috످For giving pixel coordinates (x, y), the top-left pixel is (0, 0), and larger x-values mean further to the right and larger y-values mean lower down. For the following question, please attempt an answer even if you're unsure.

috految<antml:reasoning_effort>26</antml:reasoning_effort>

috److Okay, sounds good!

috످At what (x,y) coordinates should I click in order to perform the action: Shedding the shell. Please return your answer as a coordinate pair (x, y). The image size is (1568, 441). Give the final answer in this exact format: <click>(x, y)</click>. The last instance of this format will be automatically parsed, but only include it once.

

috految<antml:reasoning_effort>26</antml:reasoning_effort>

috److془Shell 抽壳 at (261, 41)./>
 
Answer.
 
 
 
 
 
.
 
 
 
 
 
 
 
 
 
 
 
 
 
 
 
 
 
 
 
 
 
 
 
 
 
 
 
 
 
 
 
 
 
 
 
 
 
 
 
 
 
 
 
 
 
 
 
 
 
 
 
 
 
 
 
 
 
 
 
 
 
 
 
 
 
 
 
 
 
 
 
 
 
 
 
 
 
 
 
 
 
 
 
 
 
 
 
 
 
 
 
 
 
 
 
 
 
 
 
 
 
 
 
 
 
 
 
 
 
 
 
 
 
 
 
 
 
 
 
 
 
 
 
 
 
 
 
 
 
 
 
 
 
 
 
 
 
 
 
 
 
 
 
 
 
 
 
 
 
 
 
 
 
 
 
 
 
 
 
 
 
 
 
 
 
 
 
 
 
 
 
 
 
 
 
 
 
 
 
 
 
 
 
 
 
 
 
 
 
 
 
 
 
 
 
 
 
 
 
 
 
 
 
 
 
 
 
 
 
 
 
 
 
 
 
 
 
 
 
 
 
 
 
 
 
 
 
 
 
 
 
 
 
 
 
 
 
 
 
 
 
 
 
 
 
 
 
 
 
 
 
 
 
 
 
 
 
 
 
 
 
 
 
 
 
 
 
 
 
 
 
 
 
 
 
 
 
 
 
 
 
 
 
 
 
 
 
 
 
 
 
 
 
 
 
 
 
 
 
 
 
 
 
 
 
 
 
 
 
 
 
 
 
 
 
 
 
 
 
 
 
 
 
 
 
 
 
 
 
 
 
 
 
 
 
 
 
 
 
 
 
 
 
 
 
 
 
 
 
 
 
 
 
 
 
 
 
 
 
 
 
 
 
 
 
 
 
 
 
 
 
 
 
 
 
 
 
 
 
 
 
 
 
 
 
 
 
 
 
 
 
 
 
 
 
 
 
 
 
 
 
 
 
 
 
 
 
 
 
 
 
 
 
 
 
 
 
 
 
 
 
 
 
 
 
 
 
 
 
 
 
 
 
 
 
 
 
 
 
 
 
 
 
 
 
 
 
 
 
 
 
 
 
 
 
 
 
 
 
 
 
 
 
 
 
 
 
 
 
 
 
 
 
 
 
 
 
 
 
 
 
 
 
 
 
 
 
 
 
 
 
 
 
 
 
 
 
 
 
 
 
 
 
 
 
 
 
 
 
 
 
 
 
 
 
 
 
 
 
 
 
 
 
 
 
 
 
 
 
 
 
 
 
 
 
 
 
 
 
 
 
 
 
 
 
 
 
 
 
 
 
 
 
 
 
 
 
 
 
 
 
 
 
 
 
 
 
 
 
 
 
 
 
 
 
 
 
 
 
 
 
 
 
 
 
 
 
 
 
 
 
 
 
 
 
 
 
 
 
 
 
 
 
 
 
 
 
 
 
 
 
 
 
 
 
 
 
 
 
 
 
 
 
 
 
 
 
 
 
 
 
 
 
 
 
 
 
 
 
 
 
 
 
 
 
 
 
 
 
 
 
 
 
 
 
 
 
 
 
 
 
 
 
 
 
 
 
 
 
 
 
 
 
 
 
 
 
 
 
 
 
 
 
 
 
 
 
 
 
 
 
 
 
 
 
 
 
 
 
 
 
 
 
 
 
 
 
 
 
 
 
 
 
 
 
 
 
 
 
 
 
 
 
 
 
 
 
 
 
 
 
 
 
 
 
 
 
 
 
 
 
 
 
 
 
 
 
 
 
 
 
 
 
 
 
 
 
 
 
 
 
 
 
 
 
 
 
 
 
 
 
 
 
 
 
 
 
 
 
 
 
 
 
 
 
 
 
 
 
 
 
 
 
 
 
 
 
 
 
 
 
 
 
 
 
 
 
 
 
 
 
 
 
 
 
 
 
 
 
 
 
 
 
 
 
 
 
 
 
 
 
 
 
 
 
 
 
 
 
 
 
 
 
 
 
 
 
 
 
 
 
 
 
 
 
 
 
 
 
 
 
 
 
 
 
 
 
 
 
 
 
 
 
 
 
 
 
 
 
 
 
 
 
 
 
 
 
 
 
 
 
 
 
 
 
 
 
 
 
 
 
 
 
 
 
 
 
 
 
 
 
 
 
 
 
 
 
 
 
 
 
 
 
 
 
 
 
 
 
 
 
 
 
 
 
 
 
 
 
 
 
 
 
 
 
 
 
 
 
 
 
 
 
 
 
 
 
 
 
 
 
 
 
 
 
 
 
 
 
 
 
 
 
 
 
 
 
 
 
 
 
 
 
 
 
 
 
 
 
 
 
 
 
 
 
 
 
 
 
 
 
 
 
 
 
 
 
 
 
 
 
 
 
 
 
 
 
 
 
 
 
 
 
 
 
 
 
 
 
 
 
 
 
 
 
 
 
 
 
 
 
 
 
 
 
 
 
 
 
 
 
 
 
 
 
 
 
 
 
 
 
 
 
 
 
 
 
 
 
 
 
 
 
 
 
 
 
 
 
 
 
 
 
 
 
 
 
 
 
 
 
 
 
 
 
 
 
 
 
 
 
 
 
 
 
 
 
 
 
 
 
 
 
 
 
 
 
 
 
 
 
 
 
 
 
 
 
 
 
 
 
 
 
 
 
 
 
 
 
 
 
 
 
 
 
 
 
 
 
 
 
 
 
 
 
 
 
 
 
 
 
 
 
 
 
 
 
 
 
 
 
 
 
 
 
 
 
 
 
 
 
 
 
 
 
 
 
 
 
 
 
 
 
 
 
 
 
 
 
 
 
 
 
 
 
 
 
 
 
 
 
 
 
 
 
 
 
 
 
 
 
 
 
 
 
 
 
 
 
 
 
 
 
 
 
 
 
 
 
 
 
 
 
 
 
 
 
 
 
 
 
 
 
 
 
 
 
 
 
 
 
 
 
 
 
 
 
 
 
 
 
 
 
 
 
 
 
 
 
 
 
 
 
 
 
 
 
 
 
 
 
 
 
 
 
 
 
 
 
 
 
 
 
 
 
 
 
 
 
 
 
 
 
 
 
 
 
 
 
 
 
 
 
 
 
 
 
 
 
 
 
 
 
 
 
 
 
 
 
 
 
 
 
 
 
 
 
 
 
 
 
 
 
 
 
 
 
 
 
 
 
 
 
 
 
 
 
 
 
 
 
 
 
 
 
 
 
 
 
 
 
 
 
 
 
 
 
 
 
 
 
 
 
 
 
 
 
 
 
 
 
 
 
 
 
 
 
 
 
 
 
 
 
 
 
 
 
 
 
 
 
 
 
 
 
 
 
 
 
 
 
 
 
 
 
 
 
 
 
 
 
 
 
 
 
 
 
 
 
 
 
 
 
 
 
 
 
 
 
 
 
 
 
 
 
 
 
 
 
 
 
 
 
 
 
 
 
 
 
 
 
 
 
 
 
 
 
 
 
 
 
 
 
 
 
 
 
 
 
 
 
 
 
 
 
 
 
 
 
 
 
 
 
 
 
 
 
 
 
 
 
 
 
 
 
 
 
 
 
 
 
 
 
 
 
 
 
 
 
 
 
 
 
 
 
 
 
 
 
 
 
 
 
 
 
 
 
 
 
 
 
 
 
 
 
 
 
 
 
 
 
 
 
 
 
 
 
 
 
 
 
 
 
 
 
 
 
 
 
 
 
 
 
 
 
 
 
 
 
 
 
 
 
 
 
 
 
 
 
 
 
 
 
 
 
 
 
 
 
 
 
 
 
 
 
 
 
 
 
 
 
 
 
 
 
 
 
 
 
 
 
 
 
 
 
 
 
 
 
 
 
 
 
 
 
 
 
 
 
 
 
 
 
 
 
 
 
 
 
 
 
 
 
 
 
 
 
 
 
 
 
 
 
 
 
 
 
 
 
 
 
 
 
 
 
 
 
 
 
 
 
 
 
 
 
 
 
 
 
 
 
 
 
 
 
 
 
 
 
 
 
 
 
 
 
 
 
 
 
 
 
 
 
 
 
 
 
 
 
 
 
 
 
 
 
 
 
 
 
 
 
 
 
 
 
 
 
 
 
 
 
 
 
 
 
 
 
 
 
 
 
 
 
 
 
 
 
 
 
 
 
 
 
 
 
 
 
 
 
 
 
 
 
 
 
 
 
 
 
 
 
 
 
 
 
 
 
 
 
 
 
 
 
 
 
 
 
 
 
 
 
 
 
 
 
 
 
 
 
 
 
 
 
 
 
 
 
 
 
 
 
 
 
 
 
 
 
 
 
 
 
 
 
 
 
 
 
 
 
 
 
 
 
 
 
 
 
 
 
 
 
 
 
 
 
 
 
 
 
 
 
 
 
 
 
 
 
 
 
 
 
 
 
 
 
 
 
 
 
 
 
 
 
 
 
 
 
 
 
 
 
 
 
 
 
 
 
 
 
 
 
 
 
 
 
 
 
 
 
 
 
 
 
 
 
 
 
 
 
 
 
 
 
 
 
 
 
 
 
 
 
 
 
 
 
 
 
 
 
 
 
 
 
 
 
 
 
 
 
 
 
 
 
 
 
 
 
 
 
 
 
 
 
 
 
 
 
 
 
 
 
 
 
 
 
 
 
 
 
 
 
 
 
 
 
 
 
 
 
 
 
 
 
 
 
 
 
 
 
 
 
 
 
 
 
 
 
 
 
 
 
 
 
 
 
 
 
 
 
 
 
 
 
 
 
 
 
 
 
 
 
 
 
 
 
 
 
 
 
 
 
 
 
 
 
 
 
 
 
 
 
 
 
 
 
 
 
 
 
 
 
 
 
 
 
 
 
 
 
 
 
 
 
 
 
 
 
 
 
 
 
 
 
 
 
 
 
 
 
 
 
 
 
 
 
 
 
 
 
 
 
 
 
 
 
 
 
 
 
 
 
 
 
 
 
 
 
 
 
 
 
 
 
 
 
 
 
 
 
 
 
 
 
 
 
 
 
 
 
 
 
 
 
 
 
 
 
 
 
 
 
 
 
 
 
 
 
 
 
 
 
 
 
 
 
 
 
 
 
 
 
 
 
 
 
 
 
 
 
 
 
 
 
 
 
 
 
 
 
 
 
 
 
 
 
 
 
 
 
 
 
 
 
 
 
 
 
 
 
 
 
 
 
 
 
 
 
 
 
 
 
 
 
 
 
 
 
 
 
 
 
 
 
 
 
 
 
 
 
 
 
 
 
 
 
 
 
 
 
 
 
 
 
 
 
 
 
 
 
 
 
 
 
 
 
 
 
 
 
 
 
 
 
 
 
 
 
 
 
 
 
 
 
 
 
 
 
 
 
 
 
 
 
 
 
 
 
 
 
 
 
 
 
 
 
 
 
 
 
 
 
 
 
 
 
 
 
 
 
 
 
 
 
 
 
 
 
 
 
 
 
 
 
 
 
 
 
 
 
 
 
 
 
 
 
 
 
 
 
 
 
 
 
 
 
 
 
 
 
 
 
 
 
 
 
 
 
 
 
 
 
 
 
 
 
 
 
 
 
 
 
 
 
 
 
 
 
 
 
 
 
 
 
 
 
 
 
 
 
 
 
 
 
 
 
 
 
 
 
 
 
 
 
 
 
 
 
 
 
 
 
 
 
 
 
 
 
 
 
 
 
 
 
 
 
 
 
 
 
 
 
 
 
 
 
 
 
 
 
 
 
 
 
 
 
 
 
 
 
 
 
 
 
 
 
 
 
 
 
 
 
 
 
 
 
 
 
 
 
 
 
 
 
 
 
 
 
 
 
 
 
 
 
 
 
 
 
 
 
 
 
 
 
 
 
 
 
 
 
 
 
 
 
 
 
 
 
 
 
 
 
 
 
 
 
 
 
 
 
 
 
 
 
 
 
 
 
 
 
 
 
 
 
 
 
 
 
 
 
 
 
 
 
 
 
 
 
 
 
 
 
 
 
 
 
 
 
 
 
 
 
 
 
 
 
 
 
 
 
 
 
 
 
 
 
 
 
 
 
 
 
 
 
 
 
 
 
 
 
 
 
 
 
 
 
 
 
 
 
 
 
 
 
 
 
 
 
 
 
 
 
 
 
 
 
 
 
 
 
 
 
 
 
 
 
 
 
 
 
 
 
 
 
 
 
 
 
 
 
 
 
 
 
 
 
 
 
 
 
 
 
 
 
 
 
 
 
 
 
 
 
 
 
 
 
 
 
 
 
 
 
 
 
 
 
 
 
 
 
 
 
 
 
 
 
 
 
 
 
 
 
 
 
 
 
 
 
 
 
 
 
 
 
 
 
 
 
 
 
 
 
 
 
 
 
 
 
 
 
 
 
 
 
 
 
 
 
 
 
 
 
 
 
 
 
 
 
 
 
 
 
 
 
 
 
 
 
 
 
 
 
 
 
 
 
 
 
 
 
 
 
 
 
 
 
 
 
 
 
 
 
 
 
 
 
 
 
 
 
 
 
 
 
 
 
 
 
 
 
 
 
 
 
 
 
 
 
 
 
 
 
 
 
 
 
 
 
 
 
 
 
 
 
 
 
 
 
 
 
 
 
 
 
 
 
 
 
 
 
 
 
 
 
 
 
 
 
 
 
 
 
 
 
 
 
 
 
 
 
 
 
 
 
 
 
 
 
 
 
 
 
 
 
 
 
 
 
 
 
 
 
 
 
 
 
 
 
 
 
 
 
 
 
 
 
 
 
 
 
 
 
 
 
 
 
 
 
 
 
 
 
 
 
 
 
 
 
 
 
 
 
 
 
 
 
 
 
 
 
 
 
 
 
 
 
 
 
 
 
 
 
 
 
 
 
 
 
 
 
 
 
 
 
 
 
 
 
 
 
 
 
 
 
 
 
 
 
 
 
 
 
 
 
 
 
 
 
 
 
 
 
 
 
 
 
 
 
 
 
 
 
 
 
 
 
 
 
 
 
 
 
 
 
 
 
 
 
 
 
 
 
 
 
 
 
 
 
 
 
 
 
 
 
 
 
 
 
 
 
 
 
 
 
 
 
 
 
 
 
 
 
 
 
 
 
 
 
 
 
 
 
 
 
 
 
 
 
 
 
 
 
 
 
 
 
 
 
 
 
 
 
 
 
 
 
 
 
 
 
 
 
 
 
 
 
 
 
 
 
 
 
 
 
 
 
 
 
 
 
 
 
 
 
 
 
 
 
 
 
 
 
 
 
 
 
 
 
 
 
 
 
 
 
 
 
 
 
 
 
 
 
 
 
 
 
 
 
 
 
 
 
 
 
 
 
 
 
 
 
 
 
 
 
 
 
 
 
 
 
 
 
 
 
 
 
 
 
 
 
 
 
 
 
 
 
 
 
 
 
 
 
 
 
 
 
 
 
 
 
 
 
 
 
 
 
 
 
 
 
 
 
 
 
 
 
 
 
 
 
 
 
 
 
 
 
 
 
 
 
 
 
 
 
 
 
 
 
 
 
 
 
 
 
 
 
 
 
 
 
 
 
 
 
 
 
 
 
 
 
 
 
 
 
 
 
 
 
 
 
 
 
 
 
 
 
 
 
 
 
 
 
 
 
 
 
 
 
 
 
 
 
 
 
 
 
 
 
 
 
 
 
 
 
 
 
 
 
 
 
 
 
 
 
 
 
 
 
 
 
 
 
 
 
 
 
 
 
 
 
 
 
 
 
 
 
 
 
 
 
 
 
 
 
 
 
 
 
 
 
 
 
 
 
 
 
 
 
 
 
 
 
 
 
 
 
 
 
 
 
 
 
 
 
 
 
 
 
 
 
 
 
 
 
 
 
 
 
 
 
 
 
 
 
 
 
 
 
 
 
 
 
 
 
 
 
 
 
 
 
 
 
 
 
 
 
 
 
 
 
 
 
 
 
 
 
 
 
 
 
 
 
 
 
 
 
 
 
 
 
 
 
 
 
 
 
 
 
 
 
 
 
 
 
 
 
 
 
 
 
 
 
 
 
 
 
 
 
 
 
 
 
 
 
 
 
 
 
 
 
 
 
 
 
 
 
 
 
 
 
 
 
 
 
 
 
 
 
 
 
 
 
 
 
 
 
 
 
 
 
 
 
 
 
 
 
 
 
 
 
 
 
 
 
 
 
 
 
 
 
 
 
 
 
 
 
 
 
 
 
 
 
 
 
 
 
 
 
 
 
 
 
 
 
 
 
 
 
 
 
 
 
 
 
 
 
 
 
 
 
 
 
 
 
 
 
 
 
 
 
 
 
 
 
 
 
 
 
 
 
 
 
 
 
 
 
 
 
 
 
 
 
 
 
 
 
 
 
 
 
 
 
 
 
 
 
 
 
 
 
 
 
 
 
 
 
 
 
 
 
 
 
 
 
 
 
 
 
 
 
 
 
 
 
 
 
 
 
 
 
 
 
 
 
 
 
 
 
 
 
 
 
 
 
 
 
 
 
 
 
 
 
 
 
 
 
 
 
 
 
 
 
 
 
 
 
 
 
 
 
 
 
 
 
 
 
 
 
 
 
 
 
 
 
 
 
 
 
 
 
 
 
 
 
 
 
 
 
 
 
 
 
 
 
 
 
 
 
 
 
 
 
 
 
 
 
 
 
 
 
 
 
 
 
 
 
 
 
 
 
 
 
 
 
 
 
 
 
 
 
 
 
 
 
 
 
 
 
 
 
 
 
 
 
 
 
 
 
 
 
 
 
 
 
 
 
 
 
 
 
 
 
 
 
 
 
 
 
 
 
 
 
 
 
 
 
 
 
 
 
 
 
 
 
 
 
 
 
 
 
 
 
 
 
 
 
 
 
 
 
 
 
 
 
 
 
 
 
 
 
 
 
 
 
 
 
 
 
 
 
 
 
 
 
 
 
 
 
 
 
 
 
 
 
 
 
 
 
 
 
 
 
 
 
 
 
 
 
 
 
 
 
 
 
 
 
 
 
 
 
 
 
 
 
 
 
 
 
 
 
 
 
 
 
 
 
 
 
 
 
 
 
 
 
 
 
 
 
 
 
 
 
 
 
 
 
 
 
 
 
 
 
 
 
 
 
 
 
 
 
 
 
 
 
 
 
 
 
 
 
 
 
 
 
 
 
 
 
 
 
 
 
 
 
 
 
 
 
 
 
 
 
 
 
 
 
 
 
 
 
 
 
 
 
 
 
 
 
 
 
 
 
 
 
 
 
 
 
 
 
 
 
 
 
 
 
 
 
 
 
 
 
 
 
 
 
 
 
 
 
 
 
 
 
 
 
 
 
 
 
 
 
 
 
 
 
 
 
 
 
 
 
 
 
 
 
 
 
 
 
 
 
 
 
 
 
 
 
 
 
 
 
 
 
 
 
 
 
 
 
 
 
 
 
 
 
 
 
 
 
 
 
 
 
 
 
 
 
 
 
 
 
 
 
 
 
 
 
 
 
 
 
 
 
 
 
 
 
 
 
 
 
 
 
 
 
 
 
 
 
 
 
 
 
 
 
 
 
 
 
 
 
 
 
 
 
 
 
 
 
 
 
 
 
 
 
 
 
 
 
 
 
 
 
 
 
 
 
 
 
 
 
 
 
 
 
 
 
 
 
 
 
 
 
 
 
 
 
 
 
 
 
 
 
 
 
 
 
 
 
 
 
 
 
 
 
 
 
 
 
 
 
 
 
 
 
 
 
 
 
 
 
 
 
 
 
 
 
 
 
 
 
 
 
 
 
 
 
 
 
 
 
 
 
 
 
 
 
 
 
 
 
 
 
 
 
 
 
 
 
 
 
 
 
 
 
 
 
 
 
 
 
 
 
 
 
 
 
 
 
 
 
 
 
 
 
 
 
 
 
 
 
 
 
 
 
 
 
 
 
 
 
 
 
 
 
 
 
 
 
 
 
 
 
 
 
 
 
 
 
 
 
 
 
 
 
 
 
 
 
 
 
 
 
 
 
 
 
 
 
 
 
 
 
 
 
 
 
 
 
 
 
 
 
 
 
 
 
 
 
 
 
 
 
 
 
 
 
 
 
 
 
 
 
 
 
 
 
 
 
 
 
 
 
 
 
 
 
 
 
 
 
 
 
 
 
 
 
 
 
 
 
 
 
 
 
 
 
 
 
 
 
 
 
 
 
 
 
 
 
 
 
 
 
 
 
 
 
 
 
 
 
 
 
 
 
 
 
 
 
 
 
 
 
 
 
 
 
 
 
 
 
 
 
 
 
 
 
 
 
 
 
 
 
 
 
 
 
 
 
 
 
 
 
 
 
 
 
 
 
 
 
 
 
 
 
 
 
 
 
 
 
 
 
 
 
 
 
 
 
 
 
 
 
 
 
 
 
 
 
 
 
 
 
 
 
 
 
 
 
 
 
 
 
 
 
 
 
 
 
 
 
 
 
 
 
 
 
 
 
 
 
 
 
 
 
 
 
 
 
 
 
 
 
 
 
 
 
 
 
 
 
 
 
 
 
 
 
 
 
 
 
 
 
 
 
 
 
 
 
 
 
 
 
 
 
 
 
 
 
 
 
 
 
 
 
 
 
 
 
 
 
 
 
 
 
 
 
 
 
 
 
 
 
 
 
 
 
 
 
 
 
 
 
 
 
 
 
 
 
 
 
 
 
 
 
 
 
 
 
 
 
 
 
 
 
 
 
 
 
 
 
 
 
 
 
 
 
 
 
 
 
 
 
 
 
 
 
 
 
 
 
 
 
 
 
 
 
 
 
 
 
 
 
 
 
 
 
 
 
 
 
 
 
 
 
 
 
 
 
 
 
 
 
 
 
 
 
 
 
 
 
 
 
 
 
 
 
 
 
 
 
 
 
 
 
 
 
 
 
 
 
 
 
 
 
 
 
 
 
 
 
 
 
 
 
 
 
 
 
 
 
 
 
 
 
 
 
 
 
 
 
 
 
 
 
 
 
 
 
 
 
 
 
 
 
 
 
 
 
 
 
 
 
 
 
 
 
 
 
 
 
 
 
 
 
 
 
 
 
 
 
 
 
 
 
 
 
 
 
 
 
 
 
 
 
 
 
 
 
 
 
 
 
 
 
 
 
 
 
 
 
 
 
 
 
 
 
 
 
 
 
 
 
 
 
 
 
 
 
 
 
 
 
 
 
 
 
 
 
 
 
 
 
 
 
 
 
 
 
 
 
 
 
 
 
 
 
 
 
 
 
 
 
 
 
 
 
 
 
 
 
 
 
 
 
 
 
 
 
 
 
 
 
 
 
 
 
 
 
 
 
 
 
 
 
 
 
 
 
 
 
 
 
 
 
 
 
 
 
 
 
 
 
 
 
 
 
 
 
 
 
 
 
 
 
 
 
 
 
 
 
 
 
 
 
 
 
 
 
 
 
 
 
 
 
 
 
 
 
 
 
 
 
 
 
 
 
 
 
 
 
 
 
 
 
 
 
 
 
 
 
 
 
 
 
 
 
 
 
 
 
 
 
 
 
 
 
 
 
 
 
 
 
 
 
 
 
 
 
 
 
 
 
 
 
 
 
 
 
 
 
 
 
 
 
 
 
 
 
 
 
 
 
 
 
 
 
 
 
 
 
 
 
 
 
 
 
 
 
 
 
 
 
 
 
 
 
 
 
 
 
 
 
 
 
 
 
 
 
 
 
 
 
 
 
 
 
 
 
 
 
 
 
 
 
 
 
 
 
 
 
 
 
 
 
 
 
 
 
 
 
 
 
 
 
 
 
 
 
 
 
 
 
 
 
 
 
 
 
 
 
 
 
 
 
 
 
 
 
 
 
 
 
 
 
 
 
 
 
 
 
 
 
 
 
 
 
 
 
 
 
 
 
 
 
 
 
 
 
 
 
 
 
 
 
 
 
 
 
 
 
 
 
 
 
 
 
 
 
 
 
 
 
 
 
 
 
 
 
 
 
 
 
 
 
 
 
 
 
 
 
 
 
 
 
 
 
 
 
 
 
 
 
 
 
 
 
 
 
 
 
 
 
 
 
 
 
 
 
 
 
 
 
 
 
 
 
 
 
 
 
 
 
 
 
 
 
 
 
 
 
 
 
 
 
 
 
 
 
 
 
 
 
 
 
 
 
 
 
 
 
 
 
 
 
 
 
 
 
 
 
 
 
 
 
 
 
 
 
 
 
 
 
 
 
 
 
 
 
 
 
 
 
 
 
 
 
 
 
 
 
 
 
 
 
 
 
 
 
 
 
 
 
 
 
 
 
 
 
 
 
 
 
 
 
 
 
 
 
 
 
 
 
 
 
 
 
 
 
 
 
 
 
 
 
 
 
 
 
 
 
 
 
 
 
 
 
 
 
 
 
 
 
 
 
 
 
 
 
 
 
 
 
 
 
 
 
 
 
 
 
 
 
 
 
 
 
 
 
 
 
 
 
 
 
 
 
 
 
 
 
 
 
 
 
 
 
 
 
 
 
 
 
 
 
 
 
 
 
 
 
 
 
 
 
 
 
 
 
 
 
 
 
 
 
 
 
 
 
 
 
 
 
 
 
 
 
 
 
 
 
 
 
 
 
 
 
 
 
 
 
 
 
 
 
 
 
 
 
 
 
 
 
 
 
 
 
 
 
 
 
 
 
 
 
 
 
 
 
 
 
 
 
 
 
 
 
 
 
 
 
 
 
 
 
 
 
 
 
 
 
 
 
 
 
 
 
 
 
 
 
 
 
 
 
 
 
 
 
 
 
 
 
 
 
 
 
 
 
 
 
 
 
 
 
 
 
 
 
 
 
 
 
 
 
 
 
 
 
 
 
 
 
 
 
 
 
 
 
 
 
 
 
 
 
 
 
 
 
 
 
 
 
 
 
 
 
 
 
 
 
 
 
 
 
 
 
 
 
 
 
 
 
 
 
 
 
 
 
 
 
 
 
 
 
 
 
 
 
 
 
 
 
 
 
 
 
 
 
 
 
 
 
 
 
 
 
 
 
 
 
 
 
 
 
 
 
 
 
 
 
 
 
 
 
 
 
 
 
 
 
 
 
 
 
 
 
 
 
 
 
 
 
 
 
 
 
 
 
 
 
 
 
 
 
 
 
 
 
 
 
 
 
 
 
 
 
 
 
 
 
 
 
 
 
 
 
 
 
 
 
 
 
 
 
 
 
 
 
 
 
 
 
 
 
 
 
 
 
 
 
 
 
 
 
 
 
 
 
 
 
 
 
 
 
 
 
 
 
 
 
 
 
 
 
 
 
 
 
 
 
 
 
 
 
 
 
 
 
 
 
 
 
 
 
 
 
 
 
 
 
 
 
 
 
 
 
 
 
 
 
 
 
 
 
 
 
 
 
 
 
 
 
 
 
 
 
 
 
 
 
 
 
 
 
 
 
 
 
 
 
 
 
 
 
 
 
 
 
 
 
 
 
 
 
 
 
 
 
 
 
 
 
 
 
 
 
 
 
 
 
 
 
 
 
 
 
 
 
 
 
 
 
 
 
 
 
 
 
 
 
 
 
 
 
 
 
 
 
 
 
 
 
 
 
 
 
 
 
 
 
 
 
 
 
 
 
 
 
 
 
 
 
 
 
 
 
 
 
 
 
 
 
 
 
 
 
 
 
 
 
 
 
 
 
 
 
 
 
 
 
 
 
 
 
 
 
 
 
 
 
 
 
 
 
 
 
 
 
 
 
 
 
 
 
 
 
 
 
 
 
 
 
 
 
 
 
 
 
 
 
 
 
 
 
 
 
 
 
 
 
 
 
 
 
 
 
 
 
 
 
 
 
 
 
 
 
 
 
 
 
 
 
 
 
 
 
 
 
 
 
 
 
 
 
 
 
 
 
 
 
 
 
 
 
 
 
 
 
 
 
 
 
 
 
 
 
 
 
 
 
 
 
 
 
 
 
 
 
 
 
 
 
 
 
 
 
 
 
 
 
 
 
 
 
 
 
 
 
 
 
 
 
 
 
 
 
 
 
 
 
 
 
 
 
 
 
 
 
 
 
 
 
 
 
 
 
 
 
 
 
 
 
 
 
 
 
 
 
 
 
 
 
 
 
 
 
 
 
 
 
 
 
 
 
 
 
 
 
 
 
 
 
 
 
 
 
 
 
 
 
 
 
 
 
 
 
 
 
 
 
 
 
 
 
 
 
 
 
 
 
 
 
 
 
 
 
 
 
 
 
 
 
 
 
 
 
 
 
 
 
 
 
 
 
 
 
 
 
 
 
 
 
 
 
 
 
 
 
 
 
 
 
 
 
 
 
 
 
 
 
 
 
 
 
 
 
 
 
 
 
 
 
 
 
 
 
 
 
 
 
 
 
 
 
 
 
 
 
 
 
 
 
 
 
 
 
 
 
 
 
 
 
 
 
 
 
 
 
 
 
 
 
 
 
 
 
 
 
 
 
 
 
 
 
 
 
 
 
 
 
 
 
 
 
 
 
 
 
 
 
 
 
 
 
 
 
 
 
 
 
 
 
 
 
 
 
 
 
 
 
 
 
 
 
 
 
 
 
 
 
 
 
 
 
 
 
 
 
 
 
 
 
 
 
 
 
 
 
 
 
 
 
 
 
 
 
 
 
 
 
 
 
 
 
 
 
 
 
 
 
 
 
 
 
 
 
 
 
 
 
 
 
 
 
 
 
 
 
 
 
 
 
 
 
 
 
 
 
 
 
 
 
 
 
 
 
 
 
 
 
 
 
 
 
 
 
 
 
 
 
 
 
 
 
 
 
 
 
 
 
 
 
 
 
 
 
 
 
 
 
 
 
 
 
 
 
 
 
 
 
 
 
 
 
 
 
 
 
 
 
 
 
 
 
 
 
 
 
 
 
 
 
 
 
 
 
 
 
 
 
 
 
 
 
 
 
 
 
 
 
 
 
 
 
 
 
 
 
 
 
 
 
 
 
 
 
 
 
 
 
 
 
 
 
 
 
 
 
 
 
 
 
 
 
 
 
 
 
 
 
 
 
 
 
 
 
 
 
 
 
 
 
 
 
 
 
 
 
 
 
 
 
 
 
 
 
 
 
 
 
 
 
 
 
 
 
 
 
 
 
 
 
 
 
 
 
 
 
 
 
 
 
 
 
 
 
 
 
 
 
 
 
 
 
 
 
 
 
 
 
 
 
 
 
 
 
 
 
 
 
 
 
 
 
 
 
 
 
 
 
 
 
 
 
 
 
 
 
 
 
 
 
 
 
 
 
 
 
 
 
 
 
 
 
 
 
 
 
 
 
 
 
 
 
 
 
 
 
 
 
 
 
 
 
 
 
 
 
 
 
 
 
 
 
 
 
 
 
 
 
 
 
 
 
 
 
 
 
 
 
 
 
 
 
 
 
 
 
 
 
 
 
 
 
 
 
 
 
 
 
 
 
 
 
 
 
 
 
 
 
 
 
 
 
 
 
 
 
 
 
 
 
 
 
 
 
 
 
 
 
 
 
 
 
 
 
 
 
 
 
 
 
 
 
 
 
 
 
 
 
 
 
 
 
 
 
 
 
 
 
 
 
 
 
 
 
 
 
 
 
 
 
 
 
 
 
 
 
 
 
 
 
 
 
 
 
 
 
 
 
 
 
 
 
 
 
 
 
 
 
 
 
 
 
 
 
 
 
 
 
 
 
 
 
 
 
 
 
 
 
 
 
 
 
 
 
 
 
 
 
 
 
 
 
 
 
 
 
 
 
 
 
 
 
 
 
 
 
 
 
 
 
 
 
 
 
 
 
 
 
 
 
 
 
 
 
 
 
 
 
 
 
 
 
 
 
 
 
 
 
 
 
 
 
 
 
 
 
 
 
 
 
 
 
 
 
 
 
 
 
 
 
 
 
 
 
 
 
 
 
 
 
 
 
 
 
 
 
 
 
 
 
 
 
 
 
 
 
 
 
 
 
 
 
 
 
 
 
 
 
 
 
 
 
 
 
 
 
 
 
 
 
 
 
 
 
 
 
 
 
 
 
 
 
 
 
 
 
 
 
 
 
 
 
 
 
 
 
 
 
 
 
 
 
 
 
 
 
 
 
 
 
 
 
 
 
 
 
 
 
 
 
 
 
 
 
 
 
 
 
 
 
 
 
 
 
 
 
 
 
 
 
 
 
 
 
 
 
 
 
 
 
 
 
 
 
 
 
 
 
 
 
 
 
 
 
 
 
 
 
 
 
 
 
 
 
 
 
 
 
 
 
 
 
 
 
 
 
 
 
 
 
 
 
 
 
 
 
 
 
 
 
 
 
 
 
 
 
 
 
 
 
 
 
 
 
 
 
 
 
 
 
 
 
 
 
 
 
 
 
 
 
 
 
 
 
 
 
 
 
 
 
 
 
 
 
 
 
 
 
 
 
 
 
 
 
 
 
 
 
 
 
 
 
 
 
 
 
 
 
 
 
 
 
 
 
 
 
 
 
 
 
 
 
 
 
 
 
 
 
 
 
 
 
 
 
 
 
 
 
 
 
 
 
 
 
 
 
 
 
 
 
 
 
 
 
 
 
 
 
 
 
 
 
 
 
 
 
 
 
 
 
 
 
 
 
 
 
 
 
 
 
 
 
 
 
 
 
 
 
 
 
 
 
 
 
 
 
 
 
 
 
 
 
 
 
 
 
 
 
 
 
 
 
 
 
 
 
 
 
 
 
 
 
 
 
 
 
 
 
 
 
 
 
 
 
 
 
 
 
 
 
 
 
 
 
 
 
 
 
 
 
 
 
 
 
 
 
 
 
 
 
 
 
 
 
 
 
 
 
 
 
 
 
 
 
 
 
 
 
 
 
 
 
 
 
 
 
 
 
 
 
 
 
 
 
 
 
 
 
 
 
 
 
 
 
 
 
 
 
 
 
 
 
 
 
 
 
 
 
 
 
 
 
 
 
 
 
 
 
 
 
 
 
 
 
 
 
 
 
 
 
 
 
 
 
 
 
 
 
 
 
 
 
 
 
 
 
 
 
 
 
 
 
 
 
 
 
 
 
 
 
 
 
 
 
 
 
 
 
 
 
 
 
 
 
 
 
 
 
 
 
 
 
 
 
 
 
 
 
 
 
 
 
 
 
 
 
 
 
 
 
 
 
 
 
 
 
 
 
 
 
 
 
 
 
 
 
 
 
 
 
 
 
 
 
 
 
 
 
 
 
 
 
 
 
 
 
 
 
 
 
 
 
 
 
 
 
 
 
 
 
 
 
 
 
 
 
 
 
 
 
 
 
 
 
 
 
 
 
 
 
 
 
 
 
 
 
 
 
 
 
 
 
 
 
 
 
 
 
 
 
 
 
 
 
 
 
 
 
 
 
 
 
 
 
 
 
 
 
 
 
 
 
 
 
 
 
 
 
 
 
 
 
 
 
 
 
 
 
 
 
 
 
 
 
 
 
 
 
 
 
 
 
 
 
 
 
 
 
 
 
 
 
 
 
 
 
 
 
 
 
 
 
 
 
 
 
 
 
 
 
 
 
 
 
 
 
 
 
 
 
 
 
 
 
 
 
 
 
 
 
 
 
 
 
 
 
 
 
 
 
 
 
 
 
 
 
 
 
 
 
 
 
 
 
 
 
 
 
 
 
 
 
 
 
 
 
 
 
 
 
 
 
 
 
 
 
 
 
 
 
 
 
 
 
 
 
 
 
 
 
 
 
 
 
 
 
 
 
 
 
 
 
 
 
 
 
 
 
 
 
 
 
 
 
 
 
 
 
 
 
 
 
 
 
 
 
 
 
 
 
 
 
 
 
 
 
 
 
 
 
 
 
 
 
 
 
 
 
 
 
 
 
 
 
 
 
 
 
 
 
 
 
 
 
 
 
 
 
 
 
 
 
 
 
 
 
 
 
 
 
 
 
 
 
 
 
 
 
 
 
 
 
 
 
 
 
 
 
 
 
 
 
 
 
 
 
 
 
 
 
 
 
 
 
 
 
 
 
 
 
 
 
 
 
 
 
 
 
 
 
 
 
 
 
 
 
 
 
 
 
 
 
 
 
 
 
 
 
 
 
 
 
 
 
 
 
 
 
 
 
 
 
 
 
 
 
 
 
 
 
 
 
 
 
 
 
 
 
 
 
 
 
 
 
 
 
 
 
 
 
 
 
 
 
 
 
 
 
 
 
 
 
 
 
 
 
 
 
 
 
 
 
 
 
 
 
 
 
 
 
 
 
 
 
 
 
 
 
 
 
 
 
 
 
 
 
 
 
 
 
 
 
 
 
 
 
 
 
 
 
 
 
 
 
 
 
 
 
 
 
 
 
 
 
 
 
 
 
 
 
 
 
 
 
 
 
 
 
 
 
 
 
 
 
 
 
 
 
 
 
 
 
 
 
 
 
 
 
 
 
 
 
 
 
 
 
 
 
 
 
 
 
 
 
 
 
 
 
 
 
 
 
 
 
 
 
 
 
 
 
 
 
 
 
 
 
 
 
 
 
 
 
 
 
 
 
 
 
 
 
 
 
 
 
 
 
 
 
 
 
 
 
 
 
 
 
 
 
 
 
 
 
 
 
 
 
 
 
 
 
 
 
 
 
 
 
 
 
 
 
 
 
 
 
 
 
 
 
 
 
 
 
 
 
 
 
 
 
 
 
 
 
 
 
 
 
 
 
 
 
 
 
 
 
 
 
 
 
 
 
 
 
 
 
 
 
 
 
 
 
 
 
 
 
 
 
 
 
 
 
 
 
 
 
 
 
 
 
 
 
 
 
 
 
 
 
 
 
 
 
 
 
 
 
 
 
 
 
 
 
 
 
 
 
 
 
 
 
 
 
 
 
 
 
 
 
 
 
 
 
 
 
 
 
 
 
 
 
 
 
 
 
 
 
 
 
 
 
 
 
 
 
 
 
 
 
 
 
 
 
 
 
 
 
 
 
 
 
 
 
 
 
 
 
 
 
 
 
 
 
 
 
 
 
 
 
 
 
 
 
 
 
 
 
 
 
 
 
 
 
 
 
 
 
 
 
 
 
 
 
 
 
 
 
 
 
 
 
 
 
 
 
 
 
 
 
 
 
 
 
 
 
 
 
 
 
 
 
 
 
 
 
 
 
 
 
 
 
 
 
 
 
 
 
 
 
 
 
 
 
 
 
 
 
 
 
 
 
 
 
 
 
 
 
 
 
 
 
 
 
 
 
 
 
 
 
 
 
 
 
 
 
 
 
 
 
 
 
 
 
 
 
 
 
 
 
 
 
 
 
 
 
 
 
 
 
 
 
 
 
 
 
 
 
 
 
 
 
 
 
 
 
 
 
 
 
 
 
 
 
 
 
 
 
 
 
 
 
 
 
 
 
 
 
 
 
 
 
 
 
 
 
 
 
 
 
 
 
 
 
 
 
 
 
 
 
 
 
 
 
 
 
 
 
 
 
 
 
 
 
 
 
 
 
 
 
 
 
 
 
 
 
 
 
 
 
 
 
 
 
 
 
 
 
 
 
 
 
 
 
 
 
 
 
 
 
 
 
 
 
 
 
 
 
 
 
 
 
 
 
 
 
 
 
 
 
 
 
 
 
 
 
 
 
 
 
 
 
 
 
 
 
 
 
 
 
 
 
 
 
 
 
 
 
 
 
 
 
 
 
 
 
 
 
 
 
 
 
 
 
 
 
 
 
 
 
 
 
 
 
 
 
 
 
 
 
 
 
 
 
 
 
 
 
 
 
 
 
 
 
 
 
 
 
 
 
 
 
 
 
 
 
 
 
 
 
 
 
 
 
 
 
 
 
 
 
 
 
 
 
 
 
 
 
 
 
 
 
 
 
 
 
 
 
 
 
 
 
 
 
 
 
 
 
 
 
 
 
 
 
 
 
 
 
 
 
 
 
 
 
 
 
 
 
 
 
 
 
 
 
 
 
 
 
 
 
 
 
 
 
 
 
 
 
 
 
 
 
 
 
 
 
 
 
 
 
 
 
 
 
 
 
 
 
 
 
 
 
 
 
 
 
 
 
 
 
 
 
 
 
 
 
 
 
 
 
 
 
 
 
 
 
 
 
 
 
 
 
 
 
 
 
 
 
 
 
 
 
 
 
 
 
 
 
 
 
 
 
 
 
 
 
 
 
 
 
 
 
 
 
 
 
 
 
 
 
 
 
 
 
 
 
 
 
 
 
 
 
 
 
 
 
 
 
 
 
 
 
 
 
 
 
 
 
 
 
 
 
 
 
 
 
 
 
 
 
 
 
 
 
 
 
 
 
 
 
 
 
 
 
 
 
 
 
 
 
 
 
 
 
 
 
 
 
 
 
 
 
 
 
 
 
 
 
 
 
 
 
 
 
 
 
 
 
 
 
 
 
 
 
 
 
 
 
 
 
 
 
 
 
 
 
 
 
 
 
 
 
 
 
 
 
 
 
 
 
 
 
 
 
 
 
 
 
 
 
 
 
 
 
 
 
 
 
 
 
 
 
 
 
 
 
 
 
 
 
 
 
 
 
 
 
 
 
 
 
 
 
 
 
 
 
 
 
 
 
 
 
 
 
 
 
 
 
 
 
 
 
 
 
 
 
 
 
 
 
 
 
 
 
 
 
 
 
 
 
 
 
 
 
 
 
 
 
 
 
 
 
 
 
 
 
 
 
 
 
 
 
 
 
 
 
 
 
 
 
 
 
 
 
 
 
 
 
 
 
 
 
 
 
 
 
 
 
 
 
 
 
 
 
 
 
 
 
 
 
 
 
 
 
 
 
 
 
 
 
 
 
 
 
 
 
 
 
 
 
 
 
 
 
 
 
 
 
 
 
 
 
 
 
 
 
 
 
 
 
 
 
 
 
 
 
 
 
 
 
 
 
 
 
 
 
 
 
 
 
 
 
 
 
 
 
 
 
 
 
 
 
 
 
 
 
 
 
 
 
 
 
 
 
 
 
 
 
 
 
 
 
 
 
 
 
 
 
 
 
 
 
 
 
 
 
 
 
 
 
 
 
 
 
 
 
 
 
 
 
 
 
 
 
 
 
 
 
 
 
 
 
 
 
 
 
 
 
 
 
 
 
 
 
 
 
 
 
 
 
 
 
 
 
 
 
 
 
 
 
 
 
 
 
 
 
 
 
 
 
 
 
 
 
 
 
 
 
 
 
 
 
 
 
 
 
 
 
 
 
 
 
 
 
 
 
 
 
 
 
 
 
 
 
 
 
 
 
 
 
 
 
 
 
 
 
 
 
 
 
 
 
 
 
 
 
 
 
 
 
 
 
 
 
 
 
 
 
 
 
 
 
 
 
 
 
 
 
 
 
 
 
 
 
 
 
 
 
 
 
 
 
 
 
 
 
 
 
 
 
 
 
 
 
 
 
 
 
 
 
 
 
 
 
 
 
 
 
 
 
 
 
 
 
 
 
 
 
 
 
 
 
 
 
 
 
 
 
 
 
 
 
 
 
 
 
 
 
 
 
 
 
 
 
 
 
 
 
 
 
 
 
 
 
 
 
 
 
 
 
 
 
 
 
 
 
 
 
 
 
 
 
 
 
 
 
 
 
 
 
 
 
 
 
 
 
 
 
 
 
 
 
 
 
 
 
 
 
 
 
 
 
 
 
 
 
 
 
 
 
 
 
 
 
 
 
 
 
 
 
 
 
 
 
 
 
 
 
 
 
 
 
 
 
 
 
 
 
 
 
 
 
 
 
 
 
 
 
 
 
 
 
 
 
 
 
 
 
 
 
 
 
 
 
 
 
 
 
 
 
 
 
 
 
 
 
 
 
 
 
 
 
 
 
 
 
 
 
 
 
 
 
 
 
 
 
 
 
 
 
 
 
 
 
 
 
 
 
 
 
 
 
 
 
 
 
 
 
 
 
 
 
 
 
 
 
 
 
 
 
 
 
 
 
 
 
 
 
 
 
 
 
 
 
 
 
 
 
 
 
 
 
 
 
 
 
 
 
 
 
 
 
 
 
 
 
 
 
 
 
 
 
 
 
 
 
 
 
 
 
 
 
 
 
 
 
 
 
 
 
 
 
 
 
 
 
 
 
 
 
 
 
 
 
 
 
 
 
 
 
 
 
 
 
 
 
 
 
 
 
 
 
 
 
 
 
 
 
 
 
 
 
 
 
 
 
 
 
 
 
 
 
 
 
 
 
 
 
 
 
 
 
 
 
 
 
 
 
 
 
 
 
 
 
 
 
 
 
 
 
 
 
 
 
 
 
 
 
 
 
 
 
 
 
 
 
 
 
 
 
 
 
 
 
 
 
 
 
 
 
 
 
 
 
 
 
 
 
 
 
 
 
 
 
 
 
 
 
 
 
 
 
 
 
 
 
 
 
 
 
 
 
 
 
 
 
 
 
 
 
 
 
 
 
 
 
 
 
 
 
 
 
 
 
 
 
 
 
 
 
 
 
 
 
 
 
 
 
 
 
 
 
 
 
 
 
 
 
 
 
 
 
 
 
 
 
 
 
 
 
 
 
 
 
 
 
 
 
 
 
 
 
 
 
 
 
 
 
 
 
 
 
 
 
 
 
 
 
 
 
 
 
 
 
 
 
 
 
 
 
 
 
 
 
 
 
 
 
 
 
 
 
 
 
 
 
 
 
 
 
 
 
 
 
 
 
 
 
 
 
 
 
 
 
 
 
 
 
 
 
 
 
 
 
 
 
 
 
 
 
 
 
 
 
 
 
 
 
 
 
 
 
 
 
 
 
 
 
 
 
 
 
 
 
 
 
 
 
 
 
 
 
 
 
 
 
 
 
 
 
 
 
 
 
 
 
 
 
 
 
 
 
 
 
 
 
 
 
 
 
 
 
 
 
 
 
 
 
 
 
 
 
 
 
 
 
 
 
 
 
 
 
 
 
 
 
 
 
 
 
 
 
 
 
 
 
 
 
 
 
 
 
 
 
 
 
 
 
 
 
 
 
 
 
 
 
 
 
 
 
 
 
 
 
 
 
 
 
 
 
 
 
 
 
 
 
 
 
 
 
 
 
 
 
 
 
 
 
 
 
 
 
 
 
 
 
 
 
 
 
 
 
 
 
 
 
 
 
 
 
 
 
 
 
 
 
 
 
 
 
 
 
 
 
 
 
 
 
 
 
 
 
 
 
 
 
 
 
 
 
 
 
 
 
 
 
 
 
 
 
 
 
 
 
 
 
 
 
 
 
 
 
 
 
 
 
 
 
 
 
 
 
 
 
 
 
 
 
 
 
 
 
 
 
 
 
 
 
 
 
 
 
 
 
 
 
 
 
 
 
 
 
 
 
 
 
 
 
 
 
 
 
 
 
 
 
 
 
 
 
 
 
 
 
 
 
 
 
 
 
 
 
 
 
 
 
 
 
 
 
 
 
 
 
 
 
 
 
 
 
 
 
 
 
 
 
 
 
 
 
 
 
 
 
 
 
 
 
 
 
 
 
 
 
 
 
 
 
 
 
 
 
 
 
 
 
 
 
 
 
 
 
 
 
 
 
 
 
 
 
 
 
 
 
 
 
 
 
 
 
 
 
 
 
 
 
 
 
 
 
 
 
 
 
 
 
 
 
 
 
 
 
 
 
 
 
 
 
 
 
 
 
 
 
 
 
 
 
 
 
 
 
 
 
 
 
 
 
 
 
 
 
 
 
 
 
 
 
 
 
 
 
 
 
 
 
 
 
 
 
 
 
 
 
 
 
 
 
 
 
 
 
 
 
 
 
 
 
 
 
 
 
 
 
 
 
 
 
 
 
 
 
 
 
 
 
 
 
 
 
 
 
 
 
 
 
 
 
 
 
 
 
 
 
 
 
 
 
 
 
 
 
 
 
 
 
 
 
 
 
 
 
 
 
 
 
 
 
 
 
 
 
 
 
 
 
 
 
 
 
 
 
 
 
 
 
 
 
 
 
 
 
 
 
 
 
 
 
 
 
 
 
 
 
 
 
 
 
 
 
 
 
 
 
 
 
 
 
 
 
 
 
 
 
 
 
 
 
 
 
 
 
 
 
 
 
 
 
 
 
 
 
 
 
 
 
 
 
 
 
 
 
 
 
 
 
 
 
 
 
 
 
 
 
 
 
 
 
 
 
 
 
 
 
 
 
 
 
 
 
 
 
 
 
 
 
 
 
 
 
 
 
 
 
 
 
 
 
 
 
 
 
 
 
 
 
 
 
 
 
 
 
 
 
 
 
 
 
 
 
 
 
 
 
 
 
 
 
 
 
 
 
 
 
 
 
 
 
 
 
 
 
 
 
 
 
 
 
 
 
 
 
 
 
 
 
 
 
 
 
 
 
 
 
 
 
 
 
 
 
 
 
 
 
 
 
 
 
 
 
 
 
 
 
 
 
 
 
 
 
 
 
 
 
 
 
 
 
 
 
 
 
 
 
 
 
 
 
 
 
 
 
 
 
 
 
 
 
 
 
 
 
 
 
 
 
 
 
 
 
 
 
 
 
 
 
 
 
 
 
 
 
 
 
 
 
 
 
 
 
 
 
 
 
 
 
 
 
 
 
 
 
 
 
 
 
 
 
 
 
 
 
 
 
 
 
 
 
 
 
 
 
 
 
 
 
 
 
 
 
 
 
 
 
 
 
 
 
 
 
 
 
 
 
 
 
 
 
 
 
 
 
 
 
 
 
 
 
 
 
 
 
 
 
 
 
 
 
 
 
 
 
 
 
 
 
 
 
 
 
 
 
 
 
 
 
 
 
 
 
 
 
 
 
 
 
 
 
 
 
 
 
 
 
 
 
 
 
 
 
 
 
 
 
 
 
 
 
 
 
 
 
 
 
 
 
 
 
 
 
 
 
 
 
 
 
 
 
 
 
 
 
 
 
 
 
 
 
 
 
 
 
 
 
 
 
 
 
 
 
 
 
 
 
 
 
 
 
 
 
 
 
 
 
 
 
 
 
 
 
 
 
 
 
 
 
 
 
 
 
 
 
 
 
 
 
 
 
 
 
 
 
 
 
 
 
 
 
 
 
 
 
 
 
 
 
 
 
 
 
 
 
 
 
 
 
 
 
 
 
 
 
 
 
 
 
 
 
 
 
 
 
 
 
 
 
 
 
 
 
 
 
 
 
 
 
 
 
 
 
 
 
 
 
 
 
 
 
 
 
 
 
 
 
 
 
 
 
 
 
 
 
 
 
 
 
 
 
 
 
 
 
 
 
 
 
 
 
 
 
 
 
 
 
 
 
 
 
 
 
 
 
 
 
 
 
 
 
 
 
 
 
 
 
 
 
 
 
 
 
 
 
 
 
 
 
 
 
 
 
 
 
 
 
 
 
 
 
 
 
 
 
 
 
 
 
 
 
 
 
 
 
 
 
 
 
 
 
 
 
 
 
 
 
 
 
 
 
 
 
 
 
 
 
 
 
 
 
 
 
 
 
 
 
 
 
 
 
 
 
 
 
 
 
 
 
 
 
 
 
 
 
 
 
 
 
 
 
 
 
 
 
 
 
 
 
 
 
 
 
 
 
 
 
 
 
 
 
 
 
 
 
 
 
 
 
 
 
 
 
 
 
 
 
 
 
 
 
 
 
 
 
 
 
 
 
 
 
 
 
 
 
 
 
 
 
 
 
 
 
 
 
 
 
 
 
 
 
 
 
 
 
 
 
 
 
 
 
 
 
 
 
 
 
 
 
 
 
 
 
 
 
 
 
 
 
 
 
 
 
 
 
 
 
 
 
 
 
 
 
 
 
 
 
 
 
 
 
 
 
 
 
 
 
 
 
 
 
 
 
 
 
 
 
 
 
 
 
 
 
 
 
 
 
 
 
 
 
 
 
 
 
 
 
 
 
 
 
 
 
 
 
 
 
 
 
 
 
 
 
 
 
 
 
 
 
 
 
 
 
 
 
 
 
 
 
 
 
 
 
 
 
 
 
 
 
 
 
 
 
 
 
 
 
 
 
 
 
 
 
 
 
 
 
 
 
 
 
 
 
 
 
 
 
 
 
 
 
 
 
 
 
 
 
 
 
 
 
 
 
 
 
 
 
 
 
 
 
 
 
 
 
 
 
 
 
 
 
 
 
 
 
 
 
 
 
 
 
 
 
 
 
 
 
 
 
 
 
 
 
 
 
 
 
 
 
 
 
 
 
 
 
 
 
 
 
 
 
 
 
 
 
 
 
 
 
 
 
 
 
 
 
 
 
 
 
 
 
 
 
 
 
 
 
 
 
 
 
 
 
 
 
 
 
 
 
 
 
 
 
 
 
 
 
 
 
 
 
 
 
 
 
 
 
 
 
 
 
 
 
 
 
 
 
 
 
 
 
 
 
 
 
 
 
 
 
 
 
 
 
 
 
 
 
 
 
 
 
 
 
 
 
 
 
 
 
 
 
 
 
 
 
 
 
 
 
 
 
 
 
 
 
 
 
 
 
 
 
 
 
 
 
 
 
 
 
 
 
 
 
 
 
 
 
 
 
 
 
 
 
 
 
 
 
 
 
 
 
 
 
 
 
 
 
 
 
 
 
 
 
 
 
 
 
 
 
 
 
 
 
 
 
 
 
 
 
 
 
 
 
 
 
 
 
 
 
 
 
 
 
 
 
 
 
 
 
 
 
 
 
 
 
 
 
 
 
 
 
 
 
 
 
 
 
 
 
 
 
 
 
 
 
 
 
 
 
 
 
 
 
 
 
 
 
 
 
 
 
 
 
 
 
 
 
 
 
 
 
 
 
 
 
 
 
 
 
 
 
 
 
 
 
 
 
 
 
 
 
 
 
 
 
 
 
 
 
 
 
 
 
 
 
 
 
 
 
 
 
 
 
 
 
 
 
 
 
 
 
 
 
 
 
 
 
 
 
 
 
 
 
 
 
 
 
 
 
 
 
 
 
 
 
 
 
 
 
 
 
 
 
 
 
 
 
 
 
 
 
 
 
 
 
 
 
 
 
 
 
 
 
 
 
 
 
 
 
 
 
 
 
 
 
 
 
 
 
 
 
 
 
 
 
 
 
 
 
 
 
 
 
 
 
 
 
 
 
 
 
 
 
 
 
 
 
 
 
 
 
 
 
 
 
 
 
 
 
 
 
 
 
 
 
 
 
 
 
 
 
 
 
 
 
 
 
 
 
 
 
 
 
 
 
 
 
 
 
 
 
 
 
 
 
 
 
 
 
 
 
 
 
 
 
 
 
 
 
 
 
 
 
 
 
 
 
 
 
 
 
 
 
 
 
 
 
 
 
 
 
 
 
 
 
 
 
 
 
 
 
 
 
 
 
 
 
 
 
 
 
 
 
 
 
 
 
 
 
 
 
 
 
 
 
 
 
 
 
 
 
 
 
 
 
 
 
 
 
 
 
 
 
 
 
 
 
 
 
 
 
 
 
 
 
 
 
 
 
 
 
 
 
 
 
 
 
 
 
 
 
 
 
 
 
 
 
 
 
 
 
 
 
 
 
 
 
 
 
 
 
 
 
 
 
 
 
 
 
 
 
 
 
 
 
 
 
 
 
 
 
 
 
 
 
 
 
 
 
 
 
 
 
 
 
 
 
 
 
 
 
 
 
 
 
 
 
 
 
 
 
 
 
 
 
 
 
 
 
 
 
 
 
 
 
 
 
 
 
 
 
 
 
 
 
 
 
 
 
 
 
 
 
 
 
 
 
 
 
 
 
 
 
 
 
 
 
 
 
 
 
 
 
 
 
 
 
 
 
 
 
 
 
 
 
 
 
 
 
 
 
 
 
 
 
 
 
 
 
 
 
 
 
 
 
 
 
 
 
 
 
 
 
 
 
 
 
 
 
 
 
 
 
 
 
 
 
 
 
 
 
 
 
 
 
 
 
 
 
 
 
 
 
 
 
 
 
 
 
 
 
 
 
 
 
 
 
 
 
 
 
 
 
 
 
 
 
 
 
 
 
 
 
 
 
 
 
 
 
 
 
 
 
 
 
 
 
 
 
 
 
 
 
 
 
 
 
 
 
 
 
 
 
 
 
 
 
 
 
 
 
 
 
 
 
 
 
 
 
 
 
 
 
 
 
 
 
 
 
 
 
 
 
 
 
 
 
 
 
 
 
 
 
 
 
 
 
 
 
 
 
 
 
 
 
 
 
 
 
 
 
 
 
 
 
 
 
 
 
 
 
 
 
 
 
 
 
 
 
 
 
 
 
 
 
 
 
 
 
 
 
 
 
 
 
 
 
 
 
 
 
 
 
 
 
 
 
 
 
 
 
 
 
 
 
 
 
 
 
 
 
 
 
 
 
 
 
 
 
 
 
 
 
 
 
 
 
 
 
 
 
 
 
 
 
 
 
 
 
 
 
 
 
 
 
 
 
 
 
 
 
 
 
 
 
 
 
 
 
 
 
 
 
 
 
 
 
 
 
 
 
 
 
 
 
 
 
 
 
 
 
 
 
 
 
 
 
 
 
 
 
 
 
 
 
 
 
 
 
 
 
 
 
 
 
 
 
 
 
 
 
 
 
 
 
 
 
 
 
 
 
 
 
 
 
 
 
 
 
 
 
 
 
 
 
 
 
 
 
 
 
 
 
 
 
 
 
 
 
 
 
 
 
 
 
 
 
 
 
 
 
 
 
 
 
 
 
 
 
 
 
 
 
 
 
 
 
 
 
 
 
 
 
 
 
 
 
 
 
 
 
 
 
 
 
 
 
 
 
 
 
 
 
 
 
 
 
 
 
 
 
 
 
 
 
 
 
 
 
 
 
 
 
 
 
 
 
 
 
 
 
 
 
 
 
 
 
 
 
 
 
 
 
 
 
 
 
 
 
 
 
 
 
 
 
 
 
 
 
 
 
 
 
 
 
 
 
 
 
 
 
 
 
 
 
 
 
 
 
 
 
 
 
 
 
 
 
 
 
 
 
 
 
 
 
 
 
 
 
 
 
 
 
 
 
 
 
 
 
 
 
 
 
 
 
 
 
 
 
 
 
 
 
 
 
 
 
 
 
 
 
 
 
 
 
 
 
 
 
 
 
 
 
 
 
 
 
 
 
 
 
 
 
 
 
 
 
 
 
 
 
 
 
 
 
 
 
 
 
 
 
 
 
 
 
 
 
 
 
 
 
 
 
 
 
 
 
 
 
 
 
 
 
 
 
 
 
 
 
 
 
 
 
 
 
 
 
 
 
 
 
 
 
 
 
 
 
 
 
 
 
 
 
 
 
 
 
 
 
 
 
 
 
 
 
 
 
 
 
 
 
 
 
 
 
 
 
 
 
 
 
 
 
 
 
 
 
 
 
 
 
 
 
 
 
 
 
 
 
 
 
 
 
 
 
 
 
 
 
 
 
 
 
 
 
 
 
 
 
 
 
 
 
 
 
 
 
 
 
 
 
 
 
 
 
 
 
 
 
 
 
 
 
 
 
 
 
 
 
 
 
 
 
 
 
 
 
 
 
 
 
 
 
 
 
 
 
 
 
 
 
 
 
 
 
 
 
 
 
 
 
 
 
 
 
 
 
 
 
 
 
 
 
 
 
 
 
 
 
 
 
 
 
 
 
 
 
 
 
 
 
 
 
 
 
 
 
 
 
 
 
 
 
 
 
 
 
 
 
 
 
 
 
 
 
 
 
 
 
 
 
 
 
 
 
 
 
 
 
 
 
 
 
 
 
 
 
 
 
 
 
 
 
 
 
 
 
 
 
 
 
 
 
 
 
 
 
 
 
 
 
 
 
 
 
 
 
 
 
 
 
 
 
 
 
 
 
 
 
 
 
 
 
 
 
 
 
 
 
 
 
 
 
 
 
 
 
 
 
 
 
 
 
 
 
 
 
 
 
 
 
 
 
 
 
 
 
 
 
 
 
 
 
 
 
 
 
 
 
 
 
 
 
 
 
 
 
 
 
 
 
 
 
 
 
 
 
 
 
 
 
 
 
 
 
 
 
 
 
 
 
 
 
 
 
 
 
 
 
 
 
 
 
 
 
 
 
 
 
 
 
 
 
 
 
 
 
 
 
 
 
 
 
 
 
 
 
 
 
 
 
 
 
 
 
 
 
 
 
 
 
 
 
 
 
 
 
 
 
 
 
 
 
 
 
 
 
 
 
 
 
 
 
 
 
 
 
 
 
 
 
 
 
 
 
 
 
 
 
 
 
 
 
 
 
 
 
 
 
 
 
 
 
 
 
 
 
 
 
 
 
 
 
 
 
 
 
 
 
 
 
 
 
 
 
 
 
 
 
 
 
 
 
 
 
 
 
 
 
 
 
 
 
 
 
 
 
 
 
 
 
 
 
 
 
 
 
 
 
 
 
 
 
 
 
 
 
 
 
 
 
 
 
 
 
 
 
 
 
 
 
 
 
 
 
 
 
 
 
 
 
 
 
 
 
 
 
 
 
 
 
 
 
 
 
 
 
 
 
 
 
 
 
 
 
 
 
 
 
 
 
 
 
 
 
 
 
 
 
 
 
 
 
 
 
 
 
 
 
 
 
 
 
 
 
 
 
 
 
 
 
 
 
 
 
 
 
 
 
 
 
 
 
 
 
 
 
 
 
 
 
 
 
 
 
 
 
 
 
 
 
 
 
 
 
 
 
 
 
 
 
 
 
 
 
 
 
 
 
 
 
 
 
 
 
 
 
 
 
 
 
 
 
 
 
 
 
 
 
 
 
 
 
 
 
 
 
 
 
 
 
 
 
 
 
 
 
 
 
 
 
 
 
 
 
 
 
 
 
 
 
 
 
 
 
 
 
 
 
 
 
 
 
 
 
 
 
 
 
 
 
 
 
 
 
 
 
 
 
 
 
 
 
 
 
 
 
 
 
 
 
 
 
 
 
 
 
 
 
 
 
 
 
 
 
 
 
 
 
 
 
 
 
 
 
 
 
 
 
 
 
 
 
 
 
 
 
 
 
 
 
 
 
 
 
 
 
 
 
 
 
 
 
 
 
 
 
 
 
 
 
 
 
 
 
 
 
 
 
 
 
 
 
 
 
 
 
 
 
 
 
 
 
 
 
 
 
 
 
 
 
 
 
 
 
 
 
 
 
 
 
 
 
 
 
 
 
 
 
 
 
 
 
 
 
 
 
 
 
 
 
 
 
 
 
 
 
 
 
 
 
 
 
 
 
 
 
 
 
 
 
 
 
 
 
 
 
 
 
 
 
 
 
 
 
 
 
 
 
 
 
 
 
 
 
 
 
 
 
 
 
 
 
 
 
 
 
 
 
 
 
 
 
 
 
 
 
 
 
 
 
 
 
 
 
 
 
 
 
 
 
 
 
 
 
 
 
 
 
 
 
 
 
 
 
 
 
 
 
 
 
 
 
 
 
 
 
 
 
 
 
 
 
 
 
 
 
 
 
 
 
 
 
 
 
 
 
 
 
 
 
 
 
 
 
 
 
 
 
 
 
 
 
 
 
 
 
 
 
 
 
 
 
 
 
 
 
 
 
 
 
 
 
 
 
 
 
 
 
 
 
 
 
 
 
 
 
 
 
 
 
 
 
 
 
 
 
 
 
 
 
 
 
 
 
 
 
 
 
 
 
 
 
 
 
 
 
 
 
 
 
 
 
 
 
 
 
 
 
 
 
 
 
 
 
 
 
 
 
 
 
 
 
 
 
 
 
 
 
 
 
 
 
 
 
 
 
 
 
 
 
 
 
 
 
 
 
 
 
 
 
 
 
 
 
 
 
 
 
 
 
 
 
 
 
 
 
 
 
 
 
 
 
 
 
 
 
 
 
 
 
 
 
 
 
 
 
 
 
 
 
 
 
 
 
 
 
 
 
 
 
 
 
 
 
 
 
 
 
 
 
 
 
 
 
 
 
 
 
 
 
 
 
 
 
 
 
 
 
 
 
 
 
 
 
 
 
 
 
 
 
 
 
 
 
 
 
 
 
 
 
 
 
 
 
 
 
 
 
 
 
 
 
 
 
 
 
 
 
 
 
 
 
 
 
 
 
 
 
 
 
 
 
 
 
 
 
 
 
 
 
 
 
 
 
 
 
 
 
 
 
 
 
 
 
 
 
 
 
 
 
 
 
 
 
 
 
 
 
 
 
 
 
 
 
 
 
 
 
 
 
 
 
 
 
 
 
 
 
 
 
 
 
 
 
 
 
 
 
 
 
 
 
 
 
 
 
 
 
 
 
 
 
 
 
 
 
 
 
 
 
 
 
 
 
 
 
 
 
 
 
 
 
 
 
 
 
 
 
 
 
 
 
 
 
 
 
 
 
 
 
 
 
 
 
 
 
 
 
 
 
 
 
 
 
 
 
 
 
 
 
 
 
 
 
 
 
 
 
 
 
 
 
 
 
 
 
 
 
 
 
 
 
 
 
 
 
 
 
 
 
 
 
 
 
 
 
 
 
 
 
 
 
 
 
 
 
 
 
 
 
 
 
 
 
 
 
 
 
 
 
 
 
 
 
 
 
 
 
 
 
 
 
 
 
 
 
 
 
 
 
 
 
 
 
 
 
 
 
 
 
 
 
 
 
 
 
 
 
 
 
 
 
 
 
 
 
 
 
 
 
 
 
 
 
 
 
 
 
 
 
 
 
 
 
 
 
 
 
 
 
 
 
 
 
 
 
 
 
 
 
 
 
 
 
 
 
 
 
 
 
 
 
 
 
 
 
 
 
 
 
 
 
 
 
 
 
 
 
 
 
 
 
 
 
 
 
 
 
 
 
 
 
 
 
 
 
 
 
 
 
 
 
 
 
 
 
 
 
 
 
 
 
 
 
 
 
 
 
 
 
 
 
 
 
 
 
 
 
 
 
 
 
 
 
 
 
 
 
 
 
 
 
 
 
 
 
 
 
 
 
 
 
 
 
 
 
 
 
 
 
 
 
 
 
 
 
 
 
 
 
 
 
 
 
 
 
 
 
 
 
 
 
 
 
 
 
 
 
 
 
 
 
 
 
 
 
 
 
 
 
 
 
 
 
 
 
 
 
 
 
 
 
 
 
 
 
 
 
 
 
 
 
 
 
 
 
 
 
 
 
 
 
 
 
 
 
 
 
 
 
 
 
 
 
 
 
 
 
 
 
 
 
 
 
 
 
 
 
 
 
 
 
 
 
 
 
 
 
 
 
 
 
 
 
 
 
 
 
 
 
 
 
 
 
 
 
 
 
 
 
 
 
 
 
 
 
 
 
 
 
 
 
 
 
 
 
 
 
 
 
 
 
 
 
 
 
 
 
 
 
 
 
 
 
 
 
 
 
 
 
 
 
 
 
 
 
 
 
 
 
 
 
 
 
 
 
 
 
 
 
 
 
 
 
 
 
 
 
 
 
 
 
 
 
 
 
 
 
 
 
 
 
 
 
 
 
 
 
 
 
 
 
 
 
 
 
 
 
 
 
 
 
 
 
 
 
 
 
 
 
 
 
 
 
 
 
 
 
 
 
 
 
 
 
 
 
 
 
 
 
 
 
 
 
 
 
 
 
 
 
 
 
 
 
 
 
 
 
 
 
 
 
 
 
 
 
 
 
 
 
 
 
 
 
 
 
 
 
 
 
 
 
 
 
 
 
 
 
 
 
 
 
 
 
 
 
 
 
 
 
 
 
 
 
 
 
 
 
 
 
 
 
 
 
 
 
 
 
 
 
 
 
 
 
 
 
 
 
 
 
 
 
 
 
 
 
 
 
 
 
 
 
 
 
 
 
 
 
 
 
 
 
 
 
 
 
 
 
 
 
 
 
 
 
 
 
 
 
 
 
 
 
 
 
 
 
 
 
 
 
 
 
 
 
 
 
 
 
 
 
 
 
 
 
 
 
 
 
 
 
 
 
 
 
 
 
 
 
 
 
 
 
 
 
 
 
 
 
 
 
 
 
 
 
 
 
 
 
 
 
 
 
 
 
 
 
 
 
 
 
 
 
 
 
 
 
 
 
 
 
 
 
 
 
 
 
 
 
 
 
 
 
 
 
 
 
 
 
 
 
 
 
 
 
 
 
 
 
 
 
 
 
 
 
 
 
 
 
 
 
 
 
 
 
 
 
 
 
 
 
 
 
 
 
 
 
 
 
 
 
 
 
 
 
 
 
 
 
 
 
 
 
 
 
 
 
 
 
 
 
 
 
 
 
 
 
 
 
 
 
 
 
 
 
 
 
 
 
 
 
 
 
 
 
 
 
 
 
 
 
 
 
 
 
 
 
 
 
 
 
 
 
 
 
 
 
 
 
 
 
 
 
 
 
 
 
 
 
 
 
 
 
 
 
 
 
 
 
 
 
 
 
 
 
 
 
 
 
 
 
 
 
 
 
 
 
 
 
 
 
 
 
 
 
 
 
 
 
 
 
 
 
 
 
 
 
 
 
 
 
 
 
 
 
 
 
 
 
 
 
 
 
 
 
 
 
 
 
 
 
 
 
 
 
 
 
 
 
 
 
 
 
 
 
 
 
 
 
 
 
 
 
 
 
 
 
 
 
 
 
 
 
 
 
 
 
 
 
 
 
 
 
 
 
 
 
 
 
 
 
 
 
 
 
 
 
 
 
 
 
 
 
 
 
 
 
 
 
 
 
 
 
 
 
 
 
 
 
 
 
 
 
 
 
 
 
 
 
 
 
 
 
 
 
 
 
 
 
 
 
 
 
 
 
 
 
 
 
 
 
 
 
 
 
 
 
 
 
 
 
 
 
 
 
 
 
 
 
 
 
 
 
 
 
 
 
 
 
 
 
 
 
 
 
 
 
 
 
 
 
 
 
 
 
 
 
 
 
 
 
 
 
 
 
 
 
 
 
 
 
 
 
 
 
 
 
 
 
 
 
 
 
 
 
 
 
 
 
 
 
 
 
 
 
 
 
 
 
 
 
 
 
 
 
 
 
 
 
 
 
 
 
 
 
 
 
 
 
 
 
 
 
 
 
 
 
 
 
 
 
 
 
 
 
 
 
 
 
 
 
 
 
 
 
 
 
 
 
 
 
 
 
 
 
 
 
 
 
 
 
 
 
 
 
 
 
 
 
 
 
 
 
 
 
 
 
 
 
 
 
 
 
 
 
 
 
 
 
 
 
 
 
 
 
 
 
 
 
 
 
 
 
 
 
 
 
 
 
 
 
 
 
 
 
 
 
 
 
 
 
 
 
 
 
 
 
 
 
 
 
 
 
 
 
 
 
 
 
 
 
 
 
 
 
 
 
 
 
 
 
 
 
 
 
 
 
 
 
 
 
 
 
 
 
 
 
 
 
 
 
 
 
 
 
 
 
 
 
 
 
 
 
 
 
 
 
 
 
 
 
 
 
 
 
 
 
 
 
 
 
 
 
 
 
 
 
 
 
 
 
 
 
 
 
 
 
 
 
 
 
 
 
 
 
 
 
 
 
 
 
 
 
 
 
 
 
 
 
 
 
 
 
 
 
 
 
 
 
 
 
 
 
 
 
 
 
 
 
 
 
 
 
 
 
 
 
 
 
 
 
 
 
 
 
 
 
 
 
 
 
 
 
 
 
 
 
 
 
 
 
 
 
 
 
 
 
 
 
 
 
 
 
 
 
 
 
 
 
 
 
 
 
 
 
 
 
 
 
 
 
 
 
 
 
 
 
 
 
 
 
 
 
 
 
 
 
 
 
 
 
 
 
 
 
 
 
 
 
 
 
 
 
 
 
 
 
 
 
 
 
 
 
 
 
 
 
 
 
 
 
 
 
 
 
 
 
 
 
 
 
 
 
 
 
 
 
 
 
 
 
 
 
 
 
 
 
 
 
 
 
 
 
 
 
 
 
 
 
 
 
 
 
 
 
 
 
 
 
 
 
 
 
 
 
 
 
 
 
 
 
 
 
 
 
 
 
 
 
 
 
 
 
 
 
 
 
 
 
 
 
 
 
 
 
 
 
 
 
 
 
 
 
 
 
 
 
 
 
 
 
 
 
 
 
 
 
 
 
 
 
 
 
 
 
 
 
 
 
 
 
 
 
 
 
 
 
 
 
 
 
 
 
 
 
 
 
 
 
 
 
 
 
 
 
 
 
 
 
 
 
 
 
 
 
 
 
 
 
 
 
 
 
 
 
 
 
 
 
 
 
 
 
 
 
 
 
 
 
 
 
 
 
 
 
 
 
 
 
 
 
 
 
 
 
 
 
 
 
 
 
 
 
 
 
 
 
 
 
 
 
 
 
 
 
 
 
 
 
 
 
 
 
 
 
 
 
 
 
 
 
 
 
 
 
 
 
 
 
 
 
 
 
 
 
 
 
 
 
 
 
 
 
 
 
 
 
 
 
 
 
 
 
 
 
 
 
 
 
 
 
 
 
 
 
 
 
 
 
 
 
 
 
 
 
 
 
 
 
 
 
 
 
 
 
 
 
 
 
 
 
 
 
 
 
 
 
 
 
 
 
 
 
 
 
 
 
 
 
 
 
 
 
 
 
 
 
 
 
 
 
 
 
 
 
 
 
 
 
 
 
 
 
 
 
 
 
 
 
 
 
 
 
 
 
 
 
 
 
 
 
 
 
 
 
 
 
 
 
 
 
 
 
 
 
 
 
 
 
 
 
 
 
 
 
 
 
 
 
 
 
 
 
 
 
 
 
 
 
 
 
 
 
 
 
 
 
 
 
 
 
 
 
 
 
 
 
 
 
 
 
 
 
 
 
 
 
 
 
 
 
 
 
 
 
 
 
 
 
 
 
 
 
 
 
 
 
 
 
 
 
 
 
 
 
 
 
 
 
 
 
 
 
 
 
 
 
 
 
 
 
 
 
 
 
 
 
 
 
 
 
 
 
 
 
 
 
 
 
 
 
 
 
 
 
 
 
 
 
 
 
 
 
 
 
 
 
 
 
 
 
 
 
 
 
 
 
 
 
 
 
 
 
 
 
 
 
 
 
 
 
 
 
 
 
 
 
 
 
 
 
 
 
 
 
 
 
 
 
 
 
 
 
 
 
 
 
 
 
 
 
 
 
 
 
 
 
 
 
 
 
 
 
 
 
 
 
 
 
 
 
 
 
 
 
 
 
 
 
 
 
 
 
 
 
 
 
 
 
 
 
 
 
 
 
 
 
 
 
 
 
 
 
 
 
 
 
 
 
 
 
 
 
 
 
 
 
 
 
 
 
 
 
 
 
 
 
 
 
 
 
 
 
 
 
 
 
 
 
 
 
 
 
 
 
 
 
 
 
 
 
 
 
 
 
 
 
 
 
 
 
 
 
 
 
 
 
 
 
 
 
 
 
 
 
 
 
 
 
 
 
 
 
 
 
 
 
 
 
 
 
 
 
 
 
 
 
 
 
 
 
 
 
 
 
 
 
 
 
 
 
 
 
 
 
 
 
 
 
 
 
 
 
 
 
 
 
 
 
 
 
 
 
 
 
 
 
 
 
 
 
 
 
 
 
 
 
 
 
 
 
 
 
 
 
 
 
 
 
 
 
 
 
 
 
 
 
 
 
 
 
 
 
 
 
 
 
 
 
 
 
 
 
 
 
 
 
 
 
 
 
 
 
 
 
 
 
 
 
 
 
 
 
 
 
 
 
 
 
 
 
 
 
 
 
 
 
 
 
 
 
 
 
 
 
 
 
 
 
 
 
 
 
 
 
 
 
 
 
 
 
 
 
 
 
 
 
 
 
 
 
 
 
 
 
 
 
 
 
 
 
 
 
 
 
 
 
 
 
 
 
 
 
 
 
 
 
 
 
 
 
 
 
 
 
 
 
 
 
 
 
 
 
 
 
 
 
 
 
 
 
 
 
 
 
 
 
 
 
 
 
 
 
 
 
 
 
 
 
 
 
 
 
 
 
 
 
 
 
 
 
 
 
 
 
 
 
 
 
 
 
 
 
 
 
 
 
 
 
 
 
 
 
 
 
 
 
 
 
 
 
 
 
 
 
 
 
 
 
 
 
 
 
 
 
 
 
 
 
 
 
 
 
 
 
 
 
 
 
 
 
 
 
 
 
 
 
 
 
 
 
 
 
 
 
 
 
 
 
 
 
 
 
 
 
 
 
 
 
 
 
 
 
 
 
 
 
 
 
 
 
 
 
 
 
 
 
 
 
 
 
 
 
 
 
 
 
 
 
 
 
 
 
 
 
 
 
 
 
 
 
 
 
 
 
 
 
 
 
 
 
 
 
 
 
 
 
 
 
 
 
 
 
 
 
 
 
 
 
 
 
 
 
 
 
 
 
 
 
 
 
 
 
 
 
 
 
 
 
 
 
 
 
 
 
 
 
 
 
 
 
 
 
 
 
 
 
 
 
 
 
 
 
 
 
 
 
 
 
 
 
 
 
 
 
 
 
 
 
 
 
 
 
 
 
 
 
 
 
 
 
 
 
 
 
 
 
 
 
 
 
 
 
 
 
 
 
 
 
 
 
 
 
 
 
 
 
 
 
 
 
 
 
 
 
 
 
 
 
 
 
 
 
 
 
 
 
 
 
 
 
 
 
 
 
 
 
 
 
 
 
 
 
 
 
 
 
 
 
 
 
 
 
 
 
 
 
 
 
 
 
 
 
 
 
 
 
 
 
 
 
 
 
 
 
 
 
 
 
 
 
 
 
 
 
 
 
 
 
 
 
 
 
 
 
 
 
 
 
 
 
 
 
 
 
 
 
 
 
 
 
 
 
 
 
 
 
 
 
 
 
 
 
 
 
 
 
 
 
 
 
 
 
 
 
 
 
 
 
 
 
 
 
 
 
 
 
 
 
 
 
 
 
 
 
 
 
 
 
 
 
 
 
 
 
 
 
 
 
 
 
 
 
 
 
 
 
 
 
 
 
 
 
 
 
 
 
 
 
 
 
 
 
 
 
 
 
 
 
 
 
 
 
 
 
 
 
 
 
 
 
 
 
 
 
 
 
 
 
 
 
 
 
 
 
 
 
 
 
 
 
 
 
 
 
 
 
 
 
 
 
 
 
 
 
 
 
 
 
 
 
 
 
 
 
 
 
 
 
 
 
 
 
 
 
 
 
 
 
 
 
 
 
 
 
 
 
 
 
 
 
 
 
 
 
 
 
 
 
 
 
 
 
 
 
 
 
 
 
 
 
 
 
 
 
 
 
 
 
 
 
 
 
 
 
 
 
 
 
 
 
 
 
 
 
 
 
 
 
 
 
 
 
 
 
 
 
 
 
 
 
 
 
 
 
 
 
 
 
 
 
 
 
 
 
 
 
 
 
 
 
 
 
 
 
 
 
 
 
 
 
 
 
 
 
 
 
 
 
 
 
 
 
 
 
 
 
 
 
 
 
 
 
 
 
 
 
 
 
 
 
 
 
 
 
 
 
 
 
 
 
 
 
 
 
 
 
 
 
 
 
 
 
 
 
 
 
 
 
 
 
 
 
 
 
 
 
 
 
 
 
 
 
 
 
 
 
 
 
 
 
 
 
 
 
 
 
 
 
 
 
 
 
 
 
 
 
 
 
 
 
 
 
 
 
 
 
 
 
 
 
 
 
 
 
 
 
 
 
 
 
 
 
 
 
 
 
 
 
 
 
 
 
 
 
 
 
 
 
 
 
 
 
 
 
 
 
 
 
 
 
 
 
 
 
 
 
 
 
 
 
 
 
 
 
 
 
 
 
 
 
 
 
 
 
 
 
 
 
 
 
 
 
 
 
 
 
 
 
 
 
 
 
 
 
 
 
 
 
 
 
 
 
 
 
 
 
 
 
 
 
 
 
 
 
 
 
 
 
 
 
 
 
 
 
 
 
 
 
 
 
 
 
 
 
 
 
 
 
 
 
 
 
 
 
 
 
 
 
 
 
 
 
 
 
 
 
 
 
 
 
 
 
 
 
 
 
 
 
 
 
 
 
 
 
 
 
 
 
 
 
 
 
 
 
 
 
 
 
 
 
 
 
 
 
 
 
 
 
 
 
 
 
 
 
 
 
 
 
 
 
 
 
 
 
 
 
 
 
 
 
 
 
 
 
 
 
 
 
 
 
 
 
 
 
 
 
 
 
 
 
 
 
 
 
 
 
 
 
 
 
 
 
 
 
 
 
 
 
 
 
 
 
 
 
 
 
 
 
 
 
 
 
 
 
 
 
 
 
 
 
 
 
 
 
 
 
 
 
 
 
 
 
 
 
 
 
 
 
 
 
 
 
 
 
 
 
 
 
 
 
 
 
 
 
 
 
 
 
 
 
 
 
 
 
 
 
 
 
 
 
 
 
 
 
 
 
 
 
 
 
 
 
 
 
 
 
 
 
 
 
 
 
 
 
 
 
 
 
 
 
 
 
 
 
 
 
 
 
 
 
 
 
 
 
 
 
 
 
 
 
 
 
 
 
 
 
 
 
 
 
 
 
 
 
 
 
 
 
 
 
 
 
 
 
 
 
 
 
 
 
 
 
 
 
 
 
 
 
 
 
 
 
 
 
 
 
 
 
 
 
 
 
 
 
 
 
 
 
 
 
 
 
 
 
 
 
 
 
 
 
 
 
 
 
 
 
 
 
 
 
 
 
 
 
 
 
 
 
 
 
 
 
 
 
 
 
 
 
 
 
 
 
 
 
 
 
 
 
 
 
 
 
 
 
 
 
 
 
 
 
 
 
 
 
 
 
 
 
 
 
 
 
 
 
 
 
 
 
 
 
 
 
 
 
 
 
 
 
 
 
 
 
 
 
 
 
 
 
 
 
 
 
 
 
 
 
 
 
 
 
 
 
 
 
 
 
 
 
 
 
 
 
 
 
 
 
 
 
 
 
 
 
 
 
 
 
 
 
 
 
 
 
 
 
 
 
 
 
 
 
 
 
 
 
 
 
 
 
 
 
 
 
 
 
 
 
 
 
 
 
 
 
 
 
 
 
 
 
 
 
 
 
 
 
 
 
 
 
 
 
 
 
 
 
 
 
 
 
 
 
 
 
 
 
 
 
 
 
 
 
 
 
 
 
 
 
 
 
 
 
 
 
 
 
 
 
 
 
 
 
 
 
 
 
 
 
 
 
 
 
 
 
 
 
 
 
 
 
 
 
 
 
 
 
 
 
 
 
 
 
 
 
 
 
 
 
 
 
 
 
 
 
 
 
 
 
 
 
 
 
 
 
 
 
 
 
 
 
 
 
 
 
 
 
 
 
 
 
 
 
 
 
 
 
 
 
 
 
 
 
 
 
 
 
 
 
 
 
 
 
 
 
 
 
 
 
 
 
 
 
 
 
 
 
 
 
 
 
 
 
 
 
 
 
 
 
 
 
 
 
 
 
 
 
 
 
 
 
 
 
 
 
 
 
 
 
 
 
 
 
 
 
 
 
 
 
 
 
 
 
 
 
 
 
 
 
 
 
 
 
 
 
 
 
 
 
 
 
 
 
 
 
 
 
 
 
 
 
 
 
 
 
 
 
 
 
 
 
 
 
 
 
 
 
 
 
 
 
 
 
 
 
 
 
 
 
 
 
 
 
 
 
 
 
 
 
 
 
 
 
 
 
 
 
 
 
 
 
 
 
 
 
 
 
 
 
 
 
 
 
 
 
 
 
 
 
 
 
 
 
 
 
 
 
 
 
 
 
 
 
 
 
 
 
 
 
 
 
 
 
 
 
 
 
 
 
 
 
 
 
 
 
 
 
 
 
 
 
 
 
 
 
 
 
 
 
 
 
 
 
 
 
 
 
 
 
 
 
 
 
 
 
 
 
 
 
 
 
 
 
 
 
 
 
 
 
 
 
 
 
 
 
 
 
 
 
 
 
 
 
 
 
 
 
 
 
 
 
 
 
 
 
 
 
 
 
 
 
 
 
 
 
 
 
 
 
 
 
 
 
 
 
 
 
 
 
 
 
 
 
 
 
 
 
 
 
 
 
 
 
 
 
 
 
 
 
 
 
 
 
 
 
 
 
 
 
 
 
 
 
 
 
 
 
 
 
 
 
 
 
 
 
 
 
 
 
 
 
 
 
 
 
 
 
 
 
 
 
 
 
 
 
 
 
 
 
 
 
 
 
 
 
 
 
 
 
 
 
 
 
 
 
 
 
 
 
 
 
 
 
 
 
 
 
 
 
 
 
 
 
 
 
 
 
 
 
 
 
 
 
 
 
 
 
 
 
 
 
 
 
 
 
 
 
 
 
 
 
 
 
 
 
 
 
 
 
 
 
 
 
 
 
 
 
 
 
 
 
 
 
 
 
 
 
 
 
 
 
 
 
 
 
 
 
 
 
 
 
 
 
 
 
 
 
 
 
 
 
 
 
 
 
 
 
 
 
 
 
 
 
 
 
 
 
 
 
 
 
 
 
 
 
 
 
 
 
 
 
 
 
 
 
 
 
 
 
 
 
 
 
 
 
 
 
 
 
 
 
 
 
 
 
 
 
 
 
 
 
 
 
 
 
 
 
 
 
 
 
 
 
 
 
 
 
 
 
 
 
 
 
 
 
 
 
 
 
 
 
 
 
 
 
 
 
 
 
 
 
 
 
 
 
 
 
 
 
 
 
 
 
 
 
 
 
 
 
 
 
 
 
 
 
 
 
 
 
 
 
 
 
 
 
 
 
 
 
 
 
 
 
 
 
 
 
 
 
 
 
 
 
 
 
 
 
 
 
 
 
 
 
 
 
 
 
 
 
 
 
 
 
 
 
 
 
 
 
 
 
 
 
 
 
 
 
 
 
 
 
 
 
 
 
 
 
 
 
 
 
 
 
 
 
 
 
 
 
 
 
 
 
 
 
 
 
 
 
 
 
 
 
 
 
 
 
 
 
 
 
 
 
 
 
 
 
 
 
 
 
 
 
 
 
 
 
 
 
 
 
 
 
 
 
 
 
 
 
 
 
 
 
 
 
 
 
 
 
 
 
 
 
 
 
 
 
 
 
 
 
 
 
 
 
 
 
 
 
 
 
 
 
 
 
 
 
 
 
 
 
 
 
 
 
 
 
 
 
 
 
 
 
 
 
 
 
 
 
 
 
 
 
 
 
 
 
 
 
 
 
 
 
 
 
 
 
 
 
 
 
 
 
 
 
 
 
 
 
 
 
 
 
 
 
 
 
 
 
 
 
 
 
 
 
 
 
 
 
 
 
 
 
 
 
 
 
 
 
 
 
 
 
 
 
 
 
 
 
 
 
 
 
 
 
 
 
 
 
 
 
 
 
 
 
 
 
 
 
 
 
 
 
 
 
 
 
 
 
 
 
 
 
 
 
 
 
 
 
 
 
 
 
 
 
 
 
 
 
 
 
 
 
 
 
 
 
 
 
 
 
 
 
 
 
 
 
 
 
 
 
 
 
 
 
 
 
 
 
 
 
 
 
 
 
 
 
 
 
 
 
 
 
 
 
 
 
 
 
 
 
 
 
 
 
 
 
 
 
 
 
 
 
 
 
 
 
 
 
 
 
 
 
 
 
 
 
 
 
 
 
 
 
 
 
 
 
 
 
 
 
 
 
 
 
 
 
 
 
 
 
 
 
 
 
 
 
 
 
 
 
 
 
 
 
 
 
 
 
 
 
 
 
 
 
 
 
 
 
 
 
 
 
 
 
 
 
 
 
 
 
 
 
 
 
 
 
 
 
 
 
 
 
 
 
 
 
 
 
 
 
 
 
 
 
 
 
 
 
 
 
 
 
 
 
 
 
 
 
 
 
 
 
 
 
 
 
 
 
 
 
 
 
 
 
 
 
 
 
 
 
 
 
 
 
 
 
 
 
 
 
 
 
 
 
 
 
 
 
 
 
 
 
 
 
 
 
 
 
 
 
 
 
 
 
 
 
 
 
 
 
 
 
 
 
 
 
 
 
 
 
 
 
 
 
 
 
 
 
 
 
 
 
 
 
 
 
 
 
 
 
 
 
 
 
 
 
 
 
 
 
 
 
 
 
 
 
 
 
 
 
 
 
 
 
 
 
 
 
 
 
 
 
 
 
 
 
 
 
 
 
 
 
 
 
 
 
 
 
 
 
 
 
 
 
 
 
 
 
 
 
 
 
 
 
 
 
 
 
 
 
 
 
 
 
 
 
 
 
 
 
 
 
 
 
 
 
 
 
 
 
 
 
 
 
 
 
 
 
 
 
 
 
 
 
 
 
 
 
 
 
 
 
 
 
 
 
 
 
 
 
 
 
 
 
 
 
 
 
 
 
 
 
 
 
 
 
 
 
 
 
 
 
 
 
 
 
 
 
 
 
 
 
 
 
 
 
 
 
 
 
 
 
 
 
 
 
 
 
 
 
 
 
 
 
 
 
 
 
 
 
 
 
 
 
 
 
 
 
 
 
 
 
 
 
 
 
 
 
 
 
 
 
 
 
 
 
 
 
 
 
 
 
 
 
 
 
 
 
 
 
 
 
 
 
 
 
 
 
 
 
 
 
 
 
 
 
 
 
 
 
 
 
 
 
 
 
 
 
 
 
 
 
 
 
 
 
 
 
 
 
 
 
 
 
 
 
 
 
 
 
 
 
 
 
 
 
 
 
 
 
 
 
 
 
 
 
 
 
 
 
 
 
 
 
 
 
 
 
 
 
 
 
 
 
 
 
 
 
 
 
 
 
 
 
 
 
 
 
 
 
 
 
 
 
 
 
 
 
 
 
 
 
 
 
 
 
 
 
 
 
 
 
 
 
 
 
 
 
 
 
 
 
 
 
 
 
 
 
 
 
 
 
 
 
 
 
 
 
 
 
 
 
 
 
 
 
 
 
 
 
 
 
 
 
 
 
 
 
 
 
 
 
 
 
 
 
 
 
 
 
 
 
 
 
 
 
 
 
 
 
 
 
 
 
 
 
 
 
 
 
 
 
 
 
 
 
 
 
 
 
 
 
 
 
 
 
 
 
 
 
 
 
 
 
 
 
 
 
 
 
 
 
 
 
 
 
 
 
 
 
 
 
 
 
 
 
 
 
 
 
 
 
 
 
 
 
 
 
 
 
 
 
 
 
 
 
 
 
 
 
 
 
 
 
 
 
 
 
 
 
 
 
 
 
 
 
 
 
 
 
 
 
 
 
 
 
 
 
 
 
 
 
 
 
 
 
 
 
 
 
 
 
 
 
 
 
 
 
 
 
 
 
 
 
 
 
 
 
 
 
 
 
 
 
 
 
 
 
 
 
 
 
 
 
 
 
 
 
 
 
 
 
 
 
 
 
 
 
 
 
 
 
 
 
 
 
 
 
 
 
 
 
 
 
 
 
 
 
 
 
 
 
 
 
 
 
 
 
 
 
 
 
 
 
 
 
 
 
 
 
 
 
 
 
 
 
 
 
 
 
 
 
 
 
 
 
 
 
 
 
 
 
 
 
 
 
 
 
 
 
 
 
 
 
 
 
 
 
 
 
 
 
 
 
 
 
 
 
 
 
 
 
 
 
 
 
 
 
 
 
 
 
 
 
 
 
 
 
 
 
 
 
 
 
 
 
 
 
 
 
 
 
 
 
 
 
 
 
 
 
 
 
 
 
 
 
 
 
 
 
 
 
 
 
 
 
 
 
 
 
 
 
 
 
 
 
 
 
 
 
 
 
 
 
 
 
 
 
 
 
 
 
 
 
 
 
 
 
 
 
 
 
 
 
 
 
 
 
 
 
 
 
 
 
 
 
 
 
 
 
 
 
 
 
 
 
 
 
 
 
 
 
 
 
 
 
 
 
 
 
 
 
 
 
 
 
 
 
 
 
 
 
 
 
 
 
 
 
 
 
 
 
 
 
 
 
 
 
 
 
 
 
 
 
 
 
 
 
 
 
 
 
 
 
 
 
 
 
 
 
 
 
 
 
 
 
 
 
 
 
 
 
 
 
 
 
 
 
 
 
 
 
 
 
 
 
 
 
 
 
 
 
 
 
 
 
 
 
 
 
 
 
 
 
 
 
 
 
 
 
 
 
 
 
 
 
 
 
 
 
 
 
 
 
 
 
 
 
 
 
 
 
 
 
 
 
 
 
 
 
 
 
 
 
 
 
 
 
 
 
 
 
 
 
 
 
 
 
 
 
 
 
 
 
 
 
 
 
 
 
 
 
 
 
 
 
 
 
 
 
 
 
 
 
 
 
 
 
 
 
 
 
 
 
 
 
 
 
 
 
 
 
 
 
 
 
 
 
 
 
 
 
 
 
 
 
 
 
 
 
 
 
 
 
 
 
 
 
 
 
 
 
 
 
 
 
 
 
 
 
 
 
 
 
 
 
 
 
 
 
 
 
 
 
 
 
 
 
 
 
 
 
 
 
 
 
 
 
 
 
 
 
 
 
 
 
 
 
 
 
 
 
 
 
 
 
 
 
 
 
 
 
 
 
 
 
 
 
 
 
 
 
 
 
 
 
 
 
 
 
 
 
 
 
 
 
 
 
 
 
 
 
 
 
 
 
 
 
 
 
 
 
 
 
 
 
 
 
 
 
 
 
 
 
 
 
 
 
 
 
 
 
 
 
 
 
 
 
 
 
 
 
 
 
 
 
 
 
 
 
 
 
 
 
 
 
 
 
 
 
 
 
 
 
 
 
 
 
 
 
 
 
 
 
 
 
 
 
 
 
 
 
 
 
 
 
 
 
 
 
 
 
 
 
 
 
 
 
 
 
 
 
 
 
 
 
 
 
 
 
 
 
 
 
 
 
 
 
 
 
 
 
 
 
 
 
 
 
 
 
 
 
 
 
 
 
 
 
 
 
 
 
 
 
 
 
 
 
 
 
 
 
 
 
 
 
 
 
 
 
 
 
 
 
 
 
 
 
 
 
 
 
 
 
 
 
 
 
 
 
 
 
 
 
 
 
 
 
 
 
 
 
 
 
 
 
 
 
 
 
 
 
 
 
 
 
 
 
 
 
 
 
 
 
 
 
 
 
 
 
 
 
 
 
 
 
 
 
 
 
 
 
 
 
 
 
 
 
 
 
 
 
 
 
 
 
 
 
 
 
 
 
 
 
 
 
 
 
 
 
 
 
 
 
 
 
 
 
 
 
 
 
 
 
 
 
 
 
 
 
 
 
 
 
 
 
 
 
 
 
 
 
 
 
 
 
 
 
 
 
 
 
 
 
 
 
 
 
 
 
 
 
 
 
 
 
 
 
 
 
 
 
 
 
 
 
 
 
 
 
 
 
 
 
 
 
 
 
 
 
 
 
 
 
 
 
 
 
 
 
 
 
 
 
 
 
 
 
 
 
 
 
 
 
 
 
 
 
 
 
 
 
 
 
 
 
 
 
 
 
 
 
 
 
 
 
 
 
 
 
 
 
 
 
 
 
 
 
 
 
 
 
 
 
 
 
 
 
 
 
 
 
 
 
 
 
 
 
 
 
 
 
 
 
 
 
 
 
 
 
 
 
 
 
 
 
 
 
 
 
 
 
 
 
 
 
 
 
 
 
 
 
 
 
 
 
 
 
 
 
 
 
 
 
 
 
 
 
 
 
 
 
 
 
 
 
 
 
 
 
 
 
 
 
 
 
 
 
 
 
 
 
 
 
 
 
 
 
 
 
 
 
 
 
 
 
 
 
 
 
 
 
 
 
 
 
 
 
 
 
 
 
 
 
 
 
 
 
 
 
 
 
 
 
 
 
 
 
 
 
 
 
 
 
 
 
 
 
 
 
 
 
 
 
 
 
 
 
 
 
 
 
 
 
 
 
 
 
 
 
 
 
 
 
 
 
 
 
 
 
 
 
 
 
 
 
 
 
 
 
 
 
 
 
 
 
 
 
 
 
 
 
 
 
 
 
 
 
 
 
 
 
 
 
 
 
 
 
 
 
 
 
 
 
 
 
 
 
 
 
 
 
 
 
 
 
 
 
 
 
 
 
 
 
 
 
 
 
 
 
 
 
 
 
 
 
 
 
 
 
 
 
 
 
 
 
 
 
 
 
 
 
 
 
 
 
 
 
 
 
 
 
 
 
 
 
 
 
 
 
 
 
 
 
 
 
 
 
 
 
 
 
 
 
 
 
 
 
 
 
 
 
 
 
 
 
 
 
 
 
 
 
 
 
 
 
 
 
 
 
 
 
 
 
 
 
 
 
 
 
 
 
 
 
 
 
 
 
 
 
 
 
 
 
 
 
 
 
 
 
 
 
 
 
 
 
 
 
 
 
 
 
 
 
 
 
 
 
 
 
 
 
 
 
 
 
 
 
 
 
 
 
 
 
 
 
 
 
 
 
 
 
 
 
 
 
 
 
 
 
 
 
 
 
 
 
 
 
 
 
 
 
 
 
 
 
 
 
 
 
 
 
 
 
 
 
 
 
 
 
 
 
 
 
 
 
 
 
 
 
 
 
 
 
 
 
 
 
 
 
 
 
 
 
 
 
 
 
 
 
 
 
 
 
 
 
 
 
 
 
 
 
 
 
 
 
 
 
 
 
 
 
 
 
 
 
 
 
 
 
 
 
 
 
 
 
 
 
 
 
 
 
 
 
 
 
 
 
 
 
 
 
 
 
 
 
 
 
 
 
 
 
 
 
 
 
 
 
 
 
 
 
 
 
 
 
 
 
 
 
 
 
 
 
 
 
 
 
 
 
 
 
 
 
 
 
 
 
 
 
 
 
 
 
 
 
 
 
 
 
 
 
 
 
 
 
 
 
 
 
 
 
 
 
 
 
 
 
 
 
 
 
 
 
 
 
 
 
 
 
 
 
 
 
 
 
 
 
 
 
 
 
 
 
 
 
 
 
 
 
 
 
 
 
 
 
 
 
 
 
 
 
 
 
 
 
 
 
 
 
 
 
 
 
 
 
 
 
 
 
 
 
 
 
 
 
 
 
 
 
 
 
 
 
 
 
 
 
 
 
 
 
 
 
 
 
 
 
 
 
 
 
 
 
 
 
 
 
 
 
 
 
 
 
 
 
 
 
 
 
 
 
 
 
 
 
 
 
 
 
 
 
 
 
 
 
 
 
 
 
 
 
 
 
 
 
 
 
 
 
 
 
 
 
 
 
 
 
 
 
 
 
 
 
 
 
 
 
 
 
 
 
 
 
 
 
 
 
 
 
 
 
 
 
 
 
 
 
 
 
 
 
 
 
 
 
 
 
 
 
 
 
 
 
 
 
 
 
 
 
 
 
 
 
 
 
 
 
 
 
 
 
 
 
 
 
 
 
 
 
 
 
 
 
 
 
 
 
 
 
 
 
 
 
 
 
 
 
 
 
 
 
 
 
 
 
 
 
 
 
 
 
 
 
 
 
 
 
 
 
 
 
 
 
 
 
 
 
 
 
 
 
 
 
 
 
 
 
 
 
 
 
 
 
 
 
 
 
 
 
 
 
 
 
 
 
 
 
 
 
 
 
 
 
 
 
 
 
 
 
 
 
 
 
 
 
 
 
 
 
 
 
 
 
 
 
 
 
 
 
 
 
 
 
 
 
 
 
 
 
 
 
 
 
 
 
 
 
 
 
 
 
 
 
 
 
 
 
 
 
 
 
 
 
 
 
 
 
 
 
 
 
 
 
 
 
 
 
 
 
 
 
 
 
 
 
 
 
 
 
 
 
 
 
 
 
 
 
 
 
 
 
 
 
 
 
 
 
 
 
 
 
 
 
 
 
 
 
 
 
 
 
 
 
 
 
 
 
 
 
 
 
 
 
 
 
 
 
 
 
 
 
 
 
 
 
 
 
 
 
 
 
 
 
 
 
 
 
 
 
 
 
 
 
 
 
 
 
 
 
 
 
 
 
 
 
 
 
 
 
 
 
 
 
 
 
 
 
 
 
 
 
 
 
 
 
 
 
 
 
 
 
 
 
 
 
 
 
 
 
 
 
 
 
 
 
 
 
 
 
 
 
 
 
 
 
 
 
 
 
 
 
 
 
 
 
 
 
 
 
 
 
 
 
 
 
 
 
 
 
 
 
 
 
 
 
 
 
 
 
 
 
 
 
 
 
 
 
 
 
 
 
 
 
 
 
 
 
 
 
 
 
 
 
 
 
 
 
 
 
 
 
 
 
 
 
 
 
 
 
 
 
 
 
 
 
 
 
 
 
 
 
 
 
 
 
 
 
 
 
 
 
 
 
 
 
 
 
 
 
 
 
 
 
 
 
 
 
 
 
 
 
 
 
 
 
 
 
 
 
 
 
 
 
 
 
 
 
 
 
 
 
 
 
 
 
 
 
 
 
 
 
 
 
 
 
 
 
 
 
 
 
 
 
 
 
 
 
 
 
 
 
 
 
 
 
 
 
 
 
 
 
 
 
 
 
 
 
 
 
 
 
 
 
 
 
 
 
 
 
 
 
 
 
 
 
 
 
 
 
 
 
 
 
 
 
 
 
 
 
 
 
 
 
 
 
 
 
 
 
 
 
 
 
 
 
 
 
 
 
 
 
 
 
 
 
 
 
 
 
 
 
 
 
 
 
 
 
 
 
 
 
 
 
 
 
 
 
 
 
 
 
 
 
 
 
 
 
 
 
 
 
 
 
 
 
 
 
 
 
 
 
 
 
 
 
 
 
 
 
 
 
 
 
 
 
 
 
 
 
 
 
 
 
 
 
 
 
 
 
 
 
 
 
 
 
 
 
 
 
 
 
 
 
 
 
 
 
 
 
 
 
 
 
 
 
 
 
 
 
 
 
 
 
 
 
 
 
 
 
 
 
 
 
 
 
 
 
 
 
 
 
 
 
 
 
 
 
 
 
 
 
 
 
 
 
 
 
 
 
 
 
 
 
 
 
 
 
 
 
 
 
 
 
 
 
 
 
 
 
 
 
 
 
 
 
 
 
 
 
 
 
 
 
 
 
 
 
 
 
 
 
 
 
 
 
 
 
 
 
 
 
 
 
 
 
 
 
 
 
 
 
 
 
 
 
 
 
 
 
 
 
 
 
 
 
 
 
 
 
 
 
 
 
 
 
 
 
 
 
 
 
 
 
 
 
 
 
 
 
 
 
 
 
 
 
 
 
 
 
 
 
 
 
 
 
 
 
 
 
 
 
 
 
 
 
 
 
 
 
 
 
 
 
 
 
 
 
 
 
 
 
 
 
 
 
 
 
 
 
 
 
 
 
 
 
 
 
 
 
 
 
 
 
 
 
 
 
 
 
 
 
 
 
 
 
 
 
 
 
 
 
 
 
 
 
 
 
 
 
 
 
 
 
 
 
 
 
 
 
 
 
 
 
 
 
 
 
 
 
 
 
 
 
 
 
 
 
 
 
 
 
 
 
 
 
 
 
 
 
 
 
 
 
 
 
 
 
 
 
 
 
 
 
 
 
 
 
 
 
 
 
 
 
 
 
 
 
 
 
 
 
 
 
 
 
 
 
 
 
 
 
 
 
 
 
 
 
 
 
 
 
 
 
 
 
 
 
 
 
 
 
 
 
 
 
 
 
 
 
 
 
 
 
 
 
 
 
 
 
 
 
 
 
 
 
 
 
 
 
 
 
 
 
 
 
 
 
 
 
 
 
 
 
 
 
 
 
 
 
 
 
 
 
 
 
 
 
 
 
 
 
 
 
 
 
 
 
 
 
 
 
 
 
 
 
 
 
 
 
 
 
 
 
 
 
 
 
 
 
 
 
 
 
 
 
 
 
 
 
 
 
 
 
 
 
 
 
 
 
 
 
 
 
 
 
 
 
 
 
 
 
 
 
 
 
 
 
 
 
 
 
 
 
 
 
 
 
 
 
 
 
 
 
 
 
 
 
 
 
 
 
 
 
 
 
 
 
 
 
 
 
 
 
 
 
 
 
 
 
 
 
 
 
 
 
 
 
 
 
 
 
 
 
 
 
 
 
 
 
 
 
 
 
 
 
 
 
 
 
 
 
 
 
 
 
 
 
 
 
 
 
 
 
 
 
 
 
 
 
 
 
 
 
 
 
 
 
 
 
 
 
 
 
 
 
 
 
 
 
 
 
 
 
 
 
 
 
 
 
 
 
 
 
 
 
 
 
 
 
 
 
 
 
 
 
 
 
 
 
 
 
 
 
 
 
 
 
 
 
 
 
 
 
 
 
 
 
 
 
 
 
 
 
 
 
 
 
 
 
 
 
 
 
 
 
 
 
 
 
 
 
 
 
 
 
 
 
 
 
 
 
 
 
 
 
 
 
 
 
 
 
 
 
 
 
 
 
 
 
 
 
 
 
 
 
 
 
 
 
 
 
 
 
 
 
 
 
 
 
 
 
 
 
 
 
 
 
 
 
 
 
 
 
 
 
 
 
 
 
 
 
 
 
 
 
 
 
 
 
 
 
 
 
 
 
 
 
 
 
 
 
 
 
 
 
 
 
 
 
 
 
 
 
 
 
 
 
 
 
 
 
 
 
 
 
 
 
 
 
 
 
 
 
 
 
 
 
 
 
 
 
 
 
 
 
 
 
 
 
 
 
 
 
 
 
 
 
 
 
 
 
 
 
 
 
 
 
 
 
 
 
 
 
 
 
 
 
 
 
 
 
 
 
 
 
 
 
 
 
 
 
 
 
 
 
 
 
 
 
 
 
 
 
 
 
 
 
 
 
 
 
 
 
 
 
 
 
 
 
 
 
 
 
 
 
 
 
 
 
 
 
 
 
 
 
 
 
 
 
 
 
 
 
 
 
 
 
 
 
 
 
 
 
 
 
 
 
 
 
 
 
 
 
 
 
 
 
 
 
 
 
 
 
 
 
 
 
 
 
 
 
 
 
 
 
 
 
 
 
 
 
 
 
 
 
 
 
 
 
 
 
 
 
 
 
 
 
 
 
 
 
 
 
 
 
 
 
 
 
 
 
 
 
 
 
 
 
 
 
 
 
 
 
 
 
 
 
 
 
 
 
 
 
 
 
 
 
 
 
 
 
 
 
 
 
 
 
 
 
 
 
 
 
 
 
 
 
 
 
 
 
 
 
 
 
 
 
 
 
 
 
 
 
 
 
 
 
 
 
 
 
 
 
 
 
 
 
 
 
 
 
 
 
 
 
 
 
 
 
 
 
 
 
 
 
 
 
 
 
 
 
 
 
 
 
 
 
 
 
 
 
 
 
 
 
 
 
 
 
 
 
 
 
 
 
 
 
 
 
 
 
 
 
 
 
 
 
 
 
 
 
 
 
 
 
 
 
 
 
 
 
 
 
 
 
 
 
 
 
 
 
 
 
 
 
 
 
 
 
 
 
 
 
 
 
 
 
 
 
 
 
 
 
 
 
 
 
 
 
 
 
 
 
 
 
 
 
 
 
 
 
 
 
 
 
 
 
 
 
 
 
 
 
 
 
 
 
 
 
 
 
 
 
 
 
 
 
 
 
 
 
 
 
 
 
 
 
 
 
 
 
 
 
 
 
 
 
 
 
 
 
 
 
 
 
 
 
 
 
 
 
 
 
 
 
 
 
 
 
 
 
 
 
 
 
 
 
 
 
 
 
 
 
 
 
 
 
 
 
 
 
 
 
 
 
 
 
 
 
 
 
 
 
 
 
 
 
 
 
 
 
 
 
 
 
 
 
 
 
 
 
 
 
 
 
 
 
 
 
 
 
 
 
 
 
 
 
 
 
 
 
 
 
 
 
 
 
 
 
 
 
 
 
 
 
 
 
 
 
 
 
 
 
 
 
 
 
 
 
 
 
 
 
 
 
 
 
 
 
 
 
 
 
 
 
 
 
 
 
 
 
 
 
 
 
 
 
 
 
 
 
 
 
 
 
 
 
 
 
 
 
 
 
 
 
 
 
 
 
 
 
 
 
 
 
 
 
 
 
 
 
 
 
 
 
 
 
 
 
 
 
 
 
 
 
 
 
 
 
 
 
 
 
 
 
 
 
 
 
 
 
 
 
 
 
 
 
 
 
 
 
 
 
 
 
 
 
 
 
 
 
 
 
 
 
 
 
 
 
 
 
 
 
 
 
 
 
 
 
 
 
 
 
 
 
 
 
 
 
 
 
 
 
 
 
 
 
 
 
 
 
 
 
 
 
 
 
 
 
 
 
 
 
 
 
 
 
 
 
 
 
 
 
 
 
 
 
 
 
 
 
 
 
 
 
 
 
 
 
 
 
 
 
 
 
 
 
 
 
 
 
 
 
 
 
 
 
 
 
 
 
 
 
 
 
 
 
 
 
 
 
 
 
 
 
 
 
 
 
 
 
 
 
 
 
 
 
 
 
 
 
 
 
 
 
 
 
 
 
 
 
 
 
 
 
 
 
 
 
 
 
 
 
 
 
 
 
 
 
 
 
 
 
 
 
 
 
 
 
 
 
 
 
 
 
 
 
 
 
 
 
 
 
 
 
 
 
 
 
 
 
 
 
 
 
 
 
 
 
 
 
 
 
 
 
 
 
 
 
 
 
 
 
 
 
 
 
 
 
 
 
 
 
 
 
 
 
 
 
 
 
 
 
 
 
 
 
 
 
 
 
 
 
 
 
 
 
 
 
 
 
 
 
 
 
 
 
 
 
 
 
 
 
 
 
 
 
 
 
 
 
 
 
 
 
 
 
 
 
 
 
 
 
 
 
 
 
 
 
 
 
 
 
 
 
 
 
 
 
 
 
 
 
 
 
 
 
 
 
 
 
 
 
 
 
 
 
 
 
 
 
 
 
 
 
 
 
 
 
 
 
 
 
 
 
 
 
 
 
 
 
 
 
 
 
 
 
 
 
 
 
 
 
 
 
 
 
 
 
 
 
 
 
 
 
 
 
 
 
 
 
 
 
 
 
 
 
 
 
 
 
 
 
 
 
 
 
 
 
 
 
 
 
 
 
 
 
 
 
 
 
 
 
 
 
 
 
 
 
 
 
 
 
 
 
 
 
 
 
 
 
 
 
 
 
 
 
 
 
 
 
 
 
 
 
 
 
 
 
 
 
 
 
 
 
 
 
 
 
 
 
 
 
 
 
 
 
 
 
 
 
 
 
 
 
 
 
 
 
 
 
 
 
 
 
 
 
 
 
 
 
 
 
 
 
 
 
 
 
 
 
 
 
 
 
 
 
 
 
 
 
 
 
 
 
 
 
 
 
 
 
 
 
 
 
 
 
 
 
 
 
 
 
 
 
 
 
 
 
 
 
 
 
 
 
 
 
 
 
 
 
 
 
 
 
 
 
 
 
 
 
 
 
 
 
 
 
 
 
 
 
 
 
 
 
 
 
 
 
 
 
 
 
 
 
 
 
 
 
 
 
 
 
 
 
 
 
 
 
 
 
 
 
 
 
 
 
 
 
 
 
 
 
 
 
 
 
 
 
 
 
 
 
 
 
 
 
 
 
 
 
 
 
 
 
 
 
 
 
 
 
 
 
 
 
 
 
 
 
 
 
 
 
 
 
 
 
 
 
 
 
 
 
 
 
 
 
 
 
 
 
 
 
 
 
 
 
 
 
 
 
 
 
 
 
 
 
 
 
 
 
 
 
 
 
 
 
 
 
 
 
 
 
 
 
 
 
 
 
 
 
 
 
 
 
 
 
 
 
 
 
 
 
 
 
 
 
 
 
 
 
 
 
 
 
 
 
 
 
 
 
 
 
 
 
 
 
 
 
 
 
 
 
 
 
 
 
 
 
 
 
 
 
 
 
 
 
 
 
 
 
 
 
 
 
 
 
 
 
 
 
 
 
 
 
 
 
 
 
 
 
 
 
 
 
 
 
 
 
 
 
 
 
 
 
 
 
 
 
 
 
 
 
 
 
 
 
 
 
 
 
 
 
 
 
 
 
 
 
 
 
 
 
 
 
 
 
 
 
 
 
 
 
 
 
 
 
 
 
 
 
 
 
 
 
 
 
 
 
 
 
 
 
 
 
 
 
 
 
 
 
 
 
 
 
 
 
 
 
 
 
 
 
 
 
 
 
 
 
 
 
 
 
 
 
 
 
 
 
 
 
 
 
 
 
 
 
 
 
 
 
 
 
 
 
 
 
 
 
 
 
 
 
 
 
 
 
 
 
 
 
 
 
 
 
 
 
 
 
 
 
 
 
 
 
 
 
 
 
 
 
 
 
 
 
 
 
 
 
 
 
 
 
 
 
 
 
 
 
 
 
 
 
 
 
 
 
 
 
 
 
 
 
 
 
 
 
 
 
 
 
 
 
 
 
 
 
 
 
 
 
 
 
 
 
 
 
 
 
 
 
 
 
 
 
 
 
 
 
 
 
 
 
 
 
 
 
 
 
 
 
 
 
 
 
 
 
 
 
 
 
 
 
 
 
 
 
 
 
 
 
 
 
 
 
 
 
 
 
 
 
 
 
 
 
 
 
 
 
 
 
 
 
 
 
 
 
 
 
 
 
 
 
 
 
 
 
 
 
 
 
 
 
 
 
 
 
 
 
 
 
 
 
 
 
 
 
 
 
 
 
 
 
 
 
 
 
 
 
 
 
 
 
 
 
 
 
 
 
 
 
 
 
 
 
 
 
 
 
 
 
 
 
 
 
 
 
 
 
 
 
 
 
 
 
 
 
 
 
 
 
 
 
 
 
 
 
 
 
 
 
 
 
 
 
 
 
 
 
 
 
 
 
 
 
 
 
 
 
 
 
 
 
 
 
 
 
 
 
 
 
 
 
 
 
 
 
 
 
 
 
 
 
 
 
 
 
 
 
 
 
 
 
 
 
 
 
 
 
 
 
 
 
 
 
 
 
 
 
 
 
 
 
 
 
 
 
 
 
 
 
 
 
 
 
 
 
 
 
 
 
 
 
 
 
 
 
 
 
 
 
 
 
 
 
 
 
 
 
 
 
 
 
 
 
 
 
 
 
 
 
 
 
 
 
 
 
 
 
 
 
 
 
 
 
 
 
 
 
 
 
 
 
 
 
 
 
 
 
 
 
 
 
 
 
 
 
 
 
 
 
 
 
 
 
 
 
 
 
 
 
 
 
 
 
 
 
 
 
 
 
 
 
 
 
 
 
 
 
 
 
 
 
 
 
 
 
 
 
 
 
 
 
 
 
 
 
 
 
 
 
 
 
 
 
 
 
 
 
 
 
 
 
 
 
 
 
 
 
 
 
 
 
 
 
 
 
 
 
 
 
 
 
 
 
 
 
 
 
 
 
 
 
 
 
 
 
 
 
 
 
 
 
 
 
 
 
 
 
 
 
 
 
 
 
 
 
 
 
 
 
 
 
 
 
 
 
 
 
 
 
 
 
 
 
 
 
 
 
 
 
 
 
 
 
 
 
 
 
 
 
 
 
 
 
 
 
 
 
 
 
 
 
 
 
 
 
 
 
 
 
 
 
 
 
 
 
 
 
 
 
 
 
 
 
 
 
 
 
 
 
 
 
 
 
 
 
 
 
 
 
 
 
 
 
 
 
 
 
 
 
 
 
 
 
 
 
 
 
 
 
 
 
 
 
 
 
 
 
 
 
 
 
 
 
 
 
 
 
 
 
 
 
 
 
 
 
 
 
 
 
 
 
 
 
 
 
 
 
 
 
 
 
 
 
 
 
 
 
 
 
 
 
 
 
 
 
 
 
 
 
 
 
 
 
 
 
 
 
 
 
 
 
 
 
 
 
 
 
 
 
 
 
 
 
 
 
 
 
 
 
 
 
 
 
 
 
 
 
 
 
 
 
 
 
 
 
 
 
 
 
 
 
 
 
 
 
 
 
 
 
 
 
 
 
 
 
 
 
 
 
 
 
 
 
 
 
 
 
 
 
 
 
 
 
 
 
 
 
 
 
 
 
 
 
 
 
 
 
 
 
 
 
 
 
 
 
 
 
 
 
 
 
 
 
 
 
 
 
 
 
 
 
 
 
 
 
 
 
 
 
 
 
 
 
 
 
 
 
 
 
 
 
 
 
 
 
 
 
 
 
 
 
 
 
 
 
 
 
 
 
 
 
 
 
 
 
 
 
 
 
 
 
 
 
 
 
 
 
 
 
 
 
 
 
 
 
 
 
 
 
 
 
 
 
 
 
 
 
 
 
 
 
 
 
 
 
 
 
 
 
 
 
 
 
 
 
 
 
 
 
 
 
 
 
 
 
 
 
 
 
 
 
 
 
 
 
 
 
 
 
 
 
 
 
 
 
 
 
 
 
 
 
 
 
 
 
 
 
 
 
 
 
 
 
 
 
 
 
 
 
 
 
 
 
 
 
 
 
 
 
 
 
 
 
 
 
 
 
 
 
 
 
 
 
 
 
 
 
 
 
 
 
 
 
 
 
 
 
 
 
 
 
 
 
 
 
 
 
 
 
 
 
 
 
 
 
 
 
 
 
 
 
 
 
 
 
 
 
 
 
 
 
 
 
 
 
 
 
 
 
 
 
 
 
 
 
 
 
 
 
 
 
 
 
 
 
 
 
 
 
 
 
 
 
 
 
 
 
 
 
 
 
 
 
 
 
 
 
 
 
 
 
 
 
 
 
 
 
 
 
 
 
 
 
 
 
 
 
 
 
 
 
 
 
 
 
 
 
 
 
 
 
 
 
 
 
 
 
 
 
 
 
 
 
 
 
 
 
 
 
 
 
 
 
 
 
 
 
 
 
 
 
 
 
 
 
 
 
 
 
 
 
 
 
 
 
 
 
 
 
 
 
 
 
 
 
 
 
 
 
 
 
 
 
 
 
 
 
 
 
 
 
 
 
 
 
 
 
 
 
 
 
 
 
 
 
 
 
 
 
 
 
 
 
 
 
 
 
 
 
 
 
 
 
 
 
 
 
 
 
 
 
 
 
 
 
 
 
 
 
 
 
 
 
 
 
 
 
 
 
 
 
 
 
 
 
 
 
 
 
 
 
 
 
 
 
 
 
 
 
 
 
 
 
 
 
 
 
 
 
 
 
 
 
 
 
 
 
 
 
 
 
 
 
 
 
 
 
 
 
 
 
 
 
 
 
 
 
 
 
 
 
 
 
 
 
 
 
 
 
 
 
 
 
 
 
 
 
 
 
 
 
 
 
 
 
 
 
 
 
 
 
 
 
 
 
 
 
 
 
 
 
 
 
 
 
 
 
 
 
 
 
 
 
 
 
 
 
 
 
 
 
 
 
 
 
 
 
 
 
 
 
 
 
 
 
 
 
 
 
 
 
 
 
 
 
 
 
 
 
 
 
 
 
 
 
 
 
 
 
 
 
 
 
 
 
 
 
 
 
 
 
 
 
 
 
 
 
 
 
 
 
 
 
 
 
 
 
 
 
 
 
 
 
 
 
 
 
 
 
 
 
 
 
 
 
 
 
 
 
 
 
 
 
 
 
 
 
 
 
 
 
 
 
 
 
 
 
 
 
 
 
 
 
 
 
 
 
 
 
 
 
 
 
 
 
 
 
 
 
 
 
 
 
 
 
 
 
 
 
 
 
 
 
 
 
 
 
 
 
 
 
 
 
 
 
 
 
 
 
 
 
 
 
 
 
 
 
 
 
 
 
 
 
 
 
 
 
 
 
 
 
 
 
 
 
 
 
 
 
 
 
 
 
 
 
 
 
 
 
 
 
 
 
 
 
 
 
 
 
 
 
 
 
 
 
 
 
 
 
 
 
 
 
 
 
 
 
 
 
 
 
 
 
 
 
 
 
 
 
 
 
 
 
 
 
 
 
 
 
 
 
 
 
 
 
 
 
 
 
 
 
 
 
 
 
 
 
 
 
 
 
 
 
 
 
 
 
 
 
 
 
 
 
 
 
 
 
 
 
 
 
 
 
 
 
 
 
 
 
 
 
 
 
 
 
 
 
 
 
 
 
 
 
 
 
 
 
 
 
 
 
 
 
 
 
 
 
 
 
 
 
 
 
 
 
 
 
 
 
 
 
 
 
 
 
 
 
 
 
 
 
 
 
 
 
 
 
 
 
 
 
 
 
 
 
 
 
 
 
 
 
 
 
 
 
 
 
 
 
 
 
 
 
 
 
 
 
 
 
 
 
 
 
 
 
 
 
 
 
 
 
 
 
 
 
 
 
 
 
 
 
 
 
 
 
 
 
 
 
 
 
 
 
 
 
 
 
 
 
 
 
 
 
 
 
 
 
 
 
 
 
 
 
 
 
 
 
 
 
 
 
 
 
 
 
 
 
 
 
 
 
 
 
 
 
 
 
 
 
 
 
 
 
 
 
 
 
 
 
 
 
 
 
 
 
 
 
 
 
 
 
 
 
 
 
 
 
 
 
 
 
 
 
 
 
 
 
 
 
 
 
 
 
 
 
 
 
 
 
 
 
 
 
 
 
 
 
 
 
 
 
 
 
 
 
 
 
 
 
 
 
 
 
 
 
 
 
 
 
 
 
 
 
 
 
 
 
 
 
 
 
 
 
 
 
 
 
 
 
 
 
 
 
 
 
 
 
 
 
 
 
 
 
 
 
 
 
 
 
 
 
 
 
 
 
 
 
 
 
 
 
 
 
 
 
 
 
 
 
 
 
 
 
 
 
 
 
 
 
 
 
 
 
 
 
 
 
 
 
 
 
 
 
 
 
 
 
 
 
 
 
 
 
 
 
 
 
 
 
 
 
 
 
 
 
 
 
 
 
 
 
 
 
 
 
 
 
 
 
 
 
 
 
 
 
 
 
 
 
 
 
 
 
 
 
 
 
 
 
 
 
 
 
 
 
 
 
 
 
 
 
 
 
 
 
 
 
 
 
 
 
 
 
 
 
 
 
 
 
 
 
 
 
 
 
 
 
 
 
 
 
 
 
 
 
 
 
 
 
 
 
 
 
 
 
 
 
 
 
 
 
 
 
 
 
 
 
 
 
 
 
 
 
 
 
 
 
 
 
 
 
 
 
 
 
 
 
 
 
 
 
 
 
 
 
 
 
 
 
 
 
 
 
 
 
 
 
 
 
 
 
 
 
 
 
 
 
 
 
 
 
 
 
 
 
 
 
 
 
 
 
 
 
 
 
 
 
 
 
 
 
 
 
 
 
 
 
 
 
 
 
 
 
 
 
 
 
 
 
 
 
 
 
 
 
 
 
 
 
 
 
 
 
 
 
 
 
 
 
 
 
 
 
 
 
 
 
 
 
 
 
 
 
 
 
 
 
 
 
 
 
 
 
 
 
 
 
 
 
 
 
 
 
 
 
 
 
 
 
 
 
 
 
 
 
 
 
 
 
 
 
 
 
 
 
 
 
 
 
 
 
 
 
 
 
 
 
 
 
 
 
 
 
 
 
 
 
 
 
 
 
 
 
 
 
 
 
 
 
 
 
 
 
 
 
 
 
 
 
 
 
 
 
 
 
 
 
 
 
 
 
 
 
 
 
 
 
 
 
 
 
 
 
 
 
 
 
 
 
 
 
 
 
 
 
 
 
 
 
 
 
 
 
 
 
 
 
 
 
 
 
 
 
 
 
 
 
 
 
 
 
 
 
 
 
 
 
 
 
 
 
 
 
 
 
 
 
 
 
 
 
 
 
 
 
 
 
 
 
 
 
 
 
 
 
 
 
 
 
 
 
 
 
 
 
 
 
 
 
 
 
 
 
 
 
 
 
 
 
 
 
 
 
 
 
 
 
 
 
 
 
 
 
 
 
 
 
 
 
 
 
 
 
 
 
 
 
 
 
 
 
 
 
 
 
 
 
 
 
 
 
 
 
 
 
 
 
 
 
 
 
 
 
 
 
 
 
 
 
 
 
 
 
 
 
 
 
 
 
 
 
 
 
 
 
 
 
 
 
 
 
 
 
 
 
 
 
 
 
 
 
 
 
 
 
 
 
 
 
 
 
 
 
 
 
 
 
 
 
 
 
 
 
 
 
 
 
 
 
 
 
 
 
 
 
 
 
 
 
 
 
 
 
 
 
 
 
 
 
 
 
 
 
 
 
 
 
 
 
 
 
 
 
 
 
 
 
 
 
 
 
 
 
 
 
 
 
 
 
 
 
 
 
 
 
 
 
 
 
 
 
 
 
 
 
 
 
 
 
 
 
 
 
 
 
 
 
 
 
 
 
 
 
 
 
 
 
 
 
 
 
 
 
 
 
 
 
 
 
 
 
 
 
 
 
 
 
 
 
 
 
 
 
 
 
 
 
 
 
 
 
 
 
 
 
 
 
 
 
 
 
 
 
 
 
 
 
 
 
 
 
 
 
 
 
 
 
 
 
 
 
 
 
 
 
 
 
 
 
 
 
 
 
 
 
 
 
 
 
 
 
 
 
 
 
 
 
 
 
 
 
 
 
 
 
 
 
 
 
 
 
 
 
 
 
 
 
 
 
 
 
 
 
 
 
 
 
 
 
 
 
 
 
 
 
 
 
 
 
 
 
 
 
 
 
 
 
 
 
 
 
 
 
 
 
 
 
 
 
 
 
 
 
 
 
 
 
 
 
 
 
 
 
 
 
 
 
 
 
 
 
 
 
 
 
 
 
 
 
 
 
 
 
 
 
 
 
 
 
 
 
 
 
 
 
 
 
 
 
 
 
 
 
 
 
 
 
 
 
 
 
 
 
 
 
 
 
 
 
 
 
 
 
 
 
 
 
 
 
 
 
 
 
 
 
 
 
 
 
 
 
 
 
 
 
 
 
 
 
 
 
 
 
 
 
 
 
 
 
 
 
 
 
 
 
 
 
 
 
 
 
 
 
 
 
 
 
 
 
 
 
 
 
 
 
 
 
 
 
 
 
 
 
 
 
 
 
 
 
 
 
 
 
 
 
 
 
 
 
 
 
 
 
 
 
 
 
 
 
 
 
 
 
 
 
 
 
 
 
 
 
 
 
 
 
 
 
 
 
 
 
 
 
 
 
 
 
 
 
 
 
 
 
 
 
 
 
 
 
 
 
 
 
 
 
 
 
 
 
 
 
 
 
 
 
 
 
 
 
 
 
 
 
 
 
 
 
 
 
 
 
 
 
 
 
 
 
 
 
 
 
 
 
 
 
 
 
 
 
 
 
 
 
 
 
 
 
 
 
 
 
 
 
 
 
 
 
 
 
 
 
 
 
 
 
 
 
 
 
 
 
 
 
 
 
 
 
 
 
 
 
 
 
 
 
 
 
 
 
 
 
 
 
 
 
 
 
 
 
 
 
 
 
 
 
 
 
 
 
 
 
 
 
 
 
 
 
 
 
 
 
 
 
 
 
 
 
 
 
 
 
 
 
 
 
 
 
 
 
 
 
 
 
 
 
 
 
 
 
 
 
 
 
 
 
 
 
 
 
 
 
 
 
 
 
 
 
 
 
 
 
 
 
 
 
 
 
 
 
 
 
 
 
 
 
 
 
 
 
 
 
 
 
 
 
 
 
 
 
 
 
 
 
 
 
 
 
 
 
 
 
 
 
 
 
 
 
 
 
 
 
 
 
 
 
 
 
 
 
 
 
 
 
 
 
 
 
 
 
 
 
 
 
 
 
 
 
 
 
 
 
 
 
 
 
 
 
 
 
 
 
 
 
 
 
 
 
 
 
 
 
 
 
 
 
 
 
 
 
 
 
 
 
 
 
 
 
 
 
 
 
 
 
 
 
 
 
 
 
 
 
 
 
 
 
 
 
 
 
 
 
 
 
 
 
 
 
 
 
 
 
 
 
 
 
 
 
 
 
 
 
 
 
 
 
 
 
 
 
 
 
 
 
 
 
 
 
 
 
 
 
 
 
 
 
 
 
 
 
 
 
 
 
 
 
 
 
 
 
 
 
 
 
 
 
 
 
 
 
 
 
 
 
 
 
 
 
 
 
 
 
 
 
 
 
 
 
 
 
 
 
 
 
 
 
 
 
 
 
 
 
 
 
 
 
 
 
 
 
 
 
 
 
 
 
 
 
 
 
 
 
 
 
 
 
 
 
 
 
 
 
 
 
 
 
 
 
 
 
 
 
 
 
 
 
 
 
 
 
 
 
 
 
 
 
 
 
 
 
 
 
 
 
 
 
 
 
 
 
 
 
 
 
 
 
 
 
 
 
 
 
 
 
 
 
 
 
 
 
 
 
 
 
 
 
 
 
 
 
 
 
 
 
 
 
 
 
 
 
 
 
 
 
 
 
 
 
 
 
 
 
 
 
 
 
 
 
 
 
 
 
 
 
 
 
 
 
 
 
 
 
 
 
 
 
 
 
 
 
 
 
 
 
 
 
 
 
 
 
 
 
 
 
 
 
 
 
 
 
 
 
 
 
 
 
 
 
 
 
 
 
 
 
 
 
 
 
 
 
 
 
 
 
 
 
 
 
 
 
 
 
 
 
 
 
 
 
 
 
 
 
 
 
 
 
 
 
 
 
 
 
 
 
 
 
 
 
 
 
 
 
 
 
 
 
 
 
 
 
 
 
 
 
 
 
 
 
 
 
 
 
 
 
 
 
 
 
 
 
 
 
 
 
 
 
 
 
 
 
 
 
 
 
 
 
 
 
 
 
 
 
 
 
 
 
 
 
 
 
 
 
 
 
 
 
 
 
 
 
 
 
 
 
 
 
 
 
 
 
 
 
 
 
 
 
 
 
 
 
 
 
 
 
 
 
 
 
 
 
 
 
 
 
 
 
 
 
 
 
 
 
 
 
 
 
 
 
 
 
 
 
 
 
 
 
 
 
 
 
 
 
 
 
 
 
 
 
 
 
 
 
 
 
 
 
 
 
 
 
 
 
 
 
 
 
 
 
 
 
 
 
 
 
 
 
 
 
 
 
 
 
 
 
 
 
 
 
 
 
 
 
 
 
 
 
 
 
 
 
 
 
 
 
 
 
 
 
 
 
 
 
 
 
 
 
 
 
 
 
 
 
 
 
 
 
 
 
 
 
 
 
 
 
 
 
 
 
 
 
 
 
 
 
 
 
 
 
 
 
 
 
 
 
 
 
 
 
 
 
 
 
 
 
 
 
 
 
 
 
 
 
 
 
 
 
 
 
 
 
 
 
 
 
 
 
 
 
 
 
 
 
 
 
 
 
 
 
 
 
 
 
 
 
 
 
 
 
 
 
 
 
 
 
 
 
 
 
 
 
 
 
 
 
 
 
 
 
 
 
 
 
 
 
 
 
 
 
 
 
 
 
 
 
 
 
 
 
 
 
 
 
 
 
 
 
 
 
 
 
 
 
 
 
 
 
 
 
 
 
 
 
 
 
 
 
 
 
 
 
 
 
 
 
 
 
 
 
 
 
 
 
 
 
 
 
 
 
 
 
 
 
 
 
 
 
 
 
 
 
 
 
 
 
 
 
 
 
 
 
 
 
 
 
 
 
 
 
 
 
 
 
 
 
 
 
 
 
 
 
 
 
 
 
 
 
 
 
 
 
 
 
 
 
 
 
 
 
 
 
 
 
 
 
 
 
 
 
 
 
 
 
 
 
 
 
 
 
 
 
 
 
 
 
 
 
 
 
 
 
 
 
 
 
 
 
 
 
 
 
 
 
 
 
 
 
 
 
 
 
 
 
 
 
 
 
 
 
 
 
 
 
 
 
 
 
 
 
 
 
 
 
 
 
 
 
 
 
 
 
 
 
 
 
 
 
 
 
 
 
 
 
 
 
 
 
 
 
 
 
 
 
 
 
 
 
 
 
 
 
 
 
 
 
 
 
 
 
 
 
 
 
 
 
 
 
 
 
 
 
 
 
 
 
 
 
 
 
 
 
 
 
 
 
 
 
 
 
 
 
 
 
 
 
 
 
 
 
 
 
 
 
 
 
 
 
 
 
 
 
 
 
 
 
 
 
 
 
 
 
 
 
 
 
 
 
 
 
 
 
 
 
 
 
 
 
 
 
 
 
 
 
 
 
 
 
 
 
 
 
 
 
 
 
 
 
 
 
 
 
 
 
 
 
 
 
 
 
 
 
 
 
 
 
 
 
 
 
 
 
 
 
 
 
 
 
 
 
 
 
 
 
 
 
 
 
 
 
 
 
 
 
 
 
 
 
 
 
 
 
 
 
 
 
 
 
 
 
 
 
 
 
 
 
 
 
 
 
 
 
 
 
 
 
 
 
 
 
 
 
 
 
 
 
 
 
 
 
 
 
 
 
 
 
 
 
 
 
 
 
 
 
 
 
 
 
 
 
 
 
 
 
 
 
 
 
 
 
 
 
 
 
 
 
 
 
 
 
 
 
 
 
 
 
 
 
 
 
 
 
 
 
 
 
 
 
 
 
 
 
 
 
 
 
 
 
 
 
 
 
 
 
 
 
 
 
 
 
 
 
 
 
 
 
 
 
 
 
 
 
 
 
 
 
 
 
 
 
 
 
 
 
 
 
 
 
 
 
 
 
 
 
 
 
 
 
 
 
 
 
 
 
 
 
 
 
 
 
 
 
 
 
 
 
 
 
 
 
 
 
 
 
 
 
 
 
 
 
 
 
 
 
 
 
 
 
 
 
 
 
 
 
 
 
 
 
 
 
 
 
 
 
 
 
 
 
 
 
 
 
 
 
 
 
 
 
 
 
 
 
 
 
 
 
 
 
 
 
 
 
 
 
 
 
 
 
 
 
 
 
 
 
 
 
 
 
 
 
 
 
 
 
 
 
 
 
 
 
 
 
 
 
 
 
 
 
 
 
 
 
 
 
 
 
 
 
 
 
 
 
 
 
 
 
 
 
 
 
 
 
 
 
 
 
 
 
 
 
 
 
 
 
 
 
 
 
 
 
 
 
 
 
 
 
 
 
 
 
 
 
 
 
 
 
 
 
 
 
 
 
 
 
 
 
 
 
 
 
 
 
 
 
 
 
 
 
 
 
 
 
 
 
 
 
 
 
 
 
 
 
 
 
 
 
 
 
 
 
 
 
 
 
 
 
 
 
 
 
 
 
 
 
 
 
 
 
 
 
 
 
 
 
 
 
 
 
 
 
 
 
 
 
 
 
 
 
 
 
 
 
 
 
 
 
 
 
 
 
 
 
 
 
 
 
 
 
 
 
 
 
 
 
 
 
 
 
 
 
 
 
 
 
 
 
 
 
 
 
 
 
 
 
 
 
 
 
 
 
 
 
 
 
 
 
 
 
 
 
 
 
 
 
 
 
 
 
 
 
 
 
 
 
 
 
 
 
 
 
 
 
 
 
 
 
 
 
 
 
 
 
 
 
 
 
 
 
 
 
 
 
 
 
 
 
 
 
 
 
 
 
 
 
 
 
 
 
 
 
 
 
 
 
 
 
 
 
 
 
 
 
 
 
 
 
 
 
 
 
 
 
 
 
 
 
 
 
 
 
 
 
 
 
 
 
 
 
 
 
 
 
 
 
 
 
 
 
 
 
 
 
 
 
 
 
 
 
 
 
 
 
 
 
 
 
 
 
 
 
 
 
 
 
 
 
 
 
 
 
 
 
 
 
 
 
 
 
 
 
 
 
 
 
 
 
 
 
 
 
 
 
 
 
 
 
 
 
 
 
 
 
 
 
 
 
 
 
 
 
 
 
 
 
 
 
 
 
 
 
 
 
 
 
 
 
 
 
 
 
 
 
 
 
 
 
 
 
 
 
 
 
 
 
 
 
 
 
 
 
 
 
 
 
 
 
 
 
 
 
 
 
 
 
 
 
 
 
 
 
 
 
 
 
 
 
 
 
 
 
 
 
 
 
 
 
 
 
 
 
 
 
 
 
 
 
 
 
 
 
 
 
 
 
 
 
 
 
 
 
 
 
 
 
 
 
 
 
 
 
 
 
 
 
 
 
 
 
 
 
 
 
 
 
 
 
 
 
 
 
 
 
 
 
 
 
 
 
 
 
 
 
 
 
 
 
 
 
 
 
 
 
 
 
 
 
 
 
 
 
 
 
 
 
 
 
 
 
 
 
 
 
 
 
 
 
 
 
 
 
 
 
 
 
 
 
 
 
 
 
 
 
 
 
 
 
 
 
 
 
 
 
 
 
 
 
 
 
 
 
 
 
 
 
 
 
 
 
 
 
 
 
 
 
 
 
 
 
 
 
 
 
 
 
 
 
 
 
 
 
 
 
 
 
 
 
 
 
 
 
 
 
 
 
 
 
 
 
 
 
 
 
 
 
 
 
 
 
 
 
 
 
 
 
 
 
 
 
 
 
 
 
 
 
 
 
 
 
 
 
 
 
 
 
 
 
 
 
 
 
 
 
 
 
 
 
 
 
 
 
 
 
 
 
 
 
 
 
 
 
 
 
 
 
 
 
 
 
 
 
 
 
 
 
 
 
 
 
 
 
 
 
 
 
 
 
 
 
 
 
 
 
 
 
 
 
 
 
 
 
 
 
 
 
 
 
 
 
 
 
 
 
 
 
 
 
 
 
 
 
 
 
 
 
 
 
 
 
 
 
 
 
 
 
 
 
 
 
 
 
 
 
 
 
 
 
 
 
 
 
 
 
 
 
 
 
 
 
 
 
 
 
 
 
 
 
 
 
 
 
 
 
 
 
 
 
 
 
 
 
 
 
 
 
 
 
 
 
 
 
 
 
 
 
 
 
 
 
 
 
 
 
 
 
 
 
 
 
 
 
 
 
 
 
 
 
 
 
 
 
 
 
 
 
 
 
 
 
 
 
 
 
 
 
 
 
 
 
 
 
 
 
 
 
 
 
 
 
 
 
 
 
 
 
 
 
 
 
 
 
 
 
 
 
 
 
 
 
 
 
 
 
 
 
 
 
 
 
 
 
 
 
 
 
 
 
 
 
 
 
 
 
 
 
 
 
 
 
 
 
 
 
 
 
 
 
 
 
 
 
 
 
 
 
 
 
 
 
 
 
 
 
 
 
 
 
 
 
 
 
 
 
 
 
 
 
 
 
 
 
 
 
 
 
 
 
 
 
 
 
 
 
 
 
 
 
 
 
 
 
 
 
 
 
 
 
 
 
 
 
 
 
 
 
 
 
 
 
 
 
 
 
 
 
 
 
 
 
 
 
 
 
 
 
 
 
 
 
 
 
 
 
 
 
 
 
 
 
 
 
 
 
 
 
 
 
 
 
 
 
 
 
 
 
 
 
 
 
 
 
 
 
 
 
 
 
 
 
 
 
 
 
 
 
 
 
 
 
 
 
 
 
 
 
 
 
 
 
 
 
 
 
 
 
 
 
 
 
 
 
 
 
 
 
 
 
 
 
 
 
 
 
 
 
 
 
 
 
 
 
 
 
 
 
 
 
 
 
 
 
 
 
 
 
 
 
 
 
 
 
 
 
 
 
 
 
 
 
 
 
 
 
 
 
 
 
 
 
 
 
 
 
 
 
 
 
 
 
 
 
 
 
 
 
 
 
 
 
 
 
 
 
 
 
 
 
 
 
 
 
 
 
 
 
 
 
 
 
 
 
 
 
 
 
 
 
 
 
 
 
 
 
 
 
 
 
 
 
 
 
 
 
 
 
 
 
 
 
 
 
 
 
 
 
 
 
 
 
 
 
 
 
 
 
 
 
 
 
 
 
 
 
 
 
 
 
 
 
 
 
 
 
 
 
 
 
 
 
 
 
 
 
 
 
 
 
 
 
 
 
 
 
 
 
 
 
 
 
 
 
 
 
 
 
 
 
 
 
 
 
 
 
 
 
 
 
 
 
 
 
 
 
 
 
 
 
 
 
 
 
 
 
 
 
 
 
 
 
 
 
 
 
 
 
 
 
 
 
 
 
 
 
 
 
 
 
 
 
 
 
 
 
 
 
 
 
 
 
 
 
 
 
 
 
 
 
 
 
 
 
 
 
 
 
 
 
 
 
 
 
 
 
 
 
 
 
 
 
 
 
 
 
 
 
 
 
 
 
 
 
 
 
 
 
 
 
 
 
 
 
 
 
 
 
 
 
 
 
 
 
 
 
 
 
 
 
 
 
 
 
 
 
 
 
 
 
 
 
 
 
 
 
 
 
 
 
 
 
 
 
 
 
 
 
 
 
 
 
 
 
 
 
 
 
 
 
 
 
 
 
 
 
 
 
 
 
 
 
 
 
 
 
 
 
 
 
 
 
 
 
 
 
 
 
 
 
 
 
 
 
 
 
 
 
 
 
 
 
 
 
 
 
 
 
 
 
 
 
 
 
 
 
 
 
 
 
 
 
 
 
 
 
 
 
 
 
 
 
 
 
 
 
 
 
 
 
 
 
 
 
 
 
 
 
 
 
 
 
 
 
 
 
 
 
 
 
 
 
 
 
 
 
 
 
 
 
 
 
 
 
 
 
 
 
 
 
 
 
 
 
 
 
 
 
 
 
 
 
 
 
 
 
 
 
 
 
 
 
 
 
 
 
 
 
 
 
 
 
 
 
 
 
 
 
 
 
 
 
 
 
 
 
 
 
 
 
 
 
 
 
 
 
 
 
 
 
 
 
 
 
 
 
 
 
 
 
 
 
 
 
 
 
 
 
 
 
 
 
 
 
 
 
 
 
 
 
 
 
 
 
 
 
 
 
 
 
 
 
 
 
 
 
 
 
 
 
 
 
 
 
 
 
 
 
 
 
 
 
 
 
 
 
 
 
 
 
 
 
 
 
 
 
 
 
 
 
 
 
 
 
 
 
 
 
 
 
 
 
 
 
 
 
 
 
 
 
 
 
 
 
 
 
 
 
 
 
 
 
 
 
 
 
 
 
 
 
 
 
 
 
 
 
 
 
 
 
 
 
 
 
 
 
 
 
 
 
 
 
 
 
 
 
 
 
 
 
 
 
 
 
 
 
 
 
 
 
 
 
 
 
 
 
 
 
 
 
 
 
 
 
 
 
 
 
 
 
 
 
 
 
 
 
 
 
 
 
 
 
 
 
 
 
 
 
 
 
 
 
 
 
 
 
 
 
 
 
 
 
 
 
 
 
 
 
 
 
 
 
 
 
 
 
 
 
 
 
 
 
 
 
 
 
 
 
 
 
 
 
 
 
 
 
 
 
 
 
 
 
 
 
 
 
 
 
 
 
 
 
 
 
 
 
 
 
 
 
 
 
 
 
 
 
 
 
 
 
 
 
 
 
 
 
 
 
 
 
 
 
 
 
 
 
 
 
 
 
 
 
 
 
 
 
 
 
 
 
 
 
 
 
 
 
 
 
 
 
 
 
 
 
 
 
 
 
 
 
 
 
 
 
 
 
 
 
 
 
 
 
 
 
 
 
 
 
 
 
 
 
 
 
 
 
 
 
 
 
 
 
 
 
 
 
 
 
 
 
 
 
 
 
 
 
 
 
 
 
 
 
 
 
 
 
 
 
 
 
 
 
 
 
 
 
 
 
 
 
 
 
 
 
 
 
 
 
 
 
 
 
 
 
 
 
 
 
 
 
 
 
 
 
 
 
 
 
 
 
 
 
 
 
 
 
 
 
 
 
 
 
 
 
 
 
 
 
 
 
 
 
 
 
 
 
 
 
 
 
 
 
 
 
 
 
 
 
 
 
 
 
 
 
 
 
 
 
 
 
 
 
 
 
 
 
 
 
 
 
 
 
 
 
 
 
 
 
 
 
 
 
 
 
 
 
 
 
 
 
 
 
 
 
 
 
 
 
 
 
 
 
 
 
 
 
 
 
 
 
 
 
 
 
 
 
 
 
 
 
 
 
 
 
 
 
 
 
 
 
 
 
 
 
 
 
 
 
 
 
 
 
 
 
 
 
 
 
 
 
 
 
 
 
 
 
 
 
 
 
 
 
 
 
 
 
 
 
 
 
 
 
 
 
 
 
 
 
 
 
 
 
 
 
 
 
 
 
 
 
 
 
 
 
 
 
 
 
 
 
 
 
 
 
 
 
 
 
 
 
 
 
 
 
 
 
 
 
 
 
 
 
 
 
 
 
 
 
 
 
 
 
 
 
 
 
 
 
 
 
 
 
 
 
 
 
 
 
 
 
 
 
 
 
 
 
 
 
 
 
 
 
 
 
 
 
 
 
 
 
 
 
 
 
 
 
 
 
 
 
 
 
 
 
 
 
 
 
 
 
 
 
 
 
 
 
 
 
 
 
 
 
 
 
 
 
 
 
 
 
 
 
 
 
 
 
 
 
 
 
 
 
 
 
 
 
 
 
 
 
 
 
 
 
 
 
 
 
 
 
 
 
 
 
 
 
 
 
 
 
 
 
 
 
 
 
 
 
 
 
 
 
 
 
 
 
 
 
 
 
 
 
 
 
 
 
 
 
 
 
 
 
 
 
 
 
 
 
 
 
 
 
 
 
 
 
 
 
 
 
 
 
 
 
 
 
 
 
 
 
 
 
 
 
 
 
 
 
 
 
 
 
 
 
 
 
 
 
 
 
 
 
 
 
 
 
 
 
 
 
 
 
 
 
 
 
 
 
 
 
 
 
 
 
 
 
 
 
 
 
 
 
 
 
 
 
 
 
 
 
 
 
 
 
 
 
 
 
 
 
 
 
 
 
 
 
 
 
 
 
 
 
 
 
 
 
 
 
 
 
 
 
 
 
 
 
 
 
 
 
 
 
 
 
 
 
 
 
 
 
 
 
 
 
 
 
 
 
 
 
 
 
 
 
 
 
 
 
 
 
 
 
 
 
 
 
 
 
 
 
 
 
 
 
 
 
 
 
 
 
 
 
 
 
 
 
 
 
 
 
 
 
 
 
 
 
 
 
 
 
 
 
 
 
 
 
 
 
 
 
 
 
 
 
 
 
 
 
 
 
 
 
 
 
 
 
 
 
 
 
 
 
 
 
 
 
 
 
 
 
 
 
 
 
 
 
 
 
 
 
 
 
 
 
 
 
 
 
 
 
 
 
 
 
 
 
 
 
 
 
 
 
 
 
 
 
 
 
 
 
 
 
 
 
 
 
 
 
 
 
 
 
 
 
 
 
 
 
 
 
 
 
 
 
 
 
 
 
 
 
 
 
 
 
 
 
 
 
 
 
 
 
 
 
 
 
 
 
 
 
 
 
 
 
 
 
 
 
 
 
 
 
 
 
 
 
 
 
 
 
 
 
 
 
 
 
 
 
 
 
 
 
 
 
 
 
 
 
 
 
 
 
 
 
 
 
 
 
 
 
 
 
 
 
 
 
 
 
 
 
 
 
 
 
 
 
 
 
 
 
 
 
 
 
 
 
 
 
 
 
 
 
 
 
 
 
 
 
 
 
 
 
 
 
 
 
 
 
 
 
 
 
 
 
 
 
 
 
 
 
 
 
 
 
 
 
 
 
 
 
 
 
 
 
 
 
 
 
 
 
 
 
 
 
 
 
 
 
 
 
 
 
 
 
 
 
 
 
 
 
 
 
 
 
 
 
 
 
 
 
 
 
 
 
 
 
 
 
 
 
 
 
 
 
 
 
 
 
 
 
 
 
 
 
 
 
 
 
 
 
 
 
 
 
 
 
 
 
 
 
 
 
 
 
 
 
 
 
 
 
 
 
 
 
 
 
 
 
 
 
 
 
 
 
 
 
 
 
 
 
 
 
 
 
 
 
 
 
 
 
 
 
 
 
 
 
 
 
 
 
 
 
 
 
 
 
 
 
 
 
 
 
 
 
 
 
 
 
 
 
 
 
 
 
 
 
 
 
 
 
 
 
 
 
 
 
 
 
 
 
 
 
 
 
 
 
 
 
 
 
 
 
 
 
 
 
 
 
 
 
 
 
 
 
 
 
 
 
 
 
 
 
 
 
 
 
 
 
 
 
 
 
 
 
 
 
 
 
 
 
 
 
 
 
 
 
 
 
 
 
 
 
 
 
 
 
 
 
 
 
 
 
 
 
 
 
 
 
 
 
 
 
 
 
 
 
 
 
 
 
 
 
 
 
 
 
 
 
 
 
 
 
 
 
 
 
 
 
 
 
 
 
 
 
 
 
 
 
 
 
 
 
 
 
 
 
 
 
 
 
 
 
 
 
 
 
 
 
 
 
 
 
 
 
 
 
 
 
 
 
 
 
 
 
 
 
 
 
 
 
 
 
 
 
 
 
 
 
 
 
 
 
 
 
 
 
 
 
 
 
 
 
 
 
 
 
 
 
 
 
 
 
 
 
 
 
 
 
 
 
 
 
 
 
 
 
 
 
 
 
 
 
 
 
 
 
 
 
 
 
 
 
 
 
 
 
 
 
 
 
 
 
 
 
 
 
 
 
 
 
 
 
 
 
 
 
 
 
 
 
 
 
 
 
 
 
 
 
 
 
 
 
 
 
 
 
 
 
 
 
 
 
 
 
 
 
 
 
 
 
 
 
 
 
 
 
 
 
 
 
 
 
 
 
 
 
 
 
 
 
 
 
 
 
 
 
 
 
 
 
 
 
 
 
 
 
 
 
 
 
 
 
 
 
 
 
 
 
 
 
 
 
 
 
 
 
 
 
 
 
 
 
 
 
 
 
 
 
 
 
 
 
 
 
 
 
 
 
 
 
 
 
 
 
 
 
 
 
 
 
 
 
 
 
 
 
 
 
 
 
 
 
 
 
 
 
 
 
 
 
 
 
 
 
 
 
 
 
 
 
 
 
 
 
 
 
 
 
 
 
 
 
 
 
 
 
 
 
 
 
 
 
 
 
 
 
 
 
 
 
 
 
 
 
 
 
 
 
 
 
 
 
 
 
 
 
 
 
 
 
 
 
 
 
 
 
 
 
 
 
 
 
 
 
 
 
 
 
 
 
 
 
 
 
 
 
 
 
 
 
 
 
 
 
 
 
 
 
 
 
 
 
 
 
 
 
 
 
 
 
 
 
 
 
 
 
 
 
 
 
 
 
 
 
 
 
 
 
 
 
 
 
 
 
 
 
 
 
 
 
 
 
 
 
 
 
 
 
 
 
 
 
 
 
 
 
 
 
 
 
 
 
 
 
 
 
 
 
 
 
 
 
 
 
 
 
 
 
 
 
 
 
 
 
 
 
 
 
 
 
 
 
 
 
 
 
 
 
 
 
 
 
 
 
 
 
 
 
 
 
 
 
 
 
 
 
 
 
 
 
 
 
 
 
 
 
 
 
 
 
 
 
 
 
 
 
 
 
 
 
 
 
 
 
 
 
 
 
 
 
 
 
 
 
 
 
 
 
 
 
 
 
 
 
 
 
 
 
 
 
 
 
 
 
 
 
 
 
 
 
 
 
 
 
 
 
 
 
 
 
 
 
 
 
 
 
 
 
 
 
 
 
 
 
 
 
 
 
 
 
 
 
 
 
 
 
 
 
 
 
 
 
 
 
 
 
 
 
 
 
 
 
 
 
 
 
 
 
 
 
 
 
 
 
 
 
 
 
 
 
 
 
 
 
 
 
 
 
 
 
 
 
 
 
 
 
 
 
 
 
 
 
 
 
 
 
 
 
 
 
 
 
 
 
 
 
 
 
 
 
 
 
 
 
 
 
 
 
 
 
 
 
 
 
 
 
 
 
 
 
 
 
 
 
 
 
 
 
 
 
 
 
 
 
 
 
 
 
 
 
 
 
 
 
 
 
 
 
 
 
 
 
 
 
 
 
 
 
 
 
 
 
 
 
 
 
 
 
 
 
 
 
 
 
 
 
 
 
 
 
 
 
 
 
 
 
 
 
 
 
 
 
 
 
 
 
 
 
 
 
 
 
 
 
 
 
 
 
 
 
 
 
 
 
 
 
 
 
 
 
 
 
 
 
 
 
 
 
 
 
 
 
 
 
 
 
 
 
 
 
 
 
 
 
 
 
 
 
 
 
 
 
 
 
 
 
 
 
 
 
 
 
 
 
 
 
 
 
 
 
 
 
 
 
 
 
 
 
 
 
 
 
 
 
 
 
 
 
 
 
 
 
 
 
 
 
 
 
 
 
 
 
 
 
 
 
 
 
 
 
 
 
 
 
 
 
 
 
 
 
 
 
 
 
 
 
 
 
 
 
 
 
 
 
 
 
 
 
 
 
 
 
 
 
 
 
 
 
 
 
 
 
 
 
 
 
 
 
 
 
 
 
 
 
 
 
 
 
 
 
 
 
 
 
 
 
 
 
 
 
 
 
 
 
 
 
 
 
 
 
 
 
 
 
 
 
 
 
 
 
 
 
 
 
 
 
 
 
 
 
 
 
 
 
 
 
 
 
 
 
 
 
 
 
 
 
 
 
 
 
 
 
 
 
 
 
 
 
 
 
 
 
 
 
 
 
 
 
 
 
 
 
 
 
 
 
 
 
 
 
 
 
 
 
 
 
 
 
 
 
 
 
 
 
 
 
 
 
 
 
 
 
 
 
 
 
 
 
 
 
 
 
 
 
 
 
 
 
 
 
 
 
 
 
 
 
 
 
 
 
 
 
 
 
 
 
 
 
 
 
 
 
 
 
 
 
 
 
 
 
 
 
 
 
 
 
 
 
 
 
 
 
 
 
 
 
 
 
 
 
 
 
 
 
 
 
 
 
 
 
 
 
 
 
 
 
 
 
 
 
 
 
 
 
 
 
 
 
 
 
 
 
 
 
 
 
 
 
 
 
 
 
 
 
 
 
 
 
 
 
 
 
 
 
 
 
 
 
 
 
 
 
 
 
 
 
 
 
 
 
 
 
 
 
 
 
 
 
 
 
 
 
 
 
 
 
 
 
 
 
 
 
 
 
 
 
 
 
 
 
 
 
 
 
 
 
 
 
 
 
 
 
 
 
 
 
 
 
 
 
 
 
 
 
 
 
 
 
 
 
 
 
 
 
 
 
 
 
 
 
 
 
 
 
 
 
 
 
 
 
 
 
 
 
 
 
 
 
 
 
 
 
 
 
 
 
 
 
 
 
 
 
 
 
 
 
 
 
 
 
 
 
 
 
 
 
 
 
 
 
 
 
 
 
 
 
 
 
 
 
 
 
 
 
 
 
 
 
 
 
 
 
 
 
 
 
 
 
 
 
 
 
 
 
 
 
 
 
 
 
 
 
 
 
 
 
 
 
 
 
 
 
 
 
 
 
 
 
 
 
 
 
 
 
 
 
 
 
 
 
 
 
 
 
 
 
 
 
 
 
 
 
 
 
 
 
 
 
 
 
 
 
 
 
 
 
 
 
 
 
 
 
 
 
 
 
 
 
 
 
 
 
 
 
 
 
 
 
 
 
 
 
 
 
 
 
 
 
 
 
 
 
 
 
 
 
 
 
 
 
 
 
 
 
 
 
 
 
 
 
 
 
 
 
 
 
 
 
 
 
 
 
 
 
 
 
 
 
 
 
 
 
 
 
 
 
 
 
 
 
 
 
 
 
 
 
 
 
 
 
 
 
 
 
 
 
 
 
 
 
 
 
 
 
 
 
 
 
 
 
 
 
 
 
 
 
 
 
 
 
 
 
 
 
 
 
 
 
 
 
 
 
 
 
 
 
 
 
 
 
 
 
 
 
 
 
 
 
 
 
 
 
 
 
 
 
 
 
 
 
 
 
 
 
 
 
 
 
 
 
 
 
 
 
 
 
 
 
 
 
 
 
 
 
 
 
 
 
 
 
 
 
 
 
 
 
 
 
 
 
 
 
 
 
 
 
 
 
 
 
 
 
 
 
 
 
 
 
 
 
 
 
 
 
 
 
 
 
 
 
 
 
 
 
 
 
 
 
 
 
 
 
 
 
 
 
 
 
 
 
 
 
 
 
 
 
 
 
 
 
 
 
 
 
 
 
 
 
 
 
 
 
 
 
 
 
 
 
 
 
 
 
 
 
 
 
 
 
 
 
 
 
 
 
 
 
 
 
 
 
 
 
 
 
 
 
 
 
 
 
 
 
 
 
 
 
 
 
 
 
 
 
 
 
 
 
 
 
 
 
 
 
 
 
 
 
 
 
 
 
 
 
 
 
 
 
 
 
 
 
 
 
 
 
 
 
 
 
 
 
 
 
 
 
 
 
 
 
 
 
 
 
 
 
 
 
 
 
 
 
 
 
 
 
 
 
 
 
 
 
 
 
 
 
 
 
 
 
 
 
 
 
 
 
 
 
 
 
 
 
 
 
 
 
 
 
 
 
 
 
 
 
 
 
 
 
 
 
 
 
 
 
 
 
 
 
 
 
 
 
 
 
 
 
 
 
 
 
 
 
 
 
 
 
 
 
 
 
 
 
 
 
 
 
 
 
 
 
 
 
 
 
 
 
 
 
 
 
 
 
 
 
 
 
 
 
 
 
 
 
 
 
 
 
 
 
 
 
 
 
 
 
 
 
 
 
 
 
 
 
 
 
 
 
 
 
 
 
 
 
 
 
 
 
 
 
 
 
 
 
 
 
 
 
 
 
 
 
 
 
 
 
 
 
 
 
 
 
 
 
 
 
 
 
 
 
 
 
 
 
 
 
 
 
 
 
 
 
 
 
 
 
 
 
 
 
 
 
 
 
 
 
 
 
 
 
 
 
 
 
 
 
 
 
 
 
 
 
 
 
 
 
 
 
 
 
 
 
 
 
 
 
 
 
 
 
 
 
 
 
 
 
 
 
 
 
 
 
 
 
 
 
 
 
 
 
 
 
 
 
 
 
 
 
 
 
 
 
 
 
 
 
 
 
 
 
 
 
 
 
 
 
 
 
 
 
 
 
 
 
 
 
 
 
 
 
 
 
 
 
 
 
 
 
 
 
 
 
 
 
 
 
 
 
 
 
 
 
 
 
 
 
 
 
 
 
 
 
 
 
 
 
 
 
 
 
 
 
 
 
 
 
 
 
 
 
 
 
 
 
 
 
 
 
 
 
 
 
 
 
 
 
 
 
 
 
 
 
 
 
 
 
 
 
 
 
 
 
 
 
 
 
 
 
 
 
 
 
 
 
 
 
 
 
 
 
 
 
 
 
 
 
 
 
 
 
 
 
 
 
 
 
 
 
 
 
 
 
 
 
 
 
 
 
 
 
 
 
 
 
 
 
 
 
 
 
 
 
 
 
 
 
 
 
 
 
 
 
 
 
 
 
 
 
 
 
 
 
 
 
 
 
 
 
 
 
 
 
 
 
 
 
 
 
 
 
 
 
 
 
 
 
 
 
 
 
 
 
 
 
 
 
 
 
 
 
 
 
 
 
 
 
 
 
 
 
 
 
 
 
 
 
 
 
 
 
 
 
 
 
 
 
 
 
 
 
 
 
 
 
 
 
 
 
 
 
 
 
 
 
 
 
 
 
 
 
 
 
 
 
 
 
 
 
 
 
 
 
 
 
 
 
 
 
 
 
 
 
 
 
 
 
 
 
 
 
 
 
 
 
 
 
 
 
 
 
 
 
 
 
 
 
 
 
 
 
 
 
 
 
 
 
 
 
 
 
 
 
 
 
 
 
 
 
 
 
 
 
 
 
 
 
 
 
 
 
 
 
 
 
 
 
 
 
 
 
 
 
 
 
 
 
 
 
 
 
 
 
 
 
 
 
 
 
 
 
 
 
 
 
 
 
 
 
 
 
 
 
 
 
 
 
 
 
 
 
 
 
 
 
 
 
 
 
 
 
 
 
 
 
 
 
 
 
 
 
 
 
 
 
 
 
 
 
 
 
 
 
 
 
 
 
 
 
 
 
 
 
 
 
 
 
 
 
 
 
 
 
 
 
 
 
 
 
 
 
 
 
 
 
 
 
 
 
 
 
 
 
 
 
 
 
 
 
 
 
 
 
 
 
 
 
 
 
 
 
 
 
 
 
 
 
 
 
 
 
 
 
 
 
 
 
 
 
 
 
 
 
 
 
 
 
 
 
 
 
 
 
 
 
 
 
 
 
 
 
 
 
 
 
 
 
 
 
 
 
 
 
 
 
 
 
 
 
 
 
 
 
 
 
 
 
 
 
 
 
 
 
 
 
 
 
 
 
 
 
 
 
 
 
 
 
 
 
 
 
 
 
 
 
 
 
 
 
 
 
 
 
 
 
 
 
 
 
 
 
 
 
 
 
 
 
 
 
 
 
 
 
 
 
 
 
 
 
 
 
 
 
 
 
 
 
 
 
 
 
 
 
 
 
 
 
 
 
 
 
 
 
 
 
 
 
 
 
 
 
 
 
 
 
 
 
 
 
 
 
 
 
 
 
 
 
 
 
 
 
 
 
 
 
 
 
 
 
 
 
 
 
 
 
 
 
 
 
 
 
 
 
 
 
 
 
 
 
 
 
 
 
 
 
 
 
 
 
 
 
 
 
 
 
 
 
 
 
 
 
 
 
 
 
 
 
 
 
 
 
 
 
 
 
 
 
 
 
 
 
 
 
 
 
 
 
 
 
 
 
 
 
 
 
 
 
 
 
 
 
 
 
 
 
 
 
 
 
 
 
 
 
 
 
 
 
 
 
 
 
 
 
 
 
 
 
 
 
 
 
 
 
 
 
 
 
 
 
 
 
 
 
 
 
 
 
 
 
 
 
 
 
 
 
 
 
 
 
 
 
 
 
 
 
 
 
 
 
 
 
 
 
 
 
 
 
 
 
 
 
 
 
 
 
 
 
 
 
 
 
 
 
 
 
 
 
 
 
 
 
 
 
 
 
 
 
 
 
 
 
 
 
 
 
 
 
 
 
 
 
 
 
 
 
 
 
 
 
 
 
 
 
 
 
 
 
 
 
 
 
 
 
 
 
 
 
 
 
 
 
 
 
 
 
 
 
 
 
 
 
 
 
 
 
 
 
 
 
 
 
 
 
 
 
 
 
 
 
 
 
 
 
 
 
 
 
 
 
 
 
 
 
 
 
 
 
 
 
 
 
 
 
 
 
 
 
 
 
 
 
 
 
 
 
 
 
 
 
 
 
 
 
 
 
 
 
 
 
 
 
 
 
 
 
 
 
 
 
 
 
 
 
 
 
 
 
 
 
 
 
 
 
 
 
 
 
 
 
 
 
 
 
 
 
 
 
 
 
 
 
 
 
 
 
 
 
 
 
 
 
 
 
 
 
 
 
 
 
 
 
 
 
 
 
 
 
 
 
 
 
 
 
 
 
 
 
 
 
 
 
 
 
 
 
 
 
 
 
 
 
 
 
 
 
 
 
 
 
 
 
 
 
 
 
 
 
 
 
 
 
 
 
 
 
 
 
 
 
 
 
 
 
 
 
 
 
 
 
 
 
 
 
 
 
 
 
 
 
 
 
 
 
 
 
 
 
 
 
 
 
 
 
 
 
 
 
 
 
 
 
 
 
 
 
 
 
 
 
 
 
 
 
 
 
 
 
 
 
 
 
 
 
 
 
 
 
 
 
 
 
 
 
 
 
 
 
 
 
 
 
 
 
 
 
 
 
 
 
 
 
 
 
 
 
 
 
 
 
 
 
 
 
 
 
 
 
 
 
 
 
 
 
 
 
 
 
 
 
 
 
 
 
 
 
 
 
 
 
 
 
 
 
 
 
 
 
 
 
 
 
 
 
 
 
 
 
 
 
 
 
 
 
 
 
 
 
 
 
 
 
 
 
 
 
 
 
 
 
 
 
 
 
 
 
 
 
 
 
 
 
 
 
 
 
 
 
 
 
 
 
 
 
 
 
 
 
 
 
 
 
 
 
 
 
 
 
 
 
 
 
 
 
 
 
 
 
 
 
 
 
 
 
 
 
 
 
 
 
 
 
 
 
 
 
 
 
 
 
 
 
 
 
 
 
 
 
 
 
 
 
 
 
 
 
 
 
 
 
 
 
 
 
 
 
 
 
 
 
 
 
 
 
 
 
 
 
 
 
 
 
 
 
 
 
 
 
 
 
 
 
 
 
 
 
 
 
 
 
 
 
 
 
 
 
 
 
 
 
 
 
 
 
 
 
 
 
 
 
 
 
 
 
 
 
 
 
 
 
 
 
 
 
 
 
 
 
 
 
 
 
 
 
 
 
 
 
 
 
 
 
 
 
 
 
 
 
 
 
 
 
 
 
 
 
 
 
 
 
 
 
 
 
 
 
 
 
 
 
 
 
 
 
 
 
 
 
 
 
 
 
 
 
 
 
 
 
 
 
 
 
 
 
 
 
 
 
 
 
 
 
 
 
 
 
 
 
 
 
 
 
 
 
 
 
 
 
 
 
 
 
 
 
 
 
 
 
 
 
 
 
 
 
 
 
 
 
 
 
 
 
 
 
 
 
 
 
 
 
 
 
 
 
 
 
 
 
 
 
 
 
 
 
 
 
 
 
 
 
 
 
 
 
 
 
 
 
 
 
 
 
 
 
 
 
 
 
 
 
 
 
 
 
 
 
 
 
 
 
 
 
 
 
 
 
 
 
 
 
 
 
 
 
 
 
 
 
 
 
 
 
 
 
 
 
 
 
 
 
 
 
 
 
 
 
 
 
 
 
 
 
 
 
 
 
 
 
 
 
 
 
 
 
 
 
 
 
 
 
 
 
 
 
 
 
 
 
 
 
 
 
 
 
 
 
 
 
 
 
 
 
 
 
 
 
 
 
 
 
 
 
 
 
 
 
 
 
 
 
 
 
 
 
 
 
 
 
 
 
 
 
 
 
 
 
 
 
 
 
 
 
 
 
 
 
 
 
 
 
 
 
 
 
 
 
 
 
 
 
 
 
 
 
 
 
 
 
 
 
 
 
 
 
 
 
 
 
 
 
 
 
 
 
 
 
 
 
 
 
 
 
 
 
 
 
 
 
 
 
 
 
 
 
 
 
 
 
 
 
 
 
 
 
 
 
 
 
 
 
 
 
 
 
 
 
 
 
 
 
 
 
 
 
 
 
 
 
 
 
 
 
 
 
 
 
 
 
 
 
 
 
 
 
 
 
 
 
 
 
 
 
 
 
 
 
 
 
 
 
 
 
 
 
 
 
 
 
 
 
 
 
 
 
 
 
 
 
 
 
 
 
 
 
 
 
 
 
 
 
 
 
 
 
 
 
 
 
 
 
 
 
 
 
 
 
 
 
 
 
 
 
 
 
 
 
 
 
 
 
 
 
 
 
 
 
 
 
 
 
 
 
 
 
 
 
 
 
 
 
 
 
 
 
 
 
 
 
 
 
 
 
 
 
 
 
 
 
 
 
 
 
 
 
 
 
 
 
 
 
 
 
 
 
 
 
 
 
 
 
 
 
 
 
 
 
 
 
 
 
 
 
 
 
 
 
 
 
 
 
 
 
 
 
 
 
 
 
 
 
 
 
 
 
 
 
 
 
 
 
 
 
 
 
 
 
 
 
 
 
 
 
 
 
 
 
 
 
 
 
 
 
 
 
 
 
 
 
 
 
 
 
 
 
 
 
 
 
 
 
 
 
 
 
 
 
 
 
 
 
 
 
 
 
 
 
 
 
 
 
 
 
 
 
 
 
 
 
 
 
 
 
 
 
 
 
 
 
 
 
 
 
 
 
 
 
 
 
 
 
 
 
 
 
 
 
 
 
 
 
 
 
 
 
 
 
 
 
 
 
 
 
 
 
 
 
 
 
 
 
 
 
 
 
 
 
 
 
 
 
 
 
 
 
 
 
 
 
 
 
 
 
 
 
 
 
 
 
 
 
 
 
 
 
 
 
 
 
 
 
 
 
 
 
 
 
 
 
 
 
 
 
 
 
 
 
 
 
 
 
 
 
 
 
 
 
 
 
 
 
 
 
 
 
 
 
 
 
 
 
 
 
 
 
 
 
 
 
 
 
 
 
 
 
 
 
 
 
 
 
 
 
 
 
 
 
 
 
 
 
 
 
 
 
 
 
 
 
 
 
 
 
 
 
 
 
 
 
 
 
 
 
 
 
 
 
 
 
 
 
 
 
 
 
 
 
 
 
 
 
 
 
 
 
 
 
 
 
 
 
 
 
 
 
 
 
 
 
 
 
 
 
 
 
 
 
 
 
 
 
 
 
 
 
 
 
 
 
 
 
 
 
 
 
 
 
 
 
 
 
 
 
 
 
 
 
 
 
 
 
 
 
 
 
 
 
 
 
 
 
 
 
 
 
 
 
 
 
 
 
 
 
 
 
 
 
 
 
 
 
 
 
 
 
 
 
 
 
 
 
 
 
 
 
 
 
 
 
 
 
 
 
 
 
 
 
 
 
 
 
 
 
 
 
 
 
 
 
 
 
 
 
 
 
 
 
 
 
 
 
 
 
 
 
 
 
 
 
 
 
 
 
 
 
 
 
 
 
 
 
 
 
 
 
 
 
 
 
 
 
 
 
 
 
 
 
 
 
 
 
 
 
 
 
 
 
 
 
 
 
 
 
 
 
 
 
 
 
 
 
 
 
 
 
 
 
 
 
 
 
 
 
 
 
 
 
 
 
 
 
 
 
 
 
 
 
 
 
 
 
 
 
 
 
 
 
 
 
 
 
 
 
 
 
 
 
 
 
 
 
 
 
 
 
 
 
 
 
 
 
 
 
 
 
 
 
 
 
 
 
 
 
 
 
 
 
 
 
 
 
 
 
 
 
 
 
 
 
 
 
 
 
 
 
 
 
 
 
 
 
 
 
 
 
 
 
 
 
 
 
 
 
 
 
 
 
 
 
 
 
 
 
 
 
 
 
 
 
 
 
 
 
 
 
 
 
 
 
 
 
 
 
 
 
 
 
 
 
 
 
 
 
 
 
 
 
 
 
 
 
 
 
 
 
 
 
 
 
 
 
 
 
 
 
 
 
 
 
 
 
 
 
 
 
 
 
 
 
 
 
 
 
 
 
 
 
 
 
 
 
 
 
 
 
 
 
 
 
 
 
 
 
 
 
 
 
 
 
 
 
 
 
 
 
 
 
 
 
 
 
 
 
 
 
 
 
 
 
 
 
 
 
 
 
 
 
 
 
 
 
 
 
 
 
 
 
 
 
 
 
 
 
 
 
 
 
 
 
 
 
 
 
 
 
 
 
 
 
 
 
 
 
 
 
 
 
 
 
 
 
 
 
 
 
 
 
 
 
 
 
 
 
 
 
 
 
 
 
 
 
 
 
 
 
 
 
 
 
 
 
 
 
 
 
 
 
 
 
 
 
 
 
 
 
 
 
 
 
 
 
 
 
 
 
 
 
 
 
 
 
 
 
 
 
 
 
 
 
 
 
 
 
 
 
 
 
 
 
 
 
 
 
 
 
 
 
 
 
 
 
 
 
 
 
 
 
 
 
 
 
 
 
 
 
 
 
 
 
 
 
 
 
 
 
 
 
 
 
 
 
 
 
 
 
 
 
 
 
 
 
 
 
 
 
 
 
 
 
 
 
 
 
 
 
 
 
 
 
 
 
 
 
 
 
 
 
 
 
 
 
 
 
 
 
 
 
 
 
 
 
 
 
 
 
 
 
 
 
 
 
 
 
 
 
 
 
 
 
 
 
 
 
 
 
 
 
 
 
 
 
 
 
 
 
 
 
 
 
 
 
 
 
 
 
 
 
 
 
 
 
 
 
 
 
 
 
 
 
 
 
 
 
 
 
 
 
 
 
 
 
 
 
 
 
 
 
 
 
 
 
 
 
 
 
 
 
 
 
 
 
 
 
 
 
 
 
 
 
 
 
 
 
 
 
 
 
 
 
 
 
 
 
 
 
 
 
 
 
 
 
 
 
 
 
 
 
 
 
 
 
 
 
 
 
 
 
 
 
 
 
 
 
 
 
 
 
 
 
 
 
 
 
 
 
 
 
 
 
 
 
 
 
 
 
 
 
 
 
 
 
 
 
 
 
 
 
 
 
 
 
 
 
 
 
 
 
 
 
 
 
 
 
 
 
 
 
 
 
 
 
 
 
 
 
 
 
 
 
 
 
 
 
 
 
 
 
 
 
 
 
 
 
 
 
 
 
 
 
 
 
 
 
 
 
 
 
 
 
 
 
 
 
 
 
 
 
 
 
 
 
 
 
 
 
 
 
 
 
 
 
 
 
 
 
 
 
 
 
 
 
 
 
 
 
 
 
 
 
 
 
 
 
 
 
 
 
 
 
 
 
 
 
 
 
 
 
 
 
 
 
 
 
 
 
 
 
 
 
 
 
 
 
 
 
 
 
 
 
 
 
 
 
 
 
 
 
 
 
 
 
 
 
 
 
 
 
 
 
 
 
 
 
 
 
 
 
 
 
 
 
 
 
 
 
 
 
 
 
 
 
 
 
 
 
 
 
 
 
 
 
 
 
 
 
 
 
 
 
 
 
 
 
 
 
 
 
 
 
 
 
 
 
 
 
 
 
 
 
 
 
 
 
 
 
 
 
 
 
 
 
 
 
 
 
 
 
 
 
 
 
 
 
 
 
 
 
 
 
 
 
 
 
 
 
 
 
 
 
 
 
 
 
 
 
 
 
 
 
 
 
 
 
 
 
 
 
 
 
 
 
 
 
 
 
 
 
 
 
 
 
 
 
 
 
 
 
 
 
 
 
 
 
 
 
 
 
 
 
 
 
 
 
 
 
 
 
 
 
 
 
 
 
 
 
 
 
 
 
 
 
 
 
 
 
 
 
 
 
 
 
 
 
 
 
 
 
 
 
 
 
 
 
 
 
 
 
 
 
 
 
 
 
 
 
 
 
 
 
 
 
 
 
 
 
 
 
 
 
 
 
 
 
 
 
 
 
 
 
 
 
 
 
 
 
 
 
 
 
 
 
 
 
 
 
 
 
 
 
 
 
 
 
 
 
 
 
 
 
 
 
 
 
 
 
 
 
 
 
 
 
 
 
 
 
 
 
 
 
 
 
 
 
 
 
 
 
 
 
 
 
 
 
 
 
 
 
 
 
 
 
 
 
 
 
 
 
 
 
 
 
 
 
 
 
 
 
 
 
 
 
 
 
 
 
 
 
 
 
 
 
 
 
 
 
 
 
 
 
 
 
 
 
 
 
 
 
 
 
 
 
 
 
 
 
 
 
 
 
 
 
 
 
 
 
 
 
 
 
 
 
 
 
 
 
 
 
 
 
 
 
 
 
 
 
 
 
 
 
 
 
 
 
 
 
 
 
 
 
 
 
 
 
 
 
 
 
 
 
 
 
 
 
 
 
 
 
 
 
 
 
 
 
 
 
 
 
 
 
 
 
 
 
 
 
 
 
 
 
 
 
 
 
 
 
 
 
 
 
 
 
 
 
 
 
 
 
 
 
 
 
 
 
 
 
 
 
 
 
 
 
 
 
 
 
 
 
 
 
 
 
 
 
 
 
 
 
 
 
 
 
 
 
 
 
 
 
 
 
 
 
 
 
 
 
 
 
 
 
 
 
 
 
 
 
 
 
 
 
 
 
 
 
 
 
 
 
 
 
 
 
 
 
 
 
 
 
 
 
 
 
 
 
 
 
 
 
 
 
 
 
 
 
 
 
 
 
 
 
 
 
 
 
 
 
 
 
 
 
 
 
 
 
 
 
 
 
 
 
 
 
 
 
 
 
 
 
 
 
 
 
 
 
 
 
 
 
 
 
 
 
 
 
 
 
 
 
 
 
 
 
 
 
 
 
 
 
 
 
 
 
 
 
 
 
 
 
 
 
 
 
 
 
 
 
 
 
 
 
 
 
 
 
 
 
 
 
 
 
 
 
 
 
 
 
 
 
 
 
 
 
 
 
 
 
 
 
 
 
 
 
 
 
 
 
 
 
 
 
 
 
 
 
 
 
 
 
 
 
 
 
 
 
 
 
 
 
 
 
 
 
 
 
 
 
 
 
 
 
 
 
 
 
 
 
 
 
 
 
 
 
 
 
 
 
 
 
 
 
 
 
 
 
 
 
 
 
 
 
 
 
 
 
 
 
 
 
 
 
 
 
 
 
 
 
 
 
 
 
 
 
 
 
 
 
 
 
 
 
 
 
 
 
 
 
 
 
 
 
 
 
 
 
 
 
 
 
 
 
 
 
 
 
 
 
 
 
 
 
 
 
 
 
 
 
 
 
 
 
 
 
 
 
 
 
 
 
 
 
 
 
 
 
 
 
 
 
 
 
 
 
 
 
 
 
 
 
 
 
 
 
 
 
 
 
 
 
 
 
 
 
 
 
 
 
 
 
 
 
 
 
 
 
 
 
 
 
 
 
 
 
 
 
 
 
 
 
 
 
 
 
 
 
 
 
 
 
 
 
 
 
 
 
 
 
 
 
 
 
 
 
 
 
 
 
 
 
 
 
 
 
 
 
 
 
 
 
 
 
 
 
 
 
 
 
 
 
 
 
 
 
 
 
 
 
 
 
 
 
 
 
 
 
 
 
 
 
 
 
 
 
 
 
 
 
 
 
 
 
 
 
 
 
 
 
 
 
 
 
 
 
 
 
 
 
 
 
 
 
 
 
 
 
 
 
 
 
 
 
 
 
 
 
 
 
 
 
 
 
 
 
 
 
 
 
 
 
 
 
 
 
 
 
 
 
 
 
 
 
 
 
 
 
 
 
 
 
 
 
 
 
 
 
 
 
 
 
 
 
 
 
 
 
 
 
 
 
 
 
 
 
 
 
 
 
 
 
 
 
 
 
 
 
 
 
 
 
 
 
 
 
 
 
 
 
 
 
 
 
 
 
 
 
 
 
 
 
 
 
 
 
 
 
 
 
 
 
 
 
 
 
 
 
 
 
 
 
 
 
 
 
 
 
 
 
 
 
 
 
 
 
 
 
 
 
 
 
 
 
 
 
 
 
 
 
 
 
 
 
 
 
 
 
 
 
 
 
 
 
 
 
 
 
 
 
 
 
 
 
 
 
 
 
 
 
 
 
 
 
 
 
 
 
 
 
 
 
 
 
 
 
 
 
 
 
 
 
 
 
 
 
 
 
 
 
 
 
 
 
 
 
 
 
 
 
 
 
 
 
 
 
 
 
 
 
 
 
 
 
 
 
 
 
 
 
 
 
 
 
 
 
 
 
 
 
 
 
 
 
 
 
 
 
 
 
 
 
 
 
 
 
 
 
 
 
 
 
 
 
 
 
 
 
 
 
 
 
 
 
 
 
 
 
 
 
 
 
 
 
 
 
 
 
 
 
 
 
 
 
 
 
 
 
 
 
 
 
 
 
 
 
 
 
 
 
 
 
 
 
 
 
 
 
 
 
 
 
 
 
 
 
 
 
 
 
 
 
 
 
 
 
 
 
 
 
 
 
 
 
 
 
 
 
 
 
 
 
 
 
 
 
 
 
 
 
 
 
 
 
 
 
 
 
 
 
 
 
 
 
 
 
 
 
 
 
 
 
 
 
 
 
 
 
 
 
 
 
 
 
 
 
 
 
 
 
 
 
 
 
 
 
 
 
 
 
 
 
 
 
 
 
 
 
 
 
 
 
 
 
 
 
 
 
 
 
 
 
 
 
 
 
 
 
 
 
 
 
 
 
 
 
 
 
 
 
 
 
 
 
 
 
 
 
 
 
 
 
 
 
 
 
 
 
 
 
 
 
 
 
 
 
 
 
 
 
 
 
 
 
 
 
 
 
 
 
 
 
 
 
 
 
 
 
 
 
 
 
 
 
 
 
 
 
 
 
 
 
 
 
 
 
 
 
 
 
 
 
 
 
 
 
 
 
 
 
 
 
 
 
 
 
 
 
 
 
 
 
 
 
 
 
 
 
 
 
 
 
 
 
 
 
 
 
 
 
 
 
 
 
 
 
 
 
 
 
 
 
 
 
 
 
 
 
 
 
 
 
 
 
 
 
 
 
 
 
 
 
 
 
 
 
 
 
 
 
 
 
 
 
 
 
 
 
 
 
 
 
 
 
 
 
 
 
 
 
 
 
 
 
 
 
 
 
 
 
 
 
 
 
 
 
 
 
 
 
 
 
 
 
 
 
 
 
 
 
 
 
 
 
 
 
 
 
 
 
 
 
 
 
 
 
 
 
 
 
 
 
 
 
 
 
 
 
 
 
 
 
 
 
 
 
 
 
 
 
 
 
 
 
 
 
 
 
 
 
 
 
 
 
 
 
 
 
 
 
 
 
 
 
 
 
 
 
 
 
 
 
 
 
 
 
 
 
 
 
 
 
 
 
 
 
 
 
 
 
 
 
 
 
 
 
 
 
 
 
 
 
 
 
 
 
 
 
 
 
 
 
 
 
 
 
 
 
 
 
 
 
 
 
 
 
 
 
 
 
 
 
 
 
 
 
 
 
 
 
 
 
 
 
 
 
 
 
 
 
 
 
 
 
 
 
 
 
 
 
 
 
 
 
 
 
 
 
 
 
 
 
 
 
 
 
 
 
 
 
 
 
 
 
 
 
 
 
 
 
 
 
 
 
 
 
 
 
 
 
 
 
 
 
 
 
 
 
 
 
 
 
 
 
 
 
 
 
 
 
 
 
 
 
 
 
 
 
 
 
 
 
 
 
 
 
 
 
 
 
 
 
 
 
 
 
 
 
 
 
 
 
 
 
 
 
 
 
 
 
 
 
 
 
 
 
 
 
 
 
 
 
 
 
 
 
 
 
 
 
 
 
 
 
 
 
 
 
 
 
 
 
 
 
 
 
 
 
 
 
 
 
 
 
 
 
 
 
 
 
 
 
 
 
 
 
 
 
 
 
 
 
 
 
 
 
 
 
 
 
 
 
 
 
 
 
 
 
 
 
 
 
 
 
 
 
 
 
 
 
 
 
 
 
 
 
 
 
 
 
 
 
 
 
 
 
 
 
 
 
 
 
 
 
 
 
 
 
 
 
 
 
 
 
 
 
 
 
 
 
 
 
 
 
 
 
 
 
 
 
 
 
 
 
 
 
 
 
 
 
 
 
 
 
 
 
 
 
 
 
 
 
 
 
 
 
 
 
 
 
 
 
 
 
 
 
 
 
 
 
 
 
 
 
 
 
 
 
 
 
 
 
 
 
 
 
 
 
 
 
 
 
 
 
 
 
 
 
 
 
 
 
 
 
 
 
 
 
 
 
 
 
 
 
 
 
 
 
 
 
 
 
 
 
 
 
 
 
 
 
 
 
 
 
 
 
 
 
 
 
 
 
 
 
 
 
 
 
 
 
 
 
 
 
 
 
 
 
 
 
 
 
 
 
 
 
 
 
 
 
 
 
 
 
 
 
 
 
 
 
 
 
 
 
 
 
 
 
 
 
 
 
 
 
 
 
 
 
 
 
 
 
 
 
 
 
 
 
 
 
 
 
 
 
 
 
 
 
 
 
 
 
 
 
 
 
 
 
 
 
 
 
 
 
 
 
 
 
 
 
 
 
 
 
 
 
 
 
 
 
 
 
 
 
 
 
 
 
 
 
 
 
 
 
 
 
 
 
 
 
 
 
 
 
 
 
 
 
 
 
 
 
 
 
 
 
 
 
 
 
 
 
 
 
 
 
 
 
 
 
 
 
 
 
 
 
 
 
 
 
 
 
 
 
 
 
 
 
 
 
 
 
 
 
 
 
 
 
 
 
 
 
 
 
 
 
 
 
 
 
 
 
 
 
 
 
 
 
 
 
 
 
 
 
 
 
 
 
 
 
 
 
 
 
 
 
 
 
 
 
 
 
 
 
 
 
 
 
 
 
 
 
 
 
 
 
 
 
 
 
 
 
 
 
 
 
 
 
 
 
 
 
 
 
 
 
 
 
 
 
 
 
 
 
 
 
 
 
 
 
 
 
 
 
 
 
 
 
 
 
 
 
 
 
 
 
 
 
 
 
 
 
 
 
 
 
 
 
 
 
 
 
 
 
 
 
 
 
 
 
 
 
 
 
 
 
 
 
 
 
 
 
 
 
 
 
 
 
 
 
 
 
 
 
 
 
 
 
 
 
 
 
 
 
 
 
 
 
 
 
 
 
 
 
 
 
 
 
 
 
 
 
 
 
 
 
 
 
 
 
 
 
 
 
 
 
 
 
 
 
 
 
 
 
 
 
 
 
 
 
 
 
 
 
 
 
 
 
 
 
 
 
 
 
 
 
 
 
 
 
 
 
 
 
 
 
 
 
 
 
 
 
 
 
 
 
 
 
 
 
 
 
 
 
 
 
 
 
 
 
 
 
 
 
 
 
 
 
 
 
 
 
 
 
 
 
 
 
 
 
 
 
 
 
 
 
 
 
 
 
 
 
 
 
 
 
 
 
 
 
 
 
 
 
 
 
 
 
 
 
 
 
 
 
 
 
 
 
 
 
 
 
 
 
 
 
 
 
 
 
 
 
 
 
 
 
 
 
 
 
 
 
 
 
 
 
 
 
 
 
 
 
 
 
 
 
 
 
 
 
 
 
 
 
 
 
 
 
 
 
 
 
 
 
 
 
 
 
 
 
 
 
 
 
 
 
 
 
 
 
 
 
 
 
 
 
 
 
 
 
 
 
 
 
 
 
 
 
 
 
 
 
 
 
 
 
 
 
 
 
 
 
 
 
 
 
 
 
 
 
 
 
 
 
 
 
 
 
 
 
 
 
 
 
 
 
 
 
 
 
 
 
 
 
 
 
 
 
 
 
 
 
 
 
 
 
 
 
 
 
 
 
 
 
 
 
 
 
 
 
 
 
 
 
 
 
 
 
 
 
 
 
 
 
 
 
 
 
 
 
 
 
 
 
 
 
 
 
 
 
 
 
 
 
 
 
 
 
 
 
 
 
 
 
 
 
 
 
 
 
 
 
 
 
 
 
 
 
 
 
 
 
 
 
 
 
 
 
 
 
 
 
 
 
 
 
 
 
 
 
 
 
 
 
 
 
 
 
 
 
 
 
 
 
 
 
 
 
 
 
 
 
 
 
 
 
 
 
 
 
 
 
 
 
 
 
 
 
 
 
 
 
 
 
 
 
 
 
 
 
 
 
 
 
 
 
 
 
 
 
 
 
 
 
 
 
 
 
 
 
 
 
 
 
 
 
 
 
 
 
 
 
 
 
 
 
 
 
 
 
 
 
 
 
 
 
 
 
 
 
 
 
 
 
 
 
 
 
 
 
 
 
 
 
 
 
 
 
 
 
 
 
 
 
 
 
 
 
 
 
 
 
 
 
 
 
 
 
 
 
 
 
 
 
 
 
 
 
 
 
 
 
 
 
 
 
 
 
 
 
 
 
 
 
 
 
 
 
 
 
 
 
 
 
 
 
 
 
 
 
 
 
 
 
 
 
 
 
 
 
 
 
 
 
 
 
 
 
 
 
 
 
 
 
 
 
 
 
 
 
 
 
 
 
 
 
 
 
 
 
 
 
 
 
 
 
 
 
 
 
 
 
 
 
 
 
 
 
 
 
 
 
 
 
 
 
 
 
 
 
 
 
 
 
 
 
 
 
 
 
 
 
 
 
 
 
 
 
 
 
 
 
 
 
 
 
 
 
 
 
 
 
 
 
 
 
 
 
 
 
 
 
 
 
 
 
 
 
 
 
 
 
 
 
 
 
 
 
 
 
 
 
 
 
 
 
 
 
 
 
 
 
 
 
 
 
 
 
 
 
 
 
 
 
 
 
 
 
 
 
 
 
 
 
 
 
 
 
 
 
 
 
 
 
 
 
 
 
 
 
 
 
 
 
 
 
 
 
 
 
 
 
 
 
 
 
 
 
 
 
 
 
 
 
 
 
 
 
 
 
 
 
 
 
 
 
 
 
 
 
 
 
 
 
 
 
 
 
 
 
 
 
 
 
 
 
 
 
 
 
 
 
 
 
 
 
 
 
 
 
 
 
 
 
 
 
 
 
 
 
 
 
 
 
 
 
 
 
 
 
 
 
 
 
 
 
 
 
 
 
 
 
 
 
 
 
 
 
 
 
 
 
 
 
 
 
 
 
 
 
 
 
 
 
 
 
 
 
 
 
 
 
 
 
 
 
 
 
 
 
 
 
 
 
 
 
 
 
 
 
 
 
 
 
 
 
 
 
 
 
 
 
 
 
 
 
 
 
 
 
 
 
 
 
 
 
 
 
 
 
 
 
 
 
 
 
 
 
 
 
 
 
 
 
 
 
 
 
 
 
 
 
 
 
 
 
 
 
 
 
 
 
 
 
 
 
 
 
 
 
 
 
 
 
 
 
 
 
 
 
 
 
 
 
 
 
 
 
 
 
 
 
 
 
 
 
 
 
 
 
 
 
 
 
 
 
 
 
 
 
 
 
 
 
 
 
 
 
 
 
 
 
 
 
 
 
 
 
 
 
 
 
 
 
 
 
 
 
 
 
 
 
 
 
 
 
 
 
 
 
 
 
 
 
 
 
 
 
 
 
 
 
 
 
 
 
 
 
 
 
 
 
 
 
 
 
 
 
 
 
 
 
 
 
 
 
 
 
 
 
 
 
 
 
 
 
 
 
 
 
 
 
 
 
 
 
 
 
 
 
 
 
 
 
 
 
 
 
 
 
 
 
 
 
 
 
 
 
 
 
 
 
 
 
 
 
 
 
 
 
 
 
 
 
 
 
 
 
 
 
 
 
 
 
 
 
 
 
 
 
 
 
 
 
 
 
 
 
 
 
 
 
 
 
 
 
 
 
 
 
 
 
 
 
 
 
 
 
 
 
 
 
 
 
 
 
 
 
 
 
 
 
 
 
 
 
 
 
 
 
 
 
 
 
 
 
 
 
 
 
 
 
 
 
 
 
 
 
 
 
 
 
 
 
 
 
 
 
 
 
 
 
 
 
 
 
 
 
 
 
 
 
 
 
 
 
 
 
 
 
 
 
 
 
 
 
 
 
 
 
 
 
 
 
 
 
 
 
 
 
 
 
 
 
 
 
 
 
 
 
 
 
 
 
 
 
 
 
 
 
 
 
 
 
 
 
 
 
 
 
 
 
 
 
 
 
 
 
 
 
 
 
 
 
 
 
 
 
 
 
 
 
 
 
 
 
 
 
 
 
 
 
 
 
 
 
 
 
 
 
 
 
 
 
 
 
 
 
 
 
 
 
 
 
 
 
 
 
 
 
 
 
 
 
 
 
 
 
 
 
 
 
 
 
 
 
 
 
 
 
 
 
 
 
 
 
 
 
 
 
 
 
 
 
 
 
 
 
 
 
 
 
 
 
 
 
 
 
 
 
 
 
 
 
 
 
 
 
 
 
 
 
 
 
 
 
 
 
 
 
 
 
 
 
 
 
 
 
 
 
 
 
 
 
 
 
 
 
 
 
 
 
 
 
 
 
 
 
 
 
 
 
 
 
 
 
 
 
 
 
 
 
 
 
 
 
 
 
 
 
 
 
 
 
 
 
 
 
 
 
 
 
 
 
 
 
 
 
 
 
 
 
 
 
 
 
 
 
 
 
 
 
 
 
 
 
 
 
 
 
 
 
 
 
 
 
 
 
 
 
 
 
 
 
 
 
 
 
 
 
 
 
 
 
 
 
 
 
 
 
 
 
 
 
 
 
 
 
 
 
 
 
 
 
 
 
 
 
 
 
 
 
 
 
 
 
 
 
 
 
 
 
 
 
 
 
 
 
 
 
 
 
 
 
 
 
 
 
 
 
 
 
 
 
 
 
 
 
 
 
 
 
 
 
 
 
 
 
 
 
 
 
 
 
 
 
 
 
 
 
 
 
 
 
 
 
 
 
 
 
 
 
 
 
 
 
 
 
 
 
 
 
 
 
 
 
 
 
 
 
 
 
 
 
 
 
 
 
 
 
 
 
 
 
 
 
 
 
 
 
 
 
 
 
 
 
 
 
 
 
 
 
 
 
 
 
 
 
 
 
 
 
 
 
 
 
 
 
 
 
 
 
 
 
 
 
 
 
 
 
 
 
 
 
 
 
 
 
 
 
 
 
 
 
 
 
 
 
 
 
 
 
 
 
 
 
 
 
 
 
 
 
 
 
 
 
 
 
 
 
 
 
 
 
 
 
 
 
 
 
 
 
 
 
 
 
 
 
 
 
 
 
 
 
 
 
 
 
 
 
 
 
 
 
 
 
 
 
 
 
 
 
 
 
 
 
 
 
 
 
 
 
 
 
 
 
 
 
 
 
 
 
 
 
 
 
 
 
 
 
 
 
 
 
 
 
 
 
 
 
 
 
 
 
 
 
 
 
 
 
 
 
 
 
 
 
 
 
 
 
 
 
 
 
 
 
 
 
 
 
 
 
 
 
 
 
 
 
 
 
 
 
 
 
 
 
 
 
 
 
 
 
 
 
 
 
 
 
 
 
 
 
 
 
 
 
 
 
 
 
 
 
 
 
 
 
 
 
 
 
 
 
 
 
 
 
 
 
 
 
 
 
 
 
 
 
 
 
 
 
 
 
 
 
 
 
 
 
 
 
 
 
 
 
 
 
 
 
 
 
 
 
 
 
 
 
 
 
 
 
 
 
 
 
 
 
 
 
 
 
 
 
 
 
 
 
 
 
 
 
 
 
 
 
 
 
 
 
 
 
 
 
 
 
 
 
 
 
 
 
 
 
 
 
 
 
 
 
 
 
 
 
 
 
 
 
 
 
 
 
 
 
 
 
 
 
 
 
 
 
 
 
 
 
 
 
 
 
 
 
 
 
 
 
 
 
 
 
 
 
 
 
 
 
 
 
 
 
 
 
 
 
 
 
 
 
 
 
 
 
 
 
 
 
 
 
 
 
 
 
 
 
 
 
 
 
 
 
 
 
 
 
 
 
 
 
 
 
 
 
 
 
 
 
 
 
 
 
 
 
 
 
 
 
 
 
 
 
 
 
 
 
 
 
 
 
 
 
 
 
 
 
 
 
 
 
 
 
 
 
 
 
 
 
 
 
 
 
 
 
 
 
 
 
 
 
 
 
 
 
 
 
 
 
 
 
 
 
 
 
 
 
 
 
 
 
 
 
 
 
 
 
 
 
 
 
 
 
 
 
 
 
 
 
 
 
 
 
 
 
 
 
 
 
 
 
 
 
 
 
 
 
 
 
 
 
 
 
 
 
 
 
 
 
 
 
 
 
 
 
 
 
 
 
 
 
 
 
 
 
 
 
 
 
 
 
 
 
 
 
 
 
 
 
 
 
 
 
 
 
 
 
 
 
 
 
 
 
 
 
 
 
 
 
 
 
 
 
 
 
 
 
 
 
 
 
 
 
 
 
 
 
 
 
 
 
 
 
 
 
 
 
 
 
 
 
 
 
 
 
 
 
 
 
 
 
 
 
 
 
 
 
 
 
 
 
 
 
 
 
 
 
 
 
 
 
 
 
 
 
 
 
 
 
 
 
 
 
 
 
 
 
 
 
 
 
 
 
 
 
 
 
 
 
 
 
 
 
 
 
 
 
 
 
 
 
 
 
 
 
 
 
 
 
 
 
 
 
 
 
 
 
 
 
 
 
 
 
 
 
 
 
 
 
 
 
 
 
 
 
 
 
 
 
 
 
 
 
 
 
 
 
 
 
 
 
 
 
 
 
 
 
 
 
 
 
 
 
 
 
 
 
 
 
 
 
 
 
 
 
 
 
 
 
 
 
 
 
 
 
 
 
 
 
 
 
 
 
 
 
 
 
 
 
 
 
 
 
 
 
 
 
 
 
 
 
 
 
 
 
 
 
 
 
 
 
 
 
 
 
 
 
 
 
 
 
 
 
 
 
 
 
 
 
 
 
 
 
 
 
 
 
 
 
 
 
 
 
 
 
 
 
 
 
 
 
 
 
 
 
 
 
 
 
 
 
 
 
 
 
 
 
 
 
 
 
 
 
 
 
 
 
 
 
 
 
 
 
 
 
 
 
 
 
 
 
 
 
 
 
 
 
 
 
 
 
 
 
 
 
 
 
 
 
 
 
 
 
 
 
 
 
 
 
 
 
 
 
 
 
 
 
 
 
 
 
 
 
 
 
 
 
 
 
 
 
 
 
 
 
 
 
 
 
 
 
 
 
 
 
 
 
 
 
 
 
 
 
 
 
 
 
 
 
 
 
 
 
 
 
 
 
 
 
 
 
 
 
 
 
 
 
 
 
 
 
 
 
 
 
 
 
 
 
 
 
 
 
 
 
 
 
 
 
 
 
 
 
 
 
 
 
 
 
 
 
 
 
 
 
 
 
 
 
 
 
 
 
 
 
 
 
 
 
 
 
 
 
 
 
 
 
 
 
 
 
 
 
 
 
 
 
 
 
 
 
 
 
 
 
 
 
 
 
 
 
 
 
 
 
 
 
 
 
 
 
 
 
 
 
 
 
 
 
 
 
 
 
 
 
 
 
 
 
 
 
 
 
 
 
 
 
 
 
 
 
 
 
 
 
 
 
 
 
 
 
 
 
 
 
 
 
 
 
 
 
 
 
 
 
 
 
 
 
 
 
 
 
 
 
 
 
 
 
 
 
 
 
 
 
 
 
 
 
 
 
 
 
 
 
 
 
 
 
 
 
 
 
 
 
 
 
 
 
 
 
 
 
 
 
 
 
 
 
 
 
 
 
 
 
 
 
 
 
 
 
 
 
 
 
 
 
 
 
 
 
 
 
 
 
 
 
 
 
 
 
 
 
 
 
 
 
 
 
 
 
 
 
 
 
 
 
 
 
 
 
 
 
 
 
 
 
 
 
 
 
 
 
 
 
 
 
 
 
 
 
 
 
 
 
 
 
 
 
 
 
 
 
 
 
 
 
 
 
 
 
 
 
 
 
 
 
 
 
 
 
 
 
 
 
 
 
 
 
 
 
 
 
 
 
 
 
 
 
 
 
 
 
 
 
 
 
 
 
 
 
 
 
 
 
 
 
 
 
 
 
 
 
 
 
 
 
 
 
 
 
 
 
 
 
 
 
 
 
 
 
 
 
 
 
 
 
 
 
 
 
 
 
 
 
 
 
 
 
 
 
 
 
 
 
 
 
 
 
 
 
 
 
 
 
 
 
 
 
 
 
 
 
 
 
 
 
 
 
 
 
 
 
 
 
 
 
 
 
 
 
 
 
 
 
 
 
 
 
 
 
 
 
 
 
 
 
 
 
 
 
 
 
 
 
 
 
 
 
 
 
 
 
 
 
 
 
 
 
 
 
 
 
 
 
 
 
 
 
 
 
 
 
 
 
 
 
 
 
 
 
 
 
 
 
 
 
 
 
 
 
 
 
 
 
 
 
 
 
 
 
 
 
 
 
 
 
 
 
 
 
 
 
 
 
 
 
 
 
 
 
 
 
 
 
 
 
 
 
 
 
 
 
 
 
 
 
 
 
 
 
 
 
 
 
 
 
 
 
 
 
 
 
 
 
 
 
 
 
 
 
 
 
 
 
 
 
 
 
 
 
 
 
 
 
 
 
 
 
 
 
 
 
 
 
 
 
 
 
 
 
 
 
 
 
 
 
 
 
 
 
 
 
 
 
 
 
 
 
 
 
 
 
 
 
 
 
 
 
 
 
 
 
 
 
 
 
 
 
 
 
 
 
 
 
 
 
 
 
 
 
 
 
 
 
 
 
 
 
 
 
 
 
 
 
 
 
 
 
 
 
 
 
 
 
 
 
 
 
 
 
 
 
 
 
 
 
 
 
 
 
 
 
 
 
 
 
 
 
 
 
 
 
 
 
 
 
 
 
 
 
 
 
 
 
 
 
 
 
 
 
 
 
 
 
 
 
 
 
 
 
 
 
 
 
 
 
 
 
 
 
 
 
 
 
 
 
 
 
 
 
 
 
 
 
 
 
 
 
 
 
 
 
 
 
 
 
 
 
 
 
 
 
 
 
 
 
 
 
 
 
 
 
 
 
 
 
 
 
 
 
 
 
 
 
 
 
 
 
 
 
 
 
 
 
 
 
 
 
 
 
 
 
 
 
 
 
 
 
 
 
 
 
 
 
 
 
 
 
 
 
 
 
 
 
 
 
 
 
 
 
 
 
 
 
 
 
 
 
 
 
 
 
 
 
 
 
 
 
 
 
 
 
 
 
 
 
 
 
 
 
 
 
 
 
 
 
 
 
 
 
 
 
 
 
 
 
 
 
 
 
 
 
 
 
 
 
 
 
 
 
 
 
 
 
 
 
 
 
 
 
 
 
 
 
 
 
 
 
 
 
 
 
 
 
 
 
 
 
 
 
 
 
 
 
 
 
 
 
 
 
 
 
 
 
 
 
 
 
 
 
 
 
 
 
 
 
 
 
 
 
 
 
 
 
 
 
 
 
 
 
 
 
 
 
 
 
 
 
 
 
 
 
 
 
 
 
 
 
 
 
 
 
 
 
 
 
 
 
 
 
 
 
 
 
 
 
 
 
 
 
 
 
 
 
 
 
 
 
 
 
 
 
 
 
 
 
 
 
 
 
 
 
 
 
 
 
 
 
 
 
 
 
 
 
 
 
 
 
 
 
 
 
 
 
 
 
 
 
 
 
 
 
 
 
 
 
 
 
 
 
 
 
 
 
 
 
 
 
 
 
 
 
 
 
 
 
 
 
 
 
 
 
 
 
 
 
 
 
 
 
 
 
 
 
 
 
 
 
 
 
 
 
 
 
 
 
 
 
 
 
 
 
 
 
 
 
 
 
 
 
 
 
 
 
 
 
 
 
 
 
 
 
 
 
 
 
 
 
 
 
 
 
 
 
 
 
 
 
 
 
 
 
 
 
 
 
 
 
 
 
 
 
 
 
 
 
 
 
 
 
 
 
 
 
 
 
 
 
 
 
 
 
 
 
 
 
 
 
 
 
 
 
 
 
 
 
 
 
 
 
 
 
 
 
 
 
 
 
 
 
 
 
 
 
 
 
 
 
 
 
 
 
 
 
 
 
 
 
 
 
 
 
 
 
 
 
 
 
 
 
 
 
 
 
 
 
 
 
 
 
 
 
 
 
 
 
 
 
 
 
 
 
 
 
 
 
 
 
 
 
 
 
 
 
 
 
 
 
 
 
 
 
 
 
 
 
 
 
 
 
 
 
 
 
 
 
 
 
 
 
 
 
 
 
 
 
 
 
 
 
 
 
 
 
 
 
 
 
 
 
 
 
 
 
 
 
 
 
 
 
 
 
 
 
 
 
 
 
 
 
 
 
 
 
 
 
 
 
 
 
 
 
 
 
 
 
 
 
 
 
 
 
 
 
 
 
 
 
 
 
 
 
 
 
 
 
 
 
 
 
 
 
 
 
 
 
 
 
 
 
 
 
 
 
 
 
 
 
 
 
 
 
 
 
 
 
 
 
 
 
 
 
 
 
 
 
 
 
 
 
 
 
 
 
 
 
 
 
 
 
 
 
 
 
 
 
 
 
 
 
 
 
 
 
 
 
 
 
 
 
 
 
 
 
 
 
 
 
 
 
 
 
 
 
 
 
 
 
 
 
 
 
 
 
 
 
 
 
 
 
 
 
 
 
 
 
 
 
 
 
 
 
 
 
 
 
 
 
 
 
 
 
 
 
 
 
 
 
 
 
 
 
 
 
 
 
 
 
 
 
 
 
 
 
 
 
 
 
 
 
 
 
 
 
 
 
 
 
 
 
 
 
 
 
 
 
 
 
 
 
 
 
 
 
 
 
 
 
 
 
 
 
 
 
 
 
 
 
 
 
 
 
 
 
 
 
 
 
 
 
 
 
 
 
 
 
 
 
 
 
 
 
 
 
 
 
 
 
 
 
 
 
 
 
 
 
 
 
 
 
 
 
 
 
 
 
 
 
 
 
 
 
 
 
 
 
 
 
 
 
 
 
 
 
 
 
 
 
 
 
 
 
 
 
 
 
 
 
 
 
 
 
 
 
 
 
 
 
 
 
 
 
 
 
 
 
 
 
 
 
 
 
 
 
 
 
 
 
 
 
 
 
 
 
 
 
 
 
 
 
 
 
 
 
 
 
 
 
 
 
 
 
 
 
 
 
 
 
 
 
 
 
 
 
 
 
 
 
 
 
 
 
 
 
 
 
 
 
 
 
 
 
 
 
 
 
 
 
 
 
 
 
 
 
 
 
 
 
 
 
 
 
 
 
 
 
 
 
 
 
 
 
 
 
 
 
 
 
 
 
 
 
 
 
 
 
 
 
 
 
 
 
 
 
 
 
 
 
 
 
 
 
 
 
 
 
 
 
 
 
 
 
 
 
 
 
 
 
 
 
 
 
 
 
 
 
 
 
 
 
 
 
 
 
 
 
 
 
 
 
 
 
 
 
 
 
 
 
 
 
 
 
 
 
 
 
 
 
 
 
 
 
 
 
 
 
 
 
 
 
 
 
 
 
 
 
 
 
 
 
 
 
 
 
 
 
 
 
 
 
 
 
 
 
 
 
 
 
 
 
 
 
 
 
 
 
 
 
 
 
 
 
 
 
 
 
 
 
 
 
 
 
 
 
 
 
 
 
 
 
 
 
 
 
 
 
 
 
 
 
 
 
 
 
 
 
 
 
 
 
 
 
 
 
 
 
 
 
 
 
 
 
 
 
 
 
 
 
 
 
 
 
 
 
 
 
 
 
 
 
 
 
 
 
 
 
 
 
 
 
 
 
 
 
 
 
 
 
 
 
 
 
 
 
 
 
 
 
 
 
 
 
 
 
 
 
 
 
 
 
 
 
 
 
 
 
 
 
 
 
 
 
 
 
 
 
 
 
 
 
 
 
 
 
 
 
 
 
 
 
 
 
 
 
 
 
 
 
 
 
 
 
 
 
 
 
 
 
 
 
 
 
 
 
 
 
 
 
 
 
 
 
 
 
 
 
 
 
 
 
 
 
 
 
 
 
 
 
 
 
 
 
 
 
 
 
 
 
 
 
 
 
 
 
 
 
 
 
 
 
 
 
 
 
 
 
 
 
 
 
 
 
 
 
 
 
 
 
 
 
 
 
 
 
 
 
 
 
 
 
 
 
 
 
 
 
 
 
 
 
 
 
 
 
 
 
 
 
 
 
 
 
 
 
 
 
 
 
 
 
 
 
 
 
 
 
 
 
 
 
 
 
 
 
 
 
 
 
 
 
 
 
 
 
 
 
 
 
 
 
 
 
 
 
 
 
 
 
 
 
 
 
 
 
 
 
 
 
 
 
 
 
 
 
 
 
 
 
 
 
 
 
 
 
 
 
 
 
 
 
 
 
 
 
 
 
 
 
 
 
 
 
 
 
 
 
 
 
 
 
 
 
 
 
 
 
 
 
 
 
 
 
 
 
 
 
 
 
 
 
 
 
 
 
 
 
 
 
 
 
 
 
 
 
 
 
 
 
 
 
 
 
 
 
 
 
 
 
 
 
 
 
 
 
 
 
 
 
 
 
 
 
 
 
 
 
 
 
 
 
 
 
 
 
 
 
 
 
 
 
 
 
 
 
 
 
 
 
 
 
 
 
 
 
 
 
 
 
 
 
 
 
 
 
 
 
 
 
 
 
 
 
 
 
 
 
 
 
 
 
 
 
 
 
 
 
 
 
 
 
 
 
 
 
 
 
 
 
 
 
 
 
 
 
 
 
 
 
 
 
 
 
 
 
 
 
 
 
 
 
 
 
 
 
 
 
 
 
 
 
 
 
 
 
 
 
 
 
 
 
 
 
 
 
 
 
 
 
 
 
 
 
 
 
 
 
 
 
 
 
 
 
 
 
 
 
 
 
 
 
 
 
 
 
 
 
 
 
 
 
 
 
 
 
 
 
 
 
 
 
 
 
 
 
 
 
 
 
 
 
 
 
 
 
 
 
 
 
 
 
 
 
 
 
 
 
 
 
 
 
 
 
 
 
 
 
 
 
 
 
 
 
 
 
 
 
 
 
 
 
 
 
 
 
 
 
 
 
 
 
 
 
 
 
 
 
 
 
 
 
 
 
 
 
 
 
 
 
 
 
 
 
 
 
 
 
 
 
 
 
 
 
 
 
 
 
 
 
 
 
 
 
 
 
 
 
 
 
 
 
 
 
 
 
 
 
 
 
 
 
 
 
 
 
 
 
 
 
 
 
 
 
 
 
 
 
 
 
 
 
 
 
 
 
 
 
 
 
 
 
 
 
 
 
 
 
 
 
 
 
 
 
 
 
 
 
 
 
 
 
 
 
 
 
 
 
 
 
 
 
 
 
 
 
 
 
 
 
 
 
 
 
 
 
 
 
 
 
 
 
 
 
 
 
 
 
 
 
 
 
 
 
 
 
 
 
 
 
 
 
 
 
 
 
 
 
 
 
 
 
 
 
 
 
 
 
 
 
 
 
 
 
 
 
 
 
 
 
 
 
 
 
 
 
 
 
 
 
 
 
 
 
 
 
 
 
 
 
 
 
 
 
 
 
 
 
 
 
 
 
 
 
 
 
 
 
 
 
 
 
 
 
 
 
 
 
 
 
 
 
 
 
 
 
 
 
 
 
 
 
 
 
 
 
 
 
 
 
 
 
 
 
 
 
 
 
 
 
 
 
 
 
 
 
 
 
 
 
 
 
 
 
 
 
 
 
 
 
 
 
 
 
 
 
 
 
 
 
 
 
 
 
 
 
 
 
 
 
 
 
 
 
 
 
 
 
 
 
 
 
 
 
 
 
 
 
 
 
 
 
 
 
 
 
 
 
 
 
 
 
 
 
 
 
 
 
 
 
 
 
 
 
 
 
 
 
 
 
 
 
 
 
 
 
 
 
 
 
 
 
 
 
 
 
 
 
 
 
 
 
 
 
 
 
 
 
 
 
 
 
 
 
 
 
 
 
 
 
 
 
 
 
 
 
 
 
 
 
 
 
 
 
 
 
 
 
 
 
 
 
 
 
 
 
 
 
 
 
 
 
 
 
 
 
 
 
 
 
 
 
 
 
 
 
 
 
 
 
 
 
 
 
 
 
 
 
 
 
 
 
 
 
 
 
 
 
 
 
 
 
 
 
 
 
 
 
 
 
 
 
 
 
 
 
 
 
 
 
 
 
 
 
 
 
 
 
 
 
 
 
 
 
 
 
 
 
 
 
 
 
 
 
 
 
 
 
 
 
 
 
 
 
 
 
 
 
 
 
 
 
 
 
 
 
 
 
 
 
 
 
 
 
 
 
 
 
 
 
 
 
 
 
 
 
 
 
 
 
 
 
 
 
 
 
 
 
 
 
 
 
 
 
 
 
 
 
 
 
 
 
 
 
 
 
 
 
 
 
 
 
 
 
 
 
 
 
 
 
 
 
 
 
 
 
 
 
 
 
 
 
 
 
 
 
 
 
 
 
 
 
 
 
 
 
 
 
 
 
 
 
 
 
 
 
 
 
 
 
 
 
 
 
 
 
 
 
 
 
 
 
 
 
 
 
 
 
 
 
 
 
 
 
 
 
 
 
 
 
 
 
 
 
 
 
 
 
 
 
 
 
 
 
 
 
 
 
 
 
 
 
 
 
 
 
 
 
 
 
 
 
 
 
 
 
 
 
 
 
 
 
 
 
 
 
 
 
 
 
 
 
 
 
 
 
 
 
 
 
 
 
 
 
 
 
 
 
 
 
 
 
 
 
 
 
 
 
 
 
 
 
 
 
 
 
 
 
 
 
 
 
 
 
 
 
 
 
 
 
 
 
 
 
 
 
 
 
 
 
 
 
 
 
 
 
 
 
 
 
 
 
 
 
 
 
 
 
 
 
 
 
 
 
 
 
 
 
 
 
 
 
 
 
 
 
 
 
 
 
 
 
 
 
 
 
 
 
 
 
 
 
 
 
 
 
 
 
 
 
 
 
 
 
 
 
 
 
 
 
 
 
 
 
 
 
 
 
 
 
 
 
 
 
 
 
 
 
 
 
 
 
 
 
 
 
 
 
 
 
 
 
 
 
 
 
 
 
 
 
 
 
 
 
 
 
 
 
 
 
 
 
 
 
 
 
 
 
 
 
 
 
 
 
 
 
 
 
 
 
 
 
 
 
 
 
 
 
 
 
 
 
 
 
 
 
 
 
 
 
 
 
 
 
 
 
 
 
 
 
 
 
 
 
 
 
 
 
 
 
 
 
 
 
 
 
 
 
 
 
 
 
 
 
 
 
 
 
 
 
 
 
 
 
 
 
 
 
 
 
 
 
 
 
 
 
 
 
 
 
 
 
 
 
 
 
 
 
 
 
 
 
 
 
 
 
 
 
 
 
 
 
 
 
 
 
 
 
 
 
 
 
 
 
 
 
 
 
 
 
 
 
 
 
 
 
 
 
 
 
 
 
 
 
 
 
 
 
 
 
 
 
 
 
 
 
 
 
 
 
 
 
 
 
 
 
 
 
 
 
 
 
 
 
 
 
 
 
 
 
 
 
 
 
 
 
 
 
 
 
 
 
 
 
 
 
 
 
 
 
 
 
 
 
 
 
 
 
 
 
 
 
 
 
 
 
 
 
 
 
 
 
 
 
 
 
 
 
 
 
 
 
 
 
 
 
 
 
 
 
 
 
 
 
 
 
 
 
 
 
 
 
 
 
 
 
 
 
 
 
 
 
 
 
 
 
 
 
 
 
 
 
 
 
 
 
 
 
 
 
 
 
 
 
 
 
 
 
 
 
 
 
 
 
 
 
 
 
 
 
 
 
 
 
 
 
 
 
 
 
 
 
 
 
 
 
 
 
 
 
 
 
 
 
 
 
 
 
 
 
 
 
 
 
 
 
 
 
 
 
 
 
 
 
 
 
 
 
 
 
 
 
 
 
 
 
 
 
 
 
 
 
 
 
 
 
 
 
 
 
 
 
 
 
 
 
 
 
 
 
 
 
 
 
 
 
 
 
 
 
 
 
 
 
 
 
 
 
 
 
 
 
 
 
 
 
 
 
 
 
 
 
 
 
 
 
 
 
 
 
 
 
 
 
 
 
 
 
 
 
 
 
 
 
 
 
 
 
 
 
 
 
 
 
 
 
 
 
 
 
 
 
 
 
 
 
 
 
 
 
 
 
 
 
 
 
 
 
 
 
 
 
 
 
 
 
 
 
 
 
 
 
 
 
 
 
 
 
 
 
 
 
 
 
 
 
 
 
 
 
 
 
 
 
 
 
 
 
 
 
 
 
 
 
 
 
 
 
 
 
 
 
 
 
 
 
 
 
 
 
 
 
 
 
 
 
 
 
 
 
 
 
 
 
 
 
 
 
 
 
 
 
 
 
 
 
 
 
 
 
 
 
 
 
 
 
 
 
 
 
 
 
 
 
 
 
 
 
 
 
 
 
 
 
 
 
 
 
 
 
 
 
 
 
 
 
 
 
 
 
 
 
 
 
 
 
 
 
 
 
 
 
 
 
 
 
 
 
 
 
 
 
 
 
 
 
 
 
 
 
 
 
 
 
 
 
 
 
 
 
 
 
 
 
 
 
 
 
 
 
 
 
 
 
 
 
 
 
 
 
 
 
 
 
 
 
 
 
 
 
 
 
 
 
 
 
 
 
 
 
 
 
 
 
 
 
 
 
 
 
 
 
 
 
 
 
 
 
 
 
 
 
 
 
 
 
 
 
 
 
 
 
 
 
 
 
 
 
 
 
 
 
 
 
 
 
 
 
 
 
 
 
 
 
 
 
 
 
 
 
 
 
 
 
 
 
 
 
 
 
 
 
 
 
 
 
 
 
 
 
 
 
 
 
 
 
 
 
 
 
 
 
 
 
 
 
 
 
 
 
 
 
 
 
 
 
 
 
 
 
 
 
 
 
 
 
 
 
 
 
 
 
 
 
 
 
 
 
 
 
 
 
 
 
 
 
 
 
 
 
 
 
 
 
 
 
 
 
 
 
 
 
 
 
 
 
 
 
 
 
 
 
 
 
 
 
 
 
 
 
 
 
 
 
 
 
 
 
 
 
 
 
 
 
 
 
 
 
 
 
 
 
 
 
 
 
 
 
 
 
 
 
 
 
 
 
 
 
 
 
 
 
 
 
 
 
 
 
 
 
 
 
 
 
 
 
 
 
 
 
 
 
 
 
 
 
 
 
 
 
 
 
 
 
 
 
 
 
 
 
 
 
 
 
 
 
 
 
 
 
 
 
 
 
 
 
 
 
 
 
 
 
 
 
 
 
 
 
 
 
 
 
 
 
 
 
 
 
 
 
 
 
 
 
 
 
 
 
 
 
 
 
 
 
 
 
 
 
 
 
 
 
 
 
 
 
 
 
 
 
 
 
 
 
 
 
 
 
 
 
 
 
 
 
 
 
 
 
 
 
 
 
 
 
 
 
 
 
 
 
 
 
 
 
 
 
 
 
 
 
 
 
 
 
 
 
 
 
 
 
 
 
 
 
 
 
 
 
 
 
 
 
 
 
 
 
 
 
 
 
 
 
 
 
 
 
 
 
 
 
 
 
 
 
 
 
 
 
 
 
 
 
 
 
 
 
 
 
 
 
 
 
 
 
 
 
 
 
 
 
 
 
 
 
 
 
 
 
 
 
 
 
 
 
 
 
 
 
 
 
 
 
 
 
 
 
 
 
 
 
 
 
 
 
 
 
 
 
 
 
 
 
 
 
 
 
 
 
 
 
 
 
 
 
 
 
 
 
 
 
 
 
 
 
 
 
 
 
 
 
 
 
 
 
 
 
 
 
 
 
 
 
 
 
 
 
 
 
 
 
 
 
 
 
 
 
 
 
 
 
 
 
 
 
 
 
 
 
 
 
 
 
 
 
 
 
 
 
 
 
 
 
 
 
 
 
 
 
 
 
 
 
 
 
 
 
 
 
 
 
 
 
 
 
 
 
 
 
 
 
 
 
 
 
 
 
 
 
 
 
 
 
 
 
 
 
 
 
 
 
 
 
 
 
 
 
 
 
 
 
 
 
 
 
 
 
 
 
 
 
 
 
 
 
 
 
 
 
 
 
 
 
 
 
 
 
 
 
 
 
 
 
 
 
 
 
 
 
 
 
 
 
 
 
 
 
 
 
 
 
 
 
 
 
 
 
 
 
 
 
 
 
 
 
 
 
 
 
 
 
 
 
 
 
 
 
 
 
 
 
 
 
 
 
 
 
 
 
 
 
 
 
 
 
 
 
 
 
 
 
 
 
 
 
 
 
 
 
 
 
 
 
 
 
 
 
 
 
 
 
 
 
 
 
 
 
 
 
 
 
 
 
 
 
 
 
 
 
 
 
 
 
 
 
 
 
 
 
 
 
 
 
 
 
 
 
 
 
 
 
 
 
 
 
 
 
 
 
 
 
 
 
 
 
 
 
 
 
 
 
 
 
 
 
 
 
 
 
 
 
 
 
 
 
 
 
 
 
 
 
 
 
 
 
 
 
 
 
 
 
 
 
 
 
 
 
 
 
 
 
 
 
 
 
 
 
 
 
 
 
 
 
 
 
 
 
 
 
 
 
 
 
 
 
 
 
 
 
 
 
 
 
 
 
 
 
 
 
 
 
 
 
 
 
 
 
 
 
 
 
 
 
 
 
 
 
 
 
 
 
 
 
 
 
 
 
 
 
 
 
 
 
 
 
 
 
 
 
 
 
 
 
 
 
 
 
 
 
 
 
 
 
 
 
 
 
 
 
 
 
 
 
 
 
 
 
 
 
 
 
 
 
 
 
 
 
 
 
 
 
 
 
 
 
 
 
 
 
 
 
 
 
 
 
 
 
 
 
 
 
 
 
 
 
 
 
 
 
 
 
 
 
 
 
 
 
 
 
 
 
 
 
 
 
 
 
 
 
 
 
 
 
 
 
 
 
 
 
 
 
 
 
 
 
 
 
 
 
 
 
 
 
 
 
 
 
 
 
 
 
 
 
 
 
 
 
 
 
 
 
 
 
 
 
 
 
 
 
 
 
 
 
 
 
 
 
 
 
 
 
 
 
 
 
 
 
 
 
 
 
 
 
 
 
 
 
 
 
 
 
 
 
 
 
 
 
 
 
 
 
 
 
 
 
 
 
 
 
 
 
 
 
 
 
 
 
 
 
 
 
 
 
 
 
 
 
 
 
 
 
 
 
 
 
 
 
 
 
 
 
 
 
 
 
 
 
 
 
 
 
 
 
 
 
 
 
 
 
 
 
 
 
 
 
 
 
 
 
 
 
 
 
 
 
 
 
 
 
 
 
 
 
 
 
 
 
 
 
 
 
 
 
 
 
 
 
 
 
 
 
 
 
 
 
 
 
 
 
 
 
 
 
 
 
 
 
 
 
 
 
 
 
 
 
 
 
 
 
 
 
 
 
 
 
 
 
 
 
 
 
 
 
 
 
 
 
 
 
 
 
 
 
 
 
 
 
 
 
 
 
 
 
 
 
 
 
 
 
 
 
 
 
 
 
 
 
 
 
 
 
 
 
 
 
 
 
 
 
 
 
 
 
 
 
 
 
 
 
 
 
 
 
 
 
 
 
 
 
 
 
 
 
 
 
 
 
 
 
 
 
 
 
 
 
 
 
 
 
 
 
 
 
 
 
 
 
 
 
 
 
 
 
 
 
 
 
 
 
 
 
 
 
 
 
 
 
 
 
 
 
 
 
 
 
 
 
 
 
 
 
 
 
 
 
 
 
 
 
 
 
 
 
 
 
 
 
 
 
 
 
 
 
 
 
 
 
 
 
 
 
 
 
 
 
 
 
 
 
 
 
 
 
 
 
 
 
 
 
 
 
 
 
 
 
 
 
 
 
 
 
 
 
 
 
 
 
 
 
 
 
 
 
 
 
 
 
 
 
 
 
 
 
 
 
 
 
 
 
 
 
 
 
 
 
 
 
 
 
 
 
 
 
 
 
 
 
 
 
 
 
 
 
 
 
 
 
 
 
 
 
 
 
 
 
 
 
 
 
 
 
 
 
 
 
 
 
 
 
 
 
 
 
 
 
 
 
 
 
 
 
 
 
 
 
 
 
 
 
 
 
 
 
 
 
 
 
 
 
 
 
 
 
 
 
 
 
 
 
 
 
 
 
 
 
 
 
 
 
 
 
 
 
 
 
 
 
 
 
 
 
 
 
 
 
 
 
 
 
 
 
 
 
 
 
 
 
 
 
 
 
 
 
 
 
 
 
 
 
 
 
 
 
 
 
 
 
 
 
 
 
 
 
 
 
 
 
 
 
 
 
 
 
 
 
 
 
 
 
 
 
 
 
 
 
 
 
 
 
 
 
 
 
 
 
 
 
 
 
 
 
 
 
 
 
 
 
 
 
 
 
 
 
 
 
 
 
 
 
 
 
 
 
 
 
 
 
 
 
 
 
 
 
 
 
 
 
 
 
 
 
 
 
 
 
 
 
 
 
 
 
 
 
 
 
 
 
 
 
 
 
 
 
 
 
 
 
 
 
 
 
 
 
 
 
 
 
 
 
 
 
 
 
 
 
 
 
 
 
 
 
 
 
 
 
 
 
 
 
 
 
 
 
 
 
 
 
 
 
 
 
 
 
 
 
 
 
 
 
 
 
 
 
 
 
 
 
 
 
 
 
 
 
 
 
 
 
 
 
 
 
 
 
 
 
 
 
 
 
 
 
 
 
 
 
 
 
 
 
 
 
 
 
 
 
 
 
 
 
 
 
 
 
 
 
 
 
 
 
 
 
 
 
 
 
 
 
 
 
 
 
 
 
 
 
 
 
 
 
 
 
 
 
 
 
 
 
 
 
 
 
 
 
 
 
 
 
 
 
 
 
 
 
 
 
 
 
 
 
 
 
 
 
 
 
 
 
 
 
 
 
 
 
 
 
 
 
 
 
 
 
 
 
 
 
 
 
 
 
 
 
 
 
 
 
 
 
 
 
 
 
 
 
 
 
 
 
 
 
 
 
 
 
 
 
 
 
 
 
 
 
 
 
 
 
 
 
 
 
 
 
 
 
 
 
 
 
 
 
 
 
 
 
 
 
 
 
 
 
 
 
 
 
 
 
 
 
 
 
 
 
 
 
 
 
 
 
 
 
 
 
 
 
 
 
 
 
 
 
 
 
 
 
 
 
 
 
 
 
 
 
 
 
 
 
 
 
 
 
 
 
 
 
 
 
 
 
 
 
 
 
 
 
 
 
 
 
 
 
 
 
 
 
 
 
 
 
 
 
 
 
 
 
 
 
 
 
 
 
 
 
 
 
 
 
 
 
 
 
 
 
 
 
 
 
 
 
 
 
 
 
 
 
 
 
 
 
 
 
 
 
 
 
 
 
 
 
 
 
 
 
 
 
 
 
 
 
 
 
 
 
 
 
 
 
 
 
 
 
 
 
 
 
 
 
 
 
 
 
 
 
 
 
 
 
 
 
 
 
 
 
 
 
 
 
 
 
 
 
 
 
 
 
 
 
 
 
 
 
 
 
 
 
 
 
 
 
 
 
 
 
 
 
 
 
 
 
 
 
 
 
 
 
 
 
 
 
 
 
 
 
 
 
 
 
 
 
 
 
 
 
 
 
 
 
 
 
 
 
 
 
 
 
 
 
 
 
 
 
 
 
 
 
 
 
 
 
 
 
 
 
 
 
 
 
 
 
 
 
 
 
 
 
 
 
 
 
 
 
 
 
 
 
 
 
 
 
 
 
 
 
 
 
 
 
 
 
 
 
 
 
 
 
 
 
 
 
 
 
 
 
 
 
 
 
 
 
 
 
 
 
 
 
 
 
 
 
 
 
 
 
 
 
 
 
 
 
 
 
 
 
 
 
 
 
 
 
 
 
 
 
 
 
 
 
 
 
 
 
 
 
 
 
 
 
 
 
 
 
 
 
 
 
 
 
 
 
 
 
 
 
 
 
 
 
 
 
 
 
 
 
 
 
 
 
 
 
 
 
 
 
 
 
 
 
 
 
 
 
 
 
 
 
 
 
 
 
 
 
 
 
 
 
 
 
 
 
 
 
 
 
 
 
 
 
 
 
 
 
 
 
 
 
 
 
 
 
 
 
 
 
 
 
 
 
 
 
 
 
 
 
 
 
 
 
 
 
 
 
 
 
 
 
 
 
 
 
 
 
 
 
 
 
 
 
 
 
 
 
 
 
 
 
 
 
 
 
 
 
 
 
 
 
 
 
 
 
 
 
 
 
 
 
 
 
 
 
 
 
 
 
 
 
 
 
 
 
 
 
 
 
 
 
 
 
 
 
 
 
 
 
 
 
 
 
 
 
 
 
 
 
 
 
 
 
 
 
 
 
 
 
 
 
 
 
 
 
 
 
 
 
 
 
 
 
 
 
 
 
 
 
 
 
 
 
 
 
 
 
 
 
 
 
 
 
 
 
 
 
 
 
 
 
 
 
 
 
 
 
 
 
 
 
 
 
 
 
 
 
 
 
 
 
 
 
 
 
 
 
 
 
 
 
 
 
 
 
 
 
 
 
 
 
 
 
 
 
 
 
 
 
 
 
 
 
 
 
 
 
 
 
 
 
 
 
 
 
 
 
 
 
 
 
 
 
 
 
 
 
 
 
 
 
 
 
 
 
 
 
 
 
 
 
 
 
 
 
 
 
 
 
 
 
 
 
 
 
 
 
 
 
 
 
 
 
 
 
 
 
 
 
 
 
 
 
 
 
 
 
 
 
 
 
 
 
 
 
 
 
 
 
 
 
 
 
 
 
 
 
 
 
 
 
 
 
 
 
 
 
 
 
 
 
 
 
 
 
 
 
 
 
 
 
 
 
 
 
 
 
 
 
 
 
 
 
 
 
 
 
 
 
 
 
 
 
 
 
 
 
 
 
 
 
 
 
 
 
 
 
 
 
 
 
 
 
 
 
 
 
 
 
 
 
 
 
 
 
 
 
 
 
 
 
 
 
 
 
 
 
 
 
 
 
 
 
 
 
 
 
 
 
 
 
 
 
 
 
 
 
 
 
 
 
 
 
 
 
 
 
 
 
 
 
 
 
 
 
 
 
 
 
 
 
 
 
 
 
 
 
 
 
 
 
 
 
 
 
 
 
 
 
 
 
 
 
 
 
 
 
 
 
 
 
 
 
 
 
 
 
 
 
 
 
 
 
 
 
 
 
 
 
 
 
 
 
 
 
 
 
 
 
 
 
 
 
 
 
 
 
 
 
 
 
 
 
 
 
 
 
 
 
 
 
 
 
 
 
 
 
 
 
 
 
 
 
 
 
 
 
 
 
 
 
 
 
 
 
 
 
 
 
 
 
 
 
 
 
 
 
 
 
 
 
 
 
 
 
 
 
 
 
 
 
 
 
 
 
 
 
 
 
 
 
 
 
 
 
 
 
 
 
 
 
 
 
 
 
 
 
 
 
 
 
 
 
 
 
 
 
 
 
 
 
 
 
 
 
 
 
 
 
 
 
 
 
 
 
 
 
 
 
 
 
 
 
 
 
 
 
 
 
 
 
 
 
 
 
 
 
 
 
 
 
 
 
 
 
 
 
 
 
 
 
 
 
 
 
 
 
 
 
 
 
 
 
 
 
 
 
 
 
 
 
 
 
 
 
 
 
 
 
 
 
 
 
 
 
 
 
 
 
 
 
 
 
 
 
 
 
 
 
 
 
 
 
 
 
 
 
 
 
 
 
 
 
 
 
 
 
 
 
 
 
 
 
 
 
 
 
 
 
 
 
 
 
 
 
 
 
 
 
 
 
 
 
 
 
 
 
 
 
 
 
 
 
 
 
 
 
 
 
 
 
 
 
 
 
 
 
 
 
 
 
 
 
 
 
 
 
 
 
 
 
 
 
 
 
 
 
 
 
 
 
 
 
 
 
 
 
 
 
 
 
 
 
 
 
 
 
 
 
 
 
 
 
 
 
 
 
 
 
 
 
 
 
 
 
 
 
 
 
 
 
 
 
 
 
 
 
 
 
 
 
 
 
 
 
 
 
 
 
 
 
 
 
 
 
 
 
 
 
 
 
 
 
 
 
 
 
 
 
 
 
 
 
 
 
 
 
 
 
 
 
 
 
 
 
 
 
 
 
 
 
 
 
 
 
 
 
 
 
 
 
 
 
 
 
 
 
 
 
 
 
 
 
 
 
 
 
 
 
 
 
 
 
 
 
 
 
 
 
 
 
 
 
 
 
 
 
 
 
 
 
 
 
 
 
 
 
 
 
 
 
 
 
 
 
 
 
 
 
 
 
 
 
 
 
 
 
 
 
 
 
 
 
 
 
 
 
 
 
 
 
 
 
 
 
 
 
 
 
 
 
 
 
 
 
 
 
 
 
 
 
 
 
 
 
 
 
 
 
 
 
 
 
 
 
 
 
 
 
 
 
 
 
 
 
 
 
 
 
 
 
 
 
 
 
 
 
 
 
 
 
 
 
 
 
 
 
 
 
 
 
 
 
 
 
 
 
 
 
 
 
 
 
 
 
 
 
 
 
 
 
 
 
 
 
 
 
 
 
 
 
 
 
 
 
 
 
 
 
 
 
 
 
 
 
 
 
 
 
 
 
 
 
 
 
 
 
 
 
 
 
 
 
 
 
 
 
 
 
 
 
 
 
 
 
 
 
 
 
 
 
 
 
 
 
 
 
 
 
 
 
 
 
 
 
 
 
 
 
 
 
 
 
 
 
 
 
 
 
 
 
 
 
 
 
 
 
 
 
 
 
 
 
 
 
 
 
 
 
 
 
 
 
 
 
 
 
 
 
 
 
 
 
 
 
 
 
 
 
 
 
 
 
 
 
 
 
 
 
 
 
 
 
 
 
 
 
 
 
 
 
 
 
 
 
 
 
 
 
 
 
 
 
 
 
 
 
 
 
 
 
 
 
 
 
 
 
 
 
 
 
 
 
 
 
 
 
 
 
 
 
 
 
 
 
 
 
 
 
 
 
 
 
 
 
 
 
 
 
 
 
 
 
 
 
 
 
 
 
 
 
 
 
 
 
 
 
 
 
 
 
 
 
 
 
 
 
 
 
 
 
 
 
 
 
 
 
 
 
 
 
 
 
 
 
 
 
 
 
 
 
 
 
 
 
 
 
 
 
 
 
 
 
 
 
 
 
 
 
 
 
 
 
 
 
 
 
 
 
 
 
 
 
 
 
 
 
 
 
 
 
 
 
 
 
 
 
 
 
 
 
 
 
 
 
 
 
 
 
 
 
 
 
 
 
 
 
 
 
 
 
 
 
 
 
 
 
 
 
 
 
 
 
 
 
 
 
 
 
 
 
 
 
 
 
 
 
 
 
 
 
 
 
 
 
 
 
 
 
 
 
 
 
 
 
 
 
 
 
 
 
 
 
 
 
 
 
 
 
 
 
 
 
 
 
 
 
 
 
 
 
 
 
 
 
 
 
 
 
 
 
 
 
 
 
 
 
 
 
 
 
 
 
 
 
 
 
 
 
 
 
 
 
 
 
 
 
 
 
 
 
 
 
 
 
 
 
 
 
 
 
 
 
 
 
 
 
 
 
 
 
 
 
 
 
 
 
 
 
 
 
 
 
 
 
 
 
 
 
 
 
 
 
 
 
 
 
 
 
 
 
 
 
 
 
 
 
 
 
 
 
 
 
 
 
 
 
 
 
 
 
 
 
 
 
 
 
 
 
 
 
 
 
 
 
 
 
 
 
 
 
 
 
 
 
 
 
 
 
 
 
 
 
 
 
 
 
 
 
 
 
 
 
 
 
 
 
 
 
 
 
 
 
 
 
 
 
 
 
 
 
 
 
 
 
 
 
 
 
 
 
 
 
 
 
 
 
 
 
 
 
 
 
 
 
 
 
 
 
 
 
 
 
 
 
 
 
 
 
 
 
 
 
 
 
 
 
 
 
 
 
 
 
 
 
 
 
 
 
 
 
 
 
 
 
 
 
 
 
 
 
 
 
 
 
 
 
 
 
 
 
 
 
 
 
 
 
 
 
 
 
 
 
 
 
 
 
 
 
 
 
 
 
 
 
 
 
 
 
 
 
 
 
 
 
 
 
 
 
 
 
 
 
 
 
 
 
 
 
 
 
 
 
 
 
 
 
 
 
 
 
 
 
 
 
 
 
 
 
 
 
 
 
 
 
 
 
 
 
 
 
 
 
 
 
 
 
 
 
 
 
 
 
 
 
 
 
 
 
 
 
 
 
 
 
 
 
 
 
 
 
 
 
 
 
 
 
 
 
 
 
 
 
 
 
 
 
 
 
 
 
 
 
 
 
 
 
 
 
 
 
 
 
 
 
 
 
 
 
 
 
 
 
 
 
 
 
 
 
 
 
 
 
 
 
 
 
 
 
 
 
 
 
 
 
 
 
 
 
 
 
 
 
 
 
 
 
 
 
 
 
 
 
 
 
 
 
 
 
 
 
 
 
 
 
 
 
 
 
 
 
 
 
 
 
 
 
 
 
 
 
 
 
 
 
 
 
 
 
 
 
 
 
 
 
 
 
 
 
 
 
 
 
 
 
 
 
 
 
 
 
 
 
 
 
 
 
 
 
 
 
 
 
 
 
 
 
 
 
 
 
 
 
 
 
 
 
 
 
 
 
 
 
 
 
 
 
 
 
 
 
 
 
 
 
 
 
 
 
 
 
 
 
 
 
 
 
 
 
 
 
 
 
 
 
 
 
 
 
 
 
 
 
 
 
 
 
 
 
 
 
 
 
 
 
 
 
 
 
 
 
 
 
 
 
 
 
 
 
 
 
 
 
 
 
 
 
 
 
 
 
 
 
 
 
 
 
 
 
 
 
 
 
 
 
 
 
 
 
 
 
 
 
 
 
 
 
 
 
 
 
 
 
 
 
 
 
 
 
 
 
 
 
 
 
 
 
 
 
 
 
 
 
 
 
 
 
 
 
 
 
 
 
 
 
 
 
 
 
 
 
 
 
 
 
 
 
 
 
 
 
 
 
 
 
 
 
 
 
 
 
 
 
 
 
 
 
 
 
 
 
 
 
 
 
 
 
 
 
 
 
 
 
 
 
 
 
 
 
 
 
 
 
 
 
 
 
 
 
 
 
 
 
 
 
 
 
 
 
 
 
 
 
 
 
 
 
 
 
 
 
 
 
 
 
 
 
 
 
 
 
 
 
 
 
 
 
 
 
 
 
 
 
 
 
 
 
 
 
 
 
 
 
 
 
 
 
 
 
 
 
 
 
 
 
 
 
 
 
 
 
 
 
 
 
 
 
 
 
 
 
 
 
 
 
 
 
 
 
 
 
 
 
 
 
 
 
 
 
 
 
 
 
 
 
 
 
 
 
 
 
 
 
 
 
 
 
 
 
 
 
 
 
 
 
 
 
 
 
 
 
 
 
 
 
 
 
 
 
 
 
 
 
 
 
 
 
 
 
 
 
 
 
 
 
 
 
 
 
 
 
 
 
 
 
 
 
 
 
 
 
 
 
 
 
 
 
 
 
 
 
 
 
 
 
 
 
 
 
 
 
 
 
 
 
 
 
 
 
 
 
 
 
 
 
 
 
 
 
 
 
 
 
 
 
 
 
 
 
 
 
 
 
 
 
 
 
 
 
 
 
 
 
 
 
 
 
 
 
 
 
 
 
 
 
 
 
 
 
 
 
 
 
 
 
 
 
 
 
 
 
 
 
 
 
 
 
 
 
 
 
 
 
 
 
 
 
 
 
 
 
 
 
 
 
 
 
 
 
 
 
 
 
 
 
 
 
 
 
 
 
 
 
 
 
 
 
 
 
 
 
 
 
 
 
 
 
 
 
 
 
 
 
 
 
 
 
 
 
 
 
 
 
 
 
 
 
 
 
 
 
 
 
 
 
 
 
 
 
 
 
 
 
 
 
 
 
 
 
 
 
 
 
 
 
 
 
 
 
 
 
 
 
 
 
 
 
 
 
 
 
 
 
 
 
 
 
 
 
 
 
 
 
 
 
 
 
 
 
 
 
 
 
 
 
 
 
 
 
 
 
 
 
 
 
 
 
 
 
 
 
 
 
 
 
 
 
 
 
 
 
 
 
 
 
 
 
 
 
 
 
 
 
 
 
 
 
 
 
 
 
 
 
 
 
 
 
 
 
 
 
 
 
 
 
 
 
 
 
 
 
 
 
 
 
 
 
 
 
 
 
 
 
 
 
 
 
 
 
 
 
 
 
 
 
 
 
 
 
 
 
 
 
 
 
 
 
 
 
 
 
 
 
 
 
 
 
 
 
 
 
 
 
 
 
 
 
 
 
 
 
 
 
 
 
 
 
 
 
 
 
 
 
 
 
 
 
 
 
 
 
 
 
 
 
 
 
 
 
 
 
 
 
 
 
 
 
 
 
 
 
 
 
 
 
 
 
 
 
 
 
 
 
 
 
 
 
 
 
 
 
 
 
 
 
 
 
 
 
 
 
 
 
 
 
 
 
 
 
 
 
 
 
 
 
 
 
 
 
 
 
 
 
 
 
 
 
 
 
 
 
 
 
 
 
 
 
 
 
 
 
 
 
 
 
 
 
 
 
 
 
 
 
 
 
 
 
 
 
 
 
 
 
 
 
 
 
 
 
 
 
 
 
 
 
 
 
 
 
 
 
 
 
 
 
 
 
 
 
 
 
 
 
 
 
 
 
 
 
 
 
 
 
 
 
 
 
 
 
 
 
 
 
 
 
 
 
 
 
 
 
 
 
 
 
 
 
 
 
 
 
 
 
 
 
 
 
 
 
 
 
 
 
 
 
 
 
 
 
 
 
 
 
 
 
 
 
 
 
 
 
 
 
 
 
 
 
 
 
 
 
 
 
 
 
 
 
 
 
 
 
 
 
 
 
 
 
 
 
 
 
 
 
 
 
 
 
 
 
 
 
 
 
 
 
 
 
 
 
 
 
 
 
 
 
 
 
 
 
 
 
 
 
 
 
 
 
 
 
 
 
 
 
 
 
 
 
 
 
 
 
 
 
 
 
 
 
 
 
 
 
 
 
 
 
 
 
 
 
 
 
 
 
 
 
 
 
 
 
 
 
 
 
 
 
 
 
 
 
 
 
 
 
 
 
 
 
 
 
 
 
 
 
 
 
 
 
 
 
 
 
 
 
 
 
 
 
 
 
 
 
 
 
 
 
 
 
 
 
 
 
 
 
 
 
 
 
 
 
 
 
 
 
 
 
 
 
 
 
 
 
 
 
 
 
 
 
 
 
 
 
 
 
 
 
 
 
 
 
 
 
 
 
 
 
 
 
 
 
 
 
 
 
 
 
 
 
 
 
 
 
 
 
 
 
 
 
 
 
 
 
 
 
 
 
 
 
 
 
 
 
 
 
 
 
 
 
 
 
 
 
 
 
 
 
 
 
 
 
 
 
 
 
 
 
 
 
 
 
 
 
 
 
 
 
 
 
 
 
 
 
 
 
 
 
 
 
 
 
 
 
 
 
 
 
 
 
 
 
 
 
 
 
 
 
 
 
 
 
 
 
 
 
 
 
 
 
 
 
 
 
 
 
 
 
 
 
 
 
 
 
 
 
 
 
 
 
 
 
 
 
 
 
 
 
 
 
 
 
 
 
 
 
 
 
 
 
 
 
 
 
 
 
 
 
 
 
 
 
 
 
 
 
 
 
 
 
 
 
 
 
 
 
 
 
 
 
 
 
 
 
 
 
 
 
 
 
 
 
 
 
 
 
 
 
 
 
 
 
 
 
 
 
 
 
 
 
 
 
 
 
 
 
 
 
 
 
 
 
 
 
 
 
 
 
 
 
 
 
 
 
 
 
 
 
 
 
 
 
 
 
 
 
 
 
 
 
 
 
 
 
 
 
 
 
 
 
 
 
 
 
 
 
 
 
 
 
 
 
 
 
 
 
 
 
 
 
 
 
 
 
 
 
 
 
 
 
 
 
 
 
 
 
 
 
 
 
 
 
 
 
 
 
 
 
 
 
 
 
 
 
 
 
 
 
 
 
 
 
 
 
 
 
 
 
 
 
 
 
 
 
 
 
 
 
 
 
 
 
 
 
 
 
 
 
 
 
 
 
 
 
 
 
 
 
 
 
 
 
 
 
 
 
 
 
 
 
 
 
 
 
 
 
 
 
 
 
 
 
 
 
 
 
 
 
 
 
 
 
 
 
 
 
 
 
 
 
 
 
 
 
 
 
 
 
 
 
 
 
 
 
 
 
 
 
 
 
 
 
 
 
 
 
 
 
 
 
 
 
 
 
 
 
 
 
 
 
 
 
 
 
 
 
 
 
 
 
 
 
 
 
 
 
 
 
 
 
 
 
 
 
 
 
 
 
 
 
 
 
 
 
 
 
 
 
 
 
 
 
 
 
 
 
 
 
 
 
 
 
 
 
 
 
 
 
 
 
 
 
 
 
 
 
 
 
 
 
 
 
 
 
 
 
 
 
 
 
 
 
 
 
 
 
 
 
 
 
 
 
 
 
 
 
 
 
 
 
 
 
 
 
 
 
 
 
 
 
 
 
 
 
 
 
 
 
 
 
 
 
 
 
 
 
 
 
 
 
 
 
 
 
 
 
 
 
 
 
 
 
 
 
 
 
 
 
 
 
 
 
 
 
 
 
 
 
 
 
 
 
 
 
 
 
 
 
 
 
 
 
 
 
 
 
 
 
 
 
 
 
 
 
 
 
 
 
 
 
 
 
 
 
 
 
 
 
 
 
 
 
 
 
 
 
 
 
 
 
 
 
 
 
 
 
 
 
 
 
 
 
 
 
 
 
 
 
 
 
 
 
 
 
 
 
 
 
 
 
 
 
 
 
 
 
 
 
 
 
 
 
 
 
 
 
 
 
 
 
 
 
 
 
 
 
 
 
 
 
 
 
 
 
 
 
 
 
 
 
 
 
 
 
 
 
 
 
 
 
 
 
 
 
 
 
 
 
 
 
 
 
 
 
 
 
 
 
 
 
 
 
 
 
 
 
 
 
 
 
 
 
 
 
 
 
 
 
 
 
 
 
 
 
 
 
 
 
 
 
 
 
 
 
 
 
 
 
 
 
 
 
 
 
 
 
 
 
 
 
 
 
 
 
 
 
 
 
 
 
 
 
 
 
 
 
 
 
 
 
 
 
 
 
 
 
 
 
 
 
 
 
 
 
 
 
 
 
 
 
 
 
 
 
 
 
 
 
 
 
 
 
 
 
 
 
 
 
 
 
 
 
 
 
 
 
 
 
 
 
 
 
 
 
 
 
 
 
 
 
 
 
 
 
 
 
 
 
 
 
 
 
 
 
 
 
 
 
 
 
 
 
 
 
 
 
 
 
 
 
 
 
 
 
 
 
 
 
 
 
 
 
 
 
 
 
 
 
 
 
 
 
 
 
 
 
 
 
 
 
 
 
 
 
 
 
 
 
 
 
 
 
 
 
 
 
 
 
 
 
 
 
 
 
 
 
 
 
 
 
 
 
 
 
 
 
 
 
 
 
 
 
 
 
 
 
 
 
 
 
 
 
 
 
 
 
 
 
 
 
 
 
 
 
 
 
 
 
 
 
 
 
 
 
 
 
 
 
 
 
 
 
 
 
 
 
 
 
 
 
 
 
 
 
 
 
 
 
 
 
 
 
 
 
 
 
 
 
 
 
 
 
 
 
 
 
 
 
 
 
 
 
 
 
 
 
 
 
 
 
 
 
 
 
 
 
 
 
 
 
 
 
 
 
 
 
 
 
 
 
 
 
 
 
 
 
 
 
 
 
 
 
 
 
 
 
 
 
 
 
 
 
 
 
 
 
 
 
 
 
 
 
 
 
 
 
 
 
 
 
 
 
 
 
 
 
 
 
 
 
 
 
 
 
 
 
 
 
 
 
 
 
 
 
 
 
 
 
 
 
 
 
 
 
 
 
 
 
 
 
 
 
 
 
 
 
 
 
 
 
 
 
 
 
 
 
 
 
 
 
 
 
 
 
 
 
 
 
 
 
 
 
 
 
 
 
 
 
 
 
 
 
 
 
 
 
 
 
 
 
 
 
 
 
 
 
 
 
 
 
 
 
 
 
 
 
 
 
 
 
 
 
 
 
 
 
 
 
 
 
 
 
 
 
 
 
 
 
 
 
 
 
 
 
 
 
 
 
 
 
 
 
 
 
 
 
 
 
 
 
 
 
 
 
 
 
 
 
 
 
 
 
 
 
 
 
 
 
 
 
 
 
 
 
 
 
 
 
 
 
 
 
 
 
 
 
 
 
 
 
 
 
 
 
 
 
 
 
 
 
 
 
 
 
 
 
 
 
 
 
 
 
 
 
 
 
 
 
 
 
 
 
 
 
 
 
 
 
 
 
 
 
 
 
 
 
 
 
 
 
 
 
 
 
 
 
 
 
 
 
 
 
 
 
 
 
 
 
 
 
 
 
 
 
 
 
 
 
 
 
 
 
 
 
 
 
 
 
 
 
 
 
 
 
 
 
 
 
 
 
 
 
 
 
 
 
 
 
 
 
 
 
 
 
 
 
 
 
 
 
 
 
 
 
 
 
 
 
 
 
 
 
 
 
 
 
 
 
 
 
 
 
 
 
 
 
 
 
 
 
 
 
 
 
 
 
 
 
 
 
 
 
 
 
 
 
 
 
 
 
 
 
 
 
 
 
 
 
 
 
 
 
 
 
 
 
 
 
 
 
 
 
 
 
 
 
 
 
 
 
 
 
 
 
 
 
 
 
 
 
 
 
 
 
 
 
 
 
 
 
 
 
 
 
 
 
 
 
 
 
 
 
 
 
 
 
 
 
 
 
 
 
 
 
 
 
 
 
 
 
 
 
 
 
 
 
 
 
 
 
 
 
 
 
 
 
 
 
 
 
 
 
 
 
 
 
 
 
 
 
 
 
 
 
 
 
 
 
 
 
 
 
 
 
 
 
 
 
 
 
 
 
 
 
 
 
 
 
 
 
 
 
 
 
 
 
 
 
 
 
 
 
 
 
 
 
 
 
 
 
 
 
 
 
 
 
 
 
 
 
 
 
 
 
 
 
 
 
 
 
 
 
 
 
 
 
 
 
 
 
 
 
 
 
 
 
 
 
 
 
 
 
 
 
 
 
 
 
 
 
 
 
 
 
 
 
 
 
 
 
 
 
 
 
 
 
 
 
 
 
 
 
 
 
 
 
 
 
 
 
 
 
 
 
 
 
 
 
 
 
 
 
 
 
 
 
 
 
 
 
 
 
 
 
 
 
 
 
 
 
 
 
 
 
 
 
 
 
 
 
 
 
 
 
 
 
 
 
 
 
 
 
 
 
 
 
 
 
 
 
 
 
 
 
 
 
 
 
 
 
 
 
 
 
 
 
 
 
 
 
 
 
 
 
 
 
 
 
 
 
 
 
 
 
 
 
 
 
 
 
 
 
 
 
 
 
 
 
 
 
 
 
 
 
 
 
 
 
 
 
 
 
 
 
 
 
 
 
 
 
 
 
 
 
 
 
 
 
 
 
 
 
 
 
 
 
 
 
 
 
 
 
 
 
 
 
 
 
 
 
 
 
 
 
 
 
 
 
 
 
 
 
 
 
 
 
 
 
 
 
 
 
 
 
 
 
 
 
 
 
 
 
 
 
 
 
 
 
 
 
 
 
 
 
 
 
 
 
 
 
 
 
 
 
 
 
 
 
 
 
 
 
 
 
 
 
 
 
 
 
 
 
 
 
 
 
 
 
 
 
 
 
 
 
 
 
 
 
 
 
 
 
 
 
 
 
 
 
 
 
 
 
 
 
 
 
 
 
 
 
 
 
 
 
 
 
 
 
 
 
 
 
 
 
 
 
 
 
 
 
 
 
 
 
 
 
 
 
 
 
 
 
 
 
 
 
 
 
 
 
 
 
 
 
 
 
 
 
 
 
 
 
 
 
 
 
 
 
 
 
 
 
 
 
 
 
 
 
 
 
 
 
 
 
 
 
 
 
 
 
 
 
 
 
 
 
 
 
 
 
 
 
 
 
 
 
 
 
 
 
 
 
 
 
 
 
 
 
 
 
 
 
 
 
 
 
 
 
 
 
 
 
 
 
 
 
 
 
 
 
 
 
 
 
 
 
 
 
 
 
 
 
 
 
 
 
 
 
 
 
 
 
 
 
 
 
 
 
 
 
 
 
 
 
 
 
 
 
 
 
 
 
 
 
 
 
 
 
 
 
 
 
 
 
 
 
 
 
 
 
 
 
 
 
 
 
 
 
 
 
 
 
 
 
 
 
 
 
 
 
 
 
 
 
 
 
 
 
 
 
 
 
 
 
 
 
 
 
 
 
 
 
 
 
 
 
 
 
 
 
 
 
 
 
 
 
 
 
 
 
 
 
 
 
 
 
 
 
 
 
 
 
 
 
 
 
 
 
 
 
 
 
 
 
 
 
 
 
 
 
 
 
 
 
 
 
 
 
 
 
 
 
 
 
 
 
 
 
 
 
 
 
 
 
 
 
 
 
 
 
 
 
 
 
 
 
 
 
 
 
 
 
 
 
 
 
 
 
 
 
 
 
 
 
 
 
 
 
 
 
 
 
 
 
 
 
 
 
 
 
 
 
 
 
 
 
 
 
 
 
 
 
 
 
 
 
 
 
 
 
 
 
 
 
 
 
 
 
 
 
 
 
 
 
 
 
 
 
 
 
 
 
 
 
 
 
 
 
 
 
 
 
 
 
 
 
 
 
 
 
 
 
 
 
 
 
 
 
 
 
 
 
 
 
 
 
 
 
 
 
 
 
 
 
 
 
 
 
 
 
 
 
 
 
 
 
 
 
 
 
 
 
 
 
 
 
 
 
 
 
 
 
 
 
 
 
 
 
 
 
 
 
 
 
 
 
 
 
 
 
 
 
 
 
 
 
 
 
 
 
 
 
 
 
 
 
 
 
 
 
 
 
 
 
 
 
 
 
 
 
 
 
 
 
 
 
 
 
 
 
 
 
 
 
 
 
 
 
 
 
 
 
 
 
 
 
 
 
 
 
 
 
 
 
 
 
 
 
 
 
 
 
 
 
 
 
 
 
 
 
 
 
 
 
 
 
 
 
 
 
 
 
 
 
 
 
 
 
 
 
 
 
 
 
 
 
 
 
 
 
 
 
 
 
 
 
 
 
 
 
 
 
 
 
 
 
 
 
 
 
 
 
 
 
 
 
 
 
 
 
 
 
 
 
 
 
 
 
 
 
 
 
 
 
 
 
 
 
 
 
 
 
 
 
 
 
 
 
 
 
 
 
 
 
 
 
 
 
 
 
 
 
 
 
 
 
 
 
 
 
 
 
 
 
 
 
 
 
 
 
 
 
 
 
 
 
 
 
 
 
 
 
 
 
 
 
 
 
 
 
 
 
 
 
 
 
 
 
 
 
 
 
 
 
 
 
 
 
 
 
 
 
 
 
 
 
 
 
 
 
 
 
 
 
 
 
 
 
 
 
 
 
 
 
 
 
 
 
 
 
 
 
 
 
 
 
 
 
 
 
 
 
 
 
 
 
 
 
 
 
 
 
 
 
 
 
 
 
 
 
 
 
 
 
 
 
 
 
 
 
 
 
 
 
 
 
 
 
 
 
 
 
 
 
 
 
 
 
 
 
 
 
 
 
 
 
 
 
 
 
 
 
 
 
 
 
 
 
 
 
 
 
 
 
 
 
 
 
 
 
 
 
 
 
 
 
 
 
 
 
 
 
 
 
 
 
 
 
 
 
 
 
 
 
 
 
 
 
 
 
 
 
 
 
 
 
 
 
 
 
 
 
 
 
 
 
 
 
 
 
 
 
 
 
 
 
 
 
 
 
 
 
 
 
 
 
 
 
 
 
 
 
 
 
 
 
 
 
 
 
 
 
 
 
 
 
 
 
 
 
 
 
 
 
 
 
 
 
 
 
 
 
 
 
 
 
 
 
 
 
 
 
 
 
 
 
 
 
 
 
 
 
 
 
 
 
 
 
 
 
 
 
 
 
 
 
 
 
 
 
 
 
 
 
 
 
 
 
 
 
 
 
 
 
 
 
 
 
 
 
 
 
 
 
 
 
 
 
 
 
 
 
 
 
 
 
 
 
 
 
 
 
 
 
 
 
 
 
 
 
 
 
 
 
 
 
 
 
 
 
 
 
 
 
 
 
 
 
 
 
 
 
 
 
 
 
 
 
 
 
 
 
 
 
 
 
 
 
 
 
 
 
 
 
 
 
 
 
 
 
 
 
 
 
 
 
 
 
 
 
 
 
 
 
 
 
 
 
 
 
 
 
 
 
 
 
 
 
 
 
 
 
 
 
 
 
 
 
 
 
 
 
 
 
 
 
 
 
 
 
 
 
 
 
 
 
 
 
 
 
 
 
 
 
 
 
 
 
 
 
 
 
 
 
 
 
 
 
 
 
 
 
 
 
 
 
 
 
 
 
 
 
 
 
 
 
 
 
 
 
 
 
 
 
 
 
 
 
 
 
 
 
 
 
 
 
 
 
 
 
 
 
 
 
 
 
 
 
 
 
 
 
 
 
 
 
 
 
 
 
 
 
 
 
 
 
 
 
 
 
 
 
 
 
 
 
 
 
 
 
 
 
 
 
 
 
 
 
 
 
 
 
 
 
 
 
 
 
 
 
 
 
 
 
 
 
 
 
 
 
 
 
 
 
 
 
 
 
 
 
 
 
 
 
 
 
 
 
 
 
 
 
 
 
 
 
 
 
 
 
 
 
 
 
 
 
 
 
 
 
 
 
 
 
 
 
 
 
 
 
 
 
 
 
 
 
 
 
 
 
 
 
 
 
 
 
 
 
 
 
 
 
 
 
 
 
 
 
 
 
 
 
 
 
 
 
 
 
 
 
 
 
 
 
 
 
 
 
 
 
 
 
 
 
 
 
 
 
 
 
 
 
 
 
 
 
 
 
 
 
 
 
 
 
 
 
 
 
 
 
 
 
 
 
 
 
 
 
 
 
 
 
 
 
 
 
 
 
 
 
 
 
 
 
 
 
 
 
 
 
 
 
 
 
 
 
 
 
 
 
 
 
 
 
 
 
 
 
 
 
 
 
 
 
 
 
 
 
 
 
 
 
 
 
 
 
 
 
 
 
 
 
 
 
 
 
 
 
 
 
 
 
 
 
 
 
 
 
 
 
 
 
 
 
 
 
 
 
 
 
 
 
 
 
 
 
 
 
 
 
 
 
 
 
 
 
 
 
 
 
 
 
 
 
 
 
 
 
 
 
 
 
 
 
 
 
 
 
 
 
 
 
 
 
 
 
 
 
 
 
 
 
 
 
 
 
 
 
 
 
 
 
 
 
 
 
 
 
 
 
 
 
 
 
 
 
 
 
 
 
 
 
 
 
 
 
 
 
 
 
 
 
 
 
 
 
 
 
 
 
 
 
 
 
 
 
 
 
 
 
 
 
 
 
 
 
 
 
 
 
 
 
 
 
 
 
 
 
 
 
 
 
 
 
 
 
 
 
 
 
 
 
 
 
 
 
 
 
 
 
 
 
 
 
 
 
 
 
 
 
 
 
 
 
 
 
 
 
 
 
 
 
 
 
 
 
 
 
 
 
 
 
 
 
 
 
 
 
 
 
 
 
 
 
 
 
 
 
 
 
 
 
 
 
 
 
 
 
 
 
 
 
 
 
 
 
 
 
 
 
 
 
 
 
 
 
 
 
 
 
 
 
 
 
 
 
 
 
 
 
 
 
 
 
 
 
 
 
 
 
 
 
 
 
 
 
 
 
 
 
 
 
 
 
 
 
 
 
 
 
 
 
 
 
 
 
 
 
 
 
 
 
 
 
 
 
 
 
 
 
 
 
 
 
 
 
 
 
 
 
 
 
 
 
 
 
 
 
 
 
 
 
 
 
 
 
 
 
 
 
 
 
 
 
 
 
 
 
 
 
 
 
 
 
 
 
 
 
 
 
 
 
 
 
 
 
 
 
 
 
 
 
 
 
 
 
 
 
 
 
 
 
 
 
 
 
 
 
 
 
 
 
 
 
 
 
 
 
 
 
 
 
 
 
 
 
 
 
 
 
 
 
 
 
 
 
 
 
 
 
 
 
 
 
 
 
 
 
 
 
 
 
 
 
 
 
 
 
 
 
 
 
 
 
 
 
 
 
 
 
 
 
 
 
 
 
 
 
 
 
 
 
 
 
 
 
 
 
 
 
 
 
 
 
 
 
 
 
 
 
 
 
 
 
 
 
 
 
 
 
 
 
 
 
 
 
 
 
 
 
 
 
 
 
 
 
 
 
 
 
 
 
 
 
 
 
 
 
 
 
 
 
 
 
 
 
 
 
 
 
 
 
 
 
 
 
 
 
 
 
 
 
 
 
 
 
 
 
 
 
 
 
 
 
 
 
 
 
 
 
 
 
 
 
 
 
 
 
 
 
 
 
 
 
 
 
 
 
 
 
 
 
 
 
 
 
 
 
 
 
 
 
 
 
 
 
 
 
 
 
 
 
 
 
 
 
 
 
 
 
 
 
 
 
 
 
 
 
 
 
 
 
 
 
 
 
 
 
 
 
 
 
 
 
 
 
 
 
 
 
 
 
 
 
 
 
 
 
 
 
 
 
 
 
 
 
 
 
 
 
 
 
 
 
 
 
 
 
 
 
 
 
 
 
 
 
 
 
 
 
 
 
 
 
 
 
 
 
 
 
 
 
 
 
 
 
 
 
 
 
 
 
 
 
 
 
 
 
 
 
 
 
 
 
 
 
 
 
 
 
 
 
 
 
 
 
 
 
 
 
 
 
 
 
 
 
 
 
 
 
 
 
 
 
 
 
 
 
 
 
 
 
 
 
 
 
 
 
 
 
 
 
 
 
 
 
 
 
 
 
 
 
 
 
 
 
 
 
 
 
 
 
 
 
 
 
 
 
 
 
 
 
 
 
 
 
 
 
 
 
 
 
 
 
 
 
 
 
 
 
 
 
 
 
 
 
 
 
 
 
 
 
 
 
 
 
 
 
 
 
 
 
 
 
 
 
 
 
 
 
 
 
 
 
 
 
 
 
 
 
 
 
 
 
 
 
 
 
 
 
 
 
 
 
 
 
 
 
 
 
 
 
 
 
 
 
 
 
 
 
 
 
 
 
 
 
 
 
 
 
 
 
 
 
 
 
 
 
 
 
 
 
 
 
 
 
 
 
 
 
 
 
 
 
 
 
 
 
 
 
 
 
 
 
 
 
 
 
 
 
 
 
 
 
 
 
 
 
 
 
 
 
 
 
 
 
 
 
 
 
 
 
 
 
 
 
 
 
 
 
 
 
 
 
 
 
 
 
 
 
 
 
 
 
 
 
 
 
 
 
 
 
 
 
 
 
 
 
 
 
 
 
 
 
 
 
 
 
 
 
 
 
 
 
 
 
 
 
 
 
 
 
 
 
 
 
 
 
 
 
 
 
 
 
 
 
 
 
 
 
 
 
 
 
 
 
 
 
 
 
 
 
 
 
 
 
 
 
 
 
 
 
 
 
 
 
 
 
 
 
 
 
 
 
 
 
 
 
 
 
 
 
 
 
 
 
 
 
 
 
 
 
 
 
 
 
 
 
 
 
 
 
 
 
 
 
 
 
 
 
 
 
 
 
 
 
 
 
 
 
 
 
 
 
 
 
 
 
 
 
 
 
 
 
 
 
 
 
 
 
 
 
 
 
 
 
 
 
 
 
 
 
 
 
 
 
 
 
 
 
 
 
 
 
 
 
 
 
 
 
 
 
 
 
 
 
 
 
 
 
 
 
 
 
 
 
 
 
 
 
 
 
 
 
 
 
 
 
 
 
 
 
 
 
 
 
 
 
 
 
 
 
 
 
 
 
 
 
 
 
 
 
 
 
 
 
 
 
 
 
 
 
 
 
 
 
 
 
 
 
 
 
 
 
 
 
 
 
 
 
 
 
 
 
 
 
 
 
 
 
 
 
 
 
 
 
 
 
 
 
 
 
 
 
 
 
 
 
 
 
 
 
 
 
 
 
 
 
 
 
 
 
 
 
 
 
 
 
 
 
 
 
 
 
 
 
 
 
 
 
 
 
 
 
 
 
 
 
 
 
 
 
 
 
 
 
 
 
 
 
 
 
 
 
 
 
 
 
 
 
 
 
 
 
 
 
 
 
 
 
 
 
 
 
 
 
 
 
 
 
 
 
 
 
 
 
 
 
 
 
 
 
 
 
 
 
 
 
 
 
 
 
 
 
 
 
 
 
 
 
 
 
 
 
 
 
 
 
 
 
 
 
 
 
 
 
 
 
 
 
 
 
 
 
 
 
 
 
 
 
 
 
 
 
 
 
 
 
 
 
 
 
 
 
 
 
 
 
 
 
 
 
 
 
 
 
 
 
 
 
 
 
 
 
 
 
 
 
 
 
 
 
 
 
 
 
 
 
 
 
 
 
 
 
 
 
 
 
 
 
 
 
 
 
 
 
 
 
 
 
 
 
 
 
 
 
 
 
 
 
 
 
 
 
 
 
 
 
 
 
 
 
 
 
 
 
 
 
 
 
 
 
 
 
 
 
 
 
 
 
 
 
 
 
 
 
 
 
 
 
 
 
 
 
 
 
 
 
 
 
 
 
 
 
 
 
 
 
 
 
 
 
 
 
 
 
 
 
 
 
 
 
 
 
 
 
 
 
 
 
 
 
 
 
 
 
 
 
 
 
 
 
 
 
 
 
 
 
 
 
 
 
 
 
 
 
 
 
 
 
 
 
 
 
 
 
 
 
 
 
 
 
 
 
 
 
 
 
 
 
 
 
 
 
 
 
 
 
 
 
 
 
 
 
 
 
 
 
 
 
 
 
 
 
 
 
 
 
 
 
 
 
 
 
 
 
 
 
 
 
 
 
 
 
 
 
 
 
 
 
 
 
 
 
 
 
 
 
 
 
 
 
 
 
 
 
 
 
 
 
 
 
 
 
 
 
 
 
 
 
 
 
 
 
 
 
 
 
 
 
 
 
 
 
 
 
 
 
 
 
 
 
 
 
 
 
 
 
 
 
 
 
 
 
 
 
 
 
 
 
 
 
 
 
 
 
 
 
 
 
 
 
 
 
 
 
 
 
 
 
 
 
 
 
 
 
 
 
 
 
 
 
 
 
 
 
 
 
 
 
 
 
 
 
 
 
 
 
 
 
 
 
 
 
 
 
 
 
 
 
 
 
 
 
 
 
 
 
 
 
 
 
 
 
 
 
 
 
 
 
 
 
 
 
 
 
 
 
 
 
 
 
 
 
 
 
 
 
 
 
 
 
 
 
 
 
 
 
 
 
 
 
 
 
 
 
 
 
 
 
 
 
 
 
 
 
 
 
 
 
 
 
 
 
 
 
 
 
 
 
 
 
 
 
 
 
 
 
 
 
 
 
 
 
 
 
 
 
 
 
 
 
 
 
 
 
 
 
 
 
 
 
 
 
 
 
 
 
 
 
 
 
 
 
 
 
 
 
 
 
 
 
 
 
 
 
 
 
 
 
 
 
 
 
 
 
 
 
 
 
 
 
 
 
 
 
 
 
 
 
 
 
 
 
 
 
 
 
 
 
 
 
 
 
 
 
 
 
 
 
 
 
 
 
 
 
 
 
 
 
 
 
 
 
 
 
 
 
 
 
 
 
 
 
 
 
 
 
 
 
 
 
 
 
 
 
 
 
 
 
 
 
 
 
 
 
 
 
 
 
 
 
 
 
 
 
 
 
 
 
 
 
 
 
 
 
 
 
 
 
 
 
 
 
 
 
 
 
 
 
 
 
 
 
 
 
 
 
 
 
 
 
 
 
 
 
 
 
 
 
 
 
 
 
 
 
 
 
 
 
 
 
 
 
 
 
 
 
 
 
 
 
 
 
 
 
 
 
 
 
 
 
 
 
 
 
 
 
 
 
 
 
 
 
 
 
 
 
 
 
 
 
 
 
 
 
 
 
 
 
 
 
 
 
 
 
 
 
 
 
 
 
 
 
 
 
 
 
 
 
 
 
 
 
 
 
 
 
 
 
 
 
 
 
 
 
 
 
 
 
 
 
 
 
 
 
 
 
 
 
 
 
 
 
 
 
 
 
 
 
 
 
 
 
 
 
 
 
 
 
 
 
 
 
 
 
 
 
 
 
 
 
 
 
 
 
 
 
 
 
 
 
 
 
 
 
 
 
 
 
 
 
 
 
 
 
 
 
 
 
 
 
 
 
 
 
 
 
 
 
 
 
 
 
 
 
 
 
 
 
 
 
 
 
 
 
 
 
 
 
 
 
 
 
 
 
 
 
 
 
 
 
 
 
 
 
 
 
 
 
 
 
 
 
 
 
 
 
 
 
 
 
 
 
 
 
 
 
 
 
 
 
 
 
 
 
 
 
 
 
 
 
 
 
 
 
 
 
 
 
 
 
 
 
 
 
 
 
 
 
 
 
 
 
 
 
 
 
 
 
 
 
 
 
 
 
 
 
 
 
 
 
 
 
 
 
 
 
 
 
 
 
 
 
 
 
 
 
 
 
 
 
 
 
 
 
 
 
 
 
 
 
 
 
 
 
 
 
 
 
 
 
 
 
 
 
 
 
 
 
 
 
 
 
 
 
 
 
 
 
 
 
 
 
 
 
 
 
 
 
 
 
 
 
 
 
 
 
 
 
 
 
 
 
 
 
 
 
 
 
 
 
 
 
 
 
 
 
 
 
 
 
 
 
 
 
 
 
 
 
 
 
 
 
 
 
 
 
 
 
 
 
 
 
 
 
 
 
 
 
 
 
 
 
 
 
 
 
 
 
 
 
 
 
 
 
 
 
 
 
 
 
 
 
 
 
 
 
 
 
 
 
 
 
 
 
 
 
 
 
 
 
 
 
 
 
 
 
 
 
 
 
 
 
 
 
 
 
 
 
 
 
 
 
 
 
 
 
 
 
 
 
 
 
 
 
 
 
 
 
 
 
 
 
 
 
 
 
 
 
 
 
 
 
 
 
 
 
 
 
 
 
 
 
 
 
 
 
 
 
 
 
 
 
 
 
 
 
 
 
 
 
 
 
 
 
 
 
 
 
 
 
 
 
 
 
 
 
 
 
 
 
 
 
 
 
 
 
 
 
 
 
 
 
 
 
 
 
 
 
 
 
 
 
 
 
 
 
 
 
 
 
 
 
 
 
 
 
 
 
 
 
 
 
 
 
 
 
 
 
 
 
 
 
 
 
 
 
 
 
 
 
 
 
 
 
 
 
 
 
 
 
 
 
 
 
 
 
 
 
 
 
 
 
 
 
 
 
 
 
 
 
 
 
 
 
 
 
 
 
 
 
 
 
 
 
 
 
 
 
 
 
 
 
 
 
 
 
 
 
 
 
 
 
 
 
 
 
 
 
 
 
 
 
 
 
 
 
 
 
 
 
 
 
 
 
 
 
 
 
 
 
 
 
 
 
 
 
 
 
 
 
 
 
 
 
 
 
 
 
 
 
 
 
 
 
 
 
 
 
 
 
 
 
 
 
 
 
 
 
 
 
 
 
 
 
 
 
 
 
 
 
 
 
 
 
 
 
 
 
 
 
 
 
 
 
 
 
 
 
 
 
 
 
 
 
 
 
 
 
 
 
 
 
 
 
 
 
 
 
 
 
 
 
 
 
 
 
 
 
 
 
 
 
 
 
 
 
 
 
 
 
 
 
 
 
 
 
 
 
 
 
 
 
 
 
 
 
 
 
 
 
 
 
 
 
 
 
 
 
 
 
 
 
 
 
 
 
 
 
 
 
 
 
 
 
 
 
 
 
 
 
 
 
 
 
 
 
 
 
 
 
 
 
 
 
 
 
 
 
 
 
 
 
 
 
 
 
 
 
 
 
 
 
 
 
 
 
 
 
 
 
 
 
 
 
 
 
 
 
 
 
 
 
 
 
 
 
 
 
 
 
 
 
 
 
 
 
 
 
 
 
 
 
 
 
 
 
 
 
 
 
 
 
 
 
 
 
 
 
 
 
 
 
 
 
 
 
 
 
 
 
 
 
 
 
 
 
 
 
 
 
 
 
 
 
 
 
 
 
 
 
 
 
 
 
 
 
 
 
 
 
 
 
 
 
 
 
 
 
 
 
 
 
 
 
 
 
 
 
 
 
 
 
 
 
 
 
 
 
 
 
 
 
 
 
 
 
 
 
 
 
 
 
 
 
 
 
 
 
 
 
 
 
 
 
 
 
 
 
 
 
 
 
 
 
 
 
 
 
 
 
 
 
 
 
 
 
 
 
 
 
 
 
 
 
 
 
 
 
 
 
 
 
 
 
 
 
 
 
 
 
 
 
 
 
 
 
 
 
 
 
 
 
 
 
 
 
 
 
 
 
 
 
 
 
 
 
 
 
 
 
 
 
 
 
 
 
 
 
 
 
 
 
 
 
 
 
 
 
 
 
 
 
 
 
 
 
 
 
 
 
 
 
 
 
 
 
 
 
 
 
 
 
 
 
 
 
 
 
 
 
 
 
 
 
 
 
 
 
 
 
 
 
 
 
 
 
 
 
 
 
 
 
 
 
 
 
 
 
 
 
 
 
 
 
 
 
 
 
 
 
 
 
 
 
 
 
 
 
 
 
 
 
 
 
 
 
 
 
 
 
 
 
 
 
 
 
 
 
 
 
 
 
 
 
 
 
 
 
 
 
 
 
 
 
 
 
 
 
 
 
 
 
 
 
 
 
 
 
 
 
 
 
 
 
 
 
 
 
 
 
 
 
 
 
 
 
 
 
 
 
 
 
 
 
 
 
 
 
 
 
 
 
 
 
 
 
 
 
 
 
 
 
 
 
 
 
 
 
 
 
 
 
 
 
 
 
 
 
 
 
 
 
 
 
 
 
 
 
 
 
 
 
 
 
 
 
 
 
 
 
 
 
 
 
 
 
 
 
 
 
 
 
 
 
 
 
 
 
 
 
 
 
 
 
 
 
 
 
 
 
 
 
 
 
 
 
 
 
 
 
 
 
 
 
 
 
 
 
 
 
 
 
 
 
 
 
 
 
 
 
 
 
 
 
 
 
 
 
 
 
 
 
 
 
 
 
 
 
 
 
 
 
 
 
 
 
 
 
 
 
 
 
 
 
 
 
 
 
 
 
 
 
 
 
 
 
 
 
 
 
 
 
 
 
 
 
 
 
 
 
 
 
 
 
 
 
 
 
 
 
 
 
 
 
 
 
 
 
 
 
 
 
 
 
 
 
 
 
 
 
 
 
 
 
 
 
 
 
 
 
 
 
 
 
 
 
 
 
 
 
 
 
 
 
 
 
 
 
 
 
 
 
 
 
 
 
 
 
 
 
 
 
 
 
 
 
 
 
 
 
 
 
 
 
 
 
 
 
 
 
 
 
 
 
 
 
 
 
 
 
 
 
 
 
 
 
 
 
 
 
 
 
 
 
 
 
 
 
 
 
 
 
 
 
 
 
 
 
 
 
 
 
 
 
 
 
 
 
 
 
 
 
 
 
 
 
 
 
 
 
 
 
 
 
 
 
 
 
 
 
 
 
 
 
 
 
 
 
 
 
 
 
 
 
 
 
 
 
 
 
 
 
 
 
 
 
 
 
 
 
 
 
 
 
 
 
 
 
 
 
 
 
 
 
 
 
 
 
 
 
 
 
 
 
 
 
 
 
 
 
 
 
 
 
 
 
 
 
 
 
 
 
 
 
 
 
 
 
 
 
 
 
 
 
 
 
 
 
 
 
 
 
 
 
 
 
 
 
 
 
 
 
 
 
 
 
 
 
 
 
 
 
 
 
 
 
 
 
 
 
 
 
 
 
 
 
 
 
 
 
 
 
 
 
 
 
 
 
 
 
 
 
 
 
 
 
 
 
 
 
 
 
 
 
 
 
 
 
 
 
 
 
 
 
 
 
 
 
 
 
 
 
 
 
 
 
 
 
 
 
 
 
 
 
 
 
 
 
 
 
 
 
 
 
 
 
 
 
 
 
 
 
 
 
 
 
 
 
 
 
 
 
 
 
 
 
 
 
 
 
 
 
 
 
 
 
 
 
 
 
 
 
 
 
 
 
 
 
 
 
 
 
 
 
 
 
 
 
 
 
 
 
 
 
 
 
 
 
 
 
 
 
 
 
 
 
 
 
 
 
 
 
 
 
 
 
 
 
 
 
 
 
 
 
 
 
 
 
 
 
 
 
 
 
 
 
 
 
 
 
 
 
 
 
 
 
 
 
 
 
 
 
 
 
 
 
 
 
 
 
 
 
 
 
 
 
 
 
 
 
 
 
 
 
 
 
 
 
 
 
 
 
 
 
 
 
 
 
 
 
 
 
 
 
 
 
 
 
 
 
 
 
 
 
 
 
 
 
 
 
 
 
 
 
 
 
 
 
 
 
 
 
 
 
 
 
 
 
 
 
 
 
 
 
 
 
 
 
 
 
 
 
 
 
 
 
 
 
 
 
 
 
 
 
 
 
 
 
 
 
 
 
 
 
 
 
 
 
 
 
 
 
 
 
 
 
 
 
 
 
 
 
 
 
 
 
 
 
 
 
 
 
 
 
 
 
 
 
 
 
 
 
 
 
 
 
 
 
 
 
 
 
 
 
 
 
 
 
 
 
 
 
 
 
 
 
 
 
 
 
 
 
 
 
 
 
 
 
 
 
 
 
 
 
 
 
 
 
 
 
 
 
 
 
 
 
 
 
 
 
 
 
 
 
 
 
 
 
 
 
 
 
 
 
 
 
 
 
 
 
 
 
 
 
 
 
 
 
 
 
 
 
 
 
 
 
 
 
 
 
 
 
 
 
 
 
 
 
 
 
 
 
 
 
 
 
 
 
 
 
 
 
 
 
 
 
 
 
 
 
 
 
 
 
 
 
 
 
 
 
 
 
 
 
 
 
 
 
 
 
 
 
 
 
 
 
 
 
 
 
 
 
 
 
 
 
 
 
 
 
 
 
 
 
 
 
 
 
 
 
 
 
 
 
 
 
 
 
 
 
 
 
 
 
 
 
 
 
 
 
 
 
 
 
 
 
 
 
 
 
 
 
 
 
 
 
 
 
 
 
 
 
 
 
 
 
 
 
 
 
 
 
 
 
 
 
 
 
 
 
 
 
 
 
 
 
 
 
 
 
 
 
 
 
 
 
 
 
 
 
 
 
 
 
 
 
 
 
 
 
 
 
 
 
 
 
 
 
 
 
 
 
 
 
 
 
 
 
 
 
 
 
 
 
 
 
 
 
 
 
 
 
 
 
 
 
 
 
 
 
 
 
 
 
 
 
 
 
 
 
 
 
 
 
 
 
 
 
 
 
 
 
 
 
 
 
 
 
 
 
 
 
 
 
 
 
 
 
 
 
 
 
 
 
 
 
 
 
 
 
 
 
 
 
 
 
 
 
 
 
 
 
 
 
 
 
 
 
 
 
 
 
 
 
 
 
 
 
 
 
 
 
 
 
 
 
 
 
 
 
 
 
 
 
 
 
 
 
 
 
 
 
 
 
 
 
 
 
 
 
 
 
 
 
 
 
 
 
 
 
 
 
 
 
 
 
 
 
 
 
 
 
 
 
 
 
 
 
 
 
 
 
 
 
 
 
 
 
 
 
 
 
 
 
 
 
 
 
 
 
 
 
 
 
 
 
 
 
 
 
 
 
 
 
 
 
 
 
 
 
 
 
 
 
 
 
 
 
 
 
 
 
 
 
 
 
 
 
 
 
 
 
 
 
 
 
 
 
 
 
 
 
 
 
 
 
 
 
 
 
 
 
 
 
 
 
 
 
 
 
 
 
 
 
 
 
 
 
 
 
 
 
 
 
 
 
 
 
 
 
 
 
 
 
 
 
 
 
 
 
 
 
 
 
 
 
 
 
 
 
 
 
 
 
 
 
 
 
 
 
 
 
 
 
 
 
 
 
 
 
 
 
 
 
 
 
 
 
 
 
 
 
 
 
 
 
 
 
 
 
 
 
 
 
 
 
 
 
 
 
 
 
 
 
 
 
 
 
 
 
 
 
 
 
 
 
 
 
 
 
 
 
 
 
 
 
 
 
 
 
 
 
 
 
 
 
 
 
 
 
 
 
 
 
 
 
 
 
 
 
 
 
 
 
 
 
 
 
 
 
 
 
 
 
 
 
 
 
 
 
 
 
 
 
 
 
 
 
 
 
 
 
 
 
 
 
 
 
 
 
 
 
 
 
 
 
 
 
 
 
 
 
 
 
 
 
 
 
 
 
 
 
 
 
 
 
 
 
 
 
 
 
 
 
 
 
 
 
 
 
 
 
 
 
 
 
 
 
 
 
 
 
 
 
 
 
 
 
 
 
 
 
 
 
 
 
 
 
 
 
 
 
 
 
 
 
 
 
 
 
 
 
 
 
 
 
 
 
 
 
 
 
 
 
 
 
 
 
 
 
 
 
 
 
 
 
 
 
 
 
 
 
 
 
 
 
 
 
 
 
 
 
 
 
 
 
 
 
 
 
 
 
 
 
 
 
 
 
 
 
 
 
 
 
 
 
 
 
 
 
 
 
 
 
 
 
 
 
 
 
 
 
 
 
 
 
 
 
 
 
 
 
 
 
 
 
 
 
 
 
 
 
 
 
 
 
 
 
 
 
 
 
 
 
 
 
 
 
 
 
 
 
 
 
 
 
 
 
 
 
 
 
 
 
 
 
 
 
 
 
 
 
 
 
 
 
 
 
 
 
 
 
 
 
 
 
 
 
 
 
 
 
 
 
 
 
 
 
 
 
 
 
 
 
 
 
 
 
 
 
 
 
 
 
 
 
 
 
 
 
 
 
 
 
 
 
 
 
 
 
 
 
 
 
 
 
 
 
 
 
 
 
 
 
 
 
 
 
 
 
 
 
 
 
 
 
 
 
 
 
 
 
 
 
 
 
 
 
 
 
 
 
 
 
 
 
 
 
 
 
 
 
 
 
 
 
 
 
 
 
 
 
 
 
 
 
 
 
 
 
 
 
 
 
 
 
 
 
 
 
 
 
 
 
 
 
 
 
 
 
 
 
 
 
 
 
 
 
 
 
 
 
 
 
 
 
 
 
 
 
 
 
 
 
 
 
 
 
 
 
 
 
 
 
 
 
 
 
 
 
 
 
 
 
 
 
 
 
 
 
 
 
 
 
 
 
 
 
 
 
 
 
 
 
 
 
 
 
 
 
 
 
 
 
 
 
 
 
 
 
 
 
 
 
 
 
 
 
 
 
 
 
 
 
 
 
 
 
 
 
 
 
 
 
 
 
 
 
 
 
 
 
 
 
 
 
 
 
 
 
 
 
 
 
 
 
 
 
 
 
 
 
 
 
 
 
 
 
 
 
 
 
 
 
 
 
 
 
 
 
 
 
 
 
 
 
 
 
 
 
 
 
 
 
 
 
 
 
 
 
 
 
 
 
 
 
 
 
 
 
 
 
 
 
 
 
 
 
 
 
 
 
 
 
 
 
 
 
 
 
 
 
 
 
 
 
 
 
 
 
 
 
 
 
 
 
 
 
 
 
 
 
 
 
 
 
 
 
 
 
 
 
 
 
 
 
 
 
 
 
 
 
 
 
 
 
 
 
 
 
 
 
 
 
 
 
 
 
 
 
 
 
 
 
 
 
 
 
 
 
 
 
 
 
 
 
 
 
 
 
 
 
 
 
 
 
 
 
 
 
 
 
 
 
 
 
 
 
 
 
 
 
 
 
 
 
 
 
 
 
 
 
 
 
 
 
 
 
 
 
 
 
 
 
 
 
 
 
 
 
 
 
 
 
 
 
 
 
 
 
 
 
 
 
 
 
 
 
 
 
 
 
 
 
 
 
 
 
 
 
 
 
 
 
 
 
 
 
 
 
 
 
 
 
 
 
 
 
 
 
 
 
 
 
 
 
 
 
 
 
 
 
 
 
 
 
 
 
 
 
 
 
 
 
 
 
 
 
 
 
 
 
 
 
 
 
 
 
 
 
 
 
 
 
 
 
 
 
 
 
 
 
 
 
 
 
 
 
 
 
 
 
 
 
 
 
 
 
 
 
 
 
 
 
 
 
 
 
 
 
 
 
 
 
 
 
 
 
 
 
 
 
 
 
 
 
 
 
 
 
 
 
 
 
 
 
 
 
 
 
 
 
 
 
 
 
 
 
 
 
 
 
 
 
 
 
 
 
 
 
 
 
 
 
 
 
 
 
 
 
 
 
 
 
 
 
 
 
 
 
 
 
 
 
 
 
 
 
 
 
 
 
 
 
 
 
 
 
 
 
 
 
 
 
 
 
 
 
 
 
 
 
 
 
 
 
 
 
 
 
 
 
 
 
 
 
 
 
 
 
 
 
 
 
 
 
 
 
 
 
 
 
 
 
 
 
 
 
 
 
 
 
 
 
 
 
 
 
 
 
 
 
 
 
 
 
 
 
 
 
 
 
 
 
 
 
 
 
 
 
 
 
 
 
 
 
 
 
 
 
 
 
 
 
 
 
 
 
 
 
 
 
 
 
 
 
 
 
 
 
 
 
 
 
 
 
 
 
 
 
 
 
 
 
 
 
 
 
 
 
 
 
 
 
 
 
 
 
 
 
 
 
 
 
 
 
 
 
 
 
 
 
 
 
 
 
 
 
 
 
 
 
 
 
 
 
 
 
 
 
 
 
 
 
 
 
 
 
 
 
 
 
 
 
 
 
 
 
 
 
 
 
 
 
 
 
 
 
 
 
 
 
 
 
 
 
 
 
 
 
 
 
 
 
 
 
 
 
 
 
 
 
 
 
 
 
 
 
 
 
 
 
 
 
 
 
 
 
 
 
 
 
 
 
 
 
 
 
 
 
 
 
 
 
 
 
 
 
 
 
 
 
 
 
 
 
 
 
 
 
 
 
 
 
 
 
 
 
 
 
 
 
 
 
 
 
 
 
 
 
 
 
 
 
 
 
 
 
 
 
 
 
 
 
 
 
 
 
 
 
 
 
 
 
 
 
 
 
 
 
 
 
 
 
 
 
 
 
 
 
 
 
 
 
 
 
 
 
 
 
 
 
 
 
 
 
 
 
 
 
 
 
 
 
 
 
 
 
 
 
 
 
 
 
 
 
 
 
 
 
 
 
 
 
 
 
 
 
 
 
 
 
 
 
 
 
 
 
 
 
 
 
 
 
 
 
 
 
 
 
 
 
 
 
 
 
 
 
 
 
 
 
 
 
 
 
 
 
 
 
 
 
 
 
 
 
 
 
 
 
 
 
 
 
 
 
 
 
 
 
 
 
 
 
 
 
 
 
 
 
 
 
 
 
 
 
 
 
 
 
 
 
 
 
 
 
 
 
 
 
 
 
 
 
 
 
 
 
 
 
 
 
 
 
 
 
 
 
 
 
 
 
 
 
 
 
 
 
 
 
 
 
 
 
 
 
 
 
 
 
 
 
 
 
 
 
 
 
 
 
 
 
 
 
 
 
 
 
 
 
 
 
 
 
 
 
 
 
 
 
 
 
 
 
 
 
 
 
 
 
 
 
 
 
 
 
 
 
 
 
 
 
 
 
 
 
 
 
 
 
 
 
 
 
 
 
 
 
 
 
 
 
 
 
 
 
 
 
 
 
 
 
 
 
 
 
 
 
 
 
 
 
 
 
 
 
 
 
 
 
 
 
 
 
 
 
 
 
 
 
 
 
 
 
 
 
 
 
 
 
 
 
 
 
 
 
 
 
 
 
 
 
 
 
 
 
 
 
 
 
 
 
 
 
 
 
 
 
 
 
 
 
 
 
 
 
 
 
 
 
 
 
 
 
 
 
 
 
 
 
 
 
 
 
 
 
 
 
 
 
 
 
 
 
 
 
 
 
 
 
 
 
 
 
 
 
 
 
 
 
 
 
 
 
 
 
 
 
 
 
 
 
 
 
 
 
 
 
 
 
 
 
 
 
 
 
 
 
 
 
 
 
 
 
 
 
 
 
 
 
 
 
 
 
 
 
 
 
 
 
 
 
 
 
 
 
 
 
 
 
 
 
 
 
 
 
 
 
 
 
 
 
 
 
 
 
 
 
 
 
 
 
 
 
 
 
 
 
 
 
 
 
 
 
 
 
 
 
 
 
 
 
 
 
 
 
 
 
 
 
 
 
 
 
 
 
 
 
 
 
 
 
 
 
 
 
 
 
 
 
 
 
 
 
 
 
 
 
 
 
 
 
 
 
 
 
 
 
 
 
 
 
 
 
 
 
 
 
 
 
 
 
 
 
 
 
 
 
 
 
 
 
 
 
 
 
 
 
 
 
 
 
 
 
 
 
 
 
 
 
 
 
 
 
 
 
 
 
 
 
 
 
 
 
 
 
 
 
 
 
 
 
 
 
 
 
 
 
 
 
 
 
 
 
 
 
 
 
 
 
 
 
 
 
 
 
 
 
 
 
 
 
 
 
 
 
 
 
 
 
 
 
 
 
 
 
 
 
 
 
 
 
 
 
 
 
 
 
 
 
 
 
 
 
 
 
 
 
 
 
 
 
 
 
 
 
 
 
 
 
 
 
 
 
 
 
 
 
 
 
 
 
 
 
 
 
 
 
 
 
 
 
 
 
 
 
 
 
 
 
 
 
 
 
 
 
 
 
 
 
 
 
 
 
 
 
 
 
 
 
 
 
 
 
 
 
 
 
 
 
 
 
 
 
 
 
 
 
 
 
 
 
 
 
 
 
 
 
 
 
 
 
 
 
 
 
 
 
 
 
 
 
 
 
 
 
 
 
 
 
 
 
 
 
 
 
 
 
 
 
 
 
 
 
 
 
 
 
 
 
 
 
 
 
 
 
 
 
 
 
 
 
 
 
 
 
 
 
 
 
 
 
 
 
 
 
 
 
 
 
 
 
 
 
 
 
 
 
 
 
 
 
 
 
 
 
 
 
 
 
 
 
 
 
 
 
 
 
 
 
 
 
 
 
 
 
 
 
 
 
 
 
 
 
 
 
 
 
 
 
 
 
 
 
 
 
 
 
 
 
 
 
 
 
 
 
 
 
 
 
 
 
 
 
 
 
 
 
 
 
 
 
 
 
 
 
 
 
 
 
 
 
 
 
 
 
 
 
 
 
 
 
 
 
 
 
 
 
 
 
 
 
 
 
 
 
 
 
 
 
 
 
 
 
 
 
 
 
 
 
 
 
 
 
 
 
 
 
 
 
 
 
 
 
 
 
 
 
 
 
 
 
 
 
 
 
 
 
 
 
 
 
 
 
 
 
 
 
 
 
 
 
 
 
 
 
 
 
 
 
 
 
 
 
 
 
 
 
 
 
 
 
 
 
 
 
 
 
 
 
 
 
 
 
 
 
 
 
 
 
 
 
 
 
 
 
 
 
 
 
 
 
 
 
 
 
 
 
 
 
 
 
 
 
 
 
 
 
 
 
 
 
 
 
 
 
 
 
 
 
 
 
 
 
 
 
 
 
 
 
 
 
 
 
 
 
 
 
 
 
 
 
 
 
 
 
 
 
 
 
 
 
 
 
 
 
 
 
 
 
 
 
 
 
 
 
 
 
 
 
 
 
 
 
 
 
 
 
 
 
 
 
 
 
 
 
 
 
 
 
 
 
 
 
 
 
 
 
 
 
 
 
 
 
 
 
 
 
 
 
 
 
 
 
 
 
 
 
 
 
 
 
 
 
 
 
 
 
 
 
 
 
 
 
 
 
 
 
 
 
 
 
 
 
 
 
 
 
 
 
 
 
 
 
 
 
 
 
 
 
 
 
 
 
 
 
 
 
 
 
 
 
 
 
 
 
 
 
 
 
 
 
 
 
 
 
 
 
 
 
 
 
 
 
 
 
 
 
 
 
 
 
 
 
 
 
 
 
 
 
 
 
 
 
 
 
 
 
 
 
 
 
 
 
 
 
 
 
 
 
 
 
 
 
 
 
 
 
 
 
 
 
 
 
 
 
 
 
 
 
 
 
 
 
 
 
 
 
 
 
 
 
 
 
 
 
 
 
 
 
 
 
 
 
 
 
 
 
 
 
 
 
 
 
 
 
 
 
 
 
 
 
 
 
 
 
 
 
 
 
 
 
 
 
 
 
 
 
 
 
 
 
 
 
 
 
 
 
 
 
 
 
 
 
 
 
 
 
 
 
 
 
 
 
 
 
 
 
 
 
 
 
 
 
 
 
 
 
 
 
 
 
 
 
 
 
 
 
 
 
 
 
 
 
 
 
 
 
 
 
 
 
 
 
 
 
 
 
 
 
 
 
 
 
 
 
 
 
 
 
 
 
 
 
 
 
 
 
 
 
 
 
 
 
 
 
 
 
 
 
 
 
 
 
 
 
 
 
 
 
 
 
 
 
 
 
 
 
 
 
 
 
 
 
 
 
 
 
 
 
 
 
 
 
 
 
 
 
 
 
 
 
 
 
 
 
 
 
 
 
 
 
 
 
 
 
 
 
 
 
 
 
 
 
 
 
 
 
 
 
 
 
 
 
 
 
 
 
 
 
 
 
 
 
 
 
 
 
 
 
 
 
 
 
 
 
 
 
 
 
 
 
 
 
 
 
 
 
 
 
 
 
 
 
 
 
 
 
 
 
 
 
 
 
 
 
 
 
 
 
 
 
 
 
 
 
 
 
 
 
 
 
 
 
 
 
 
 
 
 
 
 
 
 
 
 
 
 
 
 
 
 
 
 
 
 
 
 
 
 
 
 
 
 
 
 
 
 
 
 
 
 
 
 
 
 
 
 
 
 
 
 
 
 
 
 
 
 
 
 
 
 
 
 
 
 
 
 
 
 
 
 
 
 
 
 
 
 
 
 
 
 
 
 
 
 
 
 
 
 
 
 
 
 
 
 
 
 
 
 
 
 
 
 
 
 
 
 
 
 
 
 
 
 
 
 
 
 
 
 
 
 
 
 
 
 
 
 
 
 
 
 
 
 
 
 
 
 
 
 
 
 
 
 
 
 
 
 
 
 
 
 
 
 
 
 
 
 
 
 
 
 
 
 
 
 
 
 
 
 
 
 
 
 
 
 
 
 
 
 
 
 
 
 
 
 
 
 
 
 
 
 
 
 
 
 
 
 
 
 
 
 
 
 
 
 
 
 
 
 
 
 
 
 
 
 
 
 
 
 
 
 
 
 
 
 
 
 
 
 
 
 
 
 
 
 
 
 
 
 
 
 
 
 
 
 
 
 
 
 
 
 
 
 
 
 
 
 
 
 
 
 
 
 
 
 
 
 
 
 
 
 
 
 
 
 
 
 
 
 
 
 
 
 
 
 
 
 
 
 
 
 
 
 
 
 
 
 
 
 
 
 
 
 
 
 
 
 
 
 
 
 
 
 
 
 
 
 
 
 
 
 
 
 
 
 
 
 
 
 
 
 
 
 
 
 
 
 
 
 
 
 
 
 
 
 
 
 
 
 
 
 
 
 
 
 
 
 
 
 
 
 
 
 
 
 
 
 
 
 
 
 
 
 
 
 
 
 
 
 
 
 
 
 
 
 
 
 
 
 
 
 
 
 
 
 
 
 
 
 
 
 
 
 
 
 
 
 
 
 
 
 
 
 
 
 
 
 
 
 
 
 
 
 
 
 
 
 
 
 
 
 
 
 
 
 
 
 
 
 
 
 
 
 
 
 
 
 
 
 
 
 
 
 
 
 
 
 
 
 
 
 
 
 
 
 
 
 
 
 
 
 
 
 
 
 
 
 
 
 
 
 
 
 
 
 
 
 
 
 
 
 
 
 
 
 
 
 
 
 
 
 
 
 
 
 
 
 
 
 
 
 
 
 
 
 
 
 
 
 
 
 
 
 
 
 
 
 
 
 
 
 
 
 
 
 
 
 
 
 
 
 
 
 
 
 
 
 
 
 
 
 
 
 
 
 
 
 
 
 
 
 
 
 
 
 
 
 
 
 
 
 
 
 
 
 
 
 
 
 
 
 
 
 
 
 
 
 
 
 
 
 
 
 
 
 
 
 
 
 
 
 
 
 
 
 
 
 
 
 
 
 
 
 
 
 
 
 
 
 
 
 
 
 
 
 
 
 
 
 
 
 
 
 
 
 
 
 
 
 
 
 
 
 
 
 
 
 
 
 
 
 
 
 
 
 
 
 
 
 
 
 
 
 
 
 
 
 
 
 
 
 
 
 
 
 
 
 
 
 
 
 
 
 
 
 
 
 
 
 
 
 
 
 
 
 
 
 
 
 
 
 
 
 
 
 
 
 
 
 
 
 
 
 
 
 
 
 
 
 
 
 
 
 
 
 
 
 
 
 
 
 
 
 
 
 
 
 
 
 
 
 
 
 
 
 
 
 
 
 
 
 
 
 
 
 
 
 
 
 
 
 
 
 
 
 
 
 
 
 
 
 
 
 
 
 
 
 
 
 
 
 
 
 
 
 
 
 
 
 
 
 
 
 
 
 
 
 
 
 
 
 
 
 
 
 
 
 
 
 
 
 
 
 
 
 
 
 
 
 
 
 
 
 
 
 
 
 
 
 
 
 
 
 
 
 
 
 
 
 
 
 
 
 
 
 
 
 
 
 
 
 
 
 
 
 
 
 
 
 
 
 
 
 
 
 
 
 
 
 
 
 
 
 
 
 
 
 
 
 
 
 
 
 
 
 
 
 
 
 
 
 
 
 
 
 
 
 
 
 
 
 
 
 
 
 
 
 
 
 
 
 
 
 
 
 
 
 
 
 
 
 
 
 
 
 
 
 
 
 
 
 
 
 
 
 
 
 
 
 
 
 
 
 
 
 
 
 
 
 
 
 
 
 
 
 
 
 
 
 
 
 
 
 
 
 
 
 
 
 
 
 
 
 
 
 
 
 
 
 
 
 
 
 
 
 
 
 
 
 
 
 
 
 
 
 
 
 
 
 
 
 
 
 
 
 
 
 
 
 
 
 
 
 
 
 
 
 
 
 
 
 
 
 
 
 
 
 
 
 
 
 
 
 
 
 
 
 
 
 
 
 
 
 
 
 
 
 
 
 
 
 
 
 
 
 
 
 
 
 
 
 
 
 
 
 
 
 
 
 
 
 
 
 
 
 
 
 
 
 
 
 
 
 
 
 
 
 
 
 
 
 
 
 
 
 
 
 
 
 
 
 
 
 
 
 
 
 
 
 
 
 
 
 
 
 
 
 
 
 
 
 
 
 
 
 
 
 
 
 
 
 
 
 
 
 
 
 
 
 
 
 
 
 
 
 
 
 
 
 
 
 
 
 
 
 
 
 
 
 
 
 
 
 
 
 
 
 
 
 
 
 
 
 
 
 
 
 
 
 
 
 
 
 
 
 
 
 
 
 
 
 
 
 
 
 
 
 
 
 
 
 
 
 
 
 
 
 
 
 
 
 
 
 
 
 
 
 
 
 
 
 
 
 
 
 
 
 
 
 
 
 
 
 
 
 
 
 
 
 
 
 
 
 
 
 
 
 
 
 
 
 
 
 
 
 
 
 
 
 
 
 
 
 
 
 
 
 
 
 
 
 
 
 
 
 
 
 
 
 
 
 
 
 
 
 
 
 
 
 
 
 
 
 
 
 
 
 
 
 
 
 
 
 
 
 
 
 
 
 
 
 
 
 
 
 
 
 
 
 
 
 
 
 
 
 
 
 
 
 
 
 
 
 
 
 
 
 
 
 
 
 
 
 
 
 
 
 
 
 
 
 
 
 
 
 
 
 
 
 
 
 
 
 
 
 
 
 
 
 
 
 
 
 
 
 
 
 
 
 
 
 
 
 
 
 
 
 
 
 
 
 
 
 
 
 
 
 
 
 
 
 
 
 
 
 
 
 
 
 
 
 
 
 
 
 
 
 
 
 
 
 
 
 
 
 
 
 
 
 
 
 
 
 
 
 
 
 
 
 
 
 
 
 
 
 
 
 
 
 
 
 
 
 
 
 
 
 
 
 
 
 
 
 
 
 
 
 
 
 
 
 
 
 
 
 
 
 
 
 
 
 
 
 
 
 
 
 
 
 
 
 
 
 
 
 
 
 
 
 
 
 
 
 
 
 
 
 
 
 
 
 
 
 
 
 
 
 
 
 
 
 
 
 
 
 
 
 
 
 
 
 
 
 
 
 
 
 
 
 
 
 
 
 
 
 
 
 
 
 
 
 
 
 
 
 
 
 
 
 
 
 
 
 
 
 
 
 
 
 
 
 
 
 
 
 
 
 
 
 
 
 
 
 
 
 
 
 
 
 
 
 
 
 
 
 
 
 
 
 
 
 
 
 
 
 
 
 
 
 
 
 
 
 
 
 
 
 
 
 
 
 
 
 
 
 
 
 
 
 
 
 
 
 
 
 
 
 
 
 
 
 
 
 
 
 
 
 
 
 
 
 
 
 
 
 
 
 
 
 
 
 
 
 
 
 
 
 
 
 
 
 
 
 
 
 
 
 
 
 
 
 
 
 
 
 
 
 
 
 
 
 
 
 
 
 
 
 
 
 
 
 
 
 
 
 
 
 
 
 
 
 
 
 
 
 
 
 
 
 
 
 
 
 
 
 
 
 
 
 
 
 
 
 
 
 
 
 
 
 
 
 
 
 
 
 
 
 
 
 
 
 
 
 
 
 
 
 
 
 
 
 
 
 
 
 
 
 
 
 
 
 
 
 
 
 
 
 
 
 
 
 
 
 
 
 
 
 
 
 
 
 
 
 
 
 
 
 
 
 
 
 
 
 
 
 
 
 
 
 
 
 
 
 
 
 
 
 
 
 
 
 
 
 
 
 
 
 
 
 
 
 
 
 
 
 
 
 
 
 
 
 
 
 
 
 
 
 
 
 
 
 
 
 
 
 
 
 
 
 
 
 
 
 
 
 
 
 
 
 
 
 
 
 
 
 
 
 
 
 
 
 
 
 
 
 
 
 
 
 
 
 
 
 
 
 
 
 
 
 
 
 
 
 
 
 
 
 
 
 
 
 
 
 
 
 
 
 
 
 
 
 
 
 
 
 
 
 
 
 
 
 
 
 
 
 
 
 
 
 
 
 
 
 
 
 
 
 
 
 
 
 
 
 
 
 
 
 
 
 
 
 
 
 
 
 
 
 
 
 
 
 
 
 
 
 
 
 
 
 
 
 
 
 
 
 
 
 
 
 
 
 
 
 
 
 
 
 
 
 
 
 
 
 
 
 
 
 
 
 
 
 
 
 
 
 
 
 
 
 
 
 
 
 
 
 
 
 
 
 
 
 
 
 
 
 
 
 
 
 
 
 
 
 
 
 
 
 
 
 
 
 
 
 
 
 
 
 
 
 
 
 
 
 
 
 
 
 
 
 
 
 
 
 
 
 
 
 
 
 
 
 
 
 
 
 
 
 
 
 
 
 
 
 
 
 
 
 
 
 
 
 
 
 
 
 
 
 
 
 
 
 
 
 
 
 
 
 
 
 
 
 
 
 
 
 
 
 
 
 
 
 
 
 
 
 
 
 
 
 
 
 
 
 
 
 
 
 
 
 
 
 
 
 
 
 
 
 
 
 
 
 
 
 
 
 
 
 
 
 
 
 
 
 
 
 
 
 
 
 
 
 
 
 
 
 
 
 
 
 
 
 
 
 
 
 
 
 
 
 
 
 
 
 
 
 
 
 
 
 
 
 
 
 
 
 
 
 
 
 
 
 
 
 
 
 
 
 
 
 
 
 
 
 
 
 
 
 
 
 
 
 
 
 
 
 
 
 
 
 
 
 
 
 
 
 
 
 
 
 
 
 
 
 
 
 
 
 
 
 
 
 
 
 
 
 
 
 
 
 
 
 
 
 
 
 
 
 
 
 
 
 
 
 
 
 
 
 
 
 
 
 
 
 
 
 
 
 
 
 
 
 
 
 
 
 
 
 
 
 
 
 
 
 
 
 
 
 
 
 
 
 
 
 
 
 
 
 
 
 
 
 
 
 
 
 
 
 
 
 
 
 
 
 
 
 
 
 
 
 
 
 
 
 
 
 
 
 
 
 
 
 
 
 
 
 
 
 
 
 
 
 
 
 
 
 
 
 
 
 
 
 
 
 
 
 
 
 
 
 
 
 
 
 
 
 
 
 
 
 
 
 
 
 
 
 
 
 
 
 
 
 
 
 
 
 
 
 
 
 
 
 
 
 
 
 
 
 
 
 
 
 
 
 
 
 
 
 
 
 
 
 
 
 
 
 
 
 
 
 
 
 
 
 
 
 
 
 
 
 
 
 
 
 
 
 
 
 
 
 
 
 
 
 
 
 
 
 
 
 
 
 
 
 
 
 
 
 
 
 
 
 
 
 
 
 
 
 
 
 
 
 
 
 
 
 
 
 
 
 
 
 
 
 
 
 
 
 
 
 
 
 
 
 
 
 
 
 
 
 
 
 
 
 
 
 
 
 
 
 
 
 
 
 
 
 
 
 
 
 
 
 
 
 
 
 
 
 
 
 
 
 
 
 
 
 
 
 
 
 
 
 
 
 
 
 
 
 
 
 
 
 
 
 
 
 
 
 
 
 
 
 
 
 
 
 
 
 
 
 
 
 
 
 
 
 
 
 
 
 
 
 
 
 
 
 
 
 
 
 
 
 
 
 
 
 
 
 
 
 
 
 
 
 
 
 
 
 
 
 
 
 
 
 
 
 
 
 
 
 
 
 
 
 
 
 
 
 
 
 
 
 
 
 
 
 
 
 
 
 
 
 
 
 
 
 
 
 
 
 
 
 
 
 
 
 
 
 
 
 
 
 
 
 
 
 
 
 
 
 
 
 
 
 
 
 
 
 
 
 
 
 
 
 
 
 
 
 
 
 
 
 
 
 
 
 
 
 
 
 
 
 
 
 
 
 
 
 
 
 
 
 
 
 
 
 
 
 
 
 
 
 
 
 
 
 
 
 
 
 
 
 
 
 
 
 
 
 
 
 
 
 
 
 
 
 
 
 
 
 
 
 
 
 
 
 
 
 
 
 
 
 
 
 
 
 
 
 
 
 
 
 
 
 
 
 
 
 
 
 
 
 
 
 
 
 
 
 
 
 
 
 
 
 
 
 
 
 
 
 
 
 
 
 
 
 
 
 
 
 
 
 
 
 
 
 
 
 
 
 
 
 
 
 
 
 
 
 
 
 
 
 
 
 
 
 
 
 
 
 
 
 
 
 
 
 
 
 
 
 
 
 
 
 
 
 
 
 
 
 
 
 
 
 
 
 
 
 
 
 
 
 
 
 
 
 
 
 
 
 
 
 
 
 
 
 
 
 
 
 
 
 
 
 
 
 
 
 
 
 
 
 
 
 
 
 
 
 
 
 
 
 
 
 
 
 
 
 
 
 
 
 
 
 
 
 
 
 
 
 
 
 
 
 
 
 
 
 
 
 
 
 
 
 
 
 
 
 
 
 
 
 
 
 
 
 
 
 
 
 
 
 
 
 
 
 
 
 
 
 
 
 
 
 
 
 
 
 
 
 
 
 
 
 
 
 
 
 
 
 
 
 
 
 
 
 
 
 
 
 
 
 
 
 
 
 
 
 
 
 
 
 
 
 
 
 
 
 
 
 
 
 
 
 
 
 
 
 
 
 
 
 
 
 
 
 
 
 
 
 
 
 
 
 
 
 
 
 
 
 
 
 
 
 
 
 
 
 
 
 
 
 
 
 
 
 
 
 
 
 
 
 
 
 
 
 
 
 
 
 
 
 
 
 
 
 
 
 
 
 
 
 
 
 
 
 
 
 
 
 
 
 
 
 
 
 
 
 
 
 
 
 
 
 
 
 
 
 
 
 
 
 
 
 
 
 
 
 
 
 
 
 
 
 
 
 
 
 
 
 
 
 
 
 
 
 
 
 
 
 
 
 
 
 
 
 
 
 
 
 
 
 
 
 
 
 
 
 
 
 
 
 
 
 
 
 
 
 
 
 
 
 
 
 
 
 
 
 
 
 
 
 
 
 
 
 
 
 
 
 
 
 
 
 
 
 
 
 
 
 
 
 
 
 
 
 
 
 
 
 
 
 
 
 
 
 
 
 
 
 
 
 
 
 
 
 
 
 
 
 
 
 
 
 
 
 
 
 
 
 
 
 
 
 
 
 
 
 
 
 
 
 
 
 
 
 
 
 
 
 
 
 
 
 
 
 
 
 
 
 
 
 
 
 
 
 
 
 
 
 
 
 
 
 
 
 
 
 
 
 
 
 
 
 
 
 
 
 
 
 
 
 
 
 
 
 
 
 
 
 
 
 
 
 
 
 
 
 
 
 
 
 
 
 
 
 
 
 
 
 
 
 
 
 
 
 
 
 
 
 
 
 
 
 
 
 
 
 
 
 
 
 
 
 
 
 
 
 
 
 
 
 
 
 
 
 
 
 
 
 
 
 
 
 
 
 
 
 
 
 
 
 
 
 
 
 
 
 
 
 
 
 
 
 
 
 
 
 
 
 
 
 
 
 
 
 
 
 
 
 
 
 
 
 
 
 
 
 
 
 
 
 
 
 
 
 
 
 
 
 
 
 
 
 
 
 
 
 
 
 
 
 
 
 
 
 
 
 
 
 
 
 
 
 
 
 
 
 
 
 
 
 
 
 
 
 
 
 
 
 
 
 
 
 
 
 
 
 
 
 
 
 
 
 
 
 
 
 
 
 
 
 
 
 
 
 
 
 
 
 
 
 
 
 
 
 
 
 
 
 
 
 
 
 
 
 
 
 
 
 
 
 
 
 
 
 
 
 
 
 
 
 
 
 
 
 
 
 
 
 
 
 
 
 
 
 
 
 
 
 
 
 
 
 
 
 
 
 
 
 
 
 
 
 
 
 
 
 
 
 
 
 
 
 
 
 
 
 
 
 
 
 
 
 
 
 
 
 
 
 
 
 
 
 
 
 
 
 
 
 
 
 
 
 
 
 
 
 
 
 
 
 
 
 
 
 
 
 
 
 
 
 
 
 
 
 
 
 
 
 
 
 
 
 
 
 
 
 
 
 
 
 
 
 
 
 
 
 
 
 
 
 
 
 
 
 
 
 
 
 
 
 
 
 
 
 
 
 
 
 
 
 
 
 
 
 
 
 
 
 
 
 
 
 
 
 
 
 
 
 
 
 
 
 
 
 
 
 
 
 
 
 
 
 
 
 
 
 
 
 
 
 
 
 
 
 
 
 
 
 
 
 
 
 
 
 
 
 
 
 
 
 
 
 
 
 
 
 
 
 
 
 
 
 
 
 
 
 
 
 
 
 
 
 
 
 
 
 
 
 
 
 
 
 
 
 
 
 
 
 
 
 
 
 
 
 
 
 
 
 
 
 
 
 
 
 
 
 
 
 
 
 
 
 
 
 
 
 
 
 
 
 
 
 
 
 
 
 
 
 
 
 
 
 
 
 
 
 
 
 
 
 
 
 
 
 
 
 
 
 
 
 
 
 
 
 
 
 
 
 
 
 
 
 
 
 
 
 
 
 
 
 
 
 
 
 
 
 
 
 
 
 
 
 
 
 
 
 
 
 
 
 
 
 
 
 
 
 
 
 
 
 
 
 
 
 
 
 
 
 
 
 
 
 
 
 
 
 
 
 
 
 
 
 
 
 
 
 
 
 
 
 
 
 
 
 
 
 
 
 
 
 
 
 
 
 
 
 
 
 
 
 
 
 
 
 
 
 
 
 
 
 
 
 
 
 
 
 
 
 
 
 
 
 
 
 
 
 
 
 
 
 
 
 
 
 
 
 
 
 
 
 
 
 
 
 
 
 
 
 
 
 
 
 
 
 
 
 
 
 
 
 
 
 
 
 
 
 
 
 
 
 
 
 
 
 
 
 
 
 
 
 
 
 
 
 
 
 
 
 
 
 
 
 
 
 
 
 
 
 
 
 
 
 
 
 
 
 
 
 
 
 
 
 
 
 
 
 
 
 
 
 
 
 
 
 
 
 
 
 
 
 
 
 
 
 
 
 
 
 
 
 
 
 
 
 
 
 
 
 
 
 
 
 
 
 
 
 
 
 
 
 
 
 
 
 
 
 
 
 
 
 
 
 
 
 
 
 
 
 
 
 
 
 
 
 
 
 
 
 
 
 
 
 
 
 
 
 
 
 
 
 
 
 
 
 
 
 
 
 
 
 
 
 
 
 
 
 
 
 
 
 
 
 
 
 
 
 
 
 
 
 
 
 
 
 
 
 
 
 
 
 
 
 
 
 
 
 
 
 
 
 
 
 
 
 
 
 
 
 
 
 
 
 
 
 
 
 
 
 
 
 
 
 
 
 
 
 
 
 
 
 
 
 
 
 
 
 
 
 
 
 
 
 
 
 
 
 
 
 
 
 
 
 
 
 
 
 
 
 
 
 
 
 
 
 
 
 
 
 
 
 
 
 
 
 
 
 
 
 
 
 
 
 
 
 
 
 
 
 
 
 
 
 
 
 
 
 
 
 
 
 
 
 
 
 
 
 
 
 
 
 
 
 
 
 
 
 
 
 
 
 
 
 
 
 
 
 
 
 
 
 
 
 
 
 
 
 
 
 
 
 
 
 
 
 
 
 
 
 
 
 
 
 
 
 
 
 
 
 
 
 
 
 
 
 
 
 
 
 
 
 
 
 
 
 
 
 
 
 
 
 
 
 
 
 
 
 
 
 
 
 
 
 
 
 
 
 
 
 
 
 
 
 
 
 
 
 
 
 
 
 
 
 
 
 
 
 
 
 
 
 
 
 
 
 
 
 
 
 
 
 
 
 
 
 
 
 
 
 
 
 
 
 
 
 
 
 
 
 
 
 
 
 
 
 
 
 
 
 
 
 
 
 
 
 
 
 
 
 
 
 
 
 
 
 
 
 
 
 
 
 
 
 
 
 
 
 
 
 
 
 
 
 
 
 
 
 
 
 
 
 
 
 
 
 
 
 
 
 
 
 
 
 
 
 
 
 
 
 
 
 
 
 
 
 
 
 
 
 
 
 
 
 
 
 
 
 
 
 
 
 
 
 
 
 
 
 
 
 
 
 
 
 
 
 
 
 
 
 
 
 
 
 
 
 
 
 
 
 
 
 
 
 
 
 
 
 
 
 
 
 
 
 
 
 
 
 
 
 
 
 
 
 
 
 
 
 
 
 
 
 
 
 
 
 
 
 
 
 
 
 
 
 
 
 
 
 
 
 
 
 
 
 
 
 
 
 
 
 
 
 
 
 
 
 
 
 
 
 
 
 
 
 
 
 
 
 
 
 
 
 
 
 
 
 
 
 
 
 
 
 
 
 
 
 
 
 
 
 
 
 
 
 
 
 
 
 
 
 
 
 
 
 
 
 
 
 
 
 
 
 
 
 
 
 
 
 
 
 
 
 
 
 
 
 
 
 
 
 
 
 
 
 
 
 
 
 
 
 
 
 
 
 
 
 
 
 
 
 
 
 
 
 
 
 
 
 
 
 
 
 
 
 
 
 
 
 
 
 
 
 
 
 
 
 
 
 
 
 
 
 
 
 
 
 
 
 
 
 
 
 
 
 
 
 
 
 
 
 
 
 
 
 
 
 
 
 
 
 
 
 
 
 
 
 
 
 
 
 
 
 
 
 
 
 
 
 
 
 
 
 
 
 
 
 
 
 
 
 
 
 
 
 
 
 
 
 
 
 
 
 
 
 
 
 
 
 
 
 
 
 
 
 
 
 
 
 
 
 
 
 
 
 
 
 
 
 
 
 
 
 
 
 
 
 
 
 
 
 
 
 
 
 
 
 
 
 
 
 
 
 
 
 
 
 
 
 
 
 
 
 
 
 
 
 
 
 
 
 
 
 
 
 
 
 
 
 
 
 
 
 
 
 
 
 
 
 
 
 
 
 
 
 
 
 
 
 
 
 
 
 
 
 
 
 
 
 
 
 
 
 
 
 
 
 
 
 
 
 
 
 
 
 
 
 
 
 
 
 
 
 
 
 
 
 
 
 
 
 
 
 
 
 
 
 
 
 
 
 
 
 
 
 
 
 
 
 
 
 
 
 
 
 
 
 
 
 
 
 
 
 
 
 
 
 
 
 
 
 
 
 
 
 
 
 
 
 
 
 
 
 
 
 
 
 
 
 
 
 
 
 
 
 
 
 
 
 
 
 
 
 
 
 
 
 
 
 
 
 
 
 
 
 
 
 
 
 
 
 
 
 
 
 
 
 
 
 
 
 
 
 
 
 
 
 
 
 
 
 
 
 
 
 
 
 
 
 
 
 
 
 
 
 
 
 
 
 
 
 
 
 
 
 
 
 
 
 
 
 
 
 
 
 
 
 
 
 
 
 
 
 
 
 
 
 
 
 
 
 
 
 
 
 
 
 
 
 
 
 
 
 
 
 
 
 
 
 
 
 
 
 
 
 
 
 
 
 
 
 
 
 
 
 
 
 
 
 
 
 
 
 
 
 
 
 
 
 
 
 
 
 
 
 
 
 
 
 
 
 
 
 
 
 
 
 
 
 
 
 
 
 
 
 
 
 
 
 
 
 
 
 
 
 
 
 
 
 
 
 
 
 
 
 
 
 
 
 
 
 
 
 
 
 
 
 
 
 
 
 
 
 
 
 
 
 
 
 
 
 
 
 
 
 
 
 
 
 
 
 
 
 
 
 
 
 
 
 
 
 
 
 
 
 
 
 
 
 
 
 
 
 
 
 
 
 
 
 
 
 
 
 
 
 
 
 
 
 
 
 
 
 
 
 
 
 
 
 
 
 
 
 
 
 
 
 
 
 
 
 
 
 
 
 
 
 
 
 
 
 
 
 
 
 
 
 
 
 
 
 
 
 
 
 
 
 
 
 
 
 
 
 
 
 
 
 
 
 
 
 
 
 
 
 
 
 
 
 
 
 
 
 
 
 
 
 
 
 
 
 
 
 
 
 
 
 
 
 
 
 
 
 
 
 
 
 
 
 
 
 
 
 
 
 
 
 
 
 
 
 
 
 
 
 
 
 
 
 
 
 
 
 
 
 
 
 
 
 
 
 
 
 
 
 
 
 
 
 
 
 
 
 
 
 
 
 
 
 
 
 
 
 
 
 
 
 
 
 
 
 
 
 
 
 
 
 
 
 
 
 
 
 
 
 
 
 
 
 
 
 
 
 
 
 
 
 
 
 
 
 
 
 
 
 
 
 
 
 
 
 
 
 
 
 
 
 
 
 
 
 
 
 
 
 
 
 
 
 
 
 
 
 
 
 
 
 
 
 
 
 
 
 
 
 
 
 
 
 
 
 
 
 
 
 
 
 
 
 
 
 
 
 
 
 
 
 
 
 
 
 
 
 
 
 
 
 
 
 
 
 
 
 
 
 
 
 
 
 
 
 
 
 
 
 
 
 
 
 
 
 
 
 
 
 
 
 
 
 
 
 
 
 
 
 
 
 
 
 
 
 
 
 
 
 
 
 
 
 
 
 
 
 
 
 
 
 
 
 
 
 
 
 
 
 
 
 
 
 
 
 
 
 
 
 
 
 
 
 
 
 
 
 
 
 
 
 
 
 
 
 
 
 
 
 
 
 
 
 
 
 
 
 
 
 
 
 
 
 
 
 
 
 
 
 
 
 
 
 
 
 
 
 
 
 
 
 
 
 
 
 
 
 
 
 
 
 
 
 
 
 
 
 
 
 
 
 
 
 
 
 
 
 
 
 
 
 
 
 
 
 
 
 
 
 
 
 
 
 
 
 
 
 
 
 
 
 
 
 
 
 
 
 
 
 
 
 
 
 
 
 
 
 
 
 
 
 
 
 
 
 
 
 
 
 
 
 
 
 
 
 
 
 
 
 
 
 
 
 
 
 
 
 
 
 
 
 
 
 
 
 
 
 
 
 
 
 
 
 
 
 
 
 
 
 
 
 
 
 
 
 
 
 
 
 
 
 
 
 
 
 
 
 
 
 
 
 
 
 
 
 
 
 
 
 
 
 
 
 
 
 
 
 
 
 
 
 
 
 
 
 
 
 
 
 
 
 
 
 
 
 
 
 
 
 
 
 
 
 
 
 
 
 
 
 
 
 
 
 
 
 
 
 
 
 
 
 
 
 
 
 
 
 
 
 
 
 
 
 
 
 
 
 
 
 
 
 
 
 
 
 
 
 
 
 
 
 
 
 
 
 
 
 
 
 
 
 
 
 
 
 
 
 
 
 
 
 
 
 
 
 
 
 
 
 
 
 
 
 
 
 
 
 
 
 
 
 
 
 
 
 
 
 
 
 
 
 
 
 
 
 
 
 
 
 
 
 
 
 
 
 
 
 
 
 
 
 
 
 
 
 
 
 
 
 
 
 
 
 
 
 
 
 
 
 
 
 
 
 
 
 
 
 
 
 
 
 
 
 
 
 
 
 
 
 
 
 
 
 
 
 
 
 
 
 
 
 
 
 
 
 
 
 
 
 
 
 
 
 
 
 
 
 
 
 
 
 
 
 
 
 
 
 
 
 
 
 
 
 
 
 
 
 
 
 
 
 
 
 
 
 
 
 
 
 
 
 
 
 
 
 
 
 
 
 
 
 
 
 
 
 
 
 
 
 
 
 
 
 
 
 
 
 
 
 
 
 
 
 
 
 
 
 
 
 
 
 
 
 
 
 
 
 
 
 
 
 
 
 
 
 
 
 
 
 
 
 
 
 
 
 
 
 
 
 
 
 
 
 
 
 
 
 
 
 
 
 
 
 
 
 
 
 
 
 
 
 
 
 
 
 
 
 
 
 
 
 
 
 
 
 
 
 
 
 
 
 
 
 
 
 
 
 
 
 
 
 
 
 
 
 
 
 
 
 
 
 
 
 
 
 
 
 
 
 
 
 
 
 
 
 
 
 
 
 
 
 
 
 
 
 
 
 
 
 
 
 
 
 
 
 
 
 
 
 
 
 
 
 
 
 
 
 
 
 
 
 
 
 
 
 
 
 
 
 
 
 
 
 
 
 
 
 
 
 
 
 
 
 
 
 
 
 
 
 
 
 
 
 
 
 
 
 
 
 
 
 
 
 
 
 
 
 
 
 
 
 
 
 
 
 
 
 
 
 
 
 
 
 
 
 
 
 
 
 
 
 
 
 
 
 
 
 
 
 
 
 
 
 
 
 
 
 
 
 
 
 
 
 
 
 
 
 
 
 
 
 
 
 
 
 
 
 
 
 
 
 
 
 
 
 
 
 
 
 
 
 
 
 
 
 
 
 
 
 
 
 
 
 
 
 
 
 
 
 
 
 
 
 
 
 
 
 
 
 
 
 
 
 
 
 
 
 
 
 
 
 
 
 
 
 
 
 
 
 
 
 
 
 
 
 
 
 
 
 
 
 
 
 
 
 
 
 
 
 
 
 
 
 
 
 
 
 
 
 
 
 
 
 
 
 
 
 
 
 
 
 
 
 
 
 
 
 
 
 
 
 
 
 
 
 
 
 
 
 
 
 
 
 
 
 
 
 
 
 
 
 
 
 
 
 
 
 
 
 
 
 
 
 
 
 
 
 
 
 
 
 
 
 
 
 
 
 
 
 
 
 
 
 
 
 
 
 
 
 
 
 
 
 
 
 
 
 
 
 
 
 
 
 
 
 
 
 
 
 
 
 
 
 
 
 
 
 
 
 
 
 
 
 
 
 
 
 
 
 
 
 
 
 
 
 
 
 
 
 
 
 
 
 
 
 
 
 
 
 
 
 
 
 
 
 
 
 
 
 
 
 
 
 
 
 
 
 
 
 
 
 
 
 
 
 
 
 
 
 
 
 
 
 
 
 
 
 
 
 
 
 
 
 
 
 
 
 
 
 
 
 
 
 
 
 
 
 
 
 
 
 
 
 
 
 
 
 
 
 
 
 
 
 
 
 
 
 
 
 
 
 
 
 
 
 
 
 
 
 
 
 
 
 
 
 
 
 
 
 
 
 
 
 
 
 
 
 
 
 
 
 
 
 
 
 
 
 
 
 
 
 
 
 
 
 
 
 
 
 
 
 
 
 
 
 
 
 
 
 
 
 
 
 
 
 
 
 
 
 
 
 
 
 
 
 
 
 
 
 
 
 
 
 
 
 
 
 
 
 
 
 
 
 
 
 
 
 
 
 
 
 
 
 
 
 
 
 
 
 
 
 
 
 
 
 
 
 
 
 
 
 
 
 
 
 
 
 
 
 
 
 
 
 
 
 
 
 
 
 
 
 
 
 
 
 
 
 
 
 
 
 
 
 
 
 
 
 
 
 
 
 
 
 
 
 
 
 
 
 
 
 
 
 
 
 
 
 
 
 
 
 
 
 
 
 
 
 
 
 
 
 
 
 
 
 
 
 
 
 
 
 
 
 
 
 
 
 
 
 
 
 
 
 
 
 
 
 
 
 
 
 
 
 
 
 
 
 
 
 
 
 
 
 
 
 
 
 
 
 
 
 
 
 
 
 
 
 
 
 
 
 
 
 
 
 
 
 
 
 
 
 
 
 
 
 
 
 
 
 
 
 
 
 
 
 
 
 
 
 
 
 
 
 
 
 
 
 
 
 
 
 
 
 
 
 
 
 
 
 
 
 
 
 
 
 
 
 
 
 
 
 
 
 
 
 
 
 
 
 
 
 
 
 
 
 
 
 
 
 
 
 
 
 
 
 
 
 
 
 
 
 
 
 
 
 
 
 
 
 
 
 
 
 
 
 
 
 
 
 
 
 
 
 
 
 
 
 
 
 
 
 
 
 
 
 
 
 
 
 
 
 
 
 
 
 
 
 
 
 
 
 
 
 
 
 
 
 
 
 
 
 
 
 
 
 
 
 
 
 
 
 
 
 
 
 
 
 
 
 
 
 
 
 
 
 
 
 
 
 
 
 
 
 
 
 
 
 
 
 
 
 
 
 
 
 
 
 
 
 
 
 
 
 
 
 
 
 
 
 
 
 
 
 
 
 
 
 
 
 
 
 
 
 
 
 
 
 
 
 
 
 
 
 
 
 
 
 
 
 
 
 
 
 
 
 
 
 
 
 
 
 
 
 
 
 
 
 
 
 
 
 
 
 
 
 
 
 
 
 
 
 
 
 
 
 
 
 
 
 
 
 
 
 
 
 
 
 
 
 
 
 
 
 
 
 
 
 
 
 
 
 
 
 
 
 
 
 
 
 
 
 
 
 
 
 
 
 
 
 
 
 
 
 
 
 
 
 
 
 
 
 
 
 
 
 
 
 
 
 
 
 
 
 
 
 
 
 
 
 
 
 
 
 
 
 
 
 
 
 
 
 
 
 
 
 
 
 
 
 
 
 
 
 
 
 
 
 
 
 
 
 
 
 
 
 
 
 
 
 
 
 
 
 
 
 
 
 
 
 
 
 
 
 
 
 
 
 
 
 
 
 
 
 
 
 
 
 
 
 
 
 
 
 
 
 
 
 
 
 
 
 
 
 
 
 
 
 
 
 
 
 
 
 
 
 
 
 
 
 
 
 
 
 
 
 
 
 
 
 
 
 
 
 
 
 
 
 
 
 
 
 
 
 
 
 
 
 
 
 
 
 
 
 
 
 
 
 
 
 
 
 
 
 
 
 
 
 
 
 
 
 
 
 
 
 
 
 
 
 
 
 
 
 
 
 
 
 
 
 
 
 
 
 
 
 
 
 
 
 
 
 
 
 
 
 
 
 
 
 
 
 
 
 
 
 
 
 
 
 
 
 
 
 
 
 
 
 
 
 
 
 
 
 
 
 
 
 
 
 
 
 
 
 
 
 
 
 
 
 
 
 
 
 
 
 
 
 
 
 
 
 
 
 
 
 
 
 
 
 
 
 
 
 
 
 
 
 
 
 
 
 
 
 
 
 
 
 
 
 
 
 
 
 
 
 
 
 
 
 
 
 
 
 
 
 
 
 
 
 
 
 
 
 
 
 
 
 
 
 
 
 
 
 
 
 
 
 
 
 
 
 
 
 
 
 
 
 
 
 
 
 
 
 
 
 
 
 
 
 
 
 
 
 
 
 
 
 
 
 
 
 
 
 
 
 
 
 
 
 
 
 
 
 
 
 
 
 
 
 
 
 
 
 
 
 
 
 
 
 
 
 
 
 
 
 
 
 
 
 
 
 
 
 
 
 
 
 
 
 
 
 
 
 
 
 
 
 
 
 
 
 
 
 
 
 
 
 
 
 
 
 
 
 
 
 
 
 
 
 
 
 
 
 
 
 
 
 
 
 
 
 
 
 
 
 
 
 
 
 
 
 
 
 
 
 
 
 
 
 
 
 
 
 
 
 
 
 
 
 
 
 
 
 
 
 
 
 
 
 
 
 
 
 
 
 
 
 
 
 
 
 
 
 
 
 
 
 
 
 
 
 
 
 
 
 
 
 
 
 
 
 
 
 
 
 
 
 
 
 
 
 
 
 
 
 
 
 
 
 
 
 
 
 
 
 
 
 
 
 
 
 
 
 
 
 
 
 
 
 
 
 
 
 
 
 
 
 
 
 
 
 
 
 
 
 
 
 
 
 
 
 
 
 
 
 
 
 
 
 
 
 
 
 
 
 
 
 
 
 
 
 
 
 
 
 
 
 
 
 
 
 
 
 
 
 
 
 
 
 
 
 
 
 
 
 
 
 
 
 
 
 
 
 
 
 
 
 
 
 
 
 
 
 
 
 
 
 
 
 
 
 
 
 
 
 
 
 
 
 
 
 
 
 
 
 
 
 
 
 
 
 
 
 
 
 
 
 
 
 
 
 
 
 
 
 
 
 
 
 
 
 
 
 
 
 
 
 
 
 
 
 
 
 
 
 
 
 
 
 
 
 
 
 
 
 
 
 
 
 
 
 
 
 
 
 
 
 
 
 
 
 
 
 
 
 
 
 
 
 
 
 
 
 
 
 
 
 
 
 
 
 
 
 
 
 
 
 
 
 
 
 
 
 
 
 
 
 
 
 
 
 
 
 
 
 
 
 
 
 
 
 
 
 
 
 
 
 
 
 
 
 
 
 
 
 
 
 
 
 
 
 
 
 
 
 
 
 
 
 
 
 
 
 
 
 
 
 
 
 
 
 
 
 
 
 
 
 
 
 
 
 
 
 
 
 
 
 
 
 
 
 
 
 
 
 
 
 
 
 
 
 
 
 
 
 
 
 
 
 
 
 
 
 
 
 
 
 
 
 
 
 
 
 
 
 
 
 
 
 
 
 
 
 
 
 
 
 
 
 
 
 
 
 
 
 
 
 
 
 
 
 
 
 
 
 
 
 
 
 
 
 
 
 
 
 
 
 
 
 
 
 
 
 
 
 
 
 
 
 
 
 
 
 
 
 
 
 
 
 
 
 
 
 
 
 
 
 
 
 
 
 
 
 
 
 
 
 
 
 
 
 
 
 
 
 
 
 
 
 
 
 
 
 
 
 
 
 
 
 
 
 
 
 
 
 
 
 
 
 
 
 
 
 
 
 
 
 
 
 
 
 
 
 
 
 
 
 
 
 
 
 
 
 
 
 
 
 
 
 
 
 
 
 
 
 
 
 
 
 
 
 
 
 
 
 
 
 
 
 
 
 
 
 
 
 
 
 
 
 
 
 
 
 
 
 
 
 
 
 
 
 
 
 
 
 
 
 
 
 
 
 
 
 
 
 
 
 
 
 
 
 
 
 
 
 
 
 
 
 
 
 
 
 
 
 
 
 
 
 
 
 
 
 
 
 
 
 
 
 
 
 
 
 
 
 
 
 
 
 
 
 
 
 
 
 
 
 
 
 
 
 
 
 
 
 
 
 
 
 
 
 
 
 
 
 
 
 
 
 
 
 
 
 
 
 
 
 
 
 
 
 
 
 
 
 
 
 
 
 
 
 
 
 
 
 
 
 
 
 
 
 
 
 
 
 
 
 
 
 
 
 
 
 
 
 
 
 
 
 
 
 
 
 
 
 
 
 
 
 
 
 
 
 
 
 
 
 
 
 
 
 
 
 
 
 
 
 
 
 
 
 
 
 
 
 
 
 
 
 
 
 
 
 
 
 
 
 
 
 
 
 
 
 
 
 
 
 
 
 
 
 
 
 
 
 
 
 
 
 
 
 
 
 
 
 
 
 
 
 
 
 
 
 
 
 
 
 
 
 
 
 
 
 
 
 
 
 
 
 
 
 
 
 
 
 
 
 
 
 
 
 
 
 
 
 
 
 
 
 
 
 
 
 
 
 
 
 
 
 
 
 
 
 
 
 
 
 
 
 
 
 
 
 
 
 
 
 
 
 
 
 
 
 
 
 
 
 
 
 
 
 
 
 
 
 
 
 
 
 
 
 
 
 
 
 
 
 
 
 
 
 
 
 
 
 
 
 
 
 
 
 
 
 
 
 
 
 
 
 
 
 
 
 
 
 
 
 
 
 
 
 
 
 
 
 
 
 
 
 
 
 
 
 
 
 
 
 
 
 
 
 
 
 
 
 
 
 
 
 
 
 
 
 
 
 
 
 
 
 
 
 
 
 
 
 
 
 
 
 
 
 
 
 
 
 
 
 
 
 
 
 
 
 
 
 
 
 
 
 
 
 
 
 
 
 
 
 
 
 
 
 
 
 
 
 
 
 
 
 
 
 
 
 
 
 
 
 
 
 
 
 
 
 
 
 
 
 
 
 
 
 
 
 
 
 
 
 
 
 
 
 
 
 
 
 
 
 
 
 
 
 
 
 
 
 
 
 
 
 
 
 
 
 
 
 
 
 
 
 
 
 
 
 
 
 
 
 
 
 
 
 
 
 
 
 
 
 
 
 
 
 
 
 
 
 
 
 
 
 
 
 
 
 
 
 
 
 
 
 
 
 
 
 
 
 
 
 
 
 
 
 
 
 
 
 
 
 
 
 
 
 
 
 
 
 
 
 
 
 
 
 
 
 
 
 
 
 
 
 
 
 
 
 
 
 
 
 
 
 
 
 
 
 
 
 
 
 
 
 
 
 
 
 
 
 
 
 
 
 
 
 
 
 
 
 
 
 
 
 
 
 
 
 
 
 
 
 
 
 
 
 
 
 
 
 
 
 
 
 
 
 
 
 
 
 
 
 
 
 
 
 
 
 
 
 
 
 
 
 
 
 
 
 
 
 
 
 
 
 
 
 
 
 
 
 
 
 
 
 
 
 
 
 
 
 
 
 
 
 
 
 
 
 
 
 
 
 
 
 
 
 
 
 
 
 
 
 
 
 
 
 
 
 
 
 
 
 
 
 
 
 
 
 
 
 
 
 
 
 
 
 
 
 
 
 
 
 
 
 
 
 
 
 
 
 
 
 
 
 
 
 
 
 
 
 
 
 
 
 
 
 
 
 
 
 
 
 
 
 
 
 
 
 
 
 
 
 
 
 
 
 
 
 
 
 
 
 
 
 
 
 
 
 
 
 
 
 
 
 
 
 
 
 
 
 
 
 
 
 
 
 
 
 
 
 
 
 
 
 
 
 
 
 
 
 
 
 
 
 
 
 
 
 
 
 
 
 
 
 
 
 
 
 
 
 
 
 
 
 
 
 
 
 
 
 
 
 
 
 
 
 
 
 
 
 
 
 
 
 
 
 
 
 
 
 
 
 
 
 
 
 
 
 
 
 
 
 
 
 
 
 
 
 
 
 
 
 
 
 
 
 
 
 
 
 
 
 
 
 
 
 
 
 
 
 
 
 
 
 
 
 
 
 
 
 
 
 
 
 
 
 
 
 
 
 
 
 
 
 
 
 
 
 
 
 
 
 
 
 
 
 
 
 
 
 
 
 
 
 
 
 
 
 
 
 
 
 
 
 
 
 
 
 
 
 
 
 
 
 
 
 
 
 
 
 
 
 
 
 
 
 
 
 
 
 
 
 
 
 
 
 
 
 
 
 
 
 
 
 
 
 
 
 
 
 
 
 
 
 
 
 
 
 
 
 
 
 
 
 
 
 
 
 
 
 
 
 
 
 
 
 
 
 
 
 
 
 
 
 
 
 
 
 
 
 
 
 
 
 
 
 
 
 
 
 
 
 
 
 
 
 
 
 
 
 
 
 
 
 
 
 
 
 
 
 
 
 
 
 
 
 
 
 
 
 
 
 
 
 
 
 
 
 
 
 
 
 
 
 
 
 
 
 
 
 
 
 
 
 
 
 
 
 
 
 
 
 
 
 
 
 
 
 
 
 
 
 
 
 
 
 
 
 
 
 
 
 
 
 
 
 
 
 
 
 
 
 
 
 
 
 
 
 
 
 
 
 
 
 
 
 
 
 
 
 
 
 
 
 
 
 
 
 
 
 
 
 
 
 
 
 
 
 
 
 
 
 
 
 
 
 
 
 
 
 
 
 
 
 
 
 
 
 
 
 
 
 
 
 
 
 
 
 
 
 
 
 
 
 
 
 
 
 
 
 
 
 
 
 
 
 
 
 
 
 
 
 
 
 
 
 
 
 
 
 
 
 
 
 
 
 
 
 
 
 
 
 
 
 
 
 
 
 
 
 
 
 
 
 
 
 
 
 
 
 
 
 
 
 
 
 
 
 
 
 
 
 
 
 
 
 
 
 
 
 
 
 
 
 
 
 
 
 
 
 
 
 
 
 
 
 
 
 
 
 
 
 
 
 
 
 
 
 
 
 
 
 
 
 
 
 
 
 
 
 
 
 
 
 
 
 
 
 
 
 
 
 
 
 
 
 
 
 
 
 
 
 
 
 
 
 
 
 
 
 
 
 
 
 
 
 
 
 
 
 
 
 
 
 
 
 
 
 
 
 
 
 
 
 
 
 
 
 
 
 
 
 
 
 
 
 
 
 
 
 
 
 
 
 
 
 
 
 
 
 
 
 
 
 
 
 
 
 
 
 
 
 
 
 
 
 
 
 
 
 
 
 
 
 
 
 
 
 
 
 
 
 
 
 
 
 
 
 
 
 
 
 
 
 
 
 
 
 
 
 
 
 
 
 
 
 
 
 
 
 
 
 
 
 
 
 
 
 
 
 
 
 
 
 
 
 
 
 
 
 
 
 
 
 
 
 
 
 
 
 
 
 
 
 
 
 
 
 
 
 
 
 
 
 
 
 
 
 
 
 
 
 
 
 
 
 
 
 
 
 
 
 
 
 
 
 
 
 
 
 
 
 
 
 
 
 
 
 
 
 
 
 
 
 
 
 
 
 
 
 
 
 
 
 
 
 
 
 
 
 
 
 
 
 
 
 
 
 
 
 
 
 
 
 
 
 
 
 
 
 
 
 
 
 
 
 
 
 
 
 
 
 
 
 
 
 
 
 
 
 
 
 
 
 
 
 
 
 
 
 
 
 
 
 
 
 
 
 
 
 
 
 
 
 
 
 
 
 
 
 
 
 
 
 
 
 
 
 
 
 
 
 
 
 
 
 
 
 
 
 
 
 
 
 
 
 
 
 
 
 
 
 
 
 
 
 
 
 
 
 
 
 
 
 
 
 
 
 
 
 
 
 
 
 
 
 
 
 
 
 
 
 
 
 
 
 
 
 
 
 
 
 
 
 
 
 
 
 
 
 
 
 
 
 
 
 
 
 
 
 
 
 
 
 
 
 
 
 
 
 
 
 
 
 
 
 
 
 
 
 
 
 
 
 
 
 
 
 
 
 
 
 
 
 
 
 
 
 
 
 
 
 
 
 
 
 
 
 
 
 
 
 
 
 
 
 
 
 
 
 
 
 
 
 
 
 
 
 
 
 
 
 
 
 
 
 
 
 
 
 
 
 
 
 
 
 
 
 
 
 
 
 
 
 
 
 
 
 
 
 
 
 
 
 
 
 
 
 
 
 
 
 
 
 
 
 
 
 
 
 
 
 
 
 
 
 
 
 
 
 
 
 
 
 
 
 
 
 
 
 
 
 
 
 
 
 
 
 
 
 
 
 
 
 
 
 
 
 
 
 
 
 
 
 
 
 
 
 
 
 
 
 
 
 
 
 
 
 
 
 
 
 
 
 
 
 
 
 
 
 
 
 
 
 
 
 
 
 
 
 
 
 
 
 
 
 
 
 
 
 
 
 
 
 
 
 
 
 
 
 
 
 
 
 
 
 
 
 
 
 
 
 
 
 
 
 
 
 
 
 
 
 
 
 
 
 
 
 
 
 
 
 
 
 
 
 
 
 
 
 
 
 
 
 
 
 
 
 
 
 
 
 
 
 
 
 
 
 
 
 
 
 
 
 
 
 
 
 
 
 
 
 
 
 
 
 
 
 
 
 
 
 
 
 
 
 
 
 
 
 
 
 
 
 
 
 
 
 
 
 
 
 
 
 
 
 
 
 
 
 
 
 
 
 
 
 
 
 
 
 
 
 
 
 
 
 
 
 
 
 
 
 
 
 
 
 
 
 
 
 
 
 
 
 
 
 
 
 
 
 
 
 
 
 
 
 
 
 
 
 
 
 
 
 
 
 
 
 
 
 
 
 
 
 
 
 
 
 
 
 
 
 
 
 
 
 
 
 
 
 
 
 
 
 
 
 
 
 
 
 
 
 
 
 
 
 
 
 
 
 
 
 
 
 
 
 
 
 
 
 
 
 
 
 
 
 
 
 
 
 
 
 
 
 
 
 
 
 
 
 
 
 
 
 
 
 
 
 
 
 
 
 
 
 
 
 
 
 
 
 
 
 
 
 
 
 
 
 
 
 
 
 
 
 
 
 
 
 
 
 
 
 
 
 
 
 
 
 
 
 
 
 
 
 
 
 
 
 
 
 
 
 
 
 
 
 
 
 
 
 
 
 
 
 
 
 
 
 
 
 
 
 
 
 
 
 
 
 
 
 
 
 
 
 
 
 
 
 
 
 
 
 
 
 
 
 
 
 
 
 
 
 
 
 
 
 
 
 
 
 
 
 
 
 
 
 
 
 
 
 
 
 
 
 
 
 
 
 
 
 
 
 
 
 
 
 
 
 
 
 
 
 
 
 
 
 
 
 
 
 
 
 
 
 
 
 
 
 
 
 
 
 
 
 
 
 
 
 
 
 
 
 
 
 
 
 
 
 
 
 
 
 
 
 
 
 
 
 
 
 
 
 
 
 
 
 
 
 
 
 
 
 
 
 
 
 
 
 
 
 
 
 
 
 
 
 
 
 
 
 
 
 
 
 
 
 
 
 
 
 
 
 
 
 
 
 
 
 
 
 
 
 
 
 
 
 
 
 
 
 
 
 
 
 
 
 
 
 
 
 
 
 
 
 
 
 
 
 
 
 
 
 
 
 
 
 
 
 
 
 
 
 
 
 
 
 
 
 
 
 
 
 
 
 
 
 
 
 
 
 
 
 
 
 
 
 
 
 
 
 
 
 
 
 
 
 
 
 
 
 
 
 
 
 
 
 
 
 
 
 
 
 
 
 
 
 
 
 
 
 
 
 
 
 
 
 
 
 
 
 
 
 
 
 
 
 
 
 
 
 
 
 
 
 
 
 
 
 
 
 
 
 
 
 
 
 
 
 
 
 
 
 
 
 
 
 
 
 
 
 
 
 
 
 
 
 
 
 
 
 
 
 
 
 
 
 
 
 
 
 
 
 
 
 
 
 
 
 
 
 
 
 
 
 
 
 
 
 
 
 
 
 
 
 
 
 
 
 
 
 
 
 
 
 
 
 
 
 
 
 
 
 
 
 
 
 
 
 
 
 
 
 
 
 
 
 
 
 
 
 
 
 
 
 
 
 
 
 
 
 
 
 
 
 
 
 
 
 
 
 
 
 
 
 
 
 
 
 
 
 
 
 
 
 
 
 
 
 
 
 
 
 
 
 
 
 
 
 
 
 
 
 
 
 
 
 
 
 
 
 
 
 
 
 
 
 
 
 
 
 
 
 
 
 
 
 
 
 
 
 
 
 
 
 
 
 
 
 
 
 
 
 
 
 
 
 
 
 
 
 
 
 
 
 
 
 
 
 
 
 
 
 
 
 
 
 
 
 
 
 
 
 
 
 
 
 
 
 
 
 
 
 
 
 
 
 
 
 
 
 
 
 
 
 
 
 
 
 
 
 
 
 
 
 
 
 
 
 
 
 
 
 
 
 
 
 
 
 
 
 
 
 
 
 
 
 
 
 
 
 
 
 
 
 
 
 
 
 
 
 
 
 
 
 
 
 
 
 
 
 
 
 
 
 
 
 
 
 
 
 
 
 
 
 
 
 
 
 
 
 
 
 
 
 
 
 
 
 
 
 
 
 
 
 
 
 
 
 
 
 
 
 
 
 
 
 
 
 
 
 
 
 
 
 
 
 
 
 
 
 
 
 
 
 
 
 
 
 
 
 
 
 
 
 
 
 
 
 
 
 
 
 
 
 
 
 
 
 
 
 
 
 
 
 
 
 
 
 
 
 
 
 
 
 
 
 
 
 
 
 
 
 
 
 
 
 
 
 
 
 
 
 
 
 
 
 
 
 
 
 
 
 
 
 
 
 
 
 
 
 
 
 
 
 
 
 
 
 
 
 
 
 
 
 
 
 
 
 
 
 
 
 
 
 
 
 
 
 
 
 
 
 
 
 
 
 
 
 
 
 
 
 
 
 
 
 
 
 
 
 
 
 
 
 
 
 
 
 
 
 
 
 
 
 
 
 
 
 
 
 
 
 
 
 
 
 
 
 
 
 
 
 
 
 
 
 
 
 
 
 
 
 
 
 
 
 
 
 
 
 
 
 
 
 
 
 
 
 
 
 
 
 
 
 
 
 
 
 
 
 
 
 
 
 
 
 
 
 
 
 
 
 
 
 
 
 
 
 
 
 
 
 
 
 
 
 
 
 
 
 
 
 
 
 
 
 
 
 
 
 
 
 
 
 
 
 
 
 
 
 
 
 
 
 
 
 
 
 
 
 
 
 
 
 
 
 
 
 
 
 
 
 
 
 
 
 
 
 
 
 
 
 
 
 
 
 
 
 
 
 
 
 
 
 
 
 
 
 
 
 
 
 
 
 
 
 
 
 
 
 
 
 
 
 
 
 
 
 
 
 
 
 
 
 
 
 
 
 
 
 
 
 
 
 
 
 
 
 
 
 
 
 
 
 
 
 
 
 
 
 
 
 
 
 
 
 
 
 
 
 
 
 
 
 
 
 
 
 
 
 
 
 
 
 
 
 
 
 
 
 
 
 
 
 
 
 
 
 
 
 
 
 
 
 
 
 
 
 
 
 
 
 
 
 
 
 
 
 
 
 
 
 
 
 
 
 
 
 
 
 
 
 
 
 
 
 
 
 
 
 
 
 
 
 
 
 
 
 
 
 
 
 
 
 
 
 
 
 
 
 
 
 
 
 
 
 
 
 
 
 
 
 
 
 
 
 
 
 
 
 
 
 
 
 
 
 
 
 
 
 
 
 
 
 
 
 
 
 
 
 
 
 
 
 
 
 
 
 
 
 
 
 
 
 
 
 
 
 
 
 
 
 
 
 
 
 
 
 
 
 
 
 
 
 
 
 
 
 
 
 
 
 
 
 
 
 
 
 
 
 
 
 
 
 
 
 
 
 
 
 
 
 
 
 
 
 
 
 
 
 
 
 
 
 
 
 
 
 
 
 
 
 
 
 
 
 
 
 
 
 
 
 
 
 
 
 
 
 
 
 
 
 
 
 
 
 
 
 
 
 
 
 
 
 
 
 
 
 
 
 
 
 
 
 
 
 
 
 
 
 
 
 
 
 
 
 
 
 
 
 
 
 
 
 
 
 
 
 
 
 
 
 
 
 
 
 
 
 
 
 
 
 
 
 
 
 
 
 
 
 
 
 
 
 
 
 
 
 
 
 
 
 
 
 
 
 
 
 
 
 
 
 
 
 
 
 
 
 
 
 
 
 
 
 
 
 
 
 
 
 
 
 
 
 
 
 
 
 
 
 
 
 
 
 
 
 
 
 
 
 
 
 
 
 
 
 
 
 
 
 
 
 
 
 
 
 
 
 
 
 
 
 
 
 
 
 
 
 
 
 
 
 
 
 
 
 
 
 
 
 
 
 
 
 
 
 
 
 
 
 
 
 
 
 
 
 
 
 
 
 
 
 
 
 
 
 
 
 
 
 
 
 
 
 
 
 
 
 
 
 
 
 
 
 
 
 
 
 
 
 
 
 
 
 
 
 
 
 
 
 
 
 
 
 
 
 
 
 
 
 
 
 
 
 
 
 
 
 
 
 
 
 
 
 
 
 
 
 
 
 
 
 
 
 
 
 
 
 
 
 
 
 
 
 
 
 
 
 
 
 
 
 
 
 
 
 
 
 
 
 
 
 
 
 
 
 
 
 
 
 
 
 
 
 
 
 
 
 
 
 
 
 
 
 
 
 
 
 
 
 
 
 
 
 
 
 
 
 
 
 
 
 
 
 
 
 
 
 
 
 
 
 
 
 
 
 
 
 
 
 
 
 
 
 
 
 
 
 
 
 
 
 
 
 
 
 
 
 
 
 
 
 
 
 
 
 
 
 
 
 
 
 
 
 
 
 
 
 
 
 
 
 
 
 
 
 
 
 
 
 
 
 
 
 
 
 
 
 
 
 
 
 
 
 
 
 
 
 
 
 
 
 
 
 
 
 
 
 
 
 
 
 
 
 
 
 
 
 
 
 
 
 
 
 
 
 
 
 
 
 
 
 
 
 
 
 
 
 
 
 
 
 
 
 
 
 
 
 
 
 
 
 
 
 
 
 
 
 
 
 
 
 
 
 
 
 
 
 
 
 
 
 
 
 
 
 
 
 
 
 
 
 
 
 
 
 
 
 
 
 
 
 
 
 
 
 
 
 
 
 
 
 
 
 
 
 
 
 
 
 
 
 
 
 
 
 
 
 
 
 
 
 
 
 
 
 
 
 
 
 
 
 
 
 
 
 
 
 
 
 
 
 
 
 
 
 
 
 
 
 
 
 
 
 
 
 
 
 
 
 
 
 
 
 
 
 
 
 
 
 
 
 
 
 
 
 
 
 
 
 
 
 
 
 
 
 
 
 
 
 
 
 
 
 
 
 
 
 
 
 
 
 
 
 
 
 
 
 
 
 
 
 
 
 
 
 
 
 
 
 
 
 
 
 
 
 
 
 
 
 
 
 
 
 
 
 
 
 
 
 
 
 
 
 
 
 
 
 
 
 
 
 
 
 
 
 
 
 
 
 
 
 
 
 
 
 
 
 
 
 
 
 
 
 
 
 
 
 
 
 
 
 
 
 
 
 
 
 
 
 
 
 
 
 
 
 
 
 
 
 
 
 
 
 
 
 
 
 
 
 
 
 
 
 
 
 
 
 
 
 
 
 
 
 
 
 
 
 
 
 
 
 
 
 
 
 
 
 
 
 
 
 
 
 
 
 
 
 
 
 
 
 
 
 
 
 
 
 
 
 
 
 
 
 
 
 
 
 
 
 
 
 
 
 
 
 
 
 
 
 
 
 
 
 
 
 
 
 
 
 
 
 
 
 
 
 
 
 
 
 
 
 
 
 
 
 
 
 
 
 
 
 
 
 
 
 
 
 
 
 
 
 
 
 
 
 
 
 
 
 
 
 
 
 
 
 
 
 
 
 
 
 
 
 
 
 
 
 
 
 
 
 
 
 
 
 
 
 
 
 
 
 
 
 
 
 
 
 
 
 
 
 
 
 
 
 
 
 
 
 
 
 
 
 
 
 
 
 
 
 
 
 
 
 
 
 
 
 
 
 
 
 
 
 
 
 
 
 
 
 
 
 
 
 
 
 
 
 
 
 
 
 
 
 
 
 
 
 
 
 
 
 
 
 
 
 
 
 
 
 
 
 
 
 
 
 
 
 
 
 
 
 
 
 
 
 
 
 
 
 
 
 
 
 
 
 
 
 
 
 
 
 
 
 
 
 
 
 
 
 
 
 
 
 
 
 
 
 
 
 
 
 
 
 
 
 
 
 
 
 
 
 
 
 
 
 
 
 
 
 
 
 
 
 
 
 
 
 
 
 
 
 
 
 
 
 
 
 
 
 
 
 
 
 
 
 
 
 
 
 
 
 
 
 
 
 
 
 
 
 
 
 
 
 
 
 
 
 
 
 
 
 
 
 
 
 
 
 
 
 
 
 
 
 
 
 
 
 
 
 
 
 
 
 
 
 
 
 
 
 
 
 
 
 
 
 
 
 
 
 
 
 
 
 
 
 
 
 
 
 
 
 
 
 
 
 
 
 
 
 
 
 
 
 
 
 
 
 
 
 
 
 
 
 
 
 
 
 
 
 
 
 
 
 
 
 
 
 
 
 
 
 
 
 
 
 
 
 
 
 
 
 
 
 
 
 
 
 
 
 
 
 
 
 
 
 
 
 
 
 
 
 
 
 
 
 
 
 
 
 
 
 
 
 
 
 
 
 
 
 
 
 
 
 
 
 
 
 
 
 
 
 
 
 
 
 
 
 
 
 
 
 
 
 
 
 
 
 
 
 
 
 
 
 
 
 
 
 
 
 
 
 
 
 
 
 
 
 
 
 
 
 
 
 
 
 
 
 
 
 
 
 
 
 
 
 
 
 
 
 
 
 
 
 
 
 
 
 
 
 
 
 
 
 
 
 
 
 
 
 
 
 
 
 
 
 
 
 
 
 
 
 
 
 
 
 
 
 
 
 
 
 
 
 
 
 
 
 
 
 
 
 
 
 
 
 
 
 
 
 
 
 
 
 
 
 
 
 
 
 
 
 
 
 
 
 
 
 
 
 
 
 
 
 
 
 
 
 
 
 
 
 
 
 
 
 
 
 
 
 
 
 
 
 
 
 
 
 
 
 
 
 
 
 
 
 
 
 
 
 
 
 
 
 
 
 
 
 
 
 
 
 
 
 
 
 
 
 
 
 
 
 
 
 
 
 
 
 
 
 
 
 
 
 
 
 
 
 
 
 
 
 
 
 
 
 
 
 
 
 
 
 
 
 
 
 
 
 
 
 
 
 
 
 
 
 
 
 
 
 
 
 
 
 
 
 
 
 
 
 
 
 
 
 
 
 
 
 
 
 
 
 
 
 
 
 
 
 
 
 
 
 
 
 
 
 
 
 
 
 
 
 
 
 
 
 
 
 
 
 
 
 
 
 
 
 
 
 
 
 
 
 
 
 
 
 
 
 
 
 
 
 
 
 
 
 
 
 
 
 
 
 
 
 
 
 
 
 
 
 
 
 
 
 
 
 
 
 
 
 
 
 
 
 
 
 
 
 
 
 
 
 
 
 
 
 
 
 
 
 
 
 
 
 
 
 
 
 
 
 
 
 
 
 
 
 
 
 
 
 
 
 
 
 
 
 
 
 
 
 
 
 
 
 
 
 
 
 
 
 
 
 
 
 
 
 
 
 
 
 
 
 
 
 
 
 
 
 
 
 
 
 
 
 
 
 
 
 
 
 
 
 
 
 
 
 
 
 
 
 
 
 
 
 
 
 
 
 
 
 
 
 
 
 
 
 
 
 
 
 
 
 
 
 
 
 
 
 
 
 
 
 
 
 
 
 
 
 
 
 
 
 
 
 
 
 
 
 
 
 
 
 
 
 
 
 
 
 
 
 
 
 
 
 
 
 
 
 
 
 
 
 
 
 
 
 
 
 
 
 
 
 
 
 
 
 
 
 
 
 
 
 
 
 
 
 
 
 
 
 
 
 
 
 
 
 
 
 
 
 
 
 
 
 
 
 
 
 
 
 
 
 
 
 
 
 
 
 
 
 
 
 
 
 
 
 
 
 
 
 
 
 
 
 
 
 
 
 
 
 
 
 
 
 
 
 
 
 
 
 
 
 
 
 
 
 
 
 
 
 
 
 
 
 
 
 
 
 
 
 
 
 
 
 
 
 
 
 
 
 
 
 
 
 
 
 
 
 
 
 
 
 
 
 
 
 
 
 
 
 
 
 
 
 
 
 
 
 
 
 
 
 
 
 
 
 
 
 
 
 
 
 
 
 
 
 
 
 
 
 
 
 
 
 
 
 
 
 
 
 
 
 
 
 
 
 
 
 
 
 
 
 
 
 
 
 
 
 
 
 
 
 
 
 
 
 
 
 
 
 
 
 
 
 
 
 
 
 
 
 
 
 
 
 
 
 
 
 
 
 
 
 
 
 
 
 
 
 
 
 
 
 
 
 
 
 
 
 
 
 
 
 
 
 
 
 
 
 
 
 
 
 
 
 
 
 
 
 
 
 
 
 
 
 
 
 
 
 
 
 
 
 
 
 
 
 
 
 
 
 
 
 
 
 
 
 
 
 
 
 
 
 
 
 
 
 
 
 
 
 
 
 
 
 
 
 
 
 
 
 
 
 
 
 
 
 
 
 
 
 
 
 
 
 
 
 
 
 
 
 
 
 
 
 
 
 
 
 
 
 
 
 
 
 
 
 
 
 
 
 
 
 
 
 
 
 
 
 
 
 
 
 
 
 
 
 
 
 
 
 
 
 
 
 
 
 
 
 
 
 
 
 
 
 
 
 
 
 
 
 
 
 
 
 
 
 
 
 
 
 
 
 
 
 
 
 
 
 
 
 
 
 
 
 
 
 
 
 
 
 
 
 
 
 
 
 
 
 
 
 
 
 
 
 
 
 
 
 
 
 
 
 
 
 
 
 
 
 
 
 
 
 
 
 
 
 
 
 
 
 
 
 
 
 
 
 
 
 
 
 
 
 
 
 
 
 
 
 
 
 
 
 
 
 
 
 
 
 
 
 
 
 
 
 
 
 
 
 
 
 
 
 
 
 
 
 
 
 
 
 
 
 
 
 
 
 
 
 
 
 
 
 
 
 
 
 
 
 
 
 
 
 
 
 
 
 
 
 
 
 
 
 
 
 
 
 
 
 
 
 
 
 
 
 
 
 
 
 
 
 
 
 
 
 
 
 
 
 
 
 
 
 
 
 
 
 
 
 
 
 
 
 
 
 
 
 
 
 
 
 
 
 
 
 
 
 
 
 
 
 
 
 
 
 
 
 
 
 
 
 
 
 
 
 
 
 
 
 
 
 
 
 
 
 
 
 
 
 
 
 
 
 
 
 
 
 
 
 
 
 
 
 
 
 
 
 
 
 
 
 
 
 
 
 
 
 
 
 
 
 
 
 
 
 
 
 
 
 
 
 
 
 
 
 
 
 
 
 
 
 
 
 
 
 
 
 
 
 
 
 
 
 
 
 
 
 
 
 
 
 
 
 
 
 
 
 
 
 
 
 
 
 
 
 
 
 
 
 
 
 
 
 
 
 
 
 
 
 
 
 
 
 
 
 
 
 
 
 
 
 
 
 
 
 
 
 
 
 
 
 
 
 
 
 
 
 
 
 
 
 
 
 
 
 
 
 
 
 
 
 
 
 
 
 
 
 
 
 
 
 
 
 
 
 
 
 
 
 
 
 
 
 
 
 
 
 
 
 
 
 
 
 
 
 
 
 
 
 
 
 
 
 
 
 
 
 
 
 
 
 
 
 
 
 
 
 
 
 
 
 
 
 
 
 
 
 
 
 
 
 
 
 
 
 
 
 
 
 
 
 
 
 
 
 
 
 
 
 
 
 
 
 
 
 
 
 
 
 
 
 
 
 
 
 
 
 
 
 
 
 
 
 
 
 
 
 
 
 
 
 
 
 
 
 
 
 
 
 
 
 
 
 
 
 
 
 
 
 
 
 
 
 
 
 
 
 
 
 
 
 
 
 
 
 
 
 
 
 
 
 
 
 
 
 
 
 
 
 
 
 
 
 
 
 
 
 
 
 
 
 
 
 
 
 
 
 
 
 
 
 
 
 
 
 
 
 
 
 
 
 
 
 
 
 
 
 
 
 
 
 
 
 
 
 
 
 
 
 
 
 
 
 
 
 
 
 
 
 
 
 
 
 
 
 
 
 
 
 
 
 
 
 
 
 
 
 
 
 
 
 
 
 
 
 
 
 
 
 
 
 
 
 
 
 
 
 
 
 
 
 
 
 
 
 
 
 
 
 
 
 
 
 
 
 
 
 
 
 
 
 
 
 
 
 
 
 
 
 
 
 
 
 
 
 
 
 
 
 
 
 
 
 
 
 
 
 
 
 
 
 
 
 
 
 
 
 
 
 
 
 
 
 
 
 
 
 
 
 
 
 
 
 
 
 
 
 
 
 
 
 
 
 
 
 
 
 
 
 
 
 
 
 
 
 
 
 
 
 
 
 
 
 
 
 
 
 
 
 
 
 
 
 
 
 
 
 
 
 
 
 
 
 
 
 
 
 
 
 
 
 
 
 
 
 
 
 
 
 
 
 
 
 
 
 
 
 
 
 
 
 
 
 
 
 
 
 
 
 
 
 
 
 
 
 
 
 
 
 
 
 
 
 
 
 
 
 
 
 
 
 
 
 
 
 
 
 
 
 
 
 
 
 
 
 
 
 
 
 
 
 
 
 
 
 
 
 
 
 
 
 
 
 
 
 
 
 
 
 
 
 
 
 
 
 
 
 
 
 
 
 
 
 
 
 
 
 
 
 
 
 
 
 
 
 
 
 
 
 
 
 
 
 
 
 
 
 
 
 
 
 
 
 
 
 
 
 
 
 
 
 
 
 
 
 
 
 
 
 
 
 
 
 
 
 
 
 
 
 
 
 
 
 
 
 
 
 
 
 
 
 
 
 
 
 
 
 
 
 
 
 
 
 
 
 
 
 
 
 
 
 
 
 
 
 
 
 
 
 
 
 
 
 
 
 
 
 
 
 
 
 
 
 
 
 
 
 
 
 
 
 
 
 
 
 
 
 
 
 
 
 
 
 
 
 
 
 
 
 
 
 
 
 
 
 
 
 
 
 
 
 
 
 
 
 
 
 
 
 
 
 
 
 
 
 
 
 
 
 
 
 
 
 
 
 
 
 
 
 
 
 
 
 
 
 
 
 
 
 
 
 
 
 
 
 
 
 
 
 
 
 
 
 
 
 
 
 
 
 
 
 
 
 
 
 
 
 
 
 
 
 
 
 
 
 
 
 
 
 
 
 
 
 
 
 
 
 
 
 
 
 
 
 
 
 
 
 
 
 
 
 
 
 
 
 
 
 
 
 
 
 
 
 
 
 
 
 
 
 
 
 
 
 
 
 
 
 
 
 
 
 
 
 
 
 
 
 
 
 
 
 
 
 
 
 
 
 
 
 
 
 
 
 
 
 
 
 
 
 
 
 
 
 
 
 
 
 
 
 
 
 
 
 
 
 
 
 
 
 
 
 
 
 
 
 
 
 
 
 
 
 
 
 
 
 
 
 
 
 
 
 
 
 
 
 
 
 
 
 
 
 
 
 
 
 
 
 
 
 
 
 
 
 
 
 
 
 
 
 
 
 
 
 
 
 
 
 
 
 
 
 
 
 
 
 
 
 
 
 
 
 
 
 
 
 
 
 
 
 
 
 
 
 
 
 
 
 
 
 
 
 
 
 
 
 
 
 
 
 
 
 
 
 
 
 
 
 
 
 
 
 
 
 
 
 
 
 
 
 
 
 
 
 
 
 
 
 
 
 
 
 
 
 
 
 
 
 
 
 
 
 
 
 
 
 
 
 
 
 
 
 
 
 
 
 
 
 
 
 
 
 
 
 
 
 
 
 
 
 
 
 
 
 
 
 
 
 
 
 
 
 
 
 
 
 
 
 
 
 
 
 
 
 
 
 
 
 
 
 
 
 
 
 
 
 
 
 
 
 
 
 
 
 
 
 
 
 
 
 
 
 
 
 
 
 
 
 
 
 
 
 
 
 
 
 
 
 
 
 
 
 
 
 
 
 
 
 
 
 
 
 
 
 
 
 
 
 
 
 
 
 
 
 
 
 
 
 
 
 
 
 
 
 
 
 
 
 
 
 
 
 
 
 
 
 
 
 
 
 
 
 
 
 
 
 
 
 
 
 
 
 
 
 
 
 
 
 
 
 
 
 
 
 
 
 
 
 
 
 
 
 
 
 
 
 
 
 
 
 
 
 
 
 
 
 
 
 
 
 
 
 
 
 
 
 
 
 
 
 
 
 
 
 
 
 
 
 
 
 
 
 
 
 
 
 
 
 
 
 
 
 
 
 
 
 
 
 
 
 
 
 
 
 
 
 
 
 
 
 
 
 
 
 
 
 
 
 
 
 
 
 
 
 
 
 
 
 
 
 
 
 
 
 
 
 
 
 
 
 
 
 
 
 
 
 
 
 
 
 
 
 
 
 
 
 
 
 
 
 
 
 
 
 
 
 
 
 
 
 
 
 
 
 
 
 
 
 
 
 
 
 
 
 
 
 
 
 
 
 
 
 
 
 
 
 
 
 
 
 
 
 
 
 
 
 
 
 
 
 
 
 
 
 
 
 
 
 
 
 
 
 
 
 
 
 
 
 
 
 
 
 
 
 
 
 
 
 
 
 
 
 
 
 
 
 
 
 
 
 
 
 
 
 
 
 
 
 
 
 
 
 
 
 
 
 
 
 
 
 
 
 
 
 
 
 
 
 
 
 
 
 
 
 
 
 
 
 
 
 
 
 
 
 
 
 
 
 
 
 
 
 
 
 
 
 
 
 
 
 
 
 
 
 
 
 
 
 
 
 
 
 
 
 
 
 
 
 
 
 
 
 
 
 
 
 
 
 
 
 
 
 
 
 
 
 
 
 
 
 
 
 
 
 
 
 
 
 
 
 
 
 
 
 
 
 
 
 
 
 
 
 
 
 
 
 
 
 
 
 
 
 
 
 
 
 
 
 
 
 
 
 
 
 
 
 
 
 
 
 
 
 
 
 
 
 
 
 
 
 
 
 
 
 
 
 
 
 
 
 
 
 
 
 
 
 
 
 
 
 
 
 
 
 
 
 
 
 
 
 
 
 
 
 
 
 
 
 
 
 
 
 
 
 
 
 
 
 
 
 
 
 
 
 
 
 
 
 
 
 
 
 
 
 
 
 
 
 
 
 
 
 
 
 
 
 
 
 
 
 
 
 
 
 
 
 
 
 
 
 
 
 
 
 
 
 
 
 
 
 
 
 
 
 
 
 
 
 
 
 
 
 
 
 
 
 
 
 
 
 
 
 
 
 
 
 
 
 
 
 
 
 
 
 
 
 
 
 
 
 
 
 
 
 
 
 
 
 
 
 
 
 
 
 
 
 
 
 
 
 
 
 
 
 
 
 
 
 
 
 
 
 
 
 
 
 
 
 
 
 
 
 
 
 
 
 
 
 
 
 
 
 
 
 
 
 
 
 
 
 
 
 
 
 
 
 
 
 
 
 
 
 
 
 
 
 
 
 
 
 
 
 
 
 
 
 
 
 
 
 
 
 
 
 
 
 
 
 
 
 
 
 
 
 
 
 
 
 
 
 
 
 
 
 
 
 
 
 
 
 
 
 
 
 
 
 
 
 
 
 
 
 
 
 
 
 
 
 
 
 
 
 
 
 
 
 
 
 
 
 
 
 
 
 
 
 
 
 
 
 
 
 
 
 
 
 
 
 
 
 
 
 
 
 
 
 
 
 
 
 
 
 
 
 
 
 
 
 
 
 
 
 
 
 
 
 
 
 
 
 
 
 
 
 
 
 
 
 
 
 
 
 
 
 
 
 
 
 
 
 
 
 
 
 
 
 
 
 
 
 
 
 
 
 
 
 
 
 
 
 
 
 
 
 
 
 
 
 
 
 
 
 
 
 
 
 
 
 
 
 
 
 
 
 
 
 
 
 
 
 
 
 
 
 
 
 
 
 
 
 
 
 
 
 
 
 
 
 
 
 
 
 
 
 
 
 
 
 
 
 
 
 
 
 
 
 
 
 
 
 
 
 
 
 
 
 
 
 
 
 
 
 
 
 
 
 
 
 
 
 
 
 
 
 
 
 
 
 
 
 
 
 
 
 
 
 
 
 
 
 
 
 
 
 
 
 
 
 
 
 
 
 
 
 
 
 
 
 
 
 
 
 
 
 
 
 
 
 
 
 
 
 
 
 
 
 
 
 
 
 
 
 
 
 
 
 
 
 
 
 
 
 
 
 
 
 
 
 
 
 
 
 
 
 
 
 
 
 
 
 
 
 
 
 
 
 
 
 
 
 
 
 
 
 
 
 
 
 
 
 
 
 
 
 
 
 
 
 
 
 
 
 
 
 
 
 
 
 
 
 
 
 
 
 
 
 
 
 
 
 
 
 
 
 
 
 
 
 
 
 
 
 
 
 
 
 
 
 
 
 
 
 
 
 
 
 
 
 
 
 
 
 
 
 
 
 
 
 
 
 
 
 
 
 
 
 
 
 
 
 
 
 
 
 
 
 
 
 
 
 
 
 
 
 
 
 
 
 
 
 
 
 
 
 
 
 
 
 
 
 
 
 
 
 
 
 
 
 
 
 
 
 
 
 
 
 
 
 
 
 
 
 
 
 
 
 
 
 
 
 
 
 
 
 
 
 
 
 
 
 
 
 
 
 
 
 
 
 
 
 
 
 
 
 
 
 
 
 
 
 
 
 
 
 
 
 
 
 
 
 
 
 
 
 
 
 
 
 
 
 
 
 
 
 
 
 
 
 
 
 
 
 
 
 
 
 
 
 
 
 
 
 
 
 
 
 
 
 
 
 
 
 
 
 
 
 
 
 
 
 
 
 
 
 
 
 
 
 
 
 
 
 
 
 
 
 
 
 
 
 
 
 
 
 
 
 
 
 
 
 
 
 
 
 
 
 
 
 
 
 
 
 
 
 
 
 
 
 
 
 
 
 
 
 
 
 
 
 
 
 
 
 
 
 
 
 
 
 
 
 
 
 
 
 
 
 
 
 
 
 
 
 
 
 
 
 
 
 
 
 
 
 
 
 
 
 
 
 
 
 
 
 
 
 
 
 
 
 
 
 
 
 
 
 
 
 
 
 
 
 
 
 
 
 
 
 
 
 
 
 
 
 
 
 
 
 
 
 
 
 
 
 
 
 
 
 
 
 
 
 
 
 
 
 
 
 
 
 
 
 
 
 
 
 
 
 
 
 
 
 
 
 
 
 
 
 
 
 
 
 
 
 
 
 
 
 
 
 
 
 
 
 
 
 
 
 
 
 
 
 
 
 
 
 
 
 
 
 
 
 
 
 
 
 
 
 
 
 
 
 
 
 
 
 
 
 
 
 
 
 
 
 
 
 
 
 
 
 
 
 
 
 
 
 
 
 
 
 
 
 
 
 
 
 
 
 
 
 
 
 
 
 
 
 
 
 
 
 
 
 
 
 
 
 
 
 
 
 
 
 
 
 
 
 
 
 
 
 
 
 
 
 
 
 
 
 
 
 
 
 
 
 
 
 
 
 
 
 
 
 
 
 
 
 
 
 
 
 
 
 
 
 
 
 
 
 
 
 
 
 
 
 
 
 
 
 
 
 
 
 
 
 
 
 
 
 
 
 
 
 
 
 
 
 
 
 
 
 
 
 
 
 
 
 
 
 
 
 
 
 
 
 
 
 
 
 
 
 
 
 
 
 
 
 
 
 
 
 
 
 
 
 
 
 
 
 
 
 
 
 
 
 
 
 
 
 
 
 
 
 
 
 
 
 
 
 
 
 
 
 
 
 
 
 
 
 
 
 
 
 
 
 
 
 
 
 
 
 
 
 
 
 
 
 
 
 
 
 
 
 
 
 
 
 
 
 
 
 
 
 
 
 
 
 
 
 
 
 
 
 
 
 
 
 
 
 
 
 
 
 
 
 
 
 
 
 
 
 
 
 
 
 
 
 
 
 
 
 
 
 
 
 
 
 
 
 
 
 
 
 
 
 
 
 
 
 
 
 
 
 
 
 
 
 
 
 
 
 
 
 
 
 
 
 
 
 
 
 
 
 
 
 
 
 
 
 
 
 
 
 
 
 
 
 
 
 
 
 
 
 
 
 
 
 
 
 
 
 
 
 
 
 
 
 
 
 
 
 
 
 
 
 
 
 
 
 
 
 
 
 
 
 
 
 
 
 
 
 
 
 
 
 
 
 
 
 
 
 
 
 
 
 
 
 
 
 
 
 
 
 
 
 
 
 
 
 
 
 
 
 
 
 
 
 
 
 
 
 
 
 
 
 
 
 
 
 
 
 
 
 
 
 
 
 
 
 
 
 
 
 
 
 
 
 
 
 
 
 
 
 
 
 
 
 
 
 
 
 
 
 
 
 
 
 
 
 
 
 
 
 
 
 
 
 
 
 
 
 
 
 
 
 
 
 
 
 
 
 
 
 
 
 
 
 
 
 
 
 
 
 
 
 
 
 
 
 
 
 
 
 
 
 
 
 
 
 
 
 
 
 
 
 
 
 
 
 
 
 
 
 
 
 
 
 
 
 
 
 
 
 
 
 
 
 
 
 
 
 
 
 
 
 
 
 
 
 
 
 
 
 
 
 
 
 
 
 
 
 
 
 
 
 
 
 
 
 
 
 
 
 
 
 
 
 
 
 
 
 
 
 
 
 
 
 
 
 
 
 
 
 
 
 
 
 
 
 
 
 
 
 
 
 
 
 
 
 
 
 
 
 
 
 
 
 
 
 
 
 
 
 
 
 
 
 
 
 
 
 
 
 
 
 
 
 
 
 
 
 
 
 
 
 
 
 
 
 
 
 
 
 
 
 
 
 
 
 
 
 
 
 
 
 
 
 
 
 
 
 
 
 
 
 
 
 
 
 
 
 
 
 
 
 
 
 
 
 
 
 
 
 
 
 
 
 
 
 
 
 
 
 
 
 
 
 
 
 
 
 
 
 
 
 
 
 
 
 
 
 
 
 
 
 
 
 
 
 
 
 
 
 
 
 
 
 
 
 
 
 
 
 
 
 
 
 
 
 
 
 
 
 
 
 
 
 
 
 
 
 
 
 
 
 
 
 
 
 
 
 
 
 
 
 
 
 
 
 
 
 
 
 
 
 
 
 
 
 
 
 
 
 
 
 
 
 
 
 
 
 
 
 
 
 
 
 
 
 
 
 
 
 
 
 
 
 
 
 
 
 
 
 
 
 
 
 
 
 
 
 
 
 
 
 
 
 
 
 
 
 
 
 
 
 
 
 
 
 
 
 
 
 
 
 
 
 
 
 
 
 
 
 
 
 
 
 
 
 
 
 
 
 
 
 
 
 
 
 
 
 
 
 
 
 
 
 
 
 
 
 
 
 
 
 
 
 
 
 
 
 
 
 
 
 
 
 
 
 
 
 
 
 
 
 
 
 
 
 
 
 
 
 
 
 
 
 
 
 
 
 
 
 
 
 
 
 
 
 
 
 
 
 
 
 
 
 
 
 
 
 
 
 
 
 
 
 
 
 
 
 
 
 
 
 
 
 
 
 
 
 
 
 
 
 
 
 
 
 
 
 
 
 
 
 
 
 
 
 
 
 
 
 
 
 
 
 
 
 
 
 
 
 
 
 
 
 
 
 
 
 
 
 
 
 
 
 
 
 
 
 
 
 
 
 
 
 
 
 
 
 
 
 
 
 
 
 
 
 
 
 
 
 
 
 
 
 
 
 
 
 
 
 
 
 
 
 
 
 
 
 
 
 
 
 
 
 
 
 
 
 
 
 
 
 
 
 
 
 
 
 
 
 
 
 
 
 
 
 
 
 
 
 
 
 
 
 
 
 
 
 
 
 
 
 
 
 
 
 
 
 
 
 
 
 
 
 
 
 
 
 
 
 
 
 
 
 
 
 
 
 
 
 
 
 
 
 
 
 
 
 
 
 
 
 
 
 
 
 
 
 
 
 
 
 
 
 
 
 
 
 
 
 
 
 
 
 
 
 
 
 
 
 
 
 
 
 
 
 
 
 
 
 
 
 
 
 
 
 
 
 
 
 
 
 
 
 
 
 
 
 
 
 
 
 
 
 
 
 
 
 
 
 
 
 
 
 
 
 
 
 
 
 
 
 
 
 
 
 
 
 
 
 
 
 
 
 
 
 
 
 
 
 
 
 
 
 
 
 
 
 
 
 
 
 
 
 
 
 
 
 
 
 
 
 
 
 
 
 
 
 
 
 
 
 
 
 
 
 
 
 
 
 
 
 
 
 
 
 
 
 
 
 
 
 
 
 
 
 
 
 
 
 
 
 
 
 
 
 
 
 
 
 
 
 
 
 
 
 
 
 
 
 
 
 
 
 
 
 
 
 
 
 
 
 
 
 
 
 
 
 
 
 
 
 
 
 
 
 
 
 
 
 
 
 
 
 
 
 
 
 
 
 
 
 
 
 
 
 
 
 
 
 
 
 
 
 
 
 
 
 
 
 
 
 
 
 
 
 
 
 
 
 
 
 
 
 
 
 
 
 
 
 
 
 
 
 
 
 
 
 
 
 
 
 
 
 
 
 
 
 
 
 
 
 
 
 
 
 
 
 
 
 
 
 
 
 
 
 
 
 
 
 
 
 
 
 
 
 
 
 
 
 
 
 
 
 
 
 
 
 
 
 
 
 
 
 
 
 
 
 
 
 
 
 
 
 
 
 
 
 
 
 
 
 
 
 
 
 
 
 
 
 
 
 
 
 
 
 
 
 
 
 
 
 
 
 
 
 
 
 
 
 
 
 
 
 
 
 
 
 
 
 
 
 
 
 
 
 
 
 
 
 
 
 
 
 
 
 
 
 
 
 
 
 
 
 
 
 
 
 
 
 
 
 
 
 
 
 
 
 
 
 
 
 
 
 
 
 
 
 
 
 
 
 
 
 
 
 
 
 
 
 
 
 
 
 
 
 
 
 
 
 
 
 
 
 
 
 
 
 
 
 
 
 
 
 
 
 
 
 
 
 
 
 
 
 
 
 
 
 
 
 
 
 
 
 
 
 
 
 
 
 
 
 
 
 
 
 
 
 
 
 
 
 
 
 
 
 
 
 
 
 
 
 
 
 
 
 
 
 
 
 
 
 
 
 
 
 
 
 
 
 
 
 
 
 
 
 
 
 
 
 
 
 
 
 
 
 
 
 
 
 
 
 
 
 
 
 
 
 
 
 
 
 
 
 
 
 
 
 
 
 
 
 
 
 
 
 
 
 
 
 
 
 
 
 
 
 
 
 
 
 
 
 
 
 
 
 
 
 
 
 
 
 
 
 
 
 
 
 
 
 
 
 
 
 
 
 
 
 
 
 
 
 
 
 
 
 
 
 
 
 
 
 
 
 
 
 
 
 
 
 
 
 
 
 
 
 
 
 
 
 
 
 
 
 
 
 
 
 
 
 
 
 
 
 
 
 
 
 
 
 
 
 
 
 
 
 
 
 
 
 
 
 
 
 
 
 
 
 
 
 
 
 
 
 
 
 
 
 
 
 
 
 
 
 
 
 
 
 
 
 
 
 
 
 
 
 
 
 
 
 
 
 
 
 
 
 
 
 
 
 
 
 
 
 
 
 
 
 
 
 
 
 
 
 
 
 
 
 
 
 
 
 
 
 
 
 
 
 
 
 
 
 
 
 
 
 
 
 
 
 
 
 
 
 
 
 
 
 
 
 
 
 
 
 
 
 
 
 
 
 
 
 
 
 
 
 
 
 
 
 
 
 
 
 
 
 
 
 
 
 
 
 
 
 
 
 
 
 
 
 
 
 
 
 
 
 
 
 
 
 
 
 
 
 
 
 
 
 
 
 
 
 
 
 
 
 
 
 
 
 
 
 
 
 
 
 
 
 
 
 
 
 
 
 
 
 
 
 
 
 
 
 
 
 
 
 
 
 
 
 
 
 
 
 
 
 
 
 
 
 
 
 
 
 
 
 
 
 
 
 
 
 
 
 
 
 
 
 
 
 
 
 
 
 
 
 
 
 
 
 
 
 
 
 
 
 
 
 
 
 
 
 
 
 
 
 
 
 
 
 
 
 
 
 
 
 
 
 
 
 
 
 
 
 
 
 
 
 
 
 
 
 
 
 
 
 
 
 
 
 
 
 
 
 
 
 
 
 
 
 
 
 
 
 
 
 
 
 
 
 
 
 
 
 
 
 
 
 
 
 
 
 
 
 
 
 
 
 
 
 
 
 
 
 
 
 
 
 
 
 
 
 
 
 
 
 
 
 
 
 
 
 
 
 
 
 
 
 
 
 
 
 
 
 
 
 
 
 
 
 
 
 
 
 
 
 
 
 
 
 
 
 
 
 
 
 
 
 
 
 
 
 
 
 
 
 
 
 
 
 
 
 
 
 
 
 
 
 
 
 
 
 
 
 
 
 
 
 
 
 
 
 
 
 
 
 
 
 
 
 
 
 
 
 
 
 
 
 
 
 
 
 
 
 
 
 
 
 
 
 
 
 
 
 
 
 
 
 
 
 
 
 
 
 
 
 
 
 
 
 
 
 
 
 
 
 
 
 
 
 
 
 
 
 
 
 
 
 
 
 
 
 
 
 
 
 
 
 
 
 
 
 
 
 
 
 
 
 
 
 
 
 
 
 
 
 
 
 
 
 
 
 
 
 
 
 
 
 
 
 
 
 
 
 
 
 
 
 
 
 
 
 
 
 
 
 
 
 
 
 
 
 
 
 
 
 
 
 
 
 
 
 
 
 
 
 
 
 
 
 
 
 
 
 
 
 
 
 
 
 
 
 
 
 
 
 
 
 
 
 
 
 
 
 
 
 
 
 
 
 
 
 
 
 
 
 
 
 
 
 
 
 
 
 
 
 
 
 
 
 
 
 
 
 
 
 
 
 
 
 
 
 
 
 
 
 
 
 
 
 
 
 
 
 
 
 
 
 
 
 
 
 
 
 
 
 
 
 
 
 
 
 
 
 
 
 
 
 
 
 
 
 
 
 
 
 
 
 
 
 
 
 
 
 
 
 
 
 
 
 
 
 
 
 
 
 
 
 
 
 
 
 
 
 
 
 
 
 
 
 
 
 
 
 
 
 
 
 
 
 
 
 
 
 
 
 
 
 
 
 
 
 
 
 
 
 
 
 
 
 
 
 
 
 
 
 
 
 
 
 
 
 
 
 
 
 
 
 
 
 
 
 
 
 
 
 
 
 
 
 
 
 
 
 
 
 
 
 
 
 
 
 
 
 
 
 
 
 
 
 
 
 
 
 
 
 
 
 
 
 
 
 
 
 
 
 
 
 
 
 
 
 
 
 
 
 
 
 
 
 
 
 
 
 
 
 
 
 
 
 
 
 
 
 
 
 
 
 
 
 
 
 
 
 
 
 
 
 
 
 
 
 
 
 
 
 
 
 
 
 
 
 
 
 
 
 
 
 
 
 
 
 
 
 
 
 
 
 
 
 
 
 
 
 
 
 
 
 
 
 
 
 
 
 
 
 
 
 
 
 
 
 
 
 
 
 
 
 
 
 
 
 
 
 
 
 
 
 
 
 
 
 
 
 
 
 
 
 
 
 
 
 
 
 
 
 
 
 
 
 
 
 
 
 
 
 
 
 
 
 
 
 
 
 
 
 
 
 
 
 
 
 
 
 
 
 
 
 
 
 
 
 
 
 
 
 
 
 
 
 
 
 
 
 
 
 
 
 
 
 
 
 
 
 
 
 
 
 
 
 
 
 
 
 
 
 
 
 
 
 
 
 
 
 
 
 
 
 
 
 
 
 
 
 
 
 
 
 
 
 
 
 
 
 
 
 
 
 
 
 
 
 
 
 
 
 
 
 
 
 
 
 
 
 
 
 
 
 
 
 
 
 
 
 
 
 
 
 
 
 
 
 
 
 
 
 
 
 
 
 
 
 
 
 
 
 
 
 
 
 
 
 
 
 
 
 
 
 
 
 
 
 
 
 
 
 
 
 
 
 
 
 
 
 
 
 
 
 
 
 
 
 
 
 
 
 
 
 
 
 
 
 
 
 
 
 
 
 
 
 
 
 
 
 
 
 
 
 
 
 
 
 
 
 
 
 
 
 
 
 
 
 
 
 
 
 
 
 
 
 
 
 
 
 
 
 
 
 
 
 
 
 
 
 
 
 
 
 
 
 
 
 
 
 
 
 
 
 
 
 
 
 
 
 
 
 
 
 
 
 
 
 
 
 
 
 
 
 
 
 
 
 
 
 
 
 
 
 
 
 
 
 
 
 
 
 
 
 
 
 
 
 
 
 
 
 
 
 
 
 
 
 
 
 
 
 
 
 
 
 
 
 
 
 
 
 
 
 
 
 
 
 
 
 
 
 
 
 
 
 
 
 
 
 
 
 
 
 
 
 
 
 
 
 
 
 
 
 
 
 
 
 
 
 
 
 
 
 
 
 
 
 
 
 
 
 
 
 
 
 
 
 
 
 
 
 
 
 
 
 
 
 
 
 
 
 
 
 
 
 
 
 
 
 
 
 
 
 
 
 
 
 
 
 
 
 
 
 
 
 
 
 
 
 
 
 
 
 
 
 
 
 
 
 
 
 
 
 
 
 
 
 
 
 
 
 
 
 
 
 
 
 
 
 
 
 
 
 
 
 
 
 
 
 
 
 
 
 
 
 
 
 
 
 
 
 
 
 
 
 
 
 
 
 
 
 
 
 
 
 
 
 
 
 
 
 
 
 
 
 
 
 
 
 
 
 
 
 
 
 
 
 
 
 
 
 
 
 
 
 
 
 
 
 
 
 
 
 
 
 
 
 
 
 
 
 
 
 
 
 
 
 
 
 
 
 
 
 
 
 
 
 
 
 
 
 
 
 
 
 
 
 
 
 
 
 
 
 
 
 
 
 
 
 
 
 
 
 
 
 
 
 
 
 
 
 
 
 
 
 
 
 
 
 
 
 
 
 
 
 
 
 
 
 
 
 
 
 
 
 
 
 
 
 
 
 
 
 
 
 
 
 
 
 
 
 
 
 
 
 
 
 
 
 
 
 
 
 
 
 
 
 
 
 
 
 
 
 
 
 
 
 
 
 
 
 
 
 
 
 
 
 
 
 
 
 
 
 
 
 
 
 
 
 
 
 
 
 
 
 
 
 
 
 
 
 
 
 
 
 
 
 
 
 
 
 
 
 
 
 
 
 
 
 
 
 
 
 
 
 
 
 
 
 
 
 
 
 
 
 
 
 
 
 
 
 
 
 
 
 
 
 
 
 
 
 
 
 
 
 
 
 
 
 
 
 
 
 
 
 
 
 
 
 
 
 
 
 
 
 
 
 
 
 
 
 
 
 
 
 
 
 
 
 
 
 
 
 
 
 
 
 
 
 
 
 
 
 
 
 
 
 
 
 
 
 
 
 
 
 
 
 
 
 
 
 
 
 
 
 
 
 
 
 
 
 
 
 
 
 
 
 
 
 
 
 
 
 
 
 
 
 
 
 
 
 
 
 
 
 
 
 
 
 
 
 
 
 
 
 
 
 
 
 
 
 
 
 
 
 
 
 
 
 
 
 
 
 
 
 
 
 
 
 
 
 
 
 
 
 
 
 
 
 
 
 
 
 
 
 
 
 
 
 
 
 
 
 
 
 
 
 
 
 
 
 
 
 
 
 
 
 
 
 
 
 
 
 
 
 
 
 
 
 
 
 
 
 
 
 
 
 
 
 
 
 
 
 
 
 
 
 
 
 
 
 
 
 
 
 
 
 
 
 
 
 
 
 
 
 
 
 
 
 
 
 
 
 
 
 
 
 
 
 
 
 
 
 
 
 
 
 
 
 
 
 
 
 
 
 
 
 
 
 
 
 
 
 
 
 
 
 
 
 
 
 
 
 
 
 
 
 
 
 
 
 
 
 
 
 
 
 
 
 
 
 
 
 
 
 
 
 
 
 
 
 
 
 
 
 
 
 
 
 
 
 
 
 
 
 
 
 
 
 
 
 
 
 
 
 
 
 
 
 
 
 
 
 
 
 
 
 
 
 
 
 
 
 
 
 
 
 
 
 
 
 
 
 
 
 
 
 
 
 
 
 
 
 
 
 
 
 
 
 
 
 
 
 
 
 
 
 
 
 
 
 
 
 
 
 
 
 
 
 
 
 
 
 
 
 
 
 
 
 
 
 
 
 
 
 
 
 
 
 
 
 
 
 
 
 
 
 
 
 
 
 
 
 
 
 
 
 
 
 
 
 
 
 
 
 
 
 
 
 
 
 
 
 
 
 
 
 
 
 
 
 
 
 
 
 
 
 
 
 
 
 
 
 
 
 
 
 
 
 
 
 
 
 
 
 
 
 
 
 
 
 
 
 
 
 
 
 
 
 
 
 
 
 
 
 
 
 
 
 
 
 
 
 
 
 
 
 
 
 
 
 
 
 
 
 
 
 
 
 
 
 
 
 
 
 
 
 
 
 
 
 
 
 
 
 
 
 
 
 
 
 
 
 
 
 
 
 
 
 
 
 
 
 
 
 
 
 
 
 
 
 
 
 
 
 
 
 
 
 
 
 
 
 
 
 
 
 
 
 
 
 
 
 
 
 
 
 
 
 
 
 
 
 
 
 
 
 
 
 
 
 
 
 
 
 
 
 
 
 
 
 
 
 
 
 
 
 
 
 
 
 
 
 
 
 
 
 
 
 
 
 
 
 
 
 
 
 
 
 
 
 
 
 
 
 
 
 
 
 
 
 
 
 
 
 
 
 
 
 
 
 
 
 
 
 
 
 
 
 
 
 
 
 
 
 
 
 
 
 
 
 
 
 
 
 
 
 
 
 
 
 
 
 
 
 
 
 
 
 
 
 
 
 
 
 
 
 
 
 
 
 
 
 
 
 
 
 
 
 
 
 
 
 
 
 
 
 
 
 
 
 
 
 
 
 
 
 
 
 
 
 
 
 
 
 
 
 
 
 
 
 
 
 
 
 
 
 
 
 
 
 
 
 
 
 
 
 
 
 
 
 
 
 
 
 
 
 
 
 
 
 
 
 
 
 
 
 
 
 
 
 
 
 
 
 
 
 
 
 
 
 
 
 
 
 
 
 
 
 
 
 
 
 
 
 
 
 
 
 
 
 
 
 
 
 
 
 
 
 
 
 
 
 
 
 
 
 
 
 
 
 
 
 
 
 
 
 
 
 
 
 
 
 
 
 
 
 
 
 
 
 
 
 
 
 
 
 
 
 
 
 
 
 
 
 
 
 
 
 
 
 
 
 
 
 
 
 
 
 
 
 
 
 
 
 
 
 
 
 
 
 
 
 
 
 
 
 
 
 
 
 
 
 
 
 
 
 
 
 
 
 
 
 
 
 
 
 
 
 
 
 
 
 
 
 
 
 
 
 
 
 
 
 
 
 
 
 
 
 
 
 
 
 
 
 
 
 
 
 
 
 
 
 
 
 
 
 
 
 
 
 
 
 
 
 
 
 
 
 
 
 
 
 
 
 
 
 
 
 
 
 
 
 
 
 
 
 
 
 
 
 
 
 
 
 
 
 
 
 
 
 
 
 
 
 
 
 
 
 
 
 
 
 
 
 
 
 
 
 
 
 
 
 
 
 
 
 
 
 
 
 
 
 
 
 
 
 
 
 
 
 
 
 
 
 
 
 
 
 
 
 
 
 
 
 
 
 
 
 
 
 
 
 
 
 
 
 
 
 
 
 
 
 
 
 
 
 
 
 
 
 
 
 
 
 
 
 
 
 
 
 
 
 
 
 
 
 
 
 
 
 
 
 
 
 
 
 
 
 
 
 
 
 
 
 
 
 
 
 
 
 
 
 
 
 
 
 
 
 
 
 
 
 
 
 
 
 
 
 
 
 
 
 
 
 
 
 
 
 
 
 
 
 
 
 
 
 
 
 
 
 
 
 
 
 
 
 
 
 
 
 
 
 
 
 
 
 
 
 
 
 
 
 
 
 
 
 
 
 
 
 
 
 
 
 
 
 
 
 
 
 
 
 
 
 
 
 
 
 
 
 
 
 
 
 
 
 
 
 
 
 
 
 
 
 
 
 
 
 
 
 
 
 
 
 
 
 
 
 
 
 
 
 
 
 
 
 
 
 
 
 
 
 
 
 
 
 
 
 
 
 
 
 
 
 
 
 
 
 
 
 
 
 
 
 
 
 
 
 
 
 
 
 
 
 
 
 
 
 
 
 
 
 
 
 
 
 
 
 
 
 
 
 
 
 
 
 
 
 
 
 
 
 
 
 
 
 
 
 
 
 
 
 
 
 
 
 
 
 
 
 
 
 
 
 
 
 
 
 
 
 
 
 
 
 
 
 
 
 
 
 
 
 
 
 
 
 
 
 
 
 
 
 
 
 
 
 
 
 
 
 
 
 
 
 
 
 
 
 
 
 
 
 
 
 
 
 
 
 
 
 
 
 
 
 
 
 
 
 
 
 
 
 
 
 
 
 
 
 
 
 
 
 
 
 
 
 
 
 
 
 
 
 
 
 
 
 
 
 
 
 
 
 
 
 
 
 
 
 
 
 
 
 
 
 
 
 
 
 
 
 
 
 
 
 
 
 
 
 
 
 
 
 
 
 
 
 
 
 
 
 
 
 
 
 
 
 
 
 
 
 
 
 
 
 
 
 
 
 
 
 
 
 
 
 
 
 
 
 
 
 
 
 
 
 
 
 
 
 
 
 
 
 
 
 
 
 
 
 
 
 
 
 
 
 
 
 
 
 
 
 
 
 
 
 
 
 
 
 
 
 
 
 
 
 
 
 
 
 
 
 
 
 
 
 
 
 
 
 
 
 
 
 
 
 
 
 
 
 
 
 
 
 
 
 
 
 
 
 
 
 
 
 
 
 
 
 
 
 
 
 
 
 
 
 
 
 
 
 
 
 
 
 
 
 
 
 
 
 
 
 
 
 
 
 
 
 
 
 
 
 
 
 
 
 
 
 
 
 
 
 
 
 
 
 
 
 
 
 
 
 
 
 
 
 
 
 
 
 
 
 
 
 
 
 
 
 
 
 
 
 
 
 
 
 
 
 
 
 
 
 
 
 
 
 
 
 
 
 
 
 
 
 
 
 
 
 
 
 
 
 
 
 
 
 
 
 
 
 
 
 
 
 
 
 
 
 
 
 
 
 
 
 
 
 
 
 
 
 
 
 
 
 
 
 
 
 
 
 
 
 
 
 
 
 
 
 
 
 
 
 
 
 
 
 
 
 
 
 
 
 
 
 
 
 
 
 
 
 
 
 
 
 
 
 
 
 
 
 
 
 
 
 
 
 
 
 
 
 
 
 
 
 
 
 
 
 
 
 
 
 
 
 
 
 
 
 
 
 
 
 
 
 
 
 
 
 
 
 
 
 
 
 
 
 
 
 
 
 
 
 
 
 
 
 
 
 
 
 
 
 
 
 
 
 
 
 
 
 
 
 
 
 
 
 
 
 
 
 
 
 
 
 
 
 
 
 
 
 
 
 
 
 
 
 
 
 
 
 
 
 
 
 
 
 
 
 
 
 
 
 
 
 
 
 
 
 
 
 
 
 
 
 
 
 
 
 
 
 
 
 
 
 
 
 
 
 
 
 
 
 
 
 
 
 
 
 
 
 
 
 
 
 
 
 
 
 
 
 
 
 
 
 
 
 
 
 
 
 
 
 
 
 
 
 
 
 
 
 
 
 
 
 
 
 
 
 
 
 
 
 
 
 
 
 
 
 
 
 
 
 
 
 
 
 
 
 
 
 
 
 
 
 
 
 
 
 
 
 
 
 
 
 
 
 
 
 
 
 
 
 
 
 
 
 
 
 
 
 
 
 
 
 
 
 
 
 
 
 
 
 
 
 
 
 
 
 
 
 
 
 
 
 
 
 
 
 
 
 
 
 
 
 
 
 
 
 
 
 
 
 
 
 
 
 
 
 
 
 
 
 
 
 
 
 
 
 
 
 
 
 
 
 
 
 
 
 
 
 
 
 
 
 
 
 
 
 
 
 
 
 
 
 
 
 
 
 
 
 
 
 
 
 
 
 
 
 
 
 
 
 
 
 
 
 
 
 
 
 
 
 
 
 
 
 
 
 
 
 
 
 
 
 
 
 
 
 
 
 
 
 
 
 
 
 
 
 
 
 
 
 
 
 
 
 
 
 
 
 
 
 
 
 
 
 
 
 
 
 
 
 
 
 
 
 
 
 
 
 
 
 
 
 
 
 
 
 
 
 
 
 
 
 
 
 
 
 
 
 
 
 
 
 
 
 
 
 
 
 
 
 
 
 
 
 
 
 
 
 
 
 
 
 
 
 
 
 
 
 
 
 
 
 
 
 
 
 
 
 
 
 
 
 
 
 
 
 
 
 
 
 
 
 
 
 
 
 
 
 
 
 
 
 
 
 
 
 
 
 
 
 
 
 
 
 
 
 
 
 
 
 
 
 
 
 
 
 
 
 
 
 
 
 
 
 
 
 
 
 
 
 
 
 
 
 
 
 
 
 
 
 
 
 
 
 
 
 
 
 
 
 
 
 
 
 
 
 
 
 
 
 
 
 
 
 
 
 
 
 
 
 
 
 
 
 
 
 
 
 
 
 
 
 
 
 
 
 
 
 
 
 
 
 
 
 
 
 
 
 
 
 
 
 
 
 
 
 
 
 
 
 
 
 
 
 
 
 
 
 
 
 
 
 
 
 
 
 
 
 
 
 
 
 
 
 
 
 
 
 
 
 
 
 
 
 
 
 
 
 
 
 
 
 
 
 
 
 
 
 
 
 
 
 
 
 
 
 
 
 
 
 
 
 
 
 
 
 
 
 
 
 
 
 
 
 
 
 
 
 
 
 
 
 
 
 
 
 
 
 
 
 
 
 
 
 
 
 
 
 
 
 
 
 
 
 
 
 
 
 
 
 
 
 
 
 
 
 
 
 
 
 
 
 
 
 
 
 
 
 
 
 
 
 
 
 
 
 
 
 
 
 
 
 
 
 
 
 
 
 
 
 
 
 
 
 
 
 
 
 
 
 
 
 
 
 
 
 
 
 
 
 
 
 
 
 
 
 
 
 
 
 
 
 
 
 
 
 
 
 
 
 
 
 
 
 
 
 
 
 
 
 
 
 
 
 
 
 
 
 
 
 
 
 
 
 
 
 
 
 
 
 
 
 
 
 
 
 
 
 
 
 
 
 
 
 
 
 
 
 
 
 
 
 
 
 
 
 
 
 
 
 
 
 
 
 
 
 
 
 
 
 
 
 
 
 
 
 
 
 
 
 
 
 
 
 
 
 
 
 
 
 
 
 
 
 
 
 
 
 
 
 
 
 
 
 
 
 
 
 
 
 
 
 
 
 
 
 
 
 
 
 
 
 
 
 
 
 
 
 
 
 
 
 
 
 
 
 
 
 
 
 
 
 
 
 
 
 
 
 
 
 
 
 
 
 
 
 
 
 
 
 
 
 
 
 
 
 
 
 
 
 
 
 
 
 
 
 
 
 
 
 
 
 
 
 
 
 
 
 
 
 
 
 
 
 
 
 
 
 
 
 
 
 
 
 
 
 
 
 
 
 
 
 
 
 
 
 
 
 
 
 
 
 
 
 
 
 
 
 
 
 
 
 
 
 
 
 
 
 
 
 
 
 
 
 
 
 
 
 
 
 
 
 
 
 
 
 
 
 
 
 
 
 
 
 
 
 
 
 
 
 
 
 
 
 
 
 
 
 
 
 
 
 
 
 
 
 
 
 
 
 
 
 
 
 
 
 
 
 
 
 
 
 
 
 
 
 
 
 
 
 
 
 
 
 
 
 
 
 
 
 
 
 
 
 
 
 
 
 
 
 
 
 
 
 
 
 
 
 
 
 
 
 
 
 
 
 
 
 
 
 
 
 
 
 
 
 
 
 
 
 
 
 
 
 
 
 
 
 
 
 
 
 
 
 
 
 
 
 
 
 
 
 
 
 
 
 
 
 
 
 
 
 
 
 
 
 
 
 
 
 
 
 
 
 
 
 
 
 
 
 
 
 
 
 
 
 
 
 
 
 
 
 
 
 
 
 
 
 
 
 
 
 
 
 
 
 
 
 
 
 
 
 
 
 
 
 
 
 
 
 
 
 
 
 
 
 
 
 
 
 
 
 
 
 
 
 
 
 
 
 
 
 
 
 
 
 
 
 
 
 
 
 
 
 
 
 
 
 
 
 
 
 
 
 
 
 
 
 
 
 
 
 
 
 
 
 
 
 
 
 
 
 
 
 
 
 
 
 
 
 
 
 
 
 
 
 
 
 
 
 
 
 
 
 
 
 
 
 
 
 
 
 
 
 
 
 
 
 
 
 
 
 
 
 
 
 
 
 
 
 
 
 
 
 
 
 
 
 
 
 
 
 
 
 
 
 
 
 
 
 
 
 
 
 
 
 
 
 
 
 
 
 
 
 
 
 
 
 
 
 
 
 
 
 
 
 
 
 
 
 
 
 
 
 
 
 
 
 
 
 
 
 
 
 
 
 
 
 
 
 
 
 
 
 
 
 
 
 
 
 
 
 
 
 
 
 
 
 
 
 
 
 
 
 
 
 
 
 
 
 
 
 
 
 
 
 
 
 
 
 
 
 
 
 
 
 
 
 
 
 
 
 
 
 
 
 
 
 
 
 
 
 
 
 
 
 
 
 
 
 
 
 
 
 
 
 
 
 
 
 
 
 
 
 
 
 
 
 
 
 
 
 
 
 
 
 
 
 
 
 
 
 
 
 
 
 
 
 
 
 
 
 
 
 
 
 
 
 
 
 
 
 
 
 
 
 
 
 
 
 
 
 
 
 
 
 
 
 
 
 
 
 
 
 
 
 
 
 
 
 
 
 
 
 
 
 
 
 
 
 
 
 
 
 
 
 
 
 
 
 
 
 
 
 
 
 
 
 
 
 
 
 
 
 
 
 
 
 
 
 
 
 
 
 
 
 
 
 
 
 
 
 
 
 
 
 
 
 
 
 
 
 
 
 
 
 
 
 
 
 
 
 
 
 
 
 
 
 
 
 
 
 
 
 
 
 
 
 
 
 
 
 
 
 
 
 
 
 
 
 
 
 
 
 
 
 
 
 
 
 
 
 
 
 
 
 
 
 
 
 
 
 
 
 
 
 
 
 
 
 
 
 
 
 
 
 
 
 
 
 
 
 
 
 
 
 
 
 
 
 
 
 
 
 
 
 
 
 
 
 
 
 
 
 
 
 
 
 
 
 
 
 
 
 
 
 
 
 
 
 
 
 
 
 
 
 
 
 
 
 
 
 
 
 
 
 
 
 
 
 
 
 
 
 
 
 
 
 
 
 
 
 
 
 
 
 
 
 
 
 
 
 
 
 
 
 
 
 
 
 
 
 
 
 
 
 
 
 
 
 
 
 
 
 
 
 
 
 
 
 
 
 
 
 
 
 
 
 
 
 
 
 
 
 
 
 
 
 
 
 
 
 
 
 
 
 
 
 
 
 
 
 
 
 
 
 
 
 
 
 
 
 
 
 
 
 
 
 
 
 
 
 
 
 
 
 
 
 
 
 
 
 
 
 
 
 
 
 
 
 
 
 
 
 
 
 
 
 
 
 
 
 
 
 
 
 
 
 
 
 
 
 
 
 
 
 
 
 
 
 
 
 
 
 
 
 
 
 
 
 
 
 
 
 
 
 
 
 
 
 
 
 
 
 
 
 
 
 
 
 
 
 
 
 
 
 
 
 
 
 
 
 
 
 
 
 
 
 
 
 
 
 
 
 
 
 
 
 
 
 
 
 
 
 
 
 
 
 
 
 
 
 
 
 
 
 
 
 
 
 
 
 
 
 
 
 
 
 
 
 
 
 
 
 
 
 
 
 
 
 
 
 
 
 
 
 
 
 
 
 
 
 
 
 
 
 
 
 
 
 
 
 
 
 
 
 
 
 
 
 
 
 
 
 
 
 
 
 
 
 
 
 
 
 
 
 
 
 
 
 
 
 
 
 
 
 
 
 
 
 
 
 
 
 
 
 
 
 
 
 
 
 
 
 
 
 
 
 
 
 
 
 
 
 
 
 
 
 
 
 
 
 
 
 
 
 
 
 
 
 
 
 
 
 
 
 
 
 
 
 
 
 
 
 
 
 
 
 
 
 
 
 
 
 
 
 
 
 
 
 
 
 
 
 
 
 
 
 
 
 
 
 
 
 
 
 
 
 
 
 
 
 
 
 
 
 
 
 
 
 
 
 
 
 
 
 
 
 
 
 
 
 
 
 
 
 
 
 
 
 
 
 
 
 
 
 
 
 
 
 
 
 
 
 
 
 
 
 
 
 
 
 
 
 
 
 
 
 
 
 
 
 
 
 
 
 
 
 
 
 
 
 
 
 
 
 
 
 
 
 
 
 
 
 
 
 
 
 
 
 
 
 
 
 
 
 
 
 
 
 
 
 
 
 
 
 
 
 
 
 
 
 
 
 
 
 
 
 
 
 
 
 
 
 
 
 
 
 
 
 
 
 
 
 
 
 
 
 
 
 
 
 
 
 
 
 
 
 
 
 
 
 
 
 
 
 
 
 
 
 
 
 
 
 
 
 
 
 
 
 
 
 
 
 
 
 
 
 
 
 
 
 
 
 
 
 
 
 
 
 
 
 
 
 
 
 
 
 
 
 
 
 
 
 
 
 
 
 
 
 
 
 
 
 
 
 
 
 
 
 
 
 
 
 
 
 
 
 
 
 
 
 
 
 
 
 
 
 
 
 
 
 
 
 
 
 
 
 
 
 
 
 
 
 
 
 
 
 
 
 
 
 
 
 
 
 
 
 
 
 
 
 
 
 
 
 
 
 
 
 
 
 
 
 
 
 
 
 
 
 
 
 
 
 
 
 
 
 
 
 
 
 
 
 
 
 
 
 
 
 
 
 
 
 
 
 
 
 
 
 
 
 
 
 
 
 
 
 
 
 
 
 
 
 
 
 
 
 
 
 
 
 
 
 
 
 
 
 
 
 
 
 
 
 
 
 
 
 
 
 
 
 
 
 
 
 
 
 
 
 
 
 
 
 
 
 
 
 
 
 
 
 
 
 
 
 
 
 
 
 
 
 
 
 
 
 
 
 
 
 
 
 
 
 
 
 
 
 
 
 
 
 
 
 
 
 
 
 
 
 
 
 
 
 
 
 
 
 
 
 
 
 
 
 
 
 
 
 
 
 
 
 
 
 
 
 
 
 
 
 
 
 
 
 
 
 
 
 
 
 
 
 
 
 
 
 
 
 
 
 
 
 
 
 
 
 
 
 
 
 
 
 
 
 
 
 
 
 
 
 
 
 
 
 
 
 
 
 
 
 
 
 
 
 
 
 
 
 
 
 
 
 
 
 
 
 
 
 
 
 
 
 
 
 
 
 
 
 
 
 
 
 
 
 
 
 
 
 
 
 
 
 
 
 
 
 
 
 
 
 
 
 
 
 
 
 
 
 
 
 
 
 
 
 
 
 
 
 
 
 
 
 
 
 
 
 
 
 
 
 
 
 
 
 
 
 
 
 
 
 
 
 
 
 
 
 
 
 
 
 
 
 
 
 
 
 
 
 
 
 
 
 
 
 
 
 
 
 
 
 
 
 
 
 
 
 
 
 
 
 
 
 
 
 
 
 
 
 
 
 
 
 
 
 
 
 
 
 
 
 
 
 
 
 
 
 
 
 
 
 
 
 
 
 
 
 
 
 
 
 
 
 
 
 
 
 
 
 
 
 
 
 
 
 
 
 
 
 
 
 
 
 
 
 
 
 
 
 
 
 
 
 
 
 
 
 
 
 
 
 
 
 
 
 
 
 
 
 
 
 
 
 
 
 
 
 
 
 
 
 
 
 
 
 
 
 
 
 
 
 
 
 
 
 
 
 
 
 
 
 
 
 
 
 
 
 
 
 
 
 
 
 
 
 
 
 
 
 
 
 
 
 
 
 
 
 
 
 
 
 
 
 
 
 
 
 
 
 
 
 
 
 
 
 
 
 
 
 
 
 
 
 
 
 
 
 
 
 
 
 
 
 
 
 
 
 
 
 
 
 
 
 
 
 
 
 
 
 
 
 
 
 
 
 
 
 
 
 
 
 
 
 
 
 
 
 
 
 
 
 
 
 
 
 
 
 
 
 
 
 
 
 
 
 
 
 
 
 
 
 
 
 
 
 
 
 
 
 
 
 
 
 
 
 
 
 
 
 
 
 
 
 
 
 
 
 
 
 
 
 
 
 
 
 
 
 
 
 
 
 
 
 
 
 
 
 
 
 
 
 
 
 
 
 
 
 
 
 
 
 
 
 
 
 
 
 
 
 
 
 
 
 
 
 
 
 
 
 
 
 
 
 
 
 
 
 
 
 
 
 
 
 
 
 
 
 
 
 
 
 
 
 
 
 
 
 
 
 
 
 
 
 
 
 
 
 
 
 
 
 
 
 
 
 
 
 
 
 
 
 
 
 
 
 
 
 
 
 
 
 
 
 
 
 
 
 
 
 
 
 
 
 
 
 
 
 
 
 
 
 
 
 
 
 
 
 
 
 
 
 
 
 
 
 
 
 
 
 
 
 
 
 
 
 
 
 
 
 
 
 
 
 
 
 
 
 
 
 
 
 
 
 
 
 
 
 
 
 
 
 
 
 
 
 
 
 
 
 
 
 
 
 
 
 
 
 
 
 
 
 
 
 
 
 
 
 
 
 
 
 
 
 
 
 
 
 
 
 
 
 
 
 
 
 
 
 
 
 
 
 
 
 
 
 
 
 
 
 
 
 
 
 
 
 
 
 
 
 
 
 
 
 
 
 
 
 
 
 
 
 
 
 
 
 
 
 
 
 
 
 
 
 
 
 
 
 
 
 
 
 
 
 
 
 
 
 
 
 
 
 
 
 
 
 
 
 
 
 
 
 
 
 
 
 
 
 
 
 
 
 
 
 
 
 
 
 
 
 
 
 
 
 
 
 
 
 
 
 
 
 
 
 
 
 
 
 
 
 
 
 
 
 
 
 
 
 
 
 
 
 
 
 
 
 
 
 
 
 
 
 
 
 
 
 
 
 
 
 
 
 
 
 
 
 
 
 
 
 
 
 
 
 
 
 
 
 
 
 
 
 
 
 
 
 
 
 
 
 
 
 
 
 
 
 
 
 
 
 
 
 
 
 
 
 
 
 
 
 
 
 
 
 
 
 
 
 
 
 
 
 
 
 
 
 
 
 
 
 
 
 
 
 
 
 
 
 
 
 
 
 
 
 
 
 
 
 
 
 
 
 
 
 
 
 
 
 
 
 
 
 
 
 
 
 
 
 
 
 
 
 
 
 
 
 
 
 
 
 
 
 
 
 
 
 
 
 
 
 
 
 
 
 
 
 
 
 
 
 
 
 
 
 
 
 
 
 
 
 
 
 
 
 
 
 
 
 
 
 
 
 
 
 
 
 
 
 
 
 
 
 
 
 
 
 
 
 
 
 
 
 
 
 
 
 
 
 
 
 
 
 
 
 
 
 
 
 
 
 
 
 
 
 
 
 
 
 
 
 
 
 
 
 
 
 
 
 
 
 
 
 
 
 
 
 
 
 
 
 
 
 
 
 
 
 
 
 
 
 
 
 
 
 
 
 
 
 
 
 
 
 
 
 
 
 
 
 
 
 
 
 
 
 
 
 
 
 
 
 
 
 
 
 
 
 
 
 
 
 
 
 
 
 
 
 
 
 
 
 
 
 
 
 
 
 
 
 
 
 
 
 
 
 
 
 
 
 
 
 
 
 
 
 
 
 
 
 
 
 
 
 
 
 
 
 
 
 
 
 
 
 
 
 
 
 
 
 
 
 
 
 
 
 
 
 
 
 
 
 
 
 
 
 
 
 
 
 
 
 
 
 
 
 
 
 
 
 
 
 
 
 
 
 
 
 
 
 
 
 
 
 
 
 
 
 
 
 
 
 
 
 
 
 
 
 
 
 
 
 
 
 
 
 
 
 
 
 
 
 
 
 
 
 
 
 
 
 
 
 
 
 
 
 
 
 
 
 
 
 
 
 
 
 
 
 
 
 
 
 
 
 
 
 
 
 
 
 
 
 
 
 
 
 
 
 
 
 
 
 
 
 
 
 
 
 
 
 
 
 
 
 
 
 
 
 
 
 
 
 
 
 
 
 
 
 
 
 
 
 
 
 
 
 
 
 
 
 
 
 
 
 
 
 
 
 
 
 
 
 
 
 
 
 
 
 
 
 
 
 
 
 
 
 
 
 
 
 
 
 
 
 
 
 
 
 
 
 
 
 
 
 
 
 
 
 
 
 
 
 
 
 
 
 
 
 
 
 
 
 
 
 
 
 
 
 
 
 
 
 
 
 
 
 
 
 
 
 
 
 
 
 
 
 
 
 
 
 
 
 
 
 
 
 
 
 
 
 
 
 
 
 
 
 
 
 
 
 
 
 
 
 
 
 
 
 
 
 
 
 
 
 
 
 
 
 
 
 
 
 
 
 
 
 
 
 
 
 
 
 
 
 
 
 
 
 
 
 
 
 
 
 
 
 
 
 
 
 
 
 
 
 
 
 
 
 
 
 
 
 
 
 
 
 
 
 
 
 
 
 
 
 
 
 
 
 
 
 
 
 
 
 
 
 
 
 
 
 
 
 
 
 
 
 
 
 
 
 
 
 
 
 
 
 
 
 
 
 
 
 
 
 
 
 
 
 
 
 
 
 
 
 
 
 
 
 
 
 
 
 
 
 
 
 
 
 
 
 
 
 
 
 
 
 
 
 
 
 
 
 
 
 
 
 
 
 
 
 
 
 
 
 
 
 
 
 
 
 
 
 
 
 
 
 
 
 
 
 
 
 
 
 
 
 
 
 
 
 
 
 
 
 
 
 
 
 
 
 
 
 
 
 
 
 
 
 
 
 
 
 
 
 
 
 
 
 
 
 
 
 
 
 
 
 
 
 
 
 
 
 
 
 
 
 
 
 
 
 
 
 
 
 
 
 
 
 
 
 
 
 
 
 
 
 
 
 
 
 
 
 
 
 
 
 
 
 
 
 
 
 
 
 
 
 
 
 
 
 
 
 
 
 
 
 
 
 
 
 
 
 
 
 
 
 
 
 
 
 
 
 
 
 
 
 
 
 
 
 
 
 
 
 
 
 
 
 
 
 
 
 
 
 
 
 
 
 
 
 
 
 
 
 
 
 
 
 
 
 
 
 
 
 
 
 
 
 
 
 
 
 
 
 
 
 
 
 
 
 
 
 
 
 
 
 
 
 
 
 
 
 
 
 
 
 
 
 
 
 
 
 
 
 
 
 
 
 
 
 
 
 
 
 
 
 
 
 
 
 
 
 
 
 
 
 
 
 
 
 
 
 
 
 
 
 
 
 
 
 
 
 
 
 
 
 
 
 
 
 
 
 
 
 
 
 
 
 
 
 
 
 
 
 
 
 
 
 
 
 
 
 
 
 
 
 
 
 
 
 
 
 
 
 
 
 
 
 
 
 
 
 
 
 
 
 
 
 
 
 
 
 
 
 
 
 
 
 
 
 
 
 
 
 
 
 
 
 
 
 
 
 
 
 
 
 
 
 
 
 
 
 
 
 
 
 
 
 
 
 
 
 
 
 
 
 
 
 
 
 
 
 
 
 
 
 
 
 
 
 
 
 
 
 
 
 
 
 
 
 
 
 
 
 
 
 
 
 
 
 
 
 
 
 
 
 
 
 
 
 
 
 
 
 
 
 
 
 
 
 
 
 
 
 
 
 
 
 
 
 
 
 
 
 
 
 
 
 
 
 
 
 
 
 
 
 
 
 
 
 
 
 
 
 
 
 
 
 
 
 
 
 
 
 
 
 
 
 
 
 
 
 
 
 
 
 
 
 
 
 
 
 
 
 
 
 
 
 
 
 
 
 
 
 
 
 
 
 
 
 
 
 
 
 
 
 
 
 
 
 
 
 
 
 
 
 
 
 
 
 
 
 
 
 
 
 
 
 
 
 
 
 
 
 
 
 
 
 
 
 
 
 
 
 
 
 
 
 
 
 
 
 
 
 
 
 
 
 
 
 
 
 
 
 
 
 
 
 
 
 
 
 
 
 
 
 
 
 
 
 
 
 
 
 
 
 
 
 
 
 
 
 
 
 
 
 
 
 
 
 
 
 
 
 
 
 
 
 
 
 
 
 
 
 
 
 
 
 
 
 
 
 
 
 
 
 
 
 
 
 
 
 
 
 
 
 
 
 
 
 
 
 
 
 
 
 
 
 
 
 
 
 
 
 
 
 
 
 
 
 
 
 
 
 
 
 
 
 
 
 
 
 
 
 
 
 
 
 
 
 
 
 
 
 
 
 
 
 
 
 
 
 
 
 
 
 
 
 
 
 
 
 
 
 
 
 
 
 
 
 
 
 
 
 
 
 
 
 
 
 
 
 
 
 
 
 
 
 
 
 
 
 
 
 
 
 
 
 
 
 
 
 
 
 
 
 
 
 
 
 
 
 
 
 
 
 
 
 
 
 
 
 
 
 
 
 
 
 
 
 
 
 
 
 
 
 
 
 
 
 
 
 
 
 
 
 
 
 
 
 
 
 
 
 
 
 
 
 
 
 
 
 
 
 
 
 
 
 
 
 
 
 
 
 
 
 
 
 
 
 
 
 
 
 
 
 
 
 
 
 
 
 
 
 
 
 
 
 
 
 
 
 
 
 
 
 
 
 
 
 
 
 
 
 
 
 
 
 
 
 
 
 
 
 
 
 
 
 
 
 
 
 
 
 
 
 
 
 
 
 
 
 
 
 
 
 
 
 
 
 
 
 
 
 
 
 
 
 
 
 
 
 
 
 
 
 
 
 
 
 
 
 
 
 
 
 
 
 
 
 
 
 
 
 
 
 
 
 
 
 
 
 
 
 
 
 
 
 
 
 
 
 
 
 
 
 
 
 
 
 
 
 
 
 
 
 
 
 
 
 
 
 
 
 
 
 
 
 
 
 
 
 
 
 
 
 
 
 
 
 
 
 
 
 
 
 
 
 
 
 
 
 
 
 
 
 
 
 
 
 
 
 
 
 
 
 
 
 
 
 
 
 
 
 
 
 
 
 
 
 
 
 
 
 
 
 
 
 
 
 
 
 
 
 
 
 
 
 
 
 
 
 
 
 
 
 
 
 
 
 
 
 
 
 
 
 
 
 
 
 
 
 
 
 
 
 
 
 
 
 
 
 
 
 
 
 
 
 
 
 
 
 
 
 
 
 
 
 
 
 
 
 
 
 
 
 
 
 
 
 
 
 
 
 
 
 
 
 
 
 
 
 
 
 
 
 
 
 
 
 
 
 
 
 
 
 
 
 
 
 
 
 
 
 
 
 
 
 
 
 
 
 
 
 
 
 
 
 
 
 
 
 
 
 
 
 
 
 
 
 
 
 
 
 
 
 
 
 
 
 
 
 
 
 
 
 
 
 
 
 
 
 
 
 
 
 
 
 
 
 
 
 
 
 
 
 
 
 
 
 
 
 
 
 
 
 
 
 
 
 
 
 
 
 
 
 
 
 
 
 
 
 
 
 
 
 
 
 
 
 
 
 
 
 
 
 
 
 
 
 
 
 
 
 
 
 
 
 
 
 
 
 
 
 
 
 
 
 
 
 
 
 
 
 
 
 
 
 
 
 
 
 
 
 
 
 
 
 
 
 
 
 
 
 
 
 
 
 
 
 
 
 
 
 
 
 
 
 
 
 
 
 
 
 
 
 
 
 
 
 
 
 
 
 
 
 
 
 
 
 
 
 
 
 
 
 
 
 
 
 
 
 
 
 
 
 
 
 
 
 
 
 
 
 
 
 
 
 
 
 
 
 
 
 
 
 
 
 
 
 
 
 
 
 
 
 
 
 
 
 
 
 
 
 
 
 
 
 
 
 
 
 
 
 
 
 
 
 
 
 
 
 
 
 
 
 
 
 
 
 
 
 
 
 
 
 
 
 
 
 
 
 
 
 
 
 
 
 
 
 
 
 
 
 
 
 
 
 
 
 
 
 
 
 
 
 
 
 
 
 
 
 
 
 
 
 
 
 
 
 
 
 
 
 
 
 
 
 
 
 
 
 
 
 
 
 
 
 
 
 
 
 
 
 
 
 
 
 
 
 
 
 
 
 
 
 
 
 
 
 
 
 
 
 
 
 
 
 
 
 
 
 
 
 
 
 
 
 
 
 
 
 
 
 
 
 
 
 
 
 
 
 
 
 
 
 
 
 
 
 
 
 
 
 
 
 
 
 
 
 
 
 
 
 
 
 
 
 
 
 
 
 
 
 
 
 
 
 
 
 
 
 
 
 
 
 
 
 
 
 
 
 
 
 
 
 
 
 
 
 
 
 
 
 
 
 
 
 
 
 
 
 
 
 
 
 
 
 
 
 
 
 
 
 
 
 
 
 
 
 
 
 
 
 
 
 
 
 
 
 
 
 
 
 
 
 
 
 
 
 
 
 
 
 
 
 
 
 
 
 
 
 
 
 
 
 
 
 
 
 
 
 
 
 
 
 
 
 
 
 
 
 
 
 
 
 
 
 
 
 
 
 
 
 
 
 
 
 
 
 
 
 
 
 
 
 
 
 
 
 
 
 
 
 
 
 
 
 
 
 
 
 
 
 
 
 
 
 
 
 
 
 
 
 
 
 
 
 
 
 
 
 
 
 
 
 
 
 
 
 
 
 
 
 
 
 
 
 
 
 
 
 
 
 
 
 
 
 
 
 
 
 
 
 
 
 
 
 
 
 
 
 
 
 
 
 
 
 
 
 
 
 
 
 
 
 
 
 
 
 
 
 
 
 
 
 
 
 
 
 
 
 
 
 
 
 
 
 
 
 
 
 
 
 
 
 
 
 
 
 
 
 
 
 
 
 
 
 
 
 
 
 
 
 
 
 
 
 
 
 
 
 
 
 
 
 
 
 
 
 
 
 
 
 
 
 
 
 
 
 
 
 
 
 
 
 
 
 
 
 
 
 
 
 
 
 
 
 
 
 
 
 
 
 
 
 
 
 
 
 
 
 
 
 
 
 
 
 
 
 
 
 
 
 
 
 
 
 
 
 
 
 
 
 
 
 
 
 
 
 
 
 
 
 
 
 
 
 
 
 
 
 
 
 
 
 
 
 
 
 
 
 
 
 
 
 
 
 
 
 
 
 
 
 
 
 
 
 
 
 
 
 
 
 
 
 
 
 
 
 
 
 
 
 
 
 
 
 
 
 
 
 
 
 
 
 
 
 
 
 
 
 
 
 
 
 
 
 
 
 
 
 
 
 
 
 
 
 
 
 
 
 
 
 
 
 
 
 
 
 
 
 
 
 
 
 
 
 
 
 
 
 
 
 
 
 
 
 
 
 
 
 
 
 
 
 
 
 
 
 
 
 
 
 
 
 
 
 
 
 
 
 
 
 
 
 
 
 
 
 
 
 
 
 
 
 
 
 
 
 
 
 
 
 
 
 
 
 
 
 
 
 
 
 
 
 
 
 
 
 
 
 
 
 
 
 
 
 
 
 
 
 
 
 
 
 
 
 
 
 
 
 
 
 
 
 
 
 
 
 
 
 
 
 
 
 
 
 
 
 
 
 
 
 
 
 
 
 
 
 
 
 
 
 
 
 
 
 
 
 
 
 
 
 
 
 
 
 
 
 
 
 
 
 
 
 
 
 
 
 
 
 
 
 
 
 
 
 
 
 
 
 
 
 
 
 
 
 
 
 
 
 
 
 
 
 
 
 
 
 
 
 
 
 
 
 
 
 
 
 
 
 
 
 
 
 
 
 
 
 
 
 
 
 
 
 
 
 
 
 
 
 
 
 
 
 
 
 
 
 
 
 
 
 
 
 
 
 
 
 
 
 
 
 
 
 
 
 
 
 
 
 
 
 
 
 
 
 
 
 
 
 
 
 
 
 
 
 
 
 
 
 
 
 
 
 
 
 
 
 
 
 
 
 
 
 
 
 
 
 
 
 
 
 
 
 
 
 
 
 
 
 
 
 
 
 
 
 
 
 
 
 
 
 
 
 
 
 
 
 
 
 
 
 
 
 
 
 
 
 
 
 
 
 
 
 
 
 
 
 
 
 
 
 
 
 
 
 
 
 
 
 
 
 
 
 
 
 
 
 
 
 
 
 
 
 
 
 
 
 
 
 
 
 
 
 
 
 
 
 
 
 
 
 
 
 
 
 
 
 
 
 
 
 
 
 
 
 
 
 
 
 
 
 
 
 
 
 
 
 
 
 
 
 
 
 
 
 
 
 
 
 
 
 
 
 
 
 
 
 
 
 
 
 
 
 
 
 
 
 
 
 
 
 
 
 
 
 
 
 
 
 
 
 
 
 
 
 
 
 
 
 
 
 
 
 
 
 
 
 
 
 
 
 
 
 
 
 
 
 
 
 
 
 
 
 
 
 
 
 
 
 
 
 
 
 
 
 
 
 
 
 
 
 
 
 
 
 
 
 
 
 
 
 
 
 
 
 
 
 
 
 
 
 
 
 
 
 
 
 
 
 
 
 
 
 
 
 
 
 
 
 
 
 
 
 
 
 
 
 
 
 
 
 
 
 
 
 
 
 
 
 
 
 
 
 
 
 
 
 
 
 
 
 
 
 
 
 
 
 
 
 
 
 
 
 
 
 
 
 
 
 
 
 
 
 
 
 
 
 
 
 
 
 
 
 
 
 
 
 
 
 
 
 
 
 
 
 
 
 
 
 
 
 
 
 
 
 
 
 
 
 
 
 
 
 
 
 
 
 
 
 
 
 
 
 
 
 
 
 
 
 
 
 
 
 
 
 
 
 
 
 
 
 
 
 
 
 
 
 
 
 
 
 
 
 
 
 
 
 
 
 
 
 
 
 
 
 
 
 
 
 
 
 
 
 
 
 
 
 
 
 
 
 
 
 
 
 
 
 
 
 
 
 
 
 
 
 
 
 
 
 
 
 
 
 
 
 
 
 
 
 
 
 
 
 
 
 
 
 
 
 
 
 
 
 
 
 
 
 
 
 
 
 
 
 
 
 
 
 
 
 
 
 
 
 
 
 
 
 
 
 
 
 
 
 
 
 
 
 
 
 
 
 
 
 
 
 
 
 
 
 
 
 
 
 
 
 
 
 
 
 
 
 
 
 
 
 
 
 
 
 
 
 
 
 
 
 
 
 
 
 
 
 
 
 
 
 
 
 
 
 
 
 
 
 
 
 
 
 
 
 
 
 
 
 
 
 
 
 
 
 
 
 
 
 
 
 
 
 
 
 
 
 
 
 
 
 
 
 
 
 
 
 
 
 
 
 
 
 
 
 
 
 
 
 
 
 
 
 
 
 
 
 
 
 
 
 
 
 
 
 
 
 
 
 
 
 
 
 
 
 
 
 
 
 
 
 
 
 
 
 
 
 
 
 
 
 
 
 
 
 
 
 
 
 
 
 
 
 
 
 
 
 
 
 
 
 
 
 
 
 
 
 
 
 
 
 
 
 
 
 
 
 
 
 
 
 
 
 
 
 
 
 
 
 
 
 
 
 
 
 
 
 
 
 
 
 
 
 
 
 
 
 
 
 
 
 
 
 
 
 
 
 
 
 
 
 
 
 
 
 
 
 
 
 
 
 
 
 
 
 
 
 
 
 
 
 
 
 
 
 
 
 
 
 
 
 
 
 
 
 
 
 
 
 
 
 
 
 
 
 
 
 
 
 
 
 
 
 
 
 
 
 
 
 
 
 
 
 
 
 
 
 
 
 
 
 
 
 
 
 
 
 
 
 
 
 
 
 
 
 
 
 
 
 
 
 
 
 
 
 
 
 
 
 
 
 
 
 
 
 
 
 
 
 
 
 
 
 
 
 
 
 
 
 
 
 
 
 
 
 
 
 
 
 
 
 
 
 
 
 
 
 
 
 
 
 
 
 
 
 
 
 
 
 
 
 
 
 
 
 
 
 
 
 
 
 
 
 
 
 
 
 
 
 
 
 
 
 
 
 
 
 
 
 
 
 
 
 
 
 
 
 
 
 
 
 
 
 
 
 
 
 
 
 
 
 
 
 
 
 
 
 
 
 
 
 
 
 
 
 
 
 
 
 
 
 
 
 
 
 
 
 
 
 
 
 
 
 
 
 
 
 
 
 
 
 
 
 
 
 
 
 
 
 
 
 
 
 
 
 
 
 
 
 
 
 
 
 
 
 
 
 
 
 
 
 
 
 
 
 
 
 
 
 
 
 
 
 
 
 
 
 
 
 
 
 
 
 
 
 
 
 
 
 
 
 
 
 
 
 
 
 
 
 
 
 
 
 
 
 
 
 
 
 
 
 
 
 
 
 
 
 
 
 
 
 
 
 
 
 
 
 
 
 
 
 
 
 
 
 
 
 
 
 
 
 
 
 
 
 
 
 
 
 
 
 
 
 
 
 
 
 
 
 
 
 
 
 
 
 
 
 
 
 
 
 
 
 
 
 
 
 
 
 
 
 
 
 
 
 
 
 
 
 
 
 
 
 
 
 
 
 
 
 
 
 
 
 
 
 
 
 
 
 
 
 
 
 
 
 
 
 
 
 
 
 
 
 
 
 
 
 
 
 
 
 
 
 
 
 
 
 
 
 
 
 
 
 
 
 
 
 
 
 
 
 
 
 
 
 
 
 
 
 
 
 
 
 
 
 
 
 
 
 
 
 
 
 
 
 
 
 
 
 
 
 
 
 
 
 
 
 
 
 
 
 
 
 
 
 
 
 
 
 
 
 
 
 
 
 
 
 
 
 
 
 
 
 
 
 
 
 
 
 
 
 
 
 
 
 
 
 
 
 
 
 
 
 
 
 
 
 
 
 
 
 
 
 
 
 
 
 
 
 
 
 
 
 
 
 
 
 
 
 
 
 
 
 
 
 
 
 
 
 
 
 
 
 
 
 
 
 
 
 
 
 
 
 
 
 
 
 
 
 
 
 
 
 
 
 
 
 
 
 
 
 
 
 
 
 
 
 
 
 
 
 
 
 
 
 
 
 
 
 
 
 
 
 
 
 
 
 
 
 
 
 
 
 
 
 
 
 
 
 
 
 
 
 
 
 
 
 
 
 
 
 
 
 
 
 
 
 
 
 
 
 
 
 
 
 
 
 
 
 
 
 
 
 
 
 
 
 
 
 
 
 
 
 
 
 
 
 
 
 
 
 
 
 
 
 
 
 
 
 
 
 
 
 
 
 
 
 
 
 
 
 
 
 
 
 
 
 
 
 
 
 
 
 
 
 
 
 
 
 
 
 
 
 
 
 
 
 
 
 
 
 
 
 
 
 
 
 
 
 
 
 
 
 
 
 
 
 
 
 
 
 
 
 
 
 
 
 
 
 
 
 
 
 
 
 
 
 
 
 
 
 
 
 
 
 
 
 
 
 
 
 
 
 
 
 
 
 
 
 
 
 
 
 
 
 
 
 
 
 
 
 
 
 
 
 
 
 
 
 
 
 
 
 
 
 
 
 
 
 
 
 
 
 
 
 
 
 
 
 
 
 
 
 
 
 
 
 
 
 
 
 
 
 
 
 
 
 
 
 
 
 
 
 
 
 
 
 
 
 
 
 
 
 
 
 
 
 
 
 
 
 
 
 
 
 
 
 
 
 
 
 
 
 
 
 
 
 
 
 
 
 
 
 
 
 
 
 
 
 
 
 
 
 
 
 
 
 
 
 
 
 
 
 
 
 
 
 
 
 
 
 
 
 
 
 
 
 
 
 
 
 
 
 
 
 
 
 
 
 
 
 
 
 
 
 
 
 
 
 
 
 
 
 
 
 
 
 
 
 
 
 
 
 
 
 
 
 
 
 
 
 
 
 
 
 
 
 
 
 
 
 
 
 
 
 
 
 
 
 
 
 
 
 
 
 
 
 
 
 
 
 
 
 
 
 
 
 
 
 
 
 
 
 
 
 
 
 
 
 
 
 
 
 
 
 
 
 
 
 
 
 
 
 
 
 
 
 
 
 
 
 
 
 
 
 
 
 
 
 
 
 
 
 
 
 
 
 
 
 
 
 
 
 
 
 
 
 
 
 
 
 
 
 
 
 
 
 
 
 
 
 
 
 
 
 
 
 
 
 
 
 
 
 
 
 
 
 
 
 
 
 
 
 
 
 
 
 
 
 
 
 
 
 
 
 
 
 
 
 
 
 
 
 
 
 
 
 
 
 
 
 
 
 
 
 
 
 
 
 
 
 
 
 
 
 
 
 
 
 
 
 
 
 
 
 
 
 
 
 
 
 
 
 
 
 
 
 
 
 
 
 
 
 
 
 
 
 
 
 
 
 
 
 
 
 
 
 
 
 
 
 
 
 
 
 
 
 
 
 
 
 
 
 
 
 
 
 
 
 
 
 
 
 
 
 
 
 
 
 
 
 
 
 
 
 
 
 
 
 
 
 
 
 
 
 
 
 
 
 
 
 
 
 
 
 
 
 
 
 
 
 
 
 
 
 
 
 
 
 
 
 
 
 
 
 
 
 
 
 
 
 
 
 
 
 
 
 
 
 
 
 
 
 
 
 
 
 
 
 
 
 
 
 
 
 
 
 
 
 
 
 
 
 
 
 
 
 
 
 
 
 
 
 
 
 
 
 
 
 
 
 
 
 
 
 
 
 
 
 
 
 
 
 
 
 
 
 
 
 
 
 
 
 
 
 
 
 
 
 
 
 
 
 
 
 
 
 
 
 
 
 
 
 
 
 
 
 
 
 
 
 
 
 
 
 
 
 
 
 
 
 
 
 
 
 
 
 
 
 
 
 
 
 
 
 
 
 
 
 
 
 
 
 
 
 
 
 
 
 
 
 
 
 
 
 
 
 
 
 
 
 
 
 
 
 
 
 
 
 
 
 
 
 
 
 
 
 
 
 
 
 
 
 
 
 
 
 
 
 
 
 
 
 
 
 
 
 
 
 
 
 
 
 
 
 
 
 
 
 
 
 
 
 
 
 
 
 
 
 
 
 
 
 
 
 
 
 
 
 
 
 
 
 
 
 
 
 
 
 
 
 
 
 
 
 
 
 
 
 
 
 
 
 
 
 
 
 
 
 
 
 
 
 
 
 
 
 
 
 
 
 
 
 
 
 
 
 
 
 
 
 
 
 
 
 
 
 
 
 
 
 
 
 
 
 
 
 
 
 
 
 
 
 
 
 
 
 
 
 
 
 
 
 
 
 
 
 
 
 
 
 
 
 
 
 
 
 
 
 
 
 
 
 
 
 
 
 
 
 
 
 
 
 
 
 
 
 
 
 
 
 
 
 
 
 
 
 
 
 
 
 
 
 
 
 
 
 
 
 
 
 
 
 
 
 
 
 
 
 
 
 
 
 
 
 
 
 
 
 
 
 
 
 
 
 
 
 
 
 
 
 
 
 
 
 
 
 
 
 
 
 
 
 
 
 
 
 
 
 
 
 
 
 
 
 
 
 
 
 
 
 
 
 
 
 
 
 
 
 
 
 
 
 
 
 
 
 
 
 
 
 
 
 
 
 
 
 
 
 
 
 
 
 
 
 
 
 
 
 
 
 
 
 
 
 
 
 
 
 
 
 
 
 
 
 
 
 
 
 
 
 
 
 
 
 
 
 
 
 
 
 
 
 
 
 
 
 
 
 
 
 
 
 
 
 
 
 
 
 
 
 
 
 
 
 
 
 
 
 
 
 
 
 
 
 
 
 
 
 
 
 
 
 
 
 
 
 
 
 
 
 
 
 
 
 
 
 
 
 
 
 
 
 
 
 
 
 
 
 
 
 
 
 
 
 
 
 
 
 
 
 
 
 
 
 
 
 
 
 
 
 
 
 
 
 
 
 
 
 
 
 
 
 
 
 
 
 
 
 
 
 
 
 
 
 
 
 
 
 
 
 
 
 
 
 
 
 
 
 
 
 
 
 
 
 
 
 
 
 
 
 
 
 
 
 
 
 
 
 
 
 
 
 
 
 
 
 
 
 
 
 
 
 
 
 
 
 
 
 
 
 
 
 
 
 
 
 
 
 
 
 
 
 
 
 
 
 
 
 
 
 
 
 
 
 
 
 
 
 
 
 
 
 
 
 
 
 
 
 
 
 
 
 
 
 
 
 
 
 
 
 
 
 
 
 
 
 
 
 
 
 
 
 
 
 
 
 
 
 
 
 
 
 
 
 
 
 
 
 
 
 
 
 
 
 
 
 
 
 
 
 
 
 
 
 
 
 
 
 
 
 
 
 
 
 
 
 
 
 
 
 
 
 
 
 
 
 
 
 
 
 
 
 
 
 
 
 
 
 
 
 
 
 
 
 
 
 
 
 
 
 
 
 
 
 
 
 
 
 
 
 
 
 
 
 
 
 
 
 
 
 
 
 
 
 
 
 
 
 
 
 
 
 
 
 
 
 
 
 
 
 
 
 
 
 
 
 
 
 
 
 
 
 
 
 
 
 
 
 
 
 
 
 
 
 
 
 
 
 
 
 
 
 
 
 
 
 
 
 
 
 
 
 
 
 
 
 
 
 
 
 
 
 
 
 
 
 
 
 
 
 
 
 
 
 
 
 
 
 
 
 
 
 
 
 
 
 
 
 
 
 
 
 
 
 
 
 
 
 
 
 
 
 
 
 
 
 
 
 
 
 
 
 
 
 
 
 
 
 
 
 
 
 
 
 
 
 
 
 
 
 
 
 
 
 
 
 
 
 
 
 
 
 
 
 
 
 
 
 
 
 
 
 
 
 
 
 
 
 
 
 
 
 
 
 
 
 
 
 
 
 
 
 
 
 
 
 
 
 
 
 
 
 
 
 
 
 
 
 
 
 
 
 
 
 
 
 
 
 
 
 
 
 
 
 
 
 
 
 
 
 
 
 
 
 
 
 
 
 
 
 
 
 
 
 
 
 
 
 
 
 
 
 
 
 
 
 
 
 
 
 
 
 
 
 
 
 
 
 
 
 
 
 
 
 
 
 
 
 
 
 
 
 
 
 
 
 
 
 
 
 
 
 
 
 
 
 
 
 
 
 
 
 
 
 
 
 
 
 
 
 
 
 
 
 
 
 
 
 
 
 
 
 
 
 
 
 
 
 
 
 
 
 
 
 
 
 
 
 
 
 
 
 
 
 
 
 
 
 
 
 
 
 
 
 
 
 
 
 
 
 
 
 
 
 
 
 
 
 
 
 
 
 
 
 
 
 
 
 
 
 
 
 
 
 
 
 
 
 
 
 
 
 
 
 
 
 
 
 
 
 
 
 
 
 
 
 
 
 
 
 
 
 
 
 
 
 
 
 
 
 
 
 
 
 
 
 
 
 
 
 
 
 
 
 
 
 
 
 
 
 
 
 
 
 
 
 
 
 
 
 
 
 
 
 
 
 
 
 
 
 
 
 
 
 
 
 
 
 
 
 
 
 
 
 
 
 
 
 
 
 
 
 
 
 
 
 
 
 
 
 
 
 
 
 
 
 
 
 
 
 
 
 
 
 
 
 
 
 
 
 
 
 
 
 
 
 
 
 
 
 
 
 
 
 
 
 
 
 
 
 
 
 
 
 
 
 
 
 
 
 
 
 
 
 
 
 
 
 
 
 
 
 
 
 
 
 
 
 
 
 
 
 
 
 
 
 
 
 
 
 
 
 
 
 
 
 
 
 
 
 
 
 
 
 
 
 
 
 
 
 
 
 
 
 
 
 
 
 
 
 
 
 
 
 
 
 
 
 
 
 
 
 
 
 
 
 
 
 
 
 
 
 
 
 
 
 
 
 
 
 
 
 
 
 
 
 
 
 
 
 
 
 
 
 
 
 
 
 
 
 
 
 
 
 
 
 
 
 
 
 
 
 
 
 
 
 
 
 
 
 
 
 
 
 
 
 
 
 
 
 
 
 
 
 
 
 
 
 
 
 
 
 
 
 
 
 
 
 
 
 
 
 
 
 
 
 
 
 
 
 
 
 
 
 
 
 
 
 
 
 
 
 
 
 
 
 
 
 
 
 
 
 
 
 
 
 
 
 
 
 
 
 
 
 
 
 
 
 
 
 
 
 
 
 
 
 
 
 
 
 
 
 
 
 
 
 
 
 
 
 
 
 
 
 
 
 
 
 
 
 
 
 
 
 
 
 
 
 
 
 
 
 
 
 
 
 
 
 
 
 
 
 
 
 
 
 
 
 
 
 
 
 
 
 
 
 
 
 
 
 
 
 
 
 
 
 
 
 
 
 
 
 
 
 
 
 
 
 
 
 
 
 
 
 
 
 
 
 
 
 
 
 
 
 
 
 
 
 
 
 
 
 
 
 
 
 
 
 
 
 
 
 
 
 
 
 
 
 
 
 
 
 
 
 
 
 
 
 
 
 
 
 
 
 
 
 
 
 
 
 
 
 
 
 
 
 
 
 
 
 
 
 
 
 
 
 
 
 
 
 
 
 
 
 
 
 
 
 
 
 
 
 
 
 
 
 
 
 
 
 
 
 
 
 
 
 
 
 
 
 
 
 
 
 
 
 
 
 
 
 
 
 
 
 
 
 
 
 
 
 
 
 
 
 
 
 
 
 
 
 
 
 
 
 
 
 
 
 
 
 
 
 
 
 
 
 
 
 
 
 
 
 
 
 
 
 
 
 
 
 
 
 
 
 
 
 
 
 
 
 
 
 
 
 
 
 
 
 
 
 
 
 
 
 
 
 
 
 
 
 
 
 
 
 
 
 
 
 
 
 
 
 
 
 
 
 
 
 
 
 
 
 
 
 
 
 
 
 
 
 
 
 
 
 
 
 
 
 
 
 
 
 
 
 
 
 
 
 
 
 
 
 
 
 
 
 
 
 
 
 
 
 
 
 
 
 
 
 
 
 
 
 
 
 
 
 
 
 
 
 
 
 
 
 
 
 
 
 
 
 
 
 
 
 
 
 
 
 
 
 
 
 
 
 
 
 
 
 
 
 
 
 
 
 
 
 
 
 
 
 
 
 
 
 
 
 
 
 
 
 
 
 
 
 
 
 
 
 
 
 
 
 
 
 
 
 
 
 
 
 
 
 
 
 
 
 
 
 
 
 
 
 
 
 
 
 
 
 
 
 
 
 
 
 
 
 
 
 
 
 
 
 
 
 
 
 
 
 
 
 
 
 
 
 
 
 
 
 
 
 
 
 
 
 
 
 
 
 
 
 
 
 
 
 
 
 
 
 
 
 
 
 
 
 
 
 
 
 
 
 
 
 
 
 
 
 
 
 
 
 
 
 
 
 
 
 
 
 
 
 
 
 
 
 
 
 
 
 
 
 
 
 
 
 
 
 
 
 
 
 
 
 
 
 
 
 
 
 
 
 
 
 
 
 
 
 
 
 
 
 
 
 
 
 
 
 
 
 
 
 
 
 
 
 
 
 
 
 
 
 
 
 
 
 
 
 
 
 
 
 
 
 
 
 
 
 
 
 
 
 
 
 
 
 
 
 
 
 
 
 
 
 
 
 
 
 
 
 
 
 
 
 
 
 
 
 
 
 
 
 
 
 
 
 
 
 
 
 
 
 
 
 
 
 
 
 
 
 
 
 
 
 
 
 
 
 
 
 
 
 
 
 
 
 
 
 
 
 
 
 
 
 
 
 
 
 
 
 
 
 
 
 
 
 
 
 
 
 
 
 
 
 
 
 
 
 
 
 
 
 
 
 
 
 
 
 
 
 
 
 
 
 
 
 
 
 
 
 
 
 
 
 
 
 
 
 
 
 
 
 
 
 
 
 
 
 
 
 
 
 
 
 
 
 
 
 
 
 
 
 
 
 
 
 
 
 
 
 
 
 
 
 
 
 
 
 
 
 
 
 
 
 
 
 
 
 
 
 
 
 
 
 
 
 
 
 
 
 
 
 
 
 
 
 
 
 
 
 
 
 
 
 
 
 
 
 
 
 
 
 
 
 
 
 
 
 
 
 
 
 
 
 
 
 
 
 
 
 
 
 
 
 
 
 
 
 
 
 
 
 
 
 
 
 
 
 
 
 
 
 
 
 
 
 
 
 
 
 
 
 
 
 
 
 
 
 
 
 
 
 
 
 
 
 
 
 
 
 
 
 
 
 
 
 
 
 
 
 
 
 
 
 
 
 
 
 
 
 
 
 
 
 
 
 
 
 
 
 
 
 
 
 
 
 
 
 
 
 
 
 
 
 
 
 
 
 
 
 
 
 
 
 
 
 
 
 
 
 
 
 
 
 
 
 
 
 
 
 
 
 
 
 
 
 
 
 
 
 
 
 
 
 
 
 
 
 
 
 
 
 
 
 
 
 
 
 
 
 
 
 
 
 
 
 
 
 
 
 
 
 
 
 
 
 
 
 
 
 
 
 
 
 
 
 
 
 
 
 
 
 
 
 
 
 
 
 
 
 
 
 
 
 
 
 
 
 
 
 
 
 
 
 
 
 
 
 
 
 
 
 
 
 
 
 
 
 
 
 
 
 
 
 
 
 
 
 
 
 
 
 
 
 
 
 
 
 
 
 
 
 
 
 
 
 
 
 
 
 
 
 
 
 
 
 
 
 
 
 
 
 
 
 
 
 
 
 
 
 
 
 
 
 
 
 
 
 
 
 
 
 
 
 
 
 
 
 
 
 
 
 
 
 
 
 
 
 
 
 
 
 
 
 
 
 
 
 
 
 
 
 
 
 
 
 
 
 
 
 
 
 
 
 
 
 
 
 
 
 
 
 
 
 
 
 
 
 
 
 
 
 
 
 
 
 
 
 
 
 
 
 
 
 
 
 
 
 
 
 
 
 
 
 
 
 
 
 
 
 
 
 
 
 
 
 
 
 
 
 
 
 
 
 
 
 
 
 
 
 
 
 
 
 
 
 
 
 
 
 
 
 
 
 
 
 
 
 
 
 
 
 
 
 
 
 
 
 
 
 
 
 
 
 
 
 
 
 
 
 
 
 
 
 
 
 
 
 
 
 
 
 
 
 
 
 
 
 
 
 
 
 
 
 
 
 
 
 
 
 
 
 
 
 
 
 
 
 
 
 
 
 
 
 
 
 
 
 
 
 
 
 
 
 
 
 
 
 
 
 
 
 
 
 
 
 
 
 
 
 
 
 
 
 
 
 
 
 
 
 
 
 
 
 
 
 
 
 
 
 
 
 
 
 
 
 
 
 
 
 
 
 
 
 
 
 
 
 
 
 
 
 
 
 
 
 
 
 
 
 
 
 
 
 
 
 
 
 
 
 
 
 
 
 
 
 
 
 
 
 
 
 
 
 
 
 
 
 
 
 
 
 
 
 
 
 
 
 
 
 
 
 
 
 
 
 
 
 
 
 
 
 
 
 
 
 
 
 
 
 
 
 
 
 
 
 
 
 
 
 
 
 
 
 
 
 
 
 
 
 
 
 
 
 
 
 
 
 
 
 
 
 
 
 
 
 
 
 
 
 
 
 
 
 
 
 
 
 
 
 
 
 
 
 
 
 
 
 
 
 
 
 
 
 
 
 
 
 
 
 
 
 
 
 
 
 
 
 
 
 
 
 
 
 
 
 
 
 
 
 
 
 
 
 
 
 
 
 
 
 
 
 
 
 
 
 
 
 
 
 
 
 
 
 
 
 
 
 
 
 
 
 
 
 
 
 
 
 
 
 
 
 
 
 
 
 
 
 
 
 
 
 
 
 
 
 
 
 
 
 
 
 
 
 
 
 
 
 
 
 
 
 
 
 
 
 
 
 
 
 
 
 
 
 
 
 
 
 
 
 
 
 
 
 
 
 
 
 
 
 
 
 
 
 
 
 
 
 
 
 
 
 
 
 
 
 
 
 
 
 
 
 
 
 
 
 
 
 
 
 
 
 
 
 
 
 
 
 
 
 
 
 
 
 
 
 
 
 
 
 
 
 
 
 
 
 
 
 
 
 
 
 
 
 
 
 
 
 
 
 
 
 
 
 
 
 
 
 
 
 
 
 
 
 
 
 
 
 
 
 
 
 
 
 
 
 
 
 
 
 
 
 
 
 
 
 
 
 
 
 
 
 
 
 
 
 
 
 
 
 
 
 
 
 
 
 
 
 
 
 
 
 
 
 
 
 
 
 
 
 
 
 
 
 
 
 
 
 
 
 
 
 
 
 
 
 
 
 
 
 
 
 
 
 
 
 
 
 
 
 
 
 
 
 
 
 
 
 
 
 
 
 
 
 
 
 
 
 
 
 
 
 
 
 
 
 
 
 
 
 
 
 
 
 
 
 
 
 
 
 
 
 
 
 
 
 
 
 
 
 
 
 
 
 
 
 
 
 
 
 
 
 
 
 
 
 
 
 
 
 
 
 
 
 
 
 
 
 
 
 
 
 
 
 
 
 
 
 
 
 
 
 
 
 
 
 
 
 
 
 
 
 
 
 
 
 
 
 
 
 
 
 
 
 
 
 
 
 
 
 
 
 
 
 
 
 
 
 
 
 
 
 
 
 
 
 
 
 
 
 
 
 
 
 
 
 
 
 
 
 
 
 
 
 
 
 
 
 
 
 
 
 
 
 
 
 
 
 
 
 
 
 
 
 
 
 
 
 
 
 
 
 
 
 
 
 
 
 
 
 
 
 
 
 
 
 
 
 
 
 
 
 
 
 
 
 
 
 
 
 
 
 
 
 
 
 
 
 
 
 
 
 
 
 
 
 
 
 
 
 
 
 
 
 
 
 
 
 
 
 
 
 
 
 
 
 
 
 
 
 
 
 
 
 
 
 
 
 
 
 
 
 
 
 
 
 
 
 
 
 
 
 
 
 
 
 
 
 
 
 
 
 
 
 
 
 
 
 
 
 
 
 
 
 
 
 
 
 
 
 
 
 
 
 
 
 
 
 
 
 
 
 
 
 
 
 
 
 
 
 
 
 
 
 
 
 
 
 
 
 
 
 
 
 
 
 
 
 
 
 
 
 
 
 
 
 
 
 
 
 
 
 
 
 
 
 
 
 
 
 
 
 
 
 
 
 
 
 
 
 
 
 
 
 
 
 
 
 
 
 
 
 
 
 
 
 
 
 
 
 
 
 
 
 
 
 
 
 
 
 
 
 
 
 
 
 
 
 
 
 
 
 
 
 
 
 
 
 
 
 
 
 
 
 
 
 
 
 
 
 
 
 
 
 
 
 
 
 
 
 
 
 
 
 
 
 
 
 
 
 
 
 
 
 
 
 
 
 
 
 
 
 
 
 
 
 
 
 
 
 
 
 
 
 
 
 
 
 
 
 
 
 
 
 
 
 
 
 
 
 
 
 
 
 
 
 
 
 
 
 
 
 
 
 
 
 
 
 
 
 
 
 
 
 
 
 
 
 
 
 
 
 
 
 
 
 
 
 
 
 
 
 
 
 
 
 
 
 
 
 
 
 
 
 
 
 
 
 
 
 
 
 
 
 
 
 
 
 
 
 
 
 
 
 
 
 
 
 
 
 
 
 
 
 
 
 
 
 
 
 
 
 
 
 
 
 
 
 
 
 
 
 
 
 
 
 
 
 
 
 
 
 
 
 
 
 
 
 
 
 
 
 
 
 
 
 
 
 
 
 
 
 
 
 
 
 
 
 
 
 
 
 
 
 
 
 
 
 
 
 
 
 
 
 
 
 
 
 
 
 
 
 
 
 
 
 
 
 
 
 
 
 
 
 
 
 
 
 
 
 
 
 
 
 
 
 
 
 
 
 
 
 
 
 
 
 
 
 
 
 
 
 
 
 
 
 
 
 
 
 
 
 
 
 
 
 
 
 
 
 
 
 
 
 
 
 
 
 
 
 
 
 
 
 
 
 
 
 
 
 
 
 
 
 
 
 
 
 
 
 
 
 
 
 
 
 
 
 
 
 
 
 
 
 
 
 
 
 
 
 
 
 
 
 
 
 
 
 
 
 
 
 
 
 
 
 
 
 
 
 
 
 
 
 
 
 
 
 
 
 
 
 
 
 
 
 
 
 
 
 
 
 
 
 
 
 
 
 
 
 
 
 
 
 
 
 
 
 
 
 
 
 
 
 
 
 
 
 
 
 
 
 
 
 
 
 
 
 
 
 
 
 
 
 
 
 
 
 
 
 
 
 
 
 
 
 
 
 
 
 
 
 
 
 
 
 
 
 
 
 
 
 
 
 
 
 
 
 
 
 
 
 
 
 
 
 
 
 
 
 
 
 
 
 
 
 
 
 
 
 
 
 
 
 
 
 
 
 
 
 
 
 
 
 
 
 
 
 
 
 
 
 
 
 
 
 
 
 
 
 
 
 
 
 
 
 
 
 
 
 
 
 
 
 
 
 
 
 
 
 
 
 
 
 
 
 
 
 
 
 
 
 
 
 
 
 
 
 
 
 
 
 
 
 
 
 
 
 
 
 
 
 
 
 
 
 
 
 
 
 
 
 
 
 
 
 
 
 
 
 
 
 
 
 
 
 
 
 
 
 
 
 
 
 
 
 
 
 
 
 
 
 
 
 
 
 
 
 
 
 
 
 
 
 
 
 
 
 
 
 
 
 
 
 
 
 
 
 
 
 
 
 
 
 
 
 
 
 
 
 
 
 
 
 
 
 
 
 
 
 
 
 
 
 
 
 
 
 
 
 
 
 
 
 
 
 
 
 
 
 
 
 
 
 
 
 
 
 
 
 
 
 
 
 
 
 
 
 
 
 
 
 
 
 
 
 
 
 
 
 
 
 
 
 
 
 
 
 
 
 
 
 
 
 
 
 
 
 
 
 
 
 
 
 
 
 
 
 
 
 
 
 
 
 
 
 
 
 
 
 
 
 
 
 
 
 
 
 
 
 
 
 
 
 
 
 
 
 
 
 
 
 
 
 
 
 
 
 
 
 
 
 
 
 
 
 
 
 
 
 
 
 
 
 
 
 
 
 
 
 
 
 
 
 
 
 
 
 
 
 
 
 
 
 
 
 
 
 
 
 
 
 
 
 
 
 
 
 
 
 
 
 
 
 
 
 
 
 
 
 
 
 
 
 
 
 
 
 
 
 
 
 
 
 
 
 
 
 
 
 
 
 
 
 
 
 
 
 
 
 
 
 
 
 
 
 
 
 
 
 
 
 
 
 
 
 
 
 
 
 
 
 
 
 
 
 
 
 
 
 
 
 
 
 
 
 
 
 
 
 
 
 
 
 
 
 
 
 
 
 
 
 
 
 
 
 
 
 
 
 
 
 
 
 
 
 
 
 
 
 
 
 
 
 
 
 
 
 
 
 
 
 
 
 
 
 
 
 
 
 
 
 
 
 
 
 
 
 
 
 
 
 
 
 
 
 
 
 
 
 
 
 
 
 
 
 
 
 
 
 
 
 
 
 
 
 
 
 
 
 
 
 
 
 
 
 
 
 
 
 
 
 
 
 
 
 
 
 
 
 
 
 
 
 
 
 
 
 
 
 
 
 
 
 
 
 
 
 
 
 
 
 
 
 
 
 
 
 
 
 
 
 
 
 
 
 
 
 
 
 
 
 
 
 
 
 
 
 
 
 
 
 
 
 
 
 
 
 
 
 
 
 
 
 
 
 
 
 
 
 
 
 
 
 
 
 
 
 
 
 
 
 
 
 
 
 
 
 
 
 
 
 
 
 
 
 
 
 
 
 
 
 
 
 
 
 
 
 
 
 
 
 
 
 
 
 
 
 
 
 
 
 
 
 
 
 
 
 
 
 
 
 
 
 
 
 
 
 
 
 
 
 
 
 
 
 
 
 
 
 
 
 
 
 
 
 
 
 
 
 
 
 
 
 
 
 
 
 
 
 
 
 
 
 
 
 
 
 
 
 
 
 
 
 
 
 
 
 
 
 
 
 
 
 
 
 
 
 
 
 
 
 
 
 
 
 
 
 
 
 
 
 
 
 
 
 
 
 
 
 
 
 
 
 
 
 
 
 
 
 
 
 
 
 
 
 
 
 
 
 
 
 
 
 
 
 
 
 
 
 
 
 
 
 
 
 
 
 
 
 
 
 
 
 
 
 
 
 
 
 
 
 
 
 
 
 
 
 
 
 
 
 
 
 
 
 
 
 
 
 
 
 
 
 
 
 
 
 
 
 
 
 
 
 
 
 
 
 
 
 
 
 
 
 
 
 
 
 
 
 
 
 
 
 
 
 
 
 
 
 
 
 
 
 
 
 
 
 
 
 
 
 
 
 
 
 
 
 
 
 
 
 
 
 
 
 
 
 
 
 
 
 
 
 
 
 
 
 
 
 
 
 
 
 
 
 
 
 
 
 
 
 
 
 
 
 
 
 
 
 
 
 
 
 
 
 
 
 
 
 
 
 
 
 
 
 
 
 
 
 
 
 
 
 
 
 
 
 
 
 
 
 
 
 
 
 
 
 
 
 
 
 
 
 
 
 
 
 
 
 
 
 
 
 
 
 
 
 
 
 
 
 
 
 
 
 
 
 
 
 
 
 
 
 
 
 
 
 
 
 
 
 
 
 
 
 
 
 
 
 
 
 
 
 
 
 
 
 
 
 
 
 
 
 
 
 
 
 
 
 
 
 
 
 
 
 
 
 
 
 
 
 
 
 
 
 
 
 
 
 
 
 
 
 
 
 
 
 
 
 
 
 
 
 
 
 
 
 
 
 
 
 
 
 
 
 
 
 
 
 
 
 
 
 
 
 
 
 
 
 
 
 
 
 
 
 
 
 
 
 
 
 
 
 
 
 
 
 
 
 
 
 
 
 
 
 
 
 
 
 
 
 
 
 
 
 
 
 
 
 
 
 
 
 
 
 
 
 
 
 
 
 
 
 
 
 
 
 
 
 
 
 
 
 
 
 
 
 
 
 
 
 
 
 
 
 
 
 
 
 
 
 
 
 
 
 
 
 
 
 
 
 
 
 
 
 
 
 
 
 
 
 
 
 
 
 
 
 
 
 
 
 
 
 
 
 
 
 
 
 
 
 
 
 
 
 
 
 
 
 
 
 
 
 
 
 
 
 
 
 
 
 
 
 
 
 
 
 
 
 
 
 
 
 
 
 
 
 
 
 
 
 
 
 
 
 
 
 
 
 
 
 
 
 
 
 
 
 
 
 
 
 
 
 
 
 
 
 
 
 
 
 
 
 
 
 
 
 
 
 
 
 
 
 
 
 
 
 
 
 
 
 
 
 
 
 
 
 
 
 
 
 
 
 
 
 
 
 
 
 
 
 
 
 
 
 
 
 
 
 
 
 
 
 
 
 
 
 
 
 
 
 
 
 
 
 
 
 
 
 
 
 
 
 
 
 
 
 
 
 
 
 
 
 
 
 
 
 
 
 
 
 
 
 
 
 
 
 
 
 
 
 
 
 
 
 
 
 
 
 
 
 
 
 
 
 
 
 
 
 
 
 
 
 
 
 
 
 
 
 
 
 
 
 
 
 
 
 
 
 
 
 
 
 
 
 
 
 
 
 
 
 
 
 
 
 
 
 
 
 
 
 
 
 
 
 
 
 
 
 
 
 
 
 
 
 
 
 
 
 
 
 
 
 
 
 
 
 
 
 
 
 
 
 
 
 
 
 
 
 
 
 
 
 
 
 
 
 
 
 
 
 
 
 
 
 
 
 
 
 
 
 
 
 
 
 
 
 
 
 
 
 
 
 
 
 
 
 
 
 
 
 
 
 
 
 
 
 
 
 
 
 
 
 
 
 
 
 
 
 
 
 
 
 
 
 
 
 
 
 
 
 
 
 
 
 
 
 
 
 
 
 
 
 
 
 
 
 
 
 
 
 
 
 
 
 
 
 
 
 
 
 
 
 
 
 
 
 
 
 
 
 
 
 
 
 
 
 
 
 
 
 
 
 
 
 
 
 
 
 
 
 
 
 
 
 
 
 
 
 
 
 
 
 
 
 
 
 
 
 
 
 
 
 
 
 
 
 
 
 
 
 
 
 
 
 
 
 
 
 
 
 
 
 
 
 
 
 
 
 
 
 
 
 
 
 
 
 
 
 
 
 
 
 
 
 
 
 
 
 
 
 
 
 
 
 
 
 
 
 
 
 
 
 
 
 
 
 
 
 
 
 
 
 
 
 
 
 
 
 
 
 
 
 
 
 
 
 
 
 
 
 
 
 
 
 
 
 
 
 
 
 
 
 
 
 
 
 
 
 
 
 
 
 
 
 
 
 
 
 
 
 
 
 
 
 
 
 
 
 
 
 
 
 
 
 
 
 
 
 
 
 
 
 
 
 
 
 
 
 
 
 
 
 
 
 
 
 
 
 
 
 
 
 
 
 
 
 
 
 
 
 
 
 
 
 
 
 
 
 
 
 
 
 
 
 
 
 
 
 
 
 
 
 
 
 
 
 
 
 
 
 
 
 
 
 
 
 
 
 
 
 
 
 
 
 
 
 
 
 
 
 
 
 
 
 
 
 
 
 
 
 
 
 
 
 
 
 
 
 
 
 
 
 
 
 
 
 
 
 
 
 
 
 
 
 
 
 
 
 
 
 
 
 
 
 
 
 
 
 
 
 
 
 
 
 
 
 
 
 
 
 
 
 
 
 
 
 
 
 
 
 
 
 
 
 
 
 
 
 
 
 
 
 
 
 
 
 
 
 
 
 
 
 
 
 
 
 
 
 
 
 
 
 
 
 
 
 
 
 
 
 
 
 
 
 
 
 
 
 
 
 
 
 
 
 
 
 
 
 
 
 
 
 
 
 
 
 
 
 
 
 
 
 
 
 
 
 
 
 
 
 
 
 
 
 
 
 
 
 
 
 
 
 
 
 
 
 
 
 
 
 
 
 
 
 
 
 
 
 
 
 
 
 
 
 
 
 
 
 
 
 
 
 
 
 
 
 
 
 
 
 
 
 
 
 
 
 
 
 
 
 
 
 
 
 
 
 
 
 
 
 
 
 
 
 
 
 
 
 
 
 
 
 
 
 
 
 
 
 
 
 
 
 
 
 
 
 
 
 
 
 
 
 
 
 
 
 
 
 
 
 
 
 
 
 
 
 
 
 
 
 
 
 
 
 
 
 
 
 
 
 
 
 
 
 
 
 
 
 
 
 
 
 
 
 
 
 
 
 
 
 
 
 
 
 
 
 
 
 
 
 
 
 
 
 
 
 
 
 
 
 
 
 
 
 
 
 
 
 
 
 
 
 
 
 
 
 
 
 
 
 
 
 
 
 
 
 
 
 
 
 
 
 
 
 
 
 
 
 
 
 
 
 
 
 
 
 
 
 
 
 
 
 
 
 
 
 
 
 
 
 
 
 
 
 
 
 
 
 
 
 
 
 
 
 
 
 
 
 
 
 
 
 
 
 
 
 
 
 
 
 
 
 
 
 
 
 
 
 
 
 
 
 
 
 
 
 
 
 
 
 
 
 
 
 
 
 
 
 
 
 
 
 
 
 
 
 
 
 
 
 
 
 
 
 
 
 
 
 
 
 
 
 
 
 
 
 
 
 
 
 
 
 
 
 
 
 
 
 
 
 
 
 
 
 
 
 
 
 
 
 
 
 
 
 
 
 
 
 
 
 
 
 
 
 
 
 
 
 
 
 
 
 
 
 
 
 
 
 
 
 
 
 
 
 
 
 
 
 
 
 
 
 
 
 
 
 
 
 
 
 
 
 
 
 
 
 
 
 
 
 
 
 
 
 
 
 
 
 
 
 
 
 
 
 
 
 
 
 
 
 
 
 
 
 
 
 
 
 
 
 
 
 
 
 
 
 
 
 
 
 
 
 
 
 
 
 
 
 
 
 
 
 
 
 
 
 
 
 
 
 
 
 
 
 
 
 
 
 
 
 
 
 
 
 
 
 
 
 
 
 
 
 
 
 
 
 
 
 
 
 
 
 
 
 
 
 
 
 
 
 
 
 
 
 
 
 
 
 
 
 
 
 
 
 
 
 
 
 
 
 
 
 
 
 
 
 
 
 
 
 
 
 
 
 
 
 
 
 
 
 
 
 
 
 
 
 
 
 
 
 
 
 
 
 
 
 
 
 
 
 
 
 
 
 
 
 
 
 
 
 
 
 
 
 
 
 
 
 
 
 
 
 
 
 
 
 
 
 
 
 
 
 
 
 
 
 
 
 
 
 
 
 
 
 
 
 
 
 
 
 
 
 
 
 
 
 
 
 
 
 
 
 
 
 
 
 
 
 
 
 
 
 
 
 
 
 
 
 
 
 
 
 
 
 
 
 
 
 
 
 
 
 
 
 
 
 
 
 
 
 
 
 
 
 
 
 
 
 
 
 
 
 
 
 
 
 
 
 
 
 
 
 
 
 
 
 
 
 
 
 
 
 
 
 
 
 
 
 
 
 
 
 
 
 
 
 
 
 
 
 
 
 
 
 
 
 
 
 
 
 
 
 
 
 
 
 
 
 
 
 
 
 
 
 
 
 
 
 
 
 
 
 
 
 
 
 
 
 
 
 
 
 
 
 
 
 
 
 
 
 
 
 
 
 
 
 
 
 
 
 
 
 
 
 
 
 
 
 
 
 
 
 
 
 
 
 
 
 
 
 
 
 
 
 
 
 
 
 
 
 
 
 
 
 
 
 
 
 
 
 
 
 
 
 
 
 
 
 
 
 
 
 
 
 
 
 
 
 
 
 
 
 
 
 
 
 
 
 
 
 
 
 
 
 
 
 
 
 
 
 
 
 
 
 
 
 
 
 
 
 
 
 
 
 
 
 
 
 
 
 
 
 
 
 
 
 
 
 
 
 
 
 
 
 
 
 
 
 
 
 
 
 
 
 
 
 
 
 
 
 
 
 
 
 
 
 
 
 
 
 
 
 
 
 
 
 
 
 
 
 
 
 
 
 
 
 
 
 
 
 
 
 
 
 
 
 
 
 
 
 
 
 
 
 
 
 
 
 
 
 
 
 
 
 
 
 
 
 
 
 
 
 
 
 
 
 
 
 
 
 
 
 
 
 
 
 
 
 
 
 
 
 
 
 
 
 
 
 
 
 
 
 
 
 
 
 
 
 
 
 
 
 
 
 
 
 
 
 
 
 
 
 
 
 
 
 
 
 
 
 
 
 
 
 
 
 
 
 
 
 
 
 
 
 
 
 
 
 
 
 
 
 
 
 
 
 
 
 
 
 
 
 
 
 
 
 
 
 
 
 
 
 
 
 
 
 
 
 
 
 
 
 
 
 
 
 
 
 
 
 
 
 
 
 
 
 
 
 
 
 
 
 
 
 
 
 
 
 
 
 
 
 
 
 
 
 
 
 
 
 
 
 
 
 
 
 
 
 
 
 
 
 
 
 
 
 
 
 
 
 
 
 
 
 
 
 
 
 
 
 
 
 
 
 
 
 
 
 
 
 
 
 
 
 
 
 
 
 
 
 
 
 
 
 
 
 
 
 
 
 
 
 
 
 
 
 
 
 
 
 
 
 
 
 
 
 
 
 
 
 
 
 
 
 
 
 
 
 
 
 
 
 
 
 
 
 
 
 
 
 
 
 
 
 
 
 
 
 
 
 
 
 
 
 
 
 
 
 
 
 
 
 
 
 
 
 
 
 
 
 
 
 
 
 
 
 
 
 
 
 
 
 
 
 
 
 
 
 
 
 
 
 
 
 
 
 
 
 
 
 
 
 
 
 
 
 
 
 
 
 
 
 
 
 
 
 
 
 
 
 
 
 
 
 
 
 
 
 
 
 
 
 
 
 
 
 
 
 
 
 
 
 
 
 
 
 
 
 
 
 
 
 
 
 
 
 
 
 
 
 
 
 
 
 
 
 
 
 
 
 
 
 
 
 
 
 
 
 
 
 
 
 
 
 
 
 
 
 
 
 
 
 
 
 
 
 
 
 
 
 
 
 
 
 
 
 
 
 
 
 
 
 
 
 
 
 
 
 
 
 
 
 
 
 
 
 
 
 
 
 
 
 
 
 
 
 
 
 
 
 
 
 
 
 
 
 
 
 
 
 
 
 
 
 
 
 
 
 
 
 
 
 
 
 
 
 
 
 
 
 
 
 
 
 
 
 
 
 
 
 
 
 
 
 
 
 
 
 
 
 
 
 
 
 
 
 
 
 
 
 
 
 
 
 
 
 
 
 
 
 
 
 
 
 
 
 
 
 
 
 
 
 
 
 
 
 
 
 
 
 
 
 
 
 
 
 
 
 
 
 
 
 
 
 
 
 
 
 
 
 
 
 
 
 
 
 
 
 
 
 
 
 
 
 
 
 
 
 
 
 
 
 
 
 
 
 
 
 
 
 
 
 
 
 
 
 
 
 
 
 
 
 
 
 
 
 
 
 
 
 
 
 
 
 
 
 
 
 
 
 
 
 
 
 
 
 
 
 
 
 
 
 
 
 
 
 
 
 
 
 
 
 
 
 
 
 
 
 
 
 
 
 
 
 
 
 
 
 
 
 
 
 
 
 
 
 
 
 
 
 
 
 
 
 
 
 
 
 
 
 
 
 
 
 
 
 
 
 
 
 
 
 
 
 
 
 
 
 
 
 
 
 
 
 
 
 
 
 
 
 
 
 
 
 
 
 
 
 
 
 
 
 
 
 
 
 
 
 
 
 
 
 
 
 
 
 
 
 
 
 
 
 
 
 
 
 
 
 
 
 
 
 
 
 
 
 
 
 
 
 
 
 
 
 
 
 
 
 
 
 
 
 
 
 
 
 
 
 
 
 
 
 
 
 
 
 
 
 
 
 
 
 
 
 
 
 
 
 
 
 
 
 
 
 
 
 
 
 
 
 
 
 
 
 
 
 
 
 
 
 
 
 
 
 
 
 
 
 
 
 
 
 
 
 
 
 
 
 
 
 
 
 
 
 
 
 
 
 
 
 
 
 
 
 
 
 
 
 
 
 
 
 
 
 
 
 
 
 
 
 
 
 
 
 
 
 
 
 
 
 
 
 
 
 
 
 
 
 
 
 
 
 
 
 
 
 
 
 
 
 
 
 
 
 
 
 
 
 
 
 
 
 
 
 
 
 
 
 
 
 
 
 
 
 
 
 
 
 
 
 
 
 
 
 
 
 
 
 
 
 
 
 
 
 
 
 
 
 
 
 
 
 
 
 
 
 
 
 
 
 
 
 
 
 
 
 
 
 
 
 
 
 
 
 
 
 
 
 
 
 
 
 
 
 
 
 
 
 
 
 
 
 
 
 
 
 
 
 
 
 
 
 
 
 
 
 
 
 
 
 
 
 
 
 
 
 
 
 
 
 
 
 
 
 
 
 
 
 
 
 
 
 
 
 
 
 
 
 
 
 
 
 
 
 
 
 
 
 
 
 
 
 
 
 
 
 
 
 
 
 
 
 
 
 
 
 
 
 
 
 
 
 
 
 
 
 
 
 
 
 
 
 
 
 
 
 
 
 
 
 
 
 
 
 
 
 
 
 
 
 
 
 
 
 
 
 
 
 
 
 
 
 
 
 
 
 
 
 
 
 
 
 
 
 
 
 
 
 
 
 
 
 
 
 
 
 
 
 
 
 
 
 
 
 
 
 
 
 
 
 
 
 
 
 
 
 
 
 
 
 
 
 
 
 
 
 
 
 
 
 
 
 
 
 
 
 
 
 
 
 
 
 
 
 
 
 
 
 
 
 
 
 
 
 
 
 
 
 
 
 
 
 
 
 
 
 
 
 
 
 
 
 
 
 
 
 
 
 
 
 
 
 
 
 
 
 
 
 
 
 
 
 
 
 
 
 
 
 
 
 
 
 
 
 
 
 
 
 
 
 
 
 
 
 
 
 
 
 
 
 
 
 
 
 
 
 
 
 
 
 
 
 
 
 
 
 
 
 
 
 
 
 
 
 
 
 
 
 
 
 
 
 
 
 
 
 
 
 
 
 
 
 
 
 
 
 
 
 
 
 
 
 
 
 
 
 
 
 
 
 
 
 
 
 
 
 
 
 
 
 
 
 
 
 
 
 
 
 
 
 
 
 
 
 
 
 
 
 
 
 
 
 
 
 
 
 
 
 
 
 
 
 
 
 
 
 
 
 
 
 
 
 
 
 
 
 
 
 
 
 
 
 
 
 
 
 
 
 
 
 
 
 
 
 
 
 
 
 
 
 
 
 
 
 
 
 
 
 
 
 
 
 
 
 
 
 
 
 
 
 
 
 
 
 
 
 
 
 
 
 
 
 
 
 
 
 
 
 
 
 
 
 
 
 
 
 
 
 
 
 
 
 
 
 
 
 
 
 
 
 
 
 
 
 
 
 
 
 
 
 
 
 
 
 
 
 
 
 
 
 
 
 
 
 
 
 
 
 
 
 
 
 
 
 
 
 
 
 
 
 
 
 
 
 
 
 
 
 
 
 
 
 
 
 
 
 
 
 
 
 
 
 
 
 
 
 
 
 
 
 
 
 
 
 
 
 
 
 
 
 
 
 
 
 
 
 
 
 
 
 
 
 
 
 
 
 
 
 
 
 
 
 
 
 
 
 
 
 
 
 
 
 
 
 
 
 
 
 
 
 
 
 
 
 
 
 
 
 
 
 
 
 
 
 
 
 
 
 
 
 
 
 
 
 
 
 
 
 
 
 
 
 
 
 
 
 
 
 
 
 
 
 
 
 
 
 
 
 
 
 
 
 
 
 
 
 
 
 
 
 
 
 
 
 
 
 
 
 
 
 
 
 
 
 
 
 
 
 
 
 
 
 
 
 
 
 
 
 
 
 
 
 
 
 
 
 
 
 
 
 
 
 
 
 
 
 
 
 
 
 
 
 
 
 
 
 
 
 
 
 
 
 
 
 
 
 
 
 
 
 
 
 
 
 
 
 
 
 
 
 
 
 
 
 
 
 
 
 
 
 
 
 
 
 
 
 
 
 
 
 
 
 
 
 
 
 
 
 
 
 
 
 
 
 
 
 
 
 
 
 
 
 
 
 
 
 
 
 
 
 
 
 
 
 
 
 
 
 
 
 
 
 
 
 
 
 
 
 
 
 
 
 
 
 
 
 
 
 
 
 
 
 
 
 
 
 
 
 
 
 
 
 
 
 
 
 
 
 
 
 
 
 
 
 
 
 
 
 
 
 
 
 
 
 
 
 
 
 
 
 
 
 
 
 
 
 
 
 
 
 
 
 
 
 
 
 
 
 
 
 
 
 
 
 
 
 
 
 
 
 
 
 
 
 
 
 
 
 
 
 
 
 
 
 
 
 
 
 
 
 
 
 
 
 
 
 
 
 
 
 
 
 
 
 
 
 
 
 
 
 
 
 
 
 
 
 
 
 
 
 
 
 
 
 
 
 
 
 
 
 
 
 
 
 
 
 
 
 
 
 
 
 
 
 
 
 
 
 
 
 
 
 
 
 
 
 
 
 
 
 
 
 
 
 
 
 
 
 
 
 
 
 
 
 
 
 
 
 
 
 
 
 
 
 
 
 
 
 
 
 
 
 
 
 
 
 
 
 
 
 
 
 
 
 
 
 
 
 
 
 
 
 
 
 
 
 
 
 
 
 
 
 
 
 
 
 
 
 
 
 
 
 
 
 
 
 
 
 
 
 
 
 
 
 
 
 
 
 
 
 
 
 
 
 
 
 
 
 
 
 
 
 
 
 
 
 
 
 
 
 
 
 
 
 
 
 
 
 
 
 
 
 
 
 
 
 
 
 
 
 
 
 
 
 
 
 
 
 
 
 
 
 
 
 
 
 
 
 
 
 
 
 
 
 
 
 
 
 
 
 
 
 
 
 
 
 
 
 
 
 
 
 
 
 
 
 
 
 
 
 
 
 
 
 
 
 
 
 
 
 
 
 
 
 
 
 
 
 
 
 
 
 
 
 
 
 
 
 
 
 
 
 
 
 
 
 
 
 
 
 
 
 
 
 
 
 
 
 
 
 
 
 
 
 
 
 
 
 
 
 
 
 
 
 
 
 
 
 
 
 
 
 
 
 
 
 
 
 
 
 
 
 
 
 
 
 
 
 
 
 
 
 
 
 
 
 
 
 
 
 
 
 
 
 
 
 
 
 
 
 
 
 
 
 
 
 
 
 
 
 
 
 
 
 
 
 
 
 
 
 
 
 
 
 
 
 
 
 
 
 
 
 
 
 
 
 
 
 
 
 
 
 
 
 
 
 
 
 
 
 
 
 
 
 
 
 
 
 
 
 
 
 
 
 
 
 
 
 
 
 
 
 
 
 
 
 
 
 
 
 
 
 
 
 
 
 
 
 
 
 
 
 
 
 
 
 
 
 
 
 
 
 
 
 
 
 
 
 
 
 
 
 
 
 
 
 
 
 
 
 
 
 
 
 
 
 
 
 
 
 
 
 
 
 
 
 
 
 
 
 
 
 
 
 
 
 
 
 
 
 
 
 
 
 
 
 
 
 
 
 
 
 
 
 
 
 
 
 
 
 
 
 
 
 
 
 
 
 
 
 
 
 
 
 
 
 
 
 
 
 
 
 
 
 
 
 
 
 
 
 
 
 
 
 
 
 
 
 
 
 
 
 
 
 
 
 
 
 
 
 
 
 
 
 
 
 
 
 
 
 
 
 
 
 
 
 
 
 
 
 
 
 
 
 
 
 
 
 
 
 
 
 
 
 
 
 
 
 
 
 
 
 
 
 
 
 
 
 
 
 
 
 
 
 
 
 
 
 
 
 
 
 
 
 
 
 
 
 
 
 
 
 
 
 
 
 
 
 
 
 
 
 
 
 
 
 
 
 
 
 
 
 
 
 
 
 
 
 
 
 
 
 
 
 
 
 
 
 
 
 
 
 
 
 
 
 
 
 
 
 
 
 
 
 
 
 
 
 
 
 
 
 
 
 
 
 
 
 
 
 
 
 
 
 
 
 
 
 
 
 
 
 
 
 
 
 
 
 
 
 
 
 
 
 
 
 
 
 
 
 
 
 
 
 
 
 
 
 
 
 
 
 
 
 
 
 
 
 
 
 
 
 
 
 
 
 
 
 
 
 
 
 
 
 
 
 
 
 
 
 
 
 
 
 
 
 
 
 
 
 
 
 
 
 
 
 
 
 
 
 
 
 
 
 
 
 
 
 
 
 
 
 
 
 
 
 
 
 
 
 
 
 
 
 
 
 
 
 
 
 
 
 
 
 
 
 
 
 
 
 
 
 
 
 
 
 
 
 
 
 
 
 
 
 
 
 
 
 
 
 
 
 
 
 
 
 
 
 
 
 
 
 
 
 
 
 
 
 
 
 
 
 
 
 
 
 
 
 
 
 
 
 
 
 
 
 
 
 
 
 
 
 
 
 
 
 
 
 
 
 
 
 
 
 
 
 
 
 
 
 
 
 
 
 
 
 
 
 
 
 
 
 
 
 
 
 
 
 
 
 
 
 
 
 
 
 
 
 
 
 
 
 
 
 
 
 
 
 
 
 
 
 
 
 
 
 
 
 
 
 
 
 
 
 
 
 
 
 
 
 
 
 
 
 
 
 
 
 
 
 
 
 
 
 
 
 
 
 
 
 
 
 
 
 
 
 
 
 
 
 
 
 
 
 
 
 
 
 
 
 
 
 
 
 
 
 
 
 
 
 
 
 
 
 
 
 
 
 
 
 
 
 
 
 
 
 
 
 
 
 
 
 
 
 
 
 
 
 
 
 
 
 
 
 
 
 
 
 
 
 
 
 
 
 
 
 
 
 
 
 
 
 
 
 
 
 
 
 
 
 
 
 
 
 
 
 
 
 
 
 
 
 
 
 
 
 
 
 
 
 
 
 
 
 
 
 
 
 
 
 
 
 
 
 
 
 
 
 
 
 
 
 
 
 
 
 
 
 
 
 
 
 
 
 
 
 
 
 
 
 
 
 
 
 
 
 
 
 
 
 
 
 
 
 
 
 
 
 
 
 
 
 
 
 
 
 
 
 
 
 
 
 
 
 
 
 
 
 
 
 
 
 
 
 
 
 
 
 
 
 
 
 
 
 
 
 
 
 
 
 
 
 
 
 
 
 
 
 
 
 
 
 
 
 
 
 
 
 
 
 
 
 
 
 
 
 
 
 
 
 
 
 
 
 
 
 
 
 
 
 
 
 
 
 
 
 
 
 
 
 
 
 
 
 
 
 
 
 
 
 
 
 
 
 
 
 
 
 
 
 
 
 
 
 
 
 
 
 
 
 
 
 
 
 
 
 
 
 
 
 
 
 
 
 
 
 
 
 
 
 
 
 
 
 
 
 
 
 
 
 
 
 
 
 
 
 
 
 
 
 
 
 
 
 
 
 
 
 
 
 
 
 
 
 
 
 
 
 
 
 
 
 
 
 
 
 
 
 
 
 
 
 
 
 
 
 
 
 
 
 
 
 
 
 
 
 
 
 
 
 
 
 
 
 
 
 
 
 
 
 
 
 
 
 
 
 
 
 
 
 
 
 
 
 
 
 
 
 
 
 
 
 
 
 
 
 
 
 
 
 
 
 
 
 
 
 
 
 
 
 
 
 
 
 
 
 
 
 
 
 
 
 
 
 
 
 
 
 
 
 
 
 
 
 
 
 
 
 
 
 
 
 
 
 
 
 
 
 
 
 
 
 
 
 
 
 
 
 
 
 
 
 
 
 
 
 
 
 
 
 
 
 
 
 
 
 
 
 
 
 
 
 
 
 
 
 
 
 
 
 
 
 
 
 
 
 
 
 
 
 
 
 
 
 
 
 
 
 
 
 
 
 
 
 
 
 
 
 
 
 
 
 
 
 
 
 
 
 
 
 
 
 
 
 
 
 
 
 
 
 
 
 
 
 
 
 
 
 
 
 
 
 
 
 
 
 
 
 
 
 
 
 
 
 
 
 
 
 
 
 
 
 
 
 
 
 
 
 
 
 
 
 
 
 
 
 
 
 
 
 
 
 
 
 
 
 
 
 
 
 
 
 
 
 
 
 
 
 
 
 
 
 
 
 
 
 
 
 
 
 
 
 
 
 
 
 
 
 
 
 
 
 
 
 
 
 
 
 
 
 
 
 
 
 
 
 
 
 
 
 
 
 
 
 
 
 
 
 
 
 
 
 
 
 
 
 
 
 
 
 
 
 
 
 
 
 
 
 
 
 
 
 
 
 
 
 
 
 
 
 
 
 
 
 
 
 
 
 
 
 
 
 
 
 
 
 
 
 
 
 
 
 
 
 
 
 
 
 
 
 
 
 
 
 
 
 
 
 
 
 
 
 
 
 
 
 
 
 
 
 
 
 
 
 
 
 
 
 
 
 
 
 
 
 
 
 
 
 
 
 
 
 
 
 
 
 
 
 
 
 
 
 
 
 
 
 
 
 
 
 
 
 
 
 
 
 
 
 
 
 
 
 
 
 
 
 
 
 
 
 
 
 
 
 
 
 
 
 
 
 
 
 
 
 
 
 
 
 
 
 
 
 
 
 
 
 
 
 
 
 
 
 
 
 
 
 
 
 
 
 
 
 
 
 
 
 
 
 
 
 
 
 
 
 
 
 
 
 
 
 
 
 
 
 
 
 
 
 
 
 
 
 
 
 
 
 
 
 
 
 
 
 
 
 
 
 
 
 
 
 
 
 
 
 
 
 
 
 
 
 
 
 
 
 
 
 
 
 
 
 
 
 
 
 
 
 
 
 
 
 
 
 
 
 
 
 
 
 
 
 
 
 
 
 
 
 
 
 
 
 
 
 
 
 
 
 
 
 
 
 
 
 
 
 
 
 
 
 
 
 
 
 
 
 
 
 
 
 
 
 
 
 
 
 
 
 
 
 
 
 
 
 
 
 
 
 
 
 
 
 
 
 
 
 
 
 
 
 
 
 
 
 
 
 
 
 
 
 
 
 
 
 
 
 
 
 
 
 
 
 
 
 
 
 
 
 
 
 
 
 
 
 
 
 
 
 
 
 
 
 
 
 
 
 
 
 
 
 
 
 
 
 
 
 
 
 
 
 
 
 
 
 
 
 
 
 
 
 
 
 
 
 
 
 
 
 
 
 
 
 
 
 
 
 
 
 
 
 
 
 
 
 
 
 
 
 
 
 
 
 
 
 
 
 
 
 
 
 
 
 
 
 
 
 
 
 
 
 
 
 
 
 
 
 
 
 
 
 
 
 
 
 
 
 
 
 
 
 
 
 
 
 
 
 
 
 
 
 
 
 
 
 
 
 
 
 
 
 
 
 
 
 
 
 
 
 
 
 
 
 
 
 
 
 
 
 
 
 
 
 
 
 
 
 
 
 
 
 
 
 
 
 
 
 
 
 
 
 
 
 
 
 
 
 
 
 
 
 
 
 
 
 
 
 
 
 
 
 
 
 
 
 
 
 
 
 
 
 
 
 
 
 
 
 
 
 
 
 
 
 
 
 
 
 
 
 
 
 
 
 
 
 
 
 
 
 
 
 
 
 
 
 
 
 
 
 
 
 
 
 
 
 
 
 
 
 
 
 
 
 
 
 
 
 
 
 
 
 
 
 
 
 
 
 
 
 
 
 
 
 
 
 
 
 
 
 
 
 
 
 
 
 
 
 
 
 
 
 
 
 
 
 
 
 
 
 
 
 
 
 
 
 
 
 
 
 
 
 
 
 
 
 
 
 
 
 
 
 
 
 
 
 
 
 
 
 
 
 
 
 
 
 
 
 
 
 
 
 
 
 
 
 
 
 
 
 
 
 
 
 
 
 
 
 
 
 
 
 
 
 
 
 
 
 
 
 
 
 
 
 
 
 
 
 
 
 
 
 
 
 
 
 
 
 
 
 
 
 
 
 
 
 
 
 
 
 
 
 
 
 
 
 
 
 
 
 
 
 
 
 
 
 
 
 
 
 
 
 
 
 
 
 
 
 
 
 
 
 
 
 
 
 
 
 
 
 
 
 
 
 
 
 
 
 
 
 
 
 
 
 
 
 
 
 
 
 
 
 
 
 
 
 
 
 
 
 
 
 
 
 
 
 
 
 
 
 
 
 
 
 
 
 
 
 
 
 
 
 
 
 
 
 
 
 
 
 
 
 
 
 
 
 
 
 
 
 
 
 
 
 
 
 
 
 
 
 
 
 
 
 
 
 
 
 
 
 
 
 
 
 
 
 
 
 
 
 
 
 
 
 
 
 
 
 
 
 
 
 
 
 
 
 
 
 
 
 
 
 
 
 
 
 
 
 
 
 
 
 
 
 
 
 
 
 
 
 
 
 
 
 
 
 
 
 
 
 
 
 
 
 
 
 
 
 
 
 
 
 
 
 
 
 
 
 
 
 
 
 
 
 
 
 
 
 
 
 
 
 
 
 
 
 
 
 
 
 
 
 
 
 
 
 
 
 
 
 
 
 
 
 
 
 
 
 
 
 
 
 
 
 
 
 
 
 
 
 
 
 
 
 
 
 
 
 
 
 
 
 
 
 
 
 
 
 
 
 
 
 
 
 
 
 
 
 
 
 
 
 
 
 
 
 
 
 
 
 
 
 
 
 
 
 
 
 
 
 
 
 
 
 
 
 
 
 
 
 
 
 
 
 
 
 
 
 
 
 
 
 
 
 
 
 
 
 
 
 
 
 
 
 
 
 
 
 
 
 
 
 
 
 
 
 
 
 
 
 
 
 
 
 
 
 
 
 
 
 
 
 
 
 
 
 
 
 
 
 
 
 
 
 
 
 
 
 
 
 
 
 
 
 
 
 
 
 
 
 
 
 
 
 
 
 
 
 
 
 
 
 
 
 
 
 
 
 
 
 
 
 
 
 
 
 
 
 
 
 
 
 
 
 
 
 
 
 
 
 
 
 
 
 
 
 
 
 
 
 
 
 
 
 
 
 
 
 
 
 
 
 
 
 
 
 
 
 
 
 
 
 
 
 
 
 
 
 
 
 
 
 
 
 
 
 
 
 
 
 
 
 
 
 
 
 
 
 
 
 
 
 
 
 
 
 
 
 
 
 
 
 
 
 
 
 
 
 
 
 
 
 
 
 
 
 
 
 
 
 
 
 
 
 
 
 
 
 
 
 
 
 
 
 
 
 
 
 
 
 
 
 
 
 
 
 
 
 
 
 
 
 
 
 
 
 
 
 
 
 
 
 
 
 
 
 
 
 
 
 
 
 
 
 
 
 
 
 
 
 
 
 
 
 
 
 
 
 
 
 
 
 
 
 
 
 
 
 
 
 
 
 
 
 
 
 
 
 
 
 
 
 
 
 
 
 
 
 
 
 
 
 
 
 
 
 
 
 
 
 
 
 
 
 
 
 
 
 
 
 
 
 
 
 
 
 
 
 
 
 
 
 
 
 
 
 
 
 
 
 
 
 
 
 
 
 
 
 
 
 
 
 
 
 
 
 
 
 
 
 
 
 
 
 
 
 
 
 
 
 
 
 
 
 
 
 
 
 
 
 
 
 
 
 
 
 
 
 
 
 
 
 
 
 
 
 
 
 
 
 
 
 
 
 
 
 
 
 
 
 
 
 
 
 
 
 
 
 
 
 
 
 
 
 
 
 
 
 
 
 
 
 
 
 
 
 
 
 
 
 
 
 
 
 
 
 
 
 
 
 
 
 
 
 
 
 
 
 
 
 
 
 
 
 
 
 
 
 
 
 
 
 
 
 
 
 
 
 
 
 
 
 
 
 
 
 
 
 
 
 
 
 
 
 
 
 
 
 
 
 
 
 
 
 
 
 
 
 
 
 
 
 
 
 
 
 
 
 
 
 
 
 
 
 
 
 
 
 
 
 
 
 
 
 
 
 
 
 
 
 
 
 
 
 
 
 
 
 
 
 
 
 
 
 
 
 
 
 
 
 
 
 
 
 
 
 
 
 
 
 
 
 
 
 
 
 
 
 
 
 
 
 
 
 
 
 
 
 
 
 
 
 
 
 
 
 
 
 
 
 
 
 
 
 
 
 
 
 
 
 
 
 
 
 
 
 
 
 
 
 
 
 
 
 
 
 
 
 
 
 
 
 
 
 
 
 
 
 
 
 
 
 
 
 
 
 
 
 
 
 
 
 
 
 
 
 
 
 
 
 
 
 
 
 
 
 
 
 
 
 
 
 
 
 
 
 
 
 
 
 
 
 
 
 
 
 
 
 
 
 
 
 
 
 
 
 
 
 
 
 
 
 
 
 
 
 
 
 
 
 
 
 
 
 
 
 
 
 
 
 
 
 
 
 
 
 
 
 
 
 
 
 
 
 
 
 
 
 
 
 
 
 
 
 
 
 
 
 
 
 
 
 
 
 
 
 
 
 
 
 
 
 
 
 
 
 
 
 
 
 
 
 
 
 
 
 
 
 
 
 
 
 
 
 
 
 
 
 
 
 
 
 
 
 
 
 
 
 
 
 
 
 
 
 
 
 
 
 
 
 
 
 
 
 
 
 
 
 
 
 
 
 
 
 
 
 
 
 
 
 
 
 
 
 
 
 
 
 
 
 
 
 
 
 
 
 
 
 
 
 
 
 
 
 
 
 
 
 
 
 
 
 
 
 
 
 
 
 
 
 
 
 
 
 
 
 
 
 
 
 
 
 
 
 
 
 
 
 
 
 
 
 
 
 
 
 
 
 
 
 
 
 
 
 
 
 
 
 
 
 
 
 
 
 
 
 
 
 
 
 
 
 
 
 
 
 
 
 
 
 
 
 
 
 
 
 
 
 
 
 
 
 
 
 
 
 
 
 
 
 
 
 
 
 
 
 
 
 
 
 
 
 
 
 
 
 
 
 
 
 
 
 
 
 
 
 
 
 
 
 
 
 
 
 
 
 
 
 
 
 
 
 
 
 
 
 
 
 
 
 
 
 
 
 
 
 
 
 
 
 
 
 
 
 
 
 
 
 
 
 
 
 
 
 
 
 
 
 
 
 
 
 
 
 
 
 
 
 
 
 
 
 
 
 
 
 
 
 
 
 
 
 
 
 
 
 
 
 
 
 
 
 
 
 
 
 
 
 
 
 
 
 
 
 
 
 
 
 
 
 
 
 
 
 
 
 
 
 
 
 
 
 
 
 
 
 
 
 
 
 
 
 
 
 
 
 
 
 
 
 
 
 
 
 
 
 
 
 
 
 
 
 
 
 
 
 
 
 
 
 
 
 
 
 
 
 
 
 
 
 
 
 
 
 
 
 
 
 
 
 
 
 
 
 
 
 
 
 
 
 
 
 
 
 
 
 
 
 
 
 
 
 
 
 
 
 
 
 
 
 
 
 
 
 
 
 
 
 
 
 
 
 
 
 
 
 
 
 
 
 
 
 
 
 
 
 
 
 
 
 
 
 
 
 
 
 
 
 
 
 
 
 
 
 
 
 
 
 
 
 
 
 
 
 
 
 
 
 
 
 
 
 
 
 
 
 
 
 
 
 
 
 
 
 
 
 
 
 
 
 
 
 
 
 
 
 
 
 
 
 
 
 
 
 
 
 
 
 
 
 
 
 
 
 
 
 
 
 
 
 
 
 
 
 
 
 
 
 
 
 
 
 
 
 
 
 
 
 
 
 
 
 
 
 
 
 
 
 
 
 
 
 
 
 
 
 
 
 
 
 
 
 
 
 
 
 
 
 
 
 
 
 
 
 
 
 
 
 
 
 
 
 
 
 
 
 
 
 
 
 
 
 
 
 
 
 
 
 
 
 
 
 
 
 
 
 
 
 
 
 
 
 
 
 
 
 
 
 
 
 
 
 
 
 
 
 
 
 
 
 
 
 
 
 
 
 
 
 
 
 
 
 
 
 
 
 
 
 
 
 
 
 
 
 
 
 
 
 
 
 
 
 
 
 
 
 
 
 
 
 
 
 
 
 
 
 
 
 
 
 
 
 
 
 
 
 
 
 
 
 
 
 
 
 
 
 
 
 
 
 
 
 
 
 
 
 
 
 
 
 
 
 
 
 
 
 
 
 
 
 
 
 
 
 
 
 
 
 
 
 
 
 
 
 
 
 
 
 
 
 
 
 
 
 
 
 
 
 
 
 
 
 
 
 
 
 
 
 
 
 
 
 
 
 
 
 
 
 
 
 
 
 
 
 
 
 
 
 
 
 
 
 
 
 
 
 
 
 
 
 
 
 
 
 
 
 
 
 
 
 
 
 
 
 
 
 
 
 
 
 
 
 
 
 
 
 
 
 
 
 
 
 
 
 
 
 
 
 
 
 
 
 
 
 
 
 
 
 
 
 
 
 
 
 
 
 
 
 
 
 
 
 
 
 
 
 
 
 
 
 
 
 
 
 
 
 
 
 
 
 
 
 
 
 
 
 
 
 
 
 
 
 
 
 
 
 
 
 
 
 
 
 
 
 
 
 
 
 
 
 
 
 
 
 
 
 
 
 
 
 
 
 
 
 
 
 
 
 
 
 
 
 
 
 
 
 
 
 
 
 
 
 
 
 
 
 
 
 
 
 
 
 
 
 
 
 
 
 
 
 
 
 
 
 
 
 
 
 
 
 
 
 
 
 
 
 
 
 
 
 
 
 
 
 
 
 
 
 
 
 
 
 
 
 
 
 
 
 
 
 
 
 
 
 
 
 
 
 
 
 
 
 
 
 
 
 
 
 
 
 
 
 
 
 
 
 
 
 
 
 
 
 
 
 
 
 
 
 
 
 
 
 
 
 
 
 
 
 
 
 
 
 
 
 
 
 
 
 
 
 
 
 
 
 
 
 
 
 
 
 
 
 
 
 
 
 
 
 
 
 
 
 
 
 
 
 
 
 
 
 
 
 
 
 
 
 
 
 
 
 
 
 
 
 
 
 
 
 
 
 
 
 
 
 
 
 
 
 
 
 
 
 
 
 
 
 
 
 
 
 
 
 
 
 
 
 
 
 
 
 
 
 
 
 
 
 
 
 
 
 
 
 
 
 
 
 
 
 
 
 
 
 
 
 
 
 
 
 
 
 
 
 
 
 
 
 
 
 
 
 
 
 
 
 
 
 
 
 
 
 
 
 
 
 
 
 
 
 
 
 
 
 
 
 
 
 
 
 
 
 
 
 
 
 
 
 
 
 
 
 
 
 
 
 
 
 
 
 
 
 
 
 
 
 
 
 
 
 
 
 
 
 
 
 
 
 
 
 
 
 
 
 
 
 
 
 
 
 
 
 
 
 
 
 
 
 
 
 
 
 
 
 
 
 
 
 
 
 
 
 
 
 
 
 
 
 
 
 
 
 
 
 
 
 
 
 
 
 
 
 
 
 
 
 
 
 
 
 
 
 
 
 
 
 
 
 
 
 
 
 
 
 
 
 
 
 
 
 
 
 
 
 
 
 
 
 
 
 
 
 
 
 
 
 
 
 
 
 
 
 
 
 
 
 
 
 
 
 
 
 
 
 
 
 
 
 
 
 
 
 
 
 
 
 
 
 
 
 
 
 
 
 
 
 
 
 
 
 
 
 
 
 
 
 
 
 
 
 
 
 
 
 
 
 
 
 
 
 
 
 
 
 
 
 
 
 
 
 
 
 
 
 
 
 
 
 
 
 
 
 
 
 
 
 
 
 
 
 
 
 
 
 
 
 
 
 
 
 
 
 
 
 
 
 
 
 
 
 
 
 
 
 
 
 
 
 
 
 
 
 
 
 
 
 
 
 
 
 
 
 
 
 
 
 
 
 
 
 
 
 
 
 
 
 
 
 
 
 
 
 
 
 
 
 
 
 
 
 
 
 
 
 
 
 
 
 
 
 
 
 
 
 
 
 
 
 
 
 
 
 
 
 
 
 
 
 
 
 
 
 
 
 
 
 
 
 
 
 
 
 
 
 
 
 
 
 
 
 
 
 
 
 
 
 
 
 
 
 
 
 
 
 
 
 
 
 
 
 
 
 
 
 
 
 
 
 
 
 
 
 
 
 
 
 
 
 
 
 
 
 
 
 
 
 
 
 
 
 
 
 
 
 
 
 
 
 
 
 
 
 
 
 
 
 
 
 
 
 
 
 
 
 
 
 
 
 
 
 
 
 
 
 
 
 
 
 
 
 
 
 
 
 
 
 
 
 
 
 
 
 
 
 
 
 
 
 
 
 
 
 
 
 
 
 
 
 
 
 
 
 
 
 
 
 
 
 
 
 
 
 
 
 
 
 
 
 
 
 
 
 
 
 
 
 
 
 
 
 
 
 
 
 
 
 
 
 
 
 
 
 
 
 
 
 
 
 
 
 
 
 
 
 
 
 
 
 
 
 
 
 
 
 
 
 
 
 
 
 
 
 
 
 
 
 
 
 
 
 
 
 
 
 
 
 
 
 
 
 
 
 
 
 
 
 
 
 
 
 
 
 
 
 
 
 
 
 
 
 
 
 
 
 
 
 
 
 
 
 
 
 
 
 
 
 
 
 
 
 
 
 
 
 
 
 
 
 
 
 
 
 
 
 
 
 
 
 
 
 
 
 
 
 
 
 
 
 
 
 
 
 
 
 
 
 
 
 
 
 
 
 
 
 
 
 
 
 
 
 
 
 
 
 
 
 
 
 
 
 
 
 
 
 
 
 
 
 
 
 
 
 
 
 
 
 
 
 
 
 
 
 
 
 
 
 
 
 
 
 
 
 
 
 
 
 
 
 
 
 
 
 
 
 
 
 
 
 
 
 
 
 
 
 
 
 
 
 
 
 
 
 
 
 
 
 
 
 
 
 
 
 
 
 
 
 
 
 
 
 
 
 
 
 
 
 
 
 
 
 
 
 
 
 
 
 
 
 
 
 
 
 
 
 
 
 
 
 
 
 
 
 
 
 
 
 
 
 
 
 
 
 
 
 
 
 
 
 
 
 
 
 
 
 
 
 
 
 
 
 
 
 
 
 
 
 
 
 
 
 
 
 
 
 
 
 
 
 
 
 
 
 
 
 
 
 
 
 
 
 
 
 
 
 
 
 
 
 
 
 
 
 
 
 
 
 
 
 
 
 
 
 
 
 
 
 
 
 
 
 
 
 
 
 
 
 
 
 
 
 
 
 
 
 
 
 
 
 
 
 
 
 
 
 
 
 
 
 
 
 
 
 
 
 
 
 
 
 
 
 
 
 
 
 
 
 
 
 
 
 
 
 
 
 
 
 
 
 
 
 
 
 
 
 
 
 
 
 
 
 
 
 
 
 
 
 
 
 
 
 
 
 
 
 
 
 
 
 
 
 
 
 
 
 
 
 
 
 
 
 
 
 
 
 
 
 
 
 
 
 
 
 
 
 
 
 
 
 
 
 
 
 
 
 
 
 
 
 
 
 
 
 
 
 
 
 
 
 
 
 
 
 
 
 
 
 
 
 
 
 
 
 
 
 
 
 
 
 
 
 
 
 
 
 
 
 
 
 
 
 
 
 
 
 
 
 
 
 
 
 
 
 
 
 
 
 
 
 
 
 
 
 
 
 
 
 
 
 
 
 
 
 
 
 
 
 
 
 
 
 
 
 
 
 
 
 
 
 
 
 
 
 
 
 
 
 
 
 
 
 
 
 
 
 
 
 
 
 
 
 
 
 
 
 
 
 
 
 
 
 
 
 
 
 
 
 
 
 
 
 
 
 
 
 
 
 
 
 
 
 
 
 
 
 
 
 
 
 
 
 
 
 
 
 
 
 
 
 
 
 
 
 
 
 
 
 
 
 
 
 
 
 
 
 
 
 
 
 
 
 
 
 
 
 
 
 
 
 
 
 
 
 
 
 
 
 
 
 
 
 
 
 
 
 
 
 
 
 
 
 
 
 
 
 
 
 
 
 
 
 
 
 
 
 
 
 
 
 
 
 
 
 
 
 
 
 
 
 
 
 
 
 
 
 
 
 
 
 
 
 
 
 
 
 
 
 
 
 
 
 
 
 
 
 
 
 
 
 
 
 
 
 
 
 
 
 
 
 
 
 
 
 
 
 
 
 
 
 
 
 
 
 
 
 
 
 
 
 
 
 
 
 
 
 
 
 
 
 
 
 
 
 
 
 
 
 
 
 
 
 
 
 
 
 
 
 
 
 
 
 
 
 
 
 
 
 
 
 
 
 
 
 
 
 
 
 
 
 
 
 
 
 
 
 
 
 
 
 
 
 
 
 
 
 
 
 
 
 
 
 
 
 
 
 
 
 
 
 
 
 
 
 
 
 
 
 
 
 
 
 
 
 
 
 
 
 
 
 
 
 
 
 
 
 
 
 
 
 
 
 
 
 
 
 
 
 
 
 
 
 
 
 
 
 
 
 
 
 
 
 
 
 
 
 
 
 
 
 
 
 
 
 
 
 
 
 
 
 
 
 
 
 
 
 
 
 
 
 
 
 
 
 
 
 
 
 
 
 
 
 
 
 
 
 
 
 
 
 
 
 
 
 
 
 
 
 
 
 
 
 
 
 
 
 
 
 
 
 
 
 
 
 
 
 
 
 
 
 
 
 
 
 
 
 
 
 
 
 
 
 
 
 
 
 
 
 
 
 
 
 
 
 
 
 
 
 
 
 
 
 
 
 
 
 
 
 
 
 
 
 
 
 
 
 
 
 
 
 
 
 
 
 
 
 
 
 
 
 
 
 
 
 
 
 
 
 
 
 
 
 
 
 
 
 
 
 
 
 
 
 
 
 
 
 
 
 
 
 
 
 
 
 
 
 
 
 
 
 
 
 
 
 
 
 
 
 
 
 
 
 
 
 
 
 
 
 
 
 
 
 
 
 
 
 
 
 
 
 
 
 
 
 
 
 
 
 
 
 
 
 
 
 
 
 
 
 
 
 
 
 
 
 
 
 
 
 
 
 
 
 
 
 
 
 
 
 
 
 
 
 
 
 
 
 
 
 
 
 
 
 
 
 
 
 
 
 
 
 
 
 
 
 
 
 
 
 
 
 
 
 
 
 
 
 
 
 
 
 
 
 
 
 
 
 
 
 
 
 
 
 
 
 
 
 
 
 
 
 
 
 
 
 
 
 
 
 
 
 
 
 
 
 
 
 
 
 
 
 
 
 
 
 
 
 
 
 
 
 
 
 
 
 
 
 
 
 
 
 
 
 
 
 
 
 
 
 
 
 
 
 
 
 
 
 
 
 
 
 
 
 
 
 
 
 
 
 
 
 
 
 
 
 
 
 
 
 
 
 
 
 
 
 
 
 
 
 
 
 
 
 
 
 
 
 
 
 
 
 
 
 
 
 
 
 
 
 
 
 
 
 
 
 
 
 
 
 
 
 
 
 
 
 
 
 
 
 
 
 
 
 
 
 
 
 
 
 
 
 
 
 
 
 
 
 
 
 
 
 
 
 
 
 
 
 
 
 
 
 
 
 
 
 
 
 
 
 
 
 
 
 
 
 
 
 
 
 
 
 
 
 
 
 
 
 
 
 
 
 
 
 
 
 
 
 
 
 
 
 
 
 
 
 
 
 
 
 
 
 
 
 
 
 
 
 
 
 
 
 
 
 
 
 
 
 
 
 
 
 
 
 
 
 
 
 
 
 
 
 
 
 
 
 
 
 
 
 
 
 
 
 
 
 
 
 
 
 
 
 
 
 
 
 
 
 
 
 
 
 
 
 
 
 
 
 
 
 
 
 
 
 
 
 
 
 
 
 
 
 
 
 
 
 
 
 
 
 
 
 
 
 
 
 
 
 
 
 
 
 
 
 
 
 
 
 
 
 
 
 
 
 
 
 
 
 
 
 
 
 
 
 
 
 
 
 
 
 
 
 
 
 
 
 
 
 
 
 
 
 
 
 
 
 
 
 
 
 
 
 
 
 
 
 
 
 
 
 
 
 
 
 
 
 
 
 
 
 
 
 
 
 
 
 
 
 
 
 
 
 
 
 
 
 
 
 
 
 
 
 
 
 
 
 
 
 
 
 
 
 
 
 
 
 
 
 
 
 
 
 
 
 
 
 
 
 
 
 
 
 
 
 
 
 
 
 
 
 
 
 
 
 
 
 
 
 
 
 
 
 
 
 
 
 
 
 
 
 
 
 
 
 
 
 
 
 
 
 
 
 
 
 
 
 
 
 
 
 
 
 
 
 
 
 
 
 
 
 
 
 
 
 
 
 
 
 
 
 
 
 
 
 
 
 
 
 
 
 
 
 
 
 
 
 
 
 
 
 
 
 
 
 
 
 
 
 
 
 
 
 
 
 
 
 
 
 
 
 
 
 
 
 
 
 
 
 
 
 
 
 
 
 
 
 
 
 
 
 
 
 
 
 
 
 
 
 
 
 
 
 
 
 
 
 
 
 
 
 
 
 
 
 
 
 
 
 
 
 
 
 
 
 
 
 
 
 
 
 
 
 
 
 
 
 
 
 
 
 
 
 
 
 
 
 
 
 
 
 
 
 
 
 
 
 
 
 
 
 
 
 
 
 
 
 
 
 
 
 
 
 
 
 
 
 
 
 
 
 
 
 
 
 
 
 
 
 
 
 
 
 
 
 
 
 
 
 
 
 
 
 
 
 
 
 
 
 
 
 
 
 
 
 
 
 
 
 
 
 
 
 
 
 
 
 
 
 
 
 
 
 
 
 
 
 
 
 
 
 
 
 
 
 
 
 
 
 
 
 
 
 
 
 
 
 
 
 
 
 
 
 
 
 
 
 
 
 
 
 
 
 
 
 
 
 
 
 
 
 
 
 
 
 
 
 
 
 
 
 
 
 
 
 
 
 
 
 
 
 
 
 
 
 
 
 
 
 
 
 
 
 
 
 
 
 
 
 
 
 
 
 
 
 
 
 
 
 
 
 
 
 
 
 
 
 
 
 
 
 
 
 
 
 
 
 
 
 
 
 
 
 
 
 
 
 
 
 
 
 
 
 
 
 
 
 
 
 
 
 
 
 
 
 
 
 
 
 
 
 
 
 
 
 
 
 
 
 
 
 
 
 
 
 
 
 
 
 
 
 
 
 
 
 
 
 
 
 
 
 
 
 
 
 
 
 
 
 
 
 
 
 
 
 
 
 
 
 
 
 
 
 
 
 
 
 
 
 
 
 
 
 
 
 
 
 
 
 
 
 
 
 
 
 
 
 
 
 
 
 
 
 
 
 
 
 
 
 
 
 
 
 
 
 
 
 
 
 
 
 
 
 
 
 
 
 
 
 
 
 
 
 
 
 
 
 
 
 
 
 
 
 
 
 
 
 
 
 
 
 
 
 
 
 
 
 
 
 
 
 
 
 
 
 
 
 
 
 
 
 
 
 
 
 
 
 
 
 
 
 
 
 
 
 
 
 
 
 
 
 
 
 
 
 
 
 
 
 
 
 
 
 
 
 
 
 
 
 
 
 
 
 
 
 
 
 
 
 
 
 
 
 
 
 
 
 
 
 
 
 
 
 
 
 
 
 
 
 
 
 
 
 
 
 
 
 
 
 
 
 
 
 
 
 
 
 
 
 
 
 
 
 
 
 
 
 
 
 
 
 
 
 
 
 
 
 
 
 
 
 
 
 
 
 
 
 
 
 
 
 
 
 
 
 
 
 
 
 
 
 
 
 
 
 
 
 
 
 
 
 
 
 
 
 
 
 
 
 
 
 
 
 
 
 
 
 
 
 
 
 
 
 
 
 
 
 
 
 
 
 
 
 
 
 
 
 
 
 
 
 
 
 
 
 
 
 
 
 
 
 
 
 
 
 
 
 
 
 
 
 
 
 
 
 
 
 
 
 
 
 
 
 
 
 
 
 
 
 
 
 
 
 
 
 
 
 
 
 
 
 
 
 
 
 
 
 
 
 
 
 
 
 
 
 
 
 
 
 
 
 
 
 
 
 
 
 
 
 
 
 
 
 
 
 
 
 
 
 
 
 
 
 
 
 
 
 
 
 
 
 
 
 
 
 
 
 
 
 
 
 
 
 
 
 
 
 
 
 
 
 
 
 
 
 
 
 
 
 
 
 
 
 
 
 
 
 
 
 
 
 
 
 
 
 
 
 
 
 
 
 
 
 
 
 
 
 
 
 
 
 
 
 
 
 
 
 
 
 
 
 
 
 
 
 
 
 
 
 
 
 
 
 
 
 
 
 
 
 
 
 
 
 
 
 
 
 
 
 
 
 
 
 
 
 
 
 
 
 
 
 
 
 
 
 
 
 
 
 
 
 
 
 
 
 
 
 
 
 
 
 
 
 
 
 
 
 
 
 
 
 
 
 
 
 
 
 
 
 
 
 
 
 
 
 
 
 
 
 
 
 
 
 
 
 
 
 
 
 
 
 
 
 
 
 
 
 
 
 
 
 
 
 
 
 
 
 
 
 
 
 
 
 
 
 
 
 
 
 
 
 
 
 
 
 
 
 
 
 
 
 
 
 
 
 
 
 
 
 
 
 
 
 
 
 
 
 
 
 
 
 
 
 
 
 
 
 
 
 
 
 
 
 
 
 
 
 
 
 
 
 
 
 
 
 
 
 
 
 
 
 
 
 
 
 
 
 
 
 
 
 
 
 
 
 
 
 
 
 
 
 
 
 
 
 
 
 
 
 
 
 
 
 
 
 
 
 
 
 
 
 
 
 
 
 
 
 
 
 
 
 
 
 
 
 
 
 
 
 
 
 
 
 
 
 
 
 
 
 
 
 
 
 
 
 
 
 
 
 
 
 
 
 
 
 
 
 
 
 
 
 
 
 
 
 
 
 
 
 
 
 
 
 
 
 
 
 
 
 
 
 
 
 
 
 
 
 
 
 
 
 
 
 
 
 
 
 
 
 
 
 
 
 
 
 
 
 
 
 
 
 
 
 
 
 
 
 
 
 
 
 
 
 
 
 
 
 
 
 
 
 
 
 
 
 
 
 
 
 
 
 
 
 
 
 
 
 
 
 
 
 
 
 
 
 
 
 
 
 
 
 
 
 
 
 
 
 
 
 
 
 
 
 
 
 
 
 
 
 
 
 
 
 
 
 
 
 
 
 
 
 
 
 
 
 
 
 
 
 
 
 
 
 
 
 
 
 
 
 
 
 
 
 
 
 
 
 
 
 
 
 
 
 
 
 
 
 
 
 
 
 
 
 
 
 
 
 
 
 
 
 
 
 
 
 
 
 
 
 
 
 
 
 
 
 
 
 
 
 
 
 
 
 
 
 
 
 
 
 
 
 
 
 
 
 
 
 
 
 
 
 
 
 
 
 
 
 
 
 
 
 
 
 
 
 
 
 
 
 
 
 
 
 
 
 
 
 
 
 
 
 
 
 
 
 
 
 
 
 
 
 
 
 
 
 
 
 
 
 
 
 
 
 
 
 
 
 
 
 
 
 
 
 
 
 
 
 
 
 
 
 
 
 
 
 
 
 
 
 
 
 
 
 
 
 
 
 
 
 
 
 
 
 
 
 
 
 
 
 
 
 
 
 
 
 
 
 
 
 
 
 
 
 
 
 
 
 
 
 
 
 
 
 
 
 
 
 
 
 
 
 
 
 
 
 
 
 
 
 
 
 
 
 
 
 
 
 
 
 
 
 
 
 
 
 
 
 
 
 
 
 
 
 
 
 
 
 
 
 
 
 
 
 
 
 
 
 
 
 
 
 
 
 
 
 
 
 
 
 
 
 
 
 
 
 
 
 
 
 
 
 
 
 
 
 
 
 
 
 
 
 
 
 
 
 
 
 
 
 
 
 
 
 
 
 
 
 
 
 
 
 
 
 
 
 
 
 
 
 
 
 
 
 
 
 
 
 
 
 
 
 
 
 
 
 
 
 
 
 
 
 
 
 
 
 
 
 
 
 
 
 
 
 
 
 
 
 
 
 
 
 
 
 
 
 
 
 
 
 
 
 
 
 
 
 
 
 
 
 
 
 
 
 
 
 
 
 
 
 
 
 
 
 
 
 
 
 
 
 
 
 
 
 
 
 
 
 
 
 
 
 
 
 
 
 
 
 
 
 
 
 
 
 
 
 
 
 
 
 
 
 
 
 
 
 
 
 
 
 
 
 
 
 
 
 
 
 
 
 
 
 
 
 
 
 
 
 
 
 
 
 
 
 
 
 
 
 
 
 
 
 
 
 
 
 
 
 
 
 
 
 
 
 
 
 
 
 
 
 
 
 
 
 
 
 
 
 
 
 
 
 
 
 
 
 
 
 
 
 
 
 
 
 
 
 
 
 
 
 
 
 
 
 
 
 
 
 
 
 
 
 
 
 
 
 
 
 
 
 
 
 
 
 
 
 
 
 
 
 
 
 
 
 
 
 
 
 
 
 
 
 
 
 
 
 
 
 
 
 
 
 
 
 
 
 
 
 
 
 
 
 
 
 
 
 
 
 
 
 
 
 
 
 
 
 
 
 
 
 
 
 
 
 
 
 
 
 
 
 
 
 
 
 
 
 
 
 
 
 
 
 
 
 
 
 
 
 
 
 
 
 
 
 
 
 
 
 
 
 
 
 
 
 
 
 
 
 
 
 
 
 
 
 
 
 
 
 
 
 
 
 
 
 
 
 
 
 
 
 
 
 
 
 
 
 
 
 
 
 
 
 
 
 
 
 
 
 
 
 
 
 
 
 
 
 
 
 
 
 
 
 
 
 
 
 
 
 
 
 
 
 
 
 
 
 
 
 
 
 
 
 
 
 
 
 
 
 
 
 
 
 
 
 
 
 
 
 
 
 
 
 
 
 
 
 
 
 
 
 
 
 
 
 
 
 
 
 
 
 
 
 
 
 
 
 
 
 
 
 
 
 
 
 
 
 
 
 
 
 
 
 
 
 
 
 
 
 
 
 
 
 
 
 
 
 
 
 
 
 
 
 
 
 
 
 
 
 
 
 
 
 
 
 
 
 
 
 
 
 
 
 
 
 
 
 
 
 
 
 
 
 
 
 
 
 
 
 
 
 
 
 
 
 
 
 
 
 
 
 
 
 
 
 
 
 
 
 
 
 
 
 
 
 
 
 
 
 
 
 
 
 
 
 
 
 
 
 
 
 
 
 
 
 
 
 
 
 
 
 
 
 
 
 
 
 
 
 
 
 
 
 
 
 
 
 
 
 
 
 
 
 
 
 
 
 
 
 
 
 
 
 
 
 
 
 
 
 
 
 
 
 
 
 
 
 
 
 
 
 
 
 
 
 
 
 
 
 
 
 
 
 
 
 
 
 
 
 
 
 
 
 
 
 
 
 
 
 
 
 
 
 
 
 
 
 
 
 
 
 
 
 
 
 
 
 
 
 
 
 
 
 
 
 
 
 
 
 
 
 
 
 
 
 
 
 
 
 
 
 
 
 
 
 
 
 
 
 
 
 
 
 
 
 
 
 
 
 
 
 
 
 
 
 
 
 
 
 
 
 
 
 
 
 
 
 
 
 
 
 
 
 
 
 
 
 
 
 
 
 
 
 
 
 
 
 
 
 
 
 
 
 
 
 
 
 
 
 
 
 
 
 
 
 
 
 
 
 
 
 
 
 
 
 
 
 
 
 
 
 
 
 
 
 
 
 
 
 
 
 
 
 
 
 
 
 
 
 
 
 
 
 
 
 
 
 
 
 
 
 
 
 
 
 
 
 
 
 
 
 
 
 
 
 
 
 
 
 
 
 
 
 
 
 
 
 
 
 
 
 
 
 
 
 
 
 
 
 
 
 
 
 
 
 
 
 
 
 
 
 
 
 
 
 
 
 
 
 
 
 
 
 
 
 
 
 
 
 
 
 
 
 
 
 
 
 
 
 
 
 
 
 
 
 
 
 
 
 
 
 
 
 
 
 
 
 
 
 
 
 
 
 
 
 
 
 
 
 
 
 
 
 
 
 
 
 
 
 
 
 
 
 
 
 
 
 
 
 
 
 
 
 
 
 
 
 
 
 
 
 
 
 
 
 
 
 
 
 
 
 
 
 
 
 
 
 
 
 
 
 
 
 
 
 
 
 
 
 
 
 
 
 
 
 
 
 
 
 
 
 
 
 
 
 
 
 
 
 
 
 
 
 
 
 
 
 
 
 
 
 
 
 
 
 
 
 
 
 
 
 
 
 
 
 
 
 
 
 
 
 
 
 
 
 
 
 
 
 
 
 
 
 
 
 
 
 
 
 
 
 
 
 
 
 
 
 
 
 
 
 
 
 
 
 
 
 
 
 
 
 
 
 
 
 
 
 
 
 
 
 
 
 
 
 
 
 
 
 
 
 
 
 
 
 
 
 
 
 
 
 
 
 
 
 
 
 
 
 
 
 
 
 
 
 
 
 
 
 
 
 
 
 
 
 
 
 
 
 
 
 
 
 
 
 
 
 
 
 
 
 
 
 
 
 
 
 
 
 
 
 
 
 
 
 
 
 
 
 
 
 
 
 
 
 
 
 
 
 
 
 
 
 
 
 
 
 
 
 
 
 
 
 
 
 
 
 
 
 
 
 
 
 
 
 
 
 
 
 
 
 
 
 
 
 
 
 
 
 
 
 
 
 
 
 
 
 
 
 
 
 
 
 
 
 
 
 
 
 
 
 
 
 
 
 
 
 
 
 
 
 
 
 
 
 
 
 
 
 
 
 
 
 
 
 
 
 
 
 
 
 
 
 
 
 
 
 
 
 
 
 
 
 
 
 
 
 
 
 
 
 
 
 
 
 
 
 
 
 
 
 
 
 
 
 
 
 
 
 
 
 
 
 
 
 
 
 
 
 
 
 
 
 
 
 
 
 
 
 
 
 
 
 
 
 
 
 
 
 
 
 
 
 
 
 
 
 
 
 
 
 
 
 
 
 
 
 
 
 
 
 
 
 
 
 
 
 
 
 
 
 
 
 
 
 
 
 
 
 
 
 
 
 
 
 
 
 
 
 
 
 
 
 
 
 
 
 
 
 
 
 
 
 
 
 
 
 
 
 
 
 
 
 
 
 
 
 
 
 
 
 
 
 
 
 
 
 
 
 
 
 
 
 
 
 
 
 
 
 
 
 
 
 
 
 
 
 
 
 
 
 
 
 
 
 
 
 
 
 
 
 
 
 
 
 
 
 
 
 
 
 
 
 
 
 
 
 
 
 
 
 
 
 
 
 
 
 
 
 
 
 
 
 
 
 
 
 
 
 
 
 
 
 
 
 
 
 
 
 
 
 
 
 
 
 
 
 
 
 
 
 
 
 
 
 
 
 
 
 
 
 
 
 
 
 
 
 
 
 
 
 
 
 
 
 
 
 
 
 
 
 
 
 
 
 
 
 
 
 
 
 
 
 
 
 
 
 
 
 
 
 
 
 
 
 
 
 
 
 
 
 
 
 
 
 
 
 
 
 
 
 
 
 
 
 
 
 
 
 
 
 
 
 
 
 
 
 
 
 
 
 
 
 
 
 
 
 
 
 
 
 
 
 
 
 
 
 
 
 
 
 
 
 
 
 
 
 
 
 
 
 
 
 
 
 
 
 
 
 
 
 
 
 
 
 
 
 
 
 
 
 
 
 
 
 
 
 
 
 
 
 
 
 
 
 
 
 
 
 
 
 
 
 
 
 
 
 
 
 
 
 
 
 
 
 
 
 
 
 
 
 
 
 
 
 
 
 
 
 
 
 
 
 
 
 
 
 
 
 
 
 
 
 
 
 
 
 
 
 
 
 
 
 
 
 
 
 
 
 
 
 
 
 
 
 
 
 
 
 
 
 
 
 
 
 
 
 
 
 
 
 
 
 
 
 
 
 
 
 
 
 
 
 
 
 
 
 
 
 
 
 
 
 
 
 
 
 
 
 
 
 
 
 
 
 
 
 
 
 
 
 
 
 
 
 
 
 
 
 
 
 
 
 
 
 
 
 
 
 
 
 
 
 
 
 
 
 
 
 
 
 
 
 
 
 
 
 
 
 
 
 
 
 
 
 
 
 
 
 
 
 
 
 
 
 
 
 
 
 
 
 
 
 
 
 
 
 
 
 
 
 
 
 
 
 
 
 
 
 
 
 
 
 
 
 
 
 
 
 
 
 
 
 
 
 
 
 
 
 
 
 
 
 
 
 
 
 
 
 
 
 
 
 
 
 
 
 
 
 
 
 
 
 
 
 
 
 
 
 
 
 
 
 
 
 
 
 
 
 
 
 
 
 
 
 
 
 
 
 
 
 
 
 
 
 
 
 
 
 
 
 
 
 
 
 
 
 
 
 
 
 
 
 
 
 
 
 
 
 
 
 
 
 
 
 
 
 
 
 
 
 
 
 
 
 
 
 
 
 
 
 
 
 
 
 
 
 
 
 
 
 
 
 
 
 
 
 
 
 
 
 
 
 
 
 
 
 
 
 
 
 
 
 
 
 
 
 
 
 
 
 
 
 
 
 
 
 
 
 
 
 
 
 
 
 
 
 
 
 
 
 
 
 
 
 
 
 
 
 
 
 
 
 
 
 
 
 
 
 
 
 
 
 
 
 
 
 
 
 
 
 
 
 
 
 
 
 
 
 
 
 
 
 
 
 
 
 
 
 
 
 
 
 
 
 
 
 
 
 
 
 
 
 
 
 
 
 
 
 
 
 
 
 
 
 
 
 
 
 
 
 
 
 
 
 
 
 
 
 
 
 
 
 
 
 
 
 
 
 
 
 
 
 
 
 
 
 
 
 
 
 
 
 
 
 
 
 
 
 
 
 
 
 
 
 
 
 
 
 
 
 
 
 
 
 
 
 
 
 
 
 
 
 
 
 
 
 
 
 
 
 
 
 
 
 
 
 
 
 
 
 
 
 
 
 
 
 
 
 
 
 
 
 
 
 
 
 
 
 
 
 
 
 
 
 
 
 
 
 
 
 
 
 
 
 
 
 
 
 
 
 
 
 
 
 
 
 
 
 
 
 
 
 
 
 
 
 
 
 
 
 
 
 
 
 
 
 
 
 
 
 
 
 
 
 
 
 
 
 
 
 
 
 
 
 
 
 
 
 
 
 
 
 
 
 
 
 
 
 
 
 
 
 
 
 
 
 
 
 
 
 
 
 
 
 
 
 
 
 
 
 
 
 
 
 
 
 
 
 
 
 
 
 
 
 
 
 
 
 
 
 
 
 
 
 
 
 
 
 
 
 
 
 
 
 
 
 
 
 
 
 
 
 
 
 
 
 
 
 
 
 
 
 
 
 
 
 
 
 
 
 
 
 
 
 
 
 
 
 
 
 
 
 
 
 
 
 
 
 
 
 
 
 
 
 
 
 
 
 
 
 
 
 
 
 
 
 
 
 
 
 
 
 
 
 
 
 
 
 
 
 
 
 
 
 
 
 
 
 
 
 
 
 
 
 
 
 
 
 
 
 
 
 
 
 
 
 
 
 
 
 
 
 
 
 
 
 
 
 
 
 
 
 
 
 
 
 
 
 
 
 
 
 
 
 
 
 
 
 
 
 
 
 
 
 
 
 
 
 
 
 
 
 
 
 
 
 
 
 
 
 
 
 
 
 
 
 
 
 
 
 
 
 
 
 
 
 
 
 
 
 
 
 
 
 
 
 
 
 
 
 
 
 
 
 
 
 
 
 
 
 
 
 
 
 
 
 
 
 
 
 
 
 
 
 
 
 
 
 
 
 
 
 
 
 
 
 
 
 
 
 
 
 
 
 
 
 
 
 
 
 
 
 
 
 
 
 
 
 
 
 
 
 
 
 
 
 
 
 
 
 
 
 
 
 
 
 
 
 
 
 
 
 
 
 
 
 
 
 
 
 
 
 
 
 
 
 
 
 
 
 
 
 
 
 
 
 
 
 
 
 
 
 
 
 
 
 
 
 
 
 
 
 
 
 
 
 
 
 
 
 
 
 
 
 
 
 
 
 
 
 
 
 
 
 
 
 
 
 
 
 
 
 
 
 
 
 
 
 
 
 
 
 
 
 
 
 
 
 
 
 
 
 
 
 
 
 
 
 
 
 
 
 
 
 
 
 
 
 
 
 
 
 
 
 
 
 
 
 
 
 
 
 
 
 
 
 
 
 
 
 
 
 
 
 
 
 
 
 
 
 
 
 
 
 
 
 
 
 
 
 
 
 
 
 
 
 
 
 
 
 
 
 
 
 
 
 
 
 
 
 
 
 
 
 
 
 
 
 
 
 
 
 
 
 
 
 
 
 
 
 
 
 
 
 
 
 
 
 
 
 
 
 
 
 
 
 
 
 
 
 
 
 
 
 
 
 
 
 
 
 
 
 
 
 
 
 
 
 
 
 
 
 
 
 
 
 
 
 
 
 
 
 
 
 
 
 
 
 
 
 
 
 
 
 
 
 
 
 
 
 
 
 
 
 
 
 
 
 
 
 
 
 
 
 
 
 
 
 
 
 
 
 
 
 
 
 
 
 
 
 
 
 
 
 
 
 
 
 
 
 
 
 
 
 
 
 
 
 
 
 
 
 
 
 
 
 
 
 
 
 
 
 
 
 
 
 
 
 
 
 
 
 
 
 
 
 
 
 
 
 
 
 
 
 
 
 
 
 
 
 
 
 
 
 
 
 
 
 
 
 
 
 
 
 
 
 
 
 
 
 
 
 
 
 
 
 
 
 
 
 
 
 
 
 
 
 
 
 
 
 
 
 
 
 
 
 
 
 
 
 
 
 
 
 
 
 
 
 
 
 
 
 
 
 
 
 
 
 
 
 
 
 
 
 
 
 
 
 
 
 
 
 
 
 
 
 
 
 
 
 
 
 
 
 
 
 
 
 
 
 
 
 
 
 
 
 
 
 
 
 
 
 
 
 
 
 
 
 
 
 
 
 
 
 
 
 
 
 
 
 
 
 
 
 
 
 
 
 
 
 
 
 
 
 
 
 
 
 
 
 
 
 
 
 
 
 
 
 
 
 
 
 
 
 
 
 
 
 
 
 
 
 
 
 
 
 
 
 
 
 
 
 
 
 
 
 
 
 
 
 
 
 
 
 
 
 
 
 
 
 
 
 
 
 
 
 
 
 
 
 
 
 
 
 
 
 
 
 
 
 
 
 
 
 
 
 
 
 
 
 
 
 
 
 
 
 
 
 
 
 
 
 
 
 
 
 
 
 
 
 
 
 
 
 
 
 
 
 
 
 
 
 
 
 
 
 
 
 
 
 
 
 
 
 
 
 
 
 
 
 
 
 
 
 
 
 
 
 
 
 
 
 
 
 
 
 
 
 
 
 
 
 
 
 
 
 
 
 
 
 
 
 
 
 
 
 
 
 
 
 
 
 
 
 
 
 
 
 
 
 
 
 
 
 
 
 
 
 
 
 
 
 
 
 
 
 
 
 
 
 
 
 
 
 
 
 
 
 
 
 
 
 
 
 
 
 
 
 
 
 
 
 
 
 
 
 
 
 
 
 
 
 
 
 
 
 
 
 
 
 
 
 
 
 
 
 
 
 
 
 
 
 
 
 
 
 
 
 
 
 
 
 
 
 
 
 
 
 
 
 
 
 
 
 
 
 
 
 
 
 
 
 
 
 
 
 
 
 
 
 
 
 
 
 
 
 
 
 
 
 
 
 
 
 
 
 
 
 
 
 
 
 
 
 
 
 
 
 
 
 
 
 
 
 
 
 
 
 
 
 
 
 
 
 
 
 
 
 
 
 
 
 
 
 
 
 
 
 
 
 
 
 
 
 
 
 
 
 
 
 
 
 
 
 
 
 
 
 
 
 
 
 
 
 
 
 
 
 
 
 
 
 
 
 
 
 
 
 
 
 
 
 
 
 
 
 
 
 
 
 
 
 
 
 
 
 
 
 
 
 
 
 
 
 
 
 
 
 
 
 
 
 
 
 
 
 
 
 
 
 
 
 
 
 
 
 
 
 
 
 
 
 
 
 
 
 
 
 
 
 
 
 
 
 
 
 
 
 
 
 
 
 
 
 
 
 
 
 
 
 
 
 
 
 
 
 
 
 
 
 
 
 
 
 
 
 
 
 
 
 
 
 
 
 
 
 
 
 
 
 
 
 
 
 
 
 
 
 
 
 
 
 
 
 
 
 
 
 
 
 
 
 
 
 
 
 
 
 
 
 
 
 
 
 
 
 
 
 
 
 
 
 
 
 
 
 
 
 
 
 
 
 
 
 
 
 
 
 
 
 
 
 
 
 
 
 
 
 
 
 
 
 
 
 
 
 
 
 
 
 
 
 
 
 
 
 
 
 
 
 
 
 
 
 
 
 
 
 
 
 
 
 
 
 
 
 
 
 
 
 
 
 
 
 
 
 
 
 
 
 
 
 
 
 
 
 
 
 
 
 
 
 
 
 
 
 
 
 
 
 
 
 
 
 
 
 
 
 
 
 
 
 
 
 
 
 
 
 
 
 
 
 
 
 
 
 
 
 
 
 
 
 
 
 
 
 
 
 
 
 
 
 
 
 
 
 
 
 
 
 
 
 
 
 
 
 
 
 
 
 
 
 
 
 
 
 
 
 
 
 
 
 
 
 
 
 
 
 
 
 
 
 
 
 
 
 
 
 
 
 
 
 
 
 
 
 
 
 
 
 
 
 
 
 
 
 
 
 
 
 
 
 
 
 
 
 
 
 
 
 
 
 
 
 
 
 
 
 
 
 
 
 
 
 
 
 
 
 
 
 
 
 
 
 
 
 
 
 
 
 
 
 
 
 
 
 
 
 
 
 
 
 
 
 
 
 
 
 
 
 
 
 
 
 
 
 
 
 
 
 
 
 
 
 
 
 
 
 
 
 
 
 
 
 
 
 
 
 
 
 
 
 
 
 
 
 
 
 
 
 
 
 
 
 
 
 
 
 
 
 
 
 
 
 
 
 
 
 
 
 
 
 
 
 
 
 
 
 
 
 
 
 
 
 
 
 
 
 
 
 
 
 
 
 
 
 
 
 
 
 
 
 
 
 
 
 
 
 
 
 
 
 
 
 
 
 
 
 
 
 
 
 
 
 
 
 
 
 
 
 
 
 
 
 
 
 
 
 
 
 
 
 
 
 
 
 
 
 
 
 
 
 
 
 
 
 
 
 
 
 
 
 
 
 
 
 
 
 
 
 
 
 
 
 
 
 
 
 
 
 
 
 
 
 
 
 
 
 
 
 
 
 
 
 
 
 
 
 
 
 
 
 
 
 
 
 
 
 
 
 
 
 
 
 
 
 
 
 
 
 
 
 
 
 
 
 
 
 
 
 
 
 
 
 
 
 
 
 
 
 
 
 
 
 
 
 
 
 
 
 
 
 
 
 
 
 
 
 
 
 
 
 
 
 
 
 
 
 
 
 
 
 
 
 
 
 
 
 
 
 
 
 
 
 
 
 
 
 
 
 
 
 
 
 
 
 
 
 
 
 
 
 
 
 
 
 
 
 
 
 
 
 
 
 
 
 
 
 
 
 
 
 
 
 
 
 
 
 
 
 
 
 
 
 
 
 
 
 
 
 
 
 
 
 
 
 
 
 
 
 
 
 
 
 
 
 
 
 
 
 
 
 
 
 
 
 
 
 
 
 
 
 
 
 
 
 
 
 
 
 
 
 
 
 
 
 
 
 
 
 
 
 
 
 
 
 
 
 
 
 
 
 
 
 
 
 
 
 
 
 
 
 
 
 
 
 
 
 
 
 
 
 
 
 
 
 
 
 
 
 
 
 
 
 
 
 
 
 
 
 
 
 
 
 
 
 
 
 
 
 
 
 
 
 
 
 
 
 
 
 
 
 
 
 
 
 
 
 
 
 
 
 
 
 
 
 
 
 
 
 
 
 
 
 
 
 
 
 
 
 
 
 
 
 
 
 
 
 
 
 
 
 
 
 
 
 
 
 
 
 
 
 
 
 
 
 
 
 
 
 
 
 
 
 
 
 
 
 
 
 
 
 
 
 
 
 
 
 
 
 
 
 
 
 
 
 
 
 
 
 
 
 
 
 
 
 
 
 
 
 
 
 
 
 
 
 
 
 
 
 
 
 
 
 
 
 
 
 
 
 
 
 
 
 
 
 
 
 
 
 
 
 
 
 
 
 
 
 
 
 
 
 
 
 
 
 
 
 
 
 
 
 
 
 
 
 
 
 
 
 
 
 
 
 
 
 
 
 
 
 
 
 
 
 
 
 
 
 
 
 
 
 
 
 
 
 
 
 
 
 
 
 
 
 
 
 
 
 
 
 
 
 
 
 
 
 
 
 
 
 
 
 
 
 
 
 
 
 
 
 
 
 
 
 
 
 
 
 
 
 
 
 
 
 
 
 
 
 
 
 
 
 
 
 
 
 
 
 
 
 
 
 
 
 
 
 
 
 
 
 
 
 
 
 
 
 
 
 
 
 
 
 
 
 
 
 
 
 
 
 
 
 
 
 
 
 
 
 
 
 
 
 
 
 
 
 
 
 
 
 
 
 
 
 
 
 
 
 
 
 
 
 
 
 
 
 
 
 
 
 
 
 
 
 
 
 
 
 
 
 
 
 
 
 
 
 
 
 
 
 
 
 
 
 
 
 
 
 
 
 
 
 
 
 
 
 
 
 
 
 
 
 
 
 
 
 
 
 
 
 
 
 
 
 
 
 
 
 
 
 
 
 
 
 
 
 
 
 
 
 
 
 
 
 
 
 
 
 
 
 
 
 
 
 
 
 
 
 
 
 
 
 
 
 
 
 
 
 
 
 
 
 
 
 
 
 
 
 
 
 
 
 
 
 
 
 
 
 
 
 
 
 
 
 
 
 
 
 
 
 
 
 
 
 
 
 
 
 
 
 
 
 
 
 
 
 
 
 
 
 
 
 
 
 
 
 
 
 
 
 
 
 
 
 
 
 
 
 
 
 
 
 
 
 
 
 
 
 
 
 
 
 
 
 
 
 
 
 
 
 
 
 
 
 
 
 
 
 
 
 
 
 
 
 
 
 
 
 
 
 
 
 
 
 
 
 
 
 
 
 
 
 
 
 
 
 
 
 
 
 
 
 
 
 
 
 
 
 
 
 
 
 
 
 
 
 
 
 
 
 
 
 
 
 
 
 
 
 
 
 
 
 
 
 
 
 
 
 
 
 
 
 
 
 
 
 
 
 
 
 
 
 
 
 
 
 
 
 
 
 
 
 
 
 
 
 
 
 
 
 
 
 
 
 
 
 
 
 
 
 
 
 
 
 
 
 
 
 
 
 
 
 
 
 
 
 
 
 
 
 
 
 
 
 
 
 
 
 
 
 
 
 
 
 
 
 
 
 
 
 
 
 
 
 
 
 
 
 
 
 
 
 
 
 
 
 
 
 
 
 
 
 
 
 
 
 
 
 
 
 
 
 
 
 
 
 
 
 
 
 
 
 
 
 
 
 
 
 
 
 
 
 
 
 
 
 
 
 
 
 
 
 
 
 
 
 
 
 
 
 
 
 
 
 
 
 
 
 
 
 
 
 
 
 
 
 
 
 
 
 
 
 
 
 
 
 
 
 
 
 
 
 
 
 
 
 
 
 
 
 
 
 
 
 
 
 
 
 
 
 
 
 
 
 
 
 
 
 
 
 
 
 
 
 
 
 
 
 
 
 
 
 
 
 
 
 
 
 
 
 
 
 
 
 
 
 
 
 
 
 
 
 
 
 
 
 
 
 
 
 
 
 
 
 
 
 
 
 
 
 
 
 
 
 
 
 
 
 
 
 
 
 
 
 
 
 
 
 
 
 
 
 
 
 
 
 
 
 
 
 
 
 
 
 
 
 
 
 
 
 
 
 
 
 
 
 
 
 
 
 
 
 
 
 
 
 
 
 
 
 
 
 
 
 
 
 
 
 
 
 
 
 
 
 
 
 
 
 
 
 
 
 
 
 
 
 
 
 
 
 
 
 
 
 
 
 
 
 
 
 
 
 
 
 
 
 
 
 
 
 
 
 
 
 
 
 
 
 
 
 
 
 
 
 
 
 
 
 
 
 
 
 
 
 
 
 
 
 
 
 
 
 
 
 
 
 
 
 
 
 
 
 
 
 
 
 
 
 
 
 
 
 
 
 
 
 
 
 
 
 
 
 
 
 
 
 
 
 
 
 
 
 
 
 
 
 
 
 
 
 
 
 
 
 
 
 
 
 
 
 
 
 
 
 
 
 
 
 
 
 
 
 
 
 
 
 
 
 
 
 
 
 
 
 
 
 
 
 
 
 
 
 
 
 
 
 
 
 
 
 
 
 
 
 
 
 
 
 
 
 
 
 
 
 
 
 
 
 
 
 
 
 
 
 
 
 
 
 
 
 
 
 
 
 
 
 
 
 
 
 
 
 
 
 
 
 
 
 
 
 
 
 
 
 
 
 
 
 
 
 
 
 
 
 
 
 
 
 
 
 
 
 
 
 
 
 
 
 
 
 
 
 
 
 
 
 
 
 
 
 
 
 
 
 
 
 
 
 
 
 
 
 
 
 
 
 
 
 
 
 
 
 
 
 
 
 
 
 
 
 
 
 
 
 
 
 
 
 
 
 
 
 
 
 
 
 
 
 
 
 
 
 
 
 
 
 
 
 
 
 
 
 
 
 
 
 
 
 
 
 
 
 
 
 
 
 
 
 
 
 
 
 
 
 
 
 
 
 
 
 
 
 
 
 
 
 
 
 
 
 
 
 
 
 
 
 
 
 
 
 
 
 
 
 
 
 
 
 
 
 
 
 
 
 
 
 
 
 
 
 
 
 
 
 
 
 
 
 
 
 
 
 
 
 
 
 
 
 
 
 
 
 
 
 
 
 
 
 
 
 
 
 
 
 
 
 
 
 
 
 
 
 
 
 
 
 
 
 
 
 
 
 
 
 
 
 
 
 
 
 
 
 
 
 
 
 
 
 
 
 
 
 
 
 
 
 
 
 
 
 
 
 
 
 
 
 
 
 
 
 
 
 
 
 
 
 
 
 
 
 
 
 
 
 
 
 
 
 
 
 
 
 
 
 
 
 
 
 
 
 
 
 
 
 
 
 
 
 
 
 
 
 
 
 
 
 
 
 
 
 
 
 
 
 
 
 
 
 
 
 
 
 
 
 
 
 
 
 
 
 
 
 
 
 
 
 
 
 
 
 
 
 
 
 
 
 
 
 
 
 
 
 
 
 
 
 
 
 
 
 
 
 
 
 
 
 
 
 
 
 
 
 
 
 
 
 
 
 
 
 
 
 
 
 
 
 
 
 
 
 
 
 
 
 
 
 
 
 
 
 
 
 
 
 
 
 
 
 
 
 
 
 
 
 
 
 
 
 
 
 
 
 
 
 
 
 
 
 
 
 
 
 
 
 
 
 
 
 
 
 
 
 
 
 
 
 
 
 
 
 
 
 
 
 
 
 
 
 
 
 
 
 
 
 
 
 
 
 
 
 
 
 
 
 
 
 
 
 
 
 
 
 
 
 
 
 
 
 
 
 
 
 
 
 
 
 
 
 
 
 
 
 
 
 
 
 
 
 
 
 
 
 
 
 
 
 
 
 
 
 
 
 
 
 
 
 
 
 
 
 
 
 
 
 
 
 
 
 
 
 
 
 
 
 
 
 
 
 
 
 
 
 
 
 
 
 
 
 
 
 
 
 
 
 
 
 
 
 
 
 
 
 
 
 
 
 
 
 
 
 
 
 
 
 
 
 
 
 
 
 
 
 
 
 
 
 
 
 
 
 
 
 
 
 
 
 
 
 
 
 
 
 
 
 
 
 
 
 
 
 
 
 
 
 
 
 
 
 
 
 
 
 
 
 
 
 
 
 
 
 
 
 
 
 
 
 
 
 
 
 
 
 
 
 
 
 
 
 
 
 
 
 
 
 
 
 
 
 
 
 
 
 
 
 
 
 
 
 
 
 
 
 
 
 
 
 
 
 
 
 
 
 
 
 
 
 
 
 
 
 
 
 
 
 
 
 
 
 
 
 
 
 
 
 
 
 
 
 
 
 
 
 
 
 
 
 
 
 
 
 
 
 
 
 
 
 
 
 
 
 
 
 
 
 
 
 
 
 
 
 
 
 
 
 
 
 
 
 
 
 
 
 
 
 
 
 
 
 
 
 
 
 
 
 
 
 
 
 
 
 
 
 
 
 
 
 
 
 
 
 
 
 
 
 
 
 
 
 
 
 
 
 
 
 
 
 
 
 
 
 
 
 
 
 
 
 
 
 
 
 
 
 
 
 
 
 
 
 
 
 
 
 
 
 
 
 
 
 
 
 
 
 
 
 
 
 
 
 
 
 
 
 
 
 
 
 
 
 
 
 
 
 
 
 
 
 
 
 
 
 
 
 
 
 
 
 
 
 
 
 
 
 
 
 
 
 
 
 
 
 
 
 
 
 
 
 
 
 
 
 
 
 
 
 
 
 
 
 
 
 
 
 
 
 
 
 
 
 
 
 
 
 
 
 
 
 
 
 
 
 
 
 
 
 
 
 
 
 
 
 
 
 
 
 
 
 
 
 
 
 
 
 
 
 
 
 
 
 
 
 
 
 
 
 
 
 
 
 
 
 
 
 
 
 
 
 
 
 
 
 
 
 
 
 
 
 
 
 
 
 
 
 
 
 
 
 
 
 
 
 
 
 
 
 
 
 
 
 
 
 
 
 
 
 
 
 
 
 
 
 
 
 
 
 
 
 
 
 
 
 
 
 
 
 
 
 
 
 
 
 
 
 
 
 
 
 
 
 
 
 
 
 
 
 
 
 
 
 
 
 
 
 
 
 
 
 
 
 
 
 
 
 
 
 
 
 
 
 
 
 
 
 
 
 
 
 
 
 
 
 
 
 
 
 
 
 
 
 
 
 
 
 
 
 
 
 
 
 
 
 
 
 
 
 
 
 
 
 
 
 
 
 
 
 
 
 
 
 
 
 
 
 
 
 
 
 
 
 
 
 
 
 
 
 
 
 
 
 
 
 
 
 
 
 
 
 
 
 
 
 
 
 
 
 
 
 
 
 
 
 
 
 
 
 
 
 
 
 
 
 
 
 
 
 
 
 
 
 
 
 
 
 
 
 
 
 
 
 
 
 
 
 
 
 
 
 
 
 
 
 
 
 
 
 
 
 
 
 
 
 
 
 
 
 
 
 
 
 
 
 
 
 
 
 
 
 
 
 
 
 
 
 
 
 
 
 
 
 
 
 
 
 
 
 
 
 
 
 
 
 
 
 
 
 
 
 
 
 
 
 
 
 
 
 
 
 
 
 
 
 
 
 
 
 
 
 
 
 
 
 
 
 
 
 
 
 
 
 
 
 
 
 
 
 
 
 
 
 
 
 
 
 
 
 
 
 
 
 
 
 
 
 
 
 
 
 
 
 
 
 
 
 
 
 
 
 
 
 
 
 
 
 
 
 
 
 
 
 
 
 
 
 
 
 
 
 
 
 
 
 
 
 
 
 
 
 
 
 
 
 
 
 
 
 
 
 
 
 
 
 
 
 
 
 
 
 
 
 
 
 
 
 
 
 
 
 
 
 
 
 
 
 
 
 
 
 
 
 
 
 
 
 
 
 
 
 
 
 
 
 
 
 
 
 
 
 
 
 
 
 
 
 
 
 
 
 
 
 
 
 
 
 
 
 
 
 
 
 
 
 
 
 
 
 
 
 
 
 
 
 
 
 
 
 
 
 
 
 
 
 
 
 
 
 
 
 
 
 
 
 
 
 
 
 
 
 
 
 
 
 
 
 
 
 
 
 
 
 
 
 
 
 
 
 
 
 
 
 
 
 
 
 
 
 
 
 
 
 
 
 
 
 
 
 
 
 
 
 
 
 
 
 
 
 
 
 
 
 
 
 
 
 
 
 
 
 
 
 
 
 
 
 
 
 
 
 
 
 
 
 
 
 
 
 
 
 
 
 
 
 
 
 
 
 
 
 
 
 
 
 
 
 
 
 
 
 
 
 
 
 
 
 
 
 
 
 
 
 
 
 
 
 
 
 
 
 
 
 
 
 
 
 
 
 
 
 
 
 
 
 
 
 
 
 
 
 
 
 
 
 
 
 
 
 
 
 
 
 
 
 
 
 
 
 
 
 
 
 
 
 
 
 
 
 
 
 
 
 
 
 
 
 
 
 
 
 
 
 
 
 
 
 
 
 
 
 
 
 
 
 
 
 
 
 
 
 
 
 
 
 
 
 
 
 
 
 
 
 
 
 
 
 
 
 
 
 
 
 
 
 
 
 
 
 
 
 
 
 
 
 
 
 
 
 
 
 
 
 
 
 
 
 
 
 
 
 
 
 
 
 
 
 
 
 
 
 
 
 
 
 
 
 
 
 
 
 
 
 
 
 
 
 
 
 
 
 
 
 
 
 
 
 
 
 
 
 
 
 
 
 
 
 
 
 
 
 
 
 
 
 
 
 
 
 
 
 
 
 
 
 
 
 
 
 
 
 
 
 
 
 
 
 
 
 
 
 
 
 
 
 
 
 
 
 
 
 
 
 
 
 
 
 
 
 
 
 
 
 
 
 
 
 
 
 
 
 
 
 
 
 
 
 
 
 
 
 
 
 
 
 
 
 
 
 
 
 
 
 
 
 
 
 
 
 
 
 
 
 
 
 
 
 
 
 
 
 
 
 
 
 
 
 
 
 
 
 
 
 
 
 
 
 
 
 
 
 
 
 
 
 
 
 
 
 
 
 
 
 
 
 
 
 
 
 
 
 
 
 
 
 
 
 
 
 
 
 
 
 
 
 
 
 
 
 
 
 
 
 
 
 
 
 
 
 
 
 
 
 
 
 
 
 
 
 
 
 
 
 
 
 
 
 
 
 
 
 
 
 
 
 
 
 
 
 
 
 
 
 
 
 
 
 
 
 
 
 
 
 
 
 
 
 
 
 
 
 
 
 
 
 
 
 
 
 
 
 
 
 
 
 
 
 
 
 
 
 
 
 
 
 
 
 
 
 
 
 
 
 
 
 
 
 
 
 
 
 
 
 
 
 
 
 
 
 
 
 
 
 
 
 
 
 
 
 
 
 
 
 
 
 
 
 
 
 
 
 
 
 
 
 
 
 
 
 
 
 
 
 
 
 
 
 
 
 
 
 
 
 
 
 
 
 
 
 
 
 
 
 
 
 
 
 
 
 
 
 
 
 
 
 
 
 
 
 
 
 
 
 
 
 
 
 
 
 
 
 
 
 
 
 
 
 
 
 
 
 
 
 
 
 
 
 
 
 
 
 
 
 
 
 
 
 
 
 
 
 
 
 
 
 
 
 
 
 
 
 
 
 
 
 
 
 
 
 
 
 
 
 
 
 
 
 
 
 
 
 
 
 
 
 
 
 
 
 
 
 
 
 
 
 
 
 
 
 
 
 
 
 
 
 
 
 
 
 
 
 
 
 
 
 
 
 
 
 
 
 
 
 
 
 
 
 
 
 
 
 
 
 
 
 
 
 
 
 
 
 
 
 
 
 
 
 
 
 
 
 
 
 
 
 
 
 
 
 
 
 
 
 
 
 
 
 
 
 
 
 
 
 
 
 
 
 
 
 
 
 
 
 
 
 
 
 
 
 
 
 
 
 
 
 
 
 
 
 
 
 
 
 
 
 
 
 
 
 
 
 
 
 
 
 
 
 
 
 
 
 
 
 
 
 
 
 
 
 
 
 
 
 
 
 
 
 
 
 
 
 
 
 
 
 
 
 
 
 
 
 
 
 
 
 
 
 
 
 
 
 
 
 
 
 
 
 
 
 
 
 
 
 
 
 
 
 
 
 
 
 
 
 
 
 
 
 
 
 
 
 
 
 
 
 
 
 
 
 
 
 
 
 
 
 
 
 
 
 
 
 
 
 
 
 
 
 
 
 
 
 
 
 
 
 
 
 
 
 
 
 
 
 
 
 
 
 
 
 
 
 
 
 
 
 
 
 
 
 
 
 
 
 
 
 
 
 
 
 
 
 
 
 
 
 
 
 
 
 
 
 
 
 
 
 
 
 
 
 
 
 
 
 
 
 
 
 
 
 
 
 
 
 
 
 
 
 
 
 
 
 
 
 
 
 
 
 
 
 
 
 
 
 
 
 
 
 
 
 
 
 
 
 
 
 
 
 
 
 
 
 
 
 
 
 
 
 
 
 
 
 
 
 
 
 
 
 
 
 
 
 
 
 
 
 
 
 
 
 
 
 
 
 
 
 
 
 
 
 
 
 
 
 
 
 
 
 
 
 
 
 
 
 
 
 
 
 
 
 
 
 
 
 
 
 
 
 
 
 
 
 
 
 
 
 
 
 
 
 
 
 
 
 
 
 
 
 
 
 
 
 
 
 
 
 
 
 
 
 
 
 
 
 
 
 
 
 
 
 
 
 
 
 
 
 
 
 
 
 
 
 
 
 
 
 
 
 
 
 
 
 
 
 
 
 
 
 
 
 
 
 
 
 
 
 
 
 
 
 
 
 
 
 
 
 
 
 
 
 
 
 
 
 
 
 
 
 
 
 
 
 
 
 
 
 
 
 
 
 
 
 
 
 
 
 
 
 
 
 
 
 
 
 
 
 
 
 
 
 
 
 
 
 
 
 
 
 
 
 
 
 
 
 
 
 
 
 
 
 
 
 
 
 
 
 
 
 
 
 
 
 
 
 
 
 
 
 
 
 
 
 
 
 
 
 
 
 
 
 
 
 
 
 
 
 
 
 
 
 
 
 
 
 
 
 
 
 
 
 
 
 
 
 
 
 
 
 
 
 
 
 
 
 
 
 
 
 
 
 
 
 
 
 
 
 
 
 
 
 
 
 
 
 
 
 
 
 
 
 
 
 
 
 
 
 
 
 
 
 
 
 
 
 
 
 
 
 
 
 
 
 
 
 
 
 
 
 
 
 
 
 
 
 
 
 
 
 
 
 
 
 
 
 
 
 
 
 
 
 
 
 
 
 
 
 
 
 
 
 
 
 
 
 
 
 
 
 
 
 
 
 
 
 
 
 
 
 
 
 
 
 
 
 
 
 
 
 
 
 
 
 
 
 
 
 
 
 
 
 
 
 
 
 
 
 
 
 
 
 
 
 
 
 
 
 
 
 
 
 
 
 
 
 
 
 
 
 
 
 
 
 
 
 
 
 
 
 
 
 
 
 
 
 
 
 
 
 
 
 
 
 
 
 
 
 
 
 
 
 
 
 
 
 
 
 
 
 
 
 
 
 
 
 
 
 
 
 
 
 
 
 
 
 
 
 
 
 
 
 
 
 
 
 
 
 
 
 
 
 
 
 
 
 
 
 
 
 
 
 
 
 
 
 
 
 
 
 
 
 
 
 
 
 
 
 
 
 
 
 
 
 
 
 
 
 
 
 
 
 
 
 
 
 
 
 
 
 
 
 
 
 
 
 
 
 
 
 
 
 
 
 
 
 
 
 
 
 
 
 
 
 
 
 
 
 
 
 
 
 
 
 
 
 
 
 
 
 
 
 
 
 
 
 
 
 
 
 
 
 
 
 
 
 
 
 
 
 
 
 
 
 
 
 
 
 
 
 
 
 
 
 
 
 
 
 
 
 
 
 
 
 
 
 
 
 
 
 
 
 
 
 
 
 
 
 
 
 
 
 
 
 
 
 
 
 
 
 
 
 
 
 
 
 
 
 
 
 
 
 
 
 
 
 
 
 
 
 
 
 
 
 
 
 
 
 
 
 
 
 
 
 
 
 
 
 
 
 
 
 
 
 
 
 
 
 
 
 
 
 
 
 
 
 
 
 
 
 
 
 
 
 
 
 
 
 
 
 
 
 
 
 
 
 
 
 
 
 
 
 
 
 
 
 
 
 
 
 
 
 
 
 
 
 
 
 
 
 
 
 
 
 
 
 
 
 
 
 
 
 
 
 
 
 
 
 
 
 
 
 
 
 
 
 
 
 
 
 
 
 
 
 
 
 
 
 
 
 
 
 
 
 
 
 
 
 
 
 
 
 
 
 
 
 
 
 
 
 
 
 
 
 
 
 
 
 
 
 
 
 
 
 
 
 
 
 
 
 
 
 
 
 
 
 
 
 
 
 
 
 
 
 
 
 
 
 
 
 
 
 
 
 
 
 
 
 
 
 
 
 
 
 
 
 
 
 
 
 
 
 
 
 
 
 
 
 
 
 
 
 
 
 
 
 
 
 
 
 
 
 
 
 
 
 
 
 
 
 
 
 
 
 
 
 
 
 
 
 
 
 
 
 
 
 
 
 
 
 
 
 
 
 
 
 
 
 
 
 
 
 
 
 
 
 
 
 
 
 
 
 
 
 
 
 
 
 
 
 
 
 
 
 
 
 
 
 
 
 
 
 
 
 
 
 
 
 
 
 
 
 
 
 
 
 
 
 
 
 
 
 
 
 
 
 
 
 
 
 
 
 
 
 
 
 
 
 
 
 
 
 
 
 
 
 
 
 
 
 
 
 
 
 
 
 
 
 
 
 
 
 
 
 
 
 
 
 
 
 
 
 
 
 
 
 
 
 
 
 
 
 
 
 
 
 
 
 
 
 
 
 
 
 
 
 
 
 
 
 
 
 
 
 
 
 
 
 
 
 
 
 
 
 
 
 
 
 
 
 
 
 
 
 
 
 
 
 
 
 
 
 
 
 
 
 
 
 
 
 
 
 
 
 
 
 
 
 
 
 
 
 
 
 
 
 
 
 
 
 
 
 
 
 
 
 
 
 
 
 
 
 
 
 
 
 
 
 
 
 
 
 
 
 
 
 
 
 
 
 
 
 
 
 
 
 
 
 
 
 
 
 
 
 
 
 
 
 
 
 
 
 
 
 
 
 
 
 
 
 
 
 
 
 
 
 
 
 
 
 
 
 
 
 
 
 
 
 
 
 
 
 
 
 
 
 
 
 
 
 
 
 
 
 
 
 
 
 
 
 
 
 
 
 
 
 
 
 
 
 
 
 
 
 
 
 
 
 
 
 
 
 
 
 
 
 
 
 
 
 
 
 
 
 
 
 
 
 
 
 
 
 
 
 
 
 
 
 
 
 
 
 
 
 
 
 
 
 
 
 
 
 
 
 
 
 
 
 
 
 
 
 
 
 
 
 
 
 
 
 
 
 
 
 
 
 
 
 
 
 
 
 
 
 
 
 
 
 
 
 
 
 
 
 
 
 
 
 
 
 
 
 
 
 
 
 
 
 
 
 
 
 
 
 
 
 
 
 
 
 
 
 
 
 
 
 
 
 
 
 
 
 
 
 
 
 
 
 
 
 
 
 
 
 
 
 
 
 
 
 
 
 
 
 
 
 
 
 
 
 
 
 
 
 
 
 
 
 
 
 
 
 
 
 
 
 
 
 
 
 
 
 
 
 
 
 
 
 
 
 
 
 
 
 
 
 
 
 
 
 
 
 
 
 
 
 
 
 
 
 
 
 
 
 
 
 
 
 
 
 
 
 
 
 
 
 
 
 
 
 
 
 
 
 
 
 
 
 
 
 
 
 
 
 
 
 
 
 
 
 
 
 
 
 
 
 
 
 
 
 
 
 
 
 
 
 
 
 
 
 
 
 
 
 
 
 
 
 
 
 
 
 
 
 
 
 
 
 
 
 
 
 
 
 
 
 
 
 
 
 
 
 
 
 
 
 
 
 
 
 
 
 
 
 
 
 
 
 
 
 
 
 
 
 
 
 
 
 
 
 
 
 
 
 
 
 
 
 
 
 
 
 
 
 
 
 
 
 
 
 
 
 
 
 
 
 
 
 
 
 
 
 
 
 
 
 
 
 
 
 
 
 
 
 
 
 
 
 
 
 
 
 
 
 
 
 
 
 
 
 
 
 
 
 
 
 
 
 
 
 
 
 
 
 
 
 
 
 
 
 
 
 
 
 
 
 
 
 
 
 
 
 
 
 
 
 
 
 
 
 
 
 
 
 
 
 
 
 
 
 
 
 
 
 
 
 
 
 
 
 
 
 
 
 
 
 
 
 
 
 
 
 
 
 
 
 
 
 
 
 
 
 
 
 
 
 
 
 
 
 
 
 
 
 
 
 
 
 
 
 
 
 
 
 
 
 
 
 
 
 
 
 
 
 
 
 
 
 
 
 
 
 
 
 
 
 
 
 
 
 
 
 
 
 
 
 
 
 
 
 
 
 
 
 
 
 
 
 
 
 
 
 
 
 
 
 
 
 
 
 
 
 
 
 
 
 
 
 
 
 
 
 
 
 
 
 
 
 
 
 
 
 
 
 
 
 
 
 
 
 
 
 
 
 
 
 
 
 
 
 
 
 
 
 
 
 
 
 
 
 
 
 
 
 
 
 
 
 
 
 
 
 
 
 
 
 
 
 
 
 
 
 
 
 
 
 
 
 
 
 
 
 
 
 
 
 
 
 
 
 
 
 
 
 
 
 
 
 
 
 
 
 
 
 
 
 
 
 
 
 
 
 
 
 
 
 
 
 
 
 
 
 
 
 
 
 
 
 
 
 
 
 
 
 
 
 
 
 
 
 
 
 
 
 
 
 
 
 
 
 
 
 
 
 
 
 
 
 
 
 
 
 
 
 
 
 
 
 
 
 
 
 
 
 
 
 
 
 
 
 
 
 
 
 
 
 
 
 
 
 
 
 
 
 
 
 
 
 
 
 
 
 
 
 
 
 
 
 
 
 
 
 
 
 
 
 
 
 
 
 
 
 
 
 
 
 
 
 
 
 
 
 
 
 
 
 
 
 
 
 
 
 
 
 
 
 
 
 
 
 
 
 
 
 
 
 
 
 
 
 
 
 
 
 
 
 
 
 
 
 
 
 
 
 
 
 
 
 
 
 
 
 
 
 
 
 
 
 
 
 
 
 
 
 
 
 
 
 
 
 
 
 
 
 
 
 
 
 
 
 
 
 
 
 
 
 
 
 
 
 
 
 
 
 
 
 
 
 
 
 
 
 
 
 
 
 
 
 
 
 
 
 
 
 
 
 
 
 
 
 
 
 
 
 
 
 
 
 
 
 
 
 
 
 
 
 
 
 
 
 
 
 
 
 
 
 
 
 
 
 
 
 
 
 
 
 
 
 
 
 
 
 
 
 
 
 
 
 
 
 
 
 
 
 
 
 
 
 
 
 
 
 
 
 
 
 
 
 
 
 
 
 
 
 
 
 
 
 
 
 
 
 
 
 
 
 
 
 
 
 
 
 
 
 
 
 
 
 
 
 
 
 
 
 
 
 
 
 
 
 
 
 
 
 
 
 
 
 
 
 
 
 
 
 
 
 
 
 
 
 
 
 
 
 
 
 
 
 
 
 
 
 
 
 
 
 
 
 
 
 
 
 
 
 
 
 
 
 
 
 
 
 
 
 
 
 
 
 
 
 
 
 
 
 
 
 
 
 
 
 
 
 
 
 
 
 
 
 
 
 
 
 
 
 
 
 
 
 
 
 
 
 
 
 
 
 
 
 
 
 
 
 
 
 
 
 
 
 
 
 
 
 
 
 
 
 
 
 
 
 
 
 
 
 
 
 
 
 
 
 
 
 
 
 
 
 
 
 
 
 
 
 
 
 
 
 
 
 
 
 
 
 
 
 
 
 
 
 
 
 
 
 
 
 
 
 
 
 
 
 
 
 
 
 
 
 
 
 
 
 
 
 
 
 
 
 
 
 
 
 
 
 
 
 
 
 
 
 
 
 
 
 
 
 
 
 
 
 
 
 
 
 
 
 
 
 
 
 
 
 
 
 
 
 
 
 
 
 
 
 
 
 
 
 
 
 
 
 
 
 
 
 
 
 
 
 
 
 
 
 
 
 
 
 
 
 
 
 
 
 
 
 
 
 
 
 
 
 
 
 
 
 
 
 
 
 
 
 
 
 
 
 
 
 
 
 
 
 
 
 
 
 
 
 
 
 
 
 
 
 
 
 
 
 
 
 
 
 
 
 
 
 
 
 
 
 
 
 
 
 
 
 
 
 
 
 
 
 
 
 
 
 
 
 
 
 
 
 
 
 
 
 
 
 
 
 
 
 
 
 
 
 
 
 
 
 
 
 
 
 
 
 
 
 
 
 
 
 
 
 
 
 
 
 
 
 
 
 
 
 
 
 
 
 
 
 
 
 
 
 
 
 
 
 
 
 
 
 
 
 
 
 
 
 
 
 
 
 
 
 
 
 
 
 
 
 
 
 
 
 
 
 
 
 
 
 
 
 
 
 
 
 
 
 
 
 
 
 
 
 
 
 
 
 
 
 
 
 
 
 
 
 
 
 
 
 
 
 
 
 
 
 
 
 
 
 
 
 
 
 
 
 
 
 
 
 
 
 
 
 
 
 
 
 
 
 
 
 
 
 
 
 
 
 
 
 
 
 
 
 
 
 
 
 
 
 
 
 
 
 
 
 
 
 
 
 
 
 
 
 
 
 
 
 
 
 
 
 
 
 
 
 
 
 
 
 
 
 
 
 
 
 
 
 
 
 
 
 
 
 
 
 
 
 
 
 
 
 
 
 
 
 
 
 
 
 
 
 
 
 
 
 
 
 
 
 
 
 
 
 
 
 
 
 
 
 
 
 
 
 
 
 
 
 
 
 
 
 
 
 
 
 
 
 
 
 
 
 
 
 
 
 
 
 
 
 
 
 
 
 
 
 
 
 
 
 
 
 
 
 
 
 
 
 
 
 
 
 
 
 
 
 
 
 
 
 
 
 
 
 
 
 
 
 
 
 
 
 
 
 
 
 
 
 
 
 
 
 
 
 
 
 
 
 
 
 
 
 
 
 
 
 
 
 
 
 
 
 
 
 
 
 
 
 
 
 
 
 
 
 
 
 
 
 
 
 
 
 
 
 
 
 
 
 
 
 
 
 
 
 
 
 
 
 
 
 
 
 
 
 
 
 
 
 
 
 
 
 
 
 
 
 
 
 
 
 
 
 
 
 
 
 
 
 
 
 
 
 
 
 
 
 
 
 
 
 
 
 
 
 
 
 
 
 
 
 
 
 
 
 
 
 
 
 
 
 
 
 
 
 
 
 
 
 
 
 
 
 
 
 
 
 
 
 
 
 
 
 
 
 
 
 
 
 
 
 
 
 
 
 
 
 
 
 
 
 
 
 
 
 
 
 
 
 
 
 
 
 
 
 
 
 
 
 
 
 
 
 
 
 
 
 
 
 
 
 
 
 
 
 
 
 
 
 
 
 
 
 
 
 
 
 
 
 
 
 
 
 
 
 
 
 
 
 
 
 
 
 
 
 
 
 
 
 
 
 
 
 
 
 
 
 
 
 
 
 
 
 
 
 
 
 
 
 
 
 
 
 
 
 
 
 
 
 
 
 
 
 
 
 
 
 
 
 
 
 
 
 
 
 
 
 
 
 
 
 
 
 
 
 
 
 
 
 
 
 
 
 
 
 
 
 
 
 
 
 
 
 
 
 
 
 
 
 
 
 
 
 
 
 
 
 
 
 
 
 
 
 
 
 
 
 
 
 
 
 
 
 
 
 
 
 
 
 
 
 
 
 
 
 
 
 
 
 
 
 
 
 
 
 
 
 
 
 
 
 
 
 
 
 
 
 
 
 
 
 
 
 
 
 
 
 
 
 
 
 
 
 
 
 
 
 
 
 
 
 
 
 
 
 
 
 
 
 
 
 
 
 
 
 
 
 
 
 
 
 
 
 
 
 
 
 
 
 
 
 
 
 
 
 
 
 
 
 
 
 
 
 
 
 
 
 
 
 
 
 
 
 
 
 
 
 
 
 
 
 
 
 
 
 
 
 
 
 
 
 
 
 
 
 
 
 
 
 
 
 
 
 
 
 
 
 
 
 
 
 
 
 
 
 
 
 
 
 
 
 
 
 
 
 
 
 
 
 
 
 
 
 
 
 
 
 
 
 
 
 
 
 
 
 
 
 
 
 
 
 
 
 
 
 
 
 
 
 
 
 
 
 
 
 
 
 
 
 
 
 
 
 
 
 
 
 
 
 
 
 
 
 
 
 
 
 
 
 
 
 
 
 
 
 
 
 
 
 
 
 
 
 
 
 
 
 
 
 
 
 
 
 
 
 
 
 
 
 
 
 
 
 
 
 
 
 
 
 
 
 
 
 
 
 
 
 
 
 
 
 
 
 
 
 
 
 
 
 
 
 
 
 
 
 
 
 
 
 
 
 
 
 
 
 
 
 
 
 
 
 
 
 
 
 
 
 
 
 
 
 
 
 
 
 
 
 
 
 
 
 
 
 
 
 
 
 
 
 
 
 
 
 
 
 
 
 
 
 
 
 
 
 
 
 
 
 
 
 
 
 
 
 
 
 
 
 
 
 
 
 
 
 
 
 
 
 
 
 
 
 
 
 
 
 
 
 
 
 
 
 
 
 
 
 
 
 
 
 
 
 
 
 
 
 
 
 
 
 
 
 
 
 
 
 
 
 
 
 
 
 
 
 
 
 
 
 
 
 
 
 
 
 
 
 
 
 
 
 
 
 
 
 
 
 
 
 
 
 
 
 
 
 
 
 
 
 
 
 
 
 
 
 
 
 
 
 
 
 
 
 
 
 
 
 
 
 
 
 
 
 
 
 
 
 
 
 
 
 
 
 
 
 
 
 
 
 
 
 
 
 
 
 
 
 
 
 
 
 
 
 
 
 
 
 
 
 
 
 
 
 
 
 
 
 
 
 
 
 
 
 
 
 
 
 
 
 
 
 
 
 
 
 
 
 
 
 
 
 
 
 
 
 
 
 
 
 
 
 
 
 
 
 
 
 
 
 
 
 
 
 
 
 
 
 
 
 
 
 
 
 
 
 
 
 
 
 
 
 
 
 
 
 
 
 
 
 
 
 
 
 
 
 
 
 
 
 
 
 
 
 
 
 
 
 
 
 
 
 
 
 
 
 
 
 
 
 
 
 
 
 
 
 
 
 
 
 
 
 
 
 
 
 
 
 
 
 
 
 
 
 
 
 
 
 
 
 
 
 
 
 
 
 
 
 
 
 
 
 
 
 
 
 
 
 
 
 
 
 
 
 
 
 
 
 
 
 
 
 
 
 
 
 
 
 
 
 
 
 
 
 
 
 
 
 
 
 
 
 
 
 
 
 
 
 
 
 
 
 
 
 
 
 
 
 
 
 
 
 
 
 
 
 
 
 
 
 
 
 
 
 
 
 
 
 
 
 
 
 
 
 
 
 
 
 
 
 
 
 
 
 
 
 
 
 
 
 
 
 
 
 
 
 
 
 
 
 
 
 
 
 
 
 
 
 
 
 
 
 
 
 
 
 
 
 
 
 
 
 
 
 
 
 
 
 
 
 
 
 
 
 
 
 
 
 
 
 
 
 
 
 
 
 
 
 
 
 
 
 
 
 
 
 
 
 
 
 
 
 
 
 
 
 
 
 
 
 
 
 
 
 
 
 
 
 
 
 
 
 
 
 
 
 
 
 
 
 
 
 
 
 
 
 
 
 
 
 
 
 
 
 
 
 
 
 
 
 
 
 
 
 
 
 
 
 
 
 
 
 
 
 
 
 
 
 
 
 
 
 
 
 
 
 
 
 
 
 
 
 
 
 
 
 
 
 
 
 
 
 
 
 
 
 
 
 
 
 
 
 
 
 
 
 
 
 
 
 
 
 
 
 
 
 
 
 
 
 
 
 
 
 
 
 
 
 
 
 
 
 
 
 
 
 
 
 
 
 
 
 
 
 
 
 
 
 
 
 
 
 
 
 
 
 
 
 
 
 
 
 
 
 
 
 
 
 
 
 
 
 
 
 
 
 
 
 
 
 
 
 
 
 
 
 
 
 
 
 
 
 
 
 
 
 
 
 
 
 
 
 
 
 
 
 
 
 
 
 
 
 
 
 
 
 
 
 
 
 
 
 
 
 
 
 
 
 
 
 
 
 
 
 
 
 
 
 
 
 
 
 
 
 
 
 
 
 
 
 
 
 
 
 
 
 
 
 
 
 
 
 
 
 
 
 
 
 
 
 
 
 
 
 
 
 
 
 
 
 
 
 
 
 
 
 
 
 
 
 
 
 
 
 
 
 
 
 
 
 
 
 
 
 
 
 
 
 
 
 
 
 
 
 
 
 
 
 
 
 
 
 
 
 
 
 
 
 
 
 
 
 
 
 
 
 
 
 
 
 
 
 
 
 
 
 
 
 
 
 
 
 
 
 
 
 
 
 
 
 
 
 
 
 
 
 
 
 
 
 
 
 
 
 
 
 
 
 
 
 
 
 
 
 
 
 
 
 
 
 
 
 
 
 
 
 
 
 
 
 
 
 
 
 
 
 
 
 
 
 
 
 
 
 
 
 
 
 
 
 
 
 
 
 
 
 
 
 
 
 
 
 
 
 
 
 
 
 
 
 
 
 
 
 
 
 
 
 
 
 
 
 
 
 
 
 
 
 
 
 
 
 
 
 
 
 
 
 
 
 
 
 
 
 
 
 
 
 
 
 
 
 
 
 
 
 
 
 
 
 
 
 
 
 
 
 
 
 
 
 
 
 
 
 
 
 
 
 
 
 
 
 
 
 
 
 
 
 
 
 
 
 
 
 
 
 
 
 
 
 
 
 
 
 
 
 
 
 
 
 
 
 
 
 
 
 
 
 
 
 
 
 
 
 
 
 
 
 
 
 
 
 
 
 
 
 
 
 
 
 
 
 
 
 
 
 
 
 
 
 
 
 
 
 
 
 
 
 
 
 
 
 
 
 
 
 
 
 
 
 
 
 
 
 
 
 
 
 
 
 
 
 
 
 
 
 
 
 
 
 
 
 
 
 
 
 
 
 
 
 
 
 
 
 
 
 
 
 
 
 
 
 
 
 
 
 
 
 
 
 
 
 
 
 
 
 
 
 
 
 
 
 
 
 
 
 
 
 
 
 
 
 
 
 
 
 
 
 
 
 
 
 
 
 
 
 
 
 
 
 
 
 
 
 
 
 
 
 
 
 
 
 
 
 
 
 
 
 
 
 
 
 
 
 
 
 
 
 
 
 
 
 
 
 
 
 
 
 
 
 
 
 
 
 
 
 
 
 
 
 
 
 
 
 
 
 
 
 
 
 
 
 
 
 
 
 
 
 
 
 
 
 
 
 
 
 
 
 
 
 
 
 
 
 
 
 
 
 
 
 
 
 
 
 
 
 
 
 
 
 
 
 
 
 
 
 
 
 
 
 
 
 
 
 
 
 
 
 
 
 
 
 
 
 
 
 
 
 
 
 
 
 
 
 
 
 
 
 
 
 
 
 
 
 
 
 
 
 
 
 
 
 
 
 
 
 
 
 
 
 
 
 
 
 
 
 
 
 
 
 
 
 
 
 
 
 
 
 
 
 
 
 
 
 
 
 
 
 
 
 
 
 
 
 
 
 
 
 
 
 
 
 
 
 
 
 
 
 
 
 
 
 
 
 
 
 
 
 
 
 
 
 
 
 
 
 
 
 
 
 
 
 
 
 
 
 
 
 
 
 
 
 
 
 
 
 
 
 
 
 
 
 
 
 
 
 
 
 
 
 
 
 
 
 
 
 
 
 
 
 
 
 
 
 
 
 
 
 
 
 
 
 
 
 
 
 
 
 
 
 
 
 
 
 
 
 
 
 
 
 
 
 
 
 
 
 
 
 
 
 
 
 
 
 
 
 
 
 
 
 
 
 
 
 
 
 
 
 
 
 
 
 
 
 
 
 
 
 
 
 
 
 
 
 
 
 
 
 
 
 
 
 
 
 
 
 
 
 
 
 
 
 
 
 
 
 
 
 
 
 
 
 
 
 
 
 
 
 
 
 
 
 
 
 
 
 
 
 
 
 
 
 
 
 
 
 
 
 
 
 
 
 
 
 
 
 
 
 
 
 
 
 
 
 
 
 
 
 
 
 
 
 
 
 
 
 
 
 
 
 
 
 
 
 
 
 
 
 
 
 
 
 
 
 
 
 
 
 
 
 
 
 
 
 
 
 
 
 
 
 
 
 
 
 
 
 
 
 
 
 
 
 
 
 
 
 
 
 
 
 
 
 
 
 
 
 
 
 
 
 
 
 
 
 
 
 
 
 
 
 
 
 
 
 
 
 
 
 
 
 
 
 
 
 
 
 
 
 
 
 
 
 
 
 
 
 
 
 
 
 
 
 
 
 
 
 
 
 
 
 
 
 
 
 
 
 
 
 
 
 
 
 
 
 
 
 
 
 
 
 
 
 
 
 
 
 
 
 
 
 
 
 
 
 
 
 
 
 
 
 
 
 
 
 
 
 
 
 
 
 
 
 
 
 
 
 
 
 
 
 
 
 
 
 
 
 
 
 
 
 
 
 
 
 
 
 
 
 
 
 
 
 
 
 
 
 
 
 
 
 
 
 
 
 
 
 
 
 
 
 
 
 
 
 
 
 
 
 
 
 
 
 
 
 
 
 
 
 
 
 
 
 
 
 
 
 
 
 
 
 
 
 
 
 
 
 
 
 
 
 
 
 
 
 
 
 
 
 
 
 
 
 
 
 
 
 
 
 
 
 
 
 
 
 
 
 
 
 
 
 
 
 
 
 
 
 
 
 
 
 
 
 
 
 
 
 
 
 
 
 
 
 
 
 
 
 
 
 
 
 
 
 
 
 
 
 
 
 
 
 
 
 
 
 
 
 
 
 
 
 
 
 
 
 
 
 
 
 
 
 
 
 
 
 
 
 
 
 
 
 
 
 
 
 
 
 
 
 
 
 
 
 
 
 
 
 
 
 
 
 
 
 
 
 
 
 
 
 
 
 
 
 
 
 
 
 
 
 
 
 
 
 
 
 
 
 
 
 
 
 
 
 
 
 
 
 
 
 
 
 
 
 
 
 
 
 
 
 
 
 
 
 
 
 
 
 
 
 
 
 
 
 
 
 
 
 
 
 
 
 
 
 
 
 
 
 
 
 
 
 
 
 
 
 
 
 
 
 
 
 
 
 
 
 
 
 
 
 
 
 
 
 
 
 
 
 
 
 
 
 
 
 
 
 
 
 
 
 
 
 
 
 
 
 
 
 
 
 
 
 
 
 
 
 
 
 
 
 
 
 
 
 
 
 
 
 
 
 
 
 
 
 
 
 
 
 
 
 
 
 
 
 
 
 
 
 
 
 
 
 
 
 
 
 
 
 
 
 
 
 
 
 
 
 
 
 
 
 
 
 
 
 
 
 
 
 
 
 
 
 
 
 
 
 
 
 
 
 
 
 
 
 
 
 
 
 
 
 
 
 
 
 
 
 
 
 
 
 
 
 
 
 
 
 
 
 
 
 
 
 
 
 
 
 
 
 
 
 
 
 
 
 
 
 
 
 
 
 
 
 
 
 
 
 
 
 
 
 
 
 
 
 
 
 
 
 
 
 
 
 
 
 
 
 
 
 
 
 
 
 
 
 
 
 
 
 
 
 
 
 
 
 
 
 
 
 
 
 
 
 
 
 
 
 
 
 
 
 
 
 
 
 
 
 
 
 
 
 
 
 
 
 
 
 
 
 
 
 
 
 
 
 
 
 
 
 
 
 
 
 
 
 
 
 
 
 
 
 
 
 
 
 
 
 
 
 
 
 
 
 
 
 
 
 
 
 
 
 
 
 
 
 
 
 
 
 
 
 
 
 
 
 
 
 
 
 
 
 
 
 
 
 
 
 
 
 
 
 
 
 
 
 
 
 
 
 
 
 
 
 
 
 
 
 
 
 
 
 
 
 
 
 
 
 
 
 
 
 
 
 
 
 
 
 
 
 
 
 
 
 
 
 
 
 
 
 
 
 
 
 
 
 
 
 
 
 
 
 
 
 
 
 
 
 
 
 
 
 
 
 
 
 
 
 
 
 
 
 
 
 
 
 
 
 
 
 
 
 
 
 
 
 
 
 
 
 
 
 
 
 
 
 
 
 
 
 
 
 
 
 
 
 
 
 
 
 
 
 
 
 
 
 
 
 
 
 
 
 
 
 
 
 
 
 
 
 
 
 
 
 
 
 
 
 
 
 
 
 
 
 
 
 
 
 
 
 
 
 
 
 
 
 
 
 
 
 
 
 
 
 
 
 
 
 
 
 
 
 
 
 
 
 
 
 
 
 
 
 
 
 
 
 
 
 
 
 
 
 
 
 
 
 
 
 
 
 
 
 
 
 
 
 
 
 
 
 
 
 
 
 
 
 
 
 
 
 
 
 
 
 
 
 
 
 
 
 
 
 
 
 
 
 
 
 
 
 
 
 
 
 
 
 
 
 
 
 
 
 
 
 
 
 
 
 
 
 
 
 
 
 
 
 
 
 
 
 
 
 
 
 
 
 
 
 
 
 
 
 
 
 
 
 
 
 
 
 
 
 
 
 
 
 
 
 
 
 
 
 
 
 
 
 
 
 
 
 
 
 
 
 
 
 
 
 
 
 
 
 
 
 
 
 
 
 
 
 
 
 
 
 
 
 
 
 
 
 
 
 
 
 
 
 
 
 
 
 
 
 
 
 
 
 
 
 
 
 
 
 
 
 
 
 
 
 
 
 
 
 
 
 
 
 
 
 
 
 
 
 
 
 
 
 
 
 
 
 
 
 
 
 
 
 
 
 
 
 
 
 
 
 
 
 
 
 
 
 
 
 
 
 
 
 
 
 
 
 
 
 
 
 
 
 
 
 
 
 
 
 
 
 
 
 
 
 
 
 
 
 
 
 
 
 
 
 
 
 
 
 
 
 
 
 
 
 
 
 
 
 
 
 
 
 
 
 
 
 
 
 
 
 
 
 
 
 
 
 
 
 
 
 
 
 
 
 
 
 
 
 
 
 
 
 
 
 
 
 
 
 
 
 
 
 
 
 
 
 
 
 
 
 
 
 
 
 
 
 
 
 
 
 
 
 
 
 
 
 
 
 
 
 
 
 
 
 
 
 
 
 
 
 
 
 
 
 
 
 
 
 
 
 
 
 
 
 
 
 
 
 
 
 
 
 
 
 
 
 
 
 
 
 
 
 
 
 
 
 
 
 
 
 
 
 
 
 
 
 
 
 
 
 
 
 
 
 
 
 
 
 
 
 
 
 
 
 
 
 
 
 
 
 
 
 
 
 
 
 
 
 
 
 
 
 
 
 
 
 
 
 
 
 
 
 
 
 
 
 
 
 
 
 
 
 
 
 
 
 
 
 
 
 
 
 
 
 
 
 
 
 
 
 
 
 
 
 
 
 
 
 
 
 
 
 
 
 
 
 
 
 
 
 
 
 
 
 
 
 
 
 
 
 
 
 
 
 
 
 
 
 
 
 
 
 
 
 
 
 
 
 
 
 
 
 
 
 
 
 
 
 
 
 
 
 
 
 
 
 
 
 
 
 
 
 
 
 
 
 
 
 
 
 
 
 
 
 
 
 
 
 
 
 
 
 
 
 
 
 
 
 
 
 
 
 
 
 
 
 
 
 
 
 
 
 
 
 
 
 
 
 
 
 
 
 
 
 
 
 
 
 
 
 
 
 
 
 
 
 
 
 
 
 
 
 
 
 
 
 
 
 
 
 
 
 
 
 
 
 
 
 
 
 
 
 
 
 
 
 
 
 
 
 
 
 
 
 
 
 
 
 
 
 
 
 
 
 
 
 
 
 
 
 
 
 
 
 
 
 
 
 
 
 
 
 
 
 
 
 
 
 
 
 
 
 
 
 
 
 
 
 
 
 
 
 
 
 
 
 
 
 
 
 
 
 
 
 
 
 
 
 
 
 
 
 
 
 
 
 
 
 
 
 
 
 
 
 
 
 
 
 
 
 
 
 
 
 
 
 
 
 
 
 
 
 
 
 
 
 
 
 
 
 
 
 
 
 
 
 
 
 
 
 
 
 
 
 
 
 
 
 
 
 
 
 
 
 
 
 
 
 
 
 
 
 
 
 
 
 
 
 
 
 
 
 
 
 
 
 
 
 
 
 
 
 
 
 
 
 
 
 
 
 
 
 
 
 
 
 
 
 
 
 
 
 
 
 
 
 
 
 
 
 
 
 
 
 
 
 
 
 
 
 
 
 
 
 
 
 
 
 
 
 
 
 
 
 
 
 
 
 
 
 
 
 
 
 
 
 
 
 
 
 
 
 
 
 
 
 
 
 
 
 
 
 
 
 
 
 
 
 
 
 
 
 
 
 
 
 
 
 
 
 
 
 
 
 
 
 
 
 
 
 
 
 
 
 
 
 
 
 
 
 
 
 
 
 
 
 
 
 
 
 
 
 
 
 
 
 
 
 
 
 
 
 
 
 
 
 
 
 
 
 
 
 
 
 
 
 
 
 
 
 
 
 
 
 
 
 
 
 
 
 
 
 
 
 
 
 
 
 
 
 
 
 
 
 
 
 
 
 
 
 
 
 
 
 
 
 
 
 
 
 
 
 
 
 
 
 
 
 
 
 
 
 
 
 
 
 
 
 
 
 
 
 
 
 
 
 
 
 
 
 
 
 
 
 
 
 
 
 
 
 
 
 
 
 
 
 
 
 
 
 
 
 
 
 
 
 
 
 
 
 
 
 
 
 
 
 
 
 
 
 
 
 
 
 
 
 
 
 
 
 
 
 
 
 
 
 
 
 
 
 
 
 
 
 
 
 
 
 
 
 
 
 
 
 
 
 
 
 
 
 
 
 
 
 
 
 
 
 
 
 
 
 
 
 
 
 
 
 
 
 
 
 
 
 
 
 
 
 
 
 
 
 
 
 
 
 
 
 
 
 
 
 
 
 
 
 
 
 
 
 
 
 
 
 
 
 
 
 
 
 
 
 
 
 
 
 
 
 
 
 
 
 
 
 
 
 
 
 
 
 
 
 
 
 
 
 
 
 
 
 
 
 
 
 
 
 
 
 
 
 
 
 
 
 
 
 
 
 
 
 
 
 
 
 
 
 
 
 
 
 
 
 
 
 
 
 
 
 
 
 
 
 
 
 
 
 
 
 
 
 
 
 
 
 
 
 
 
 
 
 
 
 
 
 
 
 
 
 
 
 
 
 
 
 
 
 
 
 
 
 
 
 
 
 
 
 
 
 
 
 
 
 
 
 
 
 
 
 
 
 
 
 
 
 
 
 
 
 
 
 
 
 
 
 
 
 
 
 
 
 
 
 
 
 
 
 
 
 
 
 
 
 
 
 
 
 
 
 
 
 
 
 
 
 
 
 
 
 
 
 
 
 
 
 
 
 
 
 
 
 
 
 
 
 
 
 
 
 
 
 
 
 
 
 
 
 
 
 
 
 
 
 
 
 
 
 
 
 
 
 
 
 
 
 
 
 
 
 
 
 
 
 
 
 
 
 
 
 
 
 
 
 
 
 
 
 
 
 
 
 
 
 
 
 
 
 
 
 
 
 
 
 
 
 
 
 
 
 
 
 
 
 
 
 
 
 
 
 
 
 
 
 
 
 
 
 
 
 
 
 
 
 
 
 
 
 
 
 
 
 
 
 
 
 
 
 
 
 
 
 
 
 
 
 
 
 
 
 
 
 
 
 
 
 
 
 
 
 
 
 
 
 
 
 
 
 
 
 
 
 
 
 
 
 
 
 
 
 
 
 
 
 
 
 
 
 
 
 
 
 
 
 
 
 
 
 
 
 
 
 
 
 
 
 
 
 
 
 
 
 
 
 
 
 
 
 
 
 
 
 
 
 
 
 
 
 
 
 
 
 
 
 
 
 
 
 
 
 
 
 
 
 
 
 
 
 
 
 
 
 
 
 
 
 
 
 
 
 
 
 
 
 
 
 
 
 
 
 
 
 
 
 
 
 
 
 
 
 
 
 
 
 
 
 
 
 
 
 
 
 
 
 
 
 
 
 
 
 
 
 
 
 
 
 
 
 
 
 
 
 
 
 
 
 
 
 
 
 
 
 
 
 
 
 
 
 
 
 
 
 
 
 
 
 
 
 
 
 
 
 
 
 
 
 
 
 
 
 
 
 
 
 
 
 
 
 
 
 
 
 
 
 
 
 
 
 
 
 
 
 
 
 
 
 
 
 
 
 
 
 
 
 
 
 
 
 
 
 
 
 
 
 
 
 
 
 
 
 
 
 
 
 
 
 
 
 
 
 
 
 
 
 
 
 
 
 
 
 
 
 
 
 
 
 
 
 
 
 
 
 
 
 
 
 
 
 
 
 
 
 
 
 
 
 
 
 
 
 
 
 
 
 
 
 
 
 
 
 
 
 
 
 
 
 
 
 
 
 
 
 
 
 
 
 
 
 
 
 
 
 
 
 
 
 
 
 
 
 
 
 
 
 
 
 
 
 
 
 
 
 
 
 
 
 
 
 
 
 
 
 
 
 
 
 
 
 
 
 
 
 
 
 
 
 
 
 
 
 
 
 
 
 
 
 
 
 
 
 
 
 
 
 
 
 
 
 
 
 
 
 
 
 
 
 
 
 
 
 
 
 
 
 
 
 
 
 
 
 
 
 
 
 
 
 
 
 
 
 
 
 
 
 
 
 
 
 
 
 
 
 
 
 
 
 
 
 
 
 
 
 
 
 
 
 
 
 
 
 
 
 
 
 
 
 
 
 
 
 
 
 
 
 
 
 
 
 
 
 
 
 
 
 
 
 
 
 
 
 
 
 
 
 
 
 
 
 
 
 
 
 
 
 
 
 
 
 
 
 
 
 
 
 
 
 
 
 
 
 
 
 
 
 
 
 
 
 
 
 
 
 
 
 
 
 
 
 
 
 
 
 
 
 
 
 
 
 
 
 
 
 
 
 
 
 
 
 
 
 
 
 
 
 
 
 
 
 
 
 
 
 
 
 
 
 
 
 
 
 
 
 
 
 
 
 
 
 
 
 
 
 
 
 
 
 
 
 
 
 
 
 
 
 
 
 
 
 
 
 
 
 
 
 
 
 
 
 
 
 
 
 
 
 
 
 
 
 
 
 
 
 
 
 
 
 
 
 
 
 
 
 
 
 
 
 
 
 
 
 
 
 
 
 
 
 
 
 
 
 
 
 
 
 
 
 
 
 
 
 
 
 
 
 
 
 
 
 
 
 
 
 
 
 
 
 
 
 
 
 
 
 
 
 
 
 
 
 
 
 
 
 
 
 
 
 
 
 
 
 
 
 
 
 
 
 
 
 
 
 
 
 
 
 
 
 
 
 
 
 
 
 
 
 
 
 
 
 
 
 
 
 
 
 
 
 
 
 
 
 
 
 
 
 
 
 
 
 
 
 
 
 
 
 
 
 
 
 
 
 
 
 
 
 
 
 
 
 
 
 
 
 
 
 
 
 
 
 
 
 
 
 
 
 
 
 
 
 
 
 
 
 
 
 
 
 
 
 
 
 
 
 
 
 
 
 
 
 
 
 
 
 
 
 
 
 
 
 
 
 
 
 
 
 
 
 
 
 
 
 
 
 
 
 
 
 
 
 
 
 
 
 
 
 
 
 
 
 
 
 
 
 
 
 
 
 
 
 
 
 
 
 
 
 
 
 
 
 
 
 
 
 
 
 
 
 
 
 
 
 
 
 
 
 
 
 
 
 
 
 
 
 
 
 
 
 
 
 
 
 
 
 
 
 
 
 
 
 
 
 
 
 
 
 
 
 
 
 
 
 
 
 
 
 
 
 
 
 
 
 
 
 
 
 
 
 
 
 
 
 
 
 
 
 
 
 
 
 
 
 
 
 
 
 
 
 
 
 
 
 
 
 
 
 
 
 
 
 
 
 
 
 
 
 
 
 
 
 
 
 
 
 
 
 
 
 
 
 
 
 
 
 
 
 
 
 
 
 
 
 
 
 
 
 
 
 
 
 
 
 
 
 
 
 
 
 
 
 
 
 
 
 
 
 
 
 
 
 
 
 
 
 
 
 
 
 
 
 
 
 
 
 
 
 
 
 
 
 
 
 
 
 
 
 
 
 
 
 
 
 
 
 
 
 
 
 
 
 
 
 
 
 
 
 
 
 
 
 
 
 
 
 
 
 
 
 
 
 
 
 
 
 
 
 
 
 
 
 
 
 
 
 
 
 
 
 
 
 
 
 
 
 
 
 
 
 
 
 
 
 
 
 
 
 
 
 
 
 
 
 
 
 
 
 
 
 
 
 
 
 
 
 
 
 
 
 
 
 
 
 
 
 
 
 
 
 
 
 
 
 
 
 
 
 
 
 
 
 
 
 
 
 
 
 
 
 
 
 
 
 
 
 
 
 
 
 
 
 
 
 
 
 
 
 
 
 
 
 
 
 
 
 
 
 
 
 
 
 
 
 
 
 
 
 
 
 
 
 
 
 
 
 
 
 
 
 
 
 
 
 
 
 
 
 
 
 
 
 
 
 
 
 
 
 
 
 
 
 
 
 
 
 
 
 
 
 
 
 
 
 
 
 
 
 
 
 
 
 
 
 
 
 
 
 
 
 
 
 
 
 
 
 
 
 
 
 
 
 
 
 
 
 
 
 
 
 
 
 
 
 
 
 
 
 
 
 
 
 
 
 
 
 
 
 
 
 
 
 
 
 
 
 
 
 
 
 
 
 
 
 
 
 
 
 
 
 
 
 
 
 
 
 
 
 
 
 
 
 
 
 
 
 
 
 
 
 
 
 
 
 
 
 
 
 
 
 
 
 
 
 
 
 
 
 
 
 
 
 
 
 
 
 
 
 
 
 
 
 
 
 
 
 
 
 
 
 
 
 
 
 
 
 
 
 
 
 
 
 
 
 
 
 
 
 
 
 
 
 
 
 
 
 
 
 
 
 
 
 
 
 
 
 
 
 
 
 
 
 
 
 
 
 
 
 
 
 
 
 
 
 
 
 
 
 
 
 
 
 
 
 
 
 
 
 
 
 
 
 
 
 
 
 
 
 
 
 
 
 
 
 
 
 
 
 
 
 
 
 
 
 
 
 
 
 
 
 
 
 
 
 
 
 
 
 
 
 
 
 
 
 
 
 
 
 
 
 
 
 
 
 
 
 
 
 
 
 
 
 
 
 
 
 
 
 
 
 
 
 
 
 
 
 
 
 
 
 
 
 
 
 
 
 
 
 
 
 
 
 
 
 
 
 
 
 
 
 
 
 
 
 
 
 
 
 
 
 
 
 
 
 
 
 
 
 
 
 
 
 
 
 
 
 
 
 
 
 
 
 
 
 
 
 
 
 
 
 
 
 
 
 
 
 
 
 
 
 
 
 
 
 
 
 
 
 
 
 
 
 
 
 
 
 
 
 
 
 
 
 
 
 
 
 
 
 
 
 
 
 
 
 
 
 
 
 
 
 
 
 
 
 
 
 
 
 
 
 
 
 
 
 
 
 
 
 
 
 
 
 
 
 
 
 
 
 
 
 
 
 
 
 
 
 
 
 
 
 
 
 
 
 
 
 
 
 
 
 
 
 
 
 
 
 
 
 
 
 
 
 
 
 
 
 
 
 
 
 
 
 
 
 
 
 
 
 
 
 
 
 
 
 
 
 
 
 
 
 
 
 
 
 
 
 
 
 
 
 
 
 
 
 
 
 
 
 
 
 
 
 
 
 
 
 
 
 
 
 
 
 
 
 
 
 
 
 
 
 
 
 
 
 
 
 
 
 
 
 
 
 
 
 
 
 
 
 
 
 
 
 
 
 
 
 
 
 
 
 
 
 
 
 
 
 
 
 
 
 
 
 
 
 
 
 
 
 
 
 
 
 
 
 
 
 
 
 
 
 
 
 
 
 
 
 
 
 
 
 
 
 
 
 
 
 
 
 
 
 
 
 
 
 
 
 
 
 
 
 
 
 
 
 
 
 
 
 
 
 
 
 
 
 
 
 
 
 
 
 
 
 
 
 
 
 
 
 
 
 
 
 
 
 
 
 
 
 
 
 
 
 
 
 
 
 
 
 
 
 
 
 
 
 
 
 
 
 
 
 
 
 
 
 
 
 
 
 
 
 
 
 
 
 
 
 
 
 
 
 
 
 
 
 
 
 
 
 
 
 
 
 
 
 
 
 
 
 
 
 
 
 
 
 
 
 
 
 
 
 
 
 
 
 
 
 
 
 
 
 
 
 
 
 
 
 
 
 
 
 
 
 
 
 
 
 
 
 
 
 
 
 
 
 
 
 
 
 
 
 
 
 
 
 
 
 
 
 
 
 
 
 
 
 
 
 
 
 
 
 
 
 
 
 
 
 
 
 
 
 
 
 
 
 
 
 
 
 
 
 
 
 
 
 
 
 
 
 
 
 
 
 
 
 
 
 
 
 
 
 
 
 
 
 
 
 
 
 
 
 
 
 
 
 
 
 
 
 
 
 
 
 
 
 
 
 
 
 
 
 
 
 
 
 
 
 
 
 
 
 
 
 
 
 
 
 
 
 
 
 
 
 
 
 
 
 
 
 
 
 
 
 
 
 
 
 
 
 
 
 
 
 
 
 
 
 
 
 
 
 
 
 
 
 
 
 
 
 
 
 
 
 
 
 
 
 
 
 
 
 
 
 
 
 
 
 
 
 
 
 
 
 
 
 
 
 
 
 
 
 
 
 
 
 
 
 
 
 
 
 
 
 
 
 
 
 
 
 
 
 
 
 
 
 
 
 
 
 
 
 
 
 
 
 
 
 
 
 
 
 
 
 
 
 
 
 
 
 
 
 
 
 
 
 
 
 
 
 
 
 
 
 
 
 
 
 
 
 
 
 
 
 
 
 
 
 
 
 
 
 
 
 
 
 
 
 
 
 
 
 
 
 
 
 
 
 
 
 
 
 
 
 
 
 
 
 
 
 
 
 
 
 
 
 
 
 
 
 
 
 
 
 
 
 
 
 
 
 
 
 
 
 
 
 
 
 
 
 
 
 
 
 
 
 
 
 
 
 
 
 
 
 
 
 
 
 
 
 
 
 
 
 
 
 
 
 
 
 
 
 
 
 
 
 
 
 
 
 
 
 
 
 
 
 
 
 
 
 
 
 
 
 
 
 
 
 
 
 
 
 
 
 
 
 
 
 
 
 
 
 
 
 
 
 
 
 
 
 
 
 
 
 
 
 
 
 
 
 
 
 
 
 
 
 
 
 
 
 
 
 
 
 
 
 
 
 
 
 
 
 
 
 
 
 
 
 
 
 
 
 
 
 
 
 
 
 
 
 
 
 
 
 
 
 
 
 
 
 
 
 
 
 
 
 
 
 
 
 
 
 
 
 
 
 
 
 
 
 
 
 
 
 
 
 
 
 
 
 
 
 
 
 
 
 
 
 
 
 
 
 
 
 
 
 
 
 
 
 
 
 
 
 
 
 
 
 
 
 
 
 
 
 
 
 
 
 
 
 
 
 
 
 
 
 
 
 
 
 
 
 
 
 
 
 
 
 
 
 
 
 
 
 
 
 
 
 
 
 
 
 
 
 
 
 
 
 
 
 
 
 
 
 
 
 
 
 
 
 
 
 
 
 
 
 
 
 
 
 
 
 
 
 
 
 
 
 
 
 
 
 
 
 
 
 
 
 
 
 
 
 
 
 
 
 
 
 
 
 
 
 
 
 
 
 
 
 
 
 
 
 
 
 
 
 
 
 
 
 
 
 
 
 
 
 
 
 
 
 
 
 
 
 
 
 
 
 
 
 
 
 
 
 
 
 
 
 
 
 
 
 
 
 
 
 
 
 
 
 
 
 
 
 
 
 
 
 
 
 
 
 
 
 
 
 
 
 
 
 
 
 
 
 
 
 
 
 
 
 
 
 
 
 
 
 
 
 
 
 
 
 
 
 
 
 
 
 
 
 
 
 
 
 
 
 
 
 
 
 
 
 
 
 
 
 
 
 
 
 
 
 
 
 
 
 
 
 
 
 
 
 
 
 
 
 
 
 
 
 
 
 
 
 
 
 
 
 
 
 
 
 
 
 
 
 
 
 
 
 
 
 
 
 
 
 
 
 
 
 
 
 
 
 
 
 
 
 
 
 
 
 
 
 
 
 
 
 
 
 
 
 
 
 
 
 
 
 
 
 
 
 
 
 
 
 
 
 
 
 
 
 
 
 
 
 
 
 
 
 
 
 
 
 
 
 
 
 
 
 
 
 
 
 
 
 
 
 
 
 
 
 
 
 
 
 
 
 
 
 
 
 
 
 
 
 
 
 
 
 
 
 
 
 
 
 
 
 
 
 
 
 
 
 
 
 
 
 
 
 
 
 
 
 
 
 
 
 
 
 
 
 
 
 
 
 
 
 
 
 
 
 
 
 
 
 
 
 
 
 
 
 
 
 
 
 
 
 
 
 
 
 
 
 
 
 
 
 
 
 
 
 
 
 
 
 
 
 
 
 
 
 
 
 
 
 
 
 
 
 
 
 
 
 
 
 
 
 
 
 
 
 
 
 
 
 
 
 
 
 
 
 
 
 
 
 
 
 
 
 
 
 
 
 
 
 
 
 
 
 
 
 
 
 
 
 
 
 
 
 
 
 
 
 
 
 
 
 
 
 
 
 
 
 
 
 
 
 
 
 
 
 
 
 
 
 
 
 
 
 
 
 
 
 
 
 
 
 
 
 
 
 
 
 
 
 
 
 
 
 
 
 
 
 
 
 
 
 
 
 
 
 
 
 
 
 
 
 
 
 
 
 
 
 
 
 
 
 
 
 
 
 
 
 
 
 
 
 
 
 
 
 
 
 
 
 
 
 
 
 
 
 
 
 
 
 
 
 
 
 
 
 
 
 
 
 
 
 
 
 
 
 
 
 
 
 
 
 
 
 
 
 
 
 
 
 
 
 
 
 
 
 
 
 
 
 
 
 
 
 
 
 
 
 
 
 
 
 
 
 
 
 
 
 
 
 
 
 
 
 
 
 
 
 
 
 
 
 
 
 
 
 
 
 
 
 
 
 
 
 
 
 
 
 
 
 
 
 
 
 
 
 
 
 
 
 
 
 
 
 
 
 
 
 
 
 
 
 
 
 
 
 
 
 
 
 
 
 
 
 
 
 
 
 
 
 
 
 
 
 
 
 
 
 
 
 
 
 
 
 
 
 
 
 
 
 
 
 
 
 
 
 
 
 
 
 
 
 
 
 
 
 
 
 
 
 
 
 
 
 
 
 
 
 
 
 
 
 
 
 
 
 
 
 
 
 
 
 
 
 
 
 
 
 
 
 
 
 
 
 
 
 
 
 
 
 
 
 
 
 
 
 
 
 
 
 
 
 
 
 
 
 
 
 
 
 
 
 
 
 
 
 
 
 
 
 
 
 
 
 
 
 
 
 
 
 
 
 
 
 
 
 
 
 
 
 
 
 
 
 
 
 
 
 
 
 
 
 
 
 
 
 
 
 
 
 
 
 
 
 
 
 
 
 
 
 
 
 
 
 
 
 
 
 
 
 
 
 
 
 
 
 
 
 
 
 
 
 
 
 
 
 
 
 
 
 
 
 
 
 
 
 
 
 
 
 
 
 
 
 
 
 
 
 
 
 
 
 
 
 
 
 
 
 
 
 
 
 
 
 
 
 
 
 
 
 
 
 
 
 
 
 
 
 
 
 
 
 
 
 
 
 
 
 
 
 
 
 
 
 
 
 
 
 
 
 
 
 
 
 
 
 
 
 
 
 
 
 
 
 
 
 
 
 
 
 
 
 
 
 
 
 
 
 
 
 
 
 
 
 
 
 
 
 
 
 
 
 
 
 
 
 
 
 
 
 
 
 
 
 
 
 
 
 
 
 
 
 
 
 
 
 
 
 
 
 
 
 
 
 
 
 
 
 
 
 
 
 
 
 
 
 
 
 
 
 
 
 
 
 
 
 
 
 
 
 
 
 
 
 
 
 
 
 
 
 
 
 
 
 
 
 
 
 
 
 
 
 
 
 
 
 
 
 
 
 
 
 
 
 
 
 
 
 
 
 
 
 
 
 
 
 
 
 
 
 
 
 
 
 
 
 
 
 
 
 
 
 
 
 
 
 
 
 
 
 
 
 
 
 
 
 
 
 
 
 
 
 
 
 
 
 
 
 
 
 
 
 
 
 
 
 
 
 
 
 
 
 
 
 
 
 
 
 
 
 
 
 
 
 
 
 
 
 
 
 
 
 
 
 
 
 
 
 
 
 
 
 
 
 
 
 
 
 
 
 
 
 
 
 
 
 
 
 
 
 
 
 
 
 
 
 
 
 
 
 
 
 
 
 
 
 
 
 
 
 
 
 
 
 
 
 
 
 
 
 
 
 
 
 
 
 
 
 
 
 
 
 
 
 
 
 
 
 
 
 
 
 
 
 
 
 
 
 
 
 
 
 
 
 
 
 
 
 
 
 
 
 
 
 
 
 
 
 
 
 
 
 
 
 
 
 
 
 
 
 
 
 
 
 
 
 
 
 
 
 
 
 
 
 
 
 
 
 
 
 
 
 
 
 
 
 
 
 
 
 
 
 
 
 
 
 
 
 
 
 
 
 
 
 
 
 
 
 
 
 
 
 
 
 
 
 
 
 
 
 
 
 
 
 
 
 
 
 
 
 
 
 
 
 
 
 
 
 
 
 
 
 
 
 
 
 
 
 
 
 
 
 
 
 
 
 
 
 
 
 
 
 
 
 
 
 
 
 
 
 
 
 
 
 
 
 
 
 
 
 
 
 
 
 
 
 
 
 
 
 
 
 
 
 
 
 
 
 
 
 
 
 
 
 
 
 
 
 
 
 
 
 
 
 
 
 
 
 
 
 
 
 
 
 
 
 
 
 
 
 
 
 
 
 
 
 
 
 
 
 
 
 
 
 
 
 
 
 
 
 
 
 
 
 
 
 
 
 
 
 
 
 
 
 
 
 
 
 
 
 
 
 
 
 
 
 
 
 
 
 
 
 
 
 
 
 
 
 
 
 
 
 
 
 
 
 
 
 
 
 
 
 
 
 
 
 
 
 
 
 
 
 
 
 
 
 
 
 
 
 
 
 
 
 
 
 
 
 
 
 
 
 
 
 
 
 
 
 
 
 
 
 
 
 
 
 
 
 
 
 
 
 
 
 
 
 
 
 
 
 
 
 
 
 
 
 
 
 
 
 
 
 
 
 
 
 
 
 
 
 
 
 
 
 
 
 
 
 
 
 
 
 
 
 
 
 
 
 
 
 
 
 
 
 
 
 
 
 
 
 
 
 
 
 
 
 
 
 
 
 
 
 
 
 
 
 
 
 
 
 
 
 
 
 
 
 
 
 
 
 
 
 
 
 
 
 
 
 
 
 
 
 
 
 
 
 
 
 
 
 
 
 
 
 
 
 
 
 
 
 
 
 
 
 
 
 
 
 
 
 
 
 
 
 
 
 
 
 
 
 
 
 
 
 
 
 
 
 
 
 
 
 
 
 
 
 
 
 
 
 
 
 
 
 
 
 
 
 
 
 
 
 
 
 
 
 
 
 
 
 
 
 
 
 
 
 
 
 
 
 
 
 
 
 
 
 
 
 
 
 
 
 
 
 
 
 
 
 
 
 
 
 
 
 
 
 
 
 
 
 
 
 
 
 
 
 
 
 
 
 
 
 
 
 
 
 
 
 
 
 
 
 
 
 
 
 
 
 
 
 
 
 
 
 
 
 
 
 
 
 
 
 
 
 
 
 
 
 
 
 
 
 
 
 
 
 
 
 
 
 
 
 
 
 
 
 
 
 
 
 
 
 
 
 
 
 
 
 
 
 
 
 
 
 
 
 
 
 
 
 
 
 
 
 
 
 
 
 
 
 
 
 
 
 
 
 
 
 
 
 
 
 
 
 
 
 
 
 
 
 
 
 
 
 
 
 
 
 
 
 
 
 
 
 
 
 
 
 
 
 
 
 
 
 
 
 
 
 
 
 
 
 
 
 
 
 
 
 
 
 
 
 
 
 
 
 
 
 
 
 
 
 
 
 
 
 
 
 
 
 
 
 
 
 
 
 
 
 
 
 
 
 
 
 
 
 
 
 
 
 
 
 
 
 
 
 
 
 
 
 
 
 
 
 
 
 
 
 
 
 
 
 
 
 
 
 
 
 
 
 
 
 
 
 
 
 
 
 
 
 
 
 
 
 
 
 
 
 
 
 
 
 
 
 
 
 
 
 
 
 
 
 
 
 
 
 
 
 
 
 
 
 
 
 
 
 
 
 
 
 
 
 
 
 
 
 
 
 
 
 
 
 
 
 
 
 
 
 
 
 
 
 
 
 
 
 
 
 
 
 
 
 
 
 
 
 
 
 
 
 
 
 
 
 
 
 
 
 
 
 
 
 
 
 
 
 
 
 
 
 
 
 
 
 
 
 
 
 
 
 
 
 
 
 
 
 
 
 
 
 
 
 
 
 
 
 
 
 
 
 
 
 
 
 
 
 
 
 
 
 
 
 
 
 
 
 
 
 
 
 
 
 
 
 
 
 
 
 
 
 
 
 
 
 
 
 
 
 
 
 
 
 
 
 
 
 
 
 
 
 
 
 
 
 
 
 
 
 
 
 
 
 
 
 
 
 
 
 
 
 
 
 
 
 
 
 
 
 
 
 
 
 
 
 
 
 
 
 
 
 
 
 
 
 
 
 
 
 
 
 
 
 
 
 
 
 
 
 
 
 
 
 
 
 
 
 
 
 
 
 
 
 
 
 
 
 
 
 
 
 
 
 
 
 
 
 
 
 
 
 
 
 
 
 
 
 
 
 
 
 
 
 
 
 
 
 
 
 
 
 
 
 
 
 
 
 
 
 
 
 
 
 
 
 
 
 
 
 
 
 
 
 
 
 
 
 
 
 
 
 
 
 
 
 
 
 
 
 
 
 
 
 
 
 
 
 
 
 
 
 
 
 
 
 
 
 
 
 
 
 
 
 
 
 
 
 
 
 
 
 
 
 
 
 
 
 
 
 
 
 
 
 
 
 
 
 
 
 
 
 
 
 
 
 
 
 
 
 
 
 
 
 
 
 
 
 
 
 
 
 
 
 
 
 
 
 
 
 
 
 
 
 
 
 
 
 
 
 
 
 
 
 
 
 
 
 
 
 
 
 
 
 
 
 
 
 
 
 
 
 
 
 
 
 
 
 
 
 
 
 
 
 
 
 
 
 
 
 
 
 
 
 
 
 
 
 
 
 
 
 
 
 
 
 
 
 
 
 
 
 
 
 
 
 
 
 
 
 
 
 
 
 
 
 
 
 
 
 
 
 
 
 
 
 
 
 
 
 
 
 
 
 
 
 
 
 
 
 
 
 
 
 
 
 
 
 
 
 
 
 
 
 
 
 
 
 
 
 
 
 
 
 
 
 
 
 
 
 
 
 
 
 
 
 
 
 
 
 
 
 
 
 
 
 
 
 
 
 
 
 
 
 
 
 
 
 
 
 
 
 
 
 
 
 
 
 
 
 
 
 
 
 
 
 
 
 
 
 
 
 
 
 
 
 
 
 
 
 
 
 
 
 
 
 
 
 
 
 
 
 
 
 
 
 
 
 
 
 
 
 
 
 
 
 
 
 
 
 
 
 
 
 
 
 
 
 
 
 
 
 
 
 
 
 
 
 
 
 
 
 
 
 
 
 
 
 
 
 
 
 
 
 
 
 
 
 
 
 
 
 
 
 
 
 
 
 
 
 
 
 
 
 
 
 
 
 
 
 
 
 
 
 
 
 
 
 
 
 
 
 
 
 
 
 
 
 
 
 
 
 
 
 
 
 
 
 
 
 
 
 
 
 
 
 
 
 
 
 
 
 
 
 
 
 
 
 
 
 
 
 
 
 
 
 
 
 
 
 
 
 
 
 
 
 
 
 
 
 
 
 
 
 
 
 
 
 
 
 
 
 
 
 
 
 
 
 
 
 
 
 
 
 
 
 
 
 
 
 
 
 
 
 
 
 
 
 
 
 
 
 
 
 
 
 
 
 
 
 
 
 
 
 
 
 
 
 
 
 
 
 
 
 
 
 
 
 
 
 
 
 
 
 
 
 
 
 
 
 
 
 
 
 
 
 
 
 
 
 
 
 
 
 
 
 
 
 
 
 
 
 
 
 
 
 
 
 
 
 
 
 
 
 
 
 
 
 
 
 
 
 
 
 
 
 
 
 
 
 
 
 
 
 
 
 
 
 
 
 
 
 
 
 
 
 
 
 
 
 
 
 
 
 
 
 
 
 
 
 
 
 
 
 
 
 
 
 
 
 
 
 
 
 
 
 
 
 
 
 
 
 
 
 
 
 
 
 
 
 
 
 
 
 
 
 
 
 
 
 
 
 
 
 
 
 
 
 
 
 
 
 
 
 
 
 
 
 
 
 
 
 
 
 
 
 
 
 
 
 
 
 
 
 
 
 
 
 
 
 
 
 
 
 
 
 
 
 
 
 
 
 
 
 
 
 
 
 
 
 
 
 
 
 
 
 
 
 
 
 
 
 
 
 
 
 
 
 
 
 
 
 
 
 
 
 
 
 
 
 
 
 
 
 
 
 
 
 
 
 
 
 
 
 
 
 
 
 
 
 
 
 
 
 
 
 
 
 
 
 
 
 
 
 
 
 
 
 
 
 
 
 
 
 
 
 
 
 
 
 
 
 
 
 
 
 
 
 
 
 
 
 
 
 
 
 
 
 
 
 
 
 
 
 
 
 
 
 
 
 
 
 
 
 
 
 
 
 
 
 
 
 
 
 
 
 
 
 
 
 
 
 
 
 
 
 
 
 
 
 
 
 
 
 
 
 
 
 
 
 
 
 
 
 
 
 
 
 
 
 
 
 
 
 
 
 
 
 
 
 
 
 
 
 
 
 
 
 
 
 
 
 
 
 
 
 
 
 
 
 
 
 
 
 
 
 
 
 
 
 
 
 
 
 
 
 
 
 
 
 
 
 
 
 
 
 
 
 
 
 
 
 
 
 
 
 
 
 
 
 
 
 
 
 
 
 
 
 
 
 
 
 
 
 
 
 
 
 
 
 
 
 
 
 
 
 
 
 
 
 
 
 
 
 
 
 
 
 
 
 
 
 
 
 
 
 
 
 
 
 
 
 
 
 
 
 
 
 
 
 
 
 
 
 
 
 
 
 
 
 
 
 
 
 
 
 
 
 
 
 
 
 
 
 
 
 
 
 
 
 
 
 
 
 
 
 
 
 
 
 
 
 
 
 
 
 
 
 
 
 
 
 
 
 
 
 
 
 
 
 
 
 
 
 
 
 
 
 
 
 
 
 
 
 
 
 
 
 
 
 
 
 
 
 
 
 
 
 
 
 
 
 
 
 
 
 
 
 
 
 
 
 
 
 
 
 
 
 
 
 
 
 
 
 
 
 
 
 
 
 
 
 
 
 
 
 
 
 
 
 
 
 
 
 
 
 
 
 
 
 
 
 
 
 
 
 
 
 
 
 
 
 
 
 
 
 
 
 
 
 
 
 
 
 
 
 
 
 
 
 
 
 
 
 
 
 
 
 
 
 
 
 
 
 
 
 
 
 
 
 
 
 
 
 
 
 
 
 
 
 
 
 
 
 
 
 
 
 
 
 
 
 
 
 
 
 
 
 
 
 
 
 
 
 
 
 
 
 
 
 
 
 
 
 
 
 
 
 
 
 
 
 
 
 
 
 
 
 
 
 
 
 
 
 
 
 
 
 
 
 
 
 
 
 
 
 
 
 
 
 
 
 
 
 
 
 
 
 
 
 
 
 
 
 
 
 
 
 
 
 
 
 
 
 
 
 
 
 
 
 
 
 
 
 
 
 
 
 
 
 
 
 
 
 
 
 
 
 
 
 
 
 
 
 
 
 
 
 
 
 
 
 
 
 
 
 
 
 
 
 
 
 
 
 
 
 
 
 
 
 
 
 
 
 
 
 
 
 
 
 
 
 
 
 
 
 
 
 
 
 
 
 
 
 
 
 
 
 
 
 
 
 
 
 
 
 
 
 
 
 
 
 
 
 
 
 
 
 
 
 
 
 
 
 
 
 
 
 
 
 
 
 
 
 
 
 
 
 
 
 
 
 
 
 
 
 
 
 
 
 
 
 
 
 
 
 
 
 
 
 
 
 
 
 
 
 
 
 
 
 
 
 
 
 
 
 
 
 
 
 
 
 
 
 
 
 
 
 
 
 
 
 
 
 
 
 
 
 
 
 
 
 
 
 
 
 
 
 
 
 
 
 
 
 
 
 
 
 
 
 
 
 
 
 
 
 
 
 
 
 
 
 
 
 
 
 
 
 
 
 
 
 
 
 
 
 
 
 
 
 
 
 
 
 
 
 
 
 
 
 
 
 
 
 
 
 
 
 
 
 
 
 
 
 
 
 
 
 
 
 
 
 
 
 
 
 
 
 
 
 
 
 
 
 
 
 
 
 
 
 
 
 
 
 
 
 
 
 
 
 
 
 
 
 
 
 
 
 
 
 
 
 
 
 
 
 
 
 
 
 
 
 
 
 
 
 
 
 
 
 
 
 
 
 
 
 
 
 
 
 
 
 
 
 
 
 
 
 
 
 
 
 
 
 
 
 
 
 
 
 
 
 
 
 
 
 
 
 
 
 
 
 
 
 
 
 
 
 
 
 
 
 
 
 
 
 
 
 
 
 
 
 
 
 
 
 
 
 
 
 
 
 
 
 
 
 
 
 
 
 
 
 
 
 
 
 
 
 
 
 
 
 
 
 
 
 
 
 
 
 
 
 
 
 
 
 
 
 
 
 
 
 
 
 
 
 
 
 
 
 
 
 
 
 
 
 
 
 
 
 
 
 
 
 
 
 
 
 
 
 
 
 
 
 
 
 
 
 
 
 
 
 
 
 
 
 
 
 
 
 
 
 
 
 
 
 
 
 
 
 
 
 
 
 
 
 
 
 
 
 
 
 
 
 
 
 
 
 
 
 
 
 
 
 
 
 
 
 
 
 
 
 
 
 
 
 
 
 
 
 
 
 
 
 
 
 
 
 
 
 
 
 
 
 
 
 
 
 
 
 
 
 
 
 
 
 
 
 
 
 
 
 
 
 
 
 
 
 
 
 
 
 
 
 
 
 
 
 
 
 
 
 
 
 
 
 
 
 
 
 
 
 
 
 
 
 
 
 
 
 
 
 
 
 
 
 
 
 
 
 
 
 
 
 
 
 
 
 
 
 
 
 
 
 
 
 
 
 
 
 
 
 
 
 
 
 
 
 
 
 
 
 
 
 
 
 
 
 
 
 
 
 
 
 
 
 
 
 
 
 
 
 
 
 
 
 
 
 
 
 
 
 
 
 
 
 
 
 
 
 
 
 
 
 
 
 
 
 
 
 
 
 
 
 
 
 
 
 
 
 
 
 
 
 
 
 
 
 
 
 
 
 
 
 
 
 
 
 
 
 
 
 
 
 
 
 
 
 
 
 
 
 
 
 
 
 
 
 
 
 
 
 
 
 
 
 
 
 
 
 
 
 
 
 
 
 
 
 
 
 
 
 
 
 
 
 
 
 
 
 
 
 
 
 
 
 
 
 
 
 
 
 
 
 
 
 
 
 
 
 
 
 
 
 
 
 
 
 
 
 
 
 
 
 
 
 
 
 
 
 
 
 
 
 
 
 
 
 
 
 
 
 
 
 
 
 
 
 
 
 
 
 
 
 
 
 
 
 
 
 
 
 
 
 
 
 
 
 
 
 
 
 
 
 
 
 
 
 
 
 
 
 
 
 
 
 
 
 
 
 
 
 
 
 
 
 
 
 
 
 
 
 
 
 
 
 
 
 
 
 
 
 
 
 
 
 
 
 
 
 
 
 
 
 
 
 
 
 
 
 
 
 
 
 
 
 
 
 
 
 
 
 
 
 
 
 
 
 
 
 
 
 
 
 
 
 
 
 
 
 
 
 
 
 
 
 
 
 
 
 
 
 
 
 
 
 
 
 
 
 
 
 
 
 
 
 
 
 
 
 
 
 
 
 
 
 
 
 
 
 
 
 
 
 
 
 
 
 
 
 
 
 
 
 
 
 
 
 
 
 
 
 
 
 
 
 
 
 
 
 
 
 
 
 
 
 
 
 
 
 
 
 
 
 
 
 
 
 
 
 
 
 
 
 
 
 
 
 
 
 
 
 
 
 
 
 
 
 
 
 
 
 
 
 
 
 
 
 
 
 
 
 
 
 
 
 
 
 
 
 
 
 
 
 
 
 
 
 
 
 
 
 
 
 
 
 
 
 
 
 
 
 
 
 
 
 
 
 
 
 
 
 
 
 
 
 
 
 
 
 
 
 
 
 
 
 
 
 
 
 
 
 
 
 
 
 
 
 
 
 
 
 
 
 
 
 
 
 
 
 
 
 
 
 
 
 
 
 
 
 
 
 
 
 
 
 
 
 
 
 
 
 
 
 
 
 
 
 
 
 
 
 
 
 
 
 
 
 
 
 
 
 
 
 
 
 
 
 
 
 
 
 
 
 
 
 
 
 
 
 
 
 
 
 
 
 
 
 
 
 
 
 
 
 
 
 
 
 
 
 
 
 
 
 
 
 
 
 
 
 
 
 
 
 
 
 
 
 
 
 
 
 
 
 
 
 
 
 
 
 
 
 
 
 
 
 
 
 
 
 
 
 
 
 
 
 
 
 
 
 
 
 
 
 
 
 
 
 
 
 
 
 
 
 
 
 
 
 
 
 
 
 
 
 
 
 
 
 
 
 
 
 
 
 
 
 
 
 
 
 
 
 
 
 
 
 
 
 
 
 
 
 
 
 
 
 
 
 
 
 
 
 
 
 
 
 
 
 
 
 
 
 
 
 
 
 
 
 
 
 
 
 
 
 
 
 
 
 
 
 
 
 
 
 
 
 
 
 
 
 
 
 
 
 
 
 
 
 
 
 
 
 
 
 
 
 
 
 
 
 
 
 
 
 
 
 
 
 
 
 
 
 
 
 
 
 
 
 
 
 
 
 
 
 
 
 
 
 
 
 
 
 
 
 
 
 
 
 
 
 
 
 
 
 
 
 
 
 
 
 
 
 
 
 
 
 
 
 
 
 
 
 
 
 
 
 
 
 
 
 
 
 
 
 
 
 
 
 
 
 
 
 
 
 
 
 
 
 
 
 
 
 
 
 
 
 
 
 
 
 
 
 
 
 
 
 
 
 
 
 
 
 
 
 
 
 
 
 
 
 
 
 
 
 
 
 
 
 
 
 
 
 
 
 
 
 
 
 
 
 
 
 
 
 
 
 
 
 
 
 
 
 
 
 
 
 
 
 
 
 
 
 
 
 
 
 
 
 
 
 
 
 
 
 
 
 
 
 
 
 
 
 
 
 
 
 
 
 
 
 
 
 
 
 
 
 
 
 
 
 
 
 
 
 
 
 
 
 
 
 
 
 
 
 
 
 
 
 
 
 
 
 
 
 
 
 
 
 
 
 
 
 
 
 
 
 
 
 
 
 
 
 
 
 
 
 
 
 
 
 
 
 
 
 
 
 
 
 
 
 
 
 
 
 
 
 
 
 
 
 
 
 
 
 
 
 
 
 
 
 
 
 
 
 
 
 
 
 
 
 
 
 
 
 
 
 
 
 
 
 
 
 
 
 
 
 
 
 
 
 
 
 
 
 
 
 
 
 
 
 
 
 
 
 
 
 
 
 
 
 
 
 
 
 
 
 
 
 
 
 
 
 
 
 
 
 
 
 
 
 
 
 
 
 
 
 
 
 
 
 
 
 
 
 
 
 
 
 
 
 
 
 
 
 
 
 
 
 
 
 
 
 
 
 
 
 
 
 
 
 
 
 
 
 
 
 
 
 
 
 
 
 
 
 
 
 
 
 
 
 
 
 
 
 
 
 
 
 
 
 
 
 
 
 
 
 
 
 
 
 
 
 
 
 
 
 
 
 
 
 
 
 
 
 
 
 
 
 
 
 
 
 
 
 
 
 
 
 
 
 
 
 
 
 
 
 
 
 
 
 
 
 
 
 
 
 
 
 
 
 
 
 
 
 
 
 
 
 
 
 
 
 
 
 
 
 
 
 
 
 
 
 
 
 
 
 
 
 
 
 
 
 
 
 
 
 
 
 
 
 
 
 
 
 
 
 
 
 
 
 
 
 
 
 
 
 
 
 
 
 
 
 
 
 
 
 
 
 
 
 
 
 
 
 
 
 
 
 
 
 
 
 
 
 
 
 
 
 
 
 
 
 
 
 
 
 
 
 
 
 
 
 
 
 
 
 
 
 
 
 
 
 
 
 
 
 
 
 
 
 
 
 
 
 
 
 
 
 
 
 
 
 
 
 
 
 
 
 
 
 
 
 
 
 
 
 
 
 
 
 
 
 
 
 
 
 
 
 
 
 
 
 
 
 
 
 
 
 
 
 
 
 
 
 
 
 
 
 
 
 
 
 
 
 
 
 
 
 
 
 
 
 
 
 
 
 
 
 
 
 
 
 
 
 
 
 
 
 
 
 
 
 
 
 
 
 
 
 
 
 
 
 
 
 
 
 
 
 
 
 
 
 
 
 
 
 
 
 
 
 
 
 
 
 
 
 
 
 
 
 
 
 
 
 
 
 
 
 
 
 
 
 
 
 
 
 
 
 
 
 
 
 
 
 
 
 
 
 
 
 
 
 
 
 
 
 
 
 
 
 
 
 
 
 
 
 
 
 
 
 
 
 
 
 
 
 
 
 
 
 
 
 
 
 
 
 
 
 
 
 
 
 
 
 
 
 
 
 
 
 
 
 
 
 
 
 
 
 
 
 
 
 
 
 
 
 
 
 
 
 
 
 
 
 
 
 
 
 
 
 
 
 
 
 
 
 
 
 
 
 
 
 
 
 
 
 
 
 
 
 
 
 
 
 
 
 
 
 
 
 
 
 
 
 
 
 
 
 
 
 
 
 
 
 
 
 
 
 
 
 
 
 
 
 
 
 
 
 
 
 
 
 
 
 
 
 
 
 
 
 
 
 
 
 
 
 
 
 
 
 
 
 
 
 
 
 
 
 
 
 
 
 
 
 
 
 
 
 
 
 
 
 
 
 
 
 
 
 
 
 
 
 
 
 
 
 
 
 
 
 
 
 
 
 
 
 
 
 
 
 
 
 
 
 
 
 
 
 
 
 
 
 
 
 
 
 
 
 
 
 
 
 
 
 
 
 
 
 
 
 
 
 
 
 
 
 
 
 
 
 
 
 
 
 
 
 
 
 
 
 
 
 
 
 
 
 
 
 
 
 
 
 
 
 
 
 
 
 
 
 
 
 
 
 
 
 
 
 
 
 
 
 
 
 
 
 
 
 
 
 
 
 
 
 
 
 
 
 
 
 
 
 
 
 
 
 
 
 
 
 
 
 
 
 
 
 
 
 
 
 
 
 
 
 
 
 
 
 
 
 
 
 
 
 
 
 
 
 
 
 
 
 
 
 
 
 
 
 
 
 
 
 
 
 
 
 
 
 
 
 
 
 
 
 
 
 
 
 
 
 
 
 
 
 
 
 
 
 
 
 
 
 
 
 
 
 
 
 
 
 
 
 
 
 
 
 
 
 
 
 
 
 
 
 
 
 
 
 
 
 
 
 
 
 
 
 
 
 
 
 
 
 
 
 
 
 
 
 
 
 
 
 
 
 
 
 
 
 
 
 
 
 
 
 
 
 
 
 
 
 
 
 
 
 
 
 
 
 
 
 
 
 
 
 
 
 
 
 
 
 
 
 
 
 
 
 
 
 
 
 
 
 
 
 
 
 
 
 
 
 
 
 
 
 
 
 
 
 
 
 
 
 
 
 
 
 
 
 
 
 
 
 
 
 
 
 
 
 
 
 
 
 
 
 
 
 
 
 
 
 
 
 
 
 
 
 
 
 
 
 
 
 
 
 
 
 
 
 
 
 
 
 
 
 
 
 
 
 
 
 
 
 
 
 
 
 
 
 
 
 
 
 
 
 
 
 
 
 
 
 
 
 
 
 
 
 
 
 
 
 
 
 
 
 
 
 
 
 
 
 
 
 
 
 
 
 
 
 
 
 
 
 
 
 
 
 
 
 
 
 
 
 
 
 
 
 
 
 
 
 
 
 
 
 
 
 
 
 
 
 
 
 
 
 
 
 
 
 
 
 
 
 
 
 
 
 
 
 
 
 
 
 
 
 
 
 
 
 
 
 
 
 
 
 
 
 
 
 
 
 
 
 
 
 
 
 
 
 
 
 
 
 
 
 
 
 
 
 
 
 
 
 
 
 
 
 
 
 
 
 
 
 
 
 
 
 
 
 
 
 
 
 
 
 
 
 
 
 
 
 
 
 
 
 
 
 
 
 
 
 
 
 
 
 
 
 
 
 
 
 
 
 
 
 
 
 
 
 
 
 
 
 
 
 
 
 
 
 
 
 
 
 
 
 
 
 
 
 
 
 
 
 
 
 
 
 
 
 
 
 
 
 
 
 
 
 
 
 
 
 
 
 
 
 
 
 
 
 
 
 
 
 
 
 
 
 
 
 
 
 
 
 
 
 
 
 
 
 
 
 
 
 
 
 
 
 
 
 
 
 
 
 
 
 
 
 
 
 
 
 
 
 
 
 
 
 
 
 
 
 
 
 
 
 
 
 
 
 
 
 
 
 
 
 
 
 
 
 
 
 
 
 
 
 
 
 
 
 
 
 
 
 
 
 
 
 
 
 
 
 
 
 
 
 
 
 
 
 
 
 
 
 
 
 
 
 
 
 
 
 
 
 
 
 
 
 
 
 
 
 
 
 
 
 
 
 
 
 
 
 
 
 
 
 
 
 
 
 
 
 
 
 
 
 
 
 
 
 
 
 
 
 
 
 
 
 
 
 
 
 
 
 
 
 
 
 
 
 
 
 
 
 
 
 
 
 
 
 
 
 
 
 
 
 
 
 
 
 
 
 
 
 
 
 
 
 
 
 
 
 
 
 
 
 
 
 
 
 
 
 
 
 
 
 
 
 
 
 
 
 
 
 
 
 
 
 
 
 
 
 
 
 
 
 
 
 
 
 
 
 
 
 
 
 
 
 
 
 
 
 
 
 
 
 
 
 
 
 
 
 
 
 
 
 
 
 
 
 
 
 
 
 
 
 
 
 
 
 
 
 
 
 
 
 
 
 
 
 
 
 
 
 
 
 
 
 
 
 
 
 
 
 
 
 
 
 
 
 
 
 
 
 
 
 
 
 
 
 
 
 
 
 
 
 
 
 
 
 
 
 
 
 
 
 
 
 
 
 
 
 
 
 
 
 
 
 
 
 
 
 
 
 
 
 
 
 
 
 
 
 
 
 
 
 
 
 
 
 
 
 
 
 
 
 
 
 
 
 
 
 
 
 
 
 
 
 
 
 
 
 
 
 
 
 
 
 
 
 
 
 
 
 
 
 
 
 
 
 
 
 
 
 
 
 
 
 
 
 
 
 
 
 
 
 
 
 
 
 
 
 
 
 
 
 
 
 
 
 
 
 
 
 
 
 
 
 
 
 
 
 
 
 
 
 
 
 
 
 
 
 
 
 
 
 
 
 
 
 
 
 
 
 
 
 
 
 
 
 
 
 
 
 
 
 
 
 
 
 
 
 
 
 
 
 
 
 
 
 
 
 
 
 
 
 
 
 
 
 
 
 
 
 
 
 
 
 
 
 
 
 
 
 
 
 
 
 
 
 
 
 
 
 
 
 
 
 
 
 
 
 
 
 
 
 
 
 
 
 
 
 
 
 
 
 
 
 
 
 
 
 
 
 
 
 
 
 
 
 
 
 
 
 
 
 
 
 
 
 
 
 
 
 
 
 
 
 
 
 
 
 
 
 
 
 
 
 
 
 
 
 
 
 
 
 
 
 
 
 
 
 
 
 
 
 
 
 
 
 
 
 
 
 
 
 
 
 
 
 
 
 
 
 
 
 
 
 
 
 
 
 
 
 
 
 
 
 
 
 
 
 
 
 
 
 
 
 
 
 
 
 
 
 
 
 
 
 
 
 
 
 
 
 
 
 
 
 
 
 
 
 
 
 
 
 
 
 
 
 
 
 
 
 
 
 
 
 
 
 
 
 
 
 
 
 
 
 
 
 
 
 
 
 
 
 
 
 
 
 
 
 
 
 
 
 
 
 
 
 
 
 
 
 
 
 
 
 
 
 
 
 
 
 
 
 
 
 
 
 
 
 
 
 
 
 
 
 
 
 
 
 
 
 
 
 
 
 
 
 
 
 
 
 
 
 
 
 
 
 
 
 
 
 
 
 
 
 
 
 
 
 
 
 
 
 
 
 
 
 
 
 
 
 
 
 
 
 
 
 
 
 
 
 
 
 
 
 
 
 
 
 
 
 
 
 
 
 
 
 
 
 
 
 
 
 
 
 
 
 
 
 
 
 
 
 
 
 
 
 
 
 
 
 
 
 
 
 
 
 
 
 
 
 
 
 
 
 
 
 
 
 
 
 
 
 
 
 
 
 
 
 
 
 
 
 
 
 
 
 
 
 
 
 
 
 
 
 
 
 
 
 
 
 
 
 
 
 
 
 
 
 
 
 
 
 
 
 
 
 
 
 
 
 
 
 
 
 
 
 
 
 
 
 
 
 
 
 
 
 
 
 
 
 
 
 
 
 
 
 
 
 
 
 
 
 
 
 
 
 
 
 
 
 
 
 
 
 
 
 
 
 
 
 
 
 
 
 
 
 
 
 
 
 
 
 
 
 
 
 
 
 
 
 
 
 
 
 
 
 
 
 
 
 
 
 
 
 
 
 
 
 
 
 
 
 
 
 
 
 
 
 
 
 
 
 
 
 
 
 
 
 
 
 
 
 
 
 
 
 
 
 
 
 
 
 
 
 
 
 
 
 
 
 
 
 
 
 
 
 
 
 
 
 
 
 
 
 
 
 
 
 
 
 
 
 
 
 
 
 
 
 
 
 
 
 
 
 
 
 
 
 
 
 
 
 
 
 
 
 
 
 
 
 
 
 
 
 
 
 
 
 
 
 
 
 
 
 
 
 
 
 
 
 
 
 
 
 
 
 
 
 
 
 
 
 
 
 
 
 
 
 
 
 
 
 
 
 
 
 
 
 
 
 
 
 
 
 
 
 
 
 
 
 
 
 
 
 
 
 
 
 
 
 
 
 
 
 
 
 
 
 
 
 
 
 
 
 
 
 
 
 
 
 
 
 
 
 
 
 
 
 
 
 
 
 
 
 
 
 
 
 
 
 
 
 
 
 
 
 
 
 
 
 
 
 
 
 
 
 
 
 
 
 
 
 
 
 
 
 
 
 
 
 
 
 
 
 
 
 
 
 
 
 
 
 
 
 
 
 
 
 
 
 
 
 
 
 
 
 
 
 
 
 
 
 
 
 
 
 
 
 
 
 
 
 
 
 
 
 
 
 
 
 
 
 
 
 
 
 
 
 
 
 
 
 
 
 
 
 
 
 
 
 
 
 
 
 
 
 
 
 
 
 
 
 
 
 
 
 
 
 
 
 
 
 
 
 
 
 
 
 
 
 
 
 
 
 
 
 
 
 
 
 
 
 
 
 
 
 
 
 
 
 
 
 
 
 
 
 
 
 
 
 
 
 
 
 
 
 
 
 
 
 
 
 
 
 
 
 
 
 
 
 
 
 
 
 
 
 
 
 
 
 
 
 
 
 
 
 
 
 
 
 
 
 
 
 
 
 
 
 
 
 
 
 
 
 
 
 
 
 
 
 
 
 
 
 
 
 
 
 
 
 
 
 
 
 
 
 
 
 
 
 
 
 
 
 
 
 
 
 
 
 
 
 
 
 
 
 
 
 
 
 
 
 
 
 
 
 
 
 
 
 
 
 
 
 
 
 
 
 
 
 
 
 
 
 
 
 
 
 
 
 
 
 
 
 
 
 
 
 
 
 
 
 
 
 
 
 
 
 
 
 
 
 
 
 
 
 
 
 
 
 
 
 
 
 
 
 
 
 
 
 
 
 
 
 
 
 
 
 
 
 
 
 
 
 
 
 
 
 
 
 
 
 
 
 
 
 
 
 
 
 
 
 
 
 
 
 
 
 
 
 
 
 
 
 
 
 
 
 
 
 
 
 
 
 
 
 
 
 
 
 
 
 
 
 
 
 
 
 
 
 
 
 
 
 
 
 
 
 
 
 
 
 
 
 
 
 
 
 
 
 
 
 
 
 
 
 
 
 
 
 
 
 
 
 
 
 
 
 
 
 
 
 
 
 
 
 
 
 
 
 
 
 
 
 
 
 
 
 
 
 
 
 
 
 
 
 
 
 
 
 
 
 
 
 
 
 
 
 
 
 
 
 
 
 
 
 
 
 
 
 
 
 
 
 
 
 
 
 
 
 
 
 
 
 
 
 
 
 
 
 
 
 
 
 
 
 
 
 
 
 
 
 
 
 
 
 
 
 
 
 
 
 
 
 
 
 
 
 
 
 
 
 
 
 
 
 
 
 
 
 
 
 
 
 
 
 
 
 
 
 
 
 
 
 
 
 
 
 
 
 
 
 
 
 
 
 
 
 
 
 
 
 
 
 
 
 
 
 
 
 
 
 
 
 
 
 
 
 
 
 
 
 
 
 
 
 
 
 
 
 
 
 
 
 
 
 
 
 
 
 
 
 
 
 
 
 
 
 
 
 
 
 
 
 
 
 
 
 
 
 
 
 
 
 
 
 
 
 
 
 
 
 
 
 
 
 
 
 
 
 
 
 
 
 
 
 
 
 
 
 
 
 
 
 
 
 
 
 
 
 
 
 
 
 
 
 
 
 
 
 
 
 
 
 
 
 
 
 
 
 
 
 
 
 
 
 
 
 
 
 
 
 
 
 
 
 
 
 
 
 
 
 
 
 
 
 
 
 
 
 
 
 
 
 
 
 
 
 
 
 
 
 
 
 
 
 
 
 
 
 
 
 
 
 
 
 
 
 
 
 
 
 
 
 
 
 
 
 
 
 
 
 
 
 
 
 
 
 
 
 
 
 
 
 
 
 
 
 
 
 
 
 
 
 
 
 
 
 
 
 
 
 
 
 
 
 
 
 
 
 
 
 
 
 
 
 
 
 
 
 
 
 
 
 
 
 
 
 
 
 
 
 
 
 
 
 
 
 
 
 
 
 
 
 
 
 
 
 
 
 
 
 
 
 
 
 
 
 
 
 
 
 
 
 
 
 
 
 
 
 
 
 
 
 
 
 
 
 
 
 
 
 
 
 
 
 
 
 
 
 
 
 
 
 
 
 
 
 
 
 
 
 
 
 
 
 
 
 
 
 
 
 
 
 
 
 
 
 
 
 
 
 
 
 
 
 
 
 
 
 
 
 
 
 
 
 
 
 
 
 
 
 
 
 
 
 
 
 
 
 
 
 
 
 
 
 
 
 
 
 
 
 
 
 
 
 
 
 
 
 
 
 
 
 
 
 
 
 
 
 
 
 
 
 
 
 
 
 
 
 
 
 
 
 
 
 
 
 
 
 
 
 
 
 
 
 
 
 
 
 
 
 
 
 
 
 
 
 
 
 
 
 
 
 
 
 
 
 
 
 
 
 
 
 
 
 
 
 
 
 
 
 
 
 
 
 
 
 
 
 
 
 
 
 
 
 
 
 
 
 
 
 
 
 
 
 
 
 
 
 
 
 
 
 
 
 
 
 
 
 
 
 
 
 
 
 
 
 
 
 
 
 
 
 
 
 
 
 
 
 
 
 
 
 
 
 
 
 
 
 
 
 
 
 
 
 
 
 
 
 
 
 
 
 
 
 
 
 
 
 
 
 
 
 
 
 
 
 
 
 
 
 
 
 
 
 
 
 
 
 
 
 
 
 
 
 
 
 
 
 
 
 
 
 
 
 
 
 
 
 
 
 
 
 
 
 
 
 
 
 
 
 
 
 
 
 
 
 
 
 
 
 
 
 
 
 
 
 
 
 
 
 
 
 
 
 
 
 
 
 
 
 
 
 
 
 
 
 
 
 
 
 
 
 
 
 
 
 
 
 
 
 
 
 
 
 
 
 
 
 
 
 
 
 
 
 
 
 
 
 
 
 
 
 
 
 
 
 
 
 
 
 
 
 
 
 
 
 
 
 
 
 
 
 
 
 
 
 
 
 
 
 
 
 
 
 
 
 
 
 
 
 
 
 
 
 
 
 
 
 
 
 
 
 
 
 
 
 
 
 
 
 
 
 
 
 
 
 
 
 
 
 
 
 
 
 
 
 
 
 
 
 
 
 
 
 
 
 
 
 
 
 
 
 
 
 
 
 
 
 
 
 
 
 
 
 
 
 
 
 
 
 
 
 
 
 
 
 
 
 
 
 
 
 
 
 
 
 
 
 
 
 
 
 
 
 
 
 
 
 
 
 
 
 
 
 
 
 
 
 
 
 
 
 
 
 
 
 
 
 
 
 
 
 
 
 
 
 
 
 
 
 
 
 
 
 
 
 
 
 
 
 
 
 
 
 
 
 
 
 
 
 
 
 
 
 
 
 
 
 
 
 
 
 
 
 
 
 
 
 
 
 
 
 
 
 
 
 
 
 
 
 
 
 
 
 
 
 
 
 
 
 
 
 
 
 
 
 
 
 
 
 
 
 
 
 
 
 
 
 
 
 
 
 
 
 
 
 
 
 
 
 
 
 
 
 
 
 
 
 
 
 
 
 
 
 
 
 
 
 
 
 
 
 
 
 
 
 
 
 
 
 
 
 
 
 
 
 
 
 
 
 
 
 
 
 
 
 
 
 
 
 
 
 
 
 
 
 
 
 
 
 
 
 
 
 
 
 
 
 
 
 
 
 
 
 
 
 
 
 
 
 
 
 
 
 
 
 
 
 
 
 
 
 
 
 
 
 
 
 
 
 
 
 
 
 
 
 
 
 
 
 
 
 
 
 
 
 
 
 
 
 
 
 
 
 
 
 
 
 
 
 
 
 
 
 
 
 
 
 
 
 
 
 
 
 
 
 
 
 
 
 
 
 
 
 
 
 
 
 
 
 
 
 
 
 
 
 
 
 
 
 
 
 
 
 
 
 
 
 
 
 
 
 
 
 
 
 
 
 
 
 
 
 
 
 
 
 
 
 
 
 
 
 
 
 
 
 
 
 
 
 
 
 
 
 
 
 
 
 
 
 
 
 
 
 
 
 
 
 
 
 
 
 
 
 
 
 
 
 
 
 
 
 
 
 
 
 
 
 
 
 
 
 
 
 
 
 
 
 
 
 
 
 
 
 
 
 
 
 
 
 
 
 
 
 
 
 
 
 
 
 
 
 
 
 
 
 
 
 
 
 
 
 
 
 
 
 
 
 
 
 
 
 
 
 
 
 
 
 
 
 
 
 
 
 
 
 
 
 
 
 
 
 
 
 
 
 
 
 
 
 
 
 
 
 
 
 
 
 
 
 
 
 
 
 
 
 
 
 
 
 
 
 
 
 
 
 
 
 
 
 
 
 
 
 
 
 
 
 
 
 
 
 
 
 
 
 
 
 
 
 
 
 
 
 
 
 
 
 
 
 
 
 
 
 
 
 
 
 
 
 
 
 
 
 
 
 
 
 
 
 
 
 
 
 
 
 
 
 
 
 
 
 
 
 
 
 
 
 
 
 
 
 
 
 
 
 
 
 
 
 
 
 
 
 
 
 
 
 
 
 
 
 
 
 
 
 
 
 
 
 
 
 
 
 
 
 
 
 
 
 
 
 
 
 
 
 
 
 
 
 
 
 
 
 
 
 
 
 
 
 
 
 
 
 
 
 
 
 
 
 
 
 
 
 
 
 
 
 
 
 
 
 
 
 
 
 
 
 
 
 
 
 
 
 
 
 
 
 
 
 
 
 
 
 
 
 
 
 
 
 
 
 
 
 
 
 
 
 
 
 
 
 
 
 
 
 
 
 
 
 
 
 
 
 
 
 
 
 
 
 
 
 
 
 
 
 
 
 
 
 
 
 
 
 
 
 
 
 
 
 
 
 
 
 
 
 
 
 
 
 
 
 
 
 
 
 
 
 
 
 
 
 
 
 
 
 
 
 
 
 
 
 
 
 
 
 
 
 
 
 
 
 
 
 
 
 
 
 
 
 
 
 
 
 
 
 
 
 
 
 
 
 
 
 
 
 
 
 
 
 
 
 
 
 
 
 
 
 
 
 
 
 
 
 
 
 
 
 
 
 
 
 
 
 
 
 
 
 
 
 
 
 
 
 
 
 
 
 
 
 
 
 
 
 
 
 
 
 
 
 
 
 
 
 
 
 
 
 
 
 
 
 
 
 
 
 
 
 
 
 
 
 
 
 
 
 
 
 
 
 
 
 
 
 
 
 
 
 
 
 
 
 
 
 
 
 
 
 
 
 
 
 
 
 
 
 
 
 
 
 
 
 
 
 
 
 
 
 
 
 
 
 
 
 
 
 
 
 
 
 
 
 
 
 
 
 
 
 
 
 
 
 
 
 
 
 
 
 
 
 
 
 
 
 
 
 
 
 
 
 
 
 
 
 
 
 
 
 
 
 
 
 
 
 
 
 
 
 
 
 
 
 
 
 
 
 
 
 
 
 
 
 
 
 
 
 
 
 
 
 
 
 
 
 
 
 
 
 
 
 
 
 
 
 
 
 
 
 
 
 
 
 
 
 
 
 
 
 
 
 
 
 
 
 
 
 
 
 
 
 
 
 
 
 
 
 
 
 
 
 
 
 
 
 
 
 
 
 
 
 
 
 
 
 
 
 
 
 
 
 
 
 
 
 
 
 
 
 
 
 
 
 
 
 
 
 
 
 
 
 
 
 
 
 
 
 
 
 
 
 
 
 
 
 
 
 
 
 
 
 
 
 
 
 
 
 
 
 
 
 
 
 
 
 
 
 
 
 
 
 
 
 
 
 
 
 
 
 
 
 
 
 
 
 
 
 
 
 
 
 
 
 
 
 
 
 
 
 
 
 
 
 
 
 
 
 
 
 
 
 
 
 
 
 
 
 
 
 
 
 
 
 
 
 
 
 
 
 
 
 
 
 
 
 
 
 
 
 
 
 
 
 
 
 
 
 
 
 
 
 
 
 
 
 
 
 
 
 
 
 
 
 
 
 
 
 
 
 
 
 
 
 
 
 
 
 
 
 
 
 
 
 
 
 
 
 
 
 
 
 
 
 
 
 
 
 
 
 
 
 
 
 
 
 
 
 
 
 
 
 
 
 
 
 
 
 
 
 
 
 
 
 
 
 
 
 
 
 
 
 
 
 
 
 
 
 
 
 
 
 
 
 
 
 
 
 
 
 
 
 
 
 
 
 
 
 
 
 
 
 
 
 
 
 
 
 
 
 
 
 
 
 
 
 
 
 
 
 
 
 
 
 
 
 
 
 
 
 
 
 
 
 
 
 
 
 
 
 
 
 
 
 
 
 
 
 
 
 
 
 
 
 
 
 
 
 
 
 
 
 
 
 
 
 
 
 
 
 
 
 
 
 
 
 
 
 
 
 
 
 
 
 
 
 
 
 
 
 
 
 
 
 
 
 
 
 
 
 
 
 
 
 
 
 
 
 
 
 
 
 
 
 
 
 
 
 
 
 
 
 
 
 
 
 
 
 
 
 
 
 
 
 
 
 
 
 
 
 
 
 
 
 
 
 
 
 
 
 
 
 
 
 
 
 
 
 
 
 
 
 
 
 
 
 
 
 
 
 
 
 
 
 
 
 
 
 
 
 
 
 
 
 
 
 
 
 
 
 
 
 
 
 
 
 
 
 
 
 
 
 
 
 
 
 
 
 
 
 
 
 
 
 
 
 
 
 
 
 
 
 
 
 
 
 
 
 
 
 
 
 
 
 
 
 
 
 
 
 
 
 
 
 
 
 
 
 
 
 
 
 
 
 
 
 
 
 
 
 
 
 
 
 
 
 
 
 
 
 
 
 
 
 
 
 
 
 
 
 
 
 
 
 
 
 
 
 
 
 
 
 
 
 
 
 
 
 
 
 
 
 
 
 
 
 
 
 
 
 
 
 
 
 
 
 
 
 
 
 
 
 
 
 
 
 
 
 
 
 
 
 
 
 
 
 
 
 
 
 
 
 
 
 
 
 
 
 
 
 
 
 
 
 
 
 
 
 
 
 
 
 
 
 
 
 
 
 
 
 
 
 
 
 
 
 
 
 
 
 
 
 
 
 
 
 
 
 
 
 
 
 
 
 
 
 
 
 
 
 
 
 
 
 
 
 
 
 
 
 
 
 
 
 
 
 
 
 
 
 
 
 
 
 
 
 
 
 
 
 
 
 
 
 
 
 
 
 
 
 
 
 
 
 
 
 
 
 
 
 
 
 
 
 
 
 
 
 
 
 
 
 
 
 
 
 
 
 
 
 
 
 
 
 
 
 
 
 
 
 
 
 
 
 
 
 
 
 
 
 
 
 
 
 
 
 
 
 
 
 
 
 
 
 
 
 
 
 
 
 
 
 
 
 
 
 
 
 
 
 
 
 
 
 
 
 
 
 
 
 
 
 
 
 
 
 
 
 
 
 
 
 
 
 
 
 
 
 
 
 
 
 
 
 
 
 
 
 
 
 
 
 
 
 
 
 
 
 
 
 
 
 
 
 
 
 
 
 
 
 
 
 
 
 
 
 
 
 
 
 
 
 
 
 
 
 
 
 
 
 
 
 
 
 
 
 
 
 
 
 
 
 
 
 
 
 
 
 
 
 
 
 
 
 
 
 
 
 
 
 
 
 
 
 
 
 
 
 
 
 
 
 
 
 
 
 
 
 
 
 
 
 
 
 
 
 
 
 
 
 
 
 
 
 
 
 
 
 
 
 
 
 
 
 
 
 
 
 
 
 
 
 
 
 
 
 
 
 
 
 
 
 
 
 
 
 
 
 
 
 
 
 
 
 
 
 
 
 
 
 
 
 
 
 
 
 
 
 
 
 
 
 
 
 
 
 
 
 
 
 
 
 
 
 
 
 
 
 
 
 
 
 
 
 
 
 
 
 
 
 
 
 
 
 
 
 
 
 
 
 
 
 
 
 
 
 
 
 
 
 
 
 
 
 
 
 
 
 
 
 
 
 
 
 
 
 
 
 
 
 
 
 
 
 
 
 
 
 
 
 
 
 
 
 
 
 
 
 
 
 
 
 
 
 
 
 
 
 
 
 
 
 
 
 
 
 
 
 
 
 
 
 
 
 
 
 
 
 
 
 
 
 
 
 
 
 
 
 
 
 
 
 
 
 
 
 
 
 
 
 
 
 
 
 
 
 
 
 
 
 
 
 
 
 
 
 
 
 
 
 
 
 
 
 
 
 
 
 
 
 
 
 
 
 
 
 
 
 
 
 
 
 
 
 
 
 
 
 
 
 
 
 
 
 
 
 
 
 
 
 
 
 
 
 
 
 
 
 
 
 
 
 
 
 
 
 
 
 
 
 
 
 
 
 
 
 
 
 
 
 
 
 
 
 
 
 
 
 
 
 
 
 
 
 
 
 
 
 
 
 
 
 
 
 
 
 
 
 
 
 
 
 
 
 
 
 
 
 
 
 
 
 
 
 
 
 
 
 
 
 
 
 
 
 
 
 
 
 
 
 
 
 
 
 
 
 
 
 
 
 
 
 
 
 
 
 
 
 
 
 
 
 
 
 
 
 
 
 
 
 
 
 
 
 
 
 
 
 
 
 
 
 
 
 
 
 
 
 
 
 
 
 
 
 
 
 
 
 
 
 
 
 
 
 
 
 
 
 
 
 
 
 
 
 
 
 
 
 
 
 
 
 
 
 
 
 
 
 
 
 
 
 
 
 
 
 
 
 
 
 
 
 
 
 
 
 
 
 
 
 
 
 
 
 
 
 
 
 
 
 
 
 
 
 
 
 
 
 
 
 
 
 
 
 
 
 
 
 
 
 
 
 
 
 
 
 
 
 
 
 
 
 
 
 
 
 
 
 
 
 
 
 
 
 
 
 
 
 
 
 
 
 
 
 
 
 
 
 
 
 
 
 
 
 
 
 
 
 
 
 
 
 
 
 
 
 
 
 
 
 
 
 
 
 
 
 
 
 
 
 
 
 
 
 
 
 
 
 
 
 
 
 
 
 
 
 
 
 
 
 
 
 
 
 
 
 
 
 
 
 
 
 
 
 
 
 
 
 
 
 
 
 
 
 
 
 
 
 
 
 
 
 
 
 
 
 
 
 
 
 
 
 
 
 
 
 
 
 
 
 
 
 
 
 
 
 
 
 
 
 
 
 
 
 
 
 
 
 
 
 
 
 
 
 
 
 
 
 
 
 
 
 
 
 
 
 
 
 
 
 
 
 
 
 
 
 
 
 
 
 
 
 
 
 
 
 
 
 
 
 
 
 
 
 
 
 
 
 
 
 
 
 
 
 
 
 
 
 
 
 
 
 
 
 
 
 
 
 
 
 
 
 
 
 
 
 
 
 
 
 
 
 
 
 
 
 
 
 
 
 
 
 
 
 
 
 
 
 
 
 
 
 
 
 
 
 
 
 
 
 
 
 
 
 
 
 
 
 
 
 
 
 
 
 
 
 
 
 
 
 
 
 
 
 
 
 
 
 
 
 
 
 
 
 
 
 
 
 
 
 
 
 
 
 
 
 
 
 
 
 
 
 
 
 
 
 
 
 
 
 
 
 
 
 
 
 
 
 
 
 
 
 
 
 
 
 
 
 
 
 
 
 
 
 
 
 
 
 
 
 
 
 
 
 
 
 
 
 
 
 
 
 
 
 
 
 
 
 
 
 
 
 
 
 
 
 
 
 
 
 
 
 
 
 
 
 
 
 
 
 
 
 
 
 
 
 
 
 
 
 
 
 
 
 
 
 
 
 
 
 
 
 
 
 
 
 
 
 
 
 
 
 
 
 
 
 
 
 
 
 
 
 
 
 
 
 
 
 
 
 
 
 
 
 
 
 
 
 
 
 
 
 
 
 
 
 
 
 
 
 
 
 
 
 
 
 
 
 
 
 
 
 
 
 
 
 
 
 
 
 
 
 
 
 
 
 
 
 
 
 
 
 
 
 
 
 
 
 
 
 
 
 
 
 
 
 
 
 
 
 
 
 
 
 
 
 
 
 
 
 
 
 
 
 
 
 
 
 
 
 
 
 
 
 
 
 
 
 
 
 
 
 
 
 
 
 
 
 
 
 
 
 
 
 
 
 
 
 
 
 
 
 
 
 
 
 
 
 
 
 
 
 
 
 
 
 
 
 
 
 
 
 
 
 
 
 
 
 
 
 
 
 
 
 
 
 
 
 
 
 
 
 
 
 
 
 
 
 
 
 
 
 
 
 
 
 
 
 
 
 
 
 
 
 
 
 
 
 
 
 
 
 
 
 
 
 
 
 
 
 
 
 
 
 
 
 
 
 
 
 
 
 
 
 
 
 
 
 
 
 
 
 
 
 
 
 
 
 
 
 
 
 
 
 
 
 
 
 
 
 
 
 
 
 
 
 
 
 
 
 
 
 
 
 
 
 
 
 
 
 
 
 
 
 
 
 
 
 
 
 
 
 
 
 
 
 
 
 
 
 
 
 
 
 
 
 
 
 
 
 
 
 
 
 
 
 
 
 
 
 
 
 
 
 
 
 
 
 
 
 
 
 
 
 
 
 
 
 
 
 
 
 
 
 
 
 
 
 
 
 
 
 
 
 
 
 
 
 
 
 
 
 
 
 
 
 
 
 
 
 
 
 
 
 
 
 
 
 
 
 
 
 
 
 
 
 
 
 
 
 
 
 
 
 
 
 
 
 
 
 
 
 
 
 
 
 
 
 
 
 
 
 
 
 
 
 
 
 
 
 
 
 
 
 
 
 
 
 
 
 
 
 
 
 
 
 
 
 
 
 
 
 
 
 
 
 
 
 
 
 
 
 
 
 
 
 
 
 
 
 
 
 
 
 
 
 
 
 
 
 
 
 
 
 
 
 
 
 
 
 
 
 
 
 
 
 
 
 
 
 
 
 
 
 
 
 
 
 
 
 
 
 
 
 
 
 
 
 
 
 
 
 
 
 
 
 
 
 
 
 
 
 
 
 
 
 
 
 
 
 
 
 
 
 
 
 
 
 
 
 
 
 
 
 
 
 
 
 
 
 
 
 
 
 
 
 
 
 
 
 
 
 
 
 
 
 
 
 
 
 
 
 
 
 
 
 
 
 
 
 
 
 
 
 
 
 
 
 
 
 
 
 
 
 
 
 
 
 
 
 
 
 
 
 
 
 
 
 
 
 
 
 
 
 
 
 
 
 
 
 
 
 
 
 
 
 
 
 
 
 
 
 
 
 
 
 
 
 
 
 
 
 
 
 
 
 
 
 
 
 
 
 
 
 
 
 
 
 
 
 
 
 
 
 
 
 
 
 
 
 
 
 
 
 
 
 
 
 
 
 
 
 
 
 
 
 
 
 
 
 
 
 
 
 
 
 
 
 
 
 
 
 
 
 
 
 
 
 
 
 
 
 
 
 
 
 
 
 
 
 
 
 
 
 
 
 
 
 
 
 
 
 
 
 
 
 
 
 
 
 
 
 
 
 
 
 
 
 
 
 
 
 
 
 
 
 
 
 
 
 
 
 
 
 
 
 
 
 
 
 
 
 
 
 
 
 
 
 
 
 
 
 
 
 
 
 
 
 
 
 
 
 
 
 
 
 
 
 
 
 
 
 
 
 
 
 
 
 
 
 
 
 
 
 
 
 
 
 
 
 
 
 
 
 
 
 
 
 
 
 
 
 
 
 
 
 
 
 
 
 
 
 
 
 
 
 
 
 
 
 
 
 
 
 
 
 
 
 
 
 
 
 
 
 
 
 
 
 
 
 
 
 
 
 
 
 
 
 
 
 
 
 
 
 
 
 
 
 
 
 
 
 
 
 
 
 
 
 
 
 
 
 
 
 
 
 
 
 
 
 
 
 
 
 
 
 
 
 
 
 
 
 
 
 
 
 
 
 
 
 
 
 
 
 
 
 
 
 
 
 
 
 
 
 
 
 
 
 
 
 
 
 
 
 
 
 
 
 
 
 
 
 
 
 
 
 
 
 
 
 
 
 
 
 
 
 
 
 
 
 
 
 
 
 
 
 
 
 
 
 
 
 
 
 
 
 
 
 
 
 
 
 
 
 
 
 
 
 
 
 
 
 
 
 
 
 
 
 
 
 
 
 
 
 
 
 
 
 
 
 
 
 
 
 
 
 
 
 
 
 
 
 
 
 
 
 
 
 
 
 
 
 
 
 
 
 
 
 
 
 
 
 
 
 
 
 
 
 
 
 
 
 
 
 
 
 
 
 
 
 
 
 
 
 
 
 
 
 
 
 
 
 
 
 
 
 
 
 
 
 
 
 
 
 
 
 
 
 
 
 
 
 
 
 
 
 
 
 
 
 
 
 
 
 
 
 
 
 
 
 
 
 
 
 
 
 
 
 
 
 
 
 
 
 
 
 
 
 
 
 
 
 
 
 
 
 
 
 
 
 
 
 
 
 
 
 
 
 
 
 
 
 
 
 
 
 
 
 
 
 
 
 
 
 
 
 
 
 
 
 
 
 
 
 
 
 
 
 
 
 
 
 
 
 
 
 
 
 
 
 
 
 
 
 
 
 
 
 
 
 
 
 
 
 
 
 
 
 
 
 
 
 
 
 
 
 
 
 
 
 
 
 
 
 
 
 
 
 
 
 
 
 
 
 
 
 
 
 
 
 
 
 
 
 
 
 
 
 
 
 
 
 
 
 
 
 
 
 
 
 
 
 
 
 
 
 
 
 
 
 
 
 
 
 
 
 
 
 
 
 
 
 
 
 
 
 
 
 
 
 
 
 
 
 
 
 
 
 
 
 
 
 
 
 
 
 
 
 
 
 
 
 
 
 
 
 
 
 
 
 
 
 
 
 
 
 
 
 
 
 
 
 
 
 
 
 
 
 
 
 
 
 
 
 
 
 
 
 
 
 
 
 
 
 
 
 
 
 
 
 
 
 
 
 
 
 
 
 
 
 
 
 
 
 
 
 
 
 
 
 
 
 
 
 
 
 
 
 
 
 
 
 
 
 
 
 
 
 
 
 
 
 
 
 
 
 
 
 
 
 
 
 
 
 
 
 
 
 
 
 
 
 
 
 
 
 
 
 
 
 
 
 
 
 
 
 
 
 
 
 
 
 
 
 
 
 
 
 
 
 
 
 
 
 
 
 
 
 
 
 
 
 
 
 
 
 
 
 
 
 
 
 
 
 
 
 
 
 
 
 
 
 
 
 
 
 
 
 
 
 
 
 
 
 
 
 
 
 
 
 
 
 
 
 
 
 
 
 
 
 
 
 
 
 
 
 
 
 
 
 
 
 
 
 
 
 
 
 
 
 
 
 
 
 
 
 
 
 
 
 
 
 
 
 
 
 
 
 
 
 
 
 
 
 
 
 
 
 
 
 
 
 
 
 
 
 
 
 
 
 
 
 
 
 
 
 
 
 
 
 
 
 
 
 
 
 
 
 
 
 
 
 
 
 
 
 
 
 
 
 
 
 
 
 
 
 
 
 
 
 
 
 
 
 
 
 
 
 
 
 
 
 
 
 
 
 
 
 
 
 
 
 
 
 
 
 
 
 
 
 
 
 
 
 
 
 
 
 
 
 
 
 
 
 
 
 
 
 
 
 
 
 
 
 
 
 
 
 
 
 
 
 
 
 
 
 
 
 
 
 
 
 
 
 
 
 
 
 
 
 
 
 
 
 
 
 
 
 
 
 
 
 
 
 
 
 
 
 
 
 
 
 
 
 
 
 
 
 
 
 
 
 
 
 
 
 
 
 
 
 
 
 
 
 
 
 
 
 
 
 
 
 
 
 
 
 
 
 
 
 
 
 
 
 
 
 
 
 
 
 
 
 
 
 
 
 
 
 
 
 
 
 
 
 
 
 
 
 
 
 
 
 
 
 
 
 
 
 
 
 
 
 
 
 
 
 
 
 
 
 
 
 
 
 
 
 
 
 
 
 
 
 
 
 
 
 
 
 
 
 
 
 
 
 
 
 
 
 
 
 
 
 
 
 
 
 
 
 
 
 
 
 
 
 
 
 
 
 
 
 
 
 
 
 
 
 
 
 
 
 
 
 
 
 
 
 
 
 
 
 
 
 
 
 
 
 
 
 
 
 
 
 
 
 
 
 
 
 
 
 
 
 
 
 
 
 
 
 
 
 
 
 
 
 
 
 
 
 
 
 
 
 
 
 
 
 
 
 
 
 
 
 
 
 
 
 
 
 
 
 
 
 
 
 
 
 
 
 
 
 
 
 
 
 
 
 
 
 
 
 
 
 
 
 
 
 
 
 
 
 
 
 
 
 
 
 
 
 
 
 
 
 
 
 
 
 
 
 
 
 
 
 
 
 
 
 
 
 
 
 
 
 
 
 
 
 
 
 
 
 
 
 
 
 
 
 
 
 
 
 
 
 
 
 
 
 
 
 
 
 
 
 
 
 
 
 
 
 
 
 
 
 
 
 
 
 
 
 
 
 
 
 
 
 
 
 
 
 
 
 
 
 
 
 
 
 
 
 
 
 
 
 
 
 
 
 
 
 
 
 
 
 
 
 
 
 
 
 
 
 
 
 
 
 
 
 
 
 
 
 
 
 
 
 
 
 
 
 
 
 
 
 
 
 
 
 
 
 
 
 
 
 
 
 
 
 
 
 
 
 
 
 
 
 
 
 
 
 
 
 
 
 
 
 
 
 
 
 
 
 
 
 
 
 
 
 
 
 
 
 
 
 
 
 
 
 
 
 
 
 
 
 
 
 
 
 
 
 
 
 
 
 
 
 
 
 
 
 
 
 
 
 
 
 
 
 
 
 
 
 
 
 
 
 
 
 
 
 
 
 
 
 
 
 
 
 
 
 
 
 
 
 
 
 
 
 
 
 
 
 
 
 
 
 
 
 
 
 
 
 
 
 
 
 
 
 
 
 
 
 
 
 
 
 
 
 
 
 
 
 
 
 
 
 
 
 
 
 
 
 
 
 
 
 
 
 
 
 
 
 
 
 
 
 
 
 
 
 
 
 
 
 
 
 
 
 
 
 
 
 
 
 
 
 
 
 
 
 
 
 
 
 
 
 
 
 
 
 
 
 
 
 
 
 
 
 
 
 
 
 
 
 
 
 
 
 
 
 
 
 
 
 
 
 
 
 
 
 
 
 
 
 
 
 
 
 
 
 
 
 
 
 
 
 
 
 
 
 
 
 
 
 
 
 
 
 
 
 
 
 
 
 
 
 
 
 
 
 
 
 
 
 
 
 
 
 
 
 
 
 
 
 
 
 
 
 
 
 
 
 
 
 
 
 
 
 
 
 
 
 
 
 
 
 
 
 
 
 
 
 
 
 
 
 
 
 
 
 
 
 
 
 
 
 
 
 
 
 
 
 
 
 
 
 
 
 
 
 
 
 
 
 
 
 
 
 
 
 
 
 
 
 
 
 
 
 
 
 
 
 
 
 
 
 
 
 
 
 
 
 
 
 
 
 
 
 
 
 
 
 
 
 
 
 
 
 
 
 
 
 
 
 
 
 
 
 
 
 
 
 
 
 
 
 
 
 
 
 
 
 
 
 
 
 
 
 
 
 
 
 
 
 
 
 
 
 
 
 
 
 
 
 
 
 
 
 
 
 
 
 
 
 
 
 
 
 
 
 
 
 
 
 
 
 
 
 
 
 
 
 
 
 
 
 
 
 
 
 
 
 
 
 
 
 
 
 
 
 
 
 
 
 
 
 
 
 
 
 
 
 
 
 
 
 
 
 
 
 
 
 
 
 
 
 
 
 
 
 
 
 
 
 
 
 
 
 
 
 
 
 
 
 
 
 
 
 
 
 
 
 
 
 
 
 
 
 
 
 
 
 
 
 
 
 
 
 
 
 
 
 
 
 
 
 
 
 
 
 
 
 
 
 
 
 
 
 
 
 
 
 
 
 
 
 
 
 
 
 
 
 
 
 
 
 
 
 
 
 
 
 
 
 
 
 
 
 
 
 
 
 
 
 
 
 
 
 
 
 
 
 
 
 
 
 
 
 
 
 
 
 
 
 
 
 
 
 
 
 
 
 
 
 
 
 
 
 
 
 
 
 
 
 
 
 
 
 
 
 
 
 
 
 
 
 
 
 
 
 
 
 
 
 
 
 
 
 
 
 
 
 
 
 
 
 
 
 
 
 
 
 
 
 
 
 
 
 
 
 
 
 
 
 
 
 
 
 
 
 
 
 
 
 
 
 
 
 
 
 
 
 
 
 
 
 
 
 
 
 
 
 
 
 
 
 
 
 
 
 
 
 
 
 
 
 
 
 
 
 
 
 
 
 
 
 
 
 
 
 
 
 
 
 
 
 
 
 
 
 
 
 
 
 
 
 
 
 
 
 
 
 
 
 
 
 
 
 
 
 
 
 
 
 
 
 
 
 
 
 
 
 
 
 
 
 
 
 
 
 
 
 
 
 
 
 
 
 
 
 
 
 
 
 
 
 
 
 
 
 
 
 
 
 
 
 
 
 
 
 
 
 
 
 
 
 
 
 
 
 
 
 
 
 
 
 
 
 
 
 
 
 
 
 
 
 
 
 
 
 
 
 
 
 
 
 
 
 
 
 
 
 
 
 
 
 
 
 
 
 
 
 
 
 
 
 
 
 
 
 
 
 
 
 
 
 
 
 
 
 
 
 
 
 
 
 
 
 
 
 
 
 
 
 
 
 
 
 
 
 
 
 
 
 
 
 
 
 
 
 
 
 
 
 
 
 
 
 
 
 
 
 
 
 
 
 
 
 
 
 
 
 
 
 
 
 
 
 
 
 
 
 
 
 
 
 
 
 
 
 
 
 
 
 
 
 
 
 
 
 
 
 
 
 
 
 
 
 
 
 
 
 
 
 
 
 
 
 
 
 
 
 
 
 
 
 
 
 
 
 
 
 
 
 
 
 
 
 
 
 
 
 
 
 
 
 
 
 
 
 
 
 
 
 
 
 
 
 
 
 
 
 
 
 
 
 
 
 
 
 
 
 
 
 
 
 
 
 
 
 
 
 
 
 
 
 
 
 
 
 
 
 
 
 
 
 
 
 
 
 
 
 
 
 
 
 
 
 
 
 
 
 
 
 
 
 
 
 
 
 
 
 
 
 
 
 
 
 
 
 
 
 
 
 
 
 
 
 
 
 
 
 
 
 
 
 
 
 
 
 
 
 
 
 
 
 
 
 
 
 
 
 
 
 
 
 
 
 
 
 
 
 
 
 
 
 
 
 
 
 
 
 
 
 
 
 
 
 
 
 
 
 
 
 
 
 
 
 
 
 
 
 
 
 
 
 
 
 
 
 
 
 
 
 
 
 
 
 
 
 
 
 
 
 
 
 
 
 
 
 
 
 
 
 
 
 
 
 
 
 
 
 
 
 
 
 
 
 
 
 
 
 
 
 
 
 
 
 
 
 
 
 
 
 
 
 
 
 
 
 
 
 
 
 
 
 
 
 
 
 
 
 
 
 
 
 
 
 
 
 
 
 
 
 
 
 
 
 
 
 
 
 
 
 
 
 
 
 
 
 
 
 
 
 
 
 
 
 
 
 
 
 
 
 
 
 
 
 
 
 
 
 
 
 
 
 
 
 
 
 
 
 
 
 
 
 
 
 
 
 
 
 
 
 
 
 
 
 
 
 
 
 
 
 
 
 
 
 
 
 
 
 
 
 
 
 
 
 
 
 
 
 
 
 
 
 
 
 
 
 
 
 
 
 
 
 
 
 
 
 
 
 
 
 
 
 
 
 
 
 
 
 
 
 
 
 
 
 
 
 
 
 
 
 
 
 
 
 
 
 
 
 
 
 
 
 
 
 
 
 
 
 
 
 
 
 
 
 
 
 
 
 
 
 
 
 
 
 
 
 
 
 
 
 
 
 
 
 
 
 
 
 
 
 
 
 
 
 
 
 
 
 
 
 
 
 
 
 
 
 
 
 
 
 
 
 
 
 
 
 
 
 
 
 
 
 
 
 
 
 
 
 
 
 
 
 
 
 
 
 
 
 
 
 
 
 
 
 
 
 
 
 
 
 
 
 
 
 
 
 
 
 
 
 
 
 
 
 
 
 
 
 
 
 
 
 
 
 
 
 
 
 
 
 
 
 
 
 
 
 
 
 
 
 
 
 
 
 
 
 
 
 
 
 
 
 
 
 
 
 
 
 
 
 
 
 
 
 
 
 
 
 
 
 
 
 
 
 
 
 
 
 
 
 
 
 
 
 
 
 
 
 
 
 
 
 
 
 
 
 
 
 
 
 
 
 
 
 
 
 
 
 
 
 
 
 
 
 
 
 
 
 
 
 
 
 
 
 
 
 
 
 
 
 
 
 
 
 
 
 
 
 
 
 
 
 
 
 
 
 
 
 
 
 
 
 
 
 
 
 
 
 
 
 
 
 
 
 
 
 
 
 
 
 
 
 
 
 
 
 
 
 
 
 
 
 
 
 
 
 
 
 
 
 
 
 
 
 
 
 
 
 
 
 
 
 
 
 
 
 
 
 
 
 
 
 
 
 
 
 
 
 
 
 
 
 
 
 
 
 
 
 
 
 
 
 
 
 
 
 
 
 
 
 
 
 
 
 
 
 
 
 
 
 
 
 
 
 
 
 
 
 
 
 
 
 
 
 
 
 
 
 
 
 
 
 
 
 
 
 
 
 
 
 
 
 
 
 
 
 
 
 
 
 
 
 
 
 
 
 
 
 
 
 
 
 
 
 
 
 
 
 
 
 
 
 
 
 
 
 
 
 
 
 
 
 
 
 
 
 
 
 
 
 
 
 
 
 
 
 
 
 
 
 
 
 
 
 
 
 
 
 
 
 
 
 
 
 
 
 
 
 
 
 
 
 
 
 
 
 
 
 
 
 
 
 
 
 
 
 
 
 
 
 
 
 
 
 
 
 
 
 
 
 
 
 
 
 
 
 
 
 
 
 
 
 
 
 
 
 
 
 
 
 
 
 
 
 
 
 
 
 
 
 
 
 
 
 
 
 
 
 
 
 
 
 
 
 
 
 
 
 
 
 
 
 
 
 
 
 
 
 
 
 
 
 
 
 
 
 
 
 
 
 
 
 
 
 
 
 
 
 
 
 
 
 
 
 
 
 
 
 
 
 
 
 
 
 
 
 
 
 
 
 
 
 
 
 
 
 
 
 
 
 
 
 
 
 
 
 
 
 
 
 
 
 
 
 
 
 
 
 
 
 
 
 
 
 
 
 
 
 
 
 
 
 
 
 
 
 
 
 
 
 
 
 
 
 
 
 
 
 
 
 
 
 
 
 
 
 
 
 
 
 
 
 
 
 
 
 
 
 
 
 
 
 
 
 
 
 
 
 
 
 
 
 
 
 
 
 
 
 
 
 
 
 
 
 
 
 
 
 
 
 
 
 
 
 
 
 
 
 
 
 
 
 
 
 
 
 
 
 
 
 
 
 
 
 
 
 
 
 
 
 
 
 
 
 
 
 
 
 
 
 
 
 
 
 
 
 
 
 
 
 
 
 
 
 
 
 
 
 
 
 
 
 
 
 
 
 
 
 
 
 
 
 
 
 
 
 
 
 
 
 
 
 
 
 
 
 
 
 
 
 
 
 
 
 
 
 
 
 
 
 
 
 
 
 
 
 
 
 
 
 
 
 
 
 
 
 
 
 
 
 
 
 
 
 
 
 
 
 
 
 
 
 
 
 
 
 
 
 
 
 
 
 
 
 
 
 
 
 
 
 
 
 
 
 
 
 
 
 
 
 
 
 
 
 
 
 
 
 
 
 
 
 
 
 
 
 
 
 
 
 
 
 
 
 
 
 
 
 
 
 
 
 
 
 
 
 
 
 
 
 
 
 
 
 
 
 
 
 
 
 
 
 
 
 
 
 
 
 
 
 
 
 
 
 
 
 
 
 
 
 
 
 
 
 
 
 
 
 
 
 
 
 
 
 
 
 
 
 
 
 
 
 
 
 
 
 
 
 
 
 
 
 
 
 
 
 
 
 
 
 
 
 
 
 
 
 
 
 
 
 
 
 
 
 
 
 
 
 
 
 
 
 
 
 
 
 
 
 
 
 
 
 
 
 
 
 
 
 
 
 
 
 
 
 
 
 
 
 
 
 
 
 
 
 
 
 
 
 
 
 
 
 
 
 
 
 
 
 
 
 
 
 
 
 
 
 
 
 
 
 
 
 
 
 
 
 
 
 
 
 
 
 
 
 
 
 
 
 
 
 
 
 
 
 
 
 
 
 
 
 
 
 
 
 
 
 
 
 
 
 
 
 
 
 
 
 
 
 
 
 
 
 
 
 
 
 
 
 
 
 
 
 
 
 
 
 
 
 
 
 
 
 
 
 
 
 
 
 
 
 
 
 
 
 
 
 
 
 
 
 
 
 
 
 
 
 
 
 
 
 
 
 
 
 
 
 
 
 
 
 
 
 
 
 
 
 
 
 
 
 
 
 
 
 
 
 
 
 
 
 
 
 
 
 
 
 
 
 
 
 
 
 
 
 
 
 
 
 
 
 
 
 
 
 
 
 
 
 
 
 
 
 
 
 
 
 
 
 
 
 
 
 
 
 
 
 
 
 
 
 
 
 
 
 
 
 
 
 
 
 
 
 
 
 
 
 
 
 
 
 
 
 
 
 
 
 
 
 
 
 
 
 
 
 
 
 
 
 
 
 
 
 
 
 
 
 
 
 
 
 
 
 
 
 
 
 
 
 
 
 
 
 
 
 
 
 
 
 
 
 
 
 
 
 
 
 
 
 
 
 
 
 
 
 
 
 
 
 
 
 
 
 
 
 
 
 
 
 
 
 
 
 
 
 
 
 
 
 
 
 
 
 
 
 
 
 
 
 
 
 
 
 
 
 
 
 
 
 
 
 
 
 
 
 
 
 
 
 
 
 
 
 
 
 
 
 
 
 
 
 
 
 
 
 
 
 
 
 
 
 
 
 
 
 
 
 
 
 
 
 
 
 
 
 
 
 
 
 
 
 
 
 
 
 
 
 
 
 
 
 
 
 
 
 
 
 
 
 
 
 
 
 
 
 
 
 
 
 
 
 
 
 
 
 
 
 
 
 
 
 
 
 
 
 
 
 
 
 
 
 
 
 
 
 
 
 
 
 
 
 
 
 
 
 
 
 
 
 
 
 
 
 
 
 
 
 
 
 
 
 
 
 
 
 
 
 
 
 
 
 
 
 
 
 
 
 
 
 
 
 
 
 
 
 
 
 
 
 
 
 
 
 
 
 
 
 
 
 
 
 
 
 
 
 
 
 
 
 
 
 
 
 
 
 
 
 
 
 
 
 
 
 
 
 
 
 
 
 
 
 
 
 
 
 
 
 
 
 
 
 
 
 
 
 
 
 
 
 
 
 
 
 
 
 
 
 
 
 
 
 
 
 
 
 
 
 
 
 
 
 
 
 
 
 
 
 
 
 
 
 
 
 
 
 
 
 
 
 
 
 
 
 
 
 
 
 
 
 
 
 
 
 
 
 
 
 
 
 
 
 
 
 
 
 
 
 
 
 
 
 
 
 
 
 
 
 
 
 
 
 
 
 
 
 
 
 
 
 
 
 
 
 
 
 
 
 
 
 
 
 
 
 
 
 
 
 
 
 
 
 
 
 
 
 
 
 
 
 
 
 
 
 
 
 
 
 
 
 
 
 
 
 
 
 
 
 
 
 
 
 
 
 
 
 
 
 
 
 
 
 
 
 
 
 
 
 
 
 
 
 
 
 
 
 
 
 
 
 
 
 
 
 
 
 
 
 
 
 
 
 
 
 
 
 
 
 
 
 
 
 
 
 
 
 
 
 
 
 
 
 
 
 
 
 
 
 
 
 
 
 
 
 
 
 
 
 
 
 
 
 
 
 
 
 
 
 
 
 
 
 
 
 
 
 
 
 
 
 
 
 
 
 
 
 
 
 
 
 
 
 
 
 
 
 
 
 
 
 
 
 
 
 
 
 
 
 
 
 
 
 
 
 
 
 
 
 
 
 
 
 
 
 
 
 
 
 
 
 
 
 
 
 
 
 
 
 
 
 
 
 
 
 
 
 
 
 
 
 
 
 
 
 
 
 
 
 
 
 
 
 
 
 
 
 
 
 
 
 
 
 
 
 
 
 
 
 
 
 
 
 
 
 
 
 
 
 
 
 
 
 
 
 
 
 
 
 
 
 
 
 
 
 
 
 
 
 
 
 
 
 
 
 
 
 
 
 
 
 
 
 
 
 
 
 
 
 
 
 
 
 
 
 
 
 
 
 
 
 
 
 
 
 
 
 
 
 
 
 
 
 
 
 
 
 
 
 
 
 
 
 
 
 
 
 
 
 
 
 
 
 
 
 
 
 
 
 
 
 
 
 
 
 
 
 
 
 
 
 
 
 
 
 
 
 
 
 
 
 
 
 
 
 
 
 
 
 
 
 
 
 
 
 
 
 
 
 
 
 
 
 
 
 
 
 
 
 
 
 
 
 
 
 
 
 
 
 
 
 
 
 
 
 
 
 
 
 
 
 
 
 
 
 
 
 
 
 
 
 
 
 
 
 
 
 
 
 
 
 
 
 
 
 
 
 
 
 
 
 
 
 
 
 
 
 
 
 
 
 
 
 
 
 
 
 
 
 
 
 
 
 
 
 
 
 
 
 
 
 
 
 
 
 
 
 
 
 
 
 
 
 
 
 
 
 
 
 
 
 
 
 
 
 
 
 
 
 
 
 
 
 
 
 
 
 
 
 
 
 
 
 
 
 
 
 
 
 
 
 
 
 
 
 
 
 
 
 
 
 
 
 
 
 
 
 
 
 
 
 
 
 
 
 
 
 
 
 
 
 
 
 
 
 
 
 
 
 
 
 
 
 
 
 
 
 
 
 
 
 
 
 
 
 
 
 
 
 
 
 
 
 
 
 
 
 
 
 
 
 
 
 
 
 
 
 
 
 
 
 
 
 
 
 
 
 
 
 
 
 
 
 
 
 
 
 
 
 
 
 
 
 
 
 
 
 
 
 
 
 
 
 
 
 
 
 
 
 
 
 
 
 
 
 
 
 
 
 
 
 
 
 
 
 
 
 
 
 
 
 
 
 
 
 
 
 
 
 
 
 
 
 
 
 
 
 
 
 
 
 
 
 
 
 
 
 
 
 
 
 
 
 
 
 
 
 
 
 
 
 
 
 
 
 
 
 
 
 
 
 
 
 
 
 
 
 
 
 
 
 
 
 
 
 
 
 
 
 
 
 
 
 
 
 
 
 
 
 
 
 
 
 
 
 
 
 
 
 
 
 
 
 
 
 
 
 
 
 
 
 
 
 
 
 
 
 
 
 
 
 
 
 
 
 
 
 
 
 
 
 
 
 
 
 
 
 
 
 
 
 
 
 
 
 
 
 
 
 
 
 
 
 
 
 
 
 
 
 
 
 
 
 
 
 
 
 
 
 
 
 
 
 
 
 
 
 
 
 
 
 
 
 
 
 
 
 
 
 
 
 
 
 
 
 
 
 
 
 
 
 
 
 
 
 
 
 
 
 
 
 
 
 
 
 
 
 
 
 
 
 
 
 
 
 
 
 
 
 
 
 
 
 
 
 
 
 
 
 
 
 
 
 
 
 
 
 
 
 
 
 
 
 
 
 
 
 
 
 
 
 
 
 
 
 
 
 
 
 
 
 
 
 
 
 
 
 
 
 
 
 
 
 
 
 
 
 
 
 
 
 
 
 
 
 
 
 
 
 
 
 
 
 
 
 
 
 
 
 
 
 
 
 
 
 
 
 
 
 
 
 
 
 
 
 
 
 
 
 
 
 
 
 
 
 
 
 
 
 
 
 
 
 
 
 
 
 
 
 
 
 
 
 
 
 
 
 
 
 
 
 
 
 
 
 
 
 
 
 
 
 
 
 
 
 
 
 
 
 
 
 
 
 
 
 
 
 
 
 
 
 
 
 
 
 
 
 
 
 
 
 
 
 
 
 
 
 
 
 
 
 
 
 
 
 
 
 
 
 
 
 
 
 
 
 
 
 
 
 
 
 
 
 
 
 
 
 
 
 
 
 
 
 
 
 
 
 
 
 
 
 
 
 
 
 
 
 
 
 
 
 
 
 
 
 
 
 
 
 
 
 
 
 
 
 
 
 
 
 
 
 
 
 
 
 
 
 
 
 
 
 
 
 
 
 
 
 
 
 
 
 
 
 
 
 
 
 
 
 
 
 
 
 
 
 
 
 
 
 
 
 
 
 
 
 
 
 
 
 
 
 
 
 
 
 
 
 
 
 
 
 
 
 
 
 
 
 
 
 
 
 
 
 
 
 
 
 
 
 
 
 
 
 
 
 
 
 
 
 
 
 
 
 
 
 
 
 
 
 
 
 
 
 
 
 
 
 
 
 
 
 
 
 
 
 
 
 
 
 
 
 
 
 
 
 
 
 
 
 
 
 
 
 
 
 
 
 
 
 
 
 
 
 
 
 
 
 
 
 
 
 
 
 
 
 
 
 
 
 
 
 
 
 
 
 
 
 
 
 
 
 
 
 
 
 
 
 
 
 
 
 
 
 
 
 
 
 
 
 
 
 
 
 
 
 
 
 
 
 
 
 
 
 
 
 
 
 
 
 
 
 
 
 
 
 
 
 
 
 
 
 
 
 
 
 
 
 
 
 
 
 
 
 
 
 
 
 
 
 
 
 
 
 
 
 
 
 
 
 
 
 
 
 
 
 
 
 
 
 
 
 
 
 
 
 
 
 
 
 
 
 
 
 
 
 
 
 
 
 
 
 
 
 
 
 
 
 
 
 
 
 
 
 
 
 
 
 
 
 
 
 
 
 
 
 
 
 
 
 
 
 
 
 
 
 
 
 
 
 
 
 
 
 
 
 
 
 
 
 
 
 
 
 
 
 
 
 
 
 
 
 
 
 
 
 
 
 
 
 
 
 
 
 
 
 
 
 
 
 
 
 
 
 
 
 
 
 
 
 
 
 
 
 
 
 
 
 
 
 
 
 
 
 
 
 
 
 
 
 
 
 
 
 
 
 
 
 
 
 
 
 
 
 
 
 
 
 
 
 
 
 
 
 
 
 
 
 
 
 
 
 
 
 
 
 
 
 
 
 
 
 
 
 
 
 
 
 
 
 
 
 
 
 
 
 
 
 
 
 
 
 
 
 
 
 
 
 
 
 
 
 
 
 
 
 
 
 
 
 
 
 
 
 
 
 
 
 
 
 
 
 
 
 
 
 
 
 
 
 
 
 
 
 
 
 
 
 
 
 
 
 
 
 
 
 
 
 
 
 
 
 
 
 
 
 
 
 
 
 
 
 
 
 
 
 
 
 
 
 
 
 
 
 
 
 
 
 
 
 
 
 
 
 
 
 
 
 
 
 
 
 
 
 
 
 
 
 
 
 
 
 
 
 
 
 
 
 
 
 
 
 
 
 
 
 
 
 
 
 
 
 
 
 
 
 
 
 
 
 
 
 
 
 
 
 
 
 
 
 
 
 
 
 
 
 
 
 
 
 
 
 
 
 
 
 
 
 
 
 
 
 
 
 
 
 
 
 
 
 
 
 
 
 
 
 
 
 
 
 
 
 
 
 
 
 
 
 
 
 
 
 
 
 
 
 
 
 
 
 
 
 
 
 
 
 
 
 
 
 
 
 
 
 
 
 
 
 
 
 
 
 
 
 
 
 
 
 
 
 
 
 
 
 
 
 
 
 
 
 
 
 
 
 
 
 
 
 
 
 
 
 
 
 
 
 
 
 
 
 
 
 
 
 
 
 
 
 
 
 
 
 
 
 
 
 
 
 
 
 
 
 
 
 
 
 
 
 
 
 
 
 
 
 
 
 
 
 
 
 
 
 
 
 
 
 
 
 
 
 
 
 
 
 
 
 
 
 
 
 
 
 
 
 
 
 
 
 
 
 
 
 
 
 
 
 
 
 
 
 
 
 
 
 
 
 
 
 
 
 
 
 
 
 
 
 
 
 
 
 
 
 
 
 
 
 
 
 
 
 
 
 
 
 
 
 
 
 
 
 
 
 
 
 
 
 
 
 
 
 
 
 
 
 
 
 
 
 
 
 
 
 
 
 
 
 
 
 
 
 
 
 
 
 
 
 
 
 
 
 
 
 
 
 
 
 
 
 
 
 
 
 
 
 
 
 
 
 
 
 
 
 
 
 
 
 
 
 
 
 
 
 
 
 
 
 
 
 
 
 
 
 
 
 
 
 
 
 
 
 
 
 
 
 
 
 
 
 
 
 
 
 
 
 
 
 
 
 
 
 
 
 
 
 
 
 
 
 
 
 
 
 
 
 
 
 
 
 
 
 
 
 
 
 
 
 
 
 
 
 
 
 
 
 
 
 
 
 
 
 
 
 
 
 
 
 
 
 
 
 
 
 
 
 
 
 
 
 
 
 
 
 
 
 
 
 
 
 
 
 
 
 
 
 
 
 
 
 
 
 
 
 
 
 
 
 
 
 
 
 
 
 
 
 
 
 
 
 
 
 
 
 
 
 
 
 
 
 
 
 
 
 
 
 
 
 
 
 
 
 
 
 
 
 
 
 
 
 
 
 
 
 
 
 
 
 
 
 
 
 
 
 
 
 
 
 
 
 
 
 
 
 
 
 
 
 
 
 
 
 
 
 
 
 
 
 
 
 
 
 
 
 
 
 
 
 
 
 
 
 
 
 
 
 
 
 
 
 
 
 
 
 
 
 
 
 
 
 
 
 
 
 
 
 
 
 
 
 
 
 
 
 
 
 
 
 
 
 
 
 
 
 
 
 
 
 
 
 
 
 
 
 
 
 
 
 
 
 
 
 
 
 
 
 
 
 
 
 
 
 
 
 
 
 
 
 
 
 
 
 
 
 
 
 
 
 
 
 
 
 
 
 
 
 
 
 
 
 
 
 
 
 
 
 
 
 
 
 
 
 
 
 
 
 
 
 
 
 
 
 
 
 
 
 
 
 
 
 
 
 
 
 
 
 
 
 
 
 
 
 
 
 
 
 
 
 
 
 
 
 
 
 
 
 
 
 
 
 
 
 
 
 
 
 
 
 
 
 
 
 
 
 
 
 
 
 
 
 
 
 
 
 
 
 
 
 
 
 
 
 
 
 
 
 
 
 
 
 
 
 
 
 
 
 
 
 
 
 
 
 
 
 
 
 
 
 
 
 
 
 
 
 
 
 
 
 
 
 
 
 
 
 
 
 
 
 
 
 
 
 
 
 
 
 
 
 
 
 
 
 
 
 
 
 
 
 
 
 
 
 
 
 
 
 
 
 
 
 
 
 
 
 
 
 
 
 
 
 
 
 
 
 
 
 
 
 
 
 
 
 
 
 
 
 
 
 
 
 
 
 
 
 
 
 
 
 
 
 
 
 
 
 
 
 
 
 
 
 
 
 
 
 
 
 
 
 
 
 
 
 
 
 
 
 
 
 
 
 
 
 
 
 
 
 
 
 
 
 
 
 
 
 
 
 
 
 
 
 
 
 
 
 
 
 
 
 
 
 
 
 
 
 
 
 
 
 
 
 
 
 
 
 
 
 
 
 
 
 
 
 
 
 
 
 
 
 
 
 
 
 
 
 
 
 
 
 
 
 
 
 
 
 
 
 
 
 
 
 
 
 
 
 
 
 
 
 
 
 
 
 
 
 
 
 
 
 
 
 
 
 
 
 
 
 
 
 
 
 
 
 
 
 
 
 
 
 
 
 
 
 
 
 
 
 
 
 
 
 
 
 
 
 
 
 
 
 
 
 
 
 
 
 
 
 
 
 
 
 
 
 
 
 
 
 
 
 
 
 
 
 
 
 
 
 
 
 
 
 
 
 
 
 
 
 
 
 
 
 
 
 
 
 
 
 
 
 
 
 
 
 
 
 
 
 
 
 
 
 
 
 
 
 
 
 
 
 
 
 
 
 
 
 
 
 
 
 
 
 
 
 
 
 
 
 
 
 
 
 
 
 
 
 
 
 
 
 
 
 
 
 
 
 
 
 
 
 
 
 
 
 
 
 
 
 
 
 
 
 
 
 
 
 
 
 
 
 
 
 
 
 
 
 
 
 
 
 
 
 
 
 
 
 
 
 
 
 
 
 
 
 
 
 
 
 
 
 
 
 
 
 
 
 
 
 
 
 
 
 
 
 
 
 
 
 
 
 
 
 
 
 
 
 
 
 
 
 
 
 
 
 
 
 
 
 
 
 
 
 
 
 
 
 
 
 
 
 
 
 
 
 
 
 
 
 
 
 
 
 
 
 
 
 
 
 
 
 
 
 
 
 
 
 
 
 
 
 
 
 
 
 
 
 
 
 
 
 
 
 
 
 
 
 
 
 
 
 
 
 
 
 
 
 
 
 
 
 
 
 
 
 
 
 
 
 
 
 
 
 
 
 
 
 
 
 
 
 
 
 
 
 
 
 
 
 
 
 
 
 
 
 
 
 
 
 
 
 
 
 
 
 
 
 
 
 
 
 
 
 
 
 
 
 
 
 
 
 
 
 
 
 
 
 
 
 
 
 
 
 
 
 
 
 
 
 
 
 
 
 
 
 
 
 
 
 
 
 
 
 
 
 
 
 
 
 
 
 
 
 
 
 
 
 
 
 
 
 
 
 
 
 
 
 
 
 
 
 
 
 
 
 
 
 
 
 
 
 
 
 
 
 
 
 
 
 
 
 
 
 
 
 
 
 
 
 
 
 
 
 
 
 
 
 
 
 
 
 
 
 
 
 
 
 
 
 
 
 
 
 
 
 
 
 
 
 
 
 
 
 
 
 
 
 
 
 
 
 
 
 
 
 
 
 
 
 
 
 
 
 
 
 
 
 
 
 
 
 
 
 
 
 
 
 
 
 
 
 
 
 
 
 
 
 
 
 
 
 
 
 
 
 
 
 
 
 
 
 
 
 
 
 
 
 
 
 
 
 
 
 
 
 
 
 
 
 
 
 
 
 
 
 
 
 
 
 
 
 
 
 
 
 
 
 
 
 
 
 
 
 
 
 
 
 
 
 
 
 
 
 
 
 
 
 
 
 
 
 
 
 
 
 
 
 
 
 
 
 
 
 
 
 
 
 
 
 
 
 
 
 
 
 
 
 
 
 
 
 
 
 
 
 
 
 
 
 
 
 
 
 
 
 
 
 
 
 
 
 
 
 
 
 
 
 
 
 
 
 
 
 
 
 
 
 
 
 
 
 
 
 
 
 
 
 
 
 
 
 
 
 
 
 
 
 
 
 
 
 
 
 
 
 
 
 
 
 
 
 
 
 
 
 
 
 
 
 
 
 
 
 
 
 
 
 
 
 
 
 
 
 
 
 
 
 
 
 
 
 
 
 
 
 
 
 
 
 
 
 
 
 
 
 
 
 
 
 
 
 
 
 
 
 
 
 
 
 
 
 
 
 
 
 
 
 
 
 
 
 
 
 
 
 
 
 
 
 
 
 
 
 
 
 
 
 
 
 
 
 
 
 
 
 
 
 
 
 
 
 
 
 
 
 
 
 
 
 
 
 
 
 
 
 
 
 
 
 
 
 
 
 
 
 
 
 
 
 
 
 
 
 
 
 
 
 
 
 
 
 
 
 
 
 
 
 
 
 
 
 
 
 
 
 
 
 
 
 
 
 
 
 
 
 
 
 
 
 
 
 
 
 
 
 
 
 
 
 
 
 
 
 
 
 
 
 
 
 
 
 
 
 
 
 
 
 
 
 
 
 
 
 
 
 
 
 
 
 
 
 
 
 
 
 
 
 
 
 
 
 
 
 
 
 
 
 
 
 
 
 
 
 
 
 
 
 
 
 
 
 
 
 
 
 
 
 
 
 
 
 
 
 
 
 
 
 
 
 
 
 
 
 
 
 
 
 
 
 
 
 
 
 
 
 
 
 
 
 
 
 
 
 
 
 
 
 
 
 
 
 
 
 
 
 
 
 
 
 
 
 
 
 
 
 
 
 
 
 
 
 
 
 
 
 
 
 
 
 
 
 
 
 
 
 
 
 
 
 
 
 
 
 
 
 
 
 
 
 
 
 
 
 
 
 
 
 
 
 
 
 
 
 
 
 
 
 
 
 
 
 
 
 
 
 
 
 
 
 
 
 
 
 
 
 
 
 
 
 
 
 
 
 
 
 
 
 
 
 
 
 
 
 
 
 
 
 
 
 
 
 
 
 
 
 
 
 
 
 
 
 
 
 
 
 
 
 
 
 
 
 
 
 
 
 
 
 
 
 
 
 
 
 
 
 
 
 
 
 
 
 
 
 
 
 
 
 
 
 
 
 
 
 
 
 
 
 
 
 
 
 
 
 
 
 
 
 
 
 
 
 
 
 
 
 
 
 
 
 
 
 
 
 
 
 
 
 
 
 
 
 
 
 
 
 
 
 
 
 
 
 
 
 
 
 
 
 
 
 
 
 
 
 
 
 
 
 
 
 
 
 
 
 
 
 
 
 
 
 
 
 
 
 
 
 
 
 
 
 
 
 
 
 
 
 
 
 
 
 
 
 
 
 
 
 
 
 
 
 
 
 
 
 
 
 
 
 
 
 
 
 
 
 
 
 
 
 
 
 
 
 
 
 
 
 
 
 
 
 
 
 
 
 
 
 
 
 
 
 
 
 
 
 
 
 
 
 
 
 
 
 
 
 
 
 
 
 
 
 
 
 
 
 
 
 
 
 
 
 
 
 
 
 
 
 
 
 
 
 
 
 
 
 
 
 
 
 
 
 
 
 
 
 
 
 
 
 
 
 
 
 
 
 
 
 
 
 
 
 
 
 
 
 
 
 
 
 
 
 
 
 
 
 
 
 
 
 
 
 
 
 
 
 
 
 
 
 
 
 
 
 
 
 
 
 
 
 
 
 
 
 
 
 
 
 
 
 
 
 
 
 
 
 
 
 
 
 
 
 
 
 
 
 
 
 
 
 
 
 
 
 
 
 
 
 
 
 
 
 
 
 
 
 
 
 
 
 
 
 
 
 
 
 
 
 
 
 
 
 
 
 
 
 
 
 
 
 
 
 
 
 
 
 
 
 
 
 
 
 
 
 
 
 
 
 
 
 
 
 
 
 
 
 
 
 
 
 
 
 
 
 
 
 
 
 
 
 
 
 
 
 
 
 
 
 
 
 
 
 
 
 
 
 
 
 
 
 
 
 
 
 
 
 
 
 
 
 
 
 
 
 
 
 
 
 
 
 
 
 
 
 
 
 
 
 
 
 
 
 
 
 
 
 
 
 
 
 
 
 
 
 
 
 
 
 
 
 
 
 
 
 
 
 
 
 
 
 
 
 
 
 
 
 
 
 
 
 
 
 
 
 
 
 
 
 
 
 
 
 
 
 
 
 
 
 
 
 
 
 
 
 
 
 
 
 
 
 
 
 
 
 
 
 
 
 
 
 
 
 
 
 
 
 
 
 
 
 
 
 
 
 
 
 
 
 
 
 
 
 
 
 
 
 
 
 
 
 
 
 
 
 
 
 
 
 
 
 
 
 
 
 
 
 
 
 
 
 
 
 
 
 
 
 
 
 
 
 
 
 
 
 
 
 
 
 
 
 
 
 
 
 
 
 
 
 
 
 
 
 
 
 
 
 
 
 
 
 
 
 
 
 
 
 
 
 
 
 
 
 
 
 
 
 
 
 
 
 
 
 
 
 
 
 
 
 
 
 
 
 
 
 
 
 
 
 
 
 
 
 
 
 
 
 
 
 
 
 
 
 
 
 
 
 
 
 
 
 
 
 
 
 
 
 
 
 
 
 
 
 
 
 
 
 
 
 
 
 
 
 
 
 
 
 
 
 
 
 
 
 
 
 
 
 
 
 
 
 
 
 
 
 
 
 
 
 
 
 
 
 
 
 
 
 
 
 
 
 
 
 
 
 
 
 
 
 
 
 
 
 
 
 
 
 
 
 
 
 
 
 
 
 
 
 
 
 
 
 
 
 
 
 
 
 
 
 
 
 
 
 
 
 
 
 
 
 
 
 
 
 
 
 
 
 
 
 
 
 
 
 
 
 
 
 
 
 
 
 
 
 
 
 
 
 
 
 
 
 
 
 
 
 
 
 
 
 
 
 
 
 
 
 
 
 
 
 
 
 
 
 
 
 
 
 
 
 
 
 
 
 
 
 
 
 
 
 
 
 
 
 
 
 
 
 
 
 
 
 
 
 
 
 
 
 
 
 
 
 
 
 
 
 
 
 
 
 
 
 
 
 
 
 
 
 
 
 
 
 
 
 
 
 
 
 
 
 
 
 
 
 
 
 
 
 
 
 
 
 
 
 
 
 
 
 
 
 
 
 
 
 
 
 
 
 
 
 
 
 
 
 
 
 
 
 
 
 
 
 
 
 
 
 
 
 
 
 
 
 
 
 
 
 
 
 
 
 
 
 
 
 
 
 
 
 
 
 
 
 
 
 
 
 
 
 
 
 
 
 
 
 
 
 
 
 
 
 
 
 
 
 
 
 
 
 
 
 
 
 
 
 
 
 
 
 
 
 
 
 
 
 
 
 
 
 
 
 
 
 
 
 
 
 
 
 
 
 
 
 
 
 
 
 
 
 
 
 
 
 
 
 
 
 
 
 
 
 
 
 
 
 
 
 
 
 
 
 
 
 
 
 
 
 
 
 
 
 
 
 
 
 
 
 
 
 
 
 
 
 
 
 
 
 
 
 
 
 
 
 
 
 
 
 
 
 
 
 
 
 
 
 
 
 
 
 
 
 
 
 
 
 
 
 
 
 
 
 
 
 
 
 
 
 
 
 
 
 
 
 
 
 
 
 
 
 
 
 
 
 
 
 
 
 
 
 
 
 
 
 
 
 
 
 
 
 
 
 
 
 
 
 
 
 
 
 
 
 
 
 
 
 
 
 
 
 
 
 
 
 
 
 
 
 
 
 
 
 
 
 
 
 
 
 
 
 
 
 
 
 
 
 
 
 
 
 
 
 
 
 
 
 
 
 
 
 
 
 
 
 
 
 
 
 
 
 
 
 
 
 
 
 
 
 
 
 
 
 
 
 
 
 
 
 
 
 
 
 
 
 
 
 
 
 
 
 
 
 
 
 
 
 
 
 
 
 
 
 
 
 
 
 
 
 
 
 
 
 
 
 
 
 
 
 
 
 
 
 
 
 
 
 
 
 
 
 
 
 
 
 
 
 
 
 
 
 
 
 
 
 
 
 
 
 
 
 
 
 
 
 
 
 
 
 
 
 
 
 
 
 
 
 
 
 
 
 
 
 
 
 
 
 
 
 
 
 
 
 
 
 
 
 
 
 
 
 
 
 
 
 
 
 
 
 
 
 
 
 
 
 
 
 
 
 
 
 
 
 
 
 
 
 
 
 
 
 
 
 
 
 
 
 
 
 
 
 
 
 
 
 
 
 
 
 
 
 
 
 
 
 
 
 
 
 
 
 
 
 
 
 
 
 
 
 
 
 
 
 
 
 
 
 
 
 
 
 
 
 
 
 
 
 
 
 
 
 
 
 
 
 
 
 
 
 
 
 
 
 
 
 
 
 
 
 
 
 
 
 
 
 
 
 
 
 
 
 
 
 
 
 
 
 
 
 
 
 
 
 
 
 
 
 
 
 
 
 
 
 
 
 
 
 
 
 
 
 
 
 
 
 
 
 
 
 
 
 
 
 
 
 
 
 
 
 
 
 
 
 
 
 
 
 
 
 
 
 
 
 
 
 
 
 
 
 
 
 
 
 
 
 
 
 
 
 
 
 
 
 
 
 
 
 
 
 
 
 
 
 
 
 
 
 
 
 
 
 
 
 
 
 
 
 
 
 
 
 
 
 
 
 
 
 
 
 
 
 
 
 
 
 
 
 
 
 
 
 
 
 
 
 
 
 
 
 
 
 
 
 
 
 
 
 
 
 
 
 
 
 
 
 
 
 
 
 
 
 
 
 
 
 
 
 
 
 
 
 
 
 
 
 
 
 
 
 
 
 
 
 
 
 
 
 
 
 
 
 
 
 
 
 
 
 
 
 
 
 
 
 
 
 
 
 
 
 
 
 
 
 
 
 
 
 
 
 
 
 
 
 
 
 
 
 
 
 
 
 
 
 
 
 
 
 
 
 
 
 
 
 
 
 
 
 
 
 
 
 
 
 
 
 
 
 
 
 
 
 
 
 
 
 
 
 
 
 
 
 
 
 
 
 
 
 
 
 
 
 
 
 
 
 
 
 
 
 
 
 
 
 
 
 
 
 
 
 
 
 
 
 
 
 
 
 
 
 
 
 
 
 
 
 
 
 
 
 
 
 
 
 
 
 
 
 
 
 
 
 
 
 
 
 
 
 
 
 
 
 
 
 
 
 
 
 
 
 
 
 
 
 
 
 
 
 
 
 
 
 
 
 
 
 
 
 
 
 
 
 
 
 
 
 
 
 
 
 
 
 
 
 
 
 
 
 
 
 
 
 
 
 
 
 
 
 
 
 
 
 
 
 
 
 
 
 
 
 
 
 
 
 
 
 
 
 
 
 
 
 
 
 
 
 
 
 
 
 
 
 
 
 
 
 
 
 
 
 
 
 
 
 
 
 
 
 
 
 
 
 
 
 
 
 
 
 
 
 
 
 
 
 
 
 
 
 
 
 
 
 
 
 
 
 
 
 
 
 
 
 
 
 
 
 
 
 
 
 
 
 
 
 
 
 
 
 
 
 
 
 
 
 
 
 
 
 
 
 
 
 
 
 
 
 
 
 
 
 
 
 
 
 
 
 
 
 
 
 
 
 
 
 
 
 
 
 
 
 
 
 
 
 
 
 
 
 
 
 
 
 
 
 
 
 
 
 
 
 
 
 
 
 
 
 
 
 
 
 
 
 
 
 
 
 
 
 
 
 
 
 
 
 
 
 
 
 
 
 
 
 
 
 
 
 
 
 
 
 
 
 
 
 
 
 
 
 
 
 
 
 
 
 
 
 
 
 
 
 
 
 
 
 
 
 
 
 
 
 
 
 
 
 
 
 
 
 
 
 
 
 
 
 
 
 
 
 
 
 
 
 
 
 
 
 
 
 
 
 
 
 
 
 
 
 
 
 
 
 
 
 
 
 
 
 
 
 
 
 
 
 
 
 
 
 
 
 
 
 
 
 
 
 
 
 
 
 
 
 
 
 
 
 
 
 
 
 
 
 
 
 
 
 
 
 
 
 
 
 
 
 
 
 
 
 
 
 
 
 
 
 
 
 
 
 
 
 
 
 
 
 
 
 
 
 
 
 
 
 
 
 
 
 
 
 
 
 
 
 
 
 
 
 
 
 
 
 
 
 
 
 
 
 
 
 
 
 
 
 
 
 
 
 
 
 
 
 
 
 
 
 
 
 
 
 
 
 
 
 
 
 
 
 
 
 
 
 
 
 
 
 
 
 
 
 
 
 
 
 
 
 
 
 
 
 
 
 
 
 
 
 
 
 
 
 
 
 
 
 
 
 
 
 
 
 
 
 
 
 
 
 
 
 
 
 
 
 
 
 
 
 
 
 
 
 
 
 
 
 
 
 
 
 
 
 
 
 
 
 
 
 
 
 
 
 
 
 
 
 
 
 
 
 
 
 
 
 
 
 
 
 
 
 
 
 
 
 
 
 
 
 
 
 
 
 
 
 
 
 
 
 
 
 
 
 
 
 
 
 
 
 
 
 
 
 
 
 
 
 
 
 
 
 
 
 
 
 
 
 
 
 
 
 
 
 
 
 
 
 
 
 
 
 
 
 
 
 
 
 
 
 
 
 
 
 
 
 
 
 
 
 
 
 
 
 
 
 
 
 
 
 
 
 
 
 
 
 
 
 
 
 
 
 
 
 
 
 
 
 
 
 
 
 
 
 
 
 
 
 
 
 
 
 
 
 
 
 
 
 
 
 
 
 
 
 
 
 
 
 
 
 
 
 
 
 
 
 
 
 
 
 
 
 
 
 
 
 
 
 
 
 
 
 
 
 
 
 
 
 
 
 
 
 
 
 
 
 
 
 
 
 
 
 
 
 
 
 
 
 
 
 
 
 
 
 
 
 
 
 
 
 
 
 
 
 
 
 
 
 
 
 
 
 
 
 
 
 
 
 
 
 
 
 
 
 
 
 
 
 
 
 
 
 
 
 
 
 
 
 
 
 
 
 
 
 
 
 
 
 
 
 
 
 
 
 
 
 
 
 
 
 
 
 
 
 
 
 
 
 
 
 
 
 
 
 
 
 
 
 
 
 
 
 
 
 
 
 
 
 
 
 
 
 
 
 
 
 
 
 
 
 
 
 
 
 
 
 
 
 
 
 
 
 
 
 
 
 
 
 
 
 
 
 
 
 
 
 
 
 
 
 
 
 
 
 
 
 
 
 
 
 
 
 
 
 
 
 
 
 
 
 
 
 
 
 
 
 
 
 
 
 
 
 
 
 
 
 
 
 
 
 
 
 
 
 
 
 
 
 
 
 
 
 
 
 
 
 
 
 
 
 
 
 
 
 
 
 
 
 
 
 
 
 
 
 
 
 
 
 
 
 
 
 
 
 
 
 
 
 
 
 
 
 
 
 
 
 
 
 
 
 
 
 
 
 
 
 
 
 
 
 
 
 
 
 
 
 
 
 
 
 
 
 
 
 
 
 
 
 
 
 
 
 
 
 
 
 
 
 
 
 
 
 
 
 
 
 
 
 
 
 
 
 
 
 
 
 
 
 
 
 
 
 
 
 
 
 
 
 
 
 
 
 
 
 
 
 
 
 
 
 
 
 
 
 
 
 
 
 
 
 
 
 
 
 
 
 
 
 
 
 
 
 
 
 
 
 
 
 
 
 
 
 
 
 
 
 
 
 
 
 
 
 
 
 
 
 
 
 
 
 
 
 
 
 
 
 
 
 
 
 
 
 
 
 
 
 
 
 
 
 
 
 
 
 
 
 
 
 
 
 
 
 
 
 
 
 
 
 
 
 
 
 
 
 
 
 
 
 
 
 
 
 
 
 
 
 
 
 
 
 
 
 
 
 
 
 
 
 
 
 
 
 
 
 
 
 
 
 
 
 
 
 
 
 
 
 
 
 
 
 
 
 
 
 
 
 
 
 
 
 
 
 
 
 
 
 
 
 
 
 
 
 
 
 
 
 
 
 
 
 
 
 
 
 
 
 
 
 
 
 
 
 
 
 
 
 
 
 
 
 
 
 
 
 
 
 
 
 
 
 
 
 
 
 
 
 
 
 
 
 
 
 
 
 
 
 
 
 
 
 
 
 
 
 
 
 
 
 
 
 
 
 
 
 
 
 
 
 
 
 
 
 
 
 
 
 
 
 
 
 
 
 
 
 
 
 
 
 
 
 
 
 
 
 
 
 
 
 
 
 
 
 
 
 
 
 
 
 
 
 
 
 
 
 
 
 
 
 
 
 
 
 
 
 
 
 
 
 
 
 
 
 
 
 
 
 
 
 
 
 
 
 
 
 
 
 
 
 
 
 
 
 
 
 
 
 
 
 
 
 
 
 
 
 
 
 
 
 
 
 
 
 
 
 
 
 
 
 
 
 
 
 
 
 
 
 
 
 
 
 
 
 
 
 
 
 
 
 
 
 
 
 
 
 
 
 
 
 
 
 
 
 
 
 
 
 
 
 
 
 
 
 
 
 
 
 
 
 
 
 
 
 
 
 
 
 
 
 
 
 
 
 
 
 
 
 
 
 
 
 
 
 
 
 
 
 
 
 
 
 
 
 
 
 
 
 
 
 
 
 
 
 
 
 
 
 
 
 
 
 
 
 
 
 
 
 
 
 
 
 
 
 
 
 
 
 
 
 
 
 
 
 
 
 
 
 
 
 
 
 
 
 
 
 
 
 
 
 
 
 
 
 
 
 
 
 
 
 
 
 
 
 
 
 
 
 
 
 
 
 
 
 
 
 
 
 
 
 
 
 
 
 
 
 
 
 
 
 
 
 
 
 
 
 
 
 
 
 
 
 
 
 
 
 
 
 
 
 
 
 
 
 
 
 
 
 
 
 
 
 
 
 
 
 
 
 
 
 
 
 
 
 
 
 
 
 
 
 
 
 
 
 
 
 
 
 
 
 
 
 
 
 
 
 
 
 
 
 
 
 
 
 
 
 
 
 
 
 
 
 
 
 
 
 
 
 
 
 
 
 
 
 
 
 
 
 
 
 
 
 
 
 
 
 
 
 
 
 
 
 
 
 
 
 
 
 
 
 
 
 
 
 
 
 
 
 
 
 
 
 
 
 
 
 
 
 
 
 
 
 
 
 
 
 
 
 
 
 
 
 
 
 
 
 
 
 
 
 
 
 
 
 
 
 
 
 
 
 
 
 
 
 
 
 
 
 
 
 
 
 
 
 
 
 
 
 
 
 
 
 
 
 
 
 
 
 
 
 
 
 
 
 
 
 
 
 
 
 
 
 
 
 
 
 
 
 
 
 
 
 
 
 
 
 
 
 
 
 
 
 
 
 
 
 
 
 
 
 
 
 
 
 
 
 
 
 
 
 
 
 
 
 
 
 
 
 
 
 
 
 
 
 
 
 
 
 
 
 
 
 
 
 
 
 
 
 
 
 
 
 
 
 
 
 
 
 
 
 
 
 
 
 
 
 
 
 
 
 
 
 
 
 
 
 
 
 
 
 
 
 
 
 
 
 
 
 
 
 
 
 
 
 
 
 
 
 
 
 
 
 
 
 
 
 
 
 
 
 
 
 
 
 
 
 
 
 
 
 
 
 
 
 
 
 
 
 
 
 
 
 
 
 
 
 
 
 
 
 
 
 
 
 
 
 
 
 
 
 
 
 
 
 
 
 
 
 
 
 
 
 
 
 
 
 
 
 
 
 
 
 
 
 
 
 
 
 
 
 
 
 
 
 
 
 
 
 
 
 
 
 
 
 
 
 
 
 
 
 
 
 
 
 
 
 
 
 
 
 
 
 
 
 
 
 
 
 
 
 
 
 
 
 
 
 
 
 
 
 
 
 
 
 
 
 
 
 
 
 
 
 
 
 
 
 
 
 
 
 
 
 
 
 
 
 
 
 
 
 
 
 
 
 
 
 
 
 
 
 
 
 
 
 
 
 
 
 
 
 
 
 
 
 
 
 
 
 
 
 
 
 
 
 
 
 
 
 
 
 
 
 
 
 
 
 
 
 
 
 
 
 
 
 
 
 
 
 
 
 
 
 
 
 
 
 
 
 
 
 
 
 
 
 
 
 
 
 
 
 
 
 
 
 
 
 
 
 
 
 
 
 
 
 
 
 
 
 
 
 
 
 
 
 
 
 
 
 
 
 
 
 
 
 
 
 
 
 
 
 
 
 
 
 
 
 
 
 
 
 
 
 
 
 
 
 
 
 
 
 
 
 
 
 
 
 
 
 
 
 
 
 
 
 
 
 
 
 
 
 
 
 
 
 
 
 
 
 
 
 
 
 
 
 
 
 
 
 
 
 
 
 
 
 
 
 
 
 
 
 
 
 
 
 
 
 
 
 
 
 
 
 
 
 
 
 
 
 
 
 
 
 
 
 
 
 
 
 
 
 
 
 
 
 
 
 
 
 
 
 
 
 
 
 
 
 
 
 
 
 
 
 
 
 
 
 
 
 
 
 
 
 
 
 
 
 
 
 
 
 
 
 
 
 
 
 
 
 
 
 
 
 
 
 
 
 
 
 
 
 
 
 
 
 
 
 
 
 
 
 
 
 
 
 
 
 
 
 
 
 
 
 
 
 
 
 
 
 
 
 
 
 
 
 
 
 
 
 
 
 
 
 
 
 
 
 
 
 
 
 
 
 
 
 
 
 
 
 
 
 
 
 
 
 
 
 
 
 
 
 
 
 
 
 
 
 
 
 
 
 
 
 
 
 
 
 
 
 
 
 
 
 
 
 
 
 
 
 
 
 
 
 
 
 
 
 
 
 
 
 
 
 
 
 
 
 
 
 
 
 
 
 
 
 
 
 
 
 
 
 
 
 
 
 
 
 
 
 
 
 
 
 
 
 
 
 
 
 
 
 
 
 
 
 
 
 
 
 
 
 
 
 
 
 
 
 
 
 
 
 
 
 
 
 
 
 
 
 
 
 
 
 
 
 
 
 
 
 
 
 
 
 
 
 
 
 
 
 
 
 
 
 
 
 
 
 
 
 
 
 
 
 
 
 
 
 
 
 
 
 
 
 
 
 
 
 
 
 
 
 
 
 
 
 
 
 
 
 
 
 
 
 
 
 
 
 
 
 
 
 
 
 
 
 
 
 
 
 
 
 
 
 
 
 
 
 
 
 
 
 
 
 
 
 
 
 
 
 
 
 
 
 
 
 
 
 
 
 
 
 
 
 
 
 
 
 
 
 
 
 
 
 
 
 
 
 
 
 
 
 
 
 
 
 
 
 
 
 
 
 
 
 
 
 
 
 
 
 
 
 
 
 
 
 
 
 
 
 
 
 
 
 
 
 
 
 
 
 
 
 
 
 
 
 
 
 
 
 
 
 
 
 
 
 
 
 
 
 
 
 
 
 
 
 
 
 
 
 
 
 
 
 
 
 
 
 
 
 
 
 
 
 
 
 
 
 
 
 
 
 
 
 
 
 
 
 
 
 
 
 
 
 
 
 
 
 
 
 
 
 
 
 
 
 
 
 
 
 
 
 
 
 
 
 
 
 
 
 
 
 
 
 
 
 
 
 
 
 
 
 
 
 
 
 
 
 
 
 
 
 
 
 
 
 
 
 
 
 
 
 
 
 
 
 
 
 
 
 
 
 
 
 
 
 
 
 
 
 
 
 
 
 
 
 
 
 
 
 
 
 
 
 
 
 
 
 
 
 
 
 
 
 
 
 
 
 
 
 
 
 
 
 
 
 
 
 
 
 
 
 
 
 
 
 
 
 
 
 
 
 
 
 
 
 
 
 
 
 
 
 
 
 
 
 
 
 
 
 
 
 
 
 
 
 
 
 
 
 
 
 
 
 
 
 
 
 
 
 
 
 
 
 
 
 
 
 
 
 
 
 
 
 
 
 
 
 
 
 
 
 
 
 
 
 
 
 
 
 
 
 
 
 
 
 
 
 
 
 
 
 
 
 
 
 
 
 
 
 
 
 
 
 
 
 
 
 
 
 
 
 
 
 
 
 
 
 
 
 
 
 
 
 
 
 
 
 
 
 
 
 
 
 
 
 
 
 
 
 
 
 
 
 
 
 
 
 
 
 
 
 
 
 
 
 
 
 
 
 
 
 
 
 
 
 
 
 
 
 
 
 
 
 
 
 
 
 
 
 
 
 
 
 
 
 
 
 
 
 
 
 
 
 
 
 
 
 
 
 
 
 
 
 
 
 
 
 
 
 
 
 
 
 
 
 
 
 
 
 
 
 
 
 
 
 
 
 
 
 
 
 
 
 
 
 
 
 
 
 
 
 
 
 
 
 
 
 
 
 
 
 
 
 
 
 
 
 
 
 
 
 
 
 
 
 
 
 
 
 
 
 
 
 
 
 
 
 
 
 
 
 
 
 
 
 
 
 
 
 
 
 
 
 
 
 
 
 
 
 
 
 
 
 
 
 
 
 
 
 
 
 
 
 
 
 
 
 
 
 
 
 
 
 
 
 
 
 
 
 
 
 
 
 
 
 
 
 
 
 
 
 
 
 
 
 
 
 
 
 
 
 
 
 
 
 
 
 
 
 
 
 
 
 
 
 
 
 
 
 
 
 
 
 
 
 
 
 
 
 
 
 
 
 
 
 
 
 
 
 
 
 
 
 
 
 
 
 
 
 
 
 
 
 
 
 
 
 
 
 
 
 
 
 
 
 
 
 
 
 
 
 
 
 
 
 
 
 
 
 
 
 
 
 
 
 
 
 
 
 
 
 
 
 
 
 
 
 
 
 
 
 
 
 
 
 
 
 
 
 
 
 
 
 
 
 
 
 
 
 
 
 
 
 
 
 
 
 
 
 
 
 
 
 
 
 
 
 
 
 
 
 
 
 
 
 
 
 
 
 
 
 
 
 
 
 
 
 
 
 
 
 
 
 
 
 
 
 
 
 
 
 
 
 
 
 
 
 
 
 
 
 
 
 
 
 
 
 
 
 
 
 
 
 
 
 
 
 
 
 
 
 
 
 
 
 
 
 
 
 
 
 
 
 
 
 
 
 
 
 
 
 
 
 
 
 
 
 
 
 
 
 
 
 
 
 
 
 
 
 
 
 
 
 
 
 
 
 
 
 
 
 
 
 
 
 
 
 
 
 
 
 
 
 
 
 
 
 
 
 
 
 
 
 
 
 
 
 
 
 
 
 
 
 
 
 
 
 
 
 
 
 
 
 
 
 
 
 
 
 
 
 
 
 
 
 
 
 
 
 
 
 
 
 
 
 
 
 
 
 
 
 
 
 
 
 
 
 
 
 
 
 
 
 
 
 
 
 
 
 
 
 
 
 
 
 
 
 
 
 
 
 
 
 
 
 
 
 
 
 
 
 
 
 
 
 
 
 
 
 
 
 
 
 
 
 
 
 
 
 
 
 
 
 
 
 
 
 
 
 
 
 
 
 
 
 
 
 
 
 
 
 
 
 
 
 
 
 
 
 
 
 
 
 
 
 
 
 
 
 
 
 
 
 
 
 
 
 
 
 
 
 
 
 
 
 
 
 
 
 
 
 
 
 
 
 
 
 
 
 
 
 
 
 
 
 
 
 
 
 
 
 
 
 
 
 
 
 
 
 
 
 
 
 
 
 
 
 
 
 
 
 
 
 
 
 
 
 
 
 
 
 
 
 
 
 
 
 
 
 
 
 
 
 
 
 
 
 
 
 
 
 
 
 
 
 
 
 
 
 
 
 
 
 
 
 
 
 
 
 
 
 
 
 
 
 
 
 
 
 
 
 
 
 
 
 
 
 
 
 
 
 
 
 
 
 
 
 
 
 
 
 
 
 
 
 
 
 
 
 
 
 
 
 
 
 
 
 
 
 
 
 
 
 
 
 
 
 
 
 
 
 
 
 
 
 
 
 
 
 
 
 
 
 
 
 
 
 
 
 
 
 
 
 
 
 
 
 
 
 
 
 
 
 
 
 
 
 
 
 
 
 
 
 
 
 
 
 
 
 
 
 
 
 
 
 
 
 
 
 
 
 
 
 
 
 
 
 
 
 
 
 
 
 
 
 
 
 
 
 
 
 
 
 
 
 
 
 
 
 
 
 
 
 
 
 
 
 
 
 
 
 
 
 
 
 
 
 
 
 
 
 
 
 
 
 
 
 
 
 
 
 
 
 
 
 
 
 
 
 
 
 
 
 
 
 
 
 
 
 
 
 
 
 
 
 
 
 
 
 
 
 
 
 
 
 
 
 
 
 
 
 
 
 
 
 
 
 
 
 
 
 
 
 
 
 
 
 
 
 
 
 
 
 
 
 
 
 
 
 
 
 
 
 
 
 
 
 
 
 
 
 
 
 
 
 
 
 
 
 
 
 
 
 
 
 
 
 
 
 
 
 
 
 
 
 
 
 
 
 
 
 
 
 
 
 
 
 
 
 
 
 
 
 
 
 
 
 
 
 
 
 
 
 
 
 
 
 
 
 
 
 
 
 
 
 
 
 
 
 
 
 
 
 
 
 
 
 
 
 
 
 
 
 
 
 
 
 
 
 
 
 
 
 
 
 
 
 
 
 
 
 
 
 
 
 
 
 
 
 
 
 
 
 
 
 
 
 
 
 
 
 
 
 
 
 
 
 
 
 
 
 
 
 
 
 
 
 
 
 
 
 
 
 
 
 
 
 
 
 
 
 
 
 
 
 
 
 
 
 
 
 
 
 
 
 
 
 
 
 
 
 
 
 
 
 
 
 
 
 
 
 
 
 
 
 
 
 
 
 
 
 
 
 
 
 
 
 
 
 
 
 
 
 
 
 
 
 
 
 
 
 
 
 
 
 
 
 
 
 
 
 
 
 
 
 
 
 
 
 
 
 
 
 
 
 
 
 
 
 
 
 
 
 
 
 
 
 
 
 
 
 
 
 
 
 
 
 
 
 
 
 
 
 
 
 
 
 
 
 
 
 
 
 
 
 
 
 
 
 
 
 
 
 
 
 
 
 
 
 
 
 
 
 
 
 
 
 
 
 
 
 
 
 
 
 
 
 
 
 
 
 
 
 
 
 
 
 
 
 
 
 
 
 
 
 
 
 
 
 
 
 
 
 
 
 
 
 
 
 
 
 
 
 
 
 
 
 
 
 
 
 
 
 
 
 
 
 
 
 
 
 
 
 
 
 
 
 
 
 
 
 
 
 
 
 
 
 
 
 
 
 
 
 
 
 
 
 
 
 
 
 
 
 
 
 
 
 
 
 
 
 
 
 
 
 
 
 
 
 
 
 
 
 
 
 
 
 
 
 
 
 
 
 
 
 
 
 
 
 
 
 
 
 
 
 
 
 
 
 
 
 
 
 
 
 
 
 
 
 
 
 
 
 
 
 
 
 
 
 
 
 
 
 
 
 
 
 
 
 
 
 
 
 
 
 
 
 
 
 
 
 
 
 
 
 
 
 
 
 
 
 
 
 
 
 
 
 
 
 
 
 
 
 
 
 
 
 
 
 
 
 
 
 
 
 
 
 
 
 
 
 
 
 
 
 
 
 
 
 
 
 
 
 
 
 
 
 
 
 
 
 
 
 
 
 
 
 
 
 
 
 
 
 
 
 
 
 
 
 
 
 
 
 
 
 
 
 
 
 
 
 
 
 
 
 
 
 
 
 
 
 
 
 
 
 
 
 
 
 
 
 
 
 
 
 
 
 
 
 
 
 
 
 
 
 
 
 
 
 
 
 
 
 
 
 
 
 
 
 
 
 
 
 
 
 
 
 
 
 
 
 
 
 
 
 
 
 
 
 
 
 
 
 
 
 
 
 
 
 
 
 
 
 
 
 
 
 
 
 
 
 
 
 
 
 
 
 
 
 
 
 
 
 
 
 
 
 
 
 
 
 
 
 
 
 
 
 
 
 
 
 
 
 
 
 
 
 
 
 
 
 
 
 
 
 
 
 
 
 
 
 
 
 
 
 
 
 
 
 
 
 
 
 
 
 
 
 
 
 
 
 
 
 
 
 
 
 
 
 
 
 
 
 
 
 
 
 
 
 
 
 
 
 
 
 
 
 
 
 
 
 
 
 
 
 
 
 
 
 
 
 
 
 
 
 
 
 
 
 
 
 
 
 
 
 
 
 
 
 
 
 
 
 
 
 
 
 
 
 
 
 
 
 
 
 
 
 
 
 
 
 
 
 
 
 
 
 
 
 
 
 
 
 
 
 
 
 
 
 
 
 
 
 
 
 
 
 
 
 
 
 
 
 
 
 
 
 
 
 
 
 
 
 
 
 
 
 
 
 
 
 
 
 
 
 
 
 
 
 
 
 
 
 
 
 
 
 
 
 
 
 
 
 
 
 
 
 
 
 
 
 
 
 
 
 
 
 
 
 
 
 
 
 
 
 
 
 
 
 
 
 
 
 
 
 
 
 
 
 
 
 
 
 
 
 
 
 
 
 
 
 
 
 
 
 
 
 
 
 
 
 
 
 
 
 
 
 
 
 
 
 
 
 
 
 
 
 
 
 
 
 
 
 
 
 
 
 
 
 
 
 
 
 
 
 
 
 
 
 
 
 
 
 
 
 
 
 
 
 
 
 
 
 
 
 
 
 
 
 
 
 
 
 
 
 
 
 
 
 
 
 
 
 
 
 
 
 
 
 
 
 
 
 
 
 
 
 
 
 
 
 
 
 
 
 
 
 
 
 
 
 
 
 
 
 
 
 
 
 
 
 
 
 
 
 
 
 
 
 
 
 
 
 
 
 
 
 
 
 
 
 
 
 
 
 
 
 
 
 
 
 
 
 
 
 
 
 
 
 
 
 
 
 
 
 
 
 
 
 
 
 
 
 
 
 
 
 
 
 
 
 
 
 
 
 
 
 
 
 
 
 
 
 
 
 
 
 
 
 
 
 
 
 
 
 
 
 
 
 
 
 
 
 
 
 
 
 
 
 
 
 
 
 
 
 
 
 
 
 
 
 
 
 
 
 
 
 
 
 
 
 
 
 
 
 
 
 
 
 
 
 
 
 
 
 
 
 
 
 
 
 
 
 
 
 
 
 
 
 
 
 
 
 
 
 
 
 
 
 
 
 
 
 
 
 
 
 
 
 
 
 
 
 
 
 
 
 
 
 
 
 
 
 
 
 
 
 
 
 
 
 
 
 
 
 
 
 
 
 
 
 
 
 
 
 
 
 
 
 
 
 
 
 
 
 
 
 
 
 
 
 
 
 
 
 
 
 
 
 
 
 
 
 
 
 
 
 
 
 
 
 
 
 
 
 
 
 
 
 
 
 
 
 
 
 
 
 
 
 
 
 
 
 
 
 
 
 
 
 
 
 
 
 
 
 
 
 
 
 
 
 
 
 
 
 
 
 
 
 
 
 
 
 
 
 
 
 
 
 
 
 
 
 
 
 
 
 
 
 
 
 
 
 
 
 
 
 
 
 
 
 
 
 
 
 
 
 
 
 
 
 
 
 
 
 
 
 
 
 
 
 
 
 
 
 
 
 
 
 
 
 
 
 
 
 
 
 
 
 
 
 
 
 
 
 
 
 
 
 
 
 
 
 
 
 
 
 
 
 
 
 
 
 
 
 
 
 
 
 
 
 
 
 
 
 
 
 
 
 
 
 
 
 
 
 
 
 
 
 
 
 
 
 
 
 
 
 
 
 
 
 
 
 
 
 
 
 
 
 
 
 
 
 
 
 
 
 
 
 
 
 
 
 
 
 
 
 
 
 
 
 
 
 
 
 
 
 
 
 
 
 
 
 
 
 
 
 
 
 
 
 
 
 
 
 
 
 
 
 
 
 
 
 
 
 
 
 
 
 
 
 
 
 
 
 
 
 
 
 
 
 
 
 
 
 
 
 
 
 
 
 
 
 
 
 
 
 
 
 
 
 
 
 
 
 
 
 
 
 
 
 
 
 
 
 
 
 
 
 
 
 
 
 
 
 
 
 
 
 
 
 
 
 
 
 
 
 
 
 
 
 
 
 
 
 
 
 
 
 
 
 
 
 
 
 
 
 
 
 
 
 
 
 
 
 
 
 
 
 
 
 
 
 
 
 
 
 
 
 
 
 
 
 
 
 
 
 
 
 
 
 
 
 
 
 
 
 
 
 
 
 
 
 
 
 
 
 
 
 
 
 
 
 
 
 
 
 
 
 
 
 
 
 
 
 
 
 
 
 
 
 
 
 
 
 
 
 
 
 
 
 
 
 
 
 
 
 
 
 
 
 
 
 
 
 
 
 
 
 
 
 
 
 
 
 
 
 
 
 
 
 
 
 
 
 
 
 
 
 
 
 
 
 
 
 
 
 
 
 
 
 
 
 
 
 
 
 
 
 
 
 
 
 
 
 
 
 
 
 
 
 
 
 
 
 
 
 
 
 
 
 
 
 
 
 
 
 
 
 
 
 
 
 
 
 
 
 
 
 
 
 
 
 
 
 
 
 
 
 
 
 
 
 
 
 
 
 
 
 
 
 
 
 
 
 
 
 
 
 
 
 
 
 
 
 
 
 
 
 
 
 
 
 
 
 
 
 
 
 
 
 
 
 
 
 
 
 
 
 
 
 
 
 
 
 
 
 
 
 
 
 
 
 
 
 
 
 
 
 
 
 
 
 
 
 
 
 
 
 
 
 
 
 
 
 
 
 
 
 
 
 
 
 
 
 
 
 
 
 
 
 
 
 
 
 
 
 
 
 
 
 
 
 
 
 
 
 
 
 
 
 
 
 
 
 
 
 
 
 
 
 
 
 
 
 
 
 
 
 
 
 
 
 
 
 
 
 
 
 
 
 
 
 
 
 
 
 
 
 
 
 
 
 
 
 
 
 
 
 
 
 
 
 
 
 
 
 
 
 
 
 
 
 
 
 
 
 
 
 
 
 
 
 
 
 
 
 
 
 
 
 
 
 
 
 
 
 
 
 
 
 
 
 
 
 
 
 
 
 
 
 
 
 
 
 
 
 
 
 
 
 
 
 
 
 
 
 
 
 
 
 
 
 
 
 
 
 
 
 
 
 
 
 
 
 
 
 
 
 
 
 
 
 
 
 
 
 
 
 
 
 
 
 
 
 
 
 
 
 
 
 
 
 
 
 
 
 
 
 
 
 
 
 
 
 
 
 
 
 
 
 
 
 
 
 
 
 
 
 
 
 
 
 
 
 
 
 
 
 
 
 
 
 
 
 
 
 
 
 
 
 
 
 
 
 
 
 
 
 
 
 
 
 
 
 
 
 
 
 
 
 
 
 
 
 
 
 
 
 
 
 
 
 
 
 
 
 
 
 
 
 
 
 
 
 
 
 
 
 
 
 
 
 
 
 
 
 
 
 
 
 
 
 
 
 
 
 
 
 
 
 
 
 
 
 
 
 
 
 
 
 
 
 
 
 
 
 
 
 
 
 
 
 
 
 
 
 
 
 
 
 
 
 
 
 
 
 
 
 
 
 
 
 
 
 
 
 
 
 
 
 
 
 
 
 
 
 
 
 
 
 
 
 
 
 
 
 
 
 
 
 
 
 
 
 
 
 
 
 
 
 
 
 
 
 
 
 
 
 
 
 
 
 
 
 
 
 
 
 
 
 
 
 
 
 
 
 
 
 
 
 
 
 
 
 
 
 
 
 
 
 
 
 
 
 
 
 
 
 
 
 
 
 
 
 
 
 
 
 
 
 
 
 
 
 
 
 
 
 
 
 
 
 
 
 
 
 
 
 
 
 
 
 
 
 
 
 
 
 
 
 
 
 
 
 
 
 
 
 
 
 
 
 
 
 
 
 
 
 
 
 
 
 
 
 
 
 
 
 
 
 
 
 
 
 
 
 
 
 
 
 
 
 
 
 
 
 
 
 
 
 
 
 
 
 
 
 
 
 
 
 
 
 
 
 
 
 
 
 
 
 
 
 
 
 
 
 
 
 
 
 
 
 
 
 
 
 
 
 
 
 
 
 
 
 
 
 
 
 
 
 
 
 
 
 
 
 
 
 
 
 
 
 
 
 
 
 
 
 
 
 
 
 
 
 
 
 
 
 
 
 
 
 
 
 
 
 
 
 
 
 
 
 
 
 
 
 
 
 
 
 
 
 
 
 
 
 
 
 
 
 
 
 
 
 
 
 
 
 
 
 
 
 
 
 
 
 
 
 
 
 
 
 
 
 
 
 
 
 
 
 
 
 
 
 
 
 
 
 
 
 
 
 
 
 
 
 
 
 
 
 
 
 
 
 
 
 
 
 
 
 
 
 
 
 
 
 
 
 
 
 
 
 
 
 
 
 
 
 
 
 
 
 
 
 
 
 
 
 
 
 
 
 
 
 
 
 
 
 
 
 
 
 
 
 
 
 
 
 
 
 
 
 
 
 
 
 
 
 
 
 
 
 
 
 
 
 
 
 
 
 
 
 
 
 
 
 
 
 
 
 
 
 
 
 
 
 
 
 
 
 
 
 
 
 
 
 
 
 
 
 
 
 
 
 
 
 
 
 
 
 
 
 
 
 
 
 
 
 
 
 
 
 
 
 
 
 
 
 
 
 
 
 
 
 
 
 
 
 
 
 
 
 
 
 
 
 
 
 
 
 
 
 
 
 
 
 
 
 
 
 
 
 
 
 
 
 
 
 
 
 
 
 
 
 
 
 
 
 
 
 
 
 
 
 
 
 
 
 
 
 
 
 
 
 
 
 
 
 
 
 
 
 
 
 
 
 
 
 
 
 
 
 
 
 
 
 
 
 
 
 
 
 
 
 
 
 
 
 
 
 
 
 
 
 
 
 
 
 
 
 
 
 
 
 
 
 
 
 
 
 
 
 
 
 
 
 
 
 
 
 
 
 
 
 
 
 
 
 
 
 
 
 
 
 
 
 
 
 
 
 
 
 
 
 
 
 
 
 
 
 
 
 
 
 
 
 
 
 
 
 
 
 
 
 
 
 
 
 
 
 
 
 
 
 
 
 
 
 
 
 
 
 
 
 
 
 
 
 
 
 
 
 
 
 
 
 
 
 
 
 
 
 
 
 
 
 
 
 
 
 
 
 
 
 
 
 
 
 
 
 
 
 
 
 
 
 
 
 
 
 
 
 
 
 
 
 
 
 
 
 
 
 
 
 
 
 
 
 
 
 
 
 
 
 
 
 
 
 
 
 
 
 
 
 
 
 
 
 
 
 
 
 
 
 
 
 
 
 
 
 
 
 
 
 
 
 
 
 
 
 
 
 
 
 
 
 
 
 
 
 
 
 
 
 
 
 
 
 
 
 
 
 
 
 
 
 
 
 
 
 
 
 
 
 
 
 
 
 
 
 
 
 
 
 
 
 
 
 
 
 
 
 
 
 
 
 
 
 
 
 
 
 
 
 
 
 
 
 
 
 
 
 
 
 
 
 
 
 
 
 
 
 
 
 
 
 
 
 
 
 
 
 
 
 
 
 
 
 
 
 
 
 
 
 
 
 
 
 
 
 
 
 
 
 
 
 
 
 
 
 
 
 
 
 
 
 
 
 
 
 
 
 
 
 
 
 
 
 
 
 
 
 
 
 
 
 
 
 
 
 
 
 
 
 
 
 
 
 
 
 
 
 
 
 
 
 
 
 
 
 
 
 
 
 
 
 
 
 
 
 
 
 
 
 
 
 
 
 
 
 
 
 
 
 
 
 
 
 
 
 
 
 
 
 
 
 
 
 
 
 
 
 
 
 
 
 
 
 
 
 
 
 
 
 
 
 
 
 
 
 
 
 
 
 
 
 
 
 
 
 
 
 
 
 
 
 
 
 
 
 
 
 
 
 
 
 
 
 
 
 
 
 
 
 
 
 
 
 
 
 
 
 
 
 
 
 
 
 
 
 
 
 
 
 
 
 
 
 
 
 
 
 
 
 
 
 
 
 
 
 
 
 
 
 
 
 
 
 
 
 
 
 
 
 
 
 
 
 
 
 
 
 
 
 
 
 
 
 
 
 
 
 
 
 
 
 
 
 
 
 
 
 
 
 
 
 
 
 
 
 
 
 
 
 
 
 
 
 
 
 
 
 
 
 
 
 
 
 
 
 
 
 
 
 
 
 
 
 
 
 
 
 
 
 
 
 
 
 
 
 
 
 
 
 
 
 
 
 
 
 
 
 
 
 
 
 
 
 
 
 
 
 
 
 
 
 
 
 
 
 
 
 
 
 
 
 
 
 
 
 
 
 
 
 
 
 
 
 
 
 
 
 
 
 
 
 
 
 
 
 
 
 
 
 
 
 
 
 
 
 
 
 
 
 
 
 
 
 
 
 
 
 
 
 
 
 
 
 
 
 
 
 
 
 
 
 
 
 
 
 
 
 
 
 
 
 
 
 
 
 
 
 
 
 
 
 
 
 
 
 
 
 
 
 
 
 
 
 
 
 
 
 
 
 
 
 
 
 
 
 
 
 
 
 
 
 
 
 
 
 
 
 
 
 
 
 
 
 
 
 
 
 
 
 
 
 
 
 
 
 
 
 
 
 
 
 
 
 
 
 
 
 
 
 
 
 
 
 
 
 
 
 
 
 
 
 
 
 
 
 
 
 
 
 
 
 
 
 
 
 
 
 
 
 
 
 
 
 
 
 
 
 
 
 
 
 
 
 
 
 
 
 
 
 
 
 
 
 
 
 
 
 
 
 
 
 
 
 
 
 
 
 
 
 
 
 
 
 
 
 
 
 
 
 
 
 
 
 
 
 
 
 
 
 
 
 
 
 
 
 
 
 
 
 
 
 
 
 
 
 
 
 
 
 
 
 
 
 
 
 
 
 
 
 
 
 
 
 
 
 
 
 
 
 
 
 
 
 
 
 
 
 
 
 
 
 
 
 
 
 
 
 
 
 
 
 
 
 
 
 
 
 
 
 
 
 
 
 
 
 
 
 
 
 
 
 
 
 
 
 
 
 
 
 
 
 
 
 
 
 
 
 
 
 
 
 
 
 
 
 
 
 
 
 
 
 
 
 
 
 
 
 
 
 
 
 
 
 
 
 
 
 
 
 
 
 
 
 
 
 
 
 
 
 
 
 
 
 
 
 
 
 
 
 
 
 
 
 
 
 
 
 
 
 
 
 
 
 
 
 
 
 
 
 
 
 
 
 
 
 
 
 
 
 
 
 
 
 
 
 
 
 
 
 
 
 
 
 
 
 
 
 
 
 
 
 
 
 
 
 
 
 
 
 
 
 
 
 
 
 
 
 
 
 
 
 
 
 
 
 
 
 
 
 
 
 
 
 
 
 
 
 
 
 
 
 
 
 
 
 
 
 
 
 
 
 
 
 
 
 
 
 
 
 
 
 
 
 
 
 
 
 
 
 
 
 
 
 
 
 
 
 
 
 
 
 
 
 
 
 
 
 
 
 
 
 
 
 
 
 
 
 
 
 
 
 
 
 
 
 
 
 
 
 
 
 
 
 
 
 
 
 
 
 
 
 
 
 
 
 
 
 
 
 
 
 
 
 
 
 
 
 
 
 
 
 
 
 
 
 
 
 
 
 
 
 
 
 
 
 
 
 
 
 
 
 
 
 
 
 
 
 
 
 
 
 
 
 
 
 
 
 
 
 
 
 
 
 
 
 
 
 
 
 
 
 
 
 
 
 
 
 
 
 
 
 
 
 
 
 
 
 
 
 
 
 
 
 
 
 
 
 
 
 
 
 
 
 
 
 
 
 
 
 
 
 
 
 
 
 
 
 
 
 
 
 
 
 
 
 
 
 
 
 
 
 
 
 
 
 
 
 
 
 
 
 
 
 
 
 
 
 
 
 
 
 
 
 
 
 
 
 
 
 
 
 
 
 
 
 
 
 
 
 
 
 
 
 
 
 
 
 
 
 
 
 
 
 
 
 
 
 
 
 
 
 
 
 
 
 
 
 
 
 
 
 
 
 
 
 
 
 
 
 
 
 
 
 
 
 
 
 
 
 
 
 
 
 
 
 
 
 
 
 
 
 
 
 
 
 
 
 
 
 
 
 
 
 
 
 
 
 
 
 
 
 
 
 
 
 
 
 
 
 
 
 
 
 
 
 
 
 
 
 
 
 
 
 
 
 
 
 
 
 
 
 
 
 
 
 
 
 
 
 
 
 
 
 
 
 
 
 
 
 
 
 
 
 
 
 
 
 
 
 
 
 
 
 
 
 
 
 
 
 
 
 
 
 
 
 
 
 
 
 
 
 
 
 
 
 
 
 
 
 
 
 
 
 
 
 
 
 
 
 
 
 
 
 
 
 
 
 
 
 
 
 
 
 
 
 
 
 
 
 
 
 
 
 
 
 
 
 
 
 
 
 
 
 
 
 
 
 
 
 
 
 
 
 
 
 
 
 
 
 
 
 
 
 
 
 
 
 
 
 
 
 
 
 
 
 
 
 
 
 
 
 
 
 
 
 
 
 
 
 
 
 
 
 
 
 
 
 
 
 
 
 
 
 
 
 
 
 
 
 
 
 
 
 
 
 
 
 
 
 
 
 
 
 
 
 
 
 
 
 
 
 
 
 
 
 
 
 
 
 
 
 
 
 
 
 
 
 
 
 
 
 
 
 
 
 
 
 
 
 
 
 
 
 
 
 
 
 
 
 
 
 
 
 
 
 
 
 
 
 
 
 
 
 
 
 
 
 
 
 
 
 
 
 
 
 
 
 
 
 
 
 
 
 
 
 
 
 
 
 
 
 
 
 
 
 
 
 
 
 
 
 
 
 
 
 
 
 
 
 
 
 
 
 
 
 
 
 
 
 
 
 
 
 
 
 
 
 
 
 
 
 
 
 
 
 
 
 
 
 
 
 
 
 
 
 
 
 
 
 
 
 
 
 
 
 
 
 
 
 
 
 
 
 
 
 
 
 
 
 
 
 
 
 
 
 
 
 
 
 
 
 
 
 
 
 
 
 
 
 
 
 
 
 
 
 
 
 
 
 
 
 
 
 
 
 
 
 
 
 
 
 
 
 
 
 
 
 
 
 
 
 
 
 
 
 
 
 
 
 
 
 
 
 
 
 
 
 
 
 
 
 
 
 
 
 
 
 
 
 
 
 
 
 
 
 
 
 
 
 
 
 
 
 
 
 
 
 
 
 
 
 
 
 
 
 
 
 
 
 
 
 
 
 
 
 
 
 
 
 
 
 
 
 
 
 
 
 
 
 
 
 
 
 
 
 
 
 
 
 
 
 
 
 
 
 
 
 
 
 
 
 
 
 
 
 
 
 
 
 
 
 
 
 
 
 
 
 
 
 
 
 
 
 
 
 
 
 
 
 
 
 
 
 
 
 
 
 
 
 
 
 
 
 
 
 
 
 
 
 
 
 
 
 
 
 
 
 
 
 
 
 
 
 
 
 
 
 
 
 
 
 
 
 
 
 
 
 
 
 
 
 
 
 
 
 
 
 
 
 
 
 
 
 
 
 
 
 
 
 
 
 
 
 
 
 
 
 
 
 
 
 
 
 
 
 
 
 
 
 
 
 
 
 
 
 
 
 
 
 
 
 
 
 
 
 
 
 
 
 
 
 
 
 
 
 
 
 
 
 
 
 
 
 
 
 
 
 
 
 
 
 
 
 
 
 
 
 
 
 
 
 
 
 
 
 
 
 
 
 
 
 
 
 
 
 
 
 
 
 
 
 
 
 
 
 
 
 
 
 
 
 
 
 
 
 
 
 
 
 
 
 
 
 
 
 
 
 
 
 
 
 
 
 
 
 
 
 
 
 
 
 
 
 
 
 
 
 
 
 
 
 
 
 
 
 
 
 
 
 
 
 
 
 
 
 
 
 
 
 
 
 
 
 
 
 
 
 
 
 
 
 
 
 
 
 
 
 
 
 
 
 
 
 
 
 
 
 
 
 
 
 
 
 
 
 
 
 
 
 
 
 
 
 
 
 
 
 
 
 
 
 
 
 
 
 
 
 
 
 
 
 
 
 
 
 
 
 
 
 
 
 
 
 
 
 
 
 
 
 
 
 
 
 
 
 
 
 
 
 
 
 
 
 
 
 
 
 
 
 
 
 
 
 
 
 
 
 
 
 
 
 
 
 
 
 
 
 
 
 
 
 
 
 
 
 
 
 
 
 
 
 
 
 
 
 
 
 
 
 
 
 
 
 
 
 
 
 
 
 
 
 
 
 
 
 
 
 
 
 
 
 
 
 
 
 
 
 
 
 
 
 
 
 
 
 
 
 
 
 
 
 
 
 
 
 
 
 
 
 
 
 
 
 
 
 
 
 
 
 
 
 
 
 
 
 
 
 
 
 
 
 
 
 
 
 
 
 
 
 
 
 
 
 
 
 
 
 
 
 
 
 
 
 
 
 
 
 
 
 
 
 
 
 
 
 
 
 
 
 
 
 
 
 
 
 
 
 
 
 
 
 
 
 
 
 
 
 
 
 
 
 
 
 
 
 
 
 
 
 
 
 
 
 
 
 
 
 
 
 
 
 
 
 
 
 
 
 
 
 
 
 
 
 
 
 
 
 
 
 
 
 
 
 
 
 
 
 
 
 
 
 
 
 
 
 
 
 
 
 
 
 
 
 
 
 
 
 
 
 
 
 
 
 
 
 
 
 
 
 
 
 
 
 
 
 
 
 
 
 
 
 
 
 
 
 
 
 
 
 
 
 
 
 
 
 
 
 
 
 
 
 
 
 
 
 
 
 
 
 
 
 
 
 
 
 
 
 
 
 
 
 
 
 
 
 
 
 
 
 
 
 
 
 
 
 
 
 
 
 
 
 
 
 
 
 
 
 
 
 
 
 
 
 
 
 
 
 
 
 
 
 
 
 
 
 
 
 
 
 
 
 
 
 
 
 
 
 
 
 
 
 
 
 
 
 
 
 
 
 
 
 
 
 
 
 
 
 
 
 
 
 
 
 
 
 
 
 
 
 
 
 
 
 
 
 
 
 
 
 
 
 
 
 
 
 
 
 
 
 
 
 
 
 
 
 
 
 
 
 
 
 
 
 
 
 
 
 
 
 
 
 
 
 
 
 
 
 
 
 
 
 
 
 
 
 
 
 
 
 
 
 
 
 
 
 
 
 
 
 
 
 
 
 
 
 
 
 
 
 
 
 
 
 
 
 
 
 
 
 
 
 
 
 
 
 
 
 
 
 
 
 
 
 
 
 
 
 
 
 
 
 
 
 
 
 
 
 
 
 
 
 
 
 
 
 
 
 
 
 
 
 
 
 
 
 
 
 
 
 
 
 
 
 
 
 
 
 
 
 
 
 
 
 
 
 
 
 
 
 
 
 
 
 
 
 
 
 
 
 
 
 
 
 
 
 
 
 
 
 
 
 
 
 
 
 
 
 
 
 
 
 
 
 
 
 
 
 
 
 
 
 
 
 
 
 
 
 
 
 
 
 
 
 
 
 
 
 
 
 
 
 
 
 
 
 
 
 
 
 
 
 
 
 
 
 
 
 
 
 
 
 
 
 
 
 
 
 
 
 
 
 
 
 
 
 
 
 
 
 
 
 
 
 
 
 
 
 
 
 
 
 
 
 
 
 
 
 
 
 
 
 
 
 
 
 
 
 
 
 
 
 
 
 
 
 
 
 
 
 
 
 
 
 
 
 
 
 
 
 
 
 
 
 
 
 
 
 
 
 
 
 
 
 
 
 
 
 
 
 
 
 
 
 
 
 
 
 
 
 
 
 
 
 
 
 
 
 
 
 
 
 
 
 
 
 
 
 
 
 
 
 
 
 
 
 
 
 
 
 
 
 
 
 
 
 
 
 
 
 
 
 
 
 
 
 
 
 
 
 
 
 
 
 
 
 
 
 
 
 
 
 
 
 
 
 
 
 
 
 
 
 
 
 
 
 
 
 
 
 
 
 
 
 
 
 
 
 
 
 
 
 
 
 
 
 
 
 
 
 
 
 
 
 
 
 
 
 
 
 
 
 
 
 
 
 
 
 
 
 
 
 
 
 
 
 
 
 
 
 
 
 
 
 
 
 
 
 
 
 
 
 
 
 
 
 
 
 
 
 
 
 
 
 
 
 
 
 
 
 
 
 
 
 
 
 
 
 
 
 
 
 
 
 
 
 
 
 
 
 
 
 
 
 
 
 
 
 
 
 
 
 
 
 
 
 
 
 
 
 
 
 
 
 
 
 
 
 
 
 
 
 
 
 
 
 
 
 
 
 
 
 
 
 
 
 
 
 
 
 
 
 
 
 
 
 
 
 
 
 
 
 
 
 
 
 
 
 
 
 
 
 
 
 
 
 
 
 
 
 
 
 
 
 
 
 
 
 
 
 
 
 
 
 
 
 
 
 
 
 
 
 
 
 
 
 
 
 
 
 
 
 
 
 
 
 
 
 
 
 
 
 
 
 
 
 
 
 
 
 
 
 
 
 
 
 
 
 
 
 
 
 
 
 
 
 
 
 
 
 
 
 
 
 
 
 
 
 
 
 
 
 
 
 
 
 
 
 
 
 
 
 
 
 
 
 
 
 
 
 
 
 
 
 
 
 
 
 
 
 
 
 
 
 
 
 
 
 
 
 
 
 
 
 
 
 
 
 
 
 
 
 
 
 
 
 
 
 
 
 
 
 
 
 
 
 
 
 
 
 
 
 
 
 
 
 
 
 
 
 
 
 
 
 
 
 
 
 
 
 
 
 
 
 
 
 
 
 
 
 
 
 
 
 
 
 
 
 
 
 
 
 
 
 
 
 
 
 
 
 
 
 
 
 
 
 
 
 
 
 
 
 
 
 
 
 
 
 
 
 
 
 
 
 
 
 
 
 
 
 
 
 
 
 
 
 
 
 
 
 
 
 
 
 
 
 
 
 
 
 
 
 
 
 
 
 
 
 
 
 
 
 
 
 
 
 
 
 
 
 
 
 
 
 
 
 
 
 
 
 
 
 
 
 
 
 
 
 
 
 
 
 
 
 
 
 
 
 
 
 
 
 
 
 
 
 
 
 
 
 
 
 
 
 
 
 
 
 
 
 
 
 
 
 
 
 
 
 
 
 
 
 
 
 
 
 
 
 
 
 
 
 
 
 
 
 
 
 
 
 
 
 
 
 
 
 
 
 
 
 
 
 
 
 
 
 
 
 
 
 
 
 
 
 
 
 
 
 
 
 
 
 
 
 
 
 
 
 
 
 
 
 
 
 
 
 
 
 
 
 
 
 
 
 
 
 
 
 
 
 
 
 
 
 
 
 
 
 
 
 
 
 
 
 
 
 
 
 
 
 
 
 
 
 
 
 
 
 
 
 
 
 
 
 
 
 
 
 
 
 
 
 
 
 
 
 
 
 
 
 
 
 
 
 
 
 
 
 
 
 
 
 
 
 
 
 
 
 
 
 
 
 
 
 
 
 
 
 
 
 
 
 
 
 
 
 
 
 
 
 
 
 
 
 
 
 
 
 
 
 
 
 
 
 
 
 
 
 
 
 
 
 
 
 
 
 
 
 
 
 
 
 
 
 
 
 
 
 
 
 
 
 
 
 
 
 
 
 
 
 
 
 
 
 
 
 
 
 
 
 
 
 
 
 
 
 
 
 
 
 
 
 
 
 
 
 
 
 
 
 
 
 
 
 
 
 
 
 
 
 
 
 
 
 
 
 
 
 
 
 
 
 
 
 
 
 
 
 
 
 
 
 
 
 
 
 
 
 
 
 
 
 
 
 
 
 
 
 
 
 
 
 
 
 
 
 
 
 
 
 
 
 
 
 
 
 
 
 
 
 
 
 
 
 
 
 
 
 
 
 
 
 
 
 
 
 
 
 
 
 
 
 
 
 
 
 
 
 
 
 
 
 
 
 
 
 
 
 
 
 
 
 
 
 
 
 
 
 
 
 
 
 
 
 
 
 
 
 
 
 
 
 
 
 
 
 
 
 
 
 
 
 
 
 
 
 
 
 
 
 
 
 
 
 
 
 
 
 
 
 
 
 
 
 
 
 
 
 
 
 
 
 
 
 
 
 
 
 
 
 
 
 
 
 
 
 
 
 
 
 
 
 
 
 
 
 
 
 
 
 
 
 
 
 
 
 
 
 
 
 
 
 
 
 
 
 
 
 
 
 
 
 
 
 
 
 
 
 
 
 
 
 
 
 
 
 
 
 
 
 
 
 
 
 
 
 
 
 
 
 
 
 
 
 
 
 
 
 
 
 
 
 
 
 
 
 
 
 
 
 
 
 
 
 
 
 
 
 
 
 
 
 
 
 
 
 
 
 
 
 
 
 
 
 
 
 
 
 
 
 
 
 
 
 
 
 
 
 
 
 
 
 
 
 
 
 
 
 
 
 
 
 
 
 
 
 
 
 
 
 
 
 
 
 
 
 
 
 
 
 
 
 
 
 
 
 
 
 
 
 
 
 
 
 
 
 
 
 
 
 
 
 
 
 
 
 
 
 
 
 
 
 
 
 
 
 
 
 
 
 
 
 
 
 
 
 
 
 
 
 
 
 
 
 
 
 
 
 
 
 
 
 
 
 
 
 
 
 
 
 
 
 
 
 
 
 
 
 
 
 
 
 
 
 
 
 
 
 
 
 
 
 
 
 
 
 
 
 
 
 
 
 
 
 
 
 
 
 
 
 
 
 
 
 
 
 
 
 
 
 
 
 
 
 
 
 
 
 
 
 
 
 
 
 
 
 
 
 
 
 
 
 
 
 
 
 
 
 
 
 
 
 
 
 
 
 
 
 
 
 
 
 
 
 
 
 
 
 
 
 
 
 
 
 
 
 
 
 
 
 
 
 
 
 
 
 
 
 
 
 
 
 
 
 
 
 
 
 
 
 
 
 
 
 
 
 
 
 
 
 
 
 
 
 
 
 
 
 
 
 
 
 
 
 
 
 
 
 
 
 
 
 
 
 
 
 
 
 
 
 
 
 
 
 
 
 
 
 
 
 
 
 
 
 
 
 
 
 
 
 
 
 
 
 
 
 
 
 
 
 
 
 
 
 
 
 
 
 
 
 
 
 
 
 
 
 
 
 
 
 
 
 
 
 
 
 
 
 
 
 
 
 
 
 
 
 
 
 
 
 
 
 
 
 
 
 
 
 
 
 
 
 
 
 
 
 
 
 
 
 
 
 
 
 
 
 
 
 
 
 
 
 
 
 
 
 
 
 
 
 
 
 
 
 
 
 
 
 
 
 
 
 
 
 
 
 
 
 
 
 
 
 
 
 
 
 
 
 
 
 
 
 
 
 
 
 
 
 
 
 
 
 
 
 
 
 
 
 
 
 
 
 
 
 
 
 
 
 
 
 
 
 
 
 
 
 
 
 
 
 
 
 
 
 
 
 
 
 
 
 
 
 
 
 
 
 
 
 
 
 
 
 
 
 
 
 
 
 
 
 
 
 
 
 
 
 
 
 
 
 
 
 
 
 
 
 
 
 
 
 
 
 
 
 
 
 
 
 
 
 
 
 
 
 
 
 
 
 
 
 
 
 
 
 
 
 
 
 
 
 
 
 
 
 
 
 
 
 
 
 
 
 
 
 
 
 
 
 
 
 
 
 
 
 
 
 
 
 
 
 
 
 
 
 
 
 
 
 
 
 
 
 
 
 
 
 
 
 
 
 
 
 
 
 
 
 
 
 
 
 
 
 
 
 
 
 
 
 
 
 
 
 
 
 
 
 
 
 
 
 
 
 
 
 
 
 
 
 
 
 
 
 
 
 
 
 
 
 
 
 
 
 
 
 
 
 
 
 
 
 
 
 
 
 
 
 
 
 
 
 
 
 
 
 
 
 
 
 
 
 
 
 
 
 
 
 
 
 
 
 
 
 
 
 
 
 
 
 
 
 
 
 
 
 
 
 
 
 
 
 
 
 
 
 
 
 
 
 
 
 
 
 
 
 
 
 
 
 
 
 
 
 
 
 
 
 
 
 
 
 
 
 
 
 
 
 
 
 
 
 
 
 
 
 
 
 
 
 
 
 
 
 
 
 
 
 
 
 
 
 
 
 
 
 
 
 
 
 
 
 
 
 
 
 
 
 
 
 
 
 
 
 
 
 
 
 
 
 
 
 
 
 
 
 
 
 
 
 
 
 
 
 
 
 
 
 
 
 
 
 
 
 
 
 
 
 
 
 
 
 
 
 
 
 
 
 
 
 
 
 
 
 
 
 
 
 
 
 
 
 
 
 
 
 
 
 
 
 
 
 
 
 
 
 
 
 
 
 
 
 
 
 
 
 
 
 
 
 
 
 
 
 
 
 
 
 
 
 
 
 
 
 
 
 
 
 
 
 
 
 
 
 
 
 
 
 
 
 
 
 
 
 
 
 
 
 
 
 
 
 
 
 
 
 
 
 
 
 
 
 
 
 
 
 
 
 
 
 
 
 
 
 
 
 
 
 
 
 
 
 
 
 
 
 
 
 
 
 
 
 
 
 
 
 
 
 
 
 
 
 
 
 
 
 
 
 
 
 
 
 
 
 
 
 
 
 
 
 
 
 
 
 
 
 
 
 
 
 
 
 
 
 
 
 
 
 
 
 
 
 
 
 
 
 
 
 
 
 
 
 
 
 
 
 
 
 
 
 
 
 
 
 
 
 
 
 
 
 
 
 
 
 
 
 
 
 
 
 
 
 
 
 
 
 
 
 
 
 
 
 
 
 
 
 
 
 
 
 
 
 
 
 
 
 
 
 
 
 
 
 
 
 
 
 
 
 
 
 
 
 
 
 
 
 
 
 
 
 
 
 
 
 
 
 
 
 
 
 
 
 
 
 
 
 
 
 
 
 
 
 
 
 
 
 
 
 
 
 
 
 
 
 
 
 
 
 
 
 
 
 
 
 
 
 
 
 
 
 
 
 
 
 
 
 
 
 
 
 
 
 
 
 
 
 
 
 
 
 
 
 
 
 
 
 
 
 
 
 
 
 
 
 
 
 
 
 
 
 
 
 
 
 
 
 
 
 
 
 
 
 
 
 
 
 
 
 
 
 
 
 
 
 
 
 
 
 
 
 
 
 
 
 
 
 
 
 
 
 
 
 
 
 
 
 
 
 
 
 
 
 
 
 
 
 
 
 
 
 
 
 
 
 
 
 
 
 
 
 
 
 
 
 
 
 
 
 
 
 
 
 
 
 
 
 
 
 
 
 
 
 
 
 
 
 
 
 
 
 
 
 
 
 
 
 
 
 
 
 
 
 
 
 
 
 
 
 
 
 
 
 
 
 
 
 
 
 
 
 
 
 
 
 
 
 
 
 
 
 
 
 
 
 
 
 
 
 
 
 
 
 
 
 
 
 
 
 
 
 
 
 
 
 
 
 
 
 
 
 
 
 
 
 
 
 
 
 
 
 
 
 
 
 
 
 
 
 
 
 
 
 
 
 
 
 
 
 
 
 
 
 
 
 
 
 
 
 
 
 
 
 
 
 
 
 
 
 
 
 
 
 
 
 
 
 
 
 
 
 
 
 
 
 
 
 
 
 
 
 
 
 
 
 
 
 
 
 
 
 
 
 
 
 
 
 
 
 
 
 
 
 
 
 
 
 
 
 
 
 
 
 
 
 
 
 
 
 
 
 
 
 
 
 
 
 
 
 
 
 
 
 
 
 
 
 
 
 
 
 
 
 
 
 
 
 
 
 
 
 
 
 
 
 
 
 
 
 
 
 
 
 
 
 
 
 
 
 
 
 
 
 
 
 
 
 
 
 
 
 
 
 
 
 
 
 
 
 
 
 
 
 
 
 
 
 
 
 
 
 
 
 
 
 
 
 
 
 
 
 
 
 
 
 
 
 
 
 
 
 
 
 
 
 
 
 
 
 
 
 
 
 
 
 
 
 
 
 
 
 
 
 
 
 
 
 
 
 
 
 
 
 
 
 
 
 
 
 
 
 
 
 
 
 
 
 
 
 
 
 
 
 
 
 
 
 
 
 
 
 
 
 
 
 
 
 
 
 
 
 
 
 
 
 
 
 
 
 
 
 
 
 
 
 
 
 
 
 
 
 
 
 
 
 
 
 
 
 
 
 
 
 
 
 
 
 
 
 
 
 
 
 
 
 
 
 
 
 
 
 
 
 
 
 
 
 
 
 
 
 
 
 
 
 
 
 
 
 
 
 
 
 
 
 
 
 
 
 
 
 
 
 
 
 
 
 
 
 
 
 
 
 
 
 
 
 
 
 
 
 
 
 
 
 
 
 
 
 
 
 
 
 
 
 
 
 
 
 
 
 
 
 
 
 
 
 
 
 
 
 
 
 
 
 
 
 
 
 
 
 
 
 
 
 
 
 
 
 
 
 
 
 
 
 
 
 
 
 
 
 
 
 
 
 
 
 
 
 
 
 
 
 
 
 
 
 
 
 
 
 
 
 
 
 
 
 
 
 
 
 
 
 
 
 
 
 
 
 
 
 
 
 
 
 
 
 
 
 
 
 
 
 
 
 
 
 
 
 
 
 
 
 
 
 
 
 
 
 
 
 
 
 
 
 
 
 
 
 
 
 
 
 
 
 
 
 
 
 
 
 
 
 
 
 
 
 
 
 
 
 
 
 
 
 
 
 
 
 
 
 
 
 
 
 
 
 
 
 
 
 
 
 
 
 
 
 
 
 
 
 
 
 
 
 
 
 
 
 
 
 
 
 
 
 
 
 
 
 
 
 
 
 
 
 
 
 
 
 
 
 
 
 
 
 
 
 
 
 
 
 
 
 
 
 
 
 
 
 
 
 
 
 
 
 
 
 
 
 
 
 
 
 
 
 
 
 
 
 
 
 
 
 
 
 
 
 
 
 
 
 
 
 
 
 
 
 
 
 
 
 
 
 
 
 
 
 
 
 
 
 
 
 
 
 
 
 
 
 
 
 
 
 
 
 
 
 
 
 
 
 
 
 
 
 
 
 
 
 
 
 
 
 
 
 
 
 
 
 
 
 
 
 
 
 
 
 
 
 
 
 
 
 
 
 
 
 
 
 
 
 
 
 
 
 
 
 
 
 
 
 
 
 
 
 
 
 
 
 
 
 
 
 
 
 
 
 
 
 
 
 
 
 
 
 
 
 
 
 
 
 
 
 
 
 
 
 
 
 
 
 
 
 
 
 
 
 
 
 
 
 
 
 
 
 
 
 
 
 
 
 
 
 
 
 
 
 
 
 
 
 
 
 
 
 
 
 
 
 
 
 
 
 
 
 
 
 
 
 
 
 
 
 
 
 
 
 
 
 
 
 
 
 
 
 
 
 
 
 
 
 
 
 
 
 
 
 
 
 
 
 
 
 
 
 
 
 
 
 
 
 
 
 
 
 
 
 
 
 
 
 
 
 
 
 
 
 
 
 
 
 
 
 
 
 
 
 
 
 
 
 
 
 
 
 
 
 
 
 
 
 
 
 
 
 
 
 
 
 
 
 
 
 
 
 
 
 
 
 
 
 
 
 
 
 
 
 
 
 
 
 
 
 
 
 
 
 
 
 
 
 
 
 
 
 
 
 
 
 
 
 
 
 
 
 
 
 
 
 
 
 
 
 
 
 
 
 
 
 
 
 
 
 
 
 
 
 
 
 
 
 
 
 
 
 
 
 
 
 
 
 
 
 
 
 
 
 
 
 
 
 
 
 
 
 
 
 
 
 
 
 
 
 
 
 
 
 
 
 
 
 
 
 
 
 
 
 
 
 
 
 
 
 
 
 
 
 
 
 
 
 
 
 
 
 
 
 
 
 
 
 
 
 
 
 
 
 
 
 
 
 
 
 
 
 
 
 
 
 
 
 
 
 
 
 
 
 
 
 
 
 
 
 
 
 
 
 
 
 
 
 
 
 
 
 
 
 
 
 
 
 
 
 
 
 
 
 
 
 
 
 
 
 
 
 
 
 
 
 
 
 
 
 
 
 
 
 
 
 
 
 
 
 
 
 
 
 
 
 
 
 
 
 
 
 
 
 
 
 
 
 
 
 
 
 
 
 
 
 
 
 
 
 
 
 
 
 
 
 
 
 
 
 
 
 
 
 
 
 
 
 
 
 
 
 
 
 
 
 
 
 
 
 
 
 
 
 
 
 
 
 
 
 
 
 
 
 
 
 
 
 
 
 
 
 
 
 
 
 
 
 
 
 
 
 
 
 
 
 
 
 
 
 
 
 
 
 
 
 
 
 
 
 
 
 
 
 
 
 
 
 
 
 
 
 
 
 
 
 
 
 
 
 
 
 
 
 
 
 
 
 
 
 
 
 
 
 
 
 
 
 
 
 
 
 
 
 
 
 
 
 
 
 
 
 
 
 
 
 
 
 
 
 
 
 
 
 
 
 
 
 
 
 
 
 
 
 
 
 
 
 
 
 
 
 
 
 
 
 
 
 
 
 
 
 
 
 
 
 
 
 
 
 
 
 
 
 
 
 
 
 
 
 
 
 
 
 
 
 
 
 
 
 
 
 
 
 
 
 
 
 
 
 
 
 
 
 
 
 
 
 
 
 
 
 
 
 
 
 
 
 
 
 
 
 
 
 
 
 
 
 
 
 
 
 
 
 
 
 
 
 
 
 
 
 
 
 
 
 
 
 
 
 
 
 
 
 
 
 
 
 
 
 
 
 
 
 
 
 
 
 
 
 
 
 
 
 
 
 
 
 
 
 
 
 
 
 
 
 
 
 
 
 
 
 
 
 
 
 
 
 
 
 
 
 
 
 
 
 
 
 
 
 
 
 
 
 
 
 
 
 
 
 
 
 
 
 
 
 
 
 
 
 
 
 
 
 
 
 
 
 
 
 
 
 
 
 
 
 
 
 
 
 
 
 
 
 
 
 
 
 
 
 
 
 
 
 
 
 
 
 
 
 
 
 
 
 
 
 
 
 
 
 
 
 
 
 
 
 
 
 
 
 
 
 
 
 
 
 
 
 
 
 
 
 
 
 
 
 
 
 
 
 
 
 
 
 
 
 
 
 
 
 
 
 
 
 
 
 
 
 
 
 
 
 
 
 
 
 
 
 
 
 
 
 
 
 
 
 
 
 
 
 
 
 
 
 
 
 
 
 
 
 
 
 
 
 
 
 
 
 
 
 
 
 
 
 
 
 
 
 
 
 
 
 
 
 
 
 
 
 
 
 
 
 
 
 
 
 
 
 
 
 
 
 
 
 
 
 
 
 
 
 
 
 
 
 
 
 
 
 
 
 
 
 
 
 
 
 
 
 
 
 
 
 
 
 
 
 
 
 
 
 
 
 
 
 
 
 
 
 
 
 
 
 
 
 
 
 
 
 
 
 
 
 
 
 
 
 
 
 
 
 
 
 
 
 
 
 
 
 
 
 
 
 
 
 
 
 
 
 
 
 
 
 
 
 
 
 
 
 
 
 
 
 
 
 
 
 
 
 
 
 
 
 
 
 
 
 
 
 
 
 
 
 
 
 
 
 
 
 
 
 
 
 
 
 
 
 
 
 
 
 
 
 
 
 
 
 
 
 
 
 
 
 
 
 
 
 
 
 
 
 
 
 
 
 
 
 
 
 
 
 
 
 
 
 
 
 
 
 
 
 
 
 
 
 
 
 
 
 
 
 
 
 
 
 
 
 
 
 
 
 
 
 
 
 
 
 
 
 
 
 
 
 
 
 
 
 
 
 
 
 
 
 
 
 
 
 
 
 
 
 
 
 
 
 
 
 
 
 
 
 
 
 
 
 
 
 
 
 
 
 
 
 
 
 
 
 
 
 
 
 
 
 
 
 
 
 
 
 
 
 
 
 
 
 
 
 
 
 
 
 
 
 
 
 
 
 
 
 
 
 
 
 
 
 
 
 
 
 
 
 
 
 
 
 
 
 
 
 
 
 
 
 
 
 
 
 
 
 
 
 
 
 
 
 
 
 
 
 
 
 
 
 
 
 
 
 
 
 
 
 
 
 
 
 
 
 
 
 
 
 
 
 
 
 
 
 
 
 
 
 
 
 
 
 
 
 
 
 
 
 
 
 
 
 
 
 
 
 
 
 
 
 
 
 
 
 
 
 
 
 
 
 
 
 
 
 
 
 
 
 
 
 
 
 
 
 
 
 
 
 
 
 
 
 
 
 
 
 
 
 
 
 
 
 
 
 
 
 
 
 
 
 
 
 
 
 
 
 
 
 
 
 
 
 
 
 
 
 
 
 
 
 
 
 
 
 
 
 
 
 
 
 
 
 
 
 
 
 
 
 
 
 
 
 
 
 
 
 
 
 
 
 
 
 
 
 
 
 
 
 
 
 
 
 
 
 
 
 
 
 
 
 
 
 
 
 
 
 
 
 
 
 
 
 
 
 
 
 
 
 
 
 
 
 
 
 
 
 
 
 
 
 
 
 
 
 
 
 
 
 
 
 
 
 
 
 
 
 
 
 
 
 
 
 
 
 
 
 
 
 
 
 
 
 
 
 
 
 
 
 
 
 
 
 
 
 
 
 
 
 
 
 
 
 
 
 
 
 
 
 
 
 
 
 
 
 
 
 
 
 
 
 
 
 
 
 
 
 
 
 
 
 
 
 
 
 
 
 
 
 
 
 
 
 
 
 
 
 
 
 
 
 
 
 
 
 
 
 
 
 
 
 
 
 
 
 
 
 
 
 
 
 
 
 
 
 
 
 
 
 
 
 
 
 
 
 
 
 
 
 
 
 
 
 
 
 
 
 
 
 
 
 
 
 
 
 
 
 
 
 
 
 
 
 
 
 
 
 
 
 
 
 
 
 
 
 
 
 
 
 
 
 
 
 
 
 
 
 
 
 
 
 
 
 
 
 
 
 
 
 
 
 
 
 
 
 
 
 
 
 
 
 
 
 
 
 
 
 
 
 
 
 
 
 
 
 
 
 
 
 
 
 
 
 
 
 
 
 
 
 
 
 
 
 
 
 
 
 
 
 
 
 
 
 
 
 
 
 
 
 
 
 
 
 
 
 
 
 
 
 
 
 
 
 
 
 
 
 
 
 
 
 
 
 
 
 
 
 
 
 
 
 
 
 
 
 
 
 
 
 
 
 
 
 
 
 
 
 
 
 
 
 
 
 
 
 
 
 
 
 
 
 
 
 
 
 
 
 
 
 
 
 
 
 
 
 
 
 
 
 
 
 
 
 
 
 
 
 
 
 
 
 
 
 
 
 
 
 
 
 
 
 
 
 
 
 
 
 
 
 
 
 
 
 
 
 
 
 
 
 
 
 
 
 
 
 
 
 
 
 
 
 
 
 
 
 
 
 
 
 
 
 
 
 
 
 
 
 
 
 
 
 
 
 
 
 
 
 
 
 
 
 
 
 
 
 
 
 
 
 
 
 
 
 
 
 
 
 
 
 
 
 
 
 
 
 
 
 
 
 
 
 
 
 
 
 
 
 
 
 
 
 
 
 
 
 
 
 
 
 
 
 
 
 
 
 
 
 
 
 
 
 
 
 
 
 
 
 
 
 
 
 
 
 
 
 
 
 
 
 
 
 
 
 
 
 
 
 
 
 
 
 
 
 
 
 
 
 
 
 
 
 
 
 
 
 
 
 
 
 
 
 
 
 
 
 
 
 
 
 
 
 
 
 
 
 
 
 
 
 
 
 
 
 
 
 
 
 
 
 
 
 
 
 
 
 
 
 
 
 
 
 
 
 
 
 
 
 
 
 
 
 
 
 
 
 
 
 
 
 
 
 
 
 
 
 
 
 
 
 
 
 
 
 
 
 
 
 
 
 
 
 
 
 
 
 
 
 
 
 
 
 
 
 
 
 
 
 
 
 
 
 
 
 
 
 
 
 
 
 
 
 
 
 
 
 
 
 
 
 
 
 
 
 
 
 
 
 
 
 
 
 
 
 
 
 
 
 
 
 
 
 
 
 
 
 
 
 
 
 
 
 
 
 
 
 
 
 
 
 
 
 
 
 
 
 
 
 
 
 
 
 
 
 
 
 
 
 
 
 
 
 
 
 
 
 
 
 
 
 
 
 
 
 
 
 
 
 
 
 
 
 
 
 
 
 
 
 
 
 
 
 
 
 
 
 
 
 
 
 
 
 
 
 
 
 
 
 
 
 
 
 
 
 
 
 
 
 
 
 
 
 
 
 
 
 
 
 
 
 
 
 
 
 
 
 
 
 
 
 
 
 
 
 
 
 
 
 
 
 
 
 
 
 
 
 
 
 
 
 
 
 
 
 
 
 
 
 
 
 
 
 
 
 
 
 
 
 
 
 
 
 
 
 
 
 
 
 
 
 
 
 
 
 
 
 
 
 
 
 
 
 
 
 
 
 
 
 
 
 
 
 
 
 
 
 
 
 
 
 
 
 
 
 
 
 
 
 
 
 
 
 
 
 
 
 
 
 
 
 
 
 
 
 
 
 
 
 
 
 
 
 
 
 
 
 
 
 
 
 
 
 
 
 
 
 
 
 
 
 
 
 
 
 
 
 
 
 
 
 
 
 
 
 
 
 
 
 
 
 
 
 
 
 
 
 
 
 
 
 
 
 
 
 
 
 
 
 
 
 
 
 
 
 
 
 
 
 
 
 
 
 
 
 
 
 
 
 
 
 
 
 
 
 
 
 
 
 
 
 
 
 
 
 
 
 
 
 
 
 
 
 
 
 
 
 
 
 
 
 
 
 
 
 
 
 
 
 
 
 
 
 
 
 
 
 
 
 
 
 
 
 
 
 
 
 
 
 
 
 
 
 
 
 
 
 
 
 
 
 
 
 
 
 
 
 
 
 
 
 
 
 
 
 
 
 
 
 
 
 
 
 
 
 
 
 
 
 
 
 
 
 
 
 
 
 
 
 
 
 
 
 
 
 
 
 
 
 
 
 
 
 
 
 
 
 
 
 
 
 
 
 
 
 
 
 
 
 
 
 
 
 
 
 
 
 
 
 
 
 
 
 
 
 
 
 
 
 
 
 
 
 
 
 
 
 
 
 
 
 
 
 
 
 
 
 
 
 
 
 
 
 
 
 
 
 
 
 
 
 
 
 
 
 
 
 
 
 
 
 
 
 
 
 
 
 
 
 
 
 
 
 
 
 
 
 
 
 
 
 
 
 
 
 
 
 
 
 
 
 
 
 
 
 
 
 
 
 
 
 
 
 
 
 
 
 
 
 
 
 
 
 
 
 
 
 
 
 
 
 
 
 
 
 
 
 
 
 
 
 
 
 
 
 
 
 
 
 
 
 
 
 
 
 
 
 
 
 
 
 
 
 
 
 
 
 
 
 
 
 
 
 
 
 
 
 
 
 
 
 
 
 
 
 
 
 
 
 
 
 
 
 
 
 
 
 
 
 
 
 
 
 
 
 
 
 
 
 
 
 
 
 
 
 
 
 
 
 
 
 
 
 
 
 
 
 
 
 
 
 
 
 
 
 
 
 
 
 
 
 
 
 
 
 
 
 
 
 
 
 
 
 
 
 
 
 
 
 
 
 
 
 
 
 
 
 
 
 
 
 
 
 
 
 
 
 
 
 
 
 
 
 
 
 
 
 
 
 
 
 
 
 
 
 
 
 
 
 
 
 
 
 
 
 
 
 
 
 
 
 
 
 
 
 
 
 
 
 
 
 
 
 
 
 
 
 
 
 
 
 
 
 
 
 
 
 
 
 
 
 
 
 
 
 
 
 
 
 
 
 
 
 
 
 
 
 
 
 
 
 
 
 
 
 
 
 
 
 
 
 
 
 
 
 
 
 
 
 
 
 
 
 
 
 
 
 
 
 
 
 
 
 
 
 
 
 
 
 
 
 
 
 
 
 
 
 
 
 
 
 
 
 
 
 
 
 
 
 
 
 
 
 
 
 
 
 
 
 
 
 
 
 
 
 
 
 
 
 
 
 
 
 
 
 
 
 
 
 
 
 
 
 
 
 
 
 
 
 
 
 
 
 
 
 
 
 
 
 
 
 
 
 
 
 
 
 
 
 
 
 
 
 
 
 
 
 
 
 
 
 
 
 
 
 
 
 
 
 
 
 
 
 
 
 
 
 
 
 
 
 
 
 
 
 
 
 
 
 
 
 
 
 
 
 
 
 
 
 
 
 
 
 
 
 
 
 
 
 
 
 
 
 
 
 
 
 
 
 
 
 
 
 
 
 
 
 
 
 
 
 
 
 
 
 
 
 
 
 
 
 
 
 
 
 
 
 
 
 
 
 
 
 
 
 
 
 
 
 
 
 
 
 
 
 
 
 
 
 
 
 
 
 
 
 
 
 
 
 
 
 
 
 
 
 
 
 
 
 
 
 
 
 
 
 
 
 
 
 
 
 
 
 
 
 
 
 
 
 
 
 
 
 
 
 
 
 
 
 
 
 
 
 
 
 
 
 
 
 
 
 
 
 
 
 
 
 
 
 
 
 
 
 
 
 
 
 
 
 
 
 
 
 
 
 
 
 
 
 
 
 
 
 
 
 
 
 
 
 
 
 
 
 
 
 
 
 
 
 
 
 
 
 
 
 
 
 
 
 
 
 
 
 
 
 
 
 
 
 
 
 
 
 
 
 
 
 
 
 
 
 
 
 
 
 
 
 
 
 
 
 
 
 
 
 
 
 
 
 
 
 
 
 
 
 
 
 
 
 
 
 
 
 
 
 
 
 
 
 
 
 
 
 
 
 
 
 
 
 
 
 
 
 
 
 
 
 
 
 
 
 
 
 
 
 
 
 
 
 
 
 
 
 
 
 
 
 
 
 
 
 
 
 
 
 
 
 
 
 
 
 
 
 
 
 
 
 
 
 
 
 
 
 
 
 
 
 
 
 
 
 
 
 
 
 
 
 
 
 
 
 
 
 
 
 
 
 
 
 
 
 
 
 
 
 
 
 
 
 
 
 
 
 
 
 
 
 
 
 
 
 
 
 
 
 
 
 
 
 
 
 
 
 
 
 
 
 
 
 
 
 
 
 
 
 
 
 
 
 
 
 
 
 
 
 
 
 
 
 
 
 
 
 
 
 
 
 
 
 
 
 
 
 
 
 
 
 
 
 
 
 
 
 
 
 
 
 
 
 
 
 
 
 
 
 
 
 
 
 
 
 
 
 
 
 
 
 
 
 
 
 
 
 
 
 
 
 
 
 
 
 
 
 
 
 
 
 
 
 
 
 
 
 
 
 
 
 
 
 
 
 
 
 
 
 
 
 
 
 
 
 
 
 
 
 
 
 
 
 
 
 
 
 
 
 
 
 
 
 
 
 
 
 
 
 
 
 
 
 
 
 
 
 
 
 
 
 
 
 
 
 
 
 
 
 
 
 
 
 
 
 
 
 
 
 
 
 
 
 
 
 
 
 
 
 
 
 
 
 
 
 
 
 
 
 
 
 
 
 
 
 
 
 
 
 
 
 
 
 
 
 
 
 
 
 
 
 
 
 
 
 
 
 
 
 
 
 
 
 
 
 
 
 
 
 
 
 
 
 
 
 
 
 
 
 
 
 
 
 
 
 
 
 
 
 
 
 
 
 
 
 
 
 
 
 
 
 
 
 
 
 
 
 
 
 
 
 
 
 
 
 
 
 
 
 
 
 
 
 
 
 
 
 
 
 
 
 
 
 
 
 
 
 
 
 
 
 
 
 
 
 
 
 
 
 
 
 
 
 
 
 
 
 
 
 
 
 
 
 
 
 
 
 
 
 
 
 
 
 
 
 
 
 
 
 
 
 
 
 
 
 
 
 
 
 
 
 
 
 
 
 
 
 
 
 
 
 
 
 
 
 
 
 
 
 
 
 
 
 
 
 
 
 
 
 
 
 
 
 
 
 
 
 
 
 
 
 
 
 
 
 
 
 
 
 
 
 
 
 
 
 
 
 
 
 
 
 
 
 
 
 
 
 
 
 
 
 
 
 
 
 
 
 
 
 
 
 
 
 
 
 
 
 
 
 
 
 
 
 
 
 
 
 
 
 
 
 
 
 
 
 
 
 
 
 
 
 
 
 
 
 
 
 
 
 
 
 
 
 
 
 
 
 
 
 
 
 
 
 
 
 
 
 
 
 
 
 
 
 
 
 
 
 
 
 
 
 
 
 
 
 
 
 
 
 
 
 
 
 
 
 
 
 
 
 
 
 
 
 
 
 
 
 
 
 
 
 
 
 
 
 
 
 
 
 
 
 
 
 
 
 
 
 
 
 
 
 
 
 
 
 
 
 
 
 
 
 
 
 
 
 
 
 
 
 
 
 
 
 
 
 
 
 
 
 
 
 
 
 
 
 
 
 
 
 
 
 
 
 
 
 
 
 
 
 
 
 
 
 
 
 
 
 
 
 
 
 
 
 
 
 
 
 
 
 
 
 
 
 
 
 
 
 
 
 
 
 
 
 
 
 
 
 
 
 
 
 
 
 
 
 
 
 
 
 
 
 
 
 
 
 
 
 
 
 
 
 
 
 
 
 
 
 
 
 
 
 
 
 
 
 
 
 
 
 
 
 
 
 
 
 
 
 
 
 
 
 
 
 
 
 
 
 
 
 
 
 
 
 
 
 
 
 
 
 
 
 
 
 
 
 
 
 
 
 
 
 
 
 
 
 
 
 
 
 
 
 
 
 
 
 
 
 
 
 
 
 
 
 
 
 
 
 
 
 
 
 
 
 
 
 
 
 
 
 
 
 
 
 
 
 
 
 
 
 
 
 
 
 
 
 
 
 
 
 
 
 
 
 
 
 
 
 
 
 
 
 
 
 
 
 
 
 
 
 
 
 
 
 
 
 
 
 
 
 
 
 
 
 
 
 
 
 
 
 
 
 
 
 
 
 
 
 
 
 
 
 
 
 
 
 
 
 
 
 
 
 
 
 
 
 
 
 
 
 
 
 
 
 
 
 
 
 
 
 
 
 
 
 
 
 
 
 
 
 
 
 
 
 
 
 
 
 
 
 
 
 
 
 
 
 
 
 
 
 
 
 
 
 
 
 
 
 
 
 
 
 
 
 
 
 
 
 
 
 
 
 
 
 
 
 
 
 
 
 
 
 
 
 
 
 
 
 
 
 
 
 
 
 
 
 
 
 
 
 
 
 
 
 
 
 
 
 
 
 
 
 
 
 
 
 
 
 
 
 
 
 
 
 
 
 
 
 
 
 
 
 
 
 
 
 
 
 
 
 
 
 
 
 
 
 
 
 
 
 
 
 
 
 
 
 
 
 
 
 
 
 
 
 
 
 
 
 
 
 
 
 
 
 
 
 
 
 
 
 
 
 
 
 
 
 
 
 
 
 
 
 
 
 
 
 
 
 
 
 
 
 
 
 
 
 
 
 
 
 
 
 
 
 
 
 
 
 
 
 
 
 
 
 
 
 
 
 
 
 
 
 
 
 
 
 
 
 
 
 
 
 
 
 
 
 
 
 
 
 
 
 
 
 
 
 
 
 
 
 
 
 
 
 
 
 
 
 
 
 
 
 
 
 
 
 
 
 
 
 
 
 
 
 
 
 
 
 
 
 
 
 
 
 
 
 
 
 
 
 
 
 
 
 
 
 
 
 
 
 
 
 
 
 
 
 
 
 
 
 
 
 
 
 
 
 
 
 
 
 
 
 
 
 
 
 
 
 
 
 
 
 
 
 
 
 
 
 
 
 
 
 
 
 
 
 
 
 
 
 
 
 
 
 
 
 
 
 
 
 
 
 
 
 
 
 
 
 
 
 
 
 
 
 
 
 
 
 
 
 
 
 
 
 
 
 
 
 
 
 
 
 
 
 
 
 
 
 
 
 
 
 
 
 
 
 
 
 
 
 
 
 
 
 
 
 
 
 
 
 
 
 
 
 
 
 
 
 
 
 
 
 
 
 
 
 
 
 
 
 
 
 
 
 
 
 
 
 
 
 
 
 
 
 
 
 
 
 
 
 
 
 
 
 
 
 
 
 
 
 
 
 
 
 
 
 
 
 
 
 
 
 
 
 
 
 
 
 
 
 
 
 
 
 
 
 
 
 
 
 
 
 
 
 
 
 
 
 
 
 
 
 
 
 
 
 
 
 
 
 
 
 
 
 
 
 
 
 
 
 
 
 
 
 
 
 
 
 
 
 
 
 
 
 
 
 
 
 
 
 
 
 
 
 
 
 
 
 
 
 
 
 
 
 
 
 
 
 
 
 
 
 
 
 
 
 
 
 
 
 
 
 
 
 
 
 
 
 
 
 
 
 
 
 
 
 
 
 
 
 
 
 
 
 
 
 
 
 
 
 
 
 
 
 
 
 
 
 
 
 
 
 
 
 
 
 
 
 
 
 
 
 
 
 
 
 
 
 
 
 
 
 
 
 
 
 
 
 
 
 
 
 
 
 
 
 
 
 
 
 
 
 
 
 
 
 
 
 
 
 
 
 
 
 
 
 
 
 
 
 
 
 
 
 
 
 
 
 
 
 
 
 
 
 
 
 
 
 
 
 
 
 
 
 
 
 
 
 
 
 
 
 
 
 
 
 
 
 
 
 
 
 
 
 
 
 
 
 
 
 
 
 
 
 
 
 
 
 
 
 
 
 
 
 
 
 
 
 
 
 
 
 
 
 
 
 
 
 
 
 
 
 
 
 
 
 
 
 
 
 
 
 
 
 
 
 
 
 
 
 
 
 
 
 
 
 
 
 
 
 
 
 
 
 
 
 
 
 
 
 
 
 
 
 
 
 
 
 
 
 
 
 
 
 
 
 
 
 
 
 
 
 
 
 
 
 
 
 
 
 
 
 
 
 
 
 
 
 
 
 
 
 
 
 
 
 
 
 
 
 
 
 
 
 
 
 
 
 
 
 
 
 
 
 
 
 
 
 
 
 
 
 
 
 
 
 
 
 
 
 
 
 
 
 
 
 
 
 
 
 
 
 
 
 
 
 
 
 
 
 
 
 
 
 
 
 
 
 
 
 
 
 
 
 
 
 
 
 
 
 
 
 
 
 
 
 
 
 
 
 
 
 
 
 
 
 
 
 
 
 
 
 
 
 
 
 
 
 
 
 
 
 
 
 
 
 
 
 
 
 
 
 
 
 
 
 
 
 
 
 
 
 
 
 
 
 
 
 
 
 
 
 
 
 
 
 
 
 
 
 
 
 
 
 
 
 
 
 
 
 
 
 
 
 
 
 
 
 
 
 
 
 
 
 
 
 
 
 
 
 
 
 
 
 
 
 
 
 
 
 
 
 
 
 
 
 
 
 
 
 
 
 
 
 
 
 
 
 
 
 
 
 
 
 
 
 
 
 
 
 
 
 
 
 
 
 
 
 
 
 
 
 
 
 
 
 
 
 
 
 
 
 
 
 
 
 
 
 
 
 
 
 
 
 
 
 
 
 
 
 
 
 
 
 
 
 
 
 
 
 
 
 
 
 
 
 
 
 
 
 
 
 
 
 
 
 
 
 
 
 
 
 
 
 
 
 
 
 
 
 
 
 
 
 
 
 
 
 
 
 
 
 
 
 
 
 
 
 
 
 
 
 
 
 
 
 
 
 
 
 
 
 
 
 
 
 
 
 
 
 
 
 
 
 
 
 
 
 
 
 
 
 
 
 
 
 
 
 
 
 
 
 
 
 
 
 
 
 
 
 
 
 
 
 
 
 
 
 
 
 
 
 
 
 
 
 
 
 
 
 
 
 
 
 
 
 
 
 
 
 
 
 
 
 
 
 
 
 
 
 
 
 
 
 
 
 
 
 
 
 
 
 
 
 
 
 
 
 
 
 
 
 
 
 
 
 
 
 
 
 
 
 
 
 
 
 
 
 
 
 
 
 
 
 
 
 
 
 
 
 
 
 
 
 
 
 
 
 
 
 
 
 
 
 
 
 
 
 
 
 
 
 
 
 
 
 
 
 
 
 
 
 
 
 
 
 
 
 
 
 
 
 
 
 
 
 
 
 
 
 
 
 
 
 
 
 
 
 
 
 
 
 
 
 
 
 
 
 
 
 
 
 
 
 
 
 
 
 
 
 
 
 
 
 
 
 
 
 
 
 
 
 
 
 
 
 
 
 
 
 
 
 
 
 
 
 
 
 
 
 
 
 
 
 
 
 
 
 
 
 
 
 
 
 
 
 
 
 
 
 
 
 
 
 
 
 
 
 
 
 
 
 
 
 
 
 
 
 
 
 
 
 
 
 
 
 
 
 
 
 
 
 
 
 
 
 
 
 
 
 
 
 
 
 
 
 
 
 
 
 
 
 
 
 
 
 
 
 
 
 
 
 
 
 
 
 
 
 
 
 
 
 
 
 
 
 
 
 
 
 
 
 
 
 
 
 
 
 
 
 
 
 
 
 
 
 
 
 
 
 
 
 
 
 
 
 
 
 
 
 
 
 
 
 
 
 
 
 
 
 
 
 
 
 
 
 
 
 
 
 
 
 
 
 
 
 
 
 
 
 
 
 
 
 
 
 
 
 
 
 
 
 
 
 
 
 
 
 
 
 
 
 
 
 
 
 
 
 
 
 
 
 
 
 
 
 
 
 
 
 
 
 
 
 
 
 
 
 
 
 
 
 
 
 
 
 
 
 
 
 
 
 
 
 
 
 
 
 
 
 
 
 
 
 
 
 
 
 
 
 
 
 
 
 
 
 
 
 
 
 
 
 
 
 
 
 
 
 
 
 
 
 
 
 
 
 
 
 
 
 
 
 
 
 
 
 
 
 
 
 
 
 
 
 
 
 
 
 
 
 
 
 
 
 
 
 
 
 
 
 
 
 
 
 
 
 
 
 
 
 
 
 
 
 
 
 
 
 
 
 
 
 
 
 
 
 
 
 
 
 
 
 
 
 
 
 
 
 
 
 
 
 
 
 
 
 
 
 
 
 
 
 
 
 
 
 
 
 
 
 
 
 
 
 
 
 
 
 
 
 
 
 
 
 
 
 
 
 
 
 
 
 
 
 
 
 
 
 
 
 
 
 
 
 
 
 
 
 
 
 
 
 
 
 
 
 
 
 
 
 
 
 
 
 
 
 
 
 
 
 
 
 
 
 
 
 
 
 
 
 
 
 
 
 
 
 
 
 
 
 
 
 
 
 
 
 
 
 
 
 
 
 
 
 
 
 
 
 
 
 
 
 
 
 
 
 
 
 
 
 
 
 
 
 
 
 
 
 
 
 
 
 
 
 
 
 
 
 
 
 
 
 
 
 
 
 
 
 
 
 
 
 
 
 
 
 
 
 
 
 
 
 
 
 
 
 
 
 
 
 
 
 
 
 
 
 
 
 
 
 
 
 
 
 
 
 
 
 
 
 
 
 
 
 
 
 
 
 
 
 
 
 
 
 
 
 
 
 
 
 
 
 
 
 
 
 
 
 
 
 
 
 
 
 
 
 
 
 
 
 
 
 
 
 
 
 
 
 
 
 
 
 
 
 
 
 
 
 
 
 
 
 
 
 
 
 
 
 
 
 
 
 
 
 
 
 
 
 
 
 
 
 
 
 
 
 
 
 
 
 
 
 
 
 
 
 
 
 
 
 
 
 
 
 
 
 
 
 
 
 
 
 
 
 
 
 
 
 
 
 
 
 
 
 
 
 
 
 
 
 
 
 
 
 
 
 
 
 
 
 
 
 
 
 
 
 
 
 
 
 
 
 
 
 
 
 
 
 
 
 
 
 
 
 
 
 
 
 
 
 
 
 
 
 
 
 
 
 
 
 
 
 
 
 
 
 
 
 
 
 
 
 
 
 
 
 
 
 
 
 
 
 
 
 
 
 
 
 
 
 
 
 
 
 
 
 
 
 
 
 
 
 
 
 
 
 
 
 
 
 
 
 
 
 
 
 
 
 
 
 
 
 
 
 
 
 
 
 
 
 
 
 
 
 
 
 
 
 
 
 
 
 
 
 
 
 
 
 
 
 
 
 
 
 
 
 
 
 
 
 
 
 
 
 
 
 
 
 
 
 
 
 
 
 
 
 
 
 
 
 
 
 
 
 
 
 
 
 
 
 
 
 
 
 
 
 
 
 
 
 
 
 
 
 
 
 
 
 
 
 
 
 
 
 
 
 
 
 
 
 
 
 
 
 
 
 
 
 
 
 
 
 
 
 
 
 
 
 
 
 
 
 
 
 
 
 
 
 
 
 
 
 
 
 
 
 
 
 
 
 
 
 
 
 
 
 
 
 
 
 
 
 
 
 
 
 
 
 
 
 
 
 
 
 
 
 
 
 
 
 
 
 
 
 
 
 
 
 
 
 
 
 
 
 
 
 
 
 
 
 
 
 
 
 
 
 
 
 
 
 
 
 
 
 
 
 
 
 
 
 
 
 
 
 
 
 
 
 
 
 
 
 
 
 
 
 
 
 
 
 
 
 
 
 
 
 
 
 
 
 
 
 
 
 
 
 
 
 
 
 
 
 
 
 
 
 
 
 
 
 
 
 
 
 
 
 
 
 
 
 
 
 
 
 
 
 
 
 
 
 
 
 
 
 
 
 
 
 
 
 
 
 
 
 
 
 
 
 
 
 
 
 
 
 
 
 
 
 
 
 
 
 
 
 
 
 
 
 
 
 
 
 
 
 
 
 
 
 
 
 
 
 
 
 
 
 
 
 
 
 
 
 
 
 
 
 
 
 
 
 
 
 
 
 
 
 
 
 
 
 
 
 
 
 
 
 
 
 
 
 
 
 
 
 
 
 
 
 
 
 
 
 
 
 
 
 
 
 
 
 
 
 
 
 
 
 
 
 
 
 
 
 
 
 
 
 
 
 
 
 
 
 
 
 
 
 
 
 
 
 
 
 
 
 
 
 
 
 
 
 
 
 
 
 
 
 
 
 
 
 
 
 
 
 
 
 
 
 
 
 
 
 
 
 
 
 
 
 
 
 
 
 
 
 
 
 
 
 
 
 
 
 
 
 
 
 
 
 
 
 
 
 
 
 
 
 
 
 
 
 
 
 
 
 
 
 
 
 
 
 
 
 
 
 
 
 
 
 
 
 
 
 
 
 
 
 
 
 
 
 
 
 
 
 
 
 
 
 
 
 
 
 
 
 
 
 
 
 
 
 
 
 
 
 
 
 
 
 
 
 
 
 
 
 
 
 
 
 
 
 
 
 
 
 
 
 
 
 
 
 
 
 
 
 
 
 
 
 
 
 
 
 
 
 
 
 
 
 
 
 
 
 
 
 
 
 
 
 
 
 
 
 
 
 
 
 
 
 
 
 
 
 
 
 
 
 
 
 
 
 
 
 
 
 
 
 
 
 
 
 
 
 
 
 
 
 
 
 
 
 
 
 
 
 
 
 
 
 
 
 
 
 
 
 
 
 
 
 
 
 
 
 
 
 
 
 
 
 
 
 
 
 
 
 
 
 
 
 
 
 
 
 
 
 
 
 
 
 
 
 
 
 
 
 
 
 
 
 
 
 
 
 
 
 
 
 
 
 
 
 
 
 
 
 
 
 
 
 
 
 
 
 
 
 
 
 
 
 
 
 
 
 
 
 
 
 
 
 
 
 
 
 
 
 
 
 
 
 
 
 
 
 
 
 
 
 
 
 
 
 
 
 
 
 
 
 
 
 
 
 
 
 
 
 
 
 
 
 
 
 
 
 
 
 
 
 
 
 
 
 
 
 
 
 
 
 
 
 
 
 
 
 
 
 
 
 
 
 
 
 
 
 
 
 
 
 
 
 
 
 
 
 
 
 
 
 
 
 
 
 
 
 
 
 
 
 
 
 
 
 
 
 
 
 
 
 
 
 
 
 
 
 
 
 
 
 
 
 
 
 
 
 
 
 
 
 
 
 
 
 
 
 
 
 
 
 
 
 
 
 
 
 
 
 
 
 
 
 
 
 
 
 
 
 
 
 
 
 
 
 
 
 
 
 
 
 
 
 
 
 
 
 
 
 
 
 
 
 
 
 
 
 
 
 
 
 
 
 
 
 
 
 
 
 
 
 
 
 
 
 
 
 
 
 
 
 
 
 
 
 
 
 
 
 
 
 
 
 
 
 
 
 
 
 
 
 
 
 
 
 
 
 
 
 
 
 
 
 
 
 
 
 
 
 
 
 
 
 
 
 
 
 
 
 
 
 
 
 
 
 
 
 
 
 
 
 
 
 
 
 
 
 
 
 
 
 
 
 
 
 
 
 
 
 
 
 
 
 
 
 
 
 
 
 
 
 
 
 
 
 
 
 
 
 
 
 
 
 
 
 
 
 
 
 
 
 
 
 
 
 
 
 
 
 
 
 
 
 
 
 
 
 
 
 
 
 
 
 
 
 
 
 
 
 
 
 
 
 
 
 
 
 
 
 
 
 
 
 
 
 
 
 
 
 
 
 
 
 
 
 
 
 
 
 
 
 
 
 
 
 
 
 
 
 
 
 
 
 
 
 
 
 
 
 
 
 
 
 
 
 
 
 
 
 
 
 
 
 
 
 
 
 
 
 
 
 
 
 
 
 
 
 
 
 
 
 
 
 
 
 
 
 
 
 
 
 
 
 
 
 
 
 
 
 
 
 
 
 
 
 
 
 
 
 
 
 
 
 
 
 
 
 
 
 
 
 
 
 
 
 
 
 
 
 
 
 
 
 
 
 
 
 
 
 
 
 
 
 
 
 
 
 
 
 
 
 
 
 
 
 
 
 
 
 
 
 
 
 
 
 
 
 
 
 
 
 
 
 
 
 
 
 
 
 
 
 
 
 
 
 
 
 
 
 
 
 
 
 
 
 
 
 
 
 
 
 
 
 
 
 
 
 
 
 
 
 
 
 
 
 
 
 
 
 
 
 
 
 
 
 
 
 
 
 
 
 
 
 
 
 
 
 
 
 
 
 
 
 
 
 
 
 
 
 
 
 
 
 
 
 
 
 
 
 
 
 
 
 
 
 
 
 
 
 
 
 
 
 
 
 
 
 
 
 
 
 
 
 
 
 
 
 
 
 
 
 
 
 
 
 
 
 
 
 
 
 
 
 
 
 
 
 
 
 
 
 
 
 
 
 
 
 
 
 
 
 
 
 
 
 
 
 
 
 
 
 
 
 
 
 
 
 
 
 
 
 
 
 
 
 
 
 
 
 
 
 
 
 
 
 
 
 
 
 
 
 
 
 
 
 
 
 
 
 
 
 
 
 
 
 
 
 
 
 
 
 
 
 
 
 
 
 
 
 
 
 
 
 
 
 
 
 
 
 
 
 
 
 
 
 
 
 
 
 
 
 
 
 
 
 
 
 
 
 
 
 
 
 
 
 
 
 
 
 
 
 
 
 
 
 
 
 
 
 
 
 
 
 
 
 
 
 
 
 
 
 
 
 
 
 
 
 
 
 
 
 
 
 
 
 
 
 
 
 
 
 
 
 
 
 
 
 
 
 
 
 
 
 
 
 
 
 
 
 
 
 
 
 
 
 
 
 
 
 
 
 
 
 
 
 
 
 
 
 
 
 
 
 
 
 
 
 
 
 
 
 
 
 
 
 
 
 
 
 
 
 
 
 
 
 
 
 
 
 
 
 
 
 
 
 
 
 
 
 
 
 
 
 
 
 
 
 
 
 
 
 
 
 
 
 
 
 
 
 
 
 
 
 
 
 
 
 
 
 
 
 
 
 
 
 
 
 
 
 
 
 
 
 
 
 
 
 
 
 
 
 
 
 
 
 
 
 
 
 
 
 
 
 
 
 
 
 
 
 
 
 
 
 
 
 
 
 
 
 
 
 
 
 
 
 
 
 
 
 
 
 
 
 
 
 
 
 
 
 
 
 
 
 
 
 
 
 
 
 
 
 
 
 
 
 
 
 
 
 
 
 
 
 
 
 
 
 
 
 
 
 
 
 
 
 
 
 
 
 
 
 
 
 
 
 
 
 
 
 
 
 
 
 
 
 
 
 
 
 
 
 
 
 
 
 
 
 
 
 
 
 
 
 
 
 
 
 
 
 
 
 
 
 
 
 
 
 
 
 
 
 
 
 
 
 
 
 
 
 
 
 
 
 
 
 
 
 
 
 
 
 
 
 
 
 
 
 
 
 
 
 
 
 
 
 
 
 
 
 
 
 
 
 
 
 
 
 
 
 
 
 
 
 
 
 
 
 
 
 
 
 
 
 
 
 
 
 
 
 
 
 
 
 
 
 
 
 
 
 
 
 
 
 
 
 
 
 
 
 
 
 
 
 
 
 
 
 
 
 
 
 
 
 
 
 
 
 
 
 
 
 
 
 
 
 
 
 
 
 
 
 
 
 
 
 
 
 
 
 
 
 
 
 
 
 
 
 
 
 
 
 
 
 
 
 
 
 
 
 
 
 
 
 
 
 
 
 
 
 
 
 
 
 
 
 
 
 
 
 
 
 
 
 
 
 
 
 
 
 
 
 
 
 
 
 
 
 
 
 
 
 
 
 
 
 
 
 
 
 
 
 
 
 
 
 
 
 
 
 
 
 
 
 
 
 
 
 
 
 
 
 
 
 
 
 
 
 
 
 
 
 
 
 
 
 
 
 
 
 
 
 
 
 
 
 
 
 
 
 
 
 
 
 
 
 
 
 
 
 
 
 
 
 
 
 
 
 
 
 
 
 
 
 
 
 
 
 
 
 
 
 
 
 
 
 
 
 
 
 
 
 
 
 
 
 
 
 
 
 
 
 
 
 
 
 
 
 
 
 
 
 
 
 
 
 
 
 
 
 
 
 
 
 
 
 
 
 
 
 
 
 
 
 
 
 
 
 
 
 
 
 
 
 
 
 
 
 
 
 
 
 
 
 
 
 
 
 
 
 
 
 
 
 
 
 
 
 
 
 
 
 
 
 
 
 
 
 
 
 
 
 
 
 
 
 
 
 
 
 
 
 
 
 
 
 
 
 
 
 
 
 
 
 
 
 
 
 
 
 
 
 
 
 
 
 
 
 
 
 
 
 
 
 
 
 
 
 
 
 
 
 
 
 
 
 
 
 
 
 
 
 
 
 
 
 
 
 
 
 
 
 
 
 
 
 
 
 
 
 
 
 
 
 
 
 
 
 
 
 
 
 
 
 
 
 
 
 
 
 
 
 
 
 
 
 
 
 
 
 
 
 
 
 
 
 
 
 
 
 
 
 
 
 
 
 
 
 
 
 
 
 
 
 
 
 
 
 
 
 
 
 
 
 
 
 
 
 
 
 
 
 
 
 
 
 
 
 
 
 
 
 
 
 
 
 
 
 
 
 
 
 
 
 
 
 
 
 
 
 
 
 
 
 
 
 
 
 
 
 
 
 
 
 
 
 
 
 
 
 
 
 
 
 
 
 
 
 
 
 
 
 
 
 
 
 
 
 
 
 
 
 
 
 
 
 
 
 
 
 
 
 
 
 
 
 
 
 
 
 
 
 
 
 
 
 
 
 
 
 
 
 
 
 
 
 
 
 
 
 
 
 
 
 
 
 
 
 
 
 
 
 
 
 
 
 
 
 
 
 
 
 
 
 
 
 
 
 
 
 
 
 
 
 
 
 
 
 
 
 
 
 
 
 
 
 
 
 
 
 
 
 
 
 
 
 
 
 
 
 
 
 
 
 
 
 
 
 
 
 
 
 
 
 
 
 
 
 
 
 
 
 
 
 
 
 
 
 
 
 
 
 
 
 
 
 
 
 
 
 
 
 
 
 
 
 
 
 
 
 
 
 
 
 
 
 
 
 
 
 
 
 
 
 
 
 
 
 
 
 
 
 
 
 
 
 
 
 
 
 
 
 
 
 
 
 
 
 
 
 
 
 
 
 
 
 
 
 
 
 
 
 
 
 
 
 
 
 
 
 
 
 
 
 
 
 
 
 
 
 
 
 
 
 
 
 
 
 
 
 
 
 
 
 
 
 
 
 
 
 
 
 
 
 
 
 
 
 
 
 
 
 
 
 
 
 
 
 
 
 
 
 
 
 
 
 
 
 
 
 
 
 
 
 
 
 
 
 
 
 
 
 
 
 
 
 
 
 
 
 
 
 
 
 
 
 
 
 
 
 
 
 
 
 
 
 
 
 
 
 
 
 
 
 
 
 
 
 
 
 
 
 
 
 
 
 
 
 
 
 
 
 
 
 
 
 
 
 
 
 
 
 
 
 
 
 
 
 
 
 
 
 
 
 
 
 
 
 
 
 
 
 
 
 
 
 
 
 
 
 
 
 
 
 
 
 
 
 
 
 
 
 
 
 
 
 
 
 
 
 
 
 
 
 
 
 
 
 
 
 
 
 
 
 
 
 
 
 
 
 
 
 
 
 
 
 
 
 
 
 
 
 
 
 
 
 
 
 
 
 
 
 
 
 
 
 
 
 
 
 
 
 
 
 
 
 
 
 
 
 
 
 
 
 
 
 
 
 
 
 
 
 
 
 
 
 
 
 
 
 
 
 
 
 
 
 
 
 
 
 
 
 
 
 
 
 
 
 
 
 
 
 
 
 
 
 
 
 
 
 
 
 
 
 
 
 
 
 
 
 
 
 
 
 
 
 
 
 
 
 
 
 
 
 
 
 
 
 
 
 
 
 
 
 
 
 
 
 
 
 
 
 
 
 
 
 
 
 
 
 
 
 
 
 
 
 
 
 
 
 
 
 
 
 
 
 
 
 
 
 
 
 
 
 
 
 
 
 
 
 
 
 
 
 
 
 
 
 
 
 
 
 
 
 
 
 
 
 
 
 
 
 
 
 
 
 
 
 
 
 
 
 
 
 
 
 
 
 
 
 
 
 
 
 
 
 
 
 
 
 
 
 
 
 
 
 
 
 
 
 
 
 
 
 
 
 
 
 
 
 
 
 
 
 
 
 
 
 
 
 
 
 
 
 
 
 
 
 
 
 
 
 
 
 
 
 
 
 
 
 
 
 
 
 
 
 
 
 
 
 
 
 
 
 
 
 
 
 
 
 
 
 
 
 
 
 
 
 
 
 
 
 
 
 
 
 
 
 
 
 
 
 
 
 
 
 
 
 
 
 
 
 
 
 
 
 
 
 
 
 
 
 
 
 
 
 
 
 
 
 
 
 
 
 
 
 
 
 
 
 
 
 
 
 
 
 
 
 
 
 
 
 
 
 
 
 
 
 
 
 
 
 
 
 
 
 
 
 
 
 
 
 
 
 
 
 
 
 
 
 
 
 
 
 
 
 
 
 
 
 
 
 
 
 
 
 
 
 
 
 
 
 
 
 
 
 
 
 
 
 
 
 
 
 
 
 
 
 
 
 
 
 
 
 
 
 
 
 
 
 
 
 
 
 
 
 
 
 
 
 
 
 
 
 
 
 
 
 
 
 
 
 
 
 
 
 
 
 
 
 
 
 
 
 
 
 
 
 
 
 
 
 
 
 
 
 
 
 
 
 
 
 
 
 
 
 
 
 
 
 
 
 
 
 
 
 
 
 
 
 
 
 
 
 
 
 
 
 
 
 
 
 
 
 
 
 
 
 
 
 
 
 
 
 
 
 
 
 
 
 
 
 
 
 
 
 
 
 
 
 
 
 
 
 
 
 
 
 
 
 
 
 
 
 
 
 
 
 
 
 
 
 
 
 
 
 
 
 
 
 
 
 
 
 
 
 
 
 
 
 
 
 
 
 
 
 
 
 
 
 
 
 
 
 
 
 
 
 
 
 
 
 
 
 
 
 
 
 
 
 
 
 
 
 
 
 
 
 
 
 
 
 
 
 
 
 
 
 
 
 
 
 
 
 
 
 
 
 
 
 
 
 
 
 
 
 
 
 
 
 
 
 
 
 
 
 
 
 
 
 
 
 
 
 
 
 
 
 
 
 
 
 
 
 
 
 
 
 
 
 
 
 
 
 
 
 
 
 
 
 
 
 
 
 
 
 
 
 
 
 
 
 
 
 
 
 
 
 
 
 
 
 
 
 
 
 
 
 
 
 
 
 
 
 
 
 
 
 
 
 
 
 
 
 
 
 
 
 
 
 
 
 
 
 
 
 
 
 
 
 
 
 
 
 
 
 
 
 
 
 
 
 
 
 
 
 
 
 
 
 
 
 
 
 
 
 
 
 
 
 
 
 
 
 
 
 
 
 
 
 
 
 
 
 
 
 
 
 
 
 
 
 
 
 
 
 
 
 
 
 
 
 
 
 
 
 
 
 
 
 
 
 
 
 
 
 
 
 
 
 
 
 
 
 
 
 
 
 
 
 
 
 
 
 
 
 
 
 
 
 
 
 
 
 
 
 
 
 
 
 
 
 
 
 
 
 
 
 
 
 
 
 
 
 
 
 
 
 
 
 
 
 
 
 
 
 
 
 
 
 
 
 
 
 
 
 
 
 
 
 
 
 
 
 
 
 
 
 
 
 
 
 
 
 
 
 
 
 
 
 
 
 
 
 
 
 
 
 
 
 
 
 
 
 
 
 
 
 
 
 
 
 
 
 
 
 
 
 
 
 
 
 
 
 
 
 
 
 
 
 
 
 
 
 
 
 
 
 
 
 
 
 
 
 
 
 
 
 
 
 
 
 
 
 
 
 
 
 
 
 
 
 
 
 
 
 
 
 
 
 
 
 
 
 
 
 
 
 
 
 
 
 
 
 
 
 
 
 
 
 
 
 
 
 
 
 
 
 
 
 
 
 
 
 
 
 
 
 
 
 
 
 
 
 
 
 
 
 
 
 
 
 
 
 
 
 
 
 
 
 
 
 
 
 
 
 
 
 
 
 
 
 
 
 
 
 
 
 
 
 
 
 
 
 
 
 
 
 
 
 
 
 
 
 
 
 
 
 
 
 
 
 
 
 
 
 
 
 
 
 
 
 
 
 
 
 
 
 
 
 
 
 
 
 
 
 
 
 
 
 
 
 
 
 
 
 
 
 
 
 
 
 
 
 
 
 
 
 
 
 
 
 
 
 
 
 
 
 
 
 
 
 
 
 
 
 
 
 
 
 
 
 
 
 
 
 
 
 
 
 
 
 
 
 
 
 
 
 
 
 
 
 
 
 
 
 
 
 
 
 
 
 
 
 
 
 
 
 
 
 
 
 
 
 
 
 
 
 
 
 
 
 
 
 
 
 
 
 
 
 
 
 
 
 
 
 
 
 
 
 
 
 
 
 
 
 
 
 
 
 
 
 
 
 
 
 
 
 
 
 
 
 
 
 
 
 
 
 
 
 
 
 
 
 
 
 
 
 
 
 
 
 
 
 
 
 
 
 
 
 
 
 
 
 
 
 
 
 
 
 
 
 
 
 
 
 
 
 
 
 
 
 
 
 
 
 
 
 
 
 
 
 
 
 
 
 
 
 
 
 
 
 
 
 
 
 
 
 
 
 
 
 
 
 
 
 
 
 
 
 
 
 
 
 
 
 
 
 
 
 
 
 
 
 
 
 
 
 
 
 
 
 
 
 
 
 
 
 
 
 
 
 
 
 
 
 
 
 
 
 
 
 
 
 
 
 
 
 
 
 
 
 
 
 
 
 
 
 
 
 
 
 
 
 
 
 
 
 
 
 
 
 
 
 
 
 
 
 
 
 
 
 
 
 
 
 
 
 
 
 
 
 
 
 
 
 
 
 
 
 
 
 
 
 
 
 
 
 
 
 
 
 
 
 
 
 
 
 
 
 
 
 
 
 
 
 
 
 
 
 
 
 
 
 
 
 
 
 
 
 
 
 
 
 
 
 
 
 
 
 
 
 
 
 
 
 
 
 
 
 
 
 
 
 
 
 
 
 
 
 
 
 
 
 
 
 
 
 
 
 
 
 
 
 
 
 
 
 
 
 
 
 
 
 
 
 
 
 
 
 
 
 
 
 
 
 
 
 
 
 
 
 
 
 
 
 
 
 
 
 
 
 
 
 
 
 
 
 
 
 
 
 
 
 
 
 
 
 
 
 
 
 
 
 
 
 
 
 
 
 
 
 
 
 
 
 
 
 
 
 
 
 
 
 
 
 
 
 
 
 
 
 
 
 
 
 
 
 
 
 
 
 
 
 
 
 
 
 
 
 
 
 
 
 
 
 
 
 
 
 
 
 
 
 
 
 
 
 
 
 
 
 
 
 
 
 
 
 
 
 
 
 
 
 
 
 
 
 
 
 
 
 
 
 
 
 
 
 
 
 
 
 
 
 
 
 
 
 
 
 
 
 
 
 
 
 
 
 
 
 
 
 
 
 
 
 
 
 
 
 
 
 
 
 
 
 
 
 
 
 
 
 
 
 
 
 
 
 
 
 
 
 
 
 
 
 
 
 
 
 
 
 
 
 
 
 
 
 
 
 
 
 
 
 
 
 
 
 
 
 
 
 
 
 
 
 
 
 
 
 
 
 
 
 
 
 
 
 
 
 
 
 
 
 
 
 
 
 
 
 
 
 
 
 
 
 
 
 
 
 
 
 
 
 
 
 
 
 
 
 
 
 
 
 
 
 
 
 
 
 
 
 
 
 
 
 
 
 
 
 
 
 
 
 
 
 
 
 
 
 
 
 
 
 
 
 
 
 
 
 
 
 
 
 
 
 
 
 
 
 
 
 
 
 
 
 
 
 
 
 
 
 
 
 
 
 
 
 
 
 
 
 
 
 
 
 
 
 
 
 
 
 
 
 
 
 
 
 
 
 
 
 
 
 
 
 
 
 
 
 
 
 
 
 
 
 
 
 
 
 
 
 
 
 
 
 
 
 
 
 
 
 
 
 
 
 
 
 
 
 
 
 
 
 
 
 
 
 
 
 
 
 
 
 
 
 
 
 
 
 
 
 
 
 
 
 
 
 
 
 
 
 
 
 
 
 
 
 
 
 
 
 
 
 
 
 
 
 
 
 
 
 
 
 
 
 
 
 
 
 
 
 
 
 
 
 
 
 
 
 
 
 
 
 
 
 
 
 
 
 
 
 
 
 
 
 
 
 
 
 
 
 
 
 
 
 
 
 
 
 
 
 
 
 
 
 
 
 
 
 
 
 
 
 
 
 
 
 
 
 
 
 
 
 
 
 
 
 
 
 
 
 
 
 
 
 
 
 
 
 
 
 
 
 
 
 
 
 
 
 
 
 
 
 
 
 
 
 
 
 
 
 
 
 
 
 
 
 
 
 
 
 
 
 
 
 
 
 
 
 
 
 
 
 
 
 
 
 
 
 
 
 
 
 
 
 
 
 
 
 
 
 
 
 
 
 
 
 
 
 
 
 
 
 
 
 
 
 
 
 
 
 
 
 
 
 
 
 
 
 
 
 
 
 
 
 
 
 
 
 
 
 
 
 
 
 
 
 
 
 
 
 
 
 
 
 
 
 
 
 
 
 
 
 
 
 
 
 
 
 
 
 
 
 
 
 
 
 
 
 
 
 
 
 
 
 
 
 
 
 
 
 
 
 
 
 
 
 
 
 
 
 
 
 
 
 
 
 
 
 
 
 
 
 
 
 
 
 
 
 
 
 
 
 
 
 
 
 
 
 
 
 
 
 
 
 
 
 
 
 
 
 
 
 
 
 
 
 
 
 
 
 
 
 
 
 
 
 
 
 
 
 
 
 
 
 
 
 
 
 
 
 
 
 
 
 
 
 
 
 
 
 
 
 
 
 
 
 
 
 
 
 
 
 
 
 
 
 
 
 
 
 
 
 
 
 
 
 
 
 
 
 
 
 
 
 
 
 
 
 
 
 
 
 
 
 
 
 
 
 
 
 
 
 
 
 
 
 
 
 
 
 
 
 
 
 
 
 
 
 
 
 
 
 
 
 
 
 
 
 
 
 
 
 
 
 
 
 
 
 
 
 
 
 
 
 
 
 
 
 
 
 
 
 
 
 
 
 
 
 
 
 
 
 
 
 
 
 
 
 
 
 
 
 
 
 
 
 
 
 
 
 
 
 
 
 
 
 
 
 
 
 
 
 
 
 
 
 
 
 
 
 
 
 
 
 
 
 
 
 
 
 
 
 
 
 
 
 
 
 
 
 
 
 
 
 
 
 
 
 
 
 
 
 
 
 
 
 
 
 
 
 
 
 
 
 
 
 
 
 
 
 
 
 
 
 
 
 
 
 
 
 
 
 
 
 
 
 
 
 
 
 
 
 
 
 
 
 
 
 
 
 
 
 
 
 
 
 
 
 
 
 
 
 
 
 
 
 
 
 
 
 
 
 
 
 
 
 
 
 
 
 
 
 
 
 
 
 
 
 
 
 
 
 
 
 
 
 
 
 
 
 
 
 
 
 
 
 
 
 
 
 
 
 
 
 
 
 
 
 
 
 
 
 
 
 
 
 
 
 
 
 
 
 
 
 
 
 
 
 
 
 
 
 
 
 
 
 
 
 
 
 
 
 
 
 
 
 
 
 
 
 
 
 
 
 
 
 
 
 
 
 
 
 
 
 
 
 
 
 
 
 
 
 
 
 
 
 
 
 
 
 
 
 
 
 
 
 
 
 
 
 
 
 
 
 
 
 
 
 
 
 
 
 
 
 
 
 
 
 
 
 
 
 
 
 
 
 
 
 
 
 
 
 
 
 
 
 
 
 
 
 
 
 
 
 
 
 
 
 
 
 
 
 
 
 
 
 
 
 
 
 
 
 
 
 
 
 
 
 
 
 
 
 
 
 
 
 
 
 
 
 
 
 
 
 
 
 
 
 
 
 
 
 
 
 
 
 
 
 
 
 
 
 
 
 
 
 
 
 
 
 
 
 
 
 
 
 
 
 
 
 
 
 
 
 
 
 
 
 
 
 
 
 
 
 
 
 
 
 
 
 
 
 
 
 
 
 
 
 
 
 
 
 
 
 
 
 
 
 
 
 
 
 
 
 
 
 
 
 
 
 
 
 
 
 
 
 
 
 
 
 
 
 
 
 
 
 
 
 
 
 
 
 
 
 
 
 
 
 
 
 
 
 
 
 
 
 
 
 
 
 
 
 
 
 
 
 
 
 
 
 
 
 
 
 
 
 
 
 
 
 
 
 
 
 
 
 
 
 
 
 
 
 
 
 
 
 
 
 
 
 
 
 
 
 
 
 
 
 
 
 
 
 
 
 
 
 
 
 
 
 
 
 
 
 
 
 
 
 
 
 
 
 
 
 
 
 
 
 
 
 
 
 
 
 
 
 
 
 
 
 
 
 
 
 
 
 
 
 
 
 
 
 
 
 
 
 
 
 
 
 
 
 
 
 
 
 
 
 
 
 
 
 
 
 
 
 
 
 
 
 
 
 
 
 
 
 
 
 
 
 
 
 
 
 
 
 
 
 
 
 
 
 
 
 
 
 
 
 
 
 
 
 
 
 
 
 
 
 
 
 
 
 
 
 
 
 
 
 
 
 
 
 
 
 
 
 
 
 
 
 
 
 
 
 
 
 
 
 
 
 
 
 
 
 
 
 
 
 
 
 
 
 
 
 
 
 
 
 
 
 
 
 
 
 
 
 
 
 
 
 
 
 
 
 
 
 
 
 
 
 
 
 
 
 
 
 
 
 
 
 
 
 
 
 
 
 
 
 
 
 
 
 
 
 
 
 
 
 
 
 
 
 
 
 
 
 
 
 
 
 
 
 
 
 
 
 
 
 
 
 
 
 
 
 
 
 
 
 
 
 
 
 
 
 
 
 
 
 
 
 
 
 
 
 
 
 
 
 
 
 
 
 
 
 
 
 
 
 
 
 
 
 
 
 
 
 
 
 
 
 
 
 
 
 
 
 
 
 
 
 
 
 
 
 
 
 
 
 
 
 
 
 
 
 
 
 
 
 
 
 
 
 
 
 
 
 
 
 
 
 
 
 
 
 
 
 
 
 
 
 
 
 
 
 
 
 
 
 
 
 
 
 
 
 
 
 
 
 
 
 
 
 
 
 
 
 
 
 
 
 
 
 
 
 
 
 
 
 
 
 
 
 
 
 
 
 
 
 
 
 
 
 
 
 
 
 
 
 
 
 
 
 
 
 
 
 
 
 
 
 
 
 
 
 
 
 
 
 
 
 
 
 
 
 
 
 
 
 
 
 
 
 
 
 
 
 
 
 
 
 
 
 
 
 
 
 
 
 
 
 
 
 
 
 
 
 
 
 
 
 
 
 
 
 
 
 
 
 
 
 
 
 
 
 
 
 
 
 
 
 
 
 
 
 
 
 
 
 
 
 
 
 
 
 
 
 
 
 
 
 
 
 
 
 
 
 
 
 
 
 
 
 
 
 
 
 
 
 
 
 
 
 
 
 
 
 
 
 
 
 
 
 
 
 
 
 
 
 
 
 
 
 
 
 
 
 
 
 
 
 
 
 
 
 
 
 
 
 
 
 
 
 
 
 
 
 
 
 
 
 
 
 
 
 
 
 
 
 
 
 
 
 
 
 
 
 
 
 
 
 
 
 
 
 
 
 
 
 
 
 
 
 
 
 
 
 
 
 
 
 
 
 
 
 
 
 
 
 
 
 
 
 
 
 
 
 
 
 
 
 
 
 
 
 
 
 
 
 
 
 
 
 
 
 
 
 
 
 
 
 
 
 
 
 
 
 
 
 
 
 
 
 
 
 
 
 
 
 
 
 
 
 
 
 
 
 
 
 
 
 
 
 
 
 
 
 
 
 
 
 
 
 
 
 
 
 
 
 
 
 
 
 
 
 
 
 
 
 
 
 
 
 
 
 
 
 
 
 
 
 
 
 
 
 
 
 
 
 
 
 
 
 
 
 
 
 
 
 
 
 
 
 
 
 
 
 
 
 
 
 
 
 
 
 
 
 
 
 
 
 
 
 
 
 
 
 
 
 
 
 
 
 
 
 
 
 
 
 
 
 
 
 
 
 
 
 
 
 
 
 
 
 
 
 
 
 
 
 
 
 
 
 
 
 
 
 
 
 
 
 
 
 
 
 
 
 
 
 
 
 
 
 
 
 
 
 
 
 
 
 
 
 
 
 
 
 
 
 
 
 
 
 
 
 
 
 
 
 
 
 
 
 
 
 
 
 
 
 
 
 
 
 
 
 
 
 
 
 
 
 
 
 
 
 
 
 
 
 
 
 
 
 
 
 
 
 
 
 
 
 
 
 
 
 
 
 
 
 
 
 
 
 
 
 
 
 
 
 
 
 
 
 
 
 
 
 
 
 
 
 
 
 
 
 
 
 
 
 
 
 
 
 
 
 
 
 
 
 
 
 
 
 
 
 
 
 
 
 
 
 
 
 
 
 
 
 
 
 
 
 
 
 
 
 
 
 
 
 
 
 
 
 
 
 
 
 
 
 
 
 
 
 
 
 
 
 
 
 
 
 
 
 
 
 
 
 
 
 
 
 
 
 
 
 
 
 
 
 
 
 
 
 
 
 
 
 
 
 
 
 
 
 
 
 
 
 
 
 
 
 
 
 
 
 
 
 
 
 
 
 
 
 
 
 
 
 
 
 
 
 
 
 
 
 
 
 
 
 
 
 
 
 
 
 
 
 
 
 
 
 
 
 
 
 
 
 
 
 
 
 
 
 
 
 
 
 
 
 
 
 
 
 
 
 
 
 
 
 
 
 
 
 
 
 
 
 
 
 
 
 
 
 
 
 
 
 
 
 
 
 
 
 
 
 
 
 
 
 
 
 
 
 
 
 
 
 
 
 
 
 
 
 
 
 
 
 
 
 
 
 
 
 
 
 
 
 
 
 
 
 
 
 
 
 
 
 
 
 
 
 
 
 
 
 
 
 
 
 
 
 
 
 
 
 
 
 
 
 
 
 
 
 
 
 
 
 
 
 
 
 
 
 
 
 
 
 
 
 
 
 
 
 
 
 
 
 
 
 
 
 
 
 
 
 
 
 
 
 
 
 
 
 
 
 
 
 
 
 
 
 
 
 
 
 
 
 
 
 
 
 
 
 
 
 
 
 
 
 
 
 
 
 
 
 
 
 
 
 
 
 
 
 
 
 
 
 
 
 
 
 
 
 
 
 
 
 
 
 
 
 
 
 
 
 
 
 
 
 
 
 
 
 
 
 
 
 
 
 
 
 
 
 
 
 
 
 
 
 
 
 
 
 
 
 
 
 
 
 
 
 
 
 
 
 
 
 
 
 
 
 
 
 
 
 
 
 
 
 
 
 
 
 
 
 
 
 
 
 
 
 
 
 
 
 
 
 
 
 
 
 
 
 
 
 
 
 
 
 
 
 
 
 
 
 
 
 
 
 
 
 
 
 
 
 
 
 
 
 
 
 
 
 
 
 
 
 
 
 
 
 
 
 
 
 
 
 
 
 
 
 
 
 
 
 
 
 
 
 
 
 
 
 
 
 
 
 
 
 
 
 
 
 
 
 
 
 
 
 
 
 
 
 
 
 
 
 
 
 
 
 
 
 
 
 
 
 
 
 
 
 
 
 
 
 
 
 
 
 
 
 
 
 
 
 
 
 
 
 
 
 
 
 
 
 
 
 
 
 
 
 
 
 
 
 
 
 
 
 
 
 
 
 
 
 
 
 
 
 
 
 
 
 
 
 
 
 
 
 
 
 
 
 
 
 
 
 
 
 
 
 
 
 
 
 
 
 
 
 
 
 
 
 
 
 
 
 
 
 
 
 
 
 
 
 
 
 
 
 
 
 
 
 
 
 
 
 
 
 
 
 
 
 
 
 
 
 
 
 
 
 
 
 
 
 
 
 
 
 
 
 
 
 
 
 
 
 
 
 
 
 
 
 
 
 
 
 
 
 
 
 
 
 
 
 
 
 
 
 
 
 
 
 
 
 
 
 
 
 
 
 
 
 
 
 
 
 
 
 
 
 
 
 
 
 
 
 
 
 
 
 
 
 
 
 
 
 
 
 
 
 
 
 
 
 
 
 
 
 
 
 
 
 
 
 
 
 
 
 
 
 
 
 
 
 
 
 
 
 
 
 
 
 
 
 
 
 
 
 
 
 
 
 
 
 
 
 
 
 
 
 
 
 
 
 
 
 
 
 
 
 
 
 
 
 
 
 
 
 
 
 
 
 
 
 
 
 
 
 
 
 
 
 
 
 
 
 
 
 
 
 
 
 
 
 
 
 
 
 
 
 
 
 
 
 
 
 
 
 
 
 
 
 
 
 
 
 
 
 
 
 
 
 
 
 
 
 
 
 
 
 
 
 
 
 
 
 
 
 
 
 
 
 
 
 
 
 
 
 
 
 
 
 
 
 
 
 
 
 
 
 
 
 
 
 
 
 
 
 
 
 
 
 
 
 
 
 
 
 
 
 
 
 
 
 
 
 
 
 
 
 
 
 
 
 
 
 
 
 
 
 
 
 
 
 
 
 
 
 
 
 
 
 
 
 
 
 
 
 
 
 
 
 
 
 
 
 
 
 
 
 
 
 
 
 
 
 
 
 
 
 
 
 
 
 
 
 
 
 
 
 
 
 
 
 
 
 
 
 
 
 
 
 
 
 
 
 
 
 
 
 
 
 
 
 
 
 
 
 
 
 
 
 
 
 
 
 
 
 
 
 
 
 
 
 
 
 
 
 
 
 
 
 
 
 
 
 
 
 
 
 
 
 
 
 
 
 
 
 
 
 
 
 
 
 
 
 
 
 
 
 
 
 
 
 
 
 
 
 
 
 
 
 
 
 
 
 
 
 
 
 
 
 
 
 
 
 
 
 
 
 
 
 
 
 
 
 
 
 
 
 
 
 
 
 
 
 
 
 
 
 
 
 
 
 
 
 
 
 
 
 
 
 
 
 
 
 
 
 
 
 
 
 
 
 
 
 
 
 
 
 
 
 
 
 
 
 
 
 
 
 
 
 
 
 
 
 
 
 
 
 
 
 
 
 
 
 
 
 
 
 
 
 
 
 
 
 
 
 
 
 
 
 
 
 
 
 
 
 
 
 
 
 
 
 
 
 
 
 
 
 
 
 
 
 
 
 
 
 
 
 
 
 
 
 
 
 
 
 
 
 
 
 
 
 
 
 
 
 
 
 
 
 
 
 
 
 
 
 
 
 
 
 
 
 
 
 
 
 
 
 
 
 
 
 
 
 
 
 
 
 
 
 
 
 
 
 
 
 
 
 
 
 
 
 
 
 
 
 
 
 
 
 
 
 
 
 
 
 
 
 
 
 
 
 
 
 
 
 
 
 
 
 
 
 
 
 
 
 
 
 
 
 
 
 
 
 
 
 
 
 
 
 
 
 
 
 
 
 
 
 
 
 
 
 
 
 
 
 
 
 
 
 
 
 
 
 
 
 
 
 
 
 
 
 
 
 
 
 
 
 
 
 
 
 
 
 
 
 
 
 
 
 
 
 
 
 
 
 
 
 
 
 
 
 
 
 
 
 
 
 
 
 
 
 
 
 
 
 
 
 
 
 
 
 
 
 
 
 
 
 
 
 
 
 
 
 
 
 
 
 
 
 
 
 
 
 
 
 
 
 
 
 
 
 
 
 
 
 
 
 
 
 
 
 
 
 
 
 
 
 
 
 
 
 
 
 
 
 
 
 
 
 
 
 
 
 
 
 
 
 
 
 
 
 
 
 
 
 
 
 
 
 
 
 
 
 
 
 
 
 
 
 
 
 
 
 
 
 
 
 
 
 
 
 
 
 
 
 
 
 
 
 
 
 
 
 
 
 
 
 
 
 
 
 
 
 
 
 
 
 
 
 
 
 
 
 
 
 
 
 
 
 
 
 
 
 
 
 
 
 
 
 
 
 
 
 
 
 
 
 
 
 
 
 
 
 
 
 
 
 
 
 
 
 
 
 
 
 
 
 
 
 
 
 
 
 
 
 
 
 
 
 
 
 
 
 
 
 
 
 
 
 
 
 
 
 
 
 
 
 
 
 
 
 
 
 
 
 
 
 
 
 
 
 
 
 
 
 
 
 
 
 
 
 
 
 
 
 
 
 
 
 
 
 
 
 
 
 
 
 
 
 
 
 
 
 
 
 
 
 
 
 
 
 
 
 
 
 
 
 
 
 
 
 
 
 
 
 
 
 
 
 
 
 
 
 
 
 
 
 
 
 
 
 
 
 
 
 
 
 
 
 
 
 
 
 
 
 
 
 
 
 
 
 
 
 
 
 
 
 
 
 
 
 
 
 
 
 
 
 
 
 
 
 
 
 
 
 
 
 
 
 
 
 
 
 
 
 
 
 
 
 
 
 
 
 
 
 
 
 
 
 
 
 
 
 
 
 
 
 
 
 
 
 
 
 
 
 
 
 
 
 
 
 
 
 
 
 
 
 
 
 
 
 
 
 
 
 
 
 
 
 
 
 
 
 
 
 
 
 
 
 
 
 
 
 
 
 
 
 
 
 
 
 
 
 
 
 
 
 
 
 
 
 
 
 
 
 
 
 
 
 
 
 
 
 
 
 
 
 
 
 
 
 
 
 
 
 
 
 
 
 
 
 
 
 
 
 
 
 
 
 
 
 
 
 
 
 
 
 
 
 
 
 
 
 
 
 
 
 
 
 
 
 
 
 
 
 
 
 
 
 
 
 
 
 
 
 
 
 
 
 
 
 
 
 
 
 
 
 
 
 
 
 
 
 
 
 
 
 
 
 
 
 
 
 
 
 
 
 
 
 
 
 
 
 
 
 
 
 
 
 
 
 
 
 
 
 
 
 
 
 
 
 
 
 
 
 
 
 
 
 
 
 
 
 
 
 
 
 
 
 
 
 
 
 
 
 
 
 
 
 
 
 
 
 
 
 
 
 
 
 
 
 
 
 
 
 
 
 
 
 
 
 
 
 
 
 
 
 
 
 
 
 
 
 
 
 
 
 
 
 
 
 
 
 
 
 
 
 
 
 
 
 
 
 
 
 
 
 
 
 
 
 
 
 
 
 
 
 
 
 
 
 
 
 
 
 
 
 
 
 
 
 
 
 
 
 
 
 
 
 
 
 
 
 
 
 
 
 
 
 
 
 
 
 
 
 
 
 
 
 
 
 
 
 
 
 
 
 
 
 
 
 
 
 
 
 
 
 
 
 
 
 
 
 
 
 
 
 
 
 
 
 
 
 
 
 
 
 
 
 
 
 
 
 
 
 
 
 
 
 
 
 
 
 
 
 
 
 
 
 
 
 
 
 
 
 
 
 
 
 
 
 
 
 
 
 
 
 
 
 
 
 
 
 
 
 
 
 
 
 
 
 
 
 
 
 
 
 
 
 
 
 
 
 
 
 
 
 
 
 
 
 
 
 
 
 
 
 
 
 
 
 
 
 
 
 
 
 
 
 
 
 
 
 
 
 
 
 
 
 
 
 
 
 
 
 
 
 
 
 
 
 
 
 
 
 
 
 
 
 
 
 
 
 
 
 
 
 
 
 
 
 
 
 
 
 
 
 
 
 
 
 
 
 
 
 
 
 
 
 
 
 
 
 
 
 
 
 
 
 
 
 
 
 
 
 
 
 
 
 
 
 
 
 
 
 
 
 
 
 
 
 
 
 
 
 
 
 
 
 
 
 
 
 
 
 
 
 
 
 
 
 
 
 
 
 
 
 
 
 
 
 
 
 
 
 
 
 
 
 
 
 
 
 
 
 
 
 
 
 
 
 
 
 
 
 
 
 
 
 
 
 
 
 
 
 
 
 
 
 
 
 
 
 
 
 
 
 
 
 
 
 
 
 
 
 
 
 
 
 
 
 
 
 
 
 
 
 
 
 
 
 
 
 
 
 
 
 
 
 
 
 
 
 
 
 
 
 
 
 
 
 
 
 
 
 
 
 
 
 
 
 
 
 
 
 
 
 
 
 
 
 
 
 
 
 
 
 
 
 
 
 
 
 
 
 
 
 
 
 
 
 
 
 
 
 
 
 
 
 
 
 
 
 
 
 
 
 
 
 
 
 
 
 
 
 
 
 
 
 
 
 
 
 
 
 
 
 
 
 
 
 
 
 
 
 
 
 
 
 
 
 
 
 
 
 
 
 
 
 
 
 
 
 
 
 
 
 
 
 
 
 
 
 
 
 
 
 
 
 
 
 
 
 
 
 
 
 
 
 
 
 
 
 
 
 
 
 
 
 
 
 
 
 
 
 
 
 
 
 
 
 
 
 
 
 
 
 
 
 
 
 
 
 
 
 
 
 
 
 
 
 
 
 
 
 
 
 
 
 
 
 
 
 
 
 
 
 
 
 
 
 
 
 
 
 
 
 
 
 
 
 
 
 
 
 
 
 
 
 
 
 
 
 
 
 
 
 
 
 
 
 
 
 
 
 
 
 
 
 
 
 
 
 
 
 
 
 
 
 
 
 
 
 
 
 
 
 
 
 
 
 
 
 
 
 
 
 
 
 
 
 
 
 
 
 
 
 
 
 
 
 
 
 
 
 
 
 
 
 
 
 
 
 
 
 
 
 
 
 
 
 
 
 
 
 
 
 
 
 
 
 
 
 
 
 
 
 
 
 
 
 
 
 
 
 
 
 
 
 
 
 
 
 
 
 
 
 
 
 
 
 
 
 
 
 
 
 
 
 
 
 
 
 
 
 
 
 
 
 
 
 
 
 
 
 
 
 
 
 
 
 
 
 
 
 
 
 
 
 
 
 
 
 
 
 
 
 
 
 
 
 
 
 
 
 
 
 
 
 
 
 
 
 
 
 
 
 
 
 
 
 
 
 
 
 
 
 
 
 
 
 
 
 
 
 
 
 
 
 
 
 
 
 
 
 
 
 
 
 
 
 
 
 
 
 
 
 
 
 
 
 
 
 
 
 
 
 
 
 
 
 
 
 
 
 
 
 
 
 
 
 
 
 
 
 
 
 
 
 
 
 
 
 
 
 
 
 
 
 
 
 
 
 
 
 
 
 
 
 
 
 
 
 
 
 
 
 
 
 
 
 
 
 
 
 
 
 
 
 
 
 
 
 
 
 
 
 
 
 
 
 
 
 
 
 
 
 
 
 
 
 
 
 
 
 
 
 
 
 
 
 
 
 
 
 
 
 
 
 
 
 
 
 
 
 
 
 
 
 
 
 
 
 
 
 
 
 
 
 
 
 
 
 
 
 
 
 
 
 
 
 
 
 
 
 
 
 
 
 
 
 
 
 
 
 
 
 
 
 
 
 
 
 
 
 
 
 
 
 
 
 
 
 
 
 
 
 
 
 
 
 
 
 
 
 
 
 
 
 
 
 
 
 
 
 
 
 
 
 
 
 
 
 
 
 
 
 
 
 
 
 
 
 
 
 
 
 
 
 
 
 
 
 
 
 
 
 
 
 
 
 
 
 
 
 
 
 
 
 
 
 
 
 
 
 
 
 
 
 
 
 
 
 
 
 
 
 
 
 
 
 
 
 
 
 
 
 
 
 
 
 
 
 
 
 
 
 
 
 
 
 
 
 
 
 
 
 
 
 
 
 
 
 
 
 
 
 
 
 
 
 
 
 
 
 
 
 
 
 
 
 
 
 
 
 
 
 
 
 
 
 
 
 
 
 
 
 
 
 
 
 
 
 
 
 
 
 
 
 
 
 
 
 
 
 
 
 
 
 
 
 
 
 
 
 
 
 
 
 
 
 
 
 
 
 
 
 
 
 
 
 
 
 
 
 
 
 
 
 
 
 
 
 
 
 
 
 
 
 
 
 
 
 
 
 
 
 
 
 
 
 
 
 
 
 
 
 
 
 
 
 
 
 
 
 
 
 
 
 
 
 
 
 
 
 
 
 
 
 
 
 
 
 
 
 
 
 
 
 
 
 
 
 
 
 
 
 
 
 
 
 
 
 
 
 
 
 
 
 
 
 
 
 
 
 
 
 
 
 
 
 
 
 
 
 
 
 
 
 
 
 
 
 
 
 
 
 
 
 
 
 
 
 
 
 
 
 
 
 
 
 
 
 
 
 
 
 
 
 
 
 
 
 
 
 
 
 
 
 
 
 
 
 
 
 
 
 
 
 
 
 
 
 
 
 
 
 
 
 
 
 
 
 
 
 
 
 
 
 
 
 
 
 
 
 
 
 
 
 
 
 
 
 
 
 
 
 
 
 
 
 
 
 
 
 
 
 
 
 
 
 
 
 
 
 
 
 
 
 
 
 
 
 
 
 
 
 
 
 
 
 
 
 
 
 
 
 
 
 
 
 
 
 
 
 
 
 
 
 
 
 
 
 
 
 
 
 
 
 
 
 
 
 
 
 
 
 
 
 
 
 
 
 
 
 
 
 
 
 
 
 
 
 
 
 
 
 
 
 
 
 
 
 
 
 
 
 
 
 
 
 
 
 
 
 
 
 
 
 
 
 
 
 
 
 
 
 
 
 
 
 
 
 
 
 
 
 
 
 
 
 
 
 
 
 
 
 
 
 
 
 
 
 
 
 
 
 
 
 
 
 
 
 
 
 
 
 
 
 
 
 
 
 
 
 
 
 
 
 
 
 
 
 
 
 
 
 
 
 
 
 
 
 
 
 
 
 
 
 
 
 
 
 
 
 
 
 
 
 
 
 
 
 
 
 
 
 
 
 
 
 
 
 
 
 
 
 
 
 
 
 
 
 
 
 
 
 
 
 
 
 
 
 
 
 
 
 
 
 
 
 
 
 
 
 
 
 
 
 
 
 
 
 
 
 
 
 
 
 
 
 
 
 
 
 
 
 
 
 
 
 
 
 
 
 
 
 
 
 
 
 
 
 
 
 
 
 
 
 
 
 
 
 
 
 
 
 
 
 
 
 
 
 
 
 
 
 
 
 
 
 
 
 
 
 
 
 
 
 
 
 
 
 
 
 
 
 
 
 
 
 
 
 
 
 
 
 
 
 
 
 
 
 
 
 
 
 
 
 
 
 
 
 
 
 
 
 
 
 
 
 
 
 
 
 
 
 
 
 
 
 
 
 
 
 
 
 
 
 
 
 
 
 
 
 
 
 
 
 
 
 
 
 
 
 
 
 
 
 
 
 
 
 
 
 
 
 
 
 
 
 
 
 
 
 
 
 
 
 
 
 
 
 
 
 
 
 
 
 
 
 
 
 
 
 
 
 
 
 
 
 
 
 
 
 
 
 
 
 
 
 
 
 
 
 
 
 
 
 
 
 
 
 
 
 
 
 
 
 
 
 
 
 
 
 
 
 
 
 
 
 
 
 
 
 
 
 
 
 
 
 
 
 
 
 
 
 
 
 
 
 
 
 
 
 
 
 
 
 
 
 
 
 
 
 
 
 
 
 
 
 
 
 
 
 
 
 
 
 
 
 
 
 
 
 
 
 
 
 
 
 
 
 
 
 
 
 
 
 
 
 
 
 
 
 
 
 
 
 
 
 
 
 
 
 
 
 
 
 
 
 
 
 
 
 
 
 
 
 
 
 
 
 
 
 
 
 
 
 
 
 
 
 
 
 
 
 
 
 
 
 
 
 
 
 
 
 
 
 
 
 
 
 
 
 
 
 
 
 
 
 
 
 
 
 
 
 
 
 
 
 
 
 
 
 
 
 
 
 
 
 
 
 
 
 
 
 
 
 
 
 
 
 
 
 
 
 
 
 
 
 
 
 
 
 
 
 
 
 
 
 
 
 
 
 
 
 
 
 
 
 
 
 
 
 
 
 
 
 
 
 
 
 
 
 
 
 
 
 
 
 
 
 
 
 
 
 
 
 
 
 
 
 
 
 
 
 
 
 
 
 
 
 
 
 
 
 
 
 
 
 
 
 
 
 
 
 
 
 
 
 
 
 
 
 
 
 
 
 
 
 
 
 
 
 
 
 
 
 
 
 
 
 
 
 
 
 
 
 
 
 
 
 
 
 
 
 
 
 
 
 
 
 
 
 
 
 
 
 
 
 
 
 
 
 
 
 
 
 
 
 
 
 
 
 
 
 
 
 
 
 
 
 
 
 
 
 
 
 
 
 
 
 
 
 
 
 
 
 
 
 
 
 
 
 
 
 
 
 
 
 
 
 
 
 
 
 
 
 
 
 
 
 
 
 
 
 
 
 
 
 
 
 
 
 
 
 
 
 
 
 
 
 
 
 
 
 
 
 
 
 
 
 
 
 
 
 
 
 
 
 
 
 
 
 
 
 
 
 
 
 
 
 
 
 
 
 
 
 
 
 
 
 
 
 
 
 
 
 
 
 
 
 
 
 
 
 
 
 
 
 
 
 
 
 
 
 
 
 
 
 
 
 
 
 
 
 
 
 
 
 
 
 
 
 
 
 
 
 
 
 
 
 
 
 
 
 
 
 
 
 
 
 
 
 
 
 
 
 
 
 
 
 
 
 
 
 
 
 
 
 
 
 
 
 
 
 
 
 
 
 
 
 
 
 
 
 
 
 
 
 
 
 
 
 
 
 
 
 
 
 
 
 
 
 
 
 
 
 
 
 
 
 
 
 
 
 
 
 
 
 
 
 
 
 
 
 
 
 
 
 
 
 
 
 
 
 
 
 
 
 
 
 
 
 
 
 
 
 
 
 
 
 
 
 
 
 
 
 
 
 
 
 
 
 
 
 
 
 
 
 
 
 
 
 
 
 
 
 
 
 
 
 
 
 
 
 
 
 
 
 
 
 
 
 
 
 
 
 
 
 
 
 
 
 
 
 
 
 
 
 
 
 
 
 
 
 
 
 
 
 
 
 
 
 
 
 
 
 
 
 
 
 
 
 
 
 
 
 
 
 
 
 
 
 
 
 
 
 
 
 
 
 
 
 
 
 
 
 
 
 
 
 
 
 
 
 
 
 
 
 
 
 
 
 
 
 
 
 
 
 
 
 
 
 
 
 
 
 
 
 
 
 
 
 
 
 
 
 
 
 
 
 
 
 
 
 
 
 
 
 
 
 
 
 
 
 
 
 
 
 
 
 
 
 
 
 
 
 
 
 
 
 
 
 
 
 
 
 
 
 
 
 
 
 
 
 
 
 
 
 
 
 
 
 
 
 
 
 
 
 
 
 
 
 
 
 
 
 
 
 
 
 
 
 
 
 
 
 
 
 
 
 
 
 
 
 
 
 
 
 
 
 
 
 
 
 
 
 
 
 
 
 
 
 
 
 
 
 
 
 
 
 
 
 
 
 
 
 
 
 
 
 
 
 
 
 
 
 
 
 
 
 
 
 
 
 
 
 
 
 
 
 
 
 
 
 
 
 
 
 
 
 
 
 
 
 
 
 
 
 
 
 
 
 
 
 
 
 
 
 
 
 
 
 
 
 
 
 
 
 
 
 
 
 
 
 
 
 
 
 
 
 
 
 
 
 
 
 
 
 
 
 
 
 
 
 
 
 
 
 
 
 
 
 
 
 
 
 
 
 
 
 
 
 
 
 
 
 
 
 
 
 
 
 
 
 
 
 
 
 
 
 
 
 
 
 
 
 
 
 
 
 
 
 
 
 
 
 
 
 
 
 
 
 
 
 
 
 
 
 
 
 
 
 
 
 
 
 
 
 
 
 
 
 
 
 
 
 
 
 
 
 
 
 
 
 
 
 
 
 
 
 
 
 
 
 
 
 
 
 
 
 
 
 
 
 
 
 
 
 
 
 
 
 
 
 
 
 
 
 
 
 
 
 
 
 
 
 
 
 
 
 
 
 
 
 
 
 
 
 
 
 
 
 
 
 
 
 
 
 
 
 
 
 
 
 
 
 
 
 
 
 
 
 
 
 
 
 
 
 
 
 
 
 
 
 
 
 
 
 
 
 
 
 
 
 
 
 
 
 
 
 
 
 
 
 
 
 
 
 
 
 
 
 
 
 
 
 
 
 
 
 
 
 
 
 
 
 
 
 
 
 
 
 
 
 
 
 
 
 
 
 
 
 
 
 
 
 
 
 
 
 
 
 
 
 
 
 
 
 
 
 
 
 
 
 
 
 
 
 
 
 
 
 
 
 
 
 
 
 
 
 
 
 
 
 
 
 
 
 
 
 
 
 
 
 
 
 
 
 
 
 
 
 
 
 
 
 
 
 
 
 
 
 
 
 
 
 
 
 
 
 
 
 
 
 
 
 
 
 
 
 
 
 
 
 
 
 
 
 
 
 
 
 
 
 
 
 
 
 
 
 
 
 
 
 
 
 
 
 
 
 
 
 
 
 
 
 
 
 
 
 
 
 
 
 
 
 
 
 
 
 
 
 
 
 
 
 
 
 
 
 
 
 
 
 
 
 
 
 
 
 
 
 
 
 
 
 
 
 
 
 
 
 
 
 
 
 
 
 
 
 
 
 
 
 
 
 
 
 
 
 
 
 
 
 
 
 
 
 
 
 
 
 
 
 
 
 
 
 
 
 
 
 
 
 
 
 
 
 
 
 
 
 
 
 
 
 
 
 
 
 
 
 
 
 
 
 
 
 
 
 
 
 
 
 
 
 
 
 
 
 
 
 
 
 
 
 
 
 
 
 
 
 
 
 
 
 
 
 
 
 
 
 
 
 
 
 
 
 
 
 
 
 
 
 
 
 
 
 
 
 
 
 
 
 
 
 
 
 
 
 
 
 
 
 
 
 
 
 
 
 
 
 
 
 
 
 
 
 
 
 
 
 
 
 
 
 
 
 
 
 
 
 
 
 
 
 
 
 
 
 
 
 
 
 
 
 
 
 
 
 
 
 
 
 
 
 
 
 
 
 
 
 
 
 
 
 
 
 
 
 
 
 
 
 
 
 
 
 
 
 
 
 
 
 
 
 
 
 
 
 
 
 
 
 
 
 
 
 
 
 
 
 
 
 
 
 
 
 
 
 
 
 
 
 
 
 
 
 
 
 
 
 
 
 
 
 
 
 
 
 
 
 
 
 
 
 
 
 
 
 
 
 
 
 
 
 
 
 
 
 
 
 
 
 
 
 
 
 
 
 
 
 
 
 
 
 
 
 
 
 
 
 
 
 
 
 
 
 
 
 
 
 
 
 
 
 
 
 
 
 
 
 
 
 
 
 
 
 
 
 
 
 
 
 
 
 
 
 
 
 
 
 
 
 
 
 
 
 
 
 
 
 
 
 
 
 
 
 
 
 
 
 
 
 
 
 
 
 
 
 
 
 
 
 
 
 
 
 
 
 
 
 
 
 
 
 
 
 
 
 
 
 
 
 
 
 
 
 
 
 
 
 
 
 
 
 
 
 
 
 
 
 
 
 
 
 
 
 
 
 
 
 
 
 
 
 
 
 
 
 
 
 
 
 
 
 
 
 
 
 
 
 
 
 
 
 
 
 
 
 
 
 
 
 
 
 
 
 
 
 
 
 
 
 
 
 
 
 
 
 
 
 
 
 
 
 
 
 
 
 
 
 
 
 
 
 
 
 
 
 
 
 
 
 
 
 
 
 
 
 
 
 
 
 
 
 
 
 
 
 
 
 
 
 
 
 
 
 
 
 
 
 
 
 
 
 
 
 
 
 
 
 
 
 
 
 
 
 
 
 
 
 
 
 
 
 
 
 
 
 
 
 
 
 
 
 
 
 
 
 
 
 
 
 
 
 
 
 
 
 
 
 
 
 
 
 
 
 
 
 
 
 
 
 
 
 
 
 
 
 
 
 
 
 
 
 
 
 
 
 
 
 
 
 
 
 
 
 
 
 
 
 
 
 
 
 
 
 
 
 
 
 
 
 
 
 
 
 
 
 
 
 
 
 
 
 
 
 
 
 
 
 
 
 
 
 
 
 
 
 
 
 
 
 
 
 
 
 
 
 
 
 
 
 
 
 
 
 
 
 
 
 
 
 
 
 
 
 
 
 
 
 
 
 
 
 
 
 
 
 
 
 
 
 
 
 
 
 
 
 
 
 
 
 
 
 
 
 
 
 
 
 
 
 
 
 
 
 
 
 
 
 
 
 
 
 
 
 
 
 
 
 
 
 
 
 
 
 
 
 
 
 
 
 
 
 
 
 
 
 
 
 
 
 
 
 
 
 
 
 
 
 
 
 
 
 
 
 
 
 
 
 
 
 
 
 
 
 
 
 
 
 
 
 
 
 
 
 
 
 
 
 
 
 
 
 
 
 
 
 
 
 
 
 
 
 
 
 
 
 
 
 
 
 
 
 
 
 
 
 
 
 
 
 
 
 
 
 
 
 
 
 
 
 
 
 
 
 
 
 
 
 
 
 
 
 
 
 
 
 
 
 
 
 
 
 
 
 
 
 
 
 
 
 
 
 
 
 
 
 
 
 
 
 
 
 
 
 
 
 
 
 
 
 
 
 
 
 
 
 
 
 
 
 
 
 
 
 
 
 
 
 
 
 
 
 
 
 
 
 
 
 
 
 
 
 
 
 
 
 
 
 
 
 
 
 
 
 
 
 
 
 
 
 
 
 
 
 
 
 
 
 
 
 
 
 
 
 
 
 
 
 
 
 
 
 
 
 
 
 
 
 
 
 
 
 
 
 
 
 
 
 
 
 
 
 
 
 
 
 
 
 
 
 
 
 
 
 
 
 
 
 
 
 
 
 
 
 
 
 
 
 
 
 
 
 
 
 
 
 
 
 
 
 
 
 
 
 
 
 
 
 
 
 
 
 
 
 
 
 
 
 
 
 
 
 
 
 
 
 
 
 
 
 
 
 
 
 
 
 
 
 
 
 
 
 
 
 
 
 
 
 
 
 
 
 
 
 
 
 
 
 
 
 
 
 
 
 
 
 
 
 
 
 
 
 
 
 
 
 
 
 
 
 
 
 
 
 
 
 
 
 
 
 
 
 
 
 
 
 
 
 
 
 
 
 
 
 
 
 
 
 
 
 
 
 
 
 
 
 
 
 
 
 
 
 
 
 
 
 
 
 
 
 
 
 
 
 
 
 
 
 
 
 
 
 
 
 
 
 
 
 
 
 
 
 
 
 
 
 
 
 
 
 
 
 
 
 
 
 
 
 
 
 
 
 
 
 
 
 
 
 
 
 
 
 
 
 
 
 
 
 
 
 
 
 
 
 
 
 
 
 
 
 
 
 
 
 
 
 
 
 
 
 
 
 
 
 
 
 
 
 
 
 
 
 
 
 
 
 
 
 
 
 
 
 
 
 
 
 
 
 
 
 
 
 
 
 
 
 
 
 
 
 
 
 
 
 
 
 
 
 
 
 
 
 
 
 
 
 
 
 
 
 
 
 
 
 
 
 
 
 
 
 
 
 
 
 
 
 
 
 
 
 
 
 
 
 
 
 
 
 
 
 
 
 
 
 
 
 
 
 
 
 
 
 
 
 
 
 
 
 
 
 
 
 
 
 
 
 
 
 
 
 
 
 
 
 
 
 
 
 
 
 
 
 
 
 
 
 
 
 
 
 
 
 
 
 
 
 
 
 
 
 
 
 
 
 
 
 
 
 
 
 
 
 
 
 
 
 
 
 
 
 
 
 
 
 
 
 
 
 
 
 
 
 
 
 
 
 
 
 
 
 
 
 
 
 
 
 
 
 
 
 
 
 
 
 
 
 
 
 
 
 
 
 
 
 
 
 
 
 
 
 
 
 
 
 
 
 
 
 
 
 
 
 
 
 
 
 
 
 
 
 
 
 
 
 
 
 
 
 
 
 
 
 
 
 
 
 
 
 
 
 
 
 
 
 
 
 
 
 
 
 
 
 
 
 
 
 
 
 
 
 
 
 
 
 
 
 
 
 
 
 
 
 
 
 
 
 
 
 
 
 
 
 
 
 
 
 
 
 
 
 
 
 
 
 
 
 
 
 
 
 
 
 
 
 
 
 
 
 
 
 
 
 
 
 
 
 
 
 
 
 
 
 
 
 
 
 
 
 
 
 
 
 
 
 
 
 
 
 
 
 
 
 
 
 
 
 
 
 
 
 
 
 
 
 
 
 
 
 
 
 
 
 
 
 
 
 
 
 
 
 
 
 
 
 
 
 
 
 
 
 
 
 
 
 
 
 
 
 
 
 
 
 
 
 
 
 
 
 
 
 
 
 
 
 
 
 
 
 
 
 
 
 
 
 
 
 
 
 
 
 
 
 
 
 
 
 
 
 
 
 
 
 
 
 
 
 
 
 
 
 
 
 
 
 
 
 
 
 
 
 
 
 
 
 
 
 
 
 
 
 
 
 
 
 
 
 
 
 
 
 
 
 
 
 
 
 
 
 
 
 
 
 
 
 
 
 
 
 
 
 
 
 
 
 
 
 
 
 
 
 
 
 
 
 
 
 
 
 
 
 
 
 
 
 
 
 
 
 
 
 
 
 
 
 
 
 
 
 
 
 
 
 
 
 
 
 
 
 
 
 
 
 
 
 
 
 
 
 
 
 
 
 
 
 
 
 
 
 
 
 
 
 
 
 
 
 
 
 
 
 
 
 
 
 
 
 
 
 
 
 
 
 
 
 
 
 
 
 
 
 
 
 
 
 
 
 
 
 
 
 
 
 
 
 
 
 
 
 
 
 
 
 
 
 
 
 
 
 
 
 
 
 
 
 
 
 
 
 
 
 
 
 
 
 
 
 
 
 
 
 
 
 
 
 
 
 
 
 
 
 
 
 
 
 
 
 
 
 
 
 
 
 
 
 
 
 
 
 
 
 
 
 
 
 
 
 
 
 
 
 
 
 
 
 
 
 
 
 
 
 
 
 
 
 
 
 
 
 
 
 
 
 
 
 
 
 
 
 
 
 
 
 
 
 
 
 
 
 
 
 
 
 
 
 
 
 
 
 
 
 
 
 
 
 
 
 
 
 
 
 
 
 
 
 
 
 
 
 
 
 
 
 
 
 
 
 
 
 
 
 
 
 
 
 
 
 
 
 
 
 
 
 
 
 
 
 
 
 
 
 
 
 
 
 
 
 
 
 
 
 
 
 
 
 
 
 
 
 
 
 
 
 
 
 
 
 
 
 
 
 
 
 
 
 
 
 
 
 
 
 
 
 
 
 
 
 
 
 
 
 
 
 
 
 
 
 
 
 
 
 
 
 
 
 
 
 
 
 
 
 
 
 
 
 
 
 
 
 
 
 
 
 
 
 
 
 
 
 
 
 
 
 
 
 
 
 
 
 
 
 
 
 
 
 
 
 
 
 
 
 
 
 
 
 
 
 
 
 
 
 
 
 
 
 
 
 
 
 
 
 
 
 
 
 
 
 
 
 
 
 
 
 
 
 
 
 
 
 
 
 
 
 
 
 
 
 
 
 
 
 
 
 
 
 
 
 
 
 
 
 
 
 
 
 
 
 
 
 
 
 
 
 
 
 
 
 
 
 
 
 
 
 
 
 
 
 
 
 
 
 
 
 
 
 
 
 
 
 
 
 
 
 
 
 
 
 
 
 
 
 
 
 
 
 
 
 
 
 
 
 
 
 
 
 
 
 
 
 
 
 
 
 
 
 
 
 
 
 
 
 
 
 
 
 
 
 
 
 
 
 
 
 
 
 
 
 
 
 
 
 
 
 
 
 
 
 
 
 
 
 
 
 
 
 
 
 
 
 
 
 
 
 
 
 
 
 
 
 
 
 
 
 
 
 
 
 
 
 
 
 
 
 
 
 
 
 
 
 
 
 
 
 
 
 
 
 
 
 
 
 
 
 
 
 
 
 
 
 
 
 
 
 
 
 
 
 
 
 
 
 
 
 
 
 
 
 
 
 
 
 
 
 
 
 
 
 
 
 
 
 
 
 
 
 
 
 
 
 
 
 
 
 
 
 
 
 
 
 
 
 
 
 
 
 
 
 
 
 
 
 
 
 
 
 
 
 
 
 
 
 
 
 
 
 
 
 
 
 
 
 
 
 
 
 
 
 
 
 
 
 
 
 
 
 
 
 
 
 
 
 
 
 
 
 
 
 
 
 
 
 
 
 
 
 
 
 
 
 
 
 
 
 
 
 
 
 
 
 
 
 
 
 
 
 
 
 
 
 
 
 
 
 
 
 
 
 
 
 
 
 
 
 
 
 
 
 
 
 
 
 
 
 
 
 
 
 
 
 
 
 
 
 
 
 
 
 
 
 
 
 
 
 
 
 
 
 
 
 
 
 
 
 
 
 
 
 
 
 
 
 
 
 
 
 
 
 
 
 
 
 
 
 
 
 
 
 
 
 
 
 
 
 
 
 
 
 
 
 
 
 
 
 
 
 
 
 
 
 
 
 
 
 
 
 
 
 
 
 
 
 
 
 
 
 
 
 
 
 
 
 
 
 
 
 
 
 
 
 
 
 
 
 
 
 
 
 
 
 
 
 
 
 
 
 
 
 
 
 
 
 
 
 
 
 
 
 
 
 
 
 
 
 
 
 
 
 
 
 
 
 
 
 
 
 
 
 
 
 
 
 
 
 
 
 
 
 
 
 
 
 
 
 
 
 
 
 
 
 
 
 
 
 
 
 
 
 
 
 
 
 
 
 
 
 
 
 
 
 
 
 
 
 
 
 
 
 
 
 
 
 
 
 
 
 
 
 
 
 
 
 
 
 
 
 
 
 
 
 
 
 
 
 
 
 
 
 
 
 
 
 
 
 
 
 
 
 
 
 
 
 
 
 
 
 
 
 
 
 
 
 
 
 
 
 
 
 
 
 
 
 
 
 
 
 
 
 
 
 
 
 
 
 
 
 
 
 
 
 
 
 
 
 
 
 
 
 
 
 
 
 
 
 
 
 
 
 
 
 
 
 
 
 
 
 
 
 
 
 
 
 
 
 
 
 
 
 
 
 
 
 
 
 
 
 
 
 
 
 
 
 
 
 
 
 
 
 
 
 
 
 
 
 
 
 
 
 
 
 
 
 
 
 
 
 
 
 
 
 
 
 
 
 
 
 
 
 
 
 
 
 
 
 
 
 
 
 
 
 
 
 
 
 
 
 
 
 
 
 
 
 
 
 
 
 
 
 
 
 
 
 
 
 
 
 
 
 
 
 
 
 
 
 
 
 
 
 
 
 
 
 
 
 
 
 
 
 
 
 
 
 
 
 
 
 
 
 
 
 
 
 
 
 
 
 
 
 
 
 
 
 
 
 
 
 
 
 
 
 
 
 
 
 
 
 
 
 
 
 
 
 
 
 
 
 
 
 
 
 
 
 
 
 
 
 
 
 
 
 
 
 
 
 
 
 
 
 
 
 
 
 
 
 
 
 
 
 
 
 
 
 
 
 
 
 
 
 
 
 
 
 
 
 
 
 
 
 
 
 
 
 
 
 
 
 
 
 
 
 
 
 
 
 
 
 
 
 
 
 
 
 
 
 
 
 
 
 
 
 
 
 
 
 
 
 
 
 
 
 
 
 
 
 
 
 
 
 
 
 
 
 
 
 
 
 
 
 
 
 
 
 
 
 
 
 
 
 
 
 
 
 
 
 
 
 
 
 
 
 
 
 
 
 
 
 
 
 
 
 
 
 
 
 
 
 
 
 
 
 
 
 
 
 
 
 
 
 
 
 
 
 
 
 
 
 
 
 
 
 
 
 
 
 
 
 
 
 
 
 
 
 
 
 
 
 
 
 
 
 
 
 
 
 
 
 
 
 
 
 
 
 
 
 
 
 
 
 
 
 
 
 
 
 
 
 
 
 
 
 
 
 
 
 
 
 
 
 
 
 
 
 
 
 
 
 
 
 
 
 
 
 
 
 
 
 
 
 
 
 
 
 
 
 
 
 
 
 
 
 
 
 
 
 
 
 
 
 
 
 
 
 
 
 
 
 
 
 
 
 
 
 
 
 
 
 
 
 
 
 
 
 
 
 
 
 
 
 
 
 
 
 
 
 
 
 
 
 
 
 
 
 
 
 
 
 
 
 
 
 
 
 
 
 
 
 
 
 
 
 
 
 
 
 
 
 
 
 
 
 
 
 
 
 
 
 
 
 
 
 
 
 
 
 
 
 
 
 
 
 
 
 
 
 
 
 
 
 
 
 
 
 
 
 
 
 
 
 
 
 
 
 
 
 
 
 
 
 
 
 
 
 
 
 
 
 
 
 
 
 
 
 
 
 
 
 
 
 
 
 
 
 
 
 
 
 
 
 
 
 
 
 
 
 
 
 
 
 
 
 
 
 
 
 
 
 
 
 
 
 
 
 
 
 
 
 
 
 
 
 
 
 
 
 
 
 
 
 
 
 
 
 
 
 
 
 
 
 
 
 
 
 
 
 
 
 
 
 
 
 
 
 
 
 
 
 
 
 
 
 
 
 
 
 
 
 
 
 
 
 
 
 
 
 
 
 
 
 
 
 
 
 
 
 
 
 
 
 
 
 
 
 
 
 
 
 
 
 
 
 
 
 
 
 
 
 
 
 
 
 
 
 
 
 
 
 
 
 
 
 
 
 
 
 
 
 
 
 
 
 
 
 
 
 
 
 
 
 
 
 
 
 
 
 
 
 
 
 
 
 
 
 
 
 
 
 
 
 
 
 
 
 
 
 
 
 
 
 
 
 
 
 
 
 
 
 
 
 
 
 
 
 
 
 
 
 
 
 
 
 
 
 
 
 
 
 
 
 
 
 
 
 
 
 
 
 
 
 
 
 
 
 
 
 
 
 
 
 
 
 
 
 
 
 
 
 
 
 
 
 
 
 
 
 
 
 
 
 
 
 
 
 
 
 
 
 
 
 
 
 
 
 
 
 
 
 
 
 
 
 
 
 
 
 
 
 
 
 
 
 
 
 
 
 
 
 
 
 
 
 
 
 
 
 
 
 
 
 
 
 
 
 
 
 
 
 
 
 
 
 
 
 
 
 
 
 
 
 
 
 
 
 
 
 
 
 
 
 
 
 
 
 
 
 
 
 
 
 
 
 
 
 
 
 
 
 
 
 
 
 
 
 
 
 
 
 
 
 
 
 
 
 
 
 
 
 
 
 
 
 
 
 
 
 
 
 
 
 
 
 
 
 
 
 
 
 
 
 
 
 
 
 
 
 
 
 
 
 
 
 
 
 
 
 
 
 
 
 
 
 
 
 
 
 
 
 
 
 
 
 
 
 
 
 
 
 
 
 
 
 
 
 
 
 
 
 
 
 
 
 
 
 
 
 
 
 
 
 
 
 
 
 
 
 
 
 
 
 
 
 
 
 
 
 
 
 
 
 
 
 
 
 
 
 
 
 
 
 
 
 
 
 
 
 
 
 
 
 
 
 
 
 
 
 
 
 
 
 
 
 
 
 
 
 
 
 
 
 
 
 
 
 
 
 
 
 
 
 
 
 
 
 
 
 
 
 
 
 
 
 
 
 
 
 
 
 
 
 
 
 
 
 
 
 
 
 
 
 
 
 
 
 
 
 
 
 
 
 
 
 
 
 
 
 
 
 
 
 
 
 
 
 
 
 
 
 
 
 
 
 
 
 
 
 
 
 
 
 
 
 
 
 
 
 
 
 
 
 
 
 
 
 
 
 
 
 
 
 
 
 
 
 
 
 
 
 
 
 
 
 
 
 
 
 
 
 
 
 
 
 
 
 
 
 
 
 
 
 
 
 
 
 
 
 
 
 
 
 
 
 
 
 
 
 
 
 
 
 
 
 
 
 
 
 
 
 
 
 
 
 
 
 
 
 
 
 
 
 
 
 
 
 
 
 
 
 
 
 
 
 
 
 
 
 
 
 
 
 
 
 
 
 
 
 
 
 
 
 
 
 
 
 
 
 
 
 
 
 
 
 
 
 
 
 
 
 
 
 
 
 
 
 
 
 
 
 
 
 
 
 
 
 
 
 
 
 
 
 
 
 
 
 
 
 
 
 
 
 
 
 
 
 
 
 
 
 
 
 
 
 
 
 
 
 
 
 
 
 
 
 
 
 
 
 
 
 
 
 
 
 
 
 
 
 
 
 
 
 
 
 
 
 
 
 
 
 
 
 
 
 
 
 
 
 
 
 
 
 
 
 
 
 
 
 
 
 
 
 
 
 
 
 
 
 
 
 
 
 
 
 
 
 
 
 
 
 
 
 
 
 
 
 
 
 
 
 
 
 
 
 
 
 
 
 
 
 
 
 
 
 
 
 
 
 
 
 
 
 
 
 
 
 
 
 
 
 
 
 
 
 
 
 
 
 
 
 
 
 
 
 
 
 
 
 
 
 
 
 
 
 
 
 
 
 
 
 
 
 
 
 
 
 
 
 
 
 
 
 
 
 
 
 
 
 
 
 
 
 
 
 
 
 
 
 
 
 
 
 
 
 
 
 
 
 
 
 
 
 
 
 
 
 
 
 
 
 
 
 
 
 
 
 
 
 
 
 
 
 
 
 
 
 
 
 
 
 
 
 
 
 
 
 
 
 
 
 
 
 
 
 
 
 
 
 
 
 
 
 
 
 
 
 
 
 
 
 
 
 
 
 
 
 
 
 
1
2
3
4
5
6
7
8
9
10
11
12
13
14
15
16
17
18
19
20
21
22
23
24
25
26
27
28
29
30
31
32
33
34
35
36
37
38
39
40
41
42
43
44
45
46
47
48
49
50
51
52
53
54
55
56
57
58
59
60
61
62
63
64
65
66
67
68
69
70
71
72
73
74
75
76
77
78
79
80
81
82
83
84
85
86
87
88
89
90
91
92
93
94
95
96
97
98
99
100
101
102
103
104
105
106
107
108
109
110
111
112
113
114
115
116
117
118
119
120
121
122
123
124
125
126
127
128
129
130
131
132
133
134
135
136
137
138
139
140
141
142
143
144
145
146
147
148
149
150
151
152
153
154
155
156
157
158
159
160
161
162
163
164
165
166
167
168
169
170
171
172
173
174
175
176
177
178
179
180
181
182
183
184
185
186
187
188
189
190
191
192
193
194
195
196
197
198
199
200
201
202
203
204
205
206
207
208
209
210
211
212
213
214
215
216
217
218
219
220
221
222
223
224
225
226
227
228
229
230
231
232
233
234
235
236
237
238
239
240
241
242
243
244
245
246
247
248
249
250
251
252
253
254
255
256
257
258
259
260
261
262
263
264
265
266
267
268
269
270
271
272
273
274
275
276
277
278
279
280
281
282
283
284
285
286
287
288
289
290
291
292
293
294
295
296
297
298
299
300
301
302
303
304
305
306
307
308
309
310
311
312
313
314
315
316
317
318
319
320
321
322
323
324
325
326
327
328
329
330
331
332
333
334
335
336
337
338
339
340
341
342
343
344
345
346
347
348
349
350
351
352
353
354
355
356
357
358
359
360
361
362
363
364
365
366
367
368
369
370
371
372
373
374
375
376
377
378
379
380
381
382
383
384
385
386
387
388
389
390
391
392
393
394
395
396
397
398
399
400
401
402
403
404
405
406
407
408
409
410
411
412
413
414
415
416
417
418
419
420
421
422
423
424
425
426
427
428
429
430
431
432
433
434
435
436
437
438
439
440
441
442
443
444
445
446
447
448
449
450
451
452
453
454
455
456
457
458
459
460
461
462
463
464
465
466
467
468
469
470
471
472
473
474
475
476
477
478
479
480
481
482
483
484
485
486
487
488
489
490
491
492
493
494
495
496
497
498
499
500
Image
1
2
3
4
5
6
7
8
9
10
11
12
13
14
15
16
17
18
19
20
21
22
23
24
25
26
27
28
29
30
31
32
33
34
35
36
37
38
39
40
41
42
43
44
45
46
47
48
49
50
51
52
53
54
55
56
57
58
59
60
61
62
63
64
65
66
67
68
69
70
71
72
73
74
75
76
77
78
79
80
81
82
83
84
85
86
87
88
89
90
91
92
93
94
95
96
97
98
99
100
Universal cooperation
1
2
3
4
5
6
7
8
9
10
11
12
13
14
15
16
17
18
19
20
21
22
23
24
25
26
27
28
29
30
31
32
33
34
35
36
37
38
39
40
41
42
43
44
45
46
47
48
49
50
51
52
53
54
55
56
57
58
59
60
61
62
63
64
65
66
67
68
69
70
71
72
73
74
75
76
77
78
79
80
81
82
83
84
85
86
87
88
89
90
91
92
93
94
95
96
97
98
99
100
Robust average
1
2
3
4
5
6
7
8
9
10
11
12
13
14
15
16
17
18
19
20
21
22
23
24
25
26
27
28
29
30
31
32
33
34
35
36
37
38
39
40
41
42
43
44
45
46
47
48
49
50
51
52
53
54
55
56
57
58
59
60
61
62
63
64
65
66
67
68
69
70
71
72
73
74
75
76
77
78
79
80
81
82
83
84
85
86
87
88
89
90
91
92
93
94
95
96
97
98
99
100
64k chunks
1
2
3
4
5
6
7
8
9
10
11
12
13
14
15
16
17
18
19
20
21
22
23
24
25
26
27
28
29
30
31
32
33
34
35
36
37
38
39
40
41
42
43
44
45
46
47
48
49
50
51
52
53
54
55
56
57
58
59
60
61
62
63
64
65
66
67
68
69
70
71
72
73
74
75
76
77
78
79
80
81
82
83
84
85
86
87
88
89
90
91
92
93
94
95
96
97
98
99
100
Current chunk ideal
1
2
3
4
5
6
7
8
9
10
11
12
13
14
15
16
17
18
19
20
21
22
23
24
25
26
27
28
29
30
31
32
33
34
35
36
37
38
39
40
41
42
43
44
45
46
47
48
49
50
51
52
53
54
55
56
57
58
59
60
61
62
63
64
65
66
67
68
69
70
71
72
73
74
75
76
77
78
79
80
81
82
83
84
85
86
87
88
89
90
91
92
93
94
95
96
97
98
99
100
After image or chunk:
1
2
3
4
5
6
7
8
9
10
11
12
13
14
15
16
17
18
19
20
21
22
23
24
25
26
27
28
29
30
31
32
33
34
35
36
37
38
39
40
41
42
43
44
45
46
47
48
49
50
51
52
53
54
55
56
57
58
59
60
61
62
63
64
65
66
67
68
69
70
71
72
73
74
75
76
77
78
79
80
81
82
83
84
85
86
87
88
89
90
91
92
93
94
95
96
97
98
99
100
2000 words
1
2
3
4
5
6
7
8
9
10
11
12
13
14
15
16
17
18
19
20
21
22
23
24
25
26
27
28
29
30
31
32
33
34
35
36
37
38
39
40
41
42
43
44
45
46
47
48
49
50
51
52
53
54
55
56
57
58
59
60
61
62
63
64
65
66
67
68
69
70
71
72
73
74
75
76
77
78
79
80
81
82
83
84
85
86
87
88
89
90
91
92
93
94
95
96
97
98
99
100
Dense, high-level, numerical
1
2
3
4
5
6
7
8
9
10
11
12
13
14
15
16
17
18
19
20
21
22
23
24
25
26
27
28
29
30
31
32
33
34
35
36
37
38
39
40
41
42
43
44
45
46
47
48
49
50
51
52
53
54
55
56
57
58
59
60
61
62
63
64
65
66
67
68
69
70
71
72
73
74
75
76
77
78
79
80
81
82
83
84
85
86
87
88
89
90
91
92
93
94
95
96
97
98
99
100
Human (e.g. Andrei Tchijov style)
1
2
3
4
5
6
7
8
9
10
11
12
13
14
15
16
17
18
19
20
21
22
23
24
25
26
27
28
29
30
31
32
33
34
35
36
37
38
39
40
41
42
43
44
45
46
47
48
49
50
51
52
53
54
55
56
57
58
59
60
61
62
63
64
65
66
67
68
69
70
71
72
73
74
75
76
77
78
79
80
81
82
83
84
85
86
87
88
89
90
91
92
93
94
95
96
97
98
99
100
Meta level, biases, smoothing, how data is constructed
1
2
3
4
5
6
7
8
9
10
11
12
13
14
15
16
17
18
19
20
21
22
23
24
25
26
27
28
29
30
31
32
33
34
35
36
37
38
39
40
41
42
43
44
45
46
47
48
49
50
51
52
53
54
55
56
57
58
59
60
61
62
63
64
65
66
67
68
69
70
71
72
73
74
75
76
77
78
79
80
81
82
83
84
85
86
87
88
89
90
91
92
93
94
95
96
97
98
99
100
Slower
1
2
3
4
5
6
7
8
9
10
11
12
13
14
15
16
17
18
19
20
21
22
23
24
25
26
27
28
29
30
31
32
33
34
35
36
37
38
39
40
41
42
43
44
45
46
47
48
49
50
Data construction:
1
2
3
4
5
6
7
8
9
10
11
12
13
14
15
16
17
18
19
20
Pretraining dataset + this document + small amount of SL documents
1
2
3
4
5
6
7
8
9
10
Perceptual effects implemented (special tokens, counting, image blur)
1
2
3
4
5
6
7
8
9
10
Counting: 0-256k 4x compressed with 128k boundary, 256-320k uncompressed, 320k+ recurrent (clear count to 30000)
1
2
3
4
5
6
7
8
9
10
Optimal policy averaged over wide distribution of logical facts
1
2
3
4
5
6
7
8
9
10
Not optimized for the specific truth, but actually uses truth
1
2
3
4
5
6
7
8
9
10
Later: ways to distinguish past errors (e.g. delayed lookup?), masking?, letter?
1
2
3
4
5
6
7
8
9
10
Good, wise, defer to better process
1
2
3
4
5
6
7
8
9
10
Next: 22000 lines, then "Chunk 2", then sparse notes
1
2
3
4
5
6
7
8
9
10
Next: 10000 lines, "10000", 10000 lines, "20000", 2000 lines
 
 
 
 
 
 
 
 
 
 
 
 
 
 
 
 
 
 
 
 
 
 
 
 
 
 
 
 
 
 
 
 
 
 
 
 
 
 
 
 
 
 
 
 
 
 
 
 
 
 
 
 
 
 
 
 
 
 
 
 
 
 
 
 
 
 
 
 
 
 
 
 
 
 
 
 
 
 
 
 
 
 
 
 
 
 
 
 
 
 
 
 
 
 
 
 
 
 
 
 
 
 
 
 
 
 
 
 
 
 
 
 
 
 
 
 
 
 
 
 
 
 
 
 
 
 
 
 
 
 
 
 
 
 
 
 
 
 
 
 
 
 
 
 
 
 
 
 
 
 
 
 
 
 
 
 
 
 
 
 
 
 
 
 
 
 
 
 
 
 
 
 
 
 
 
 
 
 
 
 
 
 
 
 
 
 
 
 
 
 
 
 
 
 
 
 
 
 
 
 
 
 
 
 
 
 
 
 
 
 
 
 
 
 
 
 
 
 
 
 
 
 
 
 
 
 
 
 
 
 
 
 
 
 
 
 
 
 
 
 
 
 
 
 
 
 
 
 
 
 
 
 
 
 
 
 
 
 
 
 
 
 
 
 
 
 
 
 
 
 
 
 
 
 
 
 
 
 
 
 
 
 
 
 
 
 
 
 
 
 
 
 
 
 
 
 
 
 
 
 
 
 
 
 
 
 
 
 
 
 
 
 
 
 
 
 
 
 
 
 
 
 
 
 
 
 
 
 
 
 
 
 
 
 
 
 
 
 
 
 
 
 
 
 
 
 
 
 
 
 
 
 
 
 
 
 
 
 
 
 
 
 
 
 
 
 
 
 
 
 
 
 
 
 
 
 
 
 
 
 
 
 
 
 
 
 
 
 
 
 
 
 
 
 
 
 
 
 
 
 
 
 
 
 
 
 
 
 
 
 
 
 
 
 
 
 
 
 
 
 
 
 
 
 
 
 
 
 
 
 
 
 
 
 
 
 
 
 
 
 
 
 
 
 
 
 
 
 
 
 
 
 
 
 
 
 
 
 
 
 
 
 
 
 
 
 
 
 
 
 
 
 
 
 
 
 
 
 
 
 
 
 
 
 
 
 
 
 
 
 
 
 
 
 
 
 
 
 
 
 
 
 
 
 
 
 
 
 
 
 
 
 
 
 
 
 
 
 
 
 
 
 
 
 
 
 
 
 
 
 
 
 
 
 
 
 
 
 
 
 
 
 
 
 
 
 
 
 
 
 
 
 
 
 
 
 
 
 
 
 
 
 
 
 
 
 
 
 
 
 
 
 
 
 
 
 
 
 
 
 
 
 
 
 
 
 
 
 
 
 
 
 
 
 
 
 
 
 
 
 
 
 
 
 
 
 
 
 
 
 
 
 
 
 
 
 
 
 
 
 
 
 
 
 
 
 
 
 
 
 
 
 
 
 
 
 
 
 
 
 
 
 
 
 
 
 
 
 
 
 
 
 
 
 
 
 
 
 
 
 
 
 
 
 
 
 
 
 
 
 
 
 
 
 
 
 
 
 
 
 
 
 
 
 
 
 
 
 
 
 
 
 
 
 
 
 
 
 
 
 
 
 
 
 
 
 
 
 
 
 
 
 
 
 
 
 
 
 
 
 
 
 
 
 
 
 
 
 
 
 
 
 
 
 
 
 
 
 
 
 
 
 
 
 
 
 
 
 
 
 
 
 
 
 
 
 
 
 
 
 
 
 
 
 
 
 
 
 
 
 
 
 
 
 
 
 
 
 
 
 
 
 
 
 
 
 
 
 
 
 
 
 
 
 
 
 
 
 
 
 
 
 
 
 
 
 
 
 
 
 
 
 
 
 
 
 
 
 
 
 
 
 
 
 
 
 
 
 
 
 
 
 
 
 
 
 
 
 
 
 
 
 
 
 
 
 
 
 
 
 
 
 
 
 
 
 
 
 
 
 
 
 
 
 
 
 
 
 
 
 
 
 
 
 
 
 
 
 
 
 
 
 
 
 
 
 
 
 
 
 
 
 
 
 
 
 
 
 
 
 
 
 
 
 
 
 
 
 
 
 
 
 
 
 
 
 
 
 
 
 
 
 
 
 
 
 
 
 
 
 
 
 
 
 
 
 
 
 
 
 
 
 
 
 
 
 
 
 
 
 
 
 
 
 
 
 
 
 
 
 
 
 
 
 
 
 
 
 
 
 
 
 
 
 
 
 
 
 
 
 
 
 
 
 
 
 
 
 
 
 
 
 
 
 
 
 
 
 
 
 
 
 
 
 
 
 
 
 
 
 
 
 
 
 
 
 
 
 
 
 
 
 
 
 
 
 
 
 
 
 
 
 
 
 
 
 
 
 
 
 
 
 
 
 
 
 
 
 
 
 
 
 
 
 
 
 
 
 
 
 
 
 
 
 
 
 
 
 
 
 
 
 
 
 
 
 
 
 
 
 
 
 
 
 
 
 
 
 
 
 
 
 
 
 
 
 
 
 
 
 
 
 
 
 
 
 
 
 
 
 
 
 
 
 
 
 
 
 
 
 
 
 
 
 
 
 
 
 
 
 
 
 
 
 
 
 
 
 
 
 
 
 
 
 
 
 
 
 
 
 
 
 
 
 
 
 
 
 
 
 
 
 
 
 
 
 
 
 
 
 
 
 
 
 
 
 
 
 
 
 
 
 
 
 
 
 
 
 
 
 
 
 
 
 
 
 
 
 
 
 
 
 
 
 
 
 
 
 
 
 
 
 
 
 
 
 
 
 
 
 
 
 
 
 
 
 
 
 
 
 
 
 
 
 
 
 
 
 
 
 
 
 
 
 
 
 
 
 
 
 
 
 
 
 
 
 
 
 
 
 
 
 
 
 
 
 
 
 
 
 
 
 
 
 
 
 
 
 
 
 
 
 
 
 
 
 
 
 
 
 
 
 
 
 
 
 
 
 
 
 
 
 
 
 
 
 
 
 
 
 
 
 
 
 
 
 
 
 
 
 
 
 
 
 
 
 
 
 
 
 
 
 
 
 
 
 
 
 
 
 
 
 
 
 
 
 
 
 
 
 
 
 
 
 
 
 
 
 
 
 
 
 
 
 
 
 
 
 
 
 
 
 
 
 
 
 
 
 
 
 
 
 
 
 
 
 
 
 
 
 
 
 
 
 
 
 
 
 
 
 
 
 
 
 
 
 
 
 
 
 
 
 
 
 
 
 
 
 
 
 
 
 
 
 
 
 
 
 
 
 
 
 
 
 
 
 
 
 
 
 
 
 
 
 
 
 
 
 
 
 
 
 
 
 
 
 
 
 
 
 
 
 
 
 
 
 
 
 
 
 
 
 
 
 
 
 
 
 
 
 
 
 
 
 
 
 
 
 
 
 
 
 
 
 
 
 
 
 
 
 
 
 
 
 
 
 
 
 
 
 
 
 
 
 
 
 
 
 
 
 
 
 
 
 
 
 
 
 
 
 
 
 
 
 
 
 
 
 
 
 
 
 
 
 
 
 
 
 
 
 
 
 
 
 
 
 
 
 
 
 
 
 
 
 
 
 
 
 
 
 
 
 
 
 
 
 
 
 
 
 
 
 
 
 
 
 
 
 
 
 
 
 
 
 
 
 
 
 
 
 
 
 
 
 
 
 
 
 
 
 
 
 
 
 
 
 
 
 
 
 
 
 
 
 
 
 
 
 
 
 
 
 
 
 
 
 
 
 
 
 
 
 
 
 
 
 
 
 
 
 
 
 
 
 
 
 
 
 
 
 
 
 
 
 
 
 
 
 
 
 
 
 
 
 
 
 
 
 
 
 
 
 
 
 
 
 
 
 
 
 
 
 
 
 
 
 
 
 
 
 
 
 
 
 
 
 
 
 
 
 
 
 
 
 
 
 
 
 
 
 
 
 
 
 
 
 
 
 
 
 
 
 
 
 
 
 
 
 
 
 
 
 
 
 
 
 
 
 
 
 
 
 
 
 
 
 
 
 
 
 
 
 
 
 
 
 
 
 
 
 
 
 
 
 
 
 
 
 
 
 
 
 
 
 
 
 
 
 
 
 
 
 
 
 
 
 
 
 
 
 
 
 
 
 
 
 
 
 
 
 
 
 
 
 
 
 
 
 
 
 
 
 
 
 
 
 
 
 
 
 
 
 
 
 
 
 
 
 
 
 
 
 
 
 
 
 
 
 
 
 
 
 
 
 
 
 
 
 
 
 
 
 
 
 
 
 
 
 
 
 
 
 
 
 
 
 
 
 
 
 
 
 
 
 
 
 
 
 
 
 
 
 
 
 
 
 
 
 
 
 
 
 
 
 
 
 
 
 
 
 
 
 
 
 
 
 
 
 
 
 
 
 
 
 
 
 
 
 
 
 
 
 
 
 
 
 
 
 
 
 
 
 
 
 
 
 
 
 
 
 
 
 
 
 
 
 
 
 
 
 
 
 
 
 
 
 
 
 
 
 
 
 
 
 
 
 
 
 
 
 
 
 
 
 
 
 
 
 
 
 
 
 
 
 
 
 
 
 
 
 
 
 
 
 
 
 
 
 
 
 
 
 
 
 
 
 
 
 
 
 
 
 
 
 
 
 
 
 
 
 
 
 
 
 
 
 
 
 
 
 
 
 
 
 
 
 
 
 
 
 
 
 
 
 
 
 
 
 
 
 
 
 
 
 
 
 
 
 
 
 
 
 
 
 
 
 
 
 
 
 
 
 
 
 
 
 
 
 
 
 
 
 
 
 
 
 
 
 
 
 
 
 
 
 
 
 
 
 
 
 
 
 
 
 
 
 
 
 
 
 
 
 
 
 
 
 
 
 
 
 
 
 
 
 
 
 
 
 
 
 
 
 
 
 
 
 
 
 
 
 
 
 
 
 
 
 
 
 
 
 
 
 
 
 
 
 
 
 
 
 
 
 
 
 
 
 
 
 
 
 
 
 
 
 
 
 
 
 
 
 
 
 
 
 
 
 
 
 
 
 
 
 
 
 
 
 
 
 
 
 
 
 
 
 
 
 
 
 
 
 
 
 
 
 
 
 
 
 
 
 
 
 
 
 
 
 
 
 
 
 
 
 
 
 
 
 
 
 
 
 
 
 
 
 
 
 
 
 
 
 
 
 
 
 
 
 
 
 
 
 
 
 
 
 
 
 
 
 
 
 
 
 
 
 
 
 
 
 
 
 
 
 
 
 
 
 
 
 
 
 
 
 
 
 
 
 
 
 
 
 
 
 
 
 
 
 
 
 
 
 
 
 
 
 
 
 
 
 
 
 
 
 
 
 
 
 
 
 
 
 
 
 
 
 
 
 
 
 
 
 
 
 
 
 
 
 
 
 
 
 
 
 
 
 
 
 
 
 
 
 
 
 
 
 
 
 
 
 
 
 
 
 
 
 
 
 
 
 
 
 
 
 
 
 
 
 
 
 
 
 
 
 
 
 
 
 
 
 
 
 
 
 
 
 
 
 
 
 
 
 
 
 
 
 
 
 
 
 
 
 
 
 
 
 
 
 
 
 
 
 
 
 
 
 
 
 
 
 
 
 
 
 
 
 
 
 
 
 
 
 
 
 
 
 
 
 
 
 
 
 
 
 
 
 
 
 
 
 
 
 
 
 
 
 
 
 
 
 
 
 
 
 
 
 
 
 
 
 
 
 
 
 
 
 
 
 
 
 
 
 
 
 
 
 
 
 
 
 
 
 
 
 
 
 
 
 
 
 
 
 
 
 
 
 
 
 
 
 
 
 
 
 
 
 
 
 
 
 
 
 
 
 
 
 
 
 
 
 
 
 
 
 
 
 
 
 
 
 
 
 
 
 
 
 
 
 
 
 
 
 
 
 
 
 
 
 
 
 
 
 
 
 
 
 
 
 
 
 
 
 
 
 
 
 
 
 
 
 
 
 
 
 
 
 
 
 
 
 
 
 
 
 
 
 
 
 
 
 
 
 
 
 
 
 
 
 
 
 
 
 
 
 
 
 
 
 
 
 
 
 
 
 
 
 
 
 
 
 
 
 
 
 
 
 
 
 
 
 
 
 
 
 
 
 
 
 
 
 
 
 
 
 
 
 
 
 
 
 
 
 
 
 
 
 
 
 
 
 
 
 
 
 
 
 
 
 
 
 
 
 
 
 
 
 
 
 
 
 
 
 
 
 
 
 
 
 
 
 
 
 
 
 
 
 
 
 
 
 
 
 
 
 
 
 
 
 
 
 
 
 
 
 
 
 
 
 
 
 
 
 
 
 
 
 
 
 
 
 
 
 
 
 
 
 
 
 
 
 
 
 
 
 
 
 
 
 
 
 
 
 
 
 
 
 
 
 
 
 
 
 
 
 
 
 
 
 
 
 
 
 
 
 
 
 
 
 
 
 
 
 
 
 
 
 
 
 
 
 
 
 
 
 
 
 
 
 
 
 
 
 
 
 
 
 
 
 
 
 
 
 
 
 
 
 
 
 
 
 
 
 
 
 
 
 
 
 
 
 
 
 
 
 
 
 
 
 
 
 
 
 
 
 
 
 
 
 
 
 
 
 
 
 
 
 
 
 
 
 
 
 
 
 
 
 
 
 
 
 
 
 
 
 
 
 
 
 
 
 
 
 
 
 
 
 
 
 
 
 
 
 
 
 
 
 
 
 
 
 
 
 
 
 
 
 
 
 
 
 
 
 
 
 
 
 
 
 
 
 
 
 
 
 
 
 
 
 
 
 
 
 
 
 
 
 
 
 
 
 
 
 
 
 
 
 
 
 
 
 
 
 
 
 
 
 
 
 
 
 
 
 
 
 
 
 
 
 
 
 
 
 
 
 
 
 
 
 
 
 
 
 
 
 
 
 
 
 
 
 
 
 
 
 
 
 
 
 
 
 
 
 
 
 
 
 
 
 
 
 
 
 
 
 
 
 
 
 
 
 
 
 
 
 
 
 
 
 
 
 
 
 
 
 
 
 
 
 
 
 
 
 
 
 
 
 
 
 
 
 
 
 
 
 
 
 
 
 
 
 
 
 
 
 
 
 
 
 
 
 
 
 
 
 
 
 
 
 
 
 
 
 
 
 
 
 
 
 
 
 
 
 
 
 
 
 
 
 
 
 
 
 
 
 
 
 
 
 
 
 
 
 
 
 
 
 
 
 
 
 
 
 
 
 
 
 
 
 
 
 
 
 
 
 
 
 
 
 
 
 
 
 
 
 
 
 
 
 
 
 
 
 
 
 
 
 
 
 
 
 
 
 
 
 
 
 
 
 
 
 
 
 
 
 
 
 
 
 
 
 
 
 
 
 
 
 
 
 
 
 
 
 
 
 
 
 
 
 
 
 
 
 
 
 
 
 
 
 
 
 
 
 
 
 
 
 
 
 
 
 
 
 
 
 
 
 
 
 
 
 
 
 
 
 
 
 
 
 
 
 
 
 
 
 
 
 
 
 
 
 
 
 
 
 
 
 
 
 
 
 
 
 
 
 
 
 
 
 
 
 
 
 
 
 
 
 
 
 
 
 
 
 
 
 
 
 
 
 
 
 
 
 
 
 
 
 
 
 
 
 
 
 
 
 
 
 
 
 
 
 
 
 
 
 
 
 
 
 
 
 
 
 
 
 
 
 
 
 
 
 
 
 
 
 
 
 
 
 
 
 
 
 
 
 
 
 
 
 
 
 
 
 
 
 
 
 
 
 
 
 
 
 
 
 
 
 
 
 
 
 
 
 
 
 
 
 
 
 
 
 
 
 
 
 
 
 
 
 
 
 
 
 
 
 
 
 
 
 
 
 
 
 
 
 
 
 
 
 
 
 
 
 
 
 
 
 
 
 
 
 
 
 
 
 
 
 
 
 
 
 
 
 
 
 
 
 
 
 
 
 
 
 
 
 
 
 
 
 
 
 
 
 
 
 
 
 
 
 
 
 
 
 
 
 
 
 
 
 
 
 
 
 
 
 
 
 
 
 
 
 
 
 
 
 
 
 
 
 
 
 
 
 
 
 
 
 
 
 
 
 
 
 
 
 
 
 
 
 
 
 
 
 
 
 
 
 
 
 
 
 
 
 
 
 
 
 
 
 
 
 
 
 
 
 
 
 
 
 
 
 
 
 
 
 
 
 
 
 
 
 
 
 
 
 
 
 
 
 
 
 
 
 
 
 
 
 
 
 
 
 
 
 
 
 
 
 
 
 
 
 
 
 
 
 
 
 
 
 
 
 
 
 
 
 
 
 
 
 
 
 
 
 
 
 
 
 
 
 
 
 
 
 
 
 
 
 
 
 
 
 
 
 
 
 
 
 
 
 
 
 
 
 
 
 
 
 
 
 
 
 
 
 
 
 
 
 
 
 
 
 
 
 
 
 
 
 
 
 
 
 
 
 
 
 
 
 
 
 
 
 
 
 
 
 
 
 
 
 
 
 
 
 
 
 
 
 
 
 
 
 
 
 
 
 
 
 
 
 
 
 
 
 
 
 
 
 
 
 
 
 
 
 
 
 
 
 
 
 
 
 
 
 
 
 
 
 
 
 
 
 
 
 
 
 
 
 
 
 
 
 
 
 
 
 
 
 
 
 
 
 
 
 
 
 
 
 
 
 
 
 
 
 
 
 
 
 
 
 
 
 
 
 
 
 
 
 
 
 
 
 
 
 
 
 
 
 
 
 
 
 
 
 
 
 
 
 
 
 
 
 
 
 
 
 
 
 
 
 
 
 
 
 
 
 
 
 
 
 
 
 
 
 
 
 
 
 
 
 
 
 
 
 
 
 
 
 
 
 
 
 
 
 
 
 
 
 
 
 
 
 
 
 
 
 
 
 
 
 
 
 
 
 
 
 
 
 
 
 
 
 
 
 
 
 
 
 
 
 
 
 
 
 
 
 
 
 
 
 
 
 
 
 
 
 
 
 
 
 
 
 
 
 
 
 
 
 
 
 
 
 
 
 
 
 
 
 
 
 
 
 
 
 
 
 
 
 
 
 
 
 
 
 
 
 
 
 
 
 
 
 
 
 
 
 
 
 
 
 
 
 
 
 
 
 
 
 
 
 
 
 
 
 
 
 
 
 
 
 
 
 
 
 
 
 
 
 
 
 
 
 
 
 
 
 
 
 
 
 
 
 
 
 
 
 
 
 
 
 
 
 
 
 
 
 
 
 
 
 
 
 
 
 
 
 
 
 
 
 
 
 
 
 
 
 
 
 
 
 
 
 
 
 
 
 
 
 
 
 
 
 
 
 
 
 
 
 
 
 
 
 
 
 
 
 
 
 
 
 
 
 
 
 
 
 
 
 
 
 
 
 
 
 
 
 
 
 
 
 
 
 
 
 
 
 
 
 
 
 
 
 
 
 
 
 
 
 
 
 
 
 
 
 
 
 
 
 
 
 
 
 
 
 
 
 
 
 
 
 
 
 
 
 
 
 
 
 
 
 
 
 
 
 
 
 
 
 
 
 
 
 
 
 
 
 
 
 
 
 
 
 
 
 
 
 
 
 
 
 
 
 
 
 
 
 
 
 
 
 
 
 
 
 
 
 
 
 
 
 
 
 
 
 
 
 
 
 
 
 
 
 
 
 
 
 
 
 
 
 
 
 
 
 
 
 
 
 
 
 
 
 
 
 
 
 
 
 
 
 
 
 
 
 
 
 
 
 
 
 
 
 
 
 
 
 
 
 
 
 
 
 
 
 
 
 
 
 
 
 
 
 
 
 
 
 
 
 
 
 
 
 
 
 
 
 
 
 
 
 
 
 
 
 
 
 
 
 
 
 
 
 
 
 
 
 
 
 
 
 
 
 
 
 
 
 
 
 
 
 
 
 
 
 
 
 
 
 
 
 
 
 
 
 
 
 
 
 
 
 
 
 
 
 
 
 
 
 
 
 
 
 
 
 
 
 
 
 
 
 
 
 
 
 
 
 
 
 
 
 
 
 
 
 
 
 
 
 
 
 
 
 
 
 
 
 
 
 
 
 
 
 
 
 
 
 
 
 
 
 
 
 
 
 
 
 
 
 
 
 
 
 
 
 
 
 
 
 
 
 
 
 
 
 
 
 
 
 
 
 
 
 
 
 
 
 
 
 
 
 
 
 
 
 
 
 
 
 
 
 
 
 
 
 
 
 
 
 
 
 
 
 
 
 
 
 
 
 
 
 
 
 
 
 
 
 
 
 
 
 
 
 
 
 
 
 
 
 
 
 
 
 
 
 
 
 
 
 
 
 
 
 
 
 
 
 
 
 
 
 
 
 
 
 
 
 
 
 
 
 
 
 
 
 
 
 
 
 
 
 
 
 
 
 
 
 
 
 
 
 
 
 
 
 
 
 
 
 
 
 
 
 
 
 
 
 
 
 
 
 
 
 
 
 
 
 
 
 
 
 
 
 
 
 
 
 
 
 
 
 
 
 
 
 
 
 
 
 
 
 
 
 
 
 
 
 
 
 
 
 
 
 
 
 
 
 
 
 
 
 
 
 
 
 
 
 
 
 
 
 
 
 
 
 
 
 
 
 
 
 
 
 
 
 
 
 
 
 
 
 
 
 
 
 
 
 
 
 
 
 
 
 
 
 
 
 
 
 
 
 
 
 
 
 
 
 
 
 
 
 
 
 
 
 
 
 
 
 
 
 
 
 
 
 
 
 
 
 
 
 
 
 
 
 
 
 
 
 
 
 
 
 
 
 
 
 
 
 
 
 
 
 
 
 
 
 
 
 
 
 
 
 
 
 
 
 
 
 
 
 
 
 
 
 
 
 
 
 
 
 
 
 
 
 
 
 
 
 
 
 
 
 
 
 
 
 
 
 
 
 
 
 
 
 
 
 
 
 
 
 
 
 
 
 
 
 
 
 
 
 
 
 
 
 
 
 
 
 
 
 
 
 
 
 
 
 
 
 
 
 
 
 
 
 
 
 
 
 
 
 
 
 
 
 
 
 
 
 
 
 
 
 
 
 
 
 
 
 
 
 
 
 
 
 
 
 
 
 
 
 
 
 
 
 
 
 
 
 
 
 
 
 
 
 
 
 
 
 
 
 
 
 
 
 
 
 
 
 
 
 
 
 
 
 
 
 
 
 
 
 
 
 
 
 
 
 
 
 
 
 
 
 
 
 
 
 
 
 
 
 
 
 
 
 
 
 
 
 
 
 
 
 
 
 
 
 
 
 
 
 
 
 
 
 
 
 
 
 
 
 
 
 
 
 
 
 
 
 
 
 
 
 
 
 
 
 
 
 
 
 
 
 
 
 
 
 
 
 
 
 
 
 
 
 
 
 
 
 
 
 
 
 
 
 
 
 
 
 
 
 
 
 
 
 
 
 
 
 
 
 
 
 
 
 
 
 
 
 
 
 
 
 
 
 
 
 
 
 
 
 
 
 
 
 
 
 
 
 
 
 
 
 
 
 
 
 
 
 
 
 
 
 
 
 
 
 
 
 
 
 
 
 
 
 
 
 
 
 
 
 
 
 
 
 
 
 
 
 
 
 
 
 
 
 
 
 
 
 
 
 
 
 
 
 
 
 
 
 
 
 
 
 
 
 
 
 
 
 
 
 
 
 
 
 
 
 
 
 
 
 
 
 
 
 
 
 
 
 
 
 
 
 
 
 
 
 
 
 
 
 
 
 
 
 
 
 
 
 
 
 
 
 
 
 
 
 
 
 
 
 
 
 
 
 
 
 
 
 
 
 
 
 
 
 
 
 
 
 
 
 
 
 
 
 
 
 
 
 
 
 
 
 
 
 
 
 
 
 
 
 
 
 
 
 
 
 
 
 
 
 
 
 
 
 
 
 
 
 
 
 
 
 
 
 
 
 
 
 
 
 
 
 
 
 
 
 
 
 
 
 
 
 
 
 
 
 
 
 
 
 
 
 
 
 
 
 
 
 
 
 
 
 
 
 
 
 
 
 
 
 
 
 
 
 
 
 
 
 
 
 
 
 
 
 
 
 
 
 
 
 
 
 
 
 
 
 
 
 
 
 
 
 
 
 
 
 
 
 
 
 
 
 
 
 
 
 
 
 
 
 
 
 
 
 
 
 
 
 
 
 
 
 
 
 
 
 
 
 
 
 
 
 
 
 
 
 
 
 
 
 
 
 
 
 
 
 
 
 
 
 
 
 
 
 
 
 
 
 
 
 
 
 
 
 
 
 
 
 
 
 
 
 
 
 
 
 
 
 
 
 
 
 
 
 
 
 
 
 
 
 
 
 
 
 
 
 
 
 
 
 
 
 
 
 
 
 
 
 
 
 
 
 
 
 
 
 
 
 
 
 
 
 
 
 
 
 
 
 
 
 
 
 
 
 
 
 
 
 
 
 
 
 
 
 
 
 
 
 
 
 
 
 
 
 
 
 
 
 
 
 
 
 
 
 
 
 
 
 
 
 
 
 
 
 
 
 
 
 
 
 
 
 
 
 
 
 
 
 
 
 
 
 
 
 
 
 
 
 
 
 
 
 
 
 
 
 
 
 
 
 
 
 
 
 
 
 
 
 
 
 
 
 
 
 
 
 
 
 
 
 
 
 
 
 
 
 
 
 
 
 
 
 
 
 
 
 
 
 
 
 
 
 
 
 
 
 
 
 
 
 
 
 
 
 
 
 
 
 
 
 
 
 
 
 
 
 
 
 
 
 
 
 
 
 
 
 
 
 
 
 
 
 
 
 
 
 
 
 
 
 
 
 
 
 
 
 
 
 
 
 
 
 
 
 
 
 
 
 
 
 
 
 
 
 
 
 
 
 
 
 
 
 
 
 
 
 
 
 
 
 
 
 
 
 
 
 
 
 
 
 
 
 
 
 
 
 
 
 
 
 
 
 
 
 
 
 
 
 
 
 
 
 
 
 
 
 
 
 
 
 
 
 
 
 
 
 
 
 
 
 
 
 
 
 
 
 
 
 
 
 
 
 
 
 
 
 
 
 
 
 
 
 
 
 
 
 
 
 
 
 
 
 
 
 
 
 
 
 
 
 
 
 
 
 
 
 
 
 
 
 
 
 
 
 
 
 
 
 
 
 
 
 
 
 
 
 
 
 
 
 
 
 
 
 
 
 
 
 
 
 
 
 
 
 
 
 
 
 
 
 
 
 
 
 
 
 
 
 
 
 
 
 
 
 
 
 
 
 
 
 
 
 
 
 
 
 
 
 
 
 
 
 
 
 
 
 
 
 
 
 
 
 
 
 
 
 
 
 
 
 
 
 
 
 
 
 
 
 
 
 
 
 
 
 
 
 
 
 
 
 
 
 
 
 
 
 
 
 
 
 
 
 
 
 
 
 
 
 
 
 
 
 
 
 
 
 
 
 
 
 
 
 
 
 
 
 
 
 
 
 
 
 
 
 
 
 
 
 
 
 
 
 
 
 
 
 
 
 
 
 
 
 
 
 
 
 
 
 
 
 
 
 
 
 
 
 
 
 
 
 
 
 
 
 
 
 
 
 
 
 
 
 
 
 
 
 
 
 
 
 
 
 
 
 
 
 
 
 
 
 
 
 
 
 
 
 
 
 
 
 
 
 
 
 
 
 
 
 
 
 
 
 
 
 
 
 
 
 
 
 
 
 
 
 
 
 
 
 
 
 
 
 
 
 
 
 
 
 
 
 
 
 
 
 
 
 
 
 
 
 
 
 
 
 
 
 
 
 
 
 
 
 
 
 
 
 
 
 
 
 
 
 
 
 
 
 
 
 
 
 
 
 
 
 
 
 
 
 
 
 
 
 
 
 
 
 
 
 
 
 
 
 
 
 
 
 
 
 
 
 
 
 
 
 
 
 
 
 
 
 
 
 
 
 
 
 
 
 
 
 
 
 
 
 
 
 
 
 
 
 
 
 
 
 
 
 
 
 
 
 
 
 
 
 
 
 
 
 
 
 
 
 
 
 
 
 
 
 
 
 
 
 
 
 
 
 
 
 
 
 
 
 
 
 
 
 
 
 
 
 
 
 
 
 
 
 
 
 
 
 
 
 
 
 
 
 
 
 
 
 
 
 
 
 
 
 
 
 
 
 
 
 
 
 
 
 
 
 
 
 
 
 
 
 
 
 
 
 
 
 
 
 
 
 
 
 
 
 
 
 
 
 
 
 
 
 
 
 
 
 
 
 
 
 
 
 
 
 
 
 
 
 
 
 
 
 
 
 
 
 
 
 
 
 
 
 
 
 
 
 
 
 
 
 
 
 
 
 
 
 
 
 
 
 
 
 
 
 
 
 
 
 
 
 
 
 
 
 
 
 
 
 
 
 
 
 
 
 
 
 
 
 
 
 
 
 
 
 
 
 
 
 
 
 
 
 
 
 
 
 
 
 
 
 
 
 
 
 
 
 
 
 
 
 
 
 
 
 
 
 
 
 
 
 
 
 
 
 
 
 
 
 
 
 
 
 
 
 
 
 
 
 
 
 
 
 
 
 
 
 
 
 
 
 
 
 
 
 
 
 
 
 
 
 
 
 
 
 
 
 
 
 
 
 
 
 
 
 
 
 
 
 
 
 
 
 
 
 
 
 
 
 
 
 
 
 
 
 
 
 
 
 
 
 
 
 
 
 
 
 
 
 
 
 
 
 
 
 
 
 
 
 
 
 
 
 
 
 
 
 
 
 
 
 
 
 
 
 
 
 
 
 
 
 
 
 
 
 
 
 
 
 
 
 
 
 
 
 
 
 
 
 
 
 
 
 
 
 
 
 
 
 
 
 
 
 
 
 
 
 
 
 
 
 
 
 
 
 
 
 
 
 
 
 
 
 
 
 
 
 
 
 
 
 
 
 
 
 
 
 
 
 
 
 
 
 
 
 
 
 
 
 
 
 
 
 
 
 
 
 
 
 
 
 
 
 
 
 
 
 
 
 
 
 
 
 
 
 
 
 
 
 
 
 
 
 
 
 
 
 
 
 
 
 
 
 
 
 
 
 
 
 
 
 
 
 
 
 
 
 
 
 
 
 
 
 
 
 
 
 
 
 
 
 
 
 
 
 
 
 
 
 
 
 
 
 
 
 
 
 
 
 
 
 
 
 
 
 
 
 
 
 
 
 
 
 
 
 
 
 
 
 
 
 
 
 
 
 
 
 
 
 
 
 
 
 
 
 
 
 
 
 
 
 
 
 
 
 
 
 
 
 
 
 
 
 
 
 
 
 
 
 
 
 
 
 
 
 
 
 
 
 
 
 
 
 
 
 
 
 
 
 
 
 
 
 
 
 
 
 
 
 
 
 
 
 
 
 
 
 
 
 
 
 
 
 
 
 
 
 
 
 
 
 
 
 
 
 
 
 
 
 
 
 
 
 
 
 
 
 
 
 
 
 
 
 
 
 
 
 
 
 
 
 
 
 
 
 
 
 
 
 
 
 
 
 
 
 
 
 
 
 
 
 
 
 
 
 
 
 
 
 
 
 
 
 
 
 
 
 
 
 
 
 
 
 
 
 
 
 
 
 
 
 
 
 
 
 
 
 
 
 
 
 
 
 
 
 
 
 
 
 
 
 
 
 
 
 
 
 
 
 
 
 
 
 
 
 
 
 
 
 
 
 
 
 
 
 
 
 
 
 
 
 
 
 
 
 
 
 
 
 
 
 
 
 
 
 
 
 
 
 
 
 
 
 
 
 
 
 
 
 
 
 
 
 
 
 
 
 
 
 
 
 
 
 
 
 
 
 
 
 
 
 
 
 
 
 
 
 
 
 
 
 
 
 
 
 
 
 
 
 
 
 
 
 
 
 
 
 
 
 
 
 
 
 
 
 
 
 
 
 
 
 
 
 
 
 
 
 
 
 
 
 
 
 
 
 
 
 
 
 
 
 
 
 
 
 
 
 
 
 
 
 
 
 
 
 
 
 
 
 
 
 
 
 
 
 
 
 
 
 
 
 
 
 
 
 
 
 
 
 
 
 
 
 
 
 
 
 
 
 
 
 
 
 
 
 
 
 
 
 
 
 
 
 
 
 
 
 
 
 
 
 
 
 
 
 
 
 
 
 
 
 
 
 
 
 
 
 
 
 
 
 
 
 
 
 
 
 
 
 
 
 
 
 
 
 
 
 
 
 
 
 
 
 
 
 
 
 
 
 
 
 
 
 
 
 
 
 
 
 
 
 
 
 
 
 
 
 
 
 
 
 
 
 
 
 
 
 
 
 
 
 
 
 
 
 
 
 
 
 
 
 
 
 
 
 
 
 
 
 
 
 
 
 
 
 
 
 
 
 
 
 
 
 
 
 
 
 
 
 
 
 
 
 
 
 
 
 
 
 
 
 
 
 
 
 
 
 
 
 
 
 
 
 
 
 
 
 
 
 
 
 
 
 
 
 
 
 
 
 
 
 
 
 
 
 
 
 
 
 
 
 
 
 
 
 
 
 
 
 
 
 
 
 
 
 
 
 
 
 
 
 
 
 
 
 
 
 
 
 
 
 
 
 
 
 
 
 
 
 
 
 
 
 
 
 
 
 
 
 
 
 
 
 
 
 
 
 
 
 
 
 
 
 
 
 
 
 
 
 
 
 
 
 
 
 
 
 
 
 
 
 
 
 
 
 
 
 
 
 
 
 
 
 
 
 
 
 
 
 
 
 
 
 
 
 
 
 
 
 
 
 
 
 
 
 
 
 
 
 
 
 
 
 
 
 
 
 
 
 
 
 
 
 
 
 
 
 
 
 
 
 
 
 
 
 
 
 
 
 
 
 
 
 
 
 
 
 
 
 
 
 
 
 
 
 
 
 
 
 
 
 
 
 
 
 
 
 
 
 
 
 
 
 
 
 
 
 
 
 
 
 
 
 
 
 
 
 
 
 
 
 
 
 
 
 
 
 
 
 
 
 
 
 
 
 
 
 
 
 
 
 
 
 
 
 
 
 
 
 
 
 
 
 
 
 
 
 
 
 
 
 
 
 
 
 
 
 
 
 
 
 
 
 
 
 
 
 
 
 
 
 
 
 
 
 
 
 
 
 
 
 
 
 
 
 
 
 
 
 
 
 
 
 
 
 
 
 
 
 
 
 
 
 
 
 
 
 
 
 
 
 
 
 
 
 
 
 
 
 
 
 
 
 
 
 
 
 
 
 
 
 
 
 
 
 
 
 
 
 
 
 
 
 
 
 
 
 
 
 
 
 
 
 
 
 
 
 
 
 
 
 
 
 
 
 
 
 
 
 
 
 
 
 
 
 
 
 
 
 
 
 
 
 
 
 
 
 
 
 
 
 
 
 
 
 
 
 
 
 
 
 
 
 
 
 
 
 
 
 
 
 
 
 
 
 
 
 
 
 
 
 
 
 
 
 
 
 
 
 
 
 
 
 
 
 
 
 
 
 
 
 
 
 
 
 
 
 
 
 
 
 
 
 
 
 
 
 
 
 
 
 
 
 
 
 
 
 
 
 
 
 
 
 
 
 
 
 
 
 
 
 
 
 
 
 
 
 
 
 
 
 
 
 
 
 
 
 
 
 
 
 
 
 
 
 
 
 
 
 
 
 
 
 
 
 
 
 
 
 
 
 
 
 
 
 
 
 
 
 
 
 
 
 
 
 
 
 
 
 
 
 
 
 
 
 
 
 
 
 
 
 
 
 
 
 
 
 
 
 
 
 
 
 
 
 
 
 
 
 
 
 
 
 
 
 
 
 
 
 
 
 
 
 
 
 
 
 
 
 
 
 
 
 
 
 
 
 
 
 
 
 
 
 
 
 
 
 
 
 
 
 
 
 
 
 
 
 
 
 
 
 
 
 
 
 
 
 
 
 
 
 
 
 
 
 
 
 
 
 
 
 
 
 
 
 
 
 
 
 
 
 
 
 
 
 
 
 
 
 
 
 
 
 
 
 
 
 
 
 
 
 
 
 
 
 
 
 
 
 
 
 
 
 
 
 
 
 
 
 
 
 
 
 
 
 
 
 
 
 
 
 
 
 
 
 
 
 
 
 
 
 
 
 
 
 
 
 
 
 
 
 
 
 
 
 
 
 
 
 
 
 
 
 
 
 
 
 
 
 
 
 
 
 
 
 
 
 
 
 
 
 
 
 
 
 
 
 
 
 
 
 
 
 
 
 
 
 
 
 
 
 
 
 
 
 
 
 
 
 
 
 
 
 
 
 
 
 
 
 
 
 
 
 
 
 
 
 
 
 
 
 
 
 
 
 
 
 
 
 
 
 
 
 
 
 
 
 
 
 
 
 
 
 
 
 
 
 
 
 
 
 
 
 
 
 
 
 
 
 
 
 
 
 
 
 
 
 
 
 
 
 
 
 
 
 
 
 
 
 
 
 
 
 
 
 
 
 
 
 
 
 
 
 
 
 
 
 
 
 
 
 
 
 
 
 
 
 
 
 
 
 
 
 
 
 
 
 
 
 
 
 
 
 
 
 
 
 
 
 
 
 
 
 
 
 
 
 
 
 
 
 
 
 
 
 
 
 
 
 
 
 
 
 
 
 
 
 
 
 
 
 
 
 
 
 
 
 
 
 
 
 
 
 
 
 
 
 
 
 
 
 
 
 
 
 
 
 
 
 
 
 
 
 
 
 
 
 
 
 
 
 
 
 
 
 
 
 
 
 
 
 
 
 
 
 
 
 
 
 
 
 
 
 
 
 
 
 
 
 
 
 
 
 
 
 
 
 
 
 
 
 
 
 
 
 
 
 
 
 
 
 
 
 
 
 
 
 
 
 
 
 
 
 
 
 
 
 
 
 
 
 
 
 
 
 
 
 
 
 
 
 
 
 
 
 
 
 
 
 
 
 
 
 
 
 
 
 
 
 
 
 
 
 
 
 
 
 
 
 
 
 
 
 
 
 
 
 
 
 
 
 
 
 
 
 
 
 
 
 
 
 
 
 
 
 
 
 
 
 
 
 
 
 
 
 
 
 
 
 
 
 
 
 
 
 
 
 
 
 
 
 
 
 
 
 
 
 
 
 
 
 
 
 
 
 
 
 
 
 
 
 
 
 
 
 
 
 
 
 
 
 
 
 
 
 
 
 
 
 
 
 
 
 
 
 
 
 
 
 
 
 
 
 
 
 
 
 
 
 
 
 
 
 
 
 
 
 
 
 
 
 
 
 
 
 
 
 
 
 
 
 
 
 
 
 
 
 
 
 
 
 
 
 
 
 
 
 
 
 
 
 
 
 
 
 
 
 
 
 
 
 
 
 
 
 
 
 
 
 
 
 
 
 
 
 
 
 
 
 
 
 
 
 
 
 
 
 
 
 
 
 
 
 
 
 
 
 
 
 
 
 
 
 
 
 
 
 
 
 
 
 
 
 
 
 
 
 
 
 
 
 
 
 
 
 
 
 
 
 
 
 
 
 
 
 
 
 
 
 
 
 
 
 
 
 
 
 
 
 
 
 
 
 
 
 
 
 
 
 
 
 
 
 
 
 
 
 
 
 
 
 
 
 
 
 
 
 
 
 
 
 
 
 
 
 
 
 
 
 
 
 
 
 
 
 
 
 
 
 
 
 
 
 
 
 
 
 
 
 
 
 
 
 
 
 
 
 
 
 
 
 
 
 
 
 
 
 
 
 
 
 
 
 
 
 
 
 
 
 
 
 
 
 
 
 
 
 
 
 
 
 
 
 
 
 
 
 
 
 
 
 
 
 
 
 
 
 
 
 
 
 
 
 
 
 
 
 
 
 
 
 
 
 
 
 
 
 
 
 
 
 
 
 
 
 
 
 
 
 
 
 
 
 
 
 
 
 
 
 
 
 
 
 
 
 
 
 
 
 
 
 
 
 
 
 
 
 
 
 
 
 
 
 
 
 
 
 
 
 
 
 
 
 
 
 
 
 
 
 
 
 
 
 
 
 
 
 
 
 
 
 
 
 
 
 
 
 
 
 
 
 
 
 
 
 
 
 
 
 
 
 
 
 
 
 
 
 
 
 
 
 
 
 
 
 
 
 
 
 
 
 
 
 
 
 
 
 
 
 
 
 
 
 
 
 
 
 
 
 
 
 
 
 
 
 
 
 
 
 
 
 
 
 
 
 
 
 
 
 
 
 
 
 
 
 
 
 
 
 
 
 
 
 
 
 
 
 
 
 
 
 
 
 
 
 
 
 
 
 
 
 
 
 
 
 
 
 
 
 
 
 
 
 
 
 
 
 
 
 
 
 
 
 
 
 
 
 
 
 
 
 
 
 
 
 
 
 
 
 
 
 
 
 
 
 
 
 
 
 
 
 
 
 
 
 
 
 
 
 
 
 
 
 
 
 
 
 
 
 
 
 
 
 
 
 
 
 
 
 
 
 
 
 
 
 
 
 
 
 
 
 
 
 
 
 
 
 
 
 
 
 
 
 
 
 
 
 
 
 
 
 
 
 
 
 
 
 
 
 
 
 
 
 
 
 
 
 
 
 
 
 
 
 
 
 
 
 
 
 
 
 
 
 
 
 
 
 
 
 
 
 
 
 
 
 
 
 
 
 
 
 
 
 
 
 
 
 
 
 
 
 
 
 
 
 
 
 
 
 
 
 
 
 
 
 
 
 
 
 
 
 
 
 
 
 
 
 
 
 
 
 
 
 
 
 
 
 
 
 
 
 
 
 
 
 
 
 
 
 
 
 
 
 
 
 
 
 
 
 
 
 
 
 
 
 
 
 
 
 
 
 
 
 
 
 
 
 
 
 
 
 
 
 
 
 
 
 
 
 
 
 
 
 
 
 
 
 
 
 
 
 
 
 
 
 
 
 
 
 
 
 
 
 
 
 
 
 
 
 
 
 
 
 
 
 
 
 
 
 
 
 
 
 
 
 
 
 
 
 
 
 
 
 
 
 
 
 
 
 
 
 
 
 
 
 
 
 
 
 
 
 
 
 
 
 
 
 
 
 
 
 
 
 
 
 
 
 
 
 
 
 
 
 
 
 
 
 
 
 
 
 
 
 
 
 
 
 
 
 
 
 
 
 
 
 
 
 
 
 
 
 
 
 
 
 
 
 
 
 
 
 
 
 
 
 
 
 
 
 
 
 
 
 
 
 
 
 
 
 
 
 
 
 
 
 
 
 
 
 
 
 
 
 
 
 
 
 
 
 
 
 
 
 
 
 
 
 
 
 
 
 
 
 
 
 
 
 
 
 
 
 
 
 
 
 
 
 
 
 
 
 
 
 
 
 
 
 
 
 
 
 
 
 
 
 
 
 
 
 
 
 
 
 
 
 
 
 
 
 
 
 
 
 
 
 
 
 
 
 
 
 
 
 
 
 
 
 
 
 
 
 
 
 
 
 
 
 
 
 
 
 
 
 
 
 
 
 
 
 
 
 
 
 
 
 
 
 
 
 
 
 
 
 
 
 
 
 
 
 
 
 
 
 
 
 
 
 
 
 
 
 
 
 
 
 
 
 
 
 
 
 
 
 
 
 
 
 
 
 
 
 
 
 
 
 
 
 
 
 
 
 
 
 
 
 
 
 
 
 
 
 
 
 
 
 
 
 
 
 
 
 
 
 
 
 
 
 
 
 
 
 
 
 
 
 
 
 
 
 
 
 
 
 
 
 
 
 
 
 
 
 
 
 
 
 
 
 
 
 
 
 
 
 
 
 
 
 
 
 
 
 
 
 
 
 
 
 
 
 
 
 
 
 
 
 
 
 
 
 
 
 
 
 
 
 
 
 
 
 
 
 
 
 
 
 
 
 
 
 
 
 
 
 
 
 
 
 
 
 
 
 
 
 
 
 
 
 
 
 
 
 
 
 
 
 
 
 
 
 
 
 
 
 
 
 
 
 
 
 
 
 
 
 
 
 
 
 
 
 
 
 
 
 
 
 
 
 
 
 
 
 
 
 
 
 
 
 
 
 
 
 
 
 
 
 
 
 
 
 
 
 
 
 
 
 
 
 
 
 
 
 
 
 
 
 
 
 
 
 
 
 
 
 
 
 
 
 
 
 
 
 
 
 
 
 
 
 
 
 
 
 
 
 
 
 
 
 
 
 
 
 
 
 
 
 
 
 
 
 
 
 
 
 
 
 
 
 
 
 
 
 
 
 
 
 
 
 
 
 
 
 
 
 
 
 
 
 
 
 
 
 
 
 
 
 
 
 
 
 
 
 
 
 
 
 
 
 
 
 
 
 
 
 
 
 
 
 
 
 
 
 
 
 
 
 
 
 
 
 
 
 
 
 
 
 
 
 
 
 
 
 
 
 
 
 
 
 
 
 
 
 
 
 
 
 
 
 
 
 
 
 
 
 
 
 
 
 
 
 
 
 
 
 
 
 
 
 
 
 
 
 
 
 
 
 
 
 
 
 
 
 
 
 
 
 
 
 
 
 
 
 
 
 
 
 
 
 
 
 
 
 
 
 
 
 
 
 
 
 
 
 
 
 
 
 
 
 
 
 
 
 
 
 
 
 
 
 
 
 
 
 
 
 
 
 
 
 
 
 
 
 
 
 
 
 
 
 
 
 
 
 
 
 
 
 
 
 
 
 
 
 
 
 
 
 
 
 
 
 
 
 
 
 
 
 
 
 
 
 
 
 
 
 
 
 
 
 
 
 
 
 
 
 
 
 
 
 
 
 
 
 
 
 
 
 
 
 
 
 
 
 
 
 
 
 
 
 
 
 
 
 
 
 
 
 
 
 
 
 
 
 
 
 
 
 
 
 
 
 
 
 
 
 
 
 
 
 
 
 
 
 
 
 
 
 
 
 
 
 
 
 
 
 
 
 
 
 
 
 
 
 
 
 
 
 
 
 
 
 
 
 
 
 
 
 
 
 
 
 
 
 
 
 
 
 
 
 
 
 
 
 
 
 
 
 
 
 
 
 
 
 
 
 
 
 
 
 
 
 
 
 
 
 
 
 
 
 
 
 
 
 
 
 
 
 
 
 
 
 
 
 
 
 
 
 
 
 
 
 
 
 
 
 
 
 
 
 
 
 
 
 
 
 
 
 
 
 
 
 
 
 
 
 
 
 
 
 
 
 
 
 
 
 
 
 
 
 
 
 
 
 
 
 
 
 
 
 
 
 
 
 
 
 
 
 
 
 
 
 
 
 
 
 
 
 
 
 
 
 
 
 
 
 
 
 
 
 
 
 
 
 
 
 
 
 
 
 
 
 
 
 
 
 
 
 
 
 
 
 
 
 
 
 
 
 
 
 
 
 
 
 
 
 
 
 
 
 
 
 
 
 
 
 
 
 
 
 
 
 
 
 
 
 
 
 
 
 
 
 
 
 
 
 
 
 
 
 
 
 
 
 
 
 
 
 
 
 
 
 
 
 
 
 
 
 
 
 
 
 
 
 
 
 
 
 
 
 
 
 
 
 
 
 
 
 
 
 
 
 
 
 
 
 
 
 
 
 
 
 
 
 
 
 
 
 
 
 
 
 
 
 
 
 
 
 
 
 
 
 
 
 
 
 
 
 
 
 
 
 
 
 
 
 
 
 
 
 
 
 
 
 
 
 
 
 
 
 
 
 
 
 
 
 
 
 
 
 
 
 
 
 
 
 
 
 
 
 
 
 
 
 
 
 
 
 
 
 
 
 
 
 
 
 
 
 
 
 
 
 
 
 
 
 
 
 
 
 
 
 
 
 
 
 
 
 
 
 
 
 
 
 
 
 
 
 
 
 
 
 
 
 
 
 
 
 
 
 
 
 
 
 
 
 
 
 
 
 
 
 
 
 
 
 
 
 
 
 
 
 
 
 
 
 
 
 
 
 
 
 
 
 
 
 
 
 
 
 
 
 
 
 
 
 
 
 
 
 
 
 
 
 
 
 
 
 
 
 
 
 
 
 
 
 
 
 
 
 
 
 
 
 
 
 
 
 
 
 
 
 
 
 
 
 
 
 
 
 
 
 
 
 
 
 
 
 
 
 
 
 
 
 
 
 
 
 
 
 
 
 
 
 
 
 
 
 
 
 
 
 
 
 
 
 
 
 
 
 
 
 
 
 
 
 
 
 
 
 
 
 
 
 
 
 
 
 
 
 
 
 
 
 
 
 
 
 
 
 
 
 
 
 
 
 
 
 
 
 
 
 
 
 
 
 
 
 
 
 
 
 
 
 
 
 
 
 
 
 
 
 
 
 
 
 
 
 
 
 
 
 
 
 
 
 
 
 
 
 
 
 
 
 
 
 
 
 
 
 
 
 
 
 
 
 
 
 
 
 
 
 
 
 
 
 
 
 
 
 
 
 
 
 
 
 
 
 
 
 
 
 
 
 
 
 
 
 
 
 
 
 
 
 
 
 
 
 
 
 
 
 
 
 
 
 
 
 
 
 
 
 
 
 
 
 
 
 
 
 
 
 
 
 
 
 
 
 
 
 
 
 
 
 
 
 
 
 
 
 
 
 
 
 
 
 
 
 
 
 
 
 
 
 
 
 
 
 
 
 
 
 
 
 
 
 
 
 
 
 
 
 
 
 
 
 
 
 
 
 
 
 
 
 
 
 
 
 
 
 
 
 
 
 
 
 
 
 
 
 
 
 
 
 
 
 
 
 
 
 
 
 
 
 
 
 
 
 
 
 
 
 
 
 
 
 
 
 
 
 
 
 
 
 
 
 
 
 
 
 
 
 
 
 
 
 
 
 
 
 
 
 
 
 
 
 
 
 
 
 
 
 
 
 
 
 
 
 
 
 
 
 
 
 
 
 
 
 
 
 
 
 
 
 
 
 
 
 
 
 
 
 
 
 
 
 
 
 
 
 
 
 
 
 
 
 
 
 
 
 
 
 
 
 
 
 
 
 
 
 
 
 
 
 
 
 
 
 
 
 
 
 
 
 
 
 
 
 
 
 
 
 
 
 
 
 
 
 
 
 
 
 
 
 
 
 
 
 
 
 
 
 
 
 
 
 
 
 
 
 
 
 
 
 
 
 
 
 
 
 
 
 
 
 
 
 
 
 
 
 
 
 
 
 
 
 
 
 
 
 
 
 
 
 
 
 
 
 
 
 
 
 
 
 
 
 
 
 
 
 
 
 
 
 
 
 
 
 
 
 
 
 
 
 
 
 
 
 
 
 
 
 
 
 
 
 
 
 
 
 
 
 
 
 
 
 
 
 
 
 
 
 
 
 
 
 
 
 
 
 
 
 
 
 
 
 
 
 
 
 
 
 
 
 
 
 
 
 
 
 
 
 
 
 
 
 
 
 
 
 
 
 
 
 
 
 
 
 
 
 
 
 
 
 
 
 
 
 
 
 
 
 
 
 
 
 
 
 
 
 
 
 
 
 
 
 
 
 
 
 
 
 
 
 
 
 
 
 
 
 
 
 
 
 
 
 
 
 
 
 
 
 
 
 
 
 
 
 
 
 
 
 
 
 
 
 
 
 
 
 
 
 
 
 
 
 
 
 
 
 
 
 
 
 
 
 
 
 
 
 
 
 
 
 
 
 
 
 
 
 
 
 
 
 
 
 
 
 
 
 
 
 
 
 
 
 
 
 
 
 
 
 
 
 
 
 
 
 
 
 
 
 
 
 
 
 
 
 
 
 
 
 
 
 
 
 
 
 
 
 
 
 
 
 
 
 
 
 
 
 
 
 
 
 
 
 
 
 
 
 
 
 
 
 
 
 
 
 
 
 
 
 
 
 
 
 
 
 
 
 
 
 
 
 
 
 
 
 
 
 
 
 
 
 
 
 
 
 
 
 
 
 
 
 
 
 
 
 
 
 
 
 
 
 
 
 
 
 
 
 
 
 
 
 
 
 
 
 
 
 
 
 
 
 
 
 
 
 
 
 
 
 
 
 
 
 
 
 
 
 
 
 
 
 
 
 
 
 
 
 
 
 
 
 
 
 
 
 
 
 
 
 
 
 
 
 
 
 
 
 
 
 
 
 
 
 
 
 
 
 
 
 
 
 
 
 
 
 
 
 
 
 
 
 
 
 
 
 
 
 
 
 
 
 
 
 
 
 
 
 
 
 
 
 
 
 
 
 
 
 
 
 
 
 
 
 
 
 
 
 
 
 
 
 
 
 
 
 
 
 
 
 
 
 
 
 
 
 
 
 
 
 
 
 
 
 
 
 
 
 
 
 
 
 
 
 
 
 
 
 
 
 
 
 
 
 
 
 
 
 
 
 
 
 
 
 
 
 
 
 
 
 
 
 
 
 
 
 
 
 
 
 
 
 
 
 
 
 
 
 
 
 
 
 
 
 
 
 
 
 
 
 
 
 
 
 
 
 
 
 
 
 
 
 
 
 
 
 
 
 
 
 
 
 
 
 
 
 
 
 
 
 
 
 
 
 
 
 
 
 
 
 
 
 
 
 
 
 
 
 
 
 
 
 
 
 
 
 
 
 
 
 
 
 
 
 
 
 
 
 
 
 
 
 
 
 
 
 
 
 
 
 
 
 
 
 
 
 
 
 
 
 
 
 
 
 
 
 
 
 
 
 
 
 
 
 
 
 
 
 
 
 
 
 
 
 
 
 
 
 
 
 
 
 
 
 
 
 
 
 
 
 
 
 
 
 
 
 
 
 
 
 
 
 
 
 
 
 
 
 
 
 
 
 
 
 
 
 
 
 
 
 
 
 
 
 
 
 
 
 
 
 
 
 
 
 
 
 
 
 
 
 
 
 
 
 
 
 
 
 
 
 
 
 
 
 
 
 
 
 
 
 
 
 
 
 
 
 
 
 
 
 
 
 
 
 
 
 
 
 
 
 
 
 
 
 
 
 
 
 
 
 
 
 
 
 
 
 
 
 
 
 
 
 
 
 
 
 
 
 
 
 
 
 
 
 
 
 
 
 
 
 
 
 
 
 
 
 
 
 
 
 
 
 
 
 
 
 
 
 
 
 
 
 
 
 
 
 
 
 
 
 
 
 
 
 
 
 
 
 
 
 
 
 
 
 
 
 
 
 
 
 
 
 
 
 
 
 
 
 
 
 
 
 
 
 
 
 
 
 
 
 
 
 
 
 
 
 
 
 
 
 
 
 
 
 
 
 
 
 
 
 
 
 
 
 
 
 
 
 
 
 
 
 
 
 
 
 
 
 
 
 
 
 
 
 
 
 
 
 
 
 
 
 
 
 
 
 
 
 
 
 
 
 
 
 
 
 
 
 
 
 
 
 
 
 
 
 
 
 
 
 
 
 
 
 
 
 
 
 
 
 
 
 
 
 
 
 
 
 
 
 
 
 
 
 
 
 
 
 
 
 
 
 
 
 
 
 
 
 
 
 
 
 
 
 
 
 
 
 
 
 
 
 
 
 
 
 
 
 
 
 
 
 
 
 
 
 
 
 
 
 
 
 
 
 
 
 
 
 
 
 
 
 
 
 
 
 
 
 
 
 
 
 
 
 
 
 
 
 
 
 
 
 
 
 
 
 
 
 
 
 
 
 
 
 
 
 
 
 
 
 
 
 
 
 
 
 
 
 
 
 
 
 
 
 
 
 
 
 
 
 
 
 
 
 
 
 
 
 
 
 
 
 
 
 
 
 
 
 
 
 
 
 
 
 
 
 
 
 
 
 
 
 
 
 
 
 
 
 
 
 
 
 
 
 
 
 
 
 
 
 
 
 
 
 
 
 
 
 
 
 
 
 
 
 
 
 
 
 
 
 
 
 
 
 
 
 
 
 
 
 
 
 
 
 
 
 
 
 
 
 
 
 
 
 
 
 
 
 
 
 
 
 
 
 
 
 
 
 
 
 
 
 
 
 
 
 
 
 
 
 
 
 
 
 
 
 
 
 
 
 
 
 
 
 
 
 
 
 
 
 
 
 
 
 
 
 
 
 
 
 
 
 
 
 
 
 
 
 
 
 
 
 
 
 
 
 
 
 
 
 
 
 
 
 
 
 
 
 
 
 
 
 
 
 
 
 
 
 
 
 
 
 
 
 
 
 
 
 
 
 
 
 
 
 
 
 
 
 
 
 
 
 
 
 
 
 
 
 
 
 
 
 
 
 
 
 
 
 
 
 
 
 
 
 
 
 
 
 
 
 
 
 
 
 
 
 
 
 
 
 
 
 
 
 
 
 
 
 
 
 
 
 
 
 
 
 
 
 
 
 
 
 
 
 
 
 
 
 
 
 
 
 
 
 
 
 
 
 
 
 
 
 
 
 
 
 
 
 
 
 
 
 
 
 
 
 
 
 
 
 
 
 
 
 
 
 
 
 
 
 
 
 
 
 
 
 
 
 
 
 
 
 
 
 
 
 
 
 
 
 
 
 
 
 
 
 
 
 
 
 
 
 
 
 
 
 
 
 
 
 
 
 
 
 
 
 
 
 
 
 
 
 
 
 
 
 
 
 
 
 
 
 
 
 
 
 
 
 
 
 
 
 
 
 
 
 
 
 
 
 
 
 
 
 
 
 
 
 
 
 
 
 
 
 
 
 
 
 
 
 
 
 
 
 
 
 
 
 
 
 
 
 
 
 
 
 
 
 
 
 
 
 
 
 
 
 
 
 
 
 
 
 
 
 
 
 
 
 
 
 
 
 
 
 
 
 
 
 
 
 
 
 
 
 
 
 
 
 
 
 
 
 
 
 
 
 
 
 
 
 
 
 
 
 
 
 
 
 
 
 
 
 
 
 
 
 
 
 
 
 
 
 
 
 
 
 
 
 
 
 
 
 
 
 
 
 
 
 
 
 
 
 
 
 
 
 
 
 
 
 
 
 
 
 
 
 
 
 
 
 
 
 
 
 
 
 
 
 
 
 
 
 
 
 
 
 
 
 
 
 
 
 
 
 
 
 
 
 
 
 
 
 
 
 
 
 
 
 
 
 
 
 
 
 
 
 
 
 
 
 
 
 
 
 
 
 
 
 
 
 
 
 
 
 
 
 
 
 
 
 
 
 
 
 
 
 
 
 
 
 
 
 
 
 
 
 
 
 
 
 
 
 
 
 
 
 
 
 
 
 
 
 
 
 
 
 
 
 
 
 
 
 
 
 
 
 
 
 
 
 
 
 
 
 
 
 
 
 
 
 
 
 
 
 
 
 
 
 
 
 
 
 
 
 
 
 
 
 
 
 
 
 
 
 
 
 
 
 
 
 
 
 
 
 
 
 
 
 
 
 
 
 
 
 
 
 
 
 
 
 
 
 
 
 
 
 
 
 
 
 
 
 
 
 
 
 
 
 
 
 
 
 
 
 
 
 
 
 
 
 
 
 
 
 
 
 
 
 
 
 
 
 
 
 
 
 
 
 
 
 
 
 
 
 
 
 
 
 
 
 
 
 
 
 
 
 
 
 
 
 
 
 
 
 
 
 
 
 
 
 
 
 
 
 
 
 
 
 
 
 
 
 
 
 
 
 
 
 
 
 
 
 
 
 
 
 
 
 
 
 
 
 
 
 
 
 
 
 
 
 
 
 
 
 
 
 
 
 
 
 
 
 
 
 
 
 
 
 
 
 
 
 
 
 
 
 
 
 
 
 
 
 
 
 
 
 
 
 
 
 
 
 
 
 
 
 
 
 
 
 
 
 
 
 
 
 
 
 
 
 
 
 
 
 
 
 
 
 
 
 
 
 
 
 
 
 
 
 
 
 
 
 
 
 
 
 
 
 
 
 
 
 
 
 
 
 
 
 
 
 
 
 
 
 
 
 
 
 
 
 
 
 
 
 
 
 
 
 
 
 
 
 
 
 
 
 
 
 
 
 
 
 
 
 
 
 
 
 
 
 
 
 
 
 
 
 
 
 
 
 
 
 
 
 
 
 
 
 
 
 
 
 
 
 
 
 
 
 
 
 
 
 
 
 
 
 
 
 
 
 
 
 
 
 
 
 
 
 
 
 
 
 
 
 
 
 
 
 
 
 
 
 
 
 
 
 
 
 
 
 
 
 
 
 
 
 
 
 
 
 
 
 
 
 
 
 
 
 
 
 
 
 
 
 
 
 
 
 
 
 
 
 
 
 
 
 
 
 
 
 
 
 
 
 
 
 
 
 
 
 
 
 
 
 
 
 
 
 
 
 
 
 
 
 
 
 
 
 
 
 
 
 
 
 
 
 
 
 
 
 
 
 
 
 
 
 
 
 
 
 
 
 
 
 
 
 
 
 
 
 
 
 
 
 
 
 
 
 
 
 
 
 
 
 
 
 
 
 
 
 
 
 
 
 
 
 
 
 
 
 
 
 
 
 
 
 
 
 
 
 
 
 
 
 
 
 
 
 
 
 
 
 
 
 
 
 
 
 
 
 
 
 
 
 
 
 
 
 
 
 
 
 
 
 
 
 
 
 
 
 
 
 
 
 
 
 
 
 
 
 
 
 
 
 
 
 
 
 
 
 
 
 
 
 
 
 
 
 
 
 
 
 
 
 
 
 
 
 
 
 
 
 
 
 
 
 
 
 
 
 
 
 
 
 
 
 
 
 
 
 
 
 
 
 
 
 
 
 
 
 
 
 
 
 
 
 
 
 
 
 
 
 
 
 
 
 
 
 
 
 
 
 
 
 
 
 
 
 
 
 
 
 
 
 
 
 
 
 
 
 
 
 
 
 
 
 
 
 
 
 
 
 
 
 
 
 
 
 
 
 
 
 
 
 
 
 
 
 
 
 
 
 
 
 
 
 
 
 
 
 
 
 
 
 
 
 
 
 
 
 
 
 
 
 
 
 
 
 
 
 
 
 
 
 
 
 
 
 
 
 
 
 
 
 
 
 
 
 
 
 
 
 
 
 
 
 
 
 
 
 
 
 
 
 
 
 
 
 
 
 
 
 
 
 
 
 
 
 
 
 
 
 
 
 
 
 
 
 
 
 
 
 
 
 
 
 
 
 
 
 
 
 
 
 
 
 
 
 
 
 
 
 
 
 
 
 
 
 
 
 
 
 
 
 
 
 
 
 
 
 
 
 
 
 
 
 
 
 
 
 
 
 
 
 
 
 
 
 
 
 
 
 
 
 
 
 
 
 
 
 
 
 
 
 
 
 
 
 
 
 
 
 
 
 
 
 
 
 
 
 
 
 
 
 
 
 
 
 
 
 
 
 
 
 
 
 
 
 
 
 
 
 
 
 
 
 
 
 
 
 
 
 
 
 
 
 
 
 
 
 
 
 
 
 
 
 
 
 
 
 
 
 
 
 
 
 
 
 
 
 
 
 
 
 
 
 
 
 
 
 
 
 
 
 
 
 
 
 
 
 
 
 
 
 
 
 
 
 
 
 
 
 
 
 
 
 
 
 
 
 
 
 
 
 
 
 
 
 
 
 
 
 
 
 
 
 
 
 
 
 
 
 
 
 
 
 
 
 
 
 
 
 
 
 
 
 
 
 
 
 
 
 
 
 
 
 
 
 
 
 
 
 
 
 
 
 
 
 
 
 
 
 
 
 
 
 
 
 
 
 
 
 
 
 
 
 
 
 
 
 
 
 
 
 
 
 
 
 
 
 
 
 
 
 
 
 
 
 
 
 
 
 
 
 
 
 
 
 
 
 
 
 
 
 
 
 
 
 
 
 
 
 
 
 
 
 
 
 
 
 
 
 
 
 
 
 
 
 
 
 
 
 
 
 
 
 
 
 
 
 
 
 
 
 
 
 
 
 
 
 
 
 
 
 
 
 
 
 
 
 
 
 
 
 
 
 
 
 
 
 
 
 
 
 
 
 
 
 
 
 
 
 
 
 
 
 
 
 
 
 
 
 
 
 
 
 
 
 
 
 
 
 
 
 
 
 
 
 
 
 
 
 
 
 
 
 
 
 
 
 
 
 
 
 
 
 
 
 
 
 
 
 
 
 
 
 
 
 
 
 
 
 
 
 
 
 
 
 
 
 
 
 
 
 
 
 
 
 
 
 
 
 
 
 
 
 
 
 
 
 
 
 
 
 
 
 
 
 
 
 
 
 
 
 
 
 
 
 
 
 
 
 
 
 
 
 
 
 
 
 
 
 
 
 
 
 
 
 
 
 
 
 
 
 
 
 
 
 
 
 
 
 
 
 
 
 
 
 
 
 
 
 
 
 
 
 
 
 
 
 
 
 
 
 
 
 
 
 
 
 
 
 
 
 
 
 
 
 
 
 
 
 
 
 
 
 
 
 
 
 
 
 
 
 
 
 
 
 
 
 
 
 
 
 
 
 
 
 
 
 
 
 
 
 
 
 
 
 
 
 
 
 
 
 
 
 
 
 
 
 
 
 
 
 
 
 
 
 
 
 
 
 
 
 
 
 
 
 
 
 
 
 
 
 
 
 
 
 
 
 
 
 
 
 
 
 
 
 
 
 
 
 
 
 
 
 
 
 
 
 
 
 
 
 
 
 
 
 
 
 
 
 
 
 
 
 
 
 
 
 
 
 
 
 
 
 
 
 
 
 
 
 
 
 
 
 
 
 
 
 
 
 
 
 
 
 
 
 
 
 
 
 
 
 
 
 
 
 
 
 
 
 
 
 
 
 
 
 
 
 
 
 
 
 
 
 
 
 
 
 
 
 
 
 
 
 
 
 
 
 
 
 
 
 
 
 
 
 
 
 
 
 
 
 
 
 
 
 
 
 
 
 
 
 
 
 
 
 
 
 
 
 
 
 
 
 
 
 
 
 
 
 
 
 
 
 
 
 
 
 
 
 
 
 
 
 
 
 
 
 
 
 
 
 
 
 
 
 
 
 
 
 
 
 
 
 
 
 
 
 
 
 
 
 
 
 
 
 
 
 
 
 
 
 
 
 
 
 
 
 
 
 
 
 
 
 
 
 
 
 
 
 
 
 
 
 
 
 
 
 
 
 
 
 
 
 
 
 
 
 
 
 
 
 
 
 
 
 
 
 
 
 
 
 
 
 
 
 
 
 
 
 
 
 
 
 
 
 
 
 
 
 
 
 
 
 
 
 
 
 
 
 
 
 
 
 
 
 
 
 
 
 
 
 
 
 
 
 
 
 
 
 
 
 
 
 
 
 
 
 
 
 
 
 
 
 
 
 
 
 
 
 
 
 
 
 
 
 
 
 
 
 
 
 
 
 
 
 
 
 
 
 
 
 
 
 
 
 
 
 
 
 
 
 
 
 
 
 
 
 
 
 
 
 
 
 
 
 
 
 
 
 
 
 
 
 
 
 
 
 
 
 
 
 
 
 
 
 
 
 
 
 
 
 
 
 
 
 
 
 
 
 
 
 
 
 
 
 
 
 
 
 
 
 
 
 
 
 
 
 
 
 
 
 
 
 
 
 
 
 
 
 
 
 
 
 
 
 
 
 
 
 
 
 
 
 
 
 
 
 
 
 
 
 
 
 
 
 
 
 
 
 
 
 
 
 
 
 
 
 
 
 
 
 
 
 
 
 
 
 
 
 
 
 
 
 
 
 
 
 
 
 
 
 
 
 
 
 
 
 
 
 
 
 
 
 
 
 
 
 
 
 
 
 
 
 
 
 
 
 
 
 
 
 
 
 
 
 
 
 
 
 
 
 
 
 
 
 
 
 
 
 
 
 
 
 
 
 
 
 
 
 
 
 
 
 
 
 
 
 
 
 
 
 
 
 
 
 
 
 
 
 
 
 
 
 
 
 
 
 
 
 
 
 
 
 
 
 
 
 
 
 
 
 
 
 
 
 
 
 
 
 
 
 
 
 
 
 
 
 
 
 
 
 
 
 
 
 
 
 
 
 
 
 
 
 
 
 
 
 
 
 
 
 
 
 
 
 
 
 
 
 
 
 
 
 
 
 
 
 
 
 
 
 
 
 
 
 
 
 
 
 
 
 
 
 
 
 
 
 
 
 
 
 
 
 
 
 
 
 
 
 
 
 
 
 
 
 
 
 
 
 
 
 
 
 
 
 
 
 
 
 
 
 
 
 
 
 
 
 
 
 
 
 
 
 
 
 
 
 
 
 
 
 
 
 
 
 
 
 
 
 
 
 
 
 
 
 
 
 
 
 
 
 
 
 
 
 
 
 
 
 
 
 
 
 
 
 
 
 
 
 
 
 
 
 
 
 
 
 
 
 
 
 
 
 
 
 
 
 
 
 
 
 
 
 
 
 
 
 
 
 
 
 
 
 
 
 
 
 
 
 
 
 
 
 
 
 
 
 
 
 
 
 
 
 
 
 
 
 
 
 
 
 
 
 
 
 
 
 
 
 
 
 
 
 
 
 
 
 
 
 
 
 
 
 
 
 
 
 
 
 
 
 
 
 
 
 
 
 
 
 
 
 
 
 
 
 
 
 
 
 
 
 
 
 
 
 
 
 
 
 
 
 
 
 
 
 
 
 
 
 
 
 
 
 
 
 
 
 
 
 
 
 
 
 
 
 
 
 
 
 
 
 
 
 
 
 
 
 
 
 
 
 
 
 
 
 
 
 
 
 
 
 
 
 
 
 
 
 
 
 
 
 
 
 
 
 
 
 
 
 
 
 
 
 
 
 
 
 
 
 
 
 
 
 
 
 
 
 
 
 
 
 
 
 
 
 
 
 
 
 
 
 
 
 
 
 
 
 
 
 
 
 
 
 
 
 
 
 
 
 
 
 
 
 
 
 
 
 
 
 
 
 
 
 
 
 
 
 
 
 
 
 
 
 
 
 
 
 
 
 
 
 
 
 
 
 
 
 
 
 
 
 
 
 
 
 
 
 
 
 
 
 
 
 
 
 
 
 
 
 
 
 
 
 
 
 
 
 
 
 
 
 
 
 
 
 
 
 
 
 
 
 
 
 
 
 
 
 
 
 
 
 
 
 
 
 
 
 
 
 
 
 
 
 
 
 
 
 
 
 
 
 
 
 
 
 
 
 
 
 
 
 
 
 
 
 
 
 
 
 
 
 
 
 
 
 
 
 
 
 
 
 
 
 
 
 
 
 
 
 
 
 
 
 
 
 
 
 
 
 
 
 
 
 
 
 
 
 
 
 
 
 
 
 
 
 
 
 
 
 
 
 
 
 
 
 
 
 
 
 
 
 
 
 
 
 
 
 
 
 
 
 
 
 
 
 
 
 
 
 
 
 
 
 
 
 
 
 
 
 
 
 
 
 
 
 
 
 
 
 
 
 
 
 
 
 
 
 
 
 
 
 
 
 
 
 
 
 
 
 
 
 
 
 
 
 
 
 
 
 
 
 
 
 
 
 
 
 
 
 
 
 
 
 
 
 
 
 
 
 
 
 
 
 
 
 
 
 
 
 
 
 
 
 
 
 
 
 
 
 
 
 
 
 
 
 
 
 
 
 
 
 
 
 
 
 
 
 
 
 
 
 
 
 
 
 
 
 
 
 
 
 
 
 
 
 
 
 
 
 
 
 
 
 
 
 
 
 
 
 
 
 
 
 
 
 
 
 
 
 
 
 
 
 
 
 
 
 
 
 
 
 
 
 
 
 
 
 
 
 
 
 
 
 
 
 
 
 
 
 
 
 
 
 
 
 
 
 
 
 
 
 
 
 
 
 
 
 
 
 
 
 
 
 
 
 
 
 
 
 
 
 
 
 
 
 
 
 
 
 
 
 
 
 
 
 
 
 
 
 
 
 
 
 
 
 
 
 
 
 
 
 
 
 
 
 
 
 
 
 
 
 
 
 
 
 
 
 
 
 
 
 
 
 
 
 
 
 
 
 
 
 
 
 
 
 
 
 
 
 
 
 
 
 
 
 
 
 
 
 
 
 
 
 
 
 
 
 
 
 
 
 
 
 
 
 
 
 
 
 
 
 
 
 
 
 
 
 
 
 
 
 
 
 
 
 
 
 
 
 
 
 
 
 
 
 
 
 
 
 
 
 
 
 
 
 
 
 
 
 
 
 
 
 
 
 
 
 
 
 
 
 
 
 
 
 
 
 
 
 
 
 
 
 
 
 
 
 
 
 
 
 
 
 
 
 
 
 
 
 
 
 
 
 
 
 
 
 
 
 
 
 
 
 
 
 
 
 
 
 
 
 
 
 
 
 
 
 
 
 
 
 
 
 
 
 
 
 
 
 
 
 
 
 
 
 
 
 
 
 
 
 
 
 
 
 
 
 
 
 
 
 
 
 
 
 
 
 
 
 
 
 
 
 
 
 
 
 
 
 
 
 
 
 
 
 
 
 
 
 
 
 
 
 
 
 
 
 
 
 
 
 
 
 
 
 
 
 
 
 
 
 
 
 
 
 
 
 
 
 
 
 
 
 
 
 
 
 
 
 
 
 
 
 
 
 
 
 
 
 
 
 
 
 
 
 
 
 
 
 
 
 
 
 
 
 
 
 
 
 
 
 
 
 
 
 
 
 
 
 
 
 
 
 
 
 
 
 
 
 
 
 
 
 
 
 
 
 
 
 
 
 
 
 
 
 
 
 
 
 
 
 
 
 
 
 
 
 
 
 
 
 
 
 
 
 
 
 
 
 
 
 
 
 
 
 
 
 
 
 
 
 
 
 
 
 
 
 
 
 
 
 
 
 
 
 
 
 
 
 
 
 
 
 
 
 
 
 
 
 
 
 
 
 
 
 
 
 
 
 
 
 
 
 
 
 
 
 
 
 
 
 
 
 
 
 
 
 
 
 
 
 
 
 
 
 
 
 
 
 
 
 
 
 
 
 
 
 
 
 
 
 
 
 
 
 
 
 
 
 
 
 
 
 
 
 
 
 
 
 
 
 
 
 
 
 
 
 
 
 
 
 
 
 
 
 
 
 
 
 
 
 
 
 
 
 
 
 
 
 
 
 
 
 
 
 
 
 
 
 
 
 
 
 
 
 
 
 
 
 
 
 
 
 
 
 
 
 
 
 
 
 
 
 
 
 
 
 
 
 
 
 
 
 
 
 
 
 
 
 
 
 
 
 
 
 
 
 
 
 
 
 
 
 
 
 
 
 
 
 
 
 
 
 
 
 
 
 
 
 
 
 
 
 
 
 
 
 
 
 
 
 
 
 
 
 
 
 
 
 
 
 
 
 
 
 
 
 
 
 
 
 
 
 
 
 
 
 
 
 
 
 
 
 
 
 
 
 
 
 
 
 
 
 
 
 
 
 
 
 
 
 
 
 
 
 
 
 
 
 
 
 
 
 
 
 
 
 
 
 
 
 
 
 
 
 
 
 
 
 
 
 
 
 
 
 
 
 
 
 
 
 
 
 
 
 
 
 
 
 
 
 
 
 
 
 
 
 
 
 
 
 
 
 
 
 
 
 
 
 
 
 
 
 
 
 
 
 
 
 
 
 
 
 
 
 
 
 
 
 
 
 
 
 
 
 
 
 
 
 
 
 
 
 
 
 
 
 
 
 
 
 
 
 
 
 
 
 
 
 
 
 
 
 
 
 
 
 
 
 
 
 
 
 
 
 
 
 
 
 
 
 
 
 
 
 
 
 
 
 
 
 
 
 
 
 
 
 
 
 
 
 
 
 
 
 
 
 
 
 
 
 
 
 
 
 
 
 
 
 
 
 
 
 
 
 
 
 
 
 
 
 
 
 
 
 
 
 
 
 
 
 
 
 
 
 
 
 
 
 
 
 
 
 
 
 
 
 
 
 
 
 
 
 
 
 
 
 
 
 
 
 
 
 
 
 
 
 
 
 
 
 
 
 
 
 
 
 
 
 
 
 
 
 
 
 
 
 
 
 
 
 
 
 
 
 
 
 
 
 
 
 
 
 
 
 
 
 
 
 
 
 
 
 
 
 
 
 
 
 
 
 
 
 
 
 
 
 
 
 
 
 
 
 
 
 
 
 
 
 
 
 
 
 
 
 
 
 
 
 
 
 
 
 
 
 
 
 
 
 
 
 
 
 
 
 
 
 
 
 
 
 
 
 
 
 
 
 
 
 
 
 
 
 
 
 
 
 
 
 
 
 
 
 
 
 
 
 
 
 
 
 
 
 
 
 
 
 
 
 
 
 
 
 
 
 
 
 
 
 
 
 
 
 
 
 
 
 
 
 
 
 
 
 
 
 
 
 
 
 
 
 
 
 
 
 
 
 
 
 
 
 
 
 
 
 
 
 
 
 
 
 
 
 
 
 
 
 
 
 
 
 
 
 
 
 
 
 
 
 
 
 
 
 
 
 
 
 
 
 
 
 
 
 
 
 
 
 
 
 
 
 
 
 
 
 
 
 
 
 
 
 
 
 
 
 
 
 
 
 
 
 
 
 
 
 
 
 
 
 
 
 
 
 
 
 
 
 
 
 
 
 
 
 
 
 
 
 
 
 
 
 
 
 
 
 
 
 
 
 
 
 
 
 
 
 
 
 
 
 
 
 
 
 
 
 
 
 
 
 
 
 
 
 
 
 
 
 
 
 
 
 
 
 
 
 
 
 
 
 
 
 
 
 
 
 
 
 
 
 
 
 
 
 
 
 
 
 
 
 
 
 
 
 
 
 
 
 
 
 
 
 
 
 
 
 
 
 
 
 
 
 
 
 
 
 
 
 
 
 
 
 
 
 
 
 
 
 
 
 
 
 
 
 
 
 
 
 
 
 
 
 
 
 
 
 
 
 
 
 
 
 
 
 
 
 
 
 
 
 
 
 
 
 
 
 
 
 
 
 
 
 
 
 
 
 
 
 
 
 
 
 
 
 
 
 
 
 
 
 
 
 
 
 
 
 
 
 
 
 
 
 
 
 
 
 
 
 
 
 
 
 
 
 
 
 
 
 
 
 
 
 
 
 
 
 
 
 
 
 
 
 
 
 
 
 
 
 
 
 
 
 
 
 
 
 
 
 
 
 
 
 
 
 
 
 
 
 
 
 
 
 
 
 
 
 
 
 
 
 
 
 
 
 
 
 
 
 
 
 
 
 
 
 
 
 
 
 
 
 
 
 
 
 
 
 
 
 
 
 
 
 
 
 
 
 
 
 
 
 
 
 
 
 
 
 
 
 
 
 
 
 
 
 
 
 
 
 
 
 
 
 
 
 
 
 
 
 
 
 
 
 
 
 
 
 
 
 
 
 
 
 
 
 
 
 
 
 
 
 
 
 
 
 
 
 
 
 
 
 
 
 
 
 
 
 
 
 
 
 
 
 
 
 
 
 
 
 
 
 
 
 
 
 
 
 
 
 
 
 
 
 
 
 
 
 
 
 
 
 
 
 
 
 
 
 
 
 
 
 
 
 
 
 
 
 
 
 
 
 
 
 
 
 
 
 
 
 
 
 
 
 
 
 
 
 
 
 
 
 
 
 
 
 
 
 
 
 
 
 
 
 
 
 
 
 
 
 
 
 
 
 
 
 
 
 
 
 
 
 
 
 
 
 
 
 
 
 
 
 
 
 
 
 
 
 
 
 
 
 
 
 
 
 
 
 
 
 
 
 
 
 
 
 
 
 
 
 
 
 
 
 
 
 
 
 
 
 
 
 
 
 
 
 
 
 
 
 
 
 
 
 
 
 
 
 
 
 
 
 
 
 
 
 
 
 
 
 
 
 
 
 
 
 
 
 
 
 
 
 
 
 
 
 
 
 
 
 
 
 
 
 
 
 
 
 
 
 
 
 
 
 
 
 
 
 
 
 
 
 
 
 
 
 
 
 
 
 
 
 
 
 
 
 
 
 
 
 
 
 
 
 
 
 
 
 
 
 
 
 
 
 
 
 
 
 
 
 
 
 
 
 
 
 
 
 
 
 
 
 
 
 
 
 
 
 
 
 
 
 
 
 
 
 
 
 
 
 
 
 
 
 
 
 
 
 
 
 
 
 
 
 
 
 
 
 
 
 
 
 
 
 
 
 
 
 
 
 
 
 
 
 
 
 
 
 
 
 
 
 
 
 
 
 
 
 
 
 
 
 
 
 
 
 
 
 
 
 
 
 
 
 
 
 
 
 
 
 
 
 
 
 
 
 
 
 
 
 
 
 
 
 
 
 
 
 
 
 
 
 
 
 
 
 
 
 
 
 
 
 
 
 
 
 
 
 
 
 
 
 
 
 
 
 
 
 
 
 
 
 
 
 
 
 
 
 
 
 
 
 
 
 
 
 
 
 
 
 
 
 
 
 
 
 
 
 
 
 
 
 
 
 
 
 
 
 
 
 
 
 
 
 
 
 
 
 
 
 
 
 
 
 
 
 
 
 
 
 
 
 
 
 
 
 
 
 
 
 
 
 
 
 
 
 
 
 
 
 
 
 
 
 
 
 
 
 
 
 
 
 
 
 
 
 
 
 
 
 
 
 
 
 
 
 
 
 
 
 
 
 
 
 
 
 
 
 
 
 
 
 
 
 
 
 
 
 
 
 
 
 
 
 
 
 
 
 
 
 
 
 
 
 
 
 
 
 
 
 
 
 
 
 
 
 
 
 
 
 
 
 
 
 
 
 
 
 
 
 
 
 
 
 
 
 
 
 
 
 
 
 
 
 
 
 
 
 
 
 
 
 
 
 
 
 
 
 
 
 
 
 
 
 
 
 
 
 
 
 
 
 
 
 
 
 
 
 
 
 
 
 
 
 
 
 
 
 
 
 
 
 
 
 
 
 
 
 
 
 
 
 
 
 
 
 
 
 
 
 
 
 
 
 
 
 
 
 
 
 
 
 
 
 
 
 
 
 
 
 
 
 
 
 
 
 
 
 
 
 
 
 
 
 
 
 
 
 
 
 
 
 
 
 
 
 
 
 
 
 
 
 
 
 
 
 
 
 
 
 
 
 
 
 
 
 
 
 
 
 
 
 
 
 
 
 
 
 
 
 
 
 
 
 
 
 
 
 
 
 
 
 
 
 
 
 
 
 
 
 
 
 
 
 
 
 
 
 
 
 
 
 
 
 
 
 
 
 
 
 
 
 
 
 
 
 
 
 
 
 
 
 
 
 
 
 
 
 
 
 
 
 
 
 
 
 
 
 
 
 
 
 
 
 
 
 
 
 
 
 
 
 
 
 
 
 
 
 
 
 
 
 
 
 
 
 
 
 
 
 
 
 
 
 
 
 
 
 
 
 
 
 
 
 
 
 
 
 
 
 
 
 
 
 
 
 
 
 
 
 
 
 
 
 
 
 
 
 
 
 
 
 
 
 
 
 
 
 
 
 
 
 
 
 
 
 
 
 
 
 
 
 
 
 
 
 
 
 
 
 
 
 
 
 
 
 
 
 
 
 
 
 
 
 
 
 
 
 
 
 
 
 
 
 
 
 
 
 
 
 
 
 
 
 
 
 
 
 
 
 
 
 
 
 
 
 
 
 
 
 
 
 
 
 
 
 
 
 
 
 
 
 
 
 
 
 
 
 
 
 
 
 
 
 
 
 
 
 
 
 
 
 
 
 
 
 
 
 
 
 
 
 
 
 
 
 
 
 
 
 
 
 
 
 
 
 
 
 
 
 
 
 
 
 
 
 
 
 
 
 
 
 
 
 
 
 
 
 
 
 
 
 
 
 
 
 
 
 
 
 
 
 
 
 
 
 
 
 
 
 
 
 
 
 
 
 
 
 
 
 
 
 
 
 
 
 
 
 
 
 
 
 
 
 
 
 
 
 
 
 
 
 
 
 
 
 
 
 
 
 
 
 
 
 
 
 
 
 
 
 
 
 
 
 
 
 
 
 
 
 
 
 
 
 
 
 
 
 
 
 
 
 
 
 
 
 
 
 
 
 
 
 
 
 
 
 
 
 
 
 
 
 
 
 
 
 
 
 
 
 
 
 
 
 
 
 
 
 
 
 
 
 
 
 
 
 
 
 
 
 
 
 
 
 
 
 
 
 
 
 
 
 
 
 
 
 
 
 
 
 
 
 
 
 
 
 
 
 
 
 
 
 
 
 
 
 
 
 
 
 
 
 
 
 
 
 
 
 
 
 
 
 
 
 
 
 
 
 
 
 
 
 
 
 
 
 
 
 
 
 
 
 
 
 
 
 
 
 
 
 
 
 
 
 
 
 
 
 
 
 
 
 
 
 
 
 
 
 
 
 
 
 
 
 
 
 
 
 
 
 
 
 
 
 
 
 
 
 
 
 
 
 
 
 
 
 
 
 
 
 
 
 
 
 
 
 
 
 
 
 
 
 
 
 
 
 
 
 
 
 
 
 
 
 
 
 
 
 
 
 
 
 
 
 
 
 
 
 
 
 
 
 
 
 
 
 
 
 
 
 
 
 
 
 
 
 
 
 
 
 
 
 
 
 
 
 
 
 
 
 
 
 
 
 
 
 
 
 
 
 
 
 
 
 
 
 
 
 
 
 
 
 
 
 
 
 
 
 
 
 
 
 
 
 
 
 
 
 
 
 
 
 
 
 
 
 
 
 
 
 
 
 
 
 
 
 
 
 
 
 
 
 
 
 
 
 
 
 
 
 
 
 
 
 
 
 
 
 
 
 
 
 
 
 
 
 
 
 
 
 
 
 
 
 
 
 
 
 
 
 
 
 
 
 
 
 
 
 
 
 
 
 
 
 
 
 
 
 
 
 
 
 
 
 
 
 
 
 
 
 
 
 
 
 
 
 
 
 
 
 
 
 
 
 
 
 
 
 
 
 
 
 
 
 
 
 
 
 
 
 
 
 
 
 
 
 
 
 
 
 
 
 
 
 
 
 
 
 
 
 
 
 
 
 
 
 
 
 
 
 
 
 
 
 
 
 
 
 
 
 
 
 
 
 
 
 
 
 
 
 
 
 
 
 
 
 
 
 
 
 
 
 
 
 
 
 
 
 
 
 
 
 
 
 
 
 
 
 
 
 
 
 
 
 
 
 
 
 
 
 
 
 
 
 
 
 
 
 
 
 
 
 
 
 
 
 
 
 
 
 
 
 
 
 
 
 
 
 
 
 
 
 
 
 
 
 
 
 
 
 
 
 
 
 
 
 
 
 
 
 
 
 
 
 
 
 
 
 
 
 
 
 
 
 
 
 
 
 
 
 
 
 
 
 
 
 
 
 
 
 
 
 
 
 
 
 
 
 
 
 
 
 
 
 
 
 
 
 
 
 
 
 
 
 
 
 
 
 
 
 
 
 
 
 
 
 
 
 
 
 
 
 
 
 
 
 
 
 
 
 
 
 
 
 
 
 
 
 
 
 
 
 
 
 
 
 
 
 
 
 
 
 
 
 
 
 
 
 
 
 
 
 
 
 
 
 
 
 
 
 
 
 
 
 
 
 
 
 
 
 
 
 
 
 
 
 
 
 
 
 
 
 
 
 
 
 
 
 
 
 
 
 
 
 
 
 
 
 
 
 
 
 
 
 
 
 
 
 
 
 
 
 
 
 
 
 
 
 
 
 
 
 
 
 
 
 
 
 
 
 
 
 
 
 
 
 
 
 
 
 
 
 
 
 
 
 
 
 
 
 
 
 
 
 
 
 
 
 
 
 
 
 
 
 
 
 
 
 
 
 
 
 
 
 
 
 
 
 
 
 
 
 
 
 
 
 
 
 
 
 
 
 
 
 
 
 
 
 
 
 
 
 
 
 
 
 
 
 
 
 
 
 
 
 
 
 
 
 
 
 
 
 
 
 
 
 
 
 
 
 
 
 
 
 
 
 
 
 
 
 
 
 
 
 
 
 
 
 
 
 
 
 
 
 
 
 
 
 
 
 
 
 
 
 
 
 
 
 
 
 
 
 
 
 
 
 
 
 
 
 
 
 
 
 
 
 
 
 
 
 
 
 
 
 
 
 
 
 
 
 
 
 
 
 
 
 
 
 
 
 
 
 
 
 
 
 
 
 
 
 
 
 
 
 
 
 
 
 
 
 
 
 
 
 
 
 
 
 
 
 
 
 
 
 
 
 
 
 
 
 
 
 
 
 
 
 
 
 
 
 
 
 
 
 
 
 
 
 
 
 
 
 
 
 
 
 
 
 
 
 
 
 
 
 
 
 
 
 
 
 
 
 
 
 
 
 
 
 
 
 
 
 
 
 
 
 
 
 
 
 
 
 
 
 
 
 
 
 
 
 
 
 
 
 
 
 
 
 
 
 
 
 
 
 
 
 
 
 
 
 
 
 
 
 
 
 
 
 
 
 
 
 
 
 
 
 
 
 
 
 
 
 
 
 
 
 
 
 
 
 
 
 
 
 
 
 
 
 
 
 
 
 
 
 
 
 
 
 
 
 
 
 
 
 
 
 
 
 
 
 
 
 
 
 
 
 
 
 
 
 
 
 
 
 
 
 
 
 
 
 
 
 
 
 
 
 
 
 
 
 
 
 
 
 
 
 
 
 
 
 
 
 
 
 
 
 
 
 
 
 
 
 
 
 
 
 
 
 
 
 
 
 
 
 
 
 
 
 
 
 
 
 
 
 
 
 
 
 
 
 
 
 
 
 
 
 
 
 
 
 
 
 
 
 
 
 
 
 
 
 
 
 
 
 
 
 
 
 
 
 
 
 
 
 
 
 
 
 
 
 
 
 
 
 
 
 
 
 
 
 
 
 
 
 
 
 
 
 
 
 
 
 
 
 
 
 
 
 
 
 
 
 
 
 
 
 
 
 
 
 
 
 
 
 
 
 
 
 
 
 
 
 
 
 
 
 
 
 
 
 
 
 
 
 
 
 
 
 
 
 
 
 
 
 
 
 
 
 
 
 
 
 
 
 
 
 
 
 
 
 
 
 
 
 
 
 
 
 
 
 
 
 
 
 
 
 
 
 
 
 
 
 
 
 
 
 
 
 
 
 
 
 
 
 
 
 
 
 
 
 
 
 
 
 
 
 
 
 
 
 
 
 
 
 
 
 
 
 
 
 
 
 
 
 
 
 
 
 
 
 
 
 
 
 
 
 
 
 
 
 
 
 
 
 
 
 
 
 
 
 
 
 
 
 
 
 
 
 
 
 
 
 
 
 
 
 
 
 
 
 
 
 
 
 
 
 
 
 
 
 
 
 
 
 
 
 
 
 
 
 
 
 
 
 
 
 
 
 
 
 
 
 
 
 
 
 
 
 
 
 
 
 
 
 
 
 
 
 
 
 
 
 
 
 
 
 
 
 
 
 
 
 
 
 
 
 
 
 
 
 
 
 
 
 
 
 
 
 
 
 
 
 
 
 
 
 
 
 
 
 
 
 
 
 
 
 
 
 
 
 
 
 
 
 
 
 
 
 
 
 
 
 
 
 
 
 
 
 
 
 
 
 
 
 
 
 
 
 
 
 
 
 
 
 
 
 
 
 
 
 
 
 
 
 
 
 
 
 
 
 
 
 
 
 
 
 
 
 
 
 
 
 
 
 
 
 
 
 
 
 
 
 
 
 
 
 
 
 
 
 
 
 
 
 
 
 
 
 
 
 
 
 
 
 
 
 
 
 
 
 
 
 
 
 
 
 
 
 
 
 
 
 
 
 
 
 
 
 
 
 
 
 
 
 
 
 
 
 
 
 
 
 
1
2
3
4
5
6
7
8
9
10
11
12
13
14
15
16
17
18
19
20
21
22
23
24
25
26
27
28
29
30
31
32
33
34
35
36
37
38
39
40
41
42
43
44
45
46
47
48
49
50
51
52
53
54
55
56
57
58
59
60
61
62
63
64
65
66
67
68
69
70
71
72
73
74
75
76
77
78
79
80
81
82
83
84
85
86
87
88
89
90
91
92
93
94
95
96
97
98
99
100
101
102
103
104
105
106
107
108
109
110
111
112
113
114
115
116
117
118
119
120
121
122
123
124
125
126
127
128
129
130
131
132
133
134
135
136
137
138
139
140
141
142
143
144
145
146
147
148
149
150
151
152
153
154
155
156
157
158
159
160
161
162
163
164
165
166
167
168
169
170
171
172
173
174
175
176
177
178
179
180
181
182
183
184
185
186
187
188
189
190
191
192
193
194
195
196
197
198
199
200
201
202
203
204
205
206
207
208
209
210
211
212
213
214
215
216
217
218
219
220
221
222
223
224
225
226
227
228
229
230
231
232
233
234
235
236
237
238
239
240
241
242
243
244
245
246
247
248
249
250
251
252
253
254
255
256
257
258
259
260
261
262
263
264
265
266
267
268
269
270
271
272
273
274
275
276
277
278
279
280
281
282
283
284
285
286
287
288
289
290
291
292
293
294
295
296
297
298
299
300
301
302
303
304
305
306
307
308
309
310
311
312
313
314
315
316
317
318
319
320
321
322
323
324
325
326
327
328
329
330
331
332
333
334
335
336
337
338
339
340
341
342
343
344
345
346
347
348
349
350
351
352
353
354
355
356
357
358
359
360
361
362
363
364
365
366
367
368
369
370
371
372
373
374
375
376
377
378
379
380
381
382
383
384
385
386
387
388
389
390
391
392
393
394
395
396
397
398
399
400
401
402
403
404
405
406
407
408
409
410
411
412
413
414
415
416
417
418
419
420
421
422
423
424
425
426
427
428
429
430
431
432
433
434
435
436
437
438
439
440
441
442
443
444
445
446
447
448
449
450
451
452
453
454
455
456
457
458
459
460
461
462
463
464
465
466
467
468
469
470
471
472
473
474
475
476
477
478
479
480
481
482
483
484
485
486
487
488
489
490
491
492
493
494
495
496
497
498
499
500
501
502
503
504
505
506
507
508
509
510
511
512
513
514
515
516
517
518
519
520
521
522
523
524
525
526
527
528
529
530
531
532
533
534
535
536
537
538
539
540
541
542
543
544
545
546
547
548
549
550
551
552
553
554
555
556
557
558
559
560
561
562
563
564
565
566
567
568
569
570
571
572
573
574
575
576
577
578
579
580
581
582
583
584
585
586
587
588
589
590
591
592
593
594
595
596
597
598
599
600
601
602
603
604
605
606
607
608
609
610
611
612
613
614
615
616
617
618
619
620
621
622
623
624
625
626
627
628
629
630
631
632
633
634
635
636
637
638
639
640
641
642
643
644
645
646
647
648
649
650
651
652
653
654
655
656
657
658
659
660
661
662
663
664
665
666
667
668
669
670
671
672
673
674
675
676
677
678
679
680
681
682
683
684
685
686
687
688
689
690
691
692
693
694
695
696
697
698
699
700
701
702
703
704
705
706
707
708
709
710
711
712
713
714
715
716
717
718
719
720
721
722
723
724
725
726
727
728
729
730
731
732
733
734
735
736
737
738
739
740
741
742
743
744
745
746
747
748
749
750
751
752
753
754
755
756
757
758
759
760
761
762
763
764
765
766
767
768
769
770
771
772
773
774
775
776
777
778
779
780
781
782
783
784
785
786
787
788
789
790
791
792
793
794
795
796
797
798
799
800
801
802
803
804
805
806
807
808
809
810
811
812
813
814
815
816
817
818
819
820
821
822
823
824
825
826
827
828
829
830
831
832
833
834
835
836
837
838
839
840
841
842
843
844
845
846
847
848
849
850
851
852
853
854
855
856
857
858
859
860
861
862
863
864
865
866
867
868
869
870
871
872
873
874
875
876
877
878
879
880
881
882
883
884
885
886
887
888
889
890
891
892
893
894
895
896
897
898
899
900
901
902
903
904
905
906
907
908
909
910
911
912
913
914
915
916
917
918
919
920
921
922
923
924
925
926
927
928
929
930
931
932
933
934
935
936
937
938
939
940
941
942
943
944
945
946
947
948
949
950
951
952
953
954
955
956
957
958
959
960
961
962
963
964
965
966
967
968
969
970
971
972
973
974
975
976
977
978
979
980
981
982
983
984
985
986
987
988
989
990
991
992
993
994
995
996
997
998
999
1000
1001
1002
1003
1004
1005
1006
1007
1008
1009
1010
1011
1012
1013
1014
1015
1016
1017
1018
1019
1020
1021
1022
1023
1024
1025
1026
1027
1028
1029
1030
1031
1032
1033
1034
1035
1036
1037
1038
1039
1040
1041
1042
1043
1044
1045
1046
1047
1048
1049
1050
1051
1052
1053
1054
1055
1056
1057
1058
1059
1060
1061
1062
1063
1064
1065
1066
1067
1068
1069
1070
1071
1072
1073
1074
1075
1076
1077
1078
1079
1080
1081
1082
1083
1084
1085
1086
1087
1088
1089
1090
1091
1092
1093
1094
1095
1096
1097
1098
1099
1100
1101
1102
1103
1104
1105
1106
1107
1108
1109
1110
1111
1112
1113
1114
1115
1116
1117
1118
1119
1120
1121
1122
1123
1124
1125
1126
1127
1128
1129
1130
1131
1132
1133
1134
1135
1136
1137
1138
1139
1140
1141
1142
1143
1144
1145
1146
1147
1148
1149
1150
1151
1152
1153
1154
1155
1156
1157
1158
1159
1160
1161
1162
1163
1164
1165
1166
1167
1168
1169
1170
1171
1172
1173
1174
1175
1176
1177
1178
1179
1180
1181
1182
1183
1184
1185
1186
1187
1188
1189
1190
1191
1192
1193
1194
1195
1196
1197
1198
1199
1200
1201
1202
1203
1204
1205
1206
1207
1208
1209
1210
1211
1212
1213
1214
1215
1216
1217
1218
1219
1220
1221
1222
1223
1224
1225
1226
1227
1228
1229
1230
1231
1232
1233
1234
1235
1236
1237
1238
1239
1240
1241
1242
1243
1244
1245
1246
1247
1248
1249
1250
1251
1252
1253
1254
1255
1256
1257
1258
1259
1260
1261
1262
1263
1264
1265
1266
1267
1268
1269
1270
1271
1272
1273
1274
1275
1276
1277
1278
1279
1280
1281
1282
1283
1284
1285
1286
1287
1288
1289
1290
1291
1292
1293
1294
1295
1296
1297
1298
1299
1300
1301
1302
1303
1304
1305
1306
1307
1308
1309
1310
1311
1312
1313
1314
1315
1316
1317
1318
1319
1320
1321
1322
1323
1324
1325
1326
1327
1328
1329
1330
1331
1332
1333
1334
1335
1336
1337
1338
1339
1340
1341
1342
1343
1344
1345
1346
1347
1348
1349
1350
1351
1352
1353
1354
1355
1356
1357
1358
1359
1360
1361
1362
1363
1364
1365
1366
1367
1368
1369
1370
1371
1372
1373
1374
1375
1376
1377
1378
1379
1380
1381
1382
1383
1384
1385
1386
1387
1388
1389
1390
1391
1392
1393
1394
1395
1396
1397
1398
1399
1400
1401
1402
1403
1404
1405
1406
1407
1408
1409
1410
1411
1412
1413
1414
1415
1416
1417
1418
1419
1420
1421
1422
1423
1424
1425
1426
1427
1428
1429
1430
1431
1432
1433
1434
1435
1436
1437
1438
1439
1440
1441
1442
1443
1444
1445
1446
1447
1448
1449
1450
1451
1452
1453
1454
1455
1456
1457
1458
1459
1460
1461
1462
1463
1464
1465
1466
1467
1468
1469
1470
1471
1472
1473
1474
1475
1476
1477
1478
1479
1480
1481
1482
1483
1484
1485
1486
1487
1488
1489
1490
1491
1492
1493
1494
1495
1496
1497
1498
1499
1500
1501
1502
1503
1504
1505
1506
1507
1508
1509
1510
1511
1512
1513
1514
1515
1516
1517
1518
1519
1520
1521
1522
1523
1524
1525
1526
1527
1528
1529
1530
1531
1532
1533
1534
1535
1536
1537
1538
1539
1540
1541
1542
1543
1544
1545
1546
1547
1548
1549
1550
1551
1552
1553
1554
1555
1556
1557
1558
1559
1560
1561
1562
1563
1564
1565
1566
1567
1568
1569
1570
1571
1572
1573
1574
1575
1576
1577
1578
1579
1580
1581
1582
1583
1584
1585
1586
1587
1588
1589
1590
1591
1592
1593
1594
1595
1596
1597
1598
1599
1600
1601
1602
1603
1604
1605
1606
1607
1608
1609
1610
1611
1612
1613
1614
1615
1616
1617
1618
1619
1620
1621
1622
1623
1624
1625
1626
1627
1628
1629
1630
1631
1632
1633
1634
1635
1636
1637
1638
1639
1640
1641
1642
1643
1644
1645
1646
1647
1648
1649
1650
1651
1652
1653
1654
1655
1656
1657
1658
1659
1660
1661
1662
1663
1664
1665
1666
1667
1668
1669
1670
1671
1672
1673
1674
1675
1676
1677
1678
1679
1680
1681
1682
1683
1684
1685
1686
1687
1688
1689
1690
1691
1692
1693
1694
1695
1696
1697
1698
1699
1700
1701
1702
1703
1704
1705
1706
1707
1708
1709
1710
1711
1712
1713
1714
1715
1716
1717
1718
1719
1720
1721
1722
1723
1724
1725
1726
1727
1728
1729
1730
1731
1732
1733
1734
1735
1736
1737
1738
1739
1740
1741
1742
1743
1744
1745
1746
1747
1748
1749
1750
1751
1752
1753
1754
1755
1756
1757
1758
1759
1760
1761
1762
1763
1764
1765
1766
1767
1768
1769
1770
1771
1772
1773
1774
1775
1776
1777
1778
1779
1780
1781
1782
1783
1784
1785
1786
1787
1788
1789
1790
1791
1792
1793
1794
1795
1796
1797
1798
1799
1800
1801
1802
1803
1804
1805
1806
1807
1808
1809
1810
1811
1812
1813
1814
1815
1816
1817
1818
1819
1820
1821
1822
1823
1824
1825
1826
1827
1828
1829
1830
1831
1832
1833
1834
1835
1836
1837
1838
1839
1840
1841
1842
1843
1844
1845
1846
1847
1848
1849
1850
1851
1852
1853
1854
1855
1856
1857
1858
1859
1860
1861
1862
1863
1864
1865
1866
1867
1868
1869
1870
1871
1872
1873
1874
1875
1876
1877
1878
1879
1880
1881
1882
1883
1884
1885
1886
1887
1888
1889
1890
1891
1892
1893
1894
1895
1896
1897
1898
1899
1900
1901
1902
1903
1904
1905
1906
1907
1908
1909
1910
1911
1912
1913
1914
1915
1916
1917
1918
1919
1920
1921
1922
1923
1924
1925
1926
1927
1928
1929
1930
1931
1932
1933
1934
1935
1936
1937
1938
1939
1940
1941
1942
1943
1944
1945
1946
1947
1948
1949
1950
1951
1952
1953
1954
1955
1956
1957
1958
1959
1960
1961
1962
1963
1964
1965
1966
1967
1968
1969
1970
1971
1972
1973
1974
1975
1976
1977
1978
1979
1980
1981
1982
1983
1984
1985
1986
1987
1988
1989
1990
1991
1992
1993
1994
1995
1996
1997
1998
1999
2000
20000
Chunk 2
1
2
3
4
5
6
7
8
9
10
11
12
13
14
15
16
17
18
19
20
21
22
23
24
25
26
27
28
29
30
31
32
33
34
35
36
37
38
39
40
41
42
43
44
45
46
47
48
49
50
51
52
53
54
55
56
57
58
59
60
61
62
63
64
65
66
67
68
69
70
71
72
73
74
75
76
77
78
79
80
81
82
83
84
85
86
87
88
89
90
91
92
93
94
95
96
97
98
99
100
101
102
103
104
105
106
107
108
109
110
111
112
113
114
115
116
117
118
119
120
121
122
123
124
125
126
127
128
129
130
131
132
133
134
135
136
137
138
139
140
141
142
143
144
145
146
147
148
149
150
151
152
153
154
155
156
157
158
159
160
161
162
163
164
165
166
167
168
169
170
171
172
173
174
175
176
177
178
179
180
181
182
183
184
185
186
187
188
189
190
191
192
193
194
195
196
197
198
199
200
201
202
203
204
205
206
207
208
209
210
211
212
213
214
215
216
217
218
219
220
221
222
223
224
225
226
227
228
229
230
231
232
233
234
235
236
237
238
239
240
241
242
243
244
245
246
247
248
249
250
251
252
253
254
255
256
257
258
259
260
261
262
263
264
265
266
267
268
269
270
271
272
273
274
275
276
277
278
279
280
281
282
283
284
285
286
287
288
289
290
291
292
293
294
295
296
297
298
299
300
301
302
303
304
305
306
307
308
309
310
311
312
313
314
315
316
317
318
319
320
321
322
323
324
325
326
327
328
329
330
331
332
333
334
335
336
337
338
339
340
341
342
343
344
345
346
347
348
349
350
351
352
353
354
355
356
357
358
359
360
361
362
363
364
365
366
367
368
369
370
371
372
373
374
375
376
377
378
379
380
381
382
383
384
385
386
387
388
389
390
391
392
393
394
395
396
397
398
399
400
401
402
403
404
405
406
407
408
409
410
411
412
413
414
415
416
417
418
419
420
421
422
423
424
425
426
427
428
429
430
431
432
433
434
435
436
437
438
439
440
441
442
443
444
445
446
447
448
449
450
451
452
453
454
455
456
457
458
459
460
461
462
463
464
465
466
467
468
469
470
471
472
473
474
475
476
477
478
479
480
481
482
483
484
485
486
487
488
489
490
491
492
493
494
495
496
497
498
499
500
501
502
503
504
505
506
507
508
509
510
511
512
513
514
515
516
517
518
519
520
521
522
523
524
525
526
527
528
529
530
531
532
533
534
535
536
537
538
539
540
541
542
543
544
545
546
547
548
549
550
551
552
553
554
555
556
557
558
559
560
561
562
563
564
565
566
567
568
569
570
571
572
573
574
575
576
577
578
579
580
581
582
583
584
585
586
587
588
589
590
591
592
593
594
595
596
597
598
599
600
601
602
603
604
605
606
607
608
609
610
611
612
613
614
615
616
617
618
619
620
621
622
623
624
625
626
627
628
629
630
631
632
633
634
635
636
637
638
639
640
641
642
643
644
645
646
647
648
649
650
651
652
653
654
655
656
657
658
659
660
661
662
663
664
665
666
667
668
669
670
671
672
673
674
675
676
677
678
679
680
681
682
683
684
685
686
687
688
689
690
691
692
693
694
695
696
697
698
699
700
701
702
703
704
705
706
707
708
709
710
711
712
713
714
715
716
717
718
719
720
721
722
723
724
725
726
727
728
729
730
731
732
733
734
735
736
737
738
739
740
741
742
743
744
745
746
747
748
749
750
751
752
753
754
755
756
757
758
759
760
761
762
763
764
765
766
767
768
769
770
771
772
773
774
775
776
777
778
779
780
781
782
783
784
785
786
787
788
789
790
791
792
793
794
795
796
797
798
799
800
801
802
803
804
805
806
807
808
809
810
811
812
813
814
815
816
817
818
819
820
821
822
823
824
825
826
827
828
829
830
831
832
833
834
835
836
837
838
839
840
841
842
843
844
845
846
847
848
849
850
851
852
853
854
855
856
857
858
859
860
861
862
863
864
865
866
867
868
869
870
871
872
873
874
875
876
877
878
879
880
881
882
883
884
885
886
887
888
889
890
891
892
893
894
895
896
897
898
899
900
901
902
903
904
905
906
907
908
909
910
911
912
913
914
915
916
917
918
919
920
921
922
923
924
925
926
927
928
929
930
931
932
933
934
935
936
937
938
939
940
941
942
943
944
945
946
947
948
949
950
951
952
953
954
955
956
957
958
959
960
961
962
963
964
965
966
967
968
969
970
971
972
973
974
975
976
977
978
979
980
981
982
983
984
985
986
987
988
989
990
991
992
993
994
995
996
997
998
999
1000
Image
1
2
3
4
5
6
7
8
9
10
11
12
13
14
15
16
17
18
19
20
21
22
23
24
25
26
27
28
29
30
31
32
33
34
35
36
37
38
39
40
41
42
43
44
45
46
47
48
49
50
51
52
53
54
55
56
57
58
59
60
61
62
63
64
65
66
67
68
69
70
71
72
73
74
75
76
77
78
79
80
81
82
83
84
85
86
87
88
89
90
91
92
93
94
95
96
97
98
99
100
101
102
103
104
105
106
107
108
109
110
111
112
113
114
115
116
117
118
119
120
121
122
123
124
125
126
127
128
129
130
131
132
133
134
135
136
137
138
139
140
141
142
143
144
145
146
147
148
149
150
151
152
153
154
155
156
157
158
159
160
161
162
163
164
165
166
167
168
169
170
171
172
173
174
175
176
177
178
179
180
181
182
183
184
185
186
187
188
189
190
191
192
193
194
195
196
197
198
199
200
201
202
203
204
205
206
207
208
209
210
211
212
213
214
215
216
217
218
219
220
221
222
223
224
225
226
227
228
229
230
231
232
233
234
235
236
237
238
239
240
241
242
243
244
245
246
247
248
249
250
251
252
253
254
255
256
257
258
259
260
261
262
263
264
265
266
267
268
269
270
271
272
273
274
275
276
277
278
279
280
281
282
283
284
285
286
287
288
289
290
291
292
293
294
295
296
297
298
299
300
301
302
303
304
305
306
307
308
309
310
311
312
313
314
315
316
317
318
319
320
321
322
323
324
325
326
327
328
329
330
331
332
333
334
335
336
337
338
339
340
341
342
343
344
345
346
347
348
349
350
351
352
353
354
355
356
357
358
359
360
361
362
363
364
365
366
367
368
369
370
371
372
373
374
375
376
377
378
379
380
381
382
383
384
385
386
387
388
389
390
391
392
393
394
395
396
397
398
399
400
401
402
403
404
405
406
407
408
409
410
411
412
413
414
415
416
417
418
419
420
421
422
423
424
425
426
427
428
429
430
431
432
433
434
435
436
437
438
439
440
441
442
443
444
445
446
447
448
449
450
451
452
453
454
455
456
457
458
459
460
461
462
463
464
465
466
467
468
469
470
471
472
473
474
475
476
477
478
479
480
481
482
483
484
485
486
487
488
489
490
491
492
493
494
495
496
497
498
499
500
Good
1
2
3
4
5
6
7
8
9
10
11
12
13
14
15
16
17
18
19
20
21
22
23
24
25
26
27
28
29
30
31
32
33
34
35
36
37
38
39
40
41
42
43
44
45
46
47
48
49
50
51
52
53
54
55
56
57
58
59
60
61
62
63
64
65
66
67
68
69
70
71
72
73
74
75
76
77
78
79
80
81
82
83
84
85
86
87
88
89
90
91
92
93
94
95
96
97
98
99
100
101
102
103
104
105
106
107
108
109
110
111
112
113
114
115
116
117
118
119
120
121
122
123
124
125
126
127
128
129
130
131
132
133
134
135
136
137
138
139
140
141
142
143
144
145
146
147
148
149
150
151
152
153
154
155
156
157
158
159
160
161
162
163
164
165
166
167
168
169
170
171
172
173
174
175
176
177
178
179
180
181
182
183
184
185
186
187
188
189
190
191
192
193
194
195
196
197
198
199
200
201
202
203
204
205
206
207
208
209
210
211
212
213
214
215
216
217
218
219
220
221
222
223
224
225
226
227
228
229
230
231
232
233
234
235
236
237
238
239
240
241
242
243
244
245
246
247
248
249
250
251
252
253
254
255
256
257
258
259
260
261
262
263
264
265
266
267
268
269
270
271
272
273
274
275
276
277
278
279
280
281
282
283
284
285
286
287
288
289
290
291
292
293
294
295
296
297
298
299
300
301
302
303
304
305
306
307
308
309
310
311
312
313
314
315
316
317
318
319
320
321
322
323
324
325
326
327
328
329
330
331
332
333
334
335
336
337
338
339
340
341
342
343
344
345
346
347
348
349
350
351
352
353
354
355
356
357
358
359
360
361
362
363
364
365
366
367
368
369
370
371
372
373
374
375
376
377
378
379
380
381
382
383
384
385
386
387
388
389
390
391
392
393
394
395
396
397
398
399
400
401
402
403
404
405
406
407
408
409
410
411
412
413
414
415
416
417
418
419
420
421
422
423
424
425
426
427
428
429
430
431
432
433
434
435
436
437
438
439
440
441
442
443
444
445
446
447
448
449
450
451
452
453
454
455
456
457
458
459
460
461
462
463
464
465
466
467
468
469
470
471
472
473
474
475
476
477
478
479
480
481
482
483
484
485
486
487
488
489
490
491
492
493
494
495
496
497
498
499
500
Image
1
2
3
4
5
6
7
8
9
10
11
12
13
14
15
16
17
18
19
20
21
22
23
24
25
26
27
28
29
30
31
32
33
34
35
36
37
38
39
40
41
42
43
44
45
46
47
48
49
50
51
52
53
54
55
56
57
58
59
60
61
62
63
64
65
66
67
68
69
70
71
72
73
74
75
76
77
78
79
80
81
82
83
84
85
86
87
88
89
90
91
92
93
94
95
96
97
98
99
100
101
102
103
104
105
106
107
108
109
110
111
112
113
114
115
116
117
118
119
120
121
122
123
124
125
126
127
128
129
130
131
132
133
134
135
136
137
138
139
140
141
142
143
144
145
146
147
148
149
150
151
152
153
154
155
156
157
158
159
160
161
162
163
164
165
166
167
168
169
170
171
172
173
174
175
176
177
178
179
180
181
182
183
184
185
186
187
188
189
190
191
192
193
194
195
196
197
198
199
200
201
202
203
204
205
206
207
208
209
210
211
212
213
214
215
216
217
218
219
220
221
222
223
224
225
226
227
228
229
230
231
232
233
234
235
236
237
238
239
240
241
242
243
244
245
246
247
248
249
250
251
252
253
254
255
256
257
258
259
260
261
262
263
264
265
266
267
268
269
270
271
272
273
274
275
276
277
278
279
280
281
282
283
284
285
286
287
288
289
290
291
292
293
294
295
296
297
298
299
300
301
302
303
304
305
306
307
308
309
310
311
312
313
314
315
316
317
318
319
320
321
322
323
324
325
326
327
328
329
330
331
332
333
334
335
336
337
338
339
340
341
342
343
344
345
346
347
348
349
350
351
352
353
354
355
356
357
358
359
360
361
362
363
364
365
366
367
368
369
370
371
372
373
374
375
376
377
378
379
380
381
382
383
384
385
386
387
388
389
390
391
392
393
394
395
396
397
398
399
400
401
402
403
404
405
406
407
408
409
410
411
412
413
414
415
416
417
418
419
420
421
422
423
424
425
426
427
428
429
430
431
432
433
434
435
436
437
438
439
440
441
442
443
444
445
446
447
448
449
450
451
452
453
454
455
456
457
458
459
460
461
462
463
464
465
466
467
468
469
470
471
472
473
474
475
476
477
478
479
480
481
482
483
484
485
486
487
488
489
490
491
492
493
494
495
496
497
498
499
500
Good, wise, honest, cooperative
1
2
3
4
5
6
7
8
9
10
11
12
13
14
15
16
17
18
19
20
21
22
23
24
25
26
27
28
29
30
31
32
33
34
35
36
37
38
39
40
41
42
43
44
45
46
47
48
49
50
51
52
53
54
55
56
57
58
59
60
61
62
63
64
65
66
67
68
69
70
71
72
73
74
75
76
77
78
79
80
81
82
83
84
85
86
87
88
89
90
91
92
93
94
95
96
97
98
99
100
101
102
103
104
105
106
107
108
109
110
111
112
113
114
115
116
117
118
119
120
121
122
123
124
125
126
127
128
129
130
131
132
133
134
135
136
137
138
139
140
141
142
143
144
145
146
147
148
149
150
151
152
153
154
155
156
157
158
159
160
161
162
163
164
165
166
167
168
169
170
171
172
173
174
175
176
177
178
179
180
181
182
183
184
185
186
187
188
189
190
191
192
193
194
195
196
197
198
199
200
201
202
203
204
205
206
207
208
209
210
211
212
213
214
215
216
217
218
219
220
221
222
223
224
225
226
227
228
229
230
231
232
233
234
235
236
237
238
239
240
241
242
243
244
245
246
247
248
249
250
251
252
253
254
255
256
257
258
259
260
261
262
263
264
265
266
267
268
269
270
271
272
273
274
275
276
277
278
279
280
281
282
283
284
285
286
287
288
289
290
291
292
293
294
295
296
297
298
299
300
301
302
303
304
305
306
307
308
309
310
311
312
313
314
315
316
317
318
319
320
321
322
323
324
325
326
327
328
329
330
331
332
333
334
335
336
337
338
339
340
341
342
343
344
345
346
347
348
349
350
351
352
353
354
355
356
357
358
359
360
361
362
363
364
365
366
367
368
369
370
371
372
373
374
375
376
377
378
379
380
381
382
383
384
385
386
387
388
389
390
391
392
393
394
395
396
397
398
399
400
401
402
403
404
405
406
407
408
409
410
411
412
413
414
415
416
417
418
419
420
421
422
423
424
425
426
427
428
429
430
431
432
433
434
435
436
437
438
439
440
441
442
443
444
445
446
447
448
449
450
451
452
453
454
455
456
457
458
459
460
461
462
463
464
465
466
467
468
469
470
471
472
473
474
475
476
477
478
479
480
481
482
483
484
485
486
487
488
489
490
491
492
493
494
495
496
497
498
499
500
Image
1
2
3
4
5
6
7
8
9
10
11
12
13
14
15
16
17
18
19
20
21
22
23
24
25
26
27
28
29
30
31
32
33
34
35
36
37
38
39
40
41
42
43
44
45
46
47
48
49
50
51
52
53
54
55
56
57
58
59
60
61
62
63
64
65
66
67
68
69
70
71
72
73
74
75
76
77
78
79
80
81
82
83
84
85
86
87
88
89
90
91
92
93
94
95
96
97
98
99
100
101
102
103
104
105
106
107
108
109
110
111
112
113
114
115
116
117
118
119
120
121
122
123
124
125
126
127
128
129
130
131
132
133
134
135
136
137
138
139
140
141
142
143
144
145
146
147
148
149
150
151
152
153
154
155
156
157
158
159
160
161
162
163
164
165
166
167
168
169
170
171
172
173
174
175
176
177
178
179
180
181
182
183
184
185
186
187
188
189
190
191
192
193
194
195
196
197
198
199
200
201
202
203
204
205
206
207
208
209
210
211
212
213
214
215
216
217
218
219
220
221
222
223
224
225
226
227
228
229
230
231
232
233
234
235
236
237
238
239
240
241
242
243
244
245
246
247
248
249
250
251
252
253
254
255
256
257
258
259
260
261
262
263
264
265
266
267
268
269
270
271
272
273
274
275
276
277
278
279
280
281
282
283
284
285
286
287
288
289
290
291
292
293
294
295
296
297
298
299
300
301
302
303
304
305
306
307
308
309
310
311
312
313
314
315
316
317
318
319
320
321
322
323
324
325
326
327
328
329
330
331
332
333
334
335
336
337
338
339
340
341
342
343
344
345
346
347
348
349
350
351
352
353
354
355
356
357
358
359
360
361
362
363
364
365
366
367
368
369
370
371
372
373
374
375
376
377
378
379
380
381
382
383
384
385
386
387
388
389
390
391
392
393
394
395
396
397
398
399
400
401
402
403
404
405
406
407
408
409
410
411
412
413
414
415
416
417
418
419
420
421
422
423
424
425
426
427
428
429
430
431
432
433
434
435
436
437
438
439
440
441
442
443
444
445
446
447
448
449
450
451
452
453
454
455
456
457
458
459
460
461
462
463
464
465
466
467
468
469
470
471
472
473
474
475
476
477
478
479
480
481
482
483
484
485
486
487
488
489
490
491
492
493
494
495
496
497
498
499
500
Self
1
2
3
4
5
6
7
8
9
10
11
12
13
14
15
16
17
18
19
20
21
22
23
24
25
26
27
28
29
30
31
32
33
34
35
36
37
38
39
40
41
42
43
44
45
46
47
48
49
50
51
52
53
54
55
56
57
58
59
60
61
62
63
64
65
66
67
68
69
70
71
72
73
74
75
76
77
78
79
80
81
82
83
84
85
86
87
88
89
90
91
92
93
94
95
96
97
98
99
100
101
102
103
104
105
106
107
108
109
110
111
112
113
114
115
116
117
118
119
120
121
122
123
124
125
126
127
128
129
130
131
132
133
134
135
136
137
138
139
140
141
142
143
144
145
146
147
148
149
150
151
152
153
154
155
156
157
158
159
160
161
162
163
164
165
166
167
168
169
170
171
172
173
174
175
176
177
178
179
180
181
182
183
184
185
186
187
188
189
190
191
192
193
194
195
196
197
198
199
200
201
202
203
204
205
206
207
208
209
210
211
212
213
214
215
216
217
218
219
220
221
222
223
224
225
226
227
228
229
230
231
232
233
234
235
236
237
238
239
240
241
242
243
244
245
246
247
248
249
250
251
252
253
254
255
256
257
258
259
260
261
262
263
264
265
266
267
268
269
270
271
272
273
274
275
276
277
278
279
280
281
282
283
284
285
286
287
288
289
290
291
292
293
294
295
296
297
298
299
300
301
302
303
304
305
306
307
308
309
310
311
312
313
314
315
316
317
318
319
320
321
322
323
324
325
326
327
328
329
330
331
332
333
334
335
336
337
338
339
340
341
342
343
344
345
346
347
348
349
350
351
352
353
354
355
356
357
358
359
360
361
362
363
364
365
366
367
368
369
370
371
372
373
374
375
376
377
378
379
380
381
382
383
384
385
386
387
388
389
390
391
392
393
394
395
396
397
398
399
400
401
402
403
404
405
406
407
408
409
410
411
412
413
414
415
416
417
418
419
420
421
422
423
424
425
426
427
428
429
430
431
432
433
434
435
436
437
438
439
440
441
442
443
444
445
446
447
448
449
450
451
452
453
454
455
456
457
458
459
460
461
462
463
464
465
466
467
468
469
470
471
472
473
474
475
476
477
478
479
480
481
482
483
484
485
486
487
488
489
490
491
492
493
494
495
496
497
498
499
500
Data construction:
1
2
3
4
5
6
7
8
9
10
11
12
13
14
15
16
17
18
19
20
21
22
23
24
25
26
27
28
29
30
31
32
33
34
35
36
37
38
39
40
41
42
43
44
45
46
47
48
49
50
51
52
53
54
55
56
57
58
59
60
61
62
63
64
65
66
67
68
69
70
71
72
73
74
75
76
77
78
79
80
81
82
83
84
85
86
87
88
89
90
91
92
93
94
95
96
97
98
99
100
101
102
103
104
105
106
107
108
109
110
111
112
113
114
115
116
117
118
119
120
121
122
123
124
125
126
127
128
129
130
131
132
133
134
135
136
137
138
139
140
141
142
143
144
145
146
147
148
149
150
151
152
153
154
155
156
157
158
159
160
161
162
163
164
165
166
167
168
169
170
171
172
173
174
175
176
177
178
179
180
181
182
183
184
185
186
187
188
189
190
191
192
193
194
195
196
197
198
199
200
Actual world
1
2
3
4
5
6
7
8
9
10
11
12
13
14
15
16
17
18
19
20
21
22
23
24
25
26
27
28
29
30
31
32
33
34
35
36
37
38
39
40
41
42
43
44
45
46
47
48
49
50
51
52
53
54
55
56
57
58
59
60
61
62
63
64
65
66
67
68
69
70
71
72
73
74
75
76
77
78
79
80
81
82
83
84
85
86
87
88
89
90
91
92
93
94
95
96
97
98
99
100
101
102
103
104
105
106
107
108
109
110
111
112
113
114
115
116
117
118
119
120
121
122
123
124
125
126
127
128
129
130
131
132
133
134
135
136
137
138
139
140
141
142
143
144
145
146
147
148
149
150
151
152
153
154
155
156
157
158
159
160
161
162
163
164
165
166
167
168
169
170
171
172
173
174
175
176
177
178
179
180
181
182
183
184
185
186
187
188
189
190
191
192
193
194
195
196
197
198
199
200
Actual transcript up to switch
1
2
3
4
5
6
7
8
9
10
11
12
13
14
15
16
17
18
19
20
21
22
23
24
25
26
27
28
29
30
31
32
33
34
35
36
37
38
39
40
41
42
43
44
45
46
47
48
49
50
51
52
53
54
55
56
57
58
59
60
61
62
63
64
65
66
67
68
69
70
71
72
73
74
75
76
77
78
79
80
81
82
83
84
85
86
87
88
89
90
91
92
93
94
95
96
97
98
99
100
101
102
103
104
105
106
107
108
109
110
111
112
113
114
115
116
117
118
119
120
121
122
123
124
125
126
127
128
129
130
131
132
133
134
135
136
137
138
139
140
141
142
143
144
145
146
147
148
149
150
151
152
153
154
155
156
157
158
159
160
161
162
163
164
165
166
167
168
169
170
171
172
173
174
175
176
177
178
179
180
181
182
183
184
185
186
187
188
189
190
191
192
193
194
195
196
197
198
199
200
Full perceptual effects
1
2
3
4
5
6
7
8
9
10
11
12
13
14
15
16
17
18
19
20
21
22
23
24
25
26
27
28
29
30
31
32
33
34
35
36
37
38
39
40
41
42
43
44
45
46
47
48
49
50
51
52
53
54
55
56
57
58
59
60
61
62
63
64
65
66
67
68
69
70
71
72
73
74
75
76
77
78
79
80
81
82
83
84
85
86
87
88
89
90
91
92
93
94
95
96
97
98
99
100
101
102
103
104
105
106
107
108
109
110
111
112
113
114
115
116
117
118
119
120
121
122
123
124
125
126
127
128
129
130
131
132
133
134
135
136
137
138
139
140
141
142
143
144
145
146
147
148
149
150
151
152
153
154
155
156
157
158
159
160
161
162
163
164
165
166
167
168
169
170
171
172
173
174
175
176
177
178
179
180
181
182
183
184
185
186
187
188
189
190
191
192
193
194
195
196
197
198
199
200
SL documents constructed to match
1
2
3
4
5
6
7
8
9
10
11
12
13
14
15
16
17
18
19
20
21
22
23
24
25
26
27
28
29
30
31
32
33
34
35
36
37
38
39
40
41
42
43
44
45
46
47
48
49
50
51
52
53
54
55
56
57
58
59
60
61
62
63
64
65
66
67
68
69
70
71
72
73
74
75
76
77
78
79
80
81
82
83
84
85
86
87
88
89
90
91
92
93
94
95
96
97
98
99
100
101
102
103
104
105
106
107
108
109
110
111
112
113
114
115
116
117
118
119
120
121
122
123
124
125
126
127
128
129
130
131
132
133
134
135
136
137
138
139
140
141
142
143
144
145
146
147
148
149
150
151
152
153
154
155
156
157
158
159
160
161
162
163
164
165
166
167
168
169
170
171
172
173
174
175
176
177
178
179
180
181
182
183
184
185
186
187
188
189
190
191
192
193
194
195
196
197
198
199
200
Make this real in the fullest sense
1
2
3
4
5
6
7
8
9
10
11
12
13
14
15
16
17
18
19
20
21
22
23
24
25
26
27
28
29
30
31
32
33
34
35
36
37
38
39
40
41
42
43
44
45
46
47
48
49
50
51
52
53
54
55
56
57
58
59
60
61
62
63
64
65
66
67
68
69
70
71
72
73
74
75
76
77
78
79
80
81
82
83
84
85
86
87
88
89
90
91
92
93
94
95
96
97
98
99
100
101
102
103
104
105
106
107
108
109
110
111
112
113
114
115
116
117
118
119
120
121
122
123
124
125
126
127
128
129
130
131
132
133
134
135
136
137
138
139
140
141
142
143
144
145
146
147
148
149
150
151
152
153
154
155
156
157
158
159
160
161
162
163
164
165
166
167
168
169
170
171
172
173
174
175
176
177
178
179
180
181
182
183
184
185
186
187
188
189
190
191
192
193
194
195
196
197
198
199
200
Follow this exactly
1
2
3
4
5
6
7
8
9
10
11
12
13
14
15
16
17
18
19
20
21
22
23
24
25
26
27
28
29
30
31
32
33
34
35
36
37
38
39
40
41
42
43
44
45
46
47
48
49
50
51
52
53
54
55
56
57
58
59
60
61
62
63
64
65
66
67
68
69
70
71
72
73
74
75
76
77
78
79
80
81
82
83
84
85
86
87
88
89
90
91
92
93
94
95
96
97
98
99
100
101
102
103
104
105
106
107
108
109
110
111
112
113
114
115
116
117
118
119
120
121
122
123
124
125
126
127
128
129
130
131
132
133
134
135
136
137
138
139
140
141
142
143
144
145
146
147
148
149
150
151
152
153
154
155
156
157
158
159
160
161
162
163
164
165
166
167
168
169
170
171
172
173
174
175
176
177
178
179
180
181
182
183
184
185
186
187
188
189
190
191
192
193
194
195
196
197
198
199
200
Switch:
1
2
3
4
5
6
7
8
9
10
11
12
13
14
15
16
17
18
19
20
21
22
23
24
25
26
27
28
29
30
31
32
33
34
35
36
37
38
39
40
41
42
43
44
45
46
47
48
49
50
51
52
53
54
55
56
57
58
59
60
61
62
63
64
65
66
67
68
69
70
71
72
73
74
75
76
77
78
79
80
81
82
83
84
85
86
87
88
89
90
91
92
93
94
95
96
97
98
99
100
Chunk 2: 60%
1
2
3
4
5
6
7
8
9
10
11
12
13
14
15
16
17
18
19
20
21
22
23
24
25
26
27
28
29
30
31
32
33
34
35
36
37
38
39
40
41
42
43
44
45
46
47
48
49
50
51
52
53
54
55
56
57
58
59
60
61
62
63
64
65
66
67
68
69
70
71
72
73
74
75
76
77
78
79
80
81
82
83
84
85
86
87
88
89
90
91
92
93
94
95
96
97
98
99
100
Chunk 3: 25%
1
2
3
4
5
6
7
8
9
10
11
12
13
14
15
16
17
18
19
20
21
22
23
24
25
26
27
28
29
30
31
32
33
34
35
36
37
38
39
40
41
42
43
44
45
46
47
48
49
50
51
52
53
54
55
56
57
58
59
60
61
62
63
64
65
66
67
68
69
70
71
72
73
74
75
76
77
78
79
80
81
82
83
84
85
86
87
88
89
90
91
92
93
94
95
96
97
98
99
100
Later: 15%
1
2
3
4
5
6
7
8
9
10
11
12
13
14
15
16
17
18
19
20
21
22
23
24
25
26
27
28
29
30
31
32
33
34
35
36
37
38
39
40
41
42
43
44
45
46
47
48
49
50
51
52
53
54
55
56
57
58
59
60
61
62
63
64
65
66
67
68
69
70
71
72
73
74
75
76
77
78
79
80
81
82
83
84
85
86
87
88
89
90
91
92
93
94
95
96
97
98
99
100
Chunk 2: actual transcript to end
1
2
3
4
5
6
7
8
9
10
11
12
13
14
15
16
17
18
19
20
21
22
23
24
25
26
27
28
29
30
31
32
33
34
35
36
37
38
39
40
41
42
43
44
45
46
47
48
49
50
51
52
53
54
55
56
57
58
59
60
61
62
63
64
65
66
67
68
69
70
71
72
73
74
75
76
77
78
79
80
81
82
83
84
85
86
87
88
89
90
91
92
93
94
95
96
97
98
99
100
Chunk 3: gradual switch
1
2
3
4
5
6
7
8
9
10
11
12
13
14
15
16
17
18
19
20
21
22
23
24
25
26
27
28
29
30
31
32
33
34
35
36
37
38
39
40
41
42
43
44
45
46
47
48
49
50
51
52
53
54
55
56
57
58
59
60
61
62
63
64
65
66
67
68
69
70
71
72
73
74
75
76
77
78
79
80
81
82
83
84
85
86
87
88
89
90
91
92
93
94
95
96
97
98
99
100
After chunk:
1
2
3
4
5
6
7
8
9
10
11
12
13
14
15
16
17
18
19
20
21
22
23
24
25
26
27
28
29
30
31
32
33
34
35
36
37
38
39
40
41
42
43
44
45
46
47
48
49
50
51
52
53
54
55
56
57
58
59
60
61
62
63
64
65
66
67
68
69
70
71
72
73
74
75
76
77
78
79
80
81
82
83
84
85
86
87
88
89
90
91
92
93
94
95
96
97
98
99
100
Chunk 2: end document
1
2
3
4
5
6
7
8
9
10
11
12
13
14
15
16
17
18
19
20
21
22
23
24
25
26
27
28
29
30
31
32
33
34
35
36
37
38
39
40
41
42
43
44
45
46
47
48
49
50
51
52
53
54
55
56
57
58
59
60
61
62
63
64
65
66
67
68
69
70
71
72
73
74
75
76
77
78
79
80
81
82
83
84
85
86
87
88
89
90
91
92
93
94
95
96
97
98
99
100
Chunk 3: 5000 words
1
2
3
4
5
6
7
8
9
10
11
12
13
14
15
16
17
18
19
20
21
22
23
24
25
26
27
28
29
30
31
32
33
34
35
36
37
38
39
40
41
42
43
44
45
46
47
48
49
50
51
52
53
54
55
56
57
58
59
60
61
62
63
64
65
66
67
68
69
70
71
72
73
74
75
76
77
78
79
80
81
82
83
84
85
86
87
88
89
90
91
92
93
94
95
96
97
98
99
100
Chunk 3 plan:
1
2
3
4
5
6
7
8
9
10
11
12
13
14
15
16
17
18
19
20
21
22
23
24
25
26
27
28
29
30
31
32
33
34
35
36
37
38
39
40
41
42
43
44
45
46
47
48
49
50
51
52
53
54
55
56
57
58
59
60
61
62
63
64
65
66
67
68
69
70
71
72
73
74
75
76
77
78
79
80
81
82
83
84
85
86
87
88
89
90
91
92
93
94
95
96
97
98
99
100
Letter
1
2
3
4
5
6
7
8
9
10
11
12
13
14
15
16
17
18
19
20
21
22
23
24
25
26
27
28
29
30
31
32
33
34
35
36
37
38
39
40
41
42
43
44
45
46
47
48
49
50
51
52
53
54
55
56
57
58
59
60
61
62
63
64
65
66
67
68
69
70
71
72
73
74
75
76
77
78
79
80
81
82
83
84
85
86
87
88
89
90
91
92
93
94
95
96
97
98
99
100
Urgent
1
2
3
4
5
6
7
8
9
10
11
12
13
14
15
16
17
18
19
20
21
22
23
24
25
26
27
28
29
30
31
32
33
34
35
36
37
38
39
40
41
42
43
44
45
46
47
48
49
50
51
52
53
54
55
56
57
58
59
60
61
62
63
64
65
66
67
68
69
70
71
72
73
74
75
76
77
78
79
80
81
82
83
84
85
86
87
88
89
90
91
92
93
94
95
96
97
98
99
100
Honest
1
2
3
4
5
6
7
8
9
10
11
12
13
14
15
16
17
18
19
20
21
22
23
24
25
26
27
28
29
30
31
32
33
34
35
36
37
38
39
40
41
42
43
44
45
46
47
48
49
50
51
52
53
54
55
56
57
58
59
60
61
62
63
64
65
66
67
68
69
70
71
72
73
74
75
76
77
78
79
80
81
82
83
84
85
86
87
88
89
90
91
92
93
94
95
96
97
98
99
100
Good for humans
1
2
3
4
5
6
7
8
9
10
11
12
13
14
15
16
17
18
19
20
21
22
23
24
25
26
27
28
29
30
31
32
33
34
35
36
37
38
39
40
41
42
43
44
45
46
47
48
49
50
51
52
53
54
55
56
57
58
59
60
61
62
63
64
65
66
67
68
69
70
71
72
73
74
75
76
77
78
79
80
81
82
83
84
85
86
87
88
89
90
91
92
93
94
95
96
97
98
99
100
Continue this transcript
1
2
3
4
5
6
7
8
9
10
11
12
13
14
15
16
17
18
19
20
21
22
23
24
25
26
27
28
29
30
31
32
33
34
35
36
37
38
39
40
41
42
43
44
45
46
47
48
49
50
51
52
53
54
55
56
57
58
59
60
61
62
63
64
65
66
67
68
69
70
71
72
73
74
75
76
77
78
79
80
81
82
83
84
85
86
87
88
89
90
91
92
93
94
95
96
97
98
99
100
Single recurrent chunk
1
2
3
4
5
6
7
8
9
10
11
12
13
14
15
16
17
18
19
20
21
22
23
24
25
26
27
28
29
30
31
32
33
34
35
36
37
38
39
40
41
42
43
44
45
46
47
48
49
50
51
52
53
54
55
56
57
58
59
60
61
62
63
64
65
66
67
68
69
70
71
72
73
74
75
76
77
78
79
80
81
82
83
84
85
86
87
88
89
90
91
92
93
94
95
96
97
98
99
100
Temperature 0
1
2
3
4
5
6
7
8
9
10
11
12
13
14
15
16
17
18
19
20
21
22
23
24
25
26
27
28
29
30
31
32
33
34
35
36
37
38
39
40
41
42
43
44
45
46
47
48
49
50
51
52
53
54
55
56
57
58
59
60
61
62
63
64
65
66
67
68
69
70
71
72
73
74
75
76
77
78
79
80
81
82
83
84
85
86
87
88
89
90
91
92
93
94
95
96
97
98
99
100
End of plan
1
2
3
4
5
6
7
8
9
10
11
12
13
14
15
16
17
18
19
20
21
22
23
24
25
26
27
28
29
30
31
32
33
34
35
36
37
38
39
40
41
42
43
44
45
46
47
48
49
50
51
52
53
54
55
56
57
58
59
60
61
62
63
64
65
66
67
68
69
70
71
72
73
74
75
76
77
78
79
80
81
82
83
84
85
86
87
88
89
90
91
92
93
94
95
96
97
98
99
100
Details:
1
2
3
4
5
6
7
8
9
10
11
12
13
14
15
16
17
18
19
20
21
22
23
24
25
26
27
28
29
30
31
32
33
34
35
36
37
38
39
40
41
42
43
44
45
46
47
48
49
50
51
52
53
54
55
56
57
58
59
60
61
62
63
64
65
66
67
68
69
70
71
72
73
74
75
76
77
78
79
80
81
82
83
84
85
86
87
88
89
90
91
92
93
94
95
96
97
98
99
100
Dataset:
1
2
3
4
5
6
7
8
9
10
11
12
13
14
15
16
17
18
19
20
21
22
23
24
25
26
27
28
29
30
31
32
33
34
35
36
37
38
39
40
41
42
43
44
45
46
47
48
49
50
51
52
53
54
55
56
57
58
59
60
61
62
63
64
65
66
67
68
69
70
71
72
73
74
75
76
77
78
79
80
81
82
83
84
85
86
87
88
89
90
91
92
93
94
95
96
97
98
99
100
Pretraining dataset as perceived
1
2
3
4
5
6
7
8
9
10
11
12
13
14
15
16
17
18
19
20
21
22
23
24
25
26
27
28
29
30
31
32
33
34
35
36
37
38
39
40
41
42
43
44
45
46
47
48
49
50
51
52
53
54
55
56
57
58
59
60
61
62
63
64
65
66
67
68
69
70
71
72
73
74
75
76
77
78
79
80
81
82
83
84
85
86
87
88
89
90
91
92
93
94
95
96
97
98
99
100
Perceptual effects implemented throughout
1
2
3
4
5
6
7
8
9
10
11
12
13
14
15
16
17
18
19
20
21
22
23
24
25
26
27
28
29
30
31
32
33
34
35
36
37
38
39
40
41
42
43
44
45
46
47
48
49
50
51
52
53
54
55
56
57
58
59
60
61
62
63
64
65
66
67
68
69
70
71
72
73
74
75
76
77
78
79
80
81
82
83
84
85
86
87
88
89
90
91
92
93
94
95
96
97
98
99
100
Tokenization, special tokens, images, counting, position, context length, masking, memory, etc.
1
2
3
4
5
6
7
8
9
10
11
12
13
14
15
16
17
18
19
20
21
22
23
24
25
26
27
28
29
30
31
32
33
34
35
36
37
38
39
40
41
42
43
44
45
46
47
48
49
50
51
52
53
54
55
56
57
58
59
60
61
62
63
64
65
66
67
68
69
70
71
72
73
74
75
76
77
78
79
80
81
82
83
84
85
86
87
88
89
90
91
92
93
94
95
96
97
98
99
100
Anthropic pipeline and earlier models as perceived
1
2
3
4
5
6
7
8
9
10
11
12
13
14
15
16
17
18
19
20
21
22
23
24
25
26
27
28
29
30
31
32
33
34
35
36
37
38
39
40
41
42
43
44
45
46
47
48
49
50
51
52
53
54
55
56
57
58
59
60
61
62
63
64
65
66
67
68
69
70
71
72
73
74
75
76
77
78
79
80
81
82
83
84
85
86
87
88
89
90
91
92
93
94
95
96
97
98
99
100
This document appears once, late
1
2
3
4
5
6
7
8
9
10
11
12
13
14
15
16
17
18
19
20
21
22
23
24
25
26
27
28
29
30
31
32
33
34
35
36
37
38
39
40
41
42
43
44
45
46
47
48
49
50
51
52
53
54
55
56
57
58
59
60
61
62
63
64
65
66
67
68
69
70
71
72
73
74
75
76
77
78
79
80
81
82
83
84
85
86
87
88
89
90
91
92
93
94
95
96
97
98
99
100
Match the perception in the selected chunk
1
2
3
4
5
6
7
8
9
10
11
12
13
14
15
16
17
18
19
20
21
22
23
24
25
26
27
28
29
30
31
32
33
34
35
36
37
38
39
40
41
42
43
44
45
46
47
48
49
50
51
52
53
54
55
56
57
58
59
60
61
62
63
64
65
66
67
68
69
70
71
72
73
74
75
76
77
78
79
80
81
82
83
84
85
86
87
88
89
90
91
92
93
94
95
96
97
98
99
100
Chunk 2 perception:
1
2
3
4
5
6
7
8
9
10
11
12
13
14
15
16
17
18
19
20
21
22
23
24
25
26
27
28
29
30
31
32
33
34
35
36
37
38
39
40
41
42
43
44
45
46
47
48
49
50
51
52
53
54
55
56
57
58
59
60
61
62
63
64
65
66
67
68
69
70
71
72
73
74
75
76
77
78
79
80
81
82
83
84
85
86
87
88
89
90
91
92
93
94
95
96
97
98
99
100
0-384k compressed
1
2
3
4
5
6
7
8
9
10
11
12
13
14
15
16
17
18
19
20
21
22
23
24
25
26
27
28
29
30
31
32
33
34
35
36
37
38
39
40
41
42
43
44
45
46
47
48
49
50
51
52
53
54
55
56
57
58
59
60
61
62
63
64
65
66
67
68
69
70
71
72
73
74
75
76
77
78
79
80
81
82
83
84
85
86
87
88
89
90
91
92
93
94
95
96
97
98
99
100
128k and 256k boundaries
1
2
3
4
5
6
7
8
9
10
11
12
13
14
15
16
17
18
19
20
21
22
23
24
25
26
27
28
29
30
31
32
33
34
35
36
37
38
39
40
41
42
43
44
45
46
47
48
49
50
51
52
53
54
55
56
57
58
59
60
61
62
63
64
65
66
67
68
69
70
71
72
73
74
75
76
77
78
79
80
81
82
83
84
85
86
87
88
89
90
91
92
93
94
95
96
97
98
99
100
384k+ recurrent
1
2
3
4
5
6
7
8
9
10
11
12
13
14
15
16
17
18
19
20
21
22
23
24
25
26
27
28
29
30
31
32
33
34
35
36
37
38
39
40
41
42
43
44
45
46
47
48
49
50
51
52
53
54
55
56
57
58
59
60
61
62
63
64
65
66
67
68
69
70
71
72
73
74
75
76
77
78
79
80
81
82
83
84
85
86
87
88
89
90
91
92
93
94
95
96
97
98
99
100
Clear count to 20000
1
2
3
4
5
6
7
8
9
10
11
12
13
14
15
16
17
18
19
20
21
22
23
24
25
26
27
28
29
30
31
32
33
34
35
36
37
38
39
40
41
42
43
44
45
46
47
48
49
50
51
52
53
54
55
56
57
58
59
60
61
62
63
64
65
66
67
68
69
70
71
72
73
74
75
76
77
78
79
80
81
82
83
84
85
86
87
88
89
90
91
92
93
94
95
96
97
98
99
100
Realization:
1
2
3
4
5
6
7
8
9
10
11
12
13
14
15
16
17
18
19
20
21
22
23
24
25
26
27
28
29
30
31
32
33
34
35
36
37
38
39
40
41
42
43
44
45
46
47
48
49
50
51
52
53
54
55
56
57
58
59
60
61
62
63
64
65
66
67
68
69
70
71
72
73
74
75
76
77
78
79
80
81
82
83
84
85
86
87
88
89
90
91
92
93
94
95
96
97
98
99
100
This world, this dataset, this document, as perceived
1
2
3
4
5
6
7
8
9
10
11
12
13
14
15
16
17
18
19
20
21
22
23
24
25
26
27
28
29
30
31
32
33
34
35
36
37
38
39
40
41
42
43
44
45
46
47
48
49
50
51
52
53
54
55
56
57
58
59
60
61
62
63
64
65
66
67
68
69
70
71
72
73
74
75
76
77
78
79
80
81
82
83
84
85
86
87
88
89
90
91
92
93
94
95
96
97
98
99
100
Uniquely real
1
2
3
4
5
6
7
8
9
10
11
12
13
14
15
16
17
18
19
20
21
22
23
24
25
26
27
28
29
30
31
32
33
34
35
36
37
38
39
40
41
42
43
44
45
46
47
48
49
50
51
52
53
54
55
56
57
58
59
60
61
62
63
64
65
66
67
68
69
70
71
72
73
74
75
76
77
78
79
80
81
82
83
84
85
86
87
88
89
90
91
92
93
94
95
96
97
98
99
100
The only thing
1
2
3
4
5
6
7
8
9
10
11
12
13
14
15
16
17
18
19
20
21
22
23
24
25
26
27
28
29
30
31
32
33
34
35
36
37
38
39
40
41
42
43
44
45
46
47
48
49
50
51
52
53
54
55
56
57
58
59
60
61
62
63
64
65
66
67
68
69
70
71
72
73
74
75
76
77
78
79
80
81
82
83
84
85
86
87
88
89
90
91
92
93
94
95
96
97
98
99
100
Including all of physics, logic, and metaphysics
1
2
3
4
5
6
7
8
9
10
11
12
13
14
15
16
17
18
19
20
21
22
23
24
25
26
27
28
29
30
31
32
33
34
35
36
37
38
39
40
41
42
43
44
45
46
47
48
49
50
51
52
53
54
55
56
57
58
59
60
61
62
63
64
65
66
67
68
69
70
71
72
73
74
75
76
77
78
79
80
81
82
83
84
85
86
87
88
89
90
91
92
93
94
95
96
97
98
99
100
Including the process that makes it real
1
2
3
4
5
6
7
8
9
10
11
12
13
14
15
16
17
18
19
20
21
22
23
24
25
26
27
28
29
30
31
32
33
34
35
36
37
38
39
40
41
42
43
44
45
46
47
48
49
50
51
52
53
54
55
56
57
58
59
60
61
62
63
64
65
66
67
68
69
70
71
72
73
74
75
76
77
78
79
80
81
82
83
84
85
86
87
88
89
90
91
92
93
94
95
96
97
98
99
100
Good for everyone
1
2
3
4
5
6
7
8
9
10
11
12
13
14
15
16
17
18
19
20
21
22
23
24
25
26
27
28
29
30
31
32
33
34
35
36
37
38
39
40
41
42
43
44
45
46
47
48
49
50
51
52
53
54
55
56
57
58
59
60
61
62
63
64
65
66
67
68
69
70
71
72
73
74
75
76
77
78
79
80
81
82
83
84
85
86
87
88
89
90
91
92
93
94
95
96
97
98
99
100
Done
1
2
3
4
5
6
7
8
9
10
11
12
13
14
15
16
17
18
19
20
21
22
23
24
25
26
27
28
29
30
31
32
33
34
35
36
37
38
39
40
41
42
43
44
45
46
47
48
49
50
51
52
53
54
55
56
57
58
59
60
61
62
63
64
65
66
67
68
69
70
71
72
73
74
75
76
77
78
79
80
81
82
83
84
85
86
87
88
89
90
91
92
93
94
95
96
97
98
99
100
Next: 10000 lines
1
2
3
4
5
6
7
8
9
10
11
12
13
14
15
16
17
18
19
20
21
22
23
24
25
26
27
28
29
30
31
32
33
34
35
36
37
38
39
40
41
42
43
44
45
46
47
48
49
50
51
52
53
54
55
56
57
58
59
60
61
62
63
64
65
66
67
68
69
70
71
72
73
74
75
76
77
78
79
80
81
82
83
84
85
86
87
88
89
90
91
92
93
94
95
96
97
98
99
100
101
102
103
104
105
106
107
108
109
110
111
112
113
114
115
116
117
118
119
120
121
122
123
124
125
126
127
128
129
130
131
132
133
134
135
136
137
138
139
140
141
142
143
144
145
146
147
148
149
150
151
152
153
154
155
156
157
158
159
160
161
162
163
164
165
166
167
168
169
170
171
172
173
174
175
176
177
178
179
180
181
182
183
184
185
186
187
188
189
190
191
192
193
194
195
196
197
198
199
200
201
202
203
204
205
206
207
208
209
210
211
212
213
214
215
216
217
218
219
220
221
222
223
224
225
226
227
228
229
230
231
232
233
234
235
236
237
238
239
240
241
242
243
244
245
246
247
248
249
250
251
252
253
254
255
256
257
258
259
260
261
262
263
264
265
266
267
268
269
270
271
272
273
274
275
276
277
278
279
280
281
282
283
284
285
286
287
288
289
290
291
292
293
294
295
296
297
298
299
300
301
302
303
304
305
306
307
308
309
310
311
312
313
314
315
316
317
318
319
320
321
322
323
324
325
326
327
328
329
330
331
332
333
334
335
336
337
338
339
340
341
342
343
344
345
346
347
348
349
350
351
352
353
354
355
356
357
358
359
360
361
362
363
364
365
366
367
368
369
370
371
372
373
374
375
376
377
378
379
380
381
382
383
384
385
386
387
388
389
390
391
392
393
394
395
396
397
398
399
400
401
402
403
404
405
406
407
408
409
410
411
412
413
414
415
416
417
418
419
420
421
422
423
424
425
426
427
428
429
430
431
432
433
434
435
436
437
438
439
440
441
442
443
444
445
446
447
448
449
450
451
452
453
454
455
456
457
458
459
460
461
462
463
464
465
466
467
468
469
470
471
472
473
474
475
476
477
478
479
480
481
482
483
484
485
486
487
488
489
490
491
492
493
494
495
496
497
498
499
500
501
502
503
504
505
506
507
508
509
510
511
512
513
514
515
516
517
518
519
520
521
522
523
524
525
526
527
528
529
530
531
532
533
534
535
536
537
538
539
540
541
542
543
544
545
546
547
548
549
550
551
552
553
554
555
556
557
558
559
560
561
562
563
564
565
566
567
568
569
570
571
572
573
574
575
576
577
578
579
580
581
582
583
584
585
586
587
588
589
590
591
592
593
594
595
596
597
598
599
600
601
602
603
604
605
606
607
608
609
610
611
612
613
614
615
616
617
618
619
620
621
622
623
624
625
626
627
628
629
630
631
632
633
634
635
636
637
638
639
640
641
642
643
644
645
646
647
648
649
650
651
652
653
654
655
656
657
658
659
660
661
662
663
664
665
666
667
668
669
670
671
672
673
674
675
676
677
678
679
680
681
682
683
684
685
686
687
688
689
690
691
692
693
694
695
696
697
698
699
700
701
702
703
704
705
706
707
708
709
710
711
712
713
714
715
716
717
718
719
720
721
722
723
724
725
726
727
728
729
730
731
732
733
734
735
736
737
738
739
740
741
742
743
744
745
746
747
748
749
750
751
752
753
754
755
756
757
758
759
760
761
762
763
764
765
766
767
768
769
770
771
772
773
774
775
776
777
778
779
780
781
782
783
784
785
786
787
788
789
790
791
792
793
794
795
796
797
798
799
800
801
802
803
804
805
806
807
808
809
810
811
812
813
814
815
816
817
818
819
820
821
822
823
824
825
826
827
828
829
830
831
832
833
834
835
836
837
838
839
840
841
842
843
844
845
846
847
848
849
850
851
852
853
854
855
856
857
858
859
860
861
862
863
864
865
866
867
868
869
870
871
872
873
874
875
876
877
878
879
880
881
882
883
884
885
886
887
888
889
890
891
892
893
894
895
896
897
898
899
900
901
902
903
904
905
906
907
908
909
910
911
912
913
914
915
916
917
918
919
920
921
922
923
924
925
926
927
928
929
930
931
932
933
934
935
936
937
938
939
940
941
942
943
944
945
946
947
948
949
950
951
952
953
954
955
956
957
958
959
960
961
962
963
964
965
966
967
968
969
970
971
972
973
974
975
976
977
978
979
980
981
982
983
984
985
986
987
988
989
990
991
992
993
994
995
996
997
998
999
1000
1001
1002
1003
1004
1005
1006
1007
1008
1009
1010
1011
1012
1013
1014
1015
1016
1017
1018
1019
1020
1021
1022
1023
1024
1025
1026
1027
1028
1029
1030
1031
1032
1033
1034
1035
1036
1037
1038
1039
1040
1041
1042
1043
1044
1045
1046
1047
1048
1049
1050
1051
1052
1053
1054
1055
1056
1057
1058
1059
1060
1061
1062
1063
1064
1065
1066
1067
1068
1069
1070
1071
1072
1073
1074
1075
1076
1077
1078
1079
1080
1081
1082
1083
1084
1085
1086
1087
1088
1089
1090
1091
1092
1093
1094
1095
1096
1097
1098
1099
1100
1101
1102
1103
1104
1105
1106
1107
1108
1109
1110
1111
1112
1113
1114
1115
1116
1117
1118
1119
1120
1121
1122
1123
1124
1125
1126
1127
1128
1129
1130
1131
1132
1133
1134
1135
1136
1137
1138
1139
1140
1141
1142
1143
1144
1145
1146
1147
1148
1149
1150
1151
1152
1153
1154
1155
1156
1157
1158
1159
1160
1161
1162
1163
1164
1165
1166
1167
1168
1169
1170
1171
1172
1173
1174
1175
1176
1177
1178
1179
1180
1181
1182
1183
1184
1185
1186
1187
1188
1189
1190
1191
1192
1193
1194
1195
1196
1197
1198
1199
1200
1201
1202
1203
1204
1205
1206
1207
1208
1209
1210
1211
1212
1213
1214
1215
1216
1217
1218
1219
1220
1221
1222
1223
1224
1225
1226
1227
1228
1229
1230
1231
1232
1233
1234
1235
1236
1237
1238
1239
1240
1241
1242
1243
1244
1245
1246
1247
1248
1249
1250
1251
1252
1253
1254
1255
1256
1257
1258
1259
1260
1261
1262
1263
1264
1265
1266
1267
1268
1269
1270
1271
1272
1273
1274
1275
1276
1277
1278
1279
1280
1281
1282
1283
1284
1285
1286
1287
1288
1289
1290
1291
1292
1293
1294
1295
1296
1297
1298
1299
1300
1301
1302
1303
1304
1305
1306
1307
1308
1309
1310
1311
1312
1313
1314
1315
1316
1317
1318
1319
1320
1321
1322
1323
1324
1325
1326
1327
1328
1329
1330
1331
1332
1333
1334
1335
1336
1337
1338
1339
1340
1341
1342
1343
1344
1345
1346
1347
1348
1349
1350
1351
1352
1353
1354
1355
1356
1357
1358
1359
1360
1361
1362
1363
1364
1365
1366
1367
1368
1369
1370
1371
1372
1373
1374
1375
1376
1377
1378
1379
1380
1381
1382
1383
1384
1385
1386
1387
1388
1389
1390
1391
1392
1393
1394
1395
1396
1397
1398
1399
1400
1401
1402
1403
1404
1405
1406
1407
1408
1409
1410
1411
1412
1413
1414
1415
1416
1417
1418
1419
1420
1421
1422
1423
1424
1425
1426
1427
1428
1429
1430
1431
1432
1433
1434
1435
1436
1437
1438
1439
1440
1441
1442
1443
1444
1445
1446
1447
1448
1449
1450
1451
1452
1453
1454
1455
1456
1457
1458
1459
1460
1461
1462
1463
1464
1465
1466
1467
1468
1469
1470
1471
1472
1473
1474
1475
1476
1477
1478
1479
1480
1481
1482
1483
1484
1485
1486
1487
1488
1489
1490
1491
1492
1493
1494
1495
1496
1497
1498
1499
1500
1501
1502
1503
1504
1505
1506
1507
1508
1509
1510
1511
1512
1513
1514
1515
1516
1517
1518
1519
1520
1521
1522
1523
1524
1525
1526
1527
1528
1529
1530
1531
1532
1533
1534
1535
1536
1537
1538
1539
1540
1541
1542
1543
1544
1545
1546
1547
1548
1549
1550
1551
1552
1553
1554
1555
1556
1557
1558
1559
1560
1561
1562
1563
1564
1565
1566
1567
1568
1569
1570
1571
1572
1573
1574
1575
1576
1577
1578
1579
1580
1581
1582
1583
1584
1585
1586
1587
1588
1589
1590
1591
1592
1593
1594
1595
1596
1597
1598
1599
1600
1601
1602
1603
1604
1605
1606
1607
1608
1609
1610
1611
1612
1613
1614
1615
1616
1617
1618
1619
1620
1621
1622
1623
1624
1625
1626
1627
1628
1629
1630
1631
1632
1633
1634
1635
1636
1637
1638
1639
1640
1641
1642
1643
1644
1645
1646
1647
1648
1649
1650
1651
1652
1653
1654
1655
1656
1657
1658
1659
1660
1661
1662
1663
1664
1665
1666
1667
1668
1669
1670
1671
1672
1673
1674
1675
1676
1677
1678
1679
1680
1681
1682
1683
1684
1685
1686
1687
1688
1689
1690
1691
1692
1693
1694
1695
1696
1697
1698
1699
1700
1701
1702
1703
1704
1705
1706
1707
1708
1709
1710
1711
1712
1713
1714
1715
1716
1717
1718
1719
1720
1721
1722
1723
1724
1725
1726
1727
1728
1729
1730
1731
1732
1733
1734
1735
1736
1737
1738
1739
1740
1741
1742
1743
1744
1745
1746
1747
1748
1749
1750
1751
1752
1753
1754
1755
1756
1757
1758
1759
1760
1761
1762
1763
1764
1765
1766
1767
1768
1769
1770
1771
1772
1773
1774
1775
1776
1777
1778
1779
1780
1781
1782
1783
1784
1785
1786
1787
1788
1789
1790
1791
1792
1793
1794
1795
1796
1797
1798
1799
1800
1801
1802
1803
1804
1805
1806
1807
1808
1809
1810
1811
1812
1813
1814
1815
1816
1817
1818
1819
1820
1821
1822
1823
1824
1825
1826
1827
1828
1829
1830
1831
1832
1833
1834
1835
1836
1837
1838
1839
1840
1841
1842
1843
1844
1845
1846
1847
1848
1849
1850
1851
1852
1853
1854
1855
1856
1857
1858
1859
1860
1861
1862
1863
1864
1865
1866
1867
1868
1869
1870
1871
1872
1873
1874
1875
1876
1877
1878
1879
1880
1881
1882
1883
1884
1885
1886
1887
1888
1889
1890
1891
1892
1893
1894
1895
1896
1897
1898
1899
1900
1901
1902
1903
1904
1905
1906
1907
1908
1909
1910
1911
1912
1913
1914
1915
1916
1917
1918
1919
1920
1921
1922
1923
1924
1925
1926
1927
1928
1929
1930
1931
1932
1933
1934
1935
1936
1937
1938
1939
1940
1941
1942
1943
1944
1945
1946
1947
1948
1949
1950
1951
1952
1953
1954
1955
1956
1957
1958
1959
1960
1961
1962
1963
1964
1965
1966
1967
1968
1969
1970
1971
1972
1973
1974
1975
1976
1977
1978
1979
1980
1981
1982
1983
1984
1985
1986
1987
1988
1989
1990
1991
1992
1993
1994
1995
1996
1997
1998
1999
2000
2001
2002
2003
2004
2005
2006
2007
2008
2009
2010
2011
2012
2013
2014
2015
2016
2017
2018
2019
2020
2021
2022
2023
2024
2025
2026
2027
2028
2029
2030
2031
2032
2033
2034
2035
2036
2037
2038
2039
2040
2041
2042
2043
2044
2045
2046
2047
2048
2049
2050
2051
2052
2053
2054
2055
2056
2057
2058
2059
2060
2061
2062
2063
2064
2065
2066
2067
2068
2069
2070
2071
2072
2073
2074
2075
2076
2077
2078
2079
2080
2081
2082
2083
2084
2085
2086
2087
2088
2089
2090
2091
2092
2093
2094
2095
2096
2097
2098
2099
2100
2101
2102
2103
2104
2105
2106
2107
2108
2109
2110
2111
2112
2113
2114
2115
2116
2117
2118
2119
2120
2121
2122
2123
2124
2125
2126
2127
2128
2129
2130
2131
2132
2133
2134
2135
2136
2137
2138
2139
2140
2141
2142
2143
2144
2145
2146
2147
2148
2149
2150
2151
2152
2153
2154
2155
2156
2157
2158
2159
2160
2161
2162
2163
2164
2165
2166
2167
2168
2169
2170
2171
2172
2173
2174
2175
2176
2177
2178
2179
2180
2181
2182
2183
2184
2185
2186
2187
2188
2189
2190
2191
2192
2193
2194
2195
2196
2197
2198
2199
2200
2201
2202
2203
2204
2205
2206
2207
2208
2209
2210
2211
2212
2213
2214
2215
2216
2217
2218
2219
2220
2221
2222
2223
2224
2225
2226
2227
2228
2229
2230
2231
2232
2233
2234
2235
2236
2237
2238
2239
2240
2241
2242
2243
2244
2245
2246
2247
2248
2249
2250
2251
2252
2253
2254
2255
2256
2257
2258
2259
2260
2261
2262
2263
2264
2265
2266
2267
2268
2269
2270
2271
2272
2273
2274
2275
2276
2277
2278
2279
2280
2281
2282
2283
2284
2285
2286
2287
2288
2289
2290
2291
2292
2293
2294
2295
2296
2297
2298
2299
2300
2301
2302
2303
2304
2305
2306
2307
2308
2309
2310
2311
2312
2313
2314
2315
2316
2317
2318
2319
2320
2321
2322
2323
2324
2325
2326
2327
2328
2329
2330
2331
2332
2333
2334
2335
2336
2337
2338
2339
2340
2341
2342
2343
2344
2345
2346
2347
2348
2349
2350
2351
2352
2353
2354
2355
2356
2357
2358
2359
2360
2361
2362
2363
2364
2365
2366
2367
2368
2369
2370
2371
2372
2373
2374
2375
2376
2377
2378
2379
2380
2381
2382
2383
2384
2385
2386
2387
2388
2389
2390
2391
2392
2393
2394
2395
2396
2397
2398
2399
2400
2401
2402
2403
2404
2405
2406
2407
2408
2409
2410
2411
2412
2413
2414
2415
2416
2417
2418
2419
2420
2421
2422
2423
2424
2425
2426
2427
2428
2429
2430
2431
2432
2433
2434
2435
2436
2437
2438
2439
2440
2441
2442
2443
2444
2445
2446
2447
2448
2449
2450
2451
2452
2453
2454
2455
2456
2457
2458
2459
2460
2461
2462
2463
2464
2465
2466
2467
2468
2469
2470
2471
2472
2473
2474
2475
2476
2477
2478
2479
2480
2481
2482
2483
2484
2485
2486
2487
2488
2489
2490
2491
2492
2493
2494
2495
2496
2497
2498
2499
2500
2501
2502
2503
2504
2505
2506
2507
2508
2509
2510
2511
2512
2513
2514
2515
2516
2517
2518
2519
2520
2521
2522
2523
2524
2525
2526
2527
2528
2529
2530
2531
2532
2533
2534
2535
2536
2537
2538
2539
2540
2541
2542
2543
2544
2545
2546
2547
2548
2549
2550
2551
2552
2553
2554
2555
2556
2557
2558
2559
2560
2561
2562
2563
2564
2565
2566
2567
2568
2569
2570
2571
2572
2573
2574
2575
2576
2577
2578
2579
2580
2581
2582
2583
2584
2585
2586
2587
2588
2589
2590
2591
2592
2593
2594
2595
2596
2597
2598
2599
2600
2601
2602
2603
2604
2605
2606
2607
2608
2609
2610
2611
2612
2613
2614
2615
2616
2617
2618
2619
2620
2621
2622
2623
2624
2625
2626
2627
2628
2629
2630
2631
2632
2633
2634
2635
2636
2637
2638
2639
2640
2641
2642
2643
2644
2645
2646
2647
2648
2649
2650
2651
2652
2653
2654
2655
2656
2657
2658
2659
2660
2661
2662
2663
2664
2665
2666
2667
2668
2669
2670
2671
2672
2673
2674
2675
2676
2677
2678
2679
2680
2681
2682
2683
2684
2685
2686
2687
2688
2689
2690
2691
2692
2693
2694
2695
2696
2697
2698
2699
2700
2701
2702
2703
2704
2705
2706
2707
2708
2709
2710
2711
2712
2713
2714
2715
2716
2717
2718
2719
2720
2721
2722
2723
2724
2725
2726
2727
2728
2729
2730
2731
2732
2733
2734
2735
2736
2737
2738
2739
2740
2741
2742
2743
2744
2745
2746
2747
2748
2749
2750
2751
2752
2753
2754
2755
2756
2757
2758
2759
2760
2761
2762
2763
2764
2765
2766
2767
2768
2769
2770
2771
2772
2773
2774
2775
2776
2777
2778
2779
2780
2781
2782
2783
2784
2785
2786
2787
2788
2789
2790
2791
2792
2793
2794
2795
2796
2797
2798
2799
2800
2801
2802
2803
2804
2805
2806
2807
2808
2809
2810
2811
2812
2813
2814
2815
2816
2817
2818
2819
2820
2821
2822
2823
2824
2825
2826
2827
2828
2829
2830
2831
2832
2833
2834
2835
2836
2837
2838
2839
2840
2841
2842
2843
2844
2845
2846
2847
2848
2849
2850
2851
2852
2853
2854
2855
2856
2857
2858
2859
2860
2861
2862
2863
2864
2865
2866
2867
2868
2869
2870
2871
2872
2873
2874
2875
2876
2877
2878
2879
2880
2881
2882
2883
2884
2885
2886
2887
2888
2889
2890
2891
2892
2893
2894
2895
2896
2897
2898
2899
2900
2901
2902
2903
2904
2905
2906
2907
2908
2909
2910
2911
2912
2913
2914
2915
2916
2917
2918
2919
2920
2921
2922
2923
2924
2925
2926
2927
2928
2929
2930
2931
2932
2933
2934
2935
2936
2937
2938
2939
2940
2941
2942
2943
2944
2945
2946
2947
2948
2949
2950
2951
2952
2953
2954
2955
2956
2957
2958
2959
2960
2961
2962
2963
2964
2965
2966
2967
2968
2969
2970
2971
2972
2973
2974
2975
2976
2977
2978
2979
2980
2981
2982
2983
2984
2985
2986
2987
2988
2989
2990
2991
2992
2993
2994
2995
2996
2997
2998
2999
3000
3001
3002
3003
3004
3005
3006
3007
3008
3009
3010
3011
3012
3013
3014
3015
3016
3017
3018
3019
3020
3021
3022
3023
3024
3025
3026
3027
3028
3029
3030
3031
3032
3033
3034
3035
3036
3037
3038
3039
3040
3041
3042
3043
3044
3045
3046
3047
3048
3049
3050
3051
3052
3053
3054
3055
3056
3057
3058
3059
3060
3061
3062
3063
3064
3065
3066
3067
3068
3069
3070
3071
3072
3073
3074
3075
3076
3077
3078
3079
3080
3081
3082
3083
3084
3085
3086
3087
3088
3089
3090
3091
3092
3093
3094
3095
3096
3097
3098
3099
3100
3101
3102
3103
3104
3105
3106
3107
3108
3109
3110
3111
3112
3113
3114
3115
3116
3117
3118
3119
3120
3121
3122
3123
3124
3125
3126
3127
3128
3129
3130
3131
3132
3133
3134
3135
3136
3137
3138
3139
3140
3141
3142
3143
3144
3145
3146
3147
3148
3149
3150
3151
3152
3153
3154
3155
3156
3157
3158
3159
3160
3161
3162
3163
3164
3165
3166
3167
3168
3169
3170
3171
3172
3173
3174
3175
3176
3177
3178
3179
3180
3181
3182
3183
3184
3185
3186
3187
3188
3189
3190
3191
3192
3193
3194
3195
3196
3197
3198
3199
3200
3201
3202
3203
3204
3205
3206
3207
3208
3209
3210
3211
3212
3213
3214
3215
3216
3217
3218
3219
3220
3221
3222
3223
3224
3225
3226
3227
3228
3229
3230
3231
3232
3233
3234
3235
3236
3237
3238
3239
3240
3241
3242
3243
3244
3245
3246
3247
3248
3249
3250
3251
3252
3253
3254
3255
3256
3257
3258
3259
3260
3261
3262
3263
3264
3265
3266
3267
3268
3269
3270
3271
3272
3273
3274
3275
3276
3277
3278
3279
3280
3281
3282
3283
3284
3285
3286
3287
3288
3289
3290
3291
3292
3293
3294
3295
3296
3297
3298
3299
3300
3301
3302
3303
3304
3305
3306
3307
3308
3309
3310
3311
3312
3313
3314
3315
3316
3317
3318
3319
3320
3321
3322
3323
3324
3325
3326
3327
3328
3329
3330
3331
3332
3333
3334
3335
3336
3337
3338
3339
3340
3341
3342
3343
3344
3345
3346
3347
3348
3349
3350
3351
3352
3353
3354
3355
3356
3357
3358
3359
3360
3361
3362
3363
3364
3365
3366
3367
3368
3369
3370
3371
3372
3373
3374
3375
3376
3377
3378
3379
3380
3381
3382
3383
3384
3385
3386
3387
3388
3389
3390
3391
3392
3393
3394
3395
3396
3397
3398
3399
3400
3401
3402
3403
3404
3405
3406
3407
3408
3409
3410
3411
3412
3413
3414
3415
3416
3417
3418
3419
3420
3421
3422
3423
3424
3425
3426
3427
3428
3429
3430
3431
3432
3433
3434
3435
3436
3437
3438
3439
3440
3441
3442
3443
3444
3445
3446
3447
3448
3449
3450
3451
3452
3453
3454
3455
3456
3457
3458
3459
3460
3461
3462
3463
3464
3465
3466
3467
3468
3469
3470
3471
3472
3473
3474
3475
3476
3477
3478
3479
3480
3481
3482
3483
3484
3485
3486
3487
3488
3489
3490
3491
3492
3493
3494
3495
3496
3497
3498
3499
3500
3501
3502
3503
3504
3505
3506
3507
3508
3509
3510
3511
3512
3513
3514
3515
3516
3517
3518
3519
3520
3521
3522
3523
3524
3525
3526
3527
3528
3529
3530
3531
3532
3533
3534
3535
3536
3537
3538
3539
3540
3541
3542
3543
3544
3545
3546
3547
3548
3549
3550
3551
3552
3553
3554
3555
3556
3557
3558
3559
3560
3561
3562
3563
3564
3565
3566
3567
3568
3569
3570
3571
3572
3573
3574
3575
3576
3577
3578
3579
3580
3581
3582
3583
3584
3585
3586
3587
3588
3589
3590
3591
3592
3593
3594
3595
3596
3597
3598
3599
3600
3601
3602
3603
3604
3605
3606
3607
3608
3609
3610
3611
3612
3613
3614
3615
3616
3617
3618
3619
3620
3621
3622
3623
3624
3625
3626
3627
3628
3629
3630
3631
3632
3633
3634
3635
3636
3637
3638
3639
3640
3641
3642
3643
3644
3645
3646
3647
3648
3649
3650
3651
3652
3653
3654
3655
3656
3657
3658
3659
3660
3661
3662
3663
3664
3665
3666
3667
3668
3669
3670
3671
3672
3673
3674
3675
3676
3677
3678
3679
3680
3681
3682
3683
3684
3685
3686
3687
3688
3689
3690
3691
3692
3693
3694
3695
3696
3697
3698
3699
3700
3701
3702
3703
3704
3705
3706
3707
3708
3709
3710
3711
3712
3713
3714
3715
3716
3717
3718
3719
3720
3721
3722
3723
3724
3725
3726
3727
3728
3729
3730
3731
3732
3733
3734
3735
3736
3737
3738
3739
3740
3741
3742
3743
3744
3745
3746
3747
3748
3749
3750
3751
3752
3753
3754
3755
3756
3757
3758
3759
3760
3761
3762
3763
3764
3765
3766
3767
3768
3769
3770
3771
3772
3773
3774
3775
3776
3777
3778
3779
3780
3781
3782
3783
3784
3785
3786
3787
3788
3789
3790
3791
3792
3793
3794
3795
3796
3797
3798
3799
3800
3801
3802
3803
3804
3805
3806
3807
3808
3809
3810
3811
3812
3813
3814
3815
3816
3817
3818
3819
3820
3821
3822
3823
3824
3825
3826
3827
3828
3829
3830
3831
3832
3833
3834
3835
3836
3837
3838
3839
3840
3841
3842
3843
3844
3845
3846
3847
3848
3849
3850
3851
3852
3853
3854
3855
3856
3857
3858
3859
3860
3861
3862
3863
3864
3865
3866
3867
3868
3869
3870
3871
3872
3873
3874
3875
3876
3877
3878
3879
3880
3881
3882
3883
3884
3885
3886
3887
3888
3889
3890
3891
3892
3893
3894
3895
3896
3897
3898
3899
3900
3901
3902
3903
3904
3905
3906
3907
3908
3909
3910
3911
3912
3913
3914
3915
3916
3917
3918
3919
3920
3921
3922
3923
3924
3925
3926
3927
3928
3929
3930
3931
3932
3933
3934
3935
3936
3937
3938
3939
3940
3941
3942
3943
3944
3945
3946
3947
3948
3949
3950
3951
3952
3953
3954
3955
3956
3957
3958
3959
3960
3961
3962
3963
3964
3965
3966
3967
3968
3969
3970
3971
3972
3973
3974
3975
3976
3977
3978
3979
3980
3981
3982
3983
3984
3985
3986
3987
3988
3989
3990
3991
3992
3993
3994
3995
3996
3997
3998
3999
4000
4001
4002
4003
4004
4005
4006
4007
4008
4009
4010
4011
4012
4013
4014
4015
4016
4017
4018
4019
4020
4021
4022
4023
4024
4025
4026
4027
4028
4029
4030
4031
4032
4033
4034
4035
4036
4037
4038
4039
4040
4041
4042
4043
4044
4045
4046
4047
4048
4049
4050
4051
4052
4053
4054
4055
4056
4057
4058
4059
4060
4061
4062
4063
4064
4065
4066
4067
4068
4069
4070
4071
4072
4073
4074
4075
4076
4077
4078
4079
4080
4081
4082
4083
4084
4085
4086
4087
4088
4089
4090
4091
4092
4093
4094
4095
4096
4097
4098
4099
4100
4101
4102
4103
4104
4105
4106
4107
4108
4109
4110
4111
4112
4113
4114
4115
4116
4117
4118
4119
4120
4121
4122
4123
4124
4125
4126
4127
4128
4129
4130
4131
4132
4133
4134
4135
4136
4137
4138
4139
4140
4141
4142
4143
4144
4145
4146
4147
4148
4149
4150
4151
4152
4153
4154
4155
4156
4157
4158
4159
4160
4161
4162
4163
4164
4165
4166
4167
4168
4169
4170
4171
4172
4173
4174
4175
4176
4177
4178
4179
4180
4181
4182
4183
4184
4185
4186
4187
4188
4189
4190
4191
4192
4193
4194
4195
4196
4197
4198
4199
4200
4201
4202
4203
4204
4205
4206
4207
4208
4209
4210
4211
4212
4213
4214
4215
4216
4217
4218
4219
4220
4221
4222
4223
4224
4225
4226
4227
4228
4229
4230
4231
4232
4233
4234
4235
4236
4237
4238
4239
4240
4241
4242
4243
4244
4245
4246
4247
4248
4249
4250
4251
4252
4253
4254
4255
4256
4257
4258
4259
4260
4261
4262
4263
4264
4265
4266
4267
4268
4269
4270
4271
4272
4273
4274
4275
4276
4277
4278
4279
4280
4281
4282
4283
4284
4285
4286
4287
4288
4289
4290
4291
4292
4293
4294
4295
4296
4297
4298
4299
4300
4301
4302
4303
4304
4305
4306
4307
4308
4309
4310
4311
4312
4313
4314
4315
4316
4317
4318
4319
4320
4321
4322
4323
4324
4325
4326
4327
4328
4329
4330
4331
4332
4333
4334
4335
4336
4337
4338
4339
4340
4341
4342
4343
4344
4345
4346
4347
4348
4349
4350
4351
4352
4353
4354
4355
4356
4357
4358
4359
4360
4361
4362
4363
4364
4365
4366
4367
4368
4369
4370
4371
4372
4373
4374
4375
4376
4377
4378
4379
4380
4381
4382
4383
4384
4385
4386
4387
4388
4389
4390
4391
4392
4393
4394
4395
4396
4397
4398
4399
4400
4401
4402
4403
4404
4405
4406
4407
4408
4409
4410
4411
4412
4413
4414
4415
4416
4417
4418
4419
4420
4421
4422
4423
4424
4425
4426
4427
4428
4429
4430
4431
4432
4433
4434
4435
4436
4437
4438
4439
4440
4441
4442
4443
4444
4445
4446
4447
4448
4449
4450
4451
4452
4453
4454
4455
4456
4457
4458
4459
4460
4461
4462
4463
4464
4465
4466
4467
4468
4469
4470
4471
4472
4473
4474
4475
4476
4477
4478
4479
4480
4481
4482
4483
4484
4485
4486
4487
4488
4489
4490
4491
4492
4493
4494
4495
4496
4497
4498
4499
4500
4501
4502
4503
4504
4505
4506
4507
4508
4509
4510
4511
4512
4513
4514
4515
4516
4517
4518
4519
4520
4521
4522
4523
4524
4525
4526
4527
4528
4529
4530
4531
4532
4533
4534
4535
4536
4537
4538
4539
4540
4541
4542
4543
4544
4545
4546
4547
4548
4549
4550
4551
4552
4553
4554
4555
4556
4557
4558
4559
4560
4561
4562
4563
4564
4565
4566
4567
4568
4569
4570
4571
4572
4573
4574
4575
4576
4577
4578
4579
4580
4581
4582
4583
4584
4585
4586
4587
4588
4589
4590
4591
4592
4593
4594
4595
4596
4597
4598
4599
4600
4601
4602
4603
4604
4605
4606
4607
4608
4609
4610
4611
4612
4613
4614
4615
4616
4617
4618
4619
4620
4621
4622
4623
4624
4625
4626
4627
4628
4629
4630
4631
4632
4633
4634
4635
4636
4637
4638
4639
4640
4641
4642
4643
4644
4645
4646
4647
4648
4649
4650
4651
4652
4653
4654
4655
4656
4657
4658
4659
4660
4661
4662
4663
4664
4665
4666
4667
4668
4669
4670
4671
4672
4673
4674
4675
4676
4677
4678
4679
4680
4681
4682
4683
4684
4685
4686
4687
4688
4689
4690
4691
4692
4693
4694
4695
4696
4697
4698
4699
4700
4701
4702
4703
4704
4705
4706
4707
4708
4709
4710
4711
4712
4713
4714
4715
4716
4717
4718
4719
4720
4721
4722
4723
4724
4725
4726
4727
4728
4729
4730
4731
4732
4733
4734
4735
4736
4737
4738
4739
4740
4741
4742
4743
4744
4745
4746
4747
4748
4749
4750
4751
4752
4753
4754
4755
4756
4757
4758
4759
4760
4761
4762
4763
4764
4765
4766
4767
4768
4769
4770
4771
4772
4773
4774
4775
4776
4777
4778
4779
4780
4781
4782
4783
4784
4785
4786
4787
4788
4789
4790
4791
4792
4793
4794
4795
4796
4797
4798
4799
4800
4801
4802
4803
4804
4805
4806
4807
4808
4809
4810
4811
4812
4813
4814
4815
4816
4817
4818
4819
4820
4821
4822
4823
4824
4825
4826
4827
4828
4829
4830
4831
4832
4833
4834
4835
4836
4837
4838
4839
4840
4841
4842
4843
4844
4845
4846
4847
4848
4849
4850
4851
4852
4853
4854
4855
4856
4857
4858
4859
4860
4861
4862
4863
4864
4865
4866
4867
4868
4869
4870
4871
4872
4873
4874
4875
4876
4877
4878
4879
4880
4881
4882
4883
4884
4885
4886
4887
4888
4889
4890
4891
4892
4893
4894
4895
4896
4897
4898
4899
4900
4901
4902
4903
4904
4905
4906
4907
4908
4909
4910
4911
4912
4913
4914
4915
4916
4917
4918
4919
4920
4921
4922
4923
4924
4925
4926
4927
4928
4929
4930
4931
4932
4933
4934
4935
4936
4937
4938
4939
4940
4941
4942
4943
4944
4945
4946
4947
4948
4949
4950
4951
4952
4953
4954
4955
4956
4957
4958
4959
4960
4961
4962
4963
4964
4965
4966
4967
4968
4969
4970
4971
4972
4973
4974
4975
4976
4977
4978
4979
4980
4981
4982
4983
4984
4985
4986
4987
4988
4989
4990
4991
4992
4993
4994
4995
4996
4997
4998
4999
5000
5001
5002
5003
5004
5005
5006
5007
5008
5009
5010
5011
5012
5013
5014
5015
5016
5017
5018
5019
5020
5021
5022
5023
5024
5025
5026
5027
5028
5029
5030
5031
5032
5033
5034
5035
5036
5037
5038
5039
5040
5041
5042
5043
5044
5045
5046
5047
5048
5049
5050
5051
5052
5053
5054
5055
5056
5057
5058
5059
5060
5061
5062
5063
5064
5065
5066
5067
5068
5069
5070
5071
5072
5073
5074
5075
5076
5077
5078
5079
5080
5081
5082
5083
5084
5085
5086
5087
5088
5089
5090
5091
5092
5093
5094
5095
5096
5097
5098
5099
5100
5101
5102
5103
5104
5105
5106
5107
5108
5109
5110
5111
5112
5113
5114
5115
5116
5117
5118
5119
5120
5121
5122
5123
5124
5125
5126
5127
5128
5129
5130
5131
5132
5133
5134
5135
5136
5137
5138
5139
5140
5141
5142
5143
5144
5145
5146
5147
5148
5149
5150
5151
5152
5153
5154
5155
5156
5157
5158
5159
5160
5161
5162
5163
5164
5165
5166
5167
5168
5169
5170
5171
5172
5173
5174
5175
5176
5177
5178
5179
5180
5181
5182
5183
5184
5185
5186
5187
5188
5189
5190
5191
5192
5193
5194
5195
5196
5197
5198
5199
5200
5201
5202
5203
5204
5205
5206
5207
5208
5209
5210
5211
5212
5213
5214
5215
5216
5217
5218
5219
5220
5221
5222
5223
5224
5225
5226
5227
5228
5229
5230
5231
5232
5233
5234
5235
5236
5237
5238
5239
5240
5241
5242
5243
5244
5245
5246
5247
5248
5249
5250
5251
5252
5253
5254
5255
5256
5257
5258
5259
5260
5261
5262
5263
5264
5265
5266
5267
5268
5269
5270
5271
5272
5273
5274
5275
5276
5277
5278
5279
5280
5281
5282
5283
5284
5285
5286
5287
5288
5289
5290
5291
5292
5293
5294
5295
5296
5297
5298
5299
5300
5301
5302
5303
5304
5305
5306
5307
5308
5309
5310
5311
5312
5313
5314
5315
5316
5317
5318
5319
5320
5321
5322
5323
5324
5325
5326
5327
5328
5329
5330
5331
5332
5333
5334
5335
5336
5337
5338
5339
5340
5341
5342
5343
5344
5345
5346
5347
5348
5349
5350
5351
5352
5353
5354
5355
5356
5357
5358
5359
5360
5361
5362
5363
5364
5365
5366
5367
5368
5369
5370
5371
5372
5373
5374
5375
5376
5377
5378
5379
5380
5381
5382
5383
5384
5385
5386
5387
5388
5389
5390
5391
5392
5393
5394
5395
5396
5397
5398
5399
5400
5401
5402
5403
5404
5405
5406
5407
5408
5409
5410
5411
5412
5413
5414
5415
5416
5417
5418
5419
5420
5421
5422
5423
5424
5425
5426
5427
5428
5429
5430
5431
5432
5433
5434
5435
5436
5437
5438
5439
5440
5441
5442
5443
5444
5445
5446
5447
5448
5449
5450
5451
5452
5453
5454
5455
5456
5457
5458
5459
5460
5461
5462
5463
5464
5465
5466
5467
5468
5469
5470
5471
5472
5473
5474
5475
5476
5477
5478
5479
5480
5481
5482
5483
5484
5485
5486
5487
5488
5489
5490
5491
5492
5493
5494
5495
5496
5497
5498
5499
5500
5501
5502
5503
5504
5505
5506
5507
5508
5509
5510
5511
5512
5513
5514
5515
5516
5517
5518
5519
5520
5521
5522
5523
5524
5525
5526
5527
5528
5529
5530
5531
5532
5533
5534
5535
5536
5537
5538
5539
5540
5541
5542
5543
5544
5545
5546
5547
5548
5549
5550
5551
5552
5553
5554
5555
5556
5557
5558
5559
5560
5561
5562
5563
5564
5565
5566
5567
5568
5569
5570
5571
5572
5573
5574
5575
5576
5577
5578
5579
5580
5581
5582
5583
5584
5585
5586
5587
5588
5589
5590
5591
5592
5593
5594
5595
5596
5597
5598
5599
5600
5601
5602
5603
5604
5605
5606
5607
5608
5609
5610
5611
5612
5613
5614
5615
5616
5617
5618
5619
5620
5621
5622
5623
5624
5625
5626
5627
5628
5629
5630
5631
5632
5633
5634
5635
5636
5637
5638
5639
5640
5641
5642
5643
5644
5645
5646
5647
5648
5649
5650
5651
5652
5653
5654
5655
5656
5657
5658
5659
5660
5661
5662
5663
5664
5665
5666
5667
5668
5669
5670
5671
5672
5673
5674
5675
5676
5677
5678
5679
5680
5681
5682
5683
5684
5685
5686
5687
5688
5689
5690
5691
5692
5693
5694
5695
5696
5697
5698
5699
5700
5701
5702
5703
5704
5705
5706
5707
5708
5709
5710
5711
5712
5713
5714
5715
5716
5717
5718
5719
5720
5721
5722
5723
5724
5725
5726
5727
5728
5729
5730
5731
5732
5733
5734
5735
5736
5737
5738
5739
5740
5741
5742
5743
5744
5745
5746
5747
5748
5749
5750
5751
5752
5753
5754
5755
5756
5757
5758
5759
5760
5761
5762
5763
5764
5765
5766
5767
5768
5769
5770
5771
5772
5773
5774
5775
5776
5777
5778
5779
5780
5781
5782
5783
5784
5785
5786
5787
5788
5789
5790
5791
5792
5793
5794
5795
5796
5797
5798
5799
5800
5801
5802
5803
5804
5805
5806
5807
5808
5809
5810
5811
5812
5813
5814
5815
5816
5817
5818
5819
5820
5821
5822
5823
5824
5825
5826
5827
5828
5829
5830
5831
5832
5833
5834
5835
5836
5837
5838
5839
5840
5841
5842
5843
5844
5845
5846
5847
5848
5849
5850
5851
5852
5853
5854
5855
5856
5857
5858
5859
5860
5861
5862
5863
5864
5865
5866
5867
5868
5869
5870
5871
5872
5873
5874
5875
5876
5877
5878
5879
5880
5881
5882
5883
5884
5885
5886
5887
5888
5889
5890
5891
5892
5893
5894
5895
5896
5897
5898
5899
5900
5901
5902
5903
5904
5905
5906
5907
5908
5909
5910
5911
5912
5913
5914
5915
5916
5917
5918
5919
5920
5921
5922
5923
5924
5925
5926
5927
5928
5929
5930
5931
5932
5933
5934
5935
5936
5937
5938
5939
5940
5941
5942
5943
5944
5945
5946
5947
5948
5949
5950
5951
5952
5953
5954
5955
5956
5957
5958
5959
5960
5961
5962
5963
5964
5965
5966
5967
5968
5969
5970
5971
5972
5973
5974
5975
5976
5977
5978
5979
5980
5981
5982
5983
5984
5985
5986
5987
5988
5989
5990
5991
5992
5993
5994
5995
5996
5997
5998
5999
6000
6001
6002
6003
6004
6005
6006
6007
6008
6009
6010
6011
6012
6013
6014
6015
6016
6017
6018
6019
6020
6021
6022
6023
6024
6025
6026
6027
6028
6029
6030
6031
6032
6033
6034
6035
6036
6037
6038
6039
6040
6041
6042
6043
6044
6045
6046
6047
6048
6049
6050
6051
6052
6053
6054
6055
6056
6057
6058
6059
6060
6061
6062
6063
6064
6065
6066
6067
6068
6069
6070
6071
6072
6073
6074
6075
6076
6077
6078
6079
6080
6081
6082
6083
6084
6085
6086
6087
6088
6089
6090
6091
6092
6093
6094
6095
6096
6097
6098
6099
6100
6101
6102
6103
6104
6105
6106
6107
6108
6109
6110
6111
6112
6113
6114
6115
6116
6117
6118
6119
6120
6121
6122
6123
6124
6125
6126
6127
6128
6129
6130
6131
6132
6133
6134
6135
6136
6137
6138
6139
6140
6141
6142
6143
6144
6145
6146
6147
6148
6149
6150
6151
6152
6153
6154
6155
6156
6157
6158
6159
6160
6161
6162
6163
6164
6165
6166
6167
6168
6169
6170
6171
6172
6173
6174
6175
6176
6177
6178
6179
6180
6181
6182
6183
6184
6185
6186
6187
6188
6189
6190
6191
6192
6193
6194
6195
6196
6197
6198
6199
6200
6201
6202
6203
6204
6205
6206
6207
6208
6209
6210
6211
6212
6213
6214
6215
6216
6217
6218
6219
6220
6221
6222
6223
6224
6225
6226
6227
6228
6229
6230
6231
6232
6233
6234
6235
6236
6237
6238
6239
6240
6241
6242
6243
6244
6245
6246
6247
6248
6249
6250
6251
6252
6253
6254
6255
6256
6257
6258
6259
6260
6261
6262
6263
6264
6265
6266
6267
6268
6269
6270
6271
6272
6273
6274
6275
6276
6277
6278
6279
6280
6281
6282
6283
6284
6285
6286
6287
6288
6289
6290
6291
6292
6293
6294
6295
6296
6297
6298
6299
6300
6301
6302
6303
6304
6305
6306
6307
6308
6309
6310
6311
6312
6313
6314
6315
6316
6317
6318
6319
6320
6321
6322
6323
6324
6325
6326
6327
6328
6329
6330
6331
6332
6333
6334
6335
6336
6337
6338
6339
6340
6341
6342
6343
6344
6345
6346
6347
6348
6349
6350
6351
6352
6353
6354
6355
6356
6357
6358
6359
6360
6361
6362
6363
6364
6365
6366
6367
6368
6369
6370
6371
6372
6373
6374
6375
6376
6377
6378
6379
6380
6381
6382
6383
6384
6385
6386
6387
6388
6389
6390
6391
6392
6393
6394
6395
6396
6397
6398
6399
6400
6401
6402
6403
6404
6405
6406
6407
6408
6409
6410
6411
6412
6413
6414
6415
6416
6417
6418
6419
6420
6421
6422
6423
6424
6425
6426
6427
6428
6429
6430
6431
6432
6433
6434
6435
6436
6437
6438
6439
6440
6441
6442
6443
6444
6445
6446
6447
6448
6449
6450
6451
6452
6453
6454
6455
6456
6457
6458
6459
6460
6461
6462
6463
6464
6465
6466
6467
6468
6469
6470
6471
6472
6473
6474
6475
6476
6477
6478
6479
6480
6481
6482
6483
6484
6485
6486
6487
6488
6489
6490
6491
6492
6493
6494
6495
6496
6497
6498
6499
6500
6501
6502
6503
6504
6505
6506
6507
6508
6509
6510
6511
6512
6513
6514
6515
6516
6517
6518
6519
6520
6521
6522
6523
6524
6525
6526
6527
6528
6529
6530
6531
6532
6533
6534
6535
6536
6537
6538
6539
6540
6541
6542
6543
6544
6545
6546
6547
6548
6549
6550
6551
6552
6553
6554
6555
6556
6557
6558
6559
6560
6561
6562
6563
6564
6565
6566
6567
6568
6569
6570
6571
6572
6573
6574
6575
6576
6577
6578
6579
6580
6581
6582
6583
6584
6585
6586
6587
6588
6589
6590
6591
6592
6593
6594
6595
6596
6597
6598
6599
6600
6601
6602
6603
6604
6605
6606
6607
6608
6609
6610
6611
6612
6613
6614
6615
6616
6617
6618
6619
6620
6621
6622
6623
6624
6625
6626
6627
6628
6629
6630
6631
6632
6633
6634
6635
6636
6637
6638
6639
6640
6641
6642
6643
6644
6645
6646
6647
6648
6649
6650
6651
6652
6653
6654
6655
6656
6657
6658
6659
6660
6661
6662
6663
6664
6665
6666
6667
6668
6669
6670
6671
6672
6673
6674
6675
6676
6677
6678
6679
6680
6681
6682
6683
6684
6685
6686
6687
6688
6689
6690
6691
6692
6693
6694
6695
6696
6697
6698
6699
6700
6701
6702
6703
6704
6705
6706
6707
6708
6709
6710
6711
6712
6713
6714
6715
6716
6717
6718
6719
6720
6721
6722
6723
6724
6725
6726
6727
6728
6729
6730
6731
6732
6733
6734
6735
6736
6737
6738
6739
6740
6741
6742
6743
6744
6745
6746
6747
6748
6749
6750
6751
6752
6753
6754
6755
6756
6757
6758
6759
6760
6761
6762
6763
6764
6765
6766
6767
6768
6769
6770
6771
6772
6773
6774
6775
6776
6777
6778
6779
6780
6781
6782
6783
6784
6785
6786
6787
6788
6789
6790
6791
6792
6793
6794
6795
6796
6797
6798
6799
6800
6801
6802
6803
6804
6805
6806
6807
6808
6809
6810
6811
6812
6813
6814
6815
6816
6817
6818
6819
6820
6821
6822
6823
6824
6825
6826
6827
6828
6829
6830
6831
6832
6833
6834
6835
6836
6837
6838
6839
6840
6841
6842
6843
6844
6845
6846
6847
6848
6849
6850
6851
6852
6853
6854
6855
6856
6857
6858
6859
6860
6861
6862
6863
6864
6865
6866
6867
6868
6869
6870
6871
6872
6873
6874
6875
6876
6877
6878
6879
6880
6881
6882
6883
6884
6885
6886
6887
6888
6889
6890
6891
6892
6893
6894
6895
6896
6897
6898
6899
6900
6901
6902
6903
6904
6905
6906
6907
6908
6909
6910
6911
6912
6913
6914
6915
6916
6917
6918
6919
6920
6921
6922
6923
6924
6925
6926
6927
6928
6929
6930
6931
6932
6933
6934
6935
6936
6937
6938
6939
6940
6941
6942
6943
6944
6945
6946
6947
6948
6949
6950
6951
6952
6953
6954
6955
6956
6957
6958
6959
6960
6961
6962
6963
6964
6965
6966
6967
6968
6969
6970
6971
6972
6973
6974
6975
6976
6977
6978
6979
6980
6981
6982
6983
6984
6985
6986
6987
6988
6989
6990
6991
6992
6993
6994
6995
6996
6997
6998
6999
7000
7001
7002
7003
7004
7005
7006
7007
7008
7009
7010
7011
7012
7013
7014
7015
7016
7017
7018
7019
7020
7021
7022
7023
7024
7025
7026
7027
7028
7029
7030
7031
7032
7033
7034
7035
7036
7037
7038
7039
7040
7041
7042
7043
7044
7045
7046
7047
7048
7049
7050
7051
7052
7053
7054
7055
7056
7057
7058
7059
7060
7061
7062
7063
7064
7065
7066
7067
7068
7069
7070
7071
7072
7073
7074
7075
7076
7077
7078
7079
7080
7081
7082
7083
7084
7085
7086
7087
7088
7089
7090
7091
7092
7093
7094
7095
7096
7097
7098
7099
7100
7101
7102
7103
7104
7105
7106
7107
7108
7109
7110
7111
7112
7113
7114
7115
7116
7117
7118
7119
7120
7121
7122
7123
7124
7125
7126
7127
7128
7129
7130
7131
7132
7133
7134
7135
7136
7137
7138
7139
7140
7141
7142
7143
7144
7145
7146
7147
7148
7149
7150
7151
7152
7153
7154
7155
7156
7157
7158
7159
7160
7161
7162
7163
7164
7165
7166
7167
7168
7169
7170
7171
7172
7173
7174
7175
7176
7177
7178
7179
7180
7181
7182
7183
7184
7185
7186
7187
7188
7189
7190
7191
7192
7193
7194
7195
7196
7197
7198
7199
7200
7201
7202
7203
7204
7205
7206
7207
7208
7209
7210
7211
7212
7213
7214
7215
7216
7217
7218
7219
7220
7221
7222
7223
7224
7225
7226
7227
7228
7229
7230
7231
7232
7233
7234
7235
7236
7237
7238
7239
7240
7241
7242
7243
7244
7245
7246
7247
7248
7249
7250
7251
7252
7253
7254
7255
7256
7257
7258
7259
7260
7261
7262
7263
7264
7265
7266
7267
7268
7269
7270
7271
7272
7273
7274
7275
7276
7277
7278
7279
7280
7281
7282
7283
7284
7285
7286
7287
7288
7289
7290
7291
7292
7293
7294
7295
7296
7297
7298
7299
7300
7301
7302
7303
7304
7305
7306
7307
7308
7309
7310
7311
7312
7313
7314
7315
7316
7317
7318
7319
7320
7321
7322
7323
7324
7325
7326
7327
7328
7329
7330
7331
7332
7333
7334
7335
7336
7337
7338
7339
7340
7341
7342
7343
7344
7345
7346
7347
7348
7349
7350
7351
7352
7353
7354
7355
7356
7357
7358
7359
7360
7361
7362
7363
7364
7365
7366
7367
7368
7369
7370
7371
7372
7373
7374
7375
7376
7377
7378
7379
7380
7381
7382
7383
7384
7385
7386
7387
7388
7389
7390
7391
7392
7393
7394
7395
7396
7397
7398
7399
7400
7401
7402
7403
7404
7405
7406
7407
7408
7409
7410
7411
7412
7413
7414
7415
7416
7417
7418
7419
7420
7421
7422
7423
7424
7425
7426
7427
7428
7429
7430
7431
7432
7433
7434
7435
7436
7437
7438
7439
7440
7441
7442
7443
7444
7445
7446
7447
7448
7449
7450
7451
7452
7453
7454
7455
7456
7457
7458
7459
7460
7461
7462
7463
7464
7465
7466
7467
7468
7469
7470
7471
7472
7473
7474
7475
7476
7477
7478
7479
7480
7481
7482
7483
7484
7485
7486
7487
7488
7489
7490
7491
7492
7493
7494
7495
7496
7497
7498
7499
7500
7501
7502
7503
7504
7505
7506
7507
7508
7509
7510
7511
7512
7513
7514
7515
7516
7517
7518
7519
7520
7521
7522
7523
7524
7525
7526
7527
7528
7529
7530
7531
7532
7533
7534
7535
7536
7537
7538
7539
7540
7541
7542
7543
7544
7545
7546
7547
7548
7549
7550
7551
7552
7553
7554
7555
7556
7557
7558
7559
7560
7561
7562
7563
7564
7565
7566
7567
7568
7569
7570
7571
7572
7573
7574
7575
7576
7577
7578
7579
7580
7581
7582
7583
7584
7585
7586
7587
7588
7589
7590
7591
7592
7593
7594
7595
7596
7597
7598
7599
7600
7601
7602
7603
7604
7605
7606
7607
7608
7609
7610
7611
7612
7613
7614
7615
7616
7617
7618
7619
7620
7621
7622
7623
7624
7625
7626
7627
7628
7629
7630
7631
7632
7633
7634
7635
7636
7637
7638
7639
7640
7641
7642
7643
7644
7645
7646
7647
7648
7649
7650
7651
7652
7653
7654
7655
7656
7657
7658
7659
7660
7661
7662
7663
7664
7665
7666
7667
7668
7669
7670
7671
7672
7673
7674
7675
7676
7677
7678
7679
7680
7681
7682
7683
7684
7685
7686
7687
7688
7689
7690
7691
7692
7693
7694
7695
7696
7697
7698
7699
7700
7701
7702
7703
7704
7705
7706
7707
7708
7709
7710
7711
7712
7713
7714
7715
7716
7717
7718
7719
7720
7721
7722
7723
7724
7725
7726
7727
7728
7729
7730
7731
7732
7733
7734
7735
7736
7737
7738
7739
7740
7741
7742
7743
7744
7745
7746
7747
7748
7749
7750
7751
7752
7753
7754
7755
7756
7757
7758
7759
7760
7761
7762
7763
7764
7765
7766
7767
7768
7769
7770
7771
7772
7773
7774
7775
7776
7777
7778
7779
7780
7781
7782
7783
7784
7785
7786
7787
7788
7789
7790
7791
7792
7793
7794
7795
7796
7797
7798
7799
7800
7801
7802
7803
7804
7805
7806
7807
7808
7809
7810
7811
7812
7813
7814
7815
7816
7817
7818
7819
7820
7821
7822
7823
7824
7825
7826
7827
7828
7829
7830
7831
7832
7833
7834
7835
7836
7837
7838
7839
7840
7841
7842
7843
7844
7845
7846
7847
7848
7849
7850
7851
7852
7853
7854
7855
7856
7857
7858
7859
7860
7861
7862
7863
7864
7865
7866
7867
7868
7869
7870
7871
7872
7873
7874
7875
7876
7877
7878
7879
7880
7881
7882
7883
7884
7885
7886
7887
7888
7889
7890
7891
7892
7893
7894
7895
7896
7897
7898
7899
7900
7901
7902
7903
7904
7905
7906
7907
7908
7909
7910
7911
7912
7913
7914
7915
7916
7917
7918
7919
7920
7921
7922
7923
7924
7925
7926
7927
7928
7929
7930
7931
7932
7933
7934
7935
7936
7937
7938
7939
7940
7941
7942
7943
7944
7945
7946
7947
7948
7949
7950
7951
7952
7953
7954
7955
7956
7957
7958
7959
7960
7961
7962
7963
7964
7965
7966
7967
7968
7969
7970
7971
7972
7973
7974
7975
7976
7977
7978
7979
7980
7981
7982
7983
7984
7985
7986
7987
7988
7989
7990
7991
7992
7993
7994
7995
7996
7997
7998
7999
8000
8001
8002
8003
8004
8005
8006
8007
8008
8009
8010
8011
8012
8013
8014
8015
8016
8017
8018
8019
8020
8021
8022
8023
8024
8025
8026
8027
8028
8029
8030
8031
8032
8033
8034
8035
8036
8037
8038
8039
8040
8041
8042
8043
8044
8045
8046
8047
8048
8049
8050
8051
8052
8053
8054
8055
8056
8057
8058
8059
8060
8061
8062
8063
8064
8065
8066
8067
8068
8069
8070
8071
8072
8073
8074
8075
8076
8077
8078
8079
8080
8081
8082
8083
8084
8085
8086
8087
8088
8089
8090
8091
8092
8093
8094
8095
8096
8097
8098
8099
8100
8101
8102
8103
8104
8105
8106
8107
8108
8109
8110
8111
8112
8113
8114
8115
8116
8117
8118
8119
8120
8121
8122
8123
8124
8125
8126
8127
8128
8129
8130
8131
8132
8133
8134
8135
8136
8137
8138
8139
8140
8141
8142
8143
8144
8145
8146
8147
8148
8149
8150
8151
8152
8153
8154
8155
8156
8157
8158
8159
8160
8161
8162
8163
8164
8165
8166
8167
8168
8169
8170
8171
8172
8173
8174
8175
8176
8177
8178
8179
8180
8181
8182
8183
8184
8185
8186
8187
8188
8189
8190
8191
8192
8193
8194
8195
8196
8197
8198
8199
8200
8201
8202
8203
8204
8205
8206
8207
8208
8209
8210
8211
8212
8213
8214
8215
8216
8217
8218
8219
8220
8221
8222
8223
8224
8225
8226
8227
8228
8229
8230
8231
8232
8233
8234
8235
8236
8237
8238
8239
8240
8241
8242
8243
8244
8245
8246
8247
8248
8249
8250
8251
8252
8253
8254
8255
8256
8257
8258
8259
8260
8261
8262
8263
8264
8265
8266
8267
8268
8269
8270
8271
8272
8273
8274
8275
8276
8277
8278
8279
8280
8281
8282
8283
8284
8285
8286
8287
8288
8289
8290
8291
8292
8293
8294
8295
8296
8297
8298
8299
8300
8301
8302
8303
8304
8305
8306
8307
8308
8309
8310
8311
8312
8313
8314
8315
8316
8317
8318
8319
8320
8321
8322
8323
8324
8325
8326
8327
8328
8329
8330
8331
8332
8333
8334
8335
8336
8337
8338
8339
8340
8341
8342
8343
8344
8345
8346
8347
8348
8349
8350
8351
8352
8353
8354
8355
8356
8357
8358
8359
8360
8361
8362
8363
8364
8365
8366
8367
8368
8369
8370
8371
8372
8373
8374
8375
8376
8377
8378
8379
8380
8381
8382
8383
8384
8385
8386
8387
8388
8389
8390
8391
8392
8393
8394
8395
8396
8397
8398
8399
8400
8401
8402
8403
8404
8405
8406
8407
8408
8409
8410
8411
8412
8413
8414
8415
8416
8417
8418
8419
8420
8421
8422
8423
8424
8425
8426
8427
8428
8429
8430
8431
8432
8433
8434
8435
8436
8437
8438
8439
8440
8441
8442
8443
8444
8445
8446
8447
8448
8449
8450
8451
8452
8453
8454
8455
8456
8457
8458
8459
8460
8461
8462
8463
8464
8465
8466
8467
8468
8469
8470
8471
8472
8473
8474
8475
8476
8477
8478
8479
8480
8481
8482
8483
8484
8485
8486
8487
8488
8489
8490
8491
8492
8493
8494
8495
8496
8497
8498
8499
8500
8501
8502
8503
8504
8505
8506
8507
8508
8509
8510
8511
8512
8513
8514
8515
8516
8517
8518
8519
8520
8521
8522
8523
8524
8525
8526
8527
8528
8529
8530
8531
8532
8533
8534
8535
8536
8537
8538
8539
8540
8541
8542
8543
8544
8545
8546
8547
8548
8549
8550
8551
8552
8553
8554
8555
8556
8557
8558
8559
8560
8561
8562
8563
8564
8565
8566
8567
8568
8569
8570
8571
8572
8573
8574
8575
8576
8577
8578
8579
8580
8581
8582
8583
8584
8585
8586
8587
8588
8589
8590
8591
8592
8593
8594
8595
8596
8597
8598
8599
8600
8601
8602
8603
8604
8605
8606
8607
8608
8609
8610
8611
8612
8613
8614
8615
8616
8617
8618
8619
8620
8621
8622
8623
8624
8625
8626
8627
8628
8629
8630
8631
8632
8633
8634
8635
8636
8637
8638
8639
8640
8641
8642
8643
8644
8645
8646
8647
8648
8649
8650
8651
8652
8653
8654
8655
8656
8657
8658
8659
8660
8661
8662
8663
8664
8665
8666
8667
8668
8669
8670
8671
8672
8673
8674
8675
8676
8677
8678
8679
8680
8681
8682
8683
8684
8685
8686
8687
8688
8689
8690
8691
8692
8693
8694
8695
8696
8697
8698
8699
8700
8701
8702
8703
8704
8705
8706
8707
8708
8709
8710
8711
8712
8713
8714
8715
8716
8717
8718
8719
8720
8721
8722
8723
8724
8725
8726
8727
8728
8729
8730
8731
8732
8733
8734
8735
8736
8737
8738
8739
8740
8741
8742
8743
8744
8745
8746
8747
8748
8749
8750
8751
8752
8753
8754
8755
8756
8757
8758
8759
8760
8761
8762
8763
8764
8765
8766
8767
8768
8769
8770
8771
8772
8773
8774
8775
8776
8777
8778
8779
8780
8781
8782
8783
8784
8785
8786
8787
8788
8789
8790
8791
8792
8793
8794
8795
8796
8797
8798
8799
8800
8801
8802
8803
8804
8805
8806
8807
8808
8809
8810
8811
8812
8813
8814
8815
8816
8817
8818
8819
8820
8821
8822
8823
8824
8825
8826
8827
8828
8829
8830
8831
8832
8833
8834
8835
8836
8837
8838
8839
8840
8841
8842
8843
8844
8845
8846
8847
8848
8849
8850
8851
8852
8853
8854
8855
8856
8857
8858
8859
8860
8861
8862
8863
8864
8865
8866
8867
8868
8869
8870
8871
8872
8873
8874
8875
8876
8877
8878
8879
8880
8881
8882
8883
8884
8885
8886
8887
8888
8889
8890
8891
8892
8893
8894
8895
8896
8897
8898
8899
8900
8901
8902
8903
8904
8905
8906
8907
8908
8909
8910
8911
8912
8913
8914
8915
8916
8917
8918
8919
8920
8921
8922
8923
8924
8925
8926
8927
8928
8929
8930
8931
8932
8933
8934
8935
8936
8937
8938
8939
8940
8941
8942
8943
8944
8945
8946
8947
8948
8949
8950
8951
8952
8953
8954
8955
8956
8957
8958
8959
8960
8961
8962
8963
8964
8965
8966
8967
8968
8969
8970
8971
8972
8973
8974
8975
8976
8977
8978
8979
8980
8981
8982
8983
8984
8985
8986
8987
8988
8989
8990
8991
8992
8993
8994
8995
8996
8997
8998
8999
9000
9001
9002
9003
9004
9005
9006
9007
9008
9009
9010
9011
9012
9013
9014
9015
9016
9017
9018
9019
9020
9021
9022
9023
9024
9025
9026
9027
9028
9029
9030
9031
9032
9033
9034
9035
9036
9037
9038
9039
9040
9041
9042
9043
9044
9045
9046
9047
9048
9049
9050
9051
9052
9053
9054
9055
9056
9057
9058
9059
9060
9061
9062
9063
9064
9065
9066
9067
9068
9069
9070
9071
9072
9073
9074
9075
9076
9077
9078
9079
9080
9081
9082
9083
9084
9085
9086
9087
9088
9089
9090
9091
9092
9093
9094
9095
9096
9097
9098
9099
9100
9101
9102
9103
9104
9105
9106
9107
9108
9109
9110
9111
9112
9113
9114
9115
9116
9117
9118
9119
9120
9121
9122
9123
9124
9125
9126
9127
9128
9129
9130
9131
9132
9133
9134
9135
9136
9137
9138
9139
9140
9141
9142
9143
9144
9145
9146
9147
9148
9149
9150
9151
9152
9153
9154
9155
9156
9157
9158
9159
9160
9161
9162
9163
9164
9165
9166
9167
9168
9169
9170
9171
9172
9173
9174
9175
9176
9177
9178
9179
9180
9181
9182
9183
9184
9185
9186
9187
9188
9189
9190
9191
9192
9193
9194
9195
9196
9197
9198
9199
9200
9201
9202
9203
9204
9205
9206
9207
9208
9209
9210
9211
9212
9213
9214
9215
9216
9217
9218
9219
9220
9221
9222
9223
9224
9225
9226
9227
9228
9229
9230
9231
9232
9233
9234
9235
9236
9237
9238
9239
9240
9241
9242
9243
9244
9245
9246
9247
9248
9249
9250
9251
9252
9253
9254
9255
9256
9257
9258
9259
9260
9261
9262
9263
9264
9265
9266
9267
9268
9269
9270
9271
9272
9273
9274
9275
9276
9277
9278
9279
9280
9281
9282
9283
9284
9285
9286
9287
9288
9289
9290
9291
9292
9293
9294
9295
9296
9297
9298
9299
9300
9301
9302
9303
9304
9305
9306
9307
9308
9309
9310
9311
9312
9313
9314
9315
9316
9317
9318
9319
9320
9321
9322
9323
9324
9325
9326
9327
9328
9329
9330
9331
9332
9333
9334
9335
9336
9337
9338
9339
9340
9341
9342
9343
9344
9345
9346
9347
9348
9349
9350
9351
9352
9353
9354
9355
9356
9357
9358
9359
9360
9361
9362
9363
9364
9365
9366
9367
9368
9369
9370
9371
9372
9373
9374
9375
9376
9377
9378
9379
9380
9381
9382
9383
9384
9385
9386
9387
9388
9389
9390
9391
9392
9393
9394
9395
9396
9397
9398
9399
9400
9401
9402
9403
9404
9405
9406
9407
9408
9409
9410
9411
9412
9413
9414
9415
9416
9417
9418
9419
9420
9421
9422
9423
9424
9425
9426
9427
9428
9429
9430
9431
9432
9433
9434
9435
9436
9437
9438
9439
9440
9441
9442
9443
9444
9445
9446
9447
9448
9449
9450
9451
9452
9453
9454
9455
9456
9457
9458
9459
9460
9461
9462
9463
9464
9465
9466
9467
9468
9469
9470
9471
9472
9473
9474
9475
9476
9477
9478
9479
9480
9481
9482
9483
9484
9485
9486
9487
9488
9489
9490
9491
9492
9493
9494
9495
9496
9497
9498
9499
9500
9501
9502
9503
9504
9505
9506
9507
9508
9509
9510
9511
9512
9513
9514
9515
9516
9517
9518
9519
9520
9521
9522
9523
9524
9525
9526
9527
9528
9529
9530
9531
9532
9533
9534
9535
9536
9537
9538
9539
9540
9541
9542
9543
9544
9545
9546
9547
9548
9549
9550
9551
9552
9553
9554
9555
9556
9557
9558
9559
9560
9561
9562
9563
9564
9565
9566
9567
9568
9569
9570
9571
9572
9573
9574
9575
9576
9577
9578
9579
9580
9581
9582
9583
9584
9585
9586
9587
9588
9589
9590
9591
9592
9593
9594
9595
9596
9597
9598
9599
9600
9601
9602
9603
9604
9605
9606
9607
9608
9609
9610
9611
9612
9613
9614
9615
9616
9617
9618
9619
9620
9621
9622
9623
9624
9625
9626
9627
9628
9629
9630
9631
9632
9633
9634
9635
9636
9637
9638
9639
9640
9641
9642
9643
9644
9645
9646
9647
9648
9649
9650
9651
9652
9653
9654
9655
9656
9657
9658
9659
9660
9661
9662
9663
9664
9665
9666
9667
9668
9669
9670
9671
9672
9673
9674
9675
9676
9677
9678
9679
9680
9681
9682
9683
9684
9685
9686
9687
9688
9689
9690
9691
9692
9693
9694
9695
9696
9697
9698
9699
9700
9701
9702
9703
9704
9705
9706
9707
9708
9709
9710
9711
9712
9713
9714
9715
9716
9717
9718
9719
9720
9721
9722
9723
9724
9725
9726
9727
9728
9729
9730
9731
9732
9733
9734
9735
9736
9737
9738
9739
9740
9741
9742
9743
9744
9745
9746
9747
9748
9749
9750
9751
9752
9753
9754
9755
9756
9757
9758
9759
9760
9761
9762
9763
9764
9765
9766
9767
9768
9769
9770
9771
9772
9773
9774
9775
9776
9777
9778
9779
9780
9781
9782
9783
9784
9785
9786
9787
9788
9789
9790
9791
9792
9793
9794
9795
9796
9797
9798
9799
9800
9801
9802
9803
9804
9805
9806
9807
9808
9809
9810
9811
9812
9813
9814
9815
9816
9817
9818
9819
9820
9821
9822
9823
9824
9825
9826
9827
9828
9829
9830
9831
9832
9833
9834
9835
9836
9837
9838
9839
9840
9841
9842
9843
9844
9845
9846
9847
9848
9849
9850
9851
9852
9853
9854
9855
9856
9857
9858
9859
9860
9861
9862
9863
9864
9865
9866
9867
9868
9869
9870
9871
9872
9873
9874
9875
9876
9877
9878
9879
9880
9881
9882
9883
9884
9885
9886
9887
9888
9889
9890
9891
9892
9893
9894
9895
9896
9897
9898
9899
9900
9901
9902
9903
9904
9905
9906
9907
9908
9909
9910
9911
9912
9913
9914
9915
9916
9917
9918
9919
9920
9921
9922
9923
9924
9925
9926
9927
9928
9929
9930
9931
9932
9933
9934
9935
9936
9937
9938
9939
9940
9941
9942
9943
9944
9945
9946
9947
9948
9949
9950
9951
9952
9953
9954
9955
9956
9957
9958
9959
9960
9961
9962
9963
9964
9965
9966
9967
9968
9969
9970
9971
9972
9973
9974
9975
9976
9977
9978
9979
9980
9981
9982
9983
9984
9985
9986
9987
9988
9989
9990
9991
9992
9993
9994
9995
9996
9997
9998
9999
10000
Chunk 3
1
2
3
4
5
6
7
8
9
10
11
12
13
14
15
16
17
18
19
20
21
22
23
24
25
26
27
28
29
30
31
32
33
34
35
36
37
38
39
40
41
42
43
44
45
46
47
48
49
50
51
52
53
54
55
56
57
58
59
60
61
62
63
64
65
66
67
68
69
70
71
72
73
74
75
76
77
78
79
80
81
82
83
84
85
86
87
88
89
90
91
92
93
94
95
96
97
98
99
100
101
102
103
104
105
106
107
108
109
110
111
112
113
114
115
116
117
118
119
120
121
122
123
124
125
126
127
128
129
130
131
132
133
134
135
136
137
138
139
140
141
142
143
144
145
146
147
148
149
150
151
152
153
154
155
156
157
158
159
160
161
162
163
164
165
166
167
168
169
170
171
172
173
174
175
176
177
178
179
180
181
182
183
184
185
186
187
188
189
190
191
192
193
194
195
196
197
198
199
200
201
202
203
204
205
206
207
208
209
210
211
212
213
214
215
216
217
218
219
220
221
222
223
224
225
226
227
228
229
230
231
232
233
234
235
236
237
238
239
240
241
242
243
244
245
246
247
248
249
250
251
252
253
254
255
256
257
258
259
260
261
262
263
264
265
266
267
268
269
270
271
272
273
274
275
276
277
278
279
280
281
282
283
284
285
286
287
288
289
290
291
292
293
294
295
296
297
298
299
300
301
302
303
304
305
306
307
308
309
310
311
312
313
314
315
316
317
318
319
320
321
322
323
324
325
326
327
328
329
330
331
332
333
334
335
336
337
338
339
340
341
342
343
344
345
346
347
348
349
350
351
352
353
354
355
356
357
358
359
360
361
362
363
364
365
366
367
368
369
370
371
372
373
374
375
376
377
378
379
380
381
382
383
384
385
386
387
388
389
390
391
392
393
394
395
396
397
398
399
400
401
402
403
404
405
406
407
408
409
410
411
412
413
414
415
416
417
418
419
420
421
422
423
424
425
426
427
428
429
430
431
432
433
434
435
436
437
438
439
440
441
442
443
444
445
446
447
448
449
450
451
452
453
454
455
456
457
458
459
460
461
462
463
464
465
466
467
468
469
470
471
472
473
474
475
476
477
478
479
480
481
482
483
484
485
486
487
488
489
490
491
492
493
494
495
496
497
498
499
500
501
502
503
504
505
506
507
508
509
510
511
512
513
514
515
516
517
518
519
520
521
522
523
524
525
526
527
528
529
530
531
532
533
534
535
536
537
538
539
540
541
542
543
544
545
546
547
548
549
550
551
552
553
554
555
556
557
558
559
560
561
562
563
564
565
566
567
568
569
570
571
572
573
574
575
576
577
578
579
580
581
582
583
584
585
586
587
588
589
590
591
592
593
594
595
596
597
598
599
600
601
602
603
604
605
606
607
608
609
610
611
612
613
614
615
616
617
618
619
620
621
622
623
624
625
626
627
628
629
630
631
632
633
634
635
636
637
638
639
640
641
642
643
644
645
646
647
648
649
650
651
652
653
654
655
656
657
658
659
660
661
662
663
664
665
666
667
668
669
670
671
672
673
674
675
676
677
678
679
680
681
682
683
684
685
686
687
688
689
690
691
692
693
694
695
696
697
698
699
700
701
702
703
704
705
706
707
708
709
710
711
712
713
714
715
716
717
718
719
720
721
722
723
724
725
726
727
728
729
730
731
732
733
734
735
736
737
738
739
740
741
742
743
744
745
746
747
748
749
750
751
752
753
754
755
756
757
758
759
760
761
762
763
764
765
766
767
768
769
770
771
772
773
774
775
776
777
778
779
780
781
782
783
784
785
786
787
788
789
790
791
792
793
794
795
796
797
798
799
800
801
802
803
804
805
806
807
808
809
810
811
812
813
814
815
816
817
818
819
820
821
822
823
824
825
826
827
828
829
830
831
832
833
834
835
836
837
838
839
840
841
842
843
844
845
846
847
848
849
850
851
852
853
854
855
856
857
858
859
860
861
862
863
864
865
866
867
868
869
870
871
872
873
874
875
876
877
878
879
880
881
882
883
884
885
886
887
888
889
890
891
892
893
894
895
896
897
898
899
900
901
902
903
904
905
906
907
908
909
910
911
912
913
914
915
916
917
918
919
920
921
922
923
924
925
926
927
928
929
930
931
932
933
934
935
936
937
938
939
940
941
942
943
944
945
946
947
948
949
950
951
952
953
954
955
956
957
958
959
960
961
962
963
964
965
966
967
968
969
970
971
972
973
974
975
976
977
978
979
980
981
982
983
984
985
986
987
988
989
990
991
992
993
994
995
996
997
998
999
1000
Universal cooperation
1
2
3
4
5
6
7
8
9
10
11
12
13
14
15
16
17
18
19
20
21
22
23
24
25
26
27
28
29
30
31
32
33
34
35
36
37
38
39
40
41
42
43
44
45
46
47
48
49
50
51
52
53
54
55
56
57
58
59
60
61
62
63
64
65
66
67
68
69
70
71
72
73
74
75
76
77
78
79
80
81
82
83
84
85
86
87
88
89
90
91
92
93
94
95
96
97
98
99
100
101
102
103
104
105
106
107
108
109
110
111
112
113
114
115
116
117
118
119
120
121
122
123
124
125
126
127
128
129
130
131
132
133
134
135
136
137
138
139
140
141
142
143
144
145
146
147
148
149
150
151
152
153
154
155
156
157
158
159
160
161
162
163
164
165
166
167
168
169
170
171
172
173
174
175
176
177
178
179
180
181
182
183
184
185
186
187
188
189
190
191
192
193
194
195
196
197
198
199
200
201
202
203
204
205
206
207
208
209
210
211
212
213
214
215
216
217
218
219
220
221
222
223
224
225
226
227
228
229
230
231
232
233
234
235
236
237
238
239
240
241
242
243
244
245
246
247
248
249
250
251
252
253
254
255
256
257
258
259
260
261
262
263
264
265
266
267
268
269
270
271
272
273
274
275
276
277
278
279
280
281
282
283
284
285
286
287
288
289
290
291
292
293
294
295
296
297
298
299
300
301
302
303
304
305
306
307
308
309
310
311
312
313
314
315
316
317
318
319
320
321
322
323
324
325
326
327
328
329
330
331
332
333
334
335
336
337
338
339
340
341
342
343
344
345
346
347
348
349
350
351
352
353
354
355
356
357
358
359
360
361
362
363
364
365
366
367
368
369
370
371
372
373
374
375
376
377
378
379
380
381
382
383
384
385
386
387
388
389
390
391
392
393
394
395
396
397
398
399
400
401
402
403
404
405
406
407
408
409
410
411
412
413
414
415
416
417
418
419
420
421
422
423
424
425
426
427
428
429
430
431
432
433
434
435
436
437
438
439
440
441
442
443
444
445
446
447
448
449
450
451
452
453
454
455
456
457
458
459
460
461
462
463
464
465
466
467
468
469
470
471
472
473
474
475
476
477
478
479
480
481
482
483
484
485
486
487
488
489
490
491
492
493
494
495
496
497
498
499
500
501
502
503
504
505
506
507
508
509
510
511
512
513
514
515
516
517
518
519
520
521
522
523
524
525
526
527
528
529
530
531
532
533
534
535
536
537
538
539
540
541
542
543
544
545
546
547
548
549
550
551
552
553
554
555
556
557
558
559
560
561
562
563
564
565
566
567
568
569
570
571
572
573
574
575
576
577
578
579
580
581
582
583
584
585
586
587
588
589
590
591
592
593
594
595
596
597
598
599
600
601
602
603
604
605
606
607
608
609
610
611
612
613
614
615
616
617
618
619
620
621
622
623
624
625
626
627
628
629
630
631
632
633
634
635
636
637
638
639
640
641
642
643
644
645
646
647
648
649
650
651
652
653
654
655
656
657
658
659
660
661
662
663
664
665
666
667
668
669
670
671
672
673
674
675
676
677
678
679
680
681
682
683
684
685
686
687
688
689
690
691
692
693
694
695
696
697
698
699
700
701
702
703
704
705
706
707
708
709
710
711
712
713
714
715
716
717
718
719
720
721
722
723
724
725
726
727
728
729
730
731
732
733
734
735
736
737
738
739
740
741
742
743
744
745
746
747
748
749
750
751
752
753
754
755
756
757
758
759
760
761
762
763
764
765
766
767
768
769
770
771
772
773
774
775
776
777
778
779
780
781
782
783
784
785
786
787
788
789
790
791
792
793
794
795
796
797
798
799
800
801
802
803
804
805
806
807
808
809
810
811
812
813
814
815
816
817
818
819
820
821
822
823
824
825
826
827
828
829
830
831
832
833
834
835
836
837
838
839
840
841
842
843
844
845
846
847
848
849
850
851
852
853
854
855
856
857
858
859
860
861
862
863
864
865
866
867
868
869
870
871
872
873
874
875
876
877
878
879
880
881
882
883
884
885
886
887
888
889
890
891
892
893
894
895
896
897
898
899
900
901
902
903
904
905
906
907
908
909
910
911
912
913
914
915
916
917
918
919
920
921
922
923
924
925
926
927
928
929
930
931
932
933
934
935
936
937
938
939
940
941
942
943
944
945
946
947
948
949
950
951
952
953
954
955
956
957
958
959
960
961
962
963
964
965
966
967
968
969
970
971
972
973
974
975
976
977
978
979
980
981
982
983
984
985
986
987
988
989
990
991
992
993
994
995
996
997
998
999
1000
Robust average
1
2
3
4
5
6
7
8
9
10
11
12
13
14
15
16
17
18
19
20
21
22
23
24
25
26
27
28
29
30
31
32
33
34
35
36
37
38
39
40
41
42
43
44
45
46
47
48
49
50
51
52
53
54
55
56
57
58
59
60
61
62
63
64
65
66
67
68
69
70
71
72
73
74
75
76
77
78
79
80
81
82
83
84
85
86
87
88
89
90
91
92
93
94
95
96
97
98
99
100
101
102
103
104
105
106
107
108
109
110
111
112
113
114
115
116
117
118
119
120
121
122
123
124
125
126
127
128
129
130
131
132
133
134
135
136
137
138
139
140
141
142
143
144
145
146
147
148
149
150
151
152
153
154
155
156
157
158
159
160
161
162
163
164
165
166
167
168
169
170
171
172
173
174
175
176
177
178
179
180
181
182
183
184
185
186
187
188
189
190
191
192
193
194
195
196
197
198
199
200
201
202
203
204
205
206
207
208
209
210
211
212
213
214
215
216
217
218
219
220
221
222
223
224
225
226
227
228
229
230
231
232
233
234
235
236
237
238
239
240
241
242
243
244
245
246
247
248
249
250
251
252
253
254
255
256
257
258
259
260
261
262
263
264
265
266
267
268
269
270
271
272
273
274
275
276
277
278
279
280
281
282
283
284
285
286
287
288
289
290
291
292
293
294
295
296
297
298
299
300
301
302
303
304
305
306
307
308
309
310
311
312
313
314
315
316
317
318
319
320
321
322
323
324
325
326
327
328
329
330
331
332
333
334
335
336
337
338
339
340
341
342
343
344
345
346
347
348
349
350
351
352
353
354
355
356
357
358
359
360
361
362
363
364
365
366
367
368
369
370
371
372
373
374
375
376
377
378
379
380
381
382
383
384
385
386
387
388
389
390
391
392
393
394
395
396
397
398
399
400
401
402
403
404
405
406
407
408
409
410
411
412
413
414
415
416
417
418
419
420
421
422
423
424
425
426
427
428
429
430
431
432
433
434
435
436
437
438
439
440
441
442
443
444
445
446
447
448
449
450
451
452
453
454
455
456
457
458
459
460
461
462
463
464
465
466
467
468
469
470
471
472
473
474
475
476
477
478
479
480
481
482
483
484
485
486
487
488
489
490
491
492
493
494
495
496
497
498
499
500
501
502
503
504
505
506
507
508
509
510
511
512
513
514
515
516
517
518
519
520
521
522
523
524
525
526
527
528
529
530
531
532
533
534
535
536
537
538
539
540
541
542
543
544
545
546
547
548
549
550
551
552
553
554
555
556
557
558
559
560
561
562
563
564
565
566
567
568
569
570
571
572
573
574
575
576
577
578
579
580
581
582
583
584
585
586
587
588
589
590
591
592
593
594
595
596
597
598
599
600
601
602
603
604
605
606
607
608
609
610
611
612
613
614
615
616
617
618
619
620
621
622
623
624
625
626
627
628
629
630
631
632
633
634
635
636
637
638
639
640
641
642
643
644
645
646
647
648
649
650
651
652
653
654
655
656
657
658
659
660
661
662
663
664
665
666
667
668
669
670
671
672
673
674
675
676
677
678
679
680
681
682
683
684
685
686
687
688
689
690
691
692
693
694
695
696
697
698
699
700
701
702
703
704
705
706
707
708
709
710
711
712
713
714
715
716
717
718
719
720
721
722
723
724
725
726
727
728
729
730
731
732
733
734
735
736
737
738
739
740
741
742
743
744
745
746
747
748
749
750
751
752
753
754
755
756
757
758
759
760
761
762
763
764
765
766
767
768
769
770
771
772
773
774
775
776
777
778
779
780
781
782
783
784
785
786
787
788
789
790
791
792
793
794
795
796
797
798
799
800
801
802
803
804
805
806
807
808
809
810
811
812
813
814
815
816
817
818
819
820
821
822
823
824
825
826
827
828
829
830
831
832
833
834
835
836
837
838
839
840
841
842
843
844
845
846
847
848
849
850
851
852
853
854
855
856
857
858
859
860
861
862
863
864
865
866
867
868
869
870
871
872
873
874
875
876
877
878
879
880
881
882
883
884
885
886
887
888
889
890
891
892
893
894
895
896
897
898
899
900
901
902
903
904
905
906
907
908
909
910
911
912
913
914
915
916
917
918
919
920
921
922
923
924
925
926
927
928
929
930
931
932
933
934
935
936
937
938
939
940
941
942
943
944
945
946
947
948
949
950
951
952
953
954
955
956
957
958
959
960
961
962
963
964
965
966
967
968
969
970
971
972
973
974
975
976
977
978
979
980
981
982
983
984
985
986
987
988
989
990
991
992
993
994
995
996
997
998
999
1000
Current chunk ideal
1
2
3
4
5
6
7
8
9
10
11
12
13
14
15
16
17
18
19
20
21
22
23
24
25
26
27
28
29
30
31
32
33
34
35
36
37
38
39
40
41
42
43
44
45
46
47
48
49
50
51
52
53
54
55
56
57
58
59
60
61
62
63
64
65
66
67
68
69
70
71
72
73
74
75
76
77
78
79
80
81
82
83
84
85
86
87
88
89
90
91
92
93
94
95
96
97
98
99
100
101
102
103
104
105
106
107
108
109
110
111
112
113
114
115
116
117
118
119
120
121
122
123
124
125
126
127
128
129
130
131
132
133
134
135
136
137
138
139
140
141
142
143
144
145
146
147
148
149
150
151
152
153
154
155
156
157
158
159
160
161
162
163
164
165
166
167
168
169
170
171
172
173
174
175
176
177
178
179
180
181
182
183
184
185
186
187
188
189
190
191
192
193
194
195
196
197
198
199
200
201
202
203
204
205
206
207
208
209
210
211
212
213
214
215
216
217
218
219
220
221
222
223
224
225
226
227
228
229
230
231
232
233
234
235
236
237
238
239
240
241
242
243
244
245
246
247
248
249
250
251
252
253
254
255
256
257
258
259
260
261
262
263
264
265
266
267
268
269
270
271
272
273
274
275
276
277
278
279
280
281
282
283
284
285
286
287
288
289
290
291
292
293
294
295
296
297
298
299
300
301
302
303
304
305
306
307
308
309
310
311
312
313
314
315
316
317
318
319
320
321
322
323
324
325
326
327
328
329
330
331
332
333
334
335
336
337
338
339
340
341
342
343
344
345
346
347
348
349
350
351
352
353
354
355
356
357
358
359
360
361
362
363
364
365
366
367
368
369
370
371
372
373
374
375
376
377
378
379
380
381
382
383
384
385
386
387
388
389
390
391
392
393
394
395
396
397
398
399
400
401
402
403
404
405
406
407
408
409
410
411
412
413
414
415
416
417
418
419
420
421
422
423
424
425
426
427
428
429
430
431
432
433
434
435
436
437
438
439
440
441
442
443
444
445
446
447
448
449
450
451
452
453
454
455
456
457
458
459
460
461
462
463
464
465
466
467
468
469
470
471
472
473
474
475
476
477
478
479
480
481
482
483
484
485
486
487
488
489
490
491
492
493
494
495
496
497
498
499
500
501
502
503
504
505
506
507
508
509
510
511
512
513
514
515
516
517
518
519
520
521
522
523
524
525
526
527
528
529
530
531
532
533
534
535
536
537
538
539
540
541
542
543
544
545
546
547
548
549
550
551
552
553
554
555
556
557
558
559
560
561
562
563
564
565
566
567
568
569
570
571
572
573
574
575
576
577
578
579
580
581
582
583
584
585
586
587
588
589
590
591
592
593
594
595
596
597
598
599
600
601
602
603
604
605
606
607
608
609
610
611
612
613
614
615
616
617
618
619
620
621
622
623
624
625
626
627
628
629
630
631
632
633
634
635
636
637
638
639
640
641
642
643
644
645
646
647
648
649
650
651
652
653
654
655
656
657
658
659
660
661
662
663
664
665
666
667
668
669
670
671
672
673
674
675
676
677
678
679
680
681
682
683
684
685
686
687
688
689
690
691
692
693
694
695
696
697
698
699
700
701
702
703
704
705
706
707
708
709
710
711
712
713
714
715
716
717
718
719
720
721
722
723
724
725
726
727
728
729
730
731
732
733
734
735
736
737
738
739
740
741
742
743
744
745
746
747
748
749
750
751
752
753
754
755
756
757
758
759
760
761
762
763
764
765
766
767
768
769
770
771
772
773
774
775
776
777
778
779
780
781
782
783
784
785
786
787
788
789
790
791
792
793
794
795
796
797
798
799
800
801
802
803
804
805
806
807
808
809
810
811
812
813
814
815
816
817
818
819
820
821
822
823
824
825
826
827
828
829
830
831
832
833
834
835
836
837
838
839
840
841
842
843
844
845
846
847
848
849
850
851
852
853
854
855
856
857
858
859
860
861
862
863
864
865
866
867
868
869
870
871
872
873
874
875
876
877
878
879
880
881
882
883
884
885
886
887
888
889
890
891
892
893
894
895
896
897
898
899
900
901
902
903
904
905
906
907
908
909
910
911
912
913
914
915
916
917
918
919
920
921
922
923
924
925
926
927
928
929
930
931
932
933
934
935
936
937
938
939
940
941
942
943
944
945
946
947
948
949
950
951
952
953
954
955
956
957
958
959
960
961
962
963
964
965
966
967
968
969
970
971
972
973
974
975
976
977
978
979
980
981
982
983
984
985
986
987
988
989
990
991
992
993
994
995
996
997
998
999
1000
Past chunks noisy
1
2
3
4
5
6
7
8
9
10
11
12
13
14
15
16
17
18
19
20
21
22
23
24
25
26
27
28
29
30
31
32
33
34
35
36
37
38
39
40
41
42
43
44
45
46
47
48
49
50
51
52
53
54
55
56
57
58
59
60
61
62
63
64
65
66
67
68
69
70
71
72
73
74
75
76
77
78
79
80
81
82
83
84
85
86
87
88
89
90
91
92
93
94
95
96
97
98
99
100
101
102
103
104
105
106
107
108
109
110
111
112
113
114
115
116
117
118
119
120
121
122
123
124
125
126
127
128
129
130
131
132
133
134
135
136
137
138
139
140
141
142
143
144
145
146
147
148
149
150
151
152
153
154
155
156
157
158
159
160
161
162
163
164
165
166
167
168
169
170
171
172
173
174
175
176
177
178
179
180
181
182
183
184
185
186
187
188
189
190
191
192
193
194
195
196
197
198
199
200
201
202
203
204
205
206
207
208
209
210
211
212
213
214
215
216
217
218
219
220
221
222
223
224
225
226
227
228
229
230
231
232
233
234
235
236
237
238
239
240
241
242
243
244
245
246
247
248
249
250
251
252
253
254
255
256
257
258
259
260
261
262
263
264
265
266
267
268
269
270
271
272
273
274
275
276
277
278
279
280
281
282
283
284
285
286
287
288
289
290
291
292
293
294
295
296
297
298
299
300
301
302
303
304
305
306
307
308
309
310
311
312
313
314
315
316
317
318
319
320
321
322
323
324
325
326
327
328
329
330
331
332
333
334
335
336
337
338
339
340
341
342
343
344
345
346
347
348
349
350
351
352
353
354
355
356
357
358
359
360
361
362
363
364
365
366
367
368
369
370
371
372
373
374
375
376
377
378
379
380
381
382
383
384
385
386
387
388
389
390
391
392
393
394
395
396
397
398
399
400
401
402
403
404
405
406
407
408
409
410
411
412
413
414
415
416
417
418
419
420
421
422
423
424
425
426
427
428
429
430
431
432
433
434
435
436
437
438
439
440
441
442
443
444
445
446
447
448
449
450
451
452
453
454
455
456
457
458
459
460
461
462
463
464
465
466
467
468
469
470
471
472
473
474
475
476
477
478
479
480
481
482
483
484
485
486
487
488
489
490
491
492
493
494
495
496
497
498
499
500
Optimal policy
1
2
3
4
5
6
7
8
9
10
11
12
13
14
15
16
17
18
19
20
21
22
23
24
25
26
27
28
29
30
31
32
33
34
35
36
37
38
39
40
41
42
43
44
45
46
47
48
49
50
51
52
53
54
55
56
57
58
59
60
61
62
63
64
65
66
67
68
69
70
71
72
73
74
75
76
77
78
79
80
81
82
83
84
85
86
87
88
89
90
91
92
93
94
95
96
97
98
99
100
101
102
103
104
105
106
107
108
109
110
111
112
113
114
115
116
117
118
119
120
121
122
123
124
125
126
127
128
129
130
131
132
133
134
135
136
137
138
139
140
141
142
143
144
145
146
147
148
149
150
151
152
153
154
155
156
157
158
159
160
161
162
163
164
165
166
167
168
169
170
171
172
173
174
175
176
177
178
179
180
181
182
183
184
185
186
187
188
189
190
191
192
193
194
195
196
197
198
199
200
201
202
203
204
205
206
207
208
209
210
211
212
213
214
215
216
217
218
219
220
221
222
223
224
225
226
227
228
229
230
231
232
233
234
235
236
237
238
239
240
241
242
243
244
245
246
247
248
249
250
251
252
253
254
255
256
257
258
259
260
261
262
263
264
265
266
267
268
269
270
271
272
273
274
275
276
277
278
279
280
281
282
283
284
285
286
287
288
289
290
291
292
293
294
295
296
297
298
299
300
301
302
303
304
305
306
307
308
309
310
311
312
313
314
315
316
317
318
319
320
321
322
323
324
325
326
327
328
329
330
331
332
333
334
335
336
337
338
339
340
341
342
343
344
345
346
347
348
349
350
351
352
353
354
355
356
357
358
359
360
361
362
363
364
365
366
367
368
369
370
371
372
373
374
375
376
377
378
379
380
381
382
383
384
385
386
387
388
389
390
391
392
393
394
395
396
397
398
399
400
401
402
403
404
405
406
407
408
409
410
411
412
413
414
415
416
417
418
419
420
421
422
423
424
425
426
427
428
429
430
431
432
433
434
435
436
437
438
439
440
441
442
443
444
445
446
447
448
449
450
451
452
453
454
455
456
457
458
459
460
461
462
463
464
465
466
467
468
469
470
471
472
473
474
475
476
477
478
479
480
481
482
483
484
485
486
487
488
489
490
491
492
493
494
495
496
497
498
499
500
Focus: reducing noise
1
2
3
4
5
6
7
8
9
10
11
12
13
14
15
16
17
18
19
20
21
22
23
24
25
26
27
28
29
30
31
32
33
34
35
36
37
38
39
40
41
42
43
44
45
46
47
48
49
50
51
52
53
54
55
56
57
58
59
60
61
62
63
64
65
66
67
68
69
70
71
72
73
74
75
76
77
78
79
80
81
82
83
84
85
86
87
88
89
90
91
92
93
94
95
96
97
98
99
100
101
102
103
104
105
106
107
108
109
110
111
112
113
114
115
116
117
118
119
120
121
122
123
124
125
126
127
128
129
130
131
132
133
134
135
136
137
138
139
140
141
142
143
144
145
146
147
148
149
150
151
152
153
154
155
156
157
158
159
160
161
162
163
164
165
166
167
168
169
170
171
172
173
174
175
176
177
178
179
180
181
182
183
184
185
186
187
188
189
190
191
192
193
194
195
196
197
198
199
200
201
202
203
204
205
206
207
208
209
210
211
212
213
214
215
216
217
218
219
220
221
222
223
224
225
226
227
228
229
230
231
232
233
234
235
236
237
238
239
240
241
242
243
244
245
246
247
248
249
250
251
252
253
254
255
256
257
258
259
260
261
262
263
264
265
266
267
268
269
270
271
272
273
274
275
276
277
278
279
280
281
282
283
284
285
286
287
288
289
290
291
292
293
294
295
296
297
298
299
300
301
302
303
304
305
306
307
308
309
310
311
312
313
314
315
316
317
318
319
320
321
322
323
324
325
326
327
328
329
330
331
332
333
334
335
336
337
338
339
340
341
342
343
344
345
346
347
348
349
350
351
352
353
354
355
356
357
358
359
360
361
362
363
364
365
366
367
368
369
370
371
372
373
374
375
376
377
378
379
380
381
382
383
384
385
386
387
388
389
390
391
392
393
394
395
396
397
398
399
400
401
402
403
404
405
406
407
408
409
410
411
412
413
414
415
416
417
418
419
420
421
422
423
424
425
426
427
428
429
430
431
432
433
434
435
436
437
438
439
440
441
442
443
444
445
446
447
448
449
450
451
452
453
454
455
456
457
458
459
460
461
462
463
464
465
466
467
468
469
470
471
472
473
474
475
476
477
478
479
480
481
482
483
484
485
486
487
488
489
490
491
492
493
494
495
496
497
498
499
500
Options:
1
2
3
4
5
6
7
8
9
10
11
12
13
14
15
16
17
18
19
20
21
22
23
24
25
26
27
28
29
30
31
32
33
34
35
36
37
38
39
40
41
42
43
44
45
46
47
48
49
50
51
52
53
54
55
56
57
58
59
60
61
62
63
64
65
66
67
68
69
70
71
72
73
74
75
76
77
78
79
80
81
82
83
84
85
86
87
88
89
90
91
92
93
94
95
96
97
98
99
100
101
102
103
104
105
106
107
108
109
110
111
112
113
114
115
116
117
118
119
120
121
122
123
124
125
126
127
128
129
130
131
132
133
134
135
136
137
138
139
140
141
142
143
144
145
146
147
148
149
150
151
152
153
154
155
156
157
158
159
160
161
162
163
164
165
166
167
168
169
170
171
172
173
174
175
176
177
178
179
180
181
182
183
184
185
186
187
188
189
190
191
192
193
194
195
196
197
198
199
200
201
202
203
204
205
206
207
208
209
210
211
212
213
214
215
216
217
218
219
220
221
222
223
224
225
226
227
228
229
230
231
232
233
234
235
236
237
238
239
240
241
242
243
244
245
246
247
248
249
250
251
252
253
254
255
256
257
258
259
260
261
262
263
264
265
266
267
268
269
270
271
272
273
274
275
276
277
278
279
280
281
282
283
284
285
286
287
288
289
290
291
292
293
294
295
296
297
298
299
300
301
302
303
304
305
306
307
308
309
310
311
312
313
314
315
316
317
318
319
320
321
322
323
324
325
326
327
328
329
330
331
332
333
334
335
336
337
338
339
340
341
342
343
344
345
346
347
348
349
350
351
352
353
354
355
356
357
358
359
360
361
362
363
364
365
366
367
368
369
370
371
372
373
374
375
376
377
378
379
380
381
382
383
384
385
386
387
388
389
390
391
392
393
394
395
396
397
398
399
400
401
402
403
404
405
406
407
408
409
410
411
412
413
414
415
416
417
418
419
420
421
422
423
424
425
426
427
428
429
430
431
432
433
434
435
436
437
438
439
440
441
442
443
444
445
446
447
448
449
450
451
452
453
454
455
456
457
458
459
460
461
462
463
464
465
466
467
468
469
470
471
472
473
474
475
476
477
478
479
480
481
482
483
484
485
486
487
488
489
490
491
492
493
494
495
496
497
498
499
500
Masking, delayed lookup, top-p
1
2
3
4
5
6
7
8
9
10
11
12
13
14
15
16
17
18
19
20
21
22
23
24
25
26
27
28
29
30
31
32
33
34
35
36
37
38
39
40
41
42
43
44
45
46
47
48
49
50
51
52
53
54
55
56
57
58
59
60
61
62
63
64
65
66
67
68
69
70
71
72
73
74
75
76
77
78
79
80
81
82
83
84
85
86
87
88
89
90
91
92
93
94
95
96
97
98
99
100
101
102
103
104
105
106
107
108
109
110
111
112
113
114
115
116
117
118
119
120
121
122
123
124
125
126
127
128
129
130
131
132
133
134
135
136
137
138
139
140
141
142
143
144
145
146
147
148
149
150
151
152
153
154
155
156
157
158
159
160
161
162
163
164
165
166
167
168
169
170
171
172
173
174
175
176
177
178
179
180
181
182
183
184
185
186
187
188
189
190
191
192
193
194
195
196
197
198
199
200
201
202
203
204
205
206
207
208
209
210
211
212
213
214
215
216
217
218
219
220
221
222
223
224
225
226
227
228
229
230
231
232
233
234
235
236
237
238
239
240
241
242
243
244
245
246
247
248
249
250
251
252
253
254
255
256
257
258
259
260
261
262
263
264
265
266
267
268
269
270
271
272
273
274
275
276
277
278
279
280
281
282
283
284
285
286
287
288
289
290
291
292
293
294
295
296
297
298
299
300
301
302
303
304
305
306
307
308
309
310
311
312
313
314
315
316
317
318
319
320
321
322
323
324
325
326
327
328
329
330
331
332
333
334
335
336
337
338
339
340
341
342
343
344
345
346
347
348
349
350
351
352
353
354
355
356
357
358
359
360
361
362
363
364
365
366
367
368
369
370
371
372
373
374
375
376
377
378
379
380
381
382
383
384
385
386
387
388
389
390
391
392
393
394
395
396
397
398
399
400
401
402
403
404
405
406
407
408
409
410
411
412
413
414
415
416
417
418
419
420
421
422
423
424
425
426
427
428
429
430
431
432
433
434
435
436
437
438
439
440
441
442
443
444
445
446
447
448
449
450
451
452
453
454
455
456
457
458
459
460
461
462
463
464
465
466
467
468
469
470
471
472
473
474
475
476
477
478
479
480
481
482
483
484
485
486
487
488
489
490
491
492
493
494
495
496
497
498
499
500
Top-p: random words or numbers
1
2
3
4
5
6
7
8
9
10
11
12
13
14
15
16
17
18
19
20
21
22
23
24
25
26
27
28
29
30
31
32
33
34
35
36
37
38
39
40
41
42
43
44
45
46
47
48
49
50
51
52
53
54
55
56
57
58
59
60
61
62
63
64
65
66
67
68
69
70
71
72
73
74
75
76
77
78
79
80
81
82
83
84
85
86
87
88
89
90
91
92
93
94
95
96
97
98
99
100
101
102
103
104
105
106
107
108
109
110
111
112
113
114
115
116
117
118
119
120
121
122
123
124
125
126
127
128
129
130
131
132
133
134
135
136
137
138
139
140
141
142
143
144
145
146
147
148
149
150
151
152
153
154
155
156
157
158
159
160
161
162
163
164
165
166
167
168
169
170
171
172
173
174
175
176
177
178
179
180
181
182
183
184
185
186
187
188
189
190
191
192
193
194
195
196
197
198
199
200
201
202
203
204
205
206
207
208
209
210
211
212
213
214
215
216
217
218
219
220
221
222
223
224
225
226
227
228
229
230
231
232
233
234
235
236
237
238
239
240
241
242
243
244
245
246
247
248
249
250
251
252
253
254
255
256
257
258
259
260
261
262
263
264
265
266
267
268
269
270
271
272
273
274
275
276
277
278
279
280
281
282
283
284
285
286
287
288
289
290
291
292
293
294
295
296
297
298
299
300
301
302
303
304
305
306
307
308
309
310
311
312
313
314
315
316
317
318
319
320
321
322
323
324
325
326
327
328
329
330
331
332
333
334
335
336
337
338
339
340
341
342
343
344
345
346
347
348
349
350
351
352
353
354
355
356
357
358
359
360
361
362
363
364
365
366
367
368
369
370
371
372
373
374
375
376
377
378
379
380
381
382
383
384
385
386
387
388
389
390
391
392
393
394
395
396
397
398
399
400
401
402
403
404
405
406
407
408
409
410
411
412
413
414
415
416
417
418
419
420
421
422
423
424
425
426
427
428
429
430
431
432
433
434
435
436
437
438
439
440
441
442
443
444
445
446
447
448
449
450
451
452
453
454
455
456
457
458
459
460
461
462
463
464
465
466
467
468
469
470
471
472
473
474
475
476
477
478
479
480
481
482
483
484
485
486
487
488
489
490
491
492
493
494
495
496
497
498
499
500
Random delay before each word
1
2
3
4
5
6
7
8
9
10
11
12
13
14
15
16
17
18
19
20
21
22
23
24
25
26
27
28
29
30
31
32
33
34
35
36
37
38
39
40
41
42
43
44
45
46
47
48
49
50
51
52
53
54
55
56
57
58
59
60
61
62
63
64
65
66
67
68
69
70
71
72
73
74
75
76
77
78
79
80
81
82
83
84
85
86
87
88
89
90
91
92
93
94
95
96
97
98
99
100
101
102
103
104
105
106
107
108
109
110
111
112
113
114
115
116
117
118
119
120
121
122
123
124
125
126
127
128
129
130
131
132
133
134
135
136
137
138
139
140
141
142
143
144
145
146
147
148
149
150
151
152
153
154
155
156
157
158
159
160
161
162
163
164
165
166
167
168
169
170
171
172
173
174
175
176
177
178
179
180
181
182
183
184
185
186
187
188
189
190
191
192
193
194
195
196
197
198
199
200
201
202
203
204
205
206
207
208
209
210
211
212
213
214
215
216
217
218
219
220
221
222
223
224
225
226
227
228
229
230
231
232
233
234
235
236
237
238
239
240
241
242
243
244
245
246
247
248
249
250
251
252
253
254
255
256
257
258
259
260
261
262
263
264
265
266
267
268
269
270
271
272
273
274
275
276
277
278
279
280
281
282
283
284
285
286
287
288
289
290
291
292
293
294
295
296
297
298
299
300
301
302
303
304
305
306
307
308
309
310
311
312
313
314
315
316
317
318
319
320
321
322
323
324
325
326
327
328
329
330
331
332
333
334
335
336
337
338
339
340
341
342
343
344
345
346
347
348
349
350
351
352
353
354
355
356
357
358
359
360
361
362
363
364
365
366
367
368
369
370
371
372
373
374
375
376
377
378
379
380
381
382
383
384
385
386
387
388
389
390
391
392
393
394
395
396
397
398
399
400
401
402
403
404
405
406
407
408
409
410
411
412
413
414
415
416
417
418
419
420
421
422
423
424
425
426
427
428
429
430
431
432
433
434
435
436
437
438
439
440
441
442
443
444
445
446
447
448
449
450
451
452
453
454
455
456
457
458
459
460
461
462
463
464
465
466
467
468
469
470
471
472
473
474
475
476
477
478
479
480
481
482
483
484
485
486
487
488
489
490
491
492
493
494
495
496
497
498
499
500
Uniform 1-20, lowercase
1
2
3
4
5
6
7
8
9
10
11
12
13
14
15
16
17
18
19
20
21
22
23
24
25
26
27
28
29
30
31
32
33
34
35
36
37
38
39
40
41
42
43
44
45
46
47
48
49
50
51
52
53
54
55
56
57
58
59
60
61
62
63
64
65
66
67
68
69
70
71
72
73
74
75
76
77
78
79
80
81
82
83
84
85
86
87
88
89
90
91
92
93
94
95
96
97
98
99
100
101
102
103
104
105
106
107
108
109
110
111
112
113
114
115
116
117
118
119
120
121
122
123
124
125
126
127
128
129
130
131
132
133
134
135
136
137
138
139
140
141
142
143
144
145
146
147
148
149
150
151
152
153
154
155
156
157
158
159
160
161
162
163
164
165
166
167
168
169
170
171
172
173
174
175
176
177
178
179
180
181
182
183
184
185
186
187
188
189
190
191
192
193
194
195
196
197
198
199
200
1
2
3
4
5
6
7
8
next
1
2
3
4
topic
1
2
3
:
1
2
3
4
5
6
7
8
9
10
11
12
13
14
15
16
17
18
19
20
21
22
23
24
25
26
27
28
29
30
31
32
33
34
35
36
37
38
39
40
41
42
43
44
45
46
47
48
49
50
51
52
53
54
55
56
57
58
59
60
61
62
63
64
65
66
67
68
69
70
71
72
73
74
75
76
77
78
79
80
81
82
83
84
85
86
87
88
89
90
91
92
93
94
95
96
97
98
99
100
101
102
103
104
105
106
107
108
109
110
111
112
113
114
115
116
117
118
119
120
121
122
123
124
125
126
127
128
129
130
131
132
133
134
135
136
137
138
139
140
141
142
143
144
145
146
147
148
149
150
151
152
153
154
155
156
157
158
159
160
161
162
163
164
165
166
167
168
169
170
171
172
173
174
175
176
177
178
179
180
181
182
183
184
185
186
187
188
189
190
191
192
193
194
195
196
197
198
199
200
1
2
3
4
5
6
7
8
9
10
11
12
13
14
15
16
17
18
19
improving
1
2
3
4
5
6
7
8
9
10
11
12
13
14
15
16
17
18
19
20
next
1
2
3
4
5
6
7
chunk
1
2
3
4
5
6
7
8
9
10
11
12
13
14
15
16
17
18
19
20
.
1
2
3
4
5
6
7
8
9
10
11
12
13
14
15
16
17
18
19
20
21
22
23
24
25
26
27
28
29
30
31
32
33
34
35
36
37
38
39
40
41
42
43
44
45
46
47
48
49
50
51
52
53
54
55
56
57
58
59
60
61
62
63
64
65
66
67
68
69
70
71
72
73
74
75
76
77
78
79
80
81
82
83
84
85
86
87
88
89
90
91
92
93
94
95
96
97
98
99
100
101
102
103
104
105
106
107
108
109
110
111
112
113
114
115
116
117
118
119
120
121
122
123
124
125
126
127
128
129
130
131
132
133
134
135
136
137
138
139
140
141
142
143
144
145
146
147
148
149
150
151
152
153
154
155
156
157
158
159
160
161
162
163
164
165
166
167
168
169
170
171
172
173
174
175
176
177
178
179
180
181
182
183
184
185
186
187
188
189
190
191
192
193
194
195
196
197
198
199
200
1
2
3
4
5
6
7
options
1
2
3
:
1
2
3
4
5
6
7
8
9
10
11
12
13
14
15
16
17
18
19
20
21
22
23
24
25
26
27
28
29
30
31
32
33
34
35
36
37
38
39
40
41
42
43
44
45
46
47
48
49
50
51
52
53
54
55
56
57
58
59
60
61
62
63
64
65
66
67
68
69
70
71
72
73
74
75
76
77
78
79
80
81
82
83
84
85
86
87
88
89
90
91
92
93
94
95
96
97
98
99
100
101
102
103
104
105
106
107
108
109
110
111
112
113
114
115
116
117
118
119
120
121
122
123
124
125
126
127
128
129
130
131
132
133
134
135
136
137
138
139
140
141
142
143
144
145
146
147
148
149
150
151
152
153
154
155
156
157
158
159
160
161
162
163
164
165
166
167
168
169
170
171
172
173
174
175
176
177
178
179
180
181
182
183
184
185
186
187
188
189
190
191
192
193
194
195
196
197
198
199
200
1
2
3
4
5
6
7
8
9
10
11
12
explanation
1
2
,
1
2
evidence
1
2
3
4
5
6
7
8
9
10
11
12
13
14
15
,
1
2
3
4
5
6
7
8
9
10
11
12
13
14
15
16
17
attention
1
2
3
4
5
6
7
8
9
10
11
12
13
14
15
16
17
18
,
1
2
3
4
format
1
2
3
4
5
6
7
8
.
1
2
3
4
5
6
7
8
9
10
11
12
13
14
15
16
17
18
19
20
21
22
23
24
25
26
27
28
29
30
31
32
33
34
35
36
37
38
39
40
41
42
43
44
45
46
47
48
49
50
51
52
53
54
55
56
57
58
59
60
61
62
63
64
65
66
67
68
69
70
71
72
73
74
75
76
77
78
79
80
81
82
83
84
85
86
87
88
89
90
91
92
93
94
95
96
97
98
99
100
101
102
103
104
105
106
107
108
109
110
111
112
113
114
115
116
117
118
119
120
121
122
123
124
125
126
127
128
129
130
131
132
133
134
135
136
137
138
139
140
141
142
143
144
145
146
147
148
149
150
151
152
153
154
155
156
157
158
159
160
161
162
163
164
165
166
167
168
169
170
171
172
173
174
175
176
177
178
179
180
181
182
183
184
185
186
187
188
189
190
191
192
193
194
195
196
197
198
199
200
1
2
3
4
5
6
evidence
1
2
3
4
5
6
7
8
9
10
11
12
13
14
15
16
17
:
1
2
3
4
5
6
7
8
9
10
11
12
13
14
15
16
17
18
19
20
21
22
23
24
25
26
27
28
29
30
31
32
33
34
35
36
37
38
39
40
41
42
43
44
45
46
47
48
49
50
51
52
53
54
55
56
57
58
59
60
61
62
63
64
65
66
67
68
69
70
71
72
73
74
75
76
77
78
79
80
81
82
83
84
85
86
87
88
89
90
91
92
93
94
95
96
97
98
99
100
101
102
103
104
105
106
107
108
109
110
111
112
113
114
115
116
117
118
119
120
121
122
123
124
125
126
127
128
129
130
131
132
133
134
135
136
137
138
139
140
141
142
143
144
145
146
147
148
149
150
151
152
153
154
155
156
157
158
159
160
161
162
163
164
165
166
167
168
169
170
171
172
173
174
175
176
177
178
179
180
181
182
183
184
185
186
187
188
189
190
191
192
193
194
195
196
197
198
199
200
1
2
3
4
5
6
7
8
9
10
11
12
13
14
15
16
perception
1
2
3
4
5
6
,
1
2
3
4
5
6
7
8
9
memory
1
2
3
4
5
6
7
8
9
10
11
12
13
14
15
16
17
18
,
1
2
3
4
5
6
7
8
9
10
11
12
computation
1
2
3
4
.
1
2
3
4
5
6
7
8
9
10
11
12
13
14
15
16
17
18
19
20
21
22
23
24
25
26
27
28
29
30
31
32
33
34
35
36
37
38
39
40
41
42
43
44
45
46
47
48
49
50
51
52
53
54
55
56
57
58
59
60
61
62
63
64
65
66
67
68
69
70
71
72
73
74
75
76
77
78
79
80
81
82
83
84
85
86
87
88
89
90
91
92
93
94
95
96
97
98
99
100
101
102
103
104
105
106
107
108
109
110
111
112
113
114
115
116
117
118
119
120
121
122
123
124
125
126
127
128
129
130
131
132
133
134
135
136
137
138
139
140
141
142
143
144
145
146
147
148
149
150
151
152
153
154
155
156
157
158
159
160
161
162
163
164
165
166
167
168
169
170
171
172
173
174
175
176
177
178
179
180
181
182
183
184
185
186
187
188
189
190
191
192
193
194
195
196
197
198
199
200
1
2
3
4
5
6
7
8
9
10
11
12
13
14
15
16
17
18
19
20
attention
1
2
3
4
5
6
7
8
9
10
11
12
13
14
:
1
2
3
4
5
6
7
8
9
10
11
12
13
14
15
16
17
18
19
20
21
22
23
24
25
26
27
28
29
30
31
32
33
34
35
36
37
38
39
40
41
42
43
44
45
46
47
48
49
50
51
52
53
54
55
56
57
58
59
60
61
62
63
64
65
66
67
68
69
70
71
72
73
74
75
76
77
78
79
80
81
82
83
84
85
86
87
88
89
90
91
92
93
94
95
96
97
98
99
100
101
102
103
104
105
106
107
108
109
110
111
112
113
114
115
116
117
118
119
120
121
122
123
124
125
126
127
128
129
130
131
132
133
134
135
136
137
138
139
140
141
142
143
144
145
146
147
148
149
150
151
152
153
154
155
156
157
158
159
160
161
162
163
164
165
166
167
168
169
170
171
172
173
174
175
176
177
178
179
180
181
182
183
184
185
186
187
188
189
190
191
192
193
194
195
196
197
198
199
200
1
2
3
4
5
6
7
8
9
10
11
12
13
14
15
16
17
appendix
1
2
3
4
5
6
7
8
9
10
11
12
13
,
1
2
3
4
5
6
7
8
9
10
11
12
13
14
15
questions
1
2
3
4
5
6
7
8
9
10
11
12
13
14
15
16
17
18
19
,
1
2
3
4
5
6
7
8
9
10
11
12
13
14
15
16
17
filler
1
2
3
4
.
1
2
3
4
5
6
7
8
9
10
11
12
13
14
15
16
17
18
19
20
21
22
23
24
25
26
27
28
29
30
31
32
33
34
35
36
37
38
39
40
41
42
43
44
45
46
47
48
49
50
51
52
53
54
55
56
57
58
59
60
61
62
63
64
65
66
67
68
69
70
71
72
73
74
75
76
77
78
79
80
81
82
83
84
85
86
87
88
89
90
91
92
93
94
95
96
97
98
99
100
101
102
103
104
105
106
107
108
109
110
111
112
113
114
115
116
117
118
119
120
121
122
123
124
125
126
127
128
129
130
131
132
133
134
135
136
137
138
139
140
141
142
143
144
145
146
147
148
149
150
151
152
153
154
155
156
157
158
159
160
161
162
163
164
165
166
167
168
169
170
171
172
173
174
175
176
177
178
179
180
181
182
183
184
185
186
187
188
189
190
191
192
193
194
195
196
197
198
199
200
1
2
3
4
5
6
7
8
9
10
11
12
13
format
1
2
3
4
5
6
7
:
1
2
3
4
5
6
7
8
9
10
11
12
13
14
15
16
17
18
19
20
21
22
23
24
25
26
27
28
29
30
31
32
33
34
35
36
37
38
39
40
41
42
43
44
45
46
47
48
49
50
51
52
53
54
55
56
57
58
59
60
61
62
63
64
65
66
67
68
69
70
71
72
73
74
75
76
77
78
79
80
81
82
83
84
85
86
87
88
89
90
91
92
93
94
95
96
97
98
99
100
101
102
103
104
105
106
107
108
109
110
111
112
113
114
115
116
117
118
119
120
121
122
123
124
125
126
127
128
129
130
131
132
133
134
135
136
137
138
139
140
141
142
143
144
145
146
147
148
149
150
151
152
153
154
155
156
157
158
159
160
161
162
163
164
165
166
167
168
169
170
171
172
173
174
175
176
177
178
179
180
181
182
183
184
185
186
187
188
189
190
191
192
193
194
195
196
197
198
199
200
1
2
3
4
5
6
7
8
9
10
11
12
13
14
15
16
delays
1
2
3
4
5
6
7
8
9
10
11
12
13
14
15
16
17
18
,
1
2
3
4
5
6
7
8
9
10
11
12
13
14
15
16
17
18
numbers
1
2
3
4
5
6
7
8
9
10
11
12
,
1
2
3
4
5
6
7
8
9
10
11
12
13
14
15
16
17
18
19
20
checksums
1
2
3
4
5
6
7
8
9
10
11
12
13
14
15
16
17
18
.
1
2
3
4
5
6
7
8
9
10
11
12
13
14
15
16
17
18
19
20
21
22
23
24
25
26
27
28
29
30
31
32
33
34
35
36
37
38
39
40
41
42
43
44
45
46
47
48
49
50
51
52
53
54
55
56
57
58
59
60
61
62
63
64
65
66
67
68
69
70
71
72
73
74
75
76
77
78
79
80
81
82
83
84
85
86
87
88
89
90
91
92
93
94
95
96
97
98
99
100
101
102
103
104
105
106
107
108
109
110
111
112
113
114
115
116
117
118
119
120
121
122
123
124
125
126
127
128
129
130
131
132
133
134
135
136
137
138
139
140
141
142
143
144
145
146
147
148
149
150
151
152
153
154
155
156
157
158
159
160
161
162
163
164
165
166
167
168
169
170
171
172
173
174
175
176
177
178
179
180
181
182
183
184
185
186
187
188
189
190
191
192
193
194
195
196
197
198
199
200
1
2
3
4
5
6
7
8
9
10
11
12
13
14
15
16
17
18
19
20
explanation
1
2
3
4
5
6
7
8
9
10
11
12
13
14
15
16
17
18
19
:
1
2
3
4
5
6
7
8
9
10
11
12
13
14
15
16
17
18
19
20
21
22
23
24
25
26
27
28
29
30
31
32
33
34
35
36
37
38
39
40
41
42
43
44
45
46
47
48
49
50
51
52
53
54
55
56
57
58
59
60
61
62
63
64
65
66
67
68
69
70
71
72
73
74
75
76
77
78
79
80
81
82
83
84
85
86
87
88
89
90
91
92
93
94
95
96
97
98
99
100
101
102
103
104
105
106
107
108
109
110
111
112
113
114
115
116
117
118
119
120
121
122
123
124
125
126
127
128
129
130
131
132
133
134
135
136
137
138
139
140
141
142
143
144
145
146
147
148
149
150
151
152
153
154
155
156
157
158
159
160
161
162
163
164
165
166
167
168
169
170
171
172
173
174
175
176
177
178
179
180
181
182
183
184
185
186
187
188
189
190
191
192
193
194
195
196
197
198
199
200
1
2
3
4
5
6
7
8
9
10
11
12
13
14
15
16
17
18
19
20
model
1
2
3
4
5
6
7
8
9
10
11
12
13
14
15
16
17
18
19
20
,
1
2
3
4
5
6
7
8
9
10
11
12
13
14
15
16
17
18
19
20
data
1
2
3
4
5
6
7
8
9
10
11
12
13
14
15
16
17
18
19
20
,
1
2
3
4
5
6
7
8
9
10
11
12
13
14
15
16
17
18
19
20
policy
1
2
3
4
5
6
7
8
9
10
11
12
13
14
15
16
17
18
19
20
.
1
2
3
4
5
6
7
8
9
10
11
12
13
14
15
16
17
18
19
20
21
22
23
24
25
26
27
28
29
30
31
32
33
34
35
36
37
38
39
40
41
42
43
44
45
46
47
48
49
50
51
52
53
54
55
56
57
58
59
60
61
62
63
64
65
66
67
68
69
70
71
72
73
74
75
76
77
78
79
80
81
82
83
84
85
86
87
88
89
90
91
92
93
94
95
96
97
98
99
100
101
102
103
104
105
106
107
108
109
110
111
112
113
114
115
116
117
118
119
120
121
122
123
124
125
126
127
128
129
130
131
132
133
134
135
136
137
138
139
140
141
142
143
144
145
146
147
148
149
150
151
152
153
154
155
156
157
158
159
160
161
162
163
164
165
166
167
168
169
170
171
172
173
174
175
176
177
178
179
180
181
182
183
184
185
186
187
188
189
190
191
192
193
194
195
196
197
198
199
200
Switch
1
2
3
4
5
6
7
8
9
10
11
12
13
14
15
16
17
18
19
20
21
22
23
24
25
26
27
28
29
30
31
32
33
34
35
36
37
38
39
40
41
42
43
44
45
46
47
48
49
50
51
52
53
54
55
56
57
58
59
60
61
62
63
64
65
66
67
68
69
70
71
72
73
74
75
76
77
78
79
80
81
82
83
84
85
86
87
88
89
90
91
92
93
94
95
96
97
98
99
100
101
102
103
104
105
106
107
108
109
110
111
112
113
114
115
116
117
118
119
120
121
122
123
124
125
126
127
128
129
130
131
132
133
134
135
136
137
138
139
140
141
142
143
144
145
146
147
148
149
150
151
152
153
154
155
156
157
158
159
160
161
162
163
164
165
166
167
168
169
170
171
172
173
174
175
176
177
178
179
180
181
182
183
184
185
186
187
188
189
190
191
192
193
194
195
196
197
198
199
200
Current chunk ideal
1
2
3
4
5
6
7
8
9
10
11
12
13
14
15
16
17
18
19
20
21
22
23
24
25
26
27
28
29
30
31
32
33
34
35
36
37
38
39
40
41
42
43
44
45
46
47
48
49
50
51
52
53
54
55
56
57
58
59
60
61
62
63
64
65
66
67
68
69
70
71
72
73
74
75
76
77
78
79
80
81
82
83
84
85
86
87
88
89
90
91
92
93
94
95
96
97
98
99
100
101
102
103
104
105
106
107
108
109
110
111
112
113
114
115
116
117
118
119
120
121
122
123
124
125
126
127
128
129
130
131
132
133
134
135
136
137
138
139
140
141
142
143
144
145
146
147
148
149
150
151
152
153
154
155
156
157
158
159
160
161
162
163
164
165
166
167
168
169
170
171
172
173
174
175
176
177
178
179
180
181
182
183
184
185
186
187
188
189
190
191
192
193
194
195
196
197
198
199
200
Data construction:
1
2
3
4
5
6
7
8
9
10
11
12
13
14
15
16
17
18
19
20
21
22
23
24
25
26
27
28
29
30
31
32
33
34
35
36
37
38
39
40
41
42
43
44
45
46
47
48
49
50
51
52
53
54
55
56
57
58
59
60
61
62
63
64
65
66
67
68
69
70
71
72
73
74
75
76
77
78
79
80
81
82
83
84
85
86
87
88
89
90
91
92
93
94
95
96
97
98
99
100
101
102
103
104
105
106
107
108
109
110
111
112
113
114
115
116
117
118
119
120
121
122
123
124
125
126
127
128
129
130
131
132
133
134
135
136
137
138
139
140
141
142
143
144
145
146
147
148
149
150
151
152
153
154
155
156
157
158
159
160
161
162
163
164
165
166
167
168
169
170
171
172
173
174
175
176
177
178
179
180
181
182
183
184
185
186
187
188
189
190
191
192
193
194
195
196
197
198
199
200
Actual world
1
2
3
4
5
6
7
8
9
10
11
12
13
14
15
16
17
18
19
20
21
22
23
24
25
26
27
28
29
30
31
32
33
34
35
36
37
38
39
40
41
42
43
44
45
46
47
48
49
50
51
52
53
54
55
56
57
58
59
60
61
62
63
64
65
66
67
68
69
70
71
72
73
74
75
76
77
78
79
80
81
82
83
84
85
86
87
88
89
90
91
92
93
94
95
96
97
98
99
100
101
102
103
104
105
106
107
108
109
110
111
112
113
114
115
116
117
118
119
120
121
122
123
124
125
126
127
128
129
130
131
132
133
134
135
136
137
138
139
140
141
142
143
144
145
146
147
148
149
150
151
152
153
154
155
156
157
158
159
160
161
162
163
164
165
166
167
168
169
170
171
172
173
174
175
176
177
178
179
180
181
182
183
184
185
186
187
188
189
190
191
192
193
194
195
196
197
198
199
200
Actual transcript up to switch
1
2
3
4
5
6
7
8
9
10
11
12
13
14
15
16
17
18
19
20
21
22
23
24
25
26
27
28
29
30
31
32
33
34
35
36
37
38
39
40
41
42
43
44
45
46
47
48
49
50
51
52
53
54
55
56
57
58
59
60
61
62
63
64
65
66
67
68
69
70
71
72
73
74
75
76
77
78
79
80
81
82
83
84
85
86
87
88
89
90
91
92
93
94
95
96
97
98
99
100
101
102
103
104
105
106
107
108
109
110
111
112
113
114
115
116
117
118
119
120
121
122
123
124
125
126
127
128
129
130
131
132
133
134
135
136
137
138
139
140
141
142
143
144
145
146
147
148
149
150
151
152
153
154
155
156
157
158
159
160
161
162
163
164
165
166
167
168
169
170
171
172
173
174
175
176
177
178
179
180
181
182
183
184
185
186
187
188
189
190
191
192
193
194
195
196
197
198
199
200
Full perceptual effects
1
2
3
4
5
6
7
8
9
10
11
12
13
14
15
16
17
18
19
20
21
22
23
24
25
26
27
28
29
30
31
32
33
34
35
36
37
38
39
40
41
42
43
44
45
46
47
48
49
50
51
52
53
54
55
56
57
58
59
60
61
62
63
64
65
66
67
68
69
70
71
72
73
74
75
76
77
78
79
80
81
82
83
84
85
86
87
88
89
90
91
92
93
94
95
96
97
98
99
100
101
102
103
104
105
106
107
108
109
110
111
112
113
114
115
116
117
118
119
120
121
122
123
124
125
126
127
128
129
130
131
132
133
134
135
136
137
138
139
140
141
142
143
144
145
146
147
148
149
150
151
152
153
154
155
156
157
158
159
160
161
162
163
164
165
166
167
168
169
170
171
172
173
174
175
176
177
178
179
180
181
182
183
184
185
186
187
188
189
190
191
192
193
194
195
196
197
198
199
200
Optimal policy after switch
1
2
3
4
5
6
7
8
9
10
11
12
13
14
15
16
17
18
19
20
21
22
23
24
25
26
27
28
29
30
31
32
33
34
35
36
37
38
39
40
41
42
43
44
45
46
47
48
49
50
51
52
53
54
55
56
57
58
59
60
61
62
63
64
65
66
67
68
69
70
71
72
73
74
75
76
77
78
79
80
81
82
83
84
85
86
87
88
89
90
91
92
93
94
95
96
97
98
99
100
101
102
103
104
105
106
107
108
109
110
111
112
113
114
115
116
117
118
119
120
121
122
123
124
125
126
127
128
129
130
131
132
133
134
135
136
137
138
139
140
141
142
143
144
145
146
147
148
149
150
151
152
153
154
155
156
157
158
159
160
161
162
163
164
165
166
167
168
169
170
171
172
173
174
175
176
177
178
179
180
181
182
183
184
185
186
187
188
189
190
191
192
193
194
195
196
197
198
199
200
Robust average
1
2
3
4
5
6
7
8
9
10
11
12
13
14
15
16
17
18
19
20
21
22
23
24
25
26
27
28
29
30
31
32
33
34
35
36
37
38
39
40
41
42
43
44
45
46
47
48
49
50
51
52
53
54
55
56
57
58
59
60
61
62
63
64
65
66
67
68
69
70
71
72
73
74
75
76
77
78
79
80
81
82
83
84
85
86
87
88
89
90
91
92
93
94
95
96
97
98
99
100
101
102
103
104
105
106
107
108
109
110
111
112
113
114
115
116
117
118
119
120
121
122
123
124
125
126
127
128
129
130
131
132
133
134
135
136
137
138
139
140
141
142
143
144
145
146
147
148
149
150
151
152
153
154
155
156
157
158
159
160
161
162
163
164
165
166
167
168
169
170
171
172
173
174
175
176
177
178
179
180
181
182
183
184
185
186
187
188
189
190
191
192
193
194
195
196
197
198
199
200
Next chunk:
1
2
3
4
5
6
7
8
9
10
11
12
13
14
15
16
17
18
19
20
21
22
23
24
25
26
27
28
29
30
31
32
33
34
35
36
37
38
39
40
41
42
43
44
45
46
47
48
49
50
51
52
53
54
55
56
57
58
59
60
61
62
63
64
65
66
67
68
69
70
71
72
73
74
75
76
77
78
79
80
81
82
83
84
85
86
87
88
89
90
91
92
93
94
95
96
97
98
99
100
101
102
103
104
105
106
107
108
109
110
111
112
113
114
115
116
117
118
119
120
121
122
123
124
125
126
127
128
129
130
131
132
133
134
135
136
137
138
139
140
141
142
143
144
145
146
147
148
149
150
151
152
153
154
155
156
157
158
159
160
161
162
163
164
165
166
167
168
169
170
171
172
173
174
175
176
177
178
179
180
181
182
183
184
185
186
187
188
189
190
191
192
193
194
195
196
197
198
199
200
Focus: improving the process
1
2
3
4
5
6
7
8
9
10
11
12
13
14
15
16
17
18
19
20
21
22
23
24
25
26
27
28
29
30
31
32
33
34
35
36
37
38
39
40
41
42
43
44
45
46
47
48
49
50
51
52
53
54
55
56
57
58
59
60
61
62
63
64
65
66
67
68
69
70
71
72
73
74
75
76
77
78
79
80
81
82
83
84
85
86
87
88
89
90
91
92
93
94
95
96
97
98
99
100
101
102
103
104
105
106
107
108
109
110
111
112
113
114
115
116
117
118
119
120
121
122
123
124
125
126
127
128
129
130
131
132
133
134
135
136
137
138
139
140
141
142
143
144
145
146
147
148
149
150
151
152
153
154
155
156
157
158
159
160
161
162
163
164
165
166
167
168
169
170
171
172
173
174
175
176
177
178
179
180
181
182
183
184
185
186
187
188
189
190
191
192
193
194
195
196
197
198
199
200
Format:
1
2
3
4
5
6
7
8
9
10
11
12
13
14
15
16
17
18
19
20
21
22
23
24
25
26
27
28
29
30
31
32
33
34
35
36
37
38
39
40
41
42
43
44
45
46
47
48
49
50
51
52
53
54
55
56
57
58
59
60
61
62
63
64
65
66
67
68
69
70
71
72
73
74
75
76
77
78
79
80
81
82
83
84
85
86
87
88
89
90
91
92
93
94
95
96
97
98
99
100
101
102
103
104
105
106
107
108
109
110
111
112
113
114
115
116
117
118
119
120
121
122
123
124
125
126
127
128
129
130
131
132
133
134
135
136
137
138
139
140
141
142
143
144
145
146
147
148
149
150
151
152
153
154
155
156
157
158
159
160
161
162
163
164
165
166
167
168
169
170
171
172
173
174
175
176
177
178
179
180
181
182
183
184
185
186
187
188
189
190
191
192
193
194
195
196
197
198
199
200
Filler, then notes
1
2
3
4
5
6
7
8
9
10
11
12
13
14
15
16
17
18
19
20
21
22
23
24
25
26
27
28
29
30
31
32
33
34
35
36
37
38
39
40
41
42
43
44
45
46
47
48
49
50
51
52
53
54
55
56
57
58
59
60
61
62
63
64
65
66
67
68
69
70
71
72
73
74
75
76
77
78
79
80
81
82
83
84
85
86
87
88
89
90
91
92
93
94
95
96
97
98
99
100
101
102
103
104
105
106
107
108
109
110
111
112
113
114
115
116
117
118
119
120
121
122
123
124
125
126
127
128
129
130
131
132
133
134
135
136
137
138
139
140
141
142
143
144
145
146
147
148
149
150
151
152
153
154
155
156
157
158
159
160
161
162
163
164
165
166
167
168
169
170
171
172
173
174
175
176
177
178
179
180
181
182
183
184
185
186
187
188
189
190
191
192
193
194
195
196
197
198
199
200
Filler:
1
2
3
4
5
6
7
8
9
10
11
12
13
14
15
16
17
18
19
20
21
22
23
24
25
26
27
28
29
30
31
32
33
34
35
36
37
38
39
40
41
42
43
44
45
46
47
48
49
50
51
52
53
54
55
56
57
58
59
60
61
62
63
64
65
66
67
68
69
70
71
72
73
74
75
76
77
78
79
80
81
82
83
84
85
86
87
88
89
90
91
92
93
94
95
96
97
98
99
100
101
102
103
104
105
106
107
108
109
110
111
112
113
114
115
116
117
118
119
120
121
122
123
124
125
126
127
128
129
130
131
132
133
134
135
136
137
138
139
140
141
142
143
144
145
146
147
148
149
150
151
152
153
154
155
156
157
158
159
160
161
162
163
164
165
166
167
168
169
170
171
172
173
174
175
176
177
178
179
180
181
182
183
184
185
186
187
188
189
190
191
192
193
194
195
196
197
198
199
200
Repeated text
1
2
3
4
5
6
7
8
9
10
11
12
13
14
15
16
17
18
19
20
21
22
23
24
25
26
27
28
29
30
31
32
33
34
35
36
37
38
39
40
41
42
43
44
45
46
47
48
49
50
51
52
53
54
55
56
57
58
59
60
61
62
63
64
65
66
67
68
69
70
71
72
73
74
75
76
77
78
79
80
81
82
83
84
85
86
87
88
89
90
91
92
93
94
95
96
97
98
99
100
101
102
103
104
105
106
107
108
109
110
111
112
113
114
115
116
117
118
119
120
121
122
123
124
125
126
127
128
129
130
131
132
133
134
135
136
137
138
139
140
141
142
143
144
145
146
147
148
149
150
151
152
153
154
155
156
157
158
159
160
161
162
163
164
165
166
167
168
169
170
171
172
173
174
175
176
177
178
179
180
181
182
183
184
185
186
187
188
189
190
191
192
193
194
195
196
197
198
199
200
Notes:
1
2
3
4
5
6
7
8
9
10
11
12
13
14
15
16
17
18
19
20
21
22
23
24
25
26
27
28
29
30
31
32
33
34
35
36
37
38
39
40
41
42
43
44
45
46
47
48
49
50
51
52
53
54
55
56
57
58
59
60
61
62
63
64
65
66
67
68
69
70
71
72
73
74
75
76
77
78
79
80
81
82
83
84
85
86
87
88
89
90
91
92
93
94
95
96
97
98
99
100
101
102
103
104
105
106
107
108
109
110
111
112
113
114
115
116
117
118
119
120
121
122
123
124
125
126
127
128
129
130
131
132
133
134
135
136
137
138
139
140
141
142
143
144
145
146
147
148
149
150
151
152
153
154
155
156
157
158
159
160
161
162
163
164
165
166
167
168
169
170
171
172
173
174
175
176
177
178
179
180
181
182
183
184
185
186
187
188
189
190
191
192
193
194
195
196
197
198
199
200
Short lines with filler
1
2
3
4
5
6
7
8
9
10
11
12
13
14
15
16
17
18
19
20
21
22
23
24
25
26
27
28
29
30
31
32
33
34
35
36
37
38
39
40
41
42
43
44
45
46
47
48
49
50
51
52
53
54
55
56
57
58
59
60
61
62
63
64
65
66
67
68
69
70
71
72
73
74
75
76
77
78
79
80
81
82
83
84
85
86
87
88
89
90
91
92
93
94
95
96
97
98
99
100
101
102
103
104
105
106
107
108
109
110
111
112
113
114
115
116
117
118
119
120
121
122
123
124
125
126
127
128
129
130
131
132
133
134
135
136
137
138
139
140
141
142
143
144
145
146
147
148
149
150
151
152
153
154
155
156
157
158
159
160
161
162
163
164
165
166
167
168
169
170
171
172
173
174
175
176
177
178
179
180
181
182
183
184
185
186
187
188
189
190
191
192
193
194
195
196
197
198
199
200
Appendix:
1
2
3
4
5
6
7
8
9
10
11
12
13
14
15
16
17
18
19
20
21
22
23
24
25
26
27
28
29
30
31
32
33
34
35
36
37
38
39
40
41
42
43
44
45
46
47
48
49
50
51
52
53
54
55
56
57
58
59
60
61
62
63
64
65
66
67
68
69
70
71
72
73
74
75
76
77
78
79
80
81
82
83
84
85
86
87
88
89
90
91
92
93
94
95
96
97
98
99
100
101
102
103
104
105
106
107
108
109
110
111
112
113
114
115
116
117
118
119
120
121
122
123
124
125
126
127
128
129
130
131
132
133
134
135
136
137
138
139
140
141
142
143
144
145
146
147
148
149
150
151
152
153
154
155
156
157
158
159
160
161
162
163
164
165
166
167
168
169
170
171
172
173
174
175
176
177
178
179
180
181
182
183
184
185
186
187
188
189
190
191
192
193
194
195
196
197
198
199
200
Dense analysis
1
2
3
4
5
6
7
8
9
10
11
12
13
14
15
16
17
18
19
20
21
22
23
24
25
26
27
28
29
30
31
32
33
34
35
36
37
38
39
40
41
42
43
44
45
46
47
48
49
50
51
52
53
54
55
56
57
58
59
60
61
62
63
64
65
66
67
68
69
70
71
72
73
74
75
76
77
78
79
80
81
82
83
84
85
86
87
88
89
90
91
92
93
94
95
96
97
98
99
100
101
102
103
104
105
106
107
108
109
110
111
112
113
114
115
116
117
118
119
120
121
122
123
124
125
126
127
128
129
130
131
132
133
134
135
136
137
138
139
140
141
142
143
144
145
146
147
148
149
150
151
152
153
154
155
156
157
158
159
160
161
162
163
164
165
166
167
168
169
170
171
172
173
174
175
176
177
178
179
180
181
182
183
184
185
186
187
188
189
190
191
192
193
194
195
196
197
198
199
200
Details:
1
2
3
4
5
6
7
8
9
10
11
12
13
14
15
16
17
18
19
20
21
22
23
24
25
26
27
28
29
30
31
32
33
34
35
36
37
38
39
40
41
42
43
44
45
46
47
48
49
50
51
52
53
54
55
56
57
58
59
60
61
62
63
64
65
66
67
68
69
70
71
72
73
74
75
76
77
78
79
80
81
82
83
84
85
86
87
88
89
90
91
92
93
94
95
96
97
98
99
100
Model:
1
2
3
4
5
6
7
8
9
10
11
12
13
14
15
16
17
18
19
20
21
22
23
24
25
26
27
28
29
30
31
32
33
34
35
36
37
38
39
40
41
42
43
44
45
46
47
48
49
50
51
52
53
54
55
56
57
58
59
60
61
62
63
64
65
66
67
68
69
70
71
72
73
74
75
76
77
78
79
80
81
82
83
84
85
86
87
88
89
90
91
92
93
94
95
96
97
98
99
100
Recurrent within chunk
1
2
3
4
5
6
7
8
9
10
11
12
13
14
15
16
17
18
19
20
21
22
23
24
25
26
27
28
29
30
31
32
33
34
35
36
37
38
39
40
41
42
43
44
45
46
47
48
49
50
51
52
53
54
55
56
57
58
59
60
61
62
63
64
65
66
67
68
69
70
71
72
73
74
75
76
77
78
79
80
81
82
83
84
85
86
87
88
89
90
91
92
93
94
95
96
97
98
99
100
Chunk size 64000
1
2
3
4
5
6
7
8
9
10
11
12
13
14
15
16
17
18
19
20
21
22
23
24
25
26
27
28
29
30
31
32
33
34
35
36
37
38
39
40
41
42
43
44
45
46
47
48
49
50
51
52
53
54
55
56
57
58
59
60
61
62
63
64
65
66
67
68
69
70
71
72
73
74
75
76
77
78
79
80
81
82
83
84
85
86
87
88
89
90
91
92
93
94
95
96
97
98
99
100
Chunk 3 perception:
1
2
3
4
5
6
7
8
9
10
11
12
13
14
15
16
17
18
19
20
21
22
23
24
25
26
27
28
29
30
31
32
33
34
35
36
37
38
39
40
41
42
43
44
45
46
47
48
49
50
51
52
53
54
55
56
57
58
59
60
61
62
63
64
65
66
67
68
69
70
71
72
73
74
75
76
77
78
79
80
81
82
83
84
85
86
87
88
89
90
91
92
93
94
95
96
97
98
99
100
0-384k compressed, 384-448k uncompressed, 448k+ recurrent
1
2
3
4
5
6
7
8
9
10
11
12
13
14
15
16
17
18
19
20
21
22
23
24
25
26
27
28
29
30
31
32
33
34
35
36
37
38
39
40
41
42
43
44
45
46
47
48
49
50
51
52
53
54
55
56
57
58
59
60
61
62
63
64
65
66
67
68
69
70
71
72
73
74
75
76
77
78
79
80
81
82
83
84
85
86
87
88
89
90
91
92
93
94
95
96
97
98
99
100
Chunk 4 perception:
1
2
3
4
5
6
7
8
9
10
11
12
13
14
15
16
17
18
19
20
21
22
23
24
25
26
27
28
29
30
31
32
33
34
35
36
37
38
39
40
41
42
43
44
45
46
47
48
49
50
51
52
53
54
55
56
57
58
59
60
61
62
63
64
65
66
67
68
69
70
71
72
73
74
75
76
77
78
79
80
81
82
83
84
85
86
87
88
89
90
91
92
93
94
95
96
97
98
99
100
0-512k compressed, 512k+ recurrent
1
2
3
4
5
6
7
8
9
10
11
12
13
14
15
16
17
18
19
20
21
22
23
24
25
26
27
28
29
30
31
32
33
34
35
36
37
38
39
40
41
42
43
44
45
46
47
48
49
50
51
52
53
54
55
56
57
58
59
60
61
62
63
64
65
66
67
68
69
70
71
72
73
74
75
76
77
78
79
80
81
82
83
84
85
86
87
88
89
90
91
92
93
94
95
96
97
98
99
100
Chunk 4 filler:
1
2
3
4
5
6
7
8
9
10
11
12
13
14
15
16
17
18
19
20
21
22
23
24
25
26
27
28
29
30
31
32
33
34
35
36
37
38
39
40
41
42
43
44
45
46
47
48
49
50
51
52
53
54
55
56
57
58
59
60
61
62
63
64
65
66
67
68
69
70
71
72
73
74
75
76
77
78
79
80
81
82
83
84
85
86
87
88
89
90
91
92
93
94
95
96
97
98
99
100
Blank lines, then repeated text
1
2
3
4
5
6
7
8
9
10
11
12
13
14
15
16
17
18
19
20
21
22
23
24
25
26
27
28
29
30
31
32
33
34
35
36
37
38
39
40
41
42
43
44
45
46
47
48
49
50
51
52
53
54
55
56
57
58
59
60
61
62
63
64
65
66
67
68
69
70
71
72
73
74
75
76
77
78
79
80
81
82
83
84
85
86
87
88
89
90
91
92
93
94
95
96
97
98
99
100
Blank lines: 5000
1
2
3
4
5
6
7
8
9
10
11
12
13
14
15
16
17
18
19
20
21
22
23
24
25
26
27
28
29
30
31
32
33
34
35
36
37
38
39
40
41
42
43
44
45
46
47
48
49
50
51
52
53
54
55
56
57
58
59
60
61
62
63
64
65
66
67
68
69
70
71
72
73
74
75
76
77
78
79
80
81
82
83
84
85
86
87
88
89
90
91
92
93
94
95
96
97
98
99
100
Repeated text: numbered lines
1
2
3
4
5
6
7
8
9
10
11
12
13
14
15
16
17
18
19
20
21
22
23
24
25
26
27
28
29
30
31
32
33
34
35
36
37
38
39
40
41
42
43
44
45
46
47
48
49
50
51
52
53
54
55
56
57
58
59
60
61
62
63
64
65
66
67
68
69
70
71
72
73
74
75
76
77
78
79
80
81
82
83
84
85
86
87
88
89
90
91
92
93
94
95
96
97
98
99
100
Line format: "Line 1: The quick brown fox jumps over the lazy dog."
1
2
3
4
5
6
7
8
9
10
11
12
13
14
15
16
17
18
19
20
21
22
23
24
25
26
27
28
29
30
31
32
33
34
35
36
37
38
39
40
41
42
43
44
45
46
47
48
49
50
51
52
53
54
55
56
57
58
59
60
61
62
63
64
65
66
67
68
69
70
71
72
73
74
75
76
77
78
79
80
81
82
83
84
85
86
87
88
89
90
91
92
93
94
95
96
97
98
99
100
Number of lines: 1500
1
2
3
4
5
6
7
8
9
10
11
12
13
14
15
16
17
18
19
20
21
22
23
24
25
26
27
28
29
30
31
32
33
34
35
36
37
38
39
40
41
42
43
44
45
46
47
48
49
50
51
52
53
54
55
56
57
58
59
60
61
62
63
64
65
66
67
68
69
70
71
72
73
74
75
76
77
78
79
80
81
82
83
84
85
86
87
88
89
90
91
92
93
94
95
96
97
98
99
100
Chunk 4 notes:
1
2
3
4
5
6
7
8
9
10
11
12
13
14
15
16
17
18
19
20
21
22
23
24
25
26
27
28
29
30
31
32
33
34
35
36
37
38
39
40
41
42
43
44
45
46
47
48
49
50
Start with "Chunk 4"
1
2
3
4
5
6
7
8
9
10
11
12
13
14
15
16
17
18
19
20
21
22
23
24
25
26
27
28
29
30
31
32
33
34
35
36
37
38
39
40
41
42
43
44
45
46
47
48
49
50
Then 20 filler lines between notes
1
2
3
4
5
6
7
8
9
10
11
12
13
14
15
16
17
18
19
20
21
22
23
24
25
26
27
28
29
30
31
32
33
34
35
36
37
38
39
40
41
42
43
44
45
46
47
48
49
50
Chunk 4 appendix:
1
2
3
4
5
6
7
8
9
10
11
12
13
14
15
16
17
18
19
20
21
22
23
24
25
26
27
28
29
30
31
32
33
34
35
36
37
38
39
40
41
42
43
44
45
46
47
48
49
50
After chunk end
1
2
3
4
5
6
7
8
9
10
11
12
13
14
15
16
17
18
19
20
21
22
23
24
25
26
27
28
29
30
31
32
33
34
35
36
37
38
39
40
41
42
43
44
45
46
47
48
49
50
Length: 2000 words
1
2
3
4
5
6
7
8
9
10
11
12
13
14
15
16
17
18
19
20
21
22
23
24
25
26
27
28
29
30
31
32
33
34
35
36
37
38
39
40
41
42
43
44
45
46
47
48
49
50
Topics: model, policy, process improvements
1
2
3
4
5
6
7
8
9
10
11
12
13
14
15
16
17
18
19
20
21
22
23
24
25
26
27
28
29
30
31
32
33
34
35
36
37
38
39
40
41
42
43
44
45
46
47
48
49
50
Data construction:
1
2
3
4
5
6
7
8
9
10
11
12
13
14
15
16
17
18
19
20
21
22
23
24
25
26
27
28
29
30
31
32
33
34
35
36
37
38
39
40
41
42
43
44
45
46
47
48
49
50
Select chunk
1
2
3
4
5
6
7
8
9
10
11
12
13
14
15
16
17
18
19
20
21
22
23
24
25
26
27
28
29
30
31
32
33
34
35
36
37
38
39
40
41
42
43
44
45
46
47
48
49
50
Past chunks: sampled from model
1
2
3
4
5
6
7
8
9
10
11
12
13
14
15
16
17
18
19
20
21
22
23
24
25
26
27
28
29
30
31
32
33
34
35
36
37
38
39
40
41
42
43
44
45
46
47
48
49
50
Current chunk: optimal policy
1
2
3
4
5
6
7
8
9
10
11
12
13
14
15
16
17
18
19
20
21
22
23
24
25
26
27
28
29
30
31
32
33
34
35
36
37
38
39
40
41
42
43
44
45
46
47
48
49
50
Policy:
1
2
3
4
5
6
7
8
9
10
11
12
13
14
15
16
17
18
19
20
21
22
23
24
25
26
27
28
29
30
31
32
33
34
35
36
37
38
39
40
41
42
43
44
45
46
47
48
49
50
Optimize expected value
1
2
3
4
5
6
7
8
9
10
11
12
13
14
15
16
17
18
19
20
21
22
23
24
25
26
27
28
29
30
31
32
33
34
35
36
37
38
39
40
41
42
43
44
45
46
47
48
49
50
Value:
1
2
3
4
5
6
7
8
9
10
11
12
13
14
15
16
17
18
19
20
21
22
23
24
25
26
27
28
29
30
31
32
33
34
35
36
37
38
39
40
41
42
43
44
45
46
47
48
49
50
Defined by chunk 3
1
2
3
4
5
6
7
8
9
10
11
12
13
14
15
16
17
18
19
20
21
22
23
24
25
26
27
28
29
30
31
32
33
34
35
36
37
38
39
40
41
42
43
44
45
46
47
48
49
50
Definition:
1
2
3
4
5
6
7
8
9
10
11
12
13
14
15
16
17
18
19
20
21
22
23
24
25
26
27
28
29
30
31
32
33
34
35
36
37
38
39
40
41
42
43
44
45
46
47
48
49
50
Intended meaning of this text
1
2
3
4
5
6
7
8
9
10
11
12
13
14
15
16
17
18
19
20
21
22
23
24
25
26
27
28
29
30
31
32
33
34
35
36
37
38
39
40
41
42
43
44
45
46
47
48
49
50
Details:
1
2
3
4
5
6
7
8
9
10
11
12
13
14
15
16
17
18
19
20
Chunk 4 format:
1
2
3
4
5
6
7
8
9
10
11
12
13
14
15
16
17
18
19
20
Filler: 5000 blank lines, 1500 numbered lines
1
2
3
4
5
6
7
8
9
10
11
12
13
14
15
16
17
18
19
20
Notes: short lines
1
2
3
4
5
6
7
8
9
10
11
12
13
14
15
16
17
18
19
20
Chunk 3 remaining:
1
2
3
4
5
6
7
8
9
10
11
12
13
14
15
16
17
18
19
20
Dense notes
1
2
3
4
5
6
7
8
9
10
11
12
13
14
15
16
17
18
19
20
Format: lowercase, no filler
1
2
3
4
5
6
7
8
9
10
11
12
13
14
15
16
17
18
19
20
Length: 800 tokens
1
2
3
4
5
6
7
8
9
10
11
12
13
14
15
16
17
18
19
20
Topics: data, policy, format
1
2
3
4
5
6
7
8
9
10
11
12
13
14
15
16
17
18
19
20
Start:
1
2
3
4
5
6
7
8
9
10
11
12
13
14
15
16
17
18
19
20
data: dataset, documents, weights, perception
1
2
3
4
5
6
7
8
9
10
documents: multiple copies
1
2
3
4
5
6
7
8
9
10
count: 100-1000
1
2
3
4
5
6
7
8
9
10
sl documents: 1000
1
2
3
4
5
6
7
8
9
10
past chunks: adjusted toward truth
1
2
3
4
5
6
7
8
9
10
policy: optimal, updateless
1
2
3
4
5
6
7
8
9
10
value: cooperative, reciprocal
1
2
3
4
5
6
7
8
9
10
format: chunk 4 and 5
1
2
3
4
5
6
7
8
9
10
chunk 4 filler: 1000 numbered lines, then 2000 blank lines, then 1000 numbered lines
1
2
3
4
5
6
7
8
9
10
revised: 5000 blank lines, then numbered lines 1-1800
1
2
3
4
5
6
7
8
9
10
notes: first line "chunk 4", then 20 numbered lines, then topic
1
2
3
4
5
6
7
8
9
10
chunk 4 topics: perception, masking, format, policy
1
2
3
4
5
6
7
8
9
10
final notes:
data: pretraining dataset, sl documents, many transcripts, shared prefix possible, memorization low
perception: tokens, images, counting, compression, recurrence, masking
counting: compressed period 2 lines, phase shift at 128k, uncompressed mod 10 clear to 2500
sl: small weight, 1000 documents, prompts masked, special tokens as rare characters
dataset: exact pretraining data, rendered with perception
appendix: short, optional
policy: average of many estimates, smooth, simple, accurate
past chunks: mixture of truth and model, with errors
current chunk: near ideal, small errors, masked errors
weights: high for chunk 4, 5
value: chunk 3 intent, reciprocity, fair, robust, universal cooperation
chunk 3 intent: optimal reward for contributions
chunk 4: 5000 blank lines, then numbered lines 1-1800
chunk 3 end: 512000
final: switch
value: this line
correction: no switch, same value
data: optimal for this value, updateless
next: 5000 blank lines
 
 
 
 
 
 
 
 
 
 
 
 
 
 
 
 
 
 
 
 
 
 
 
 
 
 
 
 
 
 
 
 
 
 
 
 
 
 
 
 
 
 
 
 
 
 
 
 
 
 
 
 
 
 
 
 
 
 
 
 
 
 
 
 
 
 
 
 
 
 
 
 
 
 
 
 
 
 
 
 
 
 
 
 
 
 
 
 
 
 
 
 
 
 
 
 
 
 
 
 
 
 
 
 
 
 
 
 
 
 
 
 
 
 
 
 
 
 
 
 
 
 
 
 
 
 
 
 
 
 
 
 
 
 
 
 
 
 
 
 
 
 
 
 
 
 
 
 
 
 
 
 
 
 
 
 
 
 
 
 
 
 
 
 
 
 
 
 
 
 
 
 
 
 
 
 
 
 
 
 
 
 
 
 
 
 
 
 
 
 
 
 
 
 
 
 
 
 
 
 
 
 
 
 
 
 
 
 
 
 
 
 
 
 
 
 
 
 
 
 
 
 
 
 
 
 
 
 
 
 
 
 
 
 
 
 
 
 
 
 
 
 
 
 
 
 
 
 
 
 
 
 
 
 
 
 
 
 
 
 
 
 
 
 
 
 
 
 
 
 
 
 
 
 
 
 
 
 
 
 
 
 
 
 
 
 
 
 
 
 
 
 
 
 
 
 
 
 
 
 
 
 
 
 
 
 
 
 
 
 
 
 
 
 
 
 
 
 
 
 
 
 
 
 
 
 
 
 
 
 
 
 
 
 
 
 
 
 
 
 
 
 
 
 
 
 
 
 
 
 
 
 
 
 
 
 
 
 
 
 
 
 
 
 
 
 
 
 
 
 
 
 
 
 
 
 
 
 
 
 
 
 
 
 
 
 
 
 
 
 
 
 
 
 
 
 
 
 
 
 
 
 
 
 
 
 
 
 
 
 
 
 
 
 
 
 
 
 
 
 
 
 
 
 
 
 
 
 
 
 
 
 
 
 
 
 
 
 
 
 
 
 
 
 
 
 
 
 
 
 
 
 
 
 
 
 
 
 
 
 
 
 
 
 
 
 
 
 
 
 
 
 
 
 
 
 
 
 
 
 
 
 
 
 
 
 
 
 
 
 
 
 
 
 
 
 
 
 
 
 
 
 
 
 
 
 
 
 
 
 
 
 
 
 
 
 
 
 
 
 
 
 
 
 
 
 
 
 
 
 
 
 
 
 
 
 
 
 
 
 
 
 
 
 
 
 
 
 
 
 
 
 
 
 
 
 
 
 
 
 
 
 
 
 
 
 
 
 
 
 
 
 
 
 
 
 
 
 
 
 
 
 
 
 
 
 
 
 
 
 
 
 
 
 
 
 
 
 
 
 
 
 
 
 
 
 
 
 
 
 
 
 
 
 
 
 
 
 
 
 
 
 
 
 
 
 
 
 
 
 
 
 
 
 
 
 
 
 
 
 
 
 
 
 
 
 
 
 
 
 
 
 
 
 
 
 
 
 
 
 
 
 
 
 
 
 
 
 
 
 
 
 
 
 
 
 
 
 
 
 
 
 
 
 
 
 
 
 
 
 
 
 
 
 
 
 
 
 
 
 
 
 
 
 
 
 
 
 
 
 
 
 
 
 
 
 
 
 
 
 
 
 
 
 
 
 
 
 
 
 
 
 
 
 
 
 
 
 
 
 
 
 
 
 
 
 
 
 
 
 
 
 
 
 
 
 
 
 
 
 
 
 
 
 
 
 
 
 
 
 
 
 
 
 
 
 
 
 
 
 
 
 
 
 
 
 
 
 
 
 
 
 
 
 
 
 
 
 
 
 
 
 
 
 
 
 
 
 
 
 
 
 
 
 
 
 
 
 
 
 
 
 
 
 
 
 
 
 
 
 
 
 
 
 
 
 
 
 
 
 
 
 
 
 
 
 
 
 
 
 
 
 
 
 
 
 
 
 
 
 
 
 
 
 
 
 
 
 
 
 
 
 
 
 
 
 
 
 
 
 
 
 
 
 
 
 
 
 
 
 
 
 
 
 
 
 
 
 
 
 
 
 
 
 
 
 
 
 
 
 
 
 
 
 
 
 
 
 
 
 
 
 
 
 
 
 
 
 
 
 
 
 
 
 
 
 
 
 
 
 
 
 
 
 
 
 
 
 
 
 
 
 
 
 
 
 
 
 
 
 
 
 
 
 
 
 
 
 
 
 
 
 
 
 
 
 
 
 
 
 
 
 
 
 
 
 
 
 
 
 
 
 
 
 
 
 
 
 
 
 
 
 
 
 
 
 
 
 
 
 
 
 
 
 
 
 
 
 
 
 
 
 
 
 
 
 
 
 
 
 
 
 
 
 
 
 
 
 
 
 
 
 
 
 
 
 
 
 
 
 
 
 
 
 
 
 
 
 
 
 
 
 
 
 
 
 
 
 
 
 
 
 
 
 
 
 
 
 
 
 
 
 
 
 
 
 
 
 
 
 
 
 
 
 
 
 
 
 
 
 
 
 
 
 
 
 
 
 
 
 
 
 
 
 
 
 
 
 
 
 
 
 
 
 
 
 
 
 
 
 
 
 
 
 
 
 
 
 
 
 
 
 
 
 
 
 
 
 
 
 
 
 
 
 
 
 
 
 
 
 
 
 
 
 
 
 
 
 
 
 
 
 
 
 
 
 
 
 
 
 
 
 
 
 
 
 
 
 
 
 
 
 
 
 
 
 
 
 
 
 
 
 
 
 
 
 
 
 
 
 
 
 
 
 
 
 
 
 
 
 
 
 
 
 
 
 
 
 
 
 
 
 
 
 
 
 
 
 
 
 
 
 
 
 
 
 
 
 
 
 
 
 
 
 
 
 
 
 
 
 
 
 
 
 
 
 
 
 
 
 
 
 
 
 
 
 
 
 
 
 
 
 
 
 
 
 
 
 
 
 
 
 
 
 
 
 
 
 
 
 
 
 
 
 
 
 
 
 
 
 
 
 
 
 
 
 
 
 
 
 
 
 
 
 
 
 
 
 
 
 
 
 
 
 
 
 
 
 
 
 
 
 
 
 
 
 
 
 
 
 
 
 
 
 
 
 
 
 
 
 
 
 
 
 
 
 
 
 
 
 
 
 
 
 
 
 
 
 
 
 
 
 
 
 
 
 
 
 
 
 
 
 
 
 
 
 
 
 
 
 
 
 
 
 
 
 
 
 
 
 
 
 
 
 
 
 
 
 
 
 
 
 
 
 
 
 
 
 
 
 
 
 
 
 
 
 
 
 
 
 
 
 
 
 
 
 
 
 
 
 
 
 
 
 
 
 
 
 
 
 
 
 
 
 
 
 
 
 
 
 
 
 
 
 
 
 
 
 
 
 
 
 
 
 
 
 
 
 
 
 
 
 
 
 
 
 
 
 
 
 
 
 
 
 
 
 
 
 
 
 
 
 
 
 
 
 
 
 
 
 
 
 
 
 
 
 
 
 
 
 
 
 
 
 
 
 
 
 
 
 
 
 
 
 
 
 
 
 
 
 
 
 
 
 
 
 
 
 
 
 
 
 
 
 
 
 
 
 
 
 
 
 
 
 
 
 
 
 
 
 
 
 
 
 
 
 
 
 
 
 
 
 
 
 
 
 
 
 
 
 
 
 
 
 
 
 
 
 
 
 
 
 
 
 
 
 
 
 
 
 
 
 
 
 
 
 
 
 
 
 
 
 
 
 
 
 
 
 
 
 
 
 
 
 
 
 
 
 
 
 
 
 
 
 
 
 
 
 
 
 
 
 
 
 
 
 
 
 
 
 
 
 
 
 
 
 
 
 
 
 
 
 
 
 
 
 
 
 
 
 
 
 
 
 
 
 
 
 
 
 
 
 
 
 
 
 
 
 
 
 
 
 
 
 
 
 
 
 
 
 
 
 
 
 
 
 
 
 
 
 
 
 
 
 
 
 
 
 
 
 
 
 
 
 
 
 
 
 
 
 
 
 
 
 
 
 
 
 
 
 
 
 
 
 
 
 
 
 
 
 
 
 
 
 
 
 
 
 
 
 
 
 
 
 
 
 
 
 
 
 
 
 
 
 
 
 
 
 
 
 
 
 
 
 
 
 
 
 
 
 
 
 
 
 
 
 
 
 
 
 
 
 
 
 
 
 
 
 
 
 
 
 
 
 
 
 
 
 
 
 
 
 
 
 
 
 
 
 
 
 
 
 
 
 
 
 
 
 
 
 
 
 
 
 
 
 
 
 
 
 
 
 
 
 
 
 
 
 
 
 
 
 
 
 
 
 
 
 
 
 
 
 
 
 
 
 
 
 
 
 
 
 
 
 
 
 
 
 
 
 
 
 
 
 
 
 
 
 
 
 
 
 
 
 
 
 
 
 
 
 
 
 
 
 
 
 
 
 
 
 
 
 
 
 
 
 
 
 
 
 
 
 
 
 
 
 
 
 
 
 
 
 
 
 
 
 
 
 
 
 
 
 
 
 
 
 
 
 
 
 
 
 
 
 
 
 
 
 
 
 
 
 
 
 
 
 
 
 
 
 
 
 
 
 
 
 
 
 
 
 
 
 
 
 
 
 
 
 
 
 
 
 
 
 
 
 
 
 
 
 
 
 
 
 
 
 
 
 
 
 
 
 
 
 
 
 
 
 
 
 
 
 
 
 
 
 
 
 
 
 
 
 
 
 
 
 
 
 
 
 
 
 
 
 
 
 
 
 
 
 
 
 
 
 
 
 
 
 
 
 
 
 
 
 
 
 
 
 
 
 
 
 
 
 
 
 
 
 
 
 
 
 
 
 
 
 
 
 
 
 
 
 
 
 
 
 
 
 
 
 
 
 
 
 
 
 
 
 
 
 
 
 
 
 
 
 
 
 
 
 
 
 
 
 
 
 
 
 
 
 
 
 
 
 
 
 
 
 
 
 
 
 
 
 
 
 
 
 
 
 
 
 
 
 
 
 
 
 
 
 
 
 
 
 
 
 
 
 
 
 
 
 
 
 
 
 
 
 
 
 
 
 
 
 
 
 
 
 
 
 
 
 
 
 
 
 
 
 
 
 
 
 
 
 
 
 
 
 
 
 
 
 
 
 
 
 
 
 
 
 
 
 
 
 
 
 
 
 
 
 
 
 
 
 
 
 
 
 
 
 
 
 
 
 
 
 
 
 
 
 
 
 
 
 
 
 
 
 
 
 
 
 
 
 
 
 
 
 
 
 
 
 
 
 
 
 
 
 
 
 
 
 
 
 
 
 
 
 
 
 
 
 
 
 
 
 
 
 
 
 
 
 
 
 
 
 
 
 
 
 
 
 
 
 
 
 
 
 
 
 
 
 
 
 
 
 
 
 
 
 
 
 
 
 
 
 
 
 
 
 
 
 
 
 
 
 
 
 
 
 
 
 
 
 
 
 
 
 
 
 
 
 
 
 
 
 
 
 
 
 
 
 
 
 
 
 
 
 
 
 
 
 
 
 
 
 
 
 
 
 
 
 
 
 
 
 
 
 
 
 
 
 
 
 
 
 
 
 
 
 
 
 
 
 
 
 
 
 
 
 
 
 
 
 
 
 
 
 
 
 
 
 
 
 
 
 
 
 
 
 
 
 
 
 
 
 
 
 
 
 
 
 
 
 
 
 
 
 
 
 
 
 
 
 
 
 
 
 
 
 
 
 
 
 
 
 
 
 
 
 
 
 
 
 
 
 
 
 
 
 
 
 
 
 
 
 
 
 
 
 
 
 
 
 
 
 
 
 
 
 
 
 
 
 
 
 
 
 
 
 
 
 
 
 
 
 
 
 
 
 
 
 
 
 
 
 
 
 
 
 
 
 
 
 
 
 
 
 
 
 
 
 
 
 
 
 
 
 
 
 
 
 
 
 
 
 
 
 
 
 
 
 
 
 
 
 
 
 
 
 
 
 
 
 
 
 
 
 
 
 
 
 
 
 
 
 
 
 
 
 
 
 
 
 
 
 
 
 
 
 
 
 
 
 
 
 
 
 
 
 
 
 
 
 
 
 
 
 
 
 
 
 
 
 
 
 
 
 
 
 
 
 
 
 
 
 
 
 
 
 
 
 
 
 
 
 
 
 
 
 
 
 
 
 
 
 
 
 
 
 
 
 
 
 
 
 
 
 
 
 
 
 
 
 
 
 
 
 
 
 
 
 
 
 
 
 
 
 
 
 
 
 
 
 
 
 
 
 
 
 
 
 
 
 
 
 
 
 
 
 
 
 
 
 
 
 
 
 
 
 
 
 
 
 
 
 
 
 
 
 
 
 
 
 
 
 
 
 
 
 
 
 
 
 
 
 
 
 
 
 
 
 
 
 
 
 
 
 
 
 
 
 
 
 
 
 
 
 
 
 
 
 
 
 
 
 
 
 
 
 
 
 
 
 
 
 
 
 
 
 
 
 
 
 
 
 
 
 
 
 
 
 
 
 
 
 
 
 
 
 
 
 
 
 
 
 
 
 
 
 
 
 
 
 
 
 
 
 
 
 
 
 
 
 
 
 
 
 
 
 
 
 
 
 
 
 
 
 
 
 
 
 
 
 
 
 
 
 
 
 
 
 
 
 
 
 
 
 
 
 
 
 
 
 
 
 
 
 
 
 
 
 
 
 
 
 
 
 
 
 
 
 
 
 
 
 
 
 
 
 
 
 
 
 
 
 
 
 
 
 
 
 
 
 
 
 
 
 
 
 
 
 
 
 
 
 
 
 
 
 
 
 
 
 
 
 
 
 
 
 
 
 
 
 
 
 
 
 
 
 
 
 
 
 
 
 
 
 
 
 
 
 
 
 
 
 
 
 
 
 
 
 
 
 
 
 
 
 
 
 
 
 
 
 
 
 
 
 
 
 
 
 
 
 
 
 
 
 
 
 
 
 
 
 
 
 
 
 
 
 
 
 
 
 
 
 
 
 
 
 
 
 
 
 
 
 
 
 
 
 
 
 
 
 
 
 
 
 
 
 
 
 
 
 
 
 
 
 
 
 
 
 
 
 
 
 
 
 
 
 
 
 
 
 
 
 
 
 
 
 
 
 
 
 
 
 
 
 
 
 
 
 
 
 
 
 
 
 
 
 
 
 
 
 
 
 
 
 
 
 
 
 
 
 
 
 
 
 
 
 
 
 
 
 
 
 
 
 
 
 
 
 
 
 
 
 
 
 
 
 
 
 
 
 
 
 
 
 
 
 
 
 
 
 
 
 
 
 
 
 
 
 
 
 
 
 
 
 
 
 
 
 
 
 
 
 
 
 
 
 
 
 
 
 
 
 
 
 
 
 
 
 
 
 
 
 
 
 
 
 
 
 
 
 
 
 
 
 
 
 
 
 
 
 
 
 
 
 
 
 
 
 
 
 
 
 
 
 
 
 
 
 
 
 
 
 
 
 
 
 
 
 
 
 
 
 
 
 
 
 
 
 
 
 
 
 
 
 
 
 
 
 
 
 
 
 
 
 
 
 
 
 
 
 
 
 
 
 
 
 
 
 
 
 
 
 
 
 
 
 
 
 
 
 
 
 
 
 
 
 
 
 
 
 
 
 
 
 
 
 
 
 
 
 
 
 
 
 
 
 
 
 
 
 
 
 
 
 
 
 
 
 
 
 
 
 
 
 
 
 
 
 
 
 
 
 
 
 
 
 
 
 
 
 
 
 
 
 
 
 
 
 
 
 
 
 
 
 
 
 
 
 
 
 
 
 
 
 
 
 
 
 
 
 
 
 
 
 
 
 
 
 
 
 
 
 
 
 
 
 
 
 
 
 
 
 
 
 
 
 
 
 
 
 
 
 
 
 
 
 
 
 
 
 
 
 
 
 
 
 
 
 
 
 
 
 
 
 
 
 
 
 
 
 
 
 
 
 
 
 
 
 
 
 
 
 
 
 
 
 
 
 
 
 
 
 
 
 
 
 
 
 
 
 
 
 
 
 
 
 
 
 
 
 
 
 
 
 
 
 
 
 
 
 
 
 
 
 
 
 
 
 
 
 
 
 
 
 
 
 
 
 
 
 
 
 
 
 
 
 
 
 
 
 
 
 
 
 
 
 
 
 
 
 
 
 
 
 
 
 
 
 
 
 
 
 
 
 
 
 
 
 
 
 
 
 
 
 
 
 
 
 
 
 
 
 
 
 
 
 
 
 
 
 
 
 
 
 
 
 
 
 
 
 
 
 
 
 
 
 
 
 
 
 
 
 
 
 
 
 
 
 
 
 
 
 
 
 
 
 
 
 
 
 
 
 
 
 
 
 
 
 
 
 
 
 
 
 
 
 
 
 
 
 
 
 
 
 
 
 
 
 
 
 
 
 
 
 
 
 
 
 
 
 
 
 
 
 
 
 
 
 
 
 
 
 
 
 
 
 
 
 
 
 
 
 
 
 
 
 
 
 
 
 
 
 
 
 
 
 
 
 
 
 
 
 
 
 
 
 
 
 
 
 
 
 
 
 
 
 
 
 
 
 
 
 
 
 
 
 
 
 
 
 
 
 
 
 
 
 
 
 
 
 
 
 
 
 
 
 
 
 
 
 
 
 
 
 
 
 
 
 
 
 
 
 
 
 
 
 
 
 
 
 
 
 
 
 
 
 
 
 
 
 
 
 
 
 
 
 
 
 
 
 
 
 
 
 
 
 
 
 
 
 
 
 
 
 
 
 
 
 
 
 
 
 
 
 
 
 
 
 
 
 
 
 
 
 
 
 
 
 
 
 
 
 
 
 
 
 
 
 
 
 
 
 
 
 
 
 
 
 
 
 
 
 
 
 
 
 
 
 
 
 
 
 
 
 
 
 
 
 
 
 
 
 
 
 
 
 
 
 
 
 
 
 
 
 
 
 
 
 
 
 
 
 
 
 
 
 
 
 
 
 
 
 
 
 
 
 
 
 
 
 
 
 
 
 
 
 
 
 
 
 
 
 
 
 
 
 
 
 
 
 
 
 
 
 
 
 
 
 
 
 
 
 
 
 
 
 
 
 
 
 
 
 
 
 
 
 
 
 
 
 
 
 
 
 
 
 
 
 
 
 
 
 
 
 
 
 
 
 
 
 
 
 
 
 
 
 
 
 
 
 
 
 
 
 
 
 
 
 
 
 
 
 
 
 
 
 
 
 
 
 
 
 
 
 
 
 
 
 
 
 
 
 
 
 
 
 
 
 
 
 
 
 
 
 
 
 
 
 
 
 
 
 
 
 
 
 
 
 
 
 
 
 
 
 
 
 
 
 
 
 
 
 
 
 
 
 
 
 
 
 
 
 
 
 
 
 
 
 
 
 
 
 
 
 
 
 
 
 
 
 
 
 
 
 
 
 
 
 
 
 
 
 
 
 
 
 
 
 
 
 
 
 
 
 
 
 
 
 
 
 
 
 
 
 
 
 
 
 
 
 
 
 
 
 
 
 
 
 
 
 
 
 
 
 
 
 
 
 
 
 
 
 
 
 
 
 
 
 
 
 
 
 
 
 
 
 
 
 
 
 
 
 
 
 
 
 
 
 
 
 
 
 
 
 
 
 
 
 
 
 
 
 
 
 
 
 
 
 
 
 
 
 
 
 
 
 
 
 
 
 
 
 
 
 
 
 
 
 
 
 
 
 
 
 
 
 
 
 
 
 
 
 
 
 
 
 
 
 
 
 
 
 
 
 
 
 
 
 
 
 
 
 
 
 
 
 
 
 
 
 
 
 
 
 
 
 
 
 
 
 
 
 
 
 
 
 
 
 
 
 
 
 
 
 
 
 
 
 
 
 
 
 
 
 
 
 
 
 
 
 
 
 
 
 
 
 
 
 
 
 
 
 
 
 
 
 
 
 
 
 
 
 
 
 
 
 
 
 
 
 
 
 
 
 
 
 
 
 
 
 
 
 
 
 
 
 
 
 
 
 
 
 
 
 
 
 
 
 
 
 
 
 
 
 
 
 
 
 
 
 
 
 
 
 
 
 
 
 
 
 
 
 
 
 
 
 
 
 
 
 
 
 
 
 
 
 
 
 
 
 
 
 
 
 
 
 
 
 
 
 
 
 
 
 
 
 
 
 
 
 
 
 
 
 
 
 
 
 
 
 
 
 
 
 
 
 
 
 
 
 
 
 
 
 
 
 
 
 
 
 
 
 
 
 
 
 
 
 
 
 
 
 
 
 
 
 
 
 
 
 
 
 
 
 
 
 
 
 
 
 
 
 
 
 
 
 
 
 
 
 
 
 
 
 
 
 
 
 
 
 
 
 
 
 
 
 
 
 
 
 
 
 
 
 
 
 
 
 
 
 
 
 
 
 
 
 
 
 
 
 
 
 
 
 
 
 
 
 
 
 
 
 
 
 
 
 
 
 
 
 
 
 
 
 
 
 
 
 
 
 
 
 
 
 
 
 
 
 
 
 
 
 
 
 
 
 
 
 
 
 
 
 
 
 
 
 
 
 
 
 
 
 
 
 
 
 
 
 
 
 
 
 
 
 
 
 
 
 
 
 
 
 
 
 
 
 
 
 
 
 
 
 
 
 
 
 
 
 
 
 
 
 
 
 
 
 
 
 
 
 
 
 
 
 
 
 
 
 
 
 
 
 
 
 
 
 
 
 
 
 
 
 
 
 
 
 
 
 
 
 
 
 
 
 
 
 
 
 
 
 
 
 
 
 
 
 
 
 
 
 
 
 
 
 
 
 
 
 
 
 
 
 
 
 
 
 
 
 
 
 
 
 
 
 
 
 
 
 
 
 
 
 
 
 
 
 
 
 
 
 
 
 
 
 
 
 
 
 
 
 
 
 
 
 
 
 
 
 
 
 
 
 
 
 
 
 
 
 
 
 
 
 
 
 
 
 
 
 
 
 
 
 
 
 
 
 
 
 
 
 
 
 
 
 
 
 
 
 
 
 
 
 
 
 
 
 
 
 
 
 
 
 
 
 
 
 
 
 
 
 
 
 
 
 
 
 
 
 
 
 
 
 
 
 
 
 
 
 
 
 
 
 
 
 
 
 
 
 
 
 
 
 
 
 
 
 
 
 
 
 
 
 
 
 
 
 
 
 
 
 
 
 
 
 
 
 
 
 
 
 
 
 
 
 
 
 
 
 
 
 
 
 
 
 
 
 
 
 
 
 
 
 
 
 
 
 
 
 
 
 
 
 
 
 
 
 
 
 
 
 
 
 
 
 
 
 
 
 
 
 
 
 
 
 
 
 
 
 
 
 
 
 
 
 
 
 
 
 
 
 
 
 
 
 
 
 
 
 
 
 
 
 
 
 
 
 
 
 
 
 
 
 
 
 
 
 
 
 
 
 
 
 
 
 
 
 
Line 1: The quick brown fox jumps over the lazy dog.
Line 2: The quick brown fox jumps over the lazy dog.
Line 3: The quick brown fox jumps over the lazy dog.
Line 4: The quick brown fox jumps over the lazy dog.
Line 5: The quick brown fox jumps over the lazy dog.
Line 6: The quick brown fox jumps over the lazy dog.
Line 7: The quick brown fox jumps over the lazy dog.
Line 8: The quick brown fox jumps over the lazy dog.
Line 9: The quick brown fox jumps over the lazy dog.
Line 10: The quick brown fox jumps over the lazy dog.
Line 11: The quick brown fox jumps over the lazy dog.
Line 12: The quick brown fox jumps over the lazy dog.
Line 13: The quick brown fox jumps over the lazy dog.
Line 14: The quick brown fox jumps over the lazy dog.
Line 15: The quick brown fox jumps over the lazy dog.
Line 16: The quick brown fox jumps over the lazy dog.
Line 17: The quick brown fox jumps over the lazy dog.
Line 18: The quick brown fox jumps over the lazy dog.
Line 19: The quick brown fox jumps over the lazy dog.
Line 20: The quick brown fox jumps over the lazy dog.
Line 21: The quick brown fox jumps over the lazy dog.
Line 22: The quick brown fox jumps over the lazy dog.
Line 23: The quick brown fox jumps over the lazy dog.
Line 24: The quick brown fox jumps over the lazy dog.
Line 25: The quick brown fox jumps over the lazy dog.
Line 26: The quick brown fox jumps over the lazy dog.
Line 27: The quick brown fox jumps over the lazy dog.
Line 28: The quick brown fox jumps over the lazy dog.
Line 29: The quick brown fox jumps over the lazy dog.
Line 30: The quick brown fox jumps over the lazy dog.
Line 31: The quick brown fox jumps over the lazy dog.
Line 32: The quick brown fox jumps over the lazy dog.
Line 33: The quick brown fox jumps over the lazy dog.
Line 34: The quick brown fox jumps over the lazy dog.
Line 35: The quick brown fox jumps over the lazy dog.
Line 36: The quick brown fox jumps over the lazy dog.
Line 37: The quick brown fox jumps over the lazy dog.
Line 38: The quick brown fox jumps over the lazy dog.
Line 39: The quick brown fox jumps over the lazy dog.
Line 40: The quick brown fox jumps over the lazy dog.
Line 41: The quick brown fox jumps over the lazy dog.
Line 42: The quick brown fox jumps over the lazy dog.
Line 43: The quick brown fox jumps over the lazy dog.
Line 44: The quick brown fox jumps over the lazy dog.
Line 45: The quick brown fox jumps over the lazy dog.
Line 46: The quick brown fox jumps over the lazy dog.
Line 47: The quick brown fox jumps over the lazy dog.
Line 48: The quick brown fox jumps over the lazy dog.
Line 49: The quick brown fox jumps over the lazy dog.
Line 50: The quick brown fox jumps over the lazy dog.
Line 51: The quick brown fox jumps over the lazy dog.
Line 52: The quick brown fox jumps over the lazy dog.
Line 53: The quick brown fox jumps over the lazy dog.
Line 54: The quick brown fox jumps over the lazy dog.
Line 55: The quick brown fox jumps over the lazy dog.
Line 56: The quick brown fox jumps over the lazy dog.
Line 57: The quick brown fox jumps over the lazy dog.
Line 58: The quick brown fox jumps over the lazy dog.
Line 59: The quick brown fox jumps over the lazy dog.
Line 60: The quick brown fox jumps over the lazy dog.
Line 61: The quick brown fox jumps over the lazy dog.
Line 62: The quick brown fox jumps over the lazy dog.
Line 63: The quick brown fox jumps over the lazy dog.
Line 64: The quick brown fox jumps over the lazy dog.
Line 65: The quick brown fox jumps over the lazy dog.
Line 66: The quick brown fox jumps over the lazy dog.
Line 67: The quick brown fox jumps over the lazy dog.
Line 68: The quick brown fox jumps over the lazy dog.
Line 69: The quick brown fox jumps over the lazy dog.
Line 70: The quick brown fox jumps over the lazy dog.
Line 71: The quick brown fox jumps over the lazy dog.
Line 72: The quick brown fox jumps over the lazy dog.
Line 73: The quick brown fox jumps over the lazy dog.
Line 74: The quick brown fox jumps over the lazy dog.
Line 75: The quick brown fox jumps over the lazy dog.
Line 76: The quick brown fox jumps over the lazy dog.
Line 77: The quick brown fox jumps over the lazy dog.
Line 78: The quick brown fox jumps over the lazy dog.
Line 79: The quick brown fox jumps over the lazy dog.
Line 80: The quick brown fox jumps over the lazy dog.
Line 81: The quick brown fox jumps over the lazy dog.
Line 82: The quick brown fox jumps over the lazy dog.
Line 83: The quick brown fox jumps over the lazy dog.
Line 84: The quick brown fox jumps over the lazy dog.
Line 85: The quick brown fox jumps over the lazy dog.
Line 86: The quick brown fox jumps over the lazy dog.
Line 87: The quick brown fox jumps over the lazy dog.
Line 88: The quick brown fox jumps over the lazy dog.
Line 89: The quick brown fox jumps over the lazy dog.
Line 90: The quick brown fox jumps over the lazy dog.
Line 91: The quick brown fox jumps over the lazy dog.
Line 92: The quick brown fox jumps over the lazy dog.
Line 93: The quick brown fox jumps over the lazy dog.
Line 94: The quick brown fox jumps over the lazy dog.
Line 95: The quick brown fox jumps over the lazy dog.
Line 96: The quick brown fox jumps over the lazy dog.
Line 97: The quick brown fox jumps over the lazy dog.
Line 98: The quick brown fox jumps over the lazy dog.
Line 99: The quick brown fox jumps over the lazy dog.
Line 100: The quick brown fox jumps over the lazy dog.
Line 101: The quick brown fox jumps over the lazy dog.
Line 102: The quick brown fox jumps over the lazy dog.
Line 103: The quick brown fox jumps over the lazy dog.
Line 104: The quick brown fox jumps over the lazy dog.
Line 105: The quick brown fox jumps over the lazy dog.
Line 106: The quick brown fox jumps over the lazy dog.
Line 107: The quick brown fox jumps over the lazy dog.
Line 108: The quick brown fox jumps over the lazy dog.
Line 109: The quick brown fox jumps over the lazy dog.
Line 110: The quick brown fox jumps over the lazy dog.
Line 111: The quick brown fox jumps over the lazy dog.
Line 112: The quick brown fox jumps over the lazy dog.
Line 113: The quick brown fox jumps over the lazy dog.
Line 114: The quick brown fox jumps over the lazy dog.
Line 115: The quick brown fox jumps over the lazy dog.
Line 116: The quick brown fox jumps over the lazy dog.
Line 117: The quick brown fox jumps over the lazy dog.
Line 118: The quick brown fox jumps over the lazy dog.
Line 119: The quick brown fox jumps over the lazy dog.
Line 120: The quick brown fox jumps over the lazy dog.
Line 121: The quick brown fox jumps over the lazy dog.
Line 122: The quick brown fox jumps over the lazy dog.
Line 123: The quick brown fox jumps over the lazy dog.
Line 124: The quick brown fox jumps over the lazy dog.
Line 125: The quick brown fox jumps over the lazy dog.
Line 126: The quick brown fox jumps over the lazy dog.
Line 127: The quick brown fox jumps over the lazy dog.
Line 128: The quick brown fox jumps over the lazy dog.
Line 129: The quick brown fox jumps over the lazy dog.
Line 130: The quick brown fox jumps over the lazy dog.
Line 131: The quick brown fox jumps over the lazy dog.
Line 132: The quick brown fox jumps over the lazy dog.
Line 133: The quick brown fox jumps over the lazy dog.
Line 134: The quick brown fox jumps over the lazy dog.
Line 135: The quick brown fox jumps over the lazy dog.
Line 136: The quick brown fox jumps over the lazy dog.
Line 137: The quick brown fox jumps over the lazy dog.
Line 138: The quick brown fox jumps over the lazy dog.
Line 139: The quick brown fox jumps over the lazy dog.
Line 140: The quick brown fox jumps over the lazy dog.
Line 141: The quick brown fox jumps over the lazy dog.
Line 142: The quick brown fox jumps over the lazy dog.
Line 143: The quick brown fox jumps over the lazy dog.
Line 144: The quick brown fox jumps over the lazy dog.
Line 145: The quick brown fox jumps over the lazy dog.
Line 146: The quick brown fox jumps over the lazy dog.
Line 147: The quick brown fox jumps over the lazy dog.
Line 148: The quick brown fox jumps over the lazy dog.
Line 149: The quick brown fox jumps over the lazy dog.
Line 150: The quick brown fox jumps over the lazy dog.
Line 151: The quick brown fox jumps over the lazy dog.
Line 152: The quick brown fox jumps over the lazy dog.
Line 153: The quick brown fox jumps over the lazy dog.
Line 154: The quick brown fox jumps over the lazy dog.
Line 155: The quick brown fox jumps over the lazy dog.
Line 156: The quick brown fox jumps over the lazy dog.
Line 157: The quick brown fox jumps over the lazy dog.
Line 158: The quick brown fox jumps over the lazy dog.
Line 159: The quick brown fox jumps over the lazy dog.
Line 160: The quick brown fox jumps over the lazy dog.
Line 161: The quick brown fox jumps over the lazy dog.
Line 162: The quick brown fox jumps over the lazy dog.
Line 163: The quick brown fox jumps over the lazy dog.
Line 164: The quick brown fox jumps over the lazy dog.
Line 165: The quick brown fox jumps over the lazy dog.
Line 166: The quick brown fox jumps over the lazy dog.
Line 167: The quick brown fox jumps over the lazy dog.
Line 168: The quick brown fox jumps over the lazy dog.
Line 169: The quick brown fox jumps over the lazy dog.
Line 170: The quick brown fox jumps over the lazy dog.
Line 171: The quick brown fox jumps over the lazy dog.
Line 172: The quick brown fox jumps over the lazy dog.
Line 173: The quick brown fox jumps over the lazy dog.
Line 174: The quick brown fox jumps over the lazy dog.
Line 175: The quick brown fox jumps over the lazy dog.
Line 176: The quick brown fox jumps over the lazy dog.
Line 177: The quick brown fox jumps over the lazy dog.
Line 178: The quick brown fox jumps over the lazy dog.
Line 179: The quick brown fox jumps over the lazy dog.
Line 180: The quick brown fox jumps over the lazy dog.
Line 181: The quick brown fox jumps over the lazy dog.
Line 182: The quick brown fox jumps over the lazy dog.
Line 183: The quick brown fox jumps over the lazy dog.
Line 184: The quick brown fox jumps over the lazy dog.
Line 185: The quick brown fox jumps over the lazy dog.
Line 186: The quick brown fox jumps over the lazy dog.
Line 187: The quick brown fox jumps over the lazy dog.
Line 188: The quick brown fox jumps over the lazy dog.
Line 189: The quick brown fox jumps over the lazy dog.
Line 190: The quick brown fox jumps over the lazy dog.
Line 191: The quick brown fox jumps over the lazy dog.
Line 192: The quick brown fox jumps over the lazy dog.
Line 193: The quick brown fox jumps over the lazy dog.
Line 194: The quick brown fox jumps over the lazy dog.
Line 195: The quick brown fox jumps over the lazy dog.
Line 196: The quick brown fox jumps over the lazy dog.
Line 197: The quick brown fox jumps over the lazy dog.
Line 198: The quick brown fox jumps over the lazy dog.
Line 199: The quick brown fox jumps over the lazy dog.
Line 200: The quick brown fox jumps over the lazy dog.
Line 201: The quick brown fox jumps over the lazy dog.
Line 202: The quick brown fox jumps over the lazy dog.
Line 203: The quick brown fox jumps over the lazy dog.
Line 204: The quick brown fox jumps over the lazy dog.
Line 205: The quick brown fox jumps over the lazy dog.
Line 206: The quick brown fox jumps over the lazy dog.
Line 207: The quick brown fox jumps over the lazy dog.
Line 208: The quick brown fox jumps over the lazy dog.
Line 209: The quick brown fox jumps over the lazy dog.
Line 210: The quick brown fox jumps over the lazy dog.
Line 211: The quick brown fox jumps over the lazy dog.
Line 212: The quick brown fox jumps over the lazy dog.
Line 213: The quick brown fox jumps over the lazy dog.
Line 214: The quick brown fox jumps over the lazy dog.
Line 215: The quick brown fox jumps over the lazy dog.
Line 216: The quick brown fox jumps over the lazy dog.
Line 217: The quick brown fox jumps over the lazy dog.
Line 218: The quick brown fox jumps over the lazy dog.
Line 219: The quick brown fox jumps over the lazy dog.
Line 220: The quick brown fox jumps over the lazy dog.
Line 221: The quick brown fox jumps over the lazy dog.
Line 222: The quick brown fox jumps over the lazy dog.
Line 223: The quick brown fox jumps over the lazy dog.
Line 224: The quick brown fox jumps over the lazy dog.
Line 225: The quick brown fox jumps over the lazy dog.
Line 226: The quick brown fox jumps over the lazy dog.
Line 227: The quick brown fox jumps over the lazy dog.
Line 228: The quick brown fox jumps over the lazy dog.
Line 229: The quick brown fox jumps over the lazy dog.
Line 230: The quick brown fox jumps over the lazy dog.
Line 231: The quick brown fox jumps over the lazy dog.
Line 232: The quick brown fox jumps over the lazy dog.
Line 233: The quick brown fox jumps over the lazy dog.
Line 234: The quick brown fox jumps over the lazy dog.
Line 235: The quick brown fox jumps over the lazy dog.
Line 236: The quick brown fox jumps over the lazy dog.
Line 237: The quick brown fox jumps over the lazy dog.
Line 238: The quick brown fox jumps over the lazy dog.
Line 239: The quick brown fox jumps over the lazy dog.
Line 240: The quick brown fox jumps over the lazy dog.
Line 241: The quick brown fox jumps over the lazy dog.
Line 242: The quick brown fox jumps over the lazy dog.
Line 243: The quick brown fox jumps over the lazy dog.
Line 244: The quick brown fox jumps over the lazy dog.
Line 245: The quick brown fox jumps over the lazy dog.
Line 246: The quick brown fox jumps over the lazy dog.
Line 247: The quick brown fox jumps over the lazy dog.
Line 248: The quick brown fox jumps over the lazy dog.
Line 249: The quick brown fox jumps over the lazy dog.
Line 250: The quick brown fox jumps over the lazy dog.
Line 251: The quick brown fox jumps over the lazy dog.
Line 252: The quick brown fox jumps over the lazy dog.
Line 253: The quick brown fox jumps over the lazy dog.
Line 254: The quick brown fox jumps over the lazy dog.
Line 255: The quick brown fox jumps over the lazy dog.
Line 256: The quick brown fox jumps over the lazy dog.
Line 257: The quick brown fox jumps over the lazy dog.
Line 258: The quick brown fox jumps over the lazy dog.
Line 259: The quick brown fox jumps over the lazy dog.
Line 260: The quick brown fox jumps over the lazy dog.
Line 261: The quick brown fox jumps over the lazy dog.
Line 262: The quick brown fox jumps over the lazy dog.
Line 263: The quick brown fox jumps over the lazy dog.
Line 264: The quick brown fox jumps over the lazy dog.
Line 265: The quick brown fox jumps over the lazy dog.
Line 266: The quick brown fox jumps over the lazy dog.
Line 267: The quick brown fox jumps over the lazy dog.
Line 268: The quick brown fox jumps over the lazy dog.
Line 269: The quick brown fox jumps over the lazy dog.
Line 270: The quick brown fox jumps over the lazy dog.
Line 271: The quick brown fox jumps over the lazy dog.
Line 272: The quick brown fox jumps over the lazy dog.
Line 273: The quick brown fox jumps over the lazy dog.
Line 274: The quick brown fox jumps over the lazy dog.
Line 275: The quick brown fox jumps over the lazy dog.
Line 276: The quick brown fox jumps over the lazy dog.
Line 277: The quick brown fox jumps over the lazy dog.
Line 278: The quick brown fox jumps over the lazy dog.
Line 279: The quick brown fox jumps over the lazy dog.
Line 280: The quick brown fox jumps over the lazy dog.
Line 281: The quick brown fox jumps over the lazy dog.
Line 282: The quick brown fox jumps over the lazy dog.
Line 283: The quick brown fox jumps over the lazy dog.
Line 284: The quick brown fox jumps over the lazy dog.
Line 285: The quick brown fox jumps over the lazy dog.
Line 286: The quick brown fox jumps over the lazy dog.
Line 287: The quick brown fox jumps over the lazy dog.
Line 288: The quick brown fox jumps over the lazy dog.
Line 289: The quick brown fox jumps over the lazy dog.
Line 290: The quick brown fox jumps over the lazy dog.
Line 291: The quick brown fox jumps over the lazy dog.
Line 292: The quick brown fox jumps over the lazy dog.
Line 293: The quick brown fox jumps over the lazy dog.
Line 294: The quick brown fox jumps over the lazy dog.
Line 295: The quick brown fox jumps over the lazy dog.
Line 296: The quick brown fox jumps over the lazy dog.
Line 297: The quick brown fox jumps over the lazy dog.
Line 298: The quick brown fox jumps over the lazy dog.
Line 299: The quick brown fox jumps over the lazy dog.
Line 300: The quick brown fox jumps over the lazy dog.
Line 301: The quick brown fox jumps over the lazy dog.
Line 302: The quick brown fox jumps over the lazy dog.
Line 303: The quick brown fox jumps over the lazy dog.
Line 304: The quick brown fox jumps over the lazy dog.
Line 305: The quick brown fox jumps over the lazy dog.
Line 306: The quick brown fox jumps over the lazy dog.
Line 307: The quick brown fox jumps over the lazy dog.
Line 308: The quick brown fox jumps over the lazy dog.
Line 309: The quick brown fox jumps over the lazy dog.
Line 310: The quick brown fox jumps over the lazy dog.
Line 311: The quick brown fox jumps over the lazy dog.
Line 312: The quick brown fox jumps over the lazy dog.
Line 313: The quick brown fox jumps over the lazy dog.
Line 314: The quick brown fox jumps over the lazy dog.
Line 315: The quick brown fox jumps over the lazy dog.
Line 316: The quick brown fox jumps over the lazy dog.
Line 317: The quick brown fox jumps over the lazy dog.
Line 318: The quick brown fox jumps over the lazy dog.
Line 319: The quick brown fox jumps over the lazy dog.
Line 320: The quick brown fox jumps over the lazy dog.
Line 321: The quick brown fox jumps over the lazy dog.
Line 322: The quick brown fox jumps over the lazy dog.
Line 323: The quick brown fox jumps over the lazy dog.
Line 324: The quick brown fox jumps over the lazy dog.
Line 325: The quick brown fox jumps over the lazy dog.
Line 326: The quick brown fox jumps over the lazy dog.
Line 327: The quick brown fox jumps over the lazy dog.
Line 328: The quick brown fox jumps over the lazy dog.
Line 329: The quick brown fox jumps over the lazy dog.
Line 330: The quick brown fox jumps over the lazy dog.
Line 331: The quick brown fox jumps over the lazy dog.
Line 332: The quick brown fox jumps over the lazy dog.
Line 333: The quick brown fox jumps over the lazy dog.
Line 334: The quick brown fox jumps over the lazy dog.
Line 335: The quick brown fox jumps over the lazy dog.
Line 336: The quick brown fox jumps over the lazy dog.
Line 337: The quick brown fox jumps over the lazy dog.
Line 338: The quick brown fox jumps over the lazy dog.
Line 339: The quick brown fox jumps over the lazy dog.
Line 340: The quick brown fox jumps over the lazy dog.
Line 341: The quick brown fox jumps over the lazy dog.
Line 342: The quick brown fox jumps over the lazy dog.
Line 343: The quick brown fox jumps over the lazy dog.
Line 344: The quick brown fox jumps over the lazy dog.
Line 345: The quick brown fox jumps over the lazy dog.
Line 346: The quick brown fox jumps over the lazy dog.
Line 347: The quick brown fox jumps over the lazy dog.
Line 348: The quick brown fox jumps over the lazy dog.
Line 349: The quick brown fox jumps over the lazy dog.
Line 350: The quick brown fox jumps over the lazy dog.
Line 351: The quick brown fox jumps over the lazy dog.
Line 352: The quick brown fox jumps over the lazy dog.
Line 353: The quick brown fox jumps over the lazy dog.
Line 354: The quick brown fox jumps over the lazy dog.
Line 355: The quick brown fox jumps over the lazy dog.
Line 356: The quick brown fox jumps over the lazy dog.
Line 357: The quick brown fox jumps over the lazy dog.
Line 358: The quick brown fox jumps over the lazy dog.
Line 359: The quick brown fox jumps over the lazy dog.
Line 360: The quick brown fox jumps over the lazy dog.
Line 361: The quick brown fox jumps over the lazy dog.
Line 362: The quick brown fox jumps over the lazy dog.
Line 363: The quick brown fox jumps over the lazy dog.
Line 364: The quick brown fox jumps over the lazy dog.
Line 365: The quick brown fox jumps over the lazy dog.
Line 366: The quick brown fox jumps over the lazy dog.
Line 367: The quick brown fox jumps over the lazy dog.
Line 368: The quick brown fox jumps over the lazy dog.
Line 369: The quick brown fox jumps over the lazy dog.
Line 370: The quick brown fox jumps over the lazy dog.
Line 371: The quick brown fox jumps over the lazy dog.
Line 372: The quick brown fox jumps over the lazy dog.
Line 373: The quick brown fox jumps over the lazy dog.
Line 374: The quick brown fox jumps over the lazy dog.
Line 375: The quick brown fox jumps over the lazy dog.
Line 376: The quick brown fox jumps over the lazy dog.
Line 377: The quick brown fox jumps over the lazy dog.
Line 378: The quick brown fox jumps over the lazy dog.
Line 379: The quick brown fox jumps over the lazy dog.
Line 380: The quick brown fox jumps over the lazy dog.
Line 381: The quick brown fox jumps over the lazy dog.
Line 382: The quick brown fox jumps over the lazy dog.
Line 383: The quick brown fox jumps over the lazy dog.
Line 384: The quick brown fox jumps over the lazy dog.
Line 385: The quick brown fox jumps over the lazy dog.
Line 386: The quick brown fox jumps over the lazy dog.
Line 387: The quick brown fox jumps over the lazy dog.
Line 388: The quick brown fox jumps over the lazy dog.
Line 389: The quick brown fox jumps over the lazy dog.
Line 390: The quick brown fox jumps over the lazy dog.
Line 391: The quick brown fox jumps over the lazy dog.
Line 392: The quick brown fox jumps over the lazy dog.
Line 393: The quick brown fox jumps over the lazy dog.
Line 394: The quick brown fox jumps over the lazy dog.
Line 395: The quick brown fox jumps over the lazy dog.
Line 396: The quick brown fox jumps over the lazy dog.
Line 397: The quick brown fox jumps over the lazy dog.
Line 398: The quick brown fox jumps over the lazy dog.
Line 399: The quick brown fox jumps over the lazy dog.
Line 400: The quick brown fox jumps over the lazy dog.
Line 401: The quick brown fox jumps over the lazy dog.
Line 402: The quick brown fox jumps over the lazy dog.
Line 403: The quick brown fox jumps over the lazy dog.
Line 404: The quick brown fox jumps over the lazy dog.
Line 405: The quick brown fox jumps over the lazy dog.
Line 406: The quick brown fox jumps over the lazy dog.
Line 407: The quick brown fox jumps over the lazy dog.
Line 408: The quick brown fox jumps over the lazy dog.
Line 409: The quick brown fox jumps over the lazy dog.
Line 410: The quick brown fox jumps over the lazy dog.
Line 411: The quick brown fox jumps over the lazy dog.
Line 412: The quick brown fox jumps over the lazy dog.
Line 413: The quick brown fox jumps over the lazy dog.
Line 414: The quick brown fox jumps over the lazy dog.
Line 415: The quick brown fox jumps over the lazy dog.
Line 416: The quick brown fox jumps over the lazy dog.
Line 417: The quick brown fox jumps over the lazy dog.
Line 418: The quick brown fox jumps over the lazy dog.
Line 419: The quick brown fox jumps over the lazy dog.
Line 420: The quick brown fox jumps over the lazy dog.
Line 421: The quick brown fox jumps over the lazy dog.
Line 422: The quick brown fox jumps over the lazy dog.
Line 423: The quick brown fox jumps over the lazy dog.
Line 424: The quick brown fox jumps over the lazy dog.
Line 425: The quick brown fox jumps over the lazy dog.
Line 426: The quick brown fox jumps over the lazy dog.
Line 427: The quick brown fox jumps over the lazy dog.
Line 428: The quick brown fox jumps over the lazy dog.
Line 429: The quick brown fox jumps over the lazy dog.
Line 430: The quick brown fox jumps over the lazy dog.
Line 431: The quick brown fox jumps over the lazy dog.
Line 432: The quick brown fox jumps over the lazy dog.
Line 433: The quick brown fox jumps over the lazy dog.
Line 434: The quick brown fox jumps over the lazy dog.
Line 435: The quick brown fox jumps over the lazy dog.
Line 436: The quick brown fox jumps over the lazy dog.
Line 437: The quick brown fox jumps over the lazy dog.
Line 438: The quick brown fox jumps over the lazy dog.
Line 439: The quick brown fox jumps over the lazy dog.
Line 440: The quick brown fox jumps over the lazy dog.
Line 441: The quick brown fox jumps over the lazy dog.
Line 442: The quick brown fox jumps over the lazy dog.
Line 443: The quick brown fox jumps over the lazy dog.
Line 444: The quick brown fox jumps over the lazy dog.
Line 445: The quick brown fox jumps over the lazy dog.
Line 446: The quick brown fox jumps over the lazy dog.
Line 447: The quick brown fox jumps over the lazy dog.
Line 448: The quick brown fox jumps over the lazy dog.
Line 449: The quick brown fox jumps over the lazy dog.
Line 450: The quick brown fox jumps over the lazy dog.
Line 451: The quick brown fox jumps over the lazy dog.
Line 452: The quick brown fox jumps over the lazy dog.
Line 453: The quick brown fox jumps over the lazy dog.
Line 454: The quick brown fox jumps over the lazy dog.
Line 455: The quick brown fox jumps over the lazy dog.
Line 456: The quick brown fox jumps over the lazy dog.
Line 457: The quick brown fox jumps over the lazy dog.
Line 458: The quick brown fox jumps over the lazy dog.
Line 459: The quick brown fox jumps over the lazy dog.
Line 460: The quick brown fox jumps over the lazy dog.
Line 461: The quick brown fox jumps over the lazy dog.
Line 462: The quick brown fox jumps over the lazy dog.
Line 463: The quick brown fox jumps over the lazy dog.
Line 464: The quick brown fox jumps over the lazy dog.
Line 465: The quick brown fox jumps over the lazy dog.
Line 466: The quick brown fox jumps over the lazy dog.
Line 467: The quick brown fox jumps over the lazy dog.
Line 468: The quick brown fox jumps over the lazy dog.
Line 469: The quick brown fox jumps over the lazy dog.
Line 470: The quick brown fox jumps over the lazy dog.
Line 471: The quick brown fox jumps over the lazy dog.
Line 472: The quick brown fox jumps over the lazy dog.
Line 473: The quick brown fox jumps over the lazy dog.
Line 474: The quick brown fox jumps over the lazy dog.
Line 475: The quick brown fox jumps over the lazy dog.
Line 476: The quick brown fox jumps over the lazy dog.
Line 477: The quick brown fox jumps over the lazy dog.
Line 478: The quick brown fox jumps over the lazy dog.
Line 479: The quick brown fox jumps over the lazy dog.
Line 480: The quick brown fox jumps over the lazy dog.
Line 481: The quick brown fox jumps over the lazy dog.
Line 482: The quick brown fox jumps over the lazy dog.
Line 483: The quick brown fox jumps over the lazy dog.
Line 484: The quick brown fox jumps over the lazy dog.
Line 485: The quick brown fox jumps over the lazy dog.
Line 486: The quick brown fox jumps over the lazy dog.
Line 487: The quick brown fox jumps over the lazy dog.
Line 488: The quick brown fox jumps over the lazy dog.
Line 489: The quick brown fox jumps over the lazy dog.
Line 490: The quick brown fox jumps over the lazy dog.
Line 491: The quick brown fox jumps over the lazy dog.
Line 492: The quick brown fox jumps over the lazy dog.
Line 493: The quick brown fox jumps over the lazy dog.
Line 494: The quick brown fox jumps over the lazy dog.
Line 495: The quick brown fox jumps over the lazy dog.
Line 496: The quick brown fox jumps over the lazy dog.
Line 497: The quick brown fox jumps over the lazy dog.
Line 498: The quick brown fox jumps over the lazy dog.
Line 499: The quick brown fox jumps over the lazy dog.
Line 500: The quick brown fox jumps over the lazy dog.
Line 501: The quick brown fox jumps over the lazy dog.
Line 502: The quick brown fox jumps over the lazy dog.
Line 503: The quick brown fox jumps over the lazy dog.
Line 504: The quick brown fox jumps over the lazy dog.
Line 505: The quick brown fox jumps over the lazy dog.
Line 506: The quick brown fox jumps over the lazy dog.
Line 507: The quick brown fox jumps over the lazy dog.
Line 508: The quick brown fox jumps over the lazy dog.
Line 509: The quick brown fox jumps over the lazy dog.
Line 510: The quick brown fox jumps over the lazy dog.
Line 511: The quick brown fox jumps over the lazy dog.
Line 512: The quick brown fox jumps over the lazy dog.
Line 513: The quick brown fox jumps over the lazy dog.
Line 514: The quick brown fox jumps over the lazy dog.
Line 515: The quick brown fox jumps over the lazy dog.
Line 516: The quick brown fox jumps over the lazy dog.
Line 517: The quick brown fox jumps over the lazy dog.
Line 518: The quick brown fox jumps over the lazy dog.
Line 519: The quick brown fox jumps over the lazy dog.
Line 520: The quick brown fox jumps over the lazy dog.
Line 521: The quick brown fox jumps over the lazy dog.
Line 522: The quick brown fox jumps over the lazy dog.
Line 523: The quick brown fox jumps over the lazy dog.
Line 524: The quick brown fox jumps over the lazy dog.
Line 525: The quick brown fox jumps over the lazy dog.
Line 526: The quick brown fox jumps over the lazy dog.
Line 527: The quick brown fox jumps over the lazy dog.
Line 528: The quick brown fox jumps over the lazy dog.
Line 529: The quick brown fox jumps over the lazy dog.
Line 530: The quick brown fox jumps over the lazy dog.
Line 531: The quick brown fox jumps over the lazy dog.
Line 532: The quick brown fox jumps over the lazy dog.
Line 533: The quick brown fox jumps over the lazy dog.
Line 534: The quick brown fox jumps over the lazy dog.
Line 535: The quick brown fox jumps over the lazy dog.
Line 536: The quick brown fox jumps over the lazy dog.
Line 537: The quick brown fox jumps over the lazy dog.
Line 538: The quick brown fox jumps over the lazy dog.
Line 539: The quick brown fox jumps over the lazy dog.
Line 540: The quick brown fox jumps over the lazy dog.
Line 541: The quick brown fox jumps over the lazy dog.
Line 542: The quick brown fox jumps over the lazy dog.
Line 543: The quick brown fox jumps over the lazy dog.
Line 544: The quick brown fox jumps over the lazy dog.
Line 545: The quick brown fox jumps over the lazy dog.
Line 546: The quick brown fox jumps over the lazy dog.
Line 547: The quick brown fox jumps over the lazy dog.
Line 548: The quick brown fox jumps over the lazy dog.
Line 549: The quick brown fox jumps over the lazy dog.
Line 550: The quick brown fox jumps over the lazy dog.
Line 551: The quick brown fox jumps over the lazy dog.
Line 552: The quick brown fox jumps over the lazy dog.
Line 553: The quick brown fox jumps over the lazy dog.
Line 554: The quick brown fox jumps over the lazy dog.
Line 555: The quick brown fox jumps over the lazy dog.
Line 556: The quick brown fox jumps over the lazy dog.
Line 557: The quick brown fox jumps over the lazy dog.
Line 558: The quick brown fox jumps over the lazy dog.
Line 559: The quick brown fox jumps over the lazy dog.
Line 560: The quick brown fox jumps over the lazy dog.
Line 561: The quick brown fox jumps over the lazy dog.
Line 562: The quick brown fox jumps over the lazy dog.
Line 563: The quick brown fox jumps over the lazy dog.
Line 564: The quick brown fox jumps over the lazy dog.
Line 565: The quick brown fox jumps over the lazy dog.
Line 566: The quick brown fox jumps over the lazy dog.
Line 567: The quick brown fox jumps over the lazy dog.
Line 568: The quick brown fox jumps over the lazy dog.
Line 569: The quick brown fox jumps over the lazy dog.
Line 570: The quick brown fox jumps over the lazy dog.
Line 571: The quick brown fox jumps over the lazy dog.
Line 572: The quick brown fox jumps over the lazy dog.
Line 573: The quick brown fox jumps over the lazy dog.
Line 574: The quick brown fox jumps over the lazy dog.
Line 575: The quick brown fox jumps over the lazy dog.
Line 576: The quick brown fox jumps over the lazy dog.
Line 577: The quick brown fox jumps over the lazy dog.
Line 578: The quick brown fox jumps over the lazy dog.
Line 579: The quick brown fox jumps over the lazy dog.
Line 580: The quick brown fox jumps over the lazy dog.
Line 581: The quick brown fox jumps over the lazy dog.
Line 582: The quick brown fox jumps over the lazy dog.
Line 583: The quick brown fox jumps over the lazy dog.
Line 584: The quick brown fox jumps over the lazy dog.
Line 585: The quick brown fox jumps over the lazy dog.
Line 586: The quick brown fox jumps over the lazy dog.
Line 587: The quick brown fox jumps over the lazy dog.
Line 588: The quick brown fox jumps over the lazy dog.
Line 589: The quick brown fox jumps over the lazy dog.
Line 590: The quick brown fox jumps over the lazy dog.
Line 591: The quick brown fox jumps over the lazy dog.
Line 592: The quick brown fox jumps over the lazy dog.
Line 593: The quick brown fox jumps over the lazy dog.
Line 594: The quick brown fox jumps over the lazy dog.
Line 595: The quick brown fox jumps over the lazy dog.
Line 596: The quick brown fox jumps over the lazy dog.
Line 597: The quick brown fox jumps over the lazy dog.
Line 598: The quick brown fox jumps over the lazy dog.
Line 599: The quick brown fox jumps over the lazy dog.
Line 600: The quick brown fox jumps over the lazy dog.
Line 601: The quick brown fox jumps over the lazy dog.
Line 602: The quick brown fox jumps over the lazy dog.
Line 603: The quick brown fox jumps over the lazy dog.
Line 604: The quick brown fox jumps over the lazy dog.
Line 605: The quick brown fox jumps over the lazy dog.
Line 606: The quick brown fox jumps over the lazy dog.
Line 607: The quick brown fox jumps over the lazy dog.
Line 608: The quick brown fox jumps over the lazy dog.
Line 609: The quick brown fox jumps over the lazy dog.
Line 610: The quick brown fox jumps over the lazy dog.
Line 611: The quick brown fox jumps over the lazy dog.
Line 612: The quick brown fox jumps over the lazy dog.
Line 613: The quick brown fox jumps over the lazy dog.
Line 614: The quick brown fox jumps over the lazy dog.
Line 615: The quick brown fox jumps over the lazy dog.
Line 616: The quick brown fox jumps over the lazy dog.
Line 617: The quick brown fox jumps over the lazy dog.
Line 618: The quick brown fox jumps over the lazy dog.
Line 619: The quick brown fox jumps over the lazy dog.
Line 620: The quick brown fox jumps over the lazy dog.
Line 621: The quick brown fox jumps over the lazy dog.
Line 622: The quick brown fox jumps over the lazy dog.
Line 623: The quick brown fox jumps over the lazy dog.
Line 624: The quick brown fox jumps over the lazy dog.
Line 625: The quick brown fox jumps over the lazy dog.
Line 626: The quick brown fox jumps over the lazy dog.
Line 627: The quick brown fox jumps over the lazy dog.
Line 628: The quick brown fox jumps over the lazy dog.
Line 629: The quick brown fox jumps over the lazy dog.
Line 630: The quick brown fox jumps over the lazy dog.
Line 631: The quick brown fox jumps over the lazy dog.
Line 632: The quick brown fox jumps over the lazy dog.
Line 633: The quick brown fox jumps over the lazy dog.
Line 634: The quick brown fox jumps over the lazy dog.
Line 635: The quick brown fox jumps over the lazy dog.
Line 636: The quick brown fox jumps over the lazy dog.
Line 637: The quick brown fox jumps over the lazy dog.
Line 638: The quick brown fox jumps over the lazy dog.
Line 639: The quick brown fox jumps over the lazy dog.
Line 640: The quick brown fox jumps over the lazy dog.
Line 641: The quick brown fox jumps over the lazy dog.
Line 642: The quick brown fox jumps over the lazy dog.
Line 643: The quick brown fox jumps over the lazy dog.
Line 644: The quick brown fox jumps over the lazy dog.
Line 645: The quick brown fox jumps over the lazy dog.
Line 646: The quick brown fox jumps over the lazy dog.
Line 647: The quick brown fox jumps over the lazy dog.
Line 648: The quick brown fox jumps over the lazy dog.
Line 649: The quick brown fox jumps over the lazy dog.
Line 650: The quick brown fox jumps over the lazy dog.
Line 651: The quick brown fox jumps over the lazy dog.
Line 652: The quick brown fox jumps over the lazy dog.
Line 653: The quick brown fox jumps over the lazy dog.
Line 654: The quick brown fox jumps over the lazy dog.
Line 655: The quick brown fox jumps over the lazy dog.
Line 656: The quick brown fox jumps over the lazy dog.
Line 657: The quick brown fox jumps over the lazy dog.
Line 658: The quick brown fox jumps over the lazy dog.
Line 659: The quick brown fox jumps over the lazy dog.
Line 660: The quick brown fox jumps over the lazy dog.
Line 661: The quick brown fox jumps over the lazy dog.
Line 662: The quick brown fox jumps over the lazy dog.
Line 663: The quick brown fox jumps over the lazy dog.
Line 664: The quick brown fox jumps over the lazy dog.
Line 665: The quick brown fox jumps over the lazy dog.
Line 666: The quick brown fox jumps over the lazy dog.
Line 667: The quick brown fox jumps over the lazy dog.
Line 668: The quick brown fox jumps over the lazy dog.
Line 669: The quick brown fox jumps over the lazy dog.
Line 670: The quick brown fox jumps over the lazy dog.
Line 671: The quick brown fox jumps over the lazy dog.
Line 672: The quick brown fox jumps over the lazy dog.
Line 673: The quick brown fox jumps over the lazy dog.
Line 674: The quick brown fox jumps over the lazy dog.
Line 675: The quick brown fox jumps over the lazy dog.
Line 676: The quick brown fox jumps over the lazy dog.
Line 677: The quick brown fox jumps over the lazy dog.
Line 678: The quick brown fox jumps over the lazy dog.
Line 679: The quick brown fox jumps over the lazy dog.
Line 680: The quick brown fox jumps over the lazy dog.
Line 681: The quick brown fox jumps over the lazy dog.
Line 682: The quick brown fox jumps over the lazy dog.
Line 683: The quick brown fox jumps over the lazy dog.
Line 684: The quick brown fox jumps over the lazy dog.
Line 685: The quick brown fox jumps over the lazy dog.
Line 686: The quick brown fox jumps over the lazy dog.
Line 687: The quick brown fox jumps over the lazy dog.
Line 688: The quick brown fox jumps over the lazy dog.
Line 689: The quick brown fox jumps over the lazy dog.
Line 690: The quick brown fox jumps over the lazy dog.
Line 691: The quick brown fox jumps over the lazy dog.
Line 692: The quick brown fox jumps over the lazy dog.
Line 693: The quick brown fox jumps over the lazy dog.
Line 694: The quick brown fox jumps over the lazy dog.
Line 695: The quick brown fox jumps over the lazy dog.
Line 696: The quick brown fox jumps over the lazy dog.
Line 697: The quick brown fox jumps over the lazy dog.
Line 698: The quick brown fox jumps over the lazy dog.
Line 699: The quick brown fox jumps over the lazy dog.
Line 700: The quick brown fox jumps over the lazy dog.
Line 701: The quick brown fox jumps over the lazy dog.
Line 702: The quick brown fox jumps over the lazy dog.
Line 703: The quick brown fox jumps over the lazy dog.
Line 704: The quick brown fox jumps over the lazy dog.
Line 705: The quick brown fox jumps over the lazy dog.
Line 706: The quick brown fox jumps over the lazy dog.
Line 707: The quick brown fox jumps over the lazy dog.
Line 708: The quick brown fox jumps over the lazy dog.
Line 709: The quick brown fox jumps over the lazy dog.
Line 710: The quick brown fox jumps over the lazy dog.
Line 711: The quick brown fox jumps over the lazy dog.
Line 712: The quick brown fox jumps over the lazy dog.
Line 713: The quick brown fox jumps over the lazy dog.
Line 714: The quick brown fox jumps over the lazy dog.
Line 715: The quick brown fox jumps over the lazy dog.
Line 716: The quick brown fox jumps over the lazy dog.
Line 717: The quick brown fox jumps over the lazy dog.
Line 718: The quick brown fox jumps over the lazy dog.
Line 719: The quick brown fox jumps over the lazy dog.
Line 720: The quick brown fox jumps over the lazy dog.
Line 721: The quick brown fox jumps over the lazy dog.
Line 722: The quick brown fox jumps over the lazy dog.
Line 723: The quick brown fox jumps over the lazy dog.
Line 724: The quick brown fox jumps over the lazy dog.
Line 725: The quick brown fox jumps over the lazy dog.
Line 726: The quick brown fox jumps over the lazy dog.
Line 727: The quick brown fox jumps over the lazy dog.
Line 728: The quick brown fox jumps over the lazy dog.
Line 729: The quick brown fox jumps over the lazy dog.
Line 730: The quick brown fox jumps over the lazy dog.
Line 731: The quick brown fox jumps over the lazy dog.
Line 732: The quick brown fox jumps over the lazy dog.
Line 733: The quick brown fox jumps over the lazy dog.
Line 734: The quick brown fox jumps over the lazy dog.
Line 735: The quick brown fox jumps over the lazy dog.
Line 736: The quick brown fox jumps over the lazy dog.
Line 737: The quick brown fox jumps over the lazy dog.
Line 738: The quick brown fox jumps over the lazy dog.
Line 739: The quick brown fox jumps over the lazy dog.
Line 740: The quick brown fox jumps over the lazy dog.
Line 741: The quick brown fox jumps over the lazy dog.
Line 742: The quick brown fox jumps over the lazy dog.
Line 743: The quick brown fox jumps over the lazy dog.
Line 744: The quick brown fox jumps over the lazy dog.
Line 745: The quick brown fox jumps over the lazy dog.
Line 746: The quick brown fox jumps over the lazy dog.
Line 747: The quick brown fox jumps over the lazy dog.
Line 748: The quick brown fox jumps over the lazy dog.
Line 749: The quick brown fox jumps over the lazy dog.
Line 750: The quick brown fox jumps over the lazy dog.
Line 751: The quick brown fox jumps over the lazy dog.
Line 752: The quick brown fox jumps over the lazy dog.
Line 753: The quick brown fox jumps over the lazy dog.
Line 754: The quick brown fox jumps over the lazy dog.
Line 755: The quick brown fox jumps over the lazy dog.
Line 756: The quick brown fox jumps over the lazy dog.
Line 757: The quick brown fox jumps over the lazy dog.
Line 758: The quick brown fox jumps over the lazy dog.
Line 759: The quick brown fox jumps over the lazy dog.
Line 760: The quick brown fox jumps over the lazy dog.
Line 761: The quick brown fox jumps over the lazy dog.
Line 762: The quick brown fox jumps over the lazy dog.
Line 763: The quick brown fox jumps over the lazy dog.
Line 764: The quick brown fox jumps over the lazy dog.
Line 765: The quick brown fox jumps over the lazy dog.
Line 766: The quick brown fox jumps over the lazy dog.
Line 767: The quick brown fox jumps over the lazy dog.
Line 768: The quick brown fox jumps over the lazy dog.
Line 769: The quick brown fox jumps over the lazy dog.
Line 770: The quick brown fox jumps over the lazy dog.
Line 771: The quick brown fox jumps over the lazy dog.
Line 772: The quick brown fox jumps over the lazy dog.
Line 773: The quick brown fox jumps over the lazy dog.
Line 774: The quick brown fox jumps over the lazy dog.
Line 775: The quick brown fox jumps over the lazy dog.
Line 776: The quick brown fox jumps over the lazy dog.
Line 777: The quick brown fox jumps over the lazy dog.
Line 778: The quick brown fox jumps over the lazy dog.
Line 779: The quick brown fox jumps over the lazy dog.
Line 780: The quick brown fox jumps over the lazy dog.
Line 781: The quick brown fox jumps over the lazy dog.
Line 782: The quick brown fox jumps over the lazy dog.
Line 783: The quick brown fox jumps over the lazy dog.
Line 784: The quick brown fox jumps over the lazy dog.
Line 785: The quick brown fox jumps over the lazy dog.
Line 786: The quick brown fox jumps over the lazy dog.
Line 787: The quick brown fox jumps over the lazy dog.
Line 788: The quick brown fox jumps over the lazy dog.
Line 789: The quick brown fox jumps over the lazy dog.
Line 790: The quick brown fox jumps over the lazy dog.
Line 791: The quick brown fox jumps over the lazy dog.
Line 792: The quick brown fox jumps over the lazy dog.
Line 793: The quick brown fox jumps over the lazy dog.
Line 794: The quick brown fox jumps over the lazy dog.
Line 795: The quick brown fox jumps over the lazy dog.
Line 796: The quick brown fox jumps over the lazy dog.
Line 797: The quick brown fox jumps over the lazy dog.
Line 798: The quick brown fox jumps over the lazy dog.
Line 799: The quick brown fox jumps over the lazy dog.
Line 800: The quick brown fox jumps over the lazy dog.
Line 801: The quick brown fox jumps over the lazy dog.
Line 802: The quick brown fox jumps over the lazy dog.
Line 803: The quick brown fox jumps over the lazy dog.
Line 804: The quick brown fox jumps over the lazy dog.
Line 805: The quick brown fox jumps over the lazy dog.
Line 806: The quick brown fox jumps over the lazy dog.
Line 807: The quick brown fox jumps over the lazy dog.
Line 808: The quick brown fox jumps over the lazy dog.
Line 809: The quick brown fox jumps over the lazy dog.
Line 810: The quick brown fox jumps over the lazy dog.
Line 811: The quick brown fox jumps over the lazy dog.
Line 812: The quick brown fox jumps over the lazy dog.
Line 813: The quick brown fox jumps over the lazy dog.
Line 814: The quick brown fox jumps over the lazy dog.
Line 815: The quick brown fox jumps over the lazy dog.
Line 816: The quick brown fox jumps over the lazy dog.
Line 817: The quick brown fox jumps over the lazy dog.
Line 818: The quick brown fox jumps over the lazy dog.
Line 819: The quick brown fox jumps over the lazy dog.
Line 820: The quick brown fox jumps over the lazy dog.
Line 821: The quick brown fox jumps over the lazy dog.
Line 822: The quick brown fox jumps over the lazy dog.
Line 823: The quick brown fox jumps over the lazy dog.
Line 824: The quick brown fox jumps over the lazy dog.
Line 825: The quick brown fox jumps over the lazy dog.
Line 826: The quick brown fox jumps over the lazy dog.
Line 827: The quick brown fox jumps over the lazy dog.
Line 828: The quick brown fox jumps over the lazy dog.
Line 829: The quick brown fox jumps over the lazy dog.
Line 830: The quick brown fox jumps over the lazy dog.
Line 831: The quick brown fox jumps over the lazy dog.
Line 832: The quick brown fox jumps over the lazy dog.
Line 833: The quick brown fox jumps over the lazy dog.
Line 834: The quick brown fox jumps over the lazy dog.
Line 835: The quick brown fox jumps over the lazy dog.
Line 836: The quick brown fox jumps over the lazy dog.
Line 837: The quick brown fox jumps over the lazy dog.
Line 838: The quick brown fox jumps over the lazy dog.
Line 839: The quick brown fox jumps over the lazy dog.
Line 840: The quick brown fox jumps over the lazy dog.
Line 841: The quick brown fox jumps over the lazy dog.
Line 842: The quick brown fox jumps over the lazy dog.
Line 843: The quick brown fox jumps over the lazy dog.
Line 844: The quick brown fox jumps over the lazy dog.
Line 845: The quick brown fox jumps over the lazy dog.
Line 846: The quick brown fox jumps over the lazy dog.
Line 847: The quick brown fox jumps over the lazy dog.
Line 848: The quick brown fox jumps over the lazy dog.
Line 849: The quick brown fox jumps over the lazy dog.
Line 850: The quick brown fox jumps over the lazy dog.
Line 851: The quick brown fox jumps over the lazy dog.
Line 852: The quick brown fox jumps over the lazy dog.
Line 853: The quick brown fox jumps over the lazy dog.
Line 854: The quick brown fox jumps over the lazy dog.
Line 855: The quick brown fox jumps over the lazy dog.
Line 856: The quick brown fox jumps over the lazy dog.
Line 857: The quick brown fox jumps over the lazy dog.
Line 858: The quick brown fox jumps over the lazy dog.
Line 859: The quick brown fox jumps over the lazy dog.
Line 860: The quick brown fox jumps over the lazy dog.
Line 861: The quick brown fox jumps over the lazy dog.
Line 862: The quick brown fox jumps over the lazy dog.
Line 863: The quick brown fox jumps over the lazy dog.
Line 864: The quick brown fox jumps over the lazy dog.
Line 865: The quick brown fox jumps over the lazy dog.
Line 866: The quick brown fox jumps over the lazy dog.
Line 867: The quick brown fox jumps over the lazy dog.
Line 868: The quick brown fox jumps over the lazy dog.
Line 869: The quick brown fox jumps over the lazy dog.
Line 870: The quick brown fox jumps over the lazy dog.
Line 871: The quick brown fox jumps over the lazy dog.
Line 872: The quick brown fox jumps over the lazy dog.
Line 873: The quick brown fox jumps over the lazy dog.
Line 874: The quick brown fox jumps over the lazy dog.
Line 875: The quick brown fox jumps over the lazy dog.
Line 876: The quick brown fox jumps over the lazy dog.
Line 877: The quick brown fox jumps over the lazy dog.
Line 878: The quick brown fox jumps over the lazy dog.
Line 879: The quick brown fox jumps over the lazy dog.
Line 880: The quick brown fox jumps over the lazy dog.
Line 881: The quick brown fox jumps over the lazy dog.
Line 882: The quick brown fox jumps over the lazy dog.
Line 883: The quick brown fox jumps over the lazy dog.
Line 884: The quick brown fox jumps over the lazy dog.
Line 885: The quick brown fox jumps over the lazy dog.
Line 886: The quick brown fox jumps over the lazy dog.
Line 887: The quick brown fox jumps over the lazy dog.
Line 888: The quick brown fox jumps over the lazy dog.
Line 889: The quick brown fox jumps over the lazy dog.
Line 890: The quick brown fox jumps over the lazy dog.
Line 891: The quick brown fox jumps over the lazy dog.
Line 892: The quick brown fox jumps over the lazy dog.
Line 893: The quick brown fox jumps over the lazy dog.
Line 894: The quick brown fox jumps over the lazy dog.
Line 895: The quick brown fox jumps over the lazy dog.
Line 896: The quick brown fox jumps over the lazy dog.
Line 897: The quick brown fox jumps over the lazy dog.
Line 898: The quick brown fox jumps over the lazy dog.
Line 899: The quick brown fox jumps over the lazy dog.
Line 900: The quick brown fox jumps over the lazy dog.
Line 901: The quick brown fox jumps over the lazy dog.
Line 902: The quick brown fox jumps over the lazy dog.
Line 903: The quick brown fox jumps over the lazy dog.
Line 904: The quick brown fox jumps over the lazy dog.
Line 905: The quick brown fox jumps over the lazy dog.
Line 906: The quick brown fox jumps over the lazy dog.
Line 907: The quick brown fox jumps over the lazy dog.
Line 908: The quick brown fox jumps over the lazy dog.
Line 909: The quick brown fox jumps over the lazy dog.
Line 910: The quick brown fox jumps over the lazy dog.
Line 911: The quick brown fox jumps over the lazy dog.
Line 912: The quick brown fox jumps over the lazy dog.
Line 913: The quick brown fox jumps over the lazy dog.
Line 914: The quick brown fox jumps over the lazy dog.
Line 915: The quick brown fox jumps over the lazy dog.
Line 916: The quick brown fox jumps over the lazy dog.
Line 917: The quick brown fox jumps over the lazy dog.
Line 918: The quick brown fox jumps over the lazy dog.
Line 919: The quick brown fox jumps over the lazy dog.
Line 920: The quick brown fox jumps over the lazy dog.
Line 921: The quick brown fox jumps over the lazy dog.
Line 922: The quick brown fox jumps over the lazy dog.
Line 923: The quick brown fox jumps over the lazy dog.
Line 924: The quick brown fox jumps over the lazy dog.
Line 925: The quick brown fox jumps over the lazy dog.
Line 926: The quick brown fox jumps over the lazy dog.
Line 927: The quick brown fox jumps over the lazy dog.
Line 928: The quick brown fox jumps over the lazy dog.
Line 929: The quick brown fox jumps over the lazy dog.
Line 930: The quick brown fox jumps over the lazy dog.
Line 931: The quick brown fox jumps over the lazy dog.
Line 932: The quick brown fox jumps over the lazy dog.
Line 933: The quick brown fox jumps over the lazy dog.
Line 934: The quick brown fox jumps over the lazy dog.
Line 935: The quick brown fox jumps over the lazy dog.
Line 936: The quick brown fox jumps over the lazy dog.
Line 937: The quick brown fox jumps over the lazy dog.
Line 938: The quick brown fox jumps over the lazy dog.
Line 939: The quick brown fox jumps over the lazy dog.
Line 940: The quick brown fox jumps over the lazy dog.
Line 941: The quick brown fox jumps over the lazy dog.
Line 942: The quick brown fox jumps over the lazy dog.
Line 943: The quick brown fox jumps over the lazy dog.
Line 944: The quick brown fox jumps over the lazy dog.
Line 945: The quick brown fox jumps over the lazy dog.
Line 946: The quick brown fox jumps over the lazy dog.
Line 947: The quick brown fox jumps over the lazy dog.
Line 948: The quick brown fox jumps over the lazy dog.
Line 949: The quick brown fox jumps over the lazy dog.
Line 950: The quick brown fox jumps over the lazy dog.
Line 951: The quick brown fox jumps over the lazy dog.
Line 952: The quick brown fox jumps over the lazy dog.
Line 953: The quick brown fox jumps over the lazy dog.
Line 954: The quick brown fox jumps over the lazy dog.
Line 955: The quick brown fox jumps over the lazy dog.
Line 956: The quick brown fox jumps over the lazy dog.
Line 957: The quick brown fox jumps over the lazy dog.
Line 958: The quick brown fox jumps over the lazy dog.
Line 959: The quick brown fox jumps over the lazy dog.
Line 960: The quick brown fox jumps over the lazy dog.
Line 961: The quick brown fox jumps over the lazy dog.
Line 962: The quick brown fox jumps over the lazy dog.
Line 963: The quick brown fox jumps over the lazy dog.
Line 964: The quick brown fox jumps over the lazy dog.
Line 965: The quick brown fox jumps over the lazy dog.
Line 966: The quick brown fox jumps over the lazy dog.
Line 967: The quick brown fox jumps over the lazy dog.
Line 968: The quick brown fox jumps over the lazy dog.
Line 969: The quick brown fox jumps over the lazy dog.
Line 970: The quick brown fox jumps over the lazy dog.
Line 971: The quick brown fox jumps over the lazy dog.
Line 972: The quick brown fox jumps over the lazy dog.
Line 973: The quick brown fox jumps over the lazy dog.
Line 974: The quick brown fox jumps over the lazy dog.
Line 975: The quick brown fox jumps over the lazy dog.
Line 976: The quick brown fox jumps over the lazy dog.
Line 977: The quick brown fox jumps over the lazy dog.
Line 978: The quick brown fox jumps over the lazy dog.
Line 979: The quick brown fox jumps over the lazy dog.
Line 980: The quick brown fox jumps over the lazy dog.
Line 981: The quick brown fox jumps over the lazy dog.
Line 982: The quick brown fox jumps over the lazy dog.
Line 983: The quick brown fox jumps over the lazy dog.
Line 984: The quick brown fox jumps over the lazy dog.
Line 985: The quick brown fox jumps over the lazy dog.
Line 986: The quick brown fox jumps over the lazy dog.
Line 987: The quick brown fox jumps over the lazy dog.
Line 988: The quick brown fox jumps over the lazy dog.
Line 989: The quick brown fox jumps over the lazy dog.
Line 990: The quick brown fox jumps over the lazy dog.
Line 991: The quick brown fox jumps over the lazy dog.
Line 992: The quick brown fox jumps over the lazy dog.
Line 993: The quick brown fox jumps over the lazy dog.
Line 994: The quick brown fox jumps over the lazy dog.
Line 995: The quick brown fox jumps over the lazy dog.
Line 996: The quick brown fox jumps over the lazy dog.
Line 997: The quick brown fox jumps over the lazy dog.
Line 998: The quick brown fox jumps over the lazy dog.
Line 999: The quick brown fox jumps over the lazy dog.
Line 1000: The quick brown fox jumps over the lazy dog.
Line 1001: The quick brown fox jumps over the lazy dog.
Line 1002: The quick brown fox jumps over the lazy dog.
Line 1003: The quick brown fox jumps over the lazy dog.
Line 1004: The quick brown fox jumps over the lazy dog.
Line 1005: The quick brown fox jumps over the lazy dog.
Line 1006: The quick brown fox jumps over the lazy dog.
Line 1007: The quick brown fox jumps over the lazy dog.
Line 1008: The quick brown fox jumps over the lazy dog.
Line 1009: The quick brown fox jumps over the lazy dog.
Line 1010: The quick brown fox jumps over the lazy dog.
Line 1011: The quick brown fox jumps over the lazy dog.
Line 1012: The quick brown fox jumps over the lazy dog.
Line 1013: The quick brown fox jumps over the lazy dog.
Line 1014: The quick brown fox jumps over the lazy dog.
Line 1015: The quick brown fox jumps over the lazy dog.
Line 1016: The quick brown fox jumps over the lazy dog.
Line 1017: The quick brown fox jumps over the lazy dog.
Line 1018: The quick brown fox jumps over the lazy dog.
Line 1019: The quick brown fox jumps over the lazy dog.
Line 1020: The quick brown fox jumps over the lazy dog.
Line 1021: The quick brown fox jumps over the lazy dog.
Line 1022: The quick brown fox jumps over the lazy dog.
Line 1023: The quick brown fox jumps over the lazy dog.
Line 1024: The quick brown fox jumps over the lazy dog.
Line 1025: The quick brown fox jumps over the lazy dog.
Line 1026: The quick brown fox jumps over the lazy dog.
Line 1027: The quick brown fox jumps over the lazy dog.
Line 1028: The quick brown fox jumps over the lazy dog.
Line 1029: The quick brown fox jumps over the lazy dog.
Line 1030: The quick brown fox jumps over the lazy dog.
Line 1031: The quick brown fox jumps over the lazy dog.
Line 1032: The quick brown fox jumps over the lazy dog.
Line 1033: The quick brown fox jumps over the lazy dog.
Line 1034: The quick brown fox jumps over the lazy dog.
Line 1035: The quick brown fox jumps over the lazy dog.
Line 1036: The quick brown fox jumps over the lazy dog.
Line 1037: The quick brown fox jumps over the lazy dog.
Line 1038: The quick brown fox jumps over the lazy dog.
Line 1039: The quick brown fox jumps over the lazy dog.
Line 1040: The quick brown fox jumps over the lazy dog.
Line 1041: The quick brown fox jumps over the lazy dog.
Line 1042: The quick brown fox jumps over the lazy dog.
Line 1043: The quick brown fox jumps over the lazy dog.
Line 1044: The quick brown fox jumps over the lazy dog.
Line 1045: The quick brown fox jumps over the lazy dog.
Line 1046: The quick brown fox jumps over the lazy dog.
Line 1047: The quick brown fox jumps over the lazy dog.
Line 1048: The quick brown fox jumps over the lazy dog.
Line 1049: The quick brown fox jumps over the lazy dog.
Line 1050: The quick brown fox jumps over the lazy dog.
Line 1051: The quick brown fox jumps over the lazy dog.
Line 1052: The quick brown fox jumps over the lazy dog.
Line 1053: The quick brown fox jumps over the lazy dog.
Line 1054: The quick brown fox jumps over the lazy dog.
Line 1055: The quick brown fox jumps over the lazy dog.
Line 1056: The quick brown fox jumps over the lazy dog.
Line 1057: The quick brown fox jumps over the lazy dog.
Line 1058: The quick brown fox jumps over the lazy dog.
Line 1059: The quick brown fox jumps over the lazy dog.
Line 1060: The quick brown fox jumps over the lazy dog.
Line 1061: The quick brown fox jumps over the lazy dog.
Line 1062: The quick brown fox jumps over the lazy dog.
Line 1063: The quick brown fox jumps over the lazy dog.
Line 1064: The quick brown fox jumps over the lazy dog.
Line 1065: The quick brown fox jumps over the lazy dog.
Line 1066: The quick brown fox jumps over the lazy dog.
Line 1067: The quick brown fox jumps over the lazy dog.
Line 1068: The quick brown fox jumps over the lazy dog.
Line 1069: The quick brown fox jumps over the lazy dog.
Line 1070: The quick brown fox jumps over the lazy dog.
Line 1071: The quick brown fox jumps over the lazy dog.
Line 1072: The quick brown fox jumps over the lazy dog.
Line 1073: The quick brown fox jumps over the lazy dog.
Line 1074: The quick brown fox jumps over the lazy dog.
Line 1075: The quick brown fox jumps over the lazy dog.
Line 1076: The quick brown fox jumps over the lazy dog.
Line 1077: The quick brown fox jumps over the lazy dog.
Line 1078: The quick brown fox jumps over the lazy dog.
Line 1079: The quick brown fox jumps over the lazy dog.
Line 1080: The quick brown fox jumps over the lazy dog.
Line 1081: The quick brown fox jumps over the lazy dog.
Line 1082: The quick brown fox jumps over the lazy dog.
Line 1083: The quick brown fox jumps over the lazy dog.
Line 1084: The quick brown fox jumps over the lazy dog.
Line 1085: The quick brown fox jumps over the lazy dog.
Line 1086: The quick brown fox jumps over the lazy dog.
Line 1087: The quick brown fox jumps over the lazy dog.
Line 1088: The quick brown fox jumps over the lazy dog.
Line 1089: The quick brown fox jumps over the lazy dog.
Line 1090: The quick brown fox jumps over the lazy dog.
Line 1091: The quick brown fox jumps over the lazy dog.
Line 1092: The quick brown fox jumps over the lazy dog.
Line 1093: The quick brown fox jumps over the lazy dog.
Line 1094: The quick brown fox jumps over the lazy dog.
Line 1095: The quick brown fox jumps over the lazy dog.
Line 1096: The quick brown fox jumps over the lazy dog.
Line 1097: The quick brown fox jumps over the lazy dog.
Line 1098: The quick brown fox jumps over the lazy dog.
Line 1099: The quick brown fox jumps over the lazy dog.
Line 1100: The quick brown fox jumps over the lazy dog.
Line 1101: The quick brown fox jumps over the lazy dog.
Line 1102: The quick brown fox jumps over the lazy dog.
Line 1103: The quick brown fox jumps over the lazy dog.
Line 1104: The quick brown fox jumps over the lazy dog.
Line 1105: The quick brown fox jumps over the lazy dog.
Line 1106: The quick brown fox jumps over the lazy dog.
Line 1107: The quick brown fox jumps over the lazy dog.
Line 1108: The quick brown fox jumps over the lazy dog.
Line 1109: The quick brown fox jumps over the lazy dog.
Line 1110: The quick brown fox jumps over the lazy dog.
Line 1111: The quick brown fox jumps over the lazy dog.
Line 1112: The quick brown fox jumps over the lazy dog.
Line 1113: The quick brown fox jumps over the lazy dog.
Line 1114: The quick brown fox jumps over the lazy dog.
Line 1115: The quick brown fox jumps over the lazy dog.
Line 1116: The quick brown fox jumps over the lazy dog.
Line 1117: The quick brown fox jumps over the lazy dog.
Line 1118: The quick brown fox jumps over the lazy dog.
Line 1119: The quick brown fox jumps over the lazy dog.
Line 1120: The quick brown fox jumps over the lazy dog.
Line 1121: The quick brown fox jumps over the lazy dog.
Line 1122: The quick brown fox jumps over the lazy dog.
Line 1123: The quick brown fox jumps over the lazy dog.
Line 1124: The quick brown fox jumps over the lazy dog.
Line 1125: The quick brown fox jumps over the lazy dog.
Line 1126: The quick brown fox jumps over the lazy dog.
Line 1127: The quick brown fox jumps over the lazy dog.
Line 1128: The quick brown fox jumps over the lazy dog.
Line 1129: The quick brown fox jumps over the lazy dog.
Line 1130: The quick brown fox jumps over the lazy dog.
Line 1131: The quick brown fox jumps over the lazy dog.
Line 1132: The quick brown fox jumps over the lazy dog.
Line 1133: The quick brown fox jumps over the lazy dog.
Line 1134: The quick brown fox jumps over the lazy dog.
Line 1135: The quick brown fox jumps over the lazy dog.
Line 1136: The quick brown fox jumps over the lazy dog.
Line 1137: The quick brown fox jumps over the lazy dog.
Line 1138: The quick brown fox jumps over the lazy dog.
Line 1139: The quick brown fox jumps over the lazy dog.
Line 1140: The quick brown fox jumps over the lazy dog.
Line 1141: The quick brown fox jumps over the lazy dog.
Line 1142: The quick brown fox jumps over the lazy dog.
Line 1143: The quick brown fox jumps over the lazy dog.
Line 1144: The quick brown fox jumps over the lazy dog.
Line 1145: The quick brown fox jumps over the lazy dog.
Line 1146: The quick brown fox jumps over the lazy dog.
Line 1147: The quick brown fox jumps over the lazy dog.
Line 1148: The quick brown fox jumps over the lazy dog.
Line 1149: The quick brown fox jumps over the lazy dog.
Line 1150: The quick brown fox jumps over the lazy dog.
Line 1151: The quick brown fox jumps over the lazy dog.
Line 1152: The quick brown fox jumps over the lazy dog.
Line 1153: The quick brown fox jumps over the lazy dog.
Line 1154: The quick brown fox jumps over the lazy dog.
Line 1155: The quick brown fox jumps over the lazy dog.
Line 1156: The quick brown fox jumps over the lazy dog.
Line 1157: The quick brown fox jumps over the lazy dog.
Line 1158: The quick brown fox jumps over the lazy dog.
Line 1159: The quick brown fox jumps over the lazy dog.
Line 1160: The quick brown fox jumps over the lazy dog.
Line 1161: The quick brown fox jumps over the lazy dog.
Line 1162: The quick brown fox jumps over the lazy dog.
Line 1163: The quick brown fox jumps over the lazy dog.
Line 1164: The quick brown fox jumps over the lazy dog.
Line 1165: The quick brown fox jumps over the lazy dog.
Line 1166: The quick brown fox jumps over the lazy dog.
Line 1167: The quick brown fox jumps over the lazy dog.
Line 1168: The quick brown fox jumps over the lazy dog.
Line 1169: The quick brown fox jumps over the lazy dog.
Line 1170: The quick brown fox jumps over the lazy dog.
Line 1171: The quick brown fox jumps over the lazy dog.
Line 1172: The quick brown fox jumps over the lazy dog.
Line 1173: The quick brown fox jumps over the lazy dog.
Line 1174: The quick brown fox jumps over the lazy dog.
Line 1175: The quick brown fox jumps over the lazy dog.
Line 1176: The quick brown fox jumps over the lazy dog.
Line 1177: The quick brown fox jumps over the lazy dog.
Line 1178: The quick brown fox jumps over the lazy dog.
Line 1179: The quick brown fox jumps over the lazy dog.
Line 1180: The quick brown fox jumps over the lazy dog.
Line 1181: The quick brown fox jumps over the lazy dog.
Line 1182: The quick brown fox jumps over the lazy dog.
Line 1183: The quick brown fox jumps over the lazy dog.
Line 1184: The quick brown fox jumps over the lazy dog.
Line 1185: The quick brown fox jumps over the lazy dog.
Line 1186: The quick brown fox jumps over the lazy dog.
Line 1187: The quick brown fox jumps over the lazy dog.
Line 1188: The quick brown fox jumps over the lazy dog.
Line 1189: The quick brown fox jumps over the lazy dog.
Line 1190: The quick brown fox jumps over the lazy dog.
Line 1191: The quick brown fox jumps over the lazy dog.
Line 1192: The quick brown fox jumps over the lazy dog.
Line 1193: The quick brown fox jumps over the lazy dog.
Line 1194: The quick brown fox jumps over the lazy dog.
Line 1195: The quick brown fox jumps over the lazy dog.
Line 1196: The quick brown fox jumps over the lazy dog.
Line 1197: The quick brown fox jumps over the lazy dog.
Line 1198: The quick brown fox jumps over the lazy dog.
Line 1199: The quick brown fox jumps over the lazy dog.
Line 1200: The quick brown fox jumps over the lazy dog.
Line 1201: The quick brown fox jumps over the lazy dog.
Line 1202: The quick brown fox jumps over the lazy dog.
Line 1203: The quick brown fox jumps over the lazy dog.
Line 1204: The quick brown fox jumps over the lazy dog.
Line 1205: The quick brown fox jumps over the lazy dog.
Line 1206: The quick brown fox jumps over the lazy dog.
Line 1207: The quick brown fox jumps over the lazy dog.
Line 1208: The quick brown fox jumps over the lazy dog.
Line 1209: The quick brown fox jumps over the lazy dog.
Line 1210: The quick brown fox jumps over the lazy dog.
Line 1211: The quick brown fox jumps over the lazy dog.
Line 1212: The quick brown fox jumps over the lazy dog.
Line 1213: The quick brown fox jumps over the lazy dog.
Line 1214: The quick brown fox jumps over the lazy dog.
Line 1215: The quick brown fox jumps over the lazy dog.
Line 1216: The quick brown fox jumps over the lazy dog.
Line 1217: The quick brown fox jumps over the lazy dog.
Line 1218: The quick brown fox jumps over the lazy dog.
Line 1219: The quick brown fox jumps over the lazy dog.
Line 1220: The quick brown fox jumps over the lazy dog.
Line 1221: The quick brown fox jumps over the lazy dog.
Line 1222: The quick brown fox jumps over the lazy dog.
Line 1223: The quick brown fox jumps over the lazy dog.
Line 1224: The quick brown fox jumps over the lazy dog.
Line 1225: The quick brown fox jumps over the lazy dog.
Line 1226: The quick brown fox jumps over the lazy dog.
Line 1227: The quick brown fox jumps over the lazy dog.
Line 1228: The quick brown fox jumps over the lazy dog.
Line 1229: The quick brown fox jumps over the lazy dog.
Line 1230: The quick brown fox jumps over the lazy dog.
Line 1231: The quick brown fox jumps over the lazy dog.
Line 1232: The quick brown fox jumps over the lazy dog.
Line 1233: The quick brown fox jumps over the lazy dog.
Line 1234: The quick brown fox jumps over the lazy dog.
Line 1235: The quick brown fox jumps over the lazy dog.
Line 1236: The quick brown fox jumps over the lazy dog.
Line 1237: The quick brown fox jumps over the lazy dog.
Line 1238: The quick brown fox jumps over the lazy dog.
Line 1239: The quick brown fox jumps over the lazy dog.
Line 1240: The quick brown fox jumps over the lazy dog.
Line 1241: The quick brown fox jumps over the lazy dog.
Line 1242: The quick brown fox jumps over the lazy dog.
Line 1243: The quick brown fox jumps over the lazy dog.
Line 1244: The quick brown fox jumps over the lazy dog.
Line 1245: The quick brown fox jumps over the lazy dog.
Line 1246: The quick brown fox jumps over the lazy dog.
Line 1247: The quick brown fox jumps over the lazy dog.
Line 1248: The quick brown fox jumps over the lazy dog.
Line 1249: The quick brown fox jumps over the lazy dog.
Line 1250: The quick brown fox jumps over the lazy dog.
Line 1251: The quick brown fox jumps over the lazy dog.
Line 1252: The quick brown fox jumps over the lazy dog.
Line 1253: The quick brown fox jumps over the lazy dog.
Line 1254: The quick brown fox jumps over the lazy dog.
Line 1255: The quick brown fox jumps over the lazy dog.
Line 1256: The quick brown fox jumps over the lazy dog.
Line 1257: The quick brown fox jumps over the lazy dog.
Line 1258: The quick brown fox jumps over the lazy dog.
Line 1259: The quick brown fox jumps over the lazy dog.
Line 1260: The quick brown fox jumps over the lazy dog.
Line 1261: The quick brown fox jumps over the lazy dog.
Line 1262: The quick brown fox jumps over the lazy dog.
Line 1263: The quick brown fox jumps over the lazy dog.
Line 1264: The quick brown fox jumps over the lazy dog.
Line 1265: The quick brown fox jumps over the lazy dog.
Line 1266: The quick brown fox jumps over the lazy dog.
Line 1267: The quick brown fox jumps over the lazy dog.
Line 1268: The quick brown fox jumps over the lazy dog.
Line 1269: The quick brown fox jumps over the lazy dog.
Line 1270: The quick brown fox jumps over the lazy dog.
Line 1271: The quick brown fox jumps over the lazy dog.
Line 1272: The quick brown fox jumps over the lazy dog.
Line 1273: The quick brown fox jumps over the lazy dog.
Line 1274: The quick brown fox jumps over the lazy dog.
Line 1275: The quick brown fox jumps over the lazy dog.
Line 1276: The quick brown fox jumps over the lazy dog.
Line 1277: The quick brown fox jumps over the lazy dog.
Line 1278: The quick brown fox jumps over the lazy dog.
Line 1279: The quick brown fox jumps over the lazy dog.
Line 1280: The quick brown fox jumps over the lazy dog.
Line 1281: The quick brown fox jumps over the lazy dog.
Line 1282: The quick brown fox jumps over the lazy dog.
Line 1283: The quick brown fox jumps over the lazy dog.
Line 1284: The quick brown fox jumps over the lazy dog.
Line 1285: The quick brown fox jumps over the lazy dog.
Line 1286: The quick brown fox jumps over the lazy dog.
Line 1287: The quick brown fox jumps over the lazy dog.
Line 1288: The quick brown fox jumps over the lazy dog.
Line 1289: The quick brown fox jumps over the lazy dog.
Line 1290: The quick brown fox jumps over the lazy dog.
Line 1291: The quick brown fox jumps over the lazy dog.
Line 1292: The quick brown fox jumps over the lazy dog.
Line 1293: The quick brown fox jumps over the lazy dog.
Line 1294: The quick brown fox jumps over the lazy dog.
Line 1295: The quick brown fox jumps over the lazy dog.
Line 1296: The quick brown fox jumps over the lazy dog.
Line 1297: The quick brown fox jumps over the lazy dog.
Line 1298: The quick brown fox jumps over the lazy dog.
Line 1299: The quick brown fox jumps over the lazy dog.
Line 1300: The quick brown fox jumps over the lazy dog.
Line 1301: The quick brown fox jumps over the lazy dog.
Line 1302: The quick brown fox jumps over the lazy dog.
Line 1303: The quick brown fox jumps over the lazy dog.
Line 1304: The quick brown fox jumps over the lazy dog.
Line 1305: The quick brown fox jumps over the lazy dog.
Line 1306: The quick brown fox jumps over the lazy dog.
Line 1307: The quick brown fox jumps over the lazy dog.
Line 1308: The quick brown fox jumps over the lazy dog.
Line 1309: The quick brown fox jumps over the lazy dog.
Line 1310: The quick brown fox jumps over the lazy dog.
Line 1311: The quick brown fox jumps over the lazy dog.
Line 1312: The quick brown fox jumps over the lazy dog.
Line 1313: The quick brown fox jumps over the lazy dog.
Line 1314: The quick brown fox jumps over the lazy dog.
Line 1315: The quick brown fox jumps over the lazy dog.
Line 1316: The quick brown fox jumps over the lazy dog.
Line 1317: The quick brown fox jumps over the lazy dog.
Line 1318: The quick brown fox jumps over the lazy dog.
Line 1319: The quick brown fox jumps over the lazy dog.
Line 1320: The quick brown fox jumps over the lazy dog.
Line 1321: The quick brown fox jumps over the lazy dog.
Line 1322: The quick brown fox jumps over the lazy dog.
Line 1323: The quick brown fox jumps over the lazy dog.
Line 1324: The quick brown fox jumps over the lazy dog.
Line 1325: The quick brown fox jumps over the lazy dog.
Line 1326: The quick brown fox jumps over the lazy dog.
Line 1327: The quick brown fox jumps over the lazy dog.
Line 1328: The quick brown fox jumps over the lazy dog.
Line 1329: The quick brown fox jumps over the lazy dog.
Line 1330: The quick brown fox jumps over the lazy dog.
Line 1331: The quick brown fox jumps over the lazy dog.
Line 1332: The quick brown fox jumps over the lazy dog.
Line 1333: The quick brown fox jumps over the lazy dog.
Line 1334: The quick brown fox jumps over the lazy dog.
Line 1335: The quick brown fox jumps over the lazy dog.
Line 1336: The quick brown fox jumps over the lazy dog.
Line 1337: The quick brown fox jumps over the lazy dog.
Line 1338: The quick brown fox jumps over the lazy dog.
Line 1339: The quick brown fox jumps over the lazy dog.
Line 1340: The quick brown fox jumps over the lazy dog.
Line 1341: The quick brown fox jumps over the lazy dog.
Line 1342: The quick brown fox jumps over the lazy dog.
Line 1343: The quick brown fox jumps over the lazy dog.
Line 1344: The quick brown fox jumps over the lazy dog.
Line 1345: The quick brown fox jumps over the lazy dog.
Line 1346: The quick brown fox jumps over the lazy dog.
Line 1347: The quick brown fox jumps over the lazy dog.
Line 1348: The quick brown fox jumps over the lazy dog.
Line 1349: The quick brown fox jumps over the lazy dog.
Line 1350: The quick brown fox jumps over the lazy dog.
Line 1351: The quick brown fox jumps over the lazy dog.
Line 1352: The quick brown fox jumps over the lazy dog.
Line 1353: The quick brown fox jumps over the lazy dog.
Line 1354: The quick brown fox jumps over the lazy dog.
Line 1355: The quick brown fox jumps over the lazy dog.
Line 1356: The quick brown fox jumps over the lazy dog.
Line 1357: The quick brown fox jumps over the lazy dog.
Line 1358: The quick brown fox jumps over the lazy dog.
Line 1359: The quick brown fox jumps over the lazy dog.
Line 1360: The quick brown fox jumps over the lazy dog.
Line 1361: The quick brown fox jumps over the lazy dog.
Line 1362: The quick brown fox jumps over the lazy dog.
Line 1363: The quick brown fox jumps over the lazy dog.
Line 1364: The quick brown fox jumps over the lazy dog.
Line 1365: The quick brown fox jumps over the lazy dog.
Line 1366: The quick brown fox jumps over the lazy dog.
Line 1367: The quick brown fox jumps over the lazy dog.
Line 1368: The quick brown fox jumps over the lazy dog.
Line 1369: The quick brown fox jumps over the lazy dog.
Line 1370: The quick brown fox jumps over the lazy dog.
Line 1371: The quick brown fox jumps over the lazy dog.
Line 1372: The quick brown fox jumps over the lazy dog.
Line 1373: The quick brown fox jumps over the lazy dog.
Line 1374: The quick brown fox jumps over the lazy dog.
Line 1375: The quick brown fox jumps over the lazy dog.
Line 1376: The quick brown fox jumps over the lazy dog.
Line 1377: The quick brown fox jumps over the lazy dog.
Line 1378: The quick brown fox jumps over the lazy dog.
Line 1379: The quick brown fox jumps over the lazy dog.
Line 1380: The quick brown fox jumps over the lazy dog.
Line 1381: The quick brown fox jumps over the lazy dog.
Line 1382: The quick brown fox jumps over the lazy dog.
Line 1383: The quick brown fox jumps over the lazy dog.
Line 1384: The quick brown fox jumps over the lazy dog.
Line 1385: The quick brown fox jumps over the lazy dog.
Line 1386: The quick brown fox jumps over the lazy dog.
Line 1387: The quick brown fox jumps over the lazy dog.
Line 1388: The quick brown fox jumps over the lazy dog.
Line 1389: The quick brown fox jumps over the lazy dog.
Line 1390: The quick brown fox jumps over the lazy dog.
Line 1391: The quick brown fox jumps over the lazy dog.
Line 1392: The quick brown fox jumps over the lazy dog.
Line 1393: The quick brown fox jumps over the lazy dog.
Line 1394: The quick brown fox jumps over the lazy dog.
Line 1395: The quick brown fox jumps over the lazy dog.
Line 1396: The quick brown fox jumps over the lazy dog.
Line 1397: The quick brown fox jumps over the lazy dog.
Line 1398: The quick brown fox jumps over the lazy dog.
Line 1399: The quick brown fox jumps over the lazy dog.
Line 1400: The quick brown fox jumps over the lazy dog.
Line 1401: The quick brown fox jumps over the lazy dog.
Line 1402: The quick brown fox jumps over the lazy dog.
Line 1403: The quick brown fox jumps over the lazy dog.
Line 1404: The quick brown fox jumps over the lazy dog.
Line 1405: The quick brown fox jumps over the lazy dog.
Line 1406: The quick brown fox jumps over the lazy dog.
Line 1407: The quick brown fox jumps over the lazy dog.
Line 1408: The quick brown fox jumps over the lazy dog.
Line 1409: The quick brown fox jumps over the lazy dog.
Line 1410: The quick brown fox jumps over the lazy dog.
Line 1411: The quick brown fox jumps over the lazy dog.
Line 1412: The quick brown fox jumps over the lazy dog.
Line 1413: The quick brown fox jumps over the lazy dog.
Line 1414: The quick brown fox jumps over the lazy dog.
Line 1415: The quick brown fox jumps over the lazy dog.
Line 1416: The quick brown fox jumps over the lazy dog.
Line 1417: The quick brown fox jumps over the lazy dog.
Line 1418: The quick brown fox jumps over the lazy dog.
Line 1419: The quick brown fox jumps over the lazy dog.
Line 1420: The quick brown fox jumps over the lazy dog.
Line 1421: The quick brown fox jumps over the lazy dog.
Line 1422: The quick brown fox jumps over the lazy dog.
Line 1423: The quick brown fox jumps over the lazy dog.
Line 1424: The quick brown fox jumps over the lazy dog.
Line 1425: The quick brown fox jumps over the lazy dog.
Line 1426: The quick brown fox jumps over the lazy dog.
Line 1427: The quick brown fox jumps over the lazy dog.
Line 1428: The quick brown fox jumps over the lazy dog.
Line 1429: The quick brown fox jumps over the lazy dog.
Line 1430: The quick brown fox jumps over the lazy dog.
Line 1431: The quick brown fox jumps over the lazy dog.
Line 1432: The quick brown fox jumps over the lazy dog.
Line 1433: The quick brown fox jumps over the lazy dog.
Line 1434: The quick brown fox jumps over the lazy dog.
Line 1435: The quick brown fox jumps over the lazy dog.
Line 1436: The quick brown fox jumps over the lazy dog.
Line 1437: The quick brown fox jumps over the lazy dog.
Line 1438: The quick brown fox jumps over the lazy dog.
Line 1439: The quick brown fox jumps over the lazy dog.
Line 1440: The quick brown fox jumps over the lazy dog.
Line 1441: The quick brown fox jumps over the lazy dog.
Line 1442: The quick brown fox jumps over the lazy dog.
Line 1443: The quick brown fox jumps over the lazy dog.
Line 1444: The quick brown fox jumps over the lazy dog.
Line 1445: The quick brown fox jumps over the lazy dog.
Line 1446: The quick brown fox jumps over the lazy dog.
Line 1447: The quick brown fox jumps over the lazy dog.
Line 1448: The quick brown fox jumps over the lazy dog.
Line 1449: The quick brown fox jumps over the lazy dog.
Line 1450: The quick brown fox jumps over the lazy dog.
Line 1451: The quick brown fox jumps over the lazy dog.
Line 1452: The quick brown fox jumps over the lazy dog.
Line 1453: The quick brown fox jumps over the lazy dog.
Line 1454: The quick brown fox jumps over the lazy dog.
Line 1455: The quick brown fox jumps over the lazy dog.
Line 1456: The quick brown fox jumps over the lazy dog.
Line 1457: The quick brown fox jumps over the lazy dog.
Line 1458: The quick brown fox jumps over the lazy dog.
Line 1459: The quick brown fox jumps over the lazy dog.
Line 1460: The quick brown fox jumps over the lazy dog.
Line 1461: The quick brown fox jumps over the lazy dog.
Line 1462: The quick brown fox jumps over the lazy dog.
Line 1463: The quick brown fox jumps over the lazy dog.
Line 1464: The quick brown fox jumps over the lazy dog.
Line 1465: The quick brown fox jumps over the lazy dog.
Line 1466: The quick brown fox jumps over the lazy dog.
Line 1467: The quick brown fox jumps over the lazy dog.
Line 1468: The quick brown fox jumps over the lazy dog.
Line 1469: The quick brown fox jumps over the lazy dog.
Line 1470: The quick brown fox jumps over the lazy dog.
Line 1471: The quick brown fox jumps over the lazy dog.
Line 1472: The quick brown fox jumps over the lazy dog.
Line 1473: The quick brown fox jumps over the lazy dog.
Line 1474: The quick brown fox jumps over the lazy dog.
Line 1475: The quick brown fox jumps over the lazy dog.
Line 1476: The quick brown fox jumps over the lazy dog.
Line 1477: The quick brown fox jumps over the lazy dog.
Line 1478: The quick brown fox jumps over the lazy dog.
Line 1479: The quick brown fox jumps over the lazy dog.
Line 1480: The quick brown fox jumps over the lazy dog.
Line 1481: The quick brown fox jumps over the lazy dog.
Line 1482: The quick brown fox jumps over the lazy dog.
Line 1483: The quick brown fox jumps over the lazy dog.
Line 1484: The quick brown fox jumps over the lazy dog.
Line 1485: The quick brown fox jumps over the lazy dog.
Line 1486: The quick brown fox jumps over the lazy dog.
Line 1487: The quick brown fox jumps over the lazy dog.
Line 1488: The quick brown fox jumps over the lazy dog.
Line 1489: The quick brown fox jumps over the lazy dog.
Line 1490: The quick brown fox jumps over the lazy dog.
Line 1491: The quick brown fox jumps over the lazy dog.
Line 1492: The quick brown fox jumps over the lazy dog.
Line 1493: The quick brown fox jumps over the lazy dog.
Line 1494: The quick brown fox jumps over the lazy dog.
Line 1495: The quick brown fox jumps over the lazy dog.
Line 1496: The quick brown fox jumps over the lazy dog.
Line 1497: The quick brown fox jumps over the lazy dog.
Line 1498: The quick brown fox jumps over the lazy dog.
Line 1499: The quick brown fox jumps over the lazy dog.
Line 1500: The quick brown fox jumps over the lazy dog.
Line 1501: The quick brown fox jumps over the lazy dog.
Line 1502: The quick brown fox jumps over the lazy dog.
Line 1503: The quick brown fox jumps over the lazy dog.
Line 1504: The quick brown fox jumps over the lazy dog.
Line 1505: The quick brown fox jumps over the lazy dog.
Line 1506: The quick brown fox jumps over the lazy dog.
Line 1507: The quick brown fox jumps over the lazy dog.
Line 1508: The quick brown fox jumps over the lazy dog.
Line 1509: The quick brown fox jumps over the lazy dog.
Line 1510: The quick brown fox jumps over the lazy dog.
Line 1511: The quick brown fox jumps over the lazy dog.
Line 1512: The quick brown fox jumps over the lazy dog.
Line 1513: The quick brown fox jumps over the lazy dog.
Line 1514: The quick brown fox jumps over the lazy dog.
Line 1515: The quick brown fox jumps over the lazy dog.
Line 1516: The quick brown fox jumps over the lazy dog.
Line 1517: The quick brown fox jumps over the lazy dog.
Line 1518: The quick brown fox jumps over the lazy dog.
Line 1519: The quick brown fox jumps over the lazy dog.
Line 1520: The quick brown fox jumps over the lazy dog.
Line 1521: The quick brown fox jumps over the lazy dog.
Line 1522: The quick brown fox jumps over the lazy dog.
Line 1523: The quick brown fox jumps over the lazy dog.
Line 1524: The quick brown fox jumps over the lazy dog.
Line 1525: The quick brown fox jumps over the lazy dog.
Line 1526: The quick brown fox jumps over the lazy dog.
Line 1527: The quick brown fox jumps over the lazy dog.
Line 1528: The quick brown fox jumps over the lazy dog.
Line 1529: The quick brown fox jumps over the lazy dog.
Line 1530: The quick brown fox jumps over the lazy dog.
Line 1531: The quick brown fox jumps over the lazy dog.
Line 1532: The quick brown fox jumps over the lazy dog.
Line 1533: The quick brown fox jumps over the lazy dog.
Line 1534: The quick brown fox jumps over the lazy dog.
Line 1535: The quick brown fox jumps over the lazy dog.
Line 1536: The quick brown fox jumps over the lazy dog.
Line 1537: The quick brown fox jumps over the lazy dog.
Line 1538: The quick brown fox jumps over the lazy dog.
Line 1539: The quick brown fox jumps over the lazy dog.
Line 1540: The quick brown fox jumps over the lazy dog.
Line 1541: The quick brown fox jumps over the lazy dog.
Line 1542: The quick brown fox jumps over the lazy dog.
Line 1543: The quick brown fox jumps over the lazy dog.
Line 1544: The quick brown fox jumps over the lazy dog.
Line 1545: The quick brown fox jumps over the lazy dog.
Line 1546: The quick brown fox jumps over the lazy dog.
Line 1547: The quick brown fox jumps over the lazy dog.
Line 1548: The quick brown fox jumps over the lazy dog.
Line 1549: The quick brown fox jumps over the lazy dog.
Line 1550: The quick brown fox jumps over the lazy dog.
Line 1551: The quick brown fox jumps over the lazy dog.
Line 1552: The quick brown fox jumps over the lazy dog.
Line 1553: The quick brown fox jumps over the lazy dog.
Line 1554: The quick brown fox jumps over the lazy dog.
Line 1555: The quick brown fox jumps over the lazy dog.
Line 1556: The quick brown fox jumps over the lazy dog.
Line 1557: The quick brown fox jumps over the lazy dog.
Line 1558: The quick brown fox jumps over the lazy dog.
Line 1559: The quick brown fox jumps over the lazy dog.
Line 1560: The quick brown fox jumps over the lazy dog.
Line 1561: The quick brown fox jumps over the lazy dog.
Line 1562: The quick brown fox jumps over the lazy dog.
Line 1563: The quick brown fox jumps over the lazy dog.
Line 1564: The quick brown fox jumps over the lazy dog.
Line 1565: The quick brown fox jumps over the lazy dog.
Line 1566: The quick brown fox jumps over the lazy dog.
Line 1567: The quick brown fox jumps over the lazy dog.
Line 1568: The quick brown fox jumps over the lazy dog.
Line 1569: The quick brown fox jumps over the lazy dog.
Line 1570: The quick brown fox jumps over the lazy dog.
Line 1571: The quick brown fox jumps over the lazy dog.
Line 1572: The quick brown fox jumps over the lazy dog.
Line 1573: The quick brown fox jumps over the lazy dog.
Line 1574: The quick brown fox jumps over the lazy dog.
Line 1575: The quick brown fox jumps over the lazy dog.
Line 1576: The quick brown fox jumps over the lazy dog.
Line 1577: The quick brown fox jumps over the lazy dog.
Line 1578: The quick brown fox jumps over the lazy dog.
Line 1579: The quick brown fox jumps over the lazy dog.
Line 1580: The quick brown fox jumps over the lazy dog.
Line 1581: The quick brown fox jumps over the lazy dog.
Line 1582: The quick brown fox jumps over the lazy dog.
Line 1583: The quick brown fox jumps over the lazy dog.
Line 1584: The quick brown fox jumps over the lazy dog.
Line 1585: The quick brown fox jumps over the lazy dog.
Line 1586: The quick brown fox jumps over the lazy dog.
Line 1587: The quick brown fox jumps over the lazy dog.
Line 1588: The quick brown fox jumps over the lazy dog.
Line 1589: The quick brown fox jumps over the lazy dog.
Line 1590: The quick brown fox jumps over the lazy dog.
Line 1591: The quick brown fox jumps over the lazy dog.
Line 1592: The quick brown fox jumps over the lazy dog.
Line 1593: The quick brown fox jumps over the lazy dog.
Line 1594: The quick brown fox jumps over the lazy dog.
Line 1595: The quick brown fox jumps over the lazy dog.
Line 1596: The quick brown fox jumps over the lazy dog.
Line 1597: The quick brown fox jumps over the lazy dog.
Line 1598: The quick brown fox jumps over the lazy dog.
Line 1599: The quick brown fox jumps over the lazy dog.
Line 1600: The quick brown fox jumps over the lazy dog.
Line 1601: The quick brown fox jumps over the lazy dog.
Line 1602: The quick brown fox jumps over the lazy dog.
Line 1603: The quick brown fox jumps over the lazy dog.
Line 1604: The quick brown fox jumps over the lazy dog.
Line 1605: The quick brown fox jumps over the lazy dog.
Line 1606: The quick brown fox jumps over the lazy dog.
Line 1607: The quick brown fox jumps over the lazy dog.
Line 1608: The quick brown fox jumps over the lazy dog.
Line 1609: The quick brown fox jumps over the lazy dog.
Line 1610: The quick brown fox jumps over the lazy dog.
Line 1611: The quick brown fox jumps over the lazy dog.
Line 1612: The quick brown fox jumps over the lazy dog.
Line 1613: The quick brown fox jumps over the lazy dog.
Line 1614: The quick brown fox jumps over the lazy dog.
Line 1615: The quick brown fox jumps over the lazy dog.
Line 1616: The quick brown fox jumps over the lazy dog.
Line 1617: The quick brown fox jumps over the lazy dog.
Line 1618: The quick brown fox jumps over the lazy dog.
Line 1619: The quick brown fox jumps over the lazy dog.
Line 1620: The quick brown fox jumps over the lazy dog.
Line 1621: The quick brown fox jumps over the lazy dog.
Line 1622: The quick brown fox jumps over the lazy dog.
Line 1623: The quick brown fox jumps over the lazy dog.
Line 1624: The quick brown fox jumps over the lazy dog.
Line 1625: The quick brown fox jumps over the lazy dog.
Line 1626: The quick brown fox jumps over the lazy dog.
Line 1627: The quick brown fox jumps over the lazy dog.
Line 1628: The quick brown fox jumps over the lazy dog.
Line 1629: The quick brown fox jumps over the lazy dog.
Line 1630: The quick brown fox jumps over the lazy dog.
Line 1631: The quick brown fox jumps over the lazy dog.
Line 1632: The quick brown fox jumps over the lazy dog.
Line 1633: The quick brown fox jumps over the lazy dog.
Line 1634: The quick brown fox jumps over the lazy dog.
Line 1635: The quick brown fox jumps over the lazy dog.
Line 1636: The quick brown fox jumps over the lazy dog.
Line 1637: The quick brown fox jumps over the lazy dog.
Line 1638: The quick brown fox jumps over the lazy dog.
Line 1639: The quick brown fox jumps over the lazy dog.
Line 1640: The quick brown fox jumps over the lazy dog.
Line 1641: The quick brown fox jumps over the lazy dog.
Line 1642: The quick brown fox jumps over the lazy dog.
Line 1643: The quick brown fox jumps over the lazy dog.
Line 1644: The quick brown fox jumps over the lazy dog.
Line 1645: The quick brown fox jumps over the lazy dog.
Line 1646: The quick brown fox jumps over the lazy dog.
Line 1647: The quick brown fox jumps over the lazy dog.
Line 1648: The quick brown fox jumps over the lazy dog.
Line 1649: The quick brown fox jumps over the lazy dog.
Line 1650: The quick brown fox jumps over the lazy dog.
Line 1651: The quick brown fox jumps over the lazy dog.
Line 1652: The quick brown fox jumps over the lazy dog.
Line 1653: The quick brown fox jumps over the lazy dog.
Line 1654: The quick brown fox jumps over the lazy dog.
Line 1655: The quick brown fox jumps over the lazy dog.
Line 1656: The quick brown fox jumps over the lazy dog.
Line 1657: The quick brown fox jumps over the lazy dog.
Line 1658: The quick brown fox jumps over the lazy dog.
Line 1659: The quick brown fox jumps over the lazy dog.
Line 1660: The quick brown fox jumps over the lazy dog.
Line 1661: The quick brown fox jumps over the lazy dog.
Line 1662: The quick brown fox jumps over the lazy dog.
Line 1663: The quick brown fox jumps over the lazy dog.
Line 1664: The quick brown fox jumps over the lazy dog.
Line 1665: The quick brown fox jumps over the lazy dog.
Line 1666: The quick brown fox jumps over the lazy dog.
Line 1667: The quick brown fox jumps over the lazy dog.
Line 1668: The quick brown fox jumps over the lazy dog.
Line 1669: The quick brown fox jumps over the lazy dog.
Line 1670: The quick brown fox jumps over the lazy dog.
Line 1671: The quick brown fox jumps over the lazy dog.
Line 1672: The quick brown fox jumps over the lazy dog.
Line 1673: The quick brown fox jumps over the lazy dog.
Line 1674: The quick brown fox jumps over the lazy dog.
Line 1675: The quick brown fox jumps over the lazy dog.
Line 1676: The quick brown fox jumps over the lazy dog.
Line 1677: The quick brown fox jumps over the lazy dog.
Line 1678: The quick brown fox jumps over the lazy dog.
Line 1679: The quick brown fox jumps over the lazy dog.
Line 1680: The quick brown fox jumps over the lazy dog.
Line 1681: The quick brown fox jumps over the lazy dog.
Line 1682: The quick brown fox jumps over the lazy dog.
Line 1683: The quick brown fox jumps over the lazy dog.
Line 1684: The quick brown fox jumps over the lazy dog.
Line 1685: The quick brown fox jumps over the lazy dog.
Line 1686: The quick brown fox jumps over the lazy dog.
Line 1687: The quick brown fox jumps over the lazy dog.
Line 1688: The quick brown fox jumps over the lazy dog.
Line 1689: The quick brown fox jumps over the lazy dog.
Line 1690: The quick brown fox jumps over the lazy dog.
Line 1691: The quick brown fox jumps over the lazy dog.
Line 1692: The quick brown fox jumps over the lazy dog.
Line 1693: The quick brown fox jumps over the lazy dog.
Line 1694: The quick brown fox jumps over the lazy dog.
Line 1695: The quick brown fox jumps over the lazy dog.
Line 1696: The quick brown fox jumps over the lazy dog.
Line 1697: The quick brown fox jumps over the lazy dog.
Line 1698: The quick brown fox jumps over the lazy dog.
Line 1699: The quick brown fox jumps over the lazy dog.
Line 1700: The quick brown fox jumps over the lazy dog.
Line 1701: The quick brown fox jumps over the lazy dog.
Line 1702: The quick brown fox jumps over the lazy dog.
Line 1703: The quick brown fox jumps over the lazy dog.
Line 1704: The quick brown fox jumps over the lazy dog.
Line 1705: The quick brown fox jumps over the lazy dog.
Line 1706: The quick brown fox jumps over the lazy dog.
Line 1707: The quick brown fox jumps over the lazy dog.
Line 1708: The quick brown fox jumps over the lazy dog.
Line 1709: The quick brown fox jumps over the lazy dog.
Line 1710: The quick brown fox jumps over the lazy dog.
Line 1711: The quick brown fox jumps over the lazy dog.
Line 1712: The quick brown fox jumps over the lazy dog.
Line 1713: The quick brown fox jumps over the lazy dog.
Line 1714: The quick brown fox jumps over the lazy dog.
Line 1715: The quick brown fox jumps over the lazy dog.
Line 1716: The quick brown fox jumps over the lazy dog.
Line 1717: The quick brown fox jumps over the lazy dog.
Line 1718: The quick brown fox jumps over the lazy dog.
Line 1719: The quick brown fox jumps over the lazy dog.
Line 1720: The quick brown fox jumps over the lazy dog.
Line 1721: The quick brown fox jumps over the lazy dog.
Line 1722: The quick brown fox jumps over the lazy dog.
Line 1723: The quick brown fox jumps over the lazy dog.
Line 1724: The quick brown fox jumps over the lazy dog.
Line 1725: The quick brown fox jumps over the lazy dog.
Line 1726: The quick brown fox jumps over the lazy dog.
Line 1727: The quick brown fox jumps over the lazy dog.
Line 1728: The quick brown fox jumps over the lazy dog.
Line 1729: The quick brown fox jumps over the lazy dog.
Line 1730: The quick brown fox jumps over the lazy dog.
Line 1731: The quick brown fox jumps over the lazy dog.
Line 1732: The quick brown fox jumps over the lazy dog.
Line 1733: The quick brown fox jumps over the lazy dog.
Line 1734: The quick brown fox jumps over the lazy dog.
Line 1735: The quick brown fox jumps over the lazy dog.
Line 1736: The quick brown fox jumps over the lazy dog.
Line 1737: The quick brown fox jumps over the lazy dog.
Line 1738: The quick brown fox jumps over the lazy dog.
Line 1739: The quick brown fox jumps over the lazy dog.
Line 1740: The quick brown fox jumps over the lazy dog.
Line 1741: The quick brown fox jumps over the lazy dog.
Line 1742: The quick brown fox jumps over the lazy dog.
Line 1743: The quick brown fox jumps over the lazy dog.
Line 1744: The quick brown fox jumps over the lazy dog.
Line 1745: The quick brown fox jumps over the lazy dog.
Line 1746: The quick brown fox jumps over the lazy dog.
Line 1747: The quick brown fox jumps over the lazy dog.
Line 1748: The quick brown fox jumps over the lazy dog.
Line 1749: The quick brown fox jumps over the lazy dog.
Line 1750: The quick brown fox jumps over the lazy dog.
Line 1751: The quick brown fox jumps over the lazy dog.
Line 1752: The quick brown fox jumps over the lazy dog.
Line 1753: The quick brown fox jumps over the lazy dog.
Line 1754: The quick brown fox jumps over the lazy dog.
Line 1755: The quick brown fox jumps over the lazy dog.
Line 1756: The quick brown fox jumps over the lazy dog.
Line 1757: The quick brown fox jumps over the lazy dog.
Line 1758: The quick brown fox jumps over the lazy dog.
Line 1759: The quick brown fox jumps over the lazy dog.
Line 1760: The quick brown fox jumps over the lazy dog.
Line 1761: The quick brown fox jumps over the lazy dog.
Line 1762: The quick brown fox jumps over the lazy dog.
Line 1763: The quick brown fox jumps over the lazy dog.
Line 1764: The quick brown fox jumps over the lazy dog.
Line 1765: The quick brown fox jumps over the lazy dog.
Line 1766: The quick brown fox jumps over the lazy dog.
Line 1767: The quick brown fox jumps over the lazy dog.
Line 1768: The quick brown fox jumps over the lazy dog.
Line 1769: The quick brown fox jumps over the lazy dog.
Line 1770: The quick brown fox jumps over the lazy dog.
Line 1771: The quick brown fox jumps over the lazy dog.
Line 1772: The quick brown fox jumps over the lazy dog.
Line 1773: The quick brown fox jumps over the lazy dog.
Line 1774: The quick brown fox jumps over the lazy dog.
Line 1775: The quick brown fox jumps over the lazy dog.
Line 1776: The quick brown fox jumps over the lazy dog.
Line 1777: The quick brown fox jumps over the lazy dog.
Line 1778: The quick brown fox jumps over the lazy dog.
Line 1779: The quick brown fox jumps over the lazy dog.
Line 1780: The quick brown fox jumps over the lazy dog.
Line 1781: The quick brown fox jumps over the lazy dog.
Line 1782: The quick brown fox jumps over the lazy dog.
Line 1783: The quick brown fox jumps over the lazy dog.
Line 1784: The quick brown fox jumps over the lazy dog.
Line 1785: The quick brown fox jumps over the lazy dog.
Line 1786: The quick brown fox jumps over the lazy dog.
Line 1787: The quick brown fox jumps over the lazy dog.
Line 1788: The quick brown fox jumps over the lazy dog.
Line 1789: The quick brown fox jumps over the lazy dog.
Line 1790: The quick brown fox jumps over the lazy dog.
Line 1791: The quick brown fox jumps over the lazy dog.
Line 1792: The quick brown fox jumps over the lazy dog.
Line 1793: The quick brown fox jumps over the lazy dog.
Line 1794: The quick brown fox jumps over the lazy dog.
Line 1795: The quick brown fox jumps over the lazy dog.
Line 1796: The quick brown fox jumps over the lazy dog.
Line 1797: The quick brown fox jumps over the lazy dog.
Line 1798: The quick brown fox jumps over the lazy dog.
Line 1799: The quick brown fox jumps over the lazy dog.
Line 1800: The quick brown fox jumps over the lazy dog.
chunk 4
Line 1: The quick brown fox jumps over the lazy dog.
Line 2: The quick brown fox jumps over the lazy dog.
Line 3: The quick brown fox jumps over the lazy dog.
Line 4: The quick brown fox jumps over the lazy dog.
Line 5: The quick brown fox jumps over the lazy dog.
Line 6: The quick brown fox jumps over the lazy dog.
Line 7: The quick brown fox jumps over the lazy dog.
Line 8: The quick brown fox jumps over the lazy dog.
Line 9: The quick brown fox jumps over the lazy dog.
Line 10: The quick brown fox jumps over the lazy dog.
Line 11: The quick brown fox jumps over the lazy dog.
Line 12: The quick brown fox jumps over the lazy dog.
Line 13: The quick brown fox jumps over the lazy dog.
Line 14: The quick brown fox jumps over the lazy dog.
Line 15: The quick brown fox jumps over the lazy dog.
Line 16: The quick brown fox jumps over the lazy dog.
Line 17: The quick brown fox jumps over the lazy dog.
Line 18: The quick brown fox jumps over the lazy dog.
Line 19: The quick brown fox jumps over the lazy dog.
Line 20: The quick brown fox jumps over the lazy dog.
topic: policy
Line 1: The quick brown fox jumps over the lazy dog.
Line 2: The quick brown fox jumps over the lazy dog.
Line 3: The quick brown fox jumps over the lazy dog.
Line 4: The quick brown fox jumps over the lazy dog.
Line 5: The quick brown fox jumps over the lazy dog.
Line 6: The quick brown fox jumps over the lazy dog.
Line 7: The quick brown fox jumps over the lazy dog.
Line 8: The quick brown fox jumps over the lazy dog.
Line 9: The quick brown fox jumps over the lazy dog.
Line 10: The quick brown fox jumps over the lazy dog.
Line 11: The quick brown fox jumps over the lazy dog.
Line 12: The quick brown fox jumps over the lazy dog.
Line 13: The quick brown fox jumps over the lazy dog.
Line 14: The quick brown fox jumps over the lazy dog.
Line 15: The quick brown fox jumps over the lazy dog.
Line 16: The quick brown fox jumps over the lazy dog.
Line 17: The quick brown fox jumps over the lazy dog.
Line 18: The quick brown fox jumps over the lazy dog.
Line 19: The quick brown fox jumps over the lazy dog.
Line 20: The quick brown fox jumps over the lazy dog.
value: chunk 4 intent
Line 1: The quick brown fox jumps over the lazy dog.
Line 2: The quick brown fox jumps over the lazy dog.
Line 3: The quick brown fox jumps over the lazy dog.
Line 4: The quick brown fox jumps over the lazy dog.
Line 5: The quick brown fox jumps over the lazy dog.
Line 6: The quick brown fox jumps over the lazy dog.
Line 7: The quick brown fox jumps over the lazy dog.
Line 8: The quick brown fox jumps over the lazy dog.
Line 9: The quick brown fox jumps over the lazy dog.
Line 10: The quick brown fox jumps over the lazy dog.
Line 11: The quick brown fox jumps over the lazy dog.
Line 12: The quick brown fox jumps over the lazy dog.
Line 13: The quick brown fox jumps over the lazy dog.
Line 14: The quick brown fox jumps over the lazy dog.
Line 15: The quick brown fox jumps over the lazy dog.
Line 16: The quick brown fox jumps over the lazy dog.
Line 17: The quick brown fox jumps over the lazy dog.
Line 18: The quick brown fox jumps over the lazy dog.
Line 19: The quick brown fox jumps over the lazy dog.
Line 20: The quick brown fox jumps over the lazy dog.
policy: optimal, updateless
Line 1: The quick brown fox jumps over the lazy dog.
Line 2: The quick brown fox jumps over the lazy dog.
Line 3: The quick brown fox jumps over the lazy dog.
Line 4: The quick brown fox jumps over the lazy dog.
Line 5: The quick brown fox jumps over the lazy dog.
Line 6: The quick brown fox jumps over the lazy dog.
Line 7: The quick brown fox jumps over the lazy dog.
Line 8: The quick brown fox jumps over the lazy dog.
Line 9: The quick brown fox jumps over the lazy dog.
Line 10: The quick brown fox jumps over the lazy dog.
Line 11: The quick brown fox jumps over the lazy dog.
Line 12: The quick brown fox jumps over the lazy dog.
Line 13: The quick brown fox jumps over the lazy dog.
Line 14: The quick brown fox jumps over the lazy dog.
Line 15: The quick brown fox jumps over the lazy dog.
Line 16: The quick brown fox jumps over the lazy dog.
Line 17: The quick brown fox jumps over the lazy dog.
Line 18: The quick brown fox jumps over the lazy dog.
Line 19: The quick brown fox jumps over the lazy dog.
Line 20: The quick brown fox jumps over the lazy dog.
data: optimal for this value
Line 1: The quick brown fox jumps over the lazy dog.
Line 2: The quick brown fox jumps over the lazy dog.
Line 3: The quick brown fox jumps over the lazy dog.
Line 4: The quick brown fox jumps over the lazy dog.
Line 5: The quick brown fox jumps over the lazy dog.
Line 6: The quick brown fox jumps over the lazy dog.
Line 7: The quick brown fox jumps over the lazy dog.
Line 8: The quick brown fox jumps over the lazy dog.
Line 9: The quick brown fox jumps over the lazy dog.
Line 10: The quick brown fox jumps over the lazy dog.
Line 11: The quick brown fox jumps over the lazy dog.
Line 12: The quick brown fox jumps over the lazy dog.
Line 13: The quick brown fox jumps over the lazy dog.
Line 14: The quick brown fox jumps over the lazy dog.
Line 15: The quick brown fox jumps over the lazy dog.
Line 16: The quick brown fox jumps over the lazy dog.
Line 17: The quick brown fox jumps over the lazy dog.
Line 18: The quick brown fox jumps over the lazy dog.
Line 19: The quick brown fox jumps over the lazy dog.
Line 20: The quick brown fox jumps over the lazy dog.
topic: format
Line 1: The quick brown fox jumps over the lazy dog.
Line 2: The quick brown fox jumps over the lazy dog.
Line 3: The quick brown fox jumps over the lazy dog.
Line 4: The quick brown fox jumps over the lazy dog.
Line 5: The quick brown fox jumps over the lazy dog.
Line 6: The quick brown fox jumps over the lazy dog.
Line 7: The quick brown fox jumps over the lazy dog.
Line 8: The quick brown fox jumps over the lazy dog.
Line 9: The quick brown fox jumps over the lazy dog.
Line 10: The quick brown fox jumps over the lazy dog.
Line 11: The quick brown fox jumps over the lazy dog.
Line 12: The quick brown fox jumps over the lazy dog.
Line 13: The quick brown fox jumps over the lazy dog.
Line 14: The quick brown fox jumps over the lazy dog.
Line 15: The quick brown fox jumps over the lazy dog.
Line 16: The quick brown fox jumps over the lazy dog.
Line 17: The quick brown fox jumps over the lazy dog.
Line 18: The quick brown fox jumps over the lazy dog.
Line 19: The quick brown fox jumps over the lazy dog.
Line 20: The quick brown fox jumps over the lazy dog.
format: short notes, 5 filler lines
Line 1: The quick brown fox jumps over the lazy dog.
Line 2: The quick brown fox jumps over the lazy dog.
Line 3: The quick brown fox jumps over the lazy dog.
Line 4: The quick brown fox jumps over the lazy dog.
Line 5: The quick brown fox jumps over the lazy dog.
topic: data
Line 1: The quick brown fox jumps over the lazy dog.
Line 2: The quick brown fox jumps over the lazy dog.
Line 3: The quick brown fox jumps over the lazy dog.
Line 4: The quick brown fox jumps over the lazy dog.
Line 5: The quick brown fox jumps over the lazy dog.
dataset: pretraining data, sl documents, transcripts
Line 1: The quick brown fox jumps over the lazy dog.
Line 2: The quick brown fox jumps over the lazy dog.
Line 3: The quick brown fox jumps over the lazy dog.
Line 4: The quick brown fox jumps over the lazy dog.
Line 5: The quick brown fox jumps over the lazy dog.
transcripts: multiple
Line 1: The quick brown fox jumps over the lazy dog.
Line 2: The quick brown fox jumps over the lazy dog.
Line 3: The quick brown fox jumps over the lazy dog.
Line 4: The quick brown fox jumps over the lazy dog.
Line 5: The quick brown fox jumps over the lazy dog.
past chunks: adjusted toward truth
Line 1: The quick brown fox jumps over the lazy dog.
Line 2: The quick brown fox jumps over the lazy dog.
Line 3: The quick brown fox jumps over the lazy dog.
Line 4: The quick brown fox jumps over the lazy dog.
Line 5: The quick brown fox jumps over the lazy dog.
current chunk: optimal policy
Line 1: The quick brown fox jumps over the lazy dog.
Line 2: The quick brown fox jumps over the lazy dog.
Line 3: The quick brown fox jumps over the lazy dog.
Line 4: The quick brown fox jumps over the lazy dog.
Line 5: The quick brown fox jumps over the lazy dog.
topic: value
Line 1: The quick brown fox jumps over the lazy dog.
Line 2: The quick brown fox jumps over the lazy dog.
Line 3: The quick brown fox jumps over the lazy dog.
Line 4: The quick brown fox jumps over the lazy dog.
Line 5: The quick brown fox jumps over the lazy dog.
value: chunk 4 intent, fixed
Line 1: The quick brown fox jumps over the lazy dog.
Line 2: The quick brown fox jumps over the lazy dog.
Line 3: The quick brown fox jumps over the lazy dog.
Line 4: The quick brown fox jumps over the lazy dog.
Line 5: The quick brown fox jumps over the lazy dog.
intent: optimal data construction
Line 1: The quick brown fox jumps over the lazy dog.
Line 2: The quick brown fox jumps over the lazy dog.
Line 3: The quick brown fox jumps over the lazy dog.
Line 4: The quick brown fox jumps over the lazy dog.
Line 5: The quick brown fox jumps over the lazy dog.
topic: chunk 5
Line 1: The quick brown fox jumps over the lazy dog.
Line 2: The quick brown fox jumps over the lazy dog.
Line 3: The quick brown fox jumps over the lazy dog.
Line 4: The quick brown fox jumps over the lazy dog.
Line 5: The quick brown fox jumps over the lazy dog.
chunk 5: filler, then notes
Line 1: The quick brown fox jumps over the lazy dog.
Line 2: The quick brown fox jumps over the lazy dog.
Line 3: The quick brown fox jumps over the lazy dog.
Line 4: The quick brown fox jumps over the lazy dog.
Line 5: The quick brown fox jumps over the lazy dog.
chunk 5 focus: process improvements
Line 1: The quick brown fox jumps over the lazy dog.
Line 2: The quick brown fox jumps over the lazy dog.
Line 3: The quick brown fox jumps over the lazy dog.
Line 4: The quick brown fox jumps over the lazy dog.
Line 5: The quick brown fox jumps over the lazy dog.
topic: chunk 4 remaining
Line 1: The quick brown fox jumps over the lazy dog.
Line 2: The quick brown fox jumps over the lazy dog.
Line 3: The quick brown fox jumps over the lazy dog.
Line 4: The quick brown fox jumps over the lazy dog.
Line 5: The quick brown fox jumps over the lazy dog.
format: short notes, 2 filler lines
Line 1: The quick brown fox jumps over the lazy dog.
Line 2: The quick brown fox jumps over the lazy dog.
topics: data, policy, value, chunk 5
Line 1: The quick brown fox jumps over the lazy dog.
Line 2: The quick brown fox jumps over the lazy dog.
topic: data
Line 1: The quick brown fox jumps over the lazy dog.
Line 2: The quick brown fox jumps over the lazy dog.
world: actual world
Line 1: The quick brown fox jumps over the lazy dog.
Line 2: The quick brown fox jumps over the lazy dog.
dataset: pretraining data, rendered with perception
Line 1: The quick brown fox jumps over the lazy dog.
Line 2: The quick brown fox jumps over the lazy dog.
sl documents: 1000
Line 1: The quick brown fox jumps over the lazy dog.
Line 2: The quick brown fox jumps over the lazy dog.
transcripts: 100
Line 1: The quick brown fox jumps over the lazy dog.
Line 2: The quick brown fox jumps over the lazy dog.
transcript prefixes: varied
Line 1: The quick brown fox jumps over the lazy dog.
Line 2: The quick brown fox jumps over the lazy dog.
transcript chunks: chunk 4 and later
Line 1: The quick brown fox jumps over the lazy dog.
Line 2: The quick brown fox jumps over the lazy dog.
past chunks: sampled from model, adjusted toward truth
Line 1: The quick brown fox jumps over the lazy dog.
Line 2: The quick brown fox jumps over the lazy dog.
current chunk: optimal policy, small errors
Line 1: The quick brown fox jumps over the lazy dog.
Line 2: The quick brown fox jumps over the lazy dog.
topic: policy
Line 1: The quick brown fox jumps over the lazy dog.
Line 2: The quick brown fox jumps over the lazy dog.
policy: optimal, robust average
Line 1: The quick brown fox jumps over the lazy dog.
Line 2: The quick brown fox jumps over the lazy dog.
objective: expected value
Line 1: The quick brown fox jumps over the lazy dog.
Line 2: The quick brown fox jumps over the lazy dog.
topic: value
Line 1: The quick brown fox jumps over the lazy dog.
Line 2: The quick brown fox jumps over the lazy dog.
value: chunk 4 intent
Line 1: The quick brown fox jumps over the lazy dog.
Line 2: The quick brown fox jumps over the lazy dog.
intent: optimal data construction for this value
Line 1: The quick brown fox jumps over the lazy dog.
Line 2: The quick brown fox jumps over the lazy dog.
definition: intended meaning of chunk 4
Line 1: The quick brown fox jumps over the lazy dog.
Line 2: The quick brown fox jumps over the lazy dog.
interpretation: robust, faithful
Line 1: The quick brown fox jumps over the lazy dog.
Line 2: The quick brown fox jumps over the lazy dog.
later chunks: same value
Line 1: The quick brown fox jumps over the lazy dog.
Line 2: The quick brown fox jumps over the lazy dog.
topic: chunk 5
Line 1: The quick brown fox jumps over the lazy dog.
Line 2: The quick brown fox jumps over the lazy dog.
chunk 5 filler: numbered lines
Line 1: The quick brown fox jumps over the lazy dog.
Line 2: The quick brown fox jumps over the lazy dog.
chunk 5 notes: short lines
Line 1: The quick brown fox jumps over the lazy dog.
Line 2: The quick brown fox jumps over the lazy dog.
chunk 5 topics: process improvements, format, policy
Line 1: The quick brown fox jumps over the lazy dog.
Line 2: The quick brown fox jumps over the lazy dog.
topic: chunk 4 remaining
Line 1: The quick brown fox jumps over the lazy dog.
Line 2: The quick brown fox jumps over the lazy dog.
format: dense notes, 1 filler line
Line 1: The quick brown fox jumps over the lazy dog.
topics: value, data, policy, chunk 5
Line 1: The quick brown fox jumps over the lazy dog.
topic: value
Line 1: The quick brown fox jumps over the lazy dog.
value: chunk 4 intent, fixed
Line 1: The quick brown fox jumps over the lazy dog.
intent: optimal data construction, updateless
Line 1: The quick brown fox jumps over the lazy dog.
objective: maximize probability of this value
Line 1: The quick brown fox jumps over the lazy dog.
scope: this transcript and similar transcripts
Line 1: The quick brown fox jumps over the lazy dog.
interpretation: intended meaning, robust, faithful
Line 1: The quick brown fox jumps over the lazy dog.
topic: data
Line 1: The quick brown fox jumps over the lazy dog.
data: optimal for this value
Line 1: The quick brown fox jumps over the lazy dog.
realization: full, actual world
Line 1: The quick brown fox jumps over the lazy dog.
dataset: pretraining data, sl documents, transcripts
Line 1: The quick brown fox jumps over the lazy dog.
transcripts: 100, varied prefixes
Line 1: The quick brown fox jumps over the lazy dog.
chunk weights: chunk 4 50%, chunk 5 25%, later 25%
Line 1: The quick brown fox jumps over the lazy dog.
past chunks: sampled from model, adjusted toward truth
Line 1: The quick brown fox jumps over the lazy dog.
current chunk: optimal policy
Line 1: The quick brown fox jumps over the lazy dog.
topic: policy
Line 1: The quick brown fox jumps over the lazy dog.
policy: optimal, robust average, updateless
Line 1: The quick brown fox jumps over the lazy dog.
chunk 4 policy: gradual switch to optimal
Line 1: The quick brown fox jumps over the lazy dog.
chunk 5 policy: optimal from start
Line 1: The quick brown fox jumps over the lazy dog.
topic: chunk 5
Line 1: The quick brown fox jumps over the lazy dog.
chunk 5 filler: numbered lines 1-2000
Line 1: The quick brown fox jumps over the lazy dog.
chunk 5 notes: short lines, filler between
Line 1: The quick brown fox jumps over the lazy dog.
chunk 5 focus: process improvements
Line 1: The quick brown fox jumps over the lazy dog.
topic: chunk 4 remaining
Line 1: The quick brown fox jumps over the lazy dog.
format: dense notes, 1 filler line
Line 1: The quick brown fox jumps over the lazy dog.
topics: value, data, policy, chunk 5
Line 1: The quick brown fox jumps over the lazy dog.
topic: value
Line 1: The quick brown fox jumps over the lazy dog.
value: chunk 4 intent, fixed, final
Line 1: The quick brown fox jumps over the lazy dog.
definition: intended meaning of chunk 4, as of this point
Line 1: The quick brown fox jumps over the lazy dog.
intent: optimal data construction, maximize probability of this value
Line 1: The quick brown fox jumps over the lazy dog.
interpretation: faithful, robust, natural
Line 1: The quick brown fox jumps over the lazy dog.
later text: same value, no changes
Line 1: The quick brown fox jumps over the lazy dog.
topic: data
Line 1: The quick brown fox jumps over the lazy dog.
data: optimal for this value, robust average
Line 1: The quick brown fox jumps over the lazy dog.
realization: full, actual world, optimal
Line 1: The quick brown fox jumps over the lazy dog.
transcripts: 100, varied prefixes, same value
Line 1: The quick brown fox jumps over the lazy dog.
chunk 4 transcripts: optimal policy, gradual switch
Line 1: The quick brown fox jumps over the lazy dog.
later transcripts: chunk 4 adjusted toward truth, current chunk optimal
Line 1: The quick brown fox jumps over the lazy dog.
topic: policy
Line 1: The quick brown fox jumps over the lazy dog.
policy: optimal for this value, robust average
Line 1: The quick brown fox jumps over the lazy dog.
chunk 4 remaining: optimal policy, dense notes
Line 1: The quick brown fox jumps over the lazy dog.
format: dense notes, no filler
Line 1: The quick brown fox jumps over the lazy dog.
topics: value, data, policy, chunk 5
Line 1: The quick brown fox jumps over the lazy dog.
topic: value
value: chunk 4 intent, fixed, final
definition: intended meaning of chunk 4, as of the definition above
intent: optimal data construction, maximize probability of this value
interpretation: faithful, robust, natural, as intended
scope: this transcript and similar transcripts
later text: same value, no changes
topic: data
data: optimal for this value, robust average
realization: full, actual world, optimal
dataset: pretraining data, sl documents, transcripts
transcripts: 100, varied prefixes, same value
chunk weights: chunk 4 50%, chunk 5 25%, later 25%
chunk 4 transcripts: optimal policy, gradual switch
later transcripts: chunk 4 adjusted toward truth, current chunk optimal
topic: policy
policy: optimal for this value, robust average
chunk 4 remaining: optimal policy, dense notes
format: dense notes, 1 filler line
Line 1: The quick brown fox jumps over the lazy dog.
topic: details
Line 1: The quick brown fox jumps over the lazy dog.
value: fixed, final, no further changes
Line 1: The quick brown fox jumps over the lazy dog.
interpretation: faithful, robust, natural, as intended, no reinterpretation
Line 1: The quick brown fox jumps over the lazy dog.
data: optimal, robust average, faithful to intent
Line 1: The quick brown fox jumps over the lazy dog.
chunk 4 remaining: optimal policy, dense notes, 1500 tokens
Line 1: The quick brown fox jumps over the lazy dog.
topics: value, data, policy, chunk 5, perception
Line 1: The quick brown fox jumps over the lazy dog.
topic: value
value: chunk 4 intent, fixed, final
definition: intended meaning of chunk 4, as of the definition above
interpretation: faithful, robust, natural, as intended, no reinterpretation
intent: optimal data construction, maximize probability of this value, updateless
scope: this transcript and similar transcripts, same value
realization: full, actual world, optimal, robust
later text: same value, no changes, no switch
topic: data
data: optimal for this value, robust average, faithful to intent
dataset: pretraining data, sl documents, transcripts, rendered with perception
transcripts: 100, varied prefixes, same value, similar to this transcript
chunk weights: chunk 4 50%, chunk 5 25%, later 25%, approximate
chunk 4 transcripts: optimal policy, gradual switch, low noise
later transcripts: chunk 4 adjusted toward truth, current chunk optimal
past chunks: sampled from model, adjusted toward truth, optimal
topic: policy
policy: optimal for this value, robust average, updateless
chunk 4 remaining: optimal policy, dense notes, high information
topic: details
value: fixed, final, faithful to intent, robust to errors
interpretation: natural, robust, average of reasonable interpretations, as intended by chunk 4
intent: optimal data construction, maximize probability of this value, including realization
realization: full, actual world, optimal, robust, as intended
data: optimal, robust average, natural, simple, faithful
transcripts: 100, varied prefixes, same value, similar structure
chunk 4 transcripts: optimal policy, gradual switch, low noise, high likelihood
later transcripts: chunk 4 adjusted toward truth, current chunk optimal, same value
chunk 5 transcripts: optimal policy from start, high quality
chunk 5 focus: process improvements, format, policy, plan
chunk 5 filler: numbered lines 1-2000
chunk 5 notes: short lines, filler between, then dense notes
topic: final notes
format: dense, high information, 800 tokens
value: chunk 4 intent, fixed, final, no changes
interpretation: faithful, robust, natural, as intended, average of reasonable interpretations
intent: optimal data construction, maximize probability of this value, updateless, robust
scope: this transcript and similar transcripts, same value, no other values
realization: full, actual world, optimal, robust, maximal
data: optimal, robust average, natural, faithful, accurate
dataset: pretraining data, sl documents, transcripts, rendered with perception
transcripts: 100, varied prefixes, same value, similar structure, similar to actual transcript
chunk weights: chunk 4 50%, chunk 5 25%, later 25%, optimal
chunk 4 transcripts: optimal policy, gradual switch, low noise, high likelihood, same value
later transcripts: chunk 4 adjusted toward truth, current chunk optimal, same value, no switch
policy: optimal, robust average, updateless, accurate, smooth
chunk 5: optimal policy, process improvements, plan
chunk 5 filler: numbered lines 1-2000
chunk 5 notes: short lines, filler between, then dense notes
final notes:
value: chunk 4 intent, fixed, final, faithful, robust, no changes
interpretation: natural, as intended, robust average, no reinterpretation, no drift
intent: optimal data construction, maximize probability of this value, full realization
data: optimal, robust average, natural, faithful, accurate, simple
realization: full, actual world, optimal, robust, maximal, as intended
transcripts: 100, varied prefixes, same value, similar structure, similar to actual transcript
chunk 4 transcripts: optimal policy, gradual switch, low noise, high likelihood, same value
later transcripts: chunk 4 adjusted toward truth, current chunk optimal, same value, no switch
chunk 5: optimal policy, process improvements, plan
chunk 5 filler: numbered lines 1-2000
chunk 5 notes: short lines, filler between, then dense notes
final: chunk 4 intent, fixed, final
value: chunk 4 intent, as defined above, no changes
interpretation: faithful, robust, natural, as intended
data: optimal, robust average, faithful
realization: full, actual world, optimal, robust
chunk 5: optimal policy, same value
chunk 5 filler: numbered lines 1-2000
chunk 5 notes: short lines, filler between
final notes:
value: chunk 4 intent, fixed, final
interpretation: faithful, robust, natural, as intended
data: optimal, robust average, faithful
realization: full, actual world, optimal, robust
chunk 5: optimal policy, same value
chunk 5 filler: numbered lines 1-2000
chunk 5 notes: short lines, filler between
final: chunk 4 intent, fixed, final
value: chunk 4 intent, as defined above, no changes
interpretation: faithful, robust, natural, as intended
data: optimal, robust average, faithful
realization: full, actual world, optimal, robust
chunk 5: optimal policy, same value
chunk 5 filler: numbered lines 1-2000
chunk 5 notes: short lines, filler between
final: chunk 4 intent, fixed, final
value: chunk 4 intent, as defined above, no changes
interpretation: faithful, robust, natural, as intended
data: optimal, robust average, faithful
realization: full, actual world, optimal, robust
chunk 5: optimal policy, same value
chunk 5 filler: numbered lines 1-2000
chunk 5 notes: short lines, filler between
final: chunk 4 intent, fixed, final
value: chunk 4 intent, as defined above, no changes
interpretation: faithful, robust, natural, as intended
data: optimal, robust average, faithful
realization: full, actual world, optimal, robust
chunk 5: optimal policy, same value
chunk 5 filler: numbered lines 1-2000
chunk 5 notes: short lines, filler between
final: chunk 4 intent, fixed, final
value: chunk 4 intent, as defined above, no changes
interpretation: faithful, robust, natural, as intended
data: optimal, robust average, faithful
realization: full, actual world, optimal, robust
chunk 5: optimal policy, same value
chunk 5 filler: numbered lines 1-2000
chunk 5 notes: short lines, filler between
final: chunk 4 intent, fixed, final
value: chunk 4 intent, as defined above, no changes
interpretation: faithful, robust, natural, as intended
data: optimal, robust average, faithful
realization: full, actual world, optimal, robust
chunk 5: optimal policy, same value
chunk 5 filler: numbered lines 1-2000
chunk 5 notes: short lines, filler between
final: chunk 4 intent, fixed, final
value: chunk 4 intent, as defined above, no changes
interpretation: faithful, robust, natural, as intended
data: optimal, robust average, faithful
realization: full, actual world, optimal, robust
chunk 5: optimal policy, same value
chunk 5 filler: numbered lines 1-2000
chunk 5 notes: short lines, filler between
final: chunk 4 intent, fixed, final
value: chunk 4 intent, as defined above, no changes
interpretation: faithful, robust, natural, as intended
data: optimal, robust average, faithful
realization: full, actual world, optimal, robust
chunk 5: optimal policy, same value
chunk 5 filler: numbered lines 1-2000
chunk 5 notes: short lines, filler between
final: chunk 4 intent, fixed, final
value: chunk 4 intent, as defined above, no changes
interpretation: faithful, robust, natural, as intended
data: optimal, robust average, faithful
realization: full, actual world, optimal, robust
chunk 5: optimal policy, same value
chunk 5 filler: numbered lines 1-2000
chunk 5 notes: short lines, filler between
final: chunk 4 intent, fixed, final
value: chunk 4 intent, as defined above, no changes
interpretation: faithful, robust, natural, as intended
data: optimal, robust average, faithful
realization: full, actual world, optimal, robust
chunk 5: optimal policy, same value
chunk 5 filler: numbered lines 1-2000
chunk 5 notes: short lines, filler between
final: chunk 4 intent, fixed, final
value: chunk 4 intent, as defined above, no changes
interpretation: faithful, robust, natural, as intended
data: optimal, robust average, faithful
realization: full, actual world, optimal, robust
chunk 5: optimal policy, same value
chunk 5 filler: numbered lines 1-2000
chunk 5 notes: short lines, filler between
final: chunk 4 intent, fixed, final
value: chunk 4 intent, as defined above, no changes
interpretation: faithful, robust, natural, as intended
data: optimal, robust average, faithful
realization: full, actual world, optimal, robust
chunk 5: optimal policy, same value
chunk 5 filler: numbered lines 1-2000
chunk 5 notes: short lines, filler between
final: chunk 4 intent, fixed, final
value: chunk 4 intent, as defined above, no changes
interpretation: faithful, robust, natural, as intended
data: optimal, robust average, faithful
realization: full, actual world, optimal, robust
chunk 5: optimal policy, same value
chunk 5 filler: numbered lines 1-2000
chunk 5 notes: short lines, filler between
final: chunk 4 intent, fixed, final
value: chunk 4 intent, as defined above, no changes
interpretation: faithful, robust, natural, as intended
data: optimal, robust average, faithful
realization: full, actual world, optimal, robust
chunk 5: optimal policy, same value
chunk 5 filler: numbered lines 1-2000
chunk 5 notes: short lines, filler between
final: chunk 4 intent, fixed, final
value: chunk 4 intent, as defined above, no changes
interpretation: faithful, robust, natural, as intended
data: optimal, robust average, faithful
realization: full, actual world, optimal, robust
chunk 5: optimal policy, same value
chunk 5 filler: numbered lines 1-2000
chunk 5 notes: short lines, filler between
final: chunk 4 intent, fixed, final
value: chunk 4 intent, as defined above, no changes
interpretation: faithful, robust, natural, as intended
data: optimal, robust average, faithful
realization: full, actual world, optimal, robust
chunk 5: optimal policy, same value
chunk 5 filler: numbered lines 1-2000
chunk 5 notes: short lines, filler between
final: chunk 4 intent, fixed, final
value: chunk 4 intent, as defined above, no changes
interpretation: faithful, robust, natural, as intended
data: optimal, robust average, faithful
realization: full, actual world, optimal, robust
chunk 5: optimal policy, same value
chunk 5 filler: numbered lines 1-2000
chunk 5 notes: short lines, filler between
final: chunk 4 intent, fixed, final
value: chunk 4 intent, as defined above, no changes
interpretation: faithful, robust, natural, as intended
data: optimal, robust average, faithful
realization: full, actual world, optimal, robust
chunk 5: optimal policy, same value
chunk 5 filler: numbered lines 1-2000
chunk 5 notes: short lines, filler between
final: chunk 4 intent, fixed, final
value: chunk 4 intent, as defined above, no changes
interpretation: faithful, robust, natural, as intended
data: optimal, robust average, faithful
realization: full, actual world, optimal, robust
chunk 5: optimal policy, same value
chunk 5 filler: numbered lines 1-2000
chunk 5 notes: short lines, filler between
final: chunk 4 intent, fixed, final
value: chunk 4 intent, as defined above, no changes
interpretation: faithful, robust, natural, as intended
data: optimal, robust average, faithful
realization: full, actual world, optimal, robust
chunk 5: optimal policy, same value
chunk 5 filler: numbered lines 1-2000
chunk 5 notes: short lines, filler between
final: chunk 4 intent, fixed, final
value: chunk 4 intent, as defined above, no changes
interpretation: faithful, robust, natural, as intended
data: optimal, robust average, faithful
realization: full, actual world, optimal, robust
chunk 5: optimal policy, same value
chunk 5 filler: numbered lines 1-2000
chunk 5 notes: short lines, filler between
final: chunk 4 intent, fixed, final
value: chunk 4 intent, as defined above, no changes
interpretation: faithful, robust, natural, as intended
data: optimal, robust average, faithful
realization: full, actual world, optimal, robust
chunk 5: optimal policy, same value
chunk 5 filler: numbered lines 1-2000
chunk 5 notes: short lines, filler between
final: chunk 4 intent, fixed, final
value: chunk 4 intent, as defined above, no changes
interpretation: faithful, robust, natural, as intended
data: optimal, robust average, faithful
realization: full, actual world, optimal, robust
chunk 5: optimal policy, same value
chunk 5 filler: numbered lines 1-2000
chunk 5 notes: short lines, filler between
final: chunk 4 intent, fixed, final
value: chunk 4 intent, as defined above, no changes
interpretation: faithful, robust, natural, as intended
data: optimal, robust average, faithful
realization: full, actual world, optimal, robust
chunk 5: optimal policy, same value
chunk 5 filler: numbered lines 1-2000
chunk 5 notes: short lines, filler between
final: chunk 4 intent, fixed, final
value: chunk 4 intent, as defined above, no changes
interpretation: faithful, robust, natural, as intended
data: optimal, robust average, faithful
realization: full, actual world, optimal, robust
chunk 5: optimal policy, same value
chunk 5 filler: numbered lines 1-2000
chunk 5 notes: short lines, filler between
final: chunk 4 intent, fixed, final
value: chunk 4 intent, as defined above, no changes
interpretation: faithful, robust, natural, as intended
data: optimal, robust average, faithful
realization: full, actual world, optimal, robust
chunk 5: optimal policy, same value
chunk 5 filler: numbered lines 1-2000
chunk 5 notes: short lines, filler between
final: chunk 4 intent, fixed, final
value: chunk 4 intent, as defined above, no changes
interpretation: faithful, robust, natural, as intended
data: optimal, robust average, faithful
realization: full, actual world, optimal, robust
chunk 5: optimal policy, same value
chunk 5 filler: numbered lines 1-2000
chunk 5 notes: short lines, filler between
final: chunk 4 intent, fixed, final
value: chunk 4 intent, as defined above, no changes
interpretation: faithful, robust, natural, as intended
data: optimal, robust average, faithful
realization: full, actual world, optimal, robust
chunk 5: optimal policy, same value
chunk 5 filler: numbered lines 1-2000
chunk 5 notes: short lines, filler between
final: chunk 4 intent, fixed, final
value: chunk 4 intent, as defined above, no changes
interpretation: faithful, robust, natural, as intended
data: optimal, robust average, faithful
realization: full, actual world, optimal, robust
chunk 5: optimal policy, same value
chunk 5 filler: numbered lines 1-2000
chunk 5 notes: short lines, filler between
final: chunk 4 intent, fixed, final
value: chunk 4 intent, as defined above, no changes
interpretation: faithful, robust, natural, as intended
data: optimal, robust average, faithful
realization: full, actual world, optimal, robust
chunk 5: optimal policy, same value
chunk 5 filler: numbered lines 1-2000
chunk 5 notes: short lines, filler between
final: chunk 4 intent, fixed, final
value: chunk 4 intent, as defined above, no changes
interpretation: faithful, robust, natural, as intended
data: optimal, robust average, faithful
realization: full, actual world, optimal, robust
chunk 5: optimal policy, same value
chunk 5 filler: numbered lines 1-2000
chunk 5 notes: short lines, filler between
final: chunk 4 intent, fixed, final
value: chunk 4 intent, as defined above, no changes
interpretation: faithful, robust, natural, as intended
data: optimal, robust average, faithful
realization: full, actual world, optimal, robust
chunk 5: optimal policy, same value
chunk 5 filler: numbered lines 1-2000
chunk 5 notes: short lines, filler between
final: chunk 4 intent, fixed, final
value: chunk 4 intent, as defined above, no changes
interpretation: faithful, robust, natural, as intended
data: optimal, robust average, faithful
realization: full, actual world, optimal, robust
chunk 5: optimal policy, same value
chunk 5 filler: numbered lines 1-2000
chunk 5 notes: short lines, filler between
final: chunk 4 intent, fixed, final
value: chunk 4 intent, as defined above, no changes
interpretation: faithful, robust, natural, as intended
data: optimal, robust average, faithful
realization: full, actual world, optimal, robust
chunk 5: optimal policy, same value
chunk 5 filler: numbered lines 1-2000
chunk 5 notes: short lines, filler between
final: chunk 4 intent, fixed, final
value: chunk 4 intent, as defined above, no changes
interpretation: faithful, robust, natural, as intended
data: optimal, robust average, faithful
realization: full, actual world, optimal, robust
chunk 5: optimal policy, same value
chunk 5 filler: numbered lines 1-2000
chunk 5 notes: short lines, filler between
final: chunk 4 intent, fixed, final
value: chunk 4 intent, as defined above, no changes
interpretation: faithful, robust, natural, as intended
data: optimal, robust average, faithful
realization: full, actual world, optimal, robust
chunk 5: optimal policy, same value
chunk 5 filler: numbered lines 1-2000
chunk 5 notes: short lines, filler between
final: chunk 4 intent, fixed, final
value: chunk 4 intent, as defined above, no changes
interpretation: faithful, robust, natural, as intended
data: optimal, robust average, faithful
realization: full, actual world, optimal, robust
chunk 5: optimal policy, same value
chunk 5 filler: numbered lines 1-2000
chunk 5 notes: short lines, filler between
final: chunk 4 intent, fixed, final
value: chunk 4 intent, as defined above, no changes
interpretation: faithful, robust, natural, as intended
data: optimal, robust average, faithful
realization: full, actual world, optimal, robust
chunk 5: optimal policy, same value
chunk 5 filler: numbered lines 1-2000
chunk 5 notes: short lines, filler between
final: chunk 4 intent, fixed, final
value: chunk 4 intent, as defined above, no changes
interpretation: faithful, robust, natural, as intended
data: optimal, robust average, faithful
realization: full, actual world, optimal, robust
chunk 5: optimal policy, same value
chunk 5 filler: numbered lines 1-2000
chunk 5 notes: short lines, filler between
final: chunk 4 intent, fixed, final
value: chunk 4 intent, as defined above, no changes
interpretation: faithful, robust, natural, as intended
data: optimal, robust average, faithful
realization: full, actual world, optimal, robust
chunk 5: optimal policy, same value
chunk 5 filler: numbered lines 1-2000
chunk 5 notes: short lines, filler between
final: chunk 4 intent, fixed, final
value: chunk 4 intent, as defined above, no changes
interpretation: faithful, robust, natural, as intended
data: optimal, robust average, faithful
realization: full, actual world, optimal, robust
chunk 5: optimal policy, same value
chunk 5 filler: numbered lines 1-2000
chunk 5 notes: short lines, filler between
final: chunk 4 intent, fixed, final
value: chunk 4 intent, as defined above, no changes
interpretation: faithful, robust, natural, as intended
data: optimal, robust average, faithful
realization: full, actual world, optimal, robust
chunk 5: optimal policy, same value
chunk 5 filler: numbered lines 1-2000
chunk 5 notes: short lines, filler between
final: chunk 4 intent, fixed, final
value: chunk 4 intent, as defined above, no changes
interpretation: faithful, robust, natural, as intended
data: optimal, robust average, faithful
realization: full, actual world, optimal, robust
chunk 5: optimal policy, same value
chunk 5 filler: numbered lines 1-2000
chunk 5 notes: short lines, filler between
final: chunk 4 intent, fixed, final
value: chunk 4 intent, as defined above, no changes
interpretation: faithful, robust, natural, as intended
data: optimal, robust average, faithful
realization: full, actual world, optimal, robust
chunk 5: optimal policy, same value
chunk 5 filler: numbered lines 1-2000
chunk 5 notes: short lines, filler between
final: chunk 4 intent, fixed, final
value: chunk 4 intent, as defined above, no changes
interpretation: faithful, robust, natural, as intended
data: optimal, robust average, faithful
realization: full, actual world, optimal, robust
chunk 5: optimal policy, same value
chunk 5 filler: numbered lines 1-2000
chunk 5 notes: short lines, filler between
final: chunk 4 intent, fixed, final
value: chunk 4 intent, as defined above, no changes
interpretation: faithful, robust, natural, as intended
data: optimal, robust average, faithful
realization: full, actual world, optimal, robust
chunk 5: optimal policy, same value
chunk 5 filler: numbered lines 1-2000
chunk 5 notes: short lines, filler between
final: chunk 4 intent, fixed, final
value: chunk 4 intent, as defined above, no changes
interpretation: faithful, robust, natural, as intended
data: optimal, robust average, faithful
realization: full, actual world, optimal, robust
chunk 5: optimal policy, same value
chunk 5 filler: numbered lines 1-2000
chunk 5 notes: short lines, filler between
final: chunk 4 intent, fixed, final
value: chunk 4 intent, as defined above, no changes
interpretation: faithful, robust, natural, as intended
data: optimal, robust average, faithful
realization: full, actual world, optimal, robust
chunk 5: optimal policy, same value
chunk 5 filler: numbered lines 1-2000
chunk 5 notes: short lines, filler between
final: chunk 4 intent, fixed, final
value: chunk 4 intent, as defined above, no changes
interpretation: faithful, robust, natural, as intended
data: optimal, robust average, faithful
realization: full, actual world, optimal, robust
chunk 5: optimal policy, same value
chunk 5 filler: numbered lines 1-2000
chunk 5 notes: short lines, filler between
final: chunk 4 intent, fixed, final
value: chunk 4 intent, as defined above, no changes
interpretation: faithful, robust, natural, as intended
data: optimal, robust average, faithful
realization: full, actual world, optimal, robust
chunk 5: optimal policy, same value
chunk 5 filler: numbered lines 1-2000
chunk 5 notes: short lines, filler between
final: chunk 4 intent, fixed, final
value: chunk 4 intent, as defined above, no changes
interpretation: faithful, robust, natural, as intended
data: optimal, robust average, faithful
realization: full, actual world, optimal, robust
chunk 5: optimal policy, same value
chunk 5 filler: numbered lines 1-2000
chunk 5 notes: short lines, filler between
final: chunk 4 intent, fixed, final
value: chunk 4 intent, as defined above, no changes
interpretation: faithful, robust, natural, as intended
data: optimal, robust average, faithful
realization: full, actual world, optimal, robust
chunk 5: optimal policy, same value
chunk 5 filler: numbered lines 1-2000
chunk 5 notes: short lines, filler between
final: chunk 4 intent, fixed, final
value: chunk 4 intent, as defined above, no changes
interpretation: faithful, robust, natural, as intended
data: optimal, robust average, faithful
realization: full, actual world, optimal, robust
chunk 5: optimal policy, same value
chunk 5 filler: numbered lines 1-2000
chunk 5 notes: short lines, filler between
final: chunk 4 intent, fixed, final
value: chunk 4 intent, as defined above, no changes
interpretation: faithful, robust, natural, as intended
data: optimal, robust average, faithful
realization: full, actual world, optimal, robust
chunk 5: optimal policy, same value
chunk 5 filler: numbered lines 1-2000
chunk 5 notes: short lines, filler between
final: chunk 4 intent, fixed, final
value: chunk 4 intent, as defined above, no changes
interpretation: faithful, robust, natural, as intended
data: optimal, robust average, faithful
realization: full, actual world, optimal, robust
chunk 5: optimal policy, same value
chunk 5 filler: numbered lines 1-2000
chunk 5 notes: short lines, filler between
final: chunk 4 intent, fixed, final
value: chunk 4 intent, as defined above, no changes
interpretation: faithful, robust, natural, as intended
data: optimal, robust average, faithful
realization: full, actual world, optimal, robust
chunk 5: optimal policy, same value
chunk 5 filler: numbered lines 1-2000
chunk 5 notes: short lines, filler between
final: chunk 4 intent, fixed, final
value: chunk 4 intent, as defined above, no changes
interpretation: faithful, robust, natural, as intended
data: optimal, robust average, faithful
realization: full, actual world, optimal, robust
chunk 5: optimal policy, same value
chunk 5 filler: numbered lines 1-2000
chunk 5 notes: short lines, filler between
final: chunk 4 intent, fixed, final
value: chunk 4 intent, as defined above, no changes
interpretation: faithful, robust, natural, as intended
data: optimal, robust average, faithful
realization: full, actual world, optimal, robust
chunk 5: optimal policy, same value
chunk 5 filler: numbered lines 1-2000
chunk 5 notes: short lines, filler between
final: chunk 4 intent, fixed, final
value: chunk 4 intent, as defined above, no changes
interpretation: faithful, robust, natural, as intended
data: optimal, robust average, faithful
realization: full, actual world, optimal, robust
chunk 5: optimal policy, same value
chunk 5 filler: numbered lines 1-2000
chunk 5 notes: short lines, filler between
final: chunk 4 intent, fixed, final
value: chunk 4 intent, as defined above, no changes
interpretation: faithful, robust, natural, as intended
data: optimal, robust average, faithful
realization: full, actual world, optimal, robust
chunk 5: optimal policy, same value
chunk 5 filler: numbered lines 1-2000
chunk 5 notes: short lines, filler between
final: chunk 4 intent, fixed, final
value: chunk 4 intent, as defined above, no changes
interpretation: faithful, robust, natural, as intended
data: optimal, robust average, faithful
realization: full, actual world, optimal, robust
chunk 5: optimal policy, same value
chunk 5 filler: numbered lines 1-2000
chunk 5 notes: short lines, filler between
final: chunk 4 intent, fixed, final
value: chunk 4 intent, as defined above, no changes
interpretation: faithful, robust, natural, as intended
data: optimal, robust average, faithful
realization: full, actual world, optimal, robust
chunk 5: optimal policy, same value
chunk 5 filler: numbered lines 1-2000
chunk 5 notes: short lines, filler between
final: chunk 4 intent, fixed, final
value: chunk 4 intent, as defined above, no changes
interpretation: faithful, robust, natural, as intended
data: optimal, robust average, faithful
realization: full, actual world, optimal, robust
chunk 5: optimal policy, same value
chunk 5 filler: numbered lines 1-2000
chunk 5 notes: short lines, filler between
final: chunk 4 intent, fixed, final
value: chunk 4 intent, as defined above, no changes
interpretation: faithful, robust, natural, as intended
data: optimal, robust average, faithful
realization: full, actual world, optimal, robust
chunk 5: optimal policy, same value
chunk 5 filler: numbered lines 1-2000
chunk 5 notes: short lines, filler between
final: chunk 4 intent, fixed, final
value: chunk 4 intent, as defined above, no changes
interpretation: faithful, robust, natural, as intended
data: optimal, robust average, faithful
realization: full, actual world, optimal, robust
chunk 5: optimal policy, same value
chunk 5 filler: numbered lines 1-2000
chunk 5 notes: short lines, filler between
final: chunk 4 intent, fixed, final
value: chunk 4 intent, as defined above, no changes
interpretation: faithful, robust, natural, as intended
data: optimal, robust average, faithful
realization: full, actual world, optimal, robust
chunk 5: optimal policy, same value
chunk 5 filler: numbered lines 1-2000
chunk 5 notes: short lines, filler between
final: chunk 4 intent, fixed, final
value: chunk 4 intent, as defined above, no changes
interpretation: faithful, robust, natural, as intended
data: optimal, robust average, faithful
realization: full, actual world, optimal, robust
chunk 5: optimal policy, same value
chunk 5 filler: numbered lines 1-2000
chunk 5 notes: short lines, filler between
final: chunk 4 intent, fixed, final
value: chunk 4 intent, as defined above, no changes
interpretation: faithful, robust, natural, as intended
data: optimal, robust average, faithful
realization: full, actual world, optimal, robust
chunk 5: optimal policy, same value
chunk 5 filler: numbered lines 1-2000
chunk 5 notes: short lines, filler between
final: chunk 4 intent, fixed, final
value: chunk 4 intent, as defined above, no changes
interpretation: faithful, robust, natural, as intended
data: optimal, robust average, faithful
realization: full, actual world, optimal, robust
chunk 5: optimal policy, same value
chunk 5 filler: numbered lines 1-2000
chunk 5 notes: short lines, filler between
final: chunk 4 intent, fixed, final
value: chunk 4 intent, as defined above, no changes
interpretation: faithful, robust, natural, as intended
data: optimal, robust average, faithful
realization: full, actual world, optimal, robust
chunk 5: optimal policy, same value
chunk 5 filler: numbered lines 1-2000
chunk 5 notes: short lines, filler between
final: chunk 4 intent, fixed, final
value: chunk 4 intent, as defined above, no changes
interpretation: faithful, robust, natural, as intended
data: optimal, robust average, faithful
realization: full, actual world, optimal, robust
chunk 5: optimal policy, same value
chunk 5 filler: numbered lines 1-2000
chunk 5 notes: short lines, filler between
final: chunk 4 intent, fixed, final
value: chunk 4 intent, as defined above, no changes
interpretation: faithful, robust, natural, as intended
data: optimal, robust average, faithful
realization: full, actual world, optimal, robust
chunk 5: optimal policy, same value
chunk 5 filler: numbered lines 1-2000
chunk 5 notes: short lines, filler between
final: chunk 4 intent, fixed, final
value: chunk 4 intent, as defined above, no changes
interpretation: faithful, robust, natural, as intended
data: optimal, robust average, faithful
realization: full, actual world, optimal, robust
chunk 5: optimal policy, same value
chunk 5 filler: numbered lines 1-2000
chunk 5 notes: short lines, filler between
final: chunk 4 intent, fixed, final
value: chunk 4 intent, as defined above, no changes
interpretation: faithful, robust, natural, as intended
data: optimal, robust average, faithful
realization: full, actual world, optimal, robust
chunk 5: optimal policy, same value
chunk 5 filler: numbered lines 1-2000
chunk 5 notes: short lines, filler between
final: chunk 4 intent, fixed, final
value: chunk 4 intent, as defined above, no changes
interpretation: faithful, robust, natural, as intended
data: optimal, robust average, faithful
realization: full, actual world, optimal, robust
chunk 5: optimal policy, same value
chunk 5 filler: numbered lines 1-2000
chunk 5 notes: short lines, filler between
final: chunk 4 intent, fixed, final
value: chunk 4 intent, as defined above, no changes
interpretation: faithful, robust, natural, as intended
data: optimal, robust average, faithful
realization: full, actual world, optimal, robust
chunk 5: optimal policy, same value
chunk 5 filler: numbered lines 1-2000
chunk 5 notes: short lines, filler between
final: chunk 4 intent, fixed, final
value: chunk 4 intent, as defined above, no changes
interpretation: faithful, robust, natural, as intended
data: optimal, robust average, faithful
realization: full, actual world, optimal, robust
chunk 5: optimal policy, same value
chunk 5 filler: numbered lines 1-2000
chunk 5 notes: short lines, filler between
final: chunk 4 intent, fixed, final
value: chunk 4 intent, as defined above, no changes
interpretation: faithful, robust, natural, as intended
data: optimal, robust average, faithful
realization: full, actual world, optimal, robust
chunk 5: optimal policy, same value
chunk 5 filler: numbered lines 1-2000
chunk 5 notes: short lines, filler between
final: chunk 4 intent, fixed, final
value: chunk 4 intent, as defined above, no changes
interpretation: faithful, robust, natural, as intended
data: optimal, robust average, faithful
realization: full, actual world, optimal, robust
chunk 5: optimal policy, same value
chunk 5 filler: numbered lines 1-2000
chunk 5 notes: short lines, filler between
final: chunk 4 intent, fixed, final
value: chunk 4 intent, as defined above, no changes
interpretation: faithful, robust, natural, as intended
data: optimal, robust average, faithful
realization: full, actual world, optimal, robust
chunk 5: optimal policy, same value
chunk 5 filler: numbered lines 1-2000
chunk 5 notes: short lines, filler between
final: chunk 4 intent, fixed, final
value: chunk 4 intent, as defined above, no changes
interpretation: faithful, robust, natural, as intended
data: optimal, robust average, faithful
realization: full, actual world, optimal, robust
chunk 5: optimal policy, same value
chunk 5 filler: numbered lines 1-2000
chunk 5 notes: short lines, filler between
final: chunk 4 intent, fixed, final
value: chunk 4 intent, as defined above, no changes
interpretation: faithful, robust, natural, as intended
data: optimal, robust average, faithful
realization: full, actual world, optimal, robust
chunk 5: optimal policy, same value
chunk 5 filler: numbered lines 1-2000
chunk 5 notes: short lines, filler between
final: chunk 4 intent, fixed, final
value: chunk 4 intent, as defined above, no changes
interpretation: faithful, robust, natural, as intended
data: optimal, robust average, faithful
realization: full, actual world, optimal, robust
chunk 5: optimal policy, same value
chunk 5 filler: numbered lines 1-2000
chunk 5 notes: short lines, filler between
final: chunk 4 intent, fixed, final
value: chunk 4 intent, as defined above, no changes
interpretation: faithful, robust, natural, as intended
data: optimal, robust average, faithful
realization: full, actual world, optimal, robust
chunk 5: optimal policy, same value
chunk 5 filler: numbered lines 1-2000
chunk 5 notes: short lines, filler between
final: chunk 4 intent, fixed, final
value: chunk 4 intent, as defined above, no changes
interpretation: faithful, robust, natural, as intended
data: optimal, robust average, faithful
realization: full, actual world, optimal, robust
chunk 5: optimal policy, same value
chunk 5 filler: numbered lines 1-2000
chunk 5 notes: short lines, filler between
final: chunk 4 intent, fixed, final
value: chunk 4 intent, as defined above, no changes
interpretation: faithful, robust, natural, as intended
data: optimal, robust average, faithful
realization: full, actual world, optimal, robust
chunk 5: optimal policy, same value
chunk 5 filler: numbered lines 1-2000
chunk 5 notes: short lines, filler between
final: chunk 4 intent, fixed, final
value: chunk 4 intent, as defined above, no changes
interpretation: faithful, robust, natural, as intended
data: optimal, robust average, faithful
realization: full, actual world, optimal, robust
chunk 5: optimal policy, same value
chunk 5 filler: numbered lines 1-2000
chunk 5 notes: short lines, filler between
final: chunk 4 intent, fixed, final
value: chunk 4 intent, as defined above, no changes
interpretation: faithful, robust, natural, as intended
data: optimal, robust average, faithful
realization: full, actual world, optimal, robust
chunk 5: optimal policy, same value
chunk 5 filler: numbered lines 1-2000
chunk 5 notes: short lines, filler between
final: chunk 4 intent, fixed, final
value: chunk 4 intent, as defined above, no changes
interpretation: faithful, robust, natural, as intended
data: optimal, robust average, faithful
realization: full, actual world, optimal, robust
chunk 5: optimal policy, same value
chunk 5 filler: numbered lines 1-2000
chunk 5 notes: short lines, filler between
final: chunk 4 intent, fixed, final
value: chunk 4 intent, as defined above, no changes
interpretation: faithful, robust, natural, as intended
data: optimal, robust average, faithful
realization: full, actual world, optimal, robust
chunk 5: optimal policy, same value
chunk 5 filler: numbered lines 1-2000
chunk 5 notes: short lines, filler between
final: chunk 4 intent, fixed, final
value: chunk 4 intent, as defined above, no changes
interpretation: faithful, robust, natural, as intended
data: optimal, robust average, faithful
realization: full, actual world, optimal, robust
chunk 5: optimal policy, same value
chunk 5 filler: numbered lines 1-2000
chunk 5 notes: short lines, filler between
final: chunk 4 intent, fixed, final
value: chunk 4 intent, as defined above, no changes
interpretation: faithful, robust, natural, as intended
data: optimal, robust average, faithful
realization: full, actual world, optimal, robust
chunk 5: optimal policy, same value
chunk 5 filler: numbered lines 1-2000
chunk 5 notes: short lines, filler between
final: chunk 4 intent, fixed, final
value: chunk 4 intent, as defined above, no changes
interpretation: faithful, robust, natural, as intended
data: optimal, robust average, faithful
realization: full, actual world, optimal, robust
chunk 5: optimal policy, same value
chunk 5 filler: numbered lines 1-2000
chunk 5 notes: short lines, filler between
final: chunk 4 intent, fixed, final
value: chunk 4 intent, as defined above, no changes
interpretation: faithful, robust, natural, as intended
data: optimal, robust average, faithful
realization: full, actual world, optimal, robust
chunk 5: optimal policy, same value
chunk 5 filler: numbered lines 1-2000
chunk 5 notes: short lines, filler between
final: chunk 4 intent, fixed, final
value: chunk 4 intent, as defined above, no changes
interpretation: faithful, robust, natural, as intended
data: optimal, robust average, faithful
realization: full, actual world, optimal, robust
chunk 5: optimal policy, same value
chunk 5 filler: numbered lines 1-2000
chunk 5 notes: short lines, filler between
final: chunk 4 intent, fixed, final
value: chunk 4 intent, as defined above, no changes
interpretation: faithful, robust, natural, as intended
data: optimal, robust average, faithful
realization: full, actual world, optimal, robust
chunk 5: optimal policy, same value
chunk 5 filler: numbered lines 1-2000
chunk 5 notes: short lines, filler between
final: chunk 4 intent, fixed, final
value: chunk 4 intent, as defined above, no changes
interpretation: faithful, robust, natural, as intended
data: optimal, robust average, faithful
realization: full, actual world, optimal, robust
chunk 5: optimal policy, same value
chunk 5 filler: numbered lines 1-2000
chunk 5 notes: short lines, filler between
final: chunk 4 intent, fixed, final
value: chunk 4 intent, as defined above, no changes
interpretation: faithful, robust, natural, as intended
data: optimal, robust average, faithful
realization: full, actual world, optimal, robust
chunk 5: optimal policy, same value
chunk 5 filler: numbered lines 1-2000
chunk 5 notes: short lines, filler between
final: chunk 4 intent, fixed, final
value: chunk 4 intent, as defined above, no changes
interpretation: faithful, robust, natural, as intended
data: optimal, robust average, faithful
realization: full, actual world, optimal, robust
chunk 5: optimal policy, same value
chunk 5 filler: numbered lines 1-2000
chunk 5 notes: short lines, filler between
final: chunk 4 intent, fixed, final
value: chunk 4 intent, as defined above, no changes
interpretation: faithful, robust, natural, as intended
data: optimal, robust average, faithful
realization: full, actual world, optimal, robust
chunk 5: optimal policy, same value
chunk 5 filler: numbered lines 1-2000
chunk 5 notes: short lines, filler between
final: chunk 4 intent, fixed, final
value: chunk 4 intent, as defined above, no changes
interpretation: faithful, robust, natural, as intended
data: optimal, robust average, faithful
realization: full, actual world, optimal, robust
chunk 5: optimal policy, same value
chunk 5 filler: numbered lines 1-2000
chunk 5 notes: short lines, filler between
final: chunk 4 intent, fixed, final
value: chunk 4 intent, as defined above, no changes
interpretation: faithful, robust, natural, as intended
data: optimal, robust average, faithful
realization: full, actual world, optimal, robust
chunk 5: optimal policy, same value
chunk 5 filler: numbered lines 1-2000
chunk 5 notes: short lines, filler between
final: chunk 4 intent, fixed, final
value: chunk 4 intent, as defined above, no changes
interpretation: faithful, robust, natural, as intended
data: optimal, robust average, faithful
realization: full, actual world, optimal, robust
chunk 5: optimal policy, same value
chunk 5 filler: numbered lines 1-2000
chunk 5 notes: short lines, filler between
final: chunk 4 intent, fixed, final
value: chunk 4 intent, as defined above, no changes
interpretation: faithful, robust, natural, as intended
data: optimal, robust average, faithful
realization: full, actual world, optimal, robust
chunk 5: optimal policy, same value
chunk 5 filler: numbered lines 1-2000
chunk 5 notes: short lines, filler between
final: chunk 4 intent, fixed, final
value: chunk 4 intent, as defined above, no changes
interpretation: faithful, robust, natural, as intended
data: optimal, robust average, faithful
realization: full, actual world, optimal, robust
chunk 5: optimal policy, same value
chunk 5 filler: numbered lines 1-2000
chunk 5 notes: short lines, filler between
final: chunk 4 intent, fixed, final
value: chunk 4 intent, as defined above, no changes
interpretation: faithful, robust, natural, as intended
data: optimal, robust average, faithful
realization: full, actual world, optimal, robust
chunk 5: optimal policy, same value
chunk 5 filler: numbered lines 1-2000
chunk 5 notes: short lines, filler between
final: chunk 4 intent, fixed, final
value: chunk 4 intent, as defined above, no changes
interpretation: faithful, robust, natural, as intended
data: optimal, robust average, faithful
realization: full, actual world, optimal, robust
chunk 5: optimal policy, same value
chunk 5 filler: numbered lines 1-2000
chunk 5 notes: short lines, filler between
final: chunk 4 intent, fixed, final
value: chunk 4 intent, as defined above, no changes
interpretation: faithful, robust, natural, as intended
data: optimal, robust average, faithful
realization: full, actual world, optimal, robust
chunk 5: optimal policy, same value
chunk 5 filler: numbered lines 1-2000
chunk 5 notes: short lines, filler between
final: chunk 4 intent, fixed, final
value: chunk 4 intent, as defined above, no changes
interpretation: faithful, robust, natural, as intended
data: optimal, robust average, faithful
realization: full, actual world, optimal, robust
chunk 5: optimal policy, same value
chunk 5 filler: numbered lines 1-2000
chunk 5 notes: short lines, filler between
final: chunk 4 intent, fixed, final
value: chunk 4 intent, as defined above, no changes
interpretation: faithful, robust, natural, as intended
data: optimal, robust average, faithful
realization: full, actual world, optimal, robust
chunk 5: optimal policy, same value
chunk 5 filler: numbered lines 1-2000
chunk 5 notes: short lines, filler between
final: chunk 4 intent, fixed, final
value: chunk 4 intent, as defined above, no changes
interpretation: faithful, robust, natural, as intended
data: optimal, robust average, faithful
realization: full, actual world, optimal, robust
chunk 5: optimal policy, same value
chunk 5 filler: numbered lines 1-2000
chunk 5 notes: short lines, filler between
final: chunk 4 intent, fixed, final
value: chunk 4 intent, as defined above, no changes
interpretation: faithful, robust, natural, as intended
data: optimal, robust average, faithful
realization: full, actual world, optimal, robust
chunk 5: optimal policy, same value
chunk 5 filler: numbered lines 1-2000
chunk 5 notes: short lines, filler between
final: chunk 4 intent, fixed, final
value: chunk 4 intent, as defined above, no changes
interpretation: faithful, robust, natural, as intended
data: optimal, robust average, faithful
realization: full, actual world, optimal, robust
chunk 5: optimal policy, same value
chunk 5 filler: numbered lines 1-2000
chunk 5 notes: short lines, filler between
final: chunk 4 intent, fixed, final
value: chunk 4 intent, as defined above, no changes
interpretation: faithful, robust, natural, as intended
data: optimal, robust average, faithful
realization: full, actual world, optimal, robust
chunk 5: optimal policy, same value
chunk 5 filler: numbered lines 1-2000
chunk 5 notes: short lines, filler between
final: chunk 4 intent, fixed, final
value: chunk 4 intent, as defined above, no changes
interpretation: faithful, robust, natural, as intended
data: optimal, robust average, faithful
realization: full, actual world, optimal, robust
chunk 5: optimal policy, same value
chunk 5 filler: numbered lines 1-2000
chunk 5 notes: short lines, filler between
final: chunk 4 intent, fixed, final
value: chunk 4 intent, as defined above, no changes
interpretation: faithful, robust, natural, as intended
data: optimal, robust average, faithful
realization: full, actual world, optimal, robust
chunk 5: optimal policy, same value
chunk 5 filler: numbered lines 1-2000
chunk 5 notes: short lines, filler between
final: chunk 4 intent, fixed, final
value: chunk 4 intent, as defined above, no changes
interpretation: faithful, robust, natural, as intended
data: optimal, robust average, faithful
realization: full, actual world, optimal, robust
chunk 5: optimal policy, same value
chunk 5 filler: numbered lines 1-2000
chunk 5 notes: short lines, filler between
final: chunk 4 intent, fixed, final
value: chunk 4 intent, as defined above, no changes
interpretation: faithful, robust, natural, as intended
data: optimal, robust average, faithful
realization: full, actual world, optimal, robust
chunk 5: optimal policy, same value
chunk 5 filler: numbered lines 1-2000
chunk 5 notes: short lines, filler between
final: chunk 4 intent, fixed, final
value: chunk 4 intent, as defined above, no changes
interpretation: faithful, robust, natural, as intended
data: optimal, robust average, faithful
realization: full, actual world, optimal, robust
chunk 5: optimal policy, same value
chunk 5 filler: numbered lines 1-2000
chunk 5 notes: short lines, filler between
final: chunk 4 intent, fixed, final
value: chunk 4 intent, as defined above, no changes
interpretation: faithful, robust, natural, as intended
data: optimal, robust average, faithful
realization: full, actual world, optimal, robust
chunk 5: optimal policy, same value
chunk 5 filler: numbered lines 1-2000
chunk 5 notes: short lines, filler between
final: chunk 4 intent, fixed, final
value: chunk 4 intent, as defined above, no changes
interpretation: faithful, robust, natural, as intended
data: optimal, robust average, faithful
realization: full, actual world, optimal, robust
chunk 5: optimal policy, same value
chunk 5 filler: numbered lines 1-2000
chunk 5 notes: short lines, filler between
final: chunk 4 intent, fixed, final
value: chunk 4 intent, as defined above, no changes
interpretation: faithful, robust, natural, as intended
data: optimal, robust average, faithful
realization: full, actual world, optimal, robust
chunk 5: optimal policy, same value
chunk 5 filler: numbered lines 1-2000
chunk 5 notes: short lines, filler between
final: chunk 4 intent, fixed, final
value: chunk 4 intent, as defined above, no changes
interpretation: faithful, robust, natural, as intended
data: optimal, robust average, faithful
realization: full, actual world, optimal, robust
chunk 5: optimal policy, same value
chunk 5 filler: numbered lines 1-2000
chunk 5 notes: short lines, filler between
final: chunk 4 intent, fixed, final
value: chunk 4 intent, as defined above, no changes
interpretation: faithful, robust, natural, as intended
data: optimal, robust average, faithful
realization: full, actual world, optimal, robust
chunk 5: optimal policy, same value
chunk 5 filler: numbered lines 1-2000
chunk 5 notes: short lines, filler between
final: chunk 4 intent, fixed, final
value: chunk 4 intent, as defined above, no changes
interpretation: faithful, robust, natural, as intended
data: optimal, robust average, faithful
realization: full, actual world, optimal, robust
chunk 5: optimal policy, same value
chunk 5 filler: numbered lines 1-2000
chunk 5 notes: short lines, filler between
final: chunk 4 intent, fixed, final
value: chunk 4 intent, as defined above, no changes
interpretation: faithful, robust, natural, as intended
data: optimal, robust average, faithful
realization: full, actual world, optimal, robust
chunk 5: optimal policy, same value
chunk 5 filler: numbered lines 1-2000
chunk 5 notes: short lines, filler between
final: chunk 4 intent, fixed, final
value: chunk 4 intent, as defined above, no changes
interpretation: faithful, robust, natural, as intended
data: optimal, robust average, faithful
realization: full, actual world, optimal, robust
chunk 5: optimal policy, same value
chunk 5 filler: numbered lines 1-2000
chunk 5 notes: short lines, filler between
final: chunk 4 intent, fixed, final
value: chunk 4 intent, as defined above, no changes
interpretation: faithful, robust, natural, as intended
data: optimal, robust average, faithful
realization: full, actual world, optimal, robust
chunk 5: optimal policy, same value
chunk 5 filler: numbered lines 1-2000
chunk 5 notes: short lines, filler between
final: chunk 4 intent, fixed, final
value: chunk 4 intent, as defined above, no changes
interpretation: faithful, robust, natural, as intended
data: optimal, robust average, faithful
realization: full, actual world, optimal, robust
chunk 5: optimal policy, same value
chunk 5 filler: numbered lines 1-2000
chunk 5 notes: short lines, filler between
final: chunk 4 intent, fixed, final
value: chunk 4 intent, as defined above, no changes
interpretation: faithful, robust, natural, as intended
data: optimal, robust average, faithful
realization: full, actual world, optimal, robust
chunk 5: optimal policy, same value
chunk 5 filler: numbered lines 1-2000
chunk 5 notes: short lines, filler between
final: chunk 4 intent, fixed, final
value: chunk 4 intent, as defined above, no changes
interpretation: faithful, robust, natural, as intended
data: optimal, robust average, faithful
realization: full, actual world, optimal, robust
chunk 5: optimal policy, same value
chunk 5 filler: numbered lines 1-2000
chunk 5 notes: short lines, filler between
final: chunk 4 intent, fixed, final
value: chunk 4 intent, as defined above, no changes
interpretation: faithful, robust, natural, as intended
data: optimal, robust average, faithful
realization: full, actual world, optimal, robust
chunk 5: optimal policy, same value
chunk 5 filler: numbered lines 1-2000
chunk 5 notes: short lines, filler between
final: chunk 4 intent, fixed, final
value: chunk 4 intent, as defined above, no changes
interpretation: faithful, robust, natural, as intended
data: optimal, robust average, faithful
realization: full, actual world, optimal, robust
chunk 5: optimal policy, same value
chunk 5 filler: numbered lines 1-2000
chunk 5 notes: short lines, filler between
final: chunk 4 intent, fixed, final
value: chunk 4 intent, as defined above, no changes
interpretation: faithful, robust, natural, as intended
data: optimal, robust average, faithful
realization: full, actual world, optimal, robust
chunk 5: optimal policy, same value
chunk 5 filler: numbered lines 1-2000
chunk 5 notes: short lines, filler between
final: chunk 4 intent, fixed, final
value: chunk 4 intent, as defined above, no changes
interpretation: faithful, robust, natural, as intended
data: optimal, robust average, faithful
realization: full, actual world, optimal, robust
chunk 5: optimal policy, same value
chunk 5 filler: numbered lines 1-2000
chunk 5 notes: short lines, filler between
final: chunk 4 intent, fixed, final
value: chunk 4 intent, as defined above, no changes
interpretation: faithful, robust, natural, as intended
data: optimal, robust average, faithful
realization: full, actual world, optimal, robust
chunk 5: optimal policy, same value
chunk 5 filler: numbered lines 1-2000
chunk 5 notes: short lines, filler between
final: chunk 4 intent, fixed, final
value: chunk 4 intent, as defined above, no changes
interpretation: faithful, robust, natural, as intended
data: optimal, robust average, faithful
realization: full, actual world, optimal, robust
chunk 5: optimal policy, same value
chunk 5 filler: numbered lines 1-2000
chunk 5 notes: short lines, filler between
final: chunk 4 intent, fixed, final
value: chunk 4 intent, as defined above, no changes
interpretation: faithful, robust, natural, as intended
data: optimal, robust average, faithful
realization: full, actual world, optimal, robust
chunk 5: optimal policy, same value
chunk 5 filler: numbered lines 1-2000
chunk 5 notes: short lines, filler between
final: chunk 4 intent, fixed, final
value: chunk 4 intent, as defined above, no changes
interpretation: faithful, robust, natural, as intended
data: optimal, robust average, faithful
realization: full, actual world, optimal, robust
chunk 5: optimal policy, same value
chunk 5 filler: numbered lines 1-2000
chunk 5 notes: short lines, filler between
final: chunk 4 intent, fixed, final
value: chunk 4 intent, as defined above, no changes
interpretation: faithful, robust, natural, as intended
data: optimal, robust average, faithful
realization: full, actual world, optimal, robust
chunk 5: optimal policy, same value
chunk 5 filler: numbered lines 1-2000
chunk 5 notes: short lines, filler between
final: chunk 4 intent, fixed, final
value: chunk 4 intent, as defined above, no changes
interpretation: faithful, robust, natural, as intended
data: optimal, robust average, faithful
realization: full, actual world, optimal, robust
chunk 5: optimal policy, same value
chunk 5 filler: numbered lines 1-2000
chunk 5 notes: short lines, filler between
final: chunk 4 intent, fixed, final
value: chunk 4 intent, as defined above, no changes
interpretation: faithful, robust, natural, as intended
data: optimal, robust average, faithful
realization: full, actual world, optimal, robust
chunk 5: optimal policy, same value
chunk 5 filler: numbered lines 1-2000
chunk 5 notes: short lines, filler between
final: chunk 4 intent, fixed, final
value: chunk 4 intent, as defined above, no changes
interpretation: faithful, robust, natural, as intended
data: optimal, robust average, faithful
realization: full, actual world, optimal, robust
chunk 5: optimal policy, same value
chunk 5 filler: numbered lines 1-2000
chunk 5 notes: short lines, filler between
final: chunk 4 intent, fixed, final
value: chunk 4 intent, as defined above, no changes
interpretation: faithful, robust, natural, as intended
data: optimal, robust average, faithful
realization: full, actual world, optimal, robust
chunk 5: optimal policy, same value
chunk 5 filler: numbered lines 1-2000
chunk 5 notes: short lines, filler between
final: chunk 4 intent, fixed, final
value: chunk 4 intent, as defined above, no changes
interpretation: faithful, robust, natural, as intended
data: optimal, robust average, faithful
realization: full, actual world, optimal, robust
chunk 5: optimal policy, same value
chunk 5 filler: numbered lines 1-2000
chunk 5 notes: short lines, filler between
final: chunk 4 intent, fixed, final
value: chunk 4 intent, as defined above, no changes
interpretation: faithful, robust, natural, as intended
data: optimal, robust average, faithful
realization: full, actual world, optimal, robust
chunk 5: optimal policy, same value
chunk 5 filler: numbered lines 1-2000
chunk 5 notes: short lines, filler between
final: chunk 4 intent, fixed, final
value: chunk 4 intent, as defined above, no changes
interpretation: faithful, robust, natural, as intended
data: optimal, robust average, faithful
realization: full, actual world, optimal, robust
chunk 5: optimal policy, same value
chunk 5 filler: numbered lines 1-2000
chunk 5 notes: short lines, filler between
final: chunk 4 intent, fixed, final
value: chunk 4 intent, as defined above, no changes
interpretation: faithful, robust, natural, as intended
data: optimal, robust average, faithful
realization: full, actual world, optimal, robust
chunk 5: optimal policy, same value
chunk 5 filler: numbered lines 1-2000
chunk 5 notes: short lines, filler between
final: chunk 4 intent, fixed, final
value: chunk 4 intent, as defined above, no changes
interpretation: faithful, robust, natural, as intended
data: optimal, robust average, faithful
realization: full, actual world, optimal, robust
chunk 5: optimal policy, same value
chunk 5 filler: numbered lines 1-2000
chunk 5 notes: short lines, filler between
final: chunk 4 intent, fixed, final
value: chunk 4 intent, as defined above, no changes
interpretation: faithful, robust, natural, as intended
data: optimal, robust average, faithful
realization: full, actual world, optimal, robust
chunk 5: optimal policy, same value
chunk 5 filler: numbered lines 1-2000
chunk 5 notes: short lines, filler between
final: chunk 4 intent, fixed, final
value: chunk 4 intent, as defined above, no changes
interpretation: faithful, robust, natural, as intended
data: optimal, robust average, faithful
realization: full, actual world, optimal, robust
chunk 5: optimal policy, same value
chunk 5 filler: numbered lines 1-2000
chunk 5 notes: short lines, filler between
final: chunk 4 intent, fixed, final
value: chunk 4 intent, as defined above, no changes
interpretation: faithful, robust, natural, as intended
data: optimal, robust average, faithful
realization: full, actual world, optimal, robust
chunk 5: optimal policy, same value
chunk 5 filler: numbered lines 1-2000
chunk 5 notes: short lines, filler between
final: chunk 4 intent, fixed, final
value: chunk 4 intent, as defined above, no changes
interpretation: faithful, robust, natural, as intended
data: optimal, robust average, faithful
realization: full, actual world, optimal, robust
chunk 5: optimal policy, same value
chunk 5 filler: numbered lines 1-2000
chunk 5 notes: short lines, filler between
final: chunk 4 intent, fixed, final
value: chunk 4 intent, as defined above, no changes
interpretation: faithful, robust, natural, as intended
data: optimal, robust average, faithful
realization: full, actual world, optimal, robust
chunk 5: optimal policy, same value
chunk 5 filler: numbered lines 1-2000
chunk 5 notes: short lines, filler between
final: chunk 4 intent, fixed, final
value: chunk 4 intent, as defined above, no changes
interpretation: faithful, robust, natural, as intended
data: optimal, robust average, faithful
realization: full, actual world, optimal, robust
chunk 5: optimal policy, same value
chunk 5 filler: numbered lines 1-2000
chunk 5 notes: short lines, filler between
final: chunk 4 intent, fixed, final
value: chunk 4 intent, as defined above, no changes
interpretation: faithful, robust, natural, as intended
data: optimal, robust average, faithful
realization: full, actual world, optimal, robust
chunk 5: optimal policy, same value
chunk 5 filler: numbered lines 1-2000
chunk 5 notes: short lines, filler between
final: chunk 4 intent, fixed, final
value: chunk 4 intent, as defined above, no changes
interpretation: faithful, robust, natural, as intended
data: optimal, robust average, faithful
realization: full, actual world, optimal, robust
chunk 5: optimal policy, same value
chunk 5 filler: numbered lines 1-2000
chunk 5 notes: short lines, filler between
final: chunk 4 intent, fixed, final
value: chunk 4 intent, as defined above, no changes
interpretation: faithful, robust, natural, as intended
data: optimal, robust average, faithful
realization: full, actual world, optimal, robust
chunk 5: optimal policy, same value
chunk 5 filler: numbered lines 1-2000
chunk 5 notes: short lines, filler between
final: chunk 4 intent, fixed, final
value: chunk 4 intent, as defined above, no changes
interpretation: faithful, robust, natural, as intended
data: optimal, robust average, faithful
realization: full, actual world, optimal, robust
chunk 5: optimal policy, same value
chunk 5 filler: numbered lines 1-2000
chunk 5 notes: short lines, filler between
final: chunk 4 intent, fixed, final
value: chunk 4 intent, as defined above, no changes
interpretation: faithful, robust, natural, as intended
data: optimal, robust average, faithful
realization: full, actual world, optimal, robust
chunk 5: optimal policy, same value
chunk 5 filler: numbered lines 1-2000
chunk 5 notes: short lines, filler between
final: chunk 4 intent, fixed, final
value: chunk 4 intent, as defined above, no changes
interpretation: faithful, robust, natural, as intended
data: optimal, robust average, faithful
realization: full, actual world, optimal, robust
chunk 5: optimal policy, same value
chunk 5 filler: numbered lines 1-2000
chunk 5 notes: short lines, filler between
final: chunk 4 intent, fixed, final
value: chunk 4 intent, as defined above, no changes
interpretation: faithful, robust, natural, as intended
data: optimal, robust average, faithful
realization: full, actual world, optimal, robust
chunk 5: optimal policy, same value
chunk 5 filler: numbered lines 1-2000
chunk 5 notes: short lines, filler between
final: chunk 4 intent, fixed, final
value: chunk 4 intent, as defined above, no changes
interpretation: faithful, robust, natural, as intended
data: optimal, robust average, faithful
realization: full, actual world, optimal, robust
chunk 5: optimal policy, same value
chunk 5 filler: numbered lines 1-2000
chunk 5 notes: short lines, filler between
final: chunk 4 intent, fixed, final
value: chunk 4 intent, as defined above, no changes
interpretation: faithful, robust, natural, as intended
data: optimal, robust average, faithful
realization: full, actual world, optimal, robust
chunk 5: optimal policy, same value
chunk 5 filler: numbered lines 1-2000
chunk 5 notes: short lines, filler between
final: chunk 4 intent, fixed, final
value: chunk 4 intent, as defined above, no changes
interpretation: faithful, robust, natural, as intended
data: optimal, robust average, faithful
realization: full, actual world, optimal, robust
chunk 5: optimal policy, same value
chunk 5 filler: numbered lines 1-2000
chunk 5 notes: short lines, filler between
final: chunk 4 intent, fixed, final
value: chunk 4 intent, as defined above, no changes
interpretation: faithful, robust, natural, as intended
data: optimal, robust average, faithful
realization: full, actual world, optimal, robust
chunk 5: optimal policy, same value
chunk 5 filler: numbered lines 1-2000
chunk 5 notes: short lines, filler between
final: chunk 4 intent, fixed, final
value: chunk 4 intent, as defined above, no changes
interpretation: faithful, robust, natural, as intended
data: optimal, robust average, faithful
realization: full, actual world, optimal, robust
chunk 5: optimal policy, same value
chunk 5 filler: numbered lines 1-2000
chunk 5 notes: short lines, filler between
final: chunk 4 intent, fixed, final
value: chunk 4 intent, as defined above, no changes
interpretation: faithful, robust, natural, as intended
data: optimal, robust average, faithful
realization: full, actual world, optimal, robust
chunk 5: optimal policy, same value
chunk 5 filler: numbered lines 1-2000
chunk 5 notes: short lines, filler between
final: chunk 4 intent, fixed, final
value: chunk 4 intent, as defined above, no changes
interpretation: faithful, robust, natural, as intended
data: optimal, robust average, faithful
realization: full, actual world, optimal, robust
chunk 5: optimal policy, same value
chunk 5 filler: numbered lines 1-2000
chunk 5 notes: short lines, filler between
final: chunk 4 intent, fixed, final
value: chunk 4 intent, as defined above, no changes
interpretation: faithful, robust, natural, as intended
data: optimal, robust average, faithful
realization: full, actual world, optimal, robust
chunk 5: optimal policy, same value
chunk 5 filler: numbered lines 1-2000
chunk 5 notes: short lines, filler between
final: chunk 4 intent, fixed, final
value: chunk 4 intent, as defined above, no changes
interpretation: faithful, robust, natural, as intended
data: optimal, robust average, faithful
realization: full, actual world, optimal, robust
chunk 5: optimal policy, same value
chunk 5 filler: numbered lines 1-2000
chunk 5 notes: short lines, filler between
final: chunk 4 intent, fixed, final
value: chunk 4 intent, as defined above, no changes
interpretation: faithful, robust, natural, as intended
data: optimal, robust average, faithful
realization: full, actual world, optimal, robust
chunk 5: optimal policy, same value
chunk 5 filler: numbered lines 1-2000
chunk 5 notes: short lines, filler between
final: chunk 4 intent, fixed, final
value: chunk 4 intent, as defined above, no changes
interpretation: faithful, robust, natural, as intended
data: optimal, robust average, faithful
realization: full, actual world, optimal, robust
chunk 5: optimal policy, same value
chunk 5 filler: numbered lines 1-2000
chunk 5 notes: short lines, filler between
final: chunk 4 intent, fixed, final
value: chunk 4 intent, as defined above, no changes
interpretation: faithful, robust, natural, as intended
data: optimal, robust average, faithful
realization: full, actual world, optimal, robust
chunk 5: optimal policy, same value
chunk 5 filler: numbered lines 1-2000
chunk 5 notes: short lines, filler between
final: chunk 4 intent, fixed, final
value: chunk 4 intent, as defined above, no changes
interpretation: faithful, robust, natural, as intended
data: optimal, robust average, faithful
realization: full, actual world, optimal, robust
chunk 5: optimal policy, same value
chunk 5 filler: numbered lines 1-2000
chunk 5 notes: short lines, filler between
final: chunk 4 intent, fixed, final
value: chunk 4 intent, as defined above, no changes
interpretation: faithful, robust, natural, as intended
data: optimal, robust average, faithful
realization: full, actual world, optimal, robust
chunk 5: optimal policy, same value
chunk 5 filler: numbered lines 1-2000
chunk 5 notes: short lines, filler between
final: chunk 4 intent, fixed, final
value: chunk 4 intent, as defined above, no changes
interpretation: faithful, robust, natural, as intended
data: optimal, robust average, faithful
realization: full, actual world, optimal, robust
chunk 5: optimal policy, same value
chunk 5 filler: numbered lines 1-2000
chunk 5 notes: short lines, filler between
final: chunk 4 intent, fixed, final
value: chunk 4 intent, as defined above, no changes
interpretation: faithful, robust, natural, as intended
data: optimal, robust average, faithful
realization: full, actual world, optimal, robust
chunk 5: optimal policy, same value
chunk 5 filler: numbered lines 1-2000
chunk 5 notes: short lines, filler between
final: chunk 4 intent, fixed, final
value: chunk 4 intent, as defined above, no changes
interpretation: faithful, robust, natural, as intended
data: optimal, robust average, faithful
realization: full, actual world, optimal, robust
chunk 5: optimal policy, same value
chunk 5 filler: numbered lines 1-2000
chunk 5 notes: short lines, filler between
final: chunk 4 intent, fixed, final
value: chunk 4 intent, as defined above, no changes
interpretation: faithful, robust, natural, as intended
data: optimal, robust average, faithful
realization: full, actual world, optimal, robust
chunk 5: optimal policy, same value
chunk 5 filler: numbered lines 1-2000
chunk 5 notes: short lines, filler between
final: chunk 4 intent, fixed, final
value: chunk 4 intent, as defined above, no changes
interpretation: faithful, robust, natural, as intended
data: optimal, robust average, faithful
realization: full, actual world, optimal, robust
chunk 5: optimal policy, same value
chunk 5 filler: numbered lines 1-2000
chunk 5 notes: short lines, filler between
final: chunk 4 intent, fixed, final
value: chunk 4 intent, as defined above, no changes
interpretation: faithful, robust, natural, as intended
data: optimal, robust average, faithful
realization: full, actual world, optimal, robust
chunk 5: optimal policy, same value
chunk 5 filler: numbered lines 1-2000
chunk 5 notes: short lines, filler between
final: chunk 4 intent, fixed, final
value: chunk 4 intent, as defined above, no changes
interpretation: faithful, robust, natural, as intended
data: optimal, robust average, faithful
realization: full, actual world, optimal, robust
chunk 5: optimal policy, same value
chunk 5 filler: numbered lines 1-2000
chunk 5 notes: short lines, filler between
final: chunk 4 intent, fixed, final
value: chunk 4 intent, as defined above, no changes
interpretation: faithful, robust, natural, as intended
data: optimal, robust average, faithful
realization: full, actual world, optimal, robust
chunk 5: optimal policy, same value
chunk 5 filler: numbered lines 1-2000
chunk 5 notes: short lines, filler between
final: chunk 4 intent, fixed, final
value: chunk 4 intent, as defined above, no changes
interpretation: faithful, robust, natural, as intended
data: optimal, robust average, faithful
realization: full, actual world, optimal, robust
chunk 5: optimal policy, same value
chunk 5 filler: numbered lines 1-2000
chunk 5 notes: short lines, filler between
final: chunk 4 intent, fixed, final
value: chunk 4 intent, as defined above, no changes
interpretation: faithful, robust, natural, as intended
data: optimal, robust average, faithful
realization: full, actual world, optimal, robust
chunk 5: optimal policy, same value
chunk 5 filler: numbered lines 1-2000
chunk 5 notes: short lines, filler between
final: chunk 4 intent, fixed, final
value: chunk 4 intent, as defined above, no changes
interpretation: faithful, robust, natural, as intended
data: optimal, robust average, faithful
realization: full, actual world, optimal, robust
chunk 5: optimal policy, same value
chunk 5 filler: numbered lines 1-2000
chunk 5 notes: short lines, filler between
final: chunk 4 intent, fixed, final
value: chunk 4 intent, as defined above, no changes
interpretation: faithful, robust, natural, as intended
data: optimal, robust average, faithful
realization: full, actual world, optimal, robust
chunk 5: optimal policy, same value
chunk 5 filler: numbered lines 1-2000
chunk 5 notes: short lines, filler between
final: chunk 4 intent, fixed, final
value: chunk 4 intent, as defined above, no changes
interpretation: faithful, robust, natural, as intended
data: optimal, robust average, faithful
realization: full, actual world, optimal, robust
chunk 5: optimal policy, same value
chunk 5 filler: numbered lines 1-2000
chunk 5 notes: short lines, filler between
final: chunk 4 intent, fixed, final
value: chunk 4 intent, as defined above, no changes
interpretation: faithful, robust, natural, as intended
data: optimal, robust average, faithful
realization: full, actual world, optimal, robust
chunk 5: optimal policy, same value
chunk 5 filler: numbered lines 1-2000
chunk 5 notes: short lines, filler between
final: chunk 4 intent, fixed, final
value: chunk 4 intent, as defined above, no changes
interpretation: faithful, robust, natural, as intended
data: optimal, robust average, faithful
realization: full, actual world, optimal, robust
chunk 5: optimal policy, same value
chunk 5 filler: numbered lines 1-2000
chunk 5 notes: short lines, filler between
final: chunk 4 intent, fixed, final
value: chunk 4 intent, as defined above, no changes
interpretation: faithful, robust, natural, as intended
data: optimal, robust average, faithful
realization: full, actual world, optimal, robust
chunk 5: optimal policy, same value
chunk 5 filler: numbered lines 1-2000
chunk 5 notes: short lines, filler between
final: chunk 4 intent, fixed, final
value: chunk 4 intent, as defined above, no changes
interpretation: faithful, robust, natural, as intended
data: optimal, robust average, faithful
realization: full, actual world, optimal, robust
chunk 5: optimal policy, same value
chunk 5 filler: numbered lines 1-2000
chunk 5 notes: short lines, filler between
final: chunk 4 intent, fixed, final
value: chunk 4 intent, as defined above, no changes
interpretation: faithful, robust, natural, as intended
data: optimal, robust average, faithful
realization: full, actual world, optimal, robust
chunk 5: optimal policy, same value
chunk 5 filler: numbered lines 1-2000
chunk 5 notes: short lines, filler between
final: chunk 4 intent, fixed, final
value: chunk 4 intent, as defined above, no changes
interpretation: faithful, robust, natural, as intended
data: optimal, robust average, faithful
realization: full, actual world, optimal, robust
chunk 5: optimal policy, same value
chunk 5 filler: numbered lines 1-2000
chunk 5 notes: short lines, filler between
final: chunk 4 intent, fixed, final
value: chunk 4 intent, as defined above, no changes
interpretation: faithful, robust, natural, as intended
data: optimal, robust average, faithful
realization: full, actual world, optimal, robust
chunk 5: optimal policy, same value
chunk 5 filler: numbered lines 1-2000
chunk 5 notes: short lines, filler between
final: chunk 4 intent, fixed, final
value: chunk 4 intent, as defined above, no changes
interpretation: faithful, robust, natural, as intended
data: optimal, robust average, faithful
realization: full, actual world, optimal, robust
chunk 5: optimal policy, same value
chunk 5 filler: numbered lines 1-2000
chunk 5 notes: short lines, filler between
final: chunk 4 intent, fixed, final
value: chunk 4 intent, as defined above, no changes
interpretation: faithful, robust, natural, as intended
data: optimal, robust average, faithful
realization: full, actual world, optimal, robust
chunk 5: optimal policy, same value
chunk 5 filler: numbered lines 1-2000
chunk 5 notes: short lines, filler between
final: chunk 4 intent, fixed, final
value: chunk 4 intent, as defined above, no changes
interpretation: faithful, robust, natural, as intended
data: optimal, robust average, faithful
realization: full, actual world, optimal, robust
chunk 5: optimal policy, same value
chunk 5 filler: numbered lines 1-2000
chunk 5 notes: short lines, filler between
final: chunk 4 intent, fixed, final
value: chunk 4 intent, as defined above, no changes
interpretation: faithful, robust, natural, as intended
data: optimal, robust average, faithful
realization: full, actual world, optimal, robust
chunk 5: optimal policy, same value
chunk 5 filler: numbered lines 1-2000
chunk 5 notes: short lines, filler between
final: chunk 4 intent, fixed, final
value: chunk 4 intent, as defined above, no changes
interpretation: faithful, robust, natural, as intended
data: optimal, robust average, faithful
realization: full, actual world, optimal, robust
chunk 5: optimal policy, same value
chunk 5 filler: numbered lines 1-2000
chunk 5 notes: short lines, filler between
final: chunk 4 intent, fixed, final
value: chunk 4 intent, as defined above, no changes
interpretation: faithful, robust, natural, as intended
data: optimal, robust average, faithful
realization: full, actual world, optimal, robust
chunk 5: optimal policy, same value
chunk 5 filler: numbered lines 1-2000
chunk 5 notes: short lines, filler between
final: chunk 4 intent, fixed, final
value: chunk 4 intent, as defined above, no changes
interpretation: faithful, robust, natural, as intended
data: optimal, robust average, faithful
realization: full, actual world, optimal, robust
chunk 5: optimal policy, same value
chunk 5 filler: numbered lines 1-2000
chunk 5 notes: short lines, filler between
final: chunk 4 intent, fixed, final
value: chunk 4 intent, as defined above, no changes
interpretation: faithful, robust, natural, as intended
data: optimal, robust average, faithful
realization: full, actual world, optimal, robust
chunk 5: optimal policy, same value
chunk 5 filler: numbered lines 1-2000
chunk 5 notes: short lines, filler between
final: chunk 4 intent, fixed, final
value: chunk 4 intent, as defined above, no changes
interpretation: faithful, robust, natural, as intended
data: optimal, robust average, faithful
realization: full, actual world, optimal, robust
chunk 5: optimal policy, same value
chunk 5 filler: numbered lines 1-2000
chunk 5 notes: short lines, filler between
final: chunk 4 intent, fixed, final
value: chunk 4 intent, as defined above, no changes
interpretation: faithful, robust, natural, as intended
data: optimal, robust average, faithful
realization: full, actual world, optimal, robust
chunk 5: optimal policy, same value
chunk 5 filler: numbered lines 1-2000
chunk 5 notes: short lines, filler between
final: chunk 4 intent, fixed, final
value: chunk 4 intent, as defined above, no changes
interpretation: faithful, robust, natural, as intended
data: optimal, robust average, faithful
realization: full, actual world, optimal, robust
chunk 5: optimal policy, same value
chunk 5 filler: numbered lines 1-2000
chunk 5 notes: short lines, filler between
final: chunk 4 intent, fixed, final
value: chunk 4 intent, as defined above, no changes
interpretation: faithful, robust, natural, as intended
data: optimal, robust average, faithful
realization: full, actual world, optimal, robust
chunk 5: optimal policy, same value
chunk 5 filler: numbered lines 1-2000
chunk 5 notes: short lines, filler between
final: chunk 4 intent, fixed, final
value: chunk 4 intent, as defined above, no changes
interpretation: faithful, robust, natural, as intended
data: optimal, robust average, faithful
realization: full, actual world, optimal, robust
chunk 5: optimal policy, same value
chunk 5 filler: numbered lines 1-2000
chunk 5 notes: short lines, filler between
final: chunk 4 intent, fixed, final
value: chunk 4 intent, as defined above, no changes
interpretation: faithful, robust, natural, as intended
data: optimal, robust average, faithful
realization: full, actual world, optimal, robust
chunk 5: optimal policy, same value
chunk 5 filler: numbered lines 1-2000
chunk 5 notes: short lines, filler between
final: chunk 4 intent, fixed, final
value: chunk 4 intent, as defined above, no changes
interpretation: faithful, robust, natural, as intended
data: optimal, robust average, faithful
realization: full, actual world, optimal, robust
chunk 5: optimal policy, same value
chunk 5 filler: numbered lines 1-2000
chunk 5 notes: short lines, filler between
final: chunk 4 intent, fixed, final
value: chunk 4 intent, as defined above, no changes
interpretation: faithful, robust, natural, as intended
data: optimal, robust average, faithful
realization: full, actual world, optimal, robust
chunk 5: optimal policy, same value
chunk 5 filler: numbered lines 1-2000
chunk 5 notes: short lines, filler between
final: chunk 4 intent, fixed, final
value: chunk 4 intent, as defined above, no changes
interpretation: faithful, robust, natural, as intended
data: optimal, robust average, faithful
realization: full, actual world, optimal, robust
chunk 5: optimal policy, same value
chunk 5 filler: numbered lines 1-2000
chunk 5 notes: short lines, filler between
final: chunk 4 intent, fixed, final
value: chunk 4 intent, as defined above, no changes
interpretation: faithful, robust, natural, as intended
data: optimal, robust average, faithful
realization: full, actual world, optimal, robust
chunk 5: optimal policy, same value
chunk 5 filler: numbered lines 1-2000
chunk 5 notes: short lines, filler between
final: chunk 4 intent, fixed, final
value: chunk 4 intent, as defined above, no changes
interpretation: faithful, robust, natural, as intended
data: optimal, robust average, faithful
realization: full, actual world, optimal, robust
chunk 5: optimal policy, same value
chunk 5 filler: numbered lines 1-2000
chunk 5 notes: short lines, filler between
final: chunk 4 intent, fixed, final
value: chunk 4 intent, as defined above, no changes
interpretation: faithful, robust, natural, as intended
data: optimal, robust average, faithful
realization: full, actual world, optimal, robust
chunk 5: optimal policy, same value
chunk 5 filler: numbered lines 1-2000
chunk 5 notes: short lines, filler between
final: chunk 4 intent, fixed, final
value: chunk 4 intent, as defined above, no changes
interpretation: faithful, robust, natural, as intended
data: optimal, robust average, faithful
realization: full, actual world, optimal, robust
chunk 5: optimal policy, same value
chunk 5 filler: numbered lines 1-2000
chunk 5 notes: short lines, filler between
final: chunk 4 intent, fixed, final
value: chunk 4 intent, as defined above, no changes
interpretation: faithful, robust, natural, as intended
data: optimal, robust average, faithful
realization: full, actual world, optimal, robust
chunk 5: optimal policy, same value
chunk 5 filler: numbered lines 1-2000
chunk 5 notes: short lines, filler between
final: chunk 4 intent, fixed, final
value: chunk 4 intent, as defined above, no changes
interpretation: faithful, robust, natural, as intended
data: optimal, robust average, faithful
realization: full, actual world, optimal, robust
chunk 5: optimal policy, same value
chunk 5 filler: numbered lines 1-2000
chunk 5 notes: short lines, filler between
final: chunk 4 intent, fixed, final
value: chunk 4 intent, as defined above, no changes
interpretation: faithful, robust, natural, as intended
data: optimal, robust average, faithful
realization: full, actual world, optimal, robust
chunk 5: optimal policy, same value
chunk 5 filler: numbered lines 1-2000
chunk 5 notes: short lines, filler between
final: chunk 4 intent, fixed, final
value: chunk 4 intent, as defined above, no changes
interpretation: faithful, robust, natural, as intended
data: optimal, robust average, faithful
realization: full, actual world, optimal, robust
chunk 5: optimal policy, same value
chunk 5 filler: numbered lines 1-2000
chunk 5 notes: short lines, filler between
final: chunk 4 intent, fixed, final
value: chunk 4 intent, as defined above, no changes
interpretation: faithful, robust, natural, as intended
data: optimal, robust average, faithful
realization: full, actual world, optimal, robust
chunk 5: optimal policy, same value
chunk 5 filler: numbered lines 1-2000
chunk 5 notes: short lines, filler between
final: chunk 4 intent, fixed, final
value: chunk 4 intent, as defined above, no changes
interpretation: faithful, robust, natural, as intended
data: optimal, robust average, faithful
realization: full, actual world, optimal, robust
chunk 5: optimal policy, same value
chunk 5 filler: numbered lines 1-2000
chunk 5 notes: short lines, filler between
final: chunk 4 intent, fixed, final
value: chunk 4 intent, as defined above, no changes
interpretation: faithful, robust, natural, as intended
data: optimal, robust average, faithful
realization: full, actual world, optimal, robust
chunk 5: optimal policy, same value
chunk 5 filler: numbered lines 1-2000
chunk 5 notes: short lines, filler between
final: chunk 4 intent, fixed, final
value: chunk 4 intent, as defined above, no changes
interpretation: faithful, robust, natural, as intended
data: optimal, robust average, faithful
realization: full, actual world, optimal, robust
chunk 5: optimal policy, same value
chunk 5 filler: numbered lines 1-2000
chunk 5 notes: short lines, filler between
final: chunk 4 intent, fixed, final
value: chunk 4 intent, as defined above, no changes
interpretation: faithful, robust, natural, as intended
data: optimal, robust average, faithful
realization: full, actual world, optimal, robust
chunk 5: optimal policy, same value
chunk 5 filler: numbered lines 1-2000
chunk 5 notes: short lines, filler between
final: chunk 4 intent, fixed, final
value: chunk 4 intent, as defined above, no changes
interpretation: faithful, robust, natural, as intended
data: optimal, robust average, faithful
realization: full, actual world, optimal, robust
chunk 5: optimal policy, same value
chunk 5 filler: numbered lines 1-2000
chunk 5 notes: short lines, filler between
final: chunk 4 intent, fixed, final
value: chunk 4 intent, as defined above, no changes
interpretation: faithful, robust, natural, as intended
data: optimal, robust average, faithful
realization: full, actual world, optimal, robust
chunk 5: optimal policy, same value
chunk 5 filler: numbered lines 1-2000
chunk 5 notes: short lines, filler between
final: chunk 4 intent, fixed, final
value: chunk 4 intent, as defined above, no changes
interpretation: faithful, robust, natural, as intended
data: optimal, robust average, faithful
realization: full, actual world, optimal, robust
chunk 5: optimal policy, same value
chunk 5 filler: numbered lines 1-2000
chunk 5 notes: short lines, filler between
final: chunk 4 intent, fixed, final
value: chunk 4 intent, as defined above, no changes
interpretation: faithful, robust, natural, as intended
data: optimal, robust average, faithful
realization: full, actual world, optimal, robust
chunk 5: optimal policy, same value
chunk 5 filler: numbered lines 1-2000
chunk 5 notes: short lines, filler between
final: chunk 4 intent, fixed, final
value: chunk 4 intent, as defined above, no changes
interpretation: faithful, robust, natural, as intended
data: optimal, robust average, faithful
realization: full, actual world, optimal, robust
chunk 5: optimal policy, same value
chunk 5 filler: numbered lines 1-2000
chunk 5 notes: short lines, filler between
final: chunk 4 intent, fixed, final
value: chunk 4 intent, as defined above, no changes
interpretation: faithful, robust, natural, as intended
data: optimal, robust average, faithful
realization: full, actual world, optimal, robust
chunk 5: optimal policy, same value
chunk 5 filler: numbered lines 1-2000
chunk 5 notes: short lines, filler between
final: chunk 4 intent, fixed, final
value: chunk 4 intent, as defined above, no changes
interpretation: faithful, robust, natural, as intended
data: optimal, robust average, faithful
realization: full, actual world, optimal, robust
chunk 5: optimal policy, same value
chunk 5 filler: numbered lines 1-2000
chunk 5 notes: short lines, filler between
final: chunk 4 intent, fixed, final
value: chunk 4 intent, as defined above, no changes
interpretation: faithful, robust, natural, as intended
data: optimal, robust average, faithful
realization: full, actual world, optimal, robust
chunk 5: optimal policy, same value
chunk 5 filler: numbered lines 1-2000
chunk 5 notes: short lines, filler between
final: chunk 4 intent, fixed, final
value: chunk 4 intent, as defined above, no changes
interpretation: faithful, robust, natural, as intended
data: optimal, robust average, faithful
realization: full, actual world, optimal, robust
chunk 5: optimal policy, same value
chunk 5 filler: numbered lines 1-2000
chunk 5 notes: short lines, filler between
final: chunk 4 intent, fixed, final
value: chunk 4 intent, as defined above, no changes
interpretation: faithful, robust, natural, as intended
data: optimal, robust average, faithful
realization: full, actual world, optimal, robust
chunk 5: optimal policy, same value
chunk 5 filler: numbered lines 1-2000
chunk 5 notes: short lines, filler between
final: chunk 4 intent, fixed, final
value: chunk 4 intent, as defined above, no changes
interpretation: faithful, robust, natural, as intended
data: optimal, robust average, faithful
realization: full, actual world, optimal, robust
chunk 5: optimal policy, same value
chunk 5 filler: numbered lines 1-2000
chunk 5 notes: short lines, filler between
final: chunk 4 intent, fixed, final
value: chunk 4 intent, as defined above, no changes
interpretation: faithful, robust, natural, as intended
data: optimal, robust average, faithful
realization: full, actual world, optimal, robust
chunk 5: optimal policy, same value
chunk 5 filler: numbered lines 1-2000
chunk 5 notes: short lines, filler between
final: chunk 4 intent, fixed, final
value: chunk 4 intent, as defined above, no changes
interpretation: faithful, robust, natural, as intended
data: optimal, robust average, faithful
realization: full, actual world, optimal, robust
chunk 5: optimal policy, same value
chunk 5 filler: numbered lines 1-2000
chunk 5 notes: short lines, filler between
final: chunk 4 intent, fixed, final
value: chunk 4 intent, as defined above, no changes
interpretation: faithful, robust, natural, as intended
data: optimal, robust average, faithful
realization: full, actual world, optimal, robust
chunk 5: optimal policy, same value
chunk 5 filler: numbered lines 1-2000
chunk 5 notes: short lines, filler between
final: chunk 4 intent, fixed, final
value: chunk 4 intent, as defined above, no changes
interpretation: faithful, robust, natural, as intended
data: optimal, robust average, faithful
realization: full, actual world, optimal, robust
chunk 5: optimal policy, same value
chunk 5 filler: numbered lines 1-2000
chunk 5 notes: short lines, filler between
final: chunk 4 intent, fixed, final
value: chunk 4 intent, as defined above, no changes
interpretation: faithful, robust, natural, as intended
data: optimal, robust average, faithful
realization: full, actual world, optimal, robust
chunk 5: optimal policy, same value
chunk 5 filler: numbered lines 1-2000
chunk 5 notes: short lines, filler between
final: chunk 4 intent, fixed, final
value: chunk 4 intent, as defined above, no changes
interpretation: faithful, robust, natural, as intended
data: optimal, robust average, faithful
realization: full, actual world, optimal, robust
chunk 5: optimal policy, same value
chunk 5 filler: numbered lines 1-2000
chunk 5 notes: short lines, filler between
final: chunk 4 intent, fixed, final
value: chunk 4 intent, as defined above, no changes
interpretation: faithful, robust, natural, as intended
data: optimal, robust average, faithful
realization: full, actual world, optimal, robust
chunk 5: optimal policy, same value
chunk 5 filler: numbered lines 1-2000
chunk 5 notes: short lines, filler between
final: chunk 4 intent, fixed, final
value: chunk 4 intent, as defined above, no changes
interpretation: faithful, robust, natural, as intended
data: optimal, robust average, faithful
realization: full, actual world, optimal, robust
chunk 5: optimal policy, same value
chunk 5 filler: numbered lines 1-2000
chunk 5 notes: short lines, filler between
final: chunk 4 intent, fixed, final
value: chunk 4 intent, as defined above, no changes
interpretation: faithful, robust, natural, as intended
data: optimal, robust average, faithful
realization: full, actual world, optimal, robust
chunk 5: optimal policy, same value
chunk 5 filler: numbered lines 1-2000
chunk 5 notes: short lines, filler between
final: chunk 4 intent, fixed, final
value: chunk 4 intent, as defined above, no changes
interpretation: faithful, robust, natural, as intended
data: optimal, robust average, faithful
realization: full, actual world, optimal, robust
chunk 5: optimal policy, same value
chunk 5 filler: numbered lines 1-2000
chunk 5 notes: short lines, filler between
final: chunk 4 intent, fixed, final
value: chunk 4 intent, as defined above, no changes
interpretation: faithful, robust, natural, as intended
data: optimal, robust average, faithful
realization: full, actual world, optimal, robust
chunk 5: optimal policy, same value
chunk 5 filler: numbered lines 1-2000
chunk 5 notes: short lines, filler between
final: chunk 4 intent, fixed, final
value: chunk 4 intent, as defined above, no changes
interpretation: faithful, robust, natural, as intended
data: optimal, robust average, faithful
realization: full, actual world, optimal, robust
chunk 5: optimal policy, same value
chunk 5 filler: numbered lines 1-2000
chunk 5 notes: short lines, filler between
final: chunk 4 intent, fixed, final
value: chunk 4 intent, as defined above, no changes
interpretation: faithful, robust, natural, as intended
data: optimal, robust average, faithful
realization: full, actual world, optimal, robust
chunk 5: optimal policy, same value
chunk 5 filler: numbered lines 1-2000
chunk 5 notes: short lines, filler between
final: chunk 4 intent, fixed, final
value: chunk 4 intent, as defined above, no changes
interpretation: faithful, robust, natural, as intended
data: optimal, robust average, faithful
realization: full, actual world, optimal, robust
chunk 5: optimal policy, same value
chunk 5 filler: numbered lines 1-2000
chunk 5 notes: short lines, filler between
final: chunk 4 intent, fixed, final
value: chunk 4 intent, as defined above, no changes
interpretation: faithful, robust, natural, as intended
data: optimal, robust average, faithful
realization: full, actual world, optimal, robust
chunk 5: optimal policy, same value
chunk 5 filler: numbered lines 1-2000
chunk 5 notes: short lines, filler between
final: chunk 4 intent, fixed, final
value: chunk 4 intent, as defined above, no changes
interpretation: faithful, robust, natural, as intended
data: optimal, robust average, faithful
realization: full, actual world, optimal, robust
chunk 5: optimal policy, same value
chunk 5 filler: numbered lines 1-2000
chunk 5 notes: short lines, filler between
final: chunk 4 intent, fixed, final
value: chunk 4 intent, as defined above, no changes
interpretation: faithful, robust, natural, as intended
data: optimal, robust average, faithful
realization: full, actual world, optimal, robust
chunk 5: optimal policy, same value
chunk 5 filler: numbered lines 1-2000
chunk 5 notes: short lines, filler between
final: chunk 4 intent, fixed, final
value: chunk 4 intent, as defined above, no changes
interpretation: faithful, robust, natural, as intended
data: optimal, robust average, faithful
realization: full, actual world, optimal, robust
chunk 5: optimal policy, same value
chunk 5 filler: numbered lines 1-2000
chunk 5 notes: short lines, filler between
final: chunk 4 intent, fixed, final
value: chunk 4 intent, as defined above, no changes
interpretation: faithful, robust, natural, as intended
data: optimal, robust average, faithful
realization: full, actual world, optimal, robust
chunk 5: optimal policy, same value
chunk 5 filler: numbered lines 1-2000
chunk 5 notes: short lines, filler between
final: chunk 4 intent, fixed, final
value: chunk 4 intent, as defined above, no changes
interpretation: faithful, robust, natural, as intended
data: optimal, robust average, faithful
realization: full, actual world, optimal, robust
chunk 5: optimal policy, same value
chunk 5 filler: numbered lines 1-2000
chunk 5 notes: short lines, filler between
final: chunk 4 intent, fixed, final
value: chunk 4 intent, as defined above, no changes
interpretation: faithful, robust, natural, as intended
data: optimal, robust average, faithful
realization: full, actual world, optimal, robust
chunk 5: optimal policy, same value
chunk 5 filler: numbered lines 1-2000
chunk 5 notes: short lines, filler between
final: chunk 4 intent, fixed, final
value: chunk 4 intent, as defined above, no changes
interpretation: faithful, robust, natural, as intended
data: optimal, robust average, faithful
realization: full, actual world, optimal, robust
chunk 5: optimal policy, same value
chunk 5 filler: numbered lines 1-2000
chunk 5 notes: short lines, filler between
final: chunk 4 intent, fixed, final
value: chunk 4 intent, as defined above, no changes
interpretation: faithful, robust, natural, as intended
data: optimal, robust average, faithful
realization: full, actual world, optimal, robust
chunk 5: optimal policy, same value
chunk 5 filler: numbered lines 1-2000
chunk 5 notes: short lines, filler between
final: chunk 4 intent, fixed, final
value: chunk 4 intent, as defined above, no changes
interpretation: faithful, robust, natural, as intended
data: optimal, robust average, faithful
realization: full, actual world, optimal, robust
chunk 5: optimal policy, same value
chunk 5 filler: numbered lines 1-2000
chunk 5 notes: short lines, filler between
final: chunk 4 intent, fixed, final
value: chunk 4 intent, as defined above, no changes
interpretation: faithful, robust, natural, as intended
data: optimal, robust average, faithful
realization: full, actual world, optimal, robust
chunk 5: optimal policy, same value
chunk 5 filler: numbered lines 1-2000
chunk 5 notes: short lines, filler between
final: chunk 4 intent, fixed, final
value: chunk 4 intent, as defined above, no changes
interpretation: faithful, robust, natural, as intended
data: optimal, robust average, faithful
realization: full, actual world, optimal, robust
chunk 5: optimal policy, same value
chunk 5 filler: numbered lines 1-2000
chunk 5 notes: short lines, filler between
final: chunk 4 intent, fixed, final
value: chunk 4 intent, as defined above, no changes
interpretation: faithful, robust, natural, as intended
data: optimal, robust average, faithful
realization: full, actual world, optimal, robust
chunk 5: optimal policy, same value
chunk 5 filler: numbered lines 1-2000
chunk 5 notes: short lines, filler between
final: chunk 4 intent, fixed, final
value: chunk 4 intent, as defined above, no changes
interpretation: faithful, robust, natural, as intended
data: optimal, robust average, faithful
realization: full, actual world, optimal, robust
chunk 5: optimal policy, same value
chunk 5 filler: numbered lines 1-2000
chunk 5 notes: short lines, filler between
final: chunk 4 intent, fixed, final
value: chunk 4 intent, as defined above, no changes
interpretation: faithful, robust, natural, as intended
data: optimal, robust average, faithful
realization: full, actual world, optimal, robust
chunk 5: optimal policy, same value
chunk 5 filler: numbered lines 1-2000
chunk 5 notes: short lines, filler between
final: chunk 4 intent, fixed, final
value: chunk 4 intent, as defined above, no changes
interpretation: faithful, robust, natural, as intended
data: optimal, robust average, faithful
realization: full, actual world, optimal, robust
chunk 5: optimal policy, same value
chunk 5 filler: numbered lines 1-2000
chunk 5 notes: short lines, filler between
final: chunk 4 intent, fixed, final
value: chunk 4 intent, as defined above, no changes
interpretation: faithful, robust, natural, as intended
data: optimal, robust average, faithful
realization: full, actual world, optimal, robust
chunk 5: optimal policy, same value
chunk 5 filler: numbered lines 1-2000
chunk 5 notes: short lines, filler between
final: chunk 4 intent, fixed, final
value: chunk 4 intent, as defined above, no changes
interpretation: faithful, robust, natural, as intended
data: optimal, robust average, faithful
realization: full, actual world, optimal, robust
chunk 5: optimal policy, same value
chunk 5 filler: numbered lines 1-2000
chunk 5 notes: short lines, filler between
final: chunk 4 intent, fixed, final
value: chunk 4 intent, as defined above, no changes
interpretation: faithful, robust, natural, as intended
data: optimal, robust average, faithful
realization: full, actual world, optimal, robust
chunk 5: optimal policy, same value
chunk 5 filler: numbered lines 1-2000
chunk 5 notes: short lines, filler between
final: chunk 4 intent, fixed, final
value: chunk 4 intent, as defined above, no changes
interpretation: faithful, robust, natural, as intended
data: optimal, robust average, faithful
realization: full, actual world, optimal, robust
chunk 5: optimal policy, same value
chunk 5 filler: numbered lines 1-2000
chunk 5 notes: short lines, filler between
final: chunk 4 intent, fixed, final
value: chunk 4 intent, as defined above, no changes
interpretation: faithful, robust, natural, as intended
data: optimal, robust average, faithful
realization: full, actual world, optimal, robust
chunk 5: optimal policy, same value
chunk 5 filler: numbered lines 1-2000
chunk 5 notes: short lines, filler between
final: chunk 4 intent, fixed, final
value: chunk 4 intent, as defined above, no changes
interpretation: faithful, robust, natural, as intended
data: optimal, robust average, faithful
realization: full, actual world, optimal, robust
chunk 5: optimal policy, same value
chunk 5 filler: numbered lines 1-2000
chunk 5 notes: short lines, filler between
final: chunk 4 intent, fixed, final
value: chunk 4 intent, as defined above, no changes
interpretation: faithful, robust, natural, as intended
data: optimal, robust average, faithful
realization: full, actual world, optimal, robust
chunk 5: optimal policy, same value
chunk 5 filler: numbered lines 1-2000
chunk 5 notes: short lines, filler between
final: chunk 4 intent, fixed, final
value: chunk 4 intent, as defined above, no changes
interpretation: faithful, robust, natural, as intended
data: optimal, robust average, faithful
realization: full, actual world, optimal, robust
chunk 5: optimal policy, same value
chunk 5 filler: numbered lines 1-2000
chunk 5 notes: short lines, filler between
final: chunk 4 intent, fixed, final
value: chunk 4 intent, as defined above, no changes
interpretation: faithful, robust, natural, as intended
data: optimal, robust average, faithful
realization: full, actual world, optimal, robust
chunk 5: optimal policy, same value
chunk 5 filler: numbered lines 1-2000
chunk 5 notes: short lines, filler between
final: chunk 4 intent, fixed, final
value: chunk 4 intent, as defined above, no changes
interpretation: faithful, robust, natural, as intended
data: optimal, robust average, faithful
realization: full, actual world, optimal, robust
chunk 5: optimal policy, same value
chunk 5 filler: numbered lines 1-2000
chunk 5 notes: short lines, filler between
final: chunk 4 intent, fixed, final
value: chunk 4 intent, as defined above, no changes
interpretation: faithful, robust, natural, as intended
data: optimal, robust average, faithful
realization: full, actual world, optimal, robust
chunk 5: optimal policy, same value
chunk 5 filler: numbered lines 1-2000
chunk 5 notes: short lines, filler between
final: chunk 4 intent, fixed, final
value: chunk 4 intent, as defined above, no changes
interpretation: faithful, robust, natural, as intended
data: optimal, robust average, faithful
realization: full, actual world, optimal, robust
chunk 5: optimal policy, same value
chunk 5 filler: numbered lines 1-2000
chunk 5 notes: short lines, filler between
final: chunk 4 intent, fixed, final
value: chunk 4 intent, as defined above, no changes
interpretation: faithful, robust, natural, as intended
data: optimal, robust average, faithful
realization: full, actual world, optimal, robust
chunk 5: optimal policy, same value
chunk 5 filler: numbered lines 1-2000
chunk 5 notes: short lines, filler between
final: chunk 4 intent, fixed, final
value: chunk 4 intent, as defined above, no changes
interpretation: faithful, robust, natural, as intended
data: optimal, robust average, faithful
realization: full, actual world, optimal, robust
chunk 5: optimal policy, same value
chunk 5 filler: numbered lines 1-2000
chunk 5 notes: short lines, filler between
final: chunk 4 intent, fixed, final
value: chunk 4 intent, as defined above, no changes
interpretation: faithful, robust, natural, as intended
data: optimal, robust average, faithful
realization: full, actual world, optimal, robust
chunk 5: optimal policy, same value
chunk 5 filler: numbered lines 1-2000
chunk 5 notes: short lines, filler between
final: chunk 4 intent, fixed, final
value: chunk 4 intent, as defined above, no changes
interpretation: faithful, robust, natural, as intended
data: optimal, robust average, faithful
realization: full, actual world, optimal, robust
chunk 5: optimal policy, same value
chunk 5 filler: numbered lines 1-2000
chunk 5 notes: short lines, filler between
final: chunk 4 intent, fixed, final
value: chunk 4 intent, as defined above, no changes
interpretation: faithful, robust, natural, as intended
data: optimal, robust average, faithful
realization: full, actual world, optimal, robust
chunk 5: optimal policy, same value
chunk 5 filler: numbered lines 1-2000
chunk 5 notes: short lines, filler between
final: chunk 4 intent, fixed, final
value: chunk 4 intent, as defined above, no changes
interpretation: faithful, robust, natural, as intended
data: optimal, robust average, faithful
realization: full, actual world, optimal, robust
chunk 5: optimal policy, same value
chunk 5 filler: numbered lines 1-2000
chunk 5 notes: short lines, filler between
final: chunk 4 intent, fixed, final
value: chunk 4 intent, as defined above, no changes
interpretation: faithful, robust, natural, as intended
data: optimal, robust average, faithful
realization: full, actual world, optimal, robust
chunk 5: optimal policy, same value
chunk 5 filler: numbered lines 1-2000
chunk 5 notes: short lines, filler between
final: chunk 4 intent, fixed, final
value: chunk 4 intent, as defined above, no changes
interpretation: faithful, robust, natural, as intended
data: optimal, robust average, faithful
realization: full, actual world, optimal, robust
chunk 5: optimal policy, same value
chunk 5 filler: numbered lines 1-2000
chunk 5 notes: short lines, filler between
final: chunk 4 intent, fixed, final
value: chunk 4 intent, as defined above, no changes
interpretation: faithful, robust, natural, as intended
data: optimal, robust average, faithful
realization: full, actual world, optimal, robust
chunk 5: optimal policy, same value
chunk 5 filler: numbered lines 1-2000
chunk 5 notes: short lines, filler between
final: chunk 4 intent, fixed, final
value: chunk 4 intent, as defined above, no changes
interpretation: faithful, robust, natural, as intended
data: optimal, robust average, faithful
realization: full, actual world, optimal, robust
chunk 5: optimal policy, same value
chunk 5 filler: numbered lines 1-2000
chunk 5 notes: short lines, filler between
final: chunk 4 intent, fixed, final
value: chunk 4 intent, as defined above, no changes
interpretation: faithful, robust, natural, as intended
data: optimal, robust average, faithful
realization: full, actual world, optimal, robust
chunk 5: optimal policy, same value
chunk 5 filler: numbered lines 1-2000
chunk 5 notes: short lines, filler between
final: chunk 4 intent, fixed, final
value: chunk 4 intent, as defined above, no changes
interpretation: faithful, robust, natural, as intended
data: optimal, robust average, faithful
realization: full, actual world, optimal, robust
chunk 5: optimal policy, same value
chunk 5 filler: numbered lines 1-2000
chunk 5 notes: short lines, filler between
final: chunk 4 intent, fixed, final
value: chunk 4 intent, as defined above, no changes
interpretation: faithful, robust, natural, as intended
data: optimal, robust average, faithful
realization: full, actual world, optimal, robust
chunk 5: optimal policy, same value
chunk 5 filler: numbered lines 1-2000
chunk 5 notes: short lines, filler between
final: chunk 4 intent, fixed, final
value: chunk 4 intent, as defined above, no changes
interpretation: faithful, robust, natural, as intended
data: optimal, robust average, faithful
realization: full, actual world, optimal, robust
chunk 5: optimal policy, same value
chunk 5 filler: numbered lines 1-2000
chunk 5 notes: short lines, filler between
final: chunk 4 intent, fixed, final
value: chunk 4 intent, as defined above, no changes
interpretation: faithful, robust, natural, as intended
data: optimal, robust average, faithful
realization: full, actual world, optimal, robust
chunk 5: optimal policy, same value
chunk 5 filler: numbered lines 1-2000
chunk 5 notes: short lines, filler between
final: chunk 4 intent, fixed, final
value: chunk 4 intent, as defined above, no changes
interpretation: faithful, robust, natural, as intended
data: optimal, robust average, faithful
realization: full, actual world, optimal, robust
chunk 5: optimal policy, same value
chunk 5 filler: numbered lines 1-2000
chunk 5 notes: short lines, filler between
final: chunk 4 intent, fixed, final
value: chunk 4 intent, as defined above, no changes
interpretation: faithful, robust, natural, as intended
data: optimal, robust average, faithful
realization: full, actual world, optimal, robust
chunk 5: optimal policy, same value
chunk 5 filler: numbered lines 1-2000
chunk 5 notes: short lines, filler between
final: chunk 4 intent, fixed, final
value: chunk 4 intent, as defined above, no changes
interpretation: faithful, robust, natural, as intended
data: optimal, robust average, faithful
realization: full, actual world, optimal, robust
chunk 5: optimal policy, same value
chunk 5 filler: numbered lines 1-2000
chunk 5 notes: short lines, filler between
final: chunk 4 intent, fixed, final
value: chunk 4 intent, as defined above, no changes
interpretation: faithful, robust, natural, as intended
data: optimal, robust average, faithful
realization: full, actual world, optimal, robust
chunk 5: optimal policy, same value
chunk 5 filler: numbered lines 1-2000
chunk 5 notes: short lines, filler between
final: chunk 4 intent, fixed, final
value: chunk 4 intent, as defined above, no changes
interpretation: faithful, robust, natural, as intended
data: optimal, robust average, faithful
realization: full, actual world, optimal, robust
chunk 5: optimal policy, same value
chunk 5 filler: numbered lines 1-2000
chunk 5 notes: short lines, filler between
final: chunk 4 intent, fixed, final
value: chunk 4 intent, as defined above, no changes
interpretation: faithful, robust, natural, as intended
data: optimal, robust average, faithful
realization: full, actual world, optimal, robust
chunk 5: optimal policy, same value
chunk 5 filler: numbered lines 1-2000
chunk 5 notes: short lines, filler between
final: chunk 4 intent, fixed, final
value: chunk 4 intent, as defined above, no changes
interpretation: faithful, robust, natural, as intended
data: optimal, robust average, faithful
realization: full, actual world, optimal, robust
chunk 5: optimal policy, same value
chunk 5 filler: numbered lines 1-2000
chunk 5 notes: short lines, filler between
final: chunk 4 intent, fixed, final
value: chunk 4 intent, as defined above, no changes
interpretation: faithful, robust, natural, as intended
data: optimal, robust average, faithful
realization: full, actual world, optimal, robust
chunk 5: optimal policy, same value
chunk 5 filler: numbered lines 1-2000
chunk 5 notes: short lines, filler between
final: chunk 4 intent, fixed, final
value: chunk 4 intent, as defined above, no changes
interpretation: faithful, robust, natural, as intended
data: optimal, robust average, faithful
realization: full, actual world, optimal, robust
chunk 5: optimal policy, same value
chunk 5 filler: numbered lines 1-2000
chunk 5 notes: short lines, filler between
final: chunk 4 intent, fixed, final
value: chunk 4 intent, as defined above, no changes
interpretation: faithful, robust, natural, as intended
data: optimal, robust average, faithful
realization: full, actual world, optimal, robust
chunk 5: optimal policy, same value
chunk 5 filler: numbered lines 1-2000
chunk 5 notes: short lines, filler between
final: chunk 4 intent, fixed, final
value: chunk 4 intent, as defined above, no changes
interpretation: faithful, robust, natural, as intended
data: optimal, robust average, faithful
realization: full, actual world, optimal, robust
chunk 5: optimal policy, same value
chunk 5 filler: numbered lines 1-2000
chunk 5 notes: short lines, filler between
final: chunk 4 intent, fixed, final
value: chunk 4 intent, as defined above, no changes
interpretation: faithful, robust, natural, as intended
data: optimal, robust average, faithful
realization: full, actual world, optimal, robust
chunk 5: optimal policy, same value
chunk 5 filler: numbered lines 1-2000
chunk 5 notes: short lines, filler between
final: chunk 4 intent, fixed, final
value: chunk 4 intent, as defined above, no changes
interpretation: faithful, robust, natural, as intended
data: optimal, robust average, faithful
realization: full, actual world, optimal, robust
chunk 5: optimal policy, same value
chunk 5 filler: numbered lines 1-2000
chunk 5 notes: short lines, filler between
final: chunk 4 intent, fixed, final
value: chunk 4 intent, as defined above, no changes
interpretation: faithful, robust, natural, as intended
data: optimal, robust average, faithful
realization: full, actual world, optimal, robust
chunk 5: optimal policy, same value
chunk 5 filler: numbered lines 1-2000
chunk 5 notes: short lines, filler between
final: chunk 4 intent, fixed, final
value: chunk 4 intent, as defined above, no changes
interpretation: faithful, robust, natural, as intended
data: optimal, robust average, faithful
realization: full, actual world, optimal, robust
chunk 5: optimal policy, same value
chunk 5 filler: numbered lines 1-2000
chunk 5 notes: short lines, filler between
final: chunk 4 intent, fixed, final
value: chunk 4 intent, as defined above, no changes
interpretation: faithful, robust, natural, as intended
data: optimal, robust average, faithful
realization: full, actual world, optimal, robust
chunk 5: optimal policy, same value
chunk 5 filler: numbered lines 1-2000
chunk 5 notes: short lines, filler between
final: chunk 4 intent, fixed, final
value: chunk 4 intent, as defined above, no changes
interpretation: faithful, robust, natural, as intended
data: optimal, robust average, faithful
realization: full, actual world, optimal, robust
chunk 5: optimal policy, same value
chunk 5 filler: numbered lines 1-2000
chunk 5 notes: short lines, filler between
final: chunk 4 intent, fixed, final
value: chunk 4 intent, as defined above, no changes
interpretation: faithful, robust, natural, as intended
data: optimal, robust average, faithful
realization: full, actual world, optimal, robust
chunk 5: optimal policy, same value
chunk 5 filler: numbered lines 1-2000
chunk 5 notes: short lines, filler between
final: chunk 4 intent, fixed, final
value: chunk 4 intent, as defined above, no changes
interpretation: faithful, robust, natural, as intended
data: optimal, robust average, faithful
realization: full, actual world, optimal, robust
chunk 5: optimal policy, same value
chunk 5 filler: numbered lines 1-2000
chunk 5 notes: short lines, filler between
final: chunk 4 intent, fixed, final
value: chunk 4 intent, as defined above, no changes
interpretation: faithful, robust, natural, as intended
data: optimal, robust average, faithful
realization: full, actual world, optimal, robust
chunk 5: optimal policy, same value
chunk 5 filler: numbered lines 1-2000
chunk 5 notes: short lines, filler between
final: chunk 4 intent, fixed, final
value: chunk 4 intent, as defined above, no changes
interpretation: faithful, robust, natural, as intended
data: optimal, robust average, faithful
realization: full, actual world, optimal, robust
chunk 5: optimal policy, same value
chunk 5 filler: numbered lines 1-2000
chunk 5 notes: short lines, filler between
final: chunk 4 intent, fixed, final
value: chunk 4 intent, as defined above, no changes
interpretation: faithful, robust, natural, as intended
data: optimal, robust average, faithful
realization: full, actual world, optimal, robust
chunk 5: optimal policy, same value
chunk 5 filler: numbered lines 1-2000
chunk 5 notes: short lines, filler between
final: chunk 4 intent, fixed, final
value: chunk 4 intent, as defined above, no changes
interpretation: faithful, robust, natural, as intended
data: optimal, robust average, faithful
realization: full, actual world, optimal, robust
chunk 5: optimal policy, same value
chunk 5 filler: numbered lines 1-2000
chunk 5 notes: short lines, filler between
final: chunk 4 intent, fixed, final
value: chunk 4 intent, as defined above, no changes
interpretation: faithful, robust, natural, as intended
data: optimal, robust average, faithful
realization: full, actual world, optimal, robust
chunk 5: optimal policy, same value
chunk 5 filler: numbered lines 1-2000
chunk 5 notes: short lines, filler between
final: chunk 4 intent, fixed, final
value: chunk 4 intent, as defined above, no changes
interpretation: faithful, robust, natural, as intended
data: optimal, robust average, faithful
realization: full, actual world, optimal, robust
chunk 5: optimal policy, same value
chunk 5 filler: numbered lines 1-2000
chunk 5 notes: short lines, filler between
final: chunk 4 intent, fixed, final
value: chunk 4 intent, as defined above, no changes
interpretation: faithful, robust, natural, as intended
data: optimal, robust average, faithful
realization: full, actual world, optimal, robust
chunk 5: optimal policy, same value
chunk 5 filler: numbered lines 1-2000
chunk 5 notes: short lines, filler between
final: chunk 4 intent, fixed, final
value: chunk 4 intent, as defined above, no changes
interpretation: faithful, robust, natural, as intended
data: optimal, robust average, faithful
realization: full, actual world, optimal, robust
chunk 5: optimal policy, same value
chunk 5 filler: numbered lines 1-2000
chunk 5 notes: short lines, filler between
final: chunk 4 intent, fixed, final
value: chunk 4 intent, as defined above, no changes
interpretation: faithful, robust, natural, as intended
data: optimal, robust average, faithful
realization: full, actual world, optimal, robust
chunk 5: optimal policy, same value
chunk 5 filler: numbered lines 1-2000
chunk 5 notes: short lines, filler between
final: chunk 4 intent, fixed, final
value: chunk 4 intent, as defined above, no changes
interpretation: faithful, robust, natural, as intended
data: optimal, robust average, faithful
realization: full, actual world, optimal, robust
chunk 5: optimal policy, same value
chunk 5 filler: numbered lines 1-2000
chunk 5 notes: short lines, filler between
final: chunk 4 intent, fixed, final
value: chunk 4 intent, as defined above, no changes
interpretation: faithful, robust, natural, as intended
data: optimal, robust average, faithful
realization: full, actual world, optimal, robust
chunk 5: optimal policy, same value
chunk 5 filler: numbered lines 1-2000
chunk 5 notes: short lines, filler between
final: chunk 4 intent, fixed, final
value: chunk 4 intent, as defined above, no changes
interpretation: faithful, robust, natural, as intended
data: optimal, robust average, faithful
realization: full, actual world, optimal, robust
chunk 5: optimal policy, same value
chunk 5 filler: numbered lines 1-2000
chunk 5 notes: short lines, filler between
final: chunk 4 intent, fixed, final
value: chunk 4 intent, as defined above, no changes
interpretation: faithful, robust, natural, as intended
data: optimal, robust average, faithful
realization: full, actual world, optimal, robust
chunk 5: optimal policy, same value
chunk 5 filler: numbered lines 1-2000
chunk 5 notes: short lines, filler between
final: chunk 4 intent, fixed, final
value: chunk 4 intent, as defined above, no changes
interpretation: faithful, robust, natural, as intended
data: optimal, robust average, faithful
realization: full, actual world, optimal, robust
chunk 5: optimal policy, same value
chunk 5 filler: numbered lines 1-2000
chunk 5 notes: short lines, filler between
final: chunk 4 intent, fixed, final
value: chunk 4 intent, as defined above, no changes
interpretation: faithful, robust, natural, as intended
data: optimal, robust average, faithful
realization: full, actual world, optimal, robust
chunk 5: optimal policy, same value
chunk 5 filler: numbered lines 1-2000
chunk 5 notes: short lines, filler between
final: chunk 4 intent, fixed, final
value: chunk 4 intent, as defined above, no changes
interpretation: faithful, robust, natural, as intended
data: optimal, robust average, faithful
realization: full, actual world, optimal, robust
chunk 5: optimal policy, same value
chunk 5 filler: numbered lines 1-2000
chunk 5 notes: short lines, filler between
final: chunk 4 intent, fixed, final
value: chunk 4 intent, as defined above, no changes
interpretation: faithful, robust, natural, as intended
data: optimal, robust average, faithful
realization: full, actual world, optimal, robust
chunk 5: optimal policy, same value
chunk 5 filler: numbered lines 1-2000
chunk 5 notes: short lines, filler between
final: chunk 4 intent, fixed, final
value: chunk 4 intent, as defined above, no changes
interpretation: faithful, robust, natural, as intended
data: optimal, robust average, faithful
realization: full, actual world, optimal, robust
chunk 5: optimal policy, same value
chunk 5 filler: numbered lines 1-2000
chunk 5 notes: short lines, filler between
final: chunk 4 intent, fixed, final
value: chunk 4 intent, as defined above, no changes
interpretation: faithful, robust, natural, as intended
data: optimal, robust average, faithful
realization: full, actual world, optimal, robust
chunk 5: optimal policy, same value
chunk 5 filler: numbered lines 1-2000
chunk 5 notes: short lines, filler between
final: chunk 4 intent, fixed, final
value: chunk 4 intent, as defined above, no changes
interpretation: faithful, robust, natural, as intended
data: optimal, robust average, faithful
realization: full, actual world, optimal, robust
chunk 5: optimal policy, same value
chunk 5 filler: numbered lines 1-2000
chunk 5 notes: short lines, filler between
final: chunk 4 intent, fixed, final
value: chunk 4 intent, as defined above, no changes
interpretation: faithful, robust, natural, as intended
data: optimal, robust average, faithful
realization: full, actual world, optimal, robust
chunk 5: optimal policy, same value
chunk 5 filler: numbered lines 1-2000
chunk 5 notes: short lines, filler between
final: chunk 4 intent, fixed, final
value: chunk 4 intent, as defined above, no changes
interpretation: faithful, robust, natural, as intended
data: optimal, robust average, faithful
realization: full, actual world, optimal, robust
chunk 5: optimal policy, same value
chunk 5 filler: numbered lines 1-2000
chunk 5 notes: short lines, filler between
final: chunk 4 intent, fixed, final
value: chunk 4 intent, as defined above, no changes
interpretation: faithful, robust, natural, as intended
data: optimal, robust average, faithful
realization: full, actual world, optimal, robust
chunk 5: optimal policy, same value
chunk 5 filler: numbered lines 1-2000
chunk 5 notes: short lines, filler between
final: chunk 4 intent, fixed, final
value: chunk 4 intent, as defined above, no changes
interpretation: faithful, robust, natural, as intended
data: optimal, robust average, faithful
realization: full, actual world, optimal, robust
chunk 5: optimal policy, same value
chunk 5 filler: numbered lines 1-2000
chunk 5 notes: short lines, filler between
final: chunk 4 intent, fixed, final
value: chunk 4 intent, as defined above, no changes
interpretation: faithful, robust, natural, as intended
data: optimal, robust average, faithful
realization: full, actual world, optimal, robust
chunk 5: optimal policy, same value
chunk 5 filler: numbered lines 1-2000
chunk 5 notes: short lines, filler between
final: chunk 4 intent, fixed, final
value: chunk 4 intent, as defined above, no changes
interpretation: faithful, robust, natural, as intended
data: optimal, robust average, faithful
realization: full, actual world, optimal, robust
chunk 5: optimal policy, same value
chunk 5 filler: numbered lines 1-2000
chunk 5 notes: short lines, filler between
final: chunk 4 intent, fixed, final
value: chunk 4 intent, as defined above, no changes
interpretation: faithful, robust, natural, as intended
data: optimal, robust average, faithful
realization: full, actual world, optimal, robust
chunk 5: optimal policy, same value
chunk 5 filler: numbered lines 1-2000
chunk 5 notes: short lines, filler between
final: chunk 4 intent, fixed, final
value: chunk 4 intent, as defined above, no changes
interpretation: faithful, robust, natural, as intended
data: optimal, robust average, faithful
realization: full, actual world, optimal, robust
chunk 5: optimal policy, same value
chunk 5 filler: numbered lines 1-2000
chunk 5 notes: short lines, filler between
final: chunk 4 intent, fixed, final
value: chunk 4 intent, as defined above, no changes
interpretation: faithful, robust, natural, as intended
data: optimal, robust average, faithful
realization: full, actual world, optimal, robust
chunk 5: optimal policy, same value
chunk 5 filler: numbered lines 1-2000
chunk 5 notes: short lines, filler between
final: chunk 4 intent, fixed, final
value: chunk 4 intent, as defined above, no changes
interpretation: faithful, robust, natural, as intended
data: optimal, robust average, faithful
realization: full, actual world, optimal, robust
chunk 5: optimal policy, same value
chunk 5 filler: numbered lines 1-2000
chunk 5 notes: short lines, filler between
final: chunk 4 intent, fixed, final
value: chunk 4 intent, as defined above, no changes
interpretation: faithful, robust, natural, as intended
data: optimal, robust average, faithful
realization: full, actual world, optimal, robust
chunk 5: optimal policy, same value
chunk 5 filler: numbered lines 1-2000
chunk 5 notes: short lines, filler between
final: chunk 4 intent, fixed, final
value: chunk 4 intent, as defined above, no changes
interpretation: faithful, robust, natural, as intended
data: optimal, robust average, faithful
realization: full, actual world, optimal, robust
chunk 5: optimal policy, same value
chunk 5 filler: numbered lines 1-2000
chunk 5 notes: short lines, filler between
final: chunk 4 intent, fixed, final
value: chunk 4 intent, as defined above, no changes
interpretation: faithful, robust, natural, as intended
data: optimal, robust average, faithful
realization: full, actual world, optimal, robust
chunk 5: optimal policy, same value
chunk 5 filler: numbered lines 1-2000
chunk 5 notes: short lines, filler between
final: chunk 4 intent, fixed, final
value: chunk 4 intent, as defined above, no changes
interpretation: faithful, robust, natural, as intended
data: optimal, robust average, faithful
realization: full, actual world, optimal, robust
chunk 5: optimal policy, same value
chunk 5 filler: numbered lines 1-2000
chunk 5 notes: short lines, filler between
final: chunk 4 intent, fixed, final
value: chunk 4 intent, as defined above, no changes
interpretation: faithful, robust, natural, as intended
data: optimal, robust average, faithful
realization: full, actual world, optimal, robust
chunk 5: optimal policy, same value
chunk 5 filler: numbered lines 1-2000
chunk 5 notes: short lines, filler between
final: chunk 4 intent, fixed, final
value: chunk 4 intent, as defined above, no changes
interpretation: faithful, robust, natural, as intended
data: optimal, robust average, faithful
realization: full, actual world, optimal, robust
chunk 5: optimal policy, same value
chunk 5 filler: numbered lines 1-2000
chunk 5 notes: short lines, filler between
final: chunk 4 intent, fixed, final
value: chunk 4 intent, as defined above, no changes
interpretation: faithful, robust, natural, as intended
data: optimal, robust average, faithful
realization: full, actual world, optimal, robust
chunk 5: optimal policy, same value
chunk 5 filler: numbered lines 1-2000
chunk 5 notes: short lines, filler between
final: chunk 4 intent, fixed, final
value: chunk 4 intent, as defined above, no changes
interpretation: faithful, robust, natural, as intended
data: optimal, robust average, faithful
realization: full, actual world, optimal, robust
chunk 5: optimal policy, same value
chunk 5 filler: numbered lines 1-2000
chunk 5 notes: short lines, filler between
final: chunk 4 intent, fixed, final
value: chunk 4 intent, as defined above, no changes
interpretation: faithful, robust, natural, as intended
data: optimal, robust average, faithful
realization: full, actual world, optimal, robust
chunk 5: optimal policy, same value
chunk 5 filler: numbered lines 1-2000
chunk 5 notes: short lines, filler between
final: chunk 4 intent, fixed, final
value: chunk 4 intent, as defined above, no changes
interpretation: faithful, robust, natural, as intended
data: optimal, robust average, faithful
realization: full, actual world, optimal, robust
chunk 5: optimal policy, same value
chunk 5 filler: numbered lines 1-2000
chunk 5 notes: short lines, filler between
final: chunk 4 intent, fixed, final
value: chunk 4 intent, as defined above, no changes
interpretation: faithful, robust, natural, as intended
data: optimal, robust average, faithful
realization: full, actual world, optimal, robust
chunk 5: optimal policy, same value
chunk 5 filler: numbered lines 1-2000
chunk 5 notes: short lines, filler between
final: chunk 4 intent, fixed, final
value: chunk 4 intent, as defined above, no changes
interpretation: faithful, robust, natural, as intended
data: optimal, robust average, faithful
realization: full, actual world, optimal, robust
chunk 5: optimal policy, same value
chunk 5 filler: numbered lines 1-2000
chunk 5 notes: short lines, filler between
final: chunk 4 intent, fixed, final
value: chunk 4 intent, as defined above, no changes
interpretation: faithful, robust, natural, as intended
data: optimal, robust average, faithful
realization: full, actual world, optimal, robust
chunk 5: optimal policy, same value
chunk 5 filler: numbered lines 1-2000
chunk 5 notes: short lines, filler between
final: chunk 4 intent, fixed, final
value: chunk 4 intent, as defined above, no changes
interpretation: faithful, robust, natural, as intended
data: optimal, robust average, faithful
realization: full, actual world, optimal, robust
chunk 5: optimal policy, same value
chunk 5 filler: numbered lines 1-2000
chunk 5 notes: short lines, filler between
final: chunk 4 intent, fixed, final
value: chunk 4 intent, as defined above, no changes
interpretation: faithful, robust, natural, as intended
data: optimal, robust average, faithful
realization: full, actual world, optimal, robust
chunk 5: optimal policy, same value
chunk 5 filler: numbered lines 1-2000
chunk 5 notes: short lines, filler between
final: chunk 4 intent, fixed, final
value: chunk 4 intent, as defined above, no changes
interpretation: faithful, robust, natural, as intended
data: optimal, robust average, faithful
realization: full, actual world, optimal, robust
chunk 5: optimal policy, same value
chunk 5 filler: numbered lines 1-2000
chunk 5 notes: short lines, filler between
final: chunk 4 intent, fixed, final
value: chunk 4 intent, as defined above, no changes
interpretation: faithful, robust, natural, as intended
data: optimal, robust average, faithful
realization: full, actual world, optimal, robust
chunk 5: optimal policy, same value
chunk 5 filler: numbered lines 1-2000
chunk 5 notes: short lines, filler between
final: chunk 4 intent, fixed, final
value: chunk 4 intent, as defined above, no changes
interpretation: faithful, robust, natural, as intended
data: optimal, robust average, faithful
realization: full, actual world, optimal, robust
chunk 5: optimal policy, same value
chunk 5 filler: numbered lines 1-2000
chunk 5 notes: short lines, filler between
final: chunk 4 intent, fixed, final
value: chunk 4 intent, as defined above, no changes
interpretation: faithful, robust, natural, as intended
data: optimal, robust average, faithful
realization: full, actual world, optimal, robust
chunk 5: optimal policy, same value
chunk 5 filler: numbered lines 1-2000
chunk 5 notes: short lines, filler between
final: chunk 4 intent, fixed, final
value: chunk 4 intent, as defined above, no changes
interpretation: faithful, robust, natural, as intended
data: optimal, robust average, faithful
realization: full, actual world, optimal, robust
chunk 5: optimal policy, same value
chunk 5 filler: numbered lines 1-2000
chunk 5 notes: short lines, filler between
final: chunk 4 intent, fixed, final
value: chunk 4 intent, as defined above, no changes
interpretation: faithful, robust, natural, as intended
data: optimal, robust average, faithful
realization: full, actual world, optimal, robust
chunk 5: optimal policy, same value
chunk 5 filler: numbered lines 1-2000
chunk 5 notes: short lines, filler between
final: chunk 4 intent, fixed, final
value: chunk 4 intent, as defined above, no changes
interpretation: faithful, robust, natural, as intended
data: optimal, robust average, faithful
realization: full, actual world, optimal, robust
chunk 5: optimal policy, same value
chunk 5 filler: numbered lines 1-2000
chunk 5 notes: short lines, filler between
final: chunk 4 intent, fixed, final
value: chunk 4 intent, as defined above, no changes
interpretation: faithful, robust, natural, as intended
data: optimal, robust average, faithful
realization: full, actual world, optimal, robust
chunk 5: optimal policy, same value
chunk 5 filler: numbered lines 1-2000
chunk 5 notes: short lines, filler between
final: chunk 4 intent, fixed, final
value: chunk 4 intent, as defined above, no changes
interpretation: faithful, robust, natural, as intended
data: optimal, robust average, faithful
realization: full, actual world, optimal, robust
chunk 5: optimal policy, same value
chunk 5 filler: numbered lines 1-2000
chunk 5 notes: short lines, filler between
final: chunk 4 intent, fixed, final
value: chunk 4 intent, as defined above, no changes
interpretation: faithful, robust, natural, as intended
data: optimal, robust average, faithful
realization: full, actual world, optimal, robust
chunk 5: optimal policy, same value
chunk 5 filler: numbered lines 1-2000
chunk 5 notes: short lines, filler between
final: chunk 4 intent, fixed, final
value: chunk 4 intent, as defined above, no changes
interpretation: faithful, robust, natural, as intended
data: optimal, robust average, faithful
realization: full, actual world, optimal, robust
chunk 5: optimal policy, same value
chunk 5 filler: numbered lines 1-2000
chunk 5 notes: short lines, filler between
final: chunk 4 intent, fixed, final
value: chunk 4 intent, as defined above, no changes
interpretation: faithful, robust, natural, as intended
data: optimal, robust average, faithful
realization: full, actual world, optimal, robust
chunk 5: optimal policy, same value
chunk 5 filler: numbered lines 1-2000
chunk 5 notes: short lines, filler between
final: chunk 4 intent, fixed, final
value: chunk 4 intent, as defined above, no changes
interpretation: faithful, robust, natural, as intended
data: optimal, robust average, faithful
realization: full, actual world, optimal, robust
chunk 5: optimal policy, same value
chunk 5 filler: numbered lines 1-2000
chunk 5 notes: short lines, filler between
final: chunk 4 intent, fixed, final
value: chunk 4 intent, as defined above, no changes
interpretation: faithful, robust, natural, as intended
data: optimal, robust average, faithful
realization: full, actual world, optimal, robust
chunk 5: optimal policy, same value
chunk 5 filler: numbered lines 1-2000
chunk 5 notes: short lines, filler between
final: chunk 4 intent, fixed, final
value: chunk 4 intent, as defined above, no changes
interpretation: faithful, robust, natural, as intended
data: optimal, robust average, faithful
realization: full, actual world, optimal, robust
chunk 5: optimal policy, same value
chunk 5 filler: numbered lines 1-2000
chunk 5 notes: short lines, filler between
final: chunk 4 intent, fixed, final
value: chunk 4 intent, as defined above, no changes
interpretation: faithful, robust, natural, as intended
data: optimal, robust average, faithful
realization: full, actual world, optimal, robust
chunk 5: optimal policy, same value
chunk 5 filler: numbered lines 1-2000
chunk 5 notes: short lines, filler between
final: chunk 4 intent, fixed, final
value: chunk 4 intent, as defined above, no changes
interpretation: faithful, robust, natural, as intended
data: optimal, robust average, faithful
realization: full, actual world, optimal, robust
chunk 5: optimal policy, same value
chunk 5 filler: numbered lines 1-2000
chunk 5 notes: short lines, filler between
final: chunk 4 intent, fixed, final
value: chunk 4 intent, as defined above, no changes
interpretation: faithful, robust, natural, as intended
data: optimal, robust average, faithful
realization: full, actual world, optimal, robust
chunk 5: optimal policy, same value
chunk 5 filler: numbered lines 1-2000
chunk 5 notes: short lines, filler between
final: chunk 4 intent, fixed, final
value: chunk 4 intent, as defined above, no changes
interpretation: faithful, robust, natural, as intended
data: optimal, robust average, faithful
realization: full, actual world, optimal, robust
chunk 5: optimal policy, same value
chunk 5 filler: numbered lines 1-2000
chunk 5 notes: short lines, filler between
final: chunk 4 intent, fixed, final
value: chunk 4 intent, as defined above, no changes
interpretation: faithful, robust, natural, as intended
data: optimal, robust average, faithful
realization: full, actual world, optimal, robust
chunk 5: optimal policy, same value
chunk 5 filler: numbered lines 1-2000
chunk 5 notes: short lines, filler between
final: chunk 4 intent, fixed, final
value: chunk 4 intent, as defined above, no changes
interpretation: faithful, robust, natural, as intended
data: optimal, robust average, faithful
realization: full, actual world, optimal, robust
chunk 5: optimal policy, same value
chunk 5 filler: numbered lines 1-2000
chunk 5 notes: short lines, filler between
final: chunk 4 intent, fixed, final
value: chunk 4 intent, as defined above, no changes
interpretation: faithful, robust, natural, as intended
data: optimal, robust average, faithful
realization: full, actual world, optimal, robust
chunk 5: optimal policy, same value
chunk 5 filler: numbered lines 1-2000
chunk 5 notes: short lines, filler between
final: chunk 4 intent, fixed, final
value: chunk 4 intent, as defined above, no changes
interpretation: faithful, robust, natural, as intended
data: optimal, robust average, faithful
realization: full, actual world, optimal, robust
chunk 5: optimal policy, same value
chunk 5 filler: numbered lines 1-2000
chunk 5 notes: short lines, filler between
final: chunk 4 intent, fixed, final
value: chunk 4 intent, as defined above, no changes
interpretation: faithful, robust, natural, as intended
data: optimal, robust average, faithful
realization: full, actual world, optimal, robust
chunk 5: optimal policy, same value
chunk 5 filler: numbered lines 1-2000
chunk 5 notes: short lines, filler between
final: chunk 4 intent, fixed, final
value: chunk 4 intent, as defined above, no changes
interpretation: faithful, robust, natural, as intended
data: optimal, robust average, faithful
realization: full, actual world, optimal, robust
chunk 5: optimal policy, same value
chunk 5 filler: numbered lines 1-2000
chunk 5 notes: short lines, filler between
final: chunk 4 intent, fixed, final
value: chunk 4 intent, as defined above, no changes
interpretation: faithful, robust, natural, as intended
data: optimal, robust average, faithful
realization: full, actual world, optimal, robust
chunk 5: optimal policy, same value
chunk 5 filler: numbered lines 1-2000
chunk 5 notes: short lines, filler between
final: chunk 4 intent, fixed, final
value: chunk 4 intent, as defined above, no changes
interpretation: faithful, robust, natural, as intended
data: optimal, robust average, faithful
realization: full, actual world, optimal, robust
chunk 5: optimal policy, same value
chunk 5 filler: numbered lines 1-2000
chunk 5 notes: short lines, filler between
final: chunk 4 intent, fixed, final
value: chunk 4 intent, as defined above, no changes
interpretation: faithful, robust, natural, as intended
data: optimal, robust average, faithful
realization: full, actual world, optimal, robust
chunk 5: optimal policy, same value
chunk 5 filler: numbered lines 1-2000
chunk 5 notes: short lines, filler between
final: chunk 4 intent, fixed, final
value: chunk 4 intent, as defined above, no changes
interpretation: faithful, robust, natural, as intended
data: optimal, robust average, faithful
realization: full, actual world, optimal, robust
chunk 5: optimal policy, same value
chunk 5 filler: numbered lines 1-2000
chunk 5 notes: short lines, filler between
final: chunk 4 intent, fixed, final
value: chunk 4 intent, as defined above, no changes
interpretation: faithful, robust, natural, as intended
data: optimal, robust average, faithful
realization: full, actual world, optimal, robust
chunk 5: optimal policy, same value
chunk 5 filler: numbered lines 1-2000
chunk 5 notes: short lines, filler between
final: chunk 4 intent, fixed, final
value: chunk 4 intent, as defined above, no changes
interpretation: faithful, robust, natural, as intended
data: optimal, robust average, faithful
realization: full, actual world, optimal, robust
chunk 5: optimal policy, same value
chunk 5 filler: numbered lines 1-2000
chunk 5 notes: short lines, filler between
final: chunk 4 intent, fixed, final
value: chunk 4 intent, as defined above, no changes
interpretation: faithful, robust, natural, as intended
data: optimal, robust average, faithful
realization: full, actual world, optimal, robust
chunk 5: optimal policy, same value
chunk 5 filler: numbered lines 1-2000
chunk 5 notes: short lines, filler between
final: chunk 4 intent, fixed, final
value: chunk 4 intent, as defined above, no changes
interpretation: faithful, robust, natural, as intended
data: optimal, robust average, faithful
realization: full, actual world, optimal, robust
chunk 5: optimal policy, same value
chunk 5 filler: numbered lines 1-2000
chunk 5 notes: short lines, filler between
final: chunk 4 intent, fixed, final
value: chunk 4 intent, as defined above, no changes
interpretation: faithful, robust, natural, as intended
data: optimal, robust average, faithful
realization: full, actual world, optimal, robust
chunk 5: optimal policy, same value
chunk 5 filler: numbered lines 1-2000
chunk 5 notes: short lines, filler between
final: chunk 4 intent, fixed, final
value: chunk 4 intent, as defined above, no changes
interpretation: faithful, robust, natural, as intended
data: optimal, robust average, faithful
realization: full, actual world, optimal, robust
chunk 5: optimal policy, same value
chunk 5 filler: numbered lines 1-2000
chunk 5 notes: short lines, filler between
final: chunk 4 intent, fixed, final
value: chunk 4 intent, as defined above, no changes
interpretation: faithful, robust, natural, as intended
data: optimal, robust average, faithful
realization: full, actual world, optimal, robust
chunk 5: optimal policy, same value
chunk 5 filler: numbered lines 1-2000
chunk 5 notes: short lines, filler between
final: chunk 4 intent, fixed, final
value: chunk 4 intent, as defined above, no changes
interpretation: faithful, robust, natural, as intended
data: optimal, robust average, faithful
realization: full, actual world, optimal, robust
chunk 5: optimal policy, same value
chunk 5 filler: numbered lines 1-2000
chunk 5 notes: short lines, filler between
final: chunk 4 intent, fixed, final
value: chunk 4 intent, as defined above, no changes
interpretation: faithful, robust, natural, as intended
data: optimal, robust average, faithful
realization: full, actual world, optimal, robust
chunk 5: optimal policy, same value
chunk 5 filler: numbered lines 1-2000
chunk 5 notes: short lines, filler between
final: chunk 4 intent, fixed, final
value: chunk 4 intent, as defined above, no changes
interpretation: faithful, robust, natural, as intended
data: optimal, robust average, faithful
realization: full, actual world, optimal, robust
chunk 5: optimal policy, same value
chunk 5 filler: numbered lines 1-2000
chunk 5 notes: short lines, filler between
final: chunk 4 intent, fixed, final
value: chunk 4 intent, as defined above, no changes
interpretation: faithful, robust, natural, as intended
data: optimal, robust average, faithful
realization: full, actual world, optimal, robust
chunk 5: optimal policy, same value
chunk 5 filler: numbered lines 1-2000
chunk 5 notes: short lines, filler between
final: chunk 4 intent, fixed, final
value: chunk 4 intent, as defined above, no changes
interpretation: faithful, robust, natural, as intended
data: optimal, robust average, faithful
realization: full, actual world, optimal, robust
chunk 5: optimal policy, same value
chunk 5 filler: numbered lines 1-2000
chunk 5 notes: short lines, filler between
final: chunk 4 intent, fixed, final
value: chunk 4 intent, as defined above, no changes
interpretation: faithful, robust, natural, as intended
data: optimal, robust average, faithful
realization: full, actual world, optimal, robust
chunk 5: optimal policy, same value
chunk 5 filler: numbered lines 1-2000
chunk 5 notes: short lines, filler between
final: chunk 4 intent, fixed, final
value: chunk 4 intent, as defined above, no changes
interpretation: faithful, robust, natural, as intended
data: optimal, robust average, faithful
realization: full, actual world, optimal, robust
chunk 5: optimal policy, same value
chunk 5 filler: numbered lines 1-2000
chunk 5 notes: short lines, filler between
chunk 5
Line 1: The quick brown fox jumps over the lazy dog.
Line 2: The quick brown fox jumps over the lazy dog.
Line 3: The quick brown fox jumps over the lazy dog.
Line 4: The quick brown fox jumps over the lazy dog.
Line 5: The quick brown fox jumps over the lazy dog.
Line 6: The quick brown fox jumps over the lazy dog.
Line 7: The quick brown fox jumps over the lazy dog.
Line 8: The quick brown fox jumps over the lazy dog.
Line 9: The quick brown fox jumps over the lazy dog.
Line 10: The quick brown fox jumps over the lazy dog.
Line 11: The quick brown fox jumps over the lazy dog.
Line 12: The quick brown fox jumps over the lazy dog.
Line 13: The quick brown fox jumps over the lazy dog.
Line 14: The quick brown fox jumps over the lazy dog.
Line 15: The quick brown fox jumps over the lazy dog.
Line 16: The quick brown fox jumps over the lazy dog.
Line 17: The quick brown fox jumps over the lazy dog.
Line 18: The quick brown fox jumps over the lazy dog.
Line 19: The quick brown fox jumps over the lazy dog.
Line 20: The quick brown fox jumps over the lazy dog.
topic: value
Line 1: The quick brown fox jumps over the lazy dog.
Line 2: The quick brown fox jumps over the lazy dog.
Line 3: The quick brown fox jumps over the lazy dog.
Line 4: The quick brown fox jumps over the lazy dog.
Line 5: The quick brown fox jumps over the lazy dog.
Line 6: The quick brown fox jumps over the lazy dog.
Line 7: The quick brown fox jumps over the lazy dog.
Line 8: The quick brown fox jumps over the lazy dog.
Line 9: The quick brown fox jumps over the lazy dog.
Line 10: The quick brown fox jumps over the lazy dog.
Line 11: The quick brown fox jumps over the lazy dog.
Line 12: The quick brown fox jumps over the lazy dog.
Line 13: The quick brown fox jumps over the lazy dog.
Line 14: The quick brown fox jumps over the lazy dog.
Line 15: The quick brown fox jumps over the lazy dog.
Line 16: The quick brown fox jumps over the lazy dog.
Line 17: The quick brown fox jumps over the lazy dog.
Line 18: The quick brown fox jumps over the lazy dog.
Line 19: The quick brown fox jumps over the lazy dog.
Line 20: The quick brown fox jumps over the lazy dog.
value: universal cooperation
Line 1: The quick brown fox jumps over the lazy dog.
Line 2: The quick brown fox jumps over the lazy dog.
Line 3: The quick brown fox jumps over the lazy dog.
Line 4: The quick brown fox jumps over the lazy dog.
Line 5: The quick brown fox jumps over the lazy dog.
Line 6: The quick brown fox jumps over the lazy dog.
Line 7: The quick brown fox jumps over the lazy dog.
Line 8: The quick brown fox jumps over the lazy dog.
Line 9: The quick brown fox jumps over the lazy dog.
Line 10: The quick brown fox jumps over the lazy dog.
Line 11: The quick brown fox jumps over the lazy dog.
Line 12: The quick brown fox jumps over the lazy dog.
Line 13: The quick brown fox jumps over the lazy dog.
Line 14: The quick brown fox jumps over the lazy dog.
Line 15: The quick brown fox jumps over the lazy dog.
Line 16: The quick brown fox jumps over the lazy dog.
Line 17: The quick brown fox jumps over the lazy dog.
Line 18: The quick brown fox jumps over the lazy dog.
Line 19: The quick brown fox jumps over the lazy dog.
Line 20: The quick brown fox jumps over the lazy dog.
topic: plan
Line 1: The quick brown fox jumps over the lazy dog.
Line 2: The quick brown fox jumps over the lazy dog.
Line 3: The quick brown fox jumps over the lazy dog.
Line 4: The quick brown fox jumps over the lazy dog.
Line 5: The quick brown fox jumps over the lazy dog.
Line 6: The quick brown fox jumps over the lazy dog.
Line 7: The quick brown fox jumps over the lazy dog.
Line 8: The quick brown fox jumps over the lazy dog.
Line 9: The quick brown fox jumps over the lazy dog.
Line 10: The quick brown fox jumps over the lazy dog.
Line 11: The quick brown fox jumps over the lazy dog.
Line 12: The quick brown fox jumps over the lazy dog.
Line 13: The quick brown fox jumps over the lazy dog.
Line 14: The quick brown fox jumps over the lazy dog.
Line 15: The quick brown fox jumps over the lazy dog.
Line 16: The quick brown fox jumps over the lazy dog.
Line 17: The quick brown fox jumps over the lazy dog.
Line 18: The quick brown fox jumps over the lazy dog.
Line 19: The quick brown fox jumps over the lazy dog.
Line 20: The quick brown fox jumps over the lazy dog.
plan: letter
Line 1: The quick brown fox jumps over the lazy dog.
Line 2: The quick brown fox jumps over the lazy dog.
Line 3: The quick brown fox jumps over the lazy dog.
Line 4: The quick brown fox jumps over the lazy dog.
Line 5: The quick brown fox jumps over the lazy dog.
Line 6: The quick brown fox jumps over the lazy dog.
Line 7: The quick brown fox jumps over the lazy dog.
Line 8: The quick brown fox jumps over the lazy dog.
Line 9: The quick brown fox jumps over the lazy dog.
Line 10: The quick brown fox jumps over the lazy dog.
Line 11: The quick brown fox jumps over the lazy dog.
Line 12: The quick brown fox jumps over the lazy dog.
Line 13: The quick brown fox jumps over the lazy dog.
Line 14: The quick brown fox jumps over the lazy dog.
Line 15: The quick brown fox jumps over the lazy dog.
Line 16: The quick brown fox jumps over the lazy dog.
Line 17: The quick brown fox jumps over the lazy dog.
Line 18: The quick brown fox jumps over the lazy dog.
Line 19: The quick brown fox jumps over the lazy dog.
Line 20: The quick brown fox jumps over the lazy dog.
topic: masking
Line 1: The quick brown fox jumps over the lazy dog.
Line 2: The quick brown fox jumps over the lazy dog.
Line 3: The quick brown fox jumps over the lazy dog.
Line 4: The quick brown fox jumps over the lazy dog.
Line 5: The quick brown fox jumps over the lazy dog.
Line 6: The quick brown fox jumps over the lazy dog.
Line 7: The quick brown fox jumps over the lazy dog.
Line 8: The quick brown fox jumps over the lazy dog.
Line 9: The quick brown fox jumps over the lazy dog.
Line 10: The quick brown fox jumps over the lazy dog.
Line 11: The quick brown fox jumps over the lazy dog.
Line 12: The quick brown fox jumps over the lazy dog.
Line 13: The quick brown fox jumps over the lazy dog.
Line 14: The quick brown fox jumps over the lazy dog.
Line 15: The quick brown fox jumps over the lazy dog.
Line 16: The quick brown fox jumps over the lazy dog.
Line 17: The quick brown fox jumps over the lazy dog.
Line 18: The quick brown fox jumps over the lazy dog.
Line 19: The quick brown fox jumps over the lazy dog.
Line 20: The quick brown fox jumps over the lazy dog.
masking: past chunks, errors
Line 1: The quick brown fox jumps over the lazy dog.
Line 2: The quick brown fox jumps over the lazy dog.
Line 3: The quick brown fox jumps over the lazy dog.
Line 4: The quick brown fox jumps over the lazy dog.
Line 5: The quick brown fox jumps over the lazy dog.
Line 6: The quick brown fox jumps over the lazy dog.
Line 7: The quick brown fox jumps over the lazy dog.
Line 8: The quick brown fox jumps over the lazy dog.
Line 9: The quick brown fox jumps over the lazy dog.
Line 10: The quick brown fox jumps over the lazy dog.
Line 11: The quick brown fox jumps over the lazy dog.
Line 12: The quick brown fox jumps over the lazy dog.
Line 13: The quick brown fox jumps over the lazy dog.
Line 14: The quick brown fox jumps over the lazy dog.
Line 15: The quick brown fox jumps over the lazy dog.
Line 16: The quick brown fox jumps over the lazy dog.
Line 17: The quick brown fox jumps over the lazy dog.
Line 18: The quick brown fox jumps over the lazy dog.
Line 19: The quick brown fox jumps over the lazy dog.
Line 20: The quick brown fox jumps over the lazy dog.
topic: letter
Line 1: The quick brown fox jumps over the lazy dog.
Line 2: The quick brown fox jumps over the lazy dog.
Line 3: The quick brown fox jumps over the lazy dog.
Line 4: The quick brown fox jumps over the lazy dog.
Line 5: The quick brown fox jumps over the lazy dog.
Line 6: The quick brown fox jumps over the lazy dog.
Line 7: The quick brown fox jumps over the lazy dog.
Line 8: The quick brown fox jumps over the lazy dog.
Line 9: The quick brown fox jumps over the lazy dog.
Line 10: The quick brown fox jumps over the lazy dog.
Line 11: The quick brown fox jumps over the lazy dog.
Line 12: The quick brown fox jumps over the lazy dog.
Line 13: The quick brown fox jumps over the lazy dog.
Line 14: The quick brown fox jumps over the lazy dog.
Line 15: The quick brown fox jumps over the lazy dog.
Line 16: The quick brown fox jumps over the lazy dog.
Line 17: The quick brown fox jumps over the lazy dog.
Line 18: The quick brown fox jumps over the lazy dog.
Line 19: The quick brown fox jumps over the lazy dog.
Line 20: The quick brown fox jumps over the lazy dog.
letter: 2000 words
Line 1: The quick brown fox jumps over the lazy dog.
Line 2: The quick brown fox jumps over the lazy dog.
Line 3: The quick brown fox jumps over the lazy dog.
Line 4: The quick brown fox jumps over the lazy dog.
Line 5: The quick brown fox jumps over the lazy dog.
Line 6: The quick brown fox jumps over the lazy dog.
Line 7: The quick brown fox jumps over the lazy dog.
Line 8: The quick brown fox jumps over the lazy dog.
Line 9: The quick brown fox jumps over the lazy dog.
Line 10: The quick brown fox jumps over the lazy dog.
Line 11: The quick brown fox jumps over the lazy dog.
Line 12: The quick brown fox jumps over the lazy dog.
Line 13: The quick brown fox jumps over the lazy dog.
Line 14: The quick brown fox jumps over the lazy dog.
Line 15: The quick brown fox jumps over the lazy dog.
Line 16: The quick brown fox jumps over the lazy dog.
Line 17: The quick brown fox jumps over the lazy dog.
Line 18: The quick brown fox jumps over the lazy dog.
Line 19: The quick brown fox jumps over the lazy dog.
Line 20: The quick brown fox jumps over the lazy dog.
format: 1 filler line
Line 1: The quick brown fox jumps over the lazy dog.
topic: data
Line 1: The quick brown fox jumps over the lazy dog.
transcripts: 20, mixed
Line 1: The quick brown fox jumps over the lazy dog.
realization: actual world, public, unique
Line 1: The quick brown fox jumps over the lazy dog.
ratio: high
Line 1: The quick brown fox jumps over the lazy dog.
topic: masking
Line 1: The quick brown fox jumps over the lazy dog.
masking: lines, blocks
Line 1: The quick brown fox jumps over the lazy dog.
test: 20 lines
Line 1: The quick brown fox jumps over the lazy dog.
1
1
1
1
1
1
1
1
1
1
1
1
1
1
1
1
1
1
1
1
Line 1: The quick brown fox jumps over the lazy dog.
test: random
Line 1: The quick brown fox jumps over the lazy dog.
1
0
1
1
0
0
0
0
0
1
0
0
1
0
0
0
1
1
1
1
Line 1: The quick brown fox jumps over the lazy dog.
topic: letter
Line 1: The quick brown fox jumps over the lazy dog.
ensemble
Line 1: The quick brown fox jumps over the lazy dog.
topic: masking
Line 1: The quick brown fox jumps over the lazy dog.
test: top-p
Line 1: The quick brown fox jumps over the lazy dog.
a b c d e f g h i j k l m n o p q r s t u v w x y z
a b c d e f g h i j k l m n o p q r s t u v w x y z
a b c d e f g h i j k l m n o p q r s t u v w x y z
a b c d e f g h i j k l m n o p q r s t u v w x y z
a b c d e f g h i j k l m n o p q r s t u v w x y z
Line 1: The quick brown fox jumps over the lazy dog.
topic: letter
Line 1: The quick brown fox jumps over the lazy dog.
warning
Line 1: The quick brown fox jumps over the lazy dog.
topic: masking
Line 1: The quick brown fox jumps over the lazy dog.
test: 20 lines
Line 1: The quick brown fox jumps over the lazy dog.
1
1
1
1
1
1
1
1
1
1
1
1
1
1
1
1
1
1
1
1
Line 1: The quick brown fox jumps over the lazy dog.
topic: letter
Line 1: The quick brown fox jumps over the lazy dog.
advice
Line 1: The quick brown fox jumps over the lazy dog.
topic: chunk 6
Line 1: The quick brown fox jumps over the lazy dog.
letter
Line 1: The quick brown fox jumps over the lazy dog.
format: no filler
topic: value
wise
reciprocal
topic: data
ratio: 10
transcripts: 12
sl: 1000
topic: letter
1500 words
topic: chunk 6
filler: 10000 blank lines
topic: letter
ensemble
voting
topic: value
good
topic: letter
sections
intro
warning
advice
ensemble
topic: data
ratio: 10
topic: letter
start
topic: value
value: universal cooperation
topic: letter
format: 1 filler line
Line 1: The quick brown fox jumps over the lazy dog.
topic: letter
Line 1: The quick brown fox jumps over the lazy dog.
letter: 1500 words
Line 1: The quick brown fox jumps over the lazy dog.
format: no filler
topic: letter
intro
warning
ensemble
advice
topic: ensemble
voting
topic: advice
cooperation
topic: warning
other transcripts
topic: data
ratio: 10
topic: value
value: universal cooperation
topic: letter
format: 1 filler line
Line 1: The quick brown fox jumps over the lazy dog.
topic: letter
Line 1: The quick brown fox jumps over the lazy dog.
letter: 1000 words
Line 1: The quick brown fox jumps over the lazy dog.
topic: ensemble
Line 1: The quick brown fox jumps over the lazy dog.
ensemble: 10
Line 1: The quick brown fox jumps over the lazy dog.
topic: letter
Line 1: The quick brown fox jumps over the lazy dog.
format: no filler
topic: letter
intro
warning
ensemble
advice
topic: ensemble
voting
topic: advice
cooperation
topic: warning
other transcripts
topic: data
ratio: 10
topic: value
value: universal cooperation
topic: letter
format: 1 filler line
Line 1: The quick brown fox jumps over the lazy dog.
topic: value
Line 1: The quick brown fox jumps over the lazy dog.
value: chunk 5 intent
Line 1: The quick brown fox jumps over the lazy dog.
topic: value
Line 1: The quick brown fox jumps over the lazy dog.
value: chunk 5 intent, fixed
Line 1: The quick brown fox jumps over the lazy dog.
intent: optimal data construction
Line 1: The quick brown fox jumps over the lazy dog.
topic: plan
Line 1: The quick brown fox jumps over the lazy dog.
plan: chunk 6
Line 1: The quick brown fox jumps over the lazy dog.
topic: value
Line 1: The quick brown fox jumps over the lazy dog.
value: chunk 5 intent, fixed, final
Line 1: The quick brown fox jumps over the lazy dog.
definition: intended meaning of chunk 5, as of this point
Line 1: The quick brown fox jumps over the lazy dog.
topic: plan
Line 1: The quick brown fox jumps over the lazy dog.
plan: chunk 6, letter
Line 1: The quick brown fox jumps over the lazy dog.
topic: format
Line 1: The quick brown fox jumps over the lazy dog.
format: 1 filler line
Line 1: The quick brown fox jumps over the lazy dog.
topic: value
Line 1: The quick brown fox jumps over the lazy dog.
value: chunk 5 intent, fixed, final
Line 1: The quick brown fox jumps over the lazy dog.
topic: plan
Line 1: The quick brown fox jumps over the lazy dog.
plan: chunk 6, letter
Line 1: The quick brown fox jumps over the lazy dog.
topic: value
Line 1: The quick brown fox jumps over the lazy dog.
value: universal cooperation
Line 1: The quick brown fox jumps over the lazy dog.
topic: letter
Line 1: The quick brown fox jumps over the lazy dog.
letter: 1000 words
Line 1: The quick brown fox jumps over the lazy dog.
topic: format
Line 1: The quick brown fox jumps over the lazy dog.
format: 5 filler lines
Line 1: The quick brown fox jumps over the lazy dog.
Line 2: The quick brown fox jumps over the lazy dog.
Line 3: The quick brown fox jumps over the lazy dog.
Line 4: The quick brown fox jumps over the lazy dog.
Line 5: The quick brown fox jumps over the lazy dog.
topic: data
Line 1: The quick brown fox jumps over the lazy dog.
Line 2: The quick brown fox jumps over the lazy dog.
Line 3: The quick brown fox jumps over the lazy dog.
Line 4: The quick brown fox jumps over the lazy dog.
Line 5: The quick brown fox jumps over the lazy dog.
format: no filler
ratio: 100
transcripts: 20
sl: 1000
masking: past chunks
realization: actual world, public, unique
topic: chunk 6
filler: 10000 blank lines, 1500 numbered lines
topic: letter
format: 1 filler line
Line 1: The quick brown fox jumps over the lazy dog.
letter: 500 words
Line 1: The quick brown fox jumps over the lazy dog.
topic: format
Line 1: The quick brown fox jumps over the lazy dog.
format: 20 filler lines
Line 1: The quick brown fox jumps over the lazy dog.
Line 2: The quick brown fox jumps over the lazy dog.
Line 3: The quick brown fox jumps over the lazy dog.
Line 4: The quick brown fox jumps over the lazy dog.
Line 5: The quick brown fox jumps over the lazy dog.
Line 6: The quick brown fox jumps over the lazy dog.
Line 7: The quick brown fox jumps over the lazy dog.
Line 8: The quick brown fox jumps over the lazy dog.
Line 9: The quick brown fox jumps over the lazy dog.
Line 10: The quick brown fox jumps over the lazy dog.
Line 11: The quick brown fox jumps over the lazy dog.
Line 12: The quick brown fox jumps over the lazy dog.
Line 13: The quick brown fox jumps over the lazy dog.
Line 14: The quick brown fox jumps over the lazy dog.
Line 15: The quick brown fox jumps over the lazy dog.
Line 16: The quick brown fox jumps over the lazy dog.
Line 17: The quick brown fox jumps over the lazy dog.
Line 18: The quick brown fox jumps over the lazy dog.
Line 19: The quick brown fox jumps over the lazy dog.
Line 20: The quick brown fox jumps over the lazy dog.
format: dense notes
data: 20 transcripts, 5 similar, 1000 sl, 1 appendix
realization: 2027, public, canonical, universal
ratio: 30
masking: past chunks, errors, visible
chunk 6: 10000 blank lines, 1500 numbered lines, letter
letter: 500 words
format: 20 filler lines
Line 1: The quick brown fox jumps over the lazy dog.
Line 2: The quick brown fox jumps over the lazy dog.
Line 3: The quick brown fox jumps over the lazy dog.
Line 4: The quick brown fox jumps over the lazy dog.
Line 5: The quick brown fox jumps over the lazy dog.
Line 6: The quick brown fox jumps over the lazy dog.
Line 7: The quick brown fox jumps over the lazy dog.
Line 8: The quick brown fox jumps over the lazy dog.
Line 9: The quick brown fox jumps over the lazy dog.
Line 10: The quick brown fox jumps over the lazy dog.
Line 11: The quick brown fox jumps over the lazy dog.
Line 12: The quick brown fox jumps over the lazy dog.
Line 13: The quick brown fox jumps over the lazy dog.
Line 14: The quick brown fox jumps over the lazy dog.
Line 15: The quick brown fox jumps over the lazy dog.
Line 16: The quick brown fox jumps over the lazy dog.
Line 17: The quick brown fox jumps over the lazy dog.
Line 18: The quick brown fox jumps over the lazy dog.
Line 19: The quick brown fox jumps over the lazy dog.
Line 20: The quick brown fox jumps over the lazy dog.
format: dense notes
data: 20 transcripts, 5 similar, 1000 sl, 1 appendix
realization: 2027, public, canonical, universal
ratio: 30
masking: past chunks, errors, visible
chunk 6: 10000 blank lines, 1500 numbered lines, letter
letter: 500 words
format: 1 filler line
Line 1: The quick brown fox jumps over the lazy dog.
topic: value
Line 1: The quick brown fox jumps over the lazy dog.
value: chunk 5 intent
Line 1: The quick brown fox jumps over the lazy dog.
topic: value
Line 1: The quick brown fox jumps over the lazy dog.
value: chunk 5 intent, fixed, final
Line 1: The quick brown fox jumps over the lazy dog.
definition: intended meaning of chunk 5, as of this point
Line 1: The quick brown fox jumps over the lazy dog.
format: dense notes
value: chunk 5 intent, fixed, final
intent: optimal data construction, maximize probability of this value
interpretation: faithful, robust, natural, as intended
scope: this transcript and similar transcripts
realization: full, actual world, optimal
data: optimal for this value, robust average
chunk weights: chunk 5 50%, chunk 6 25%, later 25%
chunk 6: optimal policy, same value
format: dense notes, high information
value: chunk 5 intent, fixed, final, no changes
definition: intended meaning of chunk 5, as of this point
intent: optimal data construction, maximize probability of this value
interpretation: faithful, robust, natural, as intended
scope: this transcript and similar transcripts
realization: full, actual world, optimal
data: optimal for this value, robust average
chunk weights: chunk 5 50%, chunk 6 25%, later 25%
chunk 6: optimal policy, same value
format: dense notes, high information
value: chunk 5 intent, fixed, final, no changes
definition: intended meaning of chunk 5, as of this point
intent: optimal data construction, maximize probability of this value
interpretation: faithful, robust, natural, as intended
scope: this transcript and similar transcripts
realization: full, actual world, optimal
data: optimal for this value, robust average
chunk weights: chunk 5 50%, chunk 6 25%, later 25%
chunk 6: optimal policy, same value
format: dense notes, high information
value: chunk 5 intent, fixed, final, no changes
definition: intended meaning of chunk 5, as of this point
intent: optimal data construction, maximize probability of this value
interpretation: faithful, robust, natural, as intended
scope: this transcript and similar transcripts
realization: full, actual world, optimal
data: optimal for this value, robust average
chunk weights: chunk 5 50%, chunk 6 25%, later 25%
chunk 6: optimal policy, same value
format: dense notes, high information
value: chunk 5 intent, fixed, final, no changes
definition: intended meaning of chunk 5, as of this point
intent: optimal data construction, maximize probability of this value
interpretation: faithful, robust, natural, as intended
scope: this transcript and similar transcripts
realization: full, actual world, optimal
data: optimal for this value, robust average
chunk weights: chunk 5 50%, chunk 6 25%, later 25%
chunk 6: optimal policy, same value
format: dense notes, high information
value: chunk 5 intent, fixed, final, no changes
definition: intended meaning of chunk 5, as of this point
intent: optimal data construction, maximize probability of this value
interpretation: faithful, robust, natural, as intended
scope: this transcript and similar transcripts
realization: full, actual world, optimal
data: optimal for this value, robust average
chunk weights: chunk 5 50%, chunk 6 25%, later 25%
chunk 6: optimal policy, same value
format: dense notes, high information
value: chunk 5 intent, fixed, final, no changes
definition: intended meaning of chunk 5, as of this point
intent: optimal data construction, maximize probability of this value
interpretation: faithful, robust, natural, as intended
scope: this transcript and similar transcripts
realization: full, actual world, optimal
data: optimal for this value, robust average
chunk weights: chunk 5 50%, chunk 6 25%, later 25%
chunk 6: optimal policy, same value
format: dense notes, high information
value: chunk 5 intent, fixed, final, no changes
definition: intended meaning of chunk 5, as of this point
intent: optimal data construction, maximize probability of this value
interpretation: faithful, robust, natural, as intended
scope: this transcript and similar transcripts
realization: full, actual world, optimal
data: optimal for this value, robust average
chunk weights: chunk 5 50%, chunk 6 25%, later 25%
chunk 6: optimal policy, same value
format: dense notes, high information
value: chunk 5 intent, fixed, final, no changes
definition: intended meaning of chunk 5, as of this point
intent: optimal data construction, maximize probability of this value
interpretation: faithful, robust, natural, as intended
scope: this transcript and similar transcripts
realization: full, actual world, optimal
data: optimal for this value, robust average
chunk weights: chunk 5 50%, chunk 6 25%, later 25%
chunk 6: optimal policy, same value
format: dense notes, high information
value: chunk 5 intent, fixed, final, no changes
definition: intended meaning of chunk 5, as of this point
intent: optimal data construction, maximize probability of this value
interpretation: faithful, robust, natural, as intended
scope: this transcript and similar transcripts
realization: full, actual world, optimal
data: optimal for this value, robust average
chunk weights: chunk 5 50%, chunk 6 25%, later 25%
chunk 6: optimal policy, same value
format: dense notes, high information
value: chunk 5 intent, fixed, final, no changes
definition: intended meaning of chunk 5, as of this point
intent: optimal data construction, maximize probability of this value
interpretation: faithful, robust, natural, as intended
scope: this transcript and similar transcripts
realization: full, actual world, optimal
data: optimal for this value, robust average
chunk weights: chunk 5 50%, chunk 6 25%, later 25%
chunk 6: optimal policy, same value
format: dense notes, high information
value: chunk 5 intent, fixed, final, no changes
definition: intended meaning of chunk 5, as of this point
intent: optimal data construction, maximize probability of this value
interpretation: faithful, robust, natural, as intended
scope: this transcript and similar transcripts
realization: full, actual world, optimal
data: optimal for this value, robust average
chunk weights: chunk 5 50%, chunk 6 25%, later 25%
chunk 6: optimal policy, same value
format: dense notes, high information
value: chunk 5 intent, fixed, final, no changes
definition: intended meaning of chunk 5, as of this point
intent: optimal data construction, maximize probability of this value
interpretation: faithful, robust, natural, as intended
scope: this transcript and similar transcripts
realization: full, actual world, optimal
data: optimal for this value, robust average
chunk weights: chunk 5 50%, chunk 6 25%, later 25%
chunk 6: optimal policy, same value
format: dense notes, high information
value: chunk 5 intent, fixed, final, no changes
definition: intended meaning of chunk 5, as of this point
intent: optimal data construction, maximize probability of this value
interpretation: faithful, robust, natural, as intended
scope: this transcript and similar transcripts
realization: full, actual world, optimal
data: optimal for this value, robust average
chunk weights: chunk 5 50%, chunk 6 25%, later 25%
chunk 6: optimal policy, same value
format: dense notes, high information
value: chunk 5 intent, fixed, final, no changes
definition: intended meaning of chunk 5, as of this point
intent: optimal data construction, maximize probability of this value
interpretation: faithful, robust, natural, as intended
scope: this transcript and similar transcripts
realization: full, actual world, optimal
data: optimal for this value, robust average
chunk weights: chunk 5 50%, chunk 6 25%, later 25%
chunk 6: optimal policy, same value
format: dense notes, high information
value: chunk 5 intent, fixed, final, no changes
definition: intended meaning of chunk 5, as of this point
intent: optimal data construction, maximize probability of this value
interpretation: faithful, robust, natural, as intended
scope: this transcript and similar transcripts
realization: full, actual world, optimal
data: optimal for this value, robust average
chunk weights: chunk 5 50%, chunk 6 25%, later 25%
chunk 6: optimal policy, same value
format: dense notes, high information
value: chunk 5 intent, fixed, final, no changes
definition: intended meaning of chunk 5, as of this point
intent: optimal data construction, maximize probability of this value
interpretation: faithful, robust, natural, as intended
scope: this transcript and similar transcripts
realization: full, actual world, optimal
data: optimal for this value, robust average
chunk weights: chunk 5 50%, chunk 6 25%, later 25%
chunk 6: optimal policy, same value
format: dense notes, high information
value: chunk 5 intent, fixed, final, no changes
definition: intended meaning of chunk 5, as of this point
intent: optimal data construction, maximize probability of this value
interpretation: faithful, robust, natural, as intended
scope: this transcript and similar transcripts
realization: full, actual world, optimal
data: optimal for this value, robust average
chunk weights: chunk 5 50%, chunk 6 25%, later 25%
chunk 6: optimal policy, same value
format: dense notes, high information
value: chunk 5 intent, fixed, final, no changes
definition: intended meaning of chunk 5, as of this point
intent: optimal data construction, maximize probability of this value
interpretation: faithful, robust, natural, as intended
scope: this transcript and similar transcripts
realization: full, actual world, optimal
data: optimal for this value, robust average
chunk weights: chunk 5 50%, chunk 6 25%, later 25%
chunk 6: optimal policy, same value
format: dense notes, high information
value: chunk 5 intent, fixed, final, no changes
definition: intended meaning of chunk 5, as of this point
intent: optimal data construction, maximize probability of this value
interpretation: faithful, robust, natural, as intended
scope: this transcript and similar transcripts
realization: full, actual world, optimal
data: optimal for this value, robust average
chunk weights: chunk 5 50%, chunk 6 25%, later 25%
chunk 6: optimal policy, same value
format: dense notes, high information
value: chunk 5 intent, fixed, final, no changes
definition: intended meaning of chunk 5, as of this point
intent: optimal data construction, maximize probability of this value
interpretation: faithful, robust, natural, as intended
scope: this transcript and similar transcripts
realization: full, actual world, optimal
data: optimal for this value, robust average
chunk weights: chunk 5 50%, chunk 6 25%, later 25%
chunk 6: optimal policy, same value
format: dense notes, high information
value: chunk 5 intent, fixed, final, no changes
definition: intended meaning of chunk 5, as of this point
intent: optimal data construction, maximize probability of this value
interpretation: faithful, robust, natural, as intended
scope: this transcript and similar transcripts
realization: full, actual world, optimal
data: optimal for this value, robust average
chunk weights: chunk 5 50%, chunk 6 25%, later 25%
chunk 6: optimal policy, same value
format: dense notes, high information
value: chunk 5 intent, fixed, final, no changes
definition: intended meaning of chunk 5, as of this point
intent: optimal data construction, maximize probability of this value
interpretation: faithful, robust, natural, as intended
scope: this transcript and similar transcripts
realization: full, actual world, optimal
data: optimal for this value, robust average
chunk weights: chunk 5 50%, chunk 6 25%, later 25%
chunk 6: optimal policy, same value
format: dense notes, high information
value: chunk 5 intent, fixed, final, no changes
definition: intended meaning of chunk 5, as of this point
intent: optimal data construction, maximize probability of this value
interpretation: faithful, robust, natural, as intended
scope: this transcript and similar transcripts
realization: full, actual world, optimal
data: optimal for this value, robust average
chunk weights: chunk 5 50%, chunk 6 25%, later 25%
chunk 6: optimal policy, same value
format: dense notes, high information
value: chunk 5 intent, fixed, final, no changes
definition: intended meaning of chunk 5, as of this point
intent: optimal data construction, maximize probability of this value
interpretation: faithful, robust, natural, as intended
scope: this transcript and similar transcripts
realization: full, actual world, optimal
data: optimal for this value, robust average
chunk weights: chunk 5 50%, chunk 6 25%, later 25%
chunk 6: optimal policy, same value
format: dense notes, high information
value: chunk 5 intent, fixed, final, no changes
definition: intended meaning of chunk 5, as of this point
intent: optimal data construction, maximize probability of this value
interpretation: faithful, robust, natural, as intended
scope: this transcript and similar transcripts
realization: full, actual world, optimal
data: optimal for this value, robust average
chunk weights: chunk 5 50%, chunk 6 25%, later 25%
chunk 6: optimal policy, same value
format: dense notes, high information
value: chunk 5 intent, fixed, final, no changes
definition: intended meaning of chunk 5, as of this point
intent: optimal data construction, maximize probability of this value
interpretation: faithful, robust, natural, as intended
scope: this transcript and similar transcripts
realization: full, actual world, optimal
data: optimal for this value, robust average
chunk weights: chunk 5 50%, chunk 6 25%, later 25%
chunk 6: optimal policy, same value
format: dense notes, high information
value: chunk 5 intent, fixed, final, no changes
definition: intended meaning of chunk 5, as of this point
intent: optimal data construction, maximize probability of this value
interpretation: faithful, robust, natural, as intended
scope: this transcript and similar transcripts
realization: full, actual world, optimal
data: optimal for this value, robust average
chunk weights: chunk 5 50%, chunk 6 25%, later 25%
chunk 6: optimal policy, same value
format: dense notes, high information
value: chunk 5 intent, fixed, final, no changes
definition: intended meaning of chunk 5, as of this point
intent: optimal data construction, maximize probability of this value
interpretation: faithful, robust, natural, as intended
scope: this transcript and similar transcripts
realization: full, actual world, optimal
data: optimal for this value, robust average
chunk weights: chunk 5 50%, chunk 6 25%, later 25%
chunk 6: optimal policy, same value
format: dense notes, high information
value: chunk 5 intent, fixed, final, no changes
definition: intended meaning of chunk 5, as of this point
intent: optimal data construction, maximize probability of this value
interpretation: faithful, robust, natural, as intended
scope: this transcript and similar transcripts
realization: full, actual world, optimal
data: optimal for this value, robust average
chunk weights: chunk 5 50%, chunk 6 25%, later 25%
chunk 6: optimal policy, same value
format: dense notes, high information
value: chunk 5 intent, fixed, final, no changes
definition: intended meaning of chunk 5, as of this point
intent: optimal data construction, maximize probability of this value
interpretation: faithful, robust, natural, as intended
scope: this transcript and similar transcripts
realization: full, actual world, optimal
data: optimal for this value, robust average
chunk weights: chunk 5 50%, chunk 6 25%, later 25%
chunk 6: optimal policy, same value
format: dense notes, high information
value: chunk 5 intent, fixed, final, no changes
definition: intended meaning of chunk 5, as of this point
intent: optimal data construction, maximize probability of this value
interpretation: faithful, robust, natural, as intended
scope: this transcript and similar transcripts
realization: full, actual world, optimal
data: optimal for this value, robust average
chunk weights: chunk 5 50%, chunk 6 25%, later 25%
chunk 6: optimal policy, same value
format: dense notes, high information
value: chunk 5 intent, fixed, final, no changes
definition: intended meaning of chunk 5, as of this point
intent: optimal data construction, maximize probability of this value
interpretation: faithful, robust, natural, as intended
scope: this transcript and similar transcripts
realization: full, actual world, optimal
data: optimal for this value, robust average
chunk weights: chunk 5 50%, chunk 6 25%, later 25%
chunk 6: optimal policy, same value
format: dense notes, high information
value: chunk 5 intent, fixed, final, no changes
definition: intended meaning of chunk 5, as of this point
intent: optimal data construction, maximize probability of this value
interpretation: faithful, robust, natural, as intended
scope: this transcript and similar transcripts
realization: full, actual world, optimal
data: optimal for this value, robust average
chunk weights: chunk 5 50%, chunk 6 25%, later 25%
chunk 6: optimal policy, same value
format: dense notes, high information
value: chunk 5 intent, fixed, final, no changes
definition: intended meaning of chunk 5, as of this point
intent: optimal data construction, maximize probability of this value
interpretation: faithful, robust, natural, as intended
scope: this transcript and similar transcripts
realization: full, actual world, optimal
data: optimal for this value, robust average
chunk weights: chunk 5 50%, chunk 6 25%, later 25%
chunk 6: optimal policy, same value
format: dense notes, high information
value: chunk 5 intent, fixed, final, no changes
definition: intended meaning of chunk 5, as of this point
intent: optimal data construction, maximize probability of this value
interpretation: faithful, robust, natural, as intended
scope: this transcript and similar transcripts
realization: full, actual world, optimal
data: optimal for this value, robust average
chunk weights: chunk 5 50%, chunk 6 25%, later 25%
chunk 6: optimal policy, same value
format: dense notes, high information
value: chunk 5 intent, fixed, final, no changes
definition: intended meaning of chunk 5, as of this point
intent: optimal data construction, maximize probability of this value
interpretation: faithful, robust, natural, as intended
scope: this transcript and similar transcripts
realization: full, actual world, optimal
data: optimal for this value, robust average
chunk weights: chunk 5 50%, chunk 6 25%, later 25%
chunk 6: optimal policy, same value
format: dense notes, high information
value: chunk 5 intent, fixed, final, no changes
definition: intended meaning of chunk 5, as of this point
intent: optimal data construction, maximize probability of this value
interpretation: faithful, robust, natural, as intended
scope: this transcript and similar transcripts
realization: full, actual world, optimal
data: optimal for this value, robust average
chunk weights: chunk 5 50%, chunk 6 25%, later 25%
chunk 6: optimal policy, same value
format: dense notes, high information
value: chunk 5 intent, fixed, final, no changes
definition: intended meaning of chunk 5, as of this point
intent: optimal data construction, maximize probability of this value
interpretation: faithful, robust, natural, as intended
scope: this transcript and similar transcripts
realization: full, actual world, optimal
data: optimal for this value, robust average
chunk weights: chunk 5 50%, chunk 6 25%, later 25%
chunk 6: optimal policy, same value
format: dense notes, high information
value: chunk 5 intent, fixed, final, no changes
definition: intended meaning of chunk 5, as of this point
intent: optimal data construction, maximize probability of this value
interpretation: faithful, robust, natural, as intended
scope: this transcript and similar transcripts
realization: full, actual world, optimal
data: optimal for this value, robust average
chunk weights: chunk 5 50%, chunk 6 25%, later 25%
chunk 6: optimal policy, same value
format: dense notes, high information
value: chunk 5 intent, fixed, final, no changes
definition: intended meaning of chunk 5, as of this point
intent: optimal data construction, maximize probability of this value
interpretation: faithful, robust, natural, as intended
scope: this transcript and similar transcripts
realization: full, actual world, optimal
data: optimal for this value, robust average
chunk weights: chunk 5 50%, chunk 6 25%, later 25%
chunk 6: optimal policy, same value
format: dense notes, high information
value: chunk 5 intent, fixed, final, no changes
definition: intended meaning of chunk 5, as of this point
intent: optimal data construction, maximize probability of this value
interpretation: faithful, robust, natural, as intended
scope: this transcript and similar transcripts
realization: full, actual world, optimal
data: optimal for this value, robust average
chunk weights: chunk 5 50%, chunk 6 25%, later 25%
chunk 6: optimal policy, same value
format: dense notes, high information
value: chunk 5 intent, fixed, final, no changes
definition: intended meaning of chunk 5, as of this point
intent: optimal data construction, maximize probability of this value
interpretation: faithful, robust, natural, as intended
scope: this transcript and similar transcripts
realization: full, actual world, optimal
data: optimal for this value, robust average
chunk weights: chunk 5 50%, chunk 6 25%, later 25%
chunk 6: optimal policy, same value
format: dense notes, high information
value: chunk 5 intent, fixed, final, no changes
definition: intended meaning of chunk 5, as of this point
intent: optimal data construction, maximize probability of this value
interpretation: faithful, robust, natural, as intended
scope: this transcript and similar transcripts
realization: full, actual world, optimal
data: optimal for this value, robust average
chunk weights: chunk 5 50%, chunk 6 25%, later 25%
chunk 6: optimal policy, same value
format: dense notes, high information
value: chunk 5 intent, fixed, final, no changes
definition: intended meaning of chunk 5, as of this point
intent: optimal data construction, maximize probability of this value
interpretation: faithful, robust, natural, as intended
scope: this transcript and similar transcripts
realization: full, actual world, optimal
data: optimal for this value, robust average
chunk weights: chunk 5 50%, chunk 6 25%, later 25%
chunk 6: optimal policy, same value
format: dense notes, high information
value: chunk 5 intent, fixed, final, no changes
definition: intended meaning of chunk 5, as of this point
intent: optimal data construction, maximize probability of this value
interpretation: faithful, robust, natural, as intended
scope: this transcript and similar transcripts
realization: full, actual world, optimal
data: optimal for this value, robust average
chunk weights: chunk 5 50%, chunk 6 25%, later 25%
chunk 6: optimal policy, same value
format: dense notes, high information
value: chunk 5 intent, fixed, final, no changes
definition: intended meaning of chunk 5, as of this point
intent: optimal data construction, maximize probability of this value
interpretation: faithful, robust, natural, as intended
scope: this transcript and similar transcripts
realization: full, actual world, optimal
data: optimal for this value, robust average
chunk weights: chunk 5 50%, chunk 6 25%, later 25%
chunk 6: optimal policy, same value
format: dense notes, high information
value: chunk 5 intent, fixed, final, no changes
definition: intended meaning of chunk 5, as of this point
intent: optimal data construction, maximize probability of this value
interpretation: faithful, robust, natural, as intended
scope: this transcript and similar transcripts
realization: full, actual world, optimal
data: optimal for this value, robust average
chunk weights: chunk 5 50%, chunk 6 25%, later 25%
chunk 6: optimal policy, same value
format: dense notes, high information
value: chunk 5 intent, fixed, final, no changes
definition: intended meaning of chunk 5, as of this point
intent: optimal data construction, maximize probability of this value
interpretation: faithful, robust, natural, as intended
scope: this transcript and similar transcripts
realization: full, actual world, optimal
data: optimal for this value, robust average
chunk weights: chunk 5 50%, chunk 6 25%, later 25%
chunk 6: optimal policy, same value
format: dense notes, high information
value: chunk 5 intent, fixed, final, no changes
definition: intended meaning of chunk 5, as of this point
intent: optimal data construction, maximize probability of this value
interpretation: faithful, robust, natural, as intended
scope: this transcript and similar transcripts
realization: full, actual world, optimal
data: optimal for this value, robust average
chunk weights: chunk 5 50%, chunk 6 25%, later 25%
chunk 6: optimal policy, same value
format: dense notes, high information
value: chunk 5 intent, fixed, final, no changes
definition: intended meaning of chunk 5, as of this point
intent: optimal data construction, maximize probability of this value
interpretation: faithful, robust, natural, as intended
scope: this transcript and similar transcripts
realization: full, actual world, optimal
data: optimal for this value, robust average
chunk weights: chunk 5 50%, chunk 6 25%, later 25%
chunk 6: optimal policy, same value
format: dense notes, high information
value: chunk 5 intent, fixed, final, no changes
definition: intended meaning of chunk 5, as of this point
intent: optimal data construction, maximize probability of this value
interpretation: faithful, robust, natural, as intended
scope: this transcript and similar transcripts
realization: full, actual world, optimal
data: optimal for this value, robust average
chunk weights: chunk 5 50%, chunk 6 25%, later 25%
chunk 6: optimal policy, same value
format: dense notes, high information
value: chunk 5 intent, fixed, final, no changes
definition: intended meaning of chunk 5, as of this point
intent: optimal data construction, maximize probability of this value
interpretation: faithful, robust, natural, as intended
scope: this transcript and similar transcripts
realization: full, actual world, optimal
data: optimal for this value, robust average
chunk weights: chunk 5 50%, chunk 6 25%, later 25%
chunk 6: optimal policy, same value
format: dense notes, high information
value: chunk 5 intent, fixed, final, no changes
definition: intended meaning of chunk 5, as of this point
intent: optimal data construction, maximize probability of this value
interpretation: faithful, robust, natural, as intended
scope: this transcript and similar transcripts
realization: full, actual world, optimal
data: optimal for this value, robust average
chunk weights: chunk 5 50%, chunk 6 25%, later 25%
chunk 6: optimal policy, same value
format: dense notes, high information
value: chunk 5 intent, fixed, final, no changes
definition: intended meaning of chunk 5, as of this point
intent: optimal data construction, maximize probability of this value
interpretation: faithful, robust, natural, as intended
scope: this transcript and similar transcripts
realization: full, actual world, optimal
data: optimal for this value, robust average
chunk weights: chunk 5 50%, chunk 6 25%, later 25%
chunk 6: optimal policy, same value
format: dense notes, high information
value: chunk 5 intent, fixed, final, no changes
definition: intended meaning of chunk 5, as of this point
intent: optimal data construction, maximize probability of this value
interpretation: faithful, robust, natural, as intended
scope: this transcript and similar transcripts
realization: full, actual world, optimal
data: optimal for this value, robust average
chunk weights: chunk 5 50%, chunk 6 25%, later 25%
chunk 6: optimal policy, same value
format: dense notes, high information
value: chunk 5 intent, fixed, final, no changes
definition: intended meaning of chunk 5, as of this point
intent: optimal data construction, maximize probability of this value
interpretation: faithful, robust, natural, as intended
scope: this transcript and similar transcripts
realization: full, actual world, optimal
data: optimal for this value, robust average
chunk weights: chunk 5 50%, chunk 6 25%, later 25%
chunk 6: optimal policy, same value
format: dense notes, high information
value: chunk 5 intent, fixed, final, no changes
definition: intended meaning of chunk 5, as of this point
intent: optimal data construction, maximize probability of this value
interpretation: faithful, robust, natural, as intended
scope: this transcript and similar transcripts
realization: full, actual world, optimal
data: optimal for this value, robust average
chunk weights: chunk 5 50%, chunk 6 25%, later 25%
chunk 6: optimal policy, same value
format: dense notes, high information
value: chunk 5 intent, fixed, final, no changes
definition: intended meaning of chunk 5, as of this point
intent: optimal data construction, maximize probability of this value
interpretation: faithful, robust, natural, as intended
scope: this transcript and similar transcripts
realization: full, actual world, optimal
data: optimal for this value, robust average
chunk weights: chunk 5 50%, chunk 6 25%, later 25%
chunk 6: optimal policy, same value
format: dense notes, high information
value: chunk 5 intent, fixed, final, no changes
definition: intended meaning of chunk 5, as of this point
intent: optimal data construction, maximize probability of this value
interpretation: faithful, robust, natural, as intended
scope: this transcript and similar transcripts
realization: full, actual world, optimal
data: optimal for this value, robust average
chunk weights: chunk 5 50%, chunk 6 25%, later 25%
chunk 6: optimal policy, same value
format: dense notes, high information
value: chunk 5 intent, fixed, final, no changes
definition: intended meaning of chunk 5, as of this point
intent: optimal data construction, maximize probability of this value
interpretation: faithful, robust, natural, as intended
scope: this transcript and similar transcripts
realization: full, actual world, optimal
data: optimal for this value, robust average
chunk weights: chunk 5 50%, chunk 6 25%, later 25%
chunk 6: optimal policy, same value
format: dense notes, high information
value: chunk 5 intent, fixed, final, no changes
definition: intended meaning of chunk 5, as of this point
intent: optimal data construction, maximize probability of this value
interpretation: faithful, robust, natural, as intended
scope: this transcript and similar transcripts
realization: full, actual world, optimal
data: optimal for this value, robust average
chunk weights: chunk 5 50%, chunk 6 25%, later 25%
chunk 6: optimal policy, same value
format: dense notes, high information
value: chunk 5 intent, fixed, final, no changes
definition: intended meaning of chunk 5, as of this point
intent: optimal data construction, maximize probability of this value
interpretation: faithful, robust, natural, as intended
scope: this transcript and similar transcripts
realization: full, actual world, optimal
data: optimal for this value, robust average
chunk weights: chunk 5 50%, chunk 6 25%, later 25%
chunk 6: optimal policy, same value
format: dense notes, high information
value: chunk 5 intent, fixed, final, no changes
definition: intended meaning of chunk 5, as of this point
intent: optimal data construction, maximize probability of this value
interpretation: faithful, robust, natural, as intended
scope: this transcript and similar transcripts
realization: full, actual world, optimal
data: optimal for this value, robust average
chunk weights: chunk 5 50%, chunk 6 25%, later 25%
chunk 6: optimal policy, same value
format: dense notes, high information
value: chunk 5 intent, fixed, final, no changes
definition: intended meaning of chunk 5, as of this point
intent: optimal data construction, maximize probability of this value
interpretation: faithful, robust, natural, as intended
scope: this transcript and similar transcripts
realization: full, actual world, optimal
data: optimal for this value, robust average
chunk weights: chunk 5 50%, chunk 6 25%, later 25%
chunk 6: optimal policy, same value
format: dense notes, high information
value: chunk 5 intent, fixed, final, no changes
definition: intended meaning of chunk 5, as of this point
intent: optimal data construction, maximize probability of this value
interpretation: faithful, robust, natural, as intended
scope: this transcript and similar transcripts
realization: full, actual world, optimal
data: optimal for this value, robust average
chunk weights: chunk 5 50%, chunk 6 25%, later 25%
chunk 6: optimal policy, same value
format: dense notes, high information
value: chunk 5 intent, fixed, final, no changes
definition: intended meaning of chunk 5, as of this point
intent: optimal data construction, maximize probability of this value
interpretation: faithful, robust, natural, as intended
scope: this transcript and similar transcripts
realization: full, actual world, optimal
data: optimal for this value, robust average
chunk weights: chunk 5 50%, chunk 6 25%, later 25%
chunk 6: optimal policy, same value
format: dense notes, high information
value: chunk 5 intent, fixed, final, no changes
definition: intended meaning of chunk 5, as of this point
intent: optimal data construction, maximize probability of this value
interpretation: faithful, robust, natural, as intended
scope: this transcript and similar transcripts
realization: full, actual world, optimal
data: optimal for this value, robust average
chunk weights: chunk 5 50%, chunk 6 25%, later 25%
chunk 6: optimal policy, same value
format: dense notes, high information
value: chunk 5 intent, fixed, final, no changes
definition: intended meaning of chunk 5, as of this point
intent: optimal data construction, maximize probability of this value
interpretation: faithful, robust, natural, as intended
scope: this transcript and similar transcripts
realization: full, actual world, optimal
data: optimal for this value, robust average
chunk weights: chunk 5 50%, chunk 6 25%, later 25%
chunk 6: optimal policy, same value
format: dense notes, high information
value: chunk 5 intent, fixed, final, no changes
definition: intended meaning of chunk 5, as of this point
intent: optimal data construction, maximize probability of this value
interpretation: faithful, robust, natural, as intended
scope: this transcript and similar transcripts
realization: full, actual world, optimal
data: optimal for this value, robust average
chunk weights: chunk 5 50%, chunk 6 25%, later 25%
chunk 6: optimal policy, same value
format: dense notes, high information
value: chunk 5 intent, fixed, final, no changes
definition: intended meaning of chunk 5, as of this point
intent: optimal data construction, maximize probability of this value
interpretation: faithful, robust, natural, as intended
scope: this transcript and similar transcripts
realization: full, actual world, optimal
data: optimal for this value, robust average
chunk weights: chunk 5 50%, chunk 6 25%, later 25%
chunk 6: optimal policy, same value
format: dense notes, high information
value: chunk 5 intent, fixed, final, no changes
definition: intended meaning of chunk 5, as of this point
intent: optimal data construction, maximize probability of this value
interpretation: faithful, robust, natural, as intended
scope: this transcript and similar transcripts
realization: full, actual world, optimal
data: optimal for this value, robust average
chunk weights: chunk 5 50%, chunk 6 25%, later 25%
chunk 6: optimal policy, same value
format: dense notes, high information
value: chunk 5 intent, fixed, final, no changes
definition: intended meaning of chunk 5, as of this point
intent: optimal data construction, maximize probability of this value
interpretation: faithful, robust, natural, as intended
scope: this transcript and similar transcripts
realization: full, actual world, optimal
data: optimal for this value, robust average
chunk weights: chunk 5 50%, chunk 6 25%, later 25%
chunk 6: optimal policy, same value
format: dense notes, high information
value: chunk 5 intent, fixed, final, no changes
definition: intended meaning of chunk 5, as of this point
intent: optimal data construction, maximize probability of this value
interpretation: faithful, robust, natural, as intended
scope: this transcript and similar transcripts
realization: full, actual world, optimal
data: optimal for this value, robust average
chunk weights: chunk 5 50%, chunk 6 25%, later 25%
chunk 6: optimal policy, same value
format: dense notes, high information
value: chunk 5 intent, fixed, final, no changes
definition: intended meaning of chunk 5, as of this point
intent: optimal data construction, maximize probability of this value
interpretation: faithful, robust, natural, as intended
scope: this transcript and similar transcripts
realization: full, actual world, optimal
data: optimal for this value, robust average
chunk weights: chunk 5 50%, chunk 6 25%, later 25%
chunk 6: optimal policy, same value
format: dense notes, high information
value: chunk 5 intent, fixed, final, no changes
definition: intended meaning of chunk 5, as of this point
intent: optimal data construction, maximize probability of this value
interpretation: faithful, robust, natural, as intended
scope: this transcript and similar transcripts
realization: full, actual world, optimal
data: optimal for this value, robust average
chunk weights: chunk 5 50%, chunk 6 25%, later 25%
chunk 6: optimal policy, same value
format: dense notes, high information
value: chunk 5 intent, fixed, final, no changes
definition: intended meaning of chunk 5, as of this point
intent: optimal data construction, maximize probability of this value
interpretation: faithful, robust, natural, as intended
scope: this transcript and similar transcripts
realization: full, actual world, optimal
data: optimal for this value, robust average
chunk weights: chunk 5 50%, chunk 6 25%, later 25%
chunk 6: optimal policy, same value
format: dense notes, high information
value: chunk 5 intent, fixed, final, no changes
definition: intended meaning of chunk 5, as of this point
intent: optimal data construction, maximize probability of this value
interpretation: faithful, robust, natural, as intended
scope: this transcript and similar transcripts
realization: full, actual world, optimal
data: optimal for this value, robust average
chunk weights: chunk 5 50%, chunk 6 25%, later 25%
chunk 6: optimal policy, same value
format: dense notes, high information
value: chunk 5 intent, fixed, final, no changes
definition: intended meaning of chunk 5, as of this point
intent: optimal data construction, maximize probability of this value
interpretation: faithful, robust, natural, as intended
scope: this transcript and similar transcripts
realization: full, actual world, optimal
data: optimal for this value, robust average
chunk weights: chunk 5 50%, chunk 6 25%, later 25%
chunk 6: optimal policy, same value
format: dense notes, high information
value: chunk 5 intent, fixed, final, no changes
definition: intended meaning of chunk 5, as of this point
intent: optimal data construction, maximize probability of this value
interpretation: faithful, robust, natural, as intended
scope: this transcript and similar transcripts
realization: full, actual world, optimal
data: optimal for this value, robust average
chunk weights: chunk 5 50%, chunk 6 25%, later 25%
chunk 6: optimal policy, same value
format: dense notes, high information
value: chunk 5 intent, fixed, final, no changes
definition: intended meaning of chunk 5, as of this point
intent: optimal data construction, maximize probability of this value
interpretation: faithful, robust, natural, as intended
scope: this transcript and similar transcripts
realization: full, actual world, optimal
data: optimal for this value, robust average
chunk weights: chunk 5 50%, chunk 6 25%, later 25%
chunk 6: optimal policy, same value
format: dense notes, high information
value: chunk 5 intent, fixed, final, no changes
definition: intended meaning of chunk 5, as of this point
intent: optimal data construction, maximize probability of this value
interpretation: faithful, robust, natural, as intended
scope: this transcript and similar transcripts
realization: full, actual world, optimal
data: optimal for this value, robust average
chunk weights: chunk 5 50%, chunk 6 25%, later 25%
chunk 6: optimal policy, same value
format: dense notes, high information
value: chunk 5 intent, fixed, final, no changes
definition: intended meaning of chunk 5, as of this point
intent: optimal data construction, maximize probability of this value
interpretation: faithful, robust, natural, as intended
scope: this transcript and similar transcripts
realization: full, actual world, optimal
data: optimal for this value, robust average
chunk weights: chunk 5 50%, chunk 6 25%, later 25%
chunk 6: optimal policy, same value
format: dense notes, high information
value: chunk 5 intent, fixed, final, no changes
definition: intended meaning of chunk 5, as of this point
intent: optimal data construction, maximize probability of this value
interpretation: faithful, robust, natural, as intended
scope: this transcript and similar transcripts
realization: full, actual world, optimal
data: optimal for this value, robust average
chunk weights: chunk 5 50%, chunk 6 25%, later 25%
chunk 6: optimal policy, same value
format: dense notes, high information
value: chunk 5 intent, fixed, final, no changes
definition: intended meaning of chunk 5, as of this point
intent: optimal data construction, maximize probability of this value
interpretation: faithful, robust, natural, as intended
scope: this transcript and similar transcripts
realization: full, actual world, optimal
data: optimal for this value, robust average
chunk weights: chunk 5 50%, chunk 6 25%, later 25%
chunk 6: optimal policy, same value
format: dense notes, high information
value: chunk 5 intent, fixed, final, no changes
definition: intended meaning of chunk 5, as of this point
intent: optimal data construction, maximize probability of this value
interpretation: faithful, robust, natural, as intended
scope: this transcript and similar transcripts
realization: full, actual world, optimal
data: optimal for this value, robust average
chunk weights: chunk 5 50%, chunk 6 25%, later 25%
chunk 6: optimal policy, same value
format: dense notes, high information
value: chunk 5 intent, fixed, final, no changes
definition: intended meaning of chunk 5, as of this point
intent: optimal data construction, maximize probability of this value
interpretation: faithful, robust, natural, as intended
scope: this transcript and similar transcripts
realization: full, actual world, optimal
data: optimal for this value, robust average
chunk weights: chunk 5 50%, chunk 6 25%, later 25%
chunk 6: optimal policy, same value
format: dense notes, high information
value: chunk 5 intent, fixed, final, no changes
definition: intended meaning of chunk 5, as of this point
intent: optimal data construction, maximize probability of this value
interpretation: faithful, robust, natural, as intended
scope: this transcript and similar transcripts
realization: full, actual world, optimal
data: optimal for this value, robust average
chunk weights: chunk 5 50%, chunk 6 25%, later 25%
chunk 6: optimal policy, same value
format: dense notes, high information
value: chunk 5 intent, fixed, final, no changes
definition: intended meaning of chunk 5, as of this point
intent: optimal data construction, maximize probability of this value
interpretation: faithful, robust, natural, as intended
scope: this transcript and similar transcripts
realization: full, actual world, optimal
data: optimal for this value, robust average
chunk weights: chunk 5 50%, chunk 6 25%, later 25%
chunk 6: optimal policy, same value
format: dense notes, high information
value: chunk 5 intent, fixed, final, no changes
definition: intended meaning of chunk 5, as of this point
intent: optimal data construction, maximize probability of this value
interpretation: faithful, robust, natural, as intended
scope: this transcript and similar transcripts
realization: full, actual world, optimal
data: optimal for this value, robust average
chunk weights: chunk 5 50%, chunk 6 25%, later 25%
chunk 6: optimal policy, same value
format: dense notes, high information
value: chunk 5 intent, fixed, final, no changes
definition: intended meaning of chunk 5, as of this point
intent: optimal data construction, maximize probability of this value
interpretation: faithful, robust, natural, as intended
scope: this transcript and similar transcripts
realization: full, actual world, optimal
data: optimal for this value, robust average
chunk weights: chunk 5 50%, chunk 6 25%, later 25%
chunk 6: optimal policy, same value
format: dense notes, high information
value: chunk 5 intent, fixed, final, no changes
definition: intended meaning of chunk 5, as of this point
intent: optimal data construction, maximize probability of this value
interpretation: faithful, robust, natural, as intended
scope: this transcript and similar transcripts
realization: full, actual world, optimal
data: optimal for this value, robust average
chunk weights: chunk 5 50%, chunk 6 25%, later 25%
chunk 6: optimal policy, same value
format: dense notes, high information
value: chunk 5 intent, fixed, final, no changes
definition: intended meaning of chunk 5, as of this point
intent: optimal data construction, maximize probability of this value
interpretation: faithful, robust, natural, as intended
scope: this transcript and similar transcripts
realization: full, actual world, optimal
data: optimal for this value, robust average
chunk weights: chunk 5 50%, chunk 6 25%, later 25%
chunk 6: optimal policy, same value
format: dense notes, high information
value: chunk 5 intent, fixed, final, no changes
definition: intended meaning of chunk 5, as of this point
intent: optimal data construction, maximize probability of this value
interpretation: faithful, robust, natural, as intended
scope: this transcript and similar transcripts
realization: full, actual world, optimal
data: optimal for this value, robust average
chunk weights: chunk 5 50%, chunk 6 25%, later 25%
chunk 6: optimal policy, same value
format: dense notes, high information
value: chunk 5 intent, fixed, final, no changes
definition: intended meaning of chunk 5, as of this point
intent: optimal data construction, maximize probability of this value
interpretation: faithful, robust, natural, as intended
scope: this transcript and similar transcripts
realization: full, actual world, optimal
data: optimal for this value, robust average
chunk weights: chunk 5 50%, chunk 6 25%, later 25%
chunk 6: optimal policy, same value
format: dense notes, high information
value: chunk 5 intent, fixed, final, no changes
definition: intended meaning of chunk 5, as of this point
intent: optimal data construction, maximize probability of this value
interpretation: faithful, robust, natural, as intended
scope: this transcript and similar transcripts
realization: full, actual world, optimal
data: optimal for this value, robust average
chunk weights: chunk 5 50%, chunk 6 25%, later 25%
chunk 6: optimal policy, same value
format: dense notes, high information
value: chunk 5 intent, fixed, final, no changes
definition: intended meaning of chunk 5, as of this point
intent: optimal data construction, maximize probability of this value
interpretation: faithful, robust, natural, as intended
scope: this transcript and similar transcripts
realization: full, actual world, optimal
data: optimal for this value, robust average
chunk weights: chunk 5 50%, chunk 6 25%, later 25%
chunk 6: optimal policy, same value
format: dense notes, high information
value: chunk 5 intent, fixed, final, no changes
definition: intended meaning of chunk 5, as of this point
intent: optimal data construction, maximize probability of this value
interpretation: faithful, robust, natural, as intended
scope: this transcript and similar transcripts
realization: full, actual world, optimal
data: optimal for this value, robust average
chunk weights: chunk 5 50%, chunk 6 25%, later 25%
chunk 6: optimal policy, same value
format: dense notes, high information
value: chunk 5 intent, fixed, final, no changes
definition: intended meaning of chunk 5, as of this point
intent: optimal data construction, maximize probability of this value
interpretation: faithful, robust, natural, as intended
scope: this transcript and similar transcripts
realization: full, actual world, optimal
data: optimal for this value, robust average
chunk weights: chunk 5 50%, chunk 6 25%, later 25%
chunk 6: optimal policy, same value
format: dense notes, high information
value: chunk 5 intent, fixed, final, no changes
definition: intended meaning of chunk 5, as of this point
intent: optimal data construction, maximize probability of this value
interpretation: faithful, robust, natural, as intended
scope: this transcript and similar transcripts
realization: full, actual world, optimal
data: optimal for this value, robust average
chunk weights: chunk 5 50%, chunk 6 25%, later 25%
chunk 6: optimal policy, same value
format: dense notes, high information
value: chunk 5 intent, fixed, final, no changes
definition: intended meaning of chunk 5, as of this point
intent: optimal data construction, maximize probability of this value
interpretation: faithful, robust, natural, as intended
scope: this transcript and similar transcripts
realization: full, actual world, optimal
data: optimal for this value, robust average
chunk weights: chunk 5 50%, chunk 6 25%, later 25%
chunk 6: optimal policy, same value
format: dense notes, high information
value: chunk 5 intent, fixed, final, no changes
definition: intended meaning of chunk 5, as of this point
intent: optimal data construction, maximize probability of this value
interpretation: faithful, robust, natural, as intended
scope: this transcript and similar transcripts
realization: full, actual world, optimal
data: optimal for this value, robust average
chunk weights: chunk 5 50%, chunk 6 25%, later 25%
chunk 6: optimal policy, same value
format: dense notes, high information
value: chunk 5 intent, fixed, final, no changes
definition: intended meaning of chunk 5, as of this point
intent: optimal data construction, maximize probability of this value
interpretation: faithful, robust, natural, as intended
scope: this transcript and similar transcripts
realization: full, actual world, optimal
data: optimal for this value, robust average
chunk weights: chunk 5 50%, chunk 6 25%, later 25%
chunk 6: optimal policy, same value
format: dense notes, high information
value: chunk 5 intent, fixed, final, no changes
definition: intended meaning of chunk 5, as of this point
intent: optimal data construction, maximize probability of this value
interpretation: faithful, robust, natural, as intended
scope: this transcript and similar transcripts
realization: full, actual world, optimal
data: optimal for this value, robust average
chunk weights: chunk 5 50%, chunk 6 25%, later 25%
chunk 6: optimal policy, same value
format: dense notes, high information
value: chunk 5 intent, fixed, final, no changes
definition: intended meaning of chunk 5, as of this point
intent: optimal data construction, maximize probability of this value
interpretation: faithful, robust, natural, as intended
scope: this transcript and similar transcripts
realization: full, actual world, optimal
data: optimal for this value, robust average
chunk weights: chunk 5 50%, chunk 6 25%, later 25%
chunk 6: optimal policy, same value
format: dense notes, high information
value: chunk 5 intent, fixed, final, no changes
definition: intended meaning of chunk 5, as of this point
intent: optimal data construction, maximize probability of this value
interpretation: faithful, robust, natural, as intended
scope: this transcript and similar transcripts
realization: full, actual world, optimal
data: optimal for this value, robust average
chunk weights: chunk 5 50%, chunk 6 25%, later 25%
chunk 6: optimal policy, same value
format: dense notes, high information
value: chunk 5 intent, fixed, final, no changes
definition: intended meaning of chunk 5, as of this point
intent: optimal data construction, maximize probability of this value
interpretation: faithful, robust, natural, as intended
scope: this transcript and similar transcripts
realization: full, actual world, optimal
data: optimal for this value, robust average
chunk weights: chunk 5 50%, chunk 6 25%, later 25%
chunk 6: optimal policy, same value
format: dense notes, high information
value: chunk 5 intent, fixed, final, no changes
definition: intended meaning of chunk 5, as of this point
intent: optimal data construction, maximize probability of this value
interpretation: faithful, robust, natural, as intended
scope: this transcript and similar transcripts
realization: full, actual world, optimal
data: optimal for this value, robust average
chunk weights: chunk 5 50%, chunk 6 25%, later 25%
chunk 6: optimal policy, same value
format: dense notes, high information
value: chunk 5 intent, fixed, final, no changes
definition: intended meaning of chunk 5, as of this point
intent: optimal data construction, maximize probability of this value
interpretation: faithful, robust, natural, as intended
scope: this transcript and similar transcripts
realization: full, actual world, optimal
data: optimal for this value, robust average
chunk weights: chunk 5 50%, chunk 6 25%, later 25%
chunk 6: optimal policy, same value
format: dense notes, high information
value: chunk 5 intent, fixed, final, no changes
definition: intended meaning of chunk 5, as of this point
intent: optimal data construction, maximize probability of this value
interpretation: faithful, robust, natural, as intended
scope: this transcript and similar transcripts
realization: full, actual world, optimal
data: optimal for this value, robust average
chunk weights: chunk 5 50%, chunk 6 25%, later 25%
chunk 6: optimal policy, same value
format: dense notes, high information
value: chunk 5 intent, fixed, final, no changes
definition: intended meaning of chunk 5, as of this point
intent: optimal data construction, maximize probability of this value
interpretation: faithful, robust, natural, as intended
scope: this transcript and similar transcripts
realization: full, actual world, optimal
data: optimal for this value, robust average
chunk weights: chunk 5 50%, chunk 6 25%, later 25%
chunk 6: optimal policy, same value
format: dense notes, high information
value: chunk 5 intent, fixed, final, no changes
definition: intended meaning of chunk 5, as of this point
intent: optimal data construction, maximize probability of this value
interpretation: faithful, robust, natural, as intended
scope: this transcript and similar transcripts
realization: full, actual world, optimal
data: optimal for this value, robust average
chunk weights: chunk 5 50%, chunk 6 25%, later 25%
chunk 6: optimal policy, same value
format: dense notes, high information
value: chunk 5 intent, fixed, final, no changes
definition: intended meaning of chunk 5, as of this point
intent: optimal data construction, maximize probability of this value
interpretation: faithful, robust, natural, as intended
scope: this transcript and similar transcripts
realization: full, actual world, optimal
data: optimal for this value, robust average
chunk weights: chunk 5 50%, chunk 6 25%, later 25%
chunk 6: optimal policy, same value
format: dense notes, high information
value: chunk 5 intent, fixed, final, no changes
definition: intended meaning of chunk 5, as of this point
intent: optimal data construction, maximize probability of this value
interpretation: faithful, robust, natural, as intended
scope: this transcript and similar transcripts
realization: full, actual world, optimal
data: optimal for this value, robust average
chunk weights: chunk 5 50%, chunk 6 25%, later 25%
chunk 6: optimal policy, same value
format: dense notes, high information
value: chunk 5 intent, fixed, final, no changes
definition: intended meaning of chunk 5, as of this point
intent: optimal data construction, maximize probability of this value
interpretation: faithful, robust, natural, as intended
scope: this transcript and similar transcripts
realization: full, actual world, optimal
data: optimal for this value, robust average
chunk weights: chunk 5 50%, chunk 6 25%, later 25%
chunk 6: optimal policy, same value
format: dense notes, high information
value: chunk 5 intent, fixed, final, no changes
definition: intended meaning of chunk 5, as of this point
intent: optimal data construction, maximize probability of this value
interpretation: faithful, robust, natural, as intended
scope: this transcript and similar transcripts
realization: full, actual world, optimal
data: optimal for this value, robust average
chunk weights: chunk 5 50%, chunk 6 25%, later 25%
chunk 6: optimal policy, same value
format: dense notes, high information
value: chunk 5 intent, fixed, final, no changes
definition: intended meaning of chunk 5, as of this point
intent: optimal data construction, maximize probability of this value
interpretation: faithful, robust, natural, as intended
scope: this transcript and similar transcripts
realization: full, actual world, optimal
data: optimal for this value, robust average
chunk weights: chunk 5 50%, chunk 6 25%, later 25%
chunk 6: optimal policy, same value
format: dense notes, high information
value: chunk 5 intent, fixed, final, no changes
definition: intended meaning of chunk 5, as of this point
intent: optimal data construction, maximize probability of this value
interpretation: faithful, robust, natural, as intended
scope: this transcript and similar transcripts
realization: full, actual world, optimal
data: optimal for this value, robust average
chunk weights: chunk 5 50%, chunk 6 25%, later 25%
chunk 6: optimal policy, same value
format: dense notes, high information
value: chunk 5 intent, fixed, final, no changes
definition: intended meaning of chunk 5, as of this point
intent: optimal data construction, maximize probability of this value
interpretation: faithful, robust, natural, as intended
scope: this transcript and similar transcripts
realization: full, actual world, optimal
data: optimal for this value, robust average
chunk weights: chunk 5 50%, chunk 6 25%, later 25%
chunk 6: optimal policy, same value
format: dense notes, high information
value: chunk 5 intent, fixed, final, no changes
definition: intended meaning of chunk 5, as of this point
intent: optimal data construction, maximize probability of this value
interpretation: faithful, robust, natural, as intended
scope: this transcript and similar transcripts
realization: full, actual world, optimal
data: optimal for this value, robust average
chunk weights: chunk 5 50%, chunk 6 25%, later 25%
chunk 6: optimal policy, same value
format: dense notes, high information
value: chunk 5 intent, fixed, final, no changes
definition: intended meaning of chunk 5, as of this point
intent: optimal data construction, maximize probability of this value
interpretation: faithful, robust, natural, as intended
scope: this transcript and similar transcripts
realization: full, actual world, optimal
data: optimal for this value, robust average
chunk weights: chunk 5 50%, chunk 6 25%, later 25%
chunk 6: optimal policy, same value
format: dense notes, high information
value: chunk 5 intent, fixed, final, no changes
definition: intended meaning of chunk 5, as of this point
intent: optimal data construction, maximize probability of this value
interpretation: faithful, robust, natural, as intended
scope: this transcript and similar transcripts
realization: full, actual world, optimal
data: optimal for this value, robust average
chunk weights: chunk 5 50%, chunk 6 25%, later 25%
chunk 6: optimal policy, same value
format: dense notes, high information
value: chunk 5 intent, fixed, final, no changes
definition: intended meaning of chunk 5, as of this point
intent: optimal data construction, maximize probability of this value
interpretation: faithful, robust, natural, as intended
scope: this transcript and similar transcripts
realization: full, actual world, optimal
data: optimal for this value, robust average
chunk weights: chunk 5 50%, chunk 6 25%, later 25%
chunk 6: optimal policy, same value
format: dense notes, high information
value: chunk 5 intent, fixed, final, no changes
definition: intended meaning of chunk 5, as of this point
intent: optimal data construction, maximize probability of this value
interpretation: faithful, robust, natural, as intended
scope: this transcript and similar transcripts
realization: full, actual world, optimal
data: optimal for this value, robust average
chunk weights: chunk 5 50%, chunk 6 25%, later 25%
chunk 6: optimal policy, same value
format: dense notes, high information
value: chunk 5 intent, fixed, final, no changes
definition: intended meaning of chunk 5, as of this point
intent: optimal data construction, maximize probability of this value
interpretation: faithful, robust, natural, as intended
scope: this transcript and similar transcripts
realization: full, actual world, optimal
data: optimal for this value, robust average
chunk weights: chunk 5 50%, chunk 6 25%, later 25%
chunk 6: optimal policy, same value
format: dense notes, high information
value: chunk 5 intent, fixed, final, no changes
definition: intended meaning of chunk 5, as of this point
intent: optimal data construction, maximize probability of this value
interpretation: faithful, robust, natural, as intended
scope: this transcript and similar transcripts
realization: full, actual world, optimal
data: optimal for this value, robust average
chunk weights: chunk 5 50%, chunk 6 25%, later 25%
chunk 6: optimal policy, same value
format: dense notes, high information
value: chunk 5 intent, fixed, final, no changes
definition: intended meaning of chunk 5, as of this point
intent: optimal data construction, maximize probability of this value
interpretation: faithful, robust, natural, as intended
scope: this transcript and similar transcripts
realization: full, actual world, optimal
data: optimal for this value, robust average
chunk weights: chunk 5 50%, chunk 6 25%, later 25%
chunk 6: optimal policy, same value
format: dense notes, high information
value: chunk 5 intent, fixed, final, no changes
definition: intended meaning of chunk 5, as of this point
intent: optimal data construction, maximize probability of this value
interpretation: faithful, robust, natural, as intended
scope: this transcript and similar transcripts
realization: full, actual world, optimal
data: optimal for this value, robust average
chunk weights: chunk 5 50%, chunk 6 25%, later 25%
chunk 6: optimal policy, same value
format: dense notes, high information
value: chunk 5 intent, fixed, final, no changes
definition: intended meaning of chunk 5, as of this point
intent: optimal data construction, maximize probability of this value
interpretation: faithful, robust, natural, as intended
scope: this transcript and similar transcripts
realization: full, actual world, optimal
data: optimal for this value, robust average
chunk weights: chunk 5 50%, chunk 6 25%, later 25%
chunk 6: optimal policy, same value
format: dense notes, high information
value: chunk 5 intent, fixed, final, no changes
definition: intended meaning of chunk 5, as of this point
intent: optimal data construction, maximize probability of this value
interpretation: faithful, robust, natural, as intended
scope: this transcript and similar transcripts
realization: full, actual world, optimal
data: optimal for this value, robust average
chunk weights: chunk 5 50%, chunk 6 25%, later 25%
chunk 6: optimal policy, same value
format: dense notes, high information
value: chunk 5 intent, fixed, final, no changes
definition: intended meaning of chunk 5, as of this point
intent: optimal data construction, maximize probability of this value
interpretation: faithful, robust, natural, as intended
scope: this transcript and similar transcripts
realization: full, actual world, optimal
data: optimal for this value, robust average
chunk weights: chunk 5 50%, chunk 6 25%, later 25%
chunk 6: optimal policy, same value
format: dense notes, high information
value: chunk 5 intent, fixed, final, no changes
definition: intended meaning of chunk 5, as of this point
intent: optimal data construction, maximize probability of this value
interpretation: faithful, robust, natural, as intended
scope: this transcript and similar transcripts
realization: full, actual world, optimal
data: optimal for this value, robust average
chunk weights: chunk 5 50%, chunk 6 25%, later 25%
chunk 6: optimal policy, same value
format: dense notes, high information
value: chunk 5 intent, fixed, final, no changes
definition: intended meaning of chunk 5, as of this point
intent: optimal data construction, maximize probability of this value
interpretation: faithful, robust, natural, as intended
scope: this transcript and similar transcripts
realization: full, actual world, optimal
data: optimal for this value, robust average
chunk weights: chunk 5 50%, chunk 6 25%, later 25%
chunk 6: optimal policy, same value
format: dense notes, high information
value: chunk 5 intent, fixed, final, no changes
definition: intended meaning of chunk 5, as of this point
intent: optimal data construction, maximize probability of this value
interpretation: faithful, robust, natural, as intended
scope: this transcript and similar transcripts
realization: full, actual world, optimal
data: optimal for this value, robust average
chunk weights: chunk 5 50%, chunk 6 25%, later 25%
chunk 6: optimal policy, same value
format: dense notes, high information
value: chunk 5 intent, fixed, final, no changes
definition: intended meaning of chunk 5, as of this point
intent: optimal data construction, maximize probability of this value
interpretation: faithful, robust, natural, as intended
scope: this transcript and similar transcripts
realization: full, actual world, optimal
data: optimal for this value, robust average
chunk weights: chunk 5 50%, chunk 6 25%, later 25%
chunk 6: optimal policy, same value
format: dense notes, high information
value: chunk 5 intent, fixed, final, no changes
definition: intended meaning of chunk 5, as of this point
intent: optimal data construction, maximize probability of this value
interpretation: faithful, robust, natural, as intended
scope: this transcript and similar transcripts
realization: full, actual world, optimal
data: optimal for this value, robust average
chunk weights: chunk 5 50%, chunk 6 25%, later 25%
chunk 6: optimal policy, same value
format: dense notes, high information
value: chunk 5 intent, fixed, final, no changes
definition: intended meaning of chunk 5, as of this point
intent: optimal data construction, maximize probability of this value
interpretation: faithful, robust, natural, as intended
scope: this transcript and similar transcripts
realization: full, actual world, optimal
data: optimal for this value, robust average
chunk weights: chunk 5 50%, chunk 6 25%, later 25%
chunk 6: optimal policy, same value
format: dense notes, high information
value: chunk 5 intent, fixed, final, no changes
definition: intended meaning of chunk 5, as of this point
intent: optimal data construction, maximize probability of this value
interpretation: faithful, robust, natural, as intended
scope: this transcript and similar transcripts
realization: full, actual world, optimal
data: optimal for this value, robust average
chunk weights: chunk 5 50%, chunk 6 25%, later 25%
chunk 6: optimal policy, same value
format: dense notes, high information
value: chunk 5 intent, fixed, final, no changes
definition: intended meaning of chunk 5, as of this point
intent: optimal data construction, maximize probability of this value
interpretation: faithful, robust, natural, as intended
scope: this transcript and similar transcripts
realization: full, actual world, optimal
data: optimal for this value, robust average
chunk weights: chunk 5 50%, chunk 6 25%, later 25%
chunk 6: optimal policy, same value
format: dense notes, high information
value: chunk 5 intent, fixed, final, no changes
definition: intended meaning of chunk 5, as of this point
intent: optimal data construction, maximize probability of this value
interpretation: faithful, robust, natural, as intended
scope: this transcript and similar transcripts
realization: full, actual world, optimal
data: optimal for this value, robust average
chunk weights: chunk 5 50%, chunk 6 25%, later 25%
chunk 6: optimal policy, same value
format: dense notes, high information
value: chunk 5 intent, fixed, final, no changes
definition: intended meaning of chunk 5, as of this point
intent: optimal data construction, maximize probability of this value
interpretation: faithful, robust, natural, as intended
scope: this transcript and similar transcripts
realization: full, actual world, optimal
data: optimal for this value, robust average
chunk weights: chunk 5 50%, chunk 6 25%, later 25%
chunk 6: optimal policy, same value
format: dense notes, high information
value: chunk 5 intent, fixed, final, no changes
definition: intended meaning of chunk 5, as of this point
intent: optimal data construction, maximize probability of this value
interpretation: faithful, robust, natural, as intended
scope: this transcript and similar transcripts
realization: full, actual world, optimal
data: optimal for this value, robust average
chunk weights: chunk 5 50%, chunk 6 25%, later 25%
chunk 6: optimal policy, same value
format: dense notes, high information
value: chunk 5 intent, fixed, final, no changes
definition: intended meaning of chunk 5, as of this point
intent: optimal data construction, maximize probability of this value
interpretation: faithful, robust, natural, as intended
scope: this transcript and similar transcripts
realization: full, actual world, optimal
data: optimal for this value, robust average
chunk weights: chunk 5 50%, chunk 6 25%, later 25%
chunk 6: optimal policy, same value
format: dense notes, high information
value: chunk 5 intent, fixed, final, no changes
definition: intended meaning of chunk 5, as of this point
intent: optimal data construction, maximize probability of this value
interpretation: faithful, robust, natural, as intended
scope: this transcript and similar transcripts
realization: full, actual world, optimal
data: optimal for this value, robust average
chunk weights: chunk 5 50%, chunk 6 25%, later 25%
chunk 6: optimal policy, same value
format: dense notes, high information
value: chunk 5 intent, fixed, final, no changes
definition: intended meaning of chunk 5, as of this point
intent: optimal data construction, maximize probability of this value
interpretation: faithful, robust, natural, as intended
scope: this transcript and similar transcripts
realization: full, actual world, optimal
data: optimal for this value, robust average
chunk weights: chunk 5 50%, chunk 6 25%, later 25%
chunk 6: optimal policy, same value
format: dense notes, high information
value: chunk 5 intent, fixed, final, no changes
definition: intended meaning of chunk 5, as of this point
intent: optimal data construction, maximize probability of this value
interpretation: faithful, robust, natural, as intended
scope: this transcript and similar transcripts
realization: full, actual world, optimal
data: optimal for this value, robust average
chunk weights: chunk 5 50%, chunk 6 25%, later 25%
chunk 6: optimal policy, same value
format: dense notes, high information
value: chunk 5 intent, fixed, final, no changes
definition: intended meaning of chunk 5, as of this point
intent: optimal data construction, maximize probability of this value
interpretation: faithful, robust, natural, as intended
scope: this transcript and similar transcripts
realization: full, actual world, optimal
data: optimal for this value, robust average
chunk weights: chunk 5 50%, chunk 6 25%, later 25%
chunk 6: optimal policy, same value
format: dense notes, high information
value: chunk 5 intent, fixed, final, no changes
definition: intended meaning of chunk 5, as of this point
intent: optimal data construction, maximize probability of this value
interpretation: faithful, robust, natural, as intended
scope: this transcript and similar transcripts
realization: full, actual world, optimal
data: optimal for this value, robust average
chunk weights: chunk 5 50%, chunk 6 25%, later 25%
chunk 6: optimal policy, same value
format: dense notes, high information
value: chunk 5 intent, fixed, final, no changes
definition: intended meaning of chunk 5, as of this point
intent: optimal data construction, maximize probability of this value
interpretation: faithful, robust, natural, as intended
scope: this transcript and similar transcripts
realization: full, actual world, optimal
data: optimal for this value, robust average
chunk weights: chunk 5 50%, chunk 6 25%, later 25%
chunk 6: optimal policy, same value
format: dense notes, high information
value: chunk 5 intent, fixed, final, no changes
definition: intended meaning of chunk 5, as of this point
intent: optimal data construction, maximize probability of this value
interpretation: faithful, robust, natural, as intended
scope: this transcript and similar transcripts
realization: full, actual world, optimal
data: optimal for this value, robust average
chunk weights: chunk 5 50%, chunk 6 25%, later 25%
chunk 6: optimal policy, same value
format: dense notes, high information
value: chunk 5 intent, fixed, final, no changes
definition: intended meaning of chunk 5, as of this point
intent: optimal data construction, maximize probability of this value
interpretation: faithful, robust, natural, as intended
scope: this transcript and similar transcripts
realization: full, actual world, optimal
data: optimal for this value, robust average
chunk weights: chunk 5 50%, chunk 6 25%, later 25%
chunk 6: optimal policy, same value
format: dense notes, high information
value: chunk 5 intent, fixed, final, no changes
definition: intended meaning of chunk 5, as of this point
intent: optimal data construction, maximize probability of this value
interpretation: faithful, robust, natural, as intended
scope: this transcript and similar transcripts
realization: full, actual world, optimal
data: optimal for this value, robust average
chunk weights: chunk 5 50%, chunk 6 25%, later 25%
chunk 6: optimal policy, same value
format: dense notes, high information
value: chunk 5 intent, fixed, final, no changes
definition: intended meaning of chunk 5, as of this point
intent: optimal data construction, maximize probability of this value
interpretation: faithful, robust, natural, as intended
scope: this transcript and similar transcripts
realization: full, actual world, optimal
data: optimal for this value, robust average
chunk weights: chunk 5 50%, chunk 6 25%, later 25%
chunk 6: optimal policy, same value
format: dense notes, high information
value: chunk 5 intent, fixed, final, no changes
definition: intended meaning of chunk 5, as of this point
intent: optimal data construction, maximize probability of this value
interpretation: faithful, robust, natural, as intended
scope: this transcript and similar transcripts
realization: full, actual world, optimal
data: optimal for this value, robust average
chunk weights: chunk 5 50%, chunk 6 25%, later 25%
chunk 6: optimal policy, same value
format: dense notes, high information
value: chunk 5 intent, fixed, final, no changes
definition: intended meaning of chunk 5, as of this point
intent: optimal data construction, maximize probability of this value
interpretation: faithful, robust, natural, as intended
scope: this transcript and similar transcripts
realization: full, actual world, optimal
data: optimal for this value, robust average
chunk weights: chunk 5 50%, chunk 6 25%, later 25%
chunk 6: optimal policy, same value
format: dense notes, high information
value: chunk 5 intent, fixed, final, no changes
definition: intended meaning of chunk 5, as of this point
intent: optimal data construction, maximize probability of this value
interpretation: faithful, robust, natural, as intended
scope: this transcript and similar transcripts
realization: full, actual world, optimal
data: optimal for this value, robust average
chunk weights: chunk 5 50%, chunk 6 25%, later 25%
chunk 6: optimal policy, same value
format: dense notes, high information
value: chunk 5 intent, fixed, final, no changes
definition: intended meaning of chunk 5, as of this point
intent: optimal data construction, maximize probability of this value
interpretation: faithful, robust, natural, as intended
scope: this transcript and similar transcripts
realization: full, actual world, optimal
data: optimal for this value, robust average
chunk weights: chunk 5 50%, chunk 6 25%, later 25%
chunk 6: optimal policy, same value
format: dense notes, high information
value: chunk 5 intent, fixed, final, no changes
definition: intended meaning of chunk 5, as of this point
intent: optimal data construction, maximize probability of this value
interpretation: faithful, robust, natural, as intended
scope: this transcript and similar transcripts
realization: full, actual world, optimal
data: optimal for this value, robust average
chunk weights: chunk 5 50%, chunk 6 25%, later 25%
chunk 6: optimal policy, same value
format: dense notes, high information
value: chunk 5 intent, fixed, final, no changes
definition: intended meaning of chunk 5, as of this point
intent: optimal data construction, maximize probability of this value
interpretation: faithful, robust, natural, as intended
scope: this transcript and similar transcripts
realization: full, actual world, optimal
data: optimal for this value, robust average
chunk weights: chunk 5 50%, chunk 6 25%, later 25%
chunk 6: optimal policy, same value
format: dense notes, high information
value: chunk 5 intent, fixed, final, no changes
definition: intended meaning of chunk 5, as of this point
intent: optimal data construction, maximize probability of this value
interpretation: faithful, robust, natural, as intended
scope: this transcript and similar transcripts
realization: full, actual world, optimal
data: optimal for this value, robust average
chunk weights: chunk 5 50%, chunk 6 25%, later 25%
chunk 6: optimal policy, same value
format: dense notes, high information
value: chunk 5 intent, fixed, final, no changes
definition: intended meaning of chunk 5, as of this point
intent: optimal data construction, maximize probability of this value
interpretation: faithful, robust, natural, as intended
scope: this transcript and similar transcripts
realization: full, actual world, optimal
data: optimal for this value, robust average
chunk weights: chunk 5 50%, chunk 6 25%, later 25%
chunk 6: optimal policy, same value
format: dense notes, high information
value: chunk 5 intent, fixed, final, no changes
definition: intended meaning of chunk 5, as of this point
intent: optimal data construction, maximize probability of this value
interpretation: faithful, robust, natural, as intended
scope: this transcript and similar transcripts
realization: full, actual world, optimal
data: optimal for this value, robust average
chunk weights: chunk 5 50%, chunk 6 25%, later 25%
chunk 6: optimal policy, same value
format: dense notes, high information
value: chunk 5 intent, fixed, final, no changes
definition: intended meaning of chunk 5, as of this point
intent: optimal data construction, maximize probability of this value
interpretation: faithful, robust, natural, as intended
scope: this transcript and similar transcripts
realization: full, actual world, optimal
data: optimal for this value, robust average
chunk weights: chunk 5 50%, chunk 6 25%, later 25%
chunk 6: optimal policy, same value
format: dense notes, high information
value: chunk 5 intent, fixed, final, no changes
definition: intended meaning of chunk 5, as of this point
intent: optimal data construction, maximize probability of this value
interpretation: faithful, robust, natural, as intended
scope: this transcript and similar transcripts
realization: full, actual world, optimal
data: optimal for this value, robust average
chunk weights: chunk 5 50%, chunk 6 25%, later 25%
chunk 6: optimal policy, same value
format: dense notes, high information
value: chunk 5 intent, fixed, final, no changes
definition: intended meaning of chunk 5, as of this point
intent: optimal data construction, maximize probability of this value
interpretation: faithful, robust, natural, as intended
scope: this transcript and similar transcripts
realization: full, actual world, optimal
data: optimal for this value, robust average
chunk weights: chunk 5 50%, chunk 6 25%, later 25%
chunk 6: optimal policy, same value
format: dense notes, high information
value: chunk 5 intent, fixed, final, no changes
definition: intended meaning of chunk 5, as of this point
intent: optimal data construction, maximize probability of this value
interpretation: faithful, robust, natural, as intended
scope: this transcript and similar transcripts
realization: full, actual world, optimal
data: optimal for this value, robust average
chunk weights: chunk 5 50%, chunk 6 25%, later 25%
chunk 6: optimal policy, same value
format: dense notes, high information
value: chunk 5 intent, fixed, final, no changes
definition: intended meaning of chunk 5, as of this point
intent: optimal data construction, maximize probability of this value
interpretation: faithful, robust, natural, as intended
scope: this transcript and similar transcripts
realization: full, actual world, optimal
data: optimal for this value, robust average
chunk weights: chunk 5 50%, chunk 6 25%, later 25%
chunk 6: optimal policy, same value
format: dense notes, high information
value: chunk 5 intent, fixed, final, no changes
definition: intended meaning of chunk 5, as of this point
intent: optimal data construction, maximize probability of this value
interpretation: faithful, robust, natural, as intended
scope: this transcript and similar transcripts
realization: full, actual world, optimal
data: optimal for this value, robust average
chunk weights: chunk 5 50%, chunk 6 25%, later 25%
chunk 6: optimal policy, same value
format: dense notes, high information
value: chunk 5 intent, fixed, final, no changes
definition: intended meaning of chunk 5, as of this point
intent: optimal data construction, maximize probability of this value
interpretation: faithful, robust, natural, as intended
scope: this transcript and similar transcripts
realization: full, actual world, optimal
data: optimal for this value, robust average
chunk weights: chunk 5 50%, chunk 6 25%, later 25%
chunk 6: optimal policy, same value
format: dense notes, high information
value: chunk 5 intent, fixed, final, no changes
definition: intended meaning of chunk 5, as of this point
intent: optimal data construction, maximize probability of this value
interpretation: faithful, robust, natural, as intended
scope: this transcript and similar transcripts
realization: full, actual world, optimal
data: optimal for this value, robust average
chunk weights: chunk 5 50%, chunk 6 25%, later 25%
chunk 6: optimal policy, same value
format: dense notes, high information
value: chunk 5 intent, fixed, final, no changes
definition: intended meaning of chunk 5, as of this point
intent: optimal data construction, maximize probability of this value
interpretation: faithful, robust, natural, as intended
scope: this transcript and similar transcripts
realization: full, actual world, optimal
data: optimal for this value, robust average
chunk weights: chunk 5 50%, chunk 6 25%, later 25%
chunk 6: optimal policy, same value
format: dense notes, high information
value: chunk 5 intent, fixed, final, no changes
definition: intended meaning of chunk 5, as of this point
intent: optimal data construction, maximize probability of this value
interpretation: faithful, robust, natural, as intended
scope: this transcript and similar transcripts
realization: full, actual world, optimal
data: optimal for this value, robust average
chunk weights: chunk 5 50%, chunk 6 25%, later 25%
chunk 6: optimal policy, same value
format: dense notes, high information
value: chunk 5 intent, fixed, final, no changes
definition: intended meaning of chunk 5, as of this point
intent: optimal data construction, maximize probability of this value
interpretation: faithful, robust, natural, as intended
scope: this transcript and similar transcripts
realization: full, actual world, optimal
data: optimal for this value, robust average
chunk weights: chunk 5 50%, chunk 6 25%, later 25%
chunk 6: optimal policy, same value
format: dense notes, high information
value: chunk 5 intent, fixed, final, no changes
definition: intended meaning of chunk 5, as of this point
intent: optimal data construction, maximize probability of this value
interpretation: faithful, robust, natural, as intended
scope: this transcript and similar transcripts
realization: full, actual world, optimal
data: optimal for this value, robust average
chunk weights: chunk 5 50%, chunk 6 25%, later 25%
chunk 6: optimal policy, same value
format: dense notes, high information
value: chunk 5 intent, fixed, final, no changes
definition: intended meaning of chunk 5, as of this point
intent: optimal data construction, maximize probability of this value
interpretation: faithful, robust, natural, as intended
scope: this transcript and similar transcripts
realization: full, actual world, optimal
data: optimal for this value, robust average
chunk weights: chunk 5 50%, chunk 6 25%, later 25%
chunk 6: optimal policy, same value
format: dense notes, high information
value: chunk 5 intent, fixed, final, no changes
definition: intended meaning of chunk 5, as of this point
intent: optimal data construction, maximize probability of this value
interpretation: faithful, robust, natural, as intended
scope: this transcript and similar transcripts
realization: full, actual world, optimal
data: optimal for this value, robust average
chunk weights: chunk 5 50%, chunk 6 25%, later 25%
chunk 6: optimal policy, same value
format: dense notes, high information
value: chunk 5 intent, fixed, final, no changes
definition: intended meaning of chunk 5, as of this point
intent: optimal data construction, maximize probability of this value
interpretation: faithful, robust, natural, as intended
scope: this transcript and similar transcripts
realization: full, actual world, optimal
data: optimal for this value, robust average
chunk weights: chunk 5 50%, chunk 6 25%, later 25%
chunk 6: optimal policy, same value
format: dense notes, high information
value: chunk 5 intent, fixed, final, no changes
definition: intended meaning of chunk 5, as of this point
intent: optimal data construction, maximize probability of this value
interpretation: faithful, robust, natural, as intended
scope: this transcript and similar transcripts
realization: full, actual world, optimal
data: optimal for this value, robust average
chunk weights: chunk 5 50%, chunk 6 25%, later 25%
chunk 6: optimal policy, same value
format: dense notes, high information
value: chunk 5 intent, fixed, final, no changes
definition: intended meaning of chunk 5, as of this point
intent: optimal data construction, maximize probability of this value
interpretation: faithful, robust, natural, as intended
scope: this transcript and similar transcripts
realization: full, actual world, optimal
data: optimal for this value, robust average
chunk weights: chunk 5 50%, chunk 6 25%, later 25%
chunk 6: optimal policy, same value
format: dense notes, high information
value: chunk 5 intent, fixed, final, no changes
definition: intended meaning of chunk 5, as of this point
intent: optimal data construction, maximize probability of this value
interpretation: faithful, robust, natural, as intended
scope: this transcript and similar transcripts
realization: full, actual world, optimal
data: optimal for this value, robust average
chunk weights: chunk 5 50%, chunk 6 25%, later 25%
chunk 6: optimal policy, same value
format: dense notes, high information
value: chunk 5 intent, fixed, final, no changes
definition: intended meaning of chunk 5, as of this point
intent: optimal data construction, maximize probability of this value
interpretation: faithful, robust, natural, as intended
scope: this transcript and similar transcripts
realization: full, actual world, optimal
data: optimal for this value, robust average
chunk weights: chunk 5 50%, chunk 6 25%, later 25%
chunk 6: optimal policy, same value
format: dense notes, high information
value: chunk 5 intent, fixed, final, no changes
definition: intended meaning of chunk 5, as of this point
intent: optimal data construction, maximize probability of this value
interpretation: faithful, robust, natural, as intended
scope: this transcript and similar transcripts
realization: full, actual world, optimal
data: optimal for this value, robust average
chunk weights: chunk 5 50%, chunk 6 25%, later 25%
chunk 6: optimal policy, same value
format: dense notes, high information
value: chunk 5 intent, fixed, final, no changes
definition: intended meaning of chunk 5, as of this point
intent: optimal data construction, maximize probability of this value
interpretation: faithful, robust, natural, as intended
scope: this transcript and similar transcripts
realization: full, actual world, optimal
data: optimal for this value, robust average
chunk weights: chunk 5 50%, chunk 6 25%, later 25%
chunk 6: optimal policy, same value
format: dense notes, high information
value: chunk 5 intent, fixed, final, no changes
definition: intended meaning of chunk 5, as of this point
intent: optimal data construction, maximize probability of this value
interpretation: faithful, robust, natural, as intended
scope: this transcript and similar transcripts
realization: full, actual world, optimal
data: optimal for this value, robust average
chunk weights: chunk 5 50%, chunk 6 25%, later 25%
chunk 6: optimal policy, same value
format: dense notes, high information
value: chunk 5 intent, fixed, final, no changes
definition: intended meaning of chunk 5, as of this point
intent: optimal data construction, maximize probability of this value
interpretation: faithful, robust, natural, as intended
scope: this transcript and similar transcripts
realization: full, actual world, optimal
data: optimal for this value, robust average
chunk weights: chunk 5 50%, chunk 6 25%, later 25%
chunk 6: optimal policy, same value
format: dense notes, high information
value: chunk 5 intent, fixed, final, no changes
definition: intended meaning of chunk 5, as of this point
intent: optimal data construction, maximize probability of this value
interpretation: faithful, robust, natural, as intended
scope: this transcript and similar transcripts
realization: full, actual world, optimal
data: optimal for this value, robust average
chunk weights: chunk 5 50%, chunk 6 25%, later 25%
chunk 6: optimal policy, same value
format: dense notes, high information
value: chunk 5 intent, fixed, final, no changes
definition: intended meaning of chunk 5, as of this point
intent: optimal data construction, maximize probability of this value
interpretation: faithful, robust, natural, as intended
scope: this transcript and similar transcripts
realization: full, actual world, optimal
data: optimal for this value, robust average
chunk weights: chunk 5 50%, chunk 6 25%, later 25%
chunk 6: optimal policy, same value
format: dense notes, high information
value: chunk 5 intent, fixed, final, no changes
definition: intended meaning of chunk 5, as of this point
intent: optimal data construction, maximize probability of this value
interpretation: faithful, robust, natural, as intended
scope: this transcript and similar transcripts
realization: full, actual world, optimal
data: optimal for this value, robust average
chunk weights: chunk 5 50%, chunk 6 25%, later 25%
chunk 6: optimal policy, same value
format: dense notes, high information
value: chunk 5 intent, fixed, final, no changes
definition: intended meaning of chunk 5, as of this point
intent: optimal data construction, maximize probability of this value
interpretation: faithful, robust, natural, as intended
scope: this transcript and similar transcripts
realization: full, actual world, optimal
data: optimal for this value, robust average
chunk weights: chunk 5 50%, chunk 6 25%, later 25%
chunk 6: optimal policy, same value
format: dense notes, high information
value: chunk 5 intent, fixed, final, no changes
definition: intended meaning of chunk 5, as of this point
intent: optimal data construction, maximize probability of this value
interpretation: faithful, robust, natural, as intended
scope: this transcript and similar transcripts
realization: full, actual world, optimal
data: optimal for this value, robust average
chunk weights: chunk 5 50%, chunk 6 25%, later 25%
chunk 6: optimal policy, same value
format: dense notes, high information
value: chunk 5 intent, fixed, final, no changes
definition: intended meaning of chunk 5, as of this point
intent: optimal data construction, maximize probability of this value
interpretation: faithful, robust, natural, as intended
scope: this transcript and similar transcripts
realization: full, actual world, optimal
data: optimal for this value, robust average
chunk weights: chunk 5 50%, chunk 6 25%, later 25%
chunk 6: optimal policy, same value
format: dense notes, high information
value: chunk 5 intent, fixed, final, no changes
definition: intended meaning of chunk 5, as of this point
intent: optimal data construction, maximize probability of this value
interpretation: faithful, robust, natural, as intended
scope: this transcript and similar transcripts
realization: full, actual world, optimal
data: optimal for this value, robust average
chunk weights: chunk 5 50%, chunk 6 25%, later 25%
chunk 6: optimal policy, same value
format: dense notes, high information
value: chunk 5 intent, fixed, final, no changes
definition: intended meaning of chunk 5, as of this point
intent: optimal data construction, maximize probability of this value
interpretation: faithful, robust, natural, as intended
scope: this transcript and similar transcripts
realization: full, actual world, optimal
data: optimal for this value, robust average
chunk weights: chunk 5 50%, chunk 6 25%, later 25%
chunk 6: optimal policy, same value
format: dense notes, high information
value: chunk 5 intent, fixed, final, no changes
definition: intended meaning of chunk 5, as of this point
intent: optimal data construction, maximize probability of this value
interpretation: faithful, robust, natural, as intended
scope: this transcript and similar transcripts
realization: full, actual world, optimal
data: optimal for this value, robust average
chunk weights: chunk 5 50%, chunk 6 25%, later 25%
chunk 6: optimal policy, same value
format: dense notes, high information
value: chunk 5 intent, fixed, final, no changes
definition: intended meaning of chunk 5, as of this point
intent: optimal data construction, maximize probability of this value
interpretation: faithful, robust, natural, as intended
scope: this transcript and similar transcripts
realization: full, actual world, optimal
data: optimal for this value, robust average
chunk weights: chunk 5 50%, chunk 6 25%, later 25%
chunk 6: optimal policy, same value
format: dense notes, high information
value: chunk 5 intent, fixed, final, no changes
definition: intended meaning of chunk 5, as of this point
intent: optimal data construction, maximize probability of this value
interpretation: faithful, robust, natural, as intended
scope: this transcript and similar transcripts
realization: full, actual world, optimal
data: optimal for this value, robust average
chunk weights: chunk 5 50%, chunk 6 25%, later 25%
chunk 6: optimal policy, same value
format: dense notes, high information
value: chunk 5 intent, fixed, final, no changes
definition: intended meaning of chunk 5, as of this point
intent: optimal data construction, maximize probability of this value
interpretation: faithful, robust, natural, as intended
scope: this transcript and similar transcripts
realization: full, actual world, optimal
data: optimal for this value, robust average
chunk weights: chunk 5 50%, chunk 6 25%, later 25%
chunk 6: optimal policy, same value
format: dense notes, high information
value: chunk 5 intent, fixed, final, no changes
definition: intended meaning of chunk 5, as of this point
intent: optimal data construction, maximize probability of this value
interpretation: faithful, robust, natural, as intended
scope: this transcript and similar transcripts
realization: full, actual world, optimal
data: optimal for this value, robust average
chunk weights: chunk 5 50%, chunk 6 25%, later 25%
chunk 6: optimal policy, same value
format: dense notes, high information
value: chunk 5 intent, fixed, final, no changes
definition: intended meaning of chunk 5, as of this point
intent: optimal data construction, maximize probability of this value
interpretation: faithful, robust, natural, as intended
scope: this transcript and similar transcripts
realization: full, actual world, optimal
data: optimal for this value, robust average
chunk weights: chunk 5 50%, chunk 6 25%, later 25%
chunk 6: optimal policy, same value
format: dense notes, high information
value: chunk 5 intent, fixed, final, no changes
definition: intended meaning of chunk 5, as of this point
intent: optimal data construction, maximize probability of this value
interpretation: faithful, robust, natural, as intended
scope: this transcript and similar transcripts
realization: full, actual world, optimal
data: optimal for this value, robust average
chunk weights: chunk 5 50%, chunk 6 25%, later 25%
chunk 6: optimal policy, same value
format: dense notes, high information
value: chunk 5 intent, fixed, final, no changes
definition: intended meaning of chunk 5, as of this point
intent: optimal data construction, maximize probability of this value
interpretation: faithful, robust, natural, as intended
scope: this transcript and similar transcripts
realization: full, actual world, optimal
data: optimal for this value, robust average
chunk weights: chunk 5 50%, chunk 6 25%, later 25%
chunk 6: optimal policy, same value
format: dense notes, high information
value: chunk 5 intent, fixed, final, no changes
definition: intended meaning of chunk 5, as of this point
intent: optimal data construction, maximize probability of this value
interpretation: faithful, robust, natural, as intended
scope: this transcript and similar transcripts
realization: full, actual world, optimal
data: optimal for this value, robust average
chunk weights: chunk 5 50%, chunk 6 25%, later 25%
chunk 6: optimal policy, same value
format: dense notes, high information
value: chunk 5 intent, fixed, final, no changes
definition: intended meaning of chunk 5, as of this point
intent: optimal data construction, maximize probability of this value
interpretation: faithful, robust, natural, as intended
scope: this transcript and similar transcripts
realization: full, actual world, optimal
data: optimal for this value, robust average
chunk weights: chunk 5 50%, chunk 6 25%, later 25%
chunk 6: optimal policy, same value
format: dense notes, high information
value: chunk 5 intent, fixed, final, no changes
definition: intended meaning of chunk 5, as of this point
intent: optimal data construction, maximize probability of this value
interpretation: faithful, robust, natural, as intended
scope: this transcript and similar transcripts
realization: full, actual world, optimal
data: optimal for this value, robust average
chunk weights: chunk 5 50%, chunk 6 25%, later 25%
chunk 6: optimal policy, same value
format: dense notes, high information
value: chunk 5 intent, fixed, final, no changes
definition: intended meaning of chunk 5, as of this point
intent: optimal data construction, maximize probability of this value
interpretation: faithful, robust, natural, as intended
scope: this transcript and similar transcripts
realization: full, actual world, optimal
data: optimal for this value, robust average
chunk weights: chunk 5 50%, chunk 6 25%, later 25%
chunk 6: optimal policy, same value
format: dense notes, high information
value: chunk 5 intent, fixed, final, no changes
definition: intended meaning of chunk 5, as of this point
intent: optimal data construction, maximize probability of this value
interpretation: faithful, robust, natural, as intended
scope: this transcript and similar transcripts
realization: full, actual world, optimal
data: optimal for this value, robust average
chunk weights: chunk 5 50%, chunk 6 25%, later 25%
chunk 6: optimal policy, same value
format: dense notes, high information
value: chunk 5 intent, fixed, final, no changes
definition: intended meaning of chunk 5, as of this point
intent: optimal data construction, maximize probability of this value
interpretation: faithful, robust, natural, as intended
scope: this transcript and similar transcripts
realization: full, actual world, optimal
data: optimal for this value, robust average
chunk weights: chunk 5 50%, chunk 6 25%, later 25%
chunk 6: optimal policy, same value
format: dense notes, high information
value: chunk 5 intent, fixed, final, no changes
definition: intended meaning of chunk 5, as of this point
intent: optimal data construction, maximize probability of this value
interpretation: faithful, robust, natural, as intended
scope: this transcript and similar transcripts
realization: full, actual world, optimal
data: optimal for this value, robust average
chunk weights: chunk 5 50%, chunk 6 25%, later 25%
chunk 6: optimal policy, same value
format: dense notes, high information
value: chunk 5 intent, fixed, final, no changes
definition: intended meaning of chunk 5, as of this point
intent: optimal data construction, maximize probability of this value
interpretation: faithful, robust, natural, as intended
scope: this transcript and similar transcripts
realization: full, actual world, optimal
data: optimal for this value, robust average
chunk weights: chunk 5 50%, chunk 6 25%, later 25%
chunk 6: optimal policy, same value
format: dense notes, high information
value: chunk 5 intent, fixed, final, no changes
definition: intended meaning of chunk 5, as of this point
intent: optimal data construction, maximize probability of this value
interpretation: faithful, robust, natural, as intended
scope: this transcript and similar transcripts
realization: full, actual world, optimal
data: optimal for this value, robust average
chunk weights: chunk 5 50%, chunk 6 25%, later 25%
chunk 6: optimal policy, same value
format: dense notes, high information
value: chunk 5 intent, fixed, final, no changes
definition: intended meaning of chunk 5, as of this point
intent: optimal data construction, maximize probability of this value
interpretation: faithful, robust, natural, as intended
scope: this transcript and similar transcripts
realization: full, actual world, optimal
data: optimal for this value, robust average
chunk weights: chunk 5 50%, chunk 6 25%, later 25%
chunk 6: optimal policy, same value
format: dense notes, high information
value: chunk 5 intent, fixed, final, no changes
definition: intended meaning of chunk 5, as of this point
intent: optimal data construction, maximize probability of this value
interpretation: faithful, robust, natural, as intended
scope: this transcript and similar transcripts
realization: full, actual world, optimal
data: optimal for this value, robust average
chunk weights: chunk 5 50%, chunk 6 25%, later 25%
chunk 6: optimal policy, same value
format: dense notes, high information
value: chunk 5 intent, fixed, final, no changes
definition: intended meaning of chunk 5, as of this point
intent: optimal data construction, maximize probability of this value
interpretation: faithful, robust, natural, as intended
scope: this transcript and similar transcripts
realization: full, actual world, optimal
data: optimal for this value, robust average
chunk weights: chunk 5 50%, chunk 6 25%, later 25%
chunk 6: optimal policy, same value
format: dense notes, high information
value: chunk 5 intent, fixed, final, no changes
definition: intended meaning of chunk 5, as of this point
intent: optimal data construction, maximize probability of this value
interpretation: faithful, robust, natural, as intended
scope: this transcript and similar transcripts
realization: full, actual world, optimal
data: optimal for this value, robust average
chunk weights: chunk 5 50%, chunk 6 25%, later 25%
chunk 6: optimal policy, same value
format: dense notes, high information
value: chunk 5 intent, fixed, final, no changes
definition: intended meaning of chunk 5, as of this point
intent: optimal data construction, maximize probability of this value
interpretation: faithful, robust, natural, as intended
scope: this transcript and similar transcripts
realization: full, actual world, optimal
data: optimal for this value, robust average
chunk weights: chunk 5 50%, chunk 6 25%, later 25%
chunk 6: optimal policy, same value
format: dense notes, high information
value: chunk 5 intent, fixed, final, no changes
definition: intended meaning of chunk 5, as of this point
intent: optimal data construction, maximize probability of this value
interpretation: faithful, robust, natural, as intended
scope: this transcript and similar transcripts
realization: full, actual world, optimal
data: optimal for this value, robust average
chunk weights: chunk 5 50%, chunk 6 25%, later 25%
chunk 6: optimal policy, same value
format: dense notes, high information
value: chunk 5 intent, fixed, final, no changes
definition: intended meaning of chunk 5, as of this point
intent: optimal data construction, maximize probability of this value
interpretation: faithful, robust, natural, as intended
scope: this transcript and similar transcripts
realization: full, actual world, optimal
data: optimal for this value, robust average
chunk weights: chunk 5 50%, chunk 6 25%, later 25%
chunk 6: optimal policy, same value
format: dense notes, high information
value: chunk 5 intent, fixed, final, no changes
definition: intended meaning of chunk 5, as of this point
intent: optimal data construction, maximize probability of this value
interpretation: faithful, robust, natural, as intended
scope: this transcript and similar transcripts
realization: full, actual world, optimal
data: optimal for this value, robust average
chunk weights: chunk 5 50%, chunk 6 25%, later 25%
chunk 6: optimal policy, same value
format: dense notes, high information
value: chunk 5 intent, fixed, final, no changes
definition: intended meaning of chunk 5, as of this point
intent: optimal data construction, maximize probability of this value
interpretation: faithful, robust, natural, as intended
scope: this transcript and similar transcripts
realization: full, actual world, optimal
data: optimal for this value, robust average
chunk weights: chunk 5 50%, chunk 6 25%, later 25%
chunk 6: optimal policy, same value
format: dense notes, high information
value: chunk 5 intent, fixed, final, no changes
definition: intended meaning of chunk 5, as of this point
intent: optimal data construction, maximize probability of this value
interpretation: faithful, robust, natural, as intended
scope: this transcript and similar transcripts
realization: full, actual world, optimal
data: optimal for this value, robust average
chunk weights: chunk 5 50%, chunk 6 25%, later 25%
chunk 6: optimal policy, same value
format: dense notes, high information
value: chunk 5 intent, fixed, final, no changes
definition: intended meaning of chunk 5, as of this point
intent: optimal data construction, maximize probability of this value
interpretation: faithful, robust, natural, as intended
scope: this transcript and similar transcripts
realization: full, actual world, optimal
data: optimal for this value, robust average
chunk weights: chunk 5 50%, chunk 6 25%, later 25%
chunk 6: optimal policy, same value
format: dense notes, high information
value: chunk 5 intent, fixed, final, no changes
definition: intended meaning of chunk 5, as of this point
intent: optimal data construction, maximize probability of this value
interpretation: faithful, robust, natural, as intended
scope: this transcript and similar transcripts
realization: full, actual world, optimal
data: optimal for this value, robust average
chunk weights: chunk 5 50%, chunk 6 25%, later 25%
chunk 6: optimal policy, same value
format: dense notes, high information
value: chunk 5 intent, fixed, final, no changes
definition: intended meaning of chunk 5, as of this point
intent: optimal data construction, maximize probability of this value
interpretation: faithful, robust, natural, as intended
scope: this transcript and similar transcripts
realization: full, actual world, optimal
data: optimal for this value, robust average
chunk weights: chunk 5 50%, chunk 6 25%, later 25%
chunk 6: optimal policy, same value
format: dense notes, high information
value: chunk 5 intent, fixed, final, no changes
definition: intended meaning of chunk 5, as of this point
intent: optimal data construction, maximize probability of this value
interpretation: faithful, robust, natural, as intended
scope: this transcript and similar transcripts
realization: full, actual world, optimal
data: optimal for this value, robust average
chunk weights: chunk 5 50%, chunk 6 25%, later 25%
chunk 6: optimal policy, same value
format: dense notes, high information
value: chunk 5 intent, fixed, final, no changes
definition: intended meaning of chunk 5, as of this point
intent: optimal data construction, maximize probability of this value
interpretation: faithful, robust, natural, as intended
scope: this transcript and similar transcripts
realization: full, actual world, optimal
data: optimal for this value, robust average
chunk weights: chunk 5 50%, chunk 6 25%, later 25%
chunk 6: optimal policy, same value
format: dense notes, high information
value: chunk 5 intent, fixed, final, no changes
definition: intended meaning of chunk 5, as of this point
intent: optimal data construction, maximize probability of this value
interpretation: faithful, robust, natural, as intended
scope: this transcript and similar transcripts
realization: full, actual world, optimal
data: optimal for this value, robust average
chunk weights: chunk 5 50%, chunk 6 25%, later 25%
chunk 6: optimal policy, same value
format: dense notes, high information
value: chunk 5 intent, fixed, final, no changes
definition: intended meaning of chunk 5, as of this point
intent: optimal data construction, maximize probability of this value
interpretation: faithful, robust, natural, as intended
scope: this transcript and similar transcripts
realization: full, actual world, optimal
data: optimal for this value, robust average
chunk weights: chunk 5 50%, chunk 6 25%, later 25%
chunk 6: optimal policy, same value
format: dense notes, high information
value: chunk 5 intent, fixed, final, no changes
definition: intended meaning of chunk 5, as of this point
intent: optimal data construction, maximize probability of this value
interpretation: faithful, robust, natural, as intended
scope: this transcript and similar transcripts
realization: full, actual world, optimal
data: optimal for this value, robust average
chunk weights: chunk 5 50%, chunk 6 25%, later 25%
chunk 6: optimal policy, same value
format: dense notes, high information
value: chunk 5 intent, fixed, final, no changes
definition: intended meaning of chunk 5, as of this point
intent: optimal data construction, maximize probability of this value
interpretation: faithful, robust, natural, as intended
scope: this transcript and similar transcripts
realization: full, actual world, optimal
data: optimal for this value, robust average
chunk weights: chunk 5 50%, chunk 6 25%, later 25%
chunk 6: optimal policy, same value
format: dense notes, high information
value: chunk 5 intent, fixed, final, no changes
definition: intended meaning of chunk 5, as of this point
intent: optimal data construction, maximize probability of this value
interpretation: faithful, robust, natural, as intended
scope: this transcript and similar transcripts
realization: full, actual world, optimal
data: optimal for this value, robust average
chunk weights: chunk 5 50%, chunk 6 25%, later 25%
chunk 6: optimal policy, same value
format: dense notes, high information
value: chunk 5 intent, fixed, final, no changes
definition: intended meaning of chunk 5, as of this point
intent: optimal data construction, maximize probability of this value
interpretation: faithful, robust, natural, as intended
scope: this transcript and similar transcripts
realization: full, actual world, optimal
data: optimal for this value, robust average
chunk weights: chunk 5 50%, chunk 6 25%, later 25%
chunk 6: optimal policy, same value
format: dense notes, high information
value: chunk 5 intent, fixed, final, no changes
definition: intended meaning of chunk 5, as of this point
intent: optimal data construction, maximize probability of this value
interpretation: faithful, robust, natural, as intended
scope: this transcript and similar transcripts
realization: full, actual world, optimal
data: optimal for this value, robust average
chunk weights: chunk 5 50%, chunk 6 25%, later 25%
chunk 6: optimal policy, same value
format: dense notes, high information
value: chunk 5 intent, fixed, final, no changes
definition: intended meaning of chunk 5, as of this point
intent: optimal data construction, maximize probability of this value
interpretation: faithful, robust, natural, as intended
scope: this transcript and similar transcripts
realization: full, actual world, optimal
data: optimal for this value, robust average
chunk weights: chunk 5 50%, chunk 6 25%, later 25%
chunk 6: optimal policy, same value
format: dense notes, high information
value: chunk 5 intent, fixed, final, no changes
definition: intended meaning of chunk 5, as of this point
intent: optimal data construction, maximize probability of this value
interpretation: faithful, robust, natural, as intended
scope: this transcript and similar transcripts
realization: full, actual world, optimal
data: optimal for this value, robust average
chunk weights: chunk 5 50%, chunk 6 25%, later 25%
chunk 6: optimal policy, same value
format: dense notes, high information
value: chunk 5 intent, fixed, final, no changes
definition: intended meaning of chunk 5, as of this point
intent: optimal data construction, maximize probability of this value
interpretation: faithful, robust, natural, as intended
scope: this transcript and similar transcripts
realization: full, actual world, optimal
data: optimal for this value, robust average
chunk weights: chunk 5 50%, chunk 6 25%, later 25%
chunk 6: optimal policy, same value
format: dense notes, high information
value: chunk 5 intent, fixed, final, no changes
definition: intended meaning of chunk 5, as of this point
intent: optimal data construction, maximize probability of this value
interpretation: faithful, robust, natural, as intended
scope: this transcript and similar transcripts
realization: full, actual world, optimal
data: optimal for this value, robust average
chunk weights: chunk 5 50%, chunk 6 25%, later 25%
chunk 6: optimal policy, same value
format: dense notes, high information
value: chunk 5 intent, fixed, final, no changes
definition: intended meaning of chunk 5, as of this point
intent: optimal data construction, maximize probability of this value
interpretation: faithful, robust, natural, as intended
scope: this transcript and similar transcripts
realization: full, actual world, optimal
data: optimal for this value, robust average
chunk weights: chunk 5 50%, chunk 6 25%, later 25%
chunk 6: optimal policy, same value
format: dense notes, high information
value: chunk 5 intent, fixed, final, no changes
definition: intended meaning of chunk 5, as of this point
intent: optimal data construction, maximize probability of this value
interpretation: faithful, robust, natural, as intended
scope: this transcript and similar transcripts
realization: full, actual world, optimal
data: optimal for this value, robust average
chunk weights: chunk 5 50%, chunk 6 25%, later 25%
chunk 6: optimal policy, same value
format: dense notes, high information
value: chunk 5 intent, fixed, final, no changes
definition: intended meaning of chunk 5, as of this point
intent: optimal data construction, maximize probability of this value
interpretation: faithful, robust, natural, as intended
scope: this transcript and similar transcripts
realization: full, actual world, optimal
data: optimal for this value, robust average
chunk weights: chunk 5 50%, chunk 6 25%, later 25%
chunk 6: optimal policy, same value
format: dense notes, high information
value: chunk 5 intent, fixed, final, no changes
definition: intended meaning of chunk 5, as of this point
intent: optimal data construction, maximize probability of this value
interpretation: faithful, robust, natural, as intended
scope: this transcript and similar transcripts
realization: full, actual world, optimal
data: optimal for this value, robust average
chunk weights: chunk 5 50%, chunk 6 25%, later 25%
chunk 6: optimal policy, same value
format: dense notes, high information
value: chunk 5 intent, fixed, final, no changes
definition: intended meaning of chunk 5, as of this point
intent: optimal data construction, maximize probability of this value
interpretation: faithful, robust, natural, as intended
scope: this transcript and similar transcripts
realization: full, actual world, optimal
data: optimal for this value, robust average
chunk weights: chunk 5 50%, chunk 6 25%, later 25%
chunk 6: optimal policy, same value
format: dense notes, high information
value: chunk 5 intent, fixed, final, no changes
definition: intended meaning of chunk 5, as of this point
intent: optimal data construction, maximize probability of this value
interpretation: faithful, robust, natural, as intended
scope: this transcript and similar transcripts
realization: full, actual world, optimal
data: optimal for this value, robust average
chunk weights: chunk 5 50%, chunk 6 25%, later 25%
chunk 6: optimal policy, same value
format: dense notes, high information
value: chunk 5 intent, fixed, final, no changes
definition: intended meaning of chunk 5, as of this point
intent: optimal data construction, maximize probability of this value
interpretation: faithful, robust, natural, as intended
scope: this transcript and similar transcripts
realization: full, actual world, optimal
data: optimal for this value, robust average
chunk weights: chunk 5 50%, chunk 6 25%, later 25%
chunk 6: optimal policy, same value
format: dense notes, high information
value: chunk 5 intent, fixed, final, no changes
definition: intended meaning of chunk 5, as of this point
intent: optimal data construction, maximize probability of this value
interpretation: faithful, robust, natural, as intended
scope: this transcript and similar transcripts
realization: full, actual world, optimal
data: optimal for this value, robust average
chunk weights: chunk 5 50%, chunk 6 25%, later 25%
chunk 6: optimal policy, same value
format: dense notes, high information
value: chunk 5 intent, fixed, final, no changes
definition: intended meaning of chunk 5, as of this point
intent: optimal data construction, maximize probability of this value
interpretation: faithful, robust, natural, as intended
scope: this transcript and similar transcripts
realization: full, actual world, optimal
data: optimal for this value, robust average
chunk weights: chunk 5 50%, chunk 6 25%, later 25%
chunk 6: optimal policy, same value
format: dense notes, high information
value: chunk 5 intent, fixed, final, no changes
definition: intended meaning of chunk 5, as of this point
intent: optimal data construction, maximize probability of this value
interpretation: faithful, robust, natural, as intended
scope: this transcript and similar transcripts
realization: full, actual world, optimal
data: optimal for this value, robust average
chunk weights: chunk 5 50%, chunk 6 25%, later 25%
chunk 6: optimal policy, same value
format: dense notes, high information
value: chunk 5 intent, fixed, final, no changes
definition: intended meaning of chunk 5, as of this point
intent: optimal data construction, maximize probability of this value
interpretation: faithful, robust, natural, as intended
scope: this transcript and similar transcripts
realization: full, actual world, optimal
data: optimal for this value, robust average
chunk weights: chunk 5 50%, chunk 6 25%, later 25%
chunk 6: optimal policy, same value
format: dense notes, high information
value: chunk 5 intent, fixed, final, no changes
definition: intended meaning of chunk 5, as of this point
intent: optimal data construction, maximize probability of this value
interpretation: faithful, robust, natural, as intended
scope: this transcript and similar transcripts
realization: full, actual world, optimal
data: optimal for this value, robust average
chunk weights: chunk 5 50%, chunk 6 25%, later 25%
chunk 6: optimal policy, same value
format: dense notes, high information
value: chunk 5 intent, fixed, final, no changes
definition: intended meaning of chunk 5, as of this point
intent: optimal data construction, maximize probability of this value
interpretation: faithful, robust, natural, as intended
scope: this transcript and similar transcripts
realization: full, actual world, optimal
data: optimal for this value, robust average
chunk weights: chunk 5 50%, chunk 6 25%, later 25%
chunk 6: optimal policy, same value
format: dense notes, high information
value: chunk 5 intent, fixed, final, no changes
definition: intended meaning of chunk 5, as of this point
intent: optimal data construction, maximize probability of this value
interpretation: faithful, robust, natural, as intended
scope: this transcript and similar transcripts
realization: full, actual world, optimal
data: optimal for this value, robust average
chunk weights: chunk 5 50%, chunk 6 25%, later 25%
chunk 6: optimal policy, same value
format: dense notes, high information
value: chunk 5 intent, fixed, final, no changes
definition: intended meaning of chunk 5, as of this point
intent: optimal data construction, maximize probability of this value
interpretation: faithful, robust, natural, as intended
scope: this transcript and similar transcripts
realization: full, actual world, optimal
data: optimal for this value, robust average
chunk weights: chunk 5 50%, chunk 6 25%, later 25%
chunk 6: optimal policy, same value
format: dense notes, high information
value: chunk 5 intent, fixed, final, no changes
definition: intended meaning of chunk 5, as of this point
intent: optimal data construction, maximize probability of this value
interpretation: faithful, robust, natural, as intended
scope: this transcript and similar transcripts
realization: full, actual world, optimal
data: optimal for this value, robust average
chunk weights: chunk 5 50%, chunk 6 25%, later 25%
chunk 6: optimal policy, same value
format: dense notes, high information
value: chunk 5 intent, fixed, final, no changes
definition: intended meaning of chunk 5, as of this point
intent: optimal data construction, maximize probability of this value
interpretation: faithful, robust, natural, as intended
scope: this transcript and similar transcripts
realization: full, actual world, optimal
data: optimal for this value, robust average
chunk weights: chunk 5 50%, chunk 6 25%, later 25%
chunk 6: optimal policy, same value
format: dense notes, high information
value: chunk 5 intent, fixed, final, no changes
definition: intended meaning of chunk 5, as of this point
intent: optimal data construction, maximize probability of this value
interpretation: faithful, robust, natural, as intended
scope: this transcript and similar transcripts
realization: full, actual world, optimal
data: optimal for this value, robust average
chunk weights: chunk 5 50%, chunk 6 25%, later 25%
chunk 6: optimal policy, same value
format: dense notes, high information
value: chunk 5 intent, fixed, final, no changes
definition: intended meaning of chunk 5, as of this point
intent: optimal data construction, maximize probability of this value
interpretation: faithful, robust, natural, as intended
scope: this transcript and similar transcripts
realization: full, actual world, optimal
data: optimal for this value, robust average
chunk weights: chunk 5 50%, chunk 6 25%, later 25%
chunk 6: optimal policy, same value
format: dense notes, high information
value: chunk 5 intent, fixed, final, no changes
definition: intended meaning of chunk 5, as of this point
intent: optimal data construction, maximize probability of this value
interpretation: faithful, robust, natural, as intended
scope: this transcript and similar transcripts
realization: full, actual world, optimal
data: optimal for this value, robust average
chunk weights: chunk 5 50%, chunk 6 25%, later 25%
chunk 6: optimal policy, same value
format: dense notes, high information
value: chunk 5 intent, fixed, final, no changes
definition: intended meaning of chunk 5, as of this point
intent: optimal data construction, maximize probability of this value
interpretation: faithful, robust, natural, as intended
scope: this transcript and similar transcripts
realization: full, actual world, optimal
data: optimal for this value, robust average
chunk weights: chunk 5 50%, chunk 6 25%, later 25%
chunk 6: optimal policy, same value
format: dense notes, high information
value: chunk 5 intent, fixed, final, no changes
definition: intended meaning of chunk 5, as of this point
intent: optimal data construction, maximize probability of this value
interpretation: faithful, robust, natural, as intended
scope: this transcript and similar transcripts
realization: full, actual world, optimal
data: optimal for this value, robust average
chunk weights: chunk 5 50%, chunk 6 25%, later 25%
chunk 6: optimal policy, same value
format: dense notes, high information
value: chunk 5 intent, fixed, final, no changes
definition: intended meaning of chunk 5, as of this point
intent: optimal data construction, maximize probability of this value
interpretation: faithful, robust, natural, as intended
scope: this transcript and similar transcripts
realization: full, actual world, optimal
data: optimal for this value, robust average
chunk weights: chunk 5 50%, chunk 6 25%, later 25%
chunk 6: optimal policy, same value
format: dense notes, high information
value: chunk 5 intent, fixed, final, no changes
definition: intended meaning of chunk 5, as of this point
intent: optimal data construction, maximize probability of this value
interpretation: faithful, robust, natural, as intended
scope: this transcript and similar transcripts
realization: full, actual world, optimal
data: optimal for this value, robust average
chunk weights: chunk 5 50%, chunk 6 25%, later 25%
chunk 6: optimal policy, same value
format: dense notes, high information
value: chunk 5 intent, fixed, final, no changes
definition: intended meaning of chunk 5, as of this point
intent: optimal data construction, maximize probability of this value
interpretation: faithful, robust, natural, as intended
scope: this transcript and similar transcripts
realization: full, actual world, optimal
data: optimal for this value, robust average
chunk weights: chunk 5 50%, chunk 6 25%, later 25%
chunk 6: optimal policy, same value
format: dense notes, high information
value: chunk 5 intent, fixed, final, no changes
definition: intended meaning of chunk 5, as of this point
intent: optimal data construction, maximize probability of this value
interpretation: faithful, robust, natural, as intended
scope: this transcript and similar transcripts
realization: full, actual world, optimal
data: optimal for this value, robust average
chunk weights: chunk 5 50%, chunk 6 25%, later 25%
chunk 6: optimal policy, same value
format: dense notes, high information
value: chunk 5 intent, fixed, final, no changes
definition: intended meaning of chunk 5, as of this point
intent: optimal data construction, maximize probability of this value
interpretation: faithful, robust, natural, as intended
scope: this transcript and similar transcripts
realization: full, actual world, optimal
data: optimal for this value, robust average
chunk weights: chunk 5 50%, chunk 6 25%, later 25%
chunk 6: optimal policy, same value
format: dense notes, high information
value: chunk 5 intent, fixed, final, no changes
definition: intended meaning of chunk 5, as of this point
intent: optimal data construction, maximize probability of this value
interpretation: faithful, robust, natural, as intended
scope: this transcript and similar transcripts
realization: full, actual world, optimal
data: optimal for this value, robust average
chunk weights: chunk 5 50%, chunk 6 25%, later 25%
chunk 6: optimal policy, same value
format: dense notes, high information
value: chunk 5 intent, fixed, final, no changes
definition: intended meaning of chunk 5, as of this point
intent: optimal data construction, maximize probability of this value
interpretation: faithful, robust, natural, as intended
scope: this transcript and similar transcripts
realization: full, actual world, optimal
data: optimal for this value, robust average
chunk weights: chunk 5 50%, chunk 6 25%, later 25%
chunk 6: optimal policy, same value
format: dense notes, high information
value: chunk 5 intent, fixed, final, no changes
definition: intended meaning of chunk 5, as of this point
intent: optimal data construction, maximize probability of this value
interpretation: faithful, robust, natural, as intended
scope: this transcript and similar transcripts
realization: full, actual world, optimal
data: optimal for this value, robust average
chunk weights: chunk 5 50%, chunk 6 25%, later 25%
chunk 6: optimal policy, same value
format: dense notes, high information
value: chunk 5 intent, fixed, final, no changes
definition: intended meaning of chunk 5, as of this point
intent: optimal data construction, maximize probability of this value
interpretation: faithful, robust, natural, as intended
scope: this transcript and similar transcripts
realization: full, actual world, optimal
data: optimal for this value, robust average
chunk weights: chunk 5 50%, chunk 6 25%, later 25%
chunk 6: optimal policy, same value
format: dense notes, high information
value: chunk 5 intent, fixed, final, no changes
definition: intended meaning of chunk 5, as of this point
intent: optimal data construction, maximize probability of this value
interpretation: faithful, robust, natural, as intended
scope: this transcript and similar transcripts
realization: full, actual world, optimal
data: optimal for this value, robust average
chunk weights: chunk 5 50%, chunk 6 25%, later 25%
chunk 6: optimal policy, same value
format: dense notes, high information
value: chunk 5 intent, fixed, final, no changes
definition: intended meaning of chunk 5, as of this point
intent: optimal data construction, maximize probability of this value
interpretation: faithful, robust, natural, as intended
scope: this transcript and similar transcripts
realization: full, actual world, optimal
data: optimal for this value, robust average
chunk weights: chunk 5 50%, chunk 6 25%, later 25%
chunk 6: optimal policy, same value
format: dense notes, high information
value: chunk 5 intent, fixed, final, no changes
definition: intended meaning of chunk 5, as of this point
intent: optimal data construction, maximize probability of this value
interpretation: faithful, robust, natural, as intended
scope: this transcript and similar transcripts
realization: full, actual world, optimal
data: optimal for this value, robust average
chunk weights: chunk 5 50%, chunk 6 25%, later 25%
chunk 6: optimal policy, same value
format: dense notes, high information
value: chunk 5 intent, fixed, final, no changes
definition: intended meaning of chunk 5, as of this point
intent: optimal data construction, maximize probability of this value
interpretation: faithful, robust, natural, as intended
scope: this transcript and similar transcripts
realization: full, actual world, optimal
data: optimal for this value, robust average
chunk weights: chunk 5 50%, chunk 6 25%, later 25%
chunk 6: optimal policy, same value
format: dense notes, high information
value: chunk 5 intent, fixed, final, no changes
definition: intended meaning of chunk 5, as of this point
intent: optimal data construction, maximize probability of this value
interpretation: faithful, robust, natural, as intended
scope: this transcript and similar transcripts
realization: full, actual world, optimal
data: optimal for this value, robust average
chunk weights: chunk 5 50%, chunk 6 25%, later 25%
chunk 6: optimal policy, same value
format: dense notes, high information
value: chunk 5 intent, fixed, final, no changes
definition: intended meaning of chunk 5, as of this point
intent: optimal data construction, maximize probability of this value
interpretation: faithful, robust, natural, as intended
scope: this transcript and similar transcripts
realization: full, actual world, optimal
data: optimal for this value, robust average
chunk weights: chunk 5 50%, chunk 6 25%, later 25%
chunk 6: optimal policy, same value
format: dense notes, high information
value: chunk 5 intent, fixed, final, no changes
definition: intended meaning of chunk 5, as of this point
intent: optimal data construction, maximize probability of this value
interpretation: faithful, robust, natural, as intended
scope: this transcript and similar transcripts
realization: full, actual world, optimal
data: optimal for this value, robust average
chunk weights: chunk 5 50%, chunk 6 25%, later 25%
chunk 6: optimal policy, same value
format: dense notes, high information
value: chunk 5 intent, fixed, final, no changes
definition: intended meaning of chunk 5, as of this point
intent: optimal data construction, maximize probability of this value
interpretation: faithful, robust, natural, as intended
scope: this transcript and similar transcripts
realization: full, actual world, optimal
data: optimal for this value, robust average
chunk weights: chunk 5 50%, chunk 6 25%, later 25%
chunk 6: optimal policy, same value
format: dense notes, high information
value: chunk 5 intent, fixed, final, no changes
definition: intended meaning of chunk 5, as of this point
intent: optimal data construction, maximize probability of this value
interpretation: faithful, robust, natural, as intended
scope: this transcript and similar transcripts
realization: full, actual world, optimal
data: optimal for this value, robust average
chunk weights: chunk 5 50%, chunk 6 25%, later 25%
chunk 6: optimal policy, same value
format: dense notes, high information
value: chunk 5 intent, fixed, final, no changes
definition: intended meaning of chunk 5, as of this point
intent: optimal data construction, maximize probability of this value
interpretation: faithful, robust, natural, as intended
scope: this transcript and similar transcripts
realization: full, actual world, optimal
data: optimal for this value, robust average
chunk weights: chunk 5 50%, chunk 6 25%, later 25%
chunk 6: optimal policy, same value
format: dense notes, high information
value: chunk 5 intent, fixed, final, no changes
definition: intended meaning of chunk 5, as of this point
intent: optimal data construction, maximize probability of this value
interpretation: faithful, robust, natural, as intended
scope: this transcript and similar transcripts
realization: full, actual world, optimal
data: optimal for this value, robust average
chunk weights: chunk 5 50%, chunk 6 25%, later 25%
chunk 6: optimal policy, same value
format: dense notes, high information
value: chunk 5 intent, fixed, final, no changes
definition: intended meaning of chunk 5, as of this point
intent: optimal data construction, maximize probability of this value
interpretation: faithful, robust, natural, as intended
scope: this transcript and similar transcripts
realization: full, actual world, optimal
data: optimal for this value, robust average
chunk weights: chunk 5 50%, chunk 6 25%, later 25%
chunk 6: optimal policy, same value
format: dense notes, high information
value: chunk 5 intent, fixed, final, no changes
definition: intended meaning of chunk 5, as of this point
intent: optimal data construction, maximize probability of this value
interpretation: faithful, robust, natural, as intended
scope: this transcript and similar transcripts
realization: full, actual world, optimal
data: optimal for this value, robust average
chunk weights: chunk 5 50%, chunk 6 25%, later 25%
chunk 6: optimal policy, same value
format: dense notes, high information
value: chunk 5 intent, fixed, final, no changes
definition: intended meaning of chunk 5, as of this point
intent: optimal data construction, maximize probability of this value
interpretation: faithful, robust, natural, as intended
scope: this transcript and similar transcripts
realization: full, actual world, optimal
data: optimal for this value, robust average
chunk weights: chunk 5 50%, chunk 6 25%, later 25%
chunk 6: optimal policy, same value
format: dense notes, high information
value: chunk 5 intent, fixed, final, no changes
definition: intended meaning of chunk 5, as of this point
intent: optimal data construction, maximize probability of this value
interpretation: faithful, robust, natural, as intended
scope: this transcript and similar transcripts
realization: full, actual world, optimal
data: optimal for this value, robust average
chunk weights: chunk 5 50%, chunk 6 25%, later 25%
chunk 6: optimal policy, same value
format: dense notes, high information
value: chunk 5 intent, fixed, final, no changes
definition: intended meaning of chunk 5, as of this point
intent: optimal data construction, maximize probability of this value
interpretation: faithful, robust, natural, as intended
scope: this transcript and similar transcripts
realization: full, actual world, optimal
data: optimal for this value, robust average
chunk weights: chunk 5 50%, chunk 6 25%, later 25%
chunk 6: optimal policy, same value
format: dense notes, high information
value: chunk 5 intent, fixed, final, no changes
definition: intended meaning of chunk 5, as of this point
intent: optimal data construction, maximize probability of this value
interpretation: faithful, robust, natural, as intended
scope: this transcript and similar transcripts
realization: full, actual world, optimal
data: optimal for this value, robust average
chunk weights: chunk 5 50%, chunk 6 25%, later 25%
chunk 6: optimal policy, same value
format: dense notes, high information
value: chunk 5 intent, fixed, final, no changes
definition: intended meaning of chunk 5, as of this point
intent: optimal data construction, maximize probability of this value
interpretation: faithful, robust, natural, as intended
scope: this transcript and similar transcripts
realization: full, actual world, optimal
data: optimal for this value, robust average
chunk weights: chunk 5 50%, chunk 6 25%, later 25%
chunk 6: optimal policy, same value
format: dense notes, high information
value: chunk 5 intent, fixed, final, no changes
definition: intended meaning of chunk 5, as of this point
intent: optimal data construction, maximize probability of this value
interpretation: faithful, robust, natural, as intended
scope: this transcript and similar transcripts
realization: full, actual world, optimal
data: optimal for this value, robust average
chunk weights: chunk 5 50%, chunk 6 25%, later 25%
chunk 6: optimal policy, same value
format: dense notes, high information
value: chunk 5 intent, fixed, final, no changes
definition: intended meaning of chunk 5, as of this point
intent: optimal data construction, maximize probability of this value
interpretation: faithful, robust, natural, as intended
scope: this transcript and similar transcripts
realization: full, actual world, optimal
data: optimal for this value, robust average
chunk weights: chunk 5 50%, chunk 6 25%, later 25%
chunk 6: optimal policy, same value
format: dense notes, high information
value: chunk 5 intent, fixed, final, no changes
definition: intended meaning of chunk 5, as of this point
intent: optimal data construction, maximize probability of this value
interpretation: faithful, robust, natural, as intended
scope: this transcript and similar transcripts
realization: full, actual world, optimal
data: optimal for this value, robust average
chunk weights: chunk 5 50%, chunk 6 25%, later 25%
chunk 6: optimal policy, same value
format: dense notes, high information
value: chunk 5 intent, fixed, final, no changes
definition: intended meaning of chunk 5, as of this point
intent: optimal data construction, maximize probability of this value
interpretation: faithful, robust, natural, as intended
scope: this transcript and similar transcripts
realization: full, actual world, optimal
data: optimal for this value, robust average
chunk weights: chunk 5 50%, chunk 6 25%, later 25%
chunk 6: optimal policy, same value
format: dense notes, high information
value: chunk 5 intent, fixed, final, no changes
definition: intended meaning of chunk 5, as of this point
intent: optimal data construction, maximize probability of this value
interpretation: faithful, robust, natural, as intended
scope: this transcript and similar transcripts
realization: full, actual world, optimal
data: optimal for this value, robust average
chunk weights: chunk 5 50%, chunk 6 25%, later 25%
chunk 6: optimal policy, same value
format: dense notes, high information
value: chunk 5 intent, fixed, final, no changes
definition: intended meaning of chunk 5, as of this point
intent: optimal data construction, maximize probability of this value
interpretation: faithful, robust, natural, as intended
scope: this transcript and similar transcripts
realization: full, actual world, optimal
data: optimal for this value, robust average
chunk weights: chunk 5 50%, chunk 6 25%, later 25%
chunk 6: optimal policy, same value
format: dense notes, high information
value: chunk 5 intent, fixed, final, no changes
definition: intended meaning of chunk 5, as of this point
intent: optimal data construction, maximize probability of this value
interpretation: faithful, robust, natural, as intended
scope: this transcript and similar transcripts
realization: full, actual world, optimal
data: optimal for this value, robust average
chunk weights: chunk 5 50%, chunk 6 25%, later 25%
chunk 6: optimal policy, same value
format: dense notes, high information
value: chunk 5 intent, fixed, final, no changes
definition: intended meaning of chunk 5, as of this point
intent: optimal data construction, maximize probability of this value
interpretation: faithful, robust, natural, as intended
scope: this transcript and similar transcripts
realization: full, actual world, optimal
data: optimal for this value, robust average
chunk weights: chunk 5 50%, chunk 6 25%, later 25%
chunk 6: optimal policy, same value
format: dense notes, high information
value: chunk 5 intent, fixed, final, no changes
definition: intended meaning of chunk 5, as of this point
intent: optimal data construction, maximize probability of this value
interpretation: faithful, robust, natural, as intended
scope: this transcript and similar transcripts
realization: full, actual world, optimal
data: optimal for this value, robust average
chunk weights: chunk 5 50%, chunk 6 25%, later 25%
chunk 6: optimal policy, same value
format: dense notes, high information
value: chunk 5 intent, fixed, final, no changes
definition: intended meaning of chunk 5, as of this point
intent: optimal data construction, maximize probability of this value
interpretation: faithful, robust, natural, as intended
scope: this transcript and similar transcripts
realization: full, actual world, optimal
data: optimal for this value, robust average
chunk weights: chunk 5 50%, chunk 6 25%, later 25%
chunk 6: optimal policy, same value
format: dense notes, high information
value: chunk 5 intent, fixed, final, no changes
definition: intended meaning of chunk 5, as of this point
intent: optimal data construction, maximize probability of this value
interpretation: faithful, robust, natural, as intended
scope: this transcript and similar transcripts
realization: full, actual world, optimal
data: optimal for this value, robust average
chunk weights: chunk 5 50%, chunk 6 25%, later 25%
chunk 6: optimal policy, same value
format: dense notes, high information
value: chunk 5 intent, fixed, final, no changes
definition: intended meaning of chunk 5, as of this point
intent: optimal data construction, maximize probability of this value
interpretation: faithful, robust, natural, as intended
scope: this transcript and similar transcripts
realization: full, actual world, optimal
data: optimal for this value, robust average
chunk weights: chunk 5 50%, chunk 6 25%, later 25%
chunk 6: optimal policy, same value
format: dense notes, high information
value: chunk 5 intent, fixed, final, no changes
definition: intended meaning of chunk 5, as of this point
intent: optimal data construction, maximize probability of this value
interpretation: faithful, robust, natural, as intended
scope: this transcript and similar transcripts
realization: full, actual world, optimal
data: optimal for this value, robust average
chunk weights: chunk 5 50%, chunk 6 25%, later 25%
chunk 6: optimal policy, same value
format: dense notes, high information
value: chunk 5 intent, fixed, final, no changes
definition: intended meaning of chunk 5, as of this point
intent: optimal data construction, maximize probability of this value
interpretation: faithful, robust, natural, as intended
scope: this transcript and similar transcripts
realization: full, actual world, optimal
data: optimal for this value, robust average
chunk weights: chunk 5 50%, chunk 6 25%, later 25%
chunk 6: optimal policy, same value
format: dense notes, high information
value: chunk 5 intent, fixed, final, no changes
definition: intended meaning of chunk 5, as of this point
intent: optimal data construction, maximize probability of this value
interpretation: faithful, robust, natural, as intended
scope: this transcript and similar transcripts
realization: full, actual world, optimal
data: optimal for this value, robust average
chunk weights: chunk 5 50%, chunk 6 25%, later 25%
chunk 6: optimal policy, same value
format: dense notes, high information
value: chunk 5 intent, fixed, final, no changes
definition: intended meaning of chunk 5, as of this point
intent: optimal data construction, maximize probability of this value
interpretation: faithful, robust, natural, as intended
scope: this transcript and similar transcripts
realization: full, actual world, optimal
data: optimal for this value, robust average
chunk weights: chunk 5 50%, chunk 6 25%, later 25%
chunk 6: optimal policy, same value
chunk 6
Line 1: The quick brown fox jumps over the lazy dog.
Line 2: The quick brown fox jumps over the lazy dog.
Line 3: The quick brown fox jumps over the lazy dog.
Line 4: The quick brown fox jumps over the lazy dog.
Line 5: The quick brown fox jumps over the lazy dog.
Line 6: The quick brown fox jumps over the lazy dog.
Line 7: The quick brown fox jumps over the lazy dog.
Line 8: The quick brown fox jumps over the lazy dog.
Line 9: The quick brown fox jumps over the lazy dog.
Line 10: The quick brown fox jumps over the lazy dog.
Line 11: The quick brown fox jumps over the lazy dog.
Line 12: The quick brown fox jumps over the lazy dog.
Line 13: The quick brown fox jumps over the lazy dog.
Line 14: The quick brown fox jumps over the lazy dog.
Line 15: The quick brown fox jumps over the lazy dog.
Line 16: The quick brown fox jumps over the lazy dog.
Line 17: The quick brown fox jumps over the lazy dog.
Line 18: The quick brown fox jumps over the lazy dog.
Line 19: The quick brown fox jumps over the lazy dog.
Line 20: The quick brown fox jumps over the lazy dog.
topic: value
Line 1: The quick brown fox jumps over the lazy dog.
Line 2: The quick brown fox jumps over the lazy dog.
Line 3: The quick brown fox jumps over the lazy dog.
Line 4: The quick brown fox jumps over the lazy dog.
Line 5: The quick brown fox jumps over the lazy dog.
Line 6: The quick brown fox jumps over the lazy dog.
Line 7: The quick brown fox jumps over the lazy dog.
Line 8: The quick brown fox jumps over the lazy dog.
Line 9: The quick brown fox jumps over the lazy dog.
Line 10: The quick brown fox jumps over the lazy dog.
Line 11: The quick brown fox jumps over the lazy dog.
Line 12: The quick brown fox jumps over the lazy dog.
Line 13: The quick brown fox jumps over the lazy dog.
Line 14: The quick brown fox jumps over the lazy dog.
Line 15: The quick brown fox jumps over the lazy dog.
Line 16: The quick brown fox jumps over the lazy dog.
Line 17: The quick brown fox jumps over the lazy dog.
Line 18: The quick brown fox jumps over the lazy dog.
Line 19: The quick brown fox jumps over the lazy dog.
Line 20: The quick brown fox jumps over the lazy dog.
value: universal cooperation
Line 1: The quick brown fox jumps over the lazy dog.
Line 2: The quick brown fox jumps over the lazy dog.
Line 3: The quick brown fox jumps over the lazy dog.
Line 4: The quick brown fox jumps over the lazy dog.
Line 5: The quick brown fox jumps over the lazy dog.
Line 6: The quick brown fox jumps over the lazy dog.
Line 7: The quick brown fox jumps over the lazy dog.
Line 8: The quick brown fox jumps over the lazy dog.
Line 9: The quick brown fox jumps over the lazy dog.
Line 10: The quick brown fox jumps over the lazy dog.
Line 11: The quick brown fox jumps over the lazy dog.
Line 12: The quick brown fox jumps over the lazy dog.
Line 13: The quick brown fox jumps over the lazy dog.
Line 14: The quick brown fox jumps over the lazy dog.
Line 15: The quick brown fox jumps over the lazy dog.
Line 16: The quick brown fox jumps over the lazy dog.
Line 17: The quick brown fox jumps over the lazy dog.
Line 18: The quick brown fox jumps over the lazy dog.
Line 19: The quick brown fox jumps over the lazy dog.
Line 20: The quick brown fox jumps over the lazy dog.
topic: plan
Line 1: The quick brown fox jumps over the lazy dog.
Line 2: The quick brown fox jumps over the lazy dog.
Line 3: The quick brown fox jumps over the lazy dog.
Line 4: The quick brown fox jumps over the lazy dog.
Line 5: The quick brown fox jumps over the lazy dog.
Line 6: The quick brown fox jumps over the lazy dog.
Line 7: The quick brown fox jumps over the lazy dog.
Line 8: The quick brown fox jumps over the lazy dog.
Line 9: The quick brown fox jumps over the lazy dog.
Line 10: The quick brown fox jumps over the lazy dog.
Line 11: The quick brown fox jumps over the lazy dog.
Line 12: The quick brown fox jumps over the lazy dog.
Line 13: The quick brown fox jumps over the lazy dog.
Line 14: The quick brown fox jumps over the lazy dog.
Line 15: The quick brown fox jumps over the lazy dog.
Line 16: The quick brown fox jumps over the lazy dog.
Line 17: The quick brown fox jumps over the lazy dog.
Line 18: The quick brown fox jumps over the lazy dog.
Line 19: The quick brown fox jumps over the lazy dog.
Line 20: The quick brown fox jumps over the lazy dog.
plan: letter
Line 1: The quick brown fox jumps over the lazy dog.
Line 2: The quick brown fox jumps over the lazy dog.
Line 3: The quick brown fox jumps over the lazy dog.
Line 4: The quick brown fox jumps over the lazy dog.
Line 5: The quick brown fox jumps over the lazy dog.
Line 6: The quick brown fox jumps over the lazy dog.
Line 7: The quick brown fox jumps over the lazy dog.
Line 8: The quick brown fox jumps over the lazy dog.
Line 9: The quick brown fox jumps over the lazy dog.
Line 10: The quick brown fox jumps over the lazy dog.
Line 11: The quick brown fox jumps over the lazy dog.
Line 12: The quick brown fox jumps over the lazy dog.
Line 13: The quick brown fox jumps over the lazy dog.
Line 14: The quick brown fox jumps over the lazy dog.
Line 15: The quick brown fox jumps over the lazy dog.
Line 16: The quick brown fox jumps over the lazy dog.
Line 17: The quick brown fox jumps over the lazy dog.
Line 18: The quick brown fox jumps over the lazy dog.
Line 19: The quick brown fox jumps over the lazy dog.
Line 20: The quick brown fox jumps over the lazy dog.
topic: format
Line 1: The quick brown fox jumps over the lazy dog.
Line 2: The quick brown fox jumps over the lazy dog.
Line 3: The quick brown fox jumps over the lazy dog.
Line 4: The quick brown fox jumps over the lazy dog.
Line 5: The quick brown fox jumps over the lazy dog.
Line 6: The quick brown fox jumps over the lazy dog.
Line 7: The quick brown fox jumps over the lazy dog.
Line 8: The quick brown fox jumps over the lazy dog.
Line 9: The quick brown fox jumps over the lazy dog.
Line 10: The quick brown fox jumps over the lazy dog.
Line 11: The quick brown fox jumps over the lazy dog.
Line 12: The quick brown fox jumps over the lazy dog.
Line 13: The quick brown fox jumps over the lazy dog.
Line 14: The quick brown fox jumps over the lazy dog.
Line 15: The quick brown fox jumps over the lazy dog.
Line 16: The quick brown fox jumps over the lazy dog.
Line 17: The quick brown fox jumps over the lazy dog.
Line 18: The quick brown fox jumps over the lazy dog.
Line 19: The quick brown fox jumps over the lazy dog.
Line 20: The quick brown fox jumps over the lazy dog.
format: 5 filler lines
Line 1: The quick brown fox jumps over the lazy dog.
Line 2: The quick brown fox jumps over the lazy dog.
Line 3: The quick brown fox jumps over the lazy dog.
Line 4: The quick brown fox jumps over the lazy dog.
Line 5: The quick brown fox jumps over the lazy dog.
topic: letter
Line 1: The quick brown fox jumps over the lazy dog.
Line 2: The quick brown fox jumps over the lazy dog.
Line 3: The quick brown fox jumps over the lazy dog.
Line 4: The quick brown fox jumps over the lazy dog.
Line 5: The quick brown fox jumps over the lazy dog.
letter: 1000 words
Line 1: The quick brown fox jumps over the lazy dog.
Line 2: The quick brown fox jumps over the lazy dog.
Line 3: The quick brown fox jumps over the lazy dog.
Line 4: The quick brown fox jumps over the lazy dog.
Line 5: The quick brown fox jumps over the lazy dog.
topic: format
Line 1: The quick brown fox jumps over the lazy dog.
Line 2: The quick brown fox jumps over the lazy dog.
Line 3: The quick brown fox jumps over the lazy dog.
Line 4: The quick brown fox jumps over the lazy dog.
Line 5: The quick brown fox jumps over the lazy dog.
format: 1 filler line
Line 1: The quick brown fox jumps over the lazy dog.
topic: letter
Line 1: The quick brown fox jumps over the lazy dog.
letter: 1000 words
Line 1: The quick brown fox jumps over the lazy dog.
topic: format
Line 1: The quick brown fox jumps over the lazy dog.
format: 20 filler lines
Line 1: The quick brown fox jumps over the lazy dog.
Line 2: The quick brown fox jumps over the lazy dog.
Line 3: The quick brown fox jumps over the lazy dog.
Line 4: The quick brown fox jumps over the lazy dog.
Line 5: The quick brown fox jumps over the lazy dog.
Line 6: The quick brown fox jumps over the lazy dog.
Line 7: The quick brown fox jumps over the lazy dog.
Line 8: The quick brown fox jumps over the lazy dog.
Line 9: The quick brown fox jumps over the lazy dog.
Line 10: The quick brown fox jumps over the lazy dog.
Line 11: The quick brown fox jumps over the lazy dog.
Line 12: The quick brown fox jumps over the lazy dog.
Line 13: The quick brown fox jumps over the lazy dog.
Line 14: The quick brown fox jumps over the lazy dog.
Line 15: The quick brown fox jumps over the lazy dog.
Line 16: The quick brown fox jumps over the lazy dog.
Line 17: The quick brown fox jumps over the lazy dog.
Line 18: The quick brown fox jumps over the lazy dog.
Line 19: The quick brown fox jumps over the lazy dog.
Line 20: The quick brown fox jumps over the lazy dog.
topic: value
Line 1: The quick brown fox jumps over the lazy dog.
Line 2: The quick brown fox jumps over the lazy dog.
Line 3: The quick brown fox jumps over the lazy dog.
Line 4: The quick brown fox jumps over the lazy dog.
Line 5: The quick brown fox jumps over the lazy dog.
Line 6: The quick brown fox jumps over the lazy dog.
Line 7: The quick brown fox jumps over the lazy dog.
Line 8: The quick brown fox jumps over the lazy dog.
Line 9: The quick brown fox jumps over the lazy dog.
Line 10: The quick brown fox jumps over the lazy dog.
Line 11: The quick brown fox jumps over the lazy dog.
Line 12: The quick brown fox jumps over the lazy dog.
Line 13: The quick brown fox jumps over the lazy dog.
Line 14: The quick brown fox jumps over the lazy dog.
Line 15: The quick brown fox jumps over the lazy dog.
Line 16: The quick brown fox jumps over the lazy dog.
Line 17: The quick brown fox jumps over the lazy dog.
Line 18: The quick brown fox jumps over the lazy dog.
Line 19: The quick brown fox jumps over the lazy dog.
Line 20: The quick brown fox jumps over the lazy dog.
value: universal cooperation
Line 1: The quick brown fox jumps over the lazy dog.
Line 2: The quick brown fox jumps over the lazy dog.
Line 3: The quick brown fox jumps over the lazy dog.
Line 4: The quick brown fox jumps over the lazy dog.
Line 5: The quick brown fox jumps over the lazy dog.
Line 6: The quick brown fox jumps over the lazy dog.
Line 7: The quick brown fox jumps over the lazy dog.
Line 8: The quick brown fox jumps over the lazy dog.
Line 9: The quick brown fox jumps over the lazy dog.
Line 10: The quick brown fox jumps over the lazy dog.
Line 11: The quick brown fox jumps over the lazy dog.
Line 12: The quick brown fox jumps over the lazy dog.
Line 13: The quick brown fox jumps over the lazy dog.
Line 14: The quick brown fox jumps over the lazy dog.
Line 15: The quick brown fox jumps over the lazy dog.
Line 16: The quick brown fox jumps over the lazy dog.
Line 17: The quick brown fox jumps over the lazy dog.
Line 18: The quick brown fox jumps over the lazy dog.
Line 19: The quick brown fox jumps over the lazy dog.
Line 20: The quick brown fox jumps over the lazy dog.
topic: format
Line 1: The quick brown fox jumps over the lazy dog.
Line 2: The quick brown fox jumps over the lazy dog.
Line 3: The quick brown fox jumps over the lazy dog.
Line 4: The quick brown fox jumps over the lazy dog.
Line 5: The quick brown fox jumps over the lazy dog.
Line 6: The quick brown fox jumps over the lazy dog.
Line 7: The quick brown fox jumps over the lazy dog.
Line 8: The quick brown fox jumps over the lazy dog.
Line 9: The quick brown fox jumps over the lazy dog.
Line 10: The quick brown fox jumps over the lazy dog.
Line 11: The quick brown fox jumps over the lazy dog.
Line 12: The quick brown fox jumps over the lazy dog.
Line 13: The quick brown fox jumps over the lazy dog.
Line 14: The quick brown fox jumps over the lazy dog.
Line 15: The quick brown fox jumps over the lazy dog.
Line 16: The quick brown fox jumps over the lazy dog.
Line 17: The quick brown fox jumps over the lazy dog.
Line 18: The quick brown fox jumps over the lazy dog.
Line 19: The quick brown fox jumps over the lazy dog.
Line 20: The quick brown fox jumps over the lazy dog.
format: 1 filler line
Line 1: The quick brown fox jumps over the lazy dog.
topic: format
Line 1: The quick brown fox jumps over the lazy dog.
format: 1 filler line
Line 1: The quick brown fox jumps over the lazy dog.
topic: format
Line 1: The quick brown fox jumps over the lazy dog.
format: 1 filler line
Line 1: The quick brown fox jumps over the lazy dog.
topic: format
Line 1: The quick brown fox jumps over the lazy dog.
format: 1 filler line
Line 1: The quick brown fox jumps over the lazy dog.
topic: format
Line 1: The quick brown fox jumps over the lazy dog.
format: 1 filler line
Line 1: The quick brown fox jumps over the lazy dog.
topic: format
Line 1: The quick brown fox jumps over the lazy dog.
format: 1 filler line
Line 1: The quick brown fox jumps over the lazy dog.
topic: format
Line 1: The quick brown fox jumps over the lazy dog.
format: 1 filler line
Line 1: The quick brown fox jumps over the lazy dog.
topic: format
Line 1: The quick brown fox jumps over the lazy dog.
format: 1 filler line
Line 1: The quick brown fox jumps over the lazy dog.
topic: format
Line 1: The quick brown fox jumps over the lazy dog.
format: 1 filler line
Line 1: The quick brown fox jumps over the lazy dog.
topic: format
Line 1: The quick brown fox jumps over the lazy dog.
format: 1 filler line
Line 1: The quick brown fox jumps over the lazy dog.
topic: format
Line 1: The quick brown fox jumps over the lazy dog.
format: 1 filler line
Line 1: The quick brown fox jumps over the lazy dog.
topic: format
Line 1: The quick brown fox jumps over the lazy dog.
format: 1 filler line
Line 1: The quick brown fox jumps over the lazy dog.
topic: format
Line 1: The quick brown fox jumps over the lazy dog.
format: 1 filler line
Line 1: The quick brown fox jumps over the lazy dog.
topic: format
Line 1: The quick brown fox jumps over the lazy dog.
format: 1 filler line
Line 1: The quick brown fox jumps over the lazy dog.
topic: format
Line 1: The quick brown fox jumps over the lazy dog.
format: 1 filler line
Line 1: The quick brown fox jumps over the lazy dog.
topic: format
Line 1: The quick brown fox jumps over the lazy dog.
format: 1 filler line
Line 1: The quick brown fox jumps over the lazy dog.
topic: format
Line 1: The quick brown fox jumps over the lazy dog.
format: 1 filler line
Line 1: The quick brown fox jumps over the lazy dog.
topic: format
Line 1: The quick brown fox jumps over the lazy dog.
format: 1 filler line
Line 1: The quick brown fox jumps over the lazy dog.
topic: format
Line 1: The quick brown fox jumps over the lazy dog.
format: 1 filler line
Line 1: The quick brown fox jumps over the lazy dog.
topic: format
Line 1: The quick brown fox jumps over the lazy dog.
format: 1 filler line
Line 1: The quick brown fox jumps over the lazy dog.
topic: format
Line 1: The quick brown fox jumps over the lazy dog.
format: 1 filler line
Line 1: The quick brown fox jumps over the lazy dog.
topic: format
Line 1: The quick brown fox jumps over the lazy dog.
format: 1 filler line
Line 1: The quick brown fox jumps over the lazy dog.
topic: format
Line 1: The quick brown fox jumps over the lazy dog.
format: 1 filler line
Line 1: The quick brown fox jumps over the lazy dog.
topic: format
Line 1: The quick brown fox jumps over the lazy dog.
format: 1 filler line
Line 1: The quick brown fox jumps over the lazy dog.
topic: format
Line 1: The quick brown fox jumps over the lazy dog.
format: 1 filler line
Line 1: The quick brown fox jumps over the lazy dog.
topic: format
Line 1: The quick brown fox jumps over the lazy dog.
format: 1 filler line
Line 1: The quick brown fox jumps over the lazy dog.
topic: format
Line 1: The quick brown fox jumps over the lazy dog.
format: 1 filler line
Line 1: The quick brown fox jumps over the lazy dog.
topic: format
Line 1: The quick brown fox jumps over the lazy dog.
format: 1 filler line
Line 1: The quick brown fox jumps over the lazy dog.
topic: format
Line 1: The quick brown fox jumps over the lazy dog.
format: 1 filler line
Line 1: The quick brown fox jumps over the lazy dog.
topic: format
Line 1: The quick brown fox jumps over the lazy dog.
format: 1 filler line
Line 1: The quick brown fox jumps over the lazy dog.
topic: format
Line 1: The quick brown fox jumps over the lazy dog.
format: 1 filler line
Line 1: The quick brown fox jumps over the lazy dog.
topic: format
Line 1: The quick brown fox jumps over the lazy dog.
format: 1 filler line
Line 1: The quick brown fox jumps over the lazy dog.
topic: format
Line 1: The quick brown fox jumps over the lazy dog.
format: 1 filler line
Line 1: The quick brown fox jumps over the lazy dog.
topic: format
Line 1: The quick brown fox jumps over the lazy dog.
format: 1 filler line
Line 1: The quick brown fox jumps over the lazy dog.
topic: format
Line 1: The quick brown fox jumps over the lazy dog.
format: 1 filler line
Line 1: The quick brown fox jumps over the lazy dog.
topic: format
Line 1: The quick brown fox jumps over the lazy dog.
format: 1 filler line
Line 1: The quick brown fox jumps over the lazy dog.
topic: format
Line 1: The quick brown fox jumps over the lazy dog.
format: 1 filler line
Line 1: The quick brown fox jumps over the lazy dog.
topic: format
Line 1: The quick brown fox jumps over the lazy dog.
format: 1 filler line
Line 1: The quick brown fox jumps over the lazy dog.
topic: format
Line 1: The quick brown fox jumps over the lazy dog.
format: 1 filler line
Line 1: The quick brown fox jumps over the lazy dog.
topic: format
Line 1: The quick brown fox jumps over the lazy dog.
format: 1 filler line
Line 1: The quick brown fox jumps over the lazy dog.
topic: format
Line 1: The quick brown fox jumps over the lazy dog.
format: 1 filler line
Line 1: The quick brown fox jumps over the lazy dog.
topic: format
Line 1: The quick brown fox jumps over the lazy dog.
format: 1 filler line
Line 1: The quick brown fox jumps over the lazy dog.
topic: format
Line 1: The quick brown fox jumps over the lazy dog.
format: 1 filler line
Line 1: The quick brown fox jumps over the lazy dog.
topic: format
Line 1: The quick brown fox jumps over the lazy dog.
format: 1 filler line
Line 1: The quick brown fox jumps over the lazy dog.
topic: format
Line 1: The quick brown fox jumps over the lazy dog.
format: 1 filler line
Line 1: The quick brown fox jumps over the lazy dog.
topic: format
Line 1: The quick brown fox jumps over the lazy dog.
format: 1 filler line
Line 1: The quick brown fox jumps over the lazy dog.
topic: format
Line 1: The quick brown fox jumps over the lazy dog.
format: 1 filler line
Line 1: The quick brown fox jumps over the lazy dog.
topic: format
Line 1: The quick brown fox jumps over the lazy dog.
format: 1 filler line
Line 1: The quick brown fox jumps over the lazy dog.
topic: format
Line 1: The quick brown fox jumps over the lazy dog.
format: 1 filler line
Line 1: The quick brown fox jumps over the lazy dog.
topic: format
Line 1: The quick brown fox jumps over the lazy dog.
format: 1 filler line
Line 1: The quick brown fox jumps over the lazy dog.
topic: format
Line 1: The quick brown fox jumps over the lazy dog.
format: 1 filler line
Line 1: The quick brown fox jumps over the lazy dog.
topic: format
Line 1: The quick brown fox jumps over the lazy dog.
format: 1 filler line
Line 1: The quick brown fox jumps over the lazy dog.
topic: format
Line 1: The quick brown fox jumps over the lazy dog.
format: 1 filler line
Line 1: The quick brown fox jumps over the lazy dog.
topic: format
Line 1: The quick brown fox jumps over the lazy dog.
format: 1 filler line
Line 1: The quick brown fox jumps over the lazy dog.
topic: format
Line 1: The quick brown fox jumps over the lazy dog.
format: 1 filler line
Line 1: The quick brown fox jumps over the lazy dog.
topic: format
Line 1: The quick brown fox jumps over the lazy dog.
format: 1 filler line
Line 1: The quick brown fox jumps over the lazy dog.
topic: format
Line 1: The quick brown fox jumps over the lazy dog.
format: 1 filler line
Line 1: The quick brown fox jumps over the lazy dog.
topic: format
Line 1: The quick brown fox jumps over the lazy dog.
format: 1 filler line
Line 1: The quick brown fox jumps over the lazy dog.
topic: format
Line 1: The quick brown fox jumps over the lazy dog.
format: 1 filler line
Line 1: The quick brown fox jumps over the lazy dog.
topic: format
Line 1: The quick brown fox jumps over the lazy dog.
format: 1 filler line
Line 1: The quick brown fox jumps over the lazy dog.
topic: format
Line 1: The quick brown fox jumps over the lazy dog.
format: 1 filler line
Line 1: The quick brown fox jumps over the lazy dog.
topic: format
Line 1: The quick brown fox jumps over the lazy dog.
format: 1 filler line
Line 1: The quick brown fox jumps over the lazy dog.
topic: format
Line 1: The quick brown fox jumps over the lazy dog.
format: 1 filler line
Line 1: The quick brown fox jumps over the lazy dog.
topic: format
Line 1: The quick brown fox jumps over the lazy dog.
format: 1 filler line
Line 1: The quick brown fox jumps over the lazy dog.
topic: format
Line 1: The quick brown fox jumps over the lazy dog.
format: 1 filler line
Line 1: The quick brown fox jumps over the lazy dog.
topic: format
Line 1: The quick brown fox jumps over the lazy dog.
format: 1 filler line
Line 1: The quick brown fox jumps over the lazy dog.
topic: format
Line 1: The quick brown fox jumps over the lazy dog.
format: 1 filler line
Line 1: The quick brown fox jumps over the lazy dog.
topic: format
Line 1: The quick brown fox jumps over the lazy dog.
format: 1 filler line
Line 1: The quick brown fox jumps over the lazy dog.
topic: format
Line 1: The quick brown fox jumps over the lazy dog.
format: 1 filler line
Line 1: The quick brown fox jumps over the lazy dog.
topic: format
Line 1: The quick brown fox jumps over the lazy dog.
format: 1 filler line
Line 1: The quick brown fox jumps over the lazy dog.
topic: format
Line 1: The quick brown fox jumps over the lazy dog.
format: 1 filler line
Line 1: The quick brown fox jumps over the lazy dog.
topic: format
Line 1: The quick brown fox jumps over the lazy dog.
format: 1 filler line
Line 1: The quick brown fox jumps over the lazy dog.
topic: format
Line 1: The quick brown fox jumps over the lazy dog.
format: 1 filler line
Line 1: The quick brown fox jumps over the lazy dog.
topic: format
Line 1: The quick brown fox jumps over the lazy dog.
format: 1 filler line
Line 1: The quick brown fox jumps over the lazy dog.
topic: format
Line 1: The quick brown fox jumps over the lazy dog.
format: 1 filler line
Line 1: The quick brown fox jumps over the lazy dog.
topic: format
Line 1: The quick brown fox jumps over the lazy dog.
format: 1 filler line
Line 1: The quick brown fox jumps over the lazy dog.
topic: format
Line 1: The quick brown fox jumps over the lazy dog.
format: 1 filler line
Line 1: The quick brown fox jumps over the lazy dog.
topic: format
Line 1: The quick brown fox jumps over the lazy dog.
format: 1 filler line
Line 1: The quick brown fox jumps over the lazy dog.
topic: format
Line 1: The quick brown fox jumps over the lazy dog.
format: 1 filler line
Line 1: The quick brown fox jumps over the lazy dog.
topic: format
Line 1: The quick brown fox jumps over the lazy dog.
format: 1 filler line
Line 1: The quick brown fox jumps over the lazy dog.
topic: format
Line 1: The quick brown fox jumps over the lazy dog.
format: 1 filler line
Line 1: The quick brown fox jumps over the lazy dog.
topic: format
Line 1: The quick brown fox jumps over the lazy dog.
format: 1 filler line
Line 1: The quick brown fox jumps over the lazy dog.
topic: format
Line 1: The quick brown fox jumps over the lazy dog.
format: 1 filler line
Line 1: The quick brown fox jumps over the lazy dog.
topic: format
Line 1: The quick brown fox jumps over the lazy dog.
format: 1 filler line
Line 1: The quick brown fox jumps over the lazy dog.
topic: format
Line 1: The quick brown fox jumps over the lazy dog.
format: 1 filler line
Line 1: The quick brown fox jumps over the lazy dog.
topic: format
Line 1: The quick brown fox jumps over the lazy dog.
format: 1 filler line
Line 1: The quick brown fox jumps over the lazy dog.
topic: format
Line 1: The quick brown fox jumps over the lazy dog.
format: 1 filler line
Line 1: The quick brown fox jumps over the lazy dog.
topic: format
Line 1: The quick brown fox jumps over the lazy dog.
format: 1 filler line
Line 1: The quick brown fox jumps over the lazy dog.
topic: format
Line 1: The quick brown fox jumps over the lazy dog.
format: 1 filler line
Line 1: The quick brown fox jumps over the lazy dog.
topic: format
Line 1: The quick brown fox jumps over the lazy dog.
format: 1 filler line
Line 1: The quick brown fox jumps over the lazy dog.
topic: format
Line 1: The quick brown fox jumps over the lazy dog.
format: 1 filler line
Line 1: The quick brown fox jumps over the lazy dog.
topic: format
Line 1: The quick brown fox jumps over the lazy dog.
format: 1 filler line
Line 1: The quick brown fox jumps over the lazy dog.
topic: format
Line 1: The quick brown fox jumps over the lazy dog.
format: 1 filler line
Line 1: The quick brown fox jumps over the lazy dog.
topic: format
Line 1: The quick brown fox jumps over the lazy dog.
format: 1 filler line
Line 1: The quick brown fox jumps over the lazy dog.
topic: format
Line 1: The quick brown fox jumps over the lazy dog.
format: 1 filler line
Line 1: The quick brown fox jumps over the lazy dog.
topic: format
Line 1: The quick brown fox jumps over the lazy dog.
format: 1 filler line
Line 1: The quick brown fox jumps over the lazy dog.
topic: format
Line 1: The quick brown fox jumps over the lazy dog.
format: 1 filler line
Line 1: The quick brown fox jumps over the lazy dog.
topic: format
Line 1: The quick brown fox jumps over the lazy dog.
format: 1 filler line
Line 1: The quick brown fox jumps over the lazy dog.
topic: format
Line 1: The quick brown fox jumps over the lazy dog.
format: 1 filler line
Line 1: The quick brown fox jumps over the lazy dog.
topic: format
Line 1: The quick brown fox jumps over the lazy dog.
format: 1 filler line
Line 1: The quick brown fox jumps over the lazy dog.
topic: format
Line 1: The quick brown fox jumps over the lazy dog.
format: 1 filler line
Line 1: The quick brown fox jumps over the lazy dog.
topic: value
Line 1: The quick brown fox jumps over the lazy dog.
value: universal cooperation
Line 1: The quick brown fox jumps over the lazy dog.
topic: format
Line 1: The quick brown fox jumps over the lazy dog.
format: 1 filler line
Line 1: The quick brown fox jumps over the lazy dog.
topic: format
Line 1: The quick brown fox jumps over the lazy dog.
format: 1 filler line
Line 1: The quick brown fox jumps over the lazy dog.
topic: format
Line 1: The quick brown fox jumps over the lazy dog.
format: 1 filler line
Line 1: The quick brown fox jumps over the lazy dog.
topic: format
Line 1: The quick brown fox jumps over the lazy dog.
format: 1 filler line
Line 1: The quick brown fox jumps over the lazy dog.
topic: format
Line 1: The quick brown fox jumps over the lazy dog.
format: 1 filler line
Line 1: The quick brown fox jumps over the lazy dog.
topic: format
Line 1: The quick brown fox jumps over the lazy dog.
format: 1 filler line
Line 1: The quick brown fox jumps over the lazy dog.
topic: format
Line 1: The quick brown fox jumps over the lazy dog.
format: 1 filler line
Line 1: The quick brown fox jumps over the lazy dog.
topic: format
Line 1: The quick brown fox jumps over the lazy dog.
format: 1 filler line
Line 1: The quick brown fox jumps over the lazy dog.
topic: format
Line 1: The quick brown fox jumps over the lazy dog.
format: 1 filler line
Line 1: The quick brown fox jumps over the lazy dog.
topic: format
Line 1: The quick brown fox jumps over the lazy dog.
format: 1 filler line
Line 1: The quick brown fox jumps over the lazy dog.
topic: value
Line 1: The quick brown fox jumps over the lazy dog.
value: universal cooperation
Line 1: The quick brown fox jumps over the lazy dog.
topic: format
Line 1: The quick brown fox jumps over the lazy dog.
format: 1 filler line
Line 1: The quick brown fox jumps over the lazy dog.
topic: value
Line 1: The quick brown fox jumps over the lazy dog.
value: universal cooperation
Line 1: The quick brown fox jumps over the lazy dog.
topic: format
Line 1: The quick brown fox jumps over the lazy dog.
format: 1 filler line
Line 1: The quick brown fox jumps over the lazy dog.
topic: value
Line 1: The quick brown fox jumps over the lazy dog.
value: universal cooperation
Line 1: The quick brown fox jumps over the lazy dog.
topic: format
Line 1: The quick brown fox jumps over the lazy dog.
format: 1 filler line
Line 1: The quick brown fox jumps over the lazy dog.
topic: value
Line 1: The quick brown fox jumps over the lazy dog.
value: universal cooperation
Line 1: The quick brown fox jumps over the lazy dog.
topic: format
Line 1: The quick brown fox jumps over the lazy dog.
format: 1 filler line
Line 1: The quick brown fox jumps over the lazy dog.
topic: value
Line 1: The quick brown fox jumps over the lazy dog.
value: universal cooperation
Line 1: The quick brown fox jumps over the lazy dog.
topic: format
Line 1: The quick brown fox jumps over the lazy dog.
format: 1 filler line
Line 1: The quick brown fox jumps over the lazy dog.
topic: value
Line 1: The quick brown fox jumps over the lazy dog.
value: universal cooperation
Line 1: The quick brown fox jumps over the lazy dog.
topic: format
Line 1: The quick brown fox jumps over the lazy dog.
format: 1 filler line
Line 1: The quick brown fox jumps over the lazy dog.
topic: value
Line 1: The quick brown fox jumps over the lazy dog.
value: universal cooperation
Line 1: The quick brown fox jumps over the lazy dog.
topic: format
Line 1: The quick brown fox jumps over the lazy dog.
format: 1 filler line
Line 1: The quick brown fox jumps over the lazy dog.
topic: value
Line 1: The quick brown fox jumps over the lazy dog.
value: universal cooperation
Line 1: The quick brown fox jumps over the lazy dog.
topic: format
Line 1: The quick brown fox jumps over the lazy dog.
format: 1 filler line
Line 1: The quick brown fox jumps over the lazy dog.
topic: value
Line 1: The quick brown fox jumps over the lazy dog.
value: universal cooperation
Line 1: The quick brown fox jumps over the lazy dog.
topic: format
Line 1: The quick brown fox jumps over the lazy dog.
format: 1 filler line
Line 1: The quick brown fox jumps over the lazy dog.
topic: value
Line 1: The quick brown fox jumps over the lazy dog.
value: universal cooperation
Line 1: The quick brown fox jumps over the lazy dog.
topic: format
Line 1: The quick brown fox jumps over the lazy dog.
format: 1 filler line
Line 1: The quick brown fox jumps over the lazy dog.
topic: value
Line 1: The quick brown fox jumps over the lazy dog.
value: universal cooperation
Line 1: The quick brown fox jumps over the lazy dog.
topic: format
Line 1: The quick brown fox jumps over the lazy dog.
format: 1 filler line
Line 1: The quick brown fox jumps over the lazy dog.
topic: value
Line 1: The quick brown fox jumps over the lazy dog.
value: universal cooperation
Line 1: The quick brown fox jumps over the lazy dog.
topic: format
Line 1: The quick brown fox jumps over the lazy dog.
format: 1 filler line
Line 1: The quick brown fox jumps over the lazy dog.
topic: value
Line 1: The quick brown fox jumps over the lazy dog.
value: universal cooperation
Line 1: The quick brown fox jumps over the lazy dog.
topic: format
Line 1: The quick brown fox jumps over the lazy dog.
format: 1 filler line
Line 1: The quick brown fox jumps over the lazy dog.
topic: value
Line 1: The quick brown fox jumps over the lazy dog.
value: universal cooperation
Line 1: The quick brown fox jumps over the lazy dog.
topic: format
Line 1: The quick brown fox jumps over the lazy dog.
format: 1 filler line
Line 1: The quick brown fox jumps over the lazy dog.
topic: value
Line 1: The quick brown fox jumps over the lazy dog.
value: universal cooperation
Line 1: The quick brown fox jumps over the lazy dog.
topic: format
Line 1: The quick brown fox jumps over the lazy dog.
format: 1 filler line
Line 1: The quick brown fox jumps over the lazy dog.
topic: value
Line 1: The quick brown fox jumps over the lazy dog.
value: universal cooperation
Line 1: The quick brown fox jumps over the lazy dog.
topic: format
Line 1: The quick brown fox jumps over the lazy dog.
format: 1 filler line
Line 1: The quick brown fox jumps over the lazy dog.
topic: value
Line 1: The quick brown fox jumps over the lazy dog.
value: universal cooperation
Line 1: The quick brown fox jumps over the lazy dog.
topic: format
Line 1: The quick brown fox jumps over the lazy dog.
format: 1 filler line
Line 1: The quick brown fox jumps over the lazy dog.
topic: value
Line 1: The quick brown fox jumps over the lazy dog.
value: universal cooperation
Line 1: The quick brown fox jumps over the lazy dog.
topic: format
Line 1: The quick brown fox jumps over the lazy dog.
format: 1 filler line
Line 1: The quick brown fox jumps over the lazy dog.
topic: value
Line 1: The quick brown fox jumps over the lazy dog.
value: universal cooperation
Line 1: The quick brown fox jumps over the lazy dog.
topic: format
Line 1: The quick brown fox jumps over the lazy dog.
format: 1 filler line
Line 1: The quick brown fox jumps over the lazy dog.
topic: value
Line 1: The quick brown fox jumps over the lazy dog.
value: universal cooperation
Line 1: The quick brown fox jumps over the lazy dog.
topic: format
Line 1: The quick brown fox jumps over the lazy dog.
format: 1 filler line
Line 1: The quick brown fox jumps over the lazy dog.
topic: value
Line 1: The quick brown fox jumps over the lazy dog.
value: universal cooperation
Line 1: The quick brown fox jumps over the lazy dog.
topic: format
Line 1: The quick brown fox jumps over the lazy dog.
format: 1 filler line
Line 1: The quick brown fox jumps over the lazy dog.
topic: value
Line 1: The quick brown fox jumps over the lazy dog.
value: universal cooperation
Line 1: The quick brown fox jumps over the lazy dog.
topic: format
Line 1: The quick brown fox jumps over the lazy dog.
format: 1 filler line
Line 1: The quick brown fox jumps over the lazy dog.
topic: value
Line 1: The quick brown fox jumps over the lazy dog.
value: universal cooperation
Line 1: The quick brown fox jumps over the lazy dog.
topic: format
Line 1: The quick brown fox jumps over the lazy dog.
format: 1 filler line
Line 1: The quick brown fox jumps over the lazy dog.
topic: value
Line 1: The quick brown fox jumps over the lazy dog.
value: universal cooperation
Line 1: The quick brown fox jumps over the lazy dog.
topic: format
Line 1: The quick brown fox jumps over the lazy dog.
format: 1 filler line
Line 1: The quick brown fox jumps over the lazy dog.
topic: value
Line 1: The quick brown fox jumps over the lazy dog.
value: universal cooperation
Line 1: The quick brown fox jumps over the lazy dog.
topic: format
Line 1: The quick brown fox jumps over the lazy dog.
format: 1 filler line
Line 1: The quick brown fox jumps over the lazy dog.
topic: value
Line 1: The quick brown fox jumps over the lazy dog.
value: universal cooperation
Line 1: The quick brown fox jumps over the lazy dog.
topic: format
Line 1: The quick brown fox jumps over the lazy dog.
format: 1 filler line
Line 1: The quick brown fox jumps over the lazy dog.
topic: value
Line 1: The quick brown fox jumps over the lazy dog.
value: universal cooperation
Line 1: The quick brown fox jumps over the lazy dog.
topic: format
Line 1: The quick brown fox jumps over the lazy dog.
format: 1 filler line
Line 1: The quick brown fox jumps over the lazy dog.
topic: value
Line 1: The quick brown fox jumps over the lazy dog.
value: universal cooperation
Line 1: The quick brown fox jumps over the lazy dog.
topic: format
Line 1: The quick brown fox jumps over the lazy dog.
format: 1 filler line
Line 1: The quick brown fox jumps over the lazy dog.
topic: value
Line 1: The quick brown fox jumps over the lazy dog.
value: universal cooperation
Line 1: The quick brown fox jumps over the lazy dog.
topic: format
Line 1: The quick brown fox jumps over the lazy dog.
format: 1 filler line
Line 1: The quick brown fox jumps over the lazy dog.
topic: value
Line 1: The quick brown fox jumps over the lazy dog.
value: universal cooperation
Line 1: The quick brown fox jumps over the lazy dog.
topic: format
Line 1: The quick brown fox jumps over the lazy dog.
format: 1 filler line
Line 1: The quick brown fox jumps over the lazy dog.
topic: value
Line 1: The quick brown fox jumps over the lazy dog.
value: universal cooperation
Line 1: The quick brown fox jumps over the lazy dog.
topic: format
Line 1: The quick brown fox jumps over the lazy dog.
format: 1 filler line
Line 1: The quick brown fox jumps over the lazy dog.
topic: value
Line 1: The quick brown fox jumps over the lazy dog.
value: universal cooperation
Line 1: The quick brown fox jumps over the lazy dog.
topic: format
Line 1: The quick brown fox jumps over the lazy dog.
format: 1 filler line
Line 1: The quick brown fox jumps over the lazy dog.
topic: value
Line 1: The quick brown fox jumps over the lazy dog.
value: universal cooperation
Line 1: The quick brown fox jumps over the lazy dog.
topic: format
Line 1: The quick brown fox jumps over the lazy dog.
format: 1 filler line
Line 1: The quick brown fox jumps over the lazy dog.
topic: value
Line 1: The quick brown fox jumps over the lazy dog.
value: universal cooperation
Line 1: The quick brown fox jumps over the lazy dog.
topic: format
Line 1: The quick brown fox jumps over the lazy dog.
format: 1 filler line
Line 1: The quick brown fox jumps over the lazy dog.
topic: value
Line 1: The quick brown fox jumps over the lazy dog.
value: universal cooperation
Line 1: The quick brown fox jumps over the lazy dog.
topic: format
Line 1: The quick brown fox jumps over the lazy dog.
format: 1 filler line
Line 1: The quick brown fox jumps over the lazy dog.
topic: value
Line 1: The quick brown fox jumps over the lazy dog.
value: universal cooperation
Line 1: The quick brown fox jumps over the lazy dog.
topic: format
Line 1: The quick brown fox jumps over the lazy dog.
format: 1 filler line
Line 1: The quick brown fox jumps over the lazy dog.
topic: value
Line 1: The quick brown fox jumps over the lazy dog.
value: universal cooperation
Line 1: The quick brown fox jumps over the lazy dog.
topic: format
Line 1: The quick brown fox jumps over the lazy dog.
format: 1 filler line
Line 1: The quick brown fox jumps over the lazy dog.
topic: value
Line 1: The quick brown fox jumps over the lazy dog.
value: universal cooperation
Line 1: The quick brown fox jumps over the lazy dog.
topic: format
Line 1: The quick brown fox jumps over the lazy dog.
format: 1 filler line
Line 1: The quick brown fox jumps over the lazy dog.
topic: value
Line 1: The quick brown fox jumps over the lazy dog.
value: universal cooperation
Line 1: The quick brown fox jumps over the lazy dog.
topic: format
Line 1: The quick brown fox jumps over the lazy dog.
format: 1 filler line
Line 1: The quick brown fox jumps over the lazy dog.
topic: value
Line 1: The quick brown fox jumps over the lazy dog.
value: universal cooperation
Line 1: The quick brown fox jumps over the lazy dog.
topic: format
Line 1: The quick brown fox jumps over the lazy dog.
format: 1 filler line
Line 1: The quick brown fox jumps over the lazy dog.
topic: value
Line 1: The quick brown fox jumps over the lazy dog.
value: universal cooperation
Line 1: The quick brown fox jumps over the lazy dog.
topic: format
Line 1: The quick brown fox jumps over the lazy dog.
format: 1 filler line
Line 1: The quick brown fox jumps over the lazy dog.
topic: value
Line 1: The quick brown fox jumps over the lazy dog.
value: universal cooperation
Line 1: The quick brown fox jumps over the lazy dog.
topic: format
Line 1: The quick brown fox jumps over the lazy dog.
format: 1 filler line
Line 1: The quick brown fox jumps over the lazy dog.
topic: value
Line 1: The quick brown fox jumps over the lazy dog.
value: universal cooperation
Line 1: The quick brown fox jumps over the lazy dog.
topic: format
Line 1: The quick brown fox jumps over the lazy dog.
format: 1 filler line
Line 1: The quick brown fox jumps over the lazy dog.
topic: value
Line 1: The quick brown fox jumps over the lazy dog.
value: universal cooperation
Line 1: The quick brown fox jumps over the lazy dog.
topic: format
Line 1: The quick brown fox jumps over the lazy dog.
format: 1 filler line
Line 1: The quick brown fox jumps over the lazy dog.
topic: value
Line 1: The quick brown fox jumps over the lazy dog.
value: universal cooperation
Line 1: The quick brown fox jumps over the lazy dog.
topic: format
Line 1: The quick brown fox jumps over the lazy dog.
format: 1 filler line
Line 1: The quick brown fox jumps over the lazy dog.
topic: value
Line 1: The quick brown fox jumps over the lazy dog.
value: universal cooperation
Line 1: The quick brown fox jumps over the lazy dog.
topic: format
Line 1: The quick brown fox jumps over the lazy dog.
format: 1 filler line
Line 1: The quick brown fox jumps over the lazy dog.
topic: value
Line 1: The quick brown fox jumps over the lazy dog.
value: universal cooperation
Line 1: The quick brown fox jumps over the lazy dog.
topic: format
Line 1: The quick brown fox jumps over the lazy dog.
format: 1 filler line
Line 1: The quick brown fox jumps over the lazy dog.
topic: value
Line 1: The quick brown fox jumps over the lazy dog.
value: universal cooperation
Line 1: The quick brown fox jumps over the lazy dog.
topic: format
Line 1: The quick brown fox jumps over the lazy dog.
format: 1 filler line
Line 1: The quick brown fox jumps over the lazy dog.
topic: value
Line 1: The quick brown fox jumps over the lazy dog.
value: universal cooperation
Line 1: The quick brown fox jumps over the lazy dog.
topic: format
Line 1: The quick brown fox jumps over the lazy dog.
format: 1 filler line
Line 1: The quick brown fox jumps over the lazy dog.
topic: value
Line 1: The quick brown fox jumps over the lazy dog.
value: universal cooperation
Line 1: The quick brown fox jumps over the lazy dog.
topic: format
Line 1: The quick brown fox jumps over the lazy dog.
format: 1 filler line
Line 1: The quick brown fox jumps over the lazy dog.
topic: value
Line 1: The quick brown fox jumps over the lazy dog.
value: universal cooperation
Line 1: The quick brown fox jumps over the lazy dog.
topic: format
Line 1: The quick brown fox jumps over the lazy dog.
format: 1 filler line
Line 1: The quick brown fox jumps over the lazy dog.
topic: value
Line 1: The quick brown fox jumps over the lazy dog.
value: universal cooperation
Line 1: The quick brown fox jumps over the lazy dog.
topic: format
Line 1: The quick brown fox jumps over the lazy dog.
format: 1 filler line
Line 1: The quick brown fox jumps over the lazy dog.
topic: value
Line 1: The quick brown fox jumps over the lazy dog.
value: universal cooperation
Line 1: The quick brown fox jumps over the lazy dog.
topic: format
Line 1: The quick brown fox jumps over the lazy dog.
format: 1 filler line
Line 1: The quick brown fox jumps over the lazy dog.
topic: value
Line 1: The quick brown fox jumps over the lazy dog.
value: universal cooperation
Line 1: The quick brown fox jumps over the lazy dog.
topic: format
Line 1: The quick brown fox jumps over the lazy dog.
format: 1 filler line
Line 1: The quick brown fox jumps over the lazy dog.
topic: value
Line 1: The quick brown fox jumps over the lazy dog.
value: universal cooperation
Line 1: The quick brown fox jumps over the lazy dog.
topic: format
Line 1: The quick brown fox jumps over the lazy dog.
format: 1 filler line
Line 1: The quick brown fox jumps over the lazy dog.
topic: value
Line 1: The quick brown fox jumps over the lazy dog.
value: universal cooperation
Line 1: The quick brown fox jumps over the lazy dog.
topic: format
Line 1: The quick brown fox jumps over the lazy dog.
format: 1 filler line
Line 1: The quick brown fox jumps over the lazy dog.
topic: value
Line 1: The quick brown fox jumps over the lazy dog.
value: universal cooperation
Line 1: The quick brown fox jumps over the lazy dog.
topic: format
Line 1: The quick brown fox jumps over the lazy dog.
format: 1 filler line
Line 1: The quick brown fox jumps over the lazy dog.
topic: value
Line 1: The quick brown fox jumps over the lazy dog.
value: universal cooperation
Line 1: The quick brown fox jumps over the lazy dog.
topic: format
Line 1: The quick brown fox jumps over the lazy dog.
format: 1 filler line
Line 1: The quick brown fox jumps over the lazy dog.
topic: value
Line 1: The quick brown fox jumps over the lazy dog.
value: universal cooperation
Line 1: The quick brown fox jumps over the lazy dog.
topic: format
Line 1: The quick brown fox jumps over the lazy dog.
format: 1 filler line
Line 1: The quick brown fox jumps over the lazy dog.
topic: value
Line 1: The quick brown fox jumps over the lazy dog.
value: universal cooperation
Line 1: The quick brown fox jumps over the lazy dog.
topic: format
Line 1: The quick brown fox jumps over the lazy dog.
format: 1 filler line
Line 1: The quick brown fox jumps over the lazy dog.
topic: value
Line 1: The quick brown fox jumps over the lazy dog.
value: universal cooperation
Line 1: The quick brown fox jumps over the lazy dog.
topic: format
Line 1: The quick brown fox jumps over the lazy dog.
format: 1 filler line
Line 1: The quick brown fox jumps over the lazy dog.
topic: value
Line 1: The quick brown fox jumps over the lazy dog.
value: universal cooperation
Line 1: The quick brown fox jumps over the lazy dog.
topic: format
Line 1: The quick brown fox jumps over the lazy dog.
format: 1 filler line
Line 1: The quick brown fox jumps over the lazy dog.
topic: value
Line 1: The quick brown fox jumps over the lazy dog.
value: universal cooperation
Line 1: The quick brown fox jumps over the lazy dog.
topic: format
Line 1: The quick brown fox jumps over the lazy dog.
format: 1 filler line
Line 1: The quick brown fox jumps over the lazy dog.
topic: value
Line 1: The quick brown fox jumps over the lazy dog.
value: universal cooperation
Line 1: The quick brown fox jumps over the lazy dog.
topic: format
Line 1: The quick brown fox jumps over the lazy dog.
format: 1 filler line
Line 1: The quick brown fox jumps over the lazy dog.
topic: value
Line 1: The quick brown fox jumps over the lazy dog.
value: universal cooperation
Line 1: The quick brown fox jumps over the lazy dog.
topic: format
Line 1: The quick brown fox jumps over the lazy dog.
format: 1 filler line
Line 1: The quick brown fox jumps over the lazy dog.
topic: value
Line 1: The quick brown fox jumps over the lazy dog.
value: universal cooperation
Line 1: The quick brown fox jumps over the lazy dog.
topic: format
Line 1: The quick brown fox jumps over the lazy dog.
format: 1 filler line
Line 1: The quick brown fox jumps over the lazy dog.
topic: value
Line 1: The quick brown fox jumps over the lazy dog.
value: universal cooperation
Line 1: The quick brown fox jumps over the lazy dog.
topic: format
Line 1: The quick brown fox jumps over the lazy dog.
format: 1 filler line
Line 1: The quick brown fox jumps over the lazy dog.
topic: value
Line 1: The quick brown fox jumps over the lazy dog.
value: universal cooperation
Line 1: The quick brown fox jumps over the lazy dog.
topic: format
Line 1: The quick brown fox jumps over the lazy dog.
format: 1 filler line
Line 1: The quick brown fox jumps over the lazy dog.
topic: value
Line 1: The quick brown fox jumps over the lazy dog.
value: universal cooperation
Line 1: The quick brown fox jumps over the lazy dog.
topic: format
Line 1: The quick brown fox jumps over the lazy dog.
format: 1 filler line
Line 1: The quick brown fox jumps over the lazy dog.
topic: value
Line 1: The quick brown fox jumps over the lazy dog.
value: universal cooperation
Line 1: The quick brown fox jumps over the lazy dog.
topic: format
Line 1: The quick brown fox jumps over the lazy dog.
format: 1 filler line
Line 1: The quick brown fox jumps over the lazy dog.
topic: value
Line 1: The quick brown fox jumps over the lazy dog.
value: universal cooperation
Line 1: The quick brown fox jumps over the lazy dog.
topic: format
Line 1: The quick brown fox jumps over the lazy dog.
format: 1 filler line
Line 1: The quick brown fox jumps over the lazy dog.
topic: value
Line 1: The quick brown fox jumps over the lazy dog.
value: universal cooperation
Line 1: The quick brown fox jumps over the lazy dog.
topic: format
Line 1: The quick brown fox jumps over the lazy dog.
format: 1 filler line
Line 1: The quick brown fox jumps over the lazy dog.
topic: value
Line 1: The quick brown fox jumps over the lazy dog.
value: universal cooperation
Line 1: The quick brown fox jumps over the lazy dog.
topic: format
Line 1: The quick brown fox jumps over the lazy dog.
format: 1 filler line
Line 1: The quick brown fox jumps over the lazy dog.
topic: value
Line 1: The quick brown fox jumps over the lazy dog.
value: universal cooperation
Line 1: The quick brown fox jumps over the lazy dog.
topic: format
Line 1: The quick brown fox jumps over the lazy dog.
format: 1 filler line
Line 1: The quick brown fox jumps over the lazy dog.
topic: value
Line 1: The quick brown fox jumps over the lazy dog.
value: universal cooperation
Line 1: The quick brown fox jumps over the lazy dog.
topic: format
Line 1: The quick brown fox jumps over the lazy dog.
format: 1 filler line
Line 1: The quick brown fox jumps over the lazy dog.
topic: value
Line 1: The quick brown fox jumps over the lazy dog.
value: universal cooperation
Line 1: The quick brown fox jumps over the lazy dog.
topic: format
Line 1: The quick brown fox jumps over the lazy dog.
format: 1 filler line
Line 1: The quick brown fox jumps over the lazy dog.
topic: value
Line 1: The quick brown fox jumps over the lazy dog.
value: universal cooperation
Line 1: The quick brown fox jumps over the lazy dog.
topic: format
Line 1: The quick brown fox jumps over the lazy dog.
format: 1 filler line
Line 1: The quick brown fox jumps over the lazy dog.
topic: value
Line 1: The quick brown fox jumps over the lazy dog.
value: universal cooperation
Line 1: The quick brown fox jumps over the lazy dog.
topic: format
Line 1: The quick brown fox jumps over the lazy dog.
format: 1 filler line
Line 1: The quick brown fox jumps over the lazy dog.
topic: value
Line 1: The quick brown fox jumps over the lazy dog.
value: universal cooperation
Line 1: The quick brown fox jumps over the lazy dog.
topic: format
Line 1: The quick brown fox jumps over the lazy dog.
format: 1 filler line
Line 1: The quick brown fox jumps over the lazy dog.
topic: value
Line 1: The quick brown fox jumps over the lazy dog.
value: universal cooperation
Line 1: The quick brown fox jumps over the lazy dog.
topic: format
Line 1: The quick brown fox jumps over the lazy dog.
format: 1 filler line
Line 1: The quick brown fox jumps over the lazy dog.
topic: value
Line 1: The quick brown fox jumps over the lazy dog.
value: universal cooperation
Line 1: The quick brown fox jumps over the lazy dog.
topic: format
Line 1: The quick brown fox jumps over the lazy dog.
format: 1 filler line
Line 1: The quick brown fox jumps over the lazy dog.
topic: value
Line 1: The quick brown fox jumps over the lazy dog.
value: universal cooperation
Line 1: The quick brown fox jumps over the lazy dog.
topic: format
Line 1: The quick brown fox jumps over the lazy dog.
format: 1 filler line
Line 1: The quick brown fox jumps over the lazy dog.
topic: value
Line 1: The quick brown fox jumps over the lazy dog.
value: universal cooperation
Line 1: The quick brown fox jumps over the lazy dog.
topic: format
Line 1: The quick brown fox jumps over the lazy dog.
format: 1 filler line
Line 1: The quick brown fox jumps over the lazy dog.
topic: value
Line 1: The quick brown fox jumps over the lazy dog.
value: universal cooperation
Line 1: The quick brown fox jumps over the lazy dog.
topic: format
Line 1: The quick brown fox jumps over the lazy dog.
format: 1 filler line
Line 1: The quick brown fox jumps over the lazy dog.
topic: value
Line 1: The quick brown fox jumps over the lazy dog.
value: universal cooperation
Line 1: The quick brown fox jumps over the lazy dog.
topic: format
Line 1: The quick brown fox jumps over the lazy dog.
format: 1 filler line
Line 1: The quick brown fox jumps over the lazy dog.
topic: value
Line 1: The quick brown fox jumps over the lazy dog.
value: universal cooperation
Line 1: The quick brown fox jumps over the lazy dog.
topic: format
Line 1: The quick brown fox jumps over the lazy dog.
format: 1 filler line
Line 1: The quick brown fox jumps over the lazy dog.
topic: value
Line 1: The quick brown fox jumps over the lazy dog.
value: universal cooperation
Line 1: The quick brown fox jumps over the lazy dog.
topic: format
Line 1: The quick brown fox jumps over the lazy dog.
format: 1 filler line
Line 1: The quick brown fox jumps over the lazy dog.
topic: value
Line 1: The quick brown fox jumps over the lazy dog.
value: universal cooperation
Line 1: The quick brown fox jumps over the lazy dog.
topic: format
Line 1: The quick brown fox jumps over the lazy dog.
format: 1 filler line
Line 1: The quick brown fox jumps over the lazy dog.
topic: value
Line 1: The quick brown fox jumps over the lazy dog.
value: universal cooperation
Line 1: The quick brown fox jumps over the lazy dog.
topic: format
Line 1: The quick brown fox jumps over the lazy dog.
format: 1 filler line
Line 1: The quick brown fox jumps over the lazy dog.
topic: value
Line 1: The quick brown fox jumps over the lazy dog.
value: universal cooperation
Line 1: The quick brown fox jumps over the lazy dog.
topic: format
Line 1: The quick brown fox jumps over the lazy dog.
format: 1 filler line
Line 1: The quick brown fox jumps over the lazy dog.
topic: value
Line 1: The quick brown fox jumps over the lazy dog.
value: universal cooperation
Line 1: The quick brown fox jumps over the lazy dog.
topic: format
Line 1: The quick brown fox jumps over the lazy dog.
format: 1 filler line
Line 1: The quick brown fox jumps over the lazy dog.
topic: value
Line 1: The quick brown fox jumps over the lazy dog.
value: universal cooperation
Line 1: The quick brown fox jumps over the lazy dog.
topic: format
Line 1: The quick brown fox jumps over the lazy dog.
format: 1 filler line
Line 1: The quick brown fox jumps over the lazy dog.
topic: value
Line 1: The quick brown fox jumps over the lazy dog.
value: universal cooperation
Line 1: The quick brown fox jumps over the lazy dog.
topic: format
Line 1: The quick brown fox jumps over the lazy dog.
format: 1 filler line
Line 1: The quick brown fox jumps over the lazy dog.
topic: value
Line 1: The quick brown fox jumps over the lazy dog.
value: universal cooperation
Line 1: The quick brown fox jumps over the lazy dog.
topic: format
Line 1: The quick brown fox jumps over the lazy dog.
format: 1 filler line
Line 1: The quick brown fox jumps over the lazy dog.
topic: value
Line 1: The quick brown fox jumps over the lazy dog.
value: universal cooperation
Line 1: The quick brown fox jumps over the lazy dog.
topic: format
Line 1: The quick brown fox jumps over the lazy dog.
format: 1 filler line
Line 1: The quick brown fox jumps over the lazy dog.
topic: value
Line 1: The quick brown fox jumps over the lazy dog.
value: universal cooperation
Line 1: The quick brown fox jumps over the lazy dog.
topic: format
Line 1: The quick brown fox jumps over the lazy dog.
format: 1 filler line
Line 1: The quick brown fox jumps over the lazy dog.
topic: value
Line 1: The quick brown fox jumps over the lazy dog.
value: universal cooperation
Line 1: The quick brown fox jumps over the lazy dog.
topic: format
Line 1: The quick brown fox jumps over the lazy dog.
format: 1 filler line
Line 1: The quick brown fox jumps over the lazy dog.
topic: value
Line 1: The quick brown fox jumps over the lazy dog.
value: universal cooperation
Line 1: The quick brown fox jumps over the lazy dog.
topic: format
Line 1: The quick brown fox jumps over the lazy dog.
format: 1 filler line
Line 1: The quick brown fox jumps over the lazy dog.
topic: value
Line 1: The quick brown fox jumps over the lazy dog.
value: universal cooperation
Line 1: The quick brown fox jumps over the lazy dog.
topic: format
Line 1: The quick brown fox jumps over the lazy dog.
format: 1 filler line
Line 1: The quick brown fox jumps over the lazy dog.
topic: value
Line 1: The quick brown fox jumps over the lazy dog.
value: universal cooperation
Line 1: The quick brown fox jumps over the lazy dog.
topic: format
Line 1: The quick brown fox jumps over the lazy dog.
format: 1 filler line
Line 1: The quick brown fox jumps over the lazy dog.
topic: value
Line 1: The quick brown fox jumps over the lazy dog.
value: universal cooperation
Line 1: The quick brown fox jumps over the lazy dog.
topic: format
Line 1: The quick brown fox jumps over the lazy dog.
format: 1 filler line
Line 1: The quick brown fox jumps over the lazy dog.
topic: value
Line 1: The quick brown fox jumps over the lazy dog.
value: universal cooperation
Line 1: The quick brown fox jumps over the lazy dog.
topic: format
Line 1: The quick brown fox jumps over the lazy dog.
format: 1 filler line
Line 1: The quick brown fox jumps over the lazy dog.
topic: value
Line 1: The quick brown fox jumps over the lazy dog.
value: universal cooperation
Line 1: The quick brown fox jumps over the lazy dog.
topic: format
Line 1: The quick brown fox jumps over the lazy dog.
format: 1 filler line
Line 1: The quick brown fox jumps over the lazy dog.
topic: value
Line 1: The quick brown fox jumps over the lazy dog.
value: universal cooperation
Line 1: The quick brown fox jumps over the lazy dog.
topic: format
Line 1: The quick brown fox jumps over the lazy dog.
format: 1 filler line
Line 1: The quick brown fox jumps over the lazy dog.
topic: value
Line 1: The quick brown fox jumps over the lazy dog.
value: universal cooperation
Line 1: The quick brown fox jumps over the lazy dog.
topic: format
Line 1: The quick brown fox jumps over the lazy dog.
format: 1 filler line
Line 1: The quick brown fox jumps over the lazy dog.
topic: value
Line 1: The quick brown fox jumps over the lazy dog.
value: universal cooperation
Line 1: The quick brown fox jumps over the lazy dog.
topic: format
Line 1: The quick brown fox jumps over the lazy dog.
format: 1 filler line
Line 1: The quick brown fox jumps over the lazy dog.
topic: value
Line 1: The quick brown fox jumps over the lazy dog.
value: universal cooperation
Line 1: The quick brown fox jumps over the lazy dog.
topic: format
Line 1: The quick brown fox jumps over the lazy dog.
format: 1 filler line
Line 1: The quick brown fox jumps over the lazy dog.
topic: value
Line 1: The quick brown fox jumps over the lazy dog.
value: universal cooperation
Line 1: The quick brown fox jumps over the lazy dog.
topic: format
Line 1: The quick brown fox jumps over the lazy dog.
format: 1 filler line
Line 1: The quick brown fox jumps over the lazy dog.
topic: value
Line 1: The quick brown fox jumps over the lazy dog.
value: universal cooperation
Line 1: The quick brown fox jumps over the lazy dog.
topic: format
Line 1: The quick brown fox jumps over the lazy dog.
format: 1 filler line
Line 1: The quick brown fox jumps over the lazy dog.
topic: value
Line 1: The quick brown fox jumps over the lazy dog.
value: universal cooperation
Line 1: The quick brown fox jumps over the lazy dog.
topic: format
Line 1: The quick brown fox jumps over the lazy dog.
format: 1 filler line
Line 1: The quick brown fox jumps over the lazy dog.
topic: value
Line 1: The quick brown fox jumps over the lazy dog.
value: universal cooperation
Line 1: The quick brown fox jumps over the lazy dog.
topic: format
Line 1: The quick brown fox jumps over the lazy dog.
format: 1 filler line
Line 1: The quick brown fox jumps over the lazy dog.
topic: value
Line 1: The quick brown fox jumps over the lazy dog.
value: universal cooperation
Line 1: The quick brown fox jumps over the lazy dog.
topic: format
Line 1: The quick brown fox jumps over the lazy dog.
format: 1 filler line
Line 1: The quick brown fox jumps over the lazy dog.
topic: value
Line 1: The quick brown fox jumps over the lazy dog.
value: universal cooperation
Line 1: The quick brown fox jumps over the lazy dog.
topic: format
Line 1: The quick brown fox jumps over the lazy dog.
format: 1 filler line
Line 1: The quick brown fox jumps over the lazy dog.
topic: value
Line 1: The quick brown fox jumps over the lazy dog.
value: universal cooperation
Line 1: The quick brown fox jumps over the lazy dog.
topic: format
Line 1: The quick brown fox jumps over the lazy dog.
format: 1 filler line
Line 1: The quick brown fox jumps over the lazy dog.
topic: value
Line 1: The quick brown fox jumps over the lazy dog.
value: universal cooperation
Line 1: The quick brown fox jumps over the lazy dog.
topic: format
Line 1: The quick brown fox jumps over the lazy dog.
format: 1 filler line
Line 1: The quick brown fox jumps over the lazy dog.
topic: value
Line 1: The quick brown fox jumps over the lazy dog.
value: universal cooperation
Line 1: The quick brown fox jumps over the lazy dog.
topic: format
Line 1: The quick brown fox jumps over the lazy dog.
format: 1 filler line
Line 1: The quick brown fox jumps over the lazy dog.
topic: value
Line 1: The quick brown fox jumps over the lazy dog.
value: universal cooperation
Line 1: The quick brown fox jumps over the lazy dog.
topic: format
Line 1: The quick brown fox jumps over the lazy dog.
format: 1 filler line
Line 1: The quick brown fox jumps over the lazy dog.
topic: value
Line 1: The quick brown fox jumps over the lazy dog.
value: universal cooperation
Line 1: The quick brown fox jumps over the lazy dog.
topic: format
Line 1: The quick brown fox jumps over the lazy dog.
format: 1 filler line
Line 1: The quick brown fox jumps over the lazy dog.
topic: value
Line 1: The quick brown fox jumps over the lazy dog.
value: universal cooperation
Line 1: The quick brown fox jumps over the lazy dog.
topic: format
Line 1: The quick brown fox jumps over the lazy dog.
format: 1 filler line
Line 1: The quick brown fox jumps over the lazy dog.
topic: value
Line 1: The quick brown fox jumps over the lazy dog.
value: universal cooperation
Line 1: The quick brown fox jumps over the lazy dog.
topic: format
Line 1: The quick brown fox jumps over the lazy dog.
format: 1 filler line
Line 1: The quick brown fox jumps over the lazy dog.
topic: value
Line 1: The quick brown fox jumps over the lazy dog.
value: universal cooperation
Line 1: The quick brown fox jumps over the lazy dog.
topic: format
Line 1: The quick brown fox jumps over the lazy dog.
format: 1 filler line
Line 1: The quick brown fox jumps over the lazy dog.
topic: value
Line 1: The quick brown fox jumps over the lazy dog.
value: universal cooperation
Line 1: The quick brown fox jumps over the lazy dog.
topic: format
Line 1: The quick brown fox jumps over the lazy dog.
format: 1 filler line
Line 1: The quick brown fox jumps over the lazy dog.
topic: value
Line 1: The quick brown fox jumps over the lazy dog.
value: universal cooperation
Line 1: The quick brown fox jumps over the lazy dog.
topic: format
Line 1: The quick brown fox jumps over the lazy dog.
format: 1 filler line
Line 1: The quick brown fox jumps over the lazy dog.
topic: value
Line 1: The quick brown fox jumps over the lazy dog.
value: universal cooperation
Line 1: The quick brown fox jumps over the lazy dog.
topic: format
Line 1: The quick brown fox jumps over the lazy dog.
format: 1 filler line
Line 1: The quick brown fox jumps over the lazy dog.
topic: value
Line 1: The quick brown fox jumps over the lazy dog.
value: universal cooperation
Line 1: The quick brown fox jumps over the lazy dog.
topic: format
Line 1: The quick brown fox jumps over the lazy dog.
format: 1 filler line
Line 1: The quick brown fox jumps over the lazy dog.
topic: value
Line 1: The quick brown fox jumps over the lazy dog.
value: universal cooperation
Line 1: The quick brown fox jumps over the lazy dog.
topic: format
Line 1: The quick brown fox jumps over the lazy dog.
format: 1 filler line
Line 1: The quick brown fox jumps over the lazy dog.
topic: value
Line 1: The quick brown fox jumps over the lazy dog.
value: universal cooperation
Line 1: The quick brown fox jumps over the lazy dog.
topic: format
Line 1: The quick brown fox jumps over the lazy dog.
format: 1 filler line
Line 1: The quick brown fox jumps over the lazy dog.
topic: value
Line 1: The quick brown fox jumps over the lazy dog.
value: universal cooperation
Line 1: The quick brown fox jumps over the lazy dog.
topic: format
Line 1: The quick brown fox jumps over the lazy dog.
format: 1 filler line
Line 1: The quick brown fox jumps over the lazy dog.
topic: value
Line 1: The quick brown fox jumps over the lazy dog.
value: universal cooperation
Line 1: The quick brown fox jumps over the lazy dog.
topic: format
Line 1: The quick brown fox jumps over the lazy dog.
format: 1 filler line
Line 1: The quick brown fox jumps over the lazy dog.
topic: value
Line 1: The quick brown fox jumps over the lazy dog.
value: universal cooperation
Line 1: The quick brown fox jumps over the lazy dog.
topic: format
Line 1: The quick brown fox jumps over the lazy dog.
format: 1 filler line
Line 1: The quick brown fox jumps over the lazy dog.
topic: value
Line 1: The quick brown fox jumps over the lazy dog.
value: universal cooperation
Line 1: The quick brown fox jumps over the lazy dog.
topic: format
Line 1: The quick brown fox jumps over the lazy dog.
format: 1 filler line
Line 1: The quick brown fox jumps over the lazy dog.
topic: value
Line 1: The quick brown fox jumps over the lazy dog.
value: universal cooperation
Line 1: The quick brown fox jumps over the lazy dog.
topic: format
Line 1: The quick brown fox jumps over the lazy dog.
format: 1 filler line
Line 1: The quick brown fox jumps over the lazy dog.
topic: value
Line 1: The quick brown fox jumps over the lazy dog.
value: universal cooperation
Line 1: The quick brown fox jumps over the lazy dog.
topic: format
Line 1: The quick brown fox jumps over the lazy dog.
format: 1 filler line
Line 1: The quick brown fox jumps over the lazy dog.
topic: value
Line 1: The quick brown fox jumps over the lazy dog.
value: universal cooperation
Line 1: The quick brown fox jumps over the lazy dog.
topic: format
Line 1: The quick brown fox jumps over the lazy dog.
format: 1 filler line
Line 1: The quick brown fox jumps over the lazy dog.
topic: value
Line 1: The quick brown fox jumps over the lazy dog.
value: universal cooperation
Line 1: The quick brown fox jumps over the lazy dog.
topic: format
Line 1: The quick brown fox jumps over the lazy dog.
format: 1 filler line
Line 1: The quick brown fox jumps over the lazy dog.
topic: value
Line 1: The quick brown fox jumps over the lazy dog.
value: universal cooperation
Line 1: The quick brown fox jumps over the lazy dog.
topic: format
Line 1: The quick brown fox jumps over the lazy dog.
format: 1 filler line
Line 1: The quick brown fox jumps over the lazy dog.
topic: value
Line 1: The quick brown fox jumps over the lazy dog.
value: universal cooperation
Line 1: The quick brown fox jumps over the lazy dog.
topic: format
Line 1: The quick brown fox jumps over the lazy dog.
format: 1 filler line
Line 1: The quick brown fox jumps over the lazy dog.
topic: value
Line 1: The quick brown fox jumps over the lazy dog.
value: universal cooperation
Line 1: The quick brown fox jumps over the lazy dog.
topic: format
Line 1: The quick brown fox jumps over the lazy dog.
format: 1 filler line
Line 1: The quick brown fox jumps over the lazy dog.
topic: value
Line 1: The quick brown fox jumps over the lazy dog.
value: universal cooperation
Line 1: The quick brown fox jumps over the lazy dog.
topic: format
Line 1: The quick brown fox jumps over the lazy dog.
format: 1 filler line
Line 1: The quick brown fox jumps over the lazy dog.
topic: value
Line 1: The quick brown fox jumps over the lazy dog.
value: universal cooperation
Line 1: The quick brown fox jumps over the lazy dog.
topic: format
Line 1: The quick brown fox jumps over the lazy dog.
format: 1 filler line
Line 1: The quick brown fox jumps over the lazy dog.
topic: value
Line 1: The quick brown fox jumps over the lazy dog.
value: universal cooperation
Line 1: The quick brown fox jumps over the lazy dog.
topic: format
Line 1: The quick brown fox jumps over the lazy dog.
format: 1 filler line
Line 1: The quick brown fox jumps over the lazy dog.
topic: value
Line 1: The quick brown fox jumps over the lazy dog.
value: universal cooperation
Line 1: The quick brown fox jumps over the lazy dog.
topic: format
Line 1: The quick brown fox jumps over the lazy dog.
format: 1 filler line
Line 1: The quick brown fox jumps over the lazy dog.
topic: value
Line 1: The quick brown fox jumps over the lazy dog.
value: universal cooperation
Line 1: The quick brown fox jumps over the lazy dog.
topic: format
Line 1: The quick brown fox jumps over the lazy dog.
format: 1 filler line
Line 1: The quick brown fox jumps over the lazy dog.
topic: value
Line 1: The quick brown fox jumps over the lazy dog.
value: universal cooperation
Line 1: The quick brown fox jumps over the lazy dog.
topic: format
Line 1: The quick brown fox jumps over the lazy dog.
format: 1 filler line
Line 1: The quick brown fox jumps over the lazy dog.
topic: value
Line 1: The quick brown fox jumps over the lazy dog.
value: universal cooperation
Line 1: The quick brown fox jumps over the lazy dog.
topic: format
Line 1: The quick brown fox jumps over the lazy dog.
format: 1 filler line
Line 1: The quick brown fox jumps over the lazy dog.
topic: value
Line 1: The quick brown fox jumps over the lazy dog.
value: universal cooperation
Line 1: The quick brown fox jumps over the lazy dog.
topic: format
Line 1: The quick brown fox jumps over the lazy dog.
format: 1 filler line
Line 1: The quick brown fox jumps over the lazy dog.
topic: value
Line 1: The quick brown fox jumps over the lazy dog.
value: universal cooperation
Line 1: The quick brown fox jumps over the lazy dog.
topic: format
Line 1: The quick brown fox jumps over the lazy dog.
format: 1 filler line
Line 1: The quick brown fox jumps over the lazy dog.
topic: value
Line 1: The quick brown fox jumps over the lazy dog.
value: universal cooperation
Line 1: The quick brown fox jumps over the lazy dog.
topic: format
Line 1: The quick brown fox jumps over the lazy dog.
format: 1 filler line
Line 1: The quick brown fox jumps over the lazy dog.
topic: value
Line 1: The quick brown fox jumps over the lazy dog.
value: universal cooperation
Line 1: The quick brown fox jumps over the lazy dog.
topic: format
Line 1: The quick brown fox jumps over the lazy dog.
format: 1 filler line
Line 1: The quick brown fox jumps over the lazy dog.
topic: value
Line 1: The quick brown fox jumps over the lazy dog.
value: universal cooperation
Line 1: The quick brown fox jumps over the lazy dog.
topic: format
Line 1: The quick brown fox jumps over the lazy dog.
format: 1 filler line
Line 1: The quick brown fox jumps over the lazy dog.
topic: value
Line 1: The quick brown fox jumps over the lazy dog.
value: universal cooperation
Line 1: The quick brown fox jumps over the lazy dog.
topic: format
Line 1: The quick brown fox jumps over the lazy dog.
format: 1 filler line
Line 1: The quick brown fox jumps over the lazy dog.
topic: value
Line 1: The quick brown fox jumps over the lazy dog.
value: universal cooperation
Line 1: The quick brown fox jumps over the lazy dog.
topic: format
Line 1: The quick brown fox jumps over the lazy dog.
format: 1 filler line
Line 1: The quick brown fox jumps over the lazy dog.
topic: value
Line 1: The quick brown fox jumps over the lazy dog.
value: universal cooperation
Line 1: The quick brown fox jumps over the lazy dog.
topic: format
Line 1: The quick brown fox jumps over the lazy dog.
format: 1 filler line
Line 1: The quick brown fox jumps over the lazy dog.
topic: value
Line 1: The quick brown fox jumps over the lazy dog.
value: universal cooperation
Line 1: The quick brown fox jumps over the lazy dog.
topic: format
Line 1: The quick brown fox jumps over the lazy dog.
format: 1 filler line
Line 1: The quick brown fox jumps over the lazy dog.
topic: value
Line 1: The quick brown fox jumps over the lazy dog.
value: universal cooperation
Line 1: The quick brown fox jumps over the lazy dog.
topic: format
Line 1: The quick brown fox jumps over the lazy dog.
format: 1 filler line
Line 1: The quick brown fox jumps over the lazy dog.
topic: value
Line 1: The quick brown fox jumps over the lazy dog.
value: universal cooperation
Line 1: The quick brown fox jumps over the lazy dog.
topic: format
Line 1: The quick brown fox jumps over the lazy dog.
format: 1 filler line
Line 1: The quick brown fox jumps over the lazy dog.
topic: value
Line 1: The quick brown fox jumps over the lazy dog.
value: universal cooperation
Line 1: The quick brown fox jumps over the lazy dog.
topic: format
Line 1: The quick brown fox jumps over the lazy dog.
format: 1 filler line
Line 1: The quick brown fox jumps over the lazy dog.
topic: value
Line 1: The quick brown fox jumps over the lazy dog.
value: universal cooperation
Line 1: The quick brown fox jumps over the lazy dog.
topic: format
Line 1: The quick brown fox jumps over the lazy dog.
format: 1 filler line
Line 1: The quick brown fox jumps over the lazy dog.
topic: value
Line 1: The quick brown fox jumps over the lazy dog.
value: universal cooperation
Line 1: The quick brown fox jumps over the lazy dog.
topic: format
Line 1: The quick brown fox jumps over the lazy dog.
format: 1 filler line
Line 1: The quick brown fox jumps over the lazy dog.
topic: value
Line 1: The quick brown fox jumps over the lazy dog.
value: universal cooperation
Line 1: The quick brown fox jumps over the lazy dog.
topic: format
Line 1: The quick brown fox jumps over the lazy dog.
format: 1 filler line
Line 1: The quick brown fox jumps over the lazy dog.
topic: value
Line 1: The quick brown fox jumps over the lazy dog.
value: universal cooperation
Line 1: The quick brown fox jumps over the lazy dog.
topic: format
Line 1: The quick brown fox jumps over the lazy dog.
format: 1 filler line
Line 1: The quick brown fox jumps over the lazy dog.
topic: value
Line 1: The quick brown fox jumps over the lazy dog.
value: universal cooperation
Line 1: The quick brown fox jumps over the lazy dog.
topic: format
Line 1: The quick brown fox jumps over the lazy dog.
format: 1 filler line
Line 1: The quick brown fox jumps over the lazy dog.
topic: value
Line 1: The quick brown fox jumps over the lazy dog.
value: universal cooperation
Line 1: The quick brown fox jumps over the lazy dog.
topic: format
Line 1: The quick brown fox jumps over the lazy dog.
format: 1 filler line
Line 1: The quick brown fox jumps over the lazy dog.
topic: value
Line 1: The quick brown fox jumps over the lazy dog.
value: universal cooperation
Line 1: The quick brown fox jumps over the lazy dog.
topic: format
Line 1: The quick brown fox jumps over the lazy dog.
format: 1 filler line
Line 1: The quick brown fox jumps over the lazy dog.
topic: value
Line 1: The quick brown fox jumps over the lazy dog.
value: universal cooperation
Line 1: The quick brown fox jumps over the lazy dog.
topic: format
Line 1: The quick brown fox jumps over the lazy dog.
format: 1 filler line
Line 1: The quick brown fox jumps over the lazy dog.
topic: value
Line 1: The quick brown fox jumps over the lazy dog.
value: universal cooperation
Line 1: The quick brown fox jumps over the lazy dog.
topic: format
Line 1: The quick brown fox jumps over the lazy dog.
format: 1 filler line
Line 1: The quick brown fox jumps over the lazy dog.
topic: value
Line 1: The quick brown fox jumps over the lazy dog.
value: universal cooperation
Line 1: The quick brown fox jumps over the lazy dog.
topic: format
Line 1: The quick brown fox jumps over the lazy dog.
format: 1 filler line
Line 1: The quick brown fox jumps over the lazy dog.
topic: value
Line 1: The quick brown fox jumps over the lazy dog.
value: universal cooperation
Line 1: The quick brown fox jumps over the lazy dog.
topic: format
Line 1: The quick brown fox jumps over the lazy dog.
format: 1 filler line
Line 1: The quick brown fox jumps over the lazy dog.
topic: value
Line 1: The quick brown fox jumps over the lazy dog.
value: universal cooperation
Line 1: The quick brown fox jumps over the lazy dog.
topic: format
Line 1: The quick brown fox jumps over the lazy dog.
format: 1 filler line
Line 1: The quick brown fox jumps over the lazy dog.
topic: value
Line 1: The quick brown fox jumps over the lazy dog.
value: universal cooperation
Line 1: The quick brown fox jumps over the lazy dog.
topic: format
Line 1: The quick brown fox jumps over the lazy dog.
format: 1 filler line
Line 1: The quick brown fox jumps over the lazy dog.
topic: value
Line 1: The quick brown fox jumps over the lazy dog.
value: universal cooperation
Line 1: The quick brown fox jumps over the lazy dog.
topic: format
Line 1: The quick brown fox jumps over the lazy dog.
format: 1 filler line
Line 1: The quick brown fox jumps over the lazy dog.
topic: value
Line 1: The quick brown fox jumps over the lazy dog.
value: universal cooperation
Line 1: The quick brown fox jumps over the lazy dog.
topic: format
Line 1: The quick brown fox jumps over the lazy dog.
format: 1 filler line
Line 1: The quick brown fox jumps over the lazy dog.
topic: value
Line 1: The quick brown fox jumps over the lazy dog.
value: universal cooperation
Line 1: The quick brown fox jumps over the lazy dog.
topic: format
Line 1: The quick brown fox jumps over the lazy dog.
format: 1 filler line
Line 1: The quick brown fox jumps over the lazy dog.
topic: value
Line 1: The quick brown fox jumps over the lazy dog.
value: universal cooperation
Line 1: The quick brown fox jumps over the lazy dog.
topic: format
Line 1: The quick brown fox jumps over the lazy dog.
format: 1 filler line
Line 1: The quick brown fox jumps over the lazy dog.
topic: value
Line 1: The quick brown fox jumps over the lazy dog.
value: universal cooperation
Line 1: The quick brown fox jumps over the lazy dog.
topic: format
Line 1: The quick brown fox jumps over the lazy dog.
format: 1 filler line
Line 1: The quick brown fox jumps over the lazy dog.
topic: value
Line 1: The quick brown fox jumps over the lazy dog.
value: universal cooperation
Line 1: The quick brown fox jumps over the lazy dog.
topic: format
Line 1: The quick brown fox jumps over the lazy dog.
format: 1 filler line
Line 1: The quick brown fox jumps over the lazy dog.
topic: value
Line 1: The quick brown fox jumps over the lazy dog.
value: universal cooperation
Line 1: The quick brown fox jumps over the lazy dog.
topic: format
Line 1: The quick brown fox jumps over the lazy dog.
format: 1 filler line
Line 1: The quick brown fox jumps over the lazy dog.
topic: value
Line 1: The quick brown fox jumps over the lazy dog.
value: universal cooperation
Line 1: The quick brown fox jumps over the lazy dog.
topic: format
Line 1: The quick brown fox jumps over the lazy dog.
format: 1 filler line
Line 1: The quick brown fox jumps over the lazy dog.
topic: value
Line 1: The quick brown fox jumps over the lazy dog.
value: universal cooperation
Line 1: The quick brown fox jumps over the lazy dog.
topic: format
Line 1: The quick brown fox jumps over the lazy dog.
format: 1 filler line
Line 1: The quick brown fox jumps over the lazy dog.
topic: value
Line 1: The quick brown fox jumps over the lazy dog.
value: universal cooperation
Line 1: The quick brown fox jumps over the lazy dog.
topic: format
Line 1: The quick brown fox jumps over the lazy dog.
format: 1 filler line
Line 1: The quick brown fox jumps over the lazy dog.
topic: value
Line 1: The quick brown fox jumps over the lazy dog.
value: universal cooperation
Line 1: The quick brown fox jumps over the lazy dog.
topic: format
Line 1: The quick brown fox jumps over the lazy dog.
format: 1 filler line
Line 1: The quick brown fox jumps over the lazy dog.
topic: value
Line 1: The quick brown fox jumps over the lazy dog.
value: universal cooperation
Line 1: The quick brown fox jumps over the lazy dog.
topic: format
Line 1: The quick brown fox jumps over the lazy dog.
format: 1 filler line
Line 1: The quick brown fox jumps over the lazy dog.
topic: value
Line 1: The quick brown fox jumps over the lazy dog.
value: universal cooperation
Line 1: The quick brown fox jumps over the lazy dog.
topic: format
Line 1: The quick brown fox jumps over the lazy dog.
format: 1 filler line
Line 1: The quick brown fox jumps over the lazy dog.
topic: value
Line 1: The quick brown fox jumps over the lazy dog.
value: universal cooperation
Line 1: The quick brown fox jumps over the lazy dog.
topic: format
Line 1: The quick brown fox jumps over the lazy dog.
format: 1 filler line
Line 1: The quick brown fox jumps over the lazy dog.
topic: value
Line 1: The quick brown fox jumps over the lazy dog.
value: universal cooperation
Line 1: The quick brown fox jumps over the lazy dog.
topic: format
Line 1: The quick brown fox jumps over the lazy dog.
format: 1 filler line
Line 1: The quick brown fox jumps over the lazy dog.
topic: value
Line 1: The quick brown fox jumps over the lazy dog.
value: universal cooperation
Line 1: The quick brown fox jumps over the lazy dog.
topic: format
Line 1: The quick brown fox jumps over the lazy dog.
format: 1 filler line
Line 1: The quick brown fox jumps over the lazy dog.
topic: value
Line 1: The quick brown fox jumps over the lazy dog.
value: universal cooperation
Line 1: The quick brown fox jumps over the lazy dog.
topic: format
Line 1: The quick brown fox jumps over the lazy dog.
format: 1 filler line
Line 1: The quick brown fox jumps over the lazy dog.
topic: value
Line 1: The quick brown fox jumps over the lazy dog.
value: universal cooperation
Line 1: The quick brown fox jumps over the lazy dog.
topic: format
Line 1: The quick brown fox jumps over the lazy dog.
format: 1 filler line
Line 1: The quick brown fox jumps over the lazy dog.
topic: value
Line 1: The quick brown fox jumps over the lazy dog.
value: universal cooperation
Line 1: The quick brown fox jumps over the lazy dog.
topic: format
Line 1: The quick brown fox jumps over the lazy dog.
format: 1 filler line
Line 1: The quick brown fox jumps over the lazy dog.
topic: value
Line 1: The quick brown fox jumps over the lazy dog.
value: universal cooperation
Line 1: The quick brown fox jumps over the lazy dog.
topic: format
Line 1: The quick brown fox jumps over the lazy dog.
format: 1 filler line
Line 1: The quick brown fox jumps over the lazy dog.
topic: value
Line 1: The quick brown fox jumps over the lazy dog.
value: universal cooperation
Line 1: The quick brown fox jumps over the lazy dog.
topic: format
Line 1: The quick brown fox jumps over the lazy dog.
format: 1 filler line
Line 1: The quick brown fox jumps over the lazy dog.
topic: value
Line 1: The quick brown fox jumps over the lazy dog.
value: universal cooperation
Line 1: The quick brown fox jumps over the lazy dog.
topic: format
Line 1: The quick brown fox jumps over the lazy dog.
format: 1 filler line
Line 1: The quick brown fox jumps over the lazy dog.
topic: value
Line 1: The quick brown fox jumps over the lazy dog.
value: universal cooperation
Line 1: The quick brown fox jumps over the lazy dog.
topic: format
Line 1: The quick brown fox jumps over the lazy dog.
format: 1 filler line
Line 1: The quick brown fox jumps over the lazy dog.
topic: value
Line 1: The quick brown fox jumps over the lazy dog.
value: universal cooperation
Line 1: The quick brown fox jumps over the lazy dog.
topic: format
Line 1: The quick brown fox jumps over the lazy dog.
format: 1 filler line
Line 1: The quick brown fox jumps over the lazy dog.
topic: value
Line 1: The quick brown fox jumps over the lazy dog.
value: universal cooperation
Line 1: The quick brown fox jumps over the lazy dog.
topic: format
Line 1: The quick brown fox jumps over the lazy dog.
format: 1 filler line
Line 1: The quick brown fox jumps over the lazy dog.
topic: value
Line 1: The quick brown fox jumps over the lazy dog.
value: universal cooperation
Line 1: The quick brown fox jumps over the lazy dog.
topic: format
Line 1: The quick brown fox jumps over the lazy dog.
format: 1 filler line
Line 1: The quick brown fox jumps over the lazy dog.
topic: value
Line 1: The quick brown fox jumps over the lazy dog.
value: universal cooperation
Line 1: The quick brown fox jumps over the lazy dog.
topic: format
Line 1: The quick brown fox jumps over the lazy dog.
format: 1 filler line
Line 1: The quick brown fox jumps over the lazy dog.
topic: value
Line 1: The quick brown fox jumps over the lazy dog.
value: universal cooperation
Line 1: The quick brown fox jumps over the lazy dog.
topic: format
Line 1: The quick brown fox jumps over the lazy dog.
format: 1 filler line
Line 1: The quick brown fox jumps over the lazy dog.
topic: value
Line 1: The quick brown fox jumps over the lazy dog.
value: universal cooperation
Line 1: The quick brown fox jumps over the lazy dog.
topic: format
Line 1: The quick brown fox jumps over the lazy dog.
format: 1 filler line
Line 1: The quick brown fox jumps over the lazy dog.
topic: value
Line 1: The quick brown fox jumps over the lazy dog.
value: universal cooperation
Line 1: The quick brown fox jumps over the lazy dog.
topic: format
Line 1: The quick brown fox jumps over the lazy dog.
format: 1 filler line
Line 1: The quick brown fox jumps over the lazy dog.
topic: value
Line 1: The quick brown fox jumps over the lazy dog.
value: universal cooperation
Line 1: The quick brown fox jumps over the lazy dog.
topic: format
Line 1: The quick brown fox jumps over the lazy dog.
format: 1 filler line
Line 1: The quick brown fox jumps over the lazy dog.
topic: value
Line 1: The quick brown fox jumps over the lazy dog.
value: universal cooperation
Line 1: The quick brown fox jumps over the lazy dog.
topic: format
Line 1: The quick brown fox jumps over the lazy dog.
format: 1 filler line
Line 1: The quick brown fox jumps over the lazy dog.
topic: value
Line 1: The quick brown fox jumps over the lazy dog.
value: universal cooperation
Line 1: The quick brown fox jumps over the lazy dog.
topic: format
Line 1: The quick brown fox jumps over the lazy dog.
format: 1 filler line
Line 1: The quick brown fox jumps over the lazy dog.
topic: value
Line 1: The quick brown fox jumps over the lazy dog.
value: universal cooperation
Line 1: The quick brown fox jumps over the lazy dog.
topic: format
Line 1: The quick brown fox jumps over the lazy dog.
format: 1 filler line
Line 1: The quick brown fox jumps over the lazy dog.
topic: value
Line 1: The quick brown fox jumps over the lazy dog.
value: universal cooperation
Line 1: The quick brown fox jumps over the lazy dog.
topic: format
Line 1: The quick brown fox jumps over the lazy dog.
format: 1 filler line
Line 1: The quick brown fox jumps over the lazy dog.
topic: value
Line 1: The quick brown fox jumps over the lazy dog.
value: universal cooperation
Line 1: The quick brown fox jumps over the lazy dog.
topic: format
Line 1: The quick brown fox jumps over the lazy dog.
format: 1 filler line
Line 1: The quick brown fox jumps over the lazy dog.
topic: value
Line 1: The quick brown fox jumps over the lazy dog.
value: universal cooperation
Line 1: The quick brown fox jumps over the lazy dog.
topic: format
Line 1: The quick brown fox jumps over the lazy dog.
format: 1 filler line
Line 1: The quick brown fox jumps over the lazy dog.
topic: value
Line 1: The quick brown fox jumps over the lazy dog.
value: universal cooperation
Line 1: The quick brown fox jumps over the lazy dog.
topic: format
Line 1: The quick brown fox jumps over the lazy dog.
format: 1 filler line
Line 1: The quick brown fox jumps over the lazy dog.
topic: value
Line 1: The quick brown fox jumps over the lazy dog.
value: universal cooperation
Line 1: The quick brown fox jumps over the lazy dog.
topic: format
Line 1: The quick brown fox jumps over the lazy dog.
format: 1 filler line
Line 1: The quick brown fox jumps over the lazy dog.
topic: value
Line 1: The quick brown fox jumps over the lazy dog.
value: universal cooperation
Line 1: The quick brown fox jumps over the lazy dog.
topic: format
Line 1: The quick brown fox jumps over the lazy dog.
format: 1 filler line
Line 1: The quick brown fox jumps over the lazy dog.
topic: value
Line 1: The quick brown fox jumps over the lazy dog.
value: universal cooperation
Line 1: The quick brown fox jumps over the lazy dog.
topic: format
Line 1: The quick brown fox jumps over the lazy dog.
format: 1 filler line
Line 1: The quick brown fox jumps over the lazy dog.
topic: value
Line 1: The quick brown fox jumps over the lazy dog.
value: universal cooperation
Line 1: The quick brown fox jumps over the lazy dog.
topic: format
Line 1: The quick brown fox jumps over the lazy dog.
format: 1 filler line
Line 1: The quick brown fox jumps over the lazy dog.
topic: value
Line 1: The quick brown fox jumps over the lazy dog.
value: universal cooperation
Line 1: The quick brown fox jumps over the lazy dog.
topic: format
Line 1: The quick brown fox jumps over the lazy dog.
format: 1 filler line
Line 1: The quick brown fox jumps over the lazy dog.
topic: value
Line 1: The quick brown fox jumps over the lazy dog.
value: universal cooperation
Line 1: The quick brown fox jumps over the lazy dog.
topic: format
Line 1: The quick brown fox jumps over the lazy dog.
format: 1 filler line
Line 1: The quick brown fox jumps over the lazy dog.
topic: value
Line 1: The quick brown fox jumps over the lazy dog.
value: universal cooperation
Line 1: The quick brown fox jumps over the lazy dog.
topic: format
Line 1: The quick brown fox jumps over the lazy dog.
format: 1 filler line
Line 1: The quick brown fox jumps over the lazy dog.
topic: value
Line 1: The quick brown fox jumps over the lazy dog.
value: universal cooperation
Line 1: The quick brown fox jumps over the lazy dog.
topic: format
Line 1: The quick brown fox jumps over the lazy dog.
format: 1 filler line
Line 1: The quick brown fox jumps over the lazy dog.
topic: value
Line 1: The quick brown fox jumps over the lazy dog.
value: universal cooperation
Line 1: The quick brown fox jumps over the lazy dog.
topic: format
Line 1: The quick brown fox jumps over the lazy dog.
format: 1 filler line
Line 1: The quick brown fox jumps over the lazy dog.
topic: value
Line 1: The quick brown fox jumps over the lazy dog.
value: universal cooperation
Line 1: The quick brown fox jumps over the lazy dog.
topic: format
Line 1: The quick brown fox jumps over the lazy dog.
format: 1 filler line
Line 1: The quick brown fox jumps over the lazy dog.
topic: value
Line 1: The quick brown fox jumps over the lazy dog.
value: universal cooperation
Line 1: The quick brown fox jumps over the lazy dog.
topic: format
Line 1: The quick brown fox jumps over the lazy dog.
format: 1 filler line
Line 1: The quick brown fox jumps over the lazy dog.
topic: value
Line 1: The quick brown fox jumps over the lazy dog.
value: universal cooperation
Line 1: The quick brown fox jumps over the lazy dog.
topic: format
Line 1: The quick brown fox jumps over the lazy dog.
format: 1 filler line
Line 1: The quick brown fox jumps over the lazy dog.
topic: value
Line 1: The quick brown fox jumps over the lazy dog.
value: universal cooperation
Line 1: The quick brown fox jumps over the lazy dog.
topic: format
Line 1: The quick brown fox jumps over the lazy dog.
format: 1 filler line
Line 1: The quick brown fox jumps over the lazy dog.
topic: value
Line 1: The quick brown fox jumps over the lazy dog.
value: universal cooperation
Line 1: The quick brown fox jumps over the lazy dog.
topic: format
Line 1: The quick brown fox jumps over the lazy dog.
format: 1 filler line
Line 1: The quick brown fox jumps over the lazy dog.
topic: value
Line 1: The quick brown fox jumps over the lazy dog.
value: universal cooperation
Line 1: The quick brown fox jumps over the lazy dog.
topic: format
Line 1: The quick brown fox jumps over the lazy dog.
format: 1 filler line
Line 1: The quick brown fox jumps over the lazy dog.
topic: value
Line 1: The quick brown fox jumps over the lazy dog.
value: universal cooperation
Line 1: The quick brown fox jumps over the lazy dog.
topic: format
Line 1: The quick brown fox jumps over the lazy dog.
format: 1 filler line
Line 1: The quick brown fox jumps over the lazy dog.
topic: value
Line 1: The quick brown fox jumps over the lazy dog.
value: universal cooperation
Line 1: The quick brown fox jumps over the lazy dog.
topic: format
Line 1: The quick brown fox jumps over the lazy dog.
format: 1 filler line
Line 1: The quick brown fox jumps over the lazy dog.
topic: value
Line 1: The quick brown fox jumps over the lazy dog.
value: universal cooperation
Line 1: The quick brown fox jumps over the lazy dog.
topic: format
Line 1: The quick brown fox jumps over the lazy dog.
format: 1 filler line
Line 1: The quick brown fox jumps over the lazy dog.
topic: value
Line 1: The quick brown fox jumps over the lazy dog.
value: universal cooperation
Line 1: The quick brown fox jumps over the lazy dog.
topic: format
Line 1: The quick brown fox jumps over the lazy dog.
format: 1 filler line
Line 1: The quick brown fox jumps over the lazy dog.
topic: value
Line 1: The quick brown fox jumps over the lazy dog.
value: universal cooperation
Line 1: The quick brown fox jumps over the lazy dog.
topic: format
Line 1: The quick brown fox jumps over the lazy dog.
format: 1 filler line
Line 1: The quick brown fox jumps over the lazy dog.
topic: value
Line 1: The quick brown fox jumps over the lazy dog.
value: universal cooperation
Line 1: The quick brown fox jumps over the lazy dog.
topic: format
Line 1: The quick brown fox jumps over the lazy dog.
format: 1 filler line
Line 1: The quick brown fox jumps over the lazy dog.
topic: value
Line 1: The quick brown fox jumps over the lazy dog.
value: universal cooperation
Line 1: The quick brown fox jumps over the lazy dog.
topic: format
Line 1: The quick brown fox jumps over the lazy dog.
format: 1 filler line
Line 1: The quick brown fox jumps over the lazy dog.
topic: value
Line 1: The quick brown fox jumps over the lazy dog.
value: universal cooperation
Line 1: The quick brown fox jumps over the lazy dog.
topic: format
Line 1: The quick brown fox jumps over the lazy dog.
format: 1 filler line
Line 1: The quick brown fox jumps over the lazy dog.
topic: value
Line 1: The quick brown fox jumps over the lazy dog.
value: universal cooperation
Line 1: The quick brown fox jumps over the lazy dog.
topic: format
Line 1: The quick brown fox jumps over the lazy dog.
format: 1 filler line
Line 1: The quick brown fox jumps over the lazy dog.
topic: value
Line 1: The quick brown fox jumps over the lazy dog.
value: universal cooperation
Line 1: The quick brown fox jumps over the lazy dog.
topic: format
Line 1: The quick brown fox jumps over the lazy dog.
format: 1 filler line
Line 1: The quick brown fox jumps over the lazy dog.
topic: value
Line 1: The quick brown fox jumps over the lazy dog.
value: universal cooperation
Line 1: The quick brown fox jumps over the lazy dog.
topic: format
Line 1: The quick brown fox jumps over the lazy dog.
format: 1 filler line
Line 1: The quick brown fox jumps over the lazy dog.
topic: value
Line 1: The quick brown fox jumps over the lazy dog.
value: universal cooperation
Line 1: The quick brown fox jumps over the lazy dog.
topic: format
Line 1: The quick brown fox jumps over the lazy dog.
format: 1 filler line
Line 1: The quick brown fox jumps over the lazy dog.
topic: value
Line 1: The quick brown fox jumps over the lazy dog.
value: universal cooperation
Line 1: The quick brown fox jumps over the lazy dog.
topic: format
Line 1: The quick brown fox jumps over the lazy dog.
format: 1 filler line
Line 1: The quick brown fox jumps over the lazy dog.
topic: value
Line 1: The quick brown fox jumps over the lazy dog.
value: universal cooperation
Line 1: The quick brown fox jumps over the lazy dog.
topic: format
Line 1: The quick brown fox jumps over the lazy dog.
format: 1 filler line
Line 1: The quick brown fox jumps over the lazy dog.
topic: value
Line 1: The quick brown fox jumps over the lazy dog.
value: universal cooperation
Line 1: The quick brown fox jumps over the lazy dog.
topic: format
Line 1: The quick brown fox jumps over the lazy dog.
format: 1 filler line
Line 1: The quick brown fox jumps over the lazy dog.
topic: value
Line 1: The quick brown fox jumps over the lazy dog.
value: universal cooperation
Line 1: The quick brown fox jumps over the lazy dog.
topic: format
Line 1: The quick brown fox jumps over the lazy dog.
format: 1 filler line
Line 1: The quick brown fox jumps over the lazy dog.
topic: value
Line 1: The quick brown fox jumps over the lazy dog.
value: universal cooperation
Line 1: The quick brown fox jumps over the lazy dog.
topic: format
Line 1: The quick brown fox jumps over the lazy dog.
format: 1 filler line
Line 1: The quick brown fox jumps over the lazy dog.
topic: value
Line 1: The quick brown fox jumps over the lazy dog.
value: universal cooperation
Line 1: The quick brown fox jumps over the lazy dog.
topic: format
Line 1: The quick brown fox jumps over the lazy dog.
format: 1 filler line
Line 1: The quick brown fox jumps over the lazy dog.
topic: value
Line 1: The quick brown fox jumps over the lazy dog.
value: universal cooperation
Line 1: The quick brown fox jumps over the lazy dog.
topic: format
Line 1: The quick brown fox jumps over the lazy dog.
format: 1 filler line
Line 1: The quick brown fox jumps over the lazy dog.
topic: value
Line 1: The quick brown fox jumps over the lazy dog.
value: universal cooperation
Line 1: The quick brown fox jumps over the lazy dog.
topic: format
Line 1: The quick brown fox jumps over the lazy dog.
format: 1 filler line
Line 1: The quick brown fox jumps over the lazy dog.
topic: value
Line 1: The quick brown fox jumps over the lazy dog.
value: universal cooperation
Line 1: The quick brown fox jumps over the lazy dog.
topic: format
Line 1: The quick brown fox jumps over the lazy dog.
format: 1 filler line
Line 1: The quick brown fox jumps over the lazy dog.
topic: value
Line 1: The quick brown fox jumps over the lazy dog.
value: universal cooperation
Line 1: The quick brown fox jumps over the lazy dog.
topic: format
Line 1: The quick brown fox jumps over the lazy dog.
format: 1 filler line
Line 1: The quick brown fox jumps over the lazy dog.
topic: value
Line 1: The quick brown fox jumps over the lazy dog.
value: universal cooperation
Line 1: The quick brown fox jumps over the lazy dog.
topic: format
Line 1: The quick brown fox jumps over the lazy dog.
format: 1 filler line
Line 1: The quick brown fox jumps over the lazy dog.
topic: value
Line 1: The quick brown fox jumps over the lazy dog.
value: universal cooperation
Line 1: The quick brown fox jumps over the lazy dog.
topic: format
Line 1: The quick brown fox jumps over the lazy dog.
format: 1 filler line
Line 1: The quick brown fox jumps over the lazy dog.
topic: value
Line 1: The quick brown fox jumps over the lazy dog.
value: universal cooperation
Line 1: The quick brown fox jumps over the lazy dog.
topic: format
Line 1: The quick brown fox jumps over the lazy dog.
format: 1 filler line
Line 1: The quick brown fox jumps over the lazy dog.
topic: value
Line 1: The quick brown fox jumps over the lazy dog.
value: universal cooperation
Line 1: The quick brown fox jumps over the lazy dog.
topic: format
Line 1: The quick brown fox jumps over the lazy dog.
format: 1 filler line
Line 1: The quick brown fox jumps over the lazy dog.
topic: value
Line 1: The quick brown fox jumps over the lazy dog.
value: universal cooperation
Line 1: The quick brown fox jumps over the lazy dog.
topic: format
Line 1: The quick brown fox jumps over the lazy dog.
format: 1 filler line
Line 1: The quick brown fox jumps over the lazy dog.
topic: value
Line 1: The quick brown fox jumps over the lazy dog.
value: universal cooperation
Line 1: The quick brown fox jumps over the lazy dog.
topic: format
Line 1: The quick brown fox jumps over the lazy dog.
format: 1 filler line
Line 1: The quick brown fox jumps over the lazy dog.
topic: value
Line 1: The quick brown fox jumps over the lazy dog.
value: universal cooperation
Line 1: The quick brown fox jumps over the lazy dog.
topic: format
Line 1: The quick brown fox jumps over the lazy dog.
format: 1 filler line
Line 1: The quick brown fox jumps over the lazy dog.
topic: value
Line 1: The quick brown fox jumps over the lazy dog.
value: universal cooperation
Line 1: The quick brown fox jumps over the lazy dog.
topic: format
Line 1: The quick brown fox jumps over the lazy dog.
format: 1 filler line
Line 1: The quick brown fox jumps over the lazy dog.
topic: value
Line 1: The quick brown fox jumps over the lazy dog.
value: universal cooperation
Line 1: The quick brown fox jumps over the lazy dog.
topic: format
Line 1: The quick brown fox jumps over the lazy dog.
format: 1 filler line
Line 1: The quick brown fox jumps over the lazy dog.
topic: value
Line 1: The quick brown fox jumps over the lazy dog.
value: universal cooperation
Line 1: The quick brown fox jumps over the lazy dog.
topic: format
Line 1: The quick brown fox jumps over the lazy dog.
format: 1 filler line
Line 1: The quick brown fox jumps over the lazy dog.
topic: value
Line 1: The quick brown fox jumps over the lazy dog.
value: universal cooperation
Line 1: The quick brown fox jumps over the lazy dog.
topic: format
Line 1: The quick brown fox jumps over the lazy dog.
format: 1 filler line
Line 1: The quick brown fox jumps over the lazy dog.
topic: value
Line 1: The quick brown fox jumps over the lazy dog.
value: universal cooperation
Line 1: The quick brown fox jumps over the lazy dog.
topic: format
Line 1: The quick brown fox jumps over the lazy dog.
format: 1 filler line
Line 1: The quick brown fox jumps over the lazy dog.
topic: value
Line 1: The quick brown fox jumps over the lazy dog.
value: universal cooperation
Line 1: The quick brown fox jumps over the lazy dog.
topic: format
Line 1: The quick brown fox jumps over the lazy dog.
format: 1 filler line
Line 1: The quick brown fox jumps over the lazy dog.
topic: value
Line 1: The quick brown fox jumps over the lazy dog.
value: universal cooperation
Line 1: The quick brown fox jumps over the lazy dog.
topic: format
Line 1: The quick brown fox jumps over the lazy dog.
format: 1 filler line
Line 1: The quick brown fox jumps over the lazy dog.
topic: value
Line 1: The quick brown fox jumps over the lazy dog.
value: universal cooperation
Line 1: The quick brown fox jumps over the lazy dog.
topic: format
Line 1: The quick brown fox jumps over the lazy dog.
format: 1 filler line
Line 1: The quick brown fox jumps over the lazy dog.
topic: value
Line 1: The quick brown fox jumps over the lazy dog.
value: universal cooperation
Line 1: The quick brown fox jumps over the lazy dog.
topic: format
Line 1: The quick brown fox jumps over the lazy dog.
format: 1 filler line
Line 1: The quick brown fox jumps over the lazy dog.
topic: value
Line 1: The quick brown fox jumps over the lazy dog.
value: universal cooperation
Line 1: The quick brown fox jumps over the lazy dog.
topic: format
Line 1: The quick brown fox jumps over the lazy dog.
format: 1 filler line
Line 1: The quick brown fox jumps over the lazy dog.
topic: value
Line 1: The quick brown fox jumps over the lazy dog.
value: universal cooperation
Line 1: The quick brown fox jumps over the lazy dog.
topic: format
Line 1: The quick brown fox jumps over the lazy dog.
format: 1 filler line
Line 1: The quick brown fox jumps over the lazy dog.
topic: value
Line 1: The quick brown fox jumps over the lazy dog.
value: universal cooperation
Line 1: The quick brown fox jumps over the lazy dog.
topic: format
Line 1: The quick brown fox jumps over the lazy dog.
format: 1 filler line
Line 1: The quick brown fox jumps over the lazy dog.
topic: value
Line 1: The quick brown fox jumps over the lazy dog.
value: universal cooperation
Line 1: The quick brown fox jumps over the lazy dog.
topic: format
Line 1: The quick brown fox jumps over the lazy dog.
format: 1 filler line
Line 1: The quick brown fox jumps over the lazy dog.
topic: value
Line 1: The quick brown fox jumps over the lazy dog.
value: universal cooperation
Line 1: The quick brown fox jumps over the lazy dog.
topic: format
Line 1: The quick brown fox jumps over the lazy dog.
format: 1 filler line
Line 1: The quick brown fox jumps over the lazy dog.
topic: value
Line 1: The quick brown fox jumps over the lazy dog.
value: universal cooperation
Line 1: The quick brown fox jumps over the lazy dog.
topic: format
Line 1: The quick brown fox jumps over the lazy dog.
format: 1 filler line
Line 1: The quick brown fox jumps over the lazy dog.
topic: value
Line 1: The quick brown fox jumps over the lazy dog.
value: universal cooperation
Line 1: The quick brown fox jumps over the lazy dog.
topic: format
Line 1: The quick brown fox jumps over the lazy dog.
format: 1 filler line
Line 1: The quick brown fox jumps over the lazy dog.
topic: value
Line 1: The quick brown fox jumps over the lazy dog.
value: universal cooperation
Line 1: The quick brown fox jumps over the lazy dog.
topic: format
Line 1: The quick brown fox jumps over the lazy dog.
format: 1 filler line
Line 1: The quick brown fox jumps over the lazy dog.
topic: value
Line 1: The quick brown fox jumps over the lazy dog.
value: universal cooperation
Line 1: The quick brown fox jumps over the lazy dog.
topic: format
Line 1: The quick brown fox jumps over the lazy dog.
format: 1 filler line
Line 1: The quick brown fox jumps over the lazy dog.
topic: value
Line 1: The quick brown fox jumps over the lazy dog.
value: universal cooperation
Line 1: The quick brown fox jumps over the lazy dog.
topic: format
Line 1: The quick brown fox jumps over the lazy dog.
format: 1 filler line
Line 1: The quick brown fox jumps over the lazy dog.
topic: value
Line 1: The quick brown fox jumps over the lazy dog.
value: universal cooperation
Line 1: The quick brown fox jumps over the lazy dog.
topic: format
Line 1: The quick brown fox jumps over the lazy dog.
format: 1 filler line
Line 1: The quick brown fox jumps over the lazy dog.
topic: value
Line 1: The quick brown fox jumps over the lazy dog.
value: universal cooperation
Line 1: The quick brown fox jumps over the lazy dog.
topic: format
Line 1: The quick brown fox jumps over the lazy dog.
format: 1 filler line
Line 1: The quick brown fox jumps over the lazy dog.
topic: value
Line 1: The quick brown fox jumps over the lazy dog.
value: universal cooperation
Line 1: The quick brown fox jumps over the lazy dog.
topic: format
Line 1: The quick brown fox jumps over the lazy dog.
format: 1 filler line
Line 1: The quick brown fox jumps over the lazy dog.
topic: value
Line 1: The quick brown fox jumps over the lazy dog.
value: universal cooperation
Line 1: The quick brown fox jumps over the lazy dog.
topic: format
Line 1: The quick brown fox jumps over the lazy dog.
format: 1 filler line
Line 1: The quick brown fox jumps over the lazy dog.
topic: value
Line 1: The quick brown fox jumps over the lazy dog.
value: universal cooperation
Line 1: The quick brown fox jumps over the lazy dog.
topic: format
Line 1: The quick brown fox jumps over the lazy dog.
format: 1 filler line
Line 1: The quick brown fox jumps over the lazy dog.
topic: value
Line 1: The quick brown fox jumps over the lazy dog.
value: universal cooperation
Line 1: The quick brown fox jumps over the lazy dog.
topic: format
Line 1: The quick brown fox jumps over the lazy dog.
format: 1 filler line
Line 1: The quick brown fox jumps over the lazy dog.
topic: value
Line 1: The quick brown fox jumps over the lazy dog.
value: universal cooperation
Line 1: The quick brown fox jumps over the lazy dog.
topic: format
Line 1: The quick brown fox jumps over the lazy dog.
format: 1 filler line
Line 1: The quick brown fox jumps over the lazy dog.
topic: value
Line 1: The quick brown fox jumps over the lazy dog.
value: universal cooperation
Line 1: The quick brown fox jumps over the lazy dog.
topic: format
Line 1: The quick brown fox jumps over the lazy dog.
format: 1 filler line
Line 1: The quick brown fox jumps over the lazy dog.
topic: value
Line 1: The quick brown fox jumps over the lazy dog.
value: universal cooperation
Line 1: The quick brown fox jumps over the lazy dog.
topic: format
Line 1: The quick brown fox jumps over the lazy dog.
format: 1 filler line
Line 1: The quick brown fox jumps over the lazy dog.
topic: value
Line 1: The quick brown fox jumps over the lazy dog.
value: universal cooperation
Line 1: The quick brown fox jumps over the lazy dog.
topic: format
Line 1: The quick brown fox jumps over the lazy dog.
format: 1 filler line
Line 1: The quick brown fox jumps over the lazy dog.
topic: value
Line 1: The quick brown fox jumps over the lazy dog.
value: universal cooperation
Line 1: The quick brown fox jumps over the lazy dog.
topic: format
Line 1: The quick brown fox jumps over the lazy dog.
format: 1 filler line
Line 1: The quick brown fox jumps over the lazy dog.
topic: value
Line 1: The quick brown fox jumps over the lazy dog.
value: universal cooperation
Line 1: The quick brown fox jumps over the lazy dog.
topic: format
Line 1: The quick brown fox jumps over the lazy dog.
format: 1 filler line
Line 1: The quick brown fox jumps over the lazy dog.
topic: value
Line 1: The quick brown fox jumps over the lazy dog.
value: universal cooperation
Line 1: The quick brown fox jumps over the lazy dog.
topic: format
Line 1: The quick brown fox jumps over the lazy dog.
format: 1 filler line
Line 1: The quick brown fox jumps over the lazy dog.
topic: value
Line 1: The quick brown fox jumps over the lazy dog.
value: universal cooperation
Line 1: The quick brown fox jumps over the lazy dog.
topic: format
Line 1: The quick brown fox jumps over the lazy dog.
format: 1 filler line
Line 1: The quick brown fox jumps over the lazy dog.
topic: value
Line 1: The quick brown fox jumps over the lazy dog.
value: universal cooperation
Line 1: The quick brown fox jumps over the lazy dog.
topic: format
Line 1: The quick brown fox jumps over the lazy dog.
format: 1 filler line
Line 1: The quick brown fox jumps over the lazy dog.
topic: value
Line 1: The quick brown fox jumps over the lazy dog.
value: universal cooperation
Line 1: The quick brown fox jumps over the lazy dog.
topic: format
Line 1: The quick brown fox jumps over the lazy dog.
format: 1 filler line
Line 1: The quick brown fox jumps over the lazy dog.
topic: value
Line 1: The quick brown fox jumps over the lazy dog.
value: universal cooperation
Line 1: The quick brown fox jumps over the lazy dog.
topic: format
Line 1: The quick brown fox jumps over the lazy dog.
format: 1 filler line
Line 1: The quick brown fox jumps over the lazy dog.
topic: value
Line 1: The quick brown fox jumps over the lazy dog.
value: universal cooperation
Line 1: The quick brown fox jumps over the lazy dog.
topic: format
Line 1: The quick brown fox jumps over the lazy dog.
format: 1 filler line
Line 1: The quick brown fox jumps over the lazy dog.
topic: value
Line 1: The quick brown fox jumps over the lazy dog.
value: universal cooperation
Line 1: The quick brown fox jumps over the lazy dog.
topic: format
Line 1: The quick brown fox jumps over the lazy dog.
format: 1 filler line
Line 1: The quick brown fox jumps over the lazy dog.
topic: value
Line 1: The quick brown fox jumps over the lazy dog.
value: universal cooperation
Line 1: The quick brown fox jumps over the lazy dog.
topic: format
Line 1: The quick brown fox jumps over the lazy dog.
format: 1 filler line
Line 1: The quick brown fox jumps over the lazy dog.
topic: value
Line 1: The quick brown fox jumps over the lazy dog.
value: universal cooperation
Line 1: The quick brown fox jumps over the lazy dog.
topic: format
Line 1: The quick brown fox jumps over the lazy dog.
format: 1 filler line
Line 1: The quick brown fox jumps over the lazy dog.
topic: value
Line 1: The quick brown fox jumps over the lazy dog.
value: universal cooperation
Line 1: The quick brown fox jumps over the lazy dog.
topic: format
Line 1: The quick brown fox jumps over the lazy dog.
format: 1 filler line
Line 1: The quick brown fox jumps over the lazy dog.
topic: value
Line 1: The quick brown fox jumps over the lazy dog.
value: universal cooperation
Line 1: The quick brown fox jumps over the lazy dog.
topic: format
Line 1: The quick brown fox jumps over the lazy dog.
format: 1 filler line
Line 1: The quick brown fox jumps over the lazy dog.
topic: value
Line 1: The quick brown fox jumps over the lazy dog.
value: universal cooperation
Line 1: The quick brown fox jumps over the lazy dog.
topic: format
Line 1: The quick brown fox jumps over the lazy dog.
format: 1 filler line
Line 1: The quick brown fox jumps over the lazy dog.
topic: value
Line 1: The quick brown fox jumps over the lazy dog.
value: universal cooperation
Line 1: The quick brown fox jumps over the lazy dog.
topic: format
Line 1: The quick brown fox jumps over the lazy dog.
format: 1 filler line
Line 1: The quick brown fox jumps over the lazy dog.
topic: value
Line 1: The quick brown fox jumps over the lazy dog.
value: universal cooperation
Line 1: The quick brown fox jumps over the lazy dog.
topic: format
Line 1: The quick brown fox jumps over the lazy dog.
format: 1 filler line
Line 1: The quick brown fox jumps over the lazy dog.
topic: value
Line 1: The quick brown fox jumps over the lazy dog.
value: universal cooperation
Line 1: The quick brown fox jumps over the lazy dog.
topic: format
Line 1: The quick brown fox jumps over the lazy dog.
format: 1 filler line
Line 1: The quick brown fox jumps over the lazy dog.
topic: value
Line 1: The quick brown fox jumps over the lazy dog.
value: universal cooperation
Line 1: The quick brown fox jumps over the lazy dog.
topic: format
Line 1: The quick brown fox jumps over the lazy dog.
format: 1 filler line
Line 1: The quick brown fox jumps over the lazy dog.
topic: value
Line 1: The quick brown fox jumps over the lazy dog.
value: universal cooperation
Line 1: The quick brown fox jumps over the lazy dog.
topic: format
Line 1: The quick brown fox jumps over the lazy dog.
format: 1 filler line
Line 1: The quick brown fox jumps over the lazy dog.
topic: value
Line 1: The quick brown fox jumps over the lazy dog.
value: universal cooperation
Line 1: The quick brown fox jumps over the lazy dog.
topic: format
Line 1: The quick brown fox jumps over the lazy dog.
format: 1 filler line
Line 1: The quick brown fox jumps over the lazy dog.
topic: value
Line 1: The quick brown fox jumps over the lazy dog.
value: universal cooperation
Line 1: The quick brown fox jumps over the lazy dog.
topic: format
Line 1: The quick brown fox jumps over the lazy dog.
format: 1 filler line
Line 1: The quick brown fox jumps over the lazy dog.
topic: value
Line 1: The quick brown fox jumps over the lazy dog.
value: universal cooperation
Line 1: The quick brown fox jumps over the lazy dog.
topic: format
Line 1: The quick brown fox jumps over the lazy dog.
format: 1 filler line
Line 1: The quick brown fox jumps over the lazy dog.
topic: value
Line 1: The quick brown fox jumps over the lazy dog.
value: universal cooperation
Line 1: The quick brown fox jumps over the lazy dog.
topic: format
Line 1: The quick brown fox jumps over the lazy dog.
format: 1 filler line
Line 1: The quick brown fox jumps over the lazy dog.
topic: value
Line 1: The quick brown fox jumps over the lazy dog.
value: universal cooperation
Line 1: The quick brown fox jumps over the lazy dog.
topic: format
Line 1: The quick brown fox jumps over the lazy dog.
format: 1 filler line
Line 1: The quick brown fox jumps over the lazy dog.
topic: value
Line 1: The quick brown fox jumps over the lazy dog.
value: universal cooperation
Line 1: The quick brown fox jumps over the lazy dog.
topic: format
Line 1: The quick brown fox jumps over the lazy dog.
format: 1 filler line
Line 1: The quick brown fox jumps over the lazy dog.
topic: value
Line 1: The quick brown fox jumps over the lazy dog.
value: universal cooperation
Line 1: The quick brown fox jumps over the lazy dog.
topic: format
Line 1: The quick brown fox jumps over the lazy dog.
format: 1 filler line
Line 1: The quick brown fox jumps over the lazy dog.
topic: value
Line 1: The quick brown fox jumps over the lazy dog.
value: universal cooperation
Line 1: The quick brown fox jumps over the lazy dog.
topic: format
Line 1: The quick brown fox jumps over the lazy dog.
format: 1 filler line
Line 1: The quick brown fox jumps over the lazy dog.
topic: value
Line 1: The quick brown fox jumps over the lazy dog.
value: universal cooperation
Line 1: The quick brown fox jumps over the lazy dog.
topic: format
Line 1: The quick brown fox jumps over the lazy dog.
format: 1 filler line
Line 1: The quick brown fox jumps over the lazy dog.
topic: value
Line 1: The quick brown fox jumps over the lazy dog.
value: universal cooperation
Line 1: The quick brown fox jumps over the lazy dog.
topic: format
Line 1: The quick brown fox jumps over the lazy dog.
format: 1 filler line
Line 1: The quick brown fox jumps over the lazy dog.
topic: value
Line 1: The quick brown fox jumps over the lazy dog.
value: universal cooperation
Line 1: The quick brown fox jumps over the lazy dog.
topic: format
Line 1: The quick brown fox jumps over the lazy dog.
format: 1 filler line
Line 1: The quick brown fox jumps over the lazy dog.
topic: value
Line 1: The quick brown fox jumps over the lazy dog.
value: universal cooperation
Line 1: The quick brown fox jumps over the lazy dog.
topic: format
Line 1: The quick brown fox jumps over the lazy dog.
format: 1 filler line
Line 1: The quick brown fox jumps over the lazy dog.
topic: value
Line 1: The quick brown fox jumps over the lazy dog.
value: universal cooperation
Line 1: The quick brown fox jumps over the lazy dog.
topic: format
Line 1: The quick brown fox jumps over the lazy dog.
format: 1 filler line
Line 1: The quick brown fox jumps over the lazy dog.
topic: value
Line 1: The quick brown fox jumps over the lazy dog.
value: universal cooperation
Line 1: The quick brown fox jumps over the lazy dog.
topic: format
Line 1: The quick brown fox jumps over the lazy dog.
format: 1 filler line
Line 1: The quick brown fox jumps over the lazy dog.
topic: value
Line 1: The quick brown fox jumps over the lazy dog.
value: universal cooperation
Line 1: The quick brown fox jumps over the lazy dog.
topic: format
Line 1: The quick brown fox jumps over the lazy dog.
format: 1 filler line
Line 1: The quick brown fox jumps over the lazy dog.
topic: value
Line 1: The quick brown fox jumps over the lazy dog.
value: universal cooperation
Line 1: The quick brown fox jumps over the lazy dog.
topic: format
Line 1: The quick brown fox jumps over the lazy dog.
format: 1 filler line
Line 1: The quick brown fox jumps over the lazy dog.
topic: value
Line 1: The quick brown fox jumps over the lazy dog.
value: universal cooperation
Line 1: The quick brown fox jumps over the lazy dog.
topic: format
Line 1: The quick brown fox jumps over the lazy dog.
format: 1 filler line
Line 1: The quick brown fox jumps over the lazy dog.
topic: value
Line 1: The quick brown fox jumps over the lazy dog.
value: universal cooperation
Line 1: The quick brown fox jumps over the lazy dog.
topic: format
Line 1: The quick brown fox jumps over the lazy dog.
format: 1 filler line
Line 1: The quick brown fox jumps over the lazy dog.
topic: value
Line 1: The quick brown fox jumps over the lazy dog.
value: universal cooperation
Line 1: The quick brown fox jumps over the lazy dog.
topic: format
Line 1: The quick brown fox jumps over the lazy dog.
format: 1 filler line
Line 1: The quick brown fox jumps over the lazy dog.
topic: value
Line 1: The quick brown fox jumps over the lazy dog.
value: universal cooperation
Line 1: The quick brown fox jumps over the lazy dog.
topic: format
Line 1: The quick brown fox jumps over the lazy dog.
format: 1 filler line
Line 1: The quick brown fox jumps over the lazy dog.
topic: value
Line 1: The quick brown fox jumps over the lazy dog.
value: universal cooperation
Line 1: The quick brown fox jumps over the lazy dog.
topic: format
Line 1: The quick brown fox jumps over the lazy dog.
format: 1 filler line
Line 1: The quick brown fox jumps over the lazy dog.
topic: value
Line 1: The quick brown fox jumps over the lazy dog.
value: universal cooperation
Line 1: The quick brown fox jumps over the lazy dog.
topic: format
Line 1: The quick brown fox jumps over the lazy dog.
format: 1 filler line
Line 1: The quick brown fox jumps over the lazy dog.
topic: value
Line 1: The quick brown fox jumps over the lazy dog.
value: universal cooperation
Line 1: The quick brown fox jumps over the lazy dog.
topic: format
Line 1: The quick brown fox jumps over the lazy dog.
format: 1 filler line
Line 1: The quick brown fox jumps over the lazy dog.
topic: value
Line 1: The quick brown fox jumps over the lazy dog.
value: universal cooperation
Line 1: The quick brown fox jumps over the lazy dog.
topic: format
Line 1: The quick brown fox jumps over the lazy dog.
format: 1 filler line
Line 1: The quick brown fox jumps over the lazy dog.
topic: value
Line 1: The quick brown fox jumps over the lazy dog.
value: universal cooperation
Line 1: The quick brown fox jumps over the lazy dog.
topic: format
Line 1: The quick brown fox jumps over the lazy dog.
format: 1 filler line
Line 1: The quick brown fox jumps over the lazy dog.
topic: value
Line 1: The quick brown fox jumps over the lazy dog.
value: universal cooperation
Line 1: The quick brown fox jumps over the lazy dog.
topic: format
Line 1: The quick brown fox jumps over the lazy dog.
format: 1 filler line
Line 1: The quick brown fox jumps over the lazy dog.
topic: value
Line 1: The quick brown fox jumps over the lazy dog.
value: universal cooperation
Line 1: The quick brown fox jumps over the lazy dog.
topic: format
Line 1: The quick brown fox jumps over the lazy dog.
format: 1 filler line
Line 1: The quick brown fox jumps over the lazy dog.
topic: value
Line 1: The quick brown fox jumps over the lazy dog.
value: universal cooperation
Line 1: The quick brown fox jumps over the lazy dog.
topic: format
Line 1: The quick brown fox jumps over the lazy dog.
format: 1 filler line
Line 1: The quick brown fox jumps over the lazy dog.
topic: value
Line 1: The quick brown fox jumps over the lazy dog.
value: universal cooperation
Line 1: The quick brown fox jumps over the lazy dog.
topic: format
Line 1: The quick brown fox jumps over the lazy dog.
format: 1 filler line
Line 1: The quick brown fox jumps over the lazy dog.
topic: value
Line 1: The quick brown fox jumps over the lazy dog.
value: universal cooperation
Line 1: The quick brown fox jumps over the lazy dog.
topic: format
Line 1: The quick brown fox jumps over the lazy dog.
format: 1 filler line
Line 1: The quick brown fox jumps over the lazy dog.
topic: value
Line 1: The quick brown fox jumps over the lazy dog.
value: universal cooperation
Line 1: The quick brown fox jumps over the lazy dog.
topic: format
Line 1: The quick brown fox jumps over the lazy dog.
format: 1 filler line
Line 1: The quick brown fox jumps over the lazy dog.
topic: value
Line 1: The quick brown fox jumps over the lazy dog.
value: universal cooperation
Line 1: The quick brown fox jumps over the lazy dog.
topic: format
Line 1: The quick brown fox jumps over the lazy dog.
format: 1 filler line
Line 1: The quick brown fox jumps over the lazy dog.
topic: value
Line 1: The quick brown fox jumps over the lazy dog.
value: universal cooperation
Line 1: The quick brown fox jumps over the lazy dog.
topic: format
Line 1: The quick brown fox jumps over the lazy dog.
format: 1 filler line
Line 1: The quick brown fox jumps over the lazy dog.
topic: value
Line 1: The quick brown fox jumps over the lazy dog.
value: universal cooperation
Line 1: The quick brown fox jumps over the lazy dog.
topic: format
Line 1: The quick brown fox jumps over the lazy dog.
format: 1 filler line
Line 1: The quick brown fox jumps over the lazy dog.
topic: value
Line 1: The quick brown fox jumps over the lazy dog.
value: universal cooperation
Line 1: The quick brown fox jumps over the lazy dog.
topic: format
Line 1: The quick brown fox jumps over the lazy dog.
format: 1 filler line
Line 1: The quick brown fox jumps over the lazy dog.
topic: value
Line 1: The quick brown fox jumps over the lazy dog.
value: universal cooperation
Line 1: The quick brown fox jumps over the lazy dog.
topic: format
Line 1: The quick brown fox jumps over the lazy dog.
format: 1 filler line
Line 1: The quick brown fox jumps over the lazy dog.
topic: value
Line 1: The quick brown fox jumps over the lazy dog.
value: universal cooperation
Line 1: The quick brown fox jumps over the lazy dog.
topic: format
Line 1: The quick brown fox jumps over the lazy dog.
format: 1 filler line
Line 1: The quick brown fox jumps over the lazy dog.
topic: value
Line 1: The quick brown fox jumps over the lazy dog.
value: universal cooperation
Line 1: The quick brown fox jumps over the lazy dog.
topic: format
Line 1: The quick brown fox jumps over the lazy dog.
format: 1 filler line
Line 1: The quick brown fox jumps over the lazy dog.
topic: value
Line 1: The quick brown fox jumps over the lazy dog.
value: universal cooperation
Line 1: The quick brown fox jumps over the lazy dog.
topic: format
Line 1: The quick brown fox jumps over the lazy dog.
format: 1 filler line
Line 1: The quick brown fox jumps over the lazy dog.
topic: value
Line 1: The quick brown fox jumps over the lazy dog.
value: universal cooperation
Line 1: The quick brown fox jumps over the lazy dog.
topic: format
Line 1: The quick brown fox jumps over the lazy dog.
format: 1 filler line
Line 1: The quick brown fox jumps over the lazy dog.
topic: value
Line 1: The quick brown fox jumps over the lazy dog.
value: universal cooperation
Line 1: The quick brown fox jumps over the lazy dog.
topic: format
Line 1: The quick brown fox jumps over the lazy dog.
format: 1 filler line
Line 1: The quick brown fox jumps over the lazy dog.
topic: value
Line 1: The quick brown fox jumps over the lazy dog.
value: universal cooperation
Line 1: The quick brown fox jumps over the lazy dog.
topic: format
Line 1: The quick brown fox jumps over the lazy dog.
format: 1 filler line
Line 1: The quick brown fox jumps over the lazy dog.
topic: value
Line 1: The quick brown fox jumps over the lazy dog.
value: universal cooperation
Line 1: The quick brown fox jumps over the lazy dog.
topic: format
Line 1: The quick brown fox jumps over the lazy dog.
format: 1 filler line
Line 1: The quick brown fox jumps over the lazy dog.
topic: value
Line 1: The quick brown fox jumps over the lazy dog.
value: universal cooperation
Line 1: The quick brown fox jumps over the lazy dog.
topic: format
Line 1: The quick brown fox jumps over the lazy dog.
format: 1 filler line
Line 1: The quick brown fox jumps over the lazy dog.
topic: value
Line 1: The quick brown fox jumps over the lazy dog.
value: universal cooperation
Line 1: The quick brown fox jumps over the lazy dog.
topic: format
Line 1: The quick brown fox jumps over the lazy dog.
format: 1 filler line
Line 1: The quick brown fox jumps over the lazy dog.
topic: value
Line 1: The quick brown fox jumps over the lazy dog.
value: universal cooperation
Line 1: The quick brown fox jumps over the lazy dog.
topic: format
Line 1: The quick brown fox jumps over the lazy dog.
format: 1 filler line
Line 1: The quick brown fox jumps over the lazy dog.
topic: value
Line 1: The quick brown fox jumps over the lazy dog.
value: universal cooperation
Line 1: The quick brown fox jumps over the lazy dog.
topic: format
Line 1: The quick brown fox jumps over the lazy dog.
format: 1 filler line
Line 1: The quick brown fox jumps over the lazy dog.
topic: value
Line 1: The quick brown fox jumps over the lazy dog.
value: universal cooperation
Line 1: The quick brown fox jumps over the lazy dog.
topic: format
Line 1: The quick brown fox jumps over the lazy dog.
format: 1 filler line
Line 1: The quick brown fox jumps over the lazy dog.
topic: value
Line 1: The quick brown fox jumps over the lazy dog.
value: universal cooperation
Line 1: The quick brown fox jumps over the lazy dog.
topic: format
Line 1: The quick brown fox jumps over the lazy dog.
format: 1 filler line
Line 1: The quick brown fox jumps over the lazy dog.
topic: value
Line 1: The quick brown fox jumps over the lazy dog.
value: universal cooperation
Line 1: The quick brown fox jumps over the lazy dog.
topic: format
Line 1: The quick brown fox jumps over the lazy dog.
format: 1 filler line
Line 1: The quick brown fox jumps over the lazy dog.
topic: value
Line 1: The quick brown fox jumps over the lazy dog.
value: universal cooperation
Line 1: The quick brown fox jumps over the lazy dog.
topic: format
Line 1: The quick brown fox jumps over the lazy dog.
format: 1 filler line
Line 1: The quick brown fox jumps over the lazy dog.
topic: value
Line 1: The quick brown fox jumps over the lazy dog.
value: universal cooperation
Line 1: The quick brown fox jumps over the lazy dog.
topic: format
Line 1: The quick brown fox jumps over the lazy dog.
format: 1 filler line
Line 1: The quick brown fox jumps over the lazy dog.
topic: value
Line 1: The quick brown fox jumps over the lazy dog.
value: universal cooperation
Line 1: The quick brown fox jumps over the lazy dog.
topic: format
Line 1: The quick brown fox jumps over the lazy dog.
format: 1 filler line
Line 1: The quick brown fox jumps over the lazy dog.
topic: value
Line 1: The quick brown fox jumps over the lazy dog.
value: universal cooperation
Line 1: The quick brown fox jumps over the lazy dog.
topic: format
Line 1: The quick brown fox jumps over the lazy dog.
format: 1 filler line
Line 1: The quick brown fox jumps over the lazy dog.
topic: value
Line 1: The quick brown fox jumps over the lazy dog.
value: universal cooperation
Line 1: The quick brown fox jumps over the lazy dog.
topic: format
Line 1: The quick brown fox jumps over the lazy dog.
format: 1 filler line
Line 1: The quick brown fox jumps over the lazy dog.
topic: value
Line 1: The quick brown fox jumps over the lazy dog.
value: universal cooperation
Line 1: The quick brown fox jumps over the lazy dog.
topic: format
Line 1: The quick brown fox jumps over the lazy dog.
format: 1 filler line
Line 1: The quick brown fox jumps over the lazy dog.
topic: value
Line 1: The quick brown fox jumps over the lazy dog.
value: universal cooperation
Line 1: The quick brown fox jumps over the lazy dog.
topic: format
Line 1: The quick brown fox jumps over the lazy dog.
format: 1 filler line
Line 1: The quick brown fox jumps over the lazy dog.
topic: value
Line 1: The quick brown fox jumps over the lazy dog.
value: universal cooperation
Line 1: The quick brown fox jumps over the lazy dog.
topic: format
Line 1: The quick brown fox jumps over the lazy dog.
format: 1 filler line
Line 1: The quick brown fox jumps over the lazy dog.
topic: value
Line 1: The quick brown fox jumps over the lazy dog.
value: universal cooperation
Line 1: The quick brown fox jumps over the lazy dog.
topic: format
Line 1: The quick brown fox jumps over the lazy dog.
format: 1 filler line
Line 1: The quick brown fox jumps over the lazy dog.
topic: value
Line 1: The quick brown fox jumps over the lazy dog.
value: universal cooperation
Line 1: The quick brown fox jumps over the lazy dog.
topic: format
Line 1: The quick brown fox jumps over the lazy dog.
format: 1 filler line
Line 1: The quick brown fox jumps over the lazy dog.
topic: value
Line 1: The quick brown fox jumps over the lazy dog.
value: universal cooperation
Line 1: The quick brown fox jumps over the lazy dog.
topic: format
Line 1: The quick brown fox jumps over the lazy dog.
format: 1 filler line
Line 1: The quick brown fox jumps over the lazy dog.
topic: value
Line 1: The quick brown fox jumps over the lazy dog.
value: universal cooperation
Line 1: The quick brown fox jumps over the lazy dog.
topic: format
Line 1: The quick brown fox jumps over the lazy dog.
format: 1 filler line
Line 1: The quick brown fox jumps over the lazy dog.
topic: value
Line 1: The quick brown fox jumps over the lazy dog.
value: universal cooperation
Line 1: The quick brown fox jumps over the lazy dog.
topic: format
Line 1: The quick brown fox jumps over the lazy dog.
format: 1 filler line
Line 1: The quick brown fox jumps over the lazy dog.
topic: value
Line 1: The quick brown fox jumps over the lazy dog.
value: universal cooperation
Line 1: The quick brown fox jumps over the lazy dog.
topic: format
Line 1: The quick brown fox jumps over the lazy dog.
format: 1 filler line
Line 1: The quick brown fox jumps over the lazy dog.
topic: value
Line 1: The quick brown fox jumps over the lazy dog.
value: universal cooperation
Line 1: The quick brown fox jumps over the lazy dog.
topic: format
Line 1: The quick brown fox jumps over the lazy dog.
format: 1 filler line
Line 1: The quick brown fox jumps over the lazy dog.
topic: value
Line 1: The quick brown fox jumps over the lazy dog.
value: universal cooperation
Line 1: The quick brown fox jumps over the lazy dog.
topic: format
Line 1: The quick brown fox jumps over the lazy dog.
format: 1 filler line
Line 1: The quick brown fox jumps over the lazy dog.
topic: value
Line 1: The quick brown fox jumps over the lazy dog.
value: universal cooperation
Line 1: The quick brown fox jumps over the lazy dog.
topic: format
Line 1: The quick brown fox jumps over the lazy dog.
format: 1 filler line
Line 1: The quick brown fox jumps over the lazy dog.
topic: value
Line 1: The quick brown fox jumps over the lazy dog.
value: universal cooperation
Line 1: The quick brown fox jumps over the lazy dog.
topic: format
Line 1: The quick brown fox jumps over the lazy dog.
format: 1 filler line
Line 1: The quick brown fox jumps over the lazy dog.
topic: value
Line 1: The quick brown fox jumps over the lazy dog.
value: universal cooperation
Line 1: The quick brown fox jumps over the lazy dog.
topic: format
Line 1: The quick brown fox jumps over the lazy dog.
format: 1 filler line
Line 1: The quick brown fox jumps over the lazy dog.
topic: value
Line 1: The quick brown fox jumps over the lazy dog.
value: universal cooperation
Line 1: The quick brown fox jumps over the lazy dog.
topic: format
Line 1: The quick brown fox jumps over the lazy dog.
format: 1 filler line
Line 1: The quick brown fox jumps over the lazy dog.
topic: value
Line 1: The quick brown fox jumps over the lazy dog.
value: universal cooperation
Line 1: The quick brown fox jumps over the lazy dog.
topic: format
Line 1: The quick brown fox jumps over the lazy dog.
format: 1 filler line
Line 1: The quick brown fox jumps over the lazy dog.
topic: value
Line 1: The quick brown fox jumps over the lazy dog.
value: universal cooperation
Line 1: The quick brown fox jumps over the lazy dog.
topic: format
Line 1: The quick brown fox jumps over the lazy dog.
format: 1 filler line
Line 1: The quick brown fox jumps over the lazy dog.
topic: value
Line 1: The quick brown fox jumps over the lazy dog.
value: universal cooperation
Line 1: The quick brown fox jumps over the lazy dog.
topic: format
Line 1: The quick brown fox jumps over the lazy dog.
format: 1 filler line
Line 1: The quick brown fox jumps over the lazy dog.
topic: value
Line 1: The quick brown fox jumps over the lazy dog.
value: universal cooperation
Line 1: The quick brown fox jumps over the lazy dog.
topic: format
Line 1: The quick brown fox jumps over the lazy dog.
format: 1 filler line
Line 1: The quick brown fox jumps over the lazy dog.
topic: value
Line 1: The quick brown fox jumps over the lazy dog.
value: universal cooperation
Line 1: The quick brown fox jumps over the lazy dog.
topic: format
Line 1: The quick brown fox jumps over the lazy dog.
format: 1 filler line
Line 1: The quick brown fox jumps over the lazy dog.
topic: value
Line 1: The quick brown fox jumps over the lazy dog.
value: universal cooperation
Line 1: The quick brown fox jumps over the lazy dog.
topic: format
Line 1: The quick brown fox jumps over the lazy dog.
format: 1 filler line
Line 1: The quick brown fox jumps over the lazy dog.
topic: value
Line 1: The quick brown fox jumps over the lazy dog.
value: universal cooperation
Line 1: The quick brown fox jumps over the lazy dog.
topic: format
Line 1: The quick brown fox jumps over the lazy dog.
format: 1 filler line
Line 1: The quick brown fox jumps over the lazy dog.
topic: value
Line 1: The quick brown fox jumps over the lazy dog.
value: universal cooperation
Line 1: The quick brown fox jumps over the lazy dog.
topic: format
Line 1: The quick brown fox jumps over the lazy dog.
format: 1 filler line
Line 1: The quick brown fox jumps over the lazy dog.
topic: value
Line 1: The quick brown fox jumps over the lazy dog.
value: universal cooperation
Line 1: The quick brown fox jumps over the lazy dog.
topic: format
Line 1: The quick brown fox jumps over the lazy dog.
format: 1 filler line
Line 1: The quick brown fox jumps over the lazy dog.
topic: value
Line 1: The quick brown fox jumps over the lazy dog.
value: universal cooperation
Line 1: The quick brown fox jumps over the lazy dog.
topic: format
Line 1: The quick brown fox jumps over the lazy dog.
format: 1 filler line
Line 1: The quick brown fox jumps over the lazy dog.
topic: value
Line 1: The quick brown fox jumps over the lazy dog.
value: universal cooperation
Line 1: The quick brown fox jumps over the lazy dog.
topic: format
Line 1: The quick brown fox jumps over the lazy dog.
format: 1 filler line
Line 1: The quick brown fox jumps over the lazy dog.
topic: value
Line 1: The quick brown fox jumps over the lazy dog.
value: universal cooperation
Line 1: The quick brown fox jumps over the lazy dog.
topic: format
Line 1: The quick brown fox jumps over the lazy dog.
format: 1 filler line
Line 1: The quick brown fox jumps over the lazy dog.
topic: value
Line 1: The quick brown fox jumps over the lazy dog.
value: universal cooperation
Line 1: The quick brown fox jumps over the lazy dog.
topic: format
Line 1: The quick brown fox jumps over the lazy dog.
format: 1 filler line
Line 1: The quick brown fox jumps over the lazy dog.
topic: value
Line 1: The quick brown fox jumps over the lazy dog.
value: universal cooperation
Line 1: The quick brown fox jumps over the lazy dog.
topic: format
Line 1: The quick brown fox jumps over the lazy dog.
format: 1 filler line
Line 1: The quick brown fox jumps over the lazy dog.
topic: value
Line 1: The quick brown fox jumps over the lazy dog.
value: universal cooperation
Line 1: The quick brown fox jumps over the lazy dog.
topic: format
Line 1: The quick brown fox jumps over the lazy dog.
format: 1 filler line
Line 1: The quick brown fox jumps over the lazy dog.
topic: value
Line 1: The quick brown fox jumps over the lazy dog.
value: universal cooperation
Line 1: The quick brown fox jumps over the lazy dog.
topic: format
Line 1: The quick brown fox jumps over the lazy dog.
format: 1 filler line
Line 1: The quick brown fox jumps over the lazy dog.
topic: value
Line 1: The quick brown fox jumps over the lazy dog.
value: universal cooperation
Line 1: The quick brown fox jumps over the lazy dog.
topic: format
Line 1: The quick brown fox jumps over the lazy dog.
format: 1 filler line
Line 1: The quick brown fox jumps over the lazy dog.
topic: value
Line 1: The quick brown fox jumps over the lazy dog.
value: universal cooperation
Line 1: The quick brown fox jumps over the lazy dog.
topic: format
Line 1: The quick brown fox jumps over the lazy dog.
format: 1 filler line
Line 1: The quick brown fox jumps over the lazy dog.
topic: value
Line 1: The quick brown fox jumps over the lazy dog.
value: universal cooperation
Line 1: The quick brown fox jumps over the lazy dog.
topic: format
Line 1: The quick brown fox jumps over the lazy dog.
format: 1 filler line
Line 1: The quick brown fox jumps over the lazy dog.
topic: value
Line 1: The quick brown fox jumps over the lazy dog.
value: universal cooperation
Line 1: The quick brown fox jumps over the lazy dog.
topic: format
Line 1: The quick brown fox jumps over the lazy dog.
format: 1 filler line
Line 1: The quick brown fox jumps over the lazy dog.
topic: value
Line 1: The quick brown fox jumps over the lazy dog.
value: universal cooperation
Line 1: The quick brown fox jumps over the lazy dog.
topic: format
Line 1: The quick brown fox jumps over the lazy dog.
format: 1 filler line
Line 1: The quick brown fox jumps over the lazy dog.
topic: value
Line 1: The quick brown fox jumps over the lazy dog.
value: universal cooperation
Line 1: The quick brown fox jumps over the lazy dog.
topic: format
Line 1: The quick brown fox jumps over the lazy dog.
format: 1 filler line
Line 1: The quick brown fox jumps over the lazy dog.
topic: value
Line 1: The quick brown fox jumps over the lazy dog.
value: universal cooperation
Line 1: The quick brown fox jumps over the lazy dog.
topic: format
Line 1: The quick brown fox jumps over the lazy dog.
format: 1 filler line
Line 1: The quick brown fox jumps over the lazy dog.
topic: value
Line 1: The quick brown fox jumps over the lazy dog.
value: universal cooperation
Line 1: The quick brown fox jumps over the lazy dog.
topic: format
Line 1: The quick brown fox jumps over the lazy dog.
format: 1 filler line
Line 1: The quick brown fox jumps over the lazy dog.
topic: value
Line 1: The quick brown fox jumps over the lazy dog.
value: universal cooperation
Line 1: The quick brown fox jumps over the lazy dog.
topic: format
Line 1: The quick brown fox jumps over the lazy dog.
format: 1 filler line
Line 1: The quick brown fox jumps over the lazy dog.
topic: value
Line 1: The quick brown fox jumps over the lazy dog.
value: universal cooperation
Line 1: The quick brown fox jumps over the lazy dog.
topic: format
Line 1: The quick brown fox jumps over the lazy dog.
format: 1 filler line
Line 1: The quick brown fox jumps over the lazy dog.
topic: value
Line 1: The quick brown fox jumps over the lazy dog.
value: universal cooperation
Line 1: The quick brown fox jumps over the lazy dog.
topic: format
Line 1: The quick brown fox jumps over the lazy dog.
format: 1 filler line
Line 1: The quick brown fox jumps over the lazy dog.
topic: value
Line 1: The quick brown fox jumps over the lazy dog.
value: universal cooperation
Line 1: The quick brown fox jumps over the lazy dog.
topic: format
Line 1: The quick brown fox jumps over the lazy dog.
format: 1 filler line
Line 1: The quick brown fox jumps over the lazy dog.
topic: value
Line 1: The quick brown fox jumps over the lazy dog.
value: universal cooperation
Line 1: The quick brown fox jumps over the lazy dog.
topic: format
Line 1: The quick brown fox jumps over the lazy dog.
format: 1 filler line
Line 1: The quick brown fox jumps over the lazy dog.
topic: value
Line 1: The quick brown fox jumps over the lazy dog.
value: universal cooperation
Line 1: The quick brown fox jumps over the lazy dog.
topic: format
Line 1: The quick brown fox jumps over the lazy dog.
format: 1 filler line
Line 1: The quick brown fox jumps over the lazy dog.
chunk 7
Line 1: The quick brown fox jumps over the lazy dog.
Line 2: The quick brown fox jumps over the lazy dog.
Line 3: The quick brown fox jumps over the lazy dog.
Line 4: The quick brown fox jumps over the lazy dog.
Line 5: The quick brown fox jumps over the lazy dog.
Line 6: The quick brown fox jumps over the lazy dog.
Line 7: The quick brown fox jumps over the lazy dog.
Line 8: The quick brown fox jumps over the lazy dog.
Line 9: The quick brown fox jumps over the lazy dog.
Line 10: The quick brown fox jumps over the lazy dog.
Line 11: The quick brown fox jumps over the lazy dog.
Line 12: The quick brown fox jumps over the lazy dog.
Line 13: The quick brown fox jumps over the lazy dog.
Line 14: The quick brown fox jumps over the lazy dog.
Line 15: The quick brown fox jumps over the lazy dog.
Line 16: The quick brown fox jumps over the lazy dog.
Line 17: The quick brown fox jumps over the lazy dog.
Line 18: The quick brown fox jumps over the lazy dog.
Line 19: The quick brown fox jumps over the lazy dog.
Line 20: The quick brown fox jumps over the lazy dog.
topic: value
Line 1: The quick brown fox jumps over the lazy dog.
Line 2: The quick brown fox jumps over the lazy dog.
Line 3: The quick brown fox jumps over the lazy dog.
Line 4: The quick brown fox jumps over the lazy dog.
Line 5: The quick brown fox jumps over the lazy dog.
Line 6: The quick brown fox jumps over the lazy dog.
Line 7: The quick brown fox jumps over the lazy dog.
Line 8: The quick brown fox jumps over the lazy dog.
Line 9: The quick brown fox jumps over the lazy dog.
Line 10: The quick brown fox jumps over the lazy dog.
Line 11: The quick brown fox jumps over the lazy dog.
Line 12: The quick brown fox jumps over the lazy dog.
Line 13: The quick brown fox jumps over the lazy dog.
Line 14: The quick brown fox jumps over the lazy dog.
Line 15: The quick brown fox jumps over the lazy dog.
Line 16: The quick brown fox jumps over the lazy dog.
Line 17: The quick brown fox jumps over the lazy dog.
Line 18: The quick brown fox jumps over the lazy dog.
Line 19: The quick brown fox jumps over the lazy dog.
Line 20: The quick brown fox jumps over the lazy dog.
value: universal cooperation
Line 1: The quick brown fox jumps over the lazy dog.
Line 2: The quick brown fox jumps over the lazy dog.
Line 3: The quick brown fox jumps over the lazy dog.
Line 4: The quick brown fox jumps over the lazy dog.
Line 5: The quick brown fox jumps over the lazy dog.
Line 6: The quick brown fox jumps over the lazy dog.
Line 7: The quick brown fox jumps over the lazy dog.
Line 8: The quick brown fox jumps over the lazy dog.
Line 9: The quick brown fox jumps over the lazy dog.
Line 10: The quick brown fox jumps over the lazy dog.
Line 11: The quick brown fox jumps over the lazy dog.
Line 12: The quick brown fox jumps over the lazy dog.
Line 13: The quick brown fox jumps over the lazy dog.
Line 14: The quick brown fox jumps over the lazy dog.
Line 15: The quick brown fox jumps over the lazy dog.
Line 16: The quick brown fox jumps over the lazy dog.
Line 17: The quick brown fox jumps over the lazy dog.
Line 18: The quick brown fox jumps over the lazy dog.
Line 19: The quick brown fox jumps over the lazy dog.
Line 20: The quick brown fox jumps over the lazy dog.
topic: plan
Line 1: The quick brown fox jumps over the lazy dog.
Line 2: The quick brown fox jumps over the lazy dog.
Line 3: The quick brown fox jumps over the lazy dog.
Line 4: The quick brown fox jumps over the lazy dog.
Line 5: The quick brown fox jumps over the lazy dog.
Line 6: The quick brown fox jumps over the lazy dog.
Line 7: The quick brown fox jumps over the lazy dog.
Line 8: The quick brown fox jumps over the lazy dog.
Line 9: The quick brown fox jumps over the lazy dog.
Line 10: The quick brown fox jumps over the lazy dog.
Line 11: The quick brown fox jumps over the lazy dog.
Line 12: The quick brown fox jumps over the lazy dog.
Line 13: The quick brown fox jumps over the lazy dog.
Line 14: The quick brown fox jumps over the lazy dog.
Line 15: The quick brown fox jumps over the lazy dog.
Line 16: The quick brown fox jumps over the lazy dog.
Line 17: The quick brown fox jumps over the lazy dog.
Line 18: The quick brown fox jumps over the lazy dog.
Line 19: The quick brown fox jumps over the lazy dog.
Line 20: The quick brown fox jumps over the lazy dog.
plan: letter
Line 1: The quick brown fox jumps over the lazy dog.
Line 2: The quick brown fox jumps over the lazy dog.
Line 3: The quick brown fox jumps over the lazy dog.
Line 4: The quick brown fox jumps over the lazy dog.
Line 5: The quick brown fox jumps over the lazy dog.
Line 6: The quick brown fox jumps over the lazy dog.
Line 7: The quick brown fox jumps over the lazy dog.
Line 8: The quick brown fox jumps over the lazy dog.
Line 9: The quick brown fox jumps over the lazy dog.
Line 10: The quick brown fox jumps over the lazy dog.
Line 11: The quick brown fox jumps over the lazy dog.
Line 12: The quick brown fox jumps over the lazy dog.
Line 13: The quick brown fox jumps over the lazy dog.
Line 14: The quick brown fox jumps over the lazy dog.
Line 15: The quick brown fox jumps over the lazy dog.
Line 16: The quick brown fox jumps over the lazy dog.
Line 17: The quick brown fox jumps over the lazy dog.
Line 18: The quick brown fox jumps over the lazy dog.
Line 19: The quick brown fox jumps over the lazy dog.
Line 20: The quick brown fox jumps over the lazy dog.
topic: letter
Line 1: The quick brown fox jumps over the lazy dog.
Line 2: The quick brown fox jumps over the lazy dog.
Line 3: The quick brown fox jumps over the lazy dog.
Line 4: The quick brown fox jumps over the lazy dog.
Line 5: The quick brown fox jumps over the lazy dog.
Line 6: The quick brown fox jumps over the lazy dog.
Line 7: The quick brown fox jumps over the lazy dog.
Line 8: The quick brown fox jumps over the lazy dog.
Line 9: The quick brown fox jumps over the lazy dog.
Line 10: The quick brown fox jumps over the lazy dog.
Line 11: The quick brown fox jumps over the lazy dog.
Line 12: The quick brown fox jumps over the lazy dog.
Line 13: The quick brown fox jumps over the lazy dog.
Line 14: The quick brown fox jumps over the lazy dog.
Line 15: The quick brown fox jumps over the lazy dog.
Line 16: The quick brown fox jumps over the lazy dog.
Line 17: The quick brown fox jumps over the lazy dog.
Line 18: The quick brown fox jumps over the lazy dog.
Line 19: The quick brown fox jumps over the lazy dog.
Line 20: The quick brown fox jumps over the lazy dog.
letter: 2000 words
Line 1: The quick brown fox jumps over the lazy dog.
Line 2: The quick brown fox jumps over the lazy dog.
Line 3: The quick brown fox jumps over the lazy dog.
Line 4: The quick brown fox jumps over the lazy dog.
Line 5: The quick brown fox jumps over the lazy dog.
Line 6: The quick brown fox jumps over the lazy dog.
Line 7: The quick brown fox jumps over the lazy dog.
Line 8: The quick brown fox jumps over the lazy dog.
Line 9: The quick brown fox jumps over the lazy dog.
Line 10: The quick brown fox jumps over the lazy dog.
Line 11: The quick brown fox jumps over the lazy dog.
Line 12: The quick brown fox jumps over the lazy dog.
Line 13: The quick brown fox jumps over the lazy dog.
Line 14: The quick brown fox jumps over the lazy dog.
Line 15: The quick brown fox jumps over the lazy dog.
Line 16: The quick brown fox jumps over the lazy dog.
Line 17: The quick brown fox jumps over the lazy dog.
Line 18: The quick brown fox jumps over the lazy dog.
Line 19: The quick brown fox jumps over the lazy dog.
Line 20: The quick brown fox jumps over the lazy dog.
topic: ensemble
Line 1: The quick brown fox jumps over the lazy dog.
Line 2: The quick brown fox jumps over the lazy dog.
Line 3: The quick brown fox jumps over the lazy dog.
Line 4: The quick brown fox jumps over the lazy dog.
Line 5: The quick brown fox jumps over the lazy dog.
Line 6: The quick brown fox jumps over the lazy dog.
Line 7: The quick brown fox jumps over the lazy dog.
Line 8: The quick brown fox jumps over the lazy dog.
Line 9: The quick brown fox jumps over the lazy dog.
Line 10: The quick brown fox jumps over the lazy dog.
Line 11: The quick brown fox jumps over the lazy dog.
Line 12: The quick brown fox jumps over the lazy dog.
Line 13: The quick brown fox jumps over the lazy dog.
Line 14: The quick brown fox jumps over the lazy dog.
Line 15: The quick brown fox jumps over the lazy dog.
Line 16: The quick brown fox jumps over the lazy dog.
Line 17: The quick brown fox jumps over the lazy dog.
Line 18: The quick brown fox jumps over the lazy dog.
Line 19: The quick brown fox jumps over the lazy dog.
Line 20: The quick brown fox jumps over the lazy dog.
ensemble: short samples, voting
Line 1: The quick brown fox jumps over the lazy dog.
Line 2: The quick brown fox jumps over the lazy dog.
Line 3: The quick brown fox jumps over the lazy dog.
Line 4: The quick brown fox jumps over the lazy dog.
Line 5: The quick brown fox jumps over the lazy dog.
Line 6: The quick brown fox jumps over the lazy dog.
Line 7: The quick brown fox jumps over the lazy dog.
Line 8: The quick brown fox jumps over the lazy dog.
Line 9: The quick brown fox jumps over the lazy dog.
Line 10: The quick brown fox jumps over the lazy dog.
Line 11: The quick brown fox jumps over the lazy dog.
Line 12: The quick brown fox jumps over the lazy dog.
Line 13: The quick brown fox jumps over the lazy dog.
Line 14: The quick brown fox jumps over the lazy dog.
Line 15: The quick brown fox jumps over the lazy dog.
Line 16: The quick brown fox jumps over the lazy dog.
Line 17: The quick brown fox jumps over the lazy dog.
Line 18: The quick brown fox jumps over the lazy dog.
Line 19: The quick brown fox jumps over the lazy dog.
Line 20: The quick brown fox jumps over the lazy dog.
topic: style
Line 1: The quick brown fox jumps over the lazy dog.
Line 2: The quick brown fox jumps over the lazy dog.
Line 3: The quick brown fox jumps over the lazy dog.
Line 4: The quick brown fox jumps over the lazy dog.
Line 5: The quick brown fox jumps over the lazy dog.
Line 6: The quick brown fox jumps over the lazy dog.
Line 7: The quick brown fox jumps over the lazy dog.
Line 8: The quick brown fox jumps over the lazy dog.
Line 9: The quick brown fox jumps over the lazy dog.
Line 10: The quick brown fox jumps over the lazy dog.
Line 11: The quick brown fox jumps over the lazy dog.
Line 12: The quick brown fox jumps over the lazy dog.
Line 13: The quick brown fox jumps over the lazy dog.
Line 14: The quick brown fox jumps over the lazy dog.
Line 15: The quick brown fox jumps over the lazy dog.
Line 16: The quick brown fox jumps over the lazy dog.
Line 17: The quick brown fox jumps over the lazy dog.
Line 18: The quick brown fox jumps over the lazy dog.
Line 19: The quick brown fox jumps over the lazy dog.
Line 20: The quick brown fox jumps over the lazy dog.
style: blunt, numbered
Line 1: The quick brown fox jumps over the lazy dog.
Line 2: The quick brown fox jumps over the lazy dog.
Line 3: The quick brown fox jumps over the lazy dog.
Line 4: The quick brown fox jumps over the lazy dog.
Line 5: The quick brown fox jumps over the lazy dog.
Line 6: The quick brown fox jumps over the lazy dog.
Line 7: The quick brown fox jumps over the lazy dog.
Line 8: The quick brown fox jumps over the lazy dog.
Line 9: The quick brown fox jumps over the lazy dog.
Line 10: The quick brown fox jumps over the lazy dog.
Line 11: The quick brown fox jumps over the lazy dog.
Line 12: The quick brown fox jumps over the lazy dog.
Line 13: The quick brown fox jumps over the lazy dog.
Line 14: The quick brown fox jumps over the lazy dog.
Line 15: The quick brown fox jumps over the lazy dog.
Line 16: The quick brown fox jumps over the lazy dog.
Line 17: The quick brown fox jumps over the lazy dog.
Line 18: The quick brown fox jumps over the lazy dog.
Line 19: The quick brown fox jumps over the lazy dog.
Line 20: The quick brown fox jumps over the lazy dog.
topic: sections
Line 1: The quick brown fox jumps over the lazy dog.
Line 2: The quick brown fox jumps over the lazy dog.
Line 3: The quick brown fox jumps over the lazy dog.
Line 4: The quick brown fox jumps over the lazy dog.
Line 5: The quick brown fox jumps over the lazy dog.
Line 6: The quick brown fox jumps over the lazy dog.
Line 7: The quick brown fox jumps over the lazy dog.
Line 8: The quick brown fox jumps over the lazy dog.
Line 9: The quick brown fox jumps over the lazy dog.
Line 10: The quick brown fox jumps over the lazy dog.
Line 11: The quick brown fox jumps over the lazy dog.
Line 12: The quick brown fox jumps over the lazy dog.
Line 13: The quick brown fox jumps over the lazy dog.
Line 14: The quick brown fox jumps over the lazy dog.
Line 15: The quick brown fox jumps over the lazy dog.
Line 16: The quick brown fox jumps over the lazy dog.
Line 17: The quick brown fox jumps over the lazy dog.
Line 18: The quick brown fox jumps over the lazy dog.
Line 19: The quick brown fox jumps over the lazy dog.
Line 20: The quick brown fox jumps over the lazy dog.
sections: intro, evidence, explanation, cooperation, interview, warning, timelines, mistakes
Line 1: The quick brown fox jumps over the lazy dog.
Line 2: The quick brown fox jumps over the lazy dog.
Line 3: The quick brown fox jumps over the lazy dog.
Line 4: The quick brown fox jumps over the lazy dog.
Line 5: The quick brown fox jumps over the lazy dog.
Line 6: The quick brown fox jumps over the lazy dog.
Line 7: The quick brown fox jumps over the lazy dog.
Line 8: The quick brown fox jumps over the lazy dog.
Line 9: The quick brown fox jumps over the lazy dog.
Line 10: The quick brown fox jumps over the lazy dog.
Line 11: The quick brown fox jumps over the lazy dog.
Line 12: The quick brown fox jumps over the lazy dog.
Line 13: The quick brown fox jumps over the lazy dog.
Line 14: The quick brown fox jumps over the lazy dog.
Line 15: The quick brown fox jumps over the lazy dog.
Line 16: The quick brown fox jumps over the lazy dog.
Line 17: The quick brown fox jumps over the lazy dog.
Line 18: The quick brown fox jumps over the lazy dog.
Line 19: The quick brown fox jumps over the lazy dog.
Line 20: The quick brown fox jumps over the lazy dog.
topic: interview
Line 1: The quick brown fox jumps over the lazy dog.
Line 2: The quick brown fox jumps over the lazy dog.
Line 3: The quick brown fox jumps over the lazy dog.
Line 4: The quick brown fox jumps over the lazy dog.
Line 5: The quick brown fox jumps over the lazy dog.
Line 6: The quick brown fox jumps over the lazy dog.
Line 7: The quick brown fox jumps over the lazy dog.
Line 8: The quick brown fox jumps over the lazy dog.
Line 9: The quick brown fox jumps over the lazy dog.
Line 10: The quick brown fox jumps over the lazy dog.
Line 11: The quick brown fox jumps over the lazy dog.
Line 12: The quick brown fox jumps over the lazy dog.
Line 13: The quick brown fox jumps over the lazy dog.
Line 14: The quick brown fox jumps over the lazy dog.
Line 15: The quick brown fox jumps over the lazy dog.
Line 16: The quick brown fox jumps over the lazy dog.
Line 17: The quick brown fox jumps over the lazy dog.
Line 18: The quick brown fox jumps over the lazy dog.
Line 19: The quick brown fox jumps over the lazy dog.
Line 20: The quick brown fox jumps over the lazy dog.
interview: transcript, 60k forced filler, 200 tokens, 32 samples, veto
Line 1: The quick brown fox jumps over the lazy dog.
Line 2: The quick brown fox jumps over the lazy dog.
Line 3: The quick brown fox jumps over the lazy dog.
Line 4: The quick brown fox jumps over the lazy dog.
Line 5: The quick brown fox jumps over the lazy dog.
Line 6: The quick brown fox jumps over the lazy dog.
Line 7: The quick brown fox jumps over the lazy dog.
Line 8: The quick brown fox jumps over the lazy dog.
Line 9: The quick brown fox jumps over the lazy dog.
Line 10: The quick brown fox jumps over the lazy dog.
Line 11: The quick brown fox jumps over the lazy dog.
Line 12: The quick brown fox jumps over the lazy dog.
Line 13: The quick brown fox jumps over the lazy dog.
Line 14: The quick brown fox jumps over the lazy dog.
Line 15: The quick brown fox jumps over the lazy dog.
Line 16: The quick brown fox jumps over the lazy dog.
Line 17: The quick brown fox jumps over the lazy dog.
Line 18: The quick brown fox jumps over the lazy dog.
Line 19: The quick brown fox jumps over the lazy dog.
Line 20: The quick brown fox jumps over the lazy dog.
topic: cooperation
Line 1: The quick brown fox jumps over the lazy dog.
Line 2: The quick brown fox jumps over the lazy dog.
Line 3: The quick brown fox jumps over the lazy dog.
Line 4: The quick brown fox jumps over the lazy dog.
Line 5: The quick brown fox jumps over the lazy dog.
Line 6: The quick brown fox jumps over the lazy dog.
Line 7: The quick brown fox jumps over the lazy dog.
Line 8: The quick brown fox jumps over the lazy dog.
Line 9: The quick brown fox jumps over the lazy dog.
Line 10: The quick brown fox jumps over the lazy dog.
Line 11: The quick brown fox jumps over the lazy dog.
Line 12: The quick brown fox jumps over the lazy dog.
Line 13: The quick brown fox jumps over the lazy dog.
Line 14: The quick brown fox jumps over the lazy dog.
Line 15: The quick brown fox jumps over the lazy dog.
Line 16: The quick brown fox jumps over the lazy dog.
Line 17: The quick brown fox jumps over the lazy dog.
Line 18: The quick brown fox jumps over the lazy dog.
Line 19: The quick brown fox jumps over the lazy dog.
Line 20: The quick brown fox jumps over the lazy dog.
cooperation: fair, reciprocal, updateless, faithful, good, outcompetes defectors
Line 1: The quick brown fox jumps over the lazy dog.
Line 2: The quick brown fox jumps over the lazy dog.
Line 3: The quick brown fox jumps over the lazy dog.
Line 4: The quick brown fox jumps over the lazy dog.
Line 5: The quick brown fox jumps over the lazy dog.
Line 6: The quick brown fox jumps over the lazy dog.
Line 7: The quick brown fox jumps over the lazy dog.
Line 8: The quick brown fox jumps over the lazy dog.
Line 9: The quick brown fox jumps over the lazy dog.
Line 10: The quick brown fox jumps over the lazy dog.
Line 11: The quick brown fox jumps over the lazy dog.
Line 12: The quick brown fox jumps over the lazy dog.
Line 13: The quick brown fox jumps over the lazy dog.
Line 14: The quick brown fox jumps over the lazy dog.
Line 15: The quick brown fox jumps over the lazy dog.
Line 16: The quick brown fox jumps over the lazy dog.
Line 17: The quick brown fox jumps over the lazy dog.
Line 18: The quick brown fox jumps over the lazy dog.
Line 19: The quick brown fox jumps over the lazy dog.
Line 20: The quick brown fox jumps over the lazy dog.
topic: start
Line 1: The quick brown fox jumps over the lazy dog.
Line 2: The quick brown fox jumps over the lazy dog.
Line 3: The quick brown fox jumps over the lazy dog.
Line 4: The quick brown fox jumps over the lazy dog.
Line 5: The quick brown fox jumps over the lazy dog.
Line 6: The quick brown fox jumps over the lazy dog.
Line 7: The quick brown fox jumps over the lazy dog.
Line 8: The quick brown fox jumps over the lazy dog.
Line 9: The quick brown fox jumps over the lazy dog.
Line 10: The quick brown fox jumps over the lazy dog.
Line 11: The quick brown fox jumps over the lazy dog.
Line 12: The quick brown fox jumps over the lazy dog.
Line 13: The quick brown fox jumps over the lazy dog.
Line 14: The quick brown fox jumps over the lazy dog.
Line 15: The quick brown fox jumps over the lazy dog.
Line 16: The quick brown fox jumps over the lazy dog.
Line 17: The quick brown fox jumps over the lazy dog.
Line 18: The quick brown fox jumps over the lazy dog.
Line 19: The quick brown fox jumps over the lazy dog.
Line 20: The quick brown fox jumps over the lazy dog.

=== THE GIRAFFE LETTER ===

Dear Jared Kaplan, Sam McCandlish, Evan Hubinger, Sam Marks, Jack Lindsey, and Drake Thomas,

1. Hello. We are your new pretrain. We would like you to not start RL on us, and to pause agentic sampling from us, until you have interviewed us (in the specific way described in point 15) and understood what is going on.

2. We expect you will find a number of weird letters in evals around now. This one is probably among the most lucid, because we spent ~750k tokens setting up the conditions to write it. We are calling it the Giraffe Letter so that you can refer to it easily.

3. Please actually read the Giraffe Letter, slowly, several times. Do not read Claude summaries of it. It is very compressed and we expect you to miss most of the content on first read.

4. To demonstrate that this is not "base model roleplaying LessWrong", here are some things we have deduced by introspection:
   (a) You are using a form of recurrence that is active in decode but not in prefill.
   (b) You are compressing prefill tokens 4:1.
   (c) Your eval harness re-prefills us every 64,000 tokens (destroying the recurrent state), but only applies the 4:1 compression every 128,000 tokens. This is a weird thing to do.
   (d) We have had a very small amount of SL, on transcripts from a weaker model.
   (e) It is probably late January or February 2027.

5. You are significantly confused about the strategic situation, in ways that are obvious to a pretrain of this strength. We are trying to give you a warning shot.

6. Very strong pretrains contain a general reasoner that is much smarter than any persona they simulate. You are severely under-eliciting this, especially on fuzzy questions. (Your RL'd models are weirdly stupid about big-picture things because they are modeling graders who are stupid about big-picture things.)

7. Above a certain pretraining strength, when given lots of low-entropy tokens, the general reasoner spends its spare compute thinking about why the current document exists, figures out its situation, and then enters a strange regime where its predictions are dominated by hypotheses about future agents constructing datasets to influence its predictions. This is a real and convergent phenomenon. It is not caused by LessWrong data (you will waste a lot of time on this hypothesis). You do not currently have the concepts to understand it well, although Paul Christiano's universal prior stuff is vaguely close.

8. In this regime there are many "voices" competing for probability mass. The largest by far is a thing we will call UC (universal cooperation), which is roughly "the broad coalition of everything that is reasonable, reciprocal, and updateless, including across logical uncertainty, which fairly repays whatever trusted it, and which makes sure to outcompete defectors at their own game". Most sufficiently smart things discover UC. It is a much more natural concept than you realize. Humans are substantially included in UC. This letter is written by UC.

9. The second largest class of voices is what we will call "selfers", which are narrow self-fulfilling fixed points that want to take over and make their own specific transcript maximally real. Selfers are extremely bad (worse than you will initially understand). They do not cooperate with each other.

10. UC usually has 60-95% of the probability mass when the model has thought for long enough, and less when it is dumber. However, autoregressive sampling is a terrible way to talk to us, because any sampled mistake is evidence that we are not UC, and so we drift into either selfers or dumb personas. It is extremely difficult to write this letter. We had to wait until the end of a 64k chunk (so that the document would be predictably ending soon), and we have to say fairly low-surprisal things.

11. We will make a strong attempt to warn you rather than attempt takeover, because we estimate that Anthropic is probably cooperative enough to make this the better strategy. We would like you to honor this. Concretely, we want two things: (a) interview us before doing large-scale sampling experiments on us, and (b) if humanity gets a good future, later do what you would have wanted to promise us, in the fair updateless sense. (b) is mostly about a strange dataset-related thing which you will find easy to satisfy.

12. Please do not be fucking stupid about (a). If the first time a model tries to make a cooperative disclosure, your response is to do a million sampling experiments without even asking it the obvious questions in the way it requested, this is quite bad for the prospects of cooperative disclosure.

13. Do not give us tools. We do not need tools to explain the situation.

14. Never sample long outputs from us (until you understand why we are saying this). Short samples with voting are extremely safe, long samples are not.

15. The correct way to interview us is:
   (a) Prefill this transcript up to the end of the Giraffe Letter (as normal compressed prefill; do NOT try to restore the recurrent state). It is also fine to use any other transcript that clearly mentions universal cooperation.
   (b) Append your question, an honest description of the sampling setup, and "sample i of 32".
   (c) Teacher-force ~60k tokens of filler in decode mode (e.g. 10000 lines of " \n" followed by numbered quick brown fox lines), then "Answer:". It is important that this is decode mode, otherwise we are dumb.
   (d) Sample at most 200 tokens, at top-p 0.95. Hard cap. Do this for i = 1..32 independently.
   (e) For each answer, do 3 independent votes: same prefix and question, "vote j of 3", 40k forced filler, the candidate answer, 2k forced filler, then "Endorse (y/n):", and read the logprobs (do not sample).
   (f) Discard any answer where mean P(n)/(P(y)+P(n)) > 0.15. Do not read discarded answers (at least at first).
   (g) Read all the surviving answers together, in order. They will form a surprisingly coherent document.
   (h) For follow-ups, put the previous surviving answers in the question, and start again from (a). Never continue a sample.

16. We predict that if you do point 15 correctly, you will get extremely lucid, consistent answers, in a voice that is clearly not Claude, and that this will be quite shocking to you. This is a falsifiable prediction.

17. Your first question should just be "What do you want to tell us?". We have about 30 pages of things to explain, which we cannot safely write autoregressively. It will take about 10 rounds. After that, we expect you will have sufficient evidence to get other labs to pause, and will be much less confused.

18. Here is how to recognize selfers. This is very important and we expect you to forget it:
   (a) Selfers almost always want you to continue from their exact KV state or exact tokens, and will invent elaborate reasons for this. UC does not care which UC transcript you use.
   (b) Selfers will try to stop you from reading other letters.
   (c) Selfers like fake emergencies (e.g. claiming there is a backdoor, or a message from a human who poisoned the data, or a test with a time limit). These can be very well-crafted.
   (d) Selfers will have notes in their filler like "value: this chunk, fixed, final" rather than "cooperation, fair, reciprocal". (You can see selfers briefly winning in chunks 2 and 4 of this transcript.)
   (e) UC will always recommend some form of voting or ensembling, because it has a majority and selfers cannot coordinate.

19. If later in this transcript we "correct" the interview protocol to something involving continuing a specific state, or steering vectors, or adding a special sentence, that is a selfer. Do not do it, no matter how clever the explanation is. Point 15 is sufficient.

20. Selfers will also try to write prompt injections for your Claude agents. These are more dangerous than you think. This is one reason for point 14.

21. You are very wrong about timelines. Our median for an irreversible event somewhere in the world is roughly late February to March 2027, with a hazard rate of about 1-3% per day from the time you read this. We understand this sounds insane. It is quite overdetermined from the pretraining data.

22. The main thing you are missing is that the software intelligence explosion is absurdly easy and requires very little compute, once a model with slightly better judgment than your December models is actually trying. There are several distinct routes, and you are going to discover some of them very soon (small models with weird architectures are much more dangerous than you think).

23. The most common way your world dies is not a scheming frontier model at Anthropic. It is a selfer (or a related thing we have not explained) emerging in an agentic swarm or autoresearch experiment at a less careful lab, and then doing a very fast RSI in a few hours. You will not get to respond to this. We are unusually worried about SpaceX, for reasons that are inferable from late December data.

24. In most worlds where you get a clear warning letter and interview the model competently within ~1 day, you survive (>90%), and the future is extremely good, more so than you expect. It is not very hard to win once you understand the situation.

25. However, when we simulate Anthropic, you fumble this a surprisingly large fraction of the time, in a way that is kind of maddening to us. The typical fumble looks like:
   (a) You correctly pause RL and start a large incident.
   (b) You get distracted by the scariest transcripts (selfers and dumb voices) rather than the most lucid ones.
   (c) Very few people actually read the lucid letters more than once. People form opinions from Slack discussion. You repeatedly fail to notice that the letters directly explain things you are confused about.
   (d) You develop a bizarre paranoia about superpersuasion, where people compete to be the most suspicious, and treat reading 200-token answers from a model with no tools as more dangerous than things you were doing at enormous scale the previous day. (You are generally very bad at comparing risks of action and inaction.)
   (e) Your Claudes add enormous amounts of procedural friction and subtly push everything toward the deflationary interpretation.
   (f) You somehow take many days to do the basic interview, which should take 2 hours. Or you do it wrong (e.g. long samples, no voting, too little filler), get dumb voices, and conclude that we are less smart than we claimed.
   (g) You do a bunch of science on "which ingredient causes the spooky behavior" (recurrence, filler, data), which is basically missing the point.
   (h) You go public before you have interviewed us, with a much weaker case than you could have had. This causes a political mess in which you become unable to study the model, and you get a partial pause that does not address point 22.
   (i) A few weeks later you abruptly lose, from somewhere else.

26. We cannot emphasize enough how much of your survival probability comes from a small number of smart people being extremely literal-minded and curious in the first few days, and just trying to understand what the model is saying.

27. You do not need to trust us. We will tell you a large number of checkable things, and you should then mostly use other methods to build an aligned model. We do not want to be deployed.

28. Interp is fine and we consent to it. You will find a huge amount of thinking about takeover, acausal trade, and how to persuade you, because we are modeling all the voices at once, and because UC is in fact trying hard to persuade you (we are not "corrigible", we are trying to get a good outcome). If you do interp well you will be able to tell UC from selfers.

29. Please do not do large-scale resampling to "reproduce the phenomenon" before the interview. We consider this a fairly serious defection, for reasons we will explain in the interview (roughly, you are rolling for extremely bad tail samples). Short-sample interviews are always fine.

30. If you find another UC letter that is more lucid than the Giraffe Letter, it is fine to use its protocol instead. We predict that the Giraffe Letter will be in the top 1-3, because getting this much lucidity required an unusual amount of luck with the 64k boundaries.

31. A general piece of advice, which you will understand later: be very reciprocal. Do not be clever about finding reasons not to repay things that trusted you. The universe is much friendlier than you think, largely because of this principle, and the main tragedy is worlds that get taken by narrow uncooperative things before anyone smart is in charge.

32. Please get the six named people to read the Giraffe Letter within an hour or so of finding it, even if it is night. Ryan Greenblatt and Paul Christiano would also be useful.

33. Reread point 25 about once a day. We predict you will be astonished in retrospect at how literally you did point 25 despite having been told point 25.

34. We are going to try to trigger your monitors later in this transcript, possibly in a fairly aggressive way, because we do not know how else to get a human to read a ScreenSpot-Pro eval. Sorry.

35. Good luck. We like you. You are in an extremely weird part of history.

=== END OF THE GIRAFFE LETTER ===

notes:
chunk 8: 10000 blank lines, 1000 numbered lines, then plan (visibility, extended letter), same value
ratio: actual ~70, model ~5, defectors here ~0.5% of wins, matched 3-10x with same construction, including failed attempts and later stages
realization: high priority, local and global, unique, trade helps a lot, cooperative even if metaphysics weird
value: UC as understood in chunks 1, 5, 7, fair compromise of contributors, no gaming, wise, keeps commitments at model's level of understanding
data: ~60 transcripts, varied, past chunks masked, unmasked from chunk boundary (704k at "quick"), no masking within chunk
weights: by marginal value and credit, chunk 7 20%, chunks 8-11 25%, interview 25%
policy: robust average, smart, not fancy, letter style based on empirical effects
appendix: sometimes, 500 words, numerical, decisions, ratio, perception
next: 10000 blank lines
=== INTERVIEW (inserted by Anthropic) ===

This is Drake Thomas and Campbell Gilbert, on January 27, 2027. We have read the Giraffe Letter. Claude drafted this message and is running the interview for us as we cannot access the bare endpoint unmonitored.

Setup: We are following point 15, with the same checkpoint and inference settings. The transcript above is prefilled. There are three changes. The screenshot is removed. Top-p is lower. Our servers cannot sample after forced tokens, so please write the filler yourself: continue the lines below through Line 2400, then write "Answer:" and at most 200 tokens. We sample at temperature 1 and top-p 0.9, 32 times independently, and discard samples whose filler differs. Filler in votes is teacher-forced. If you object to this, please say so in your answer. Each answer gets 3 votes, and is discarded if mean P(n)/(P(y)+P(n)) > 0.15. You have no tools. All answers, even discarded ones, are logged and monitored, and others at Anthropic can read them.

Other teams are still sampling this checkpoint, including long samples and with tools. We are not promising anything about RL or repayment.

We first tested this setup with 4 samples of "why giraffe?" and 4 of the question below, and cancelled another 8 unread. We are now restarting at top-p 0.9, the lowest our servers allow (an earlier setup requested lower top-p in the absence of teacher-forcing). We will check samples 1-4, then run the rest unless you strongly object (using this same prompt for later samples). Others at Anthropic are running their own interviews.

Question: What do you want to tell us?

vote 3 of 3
 
 
 
 
 
 
 
 
 
 
 
 
 
 
 
 
 
 
 
 
 
 
 
 
 
 
 
 
 
 
 
 
 
 
 
 
 
 
 
 
 
 
 
 
 
 
 
 
 
 
 
 
 
 
 
 
 
 
 
 
 
 
 
 
 
 
 
 
 
 
 
 
 
 
 
 
 
 
 
 
 
 
 
 
 
 
 
 
 
 
 
 
 
 
 
 
 
 
 
 
 
 
 
 
 
 
 
 
 
 
 
 
 
 
 
 
 
 
 
 
 
 
 
 
 
 
 
 
 
 
 
 
 
 
 
 
 
 
 
 
 
 
 
 
 
 
 
 
 
 
 
 
 
 
 
 
 
 
 
 
 
 
 
 
 
 
 
 
 
 
 
 
 
 
 
 
 
 
 
 
 
 
 
 
 
 
 
 
 
 
 
 
 
 
 
 
 
 
 
 
 
 
 
 
 
 
 
 
 
 
 
 
 
 
 
 
 
 
 
 
 
 
 
 
 
 
 
 
 
 
 
 
 
 
 
 
 
 
 
 
 
 
 
 
 
 
 
 
 
 
 
 
 
 
 
 
 
 
 
 
 
 
 
 
 
 
 
 
 
 
 
 
 
 
 
 
 
 
 
 
 
 
 
 
 
 
 
 
 
 
 
 
 
 
 
 
 
 
 
 
 
 
 
 
 
 
 
 
 
 
 
 
 
 
 
 
 
 
 
 
 
 
 
 
 
 
 
 
 
 
 
 
 
 
 
 
 
 
 
 
 
 
 
 
 
 
 
 
 
 
 
 
 
 
 
 
 
 
 
 
 
 
 
 
 
 
 
 
 
 
 
 
 
 
 
 
 
 
 
 
 
 
 
 
 
 
 
 
 
 
 
 
 
 
 
 
 
 
 
 
 
 
 
 
 
 
 
 
 
 
 
 
 
 
 
 
 
 
 
 
 
 
 
 
 
 
 
 
 
 
 
 
 
 
 
 
 
 
 
 
 
 
 
 
 
 
 
 
 
 
 
 
 
 
 
 
 
 
 
 
 
 
 
 
 
 
 
 
 
 
 
 
 
 
 
 
 
 
 
 
 
 
 
 
 
 
 
 
 
 
 
 
 
 
 
 
 
 
 
 
 
 
 
 
 
 
 
 
 
 
 
 
 
 
 
 
 
 
 
 
 
 
 
 
 
 
 
 
 
 
 
 
 
 
 
 
 
 
 
 
 
 
 
 
 
 
 
 
 
 
 
 
 
 
 
 
 
 
 
 
 
 
 
 
 
 
 
 
 
 
 
 
 
 
 
 
 
 
 
 
 
 
 
 
 
 
 
 
 
 
 
 
 
 
 
 
 
 
 
 
 
 
 
 
 
 
 
 
 
 
 
 
 
 
 
 
 
 
 
 
 
 
 
 
 
 
 
 
 
 
 
 
 
 
 
 
 
 
 
 
 
 
 
 
 
 
 
 
 
 
 
 
 
 
 
 
 
 
 
 
 
 
 
 
 
 
 
 
 
 
 
 
 
 
 
 
 
 
 
 
 
 
 
 
 
 
 
 
 
 
 
 
 
 
 
 
 
 
 
 
 
 
 
 
 
 
 
 
 
 
 
 
 
 
 
 
 
 
 
 
 
 
 
 
 
 
 
 
 
 
 
 
 
 
 
 
 
 
 
 
 
 
 
 
 
 
 
 
 
 
 
 
 
 
 
 
 
 
 
 
 
 
 
 
 
 
 
 
 
 
 
 
 
 
 
 
 
 
 
 
 
 
 
 
 
 
 
 
 
 
 
 
 
 
 
 
 
 
 
 
 
 
 
 
 
 
 
 
 
 
 
 
 
 
 
 
 
 
 
 
 
 
 
 
 
 
 
 
 
 
 
 
 
 
 
 
 
 
 
 
 
 
 
 
 
 
 
 
 
 
 
 
 
 
 
 
 
 
 
 
 
 
 
 
 
 
 
 
 
 
 
 
 
 
 
 
 
 
 
 
 
 
 
 
 
 
 
 
 
 
 
 
 
 
 
 
 
 
 
 
 
 
 
 
 
 
 
 
 
 
 
 
 
 
 
 
 
 
 
 
 
 
 
 
 
 
 
 
 
 
 
 
 
 
 
 
 
 
 
 
 
 
 
 
 
 
 
 
 
 
 
 
 
 
 
 
 
 
 
 
 
 
 
 
 
 
 
 
 
 
 
 
 
 
 
 
 
 
 
 
 
 
 
 
 
 
 
 
 
 
 
 
 
 
 
 
 
 
 
 
 
 
 
 
 
 
 
 
 
 
 
 
 
 
 
 
 
 
 
 
 
 
 
 
 
 
 
 
 
 
 
 
 
 
 
 
 
 
 
 
 
 
 
 
 
 
 
 
 
 
 
 
 
 
 
 
 
 
 
 
 
 
 
 
 
 
 
 
 
 
 
 
 
 
 
 
 
 
 
 
 
 
 
 
 
 
 
 
 
 
 
 
 
 
 
 
 
 
 
 
 
 
 
 
 
 
 
 
 
 
 
 
 
 
 
 
 
 
 
 
 
 
 
 
 
 
 
 
 
 
 
 
 
 
 
 
 
 
 
 
 
 
 
 
 
 
 
 
 
 
 
 
 
 
 
 
 
 
 
 
 
 
 
 
 
 
 
 
 
 
 
 
 
 
 
 
 
 
 
 
 
 
 
 
 
 
 
 
 
 
 
 
 
 
 
 
 
 
 
 
 
 
 
 
 
 
 
 
 
 
 
 
 
 
 
 
 
 
 
 
 
 
 
 
 
 
 
 
 
 
 
 
 
 
 
 
 
 
 
 
 
 
 
 
 
 
 
 
 
 
 
 
 
 
 
 
 
 
 
 
 
 
 
 
 
 
 
 
 
 
 
 
 
 
 
 
 
 
 
 
 
 
 
 
 
 
 
 
 
 
 
 
 
 
 
 
 
 
 
 
 
 
 
 
 
 
 
 
 
 
 
 
 
 
 
 
 
 
 
 
 
 
 
 
 
 
 
 
 
 
 
 
 
 
 
 
 
 
 
 
 
 
 
 
 
 
 
 
 
 
 
 
 
 
 
 
 
 
 
 
 
 
 
 
 
 
 
 
 
 
 
 
 
 
 
 
 
 
 
 
 
 
 
 
 
 
 
 
 
 
 
 
 
 
 
 
 
 
 
 
 
 
 
 
 
 
 
 
 
 
 
 
 
 
 
 
 
 
 
 
 
 
 
 
 
 
 
 
 
 
 
 
 
 
 
 
 
 
 
 
 
 
 
 
 
 
 
 
 
 
 
 
 
 
 
 
 
 
 
 
 
 
 
 
 
 
 
 
 
 
 
 
 
 
 
 
 
 
 
 
 
 
 
 
 
 
 
 
 
 
 
 
 
 
 
 
 
 
 
 
 
 
 
 
 
 
 
 
 
 
 
 
 
 
 
 
 
 
 
 
 
 
 
 
 
 
 
 
 
 
 
 
 
 
 
 
 
 
 
 
 
 
 
 
 
 
 
 
 
 
 
 
 
 
 
 
 
 
 
 
 
 
 
 
 
 
 
 
 
 
 
 
 
 
 
 
 
 
 
 
 
 
 
 
 
 
 
 
 
 
 
 
 
 
 
 
 
 
 
 
 
 
 
 
 
 
 
 
 
 
 
 
 
 
 
 
 
 
 
 
 
 
 
 
 
 
 
 
 
 
 
 
 
 
 
 
 
 
 
 
 
 
 
 
 
 
 
 
 
 
 
 
 
 
 
 
 
 
 
 
 
 
 
 
 
 
 
 
 
 
 
 
 
 
 
 
 
 
 
 
 
 
 
 
 
 
 
 
 
 
 
 
 
 
 
 
 
 
 
 
 
 
 
 
 
 
 
 
 
 
 
 
 
 
 
 
 
 
 
 
 
 
 
 
 
 
 
 
 
 
 
 
 
 
 
 
 
 
 
 
 
 
 
 
 
 
 
 
 
 
 
 
 
 
 
 
 
 
 
 
 
 
 
 
 
 
 
 
 
 
 
 
 
 
 
 
 
 
 
 
 
 
 
 
 
 
 
 
 
 
 
 
 
 
 
 
 
 
 
 
 
 
 
 
 
 
 
 
 
 
 
 
 
 
 
 
 
 
 
 
 
 
 
 
 
 
 
 
 
 
 
 
 
 
 
 
 
 
 
 
 
 
 
 
 
 
 
 
 
 
 
 
 
 
 
 
 
 
 
 
 
 
 
 
 
 
 
 
 
 
 
 
 
 
 
 
 
 
 
 
 
 
 
 
 
 
 
 
 
 
 
 
 
 
 
 
 
 
 
 
 
 
 
 
 
 
 
 
 
 
 
 
 
 
 
 
 
 
 
 
 
 
 
 
 
 
 
 
 
 
 
 
 
 
 
 
 
 
 
 
 
 
 
 
 
 
 
 
 
 
 
 
 
 
 
 
 
 
 
 
 
 
 
 
 
 
 
 
 
 
 
 
 
 
 
 
 
 
 
 
 
 
 
 
 
 
 
 
 
 
 
 
 
 
 
 
 
 
 
 
 
 
 
 
 
 
 
 
 
 
 
 
 
 
 
 
 
 
 
 
 
 
 
 
 
 
 
 
 
 
 
 
 
 
 
 
 
 
 
 
 
 
 
 
 
 
 
 
 
 
 
 
 
 
 
 
 
 
 
 
 
 
 
 
 
 
 
 
 
 
 
 
 
 
 
 
 
 
 
 
 
 
 
 
 
 
 
 
 
 
 
 
 
 
 
 
 
 
 
 
 
 
 
 
 
 
 
 
 
 
 
 
 
 
 
 
 
 
 
 
 
 
 
 
 
 
 
 
 
 
 
 
 
 
 
 
 
 
 
 
 
 
 
 
 
 
 
 
 
 
 
 
 
 
 
 
 
 
 
 
 
 
 
 
 
 
 
 
 
 
 
 
 
 
 
 
 
 
 
 
 
 
 
 
 
 
 
 
 
 
 
 
 
 
 
 
 
 
 
 
 
 
 
 
 
 
 
 
 
 
 
 
 
 
 
 
 
 
 
 
 
 
 
 
 
 
 
 
 
 
 
 
 
 
 
 
 
 
 
 
 
 
 
 
 
 
 
 
 
 
 
 
 
 
 
 
 
 
 
 
 
 
 
 
 
 
 
 
 
 
 
 
 
 
 
 
 
 
 
 
 
 
 
 
 
 
 
 
 
 
 
 
 
 
 
 
 
 
 
 
 
 
 
 
 
 
 
 
 
 
 
 
 
 
 
 
 
 
 
 
 
 
 
 
 
 
 
 
 
 
 
 
 
 
 
 
 
 
 
 
 
 
 
 
 
 
 
 
 
 
 
 
 
 
 
 
 
 
 
 
 
 
 
 
 
 
 
 
 
 
 
 
 
 
 
 
 
 
 
 
 
 
 
 
 
 
 
 
 
 
 
 
 
 
 
 
 
 
 
 
 
 
 
 
 
 
 
 
 
 
 
 
 
 
 
 
 
 
 
 
 
 
 
 
 
 
 
 
 
 
 
 
 
 
 
 
 
 
 
 
 
 
 
 
 
 
 
 
 
 
 
 
 
 
 
 
 
 
 
 
 
 
 
 
 
 
 
 
 
 
 
 
 
 
 
 
 
 
 
 
 
 
 
 
 
 
 
 
 
 
 
 
 
 
 
 
 
 
 
 
 
 
 
 
 
 
 
 
 
 
 
 
 
 
 
 
 
 
 
 
 
 
 
 
 
 
 
 
 
 
 
 
 
 
 
 
 
 
 
 
 
 
 
 
 
 
 
 
 
 
 
 
 
 
 
 
 
 
 
 
 
 
 
 
 
 
 
 
 
 
 
 
 
 
 
 
 
 
 
 
 
 
 
 
 
 
 
 
 
 
 
 
 
 
 
 
 
 
 
 
 
 
 
 
 
 
 
 
 
 
 
 
 
 
 
 
 
 
 
 
 
 
 
 
 
 
 
 
 
 
 
 
 
 
 
 
 
 
 
 
 
 
 
 
 
 
 
 
 
 
 
 
 
 
 
 
 
 
 
 
 
 
 
 
 
 
 
 
 
 
 
 
 
 
 
 
 
 
 
 
 
 
 
 
 
 
 
 
 
 
 
 
 
 
 
 
 
 
 
 
 
 
 
 
 
 
 
 
 
 
 
 
 
 
 
 
 
 
 
 
 
 
 
 
 
 
 
 
 
 
 
 
 
 
 
 
 
 
 
 
 
 
 
 
 
 
 
 
 
 
 
 
 
 
 
 
 
 
 
 
 
 
 
 
 
 
 
 
 
 
 
 
 
 
 
 
 
 
 
 
 
 
 
 
 
 
 
 
 
 
 
 
 
 
 
 
 
 
 
 
 
 
 
 
 
 
 
 
 
 
 
 
 
 
 
 
 
 
 
 
 
 
 
 
 
 
 
 
 
 
 
 
 
 
 
 
 
 
 
 
 
 
 
 
 
 
 
 
 
 
 
 
 
 
 
 
 
 
 
 
 
 
 
 
 
 
 
 
 
 
 
 
 
 
 
 
 
 
 
 
 
 
 
 
 
 
 
 
 
 
 
 
 
 
 
 
 
 
 
 
 
 
 
 
 
 
 
 
 
 
 
 
 
 
 
 
 
 
 
 
 
 
 
 
 
 
 
 
 
 
 
 
 
 
 
 
 
 
 
 
 
 
 
 
 
 
 
 
 
 
 
 
 
 
 
 
 
 
 
 
 
 
 
 
 
 
 
 
 
 
 
 
 
 
 
 
 
 
 
 
 
 
 
 
 
 
 
 
 
 
 
 
 
 
 
 
 
 
 
 
 
 
 
 
 
 
 
 
 
 
 
 
 
 
 
 
 
 
 
 
 
 
 
 
 
 
 
 
 
 
 
 
 
 
 
 
 
 
 
 
 
 
 
 
 
 
 
 
 
 
 
 
 
 
 
 
 
 
 
 
 
 
 
 
 
 
 
 
 
 
 
 
 
 
 
 
 
 
 
 
 
 
 
 
 
 
 
 
 
 
 
 
 
 
 
 
 
 
 
 
 
 
 
 
 
 
 
 
 
 
 
 
 
 
 
 
 
 
 
 
 
 
 
 
 
 
 
 
 
 
 
 
 
 
 
 
 
 
 
 
 
 
 
 
 
 
 
 
 
 
 
 
 
 
 
 
 
 
 
 
 
 
 
 
 
 
 
 
 
 
 
 
 
 
 
 
 
 
 
 
 
 
 
 
 
 
 
 
 
 
 
 
 
 
 
 
 
 
 
 
 
 
 
 
 
 
 
 
 
 
 
 
 
 
 
 
 
 
 
 
 
 
 
 
 
 
 
 
 
 
 
 
 
 
 
 
 
 
 
 
 
 
 
 
 
 
 
 
 
 
 
 
 
 
 
 
 
 
 
 
 
 
 
 
 
 
 
 
 
 
 
 
 
 
 
 
 
 
 
 
 
 
 
 
 
 
 
 
 
 
 
 
 
 
 
 
 
 
 
 
 
 
 
 
 
 
 
 
 
 
 
 
 
 
 
 
 
 
 
 
 
 
 
 
 
 
 
 
 
 
 
 
 
 
 
 
 
 
 
 
 
 
 
 
 
 
 
 
 
 
 
 
 
 
 
 
 
 
 
 
 
 
 
 
 
 
 
 
 
 
 
 
 
 
 
 
 
 
 
 
 
 
 
 
 
 
 
 
 
 
 
 
 
 
 
 
 
 
 
 
 
 
 
 
 
 
 
 
 
 
 
 
 
 
 
 
 
 
 
 
 
 
 
 
 
 
 
 
 
 
 
 
 
 
 
 
 
 
 
 
 
 
 
 
 
 
 
 
 
 
 
 
 
 
 
 
 
 
 
 
 
 
 
 
 
 
 
 
 
 
 
 
 
 
 
 
 
 
 
 
 
 
 
 
 
 
 
 
 
 
 
 
 
 
 
 
 
 
 
 
 
 
 
 
 
 
 
 
 
 
 
 
 
 
 
 
 
 
 
 
 
 
 
 
 
 
 
 
 
 
 
 
 
 
 
 
 
 
 
 
 
 
 
 
 
 
 
 
 
 
 
 
 
 
 
 
 
 
 
 
 
 
 
 
 
 
 
 
 
 
 
 
 
 
 
 
 
 
 
 
 
 
 
 
 
 
 
 
 
 
 
 
 
 
 
 
 
 
 
 
 
 
 
 
 
 
 
 
 
 
 
 
 
 
 
 
 
 
 
 
 
 
 
 
 
 
 
 
 
 
 
 
 
 
 
 
 
 
 
 
 
 
 
 
 
 
 
 
 
 
 
 
 
 
 
 
 
 
 
 
 
 
 
 
 
 
 
 
 
 
 
 
 
 
 
 
 
 
 
 
 
 
 
 
 
 
 
 
 
 
 
 
 
 
 
 
 
 
 
 
 
 
 
 
 
 
 
 
 
 
 
 
 
 
 
 
 
 
 
 
 
 
 
 
 
 
 
 
 
 
 
 
 
 
 
 
 
 
 
 
 
 
 
 
 
 
 
 
 
 
 
 
 
 
 
 
 
 
 
 
 
 
 
 
 
 
 
 
 
 
 
 
 
 
 
 
 
 
 
 
 
 
 
 
 
 
 
 
 
 
 
 
 
 
 
 
 
 
 
 
 
 
 
 
 
 
 
 
 
 
 
 
 
 
 
 
 
 
 
 
 
 
 
 
 
 
 
 
 
 
 
 
 
 
 
 
 
 
 
 
 
 
 
 
 
 
 
 
 
 
 
 
 
 
 
 
 
 
 
 
 
 
 
 
 
 
 
 
 
 
 
 
 
 
 
 
 
 
 
 
 
 
 
 
 
 
 
 
 
 
 
 
 
 
 
 
 
 
 
 
 
 
 
 
 
 
 
 
 
 
 
 
 
 
 
 
 
 
 
 
 
 
 
 
 
 
 
 
 
 
 
 
 
 
 
 
 
 
 
 
 
 
 
 
 
 
 
 
 
 
 
 
 
 
 
 
 
 
 
 
 
 
 
 
 
 
 
 
 
 
 
 
 
 
 
 
 
 
 
 
 
 
 
 
 
 
 
 
 
 
 
 
 
 
 
 
 
 
 
 
 
 
 
 
 
 
 
 
 
 
 
 
 
 
 
 
 
 
 
 
 
 
 
 
 
 
 
 
 
 
 
 
 
 
 
 
 
 
 
 
 
 
 
 
 
 
 
 
 
 
 
 
 
 
 
 
 
 
 
 
 
 
 
 
 
 
 
 
 
 
 
 
 
 
 
 
 
 
 
 
 
 
 
 
 
 
 
 
 
 
 
 
 
 
 
 
 
 
 
 
 
 
 
 
 
 
 
 
 
 
 
 
 
 
 
 
 
 
 
 
 
 
 
 
 
 
 
 
 
 
 
 
 
 
 
 
 
 
 
 
 
 
 
 
 
 
 
 
 
 
 
 
 
 
 
 
 
 
 
 
 
 
 
 
 
 
 
 
 
 
 
 
 
 
 
 
 
 
 
 
 
 
 
 
 
 
 
 
 
 
 
 
 
 
 
 
 
 
 
 
 
 
 
 
 
 
 
 
 
 
 
 
 
 
 
 
 
 
 
 
 
 
 
 
 
 
 
 
 
 
 
 
 
 
 
 
 
 
 
 
 
 
 
 
 
 
 
 
 
 
 
 
 
 
 
 
 
 
 
 
 
 
 
 
 
 
 
 
 
 
 
 
 
 
 
 
 
 
 
 
 
 
 
 
 
 
 
 
 
 
 
 
 
 
 
 
 
 
 
 
 
 
 
 
 
 
 
 
 
 
 
 
 
 
 
 
 
 
 
 
 
 
 
 
 
 
 
 
 
 
 
 
 
 
 
 
 
 
 
 
 
 
 
 
 
 
 
 
 
 
 
 
 
 
 
 
 
 
 
 
 
 
 
 
 
 
 
 
 
 
 
 
 
 
 
 
 
 
 
 
 
 
 
 
 
 
 
 
 
 
 
 
 
 
 
 
 
 
 
 
 
 
 
 
 
 
 
 
 
 
 
 
 
 
 
 
 
 
 
 
 
 
 
 
 
 
 
 
 
 
 
 
 
 
 
 
 
 
 
 
 
 
 
 
 
 
 
 
 
 
 
 
 
 
 
 
 
 
 
 
 
 
 
 
 
 
 
 
 
 
 
 
 
 
 
 
 
 
 
 
 
 
 
 
 
 
 
 
 
 
 
 
 
 
 
 
 
 
 
 
 
 
 
 
 
 
 
 
 
 
 
 
 
 
 
 
 
 
 
 
 
 
 
 
 
 
 
 
 
 
 
 
 
 
 
 
 
 
 
 
 
 
 
 
 
 
 
 
 
 
 
 
 
 
 
 
 
 
 
 
 
 
 
 
 
 
 
 
 
 
 
 
 
 
 
 
 
 
 
 
 
 
 
 
 
 
 
 
 
 
 
 
 
 
 
 
 
 
 
 
 
 
 
 
 
 
 
 
 
 
 
 
 
 
 
 
 
 
 
 
 
 
 
 
 
 
 
 
 
 
 
 
 
 
 
 
 
 
 
 
 
 
 
 
 
 
 
 
 
 
 
 
 
 
 
 
 
 
 
 
 
 
 
 
 
 
 
 
 
 
 
 
 
 
 
 
 
 
 
 
 
 
 
 
 
 
 
 
 
 
 
 
 
 
 
 
 
 
 
 
 
 
 
 
 
 
 
 
 
 
 
 
 
 
 
 
 
 
 
 
 
 
 
 
 
 
 
 
 
 
 
 
 
 
 
 
 
 
 
 
 
 
 
 
 
 
 
 
 
 
 
 
 
 
 
 
 
 
 
 
 
 
 
 
 
 
 
 
 
 
 
 
 
 
 
 
 
 
 
 
 
 
 
 
 
 
 
 
 
 
 
 
 
 
 
 
 
 
 
 
 
 
 
 
 
 
 
 
 
 
 
 
 
 
 
 
 
 
 
 
 
 
 
 
 
 
 
 
 
 
 
 
 
 
 
 
 
 
 
 
 
 
 
 
 
 
 
 
 
 
 
 
 
 
 
 
 
 
 
 
 
 
 
 
 
 
 
 
 
 
 
 
 
 
 
 
 
 
 
 
 
 
 
 
 
 
 
 
 
 
 
 
 
 
 
 
 
 
 
 
 
 
 
 
 
 
 
 
 
 
 
 
 
 
 
 
 
 
 
 
 
 
 
 
 
 
 
 
 
 
 
 
 
 
 
 
 
 
 
 
 
 
 
 
 
 
 
 
 
 
 
 
 
 
 
 
 
 
 
 
 
 
 
 
 
 
 
 
 
 
 
 
 
 
 
 
 
 
 
 
 
 
 
 
 
 
 
 
 
 
 
 
 
 
 
 
 
 
 
 
 
 
 
 
 
 
 
 
 
 
 
 
 
 
 
 
 
 
 
 
 
 
 
 
 
 
 
 
 
 
 
 
 
 
 
 
 
 
 
 
 
 
 
 
 
 
 
 
 
 
 
 
 
 
 
 
 
 
 
 
 
 
 
 
 
 
 
 
 
 
 
 
 
 
 
 
 
 
 
 
 
 
 
 
 
 
 
 
 
 
 
 
 
 
 
 
 
 
 
 
 
 
 
 
 
 
 
 
 
 
 
 
 
 
 
 
 
 
 
 
 
 
 
 
 
 
 
 
 
 
 
 
 
 
 
 
 
 
 
 
 
 
 
 
 
 
 
 
 
 
 
 
 
 
 
 
 
 
 
 
 
 
 
 
 
 
 
 
 
 
 
 
 
 
 
 
 
 
 
 
 
 
 
 
 
 
 
 
 
 
 
 
 
 
 
 
 
 
 
 
 
 
 
 
 
 
 
 
 
 
 
 
 
 
 
 
 
 
 
 
 
 
 
 
 
 
 
 
 
 
 
 
 
 
 
 
 
 
 
 
 
 
 
 
 
 
 
 
 
 
 
 
 
 
 
 
 
 
 
 
 
 
 
 
 
 
 
 
 
 
 
 
 
 
 
 
 
 
 
 
 
 
 
 
 
 
 
 
 
 
 
 
 
 
 
 
 
 
 
 
 
 
 
 
 
 
 
 
 
 
 
 
 
 
 
 
 
 
 
 
 
 
 
 
 
 
 
 
 
 
 
 
 
 
 
 
 
 
 
 
 
 
 
 
 
 
 
 
 
 
 
 
 
 
 
 
 
 
 
 
 
 
 
 
 
 
 
 
 
 
 
 
 
 
 
 
 
 
 
 
 
 
 
 
 
 
 
 
 
 
 
 
 
 
 
 
 
 
 
 
 
 
 
 
 
 
 
 
 
 
 
 
 
 
 
 
 
 
 
 
 
 
 
 
 
 
 
 
 
 
 
 
 
 
 
 
 
 
 
 
 
 
 
 
 
 
 
 
 
 
 
 
 
 
 
 
 
 
 
 
 
 
 
 
 
 
 
 
 
 
 
 
 
 
 
 
 
 
 
 
 
 
 
 
 
 
 
 
 
 
 
 
 
 
 
 
 
 
 
 
 
 
 
 
 
 
 
 
 
 
 
 
 
 
 
 
 
 
 
 
 
 
 
 
 
 
 
 
 
 
 
 
 
 
 
 
 
 
 
 
 
 
 
 
 
 
 
 
 
 
 
 
 
 
 
 
 
 
 
 
 
 
 
 
 
 
 
 
 
 
 
 
 
 
 
 
 
 
 
 
 
 
 
 
 
 
 
 
 
 
 
 
 
 
 
 
 
 
 
 
 
 
 
 
 
 
 
 
 
 
 
 
 
 
 
 
 
 
 
 
 
 
 
 
 
 
 
 
 
 
 
 
 
 
 
 
 
 
 
 
 
 
 
 
 
 
 
 
 
 
 
 
 
 
 
 
 
 
 
 
 
 
 
 
 
 
 
 
 
 
 
 
 
 
 
 
 
 
 
 
 
 
 
 
 
 
 
 
 
 
 
 
 
 
 
 
 
 
 
 
 
 
 
 
 
 
 
 
 
 
 
 
 
 
 
 
 
 
 
 
 
 
 
 
 
 
 
 
 
 
 
 
 
 
 
 
 
 
 
 
 
 
 
 
 
 
 
 
 
 
 
 
 
 
 
 
 
 
 
 
 
 
 
 
 
 
 
 
 
 
 
 
 
 
 
 
 
 
 
 
 
 
 
 
 
 
 
 
 
 
 
 
 
 
 
 
 
 
 
 
 
 
 
 
 
 
 
 
 
 
 
 
 
 
 
 
 
 
 
 
 
 
 
 
 
 
 
 
 
 
 
 
 
 
 
 
 
 
 
 
 
 
 
 
 
 
 
 
 
 
 
 
 
 
 
 
 
 
 
 
 
 
 
 
 
 
 
 
 
 
 
 
 
 
 
 
 
 
 
 
 
 
 
 
 
 
 
 
 
 
 
 
 
 
 
 
 
 
 
 
 
 
 
 
 
 
 
 
 
 
 
 
 
 
 
 
 
 
 
 
 
 
 
 
 
 
 
 
 
 
 
 
 
 
 
 
 
 
 
 
 
 
 
 
 
 
 
 
 
 
 
 
 
 
 
 
 
 
 
 
 
 
 
 
 
 
 
 
 
 
 
 
 
 
 
 
 
 
 
 
 
 
 
 
 
 
 
 
 
 
 
 
 
 
 
 
 
 
 
 
 
 
 
 
 
 
 
 
 
 
 
 
 
 
 
 
 
 
 
 
 
 
 
 
 
 
 
 
 
 
 
 
 
 
 
 
 
 
 
 
 
 
 
 
 
 
 
 
 
 
 
 
 
 
 
 
 
 
 
 
 
 
 
 
 
 
 
 
 
 
 
 
 
 
 
 
 
 
 
 
 
 
 
 
 
 
 
 
 
 
 
 
 
 
 
 
 
 
 
 
 
 
 
 
 
 
 
 
 
 
 
 
 
 
 
 
 
 
 
 
 
 
 
 
 
 
 
 
 
 
 
 
 
 
 
 
 
 
 
 
 
 
 
 
 
 
 
 
 
 
 
 
 
 
 
 
 
 
 
 
 
 
 
 
 
 
 
 
 
 
 
 
 
 
 
 
 
 
 
 
 
 
 
 
 
 
 
 
 
 
 
 
 
 
 
 
 
 
 
 
 
 
 
 
 
 
 
 
 
 
 
 
 
 
 
 
 
 
 
 
 
 
 
 
 
 
 
 
 
 
 
 
 
 
 
 
 
 
 
 
 
 
 
 
 
 
 
 
 
 
 
 
 
 
 
 
 
 
 
 
 
 
 
 
 
 
 
 
 
 
 
 
 
 
 
 
 
 
 
 
 
 
 
 
 
 
 
 
 
 
 
 
 
 
 
 
 
 
 
 
 
 
 
 
 
 
 
 
 
 
 
 
 
 
 
 
 
 
 
 
 
 
 
 
 
 
 
 
 
 
 
 
 
 
 
 
 
 
 
 
 
 
 
 
 
 
 
 
 
 
 
 
 
 
 
 
 
 
 
 
 
 
 
 
 
 
 
 
 
 
 
 
 
 
 
 
 
 
 
 
 
 
 
 
 
 
 
 
 
 
 
 
 
 
 
 
 
 
 
 
 
 
 
 
 
 
 
 
 
 
 
 
 
 
 
 
 
 
 
 
 
 
 
 
 
 
 
 
 
 
 
 
 
 
 
 
 
 
 
 
 
 
 
 
 
 
 
 
 
 
 
 
 
 
 
 
 
 
 
 
 
 
 
 
 
 
 
 
 
 
 
 
 
 
 
 
 
 
 
 
 
 
 
 
 
 
 
 
 
 
 
 
 
 
 
 
 
 
 
 
 
 
 
 
 
 
 
 
 
 
 
 
 
 
 
 
 
 
 
 
 
 
 
 
 
 
 
 
 
 
 
 
 
 
 
 
 
 
 
 
 
 
 
 
 
 
 
 
 
 
 
 
 
 
 
 
 
 
 
 
 
 
 
 
 
 
 
 
 
 
 
 
 
 
 
 
 
 
 
 
 
 
 
 
 
 
 
 
 
 
 
 
 
 
 
 
 
 
 
 
 
 
 
 
 
 
 
 
 
 
 
 
 
 
 
 
 
 
 
 
 
 
 
 
 
 
 
 
 
 
 
 
 
 
 
 
 
 
 
 
 
 
 
 
 
 
 
 
 
 
 
 
 
 
 
 
 
 
 
 
 
 
 
 
 
 
 
 
 
 
 
 
 
 
 
 
 
 
 
 
 
 
 
 
 
 
 
 
 
 
 
 
 
 
 
 
 
 
 
 
 
 
 
 
 
 
 
 
 
 
 
 
 
 
 
 
 
 
 
 
 
 
 
 
 
 
 
 
 
 
 
 
 
 
 
 
 
 
 
 
 
 
 
 
 
 
 
 
 
 
 
 
 
 
 
 
 
 
 
 
 
 
 
 
 
 
 
 
 
 
 
 
 
 
 
 
 
 
 
 
 
 
 
 
 
 
 
 
 
 
 
 
 
 
 
 
 
 
 
 
 
 
 
 
 
 
 
 
 
 
 
 
 
 
 
 
 
 
 
 
 
 
 
 
 
 
 
 
 
 
 
 
 
 
 
 
 
 
 
 
 
 
 
 
 
 
 
 
 
 
 
 
 
 
 
 
 
 
 
 
 
 
 
 
 
 
 
 
 
 
 
 
 
 
 
 
 
 
 
 
 
 
 
 
 
 
 
 
 
 
 
 
 
 
 
 
 
 
 
 
 
 
 
 
 
 
 
 
 
 
 
 
 
 
 
 
 
 
 
 
 
 
 
 
 
 
 
 
 
 
 
 
 
 
 
 
 
 
 
 
 
 
 
 
 
 
 
 
 
 
 
 
 
 
 
 
 
 
 
 
 
 
 
 
 
 
 
 
 
 
 
 
 
 
 
 
 
 
 
 
 
 
 
 
 
 
 
 
 
 
 
 
 
 
 
 
 
 
 
 
 
 
 
 
 
 
 
 
 
 
 
 
 
 
 
 
 
 
 
 
 
 
 
 
 
 
 
 
 
 
 
 
 
 
 
 
 
 
 
 
 
 
 
 
 
 
 
 
 
 
 
 
 
 
 
 
 
 
 
 
 
 
 
 
 
 
 
 
 
 
 
 
 
 
 
 
 
 
 
 
 
 
 
 
 
 
 
 
 
 
 
 
 
 
 
 
 
 
 
 
 
 
 
 
 
 
 
 
 
 
 
 
 
 
 
 
 
 
 
 
 
 
 
 
 
 
 
 
 
 
 
 
 
 
 
 
 
 
 
 
 
 
 
 
 
 
 
 
 
 
 
 
 
 
 
 
 
 
 
 
 
 
 
 
 
 
 
 
 
 
 
 
 
 
 
 
 
 
 
 
 
 
 
 
 
 
 
 
 
 
 
 
 
 
 
 
 
 
 
 
 
 
 
 
 
 
 
 
 
 
 
 
 
 
 
 
 
 
 
 
 
 
 
 
 
 
 
 
 
 
 
 
 
 
 
 
 
 
 
 
 
 
 
 
 
 
 
 
 
 
 
 
 
 
 
 
 
 
 
 
 
 
 
 
 
 
 
 
 
 
 
 
 
 
 
 
 
 
 
 
 
 
 
 
 
 
 
 
 
 
 
 
 
 
 
 
 
 
 
 
 
 
 
 
 
 
 
 
 
 
 
 
 
 
 
 
 
 
 
 
 
 
 
 
 
 
 
 
 
 
 
 
 
 
 
 
 
 
 
 
 
 
 
 
 
 
 
 
 
 
 
 
 
 
 
 
 
 
 
 
 
 
 
 
 
 
 
 
 
 
 
 
 
 
 
 
 
 
 
 
 
 
 
 
 
 
 
 
 
 
 
 
 
 
 
 
 
 
 
 
 
 
 
 
 
 
 
 
 
 
 
 
 
 
 
 
 
 
 
 
 
 
 
 
 
 
 
 
 
 
 
 
 
 
 
 
 
 
 
 
 
 
 
 
 
 
 
 
 
 
 
 
 
 
 
 
 
 
 
 
 
 
 
 
 
 
 
 
 
 
 
 
 
 
 
 
 
 
 
 
 
 
 
 
 
 
 
 
 
 
 
 
 
 
 
 
 
 
 
 
 
 
 
 
 
 
 
 
 
 
 
 
 
 
 
 
 
 
 
 
 
 
 
 
 
 
 
 
 
 
 
 
 
 
 
 
 
 
 
 
 
 
 
 
 
 
 
 
 
 
 
 
 
 
 
 
 
 
 
 
 
 
 
 
 
 
 
 
 
 
 
 
 
 
 
 
 
 
 
 
 
 
 
 
 
 
 
 
 
 
 
 
 
 
 
 
 
 
 
 
 
 
 
 
 
 
 
 
 
 
 
 
 
 
 
 
 
 
 
 
 
 
 
 
 
 
 
 
 
 
 
 
 
 
 
 
 
 
 
 
 
 
 
 
 
 
 
 
 
 
 
 
 
 
 
 
 
 
 
 
 
 
 
 
 
 
 
 
 
 
 
 
 
 
 
 
 
 
 
 
 
 
 
 
 
 
 
 
 
 
 
 
 
 
 
 
 
 
 
 
 
 
 
 
 
 
 
 
 
 
 
 
 
 
 
 
 
 
 
 
 
 
 
 
 
 
 
 
 
 
 
 
 
 
 
 
 
 
 
 
 
 
 
 
 
 
 
 
 
 
 
 
 
 
 
 
 
 
 
 
 
 
 
 
 
 
 
 
 
 
 
 
 
 
 
 
 
 
 
 
 
 
 
 
 
 
 
 
 
 
 
 
 
 
 
 
 
 
 
 
 
 
 
 
 
 
 
 
 
 
 
 
 
 
 
 
 
 
 
 
 
 
 
 
 
 
 
 
 
 
 
 
 
 
 
 
 
 
 
 
 
 
 
 
 
 
 
 
 
 
 
 
 
 
 
 
 
 
 
 
 
 
 
 
 
 
 
 
 
 
 
 
 
 
 
 
 
 
 
 
 
 
 
 
 
 
 
 
 
 
 
 
 
 
 
 
 
 
 
 
 
 
 
 
 
 
 
 
 
 
 
 
 
 
 
 
 
 
 
 
 
 
 
 
 
 
 
 
 
 
 
 
 
 
 
 
 
 
 
 
 
 
 
 
 
 
 
 
 
 
 
 
 
 
 
 
 
 
 
 
 
 
 
 
 
 
 
 
 
 
 
 
 
 
 
 
 
 
 
 
 
 
 
 
 
 
 
 
 
 
 
 
 
 
 
 
 
 
 
 
 
 
 
 
 
 
 
 
 
 
 
 
 
 
 
 
 
 
 
 
 
 
 
 
 
 
 
 
 
 
 
 
 
 
 
 
 
 
 
 
 
 
 
 
 
 
 
 
 
 
 
 
 
 
 
 
 
 
 
 
 
 
 
 
 
 
 
 
 
 
 
 
 
 
 
 
 
 
 
 
 
 
 
 
 
 
 
 
 
 
 
 
 
 
 
 
 
 
 
 
 
 
 
 
 
 
 
 
 
 
 
 
 
 
 
 
 
 
 
 
 
 
 
 
 
 
 
 
 
 
 
 
 
 
 
 
 
 
 
 
 
 
 
 
 
 
 
 
 
 
 
 
 
 
 
 
 
 
 
 
 
 
 
 
 
 
 
 
 
 
 
 
 
 
 
 
 
 
 
 
 
 
 
 
 
 
 
 
 
 
 
 
 
 
 
 
 
 
 
 
 
 
 
 
 
 
 
 
 
 
 
 
 
 
 
 
 
 
 
 
 
 
 
 
 
 
 
 
 
 
 
 
 
 
 
 
 
 
 
 
 
 
 
 
 
 
 
 
 
 
 
 
 
 
 
 
 
 
 
 
 
 
 
 
 
 
 
 
 
 
 
 
 
 
 
 
 
 
 
 
 
 
 
 
 
 
 
 
 
 
 
 
 
 
 
 
 
 
 
 
 
 
 
 
 
 
 
 
 
 
 
 
 
 
 
 
 
 
 
 
 
 
 
 
 
 
 
 
 
 
 
 
 
 
 
 
 
 
 
 
 
 
 
 
 
 
 
 
 
 
 
 
 
 
 
 
 
 
 
 
 
 
 
 
 
 
 
 
 
 
 
 
 
 
 
 
 
 
 
 
 
 
 
 
 
 
 
 
 
 
 
 
 
 
 
 
 
 
 
 
 
 
 
 
 
 
 
 
 
 
 
 
 
 
 
 
 
 
 
 
 
 
 
 
 
 
 
 
 
 
 
 
 
 
 
 
 
 
 
 
 
 
 
 
 
 
 
 
 
 
 
 
 
 
 
 
 
 
 
 
 
 
 
 
 
 
 
 
 
 
 
 
 
 
 
 
 
 
 
 
 
 
 
 
 
 
 
 
 
 
 
 
 
 
 
 
 
 
 
 
 
 
 
 
 
 
 
 
 
 
 
 
 
 
 
 
 
 
 
 
 
 
 
 
 
 
 
 
 
 
 
 
 
 
 
 
 
 
 
 
 
 
 
 
 
 
 
 
 
 
 
 
 
 
 
 
 
 
 
 
 
 
 
 
 
 
 
 
 
 
 
 
 
 
 
 
 
 
 
 
 
 
 
 
 
 
 
 
 
 
 
 
 
 
 
 
 
 
 
 
 
 
 
 
 
 
 
 
 
 
 
 
 
 
 
 
 
 
 
 
 
 
 
 
 
 
 
 
 
 
 
 
 
 
 
 
 
 
 
 
 
 
 
 
 
 
 
 
 
 
 
 
 
 
 
 
 
 
 
 
 
 
 
 
 
 
 
 
 
 
 
 
 
 
 
 
 
 
 
 
 
 
 
 
 
 
 
 
 
 
 
 
 
 
 
 
 
 
 
 
 
 
 
 
 
 
 
 
 
 
 
 
 
 
 
 
 
 
 
 
 
 
 
 
 
 
 
 
 
 
 
 
 
 
 
 
 
 
 
 
 
 
 
 
 
 
 
 
 
 
 
 
 
 
 
 
 
 
 
 
 
 
 
 
 
 
 
 
 
 
 
 
 
 
 
 
 
 
 
 
 
 
 
 
 
 
 
 
 
 
 
 
 
 
 
 
 
 
 
 
 
 
 
 
 
 
 
 
 
 
 
 
 
 
 
 
 
 
 
 
 
 
 
 
 
 
 
 
 
 
 
 
 
 
 
 
 
 
 
 
 
 
 
 
 
 
 
 
 
 
 
 
 
 
 
 
 
 
 
 
 
 
 
 
 
 
 
 
 
 
 
 
 
 
 
 
 
 
 
 
 
 
 
 
 
 
 
 
 
 
 
 
 
 
 
 
 
 
 
 
 
 
 
 
 
 
 
 
 
 
 
 
 
 
 
 
 
 
 
 
 
 
 
 
 
 
 
 
 
 
 
 
 
 
 
 
 
 
 
 
 
 
 
 
 
 
 
 
 
 
 
 
 
 
 
 
 
 
 
 
 
 
 
 
 
 
 
 
 
 
 
 
 
 
 
 
 
 
 
 
 
 
 
 
 
 
 
 
 
 
 
 
 
 
 
 
 
 
 
 
 
 
 
 
 
 
 
 
 
 
 
 
 
 
 
 
 
 
 
 
 
 
 
 
 
 
 
 
 
 
 
 
 
 
 
 
 
 
 
 
 
 
 
 
 
 
 
 
 
 
 
 
 
 
 
 
 
 
 
 
 
 
 
 
 
 
 
 
 
 
 
 
 
 
 
 
 
 
 
 
 
 
 
 
 
 
 
 
 
 
 
 
 
 
 
 
 
 
 
 
 
 
 
 
 
 
 
 
 
 
 
 
 
 
 
 
 
 
 
 
 
 
 
 
 
 
 
 
 
 
 
 
 
 
 
 
 
 
 
 
 
 
 
 
 
 
 
 
 
 
 
 
 
 
 
 
 
 
 
 
 
 
 
 
 
 
 
 
 
 
 
 
 
 
 
 
 
 
 
 
 
 
 
 
 
 
 
 
 
 
 
 
 
 
 
 
 
 
 
 
 
 
 
 
 
 
 
 
 
 
 
 
 
 
 
 
 
 
 
 
 
 
 
 
 
 
 
 
 
 
 
 
 
 
 
 
 
 
 
 
 
 
 
 
 
 
 
 
 
 
 
 
 
 
 
 
 
 
 
 
 
 
 
 
 
 
 
 
 
 
 
 
 
 
 
 
 
 
 
 
 
 
 
 
 
 
 
 
 
 
 
 
 
 
 
 
 
 
 
 
 
 
 
 
 
 
 
 
 
 
 
 
 
 
 
 
 
 
 
 
 
 
 
 
 
 
 
 
 
 
 
 
 
 
 
 
 
 
 
 
 
 
 
 
 
 
 
 
 
 
 
 
 
 
 
 
 
 
 
 
 
 
 
 
 
 
 
 
 
 
 
 
 
 
 
 
 
 
 
 
 
 
 
 
 
 
 
 
 
 
 
 
 
 
 
 
 
 
 
 
 
 
 
 
 
 
 
 
 
 
 
 
 
 
 
 
 
 
 
 
 
 
 
 
 
 
 
 
 
 
 
 
 
 
 
 
 
 
 
 
 
 
 
 
 
 
 
 
 
 
 
 
 
 
 
 
 
 
 
 
 
 
 
 
 
 
 
 
 
 
 
 
 
 
 
 
 
 
 
 
 
 
 
 
 
 
 
 
 
 
 
 
 
 
 
 
 
 
 
 
 
 
 
 
 
 
 
 
 
 
 
 
 
 
 
 
 
 
 
 
 
 
 
 
 
 
 
 
 
 
 
 
 
 
 
 
 
 
 
 
 
 
 
 
 
 
 
 
 
 
 
 
 
 
 
 
 
 
 
 
 
 
 
 
 
 
 
 
 
 
 
 
 
 
 
 
 
 
 
 
 
 
 
 
 
 
 
 
 
 
 
 
 
 
 
 
 
 
 
 
 
 
 
 
 
 
 
 
 
 
 
 
 
 
 
 
 
 
 
 
 
 
 
 
 
 
 
 
 
 
 
 
 
 
 
 
 
 
 
 
 
 
 
 
 
 
 
 
 
 
 
 
 
 
 
 
 
 
 
 
 
 
 
 
 
 
 
 
 
 
 
 
 
 
 
 
 
 
 
 
 
 
 
 
 
 
 
 
 
 
 
 
 
 
 
 
 
 
 
 
 
 
 
 
 
 
 
 
 
 
 
 
 
 
 
 
 
 
 
 
 
 
 
 
 
 
 
 
 
 
 
 
 
 
 
 
 
 
 
 
 
 
 
 
 
 
 
 
 
 
 
 
 
 
 
 
 
 
 
 
 
 
 
 
 
 
 
 
 
 
 
 
 
 
 
 
 
 
 
 
 
 
 
 
 
 
 
 
 
 
 
 
 
 
 
 
 
 
 
 
 
 
 
 
 
 
 
 
 
 
 
 
 
 
 
 
 
 
 
 
 
 
 
 
 
 
 
 
 
 
 
 
 
 
 
 
 
 
 
 
 
 
 
 
 
 
 
 
 
 
 
 
 
 
 
 
 
 
 
 
 
 
 
 
 
 
 
 
 
 
 
 
 
 
 
 
 
 
 
 
 
 
 
 
 
 
 
 
 
 
 
 
 
 
 
 
 
 
 
 
 
 
 
 
 
 
 
 
 
 
 
 
 
 
 
 
 
 
 
 
 
 
 
 
 
 
 
 
 
 
 
 
 
 
 
 
 
 
 
 
 
 
 
 
 
 
 
 
 
 
 
 
 
 
 
 
 
 
 
 
 
 
 
 
 
 
 
 
 
 
 
 
 
 
 
 
 
 
 
 
 
 
 
 
 
 
 
 
 
 
 
 
 
 
 
 
 
 
 
 
Line 1: The quick brown fox jumps over the lazy dog.
Line 2: The quick brown fox jumps over the lazy dog.
Line 3: The quick brown fox jumps over the lazy dog.
Line 4: The quick brown fox jumps over the lazy dog.
Line 5: The quick brown fox jumps over the lazy dog.
Line 6: The quick brown fox jumps over the lazy dog.
Line 7: The quick brown fox jumps over the lazy dog.
Line 8: The quick brown fox jumps over the lazy dog.
Line 9: The quick brown fox jumps over the lazy dog.
Line 10: The quick brown fox jumps over the lazy dog.
Line 11: The quick brown fox jumps over the lazy dog.
Line 12: The quick brown fox jumps over the lazy dog.
Line 13: The quick brown fox jumps over the lazy dog.
Line 14: The quick brown fox jumps over the lazy dog.
Line 15: The quick brown fox jumps over the lazy dog.
Line 16: The quick brown fox jumps over the lazy dog.
Line 17: The quick brown fox jumps over the lazy dog.
Line 18: The quick brown fox jumps over the lazy dog.
Line 19: The quick brown fox jumps over the lazy dog.
Line 20: The quick brown fox jumps over the lazy dog.
Line 21: The quick brown fox jumps over the lazy dog.
Line 22: The quick brown fox jumps over the lazy dog.
Line 23: The quick brown fox jumps over the lazy dog.
Line 24: The quick brown fox jumps over the lazy dog.
Line 25: The quick brown fox jumps over the lazy dog.
Line 26: The quick brown fox jumps over the lazy dog.
Line 27: The quick brown fox jumps over the lazy dog.
Line 28: The quick brown fox jumps over the lazy dog.
Line 29: The quick brown fox jumps over the lazy dog.
Line 30: The quick brown fox jumps over the lazy dog.
Line 31: The quick brown fox jumps over the lazy dog.
Line 32: The quick brown fox jumps over the lazy dog.
Line 33: The quick brown fox jumps over the lazy dog.
Line 34: The quick brown fox jumps over the lazy dog.
Line 35: The quick brown fox jumps over the lazy dog.
Line 36: The quick brown fox jumps over the lazy dog.
Line 37: The quick brown fox jumps over the lazy dog.
Line 38: The quick brown fox jumps over the lazy dog.
Line 39: The quick brown fox jumps over the lazy dog.
Line 40: The quick brown fox jumps over the lazy dog.
Line 41: The quick brown fox jumps over the lazy dog.
Line 42: The quick brown fox jumps over the lazy dog.
Line 43: The quick brown fox jumps over the lazy dog.
Line 44: The quick brown fox jumps over the lazy dog.
Line 45: The quick brown fox jumps over the lazy dog.
Line 46: The quick brown fox jumps over the lazy dog.
Line 47: The quick brown fox jumps over the lazy dog.
Line 48: The quick brown fox jumps over the lazy dog.
Line 49: The quick brown fox jumps over the lazy dog.
Line 50: The quick brown fox jumps over the lazy dog.
Line 51: The quick brown fox jumps over the lazy dog.
Line 52: The quick brown fox jumps over the lazy dog.
Line 53: The quick brown fox jumps over the lazy dog.
Line 54: The quick brown fox jumps over the lazy dog.
Line 55: The quick brown fox jumps over the lazy dog.
Line 56: The quick brown fox jumps over the lazy dog.
Line 57: The quick brown fox jumps over the lazy dog.
Line 58: The quick brown fox jumps over the lazy dog.
Line 59: The quick brown fox jumps over the lazy dog.
Line 60: The quick brown fox jumps over the lazy dog.
Line 61: The quick brown fox jumps over the lazy dog.
Line 62: The quick brown fox jumps over the lazy dog.
Line 63: The quick brown fox jumps over the lazy dog.
Line 64: The quick brown fox jumps over the lazy dog.
Line 65: The quick brown fox jumps over the lazy dog.
Line 66: The quick brown fox jumps over the lazy dog.
Line 67: The quick brown fox jumps over the lazy dog.
Line 68: The quick brown fox jumps over the lazy dog.
Line 69: The quick brown fox jumps over the lazy dog.
Line 70: The quick brown fox jumps over the lazy dog.
Line 71: The quick brown fox jumps over the lazy dog.
Line 72: The quick brown fox jumps over the lazy dog.
Line 73: The quick brown fox jumps over the lazy dog.
Line 74: The quick brown fox jumps over the lazy dog.
Line 75: The quick brown fox jumps over the lazy dog.
Line 76: The quick brown fox jumps over the lazy dog.
Line 77: The quick brown fox jumps over the lazy dog.
Line 78: The quick brown fox jumps over the lazy dog.
Line 79: The quick brown fox jumps over the lazy dog.
Line 80: The quick brown fox jumps over the lazy dog.
Line 81: The quick brown fox jumps over the lazy dog.
Line 82: The quick brown fox jumps over the lazy dog.
Line 83: The quick brown fox jumps over the lazy dog.
Line 84: The quick brown fox jumps over the lazy dog.
Line 85: The quick brown fox jumps over the lazy dog.
Line 86: The quick brown fox jumps over the lazy dog.
Line 87: The quick brown fox jumps over the lazy dog.
Line 88: The quick brown fox jumps over the lazy dog.
Line 89: The quick brown fox jumps over the lazy dog.
Line 90: The quick brown fox jumps over the lazy dog.
Line 91: The quick brown fox jumps over the lazy dog.
Line 92: The quick brown fox jumps over the lazy dog.
Line 93: The quick brown fox jumps over the lazy dog.
Line 94: The quick brown fox jumps over the lazy dog.
Line 95: The quick brown fox jumps over the lazy dog.
Line 96: The quick brown fox jumps over the lazy dog.
Line 97: The quick brown fox jumps over the lazy dog.
Line 98: The quick brown fox jumps over the lazy dog.
Line 99: The quick brown fox jumps over the lazy dog.
Line 100: The quick brown fox jumps over the lazy dog.
Line 101: The quick brown fox jumps over the lazy dog.
Line 102: The quick brown fox jumps over the lazy dog.
Line 103: The quick brown fox jumps over the lazy dog.
Line 104: The quick brown fox jumps over the lazy dog.
Line 105: The quick brown fox jumps over the lazy dog.
Line 106: The quick brown fox jumps over the lazy dog.
Line 107: The quick brown fox jumps over the lazy dog.
Line 108: The quick brown fox jumps over the lazy dog.
Line 109: The quick brown fox jumps over the lazy dog.
Line 110: The quick brown fox jumps over the lazy dog.
Line 111: The quick brown fox jumps over the lazy dog.
Line 112: The quick brown fox jumps over the lazy dog.
Line 113: The quick brown fox jumps over the lazy dog.
Line 114: The quick brown fox jumps over the lazy dog.
Line 115: The quick brown fox jumps over the lazy dog.
Line 116: The quick brown fox jumps over the lazy dog.
Line 117: The quick brown fox jumps over the lazy dog.
Line 118: The quick brown fox jumps over the lazy dog.
Line 119: The quick brown fox jumps over the lazy dog.
Line 120: The quick brown fox jumps over the lazy dog.
Line 121: The quick brown fox jumps over the lazy dog.
Line 122: The quick brown fox jumps over the lazy dog.
Line 123: The quick brown fox jumps over the lazy dog.
Line 124: The quick brown fox jumps over the lazy dog.
Line 125: The quick brown fox jumps over the lazy dog.
Line 126: The quick brown fox jumps over the lazy dog.
Line 127: The quick brown fox jumps over the lazy dog.
Line 128: The quick brown fox jumps over the lazy dog.
Line 129: The quick brown fox jumps over the lazy dog.
Line 130: The quick brown fox jumps over the lazy dog.
Line 131: The quick brown fox jumps over the lazy dog.
Line 132: The quick brown fox jumps over the lazy dog.
Line 133: The quick brown fox jumps over the lazy dog.
Line 134: The quick brown fox jumps over the lazy dog.
Line 135: The quick brown fox jumps over the lazy dog.
Line 136: The quick brown fox jumps over the lazy dog.
Line 137: The quick brown fox jumps over the lazy dog.
Line 138: The quick brown fox jumps over the lazy dog.
Line 139: The quick brown fox jumps over the lazy dog.
Line 140: The quick brown fox jumps over the lazy dog.
Line 141: The quick brown fox jumps over the lazy dog.
Line 142: The quick brown fox jumps over the lazy dog.
Line 143: The quick brown fox jumps over the lazy dog.
Line 144: The quick brown fox jumps over the lazy dog.
Line 145: The quick brown fox jumps over the lazy dog.
Line 146: The quick brown fox jumps over the lazy dog.
Line 147: The quick brown fox jumps over the lazy dog.
Line 148: The quick brown fox jumps over the lazy dog.
Line 149: The quick brown fox jumps over the lazy dog.
Line 150: The quick brown fox jumps over the lazy dog.
Line 151: The quick brown fox jumps over the lazy dog.
Line 152: The quick brown fox jumps over the lazy dog.
Line 153: The quick brown fox jumps over the lazy dog.
Line 154: The quick brown fox jumps over the lazy dog.
Line 155: The quick brown fox jumps over the lazy dog.
Line 156: The quick brown fox jumps over the lazy dog.
Line 157: The quick brown fox jumps over the lazy dog.
Line 158: The quick brown fox jumps over the lazy dog.
Line 159: The quick brown fox jumps over the lazy dog.
Line 160: The quick brown fox jumps over the lazy dog.
Line 161: The quick brown fox jumps over the lazy dog.
Line 162: The quick brown fox jumps over the lazy dog.
Line 163: The quick brown fox jumps over the lazy dog.
Line 164: The quick brown fox jumps over the lazy dog.
Line 165: The quick brown fox jumps over the lazy dog.
Line 166: The quick brown fox jumps over the lazy dog.
Line 167: The quick brown fox jumps over the lazy dog.
Line 168: The quick brown fox jumps over the lazy dog.
Line 169: The quick brown fox jumps over the lazy dog.
Line 170: The quick brown fox jumps over the lazy dog.
Line 171: The quick brown fox jumps over the lazy dog.
Line 172: The quick brown fox jumps over the lazy dog.
Line 173: The quick brown fox jumps over the lazy dog.
Line 174: The quick brown fox jumps over the lazy dog.
Line 175: The quick brown fox jumps over the lazy dog.
Line 176: The quick brown fox jumps over the lazy dog.
Line 177: The quick brown fox jumps over the lazy dog.
Line 178: The quick brown fox jumps over the lazy dog.
Line 179: The quick brown fox jumps over the lazy dog.
Line 180: The quick brown fox jumps over the lazy dog.
Line 181: The quick brown fox jumps over the lazy dog.
Line 182: The quick brown fox jumps over the lazy dog.
Line 183: The quick brown fox jumps over the lazy dog.
Line 184: The quick brown fox jumps over the lazy dog.
Line 185: The quick brown fox jumps over the lazy dog.
Line 186: The quick brown fox jumps over the lazy dog.
Line 187: The quick brown fox jumps over the lazy dog.
Line 188: The quick brown fox jumps over the lazy dog.
Line 189: The quick brown fox jumps over the lazy dog.
Line 190: The quick brown fox jumps over the lazy dog.
Line 191: The quick brown fox jumps over the lazy dog.
Line 192: The quick brown fox jumps over the lazy dog.
Line 193: The quick brown fox jumps over the lazy dog.
Line 194: The quick brown fox jumps over the lazy dog.
Line 195: The quick brown fox jumps over the lazy dog.
Line 196: The quick brown fox jumps over the lazy dog.
Line 197: The quick brown fox jumps over the lazy dog.
Line 198: The quick brown fox jumps over the lazy dog.
Line 199: The quick brown fox jumps over the lazy dog.
Line 200: The quick brown fox jumps over the lazy dog.
Line 201: The quick brown fox jumps over the lazy dog.
Line 202: The quick brown fox jumps over the lazy dog.
Line 203: The quick brown fox jumps over the lazy dog.
Line 204: The quick brown fox jumps over the lazy dog.
Line 205: The quick brown fox jumps over the lazy dog.
Line 206: The quick brown fox jumps over the lazy dog.
Line 207: The quick brown fox jumps over the lazy dog.
Line 208: The quick brown fox jumps over the lazy dog.
Line 209: The quick brown fox jumps over the lazy dog.
Line 210: The quick brown fox jumps over the lazy dog.
Line 211: The quick brown fox jumps over the lazy dog.
Line 212: The quick brown fox jumps over the lazy dog.
Line 213: The quick brown fox jumps over the lazy dog.
Line 214: The quick brown fox jumps over the lazy dog.
Line 215: The quick brown fox jumps over the lazy dog.
Line 216: The quick brown fox jumps over the lazy dog.
Line 217: The quick brown fox jumps over the lazy dog.
Line 218: The quick brown fox jumps over the lazy dog.
Line 219: The quick brown fox jumps over the lazy dog.
Line 220: The quick brown fox jumps over the lazy dog.
Line 221: The quick brown fox jumps over the lazy dog.
Line 222: The quick brown fox jumps over the lazy dog.
Line 223: The quick brown fox jumps over the lazy dog.
Line 224: The quick brown fox jumps over the lazy dog.
Line 225: The quick brown fox jumps over the lazy dog.
Line 226: The quick brown fox jumps over the lazy dog.
Line 227: The quick brown fox jumps over the lazy dog.
Line 228: The quick brown fox jumps over the lazy dog.
Line 229: The quick brown fox jumps over the lazy dog.
Line 230: The quick brown fox jumps over the lazy dog.
Line 231: The quick brown fox jumps over the lazy dog.
Line 232: The quick brown fox jumps over the lazy dog.
Line 233: The quick brown fox jumps over the lazy dog.
Line 234: The quick brown fox jumps over the lazy dog.
Line 235: The quick brown fox jumps over the lazy dog.
Line 236: The quick brown fox jumps over the lazy dog.
Line 237: The quick brown fox jumps over the lazy dog.
Line 238: The quick brown fox jumps over the lazy dog.
Line 239: The quick brown fox jumps over the lazy dog.
Line 240: The quick brown fox jumps over the lazy dog.
Line 241: The quick brown fox jumps over the lazy dog.
Line 242: The quick brown fox jumps over the lazy dog.
Line 243: The quick brown fox jumps over the lazy dog.
Line 244: The quick brown fox jumps over the lazy dog.
Line 245: The quick brown fox jumps over the lazy dog.
Line 246: The quick brown fox jumps over the lazy dog.
Line 247: The quick brown fox jumps over the lazy dog.
Line 248: The quick brown fox jumps over the lazy dog.
Line 249: The quick brown fox jumps over the lazy dog.
Line 250: The quick brown fox jumps over the lazy dog.
Line 251: The quick brown fox jumps over the lazy dog.
Line 252: The quick brown fox jumps over the lazy dog.
Line 253: The quick brown fox jumps over the lazy dog.
Line 254: The quick brown fox jumps over the lazy dog.
Line 255: The quick brown fox jumps over the lazy dog.
Line 256: The quick brown fox jumps over the lazy dog.
Line 257: The quick brown fox jumps over the lazy dog.
Line 258: The quick brown fox jumps over the lazy dog.
Line 259: The quick brown fox jumps over the lazy dog.
Line 260: The quick brown fox jumps over the lazy dog.
Line 261: The quick brown fox jumps over the lazy dog.
Line 262: The quick brown fox jumps over the lazy dog.
Line 263: The quick brown fox jumps over the lazy dog.
Line 264: The quick brown fox jumps over the lazy dog.
Line 265: The quick brown fox jumps over the lazy dog.
Line 266: The quick brown fox jumps over the lazy dog.
Line 267: The quick brown fox jumps over the lazy dog.
Line 268: The quick brown fox jumps over the lazy dog.
Line 269: The quick brown fox jumps over the lazy dog.
Line 270: The quick brown fox jumps over the lazy dog.
Line 271: The quick brown fox jumps over the lazy dog.
Line 272: The quick brown fox jumps over the lazy dog.
Line 273: The quick brown fox jumps over the lazy dog.
Line 274: The quick brown fox jumps over the lazy dog.
Line 275: The quick brown fox jumps over the lazy dog.
Line 276: The quick brown fox jumps over the lazy dog.
Line 277: The quick brown fox jumps over the lazy dog.
Line 278: The quick brown fox jumps over the lazy dog.
Line 279: The quick brown fox jumps over the lazy dog.
Line 280: The quick brown fox jumps over the lazy dog.
Line 281: The quick brown fox jumps over the lazy dog.
Line 282: The quick brown fox jumps over the lazy dog.
Line 283: The quick brown fox jumps over the lazy dog.
Line 284: The quick brown fox jumps over the lazy dog.
Line 285: The quick brown fox jumps over the lazy dog.
Line 286: The quick brown fox jumps over the lazy dog.
Line 287: The quick brown fox jumps over the lazy dog.
Line 288: The quick brown fox jumps over the lazy dog.
Line 289: The quick brown fox jumps over the lazy dog.
Line 290: The quick brown fox jumps over the lazy dog.
Line 291: The quick brown fox jumps over the lazy dog.
Line 292: The quick brown fox jumps over the lazy dog.
Line 293: The quick brown fox jumps over the lazy dog.
Line 294: The quick brown fox jumps over the lazy dog.
Line 295: The quick brown fox jumps over the lazy dog.
Line 296: The quick brown fox jumps over the lazy dog.
Line 297: The quick brown fox jumps over the lazy dog.
Line 298: The quick brown fox jumps over the lazy dog.
Line 299: The quick brown fox jumps over the lazy dog.
Line 300: The quick brown fox jumps over the lazy dog.
Line 301: The quick brown fox jumps over the lazy dog.
Line 302: The quick brown fox jumps over the lazy dog.
Line 303: The quick brown fox jumps over the lazy dog.
Line 304: The quick brown fox jumps over the lazy dog.
Line 305: The quick brown fox jumps over the lazy dog.
Line 306: The quick brown fox jumps over the lazy dog.
Line 307: The quick brown fox jumps over the lazy dog.
Line 308: The quick brown fox jumps over the lazy dog.
Line 309: The quick brown fox jumps over the lazy dog.
Line 310: The quick brown fox jumps over the lazy dog.
Line 311: The quick brown fox jumps over the lazy dog.
Line 312: The quick brown fox jumps over the lazy dog.
Line 313: The quick brown fox jumps over the lazy dog.
Line 314: The quick brown fox jumps over the lazy dog.
Line 315: The quick brown fox jumps over the lazy dog.
Line 316: The quick brown fox jumps over the lazy dog.
Line 317: The quick brown fox jumps over the lazy dog.
Line 318: The quick brown fox jumps over the lazy dog.
Line 319: The quick brown fox jumps over the lazy dog.
Line 320: The quick brown fox jumps over the lazy dog.
Line 321: The quick brown fox jumps over the lazy dog.
Line 322: The quick brown fox jumps over the lazy dog.
Line 323: The quick brown fox jumps over the lazy dog.
Line 324: The quick brown fox jumps over the lazy dog.
Line 325: The quick brown fox jumps over the lazy dog.
Line 326: The quick brown fox jumps over the lazy dog.
Line 327: The quick brown fox jumps over the lazy dog.
Line 328: The quick brown fox jumps over the lazy dog.
Line 329: The quick brown fox jumps over the lazy dog.
Line 330: The quick brown fox jumps over the lazy dog.
Line 331: The quick brown fox jumps over the lazy dog.
Line 332: The quick brown fox jumps over the lazy dog.
Line 333: The quick brown fox jumps over the lazy dog.
Line 334: The quick brown fox jumps over the lazy dog.
Line 335: The quick brown fox jumps over the lazy dog.
Line 336: The quick brown fox jumps over the lazy dog.
Line 337: The quick brown fox jumps over the lazy dog.
Line 338: The quick brown fox jumps over the lazy dog.
Line 339: The quick brown fox jumps over the lazy dog.
Line 340: The quick brown fox jumps over the lazy dog.
Line 341: The quick brown fox jumps over the lazy dog.
Line 342: The quick brown fox jumps over the lazy dog.
Line 343: The quick brown fox jumps over the lazy dog.
Line 344: The quick brown fox jumps over the lazy dog.
Line 345: The quick brown fox jumps over the lazy dog.
Line 346: The quick brown fox jumps over the lazy dog.
Line 347: The quick brown fox jumps over the lazy dog.
Line 348: The quick brown fox jumps over the lazy dog.
Line 349: The quick brown fox jumps over the lazy dog.
Line 350: The quick brown fox jumps over the lazy dog.
Line 351: The quick brown fox jumps over the lazy dog.
Line 352: The quick brown fox jumps over the lazy dog.
Line 353: The quick brown fox jumps over the lazy dog.
Line 354: The quick brown fox jumps over the lazy dog.
Line 355: The quick brown fox jumps over the lazy dog.
Line 356: The quick brown fox jumps over the lazy dog.
Line 357: The quick brown fox jumps over the lazy dog.
Line 358: The quick brown fox jumps over the lazy dog.
Line 359: The quick brown fox jumps over the lazy dog.
Line 360: The quick brown fox jumps over the lazy dog.
Line 361: The quick brown fox jumps over the lazy dog.
Line 362: The quick brown fox jumps over the lazy dog.
Line 363: The quick brown fox jumps over the lazy dog.
Line 364: The quick brown fox jumps over the lazy dog.
Line 365: The quick brown fox jumps over the lazy dog.
Line 366: The quick brown fox jumps over the lazy dog.
Line 367: The quick brown fox jumps over the lazy dog.
Line 368: The quick brown fox jumps over the lazy dog.
Line 369: The quick brown fox jumps over the lazy dog.
Line 370: The quick brown fox jumps over the lazy dog.
Line 371: The quick brown fox jumps over the lazy dog.
Line 372: The quick brown fox jumps over the lazy dog.
Line 373: The quick brown fox jumps over the lazy dog.
Line 374: The quick brown fox jumps over the lazy dog.
Line 375: The quick brown fox jumps over the lazy dog.
Line 376: The quick brown fox jumps over the lazy dog.
Line 377: The quick brown fox jumps over the lazy dog.
Line 378: The quick brown fox jumps over the lazy dog.
Line 379: The quick brown fox jumps over the lazy dog.
Line 380: The quick brown fox jumps over the lazy dog.
Line 381: The quick brown fox jumps over the lazy dog.
Line 382: The quick brown fox jumps over the lazy dog.
Line 383: The quick brown fox jumps over the lazy dog.
Line 384: The quick brown fox jumps over the lazy dog.
Line 385: The quick brown fox jumps over the lazy dog.
Line 386: The quick brown fox jumps over the lazy dog.
Line 387: The quick brown fox jumps over the lazy dog.
Line 388: The quick brown fox jumps over the lazy dog.
Line 389: The quick brown fox jumps over the lazy dog.
Line 390: The quick brown fox jumps over the lazy dog.
Line 391: The quick brown fox jumps over the lazy dog.
Line 392: The quick brown fox jumps over the lazy dog.
Line 393: The quick brown fox jumps over the lazy dog.
Line 394: The quick brown fox jumps over the lazy dog.
Line 395: The quick brown fox jumps over the lazy dog.
Line 396: The quick brown fox jumps over the lazy dog.
Line 397: The quick brown fox jumps over the lazy dog.
Line 398: The quick brown fox jumps over the lazy dog.
Line 399: The quick brown fox jumps over the lazy dog.
Line 400: The quick brown fox jumps over the lazy dog.
Line 401: The quick brown fox jumps over the lazy dog.
Line 402: The quick brown fox jumps over the lazy dog.
Line 403: The quick brown fox jumps over the lazy dog.
Line 404: The quick brown fox jumps over the lazy dog.
Line 405: The quick brown fox jumps over the lazy dog.
Line 406: The quick brown fox jumps over the lazy dog.
Line 407: The quick brown fox jumps over the lazy dog.
Line 408: The quick brown fox jumps over the lazy dog.
Line 409: The quick brown fox jumps over the lazy dog.
Line 410: The quick brown fox jumps over the lazy dog.
Line 411: The quick brown fox jumps over the lazy dog.
Line 412: The quick brown fox jumps over the lazy dog.
Line 413: The quick brown fox jumps over the lazy dog.
Line 414: The quick brown fox jumps over the lazy dog.
Line 415: The quick brown fox jumps over the lazy dog.
Line 416: The quick brown fox jumps over the lazy dog.
Line 417: The quick brown fox jumps over the lazy dog.
Line 418: The quick brown fox jumps over the lazy dog.
Line 419: The quick brown fox jumps over the lazy dog.
Line 420: The quick brown fox jumps over the lazy dog.
Line 421: The quick brown fox jumps over the lazy dog.
Line 422: The quick brown fox jumps over the lazy dog.
Line 423: The quick brown fox jumps over the lazy dog.
Line 424: The quick brown fox jumps over the lazy dog.
Line 425: The quick brown fox jumps over the lazy dog.
Line 426: The quick brown fox jumps over the lazy dog.
Line 427: The quick brown fox jumps over the lazy dog.
Line 428: The quick brown fox jumps over the lazy dog.
Line 429: The quick brown fox jumps over the lazy dog.
Line 430: The quick brown fox jumps over the lazy dog.
Line 431: The quick brown fox jumps over the lazy dog.
Line 432: The quick brown fox jumps over the lazy dog.
Line 433: The quick brown fox jumps over the lazy dog.
Line 434: The quick brown fox jumps over the lazy dog.
Line 435: The quick brown fox jumps over the lazy dog.
Line 436: The quick brown fox jumps over the lazy dog.
Line 437: The quick brown fox jumps over the lazy dog.
Line 438: The quick brown fox jumps over the lazy dog.
Line 439: The quick brown fox jumps over the lazy dog.
Line 440: The quick brown fox jumps over the lazy dog.
Line 441: The quick brown fox jumps over the lazy dog.
Line 442: The quick brown fox jumps over the lazy dog.
Line 443: The quick brown fox jumps over the lazy dog.
Line 444: The quick brown fox jumps over the lazy dog.
Line 445: The quick brown fox jumps over the lazy dog.
Line 446: The quick brown fox jumps over the lazy dog.
Line 447: The quick brown fox jumps over the lazy dog.
Line 448: The quick brown fox jumps over the lazy dog.
Line 449: The quick brown fox jumps over the lazy dog.
Line 450: The quick brown fox jumps over the lazy dog.
Line 451: The quick brown fox jumps over the lazy dog.
Line 452: The quick brown fox jumps over the lazy dog.
Line 453: The quick brown fox jumps over the lazy dog.
Line 454: The quick brown fox jumps over the lazy dog.
Line 455: The quick brown fox jumps over the lazy dog.
Line 456: The quick brown fox jumps over the lazy dog.
Line 457: The quick brown fox jumps over the lazy dog.
Line 458: The quick brown fox jumps over the lazy dog.
Line 459: The quick brown fox jumps over the lazy dog.
Line 460: The quick brown fox jumps over the lazy dog.
Line 461: The quick brown fox jumps over the lazy dog.
Line 462: The quick brown fox jumps over the lazy dog.
Line 463: The quick brown fox jumps over the lazy dog.
Line 464: The quick brown fox jumps over the lazy dog.
Line 465: The quick brown fox jumps over the lazy dog.
Line 466: The quick brown fox jumps over the lazy dog.
Line 467: The quick brown fox jumps over the lazy dog.
Line 468: The quick brown fox jumps over the lazy dog.
Line 469: The quick brown fox jumps over the lazy dog.
Line 470: The quick brown fox jumps over the lazy dog.
Line 471: The quick brown fox jumps over the lazy dog.
Line 472: The quick brown fox jumps over the lazy dog.
Line 473: The quick brown fox jumps over the lazy dog.
Line 474: The quick brown fox jumps over the lazy dog.
Line 475: The quick brown fox jumps over the lazy dog.
Line 476: The quick brown fox jumps over the lazy dog.
Line 477: The quick brown fox jumps over the lazy dog.
Line 478: The quick brown fox jumps over the lazy dog.
Line 479: The quick brown fox jumps over the lazy dog.
Line 480: The quick brown fox jumps over the lazy dog.
Line 481: The quick brown fox jumps over the lazy dog.
Line 482: The quick brown fox jumps over the lazy dog.
Line 483: The quick brown fox jumps over the lazy dog.
Line 484: The quick brown fox jumps over the lazy dog.
Line 485: The quick brown fox jumps over the lazy dog.
Line 486: The quick brown fox jumps over the lazy dog.
Line 487: The quick brown fox jumps over the lazy dog.
Line 488: The quick brown fox jumps over the lazy dog.
Line 489: The quick brown fox jumps over the lazy dog.
Line 490: The quick brown fox jumps over the lazy dog.
Line 491: The quick brown fox jumps over the lazy dog.
Line 492: The quick brown fox jumps over the lazy dog.
Line 493: The quick brown fox jumps over the lazy dog.
Line 494: The quick brown fox jumps over the lazy dog.
Line 495: The quick brown fox jumps over the lazy dog.
Line 496: The quick brown fox jumps over the lazy dog.
Line 497: The quick brown fox jumps over the lazy dog.
Line 498: The quick brown fox jumps over the lazy dog.
Line 499: The quick brown fox jumps over the lazy dog.
Line 500: The quick brown fox jumps over the lazy dog.
Line 501: The quick brown fox jumps over the lazy dog.
Line 502: The quick brown fox jumps over the lazy dog.
Line 503: The quick brown fox jumps over the lazy dog.
Line 504: The quick brown fox jumps over the lazy dog.
Line 505: The quick brown fox jumps over the lazy dog.
Line 506: The quick brown fox jumps over the lazy dog.
Line 507: The quick brown fox jumps over the lazy dog.
Line 508: The quick brown fox jumps over the lazy dog.
Line 509: The quick brown fox jumps over the lazy dog.
Line 510: The quick brown fox jumps over the lazy dog.
Line 511: The quick brown fox jumps over the lazy dog.
Line 512: The quick brown fox jumps over the lazy dog.
Line 513: The quick brown fox jumps over the lazy dog.
Line 514: The quick brown fox jumps over the lazy dog.
Line 515: The quick brown fox jumps over the lazy dog.
Line 516: The quick brown fox jumps over the lazy dog.
Line 517: The quick brown fox jumps over the lazy dog.
Line 518: The quick brown fox jumps over the lazy dog.
Line 519: The quick brown fox jumps over the lazy dog.
Line 520: The quick brown fox jumps over the lazy dog.
Line 521: The quick brown fox jumps over the lazy dog.
Line 522: The quick brown fox jumps over the lazy dog.
Line 523: The quick brown fox jumps over the lazy dog.
Line 524: The quick brown fox jumps over the lazy dog.
Line 525: The quick brown fox jumps over the lazy dog.
Line 526: The quick brown fox jumps over the lazy dog.
Line 527: The quick brown fox jumps over the lazy dog.
Line 528: The quick brown fox jumps over the lazy dog.
Line 529: The quick brown fox jumps over the lazy dog.
Line 530: The quick brown fox jumps over the lazy dog.
Line 531: The quick brown fox jumps over the lazy dog.
Line 532: The quick brown fox jumps over the lazy dog.
Line 533: The quick brown fox jumps over the lazy dog.
Line 534: The quick brown fox jumps over the lazy dog.
Line 535: The quick brown fox jumps over the lazy dog.
Line 536: The quick brown fox jumps over the lazy dog.
Line 537: The quick brown fox jumps over the lazy dog.
Line 538: The quick brown fox jumps over the lazy dog.
Line 539: The quick brown fox jumps over the lazy dog.
Line 540: The quick brown fox jumps over the lazy dog.
Line 541: The quick brown fox jumps over the lazy dog.
Line 542: The quick brown fox jumps over the lazy dog.
Line 543: The quick brown fox jumps over the lazy dog.
Line 544: The quick brown fox jumps over the lazy dog.
Line 545: The quick brown fox jumps over the lazy dog.
Line 546: The quick brown fox jumps over the lazy dog.
Line 547: The quick brown fox jumps over the lazy dog.
Line 548: The quick brown fox jumps over the lazy dog.
Line 549: The quick brown fox jumps over the lazy dog.
Line 550: The quick brown fox jumps over the lazy dog.
Line 551: The quick brown fox jumps over the lazy dog.
Line 552: The quick brown fox jumps over the lazy dog.
Line 553: The quick brown fox jumps over the lazy dog.
Line 554: The quick brown fox jumps over the lazy dog.
Line 555: The quick brown fox jumps over the lazy dog.
Line 556: The quick brown fox jumps over the lazy dog.
Line 557: The quick brown fox jumps over the lazy dog.
Line 558: The quick brown fox jumps over the lazy dog.
Line 559: The quick brown fox jumps over the lazy dog.
Line 560: The quick brown fox jumps over the lazy dog.
Line 561: The quick brown fox jumps over the lazy dog.
Line 562: The quick brown fox jumps over the lazy dog.
Line 563: The quick brown fox jumps over the lazy dog.
Line 564: The quick brown fox jumps over the lazy dog.
Line 565: The quick brown fox jumps over the lazy dog.
Line 566: The quick brown fox jumps over the lazy dog.
Line 567: The quick brown fox jumps over the lazy dog.
Line 568: The quick brown fox jumps over the lazy dog.
Line 569: The quick brown fox jumps over the lazy dog.
Line 570: The quick brown fox jumps over the lazy dog.
Line 571: The quick brown fox jumps over the lazy dog.
Line 572: The quick brown fox jumps over the lazy dog.
Line 573: The quick brown fox jumps over the lazy dog.
Line 574: The quick brown fox jumps over the lazy dog.
Line 575: The quick brown fox jumps over the lazy dog.
Line 576: The quick brown fox jumps over the lazy dog.
Line 577: The quick brown fox jumps over the lazy dog.
Line 578: The quick brown fox jumps over the lazy dog.
Line 579: The quick brown fox jumps over the lazy dog.
Line 580: The quick brown fox jumps over the lazy dog.
Line 581: The quick brown fox jumps over the lazy dog.
Line 582: The quick brown fox jumps over the lazy dog.
Line 583: The quick brown fox jumps over the lazy dog.
Line 584: The quick brown fox jumps over the lazy dog.
Line 585: The quick brown fox jumps over the lazy dog.
Line 586: The quick brown fox jumps over the lazy dog.
Line 587: The quick brown fox jumps over the lazy dog.
Line 588: The quick brown fox jumps over the lazy dog.
Line 589: The quick brown fox jumps over the lazy dog.
Line 590: The quick brown fox jumps over the lazy dog.
Line 591: The quick brown fox jumps over the lazy dog.
Line 592: The quick brown fox jumps over the lazy dog.
Line 593: The quick brown fox jumps over the lazy dog.
Line 594: The quick brown fox jumps over the lazy dog.
Line 595: The quick brown fox jumps over the lazy dog.
Line 596: The quick brown fox jumps over the lazy dog.
Line 597: The quick brown fox jumps over the lazy dog.
Line 598: The quick brown fox jumps over the lazy dog.
Line 599: The quick brown fox jumps over the lazy dog.
Line 600: The quick brown fox jumps over the lazy dog.
Line 601: The quick brown fox jumps over the lazy dog.
Line 602: The quick brown fox jumps over the lazy dog.
Line 603: The quick brown fox jumps over the lazy dog.
Line 604: The quick brown fox jumps over the lazy dog.
Line 605: The quick brown fox jumps over the lazy dog.
Line 606: The quick brown fox jumps over the lazy dog.
Line 607: The quick brown fox jumps over the lazy dog.
Line 608: The quick brown fox jumps over the lazy dog.
Line 609: The quick brown fox jumps over the lazy dog.
Line 610: The quick brown fox jumps over the lazy dog.
Line 611: The quick brown fox jumps over the lazy dog.
Line 612: The quick brown fox jumps over the lazy dog.
Line 613: The quick brown fox jumps over the lazy dog.
Line 614: The quick brown fox jumps over the lazy dog.
Line 615: The quick brown fox jumps over the lazy dog.
Line 616: The quick brown fox jumps over the lazy dog.
Line 617: The quick brown fox jumps over the lazy dog.
Line 618: The quick brown fox jumps over the lazy dog.
Line 619: The quick brown fox jumps over the lazy dog.
Line 620: The quick brown fox jumps over the lazy dog.
Line 621: The quick brown fox jumps over the lazy dog.
Line 622: The quick brown fox jumps over the lazy dog.
Line 623: The quick brown fox jumps over the lazy dog.
Line 624: The quick brown fox jumps over the lazy dog.
Line 625: The quick brown fox jumps over the lazy dog.
Line 626: The quick brown fox jumps over the lazy dog.
Line 627: The quick brown fox jumps over the lazy dog.
Line 628: The quick brown fox jumps over the lazy dog.
Line 629: The quick brown fox jumps over the lazy dog.
Line 630: The quick brown fox jumps over the lazy dog.
Line 631: The quick brown fox jumps over the lazy dog.
Line 632: The quick brown fox jumps over the lazy dog.
Line 633: The quick brown fox jumps over the lazy dog.
Line 634: The quick brown fox jumps over the lazy dog.
Line 635: The quick brown fox jumps over the lazy dog.
Line 636: The quick brown fox jumps over the lazy dog.
Line 637: The quick brown fox jumps over the lazy dog.
Line 638: The quick brown fox jumps over the lazy dog.
Line 639: The quick brown fox jumps over the lazy dog.
Line 640: The quick brown fox jumps over the lazy dog.
Line 641: The quick brown fox jumps over the lazy dog.
Line 642: The quick brown fox jumps over the lazy dog.
Line 643: The quick brown fox jumps over the lazy dog.
Line 644: The quick brown fox jumps over the lazy dog.
Line 645: The quick brown fox jumps over the lazy dog.
Line 646: The quick brown fox jumps over the lazy dog.
Line 647: The quick brown fox jumps over the lazy dog.
Line 648: The quick brown fox jumps over the lazy dog.
Line 649: The quick brown fox jumps over the lazy dog.
Line 650: The quick brown fox jumps over the lazy dog.
Line 651: The quick brown fox jumps over the lazy dog.
Line 652: The quick brown fox jumps over the lazy dog.
Line 653: The quick brown fox jumps over the lazy dog.
Line 654: The quick brown fox jumps over the lazy dog.
Line 655: The quick brown fox jumps over the lazy dog.
Line 656: The quick brown fox jumps over the lazy dog.
Line 657: The quick brown fox jumps over the lazy dog.
Line 658: The quick brown fox jumps over the lazy dog.
Line 659: The quick brown fox jumps over the lazy dog.
Line 660: The quick brown fox jumps over the lazy dog.
Line 661: The quick brown fox jumps over the lazy dog.
Line 662: The quick brown fox jumps over the lazy dog.
Line 663: The quick brown fox jumps over the lazy dog.
Line 664: The quick brown fox jumps over the lazy dog.
Line 665: The quick brown fox jumps over the lazy dog.
Line 666: The quick brown fox jumps over the lazy dog.
Line 667: The quick brown fox jumps over the lazy dog.
Line 668: The quick brown fox jumps over the lazy dog.
Line 669: The quick brown fox jumps over the lazy dog.
Line 670: The quick brown fox jumps over the lazy dog.
Line 671: The quick brown fox jumps over the lazy dog.
Line 672: The quick brown fox jumps over the lazy dog.
Line 673: The quick brown fox jumps over the lazy dog.
Line 674: The quick brown fox jumps over the lazy dog.
Line 675: The quick brown fox jumps over the lazy dog.
Line 676: The quick brown fox jumps over the lazy dog.
Line 677: The quick brown fox jumps over the lazy dog.
Line 678: The quick brown fox jumps over the lazy dog.
Line 679: The quick brown fox jumps over the lazy dog.
Line 680: The quick brown fox jumps over the lazy dog.
Line 681: The quick brown fox jumps over the lazy dog.
Line 682: The quick brown fox jumps over the lazy dog.
Line 683: The quick brown fox jumps over the lazy dog.
Line 684: The quick brown fox jumps over the lazy dog.
Line 685: The quick brown fox jumps over the lazy dog.
Line 686: The quick brown fox jumps over the lazy dog.
Line 687: The quick brown fox jumps over the lazy dog.
Line 688: The quick brown fox jumps over the lazy dog.
Line 689: The quick brown fox jumps over the lazy dog.
Line 690: The quick brown fox jumps over the lazy dog.
Line 691: The quick brown fox jumps over the lazy dog.
Line 692: The quick brown fox jumps over the lazy dog.
Line 693: The quick brown fox jumps over the lazy dog.
Line 694: The quick brown fox jumps over the lazy dog.
Line 695: The quick brown fox jumps over the lazy dog.
Line 696: The quick brown fox jumps over the lazy dog.
Line 697: The quick brown fox jumps over the lazy dog.
Line 698: The quick brown fox jumps over the lazy dog.
Line 699: The quick brown fox jumps over the lazy dog.
Line 700: The quick brown fox jumps over the lazy dog.
Line 701: The quick brown fox jumps over the lazy dog.
Line 702: The quick brown fox jumps over the lazy dog.
Line 703: The quick brown fox jumps over the lazy dog.
Line 704: The quick brown fox jumps over the lazy dog.
Line 705: The quick brown fox jumps over the lazy dog.
Line 706: The quick brown fox jumps over the lazy dog.
Line 707: The quick brown fox jumps over the lazy dog.
Line 708: The quick brown fox jumps over the lazy dog.
Line 709: The quick brown fox jumps over the lazy dog.
Line 710: The quick brown fox jumps over the lazy dog.
Line 711: The quick brown fox jumps over the lazy dog.
Line 712: The quick brown fox jumps over the lazy dog.
Line 713: The quick brown fox jumps over the lazy dog.
Line 714: The quick brown fox jumps over the lazy dog.
Line 715: The quick brown fox jumps over the lazy dog.
Line 716: The quick brown fox jumps over the lazy dog.
Line 717: The quick brown fox jumps over the lazy dog.
Line 718: The quick brown fox jumps over the lazy dog.
Line 719: The quick brown fox jumps over the lazy dog.
Line 720: The quick brown fox jumps over the lazy dog.
Line 721: The quick brown fox jumps over the lazy dog.
Line 722: The quick brown fox jumps over the lazy dog.
Line 723: The quick brown fox jumps over the lazy dog.
Line 724: The quick brown fox jumps over the lazy dog.
Line 725: The quick brown fox jumps over the lazy dog.
Line 726: The quick brown fox jumps over the lazy dog.
Line 727: The quick brown fox jumps over the lazy dog.
Line 728: The quick brown fox jumps over the lazy dog.
Line 729: The quick brown fox jumps over the lazy dog.
Line 730: The quick brown fox jumps over the lazy dog.
Line 731: The quick brown fox jumps over the lazy dog.
Line 732: The quick brown fox jumps over the lazy dog.
Line 733: The quick brown fox jumps over the lazy dog.
Line 734: The quick brown fox jumps over the lazy dog.
Line 735: The quick brown fox jumps over the lazy dog.
Line 736: The quick brown fox jumps over the lazy dog.
Line 737: The quick brown fox jumps over the lazy dog.
Line 738: The quick brown fox jumps over the lazy dog.
Line 739: The quick brown fox jumps over the lazy dog.
Line 740: The quick brown fox jumps over the lazy dog.
Line 741: The quick brown fox jumps over the lazy dog.
Line 742: The quick brown fox jumps over the lazy dog.
Line 743: The quick brown fox jumps over the lazy dog.
Line 744: The quick brown fox jumps over the lazy dog.
Line 745: The quick brown fox jumps over the lazy dog.
Line 746: The quick brown fox jumps over the lazy dog.
Line 747: The quick brown fox jumps over the lazy dog.
Line 748: The quick brown fox jumps over the lazy dog.
Line 749: The quick brown fox jumps over the lazy dog.
Line 750: The quick brown fox jumps over the lazy dog.
Line 751: The quick brown fox jumps over the lazy dog.
Line 752: The quick brown fox jumps over the lazy dog.
Line 753: The quick brown fox jumps over the lazy dog.
Line 754: The quick brown fox jumps over the lazy dog.
Line 755: The quick brown fox jumps over the lazy dog.
Line 756: The quick brown fox jumps over the lazy dog.
Line 757: The quick brown fox jumps over the lazy dog.
Line 758: The quick brown fox jumps over the lazy dog.
Line 759: The quick brown fox jumps over the lazy dog.
Line 760: The quick brown fox jumps over the lazy dog.
Line 761: The quick brown fox jumps over the lazy dog.
Line 762: The quick brown fox jumps over the lazy dog.
Line 763: The quick brown fox jumps over the lazy dog.
Line 764: The quick brown fox jumps over the lazy dog.
Line 765: The quick brown fox jumps over the lazy dog.
Line 766: The quick brown fox jumps over the lazy dog.
Line 767: The quick brown fox jumps over the lazy dog.
Line 768: The quick brown fox jumps over the lazy dog.
Line 769: The quick brown fox jumps over the lazy dog.
Line 770: The quick brown fox jumps over the lazy dog.
Line 771: The quick brown fox jumps over the lazy dog.
Line 772: The quick brown fox jumps over the lazy dog.
Line 773: The quick brown fox jumps over the lazy dog.
Line 774: The quick brown fox jumps over the lazy dog.
Line 775: The quick brown fox jumps over the lazy dog.
Line 776: The quick brown fox jumps over the lazy dog.
Line 777: The quick brown fox jumps over the lazy dog.
Line 778: The quick brown fox jumps over the lazy dog.
Line 779: The quick brown fox jumps over the lazy dog.
Line 780: The quick brown fox jumps over the lazy dog.
Line 781: The quick brown fox jumps over the lazy dog.
Line 782: The quick brown fox jumps over the lazy dog.
Line 783: The quick brown fox jumps over the lazy dog.
Line 784: The quick brown fox jumps over the lazy dog.
Line 785: The quick brown fox jumps over the lazy dog.
Line 786: The quick brown fox jumps over the lazy dog.
Line 787: The quick brown fox jumps over the lazy dog.
Line 788: The quick brown fox jumps over the lazy dog.
Line 789: The quick brown fox jumps over the lazy dog.
Line 790: The quick brown fox jumps over the lazy dog.
Line 791: The quick brown fox jumps over the lazy dog.
Line 792: The quick brown fox jumps over the lazy dog.
Line 793: The quick brown fox jumps over the lazy dog.
Line 794: The quick brown fox jumps over the lazy dog.
Line 795: The quick brown fox jumps over the lazy dog.
Line 796: The quick brown fox jumps over the lazy dog.
Line 797: The quick brown fox jumps over the lazy dog.
Line 798: The quick brown fox jumps over the lazy dog.
Line 799: The quick brown fox jumps over the lazy dog.
Line 800: The quick brown fox jumps over the lazy dog.
Line 801: The quick brown fox jumps over the lazy dog.
Line 802: The quick brown fox jumps over the lazy dog.
Line 803: The quick brown fox jumps over the lazy dog.
Line 804: The quick brown fox jumps over the lazy dog.
Line 805: The quick brown fox jumps over the lazy dog.
Line 806: The quick brown fox jumps over the lazy dog.
Line 807: The quick brown fox jumps over the lazy dog.
Line 808: The quick brown fox jumps over the lazy dog.
Line 809: The quick brown fox jumps over the lazy dog.
Line 810: The quick brown fox jumps over the lazy dog.
Candidate answer: Some logistics:
- We think Drake is overestimating how much we care about exact prompt wording (we can tell he hand-edited two parentheticals) and underestimating how much we care about wall clock time. Claudeslop prompts are fine.
- We really really really care that at least one person finishes a good faith ~10 round interview before people do tons of random experiments on us. This is basically our entire cooperation ask.
- If rounds are taking >10min please tell us, we would make different tradeoffs (eg 10k vote filler is fine). Also please literally ask Claude to try hard on latency, it will not by default.
Line 1: The quick brown fox jumps over the lazy dog.
Line 2: The quick brown fox jumps over the lazy dog.
Line 3: The quick brown fox jumps over the lazy dog.
Line 4: The quick brown fox jumps over the lazy dog.
Line 5: The quick brown fox jumps over the lazy dog.
Line 6: The quick brown fox jumps over the lazy dog.
Line 7: The quick brown fox jumps over the lazy dog.
Line 8: The quick brown fox jumps over the lazy dog.
Line 9: The quick brown fox jumps over the lazy dog.
Line 10: The quick brown fox jumps over the lazy dog.
Line 11: The quick brown fox jumps over the lazy dog.
Line 12: The quick brown fox jumps over the lazy dog.
Line 13: The quick brown fox jumps over the lazy dog.
Line 14: The quick brown fox jumps over the lazy dog.
Line 15: The quick brown fox jumps over the lazy dog.
Line 16: The quick brown fox jumps over the lazy dog.
Line 17: The quick brown fox jumps over the lazy dog.
Line 18: The quick brown fox jumps over the lazy dog.
Line 19: The quick brown fox jumps over the lazy dog.
Line 20: The quick brown fox jumps over the lazy dog.
Line 21: The quick brown fox jumps over the lazy dog.
Line 22: The quick brown fox jumps over the lazy dog.
Line 23: The quick brown fox jumps over the lazy dog.
Line 24: The quick brown fox jumps over the lazy dog.
Line 25: The quick brown fox jumps over the lazy dog.
Line 26: The quick brown fox jumps over the lazy dog.
Line 27: The quick brown fox jumps over the lazy dog.
Line 28: The quick brown fox jumps over the lazy dog.
Line 29: The quick brown fox jumps over the lazy dog.
Line 30: The quick brown fox jumps over the lazy dog.
Line 31: The quick brown fox jumps over the lazy dog.
Line 32: The quick brown fox jumps over the lazy dog.
Line 33: The quick brown fox jumps over the lazy dog.
Line 34: The quick brown fox jumps over the lazy dog.
Line 35: The quick brown fox jumps over the lazy dog.
Line 36: The quick brown fox jumps over the lazy dog.
Line 37: The quick brown fox jumps over the lazy dog.
Line 38: The quick brown fox jumps over the lazy dog.
Line 39: The quick brown fox jumps over the lazy dog.
Line 40: The quick brown fox jumps over the lazy dog.
Line 41: The quick brown fox jumps over the lazy dog.
Line 42: The quick brown fox jumps over the lazy dog.
Line 43: The quick brown fox jumps over the lazy dog.
Line 44: The quick brown fox jumps over the lazy dog.
Line 45: The quick brown fox jumps over the lazy dog.
Line 46: The quick brown fox jumps over the lazy dog.
Line 47: The quick brown fox jumps over the lazy dog.
Line 48: The quick brown fox jumps over the lazy dog.
Line 49: The quick brown fox jumps over the lazy dog.
Line 50: The quick brown fox jumps over the lazy dog.
Line 51: The quick brown fox jumps over the lazy dog.
Line 52: The quick brown fox jumps over the lazy dog.
Line 53: The quick brown fox jumps over the lazy dog.
Line 54: The quick brown fox jumps over the lazy dog.
Line 55: The quick brown fox jumps over the lazy dog.
Line 56: The quick brown fox jumps over the lazy dog.
Line 57: The quick brown fox jumps over the lazy dog.
Line 58: The quick brown fox jumps over the lazy dog.
Line 59: The quick brown fox jumps over the lazy dog.
Line 60: The quick brown fox jumps over the lazy dog.
Line 61: The quick brown fox jumps over the lazy dog.
Line 62: The quick brown fox jumps over the lazy dog.
Line 63: The quick brown fox jumps over the lazy dog.
Line 64: The quick brown fox jumps over the lazy dog.
Line 65: The quick brown fox jumps over the lazy dog.
Line 66: The quick brown fox jumps over the lazy dog.
Line 67: The quick brown fox jumps over the lazy dog.
Line 68: The quick brown fox jumps over the lazy dog.
Line 69: The quick brown fox jumps over the lazy dog.
Line 70: The quick brown fox jumps over the lazy dog.
Line 71: The quick brown fox jumps over the lazy dog.
Line 72: The quick brown fox jumps over the lazy dog.
Line 73: The quick brown fox jumps over the lazy dog.
Line 74: The quick brown fox jumps over the lazy dog.
Line 75: The quick brown fox jumps over the lazy dog.
Line 76: The quick brown fox jumps over the lazy dog.
Line 77: The quick brown fox jumps over the lazy dog.
Line 78: The quick brown fox jumps over the lazy dog.
Line 79: The quick brown fox jumps over the lazy dog.
Line 80: The quick brown fox jumps over the lazy dog.
Line 81: The quick brown fox jumps over the lazy dog.
Endorse (y/n): y
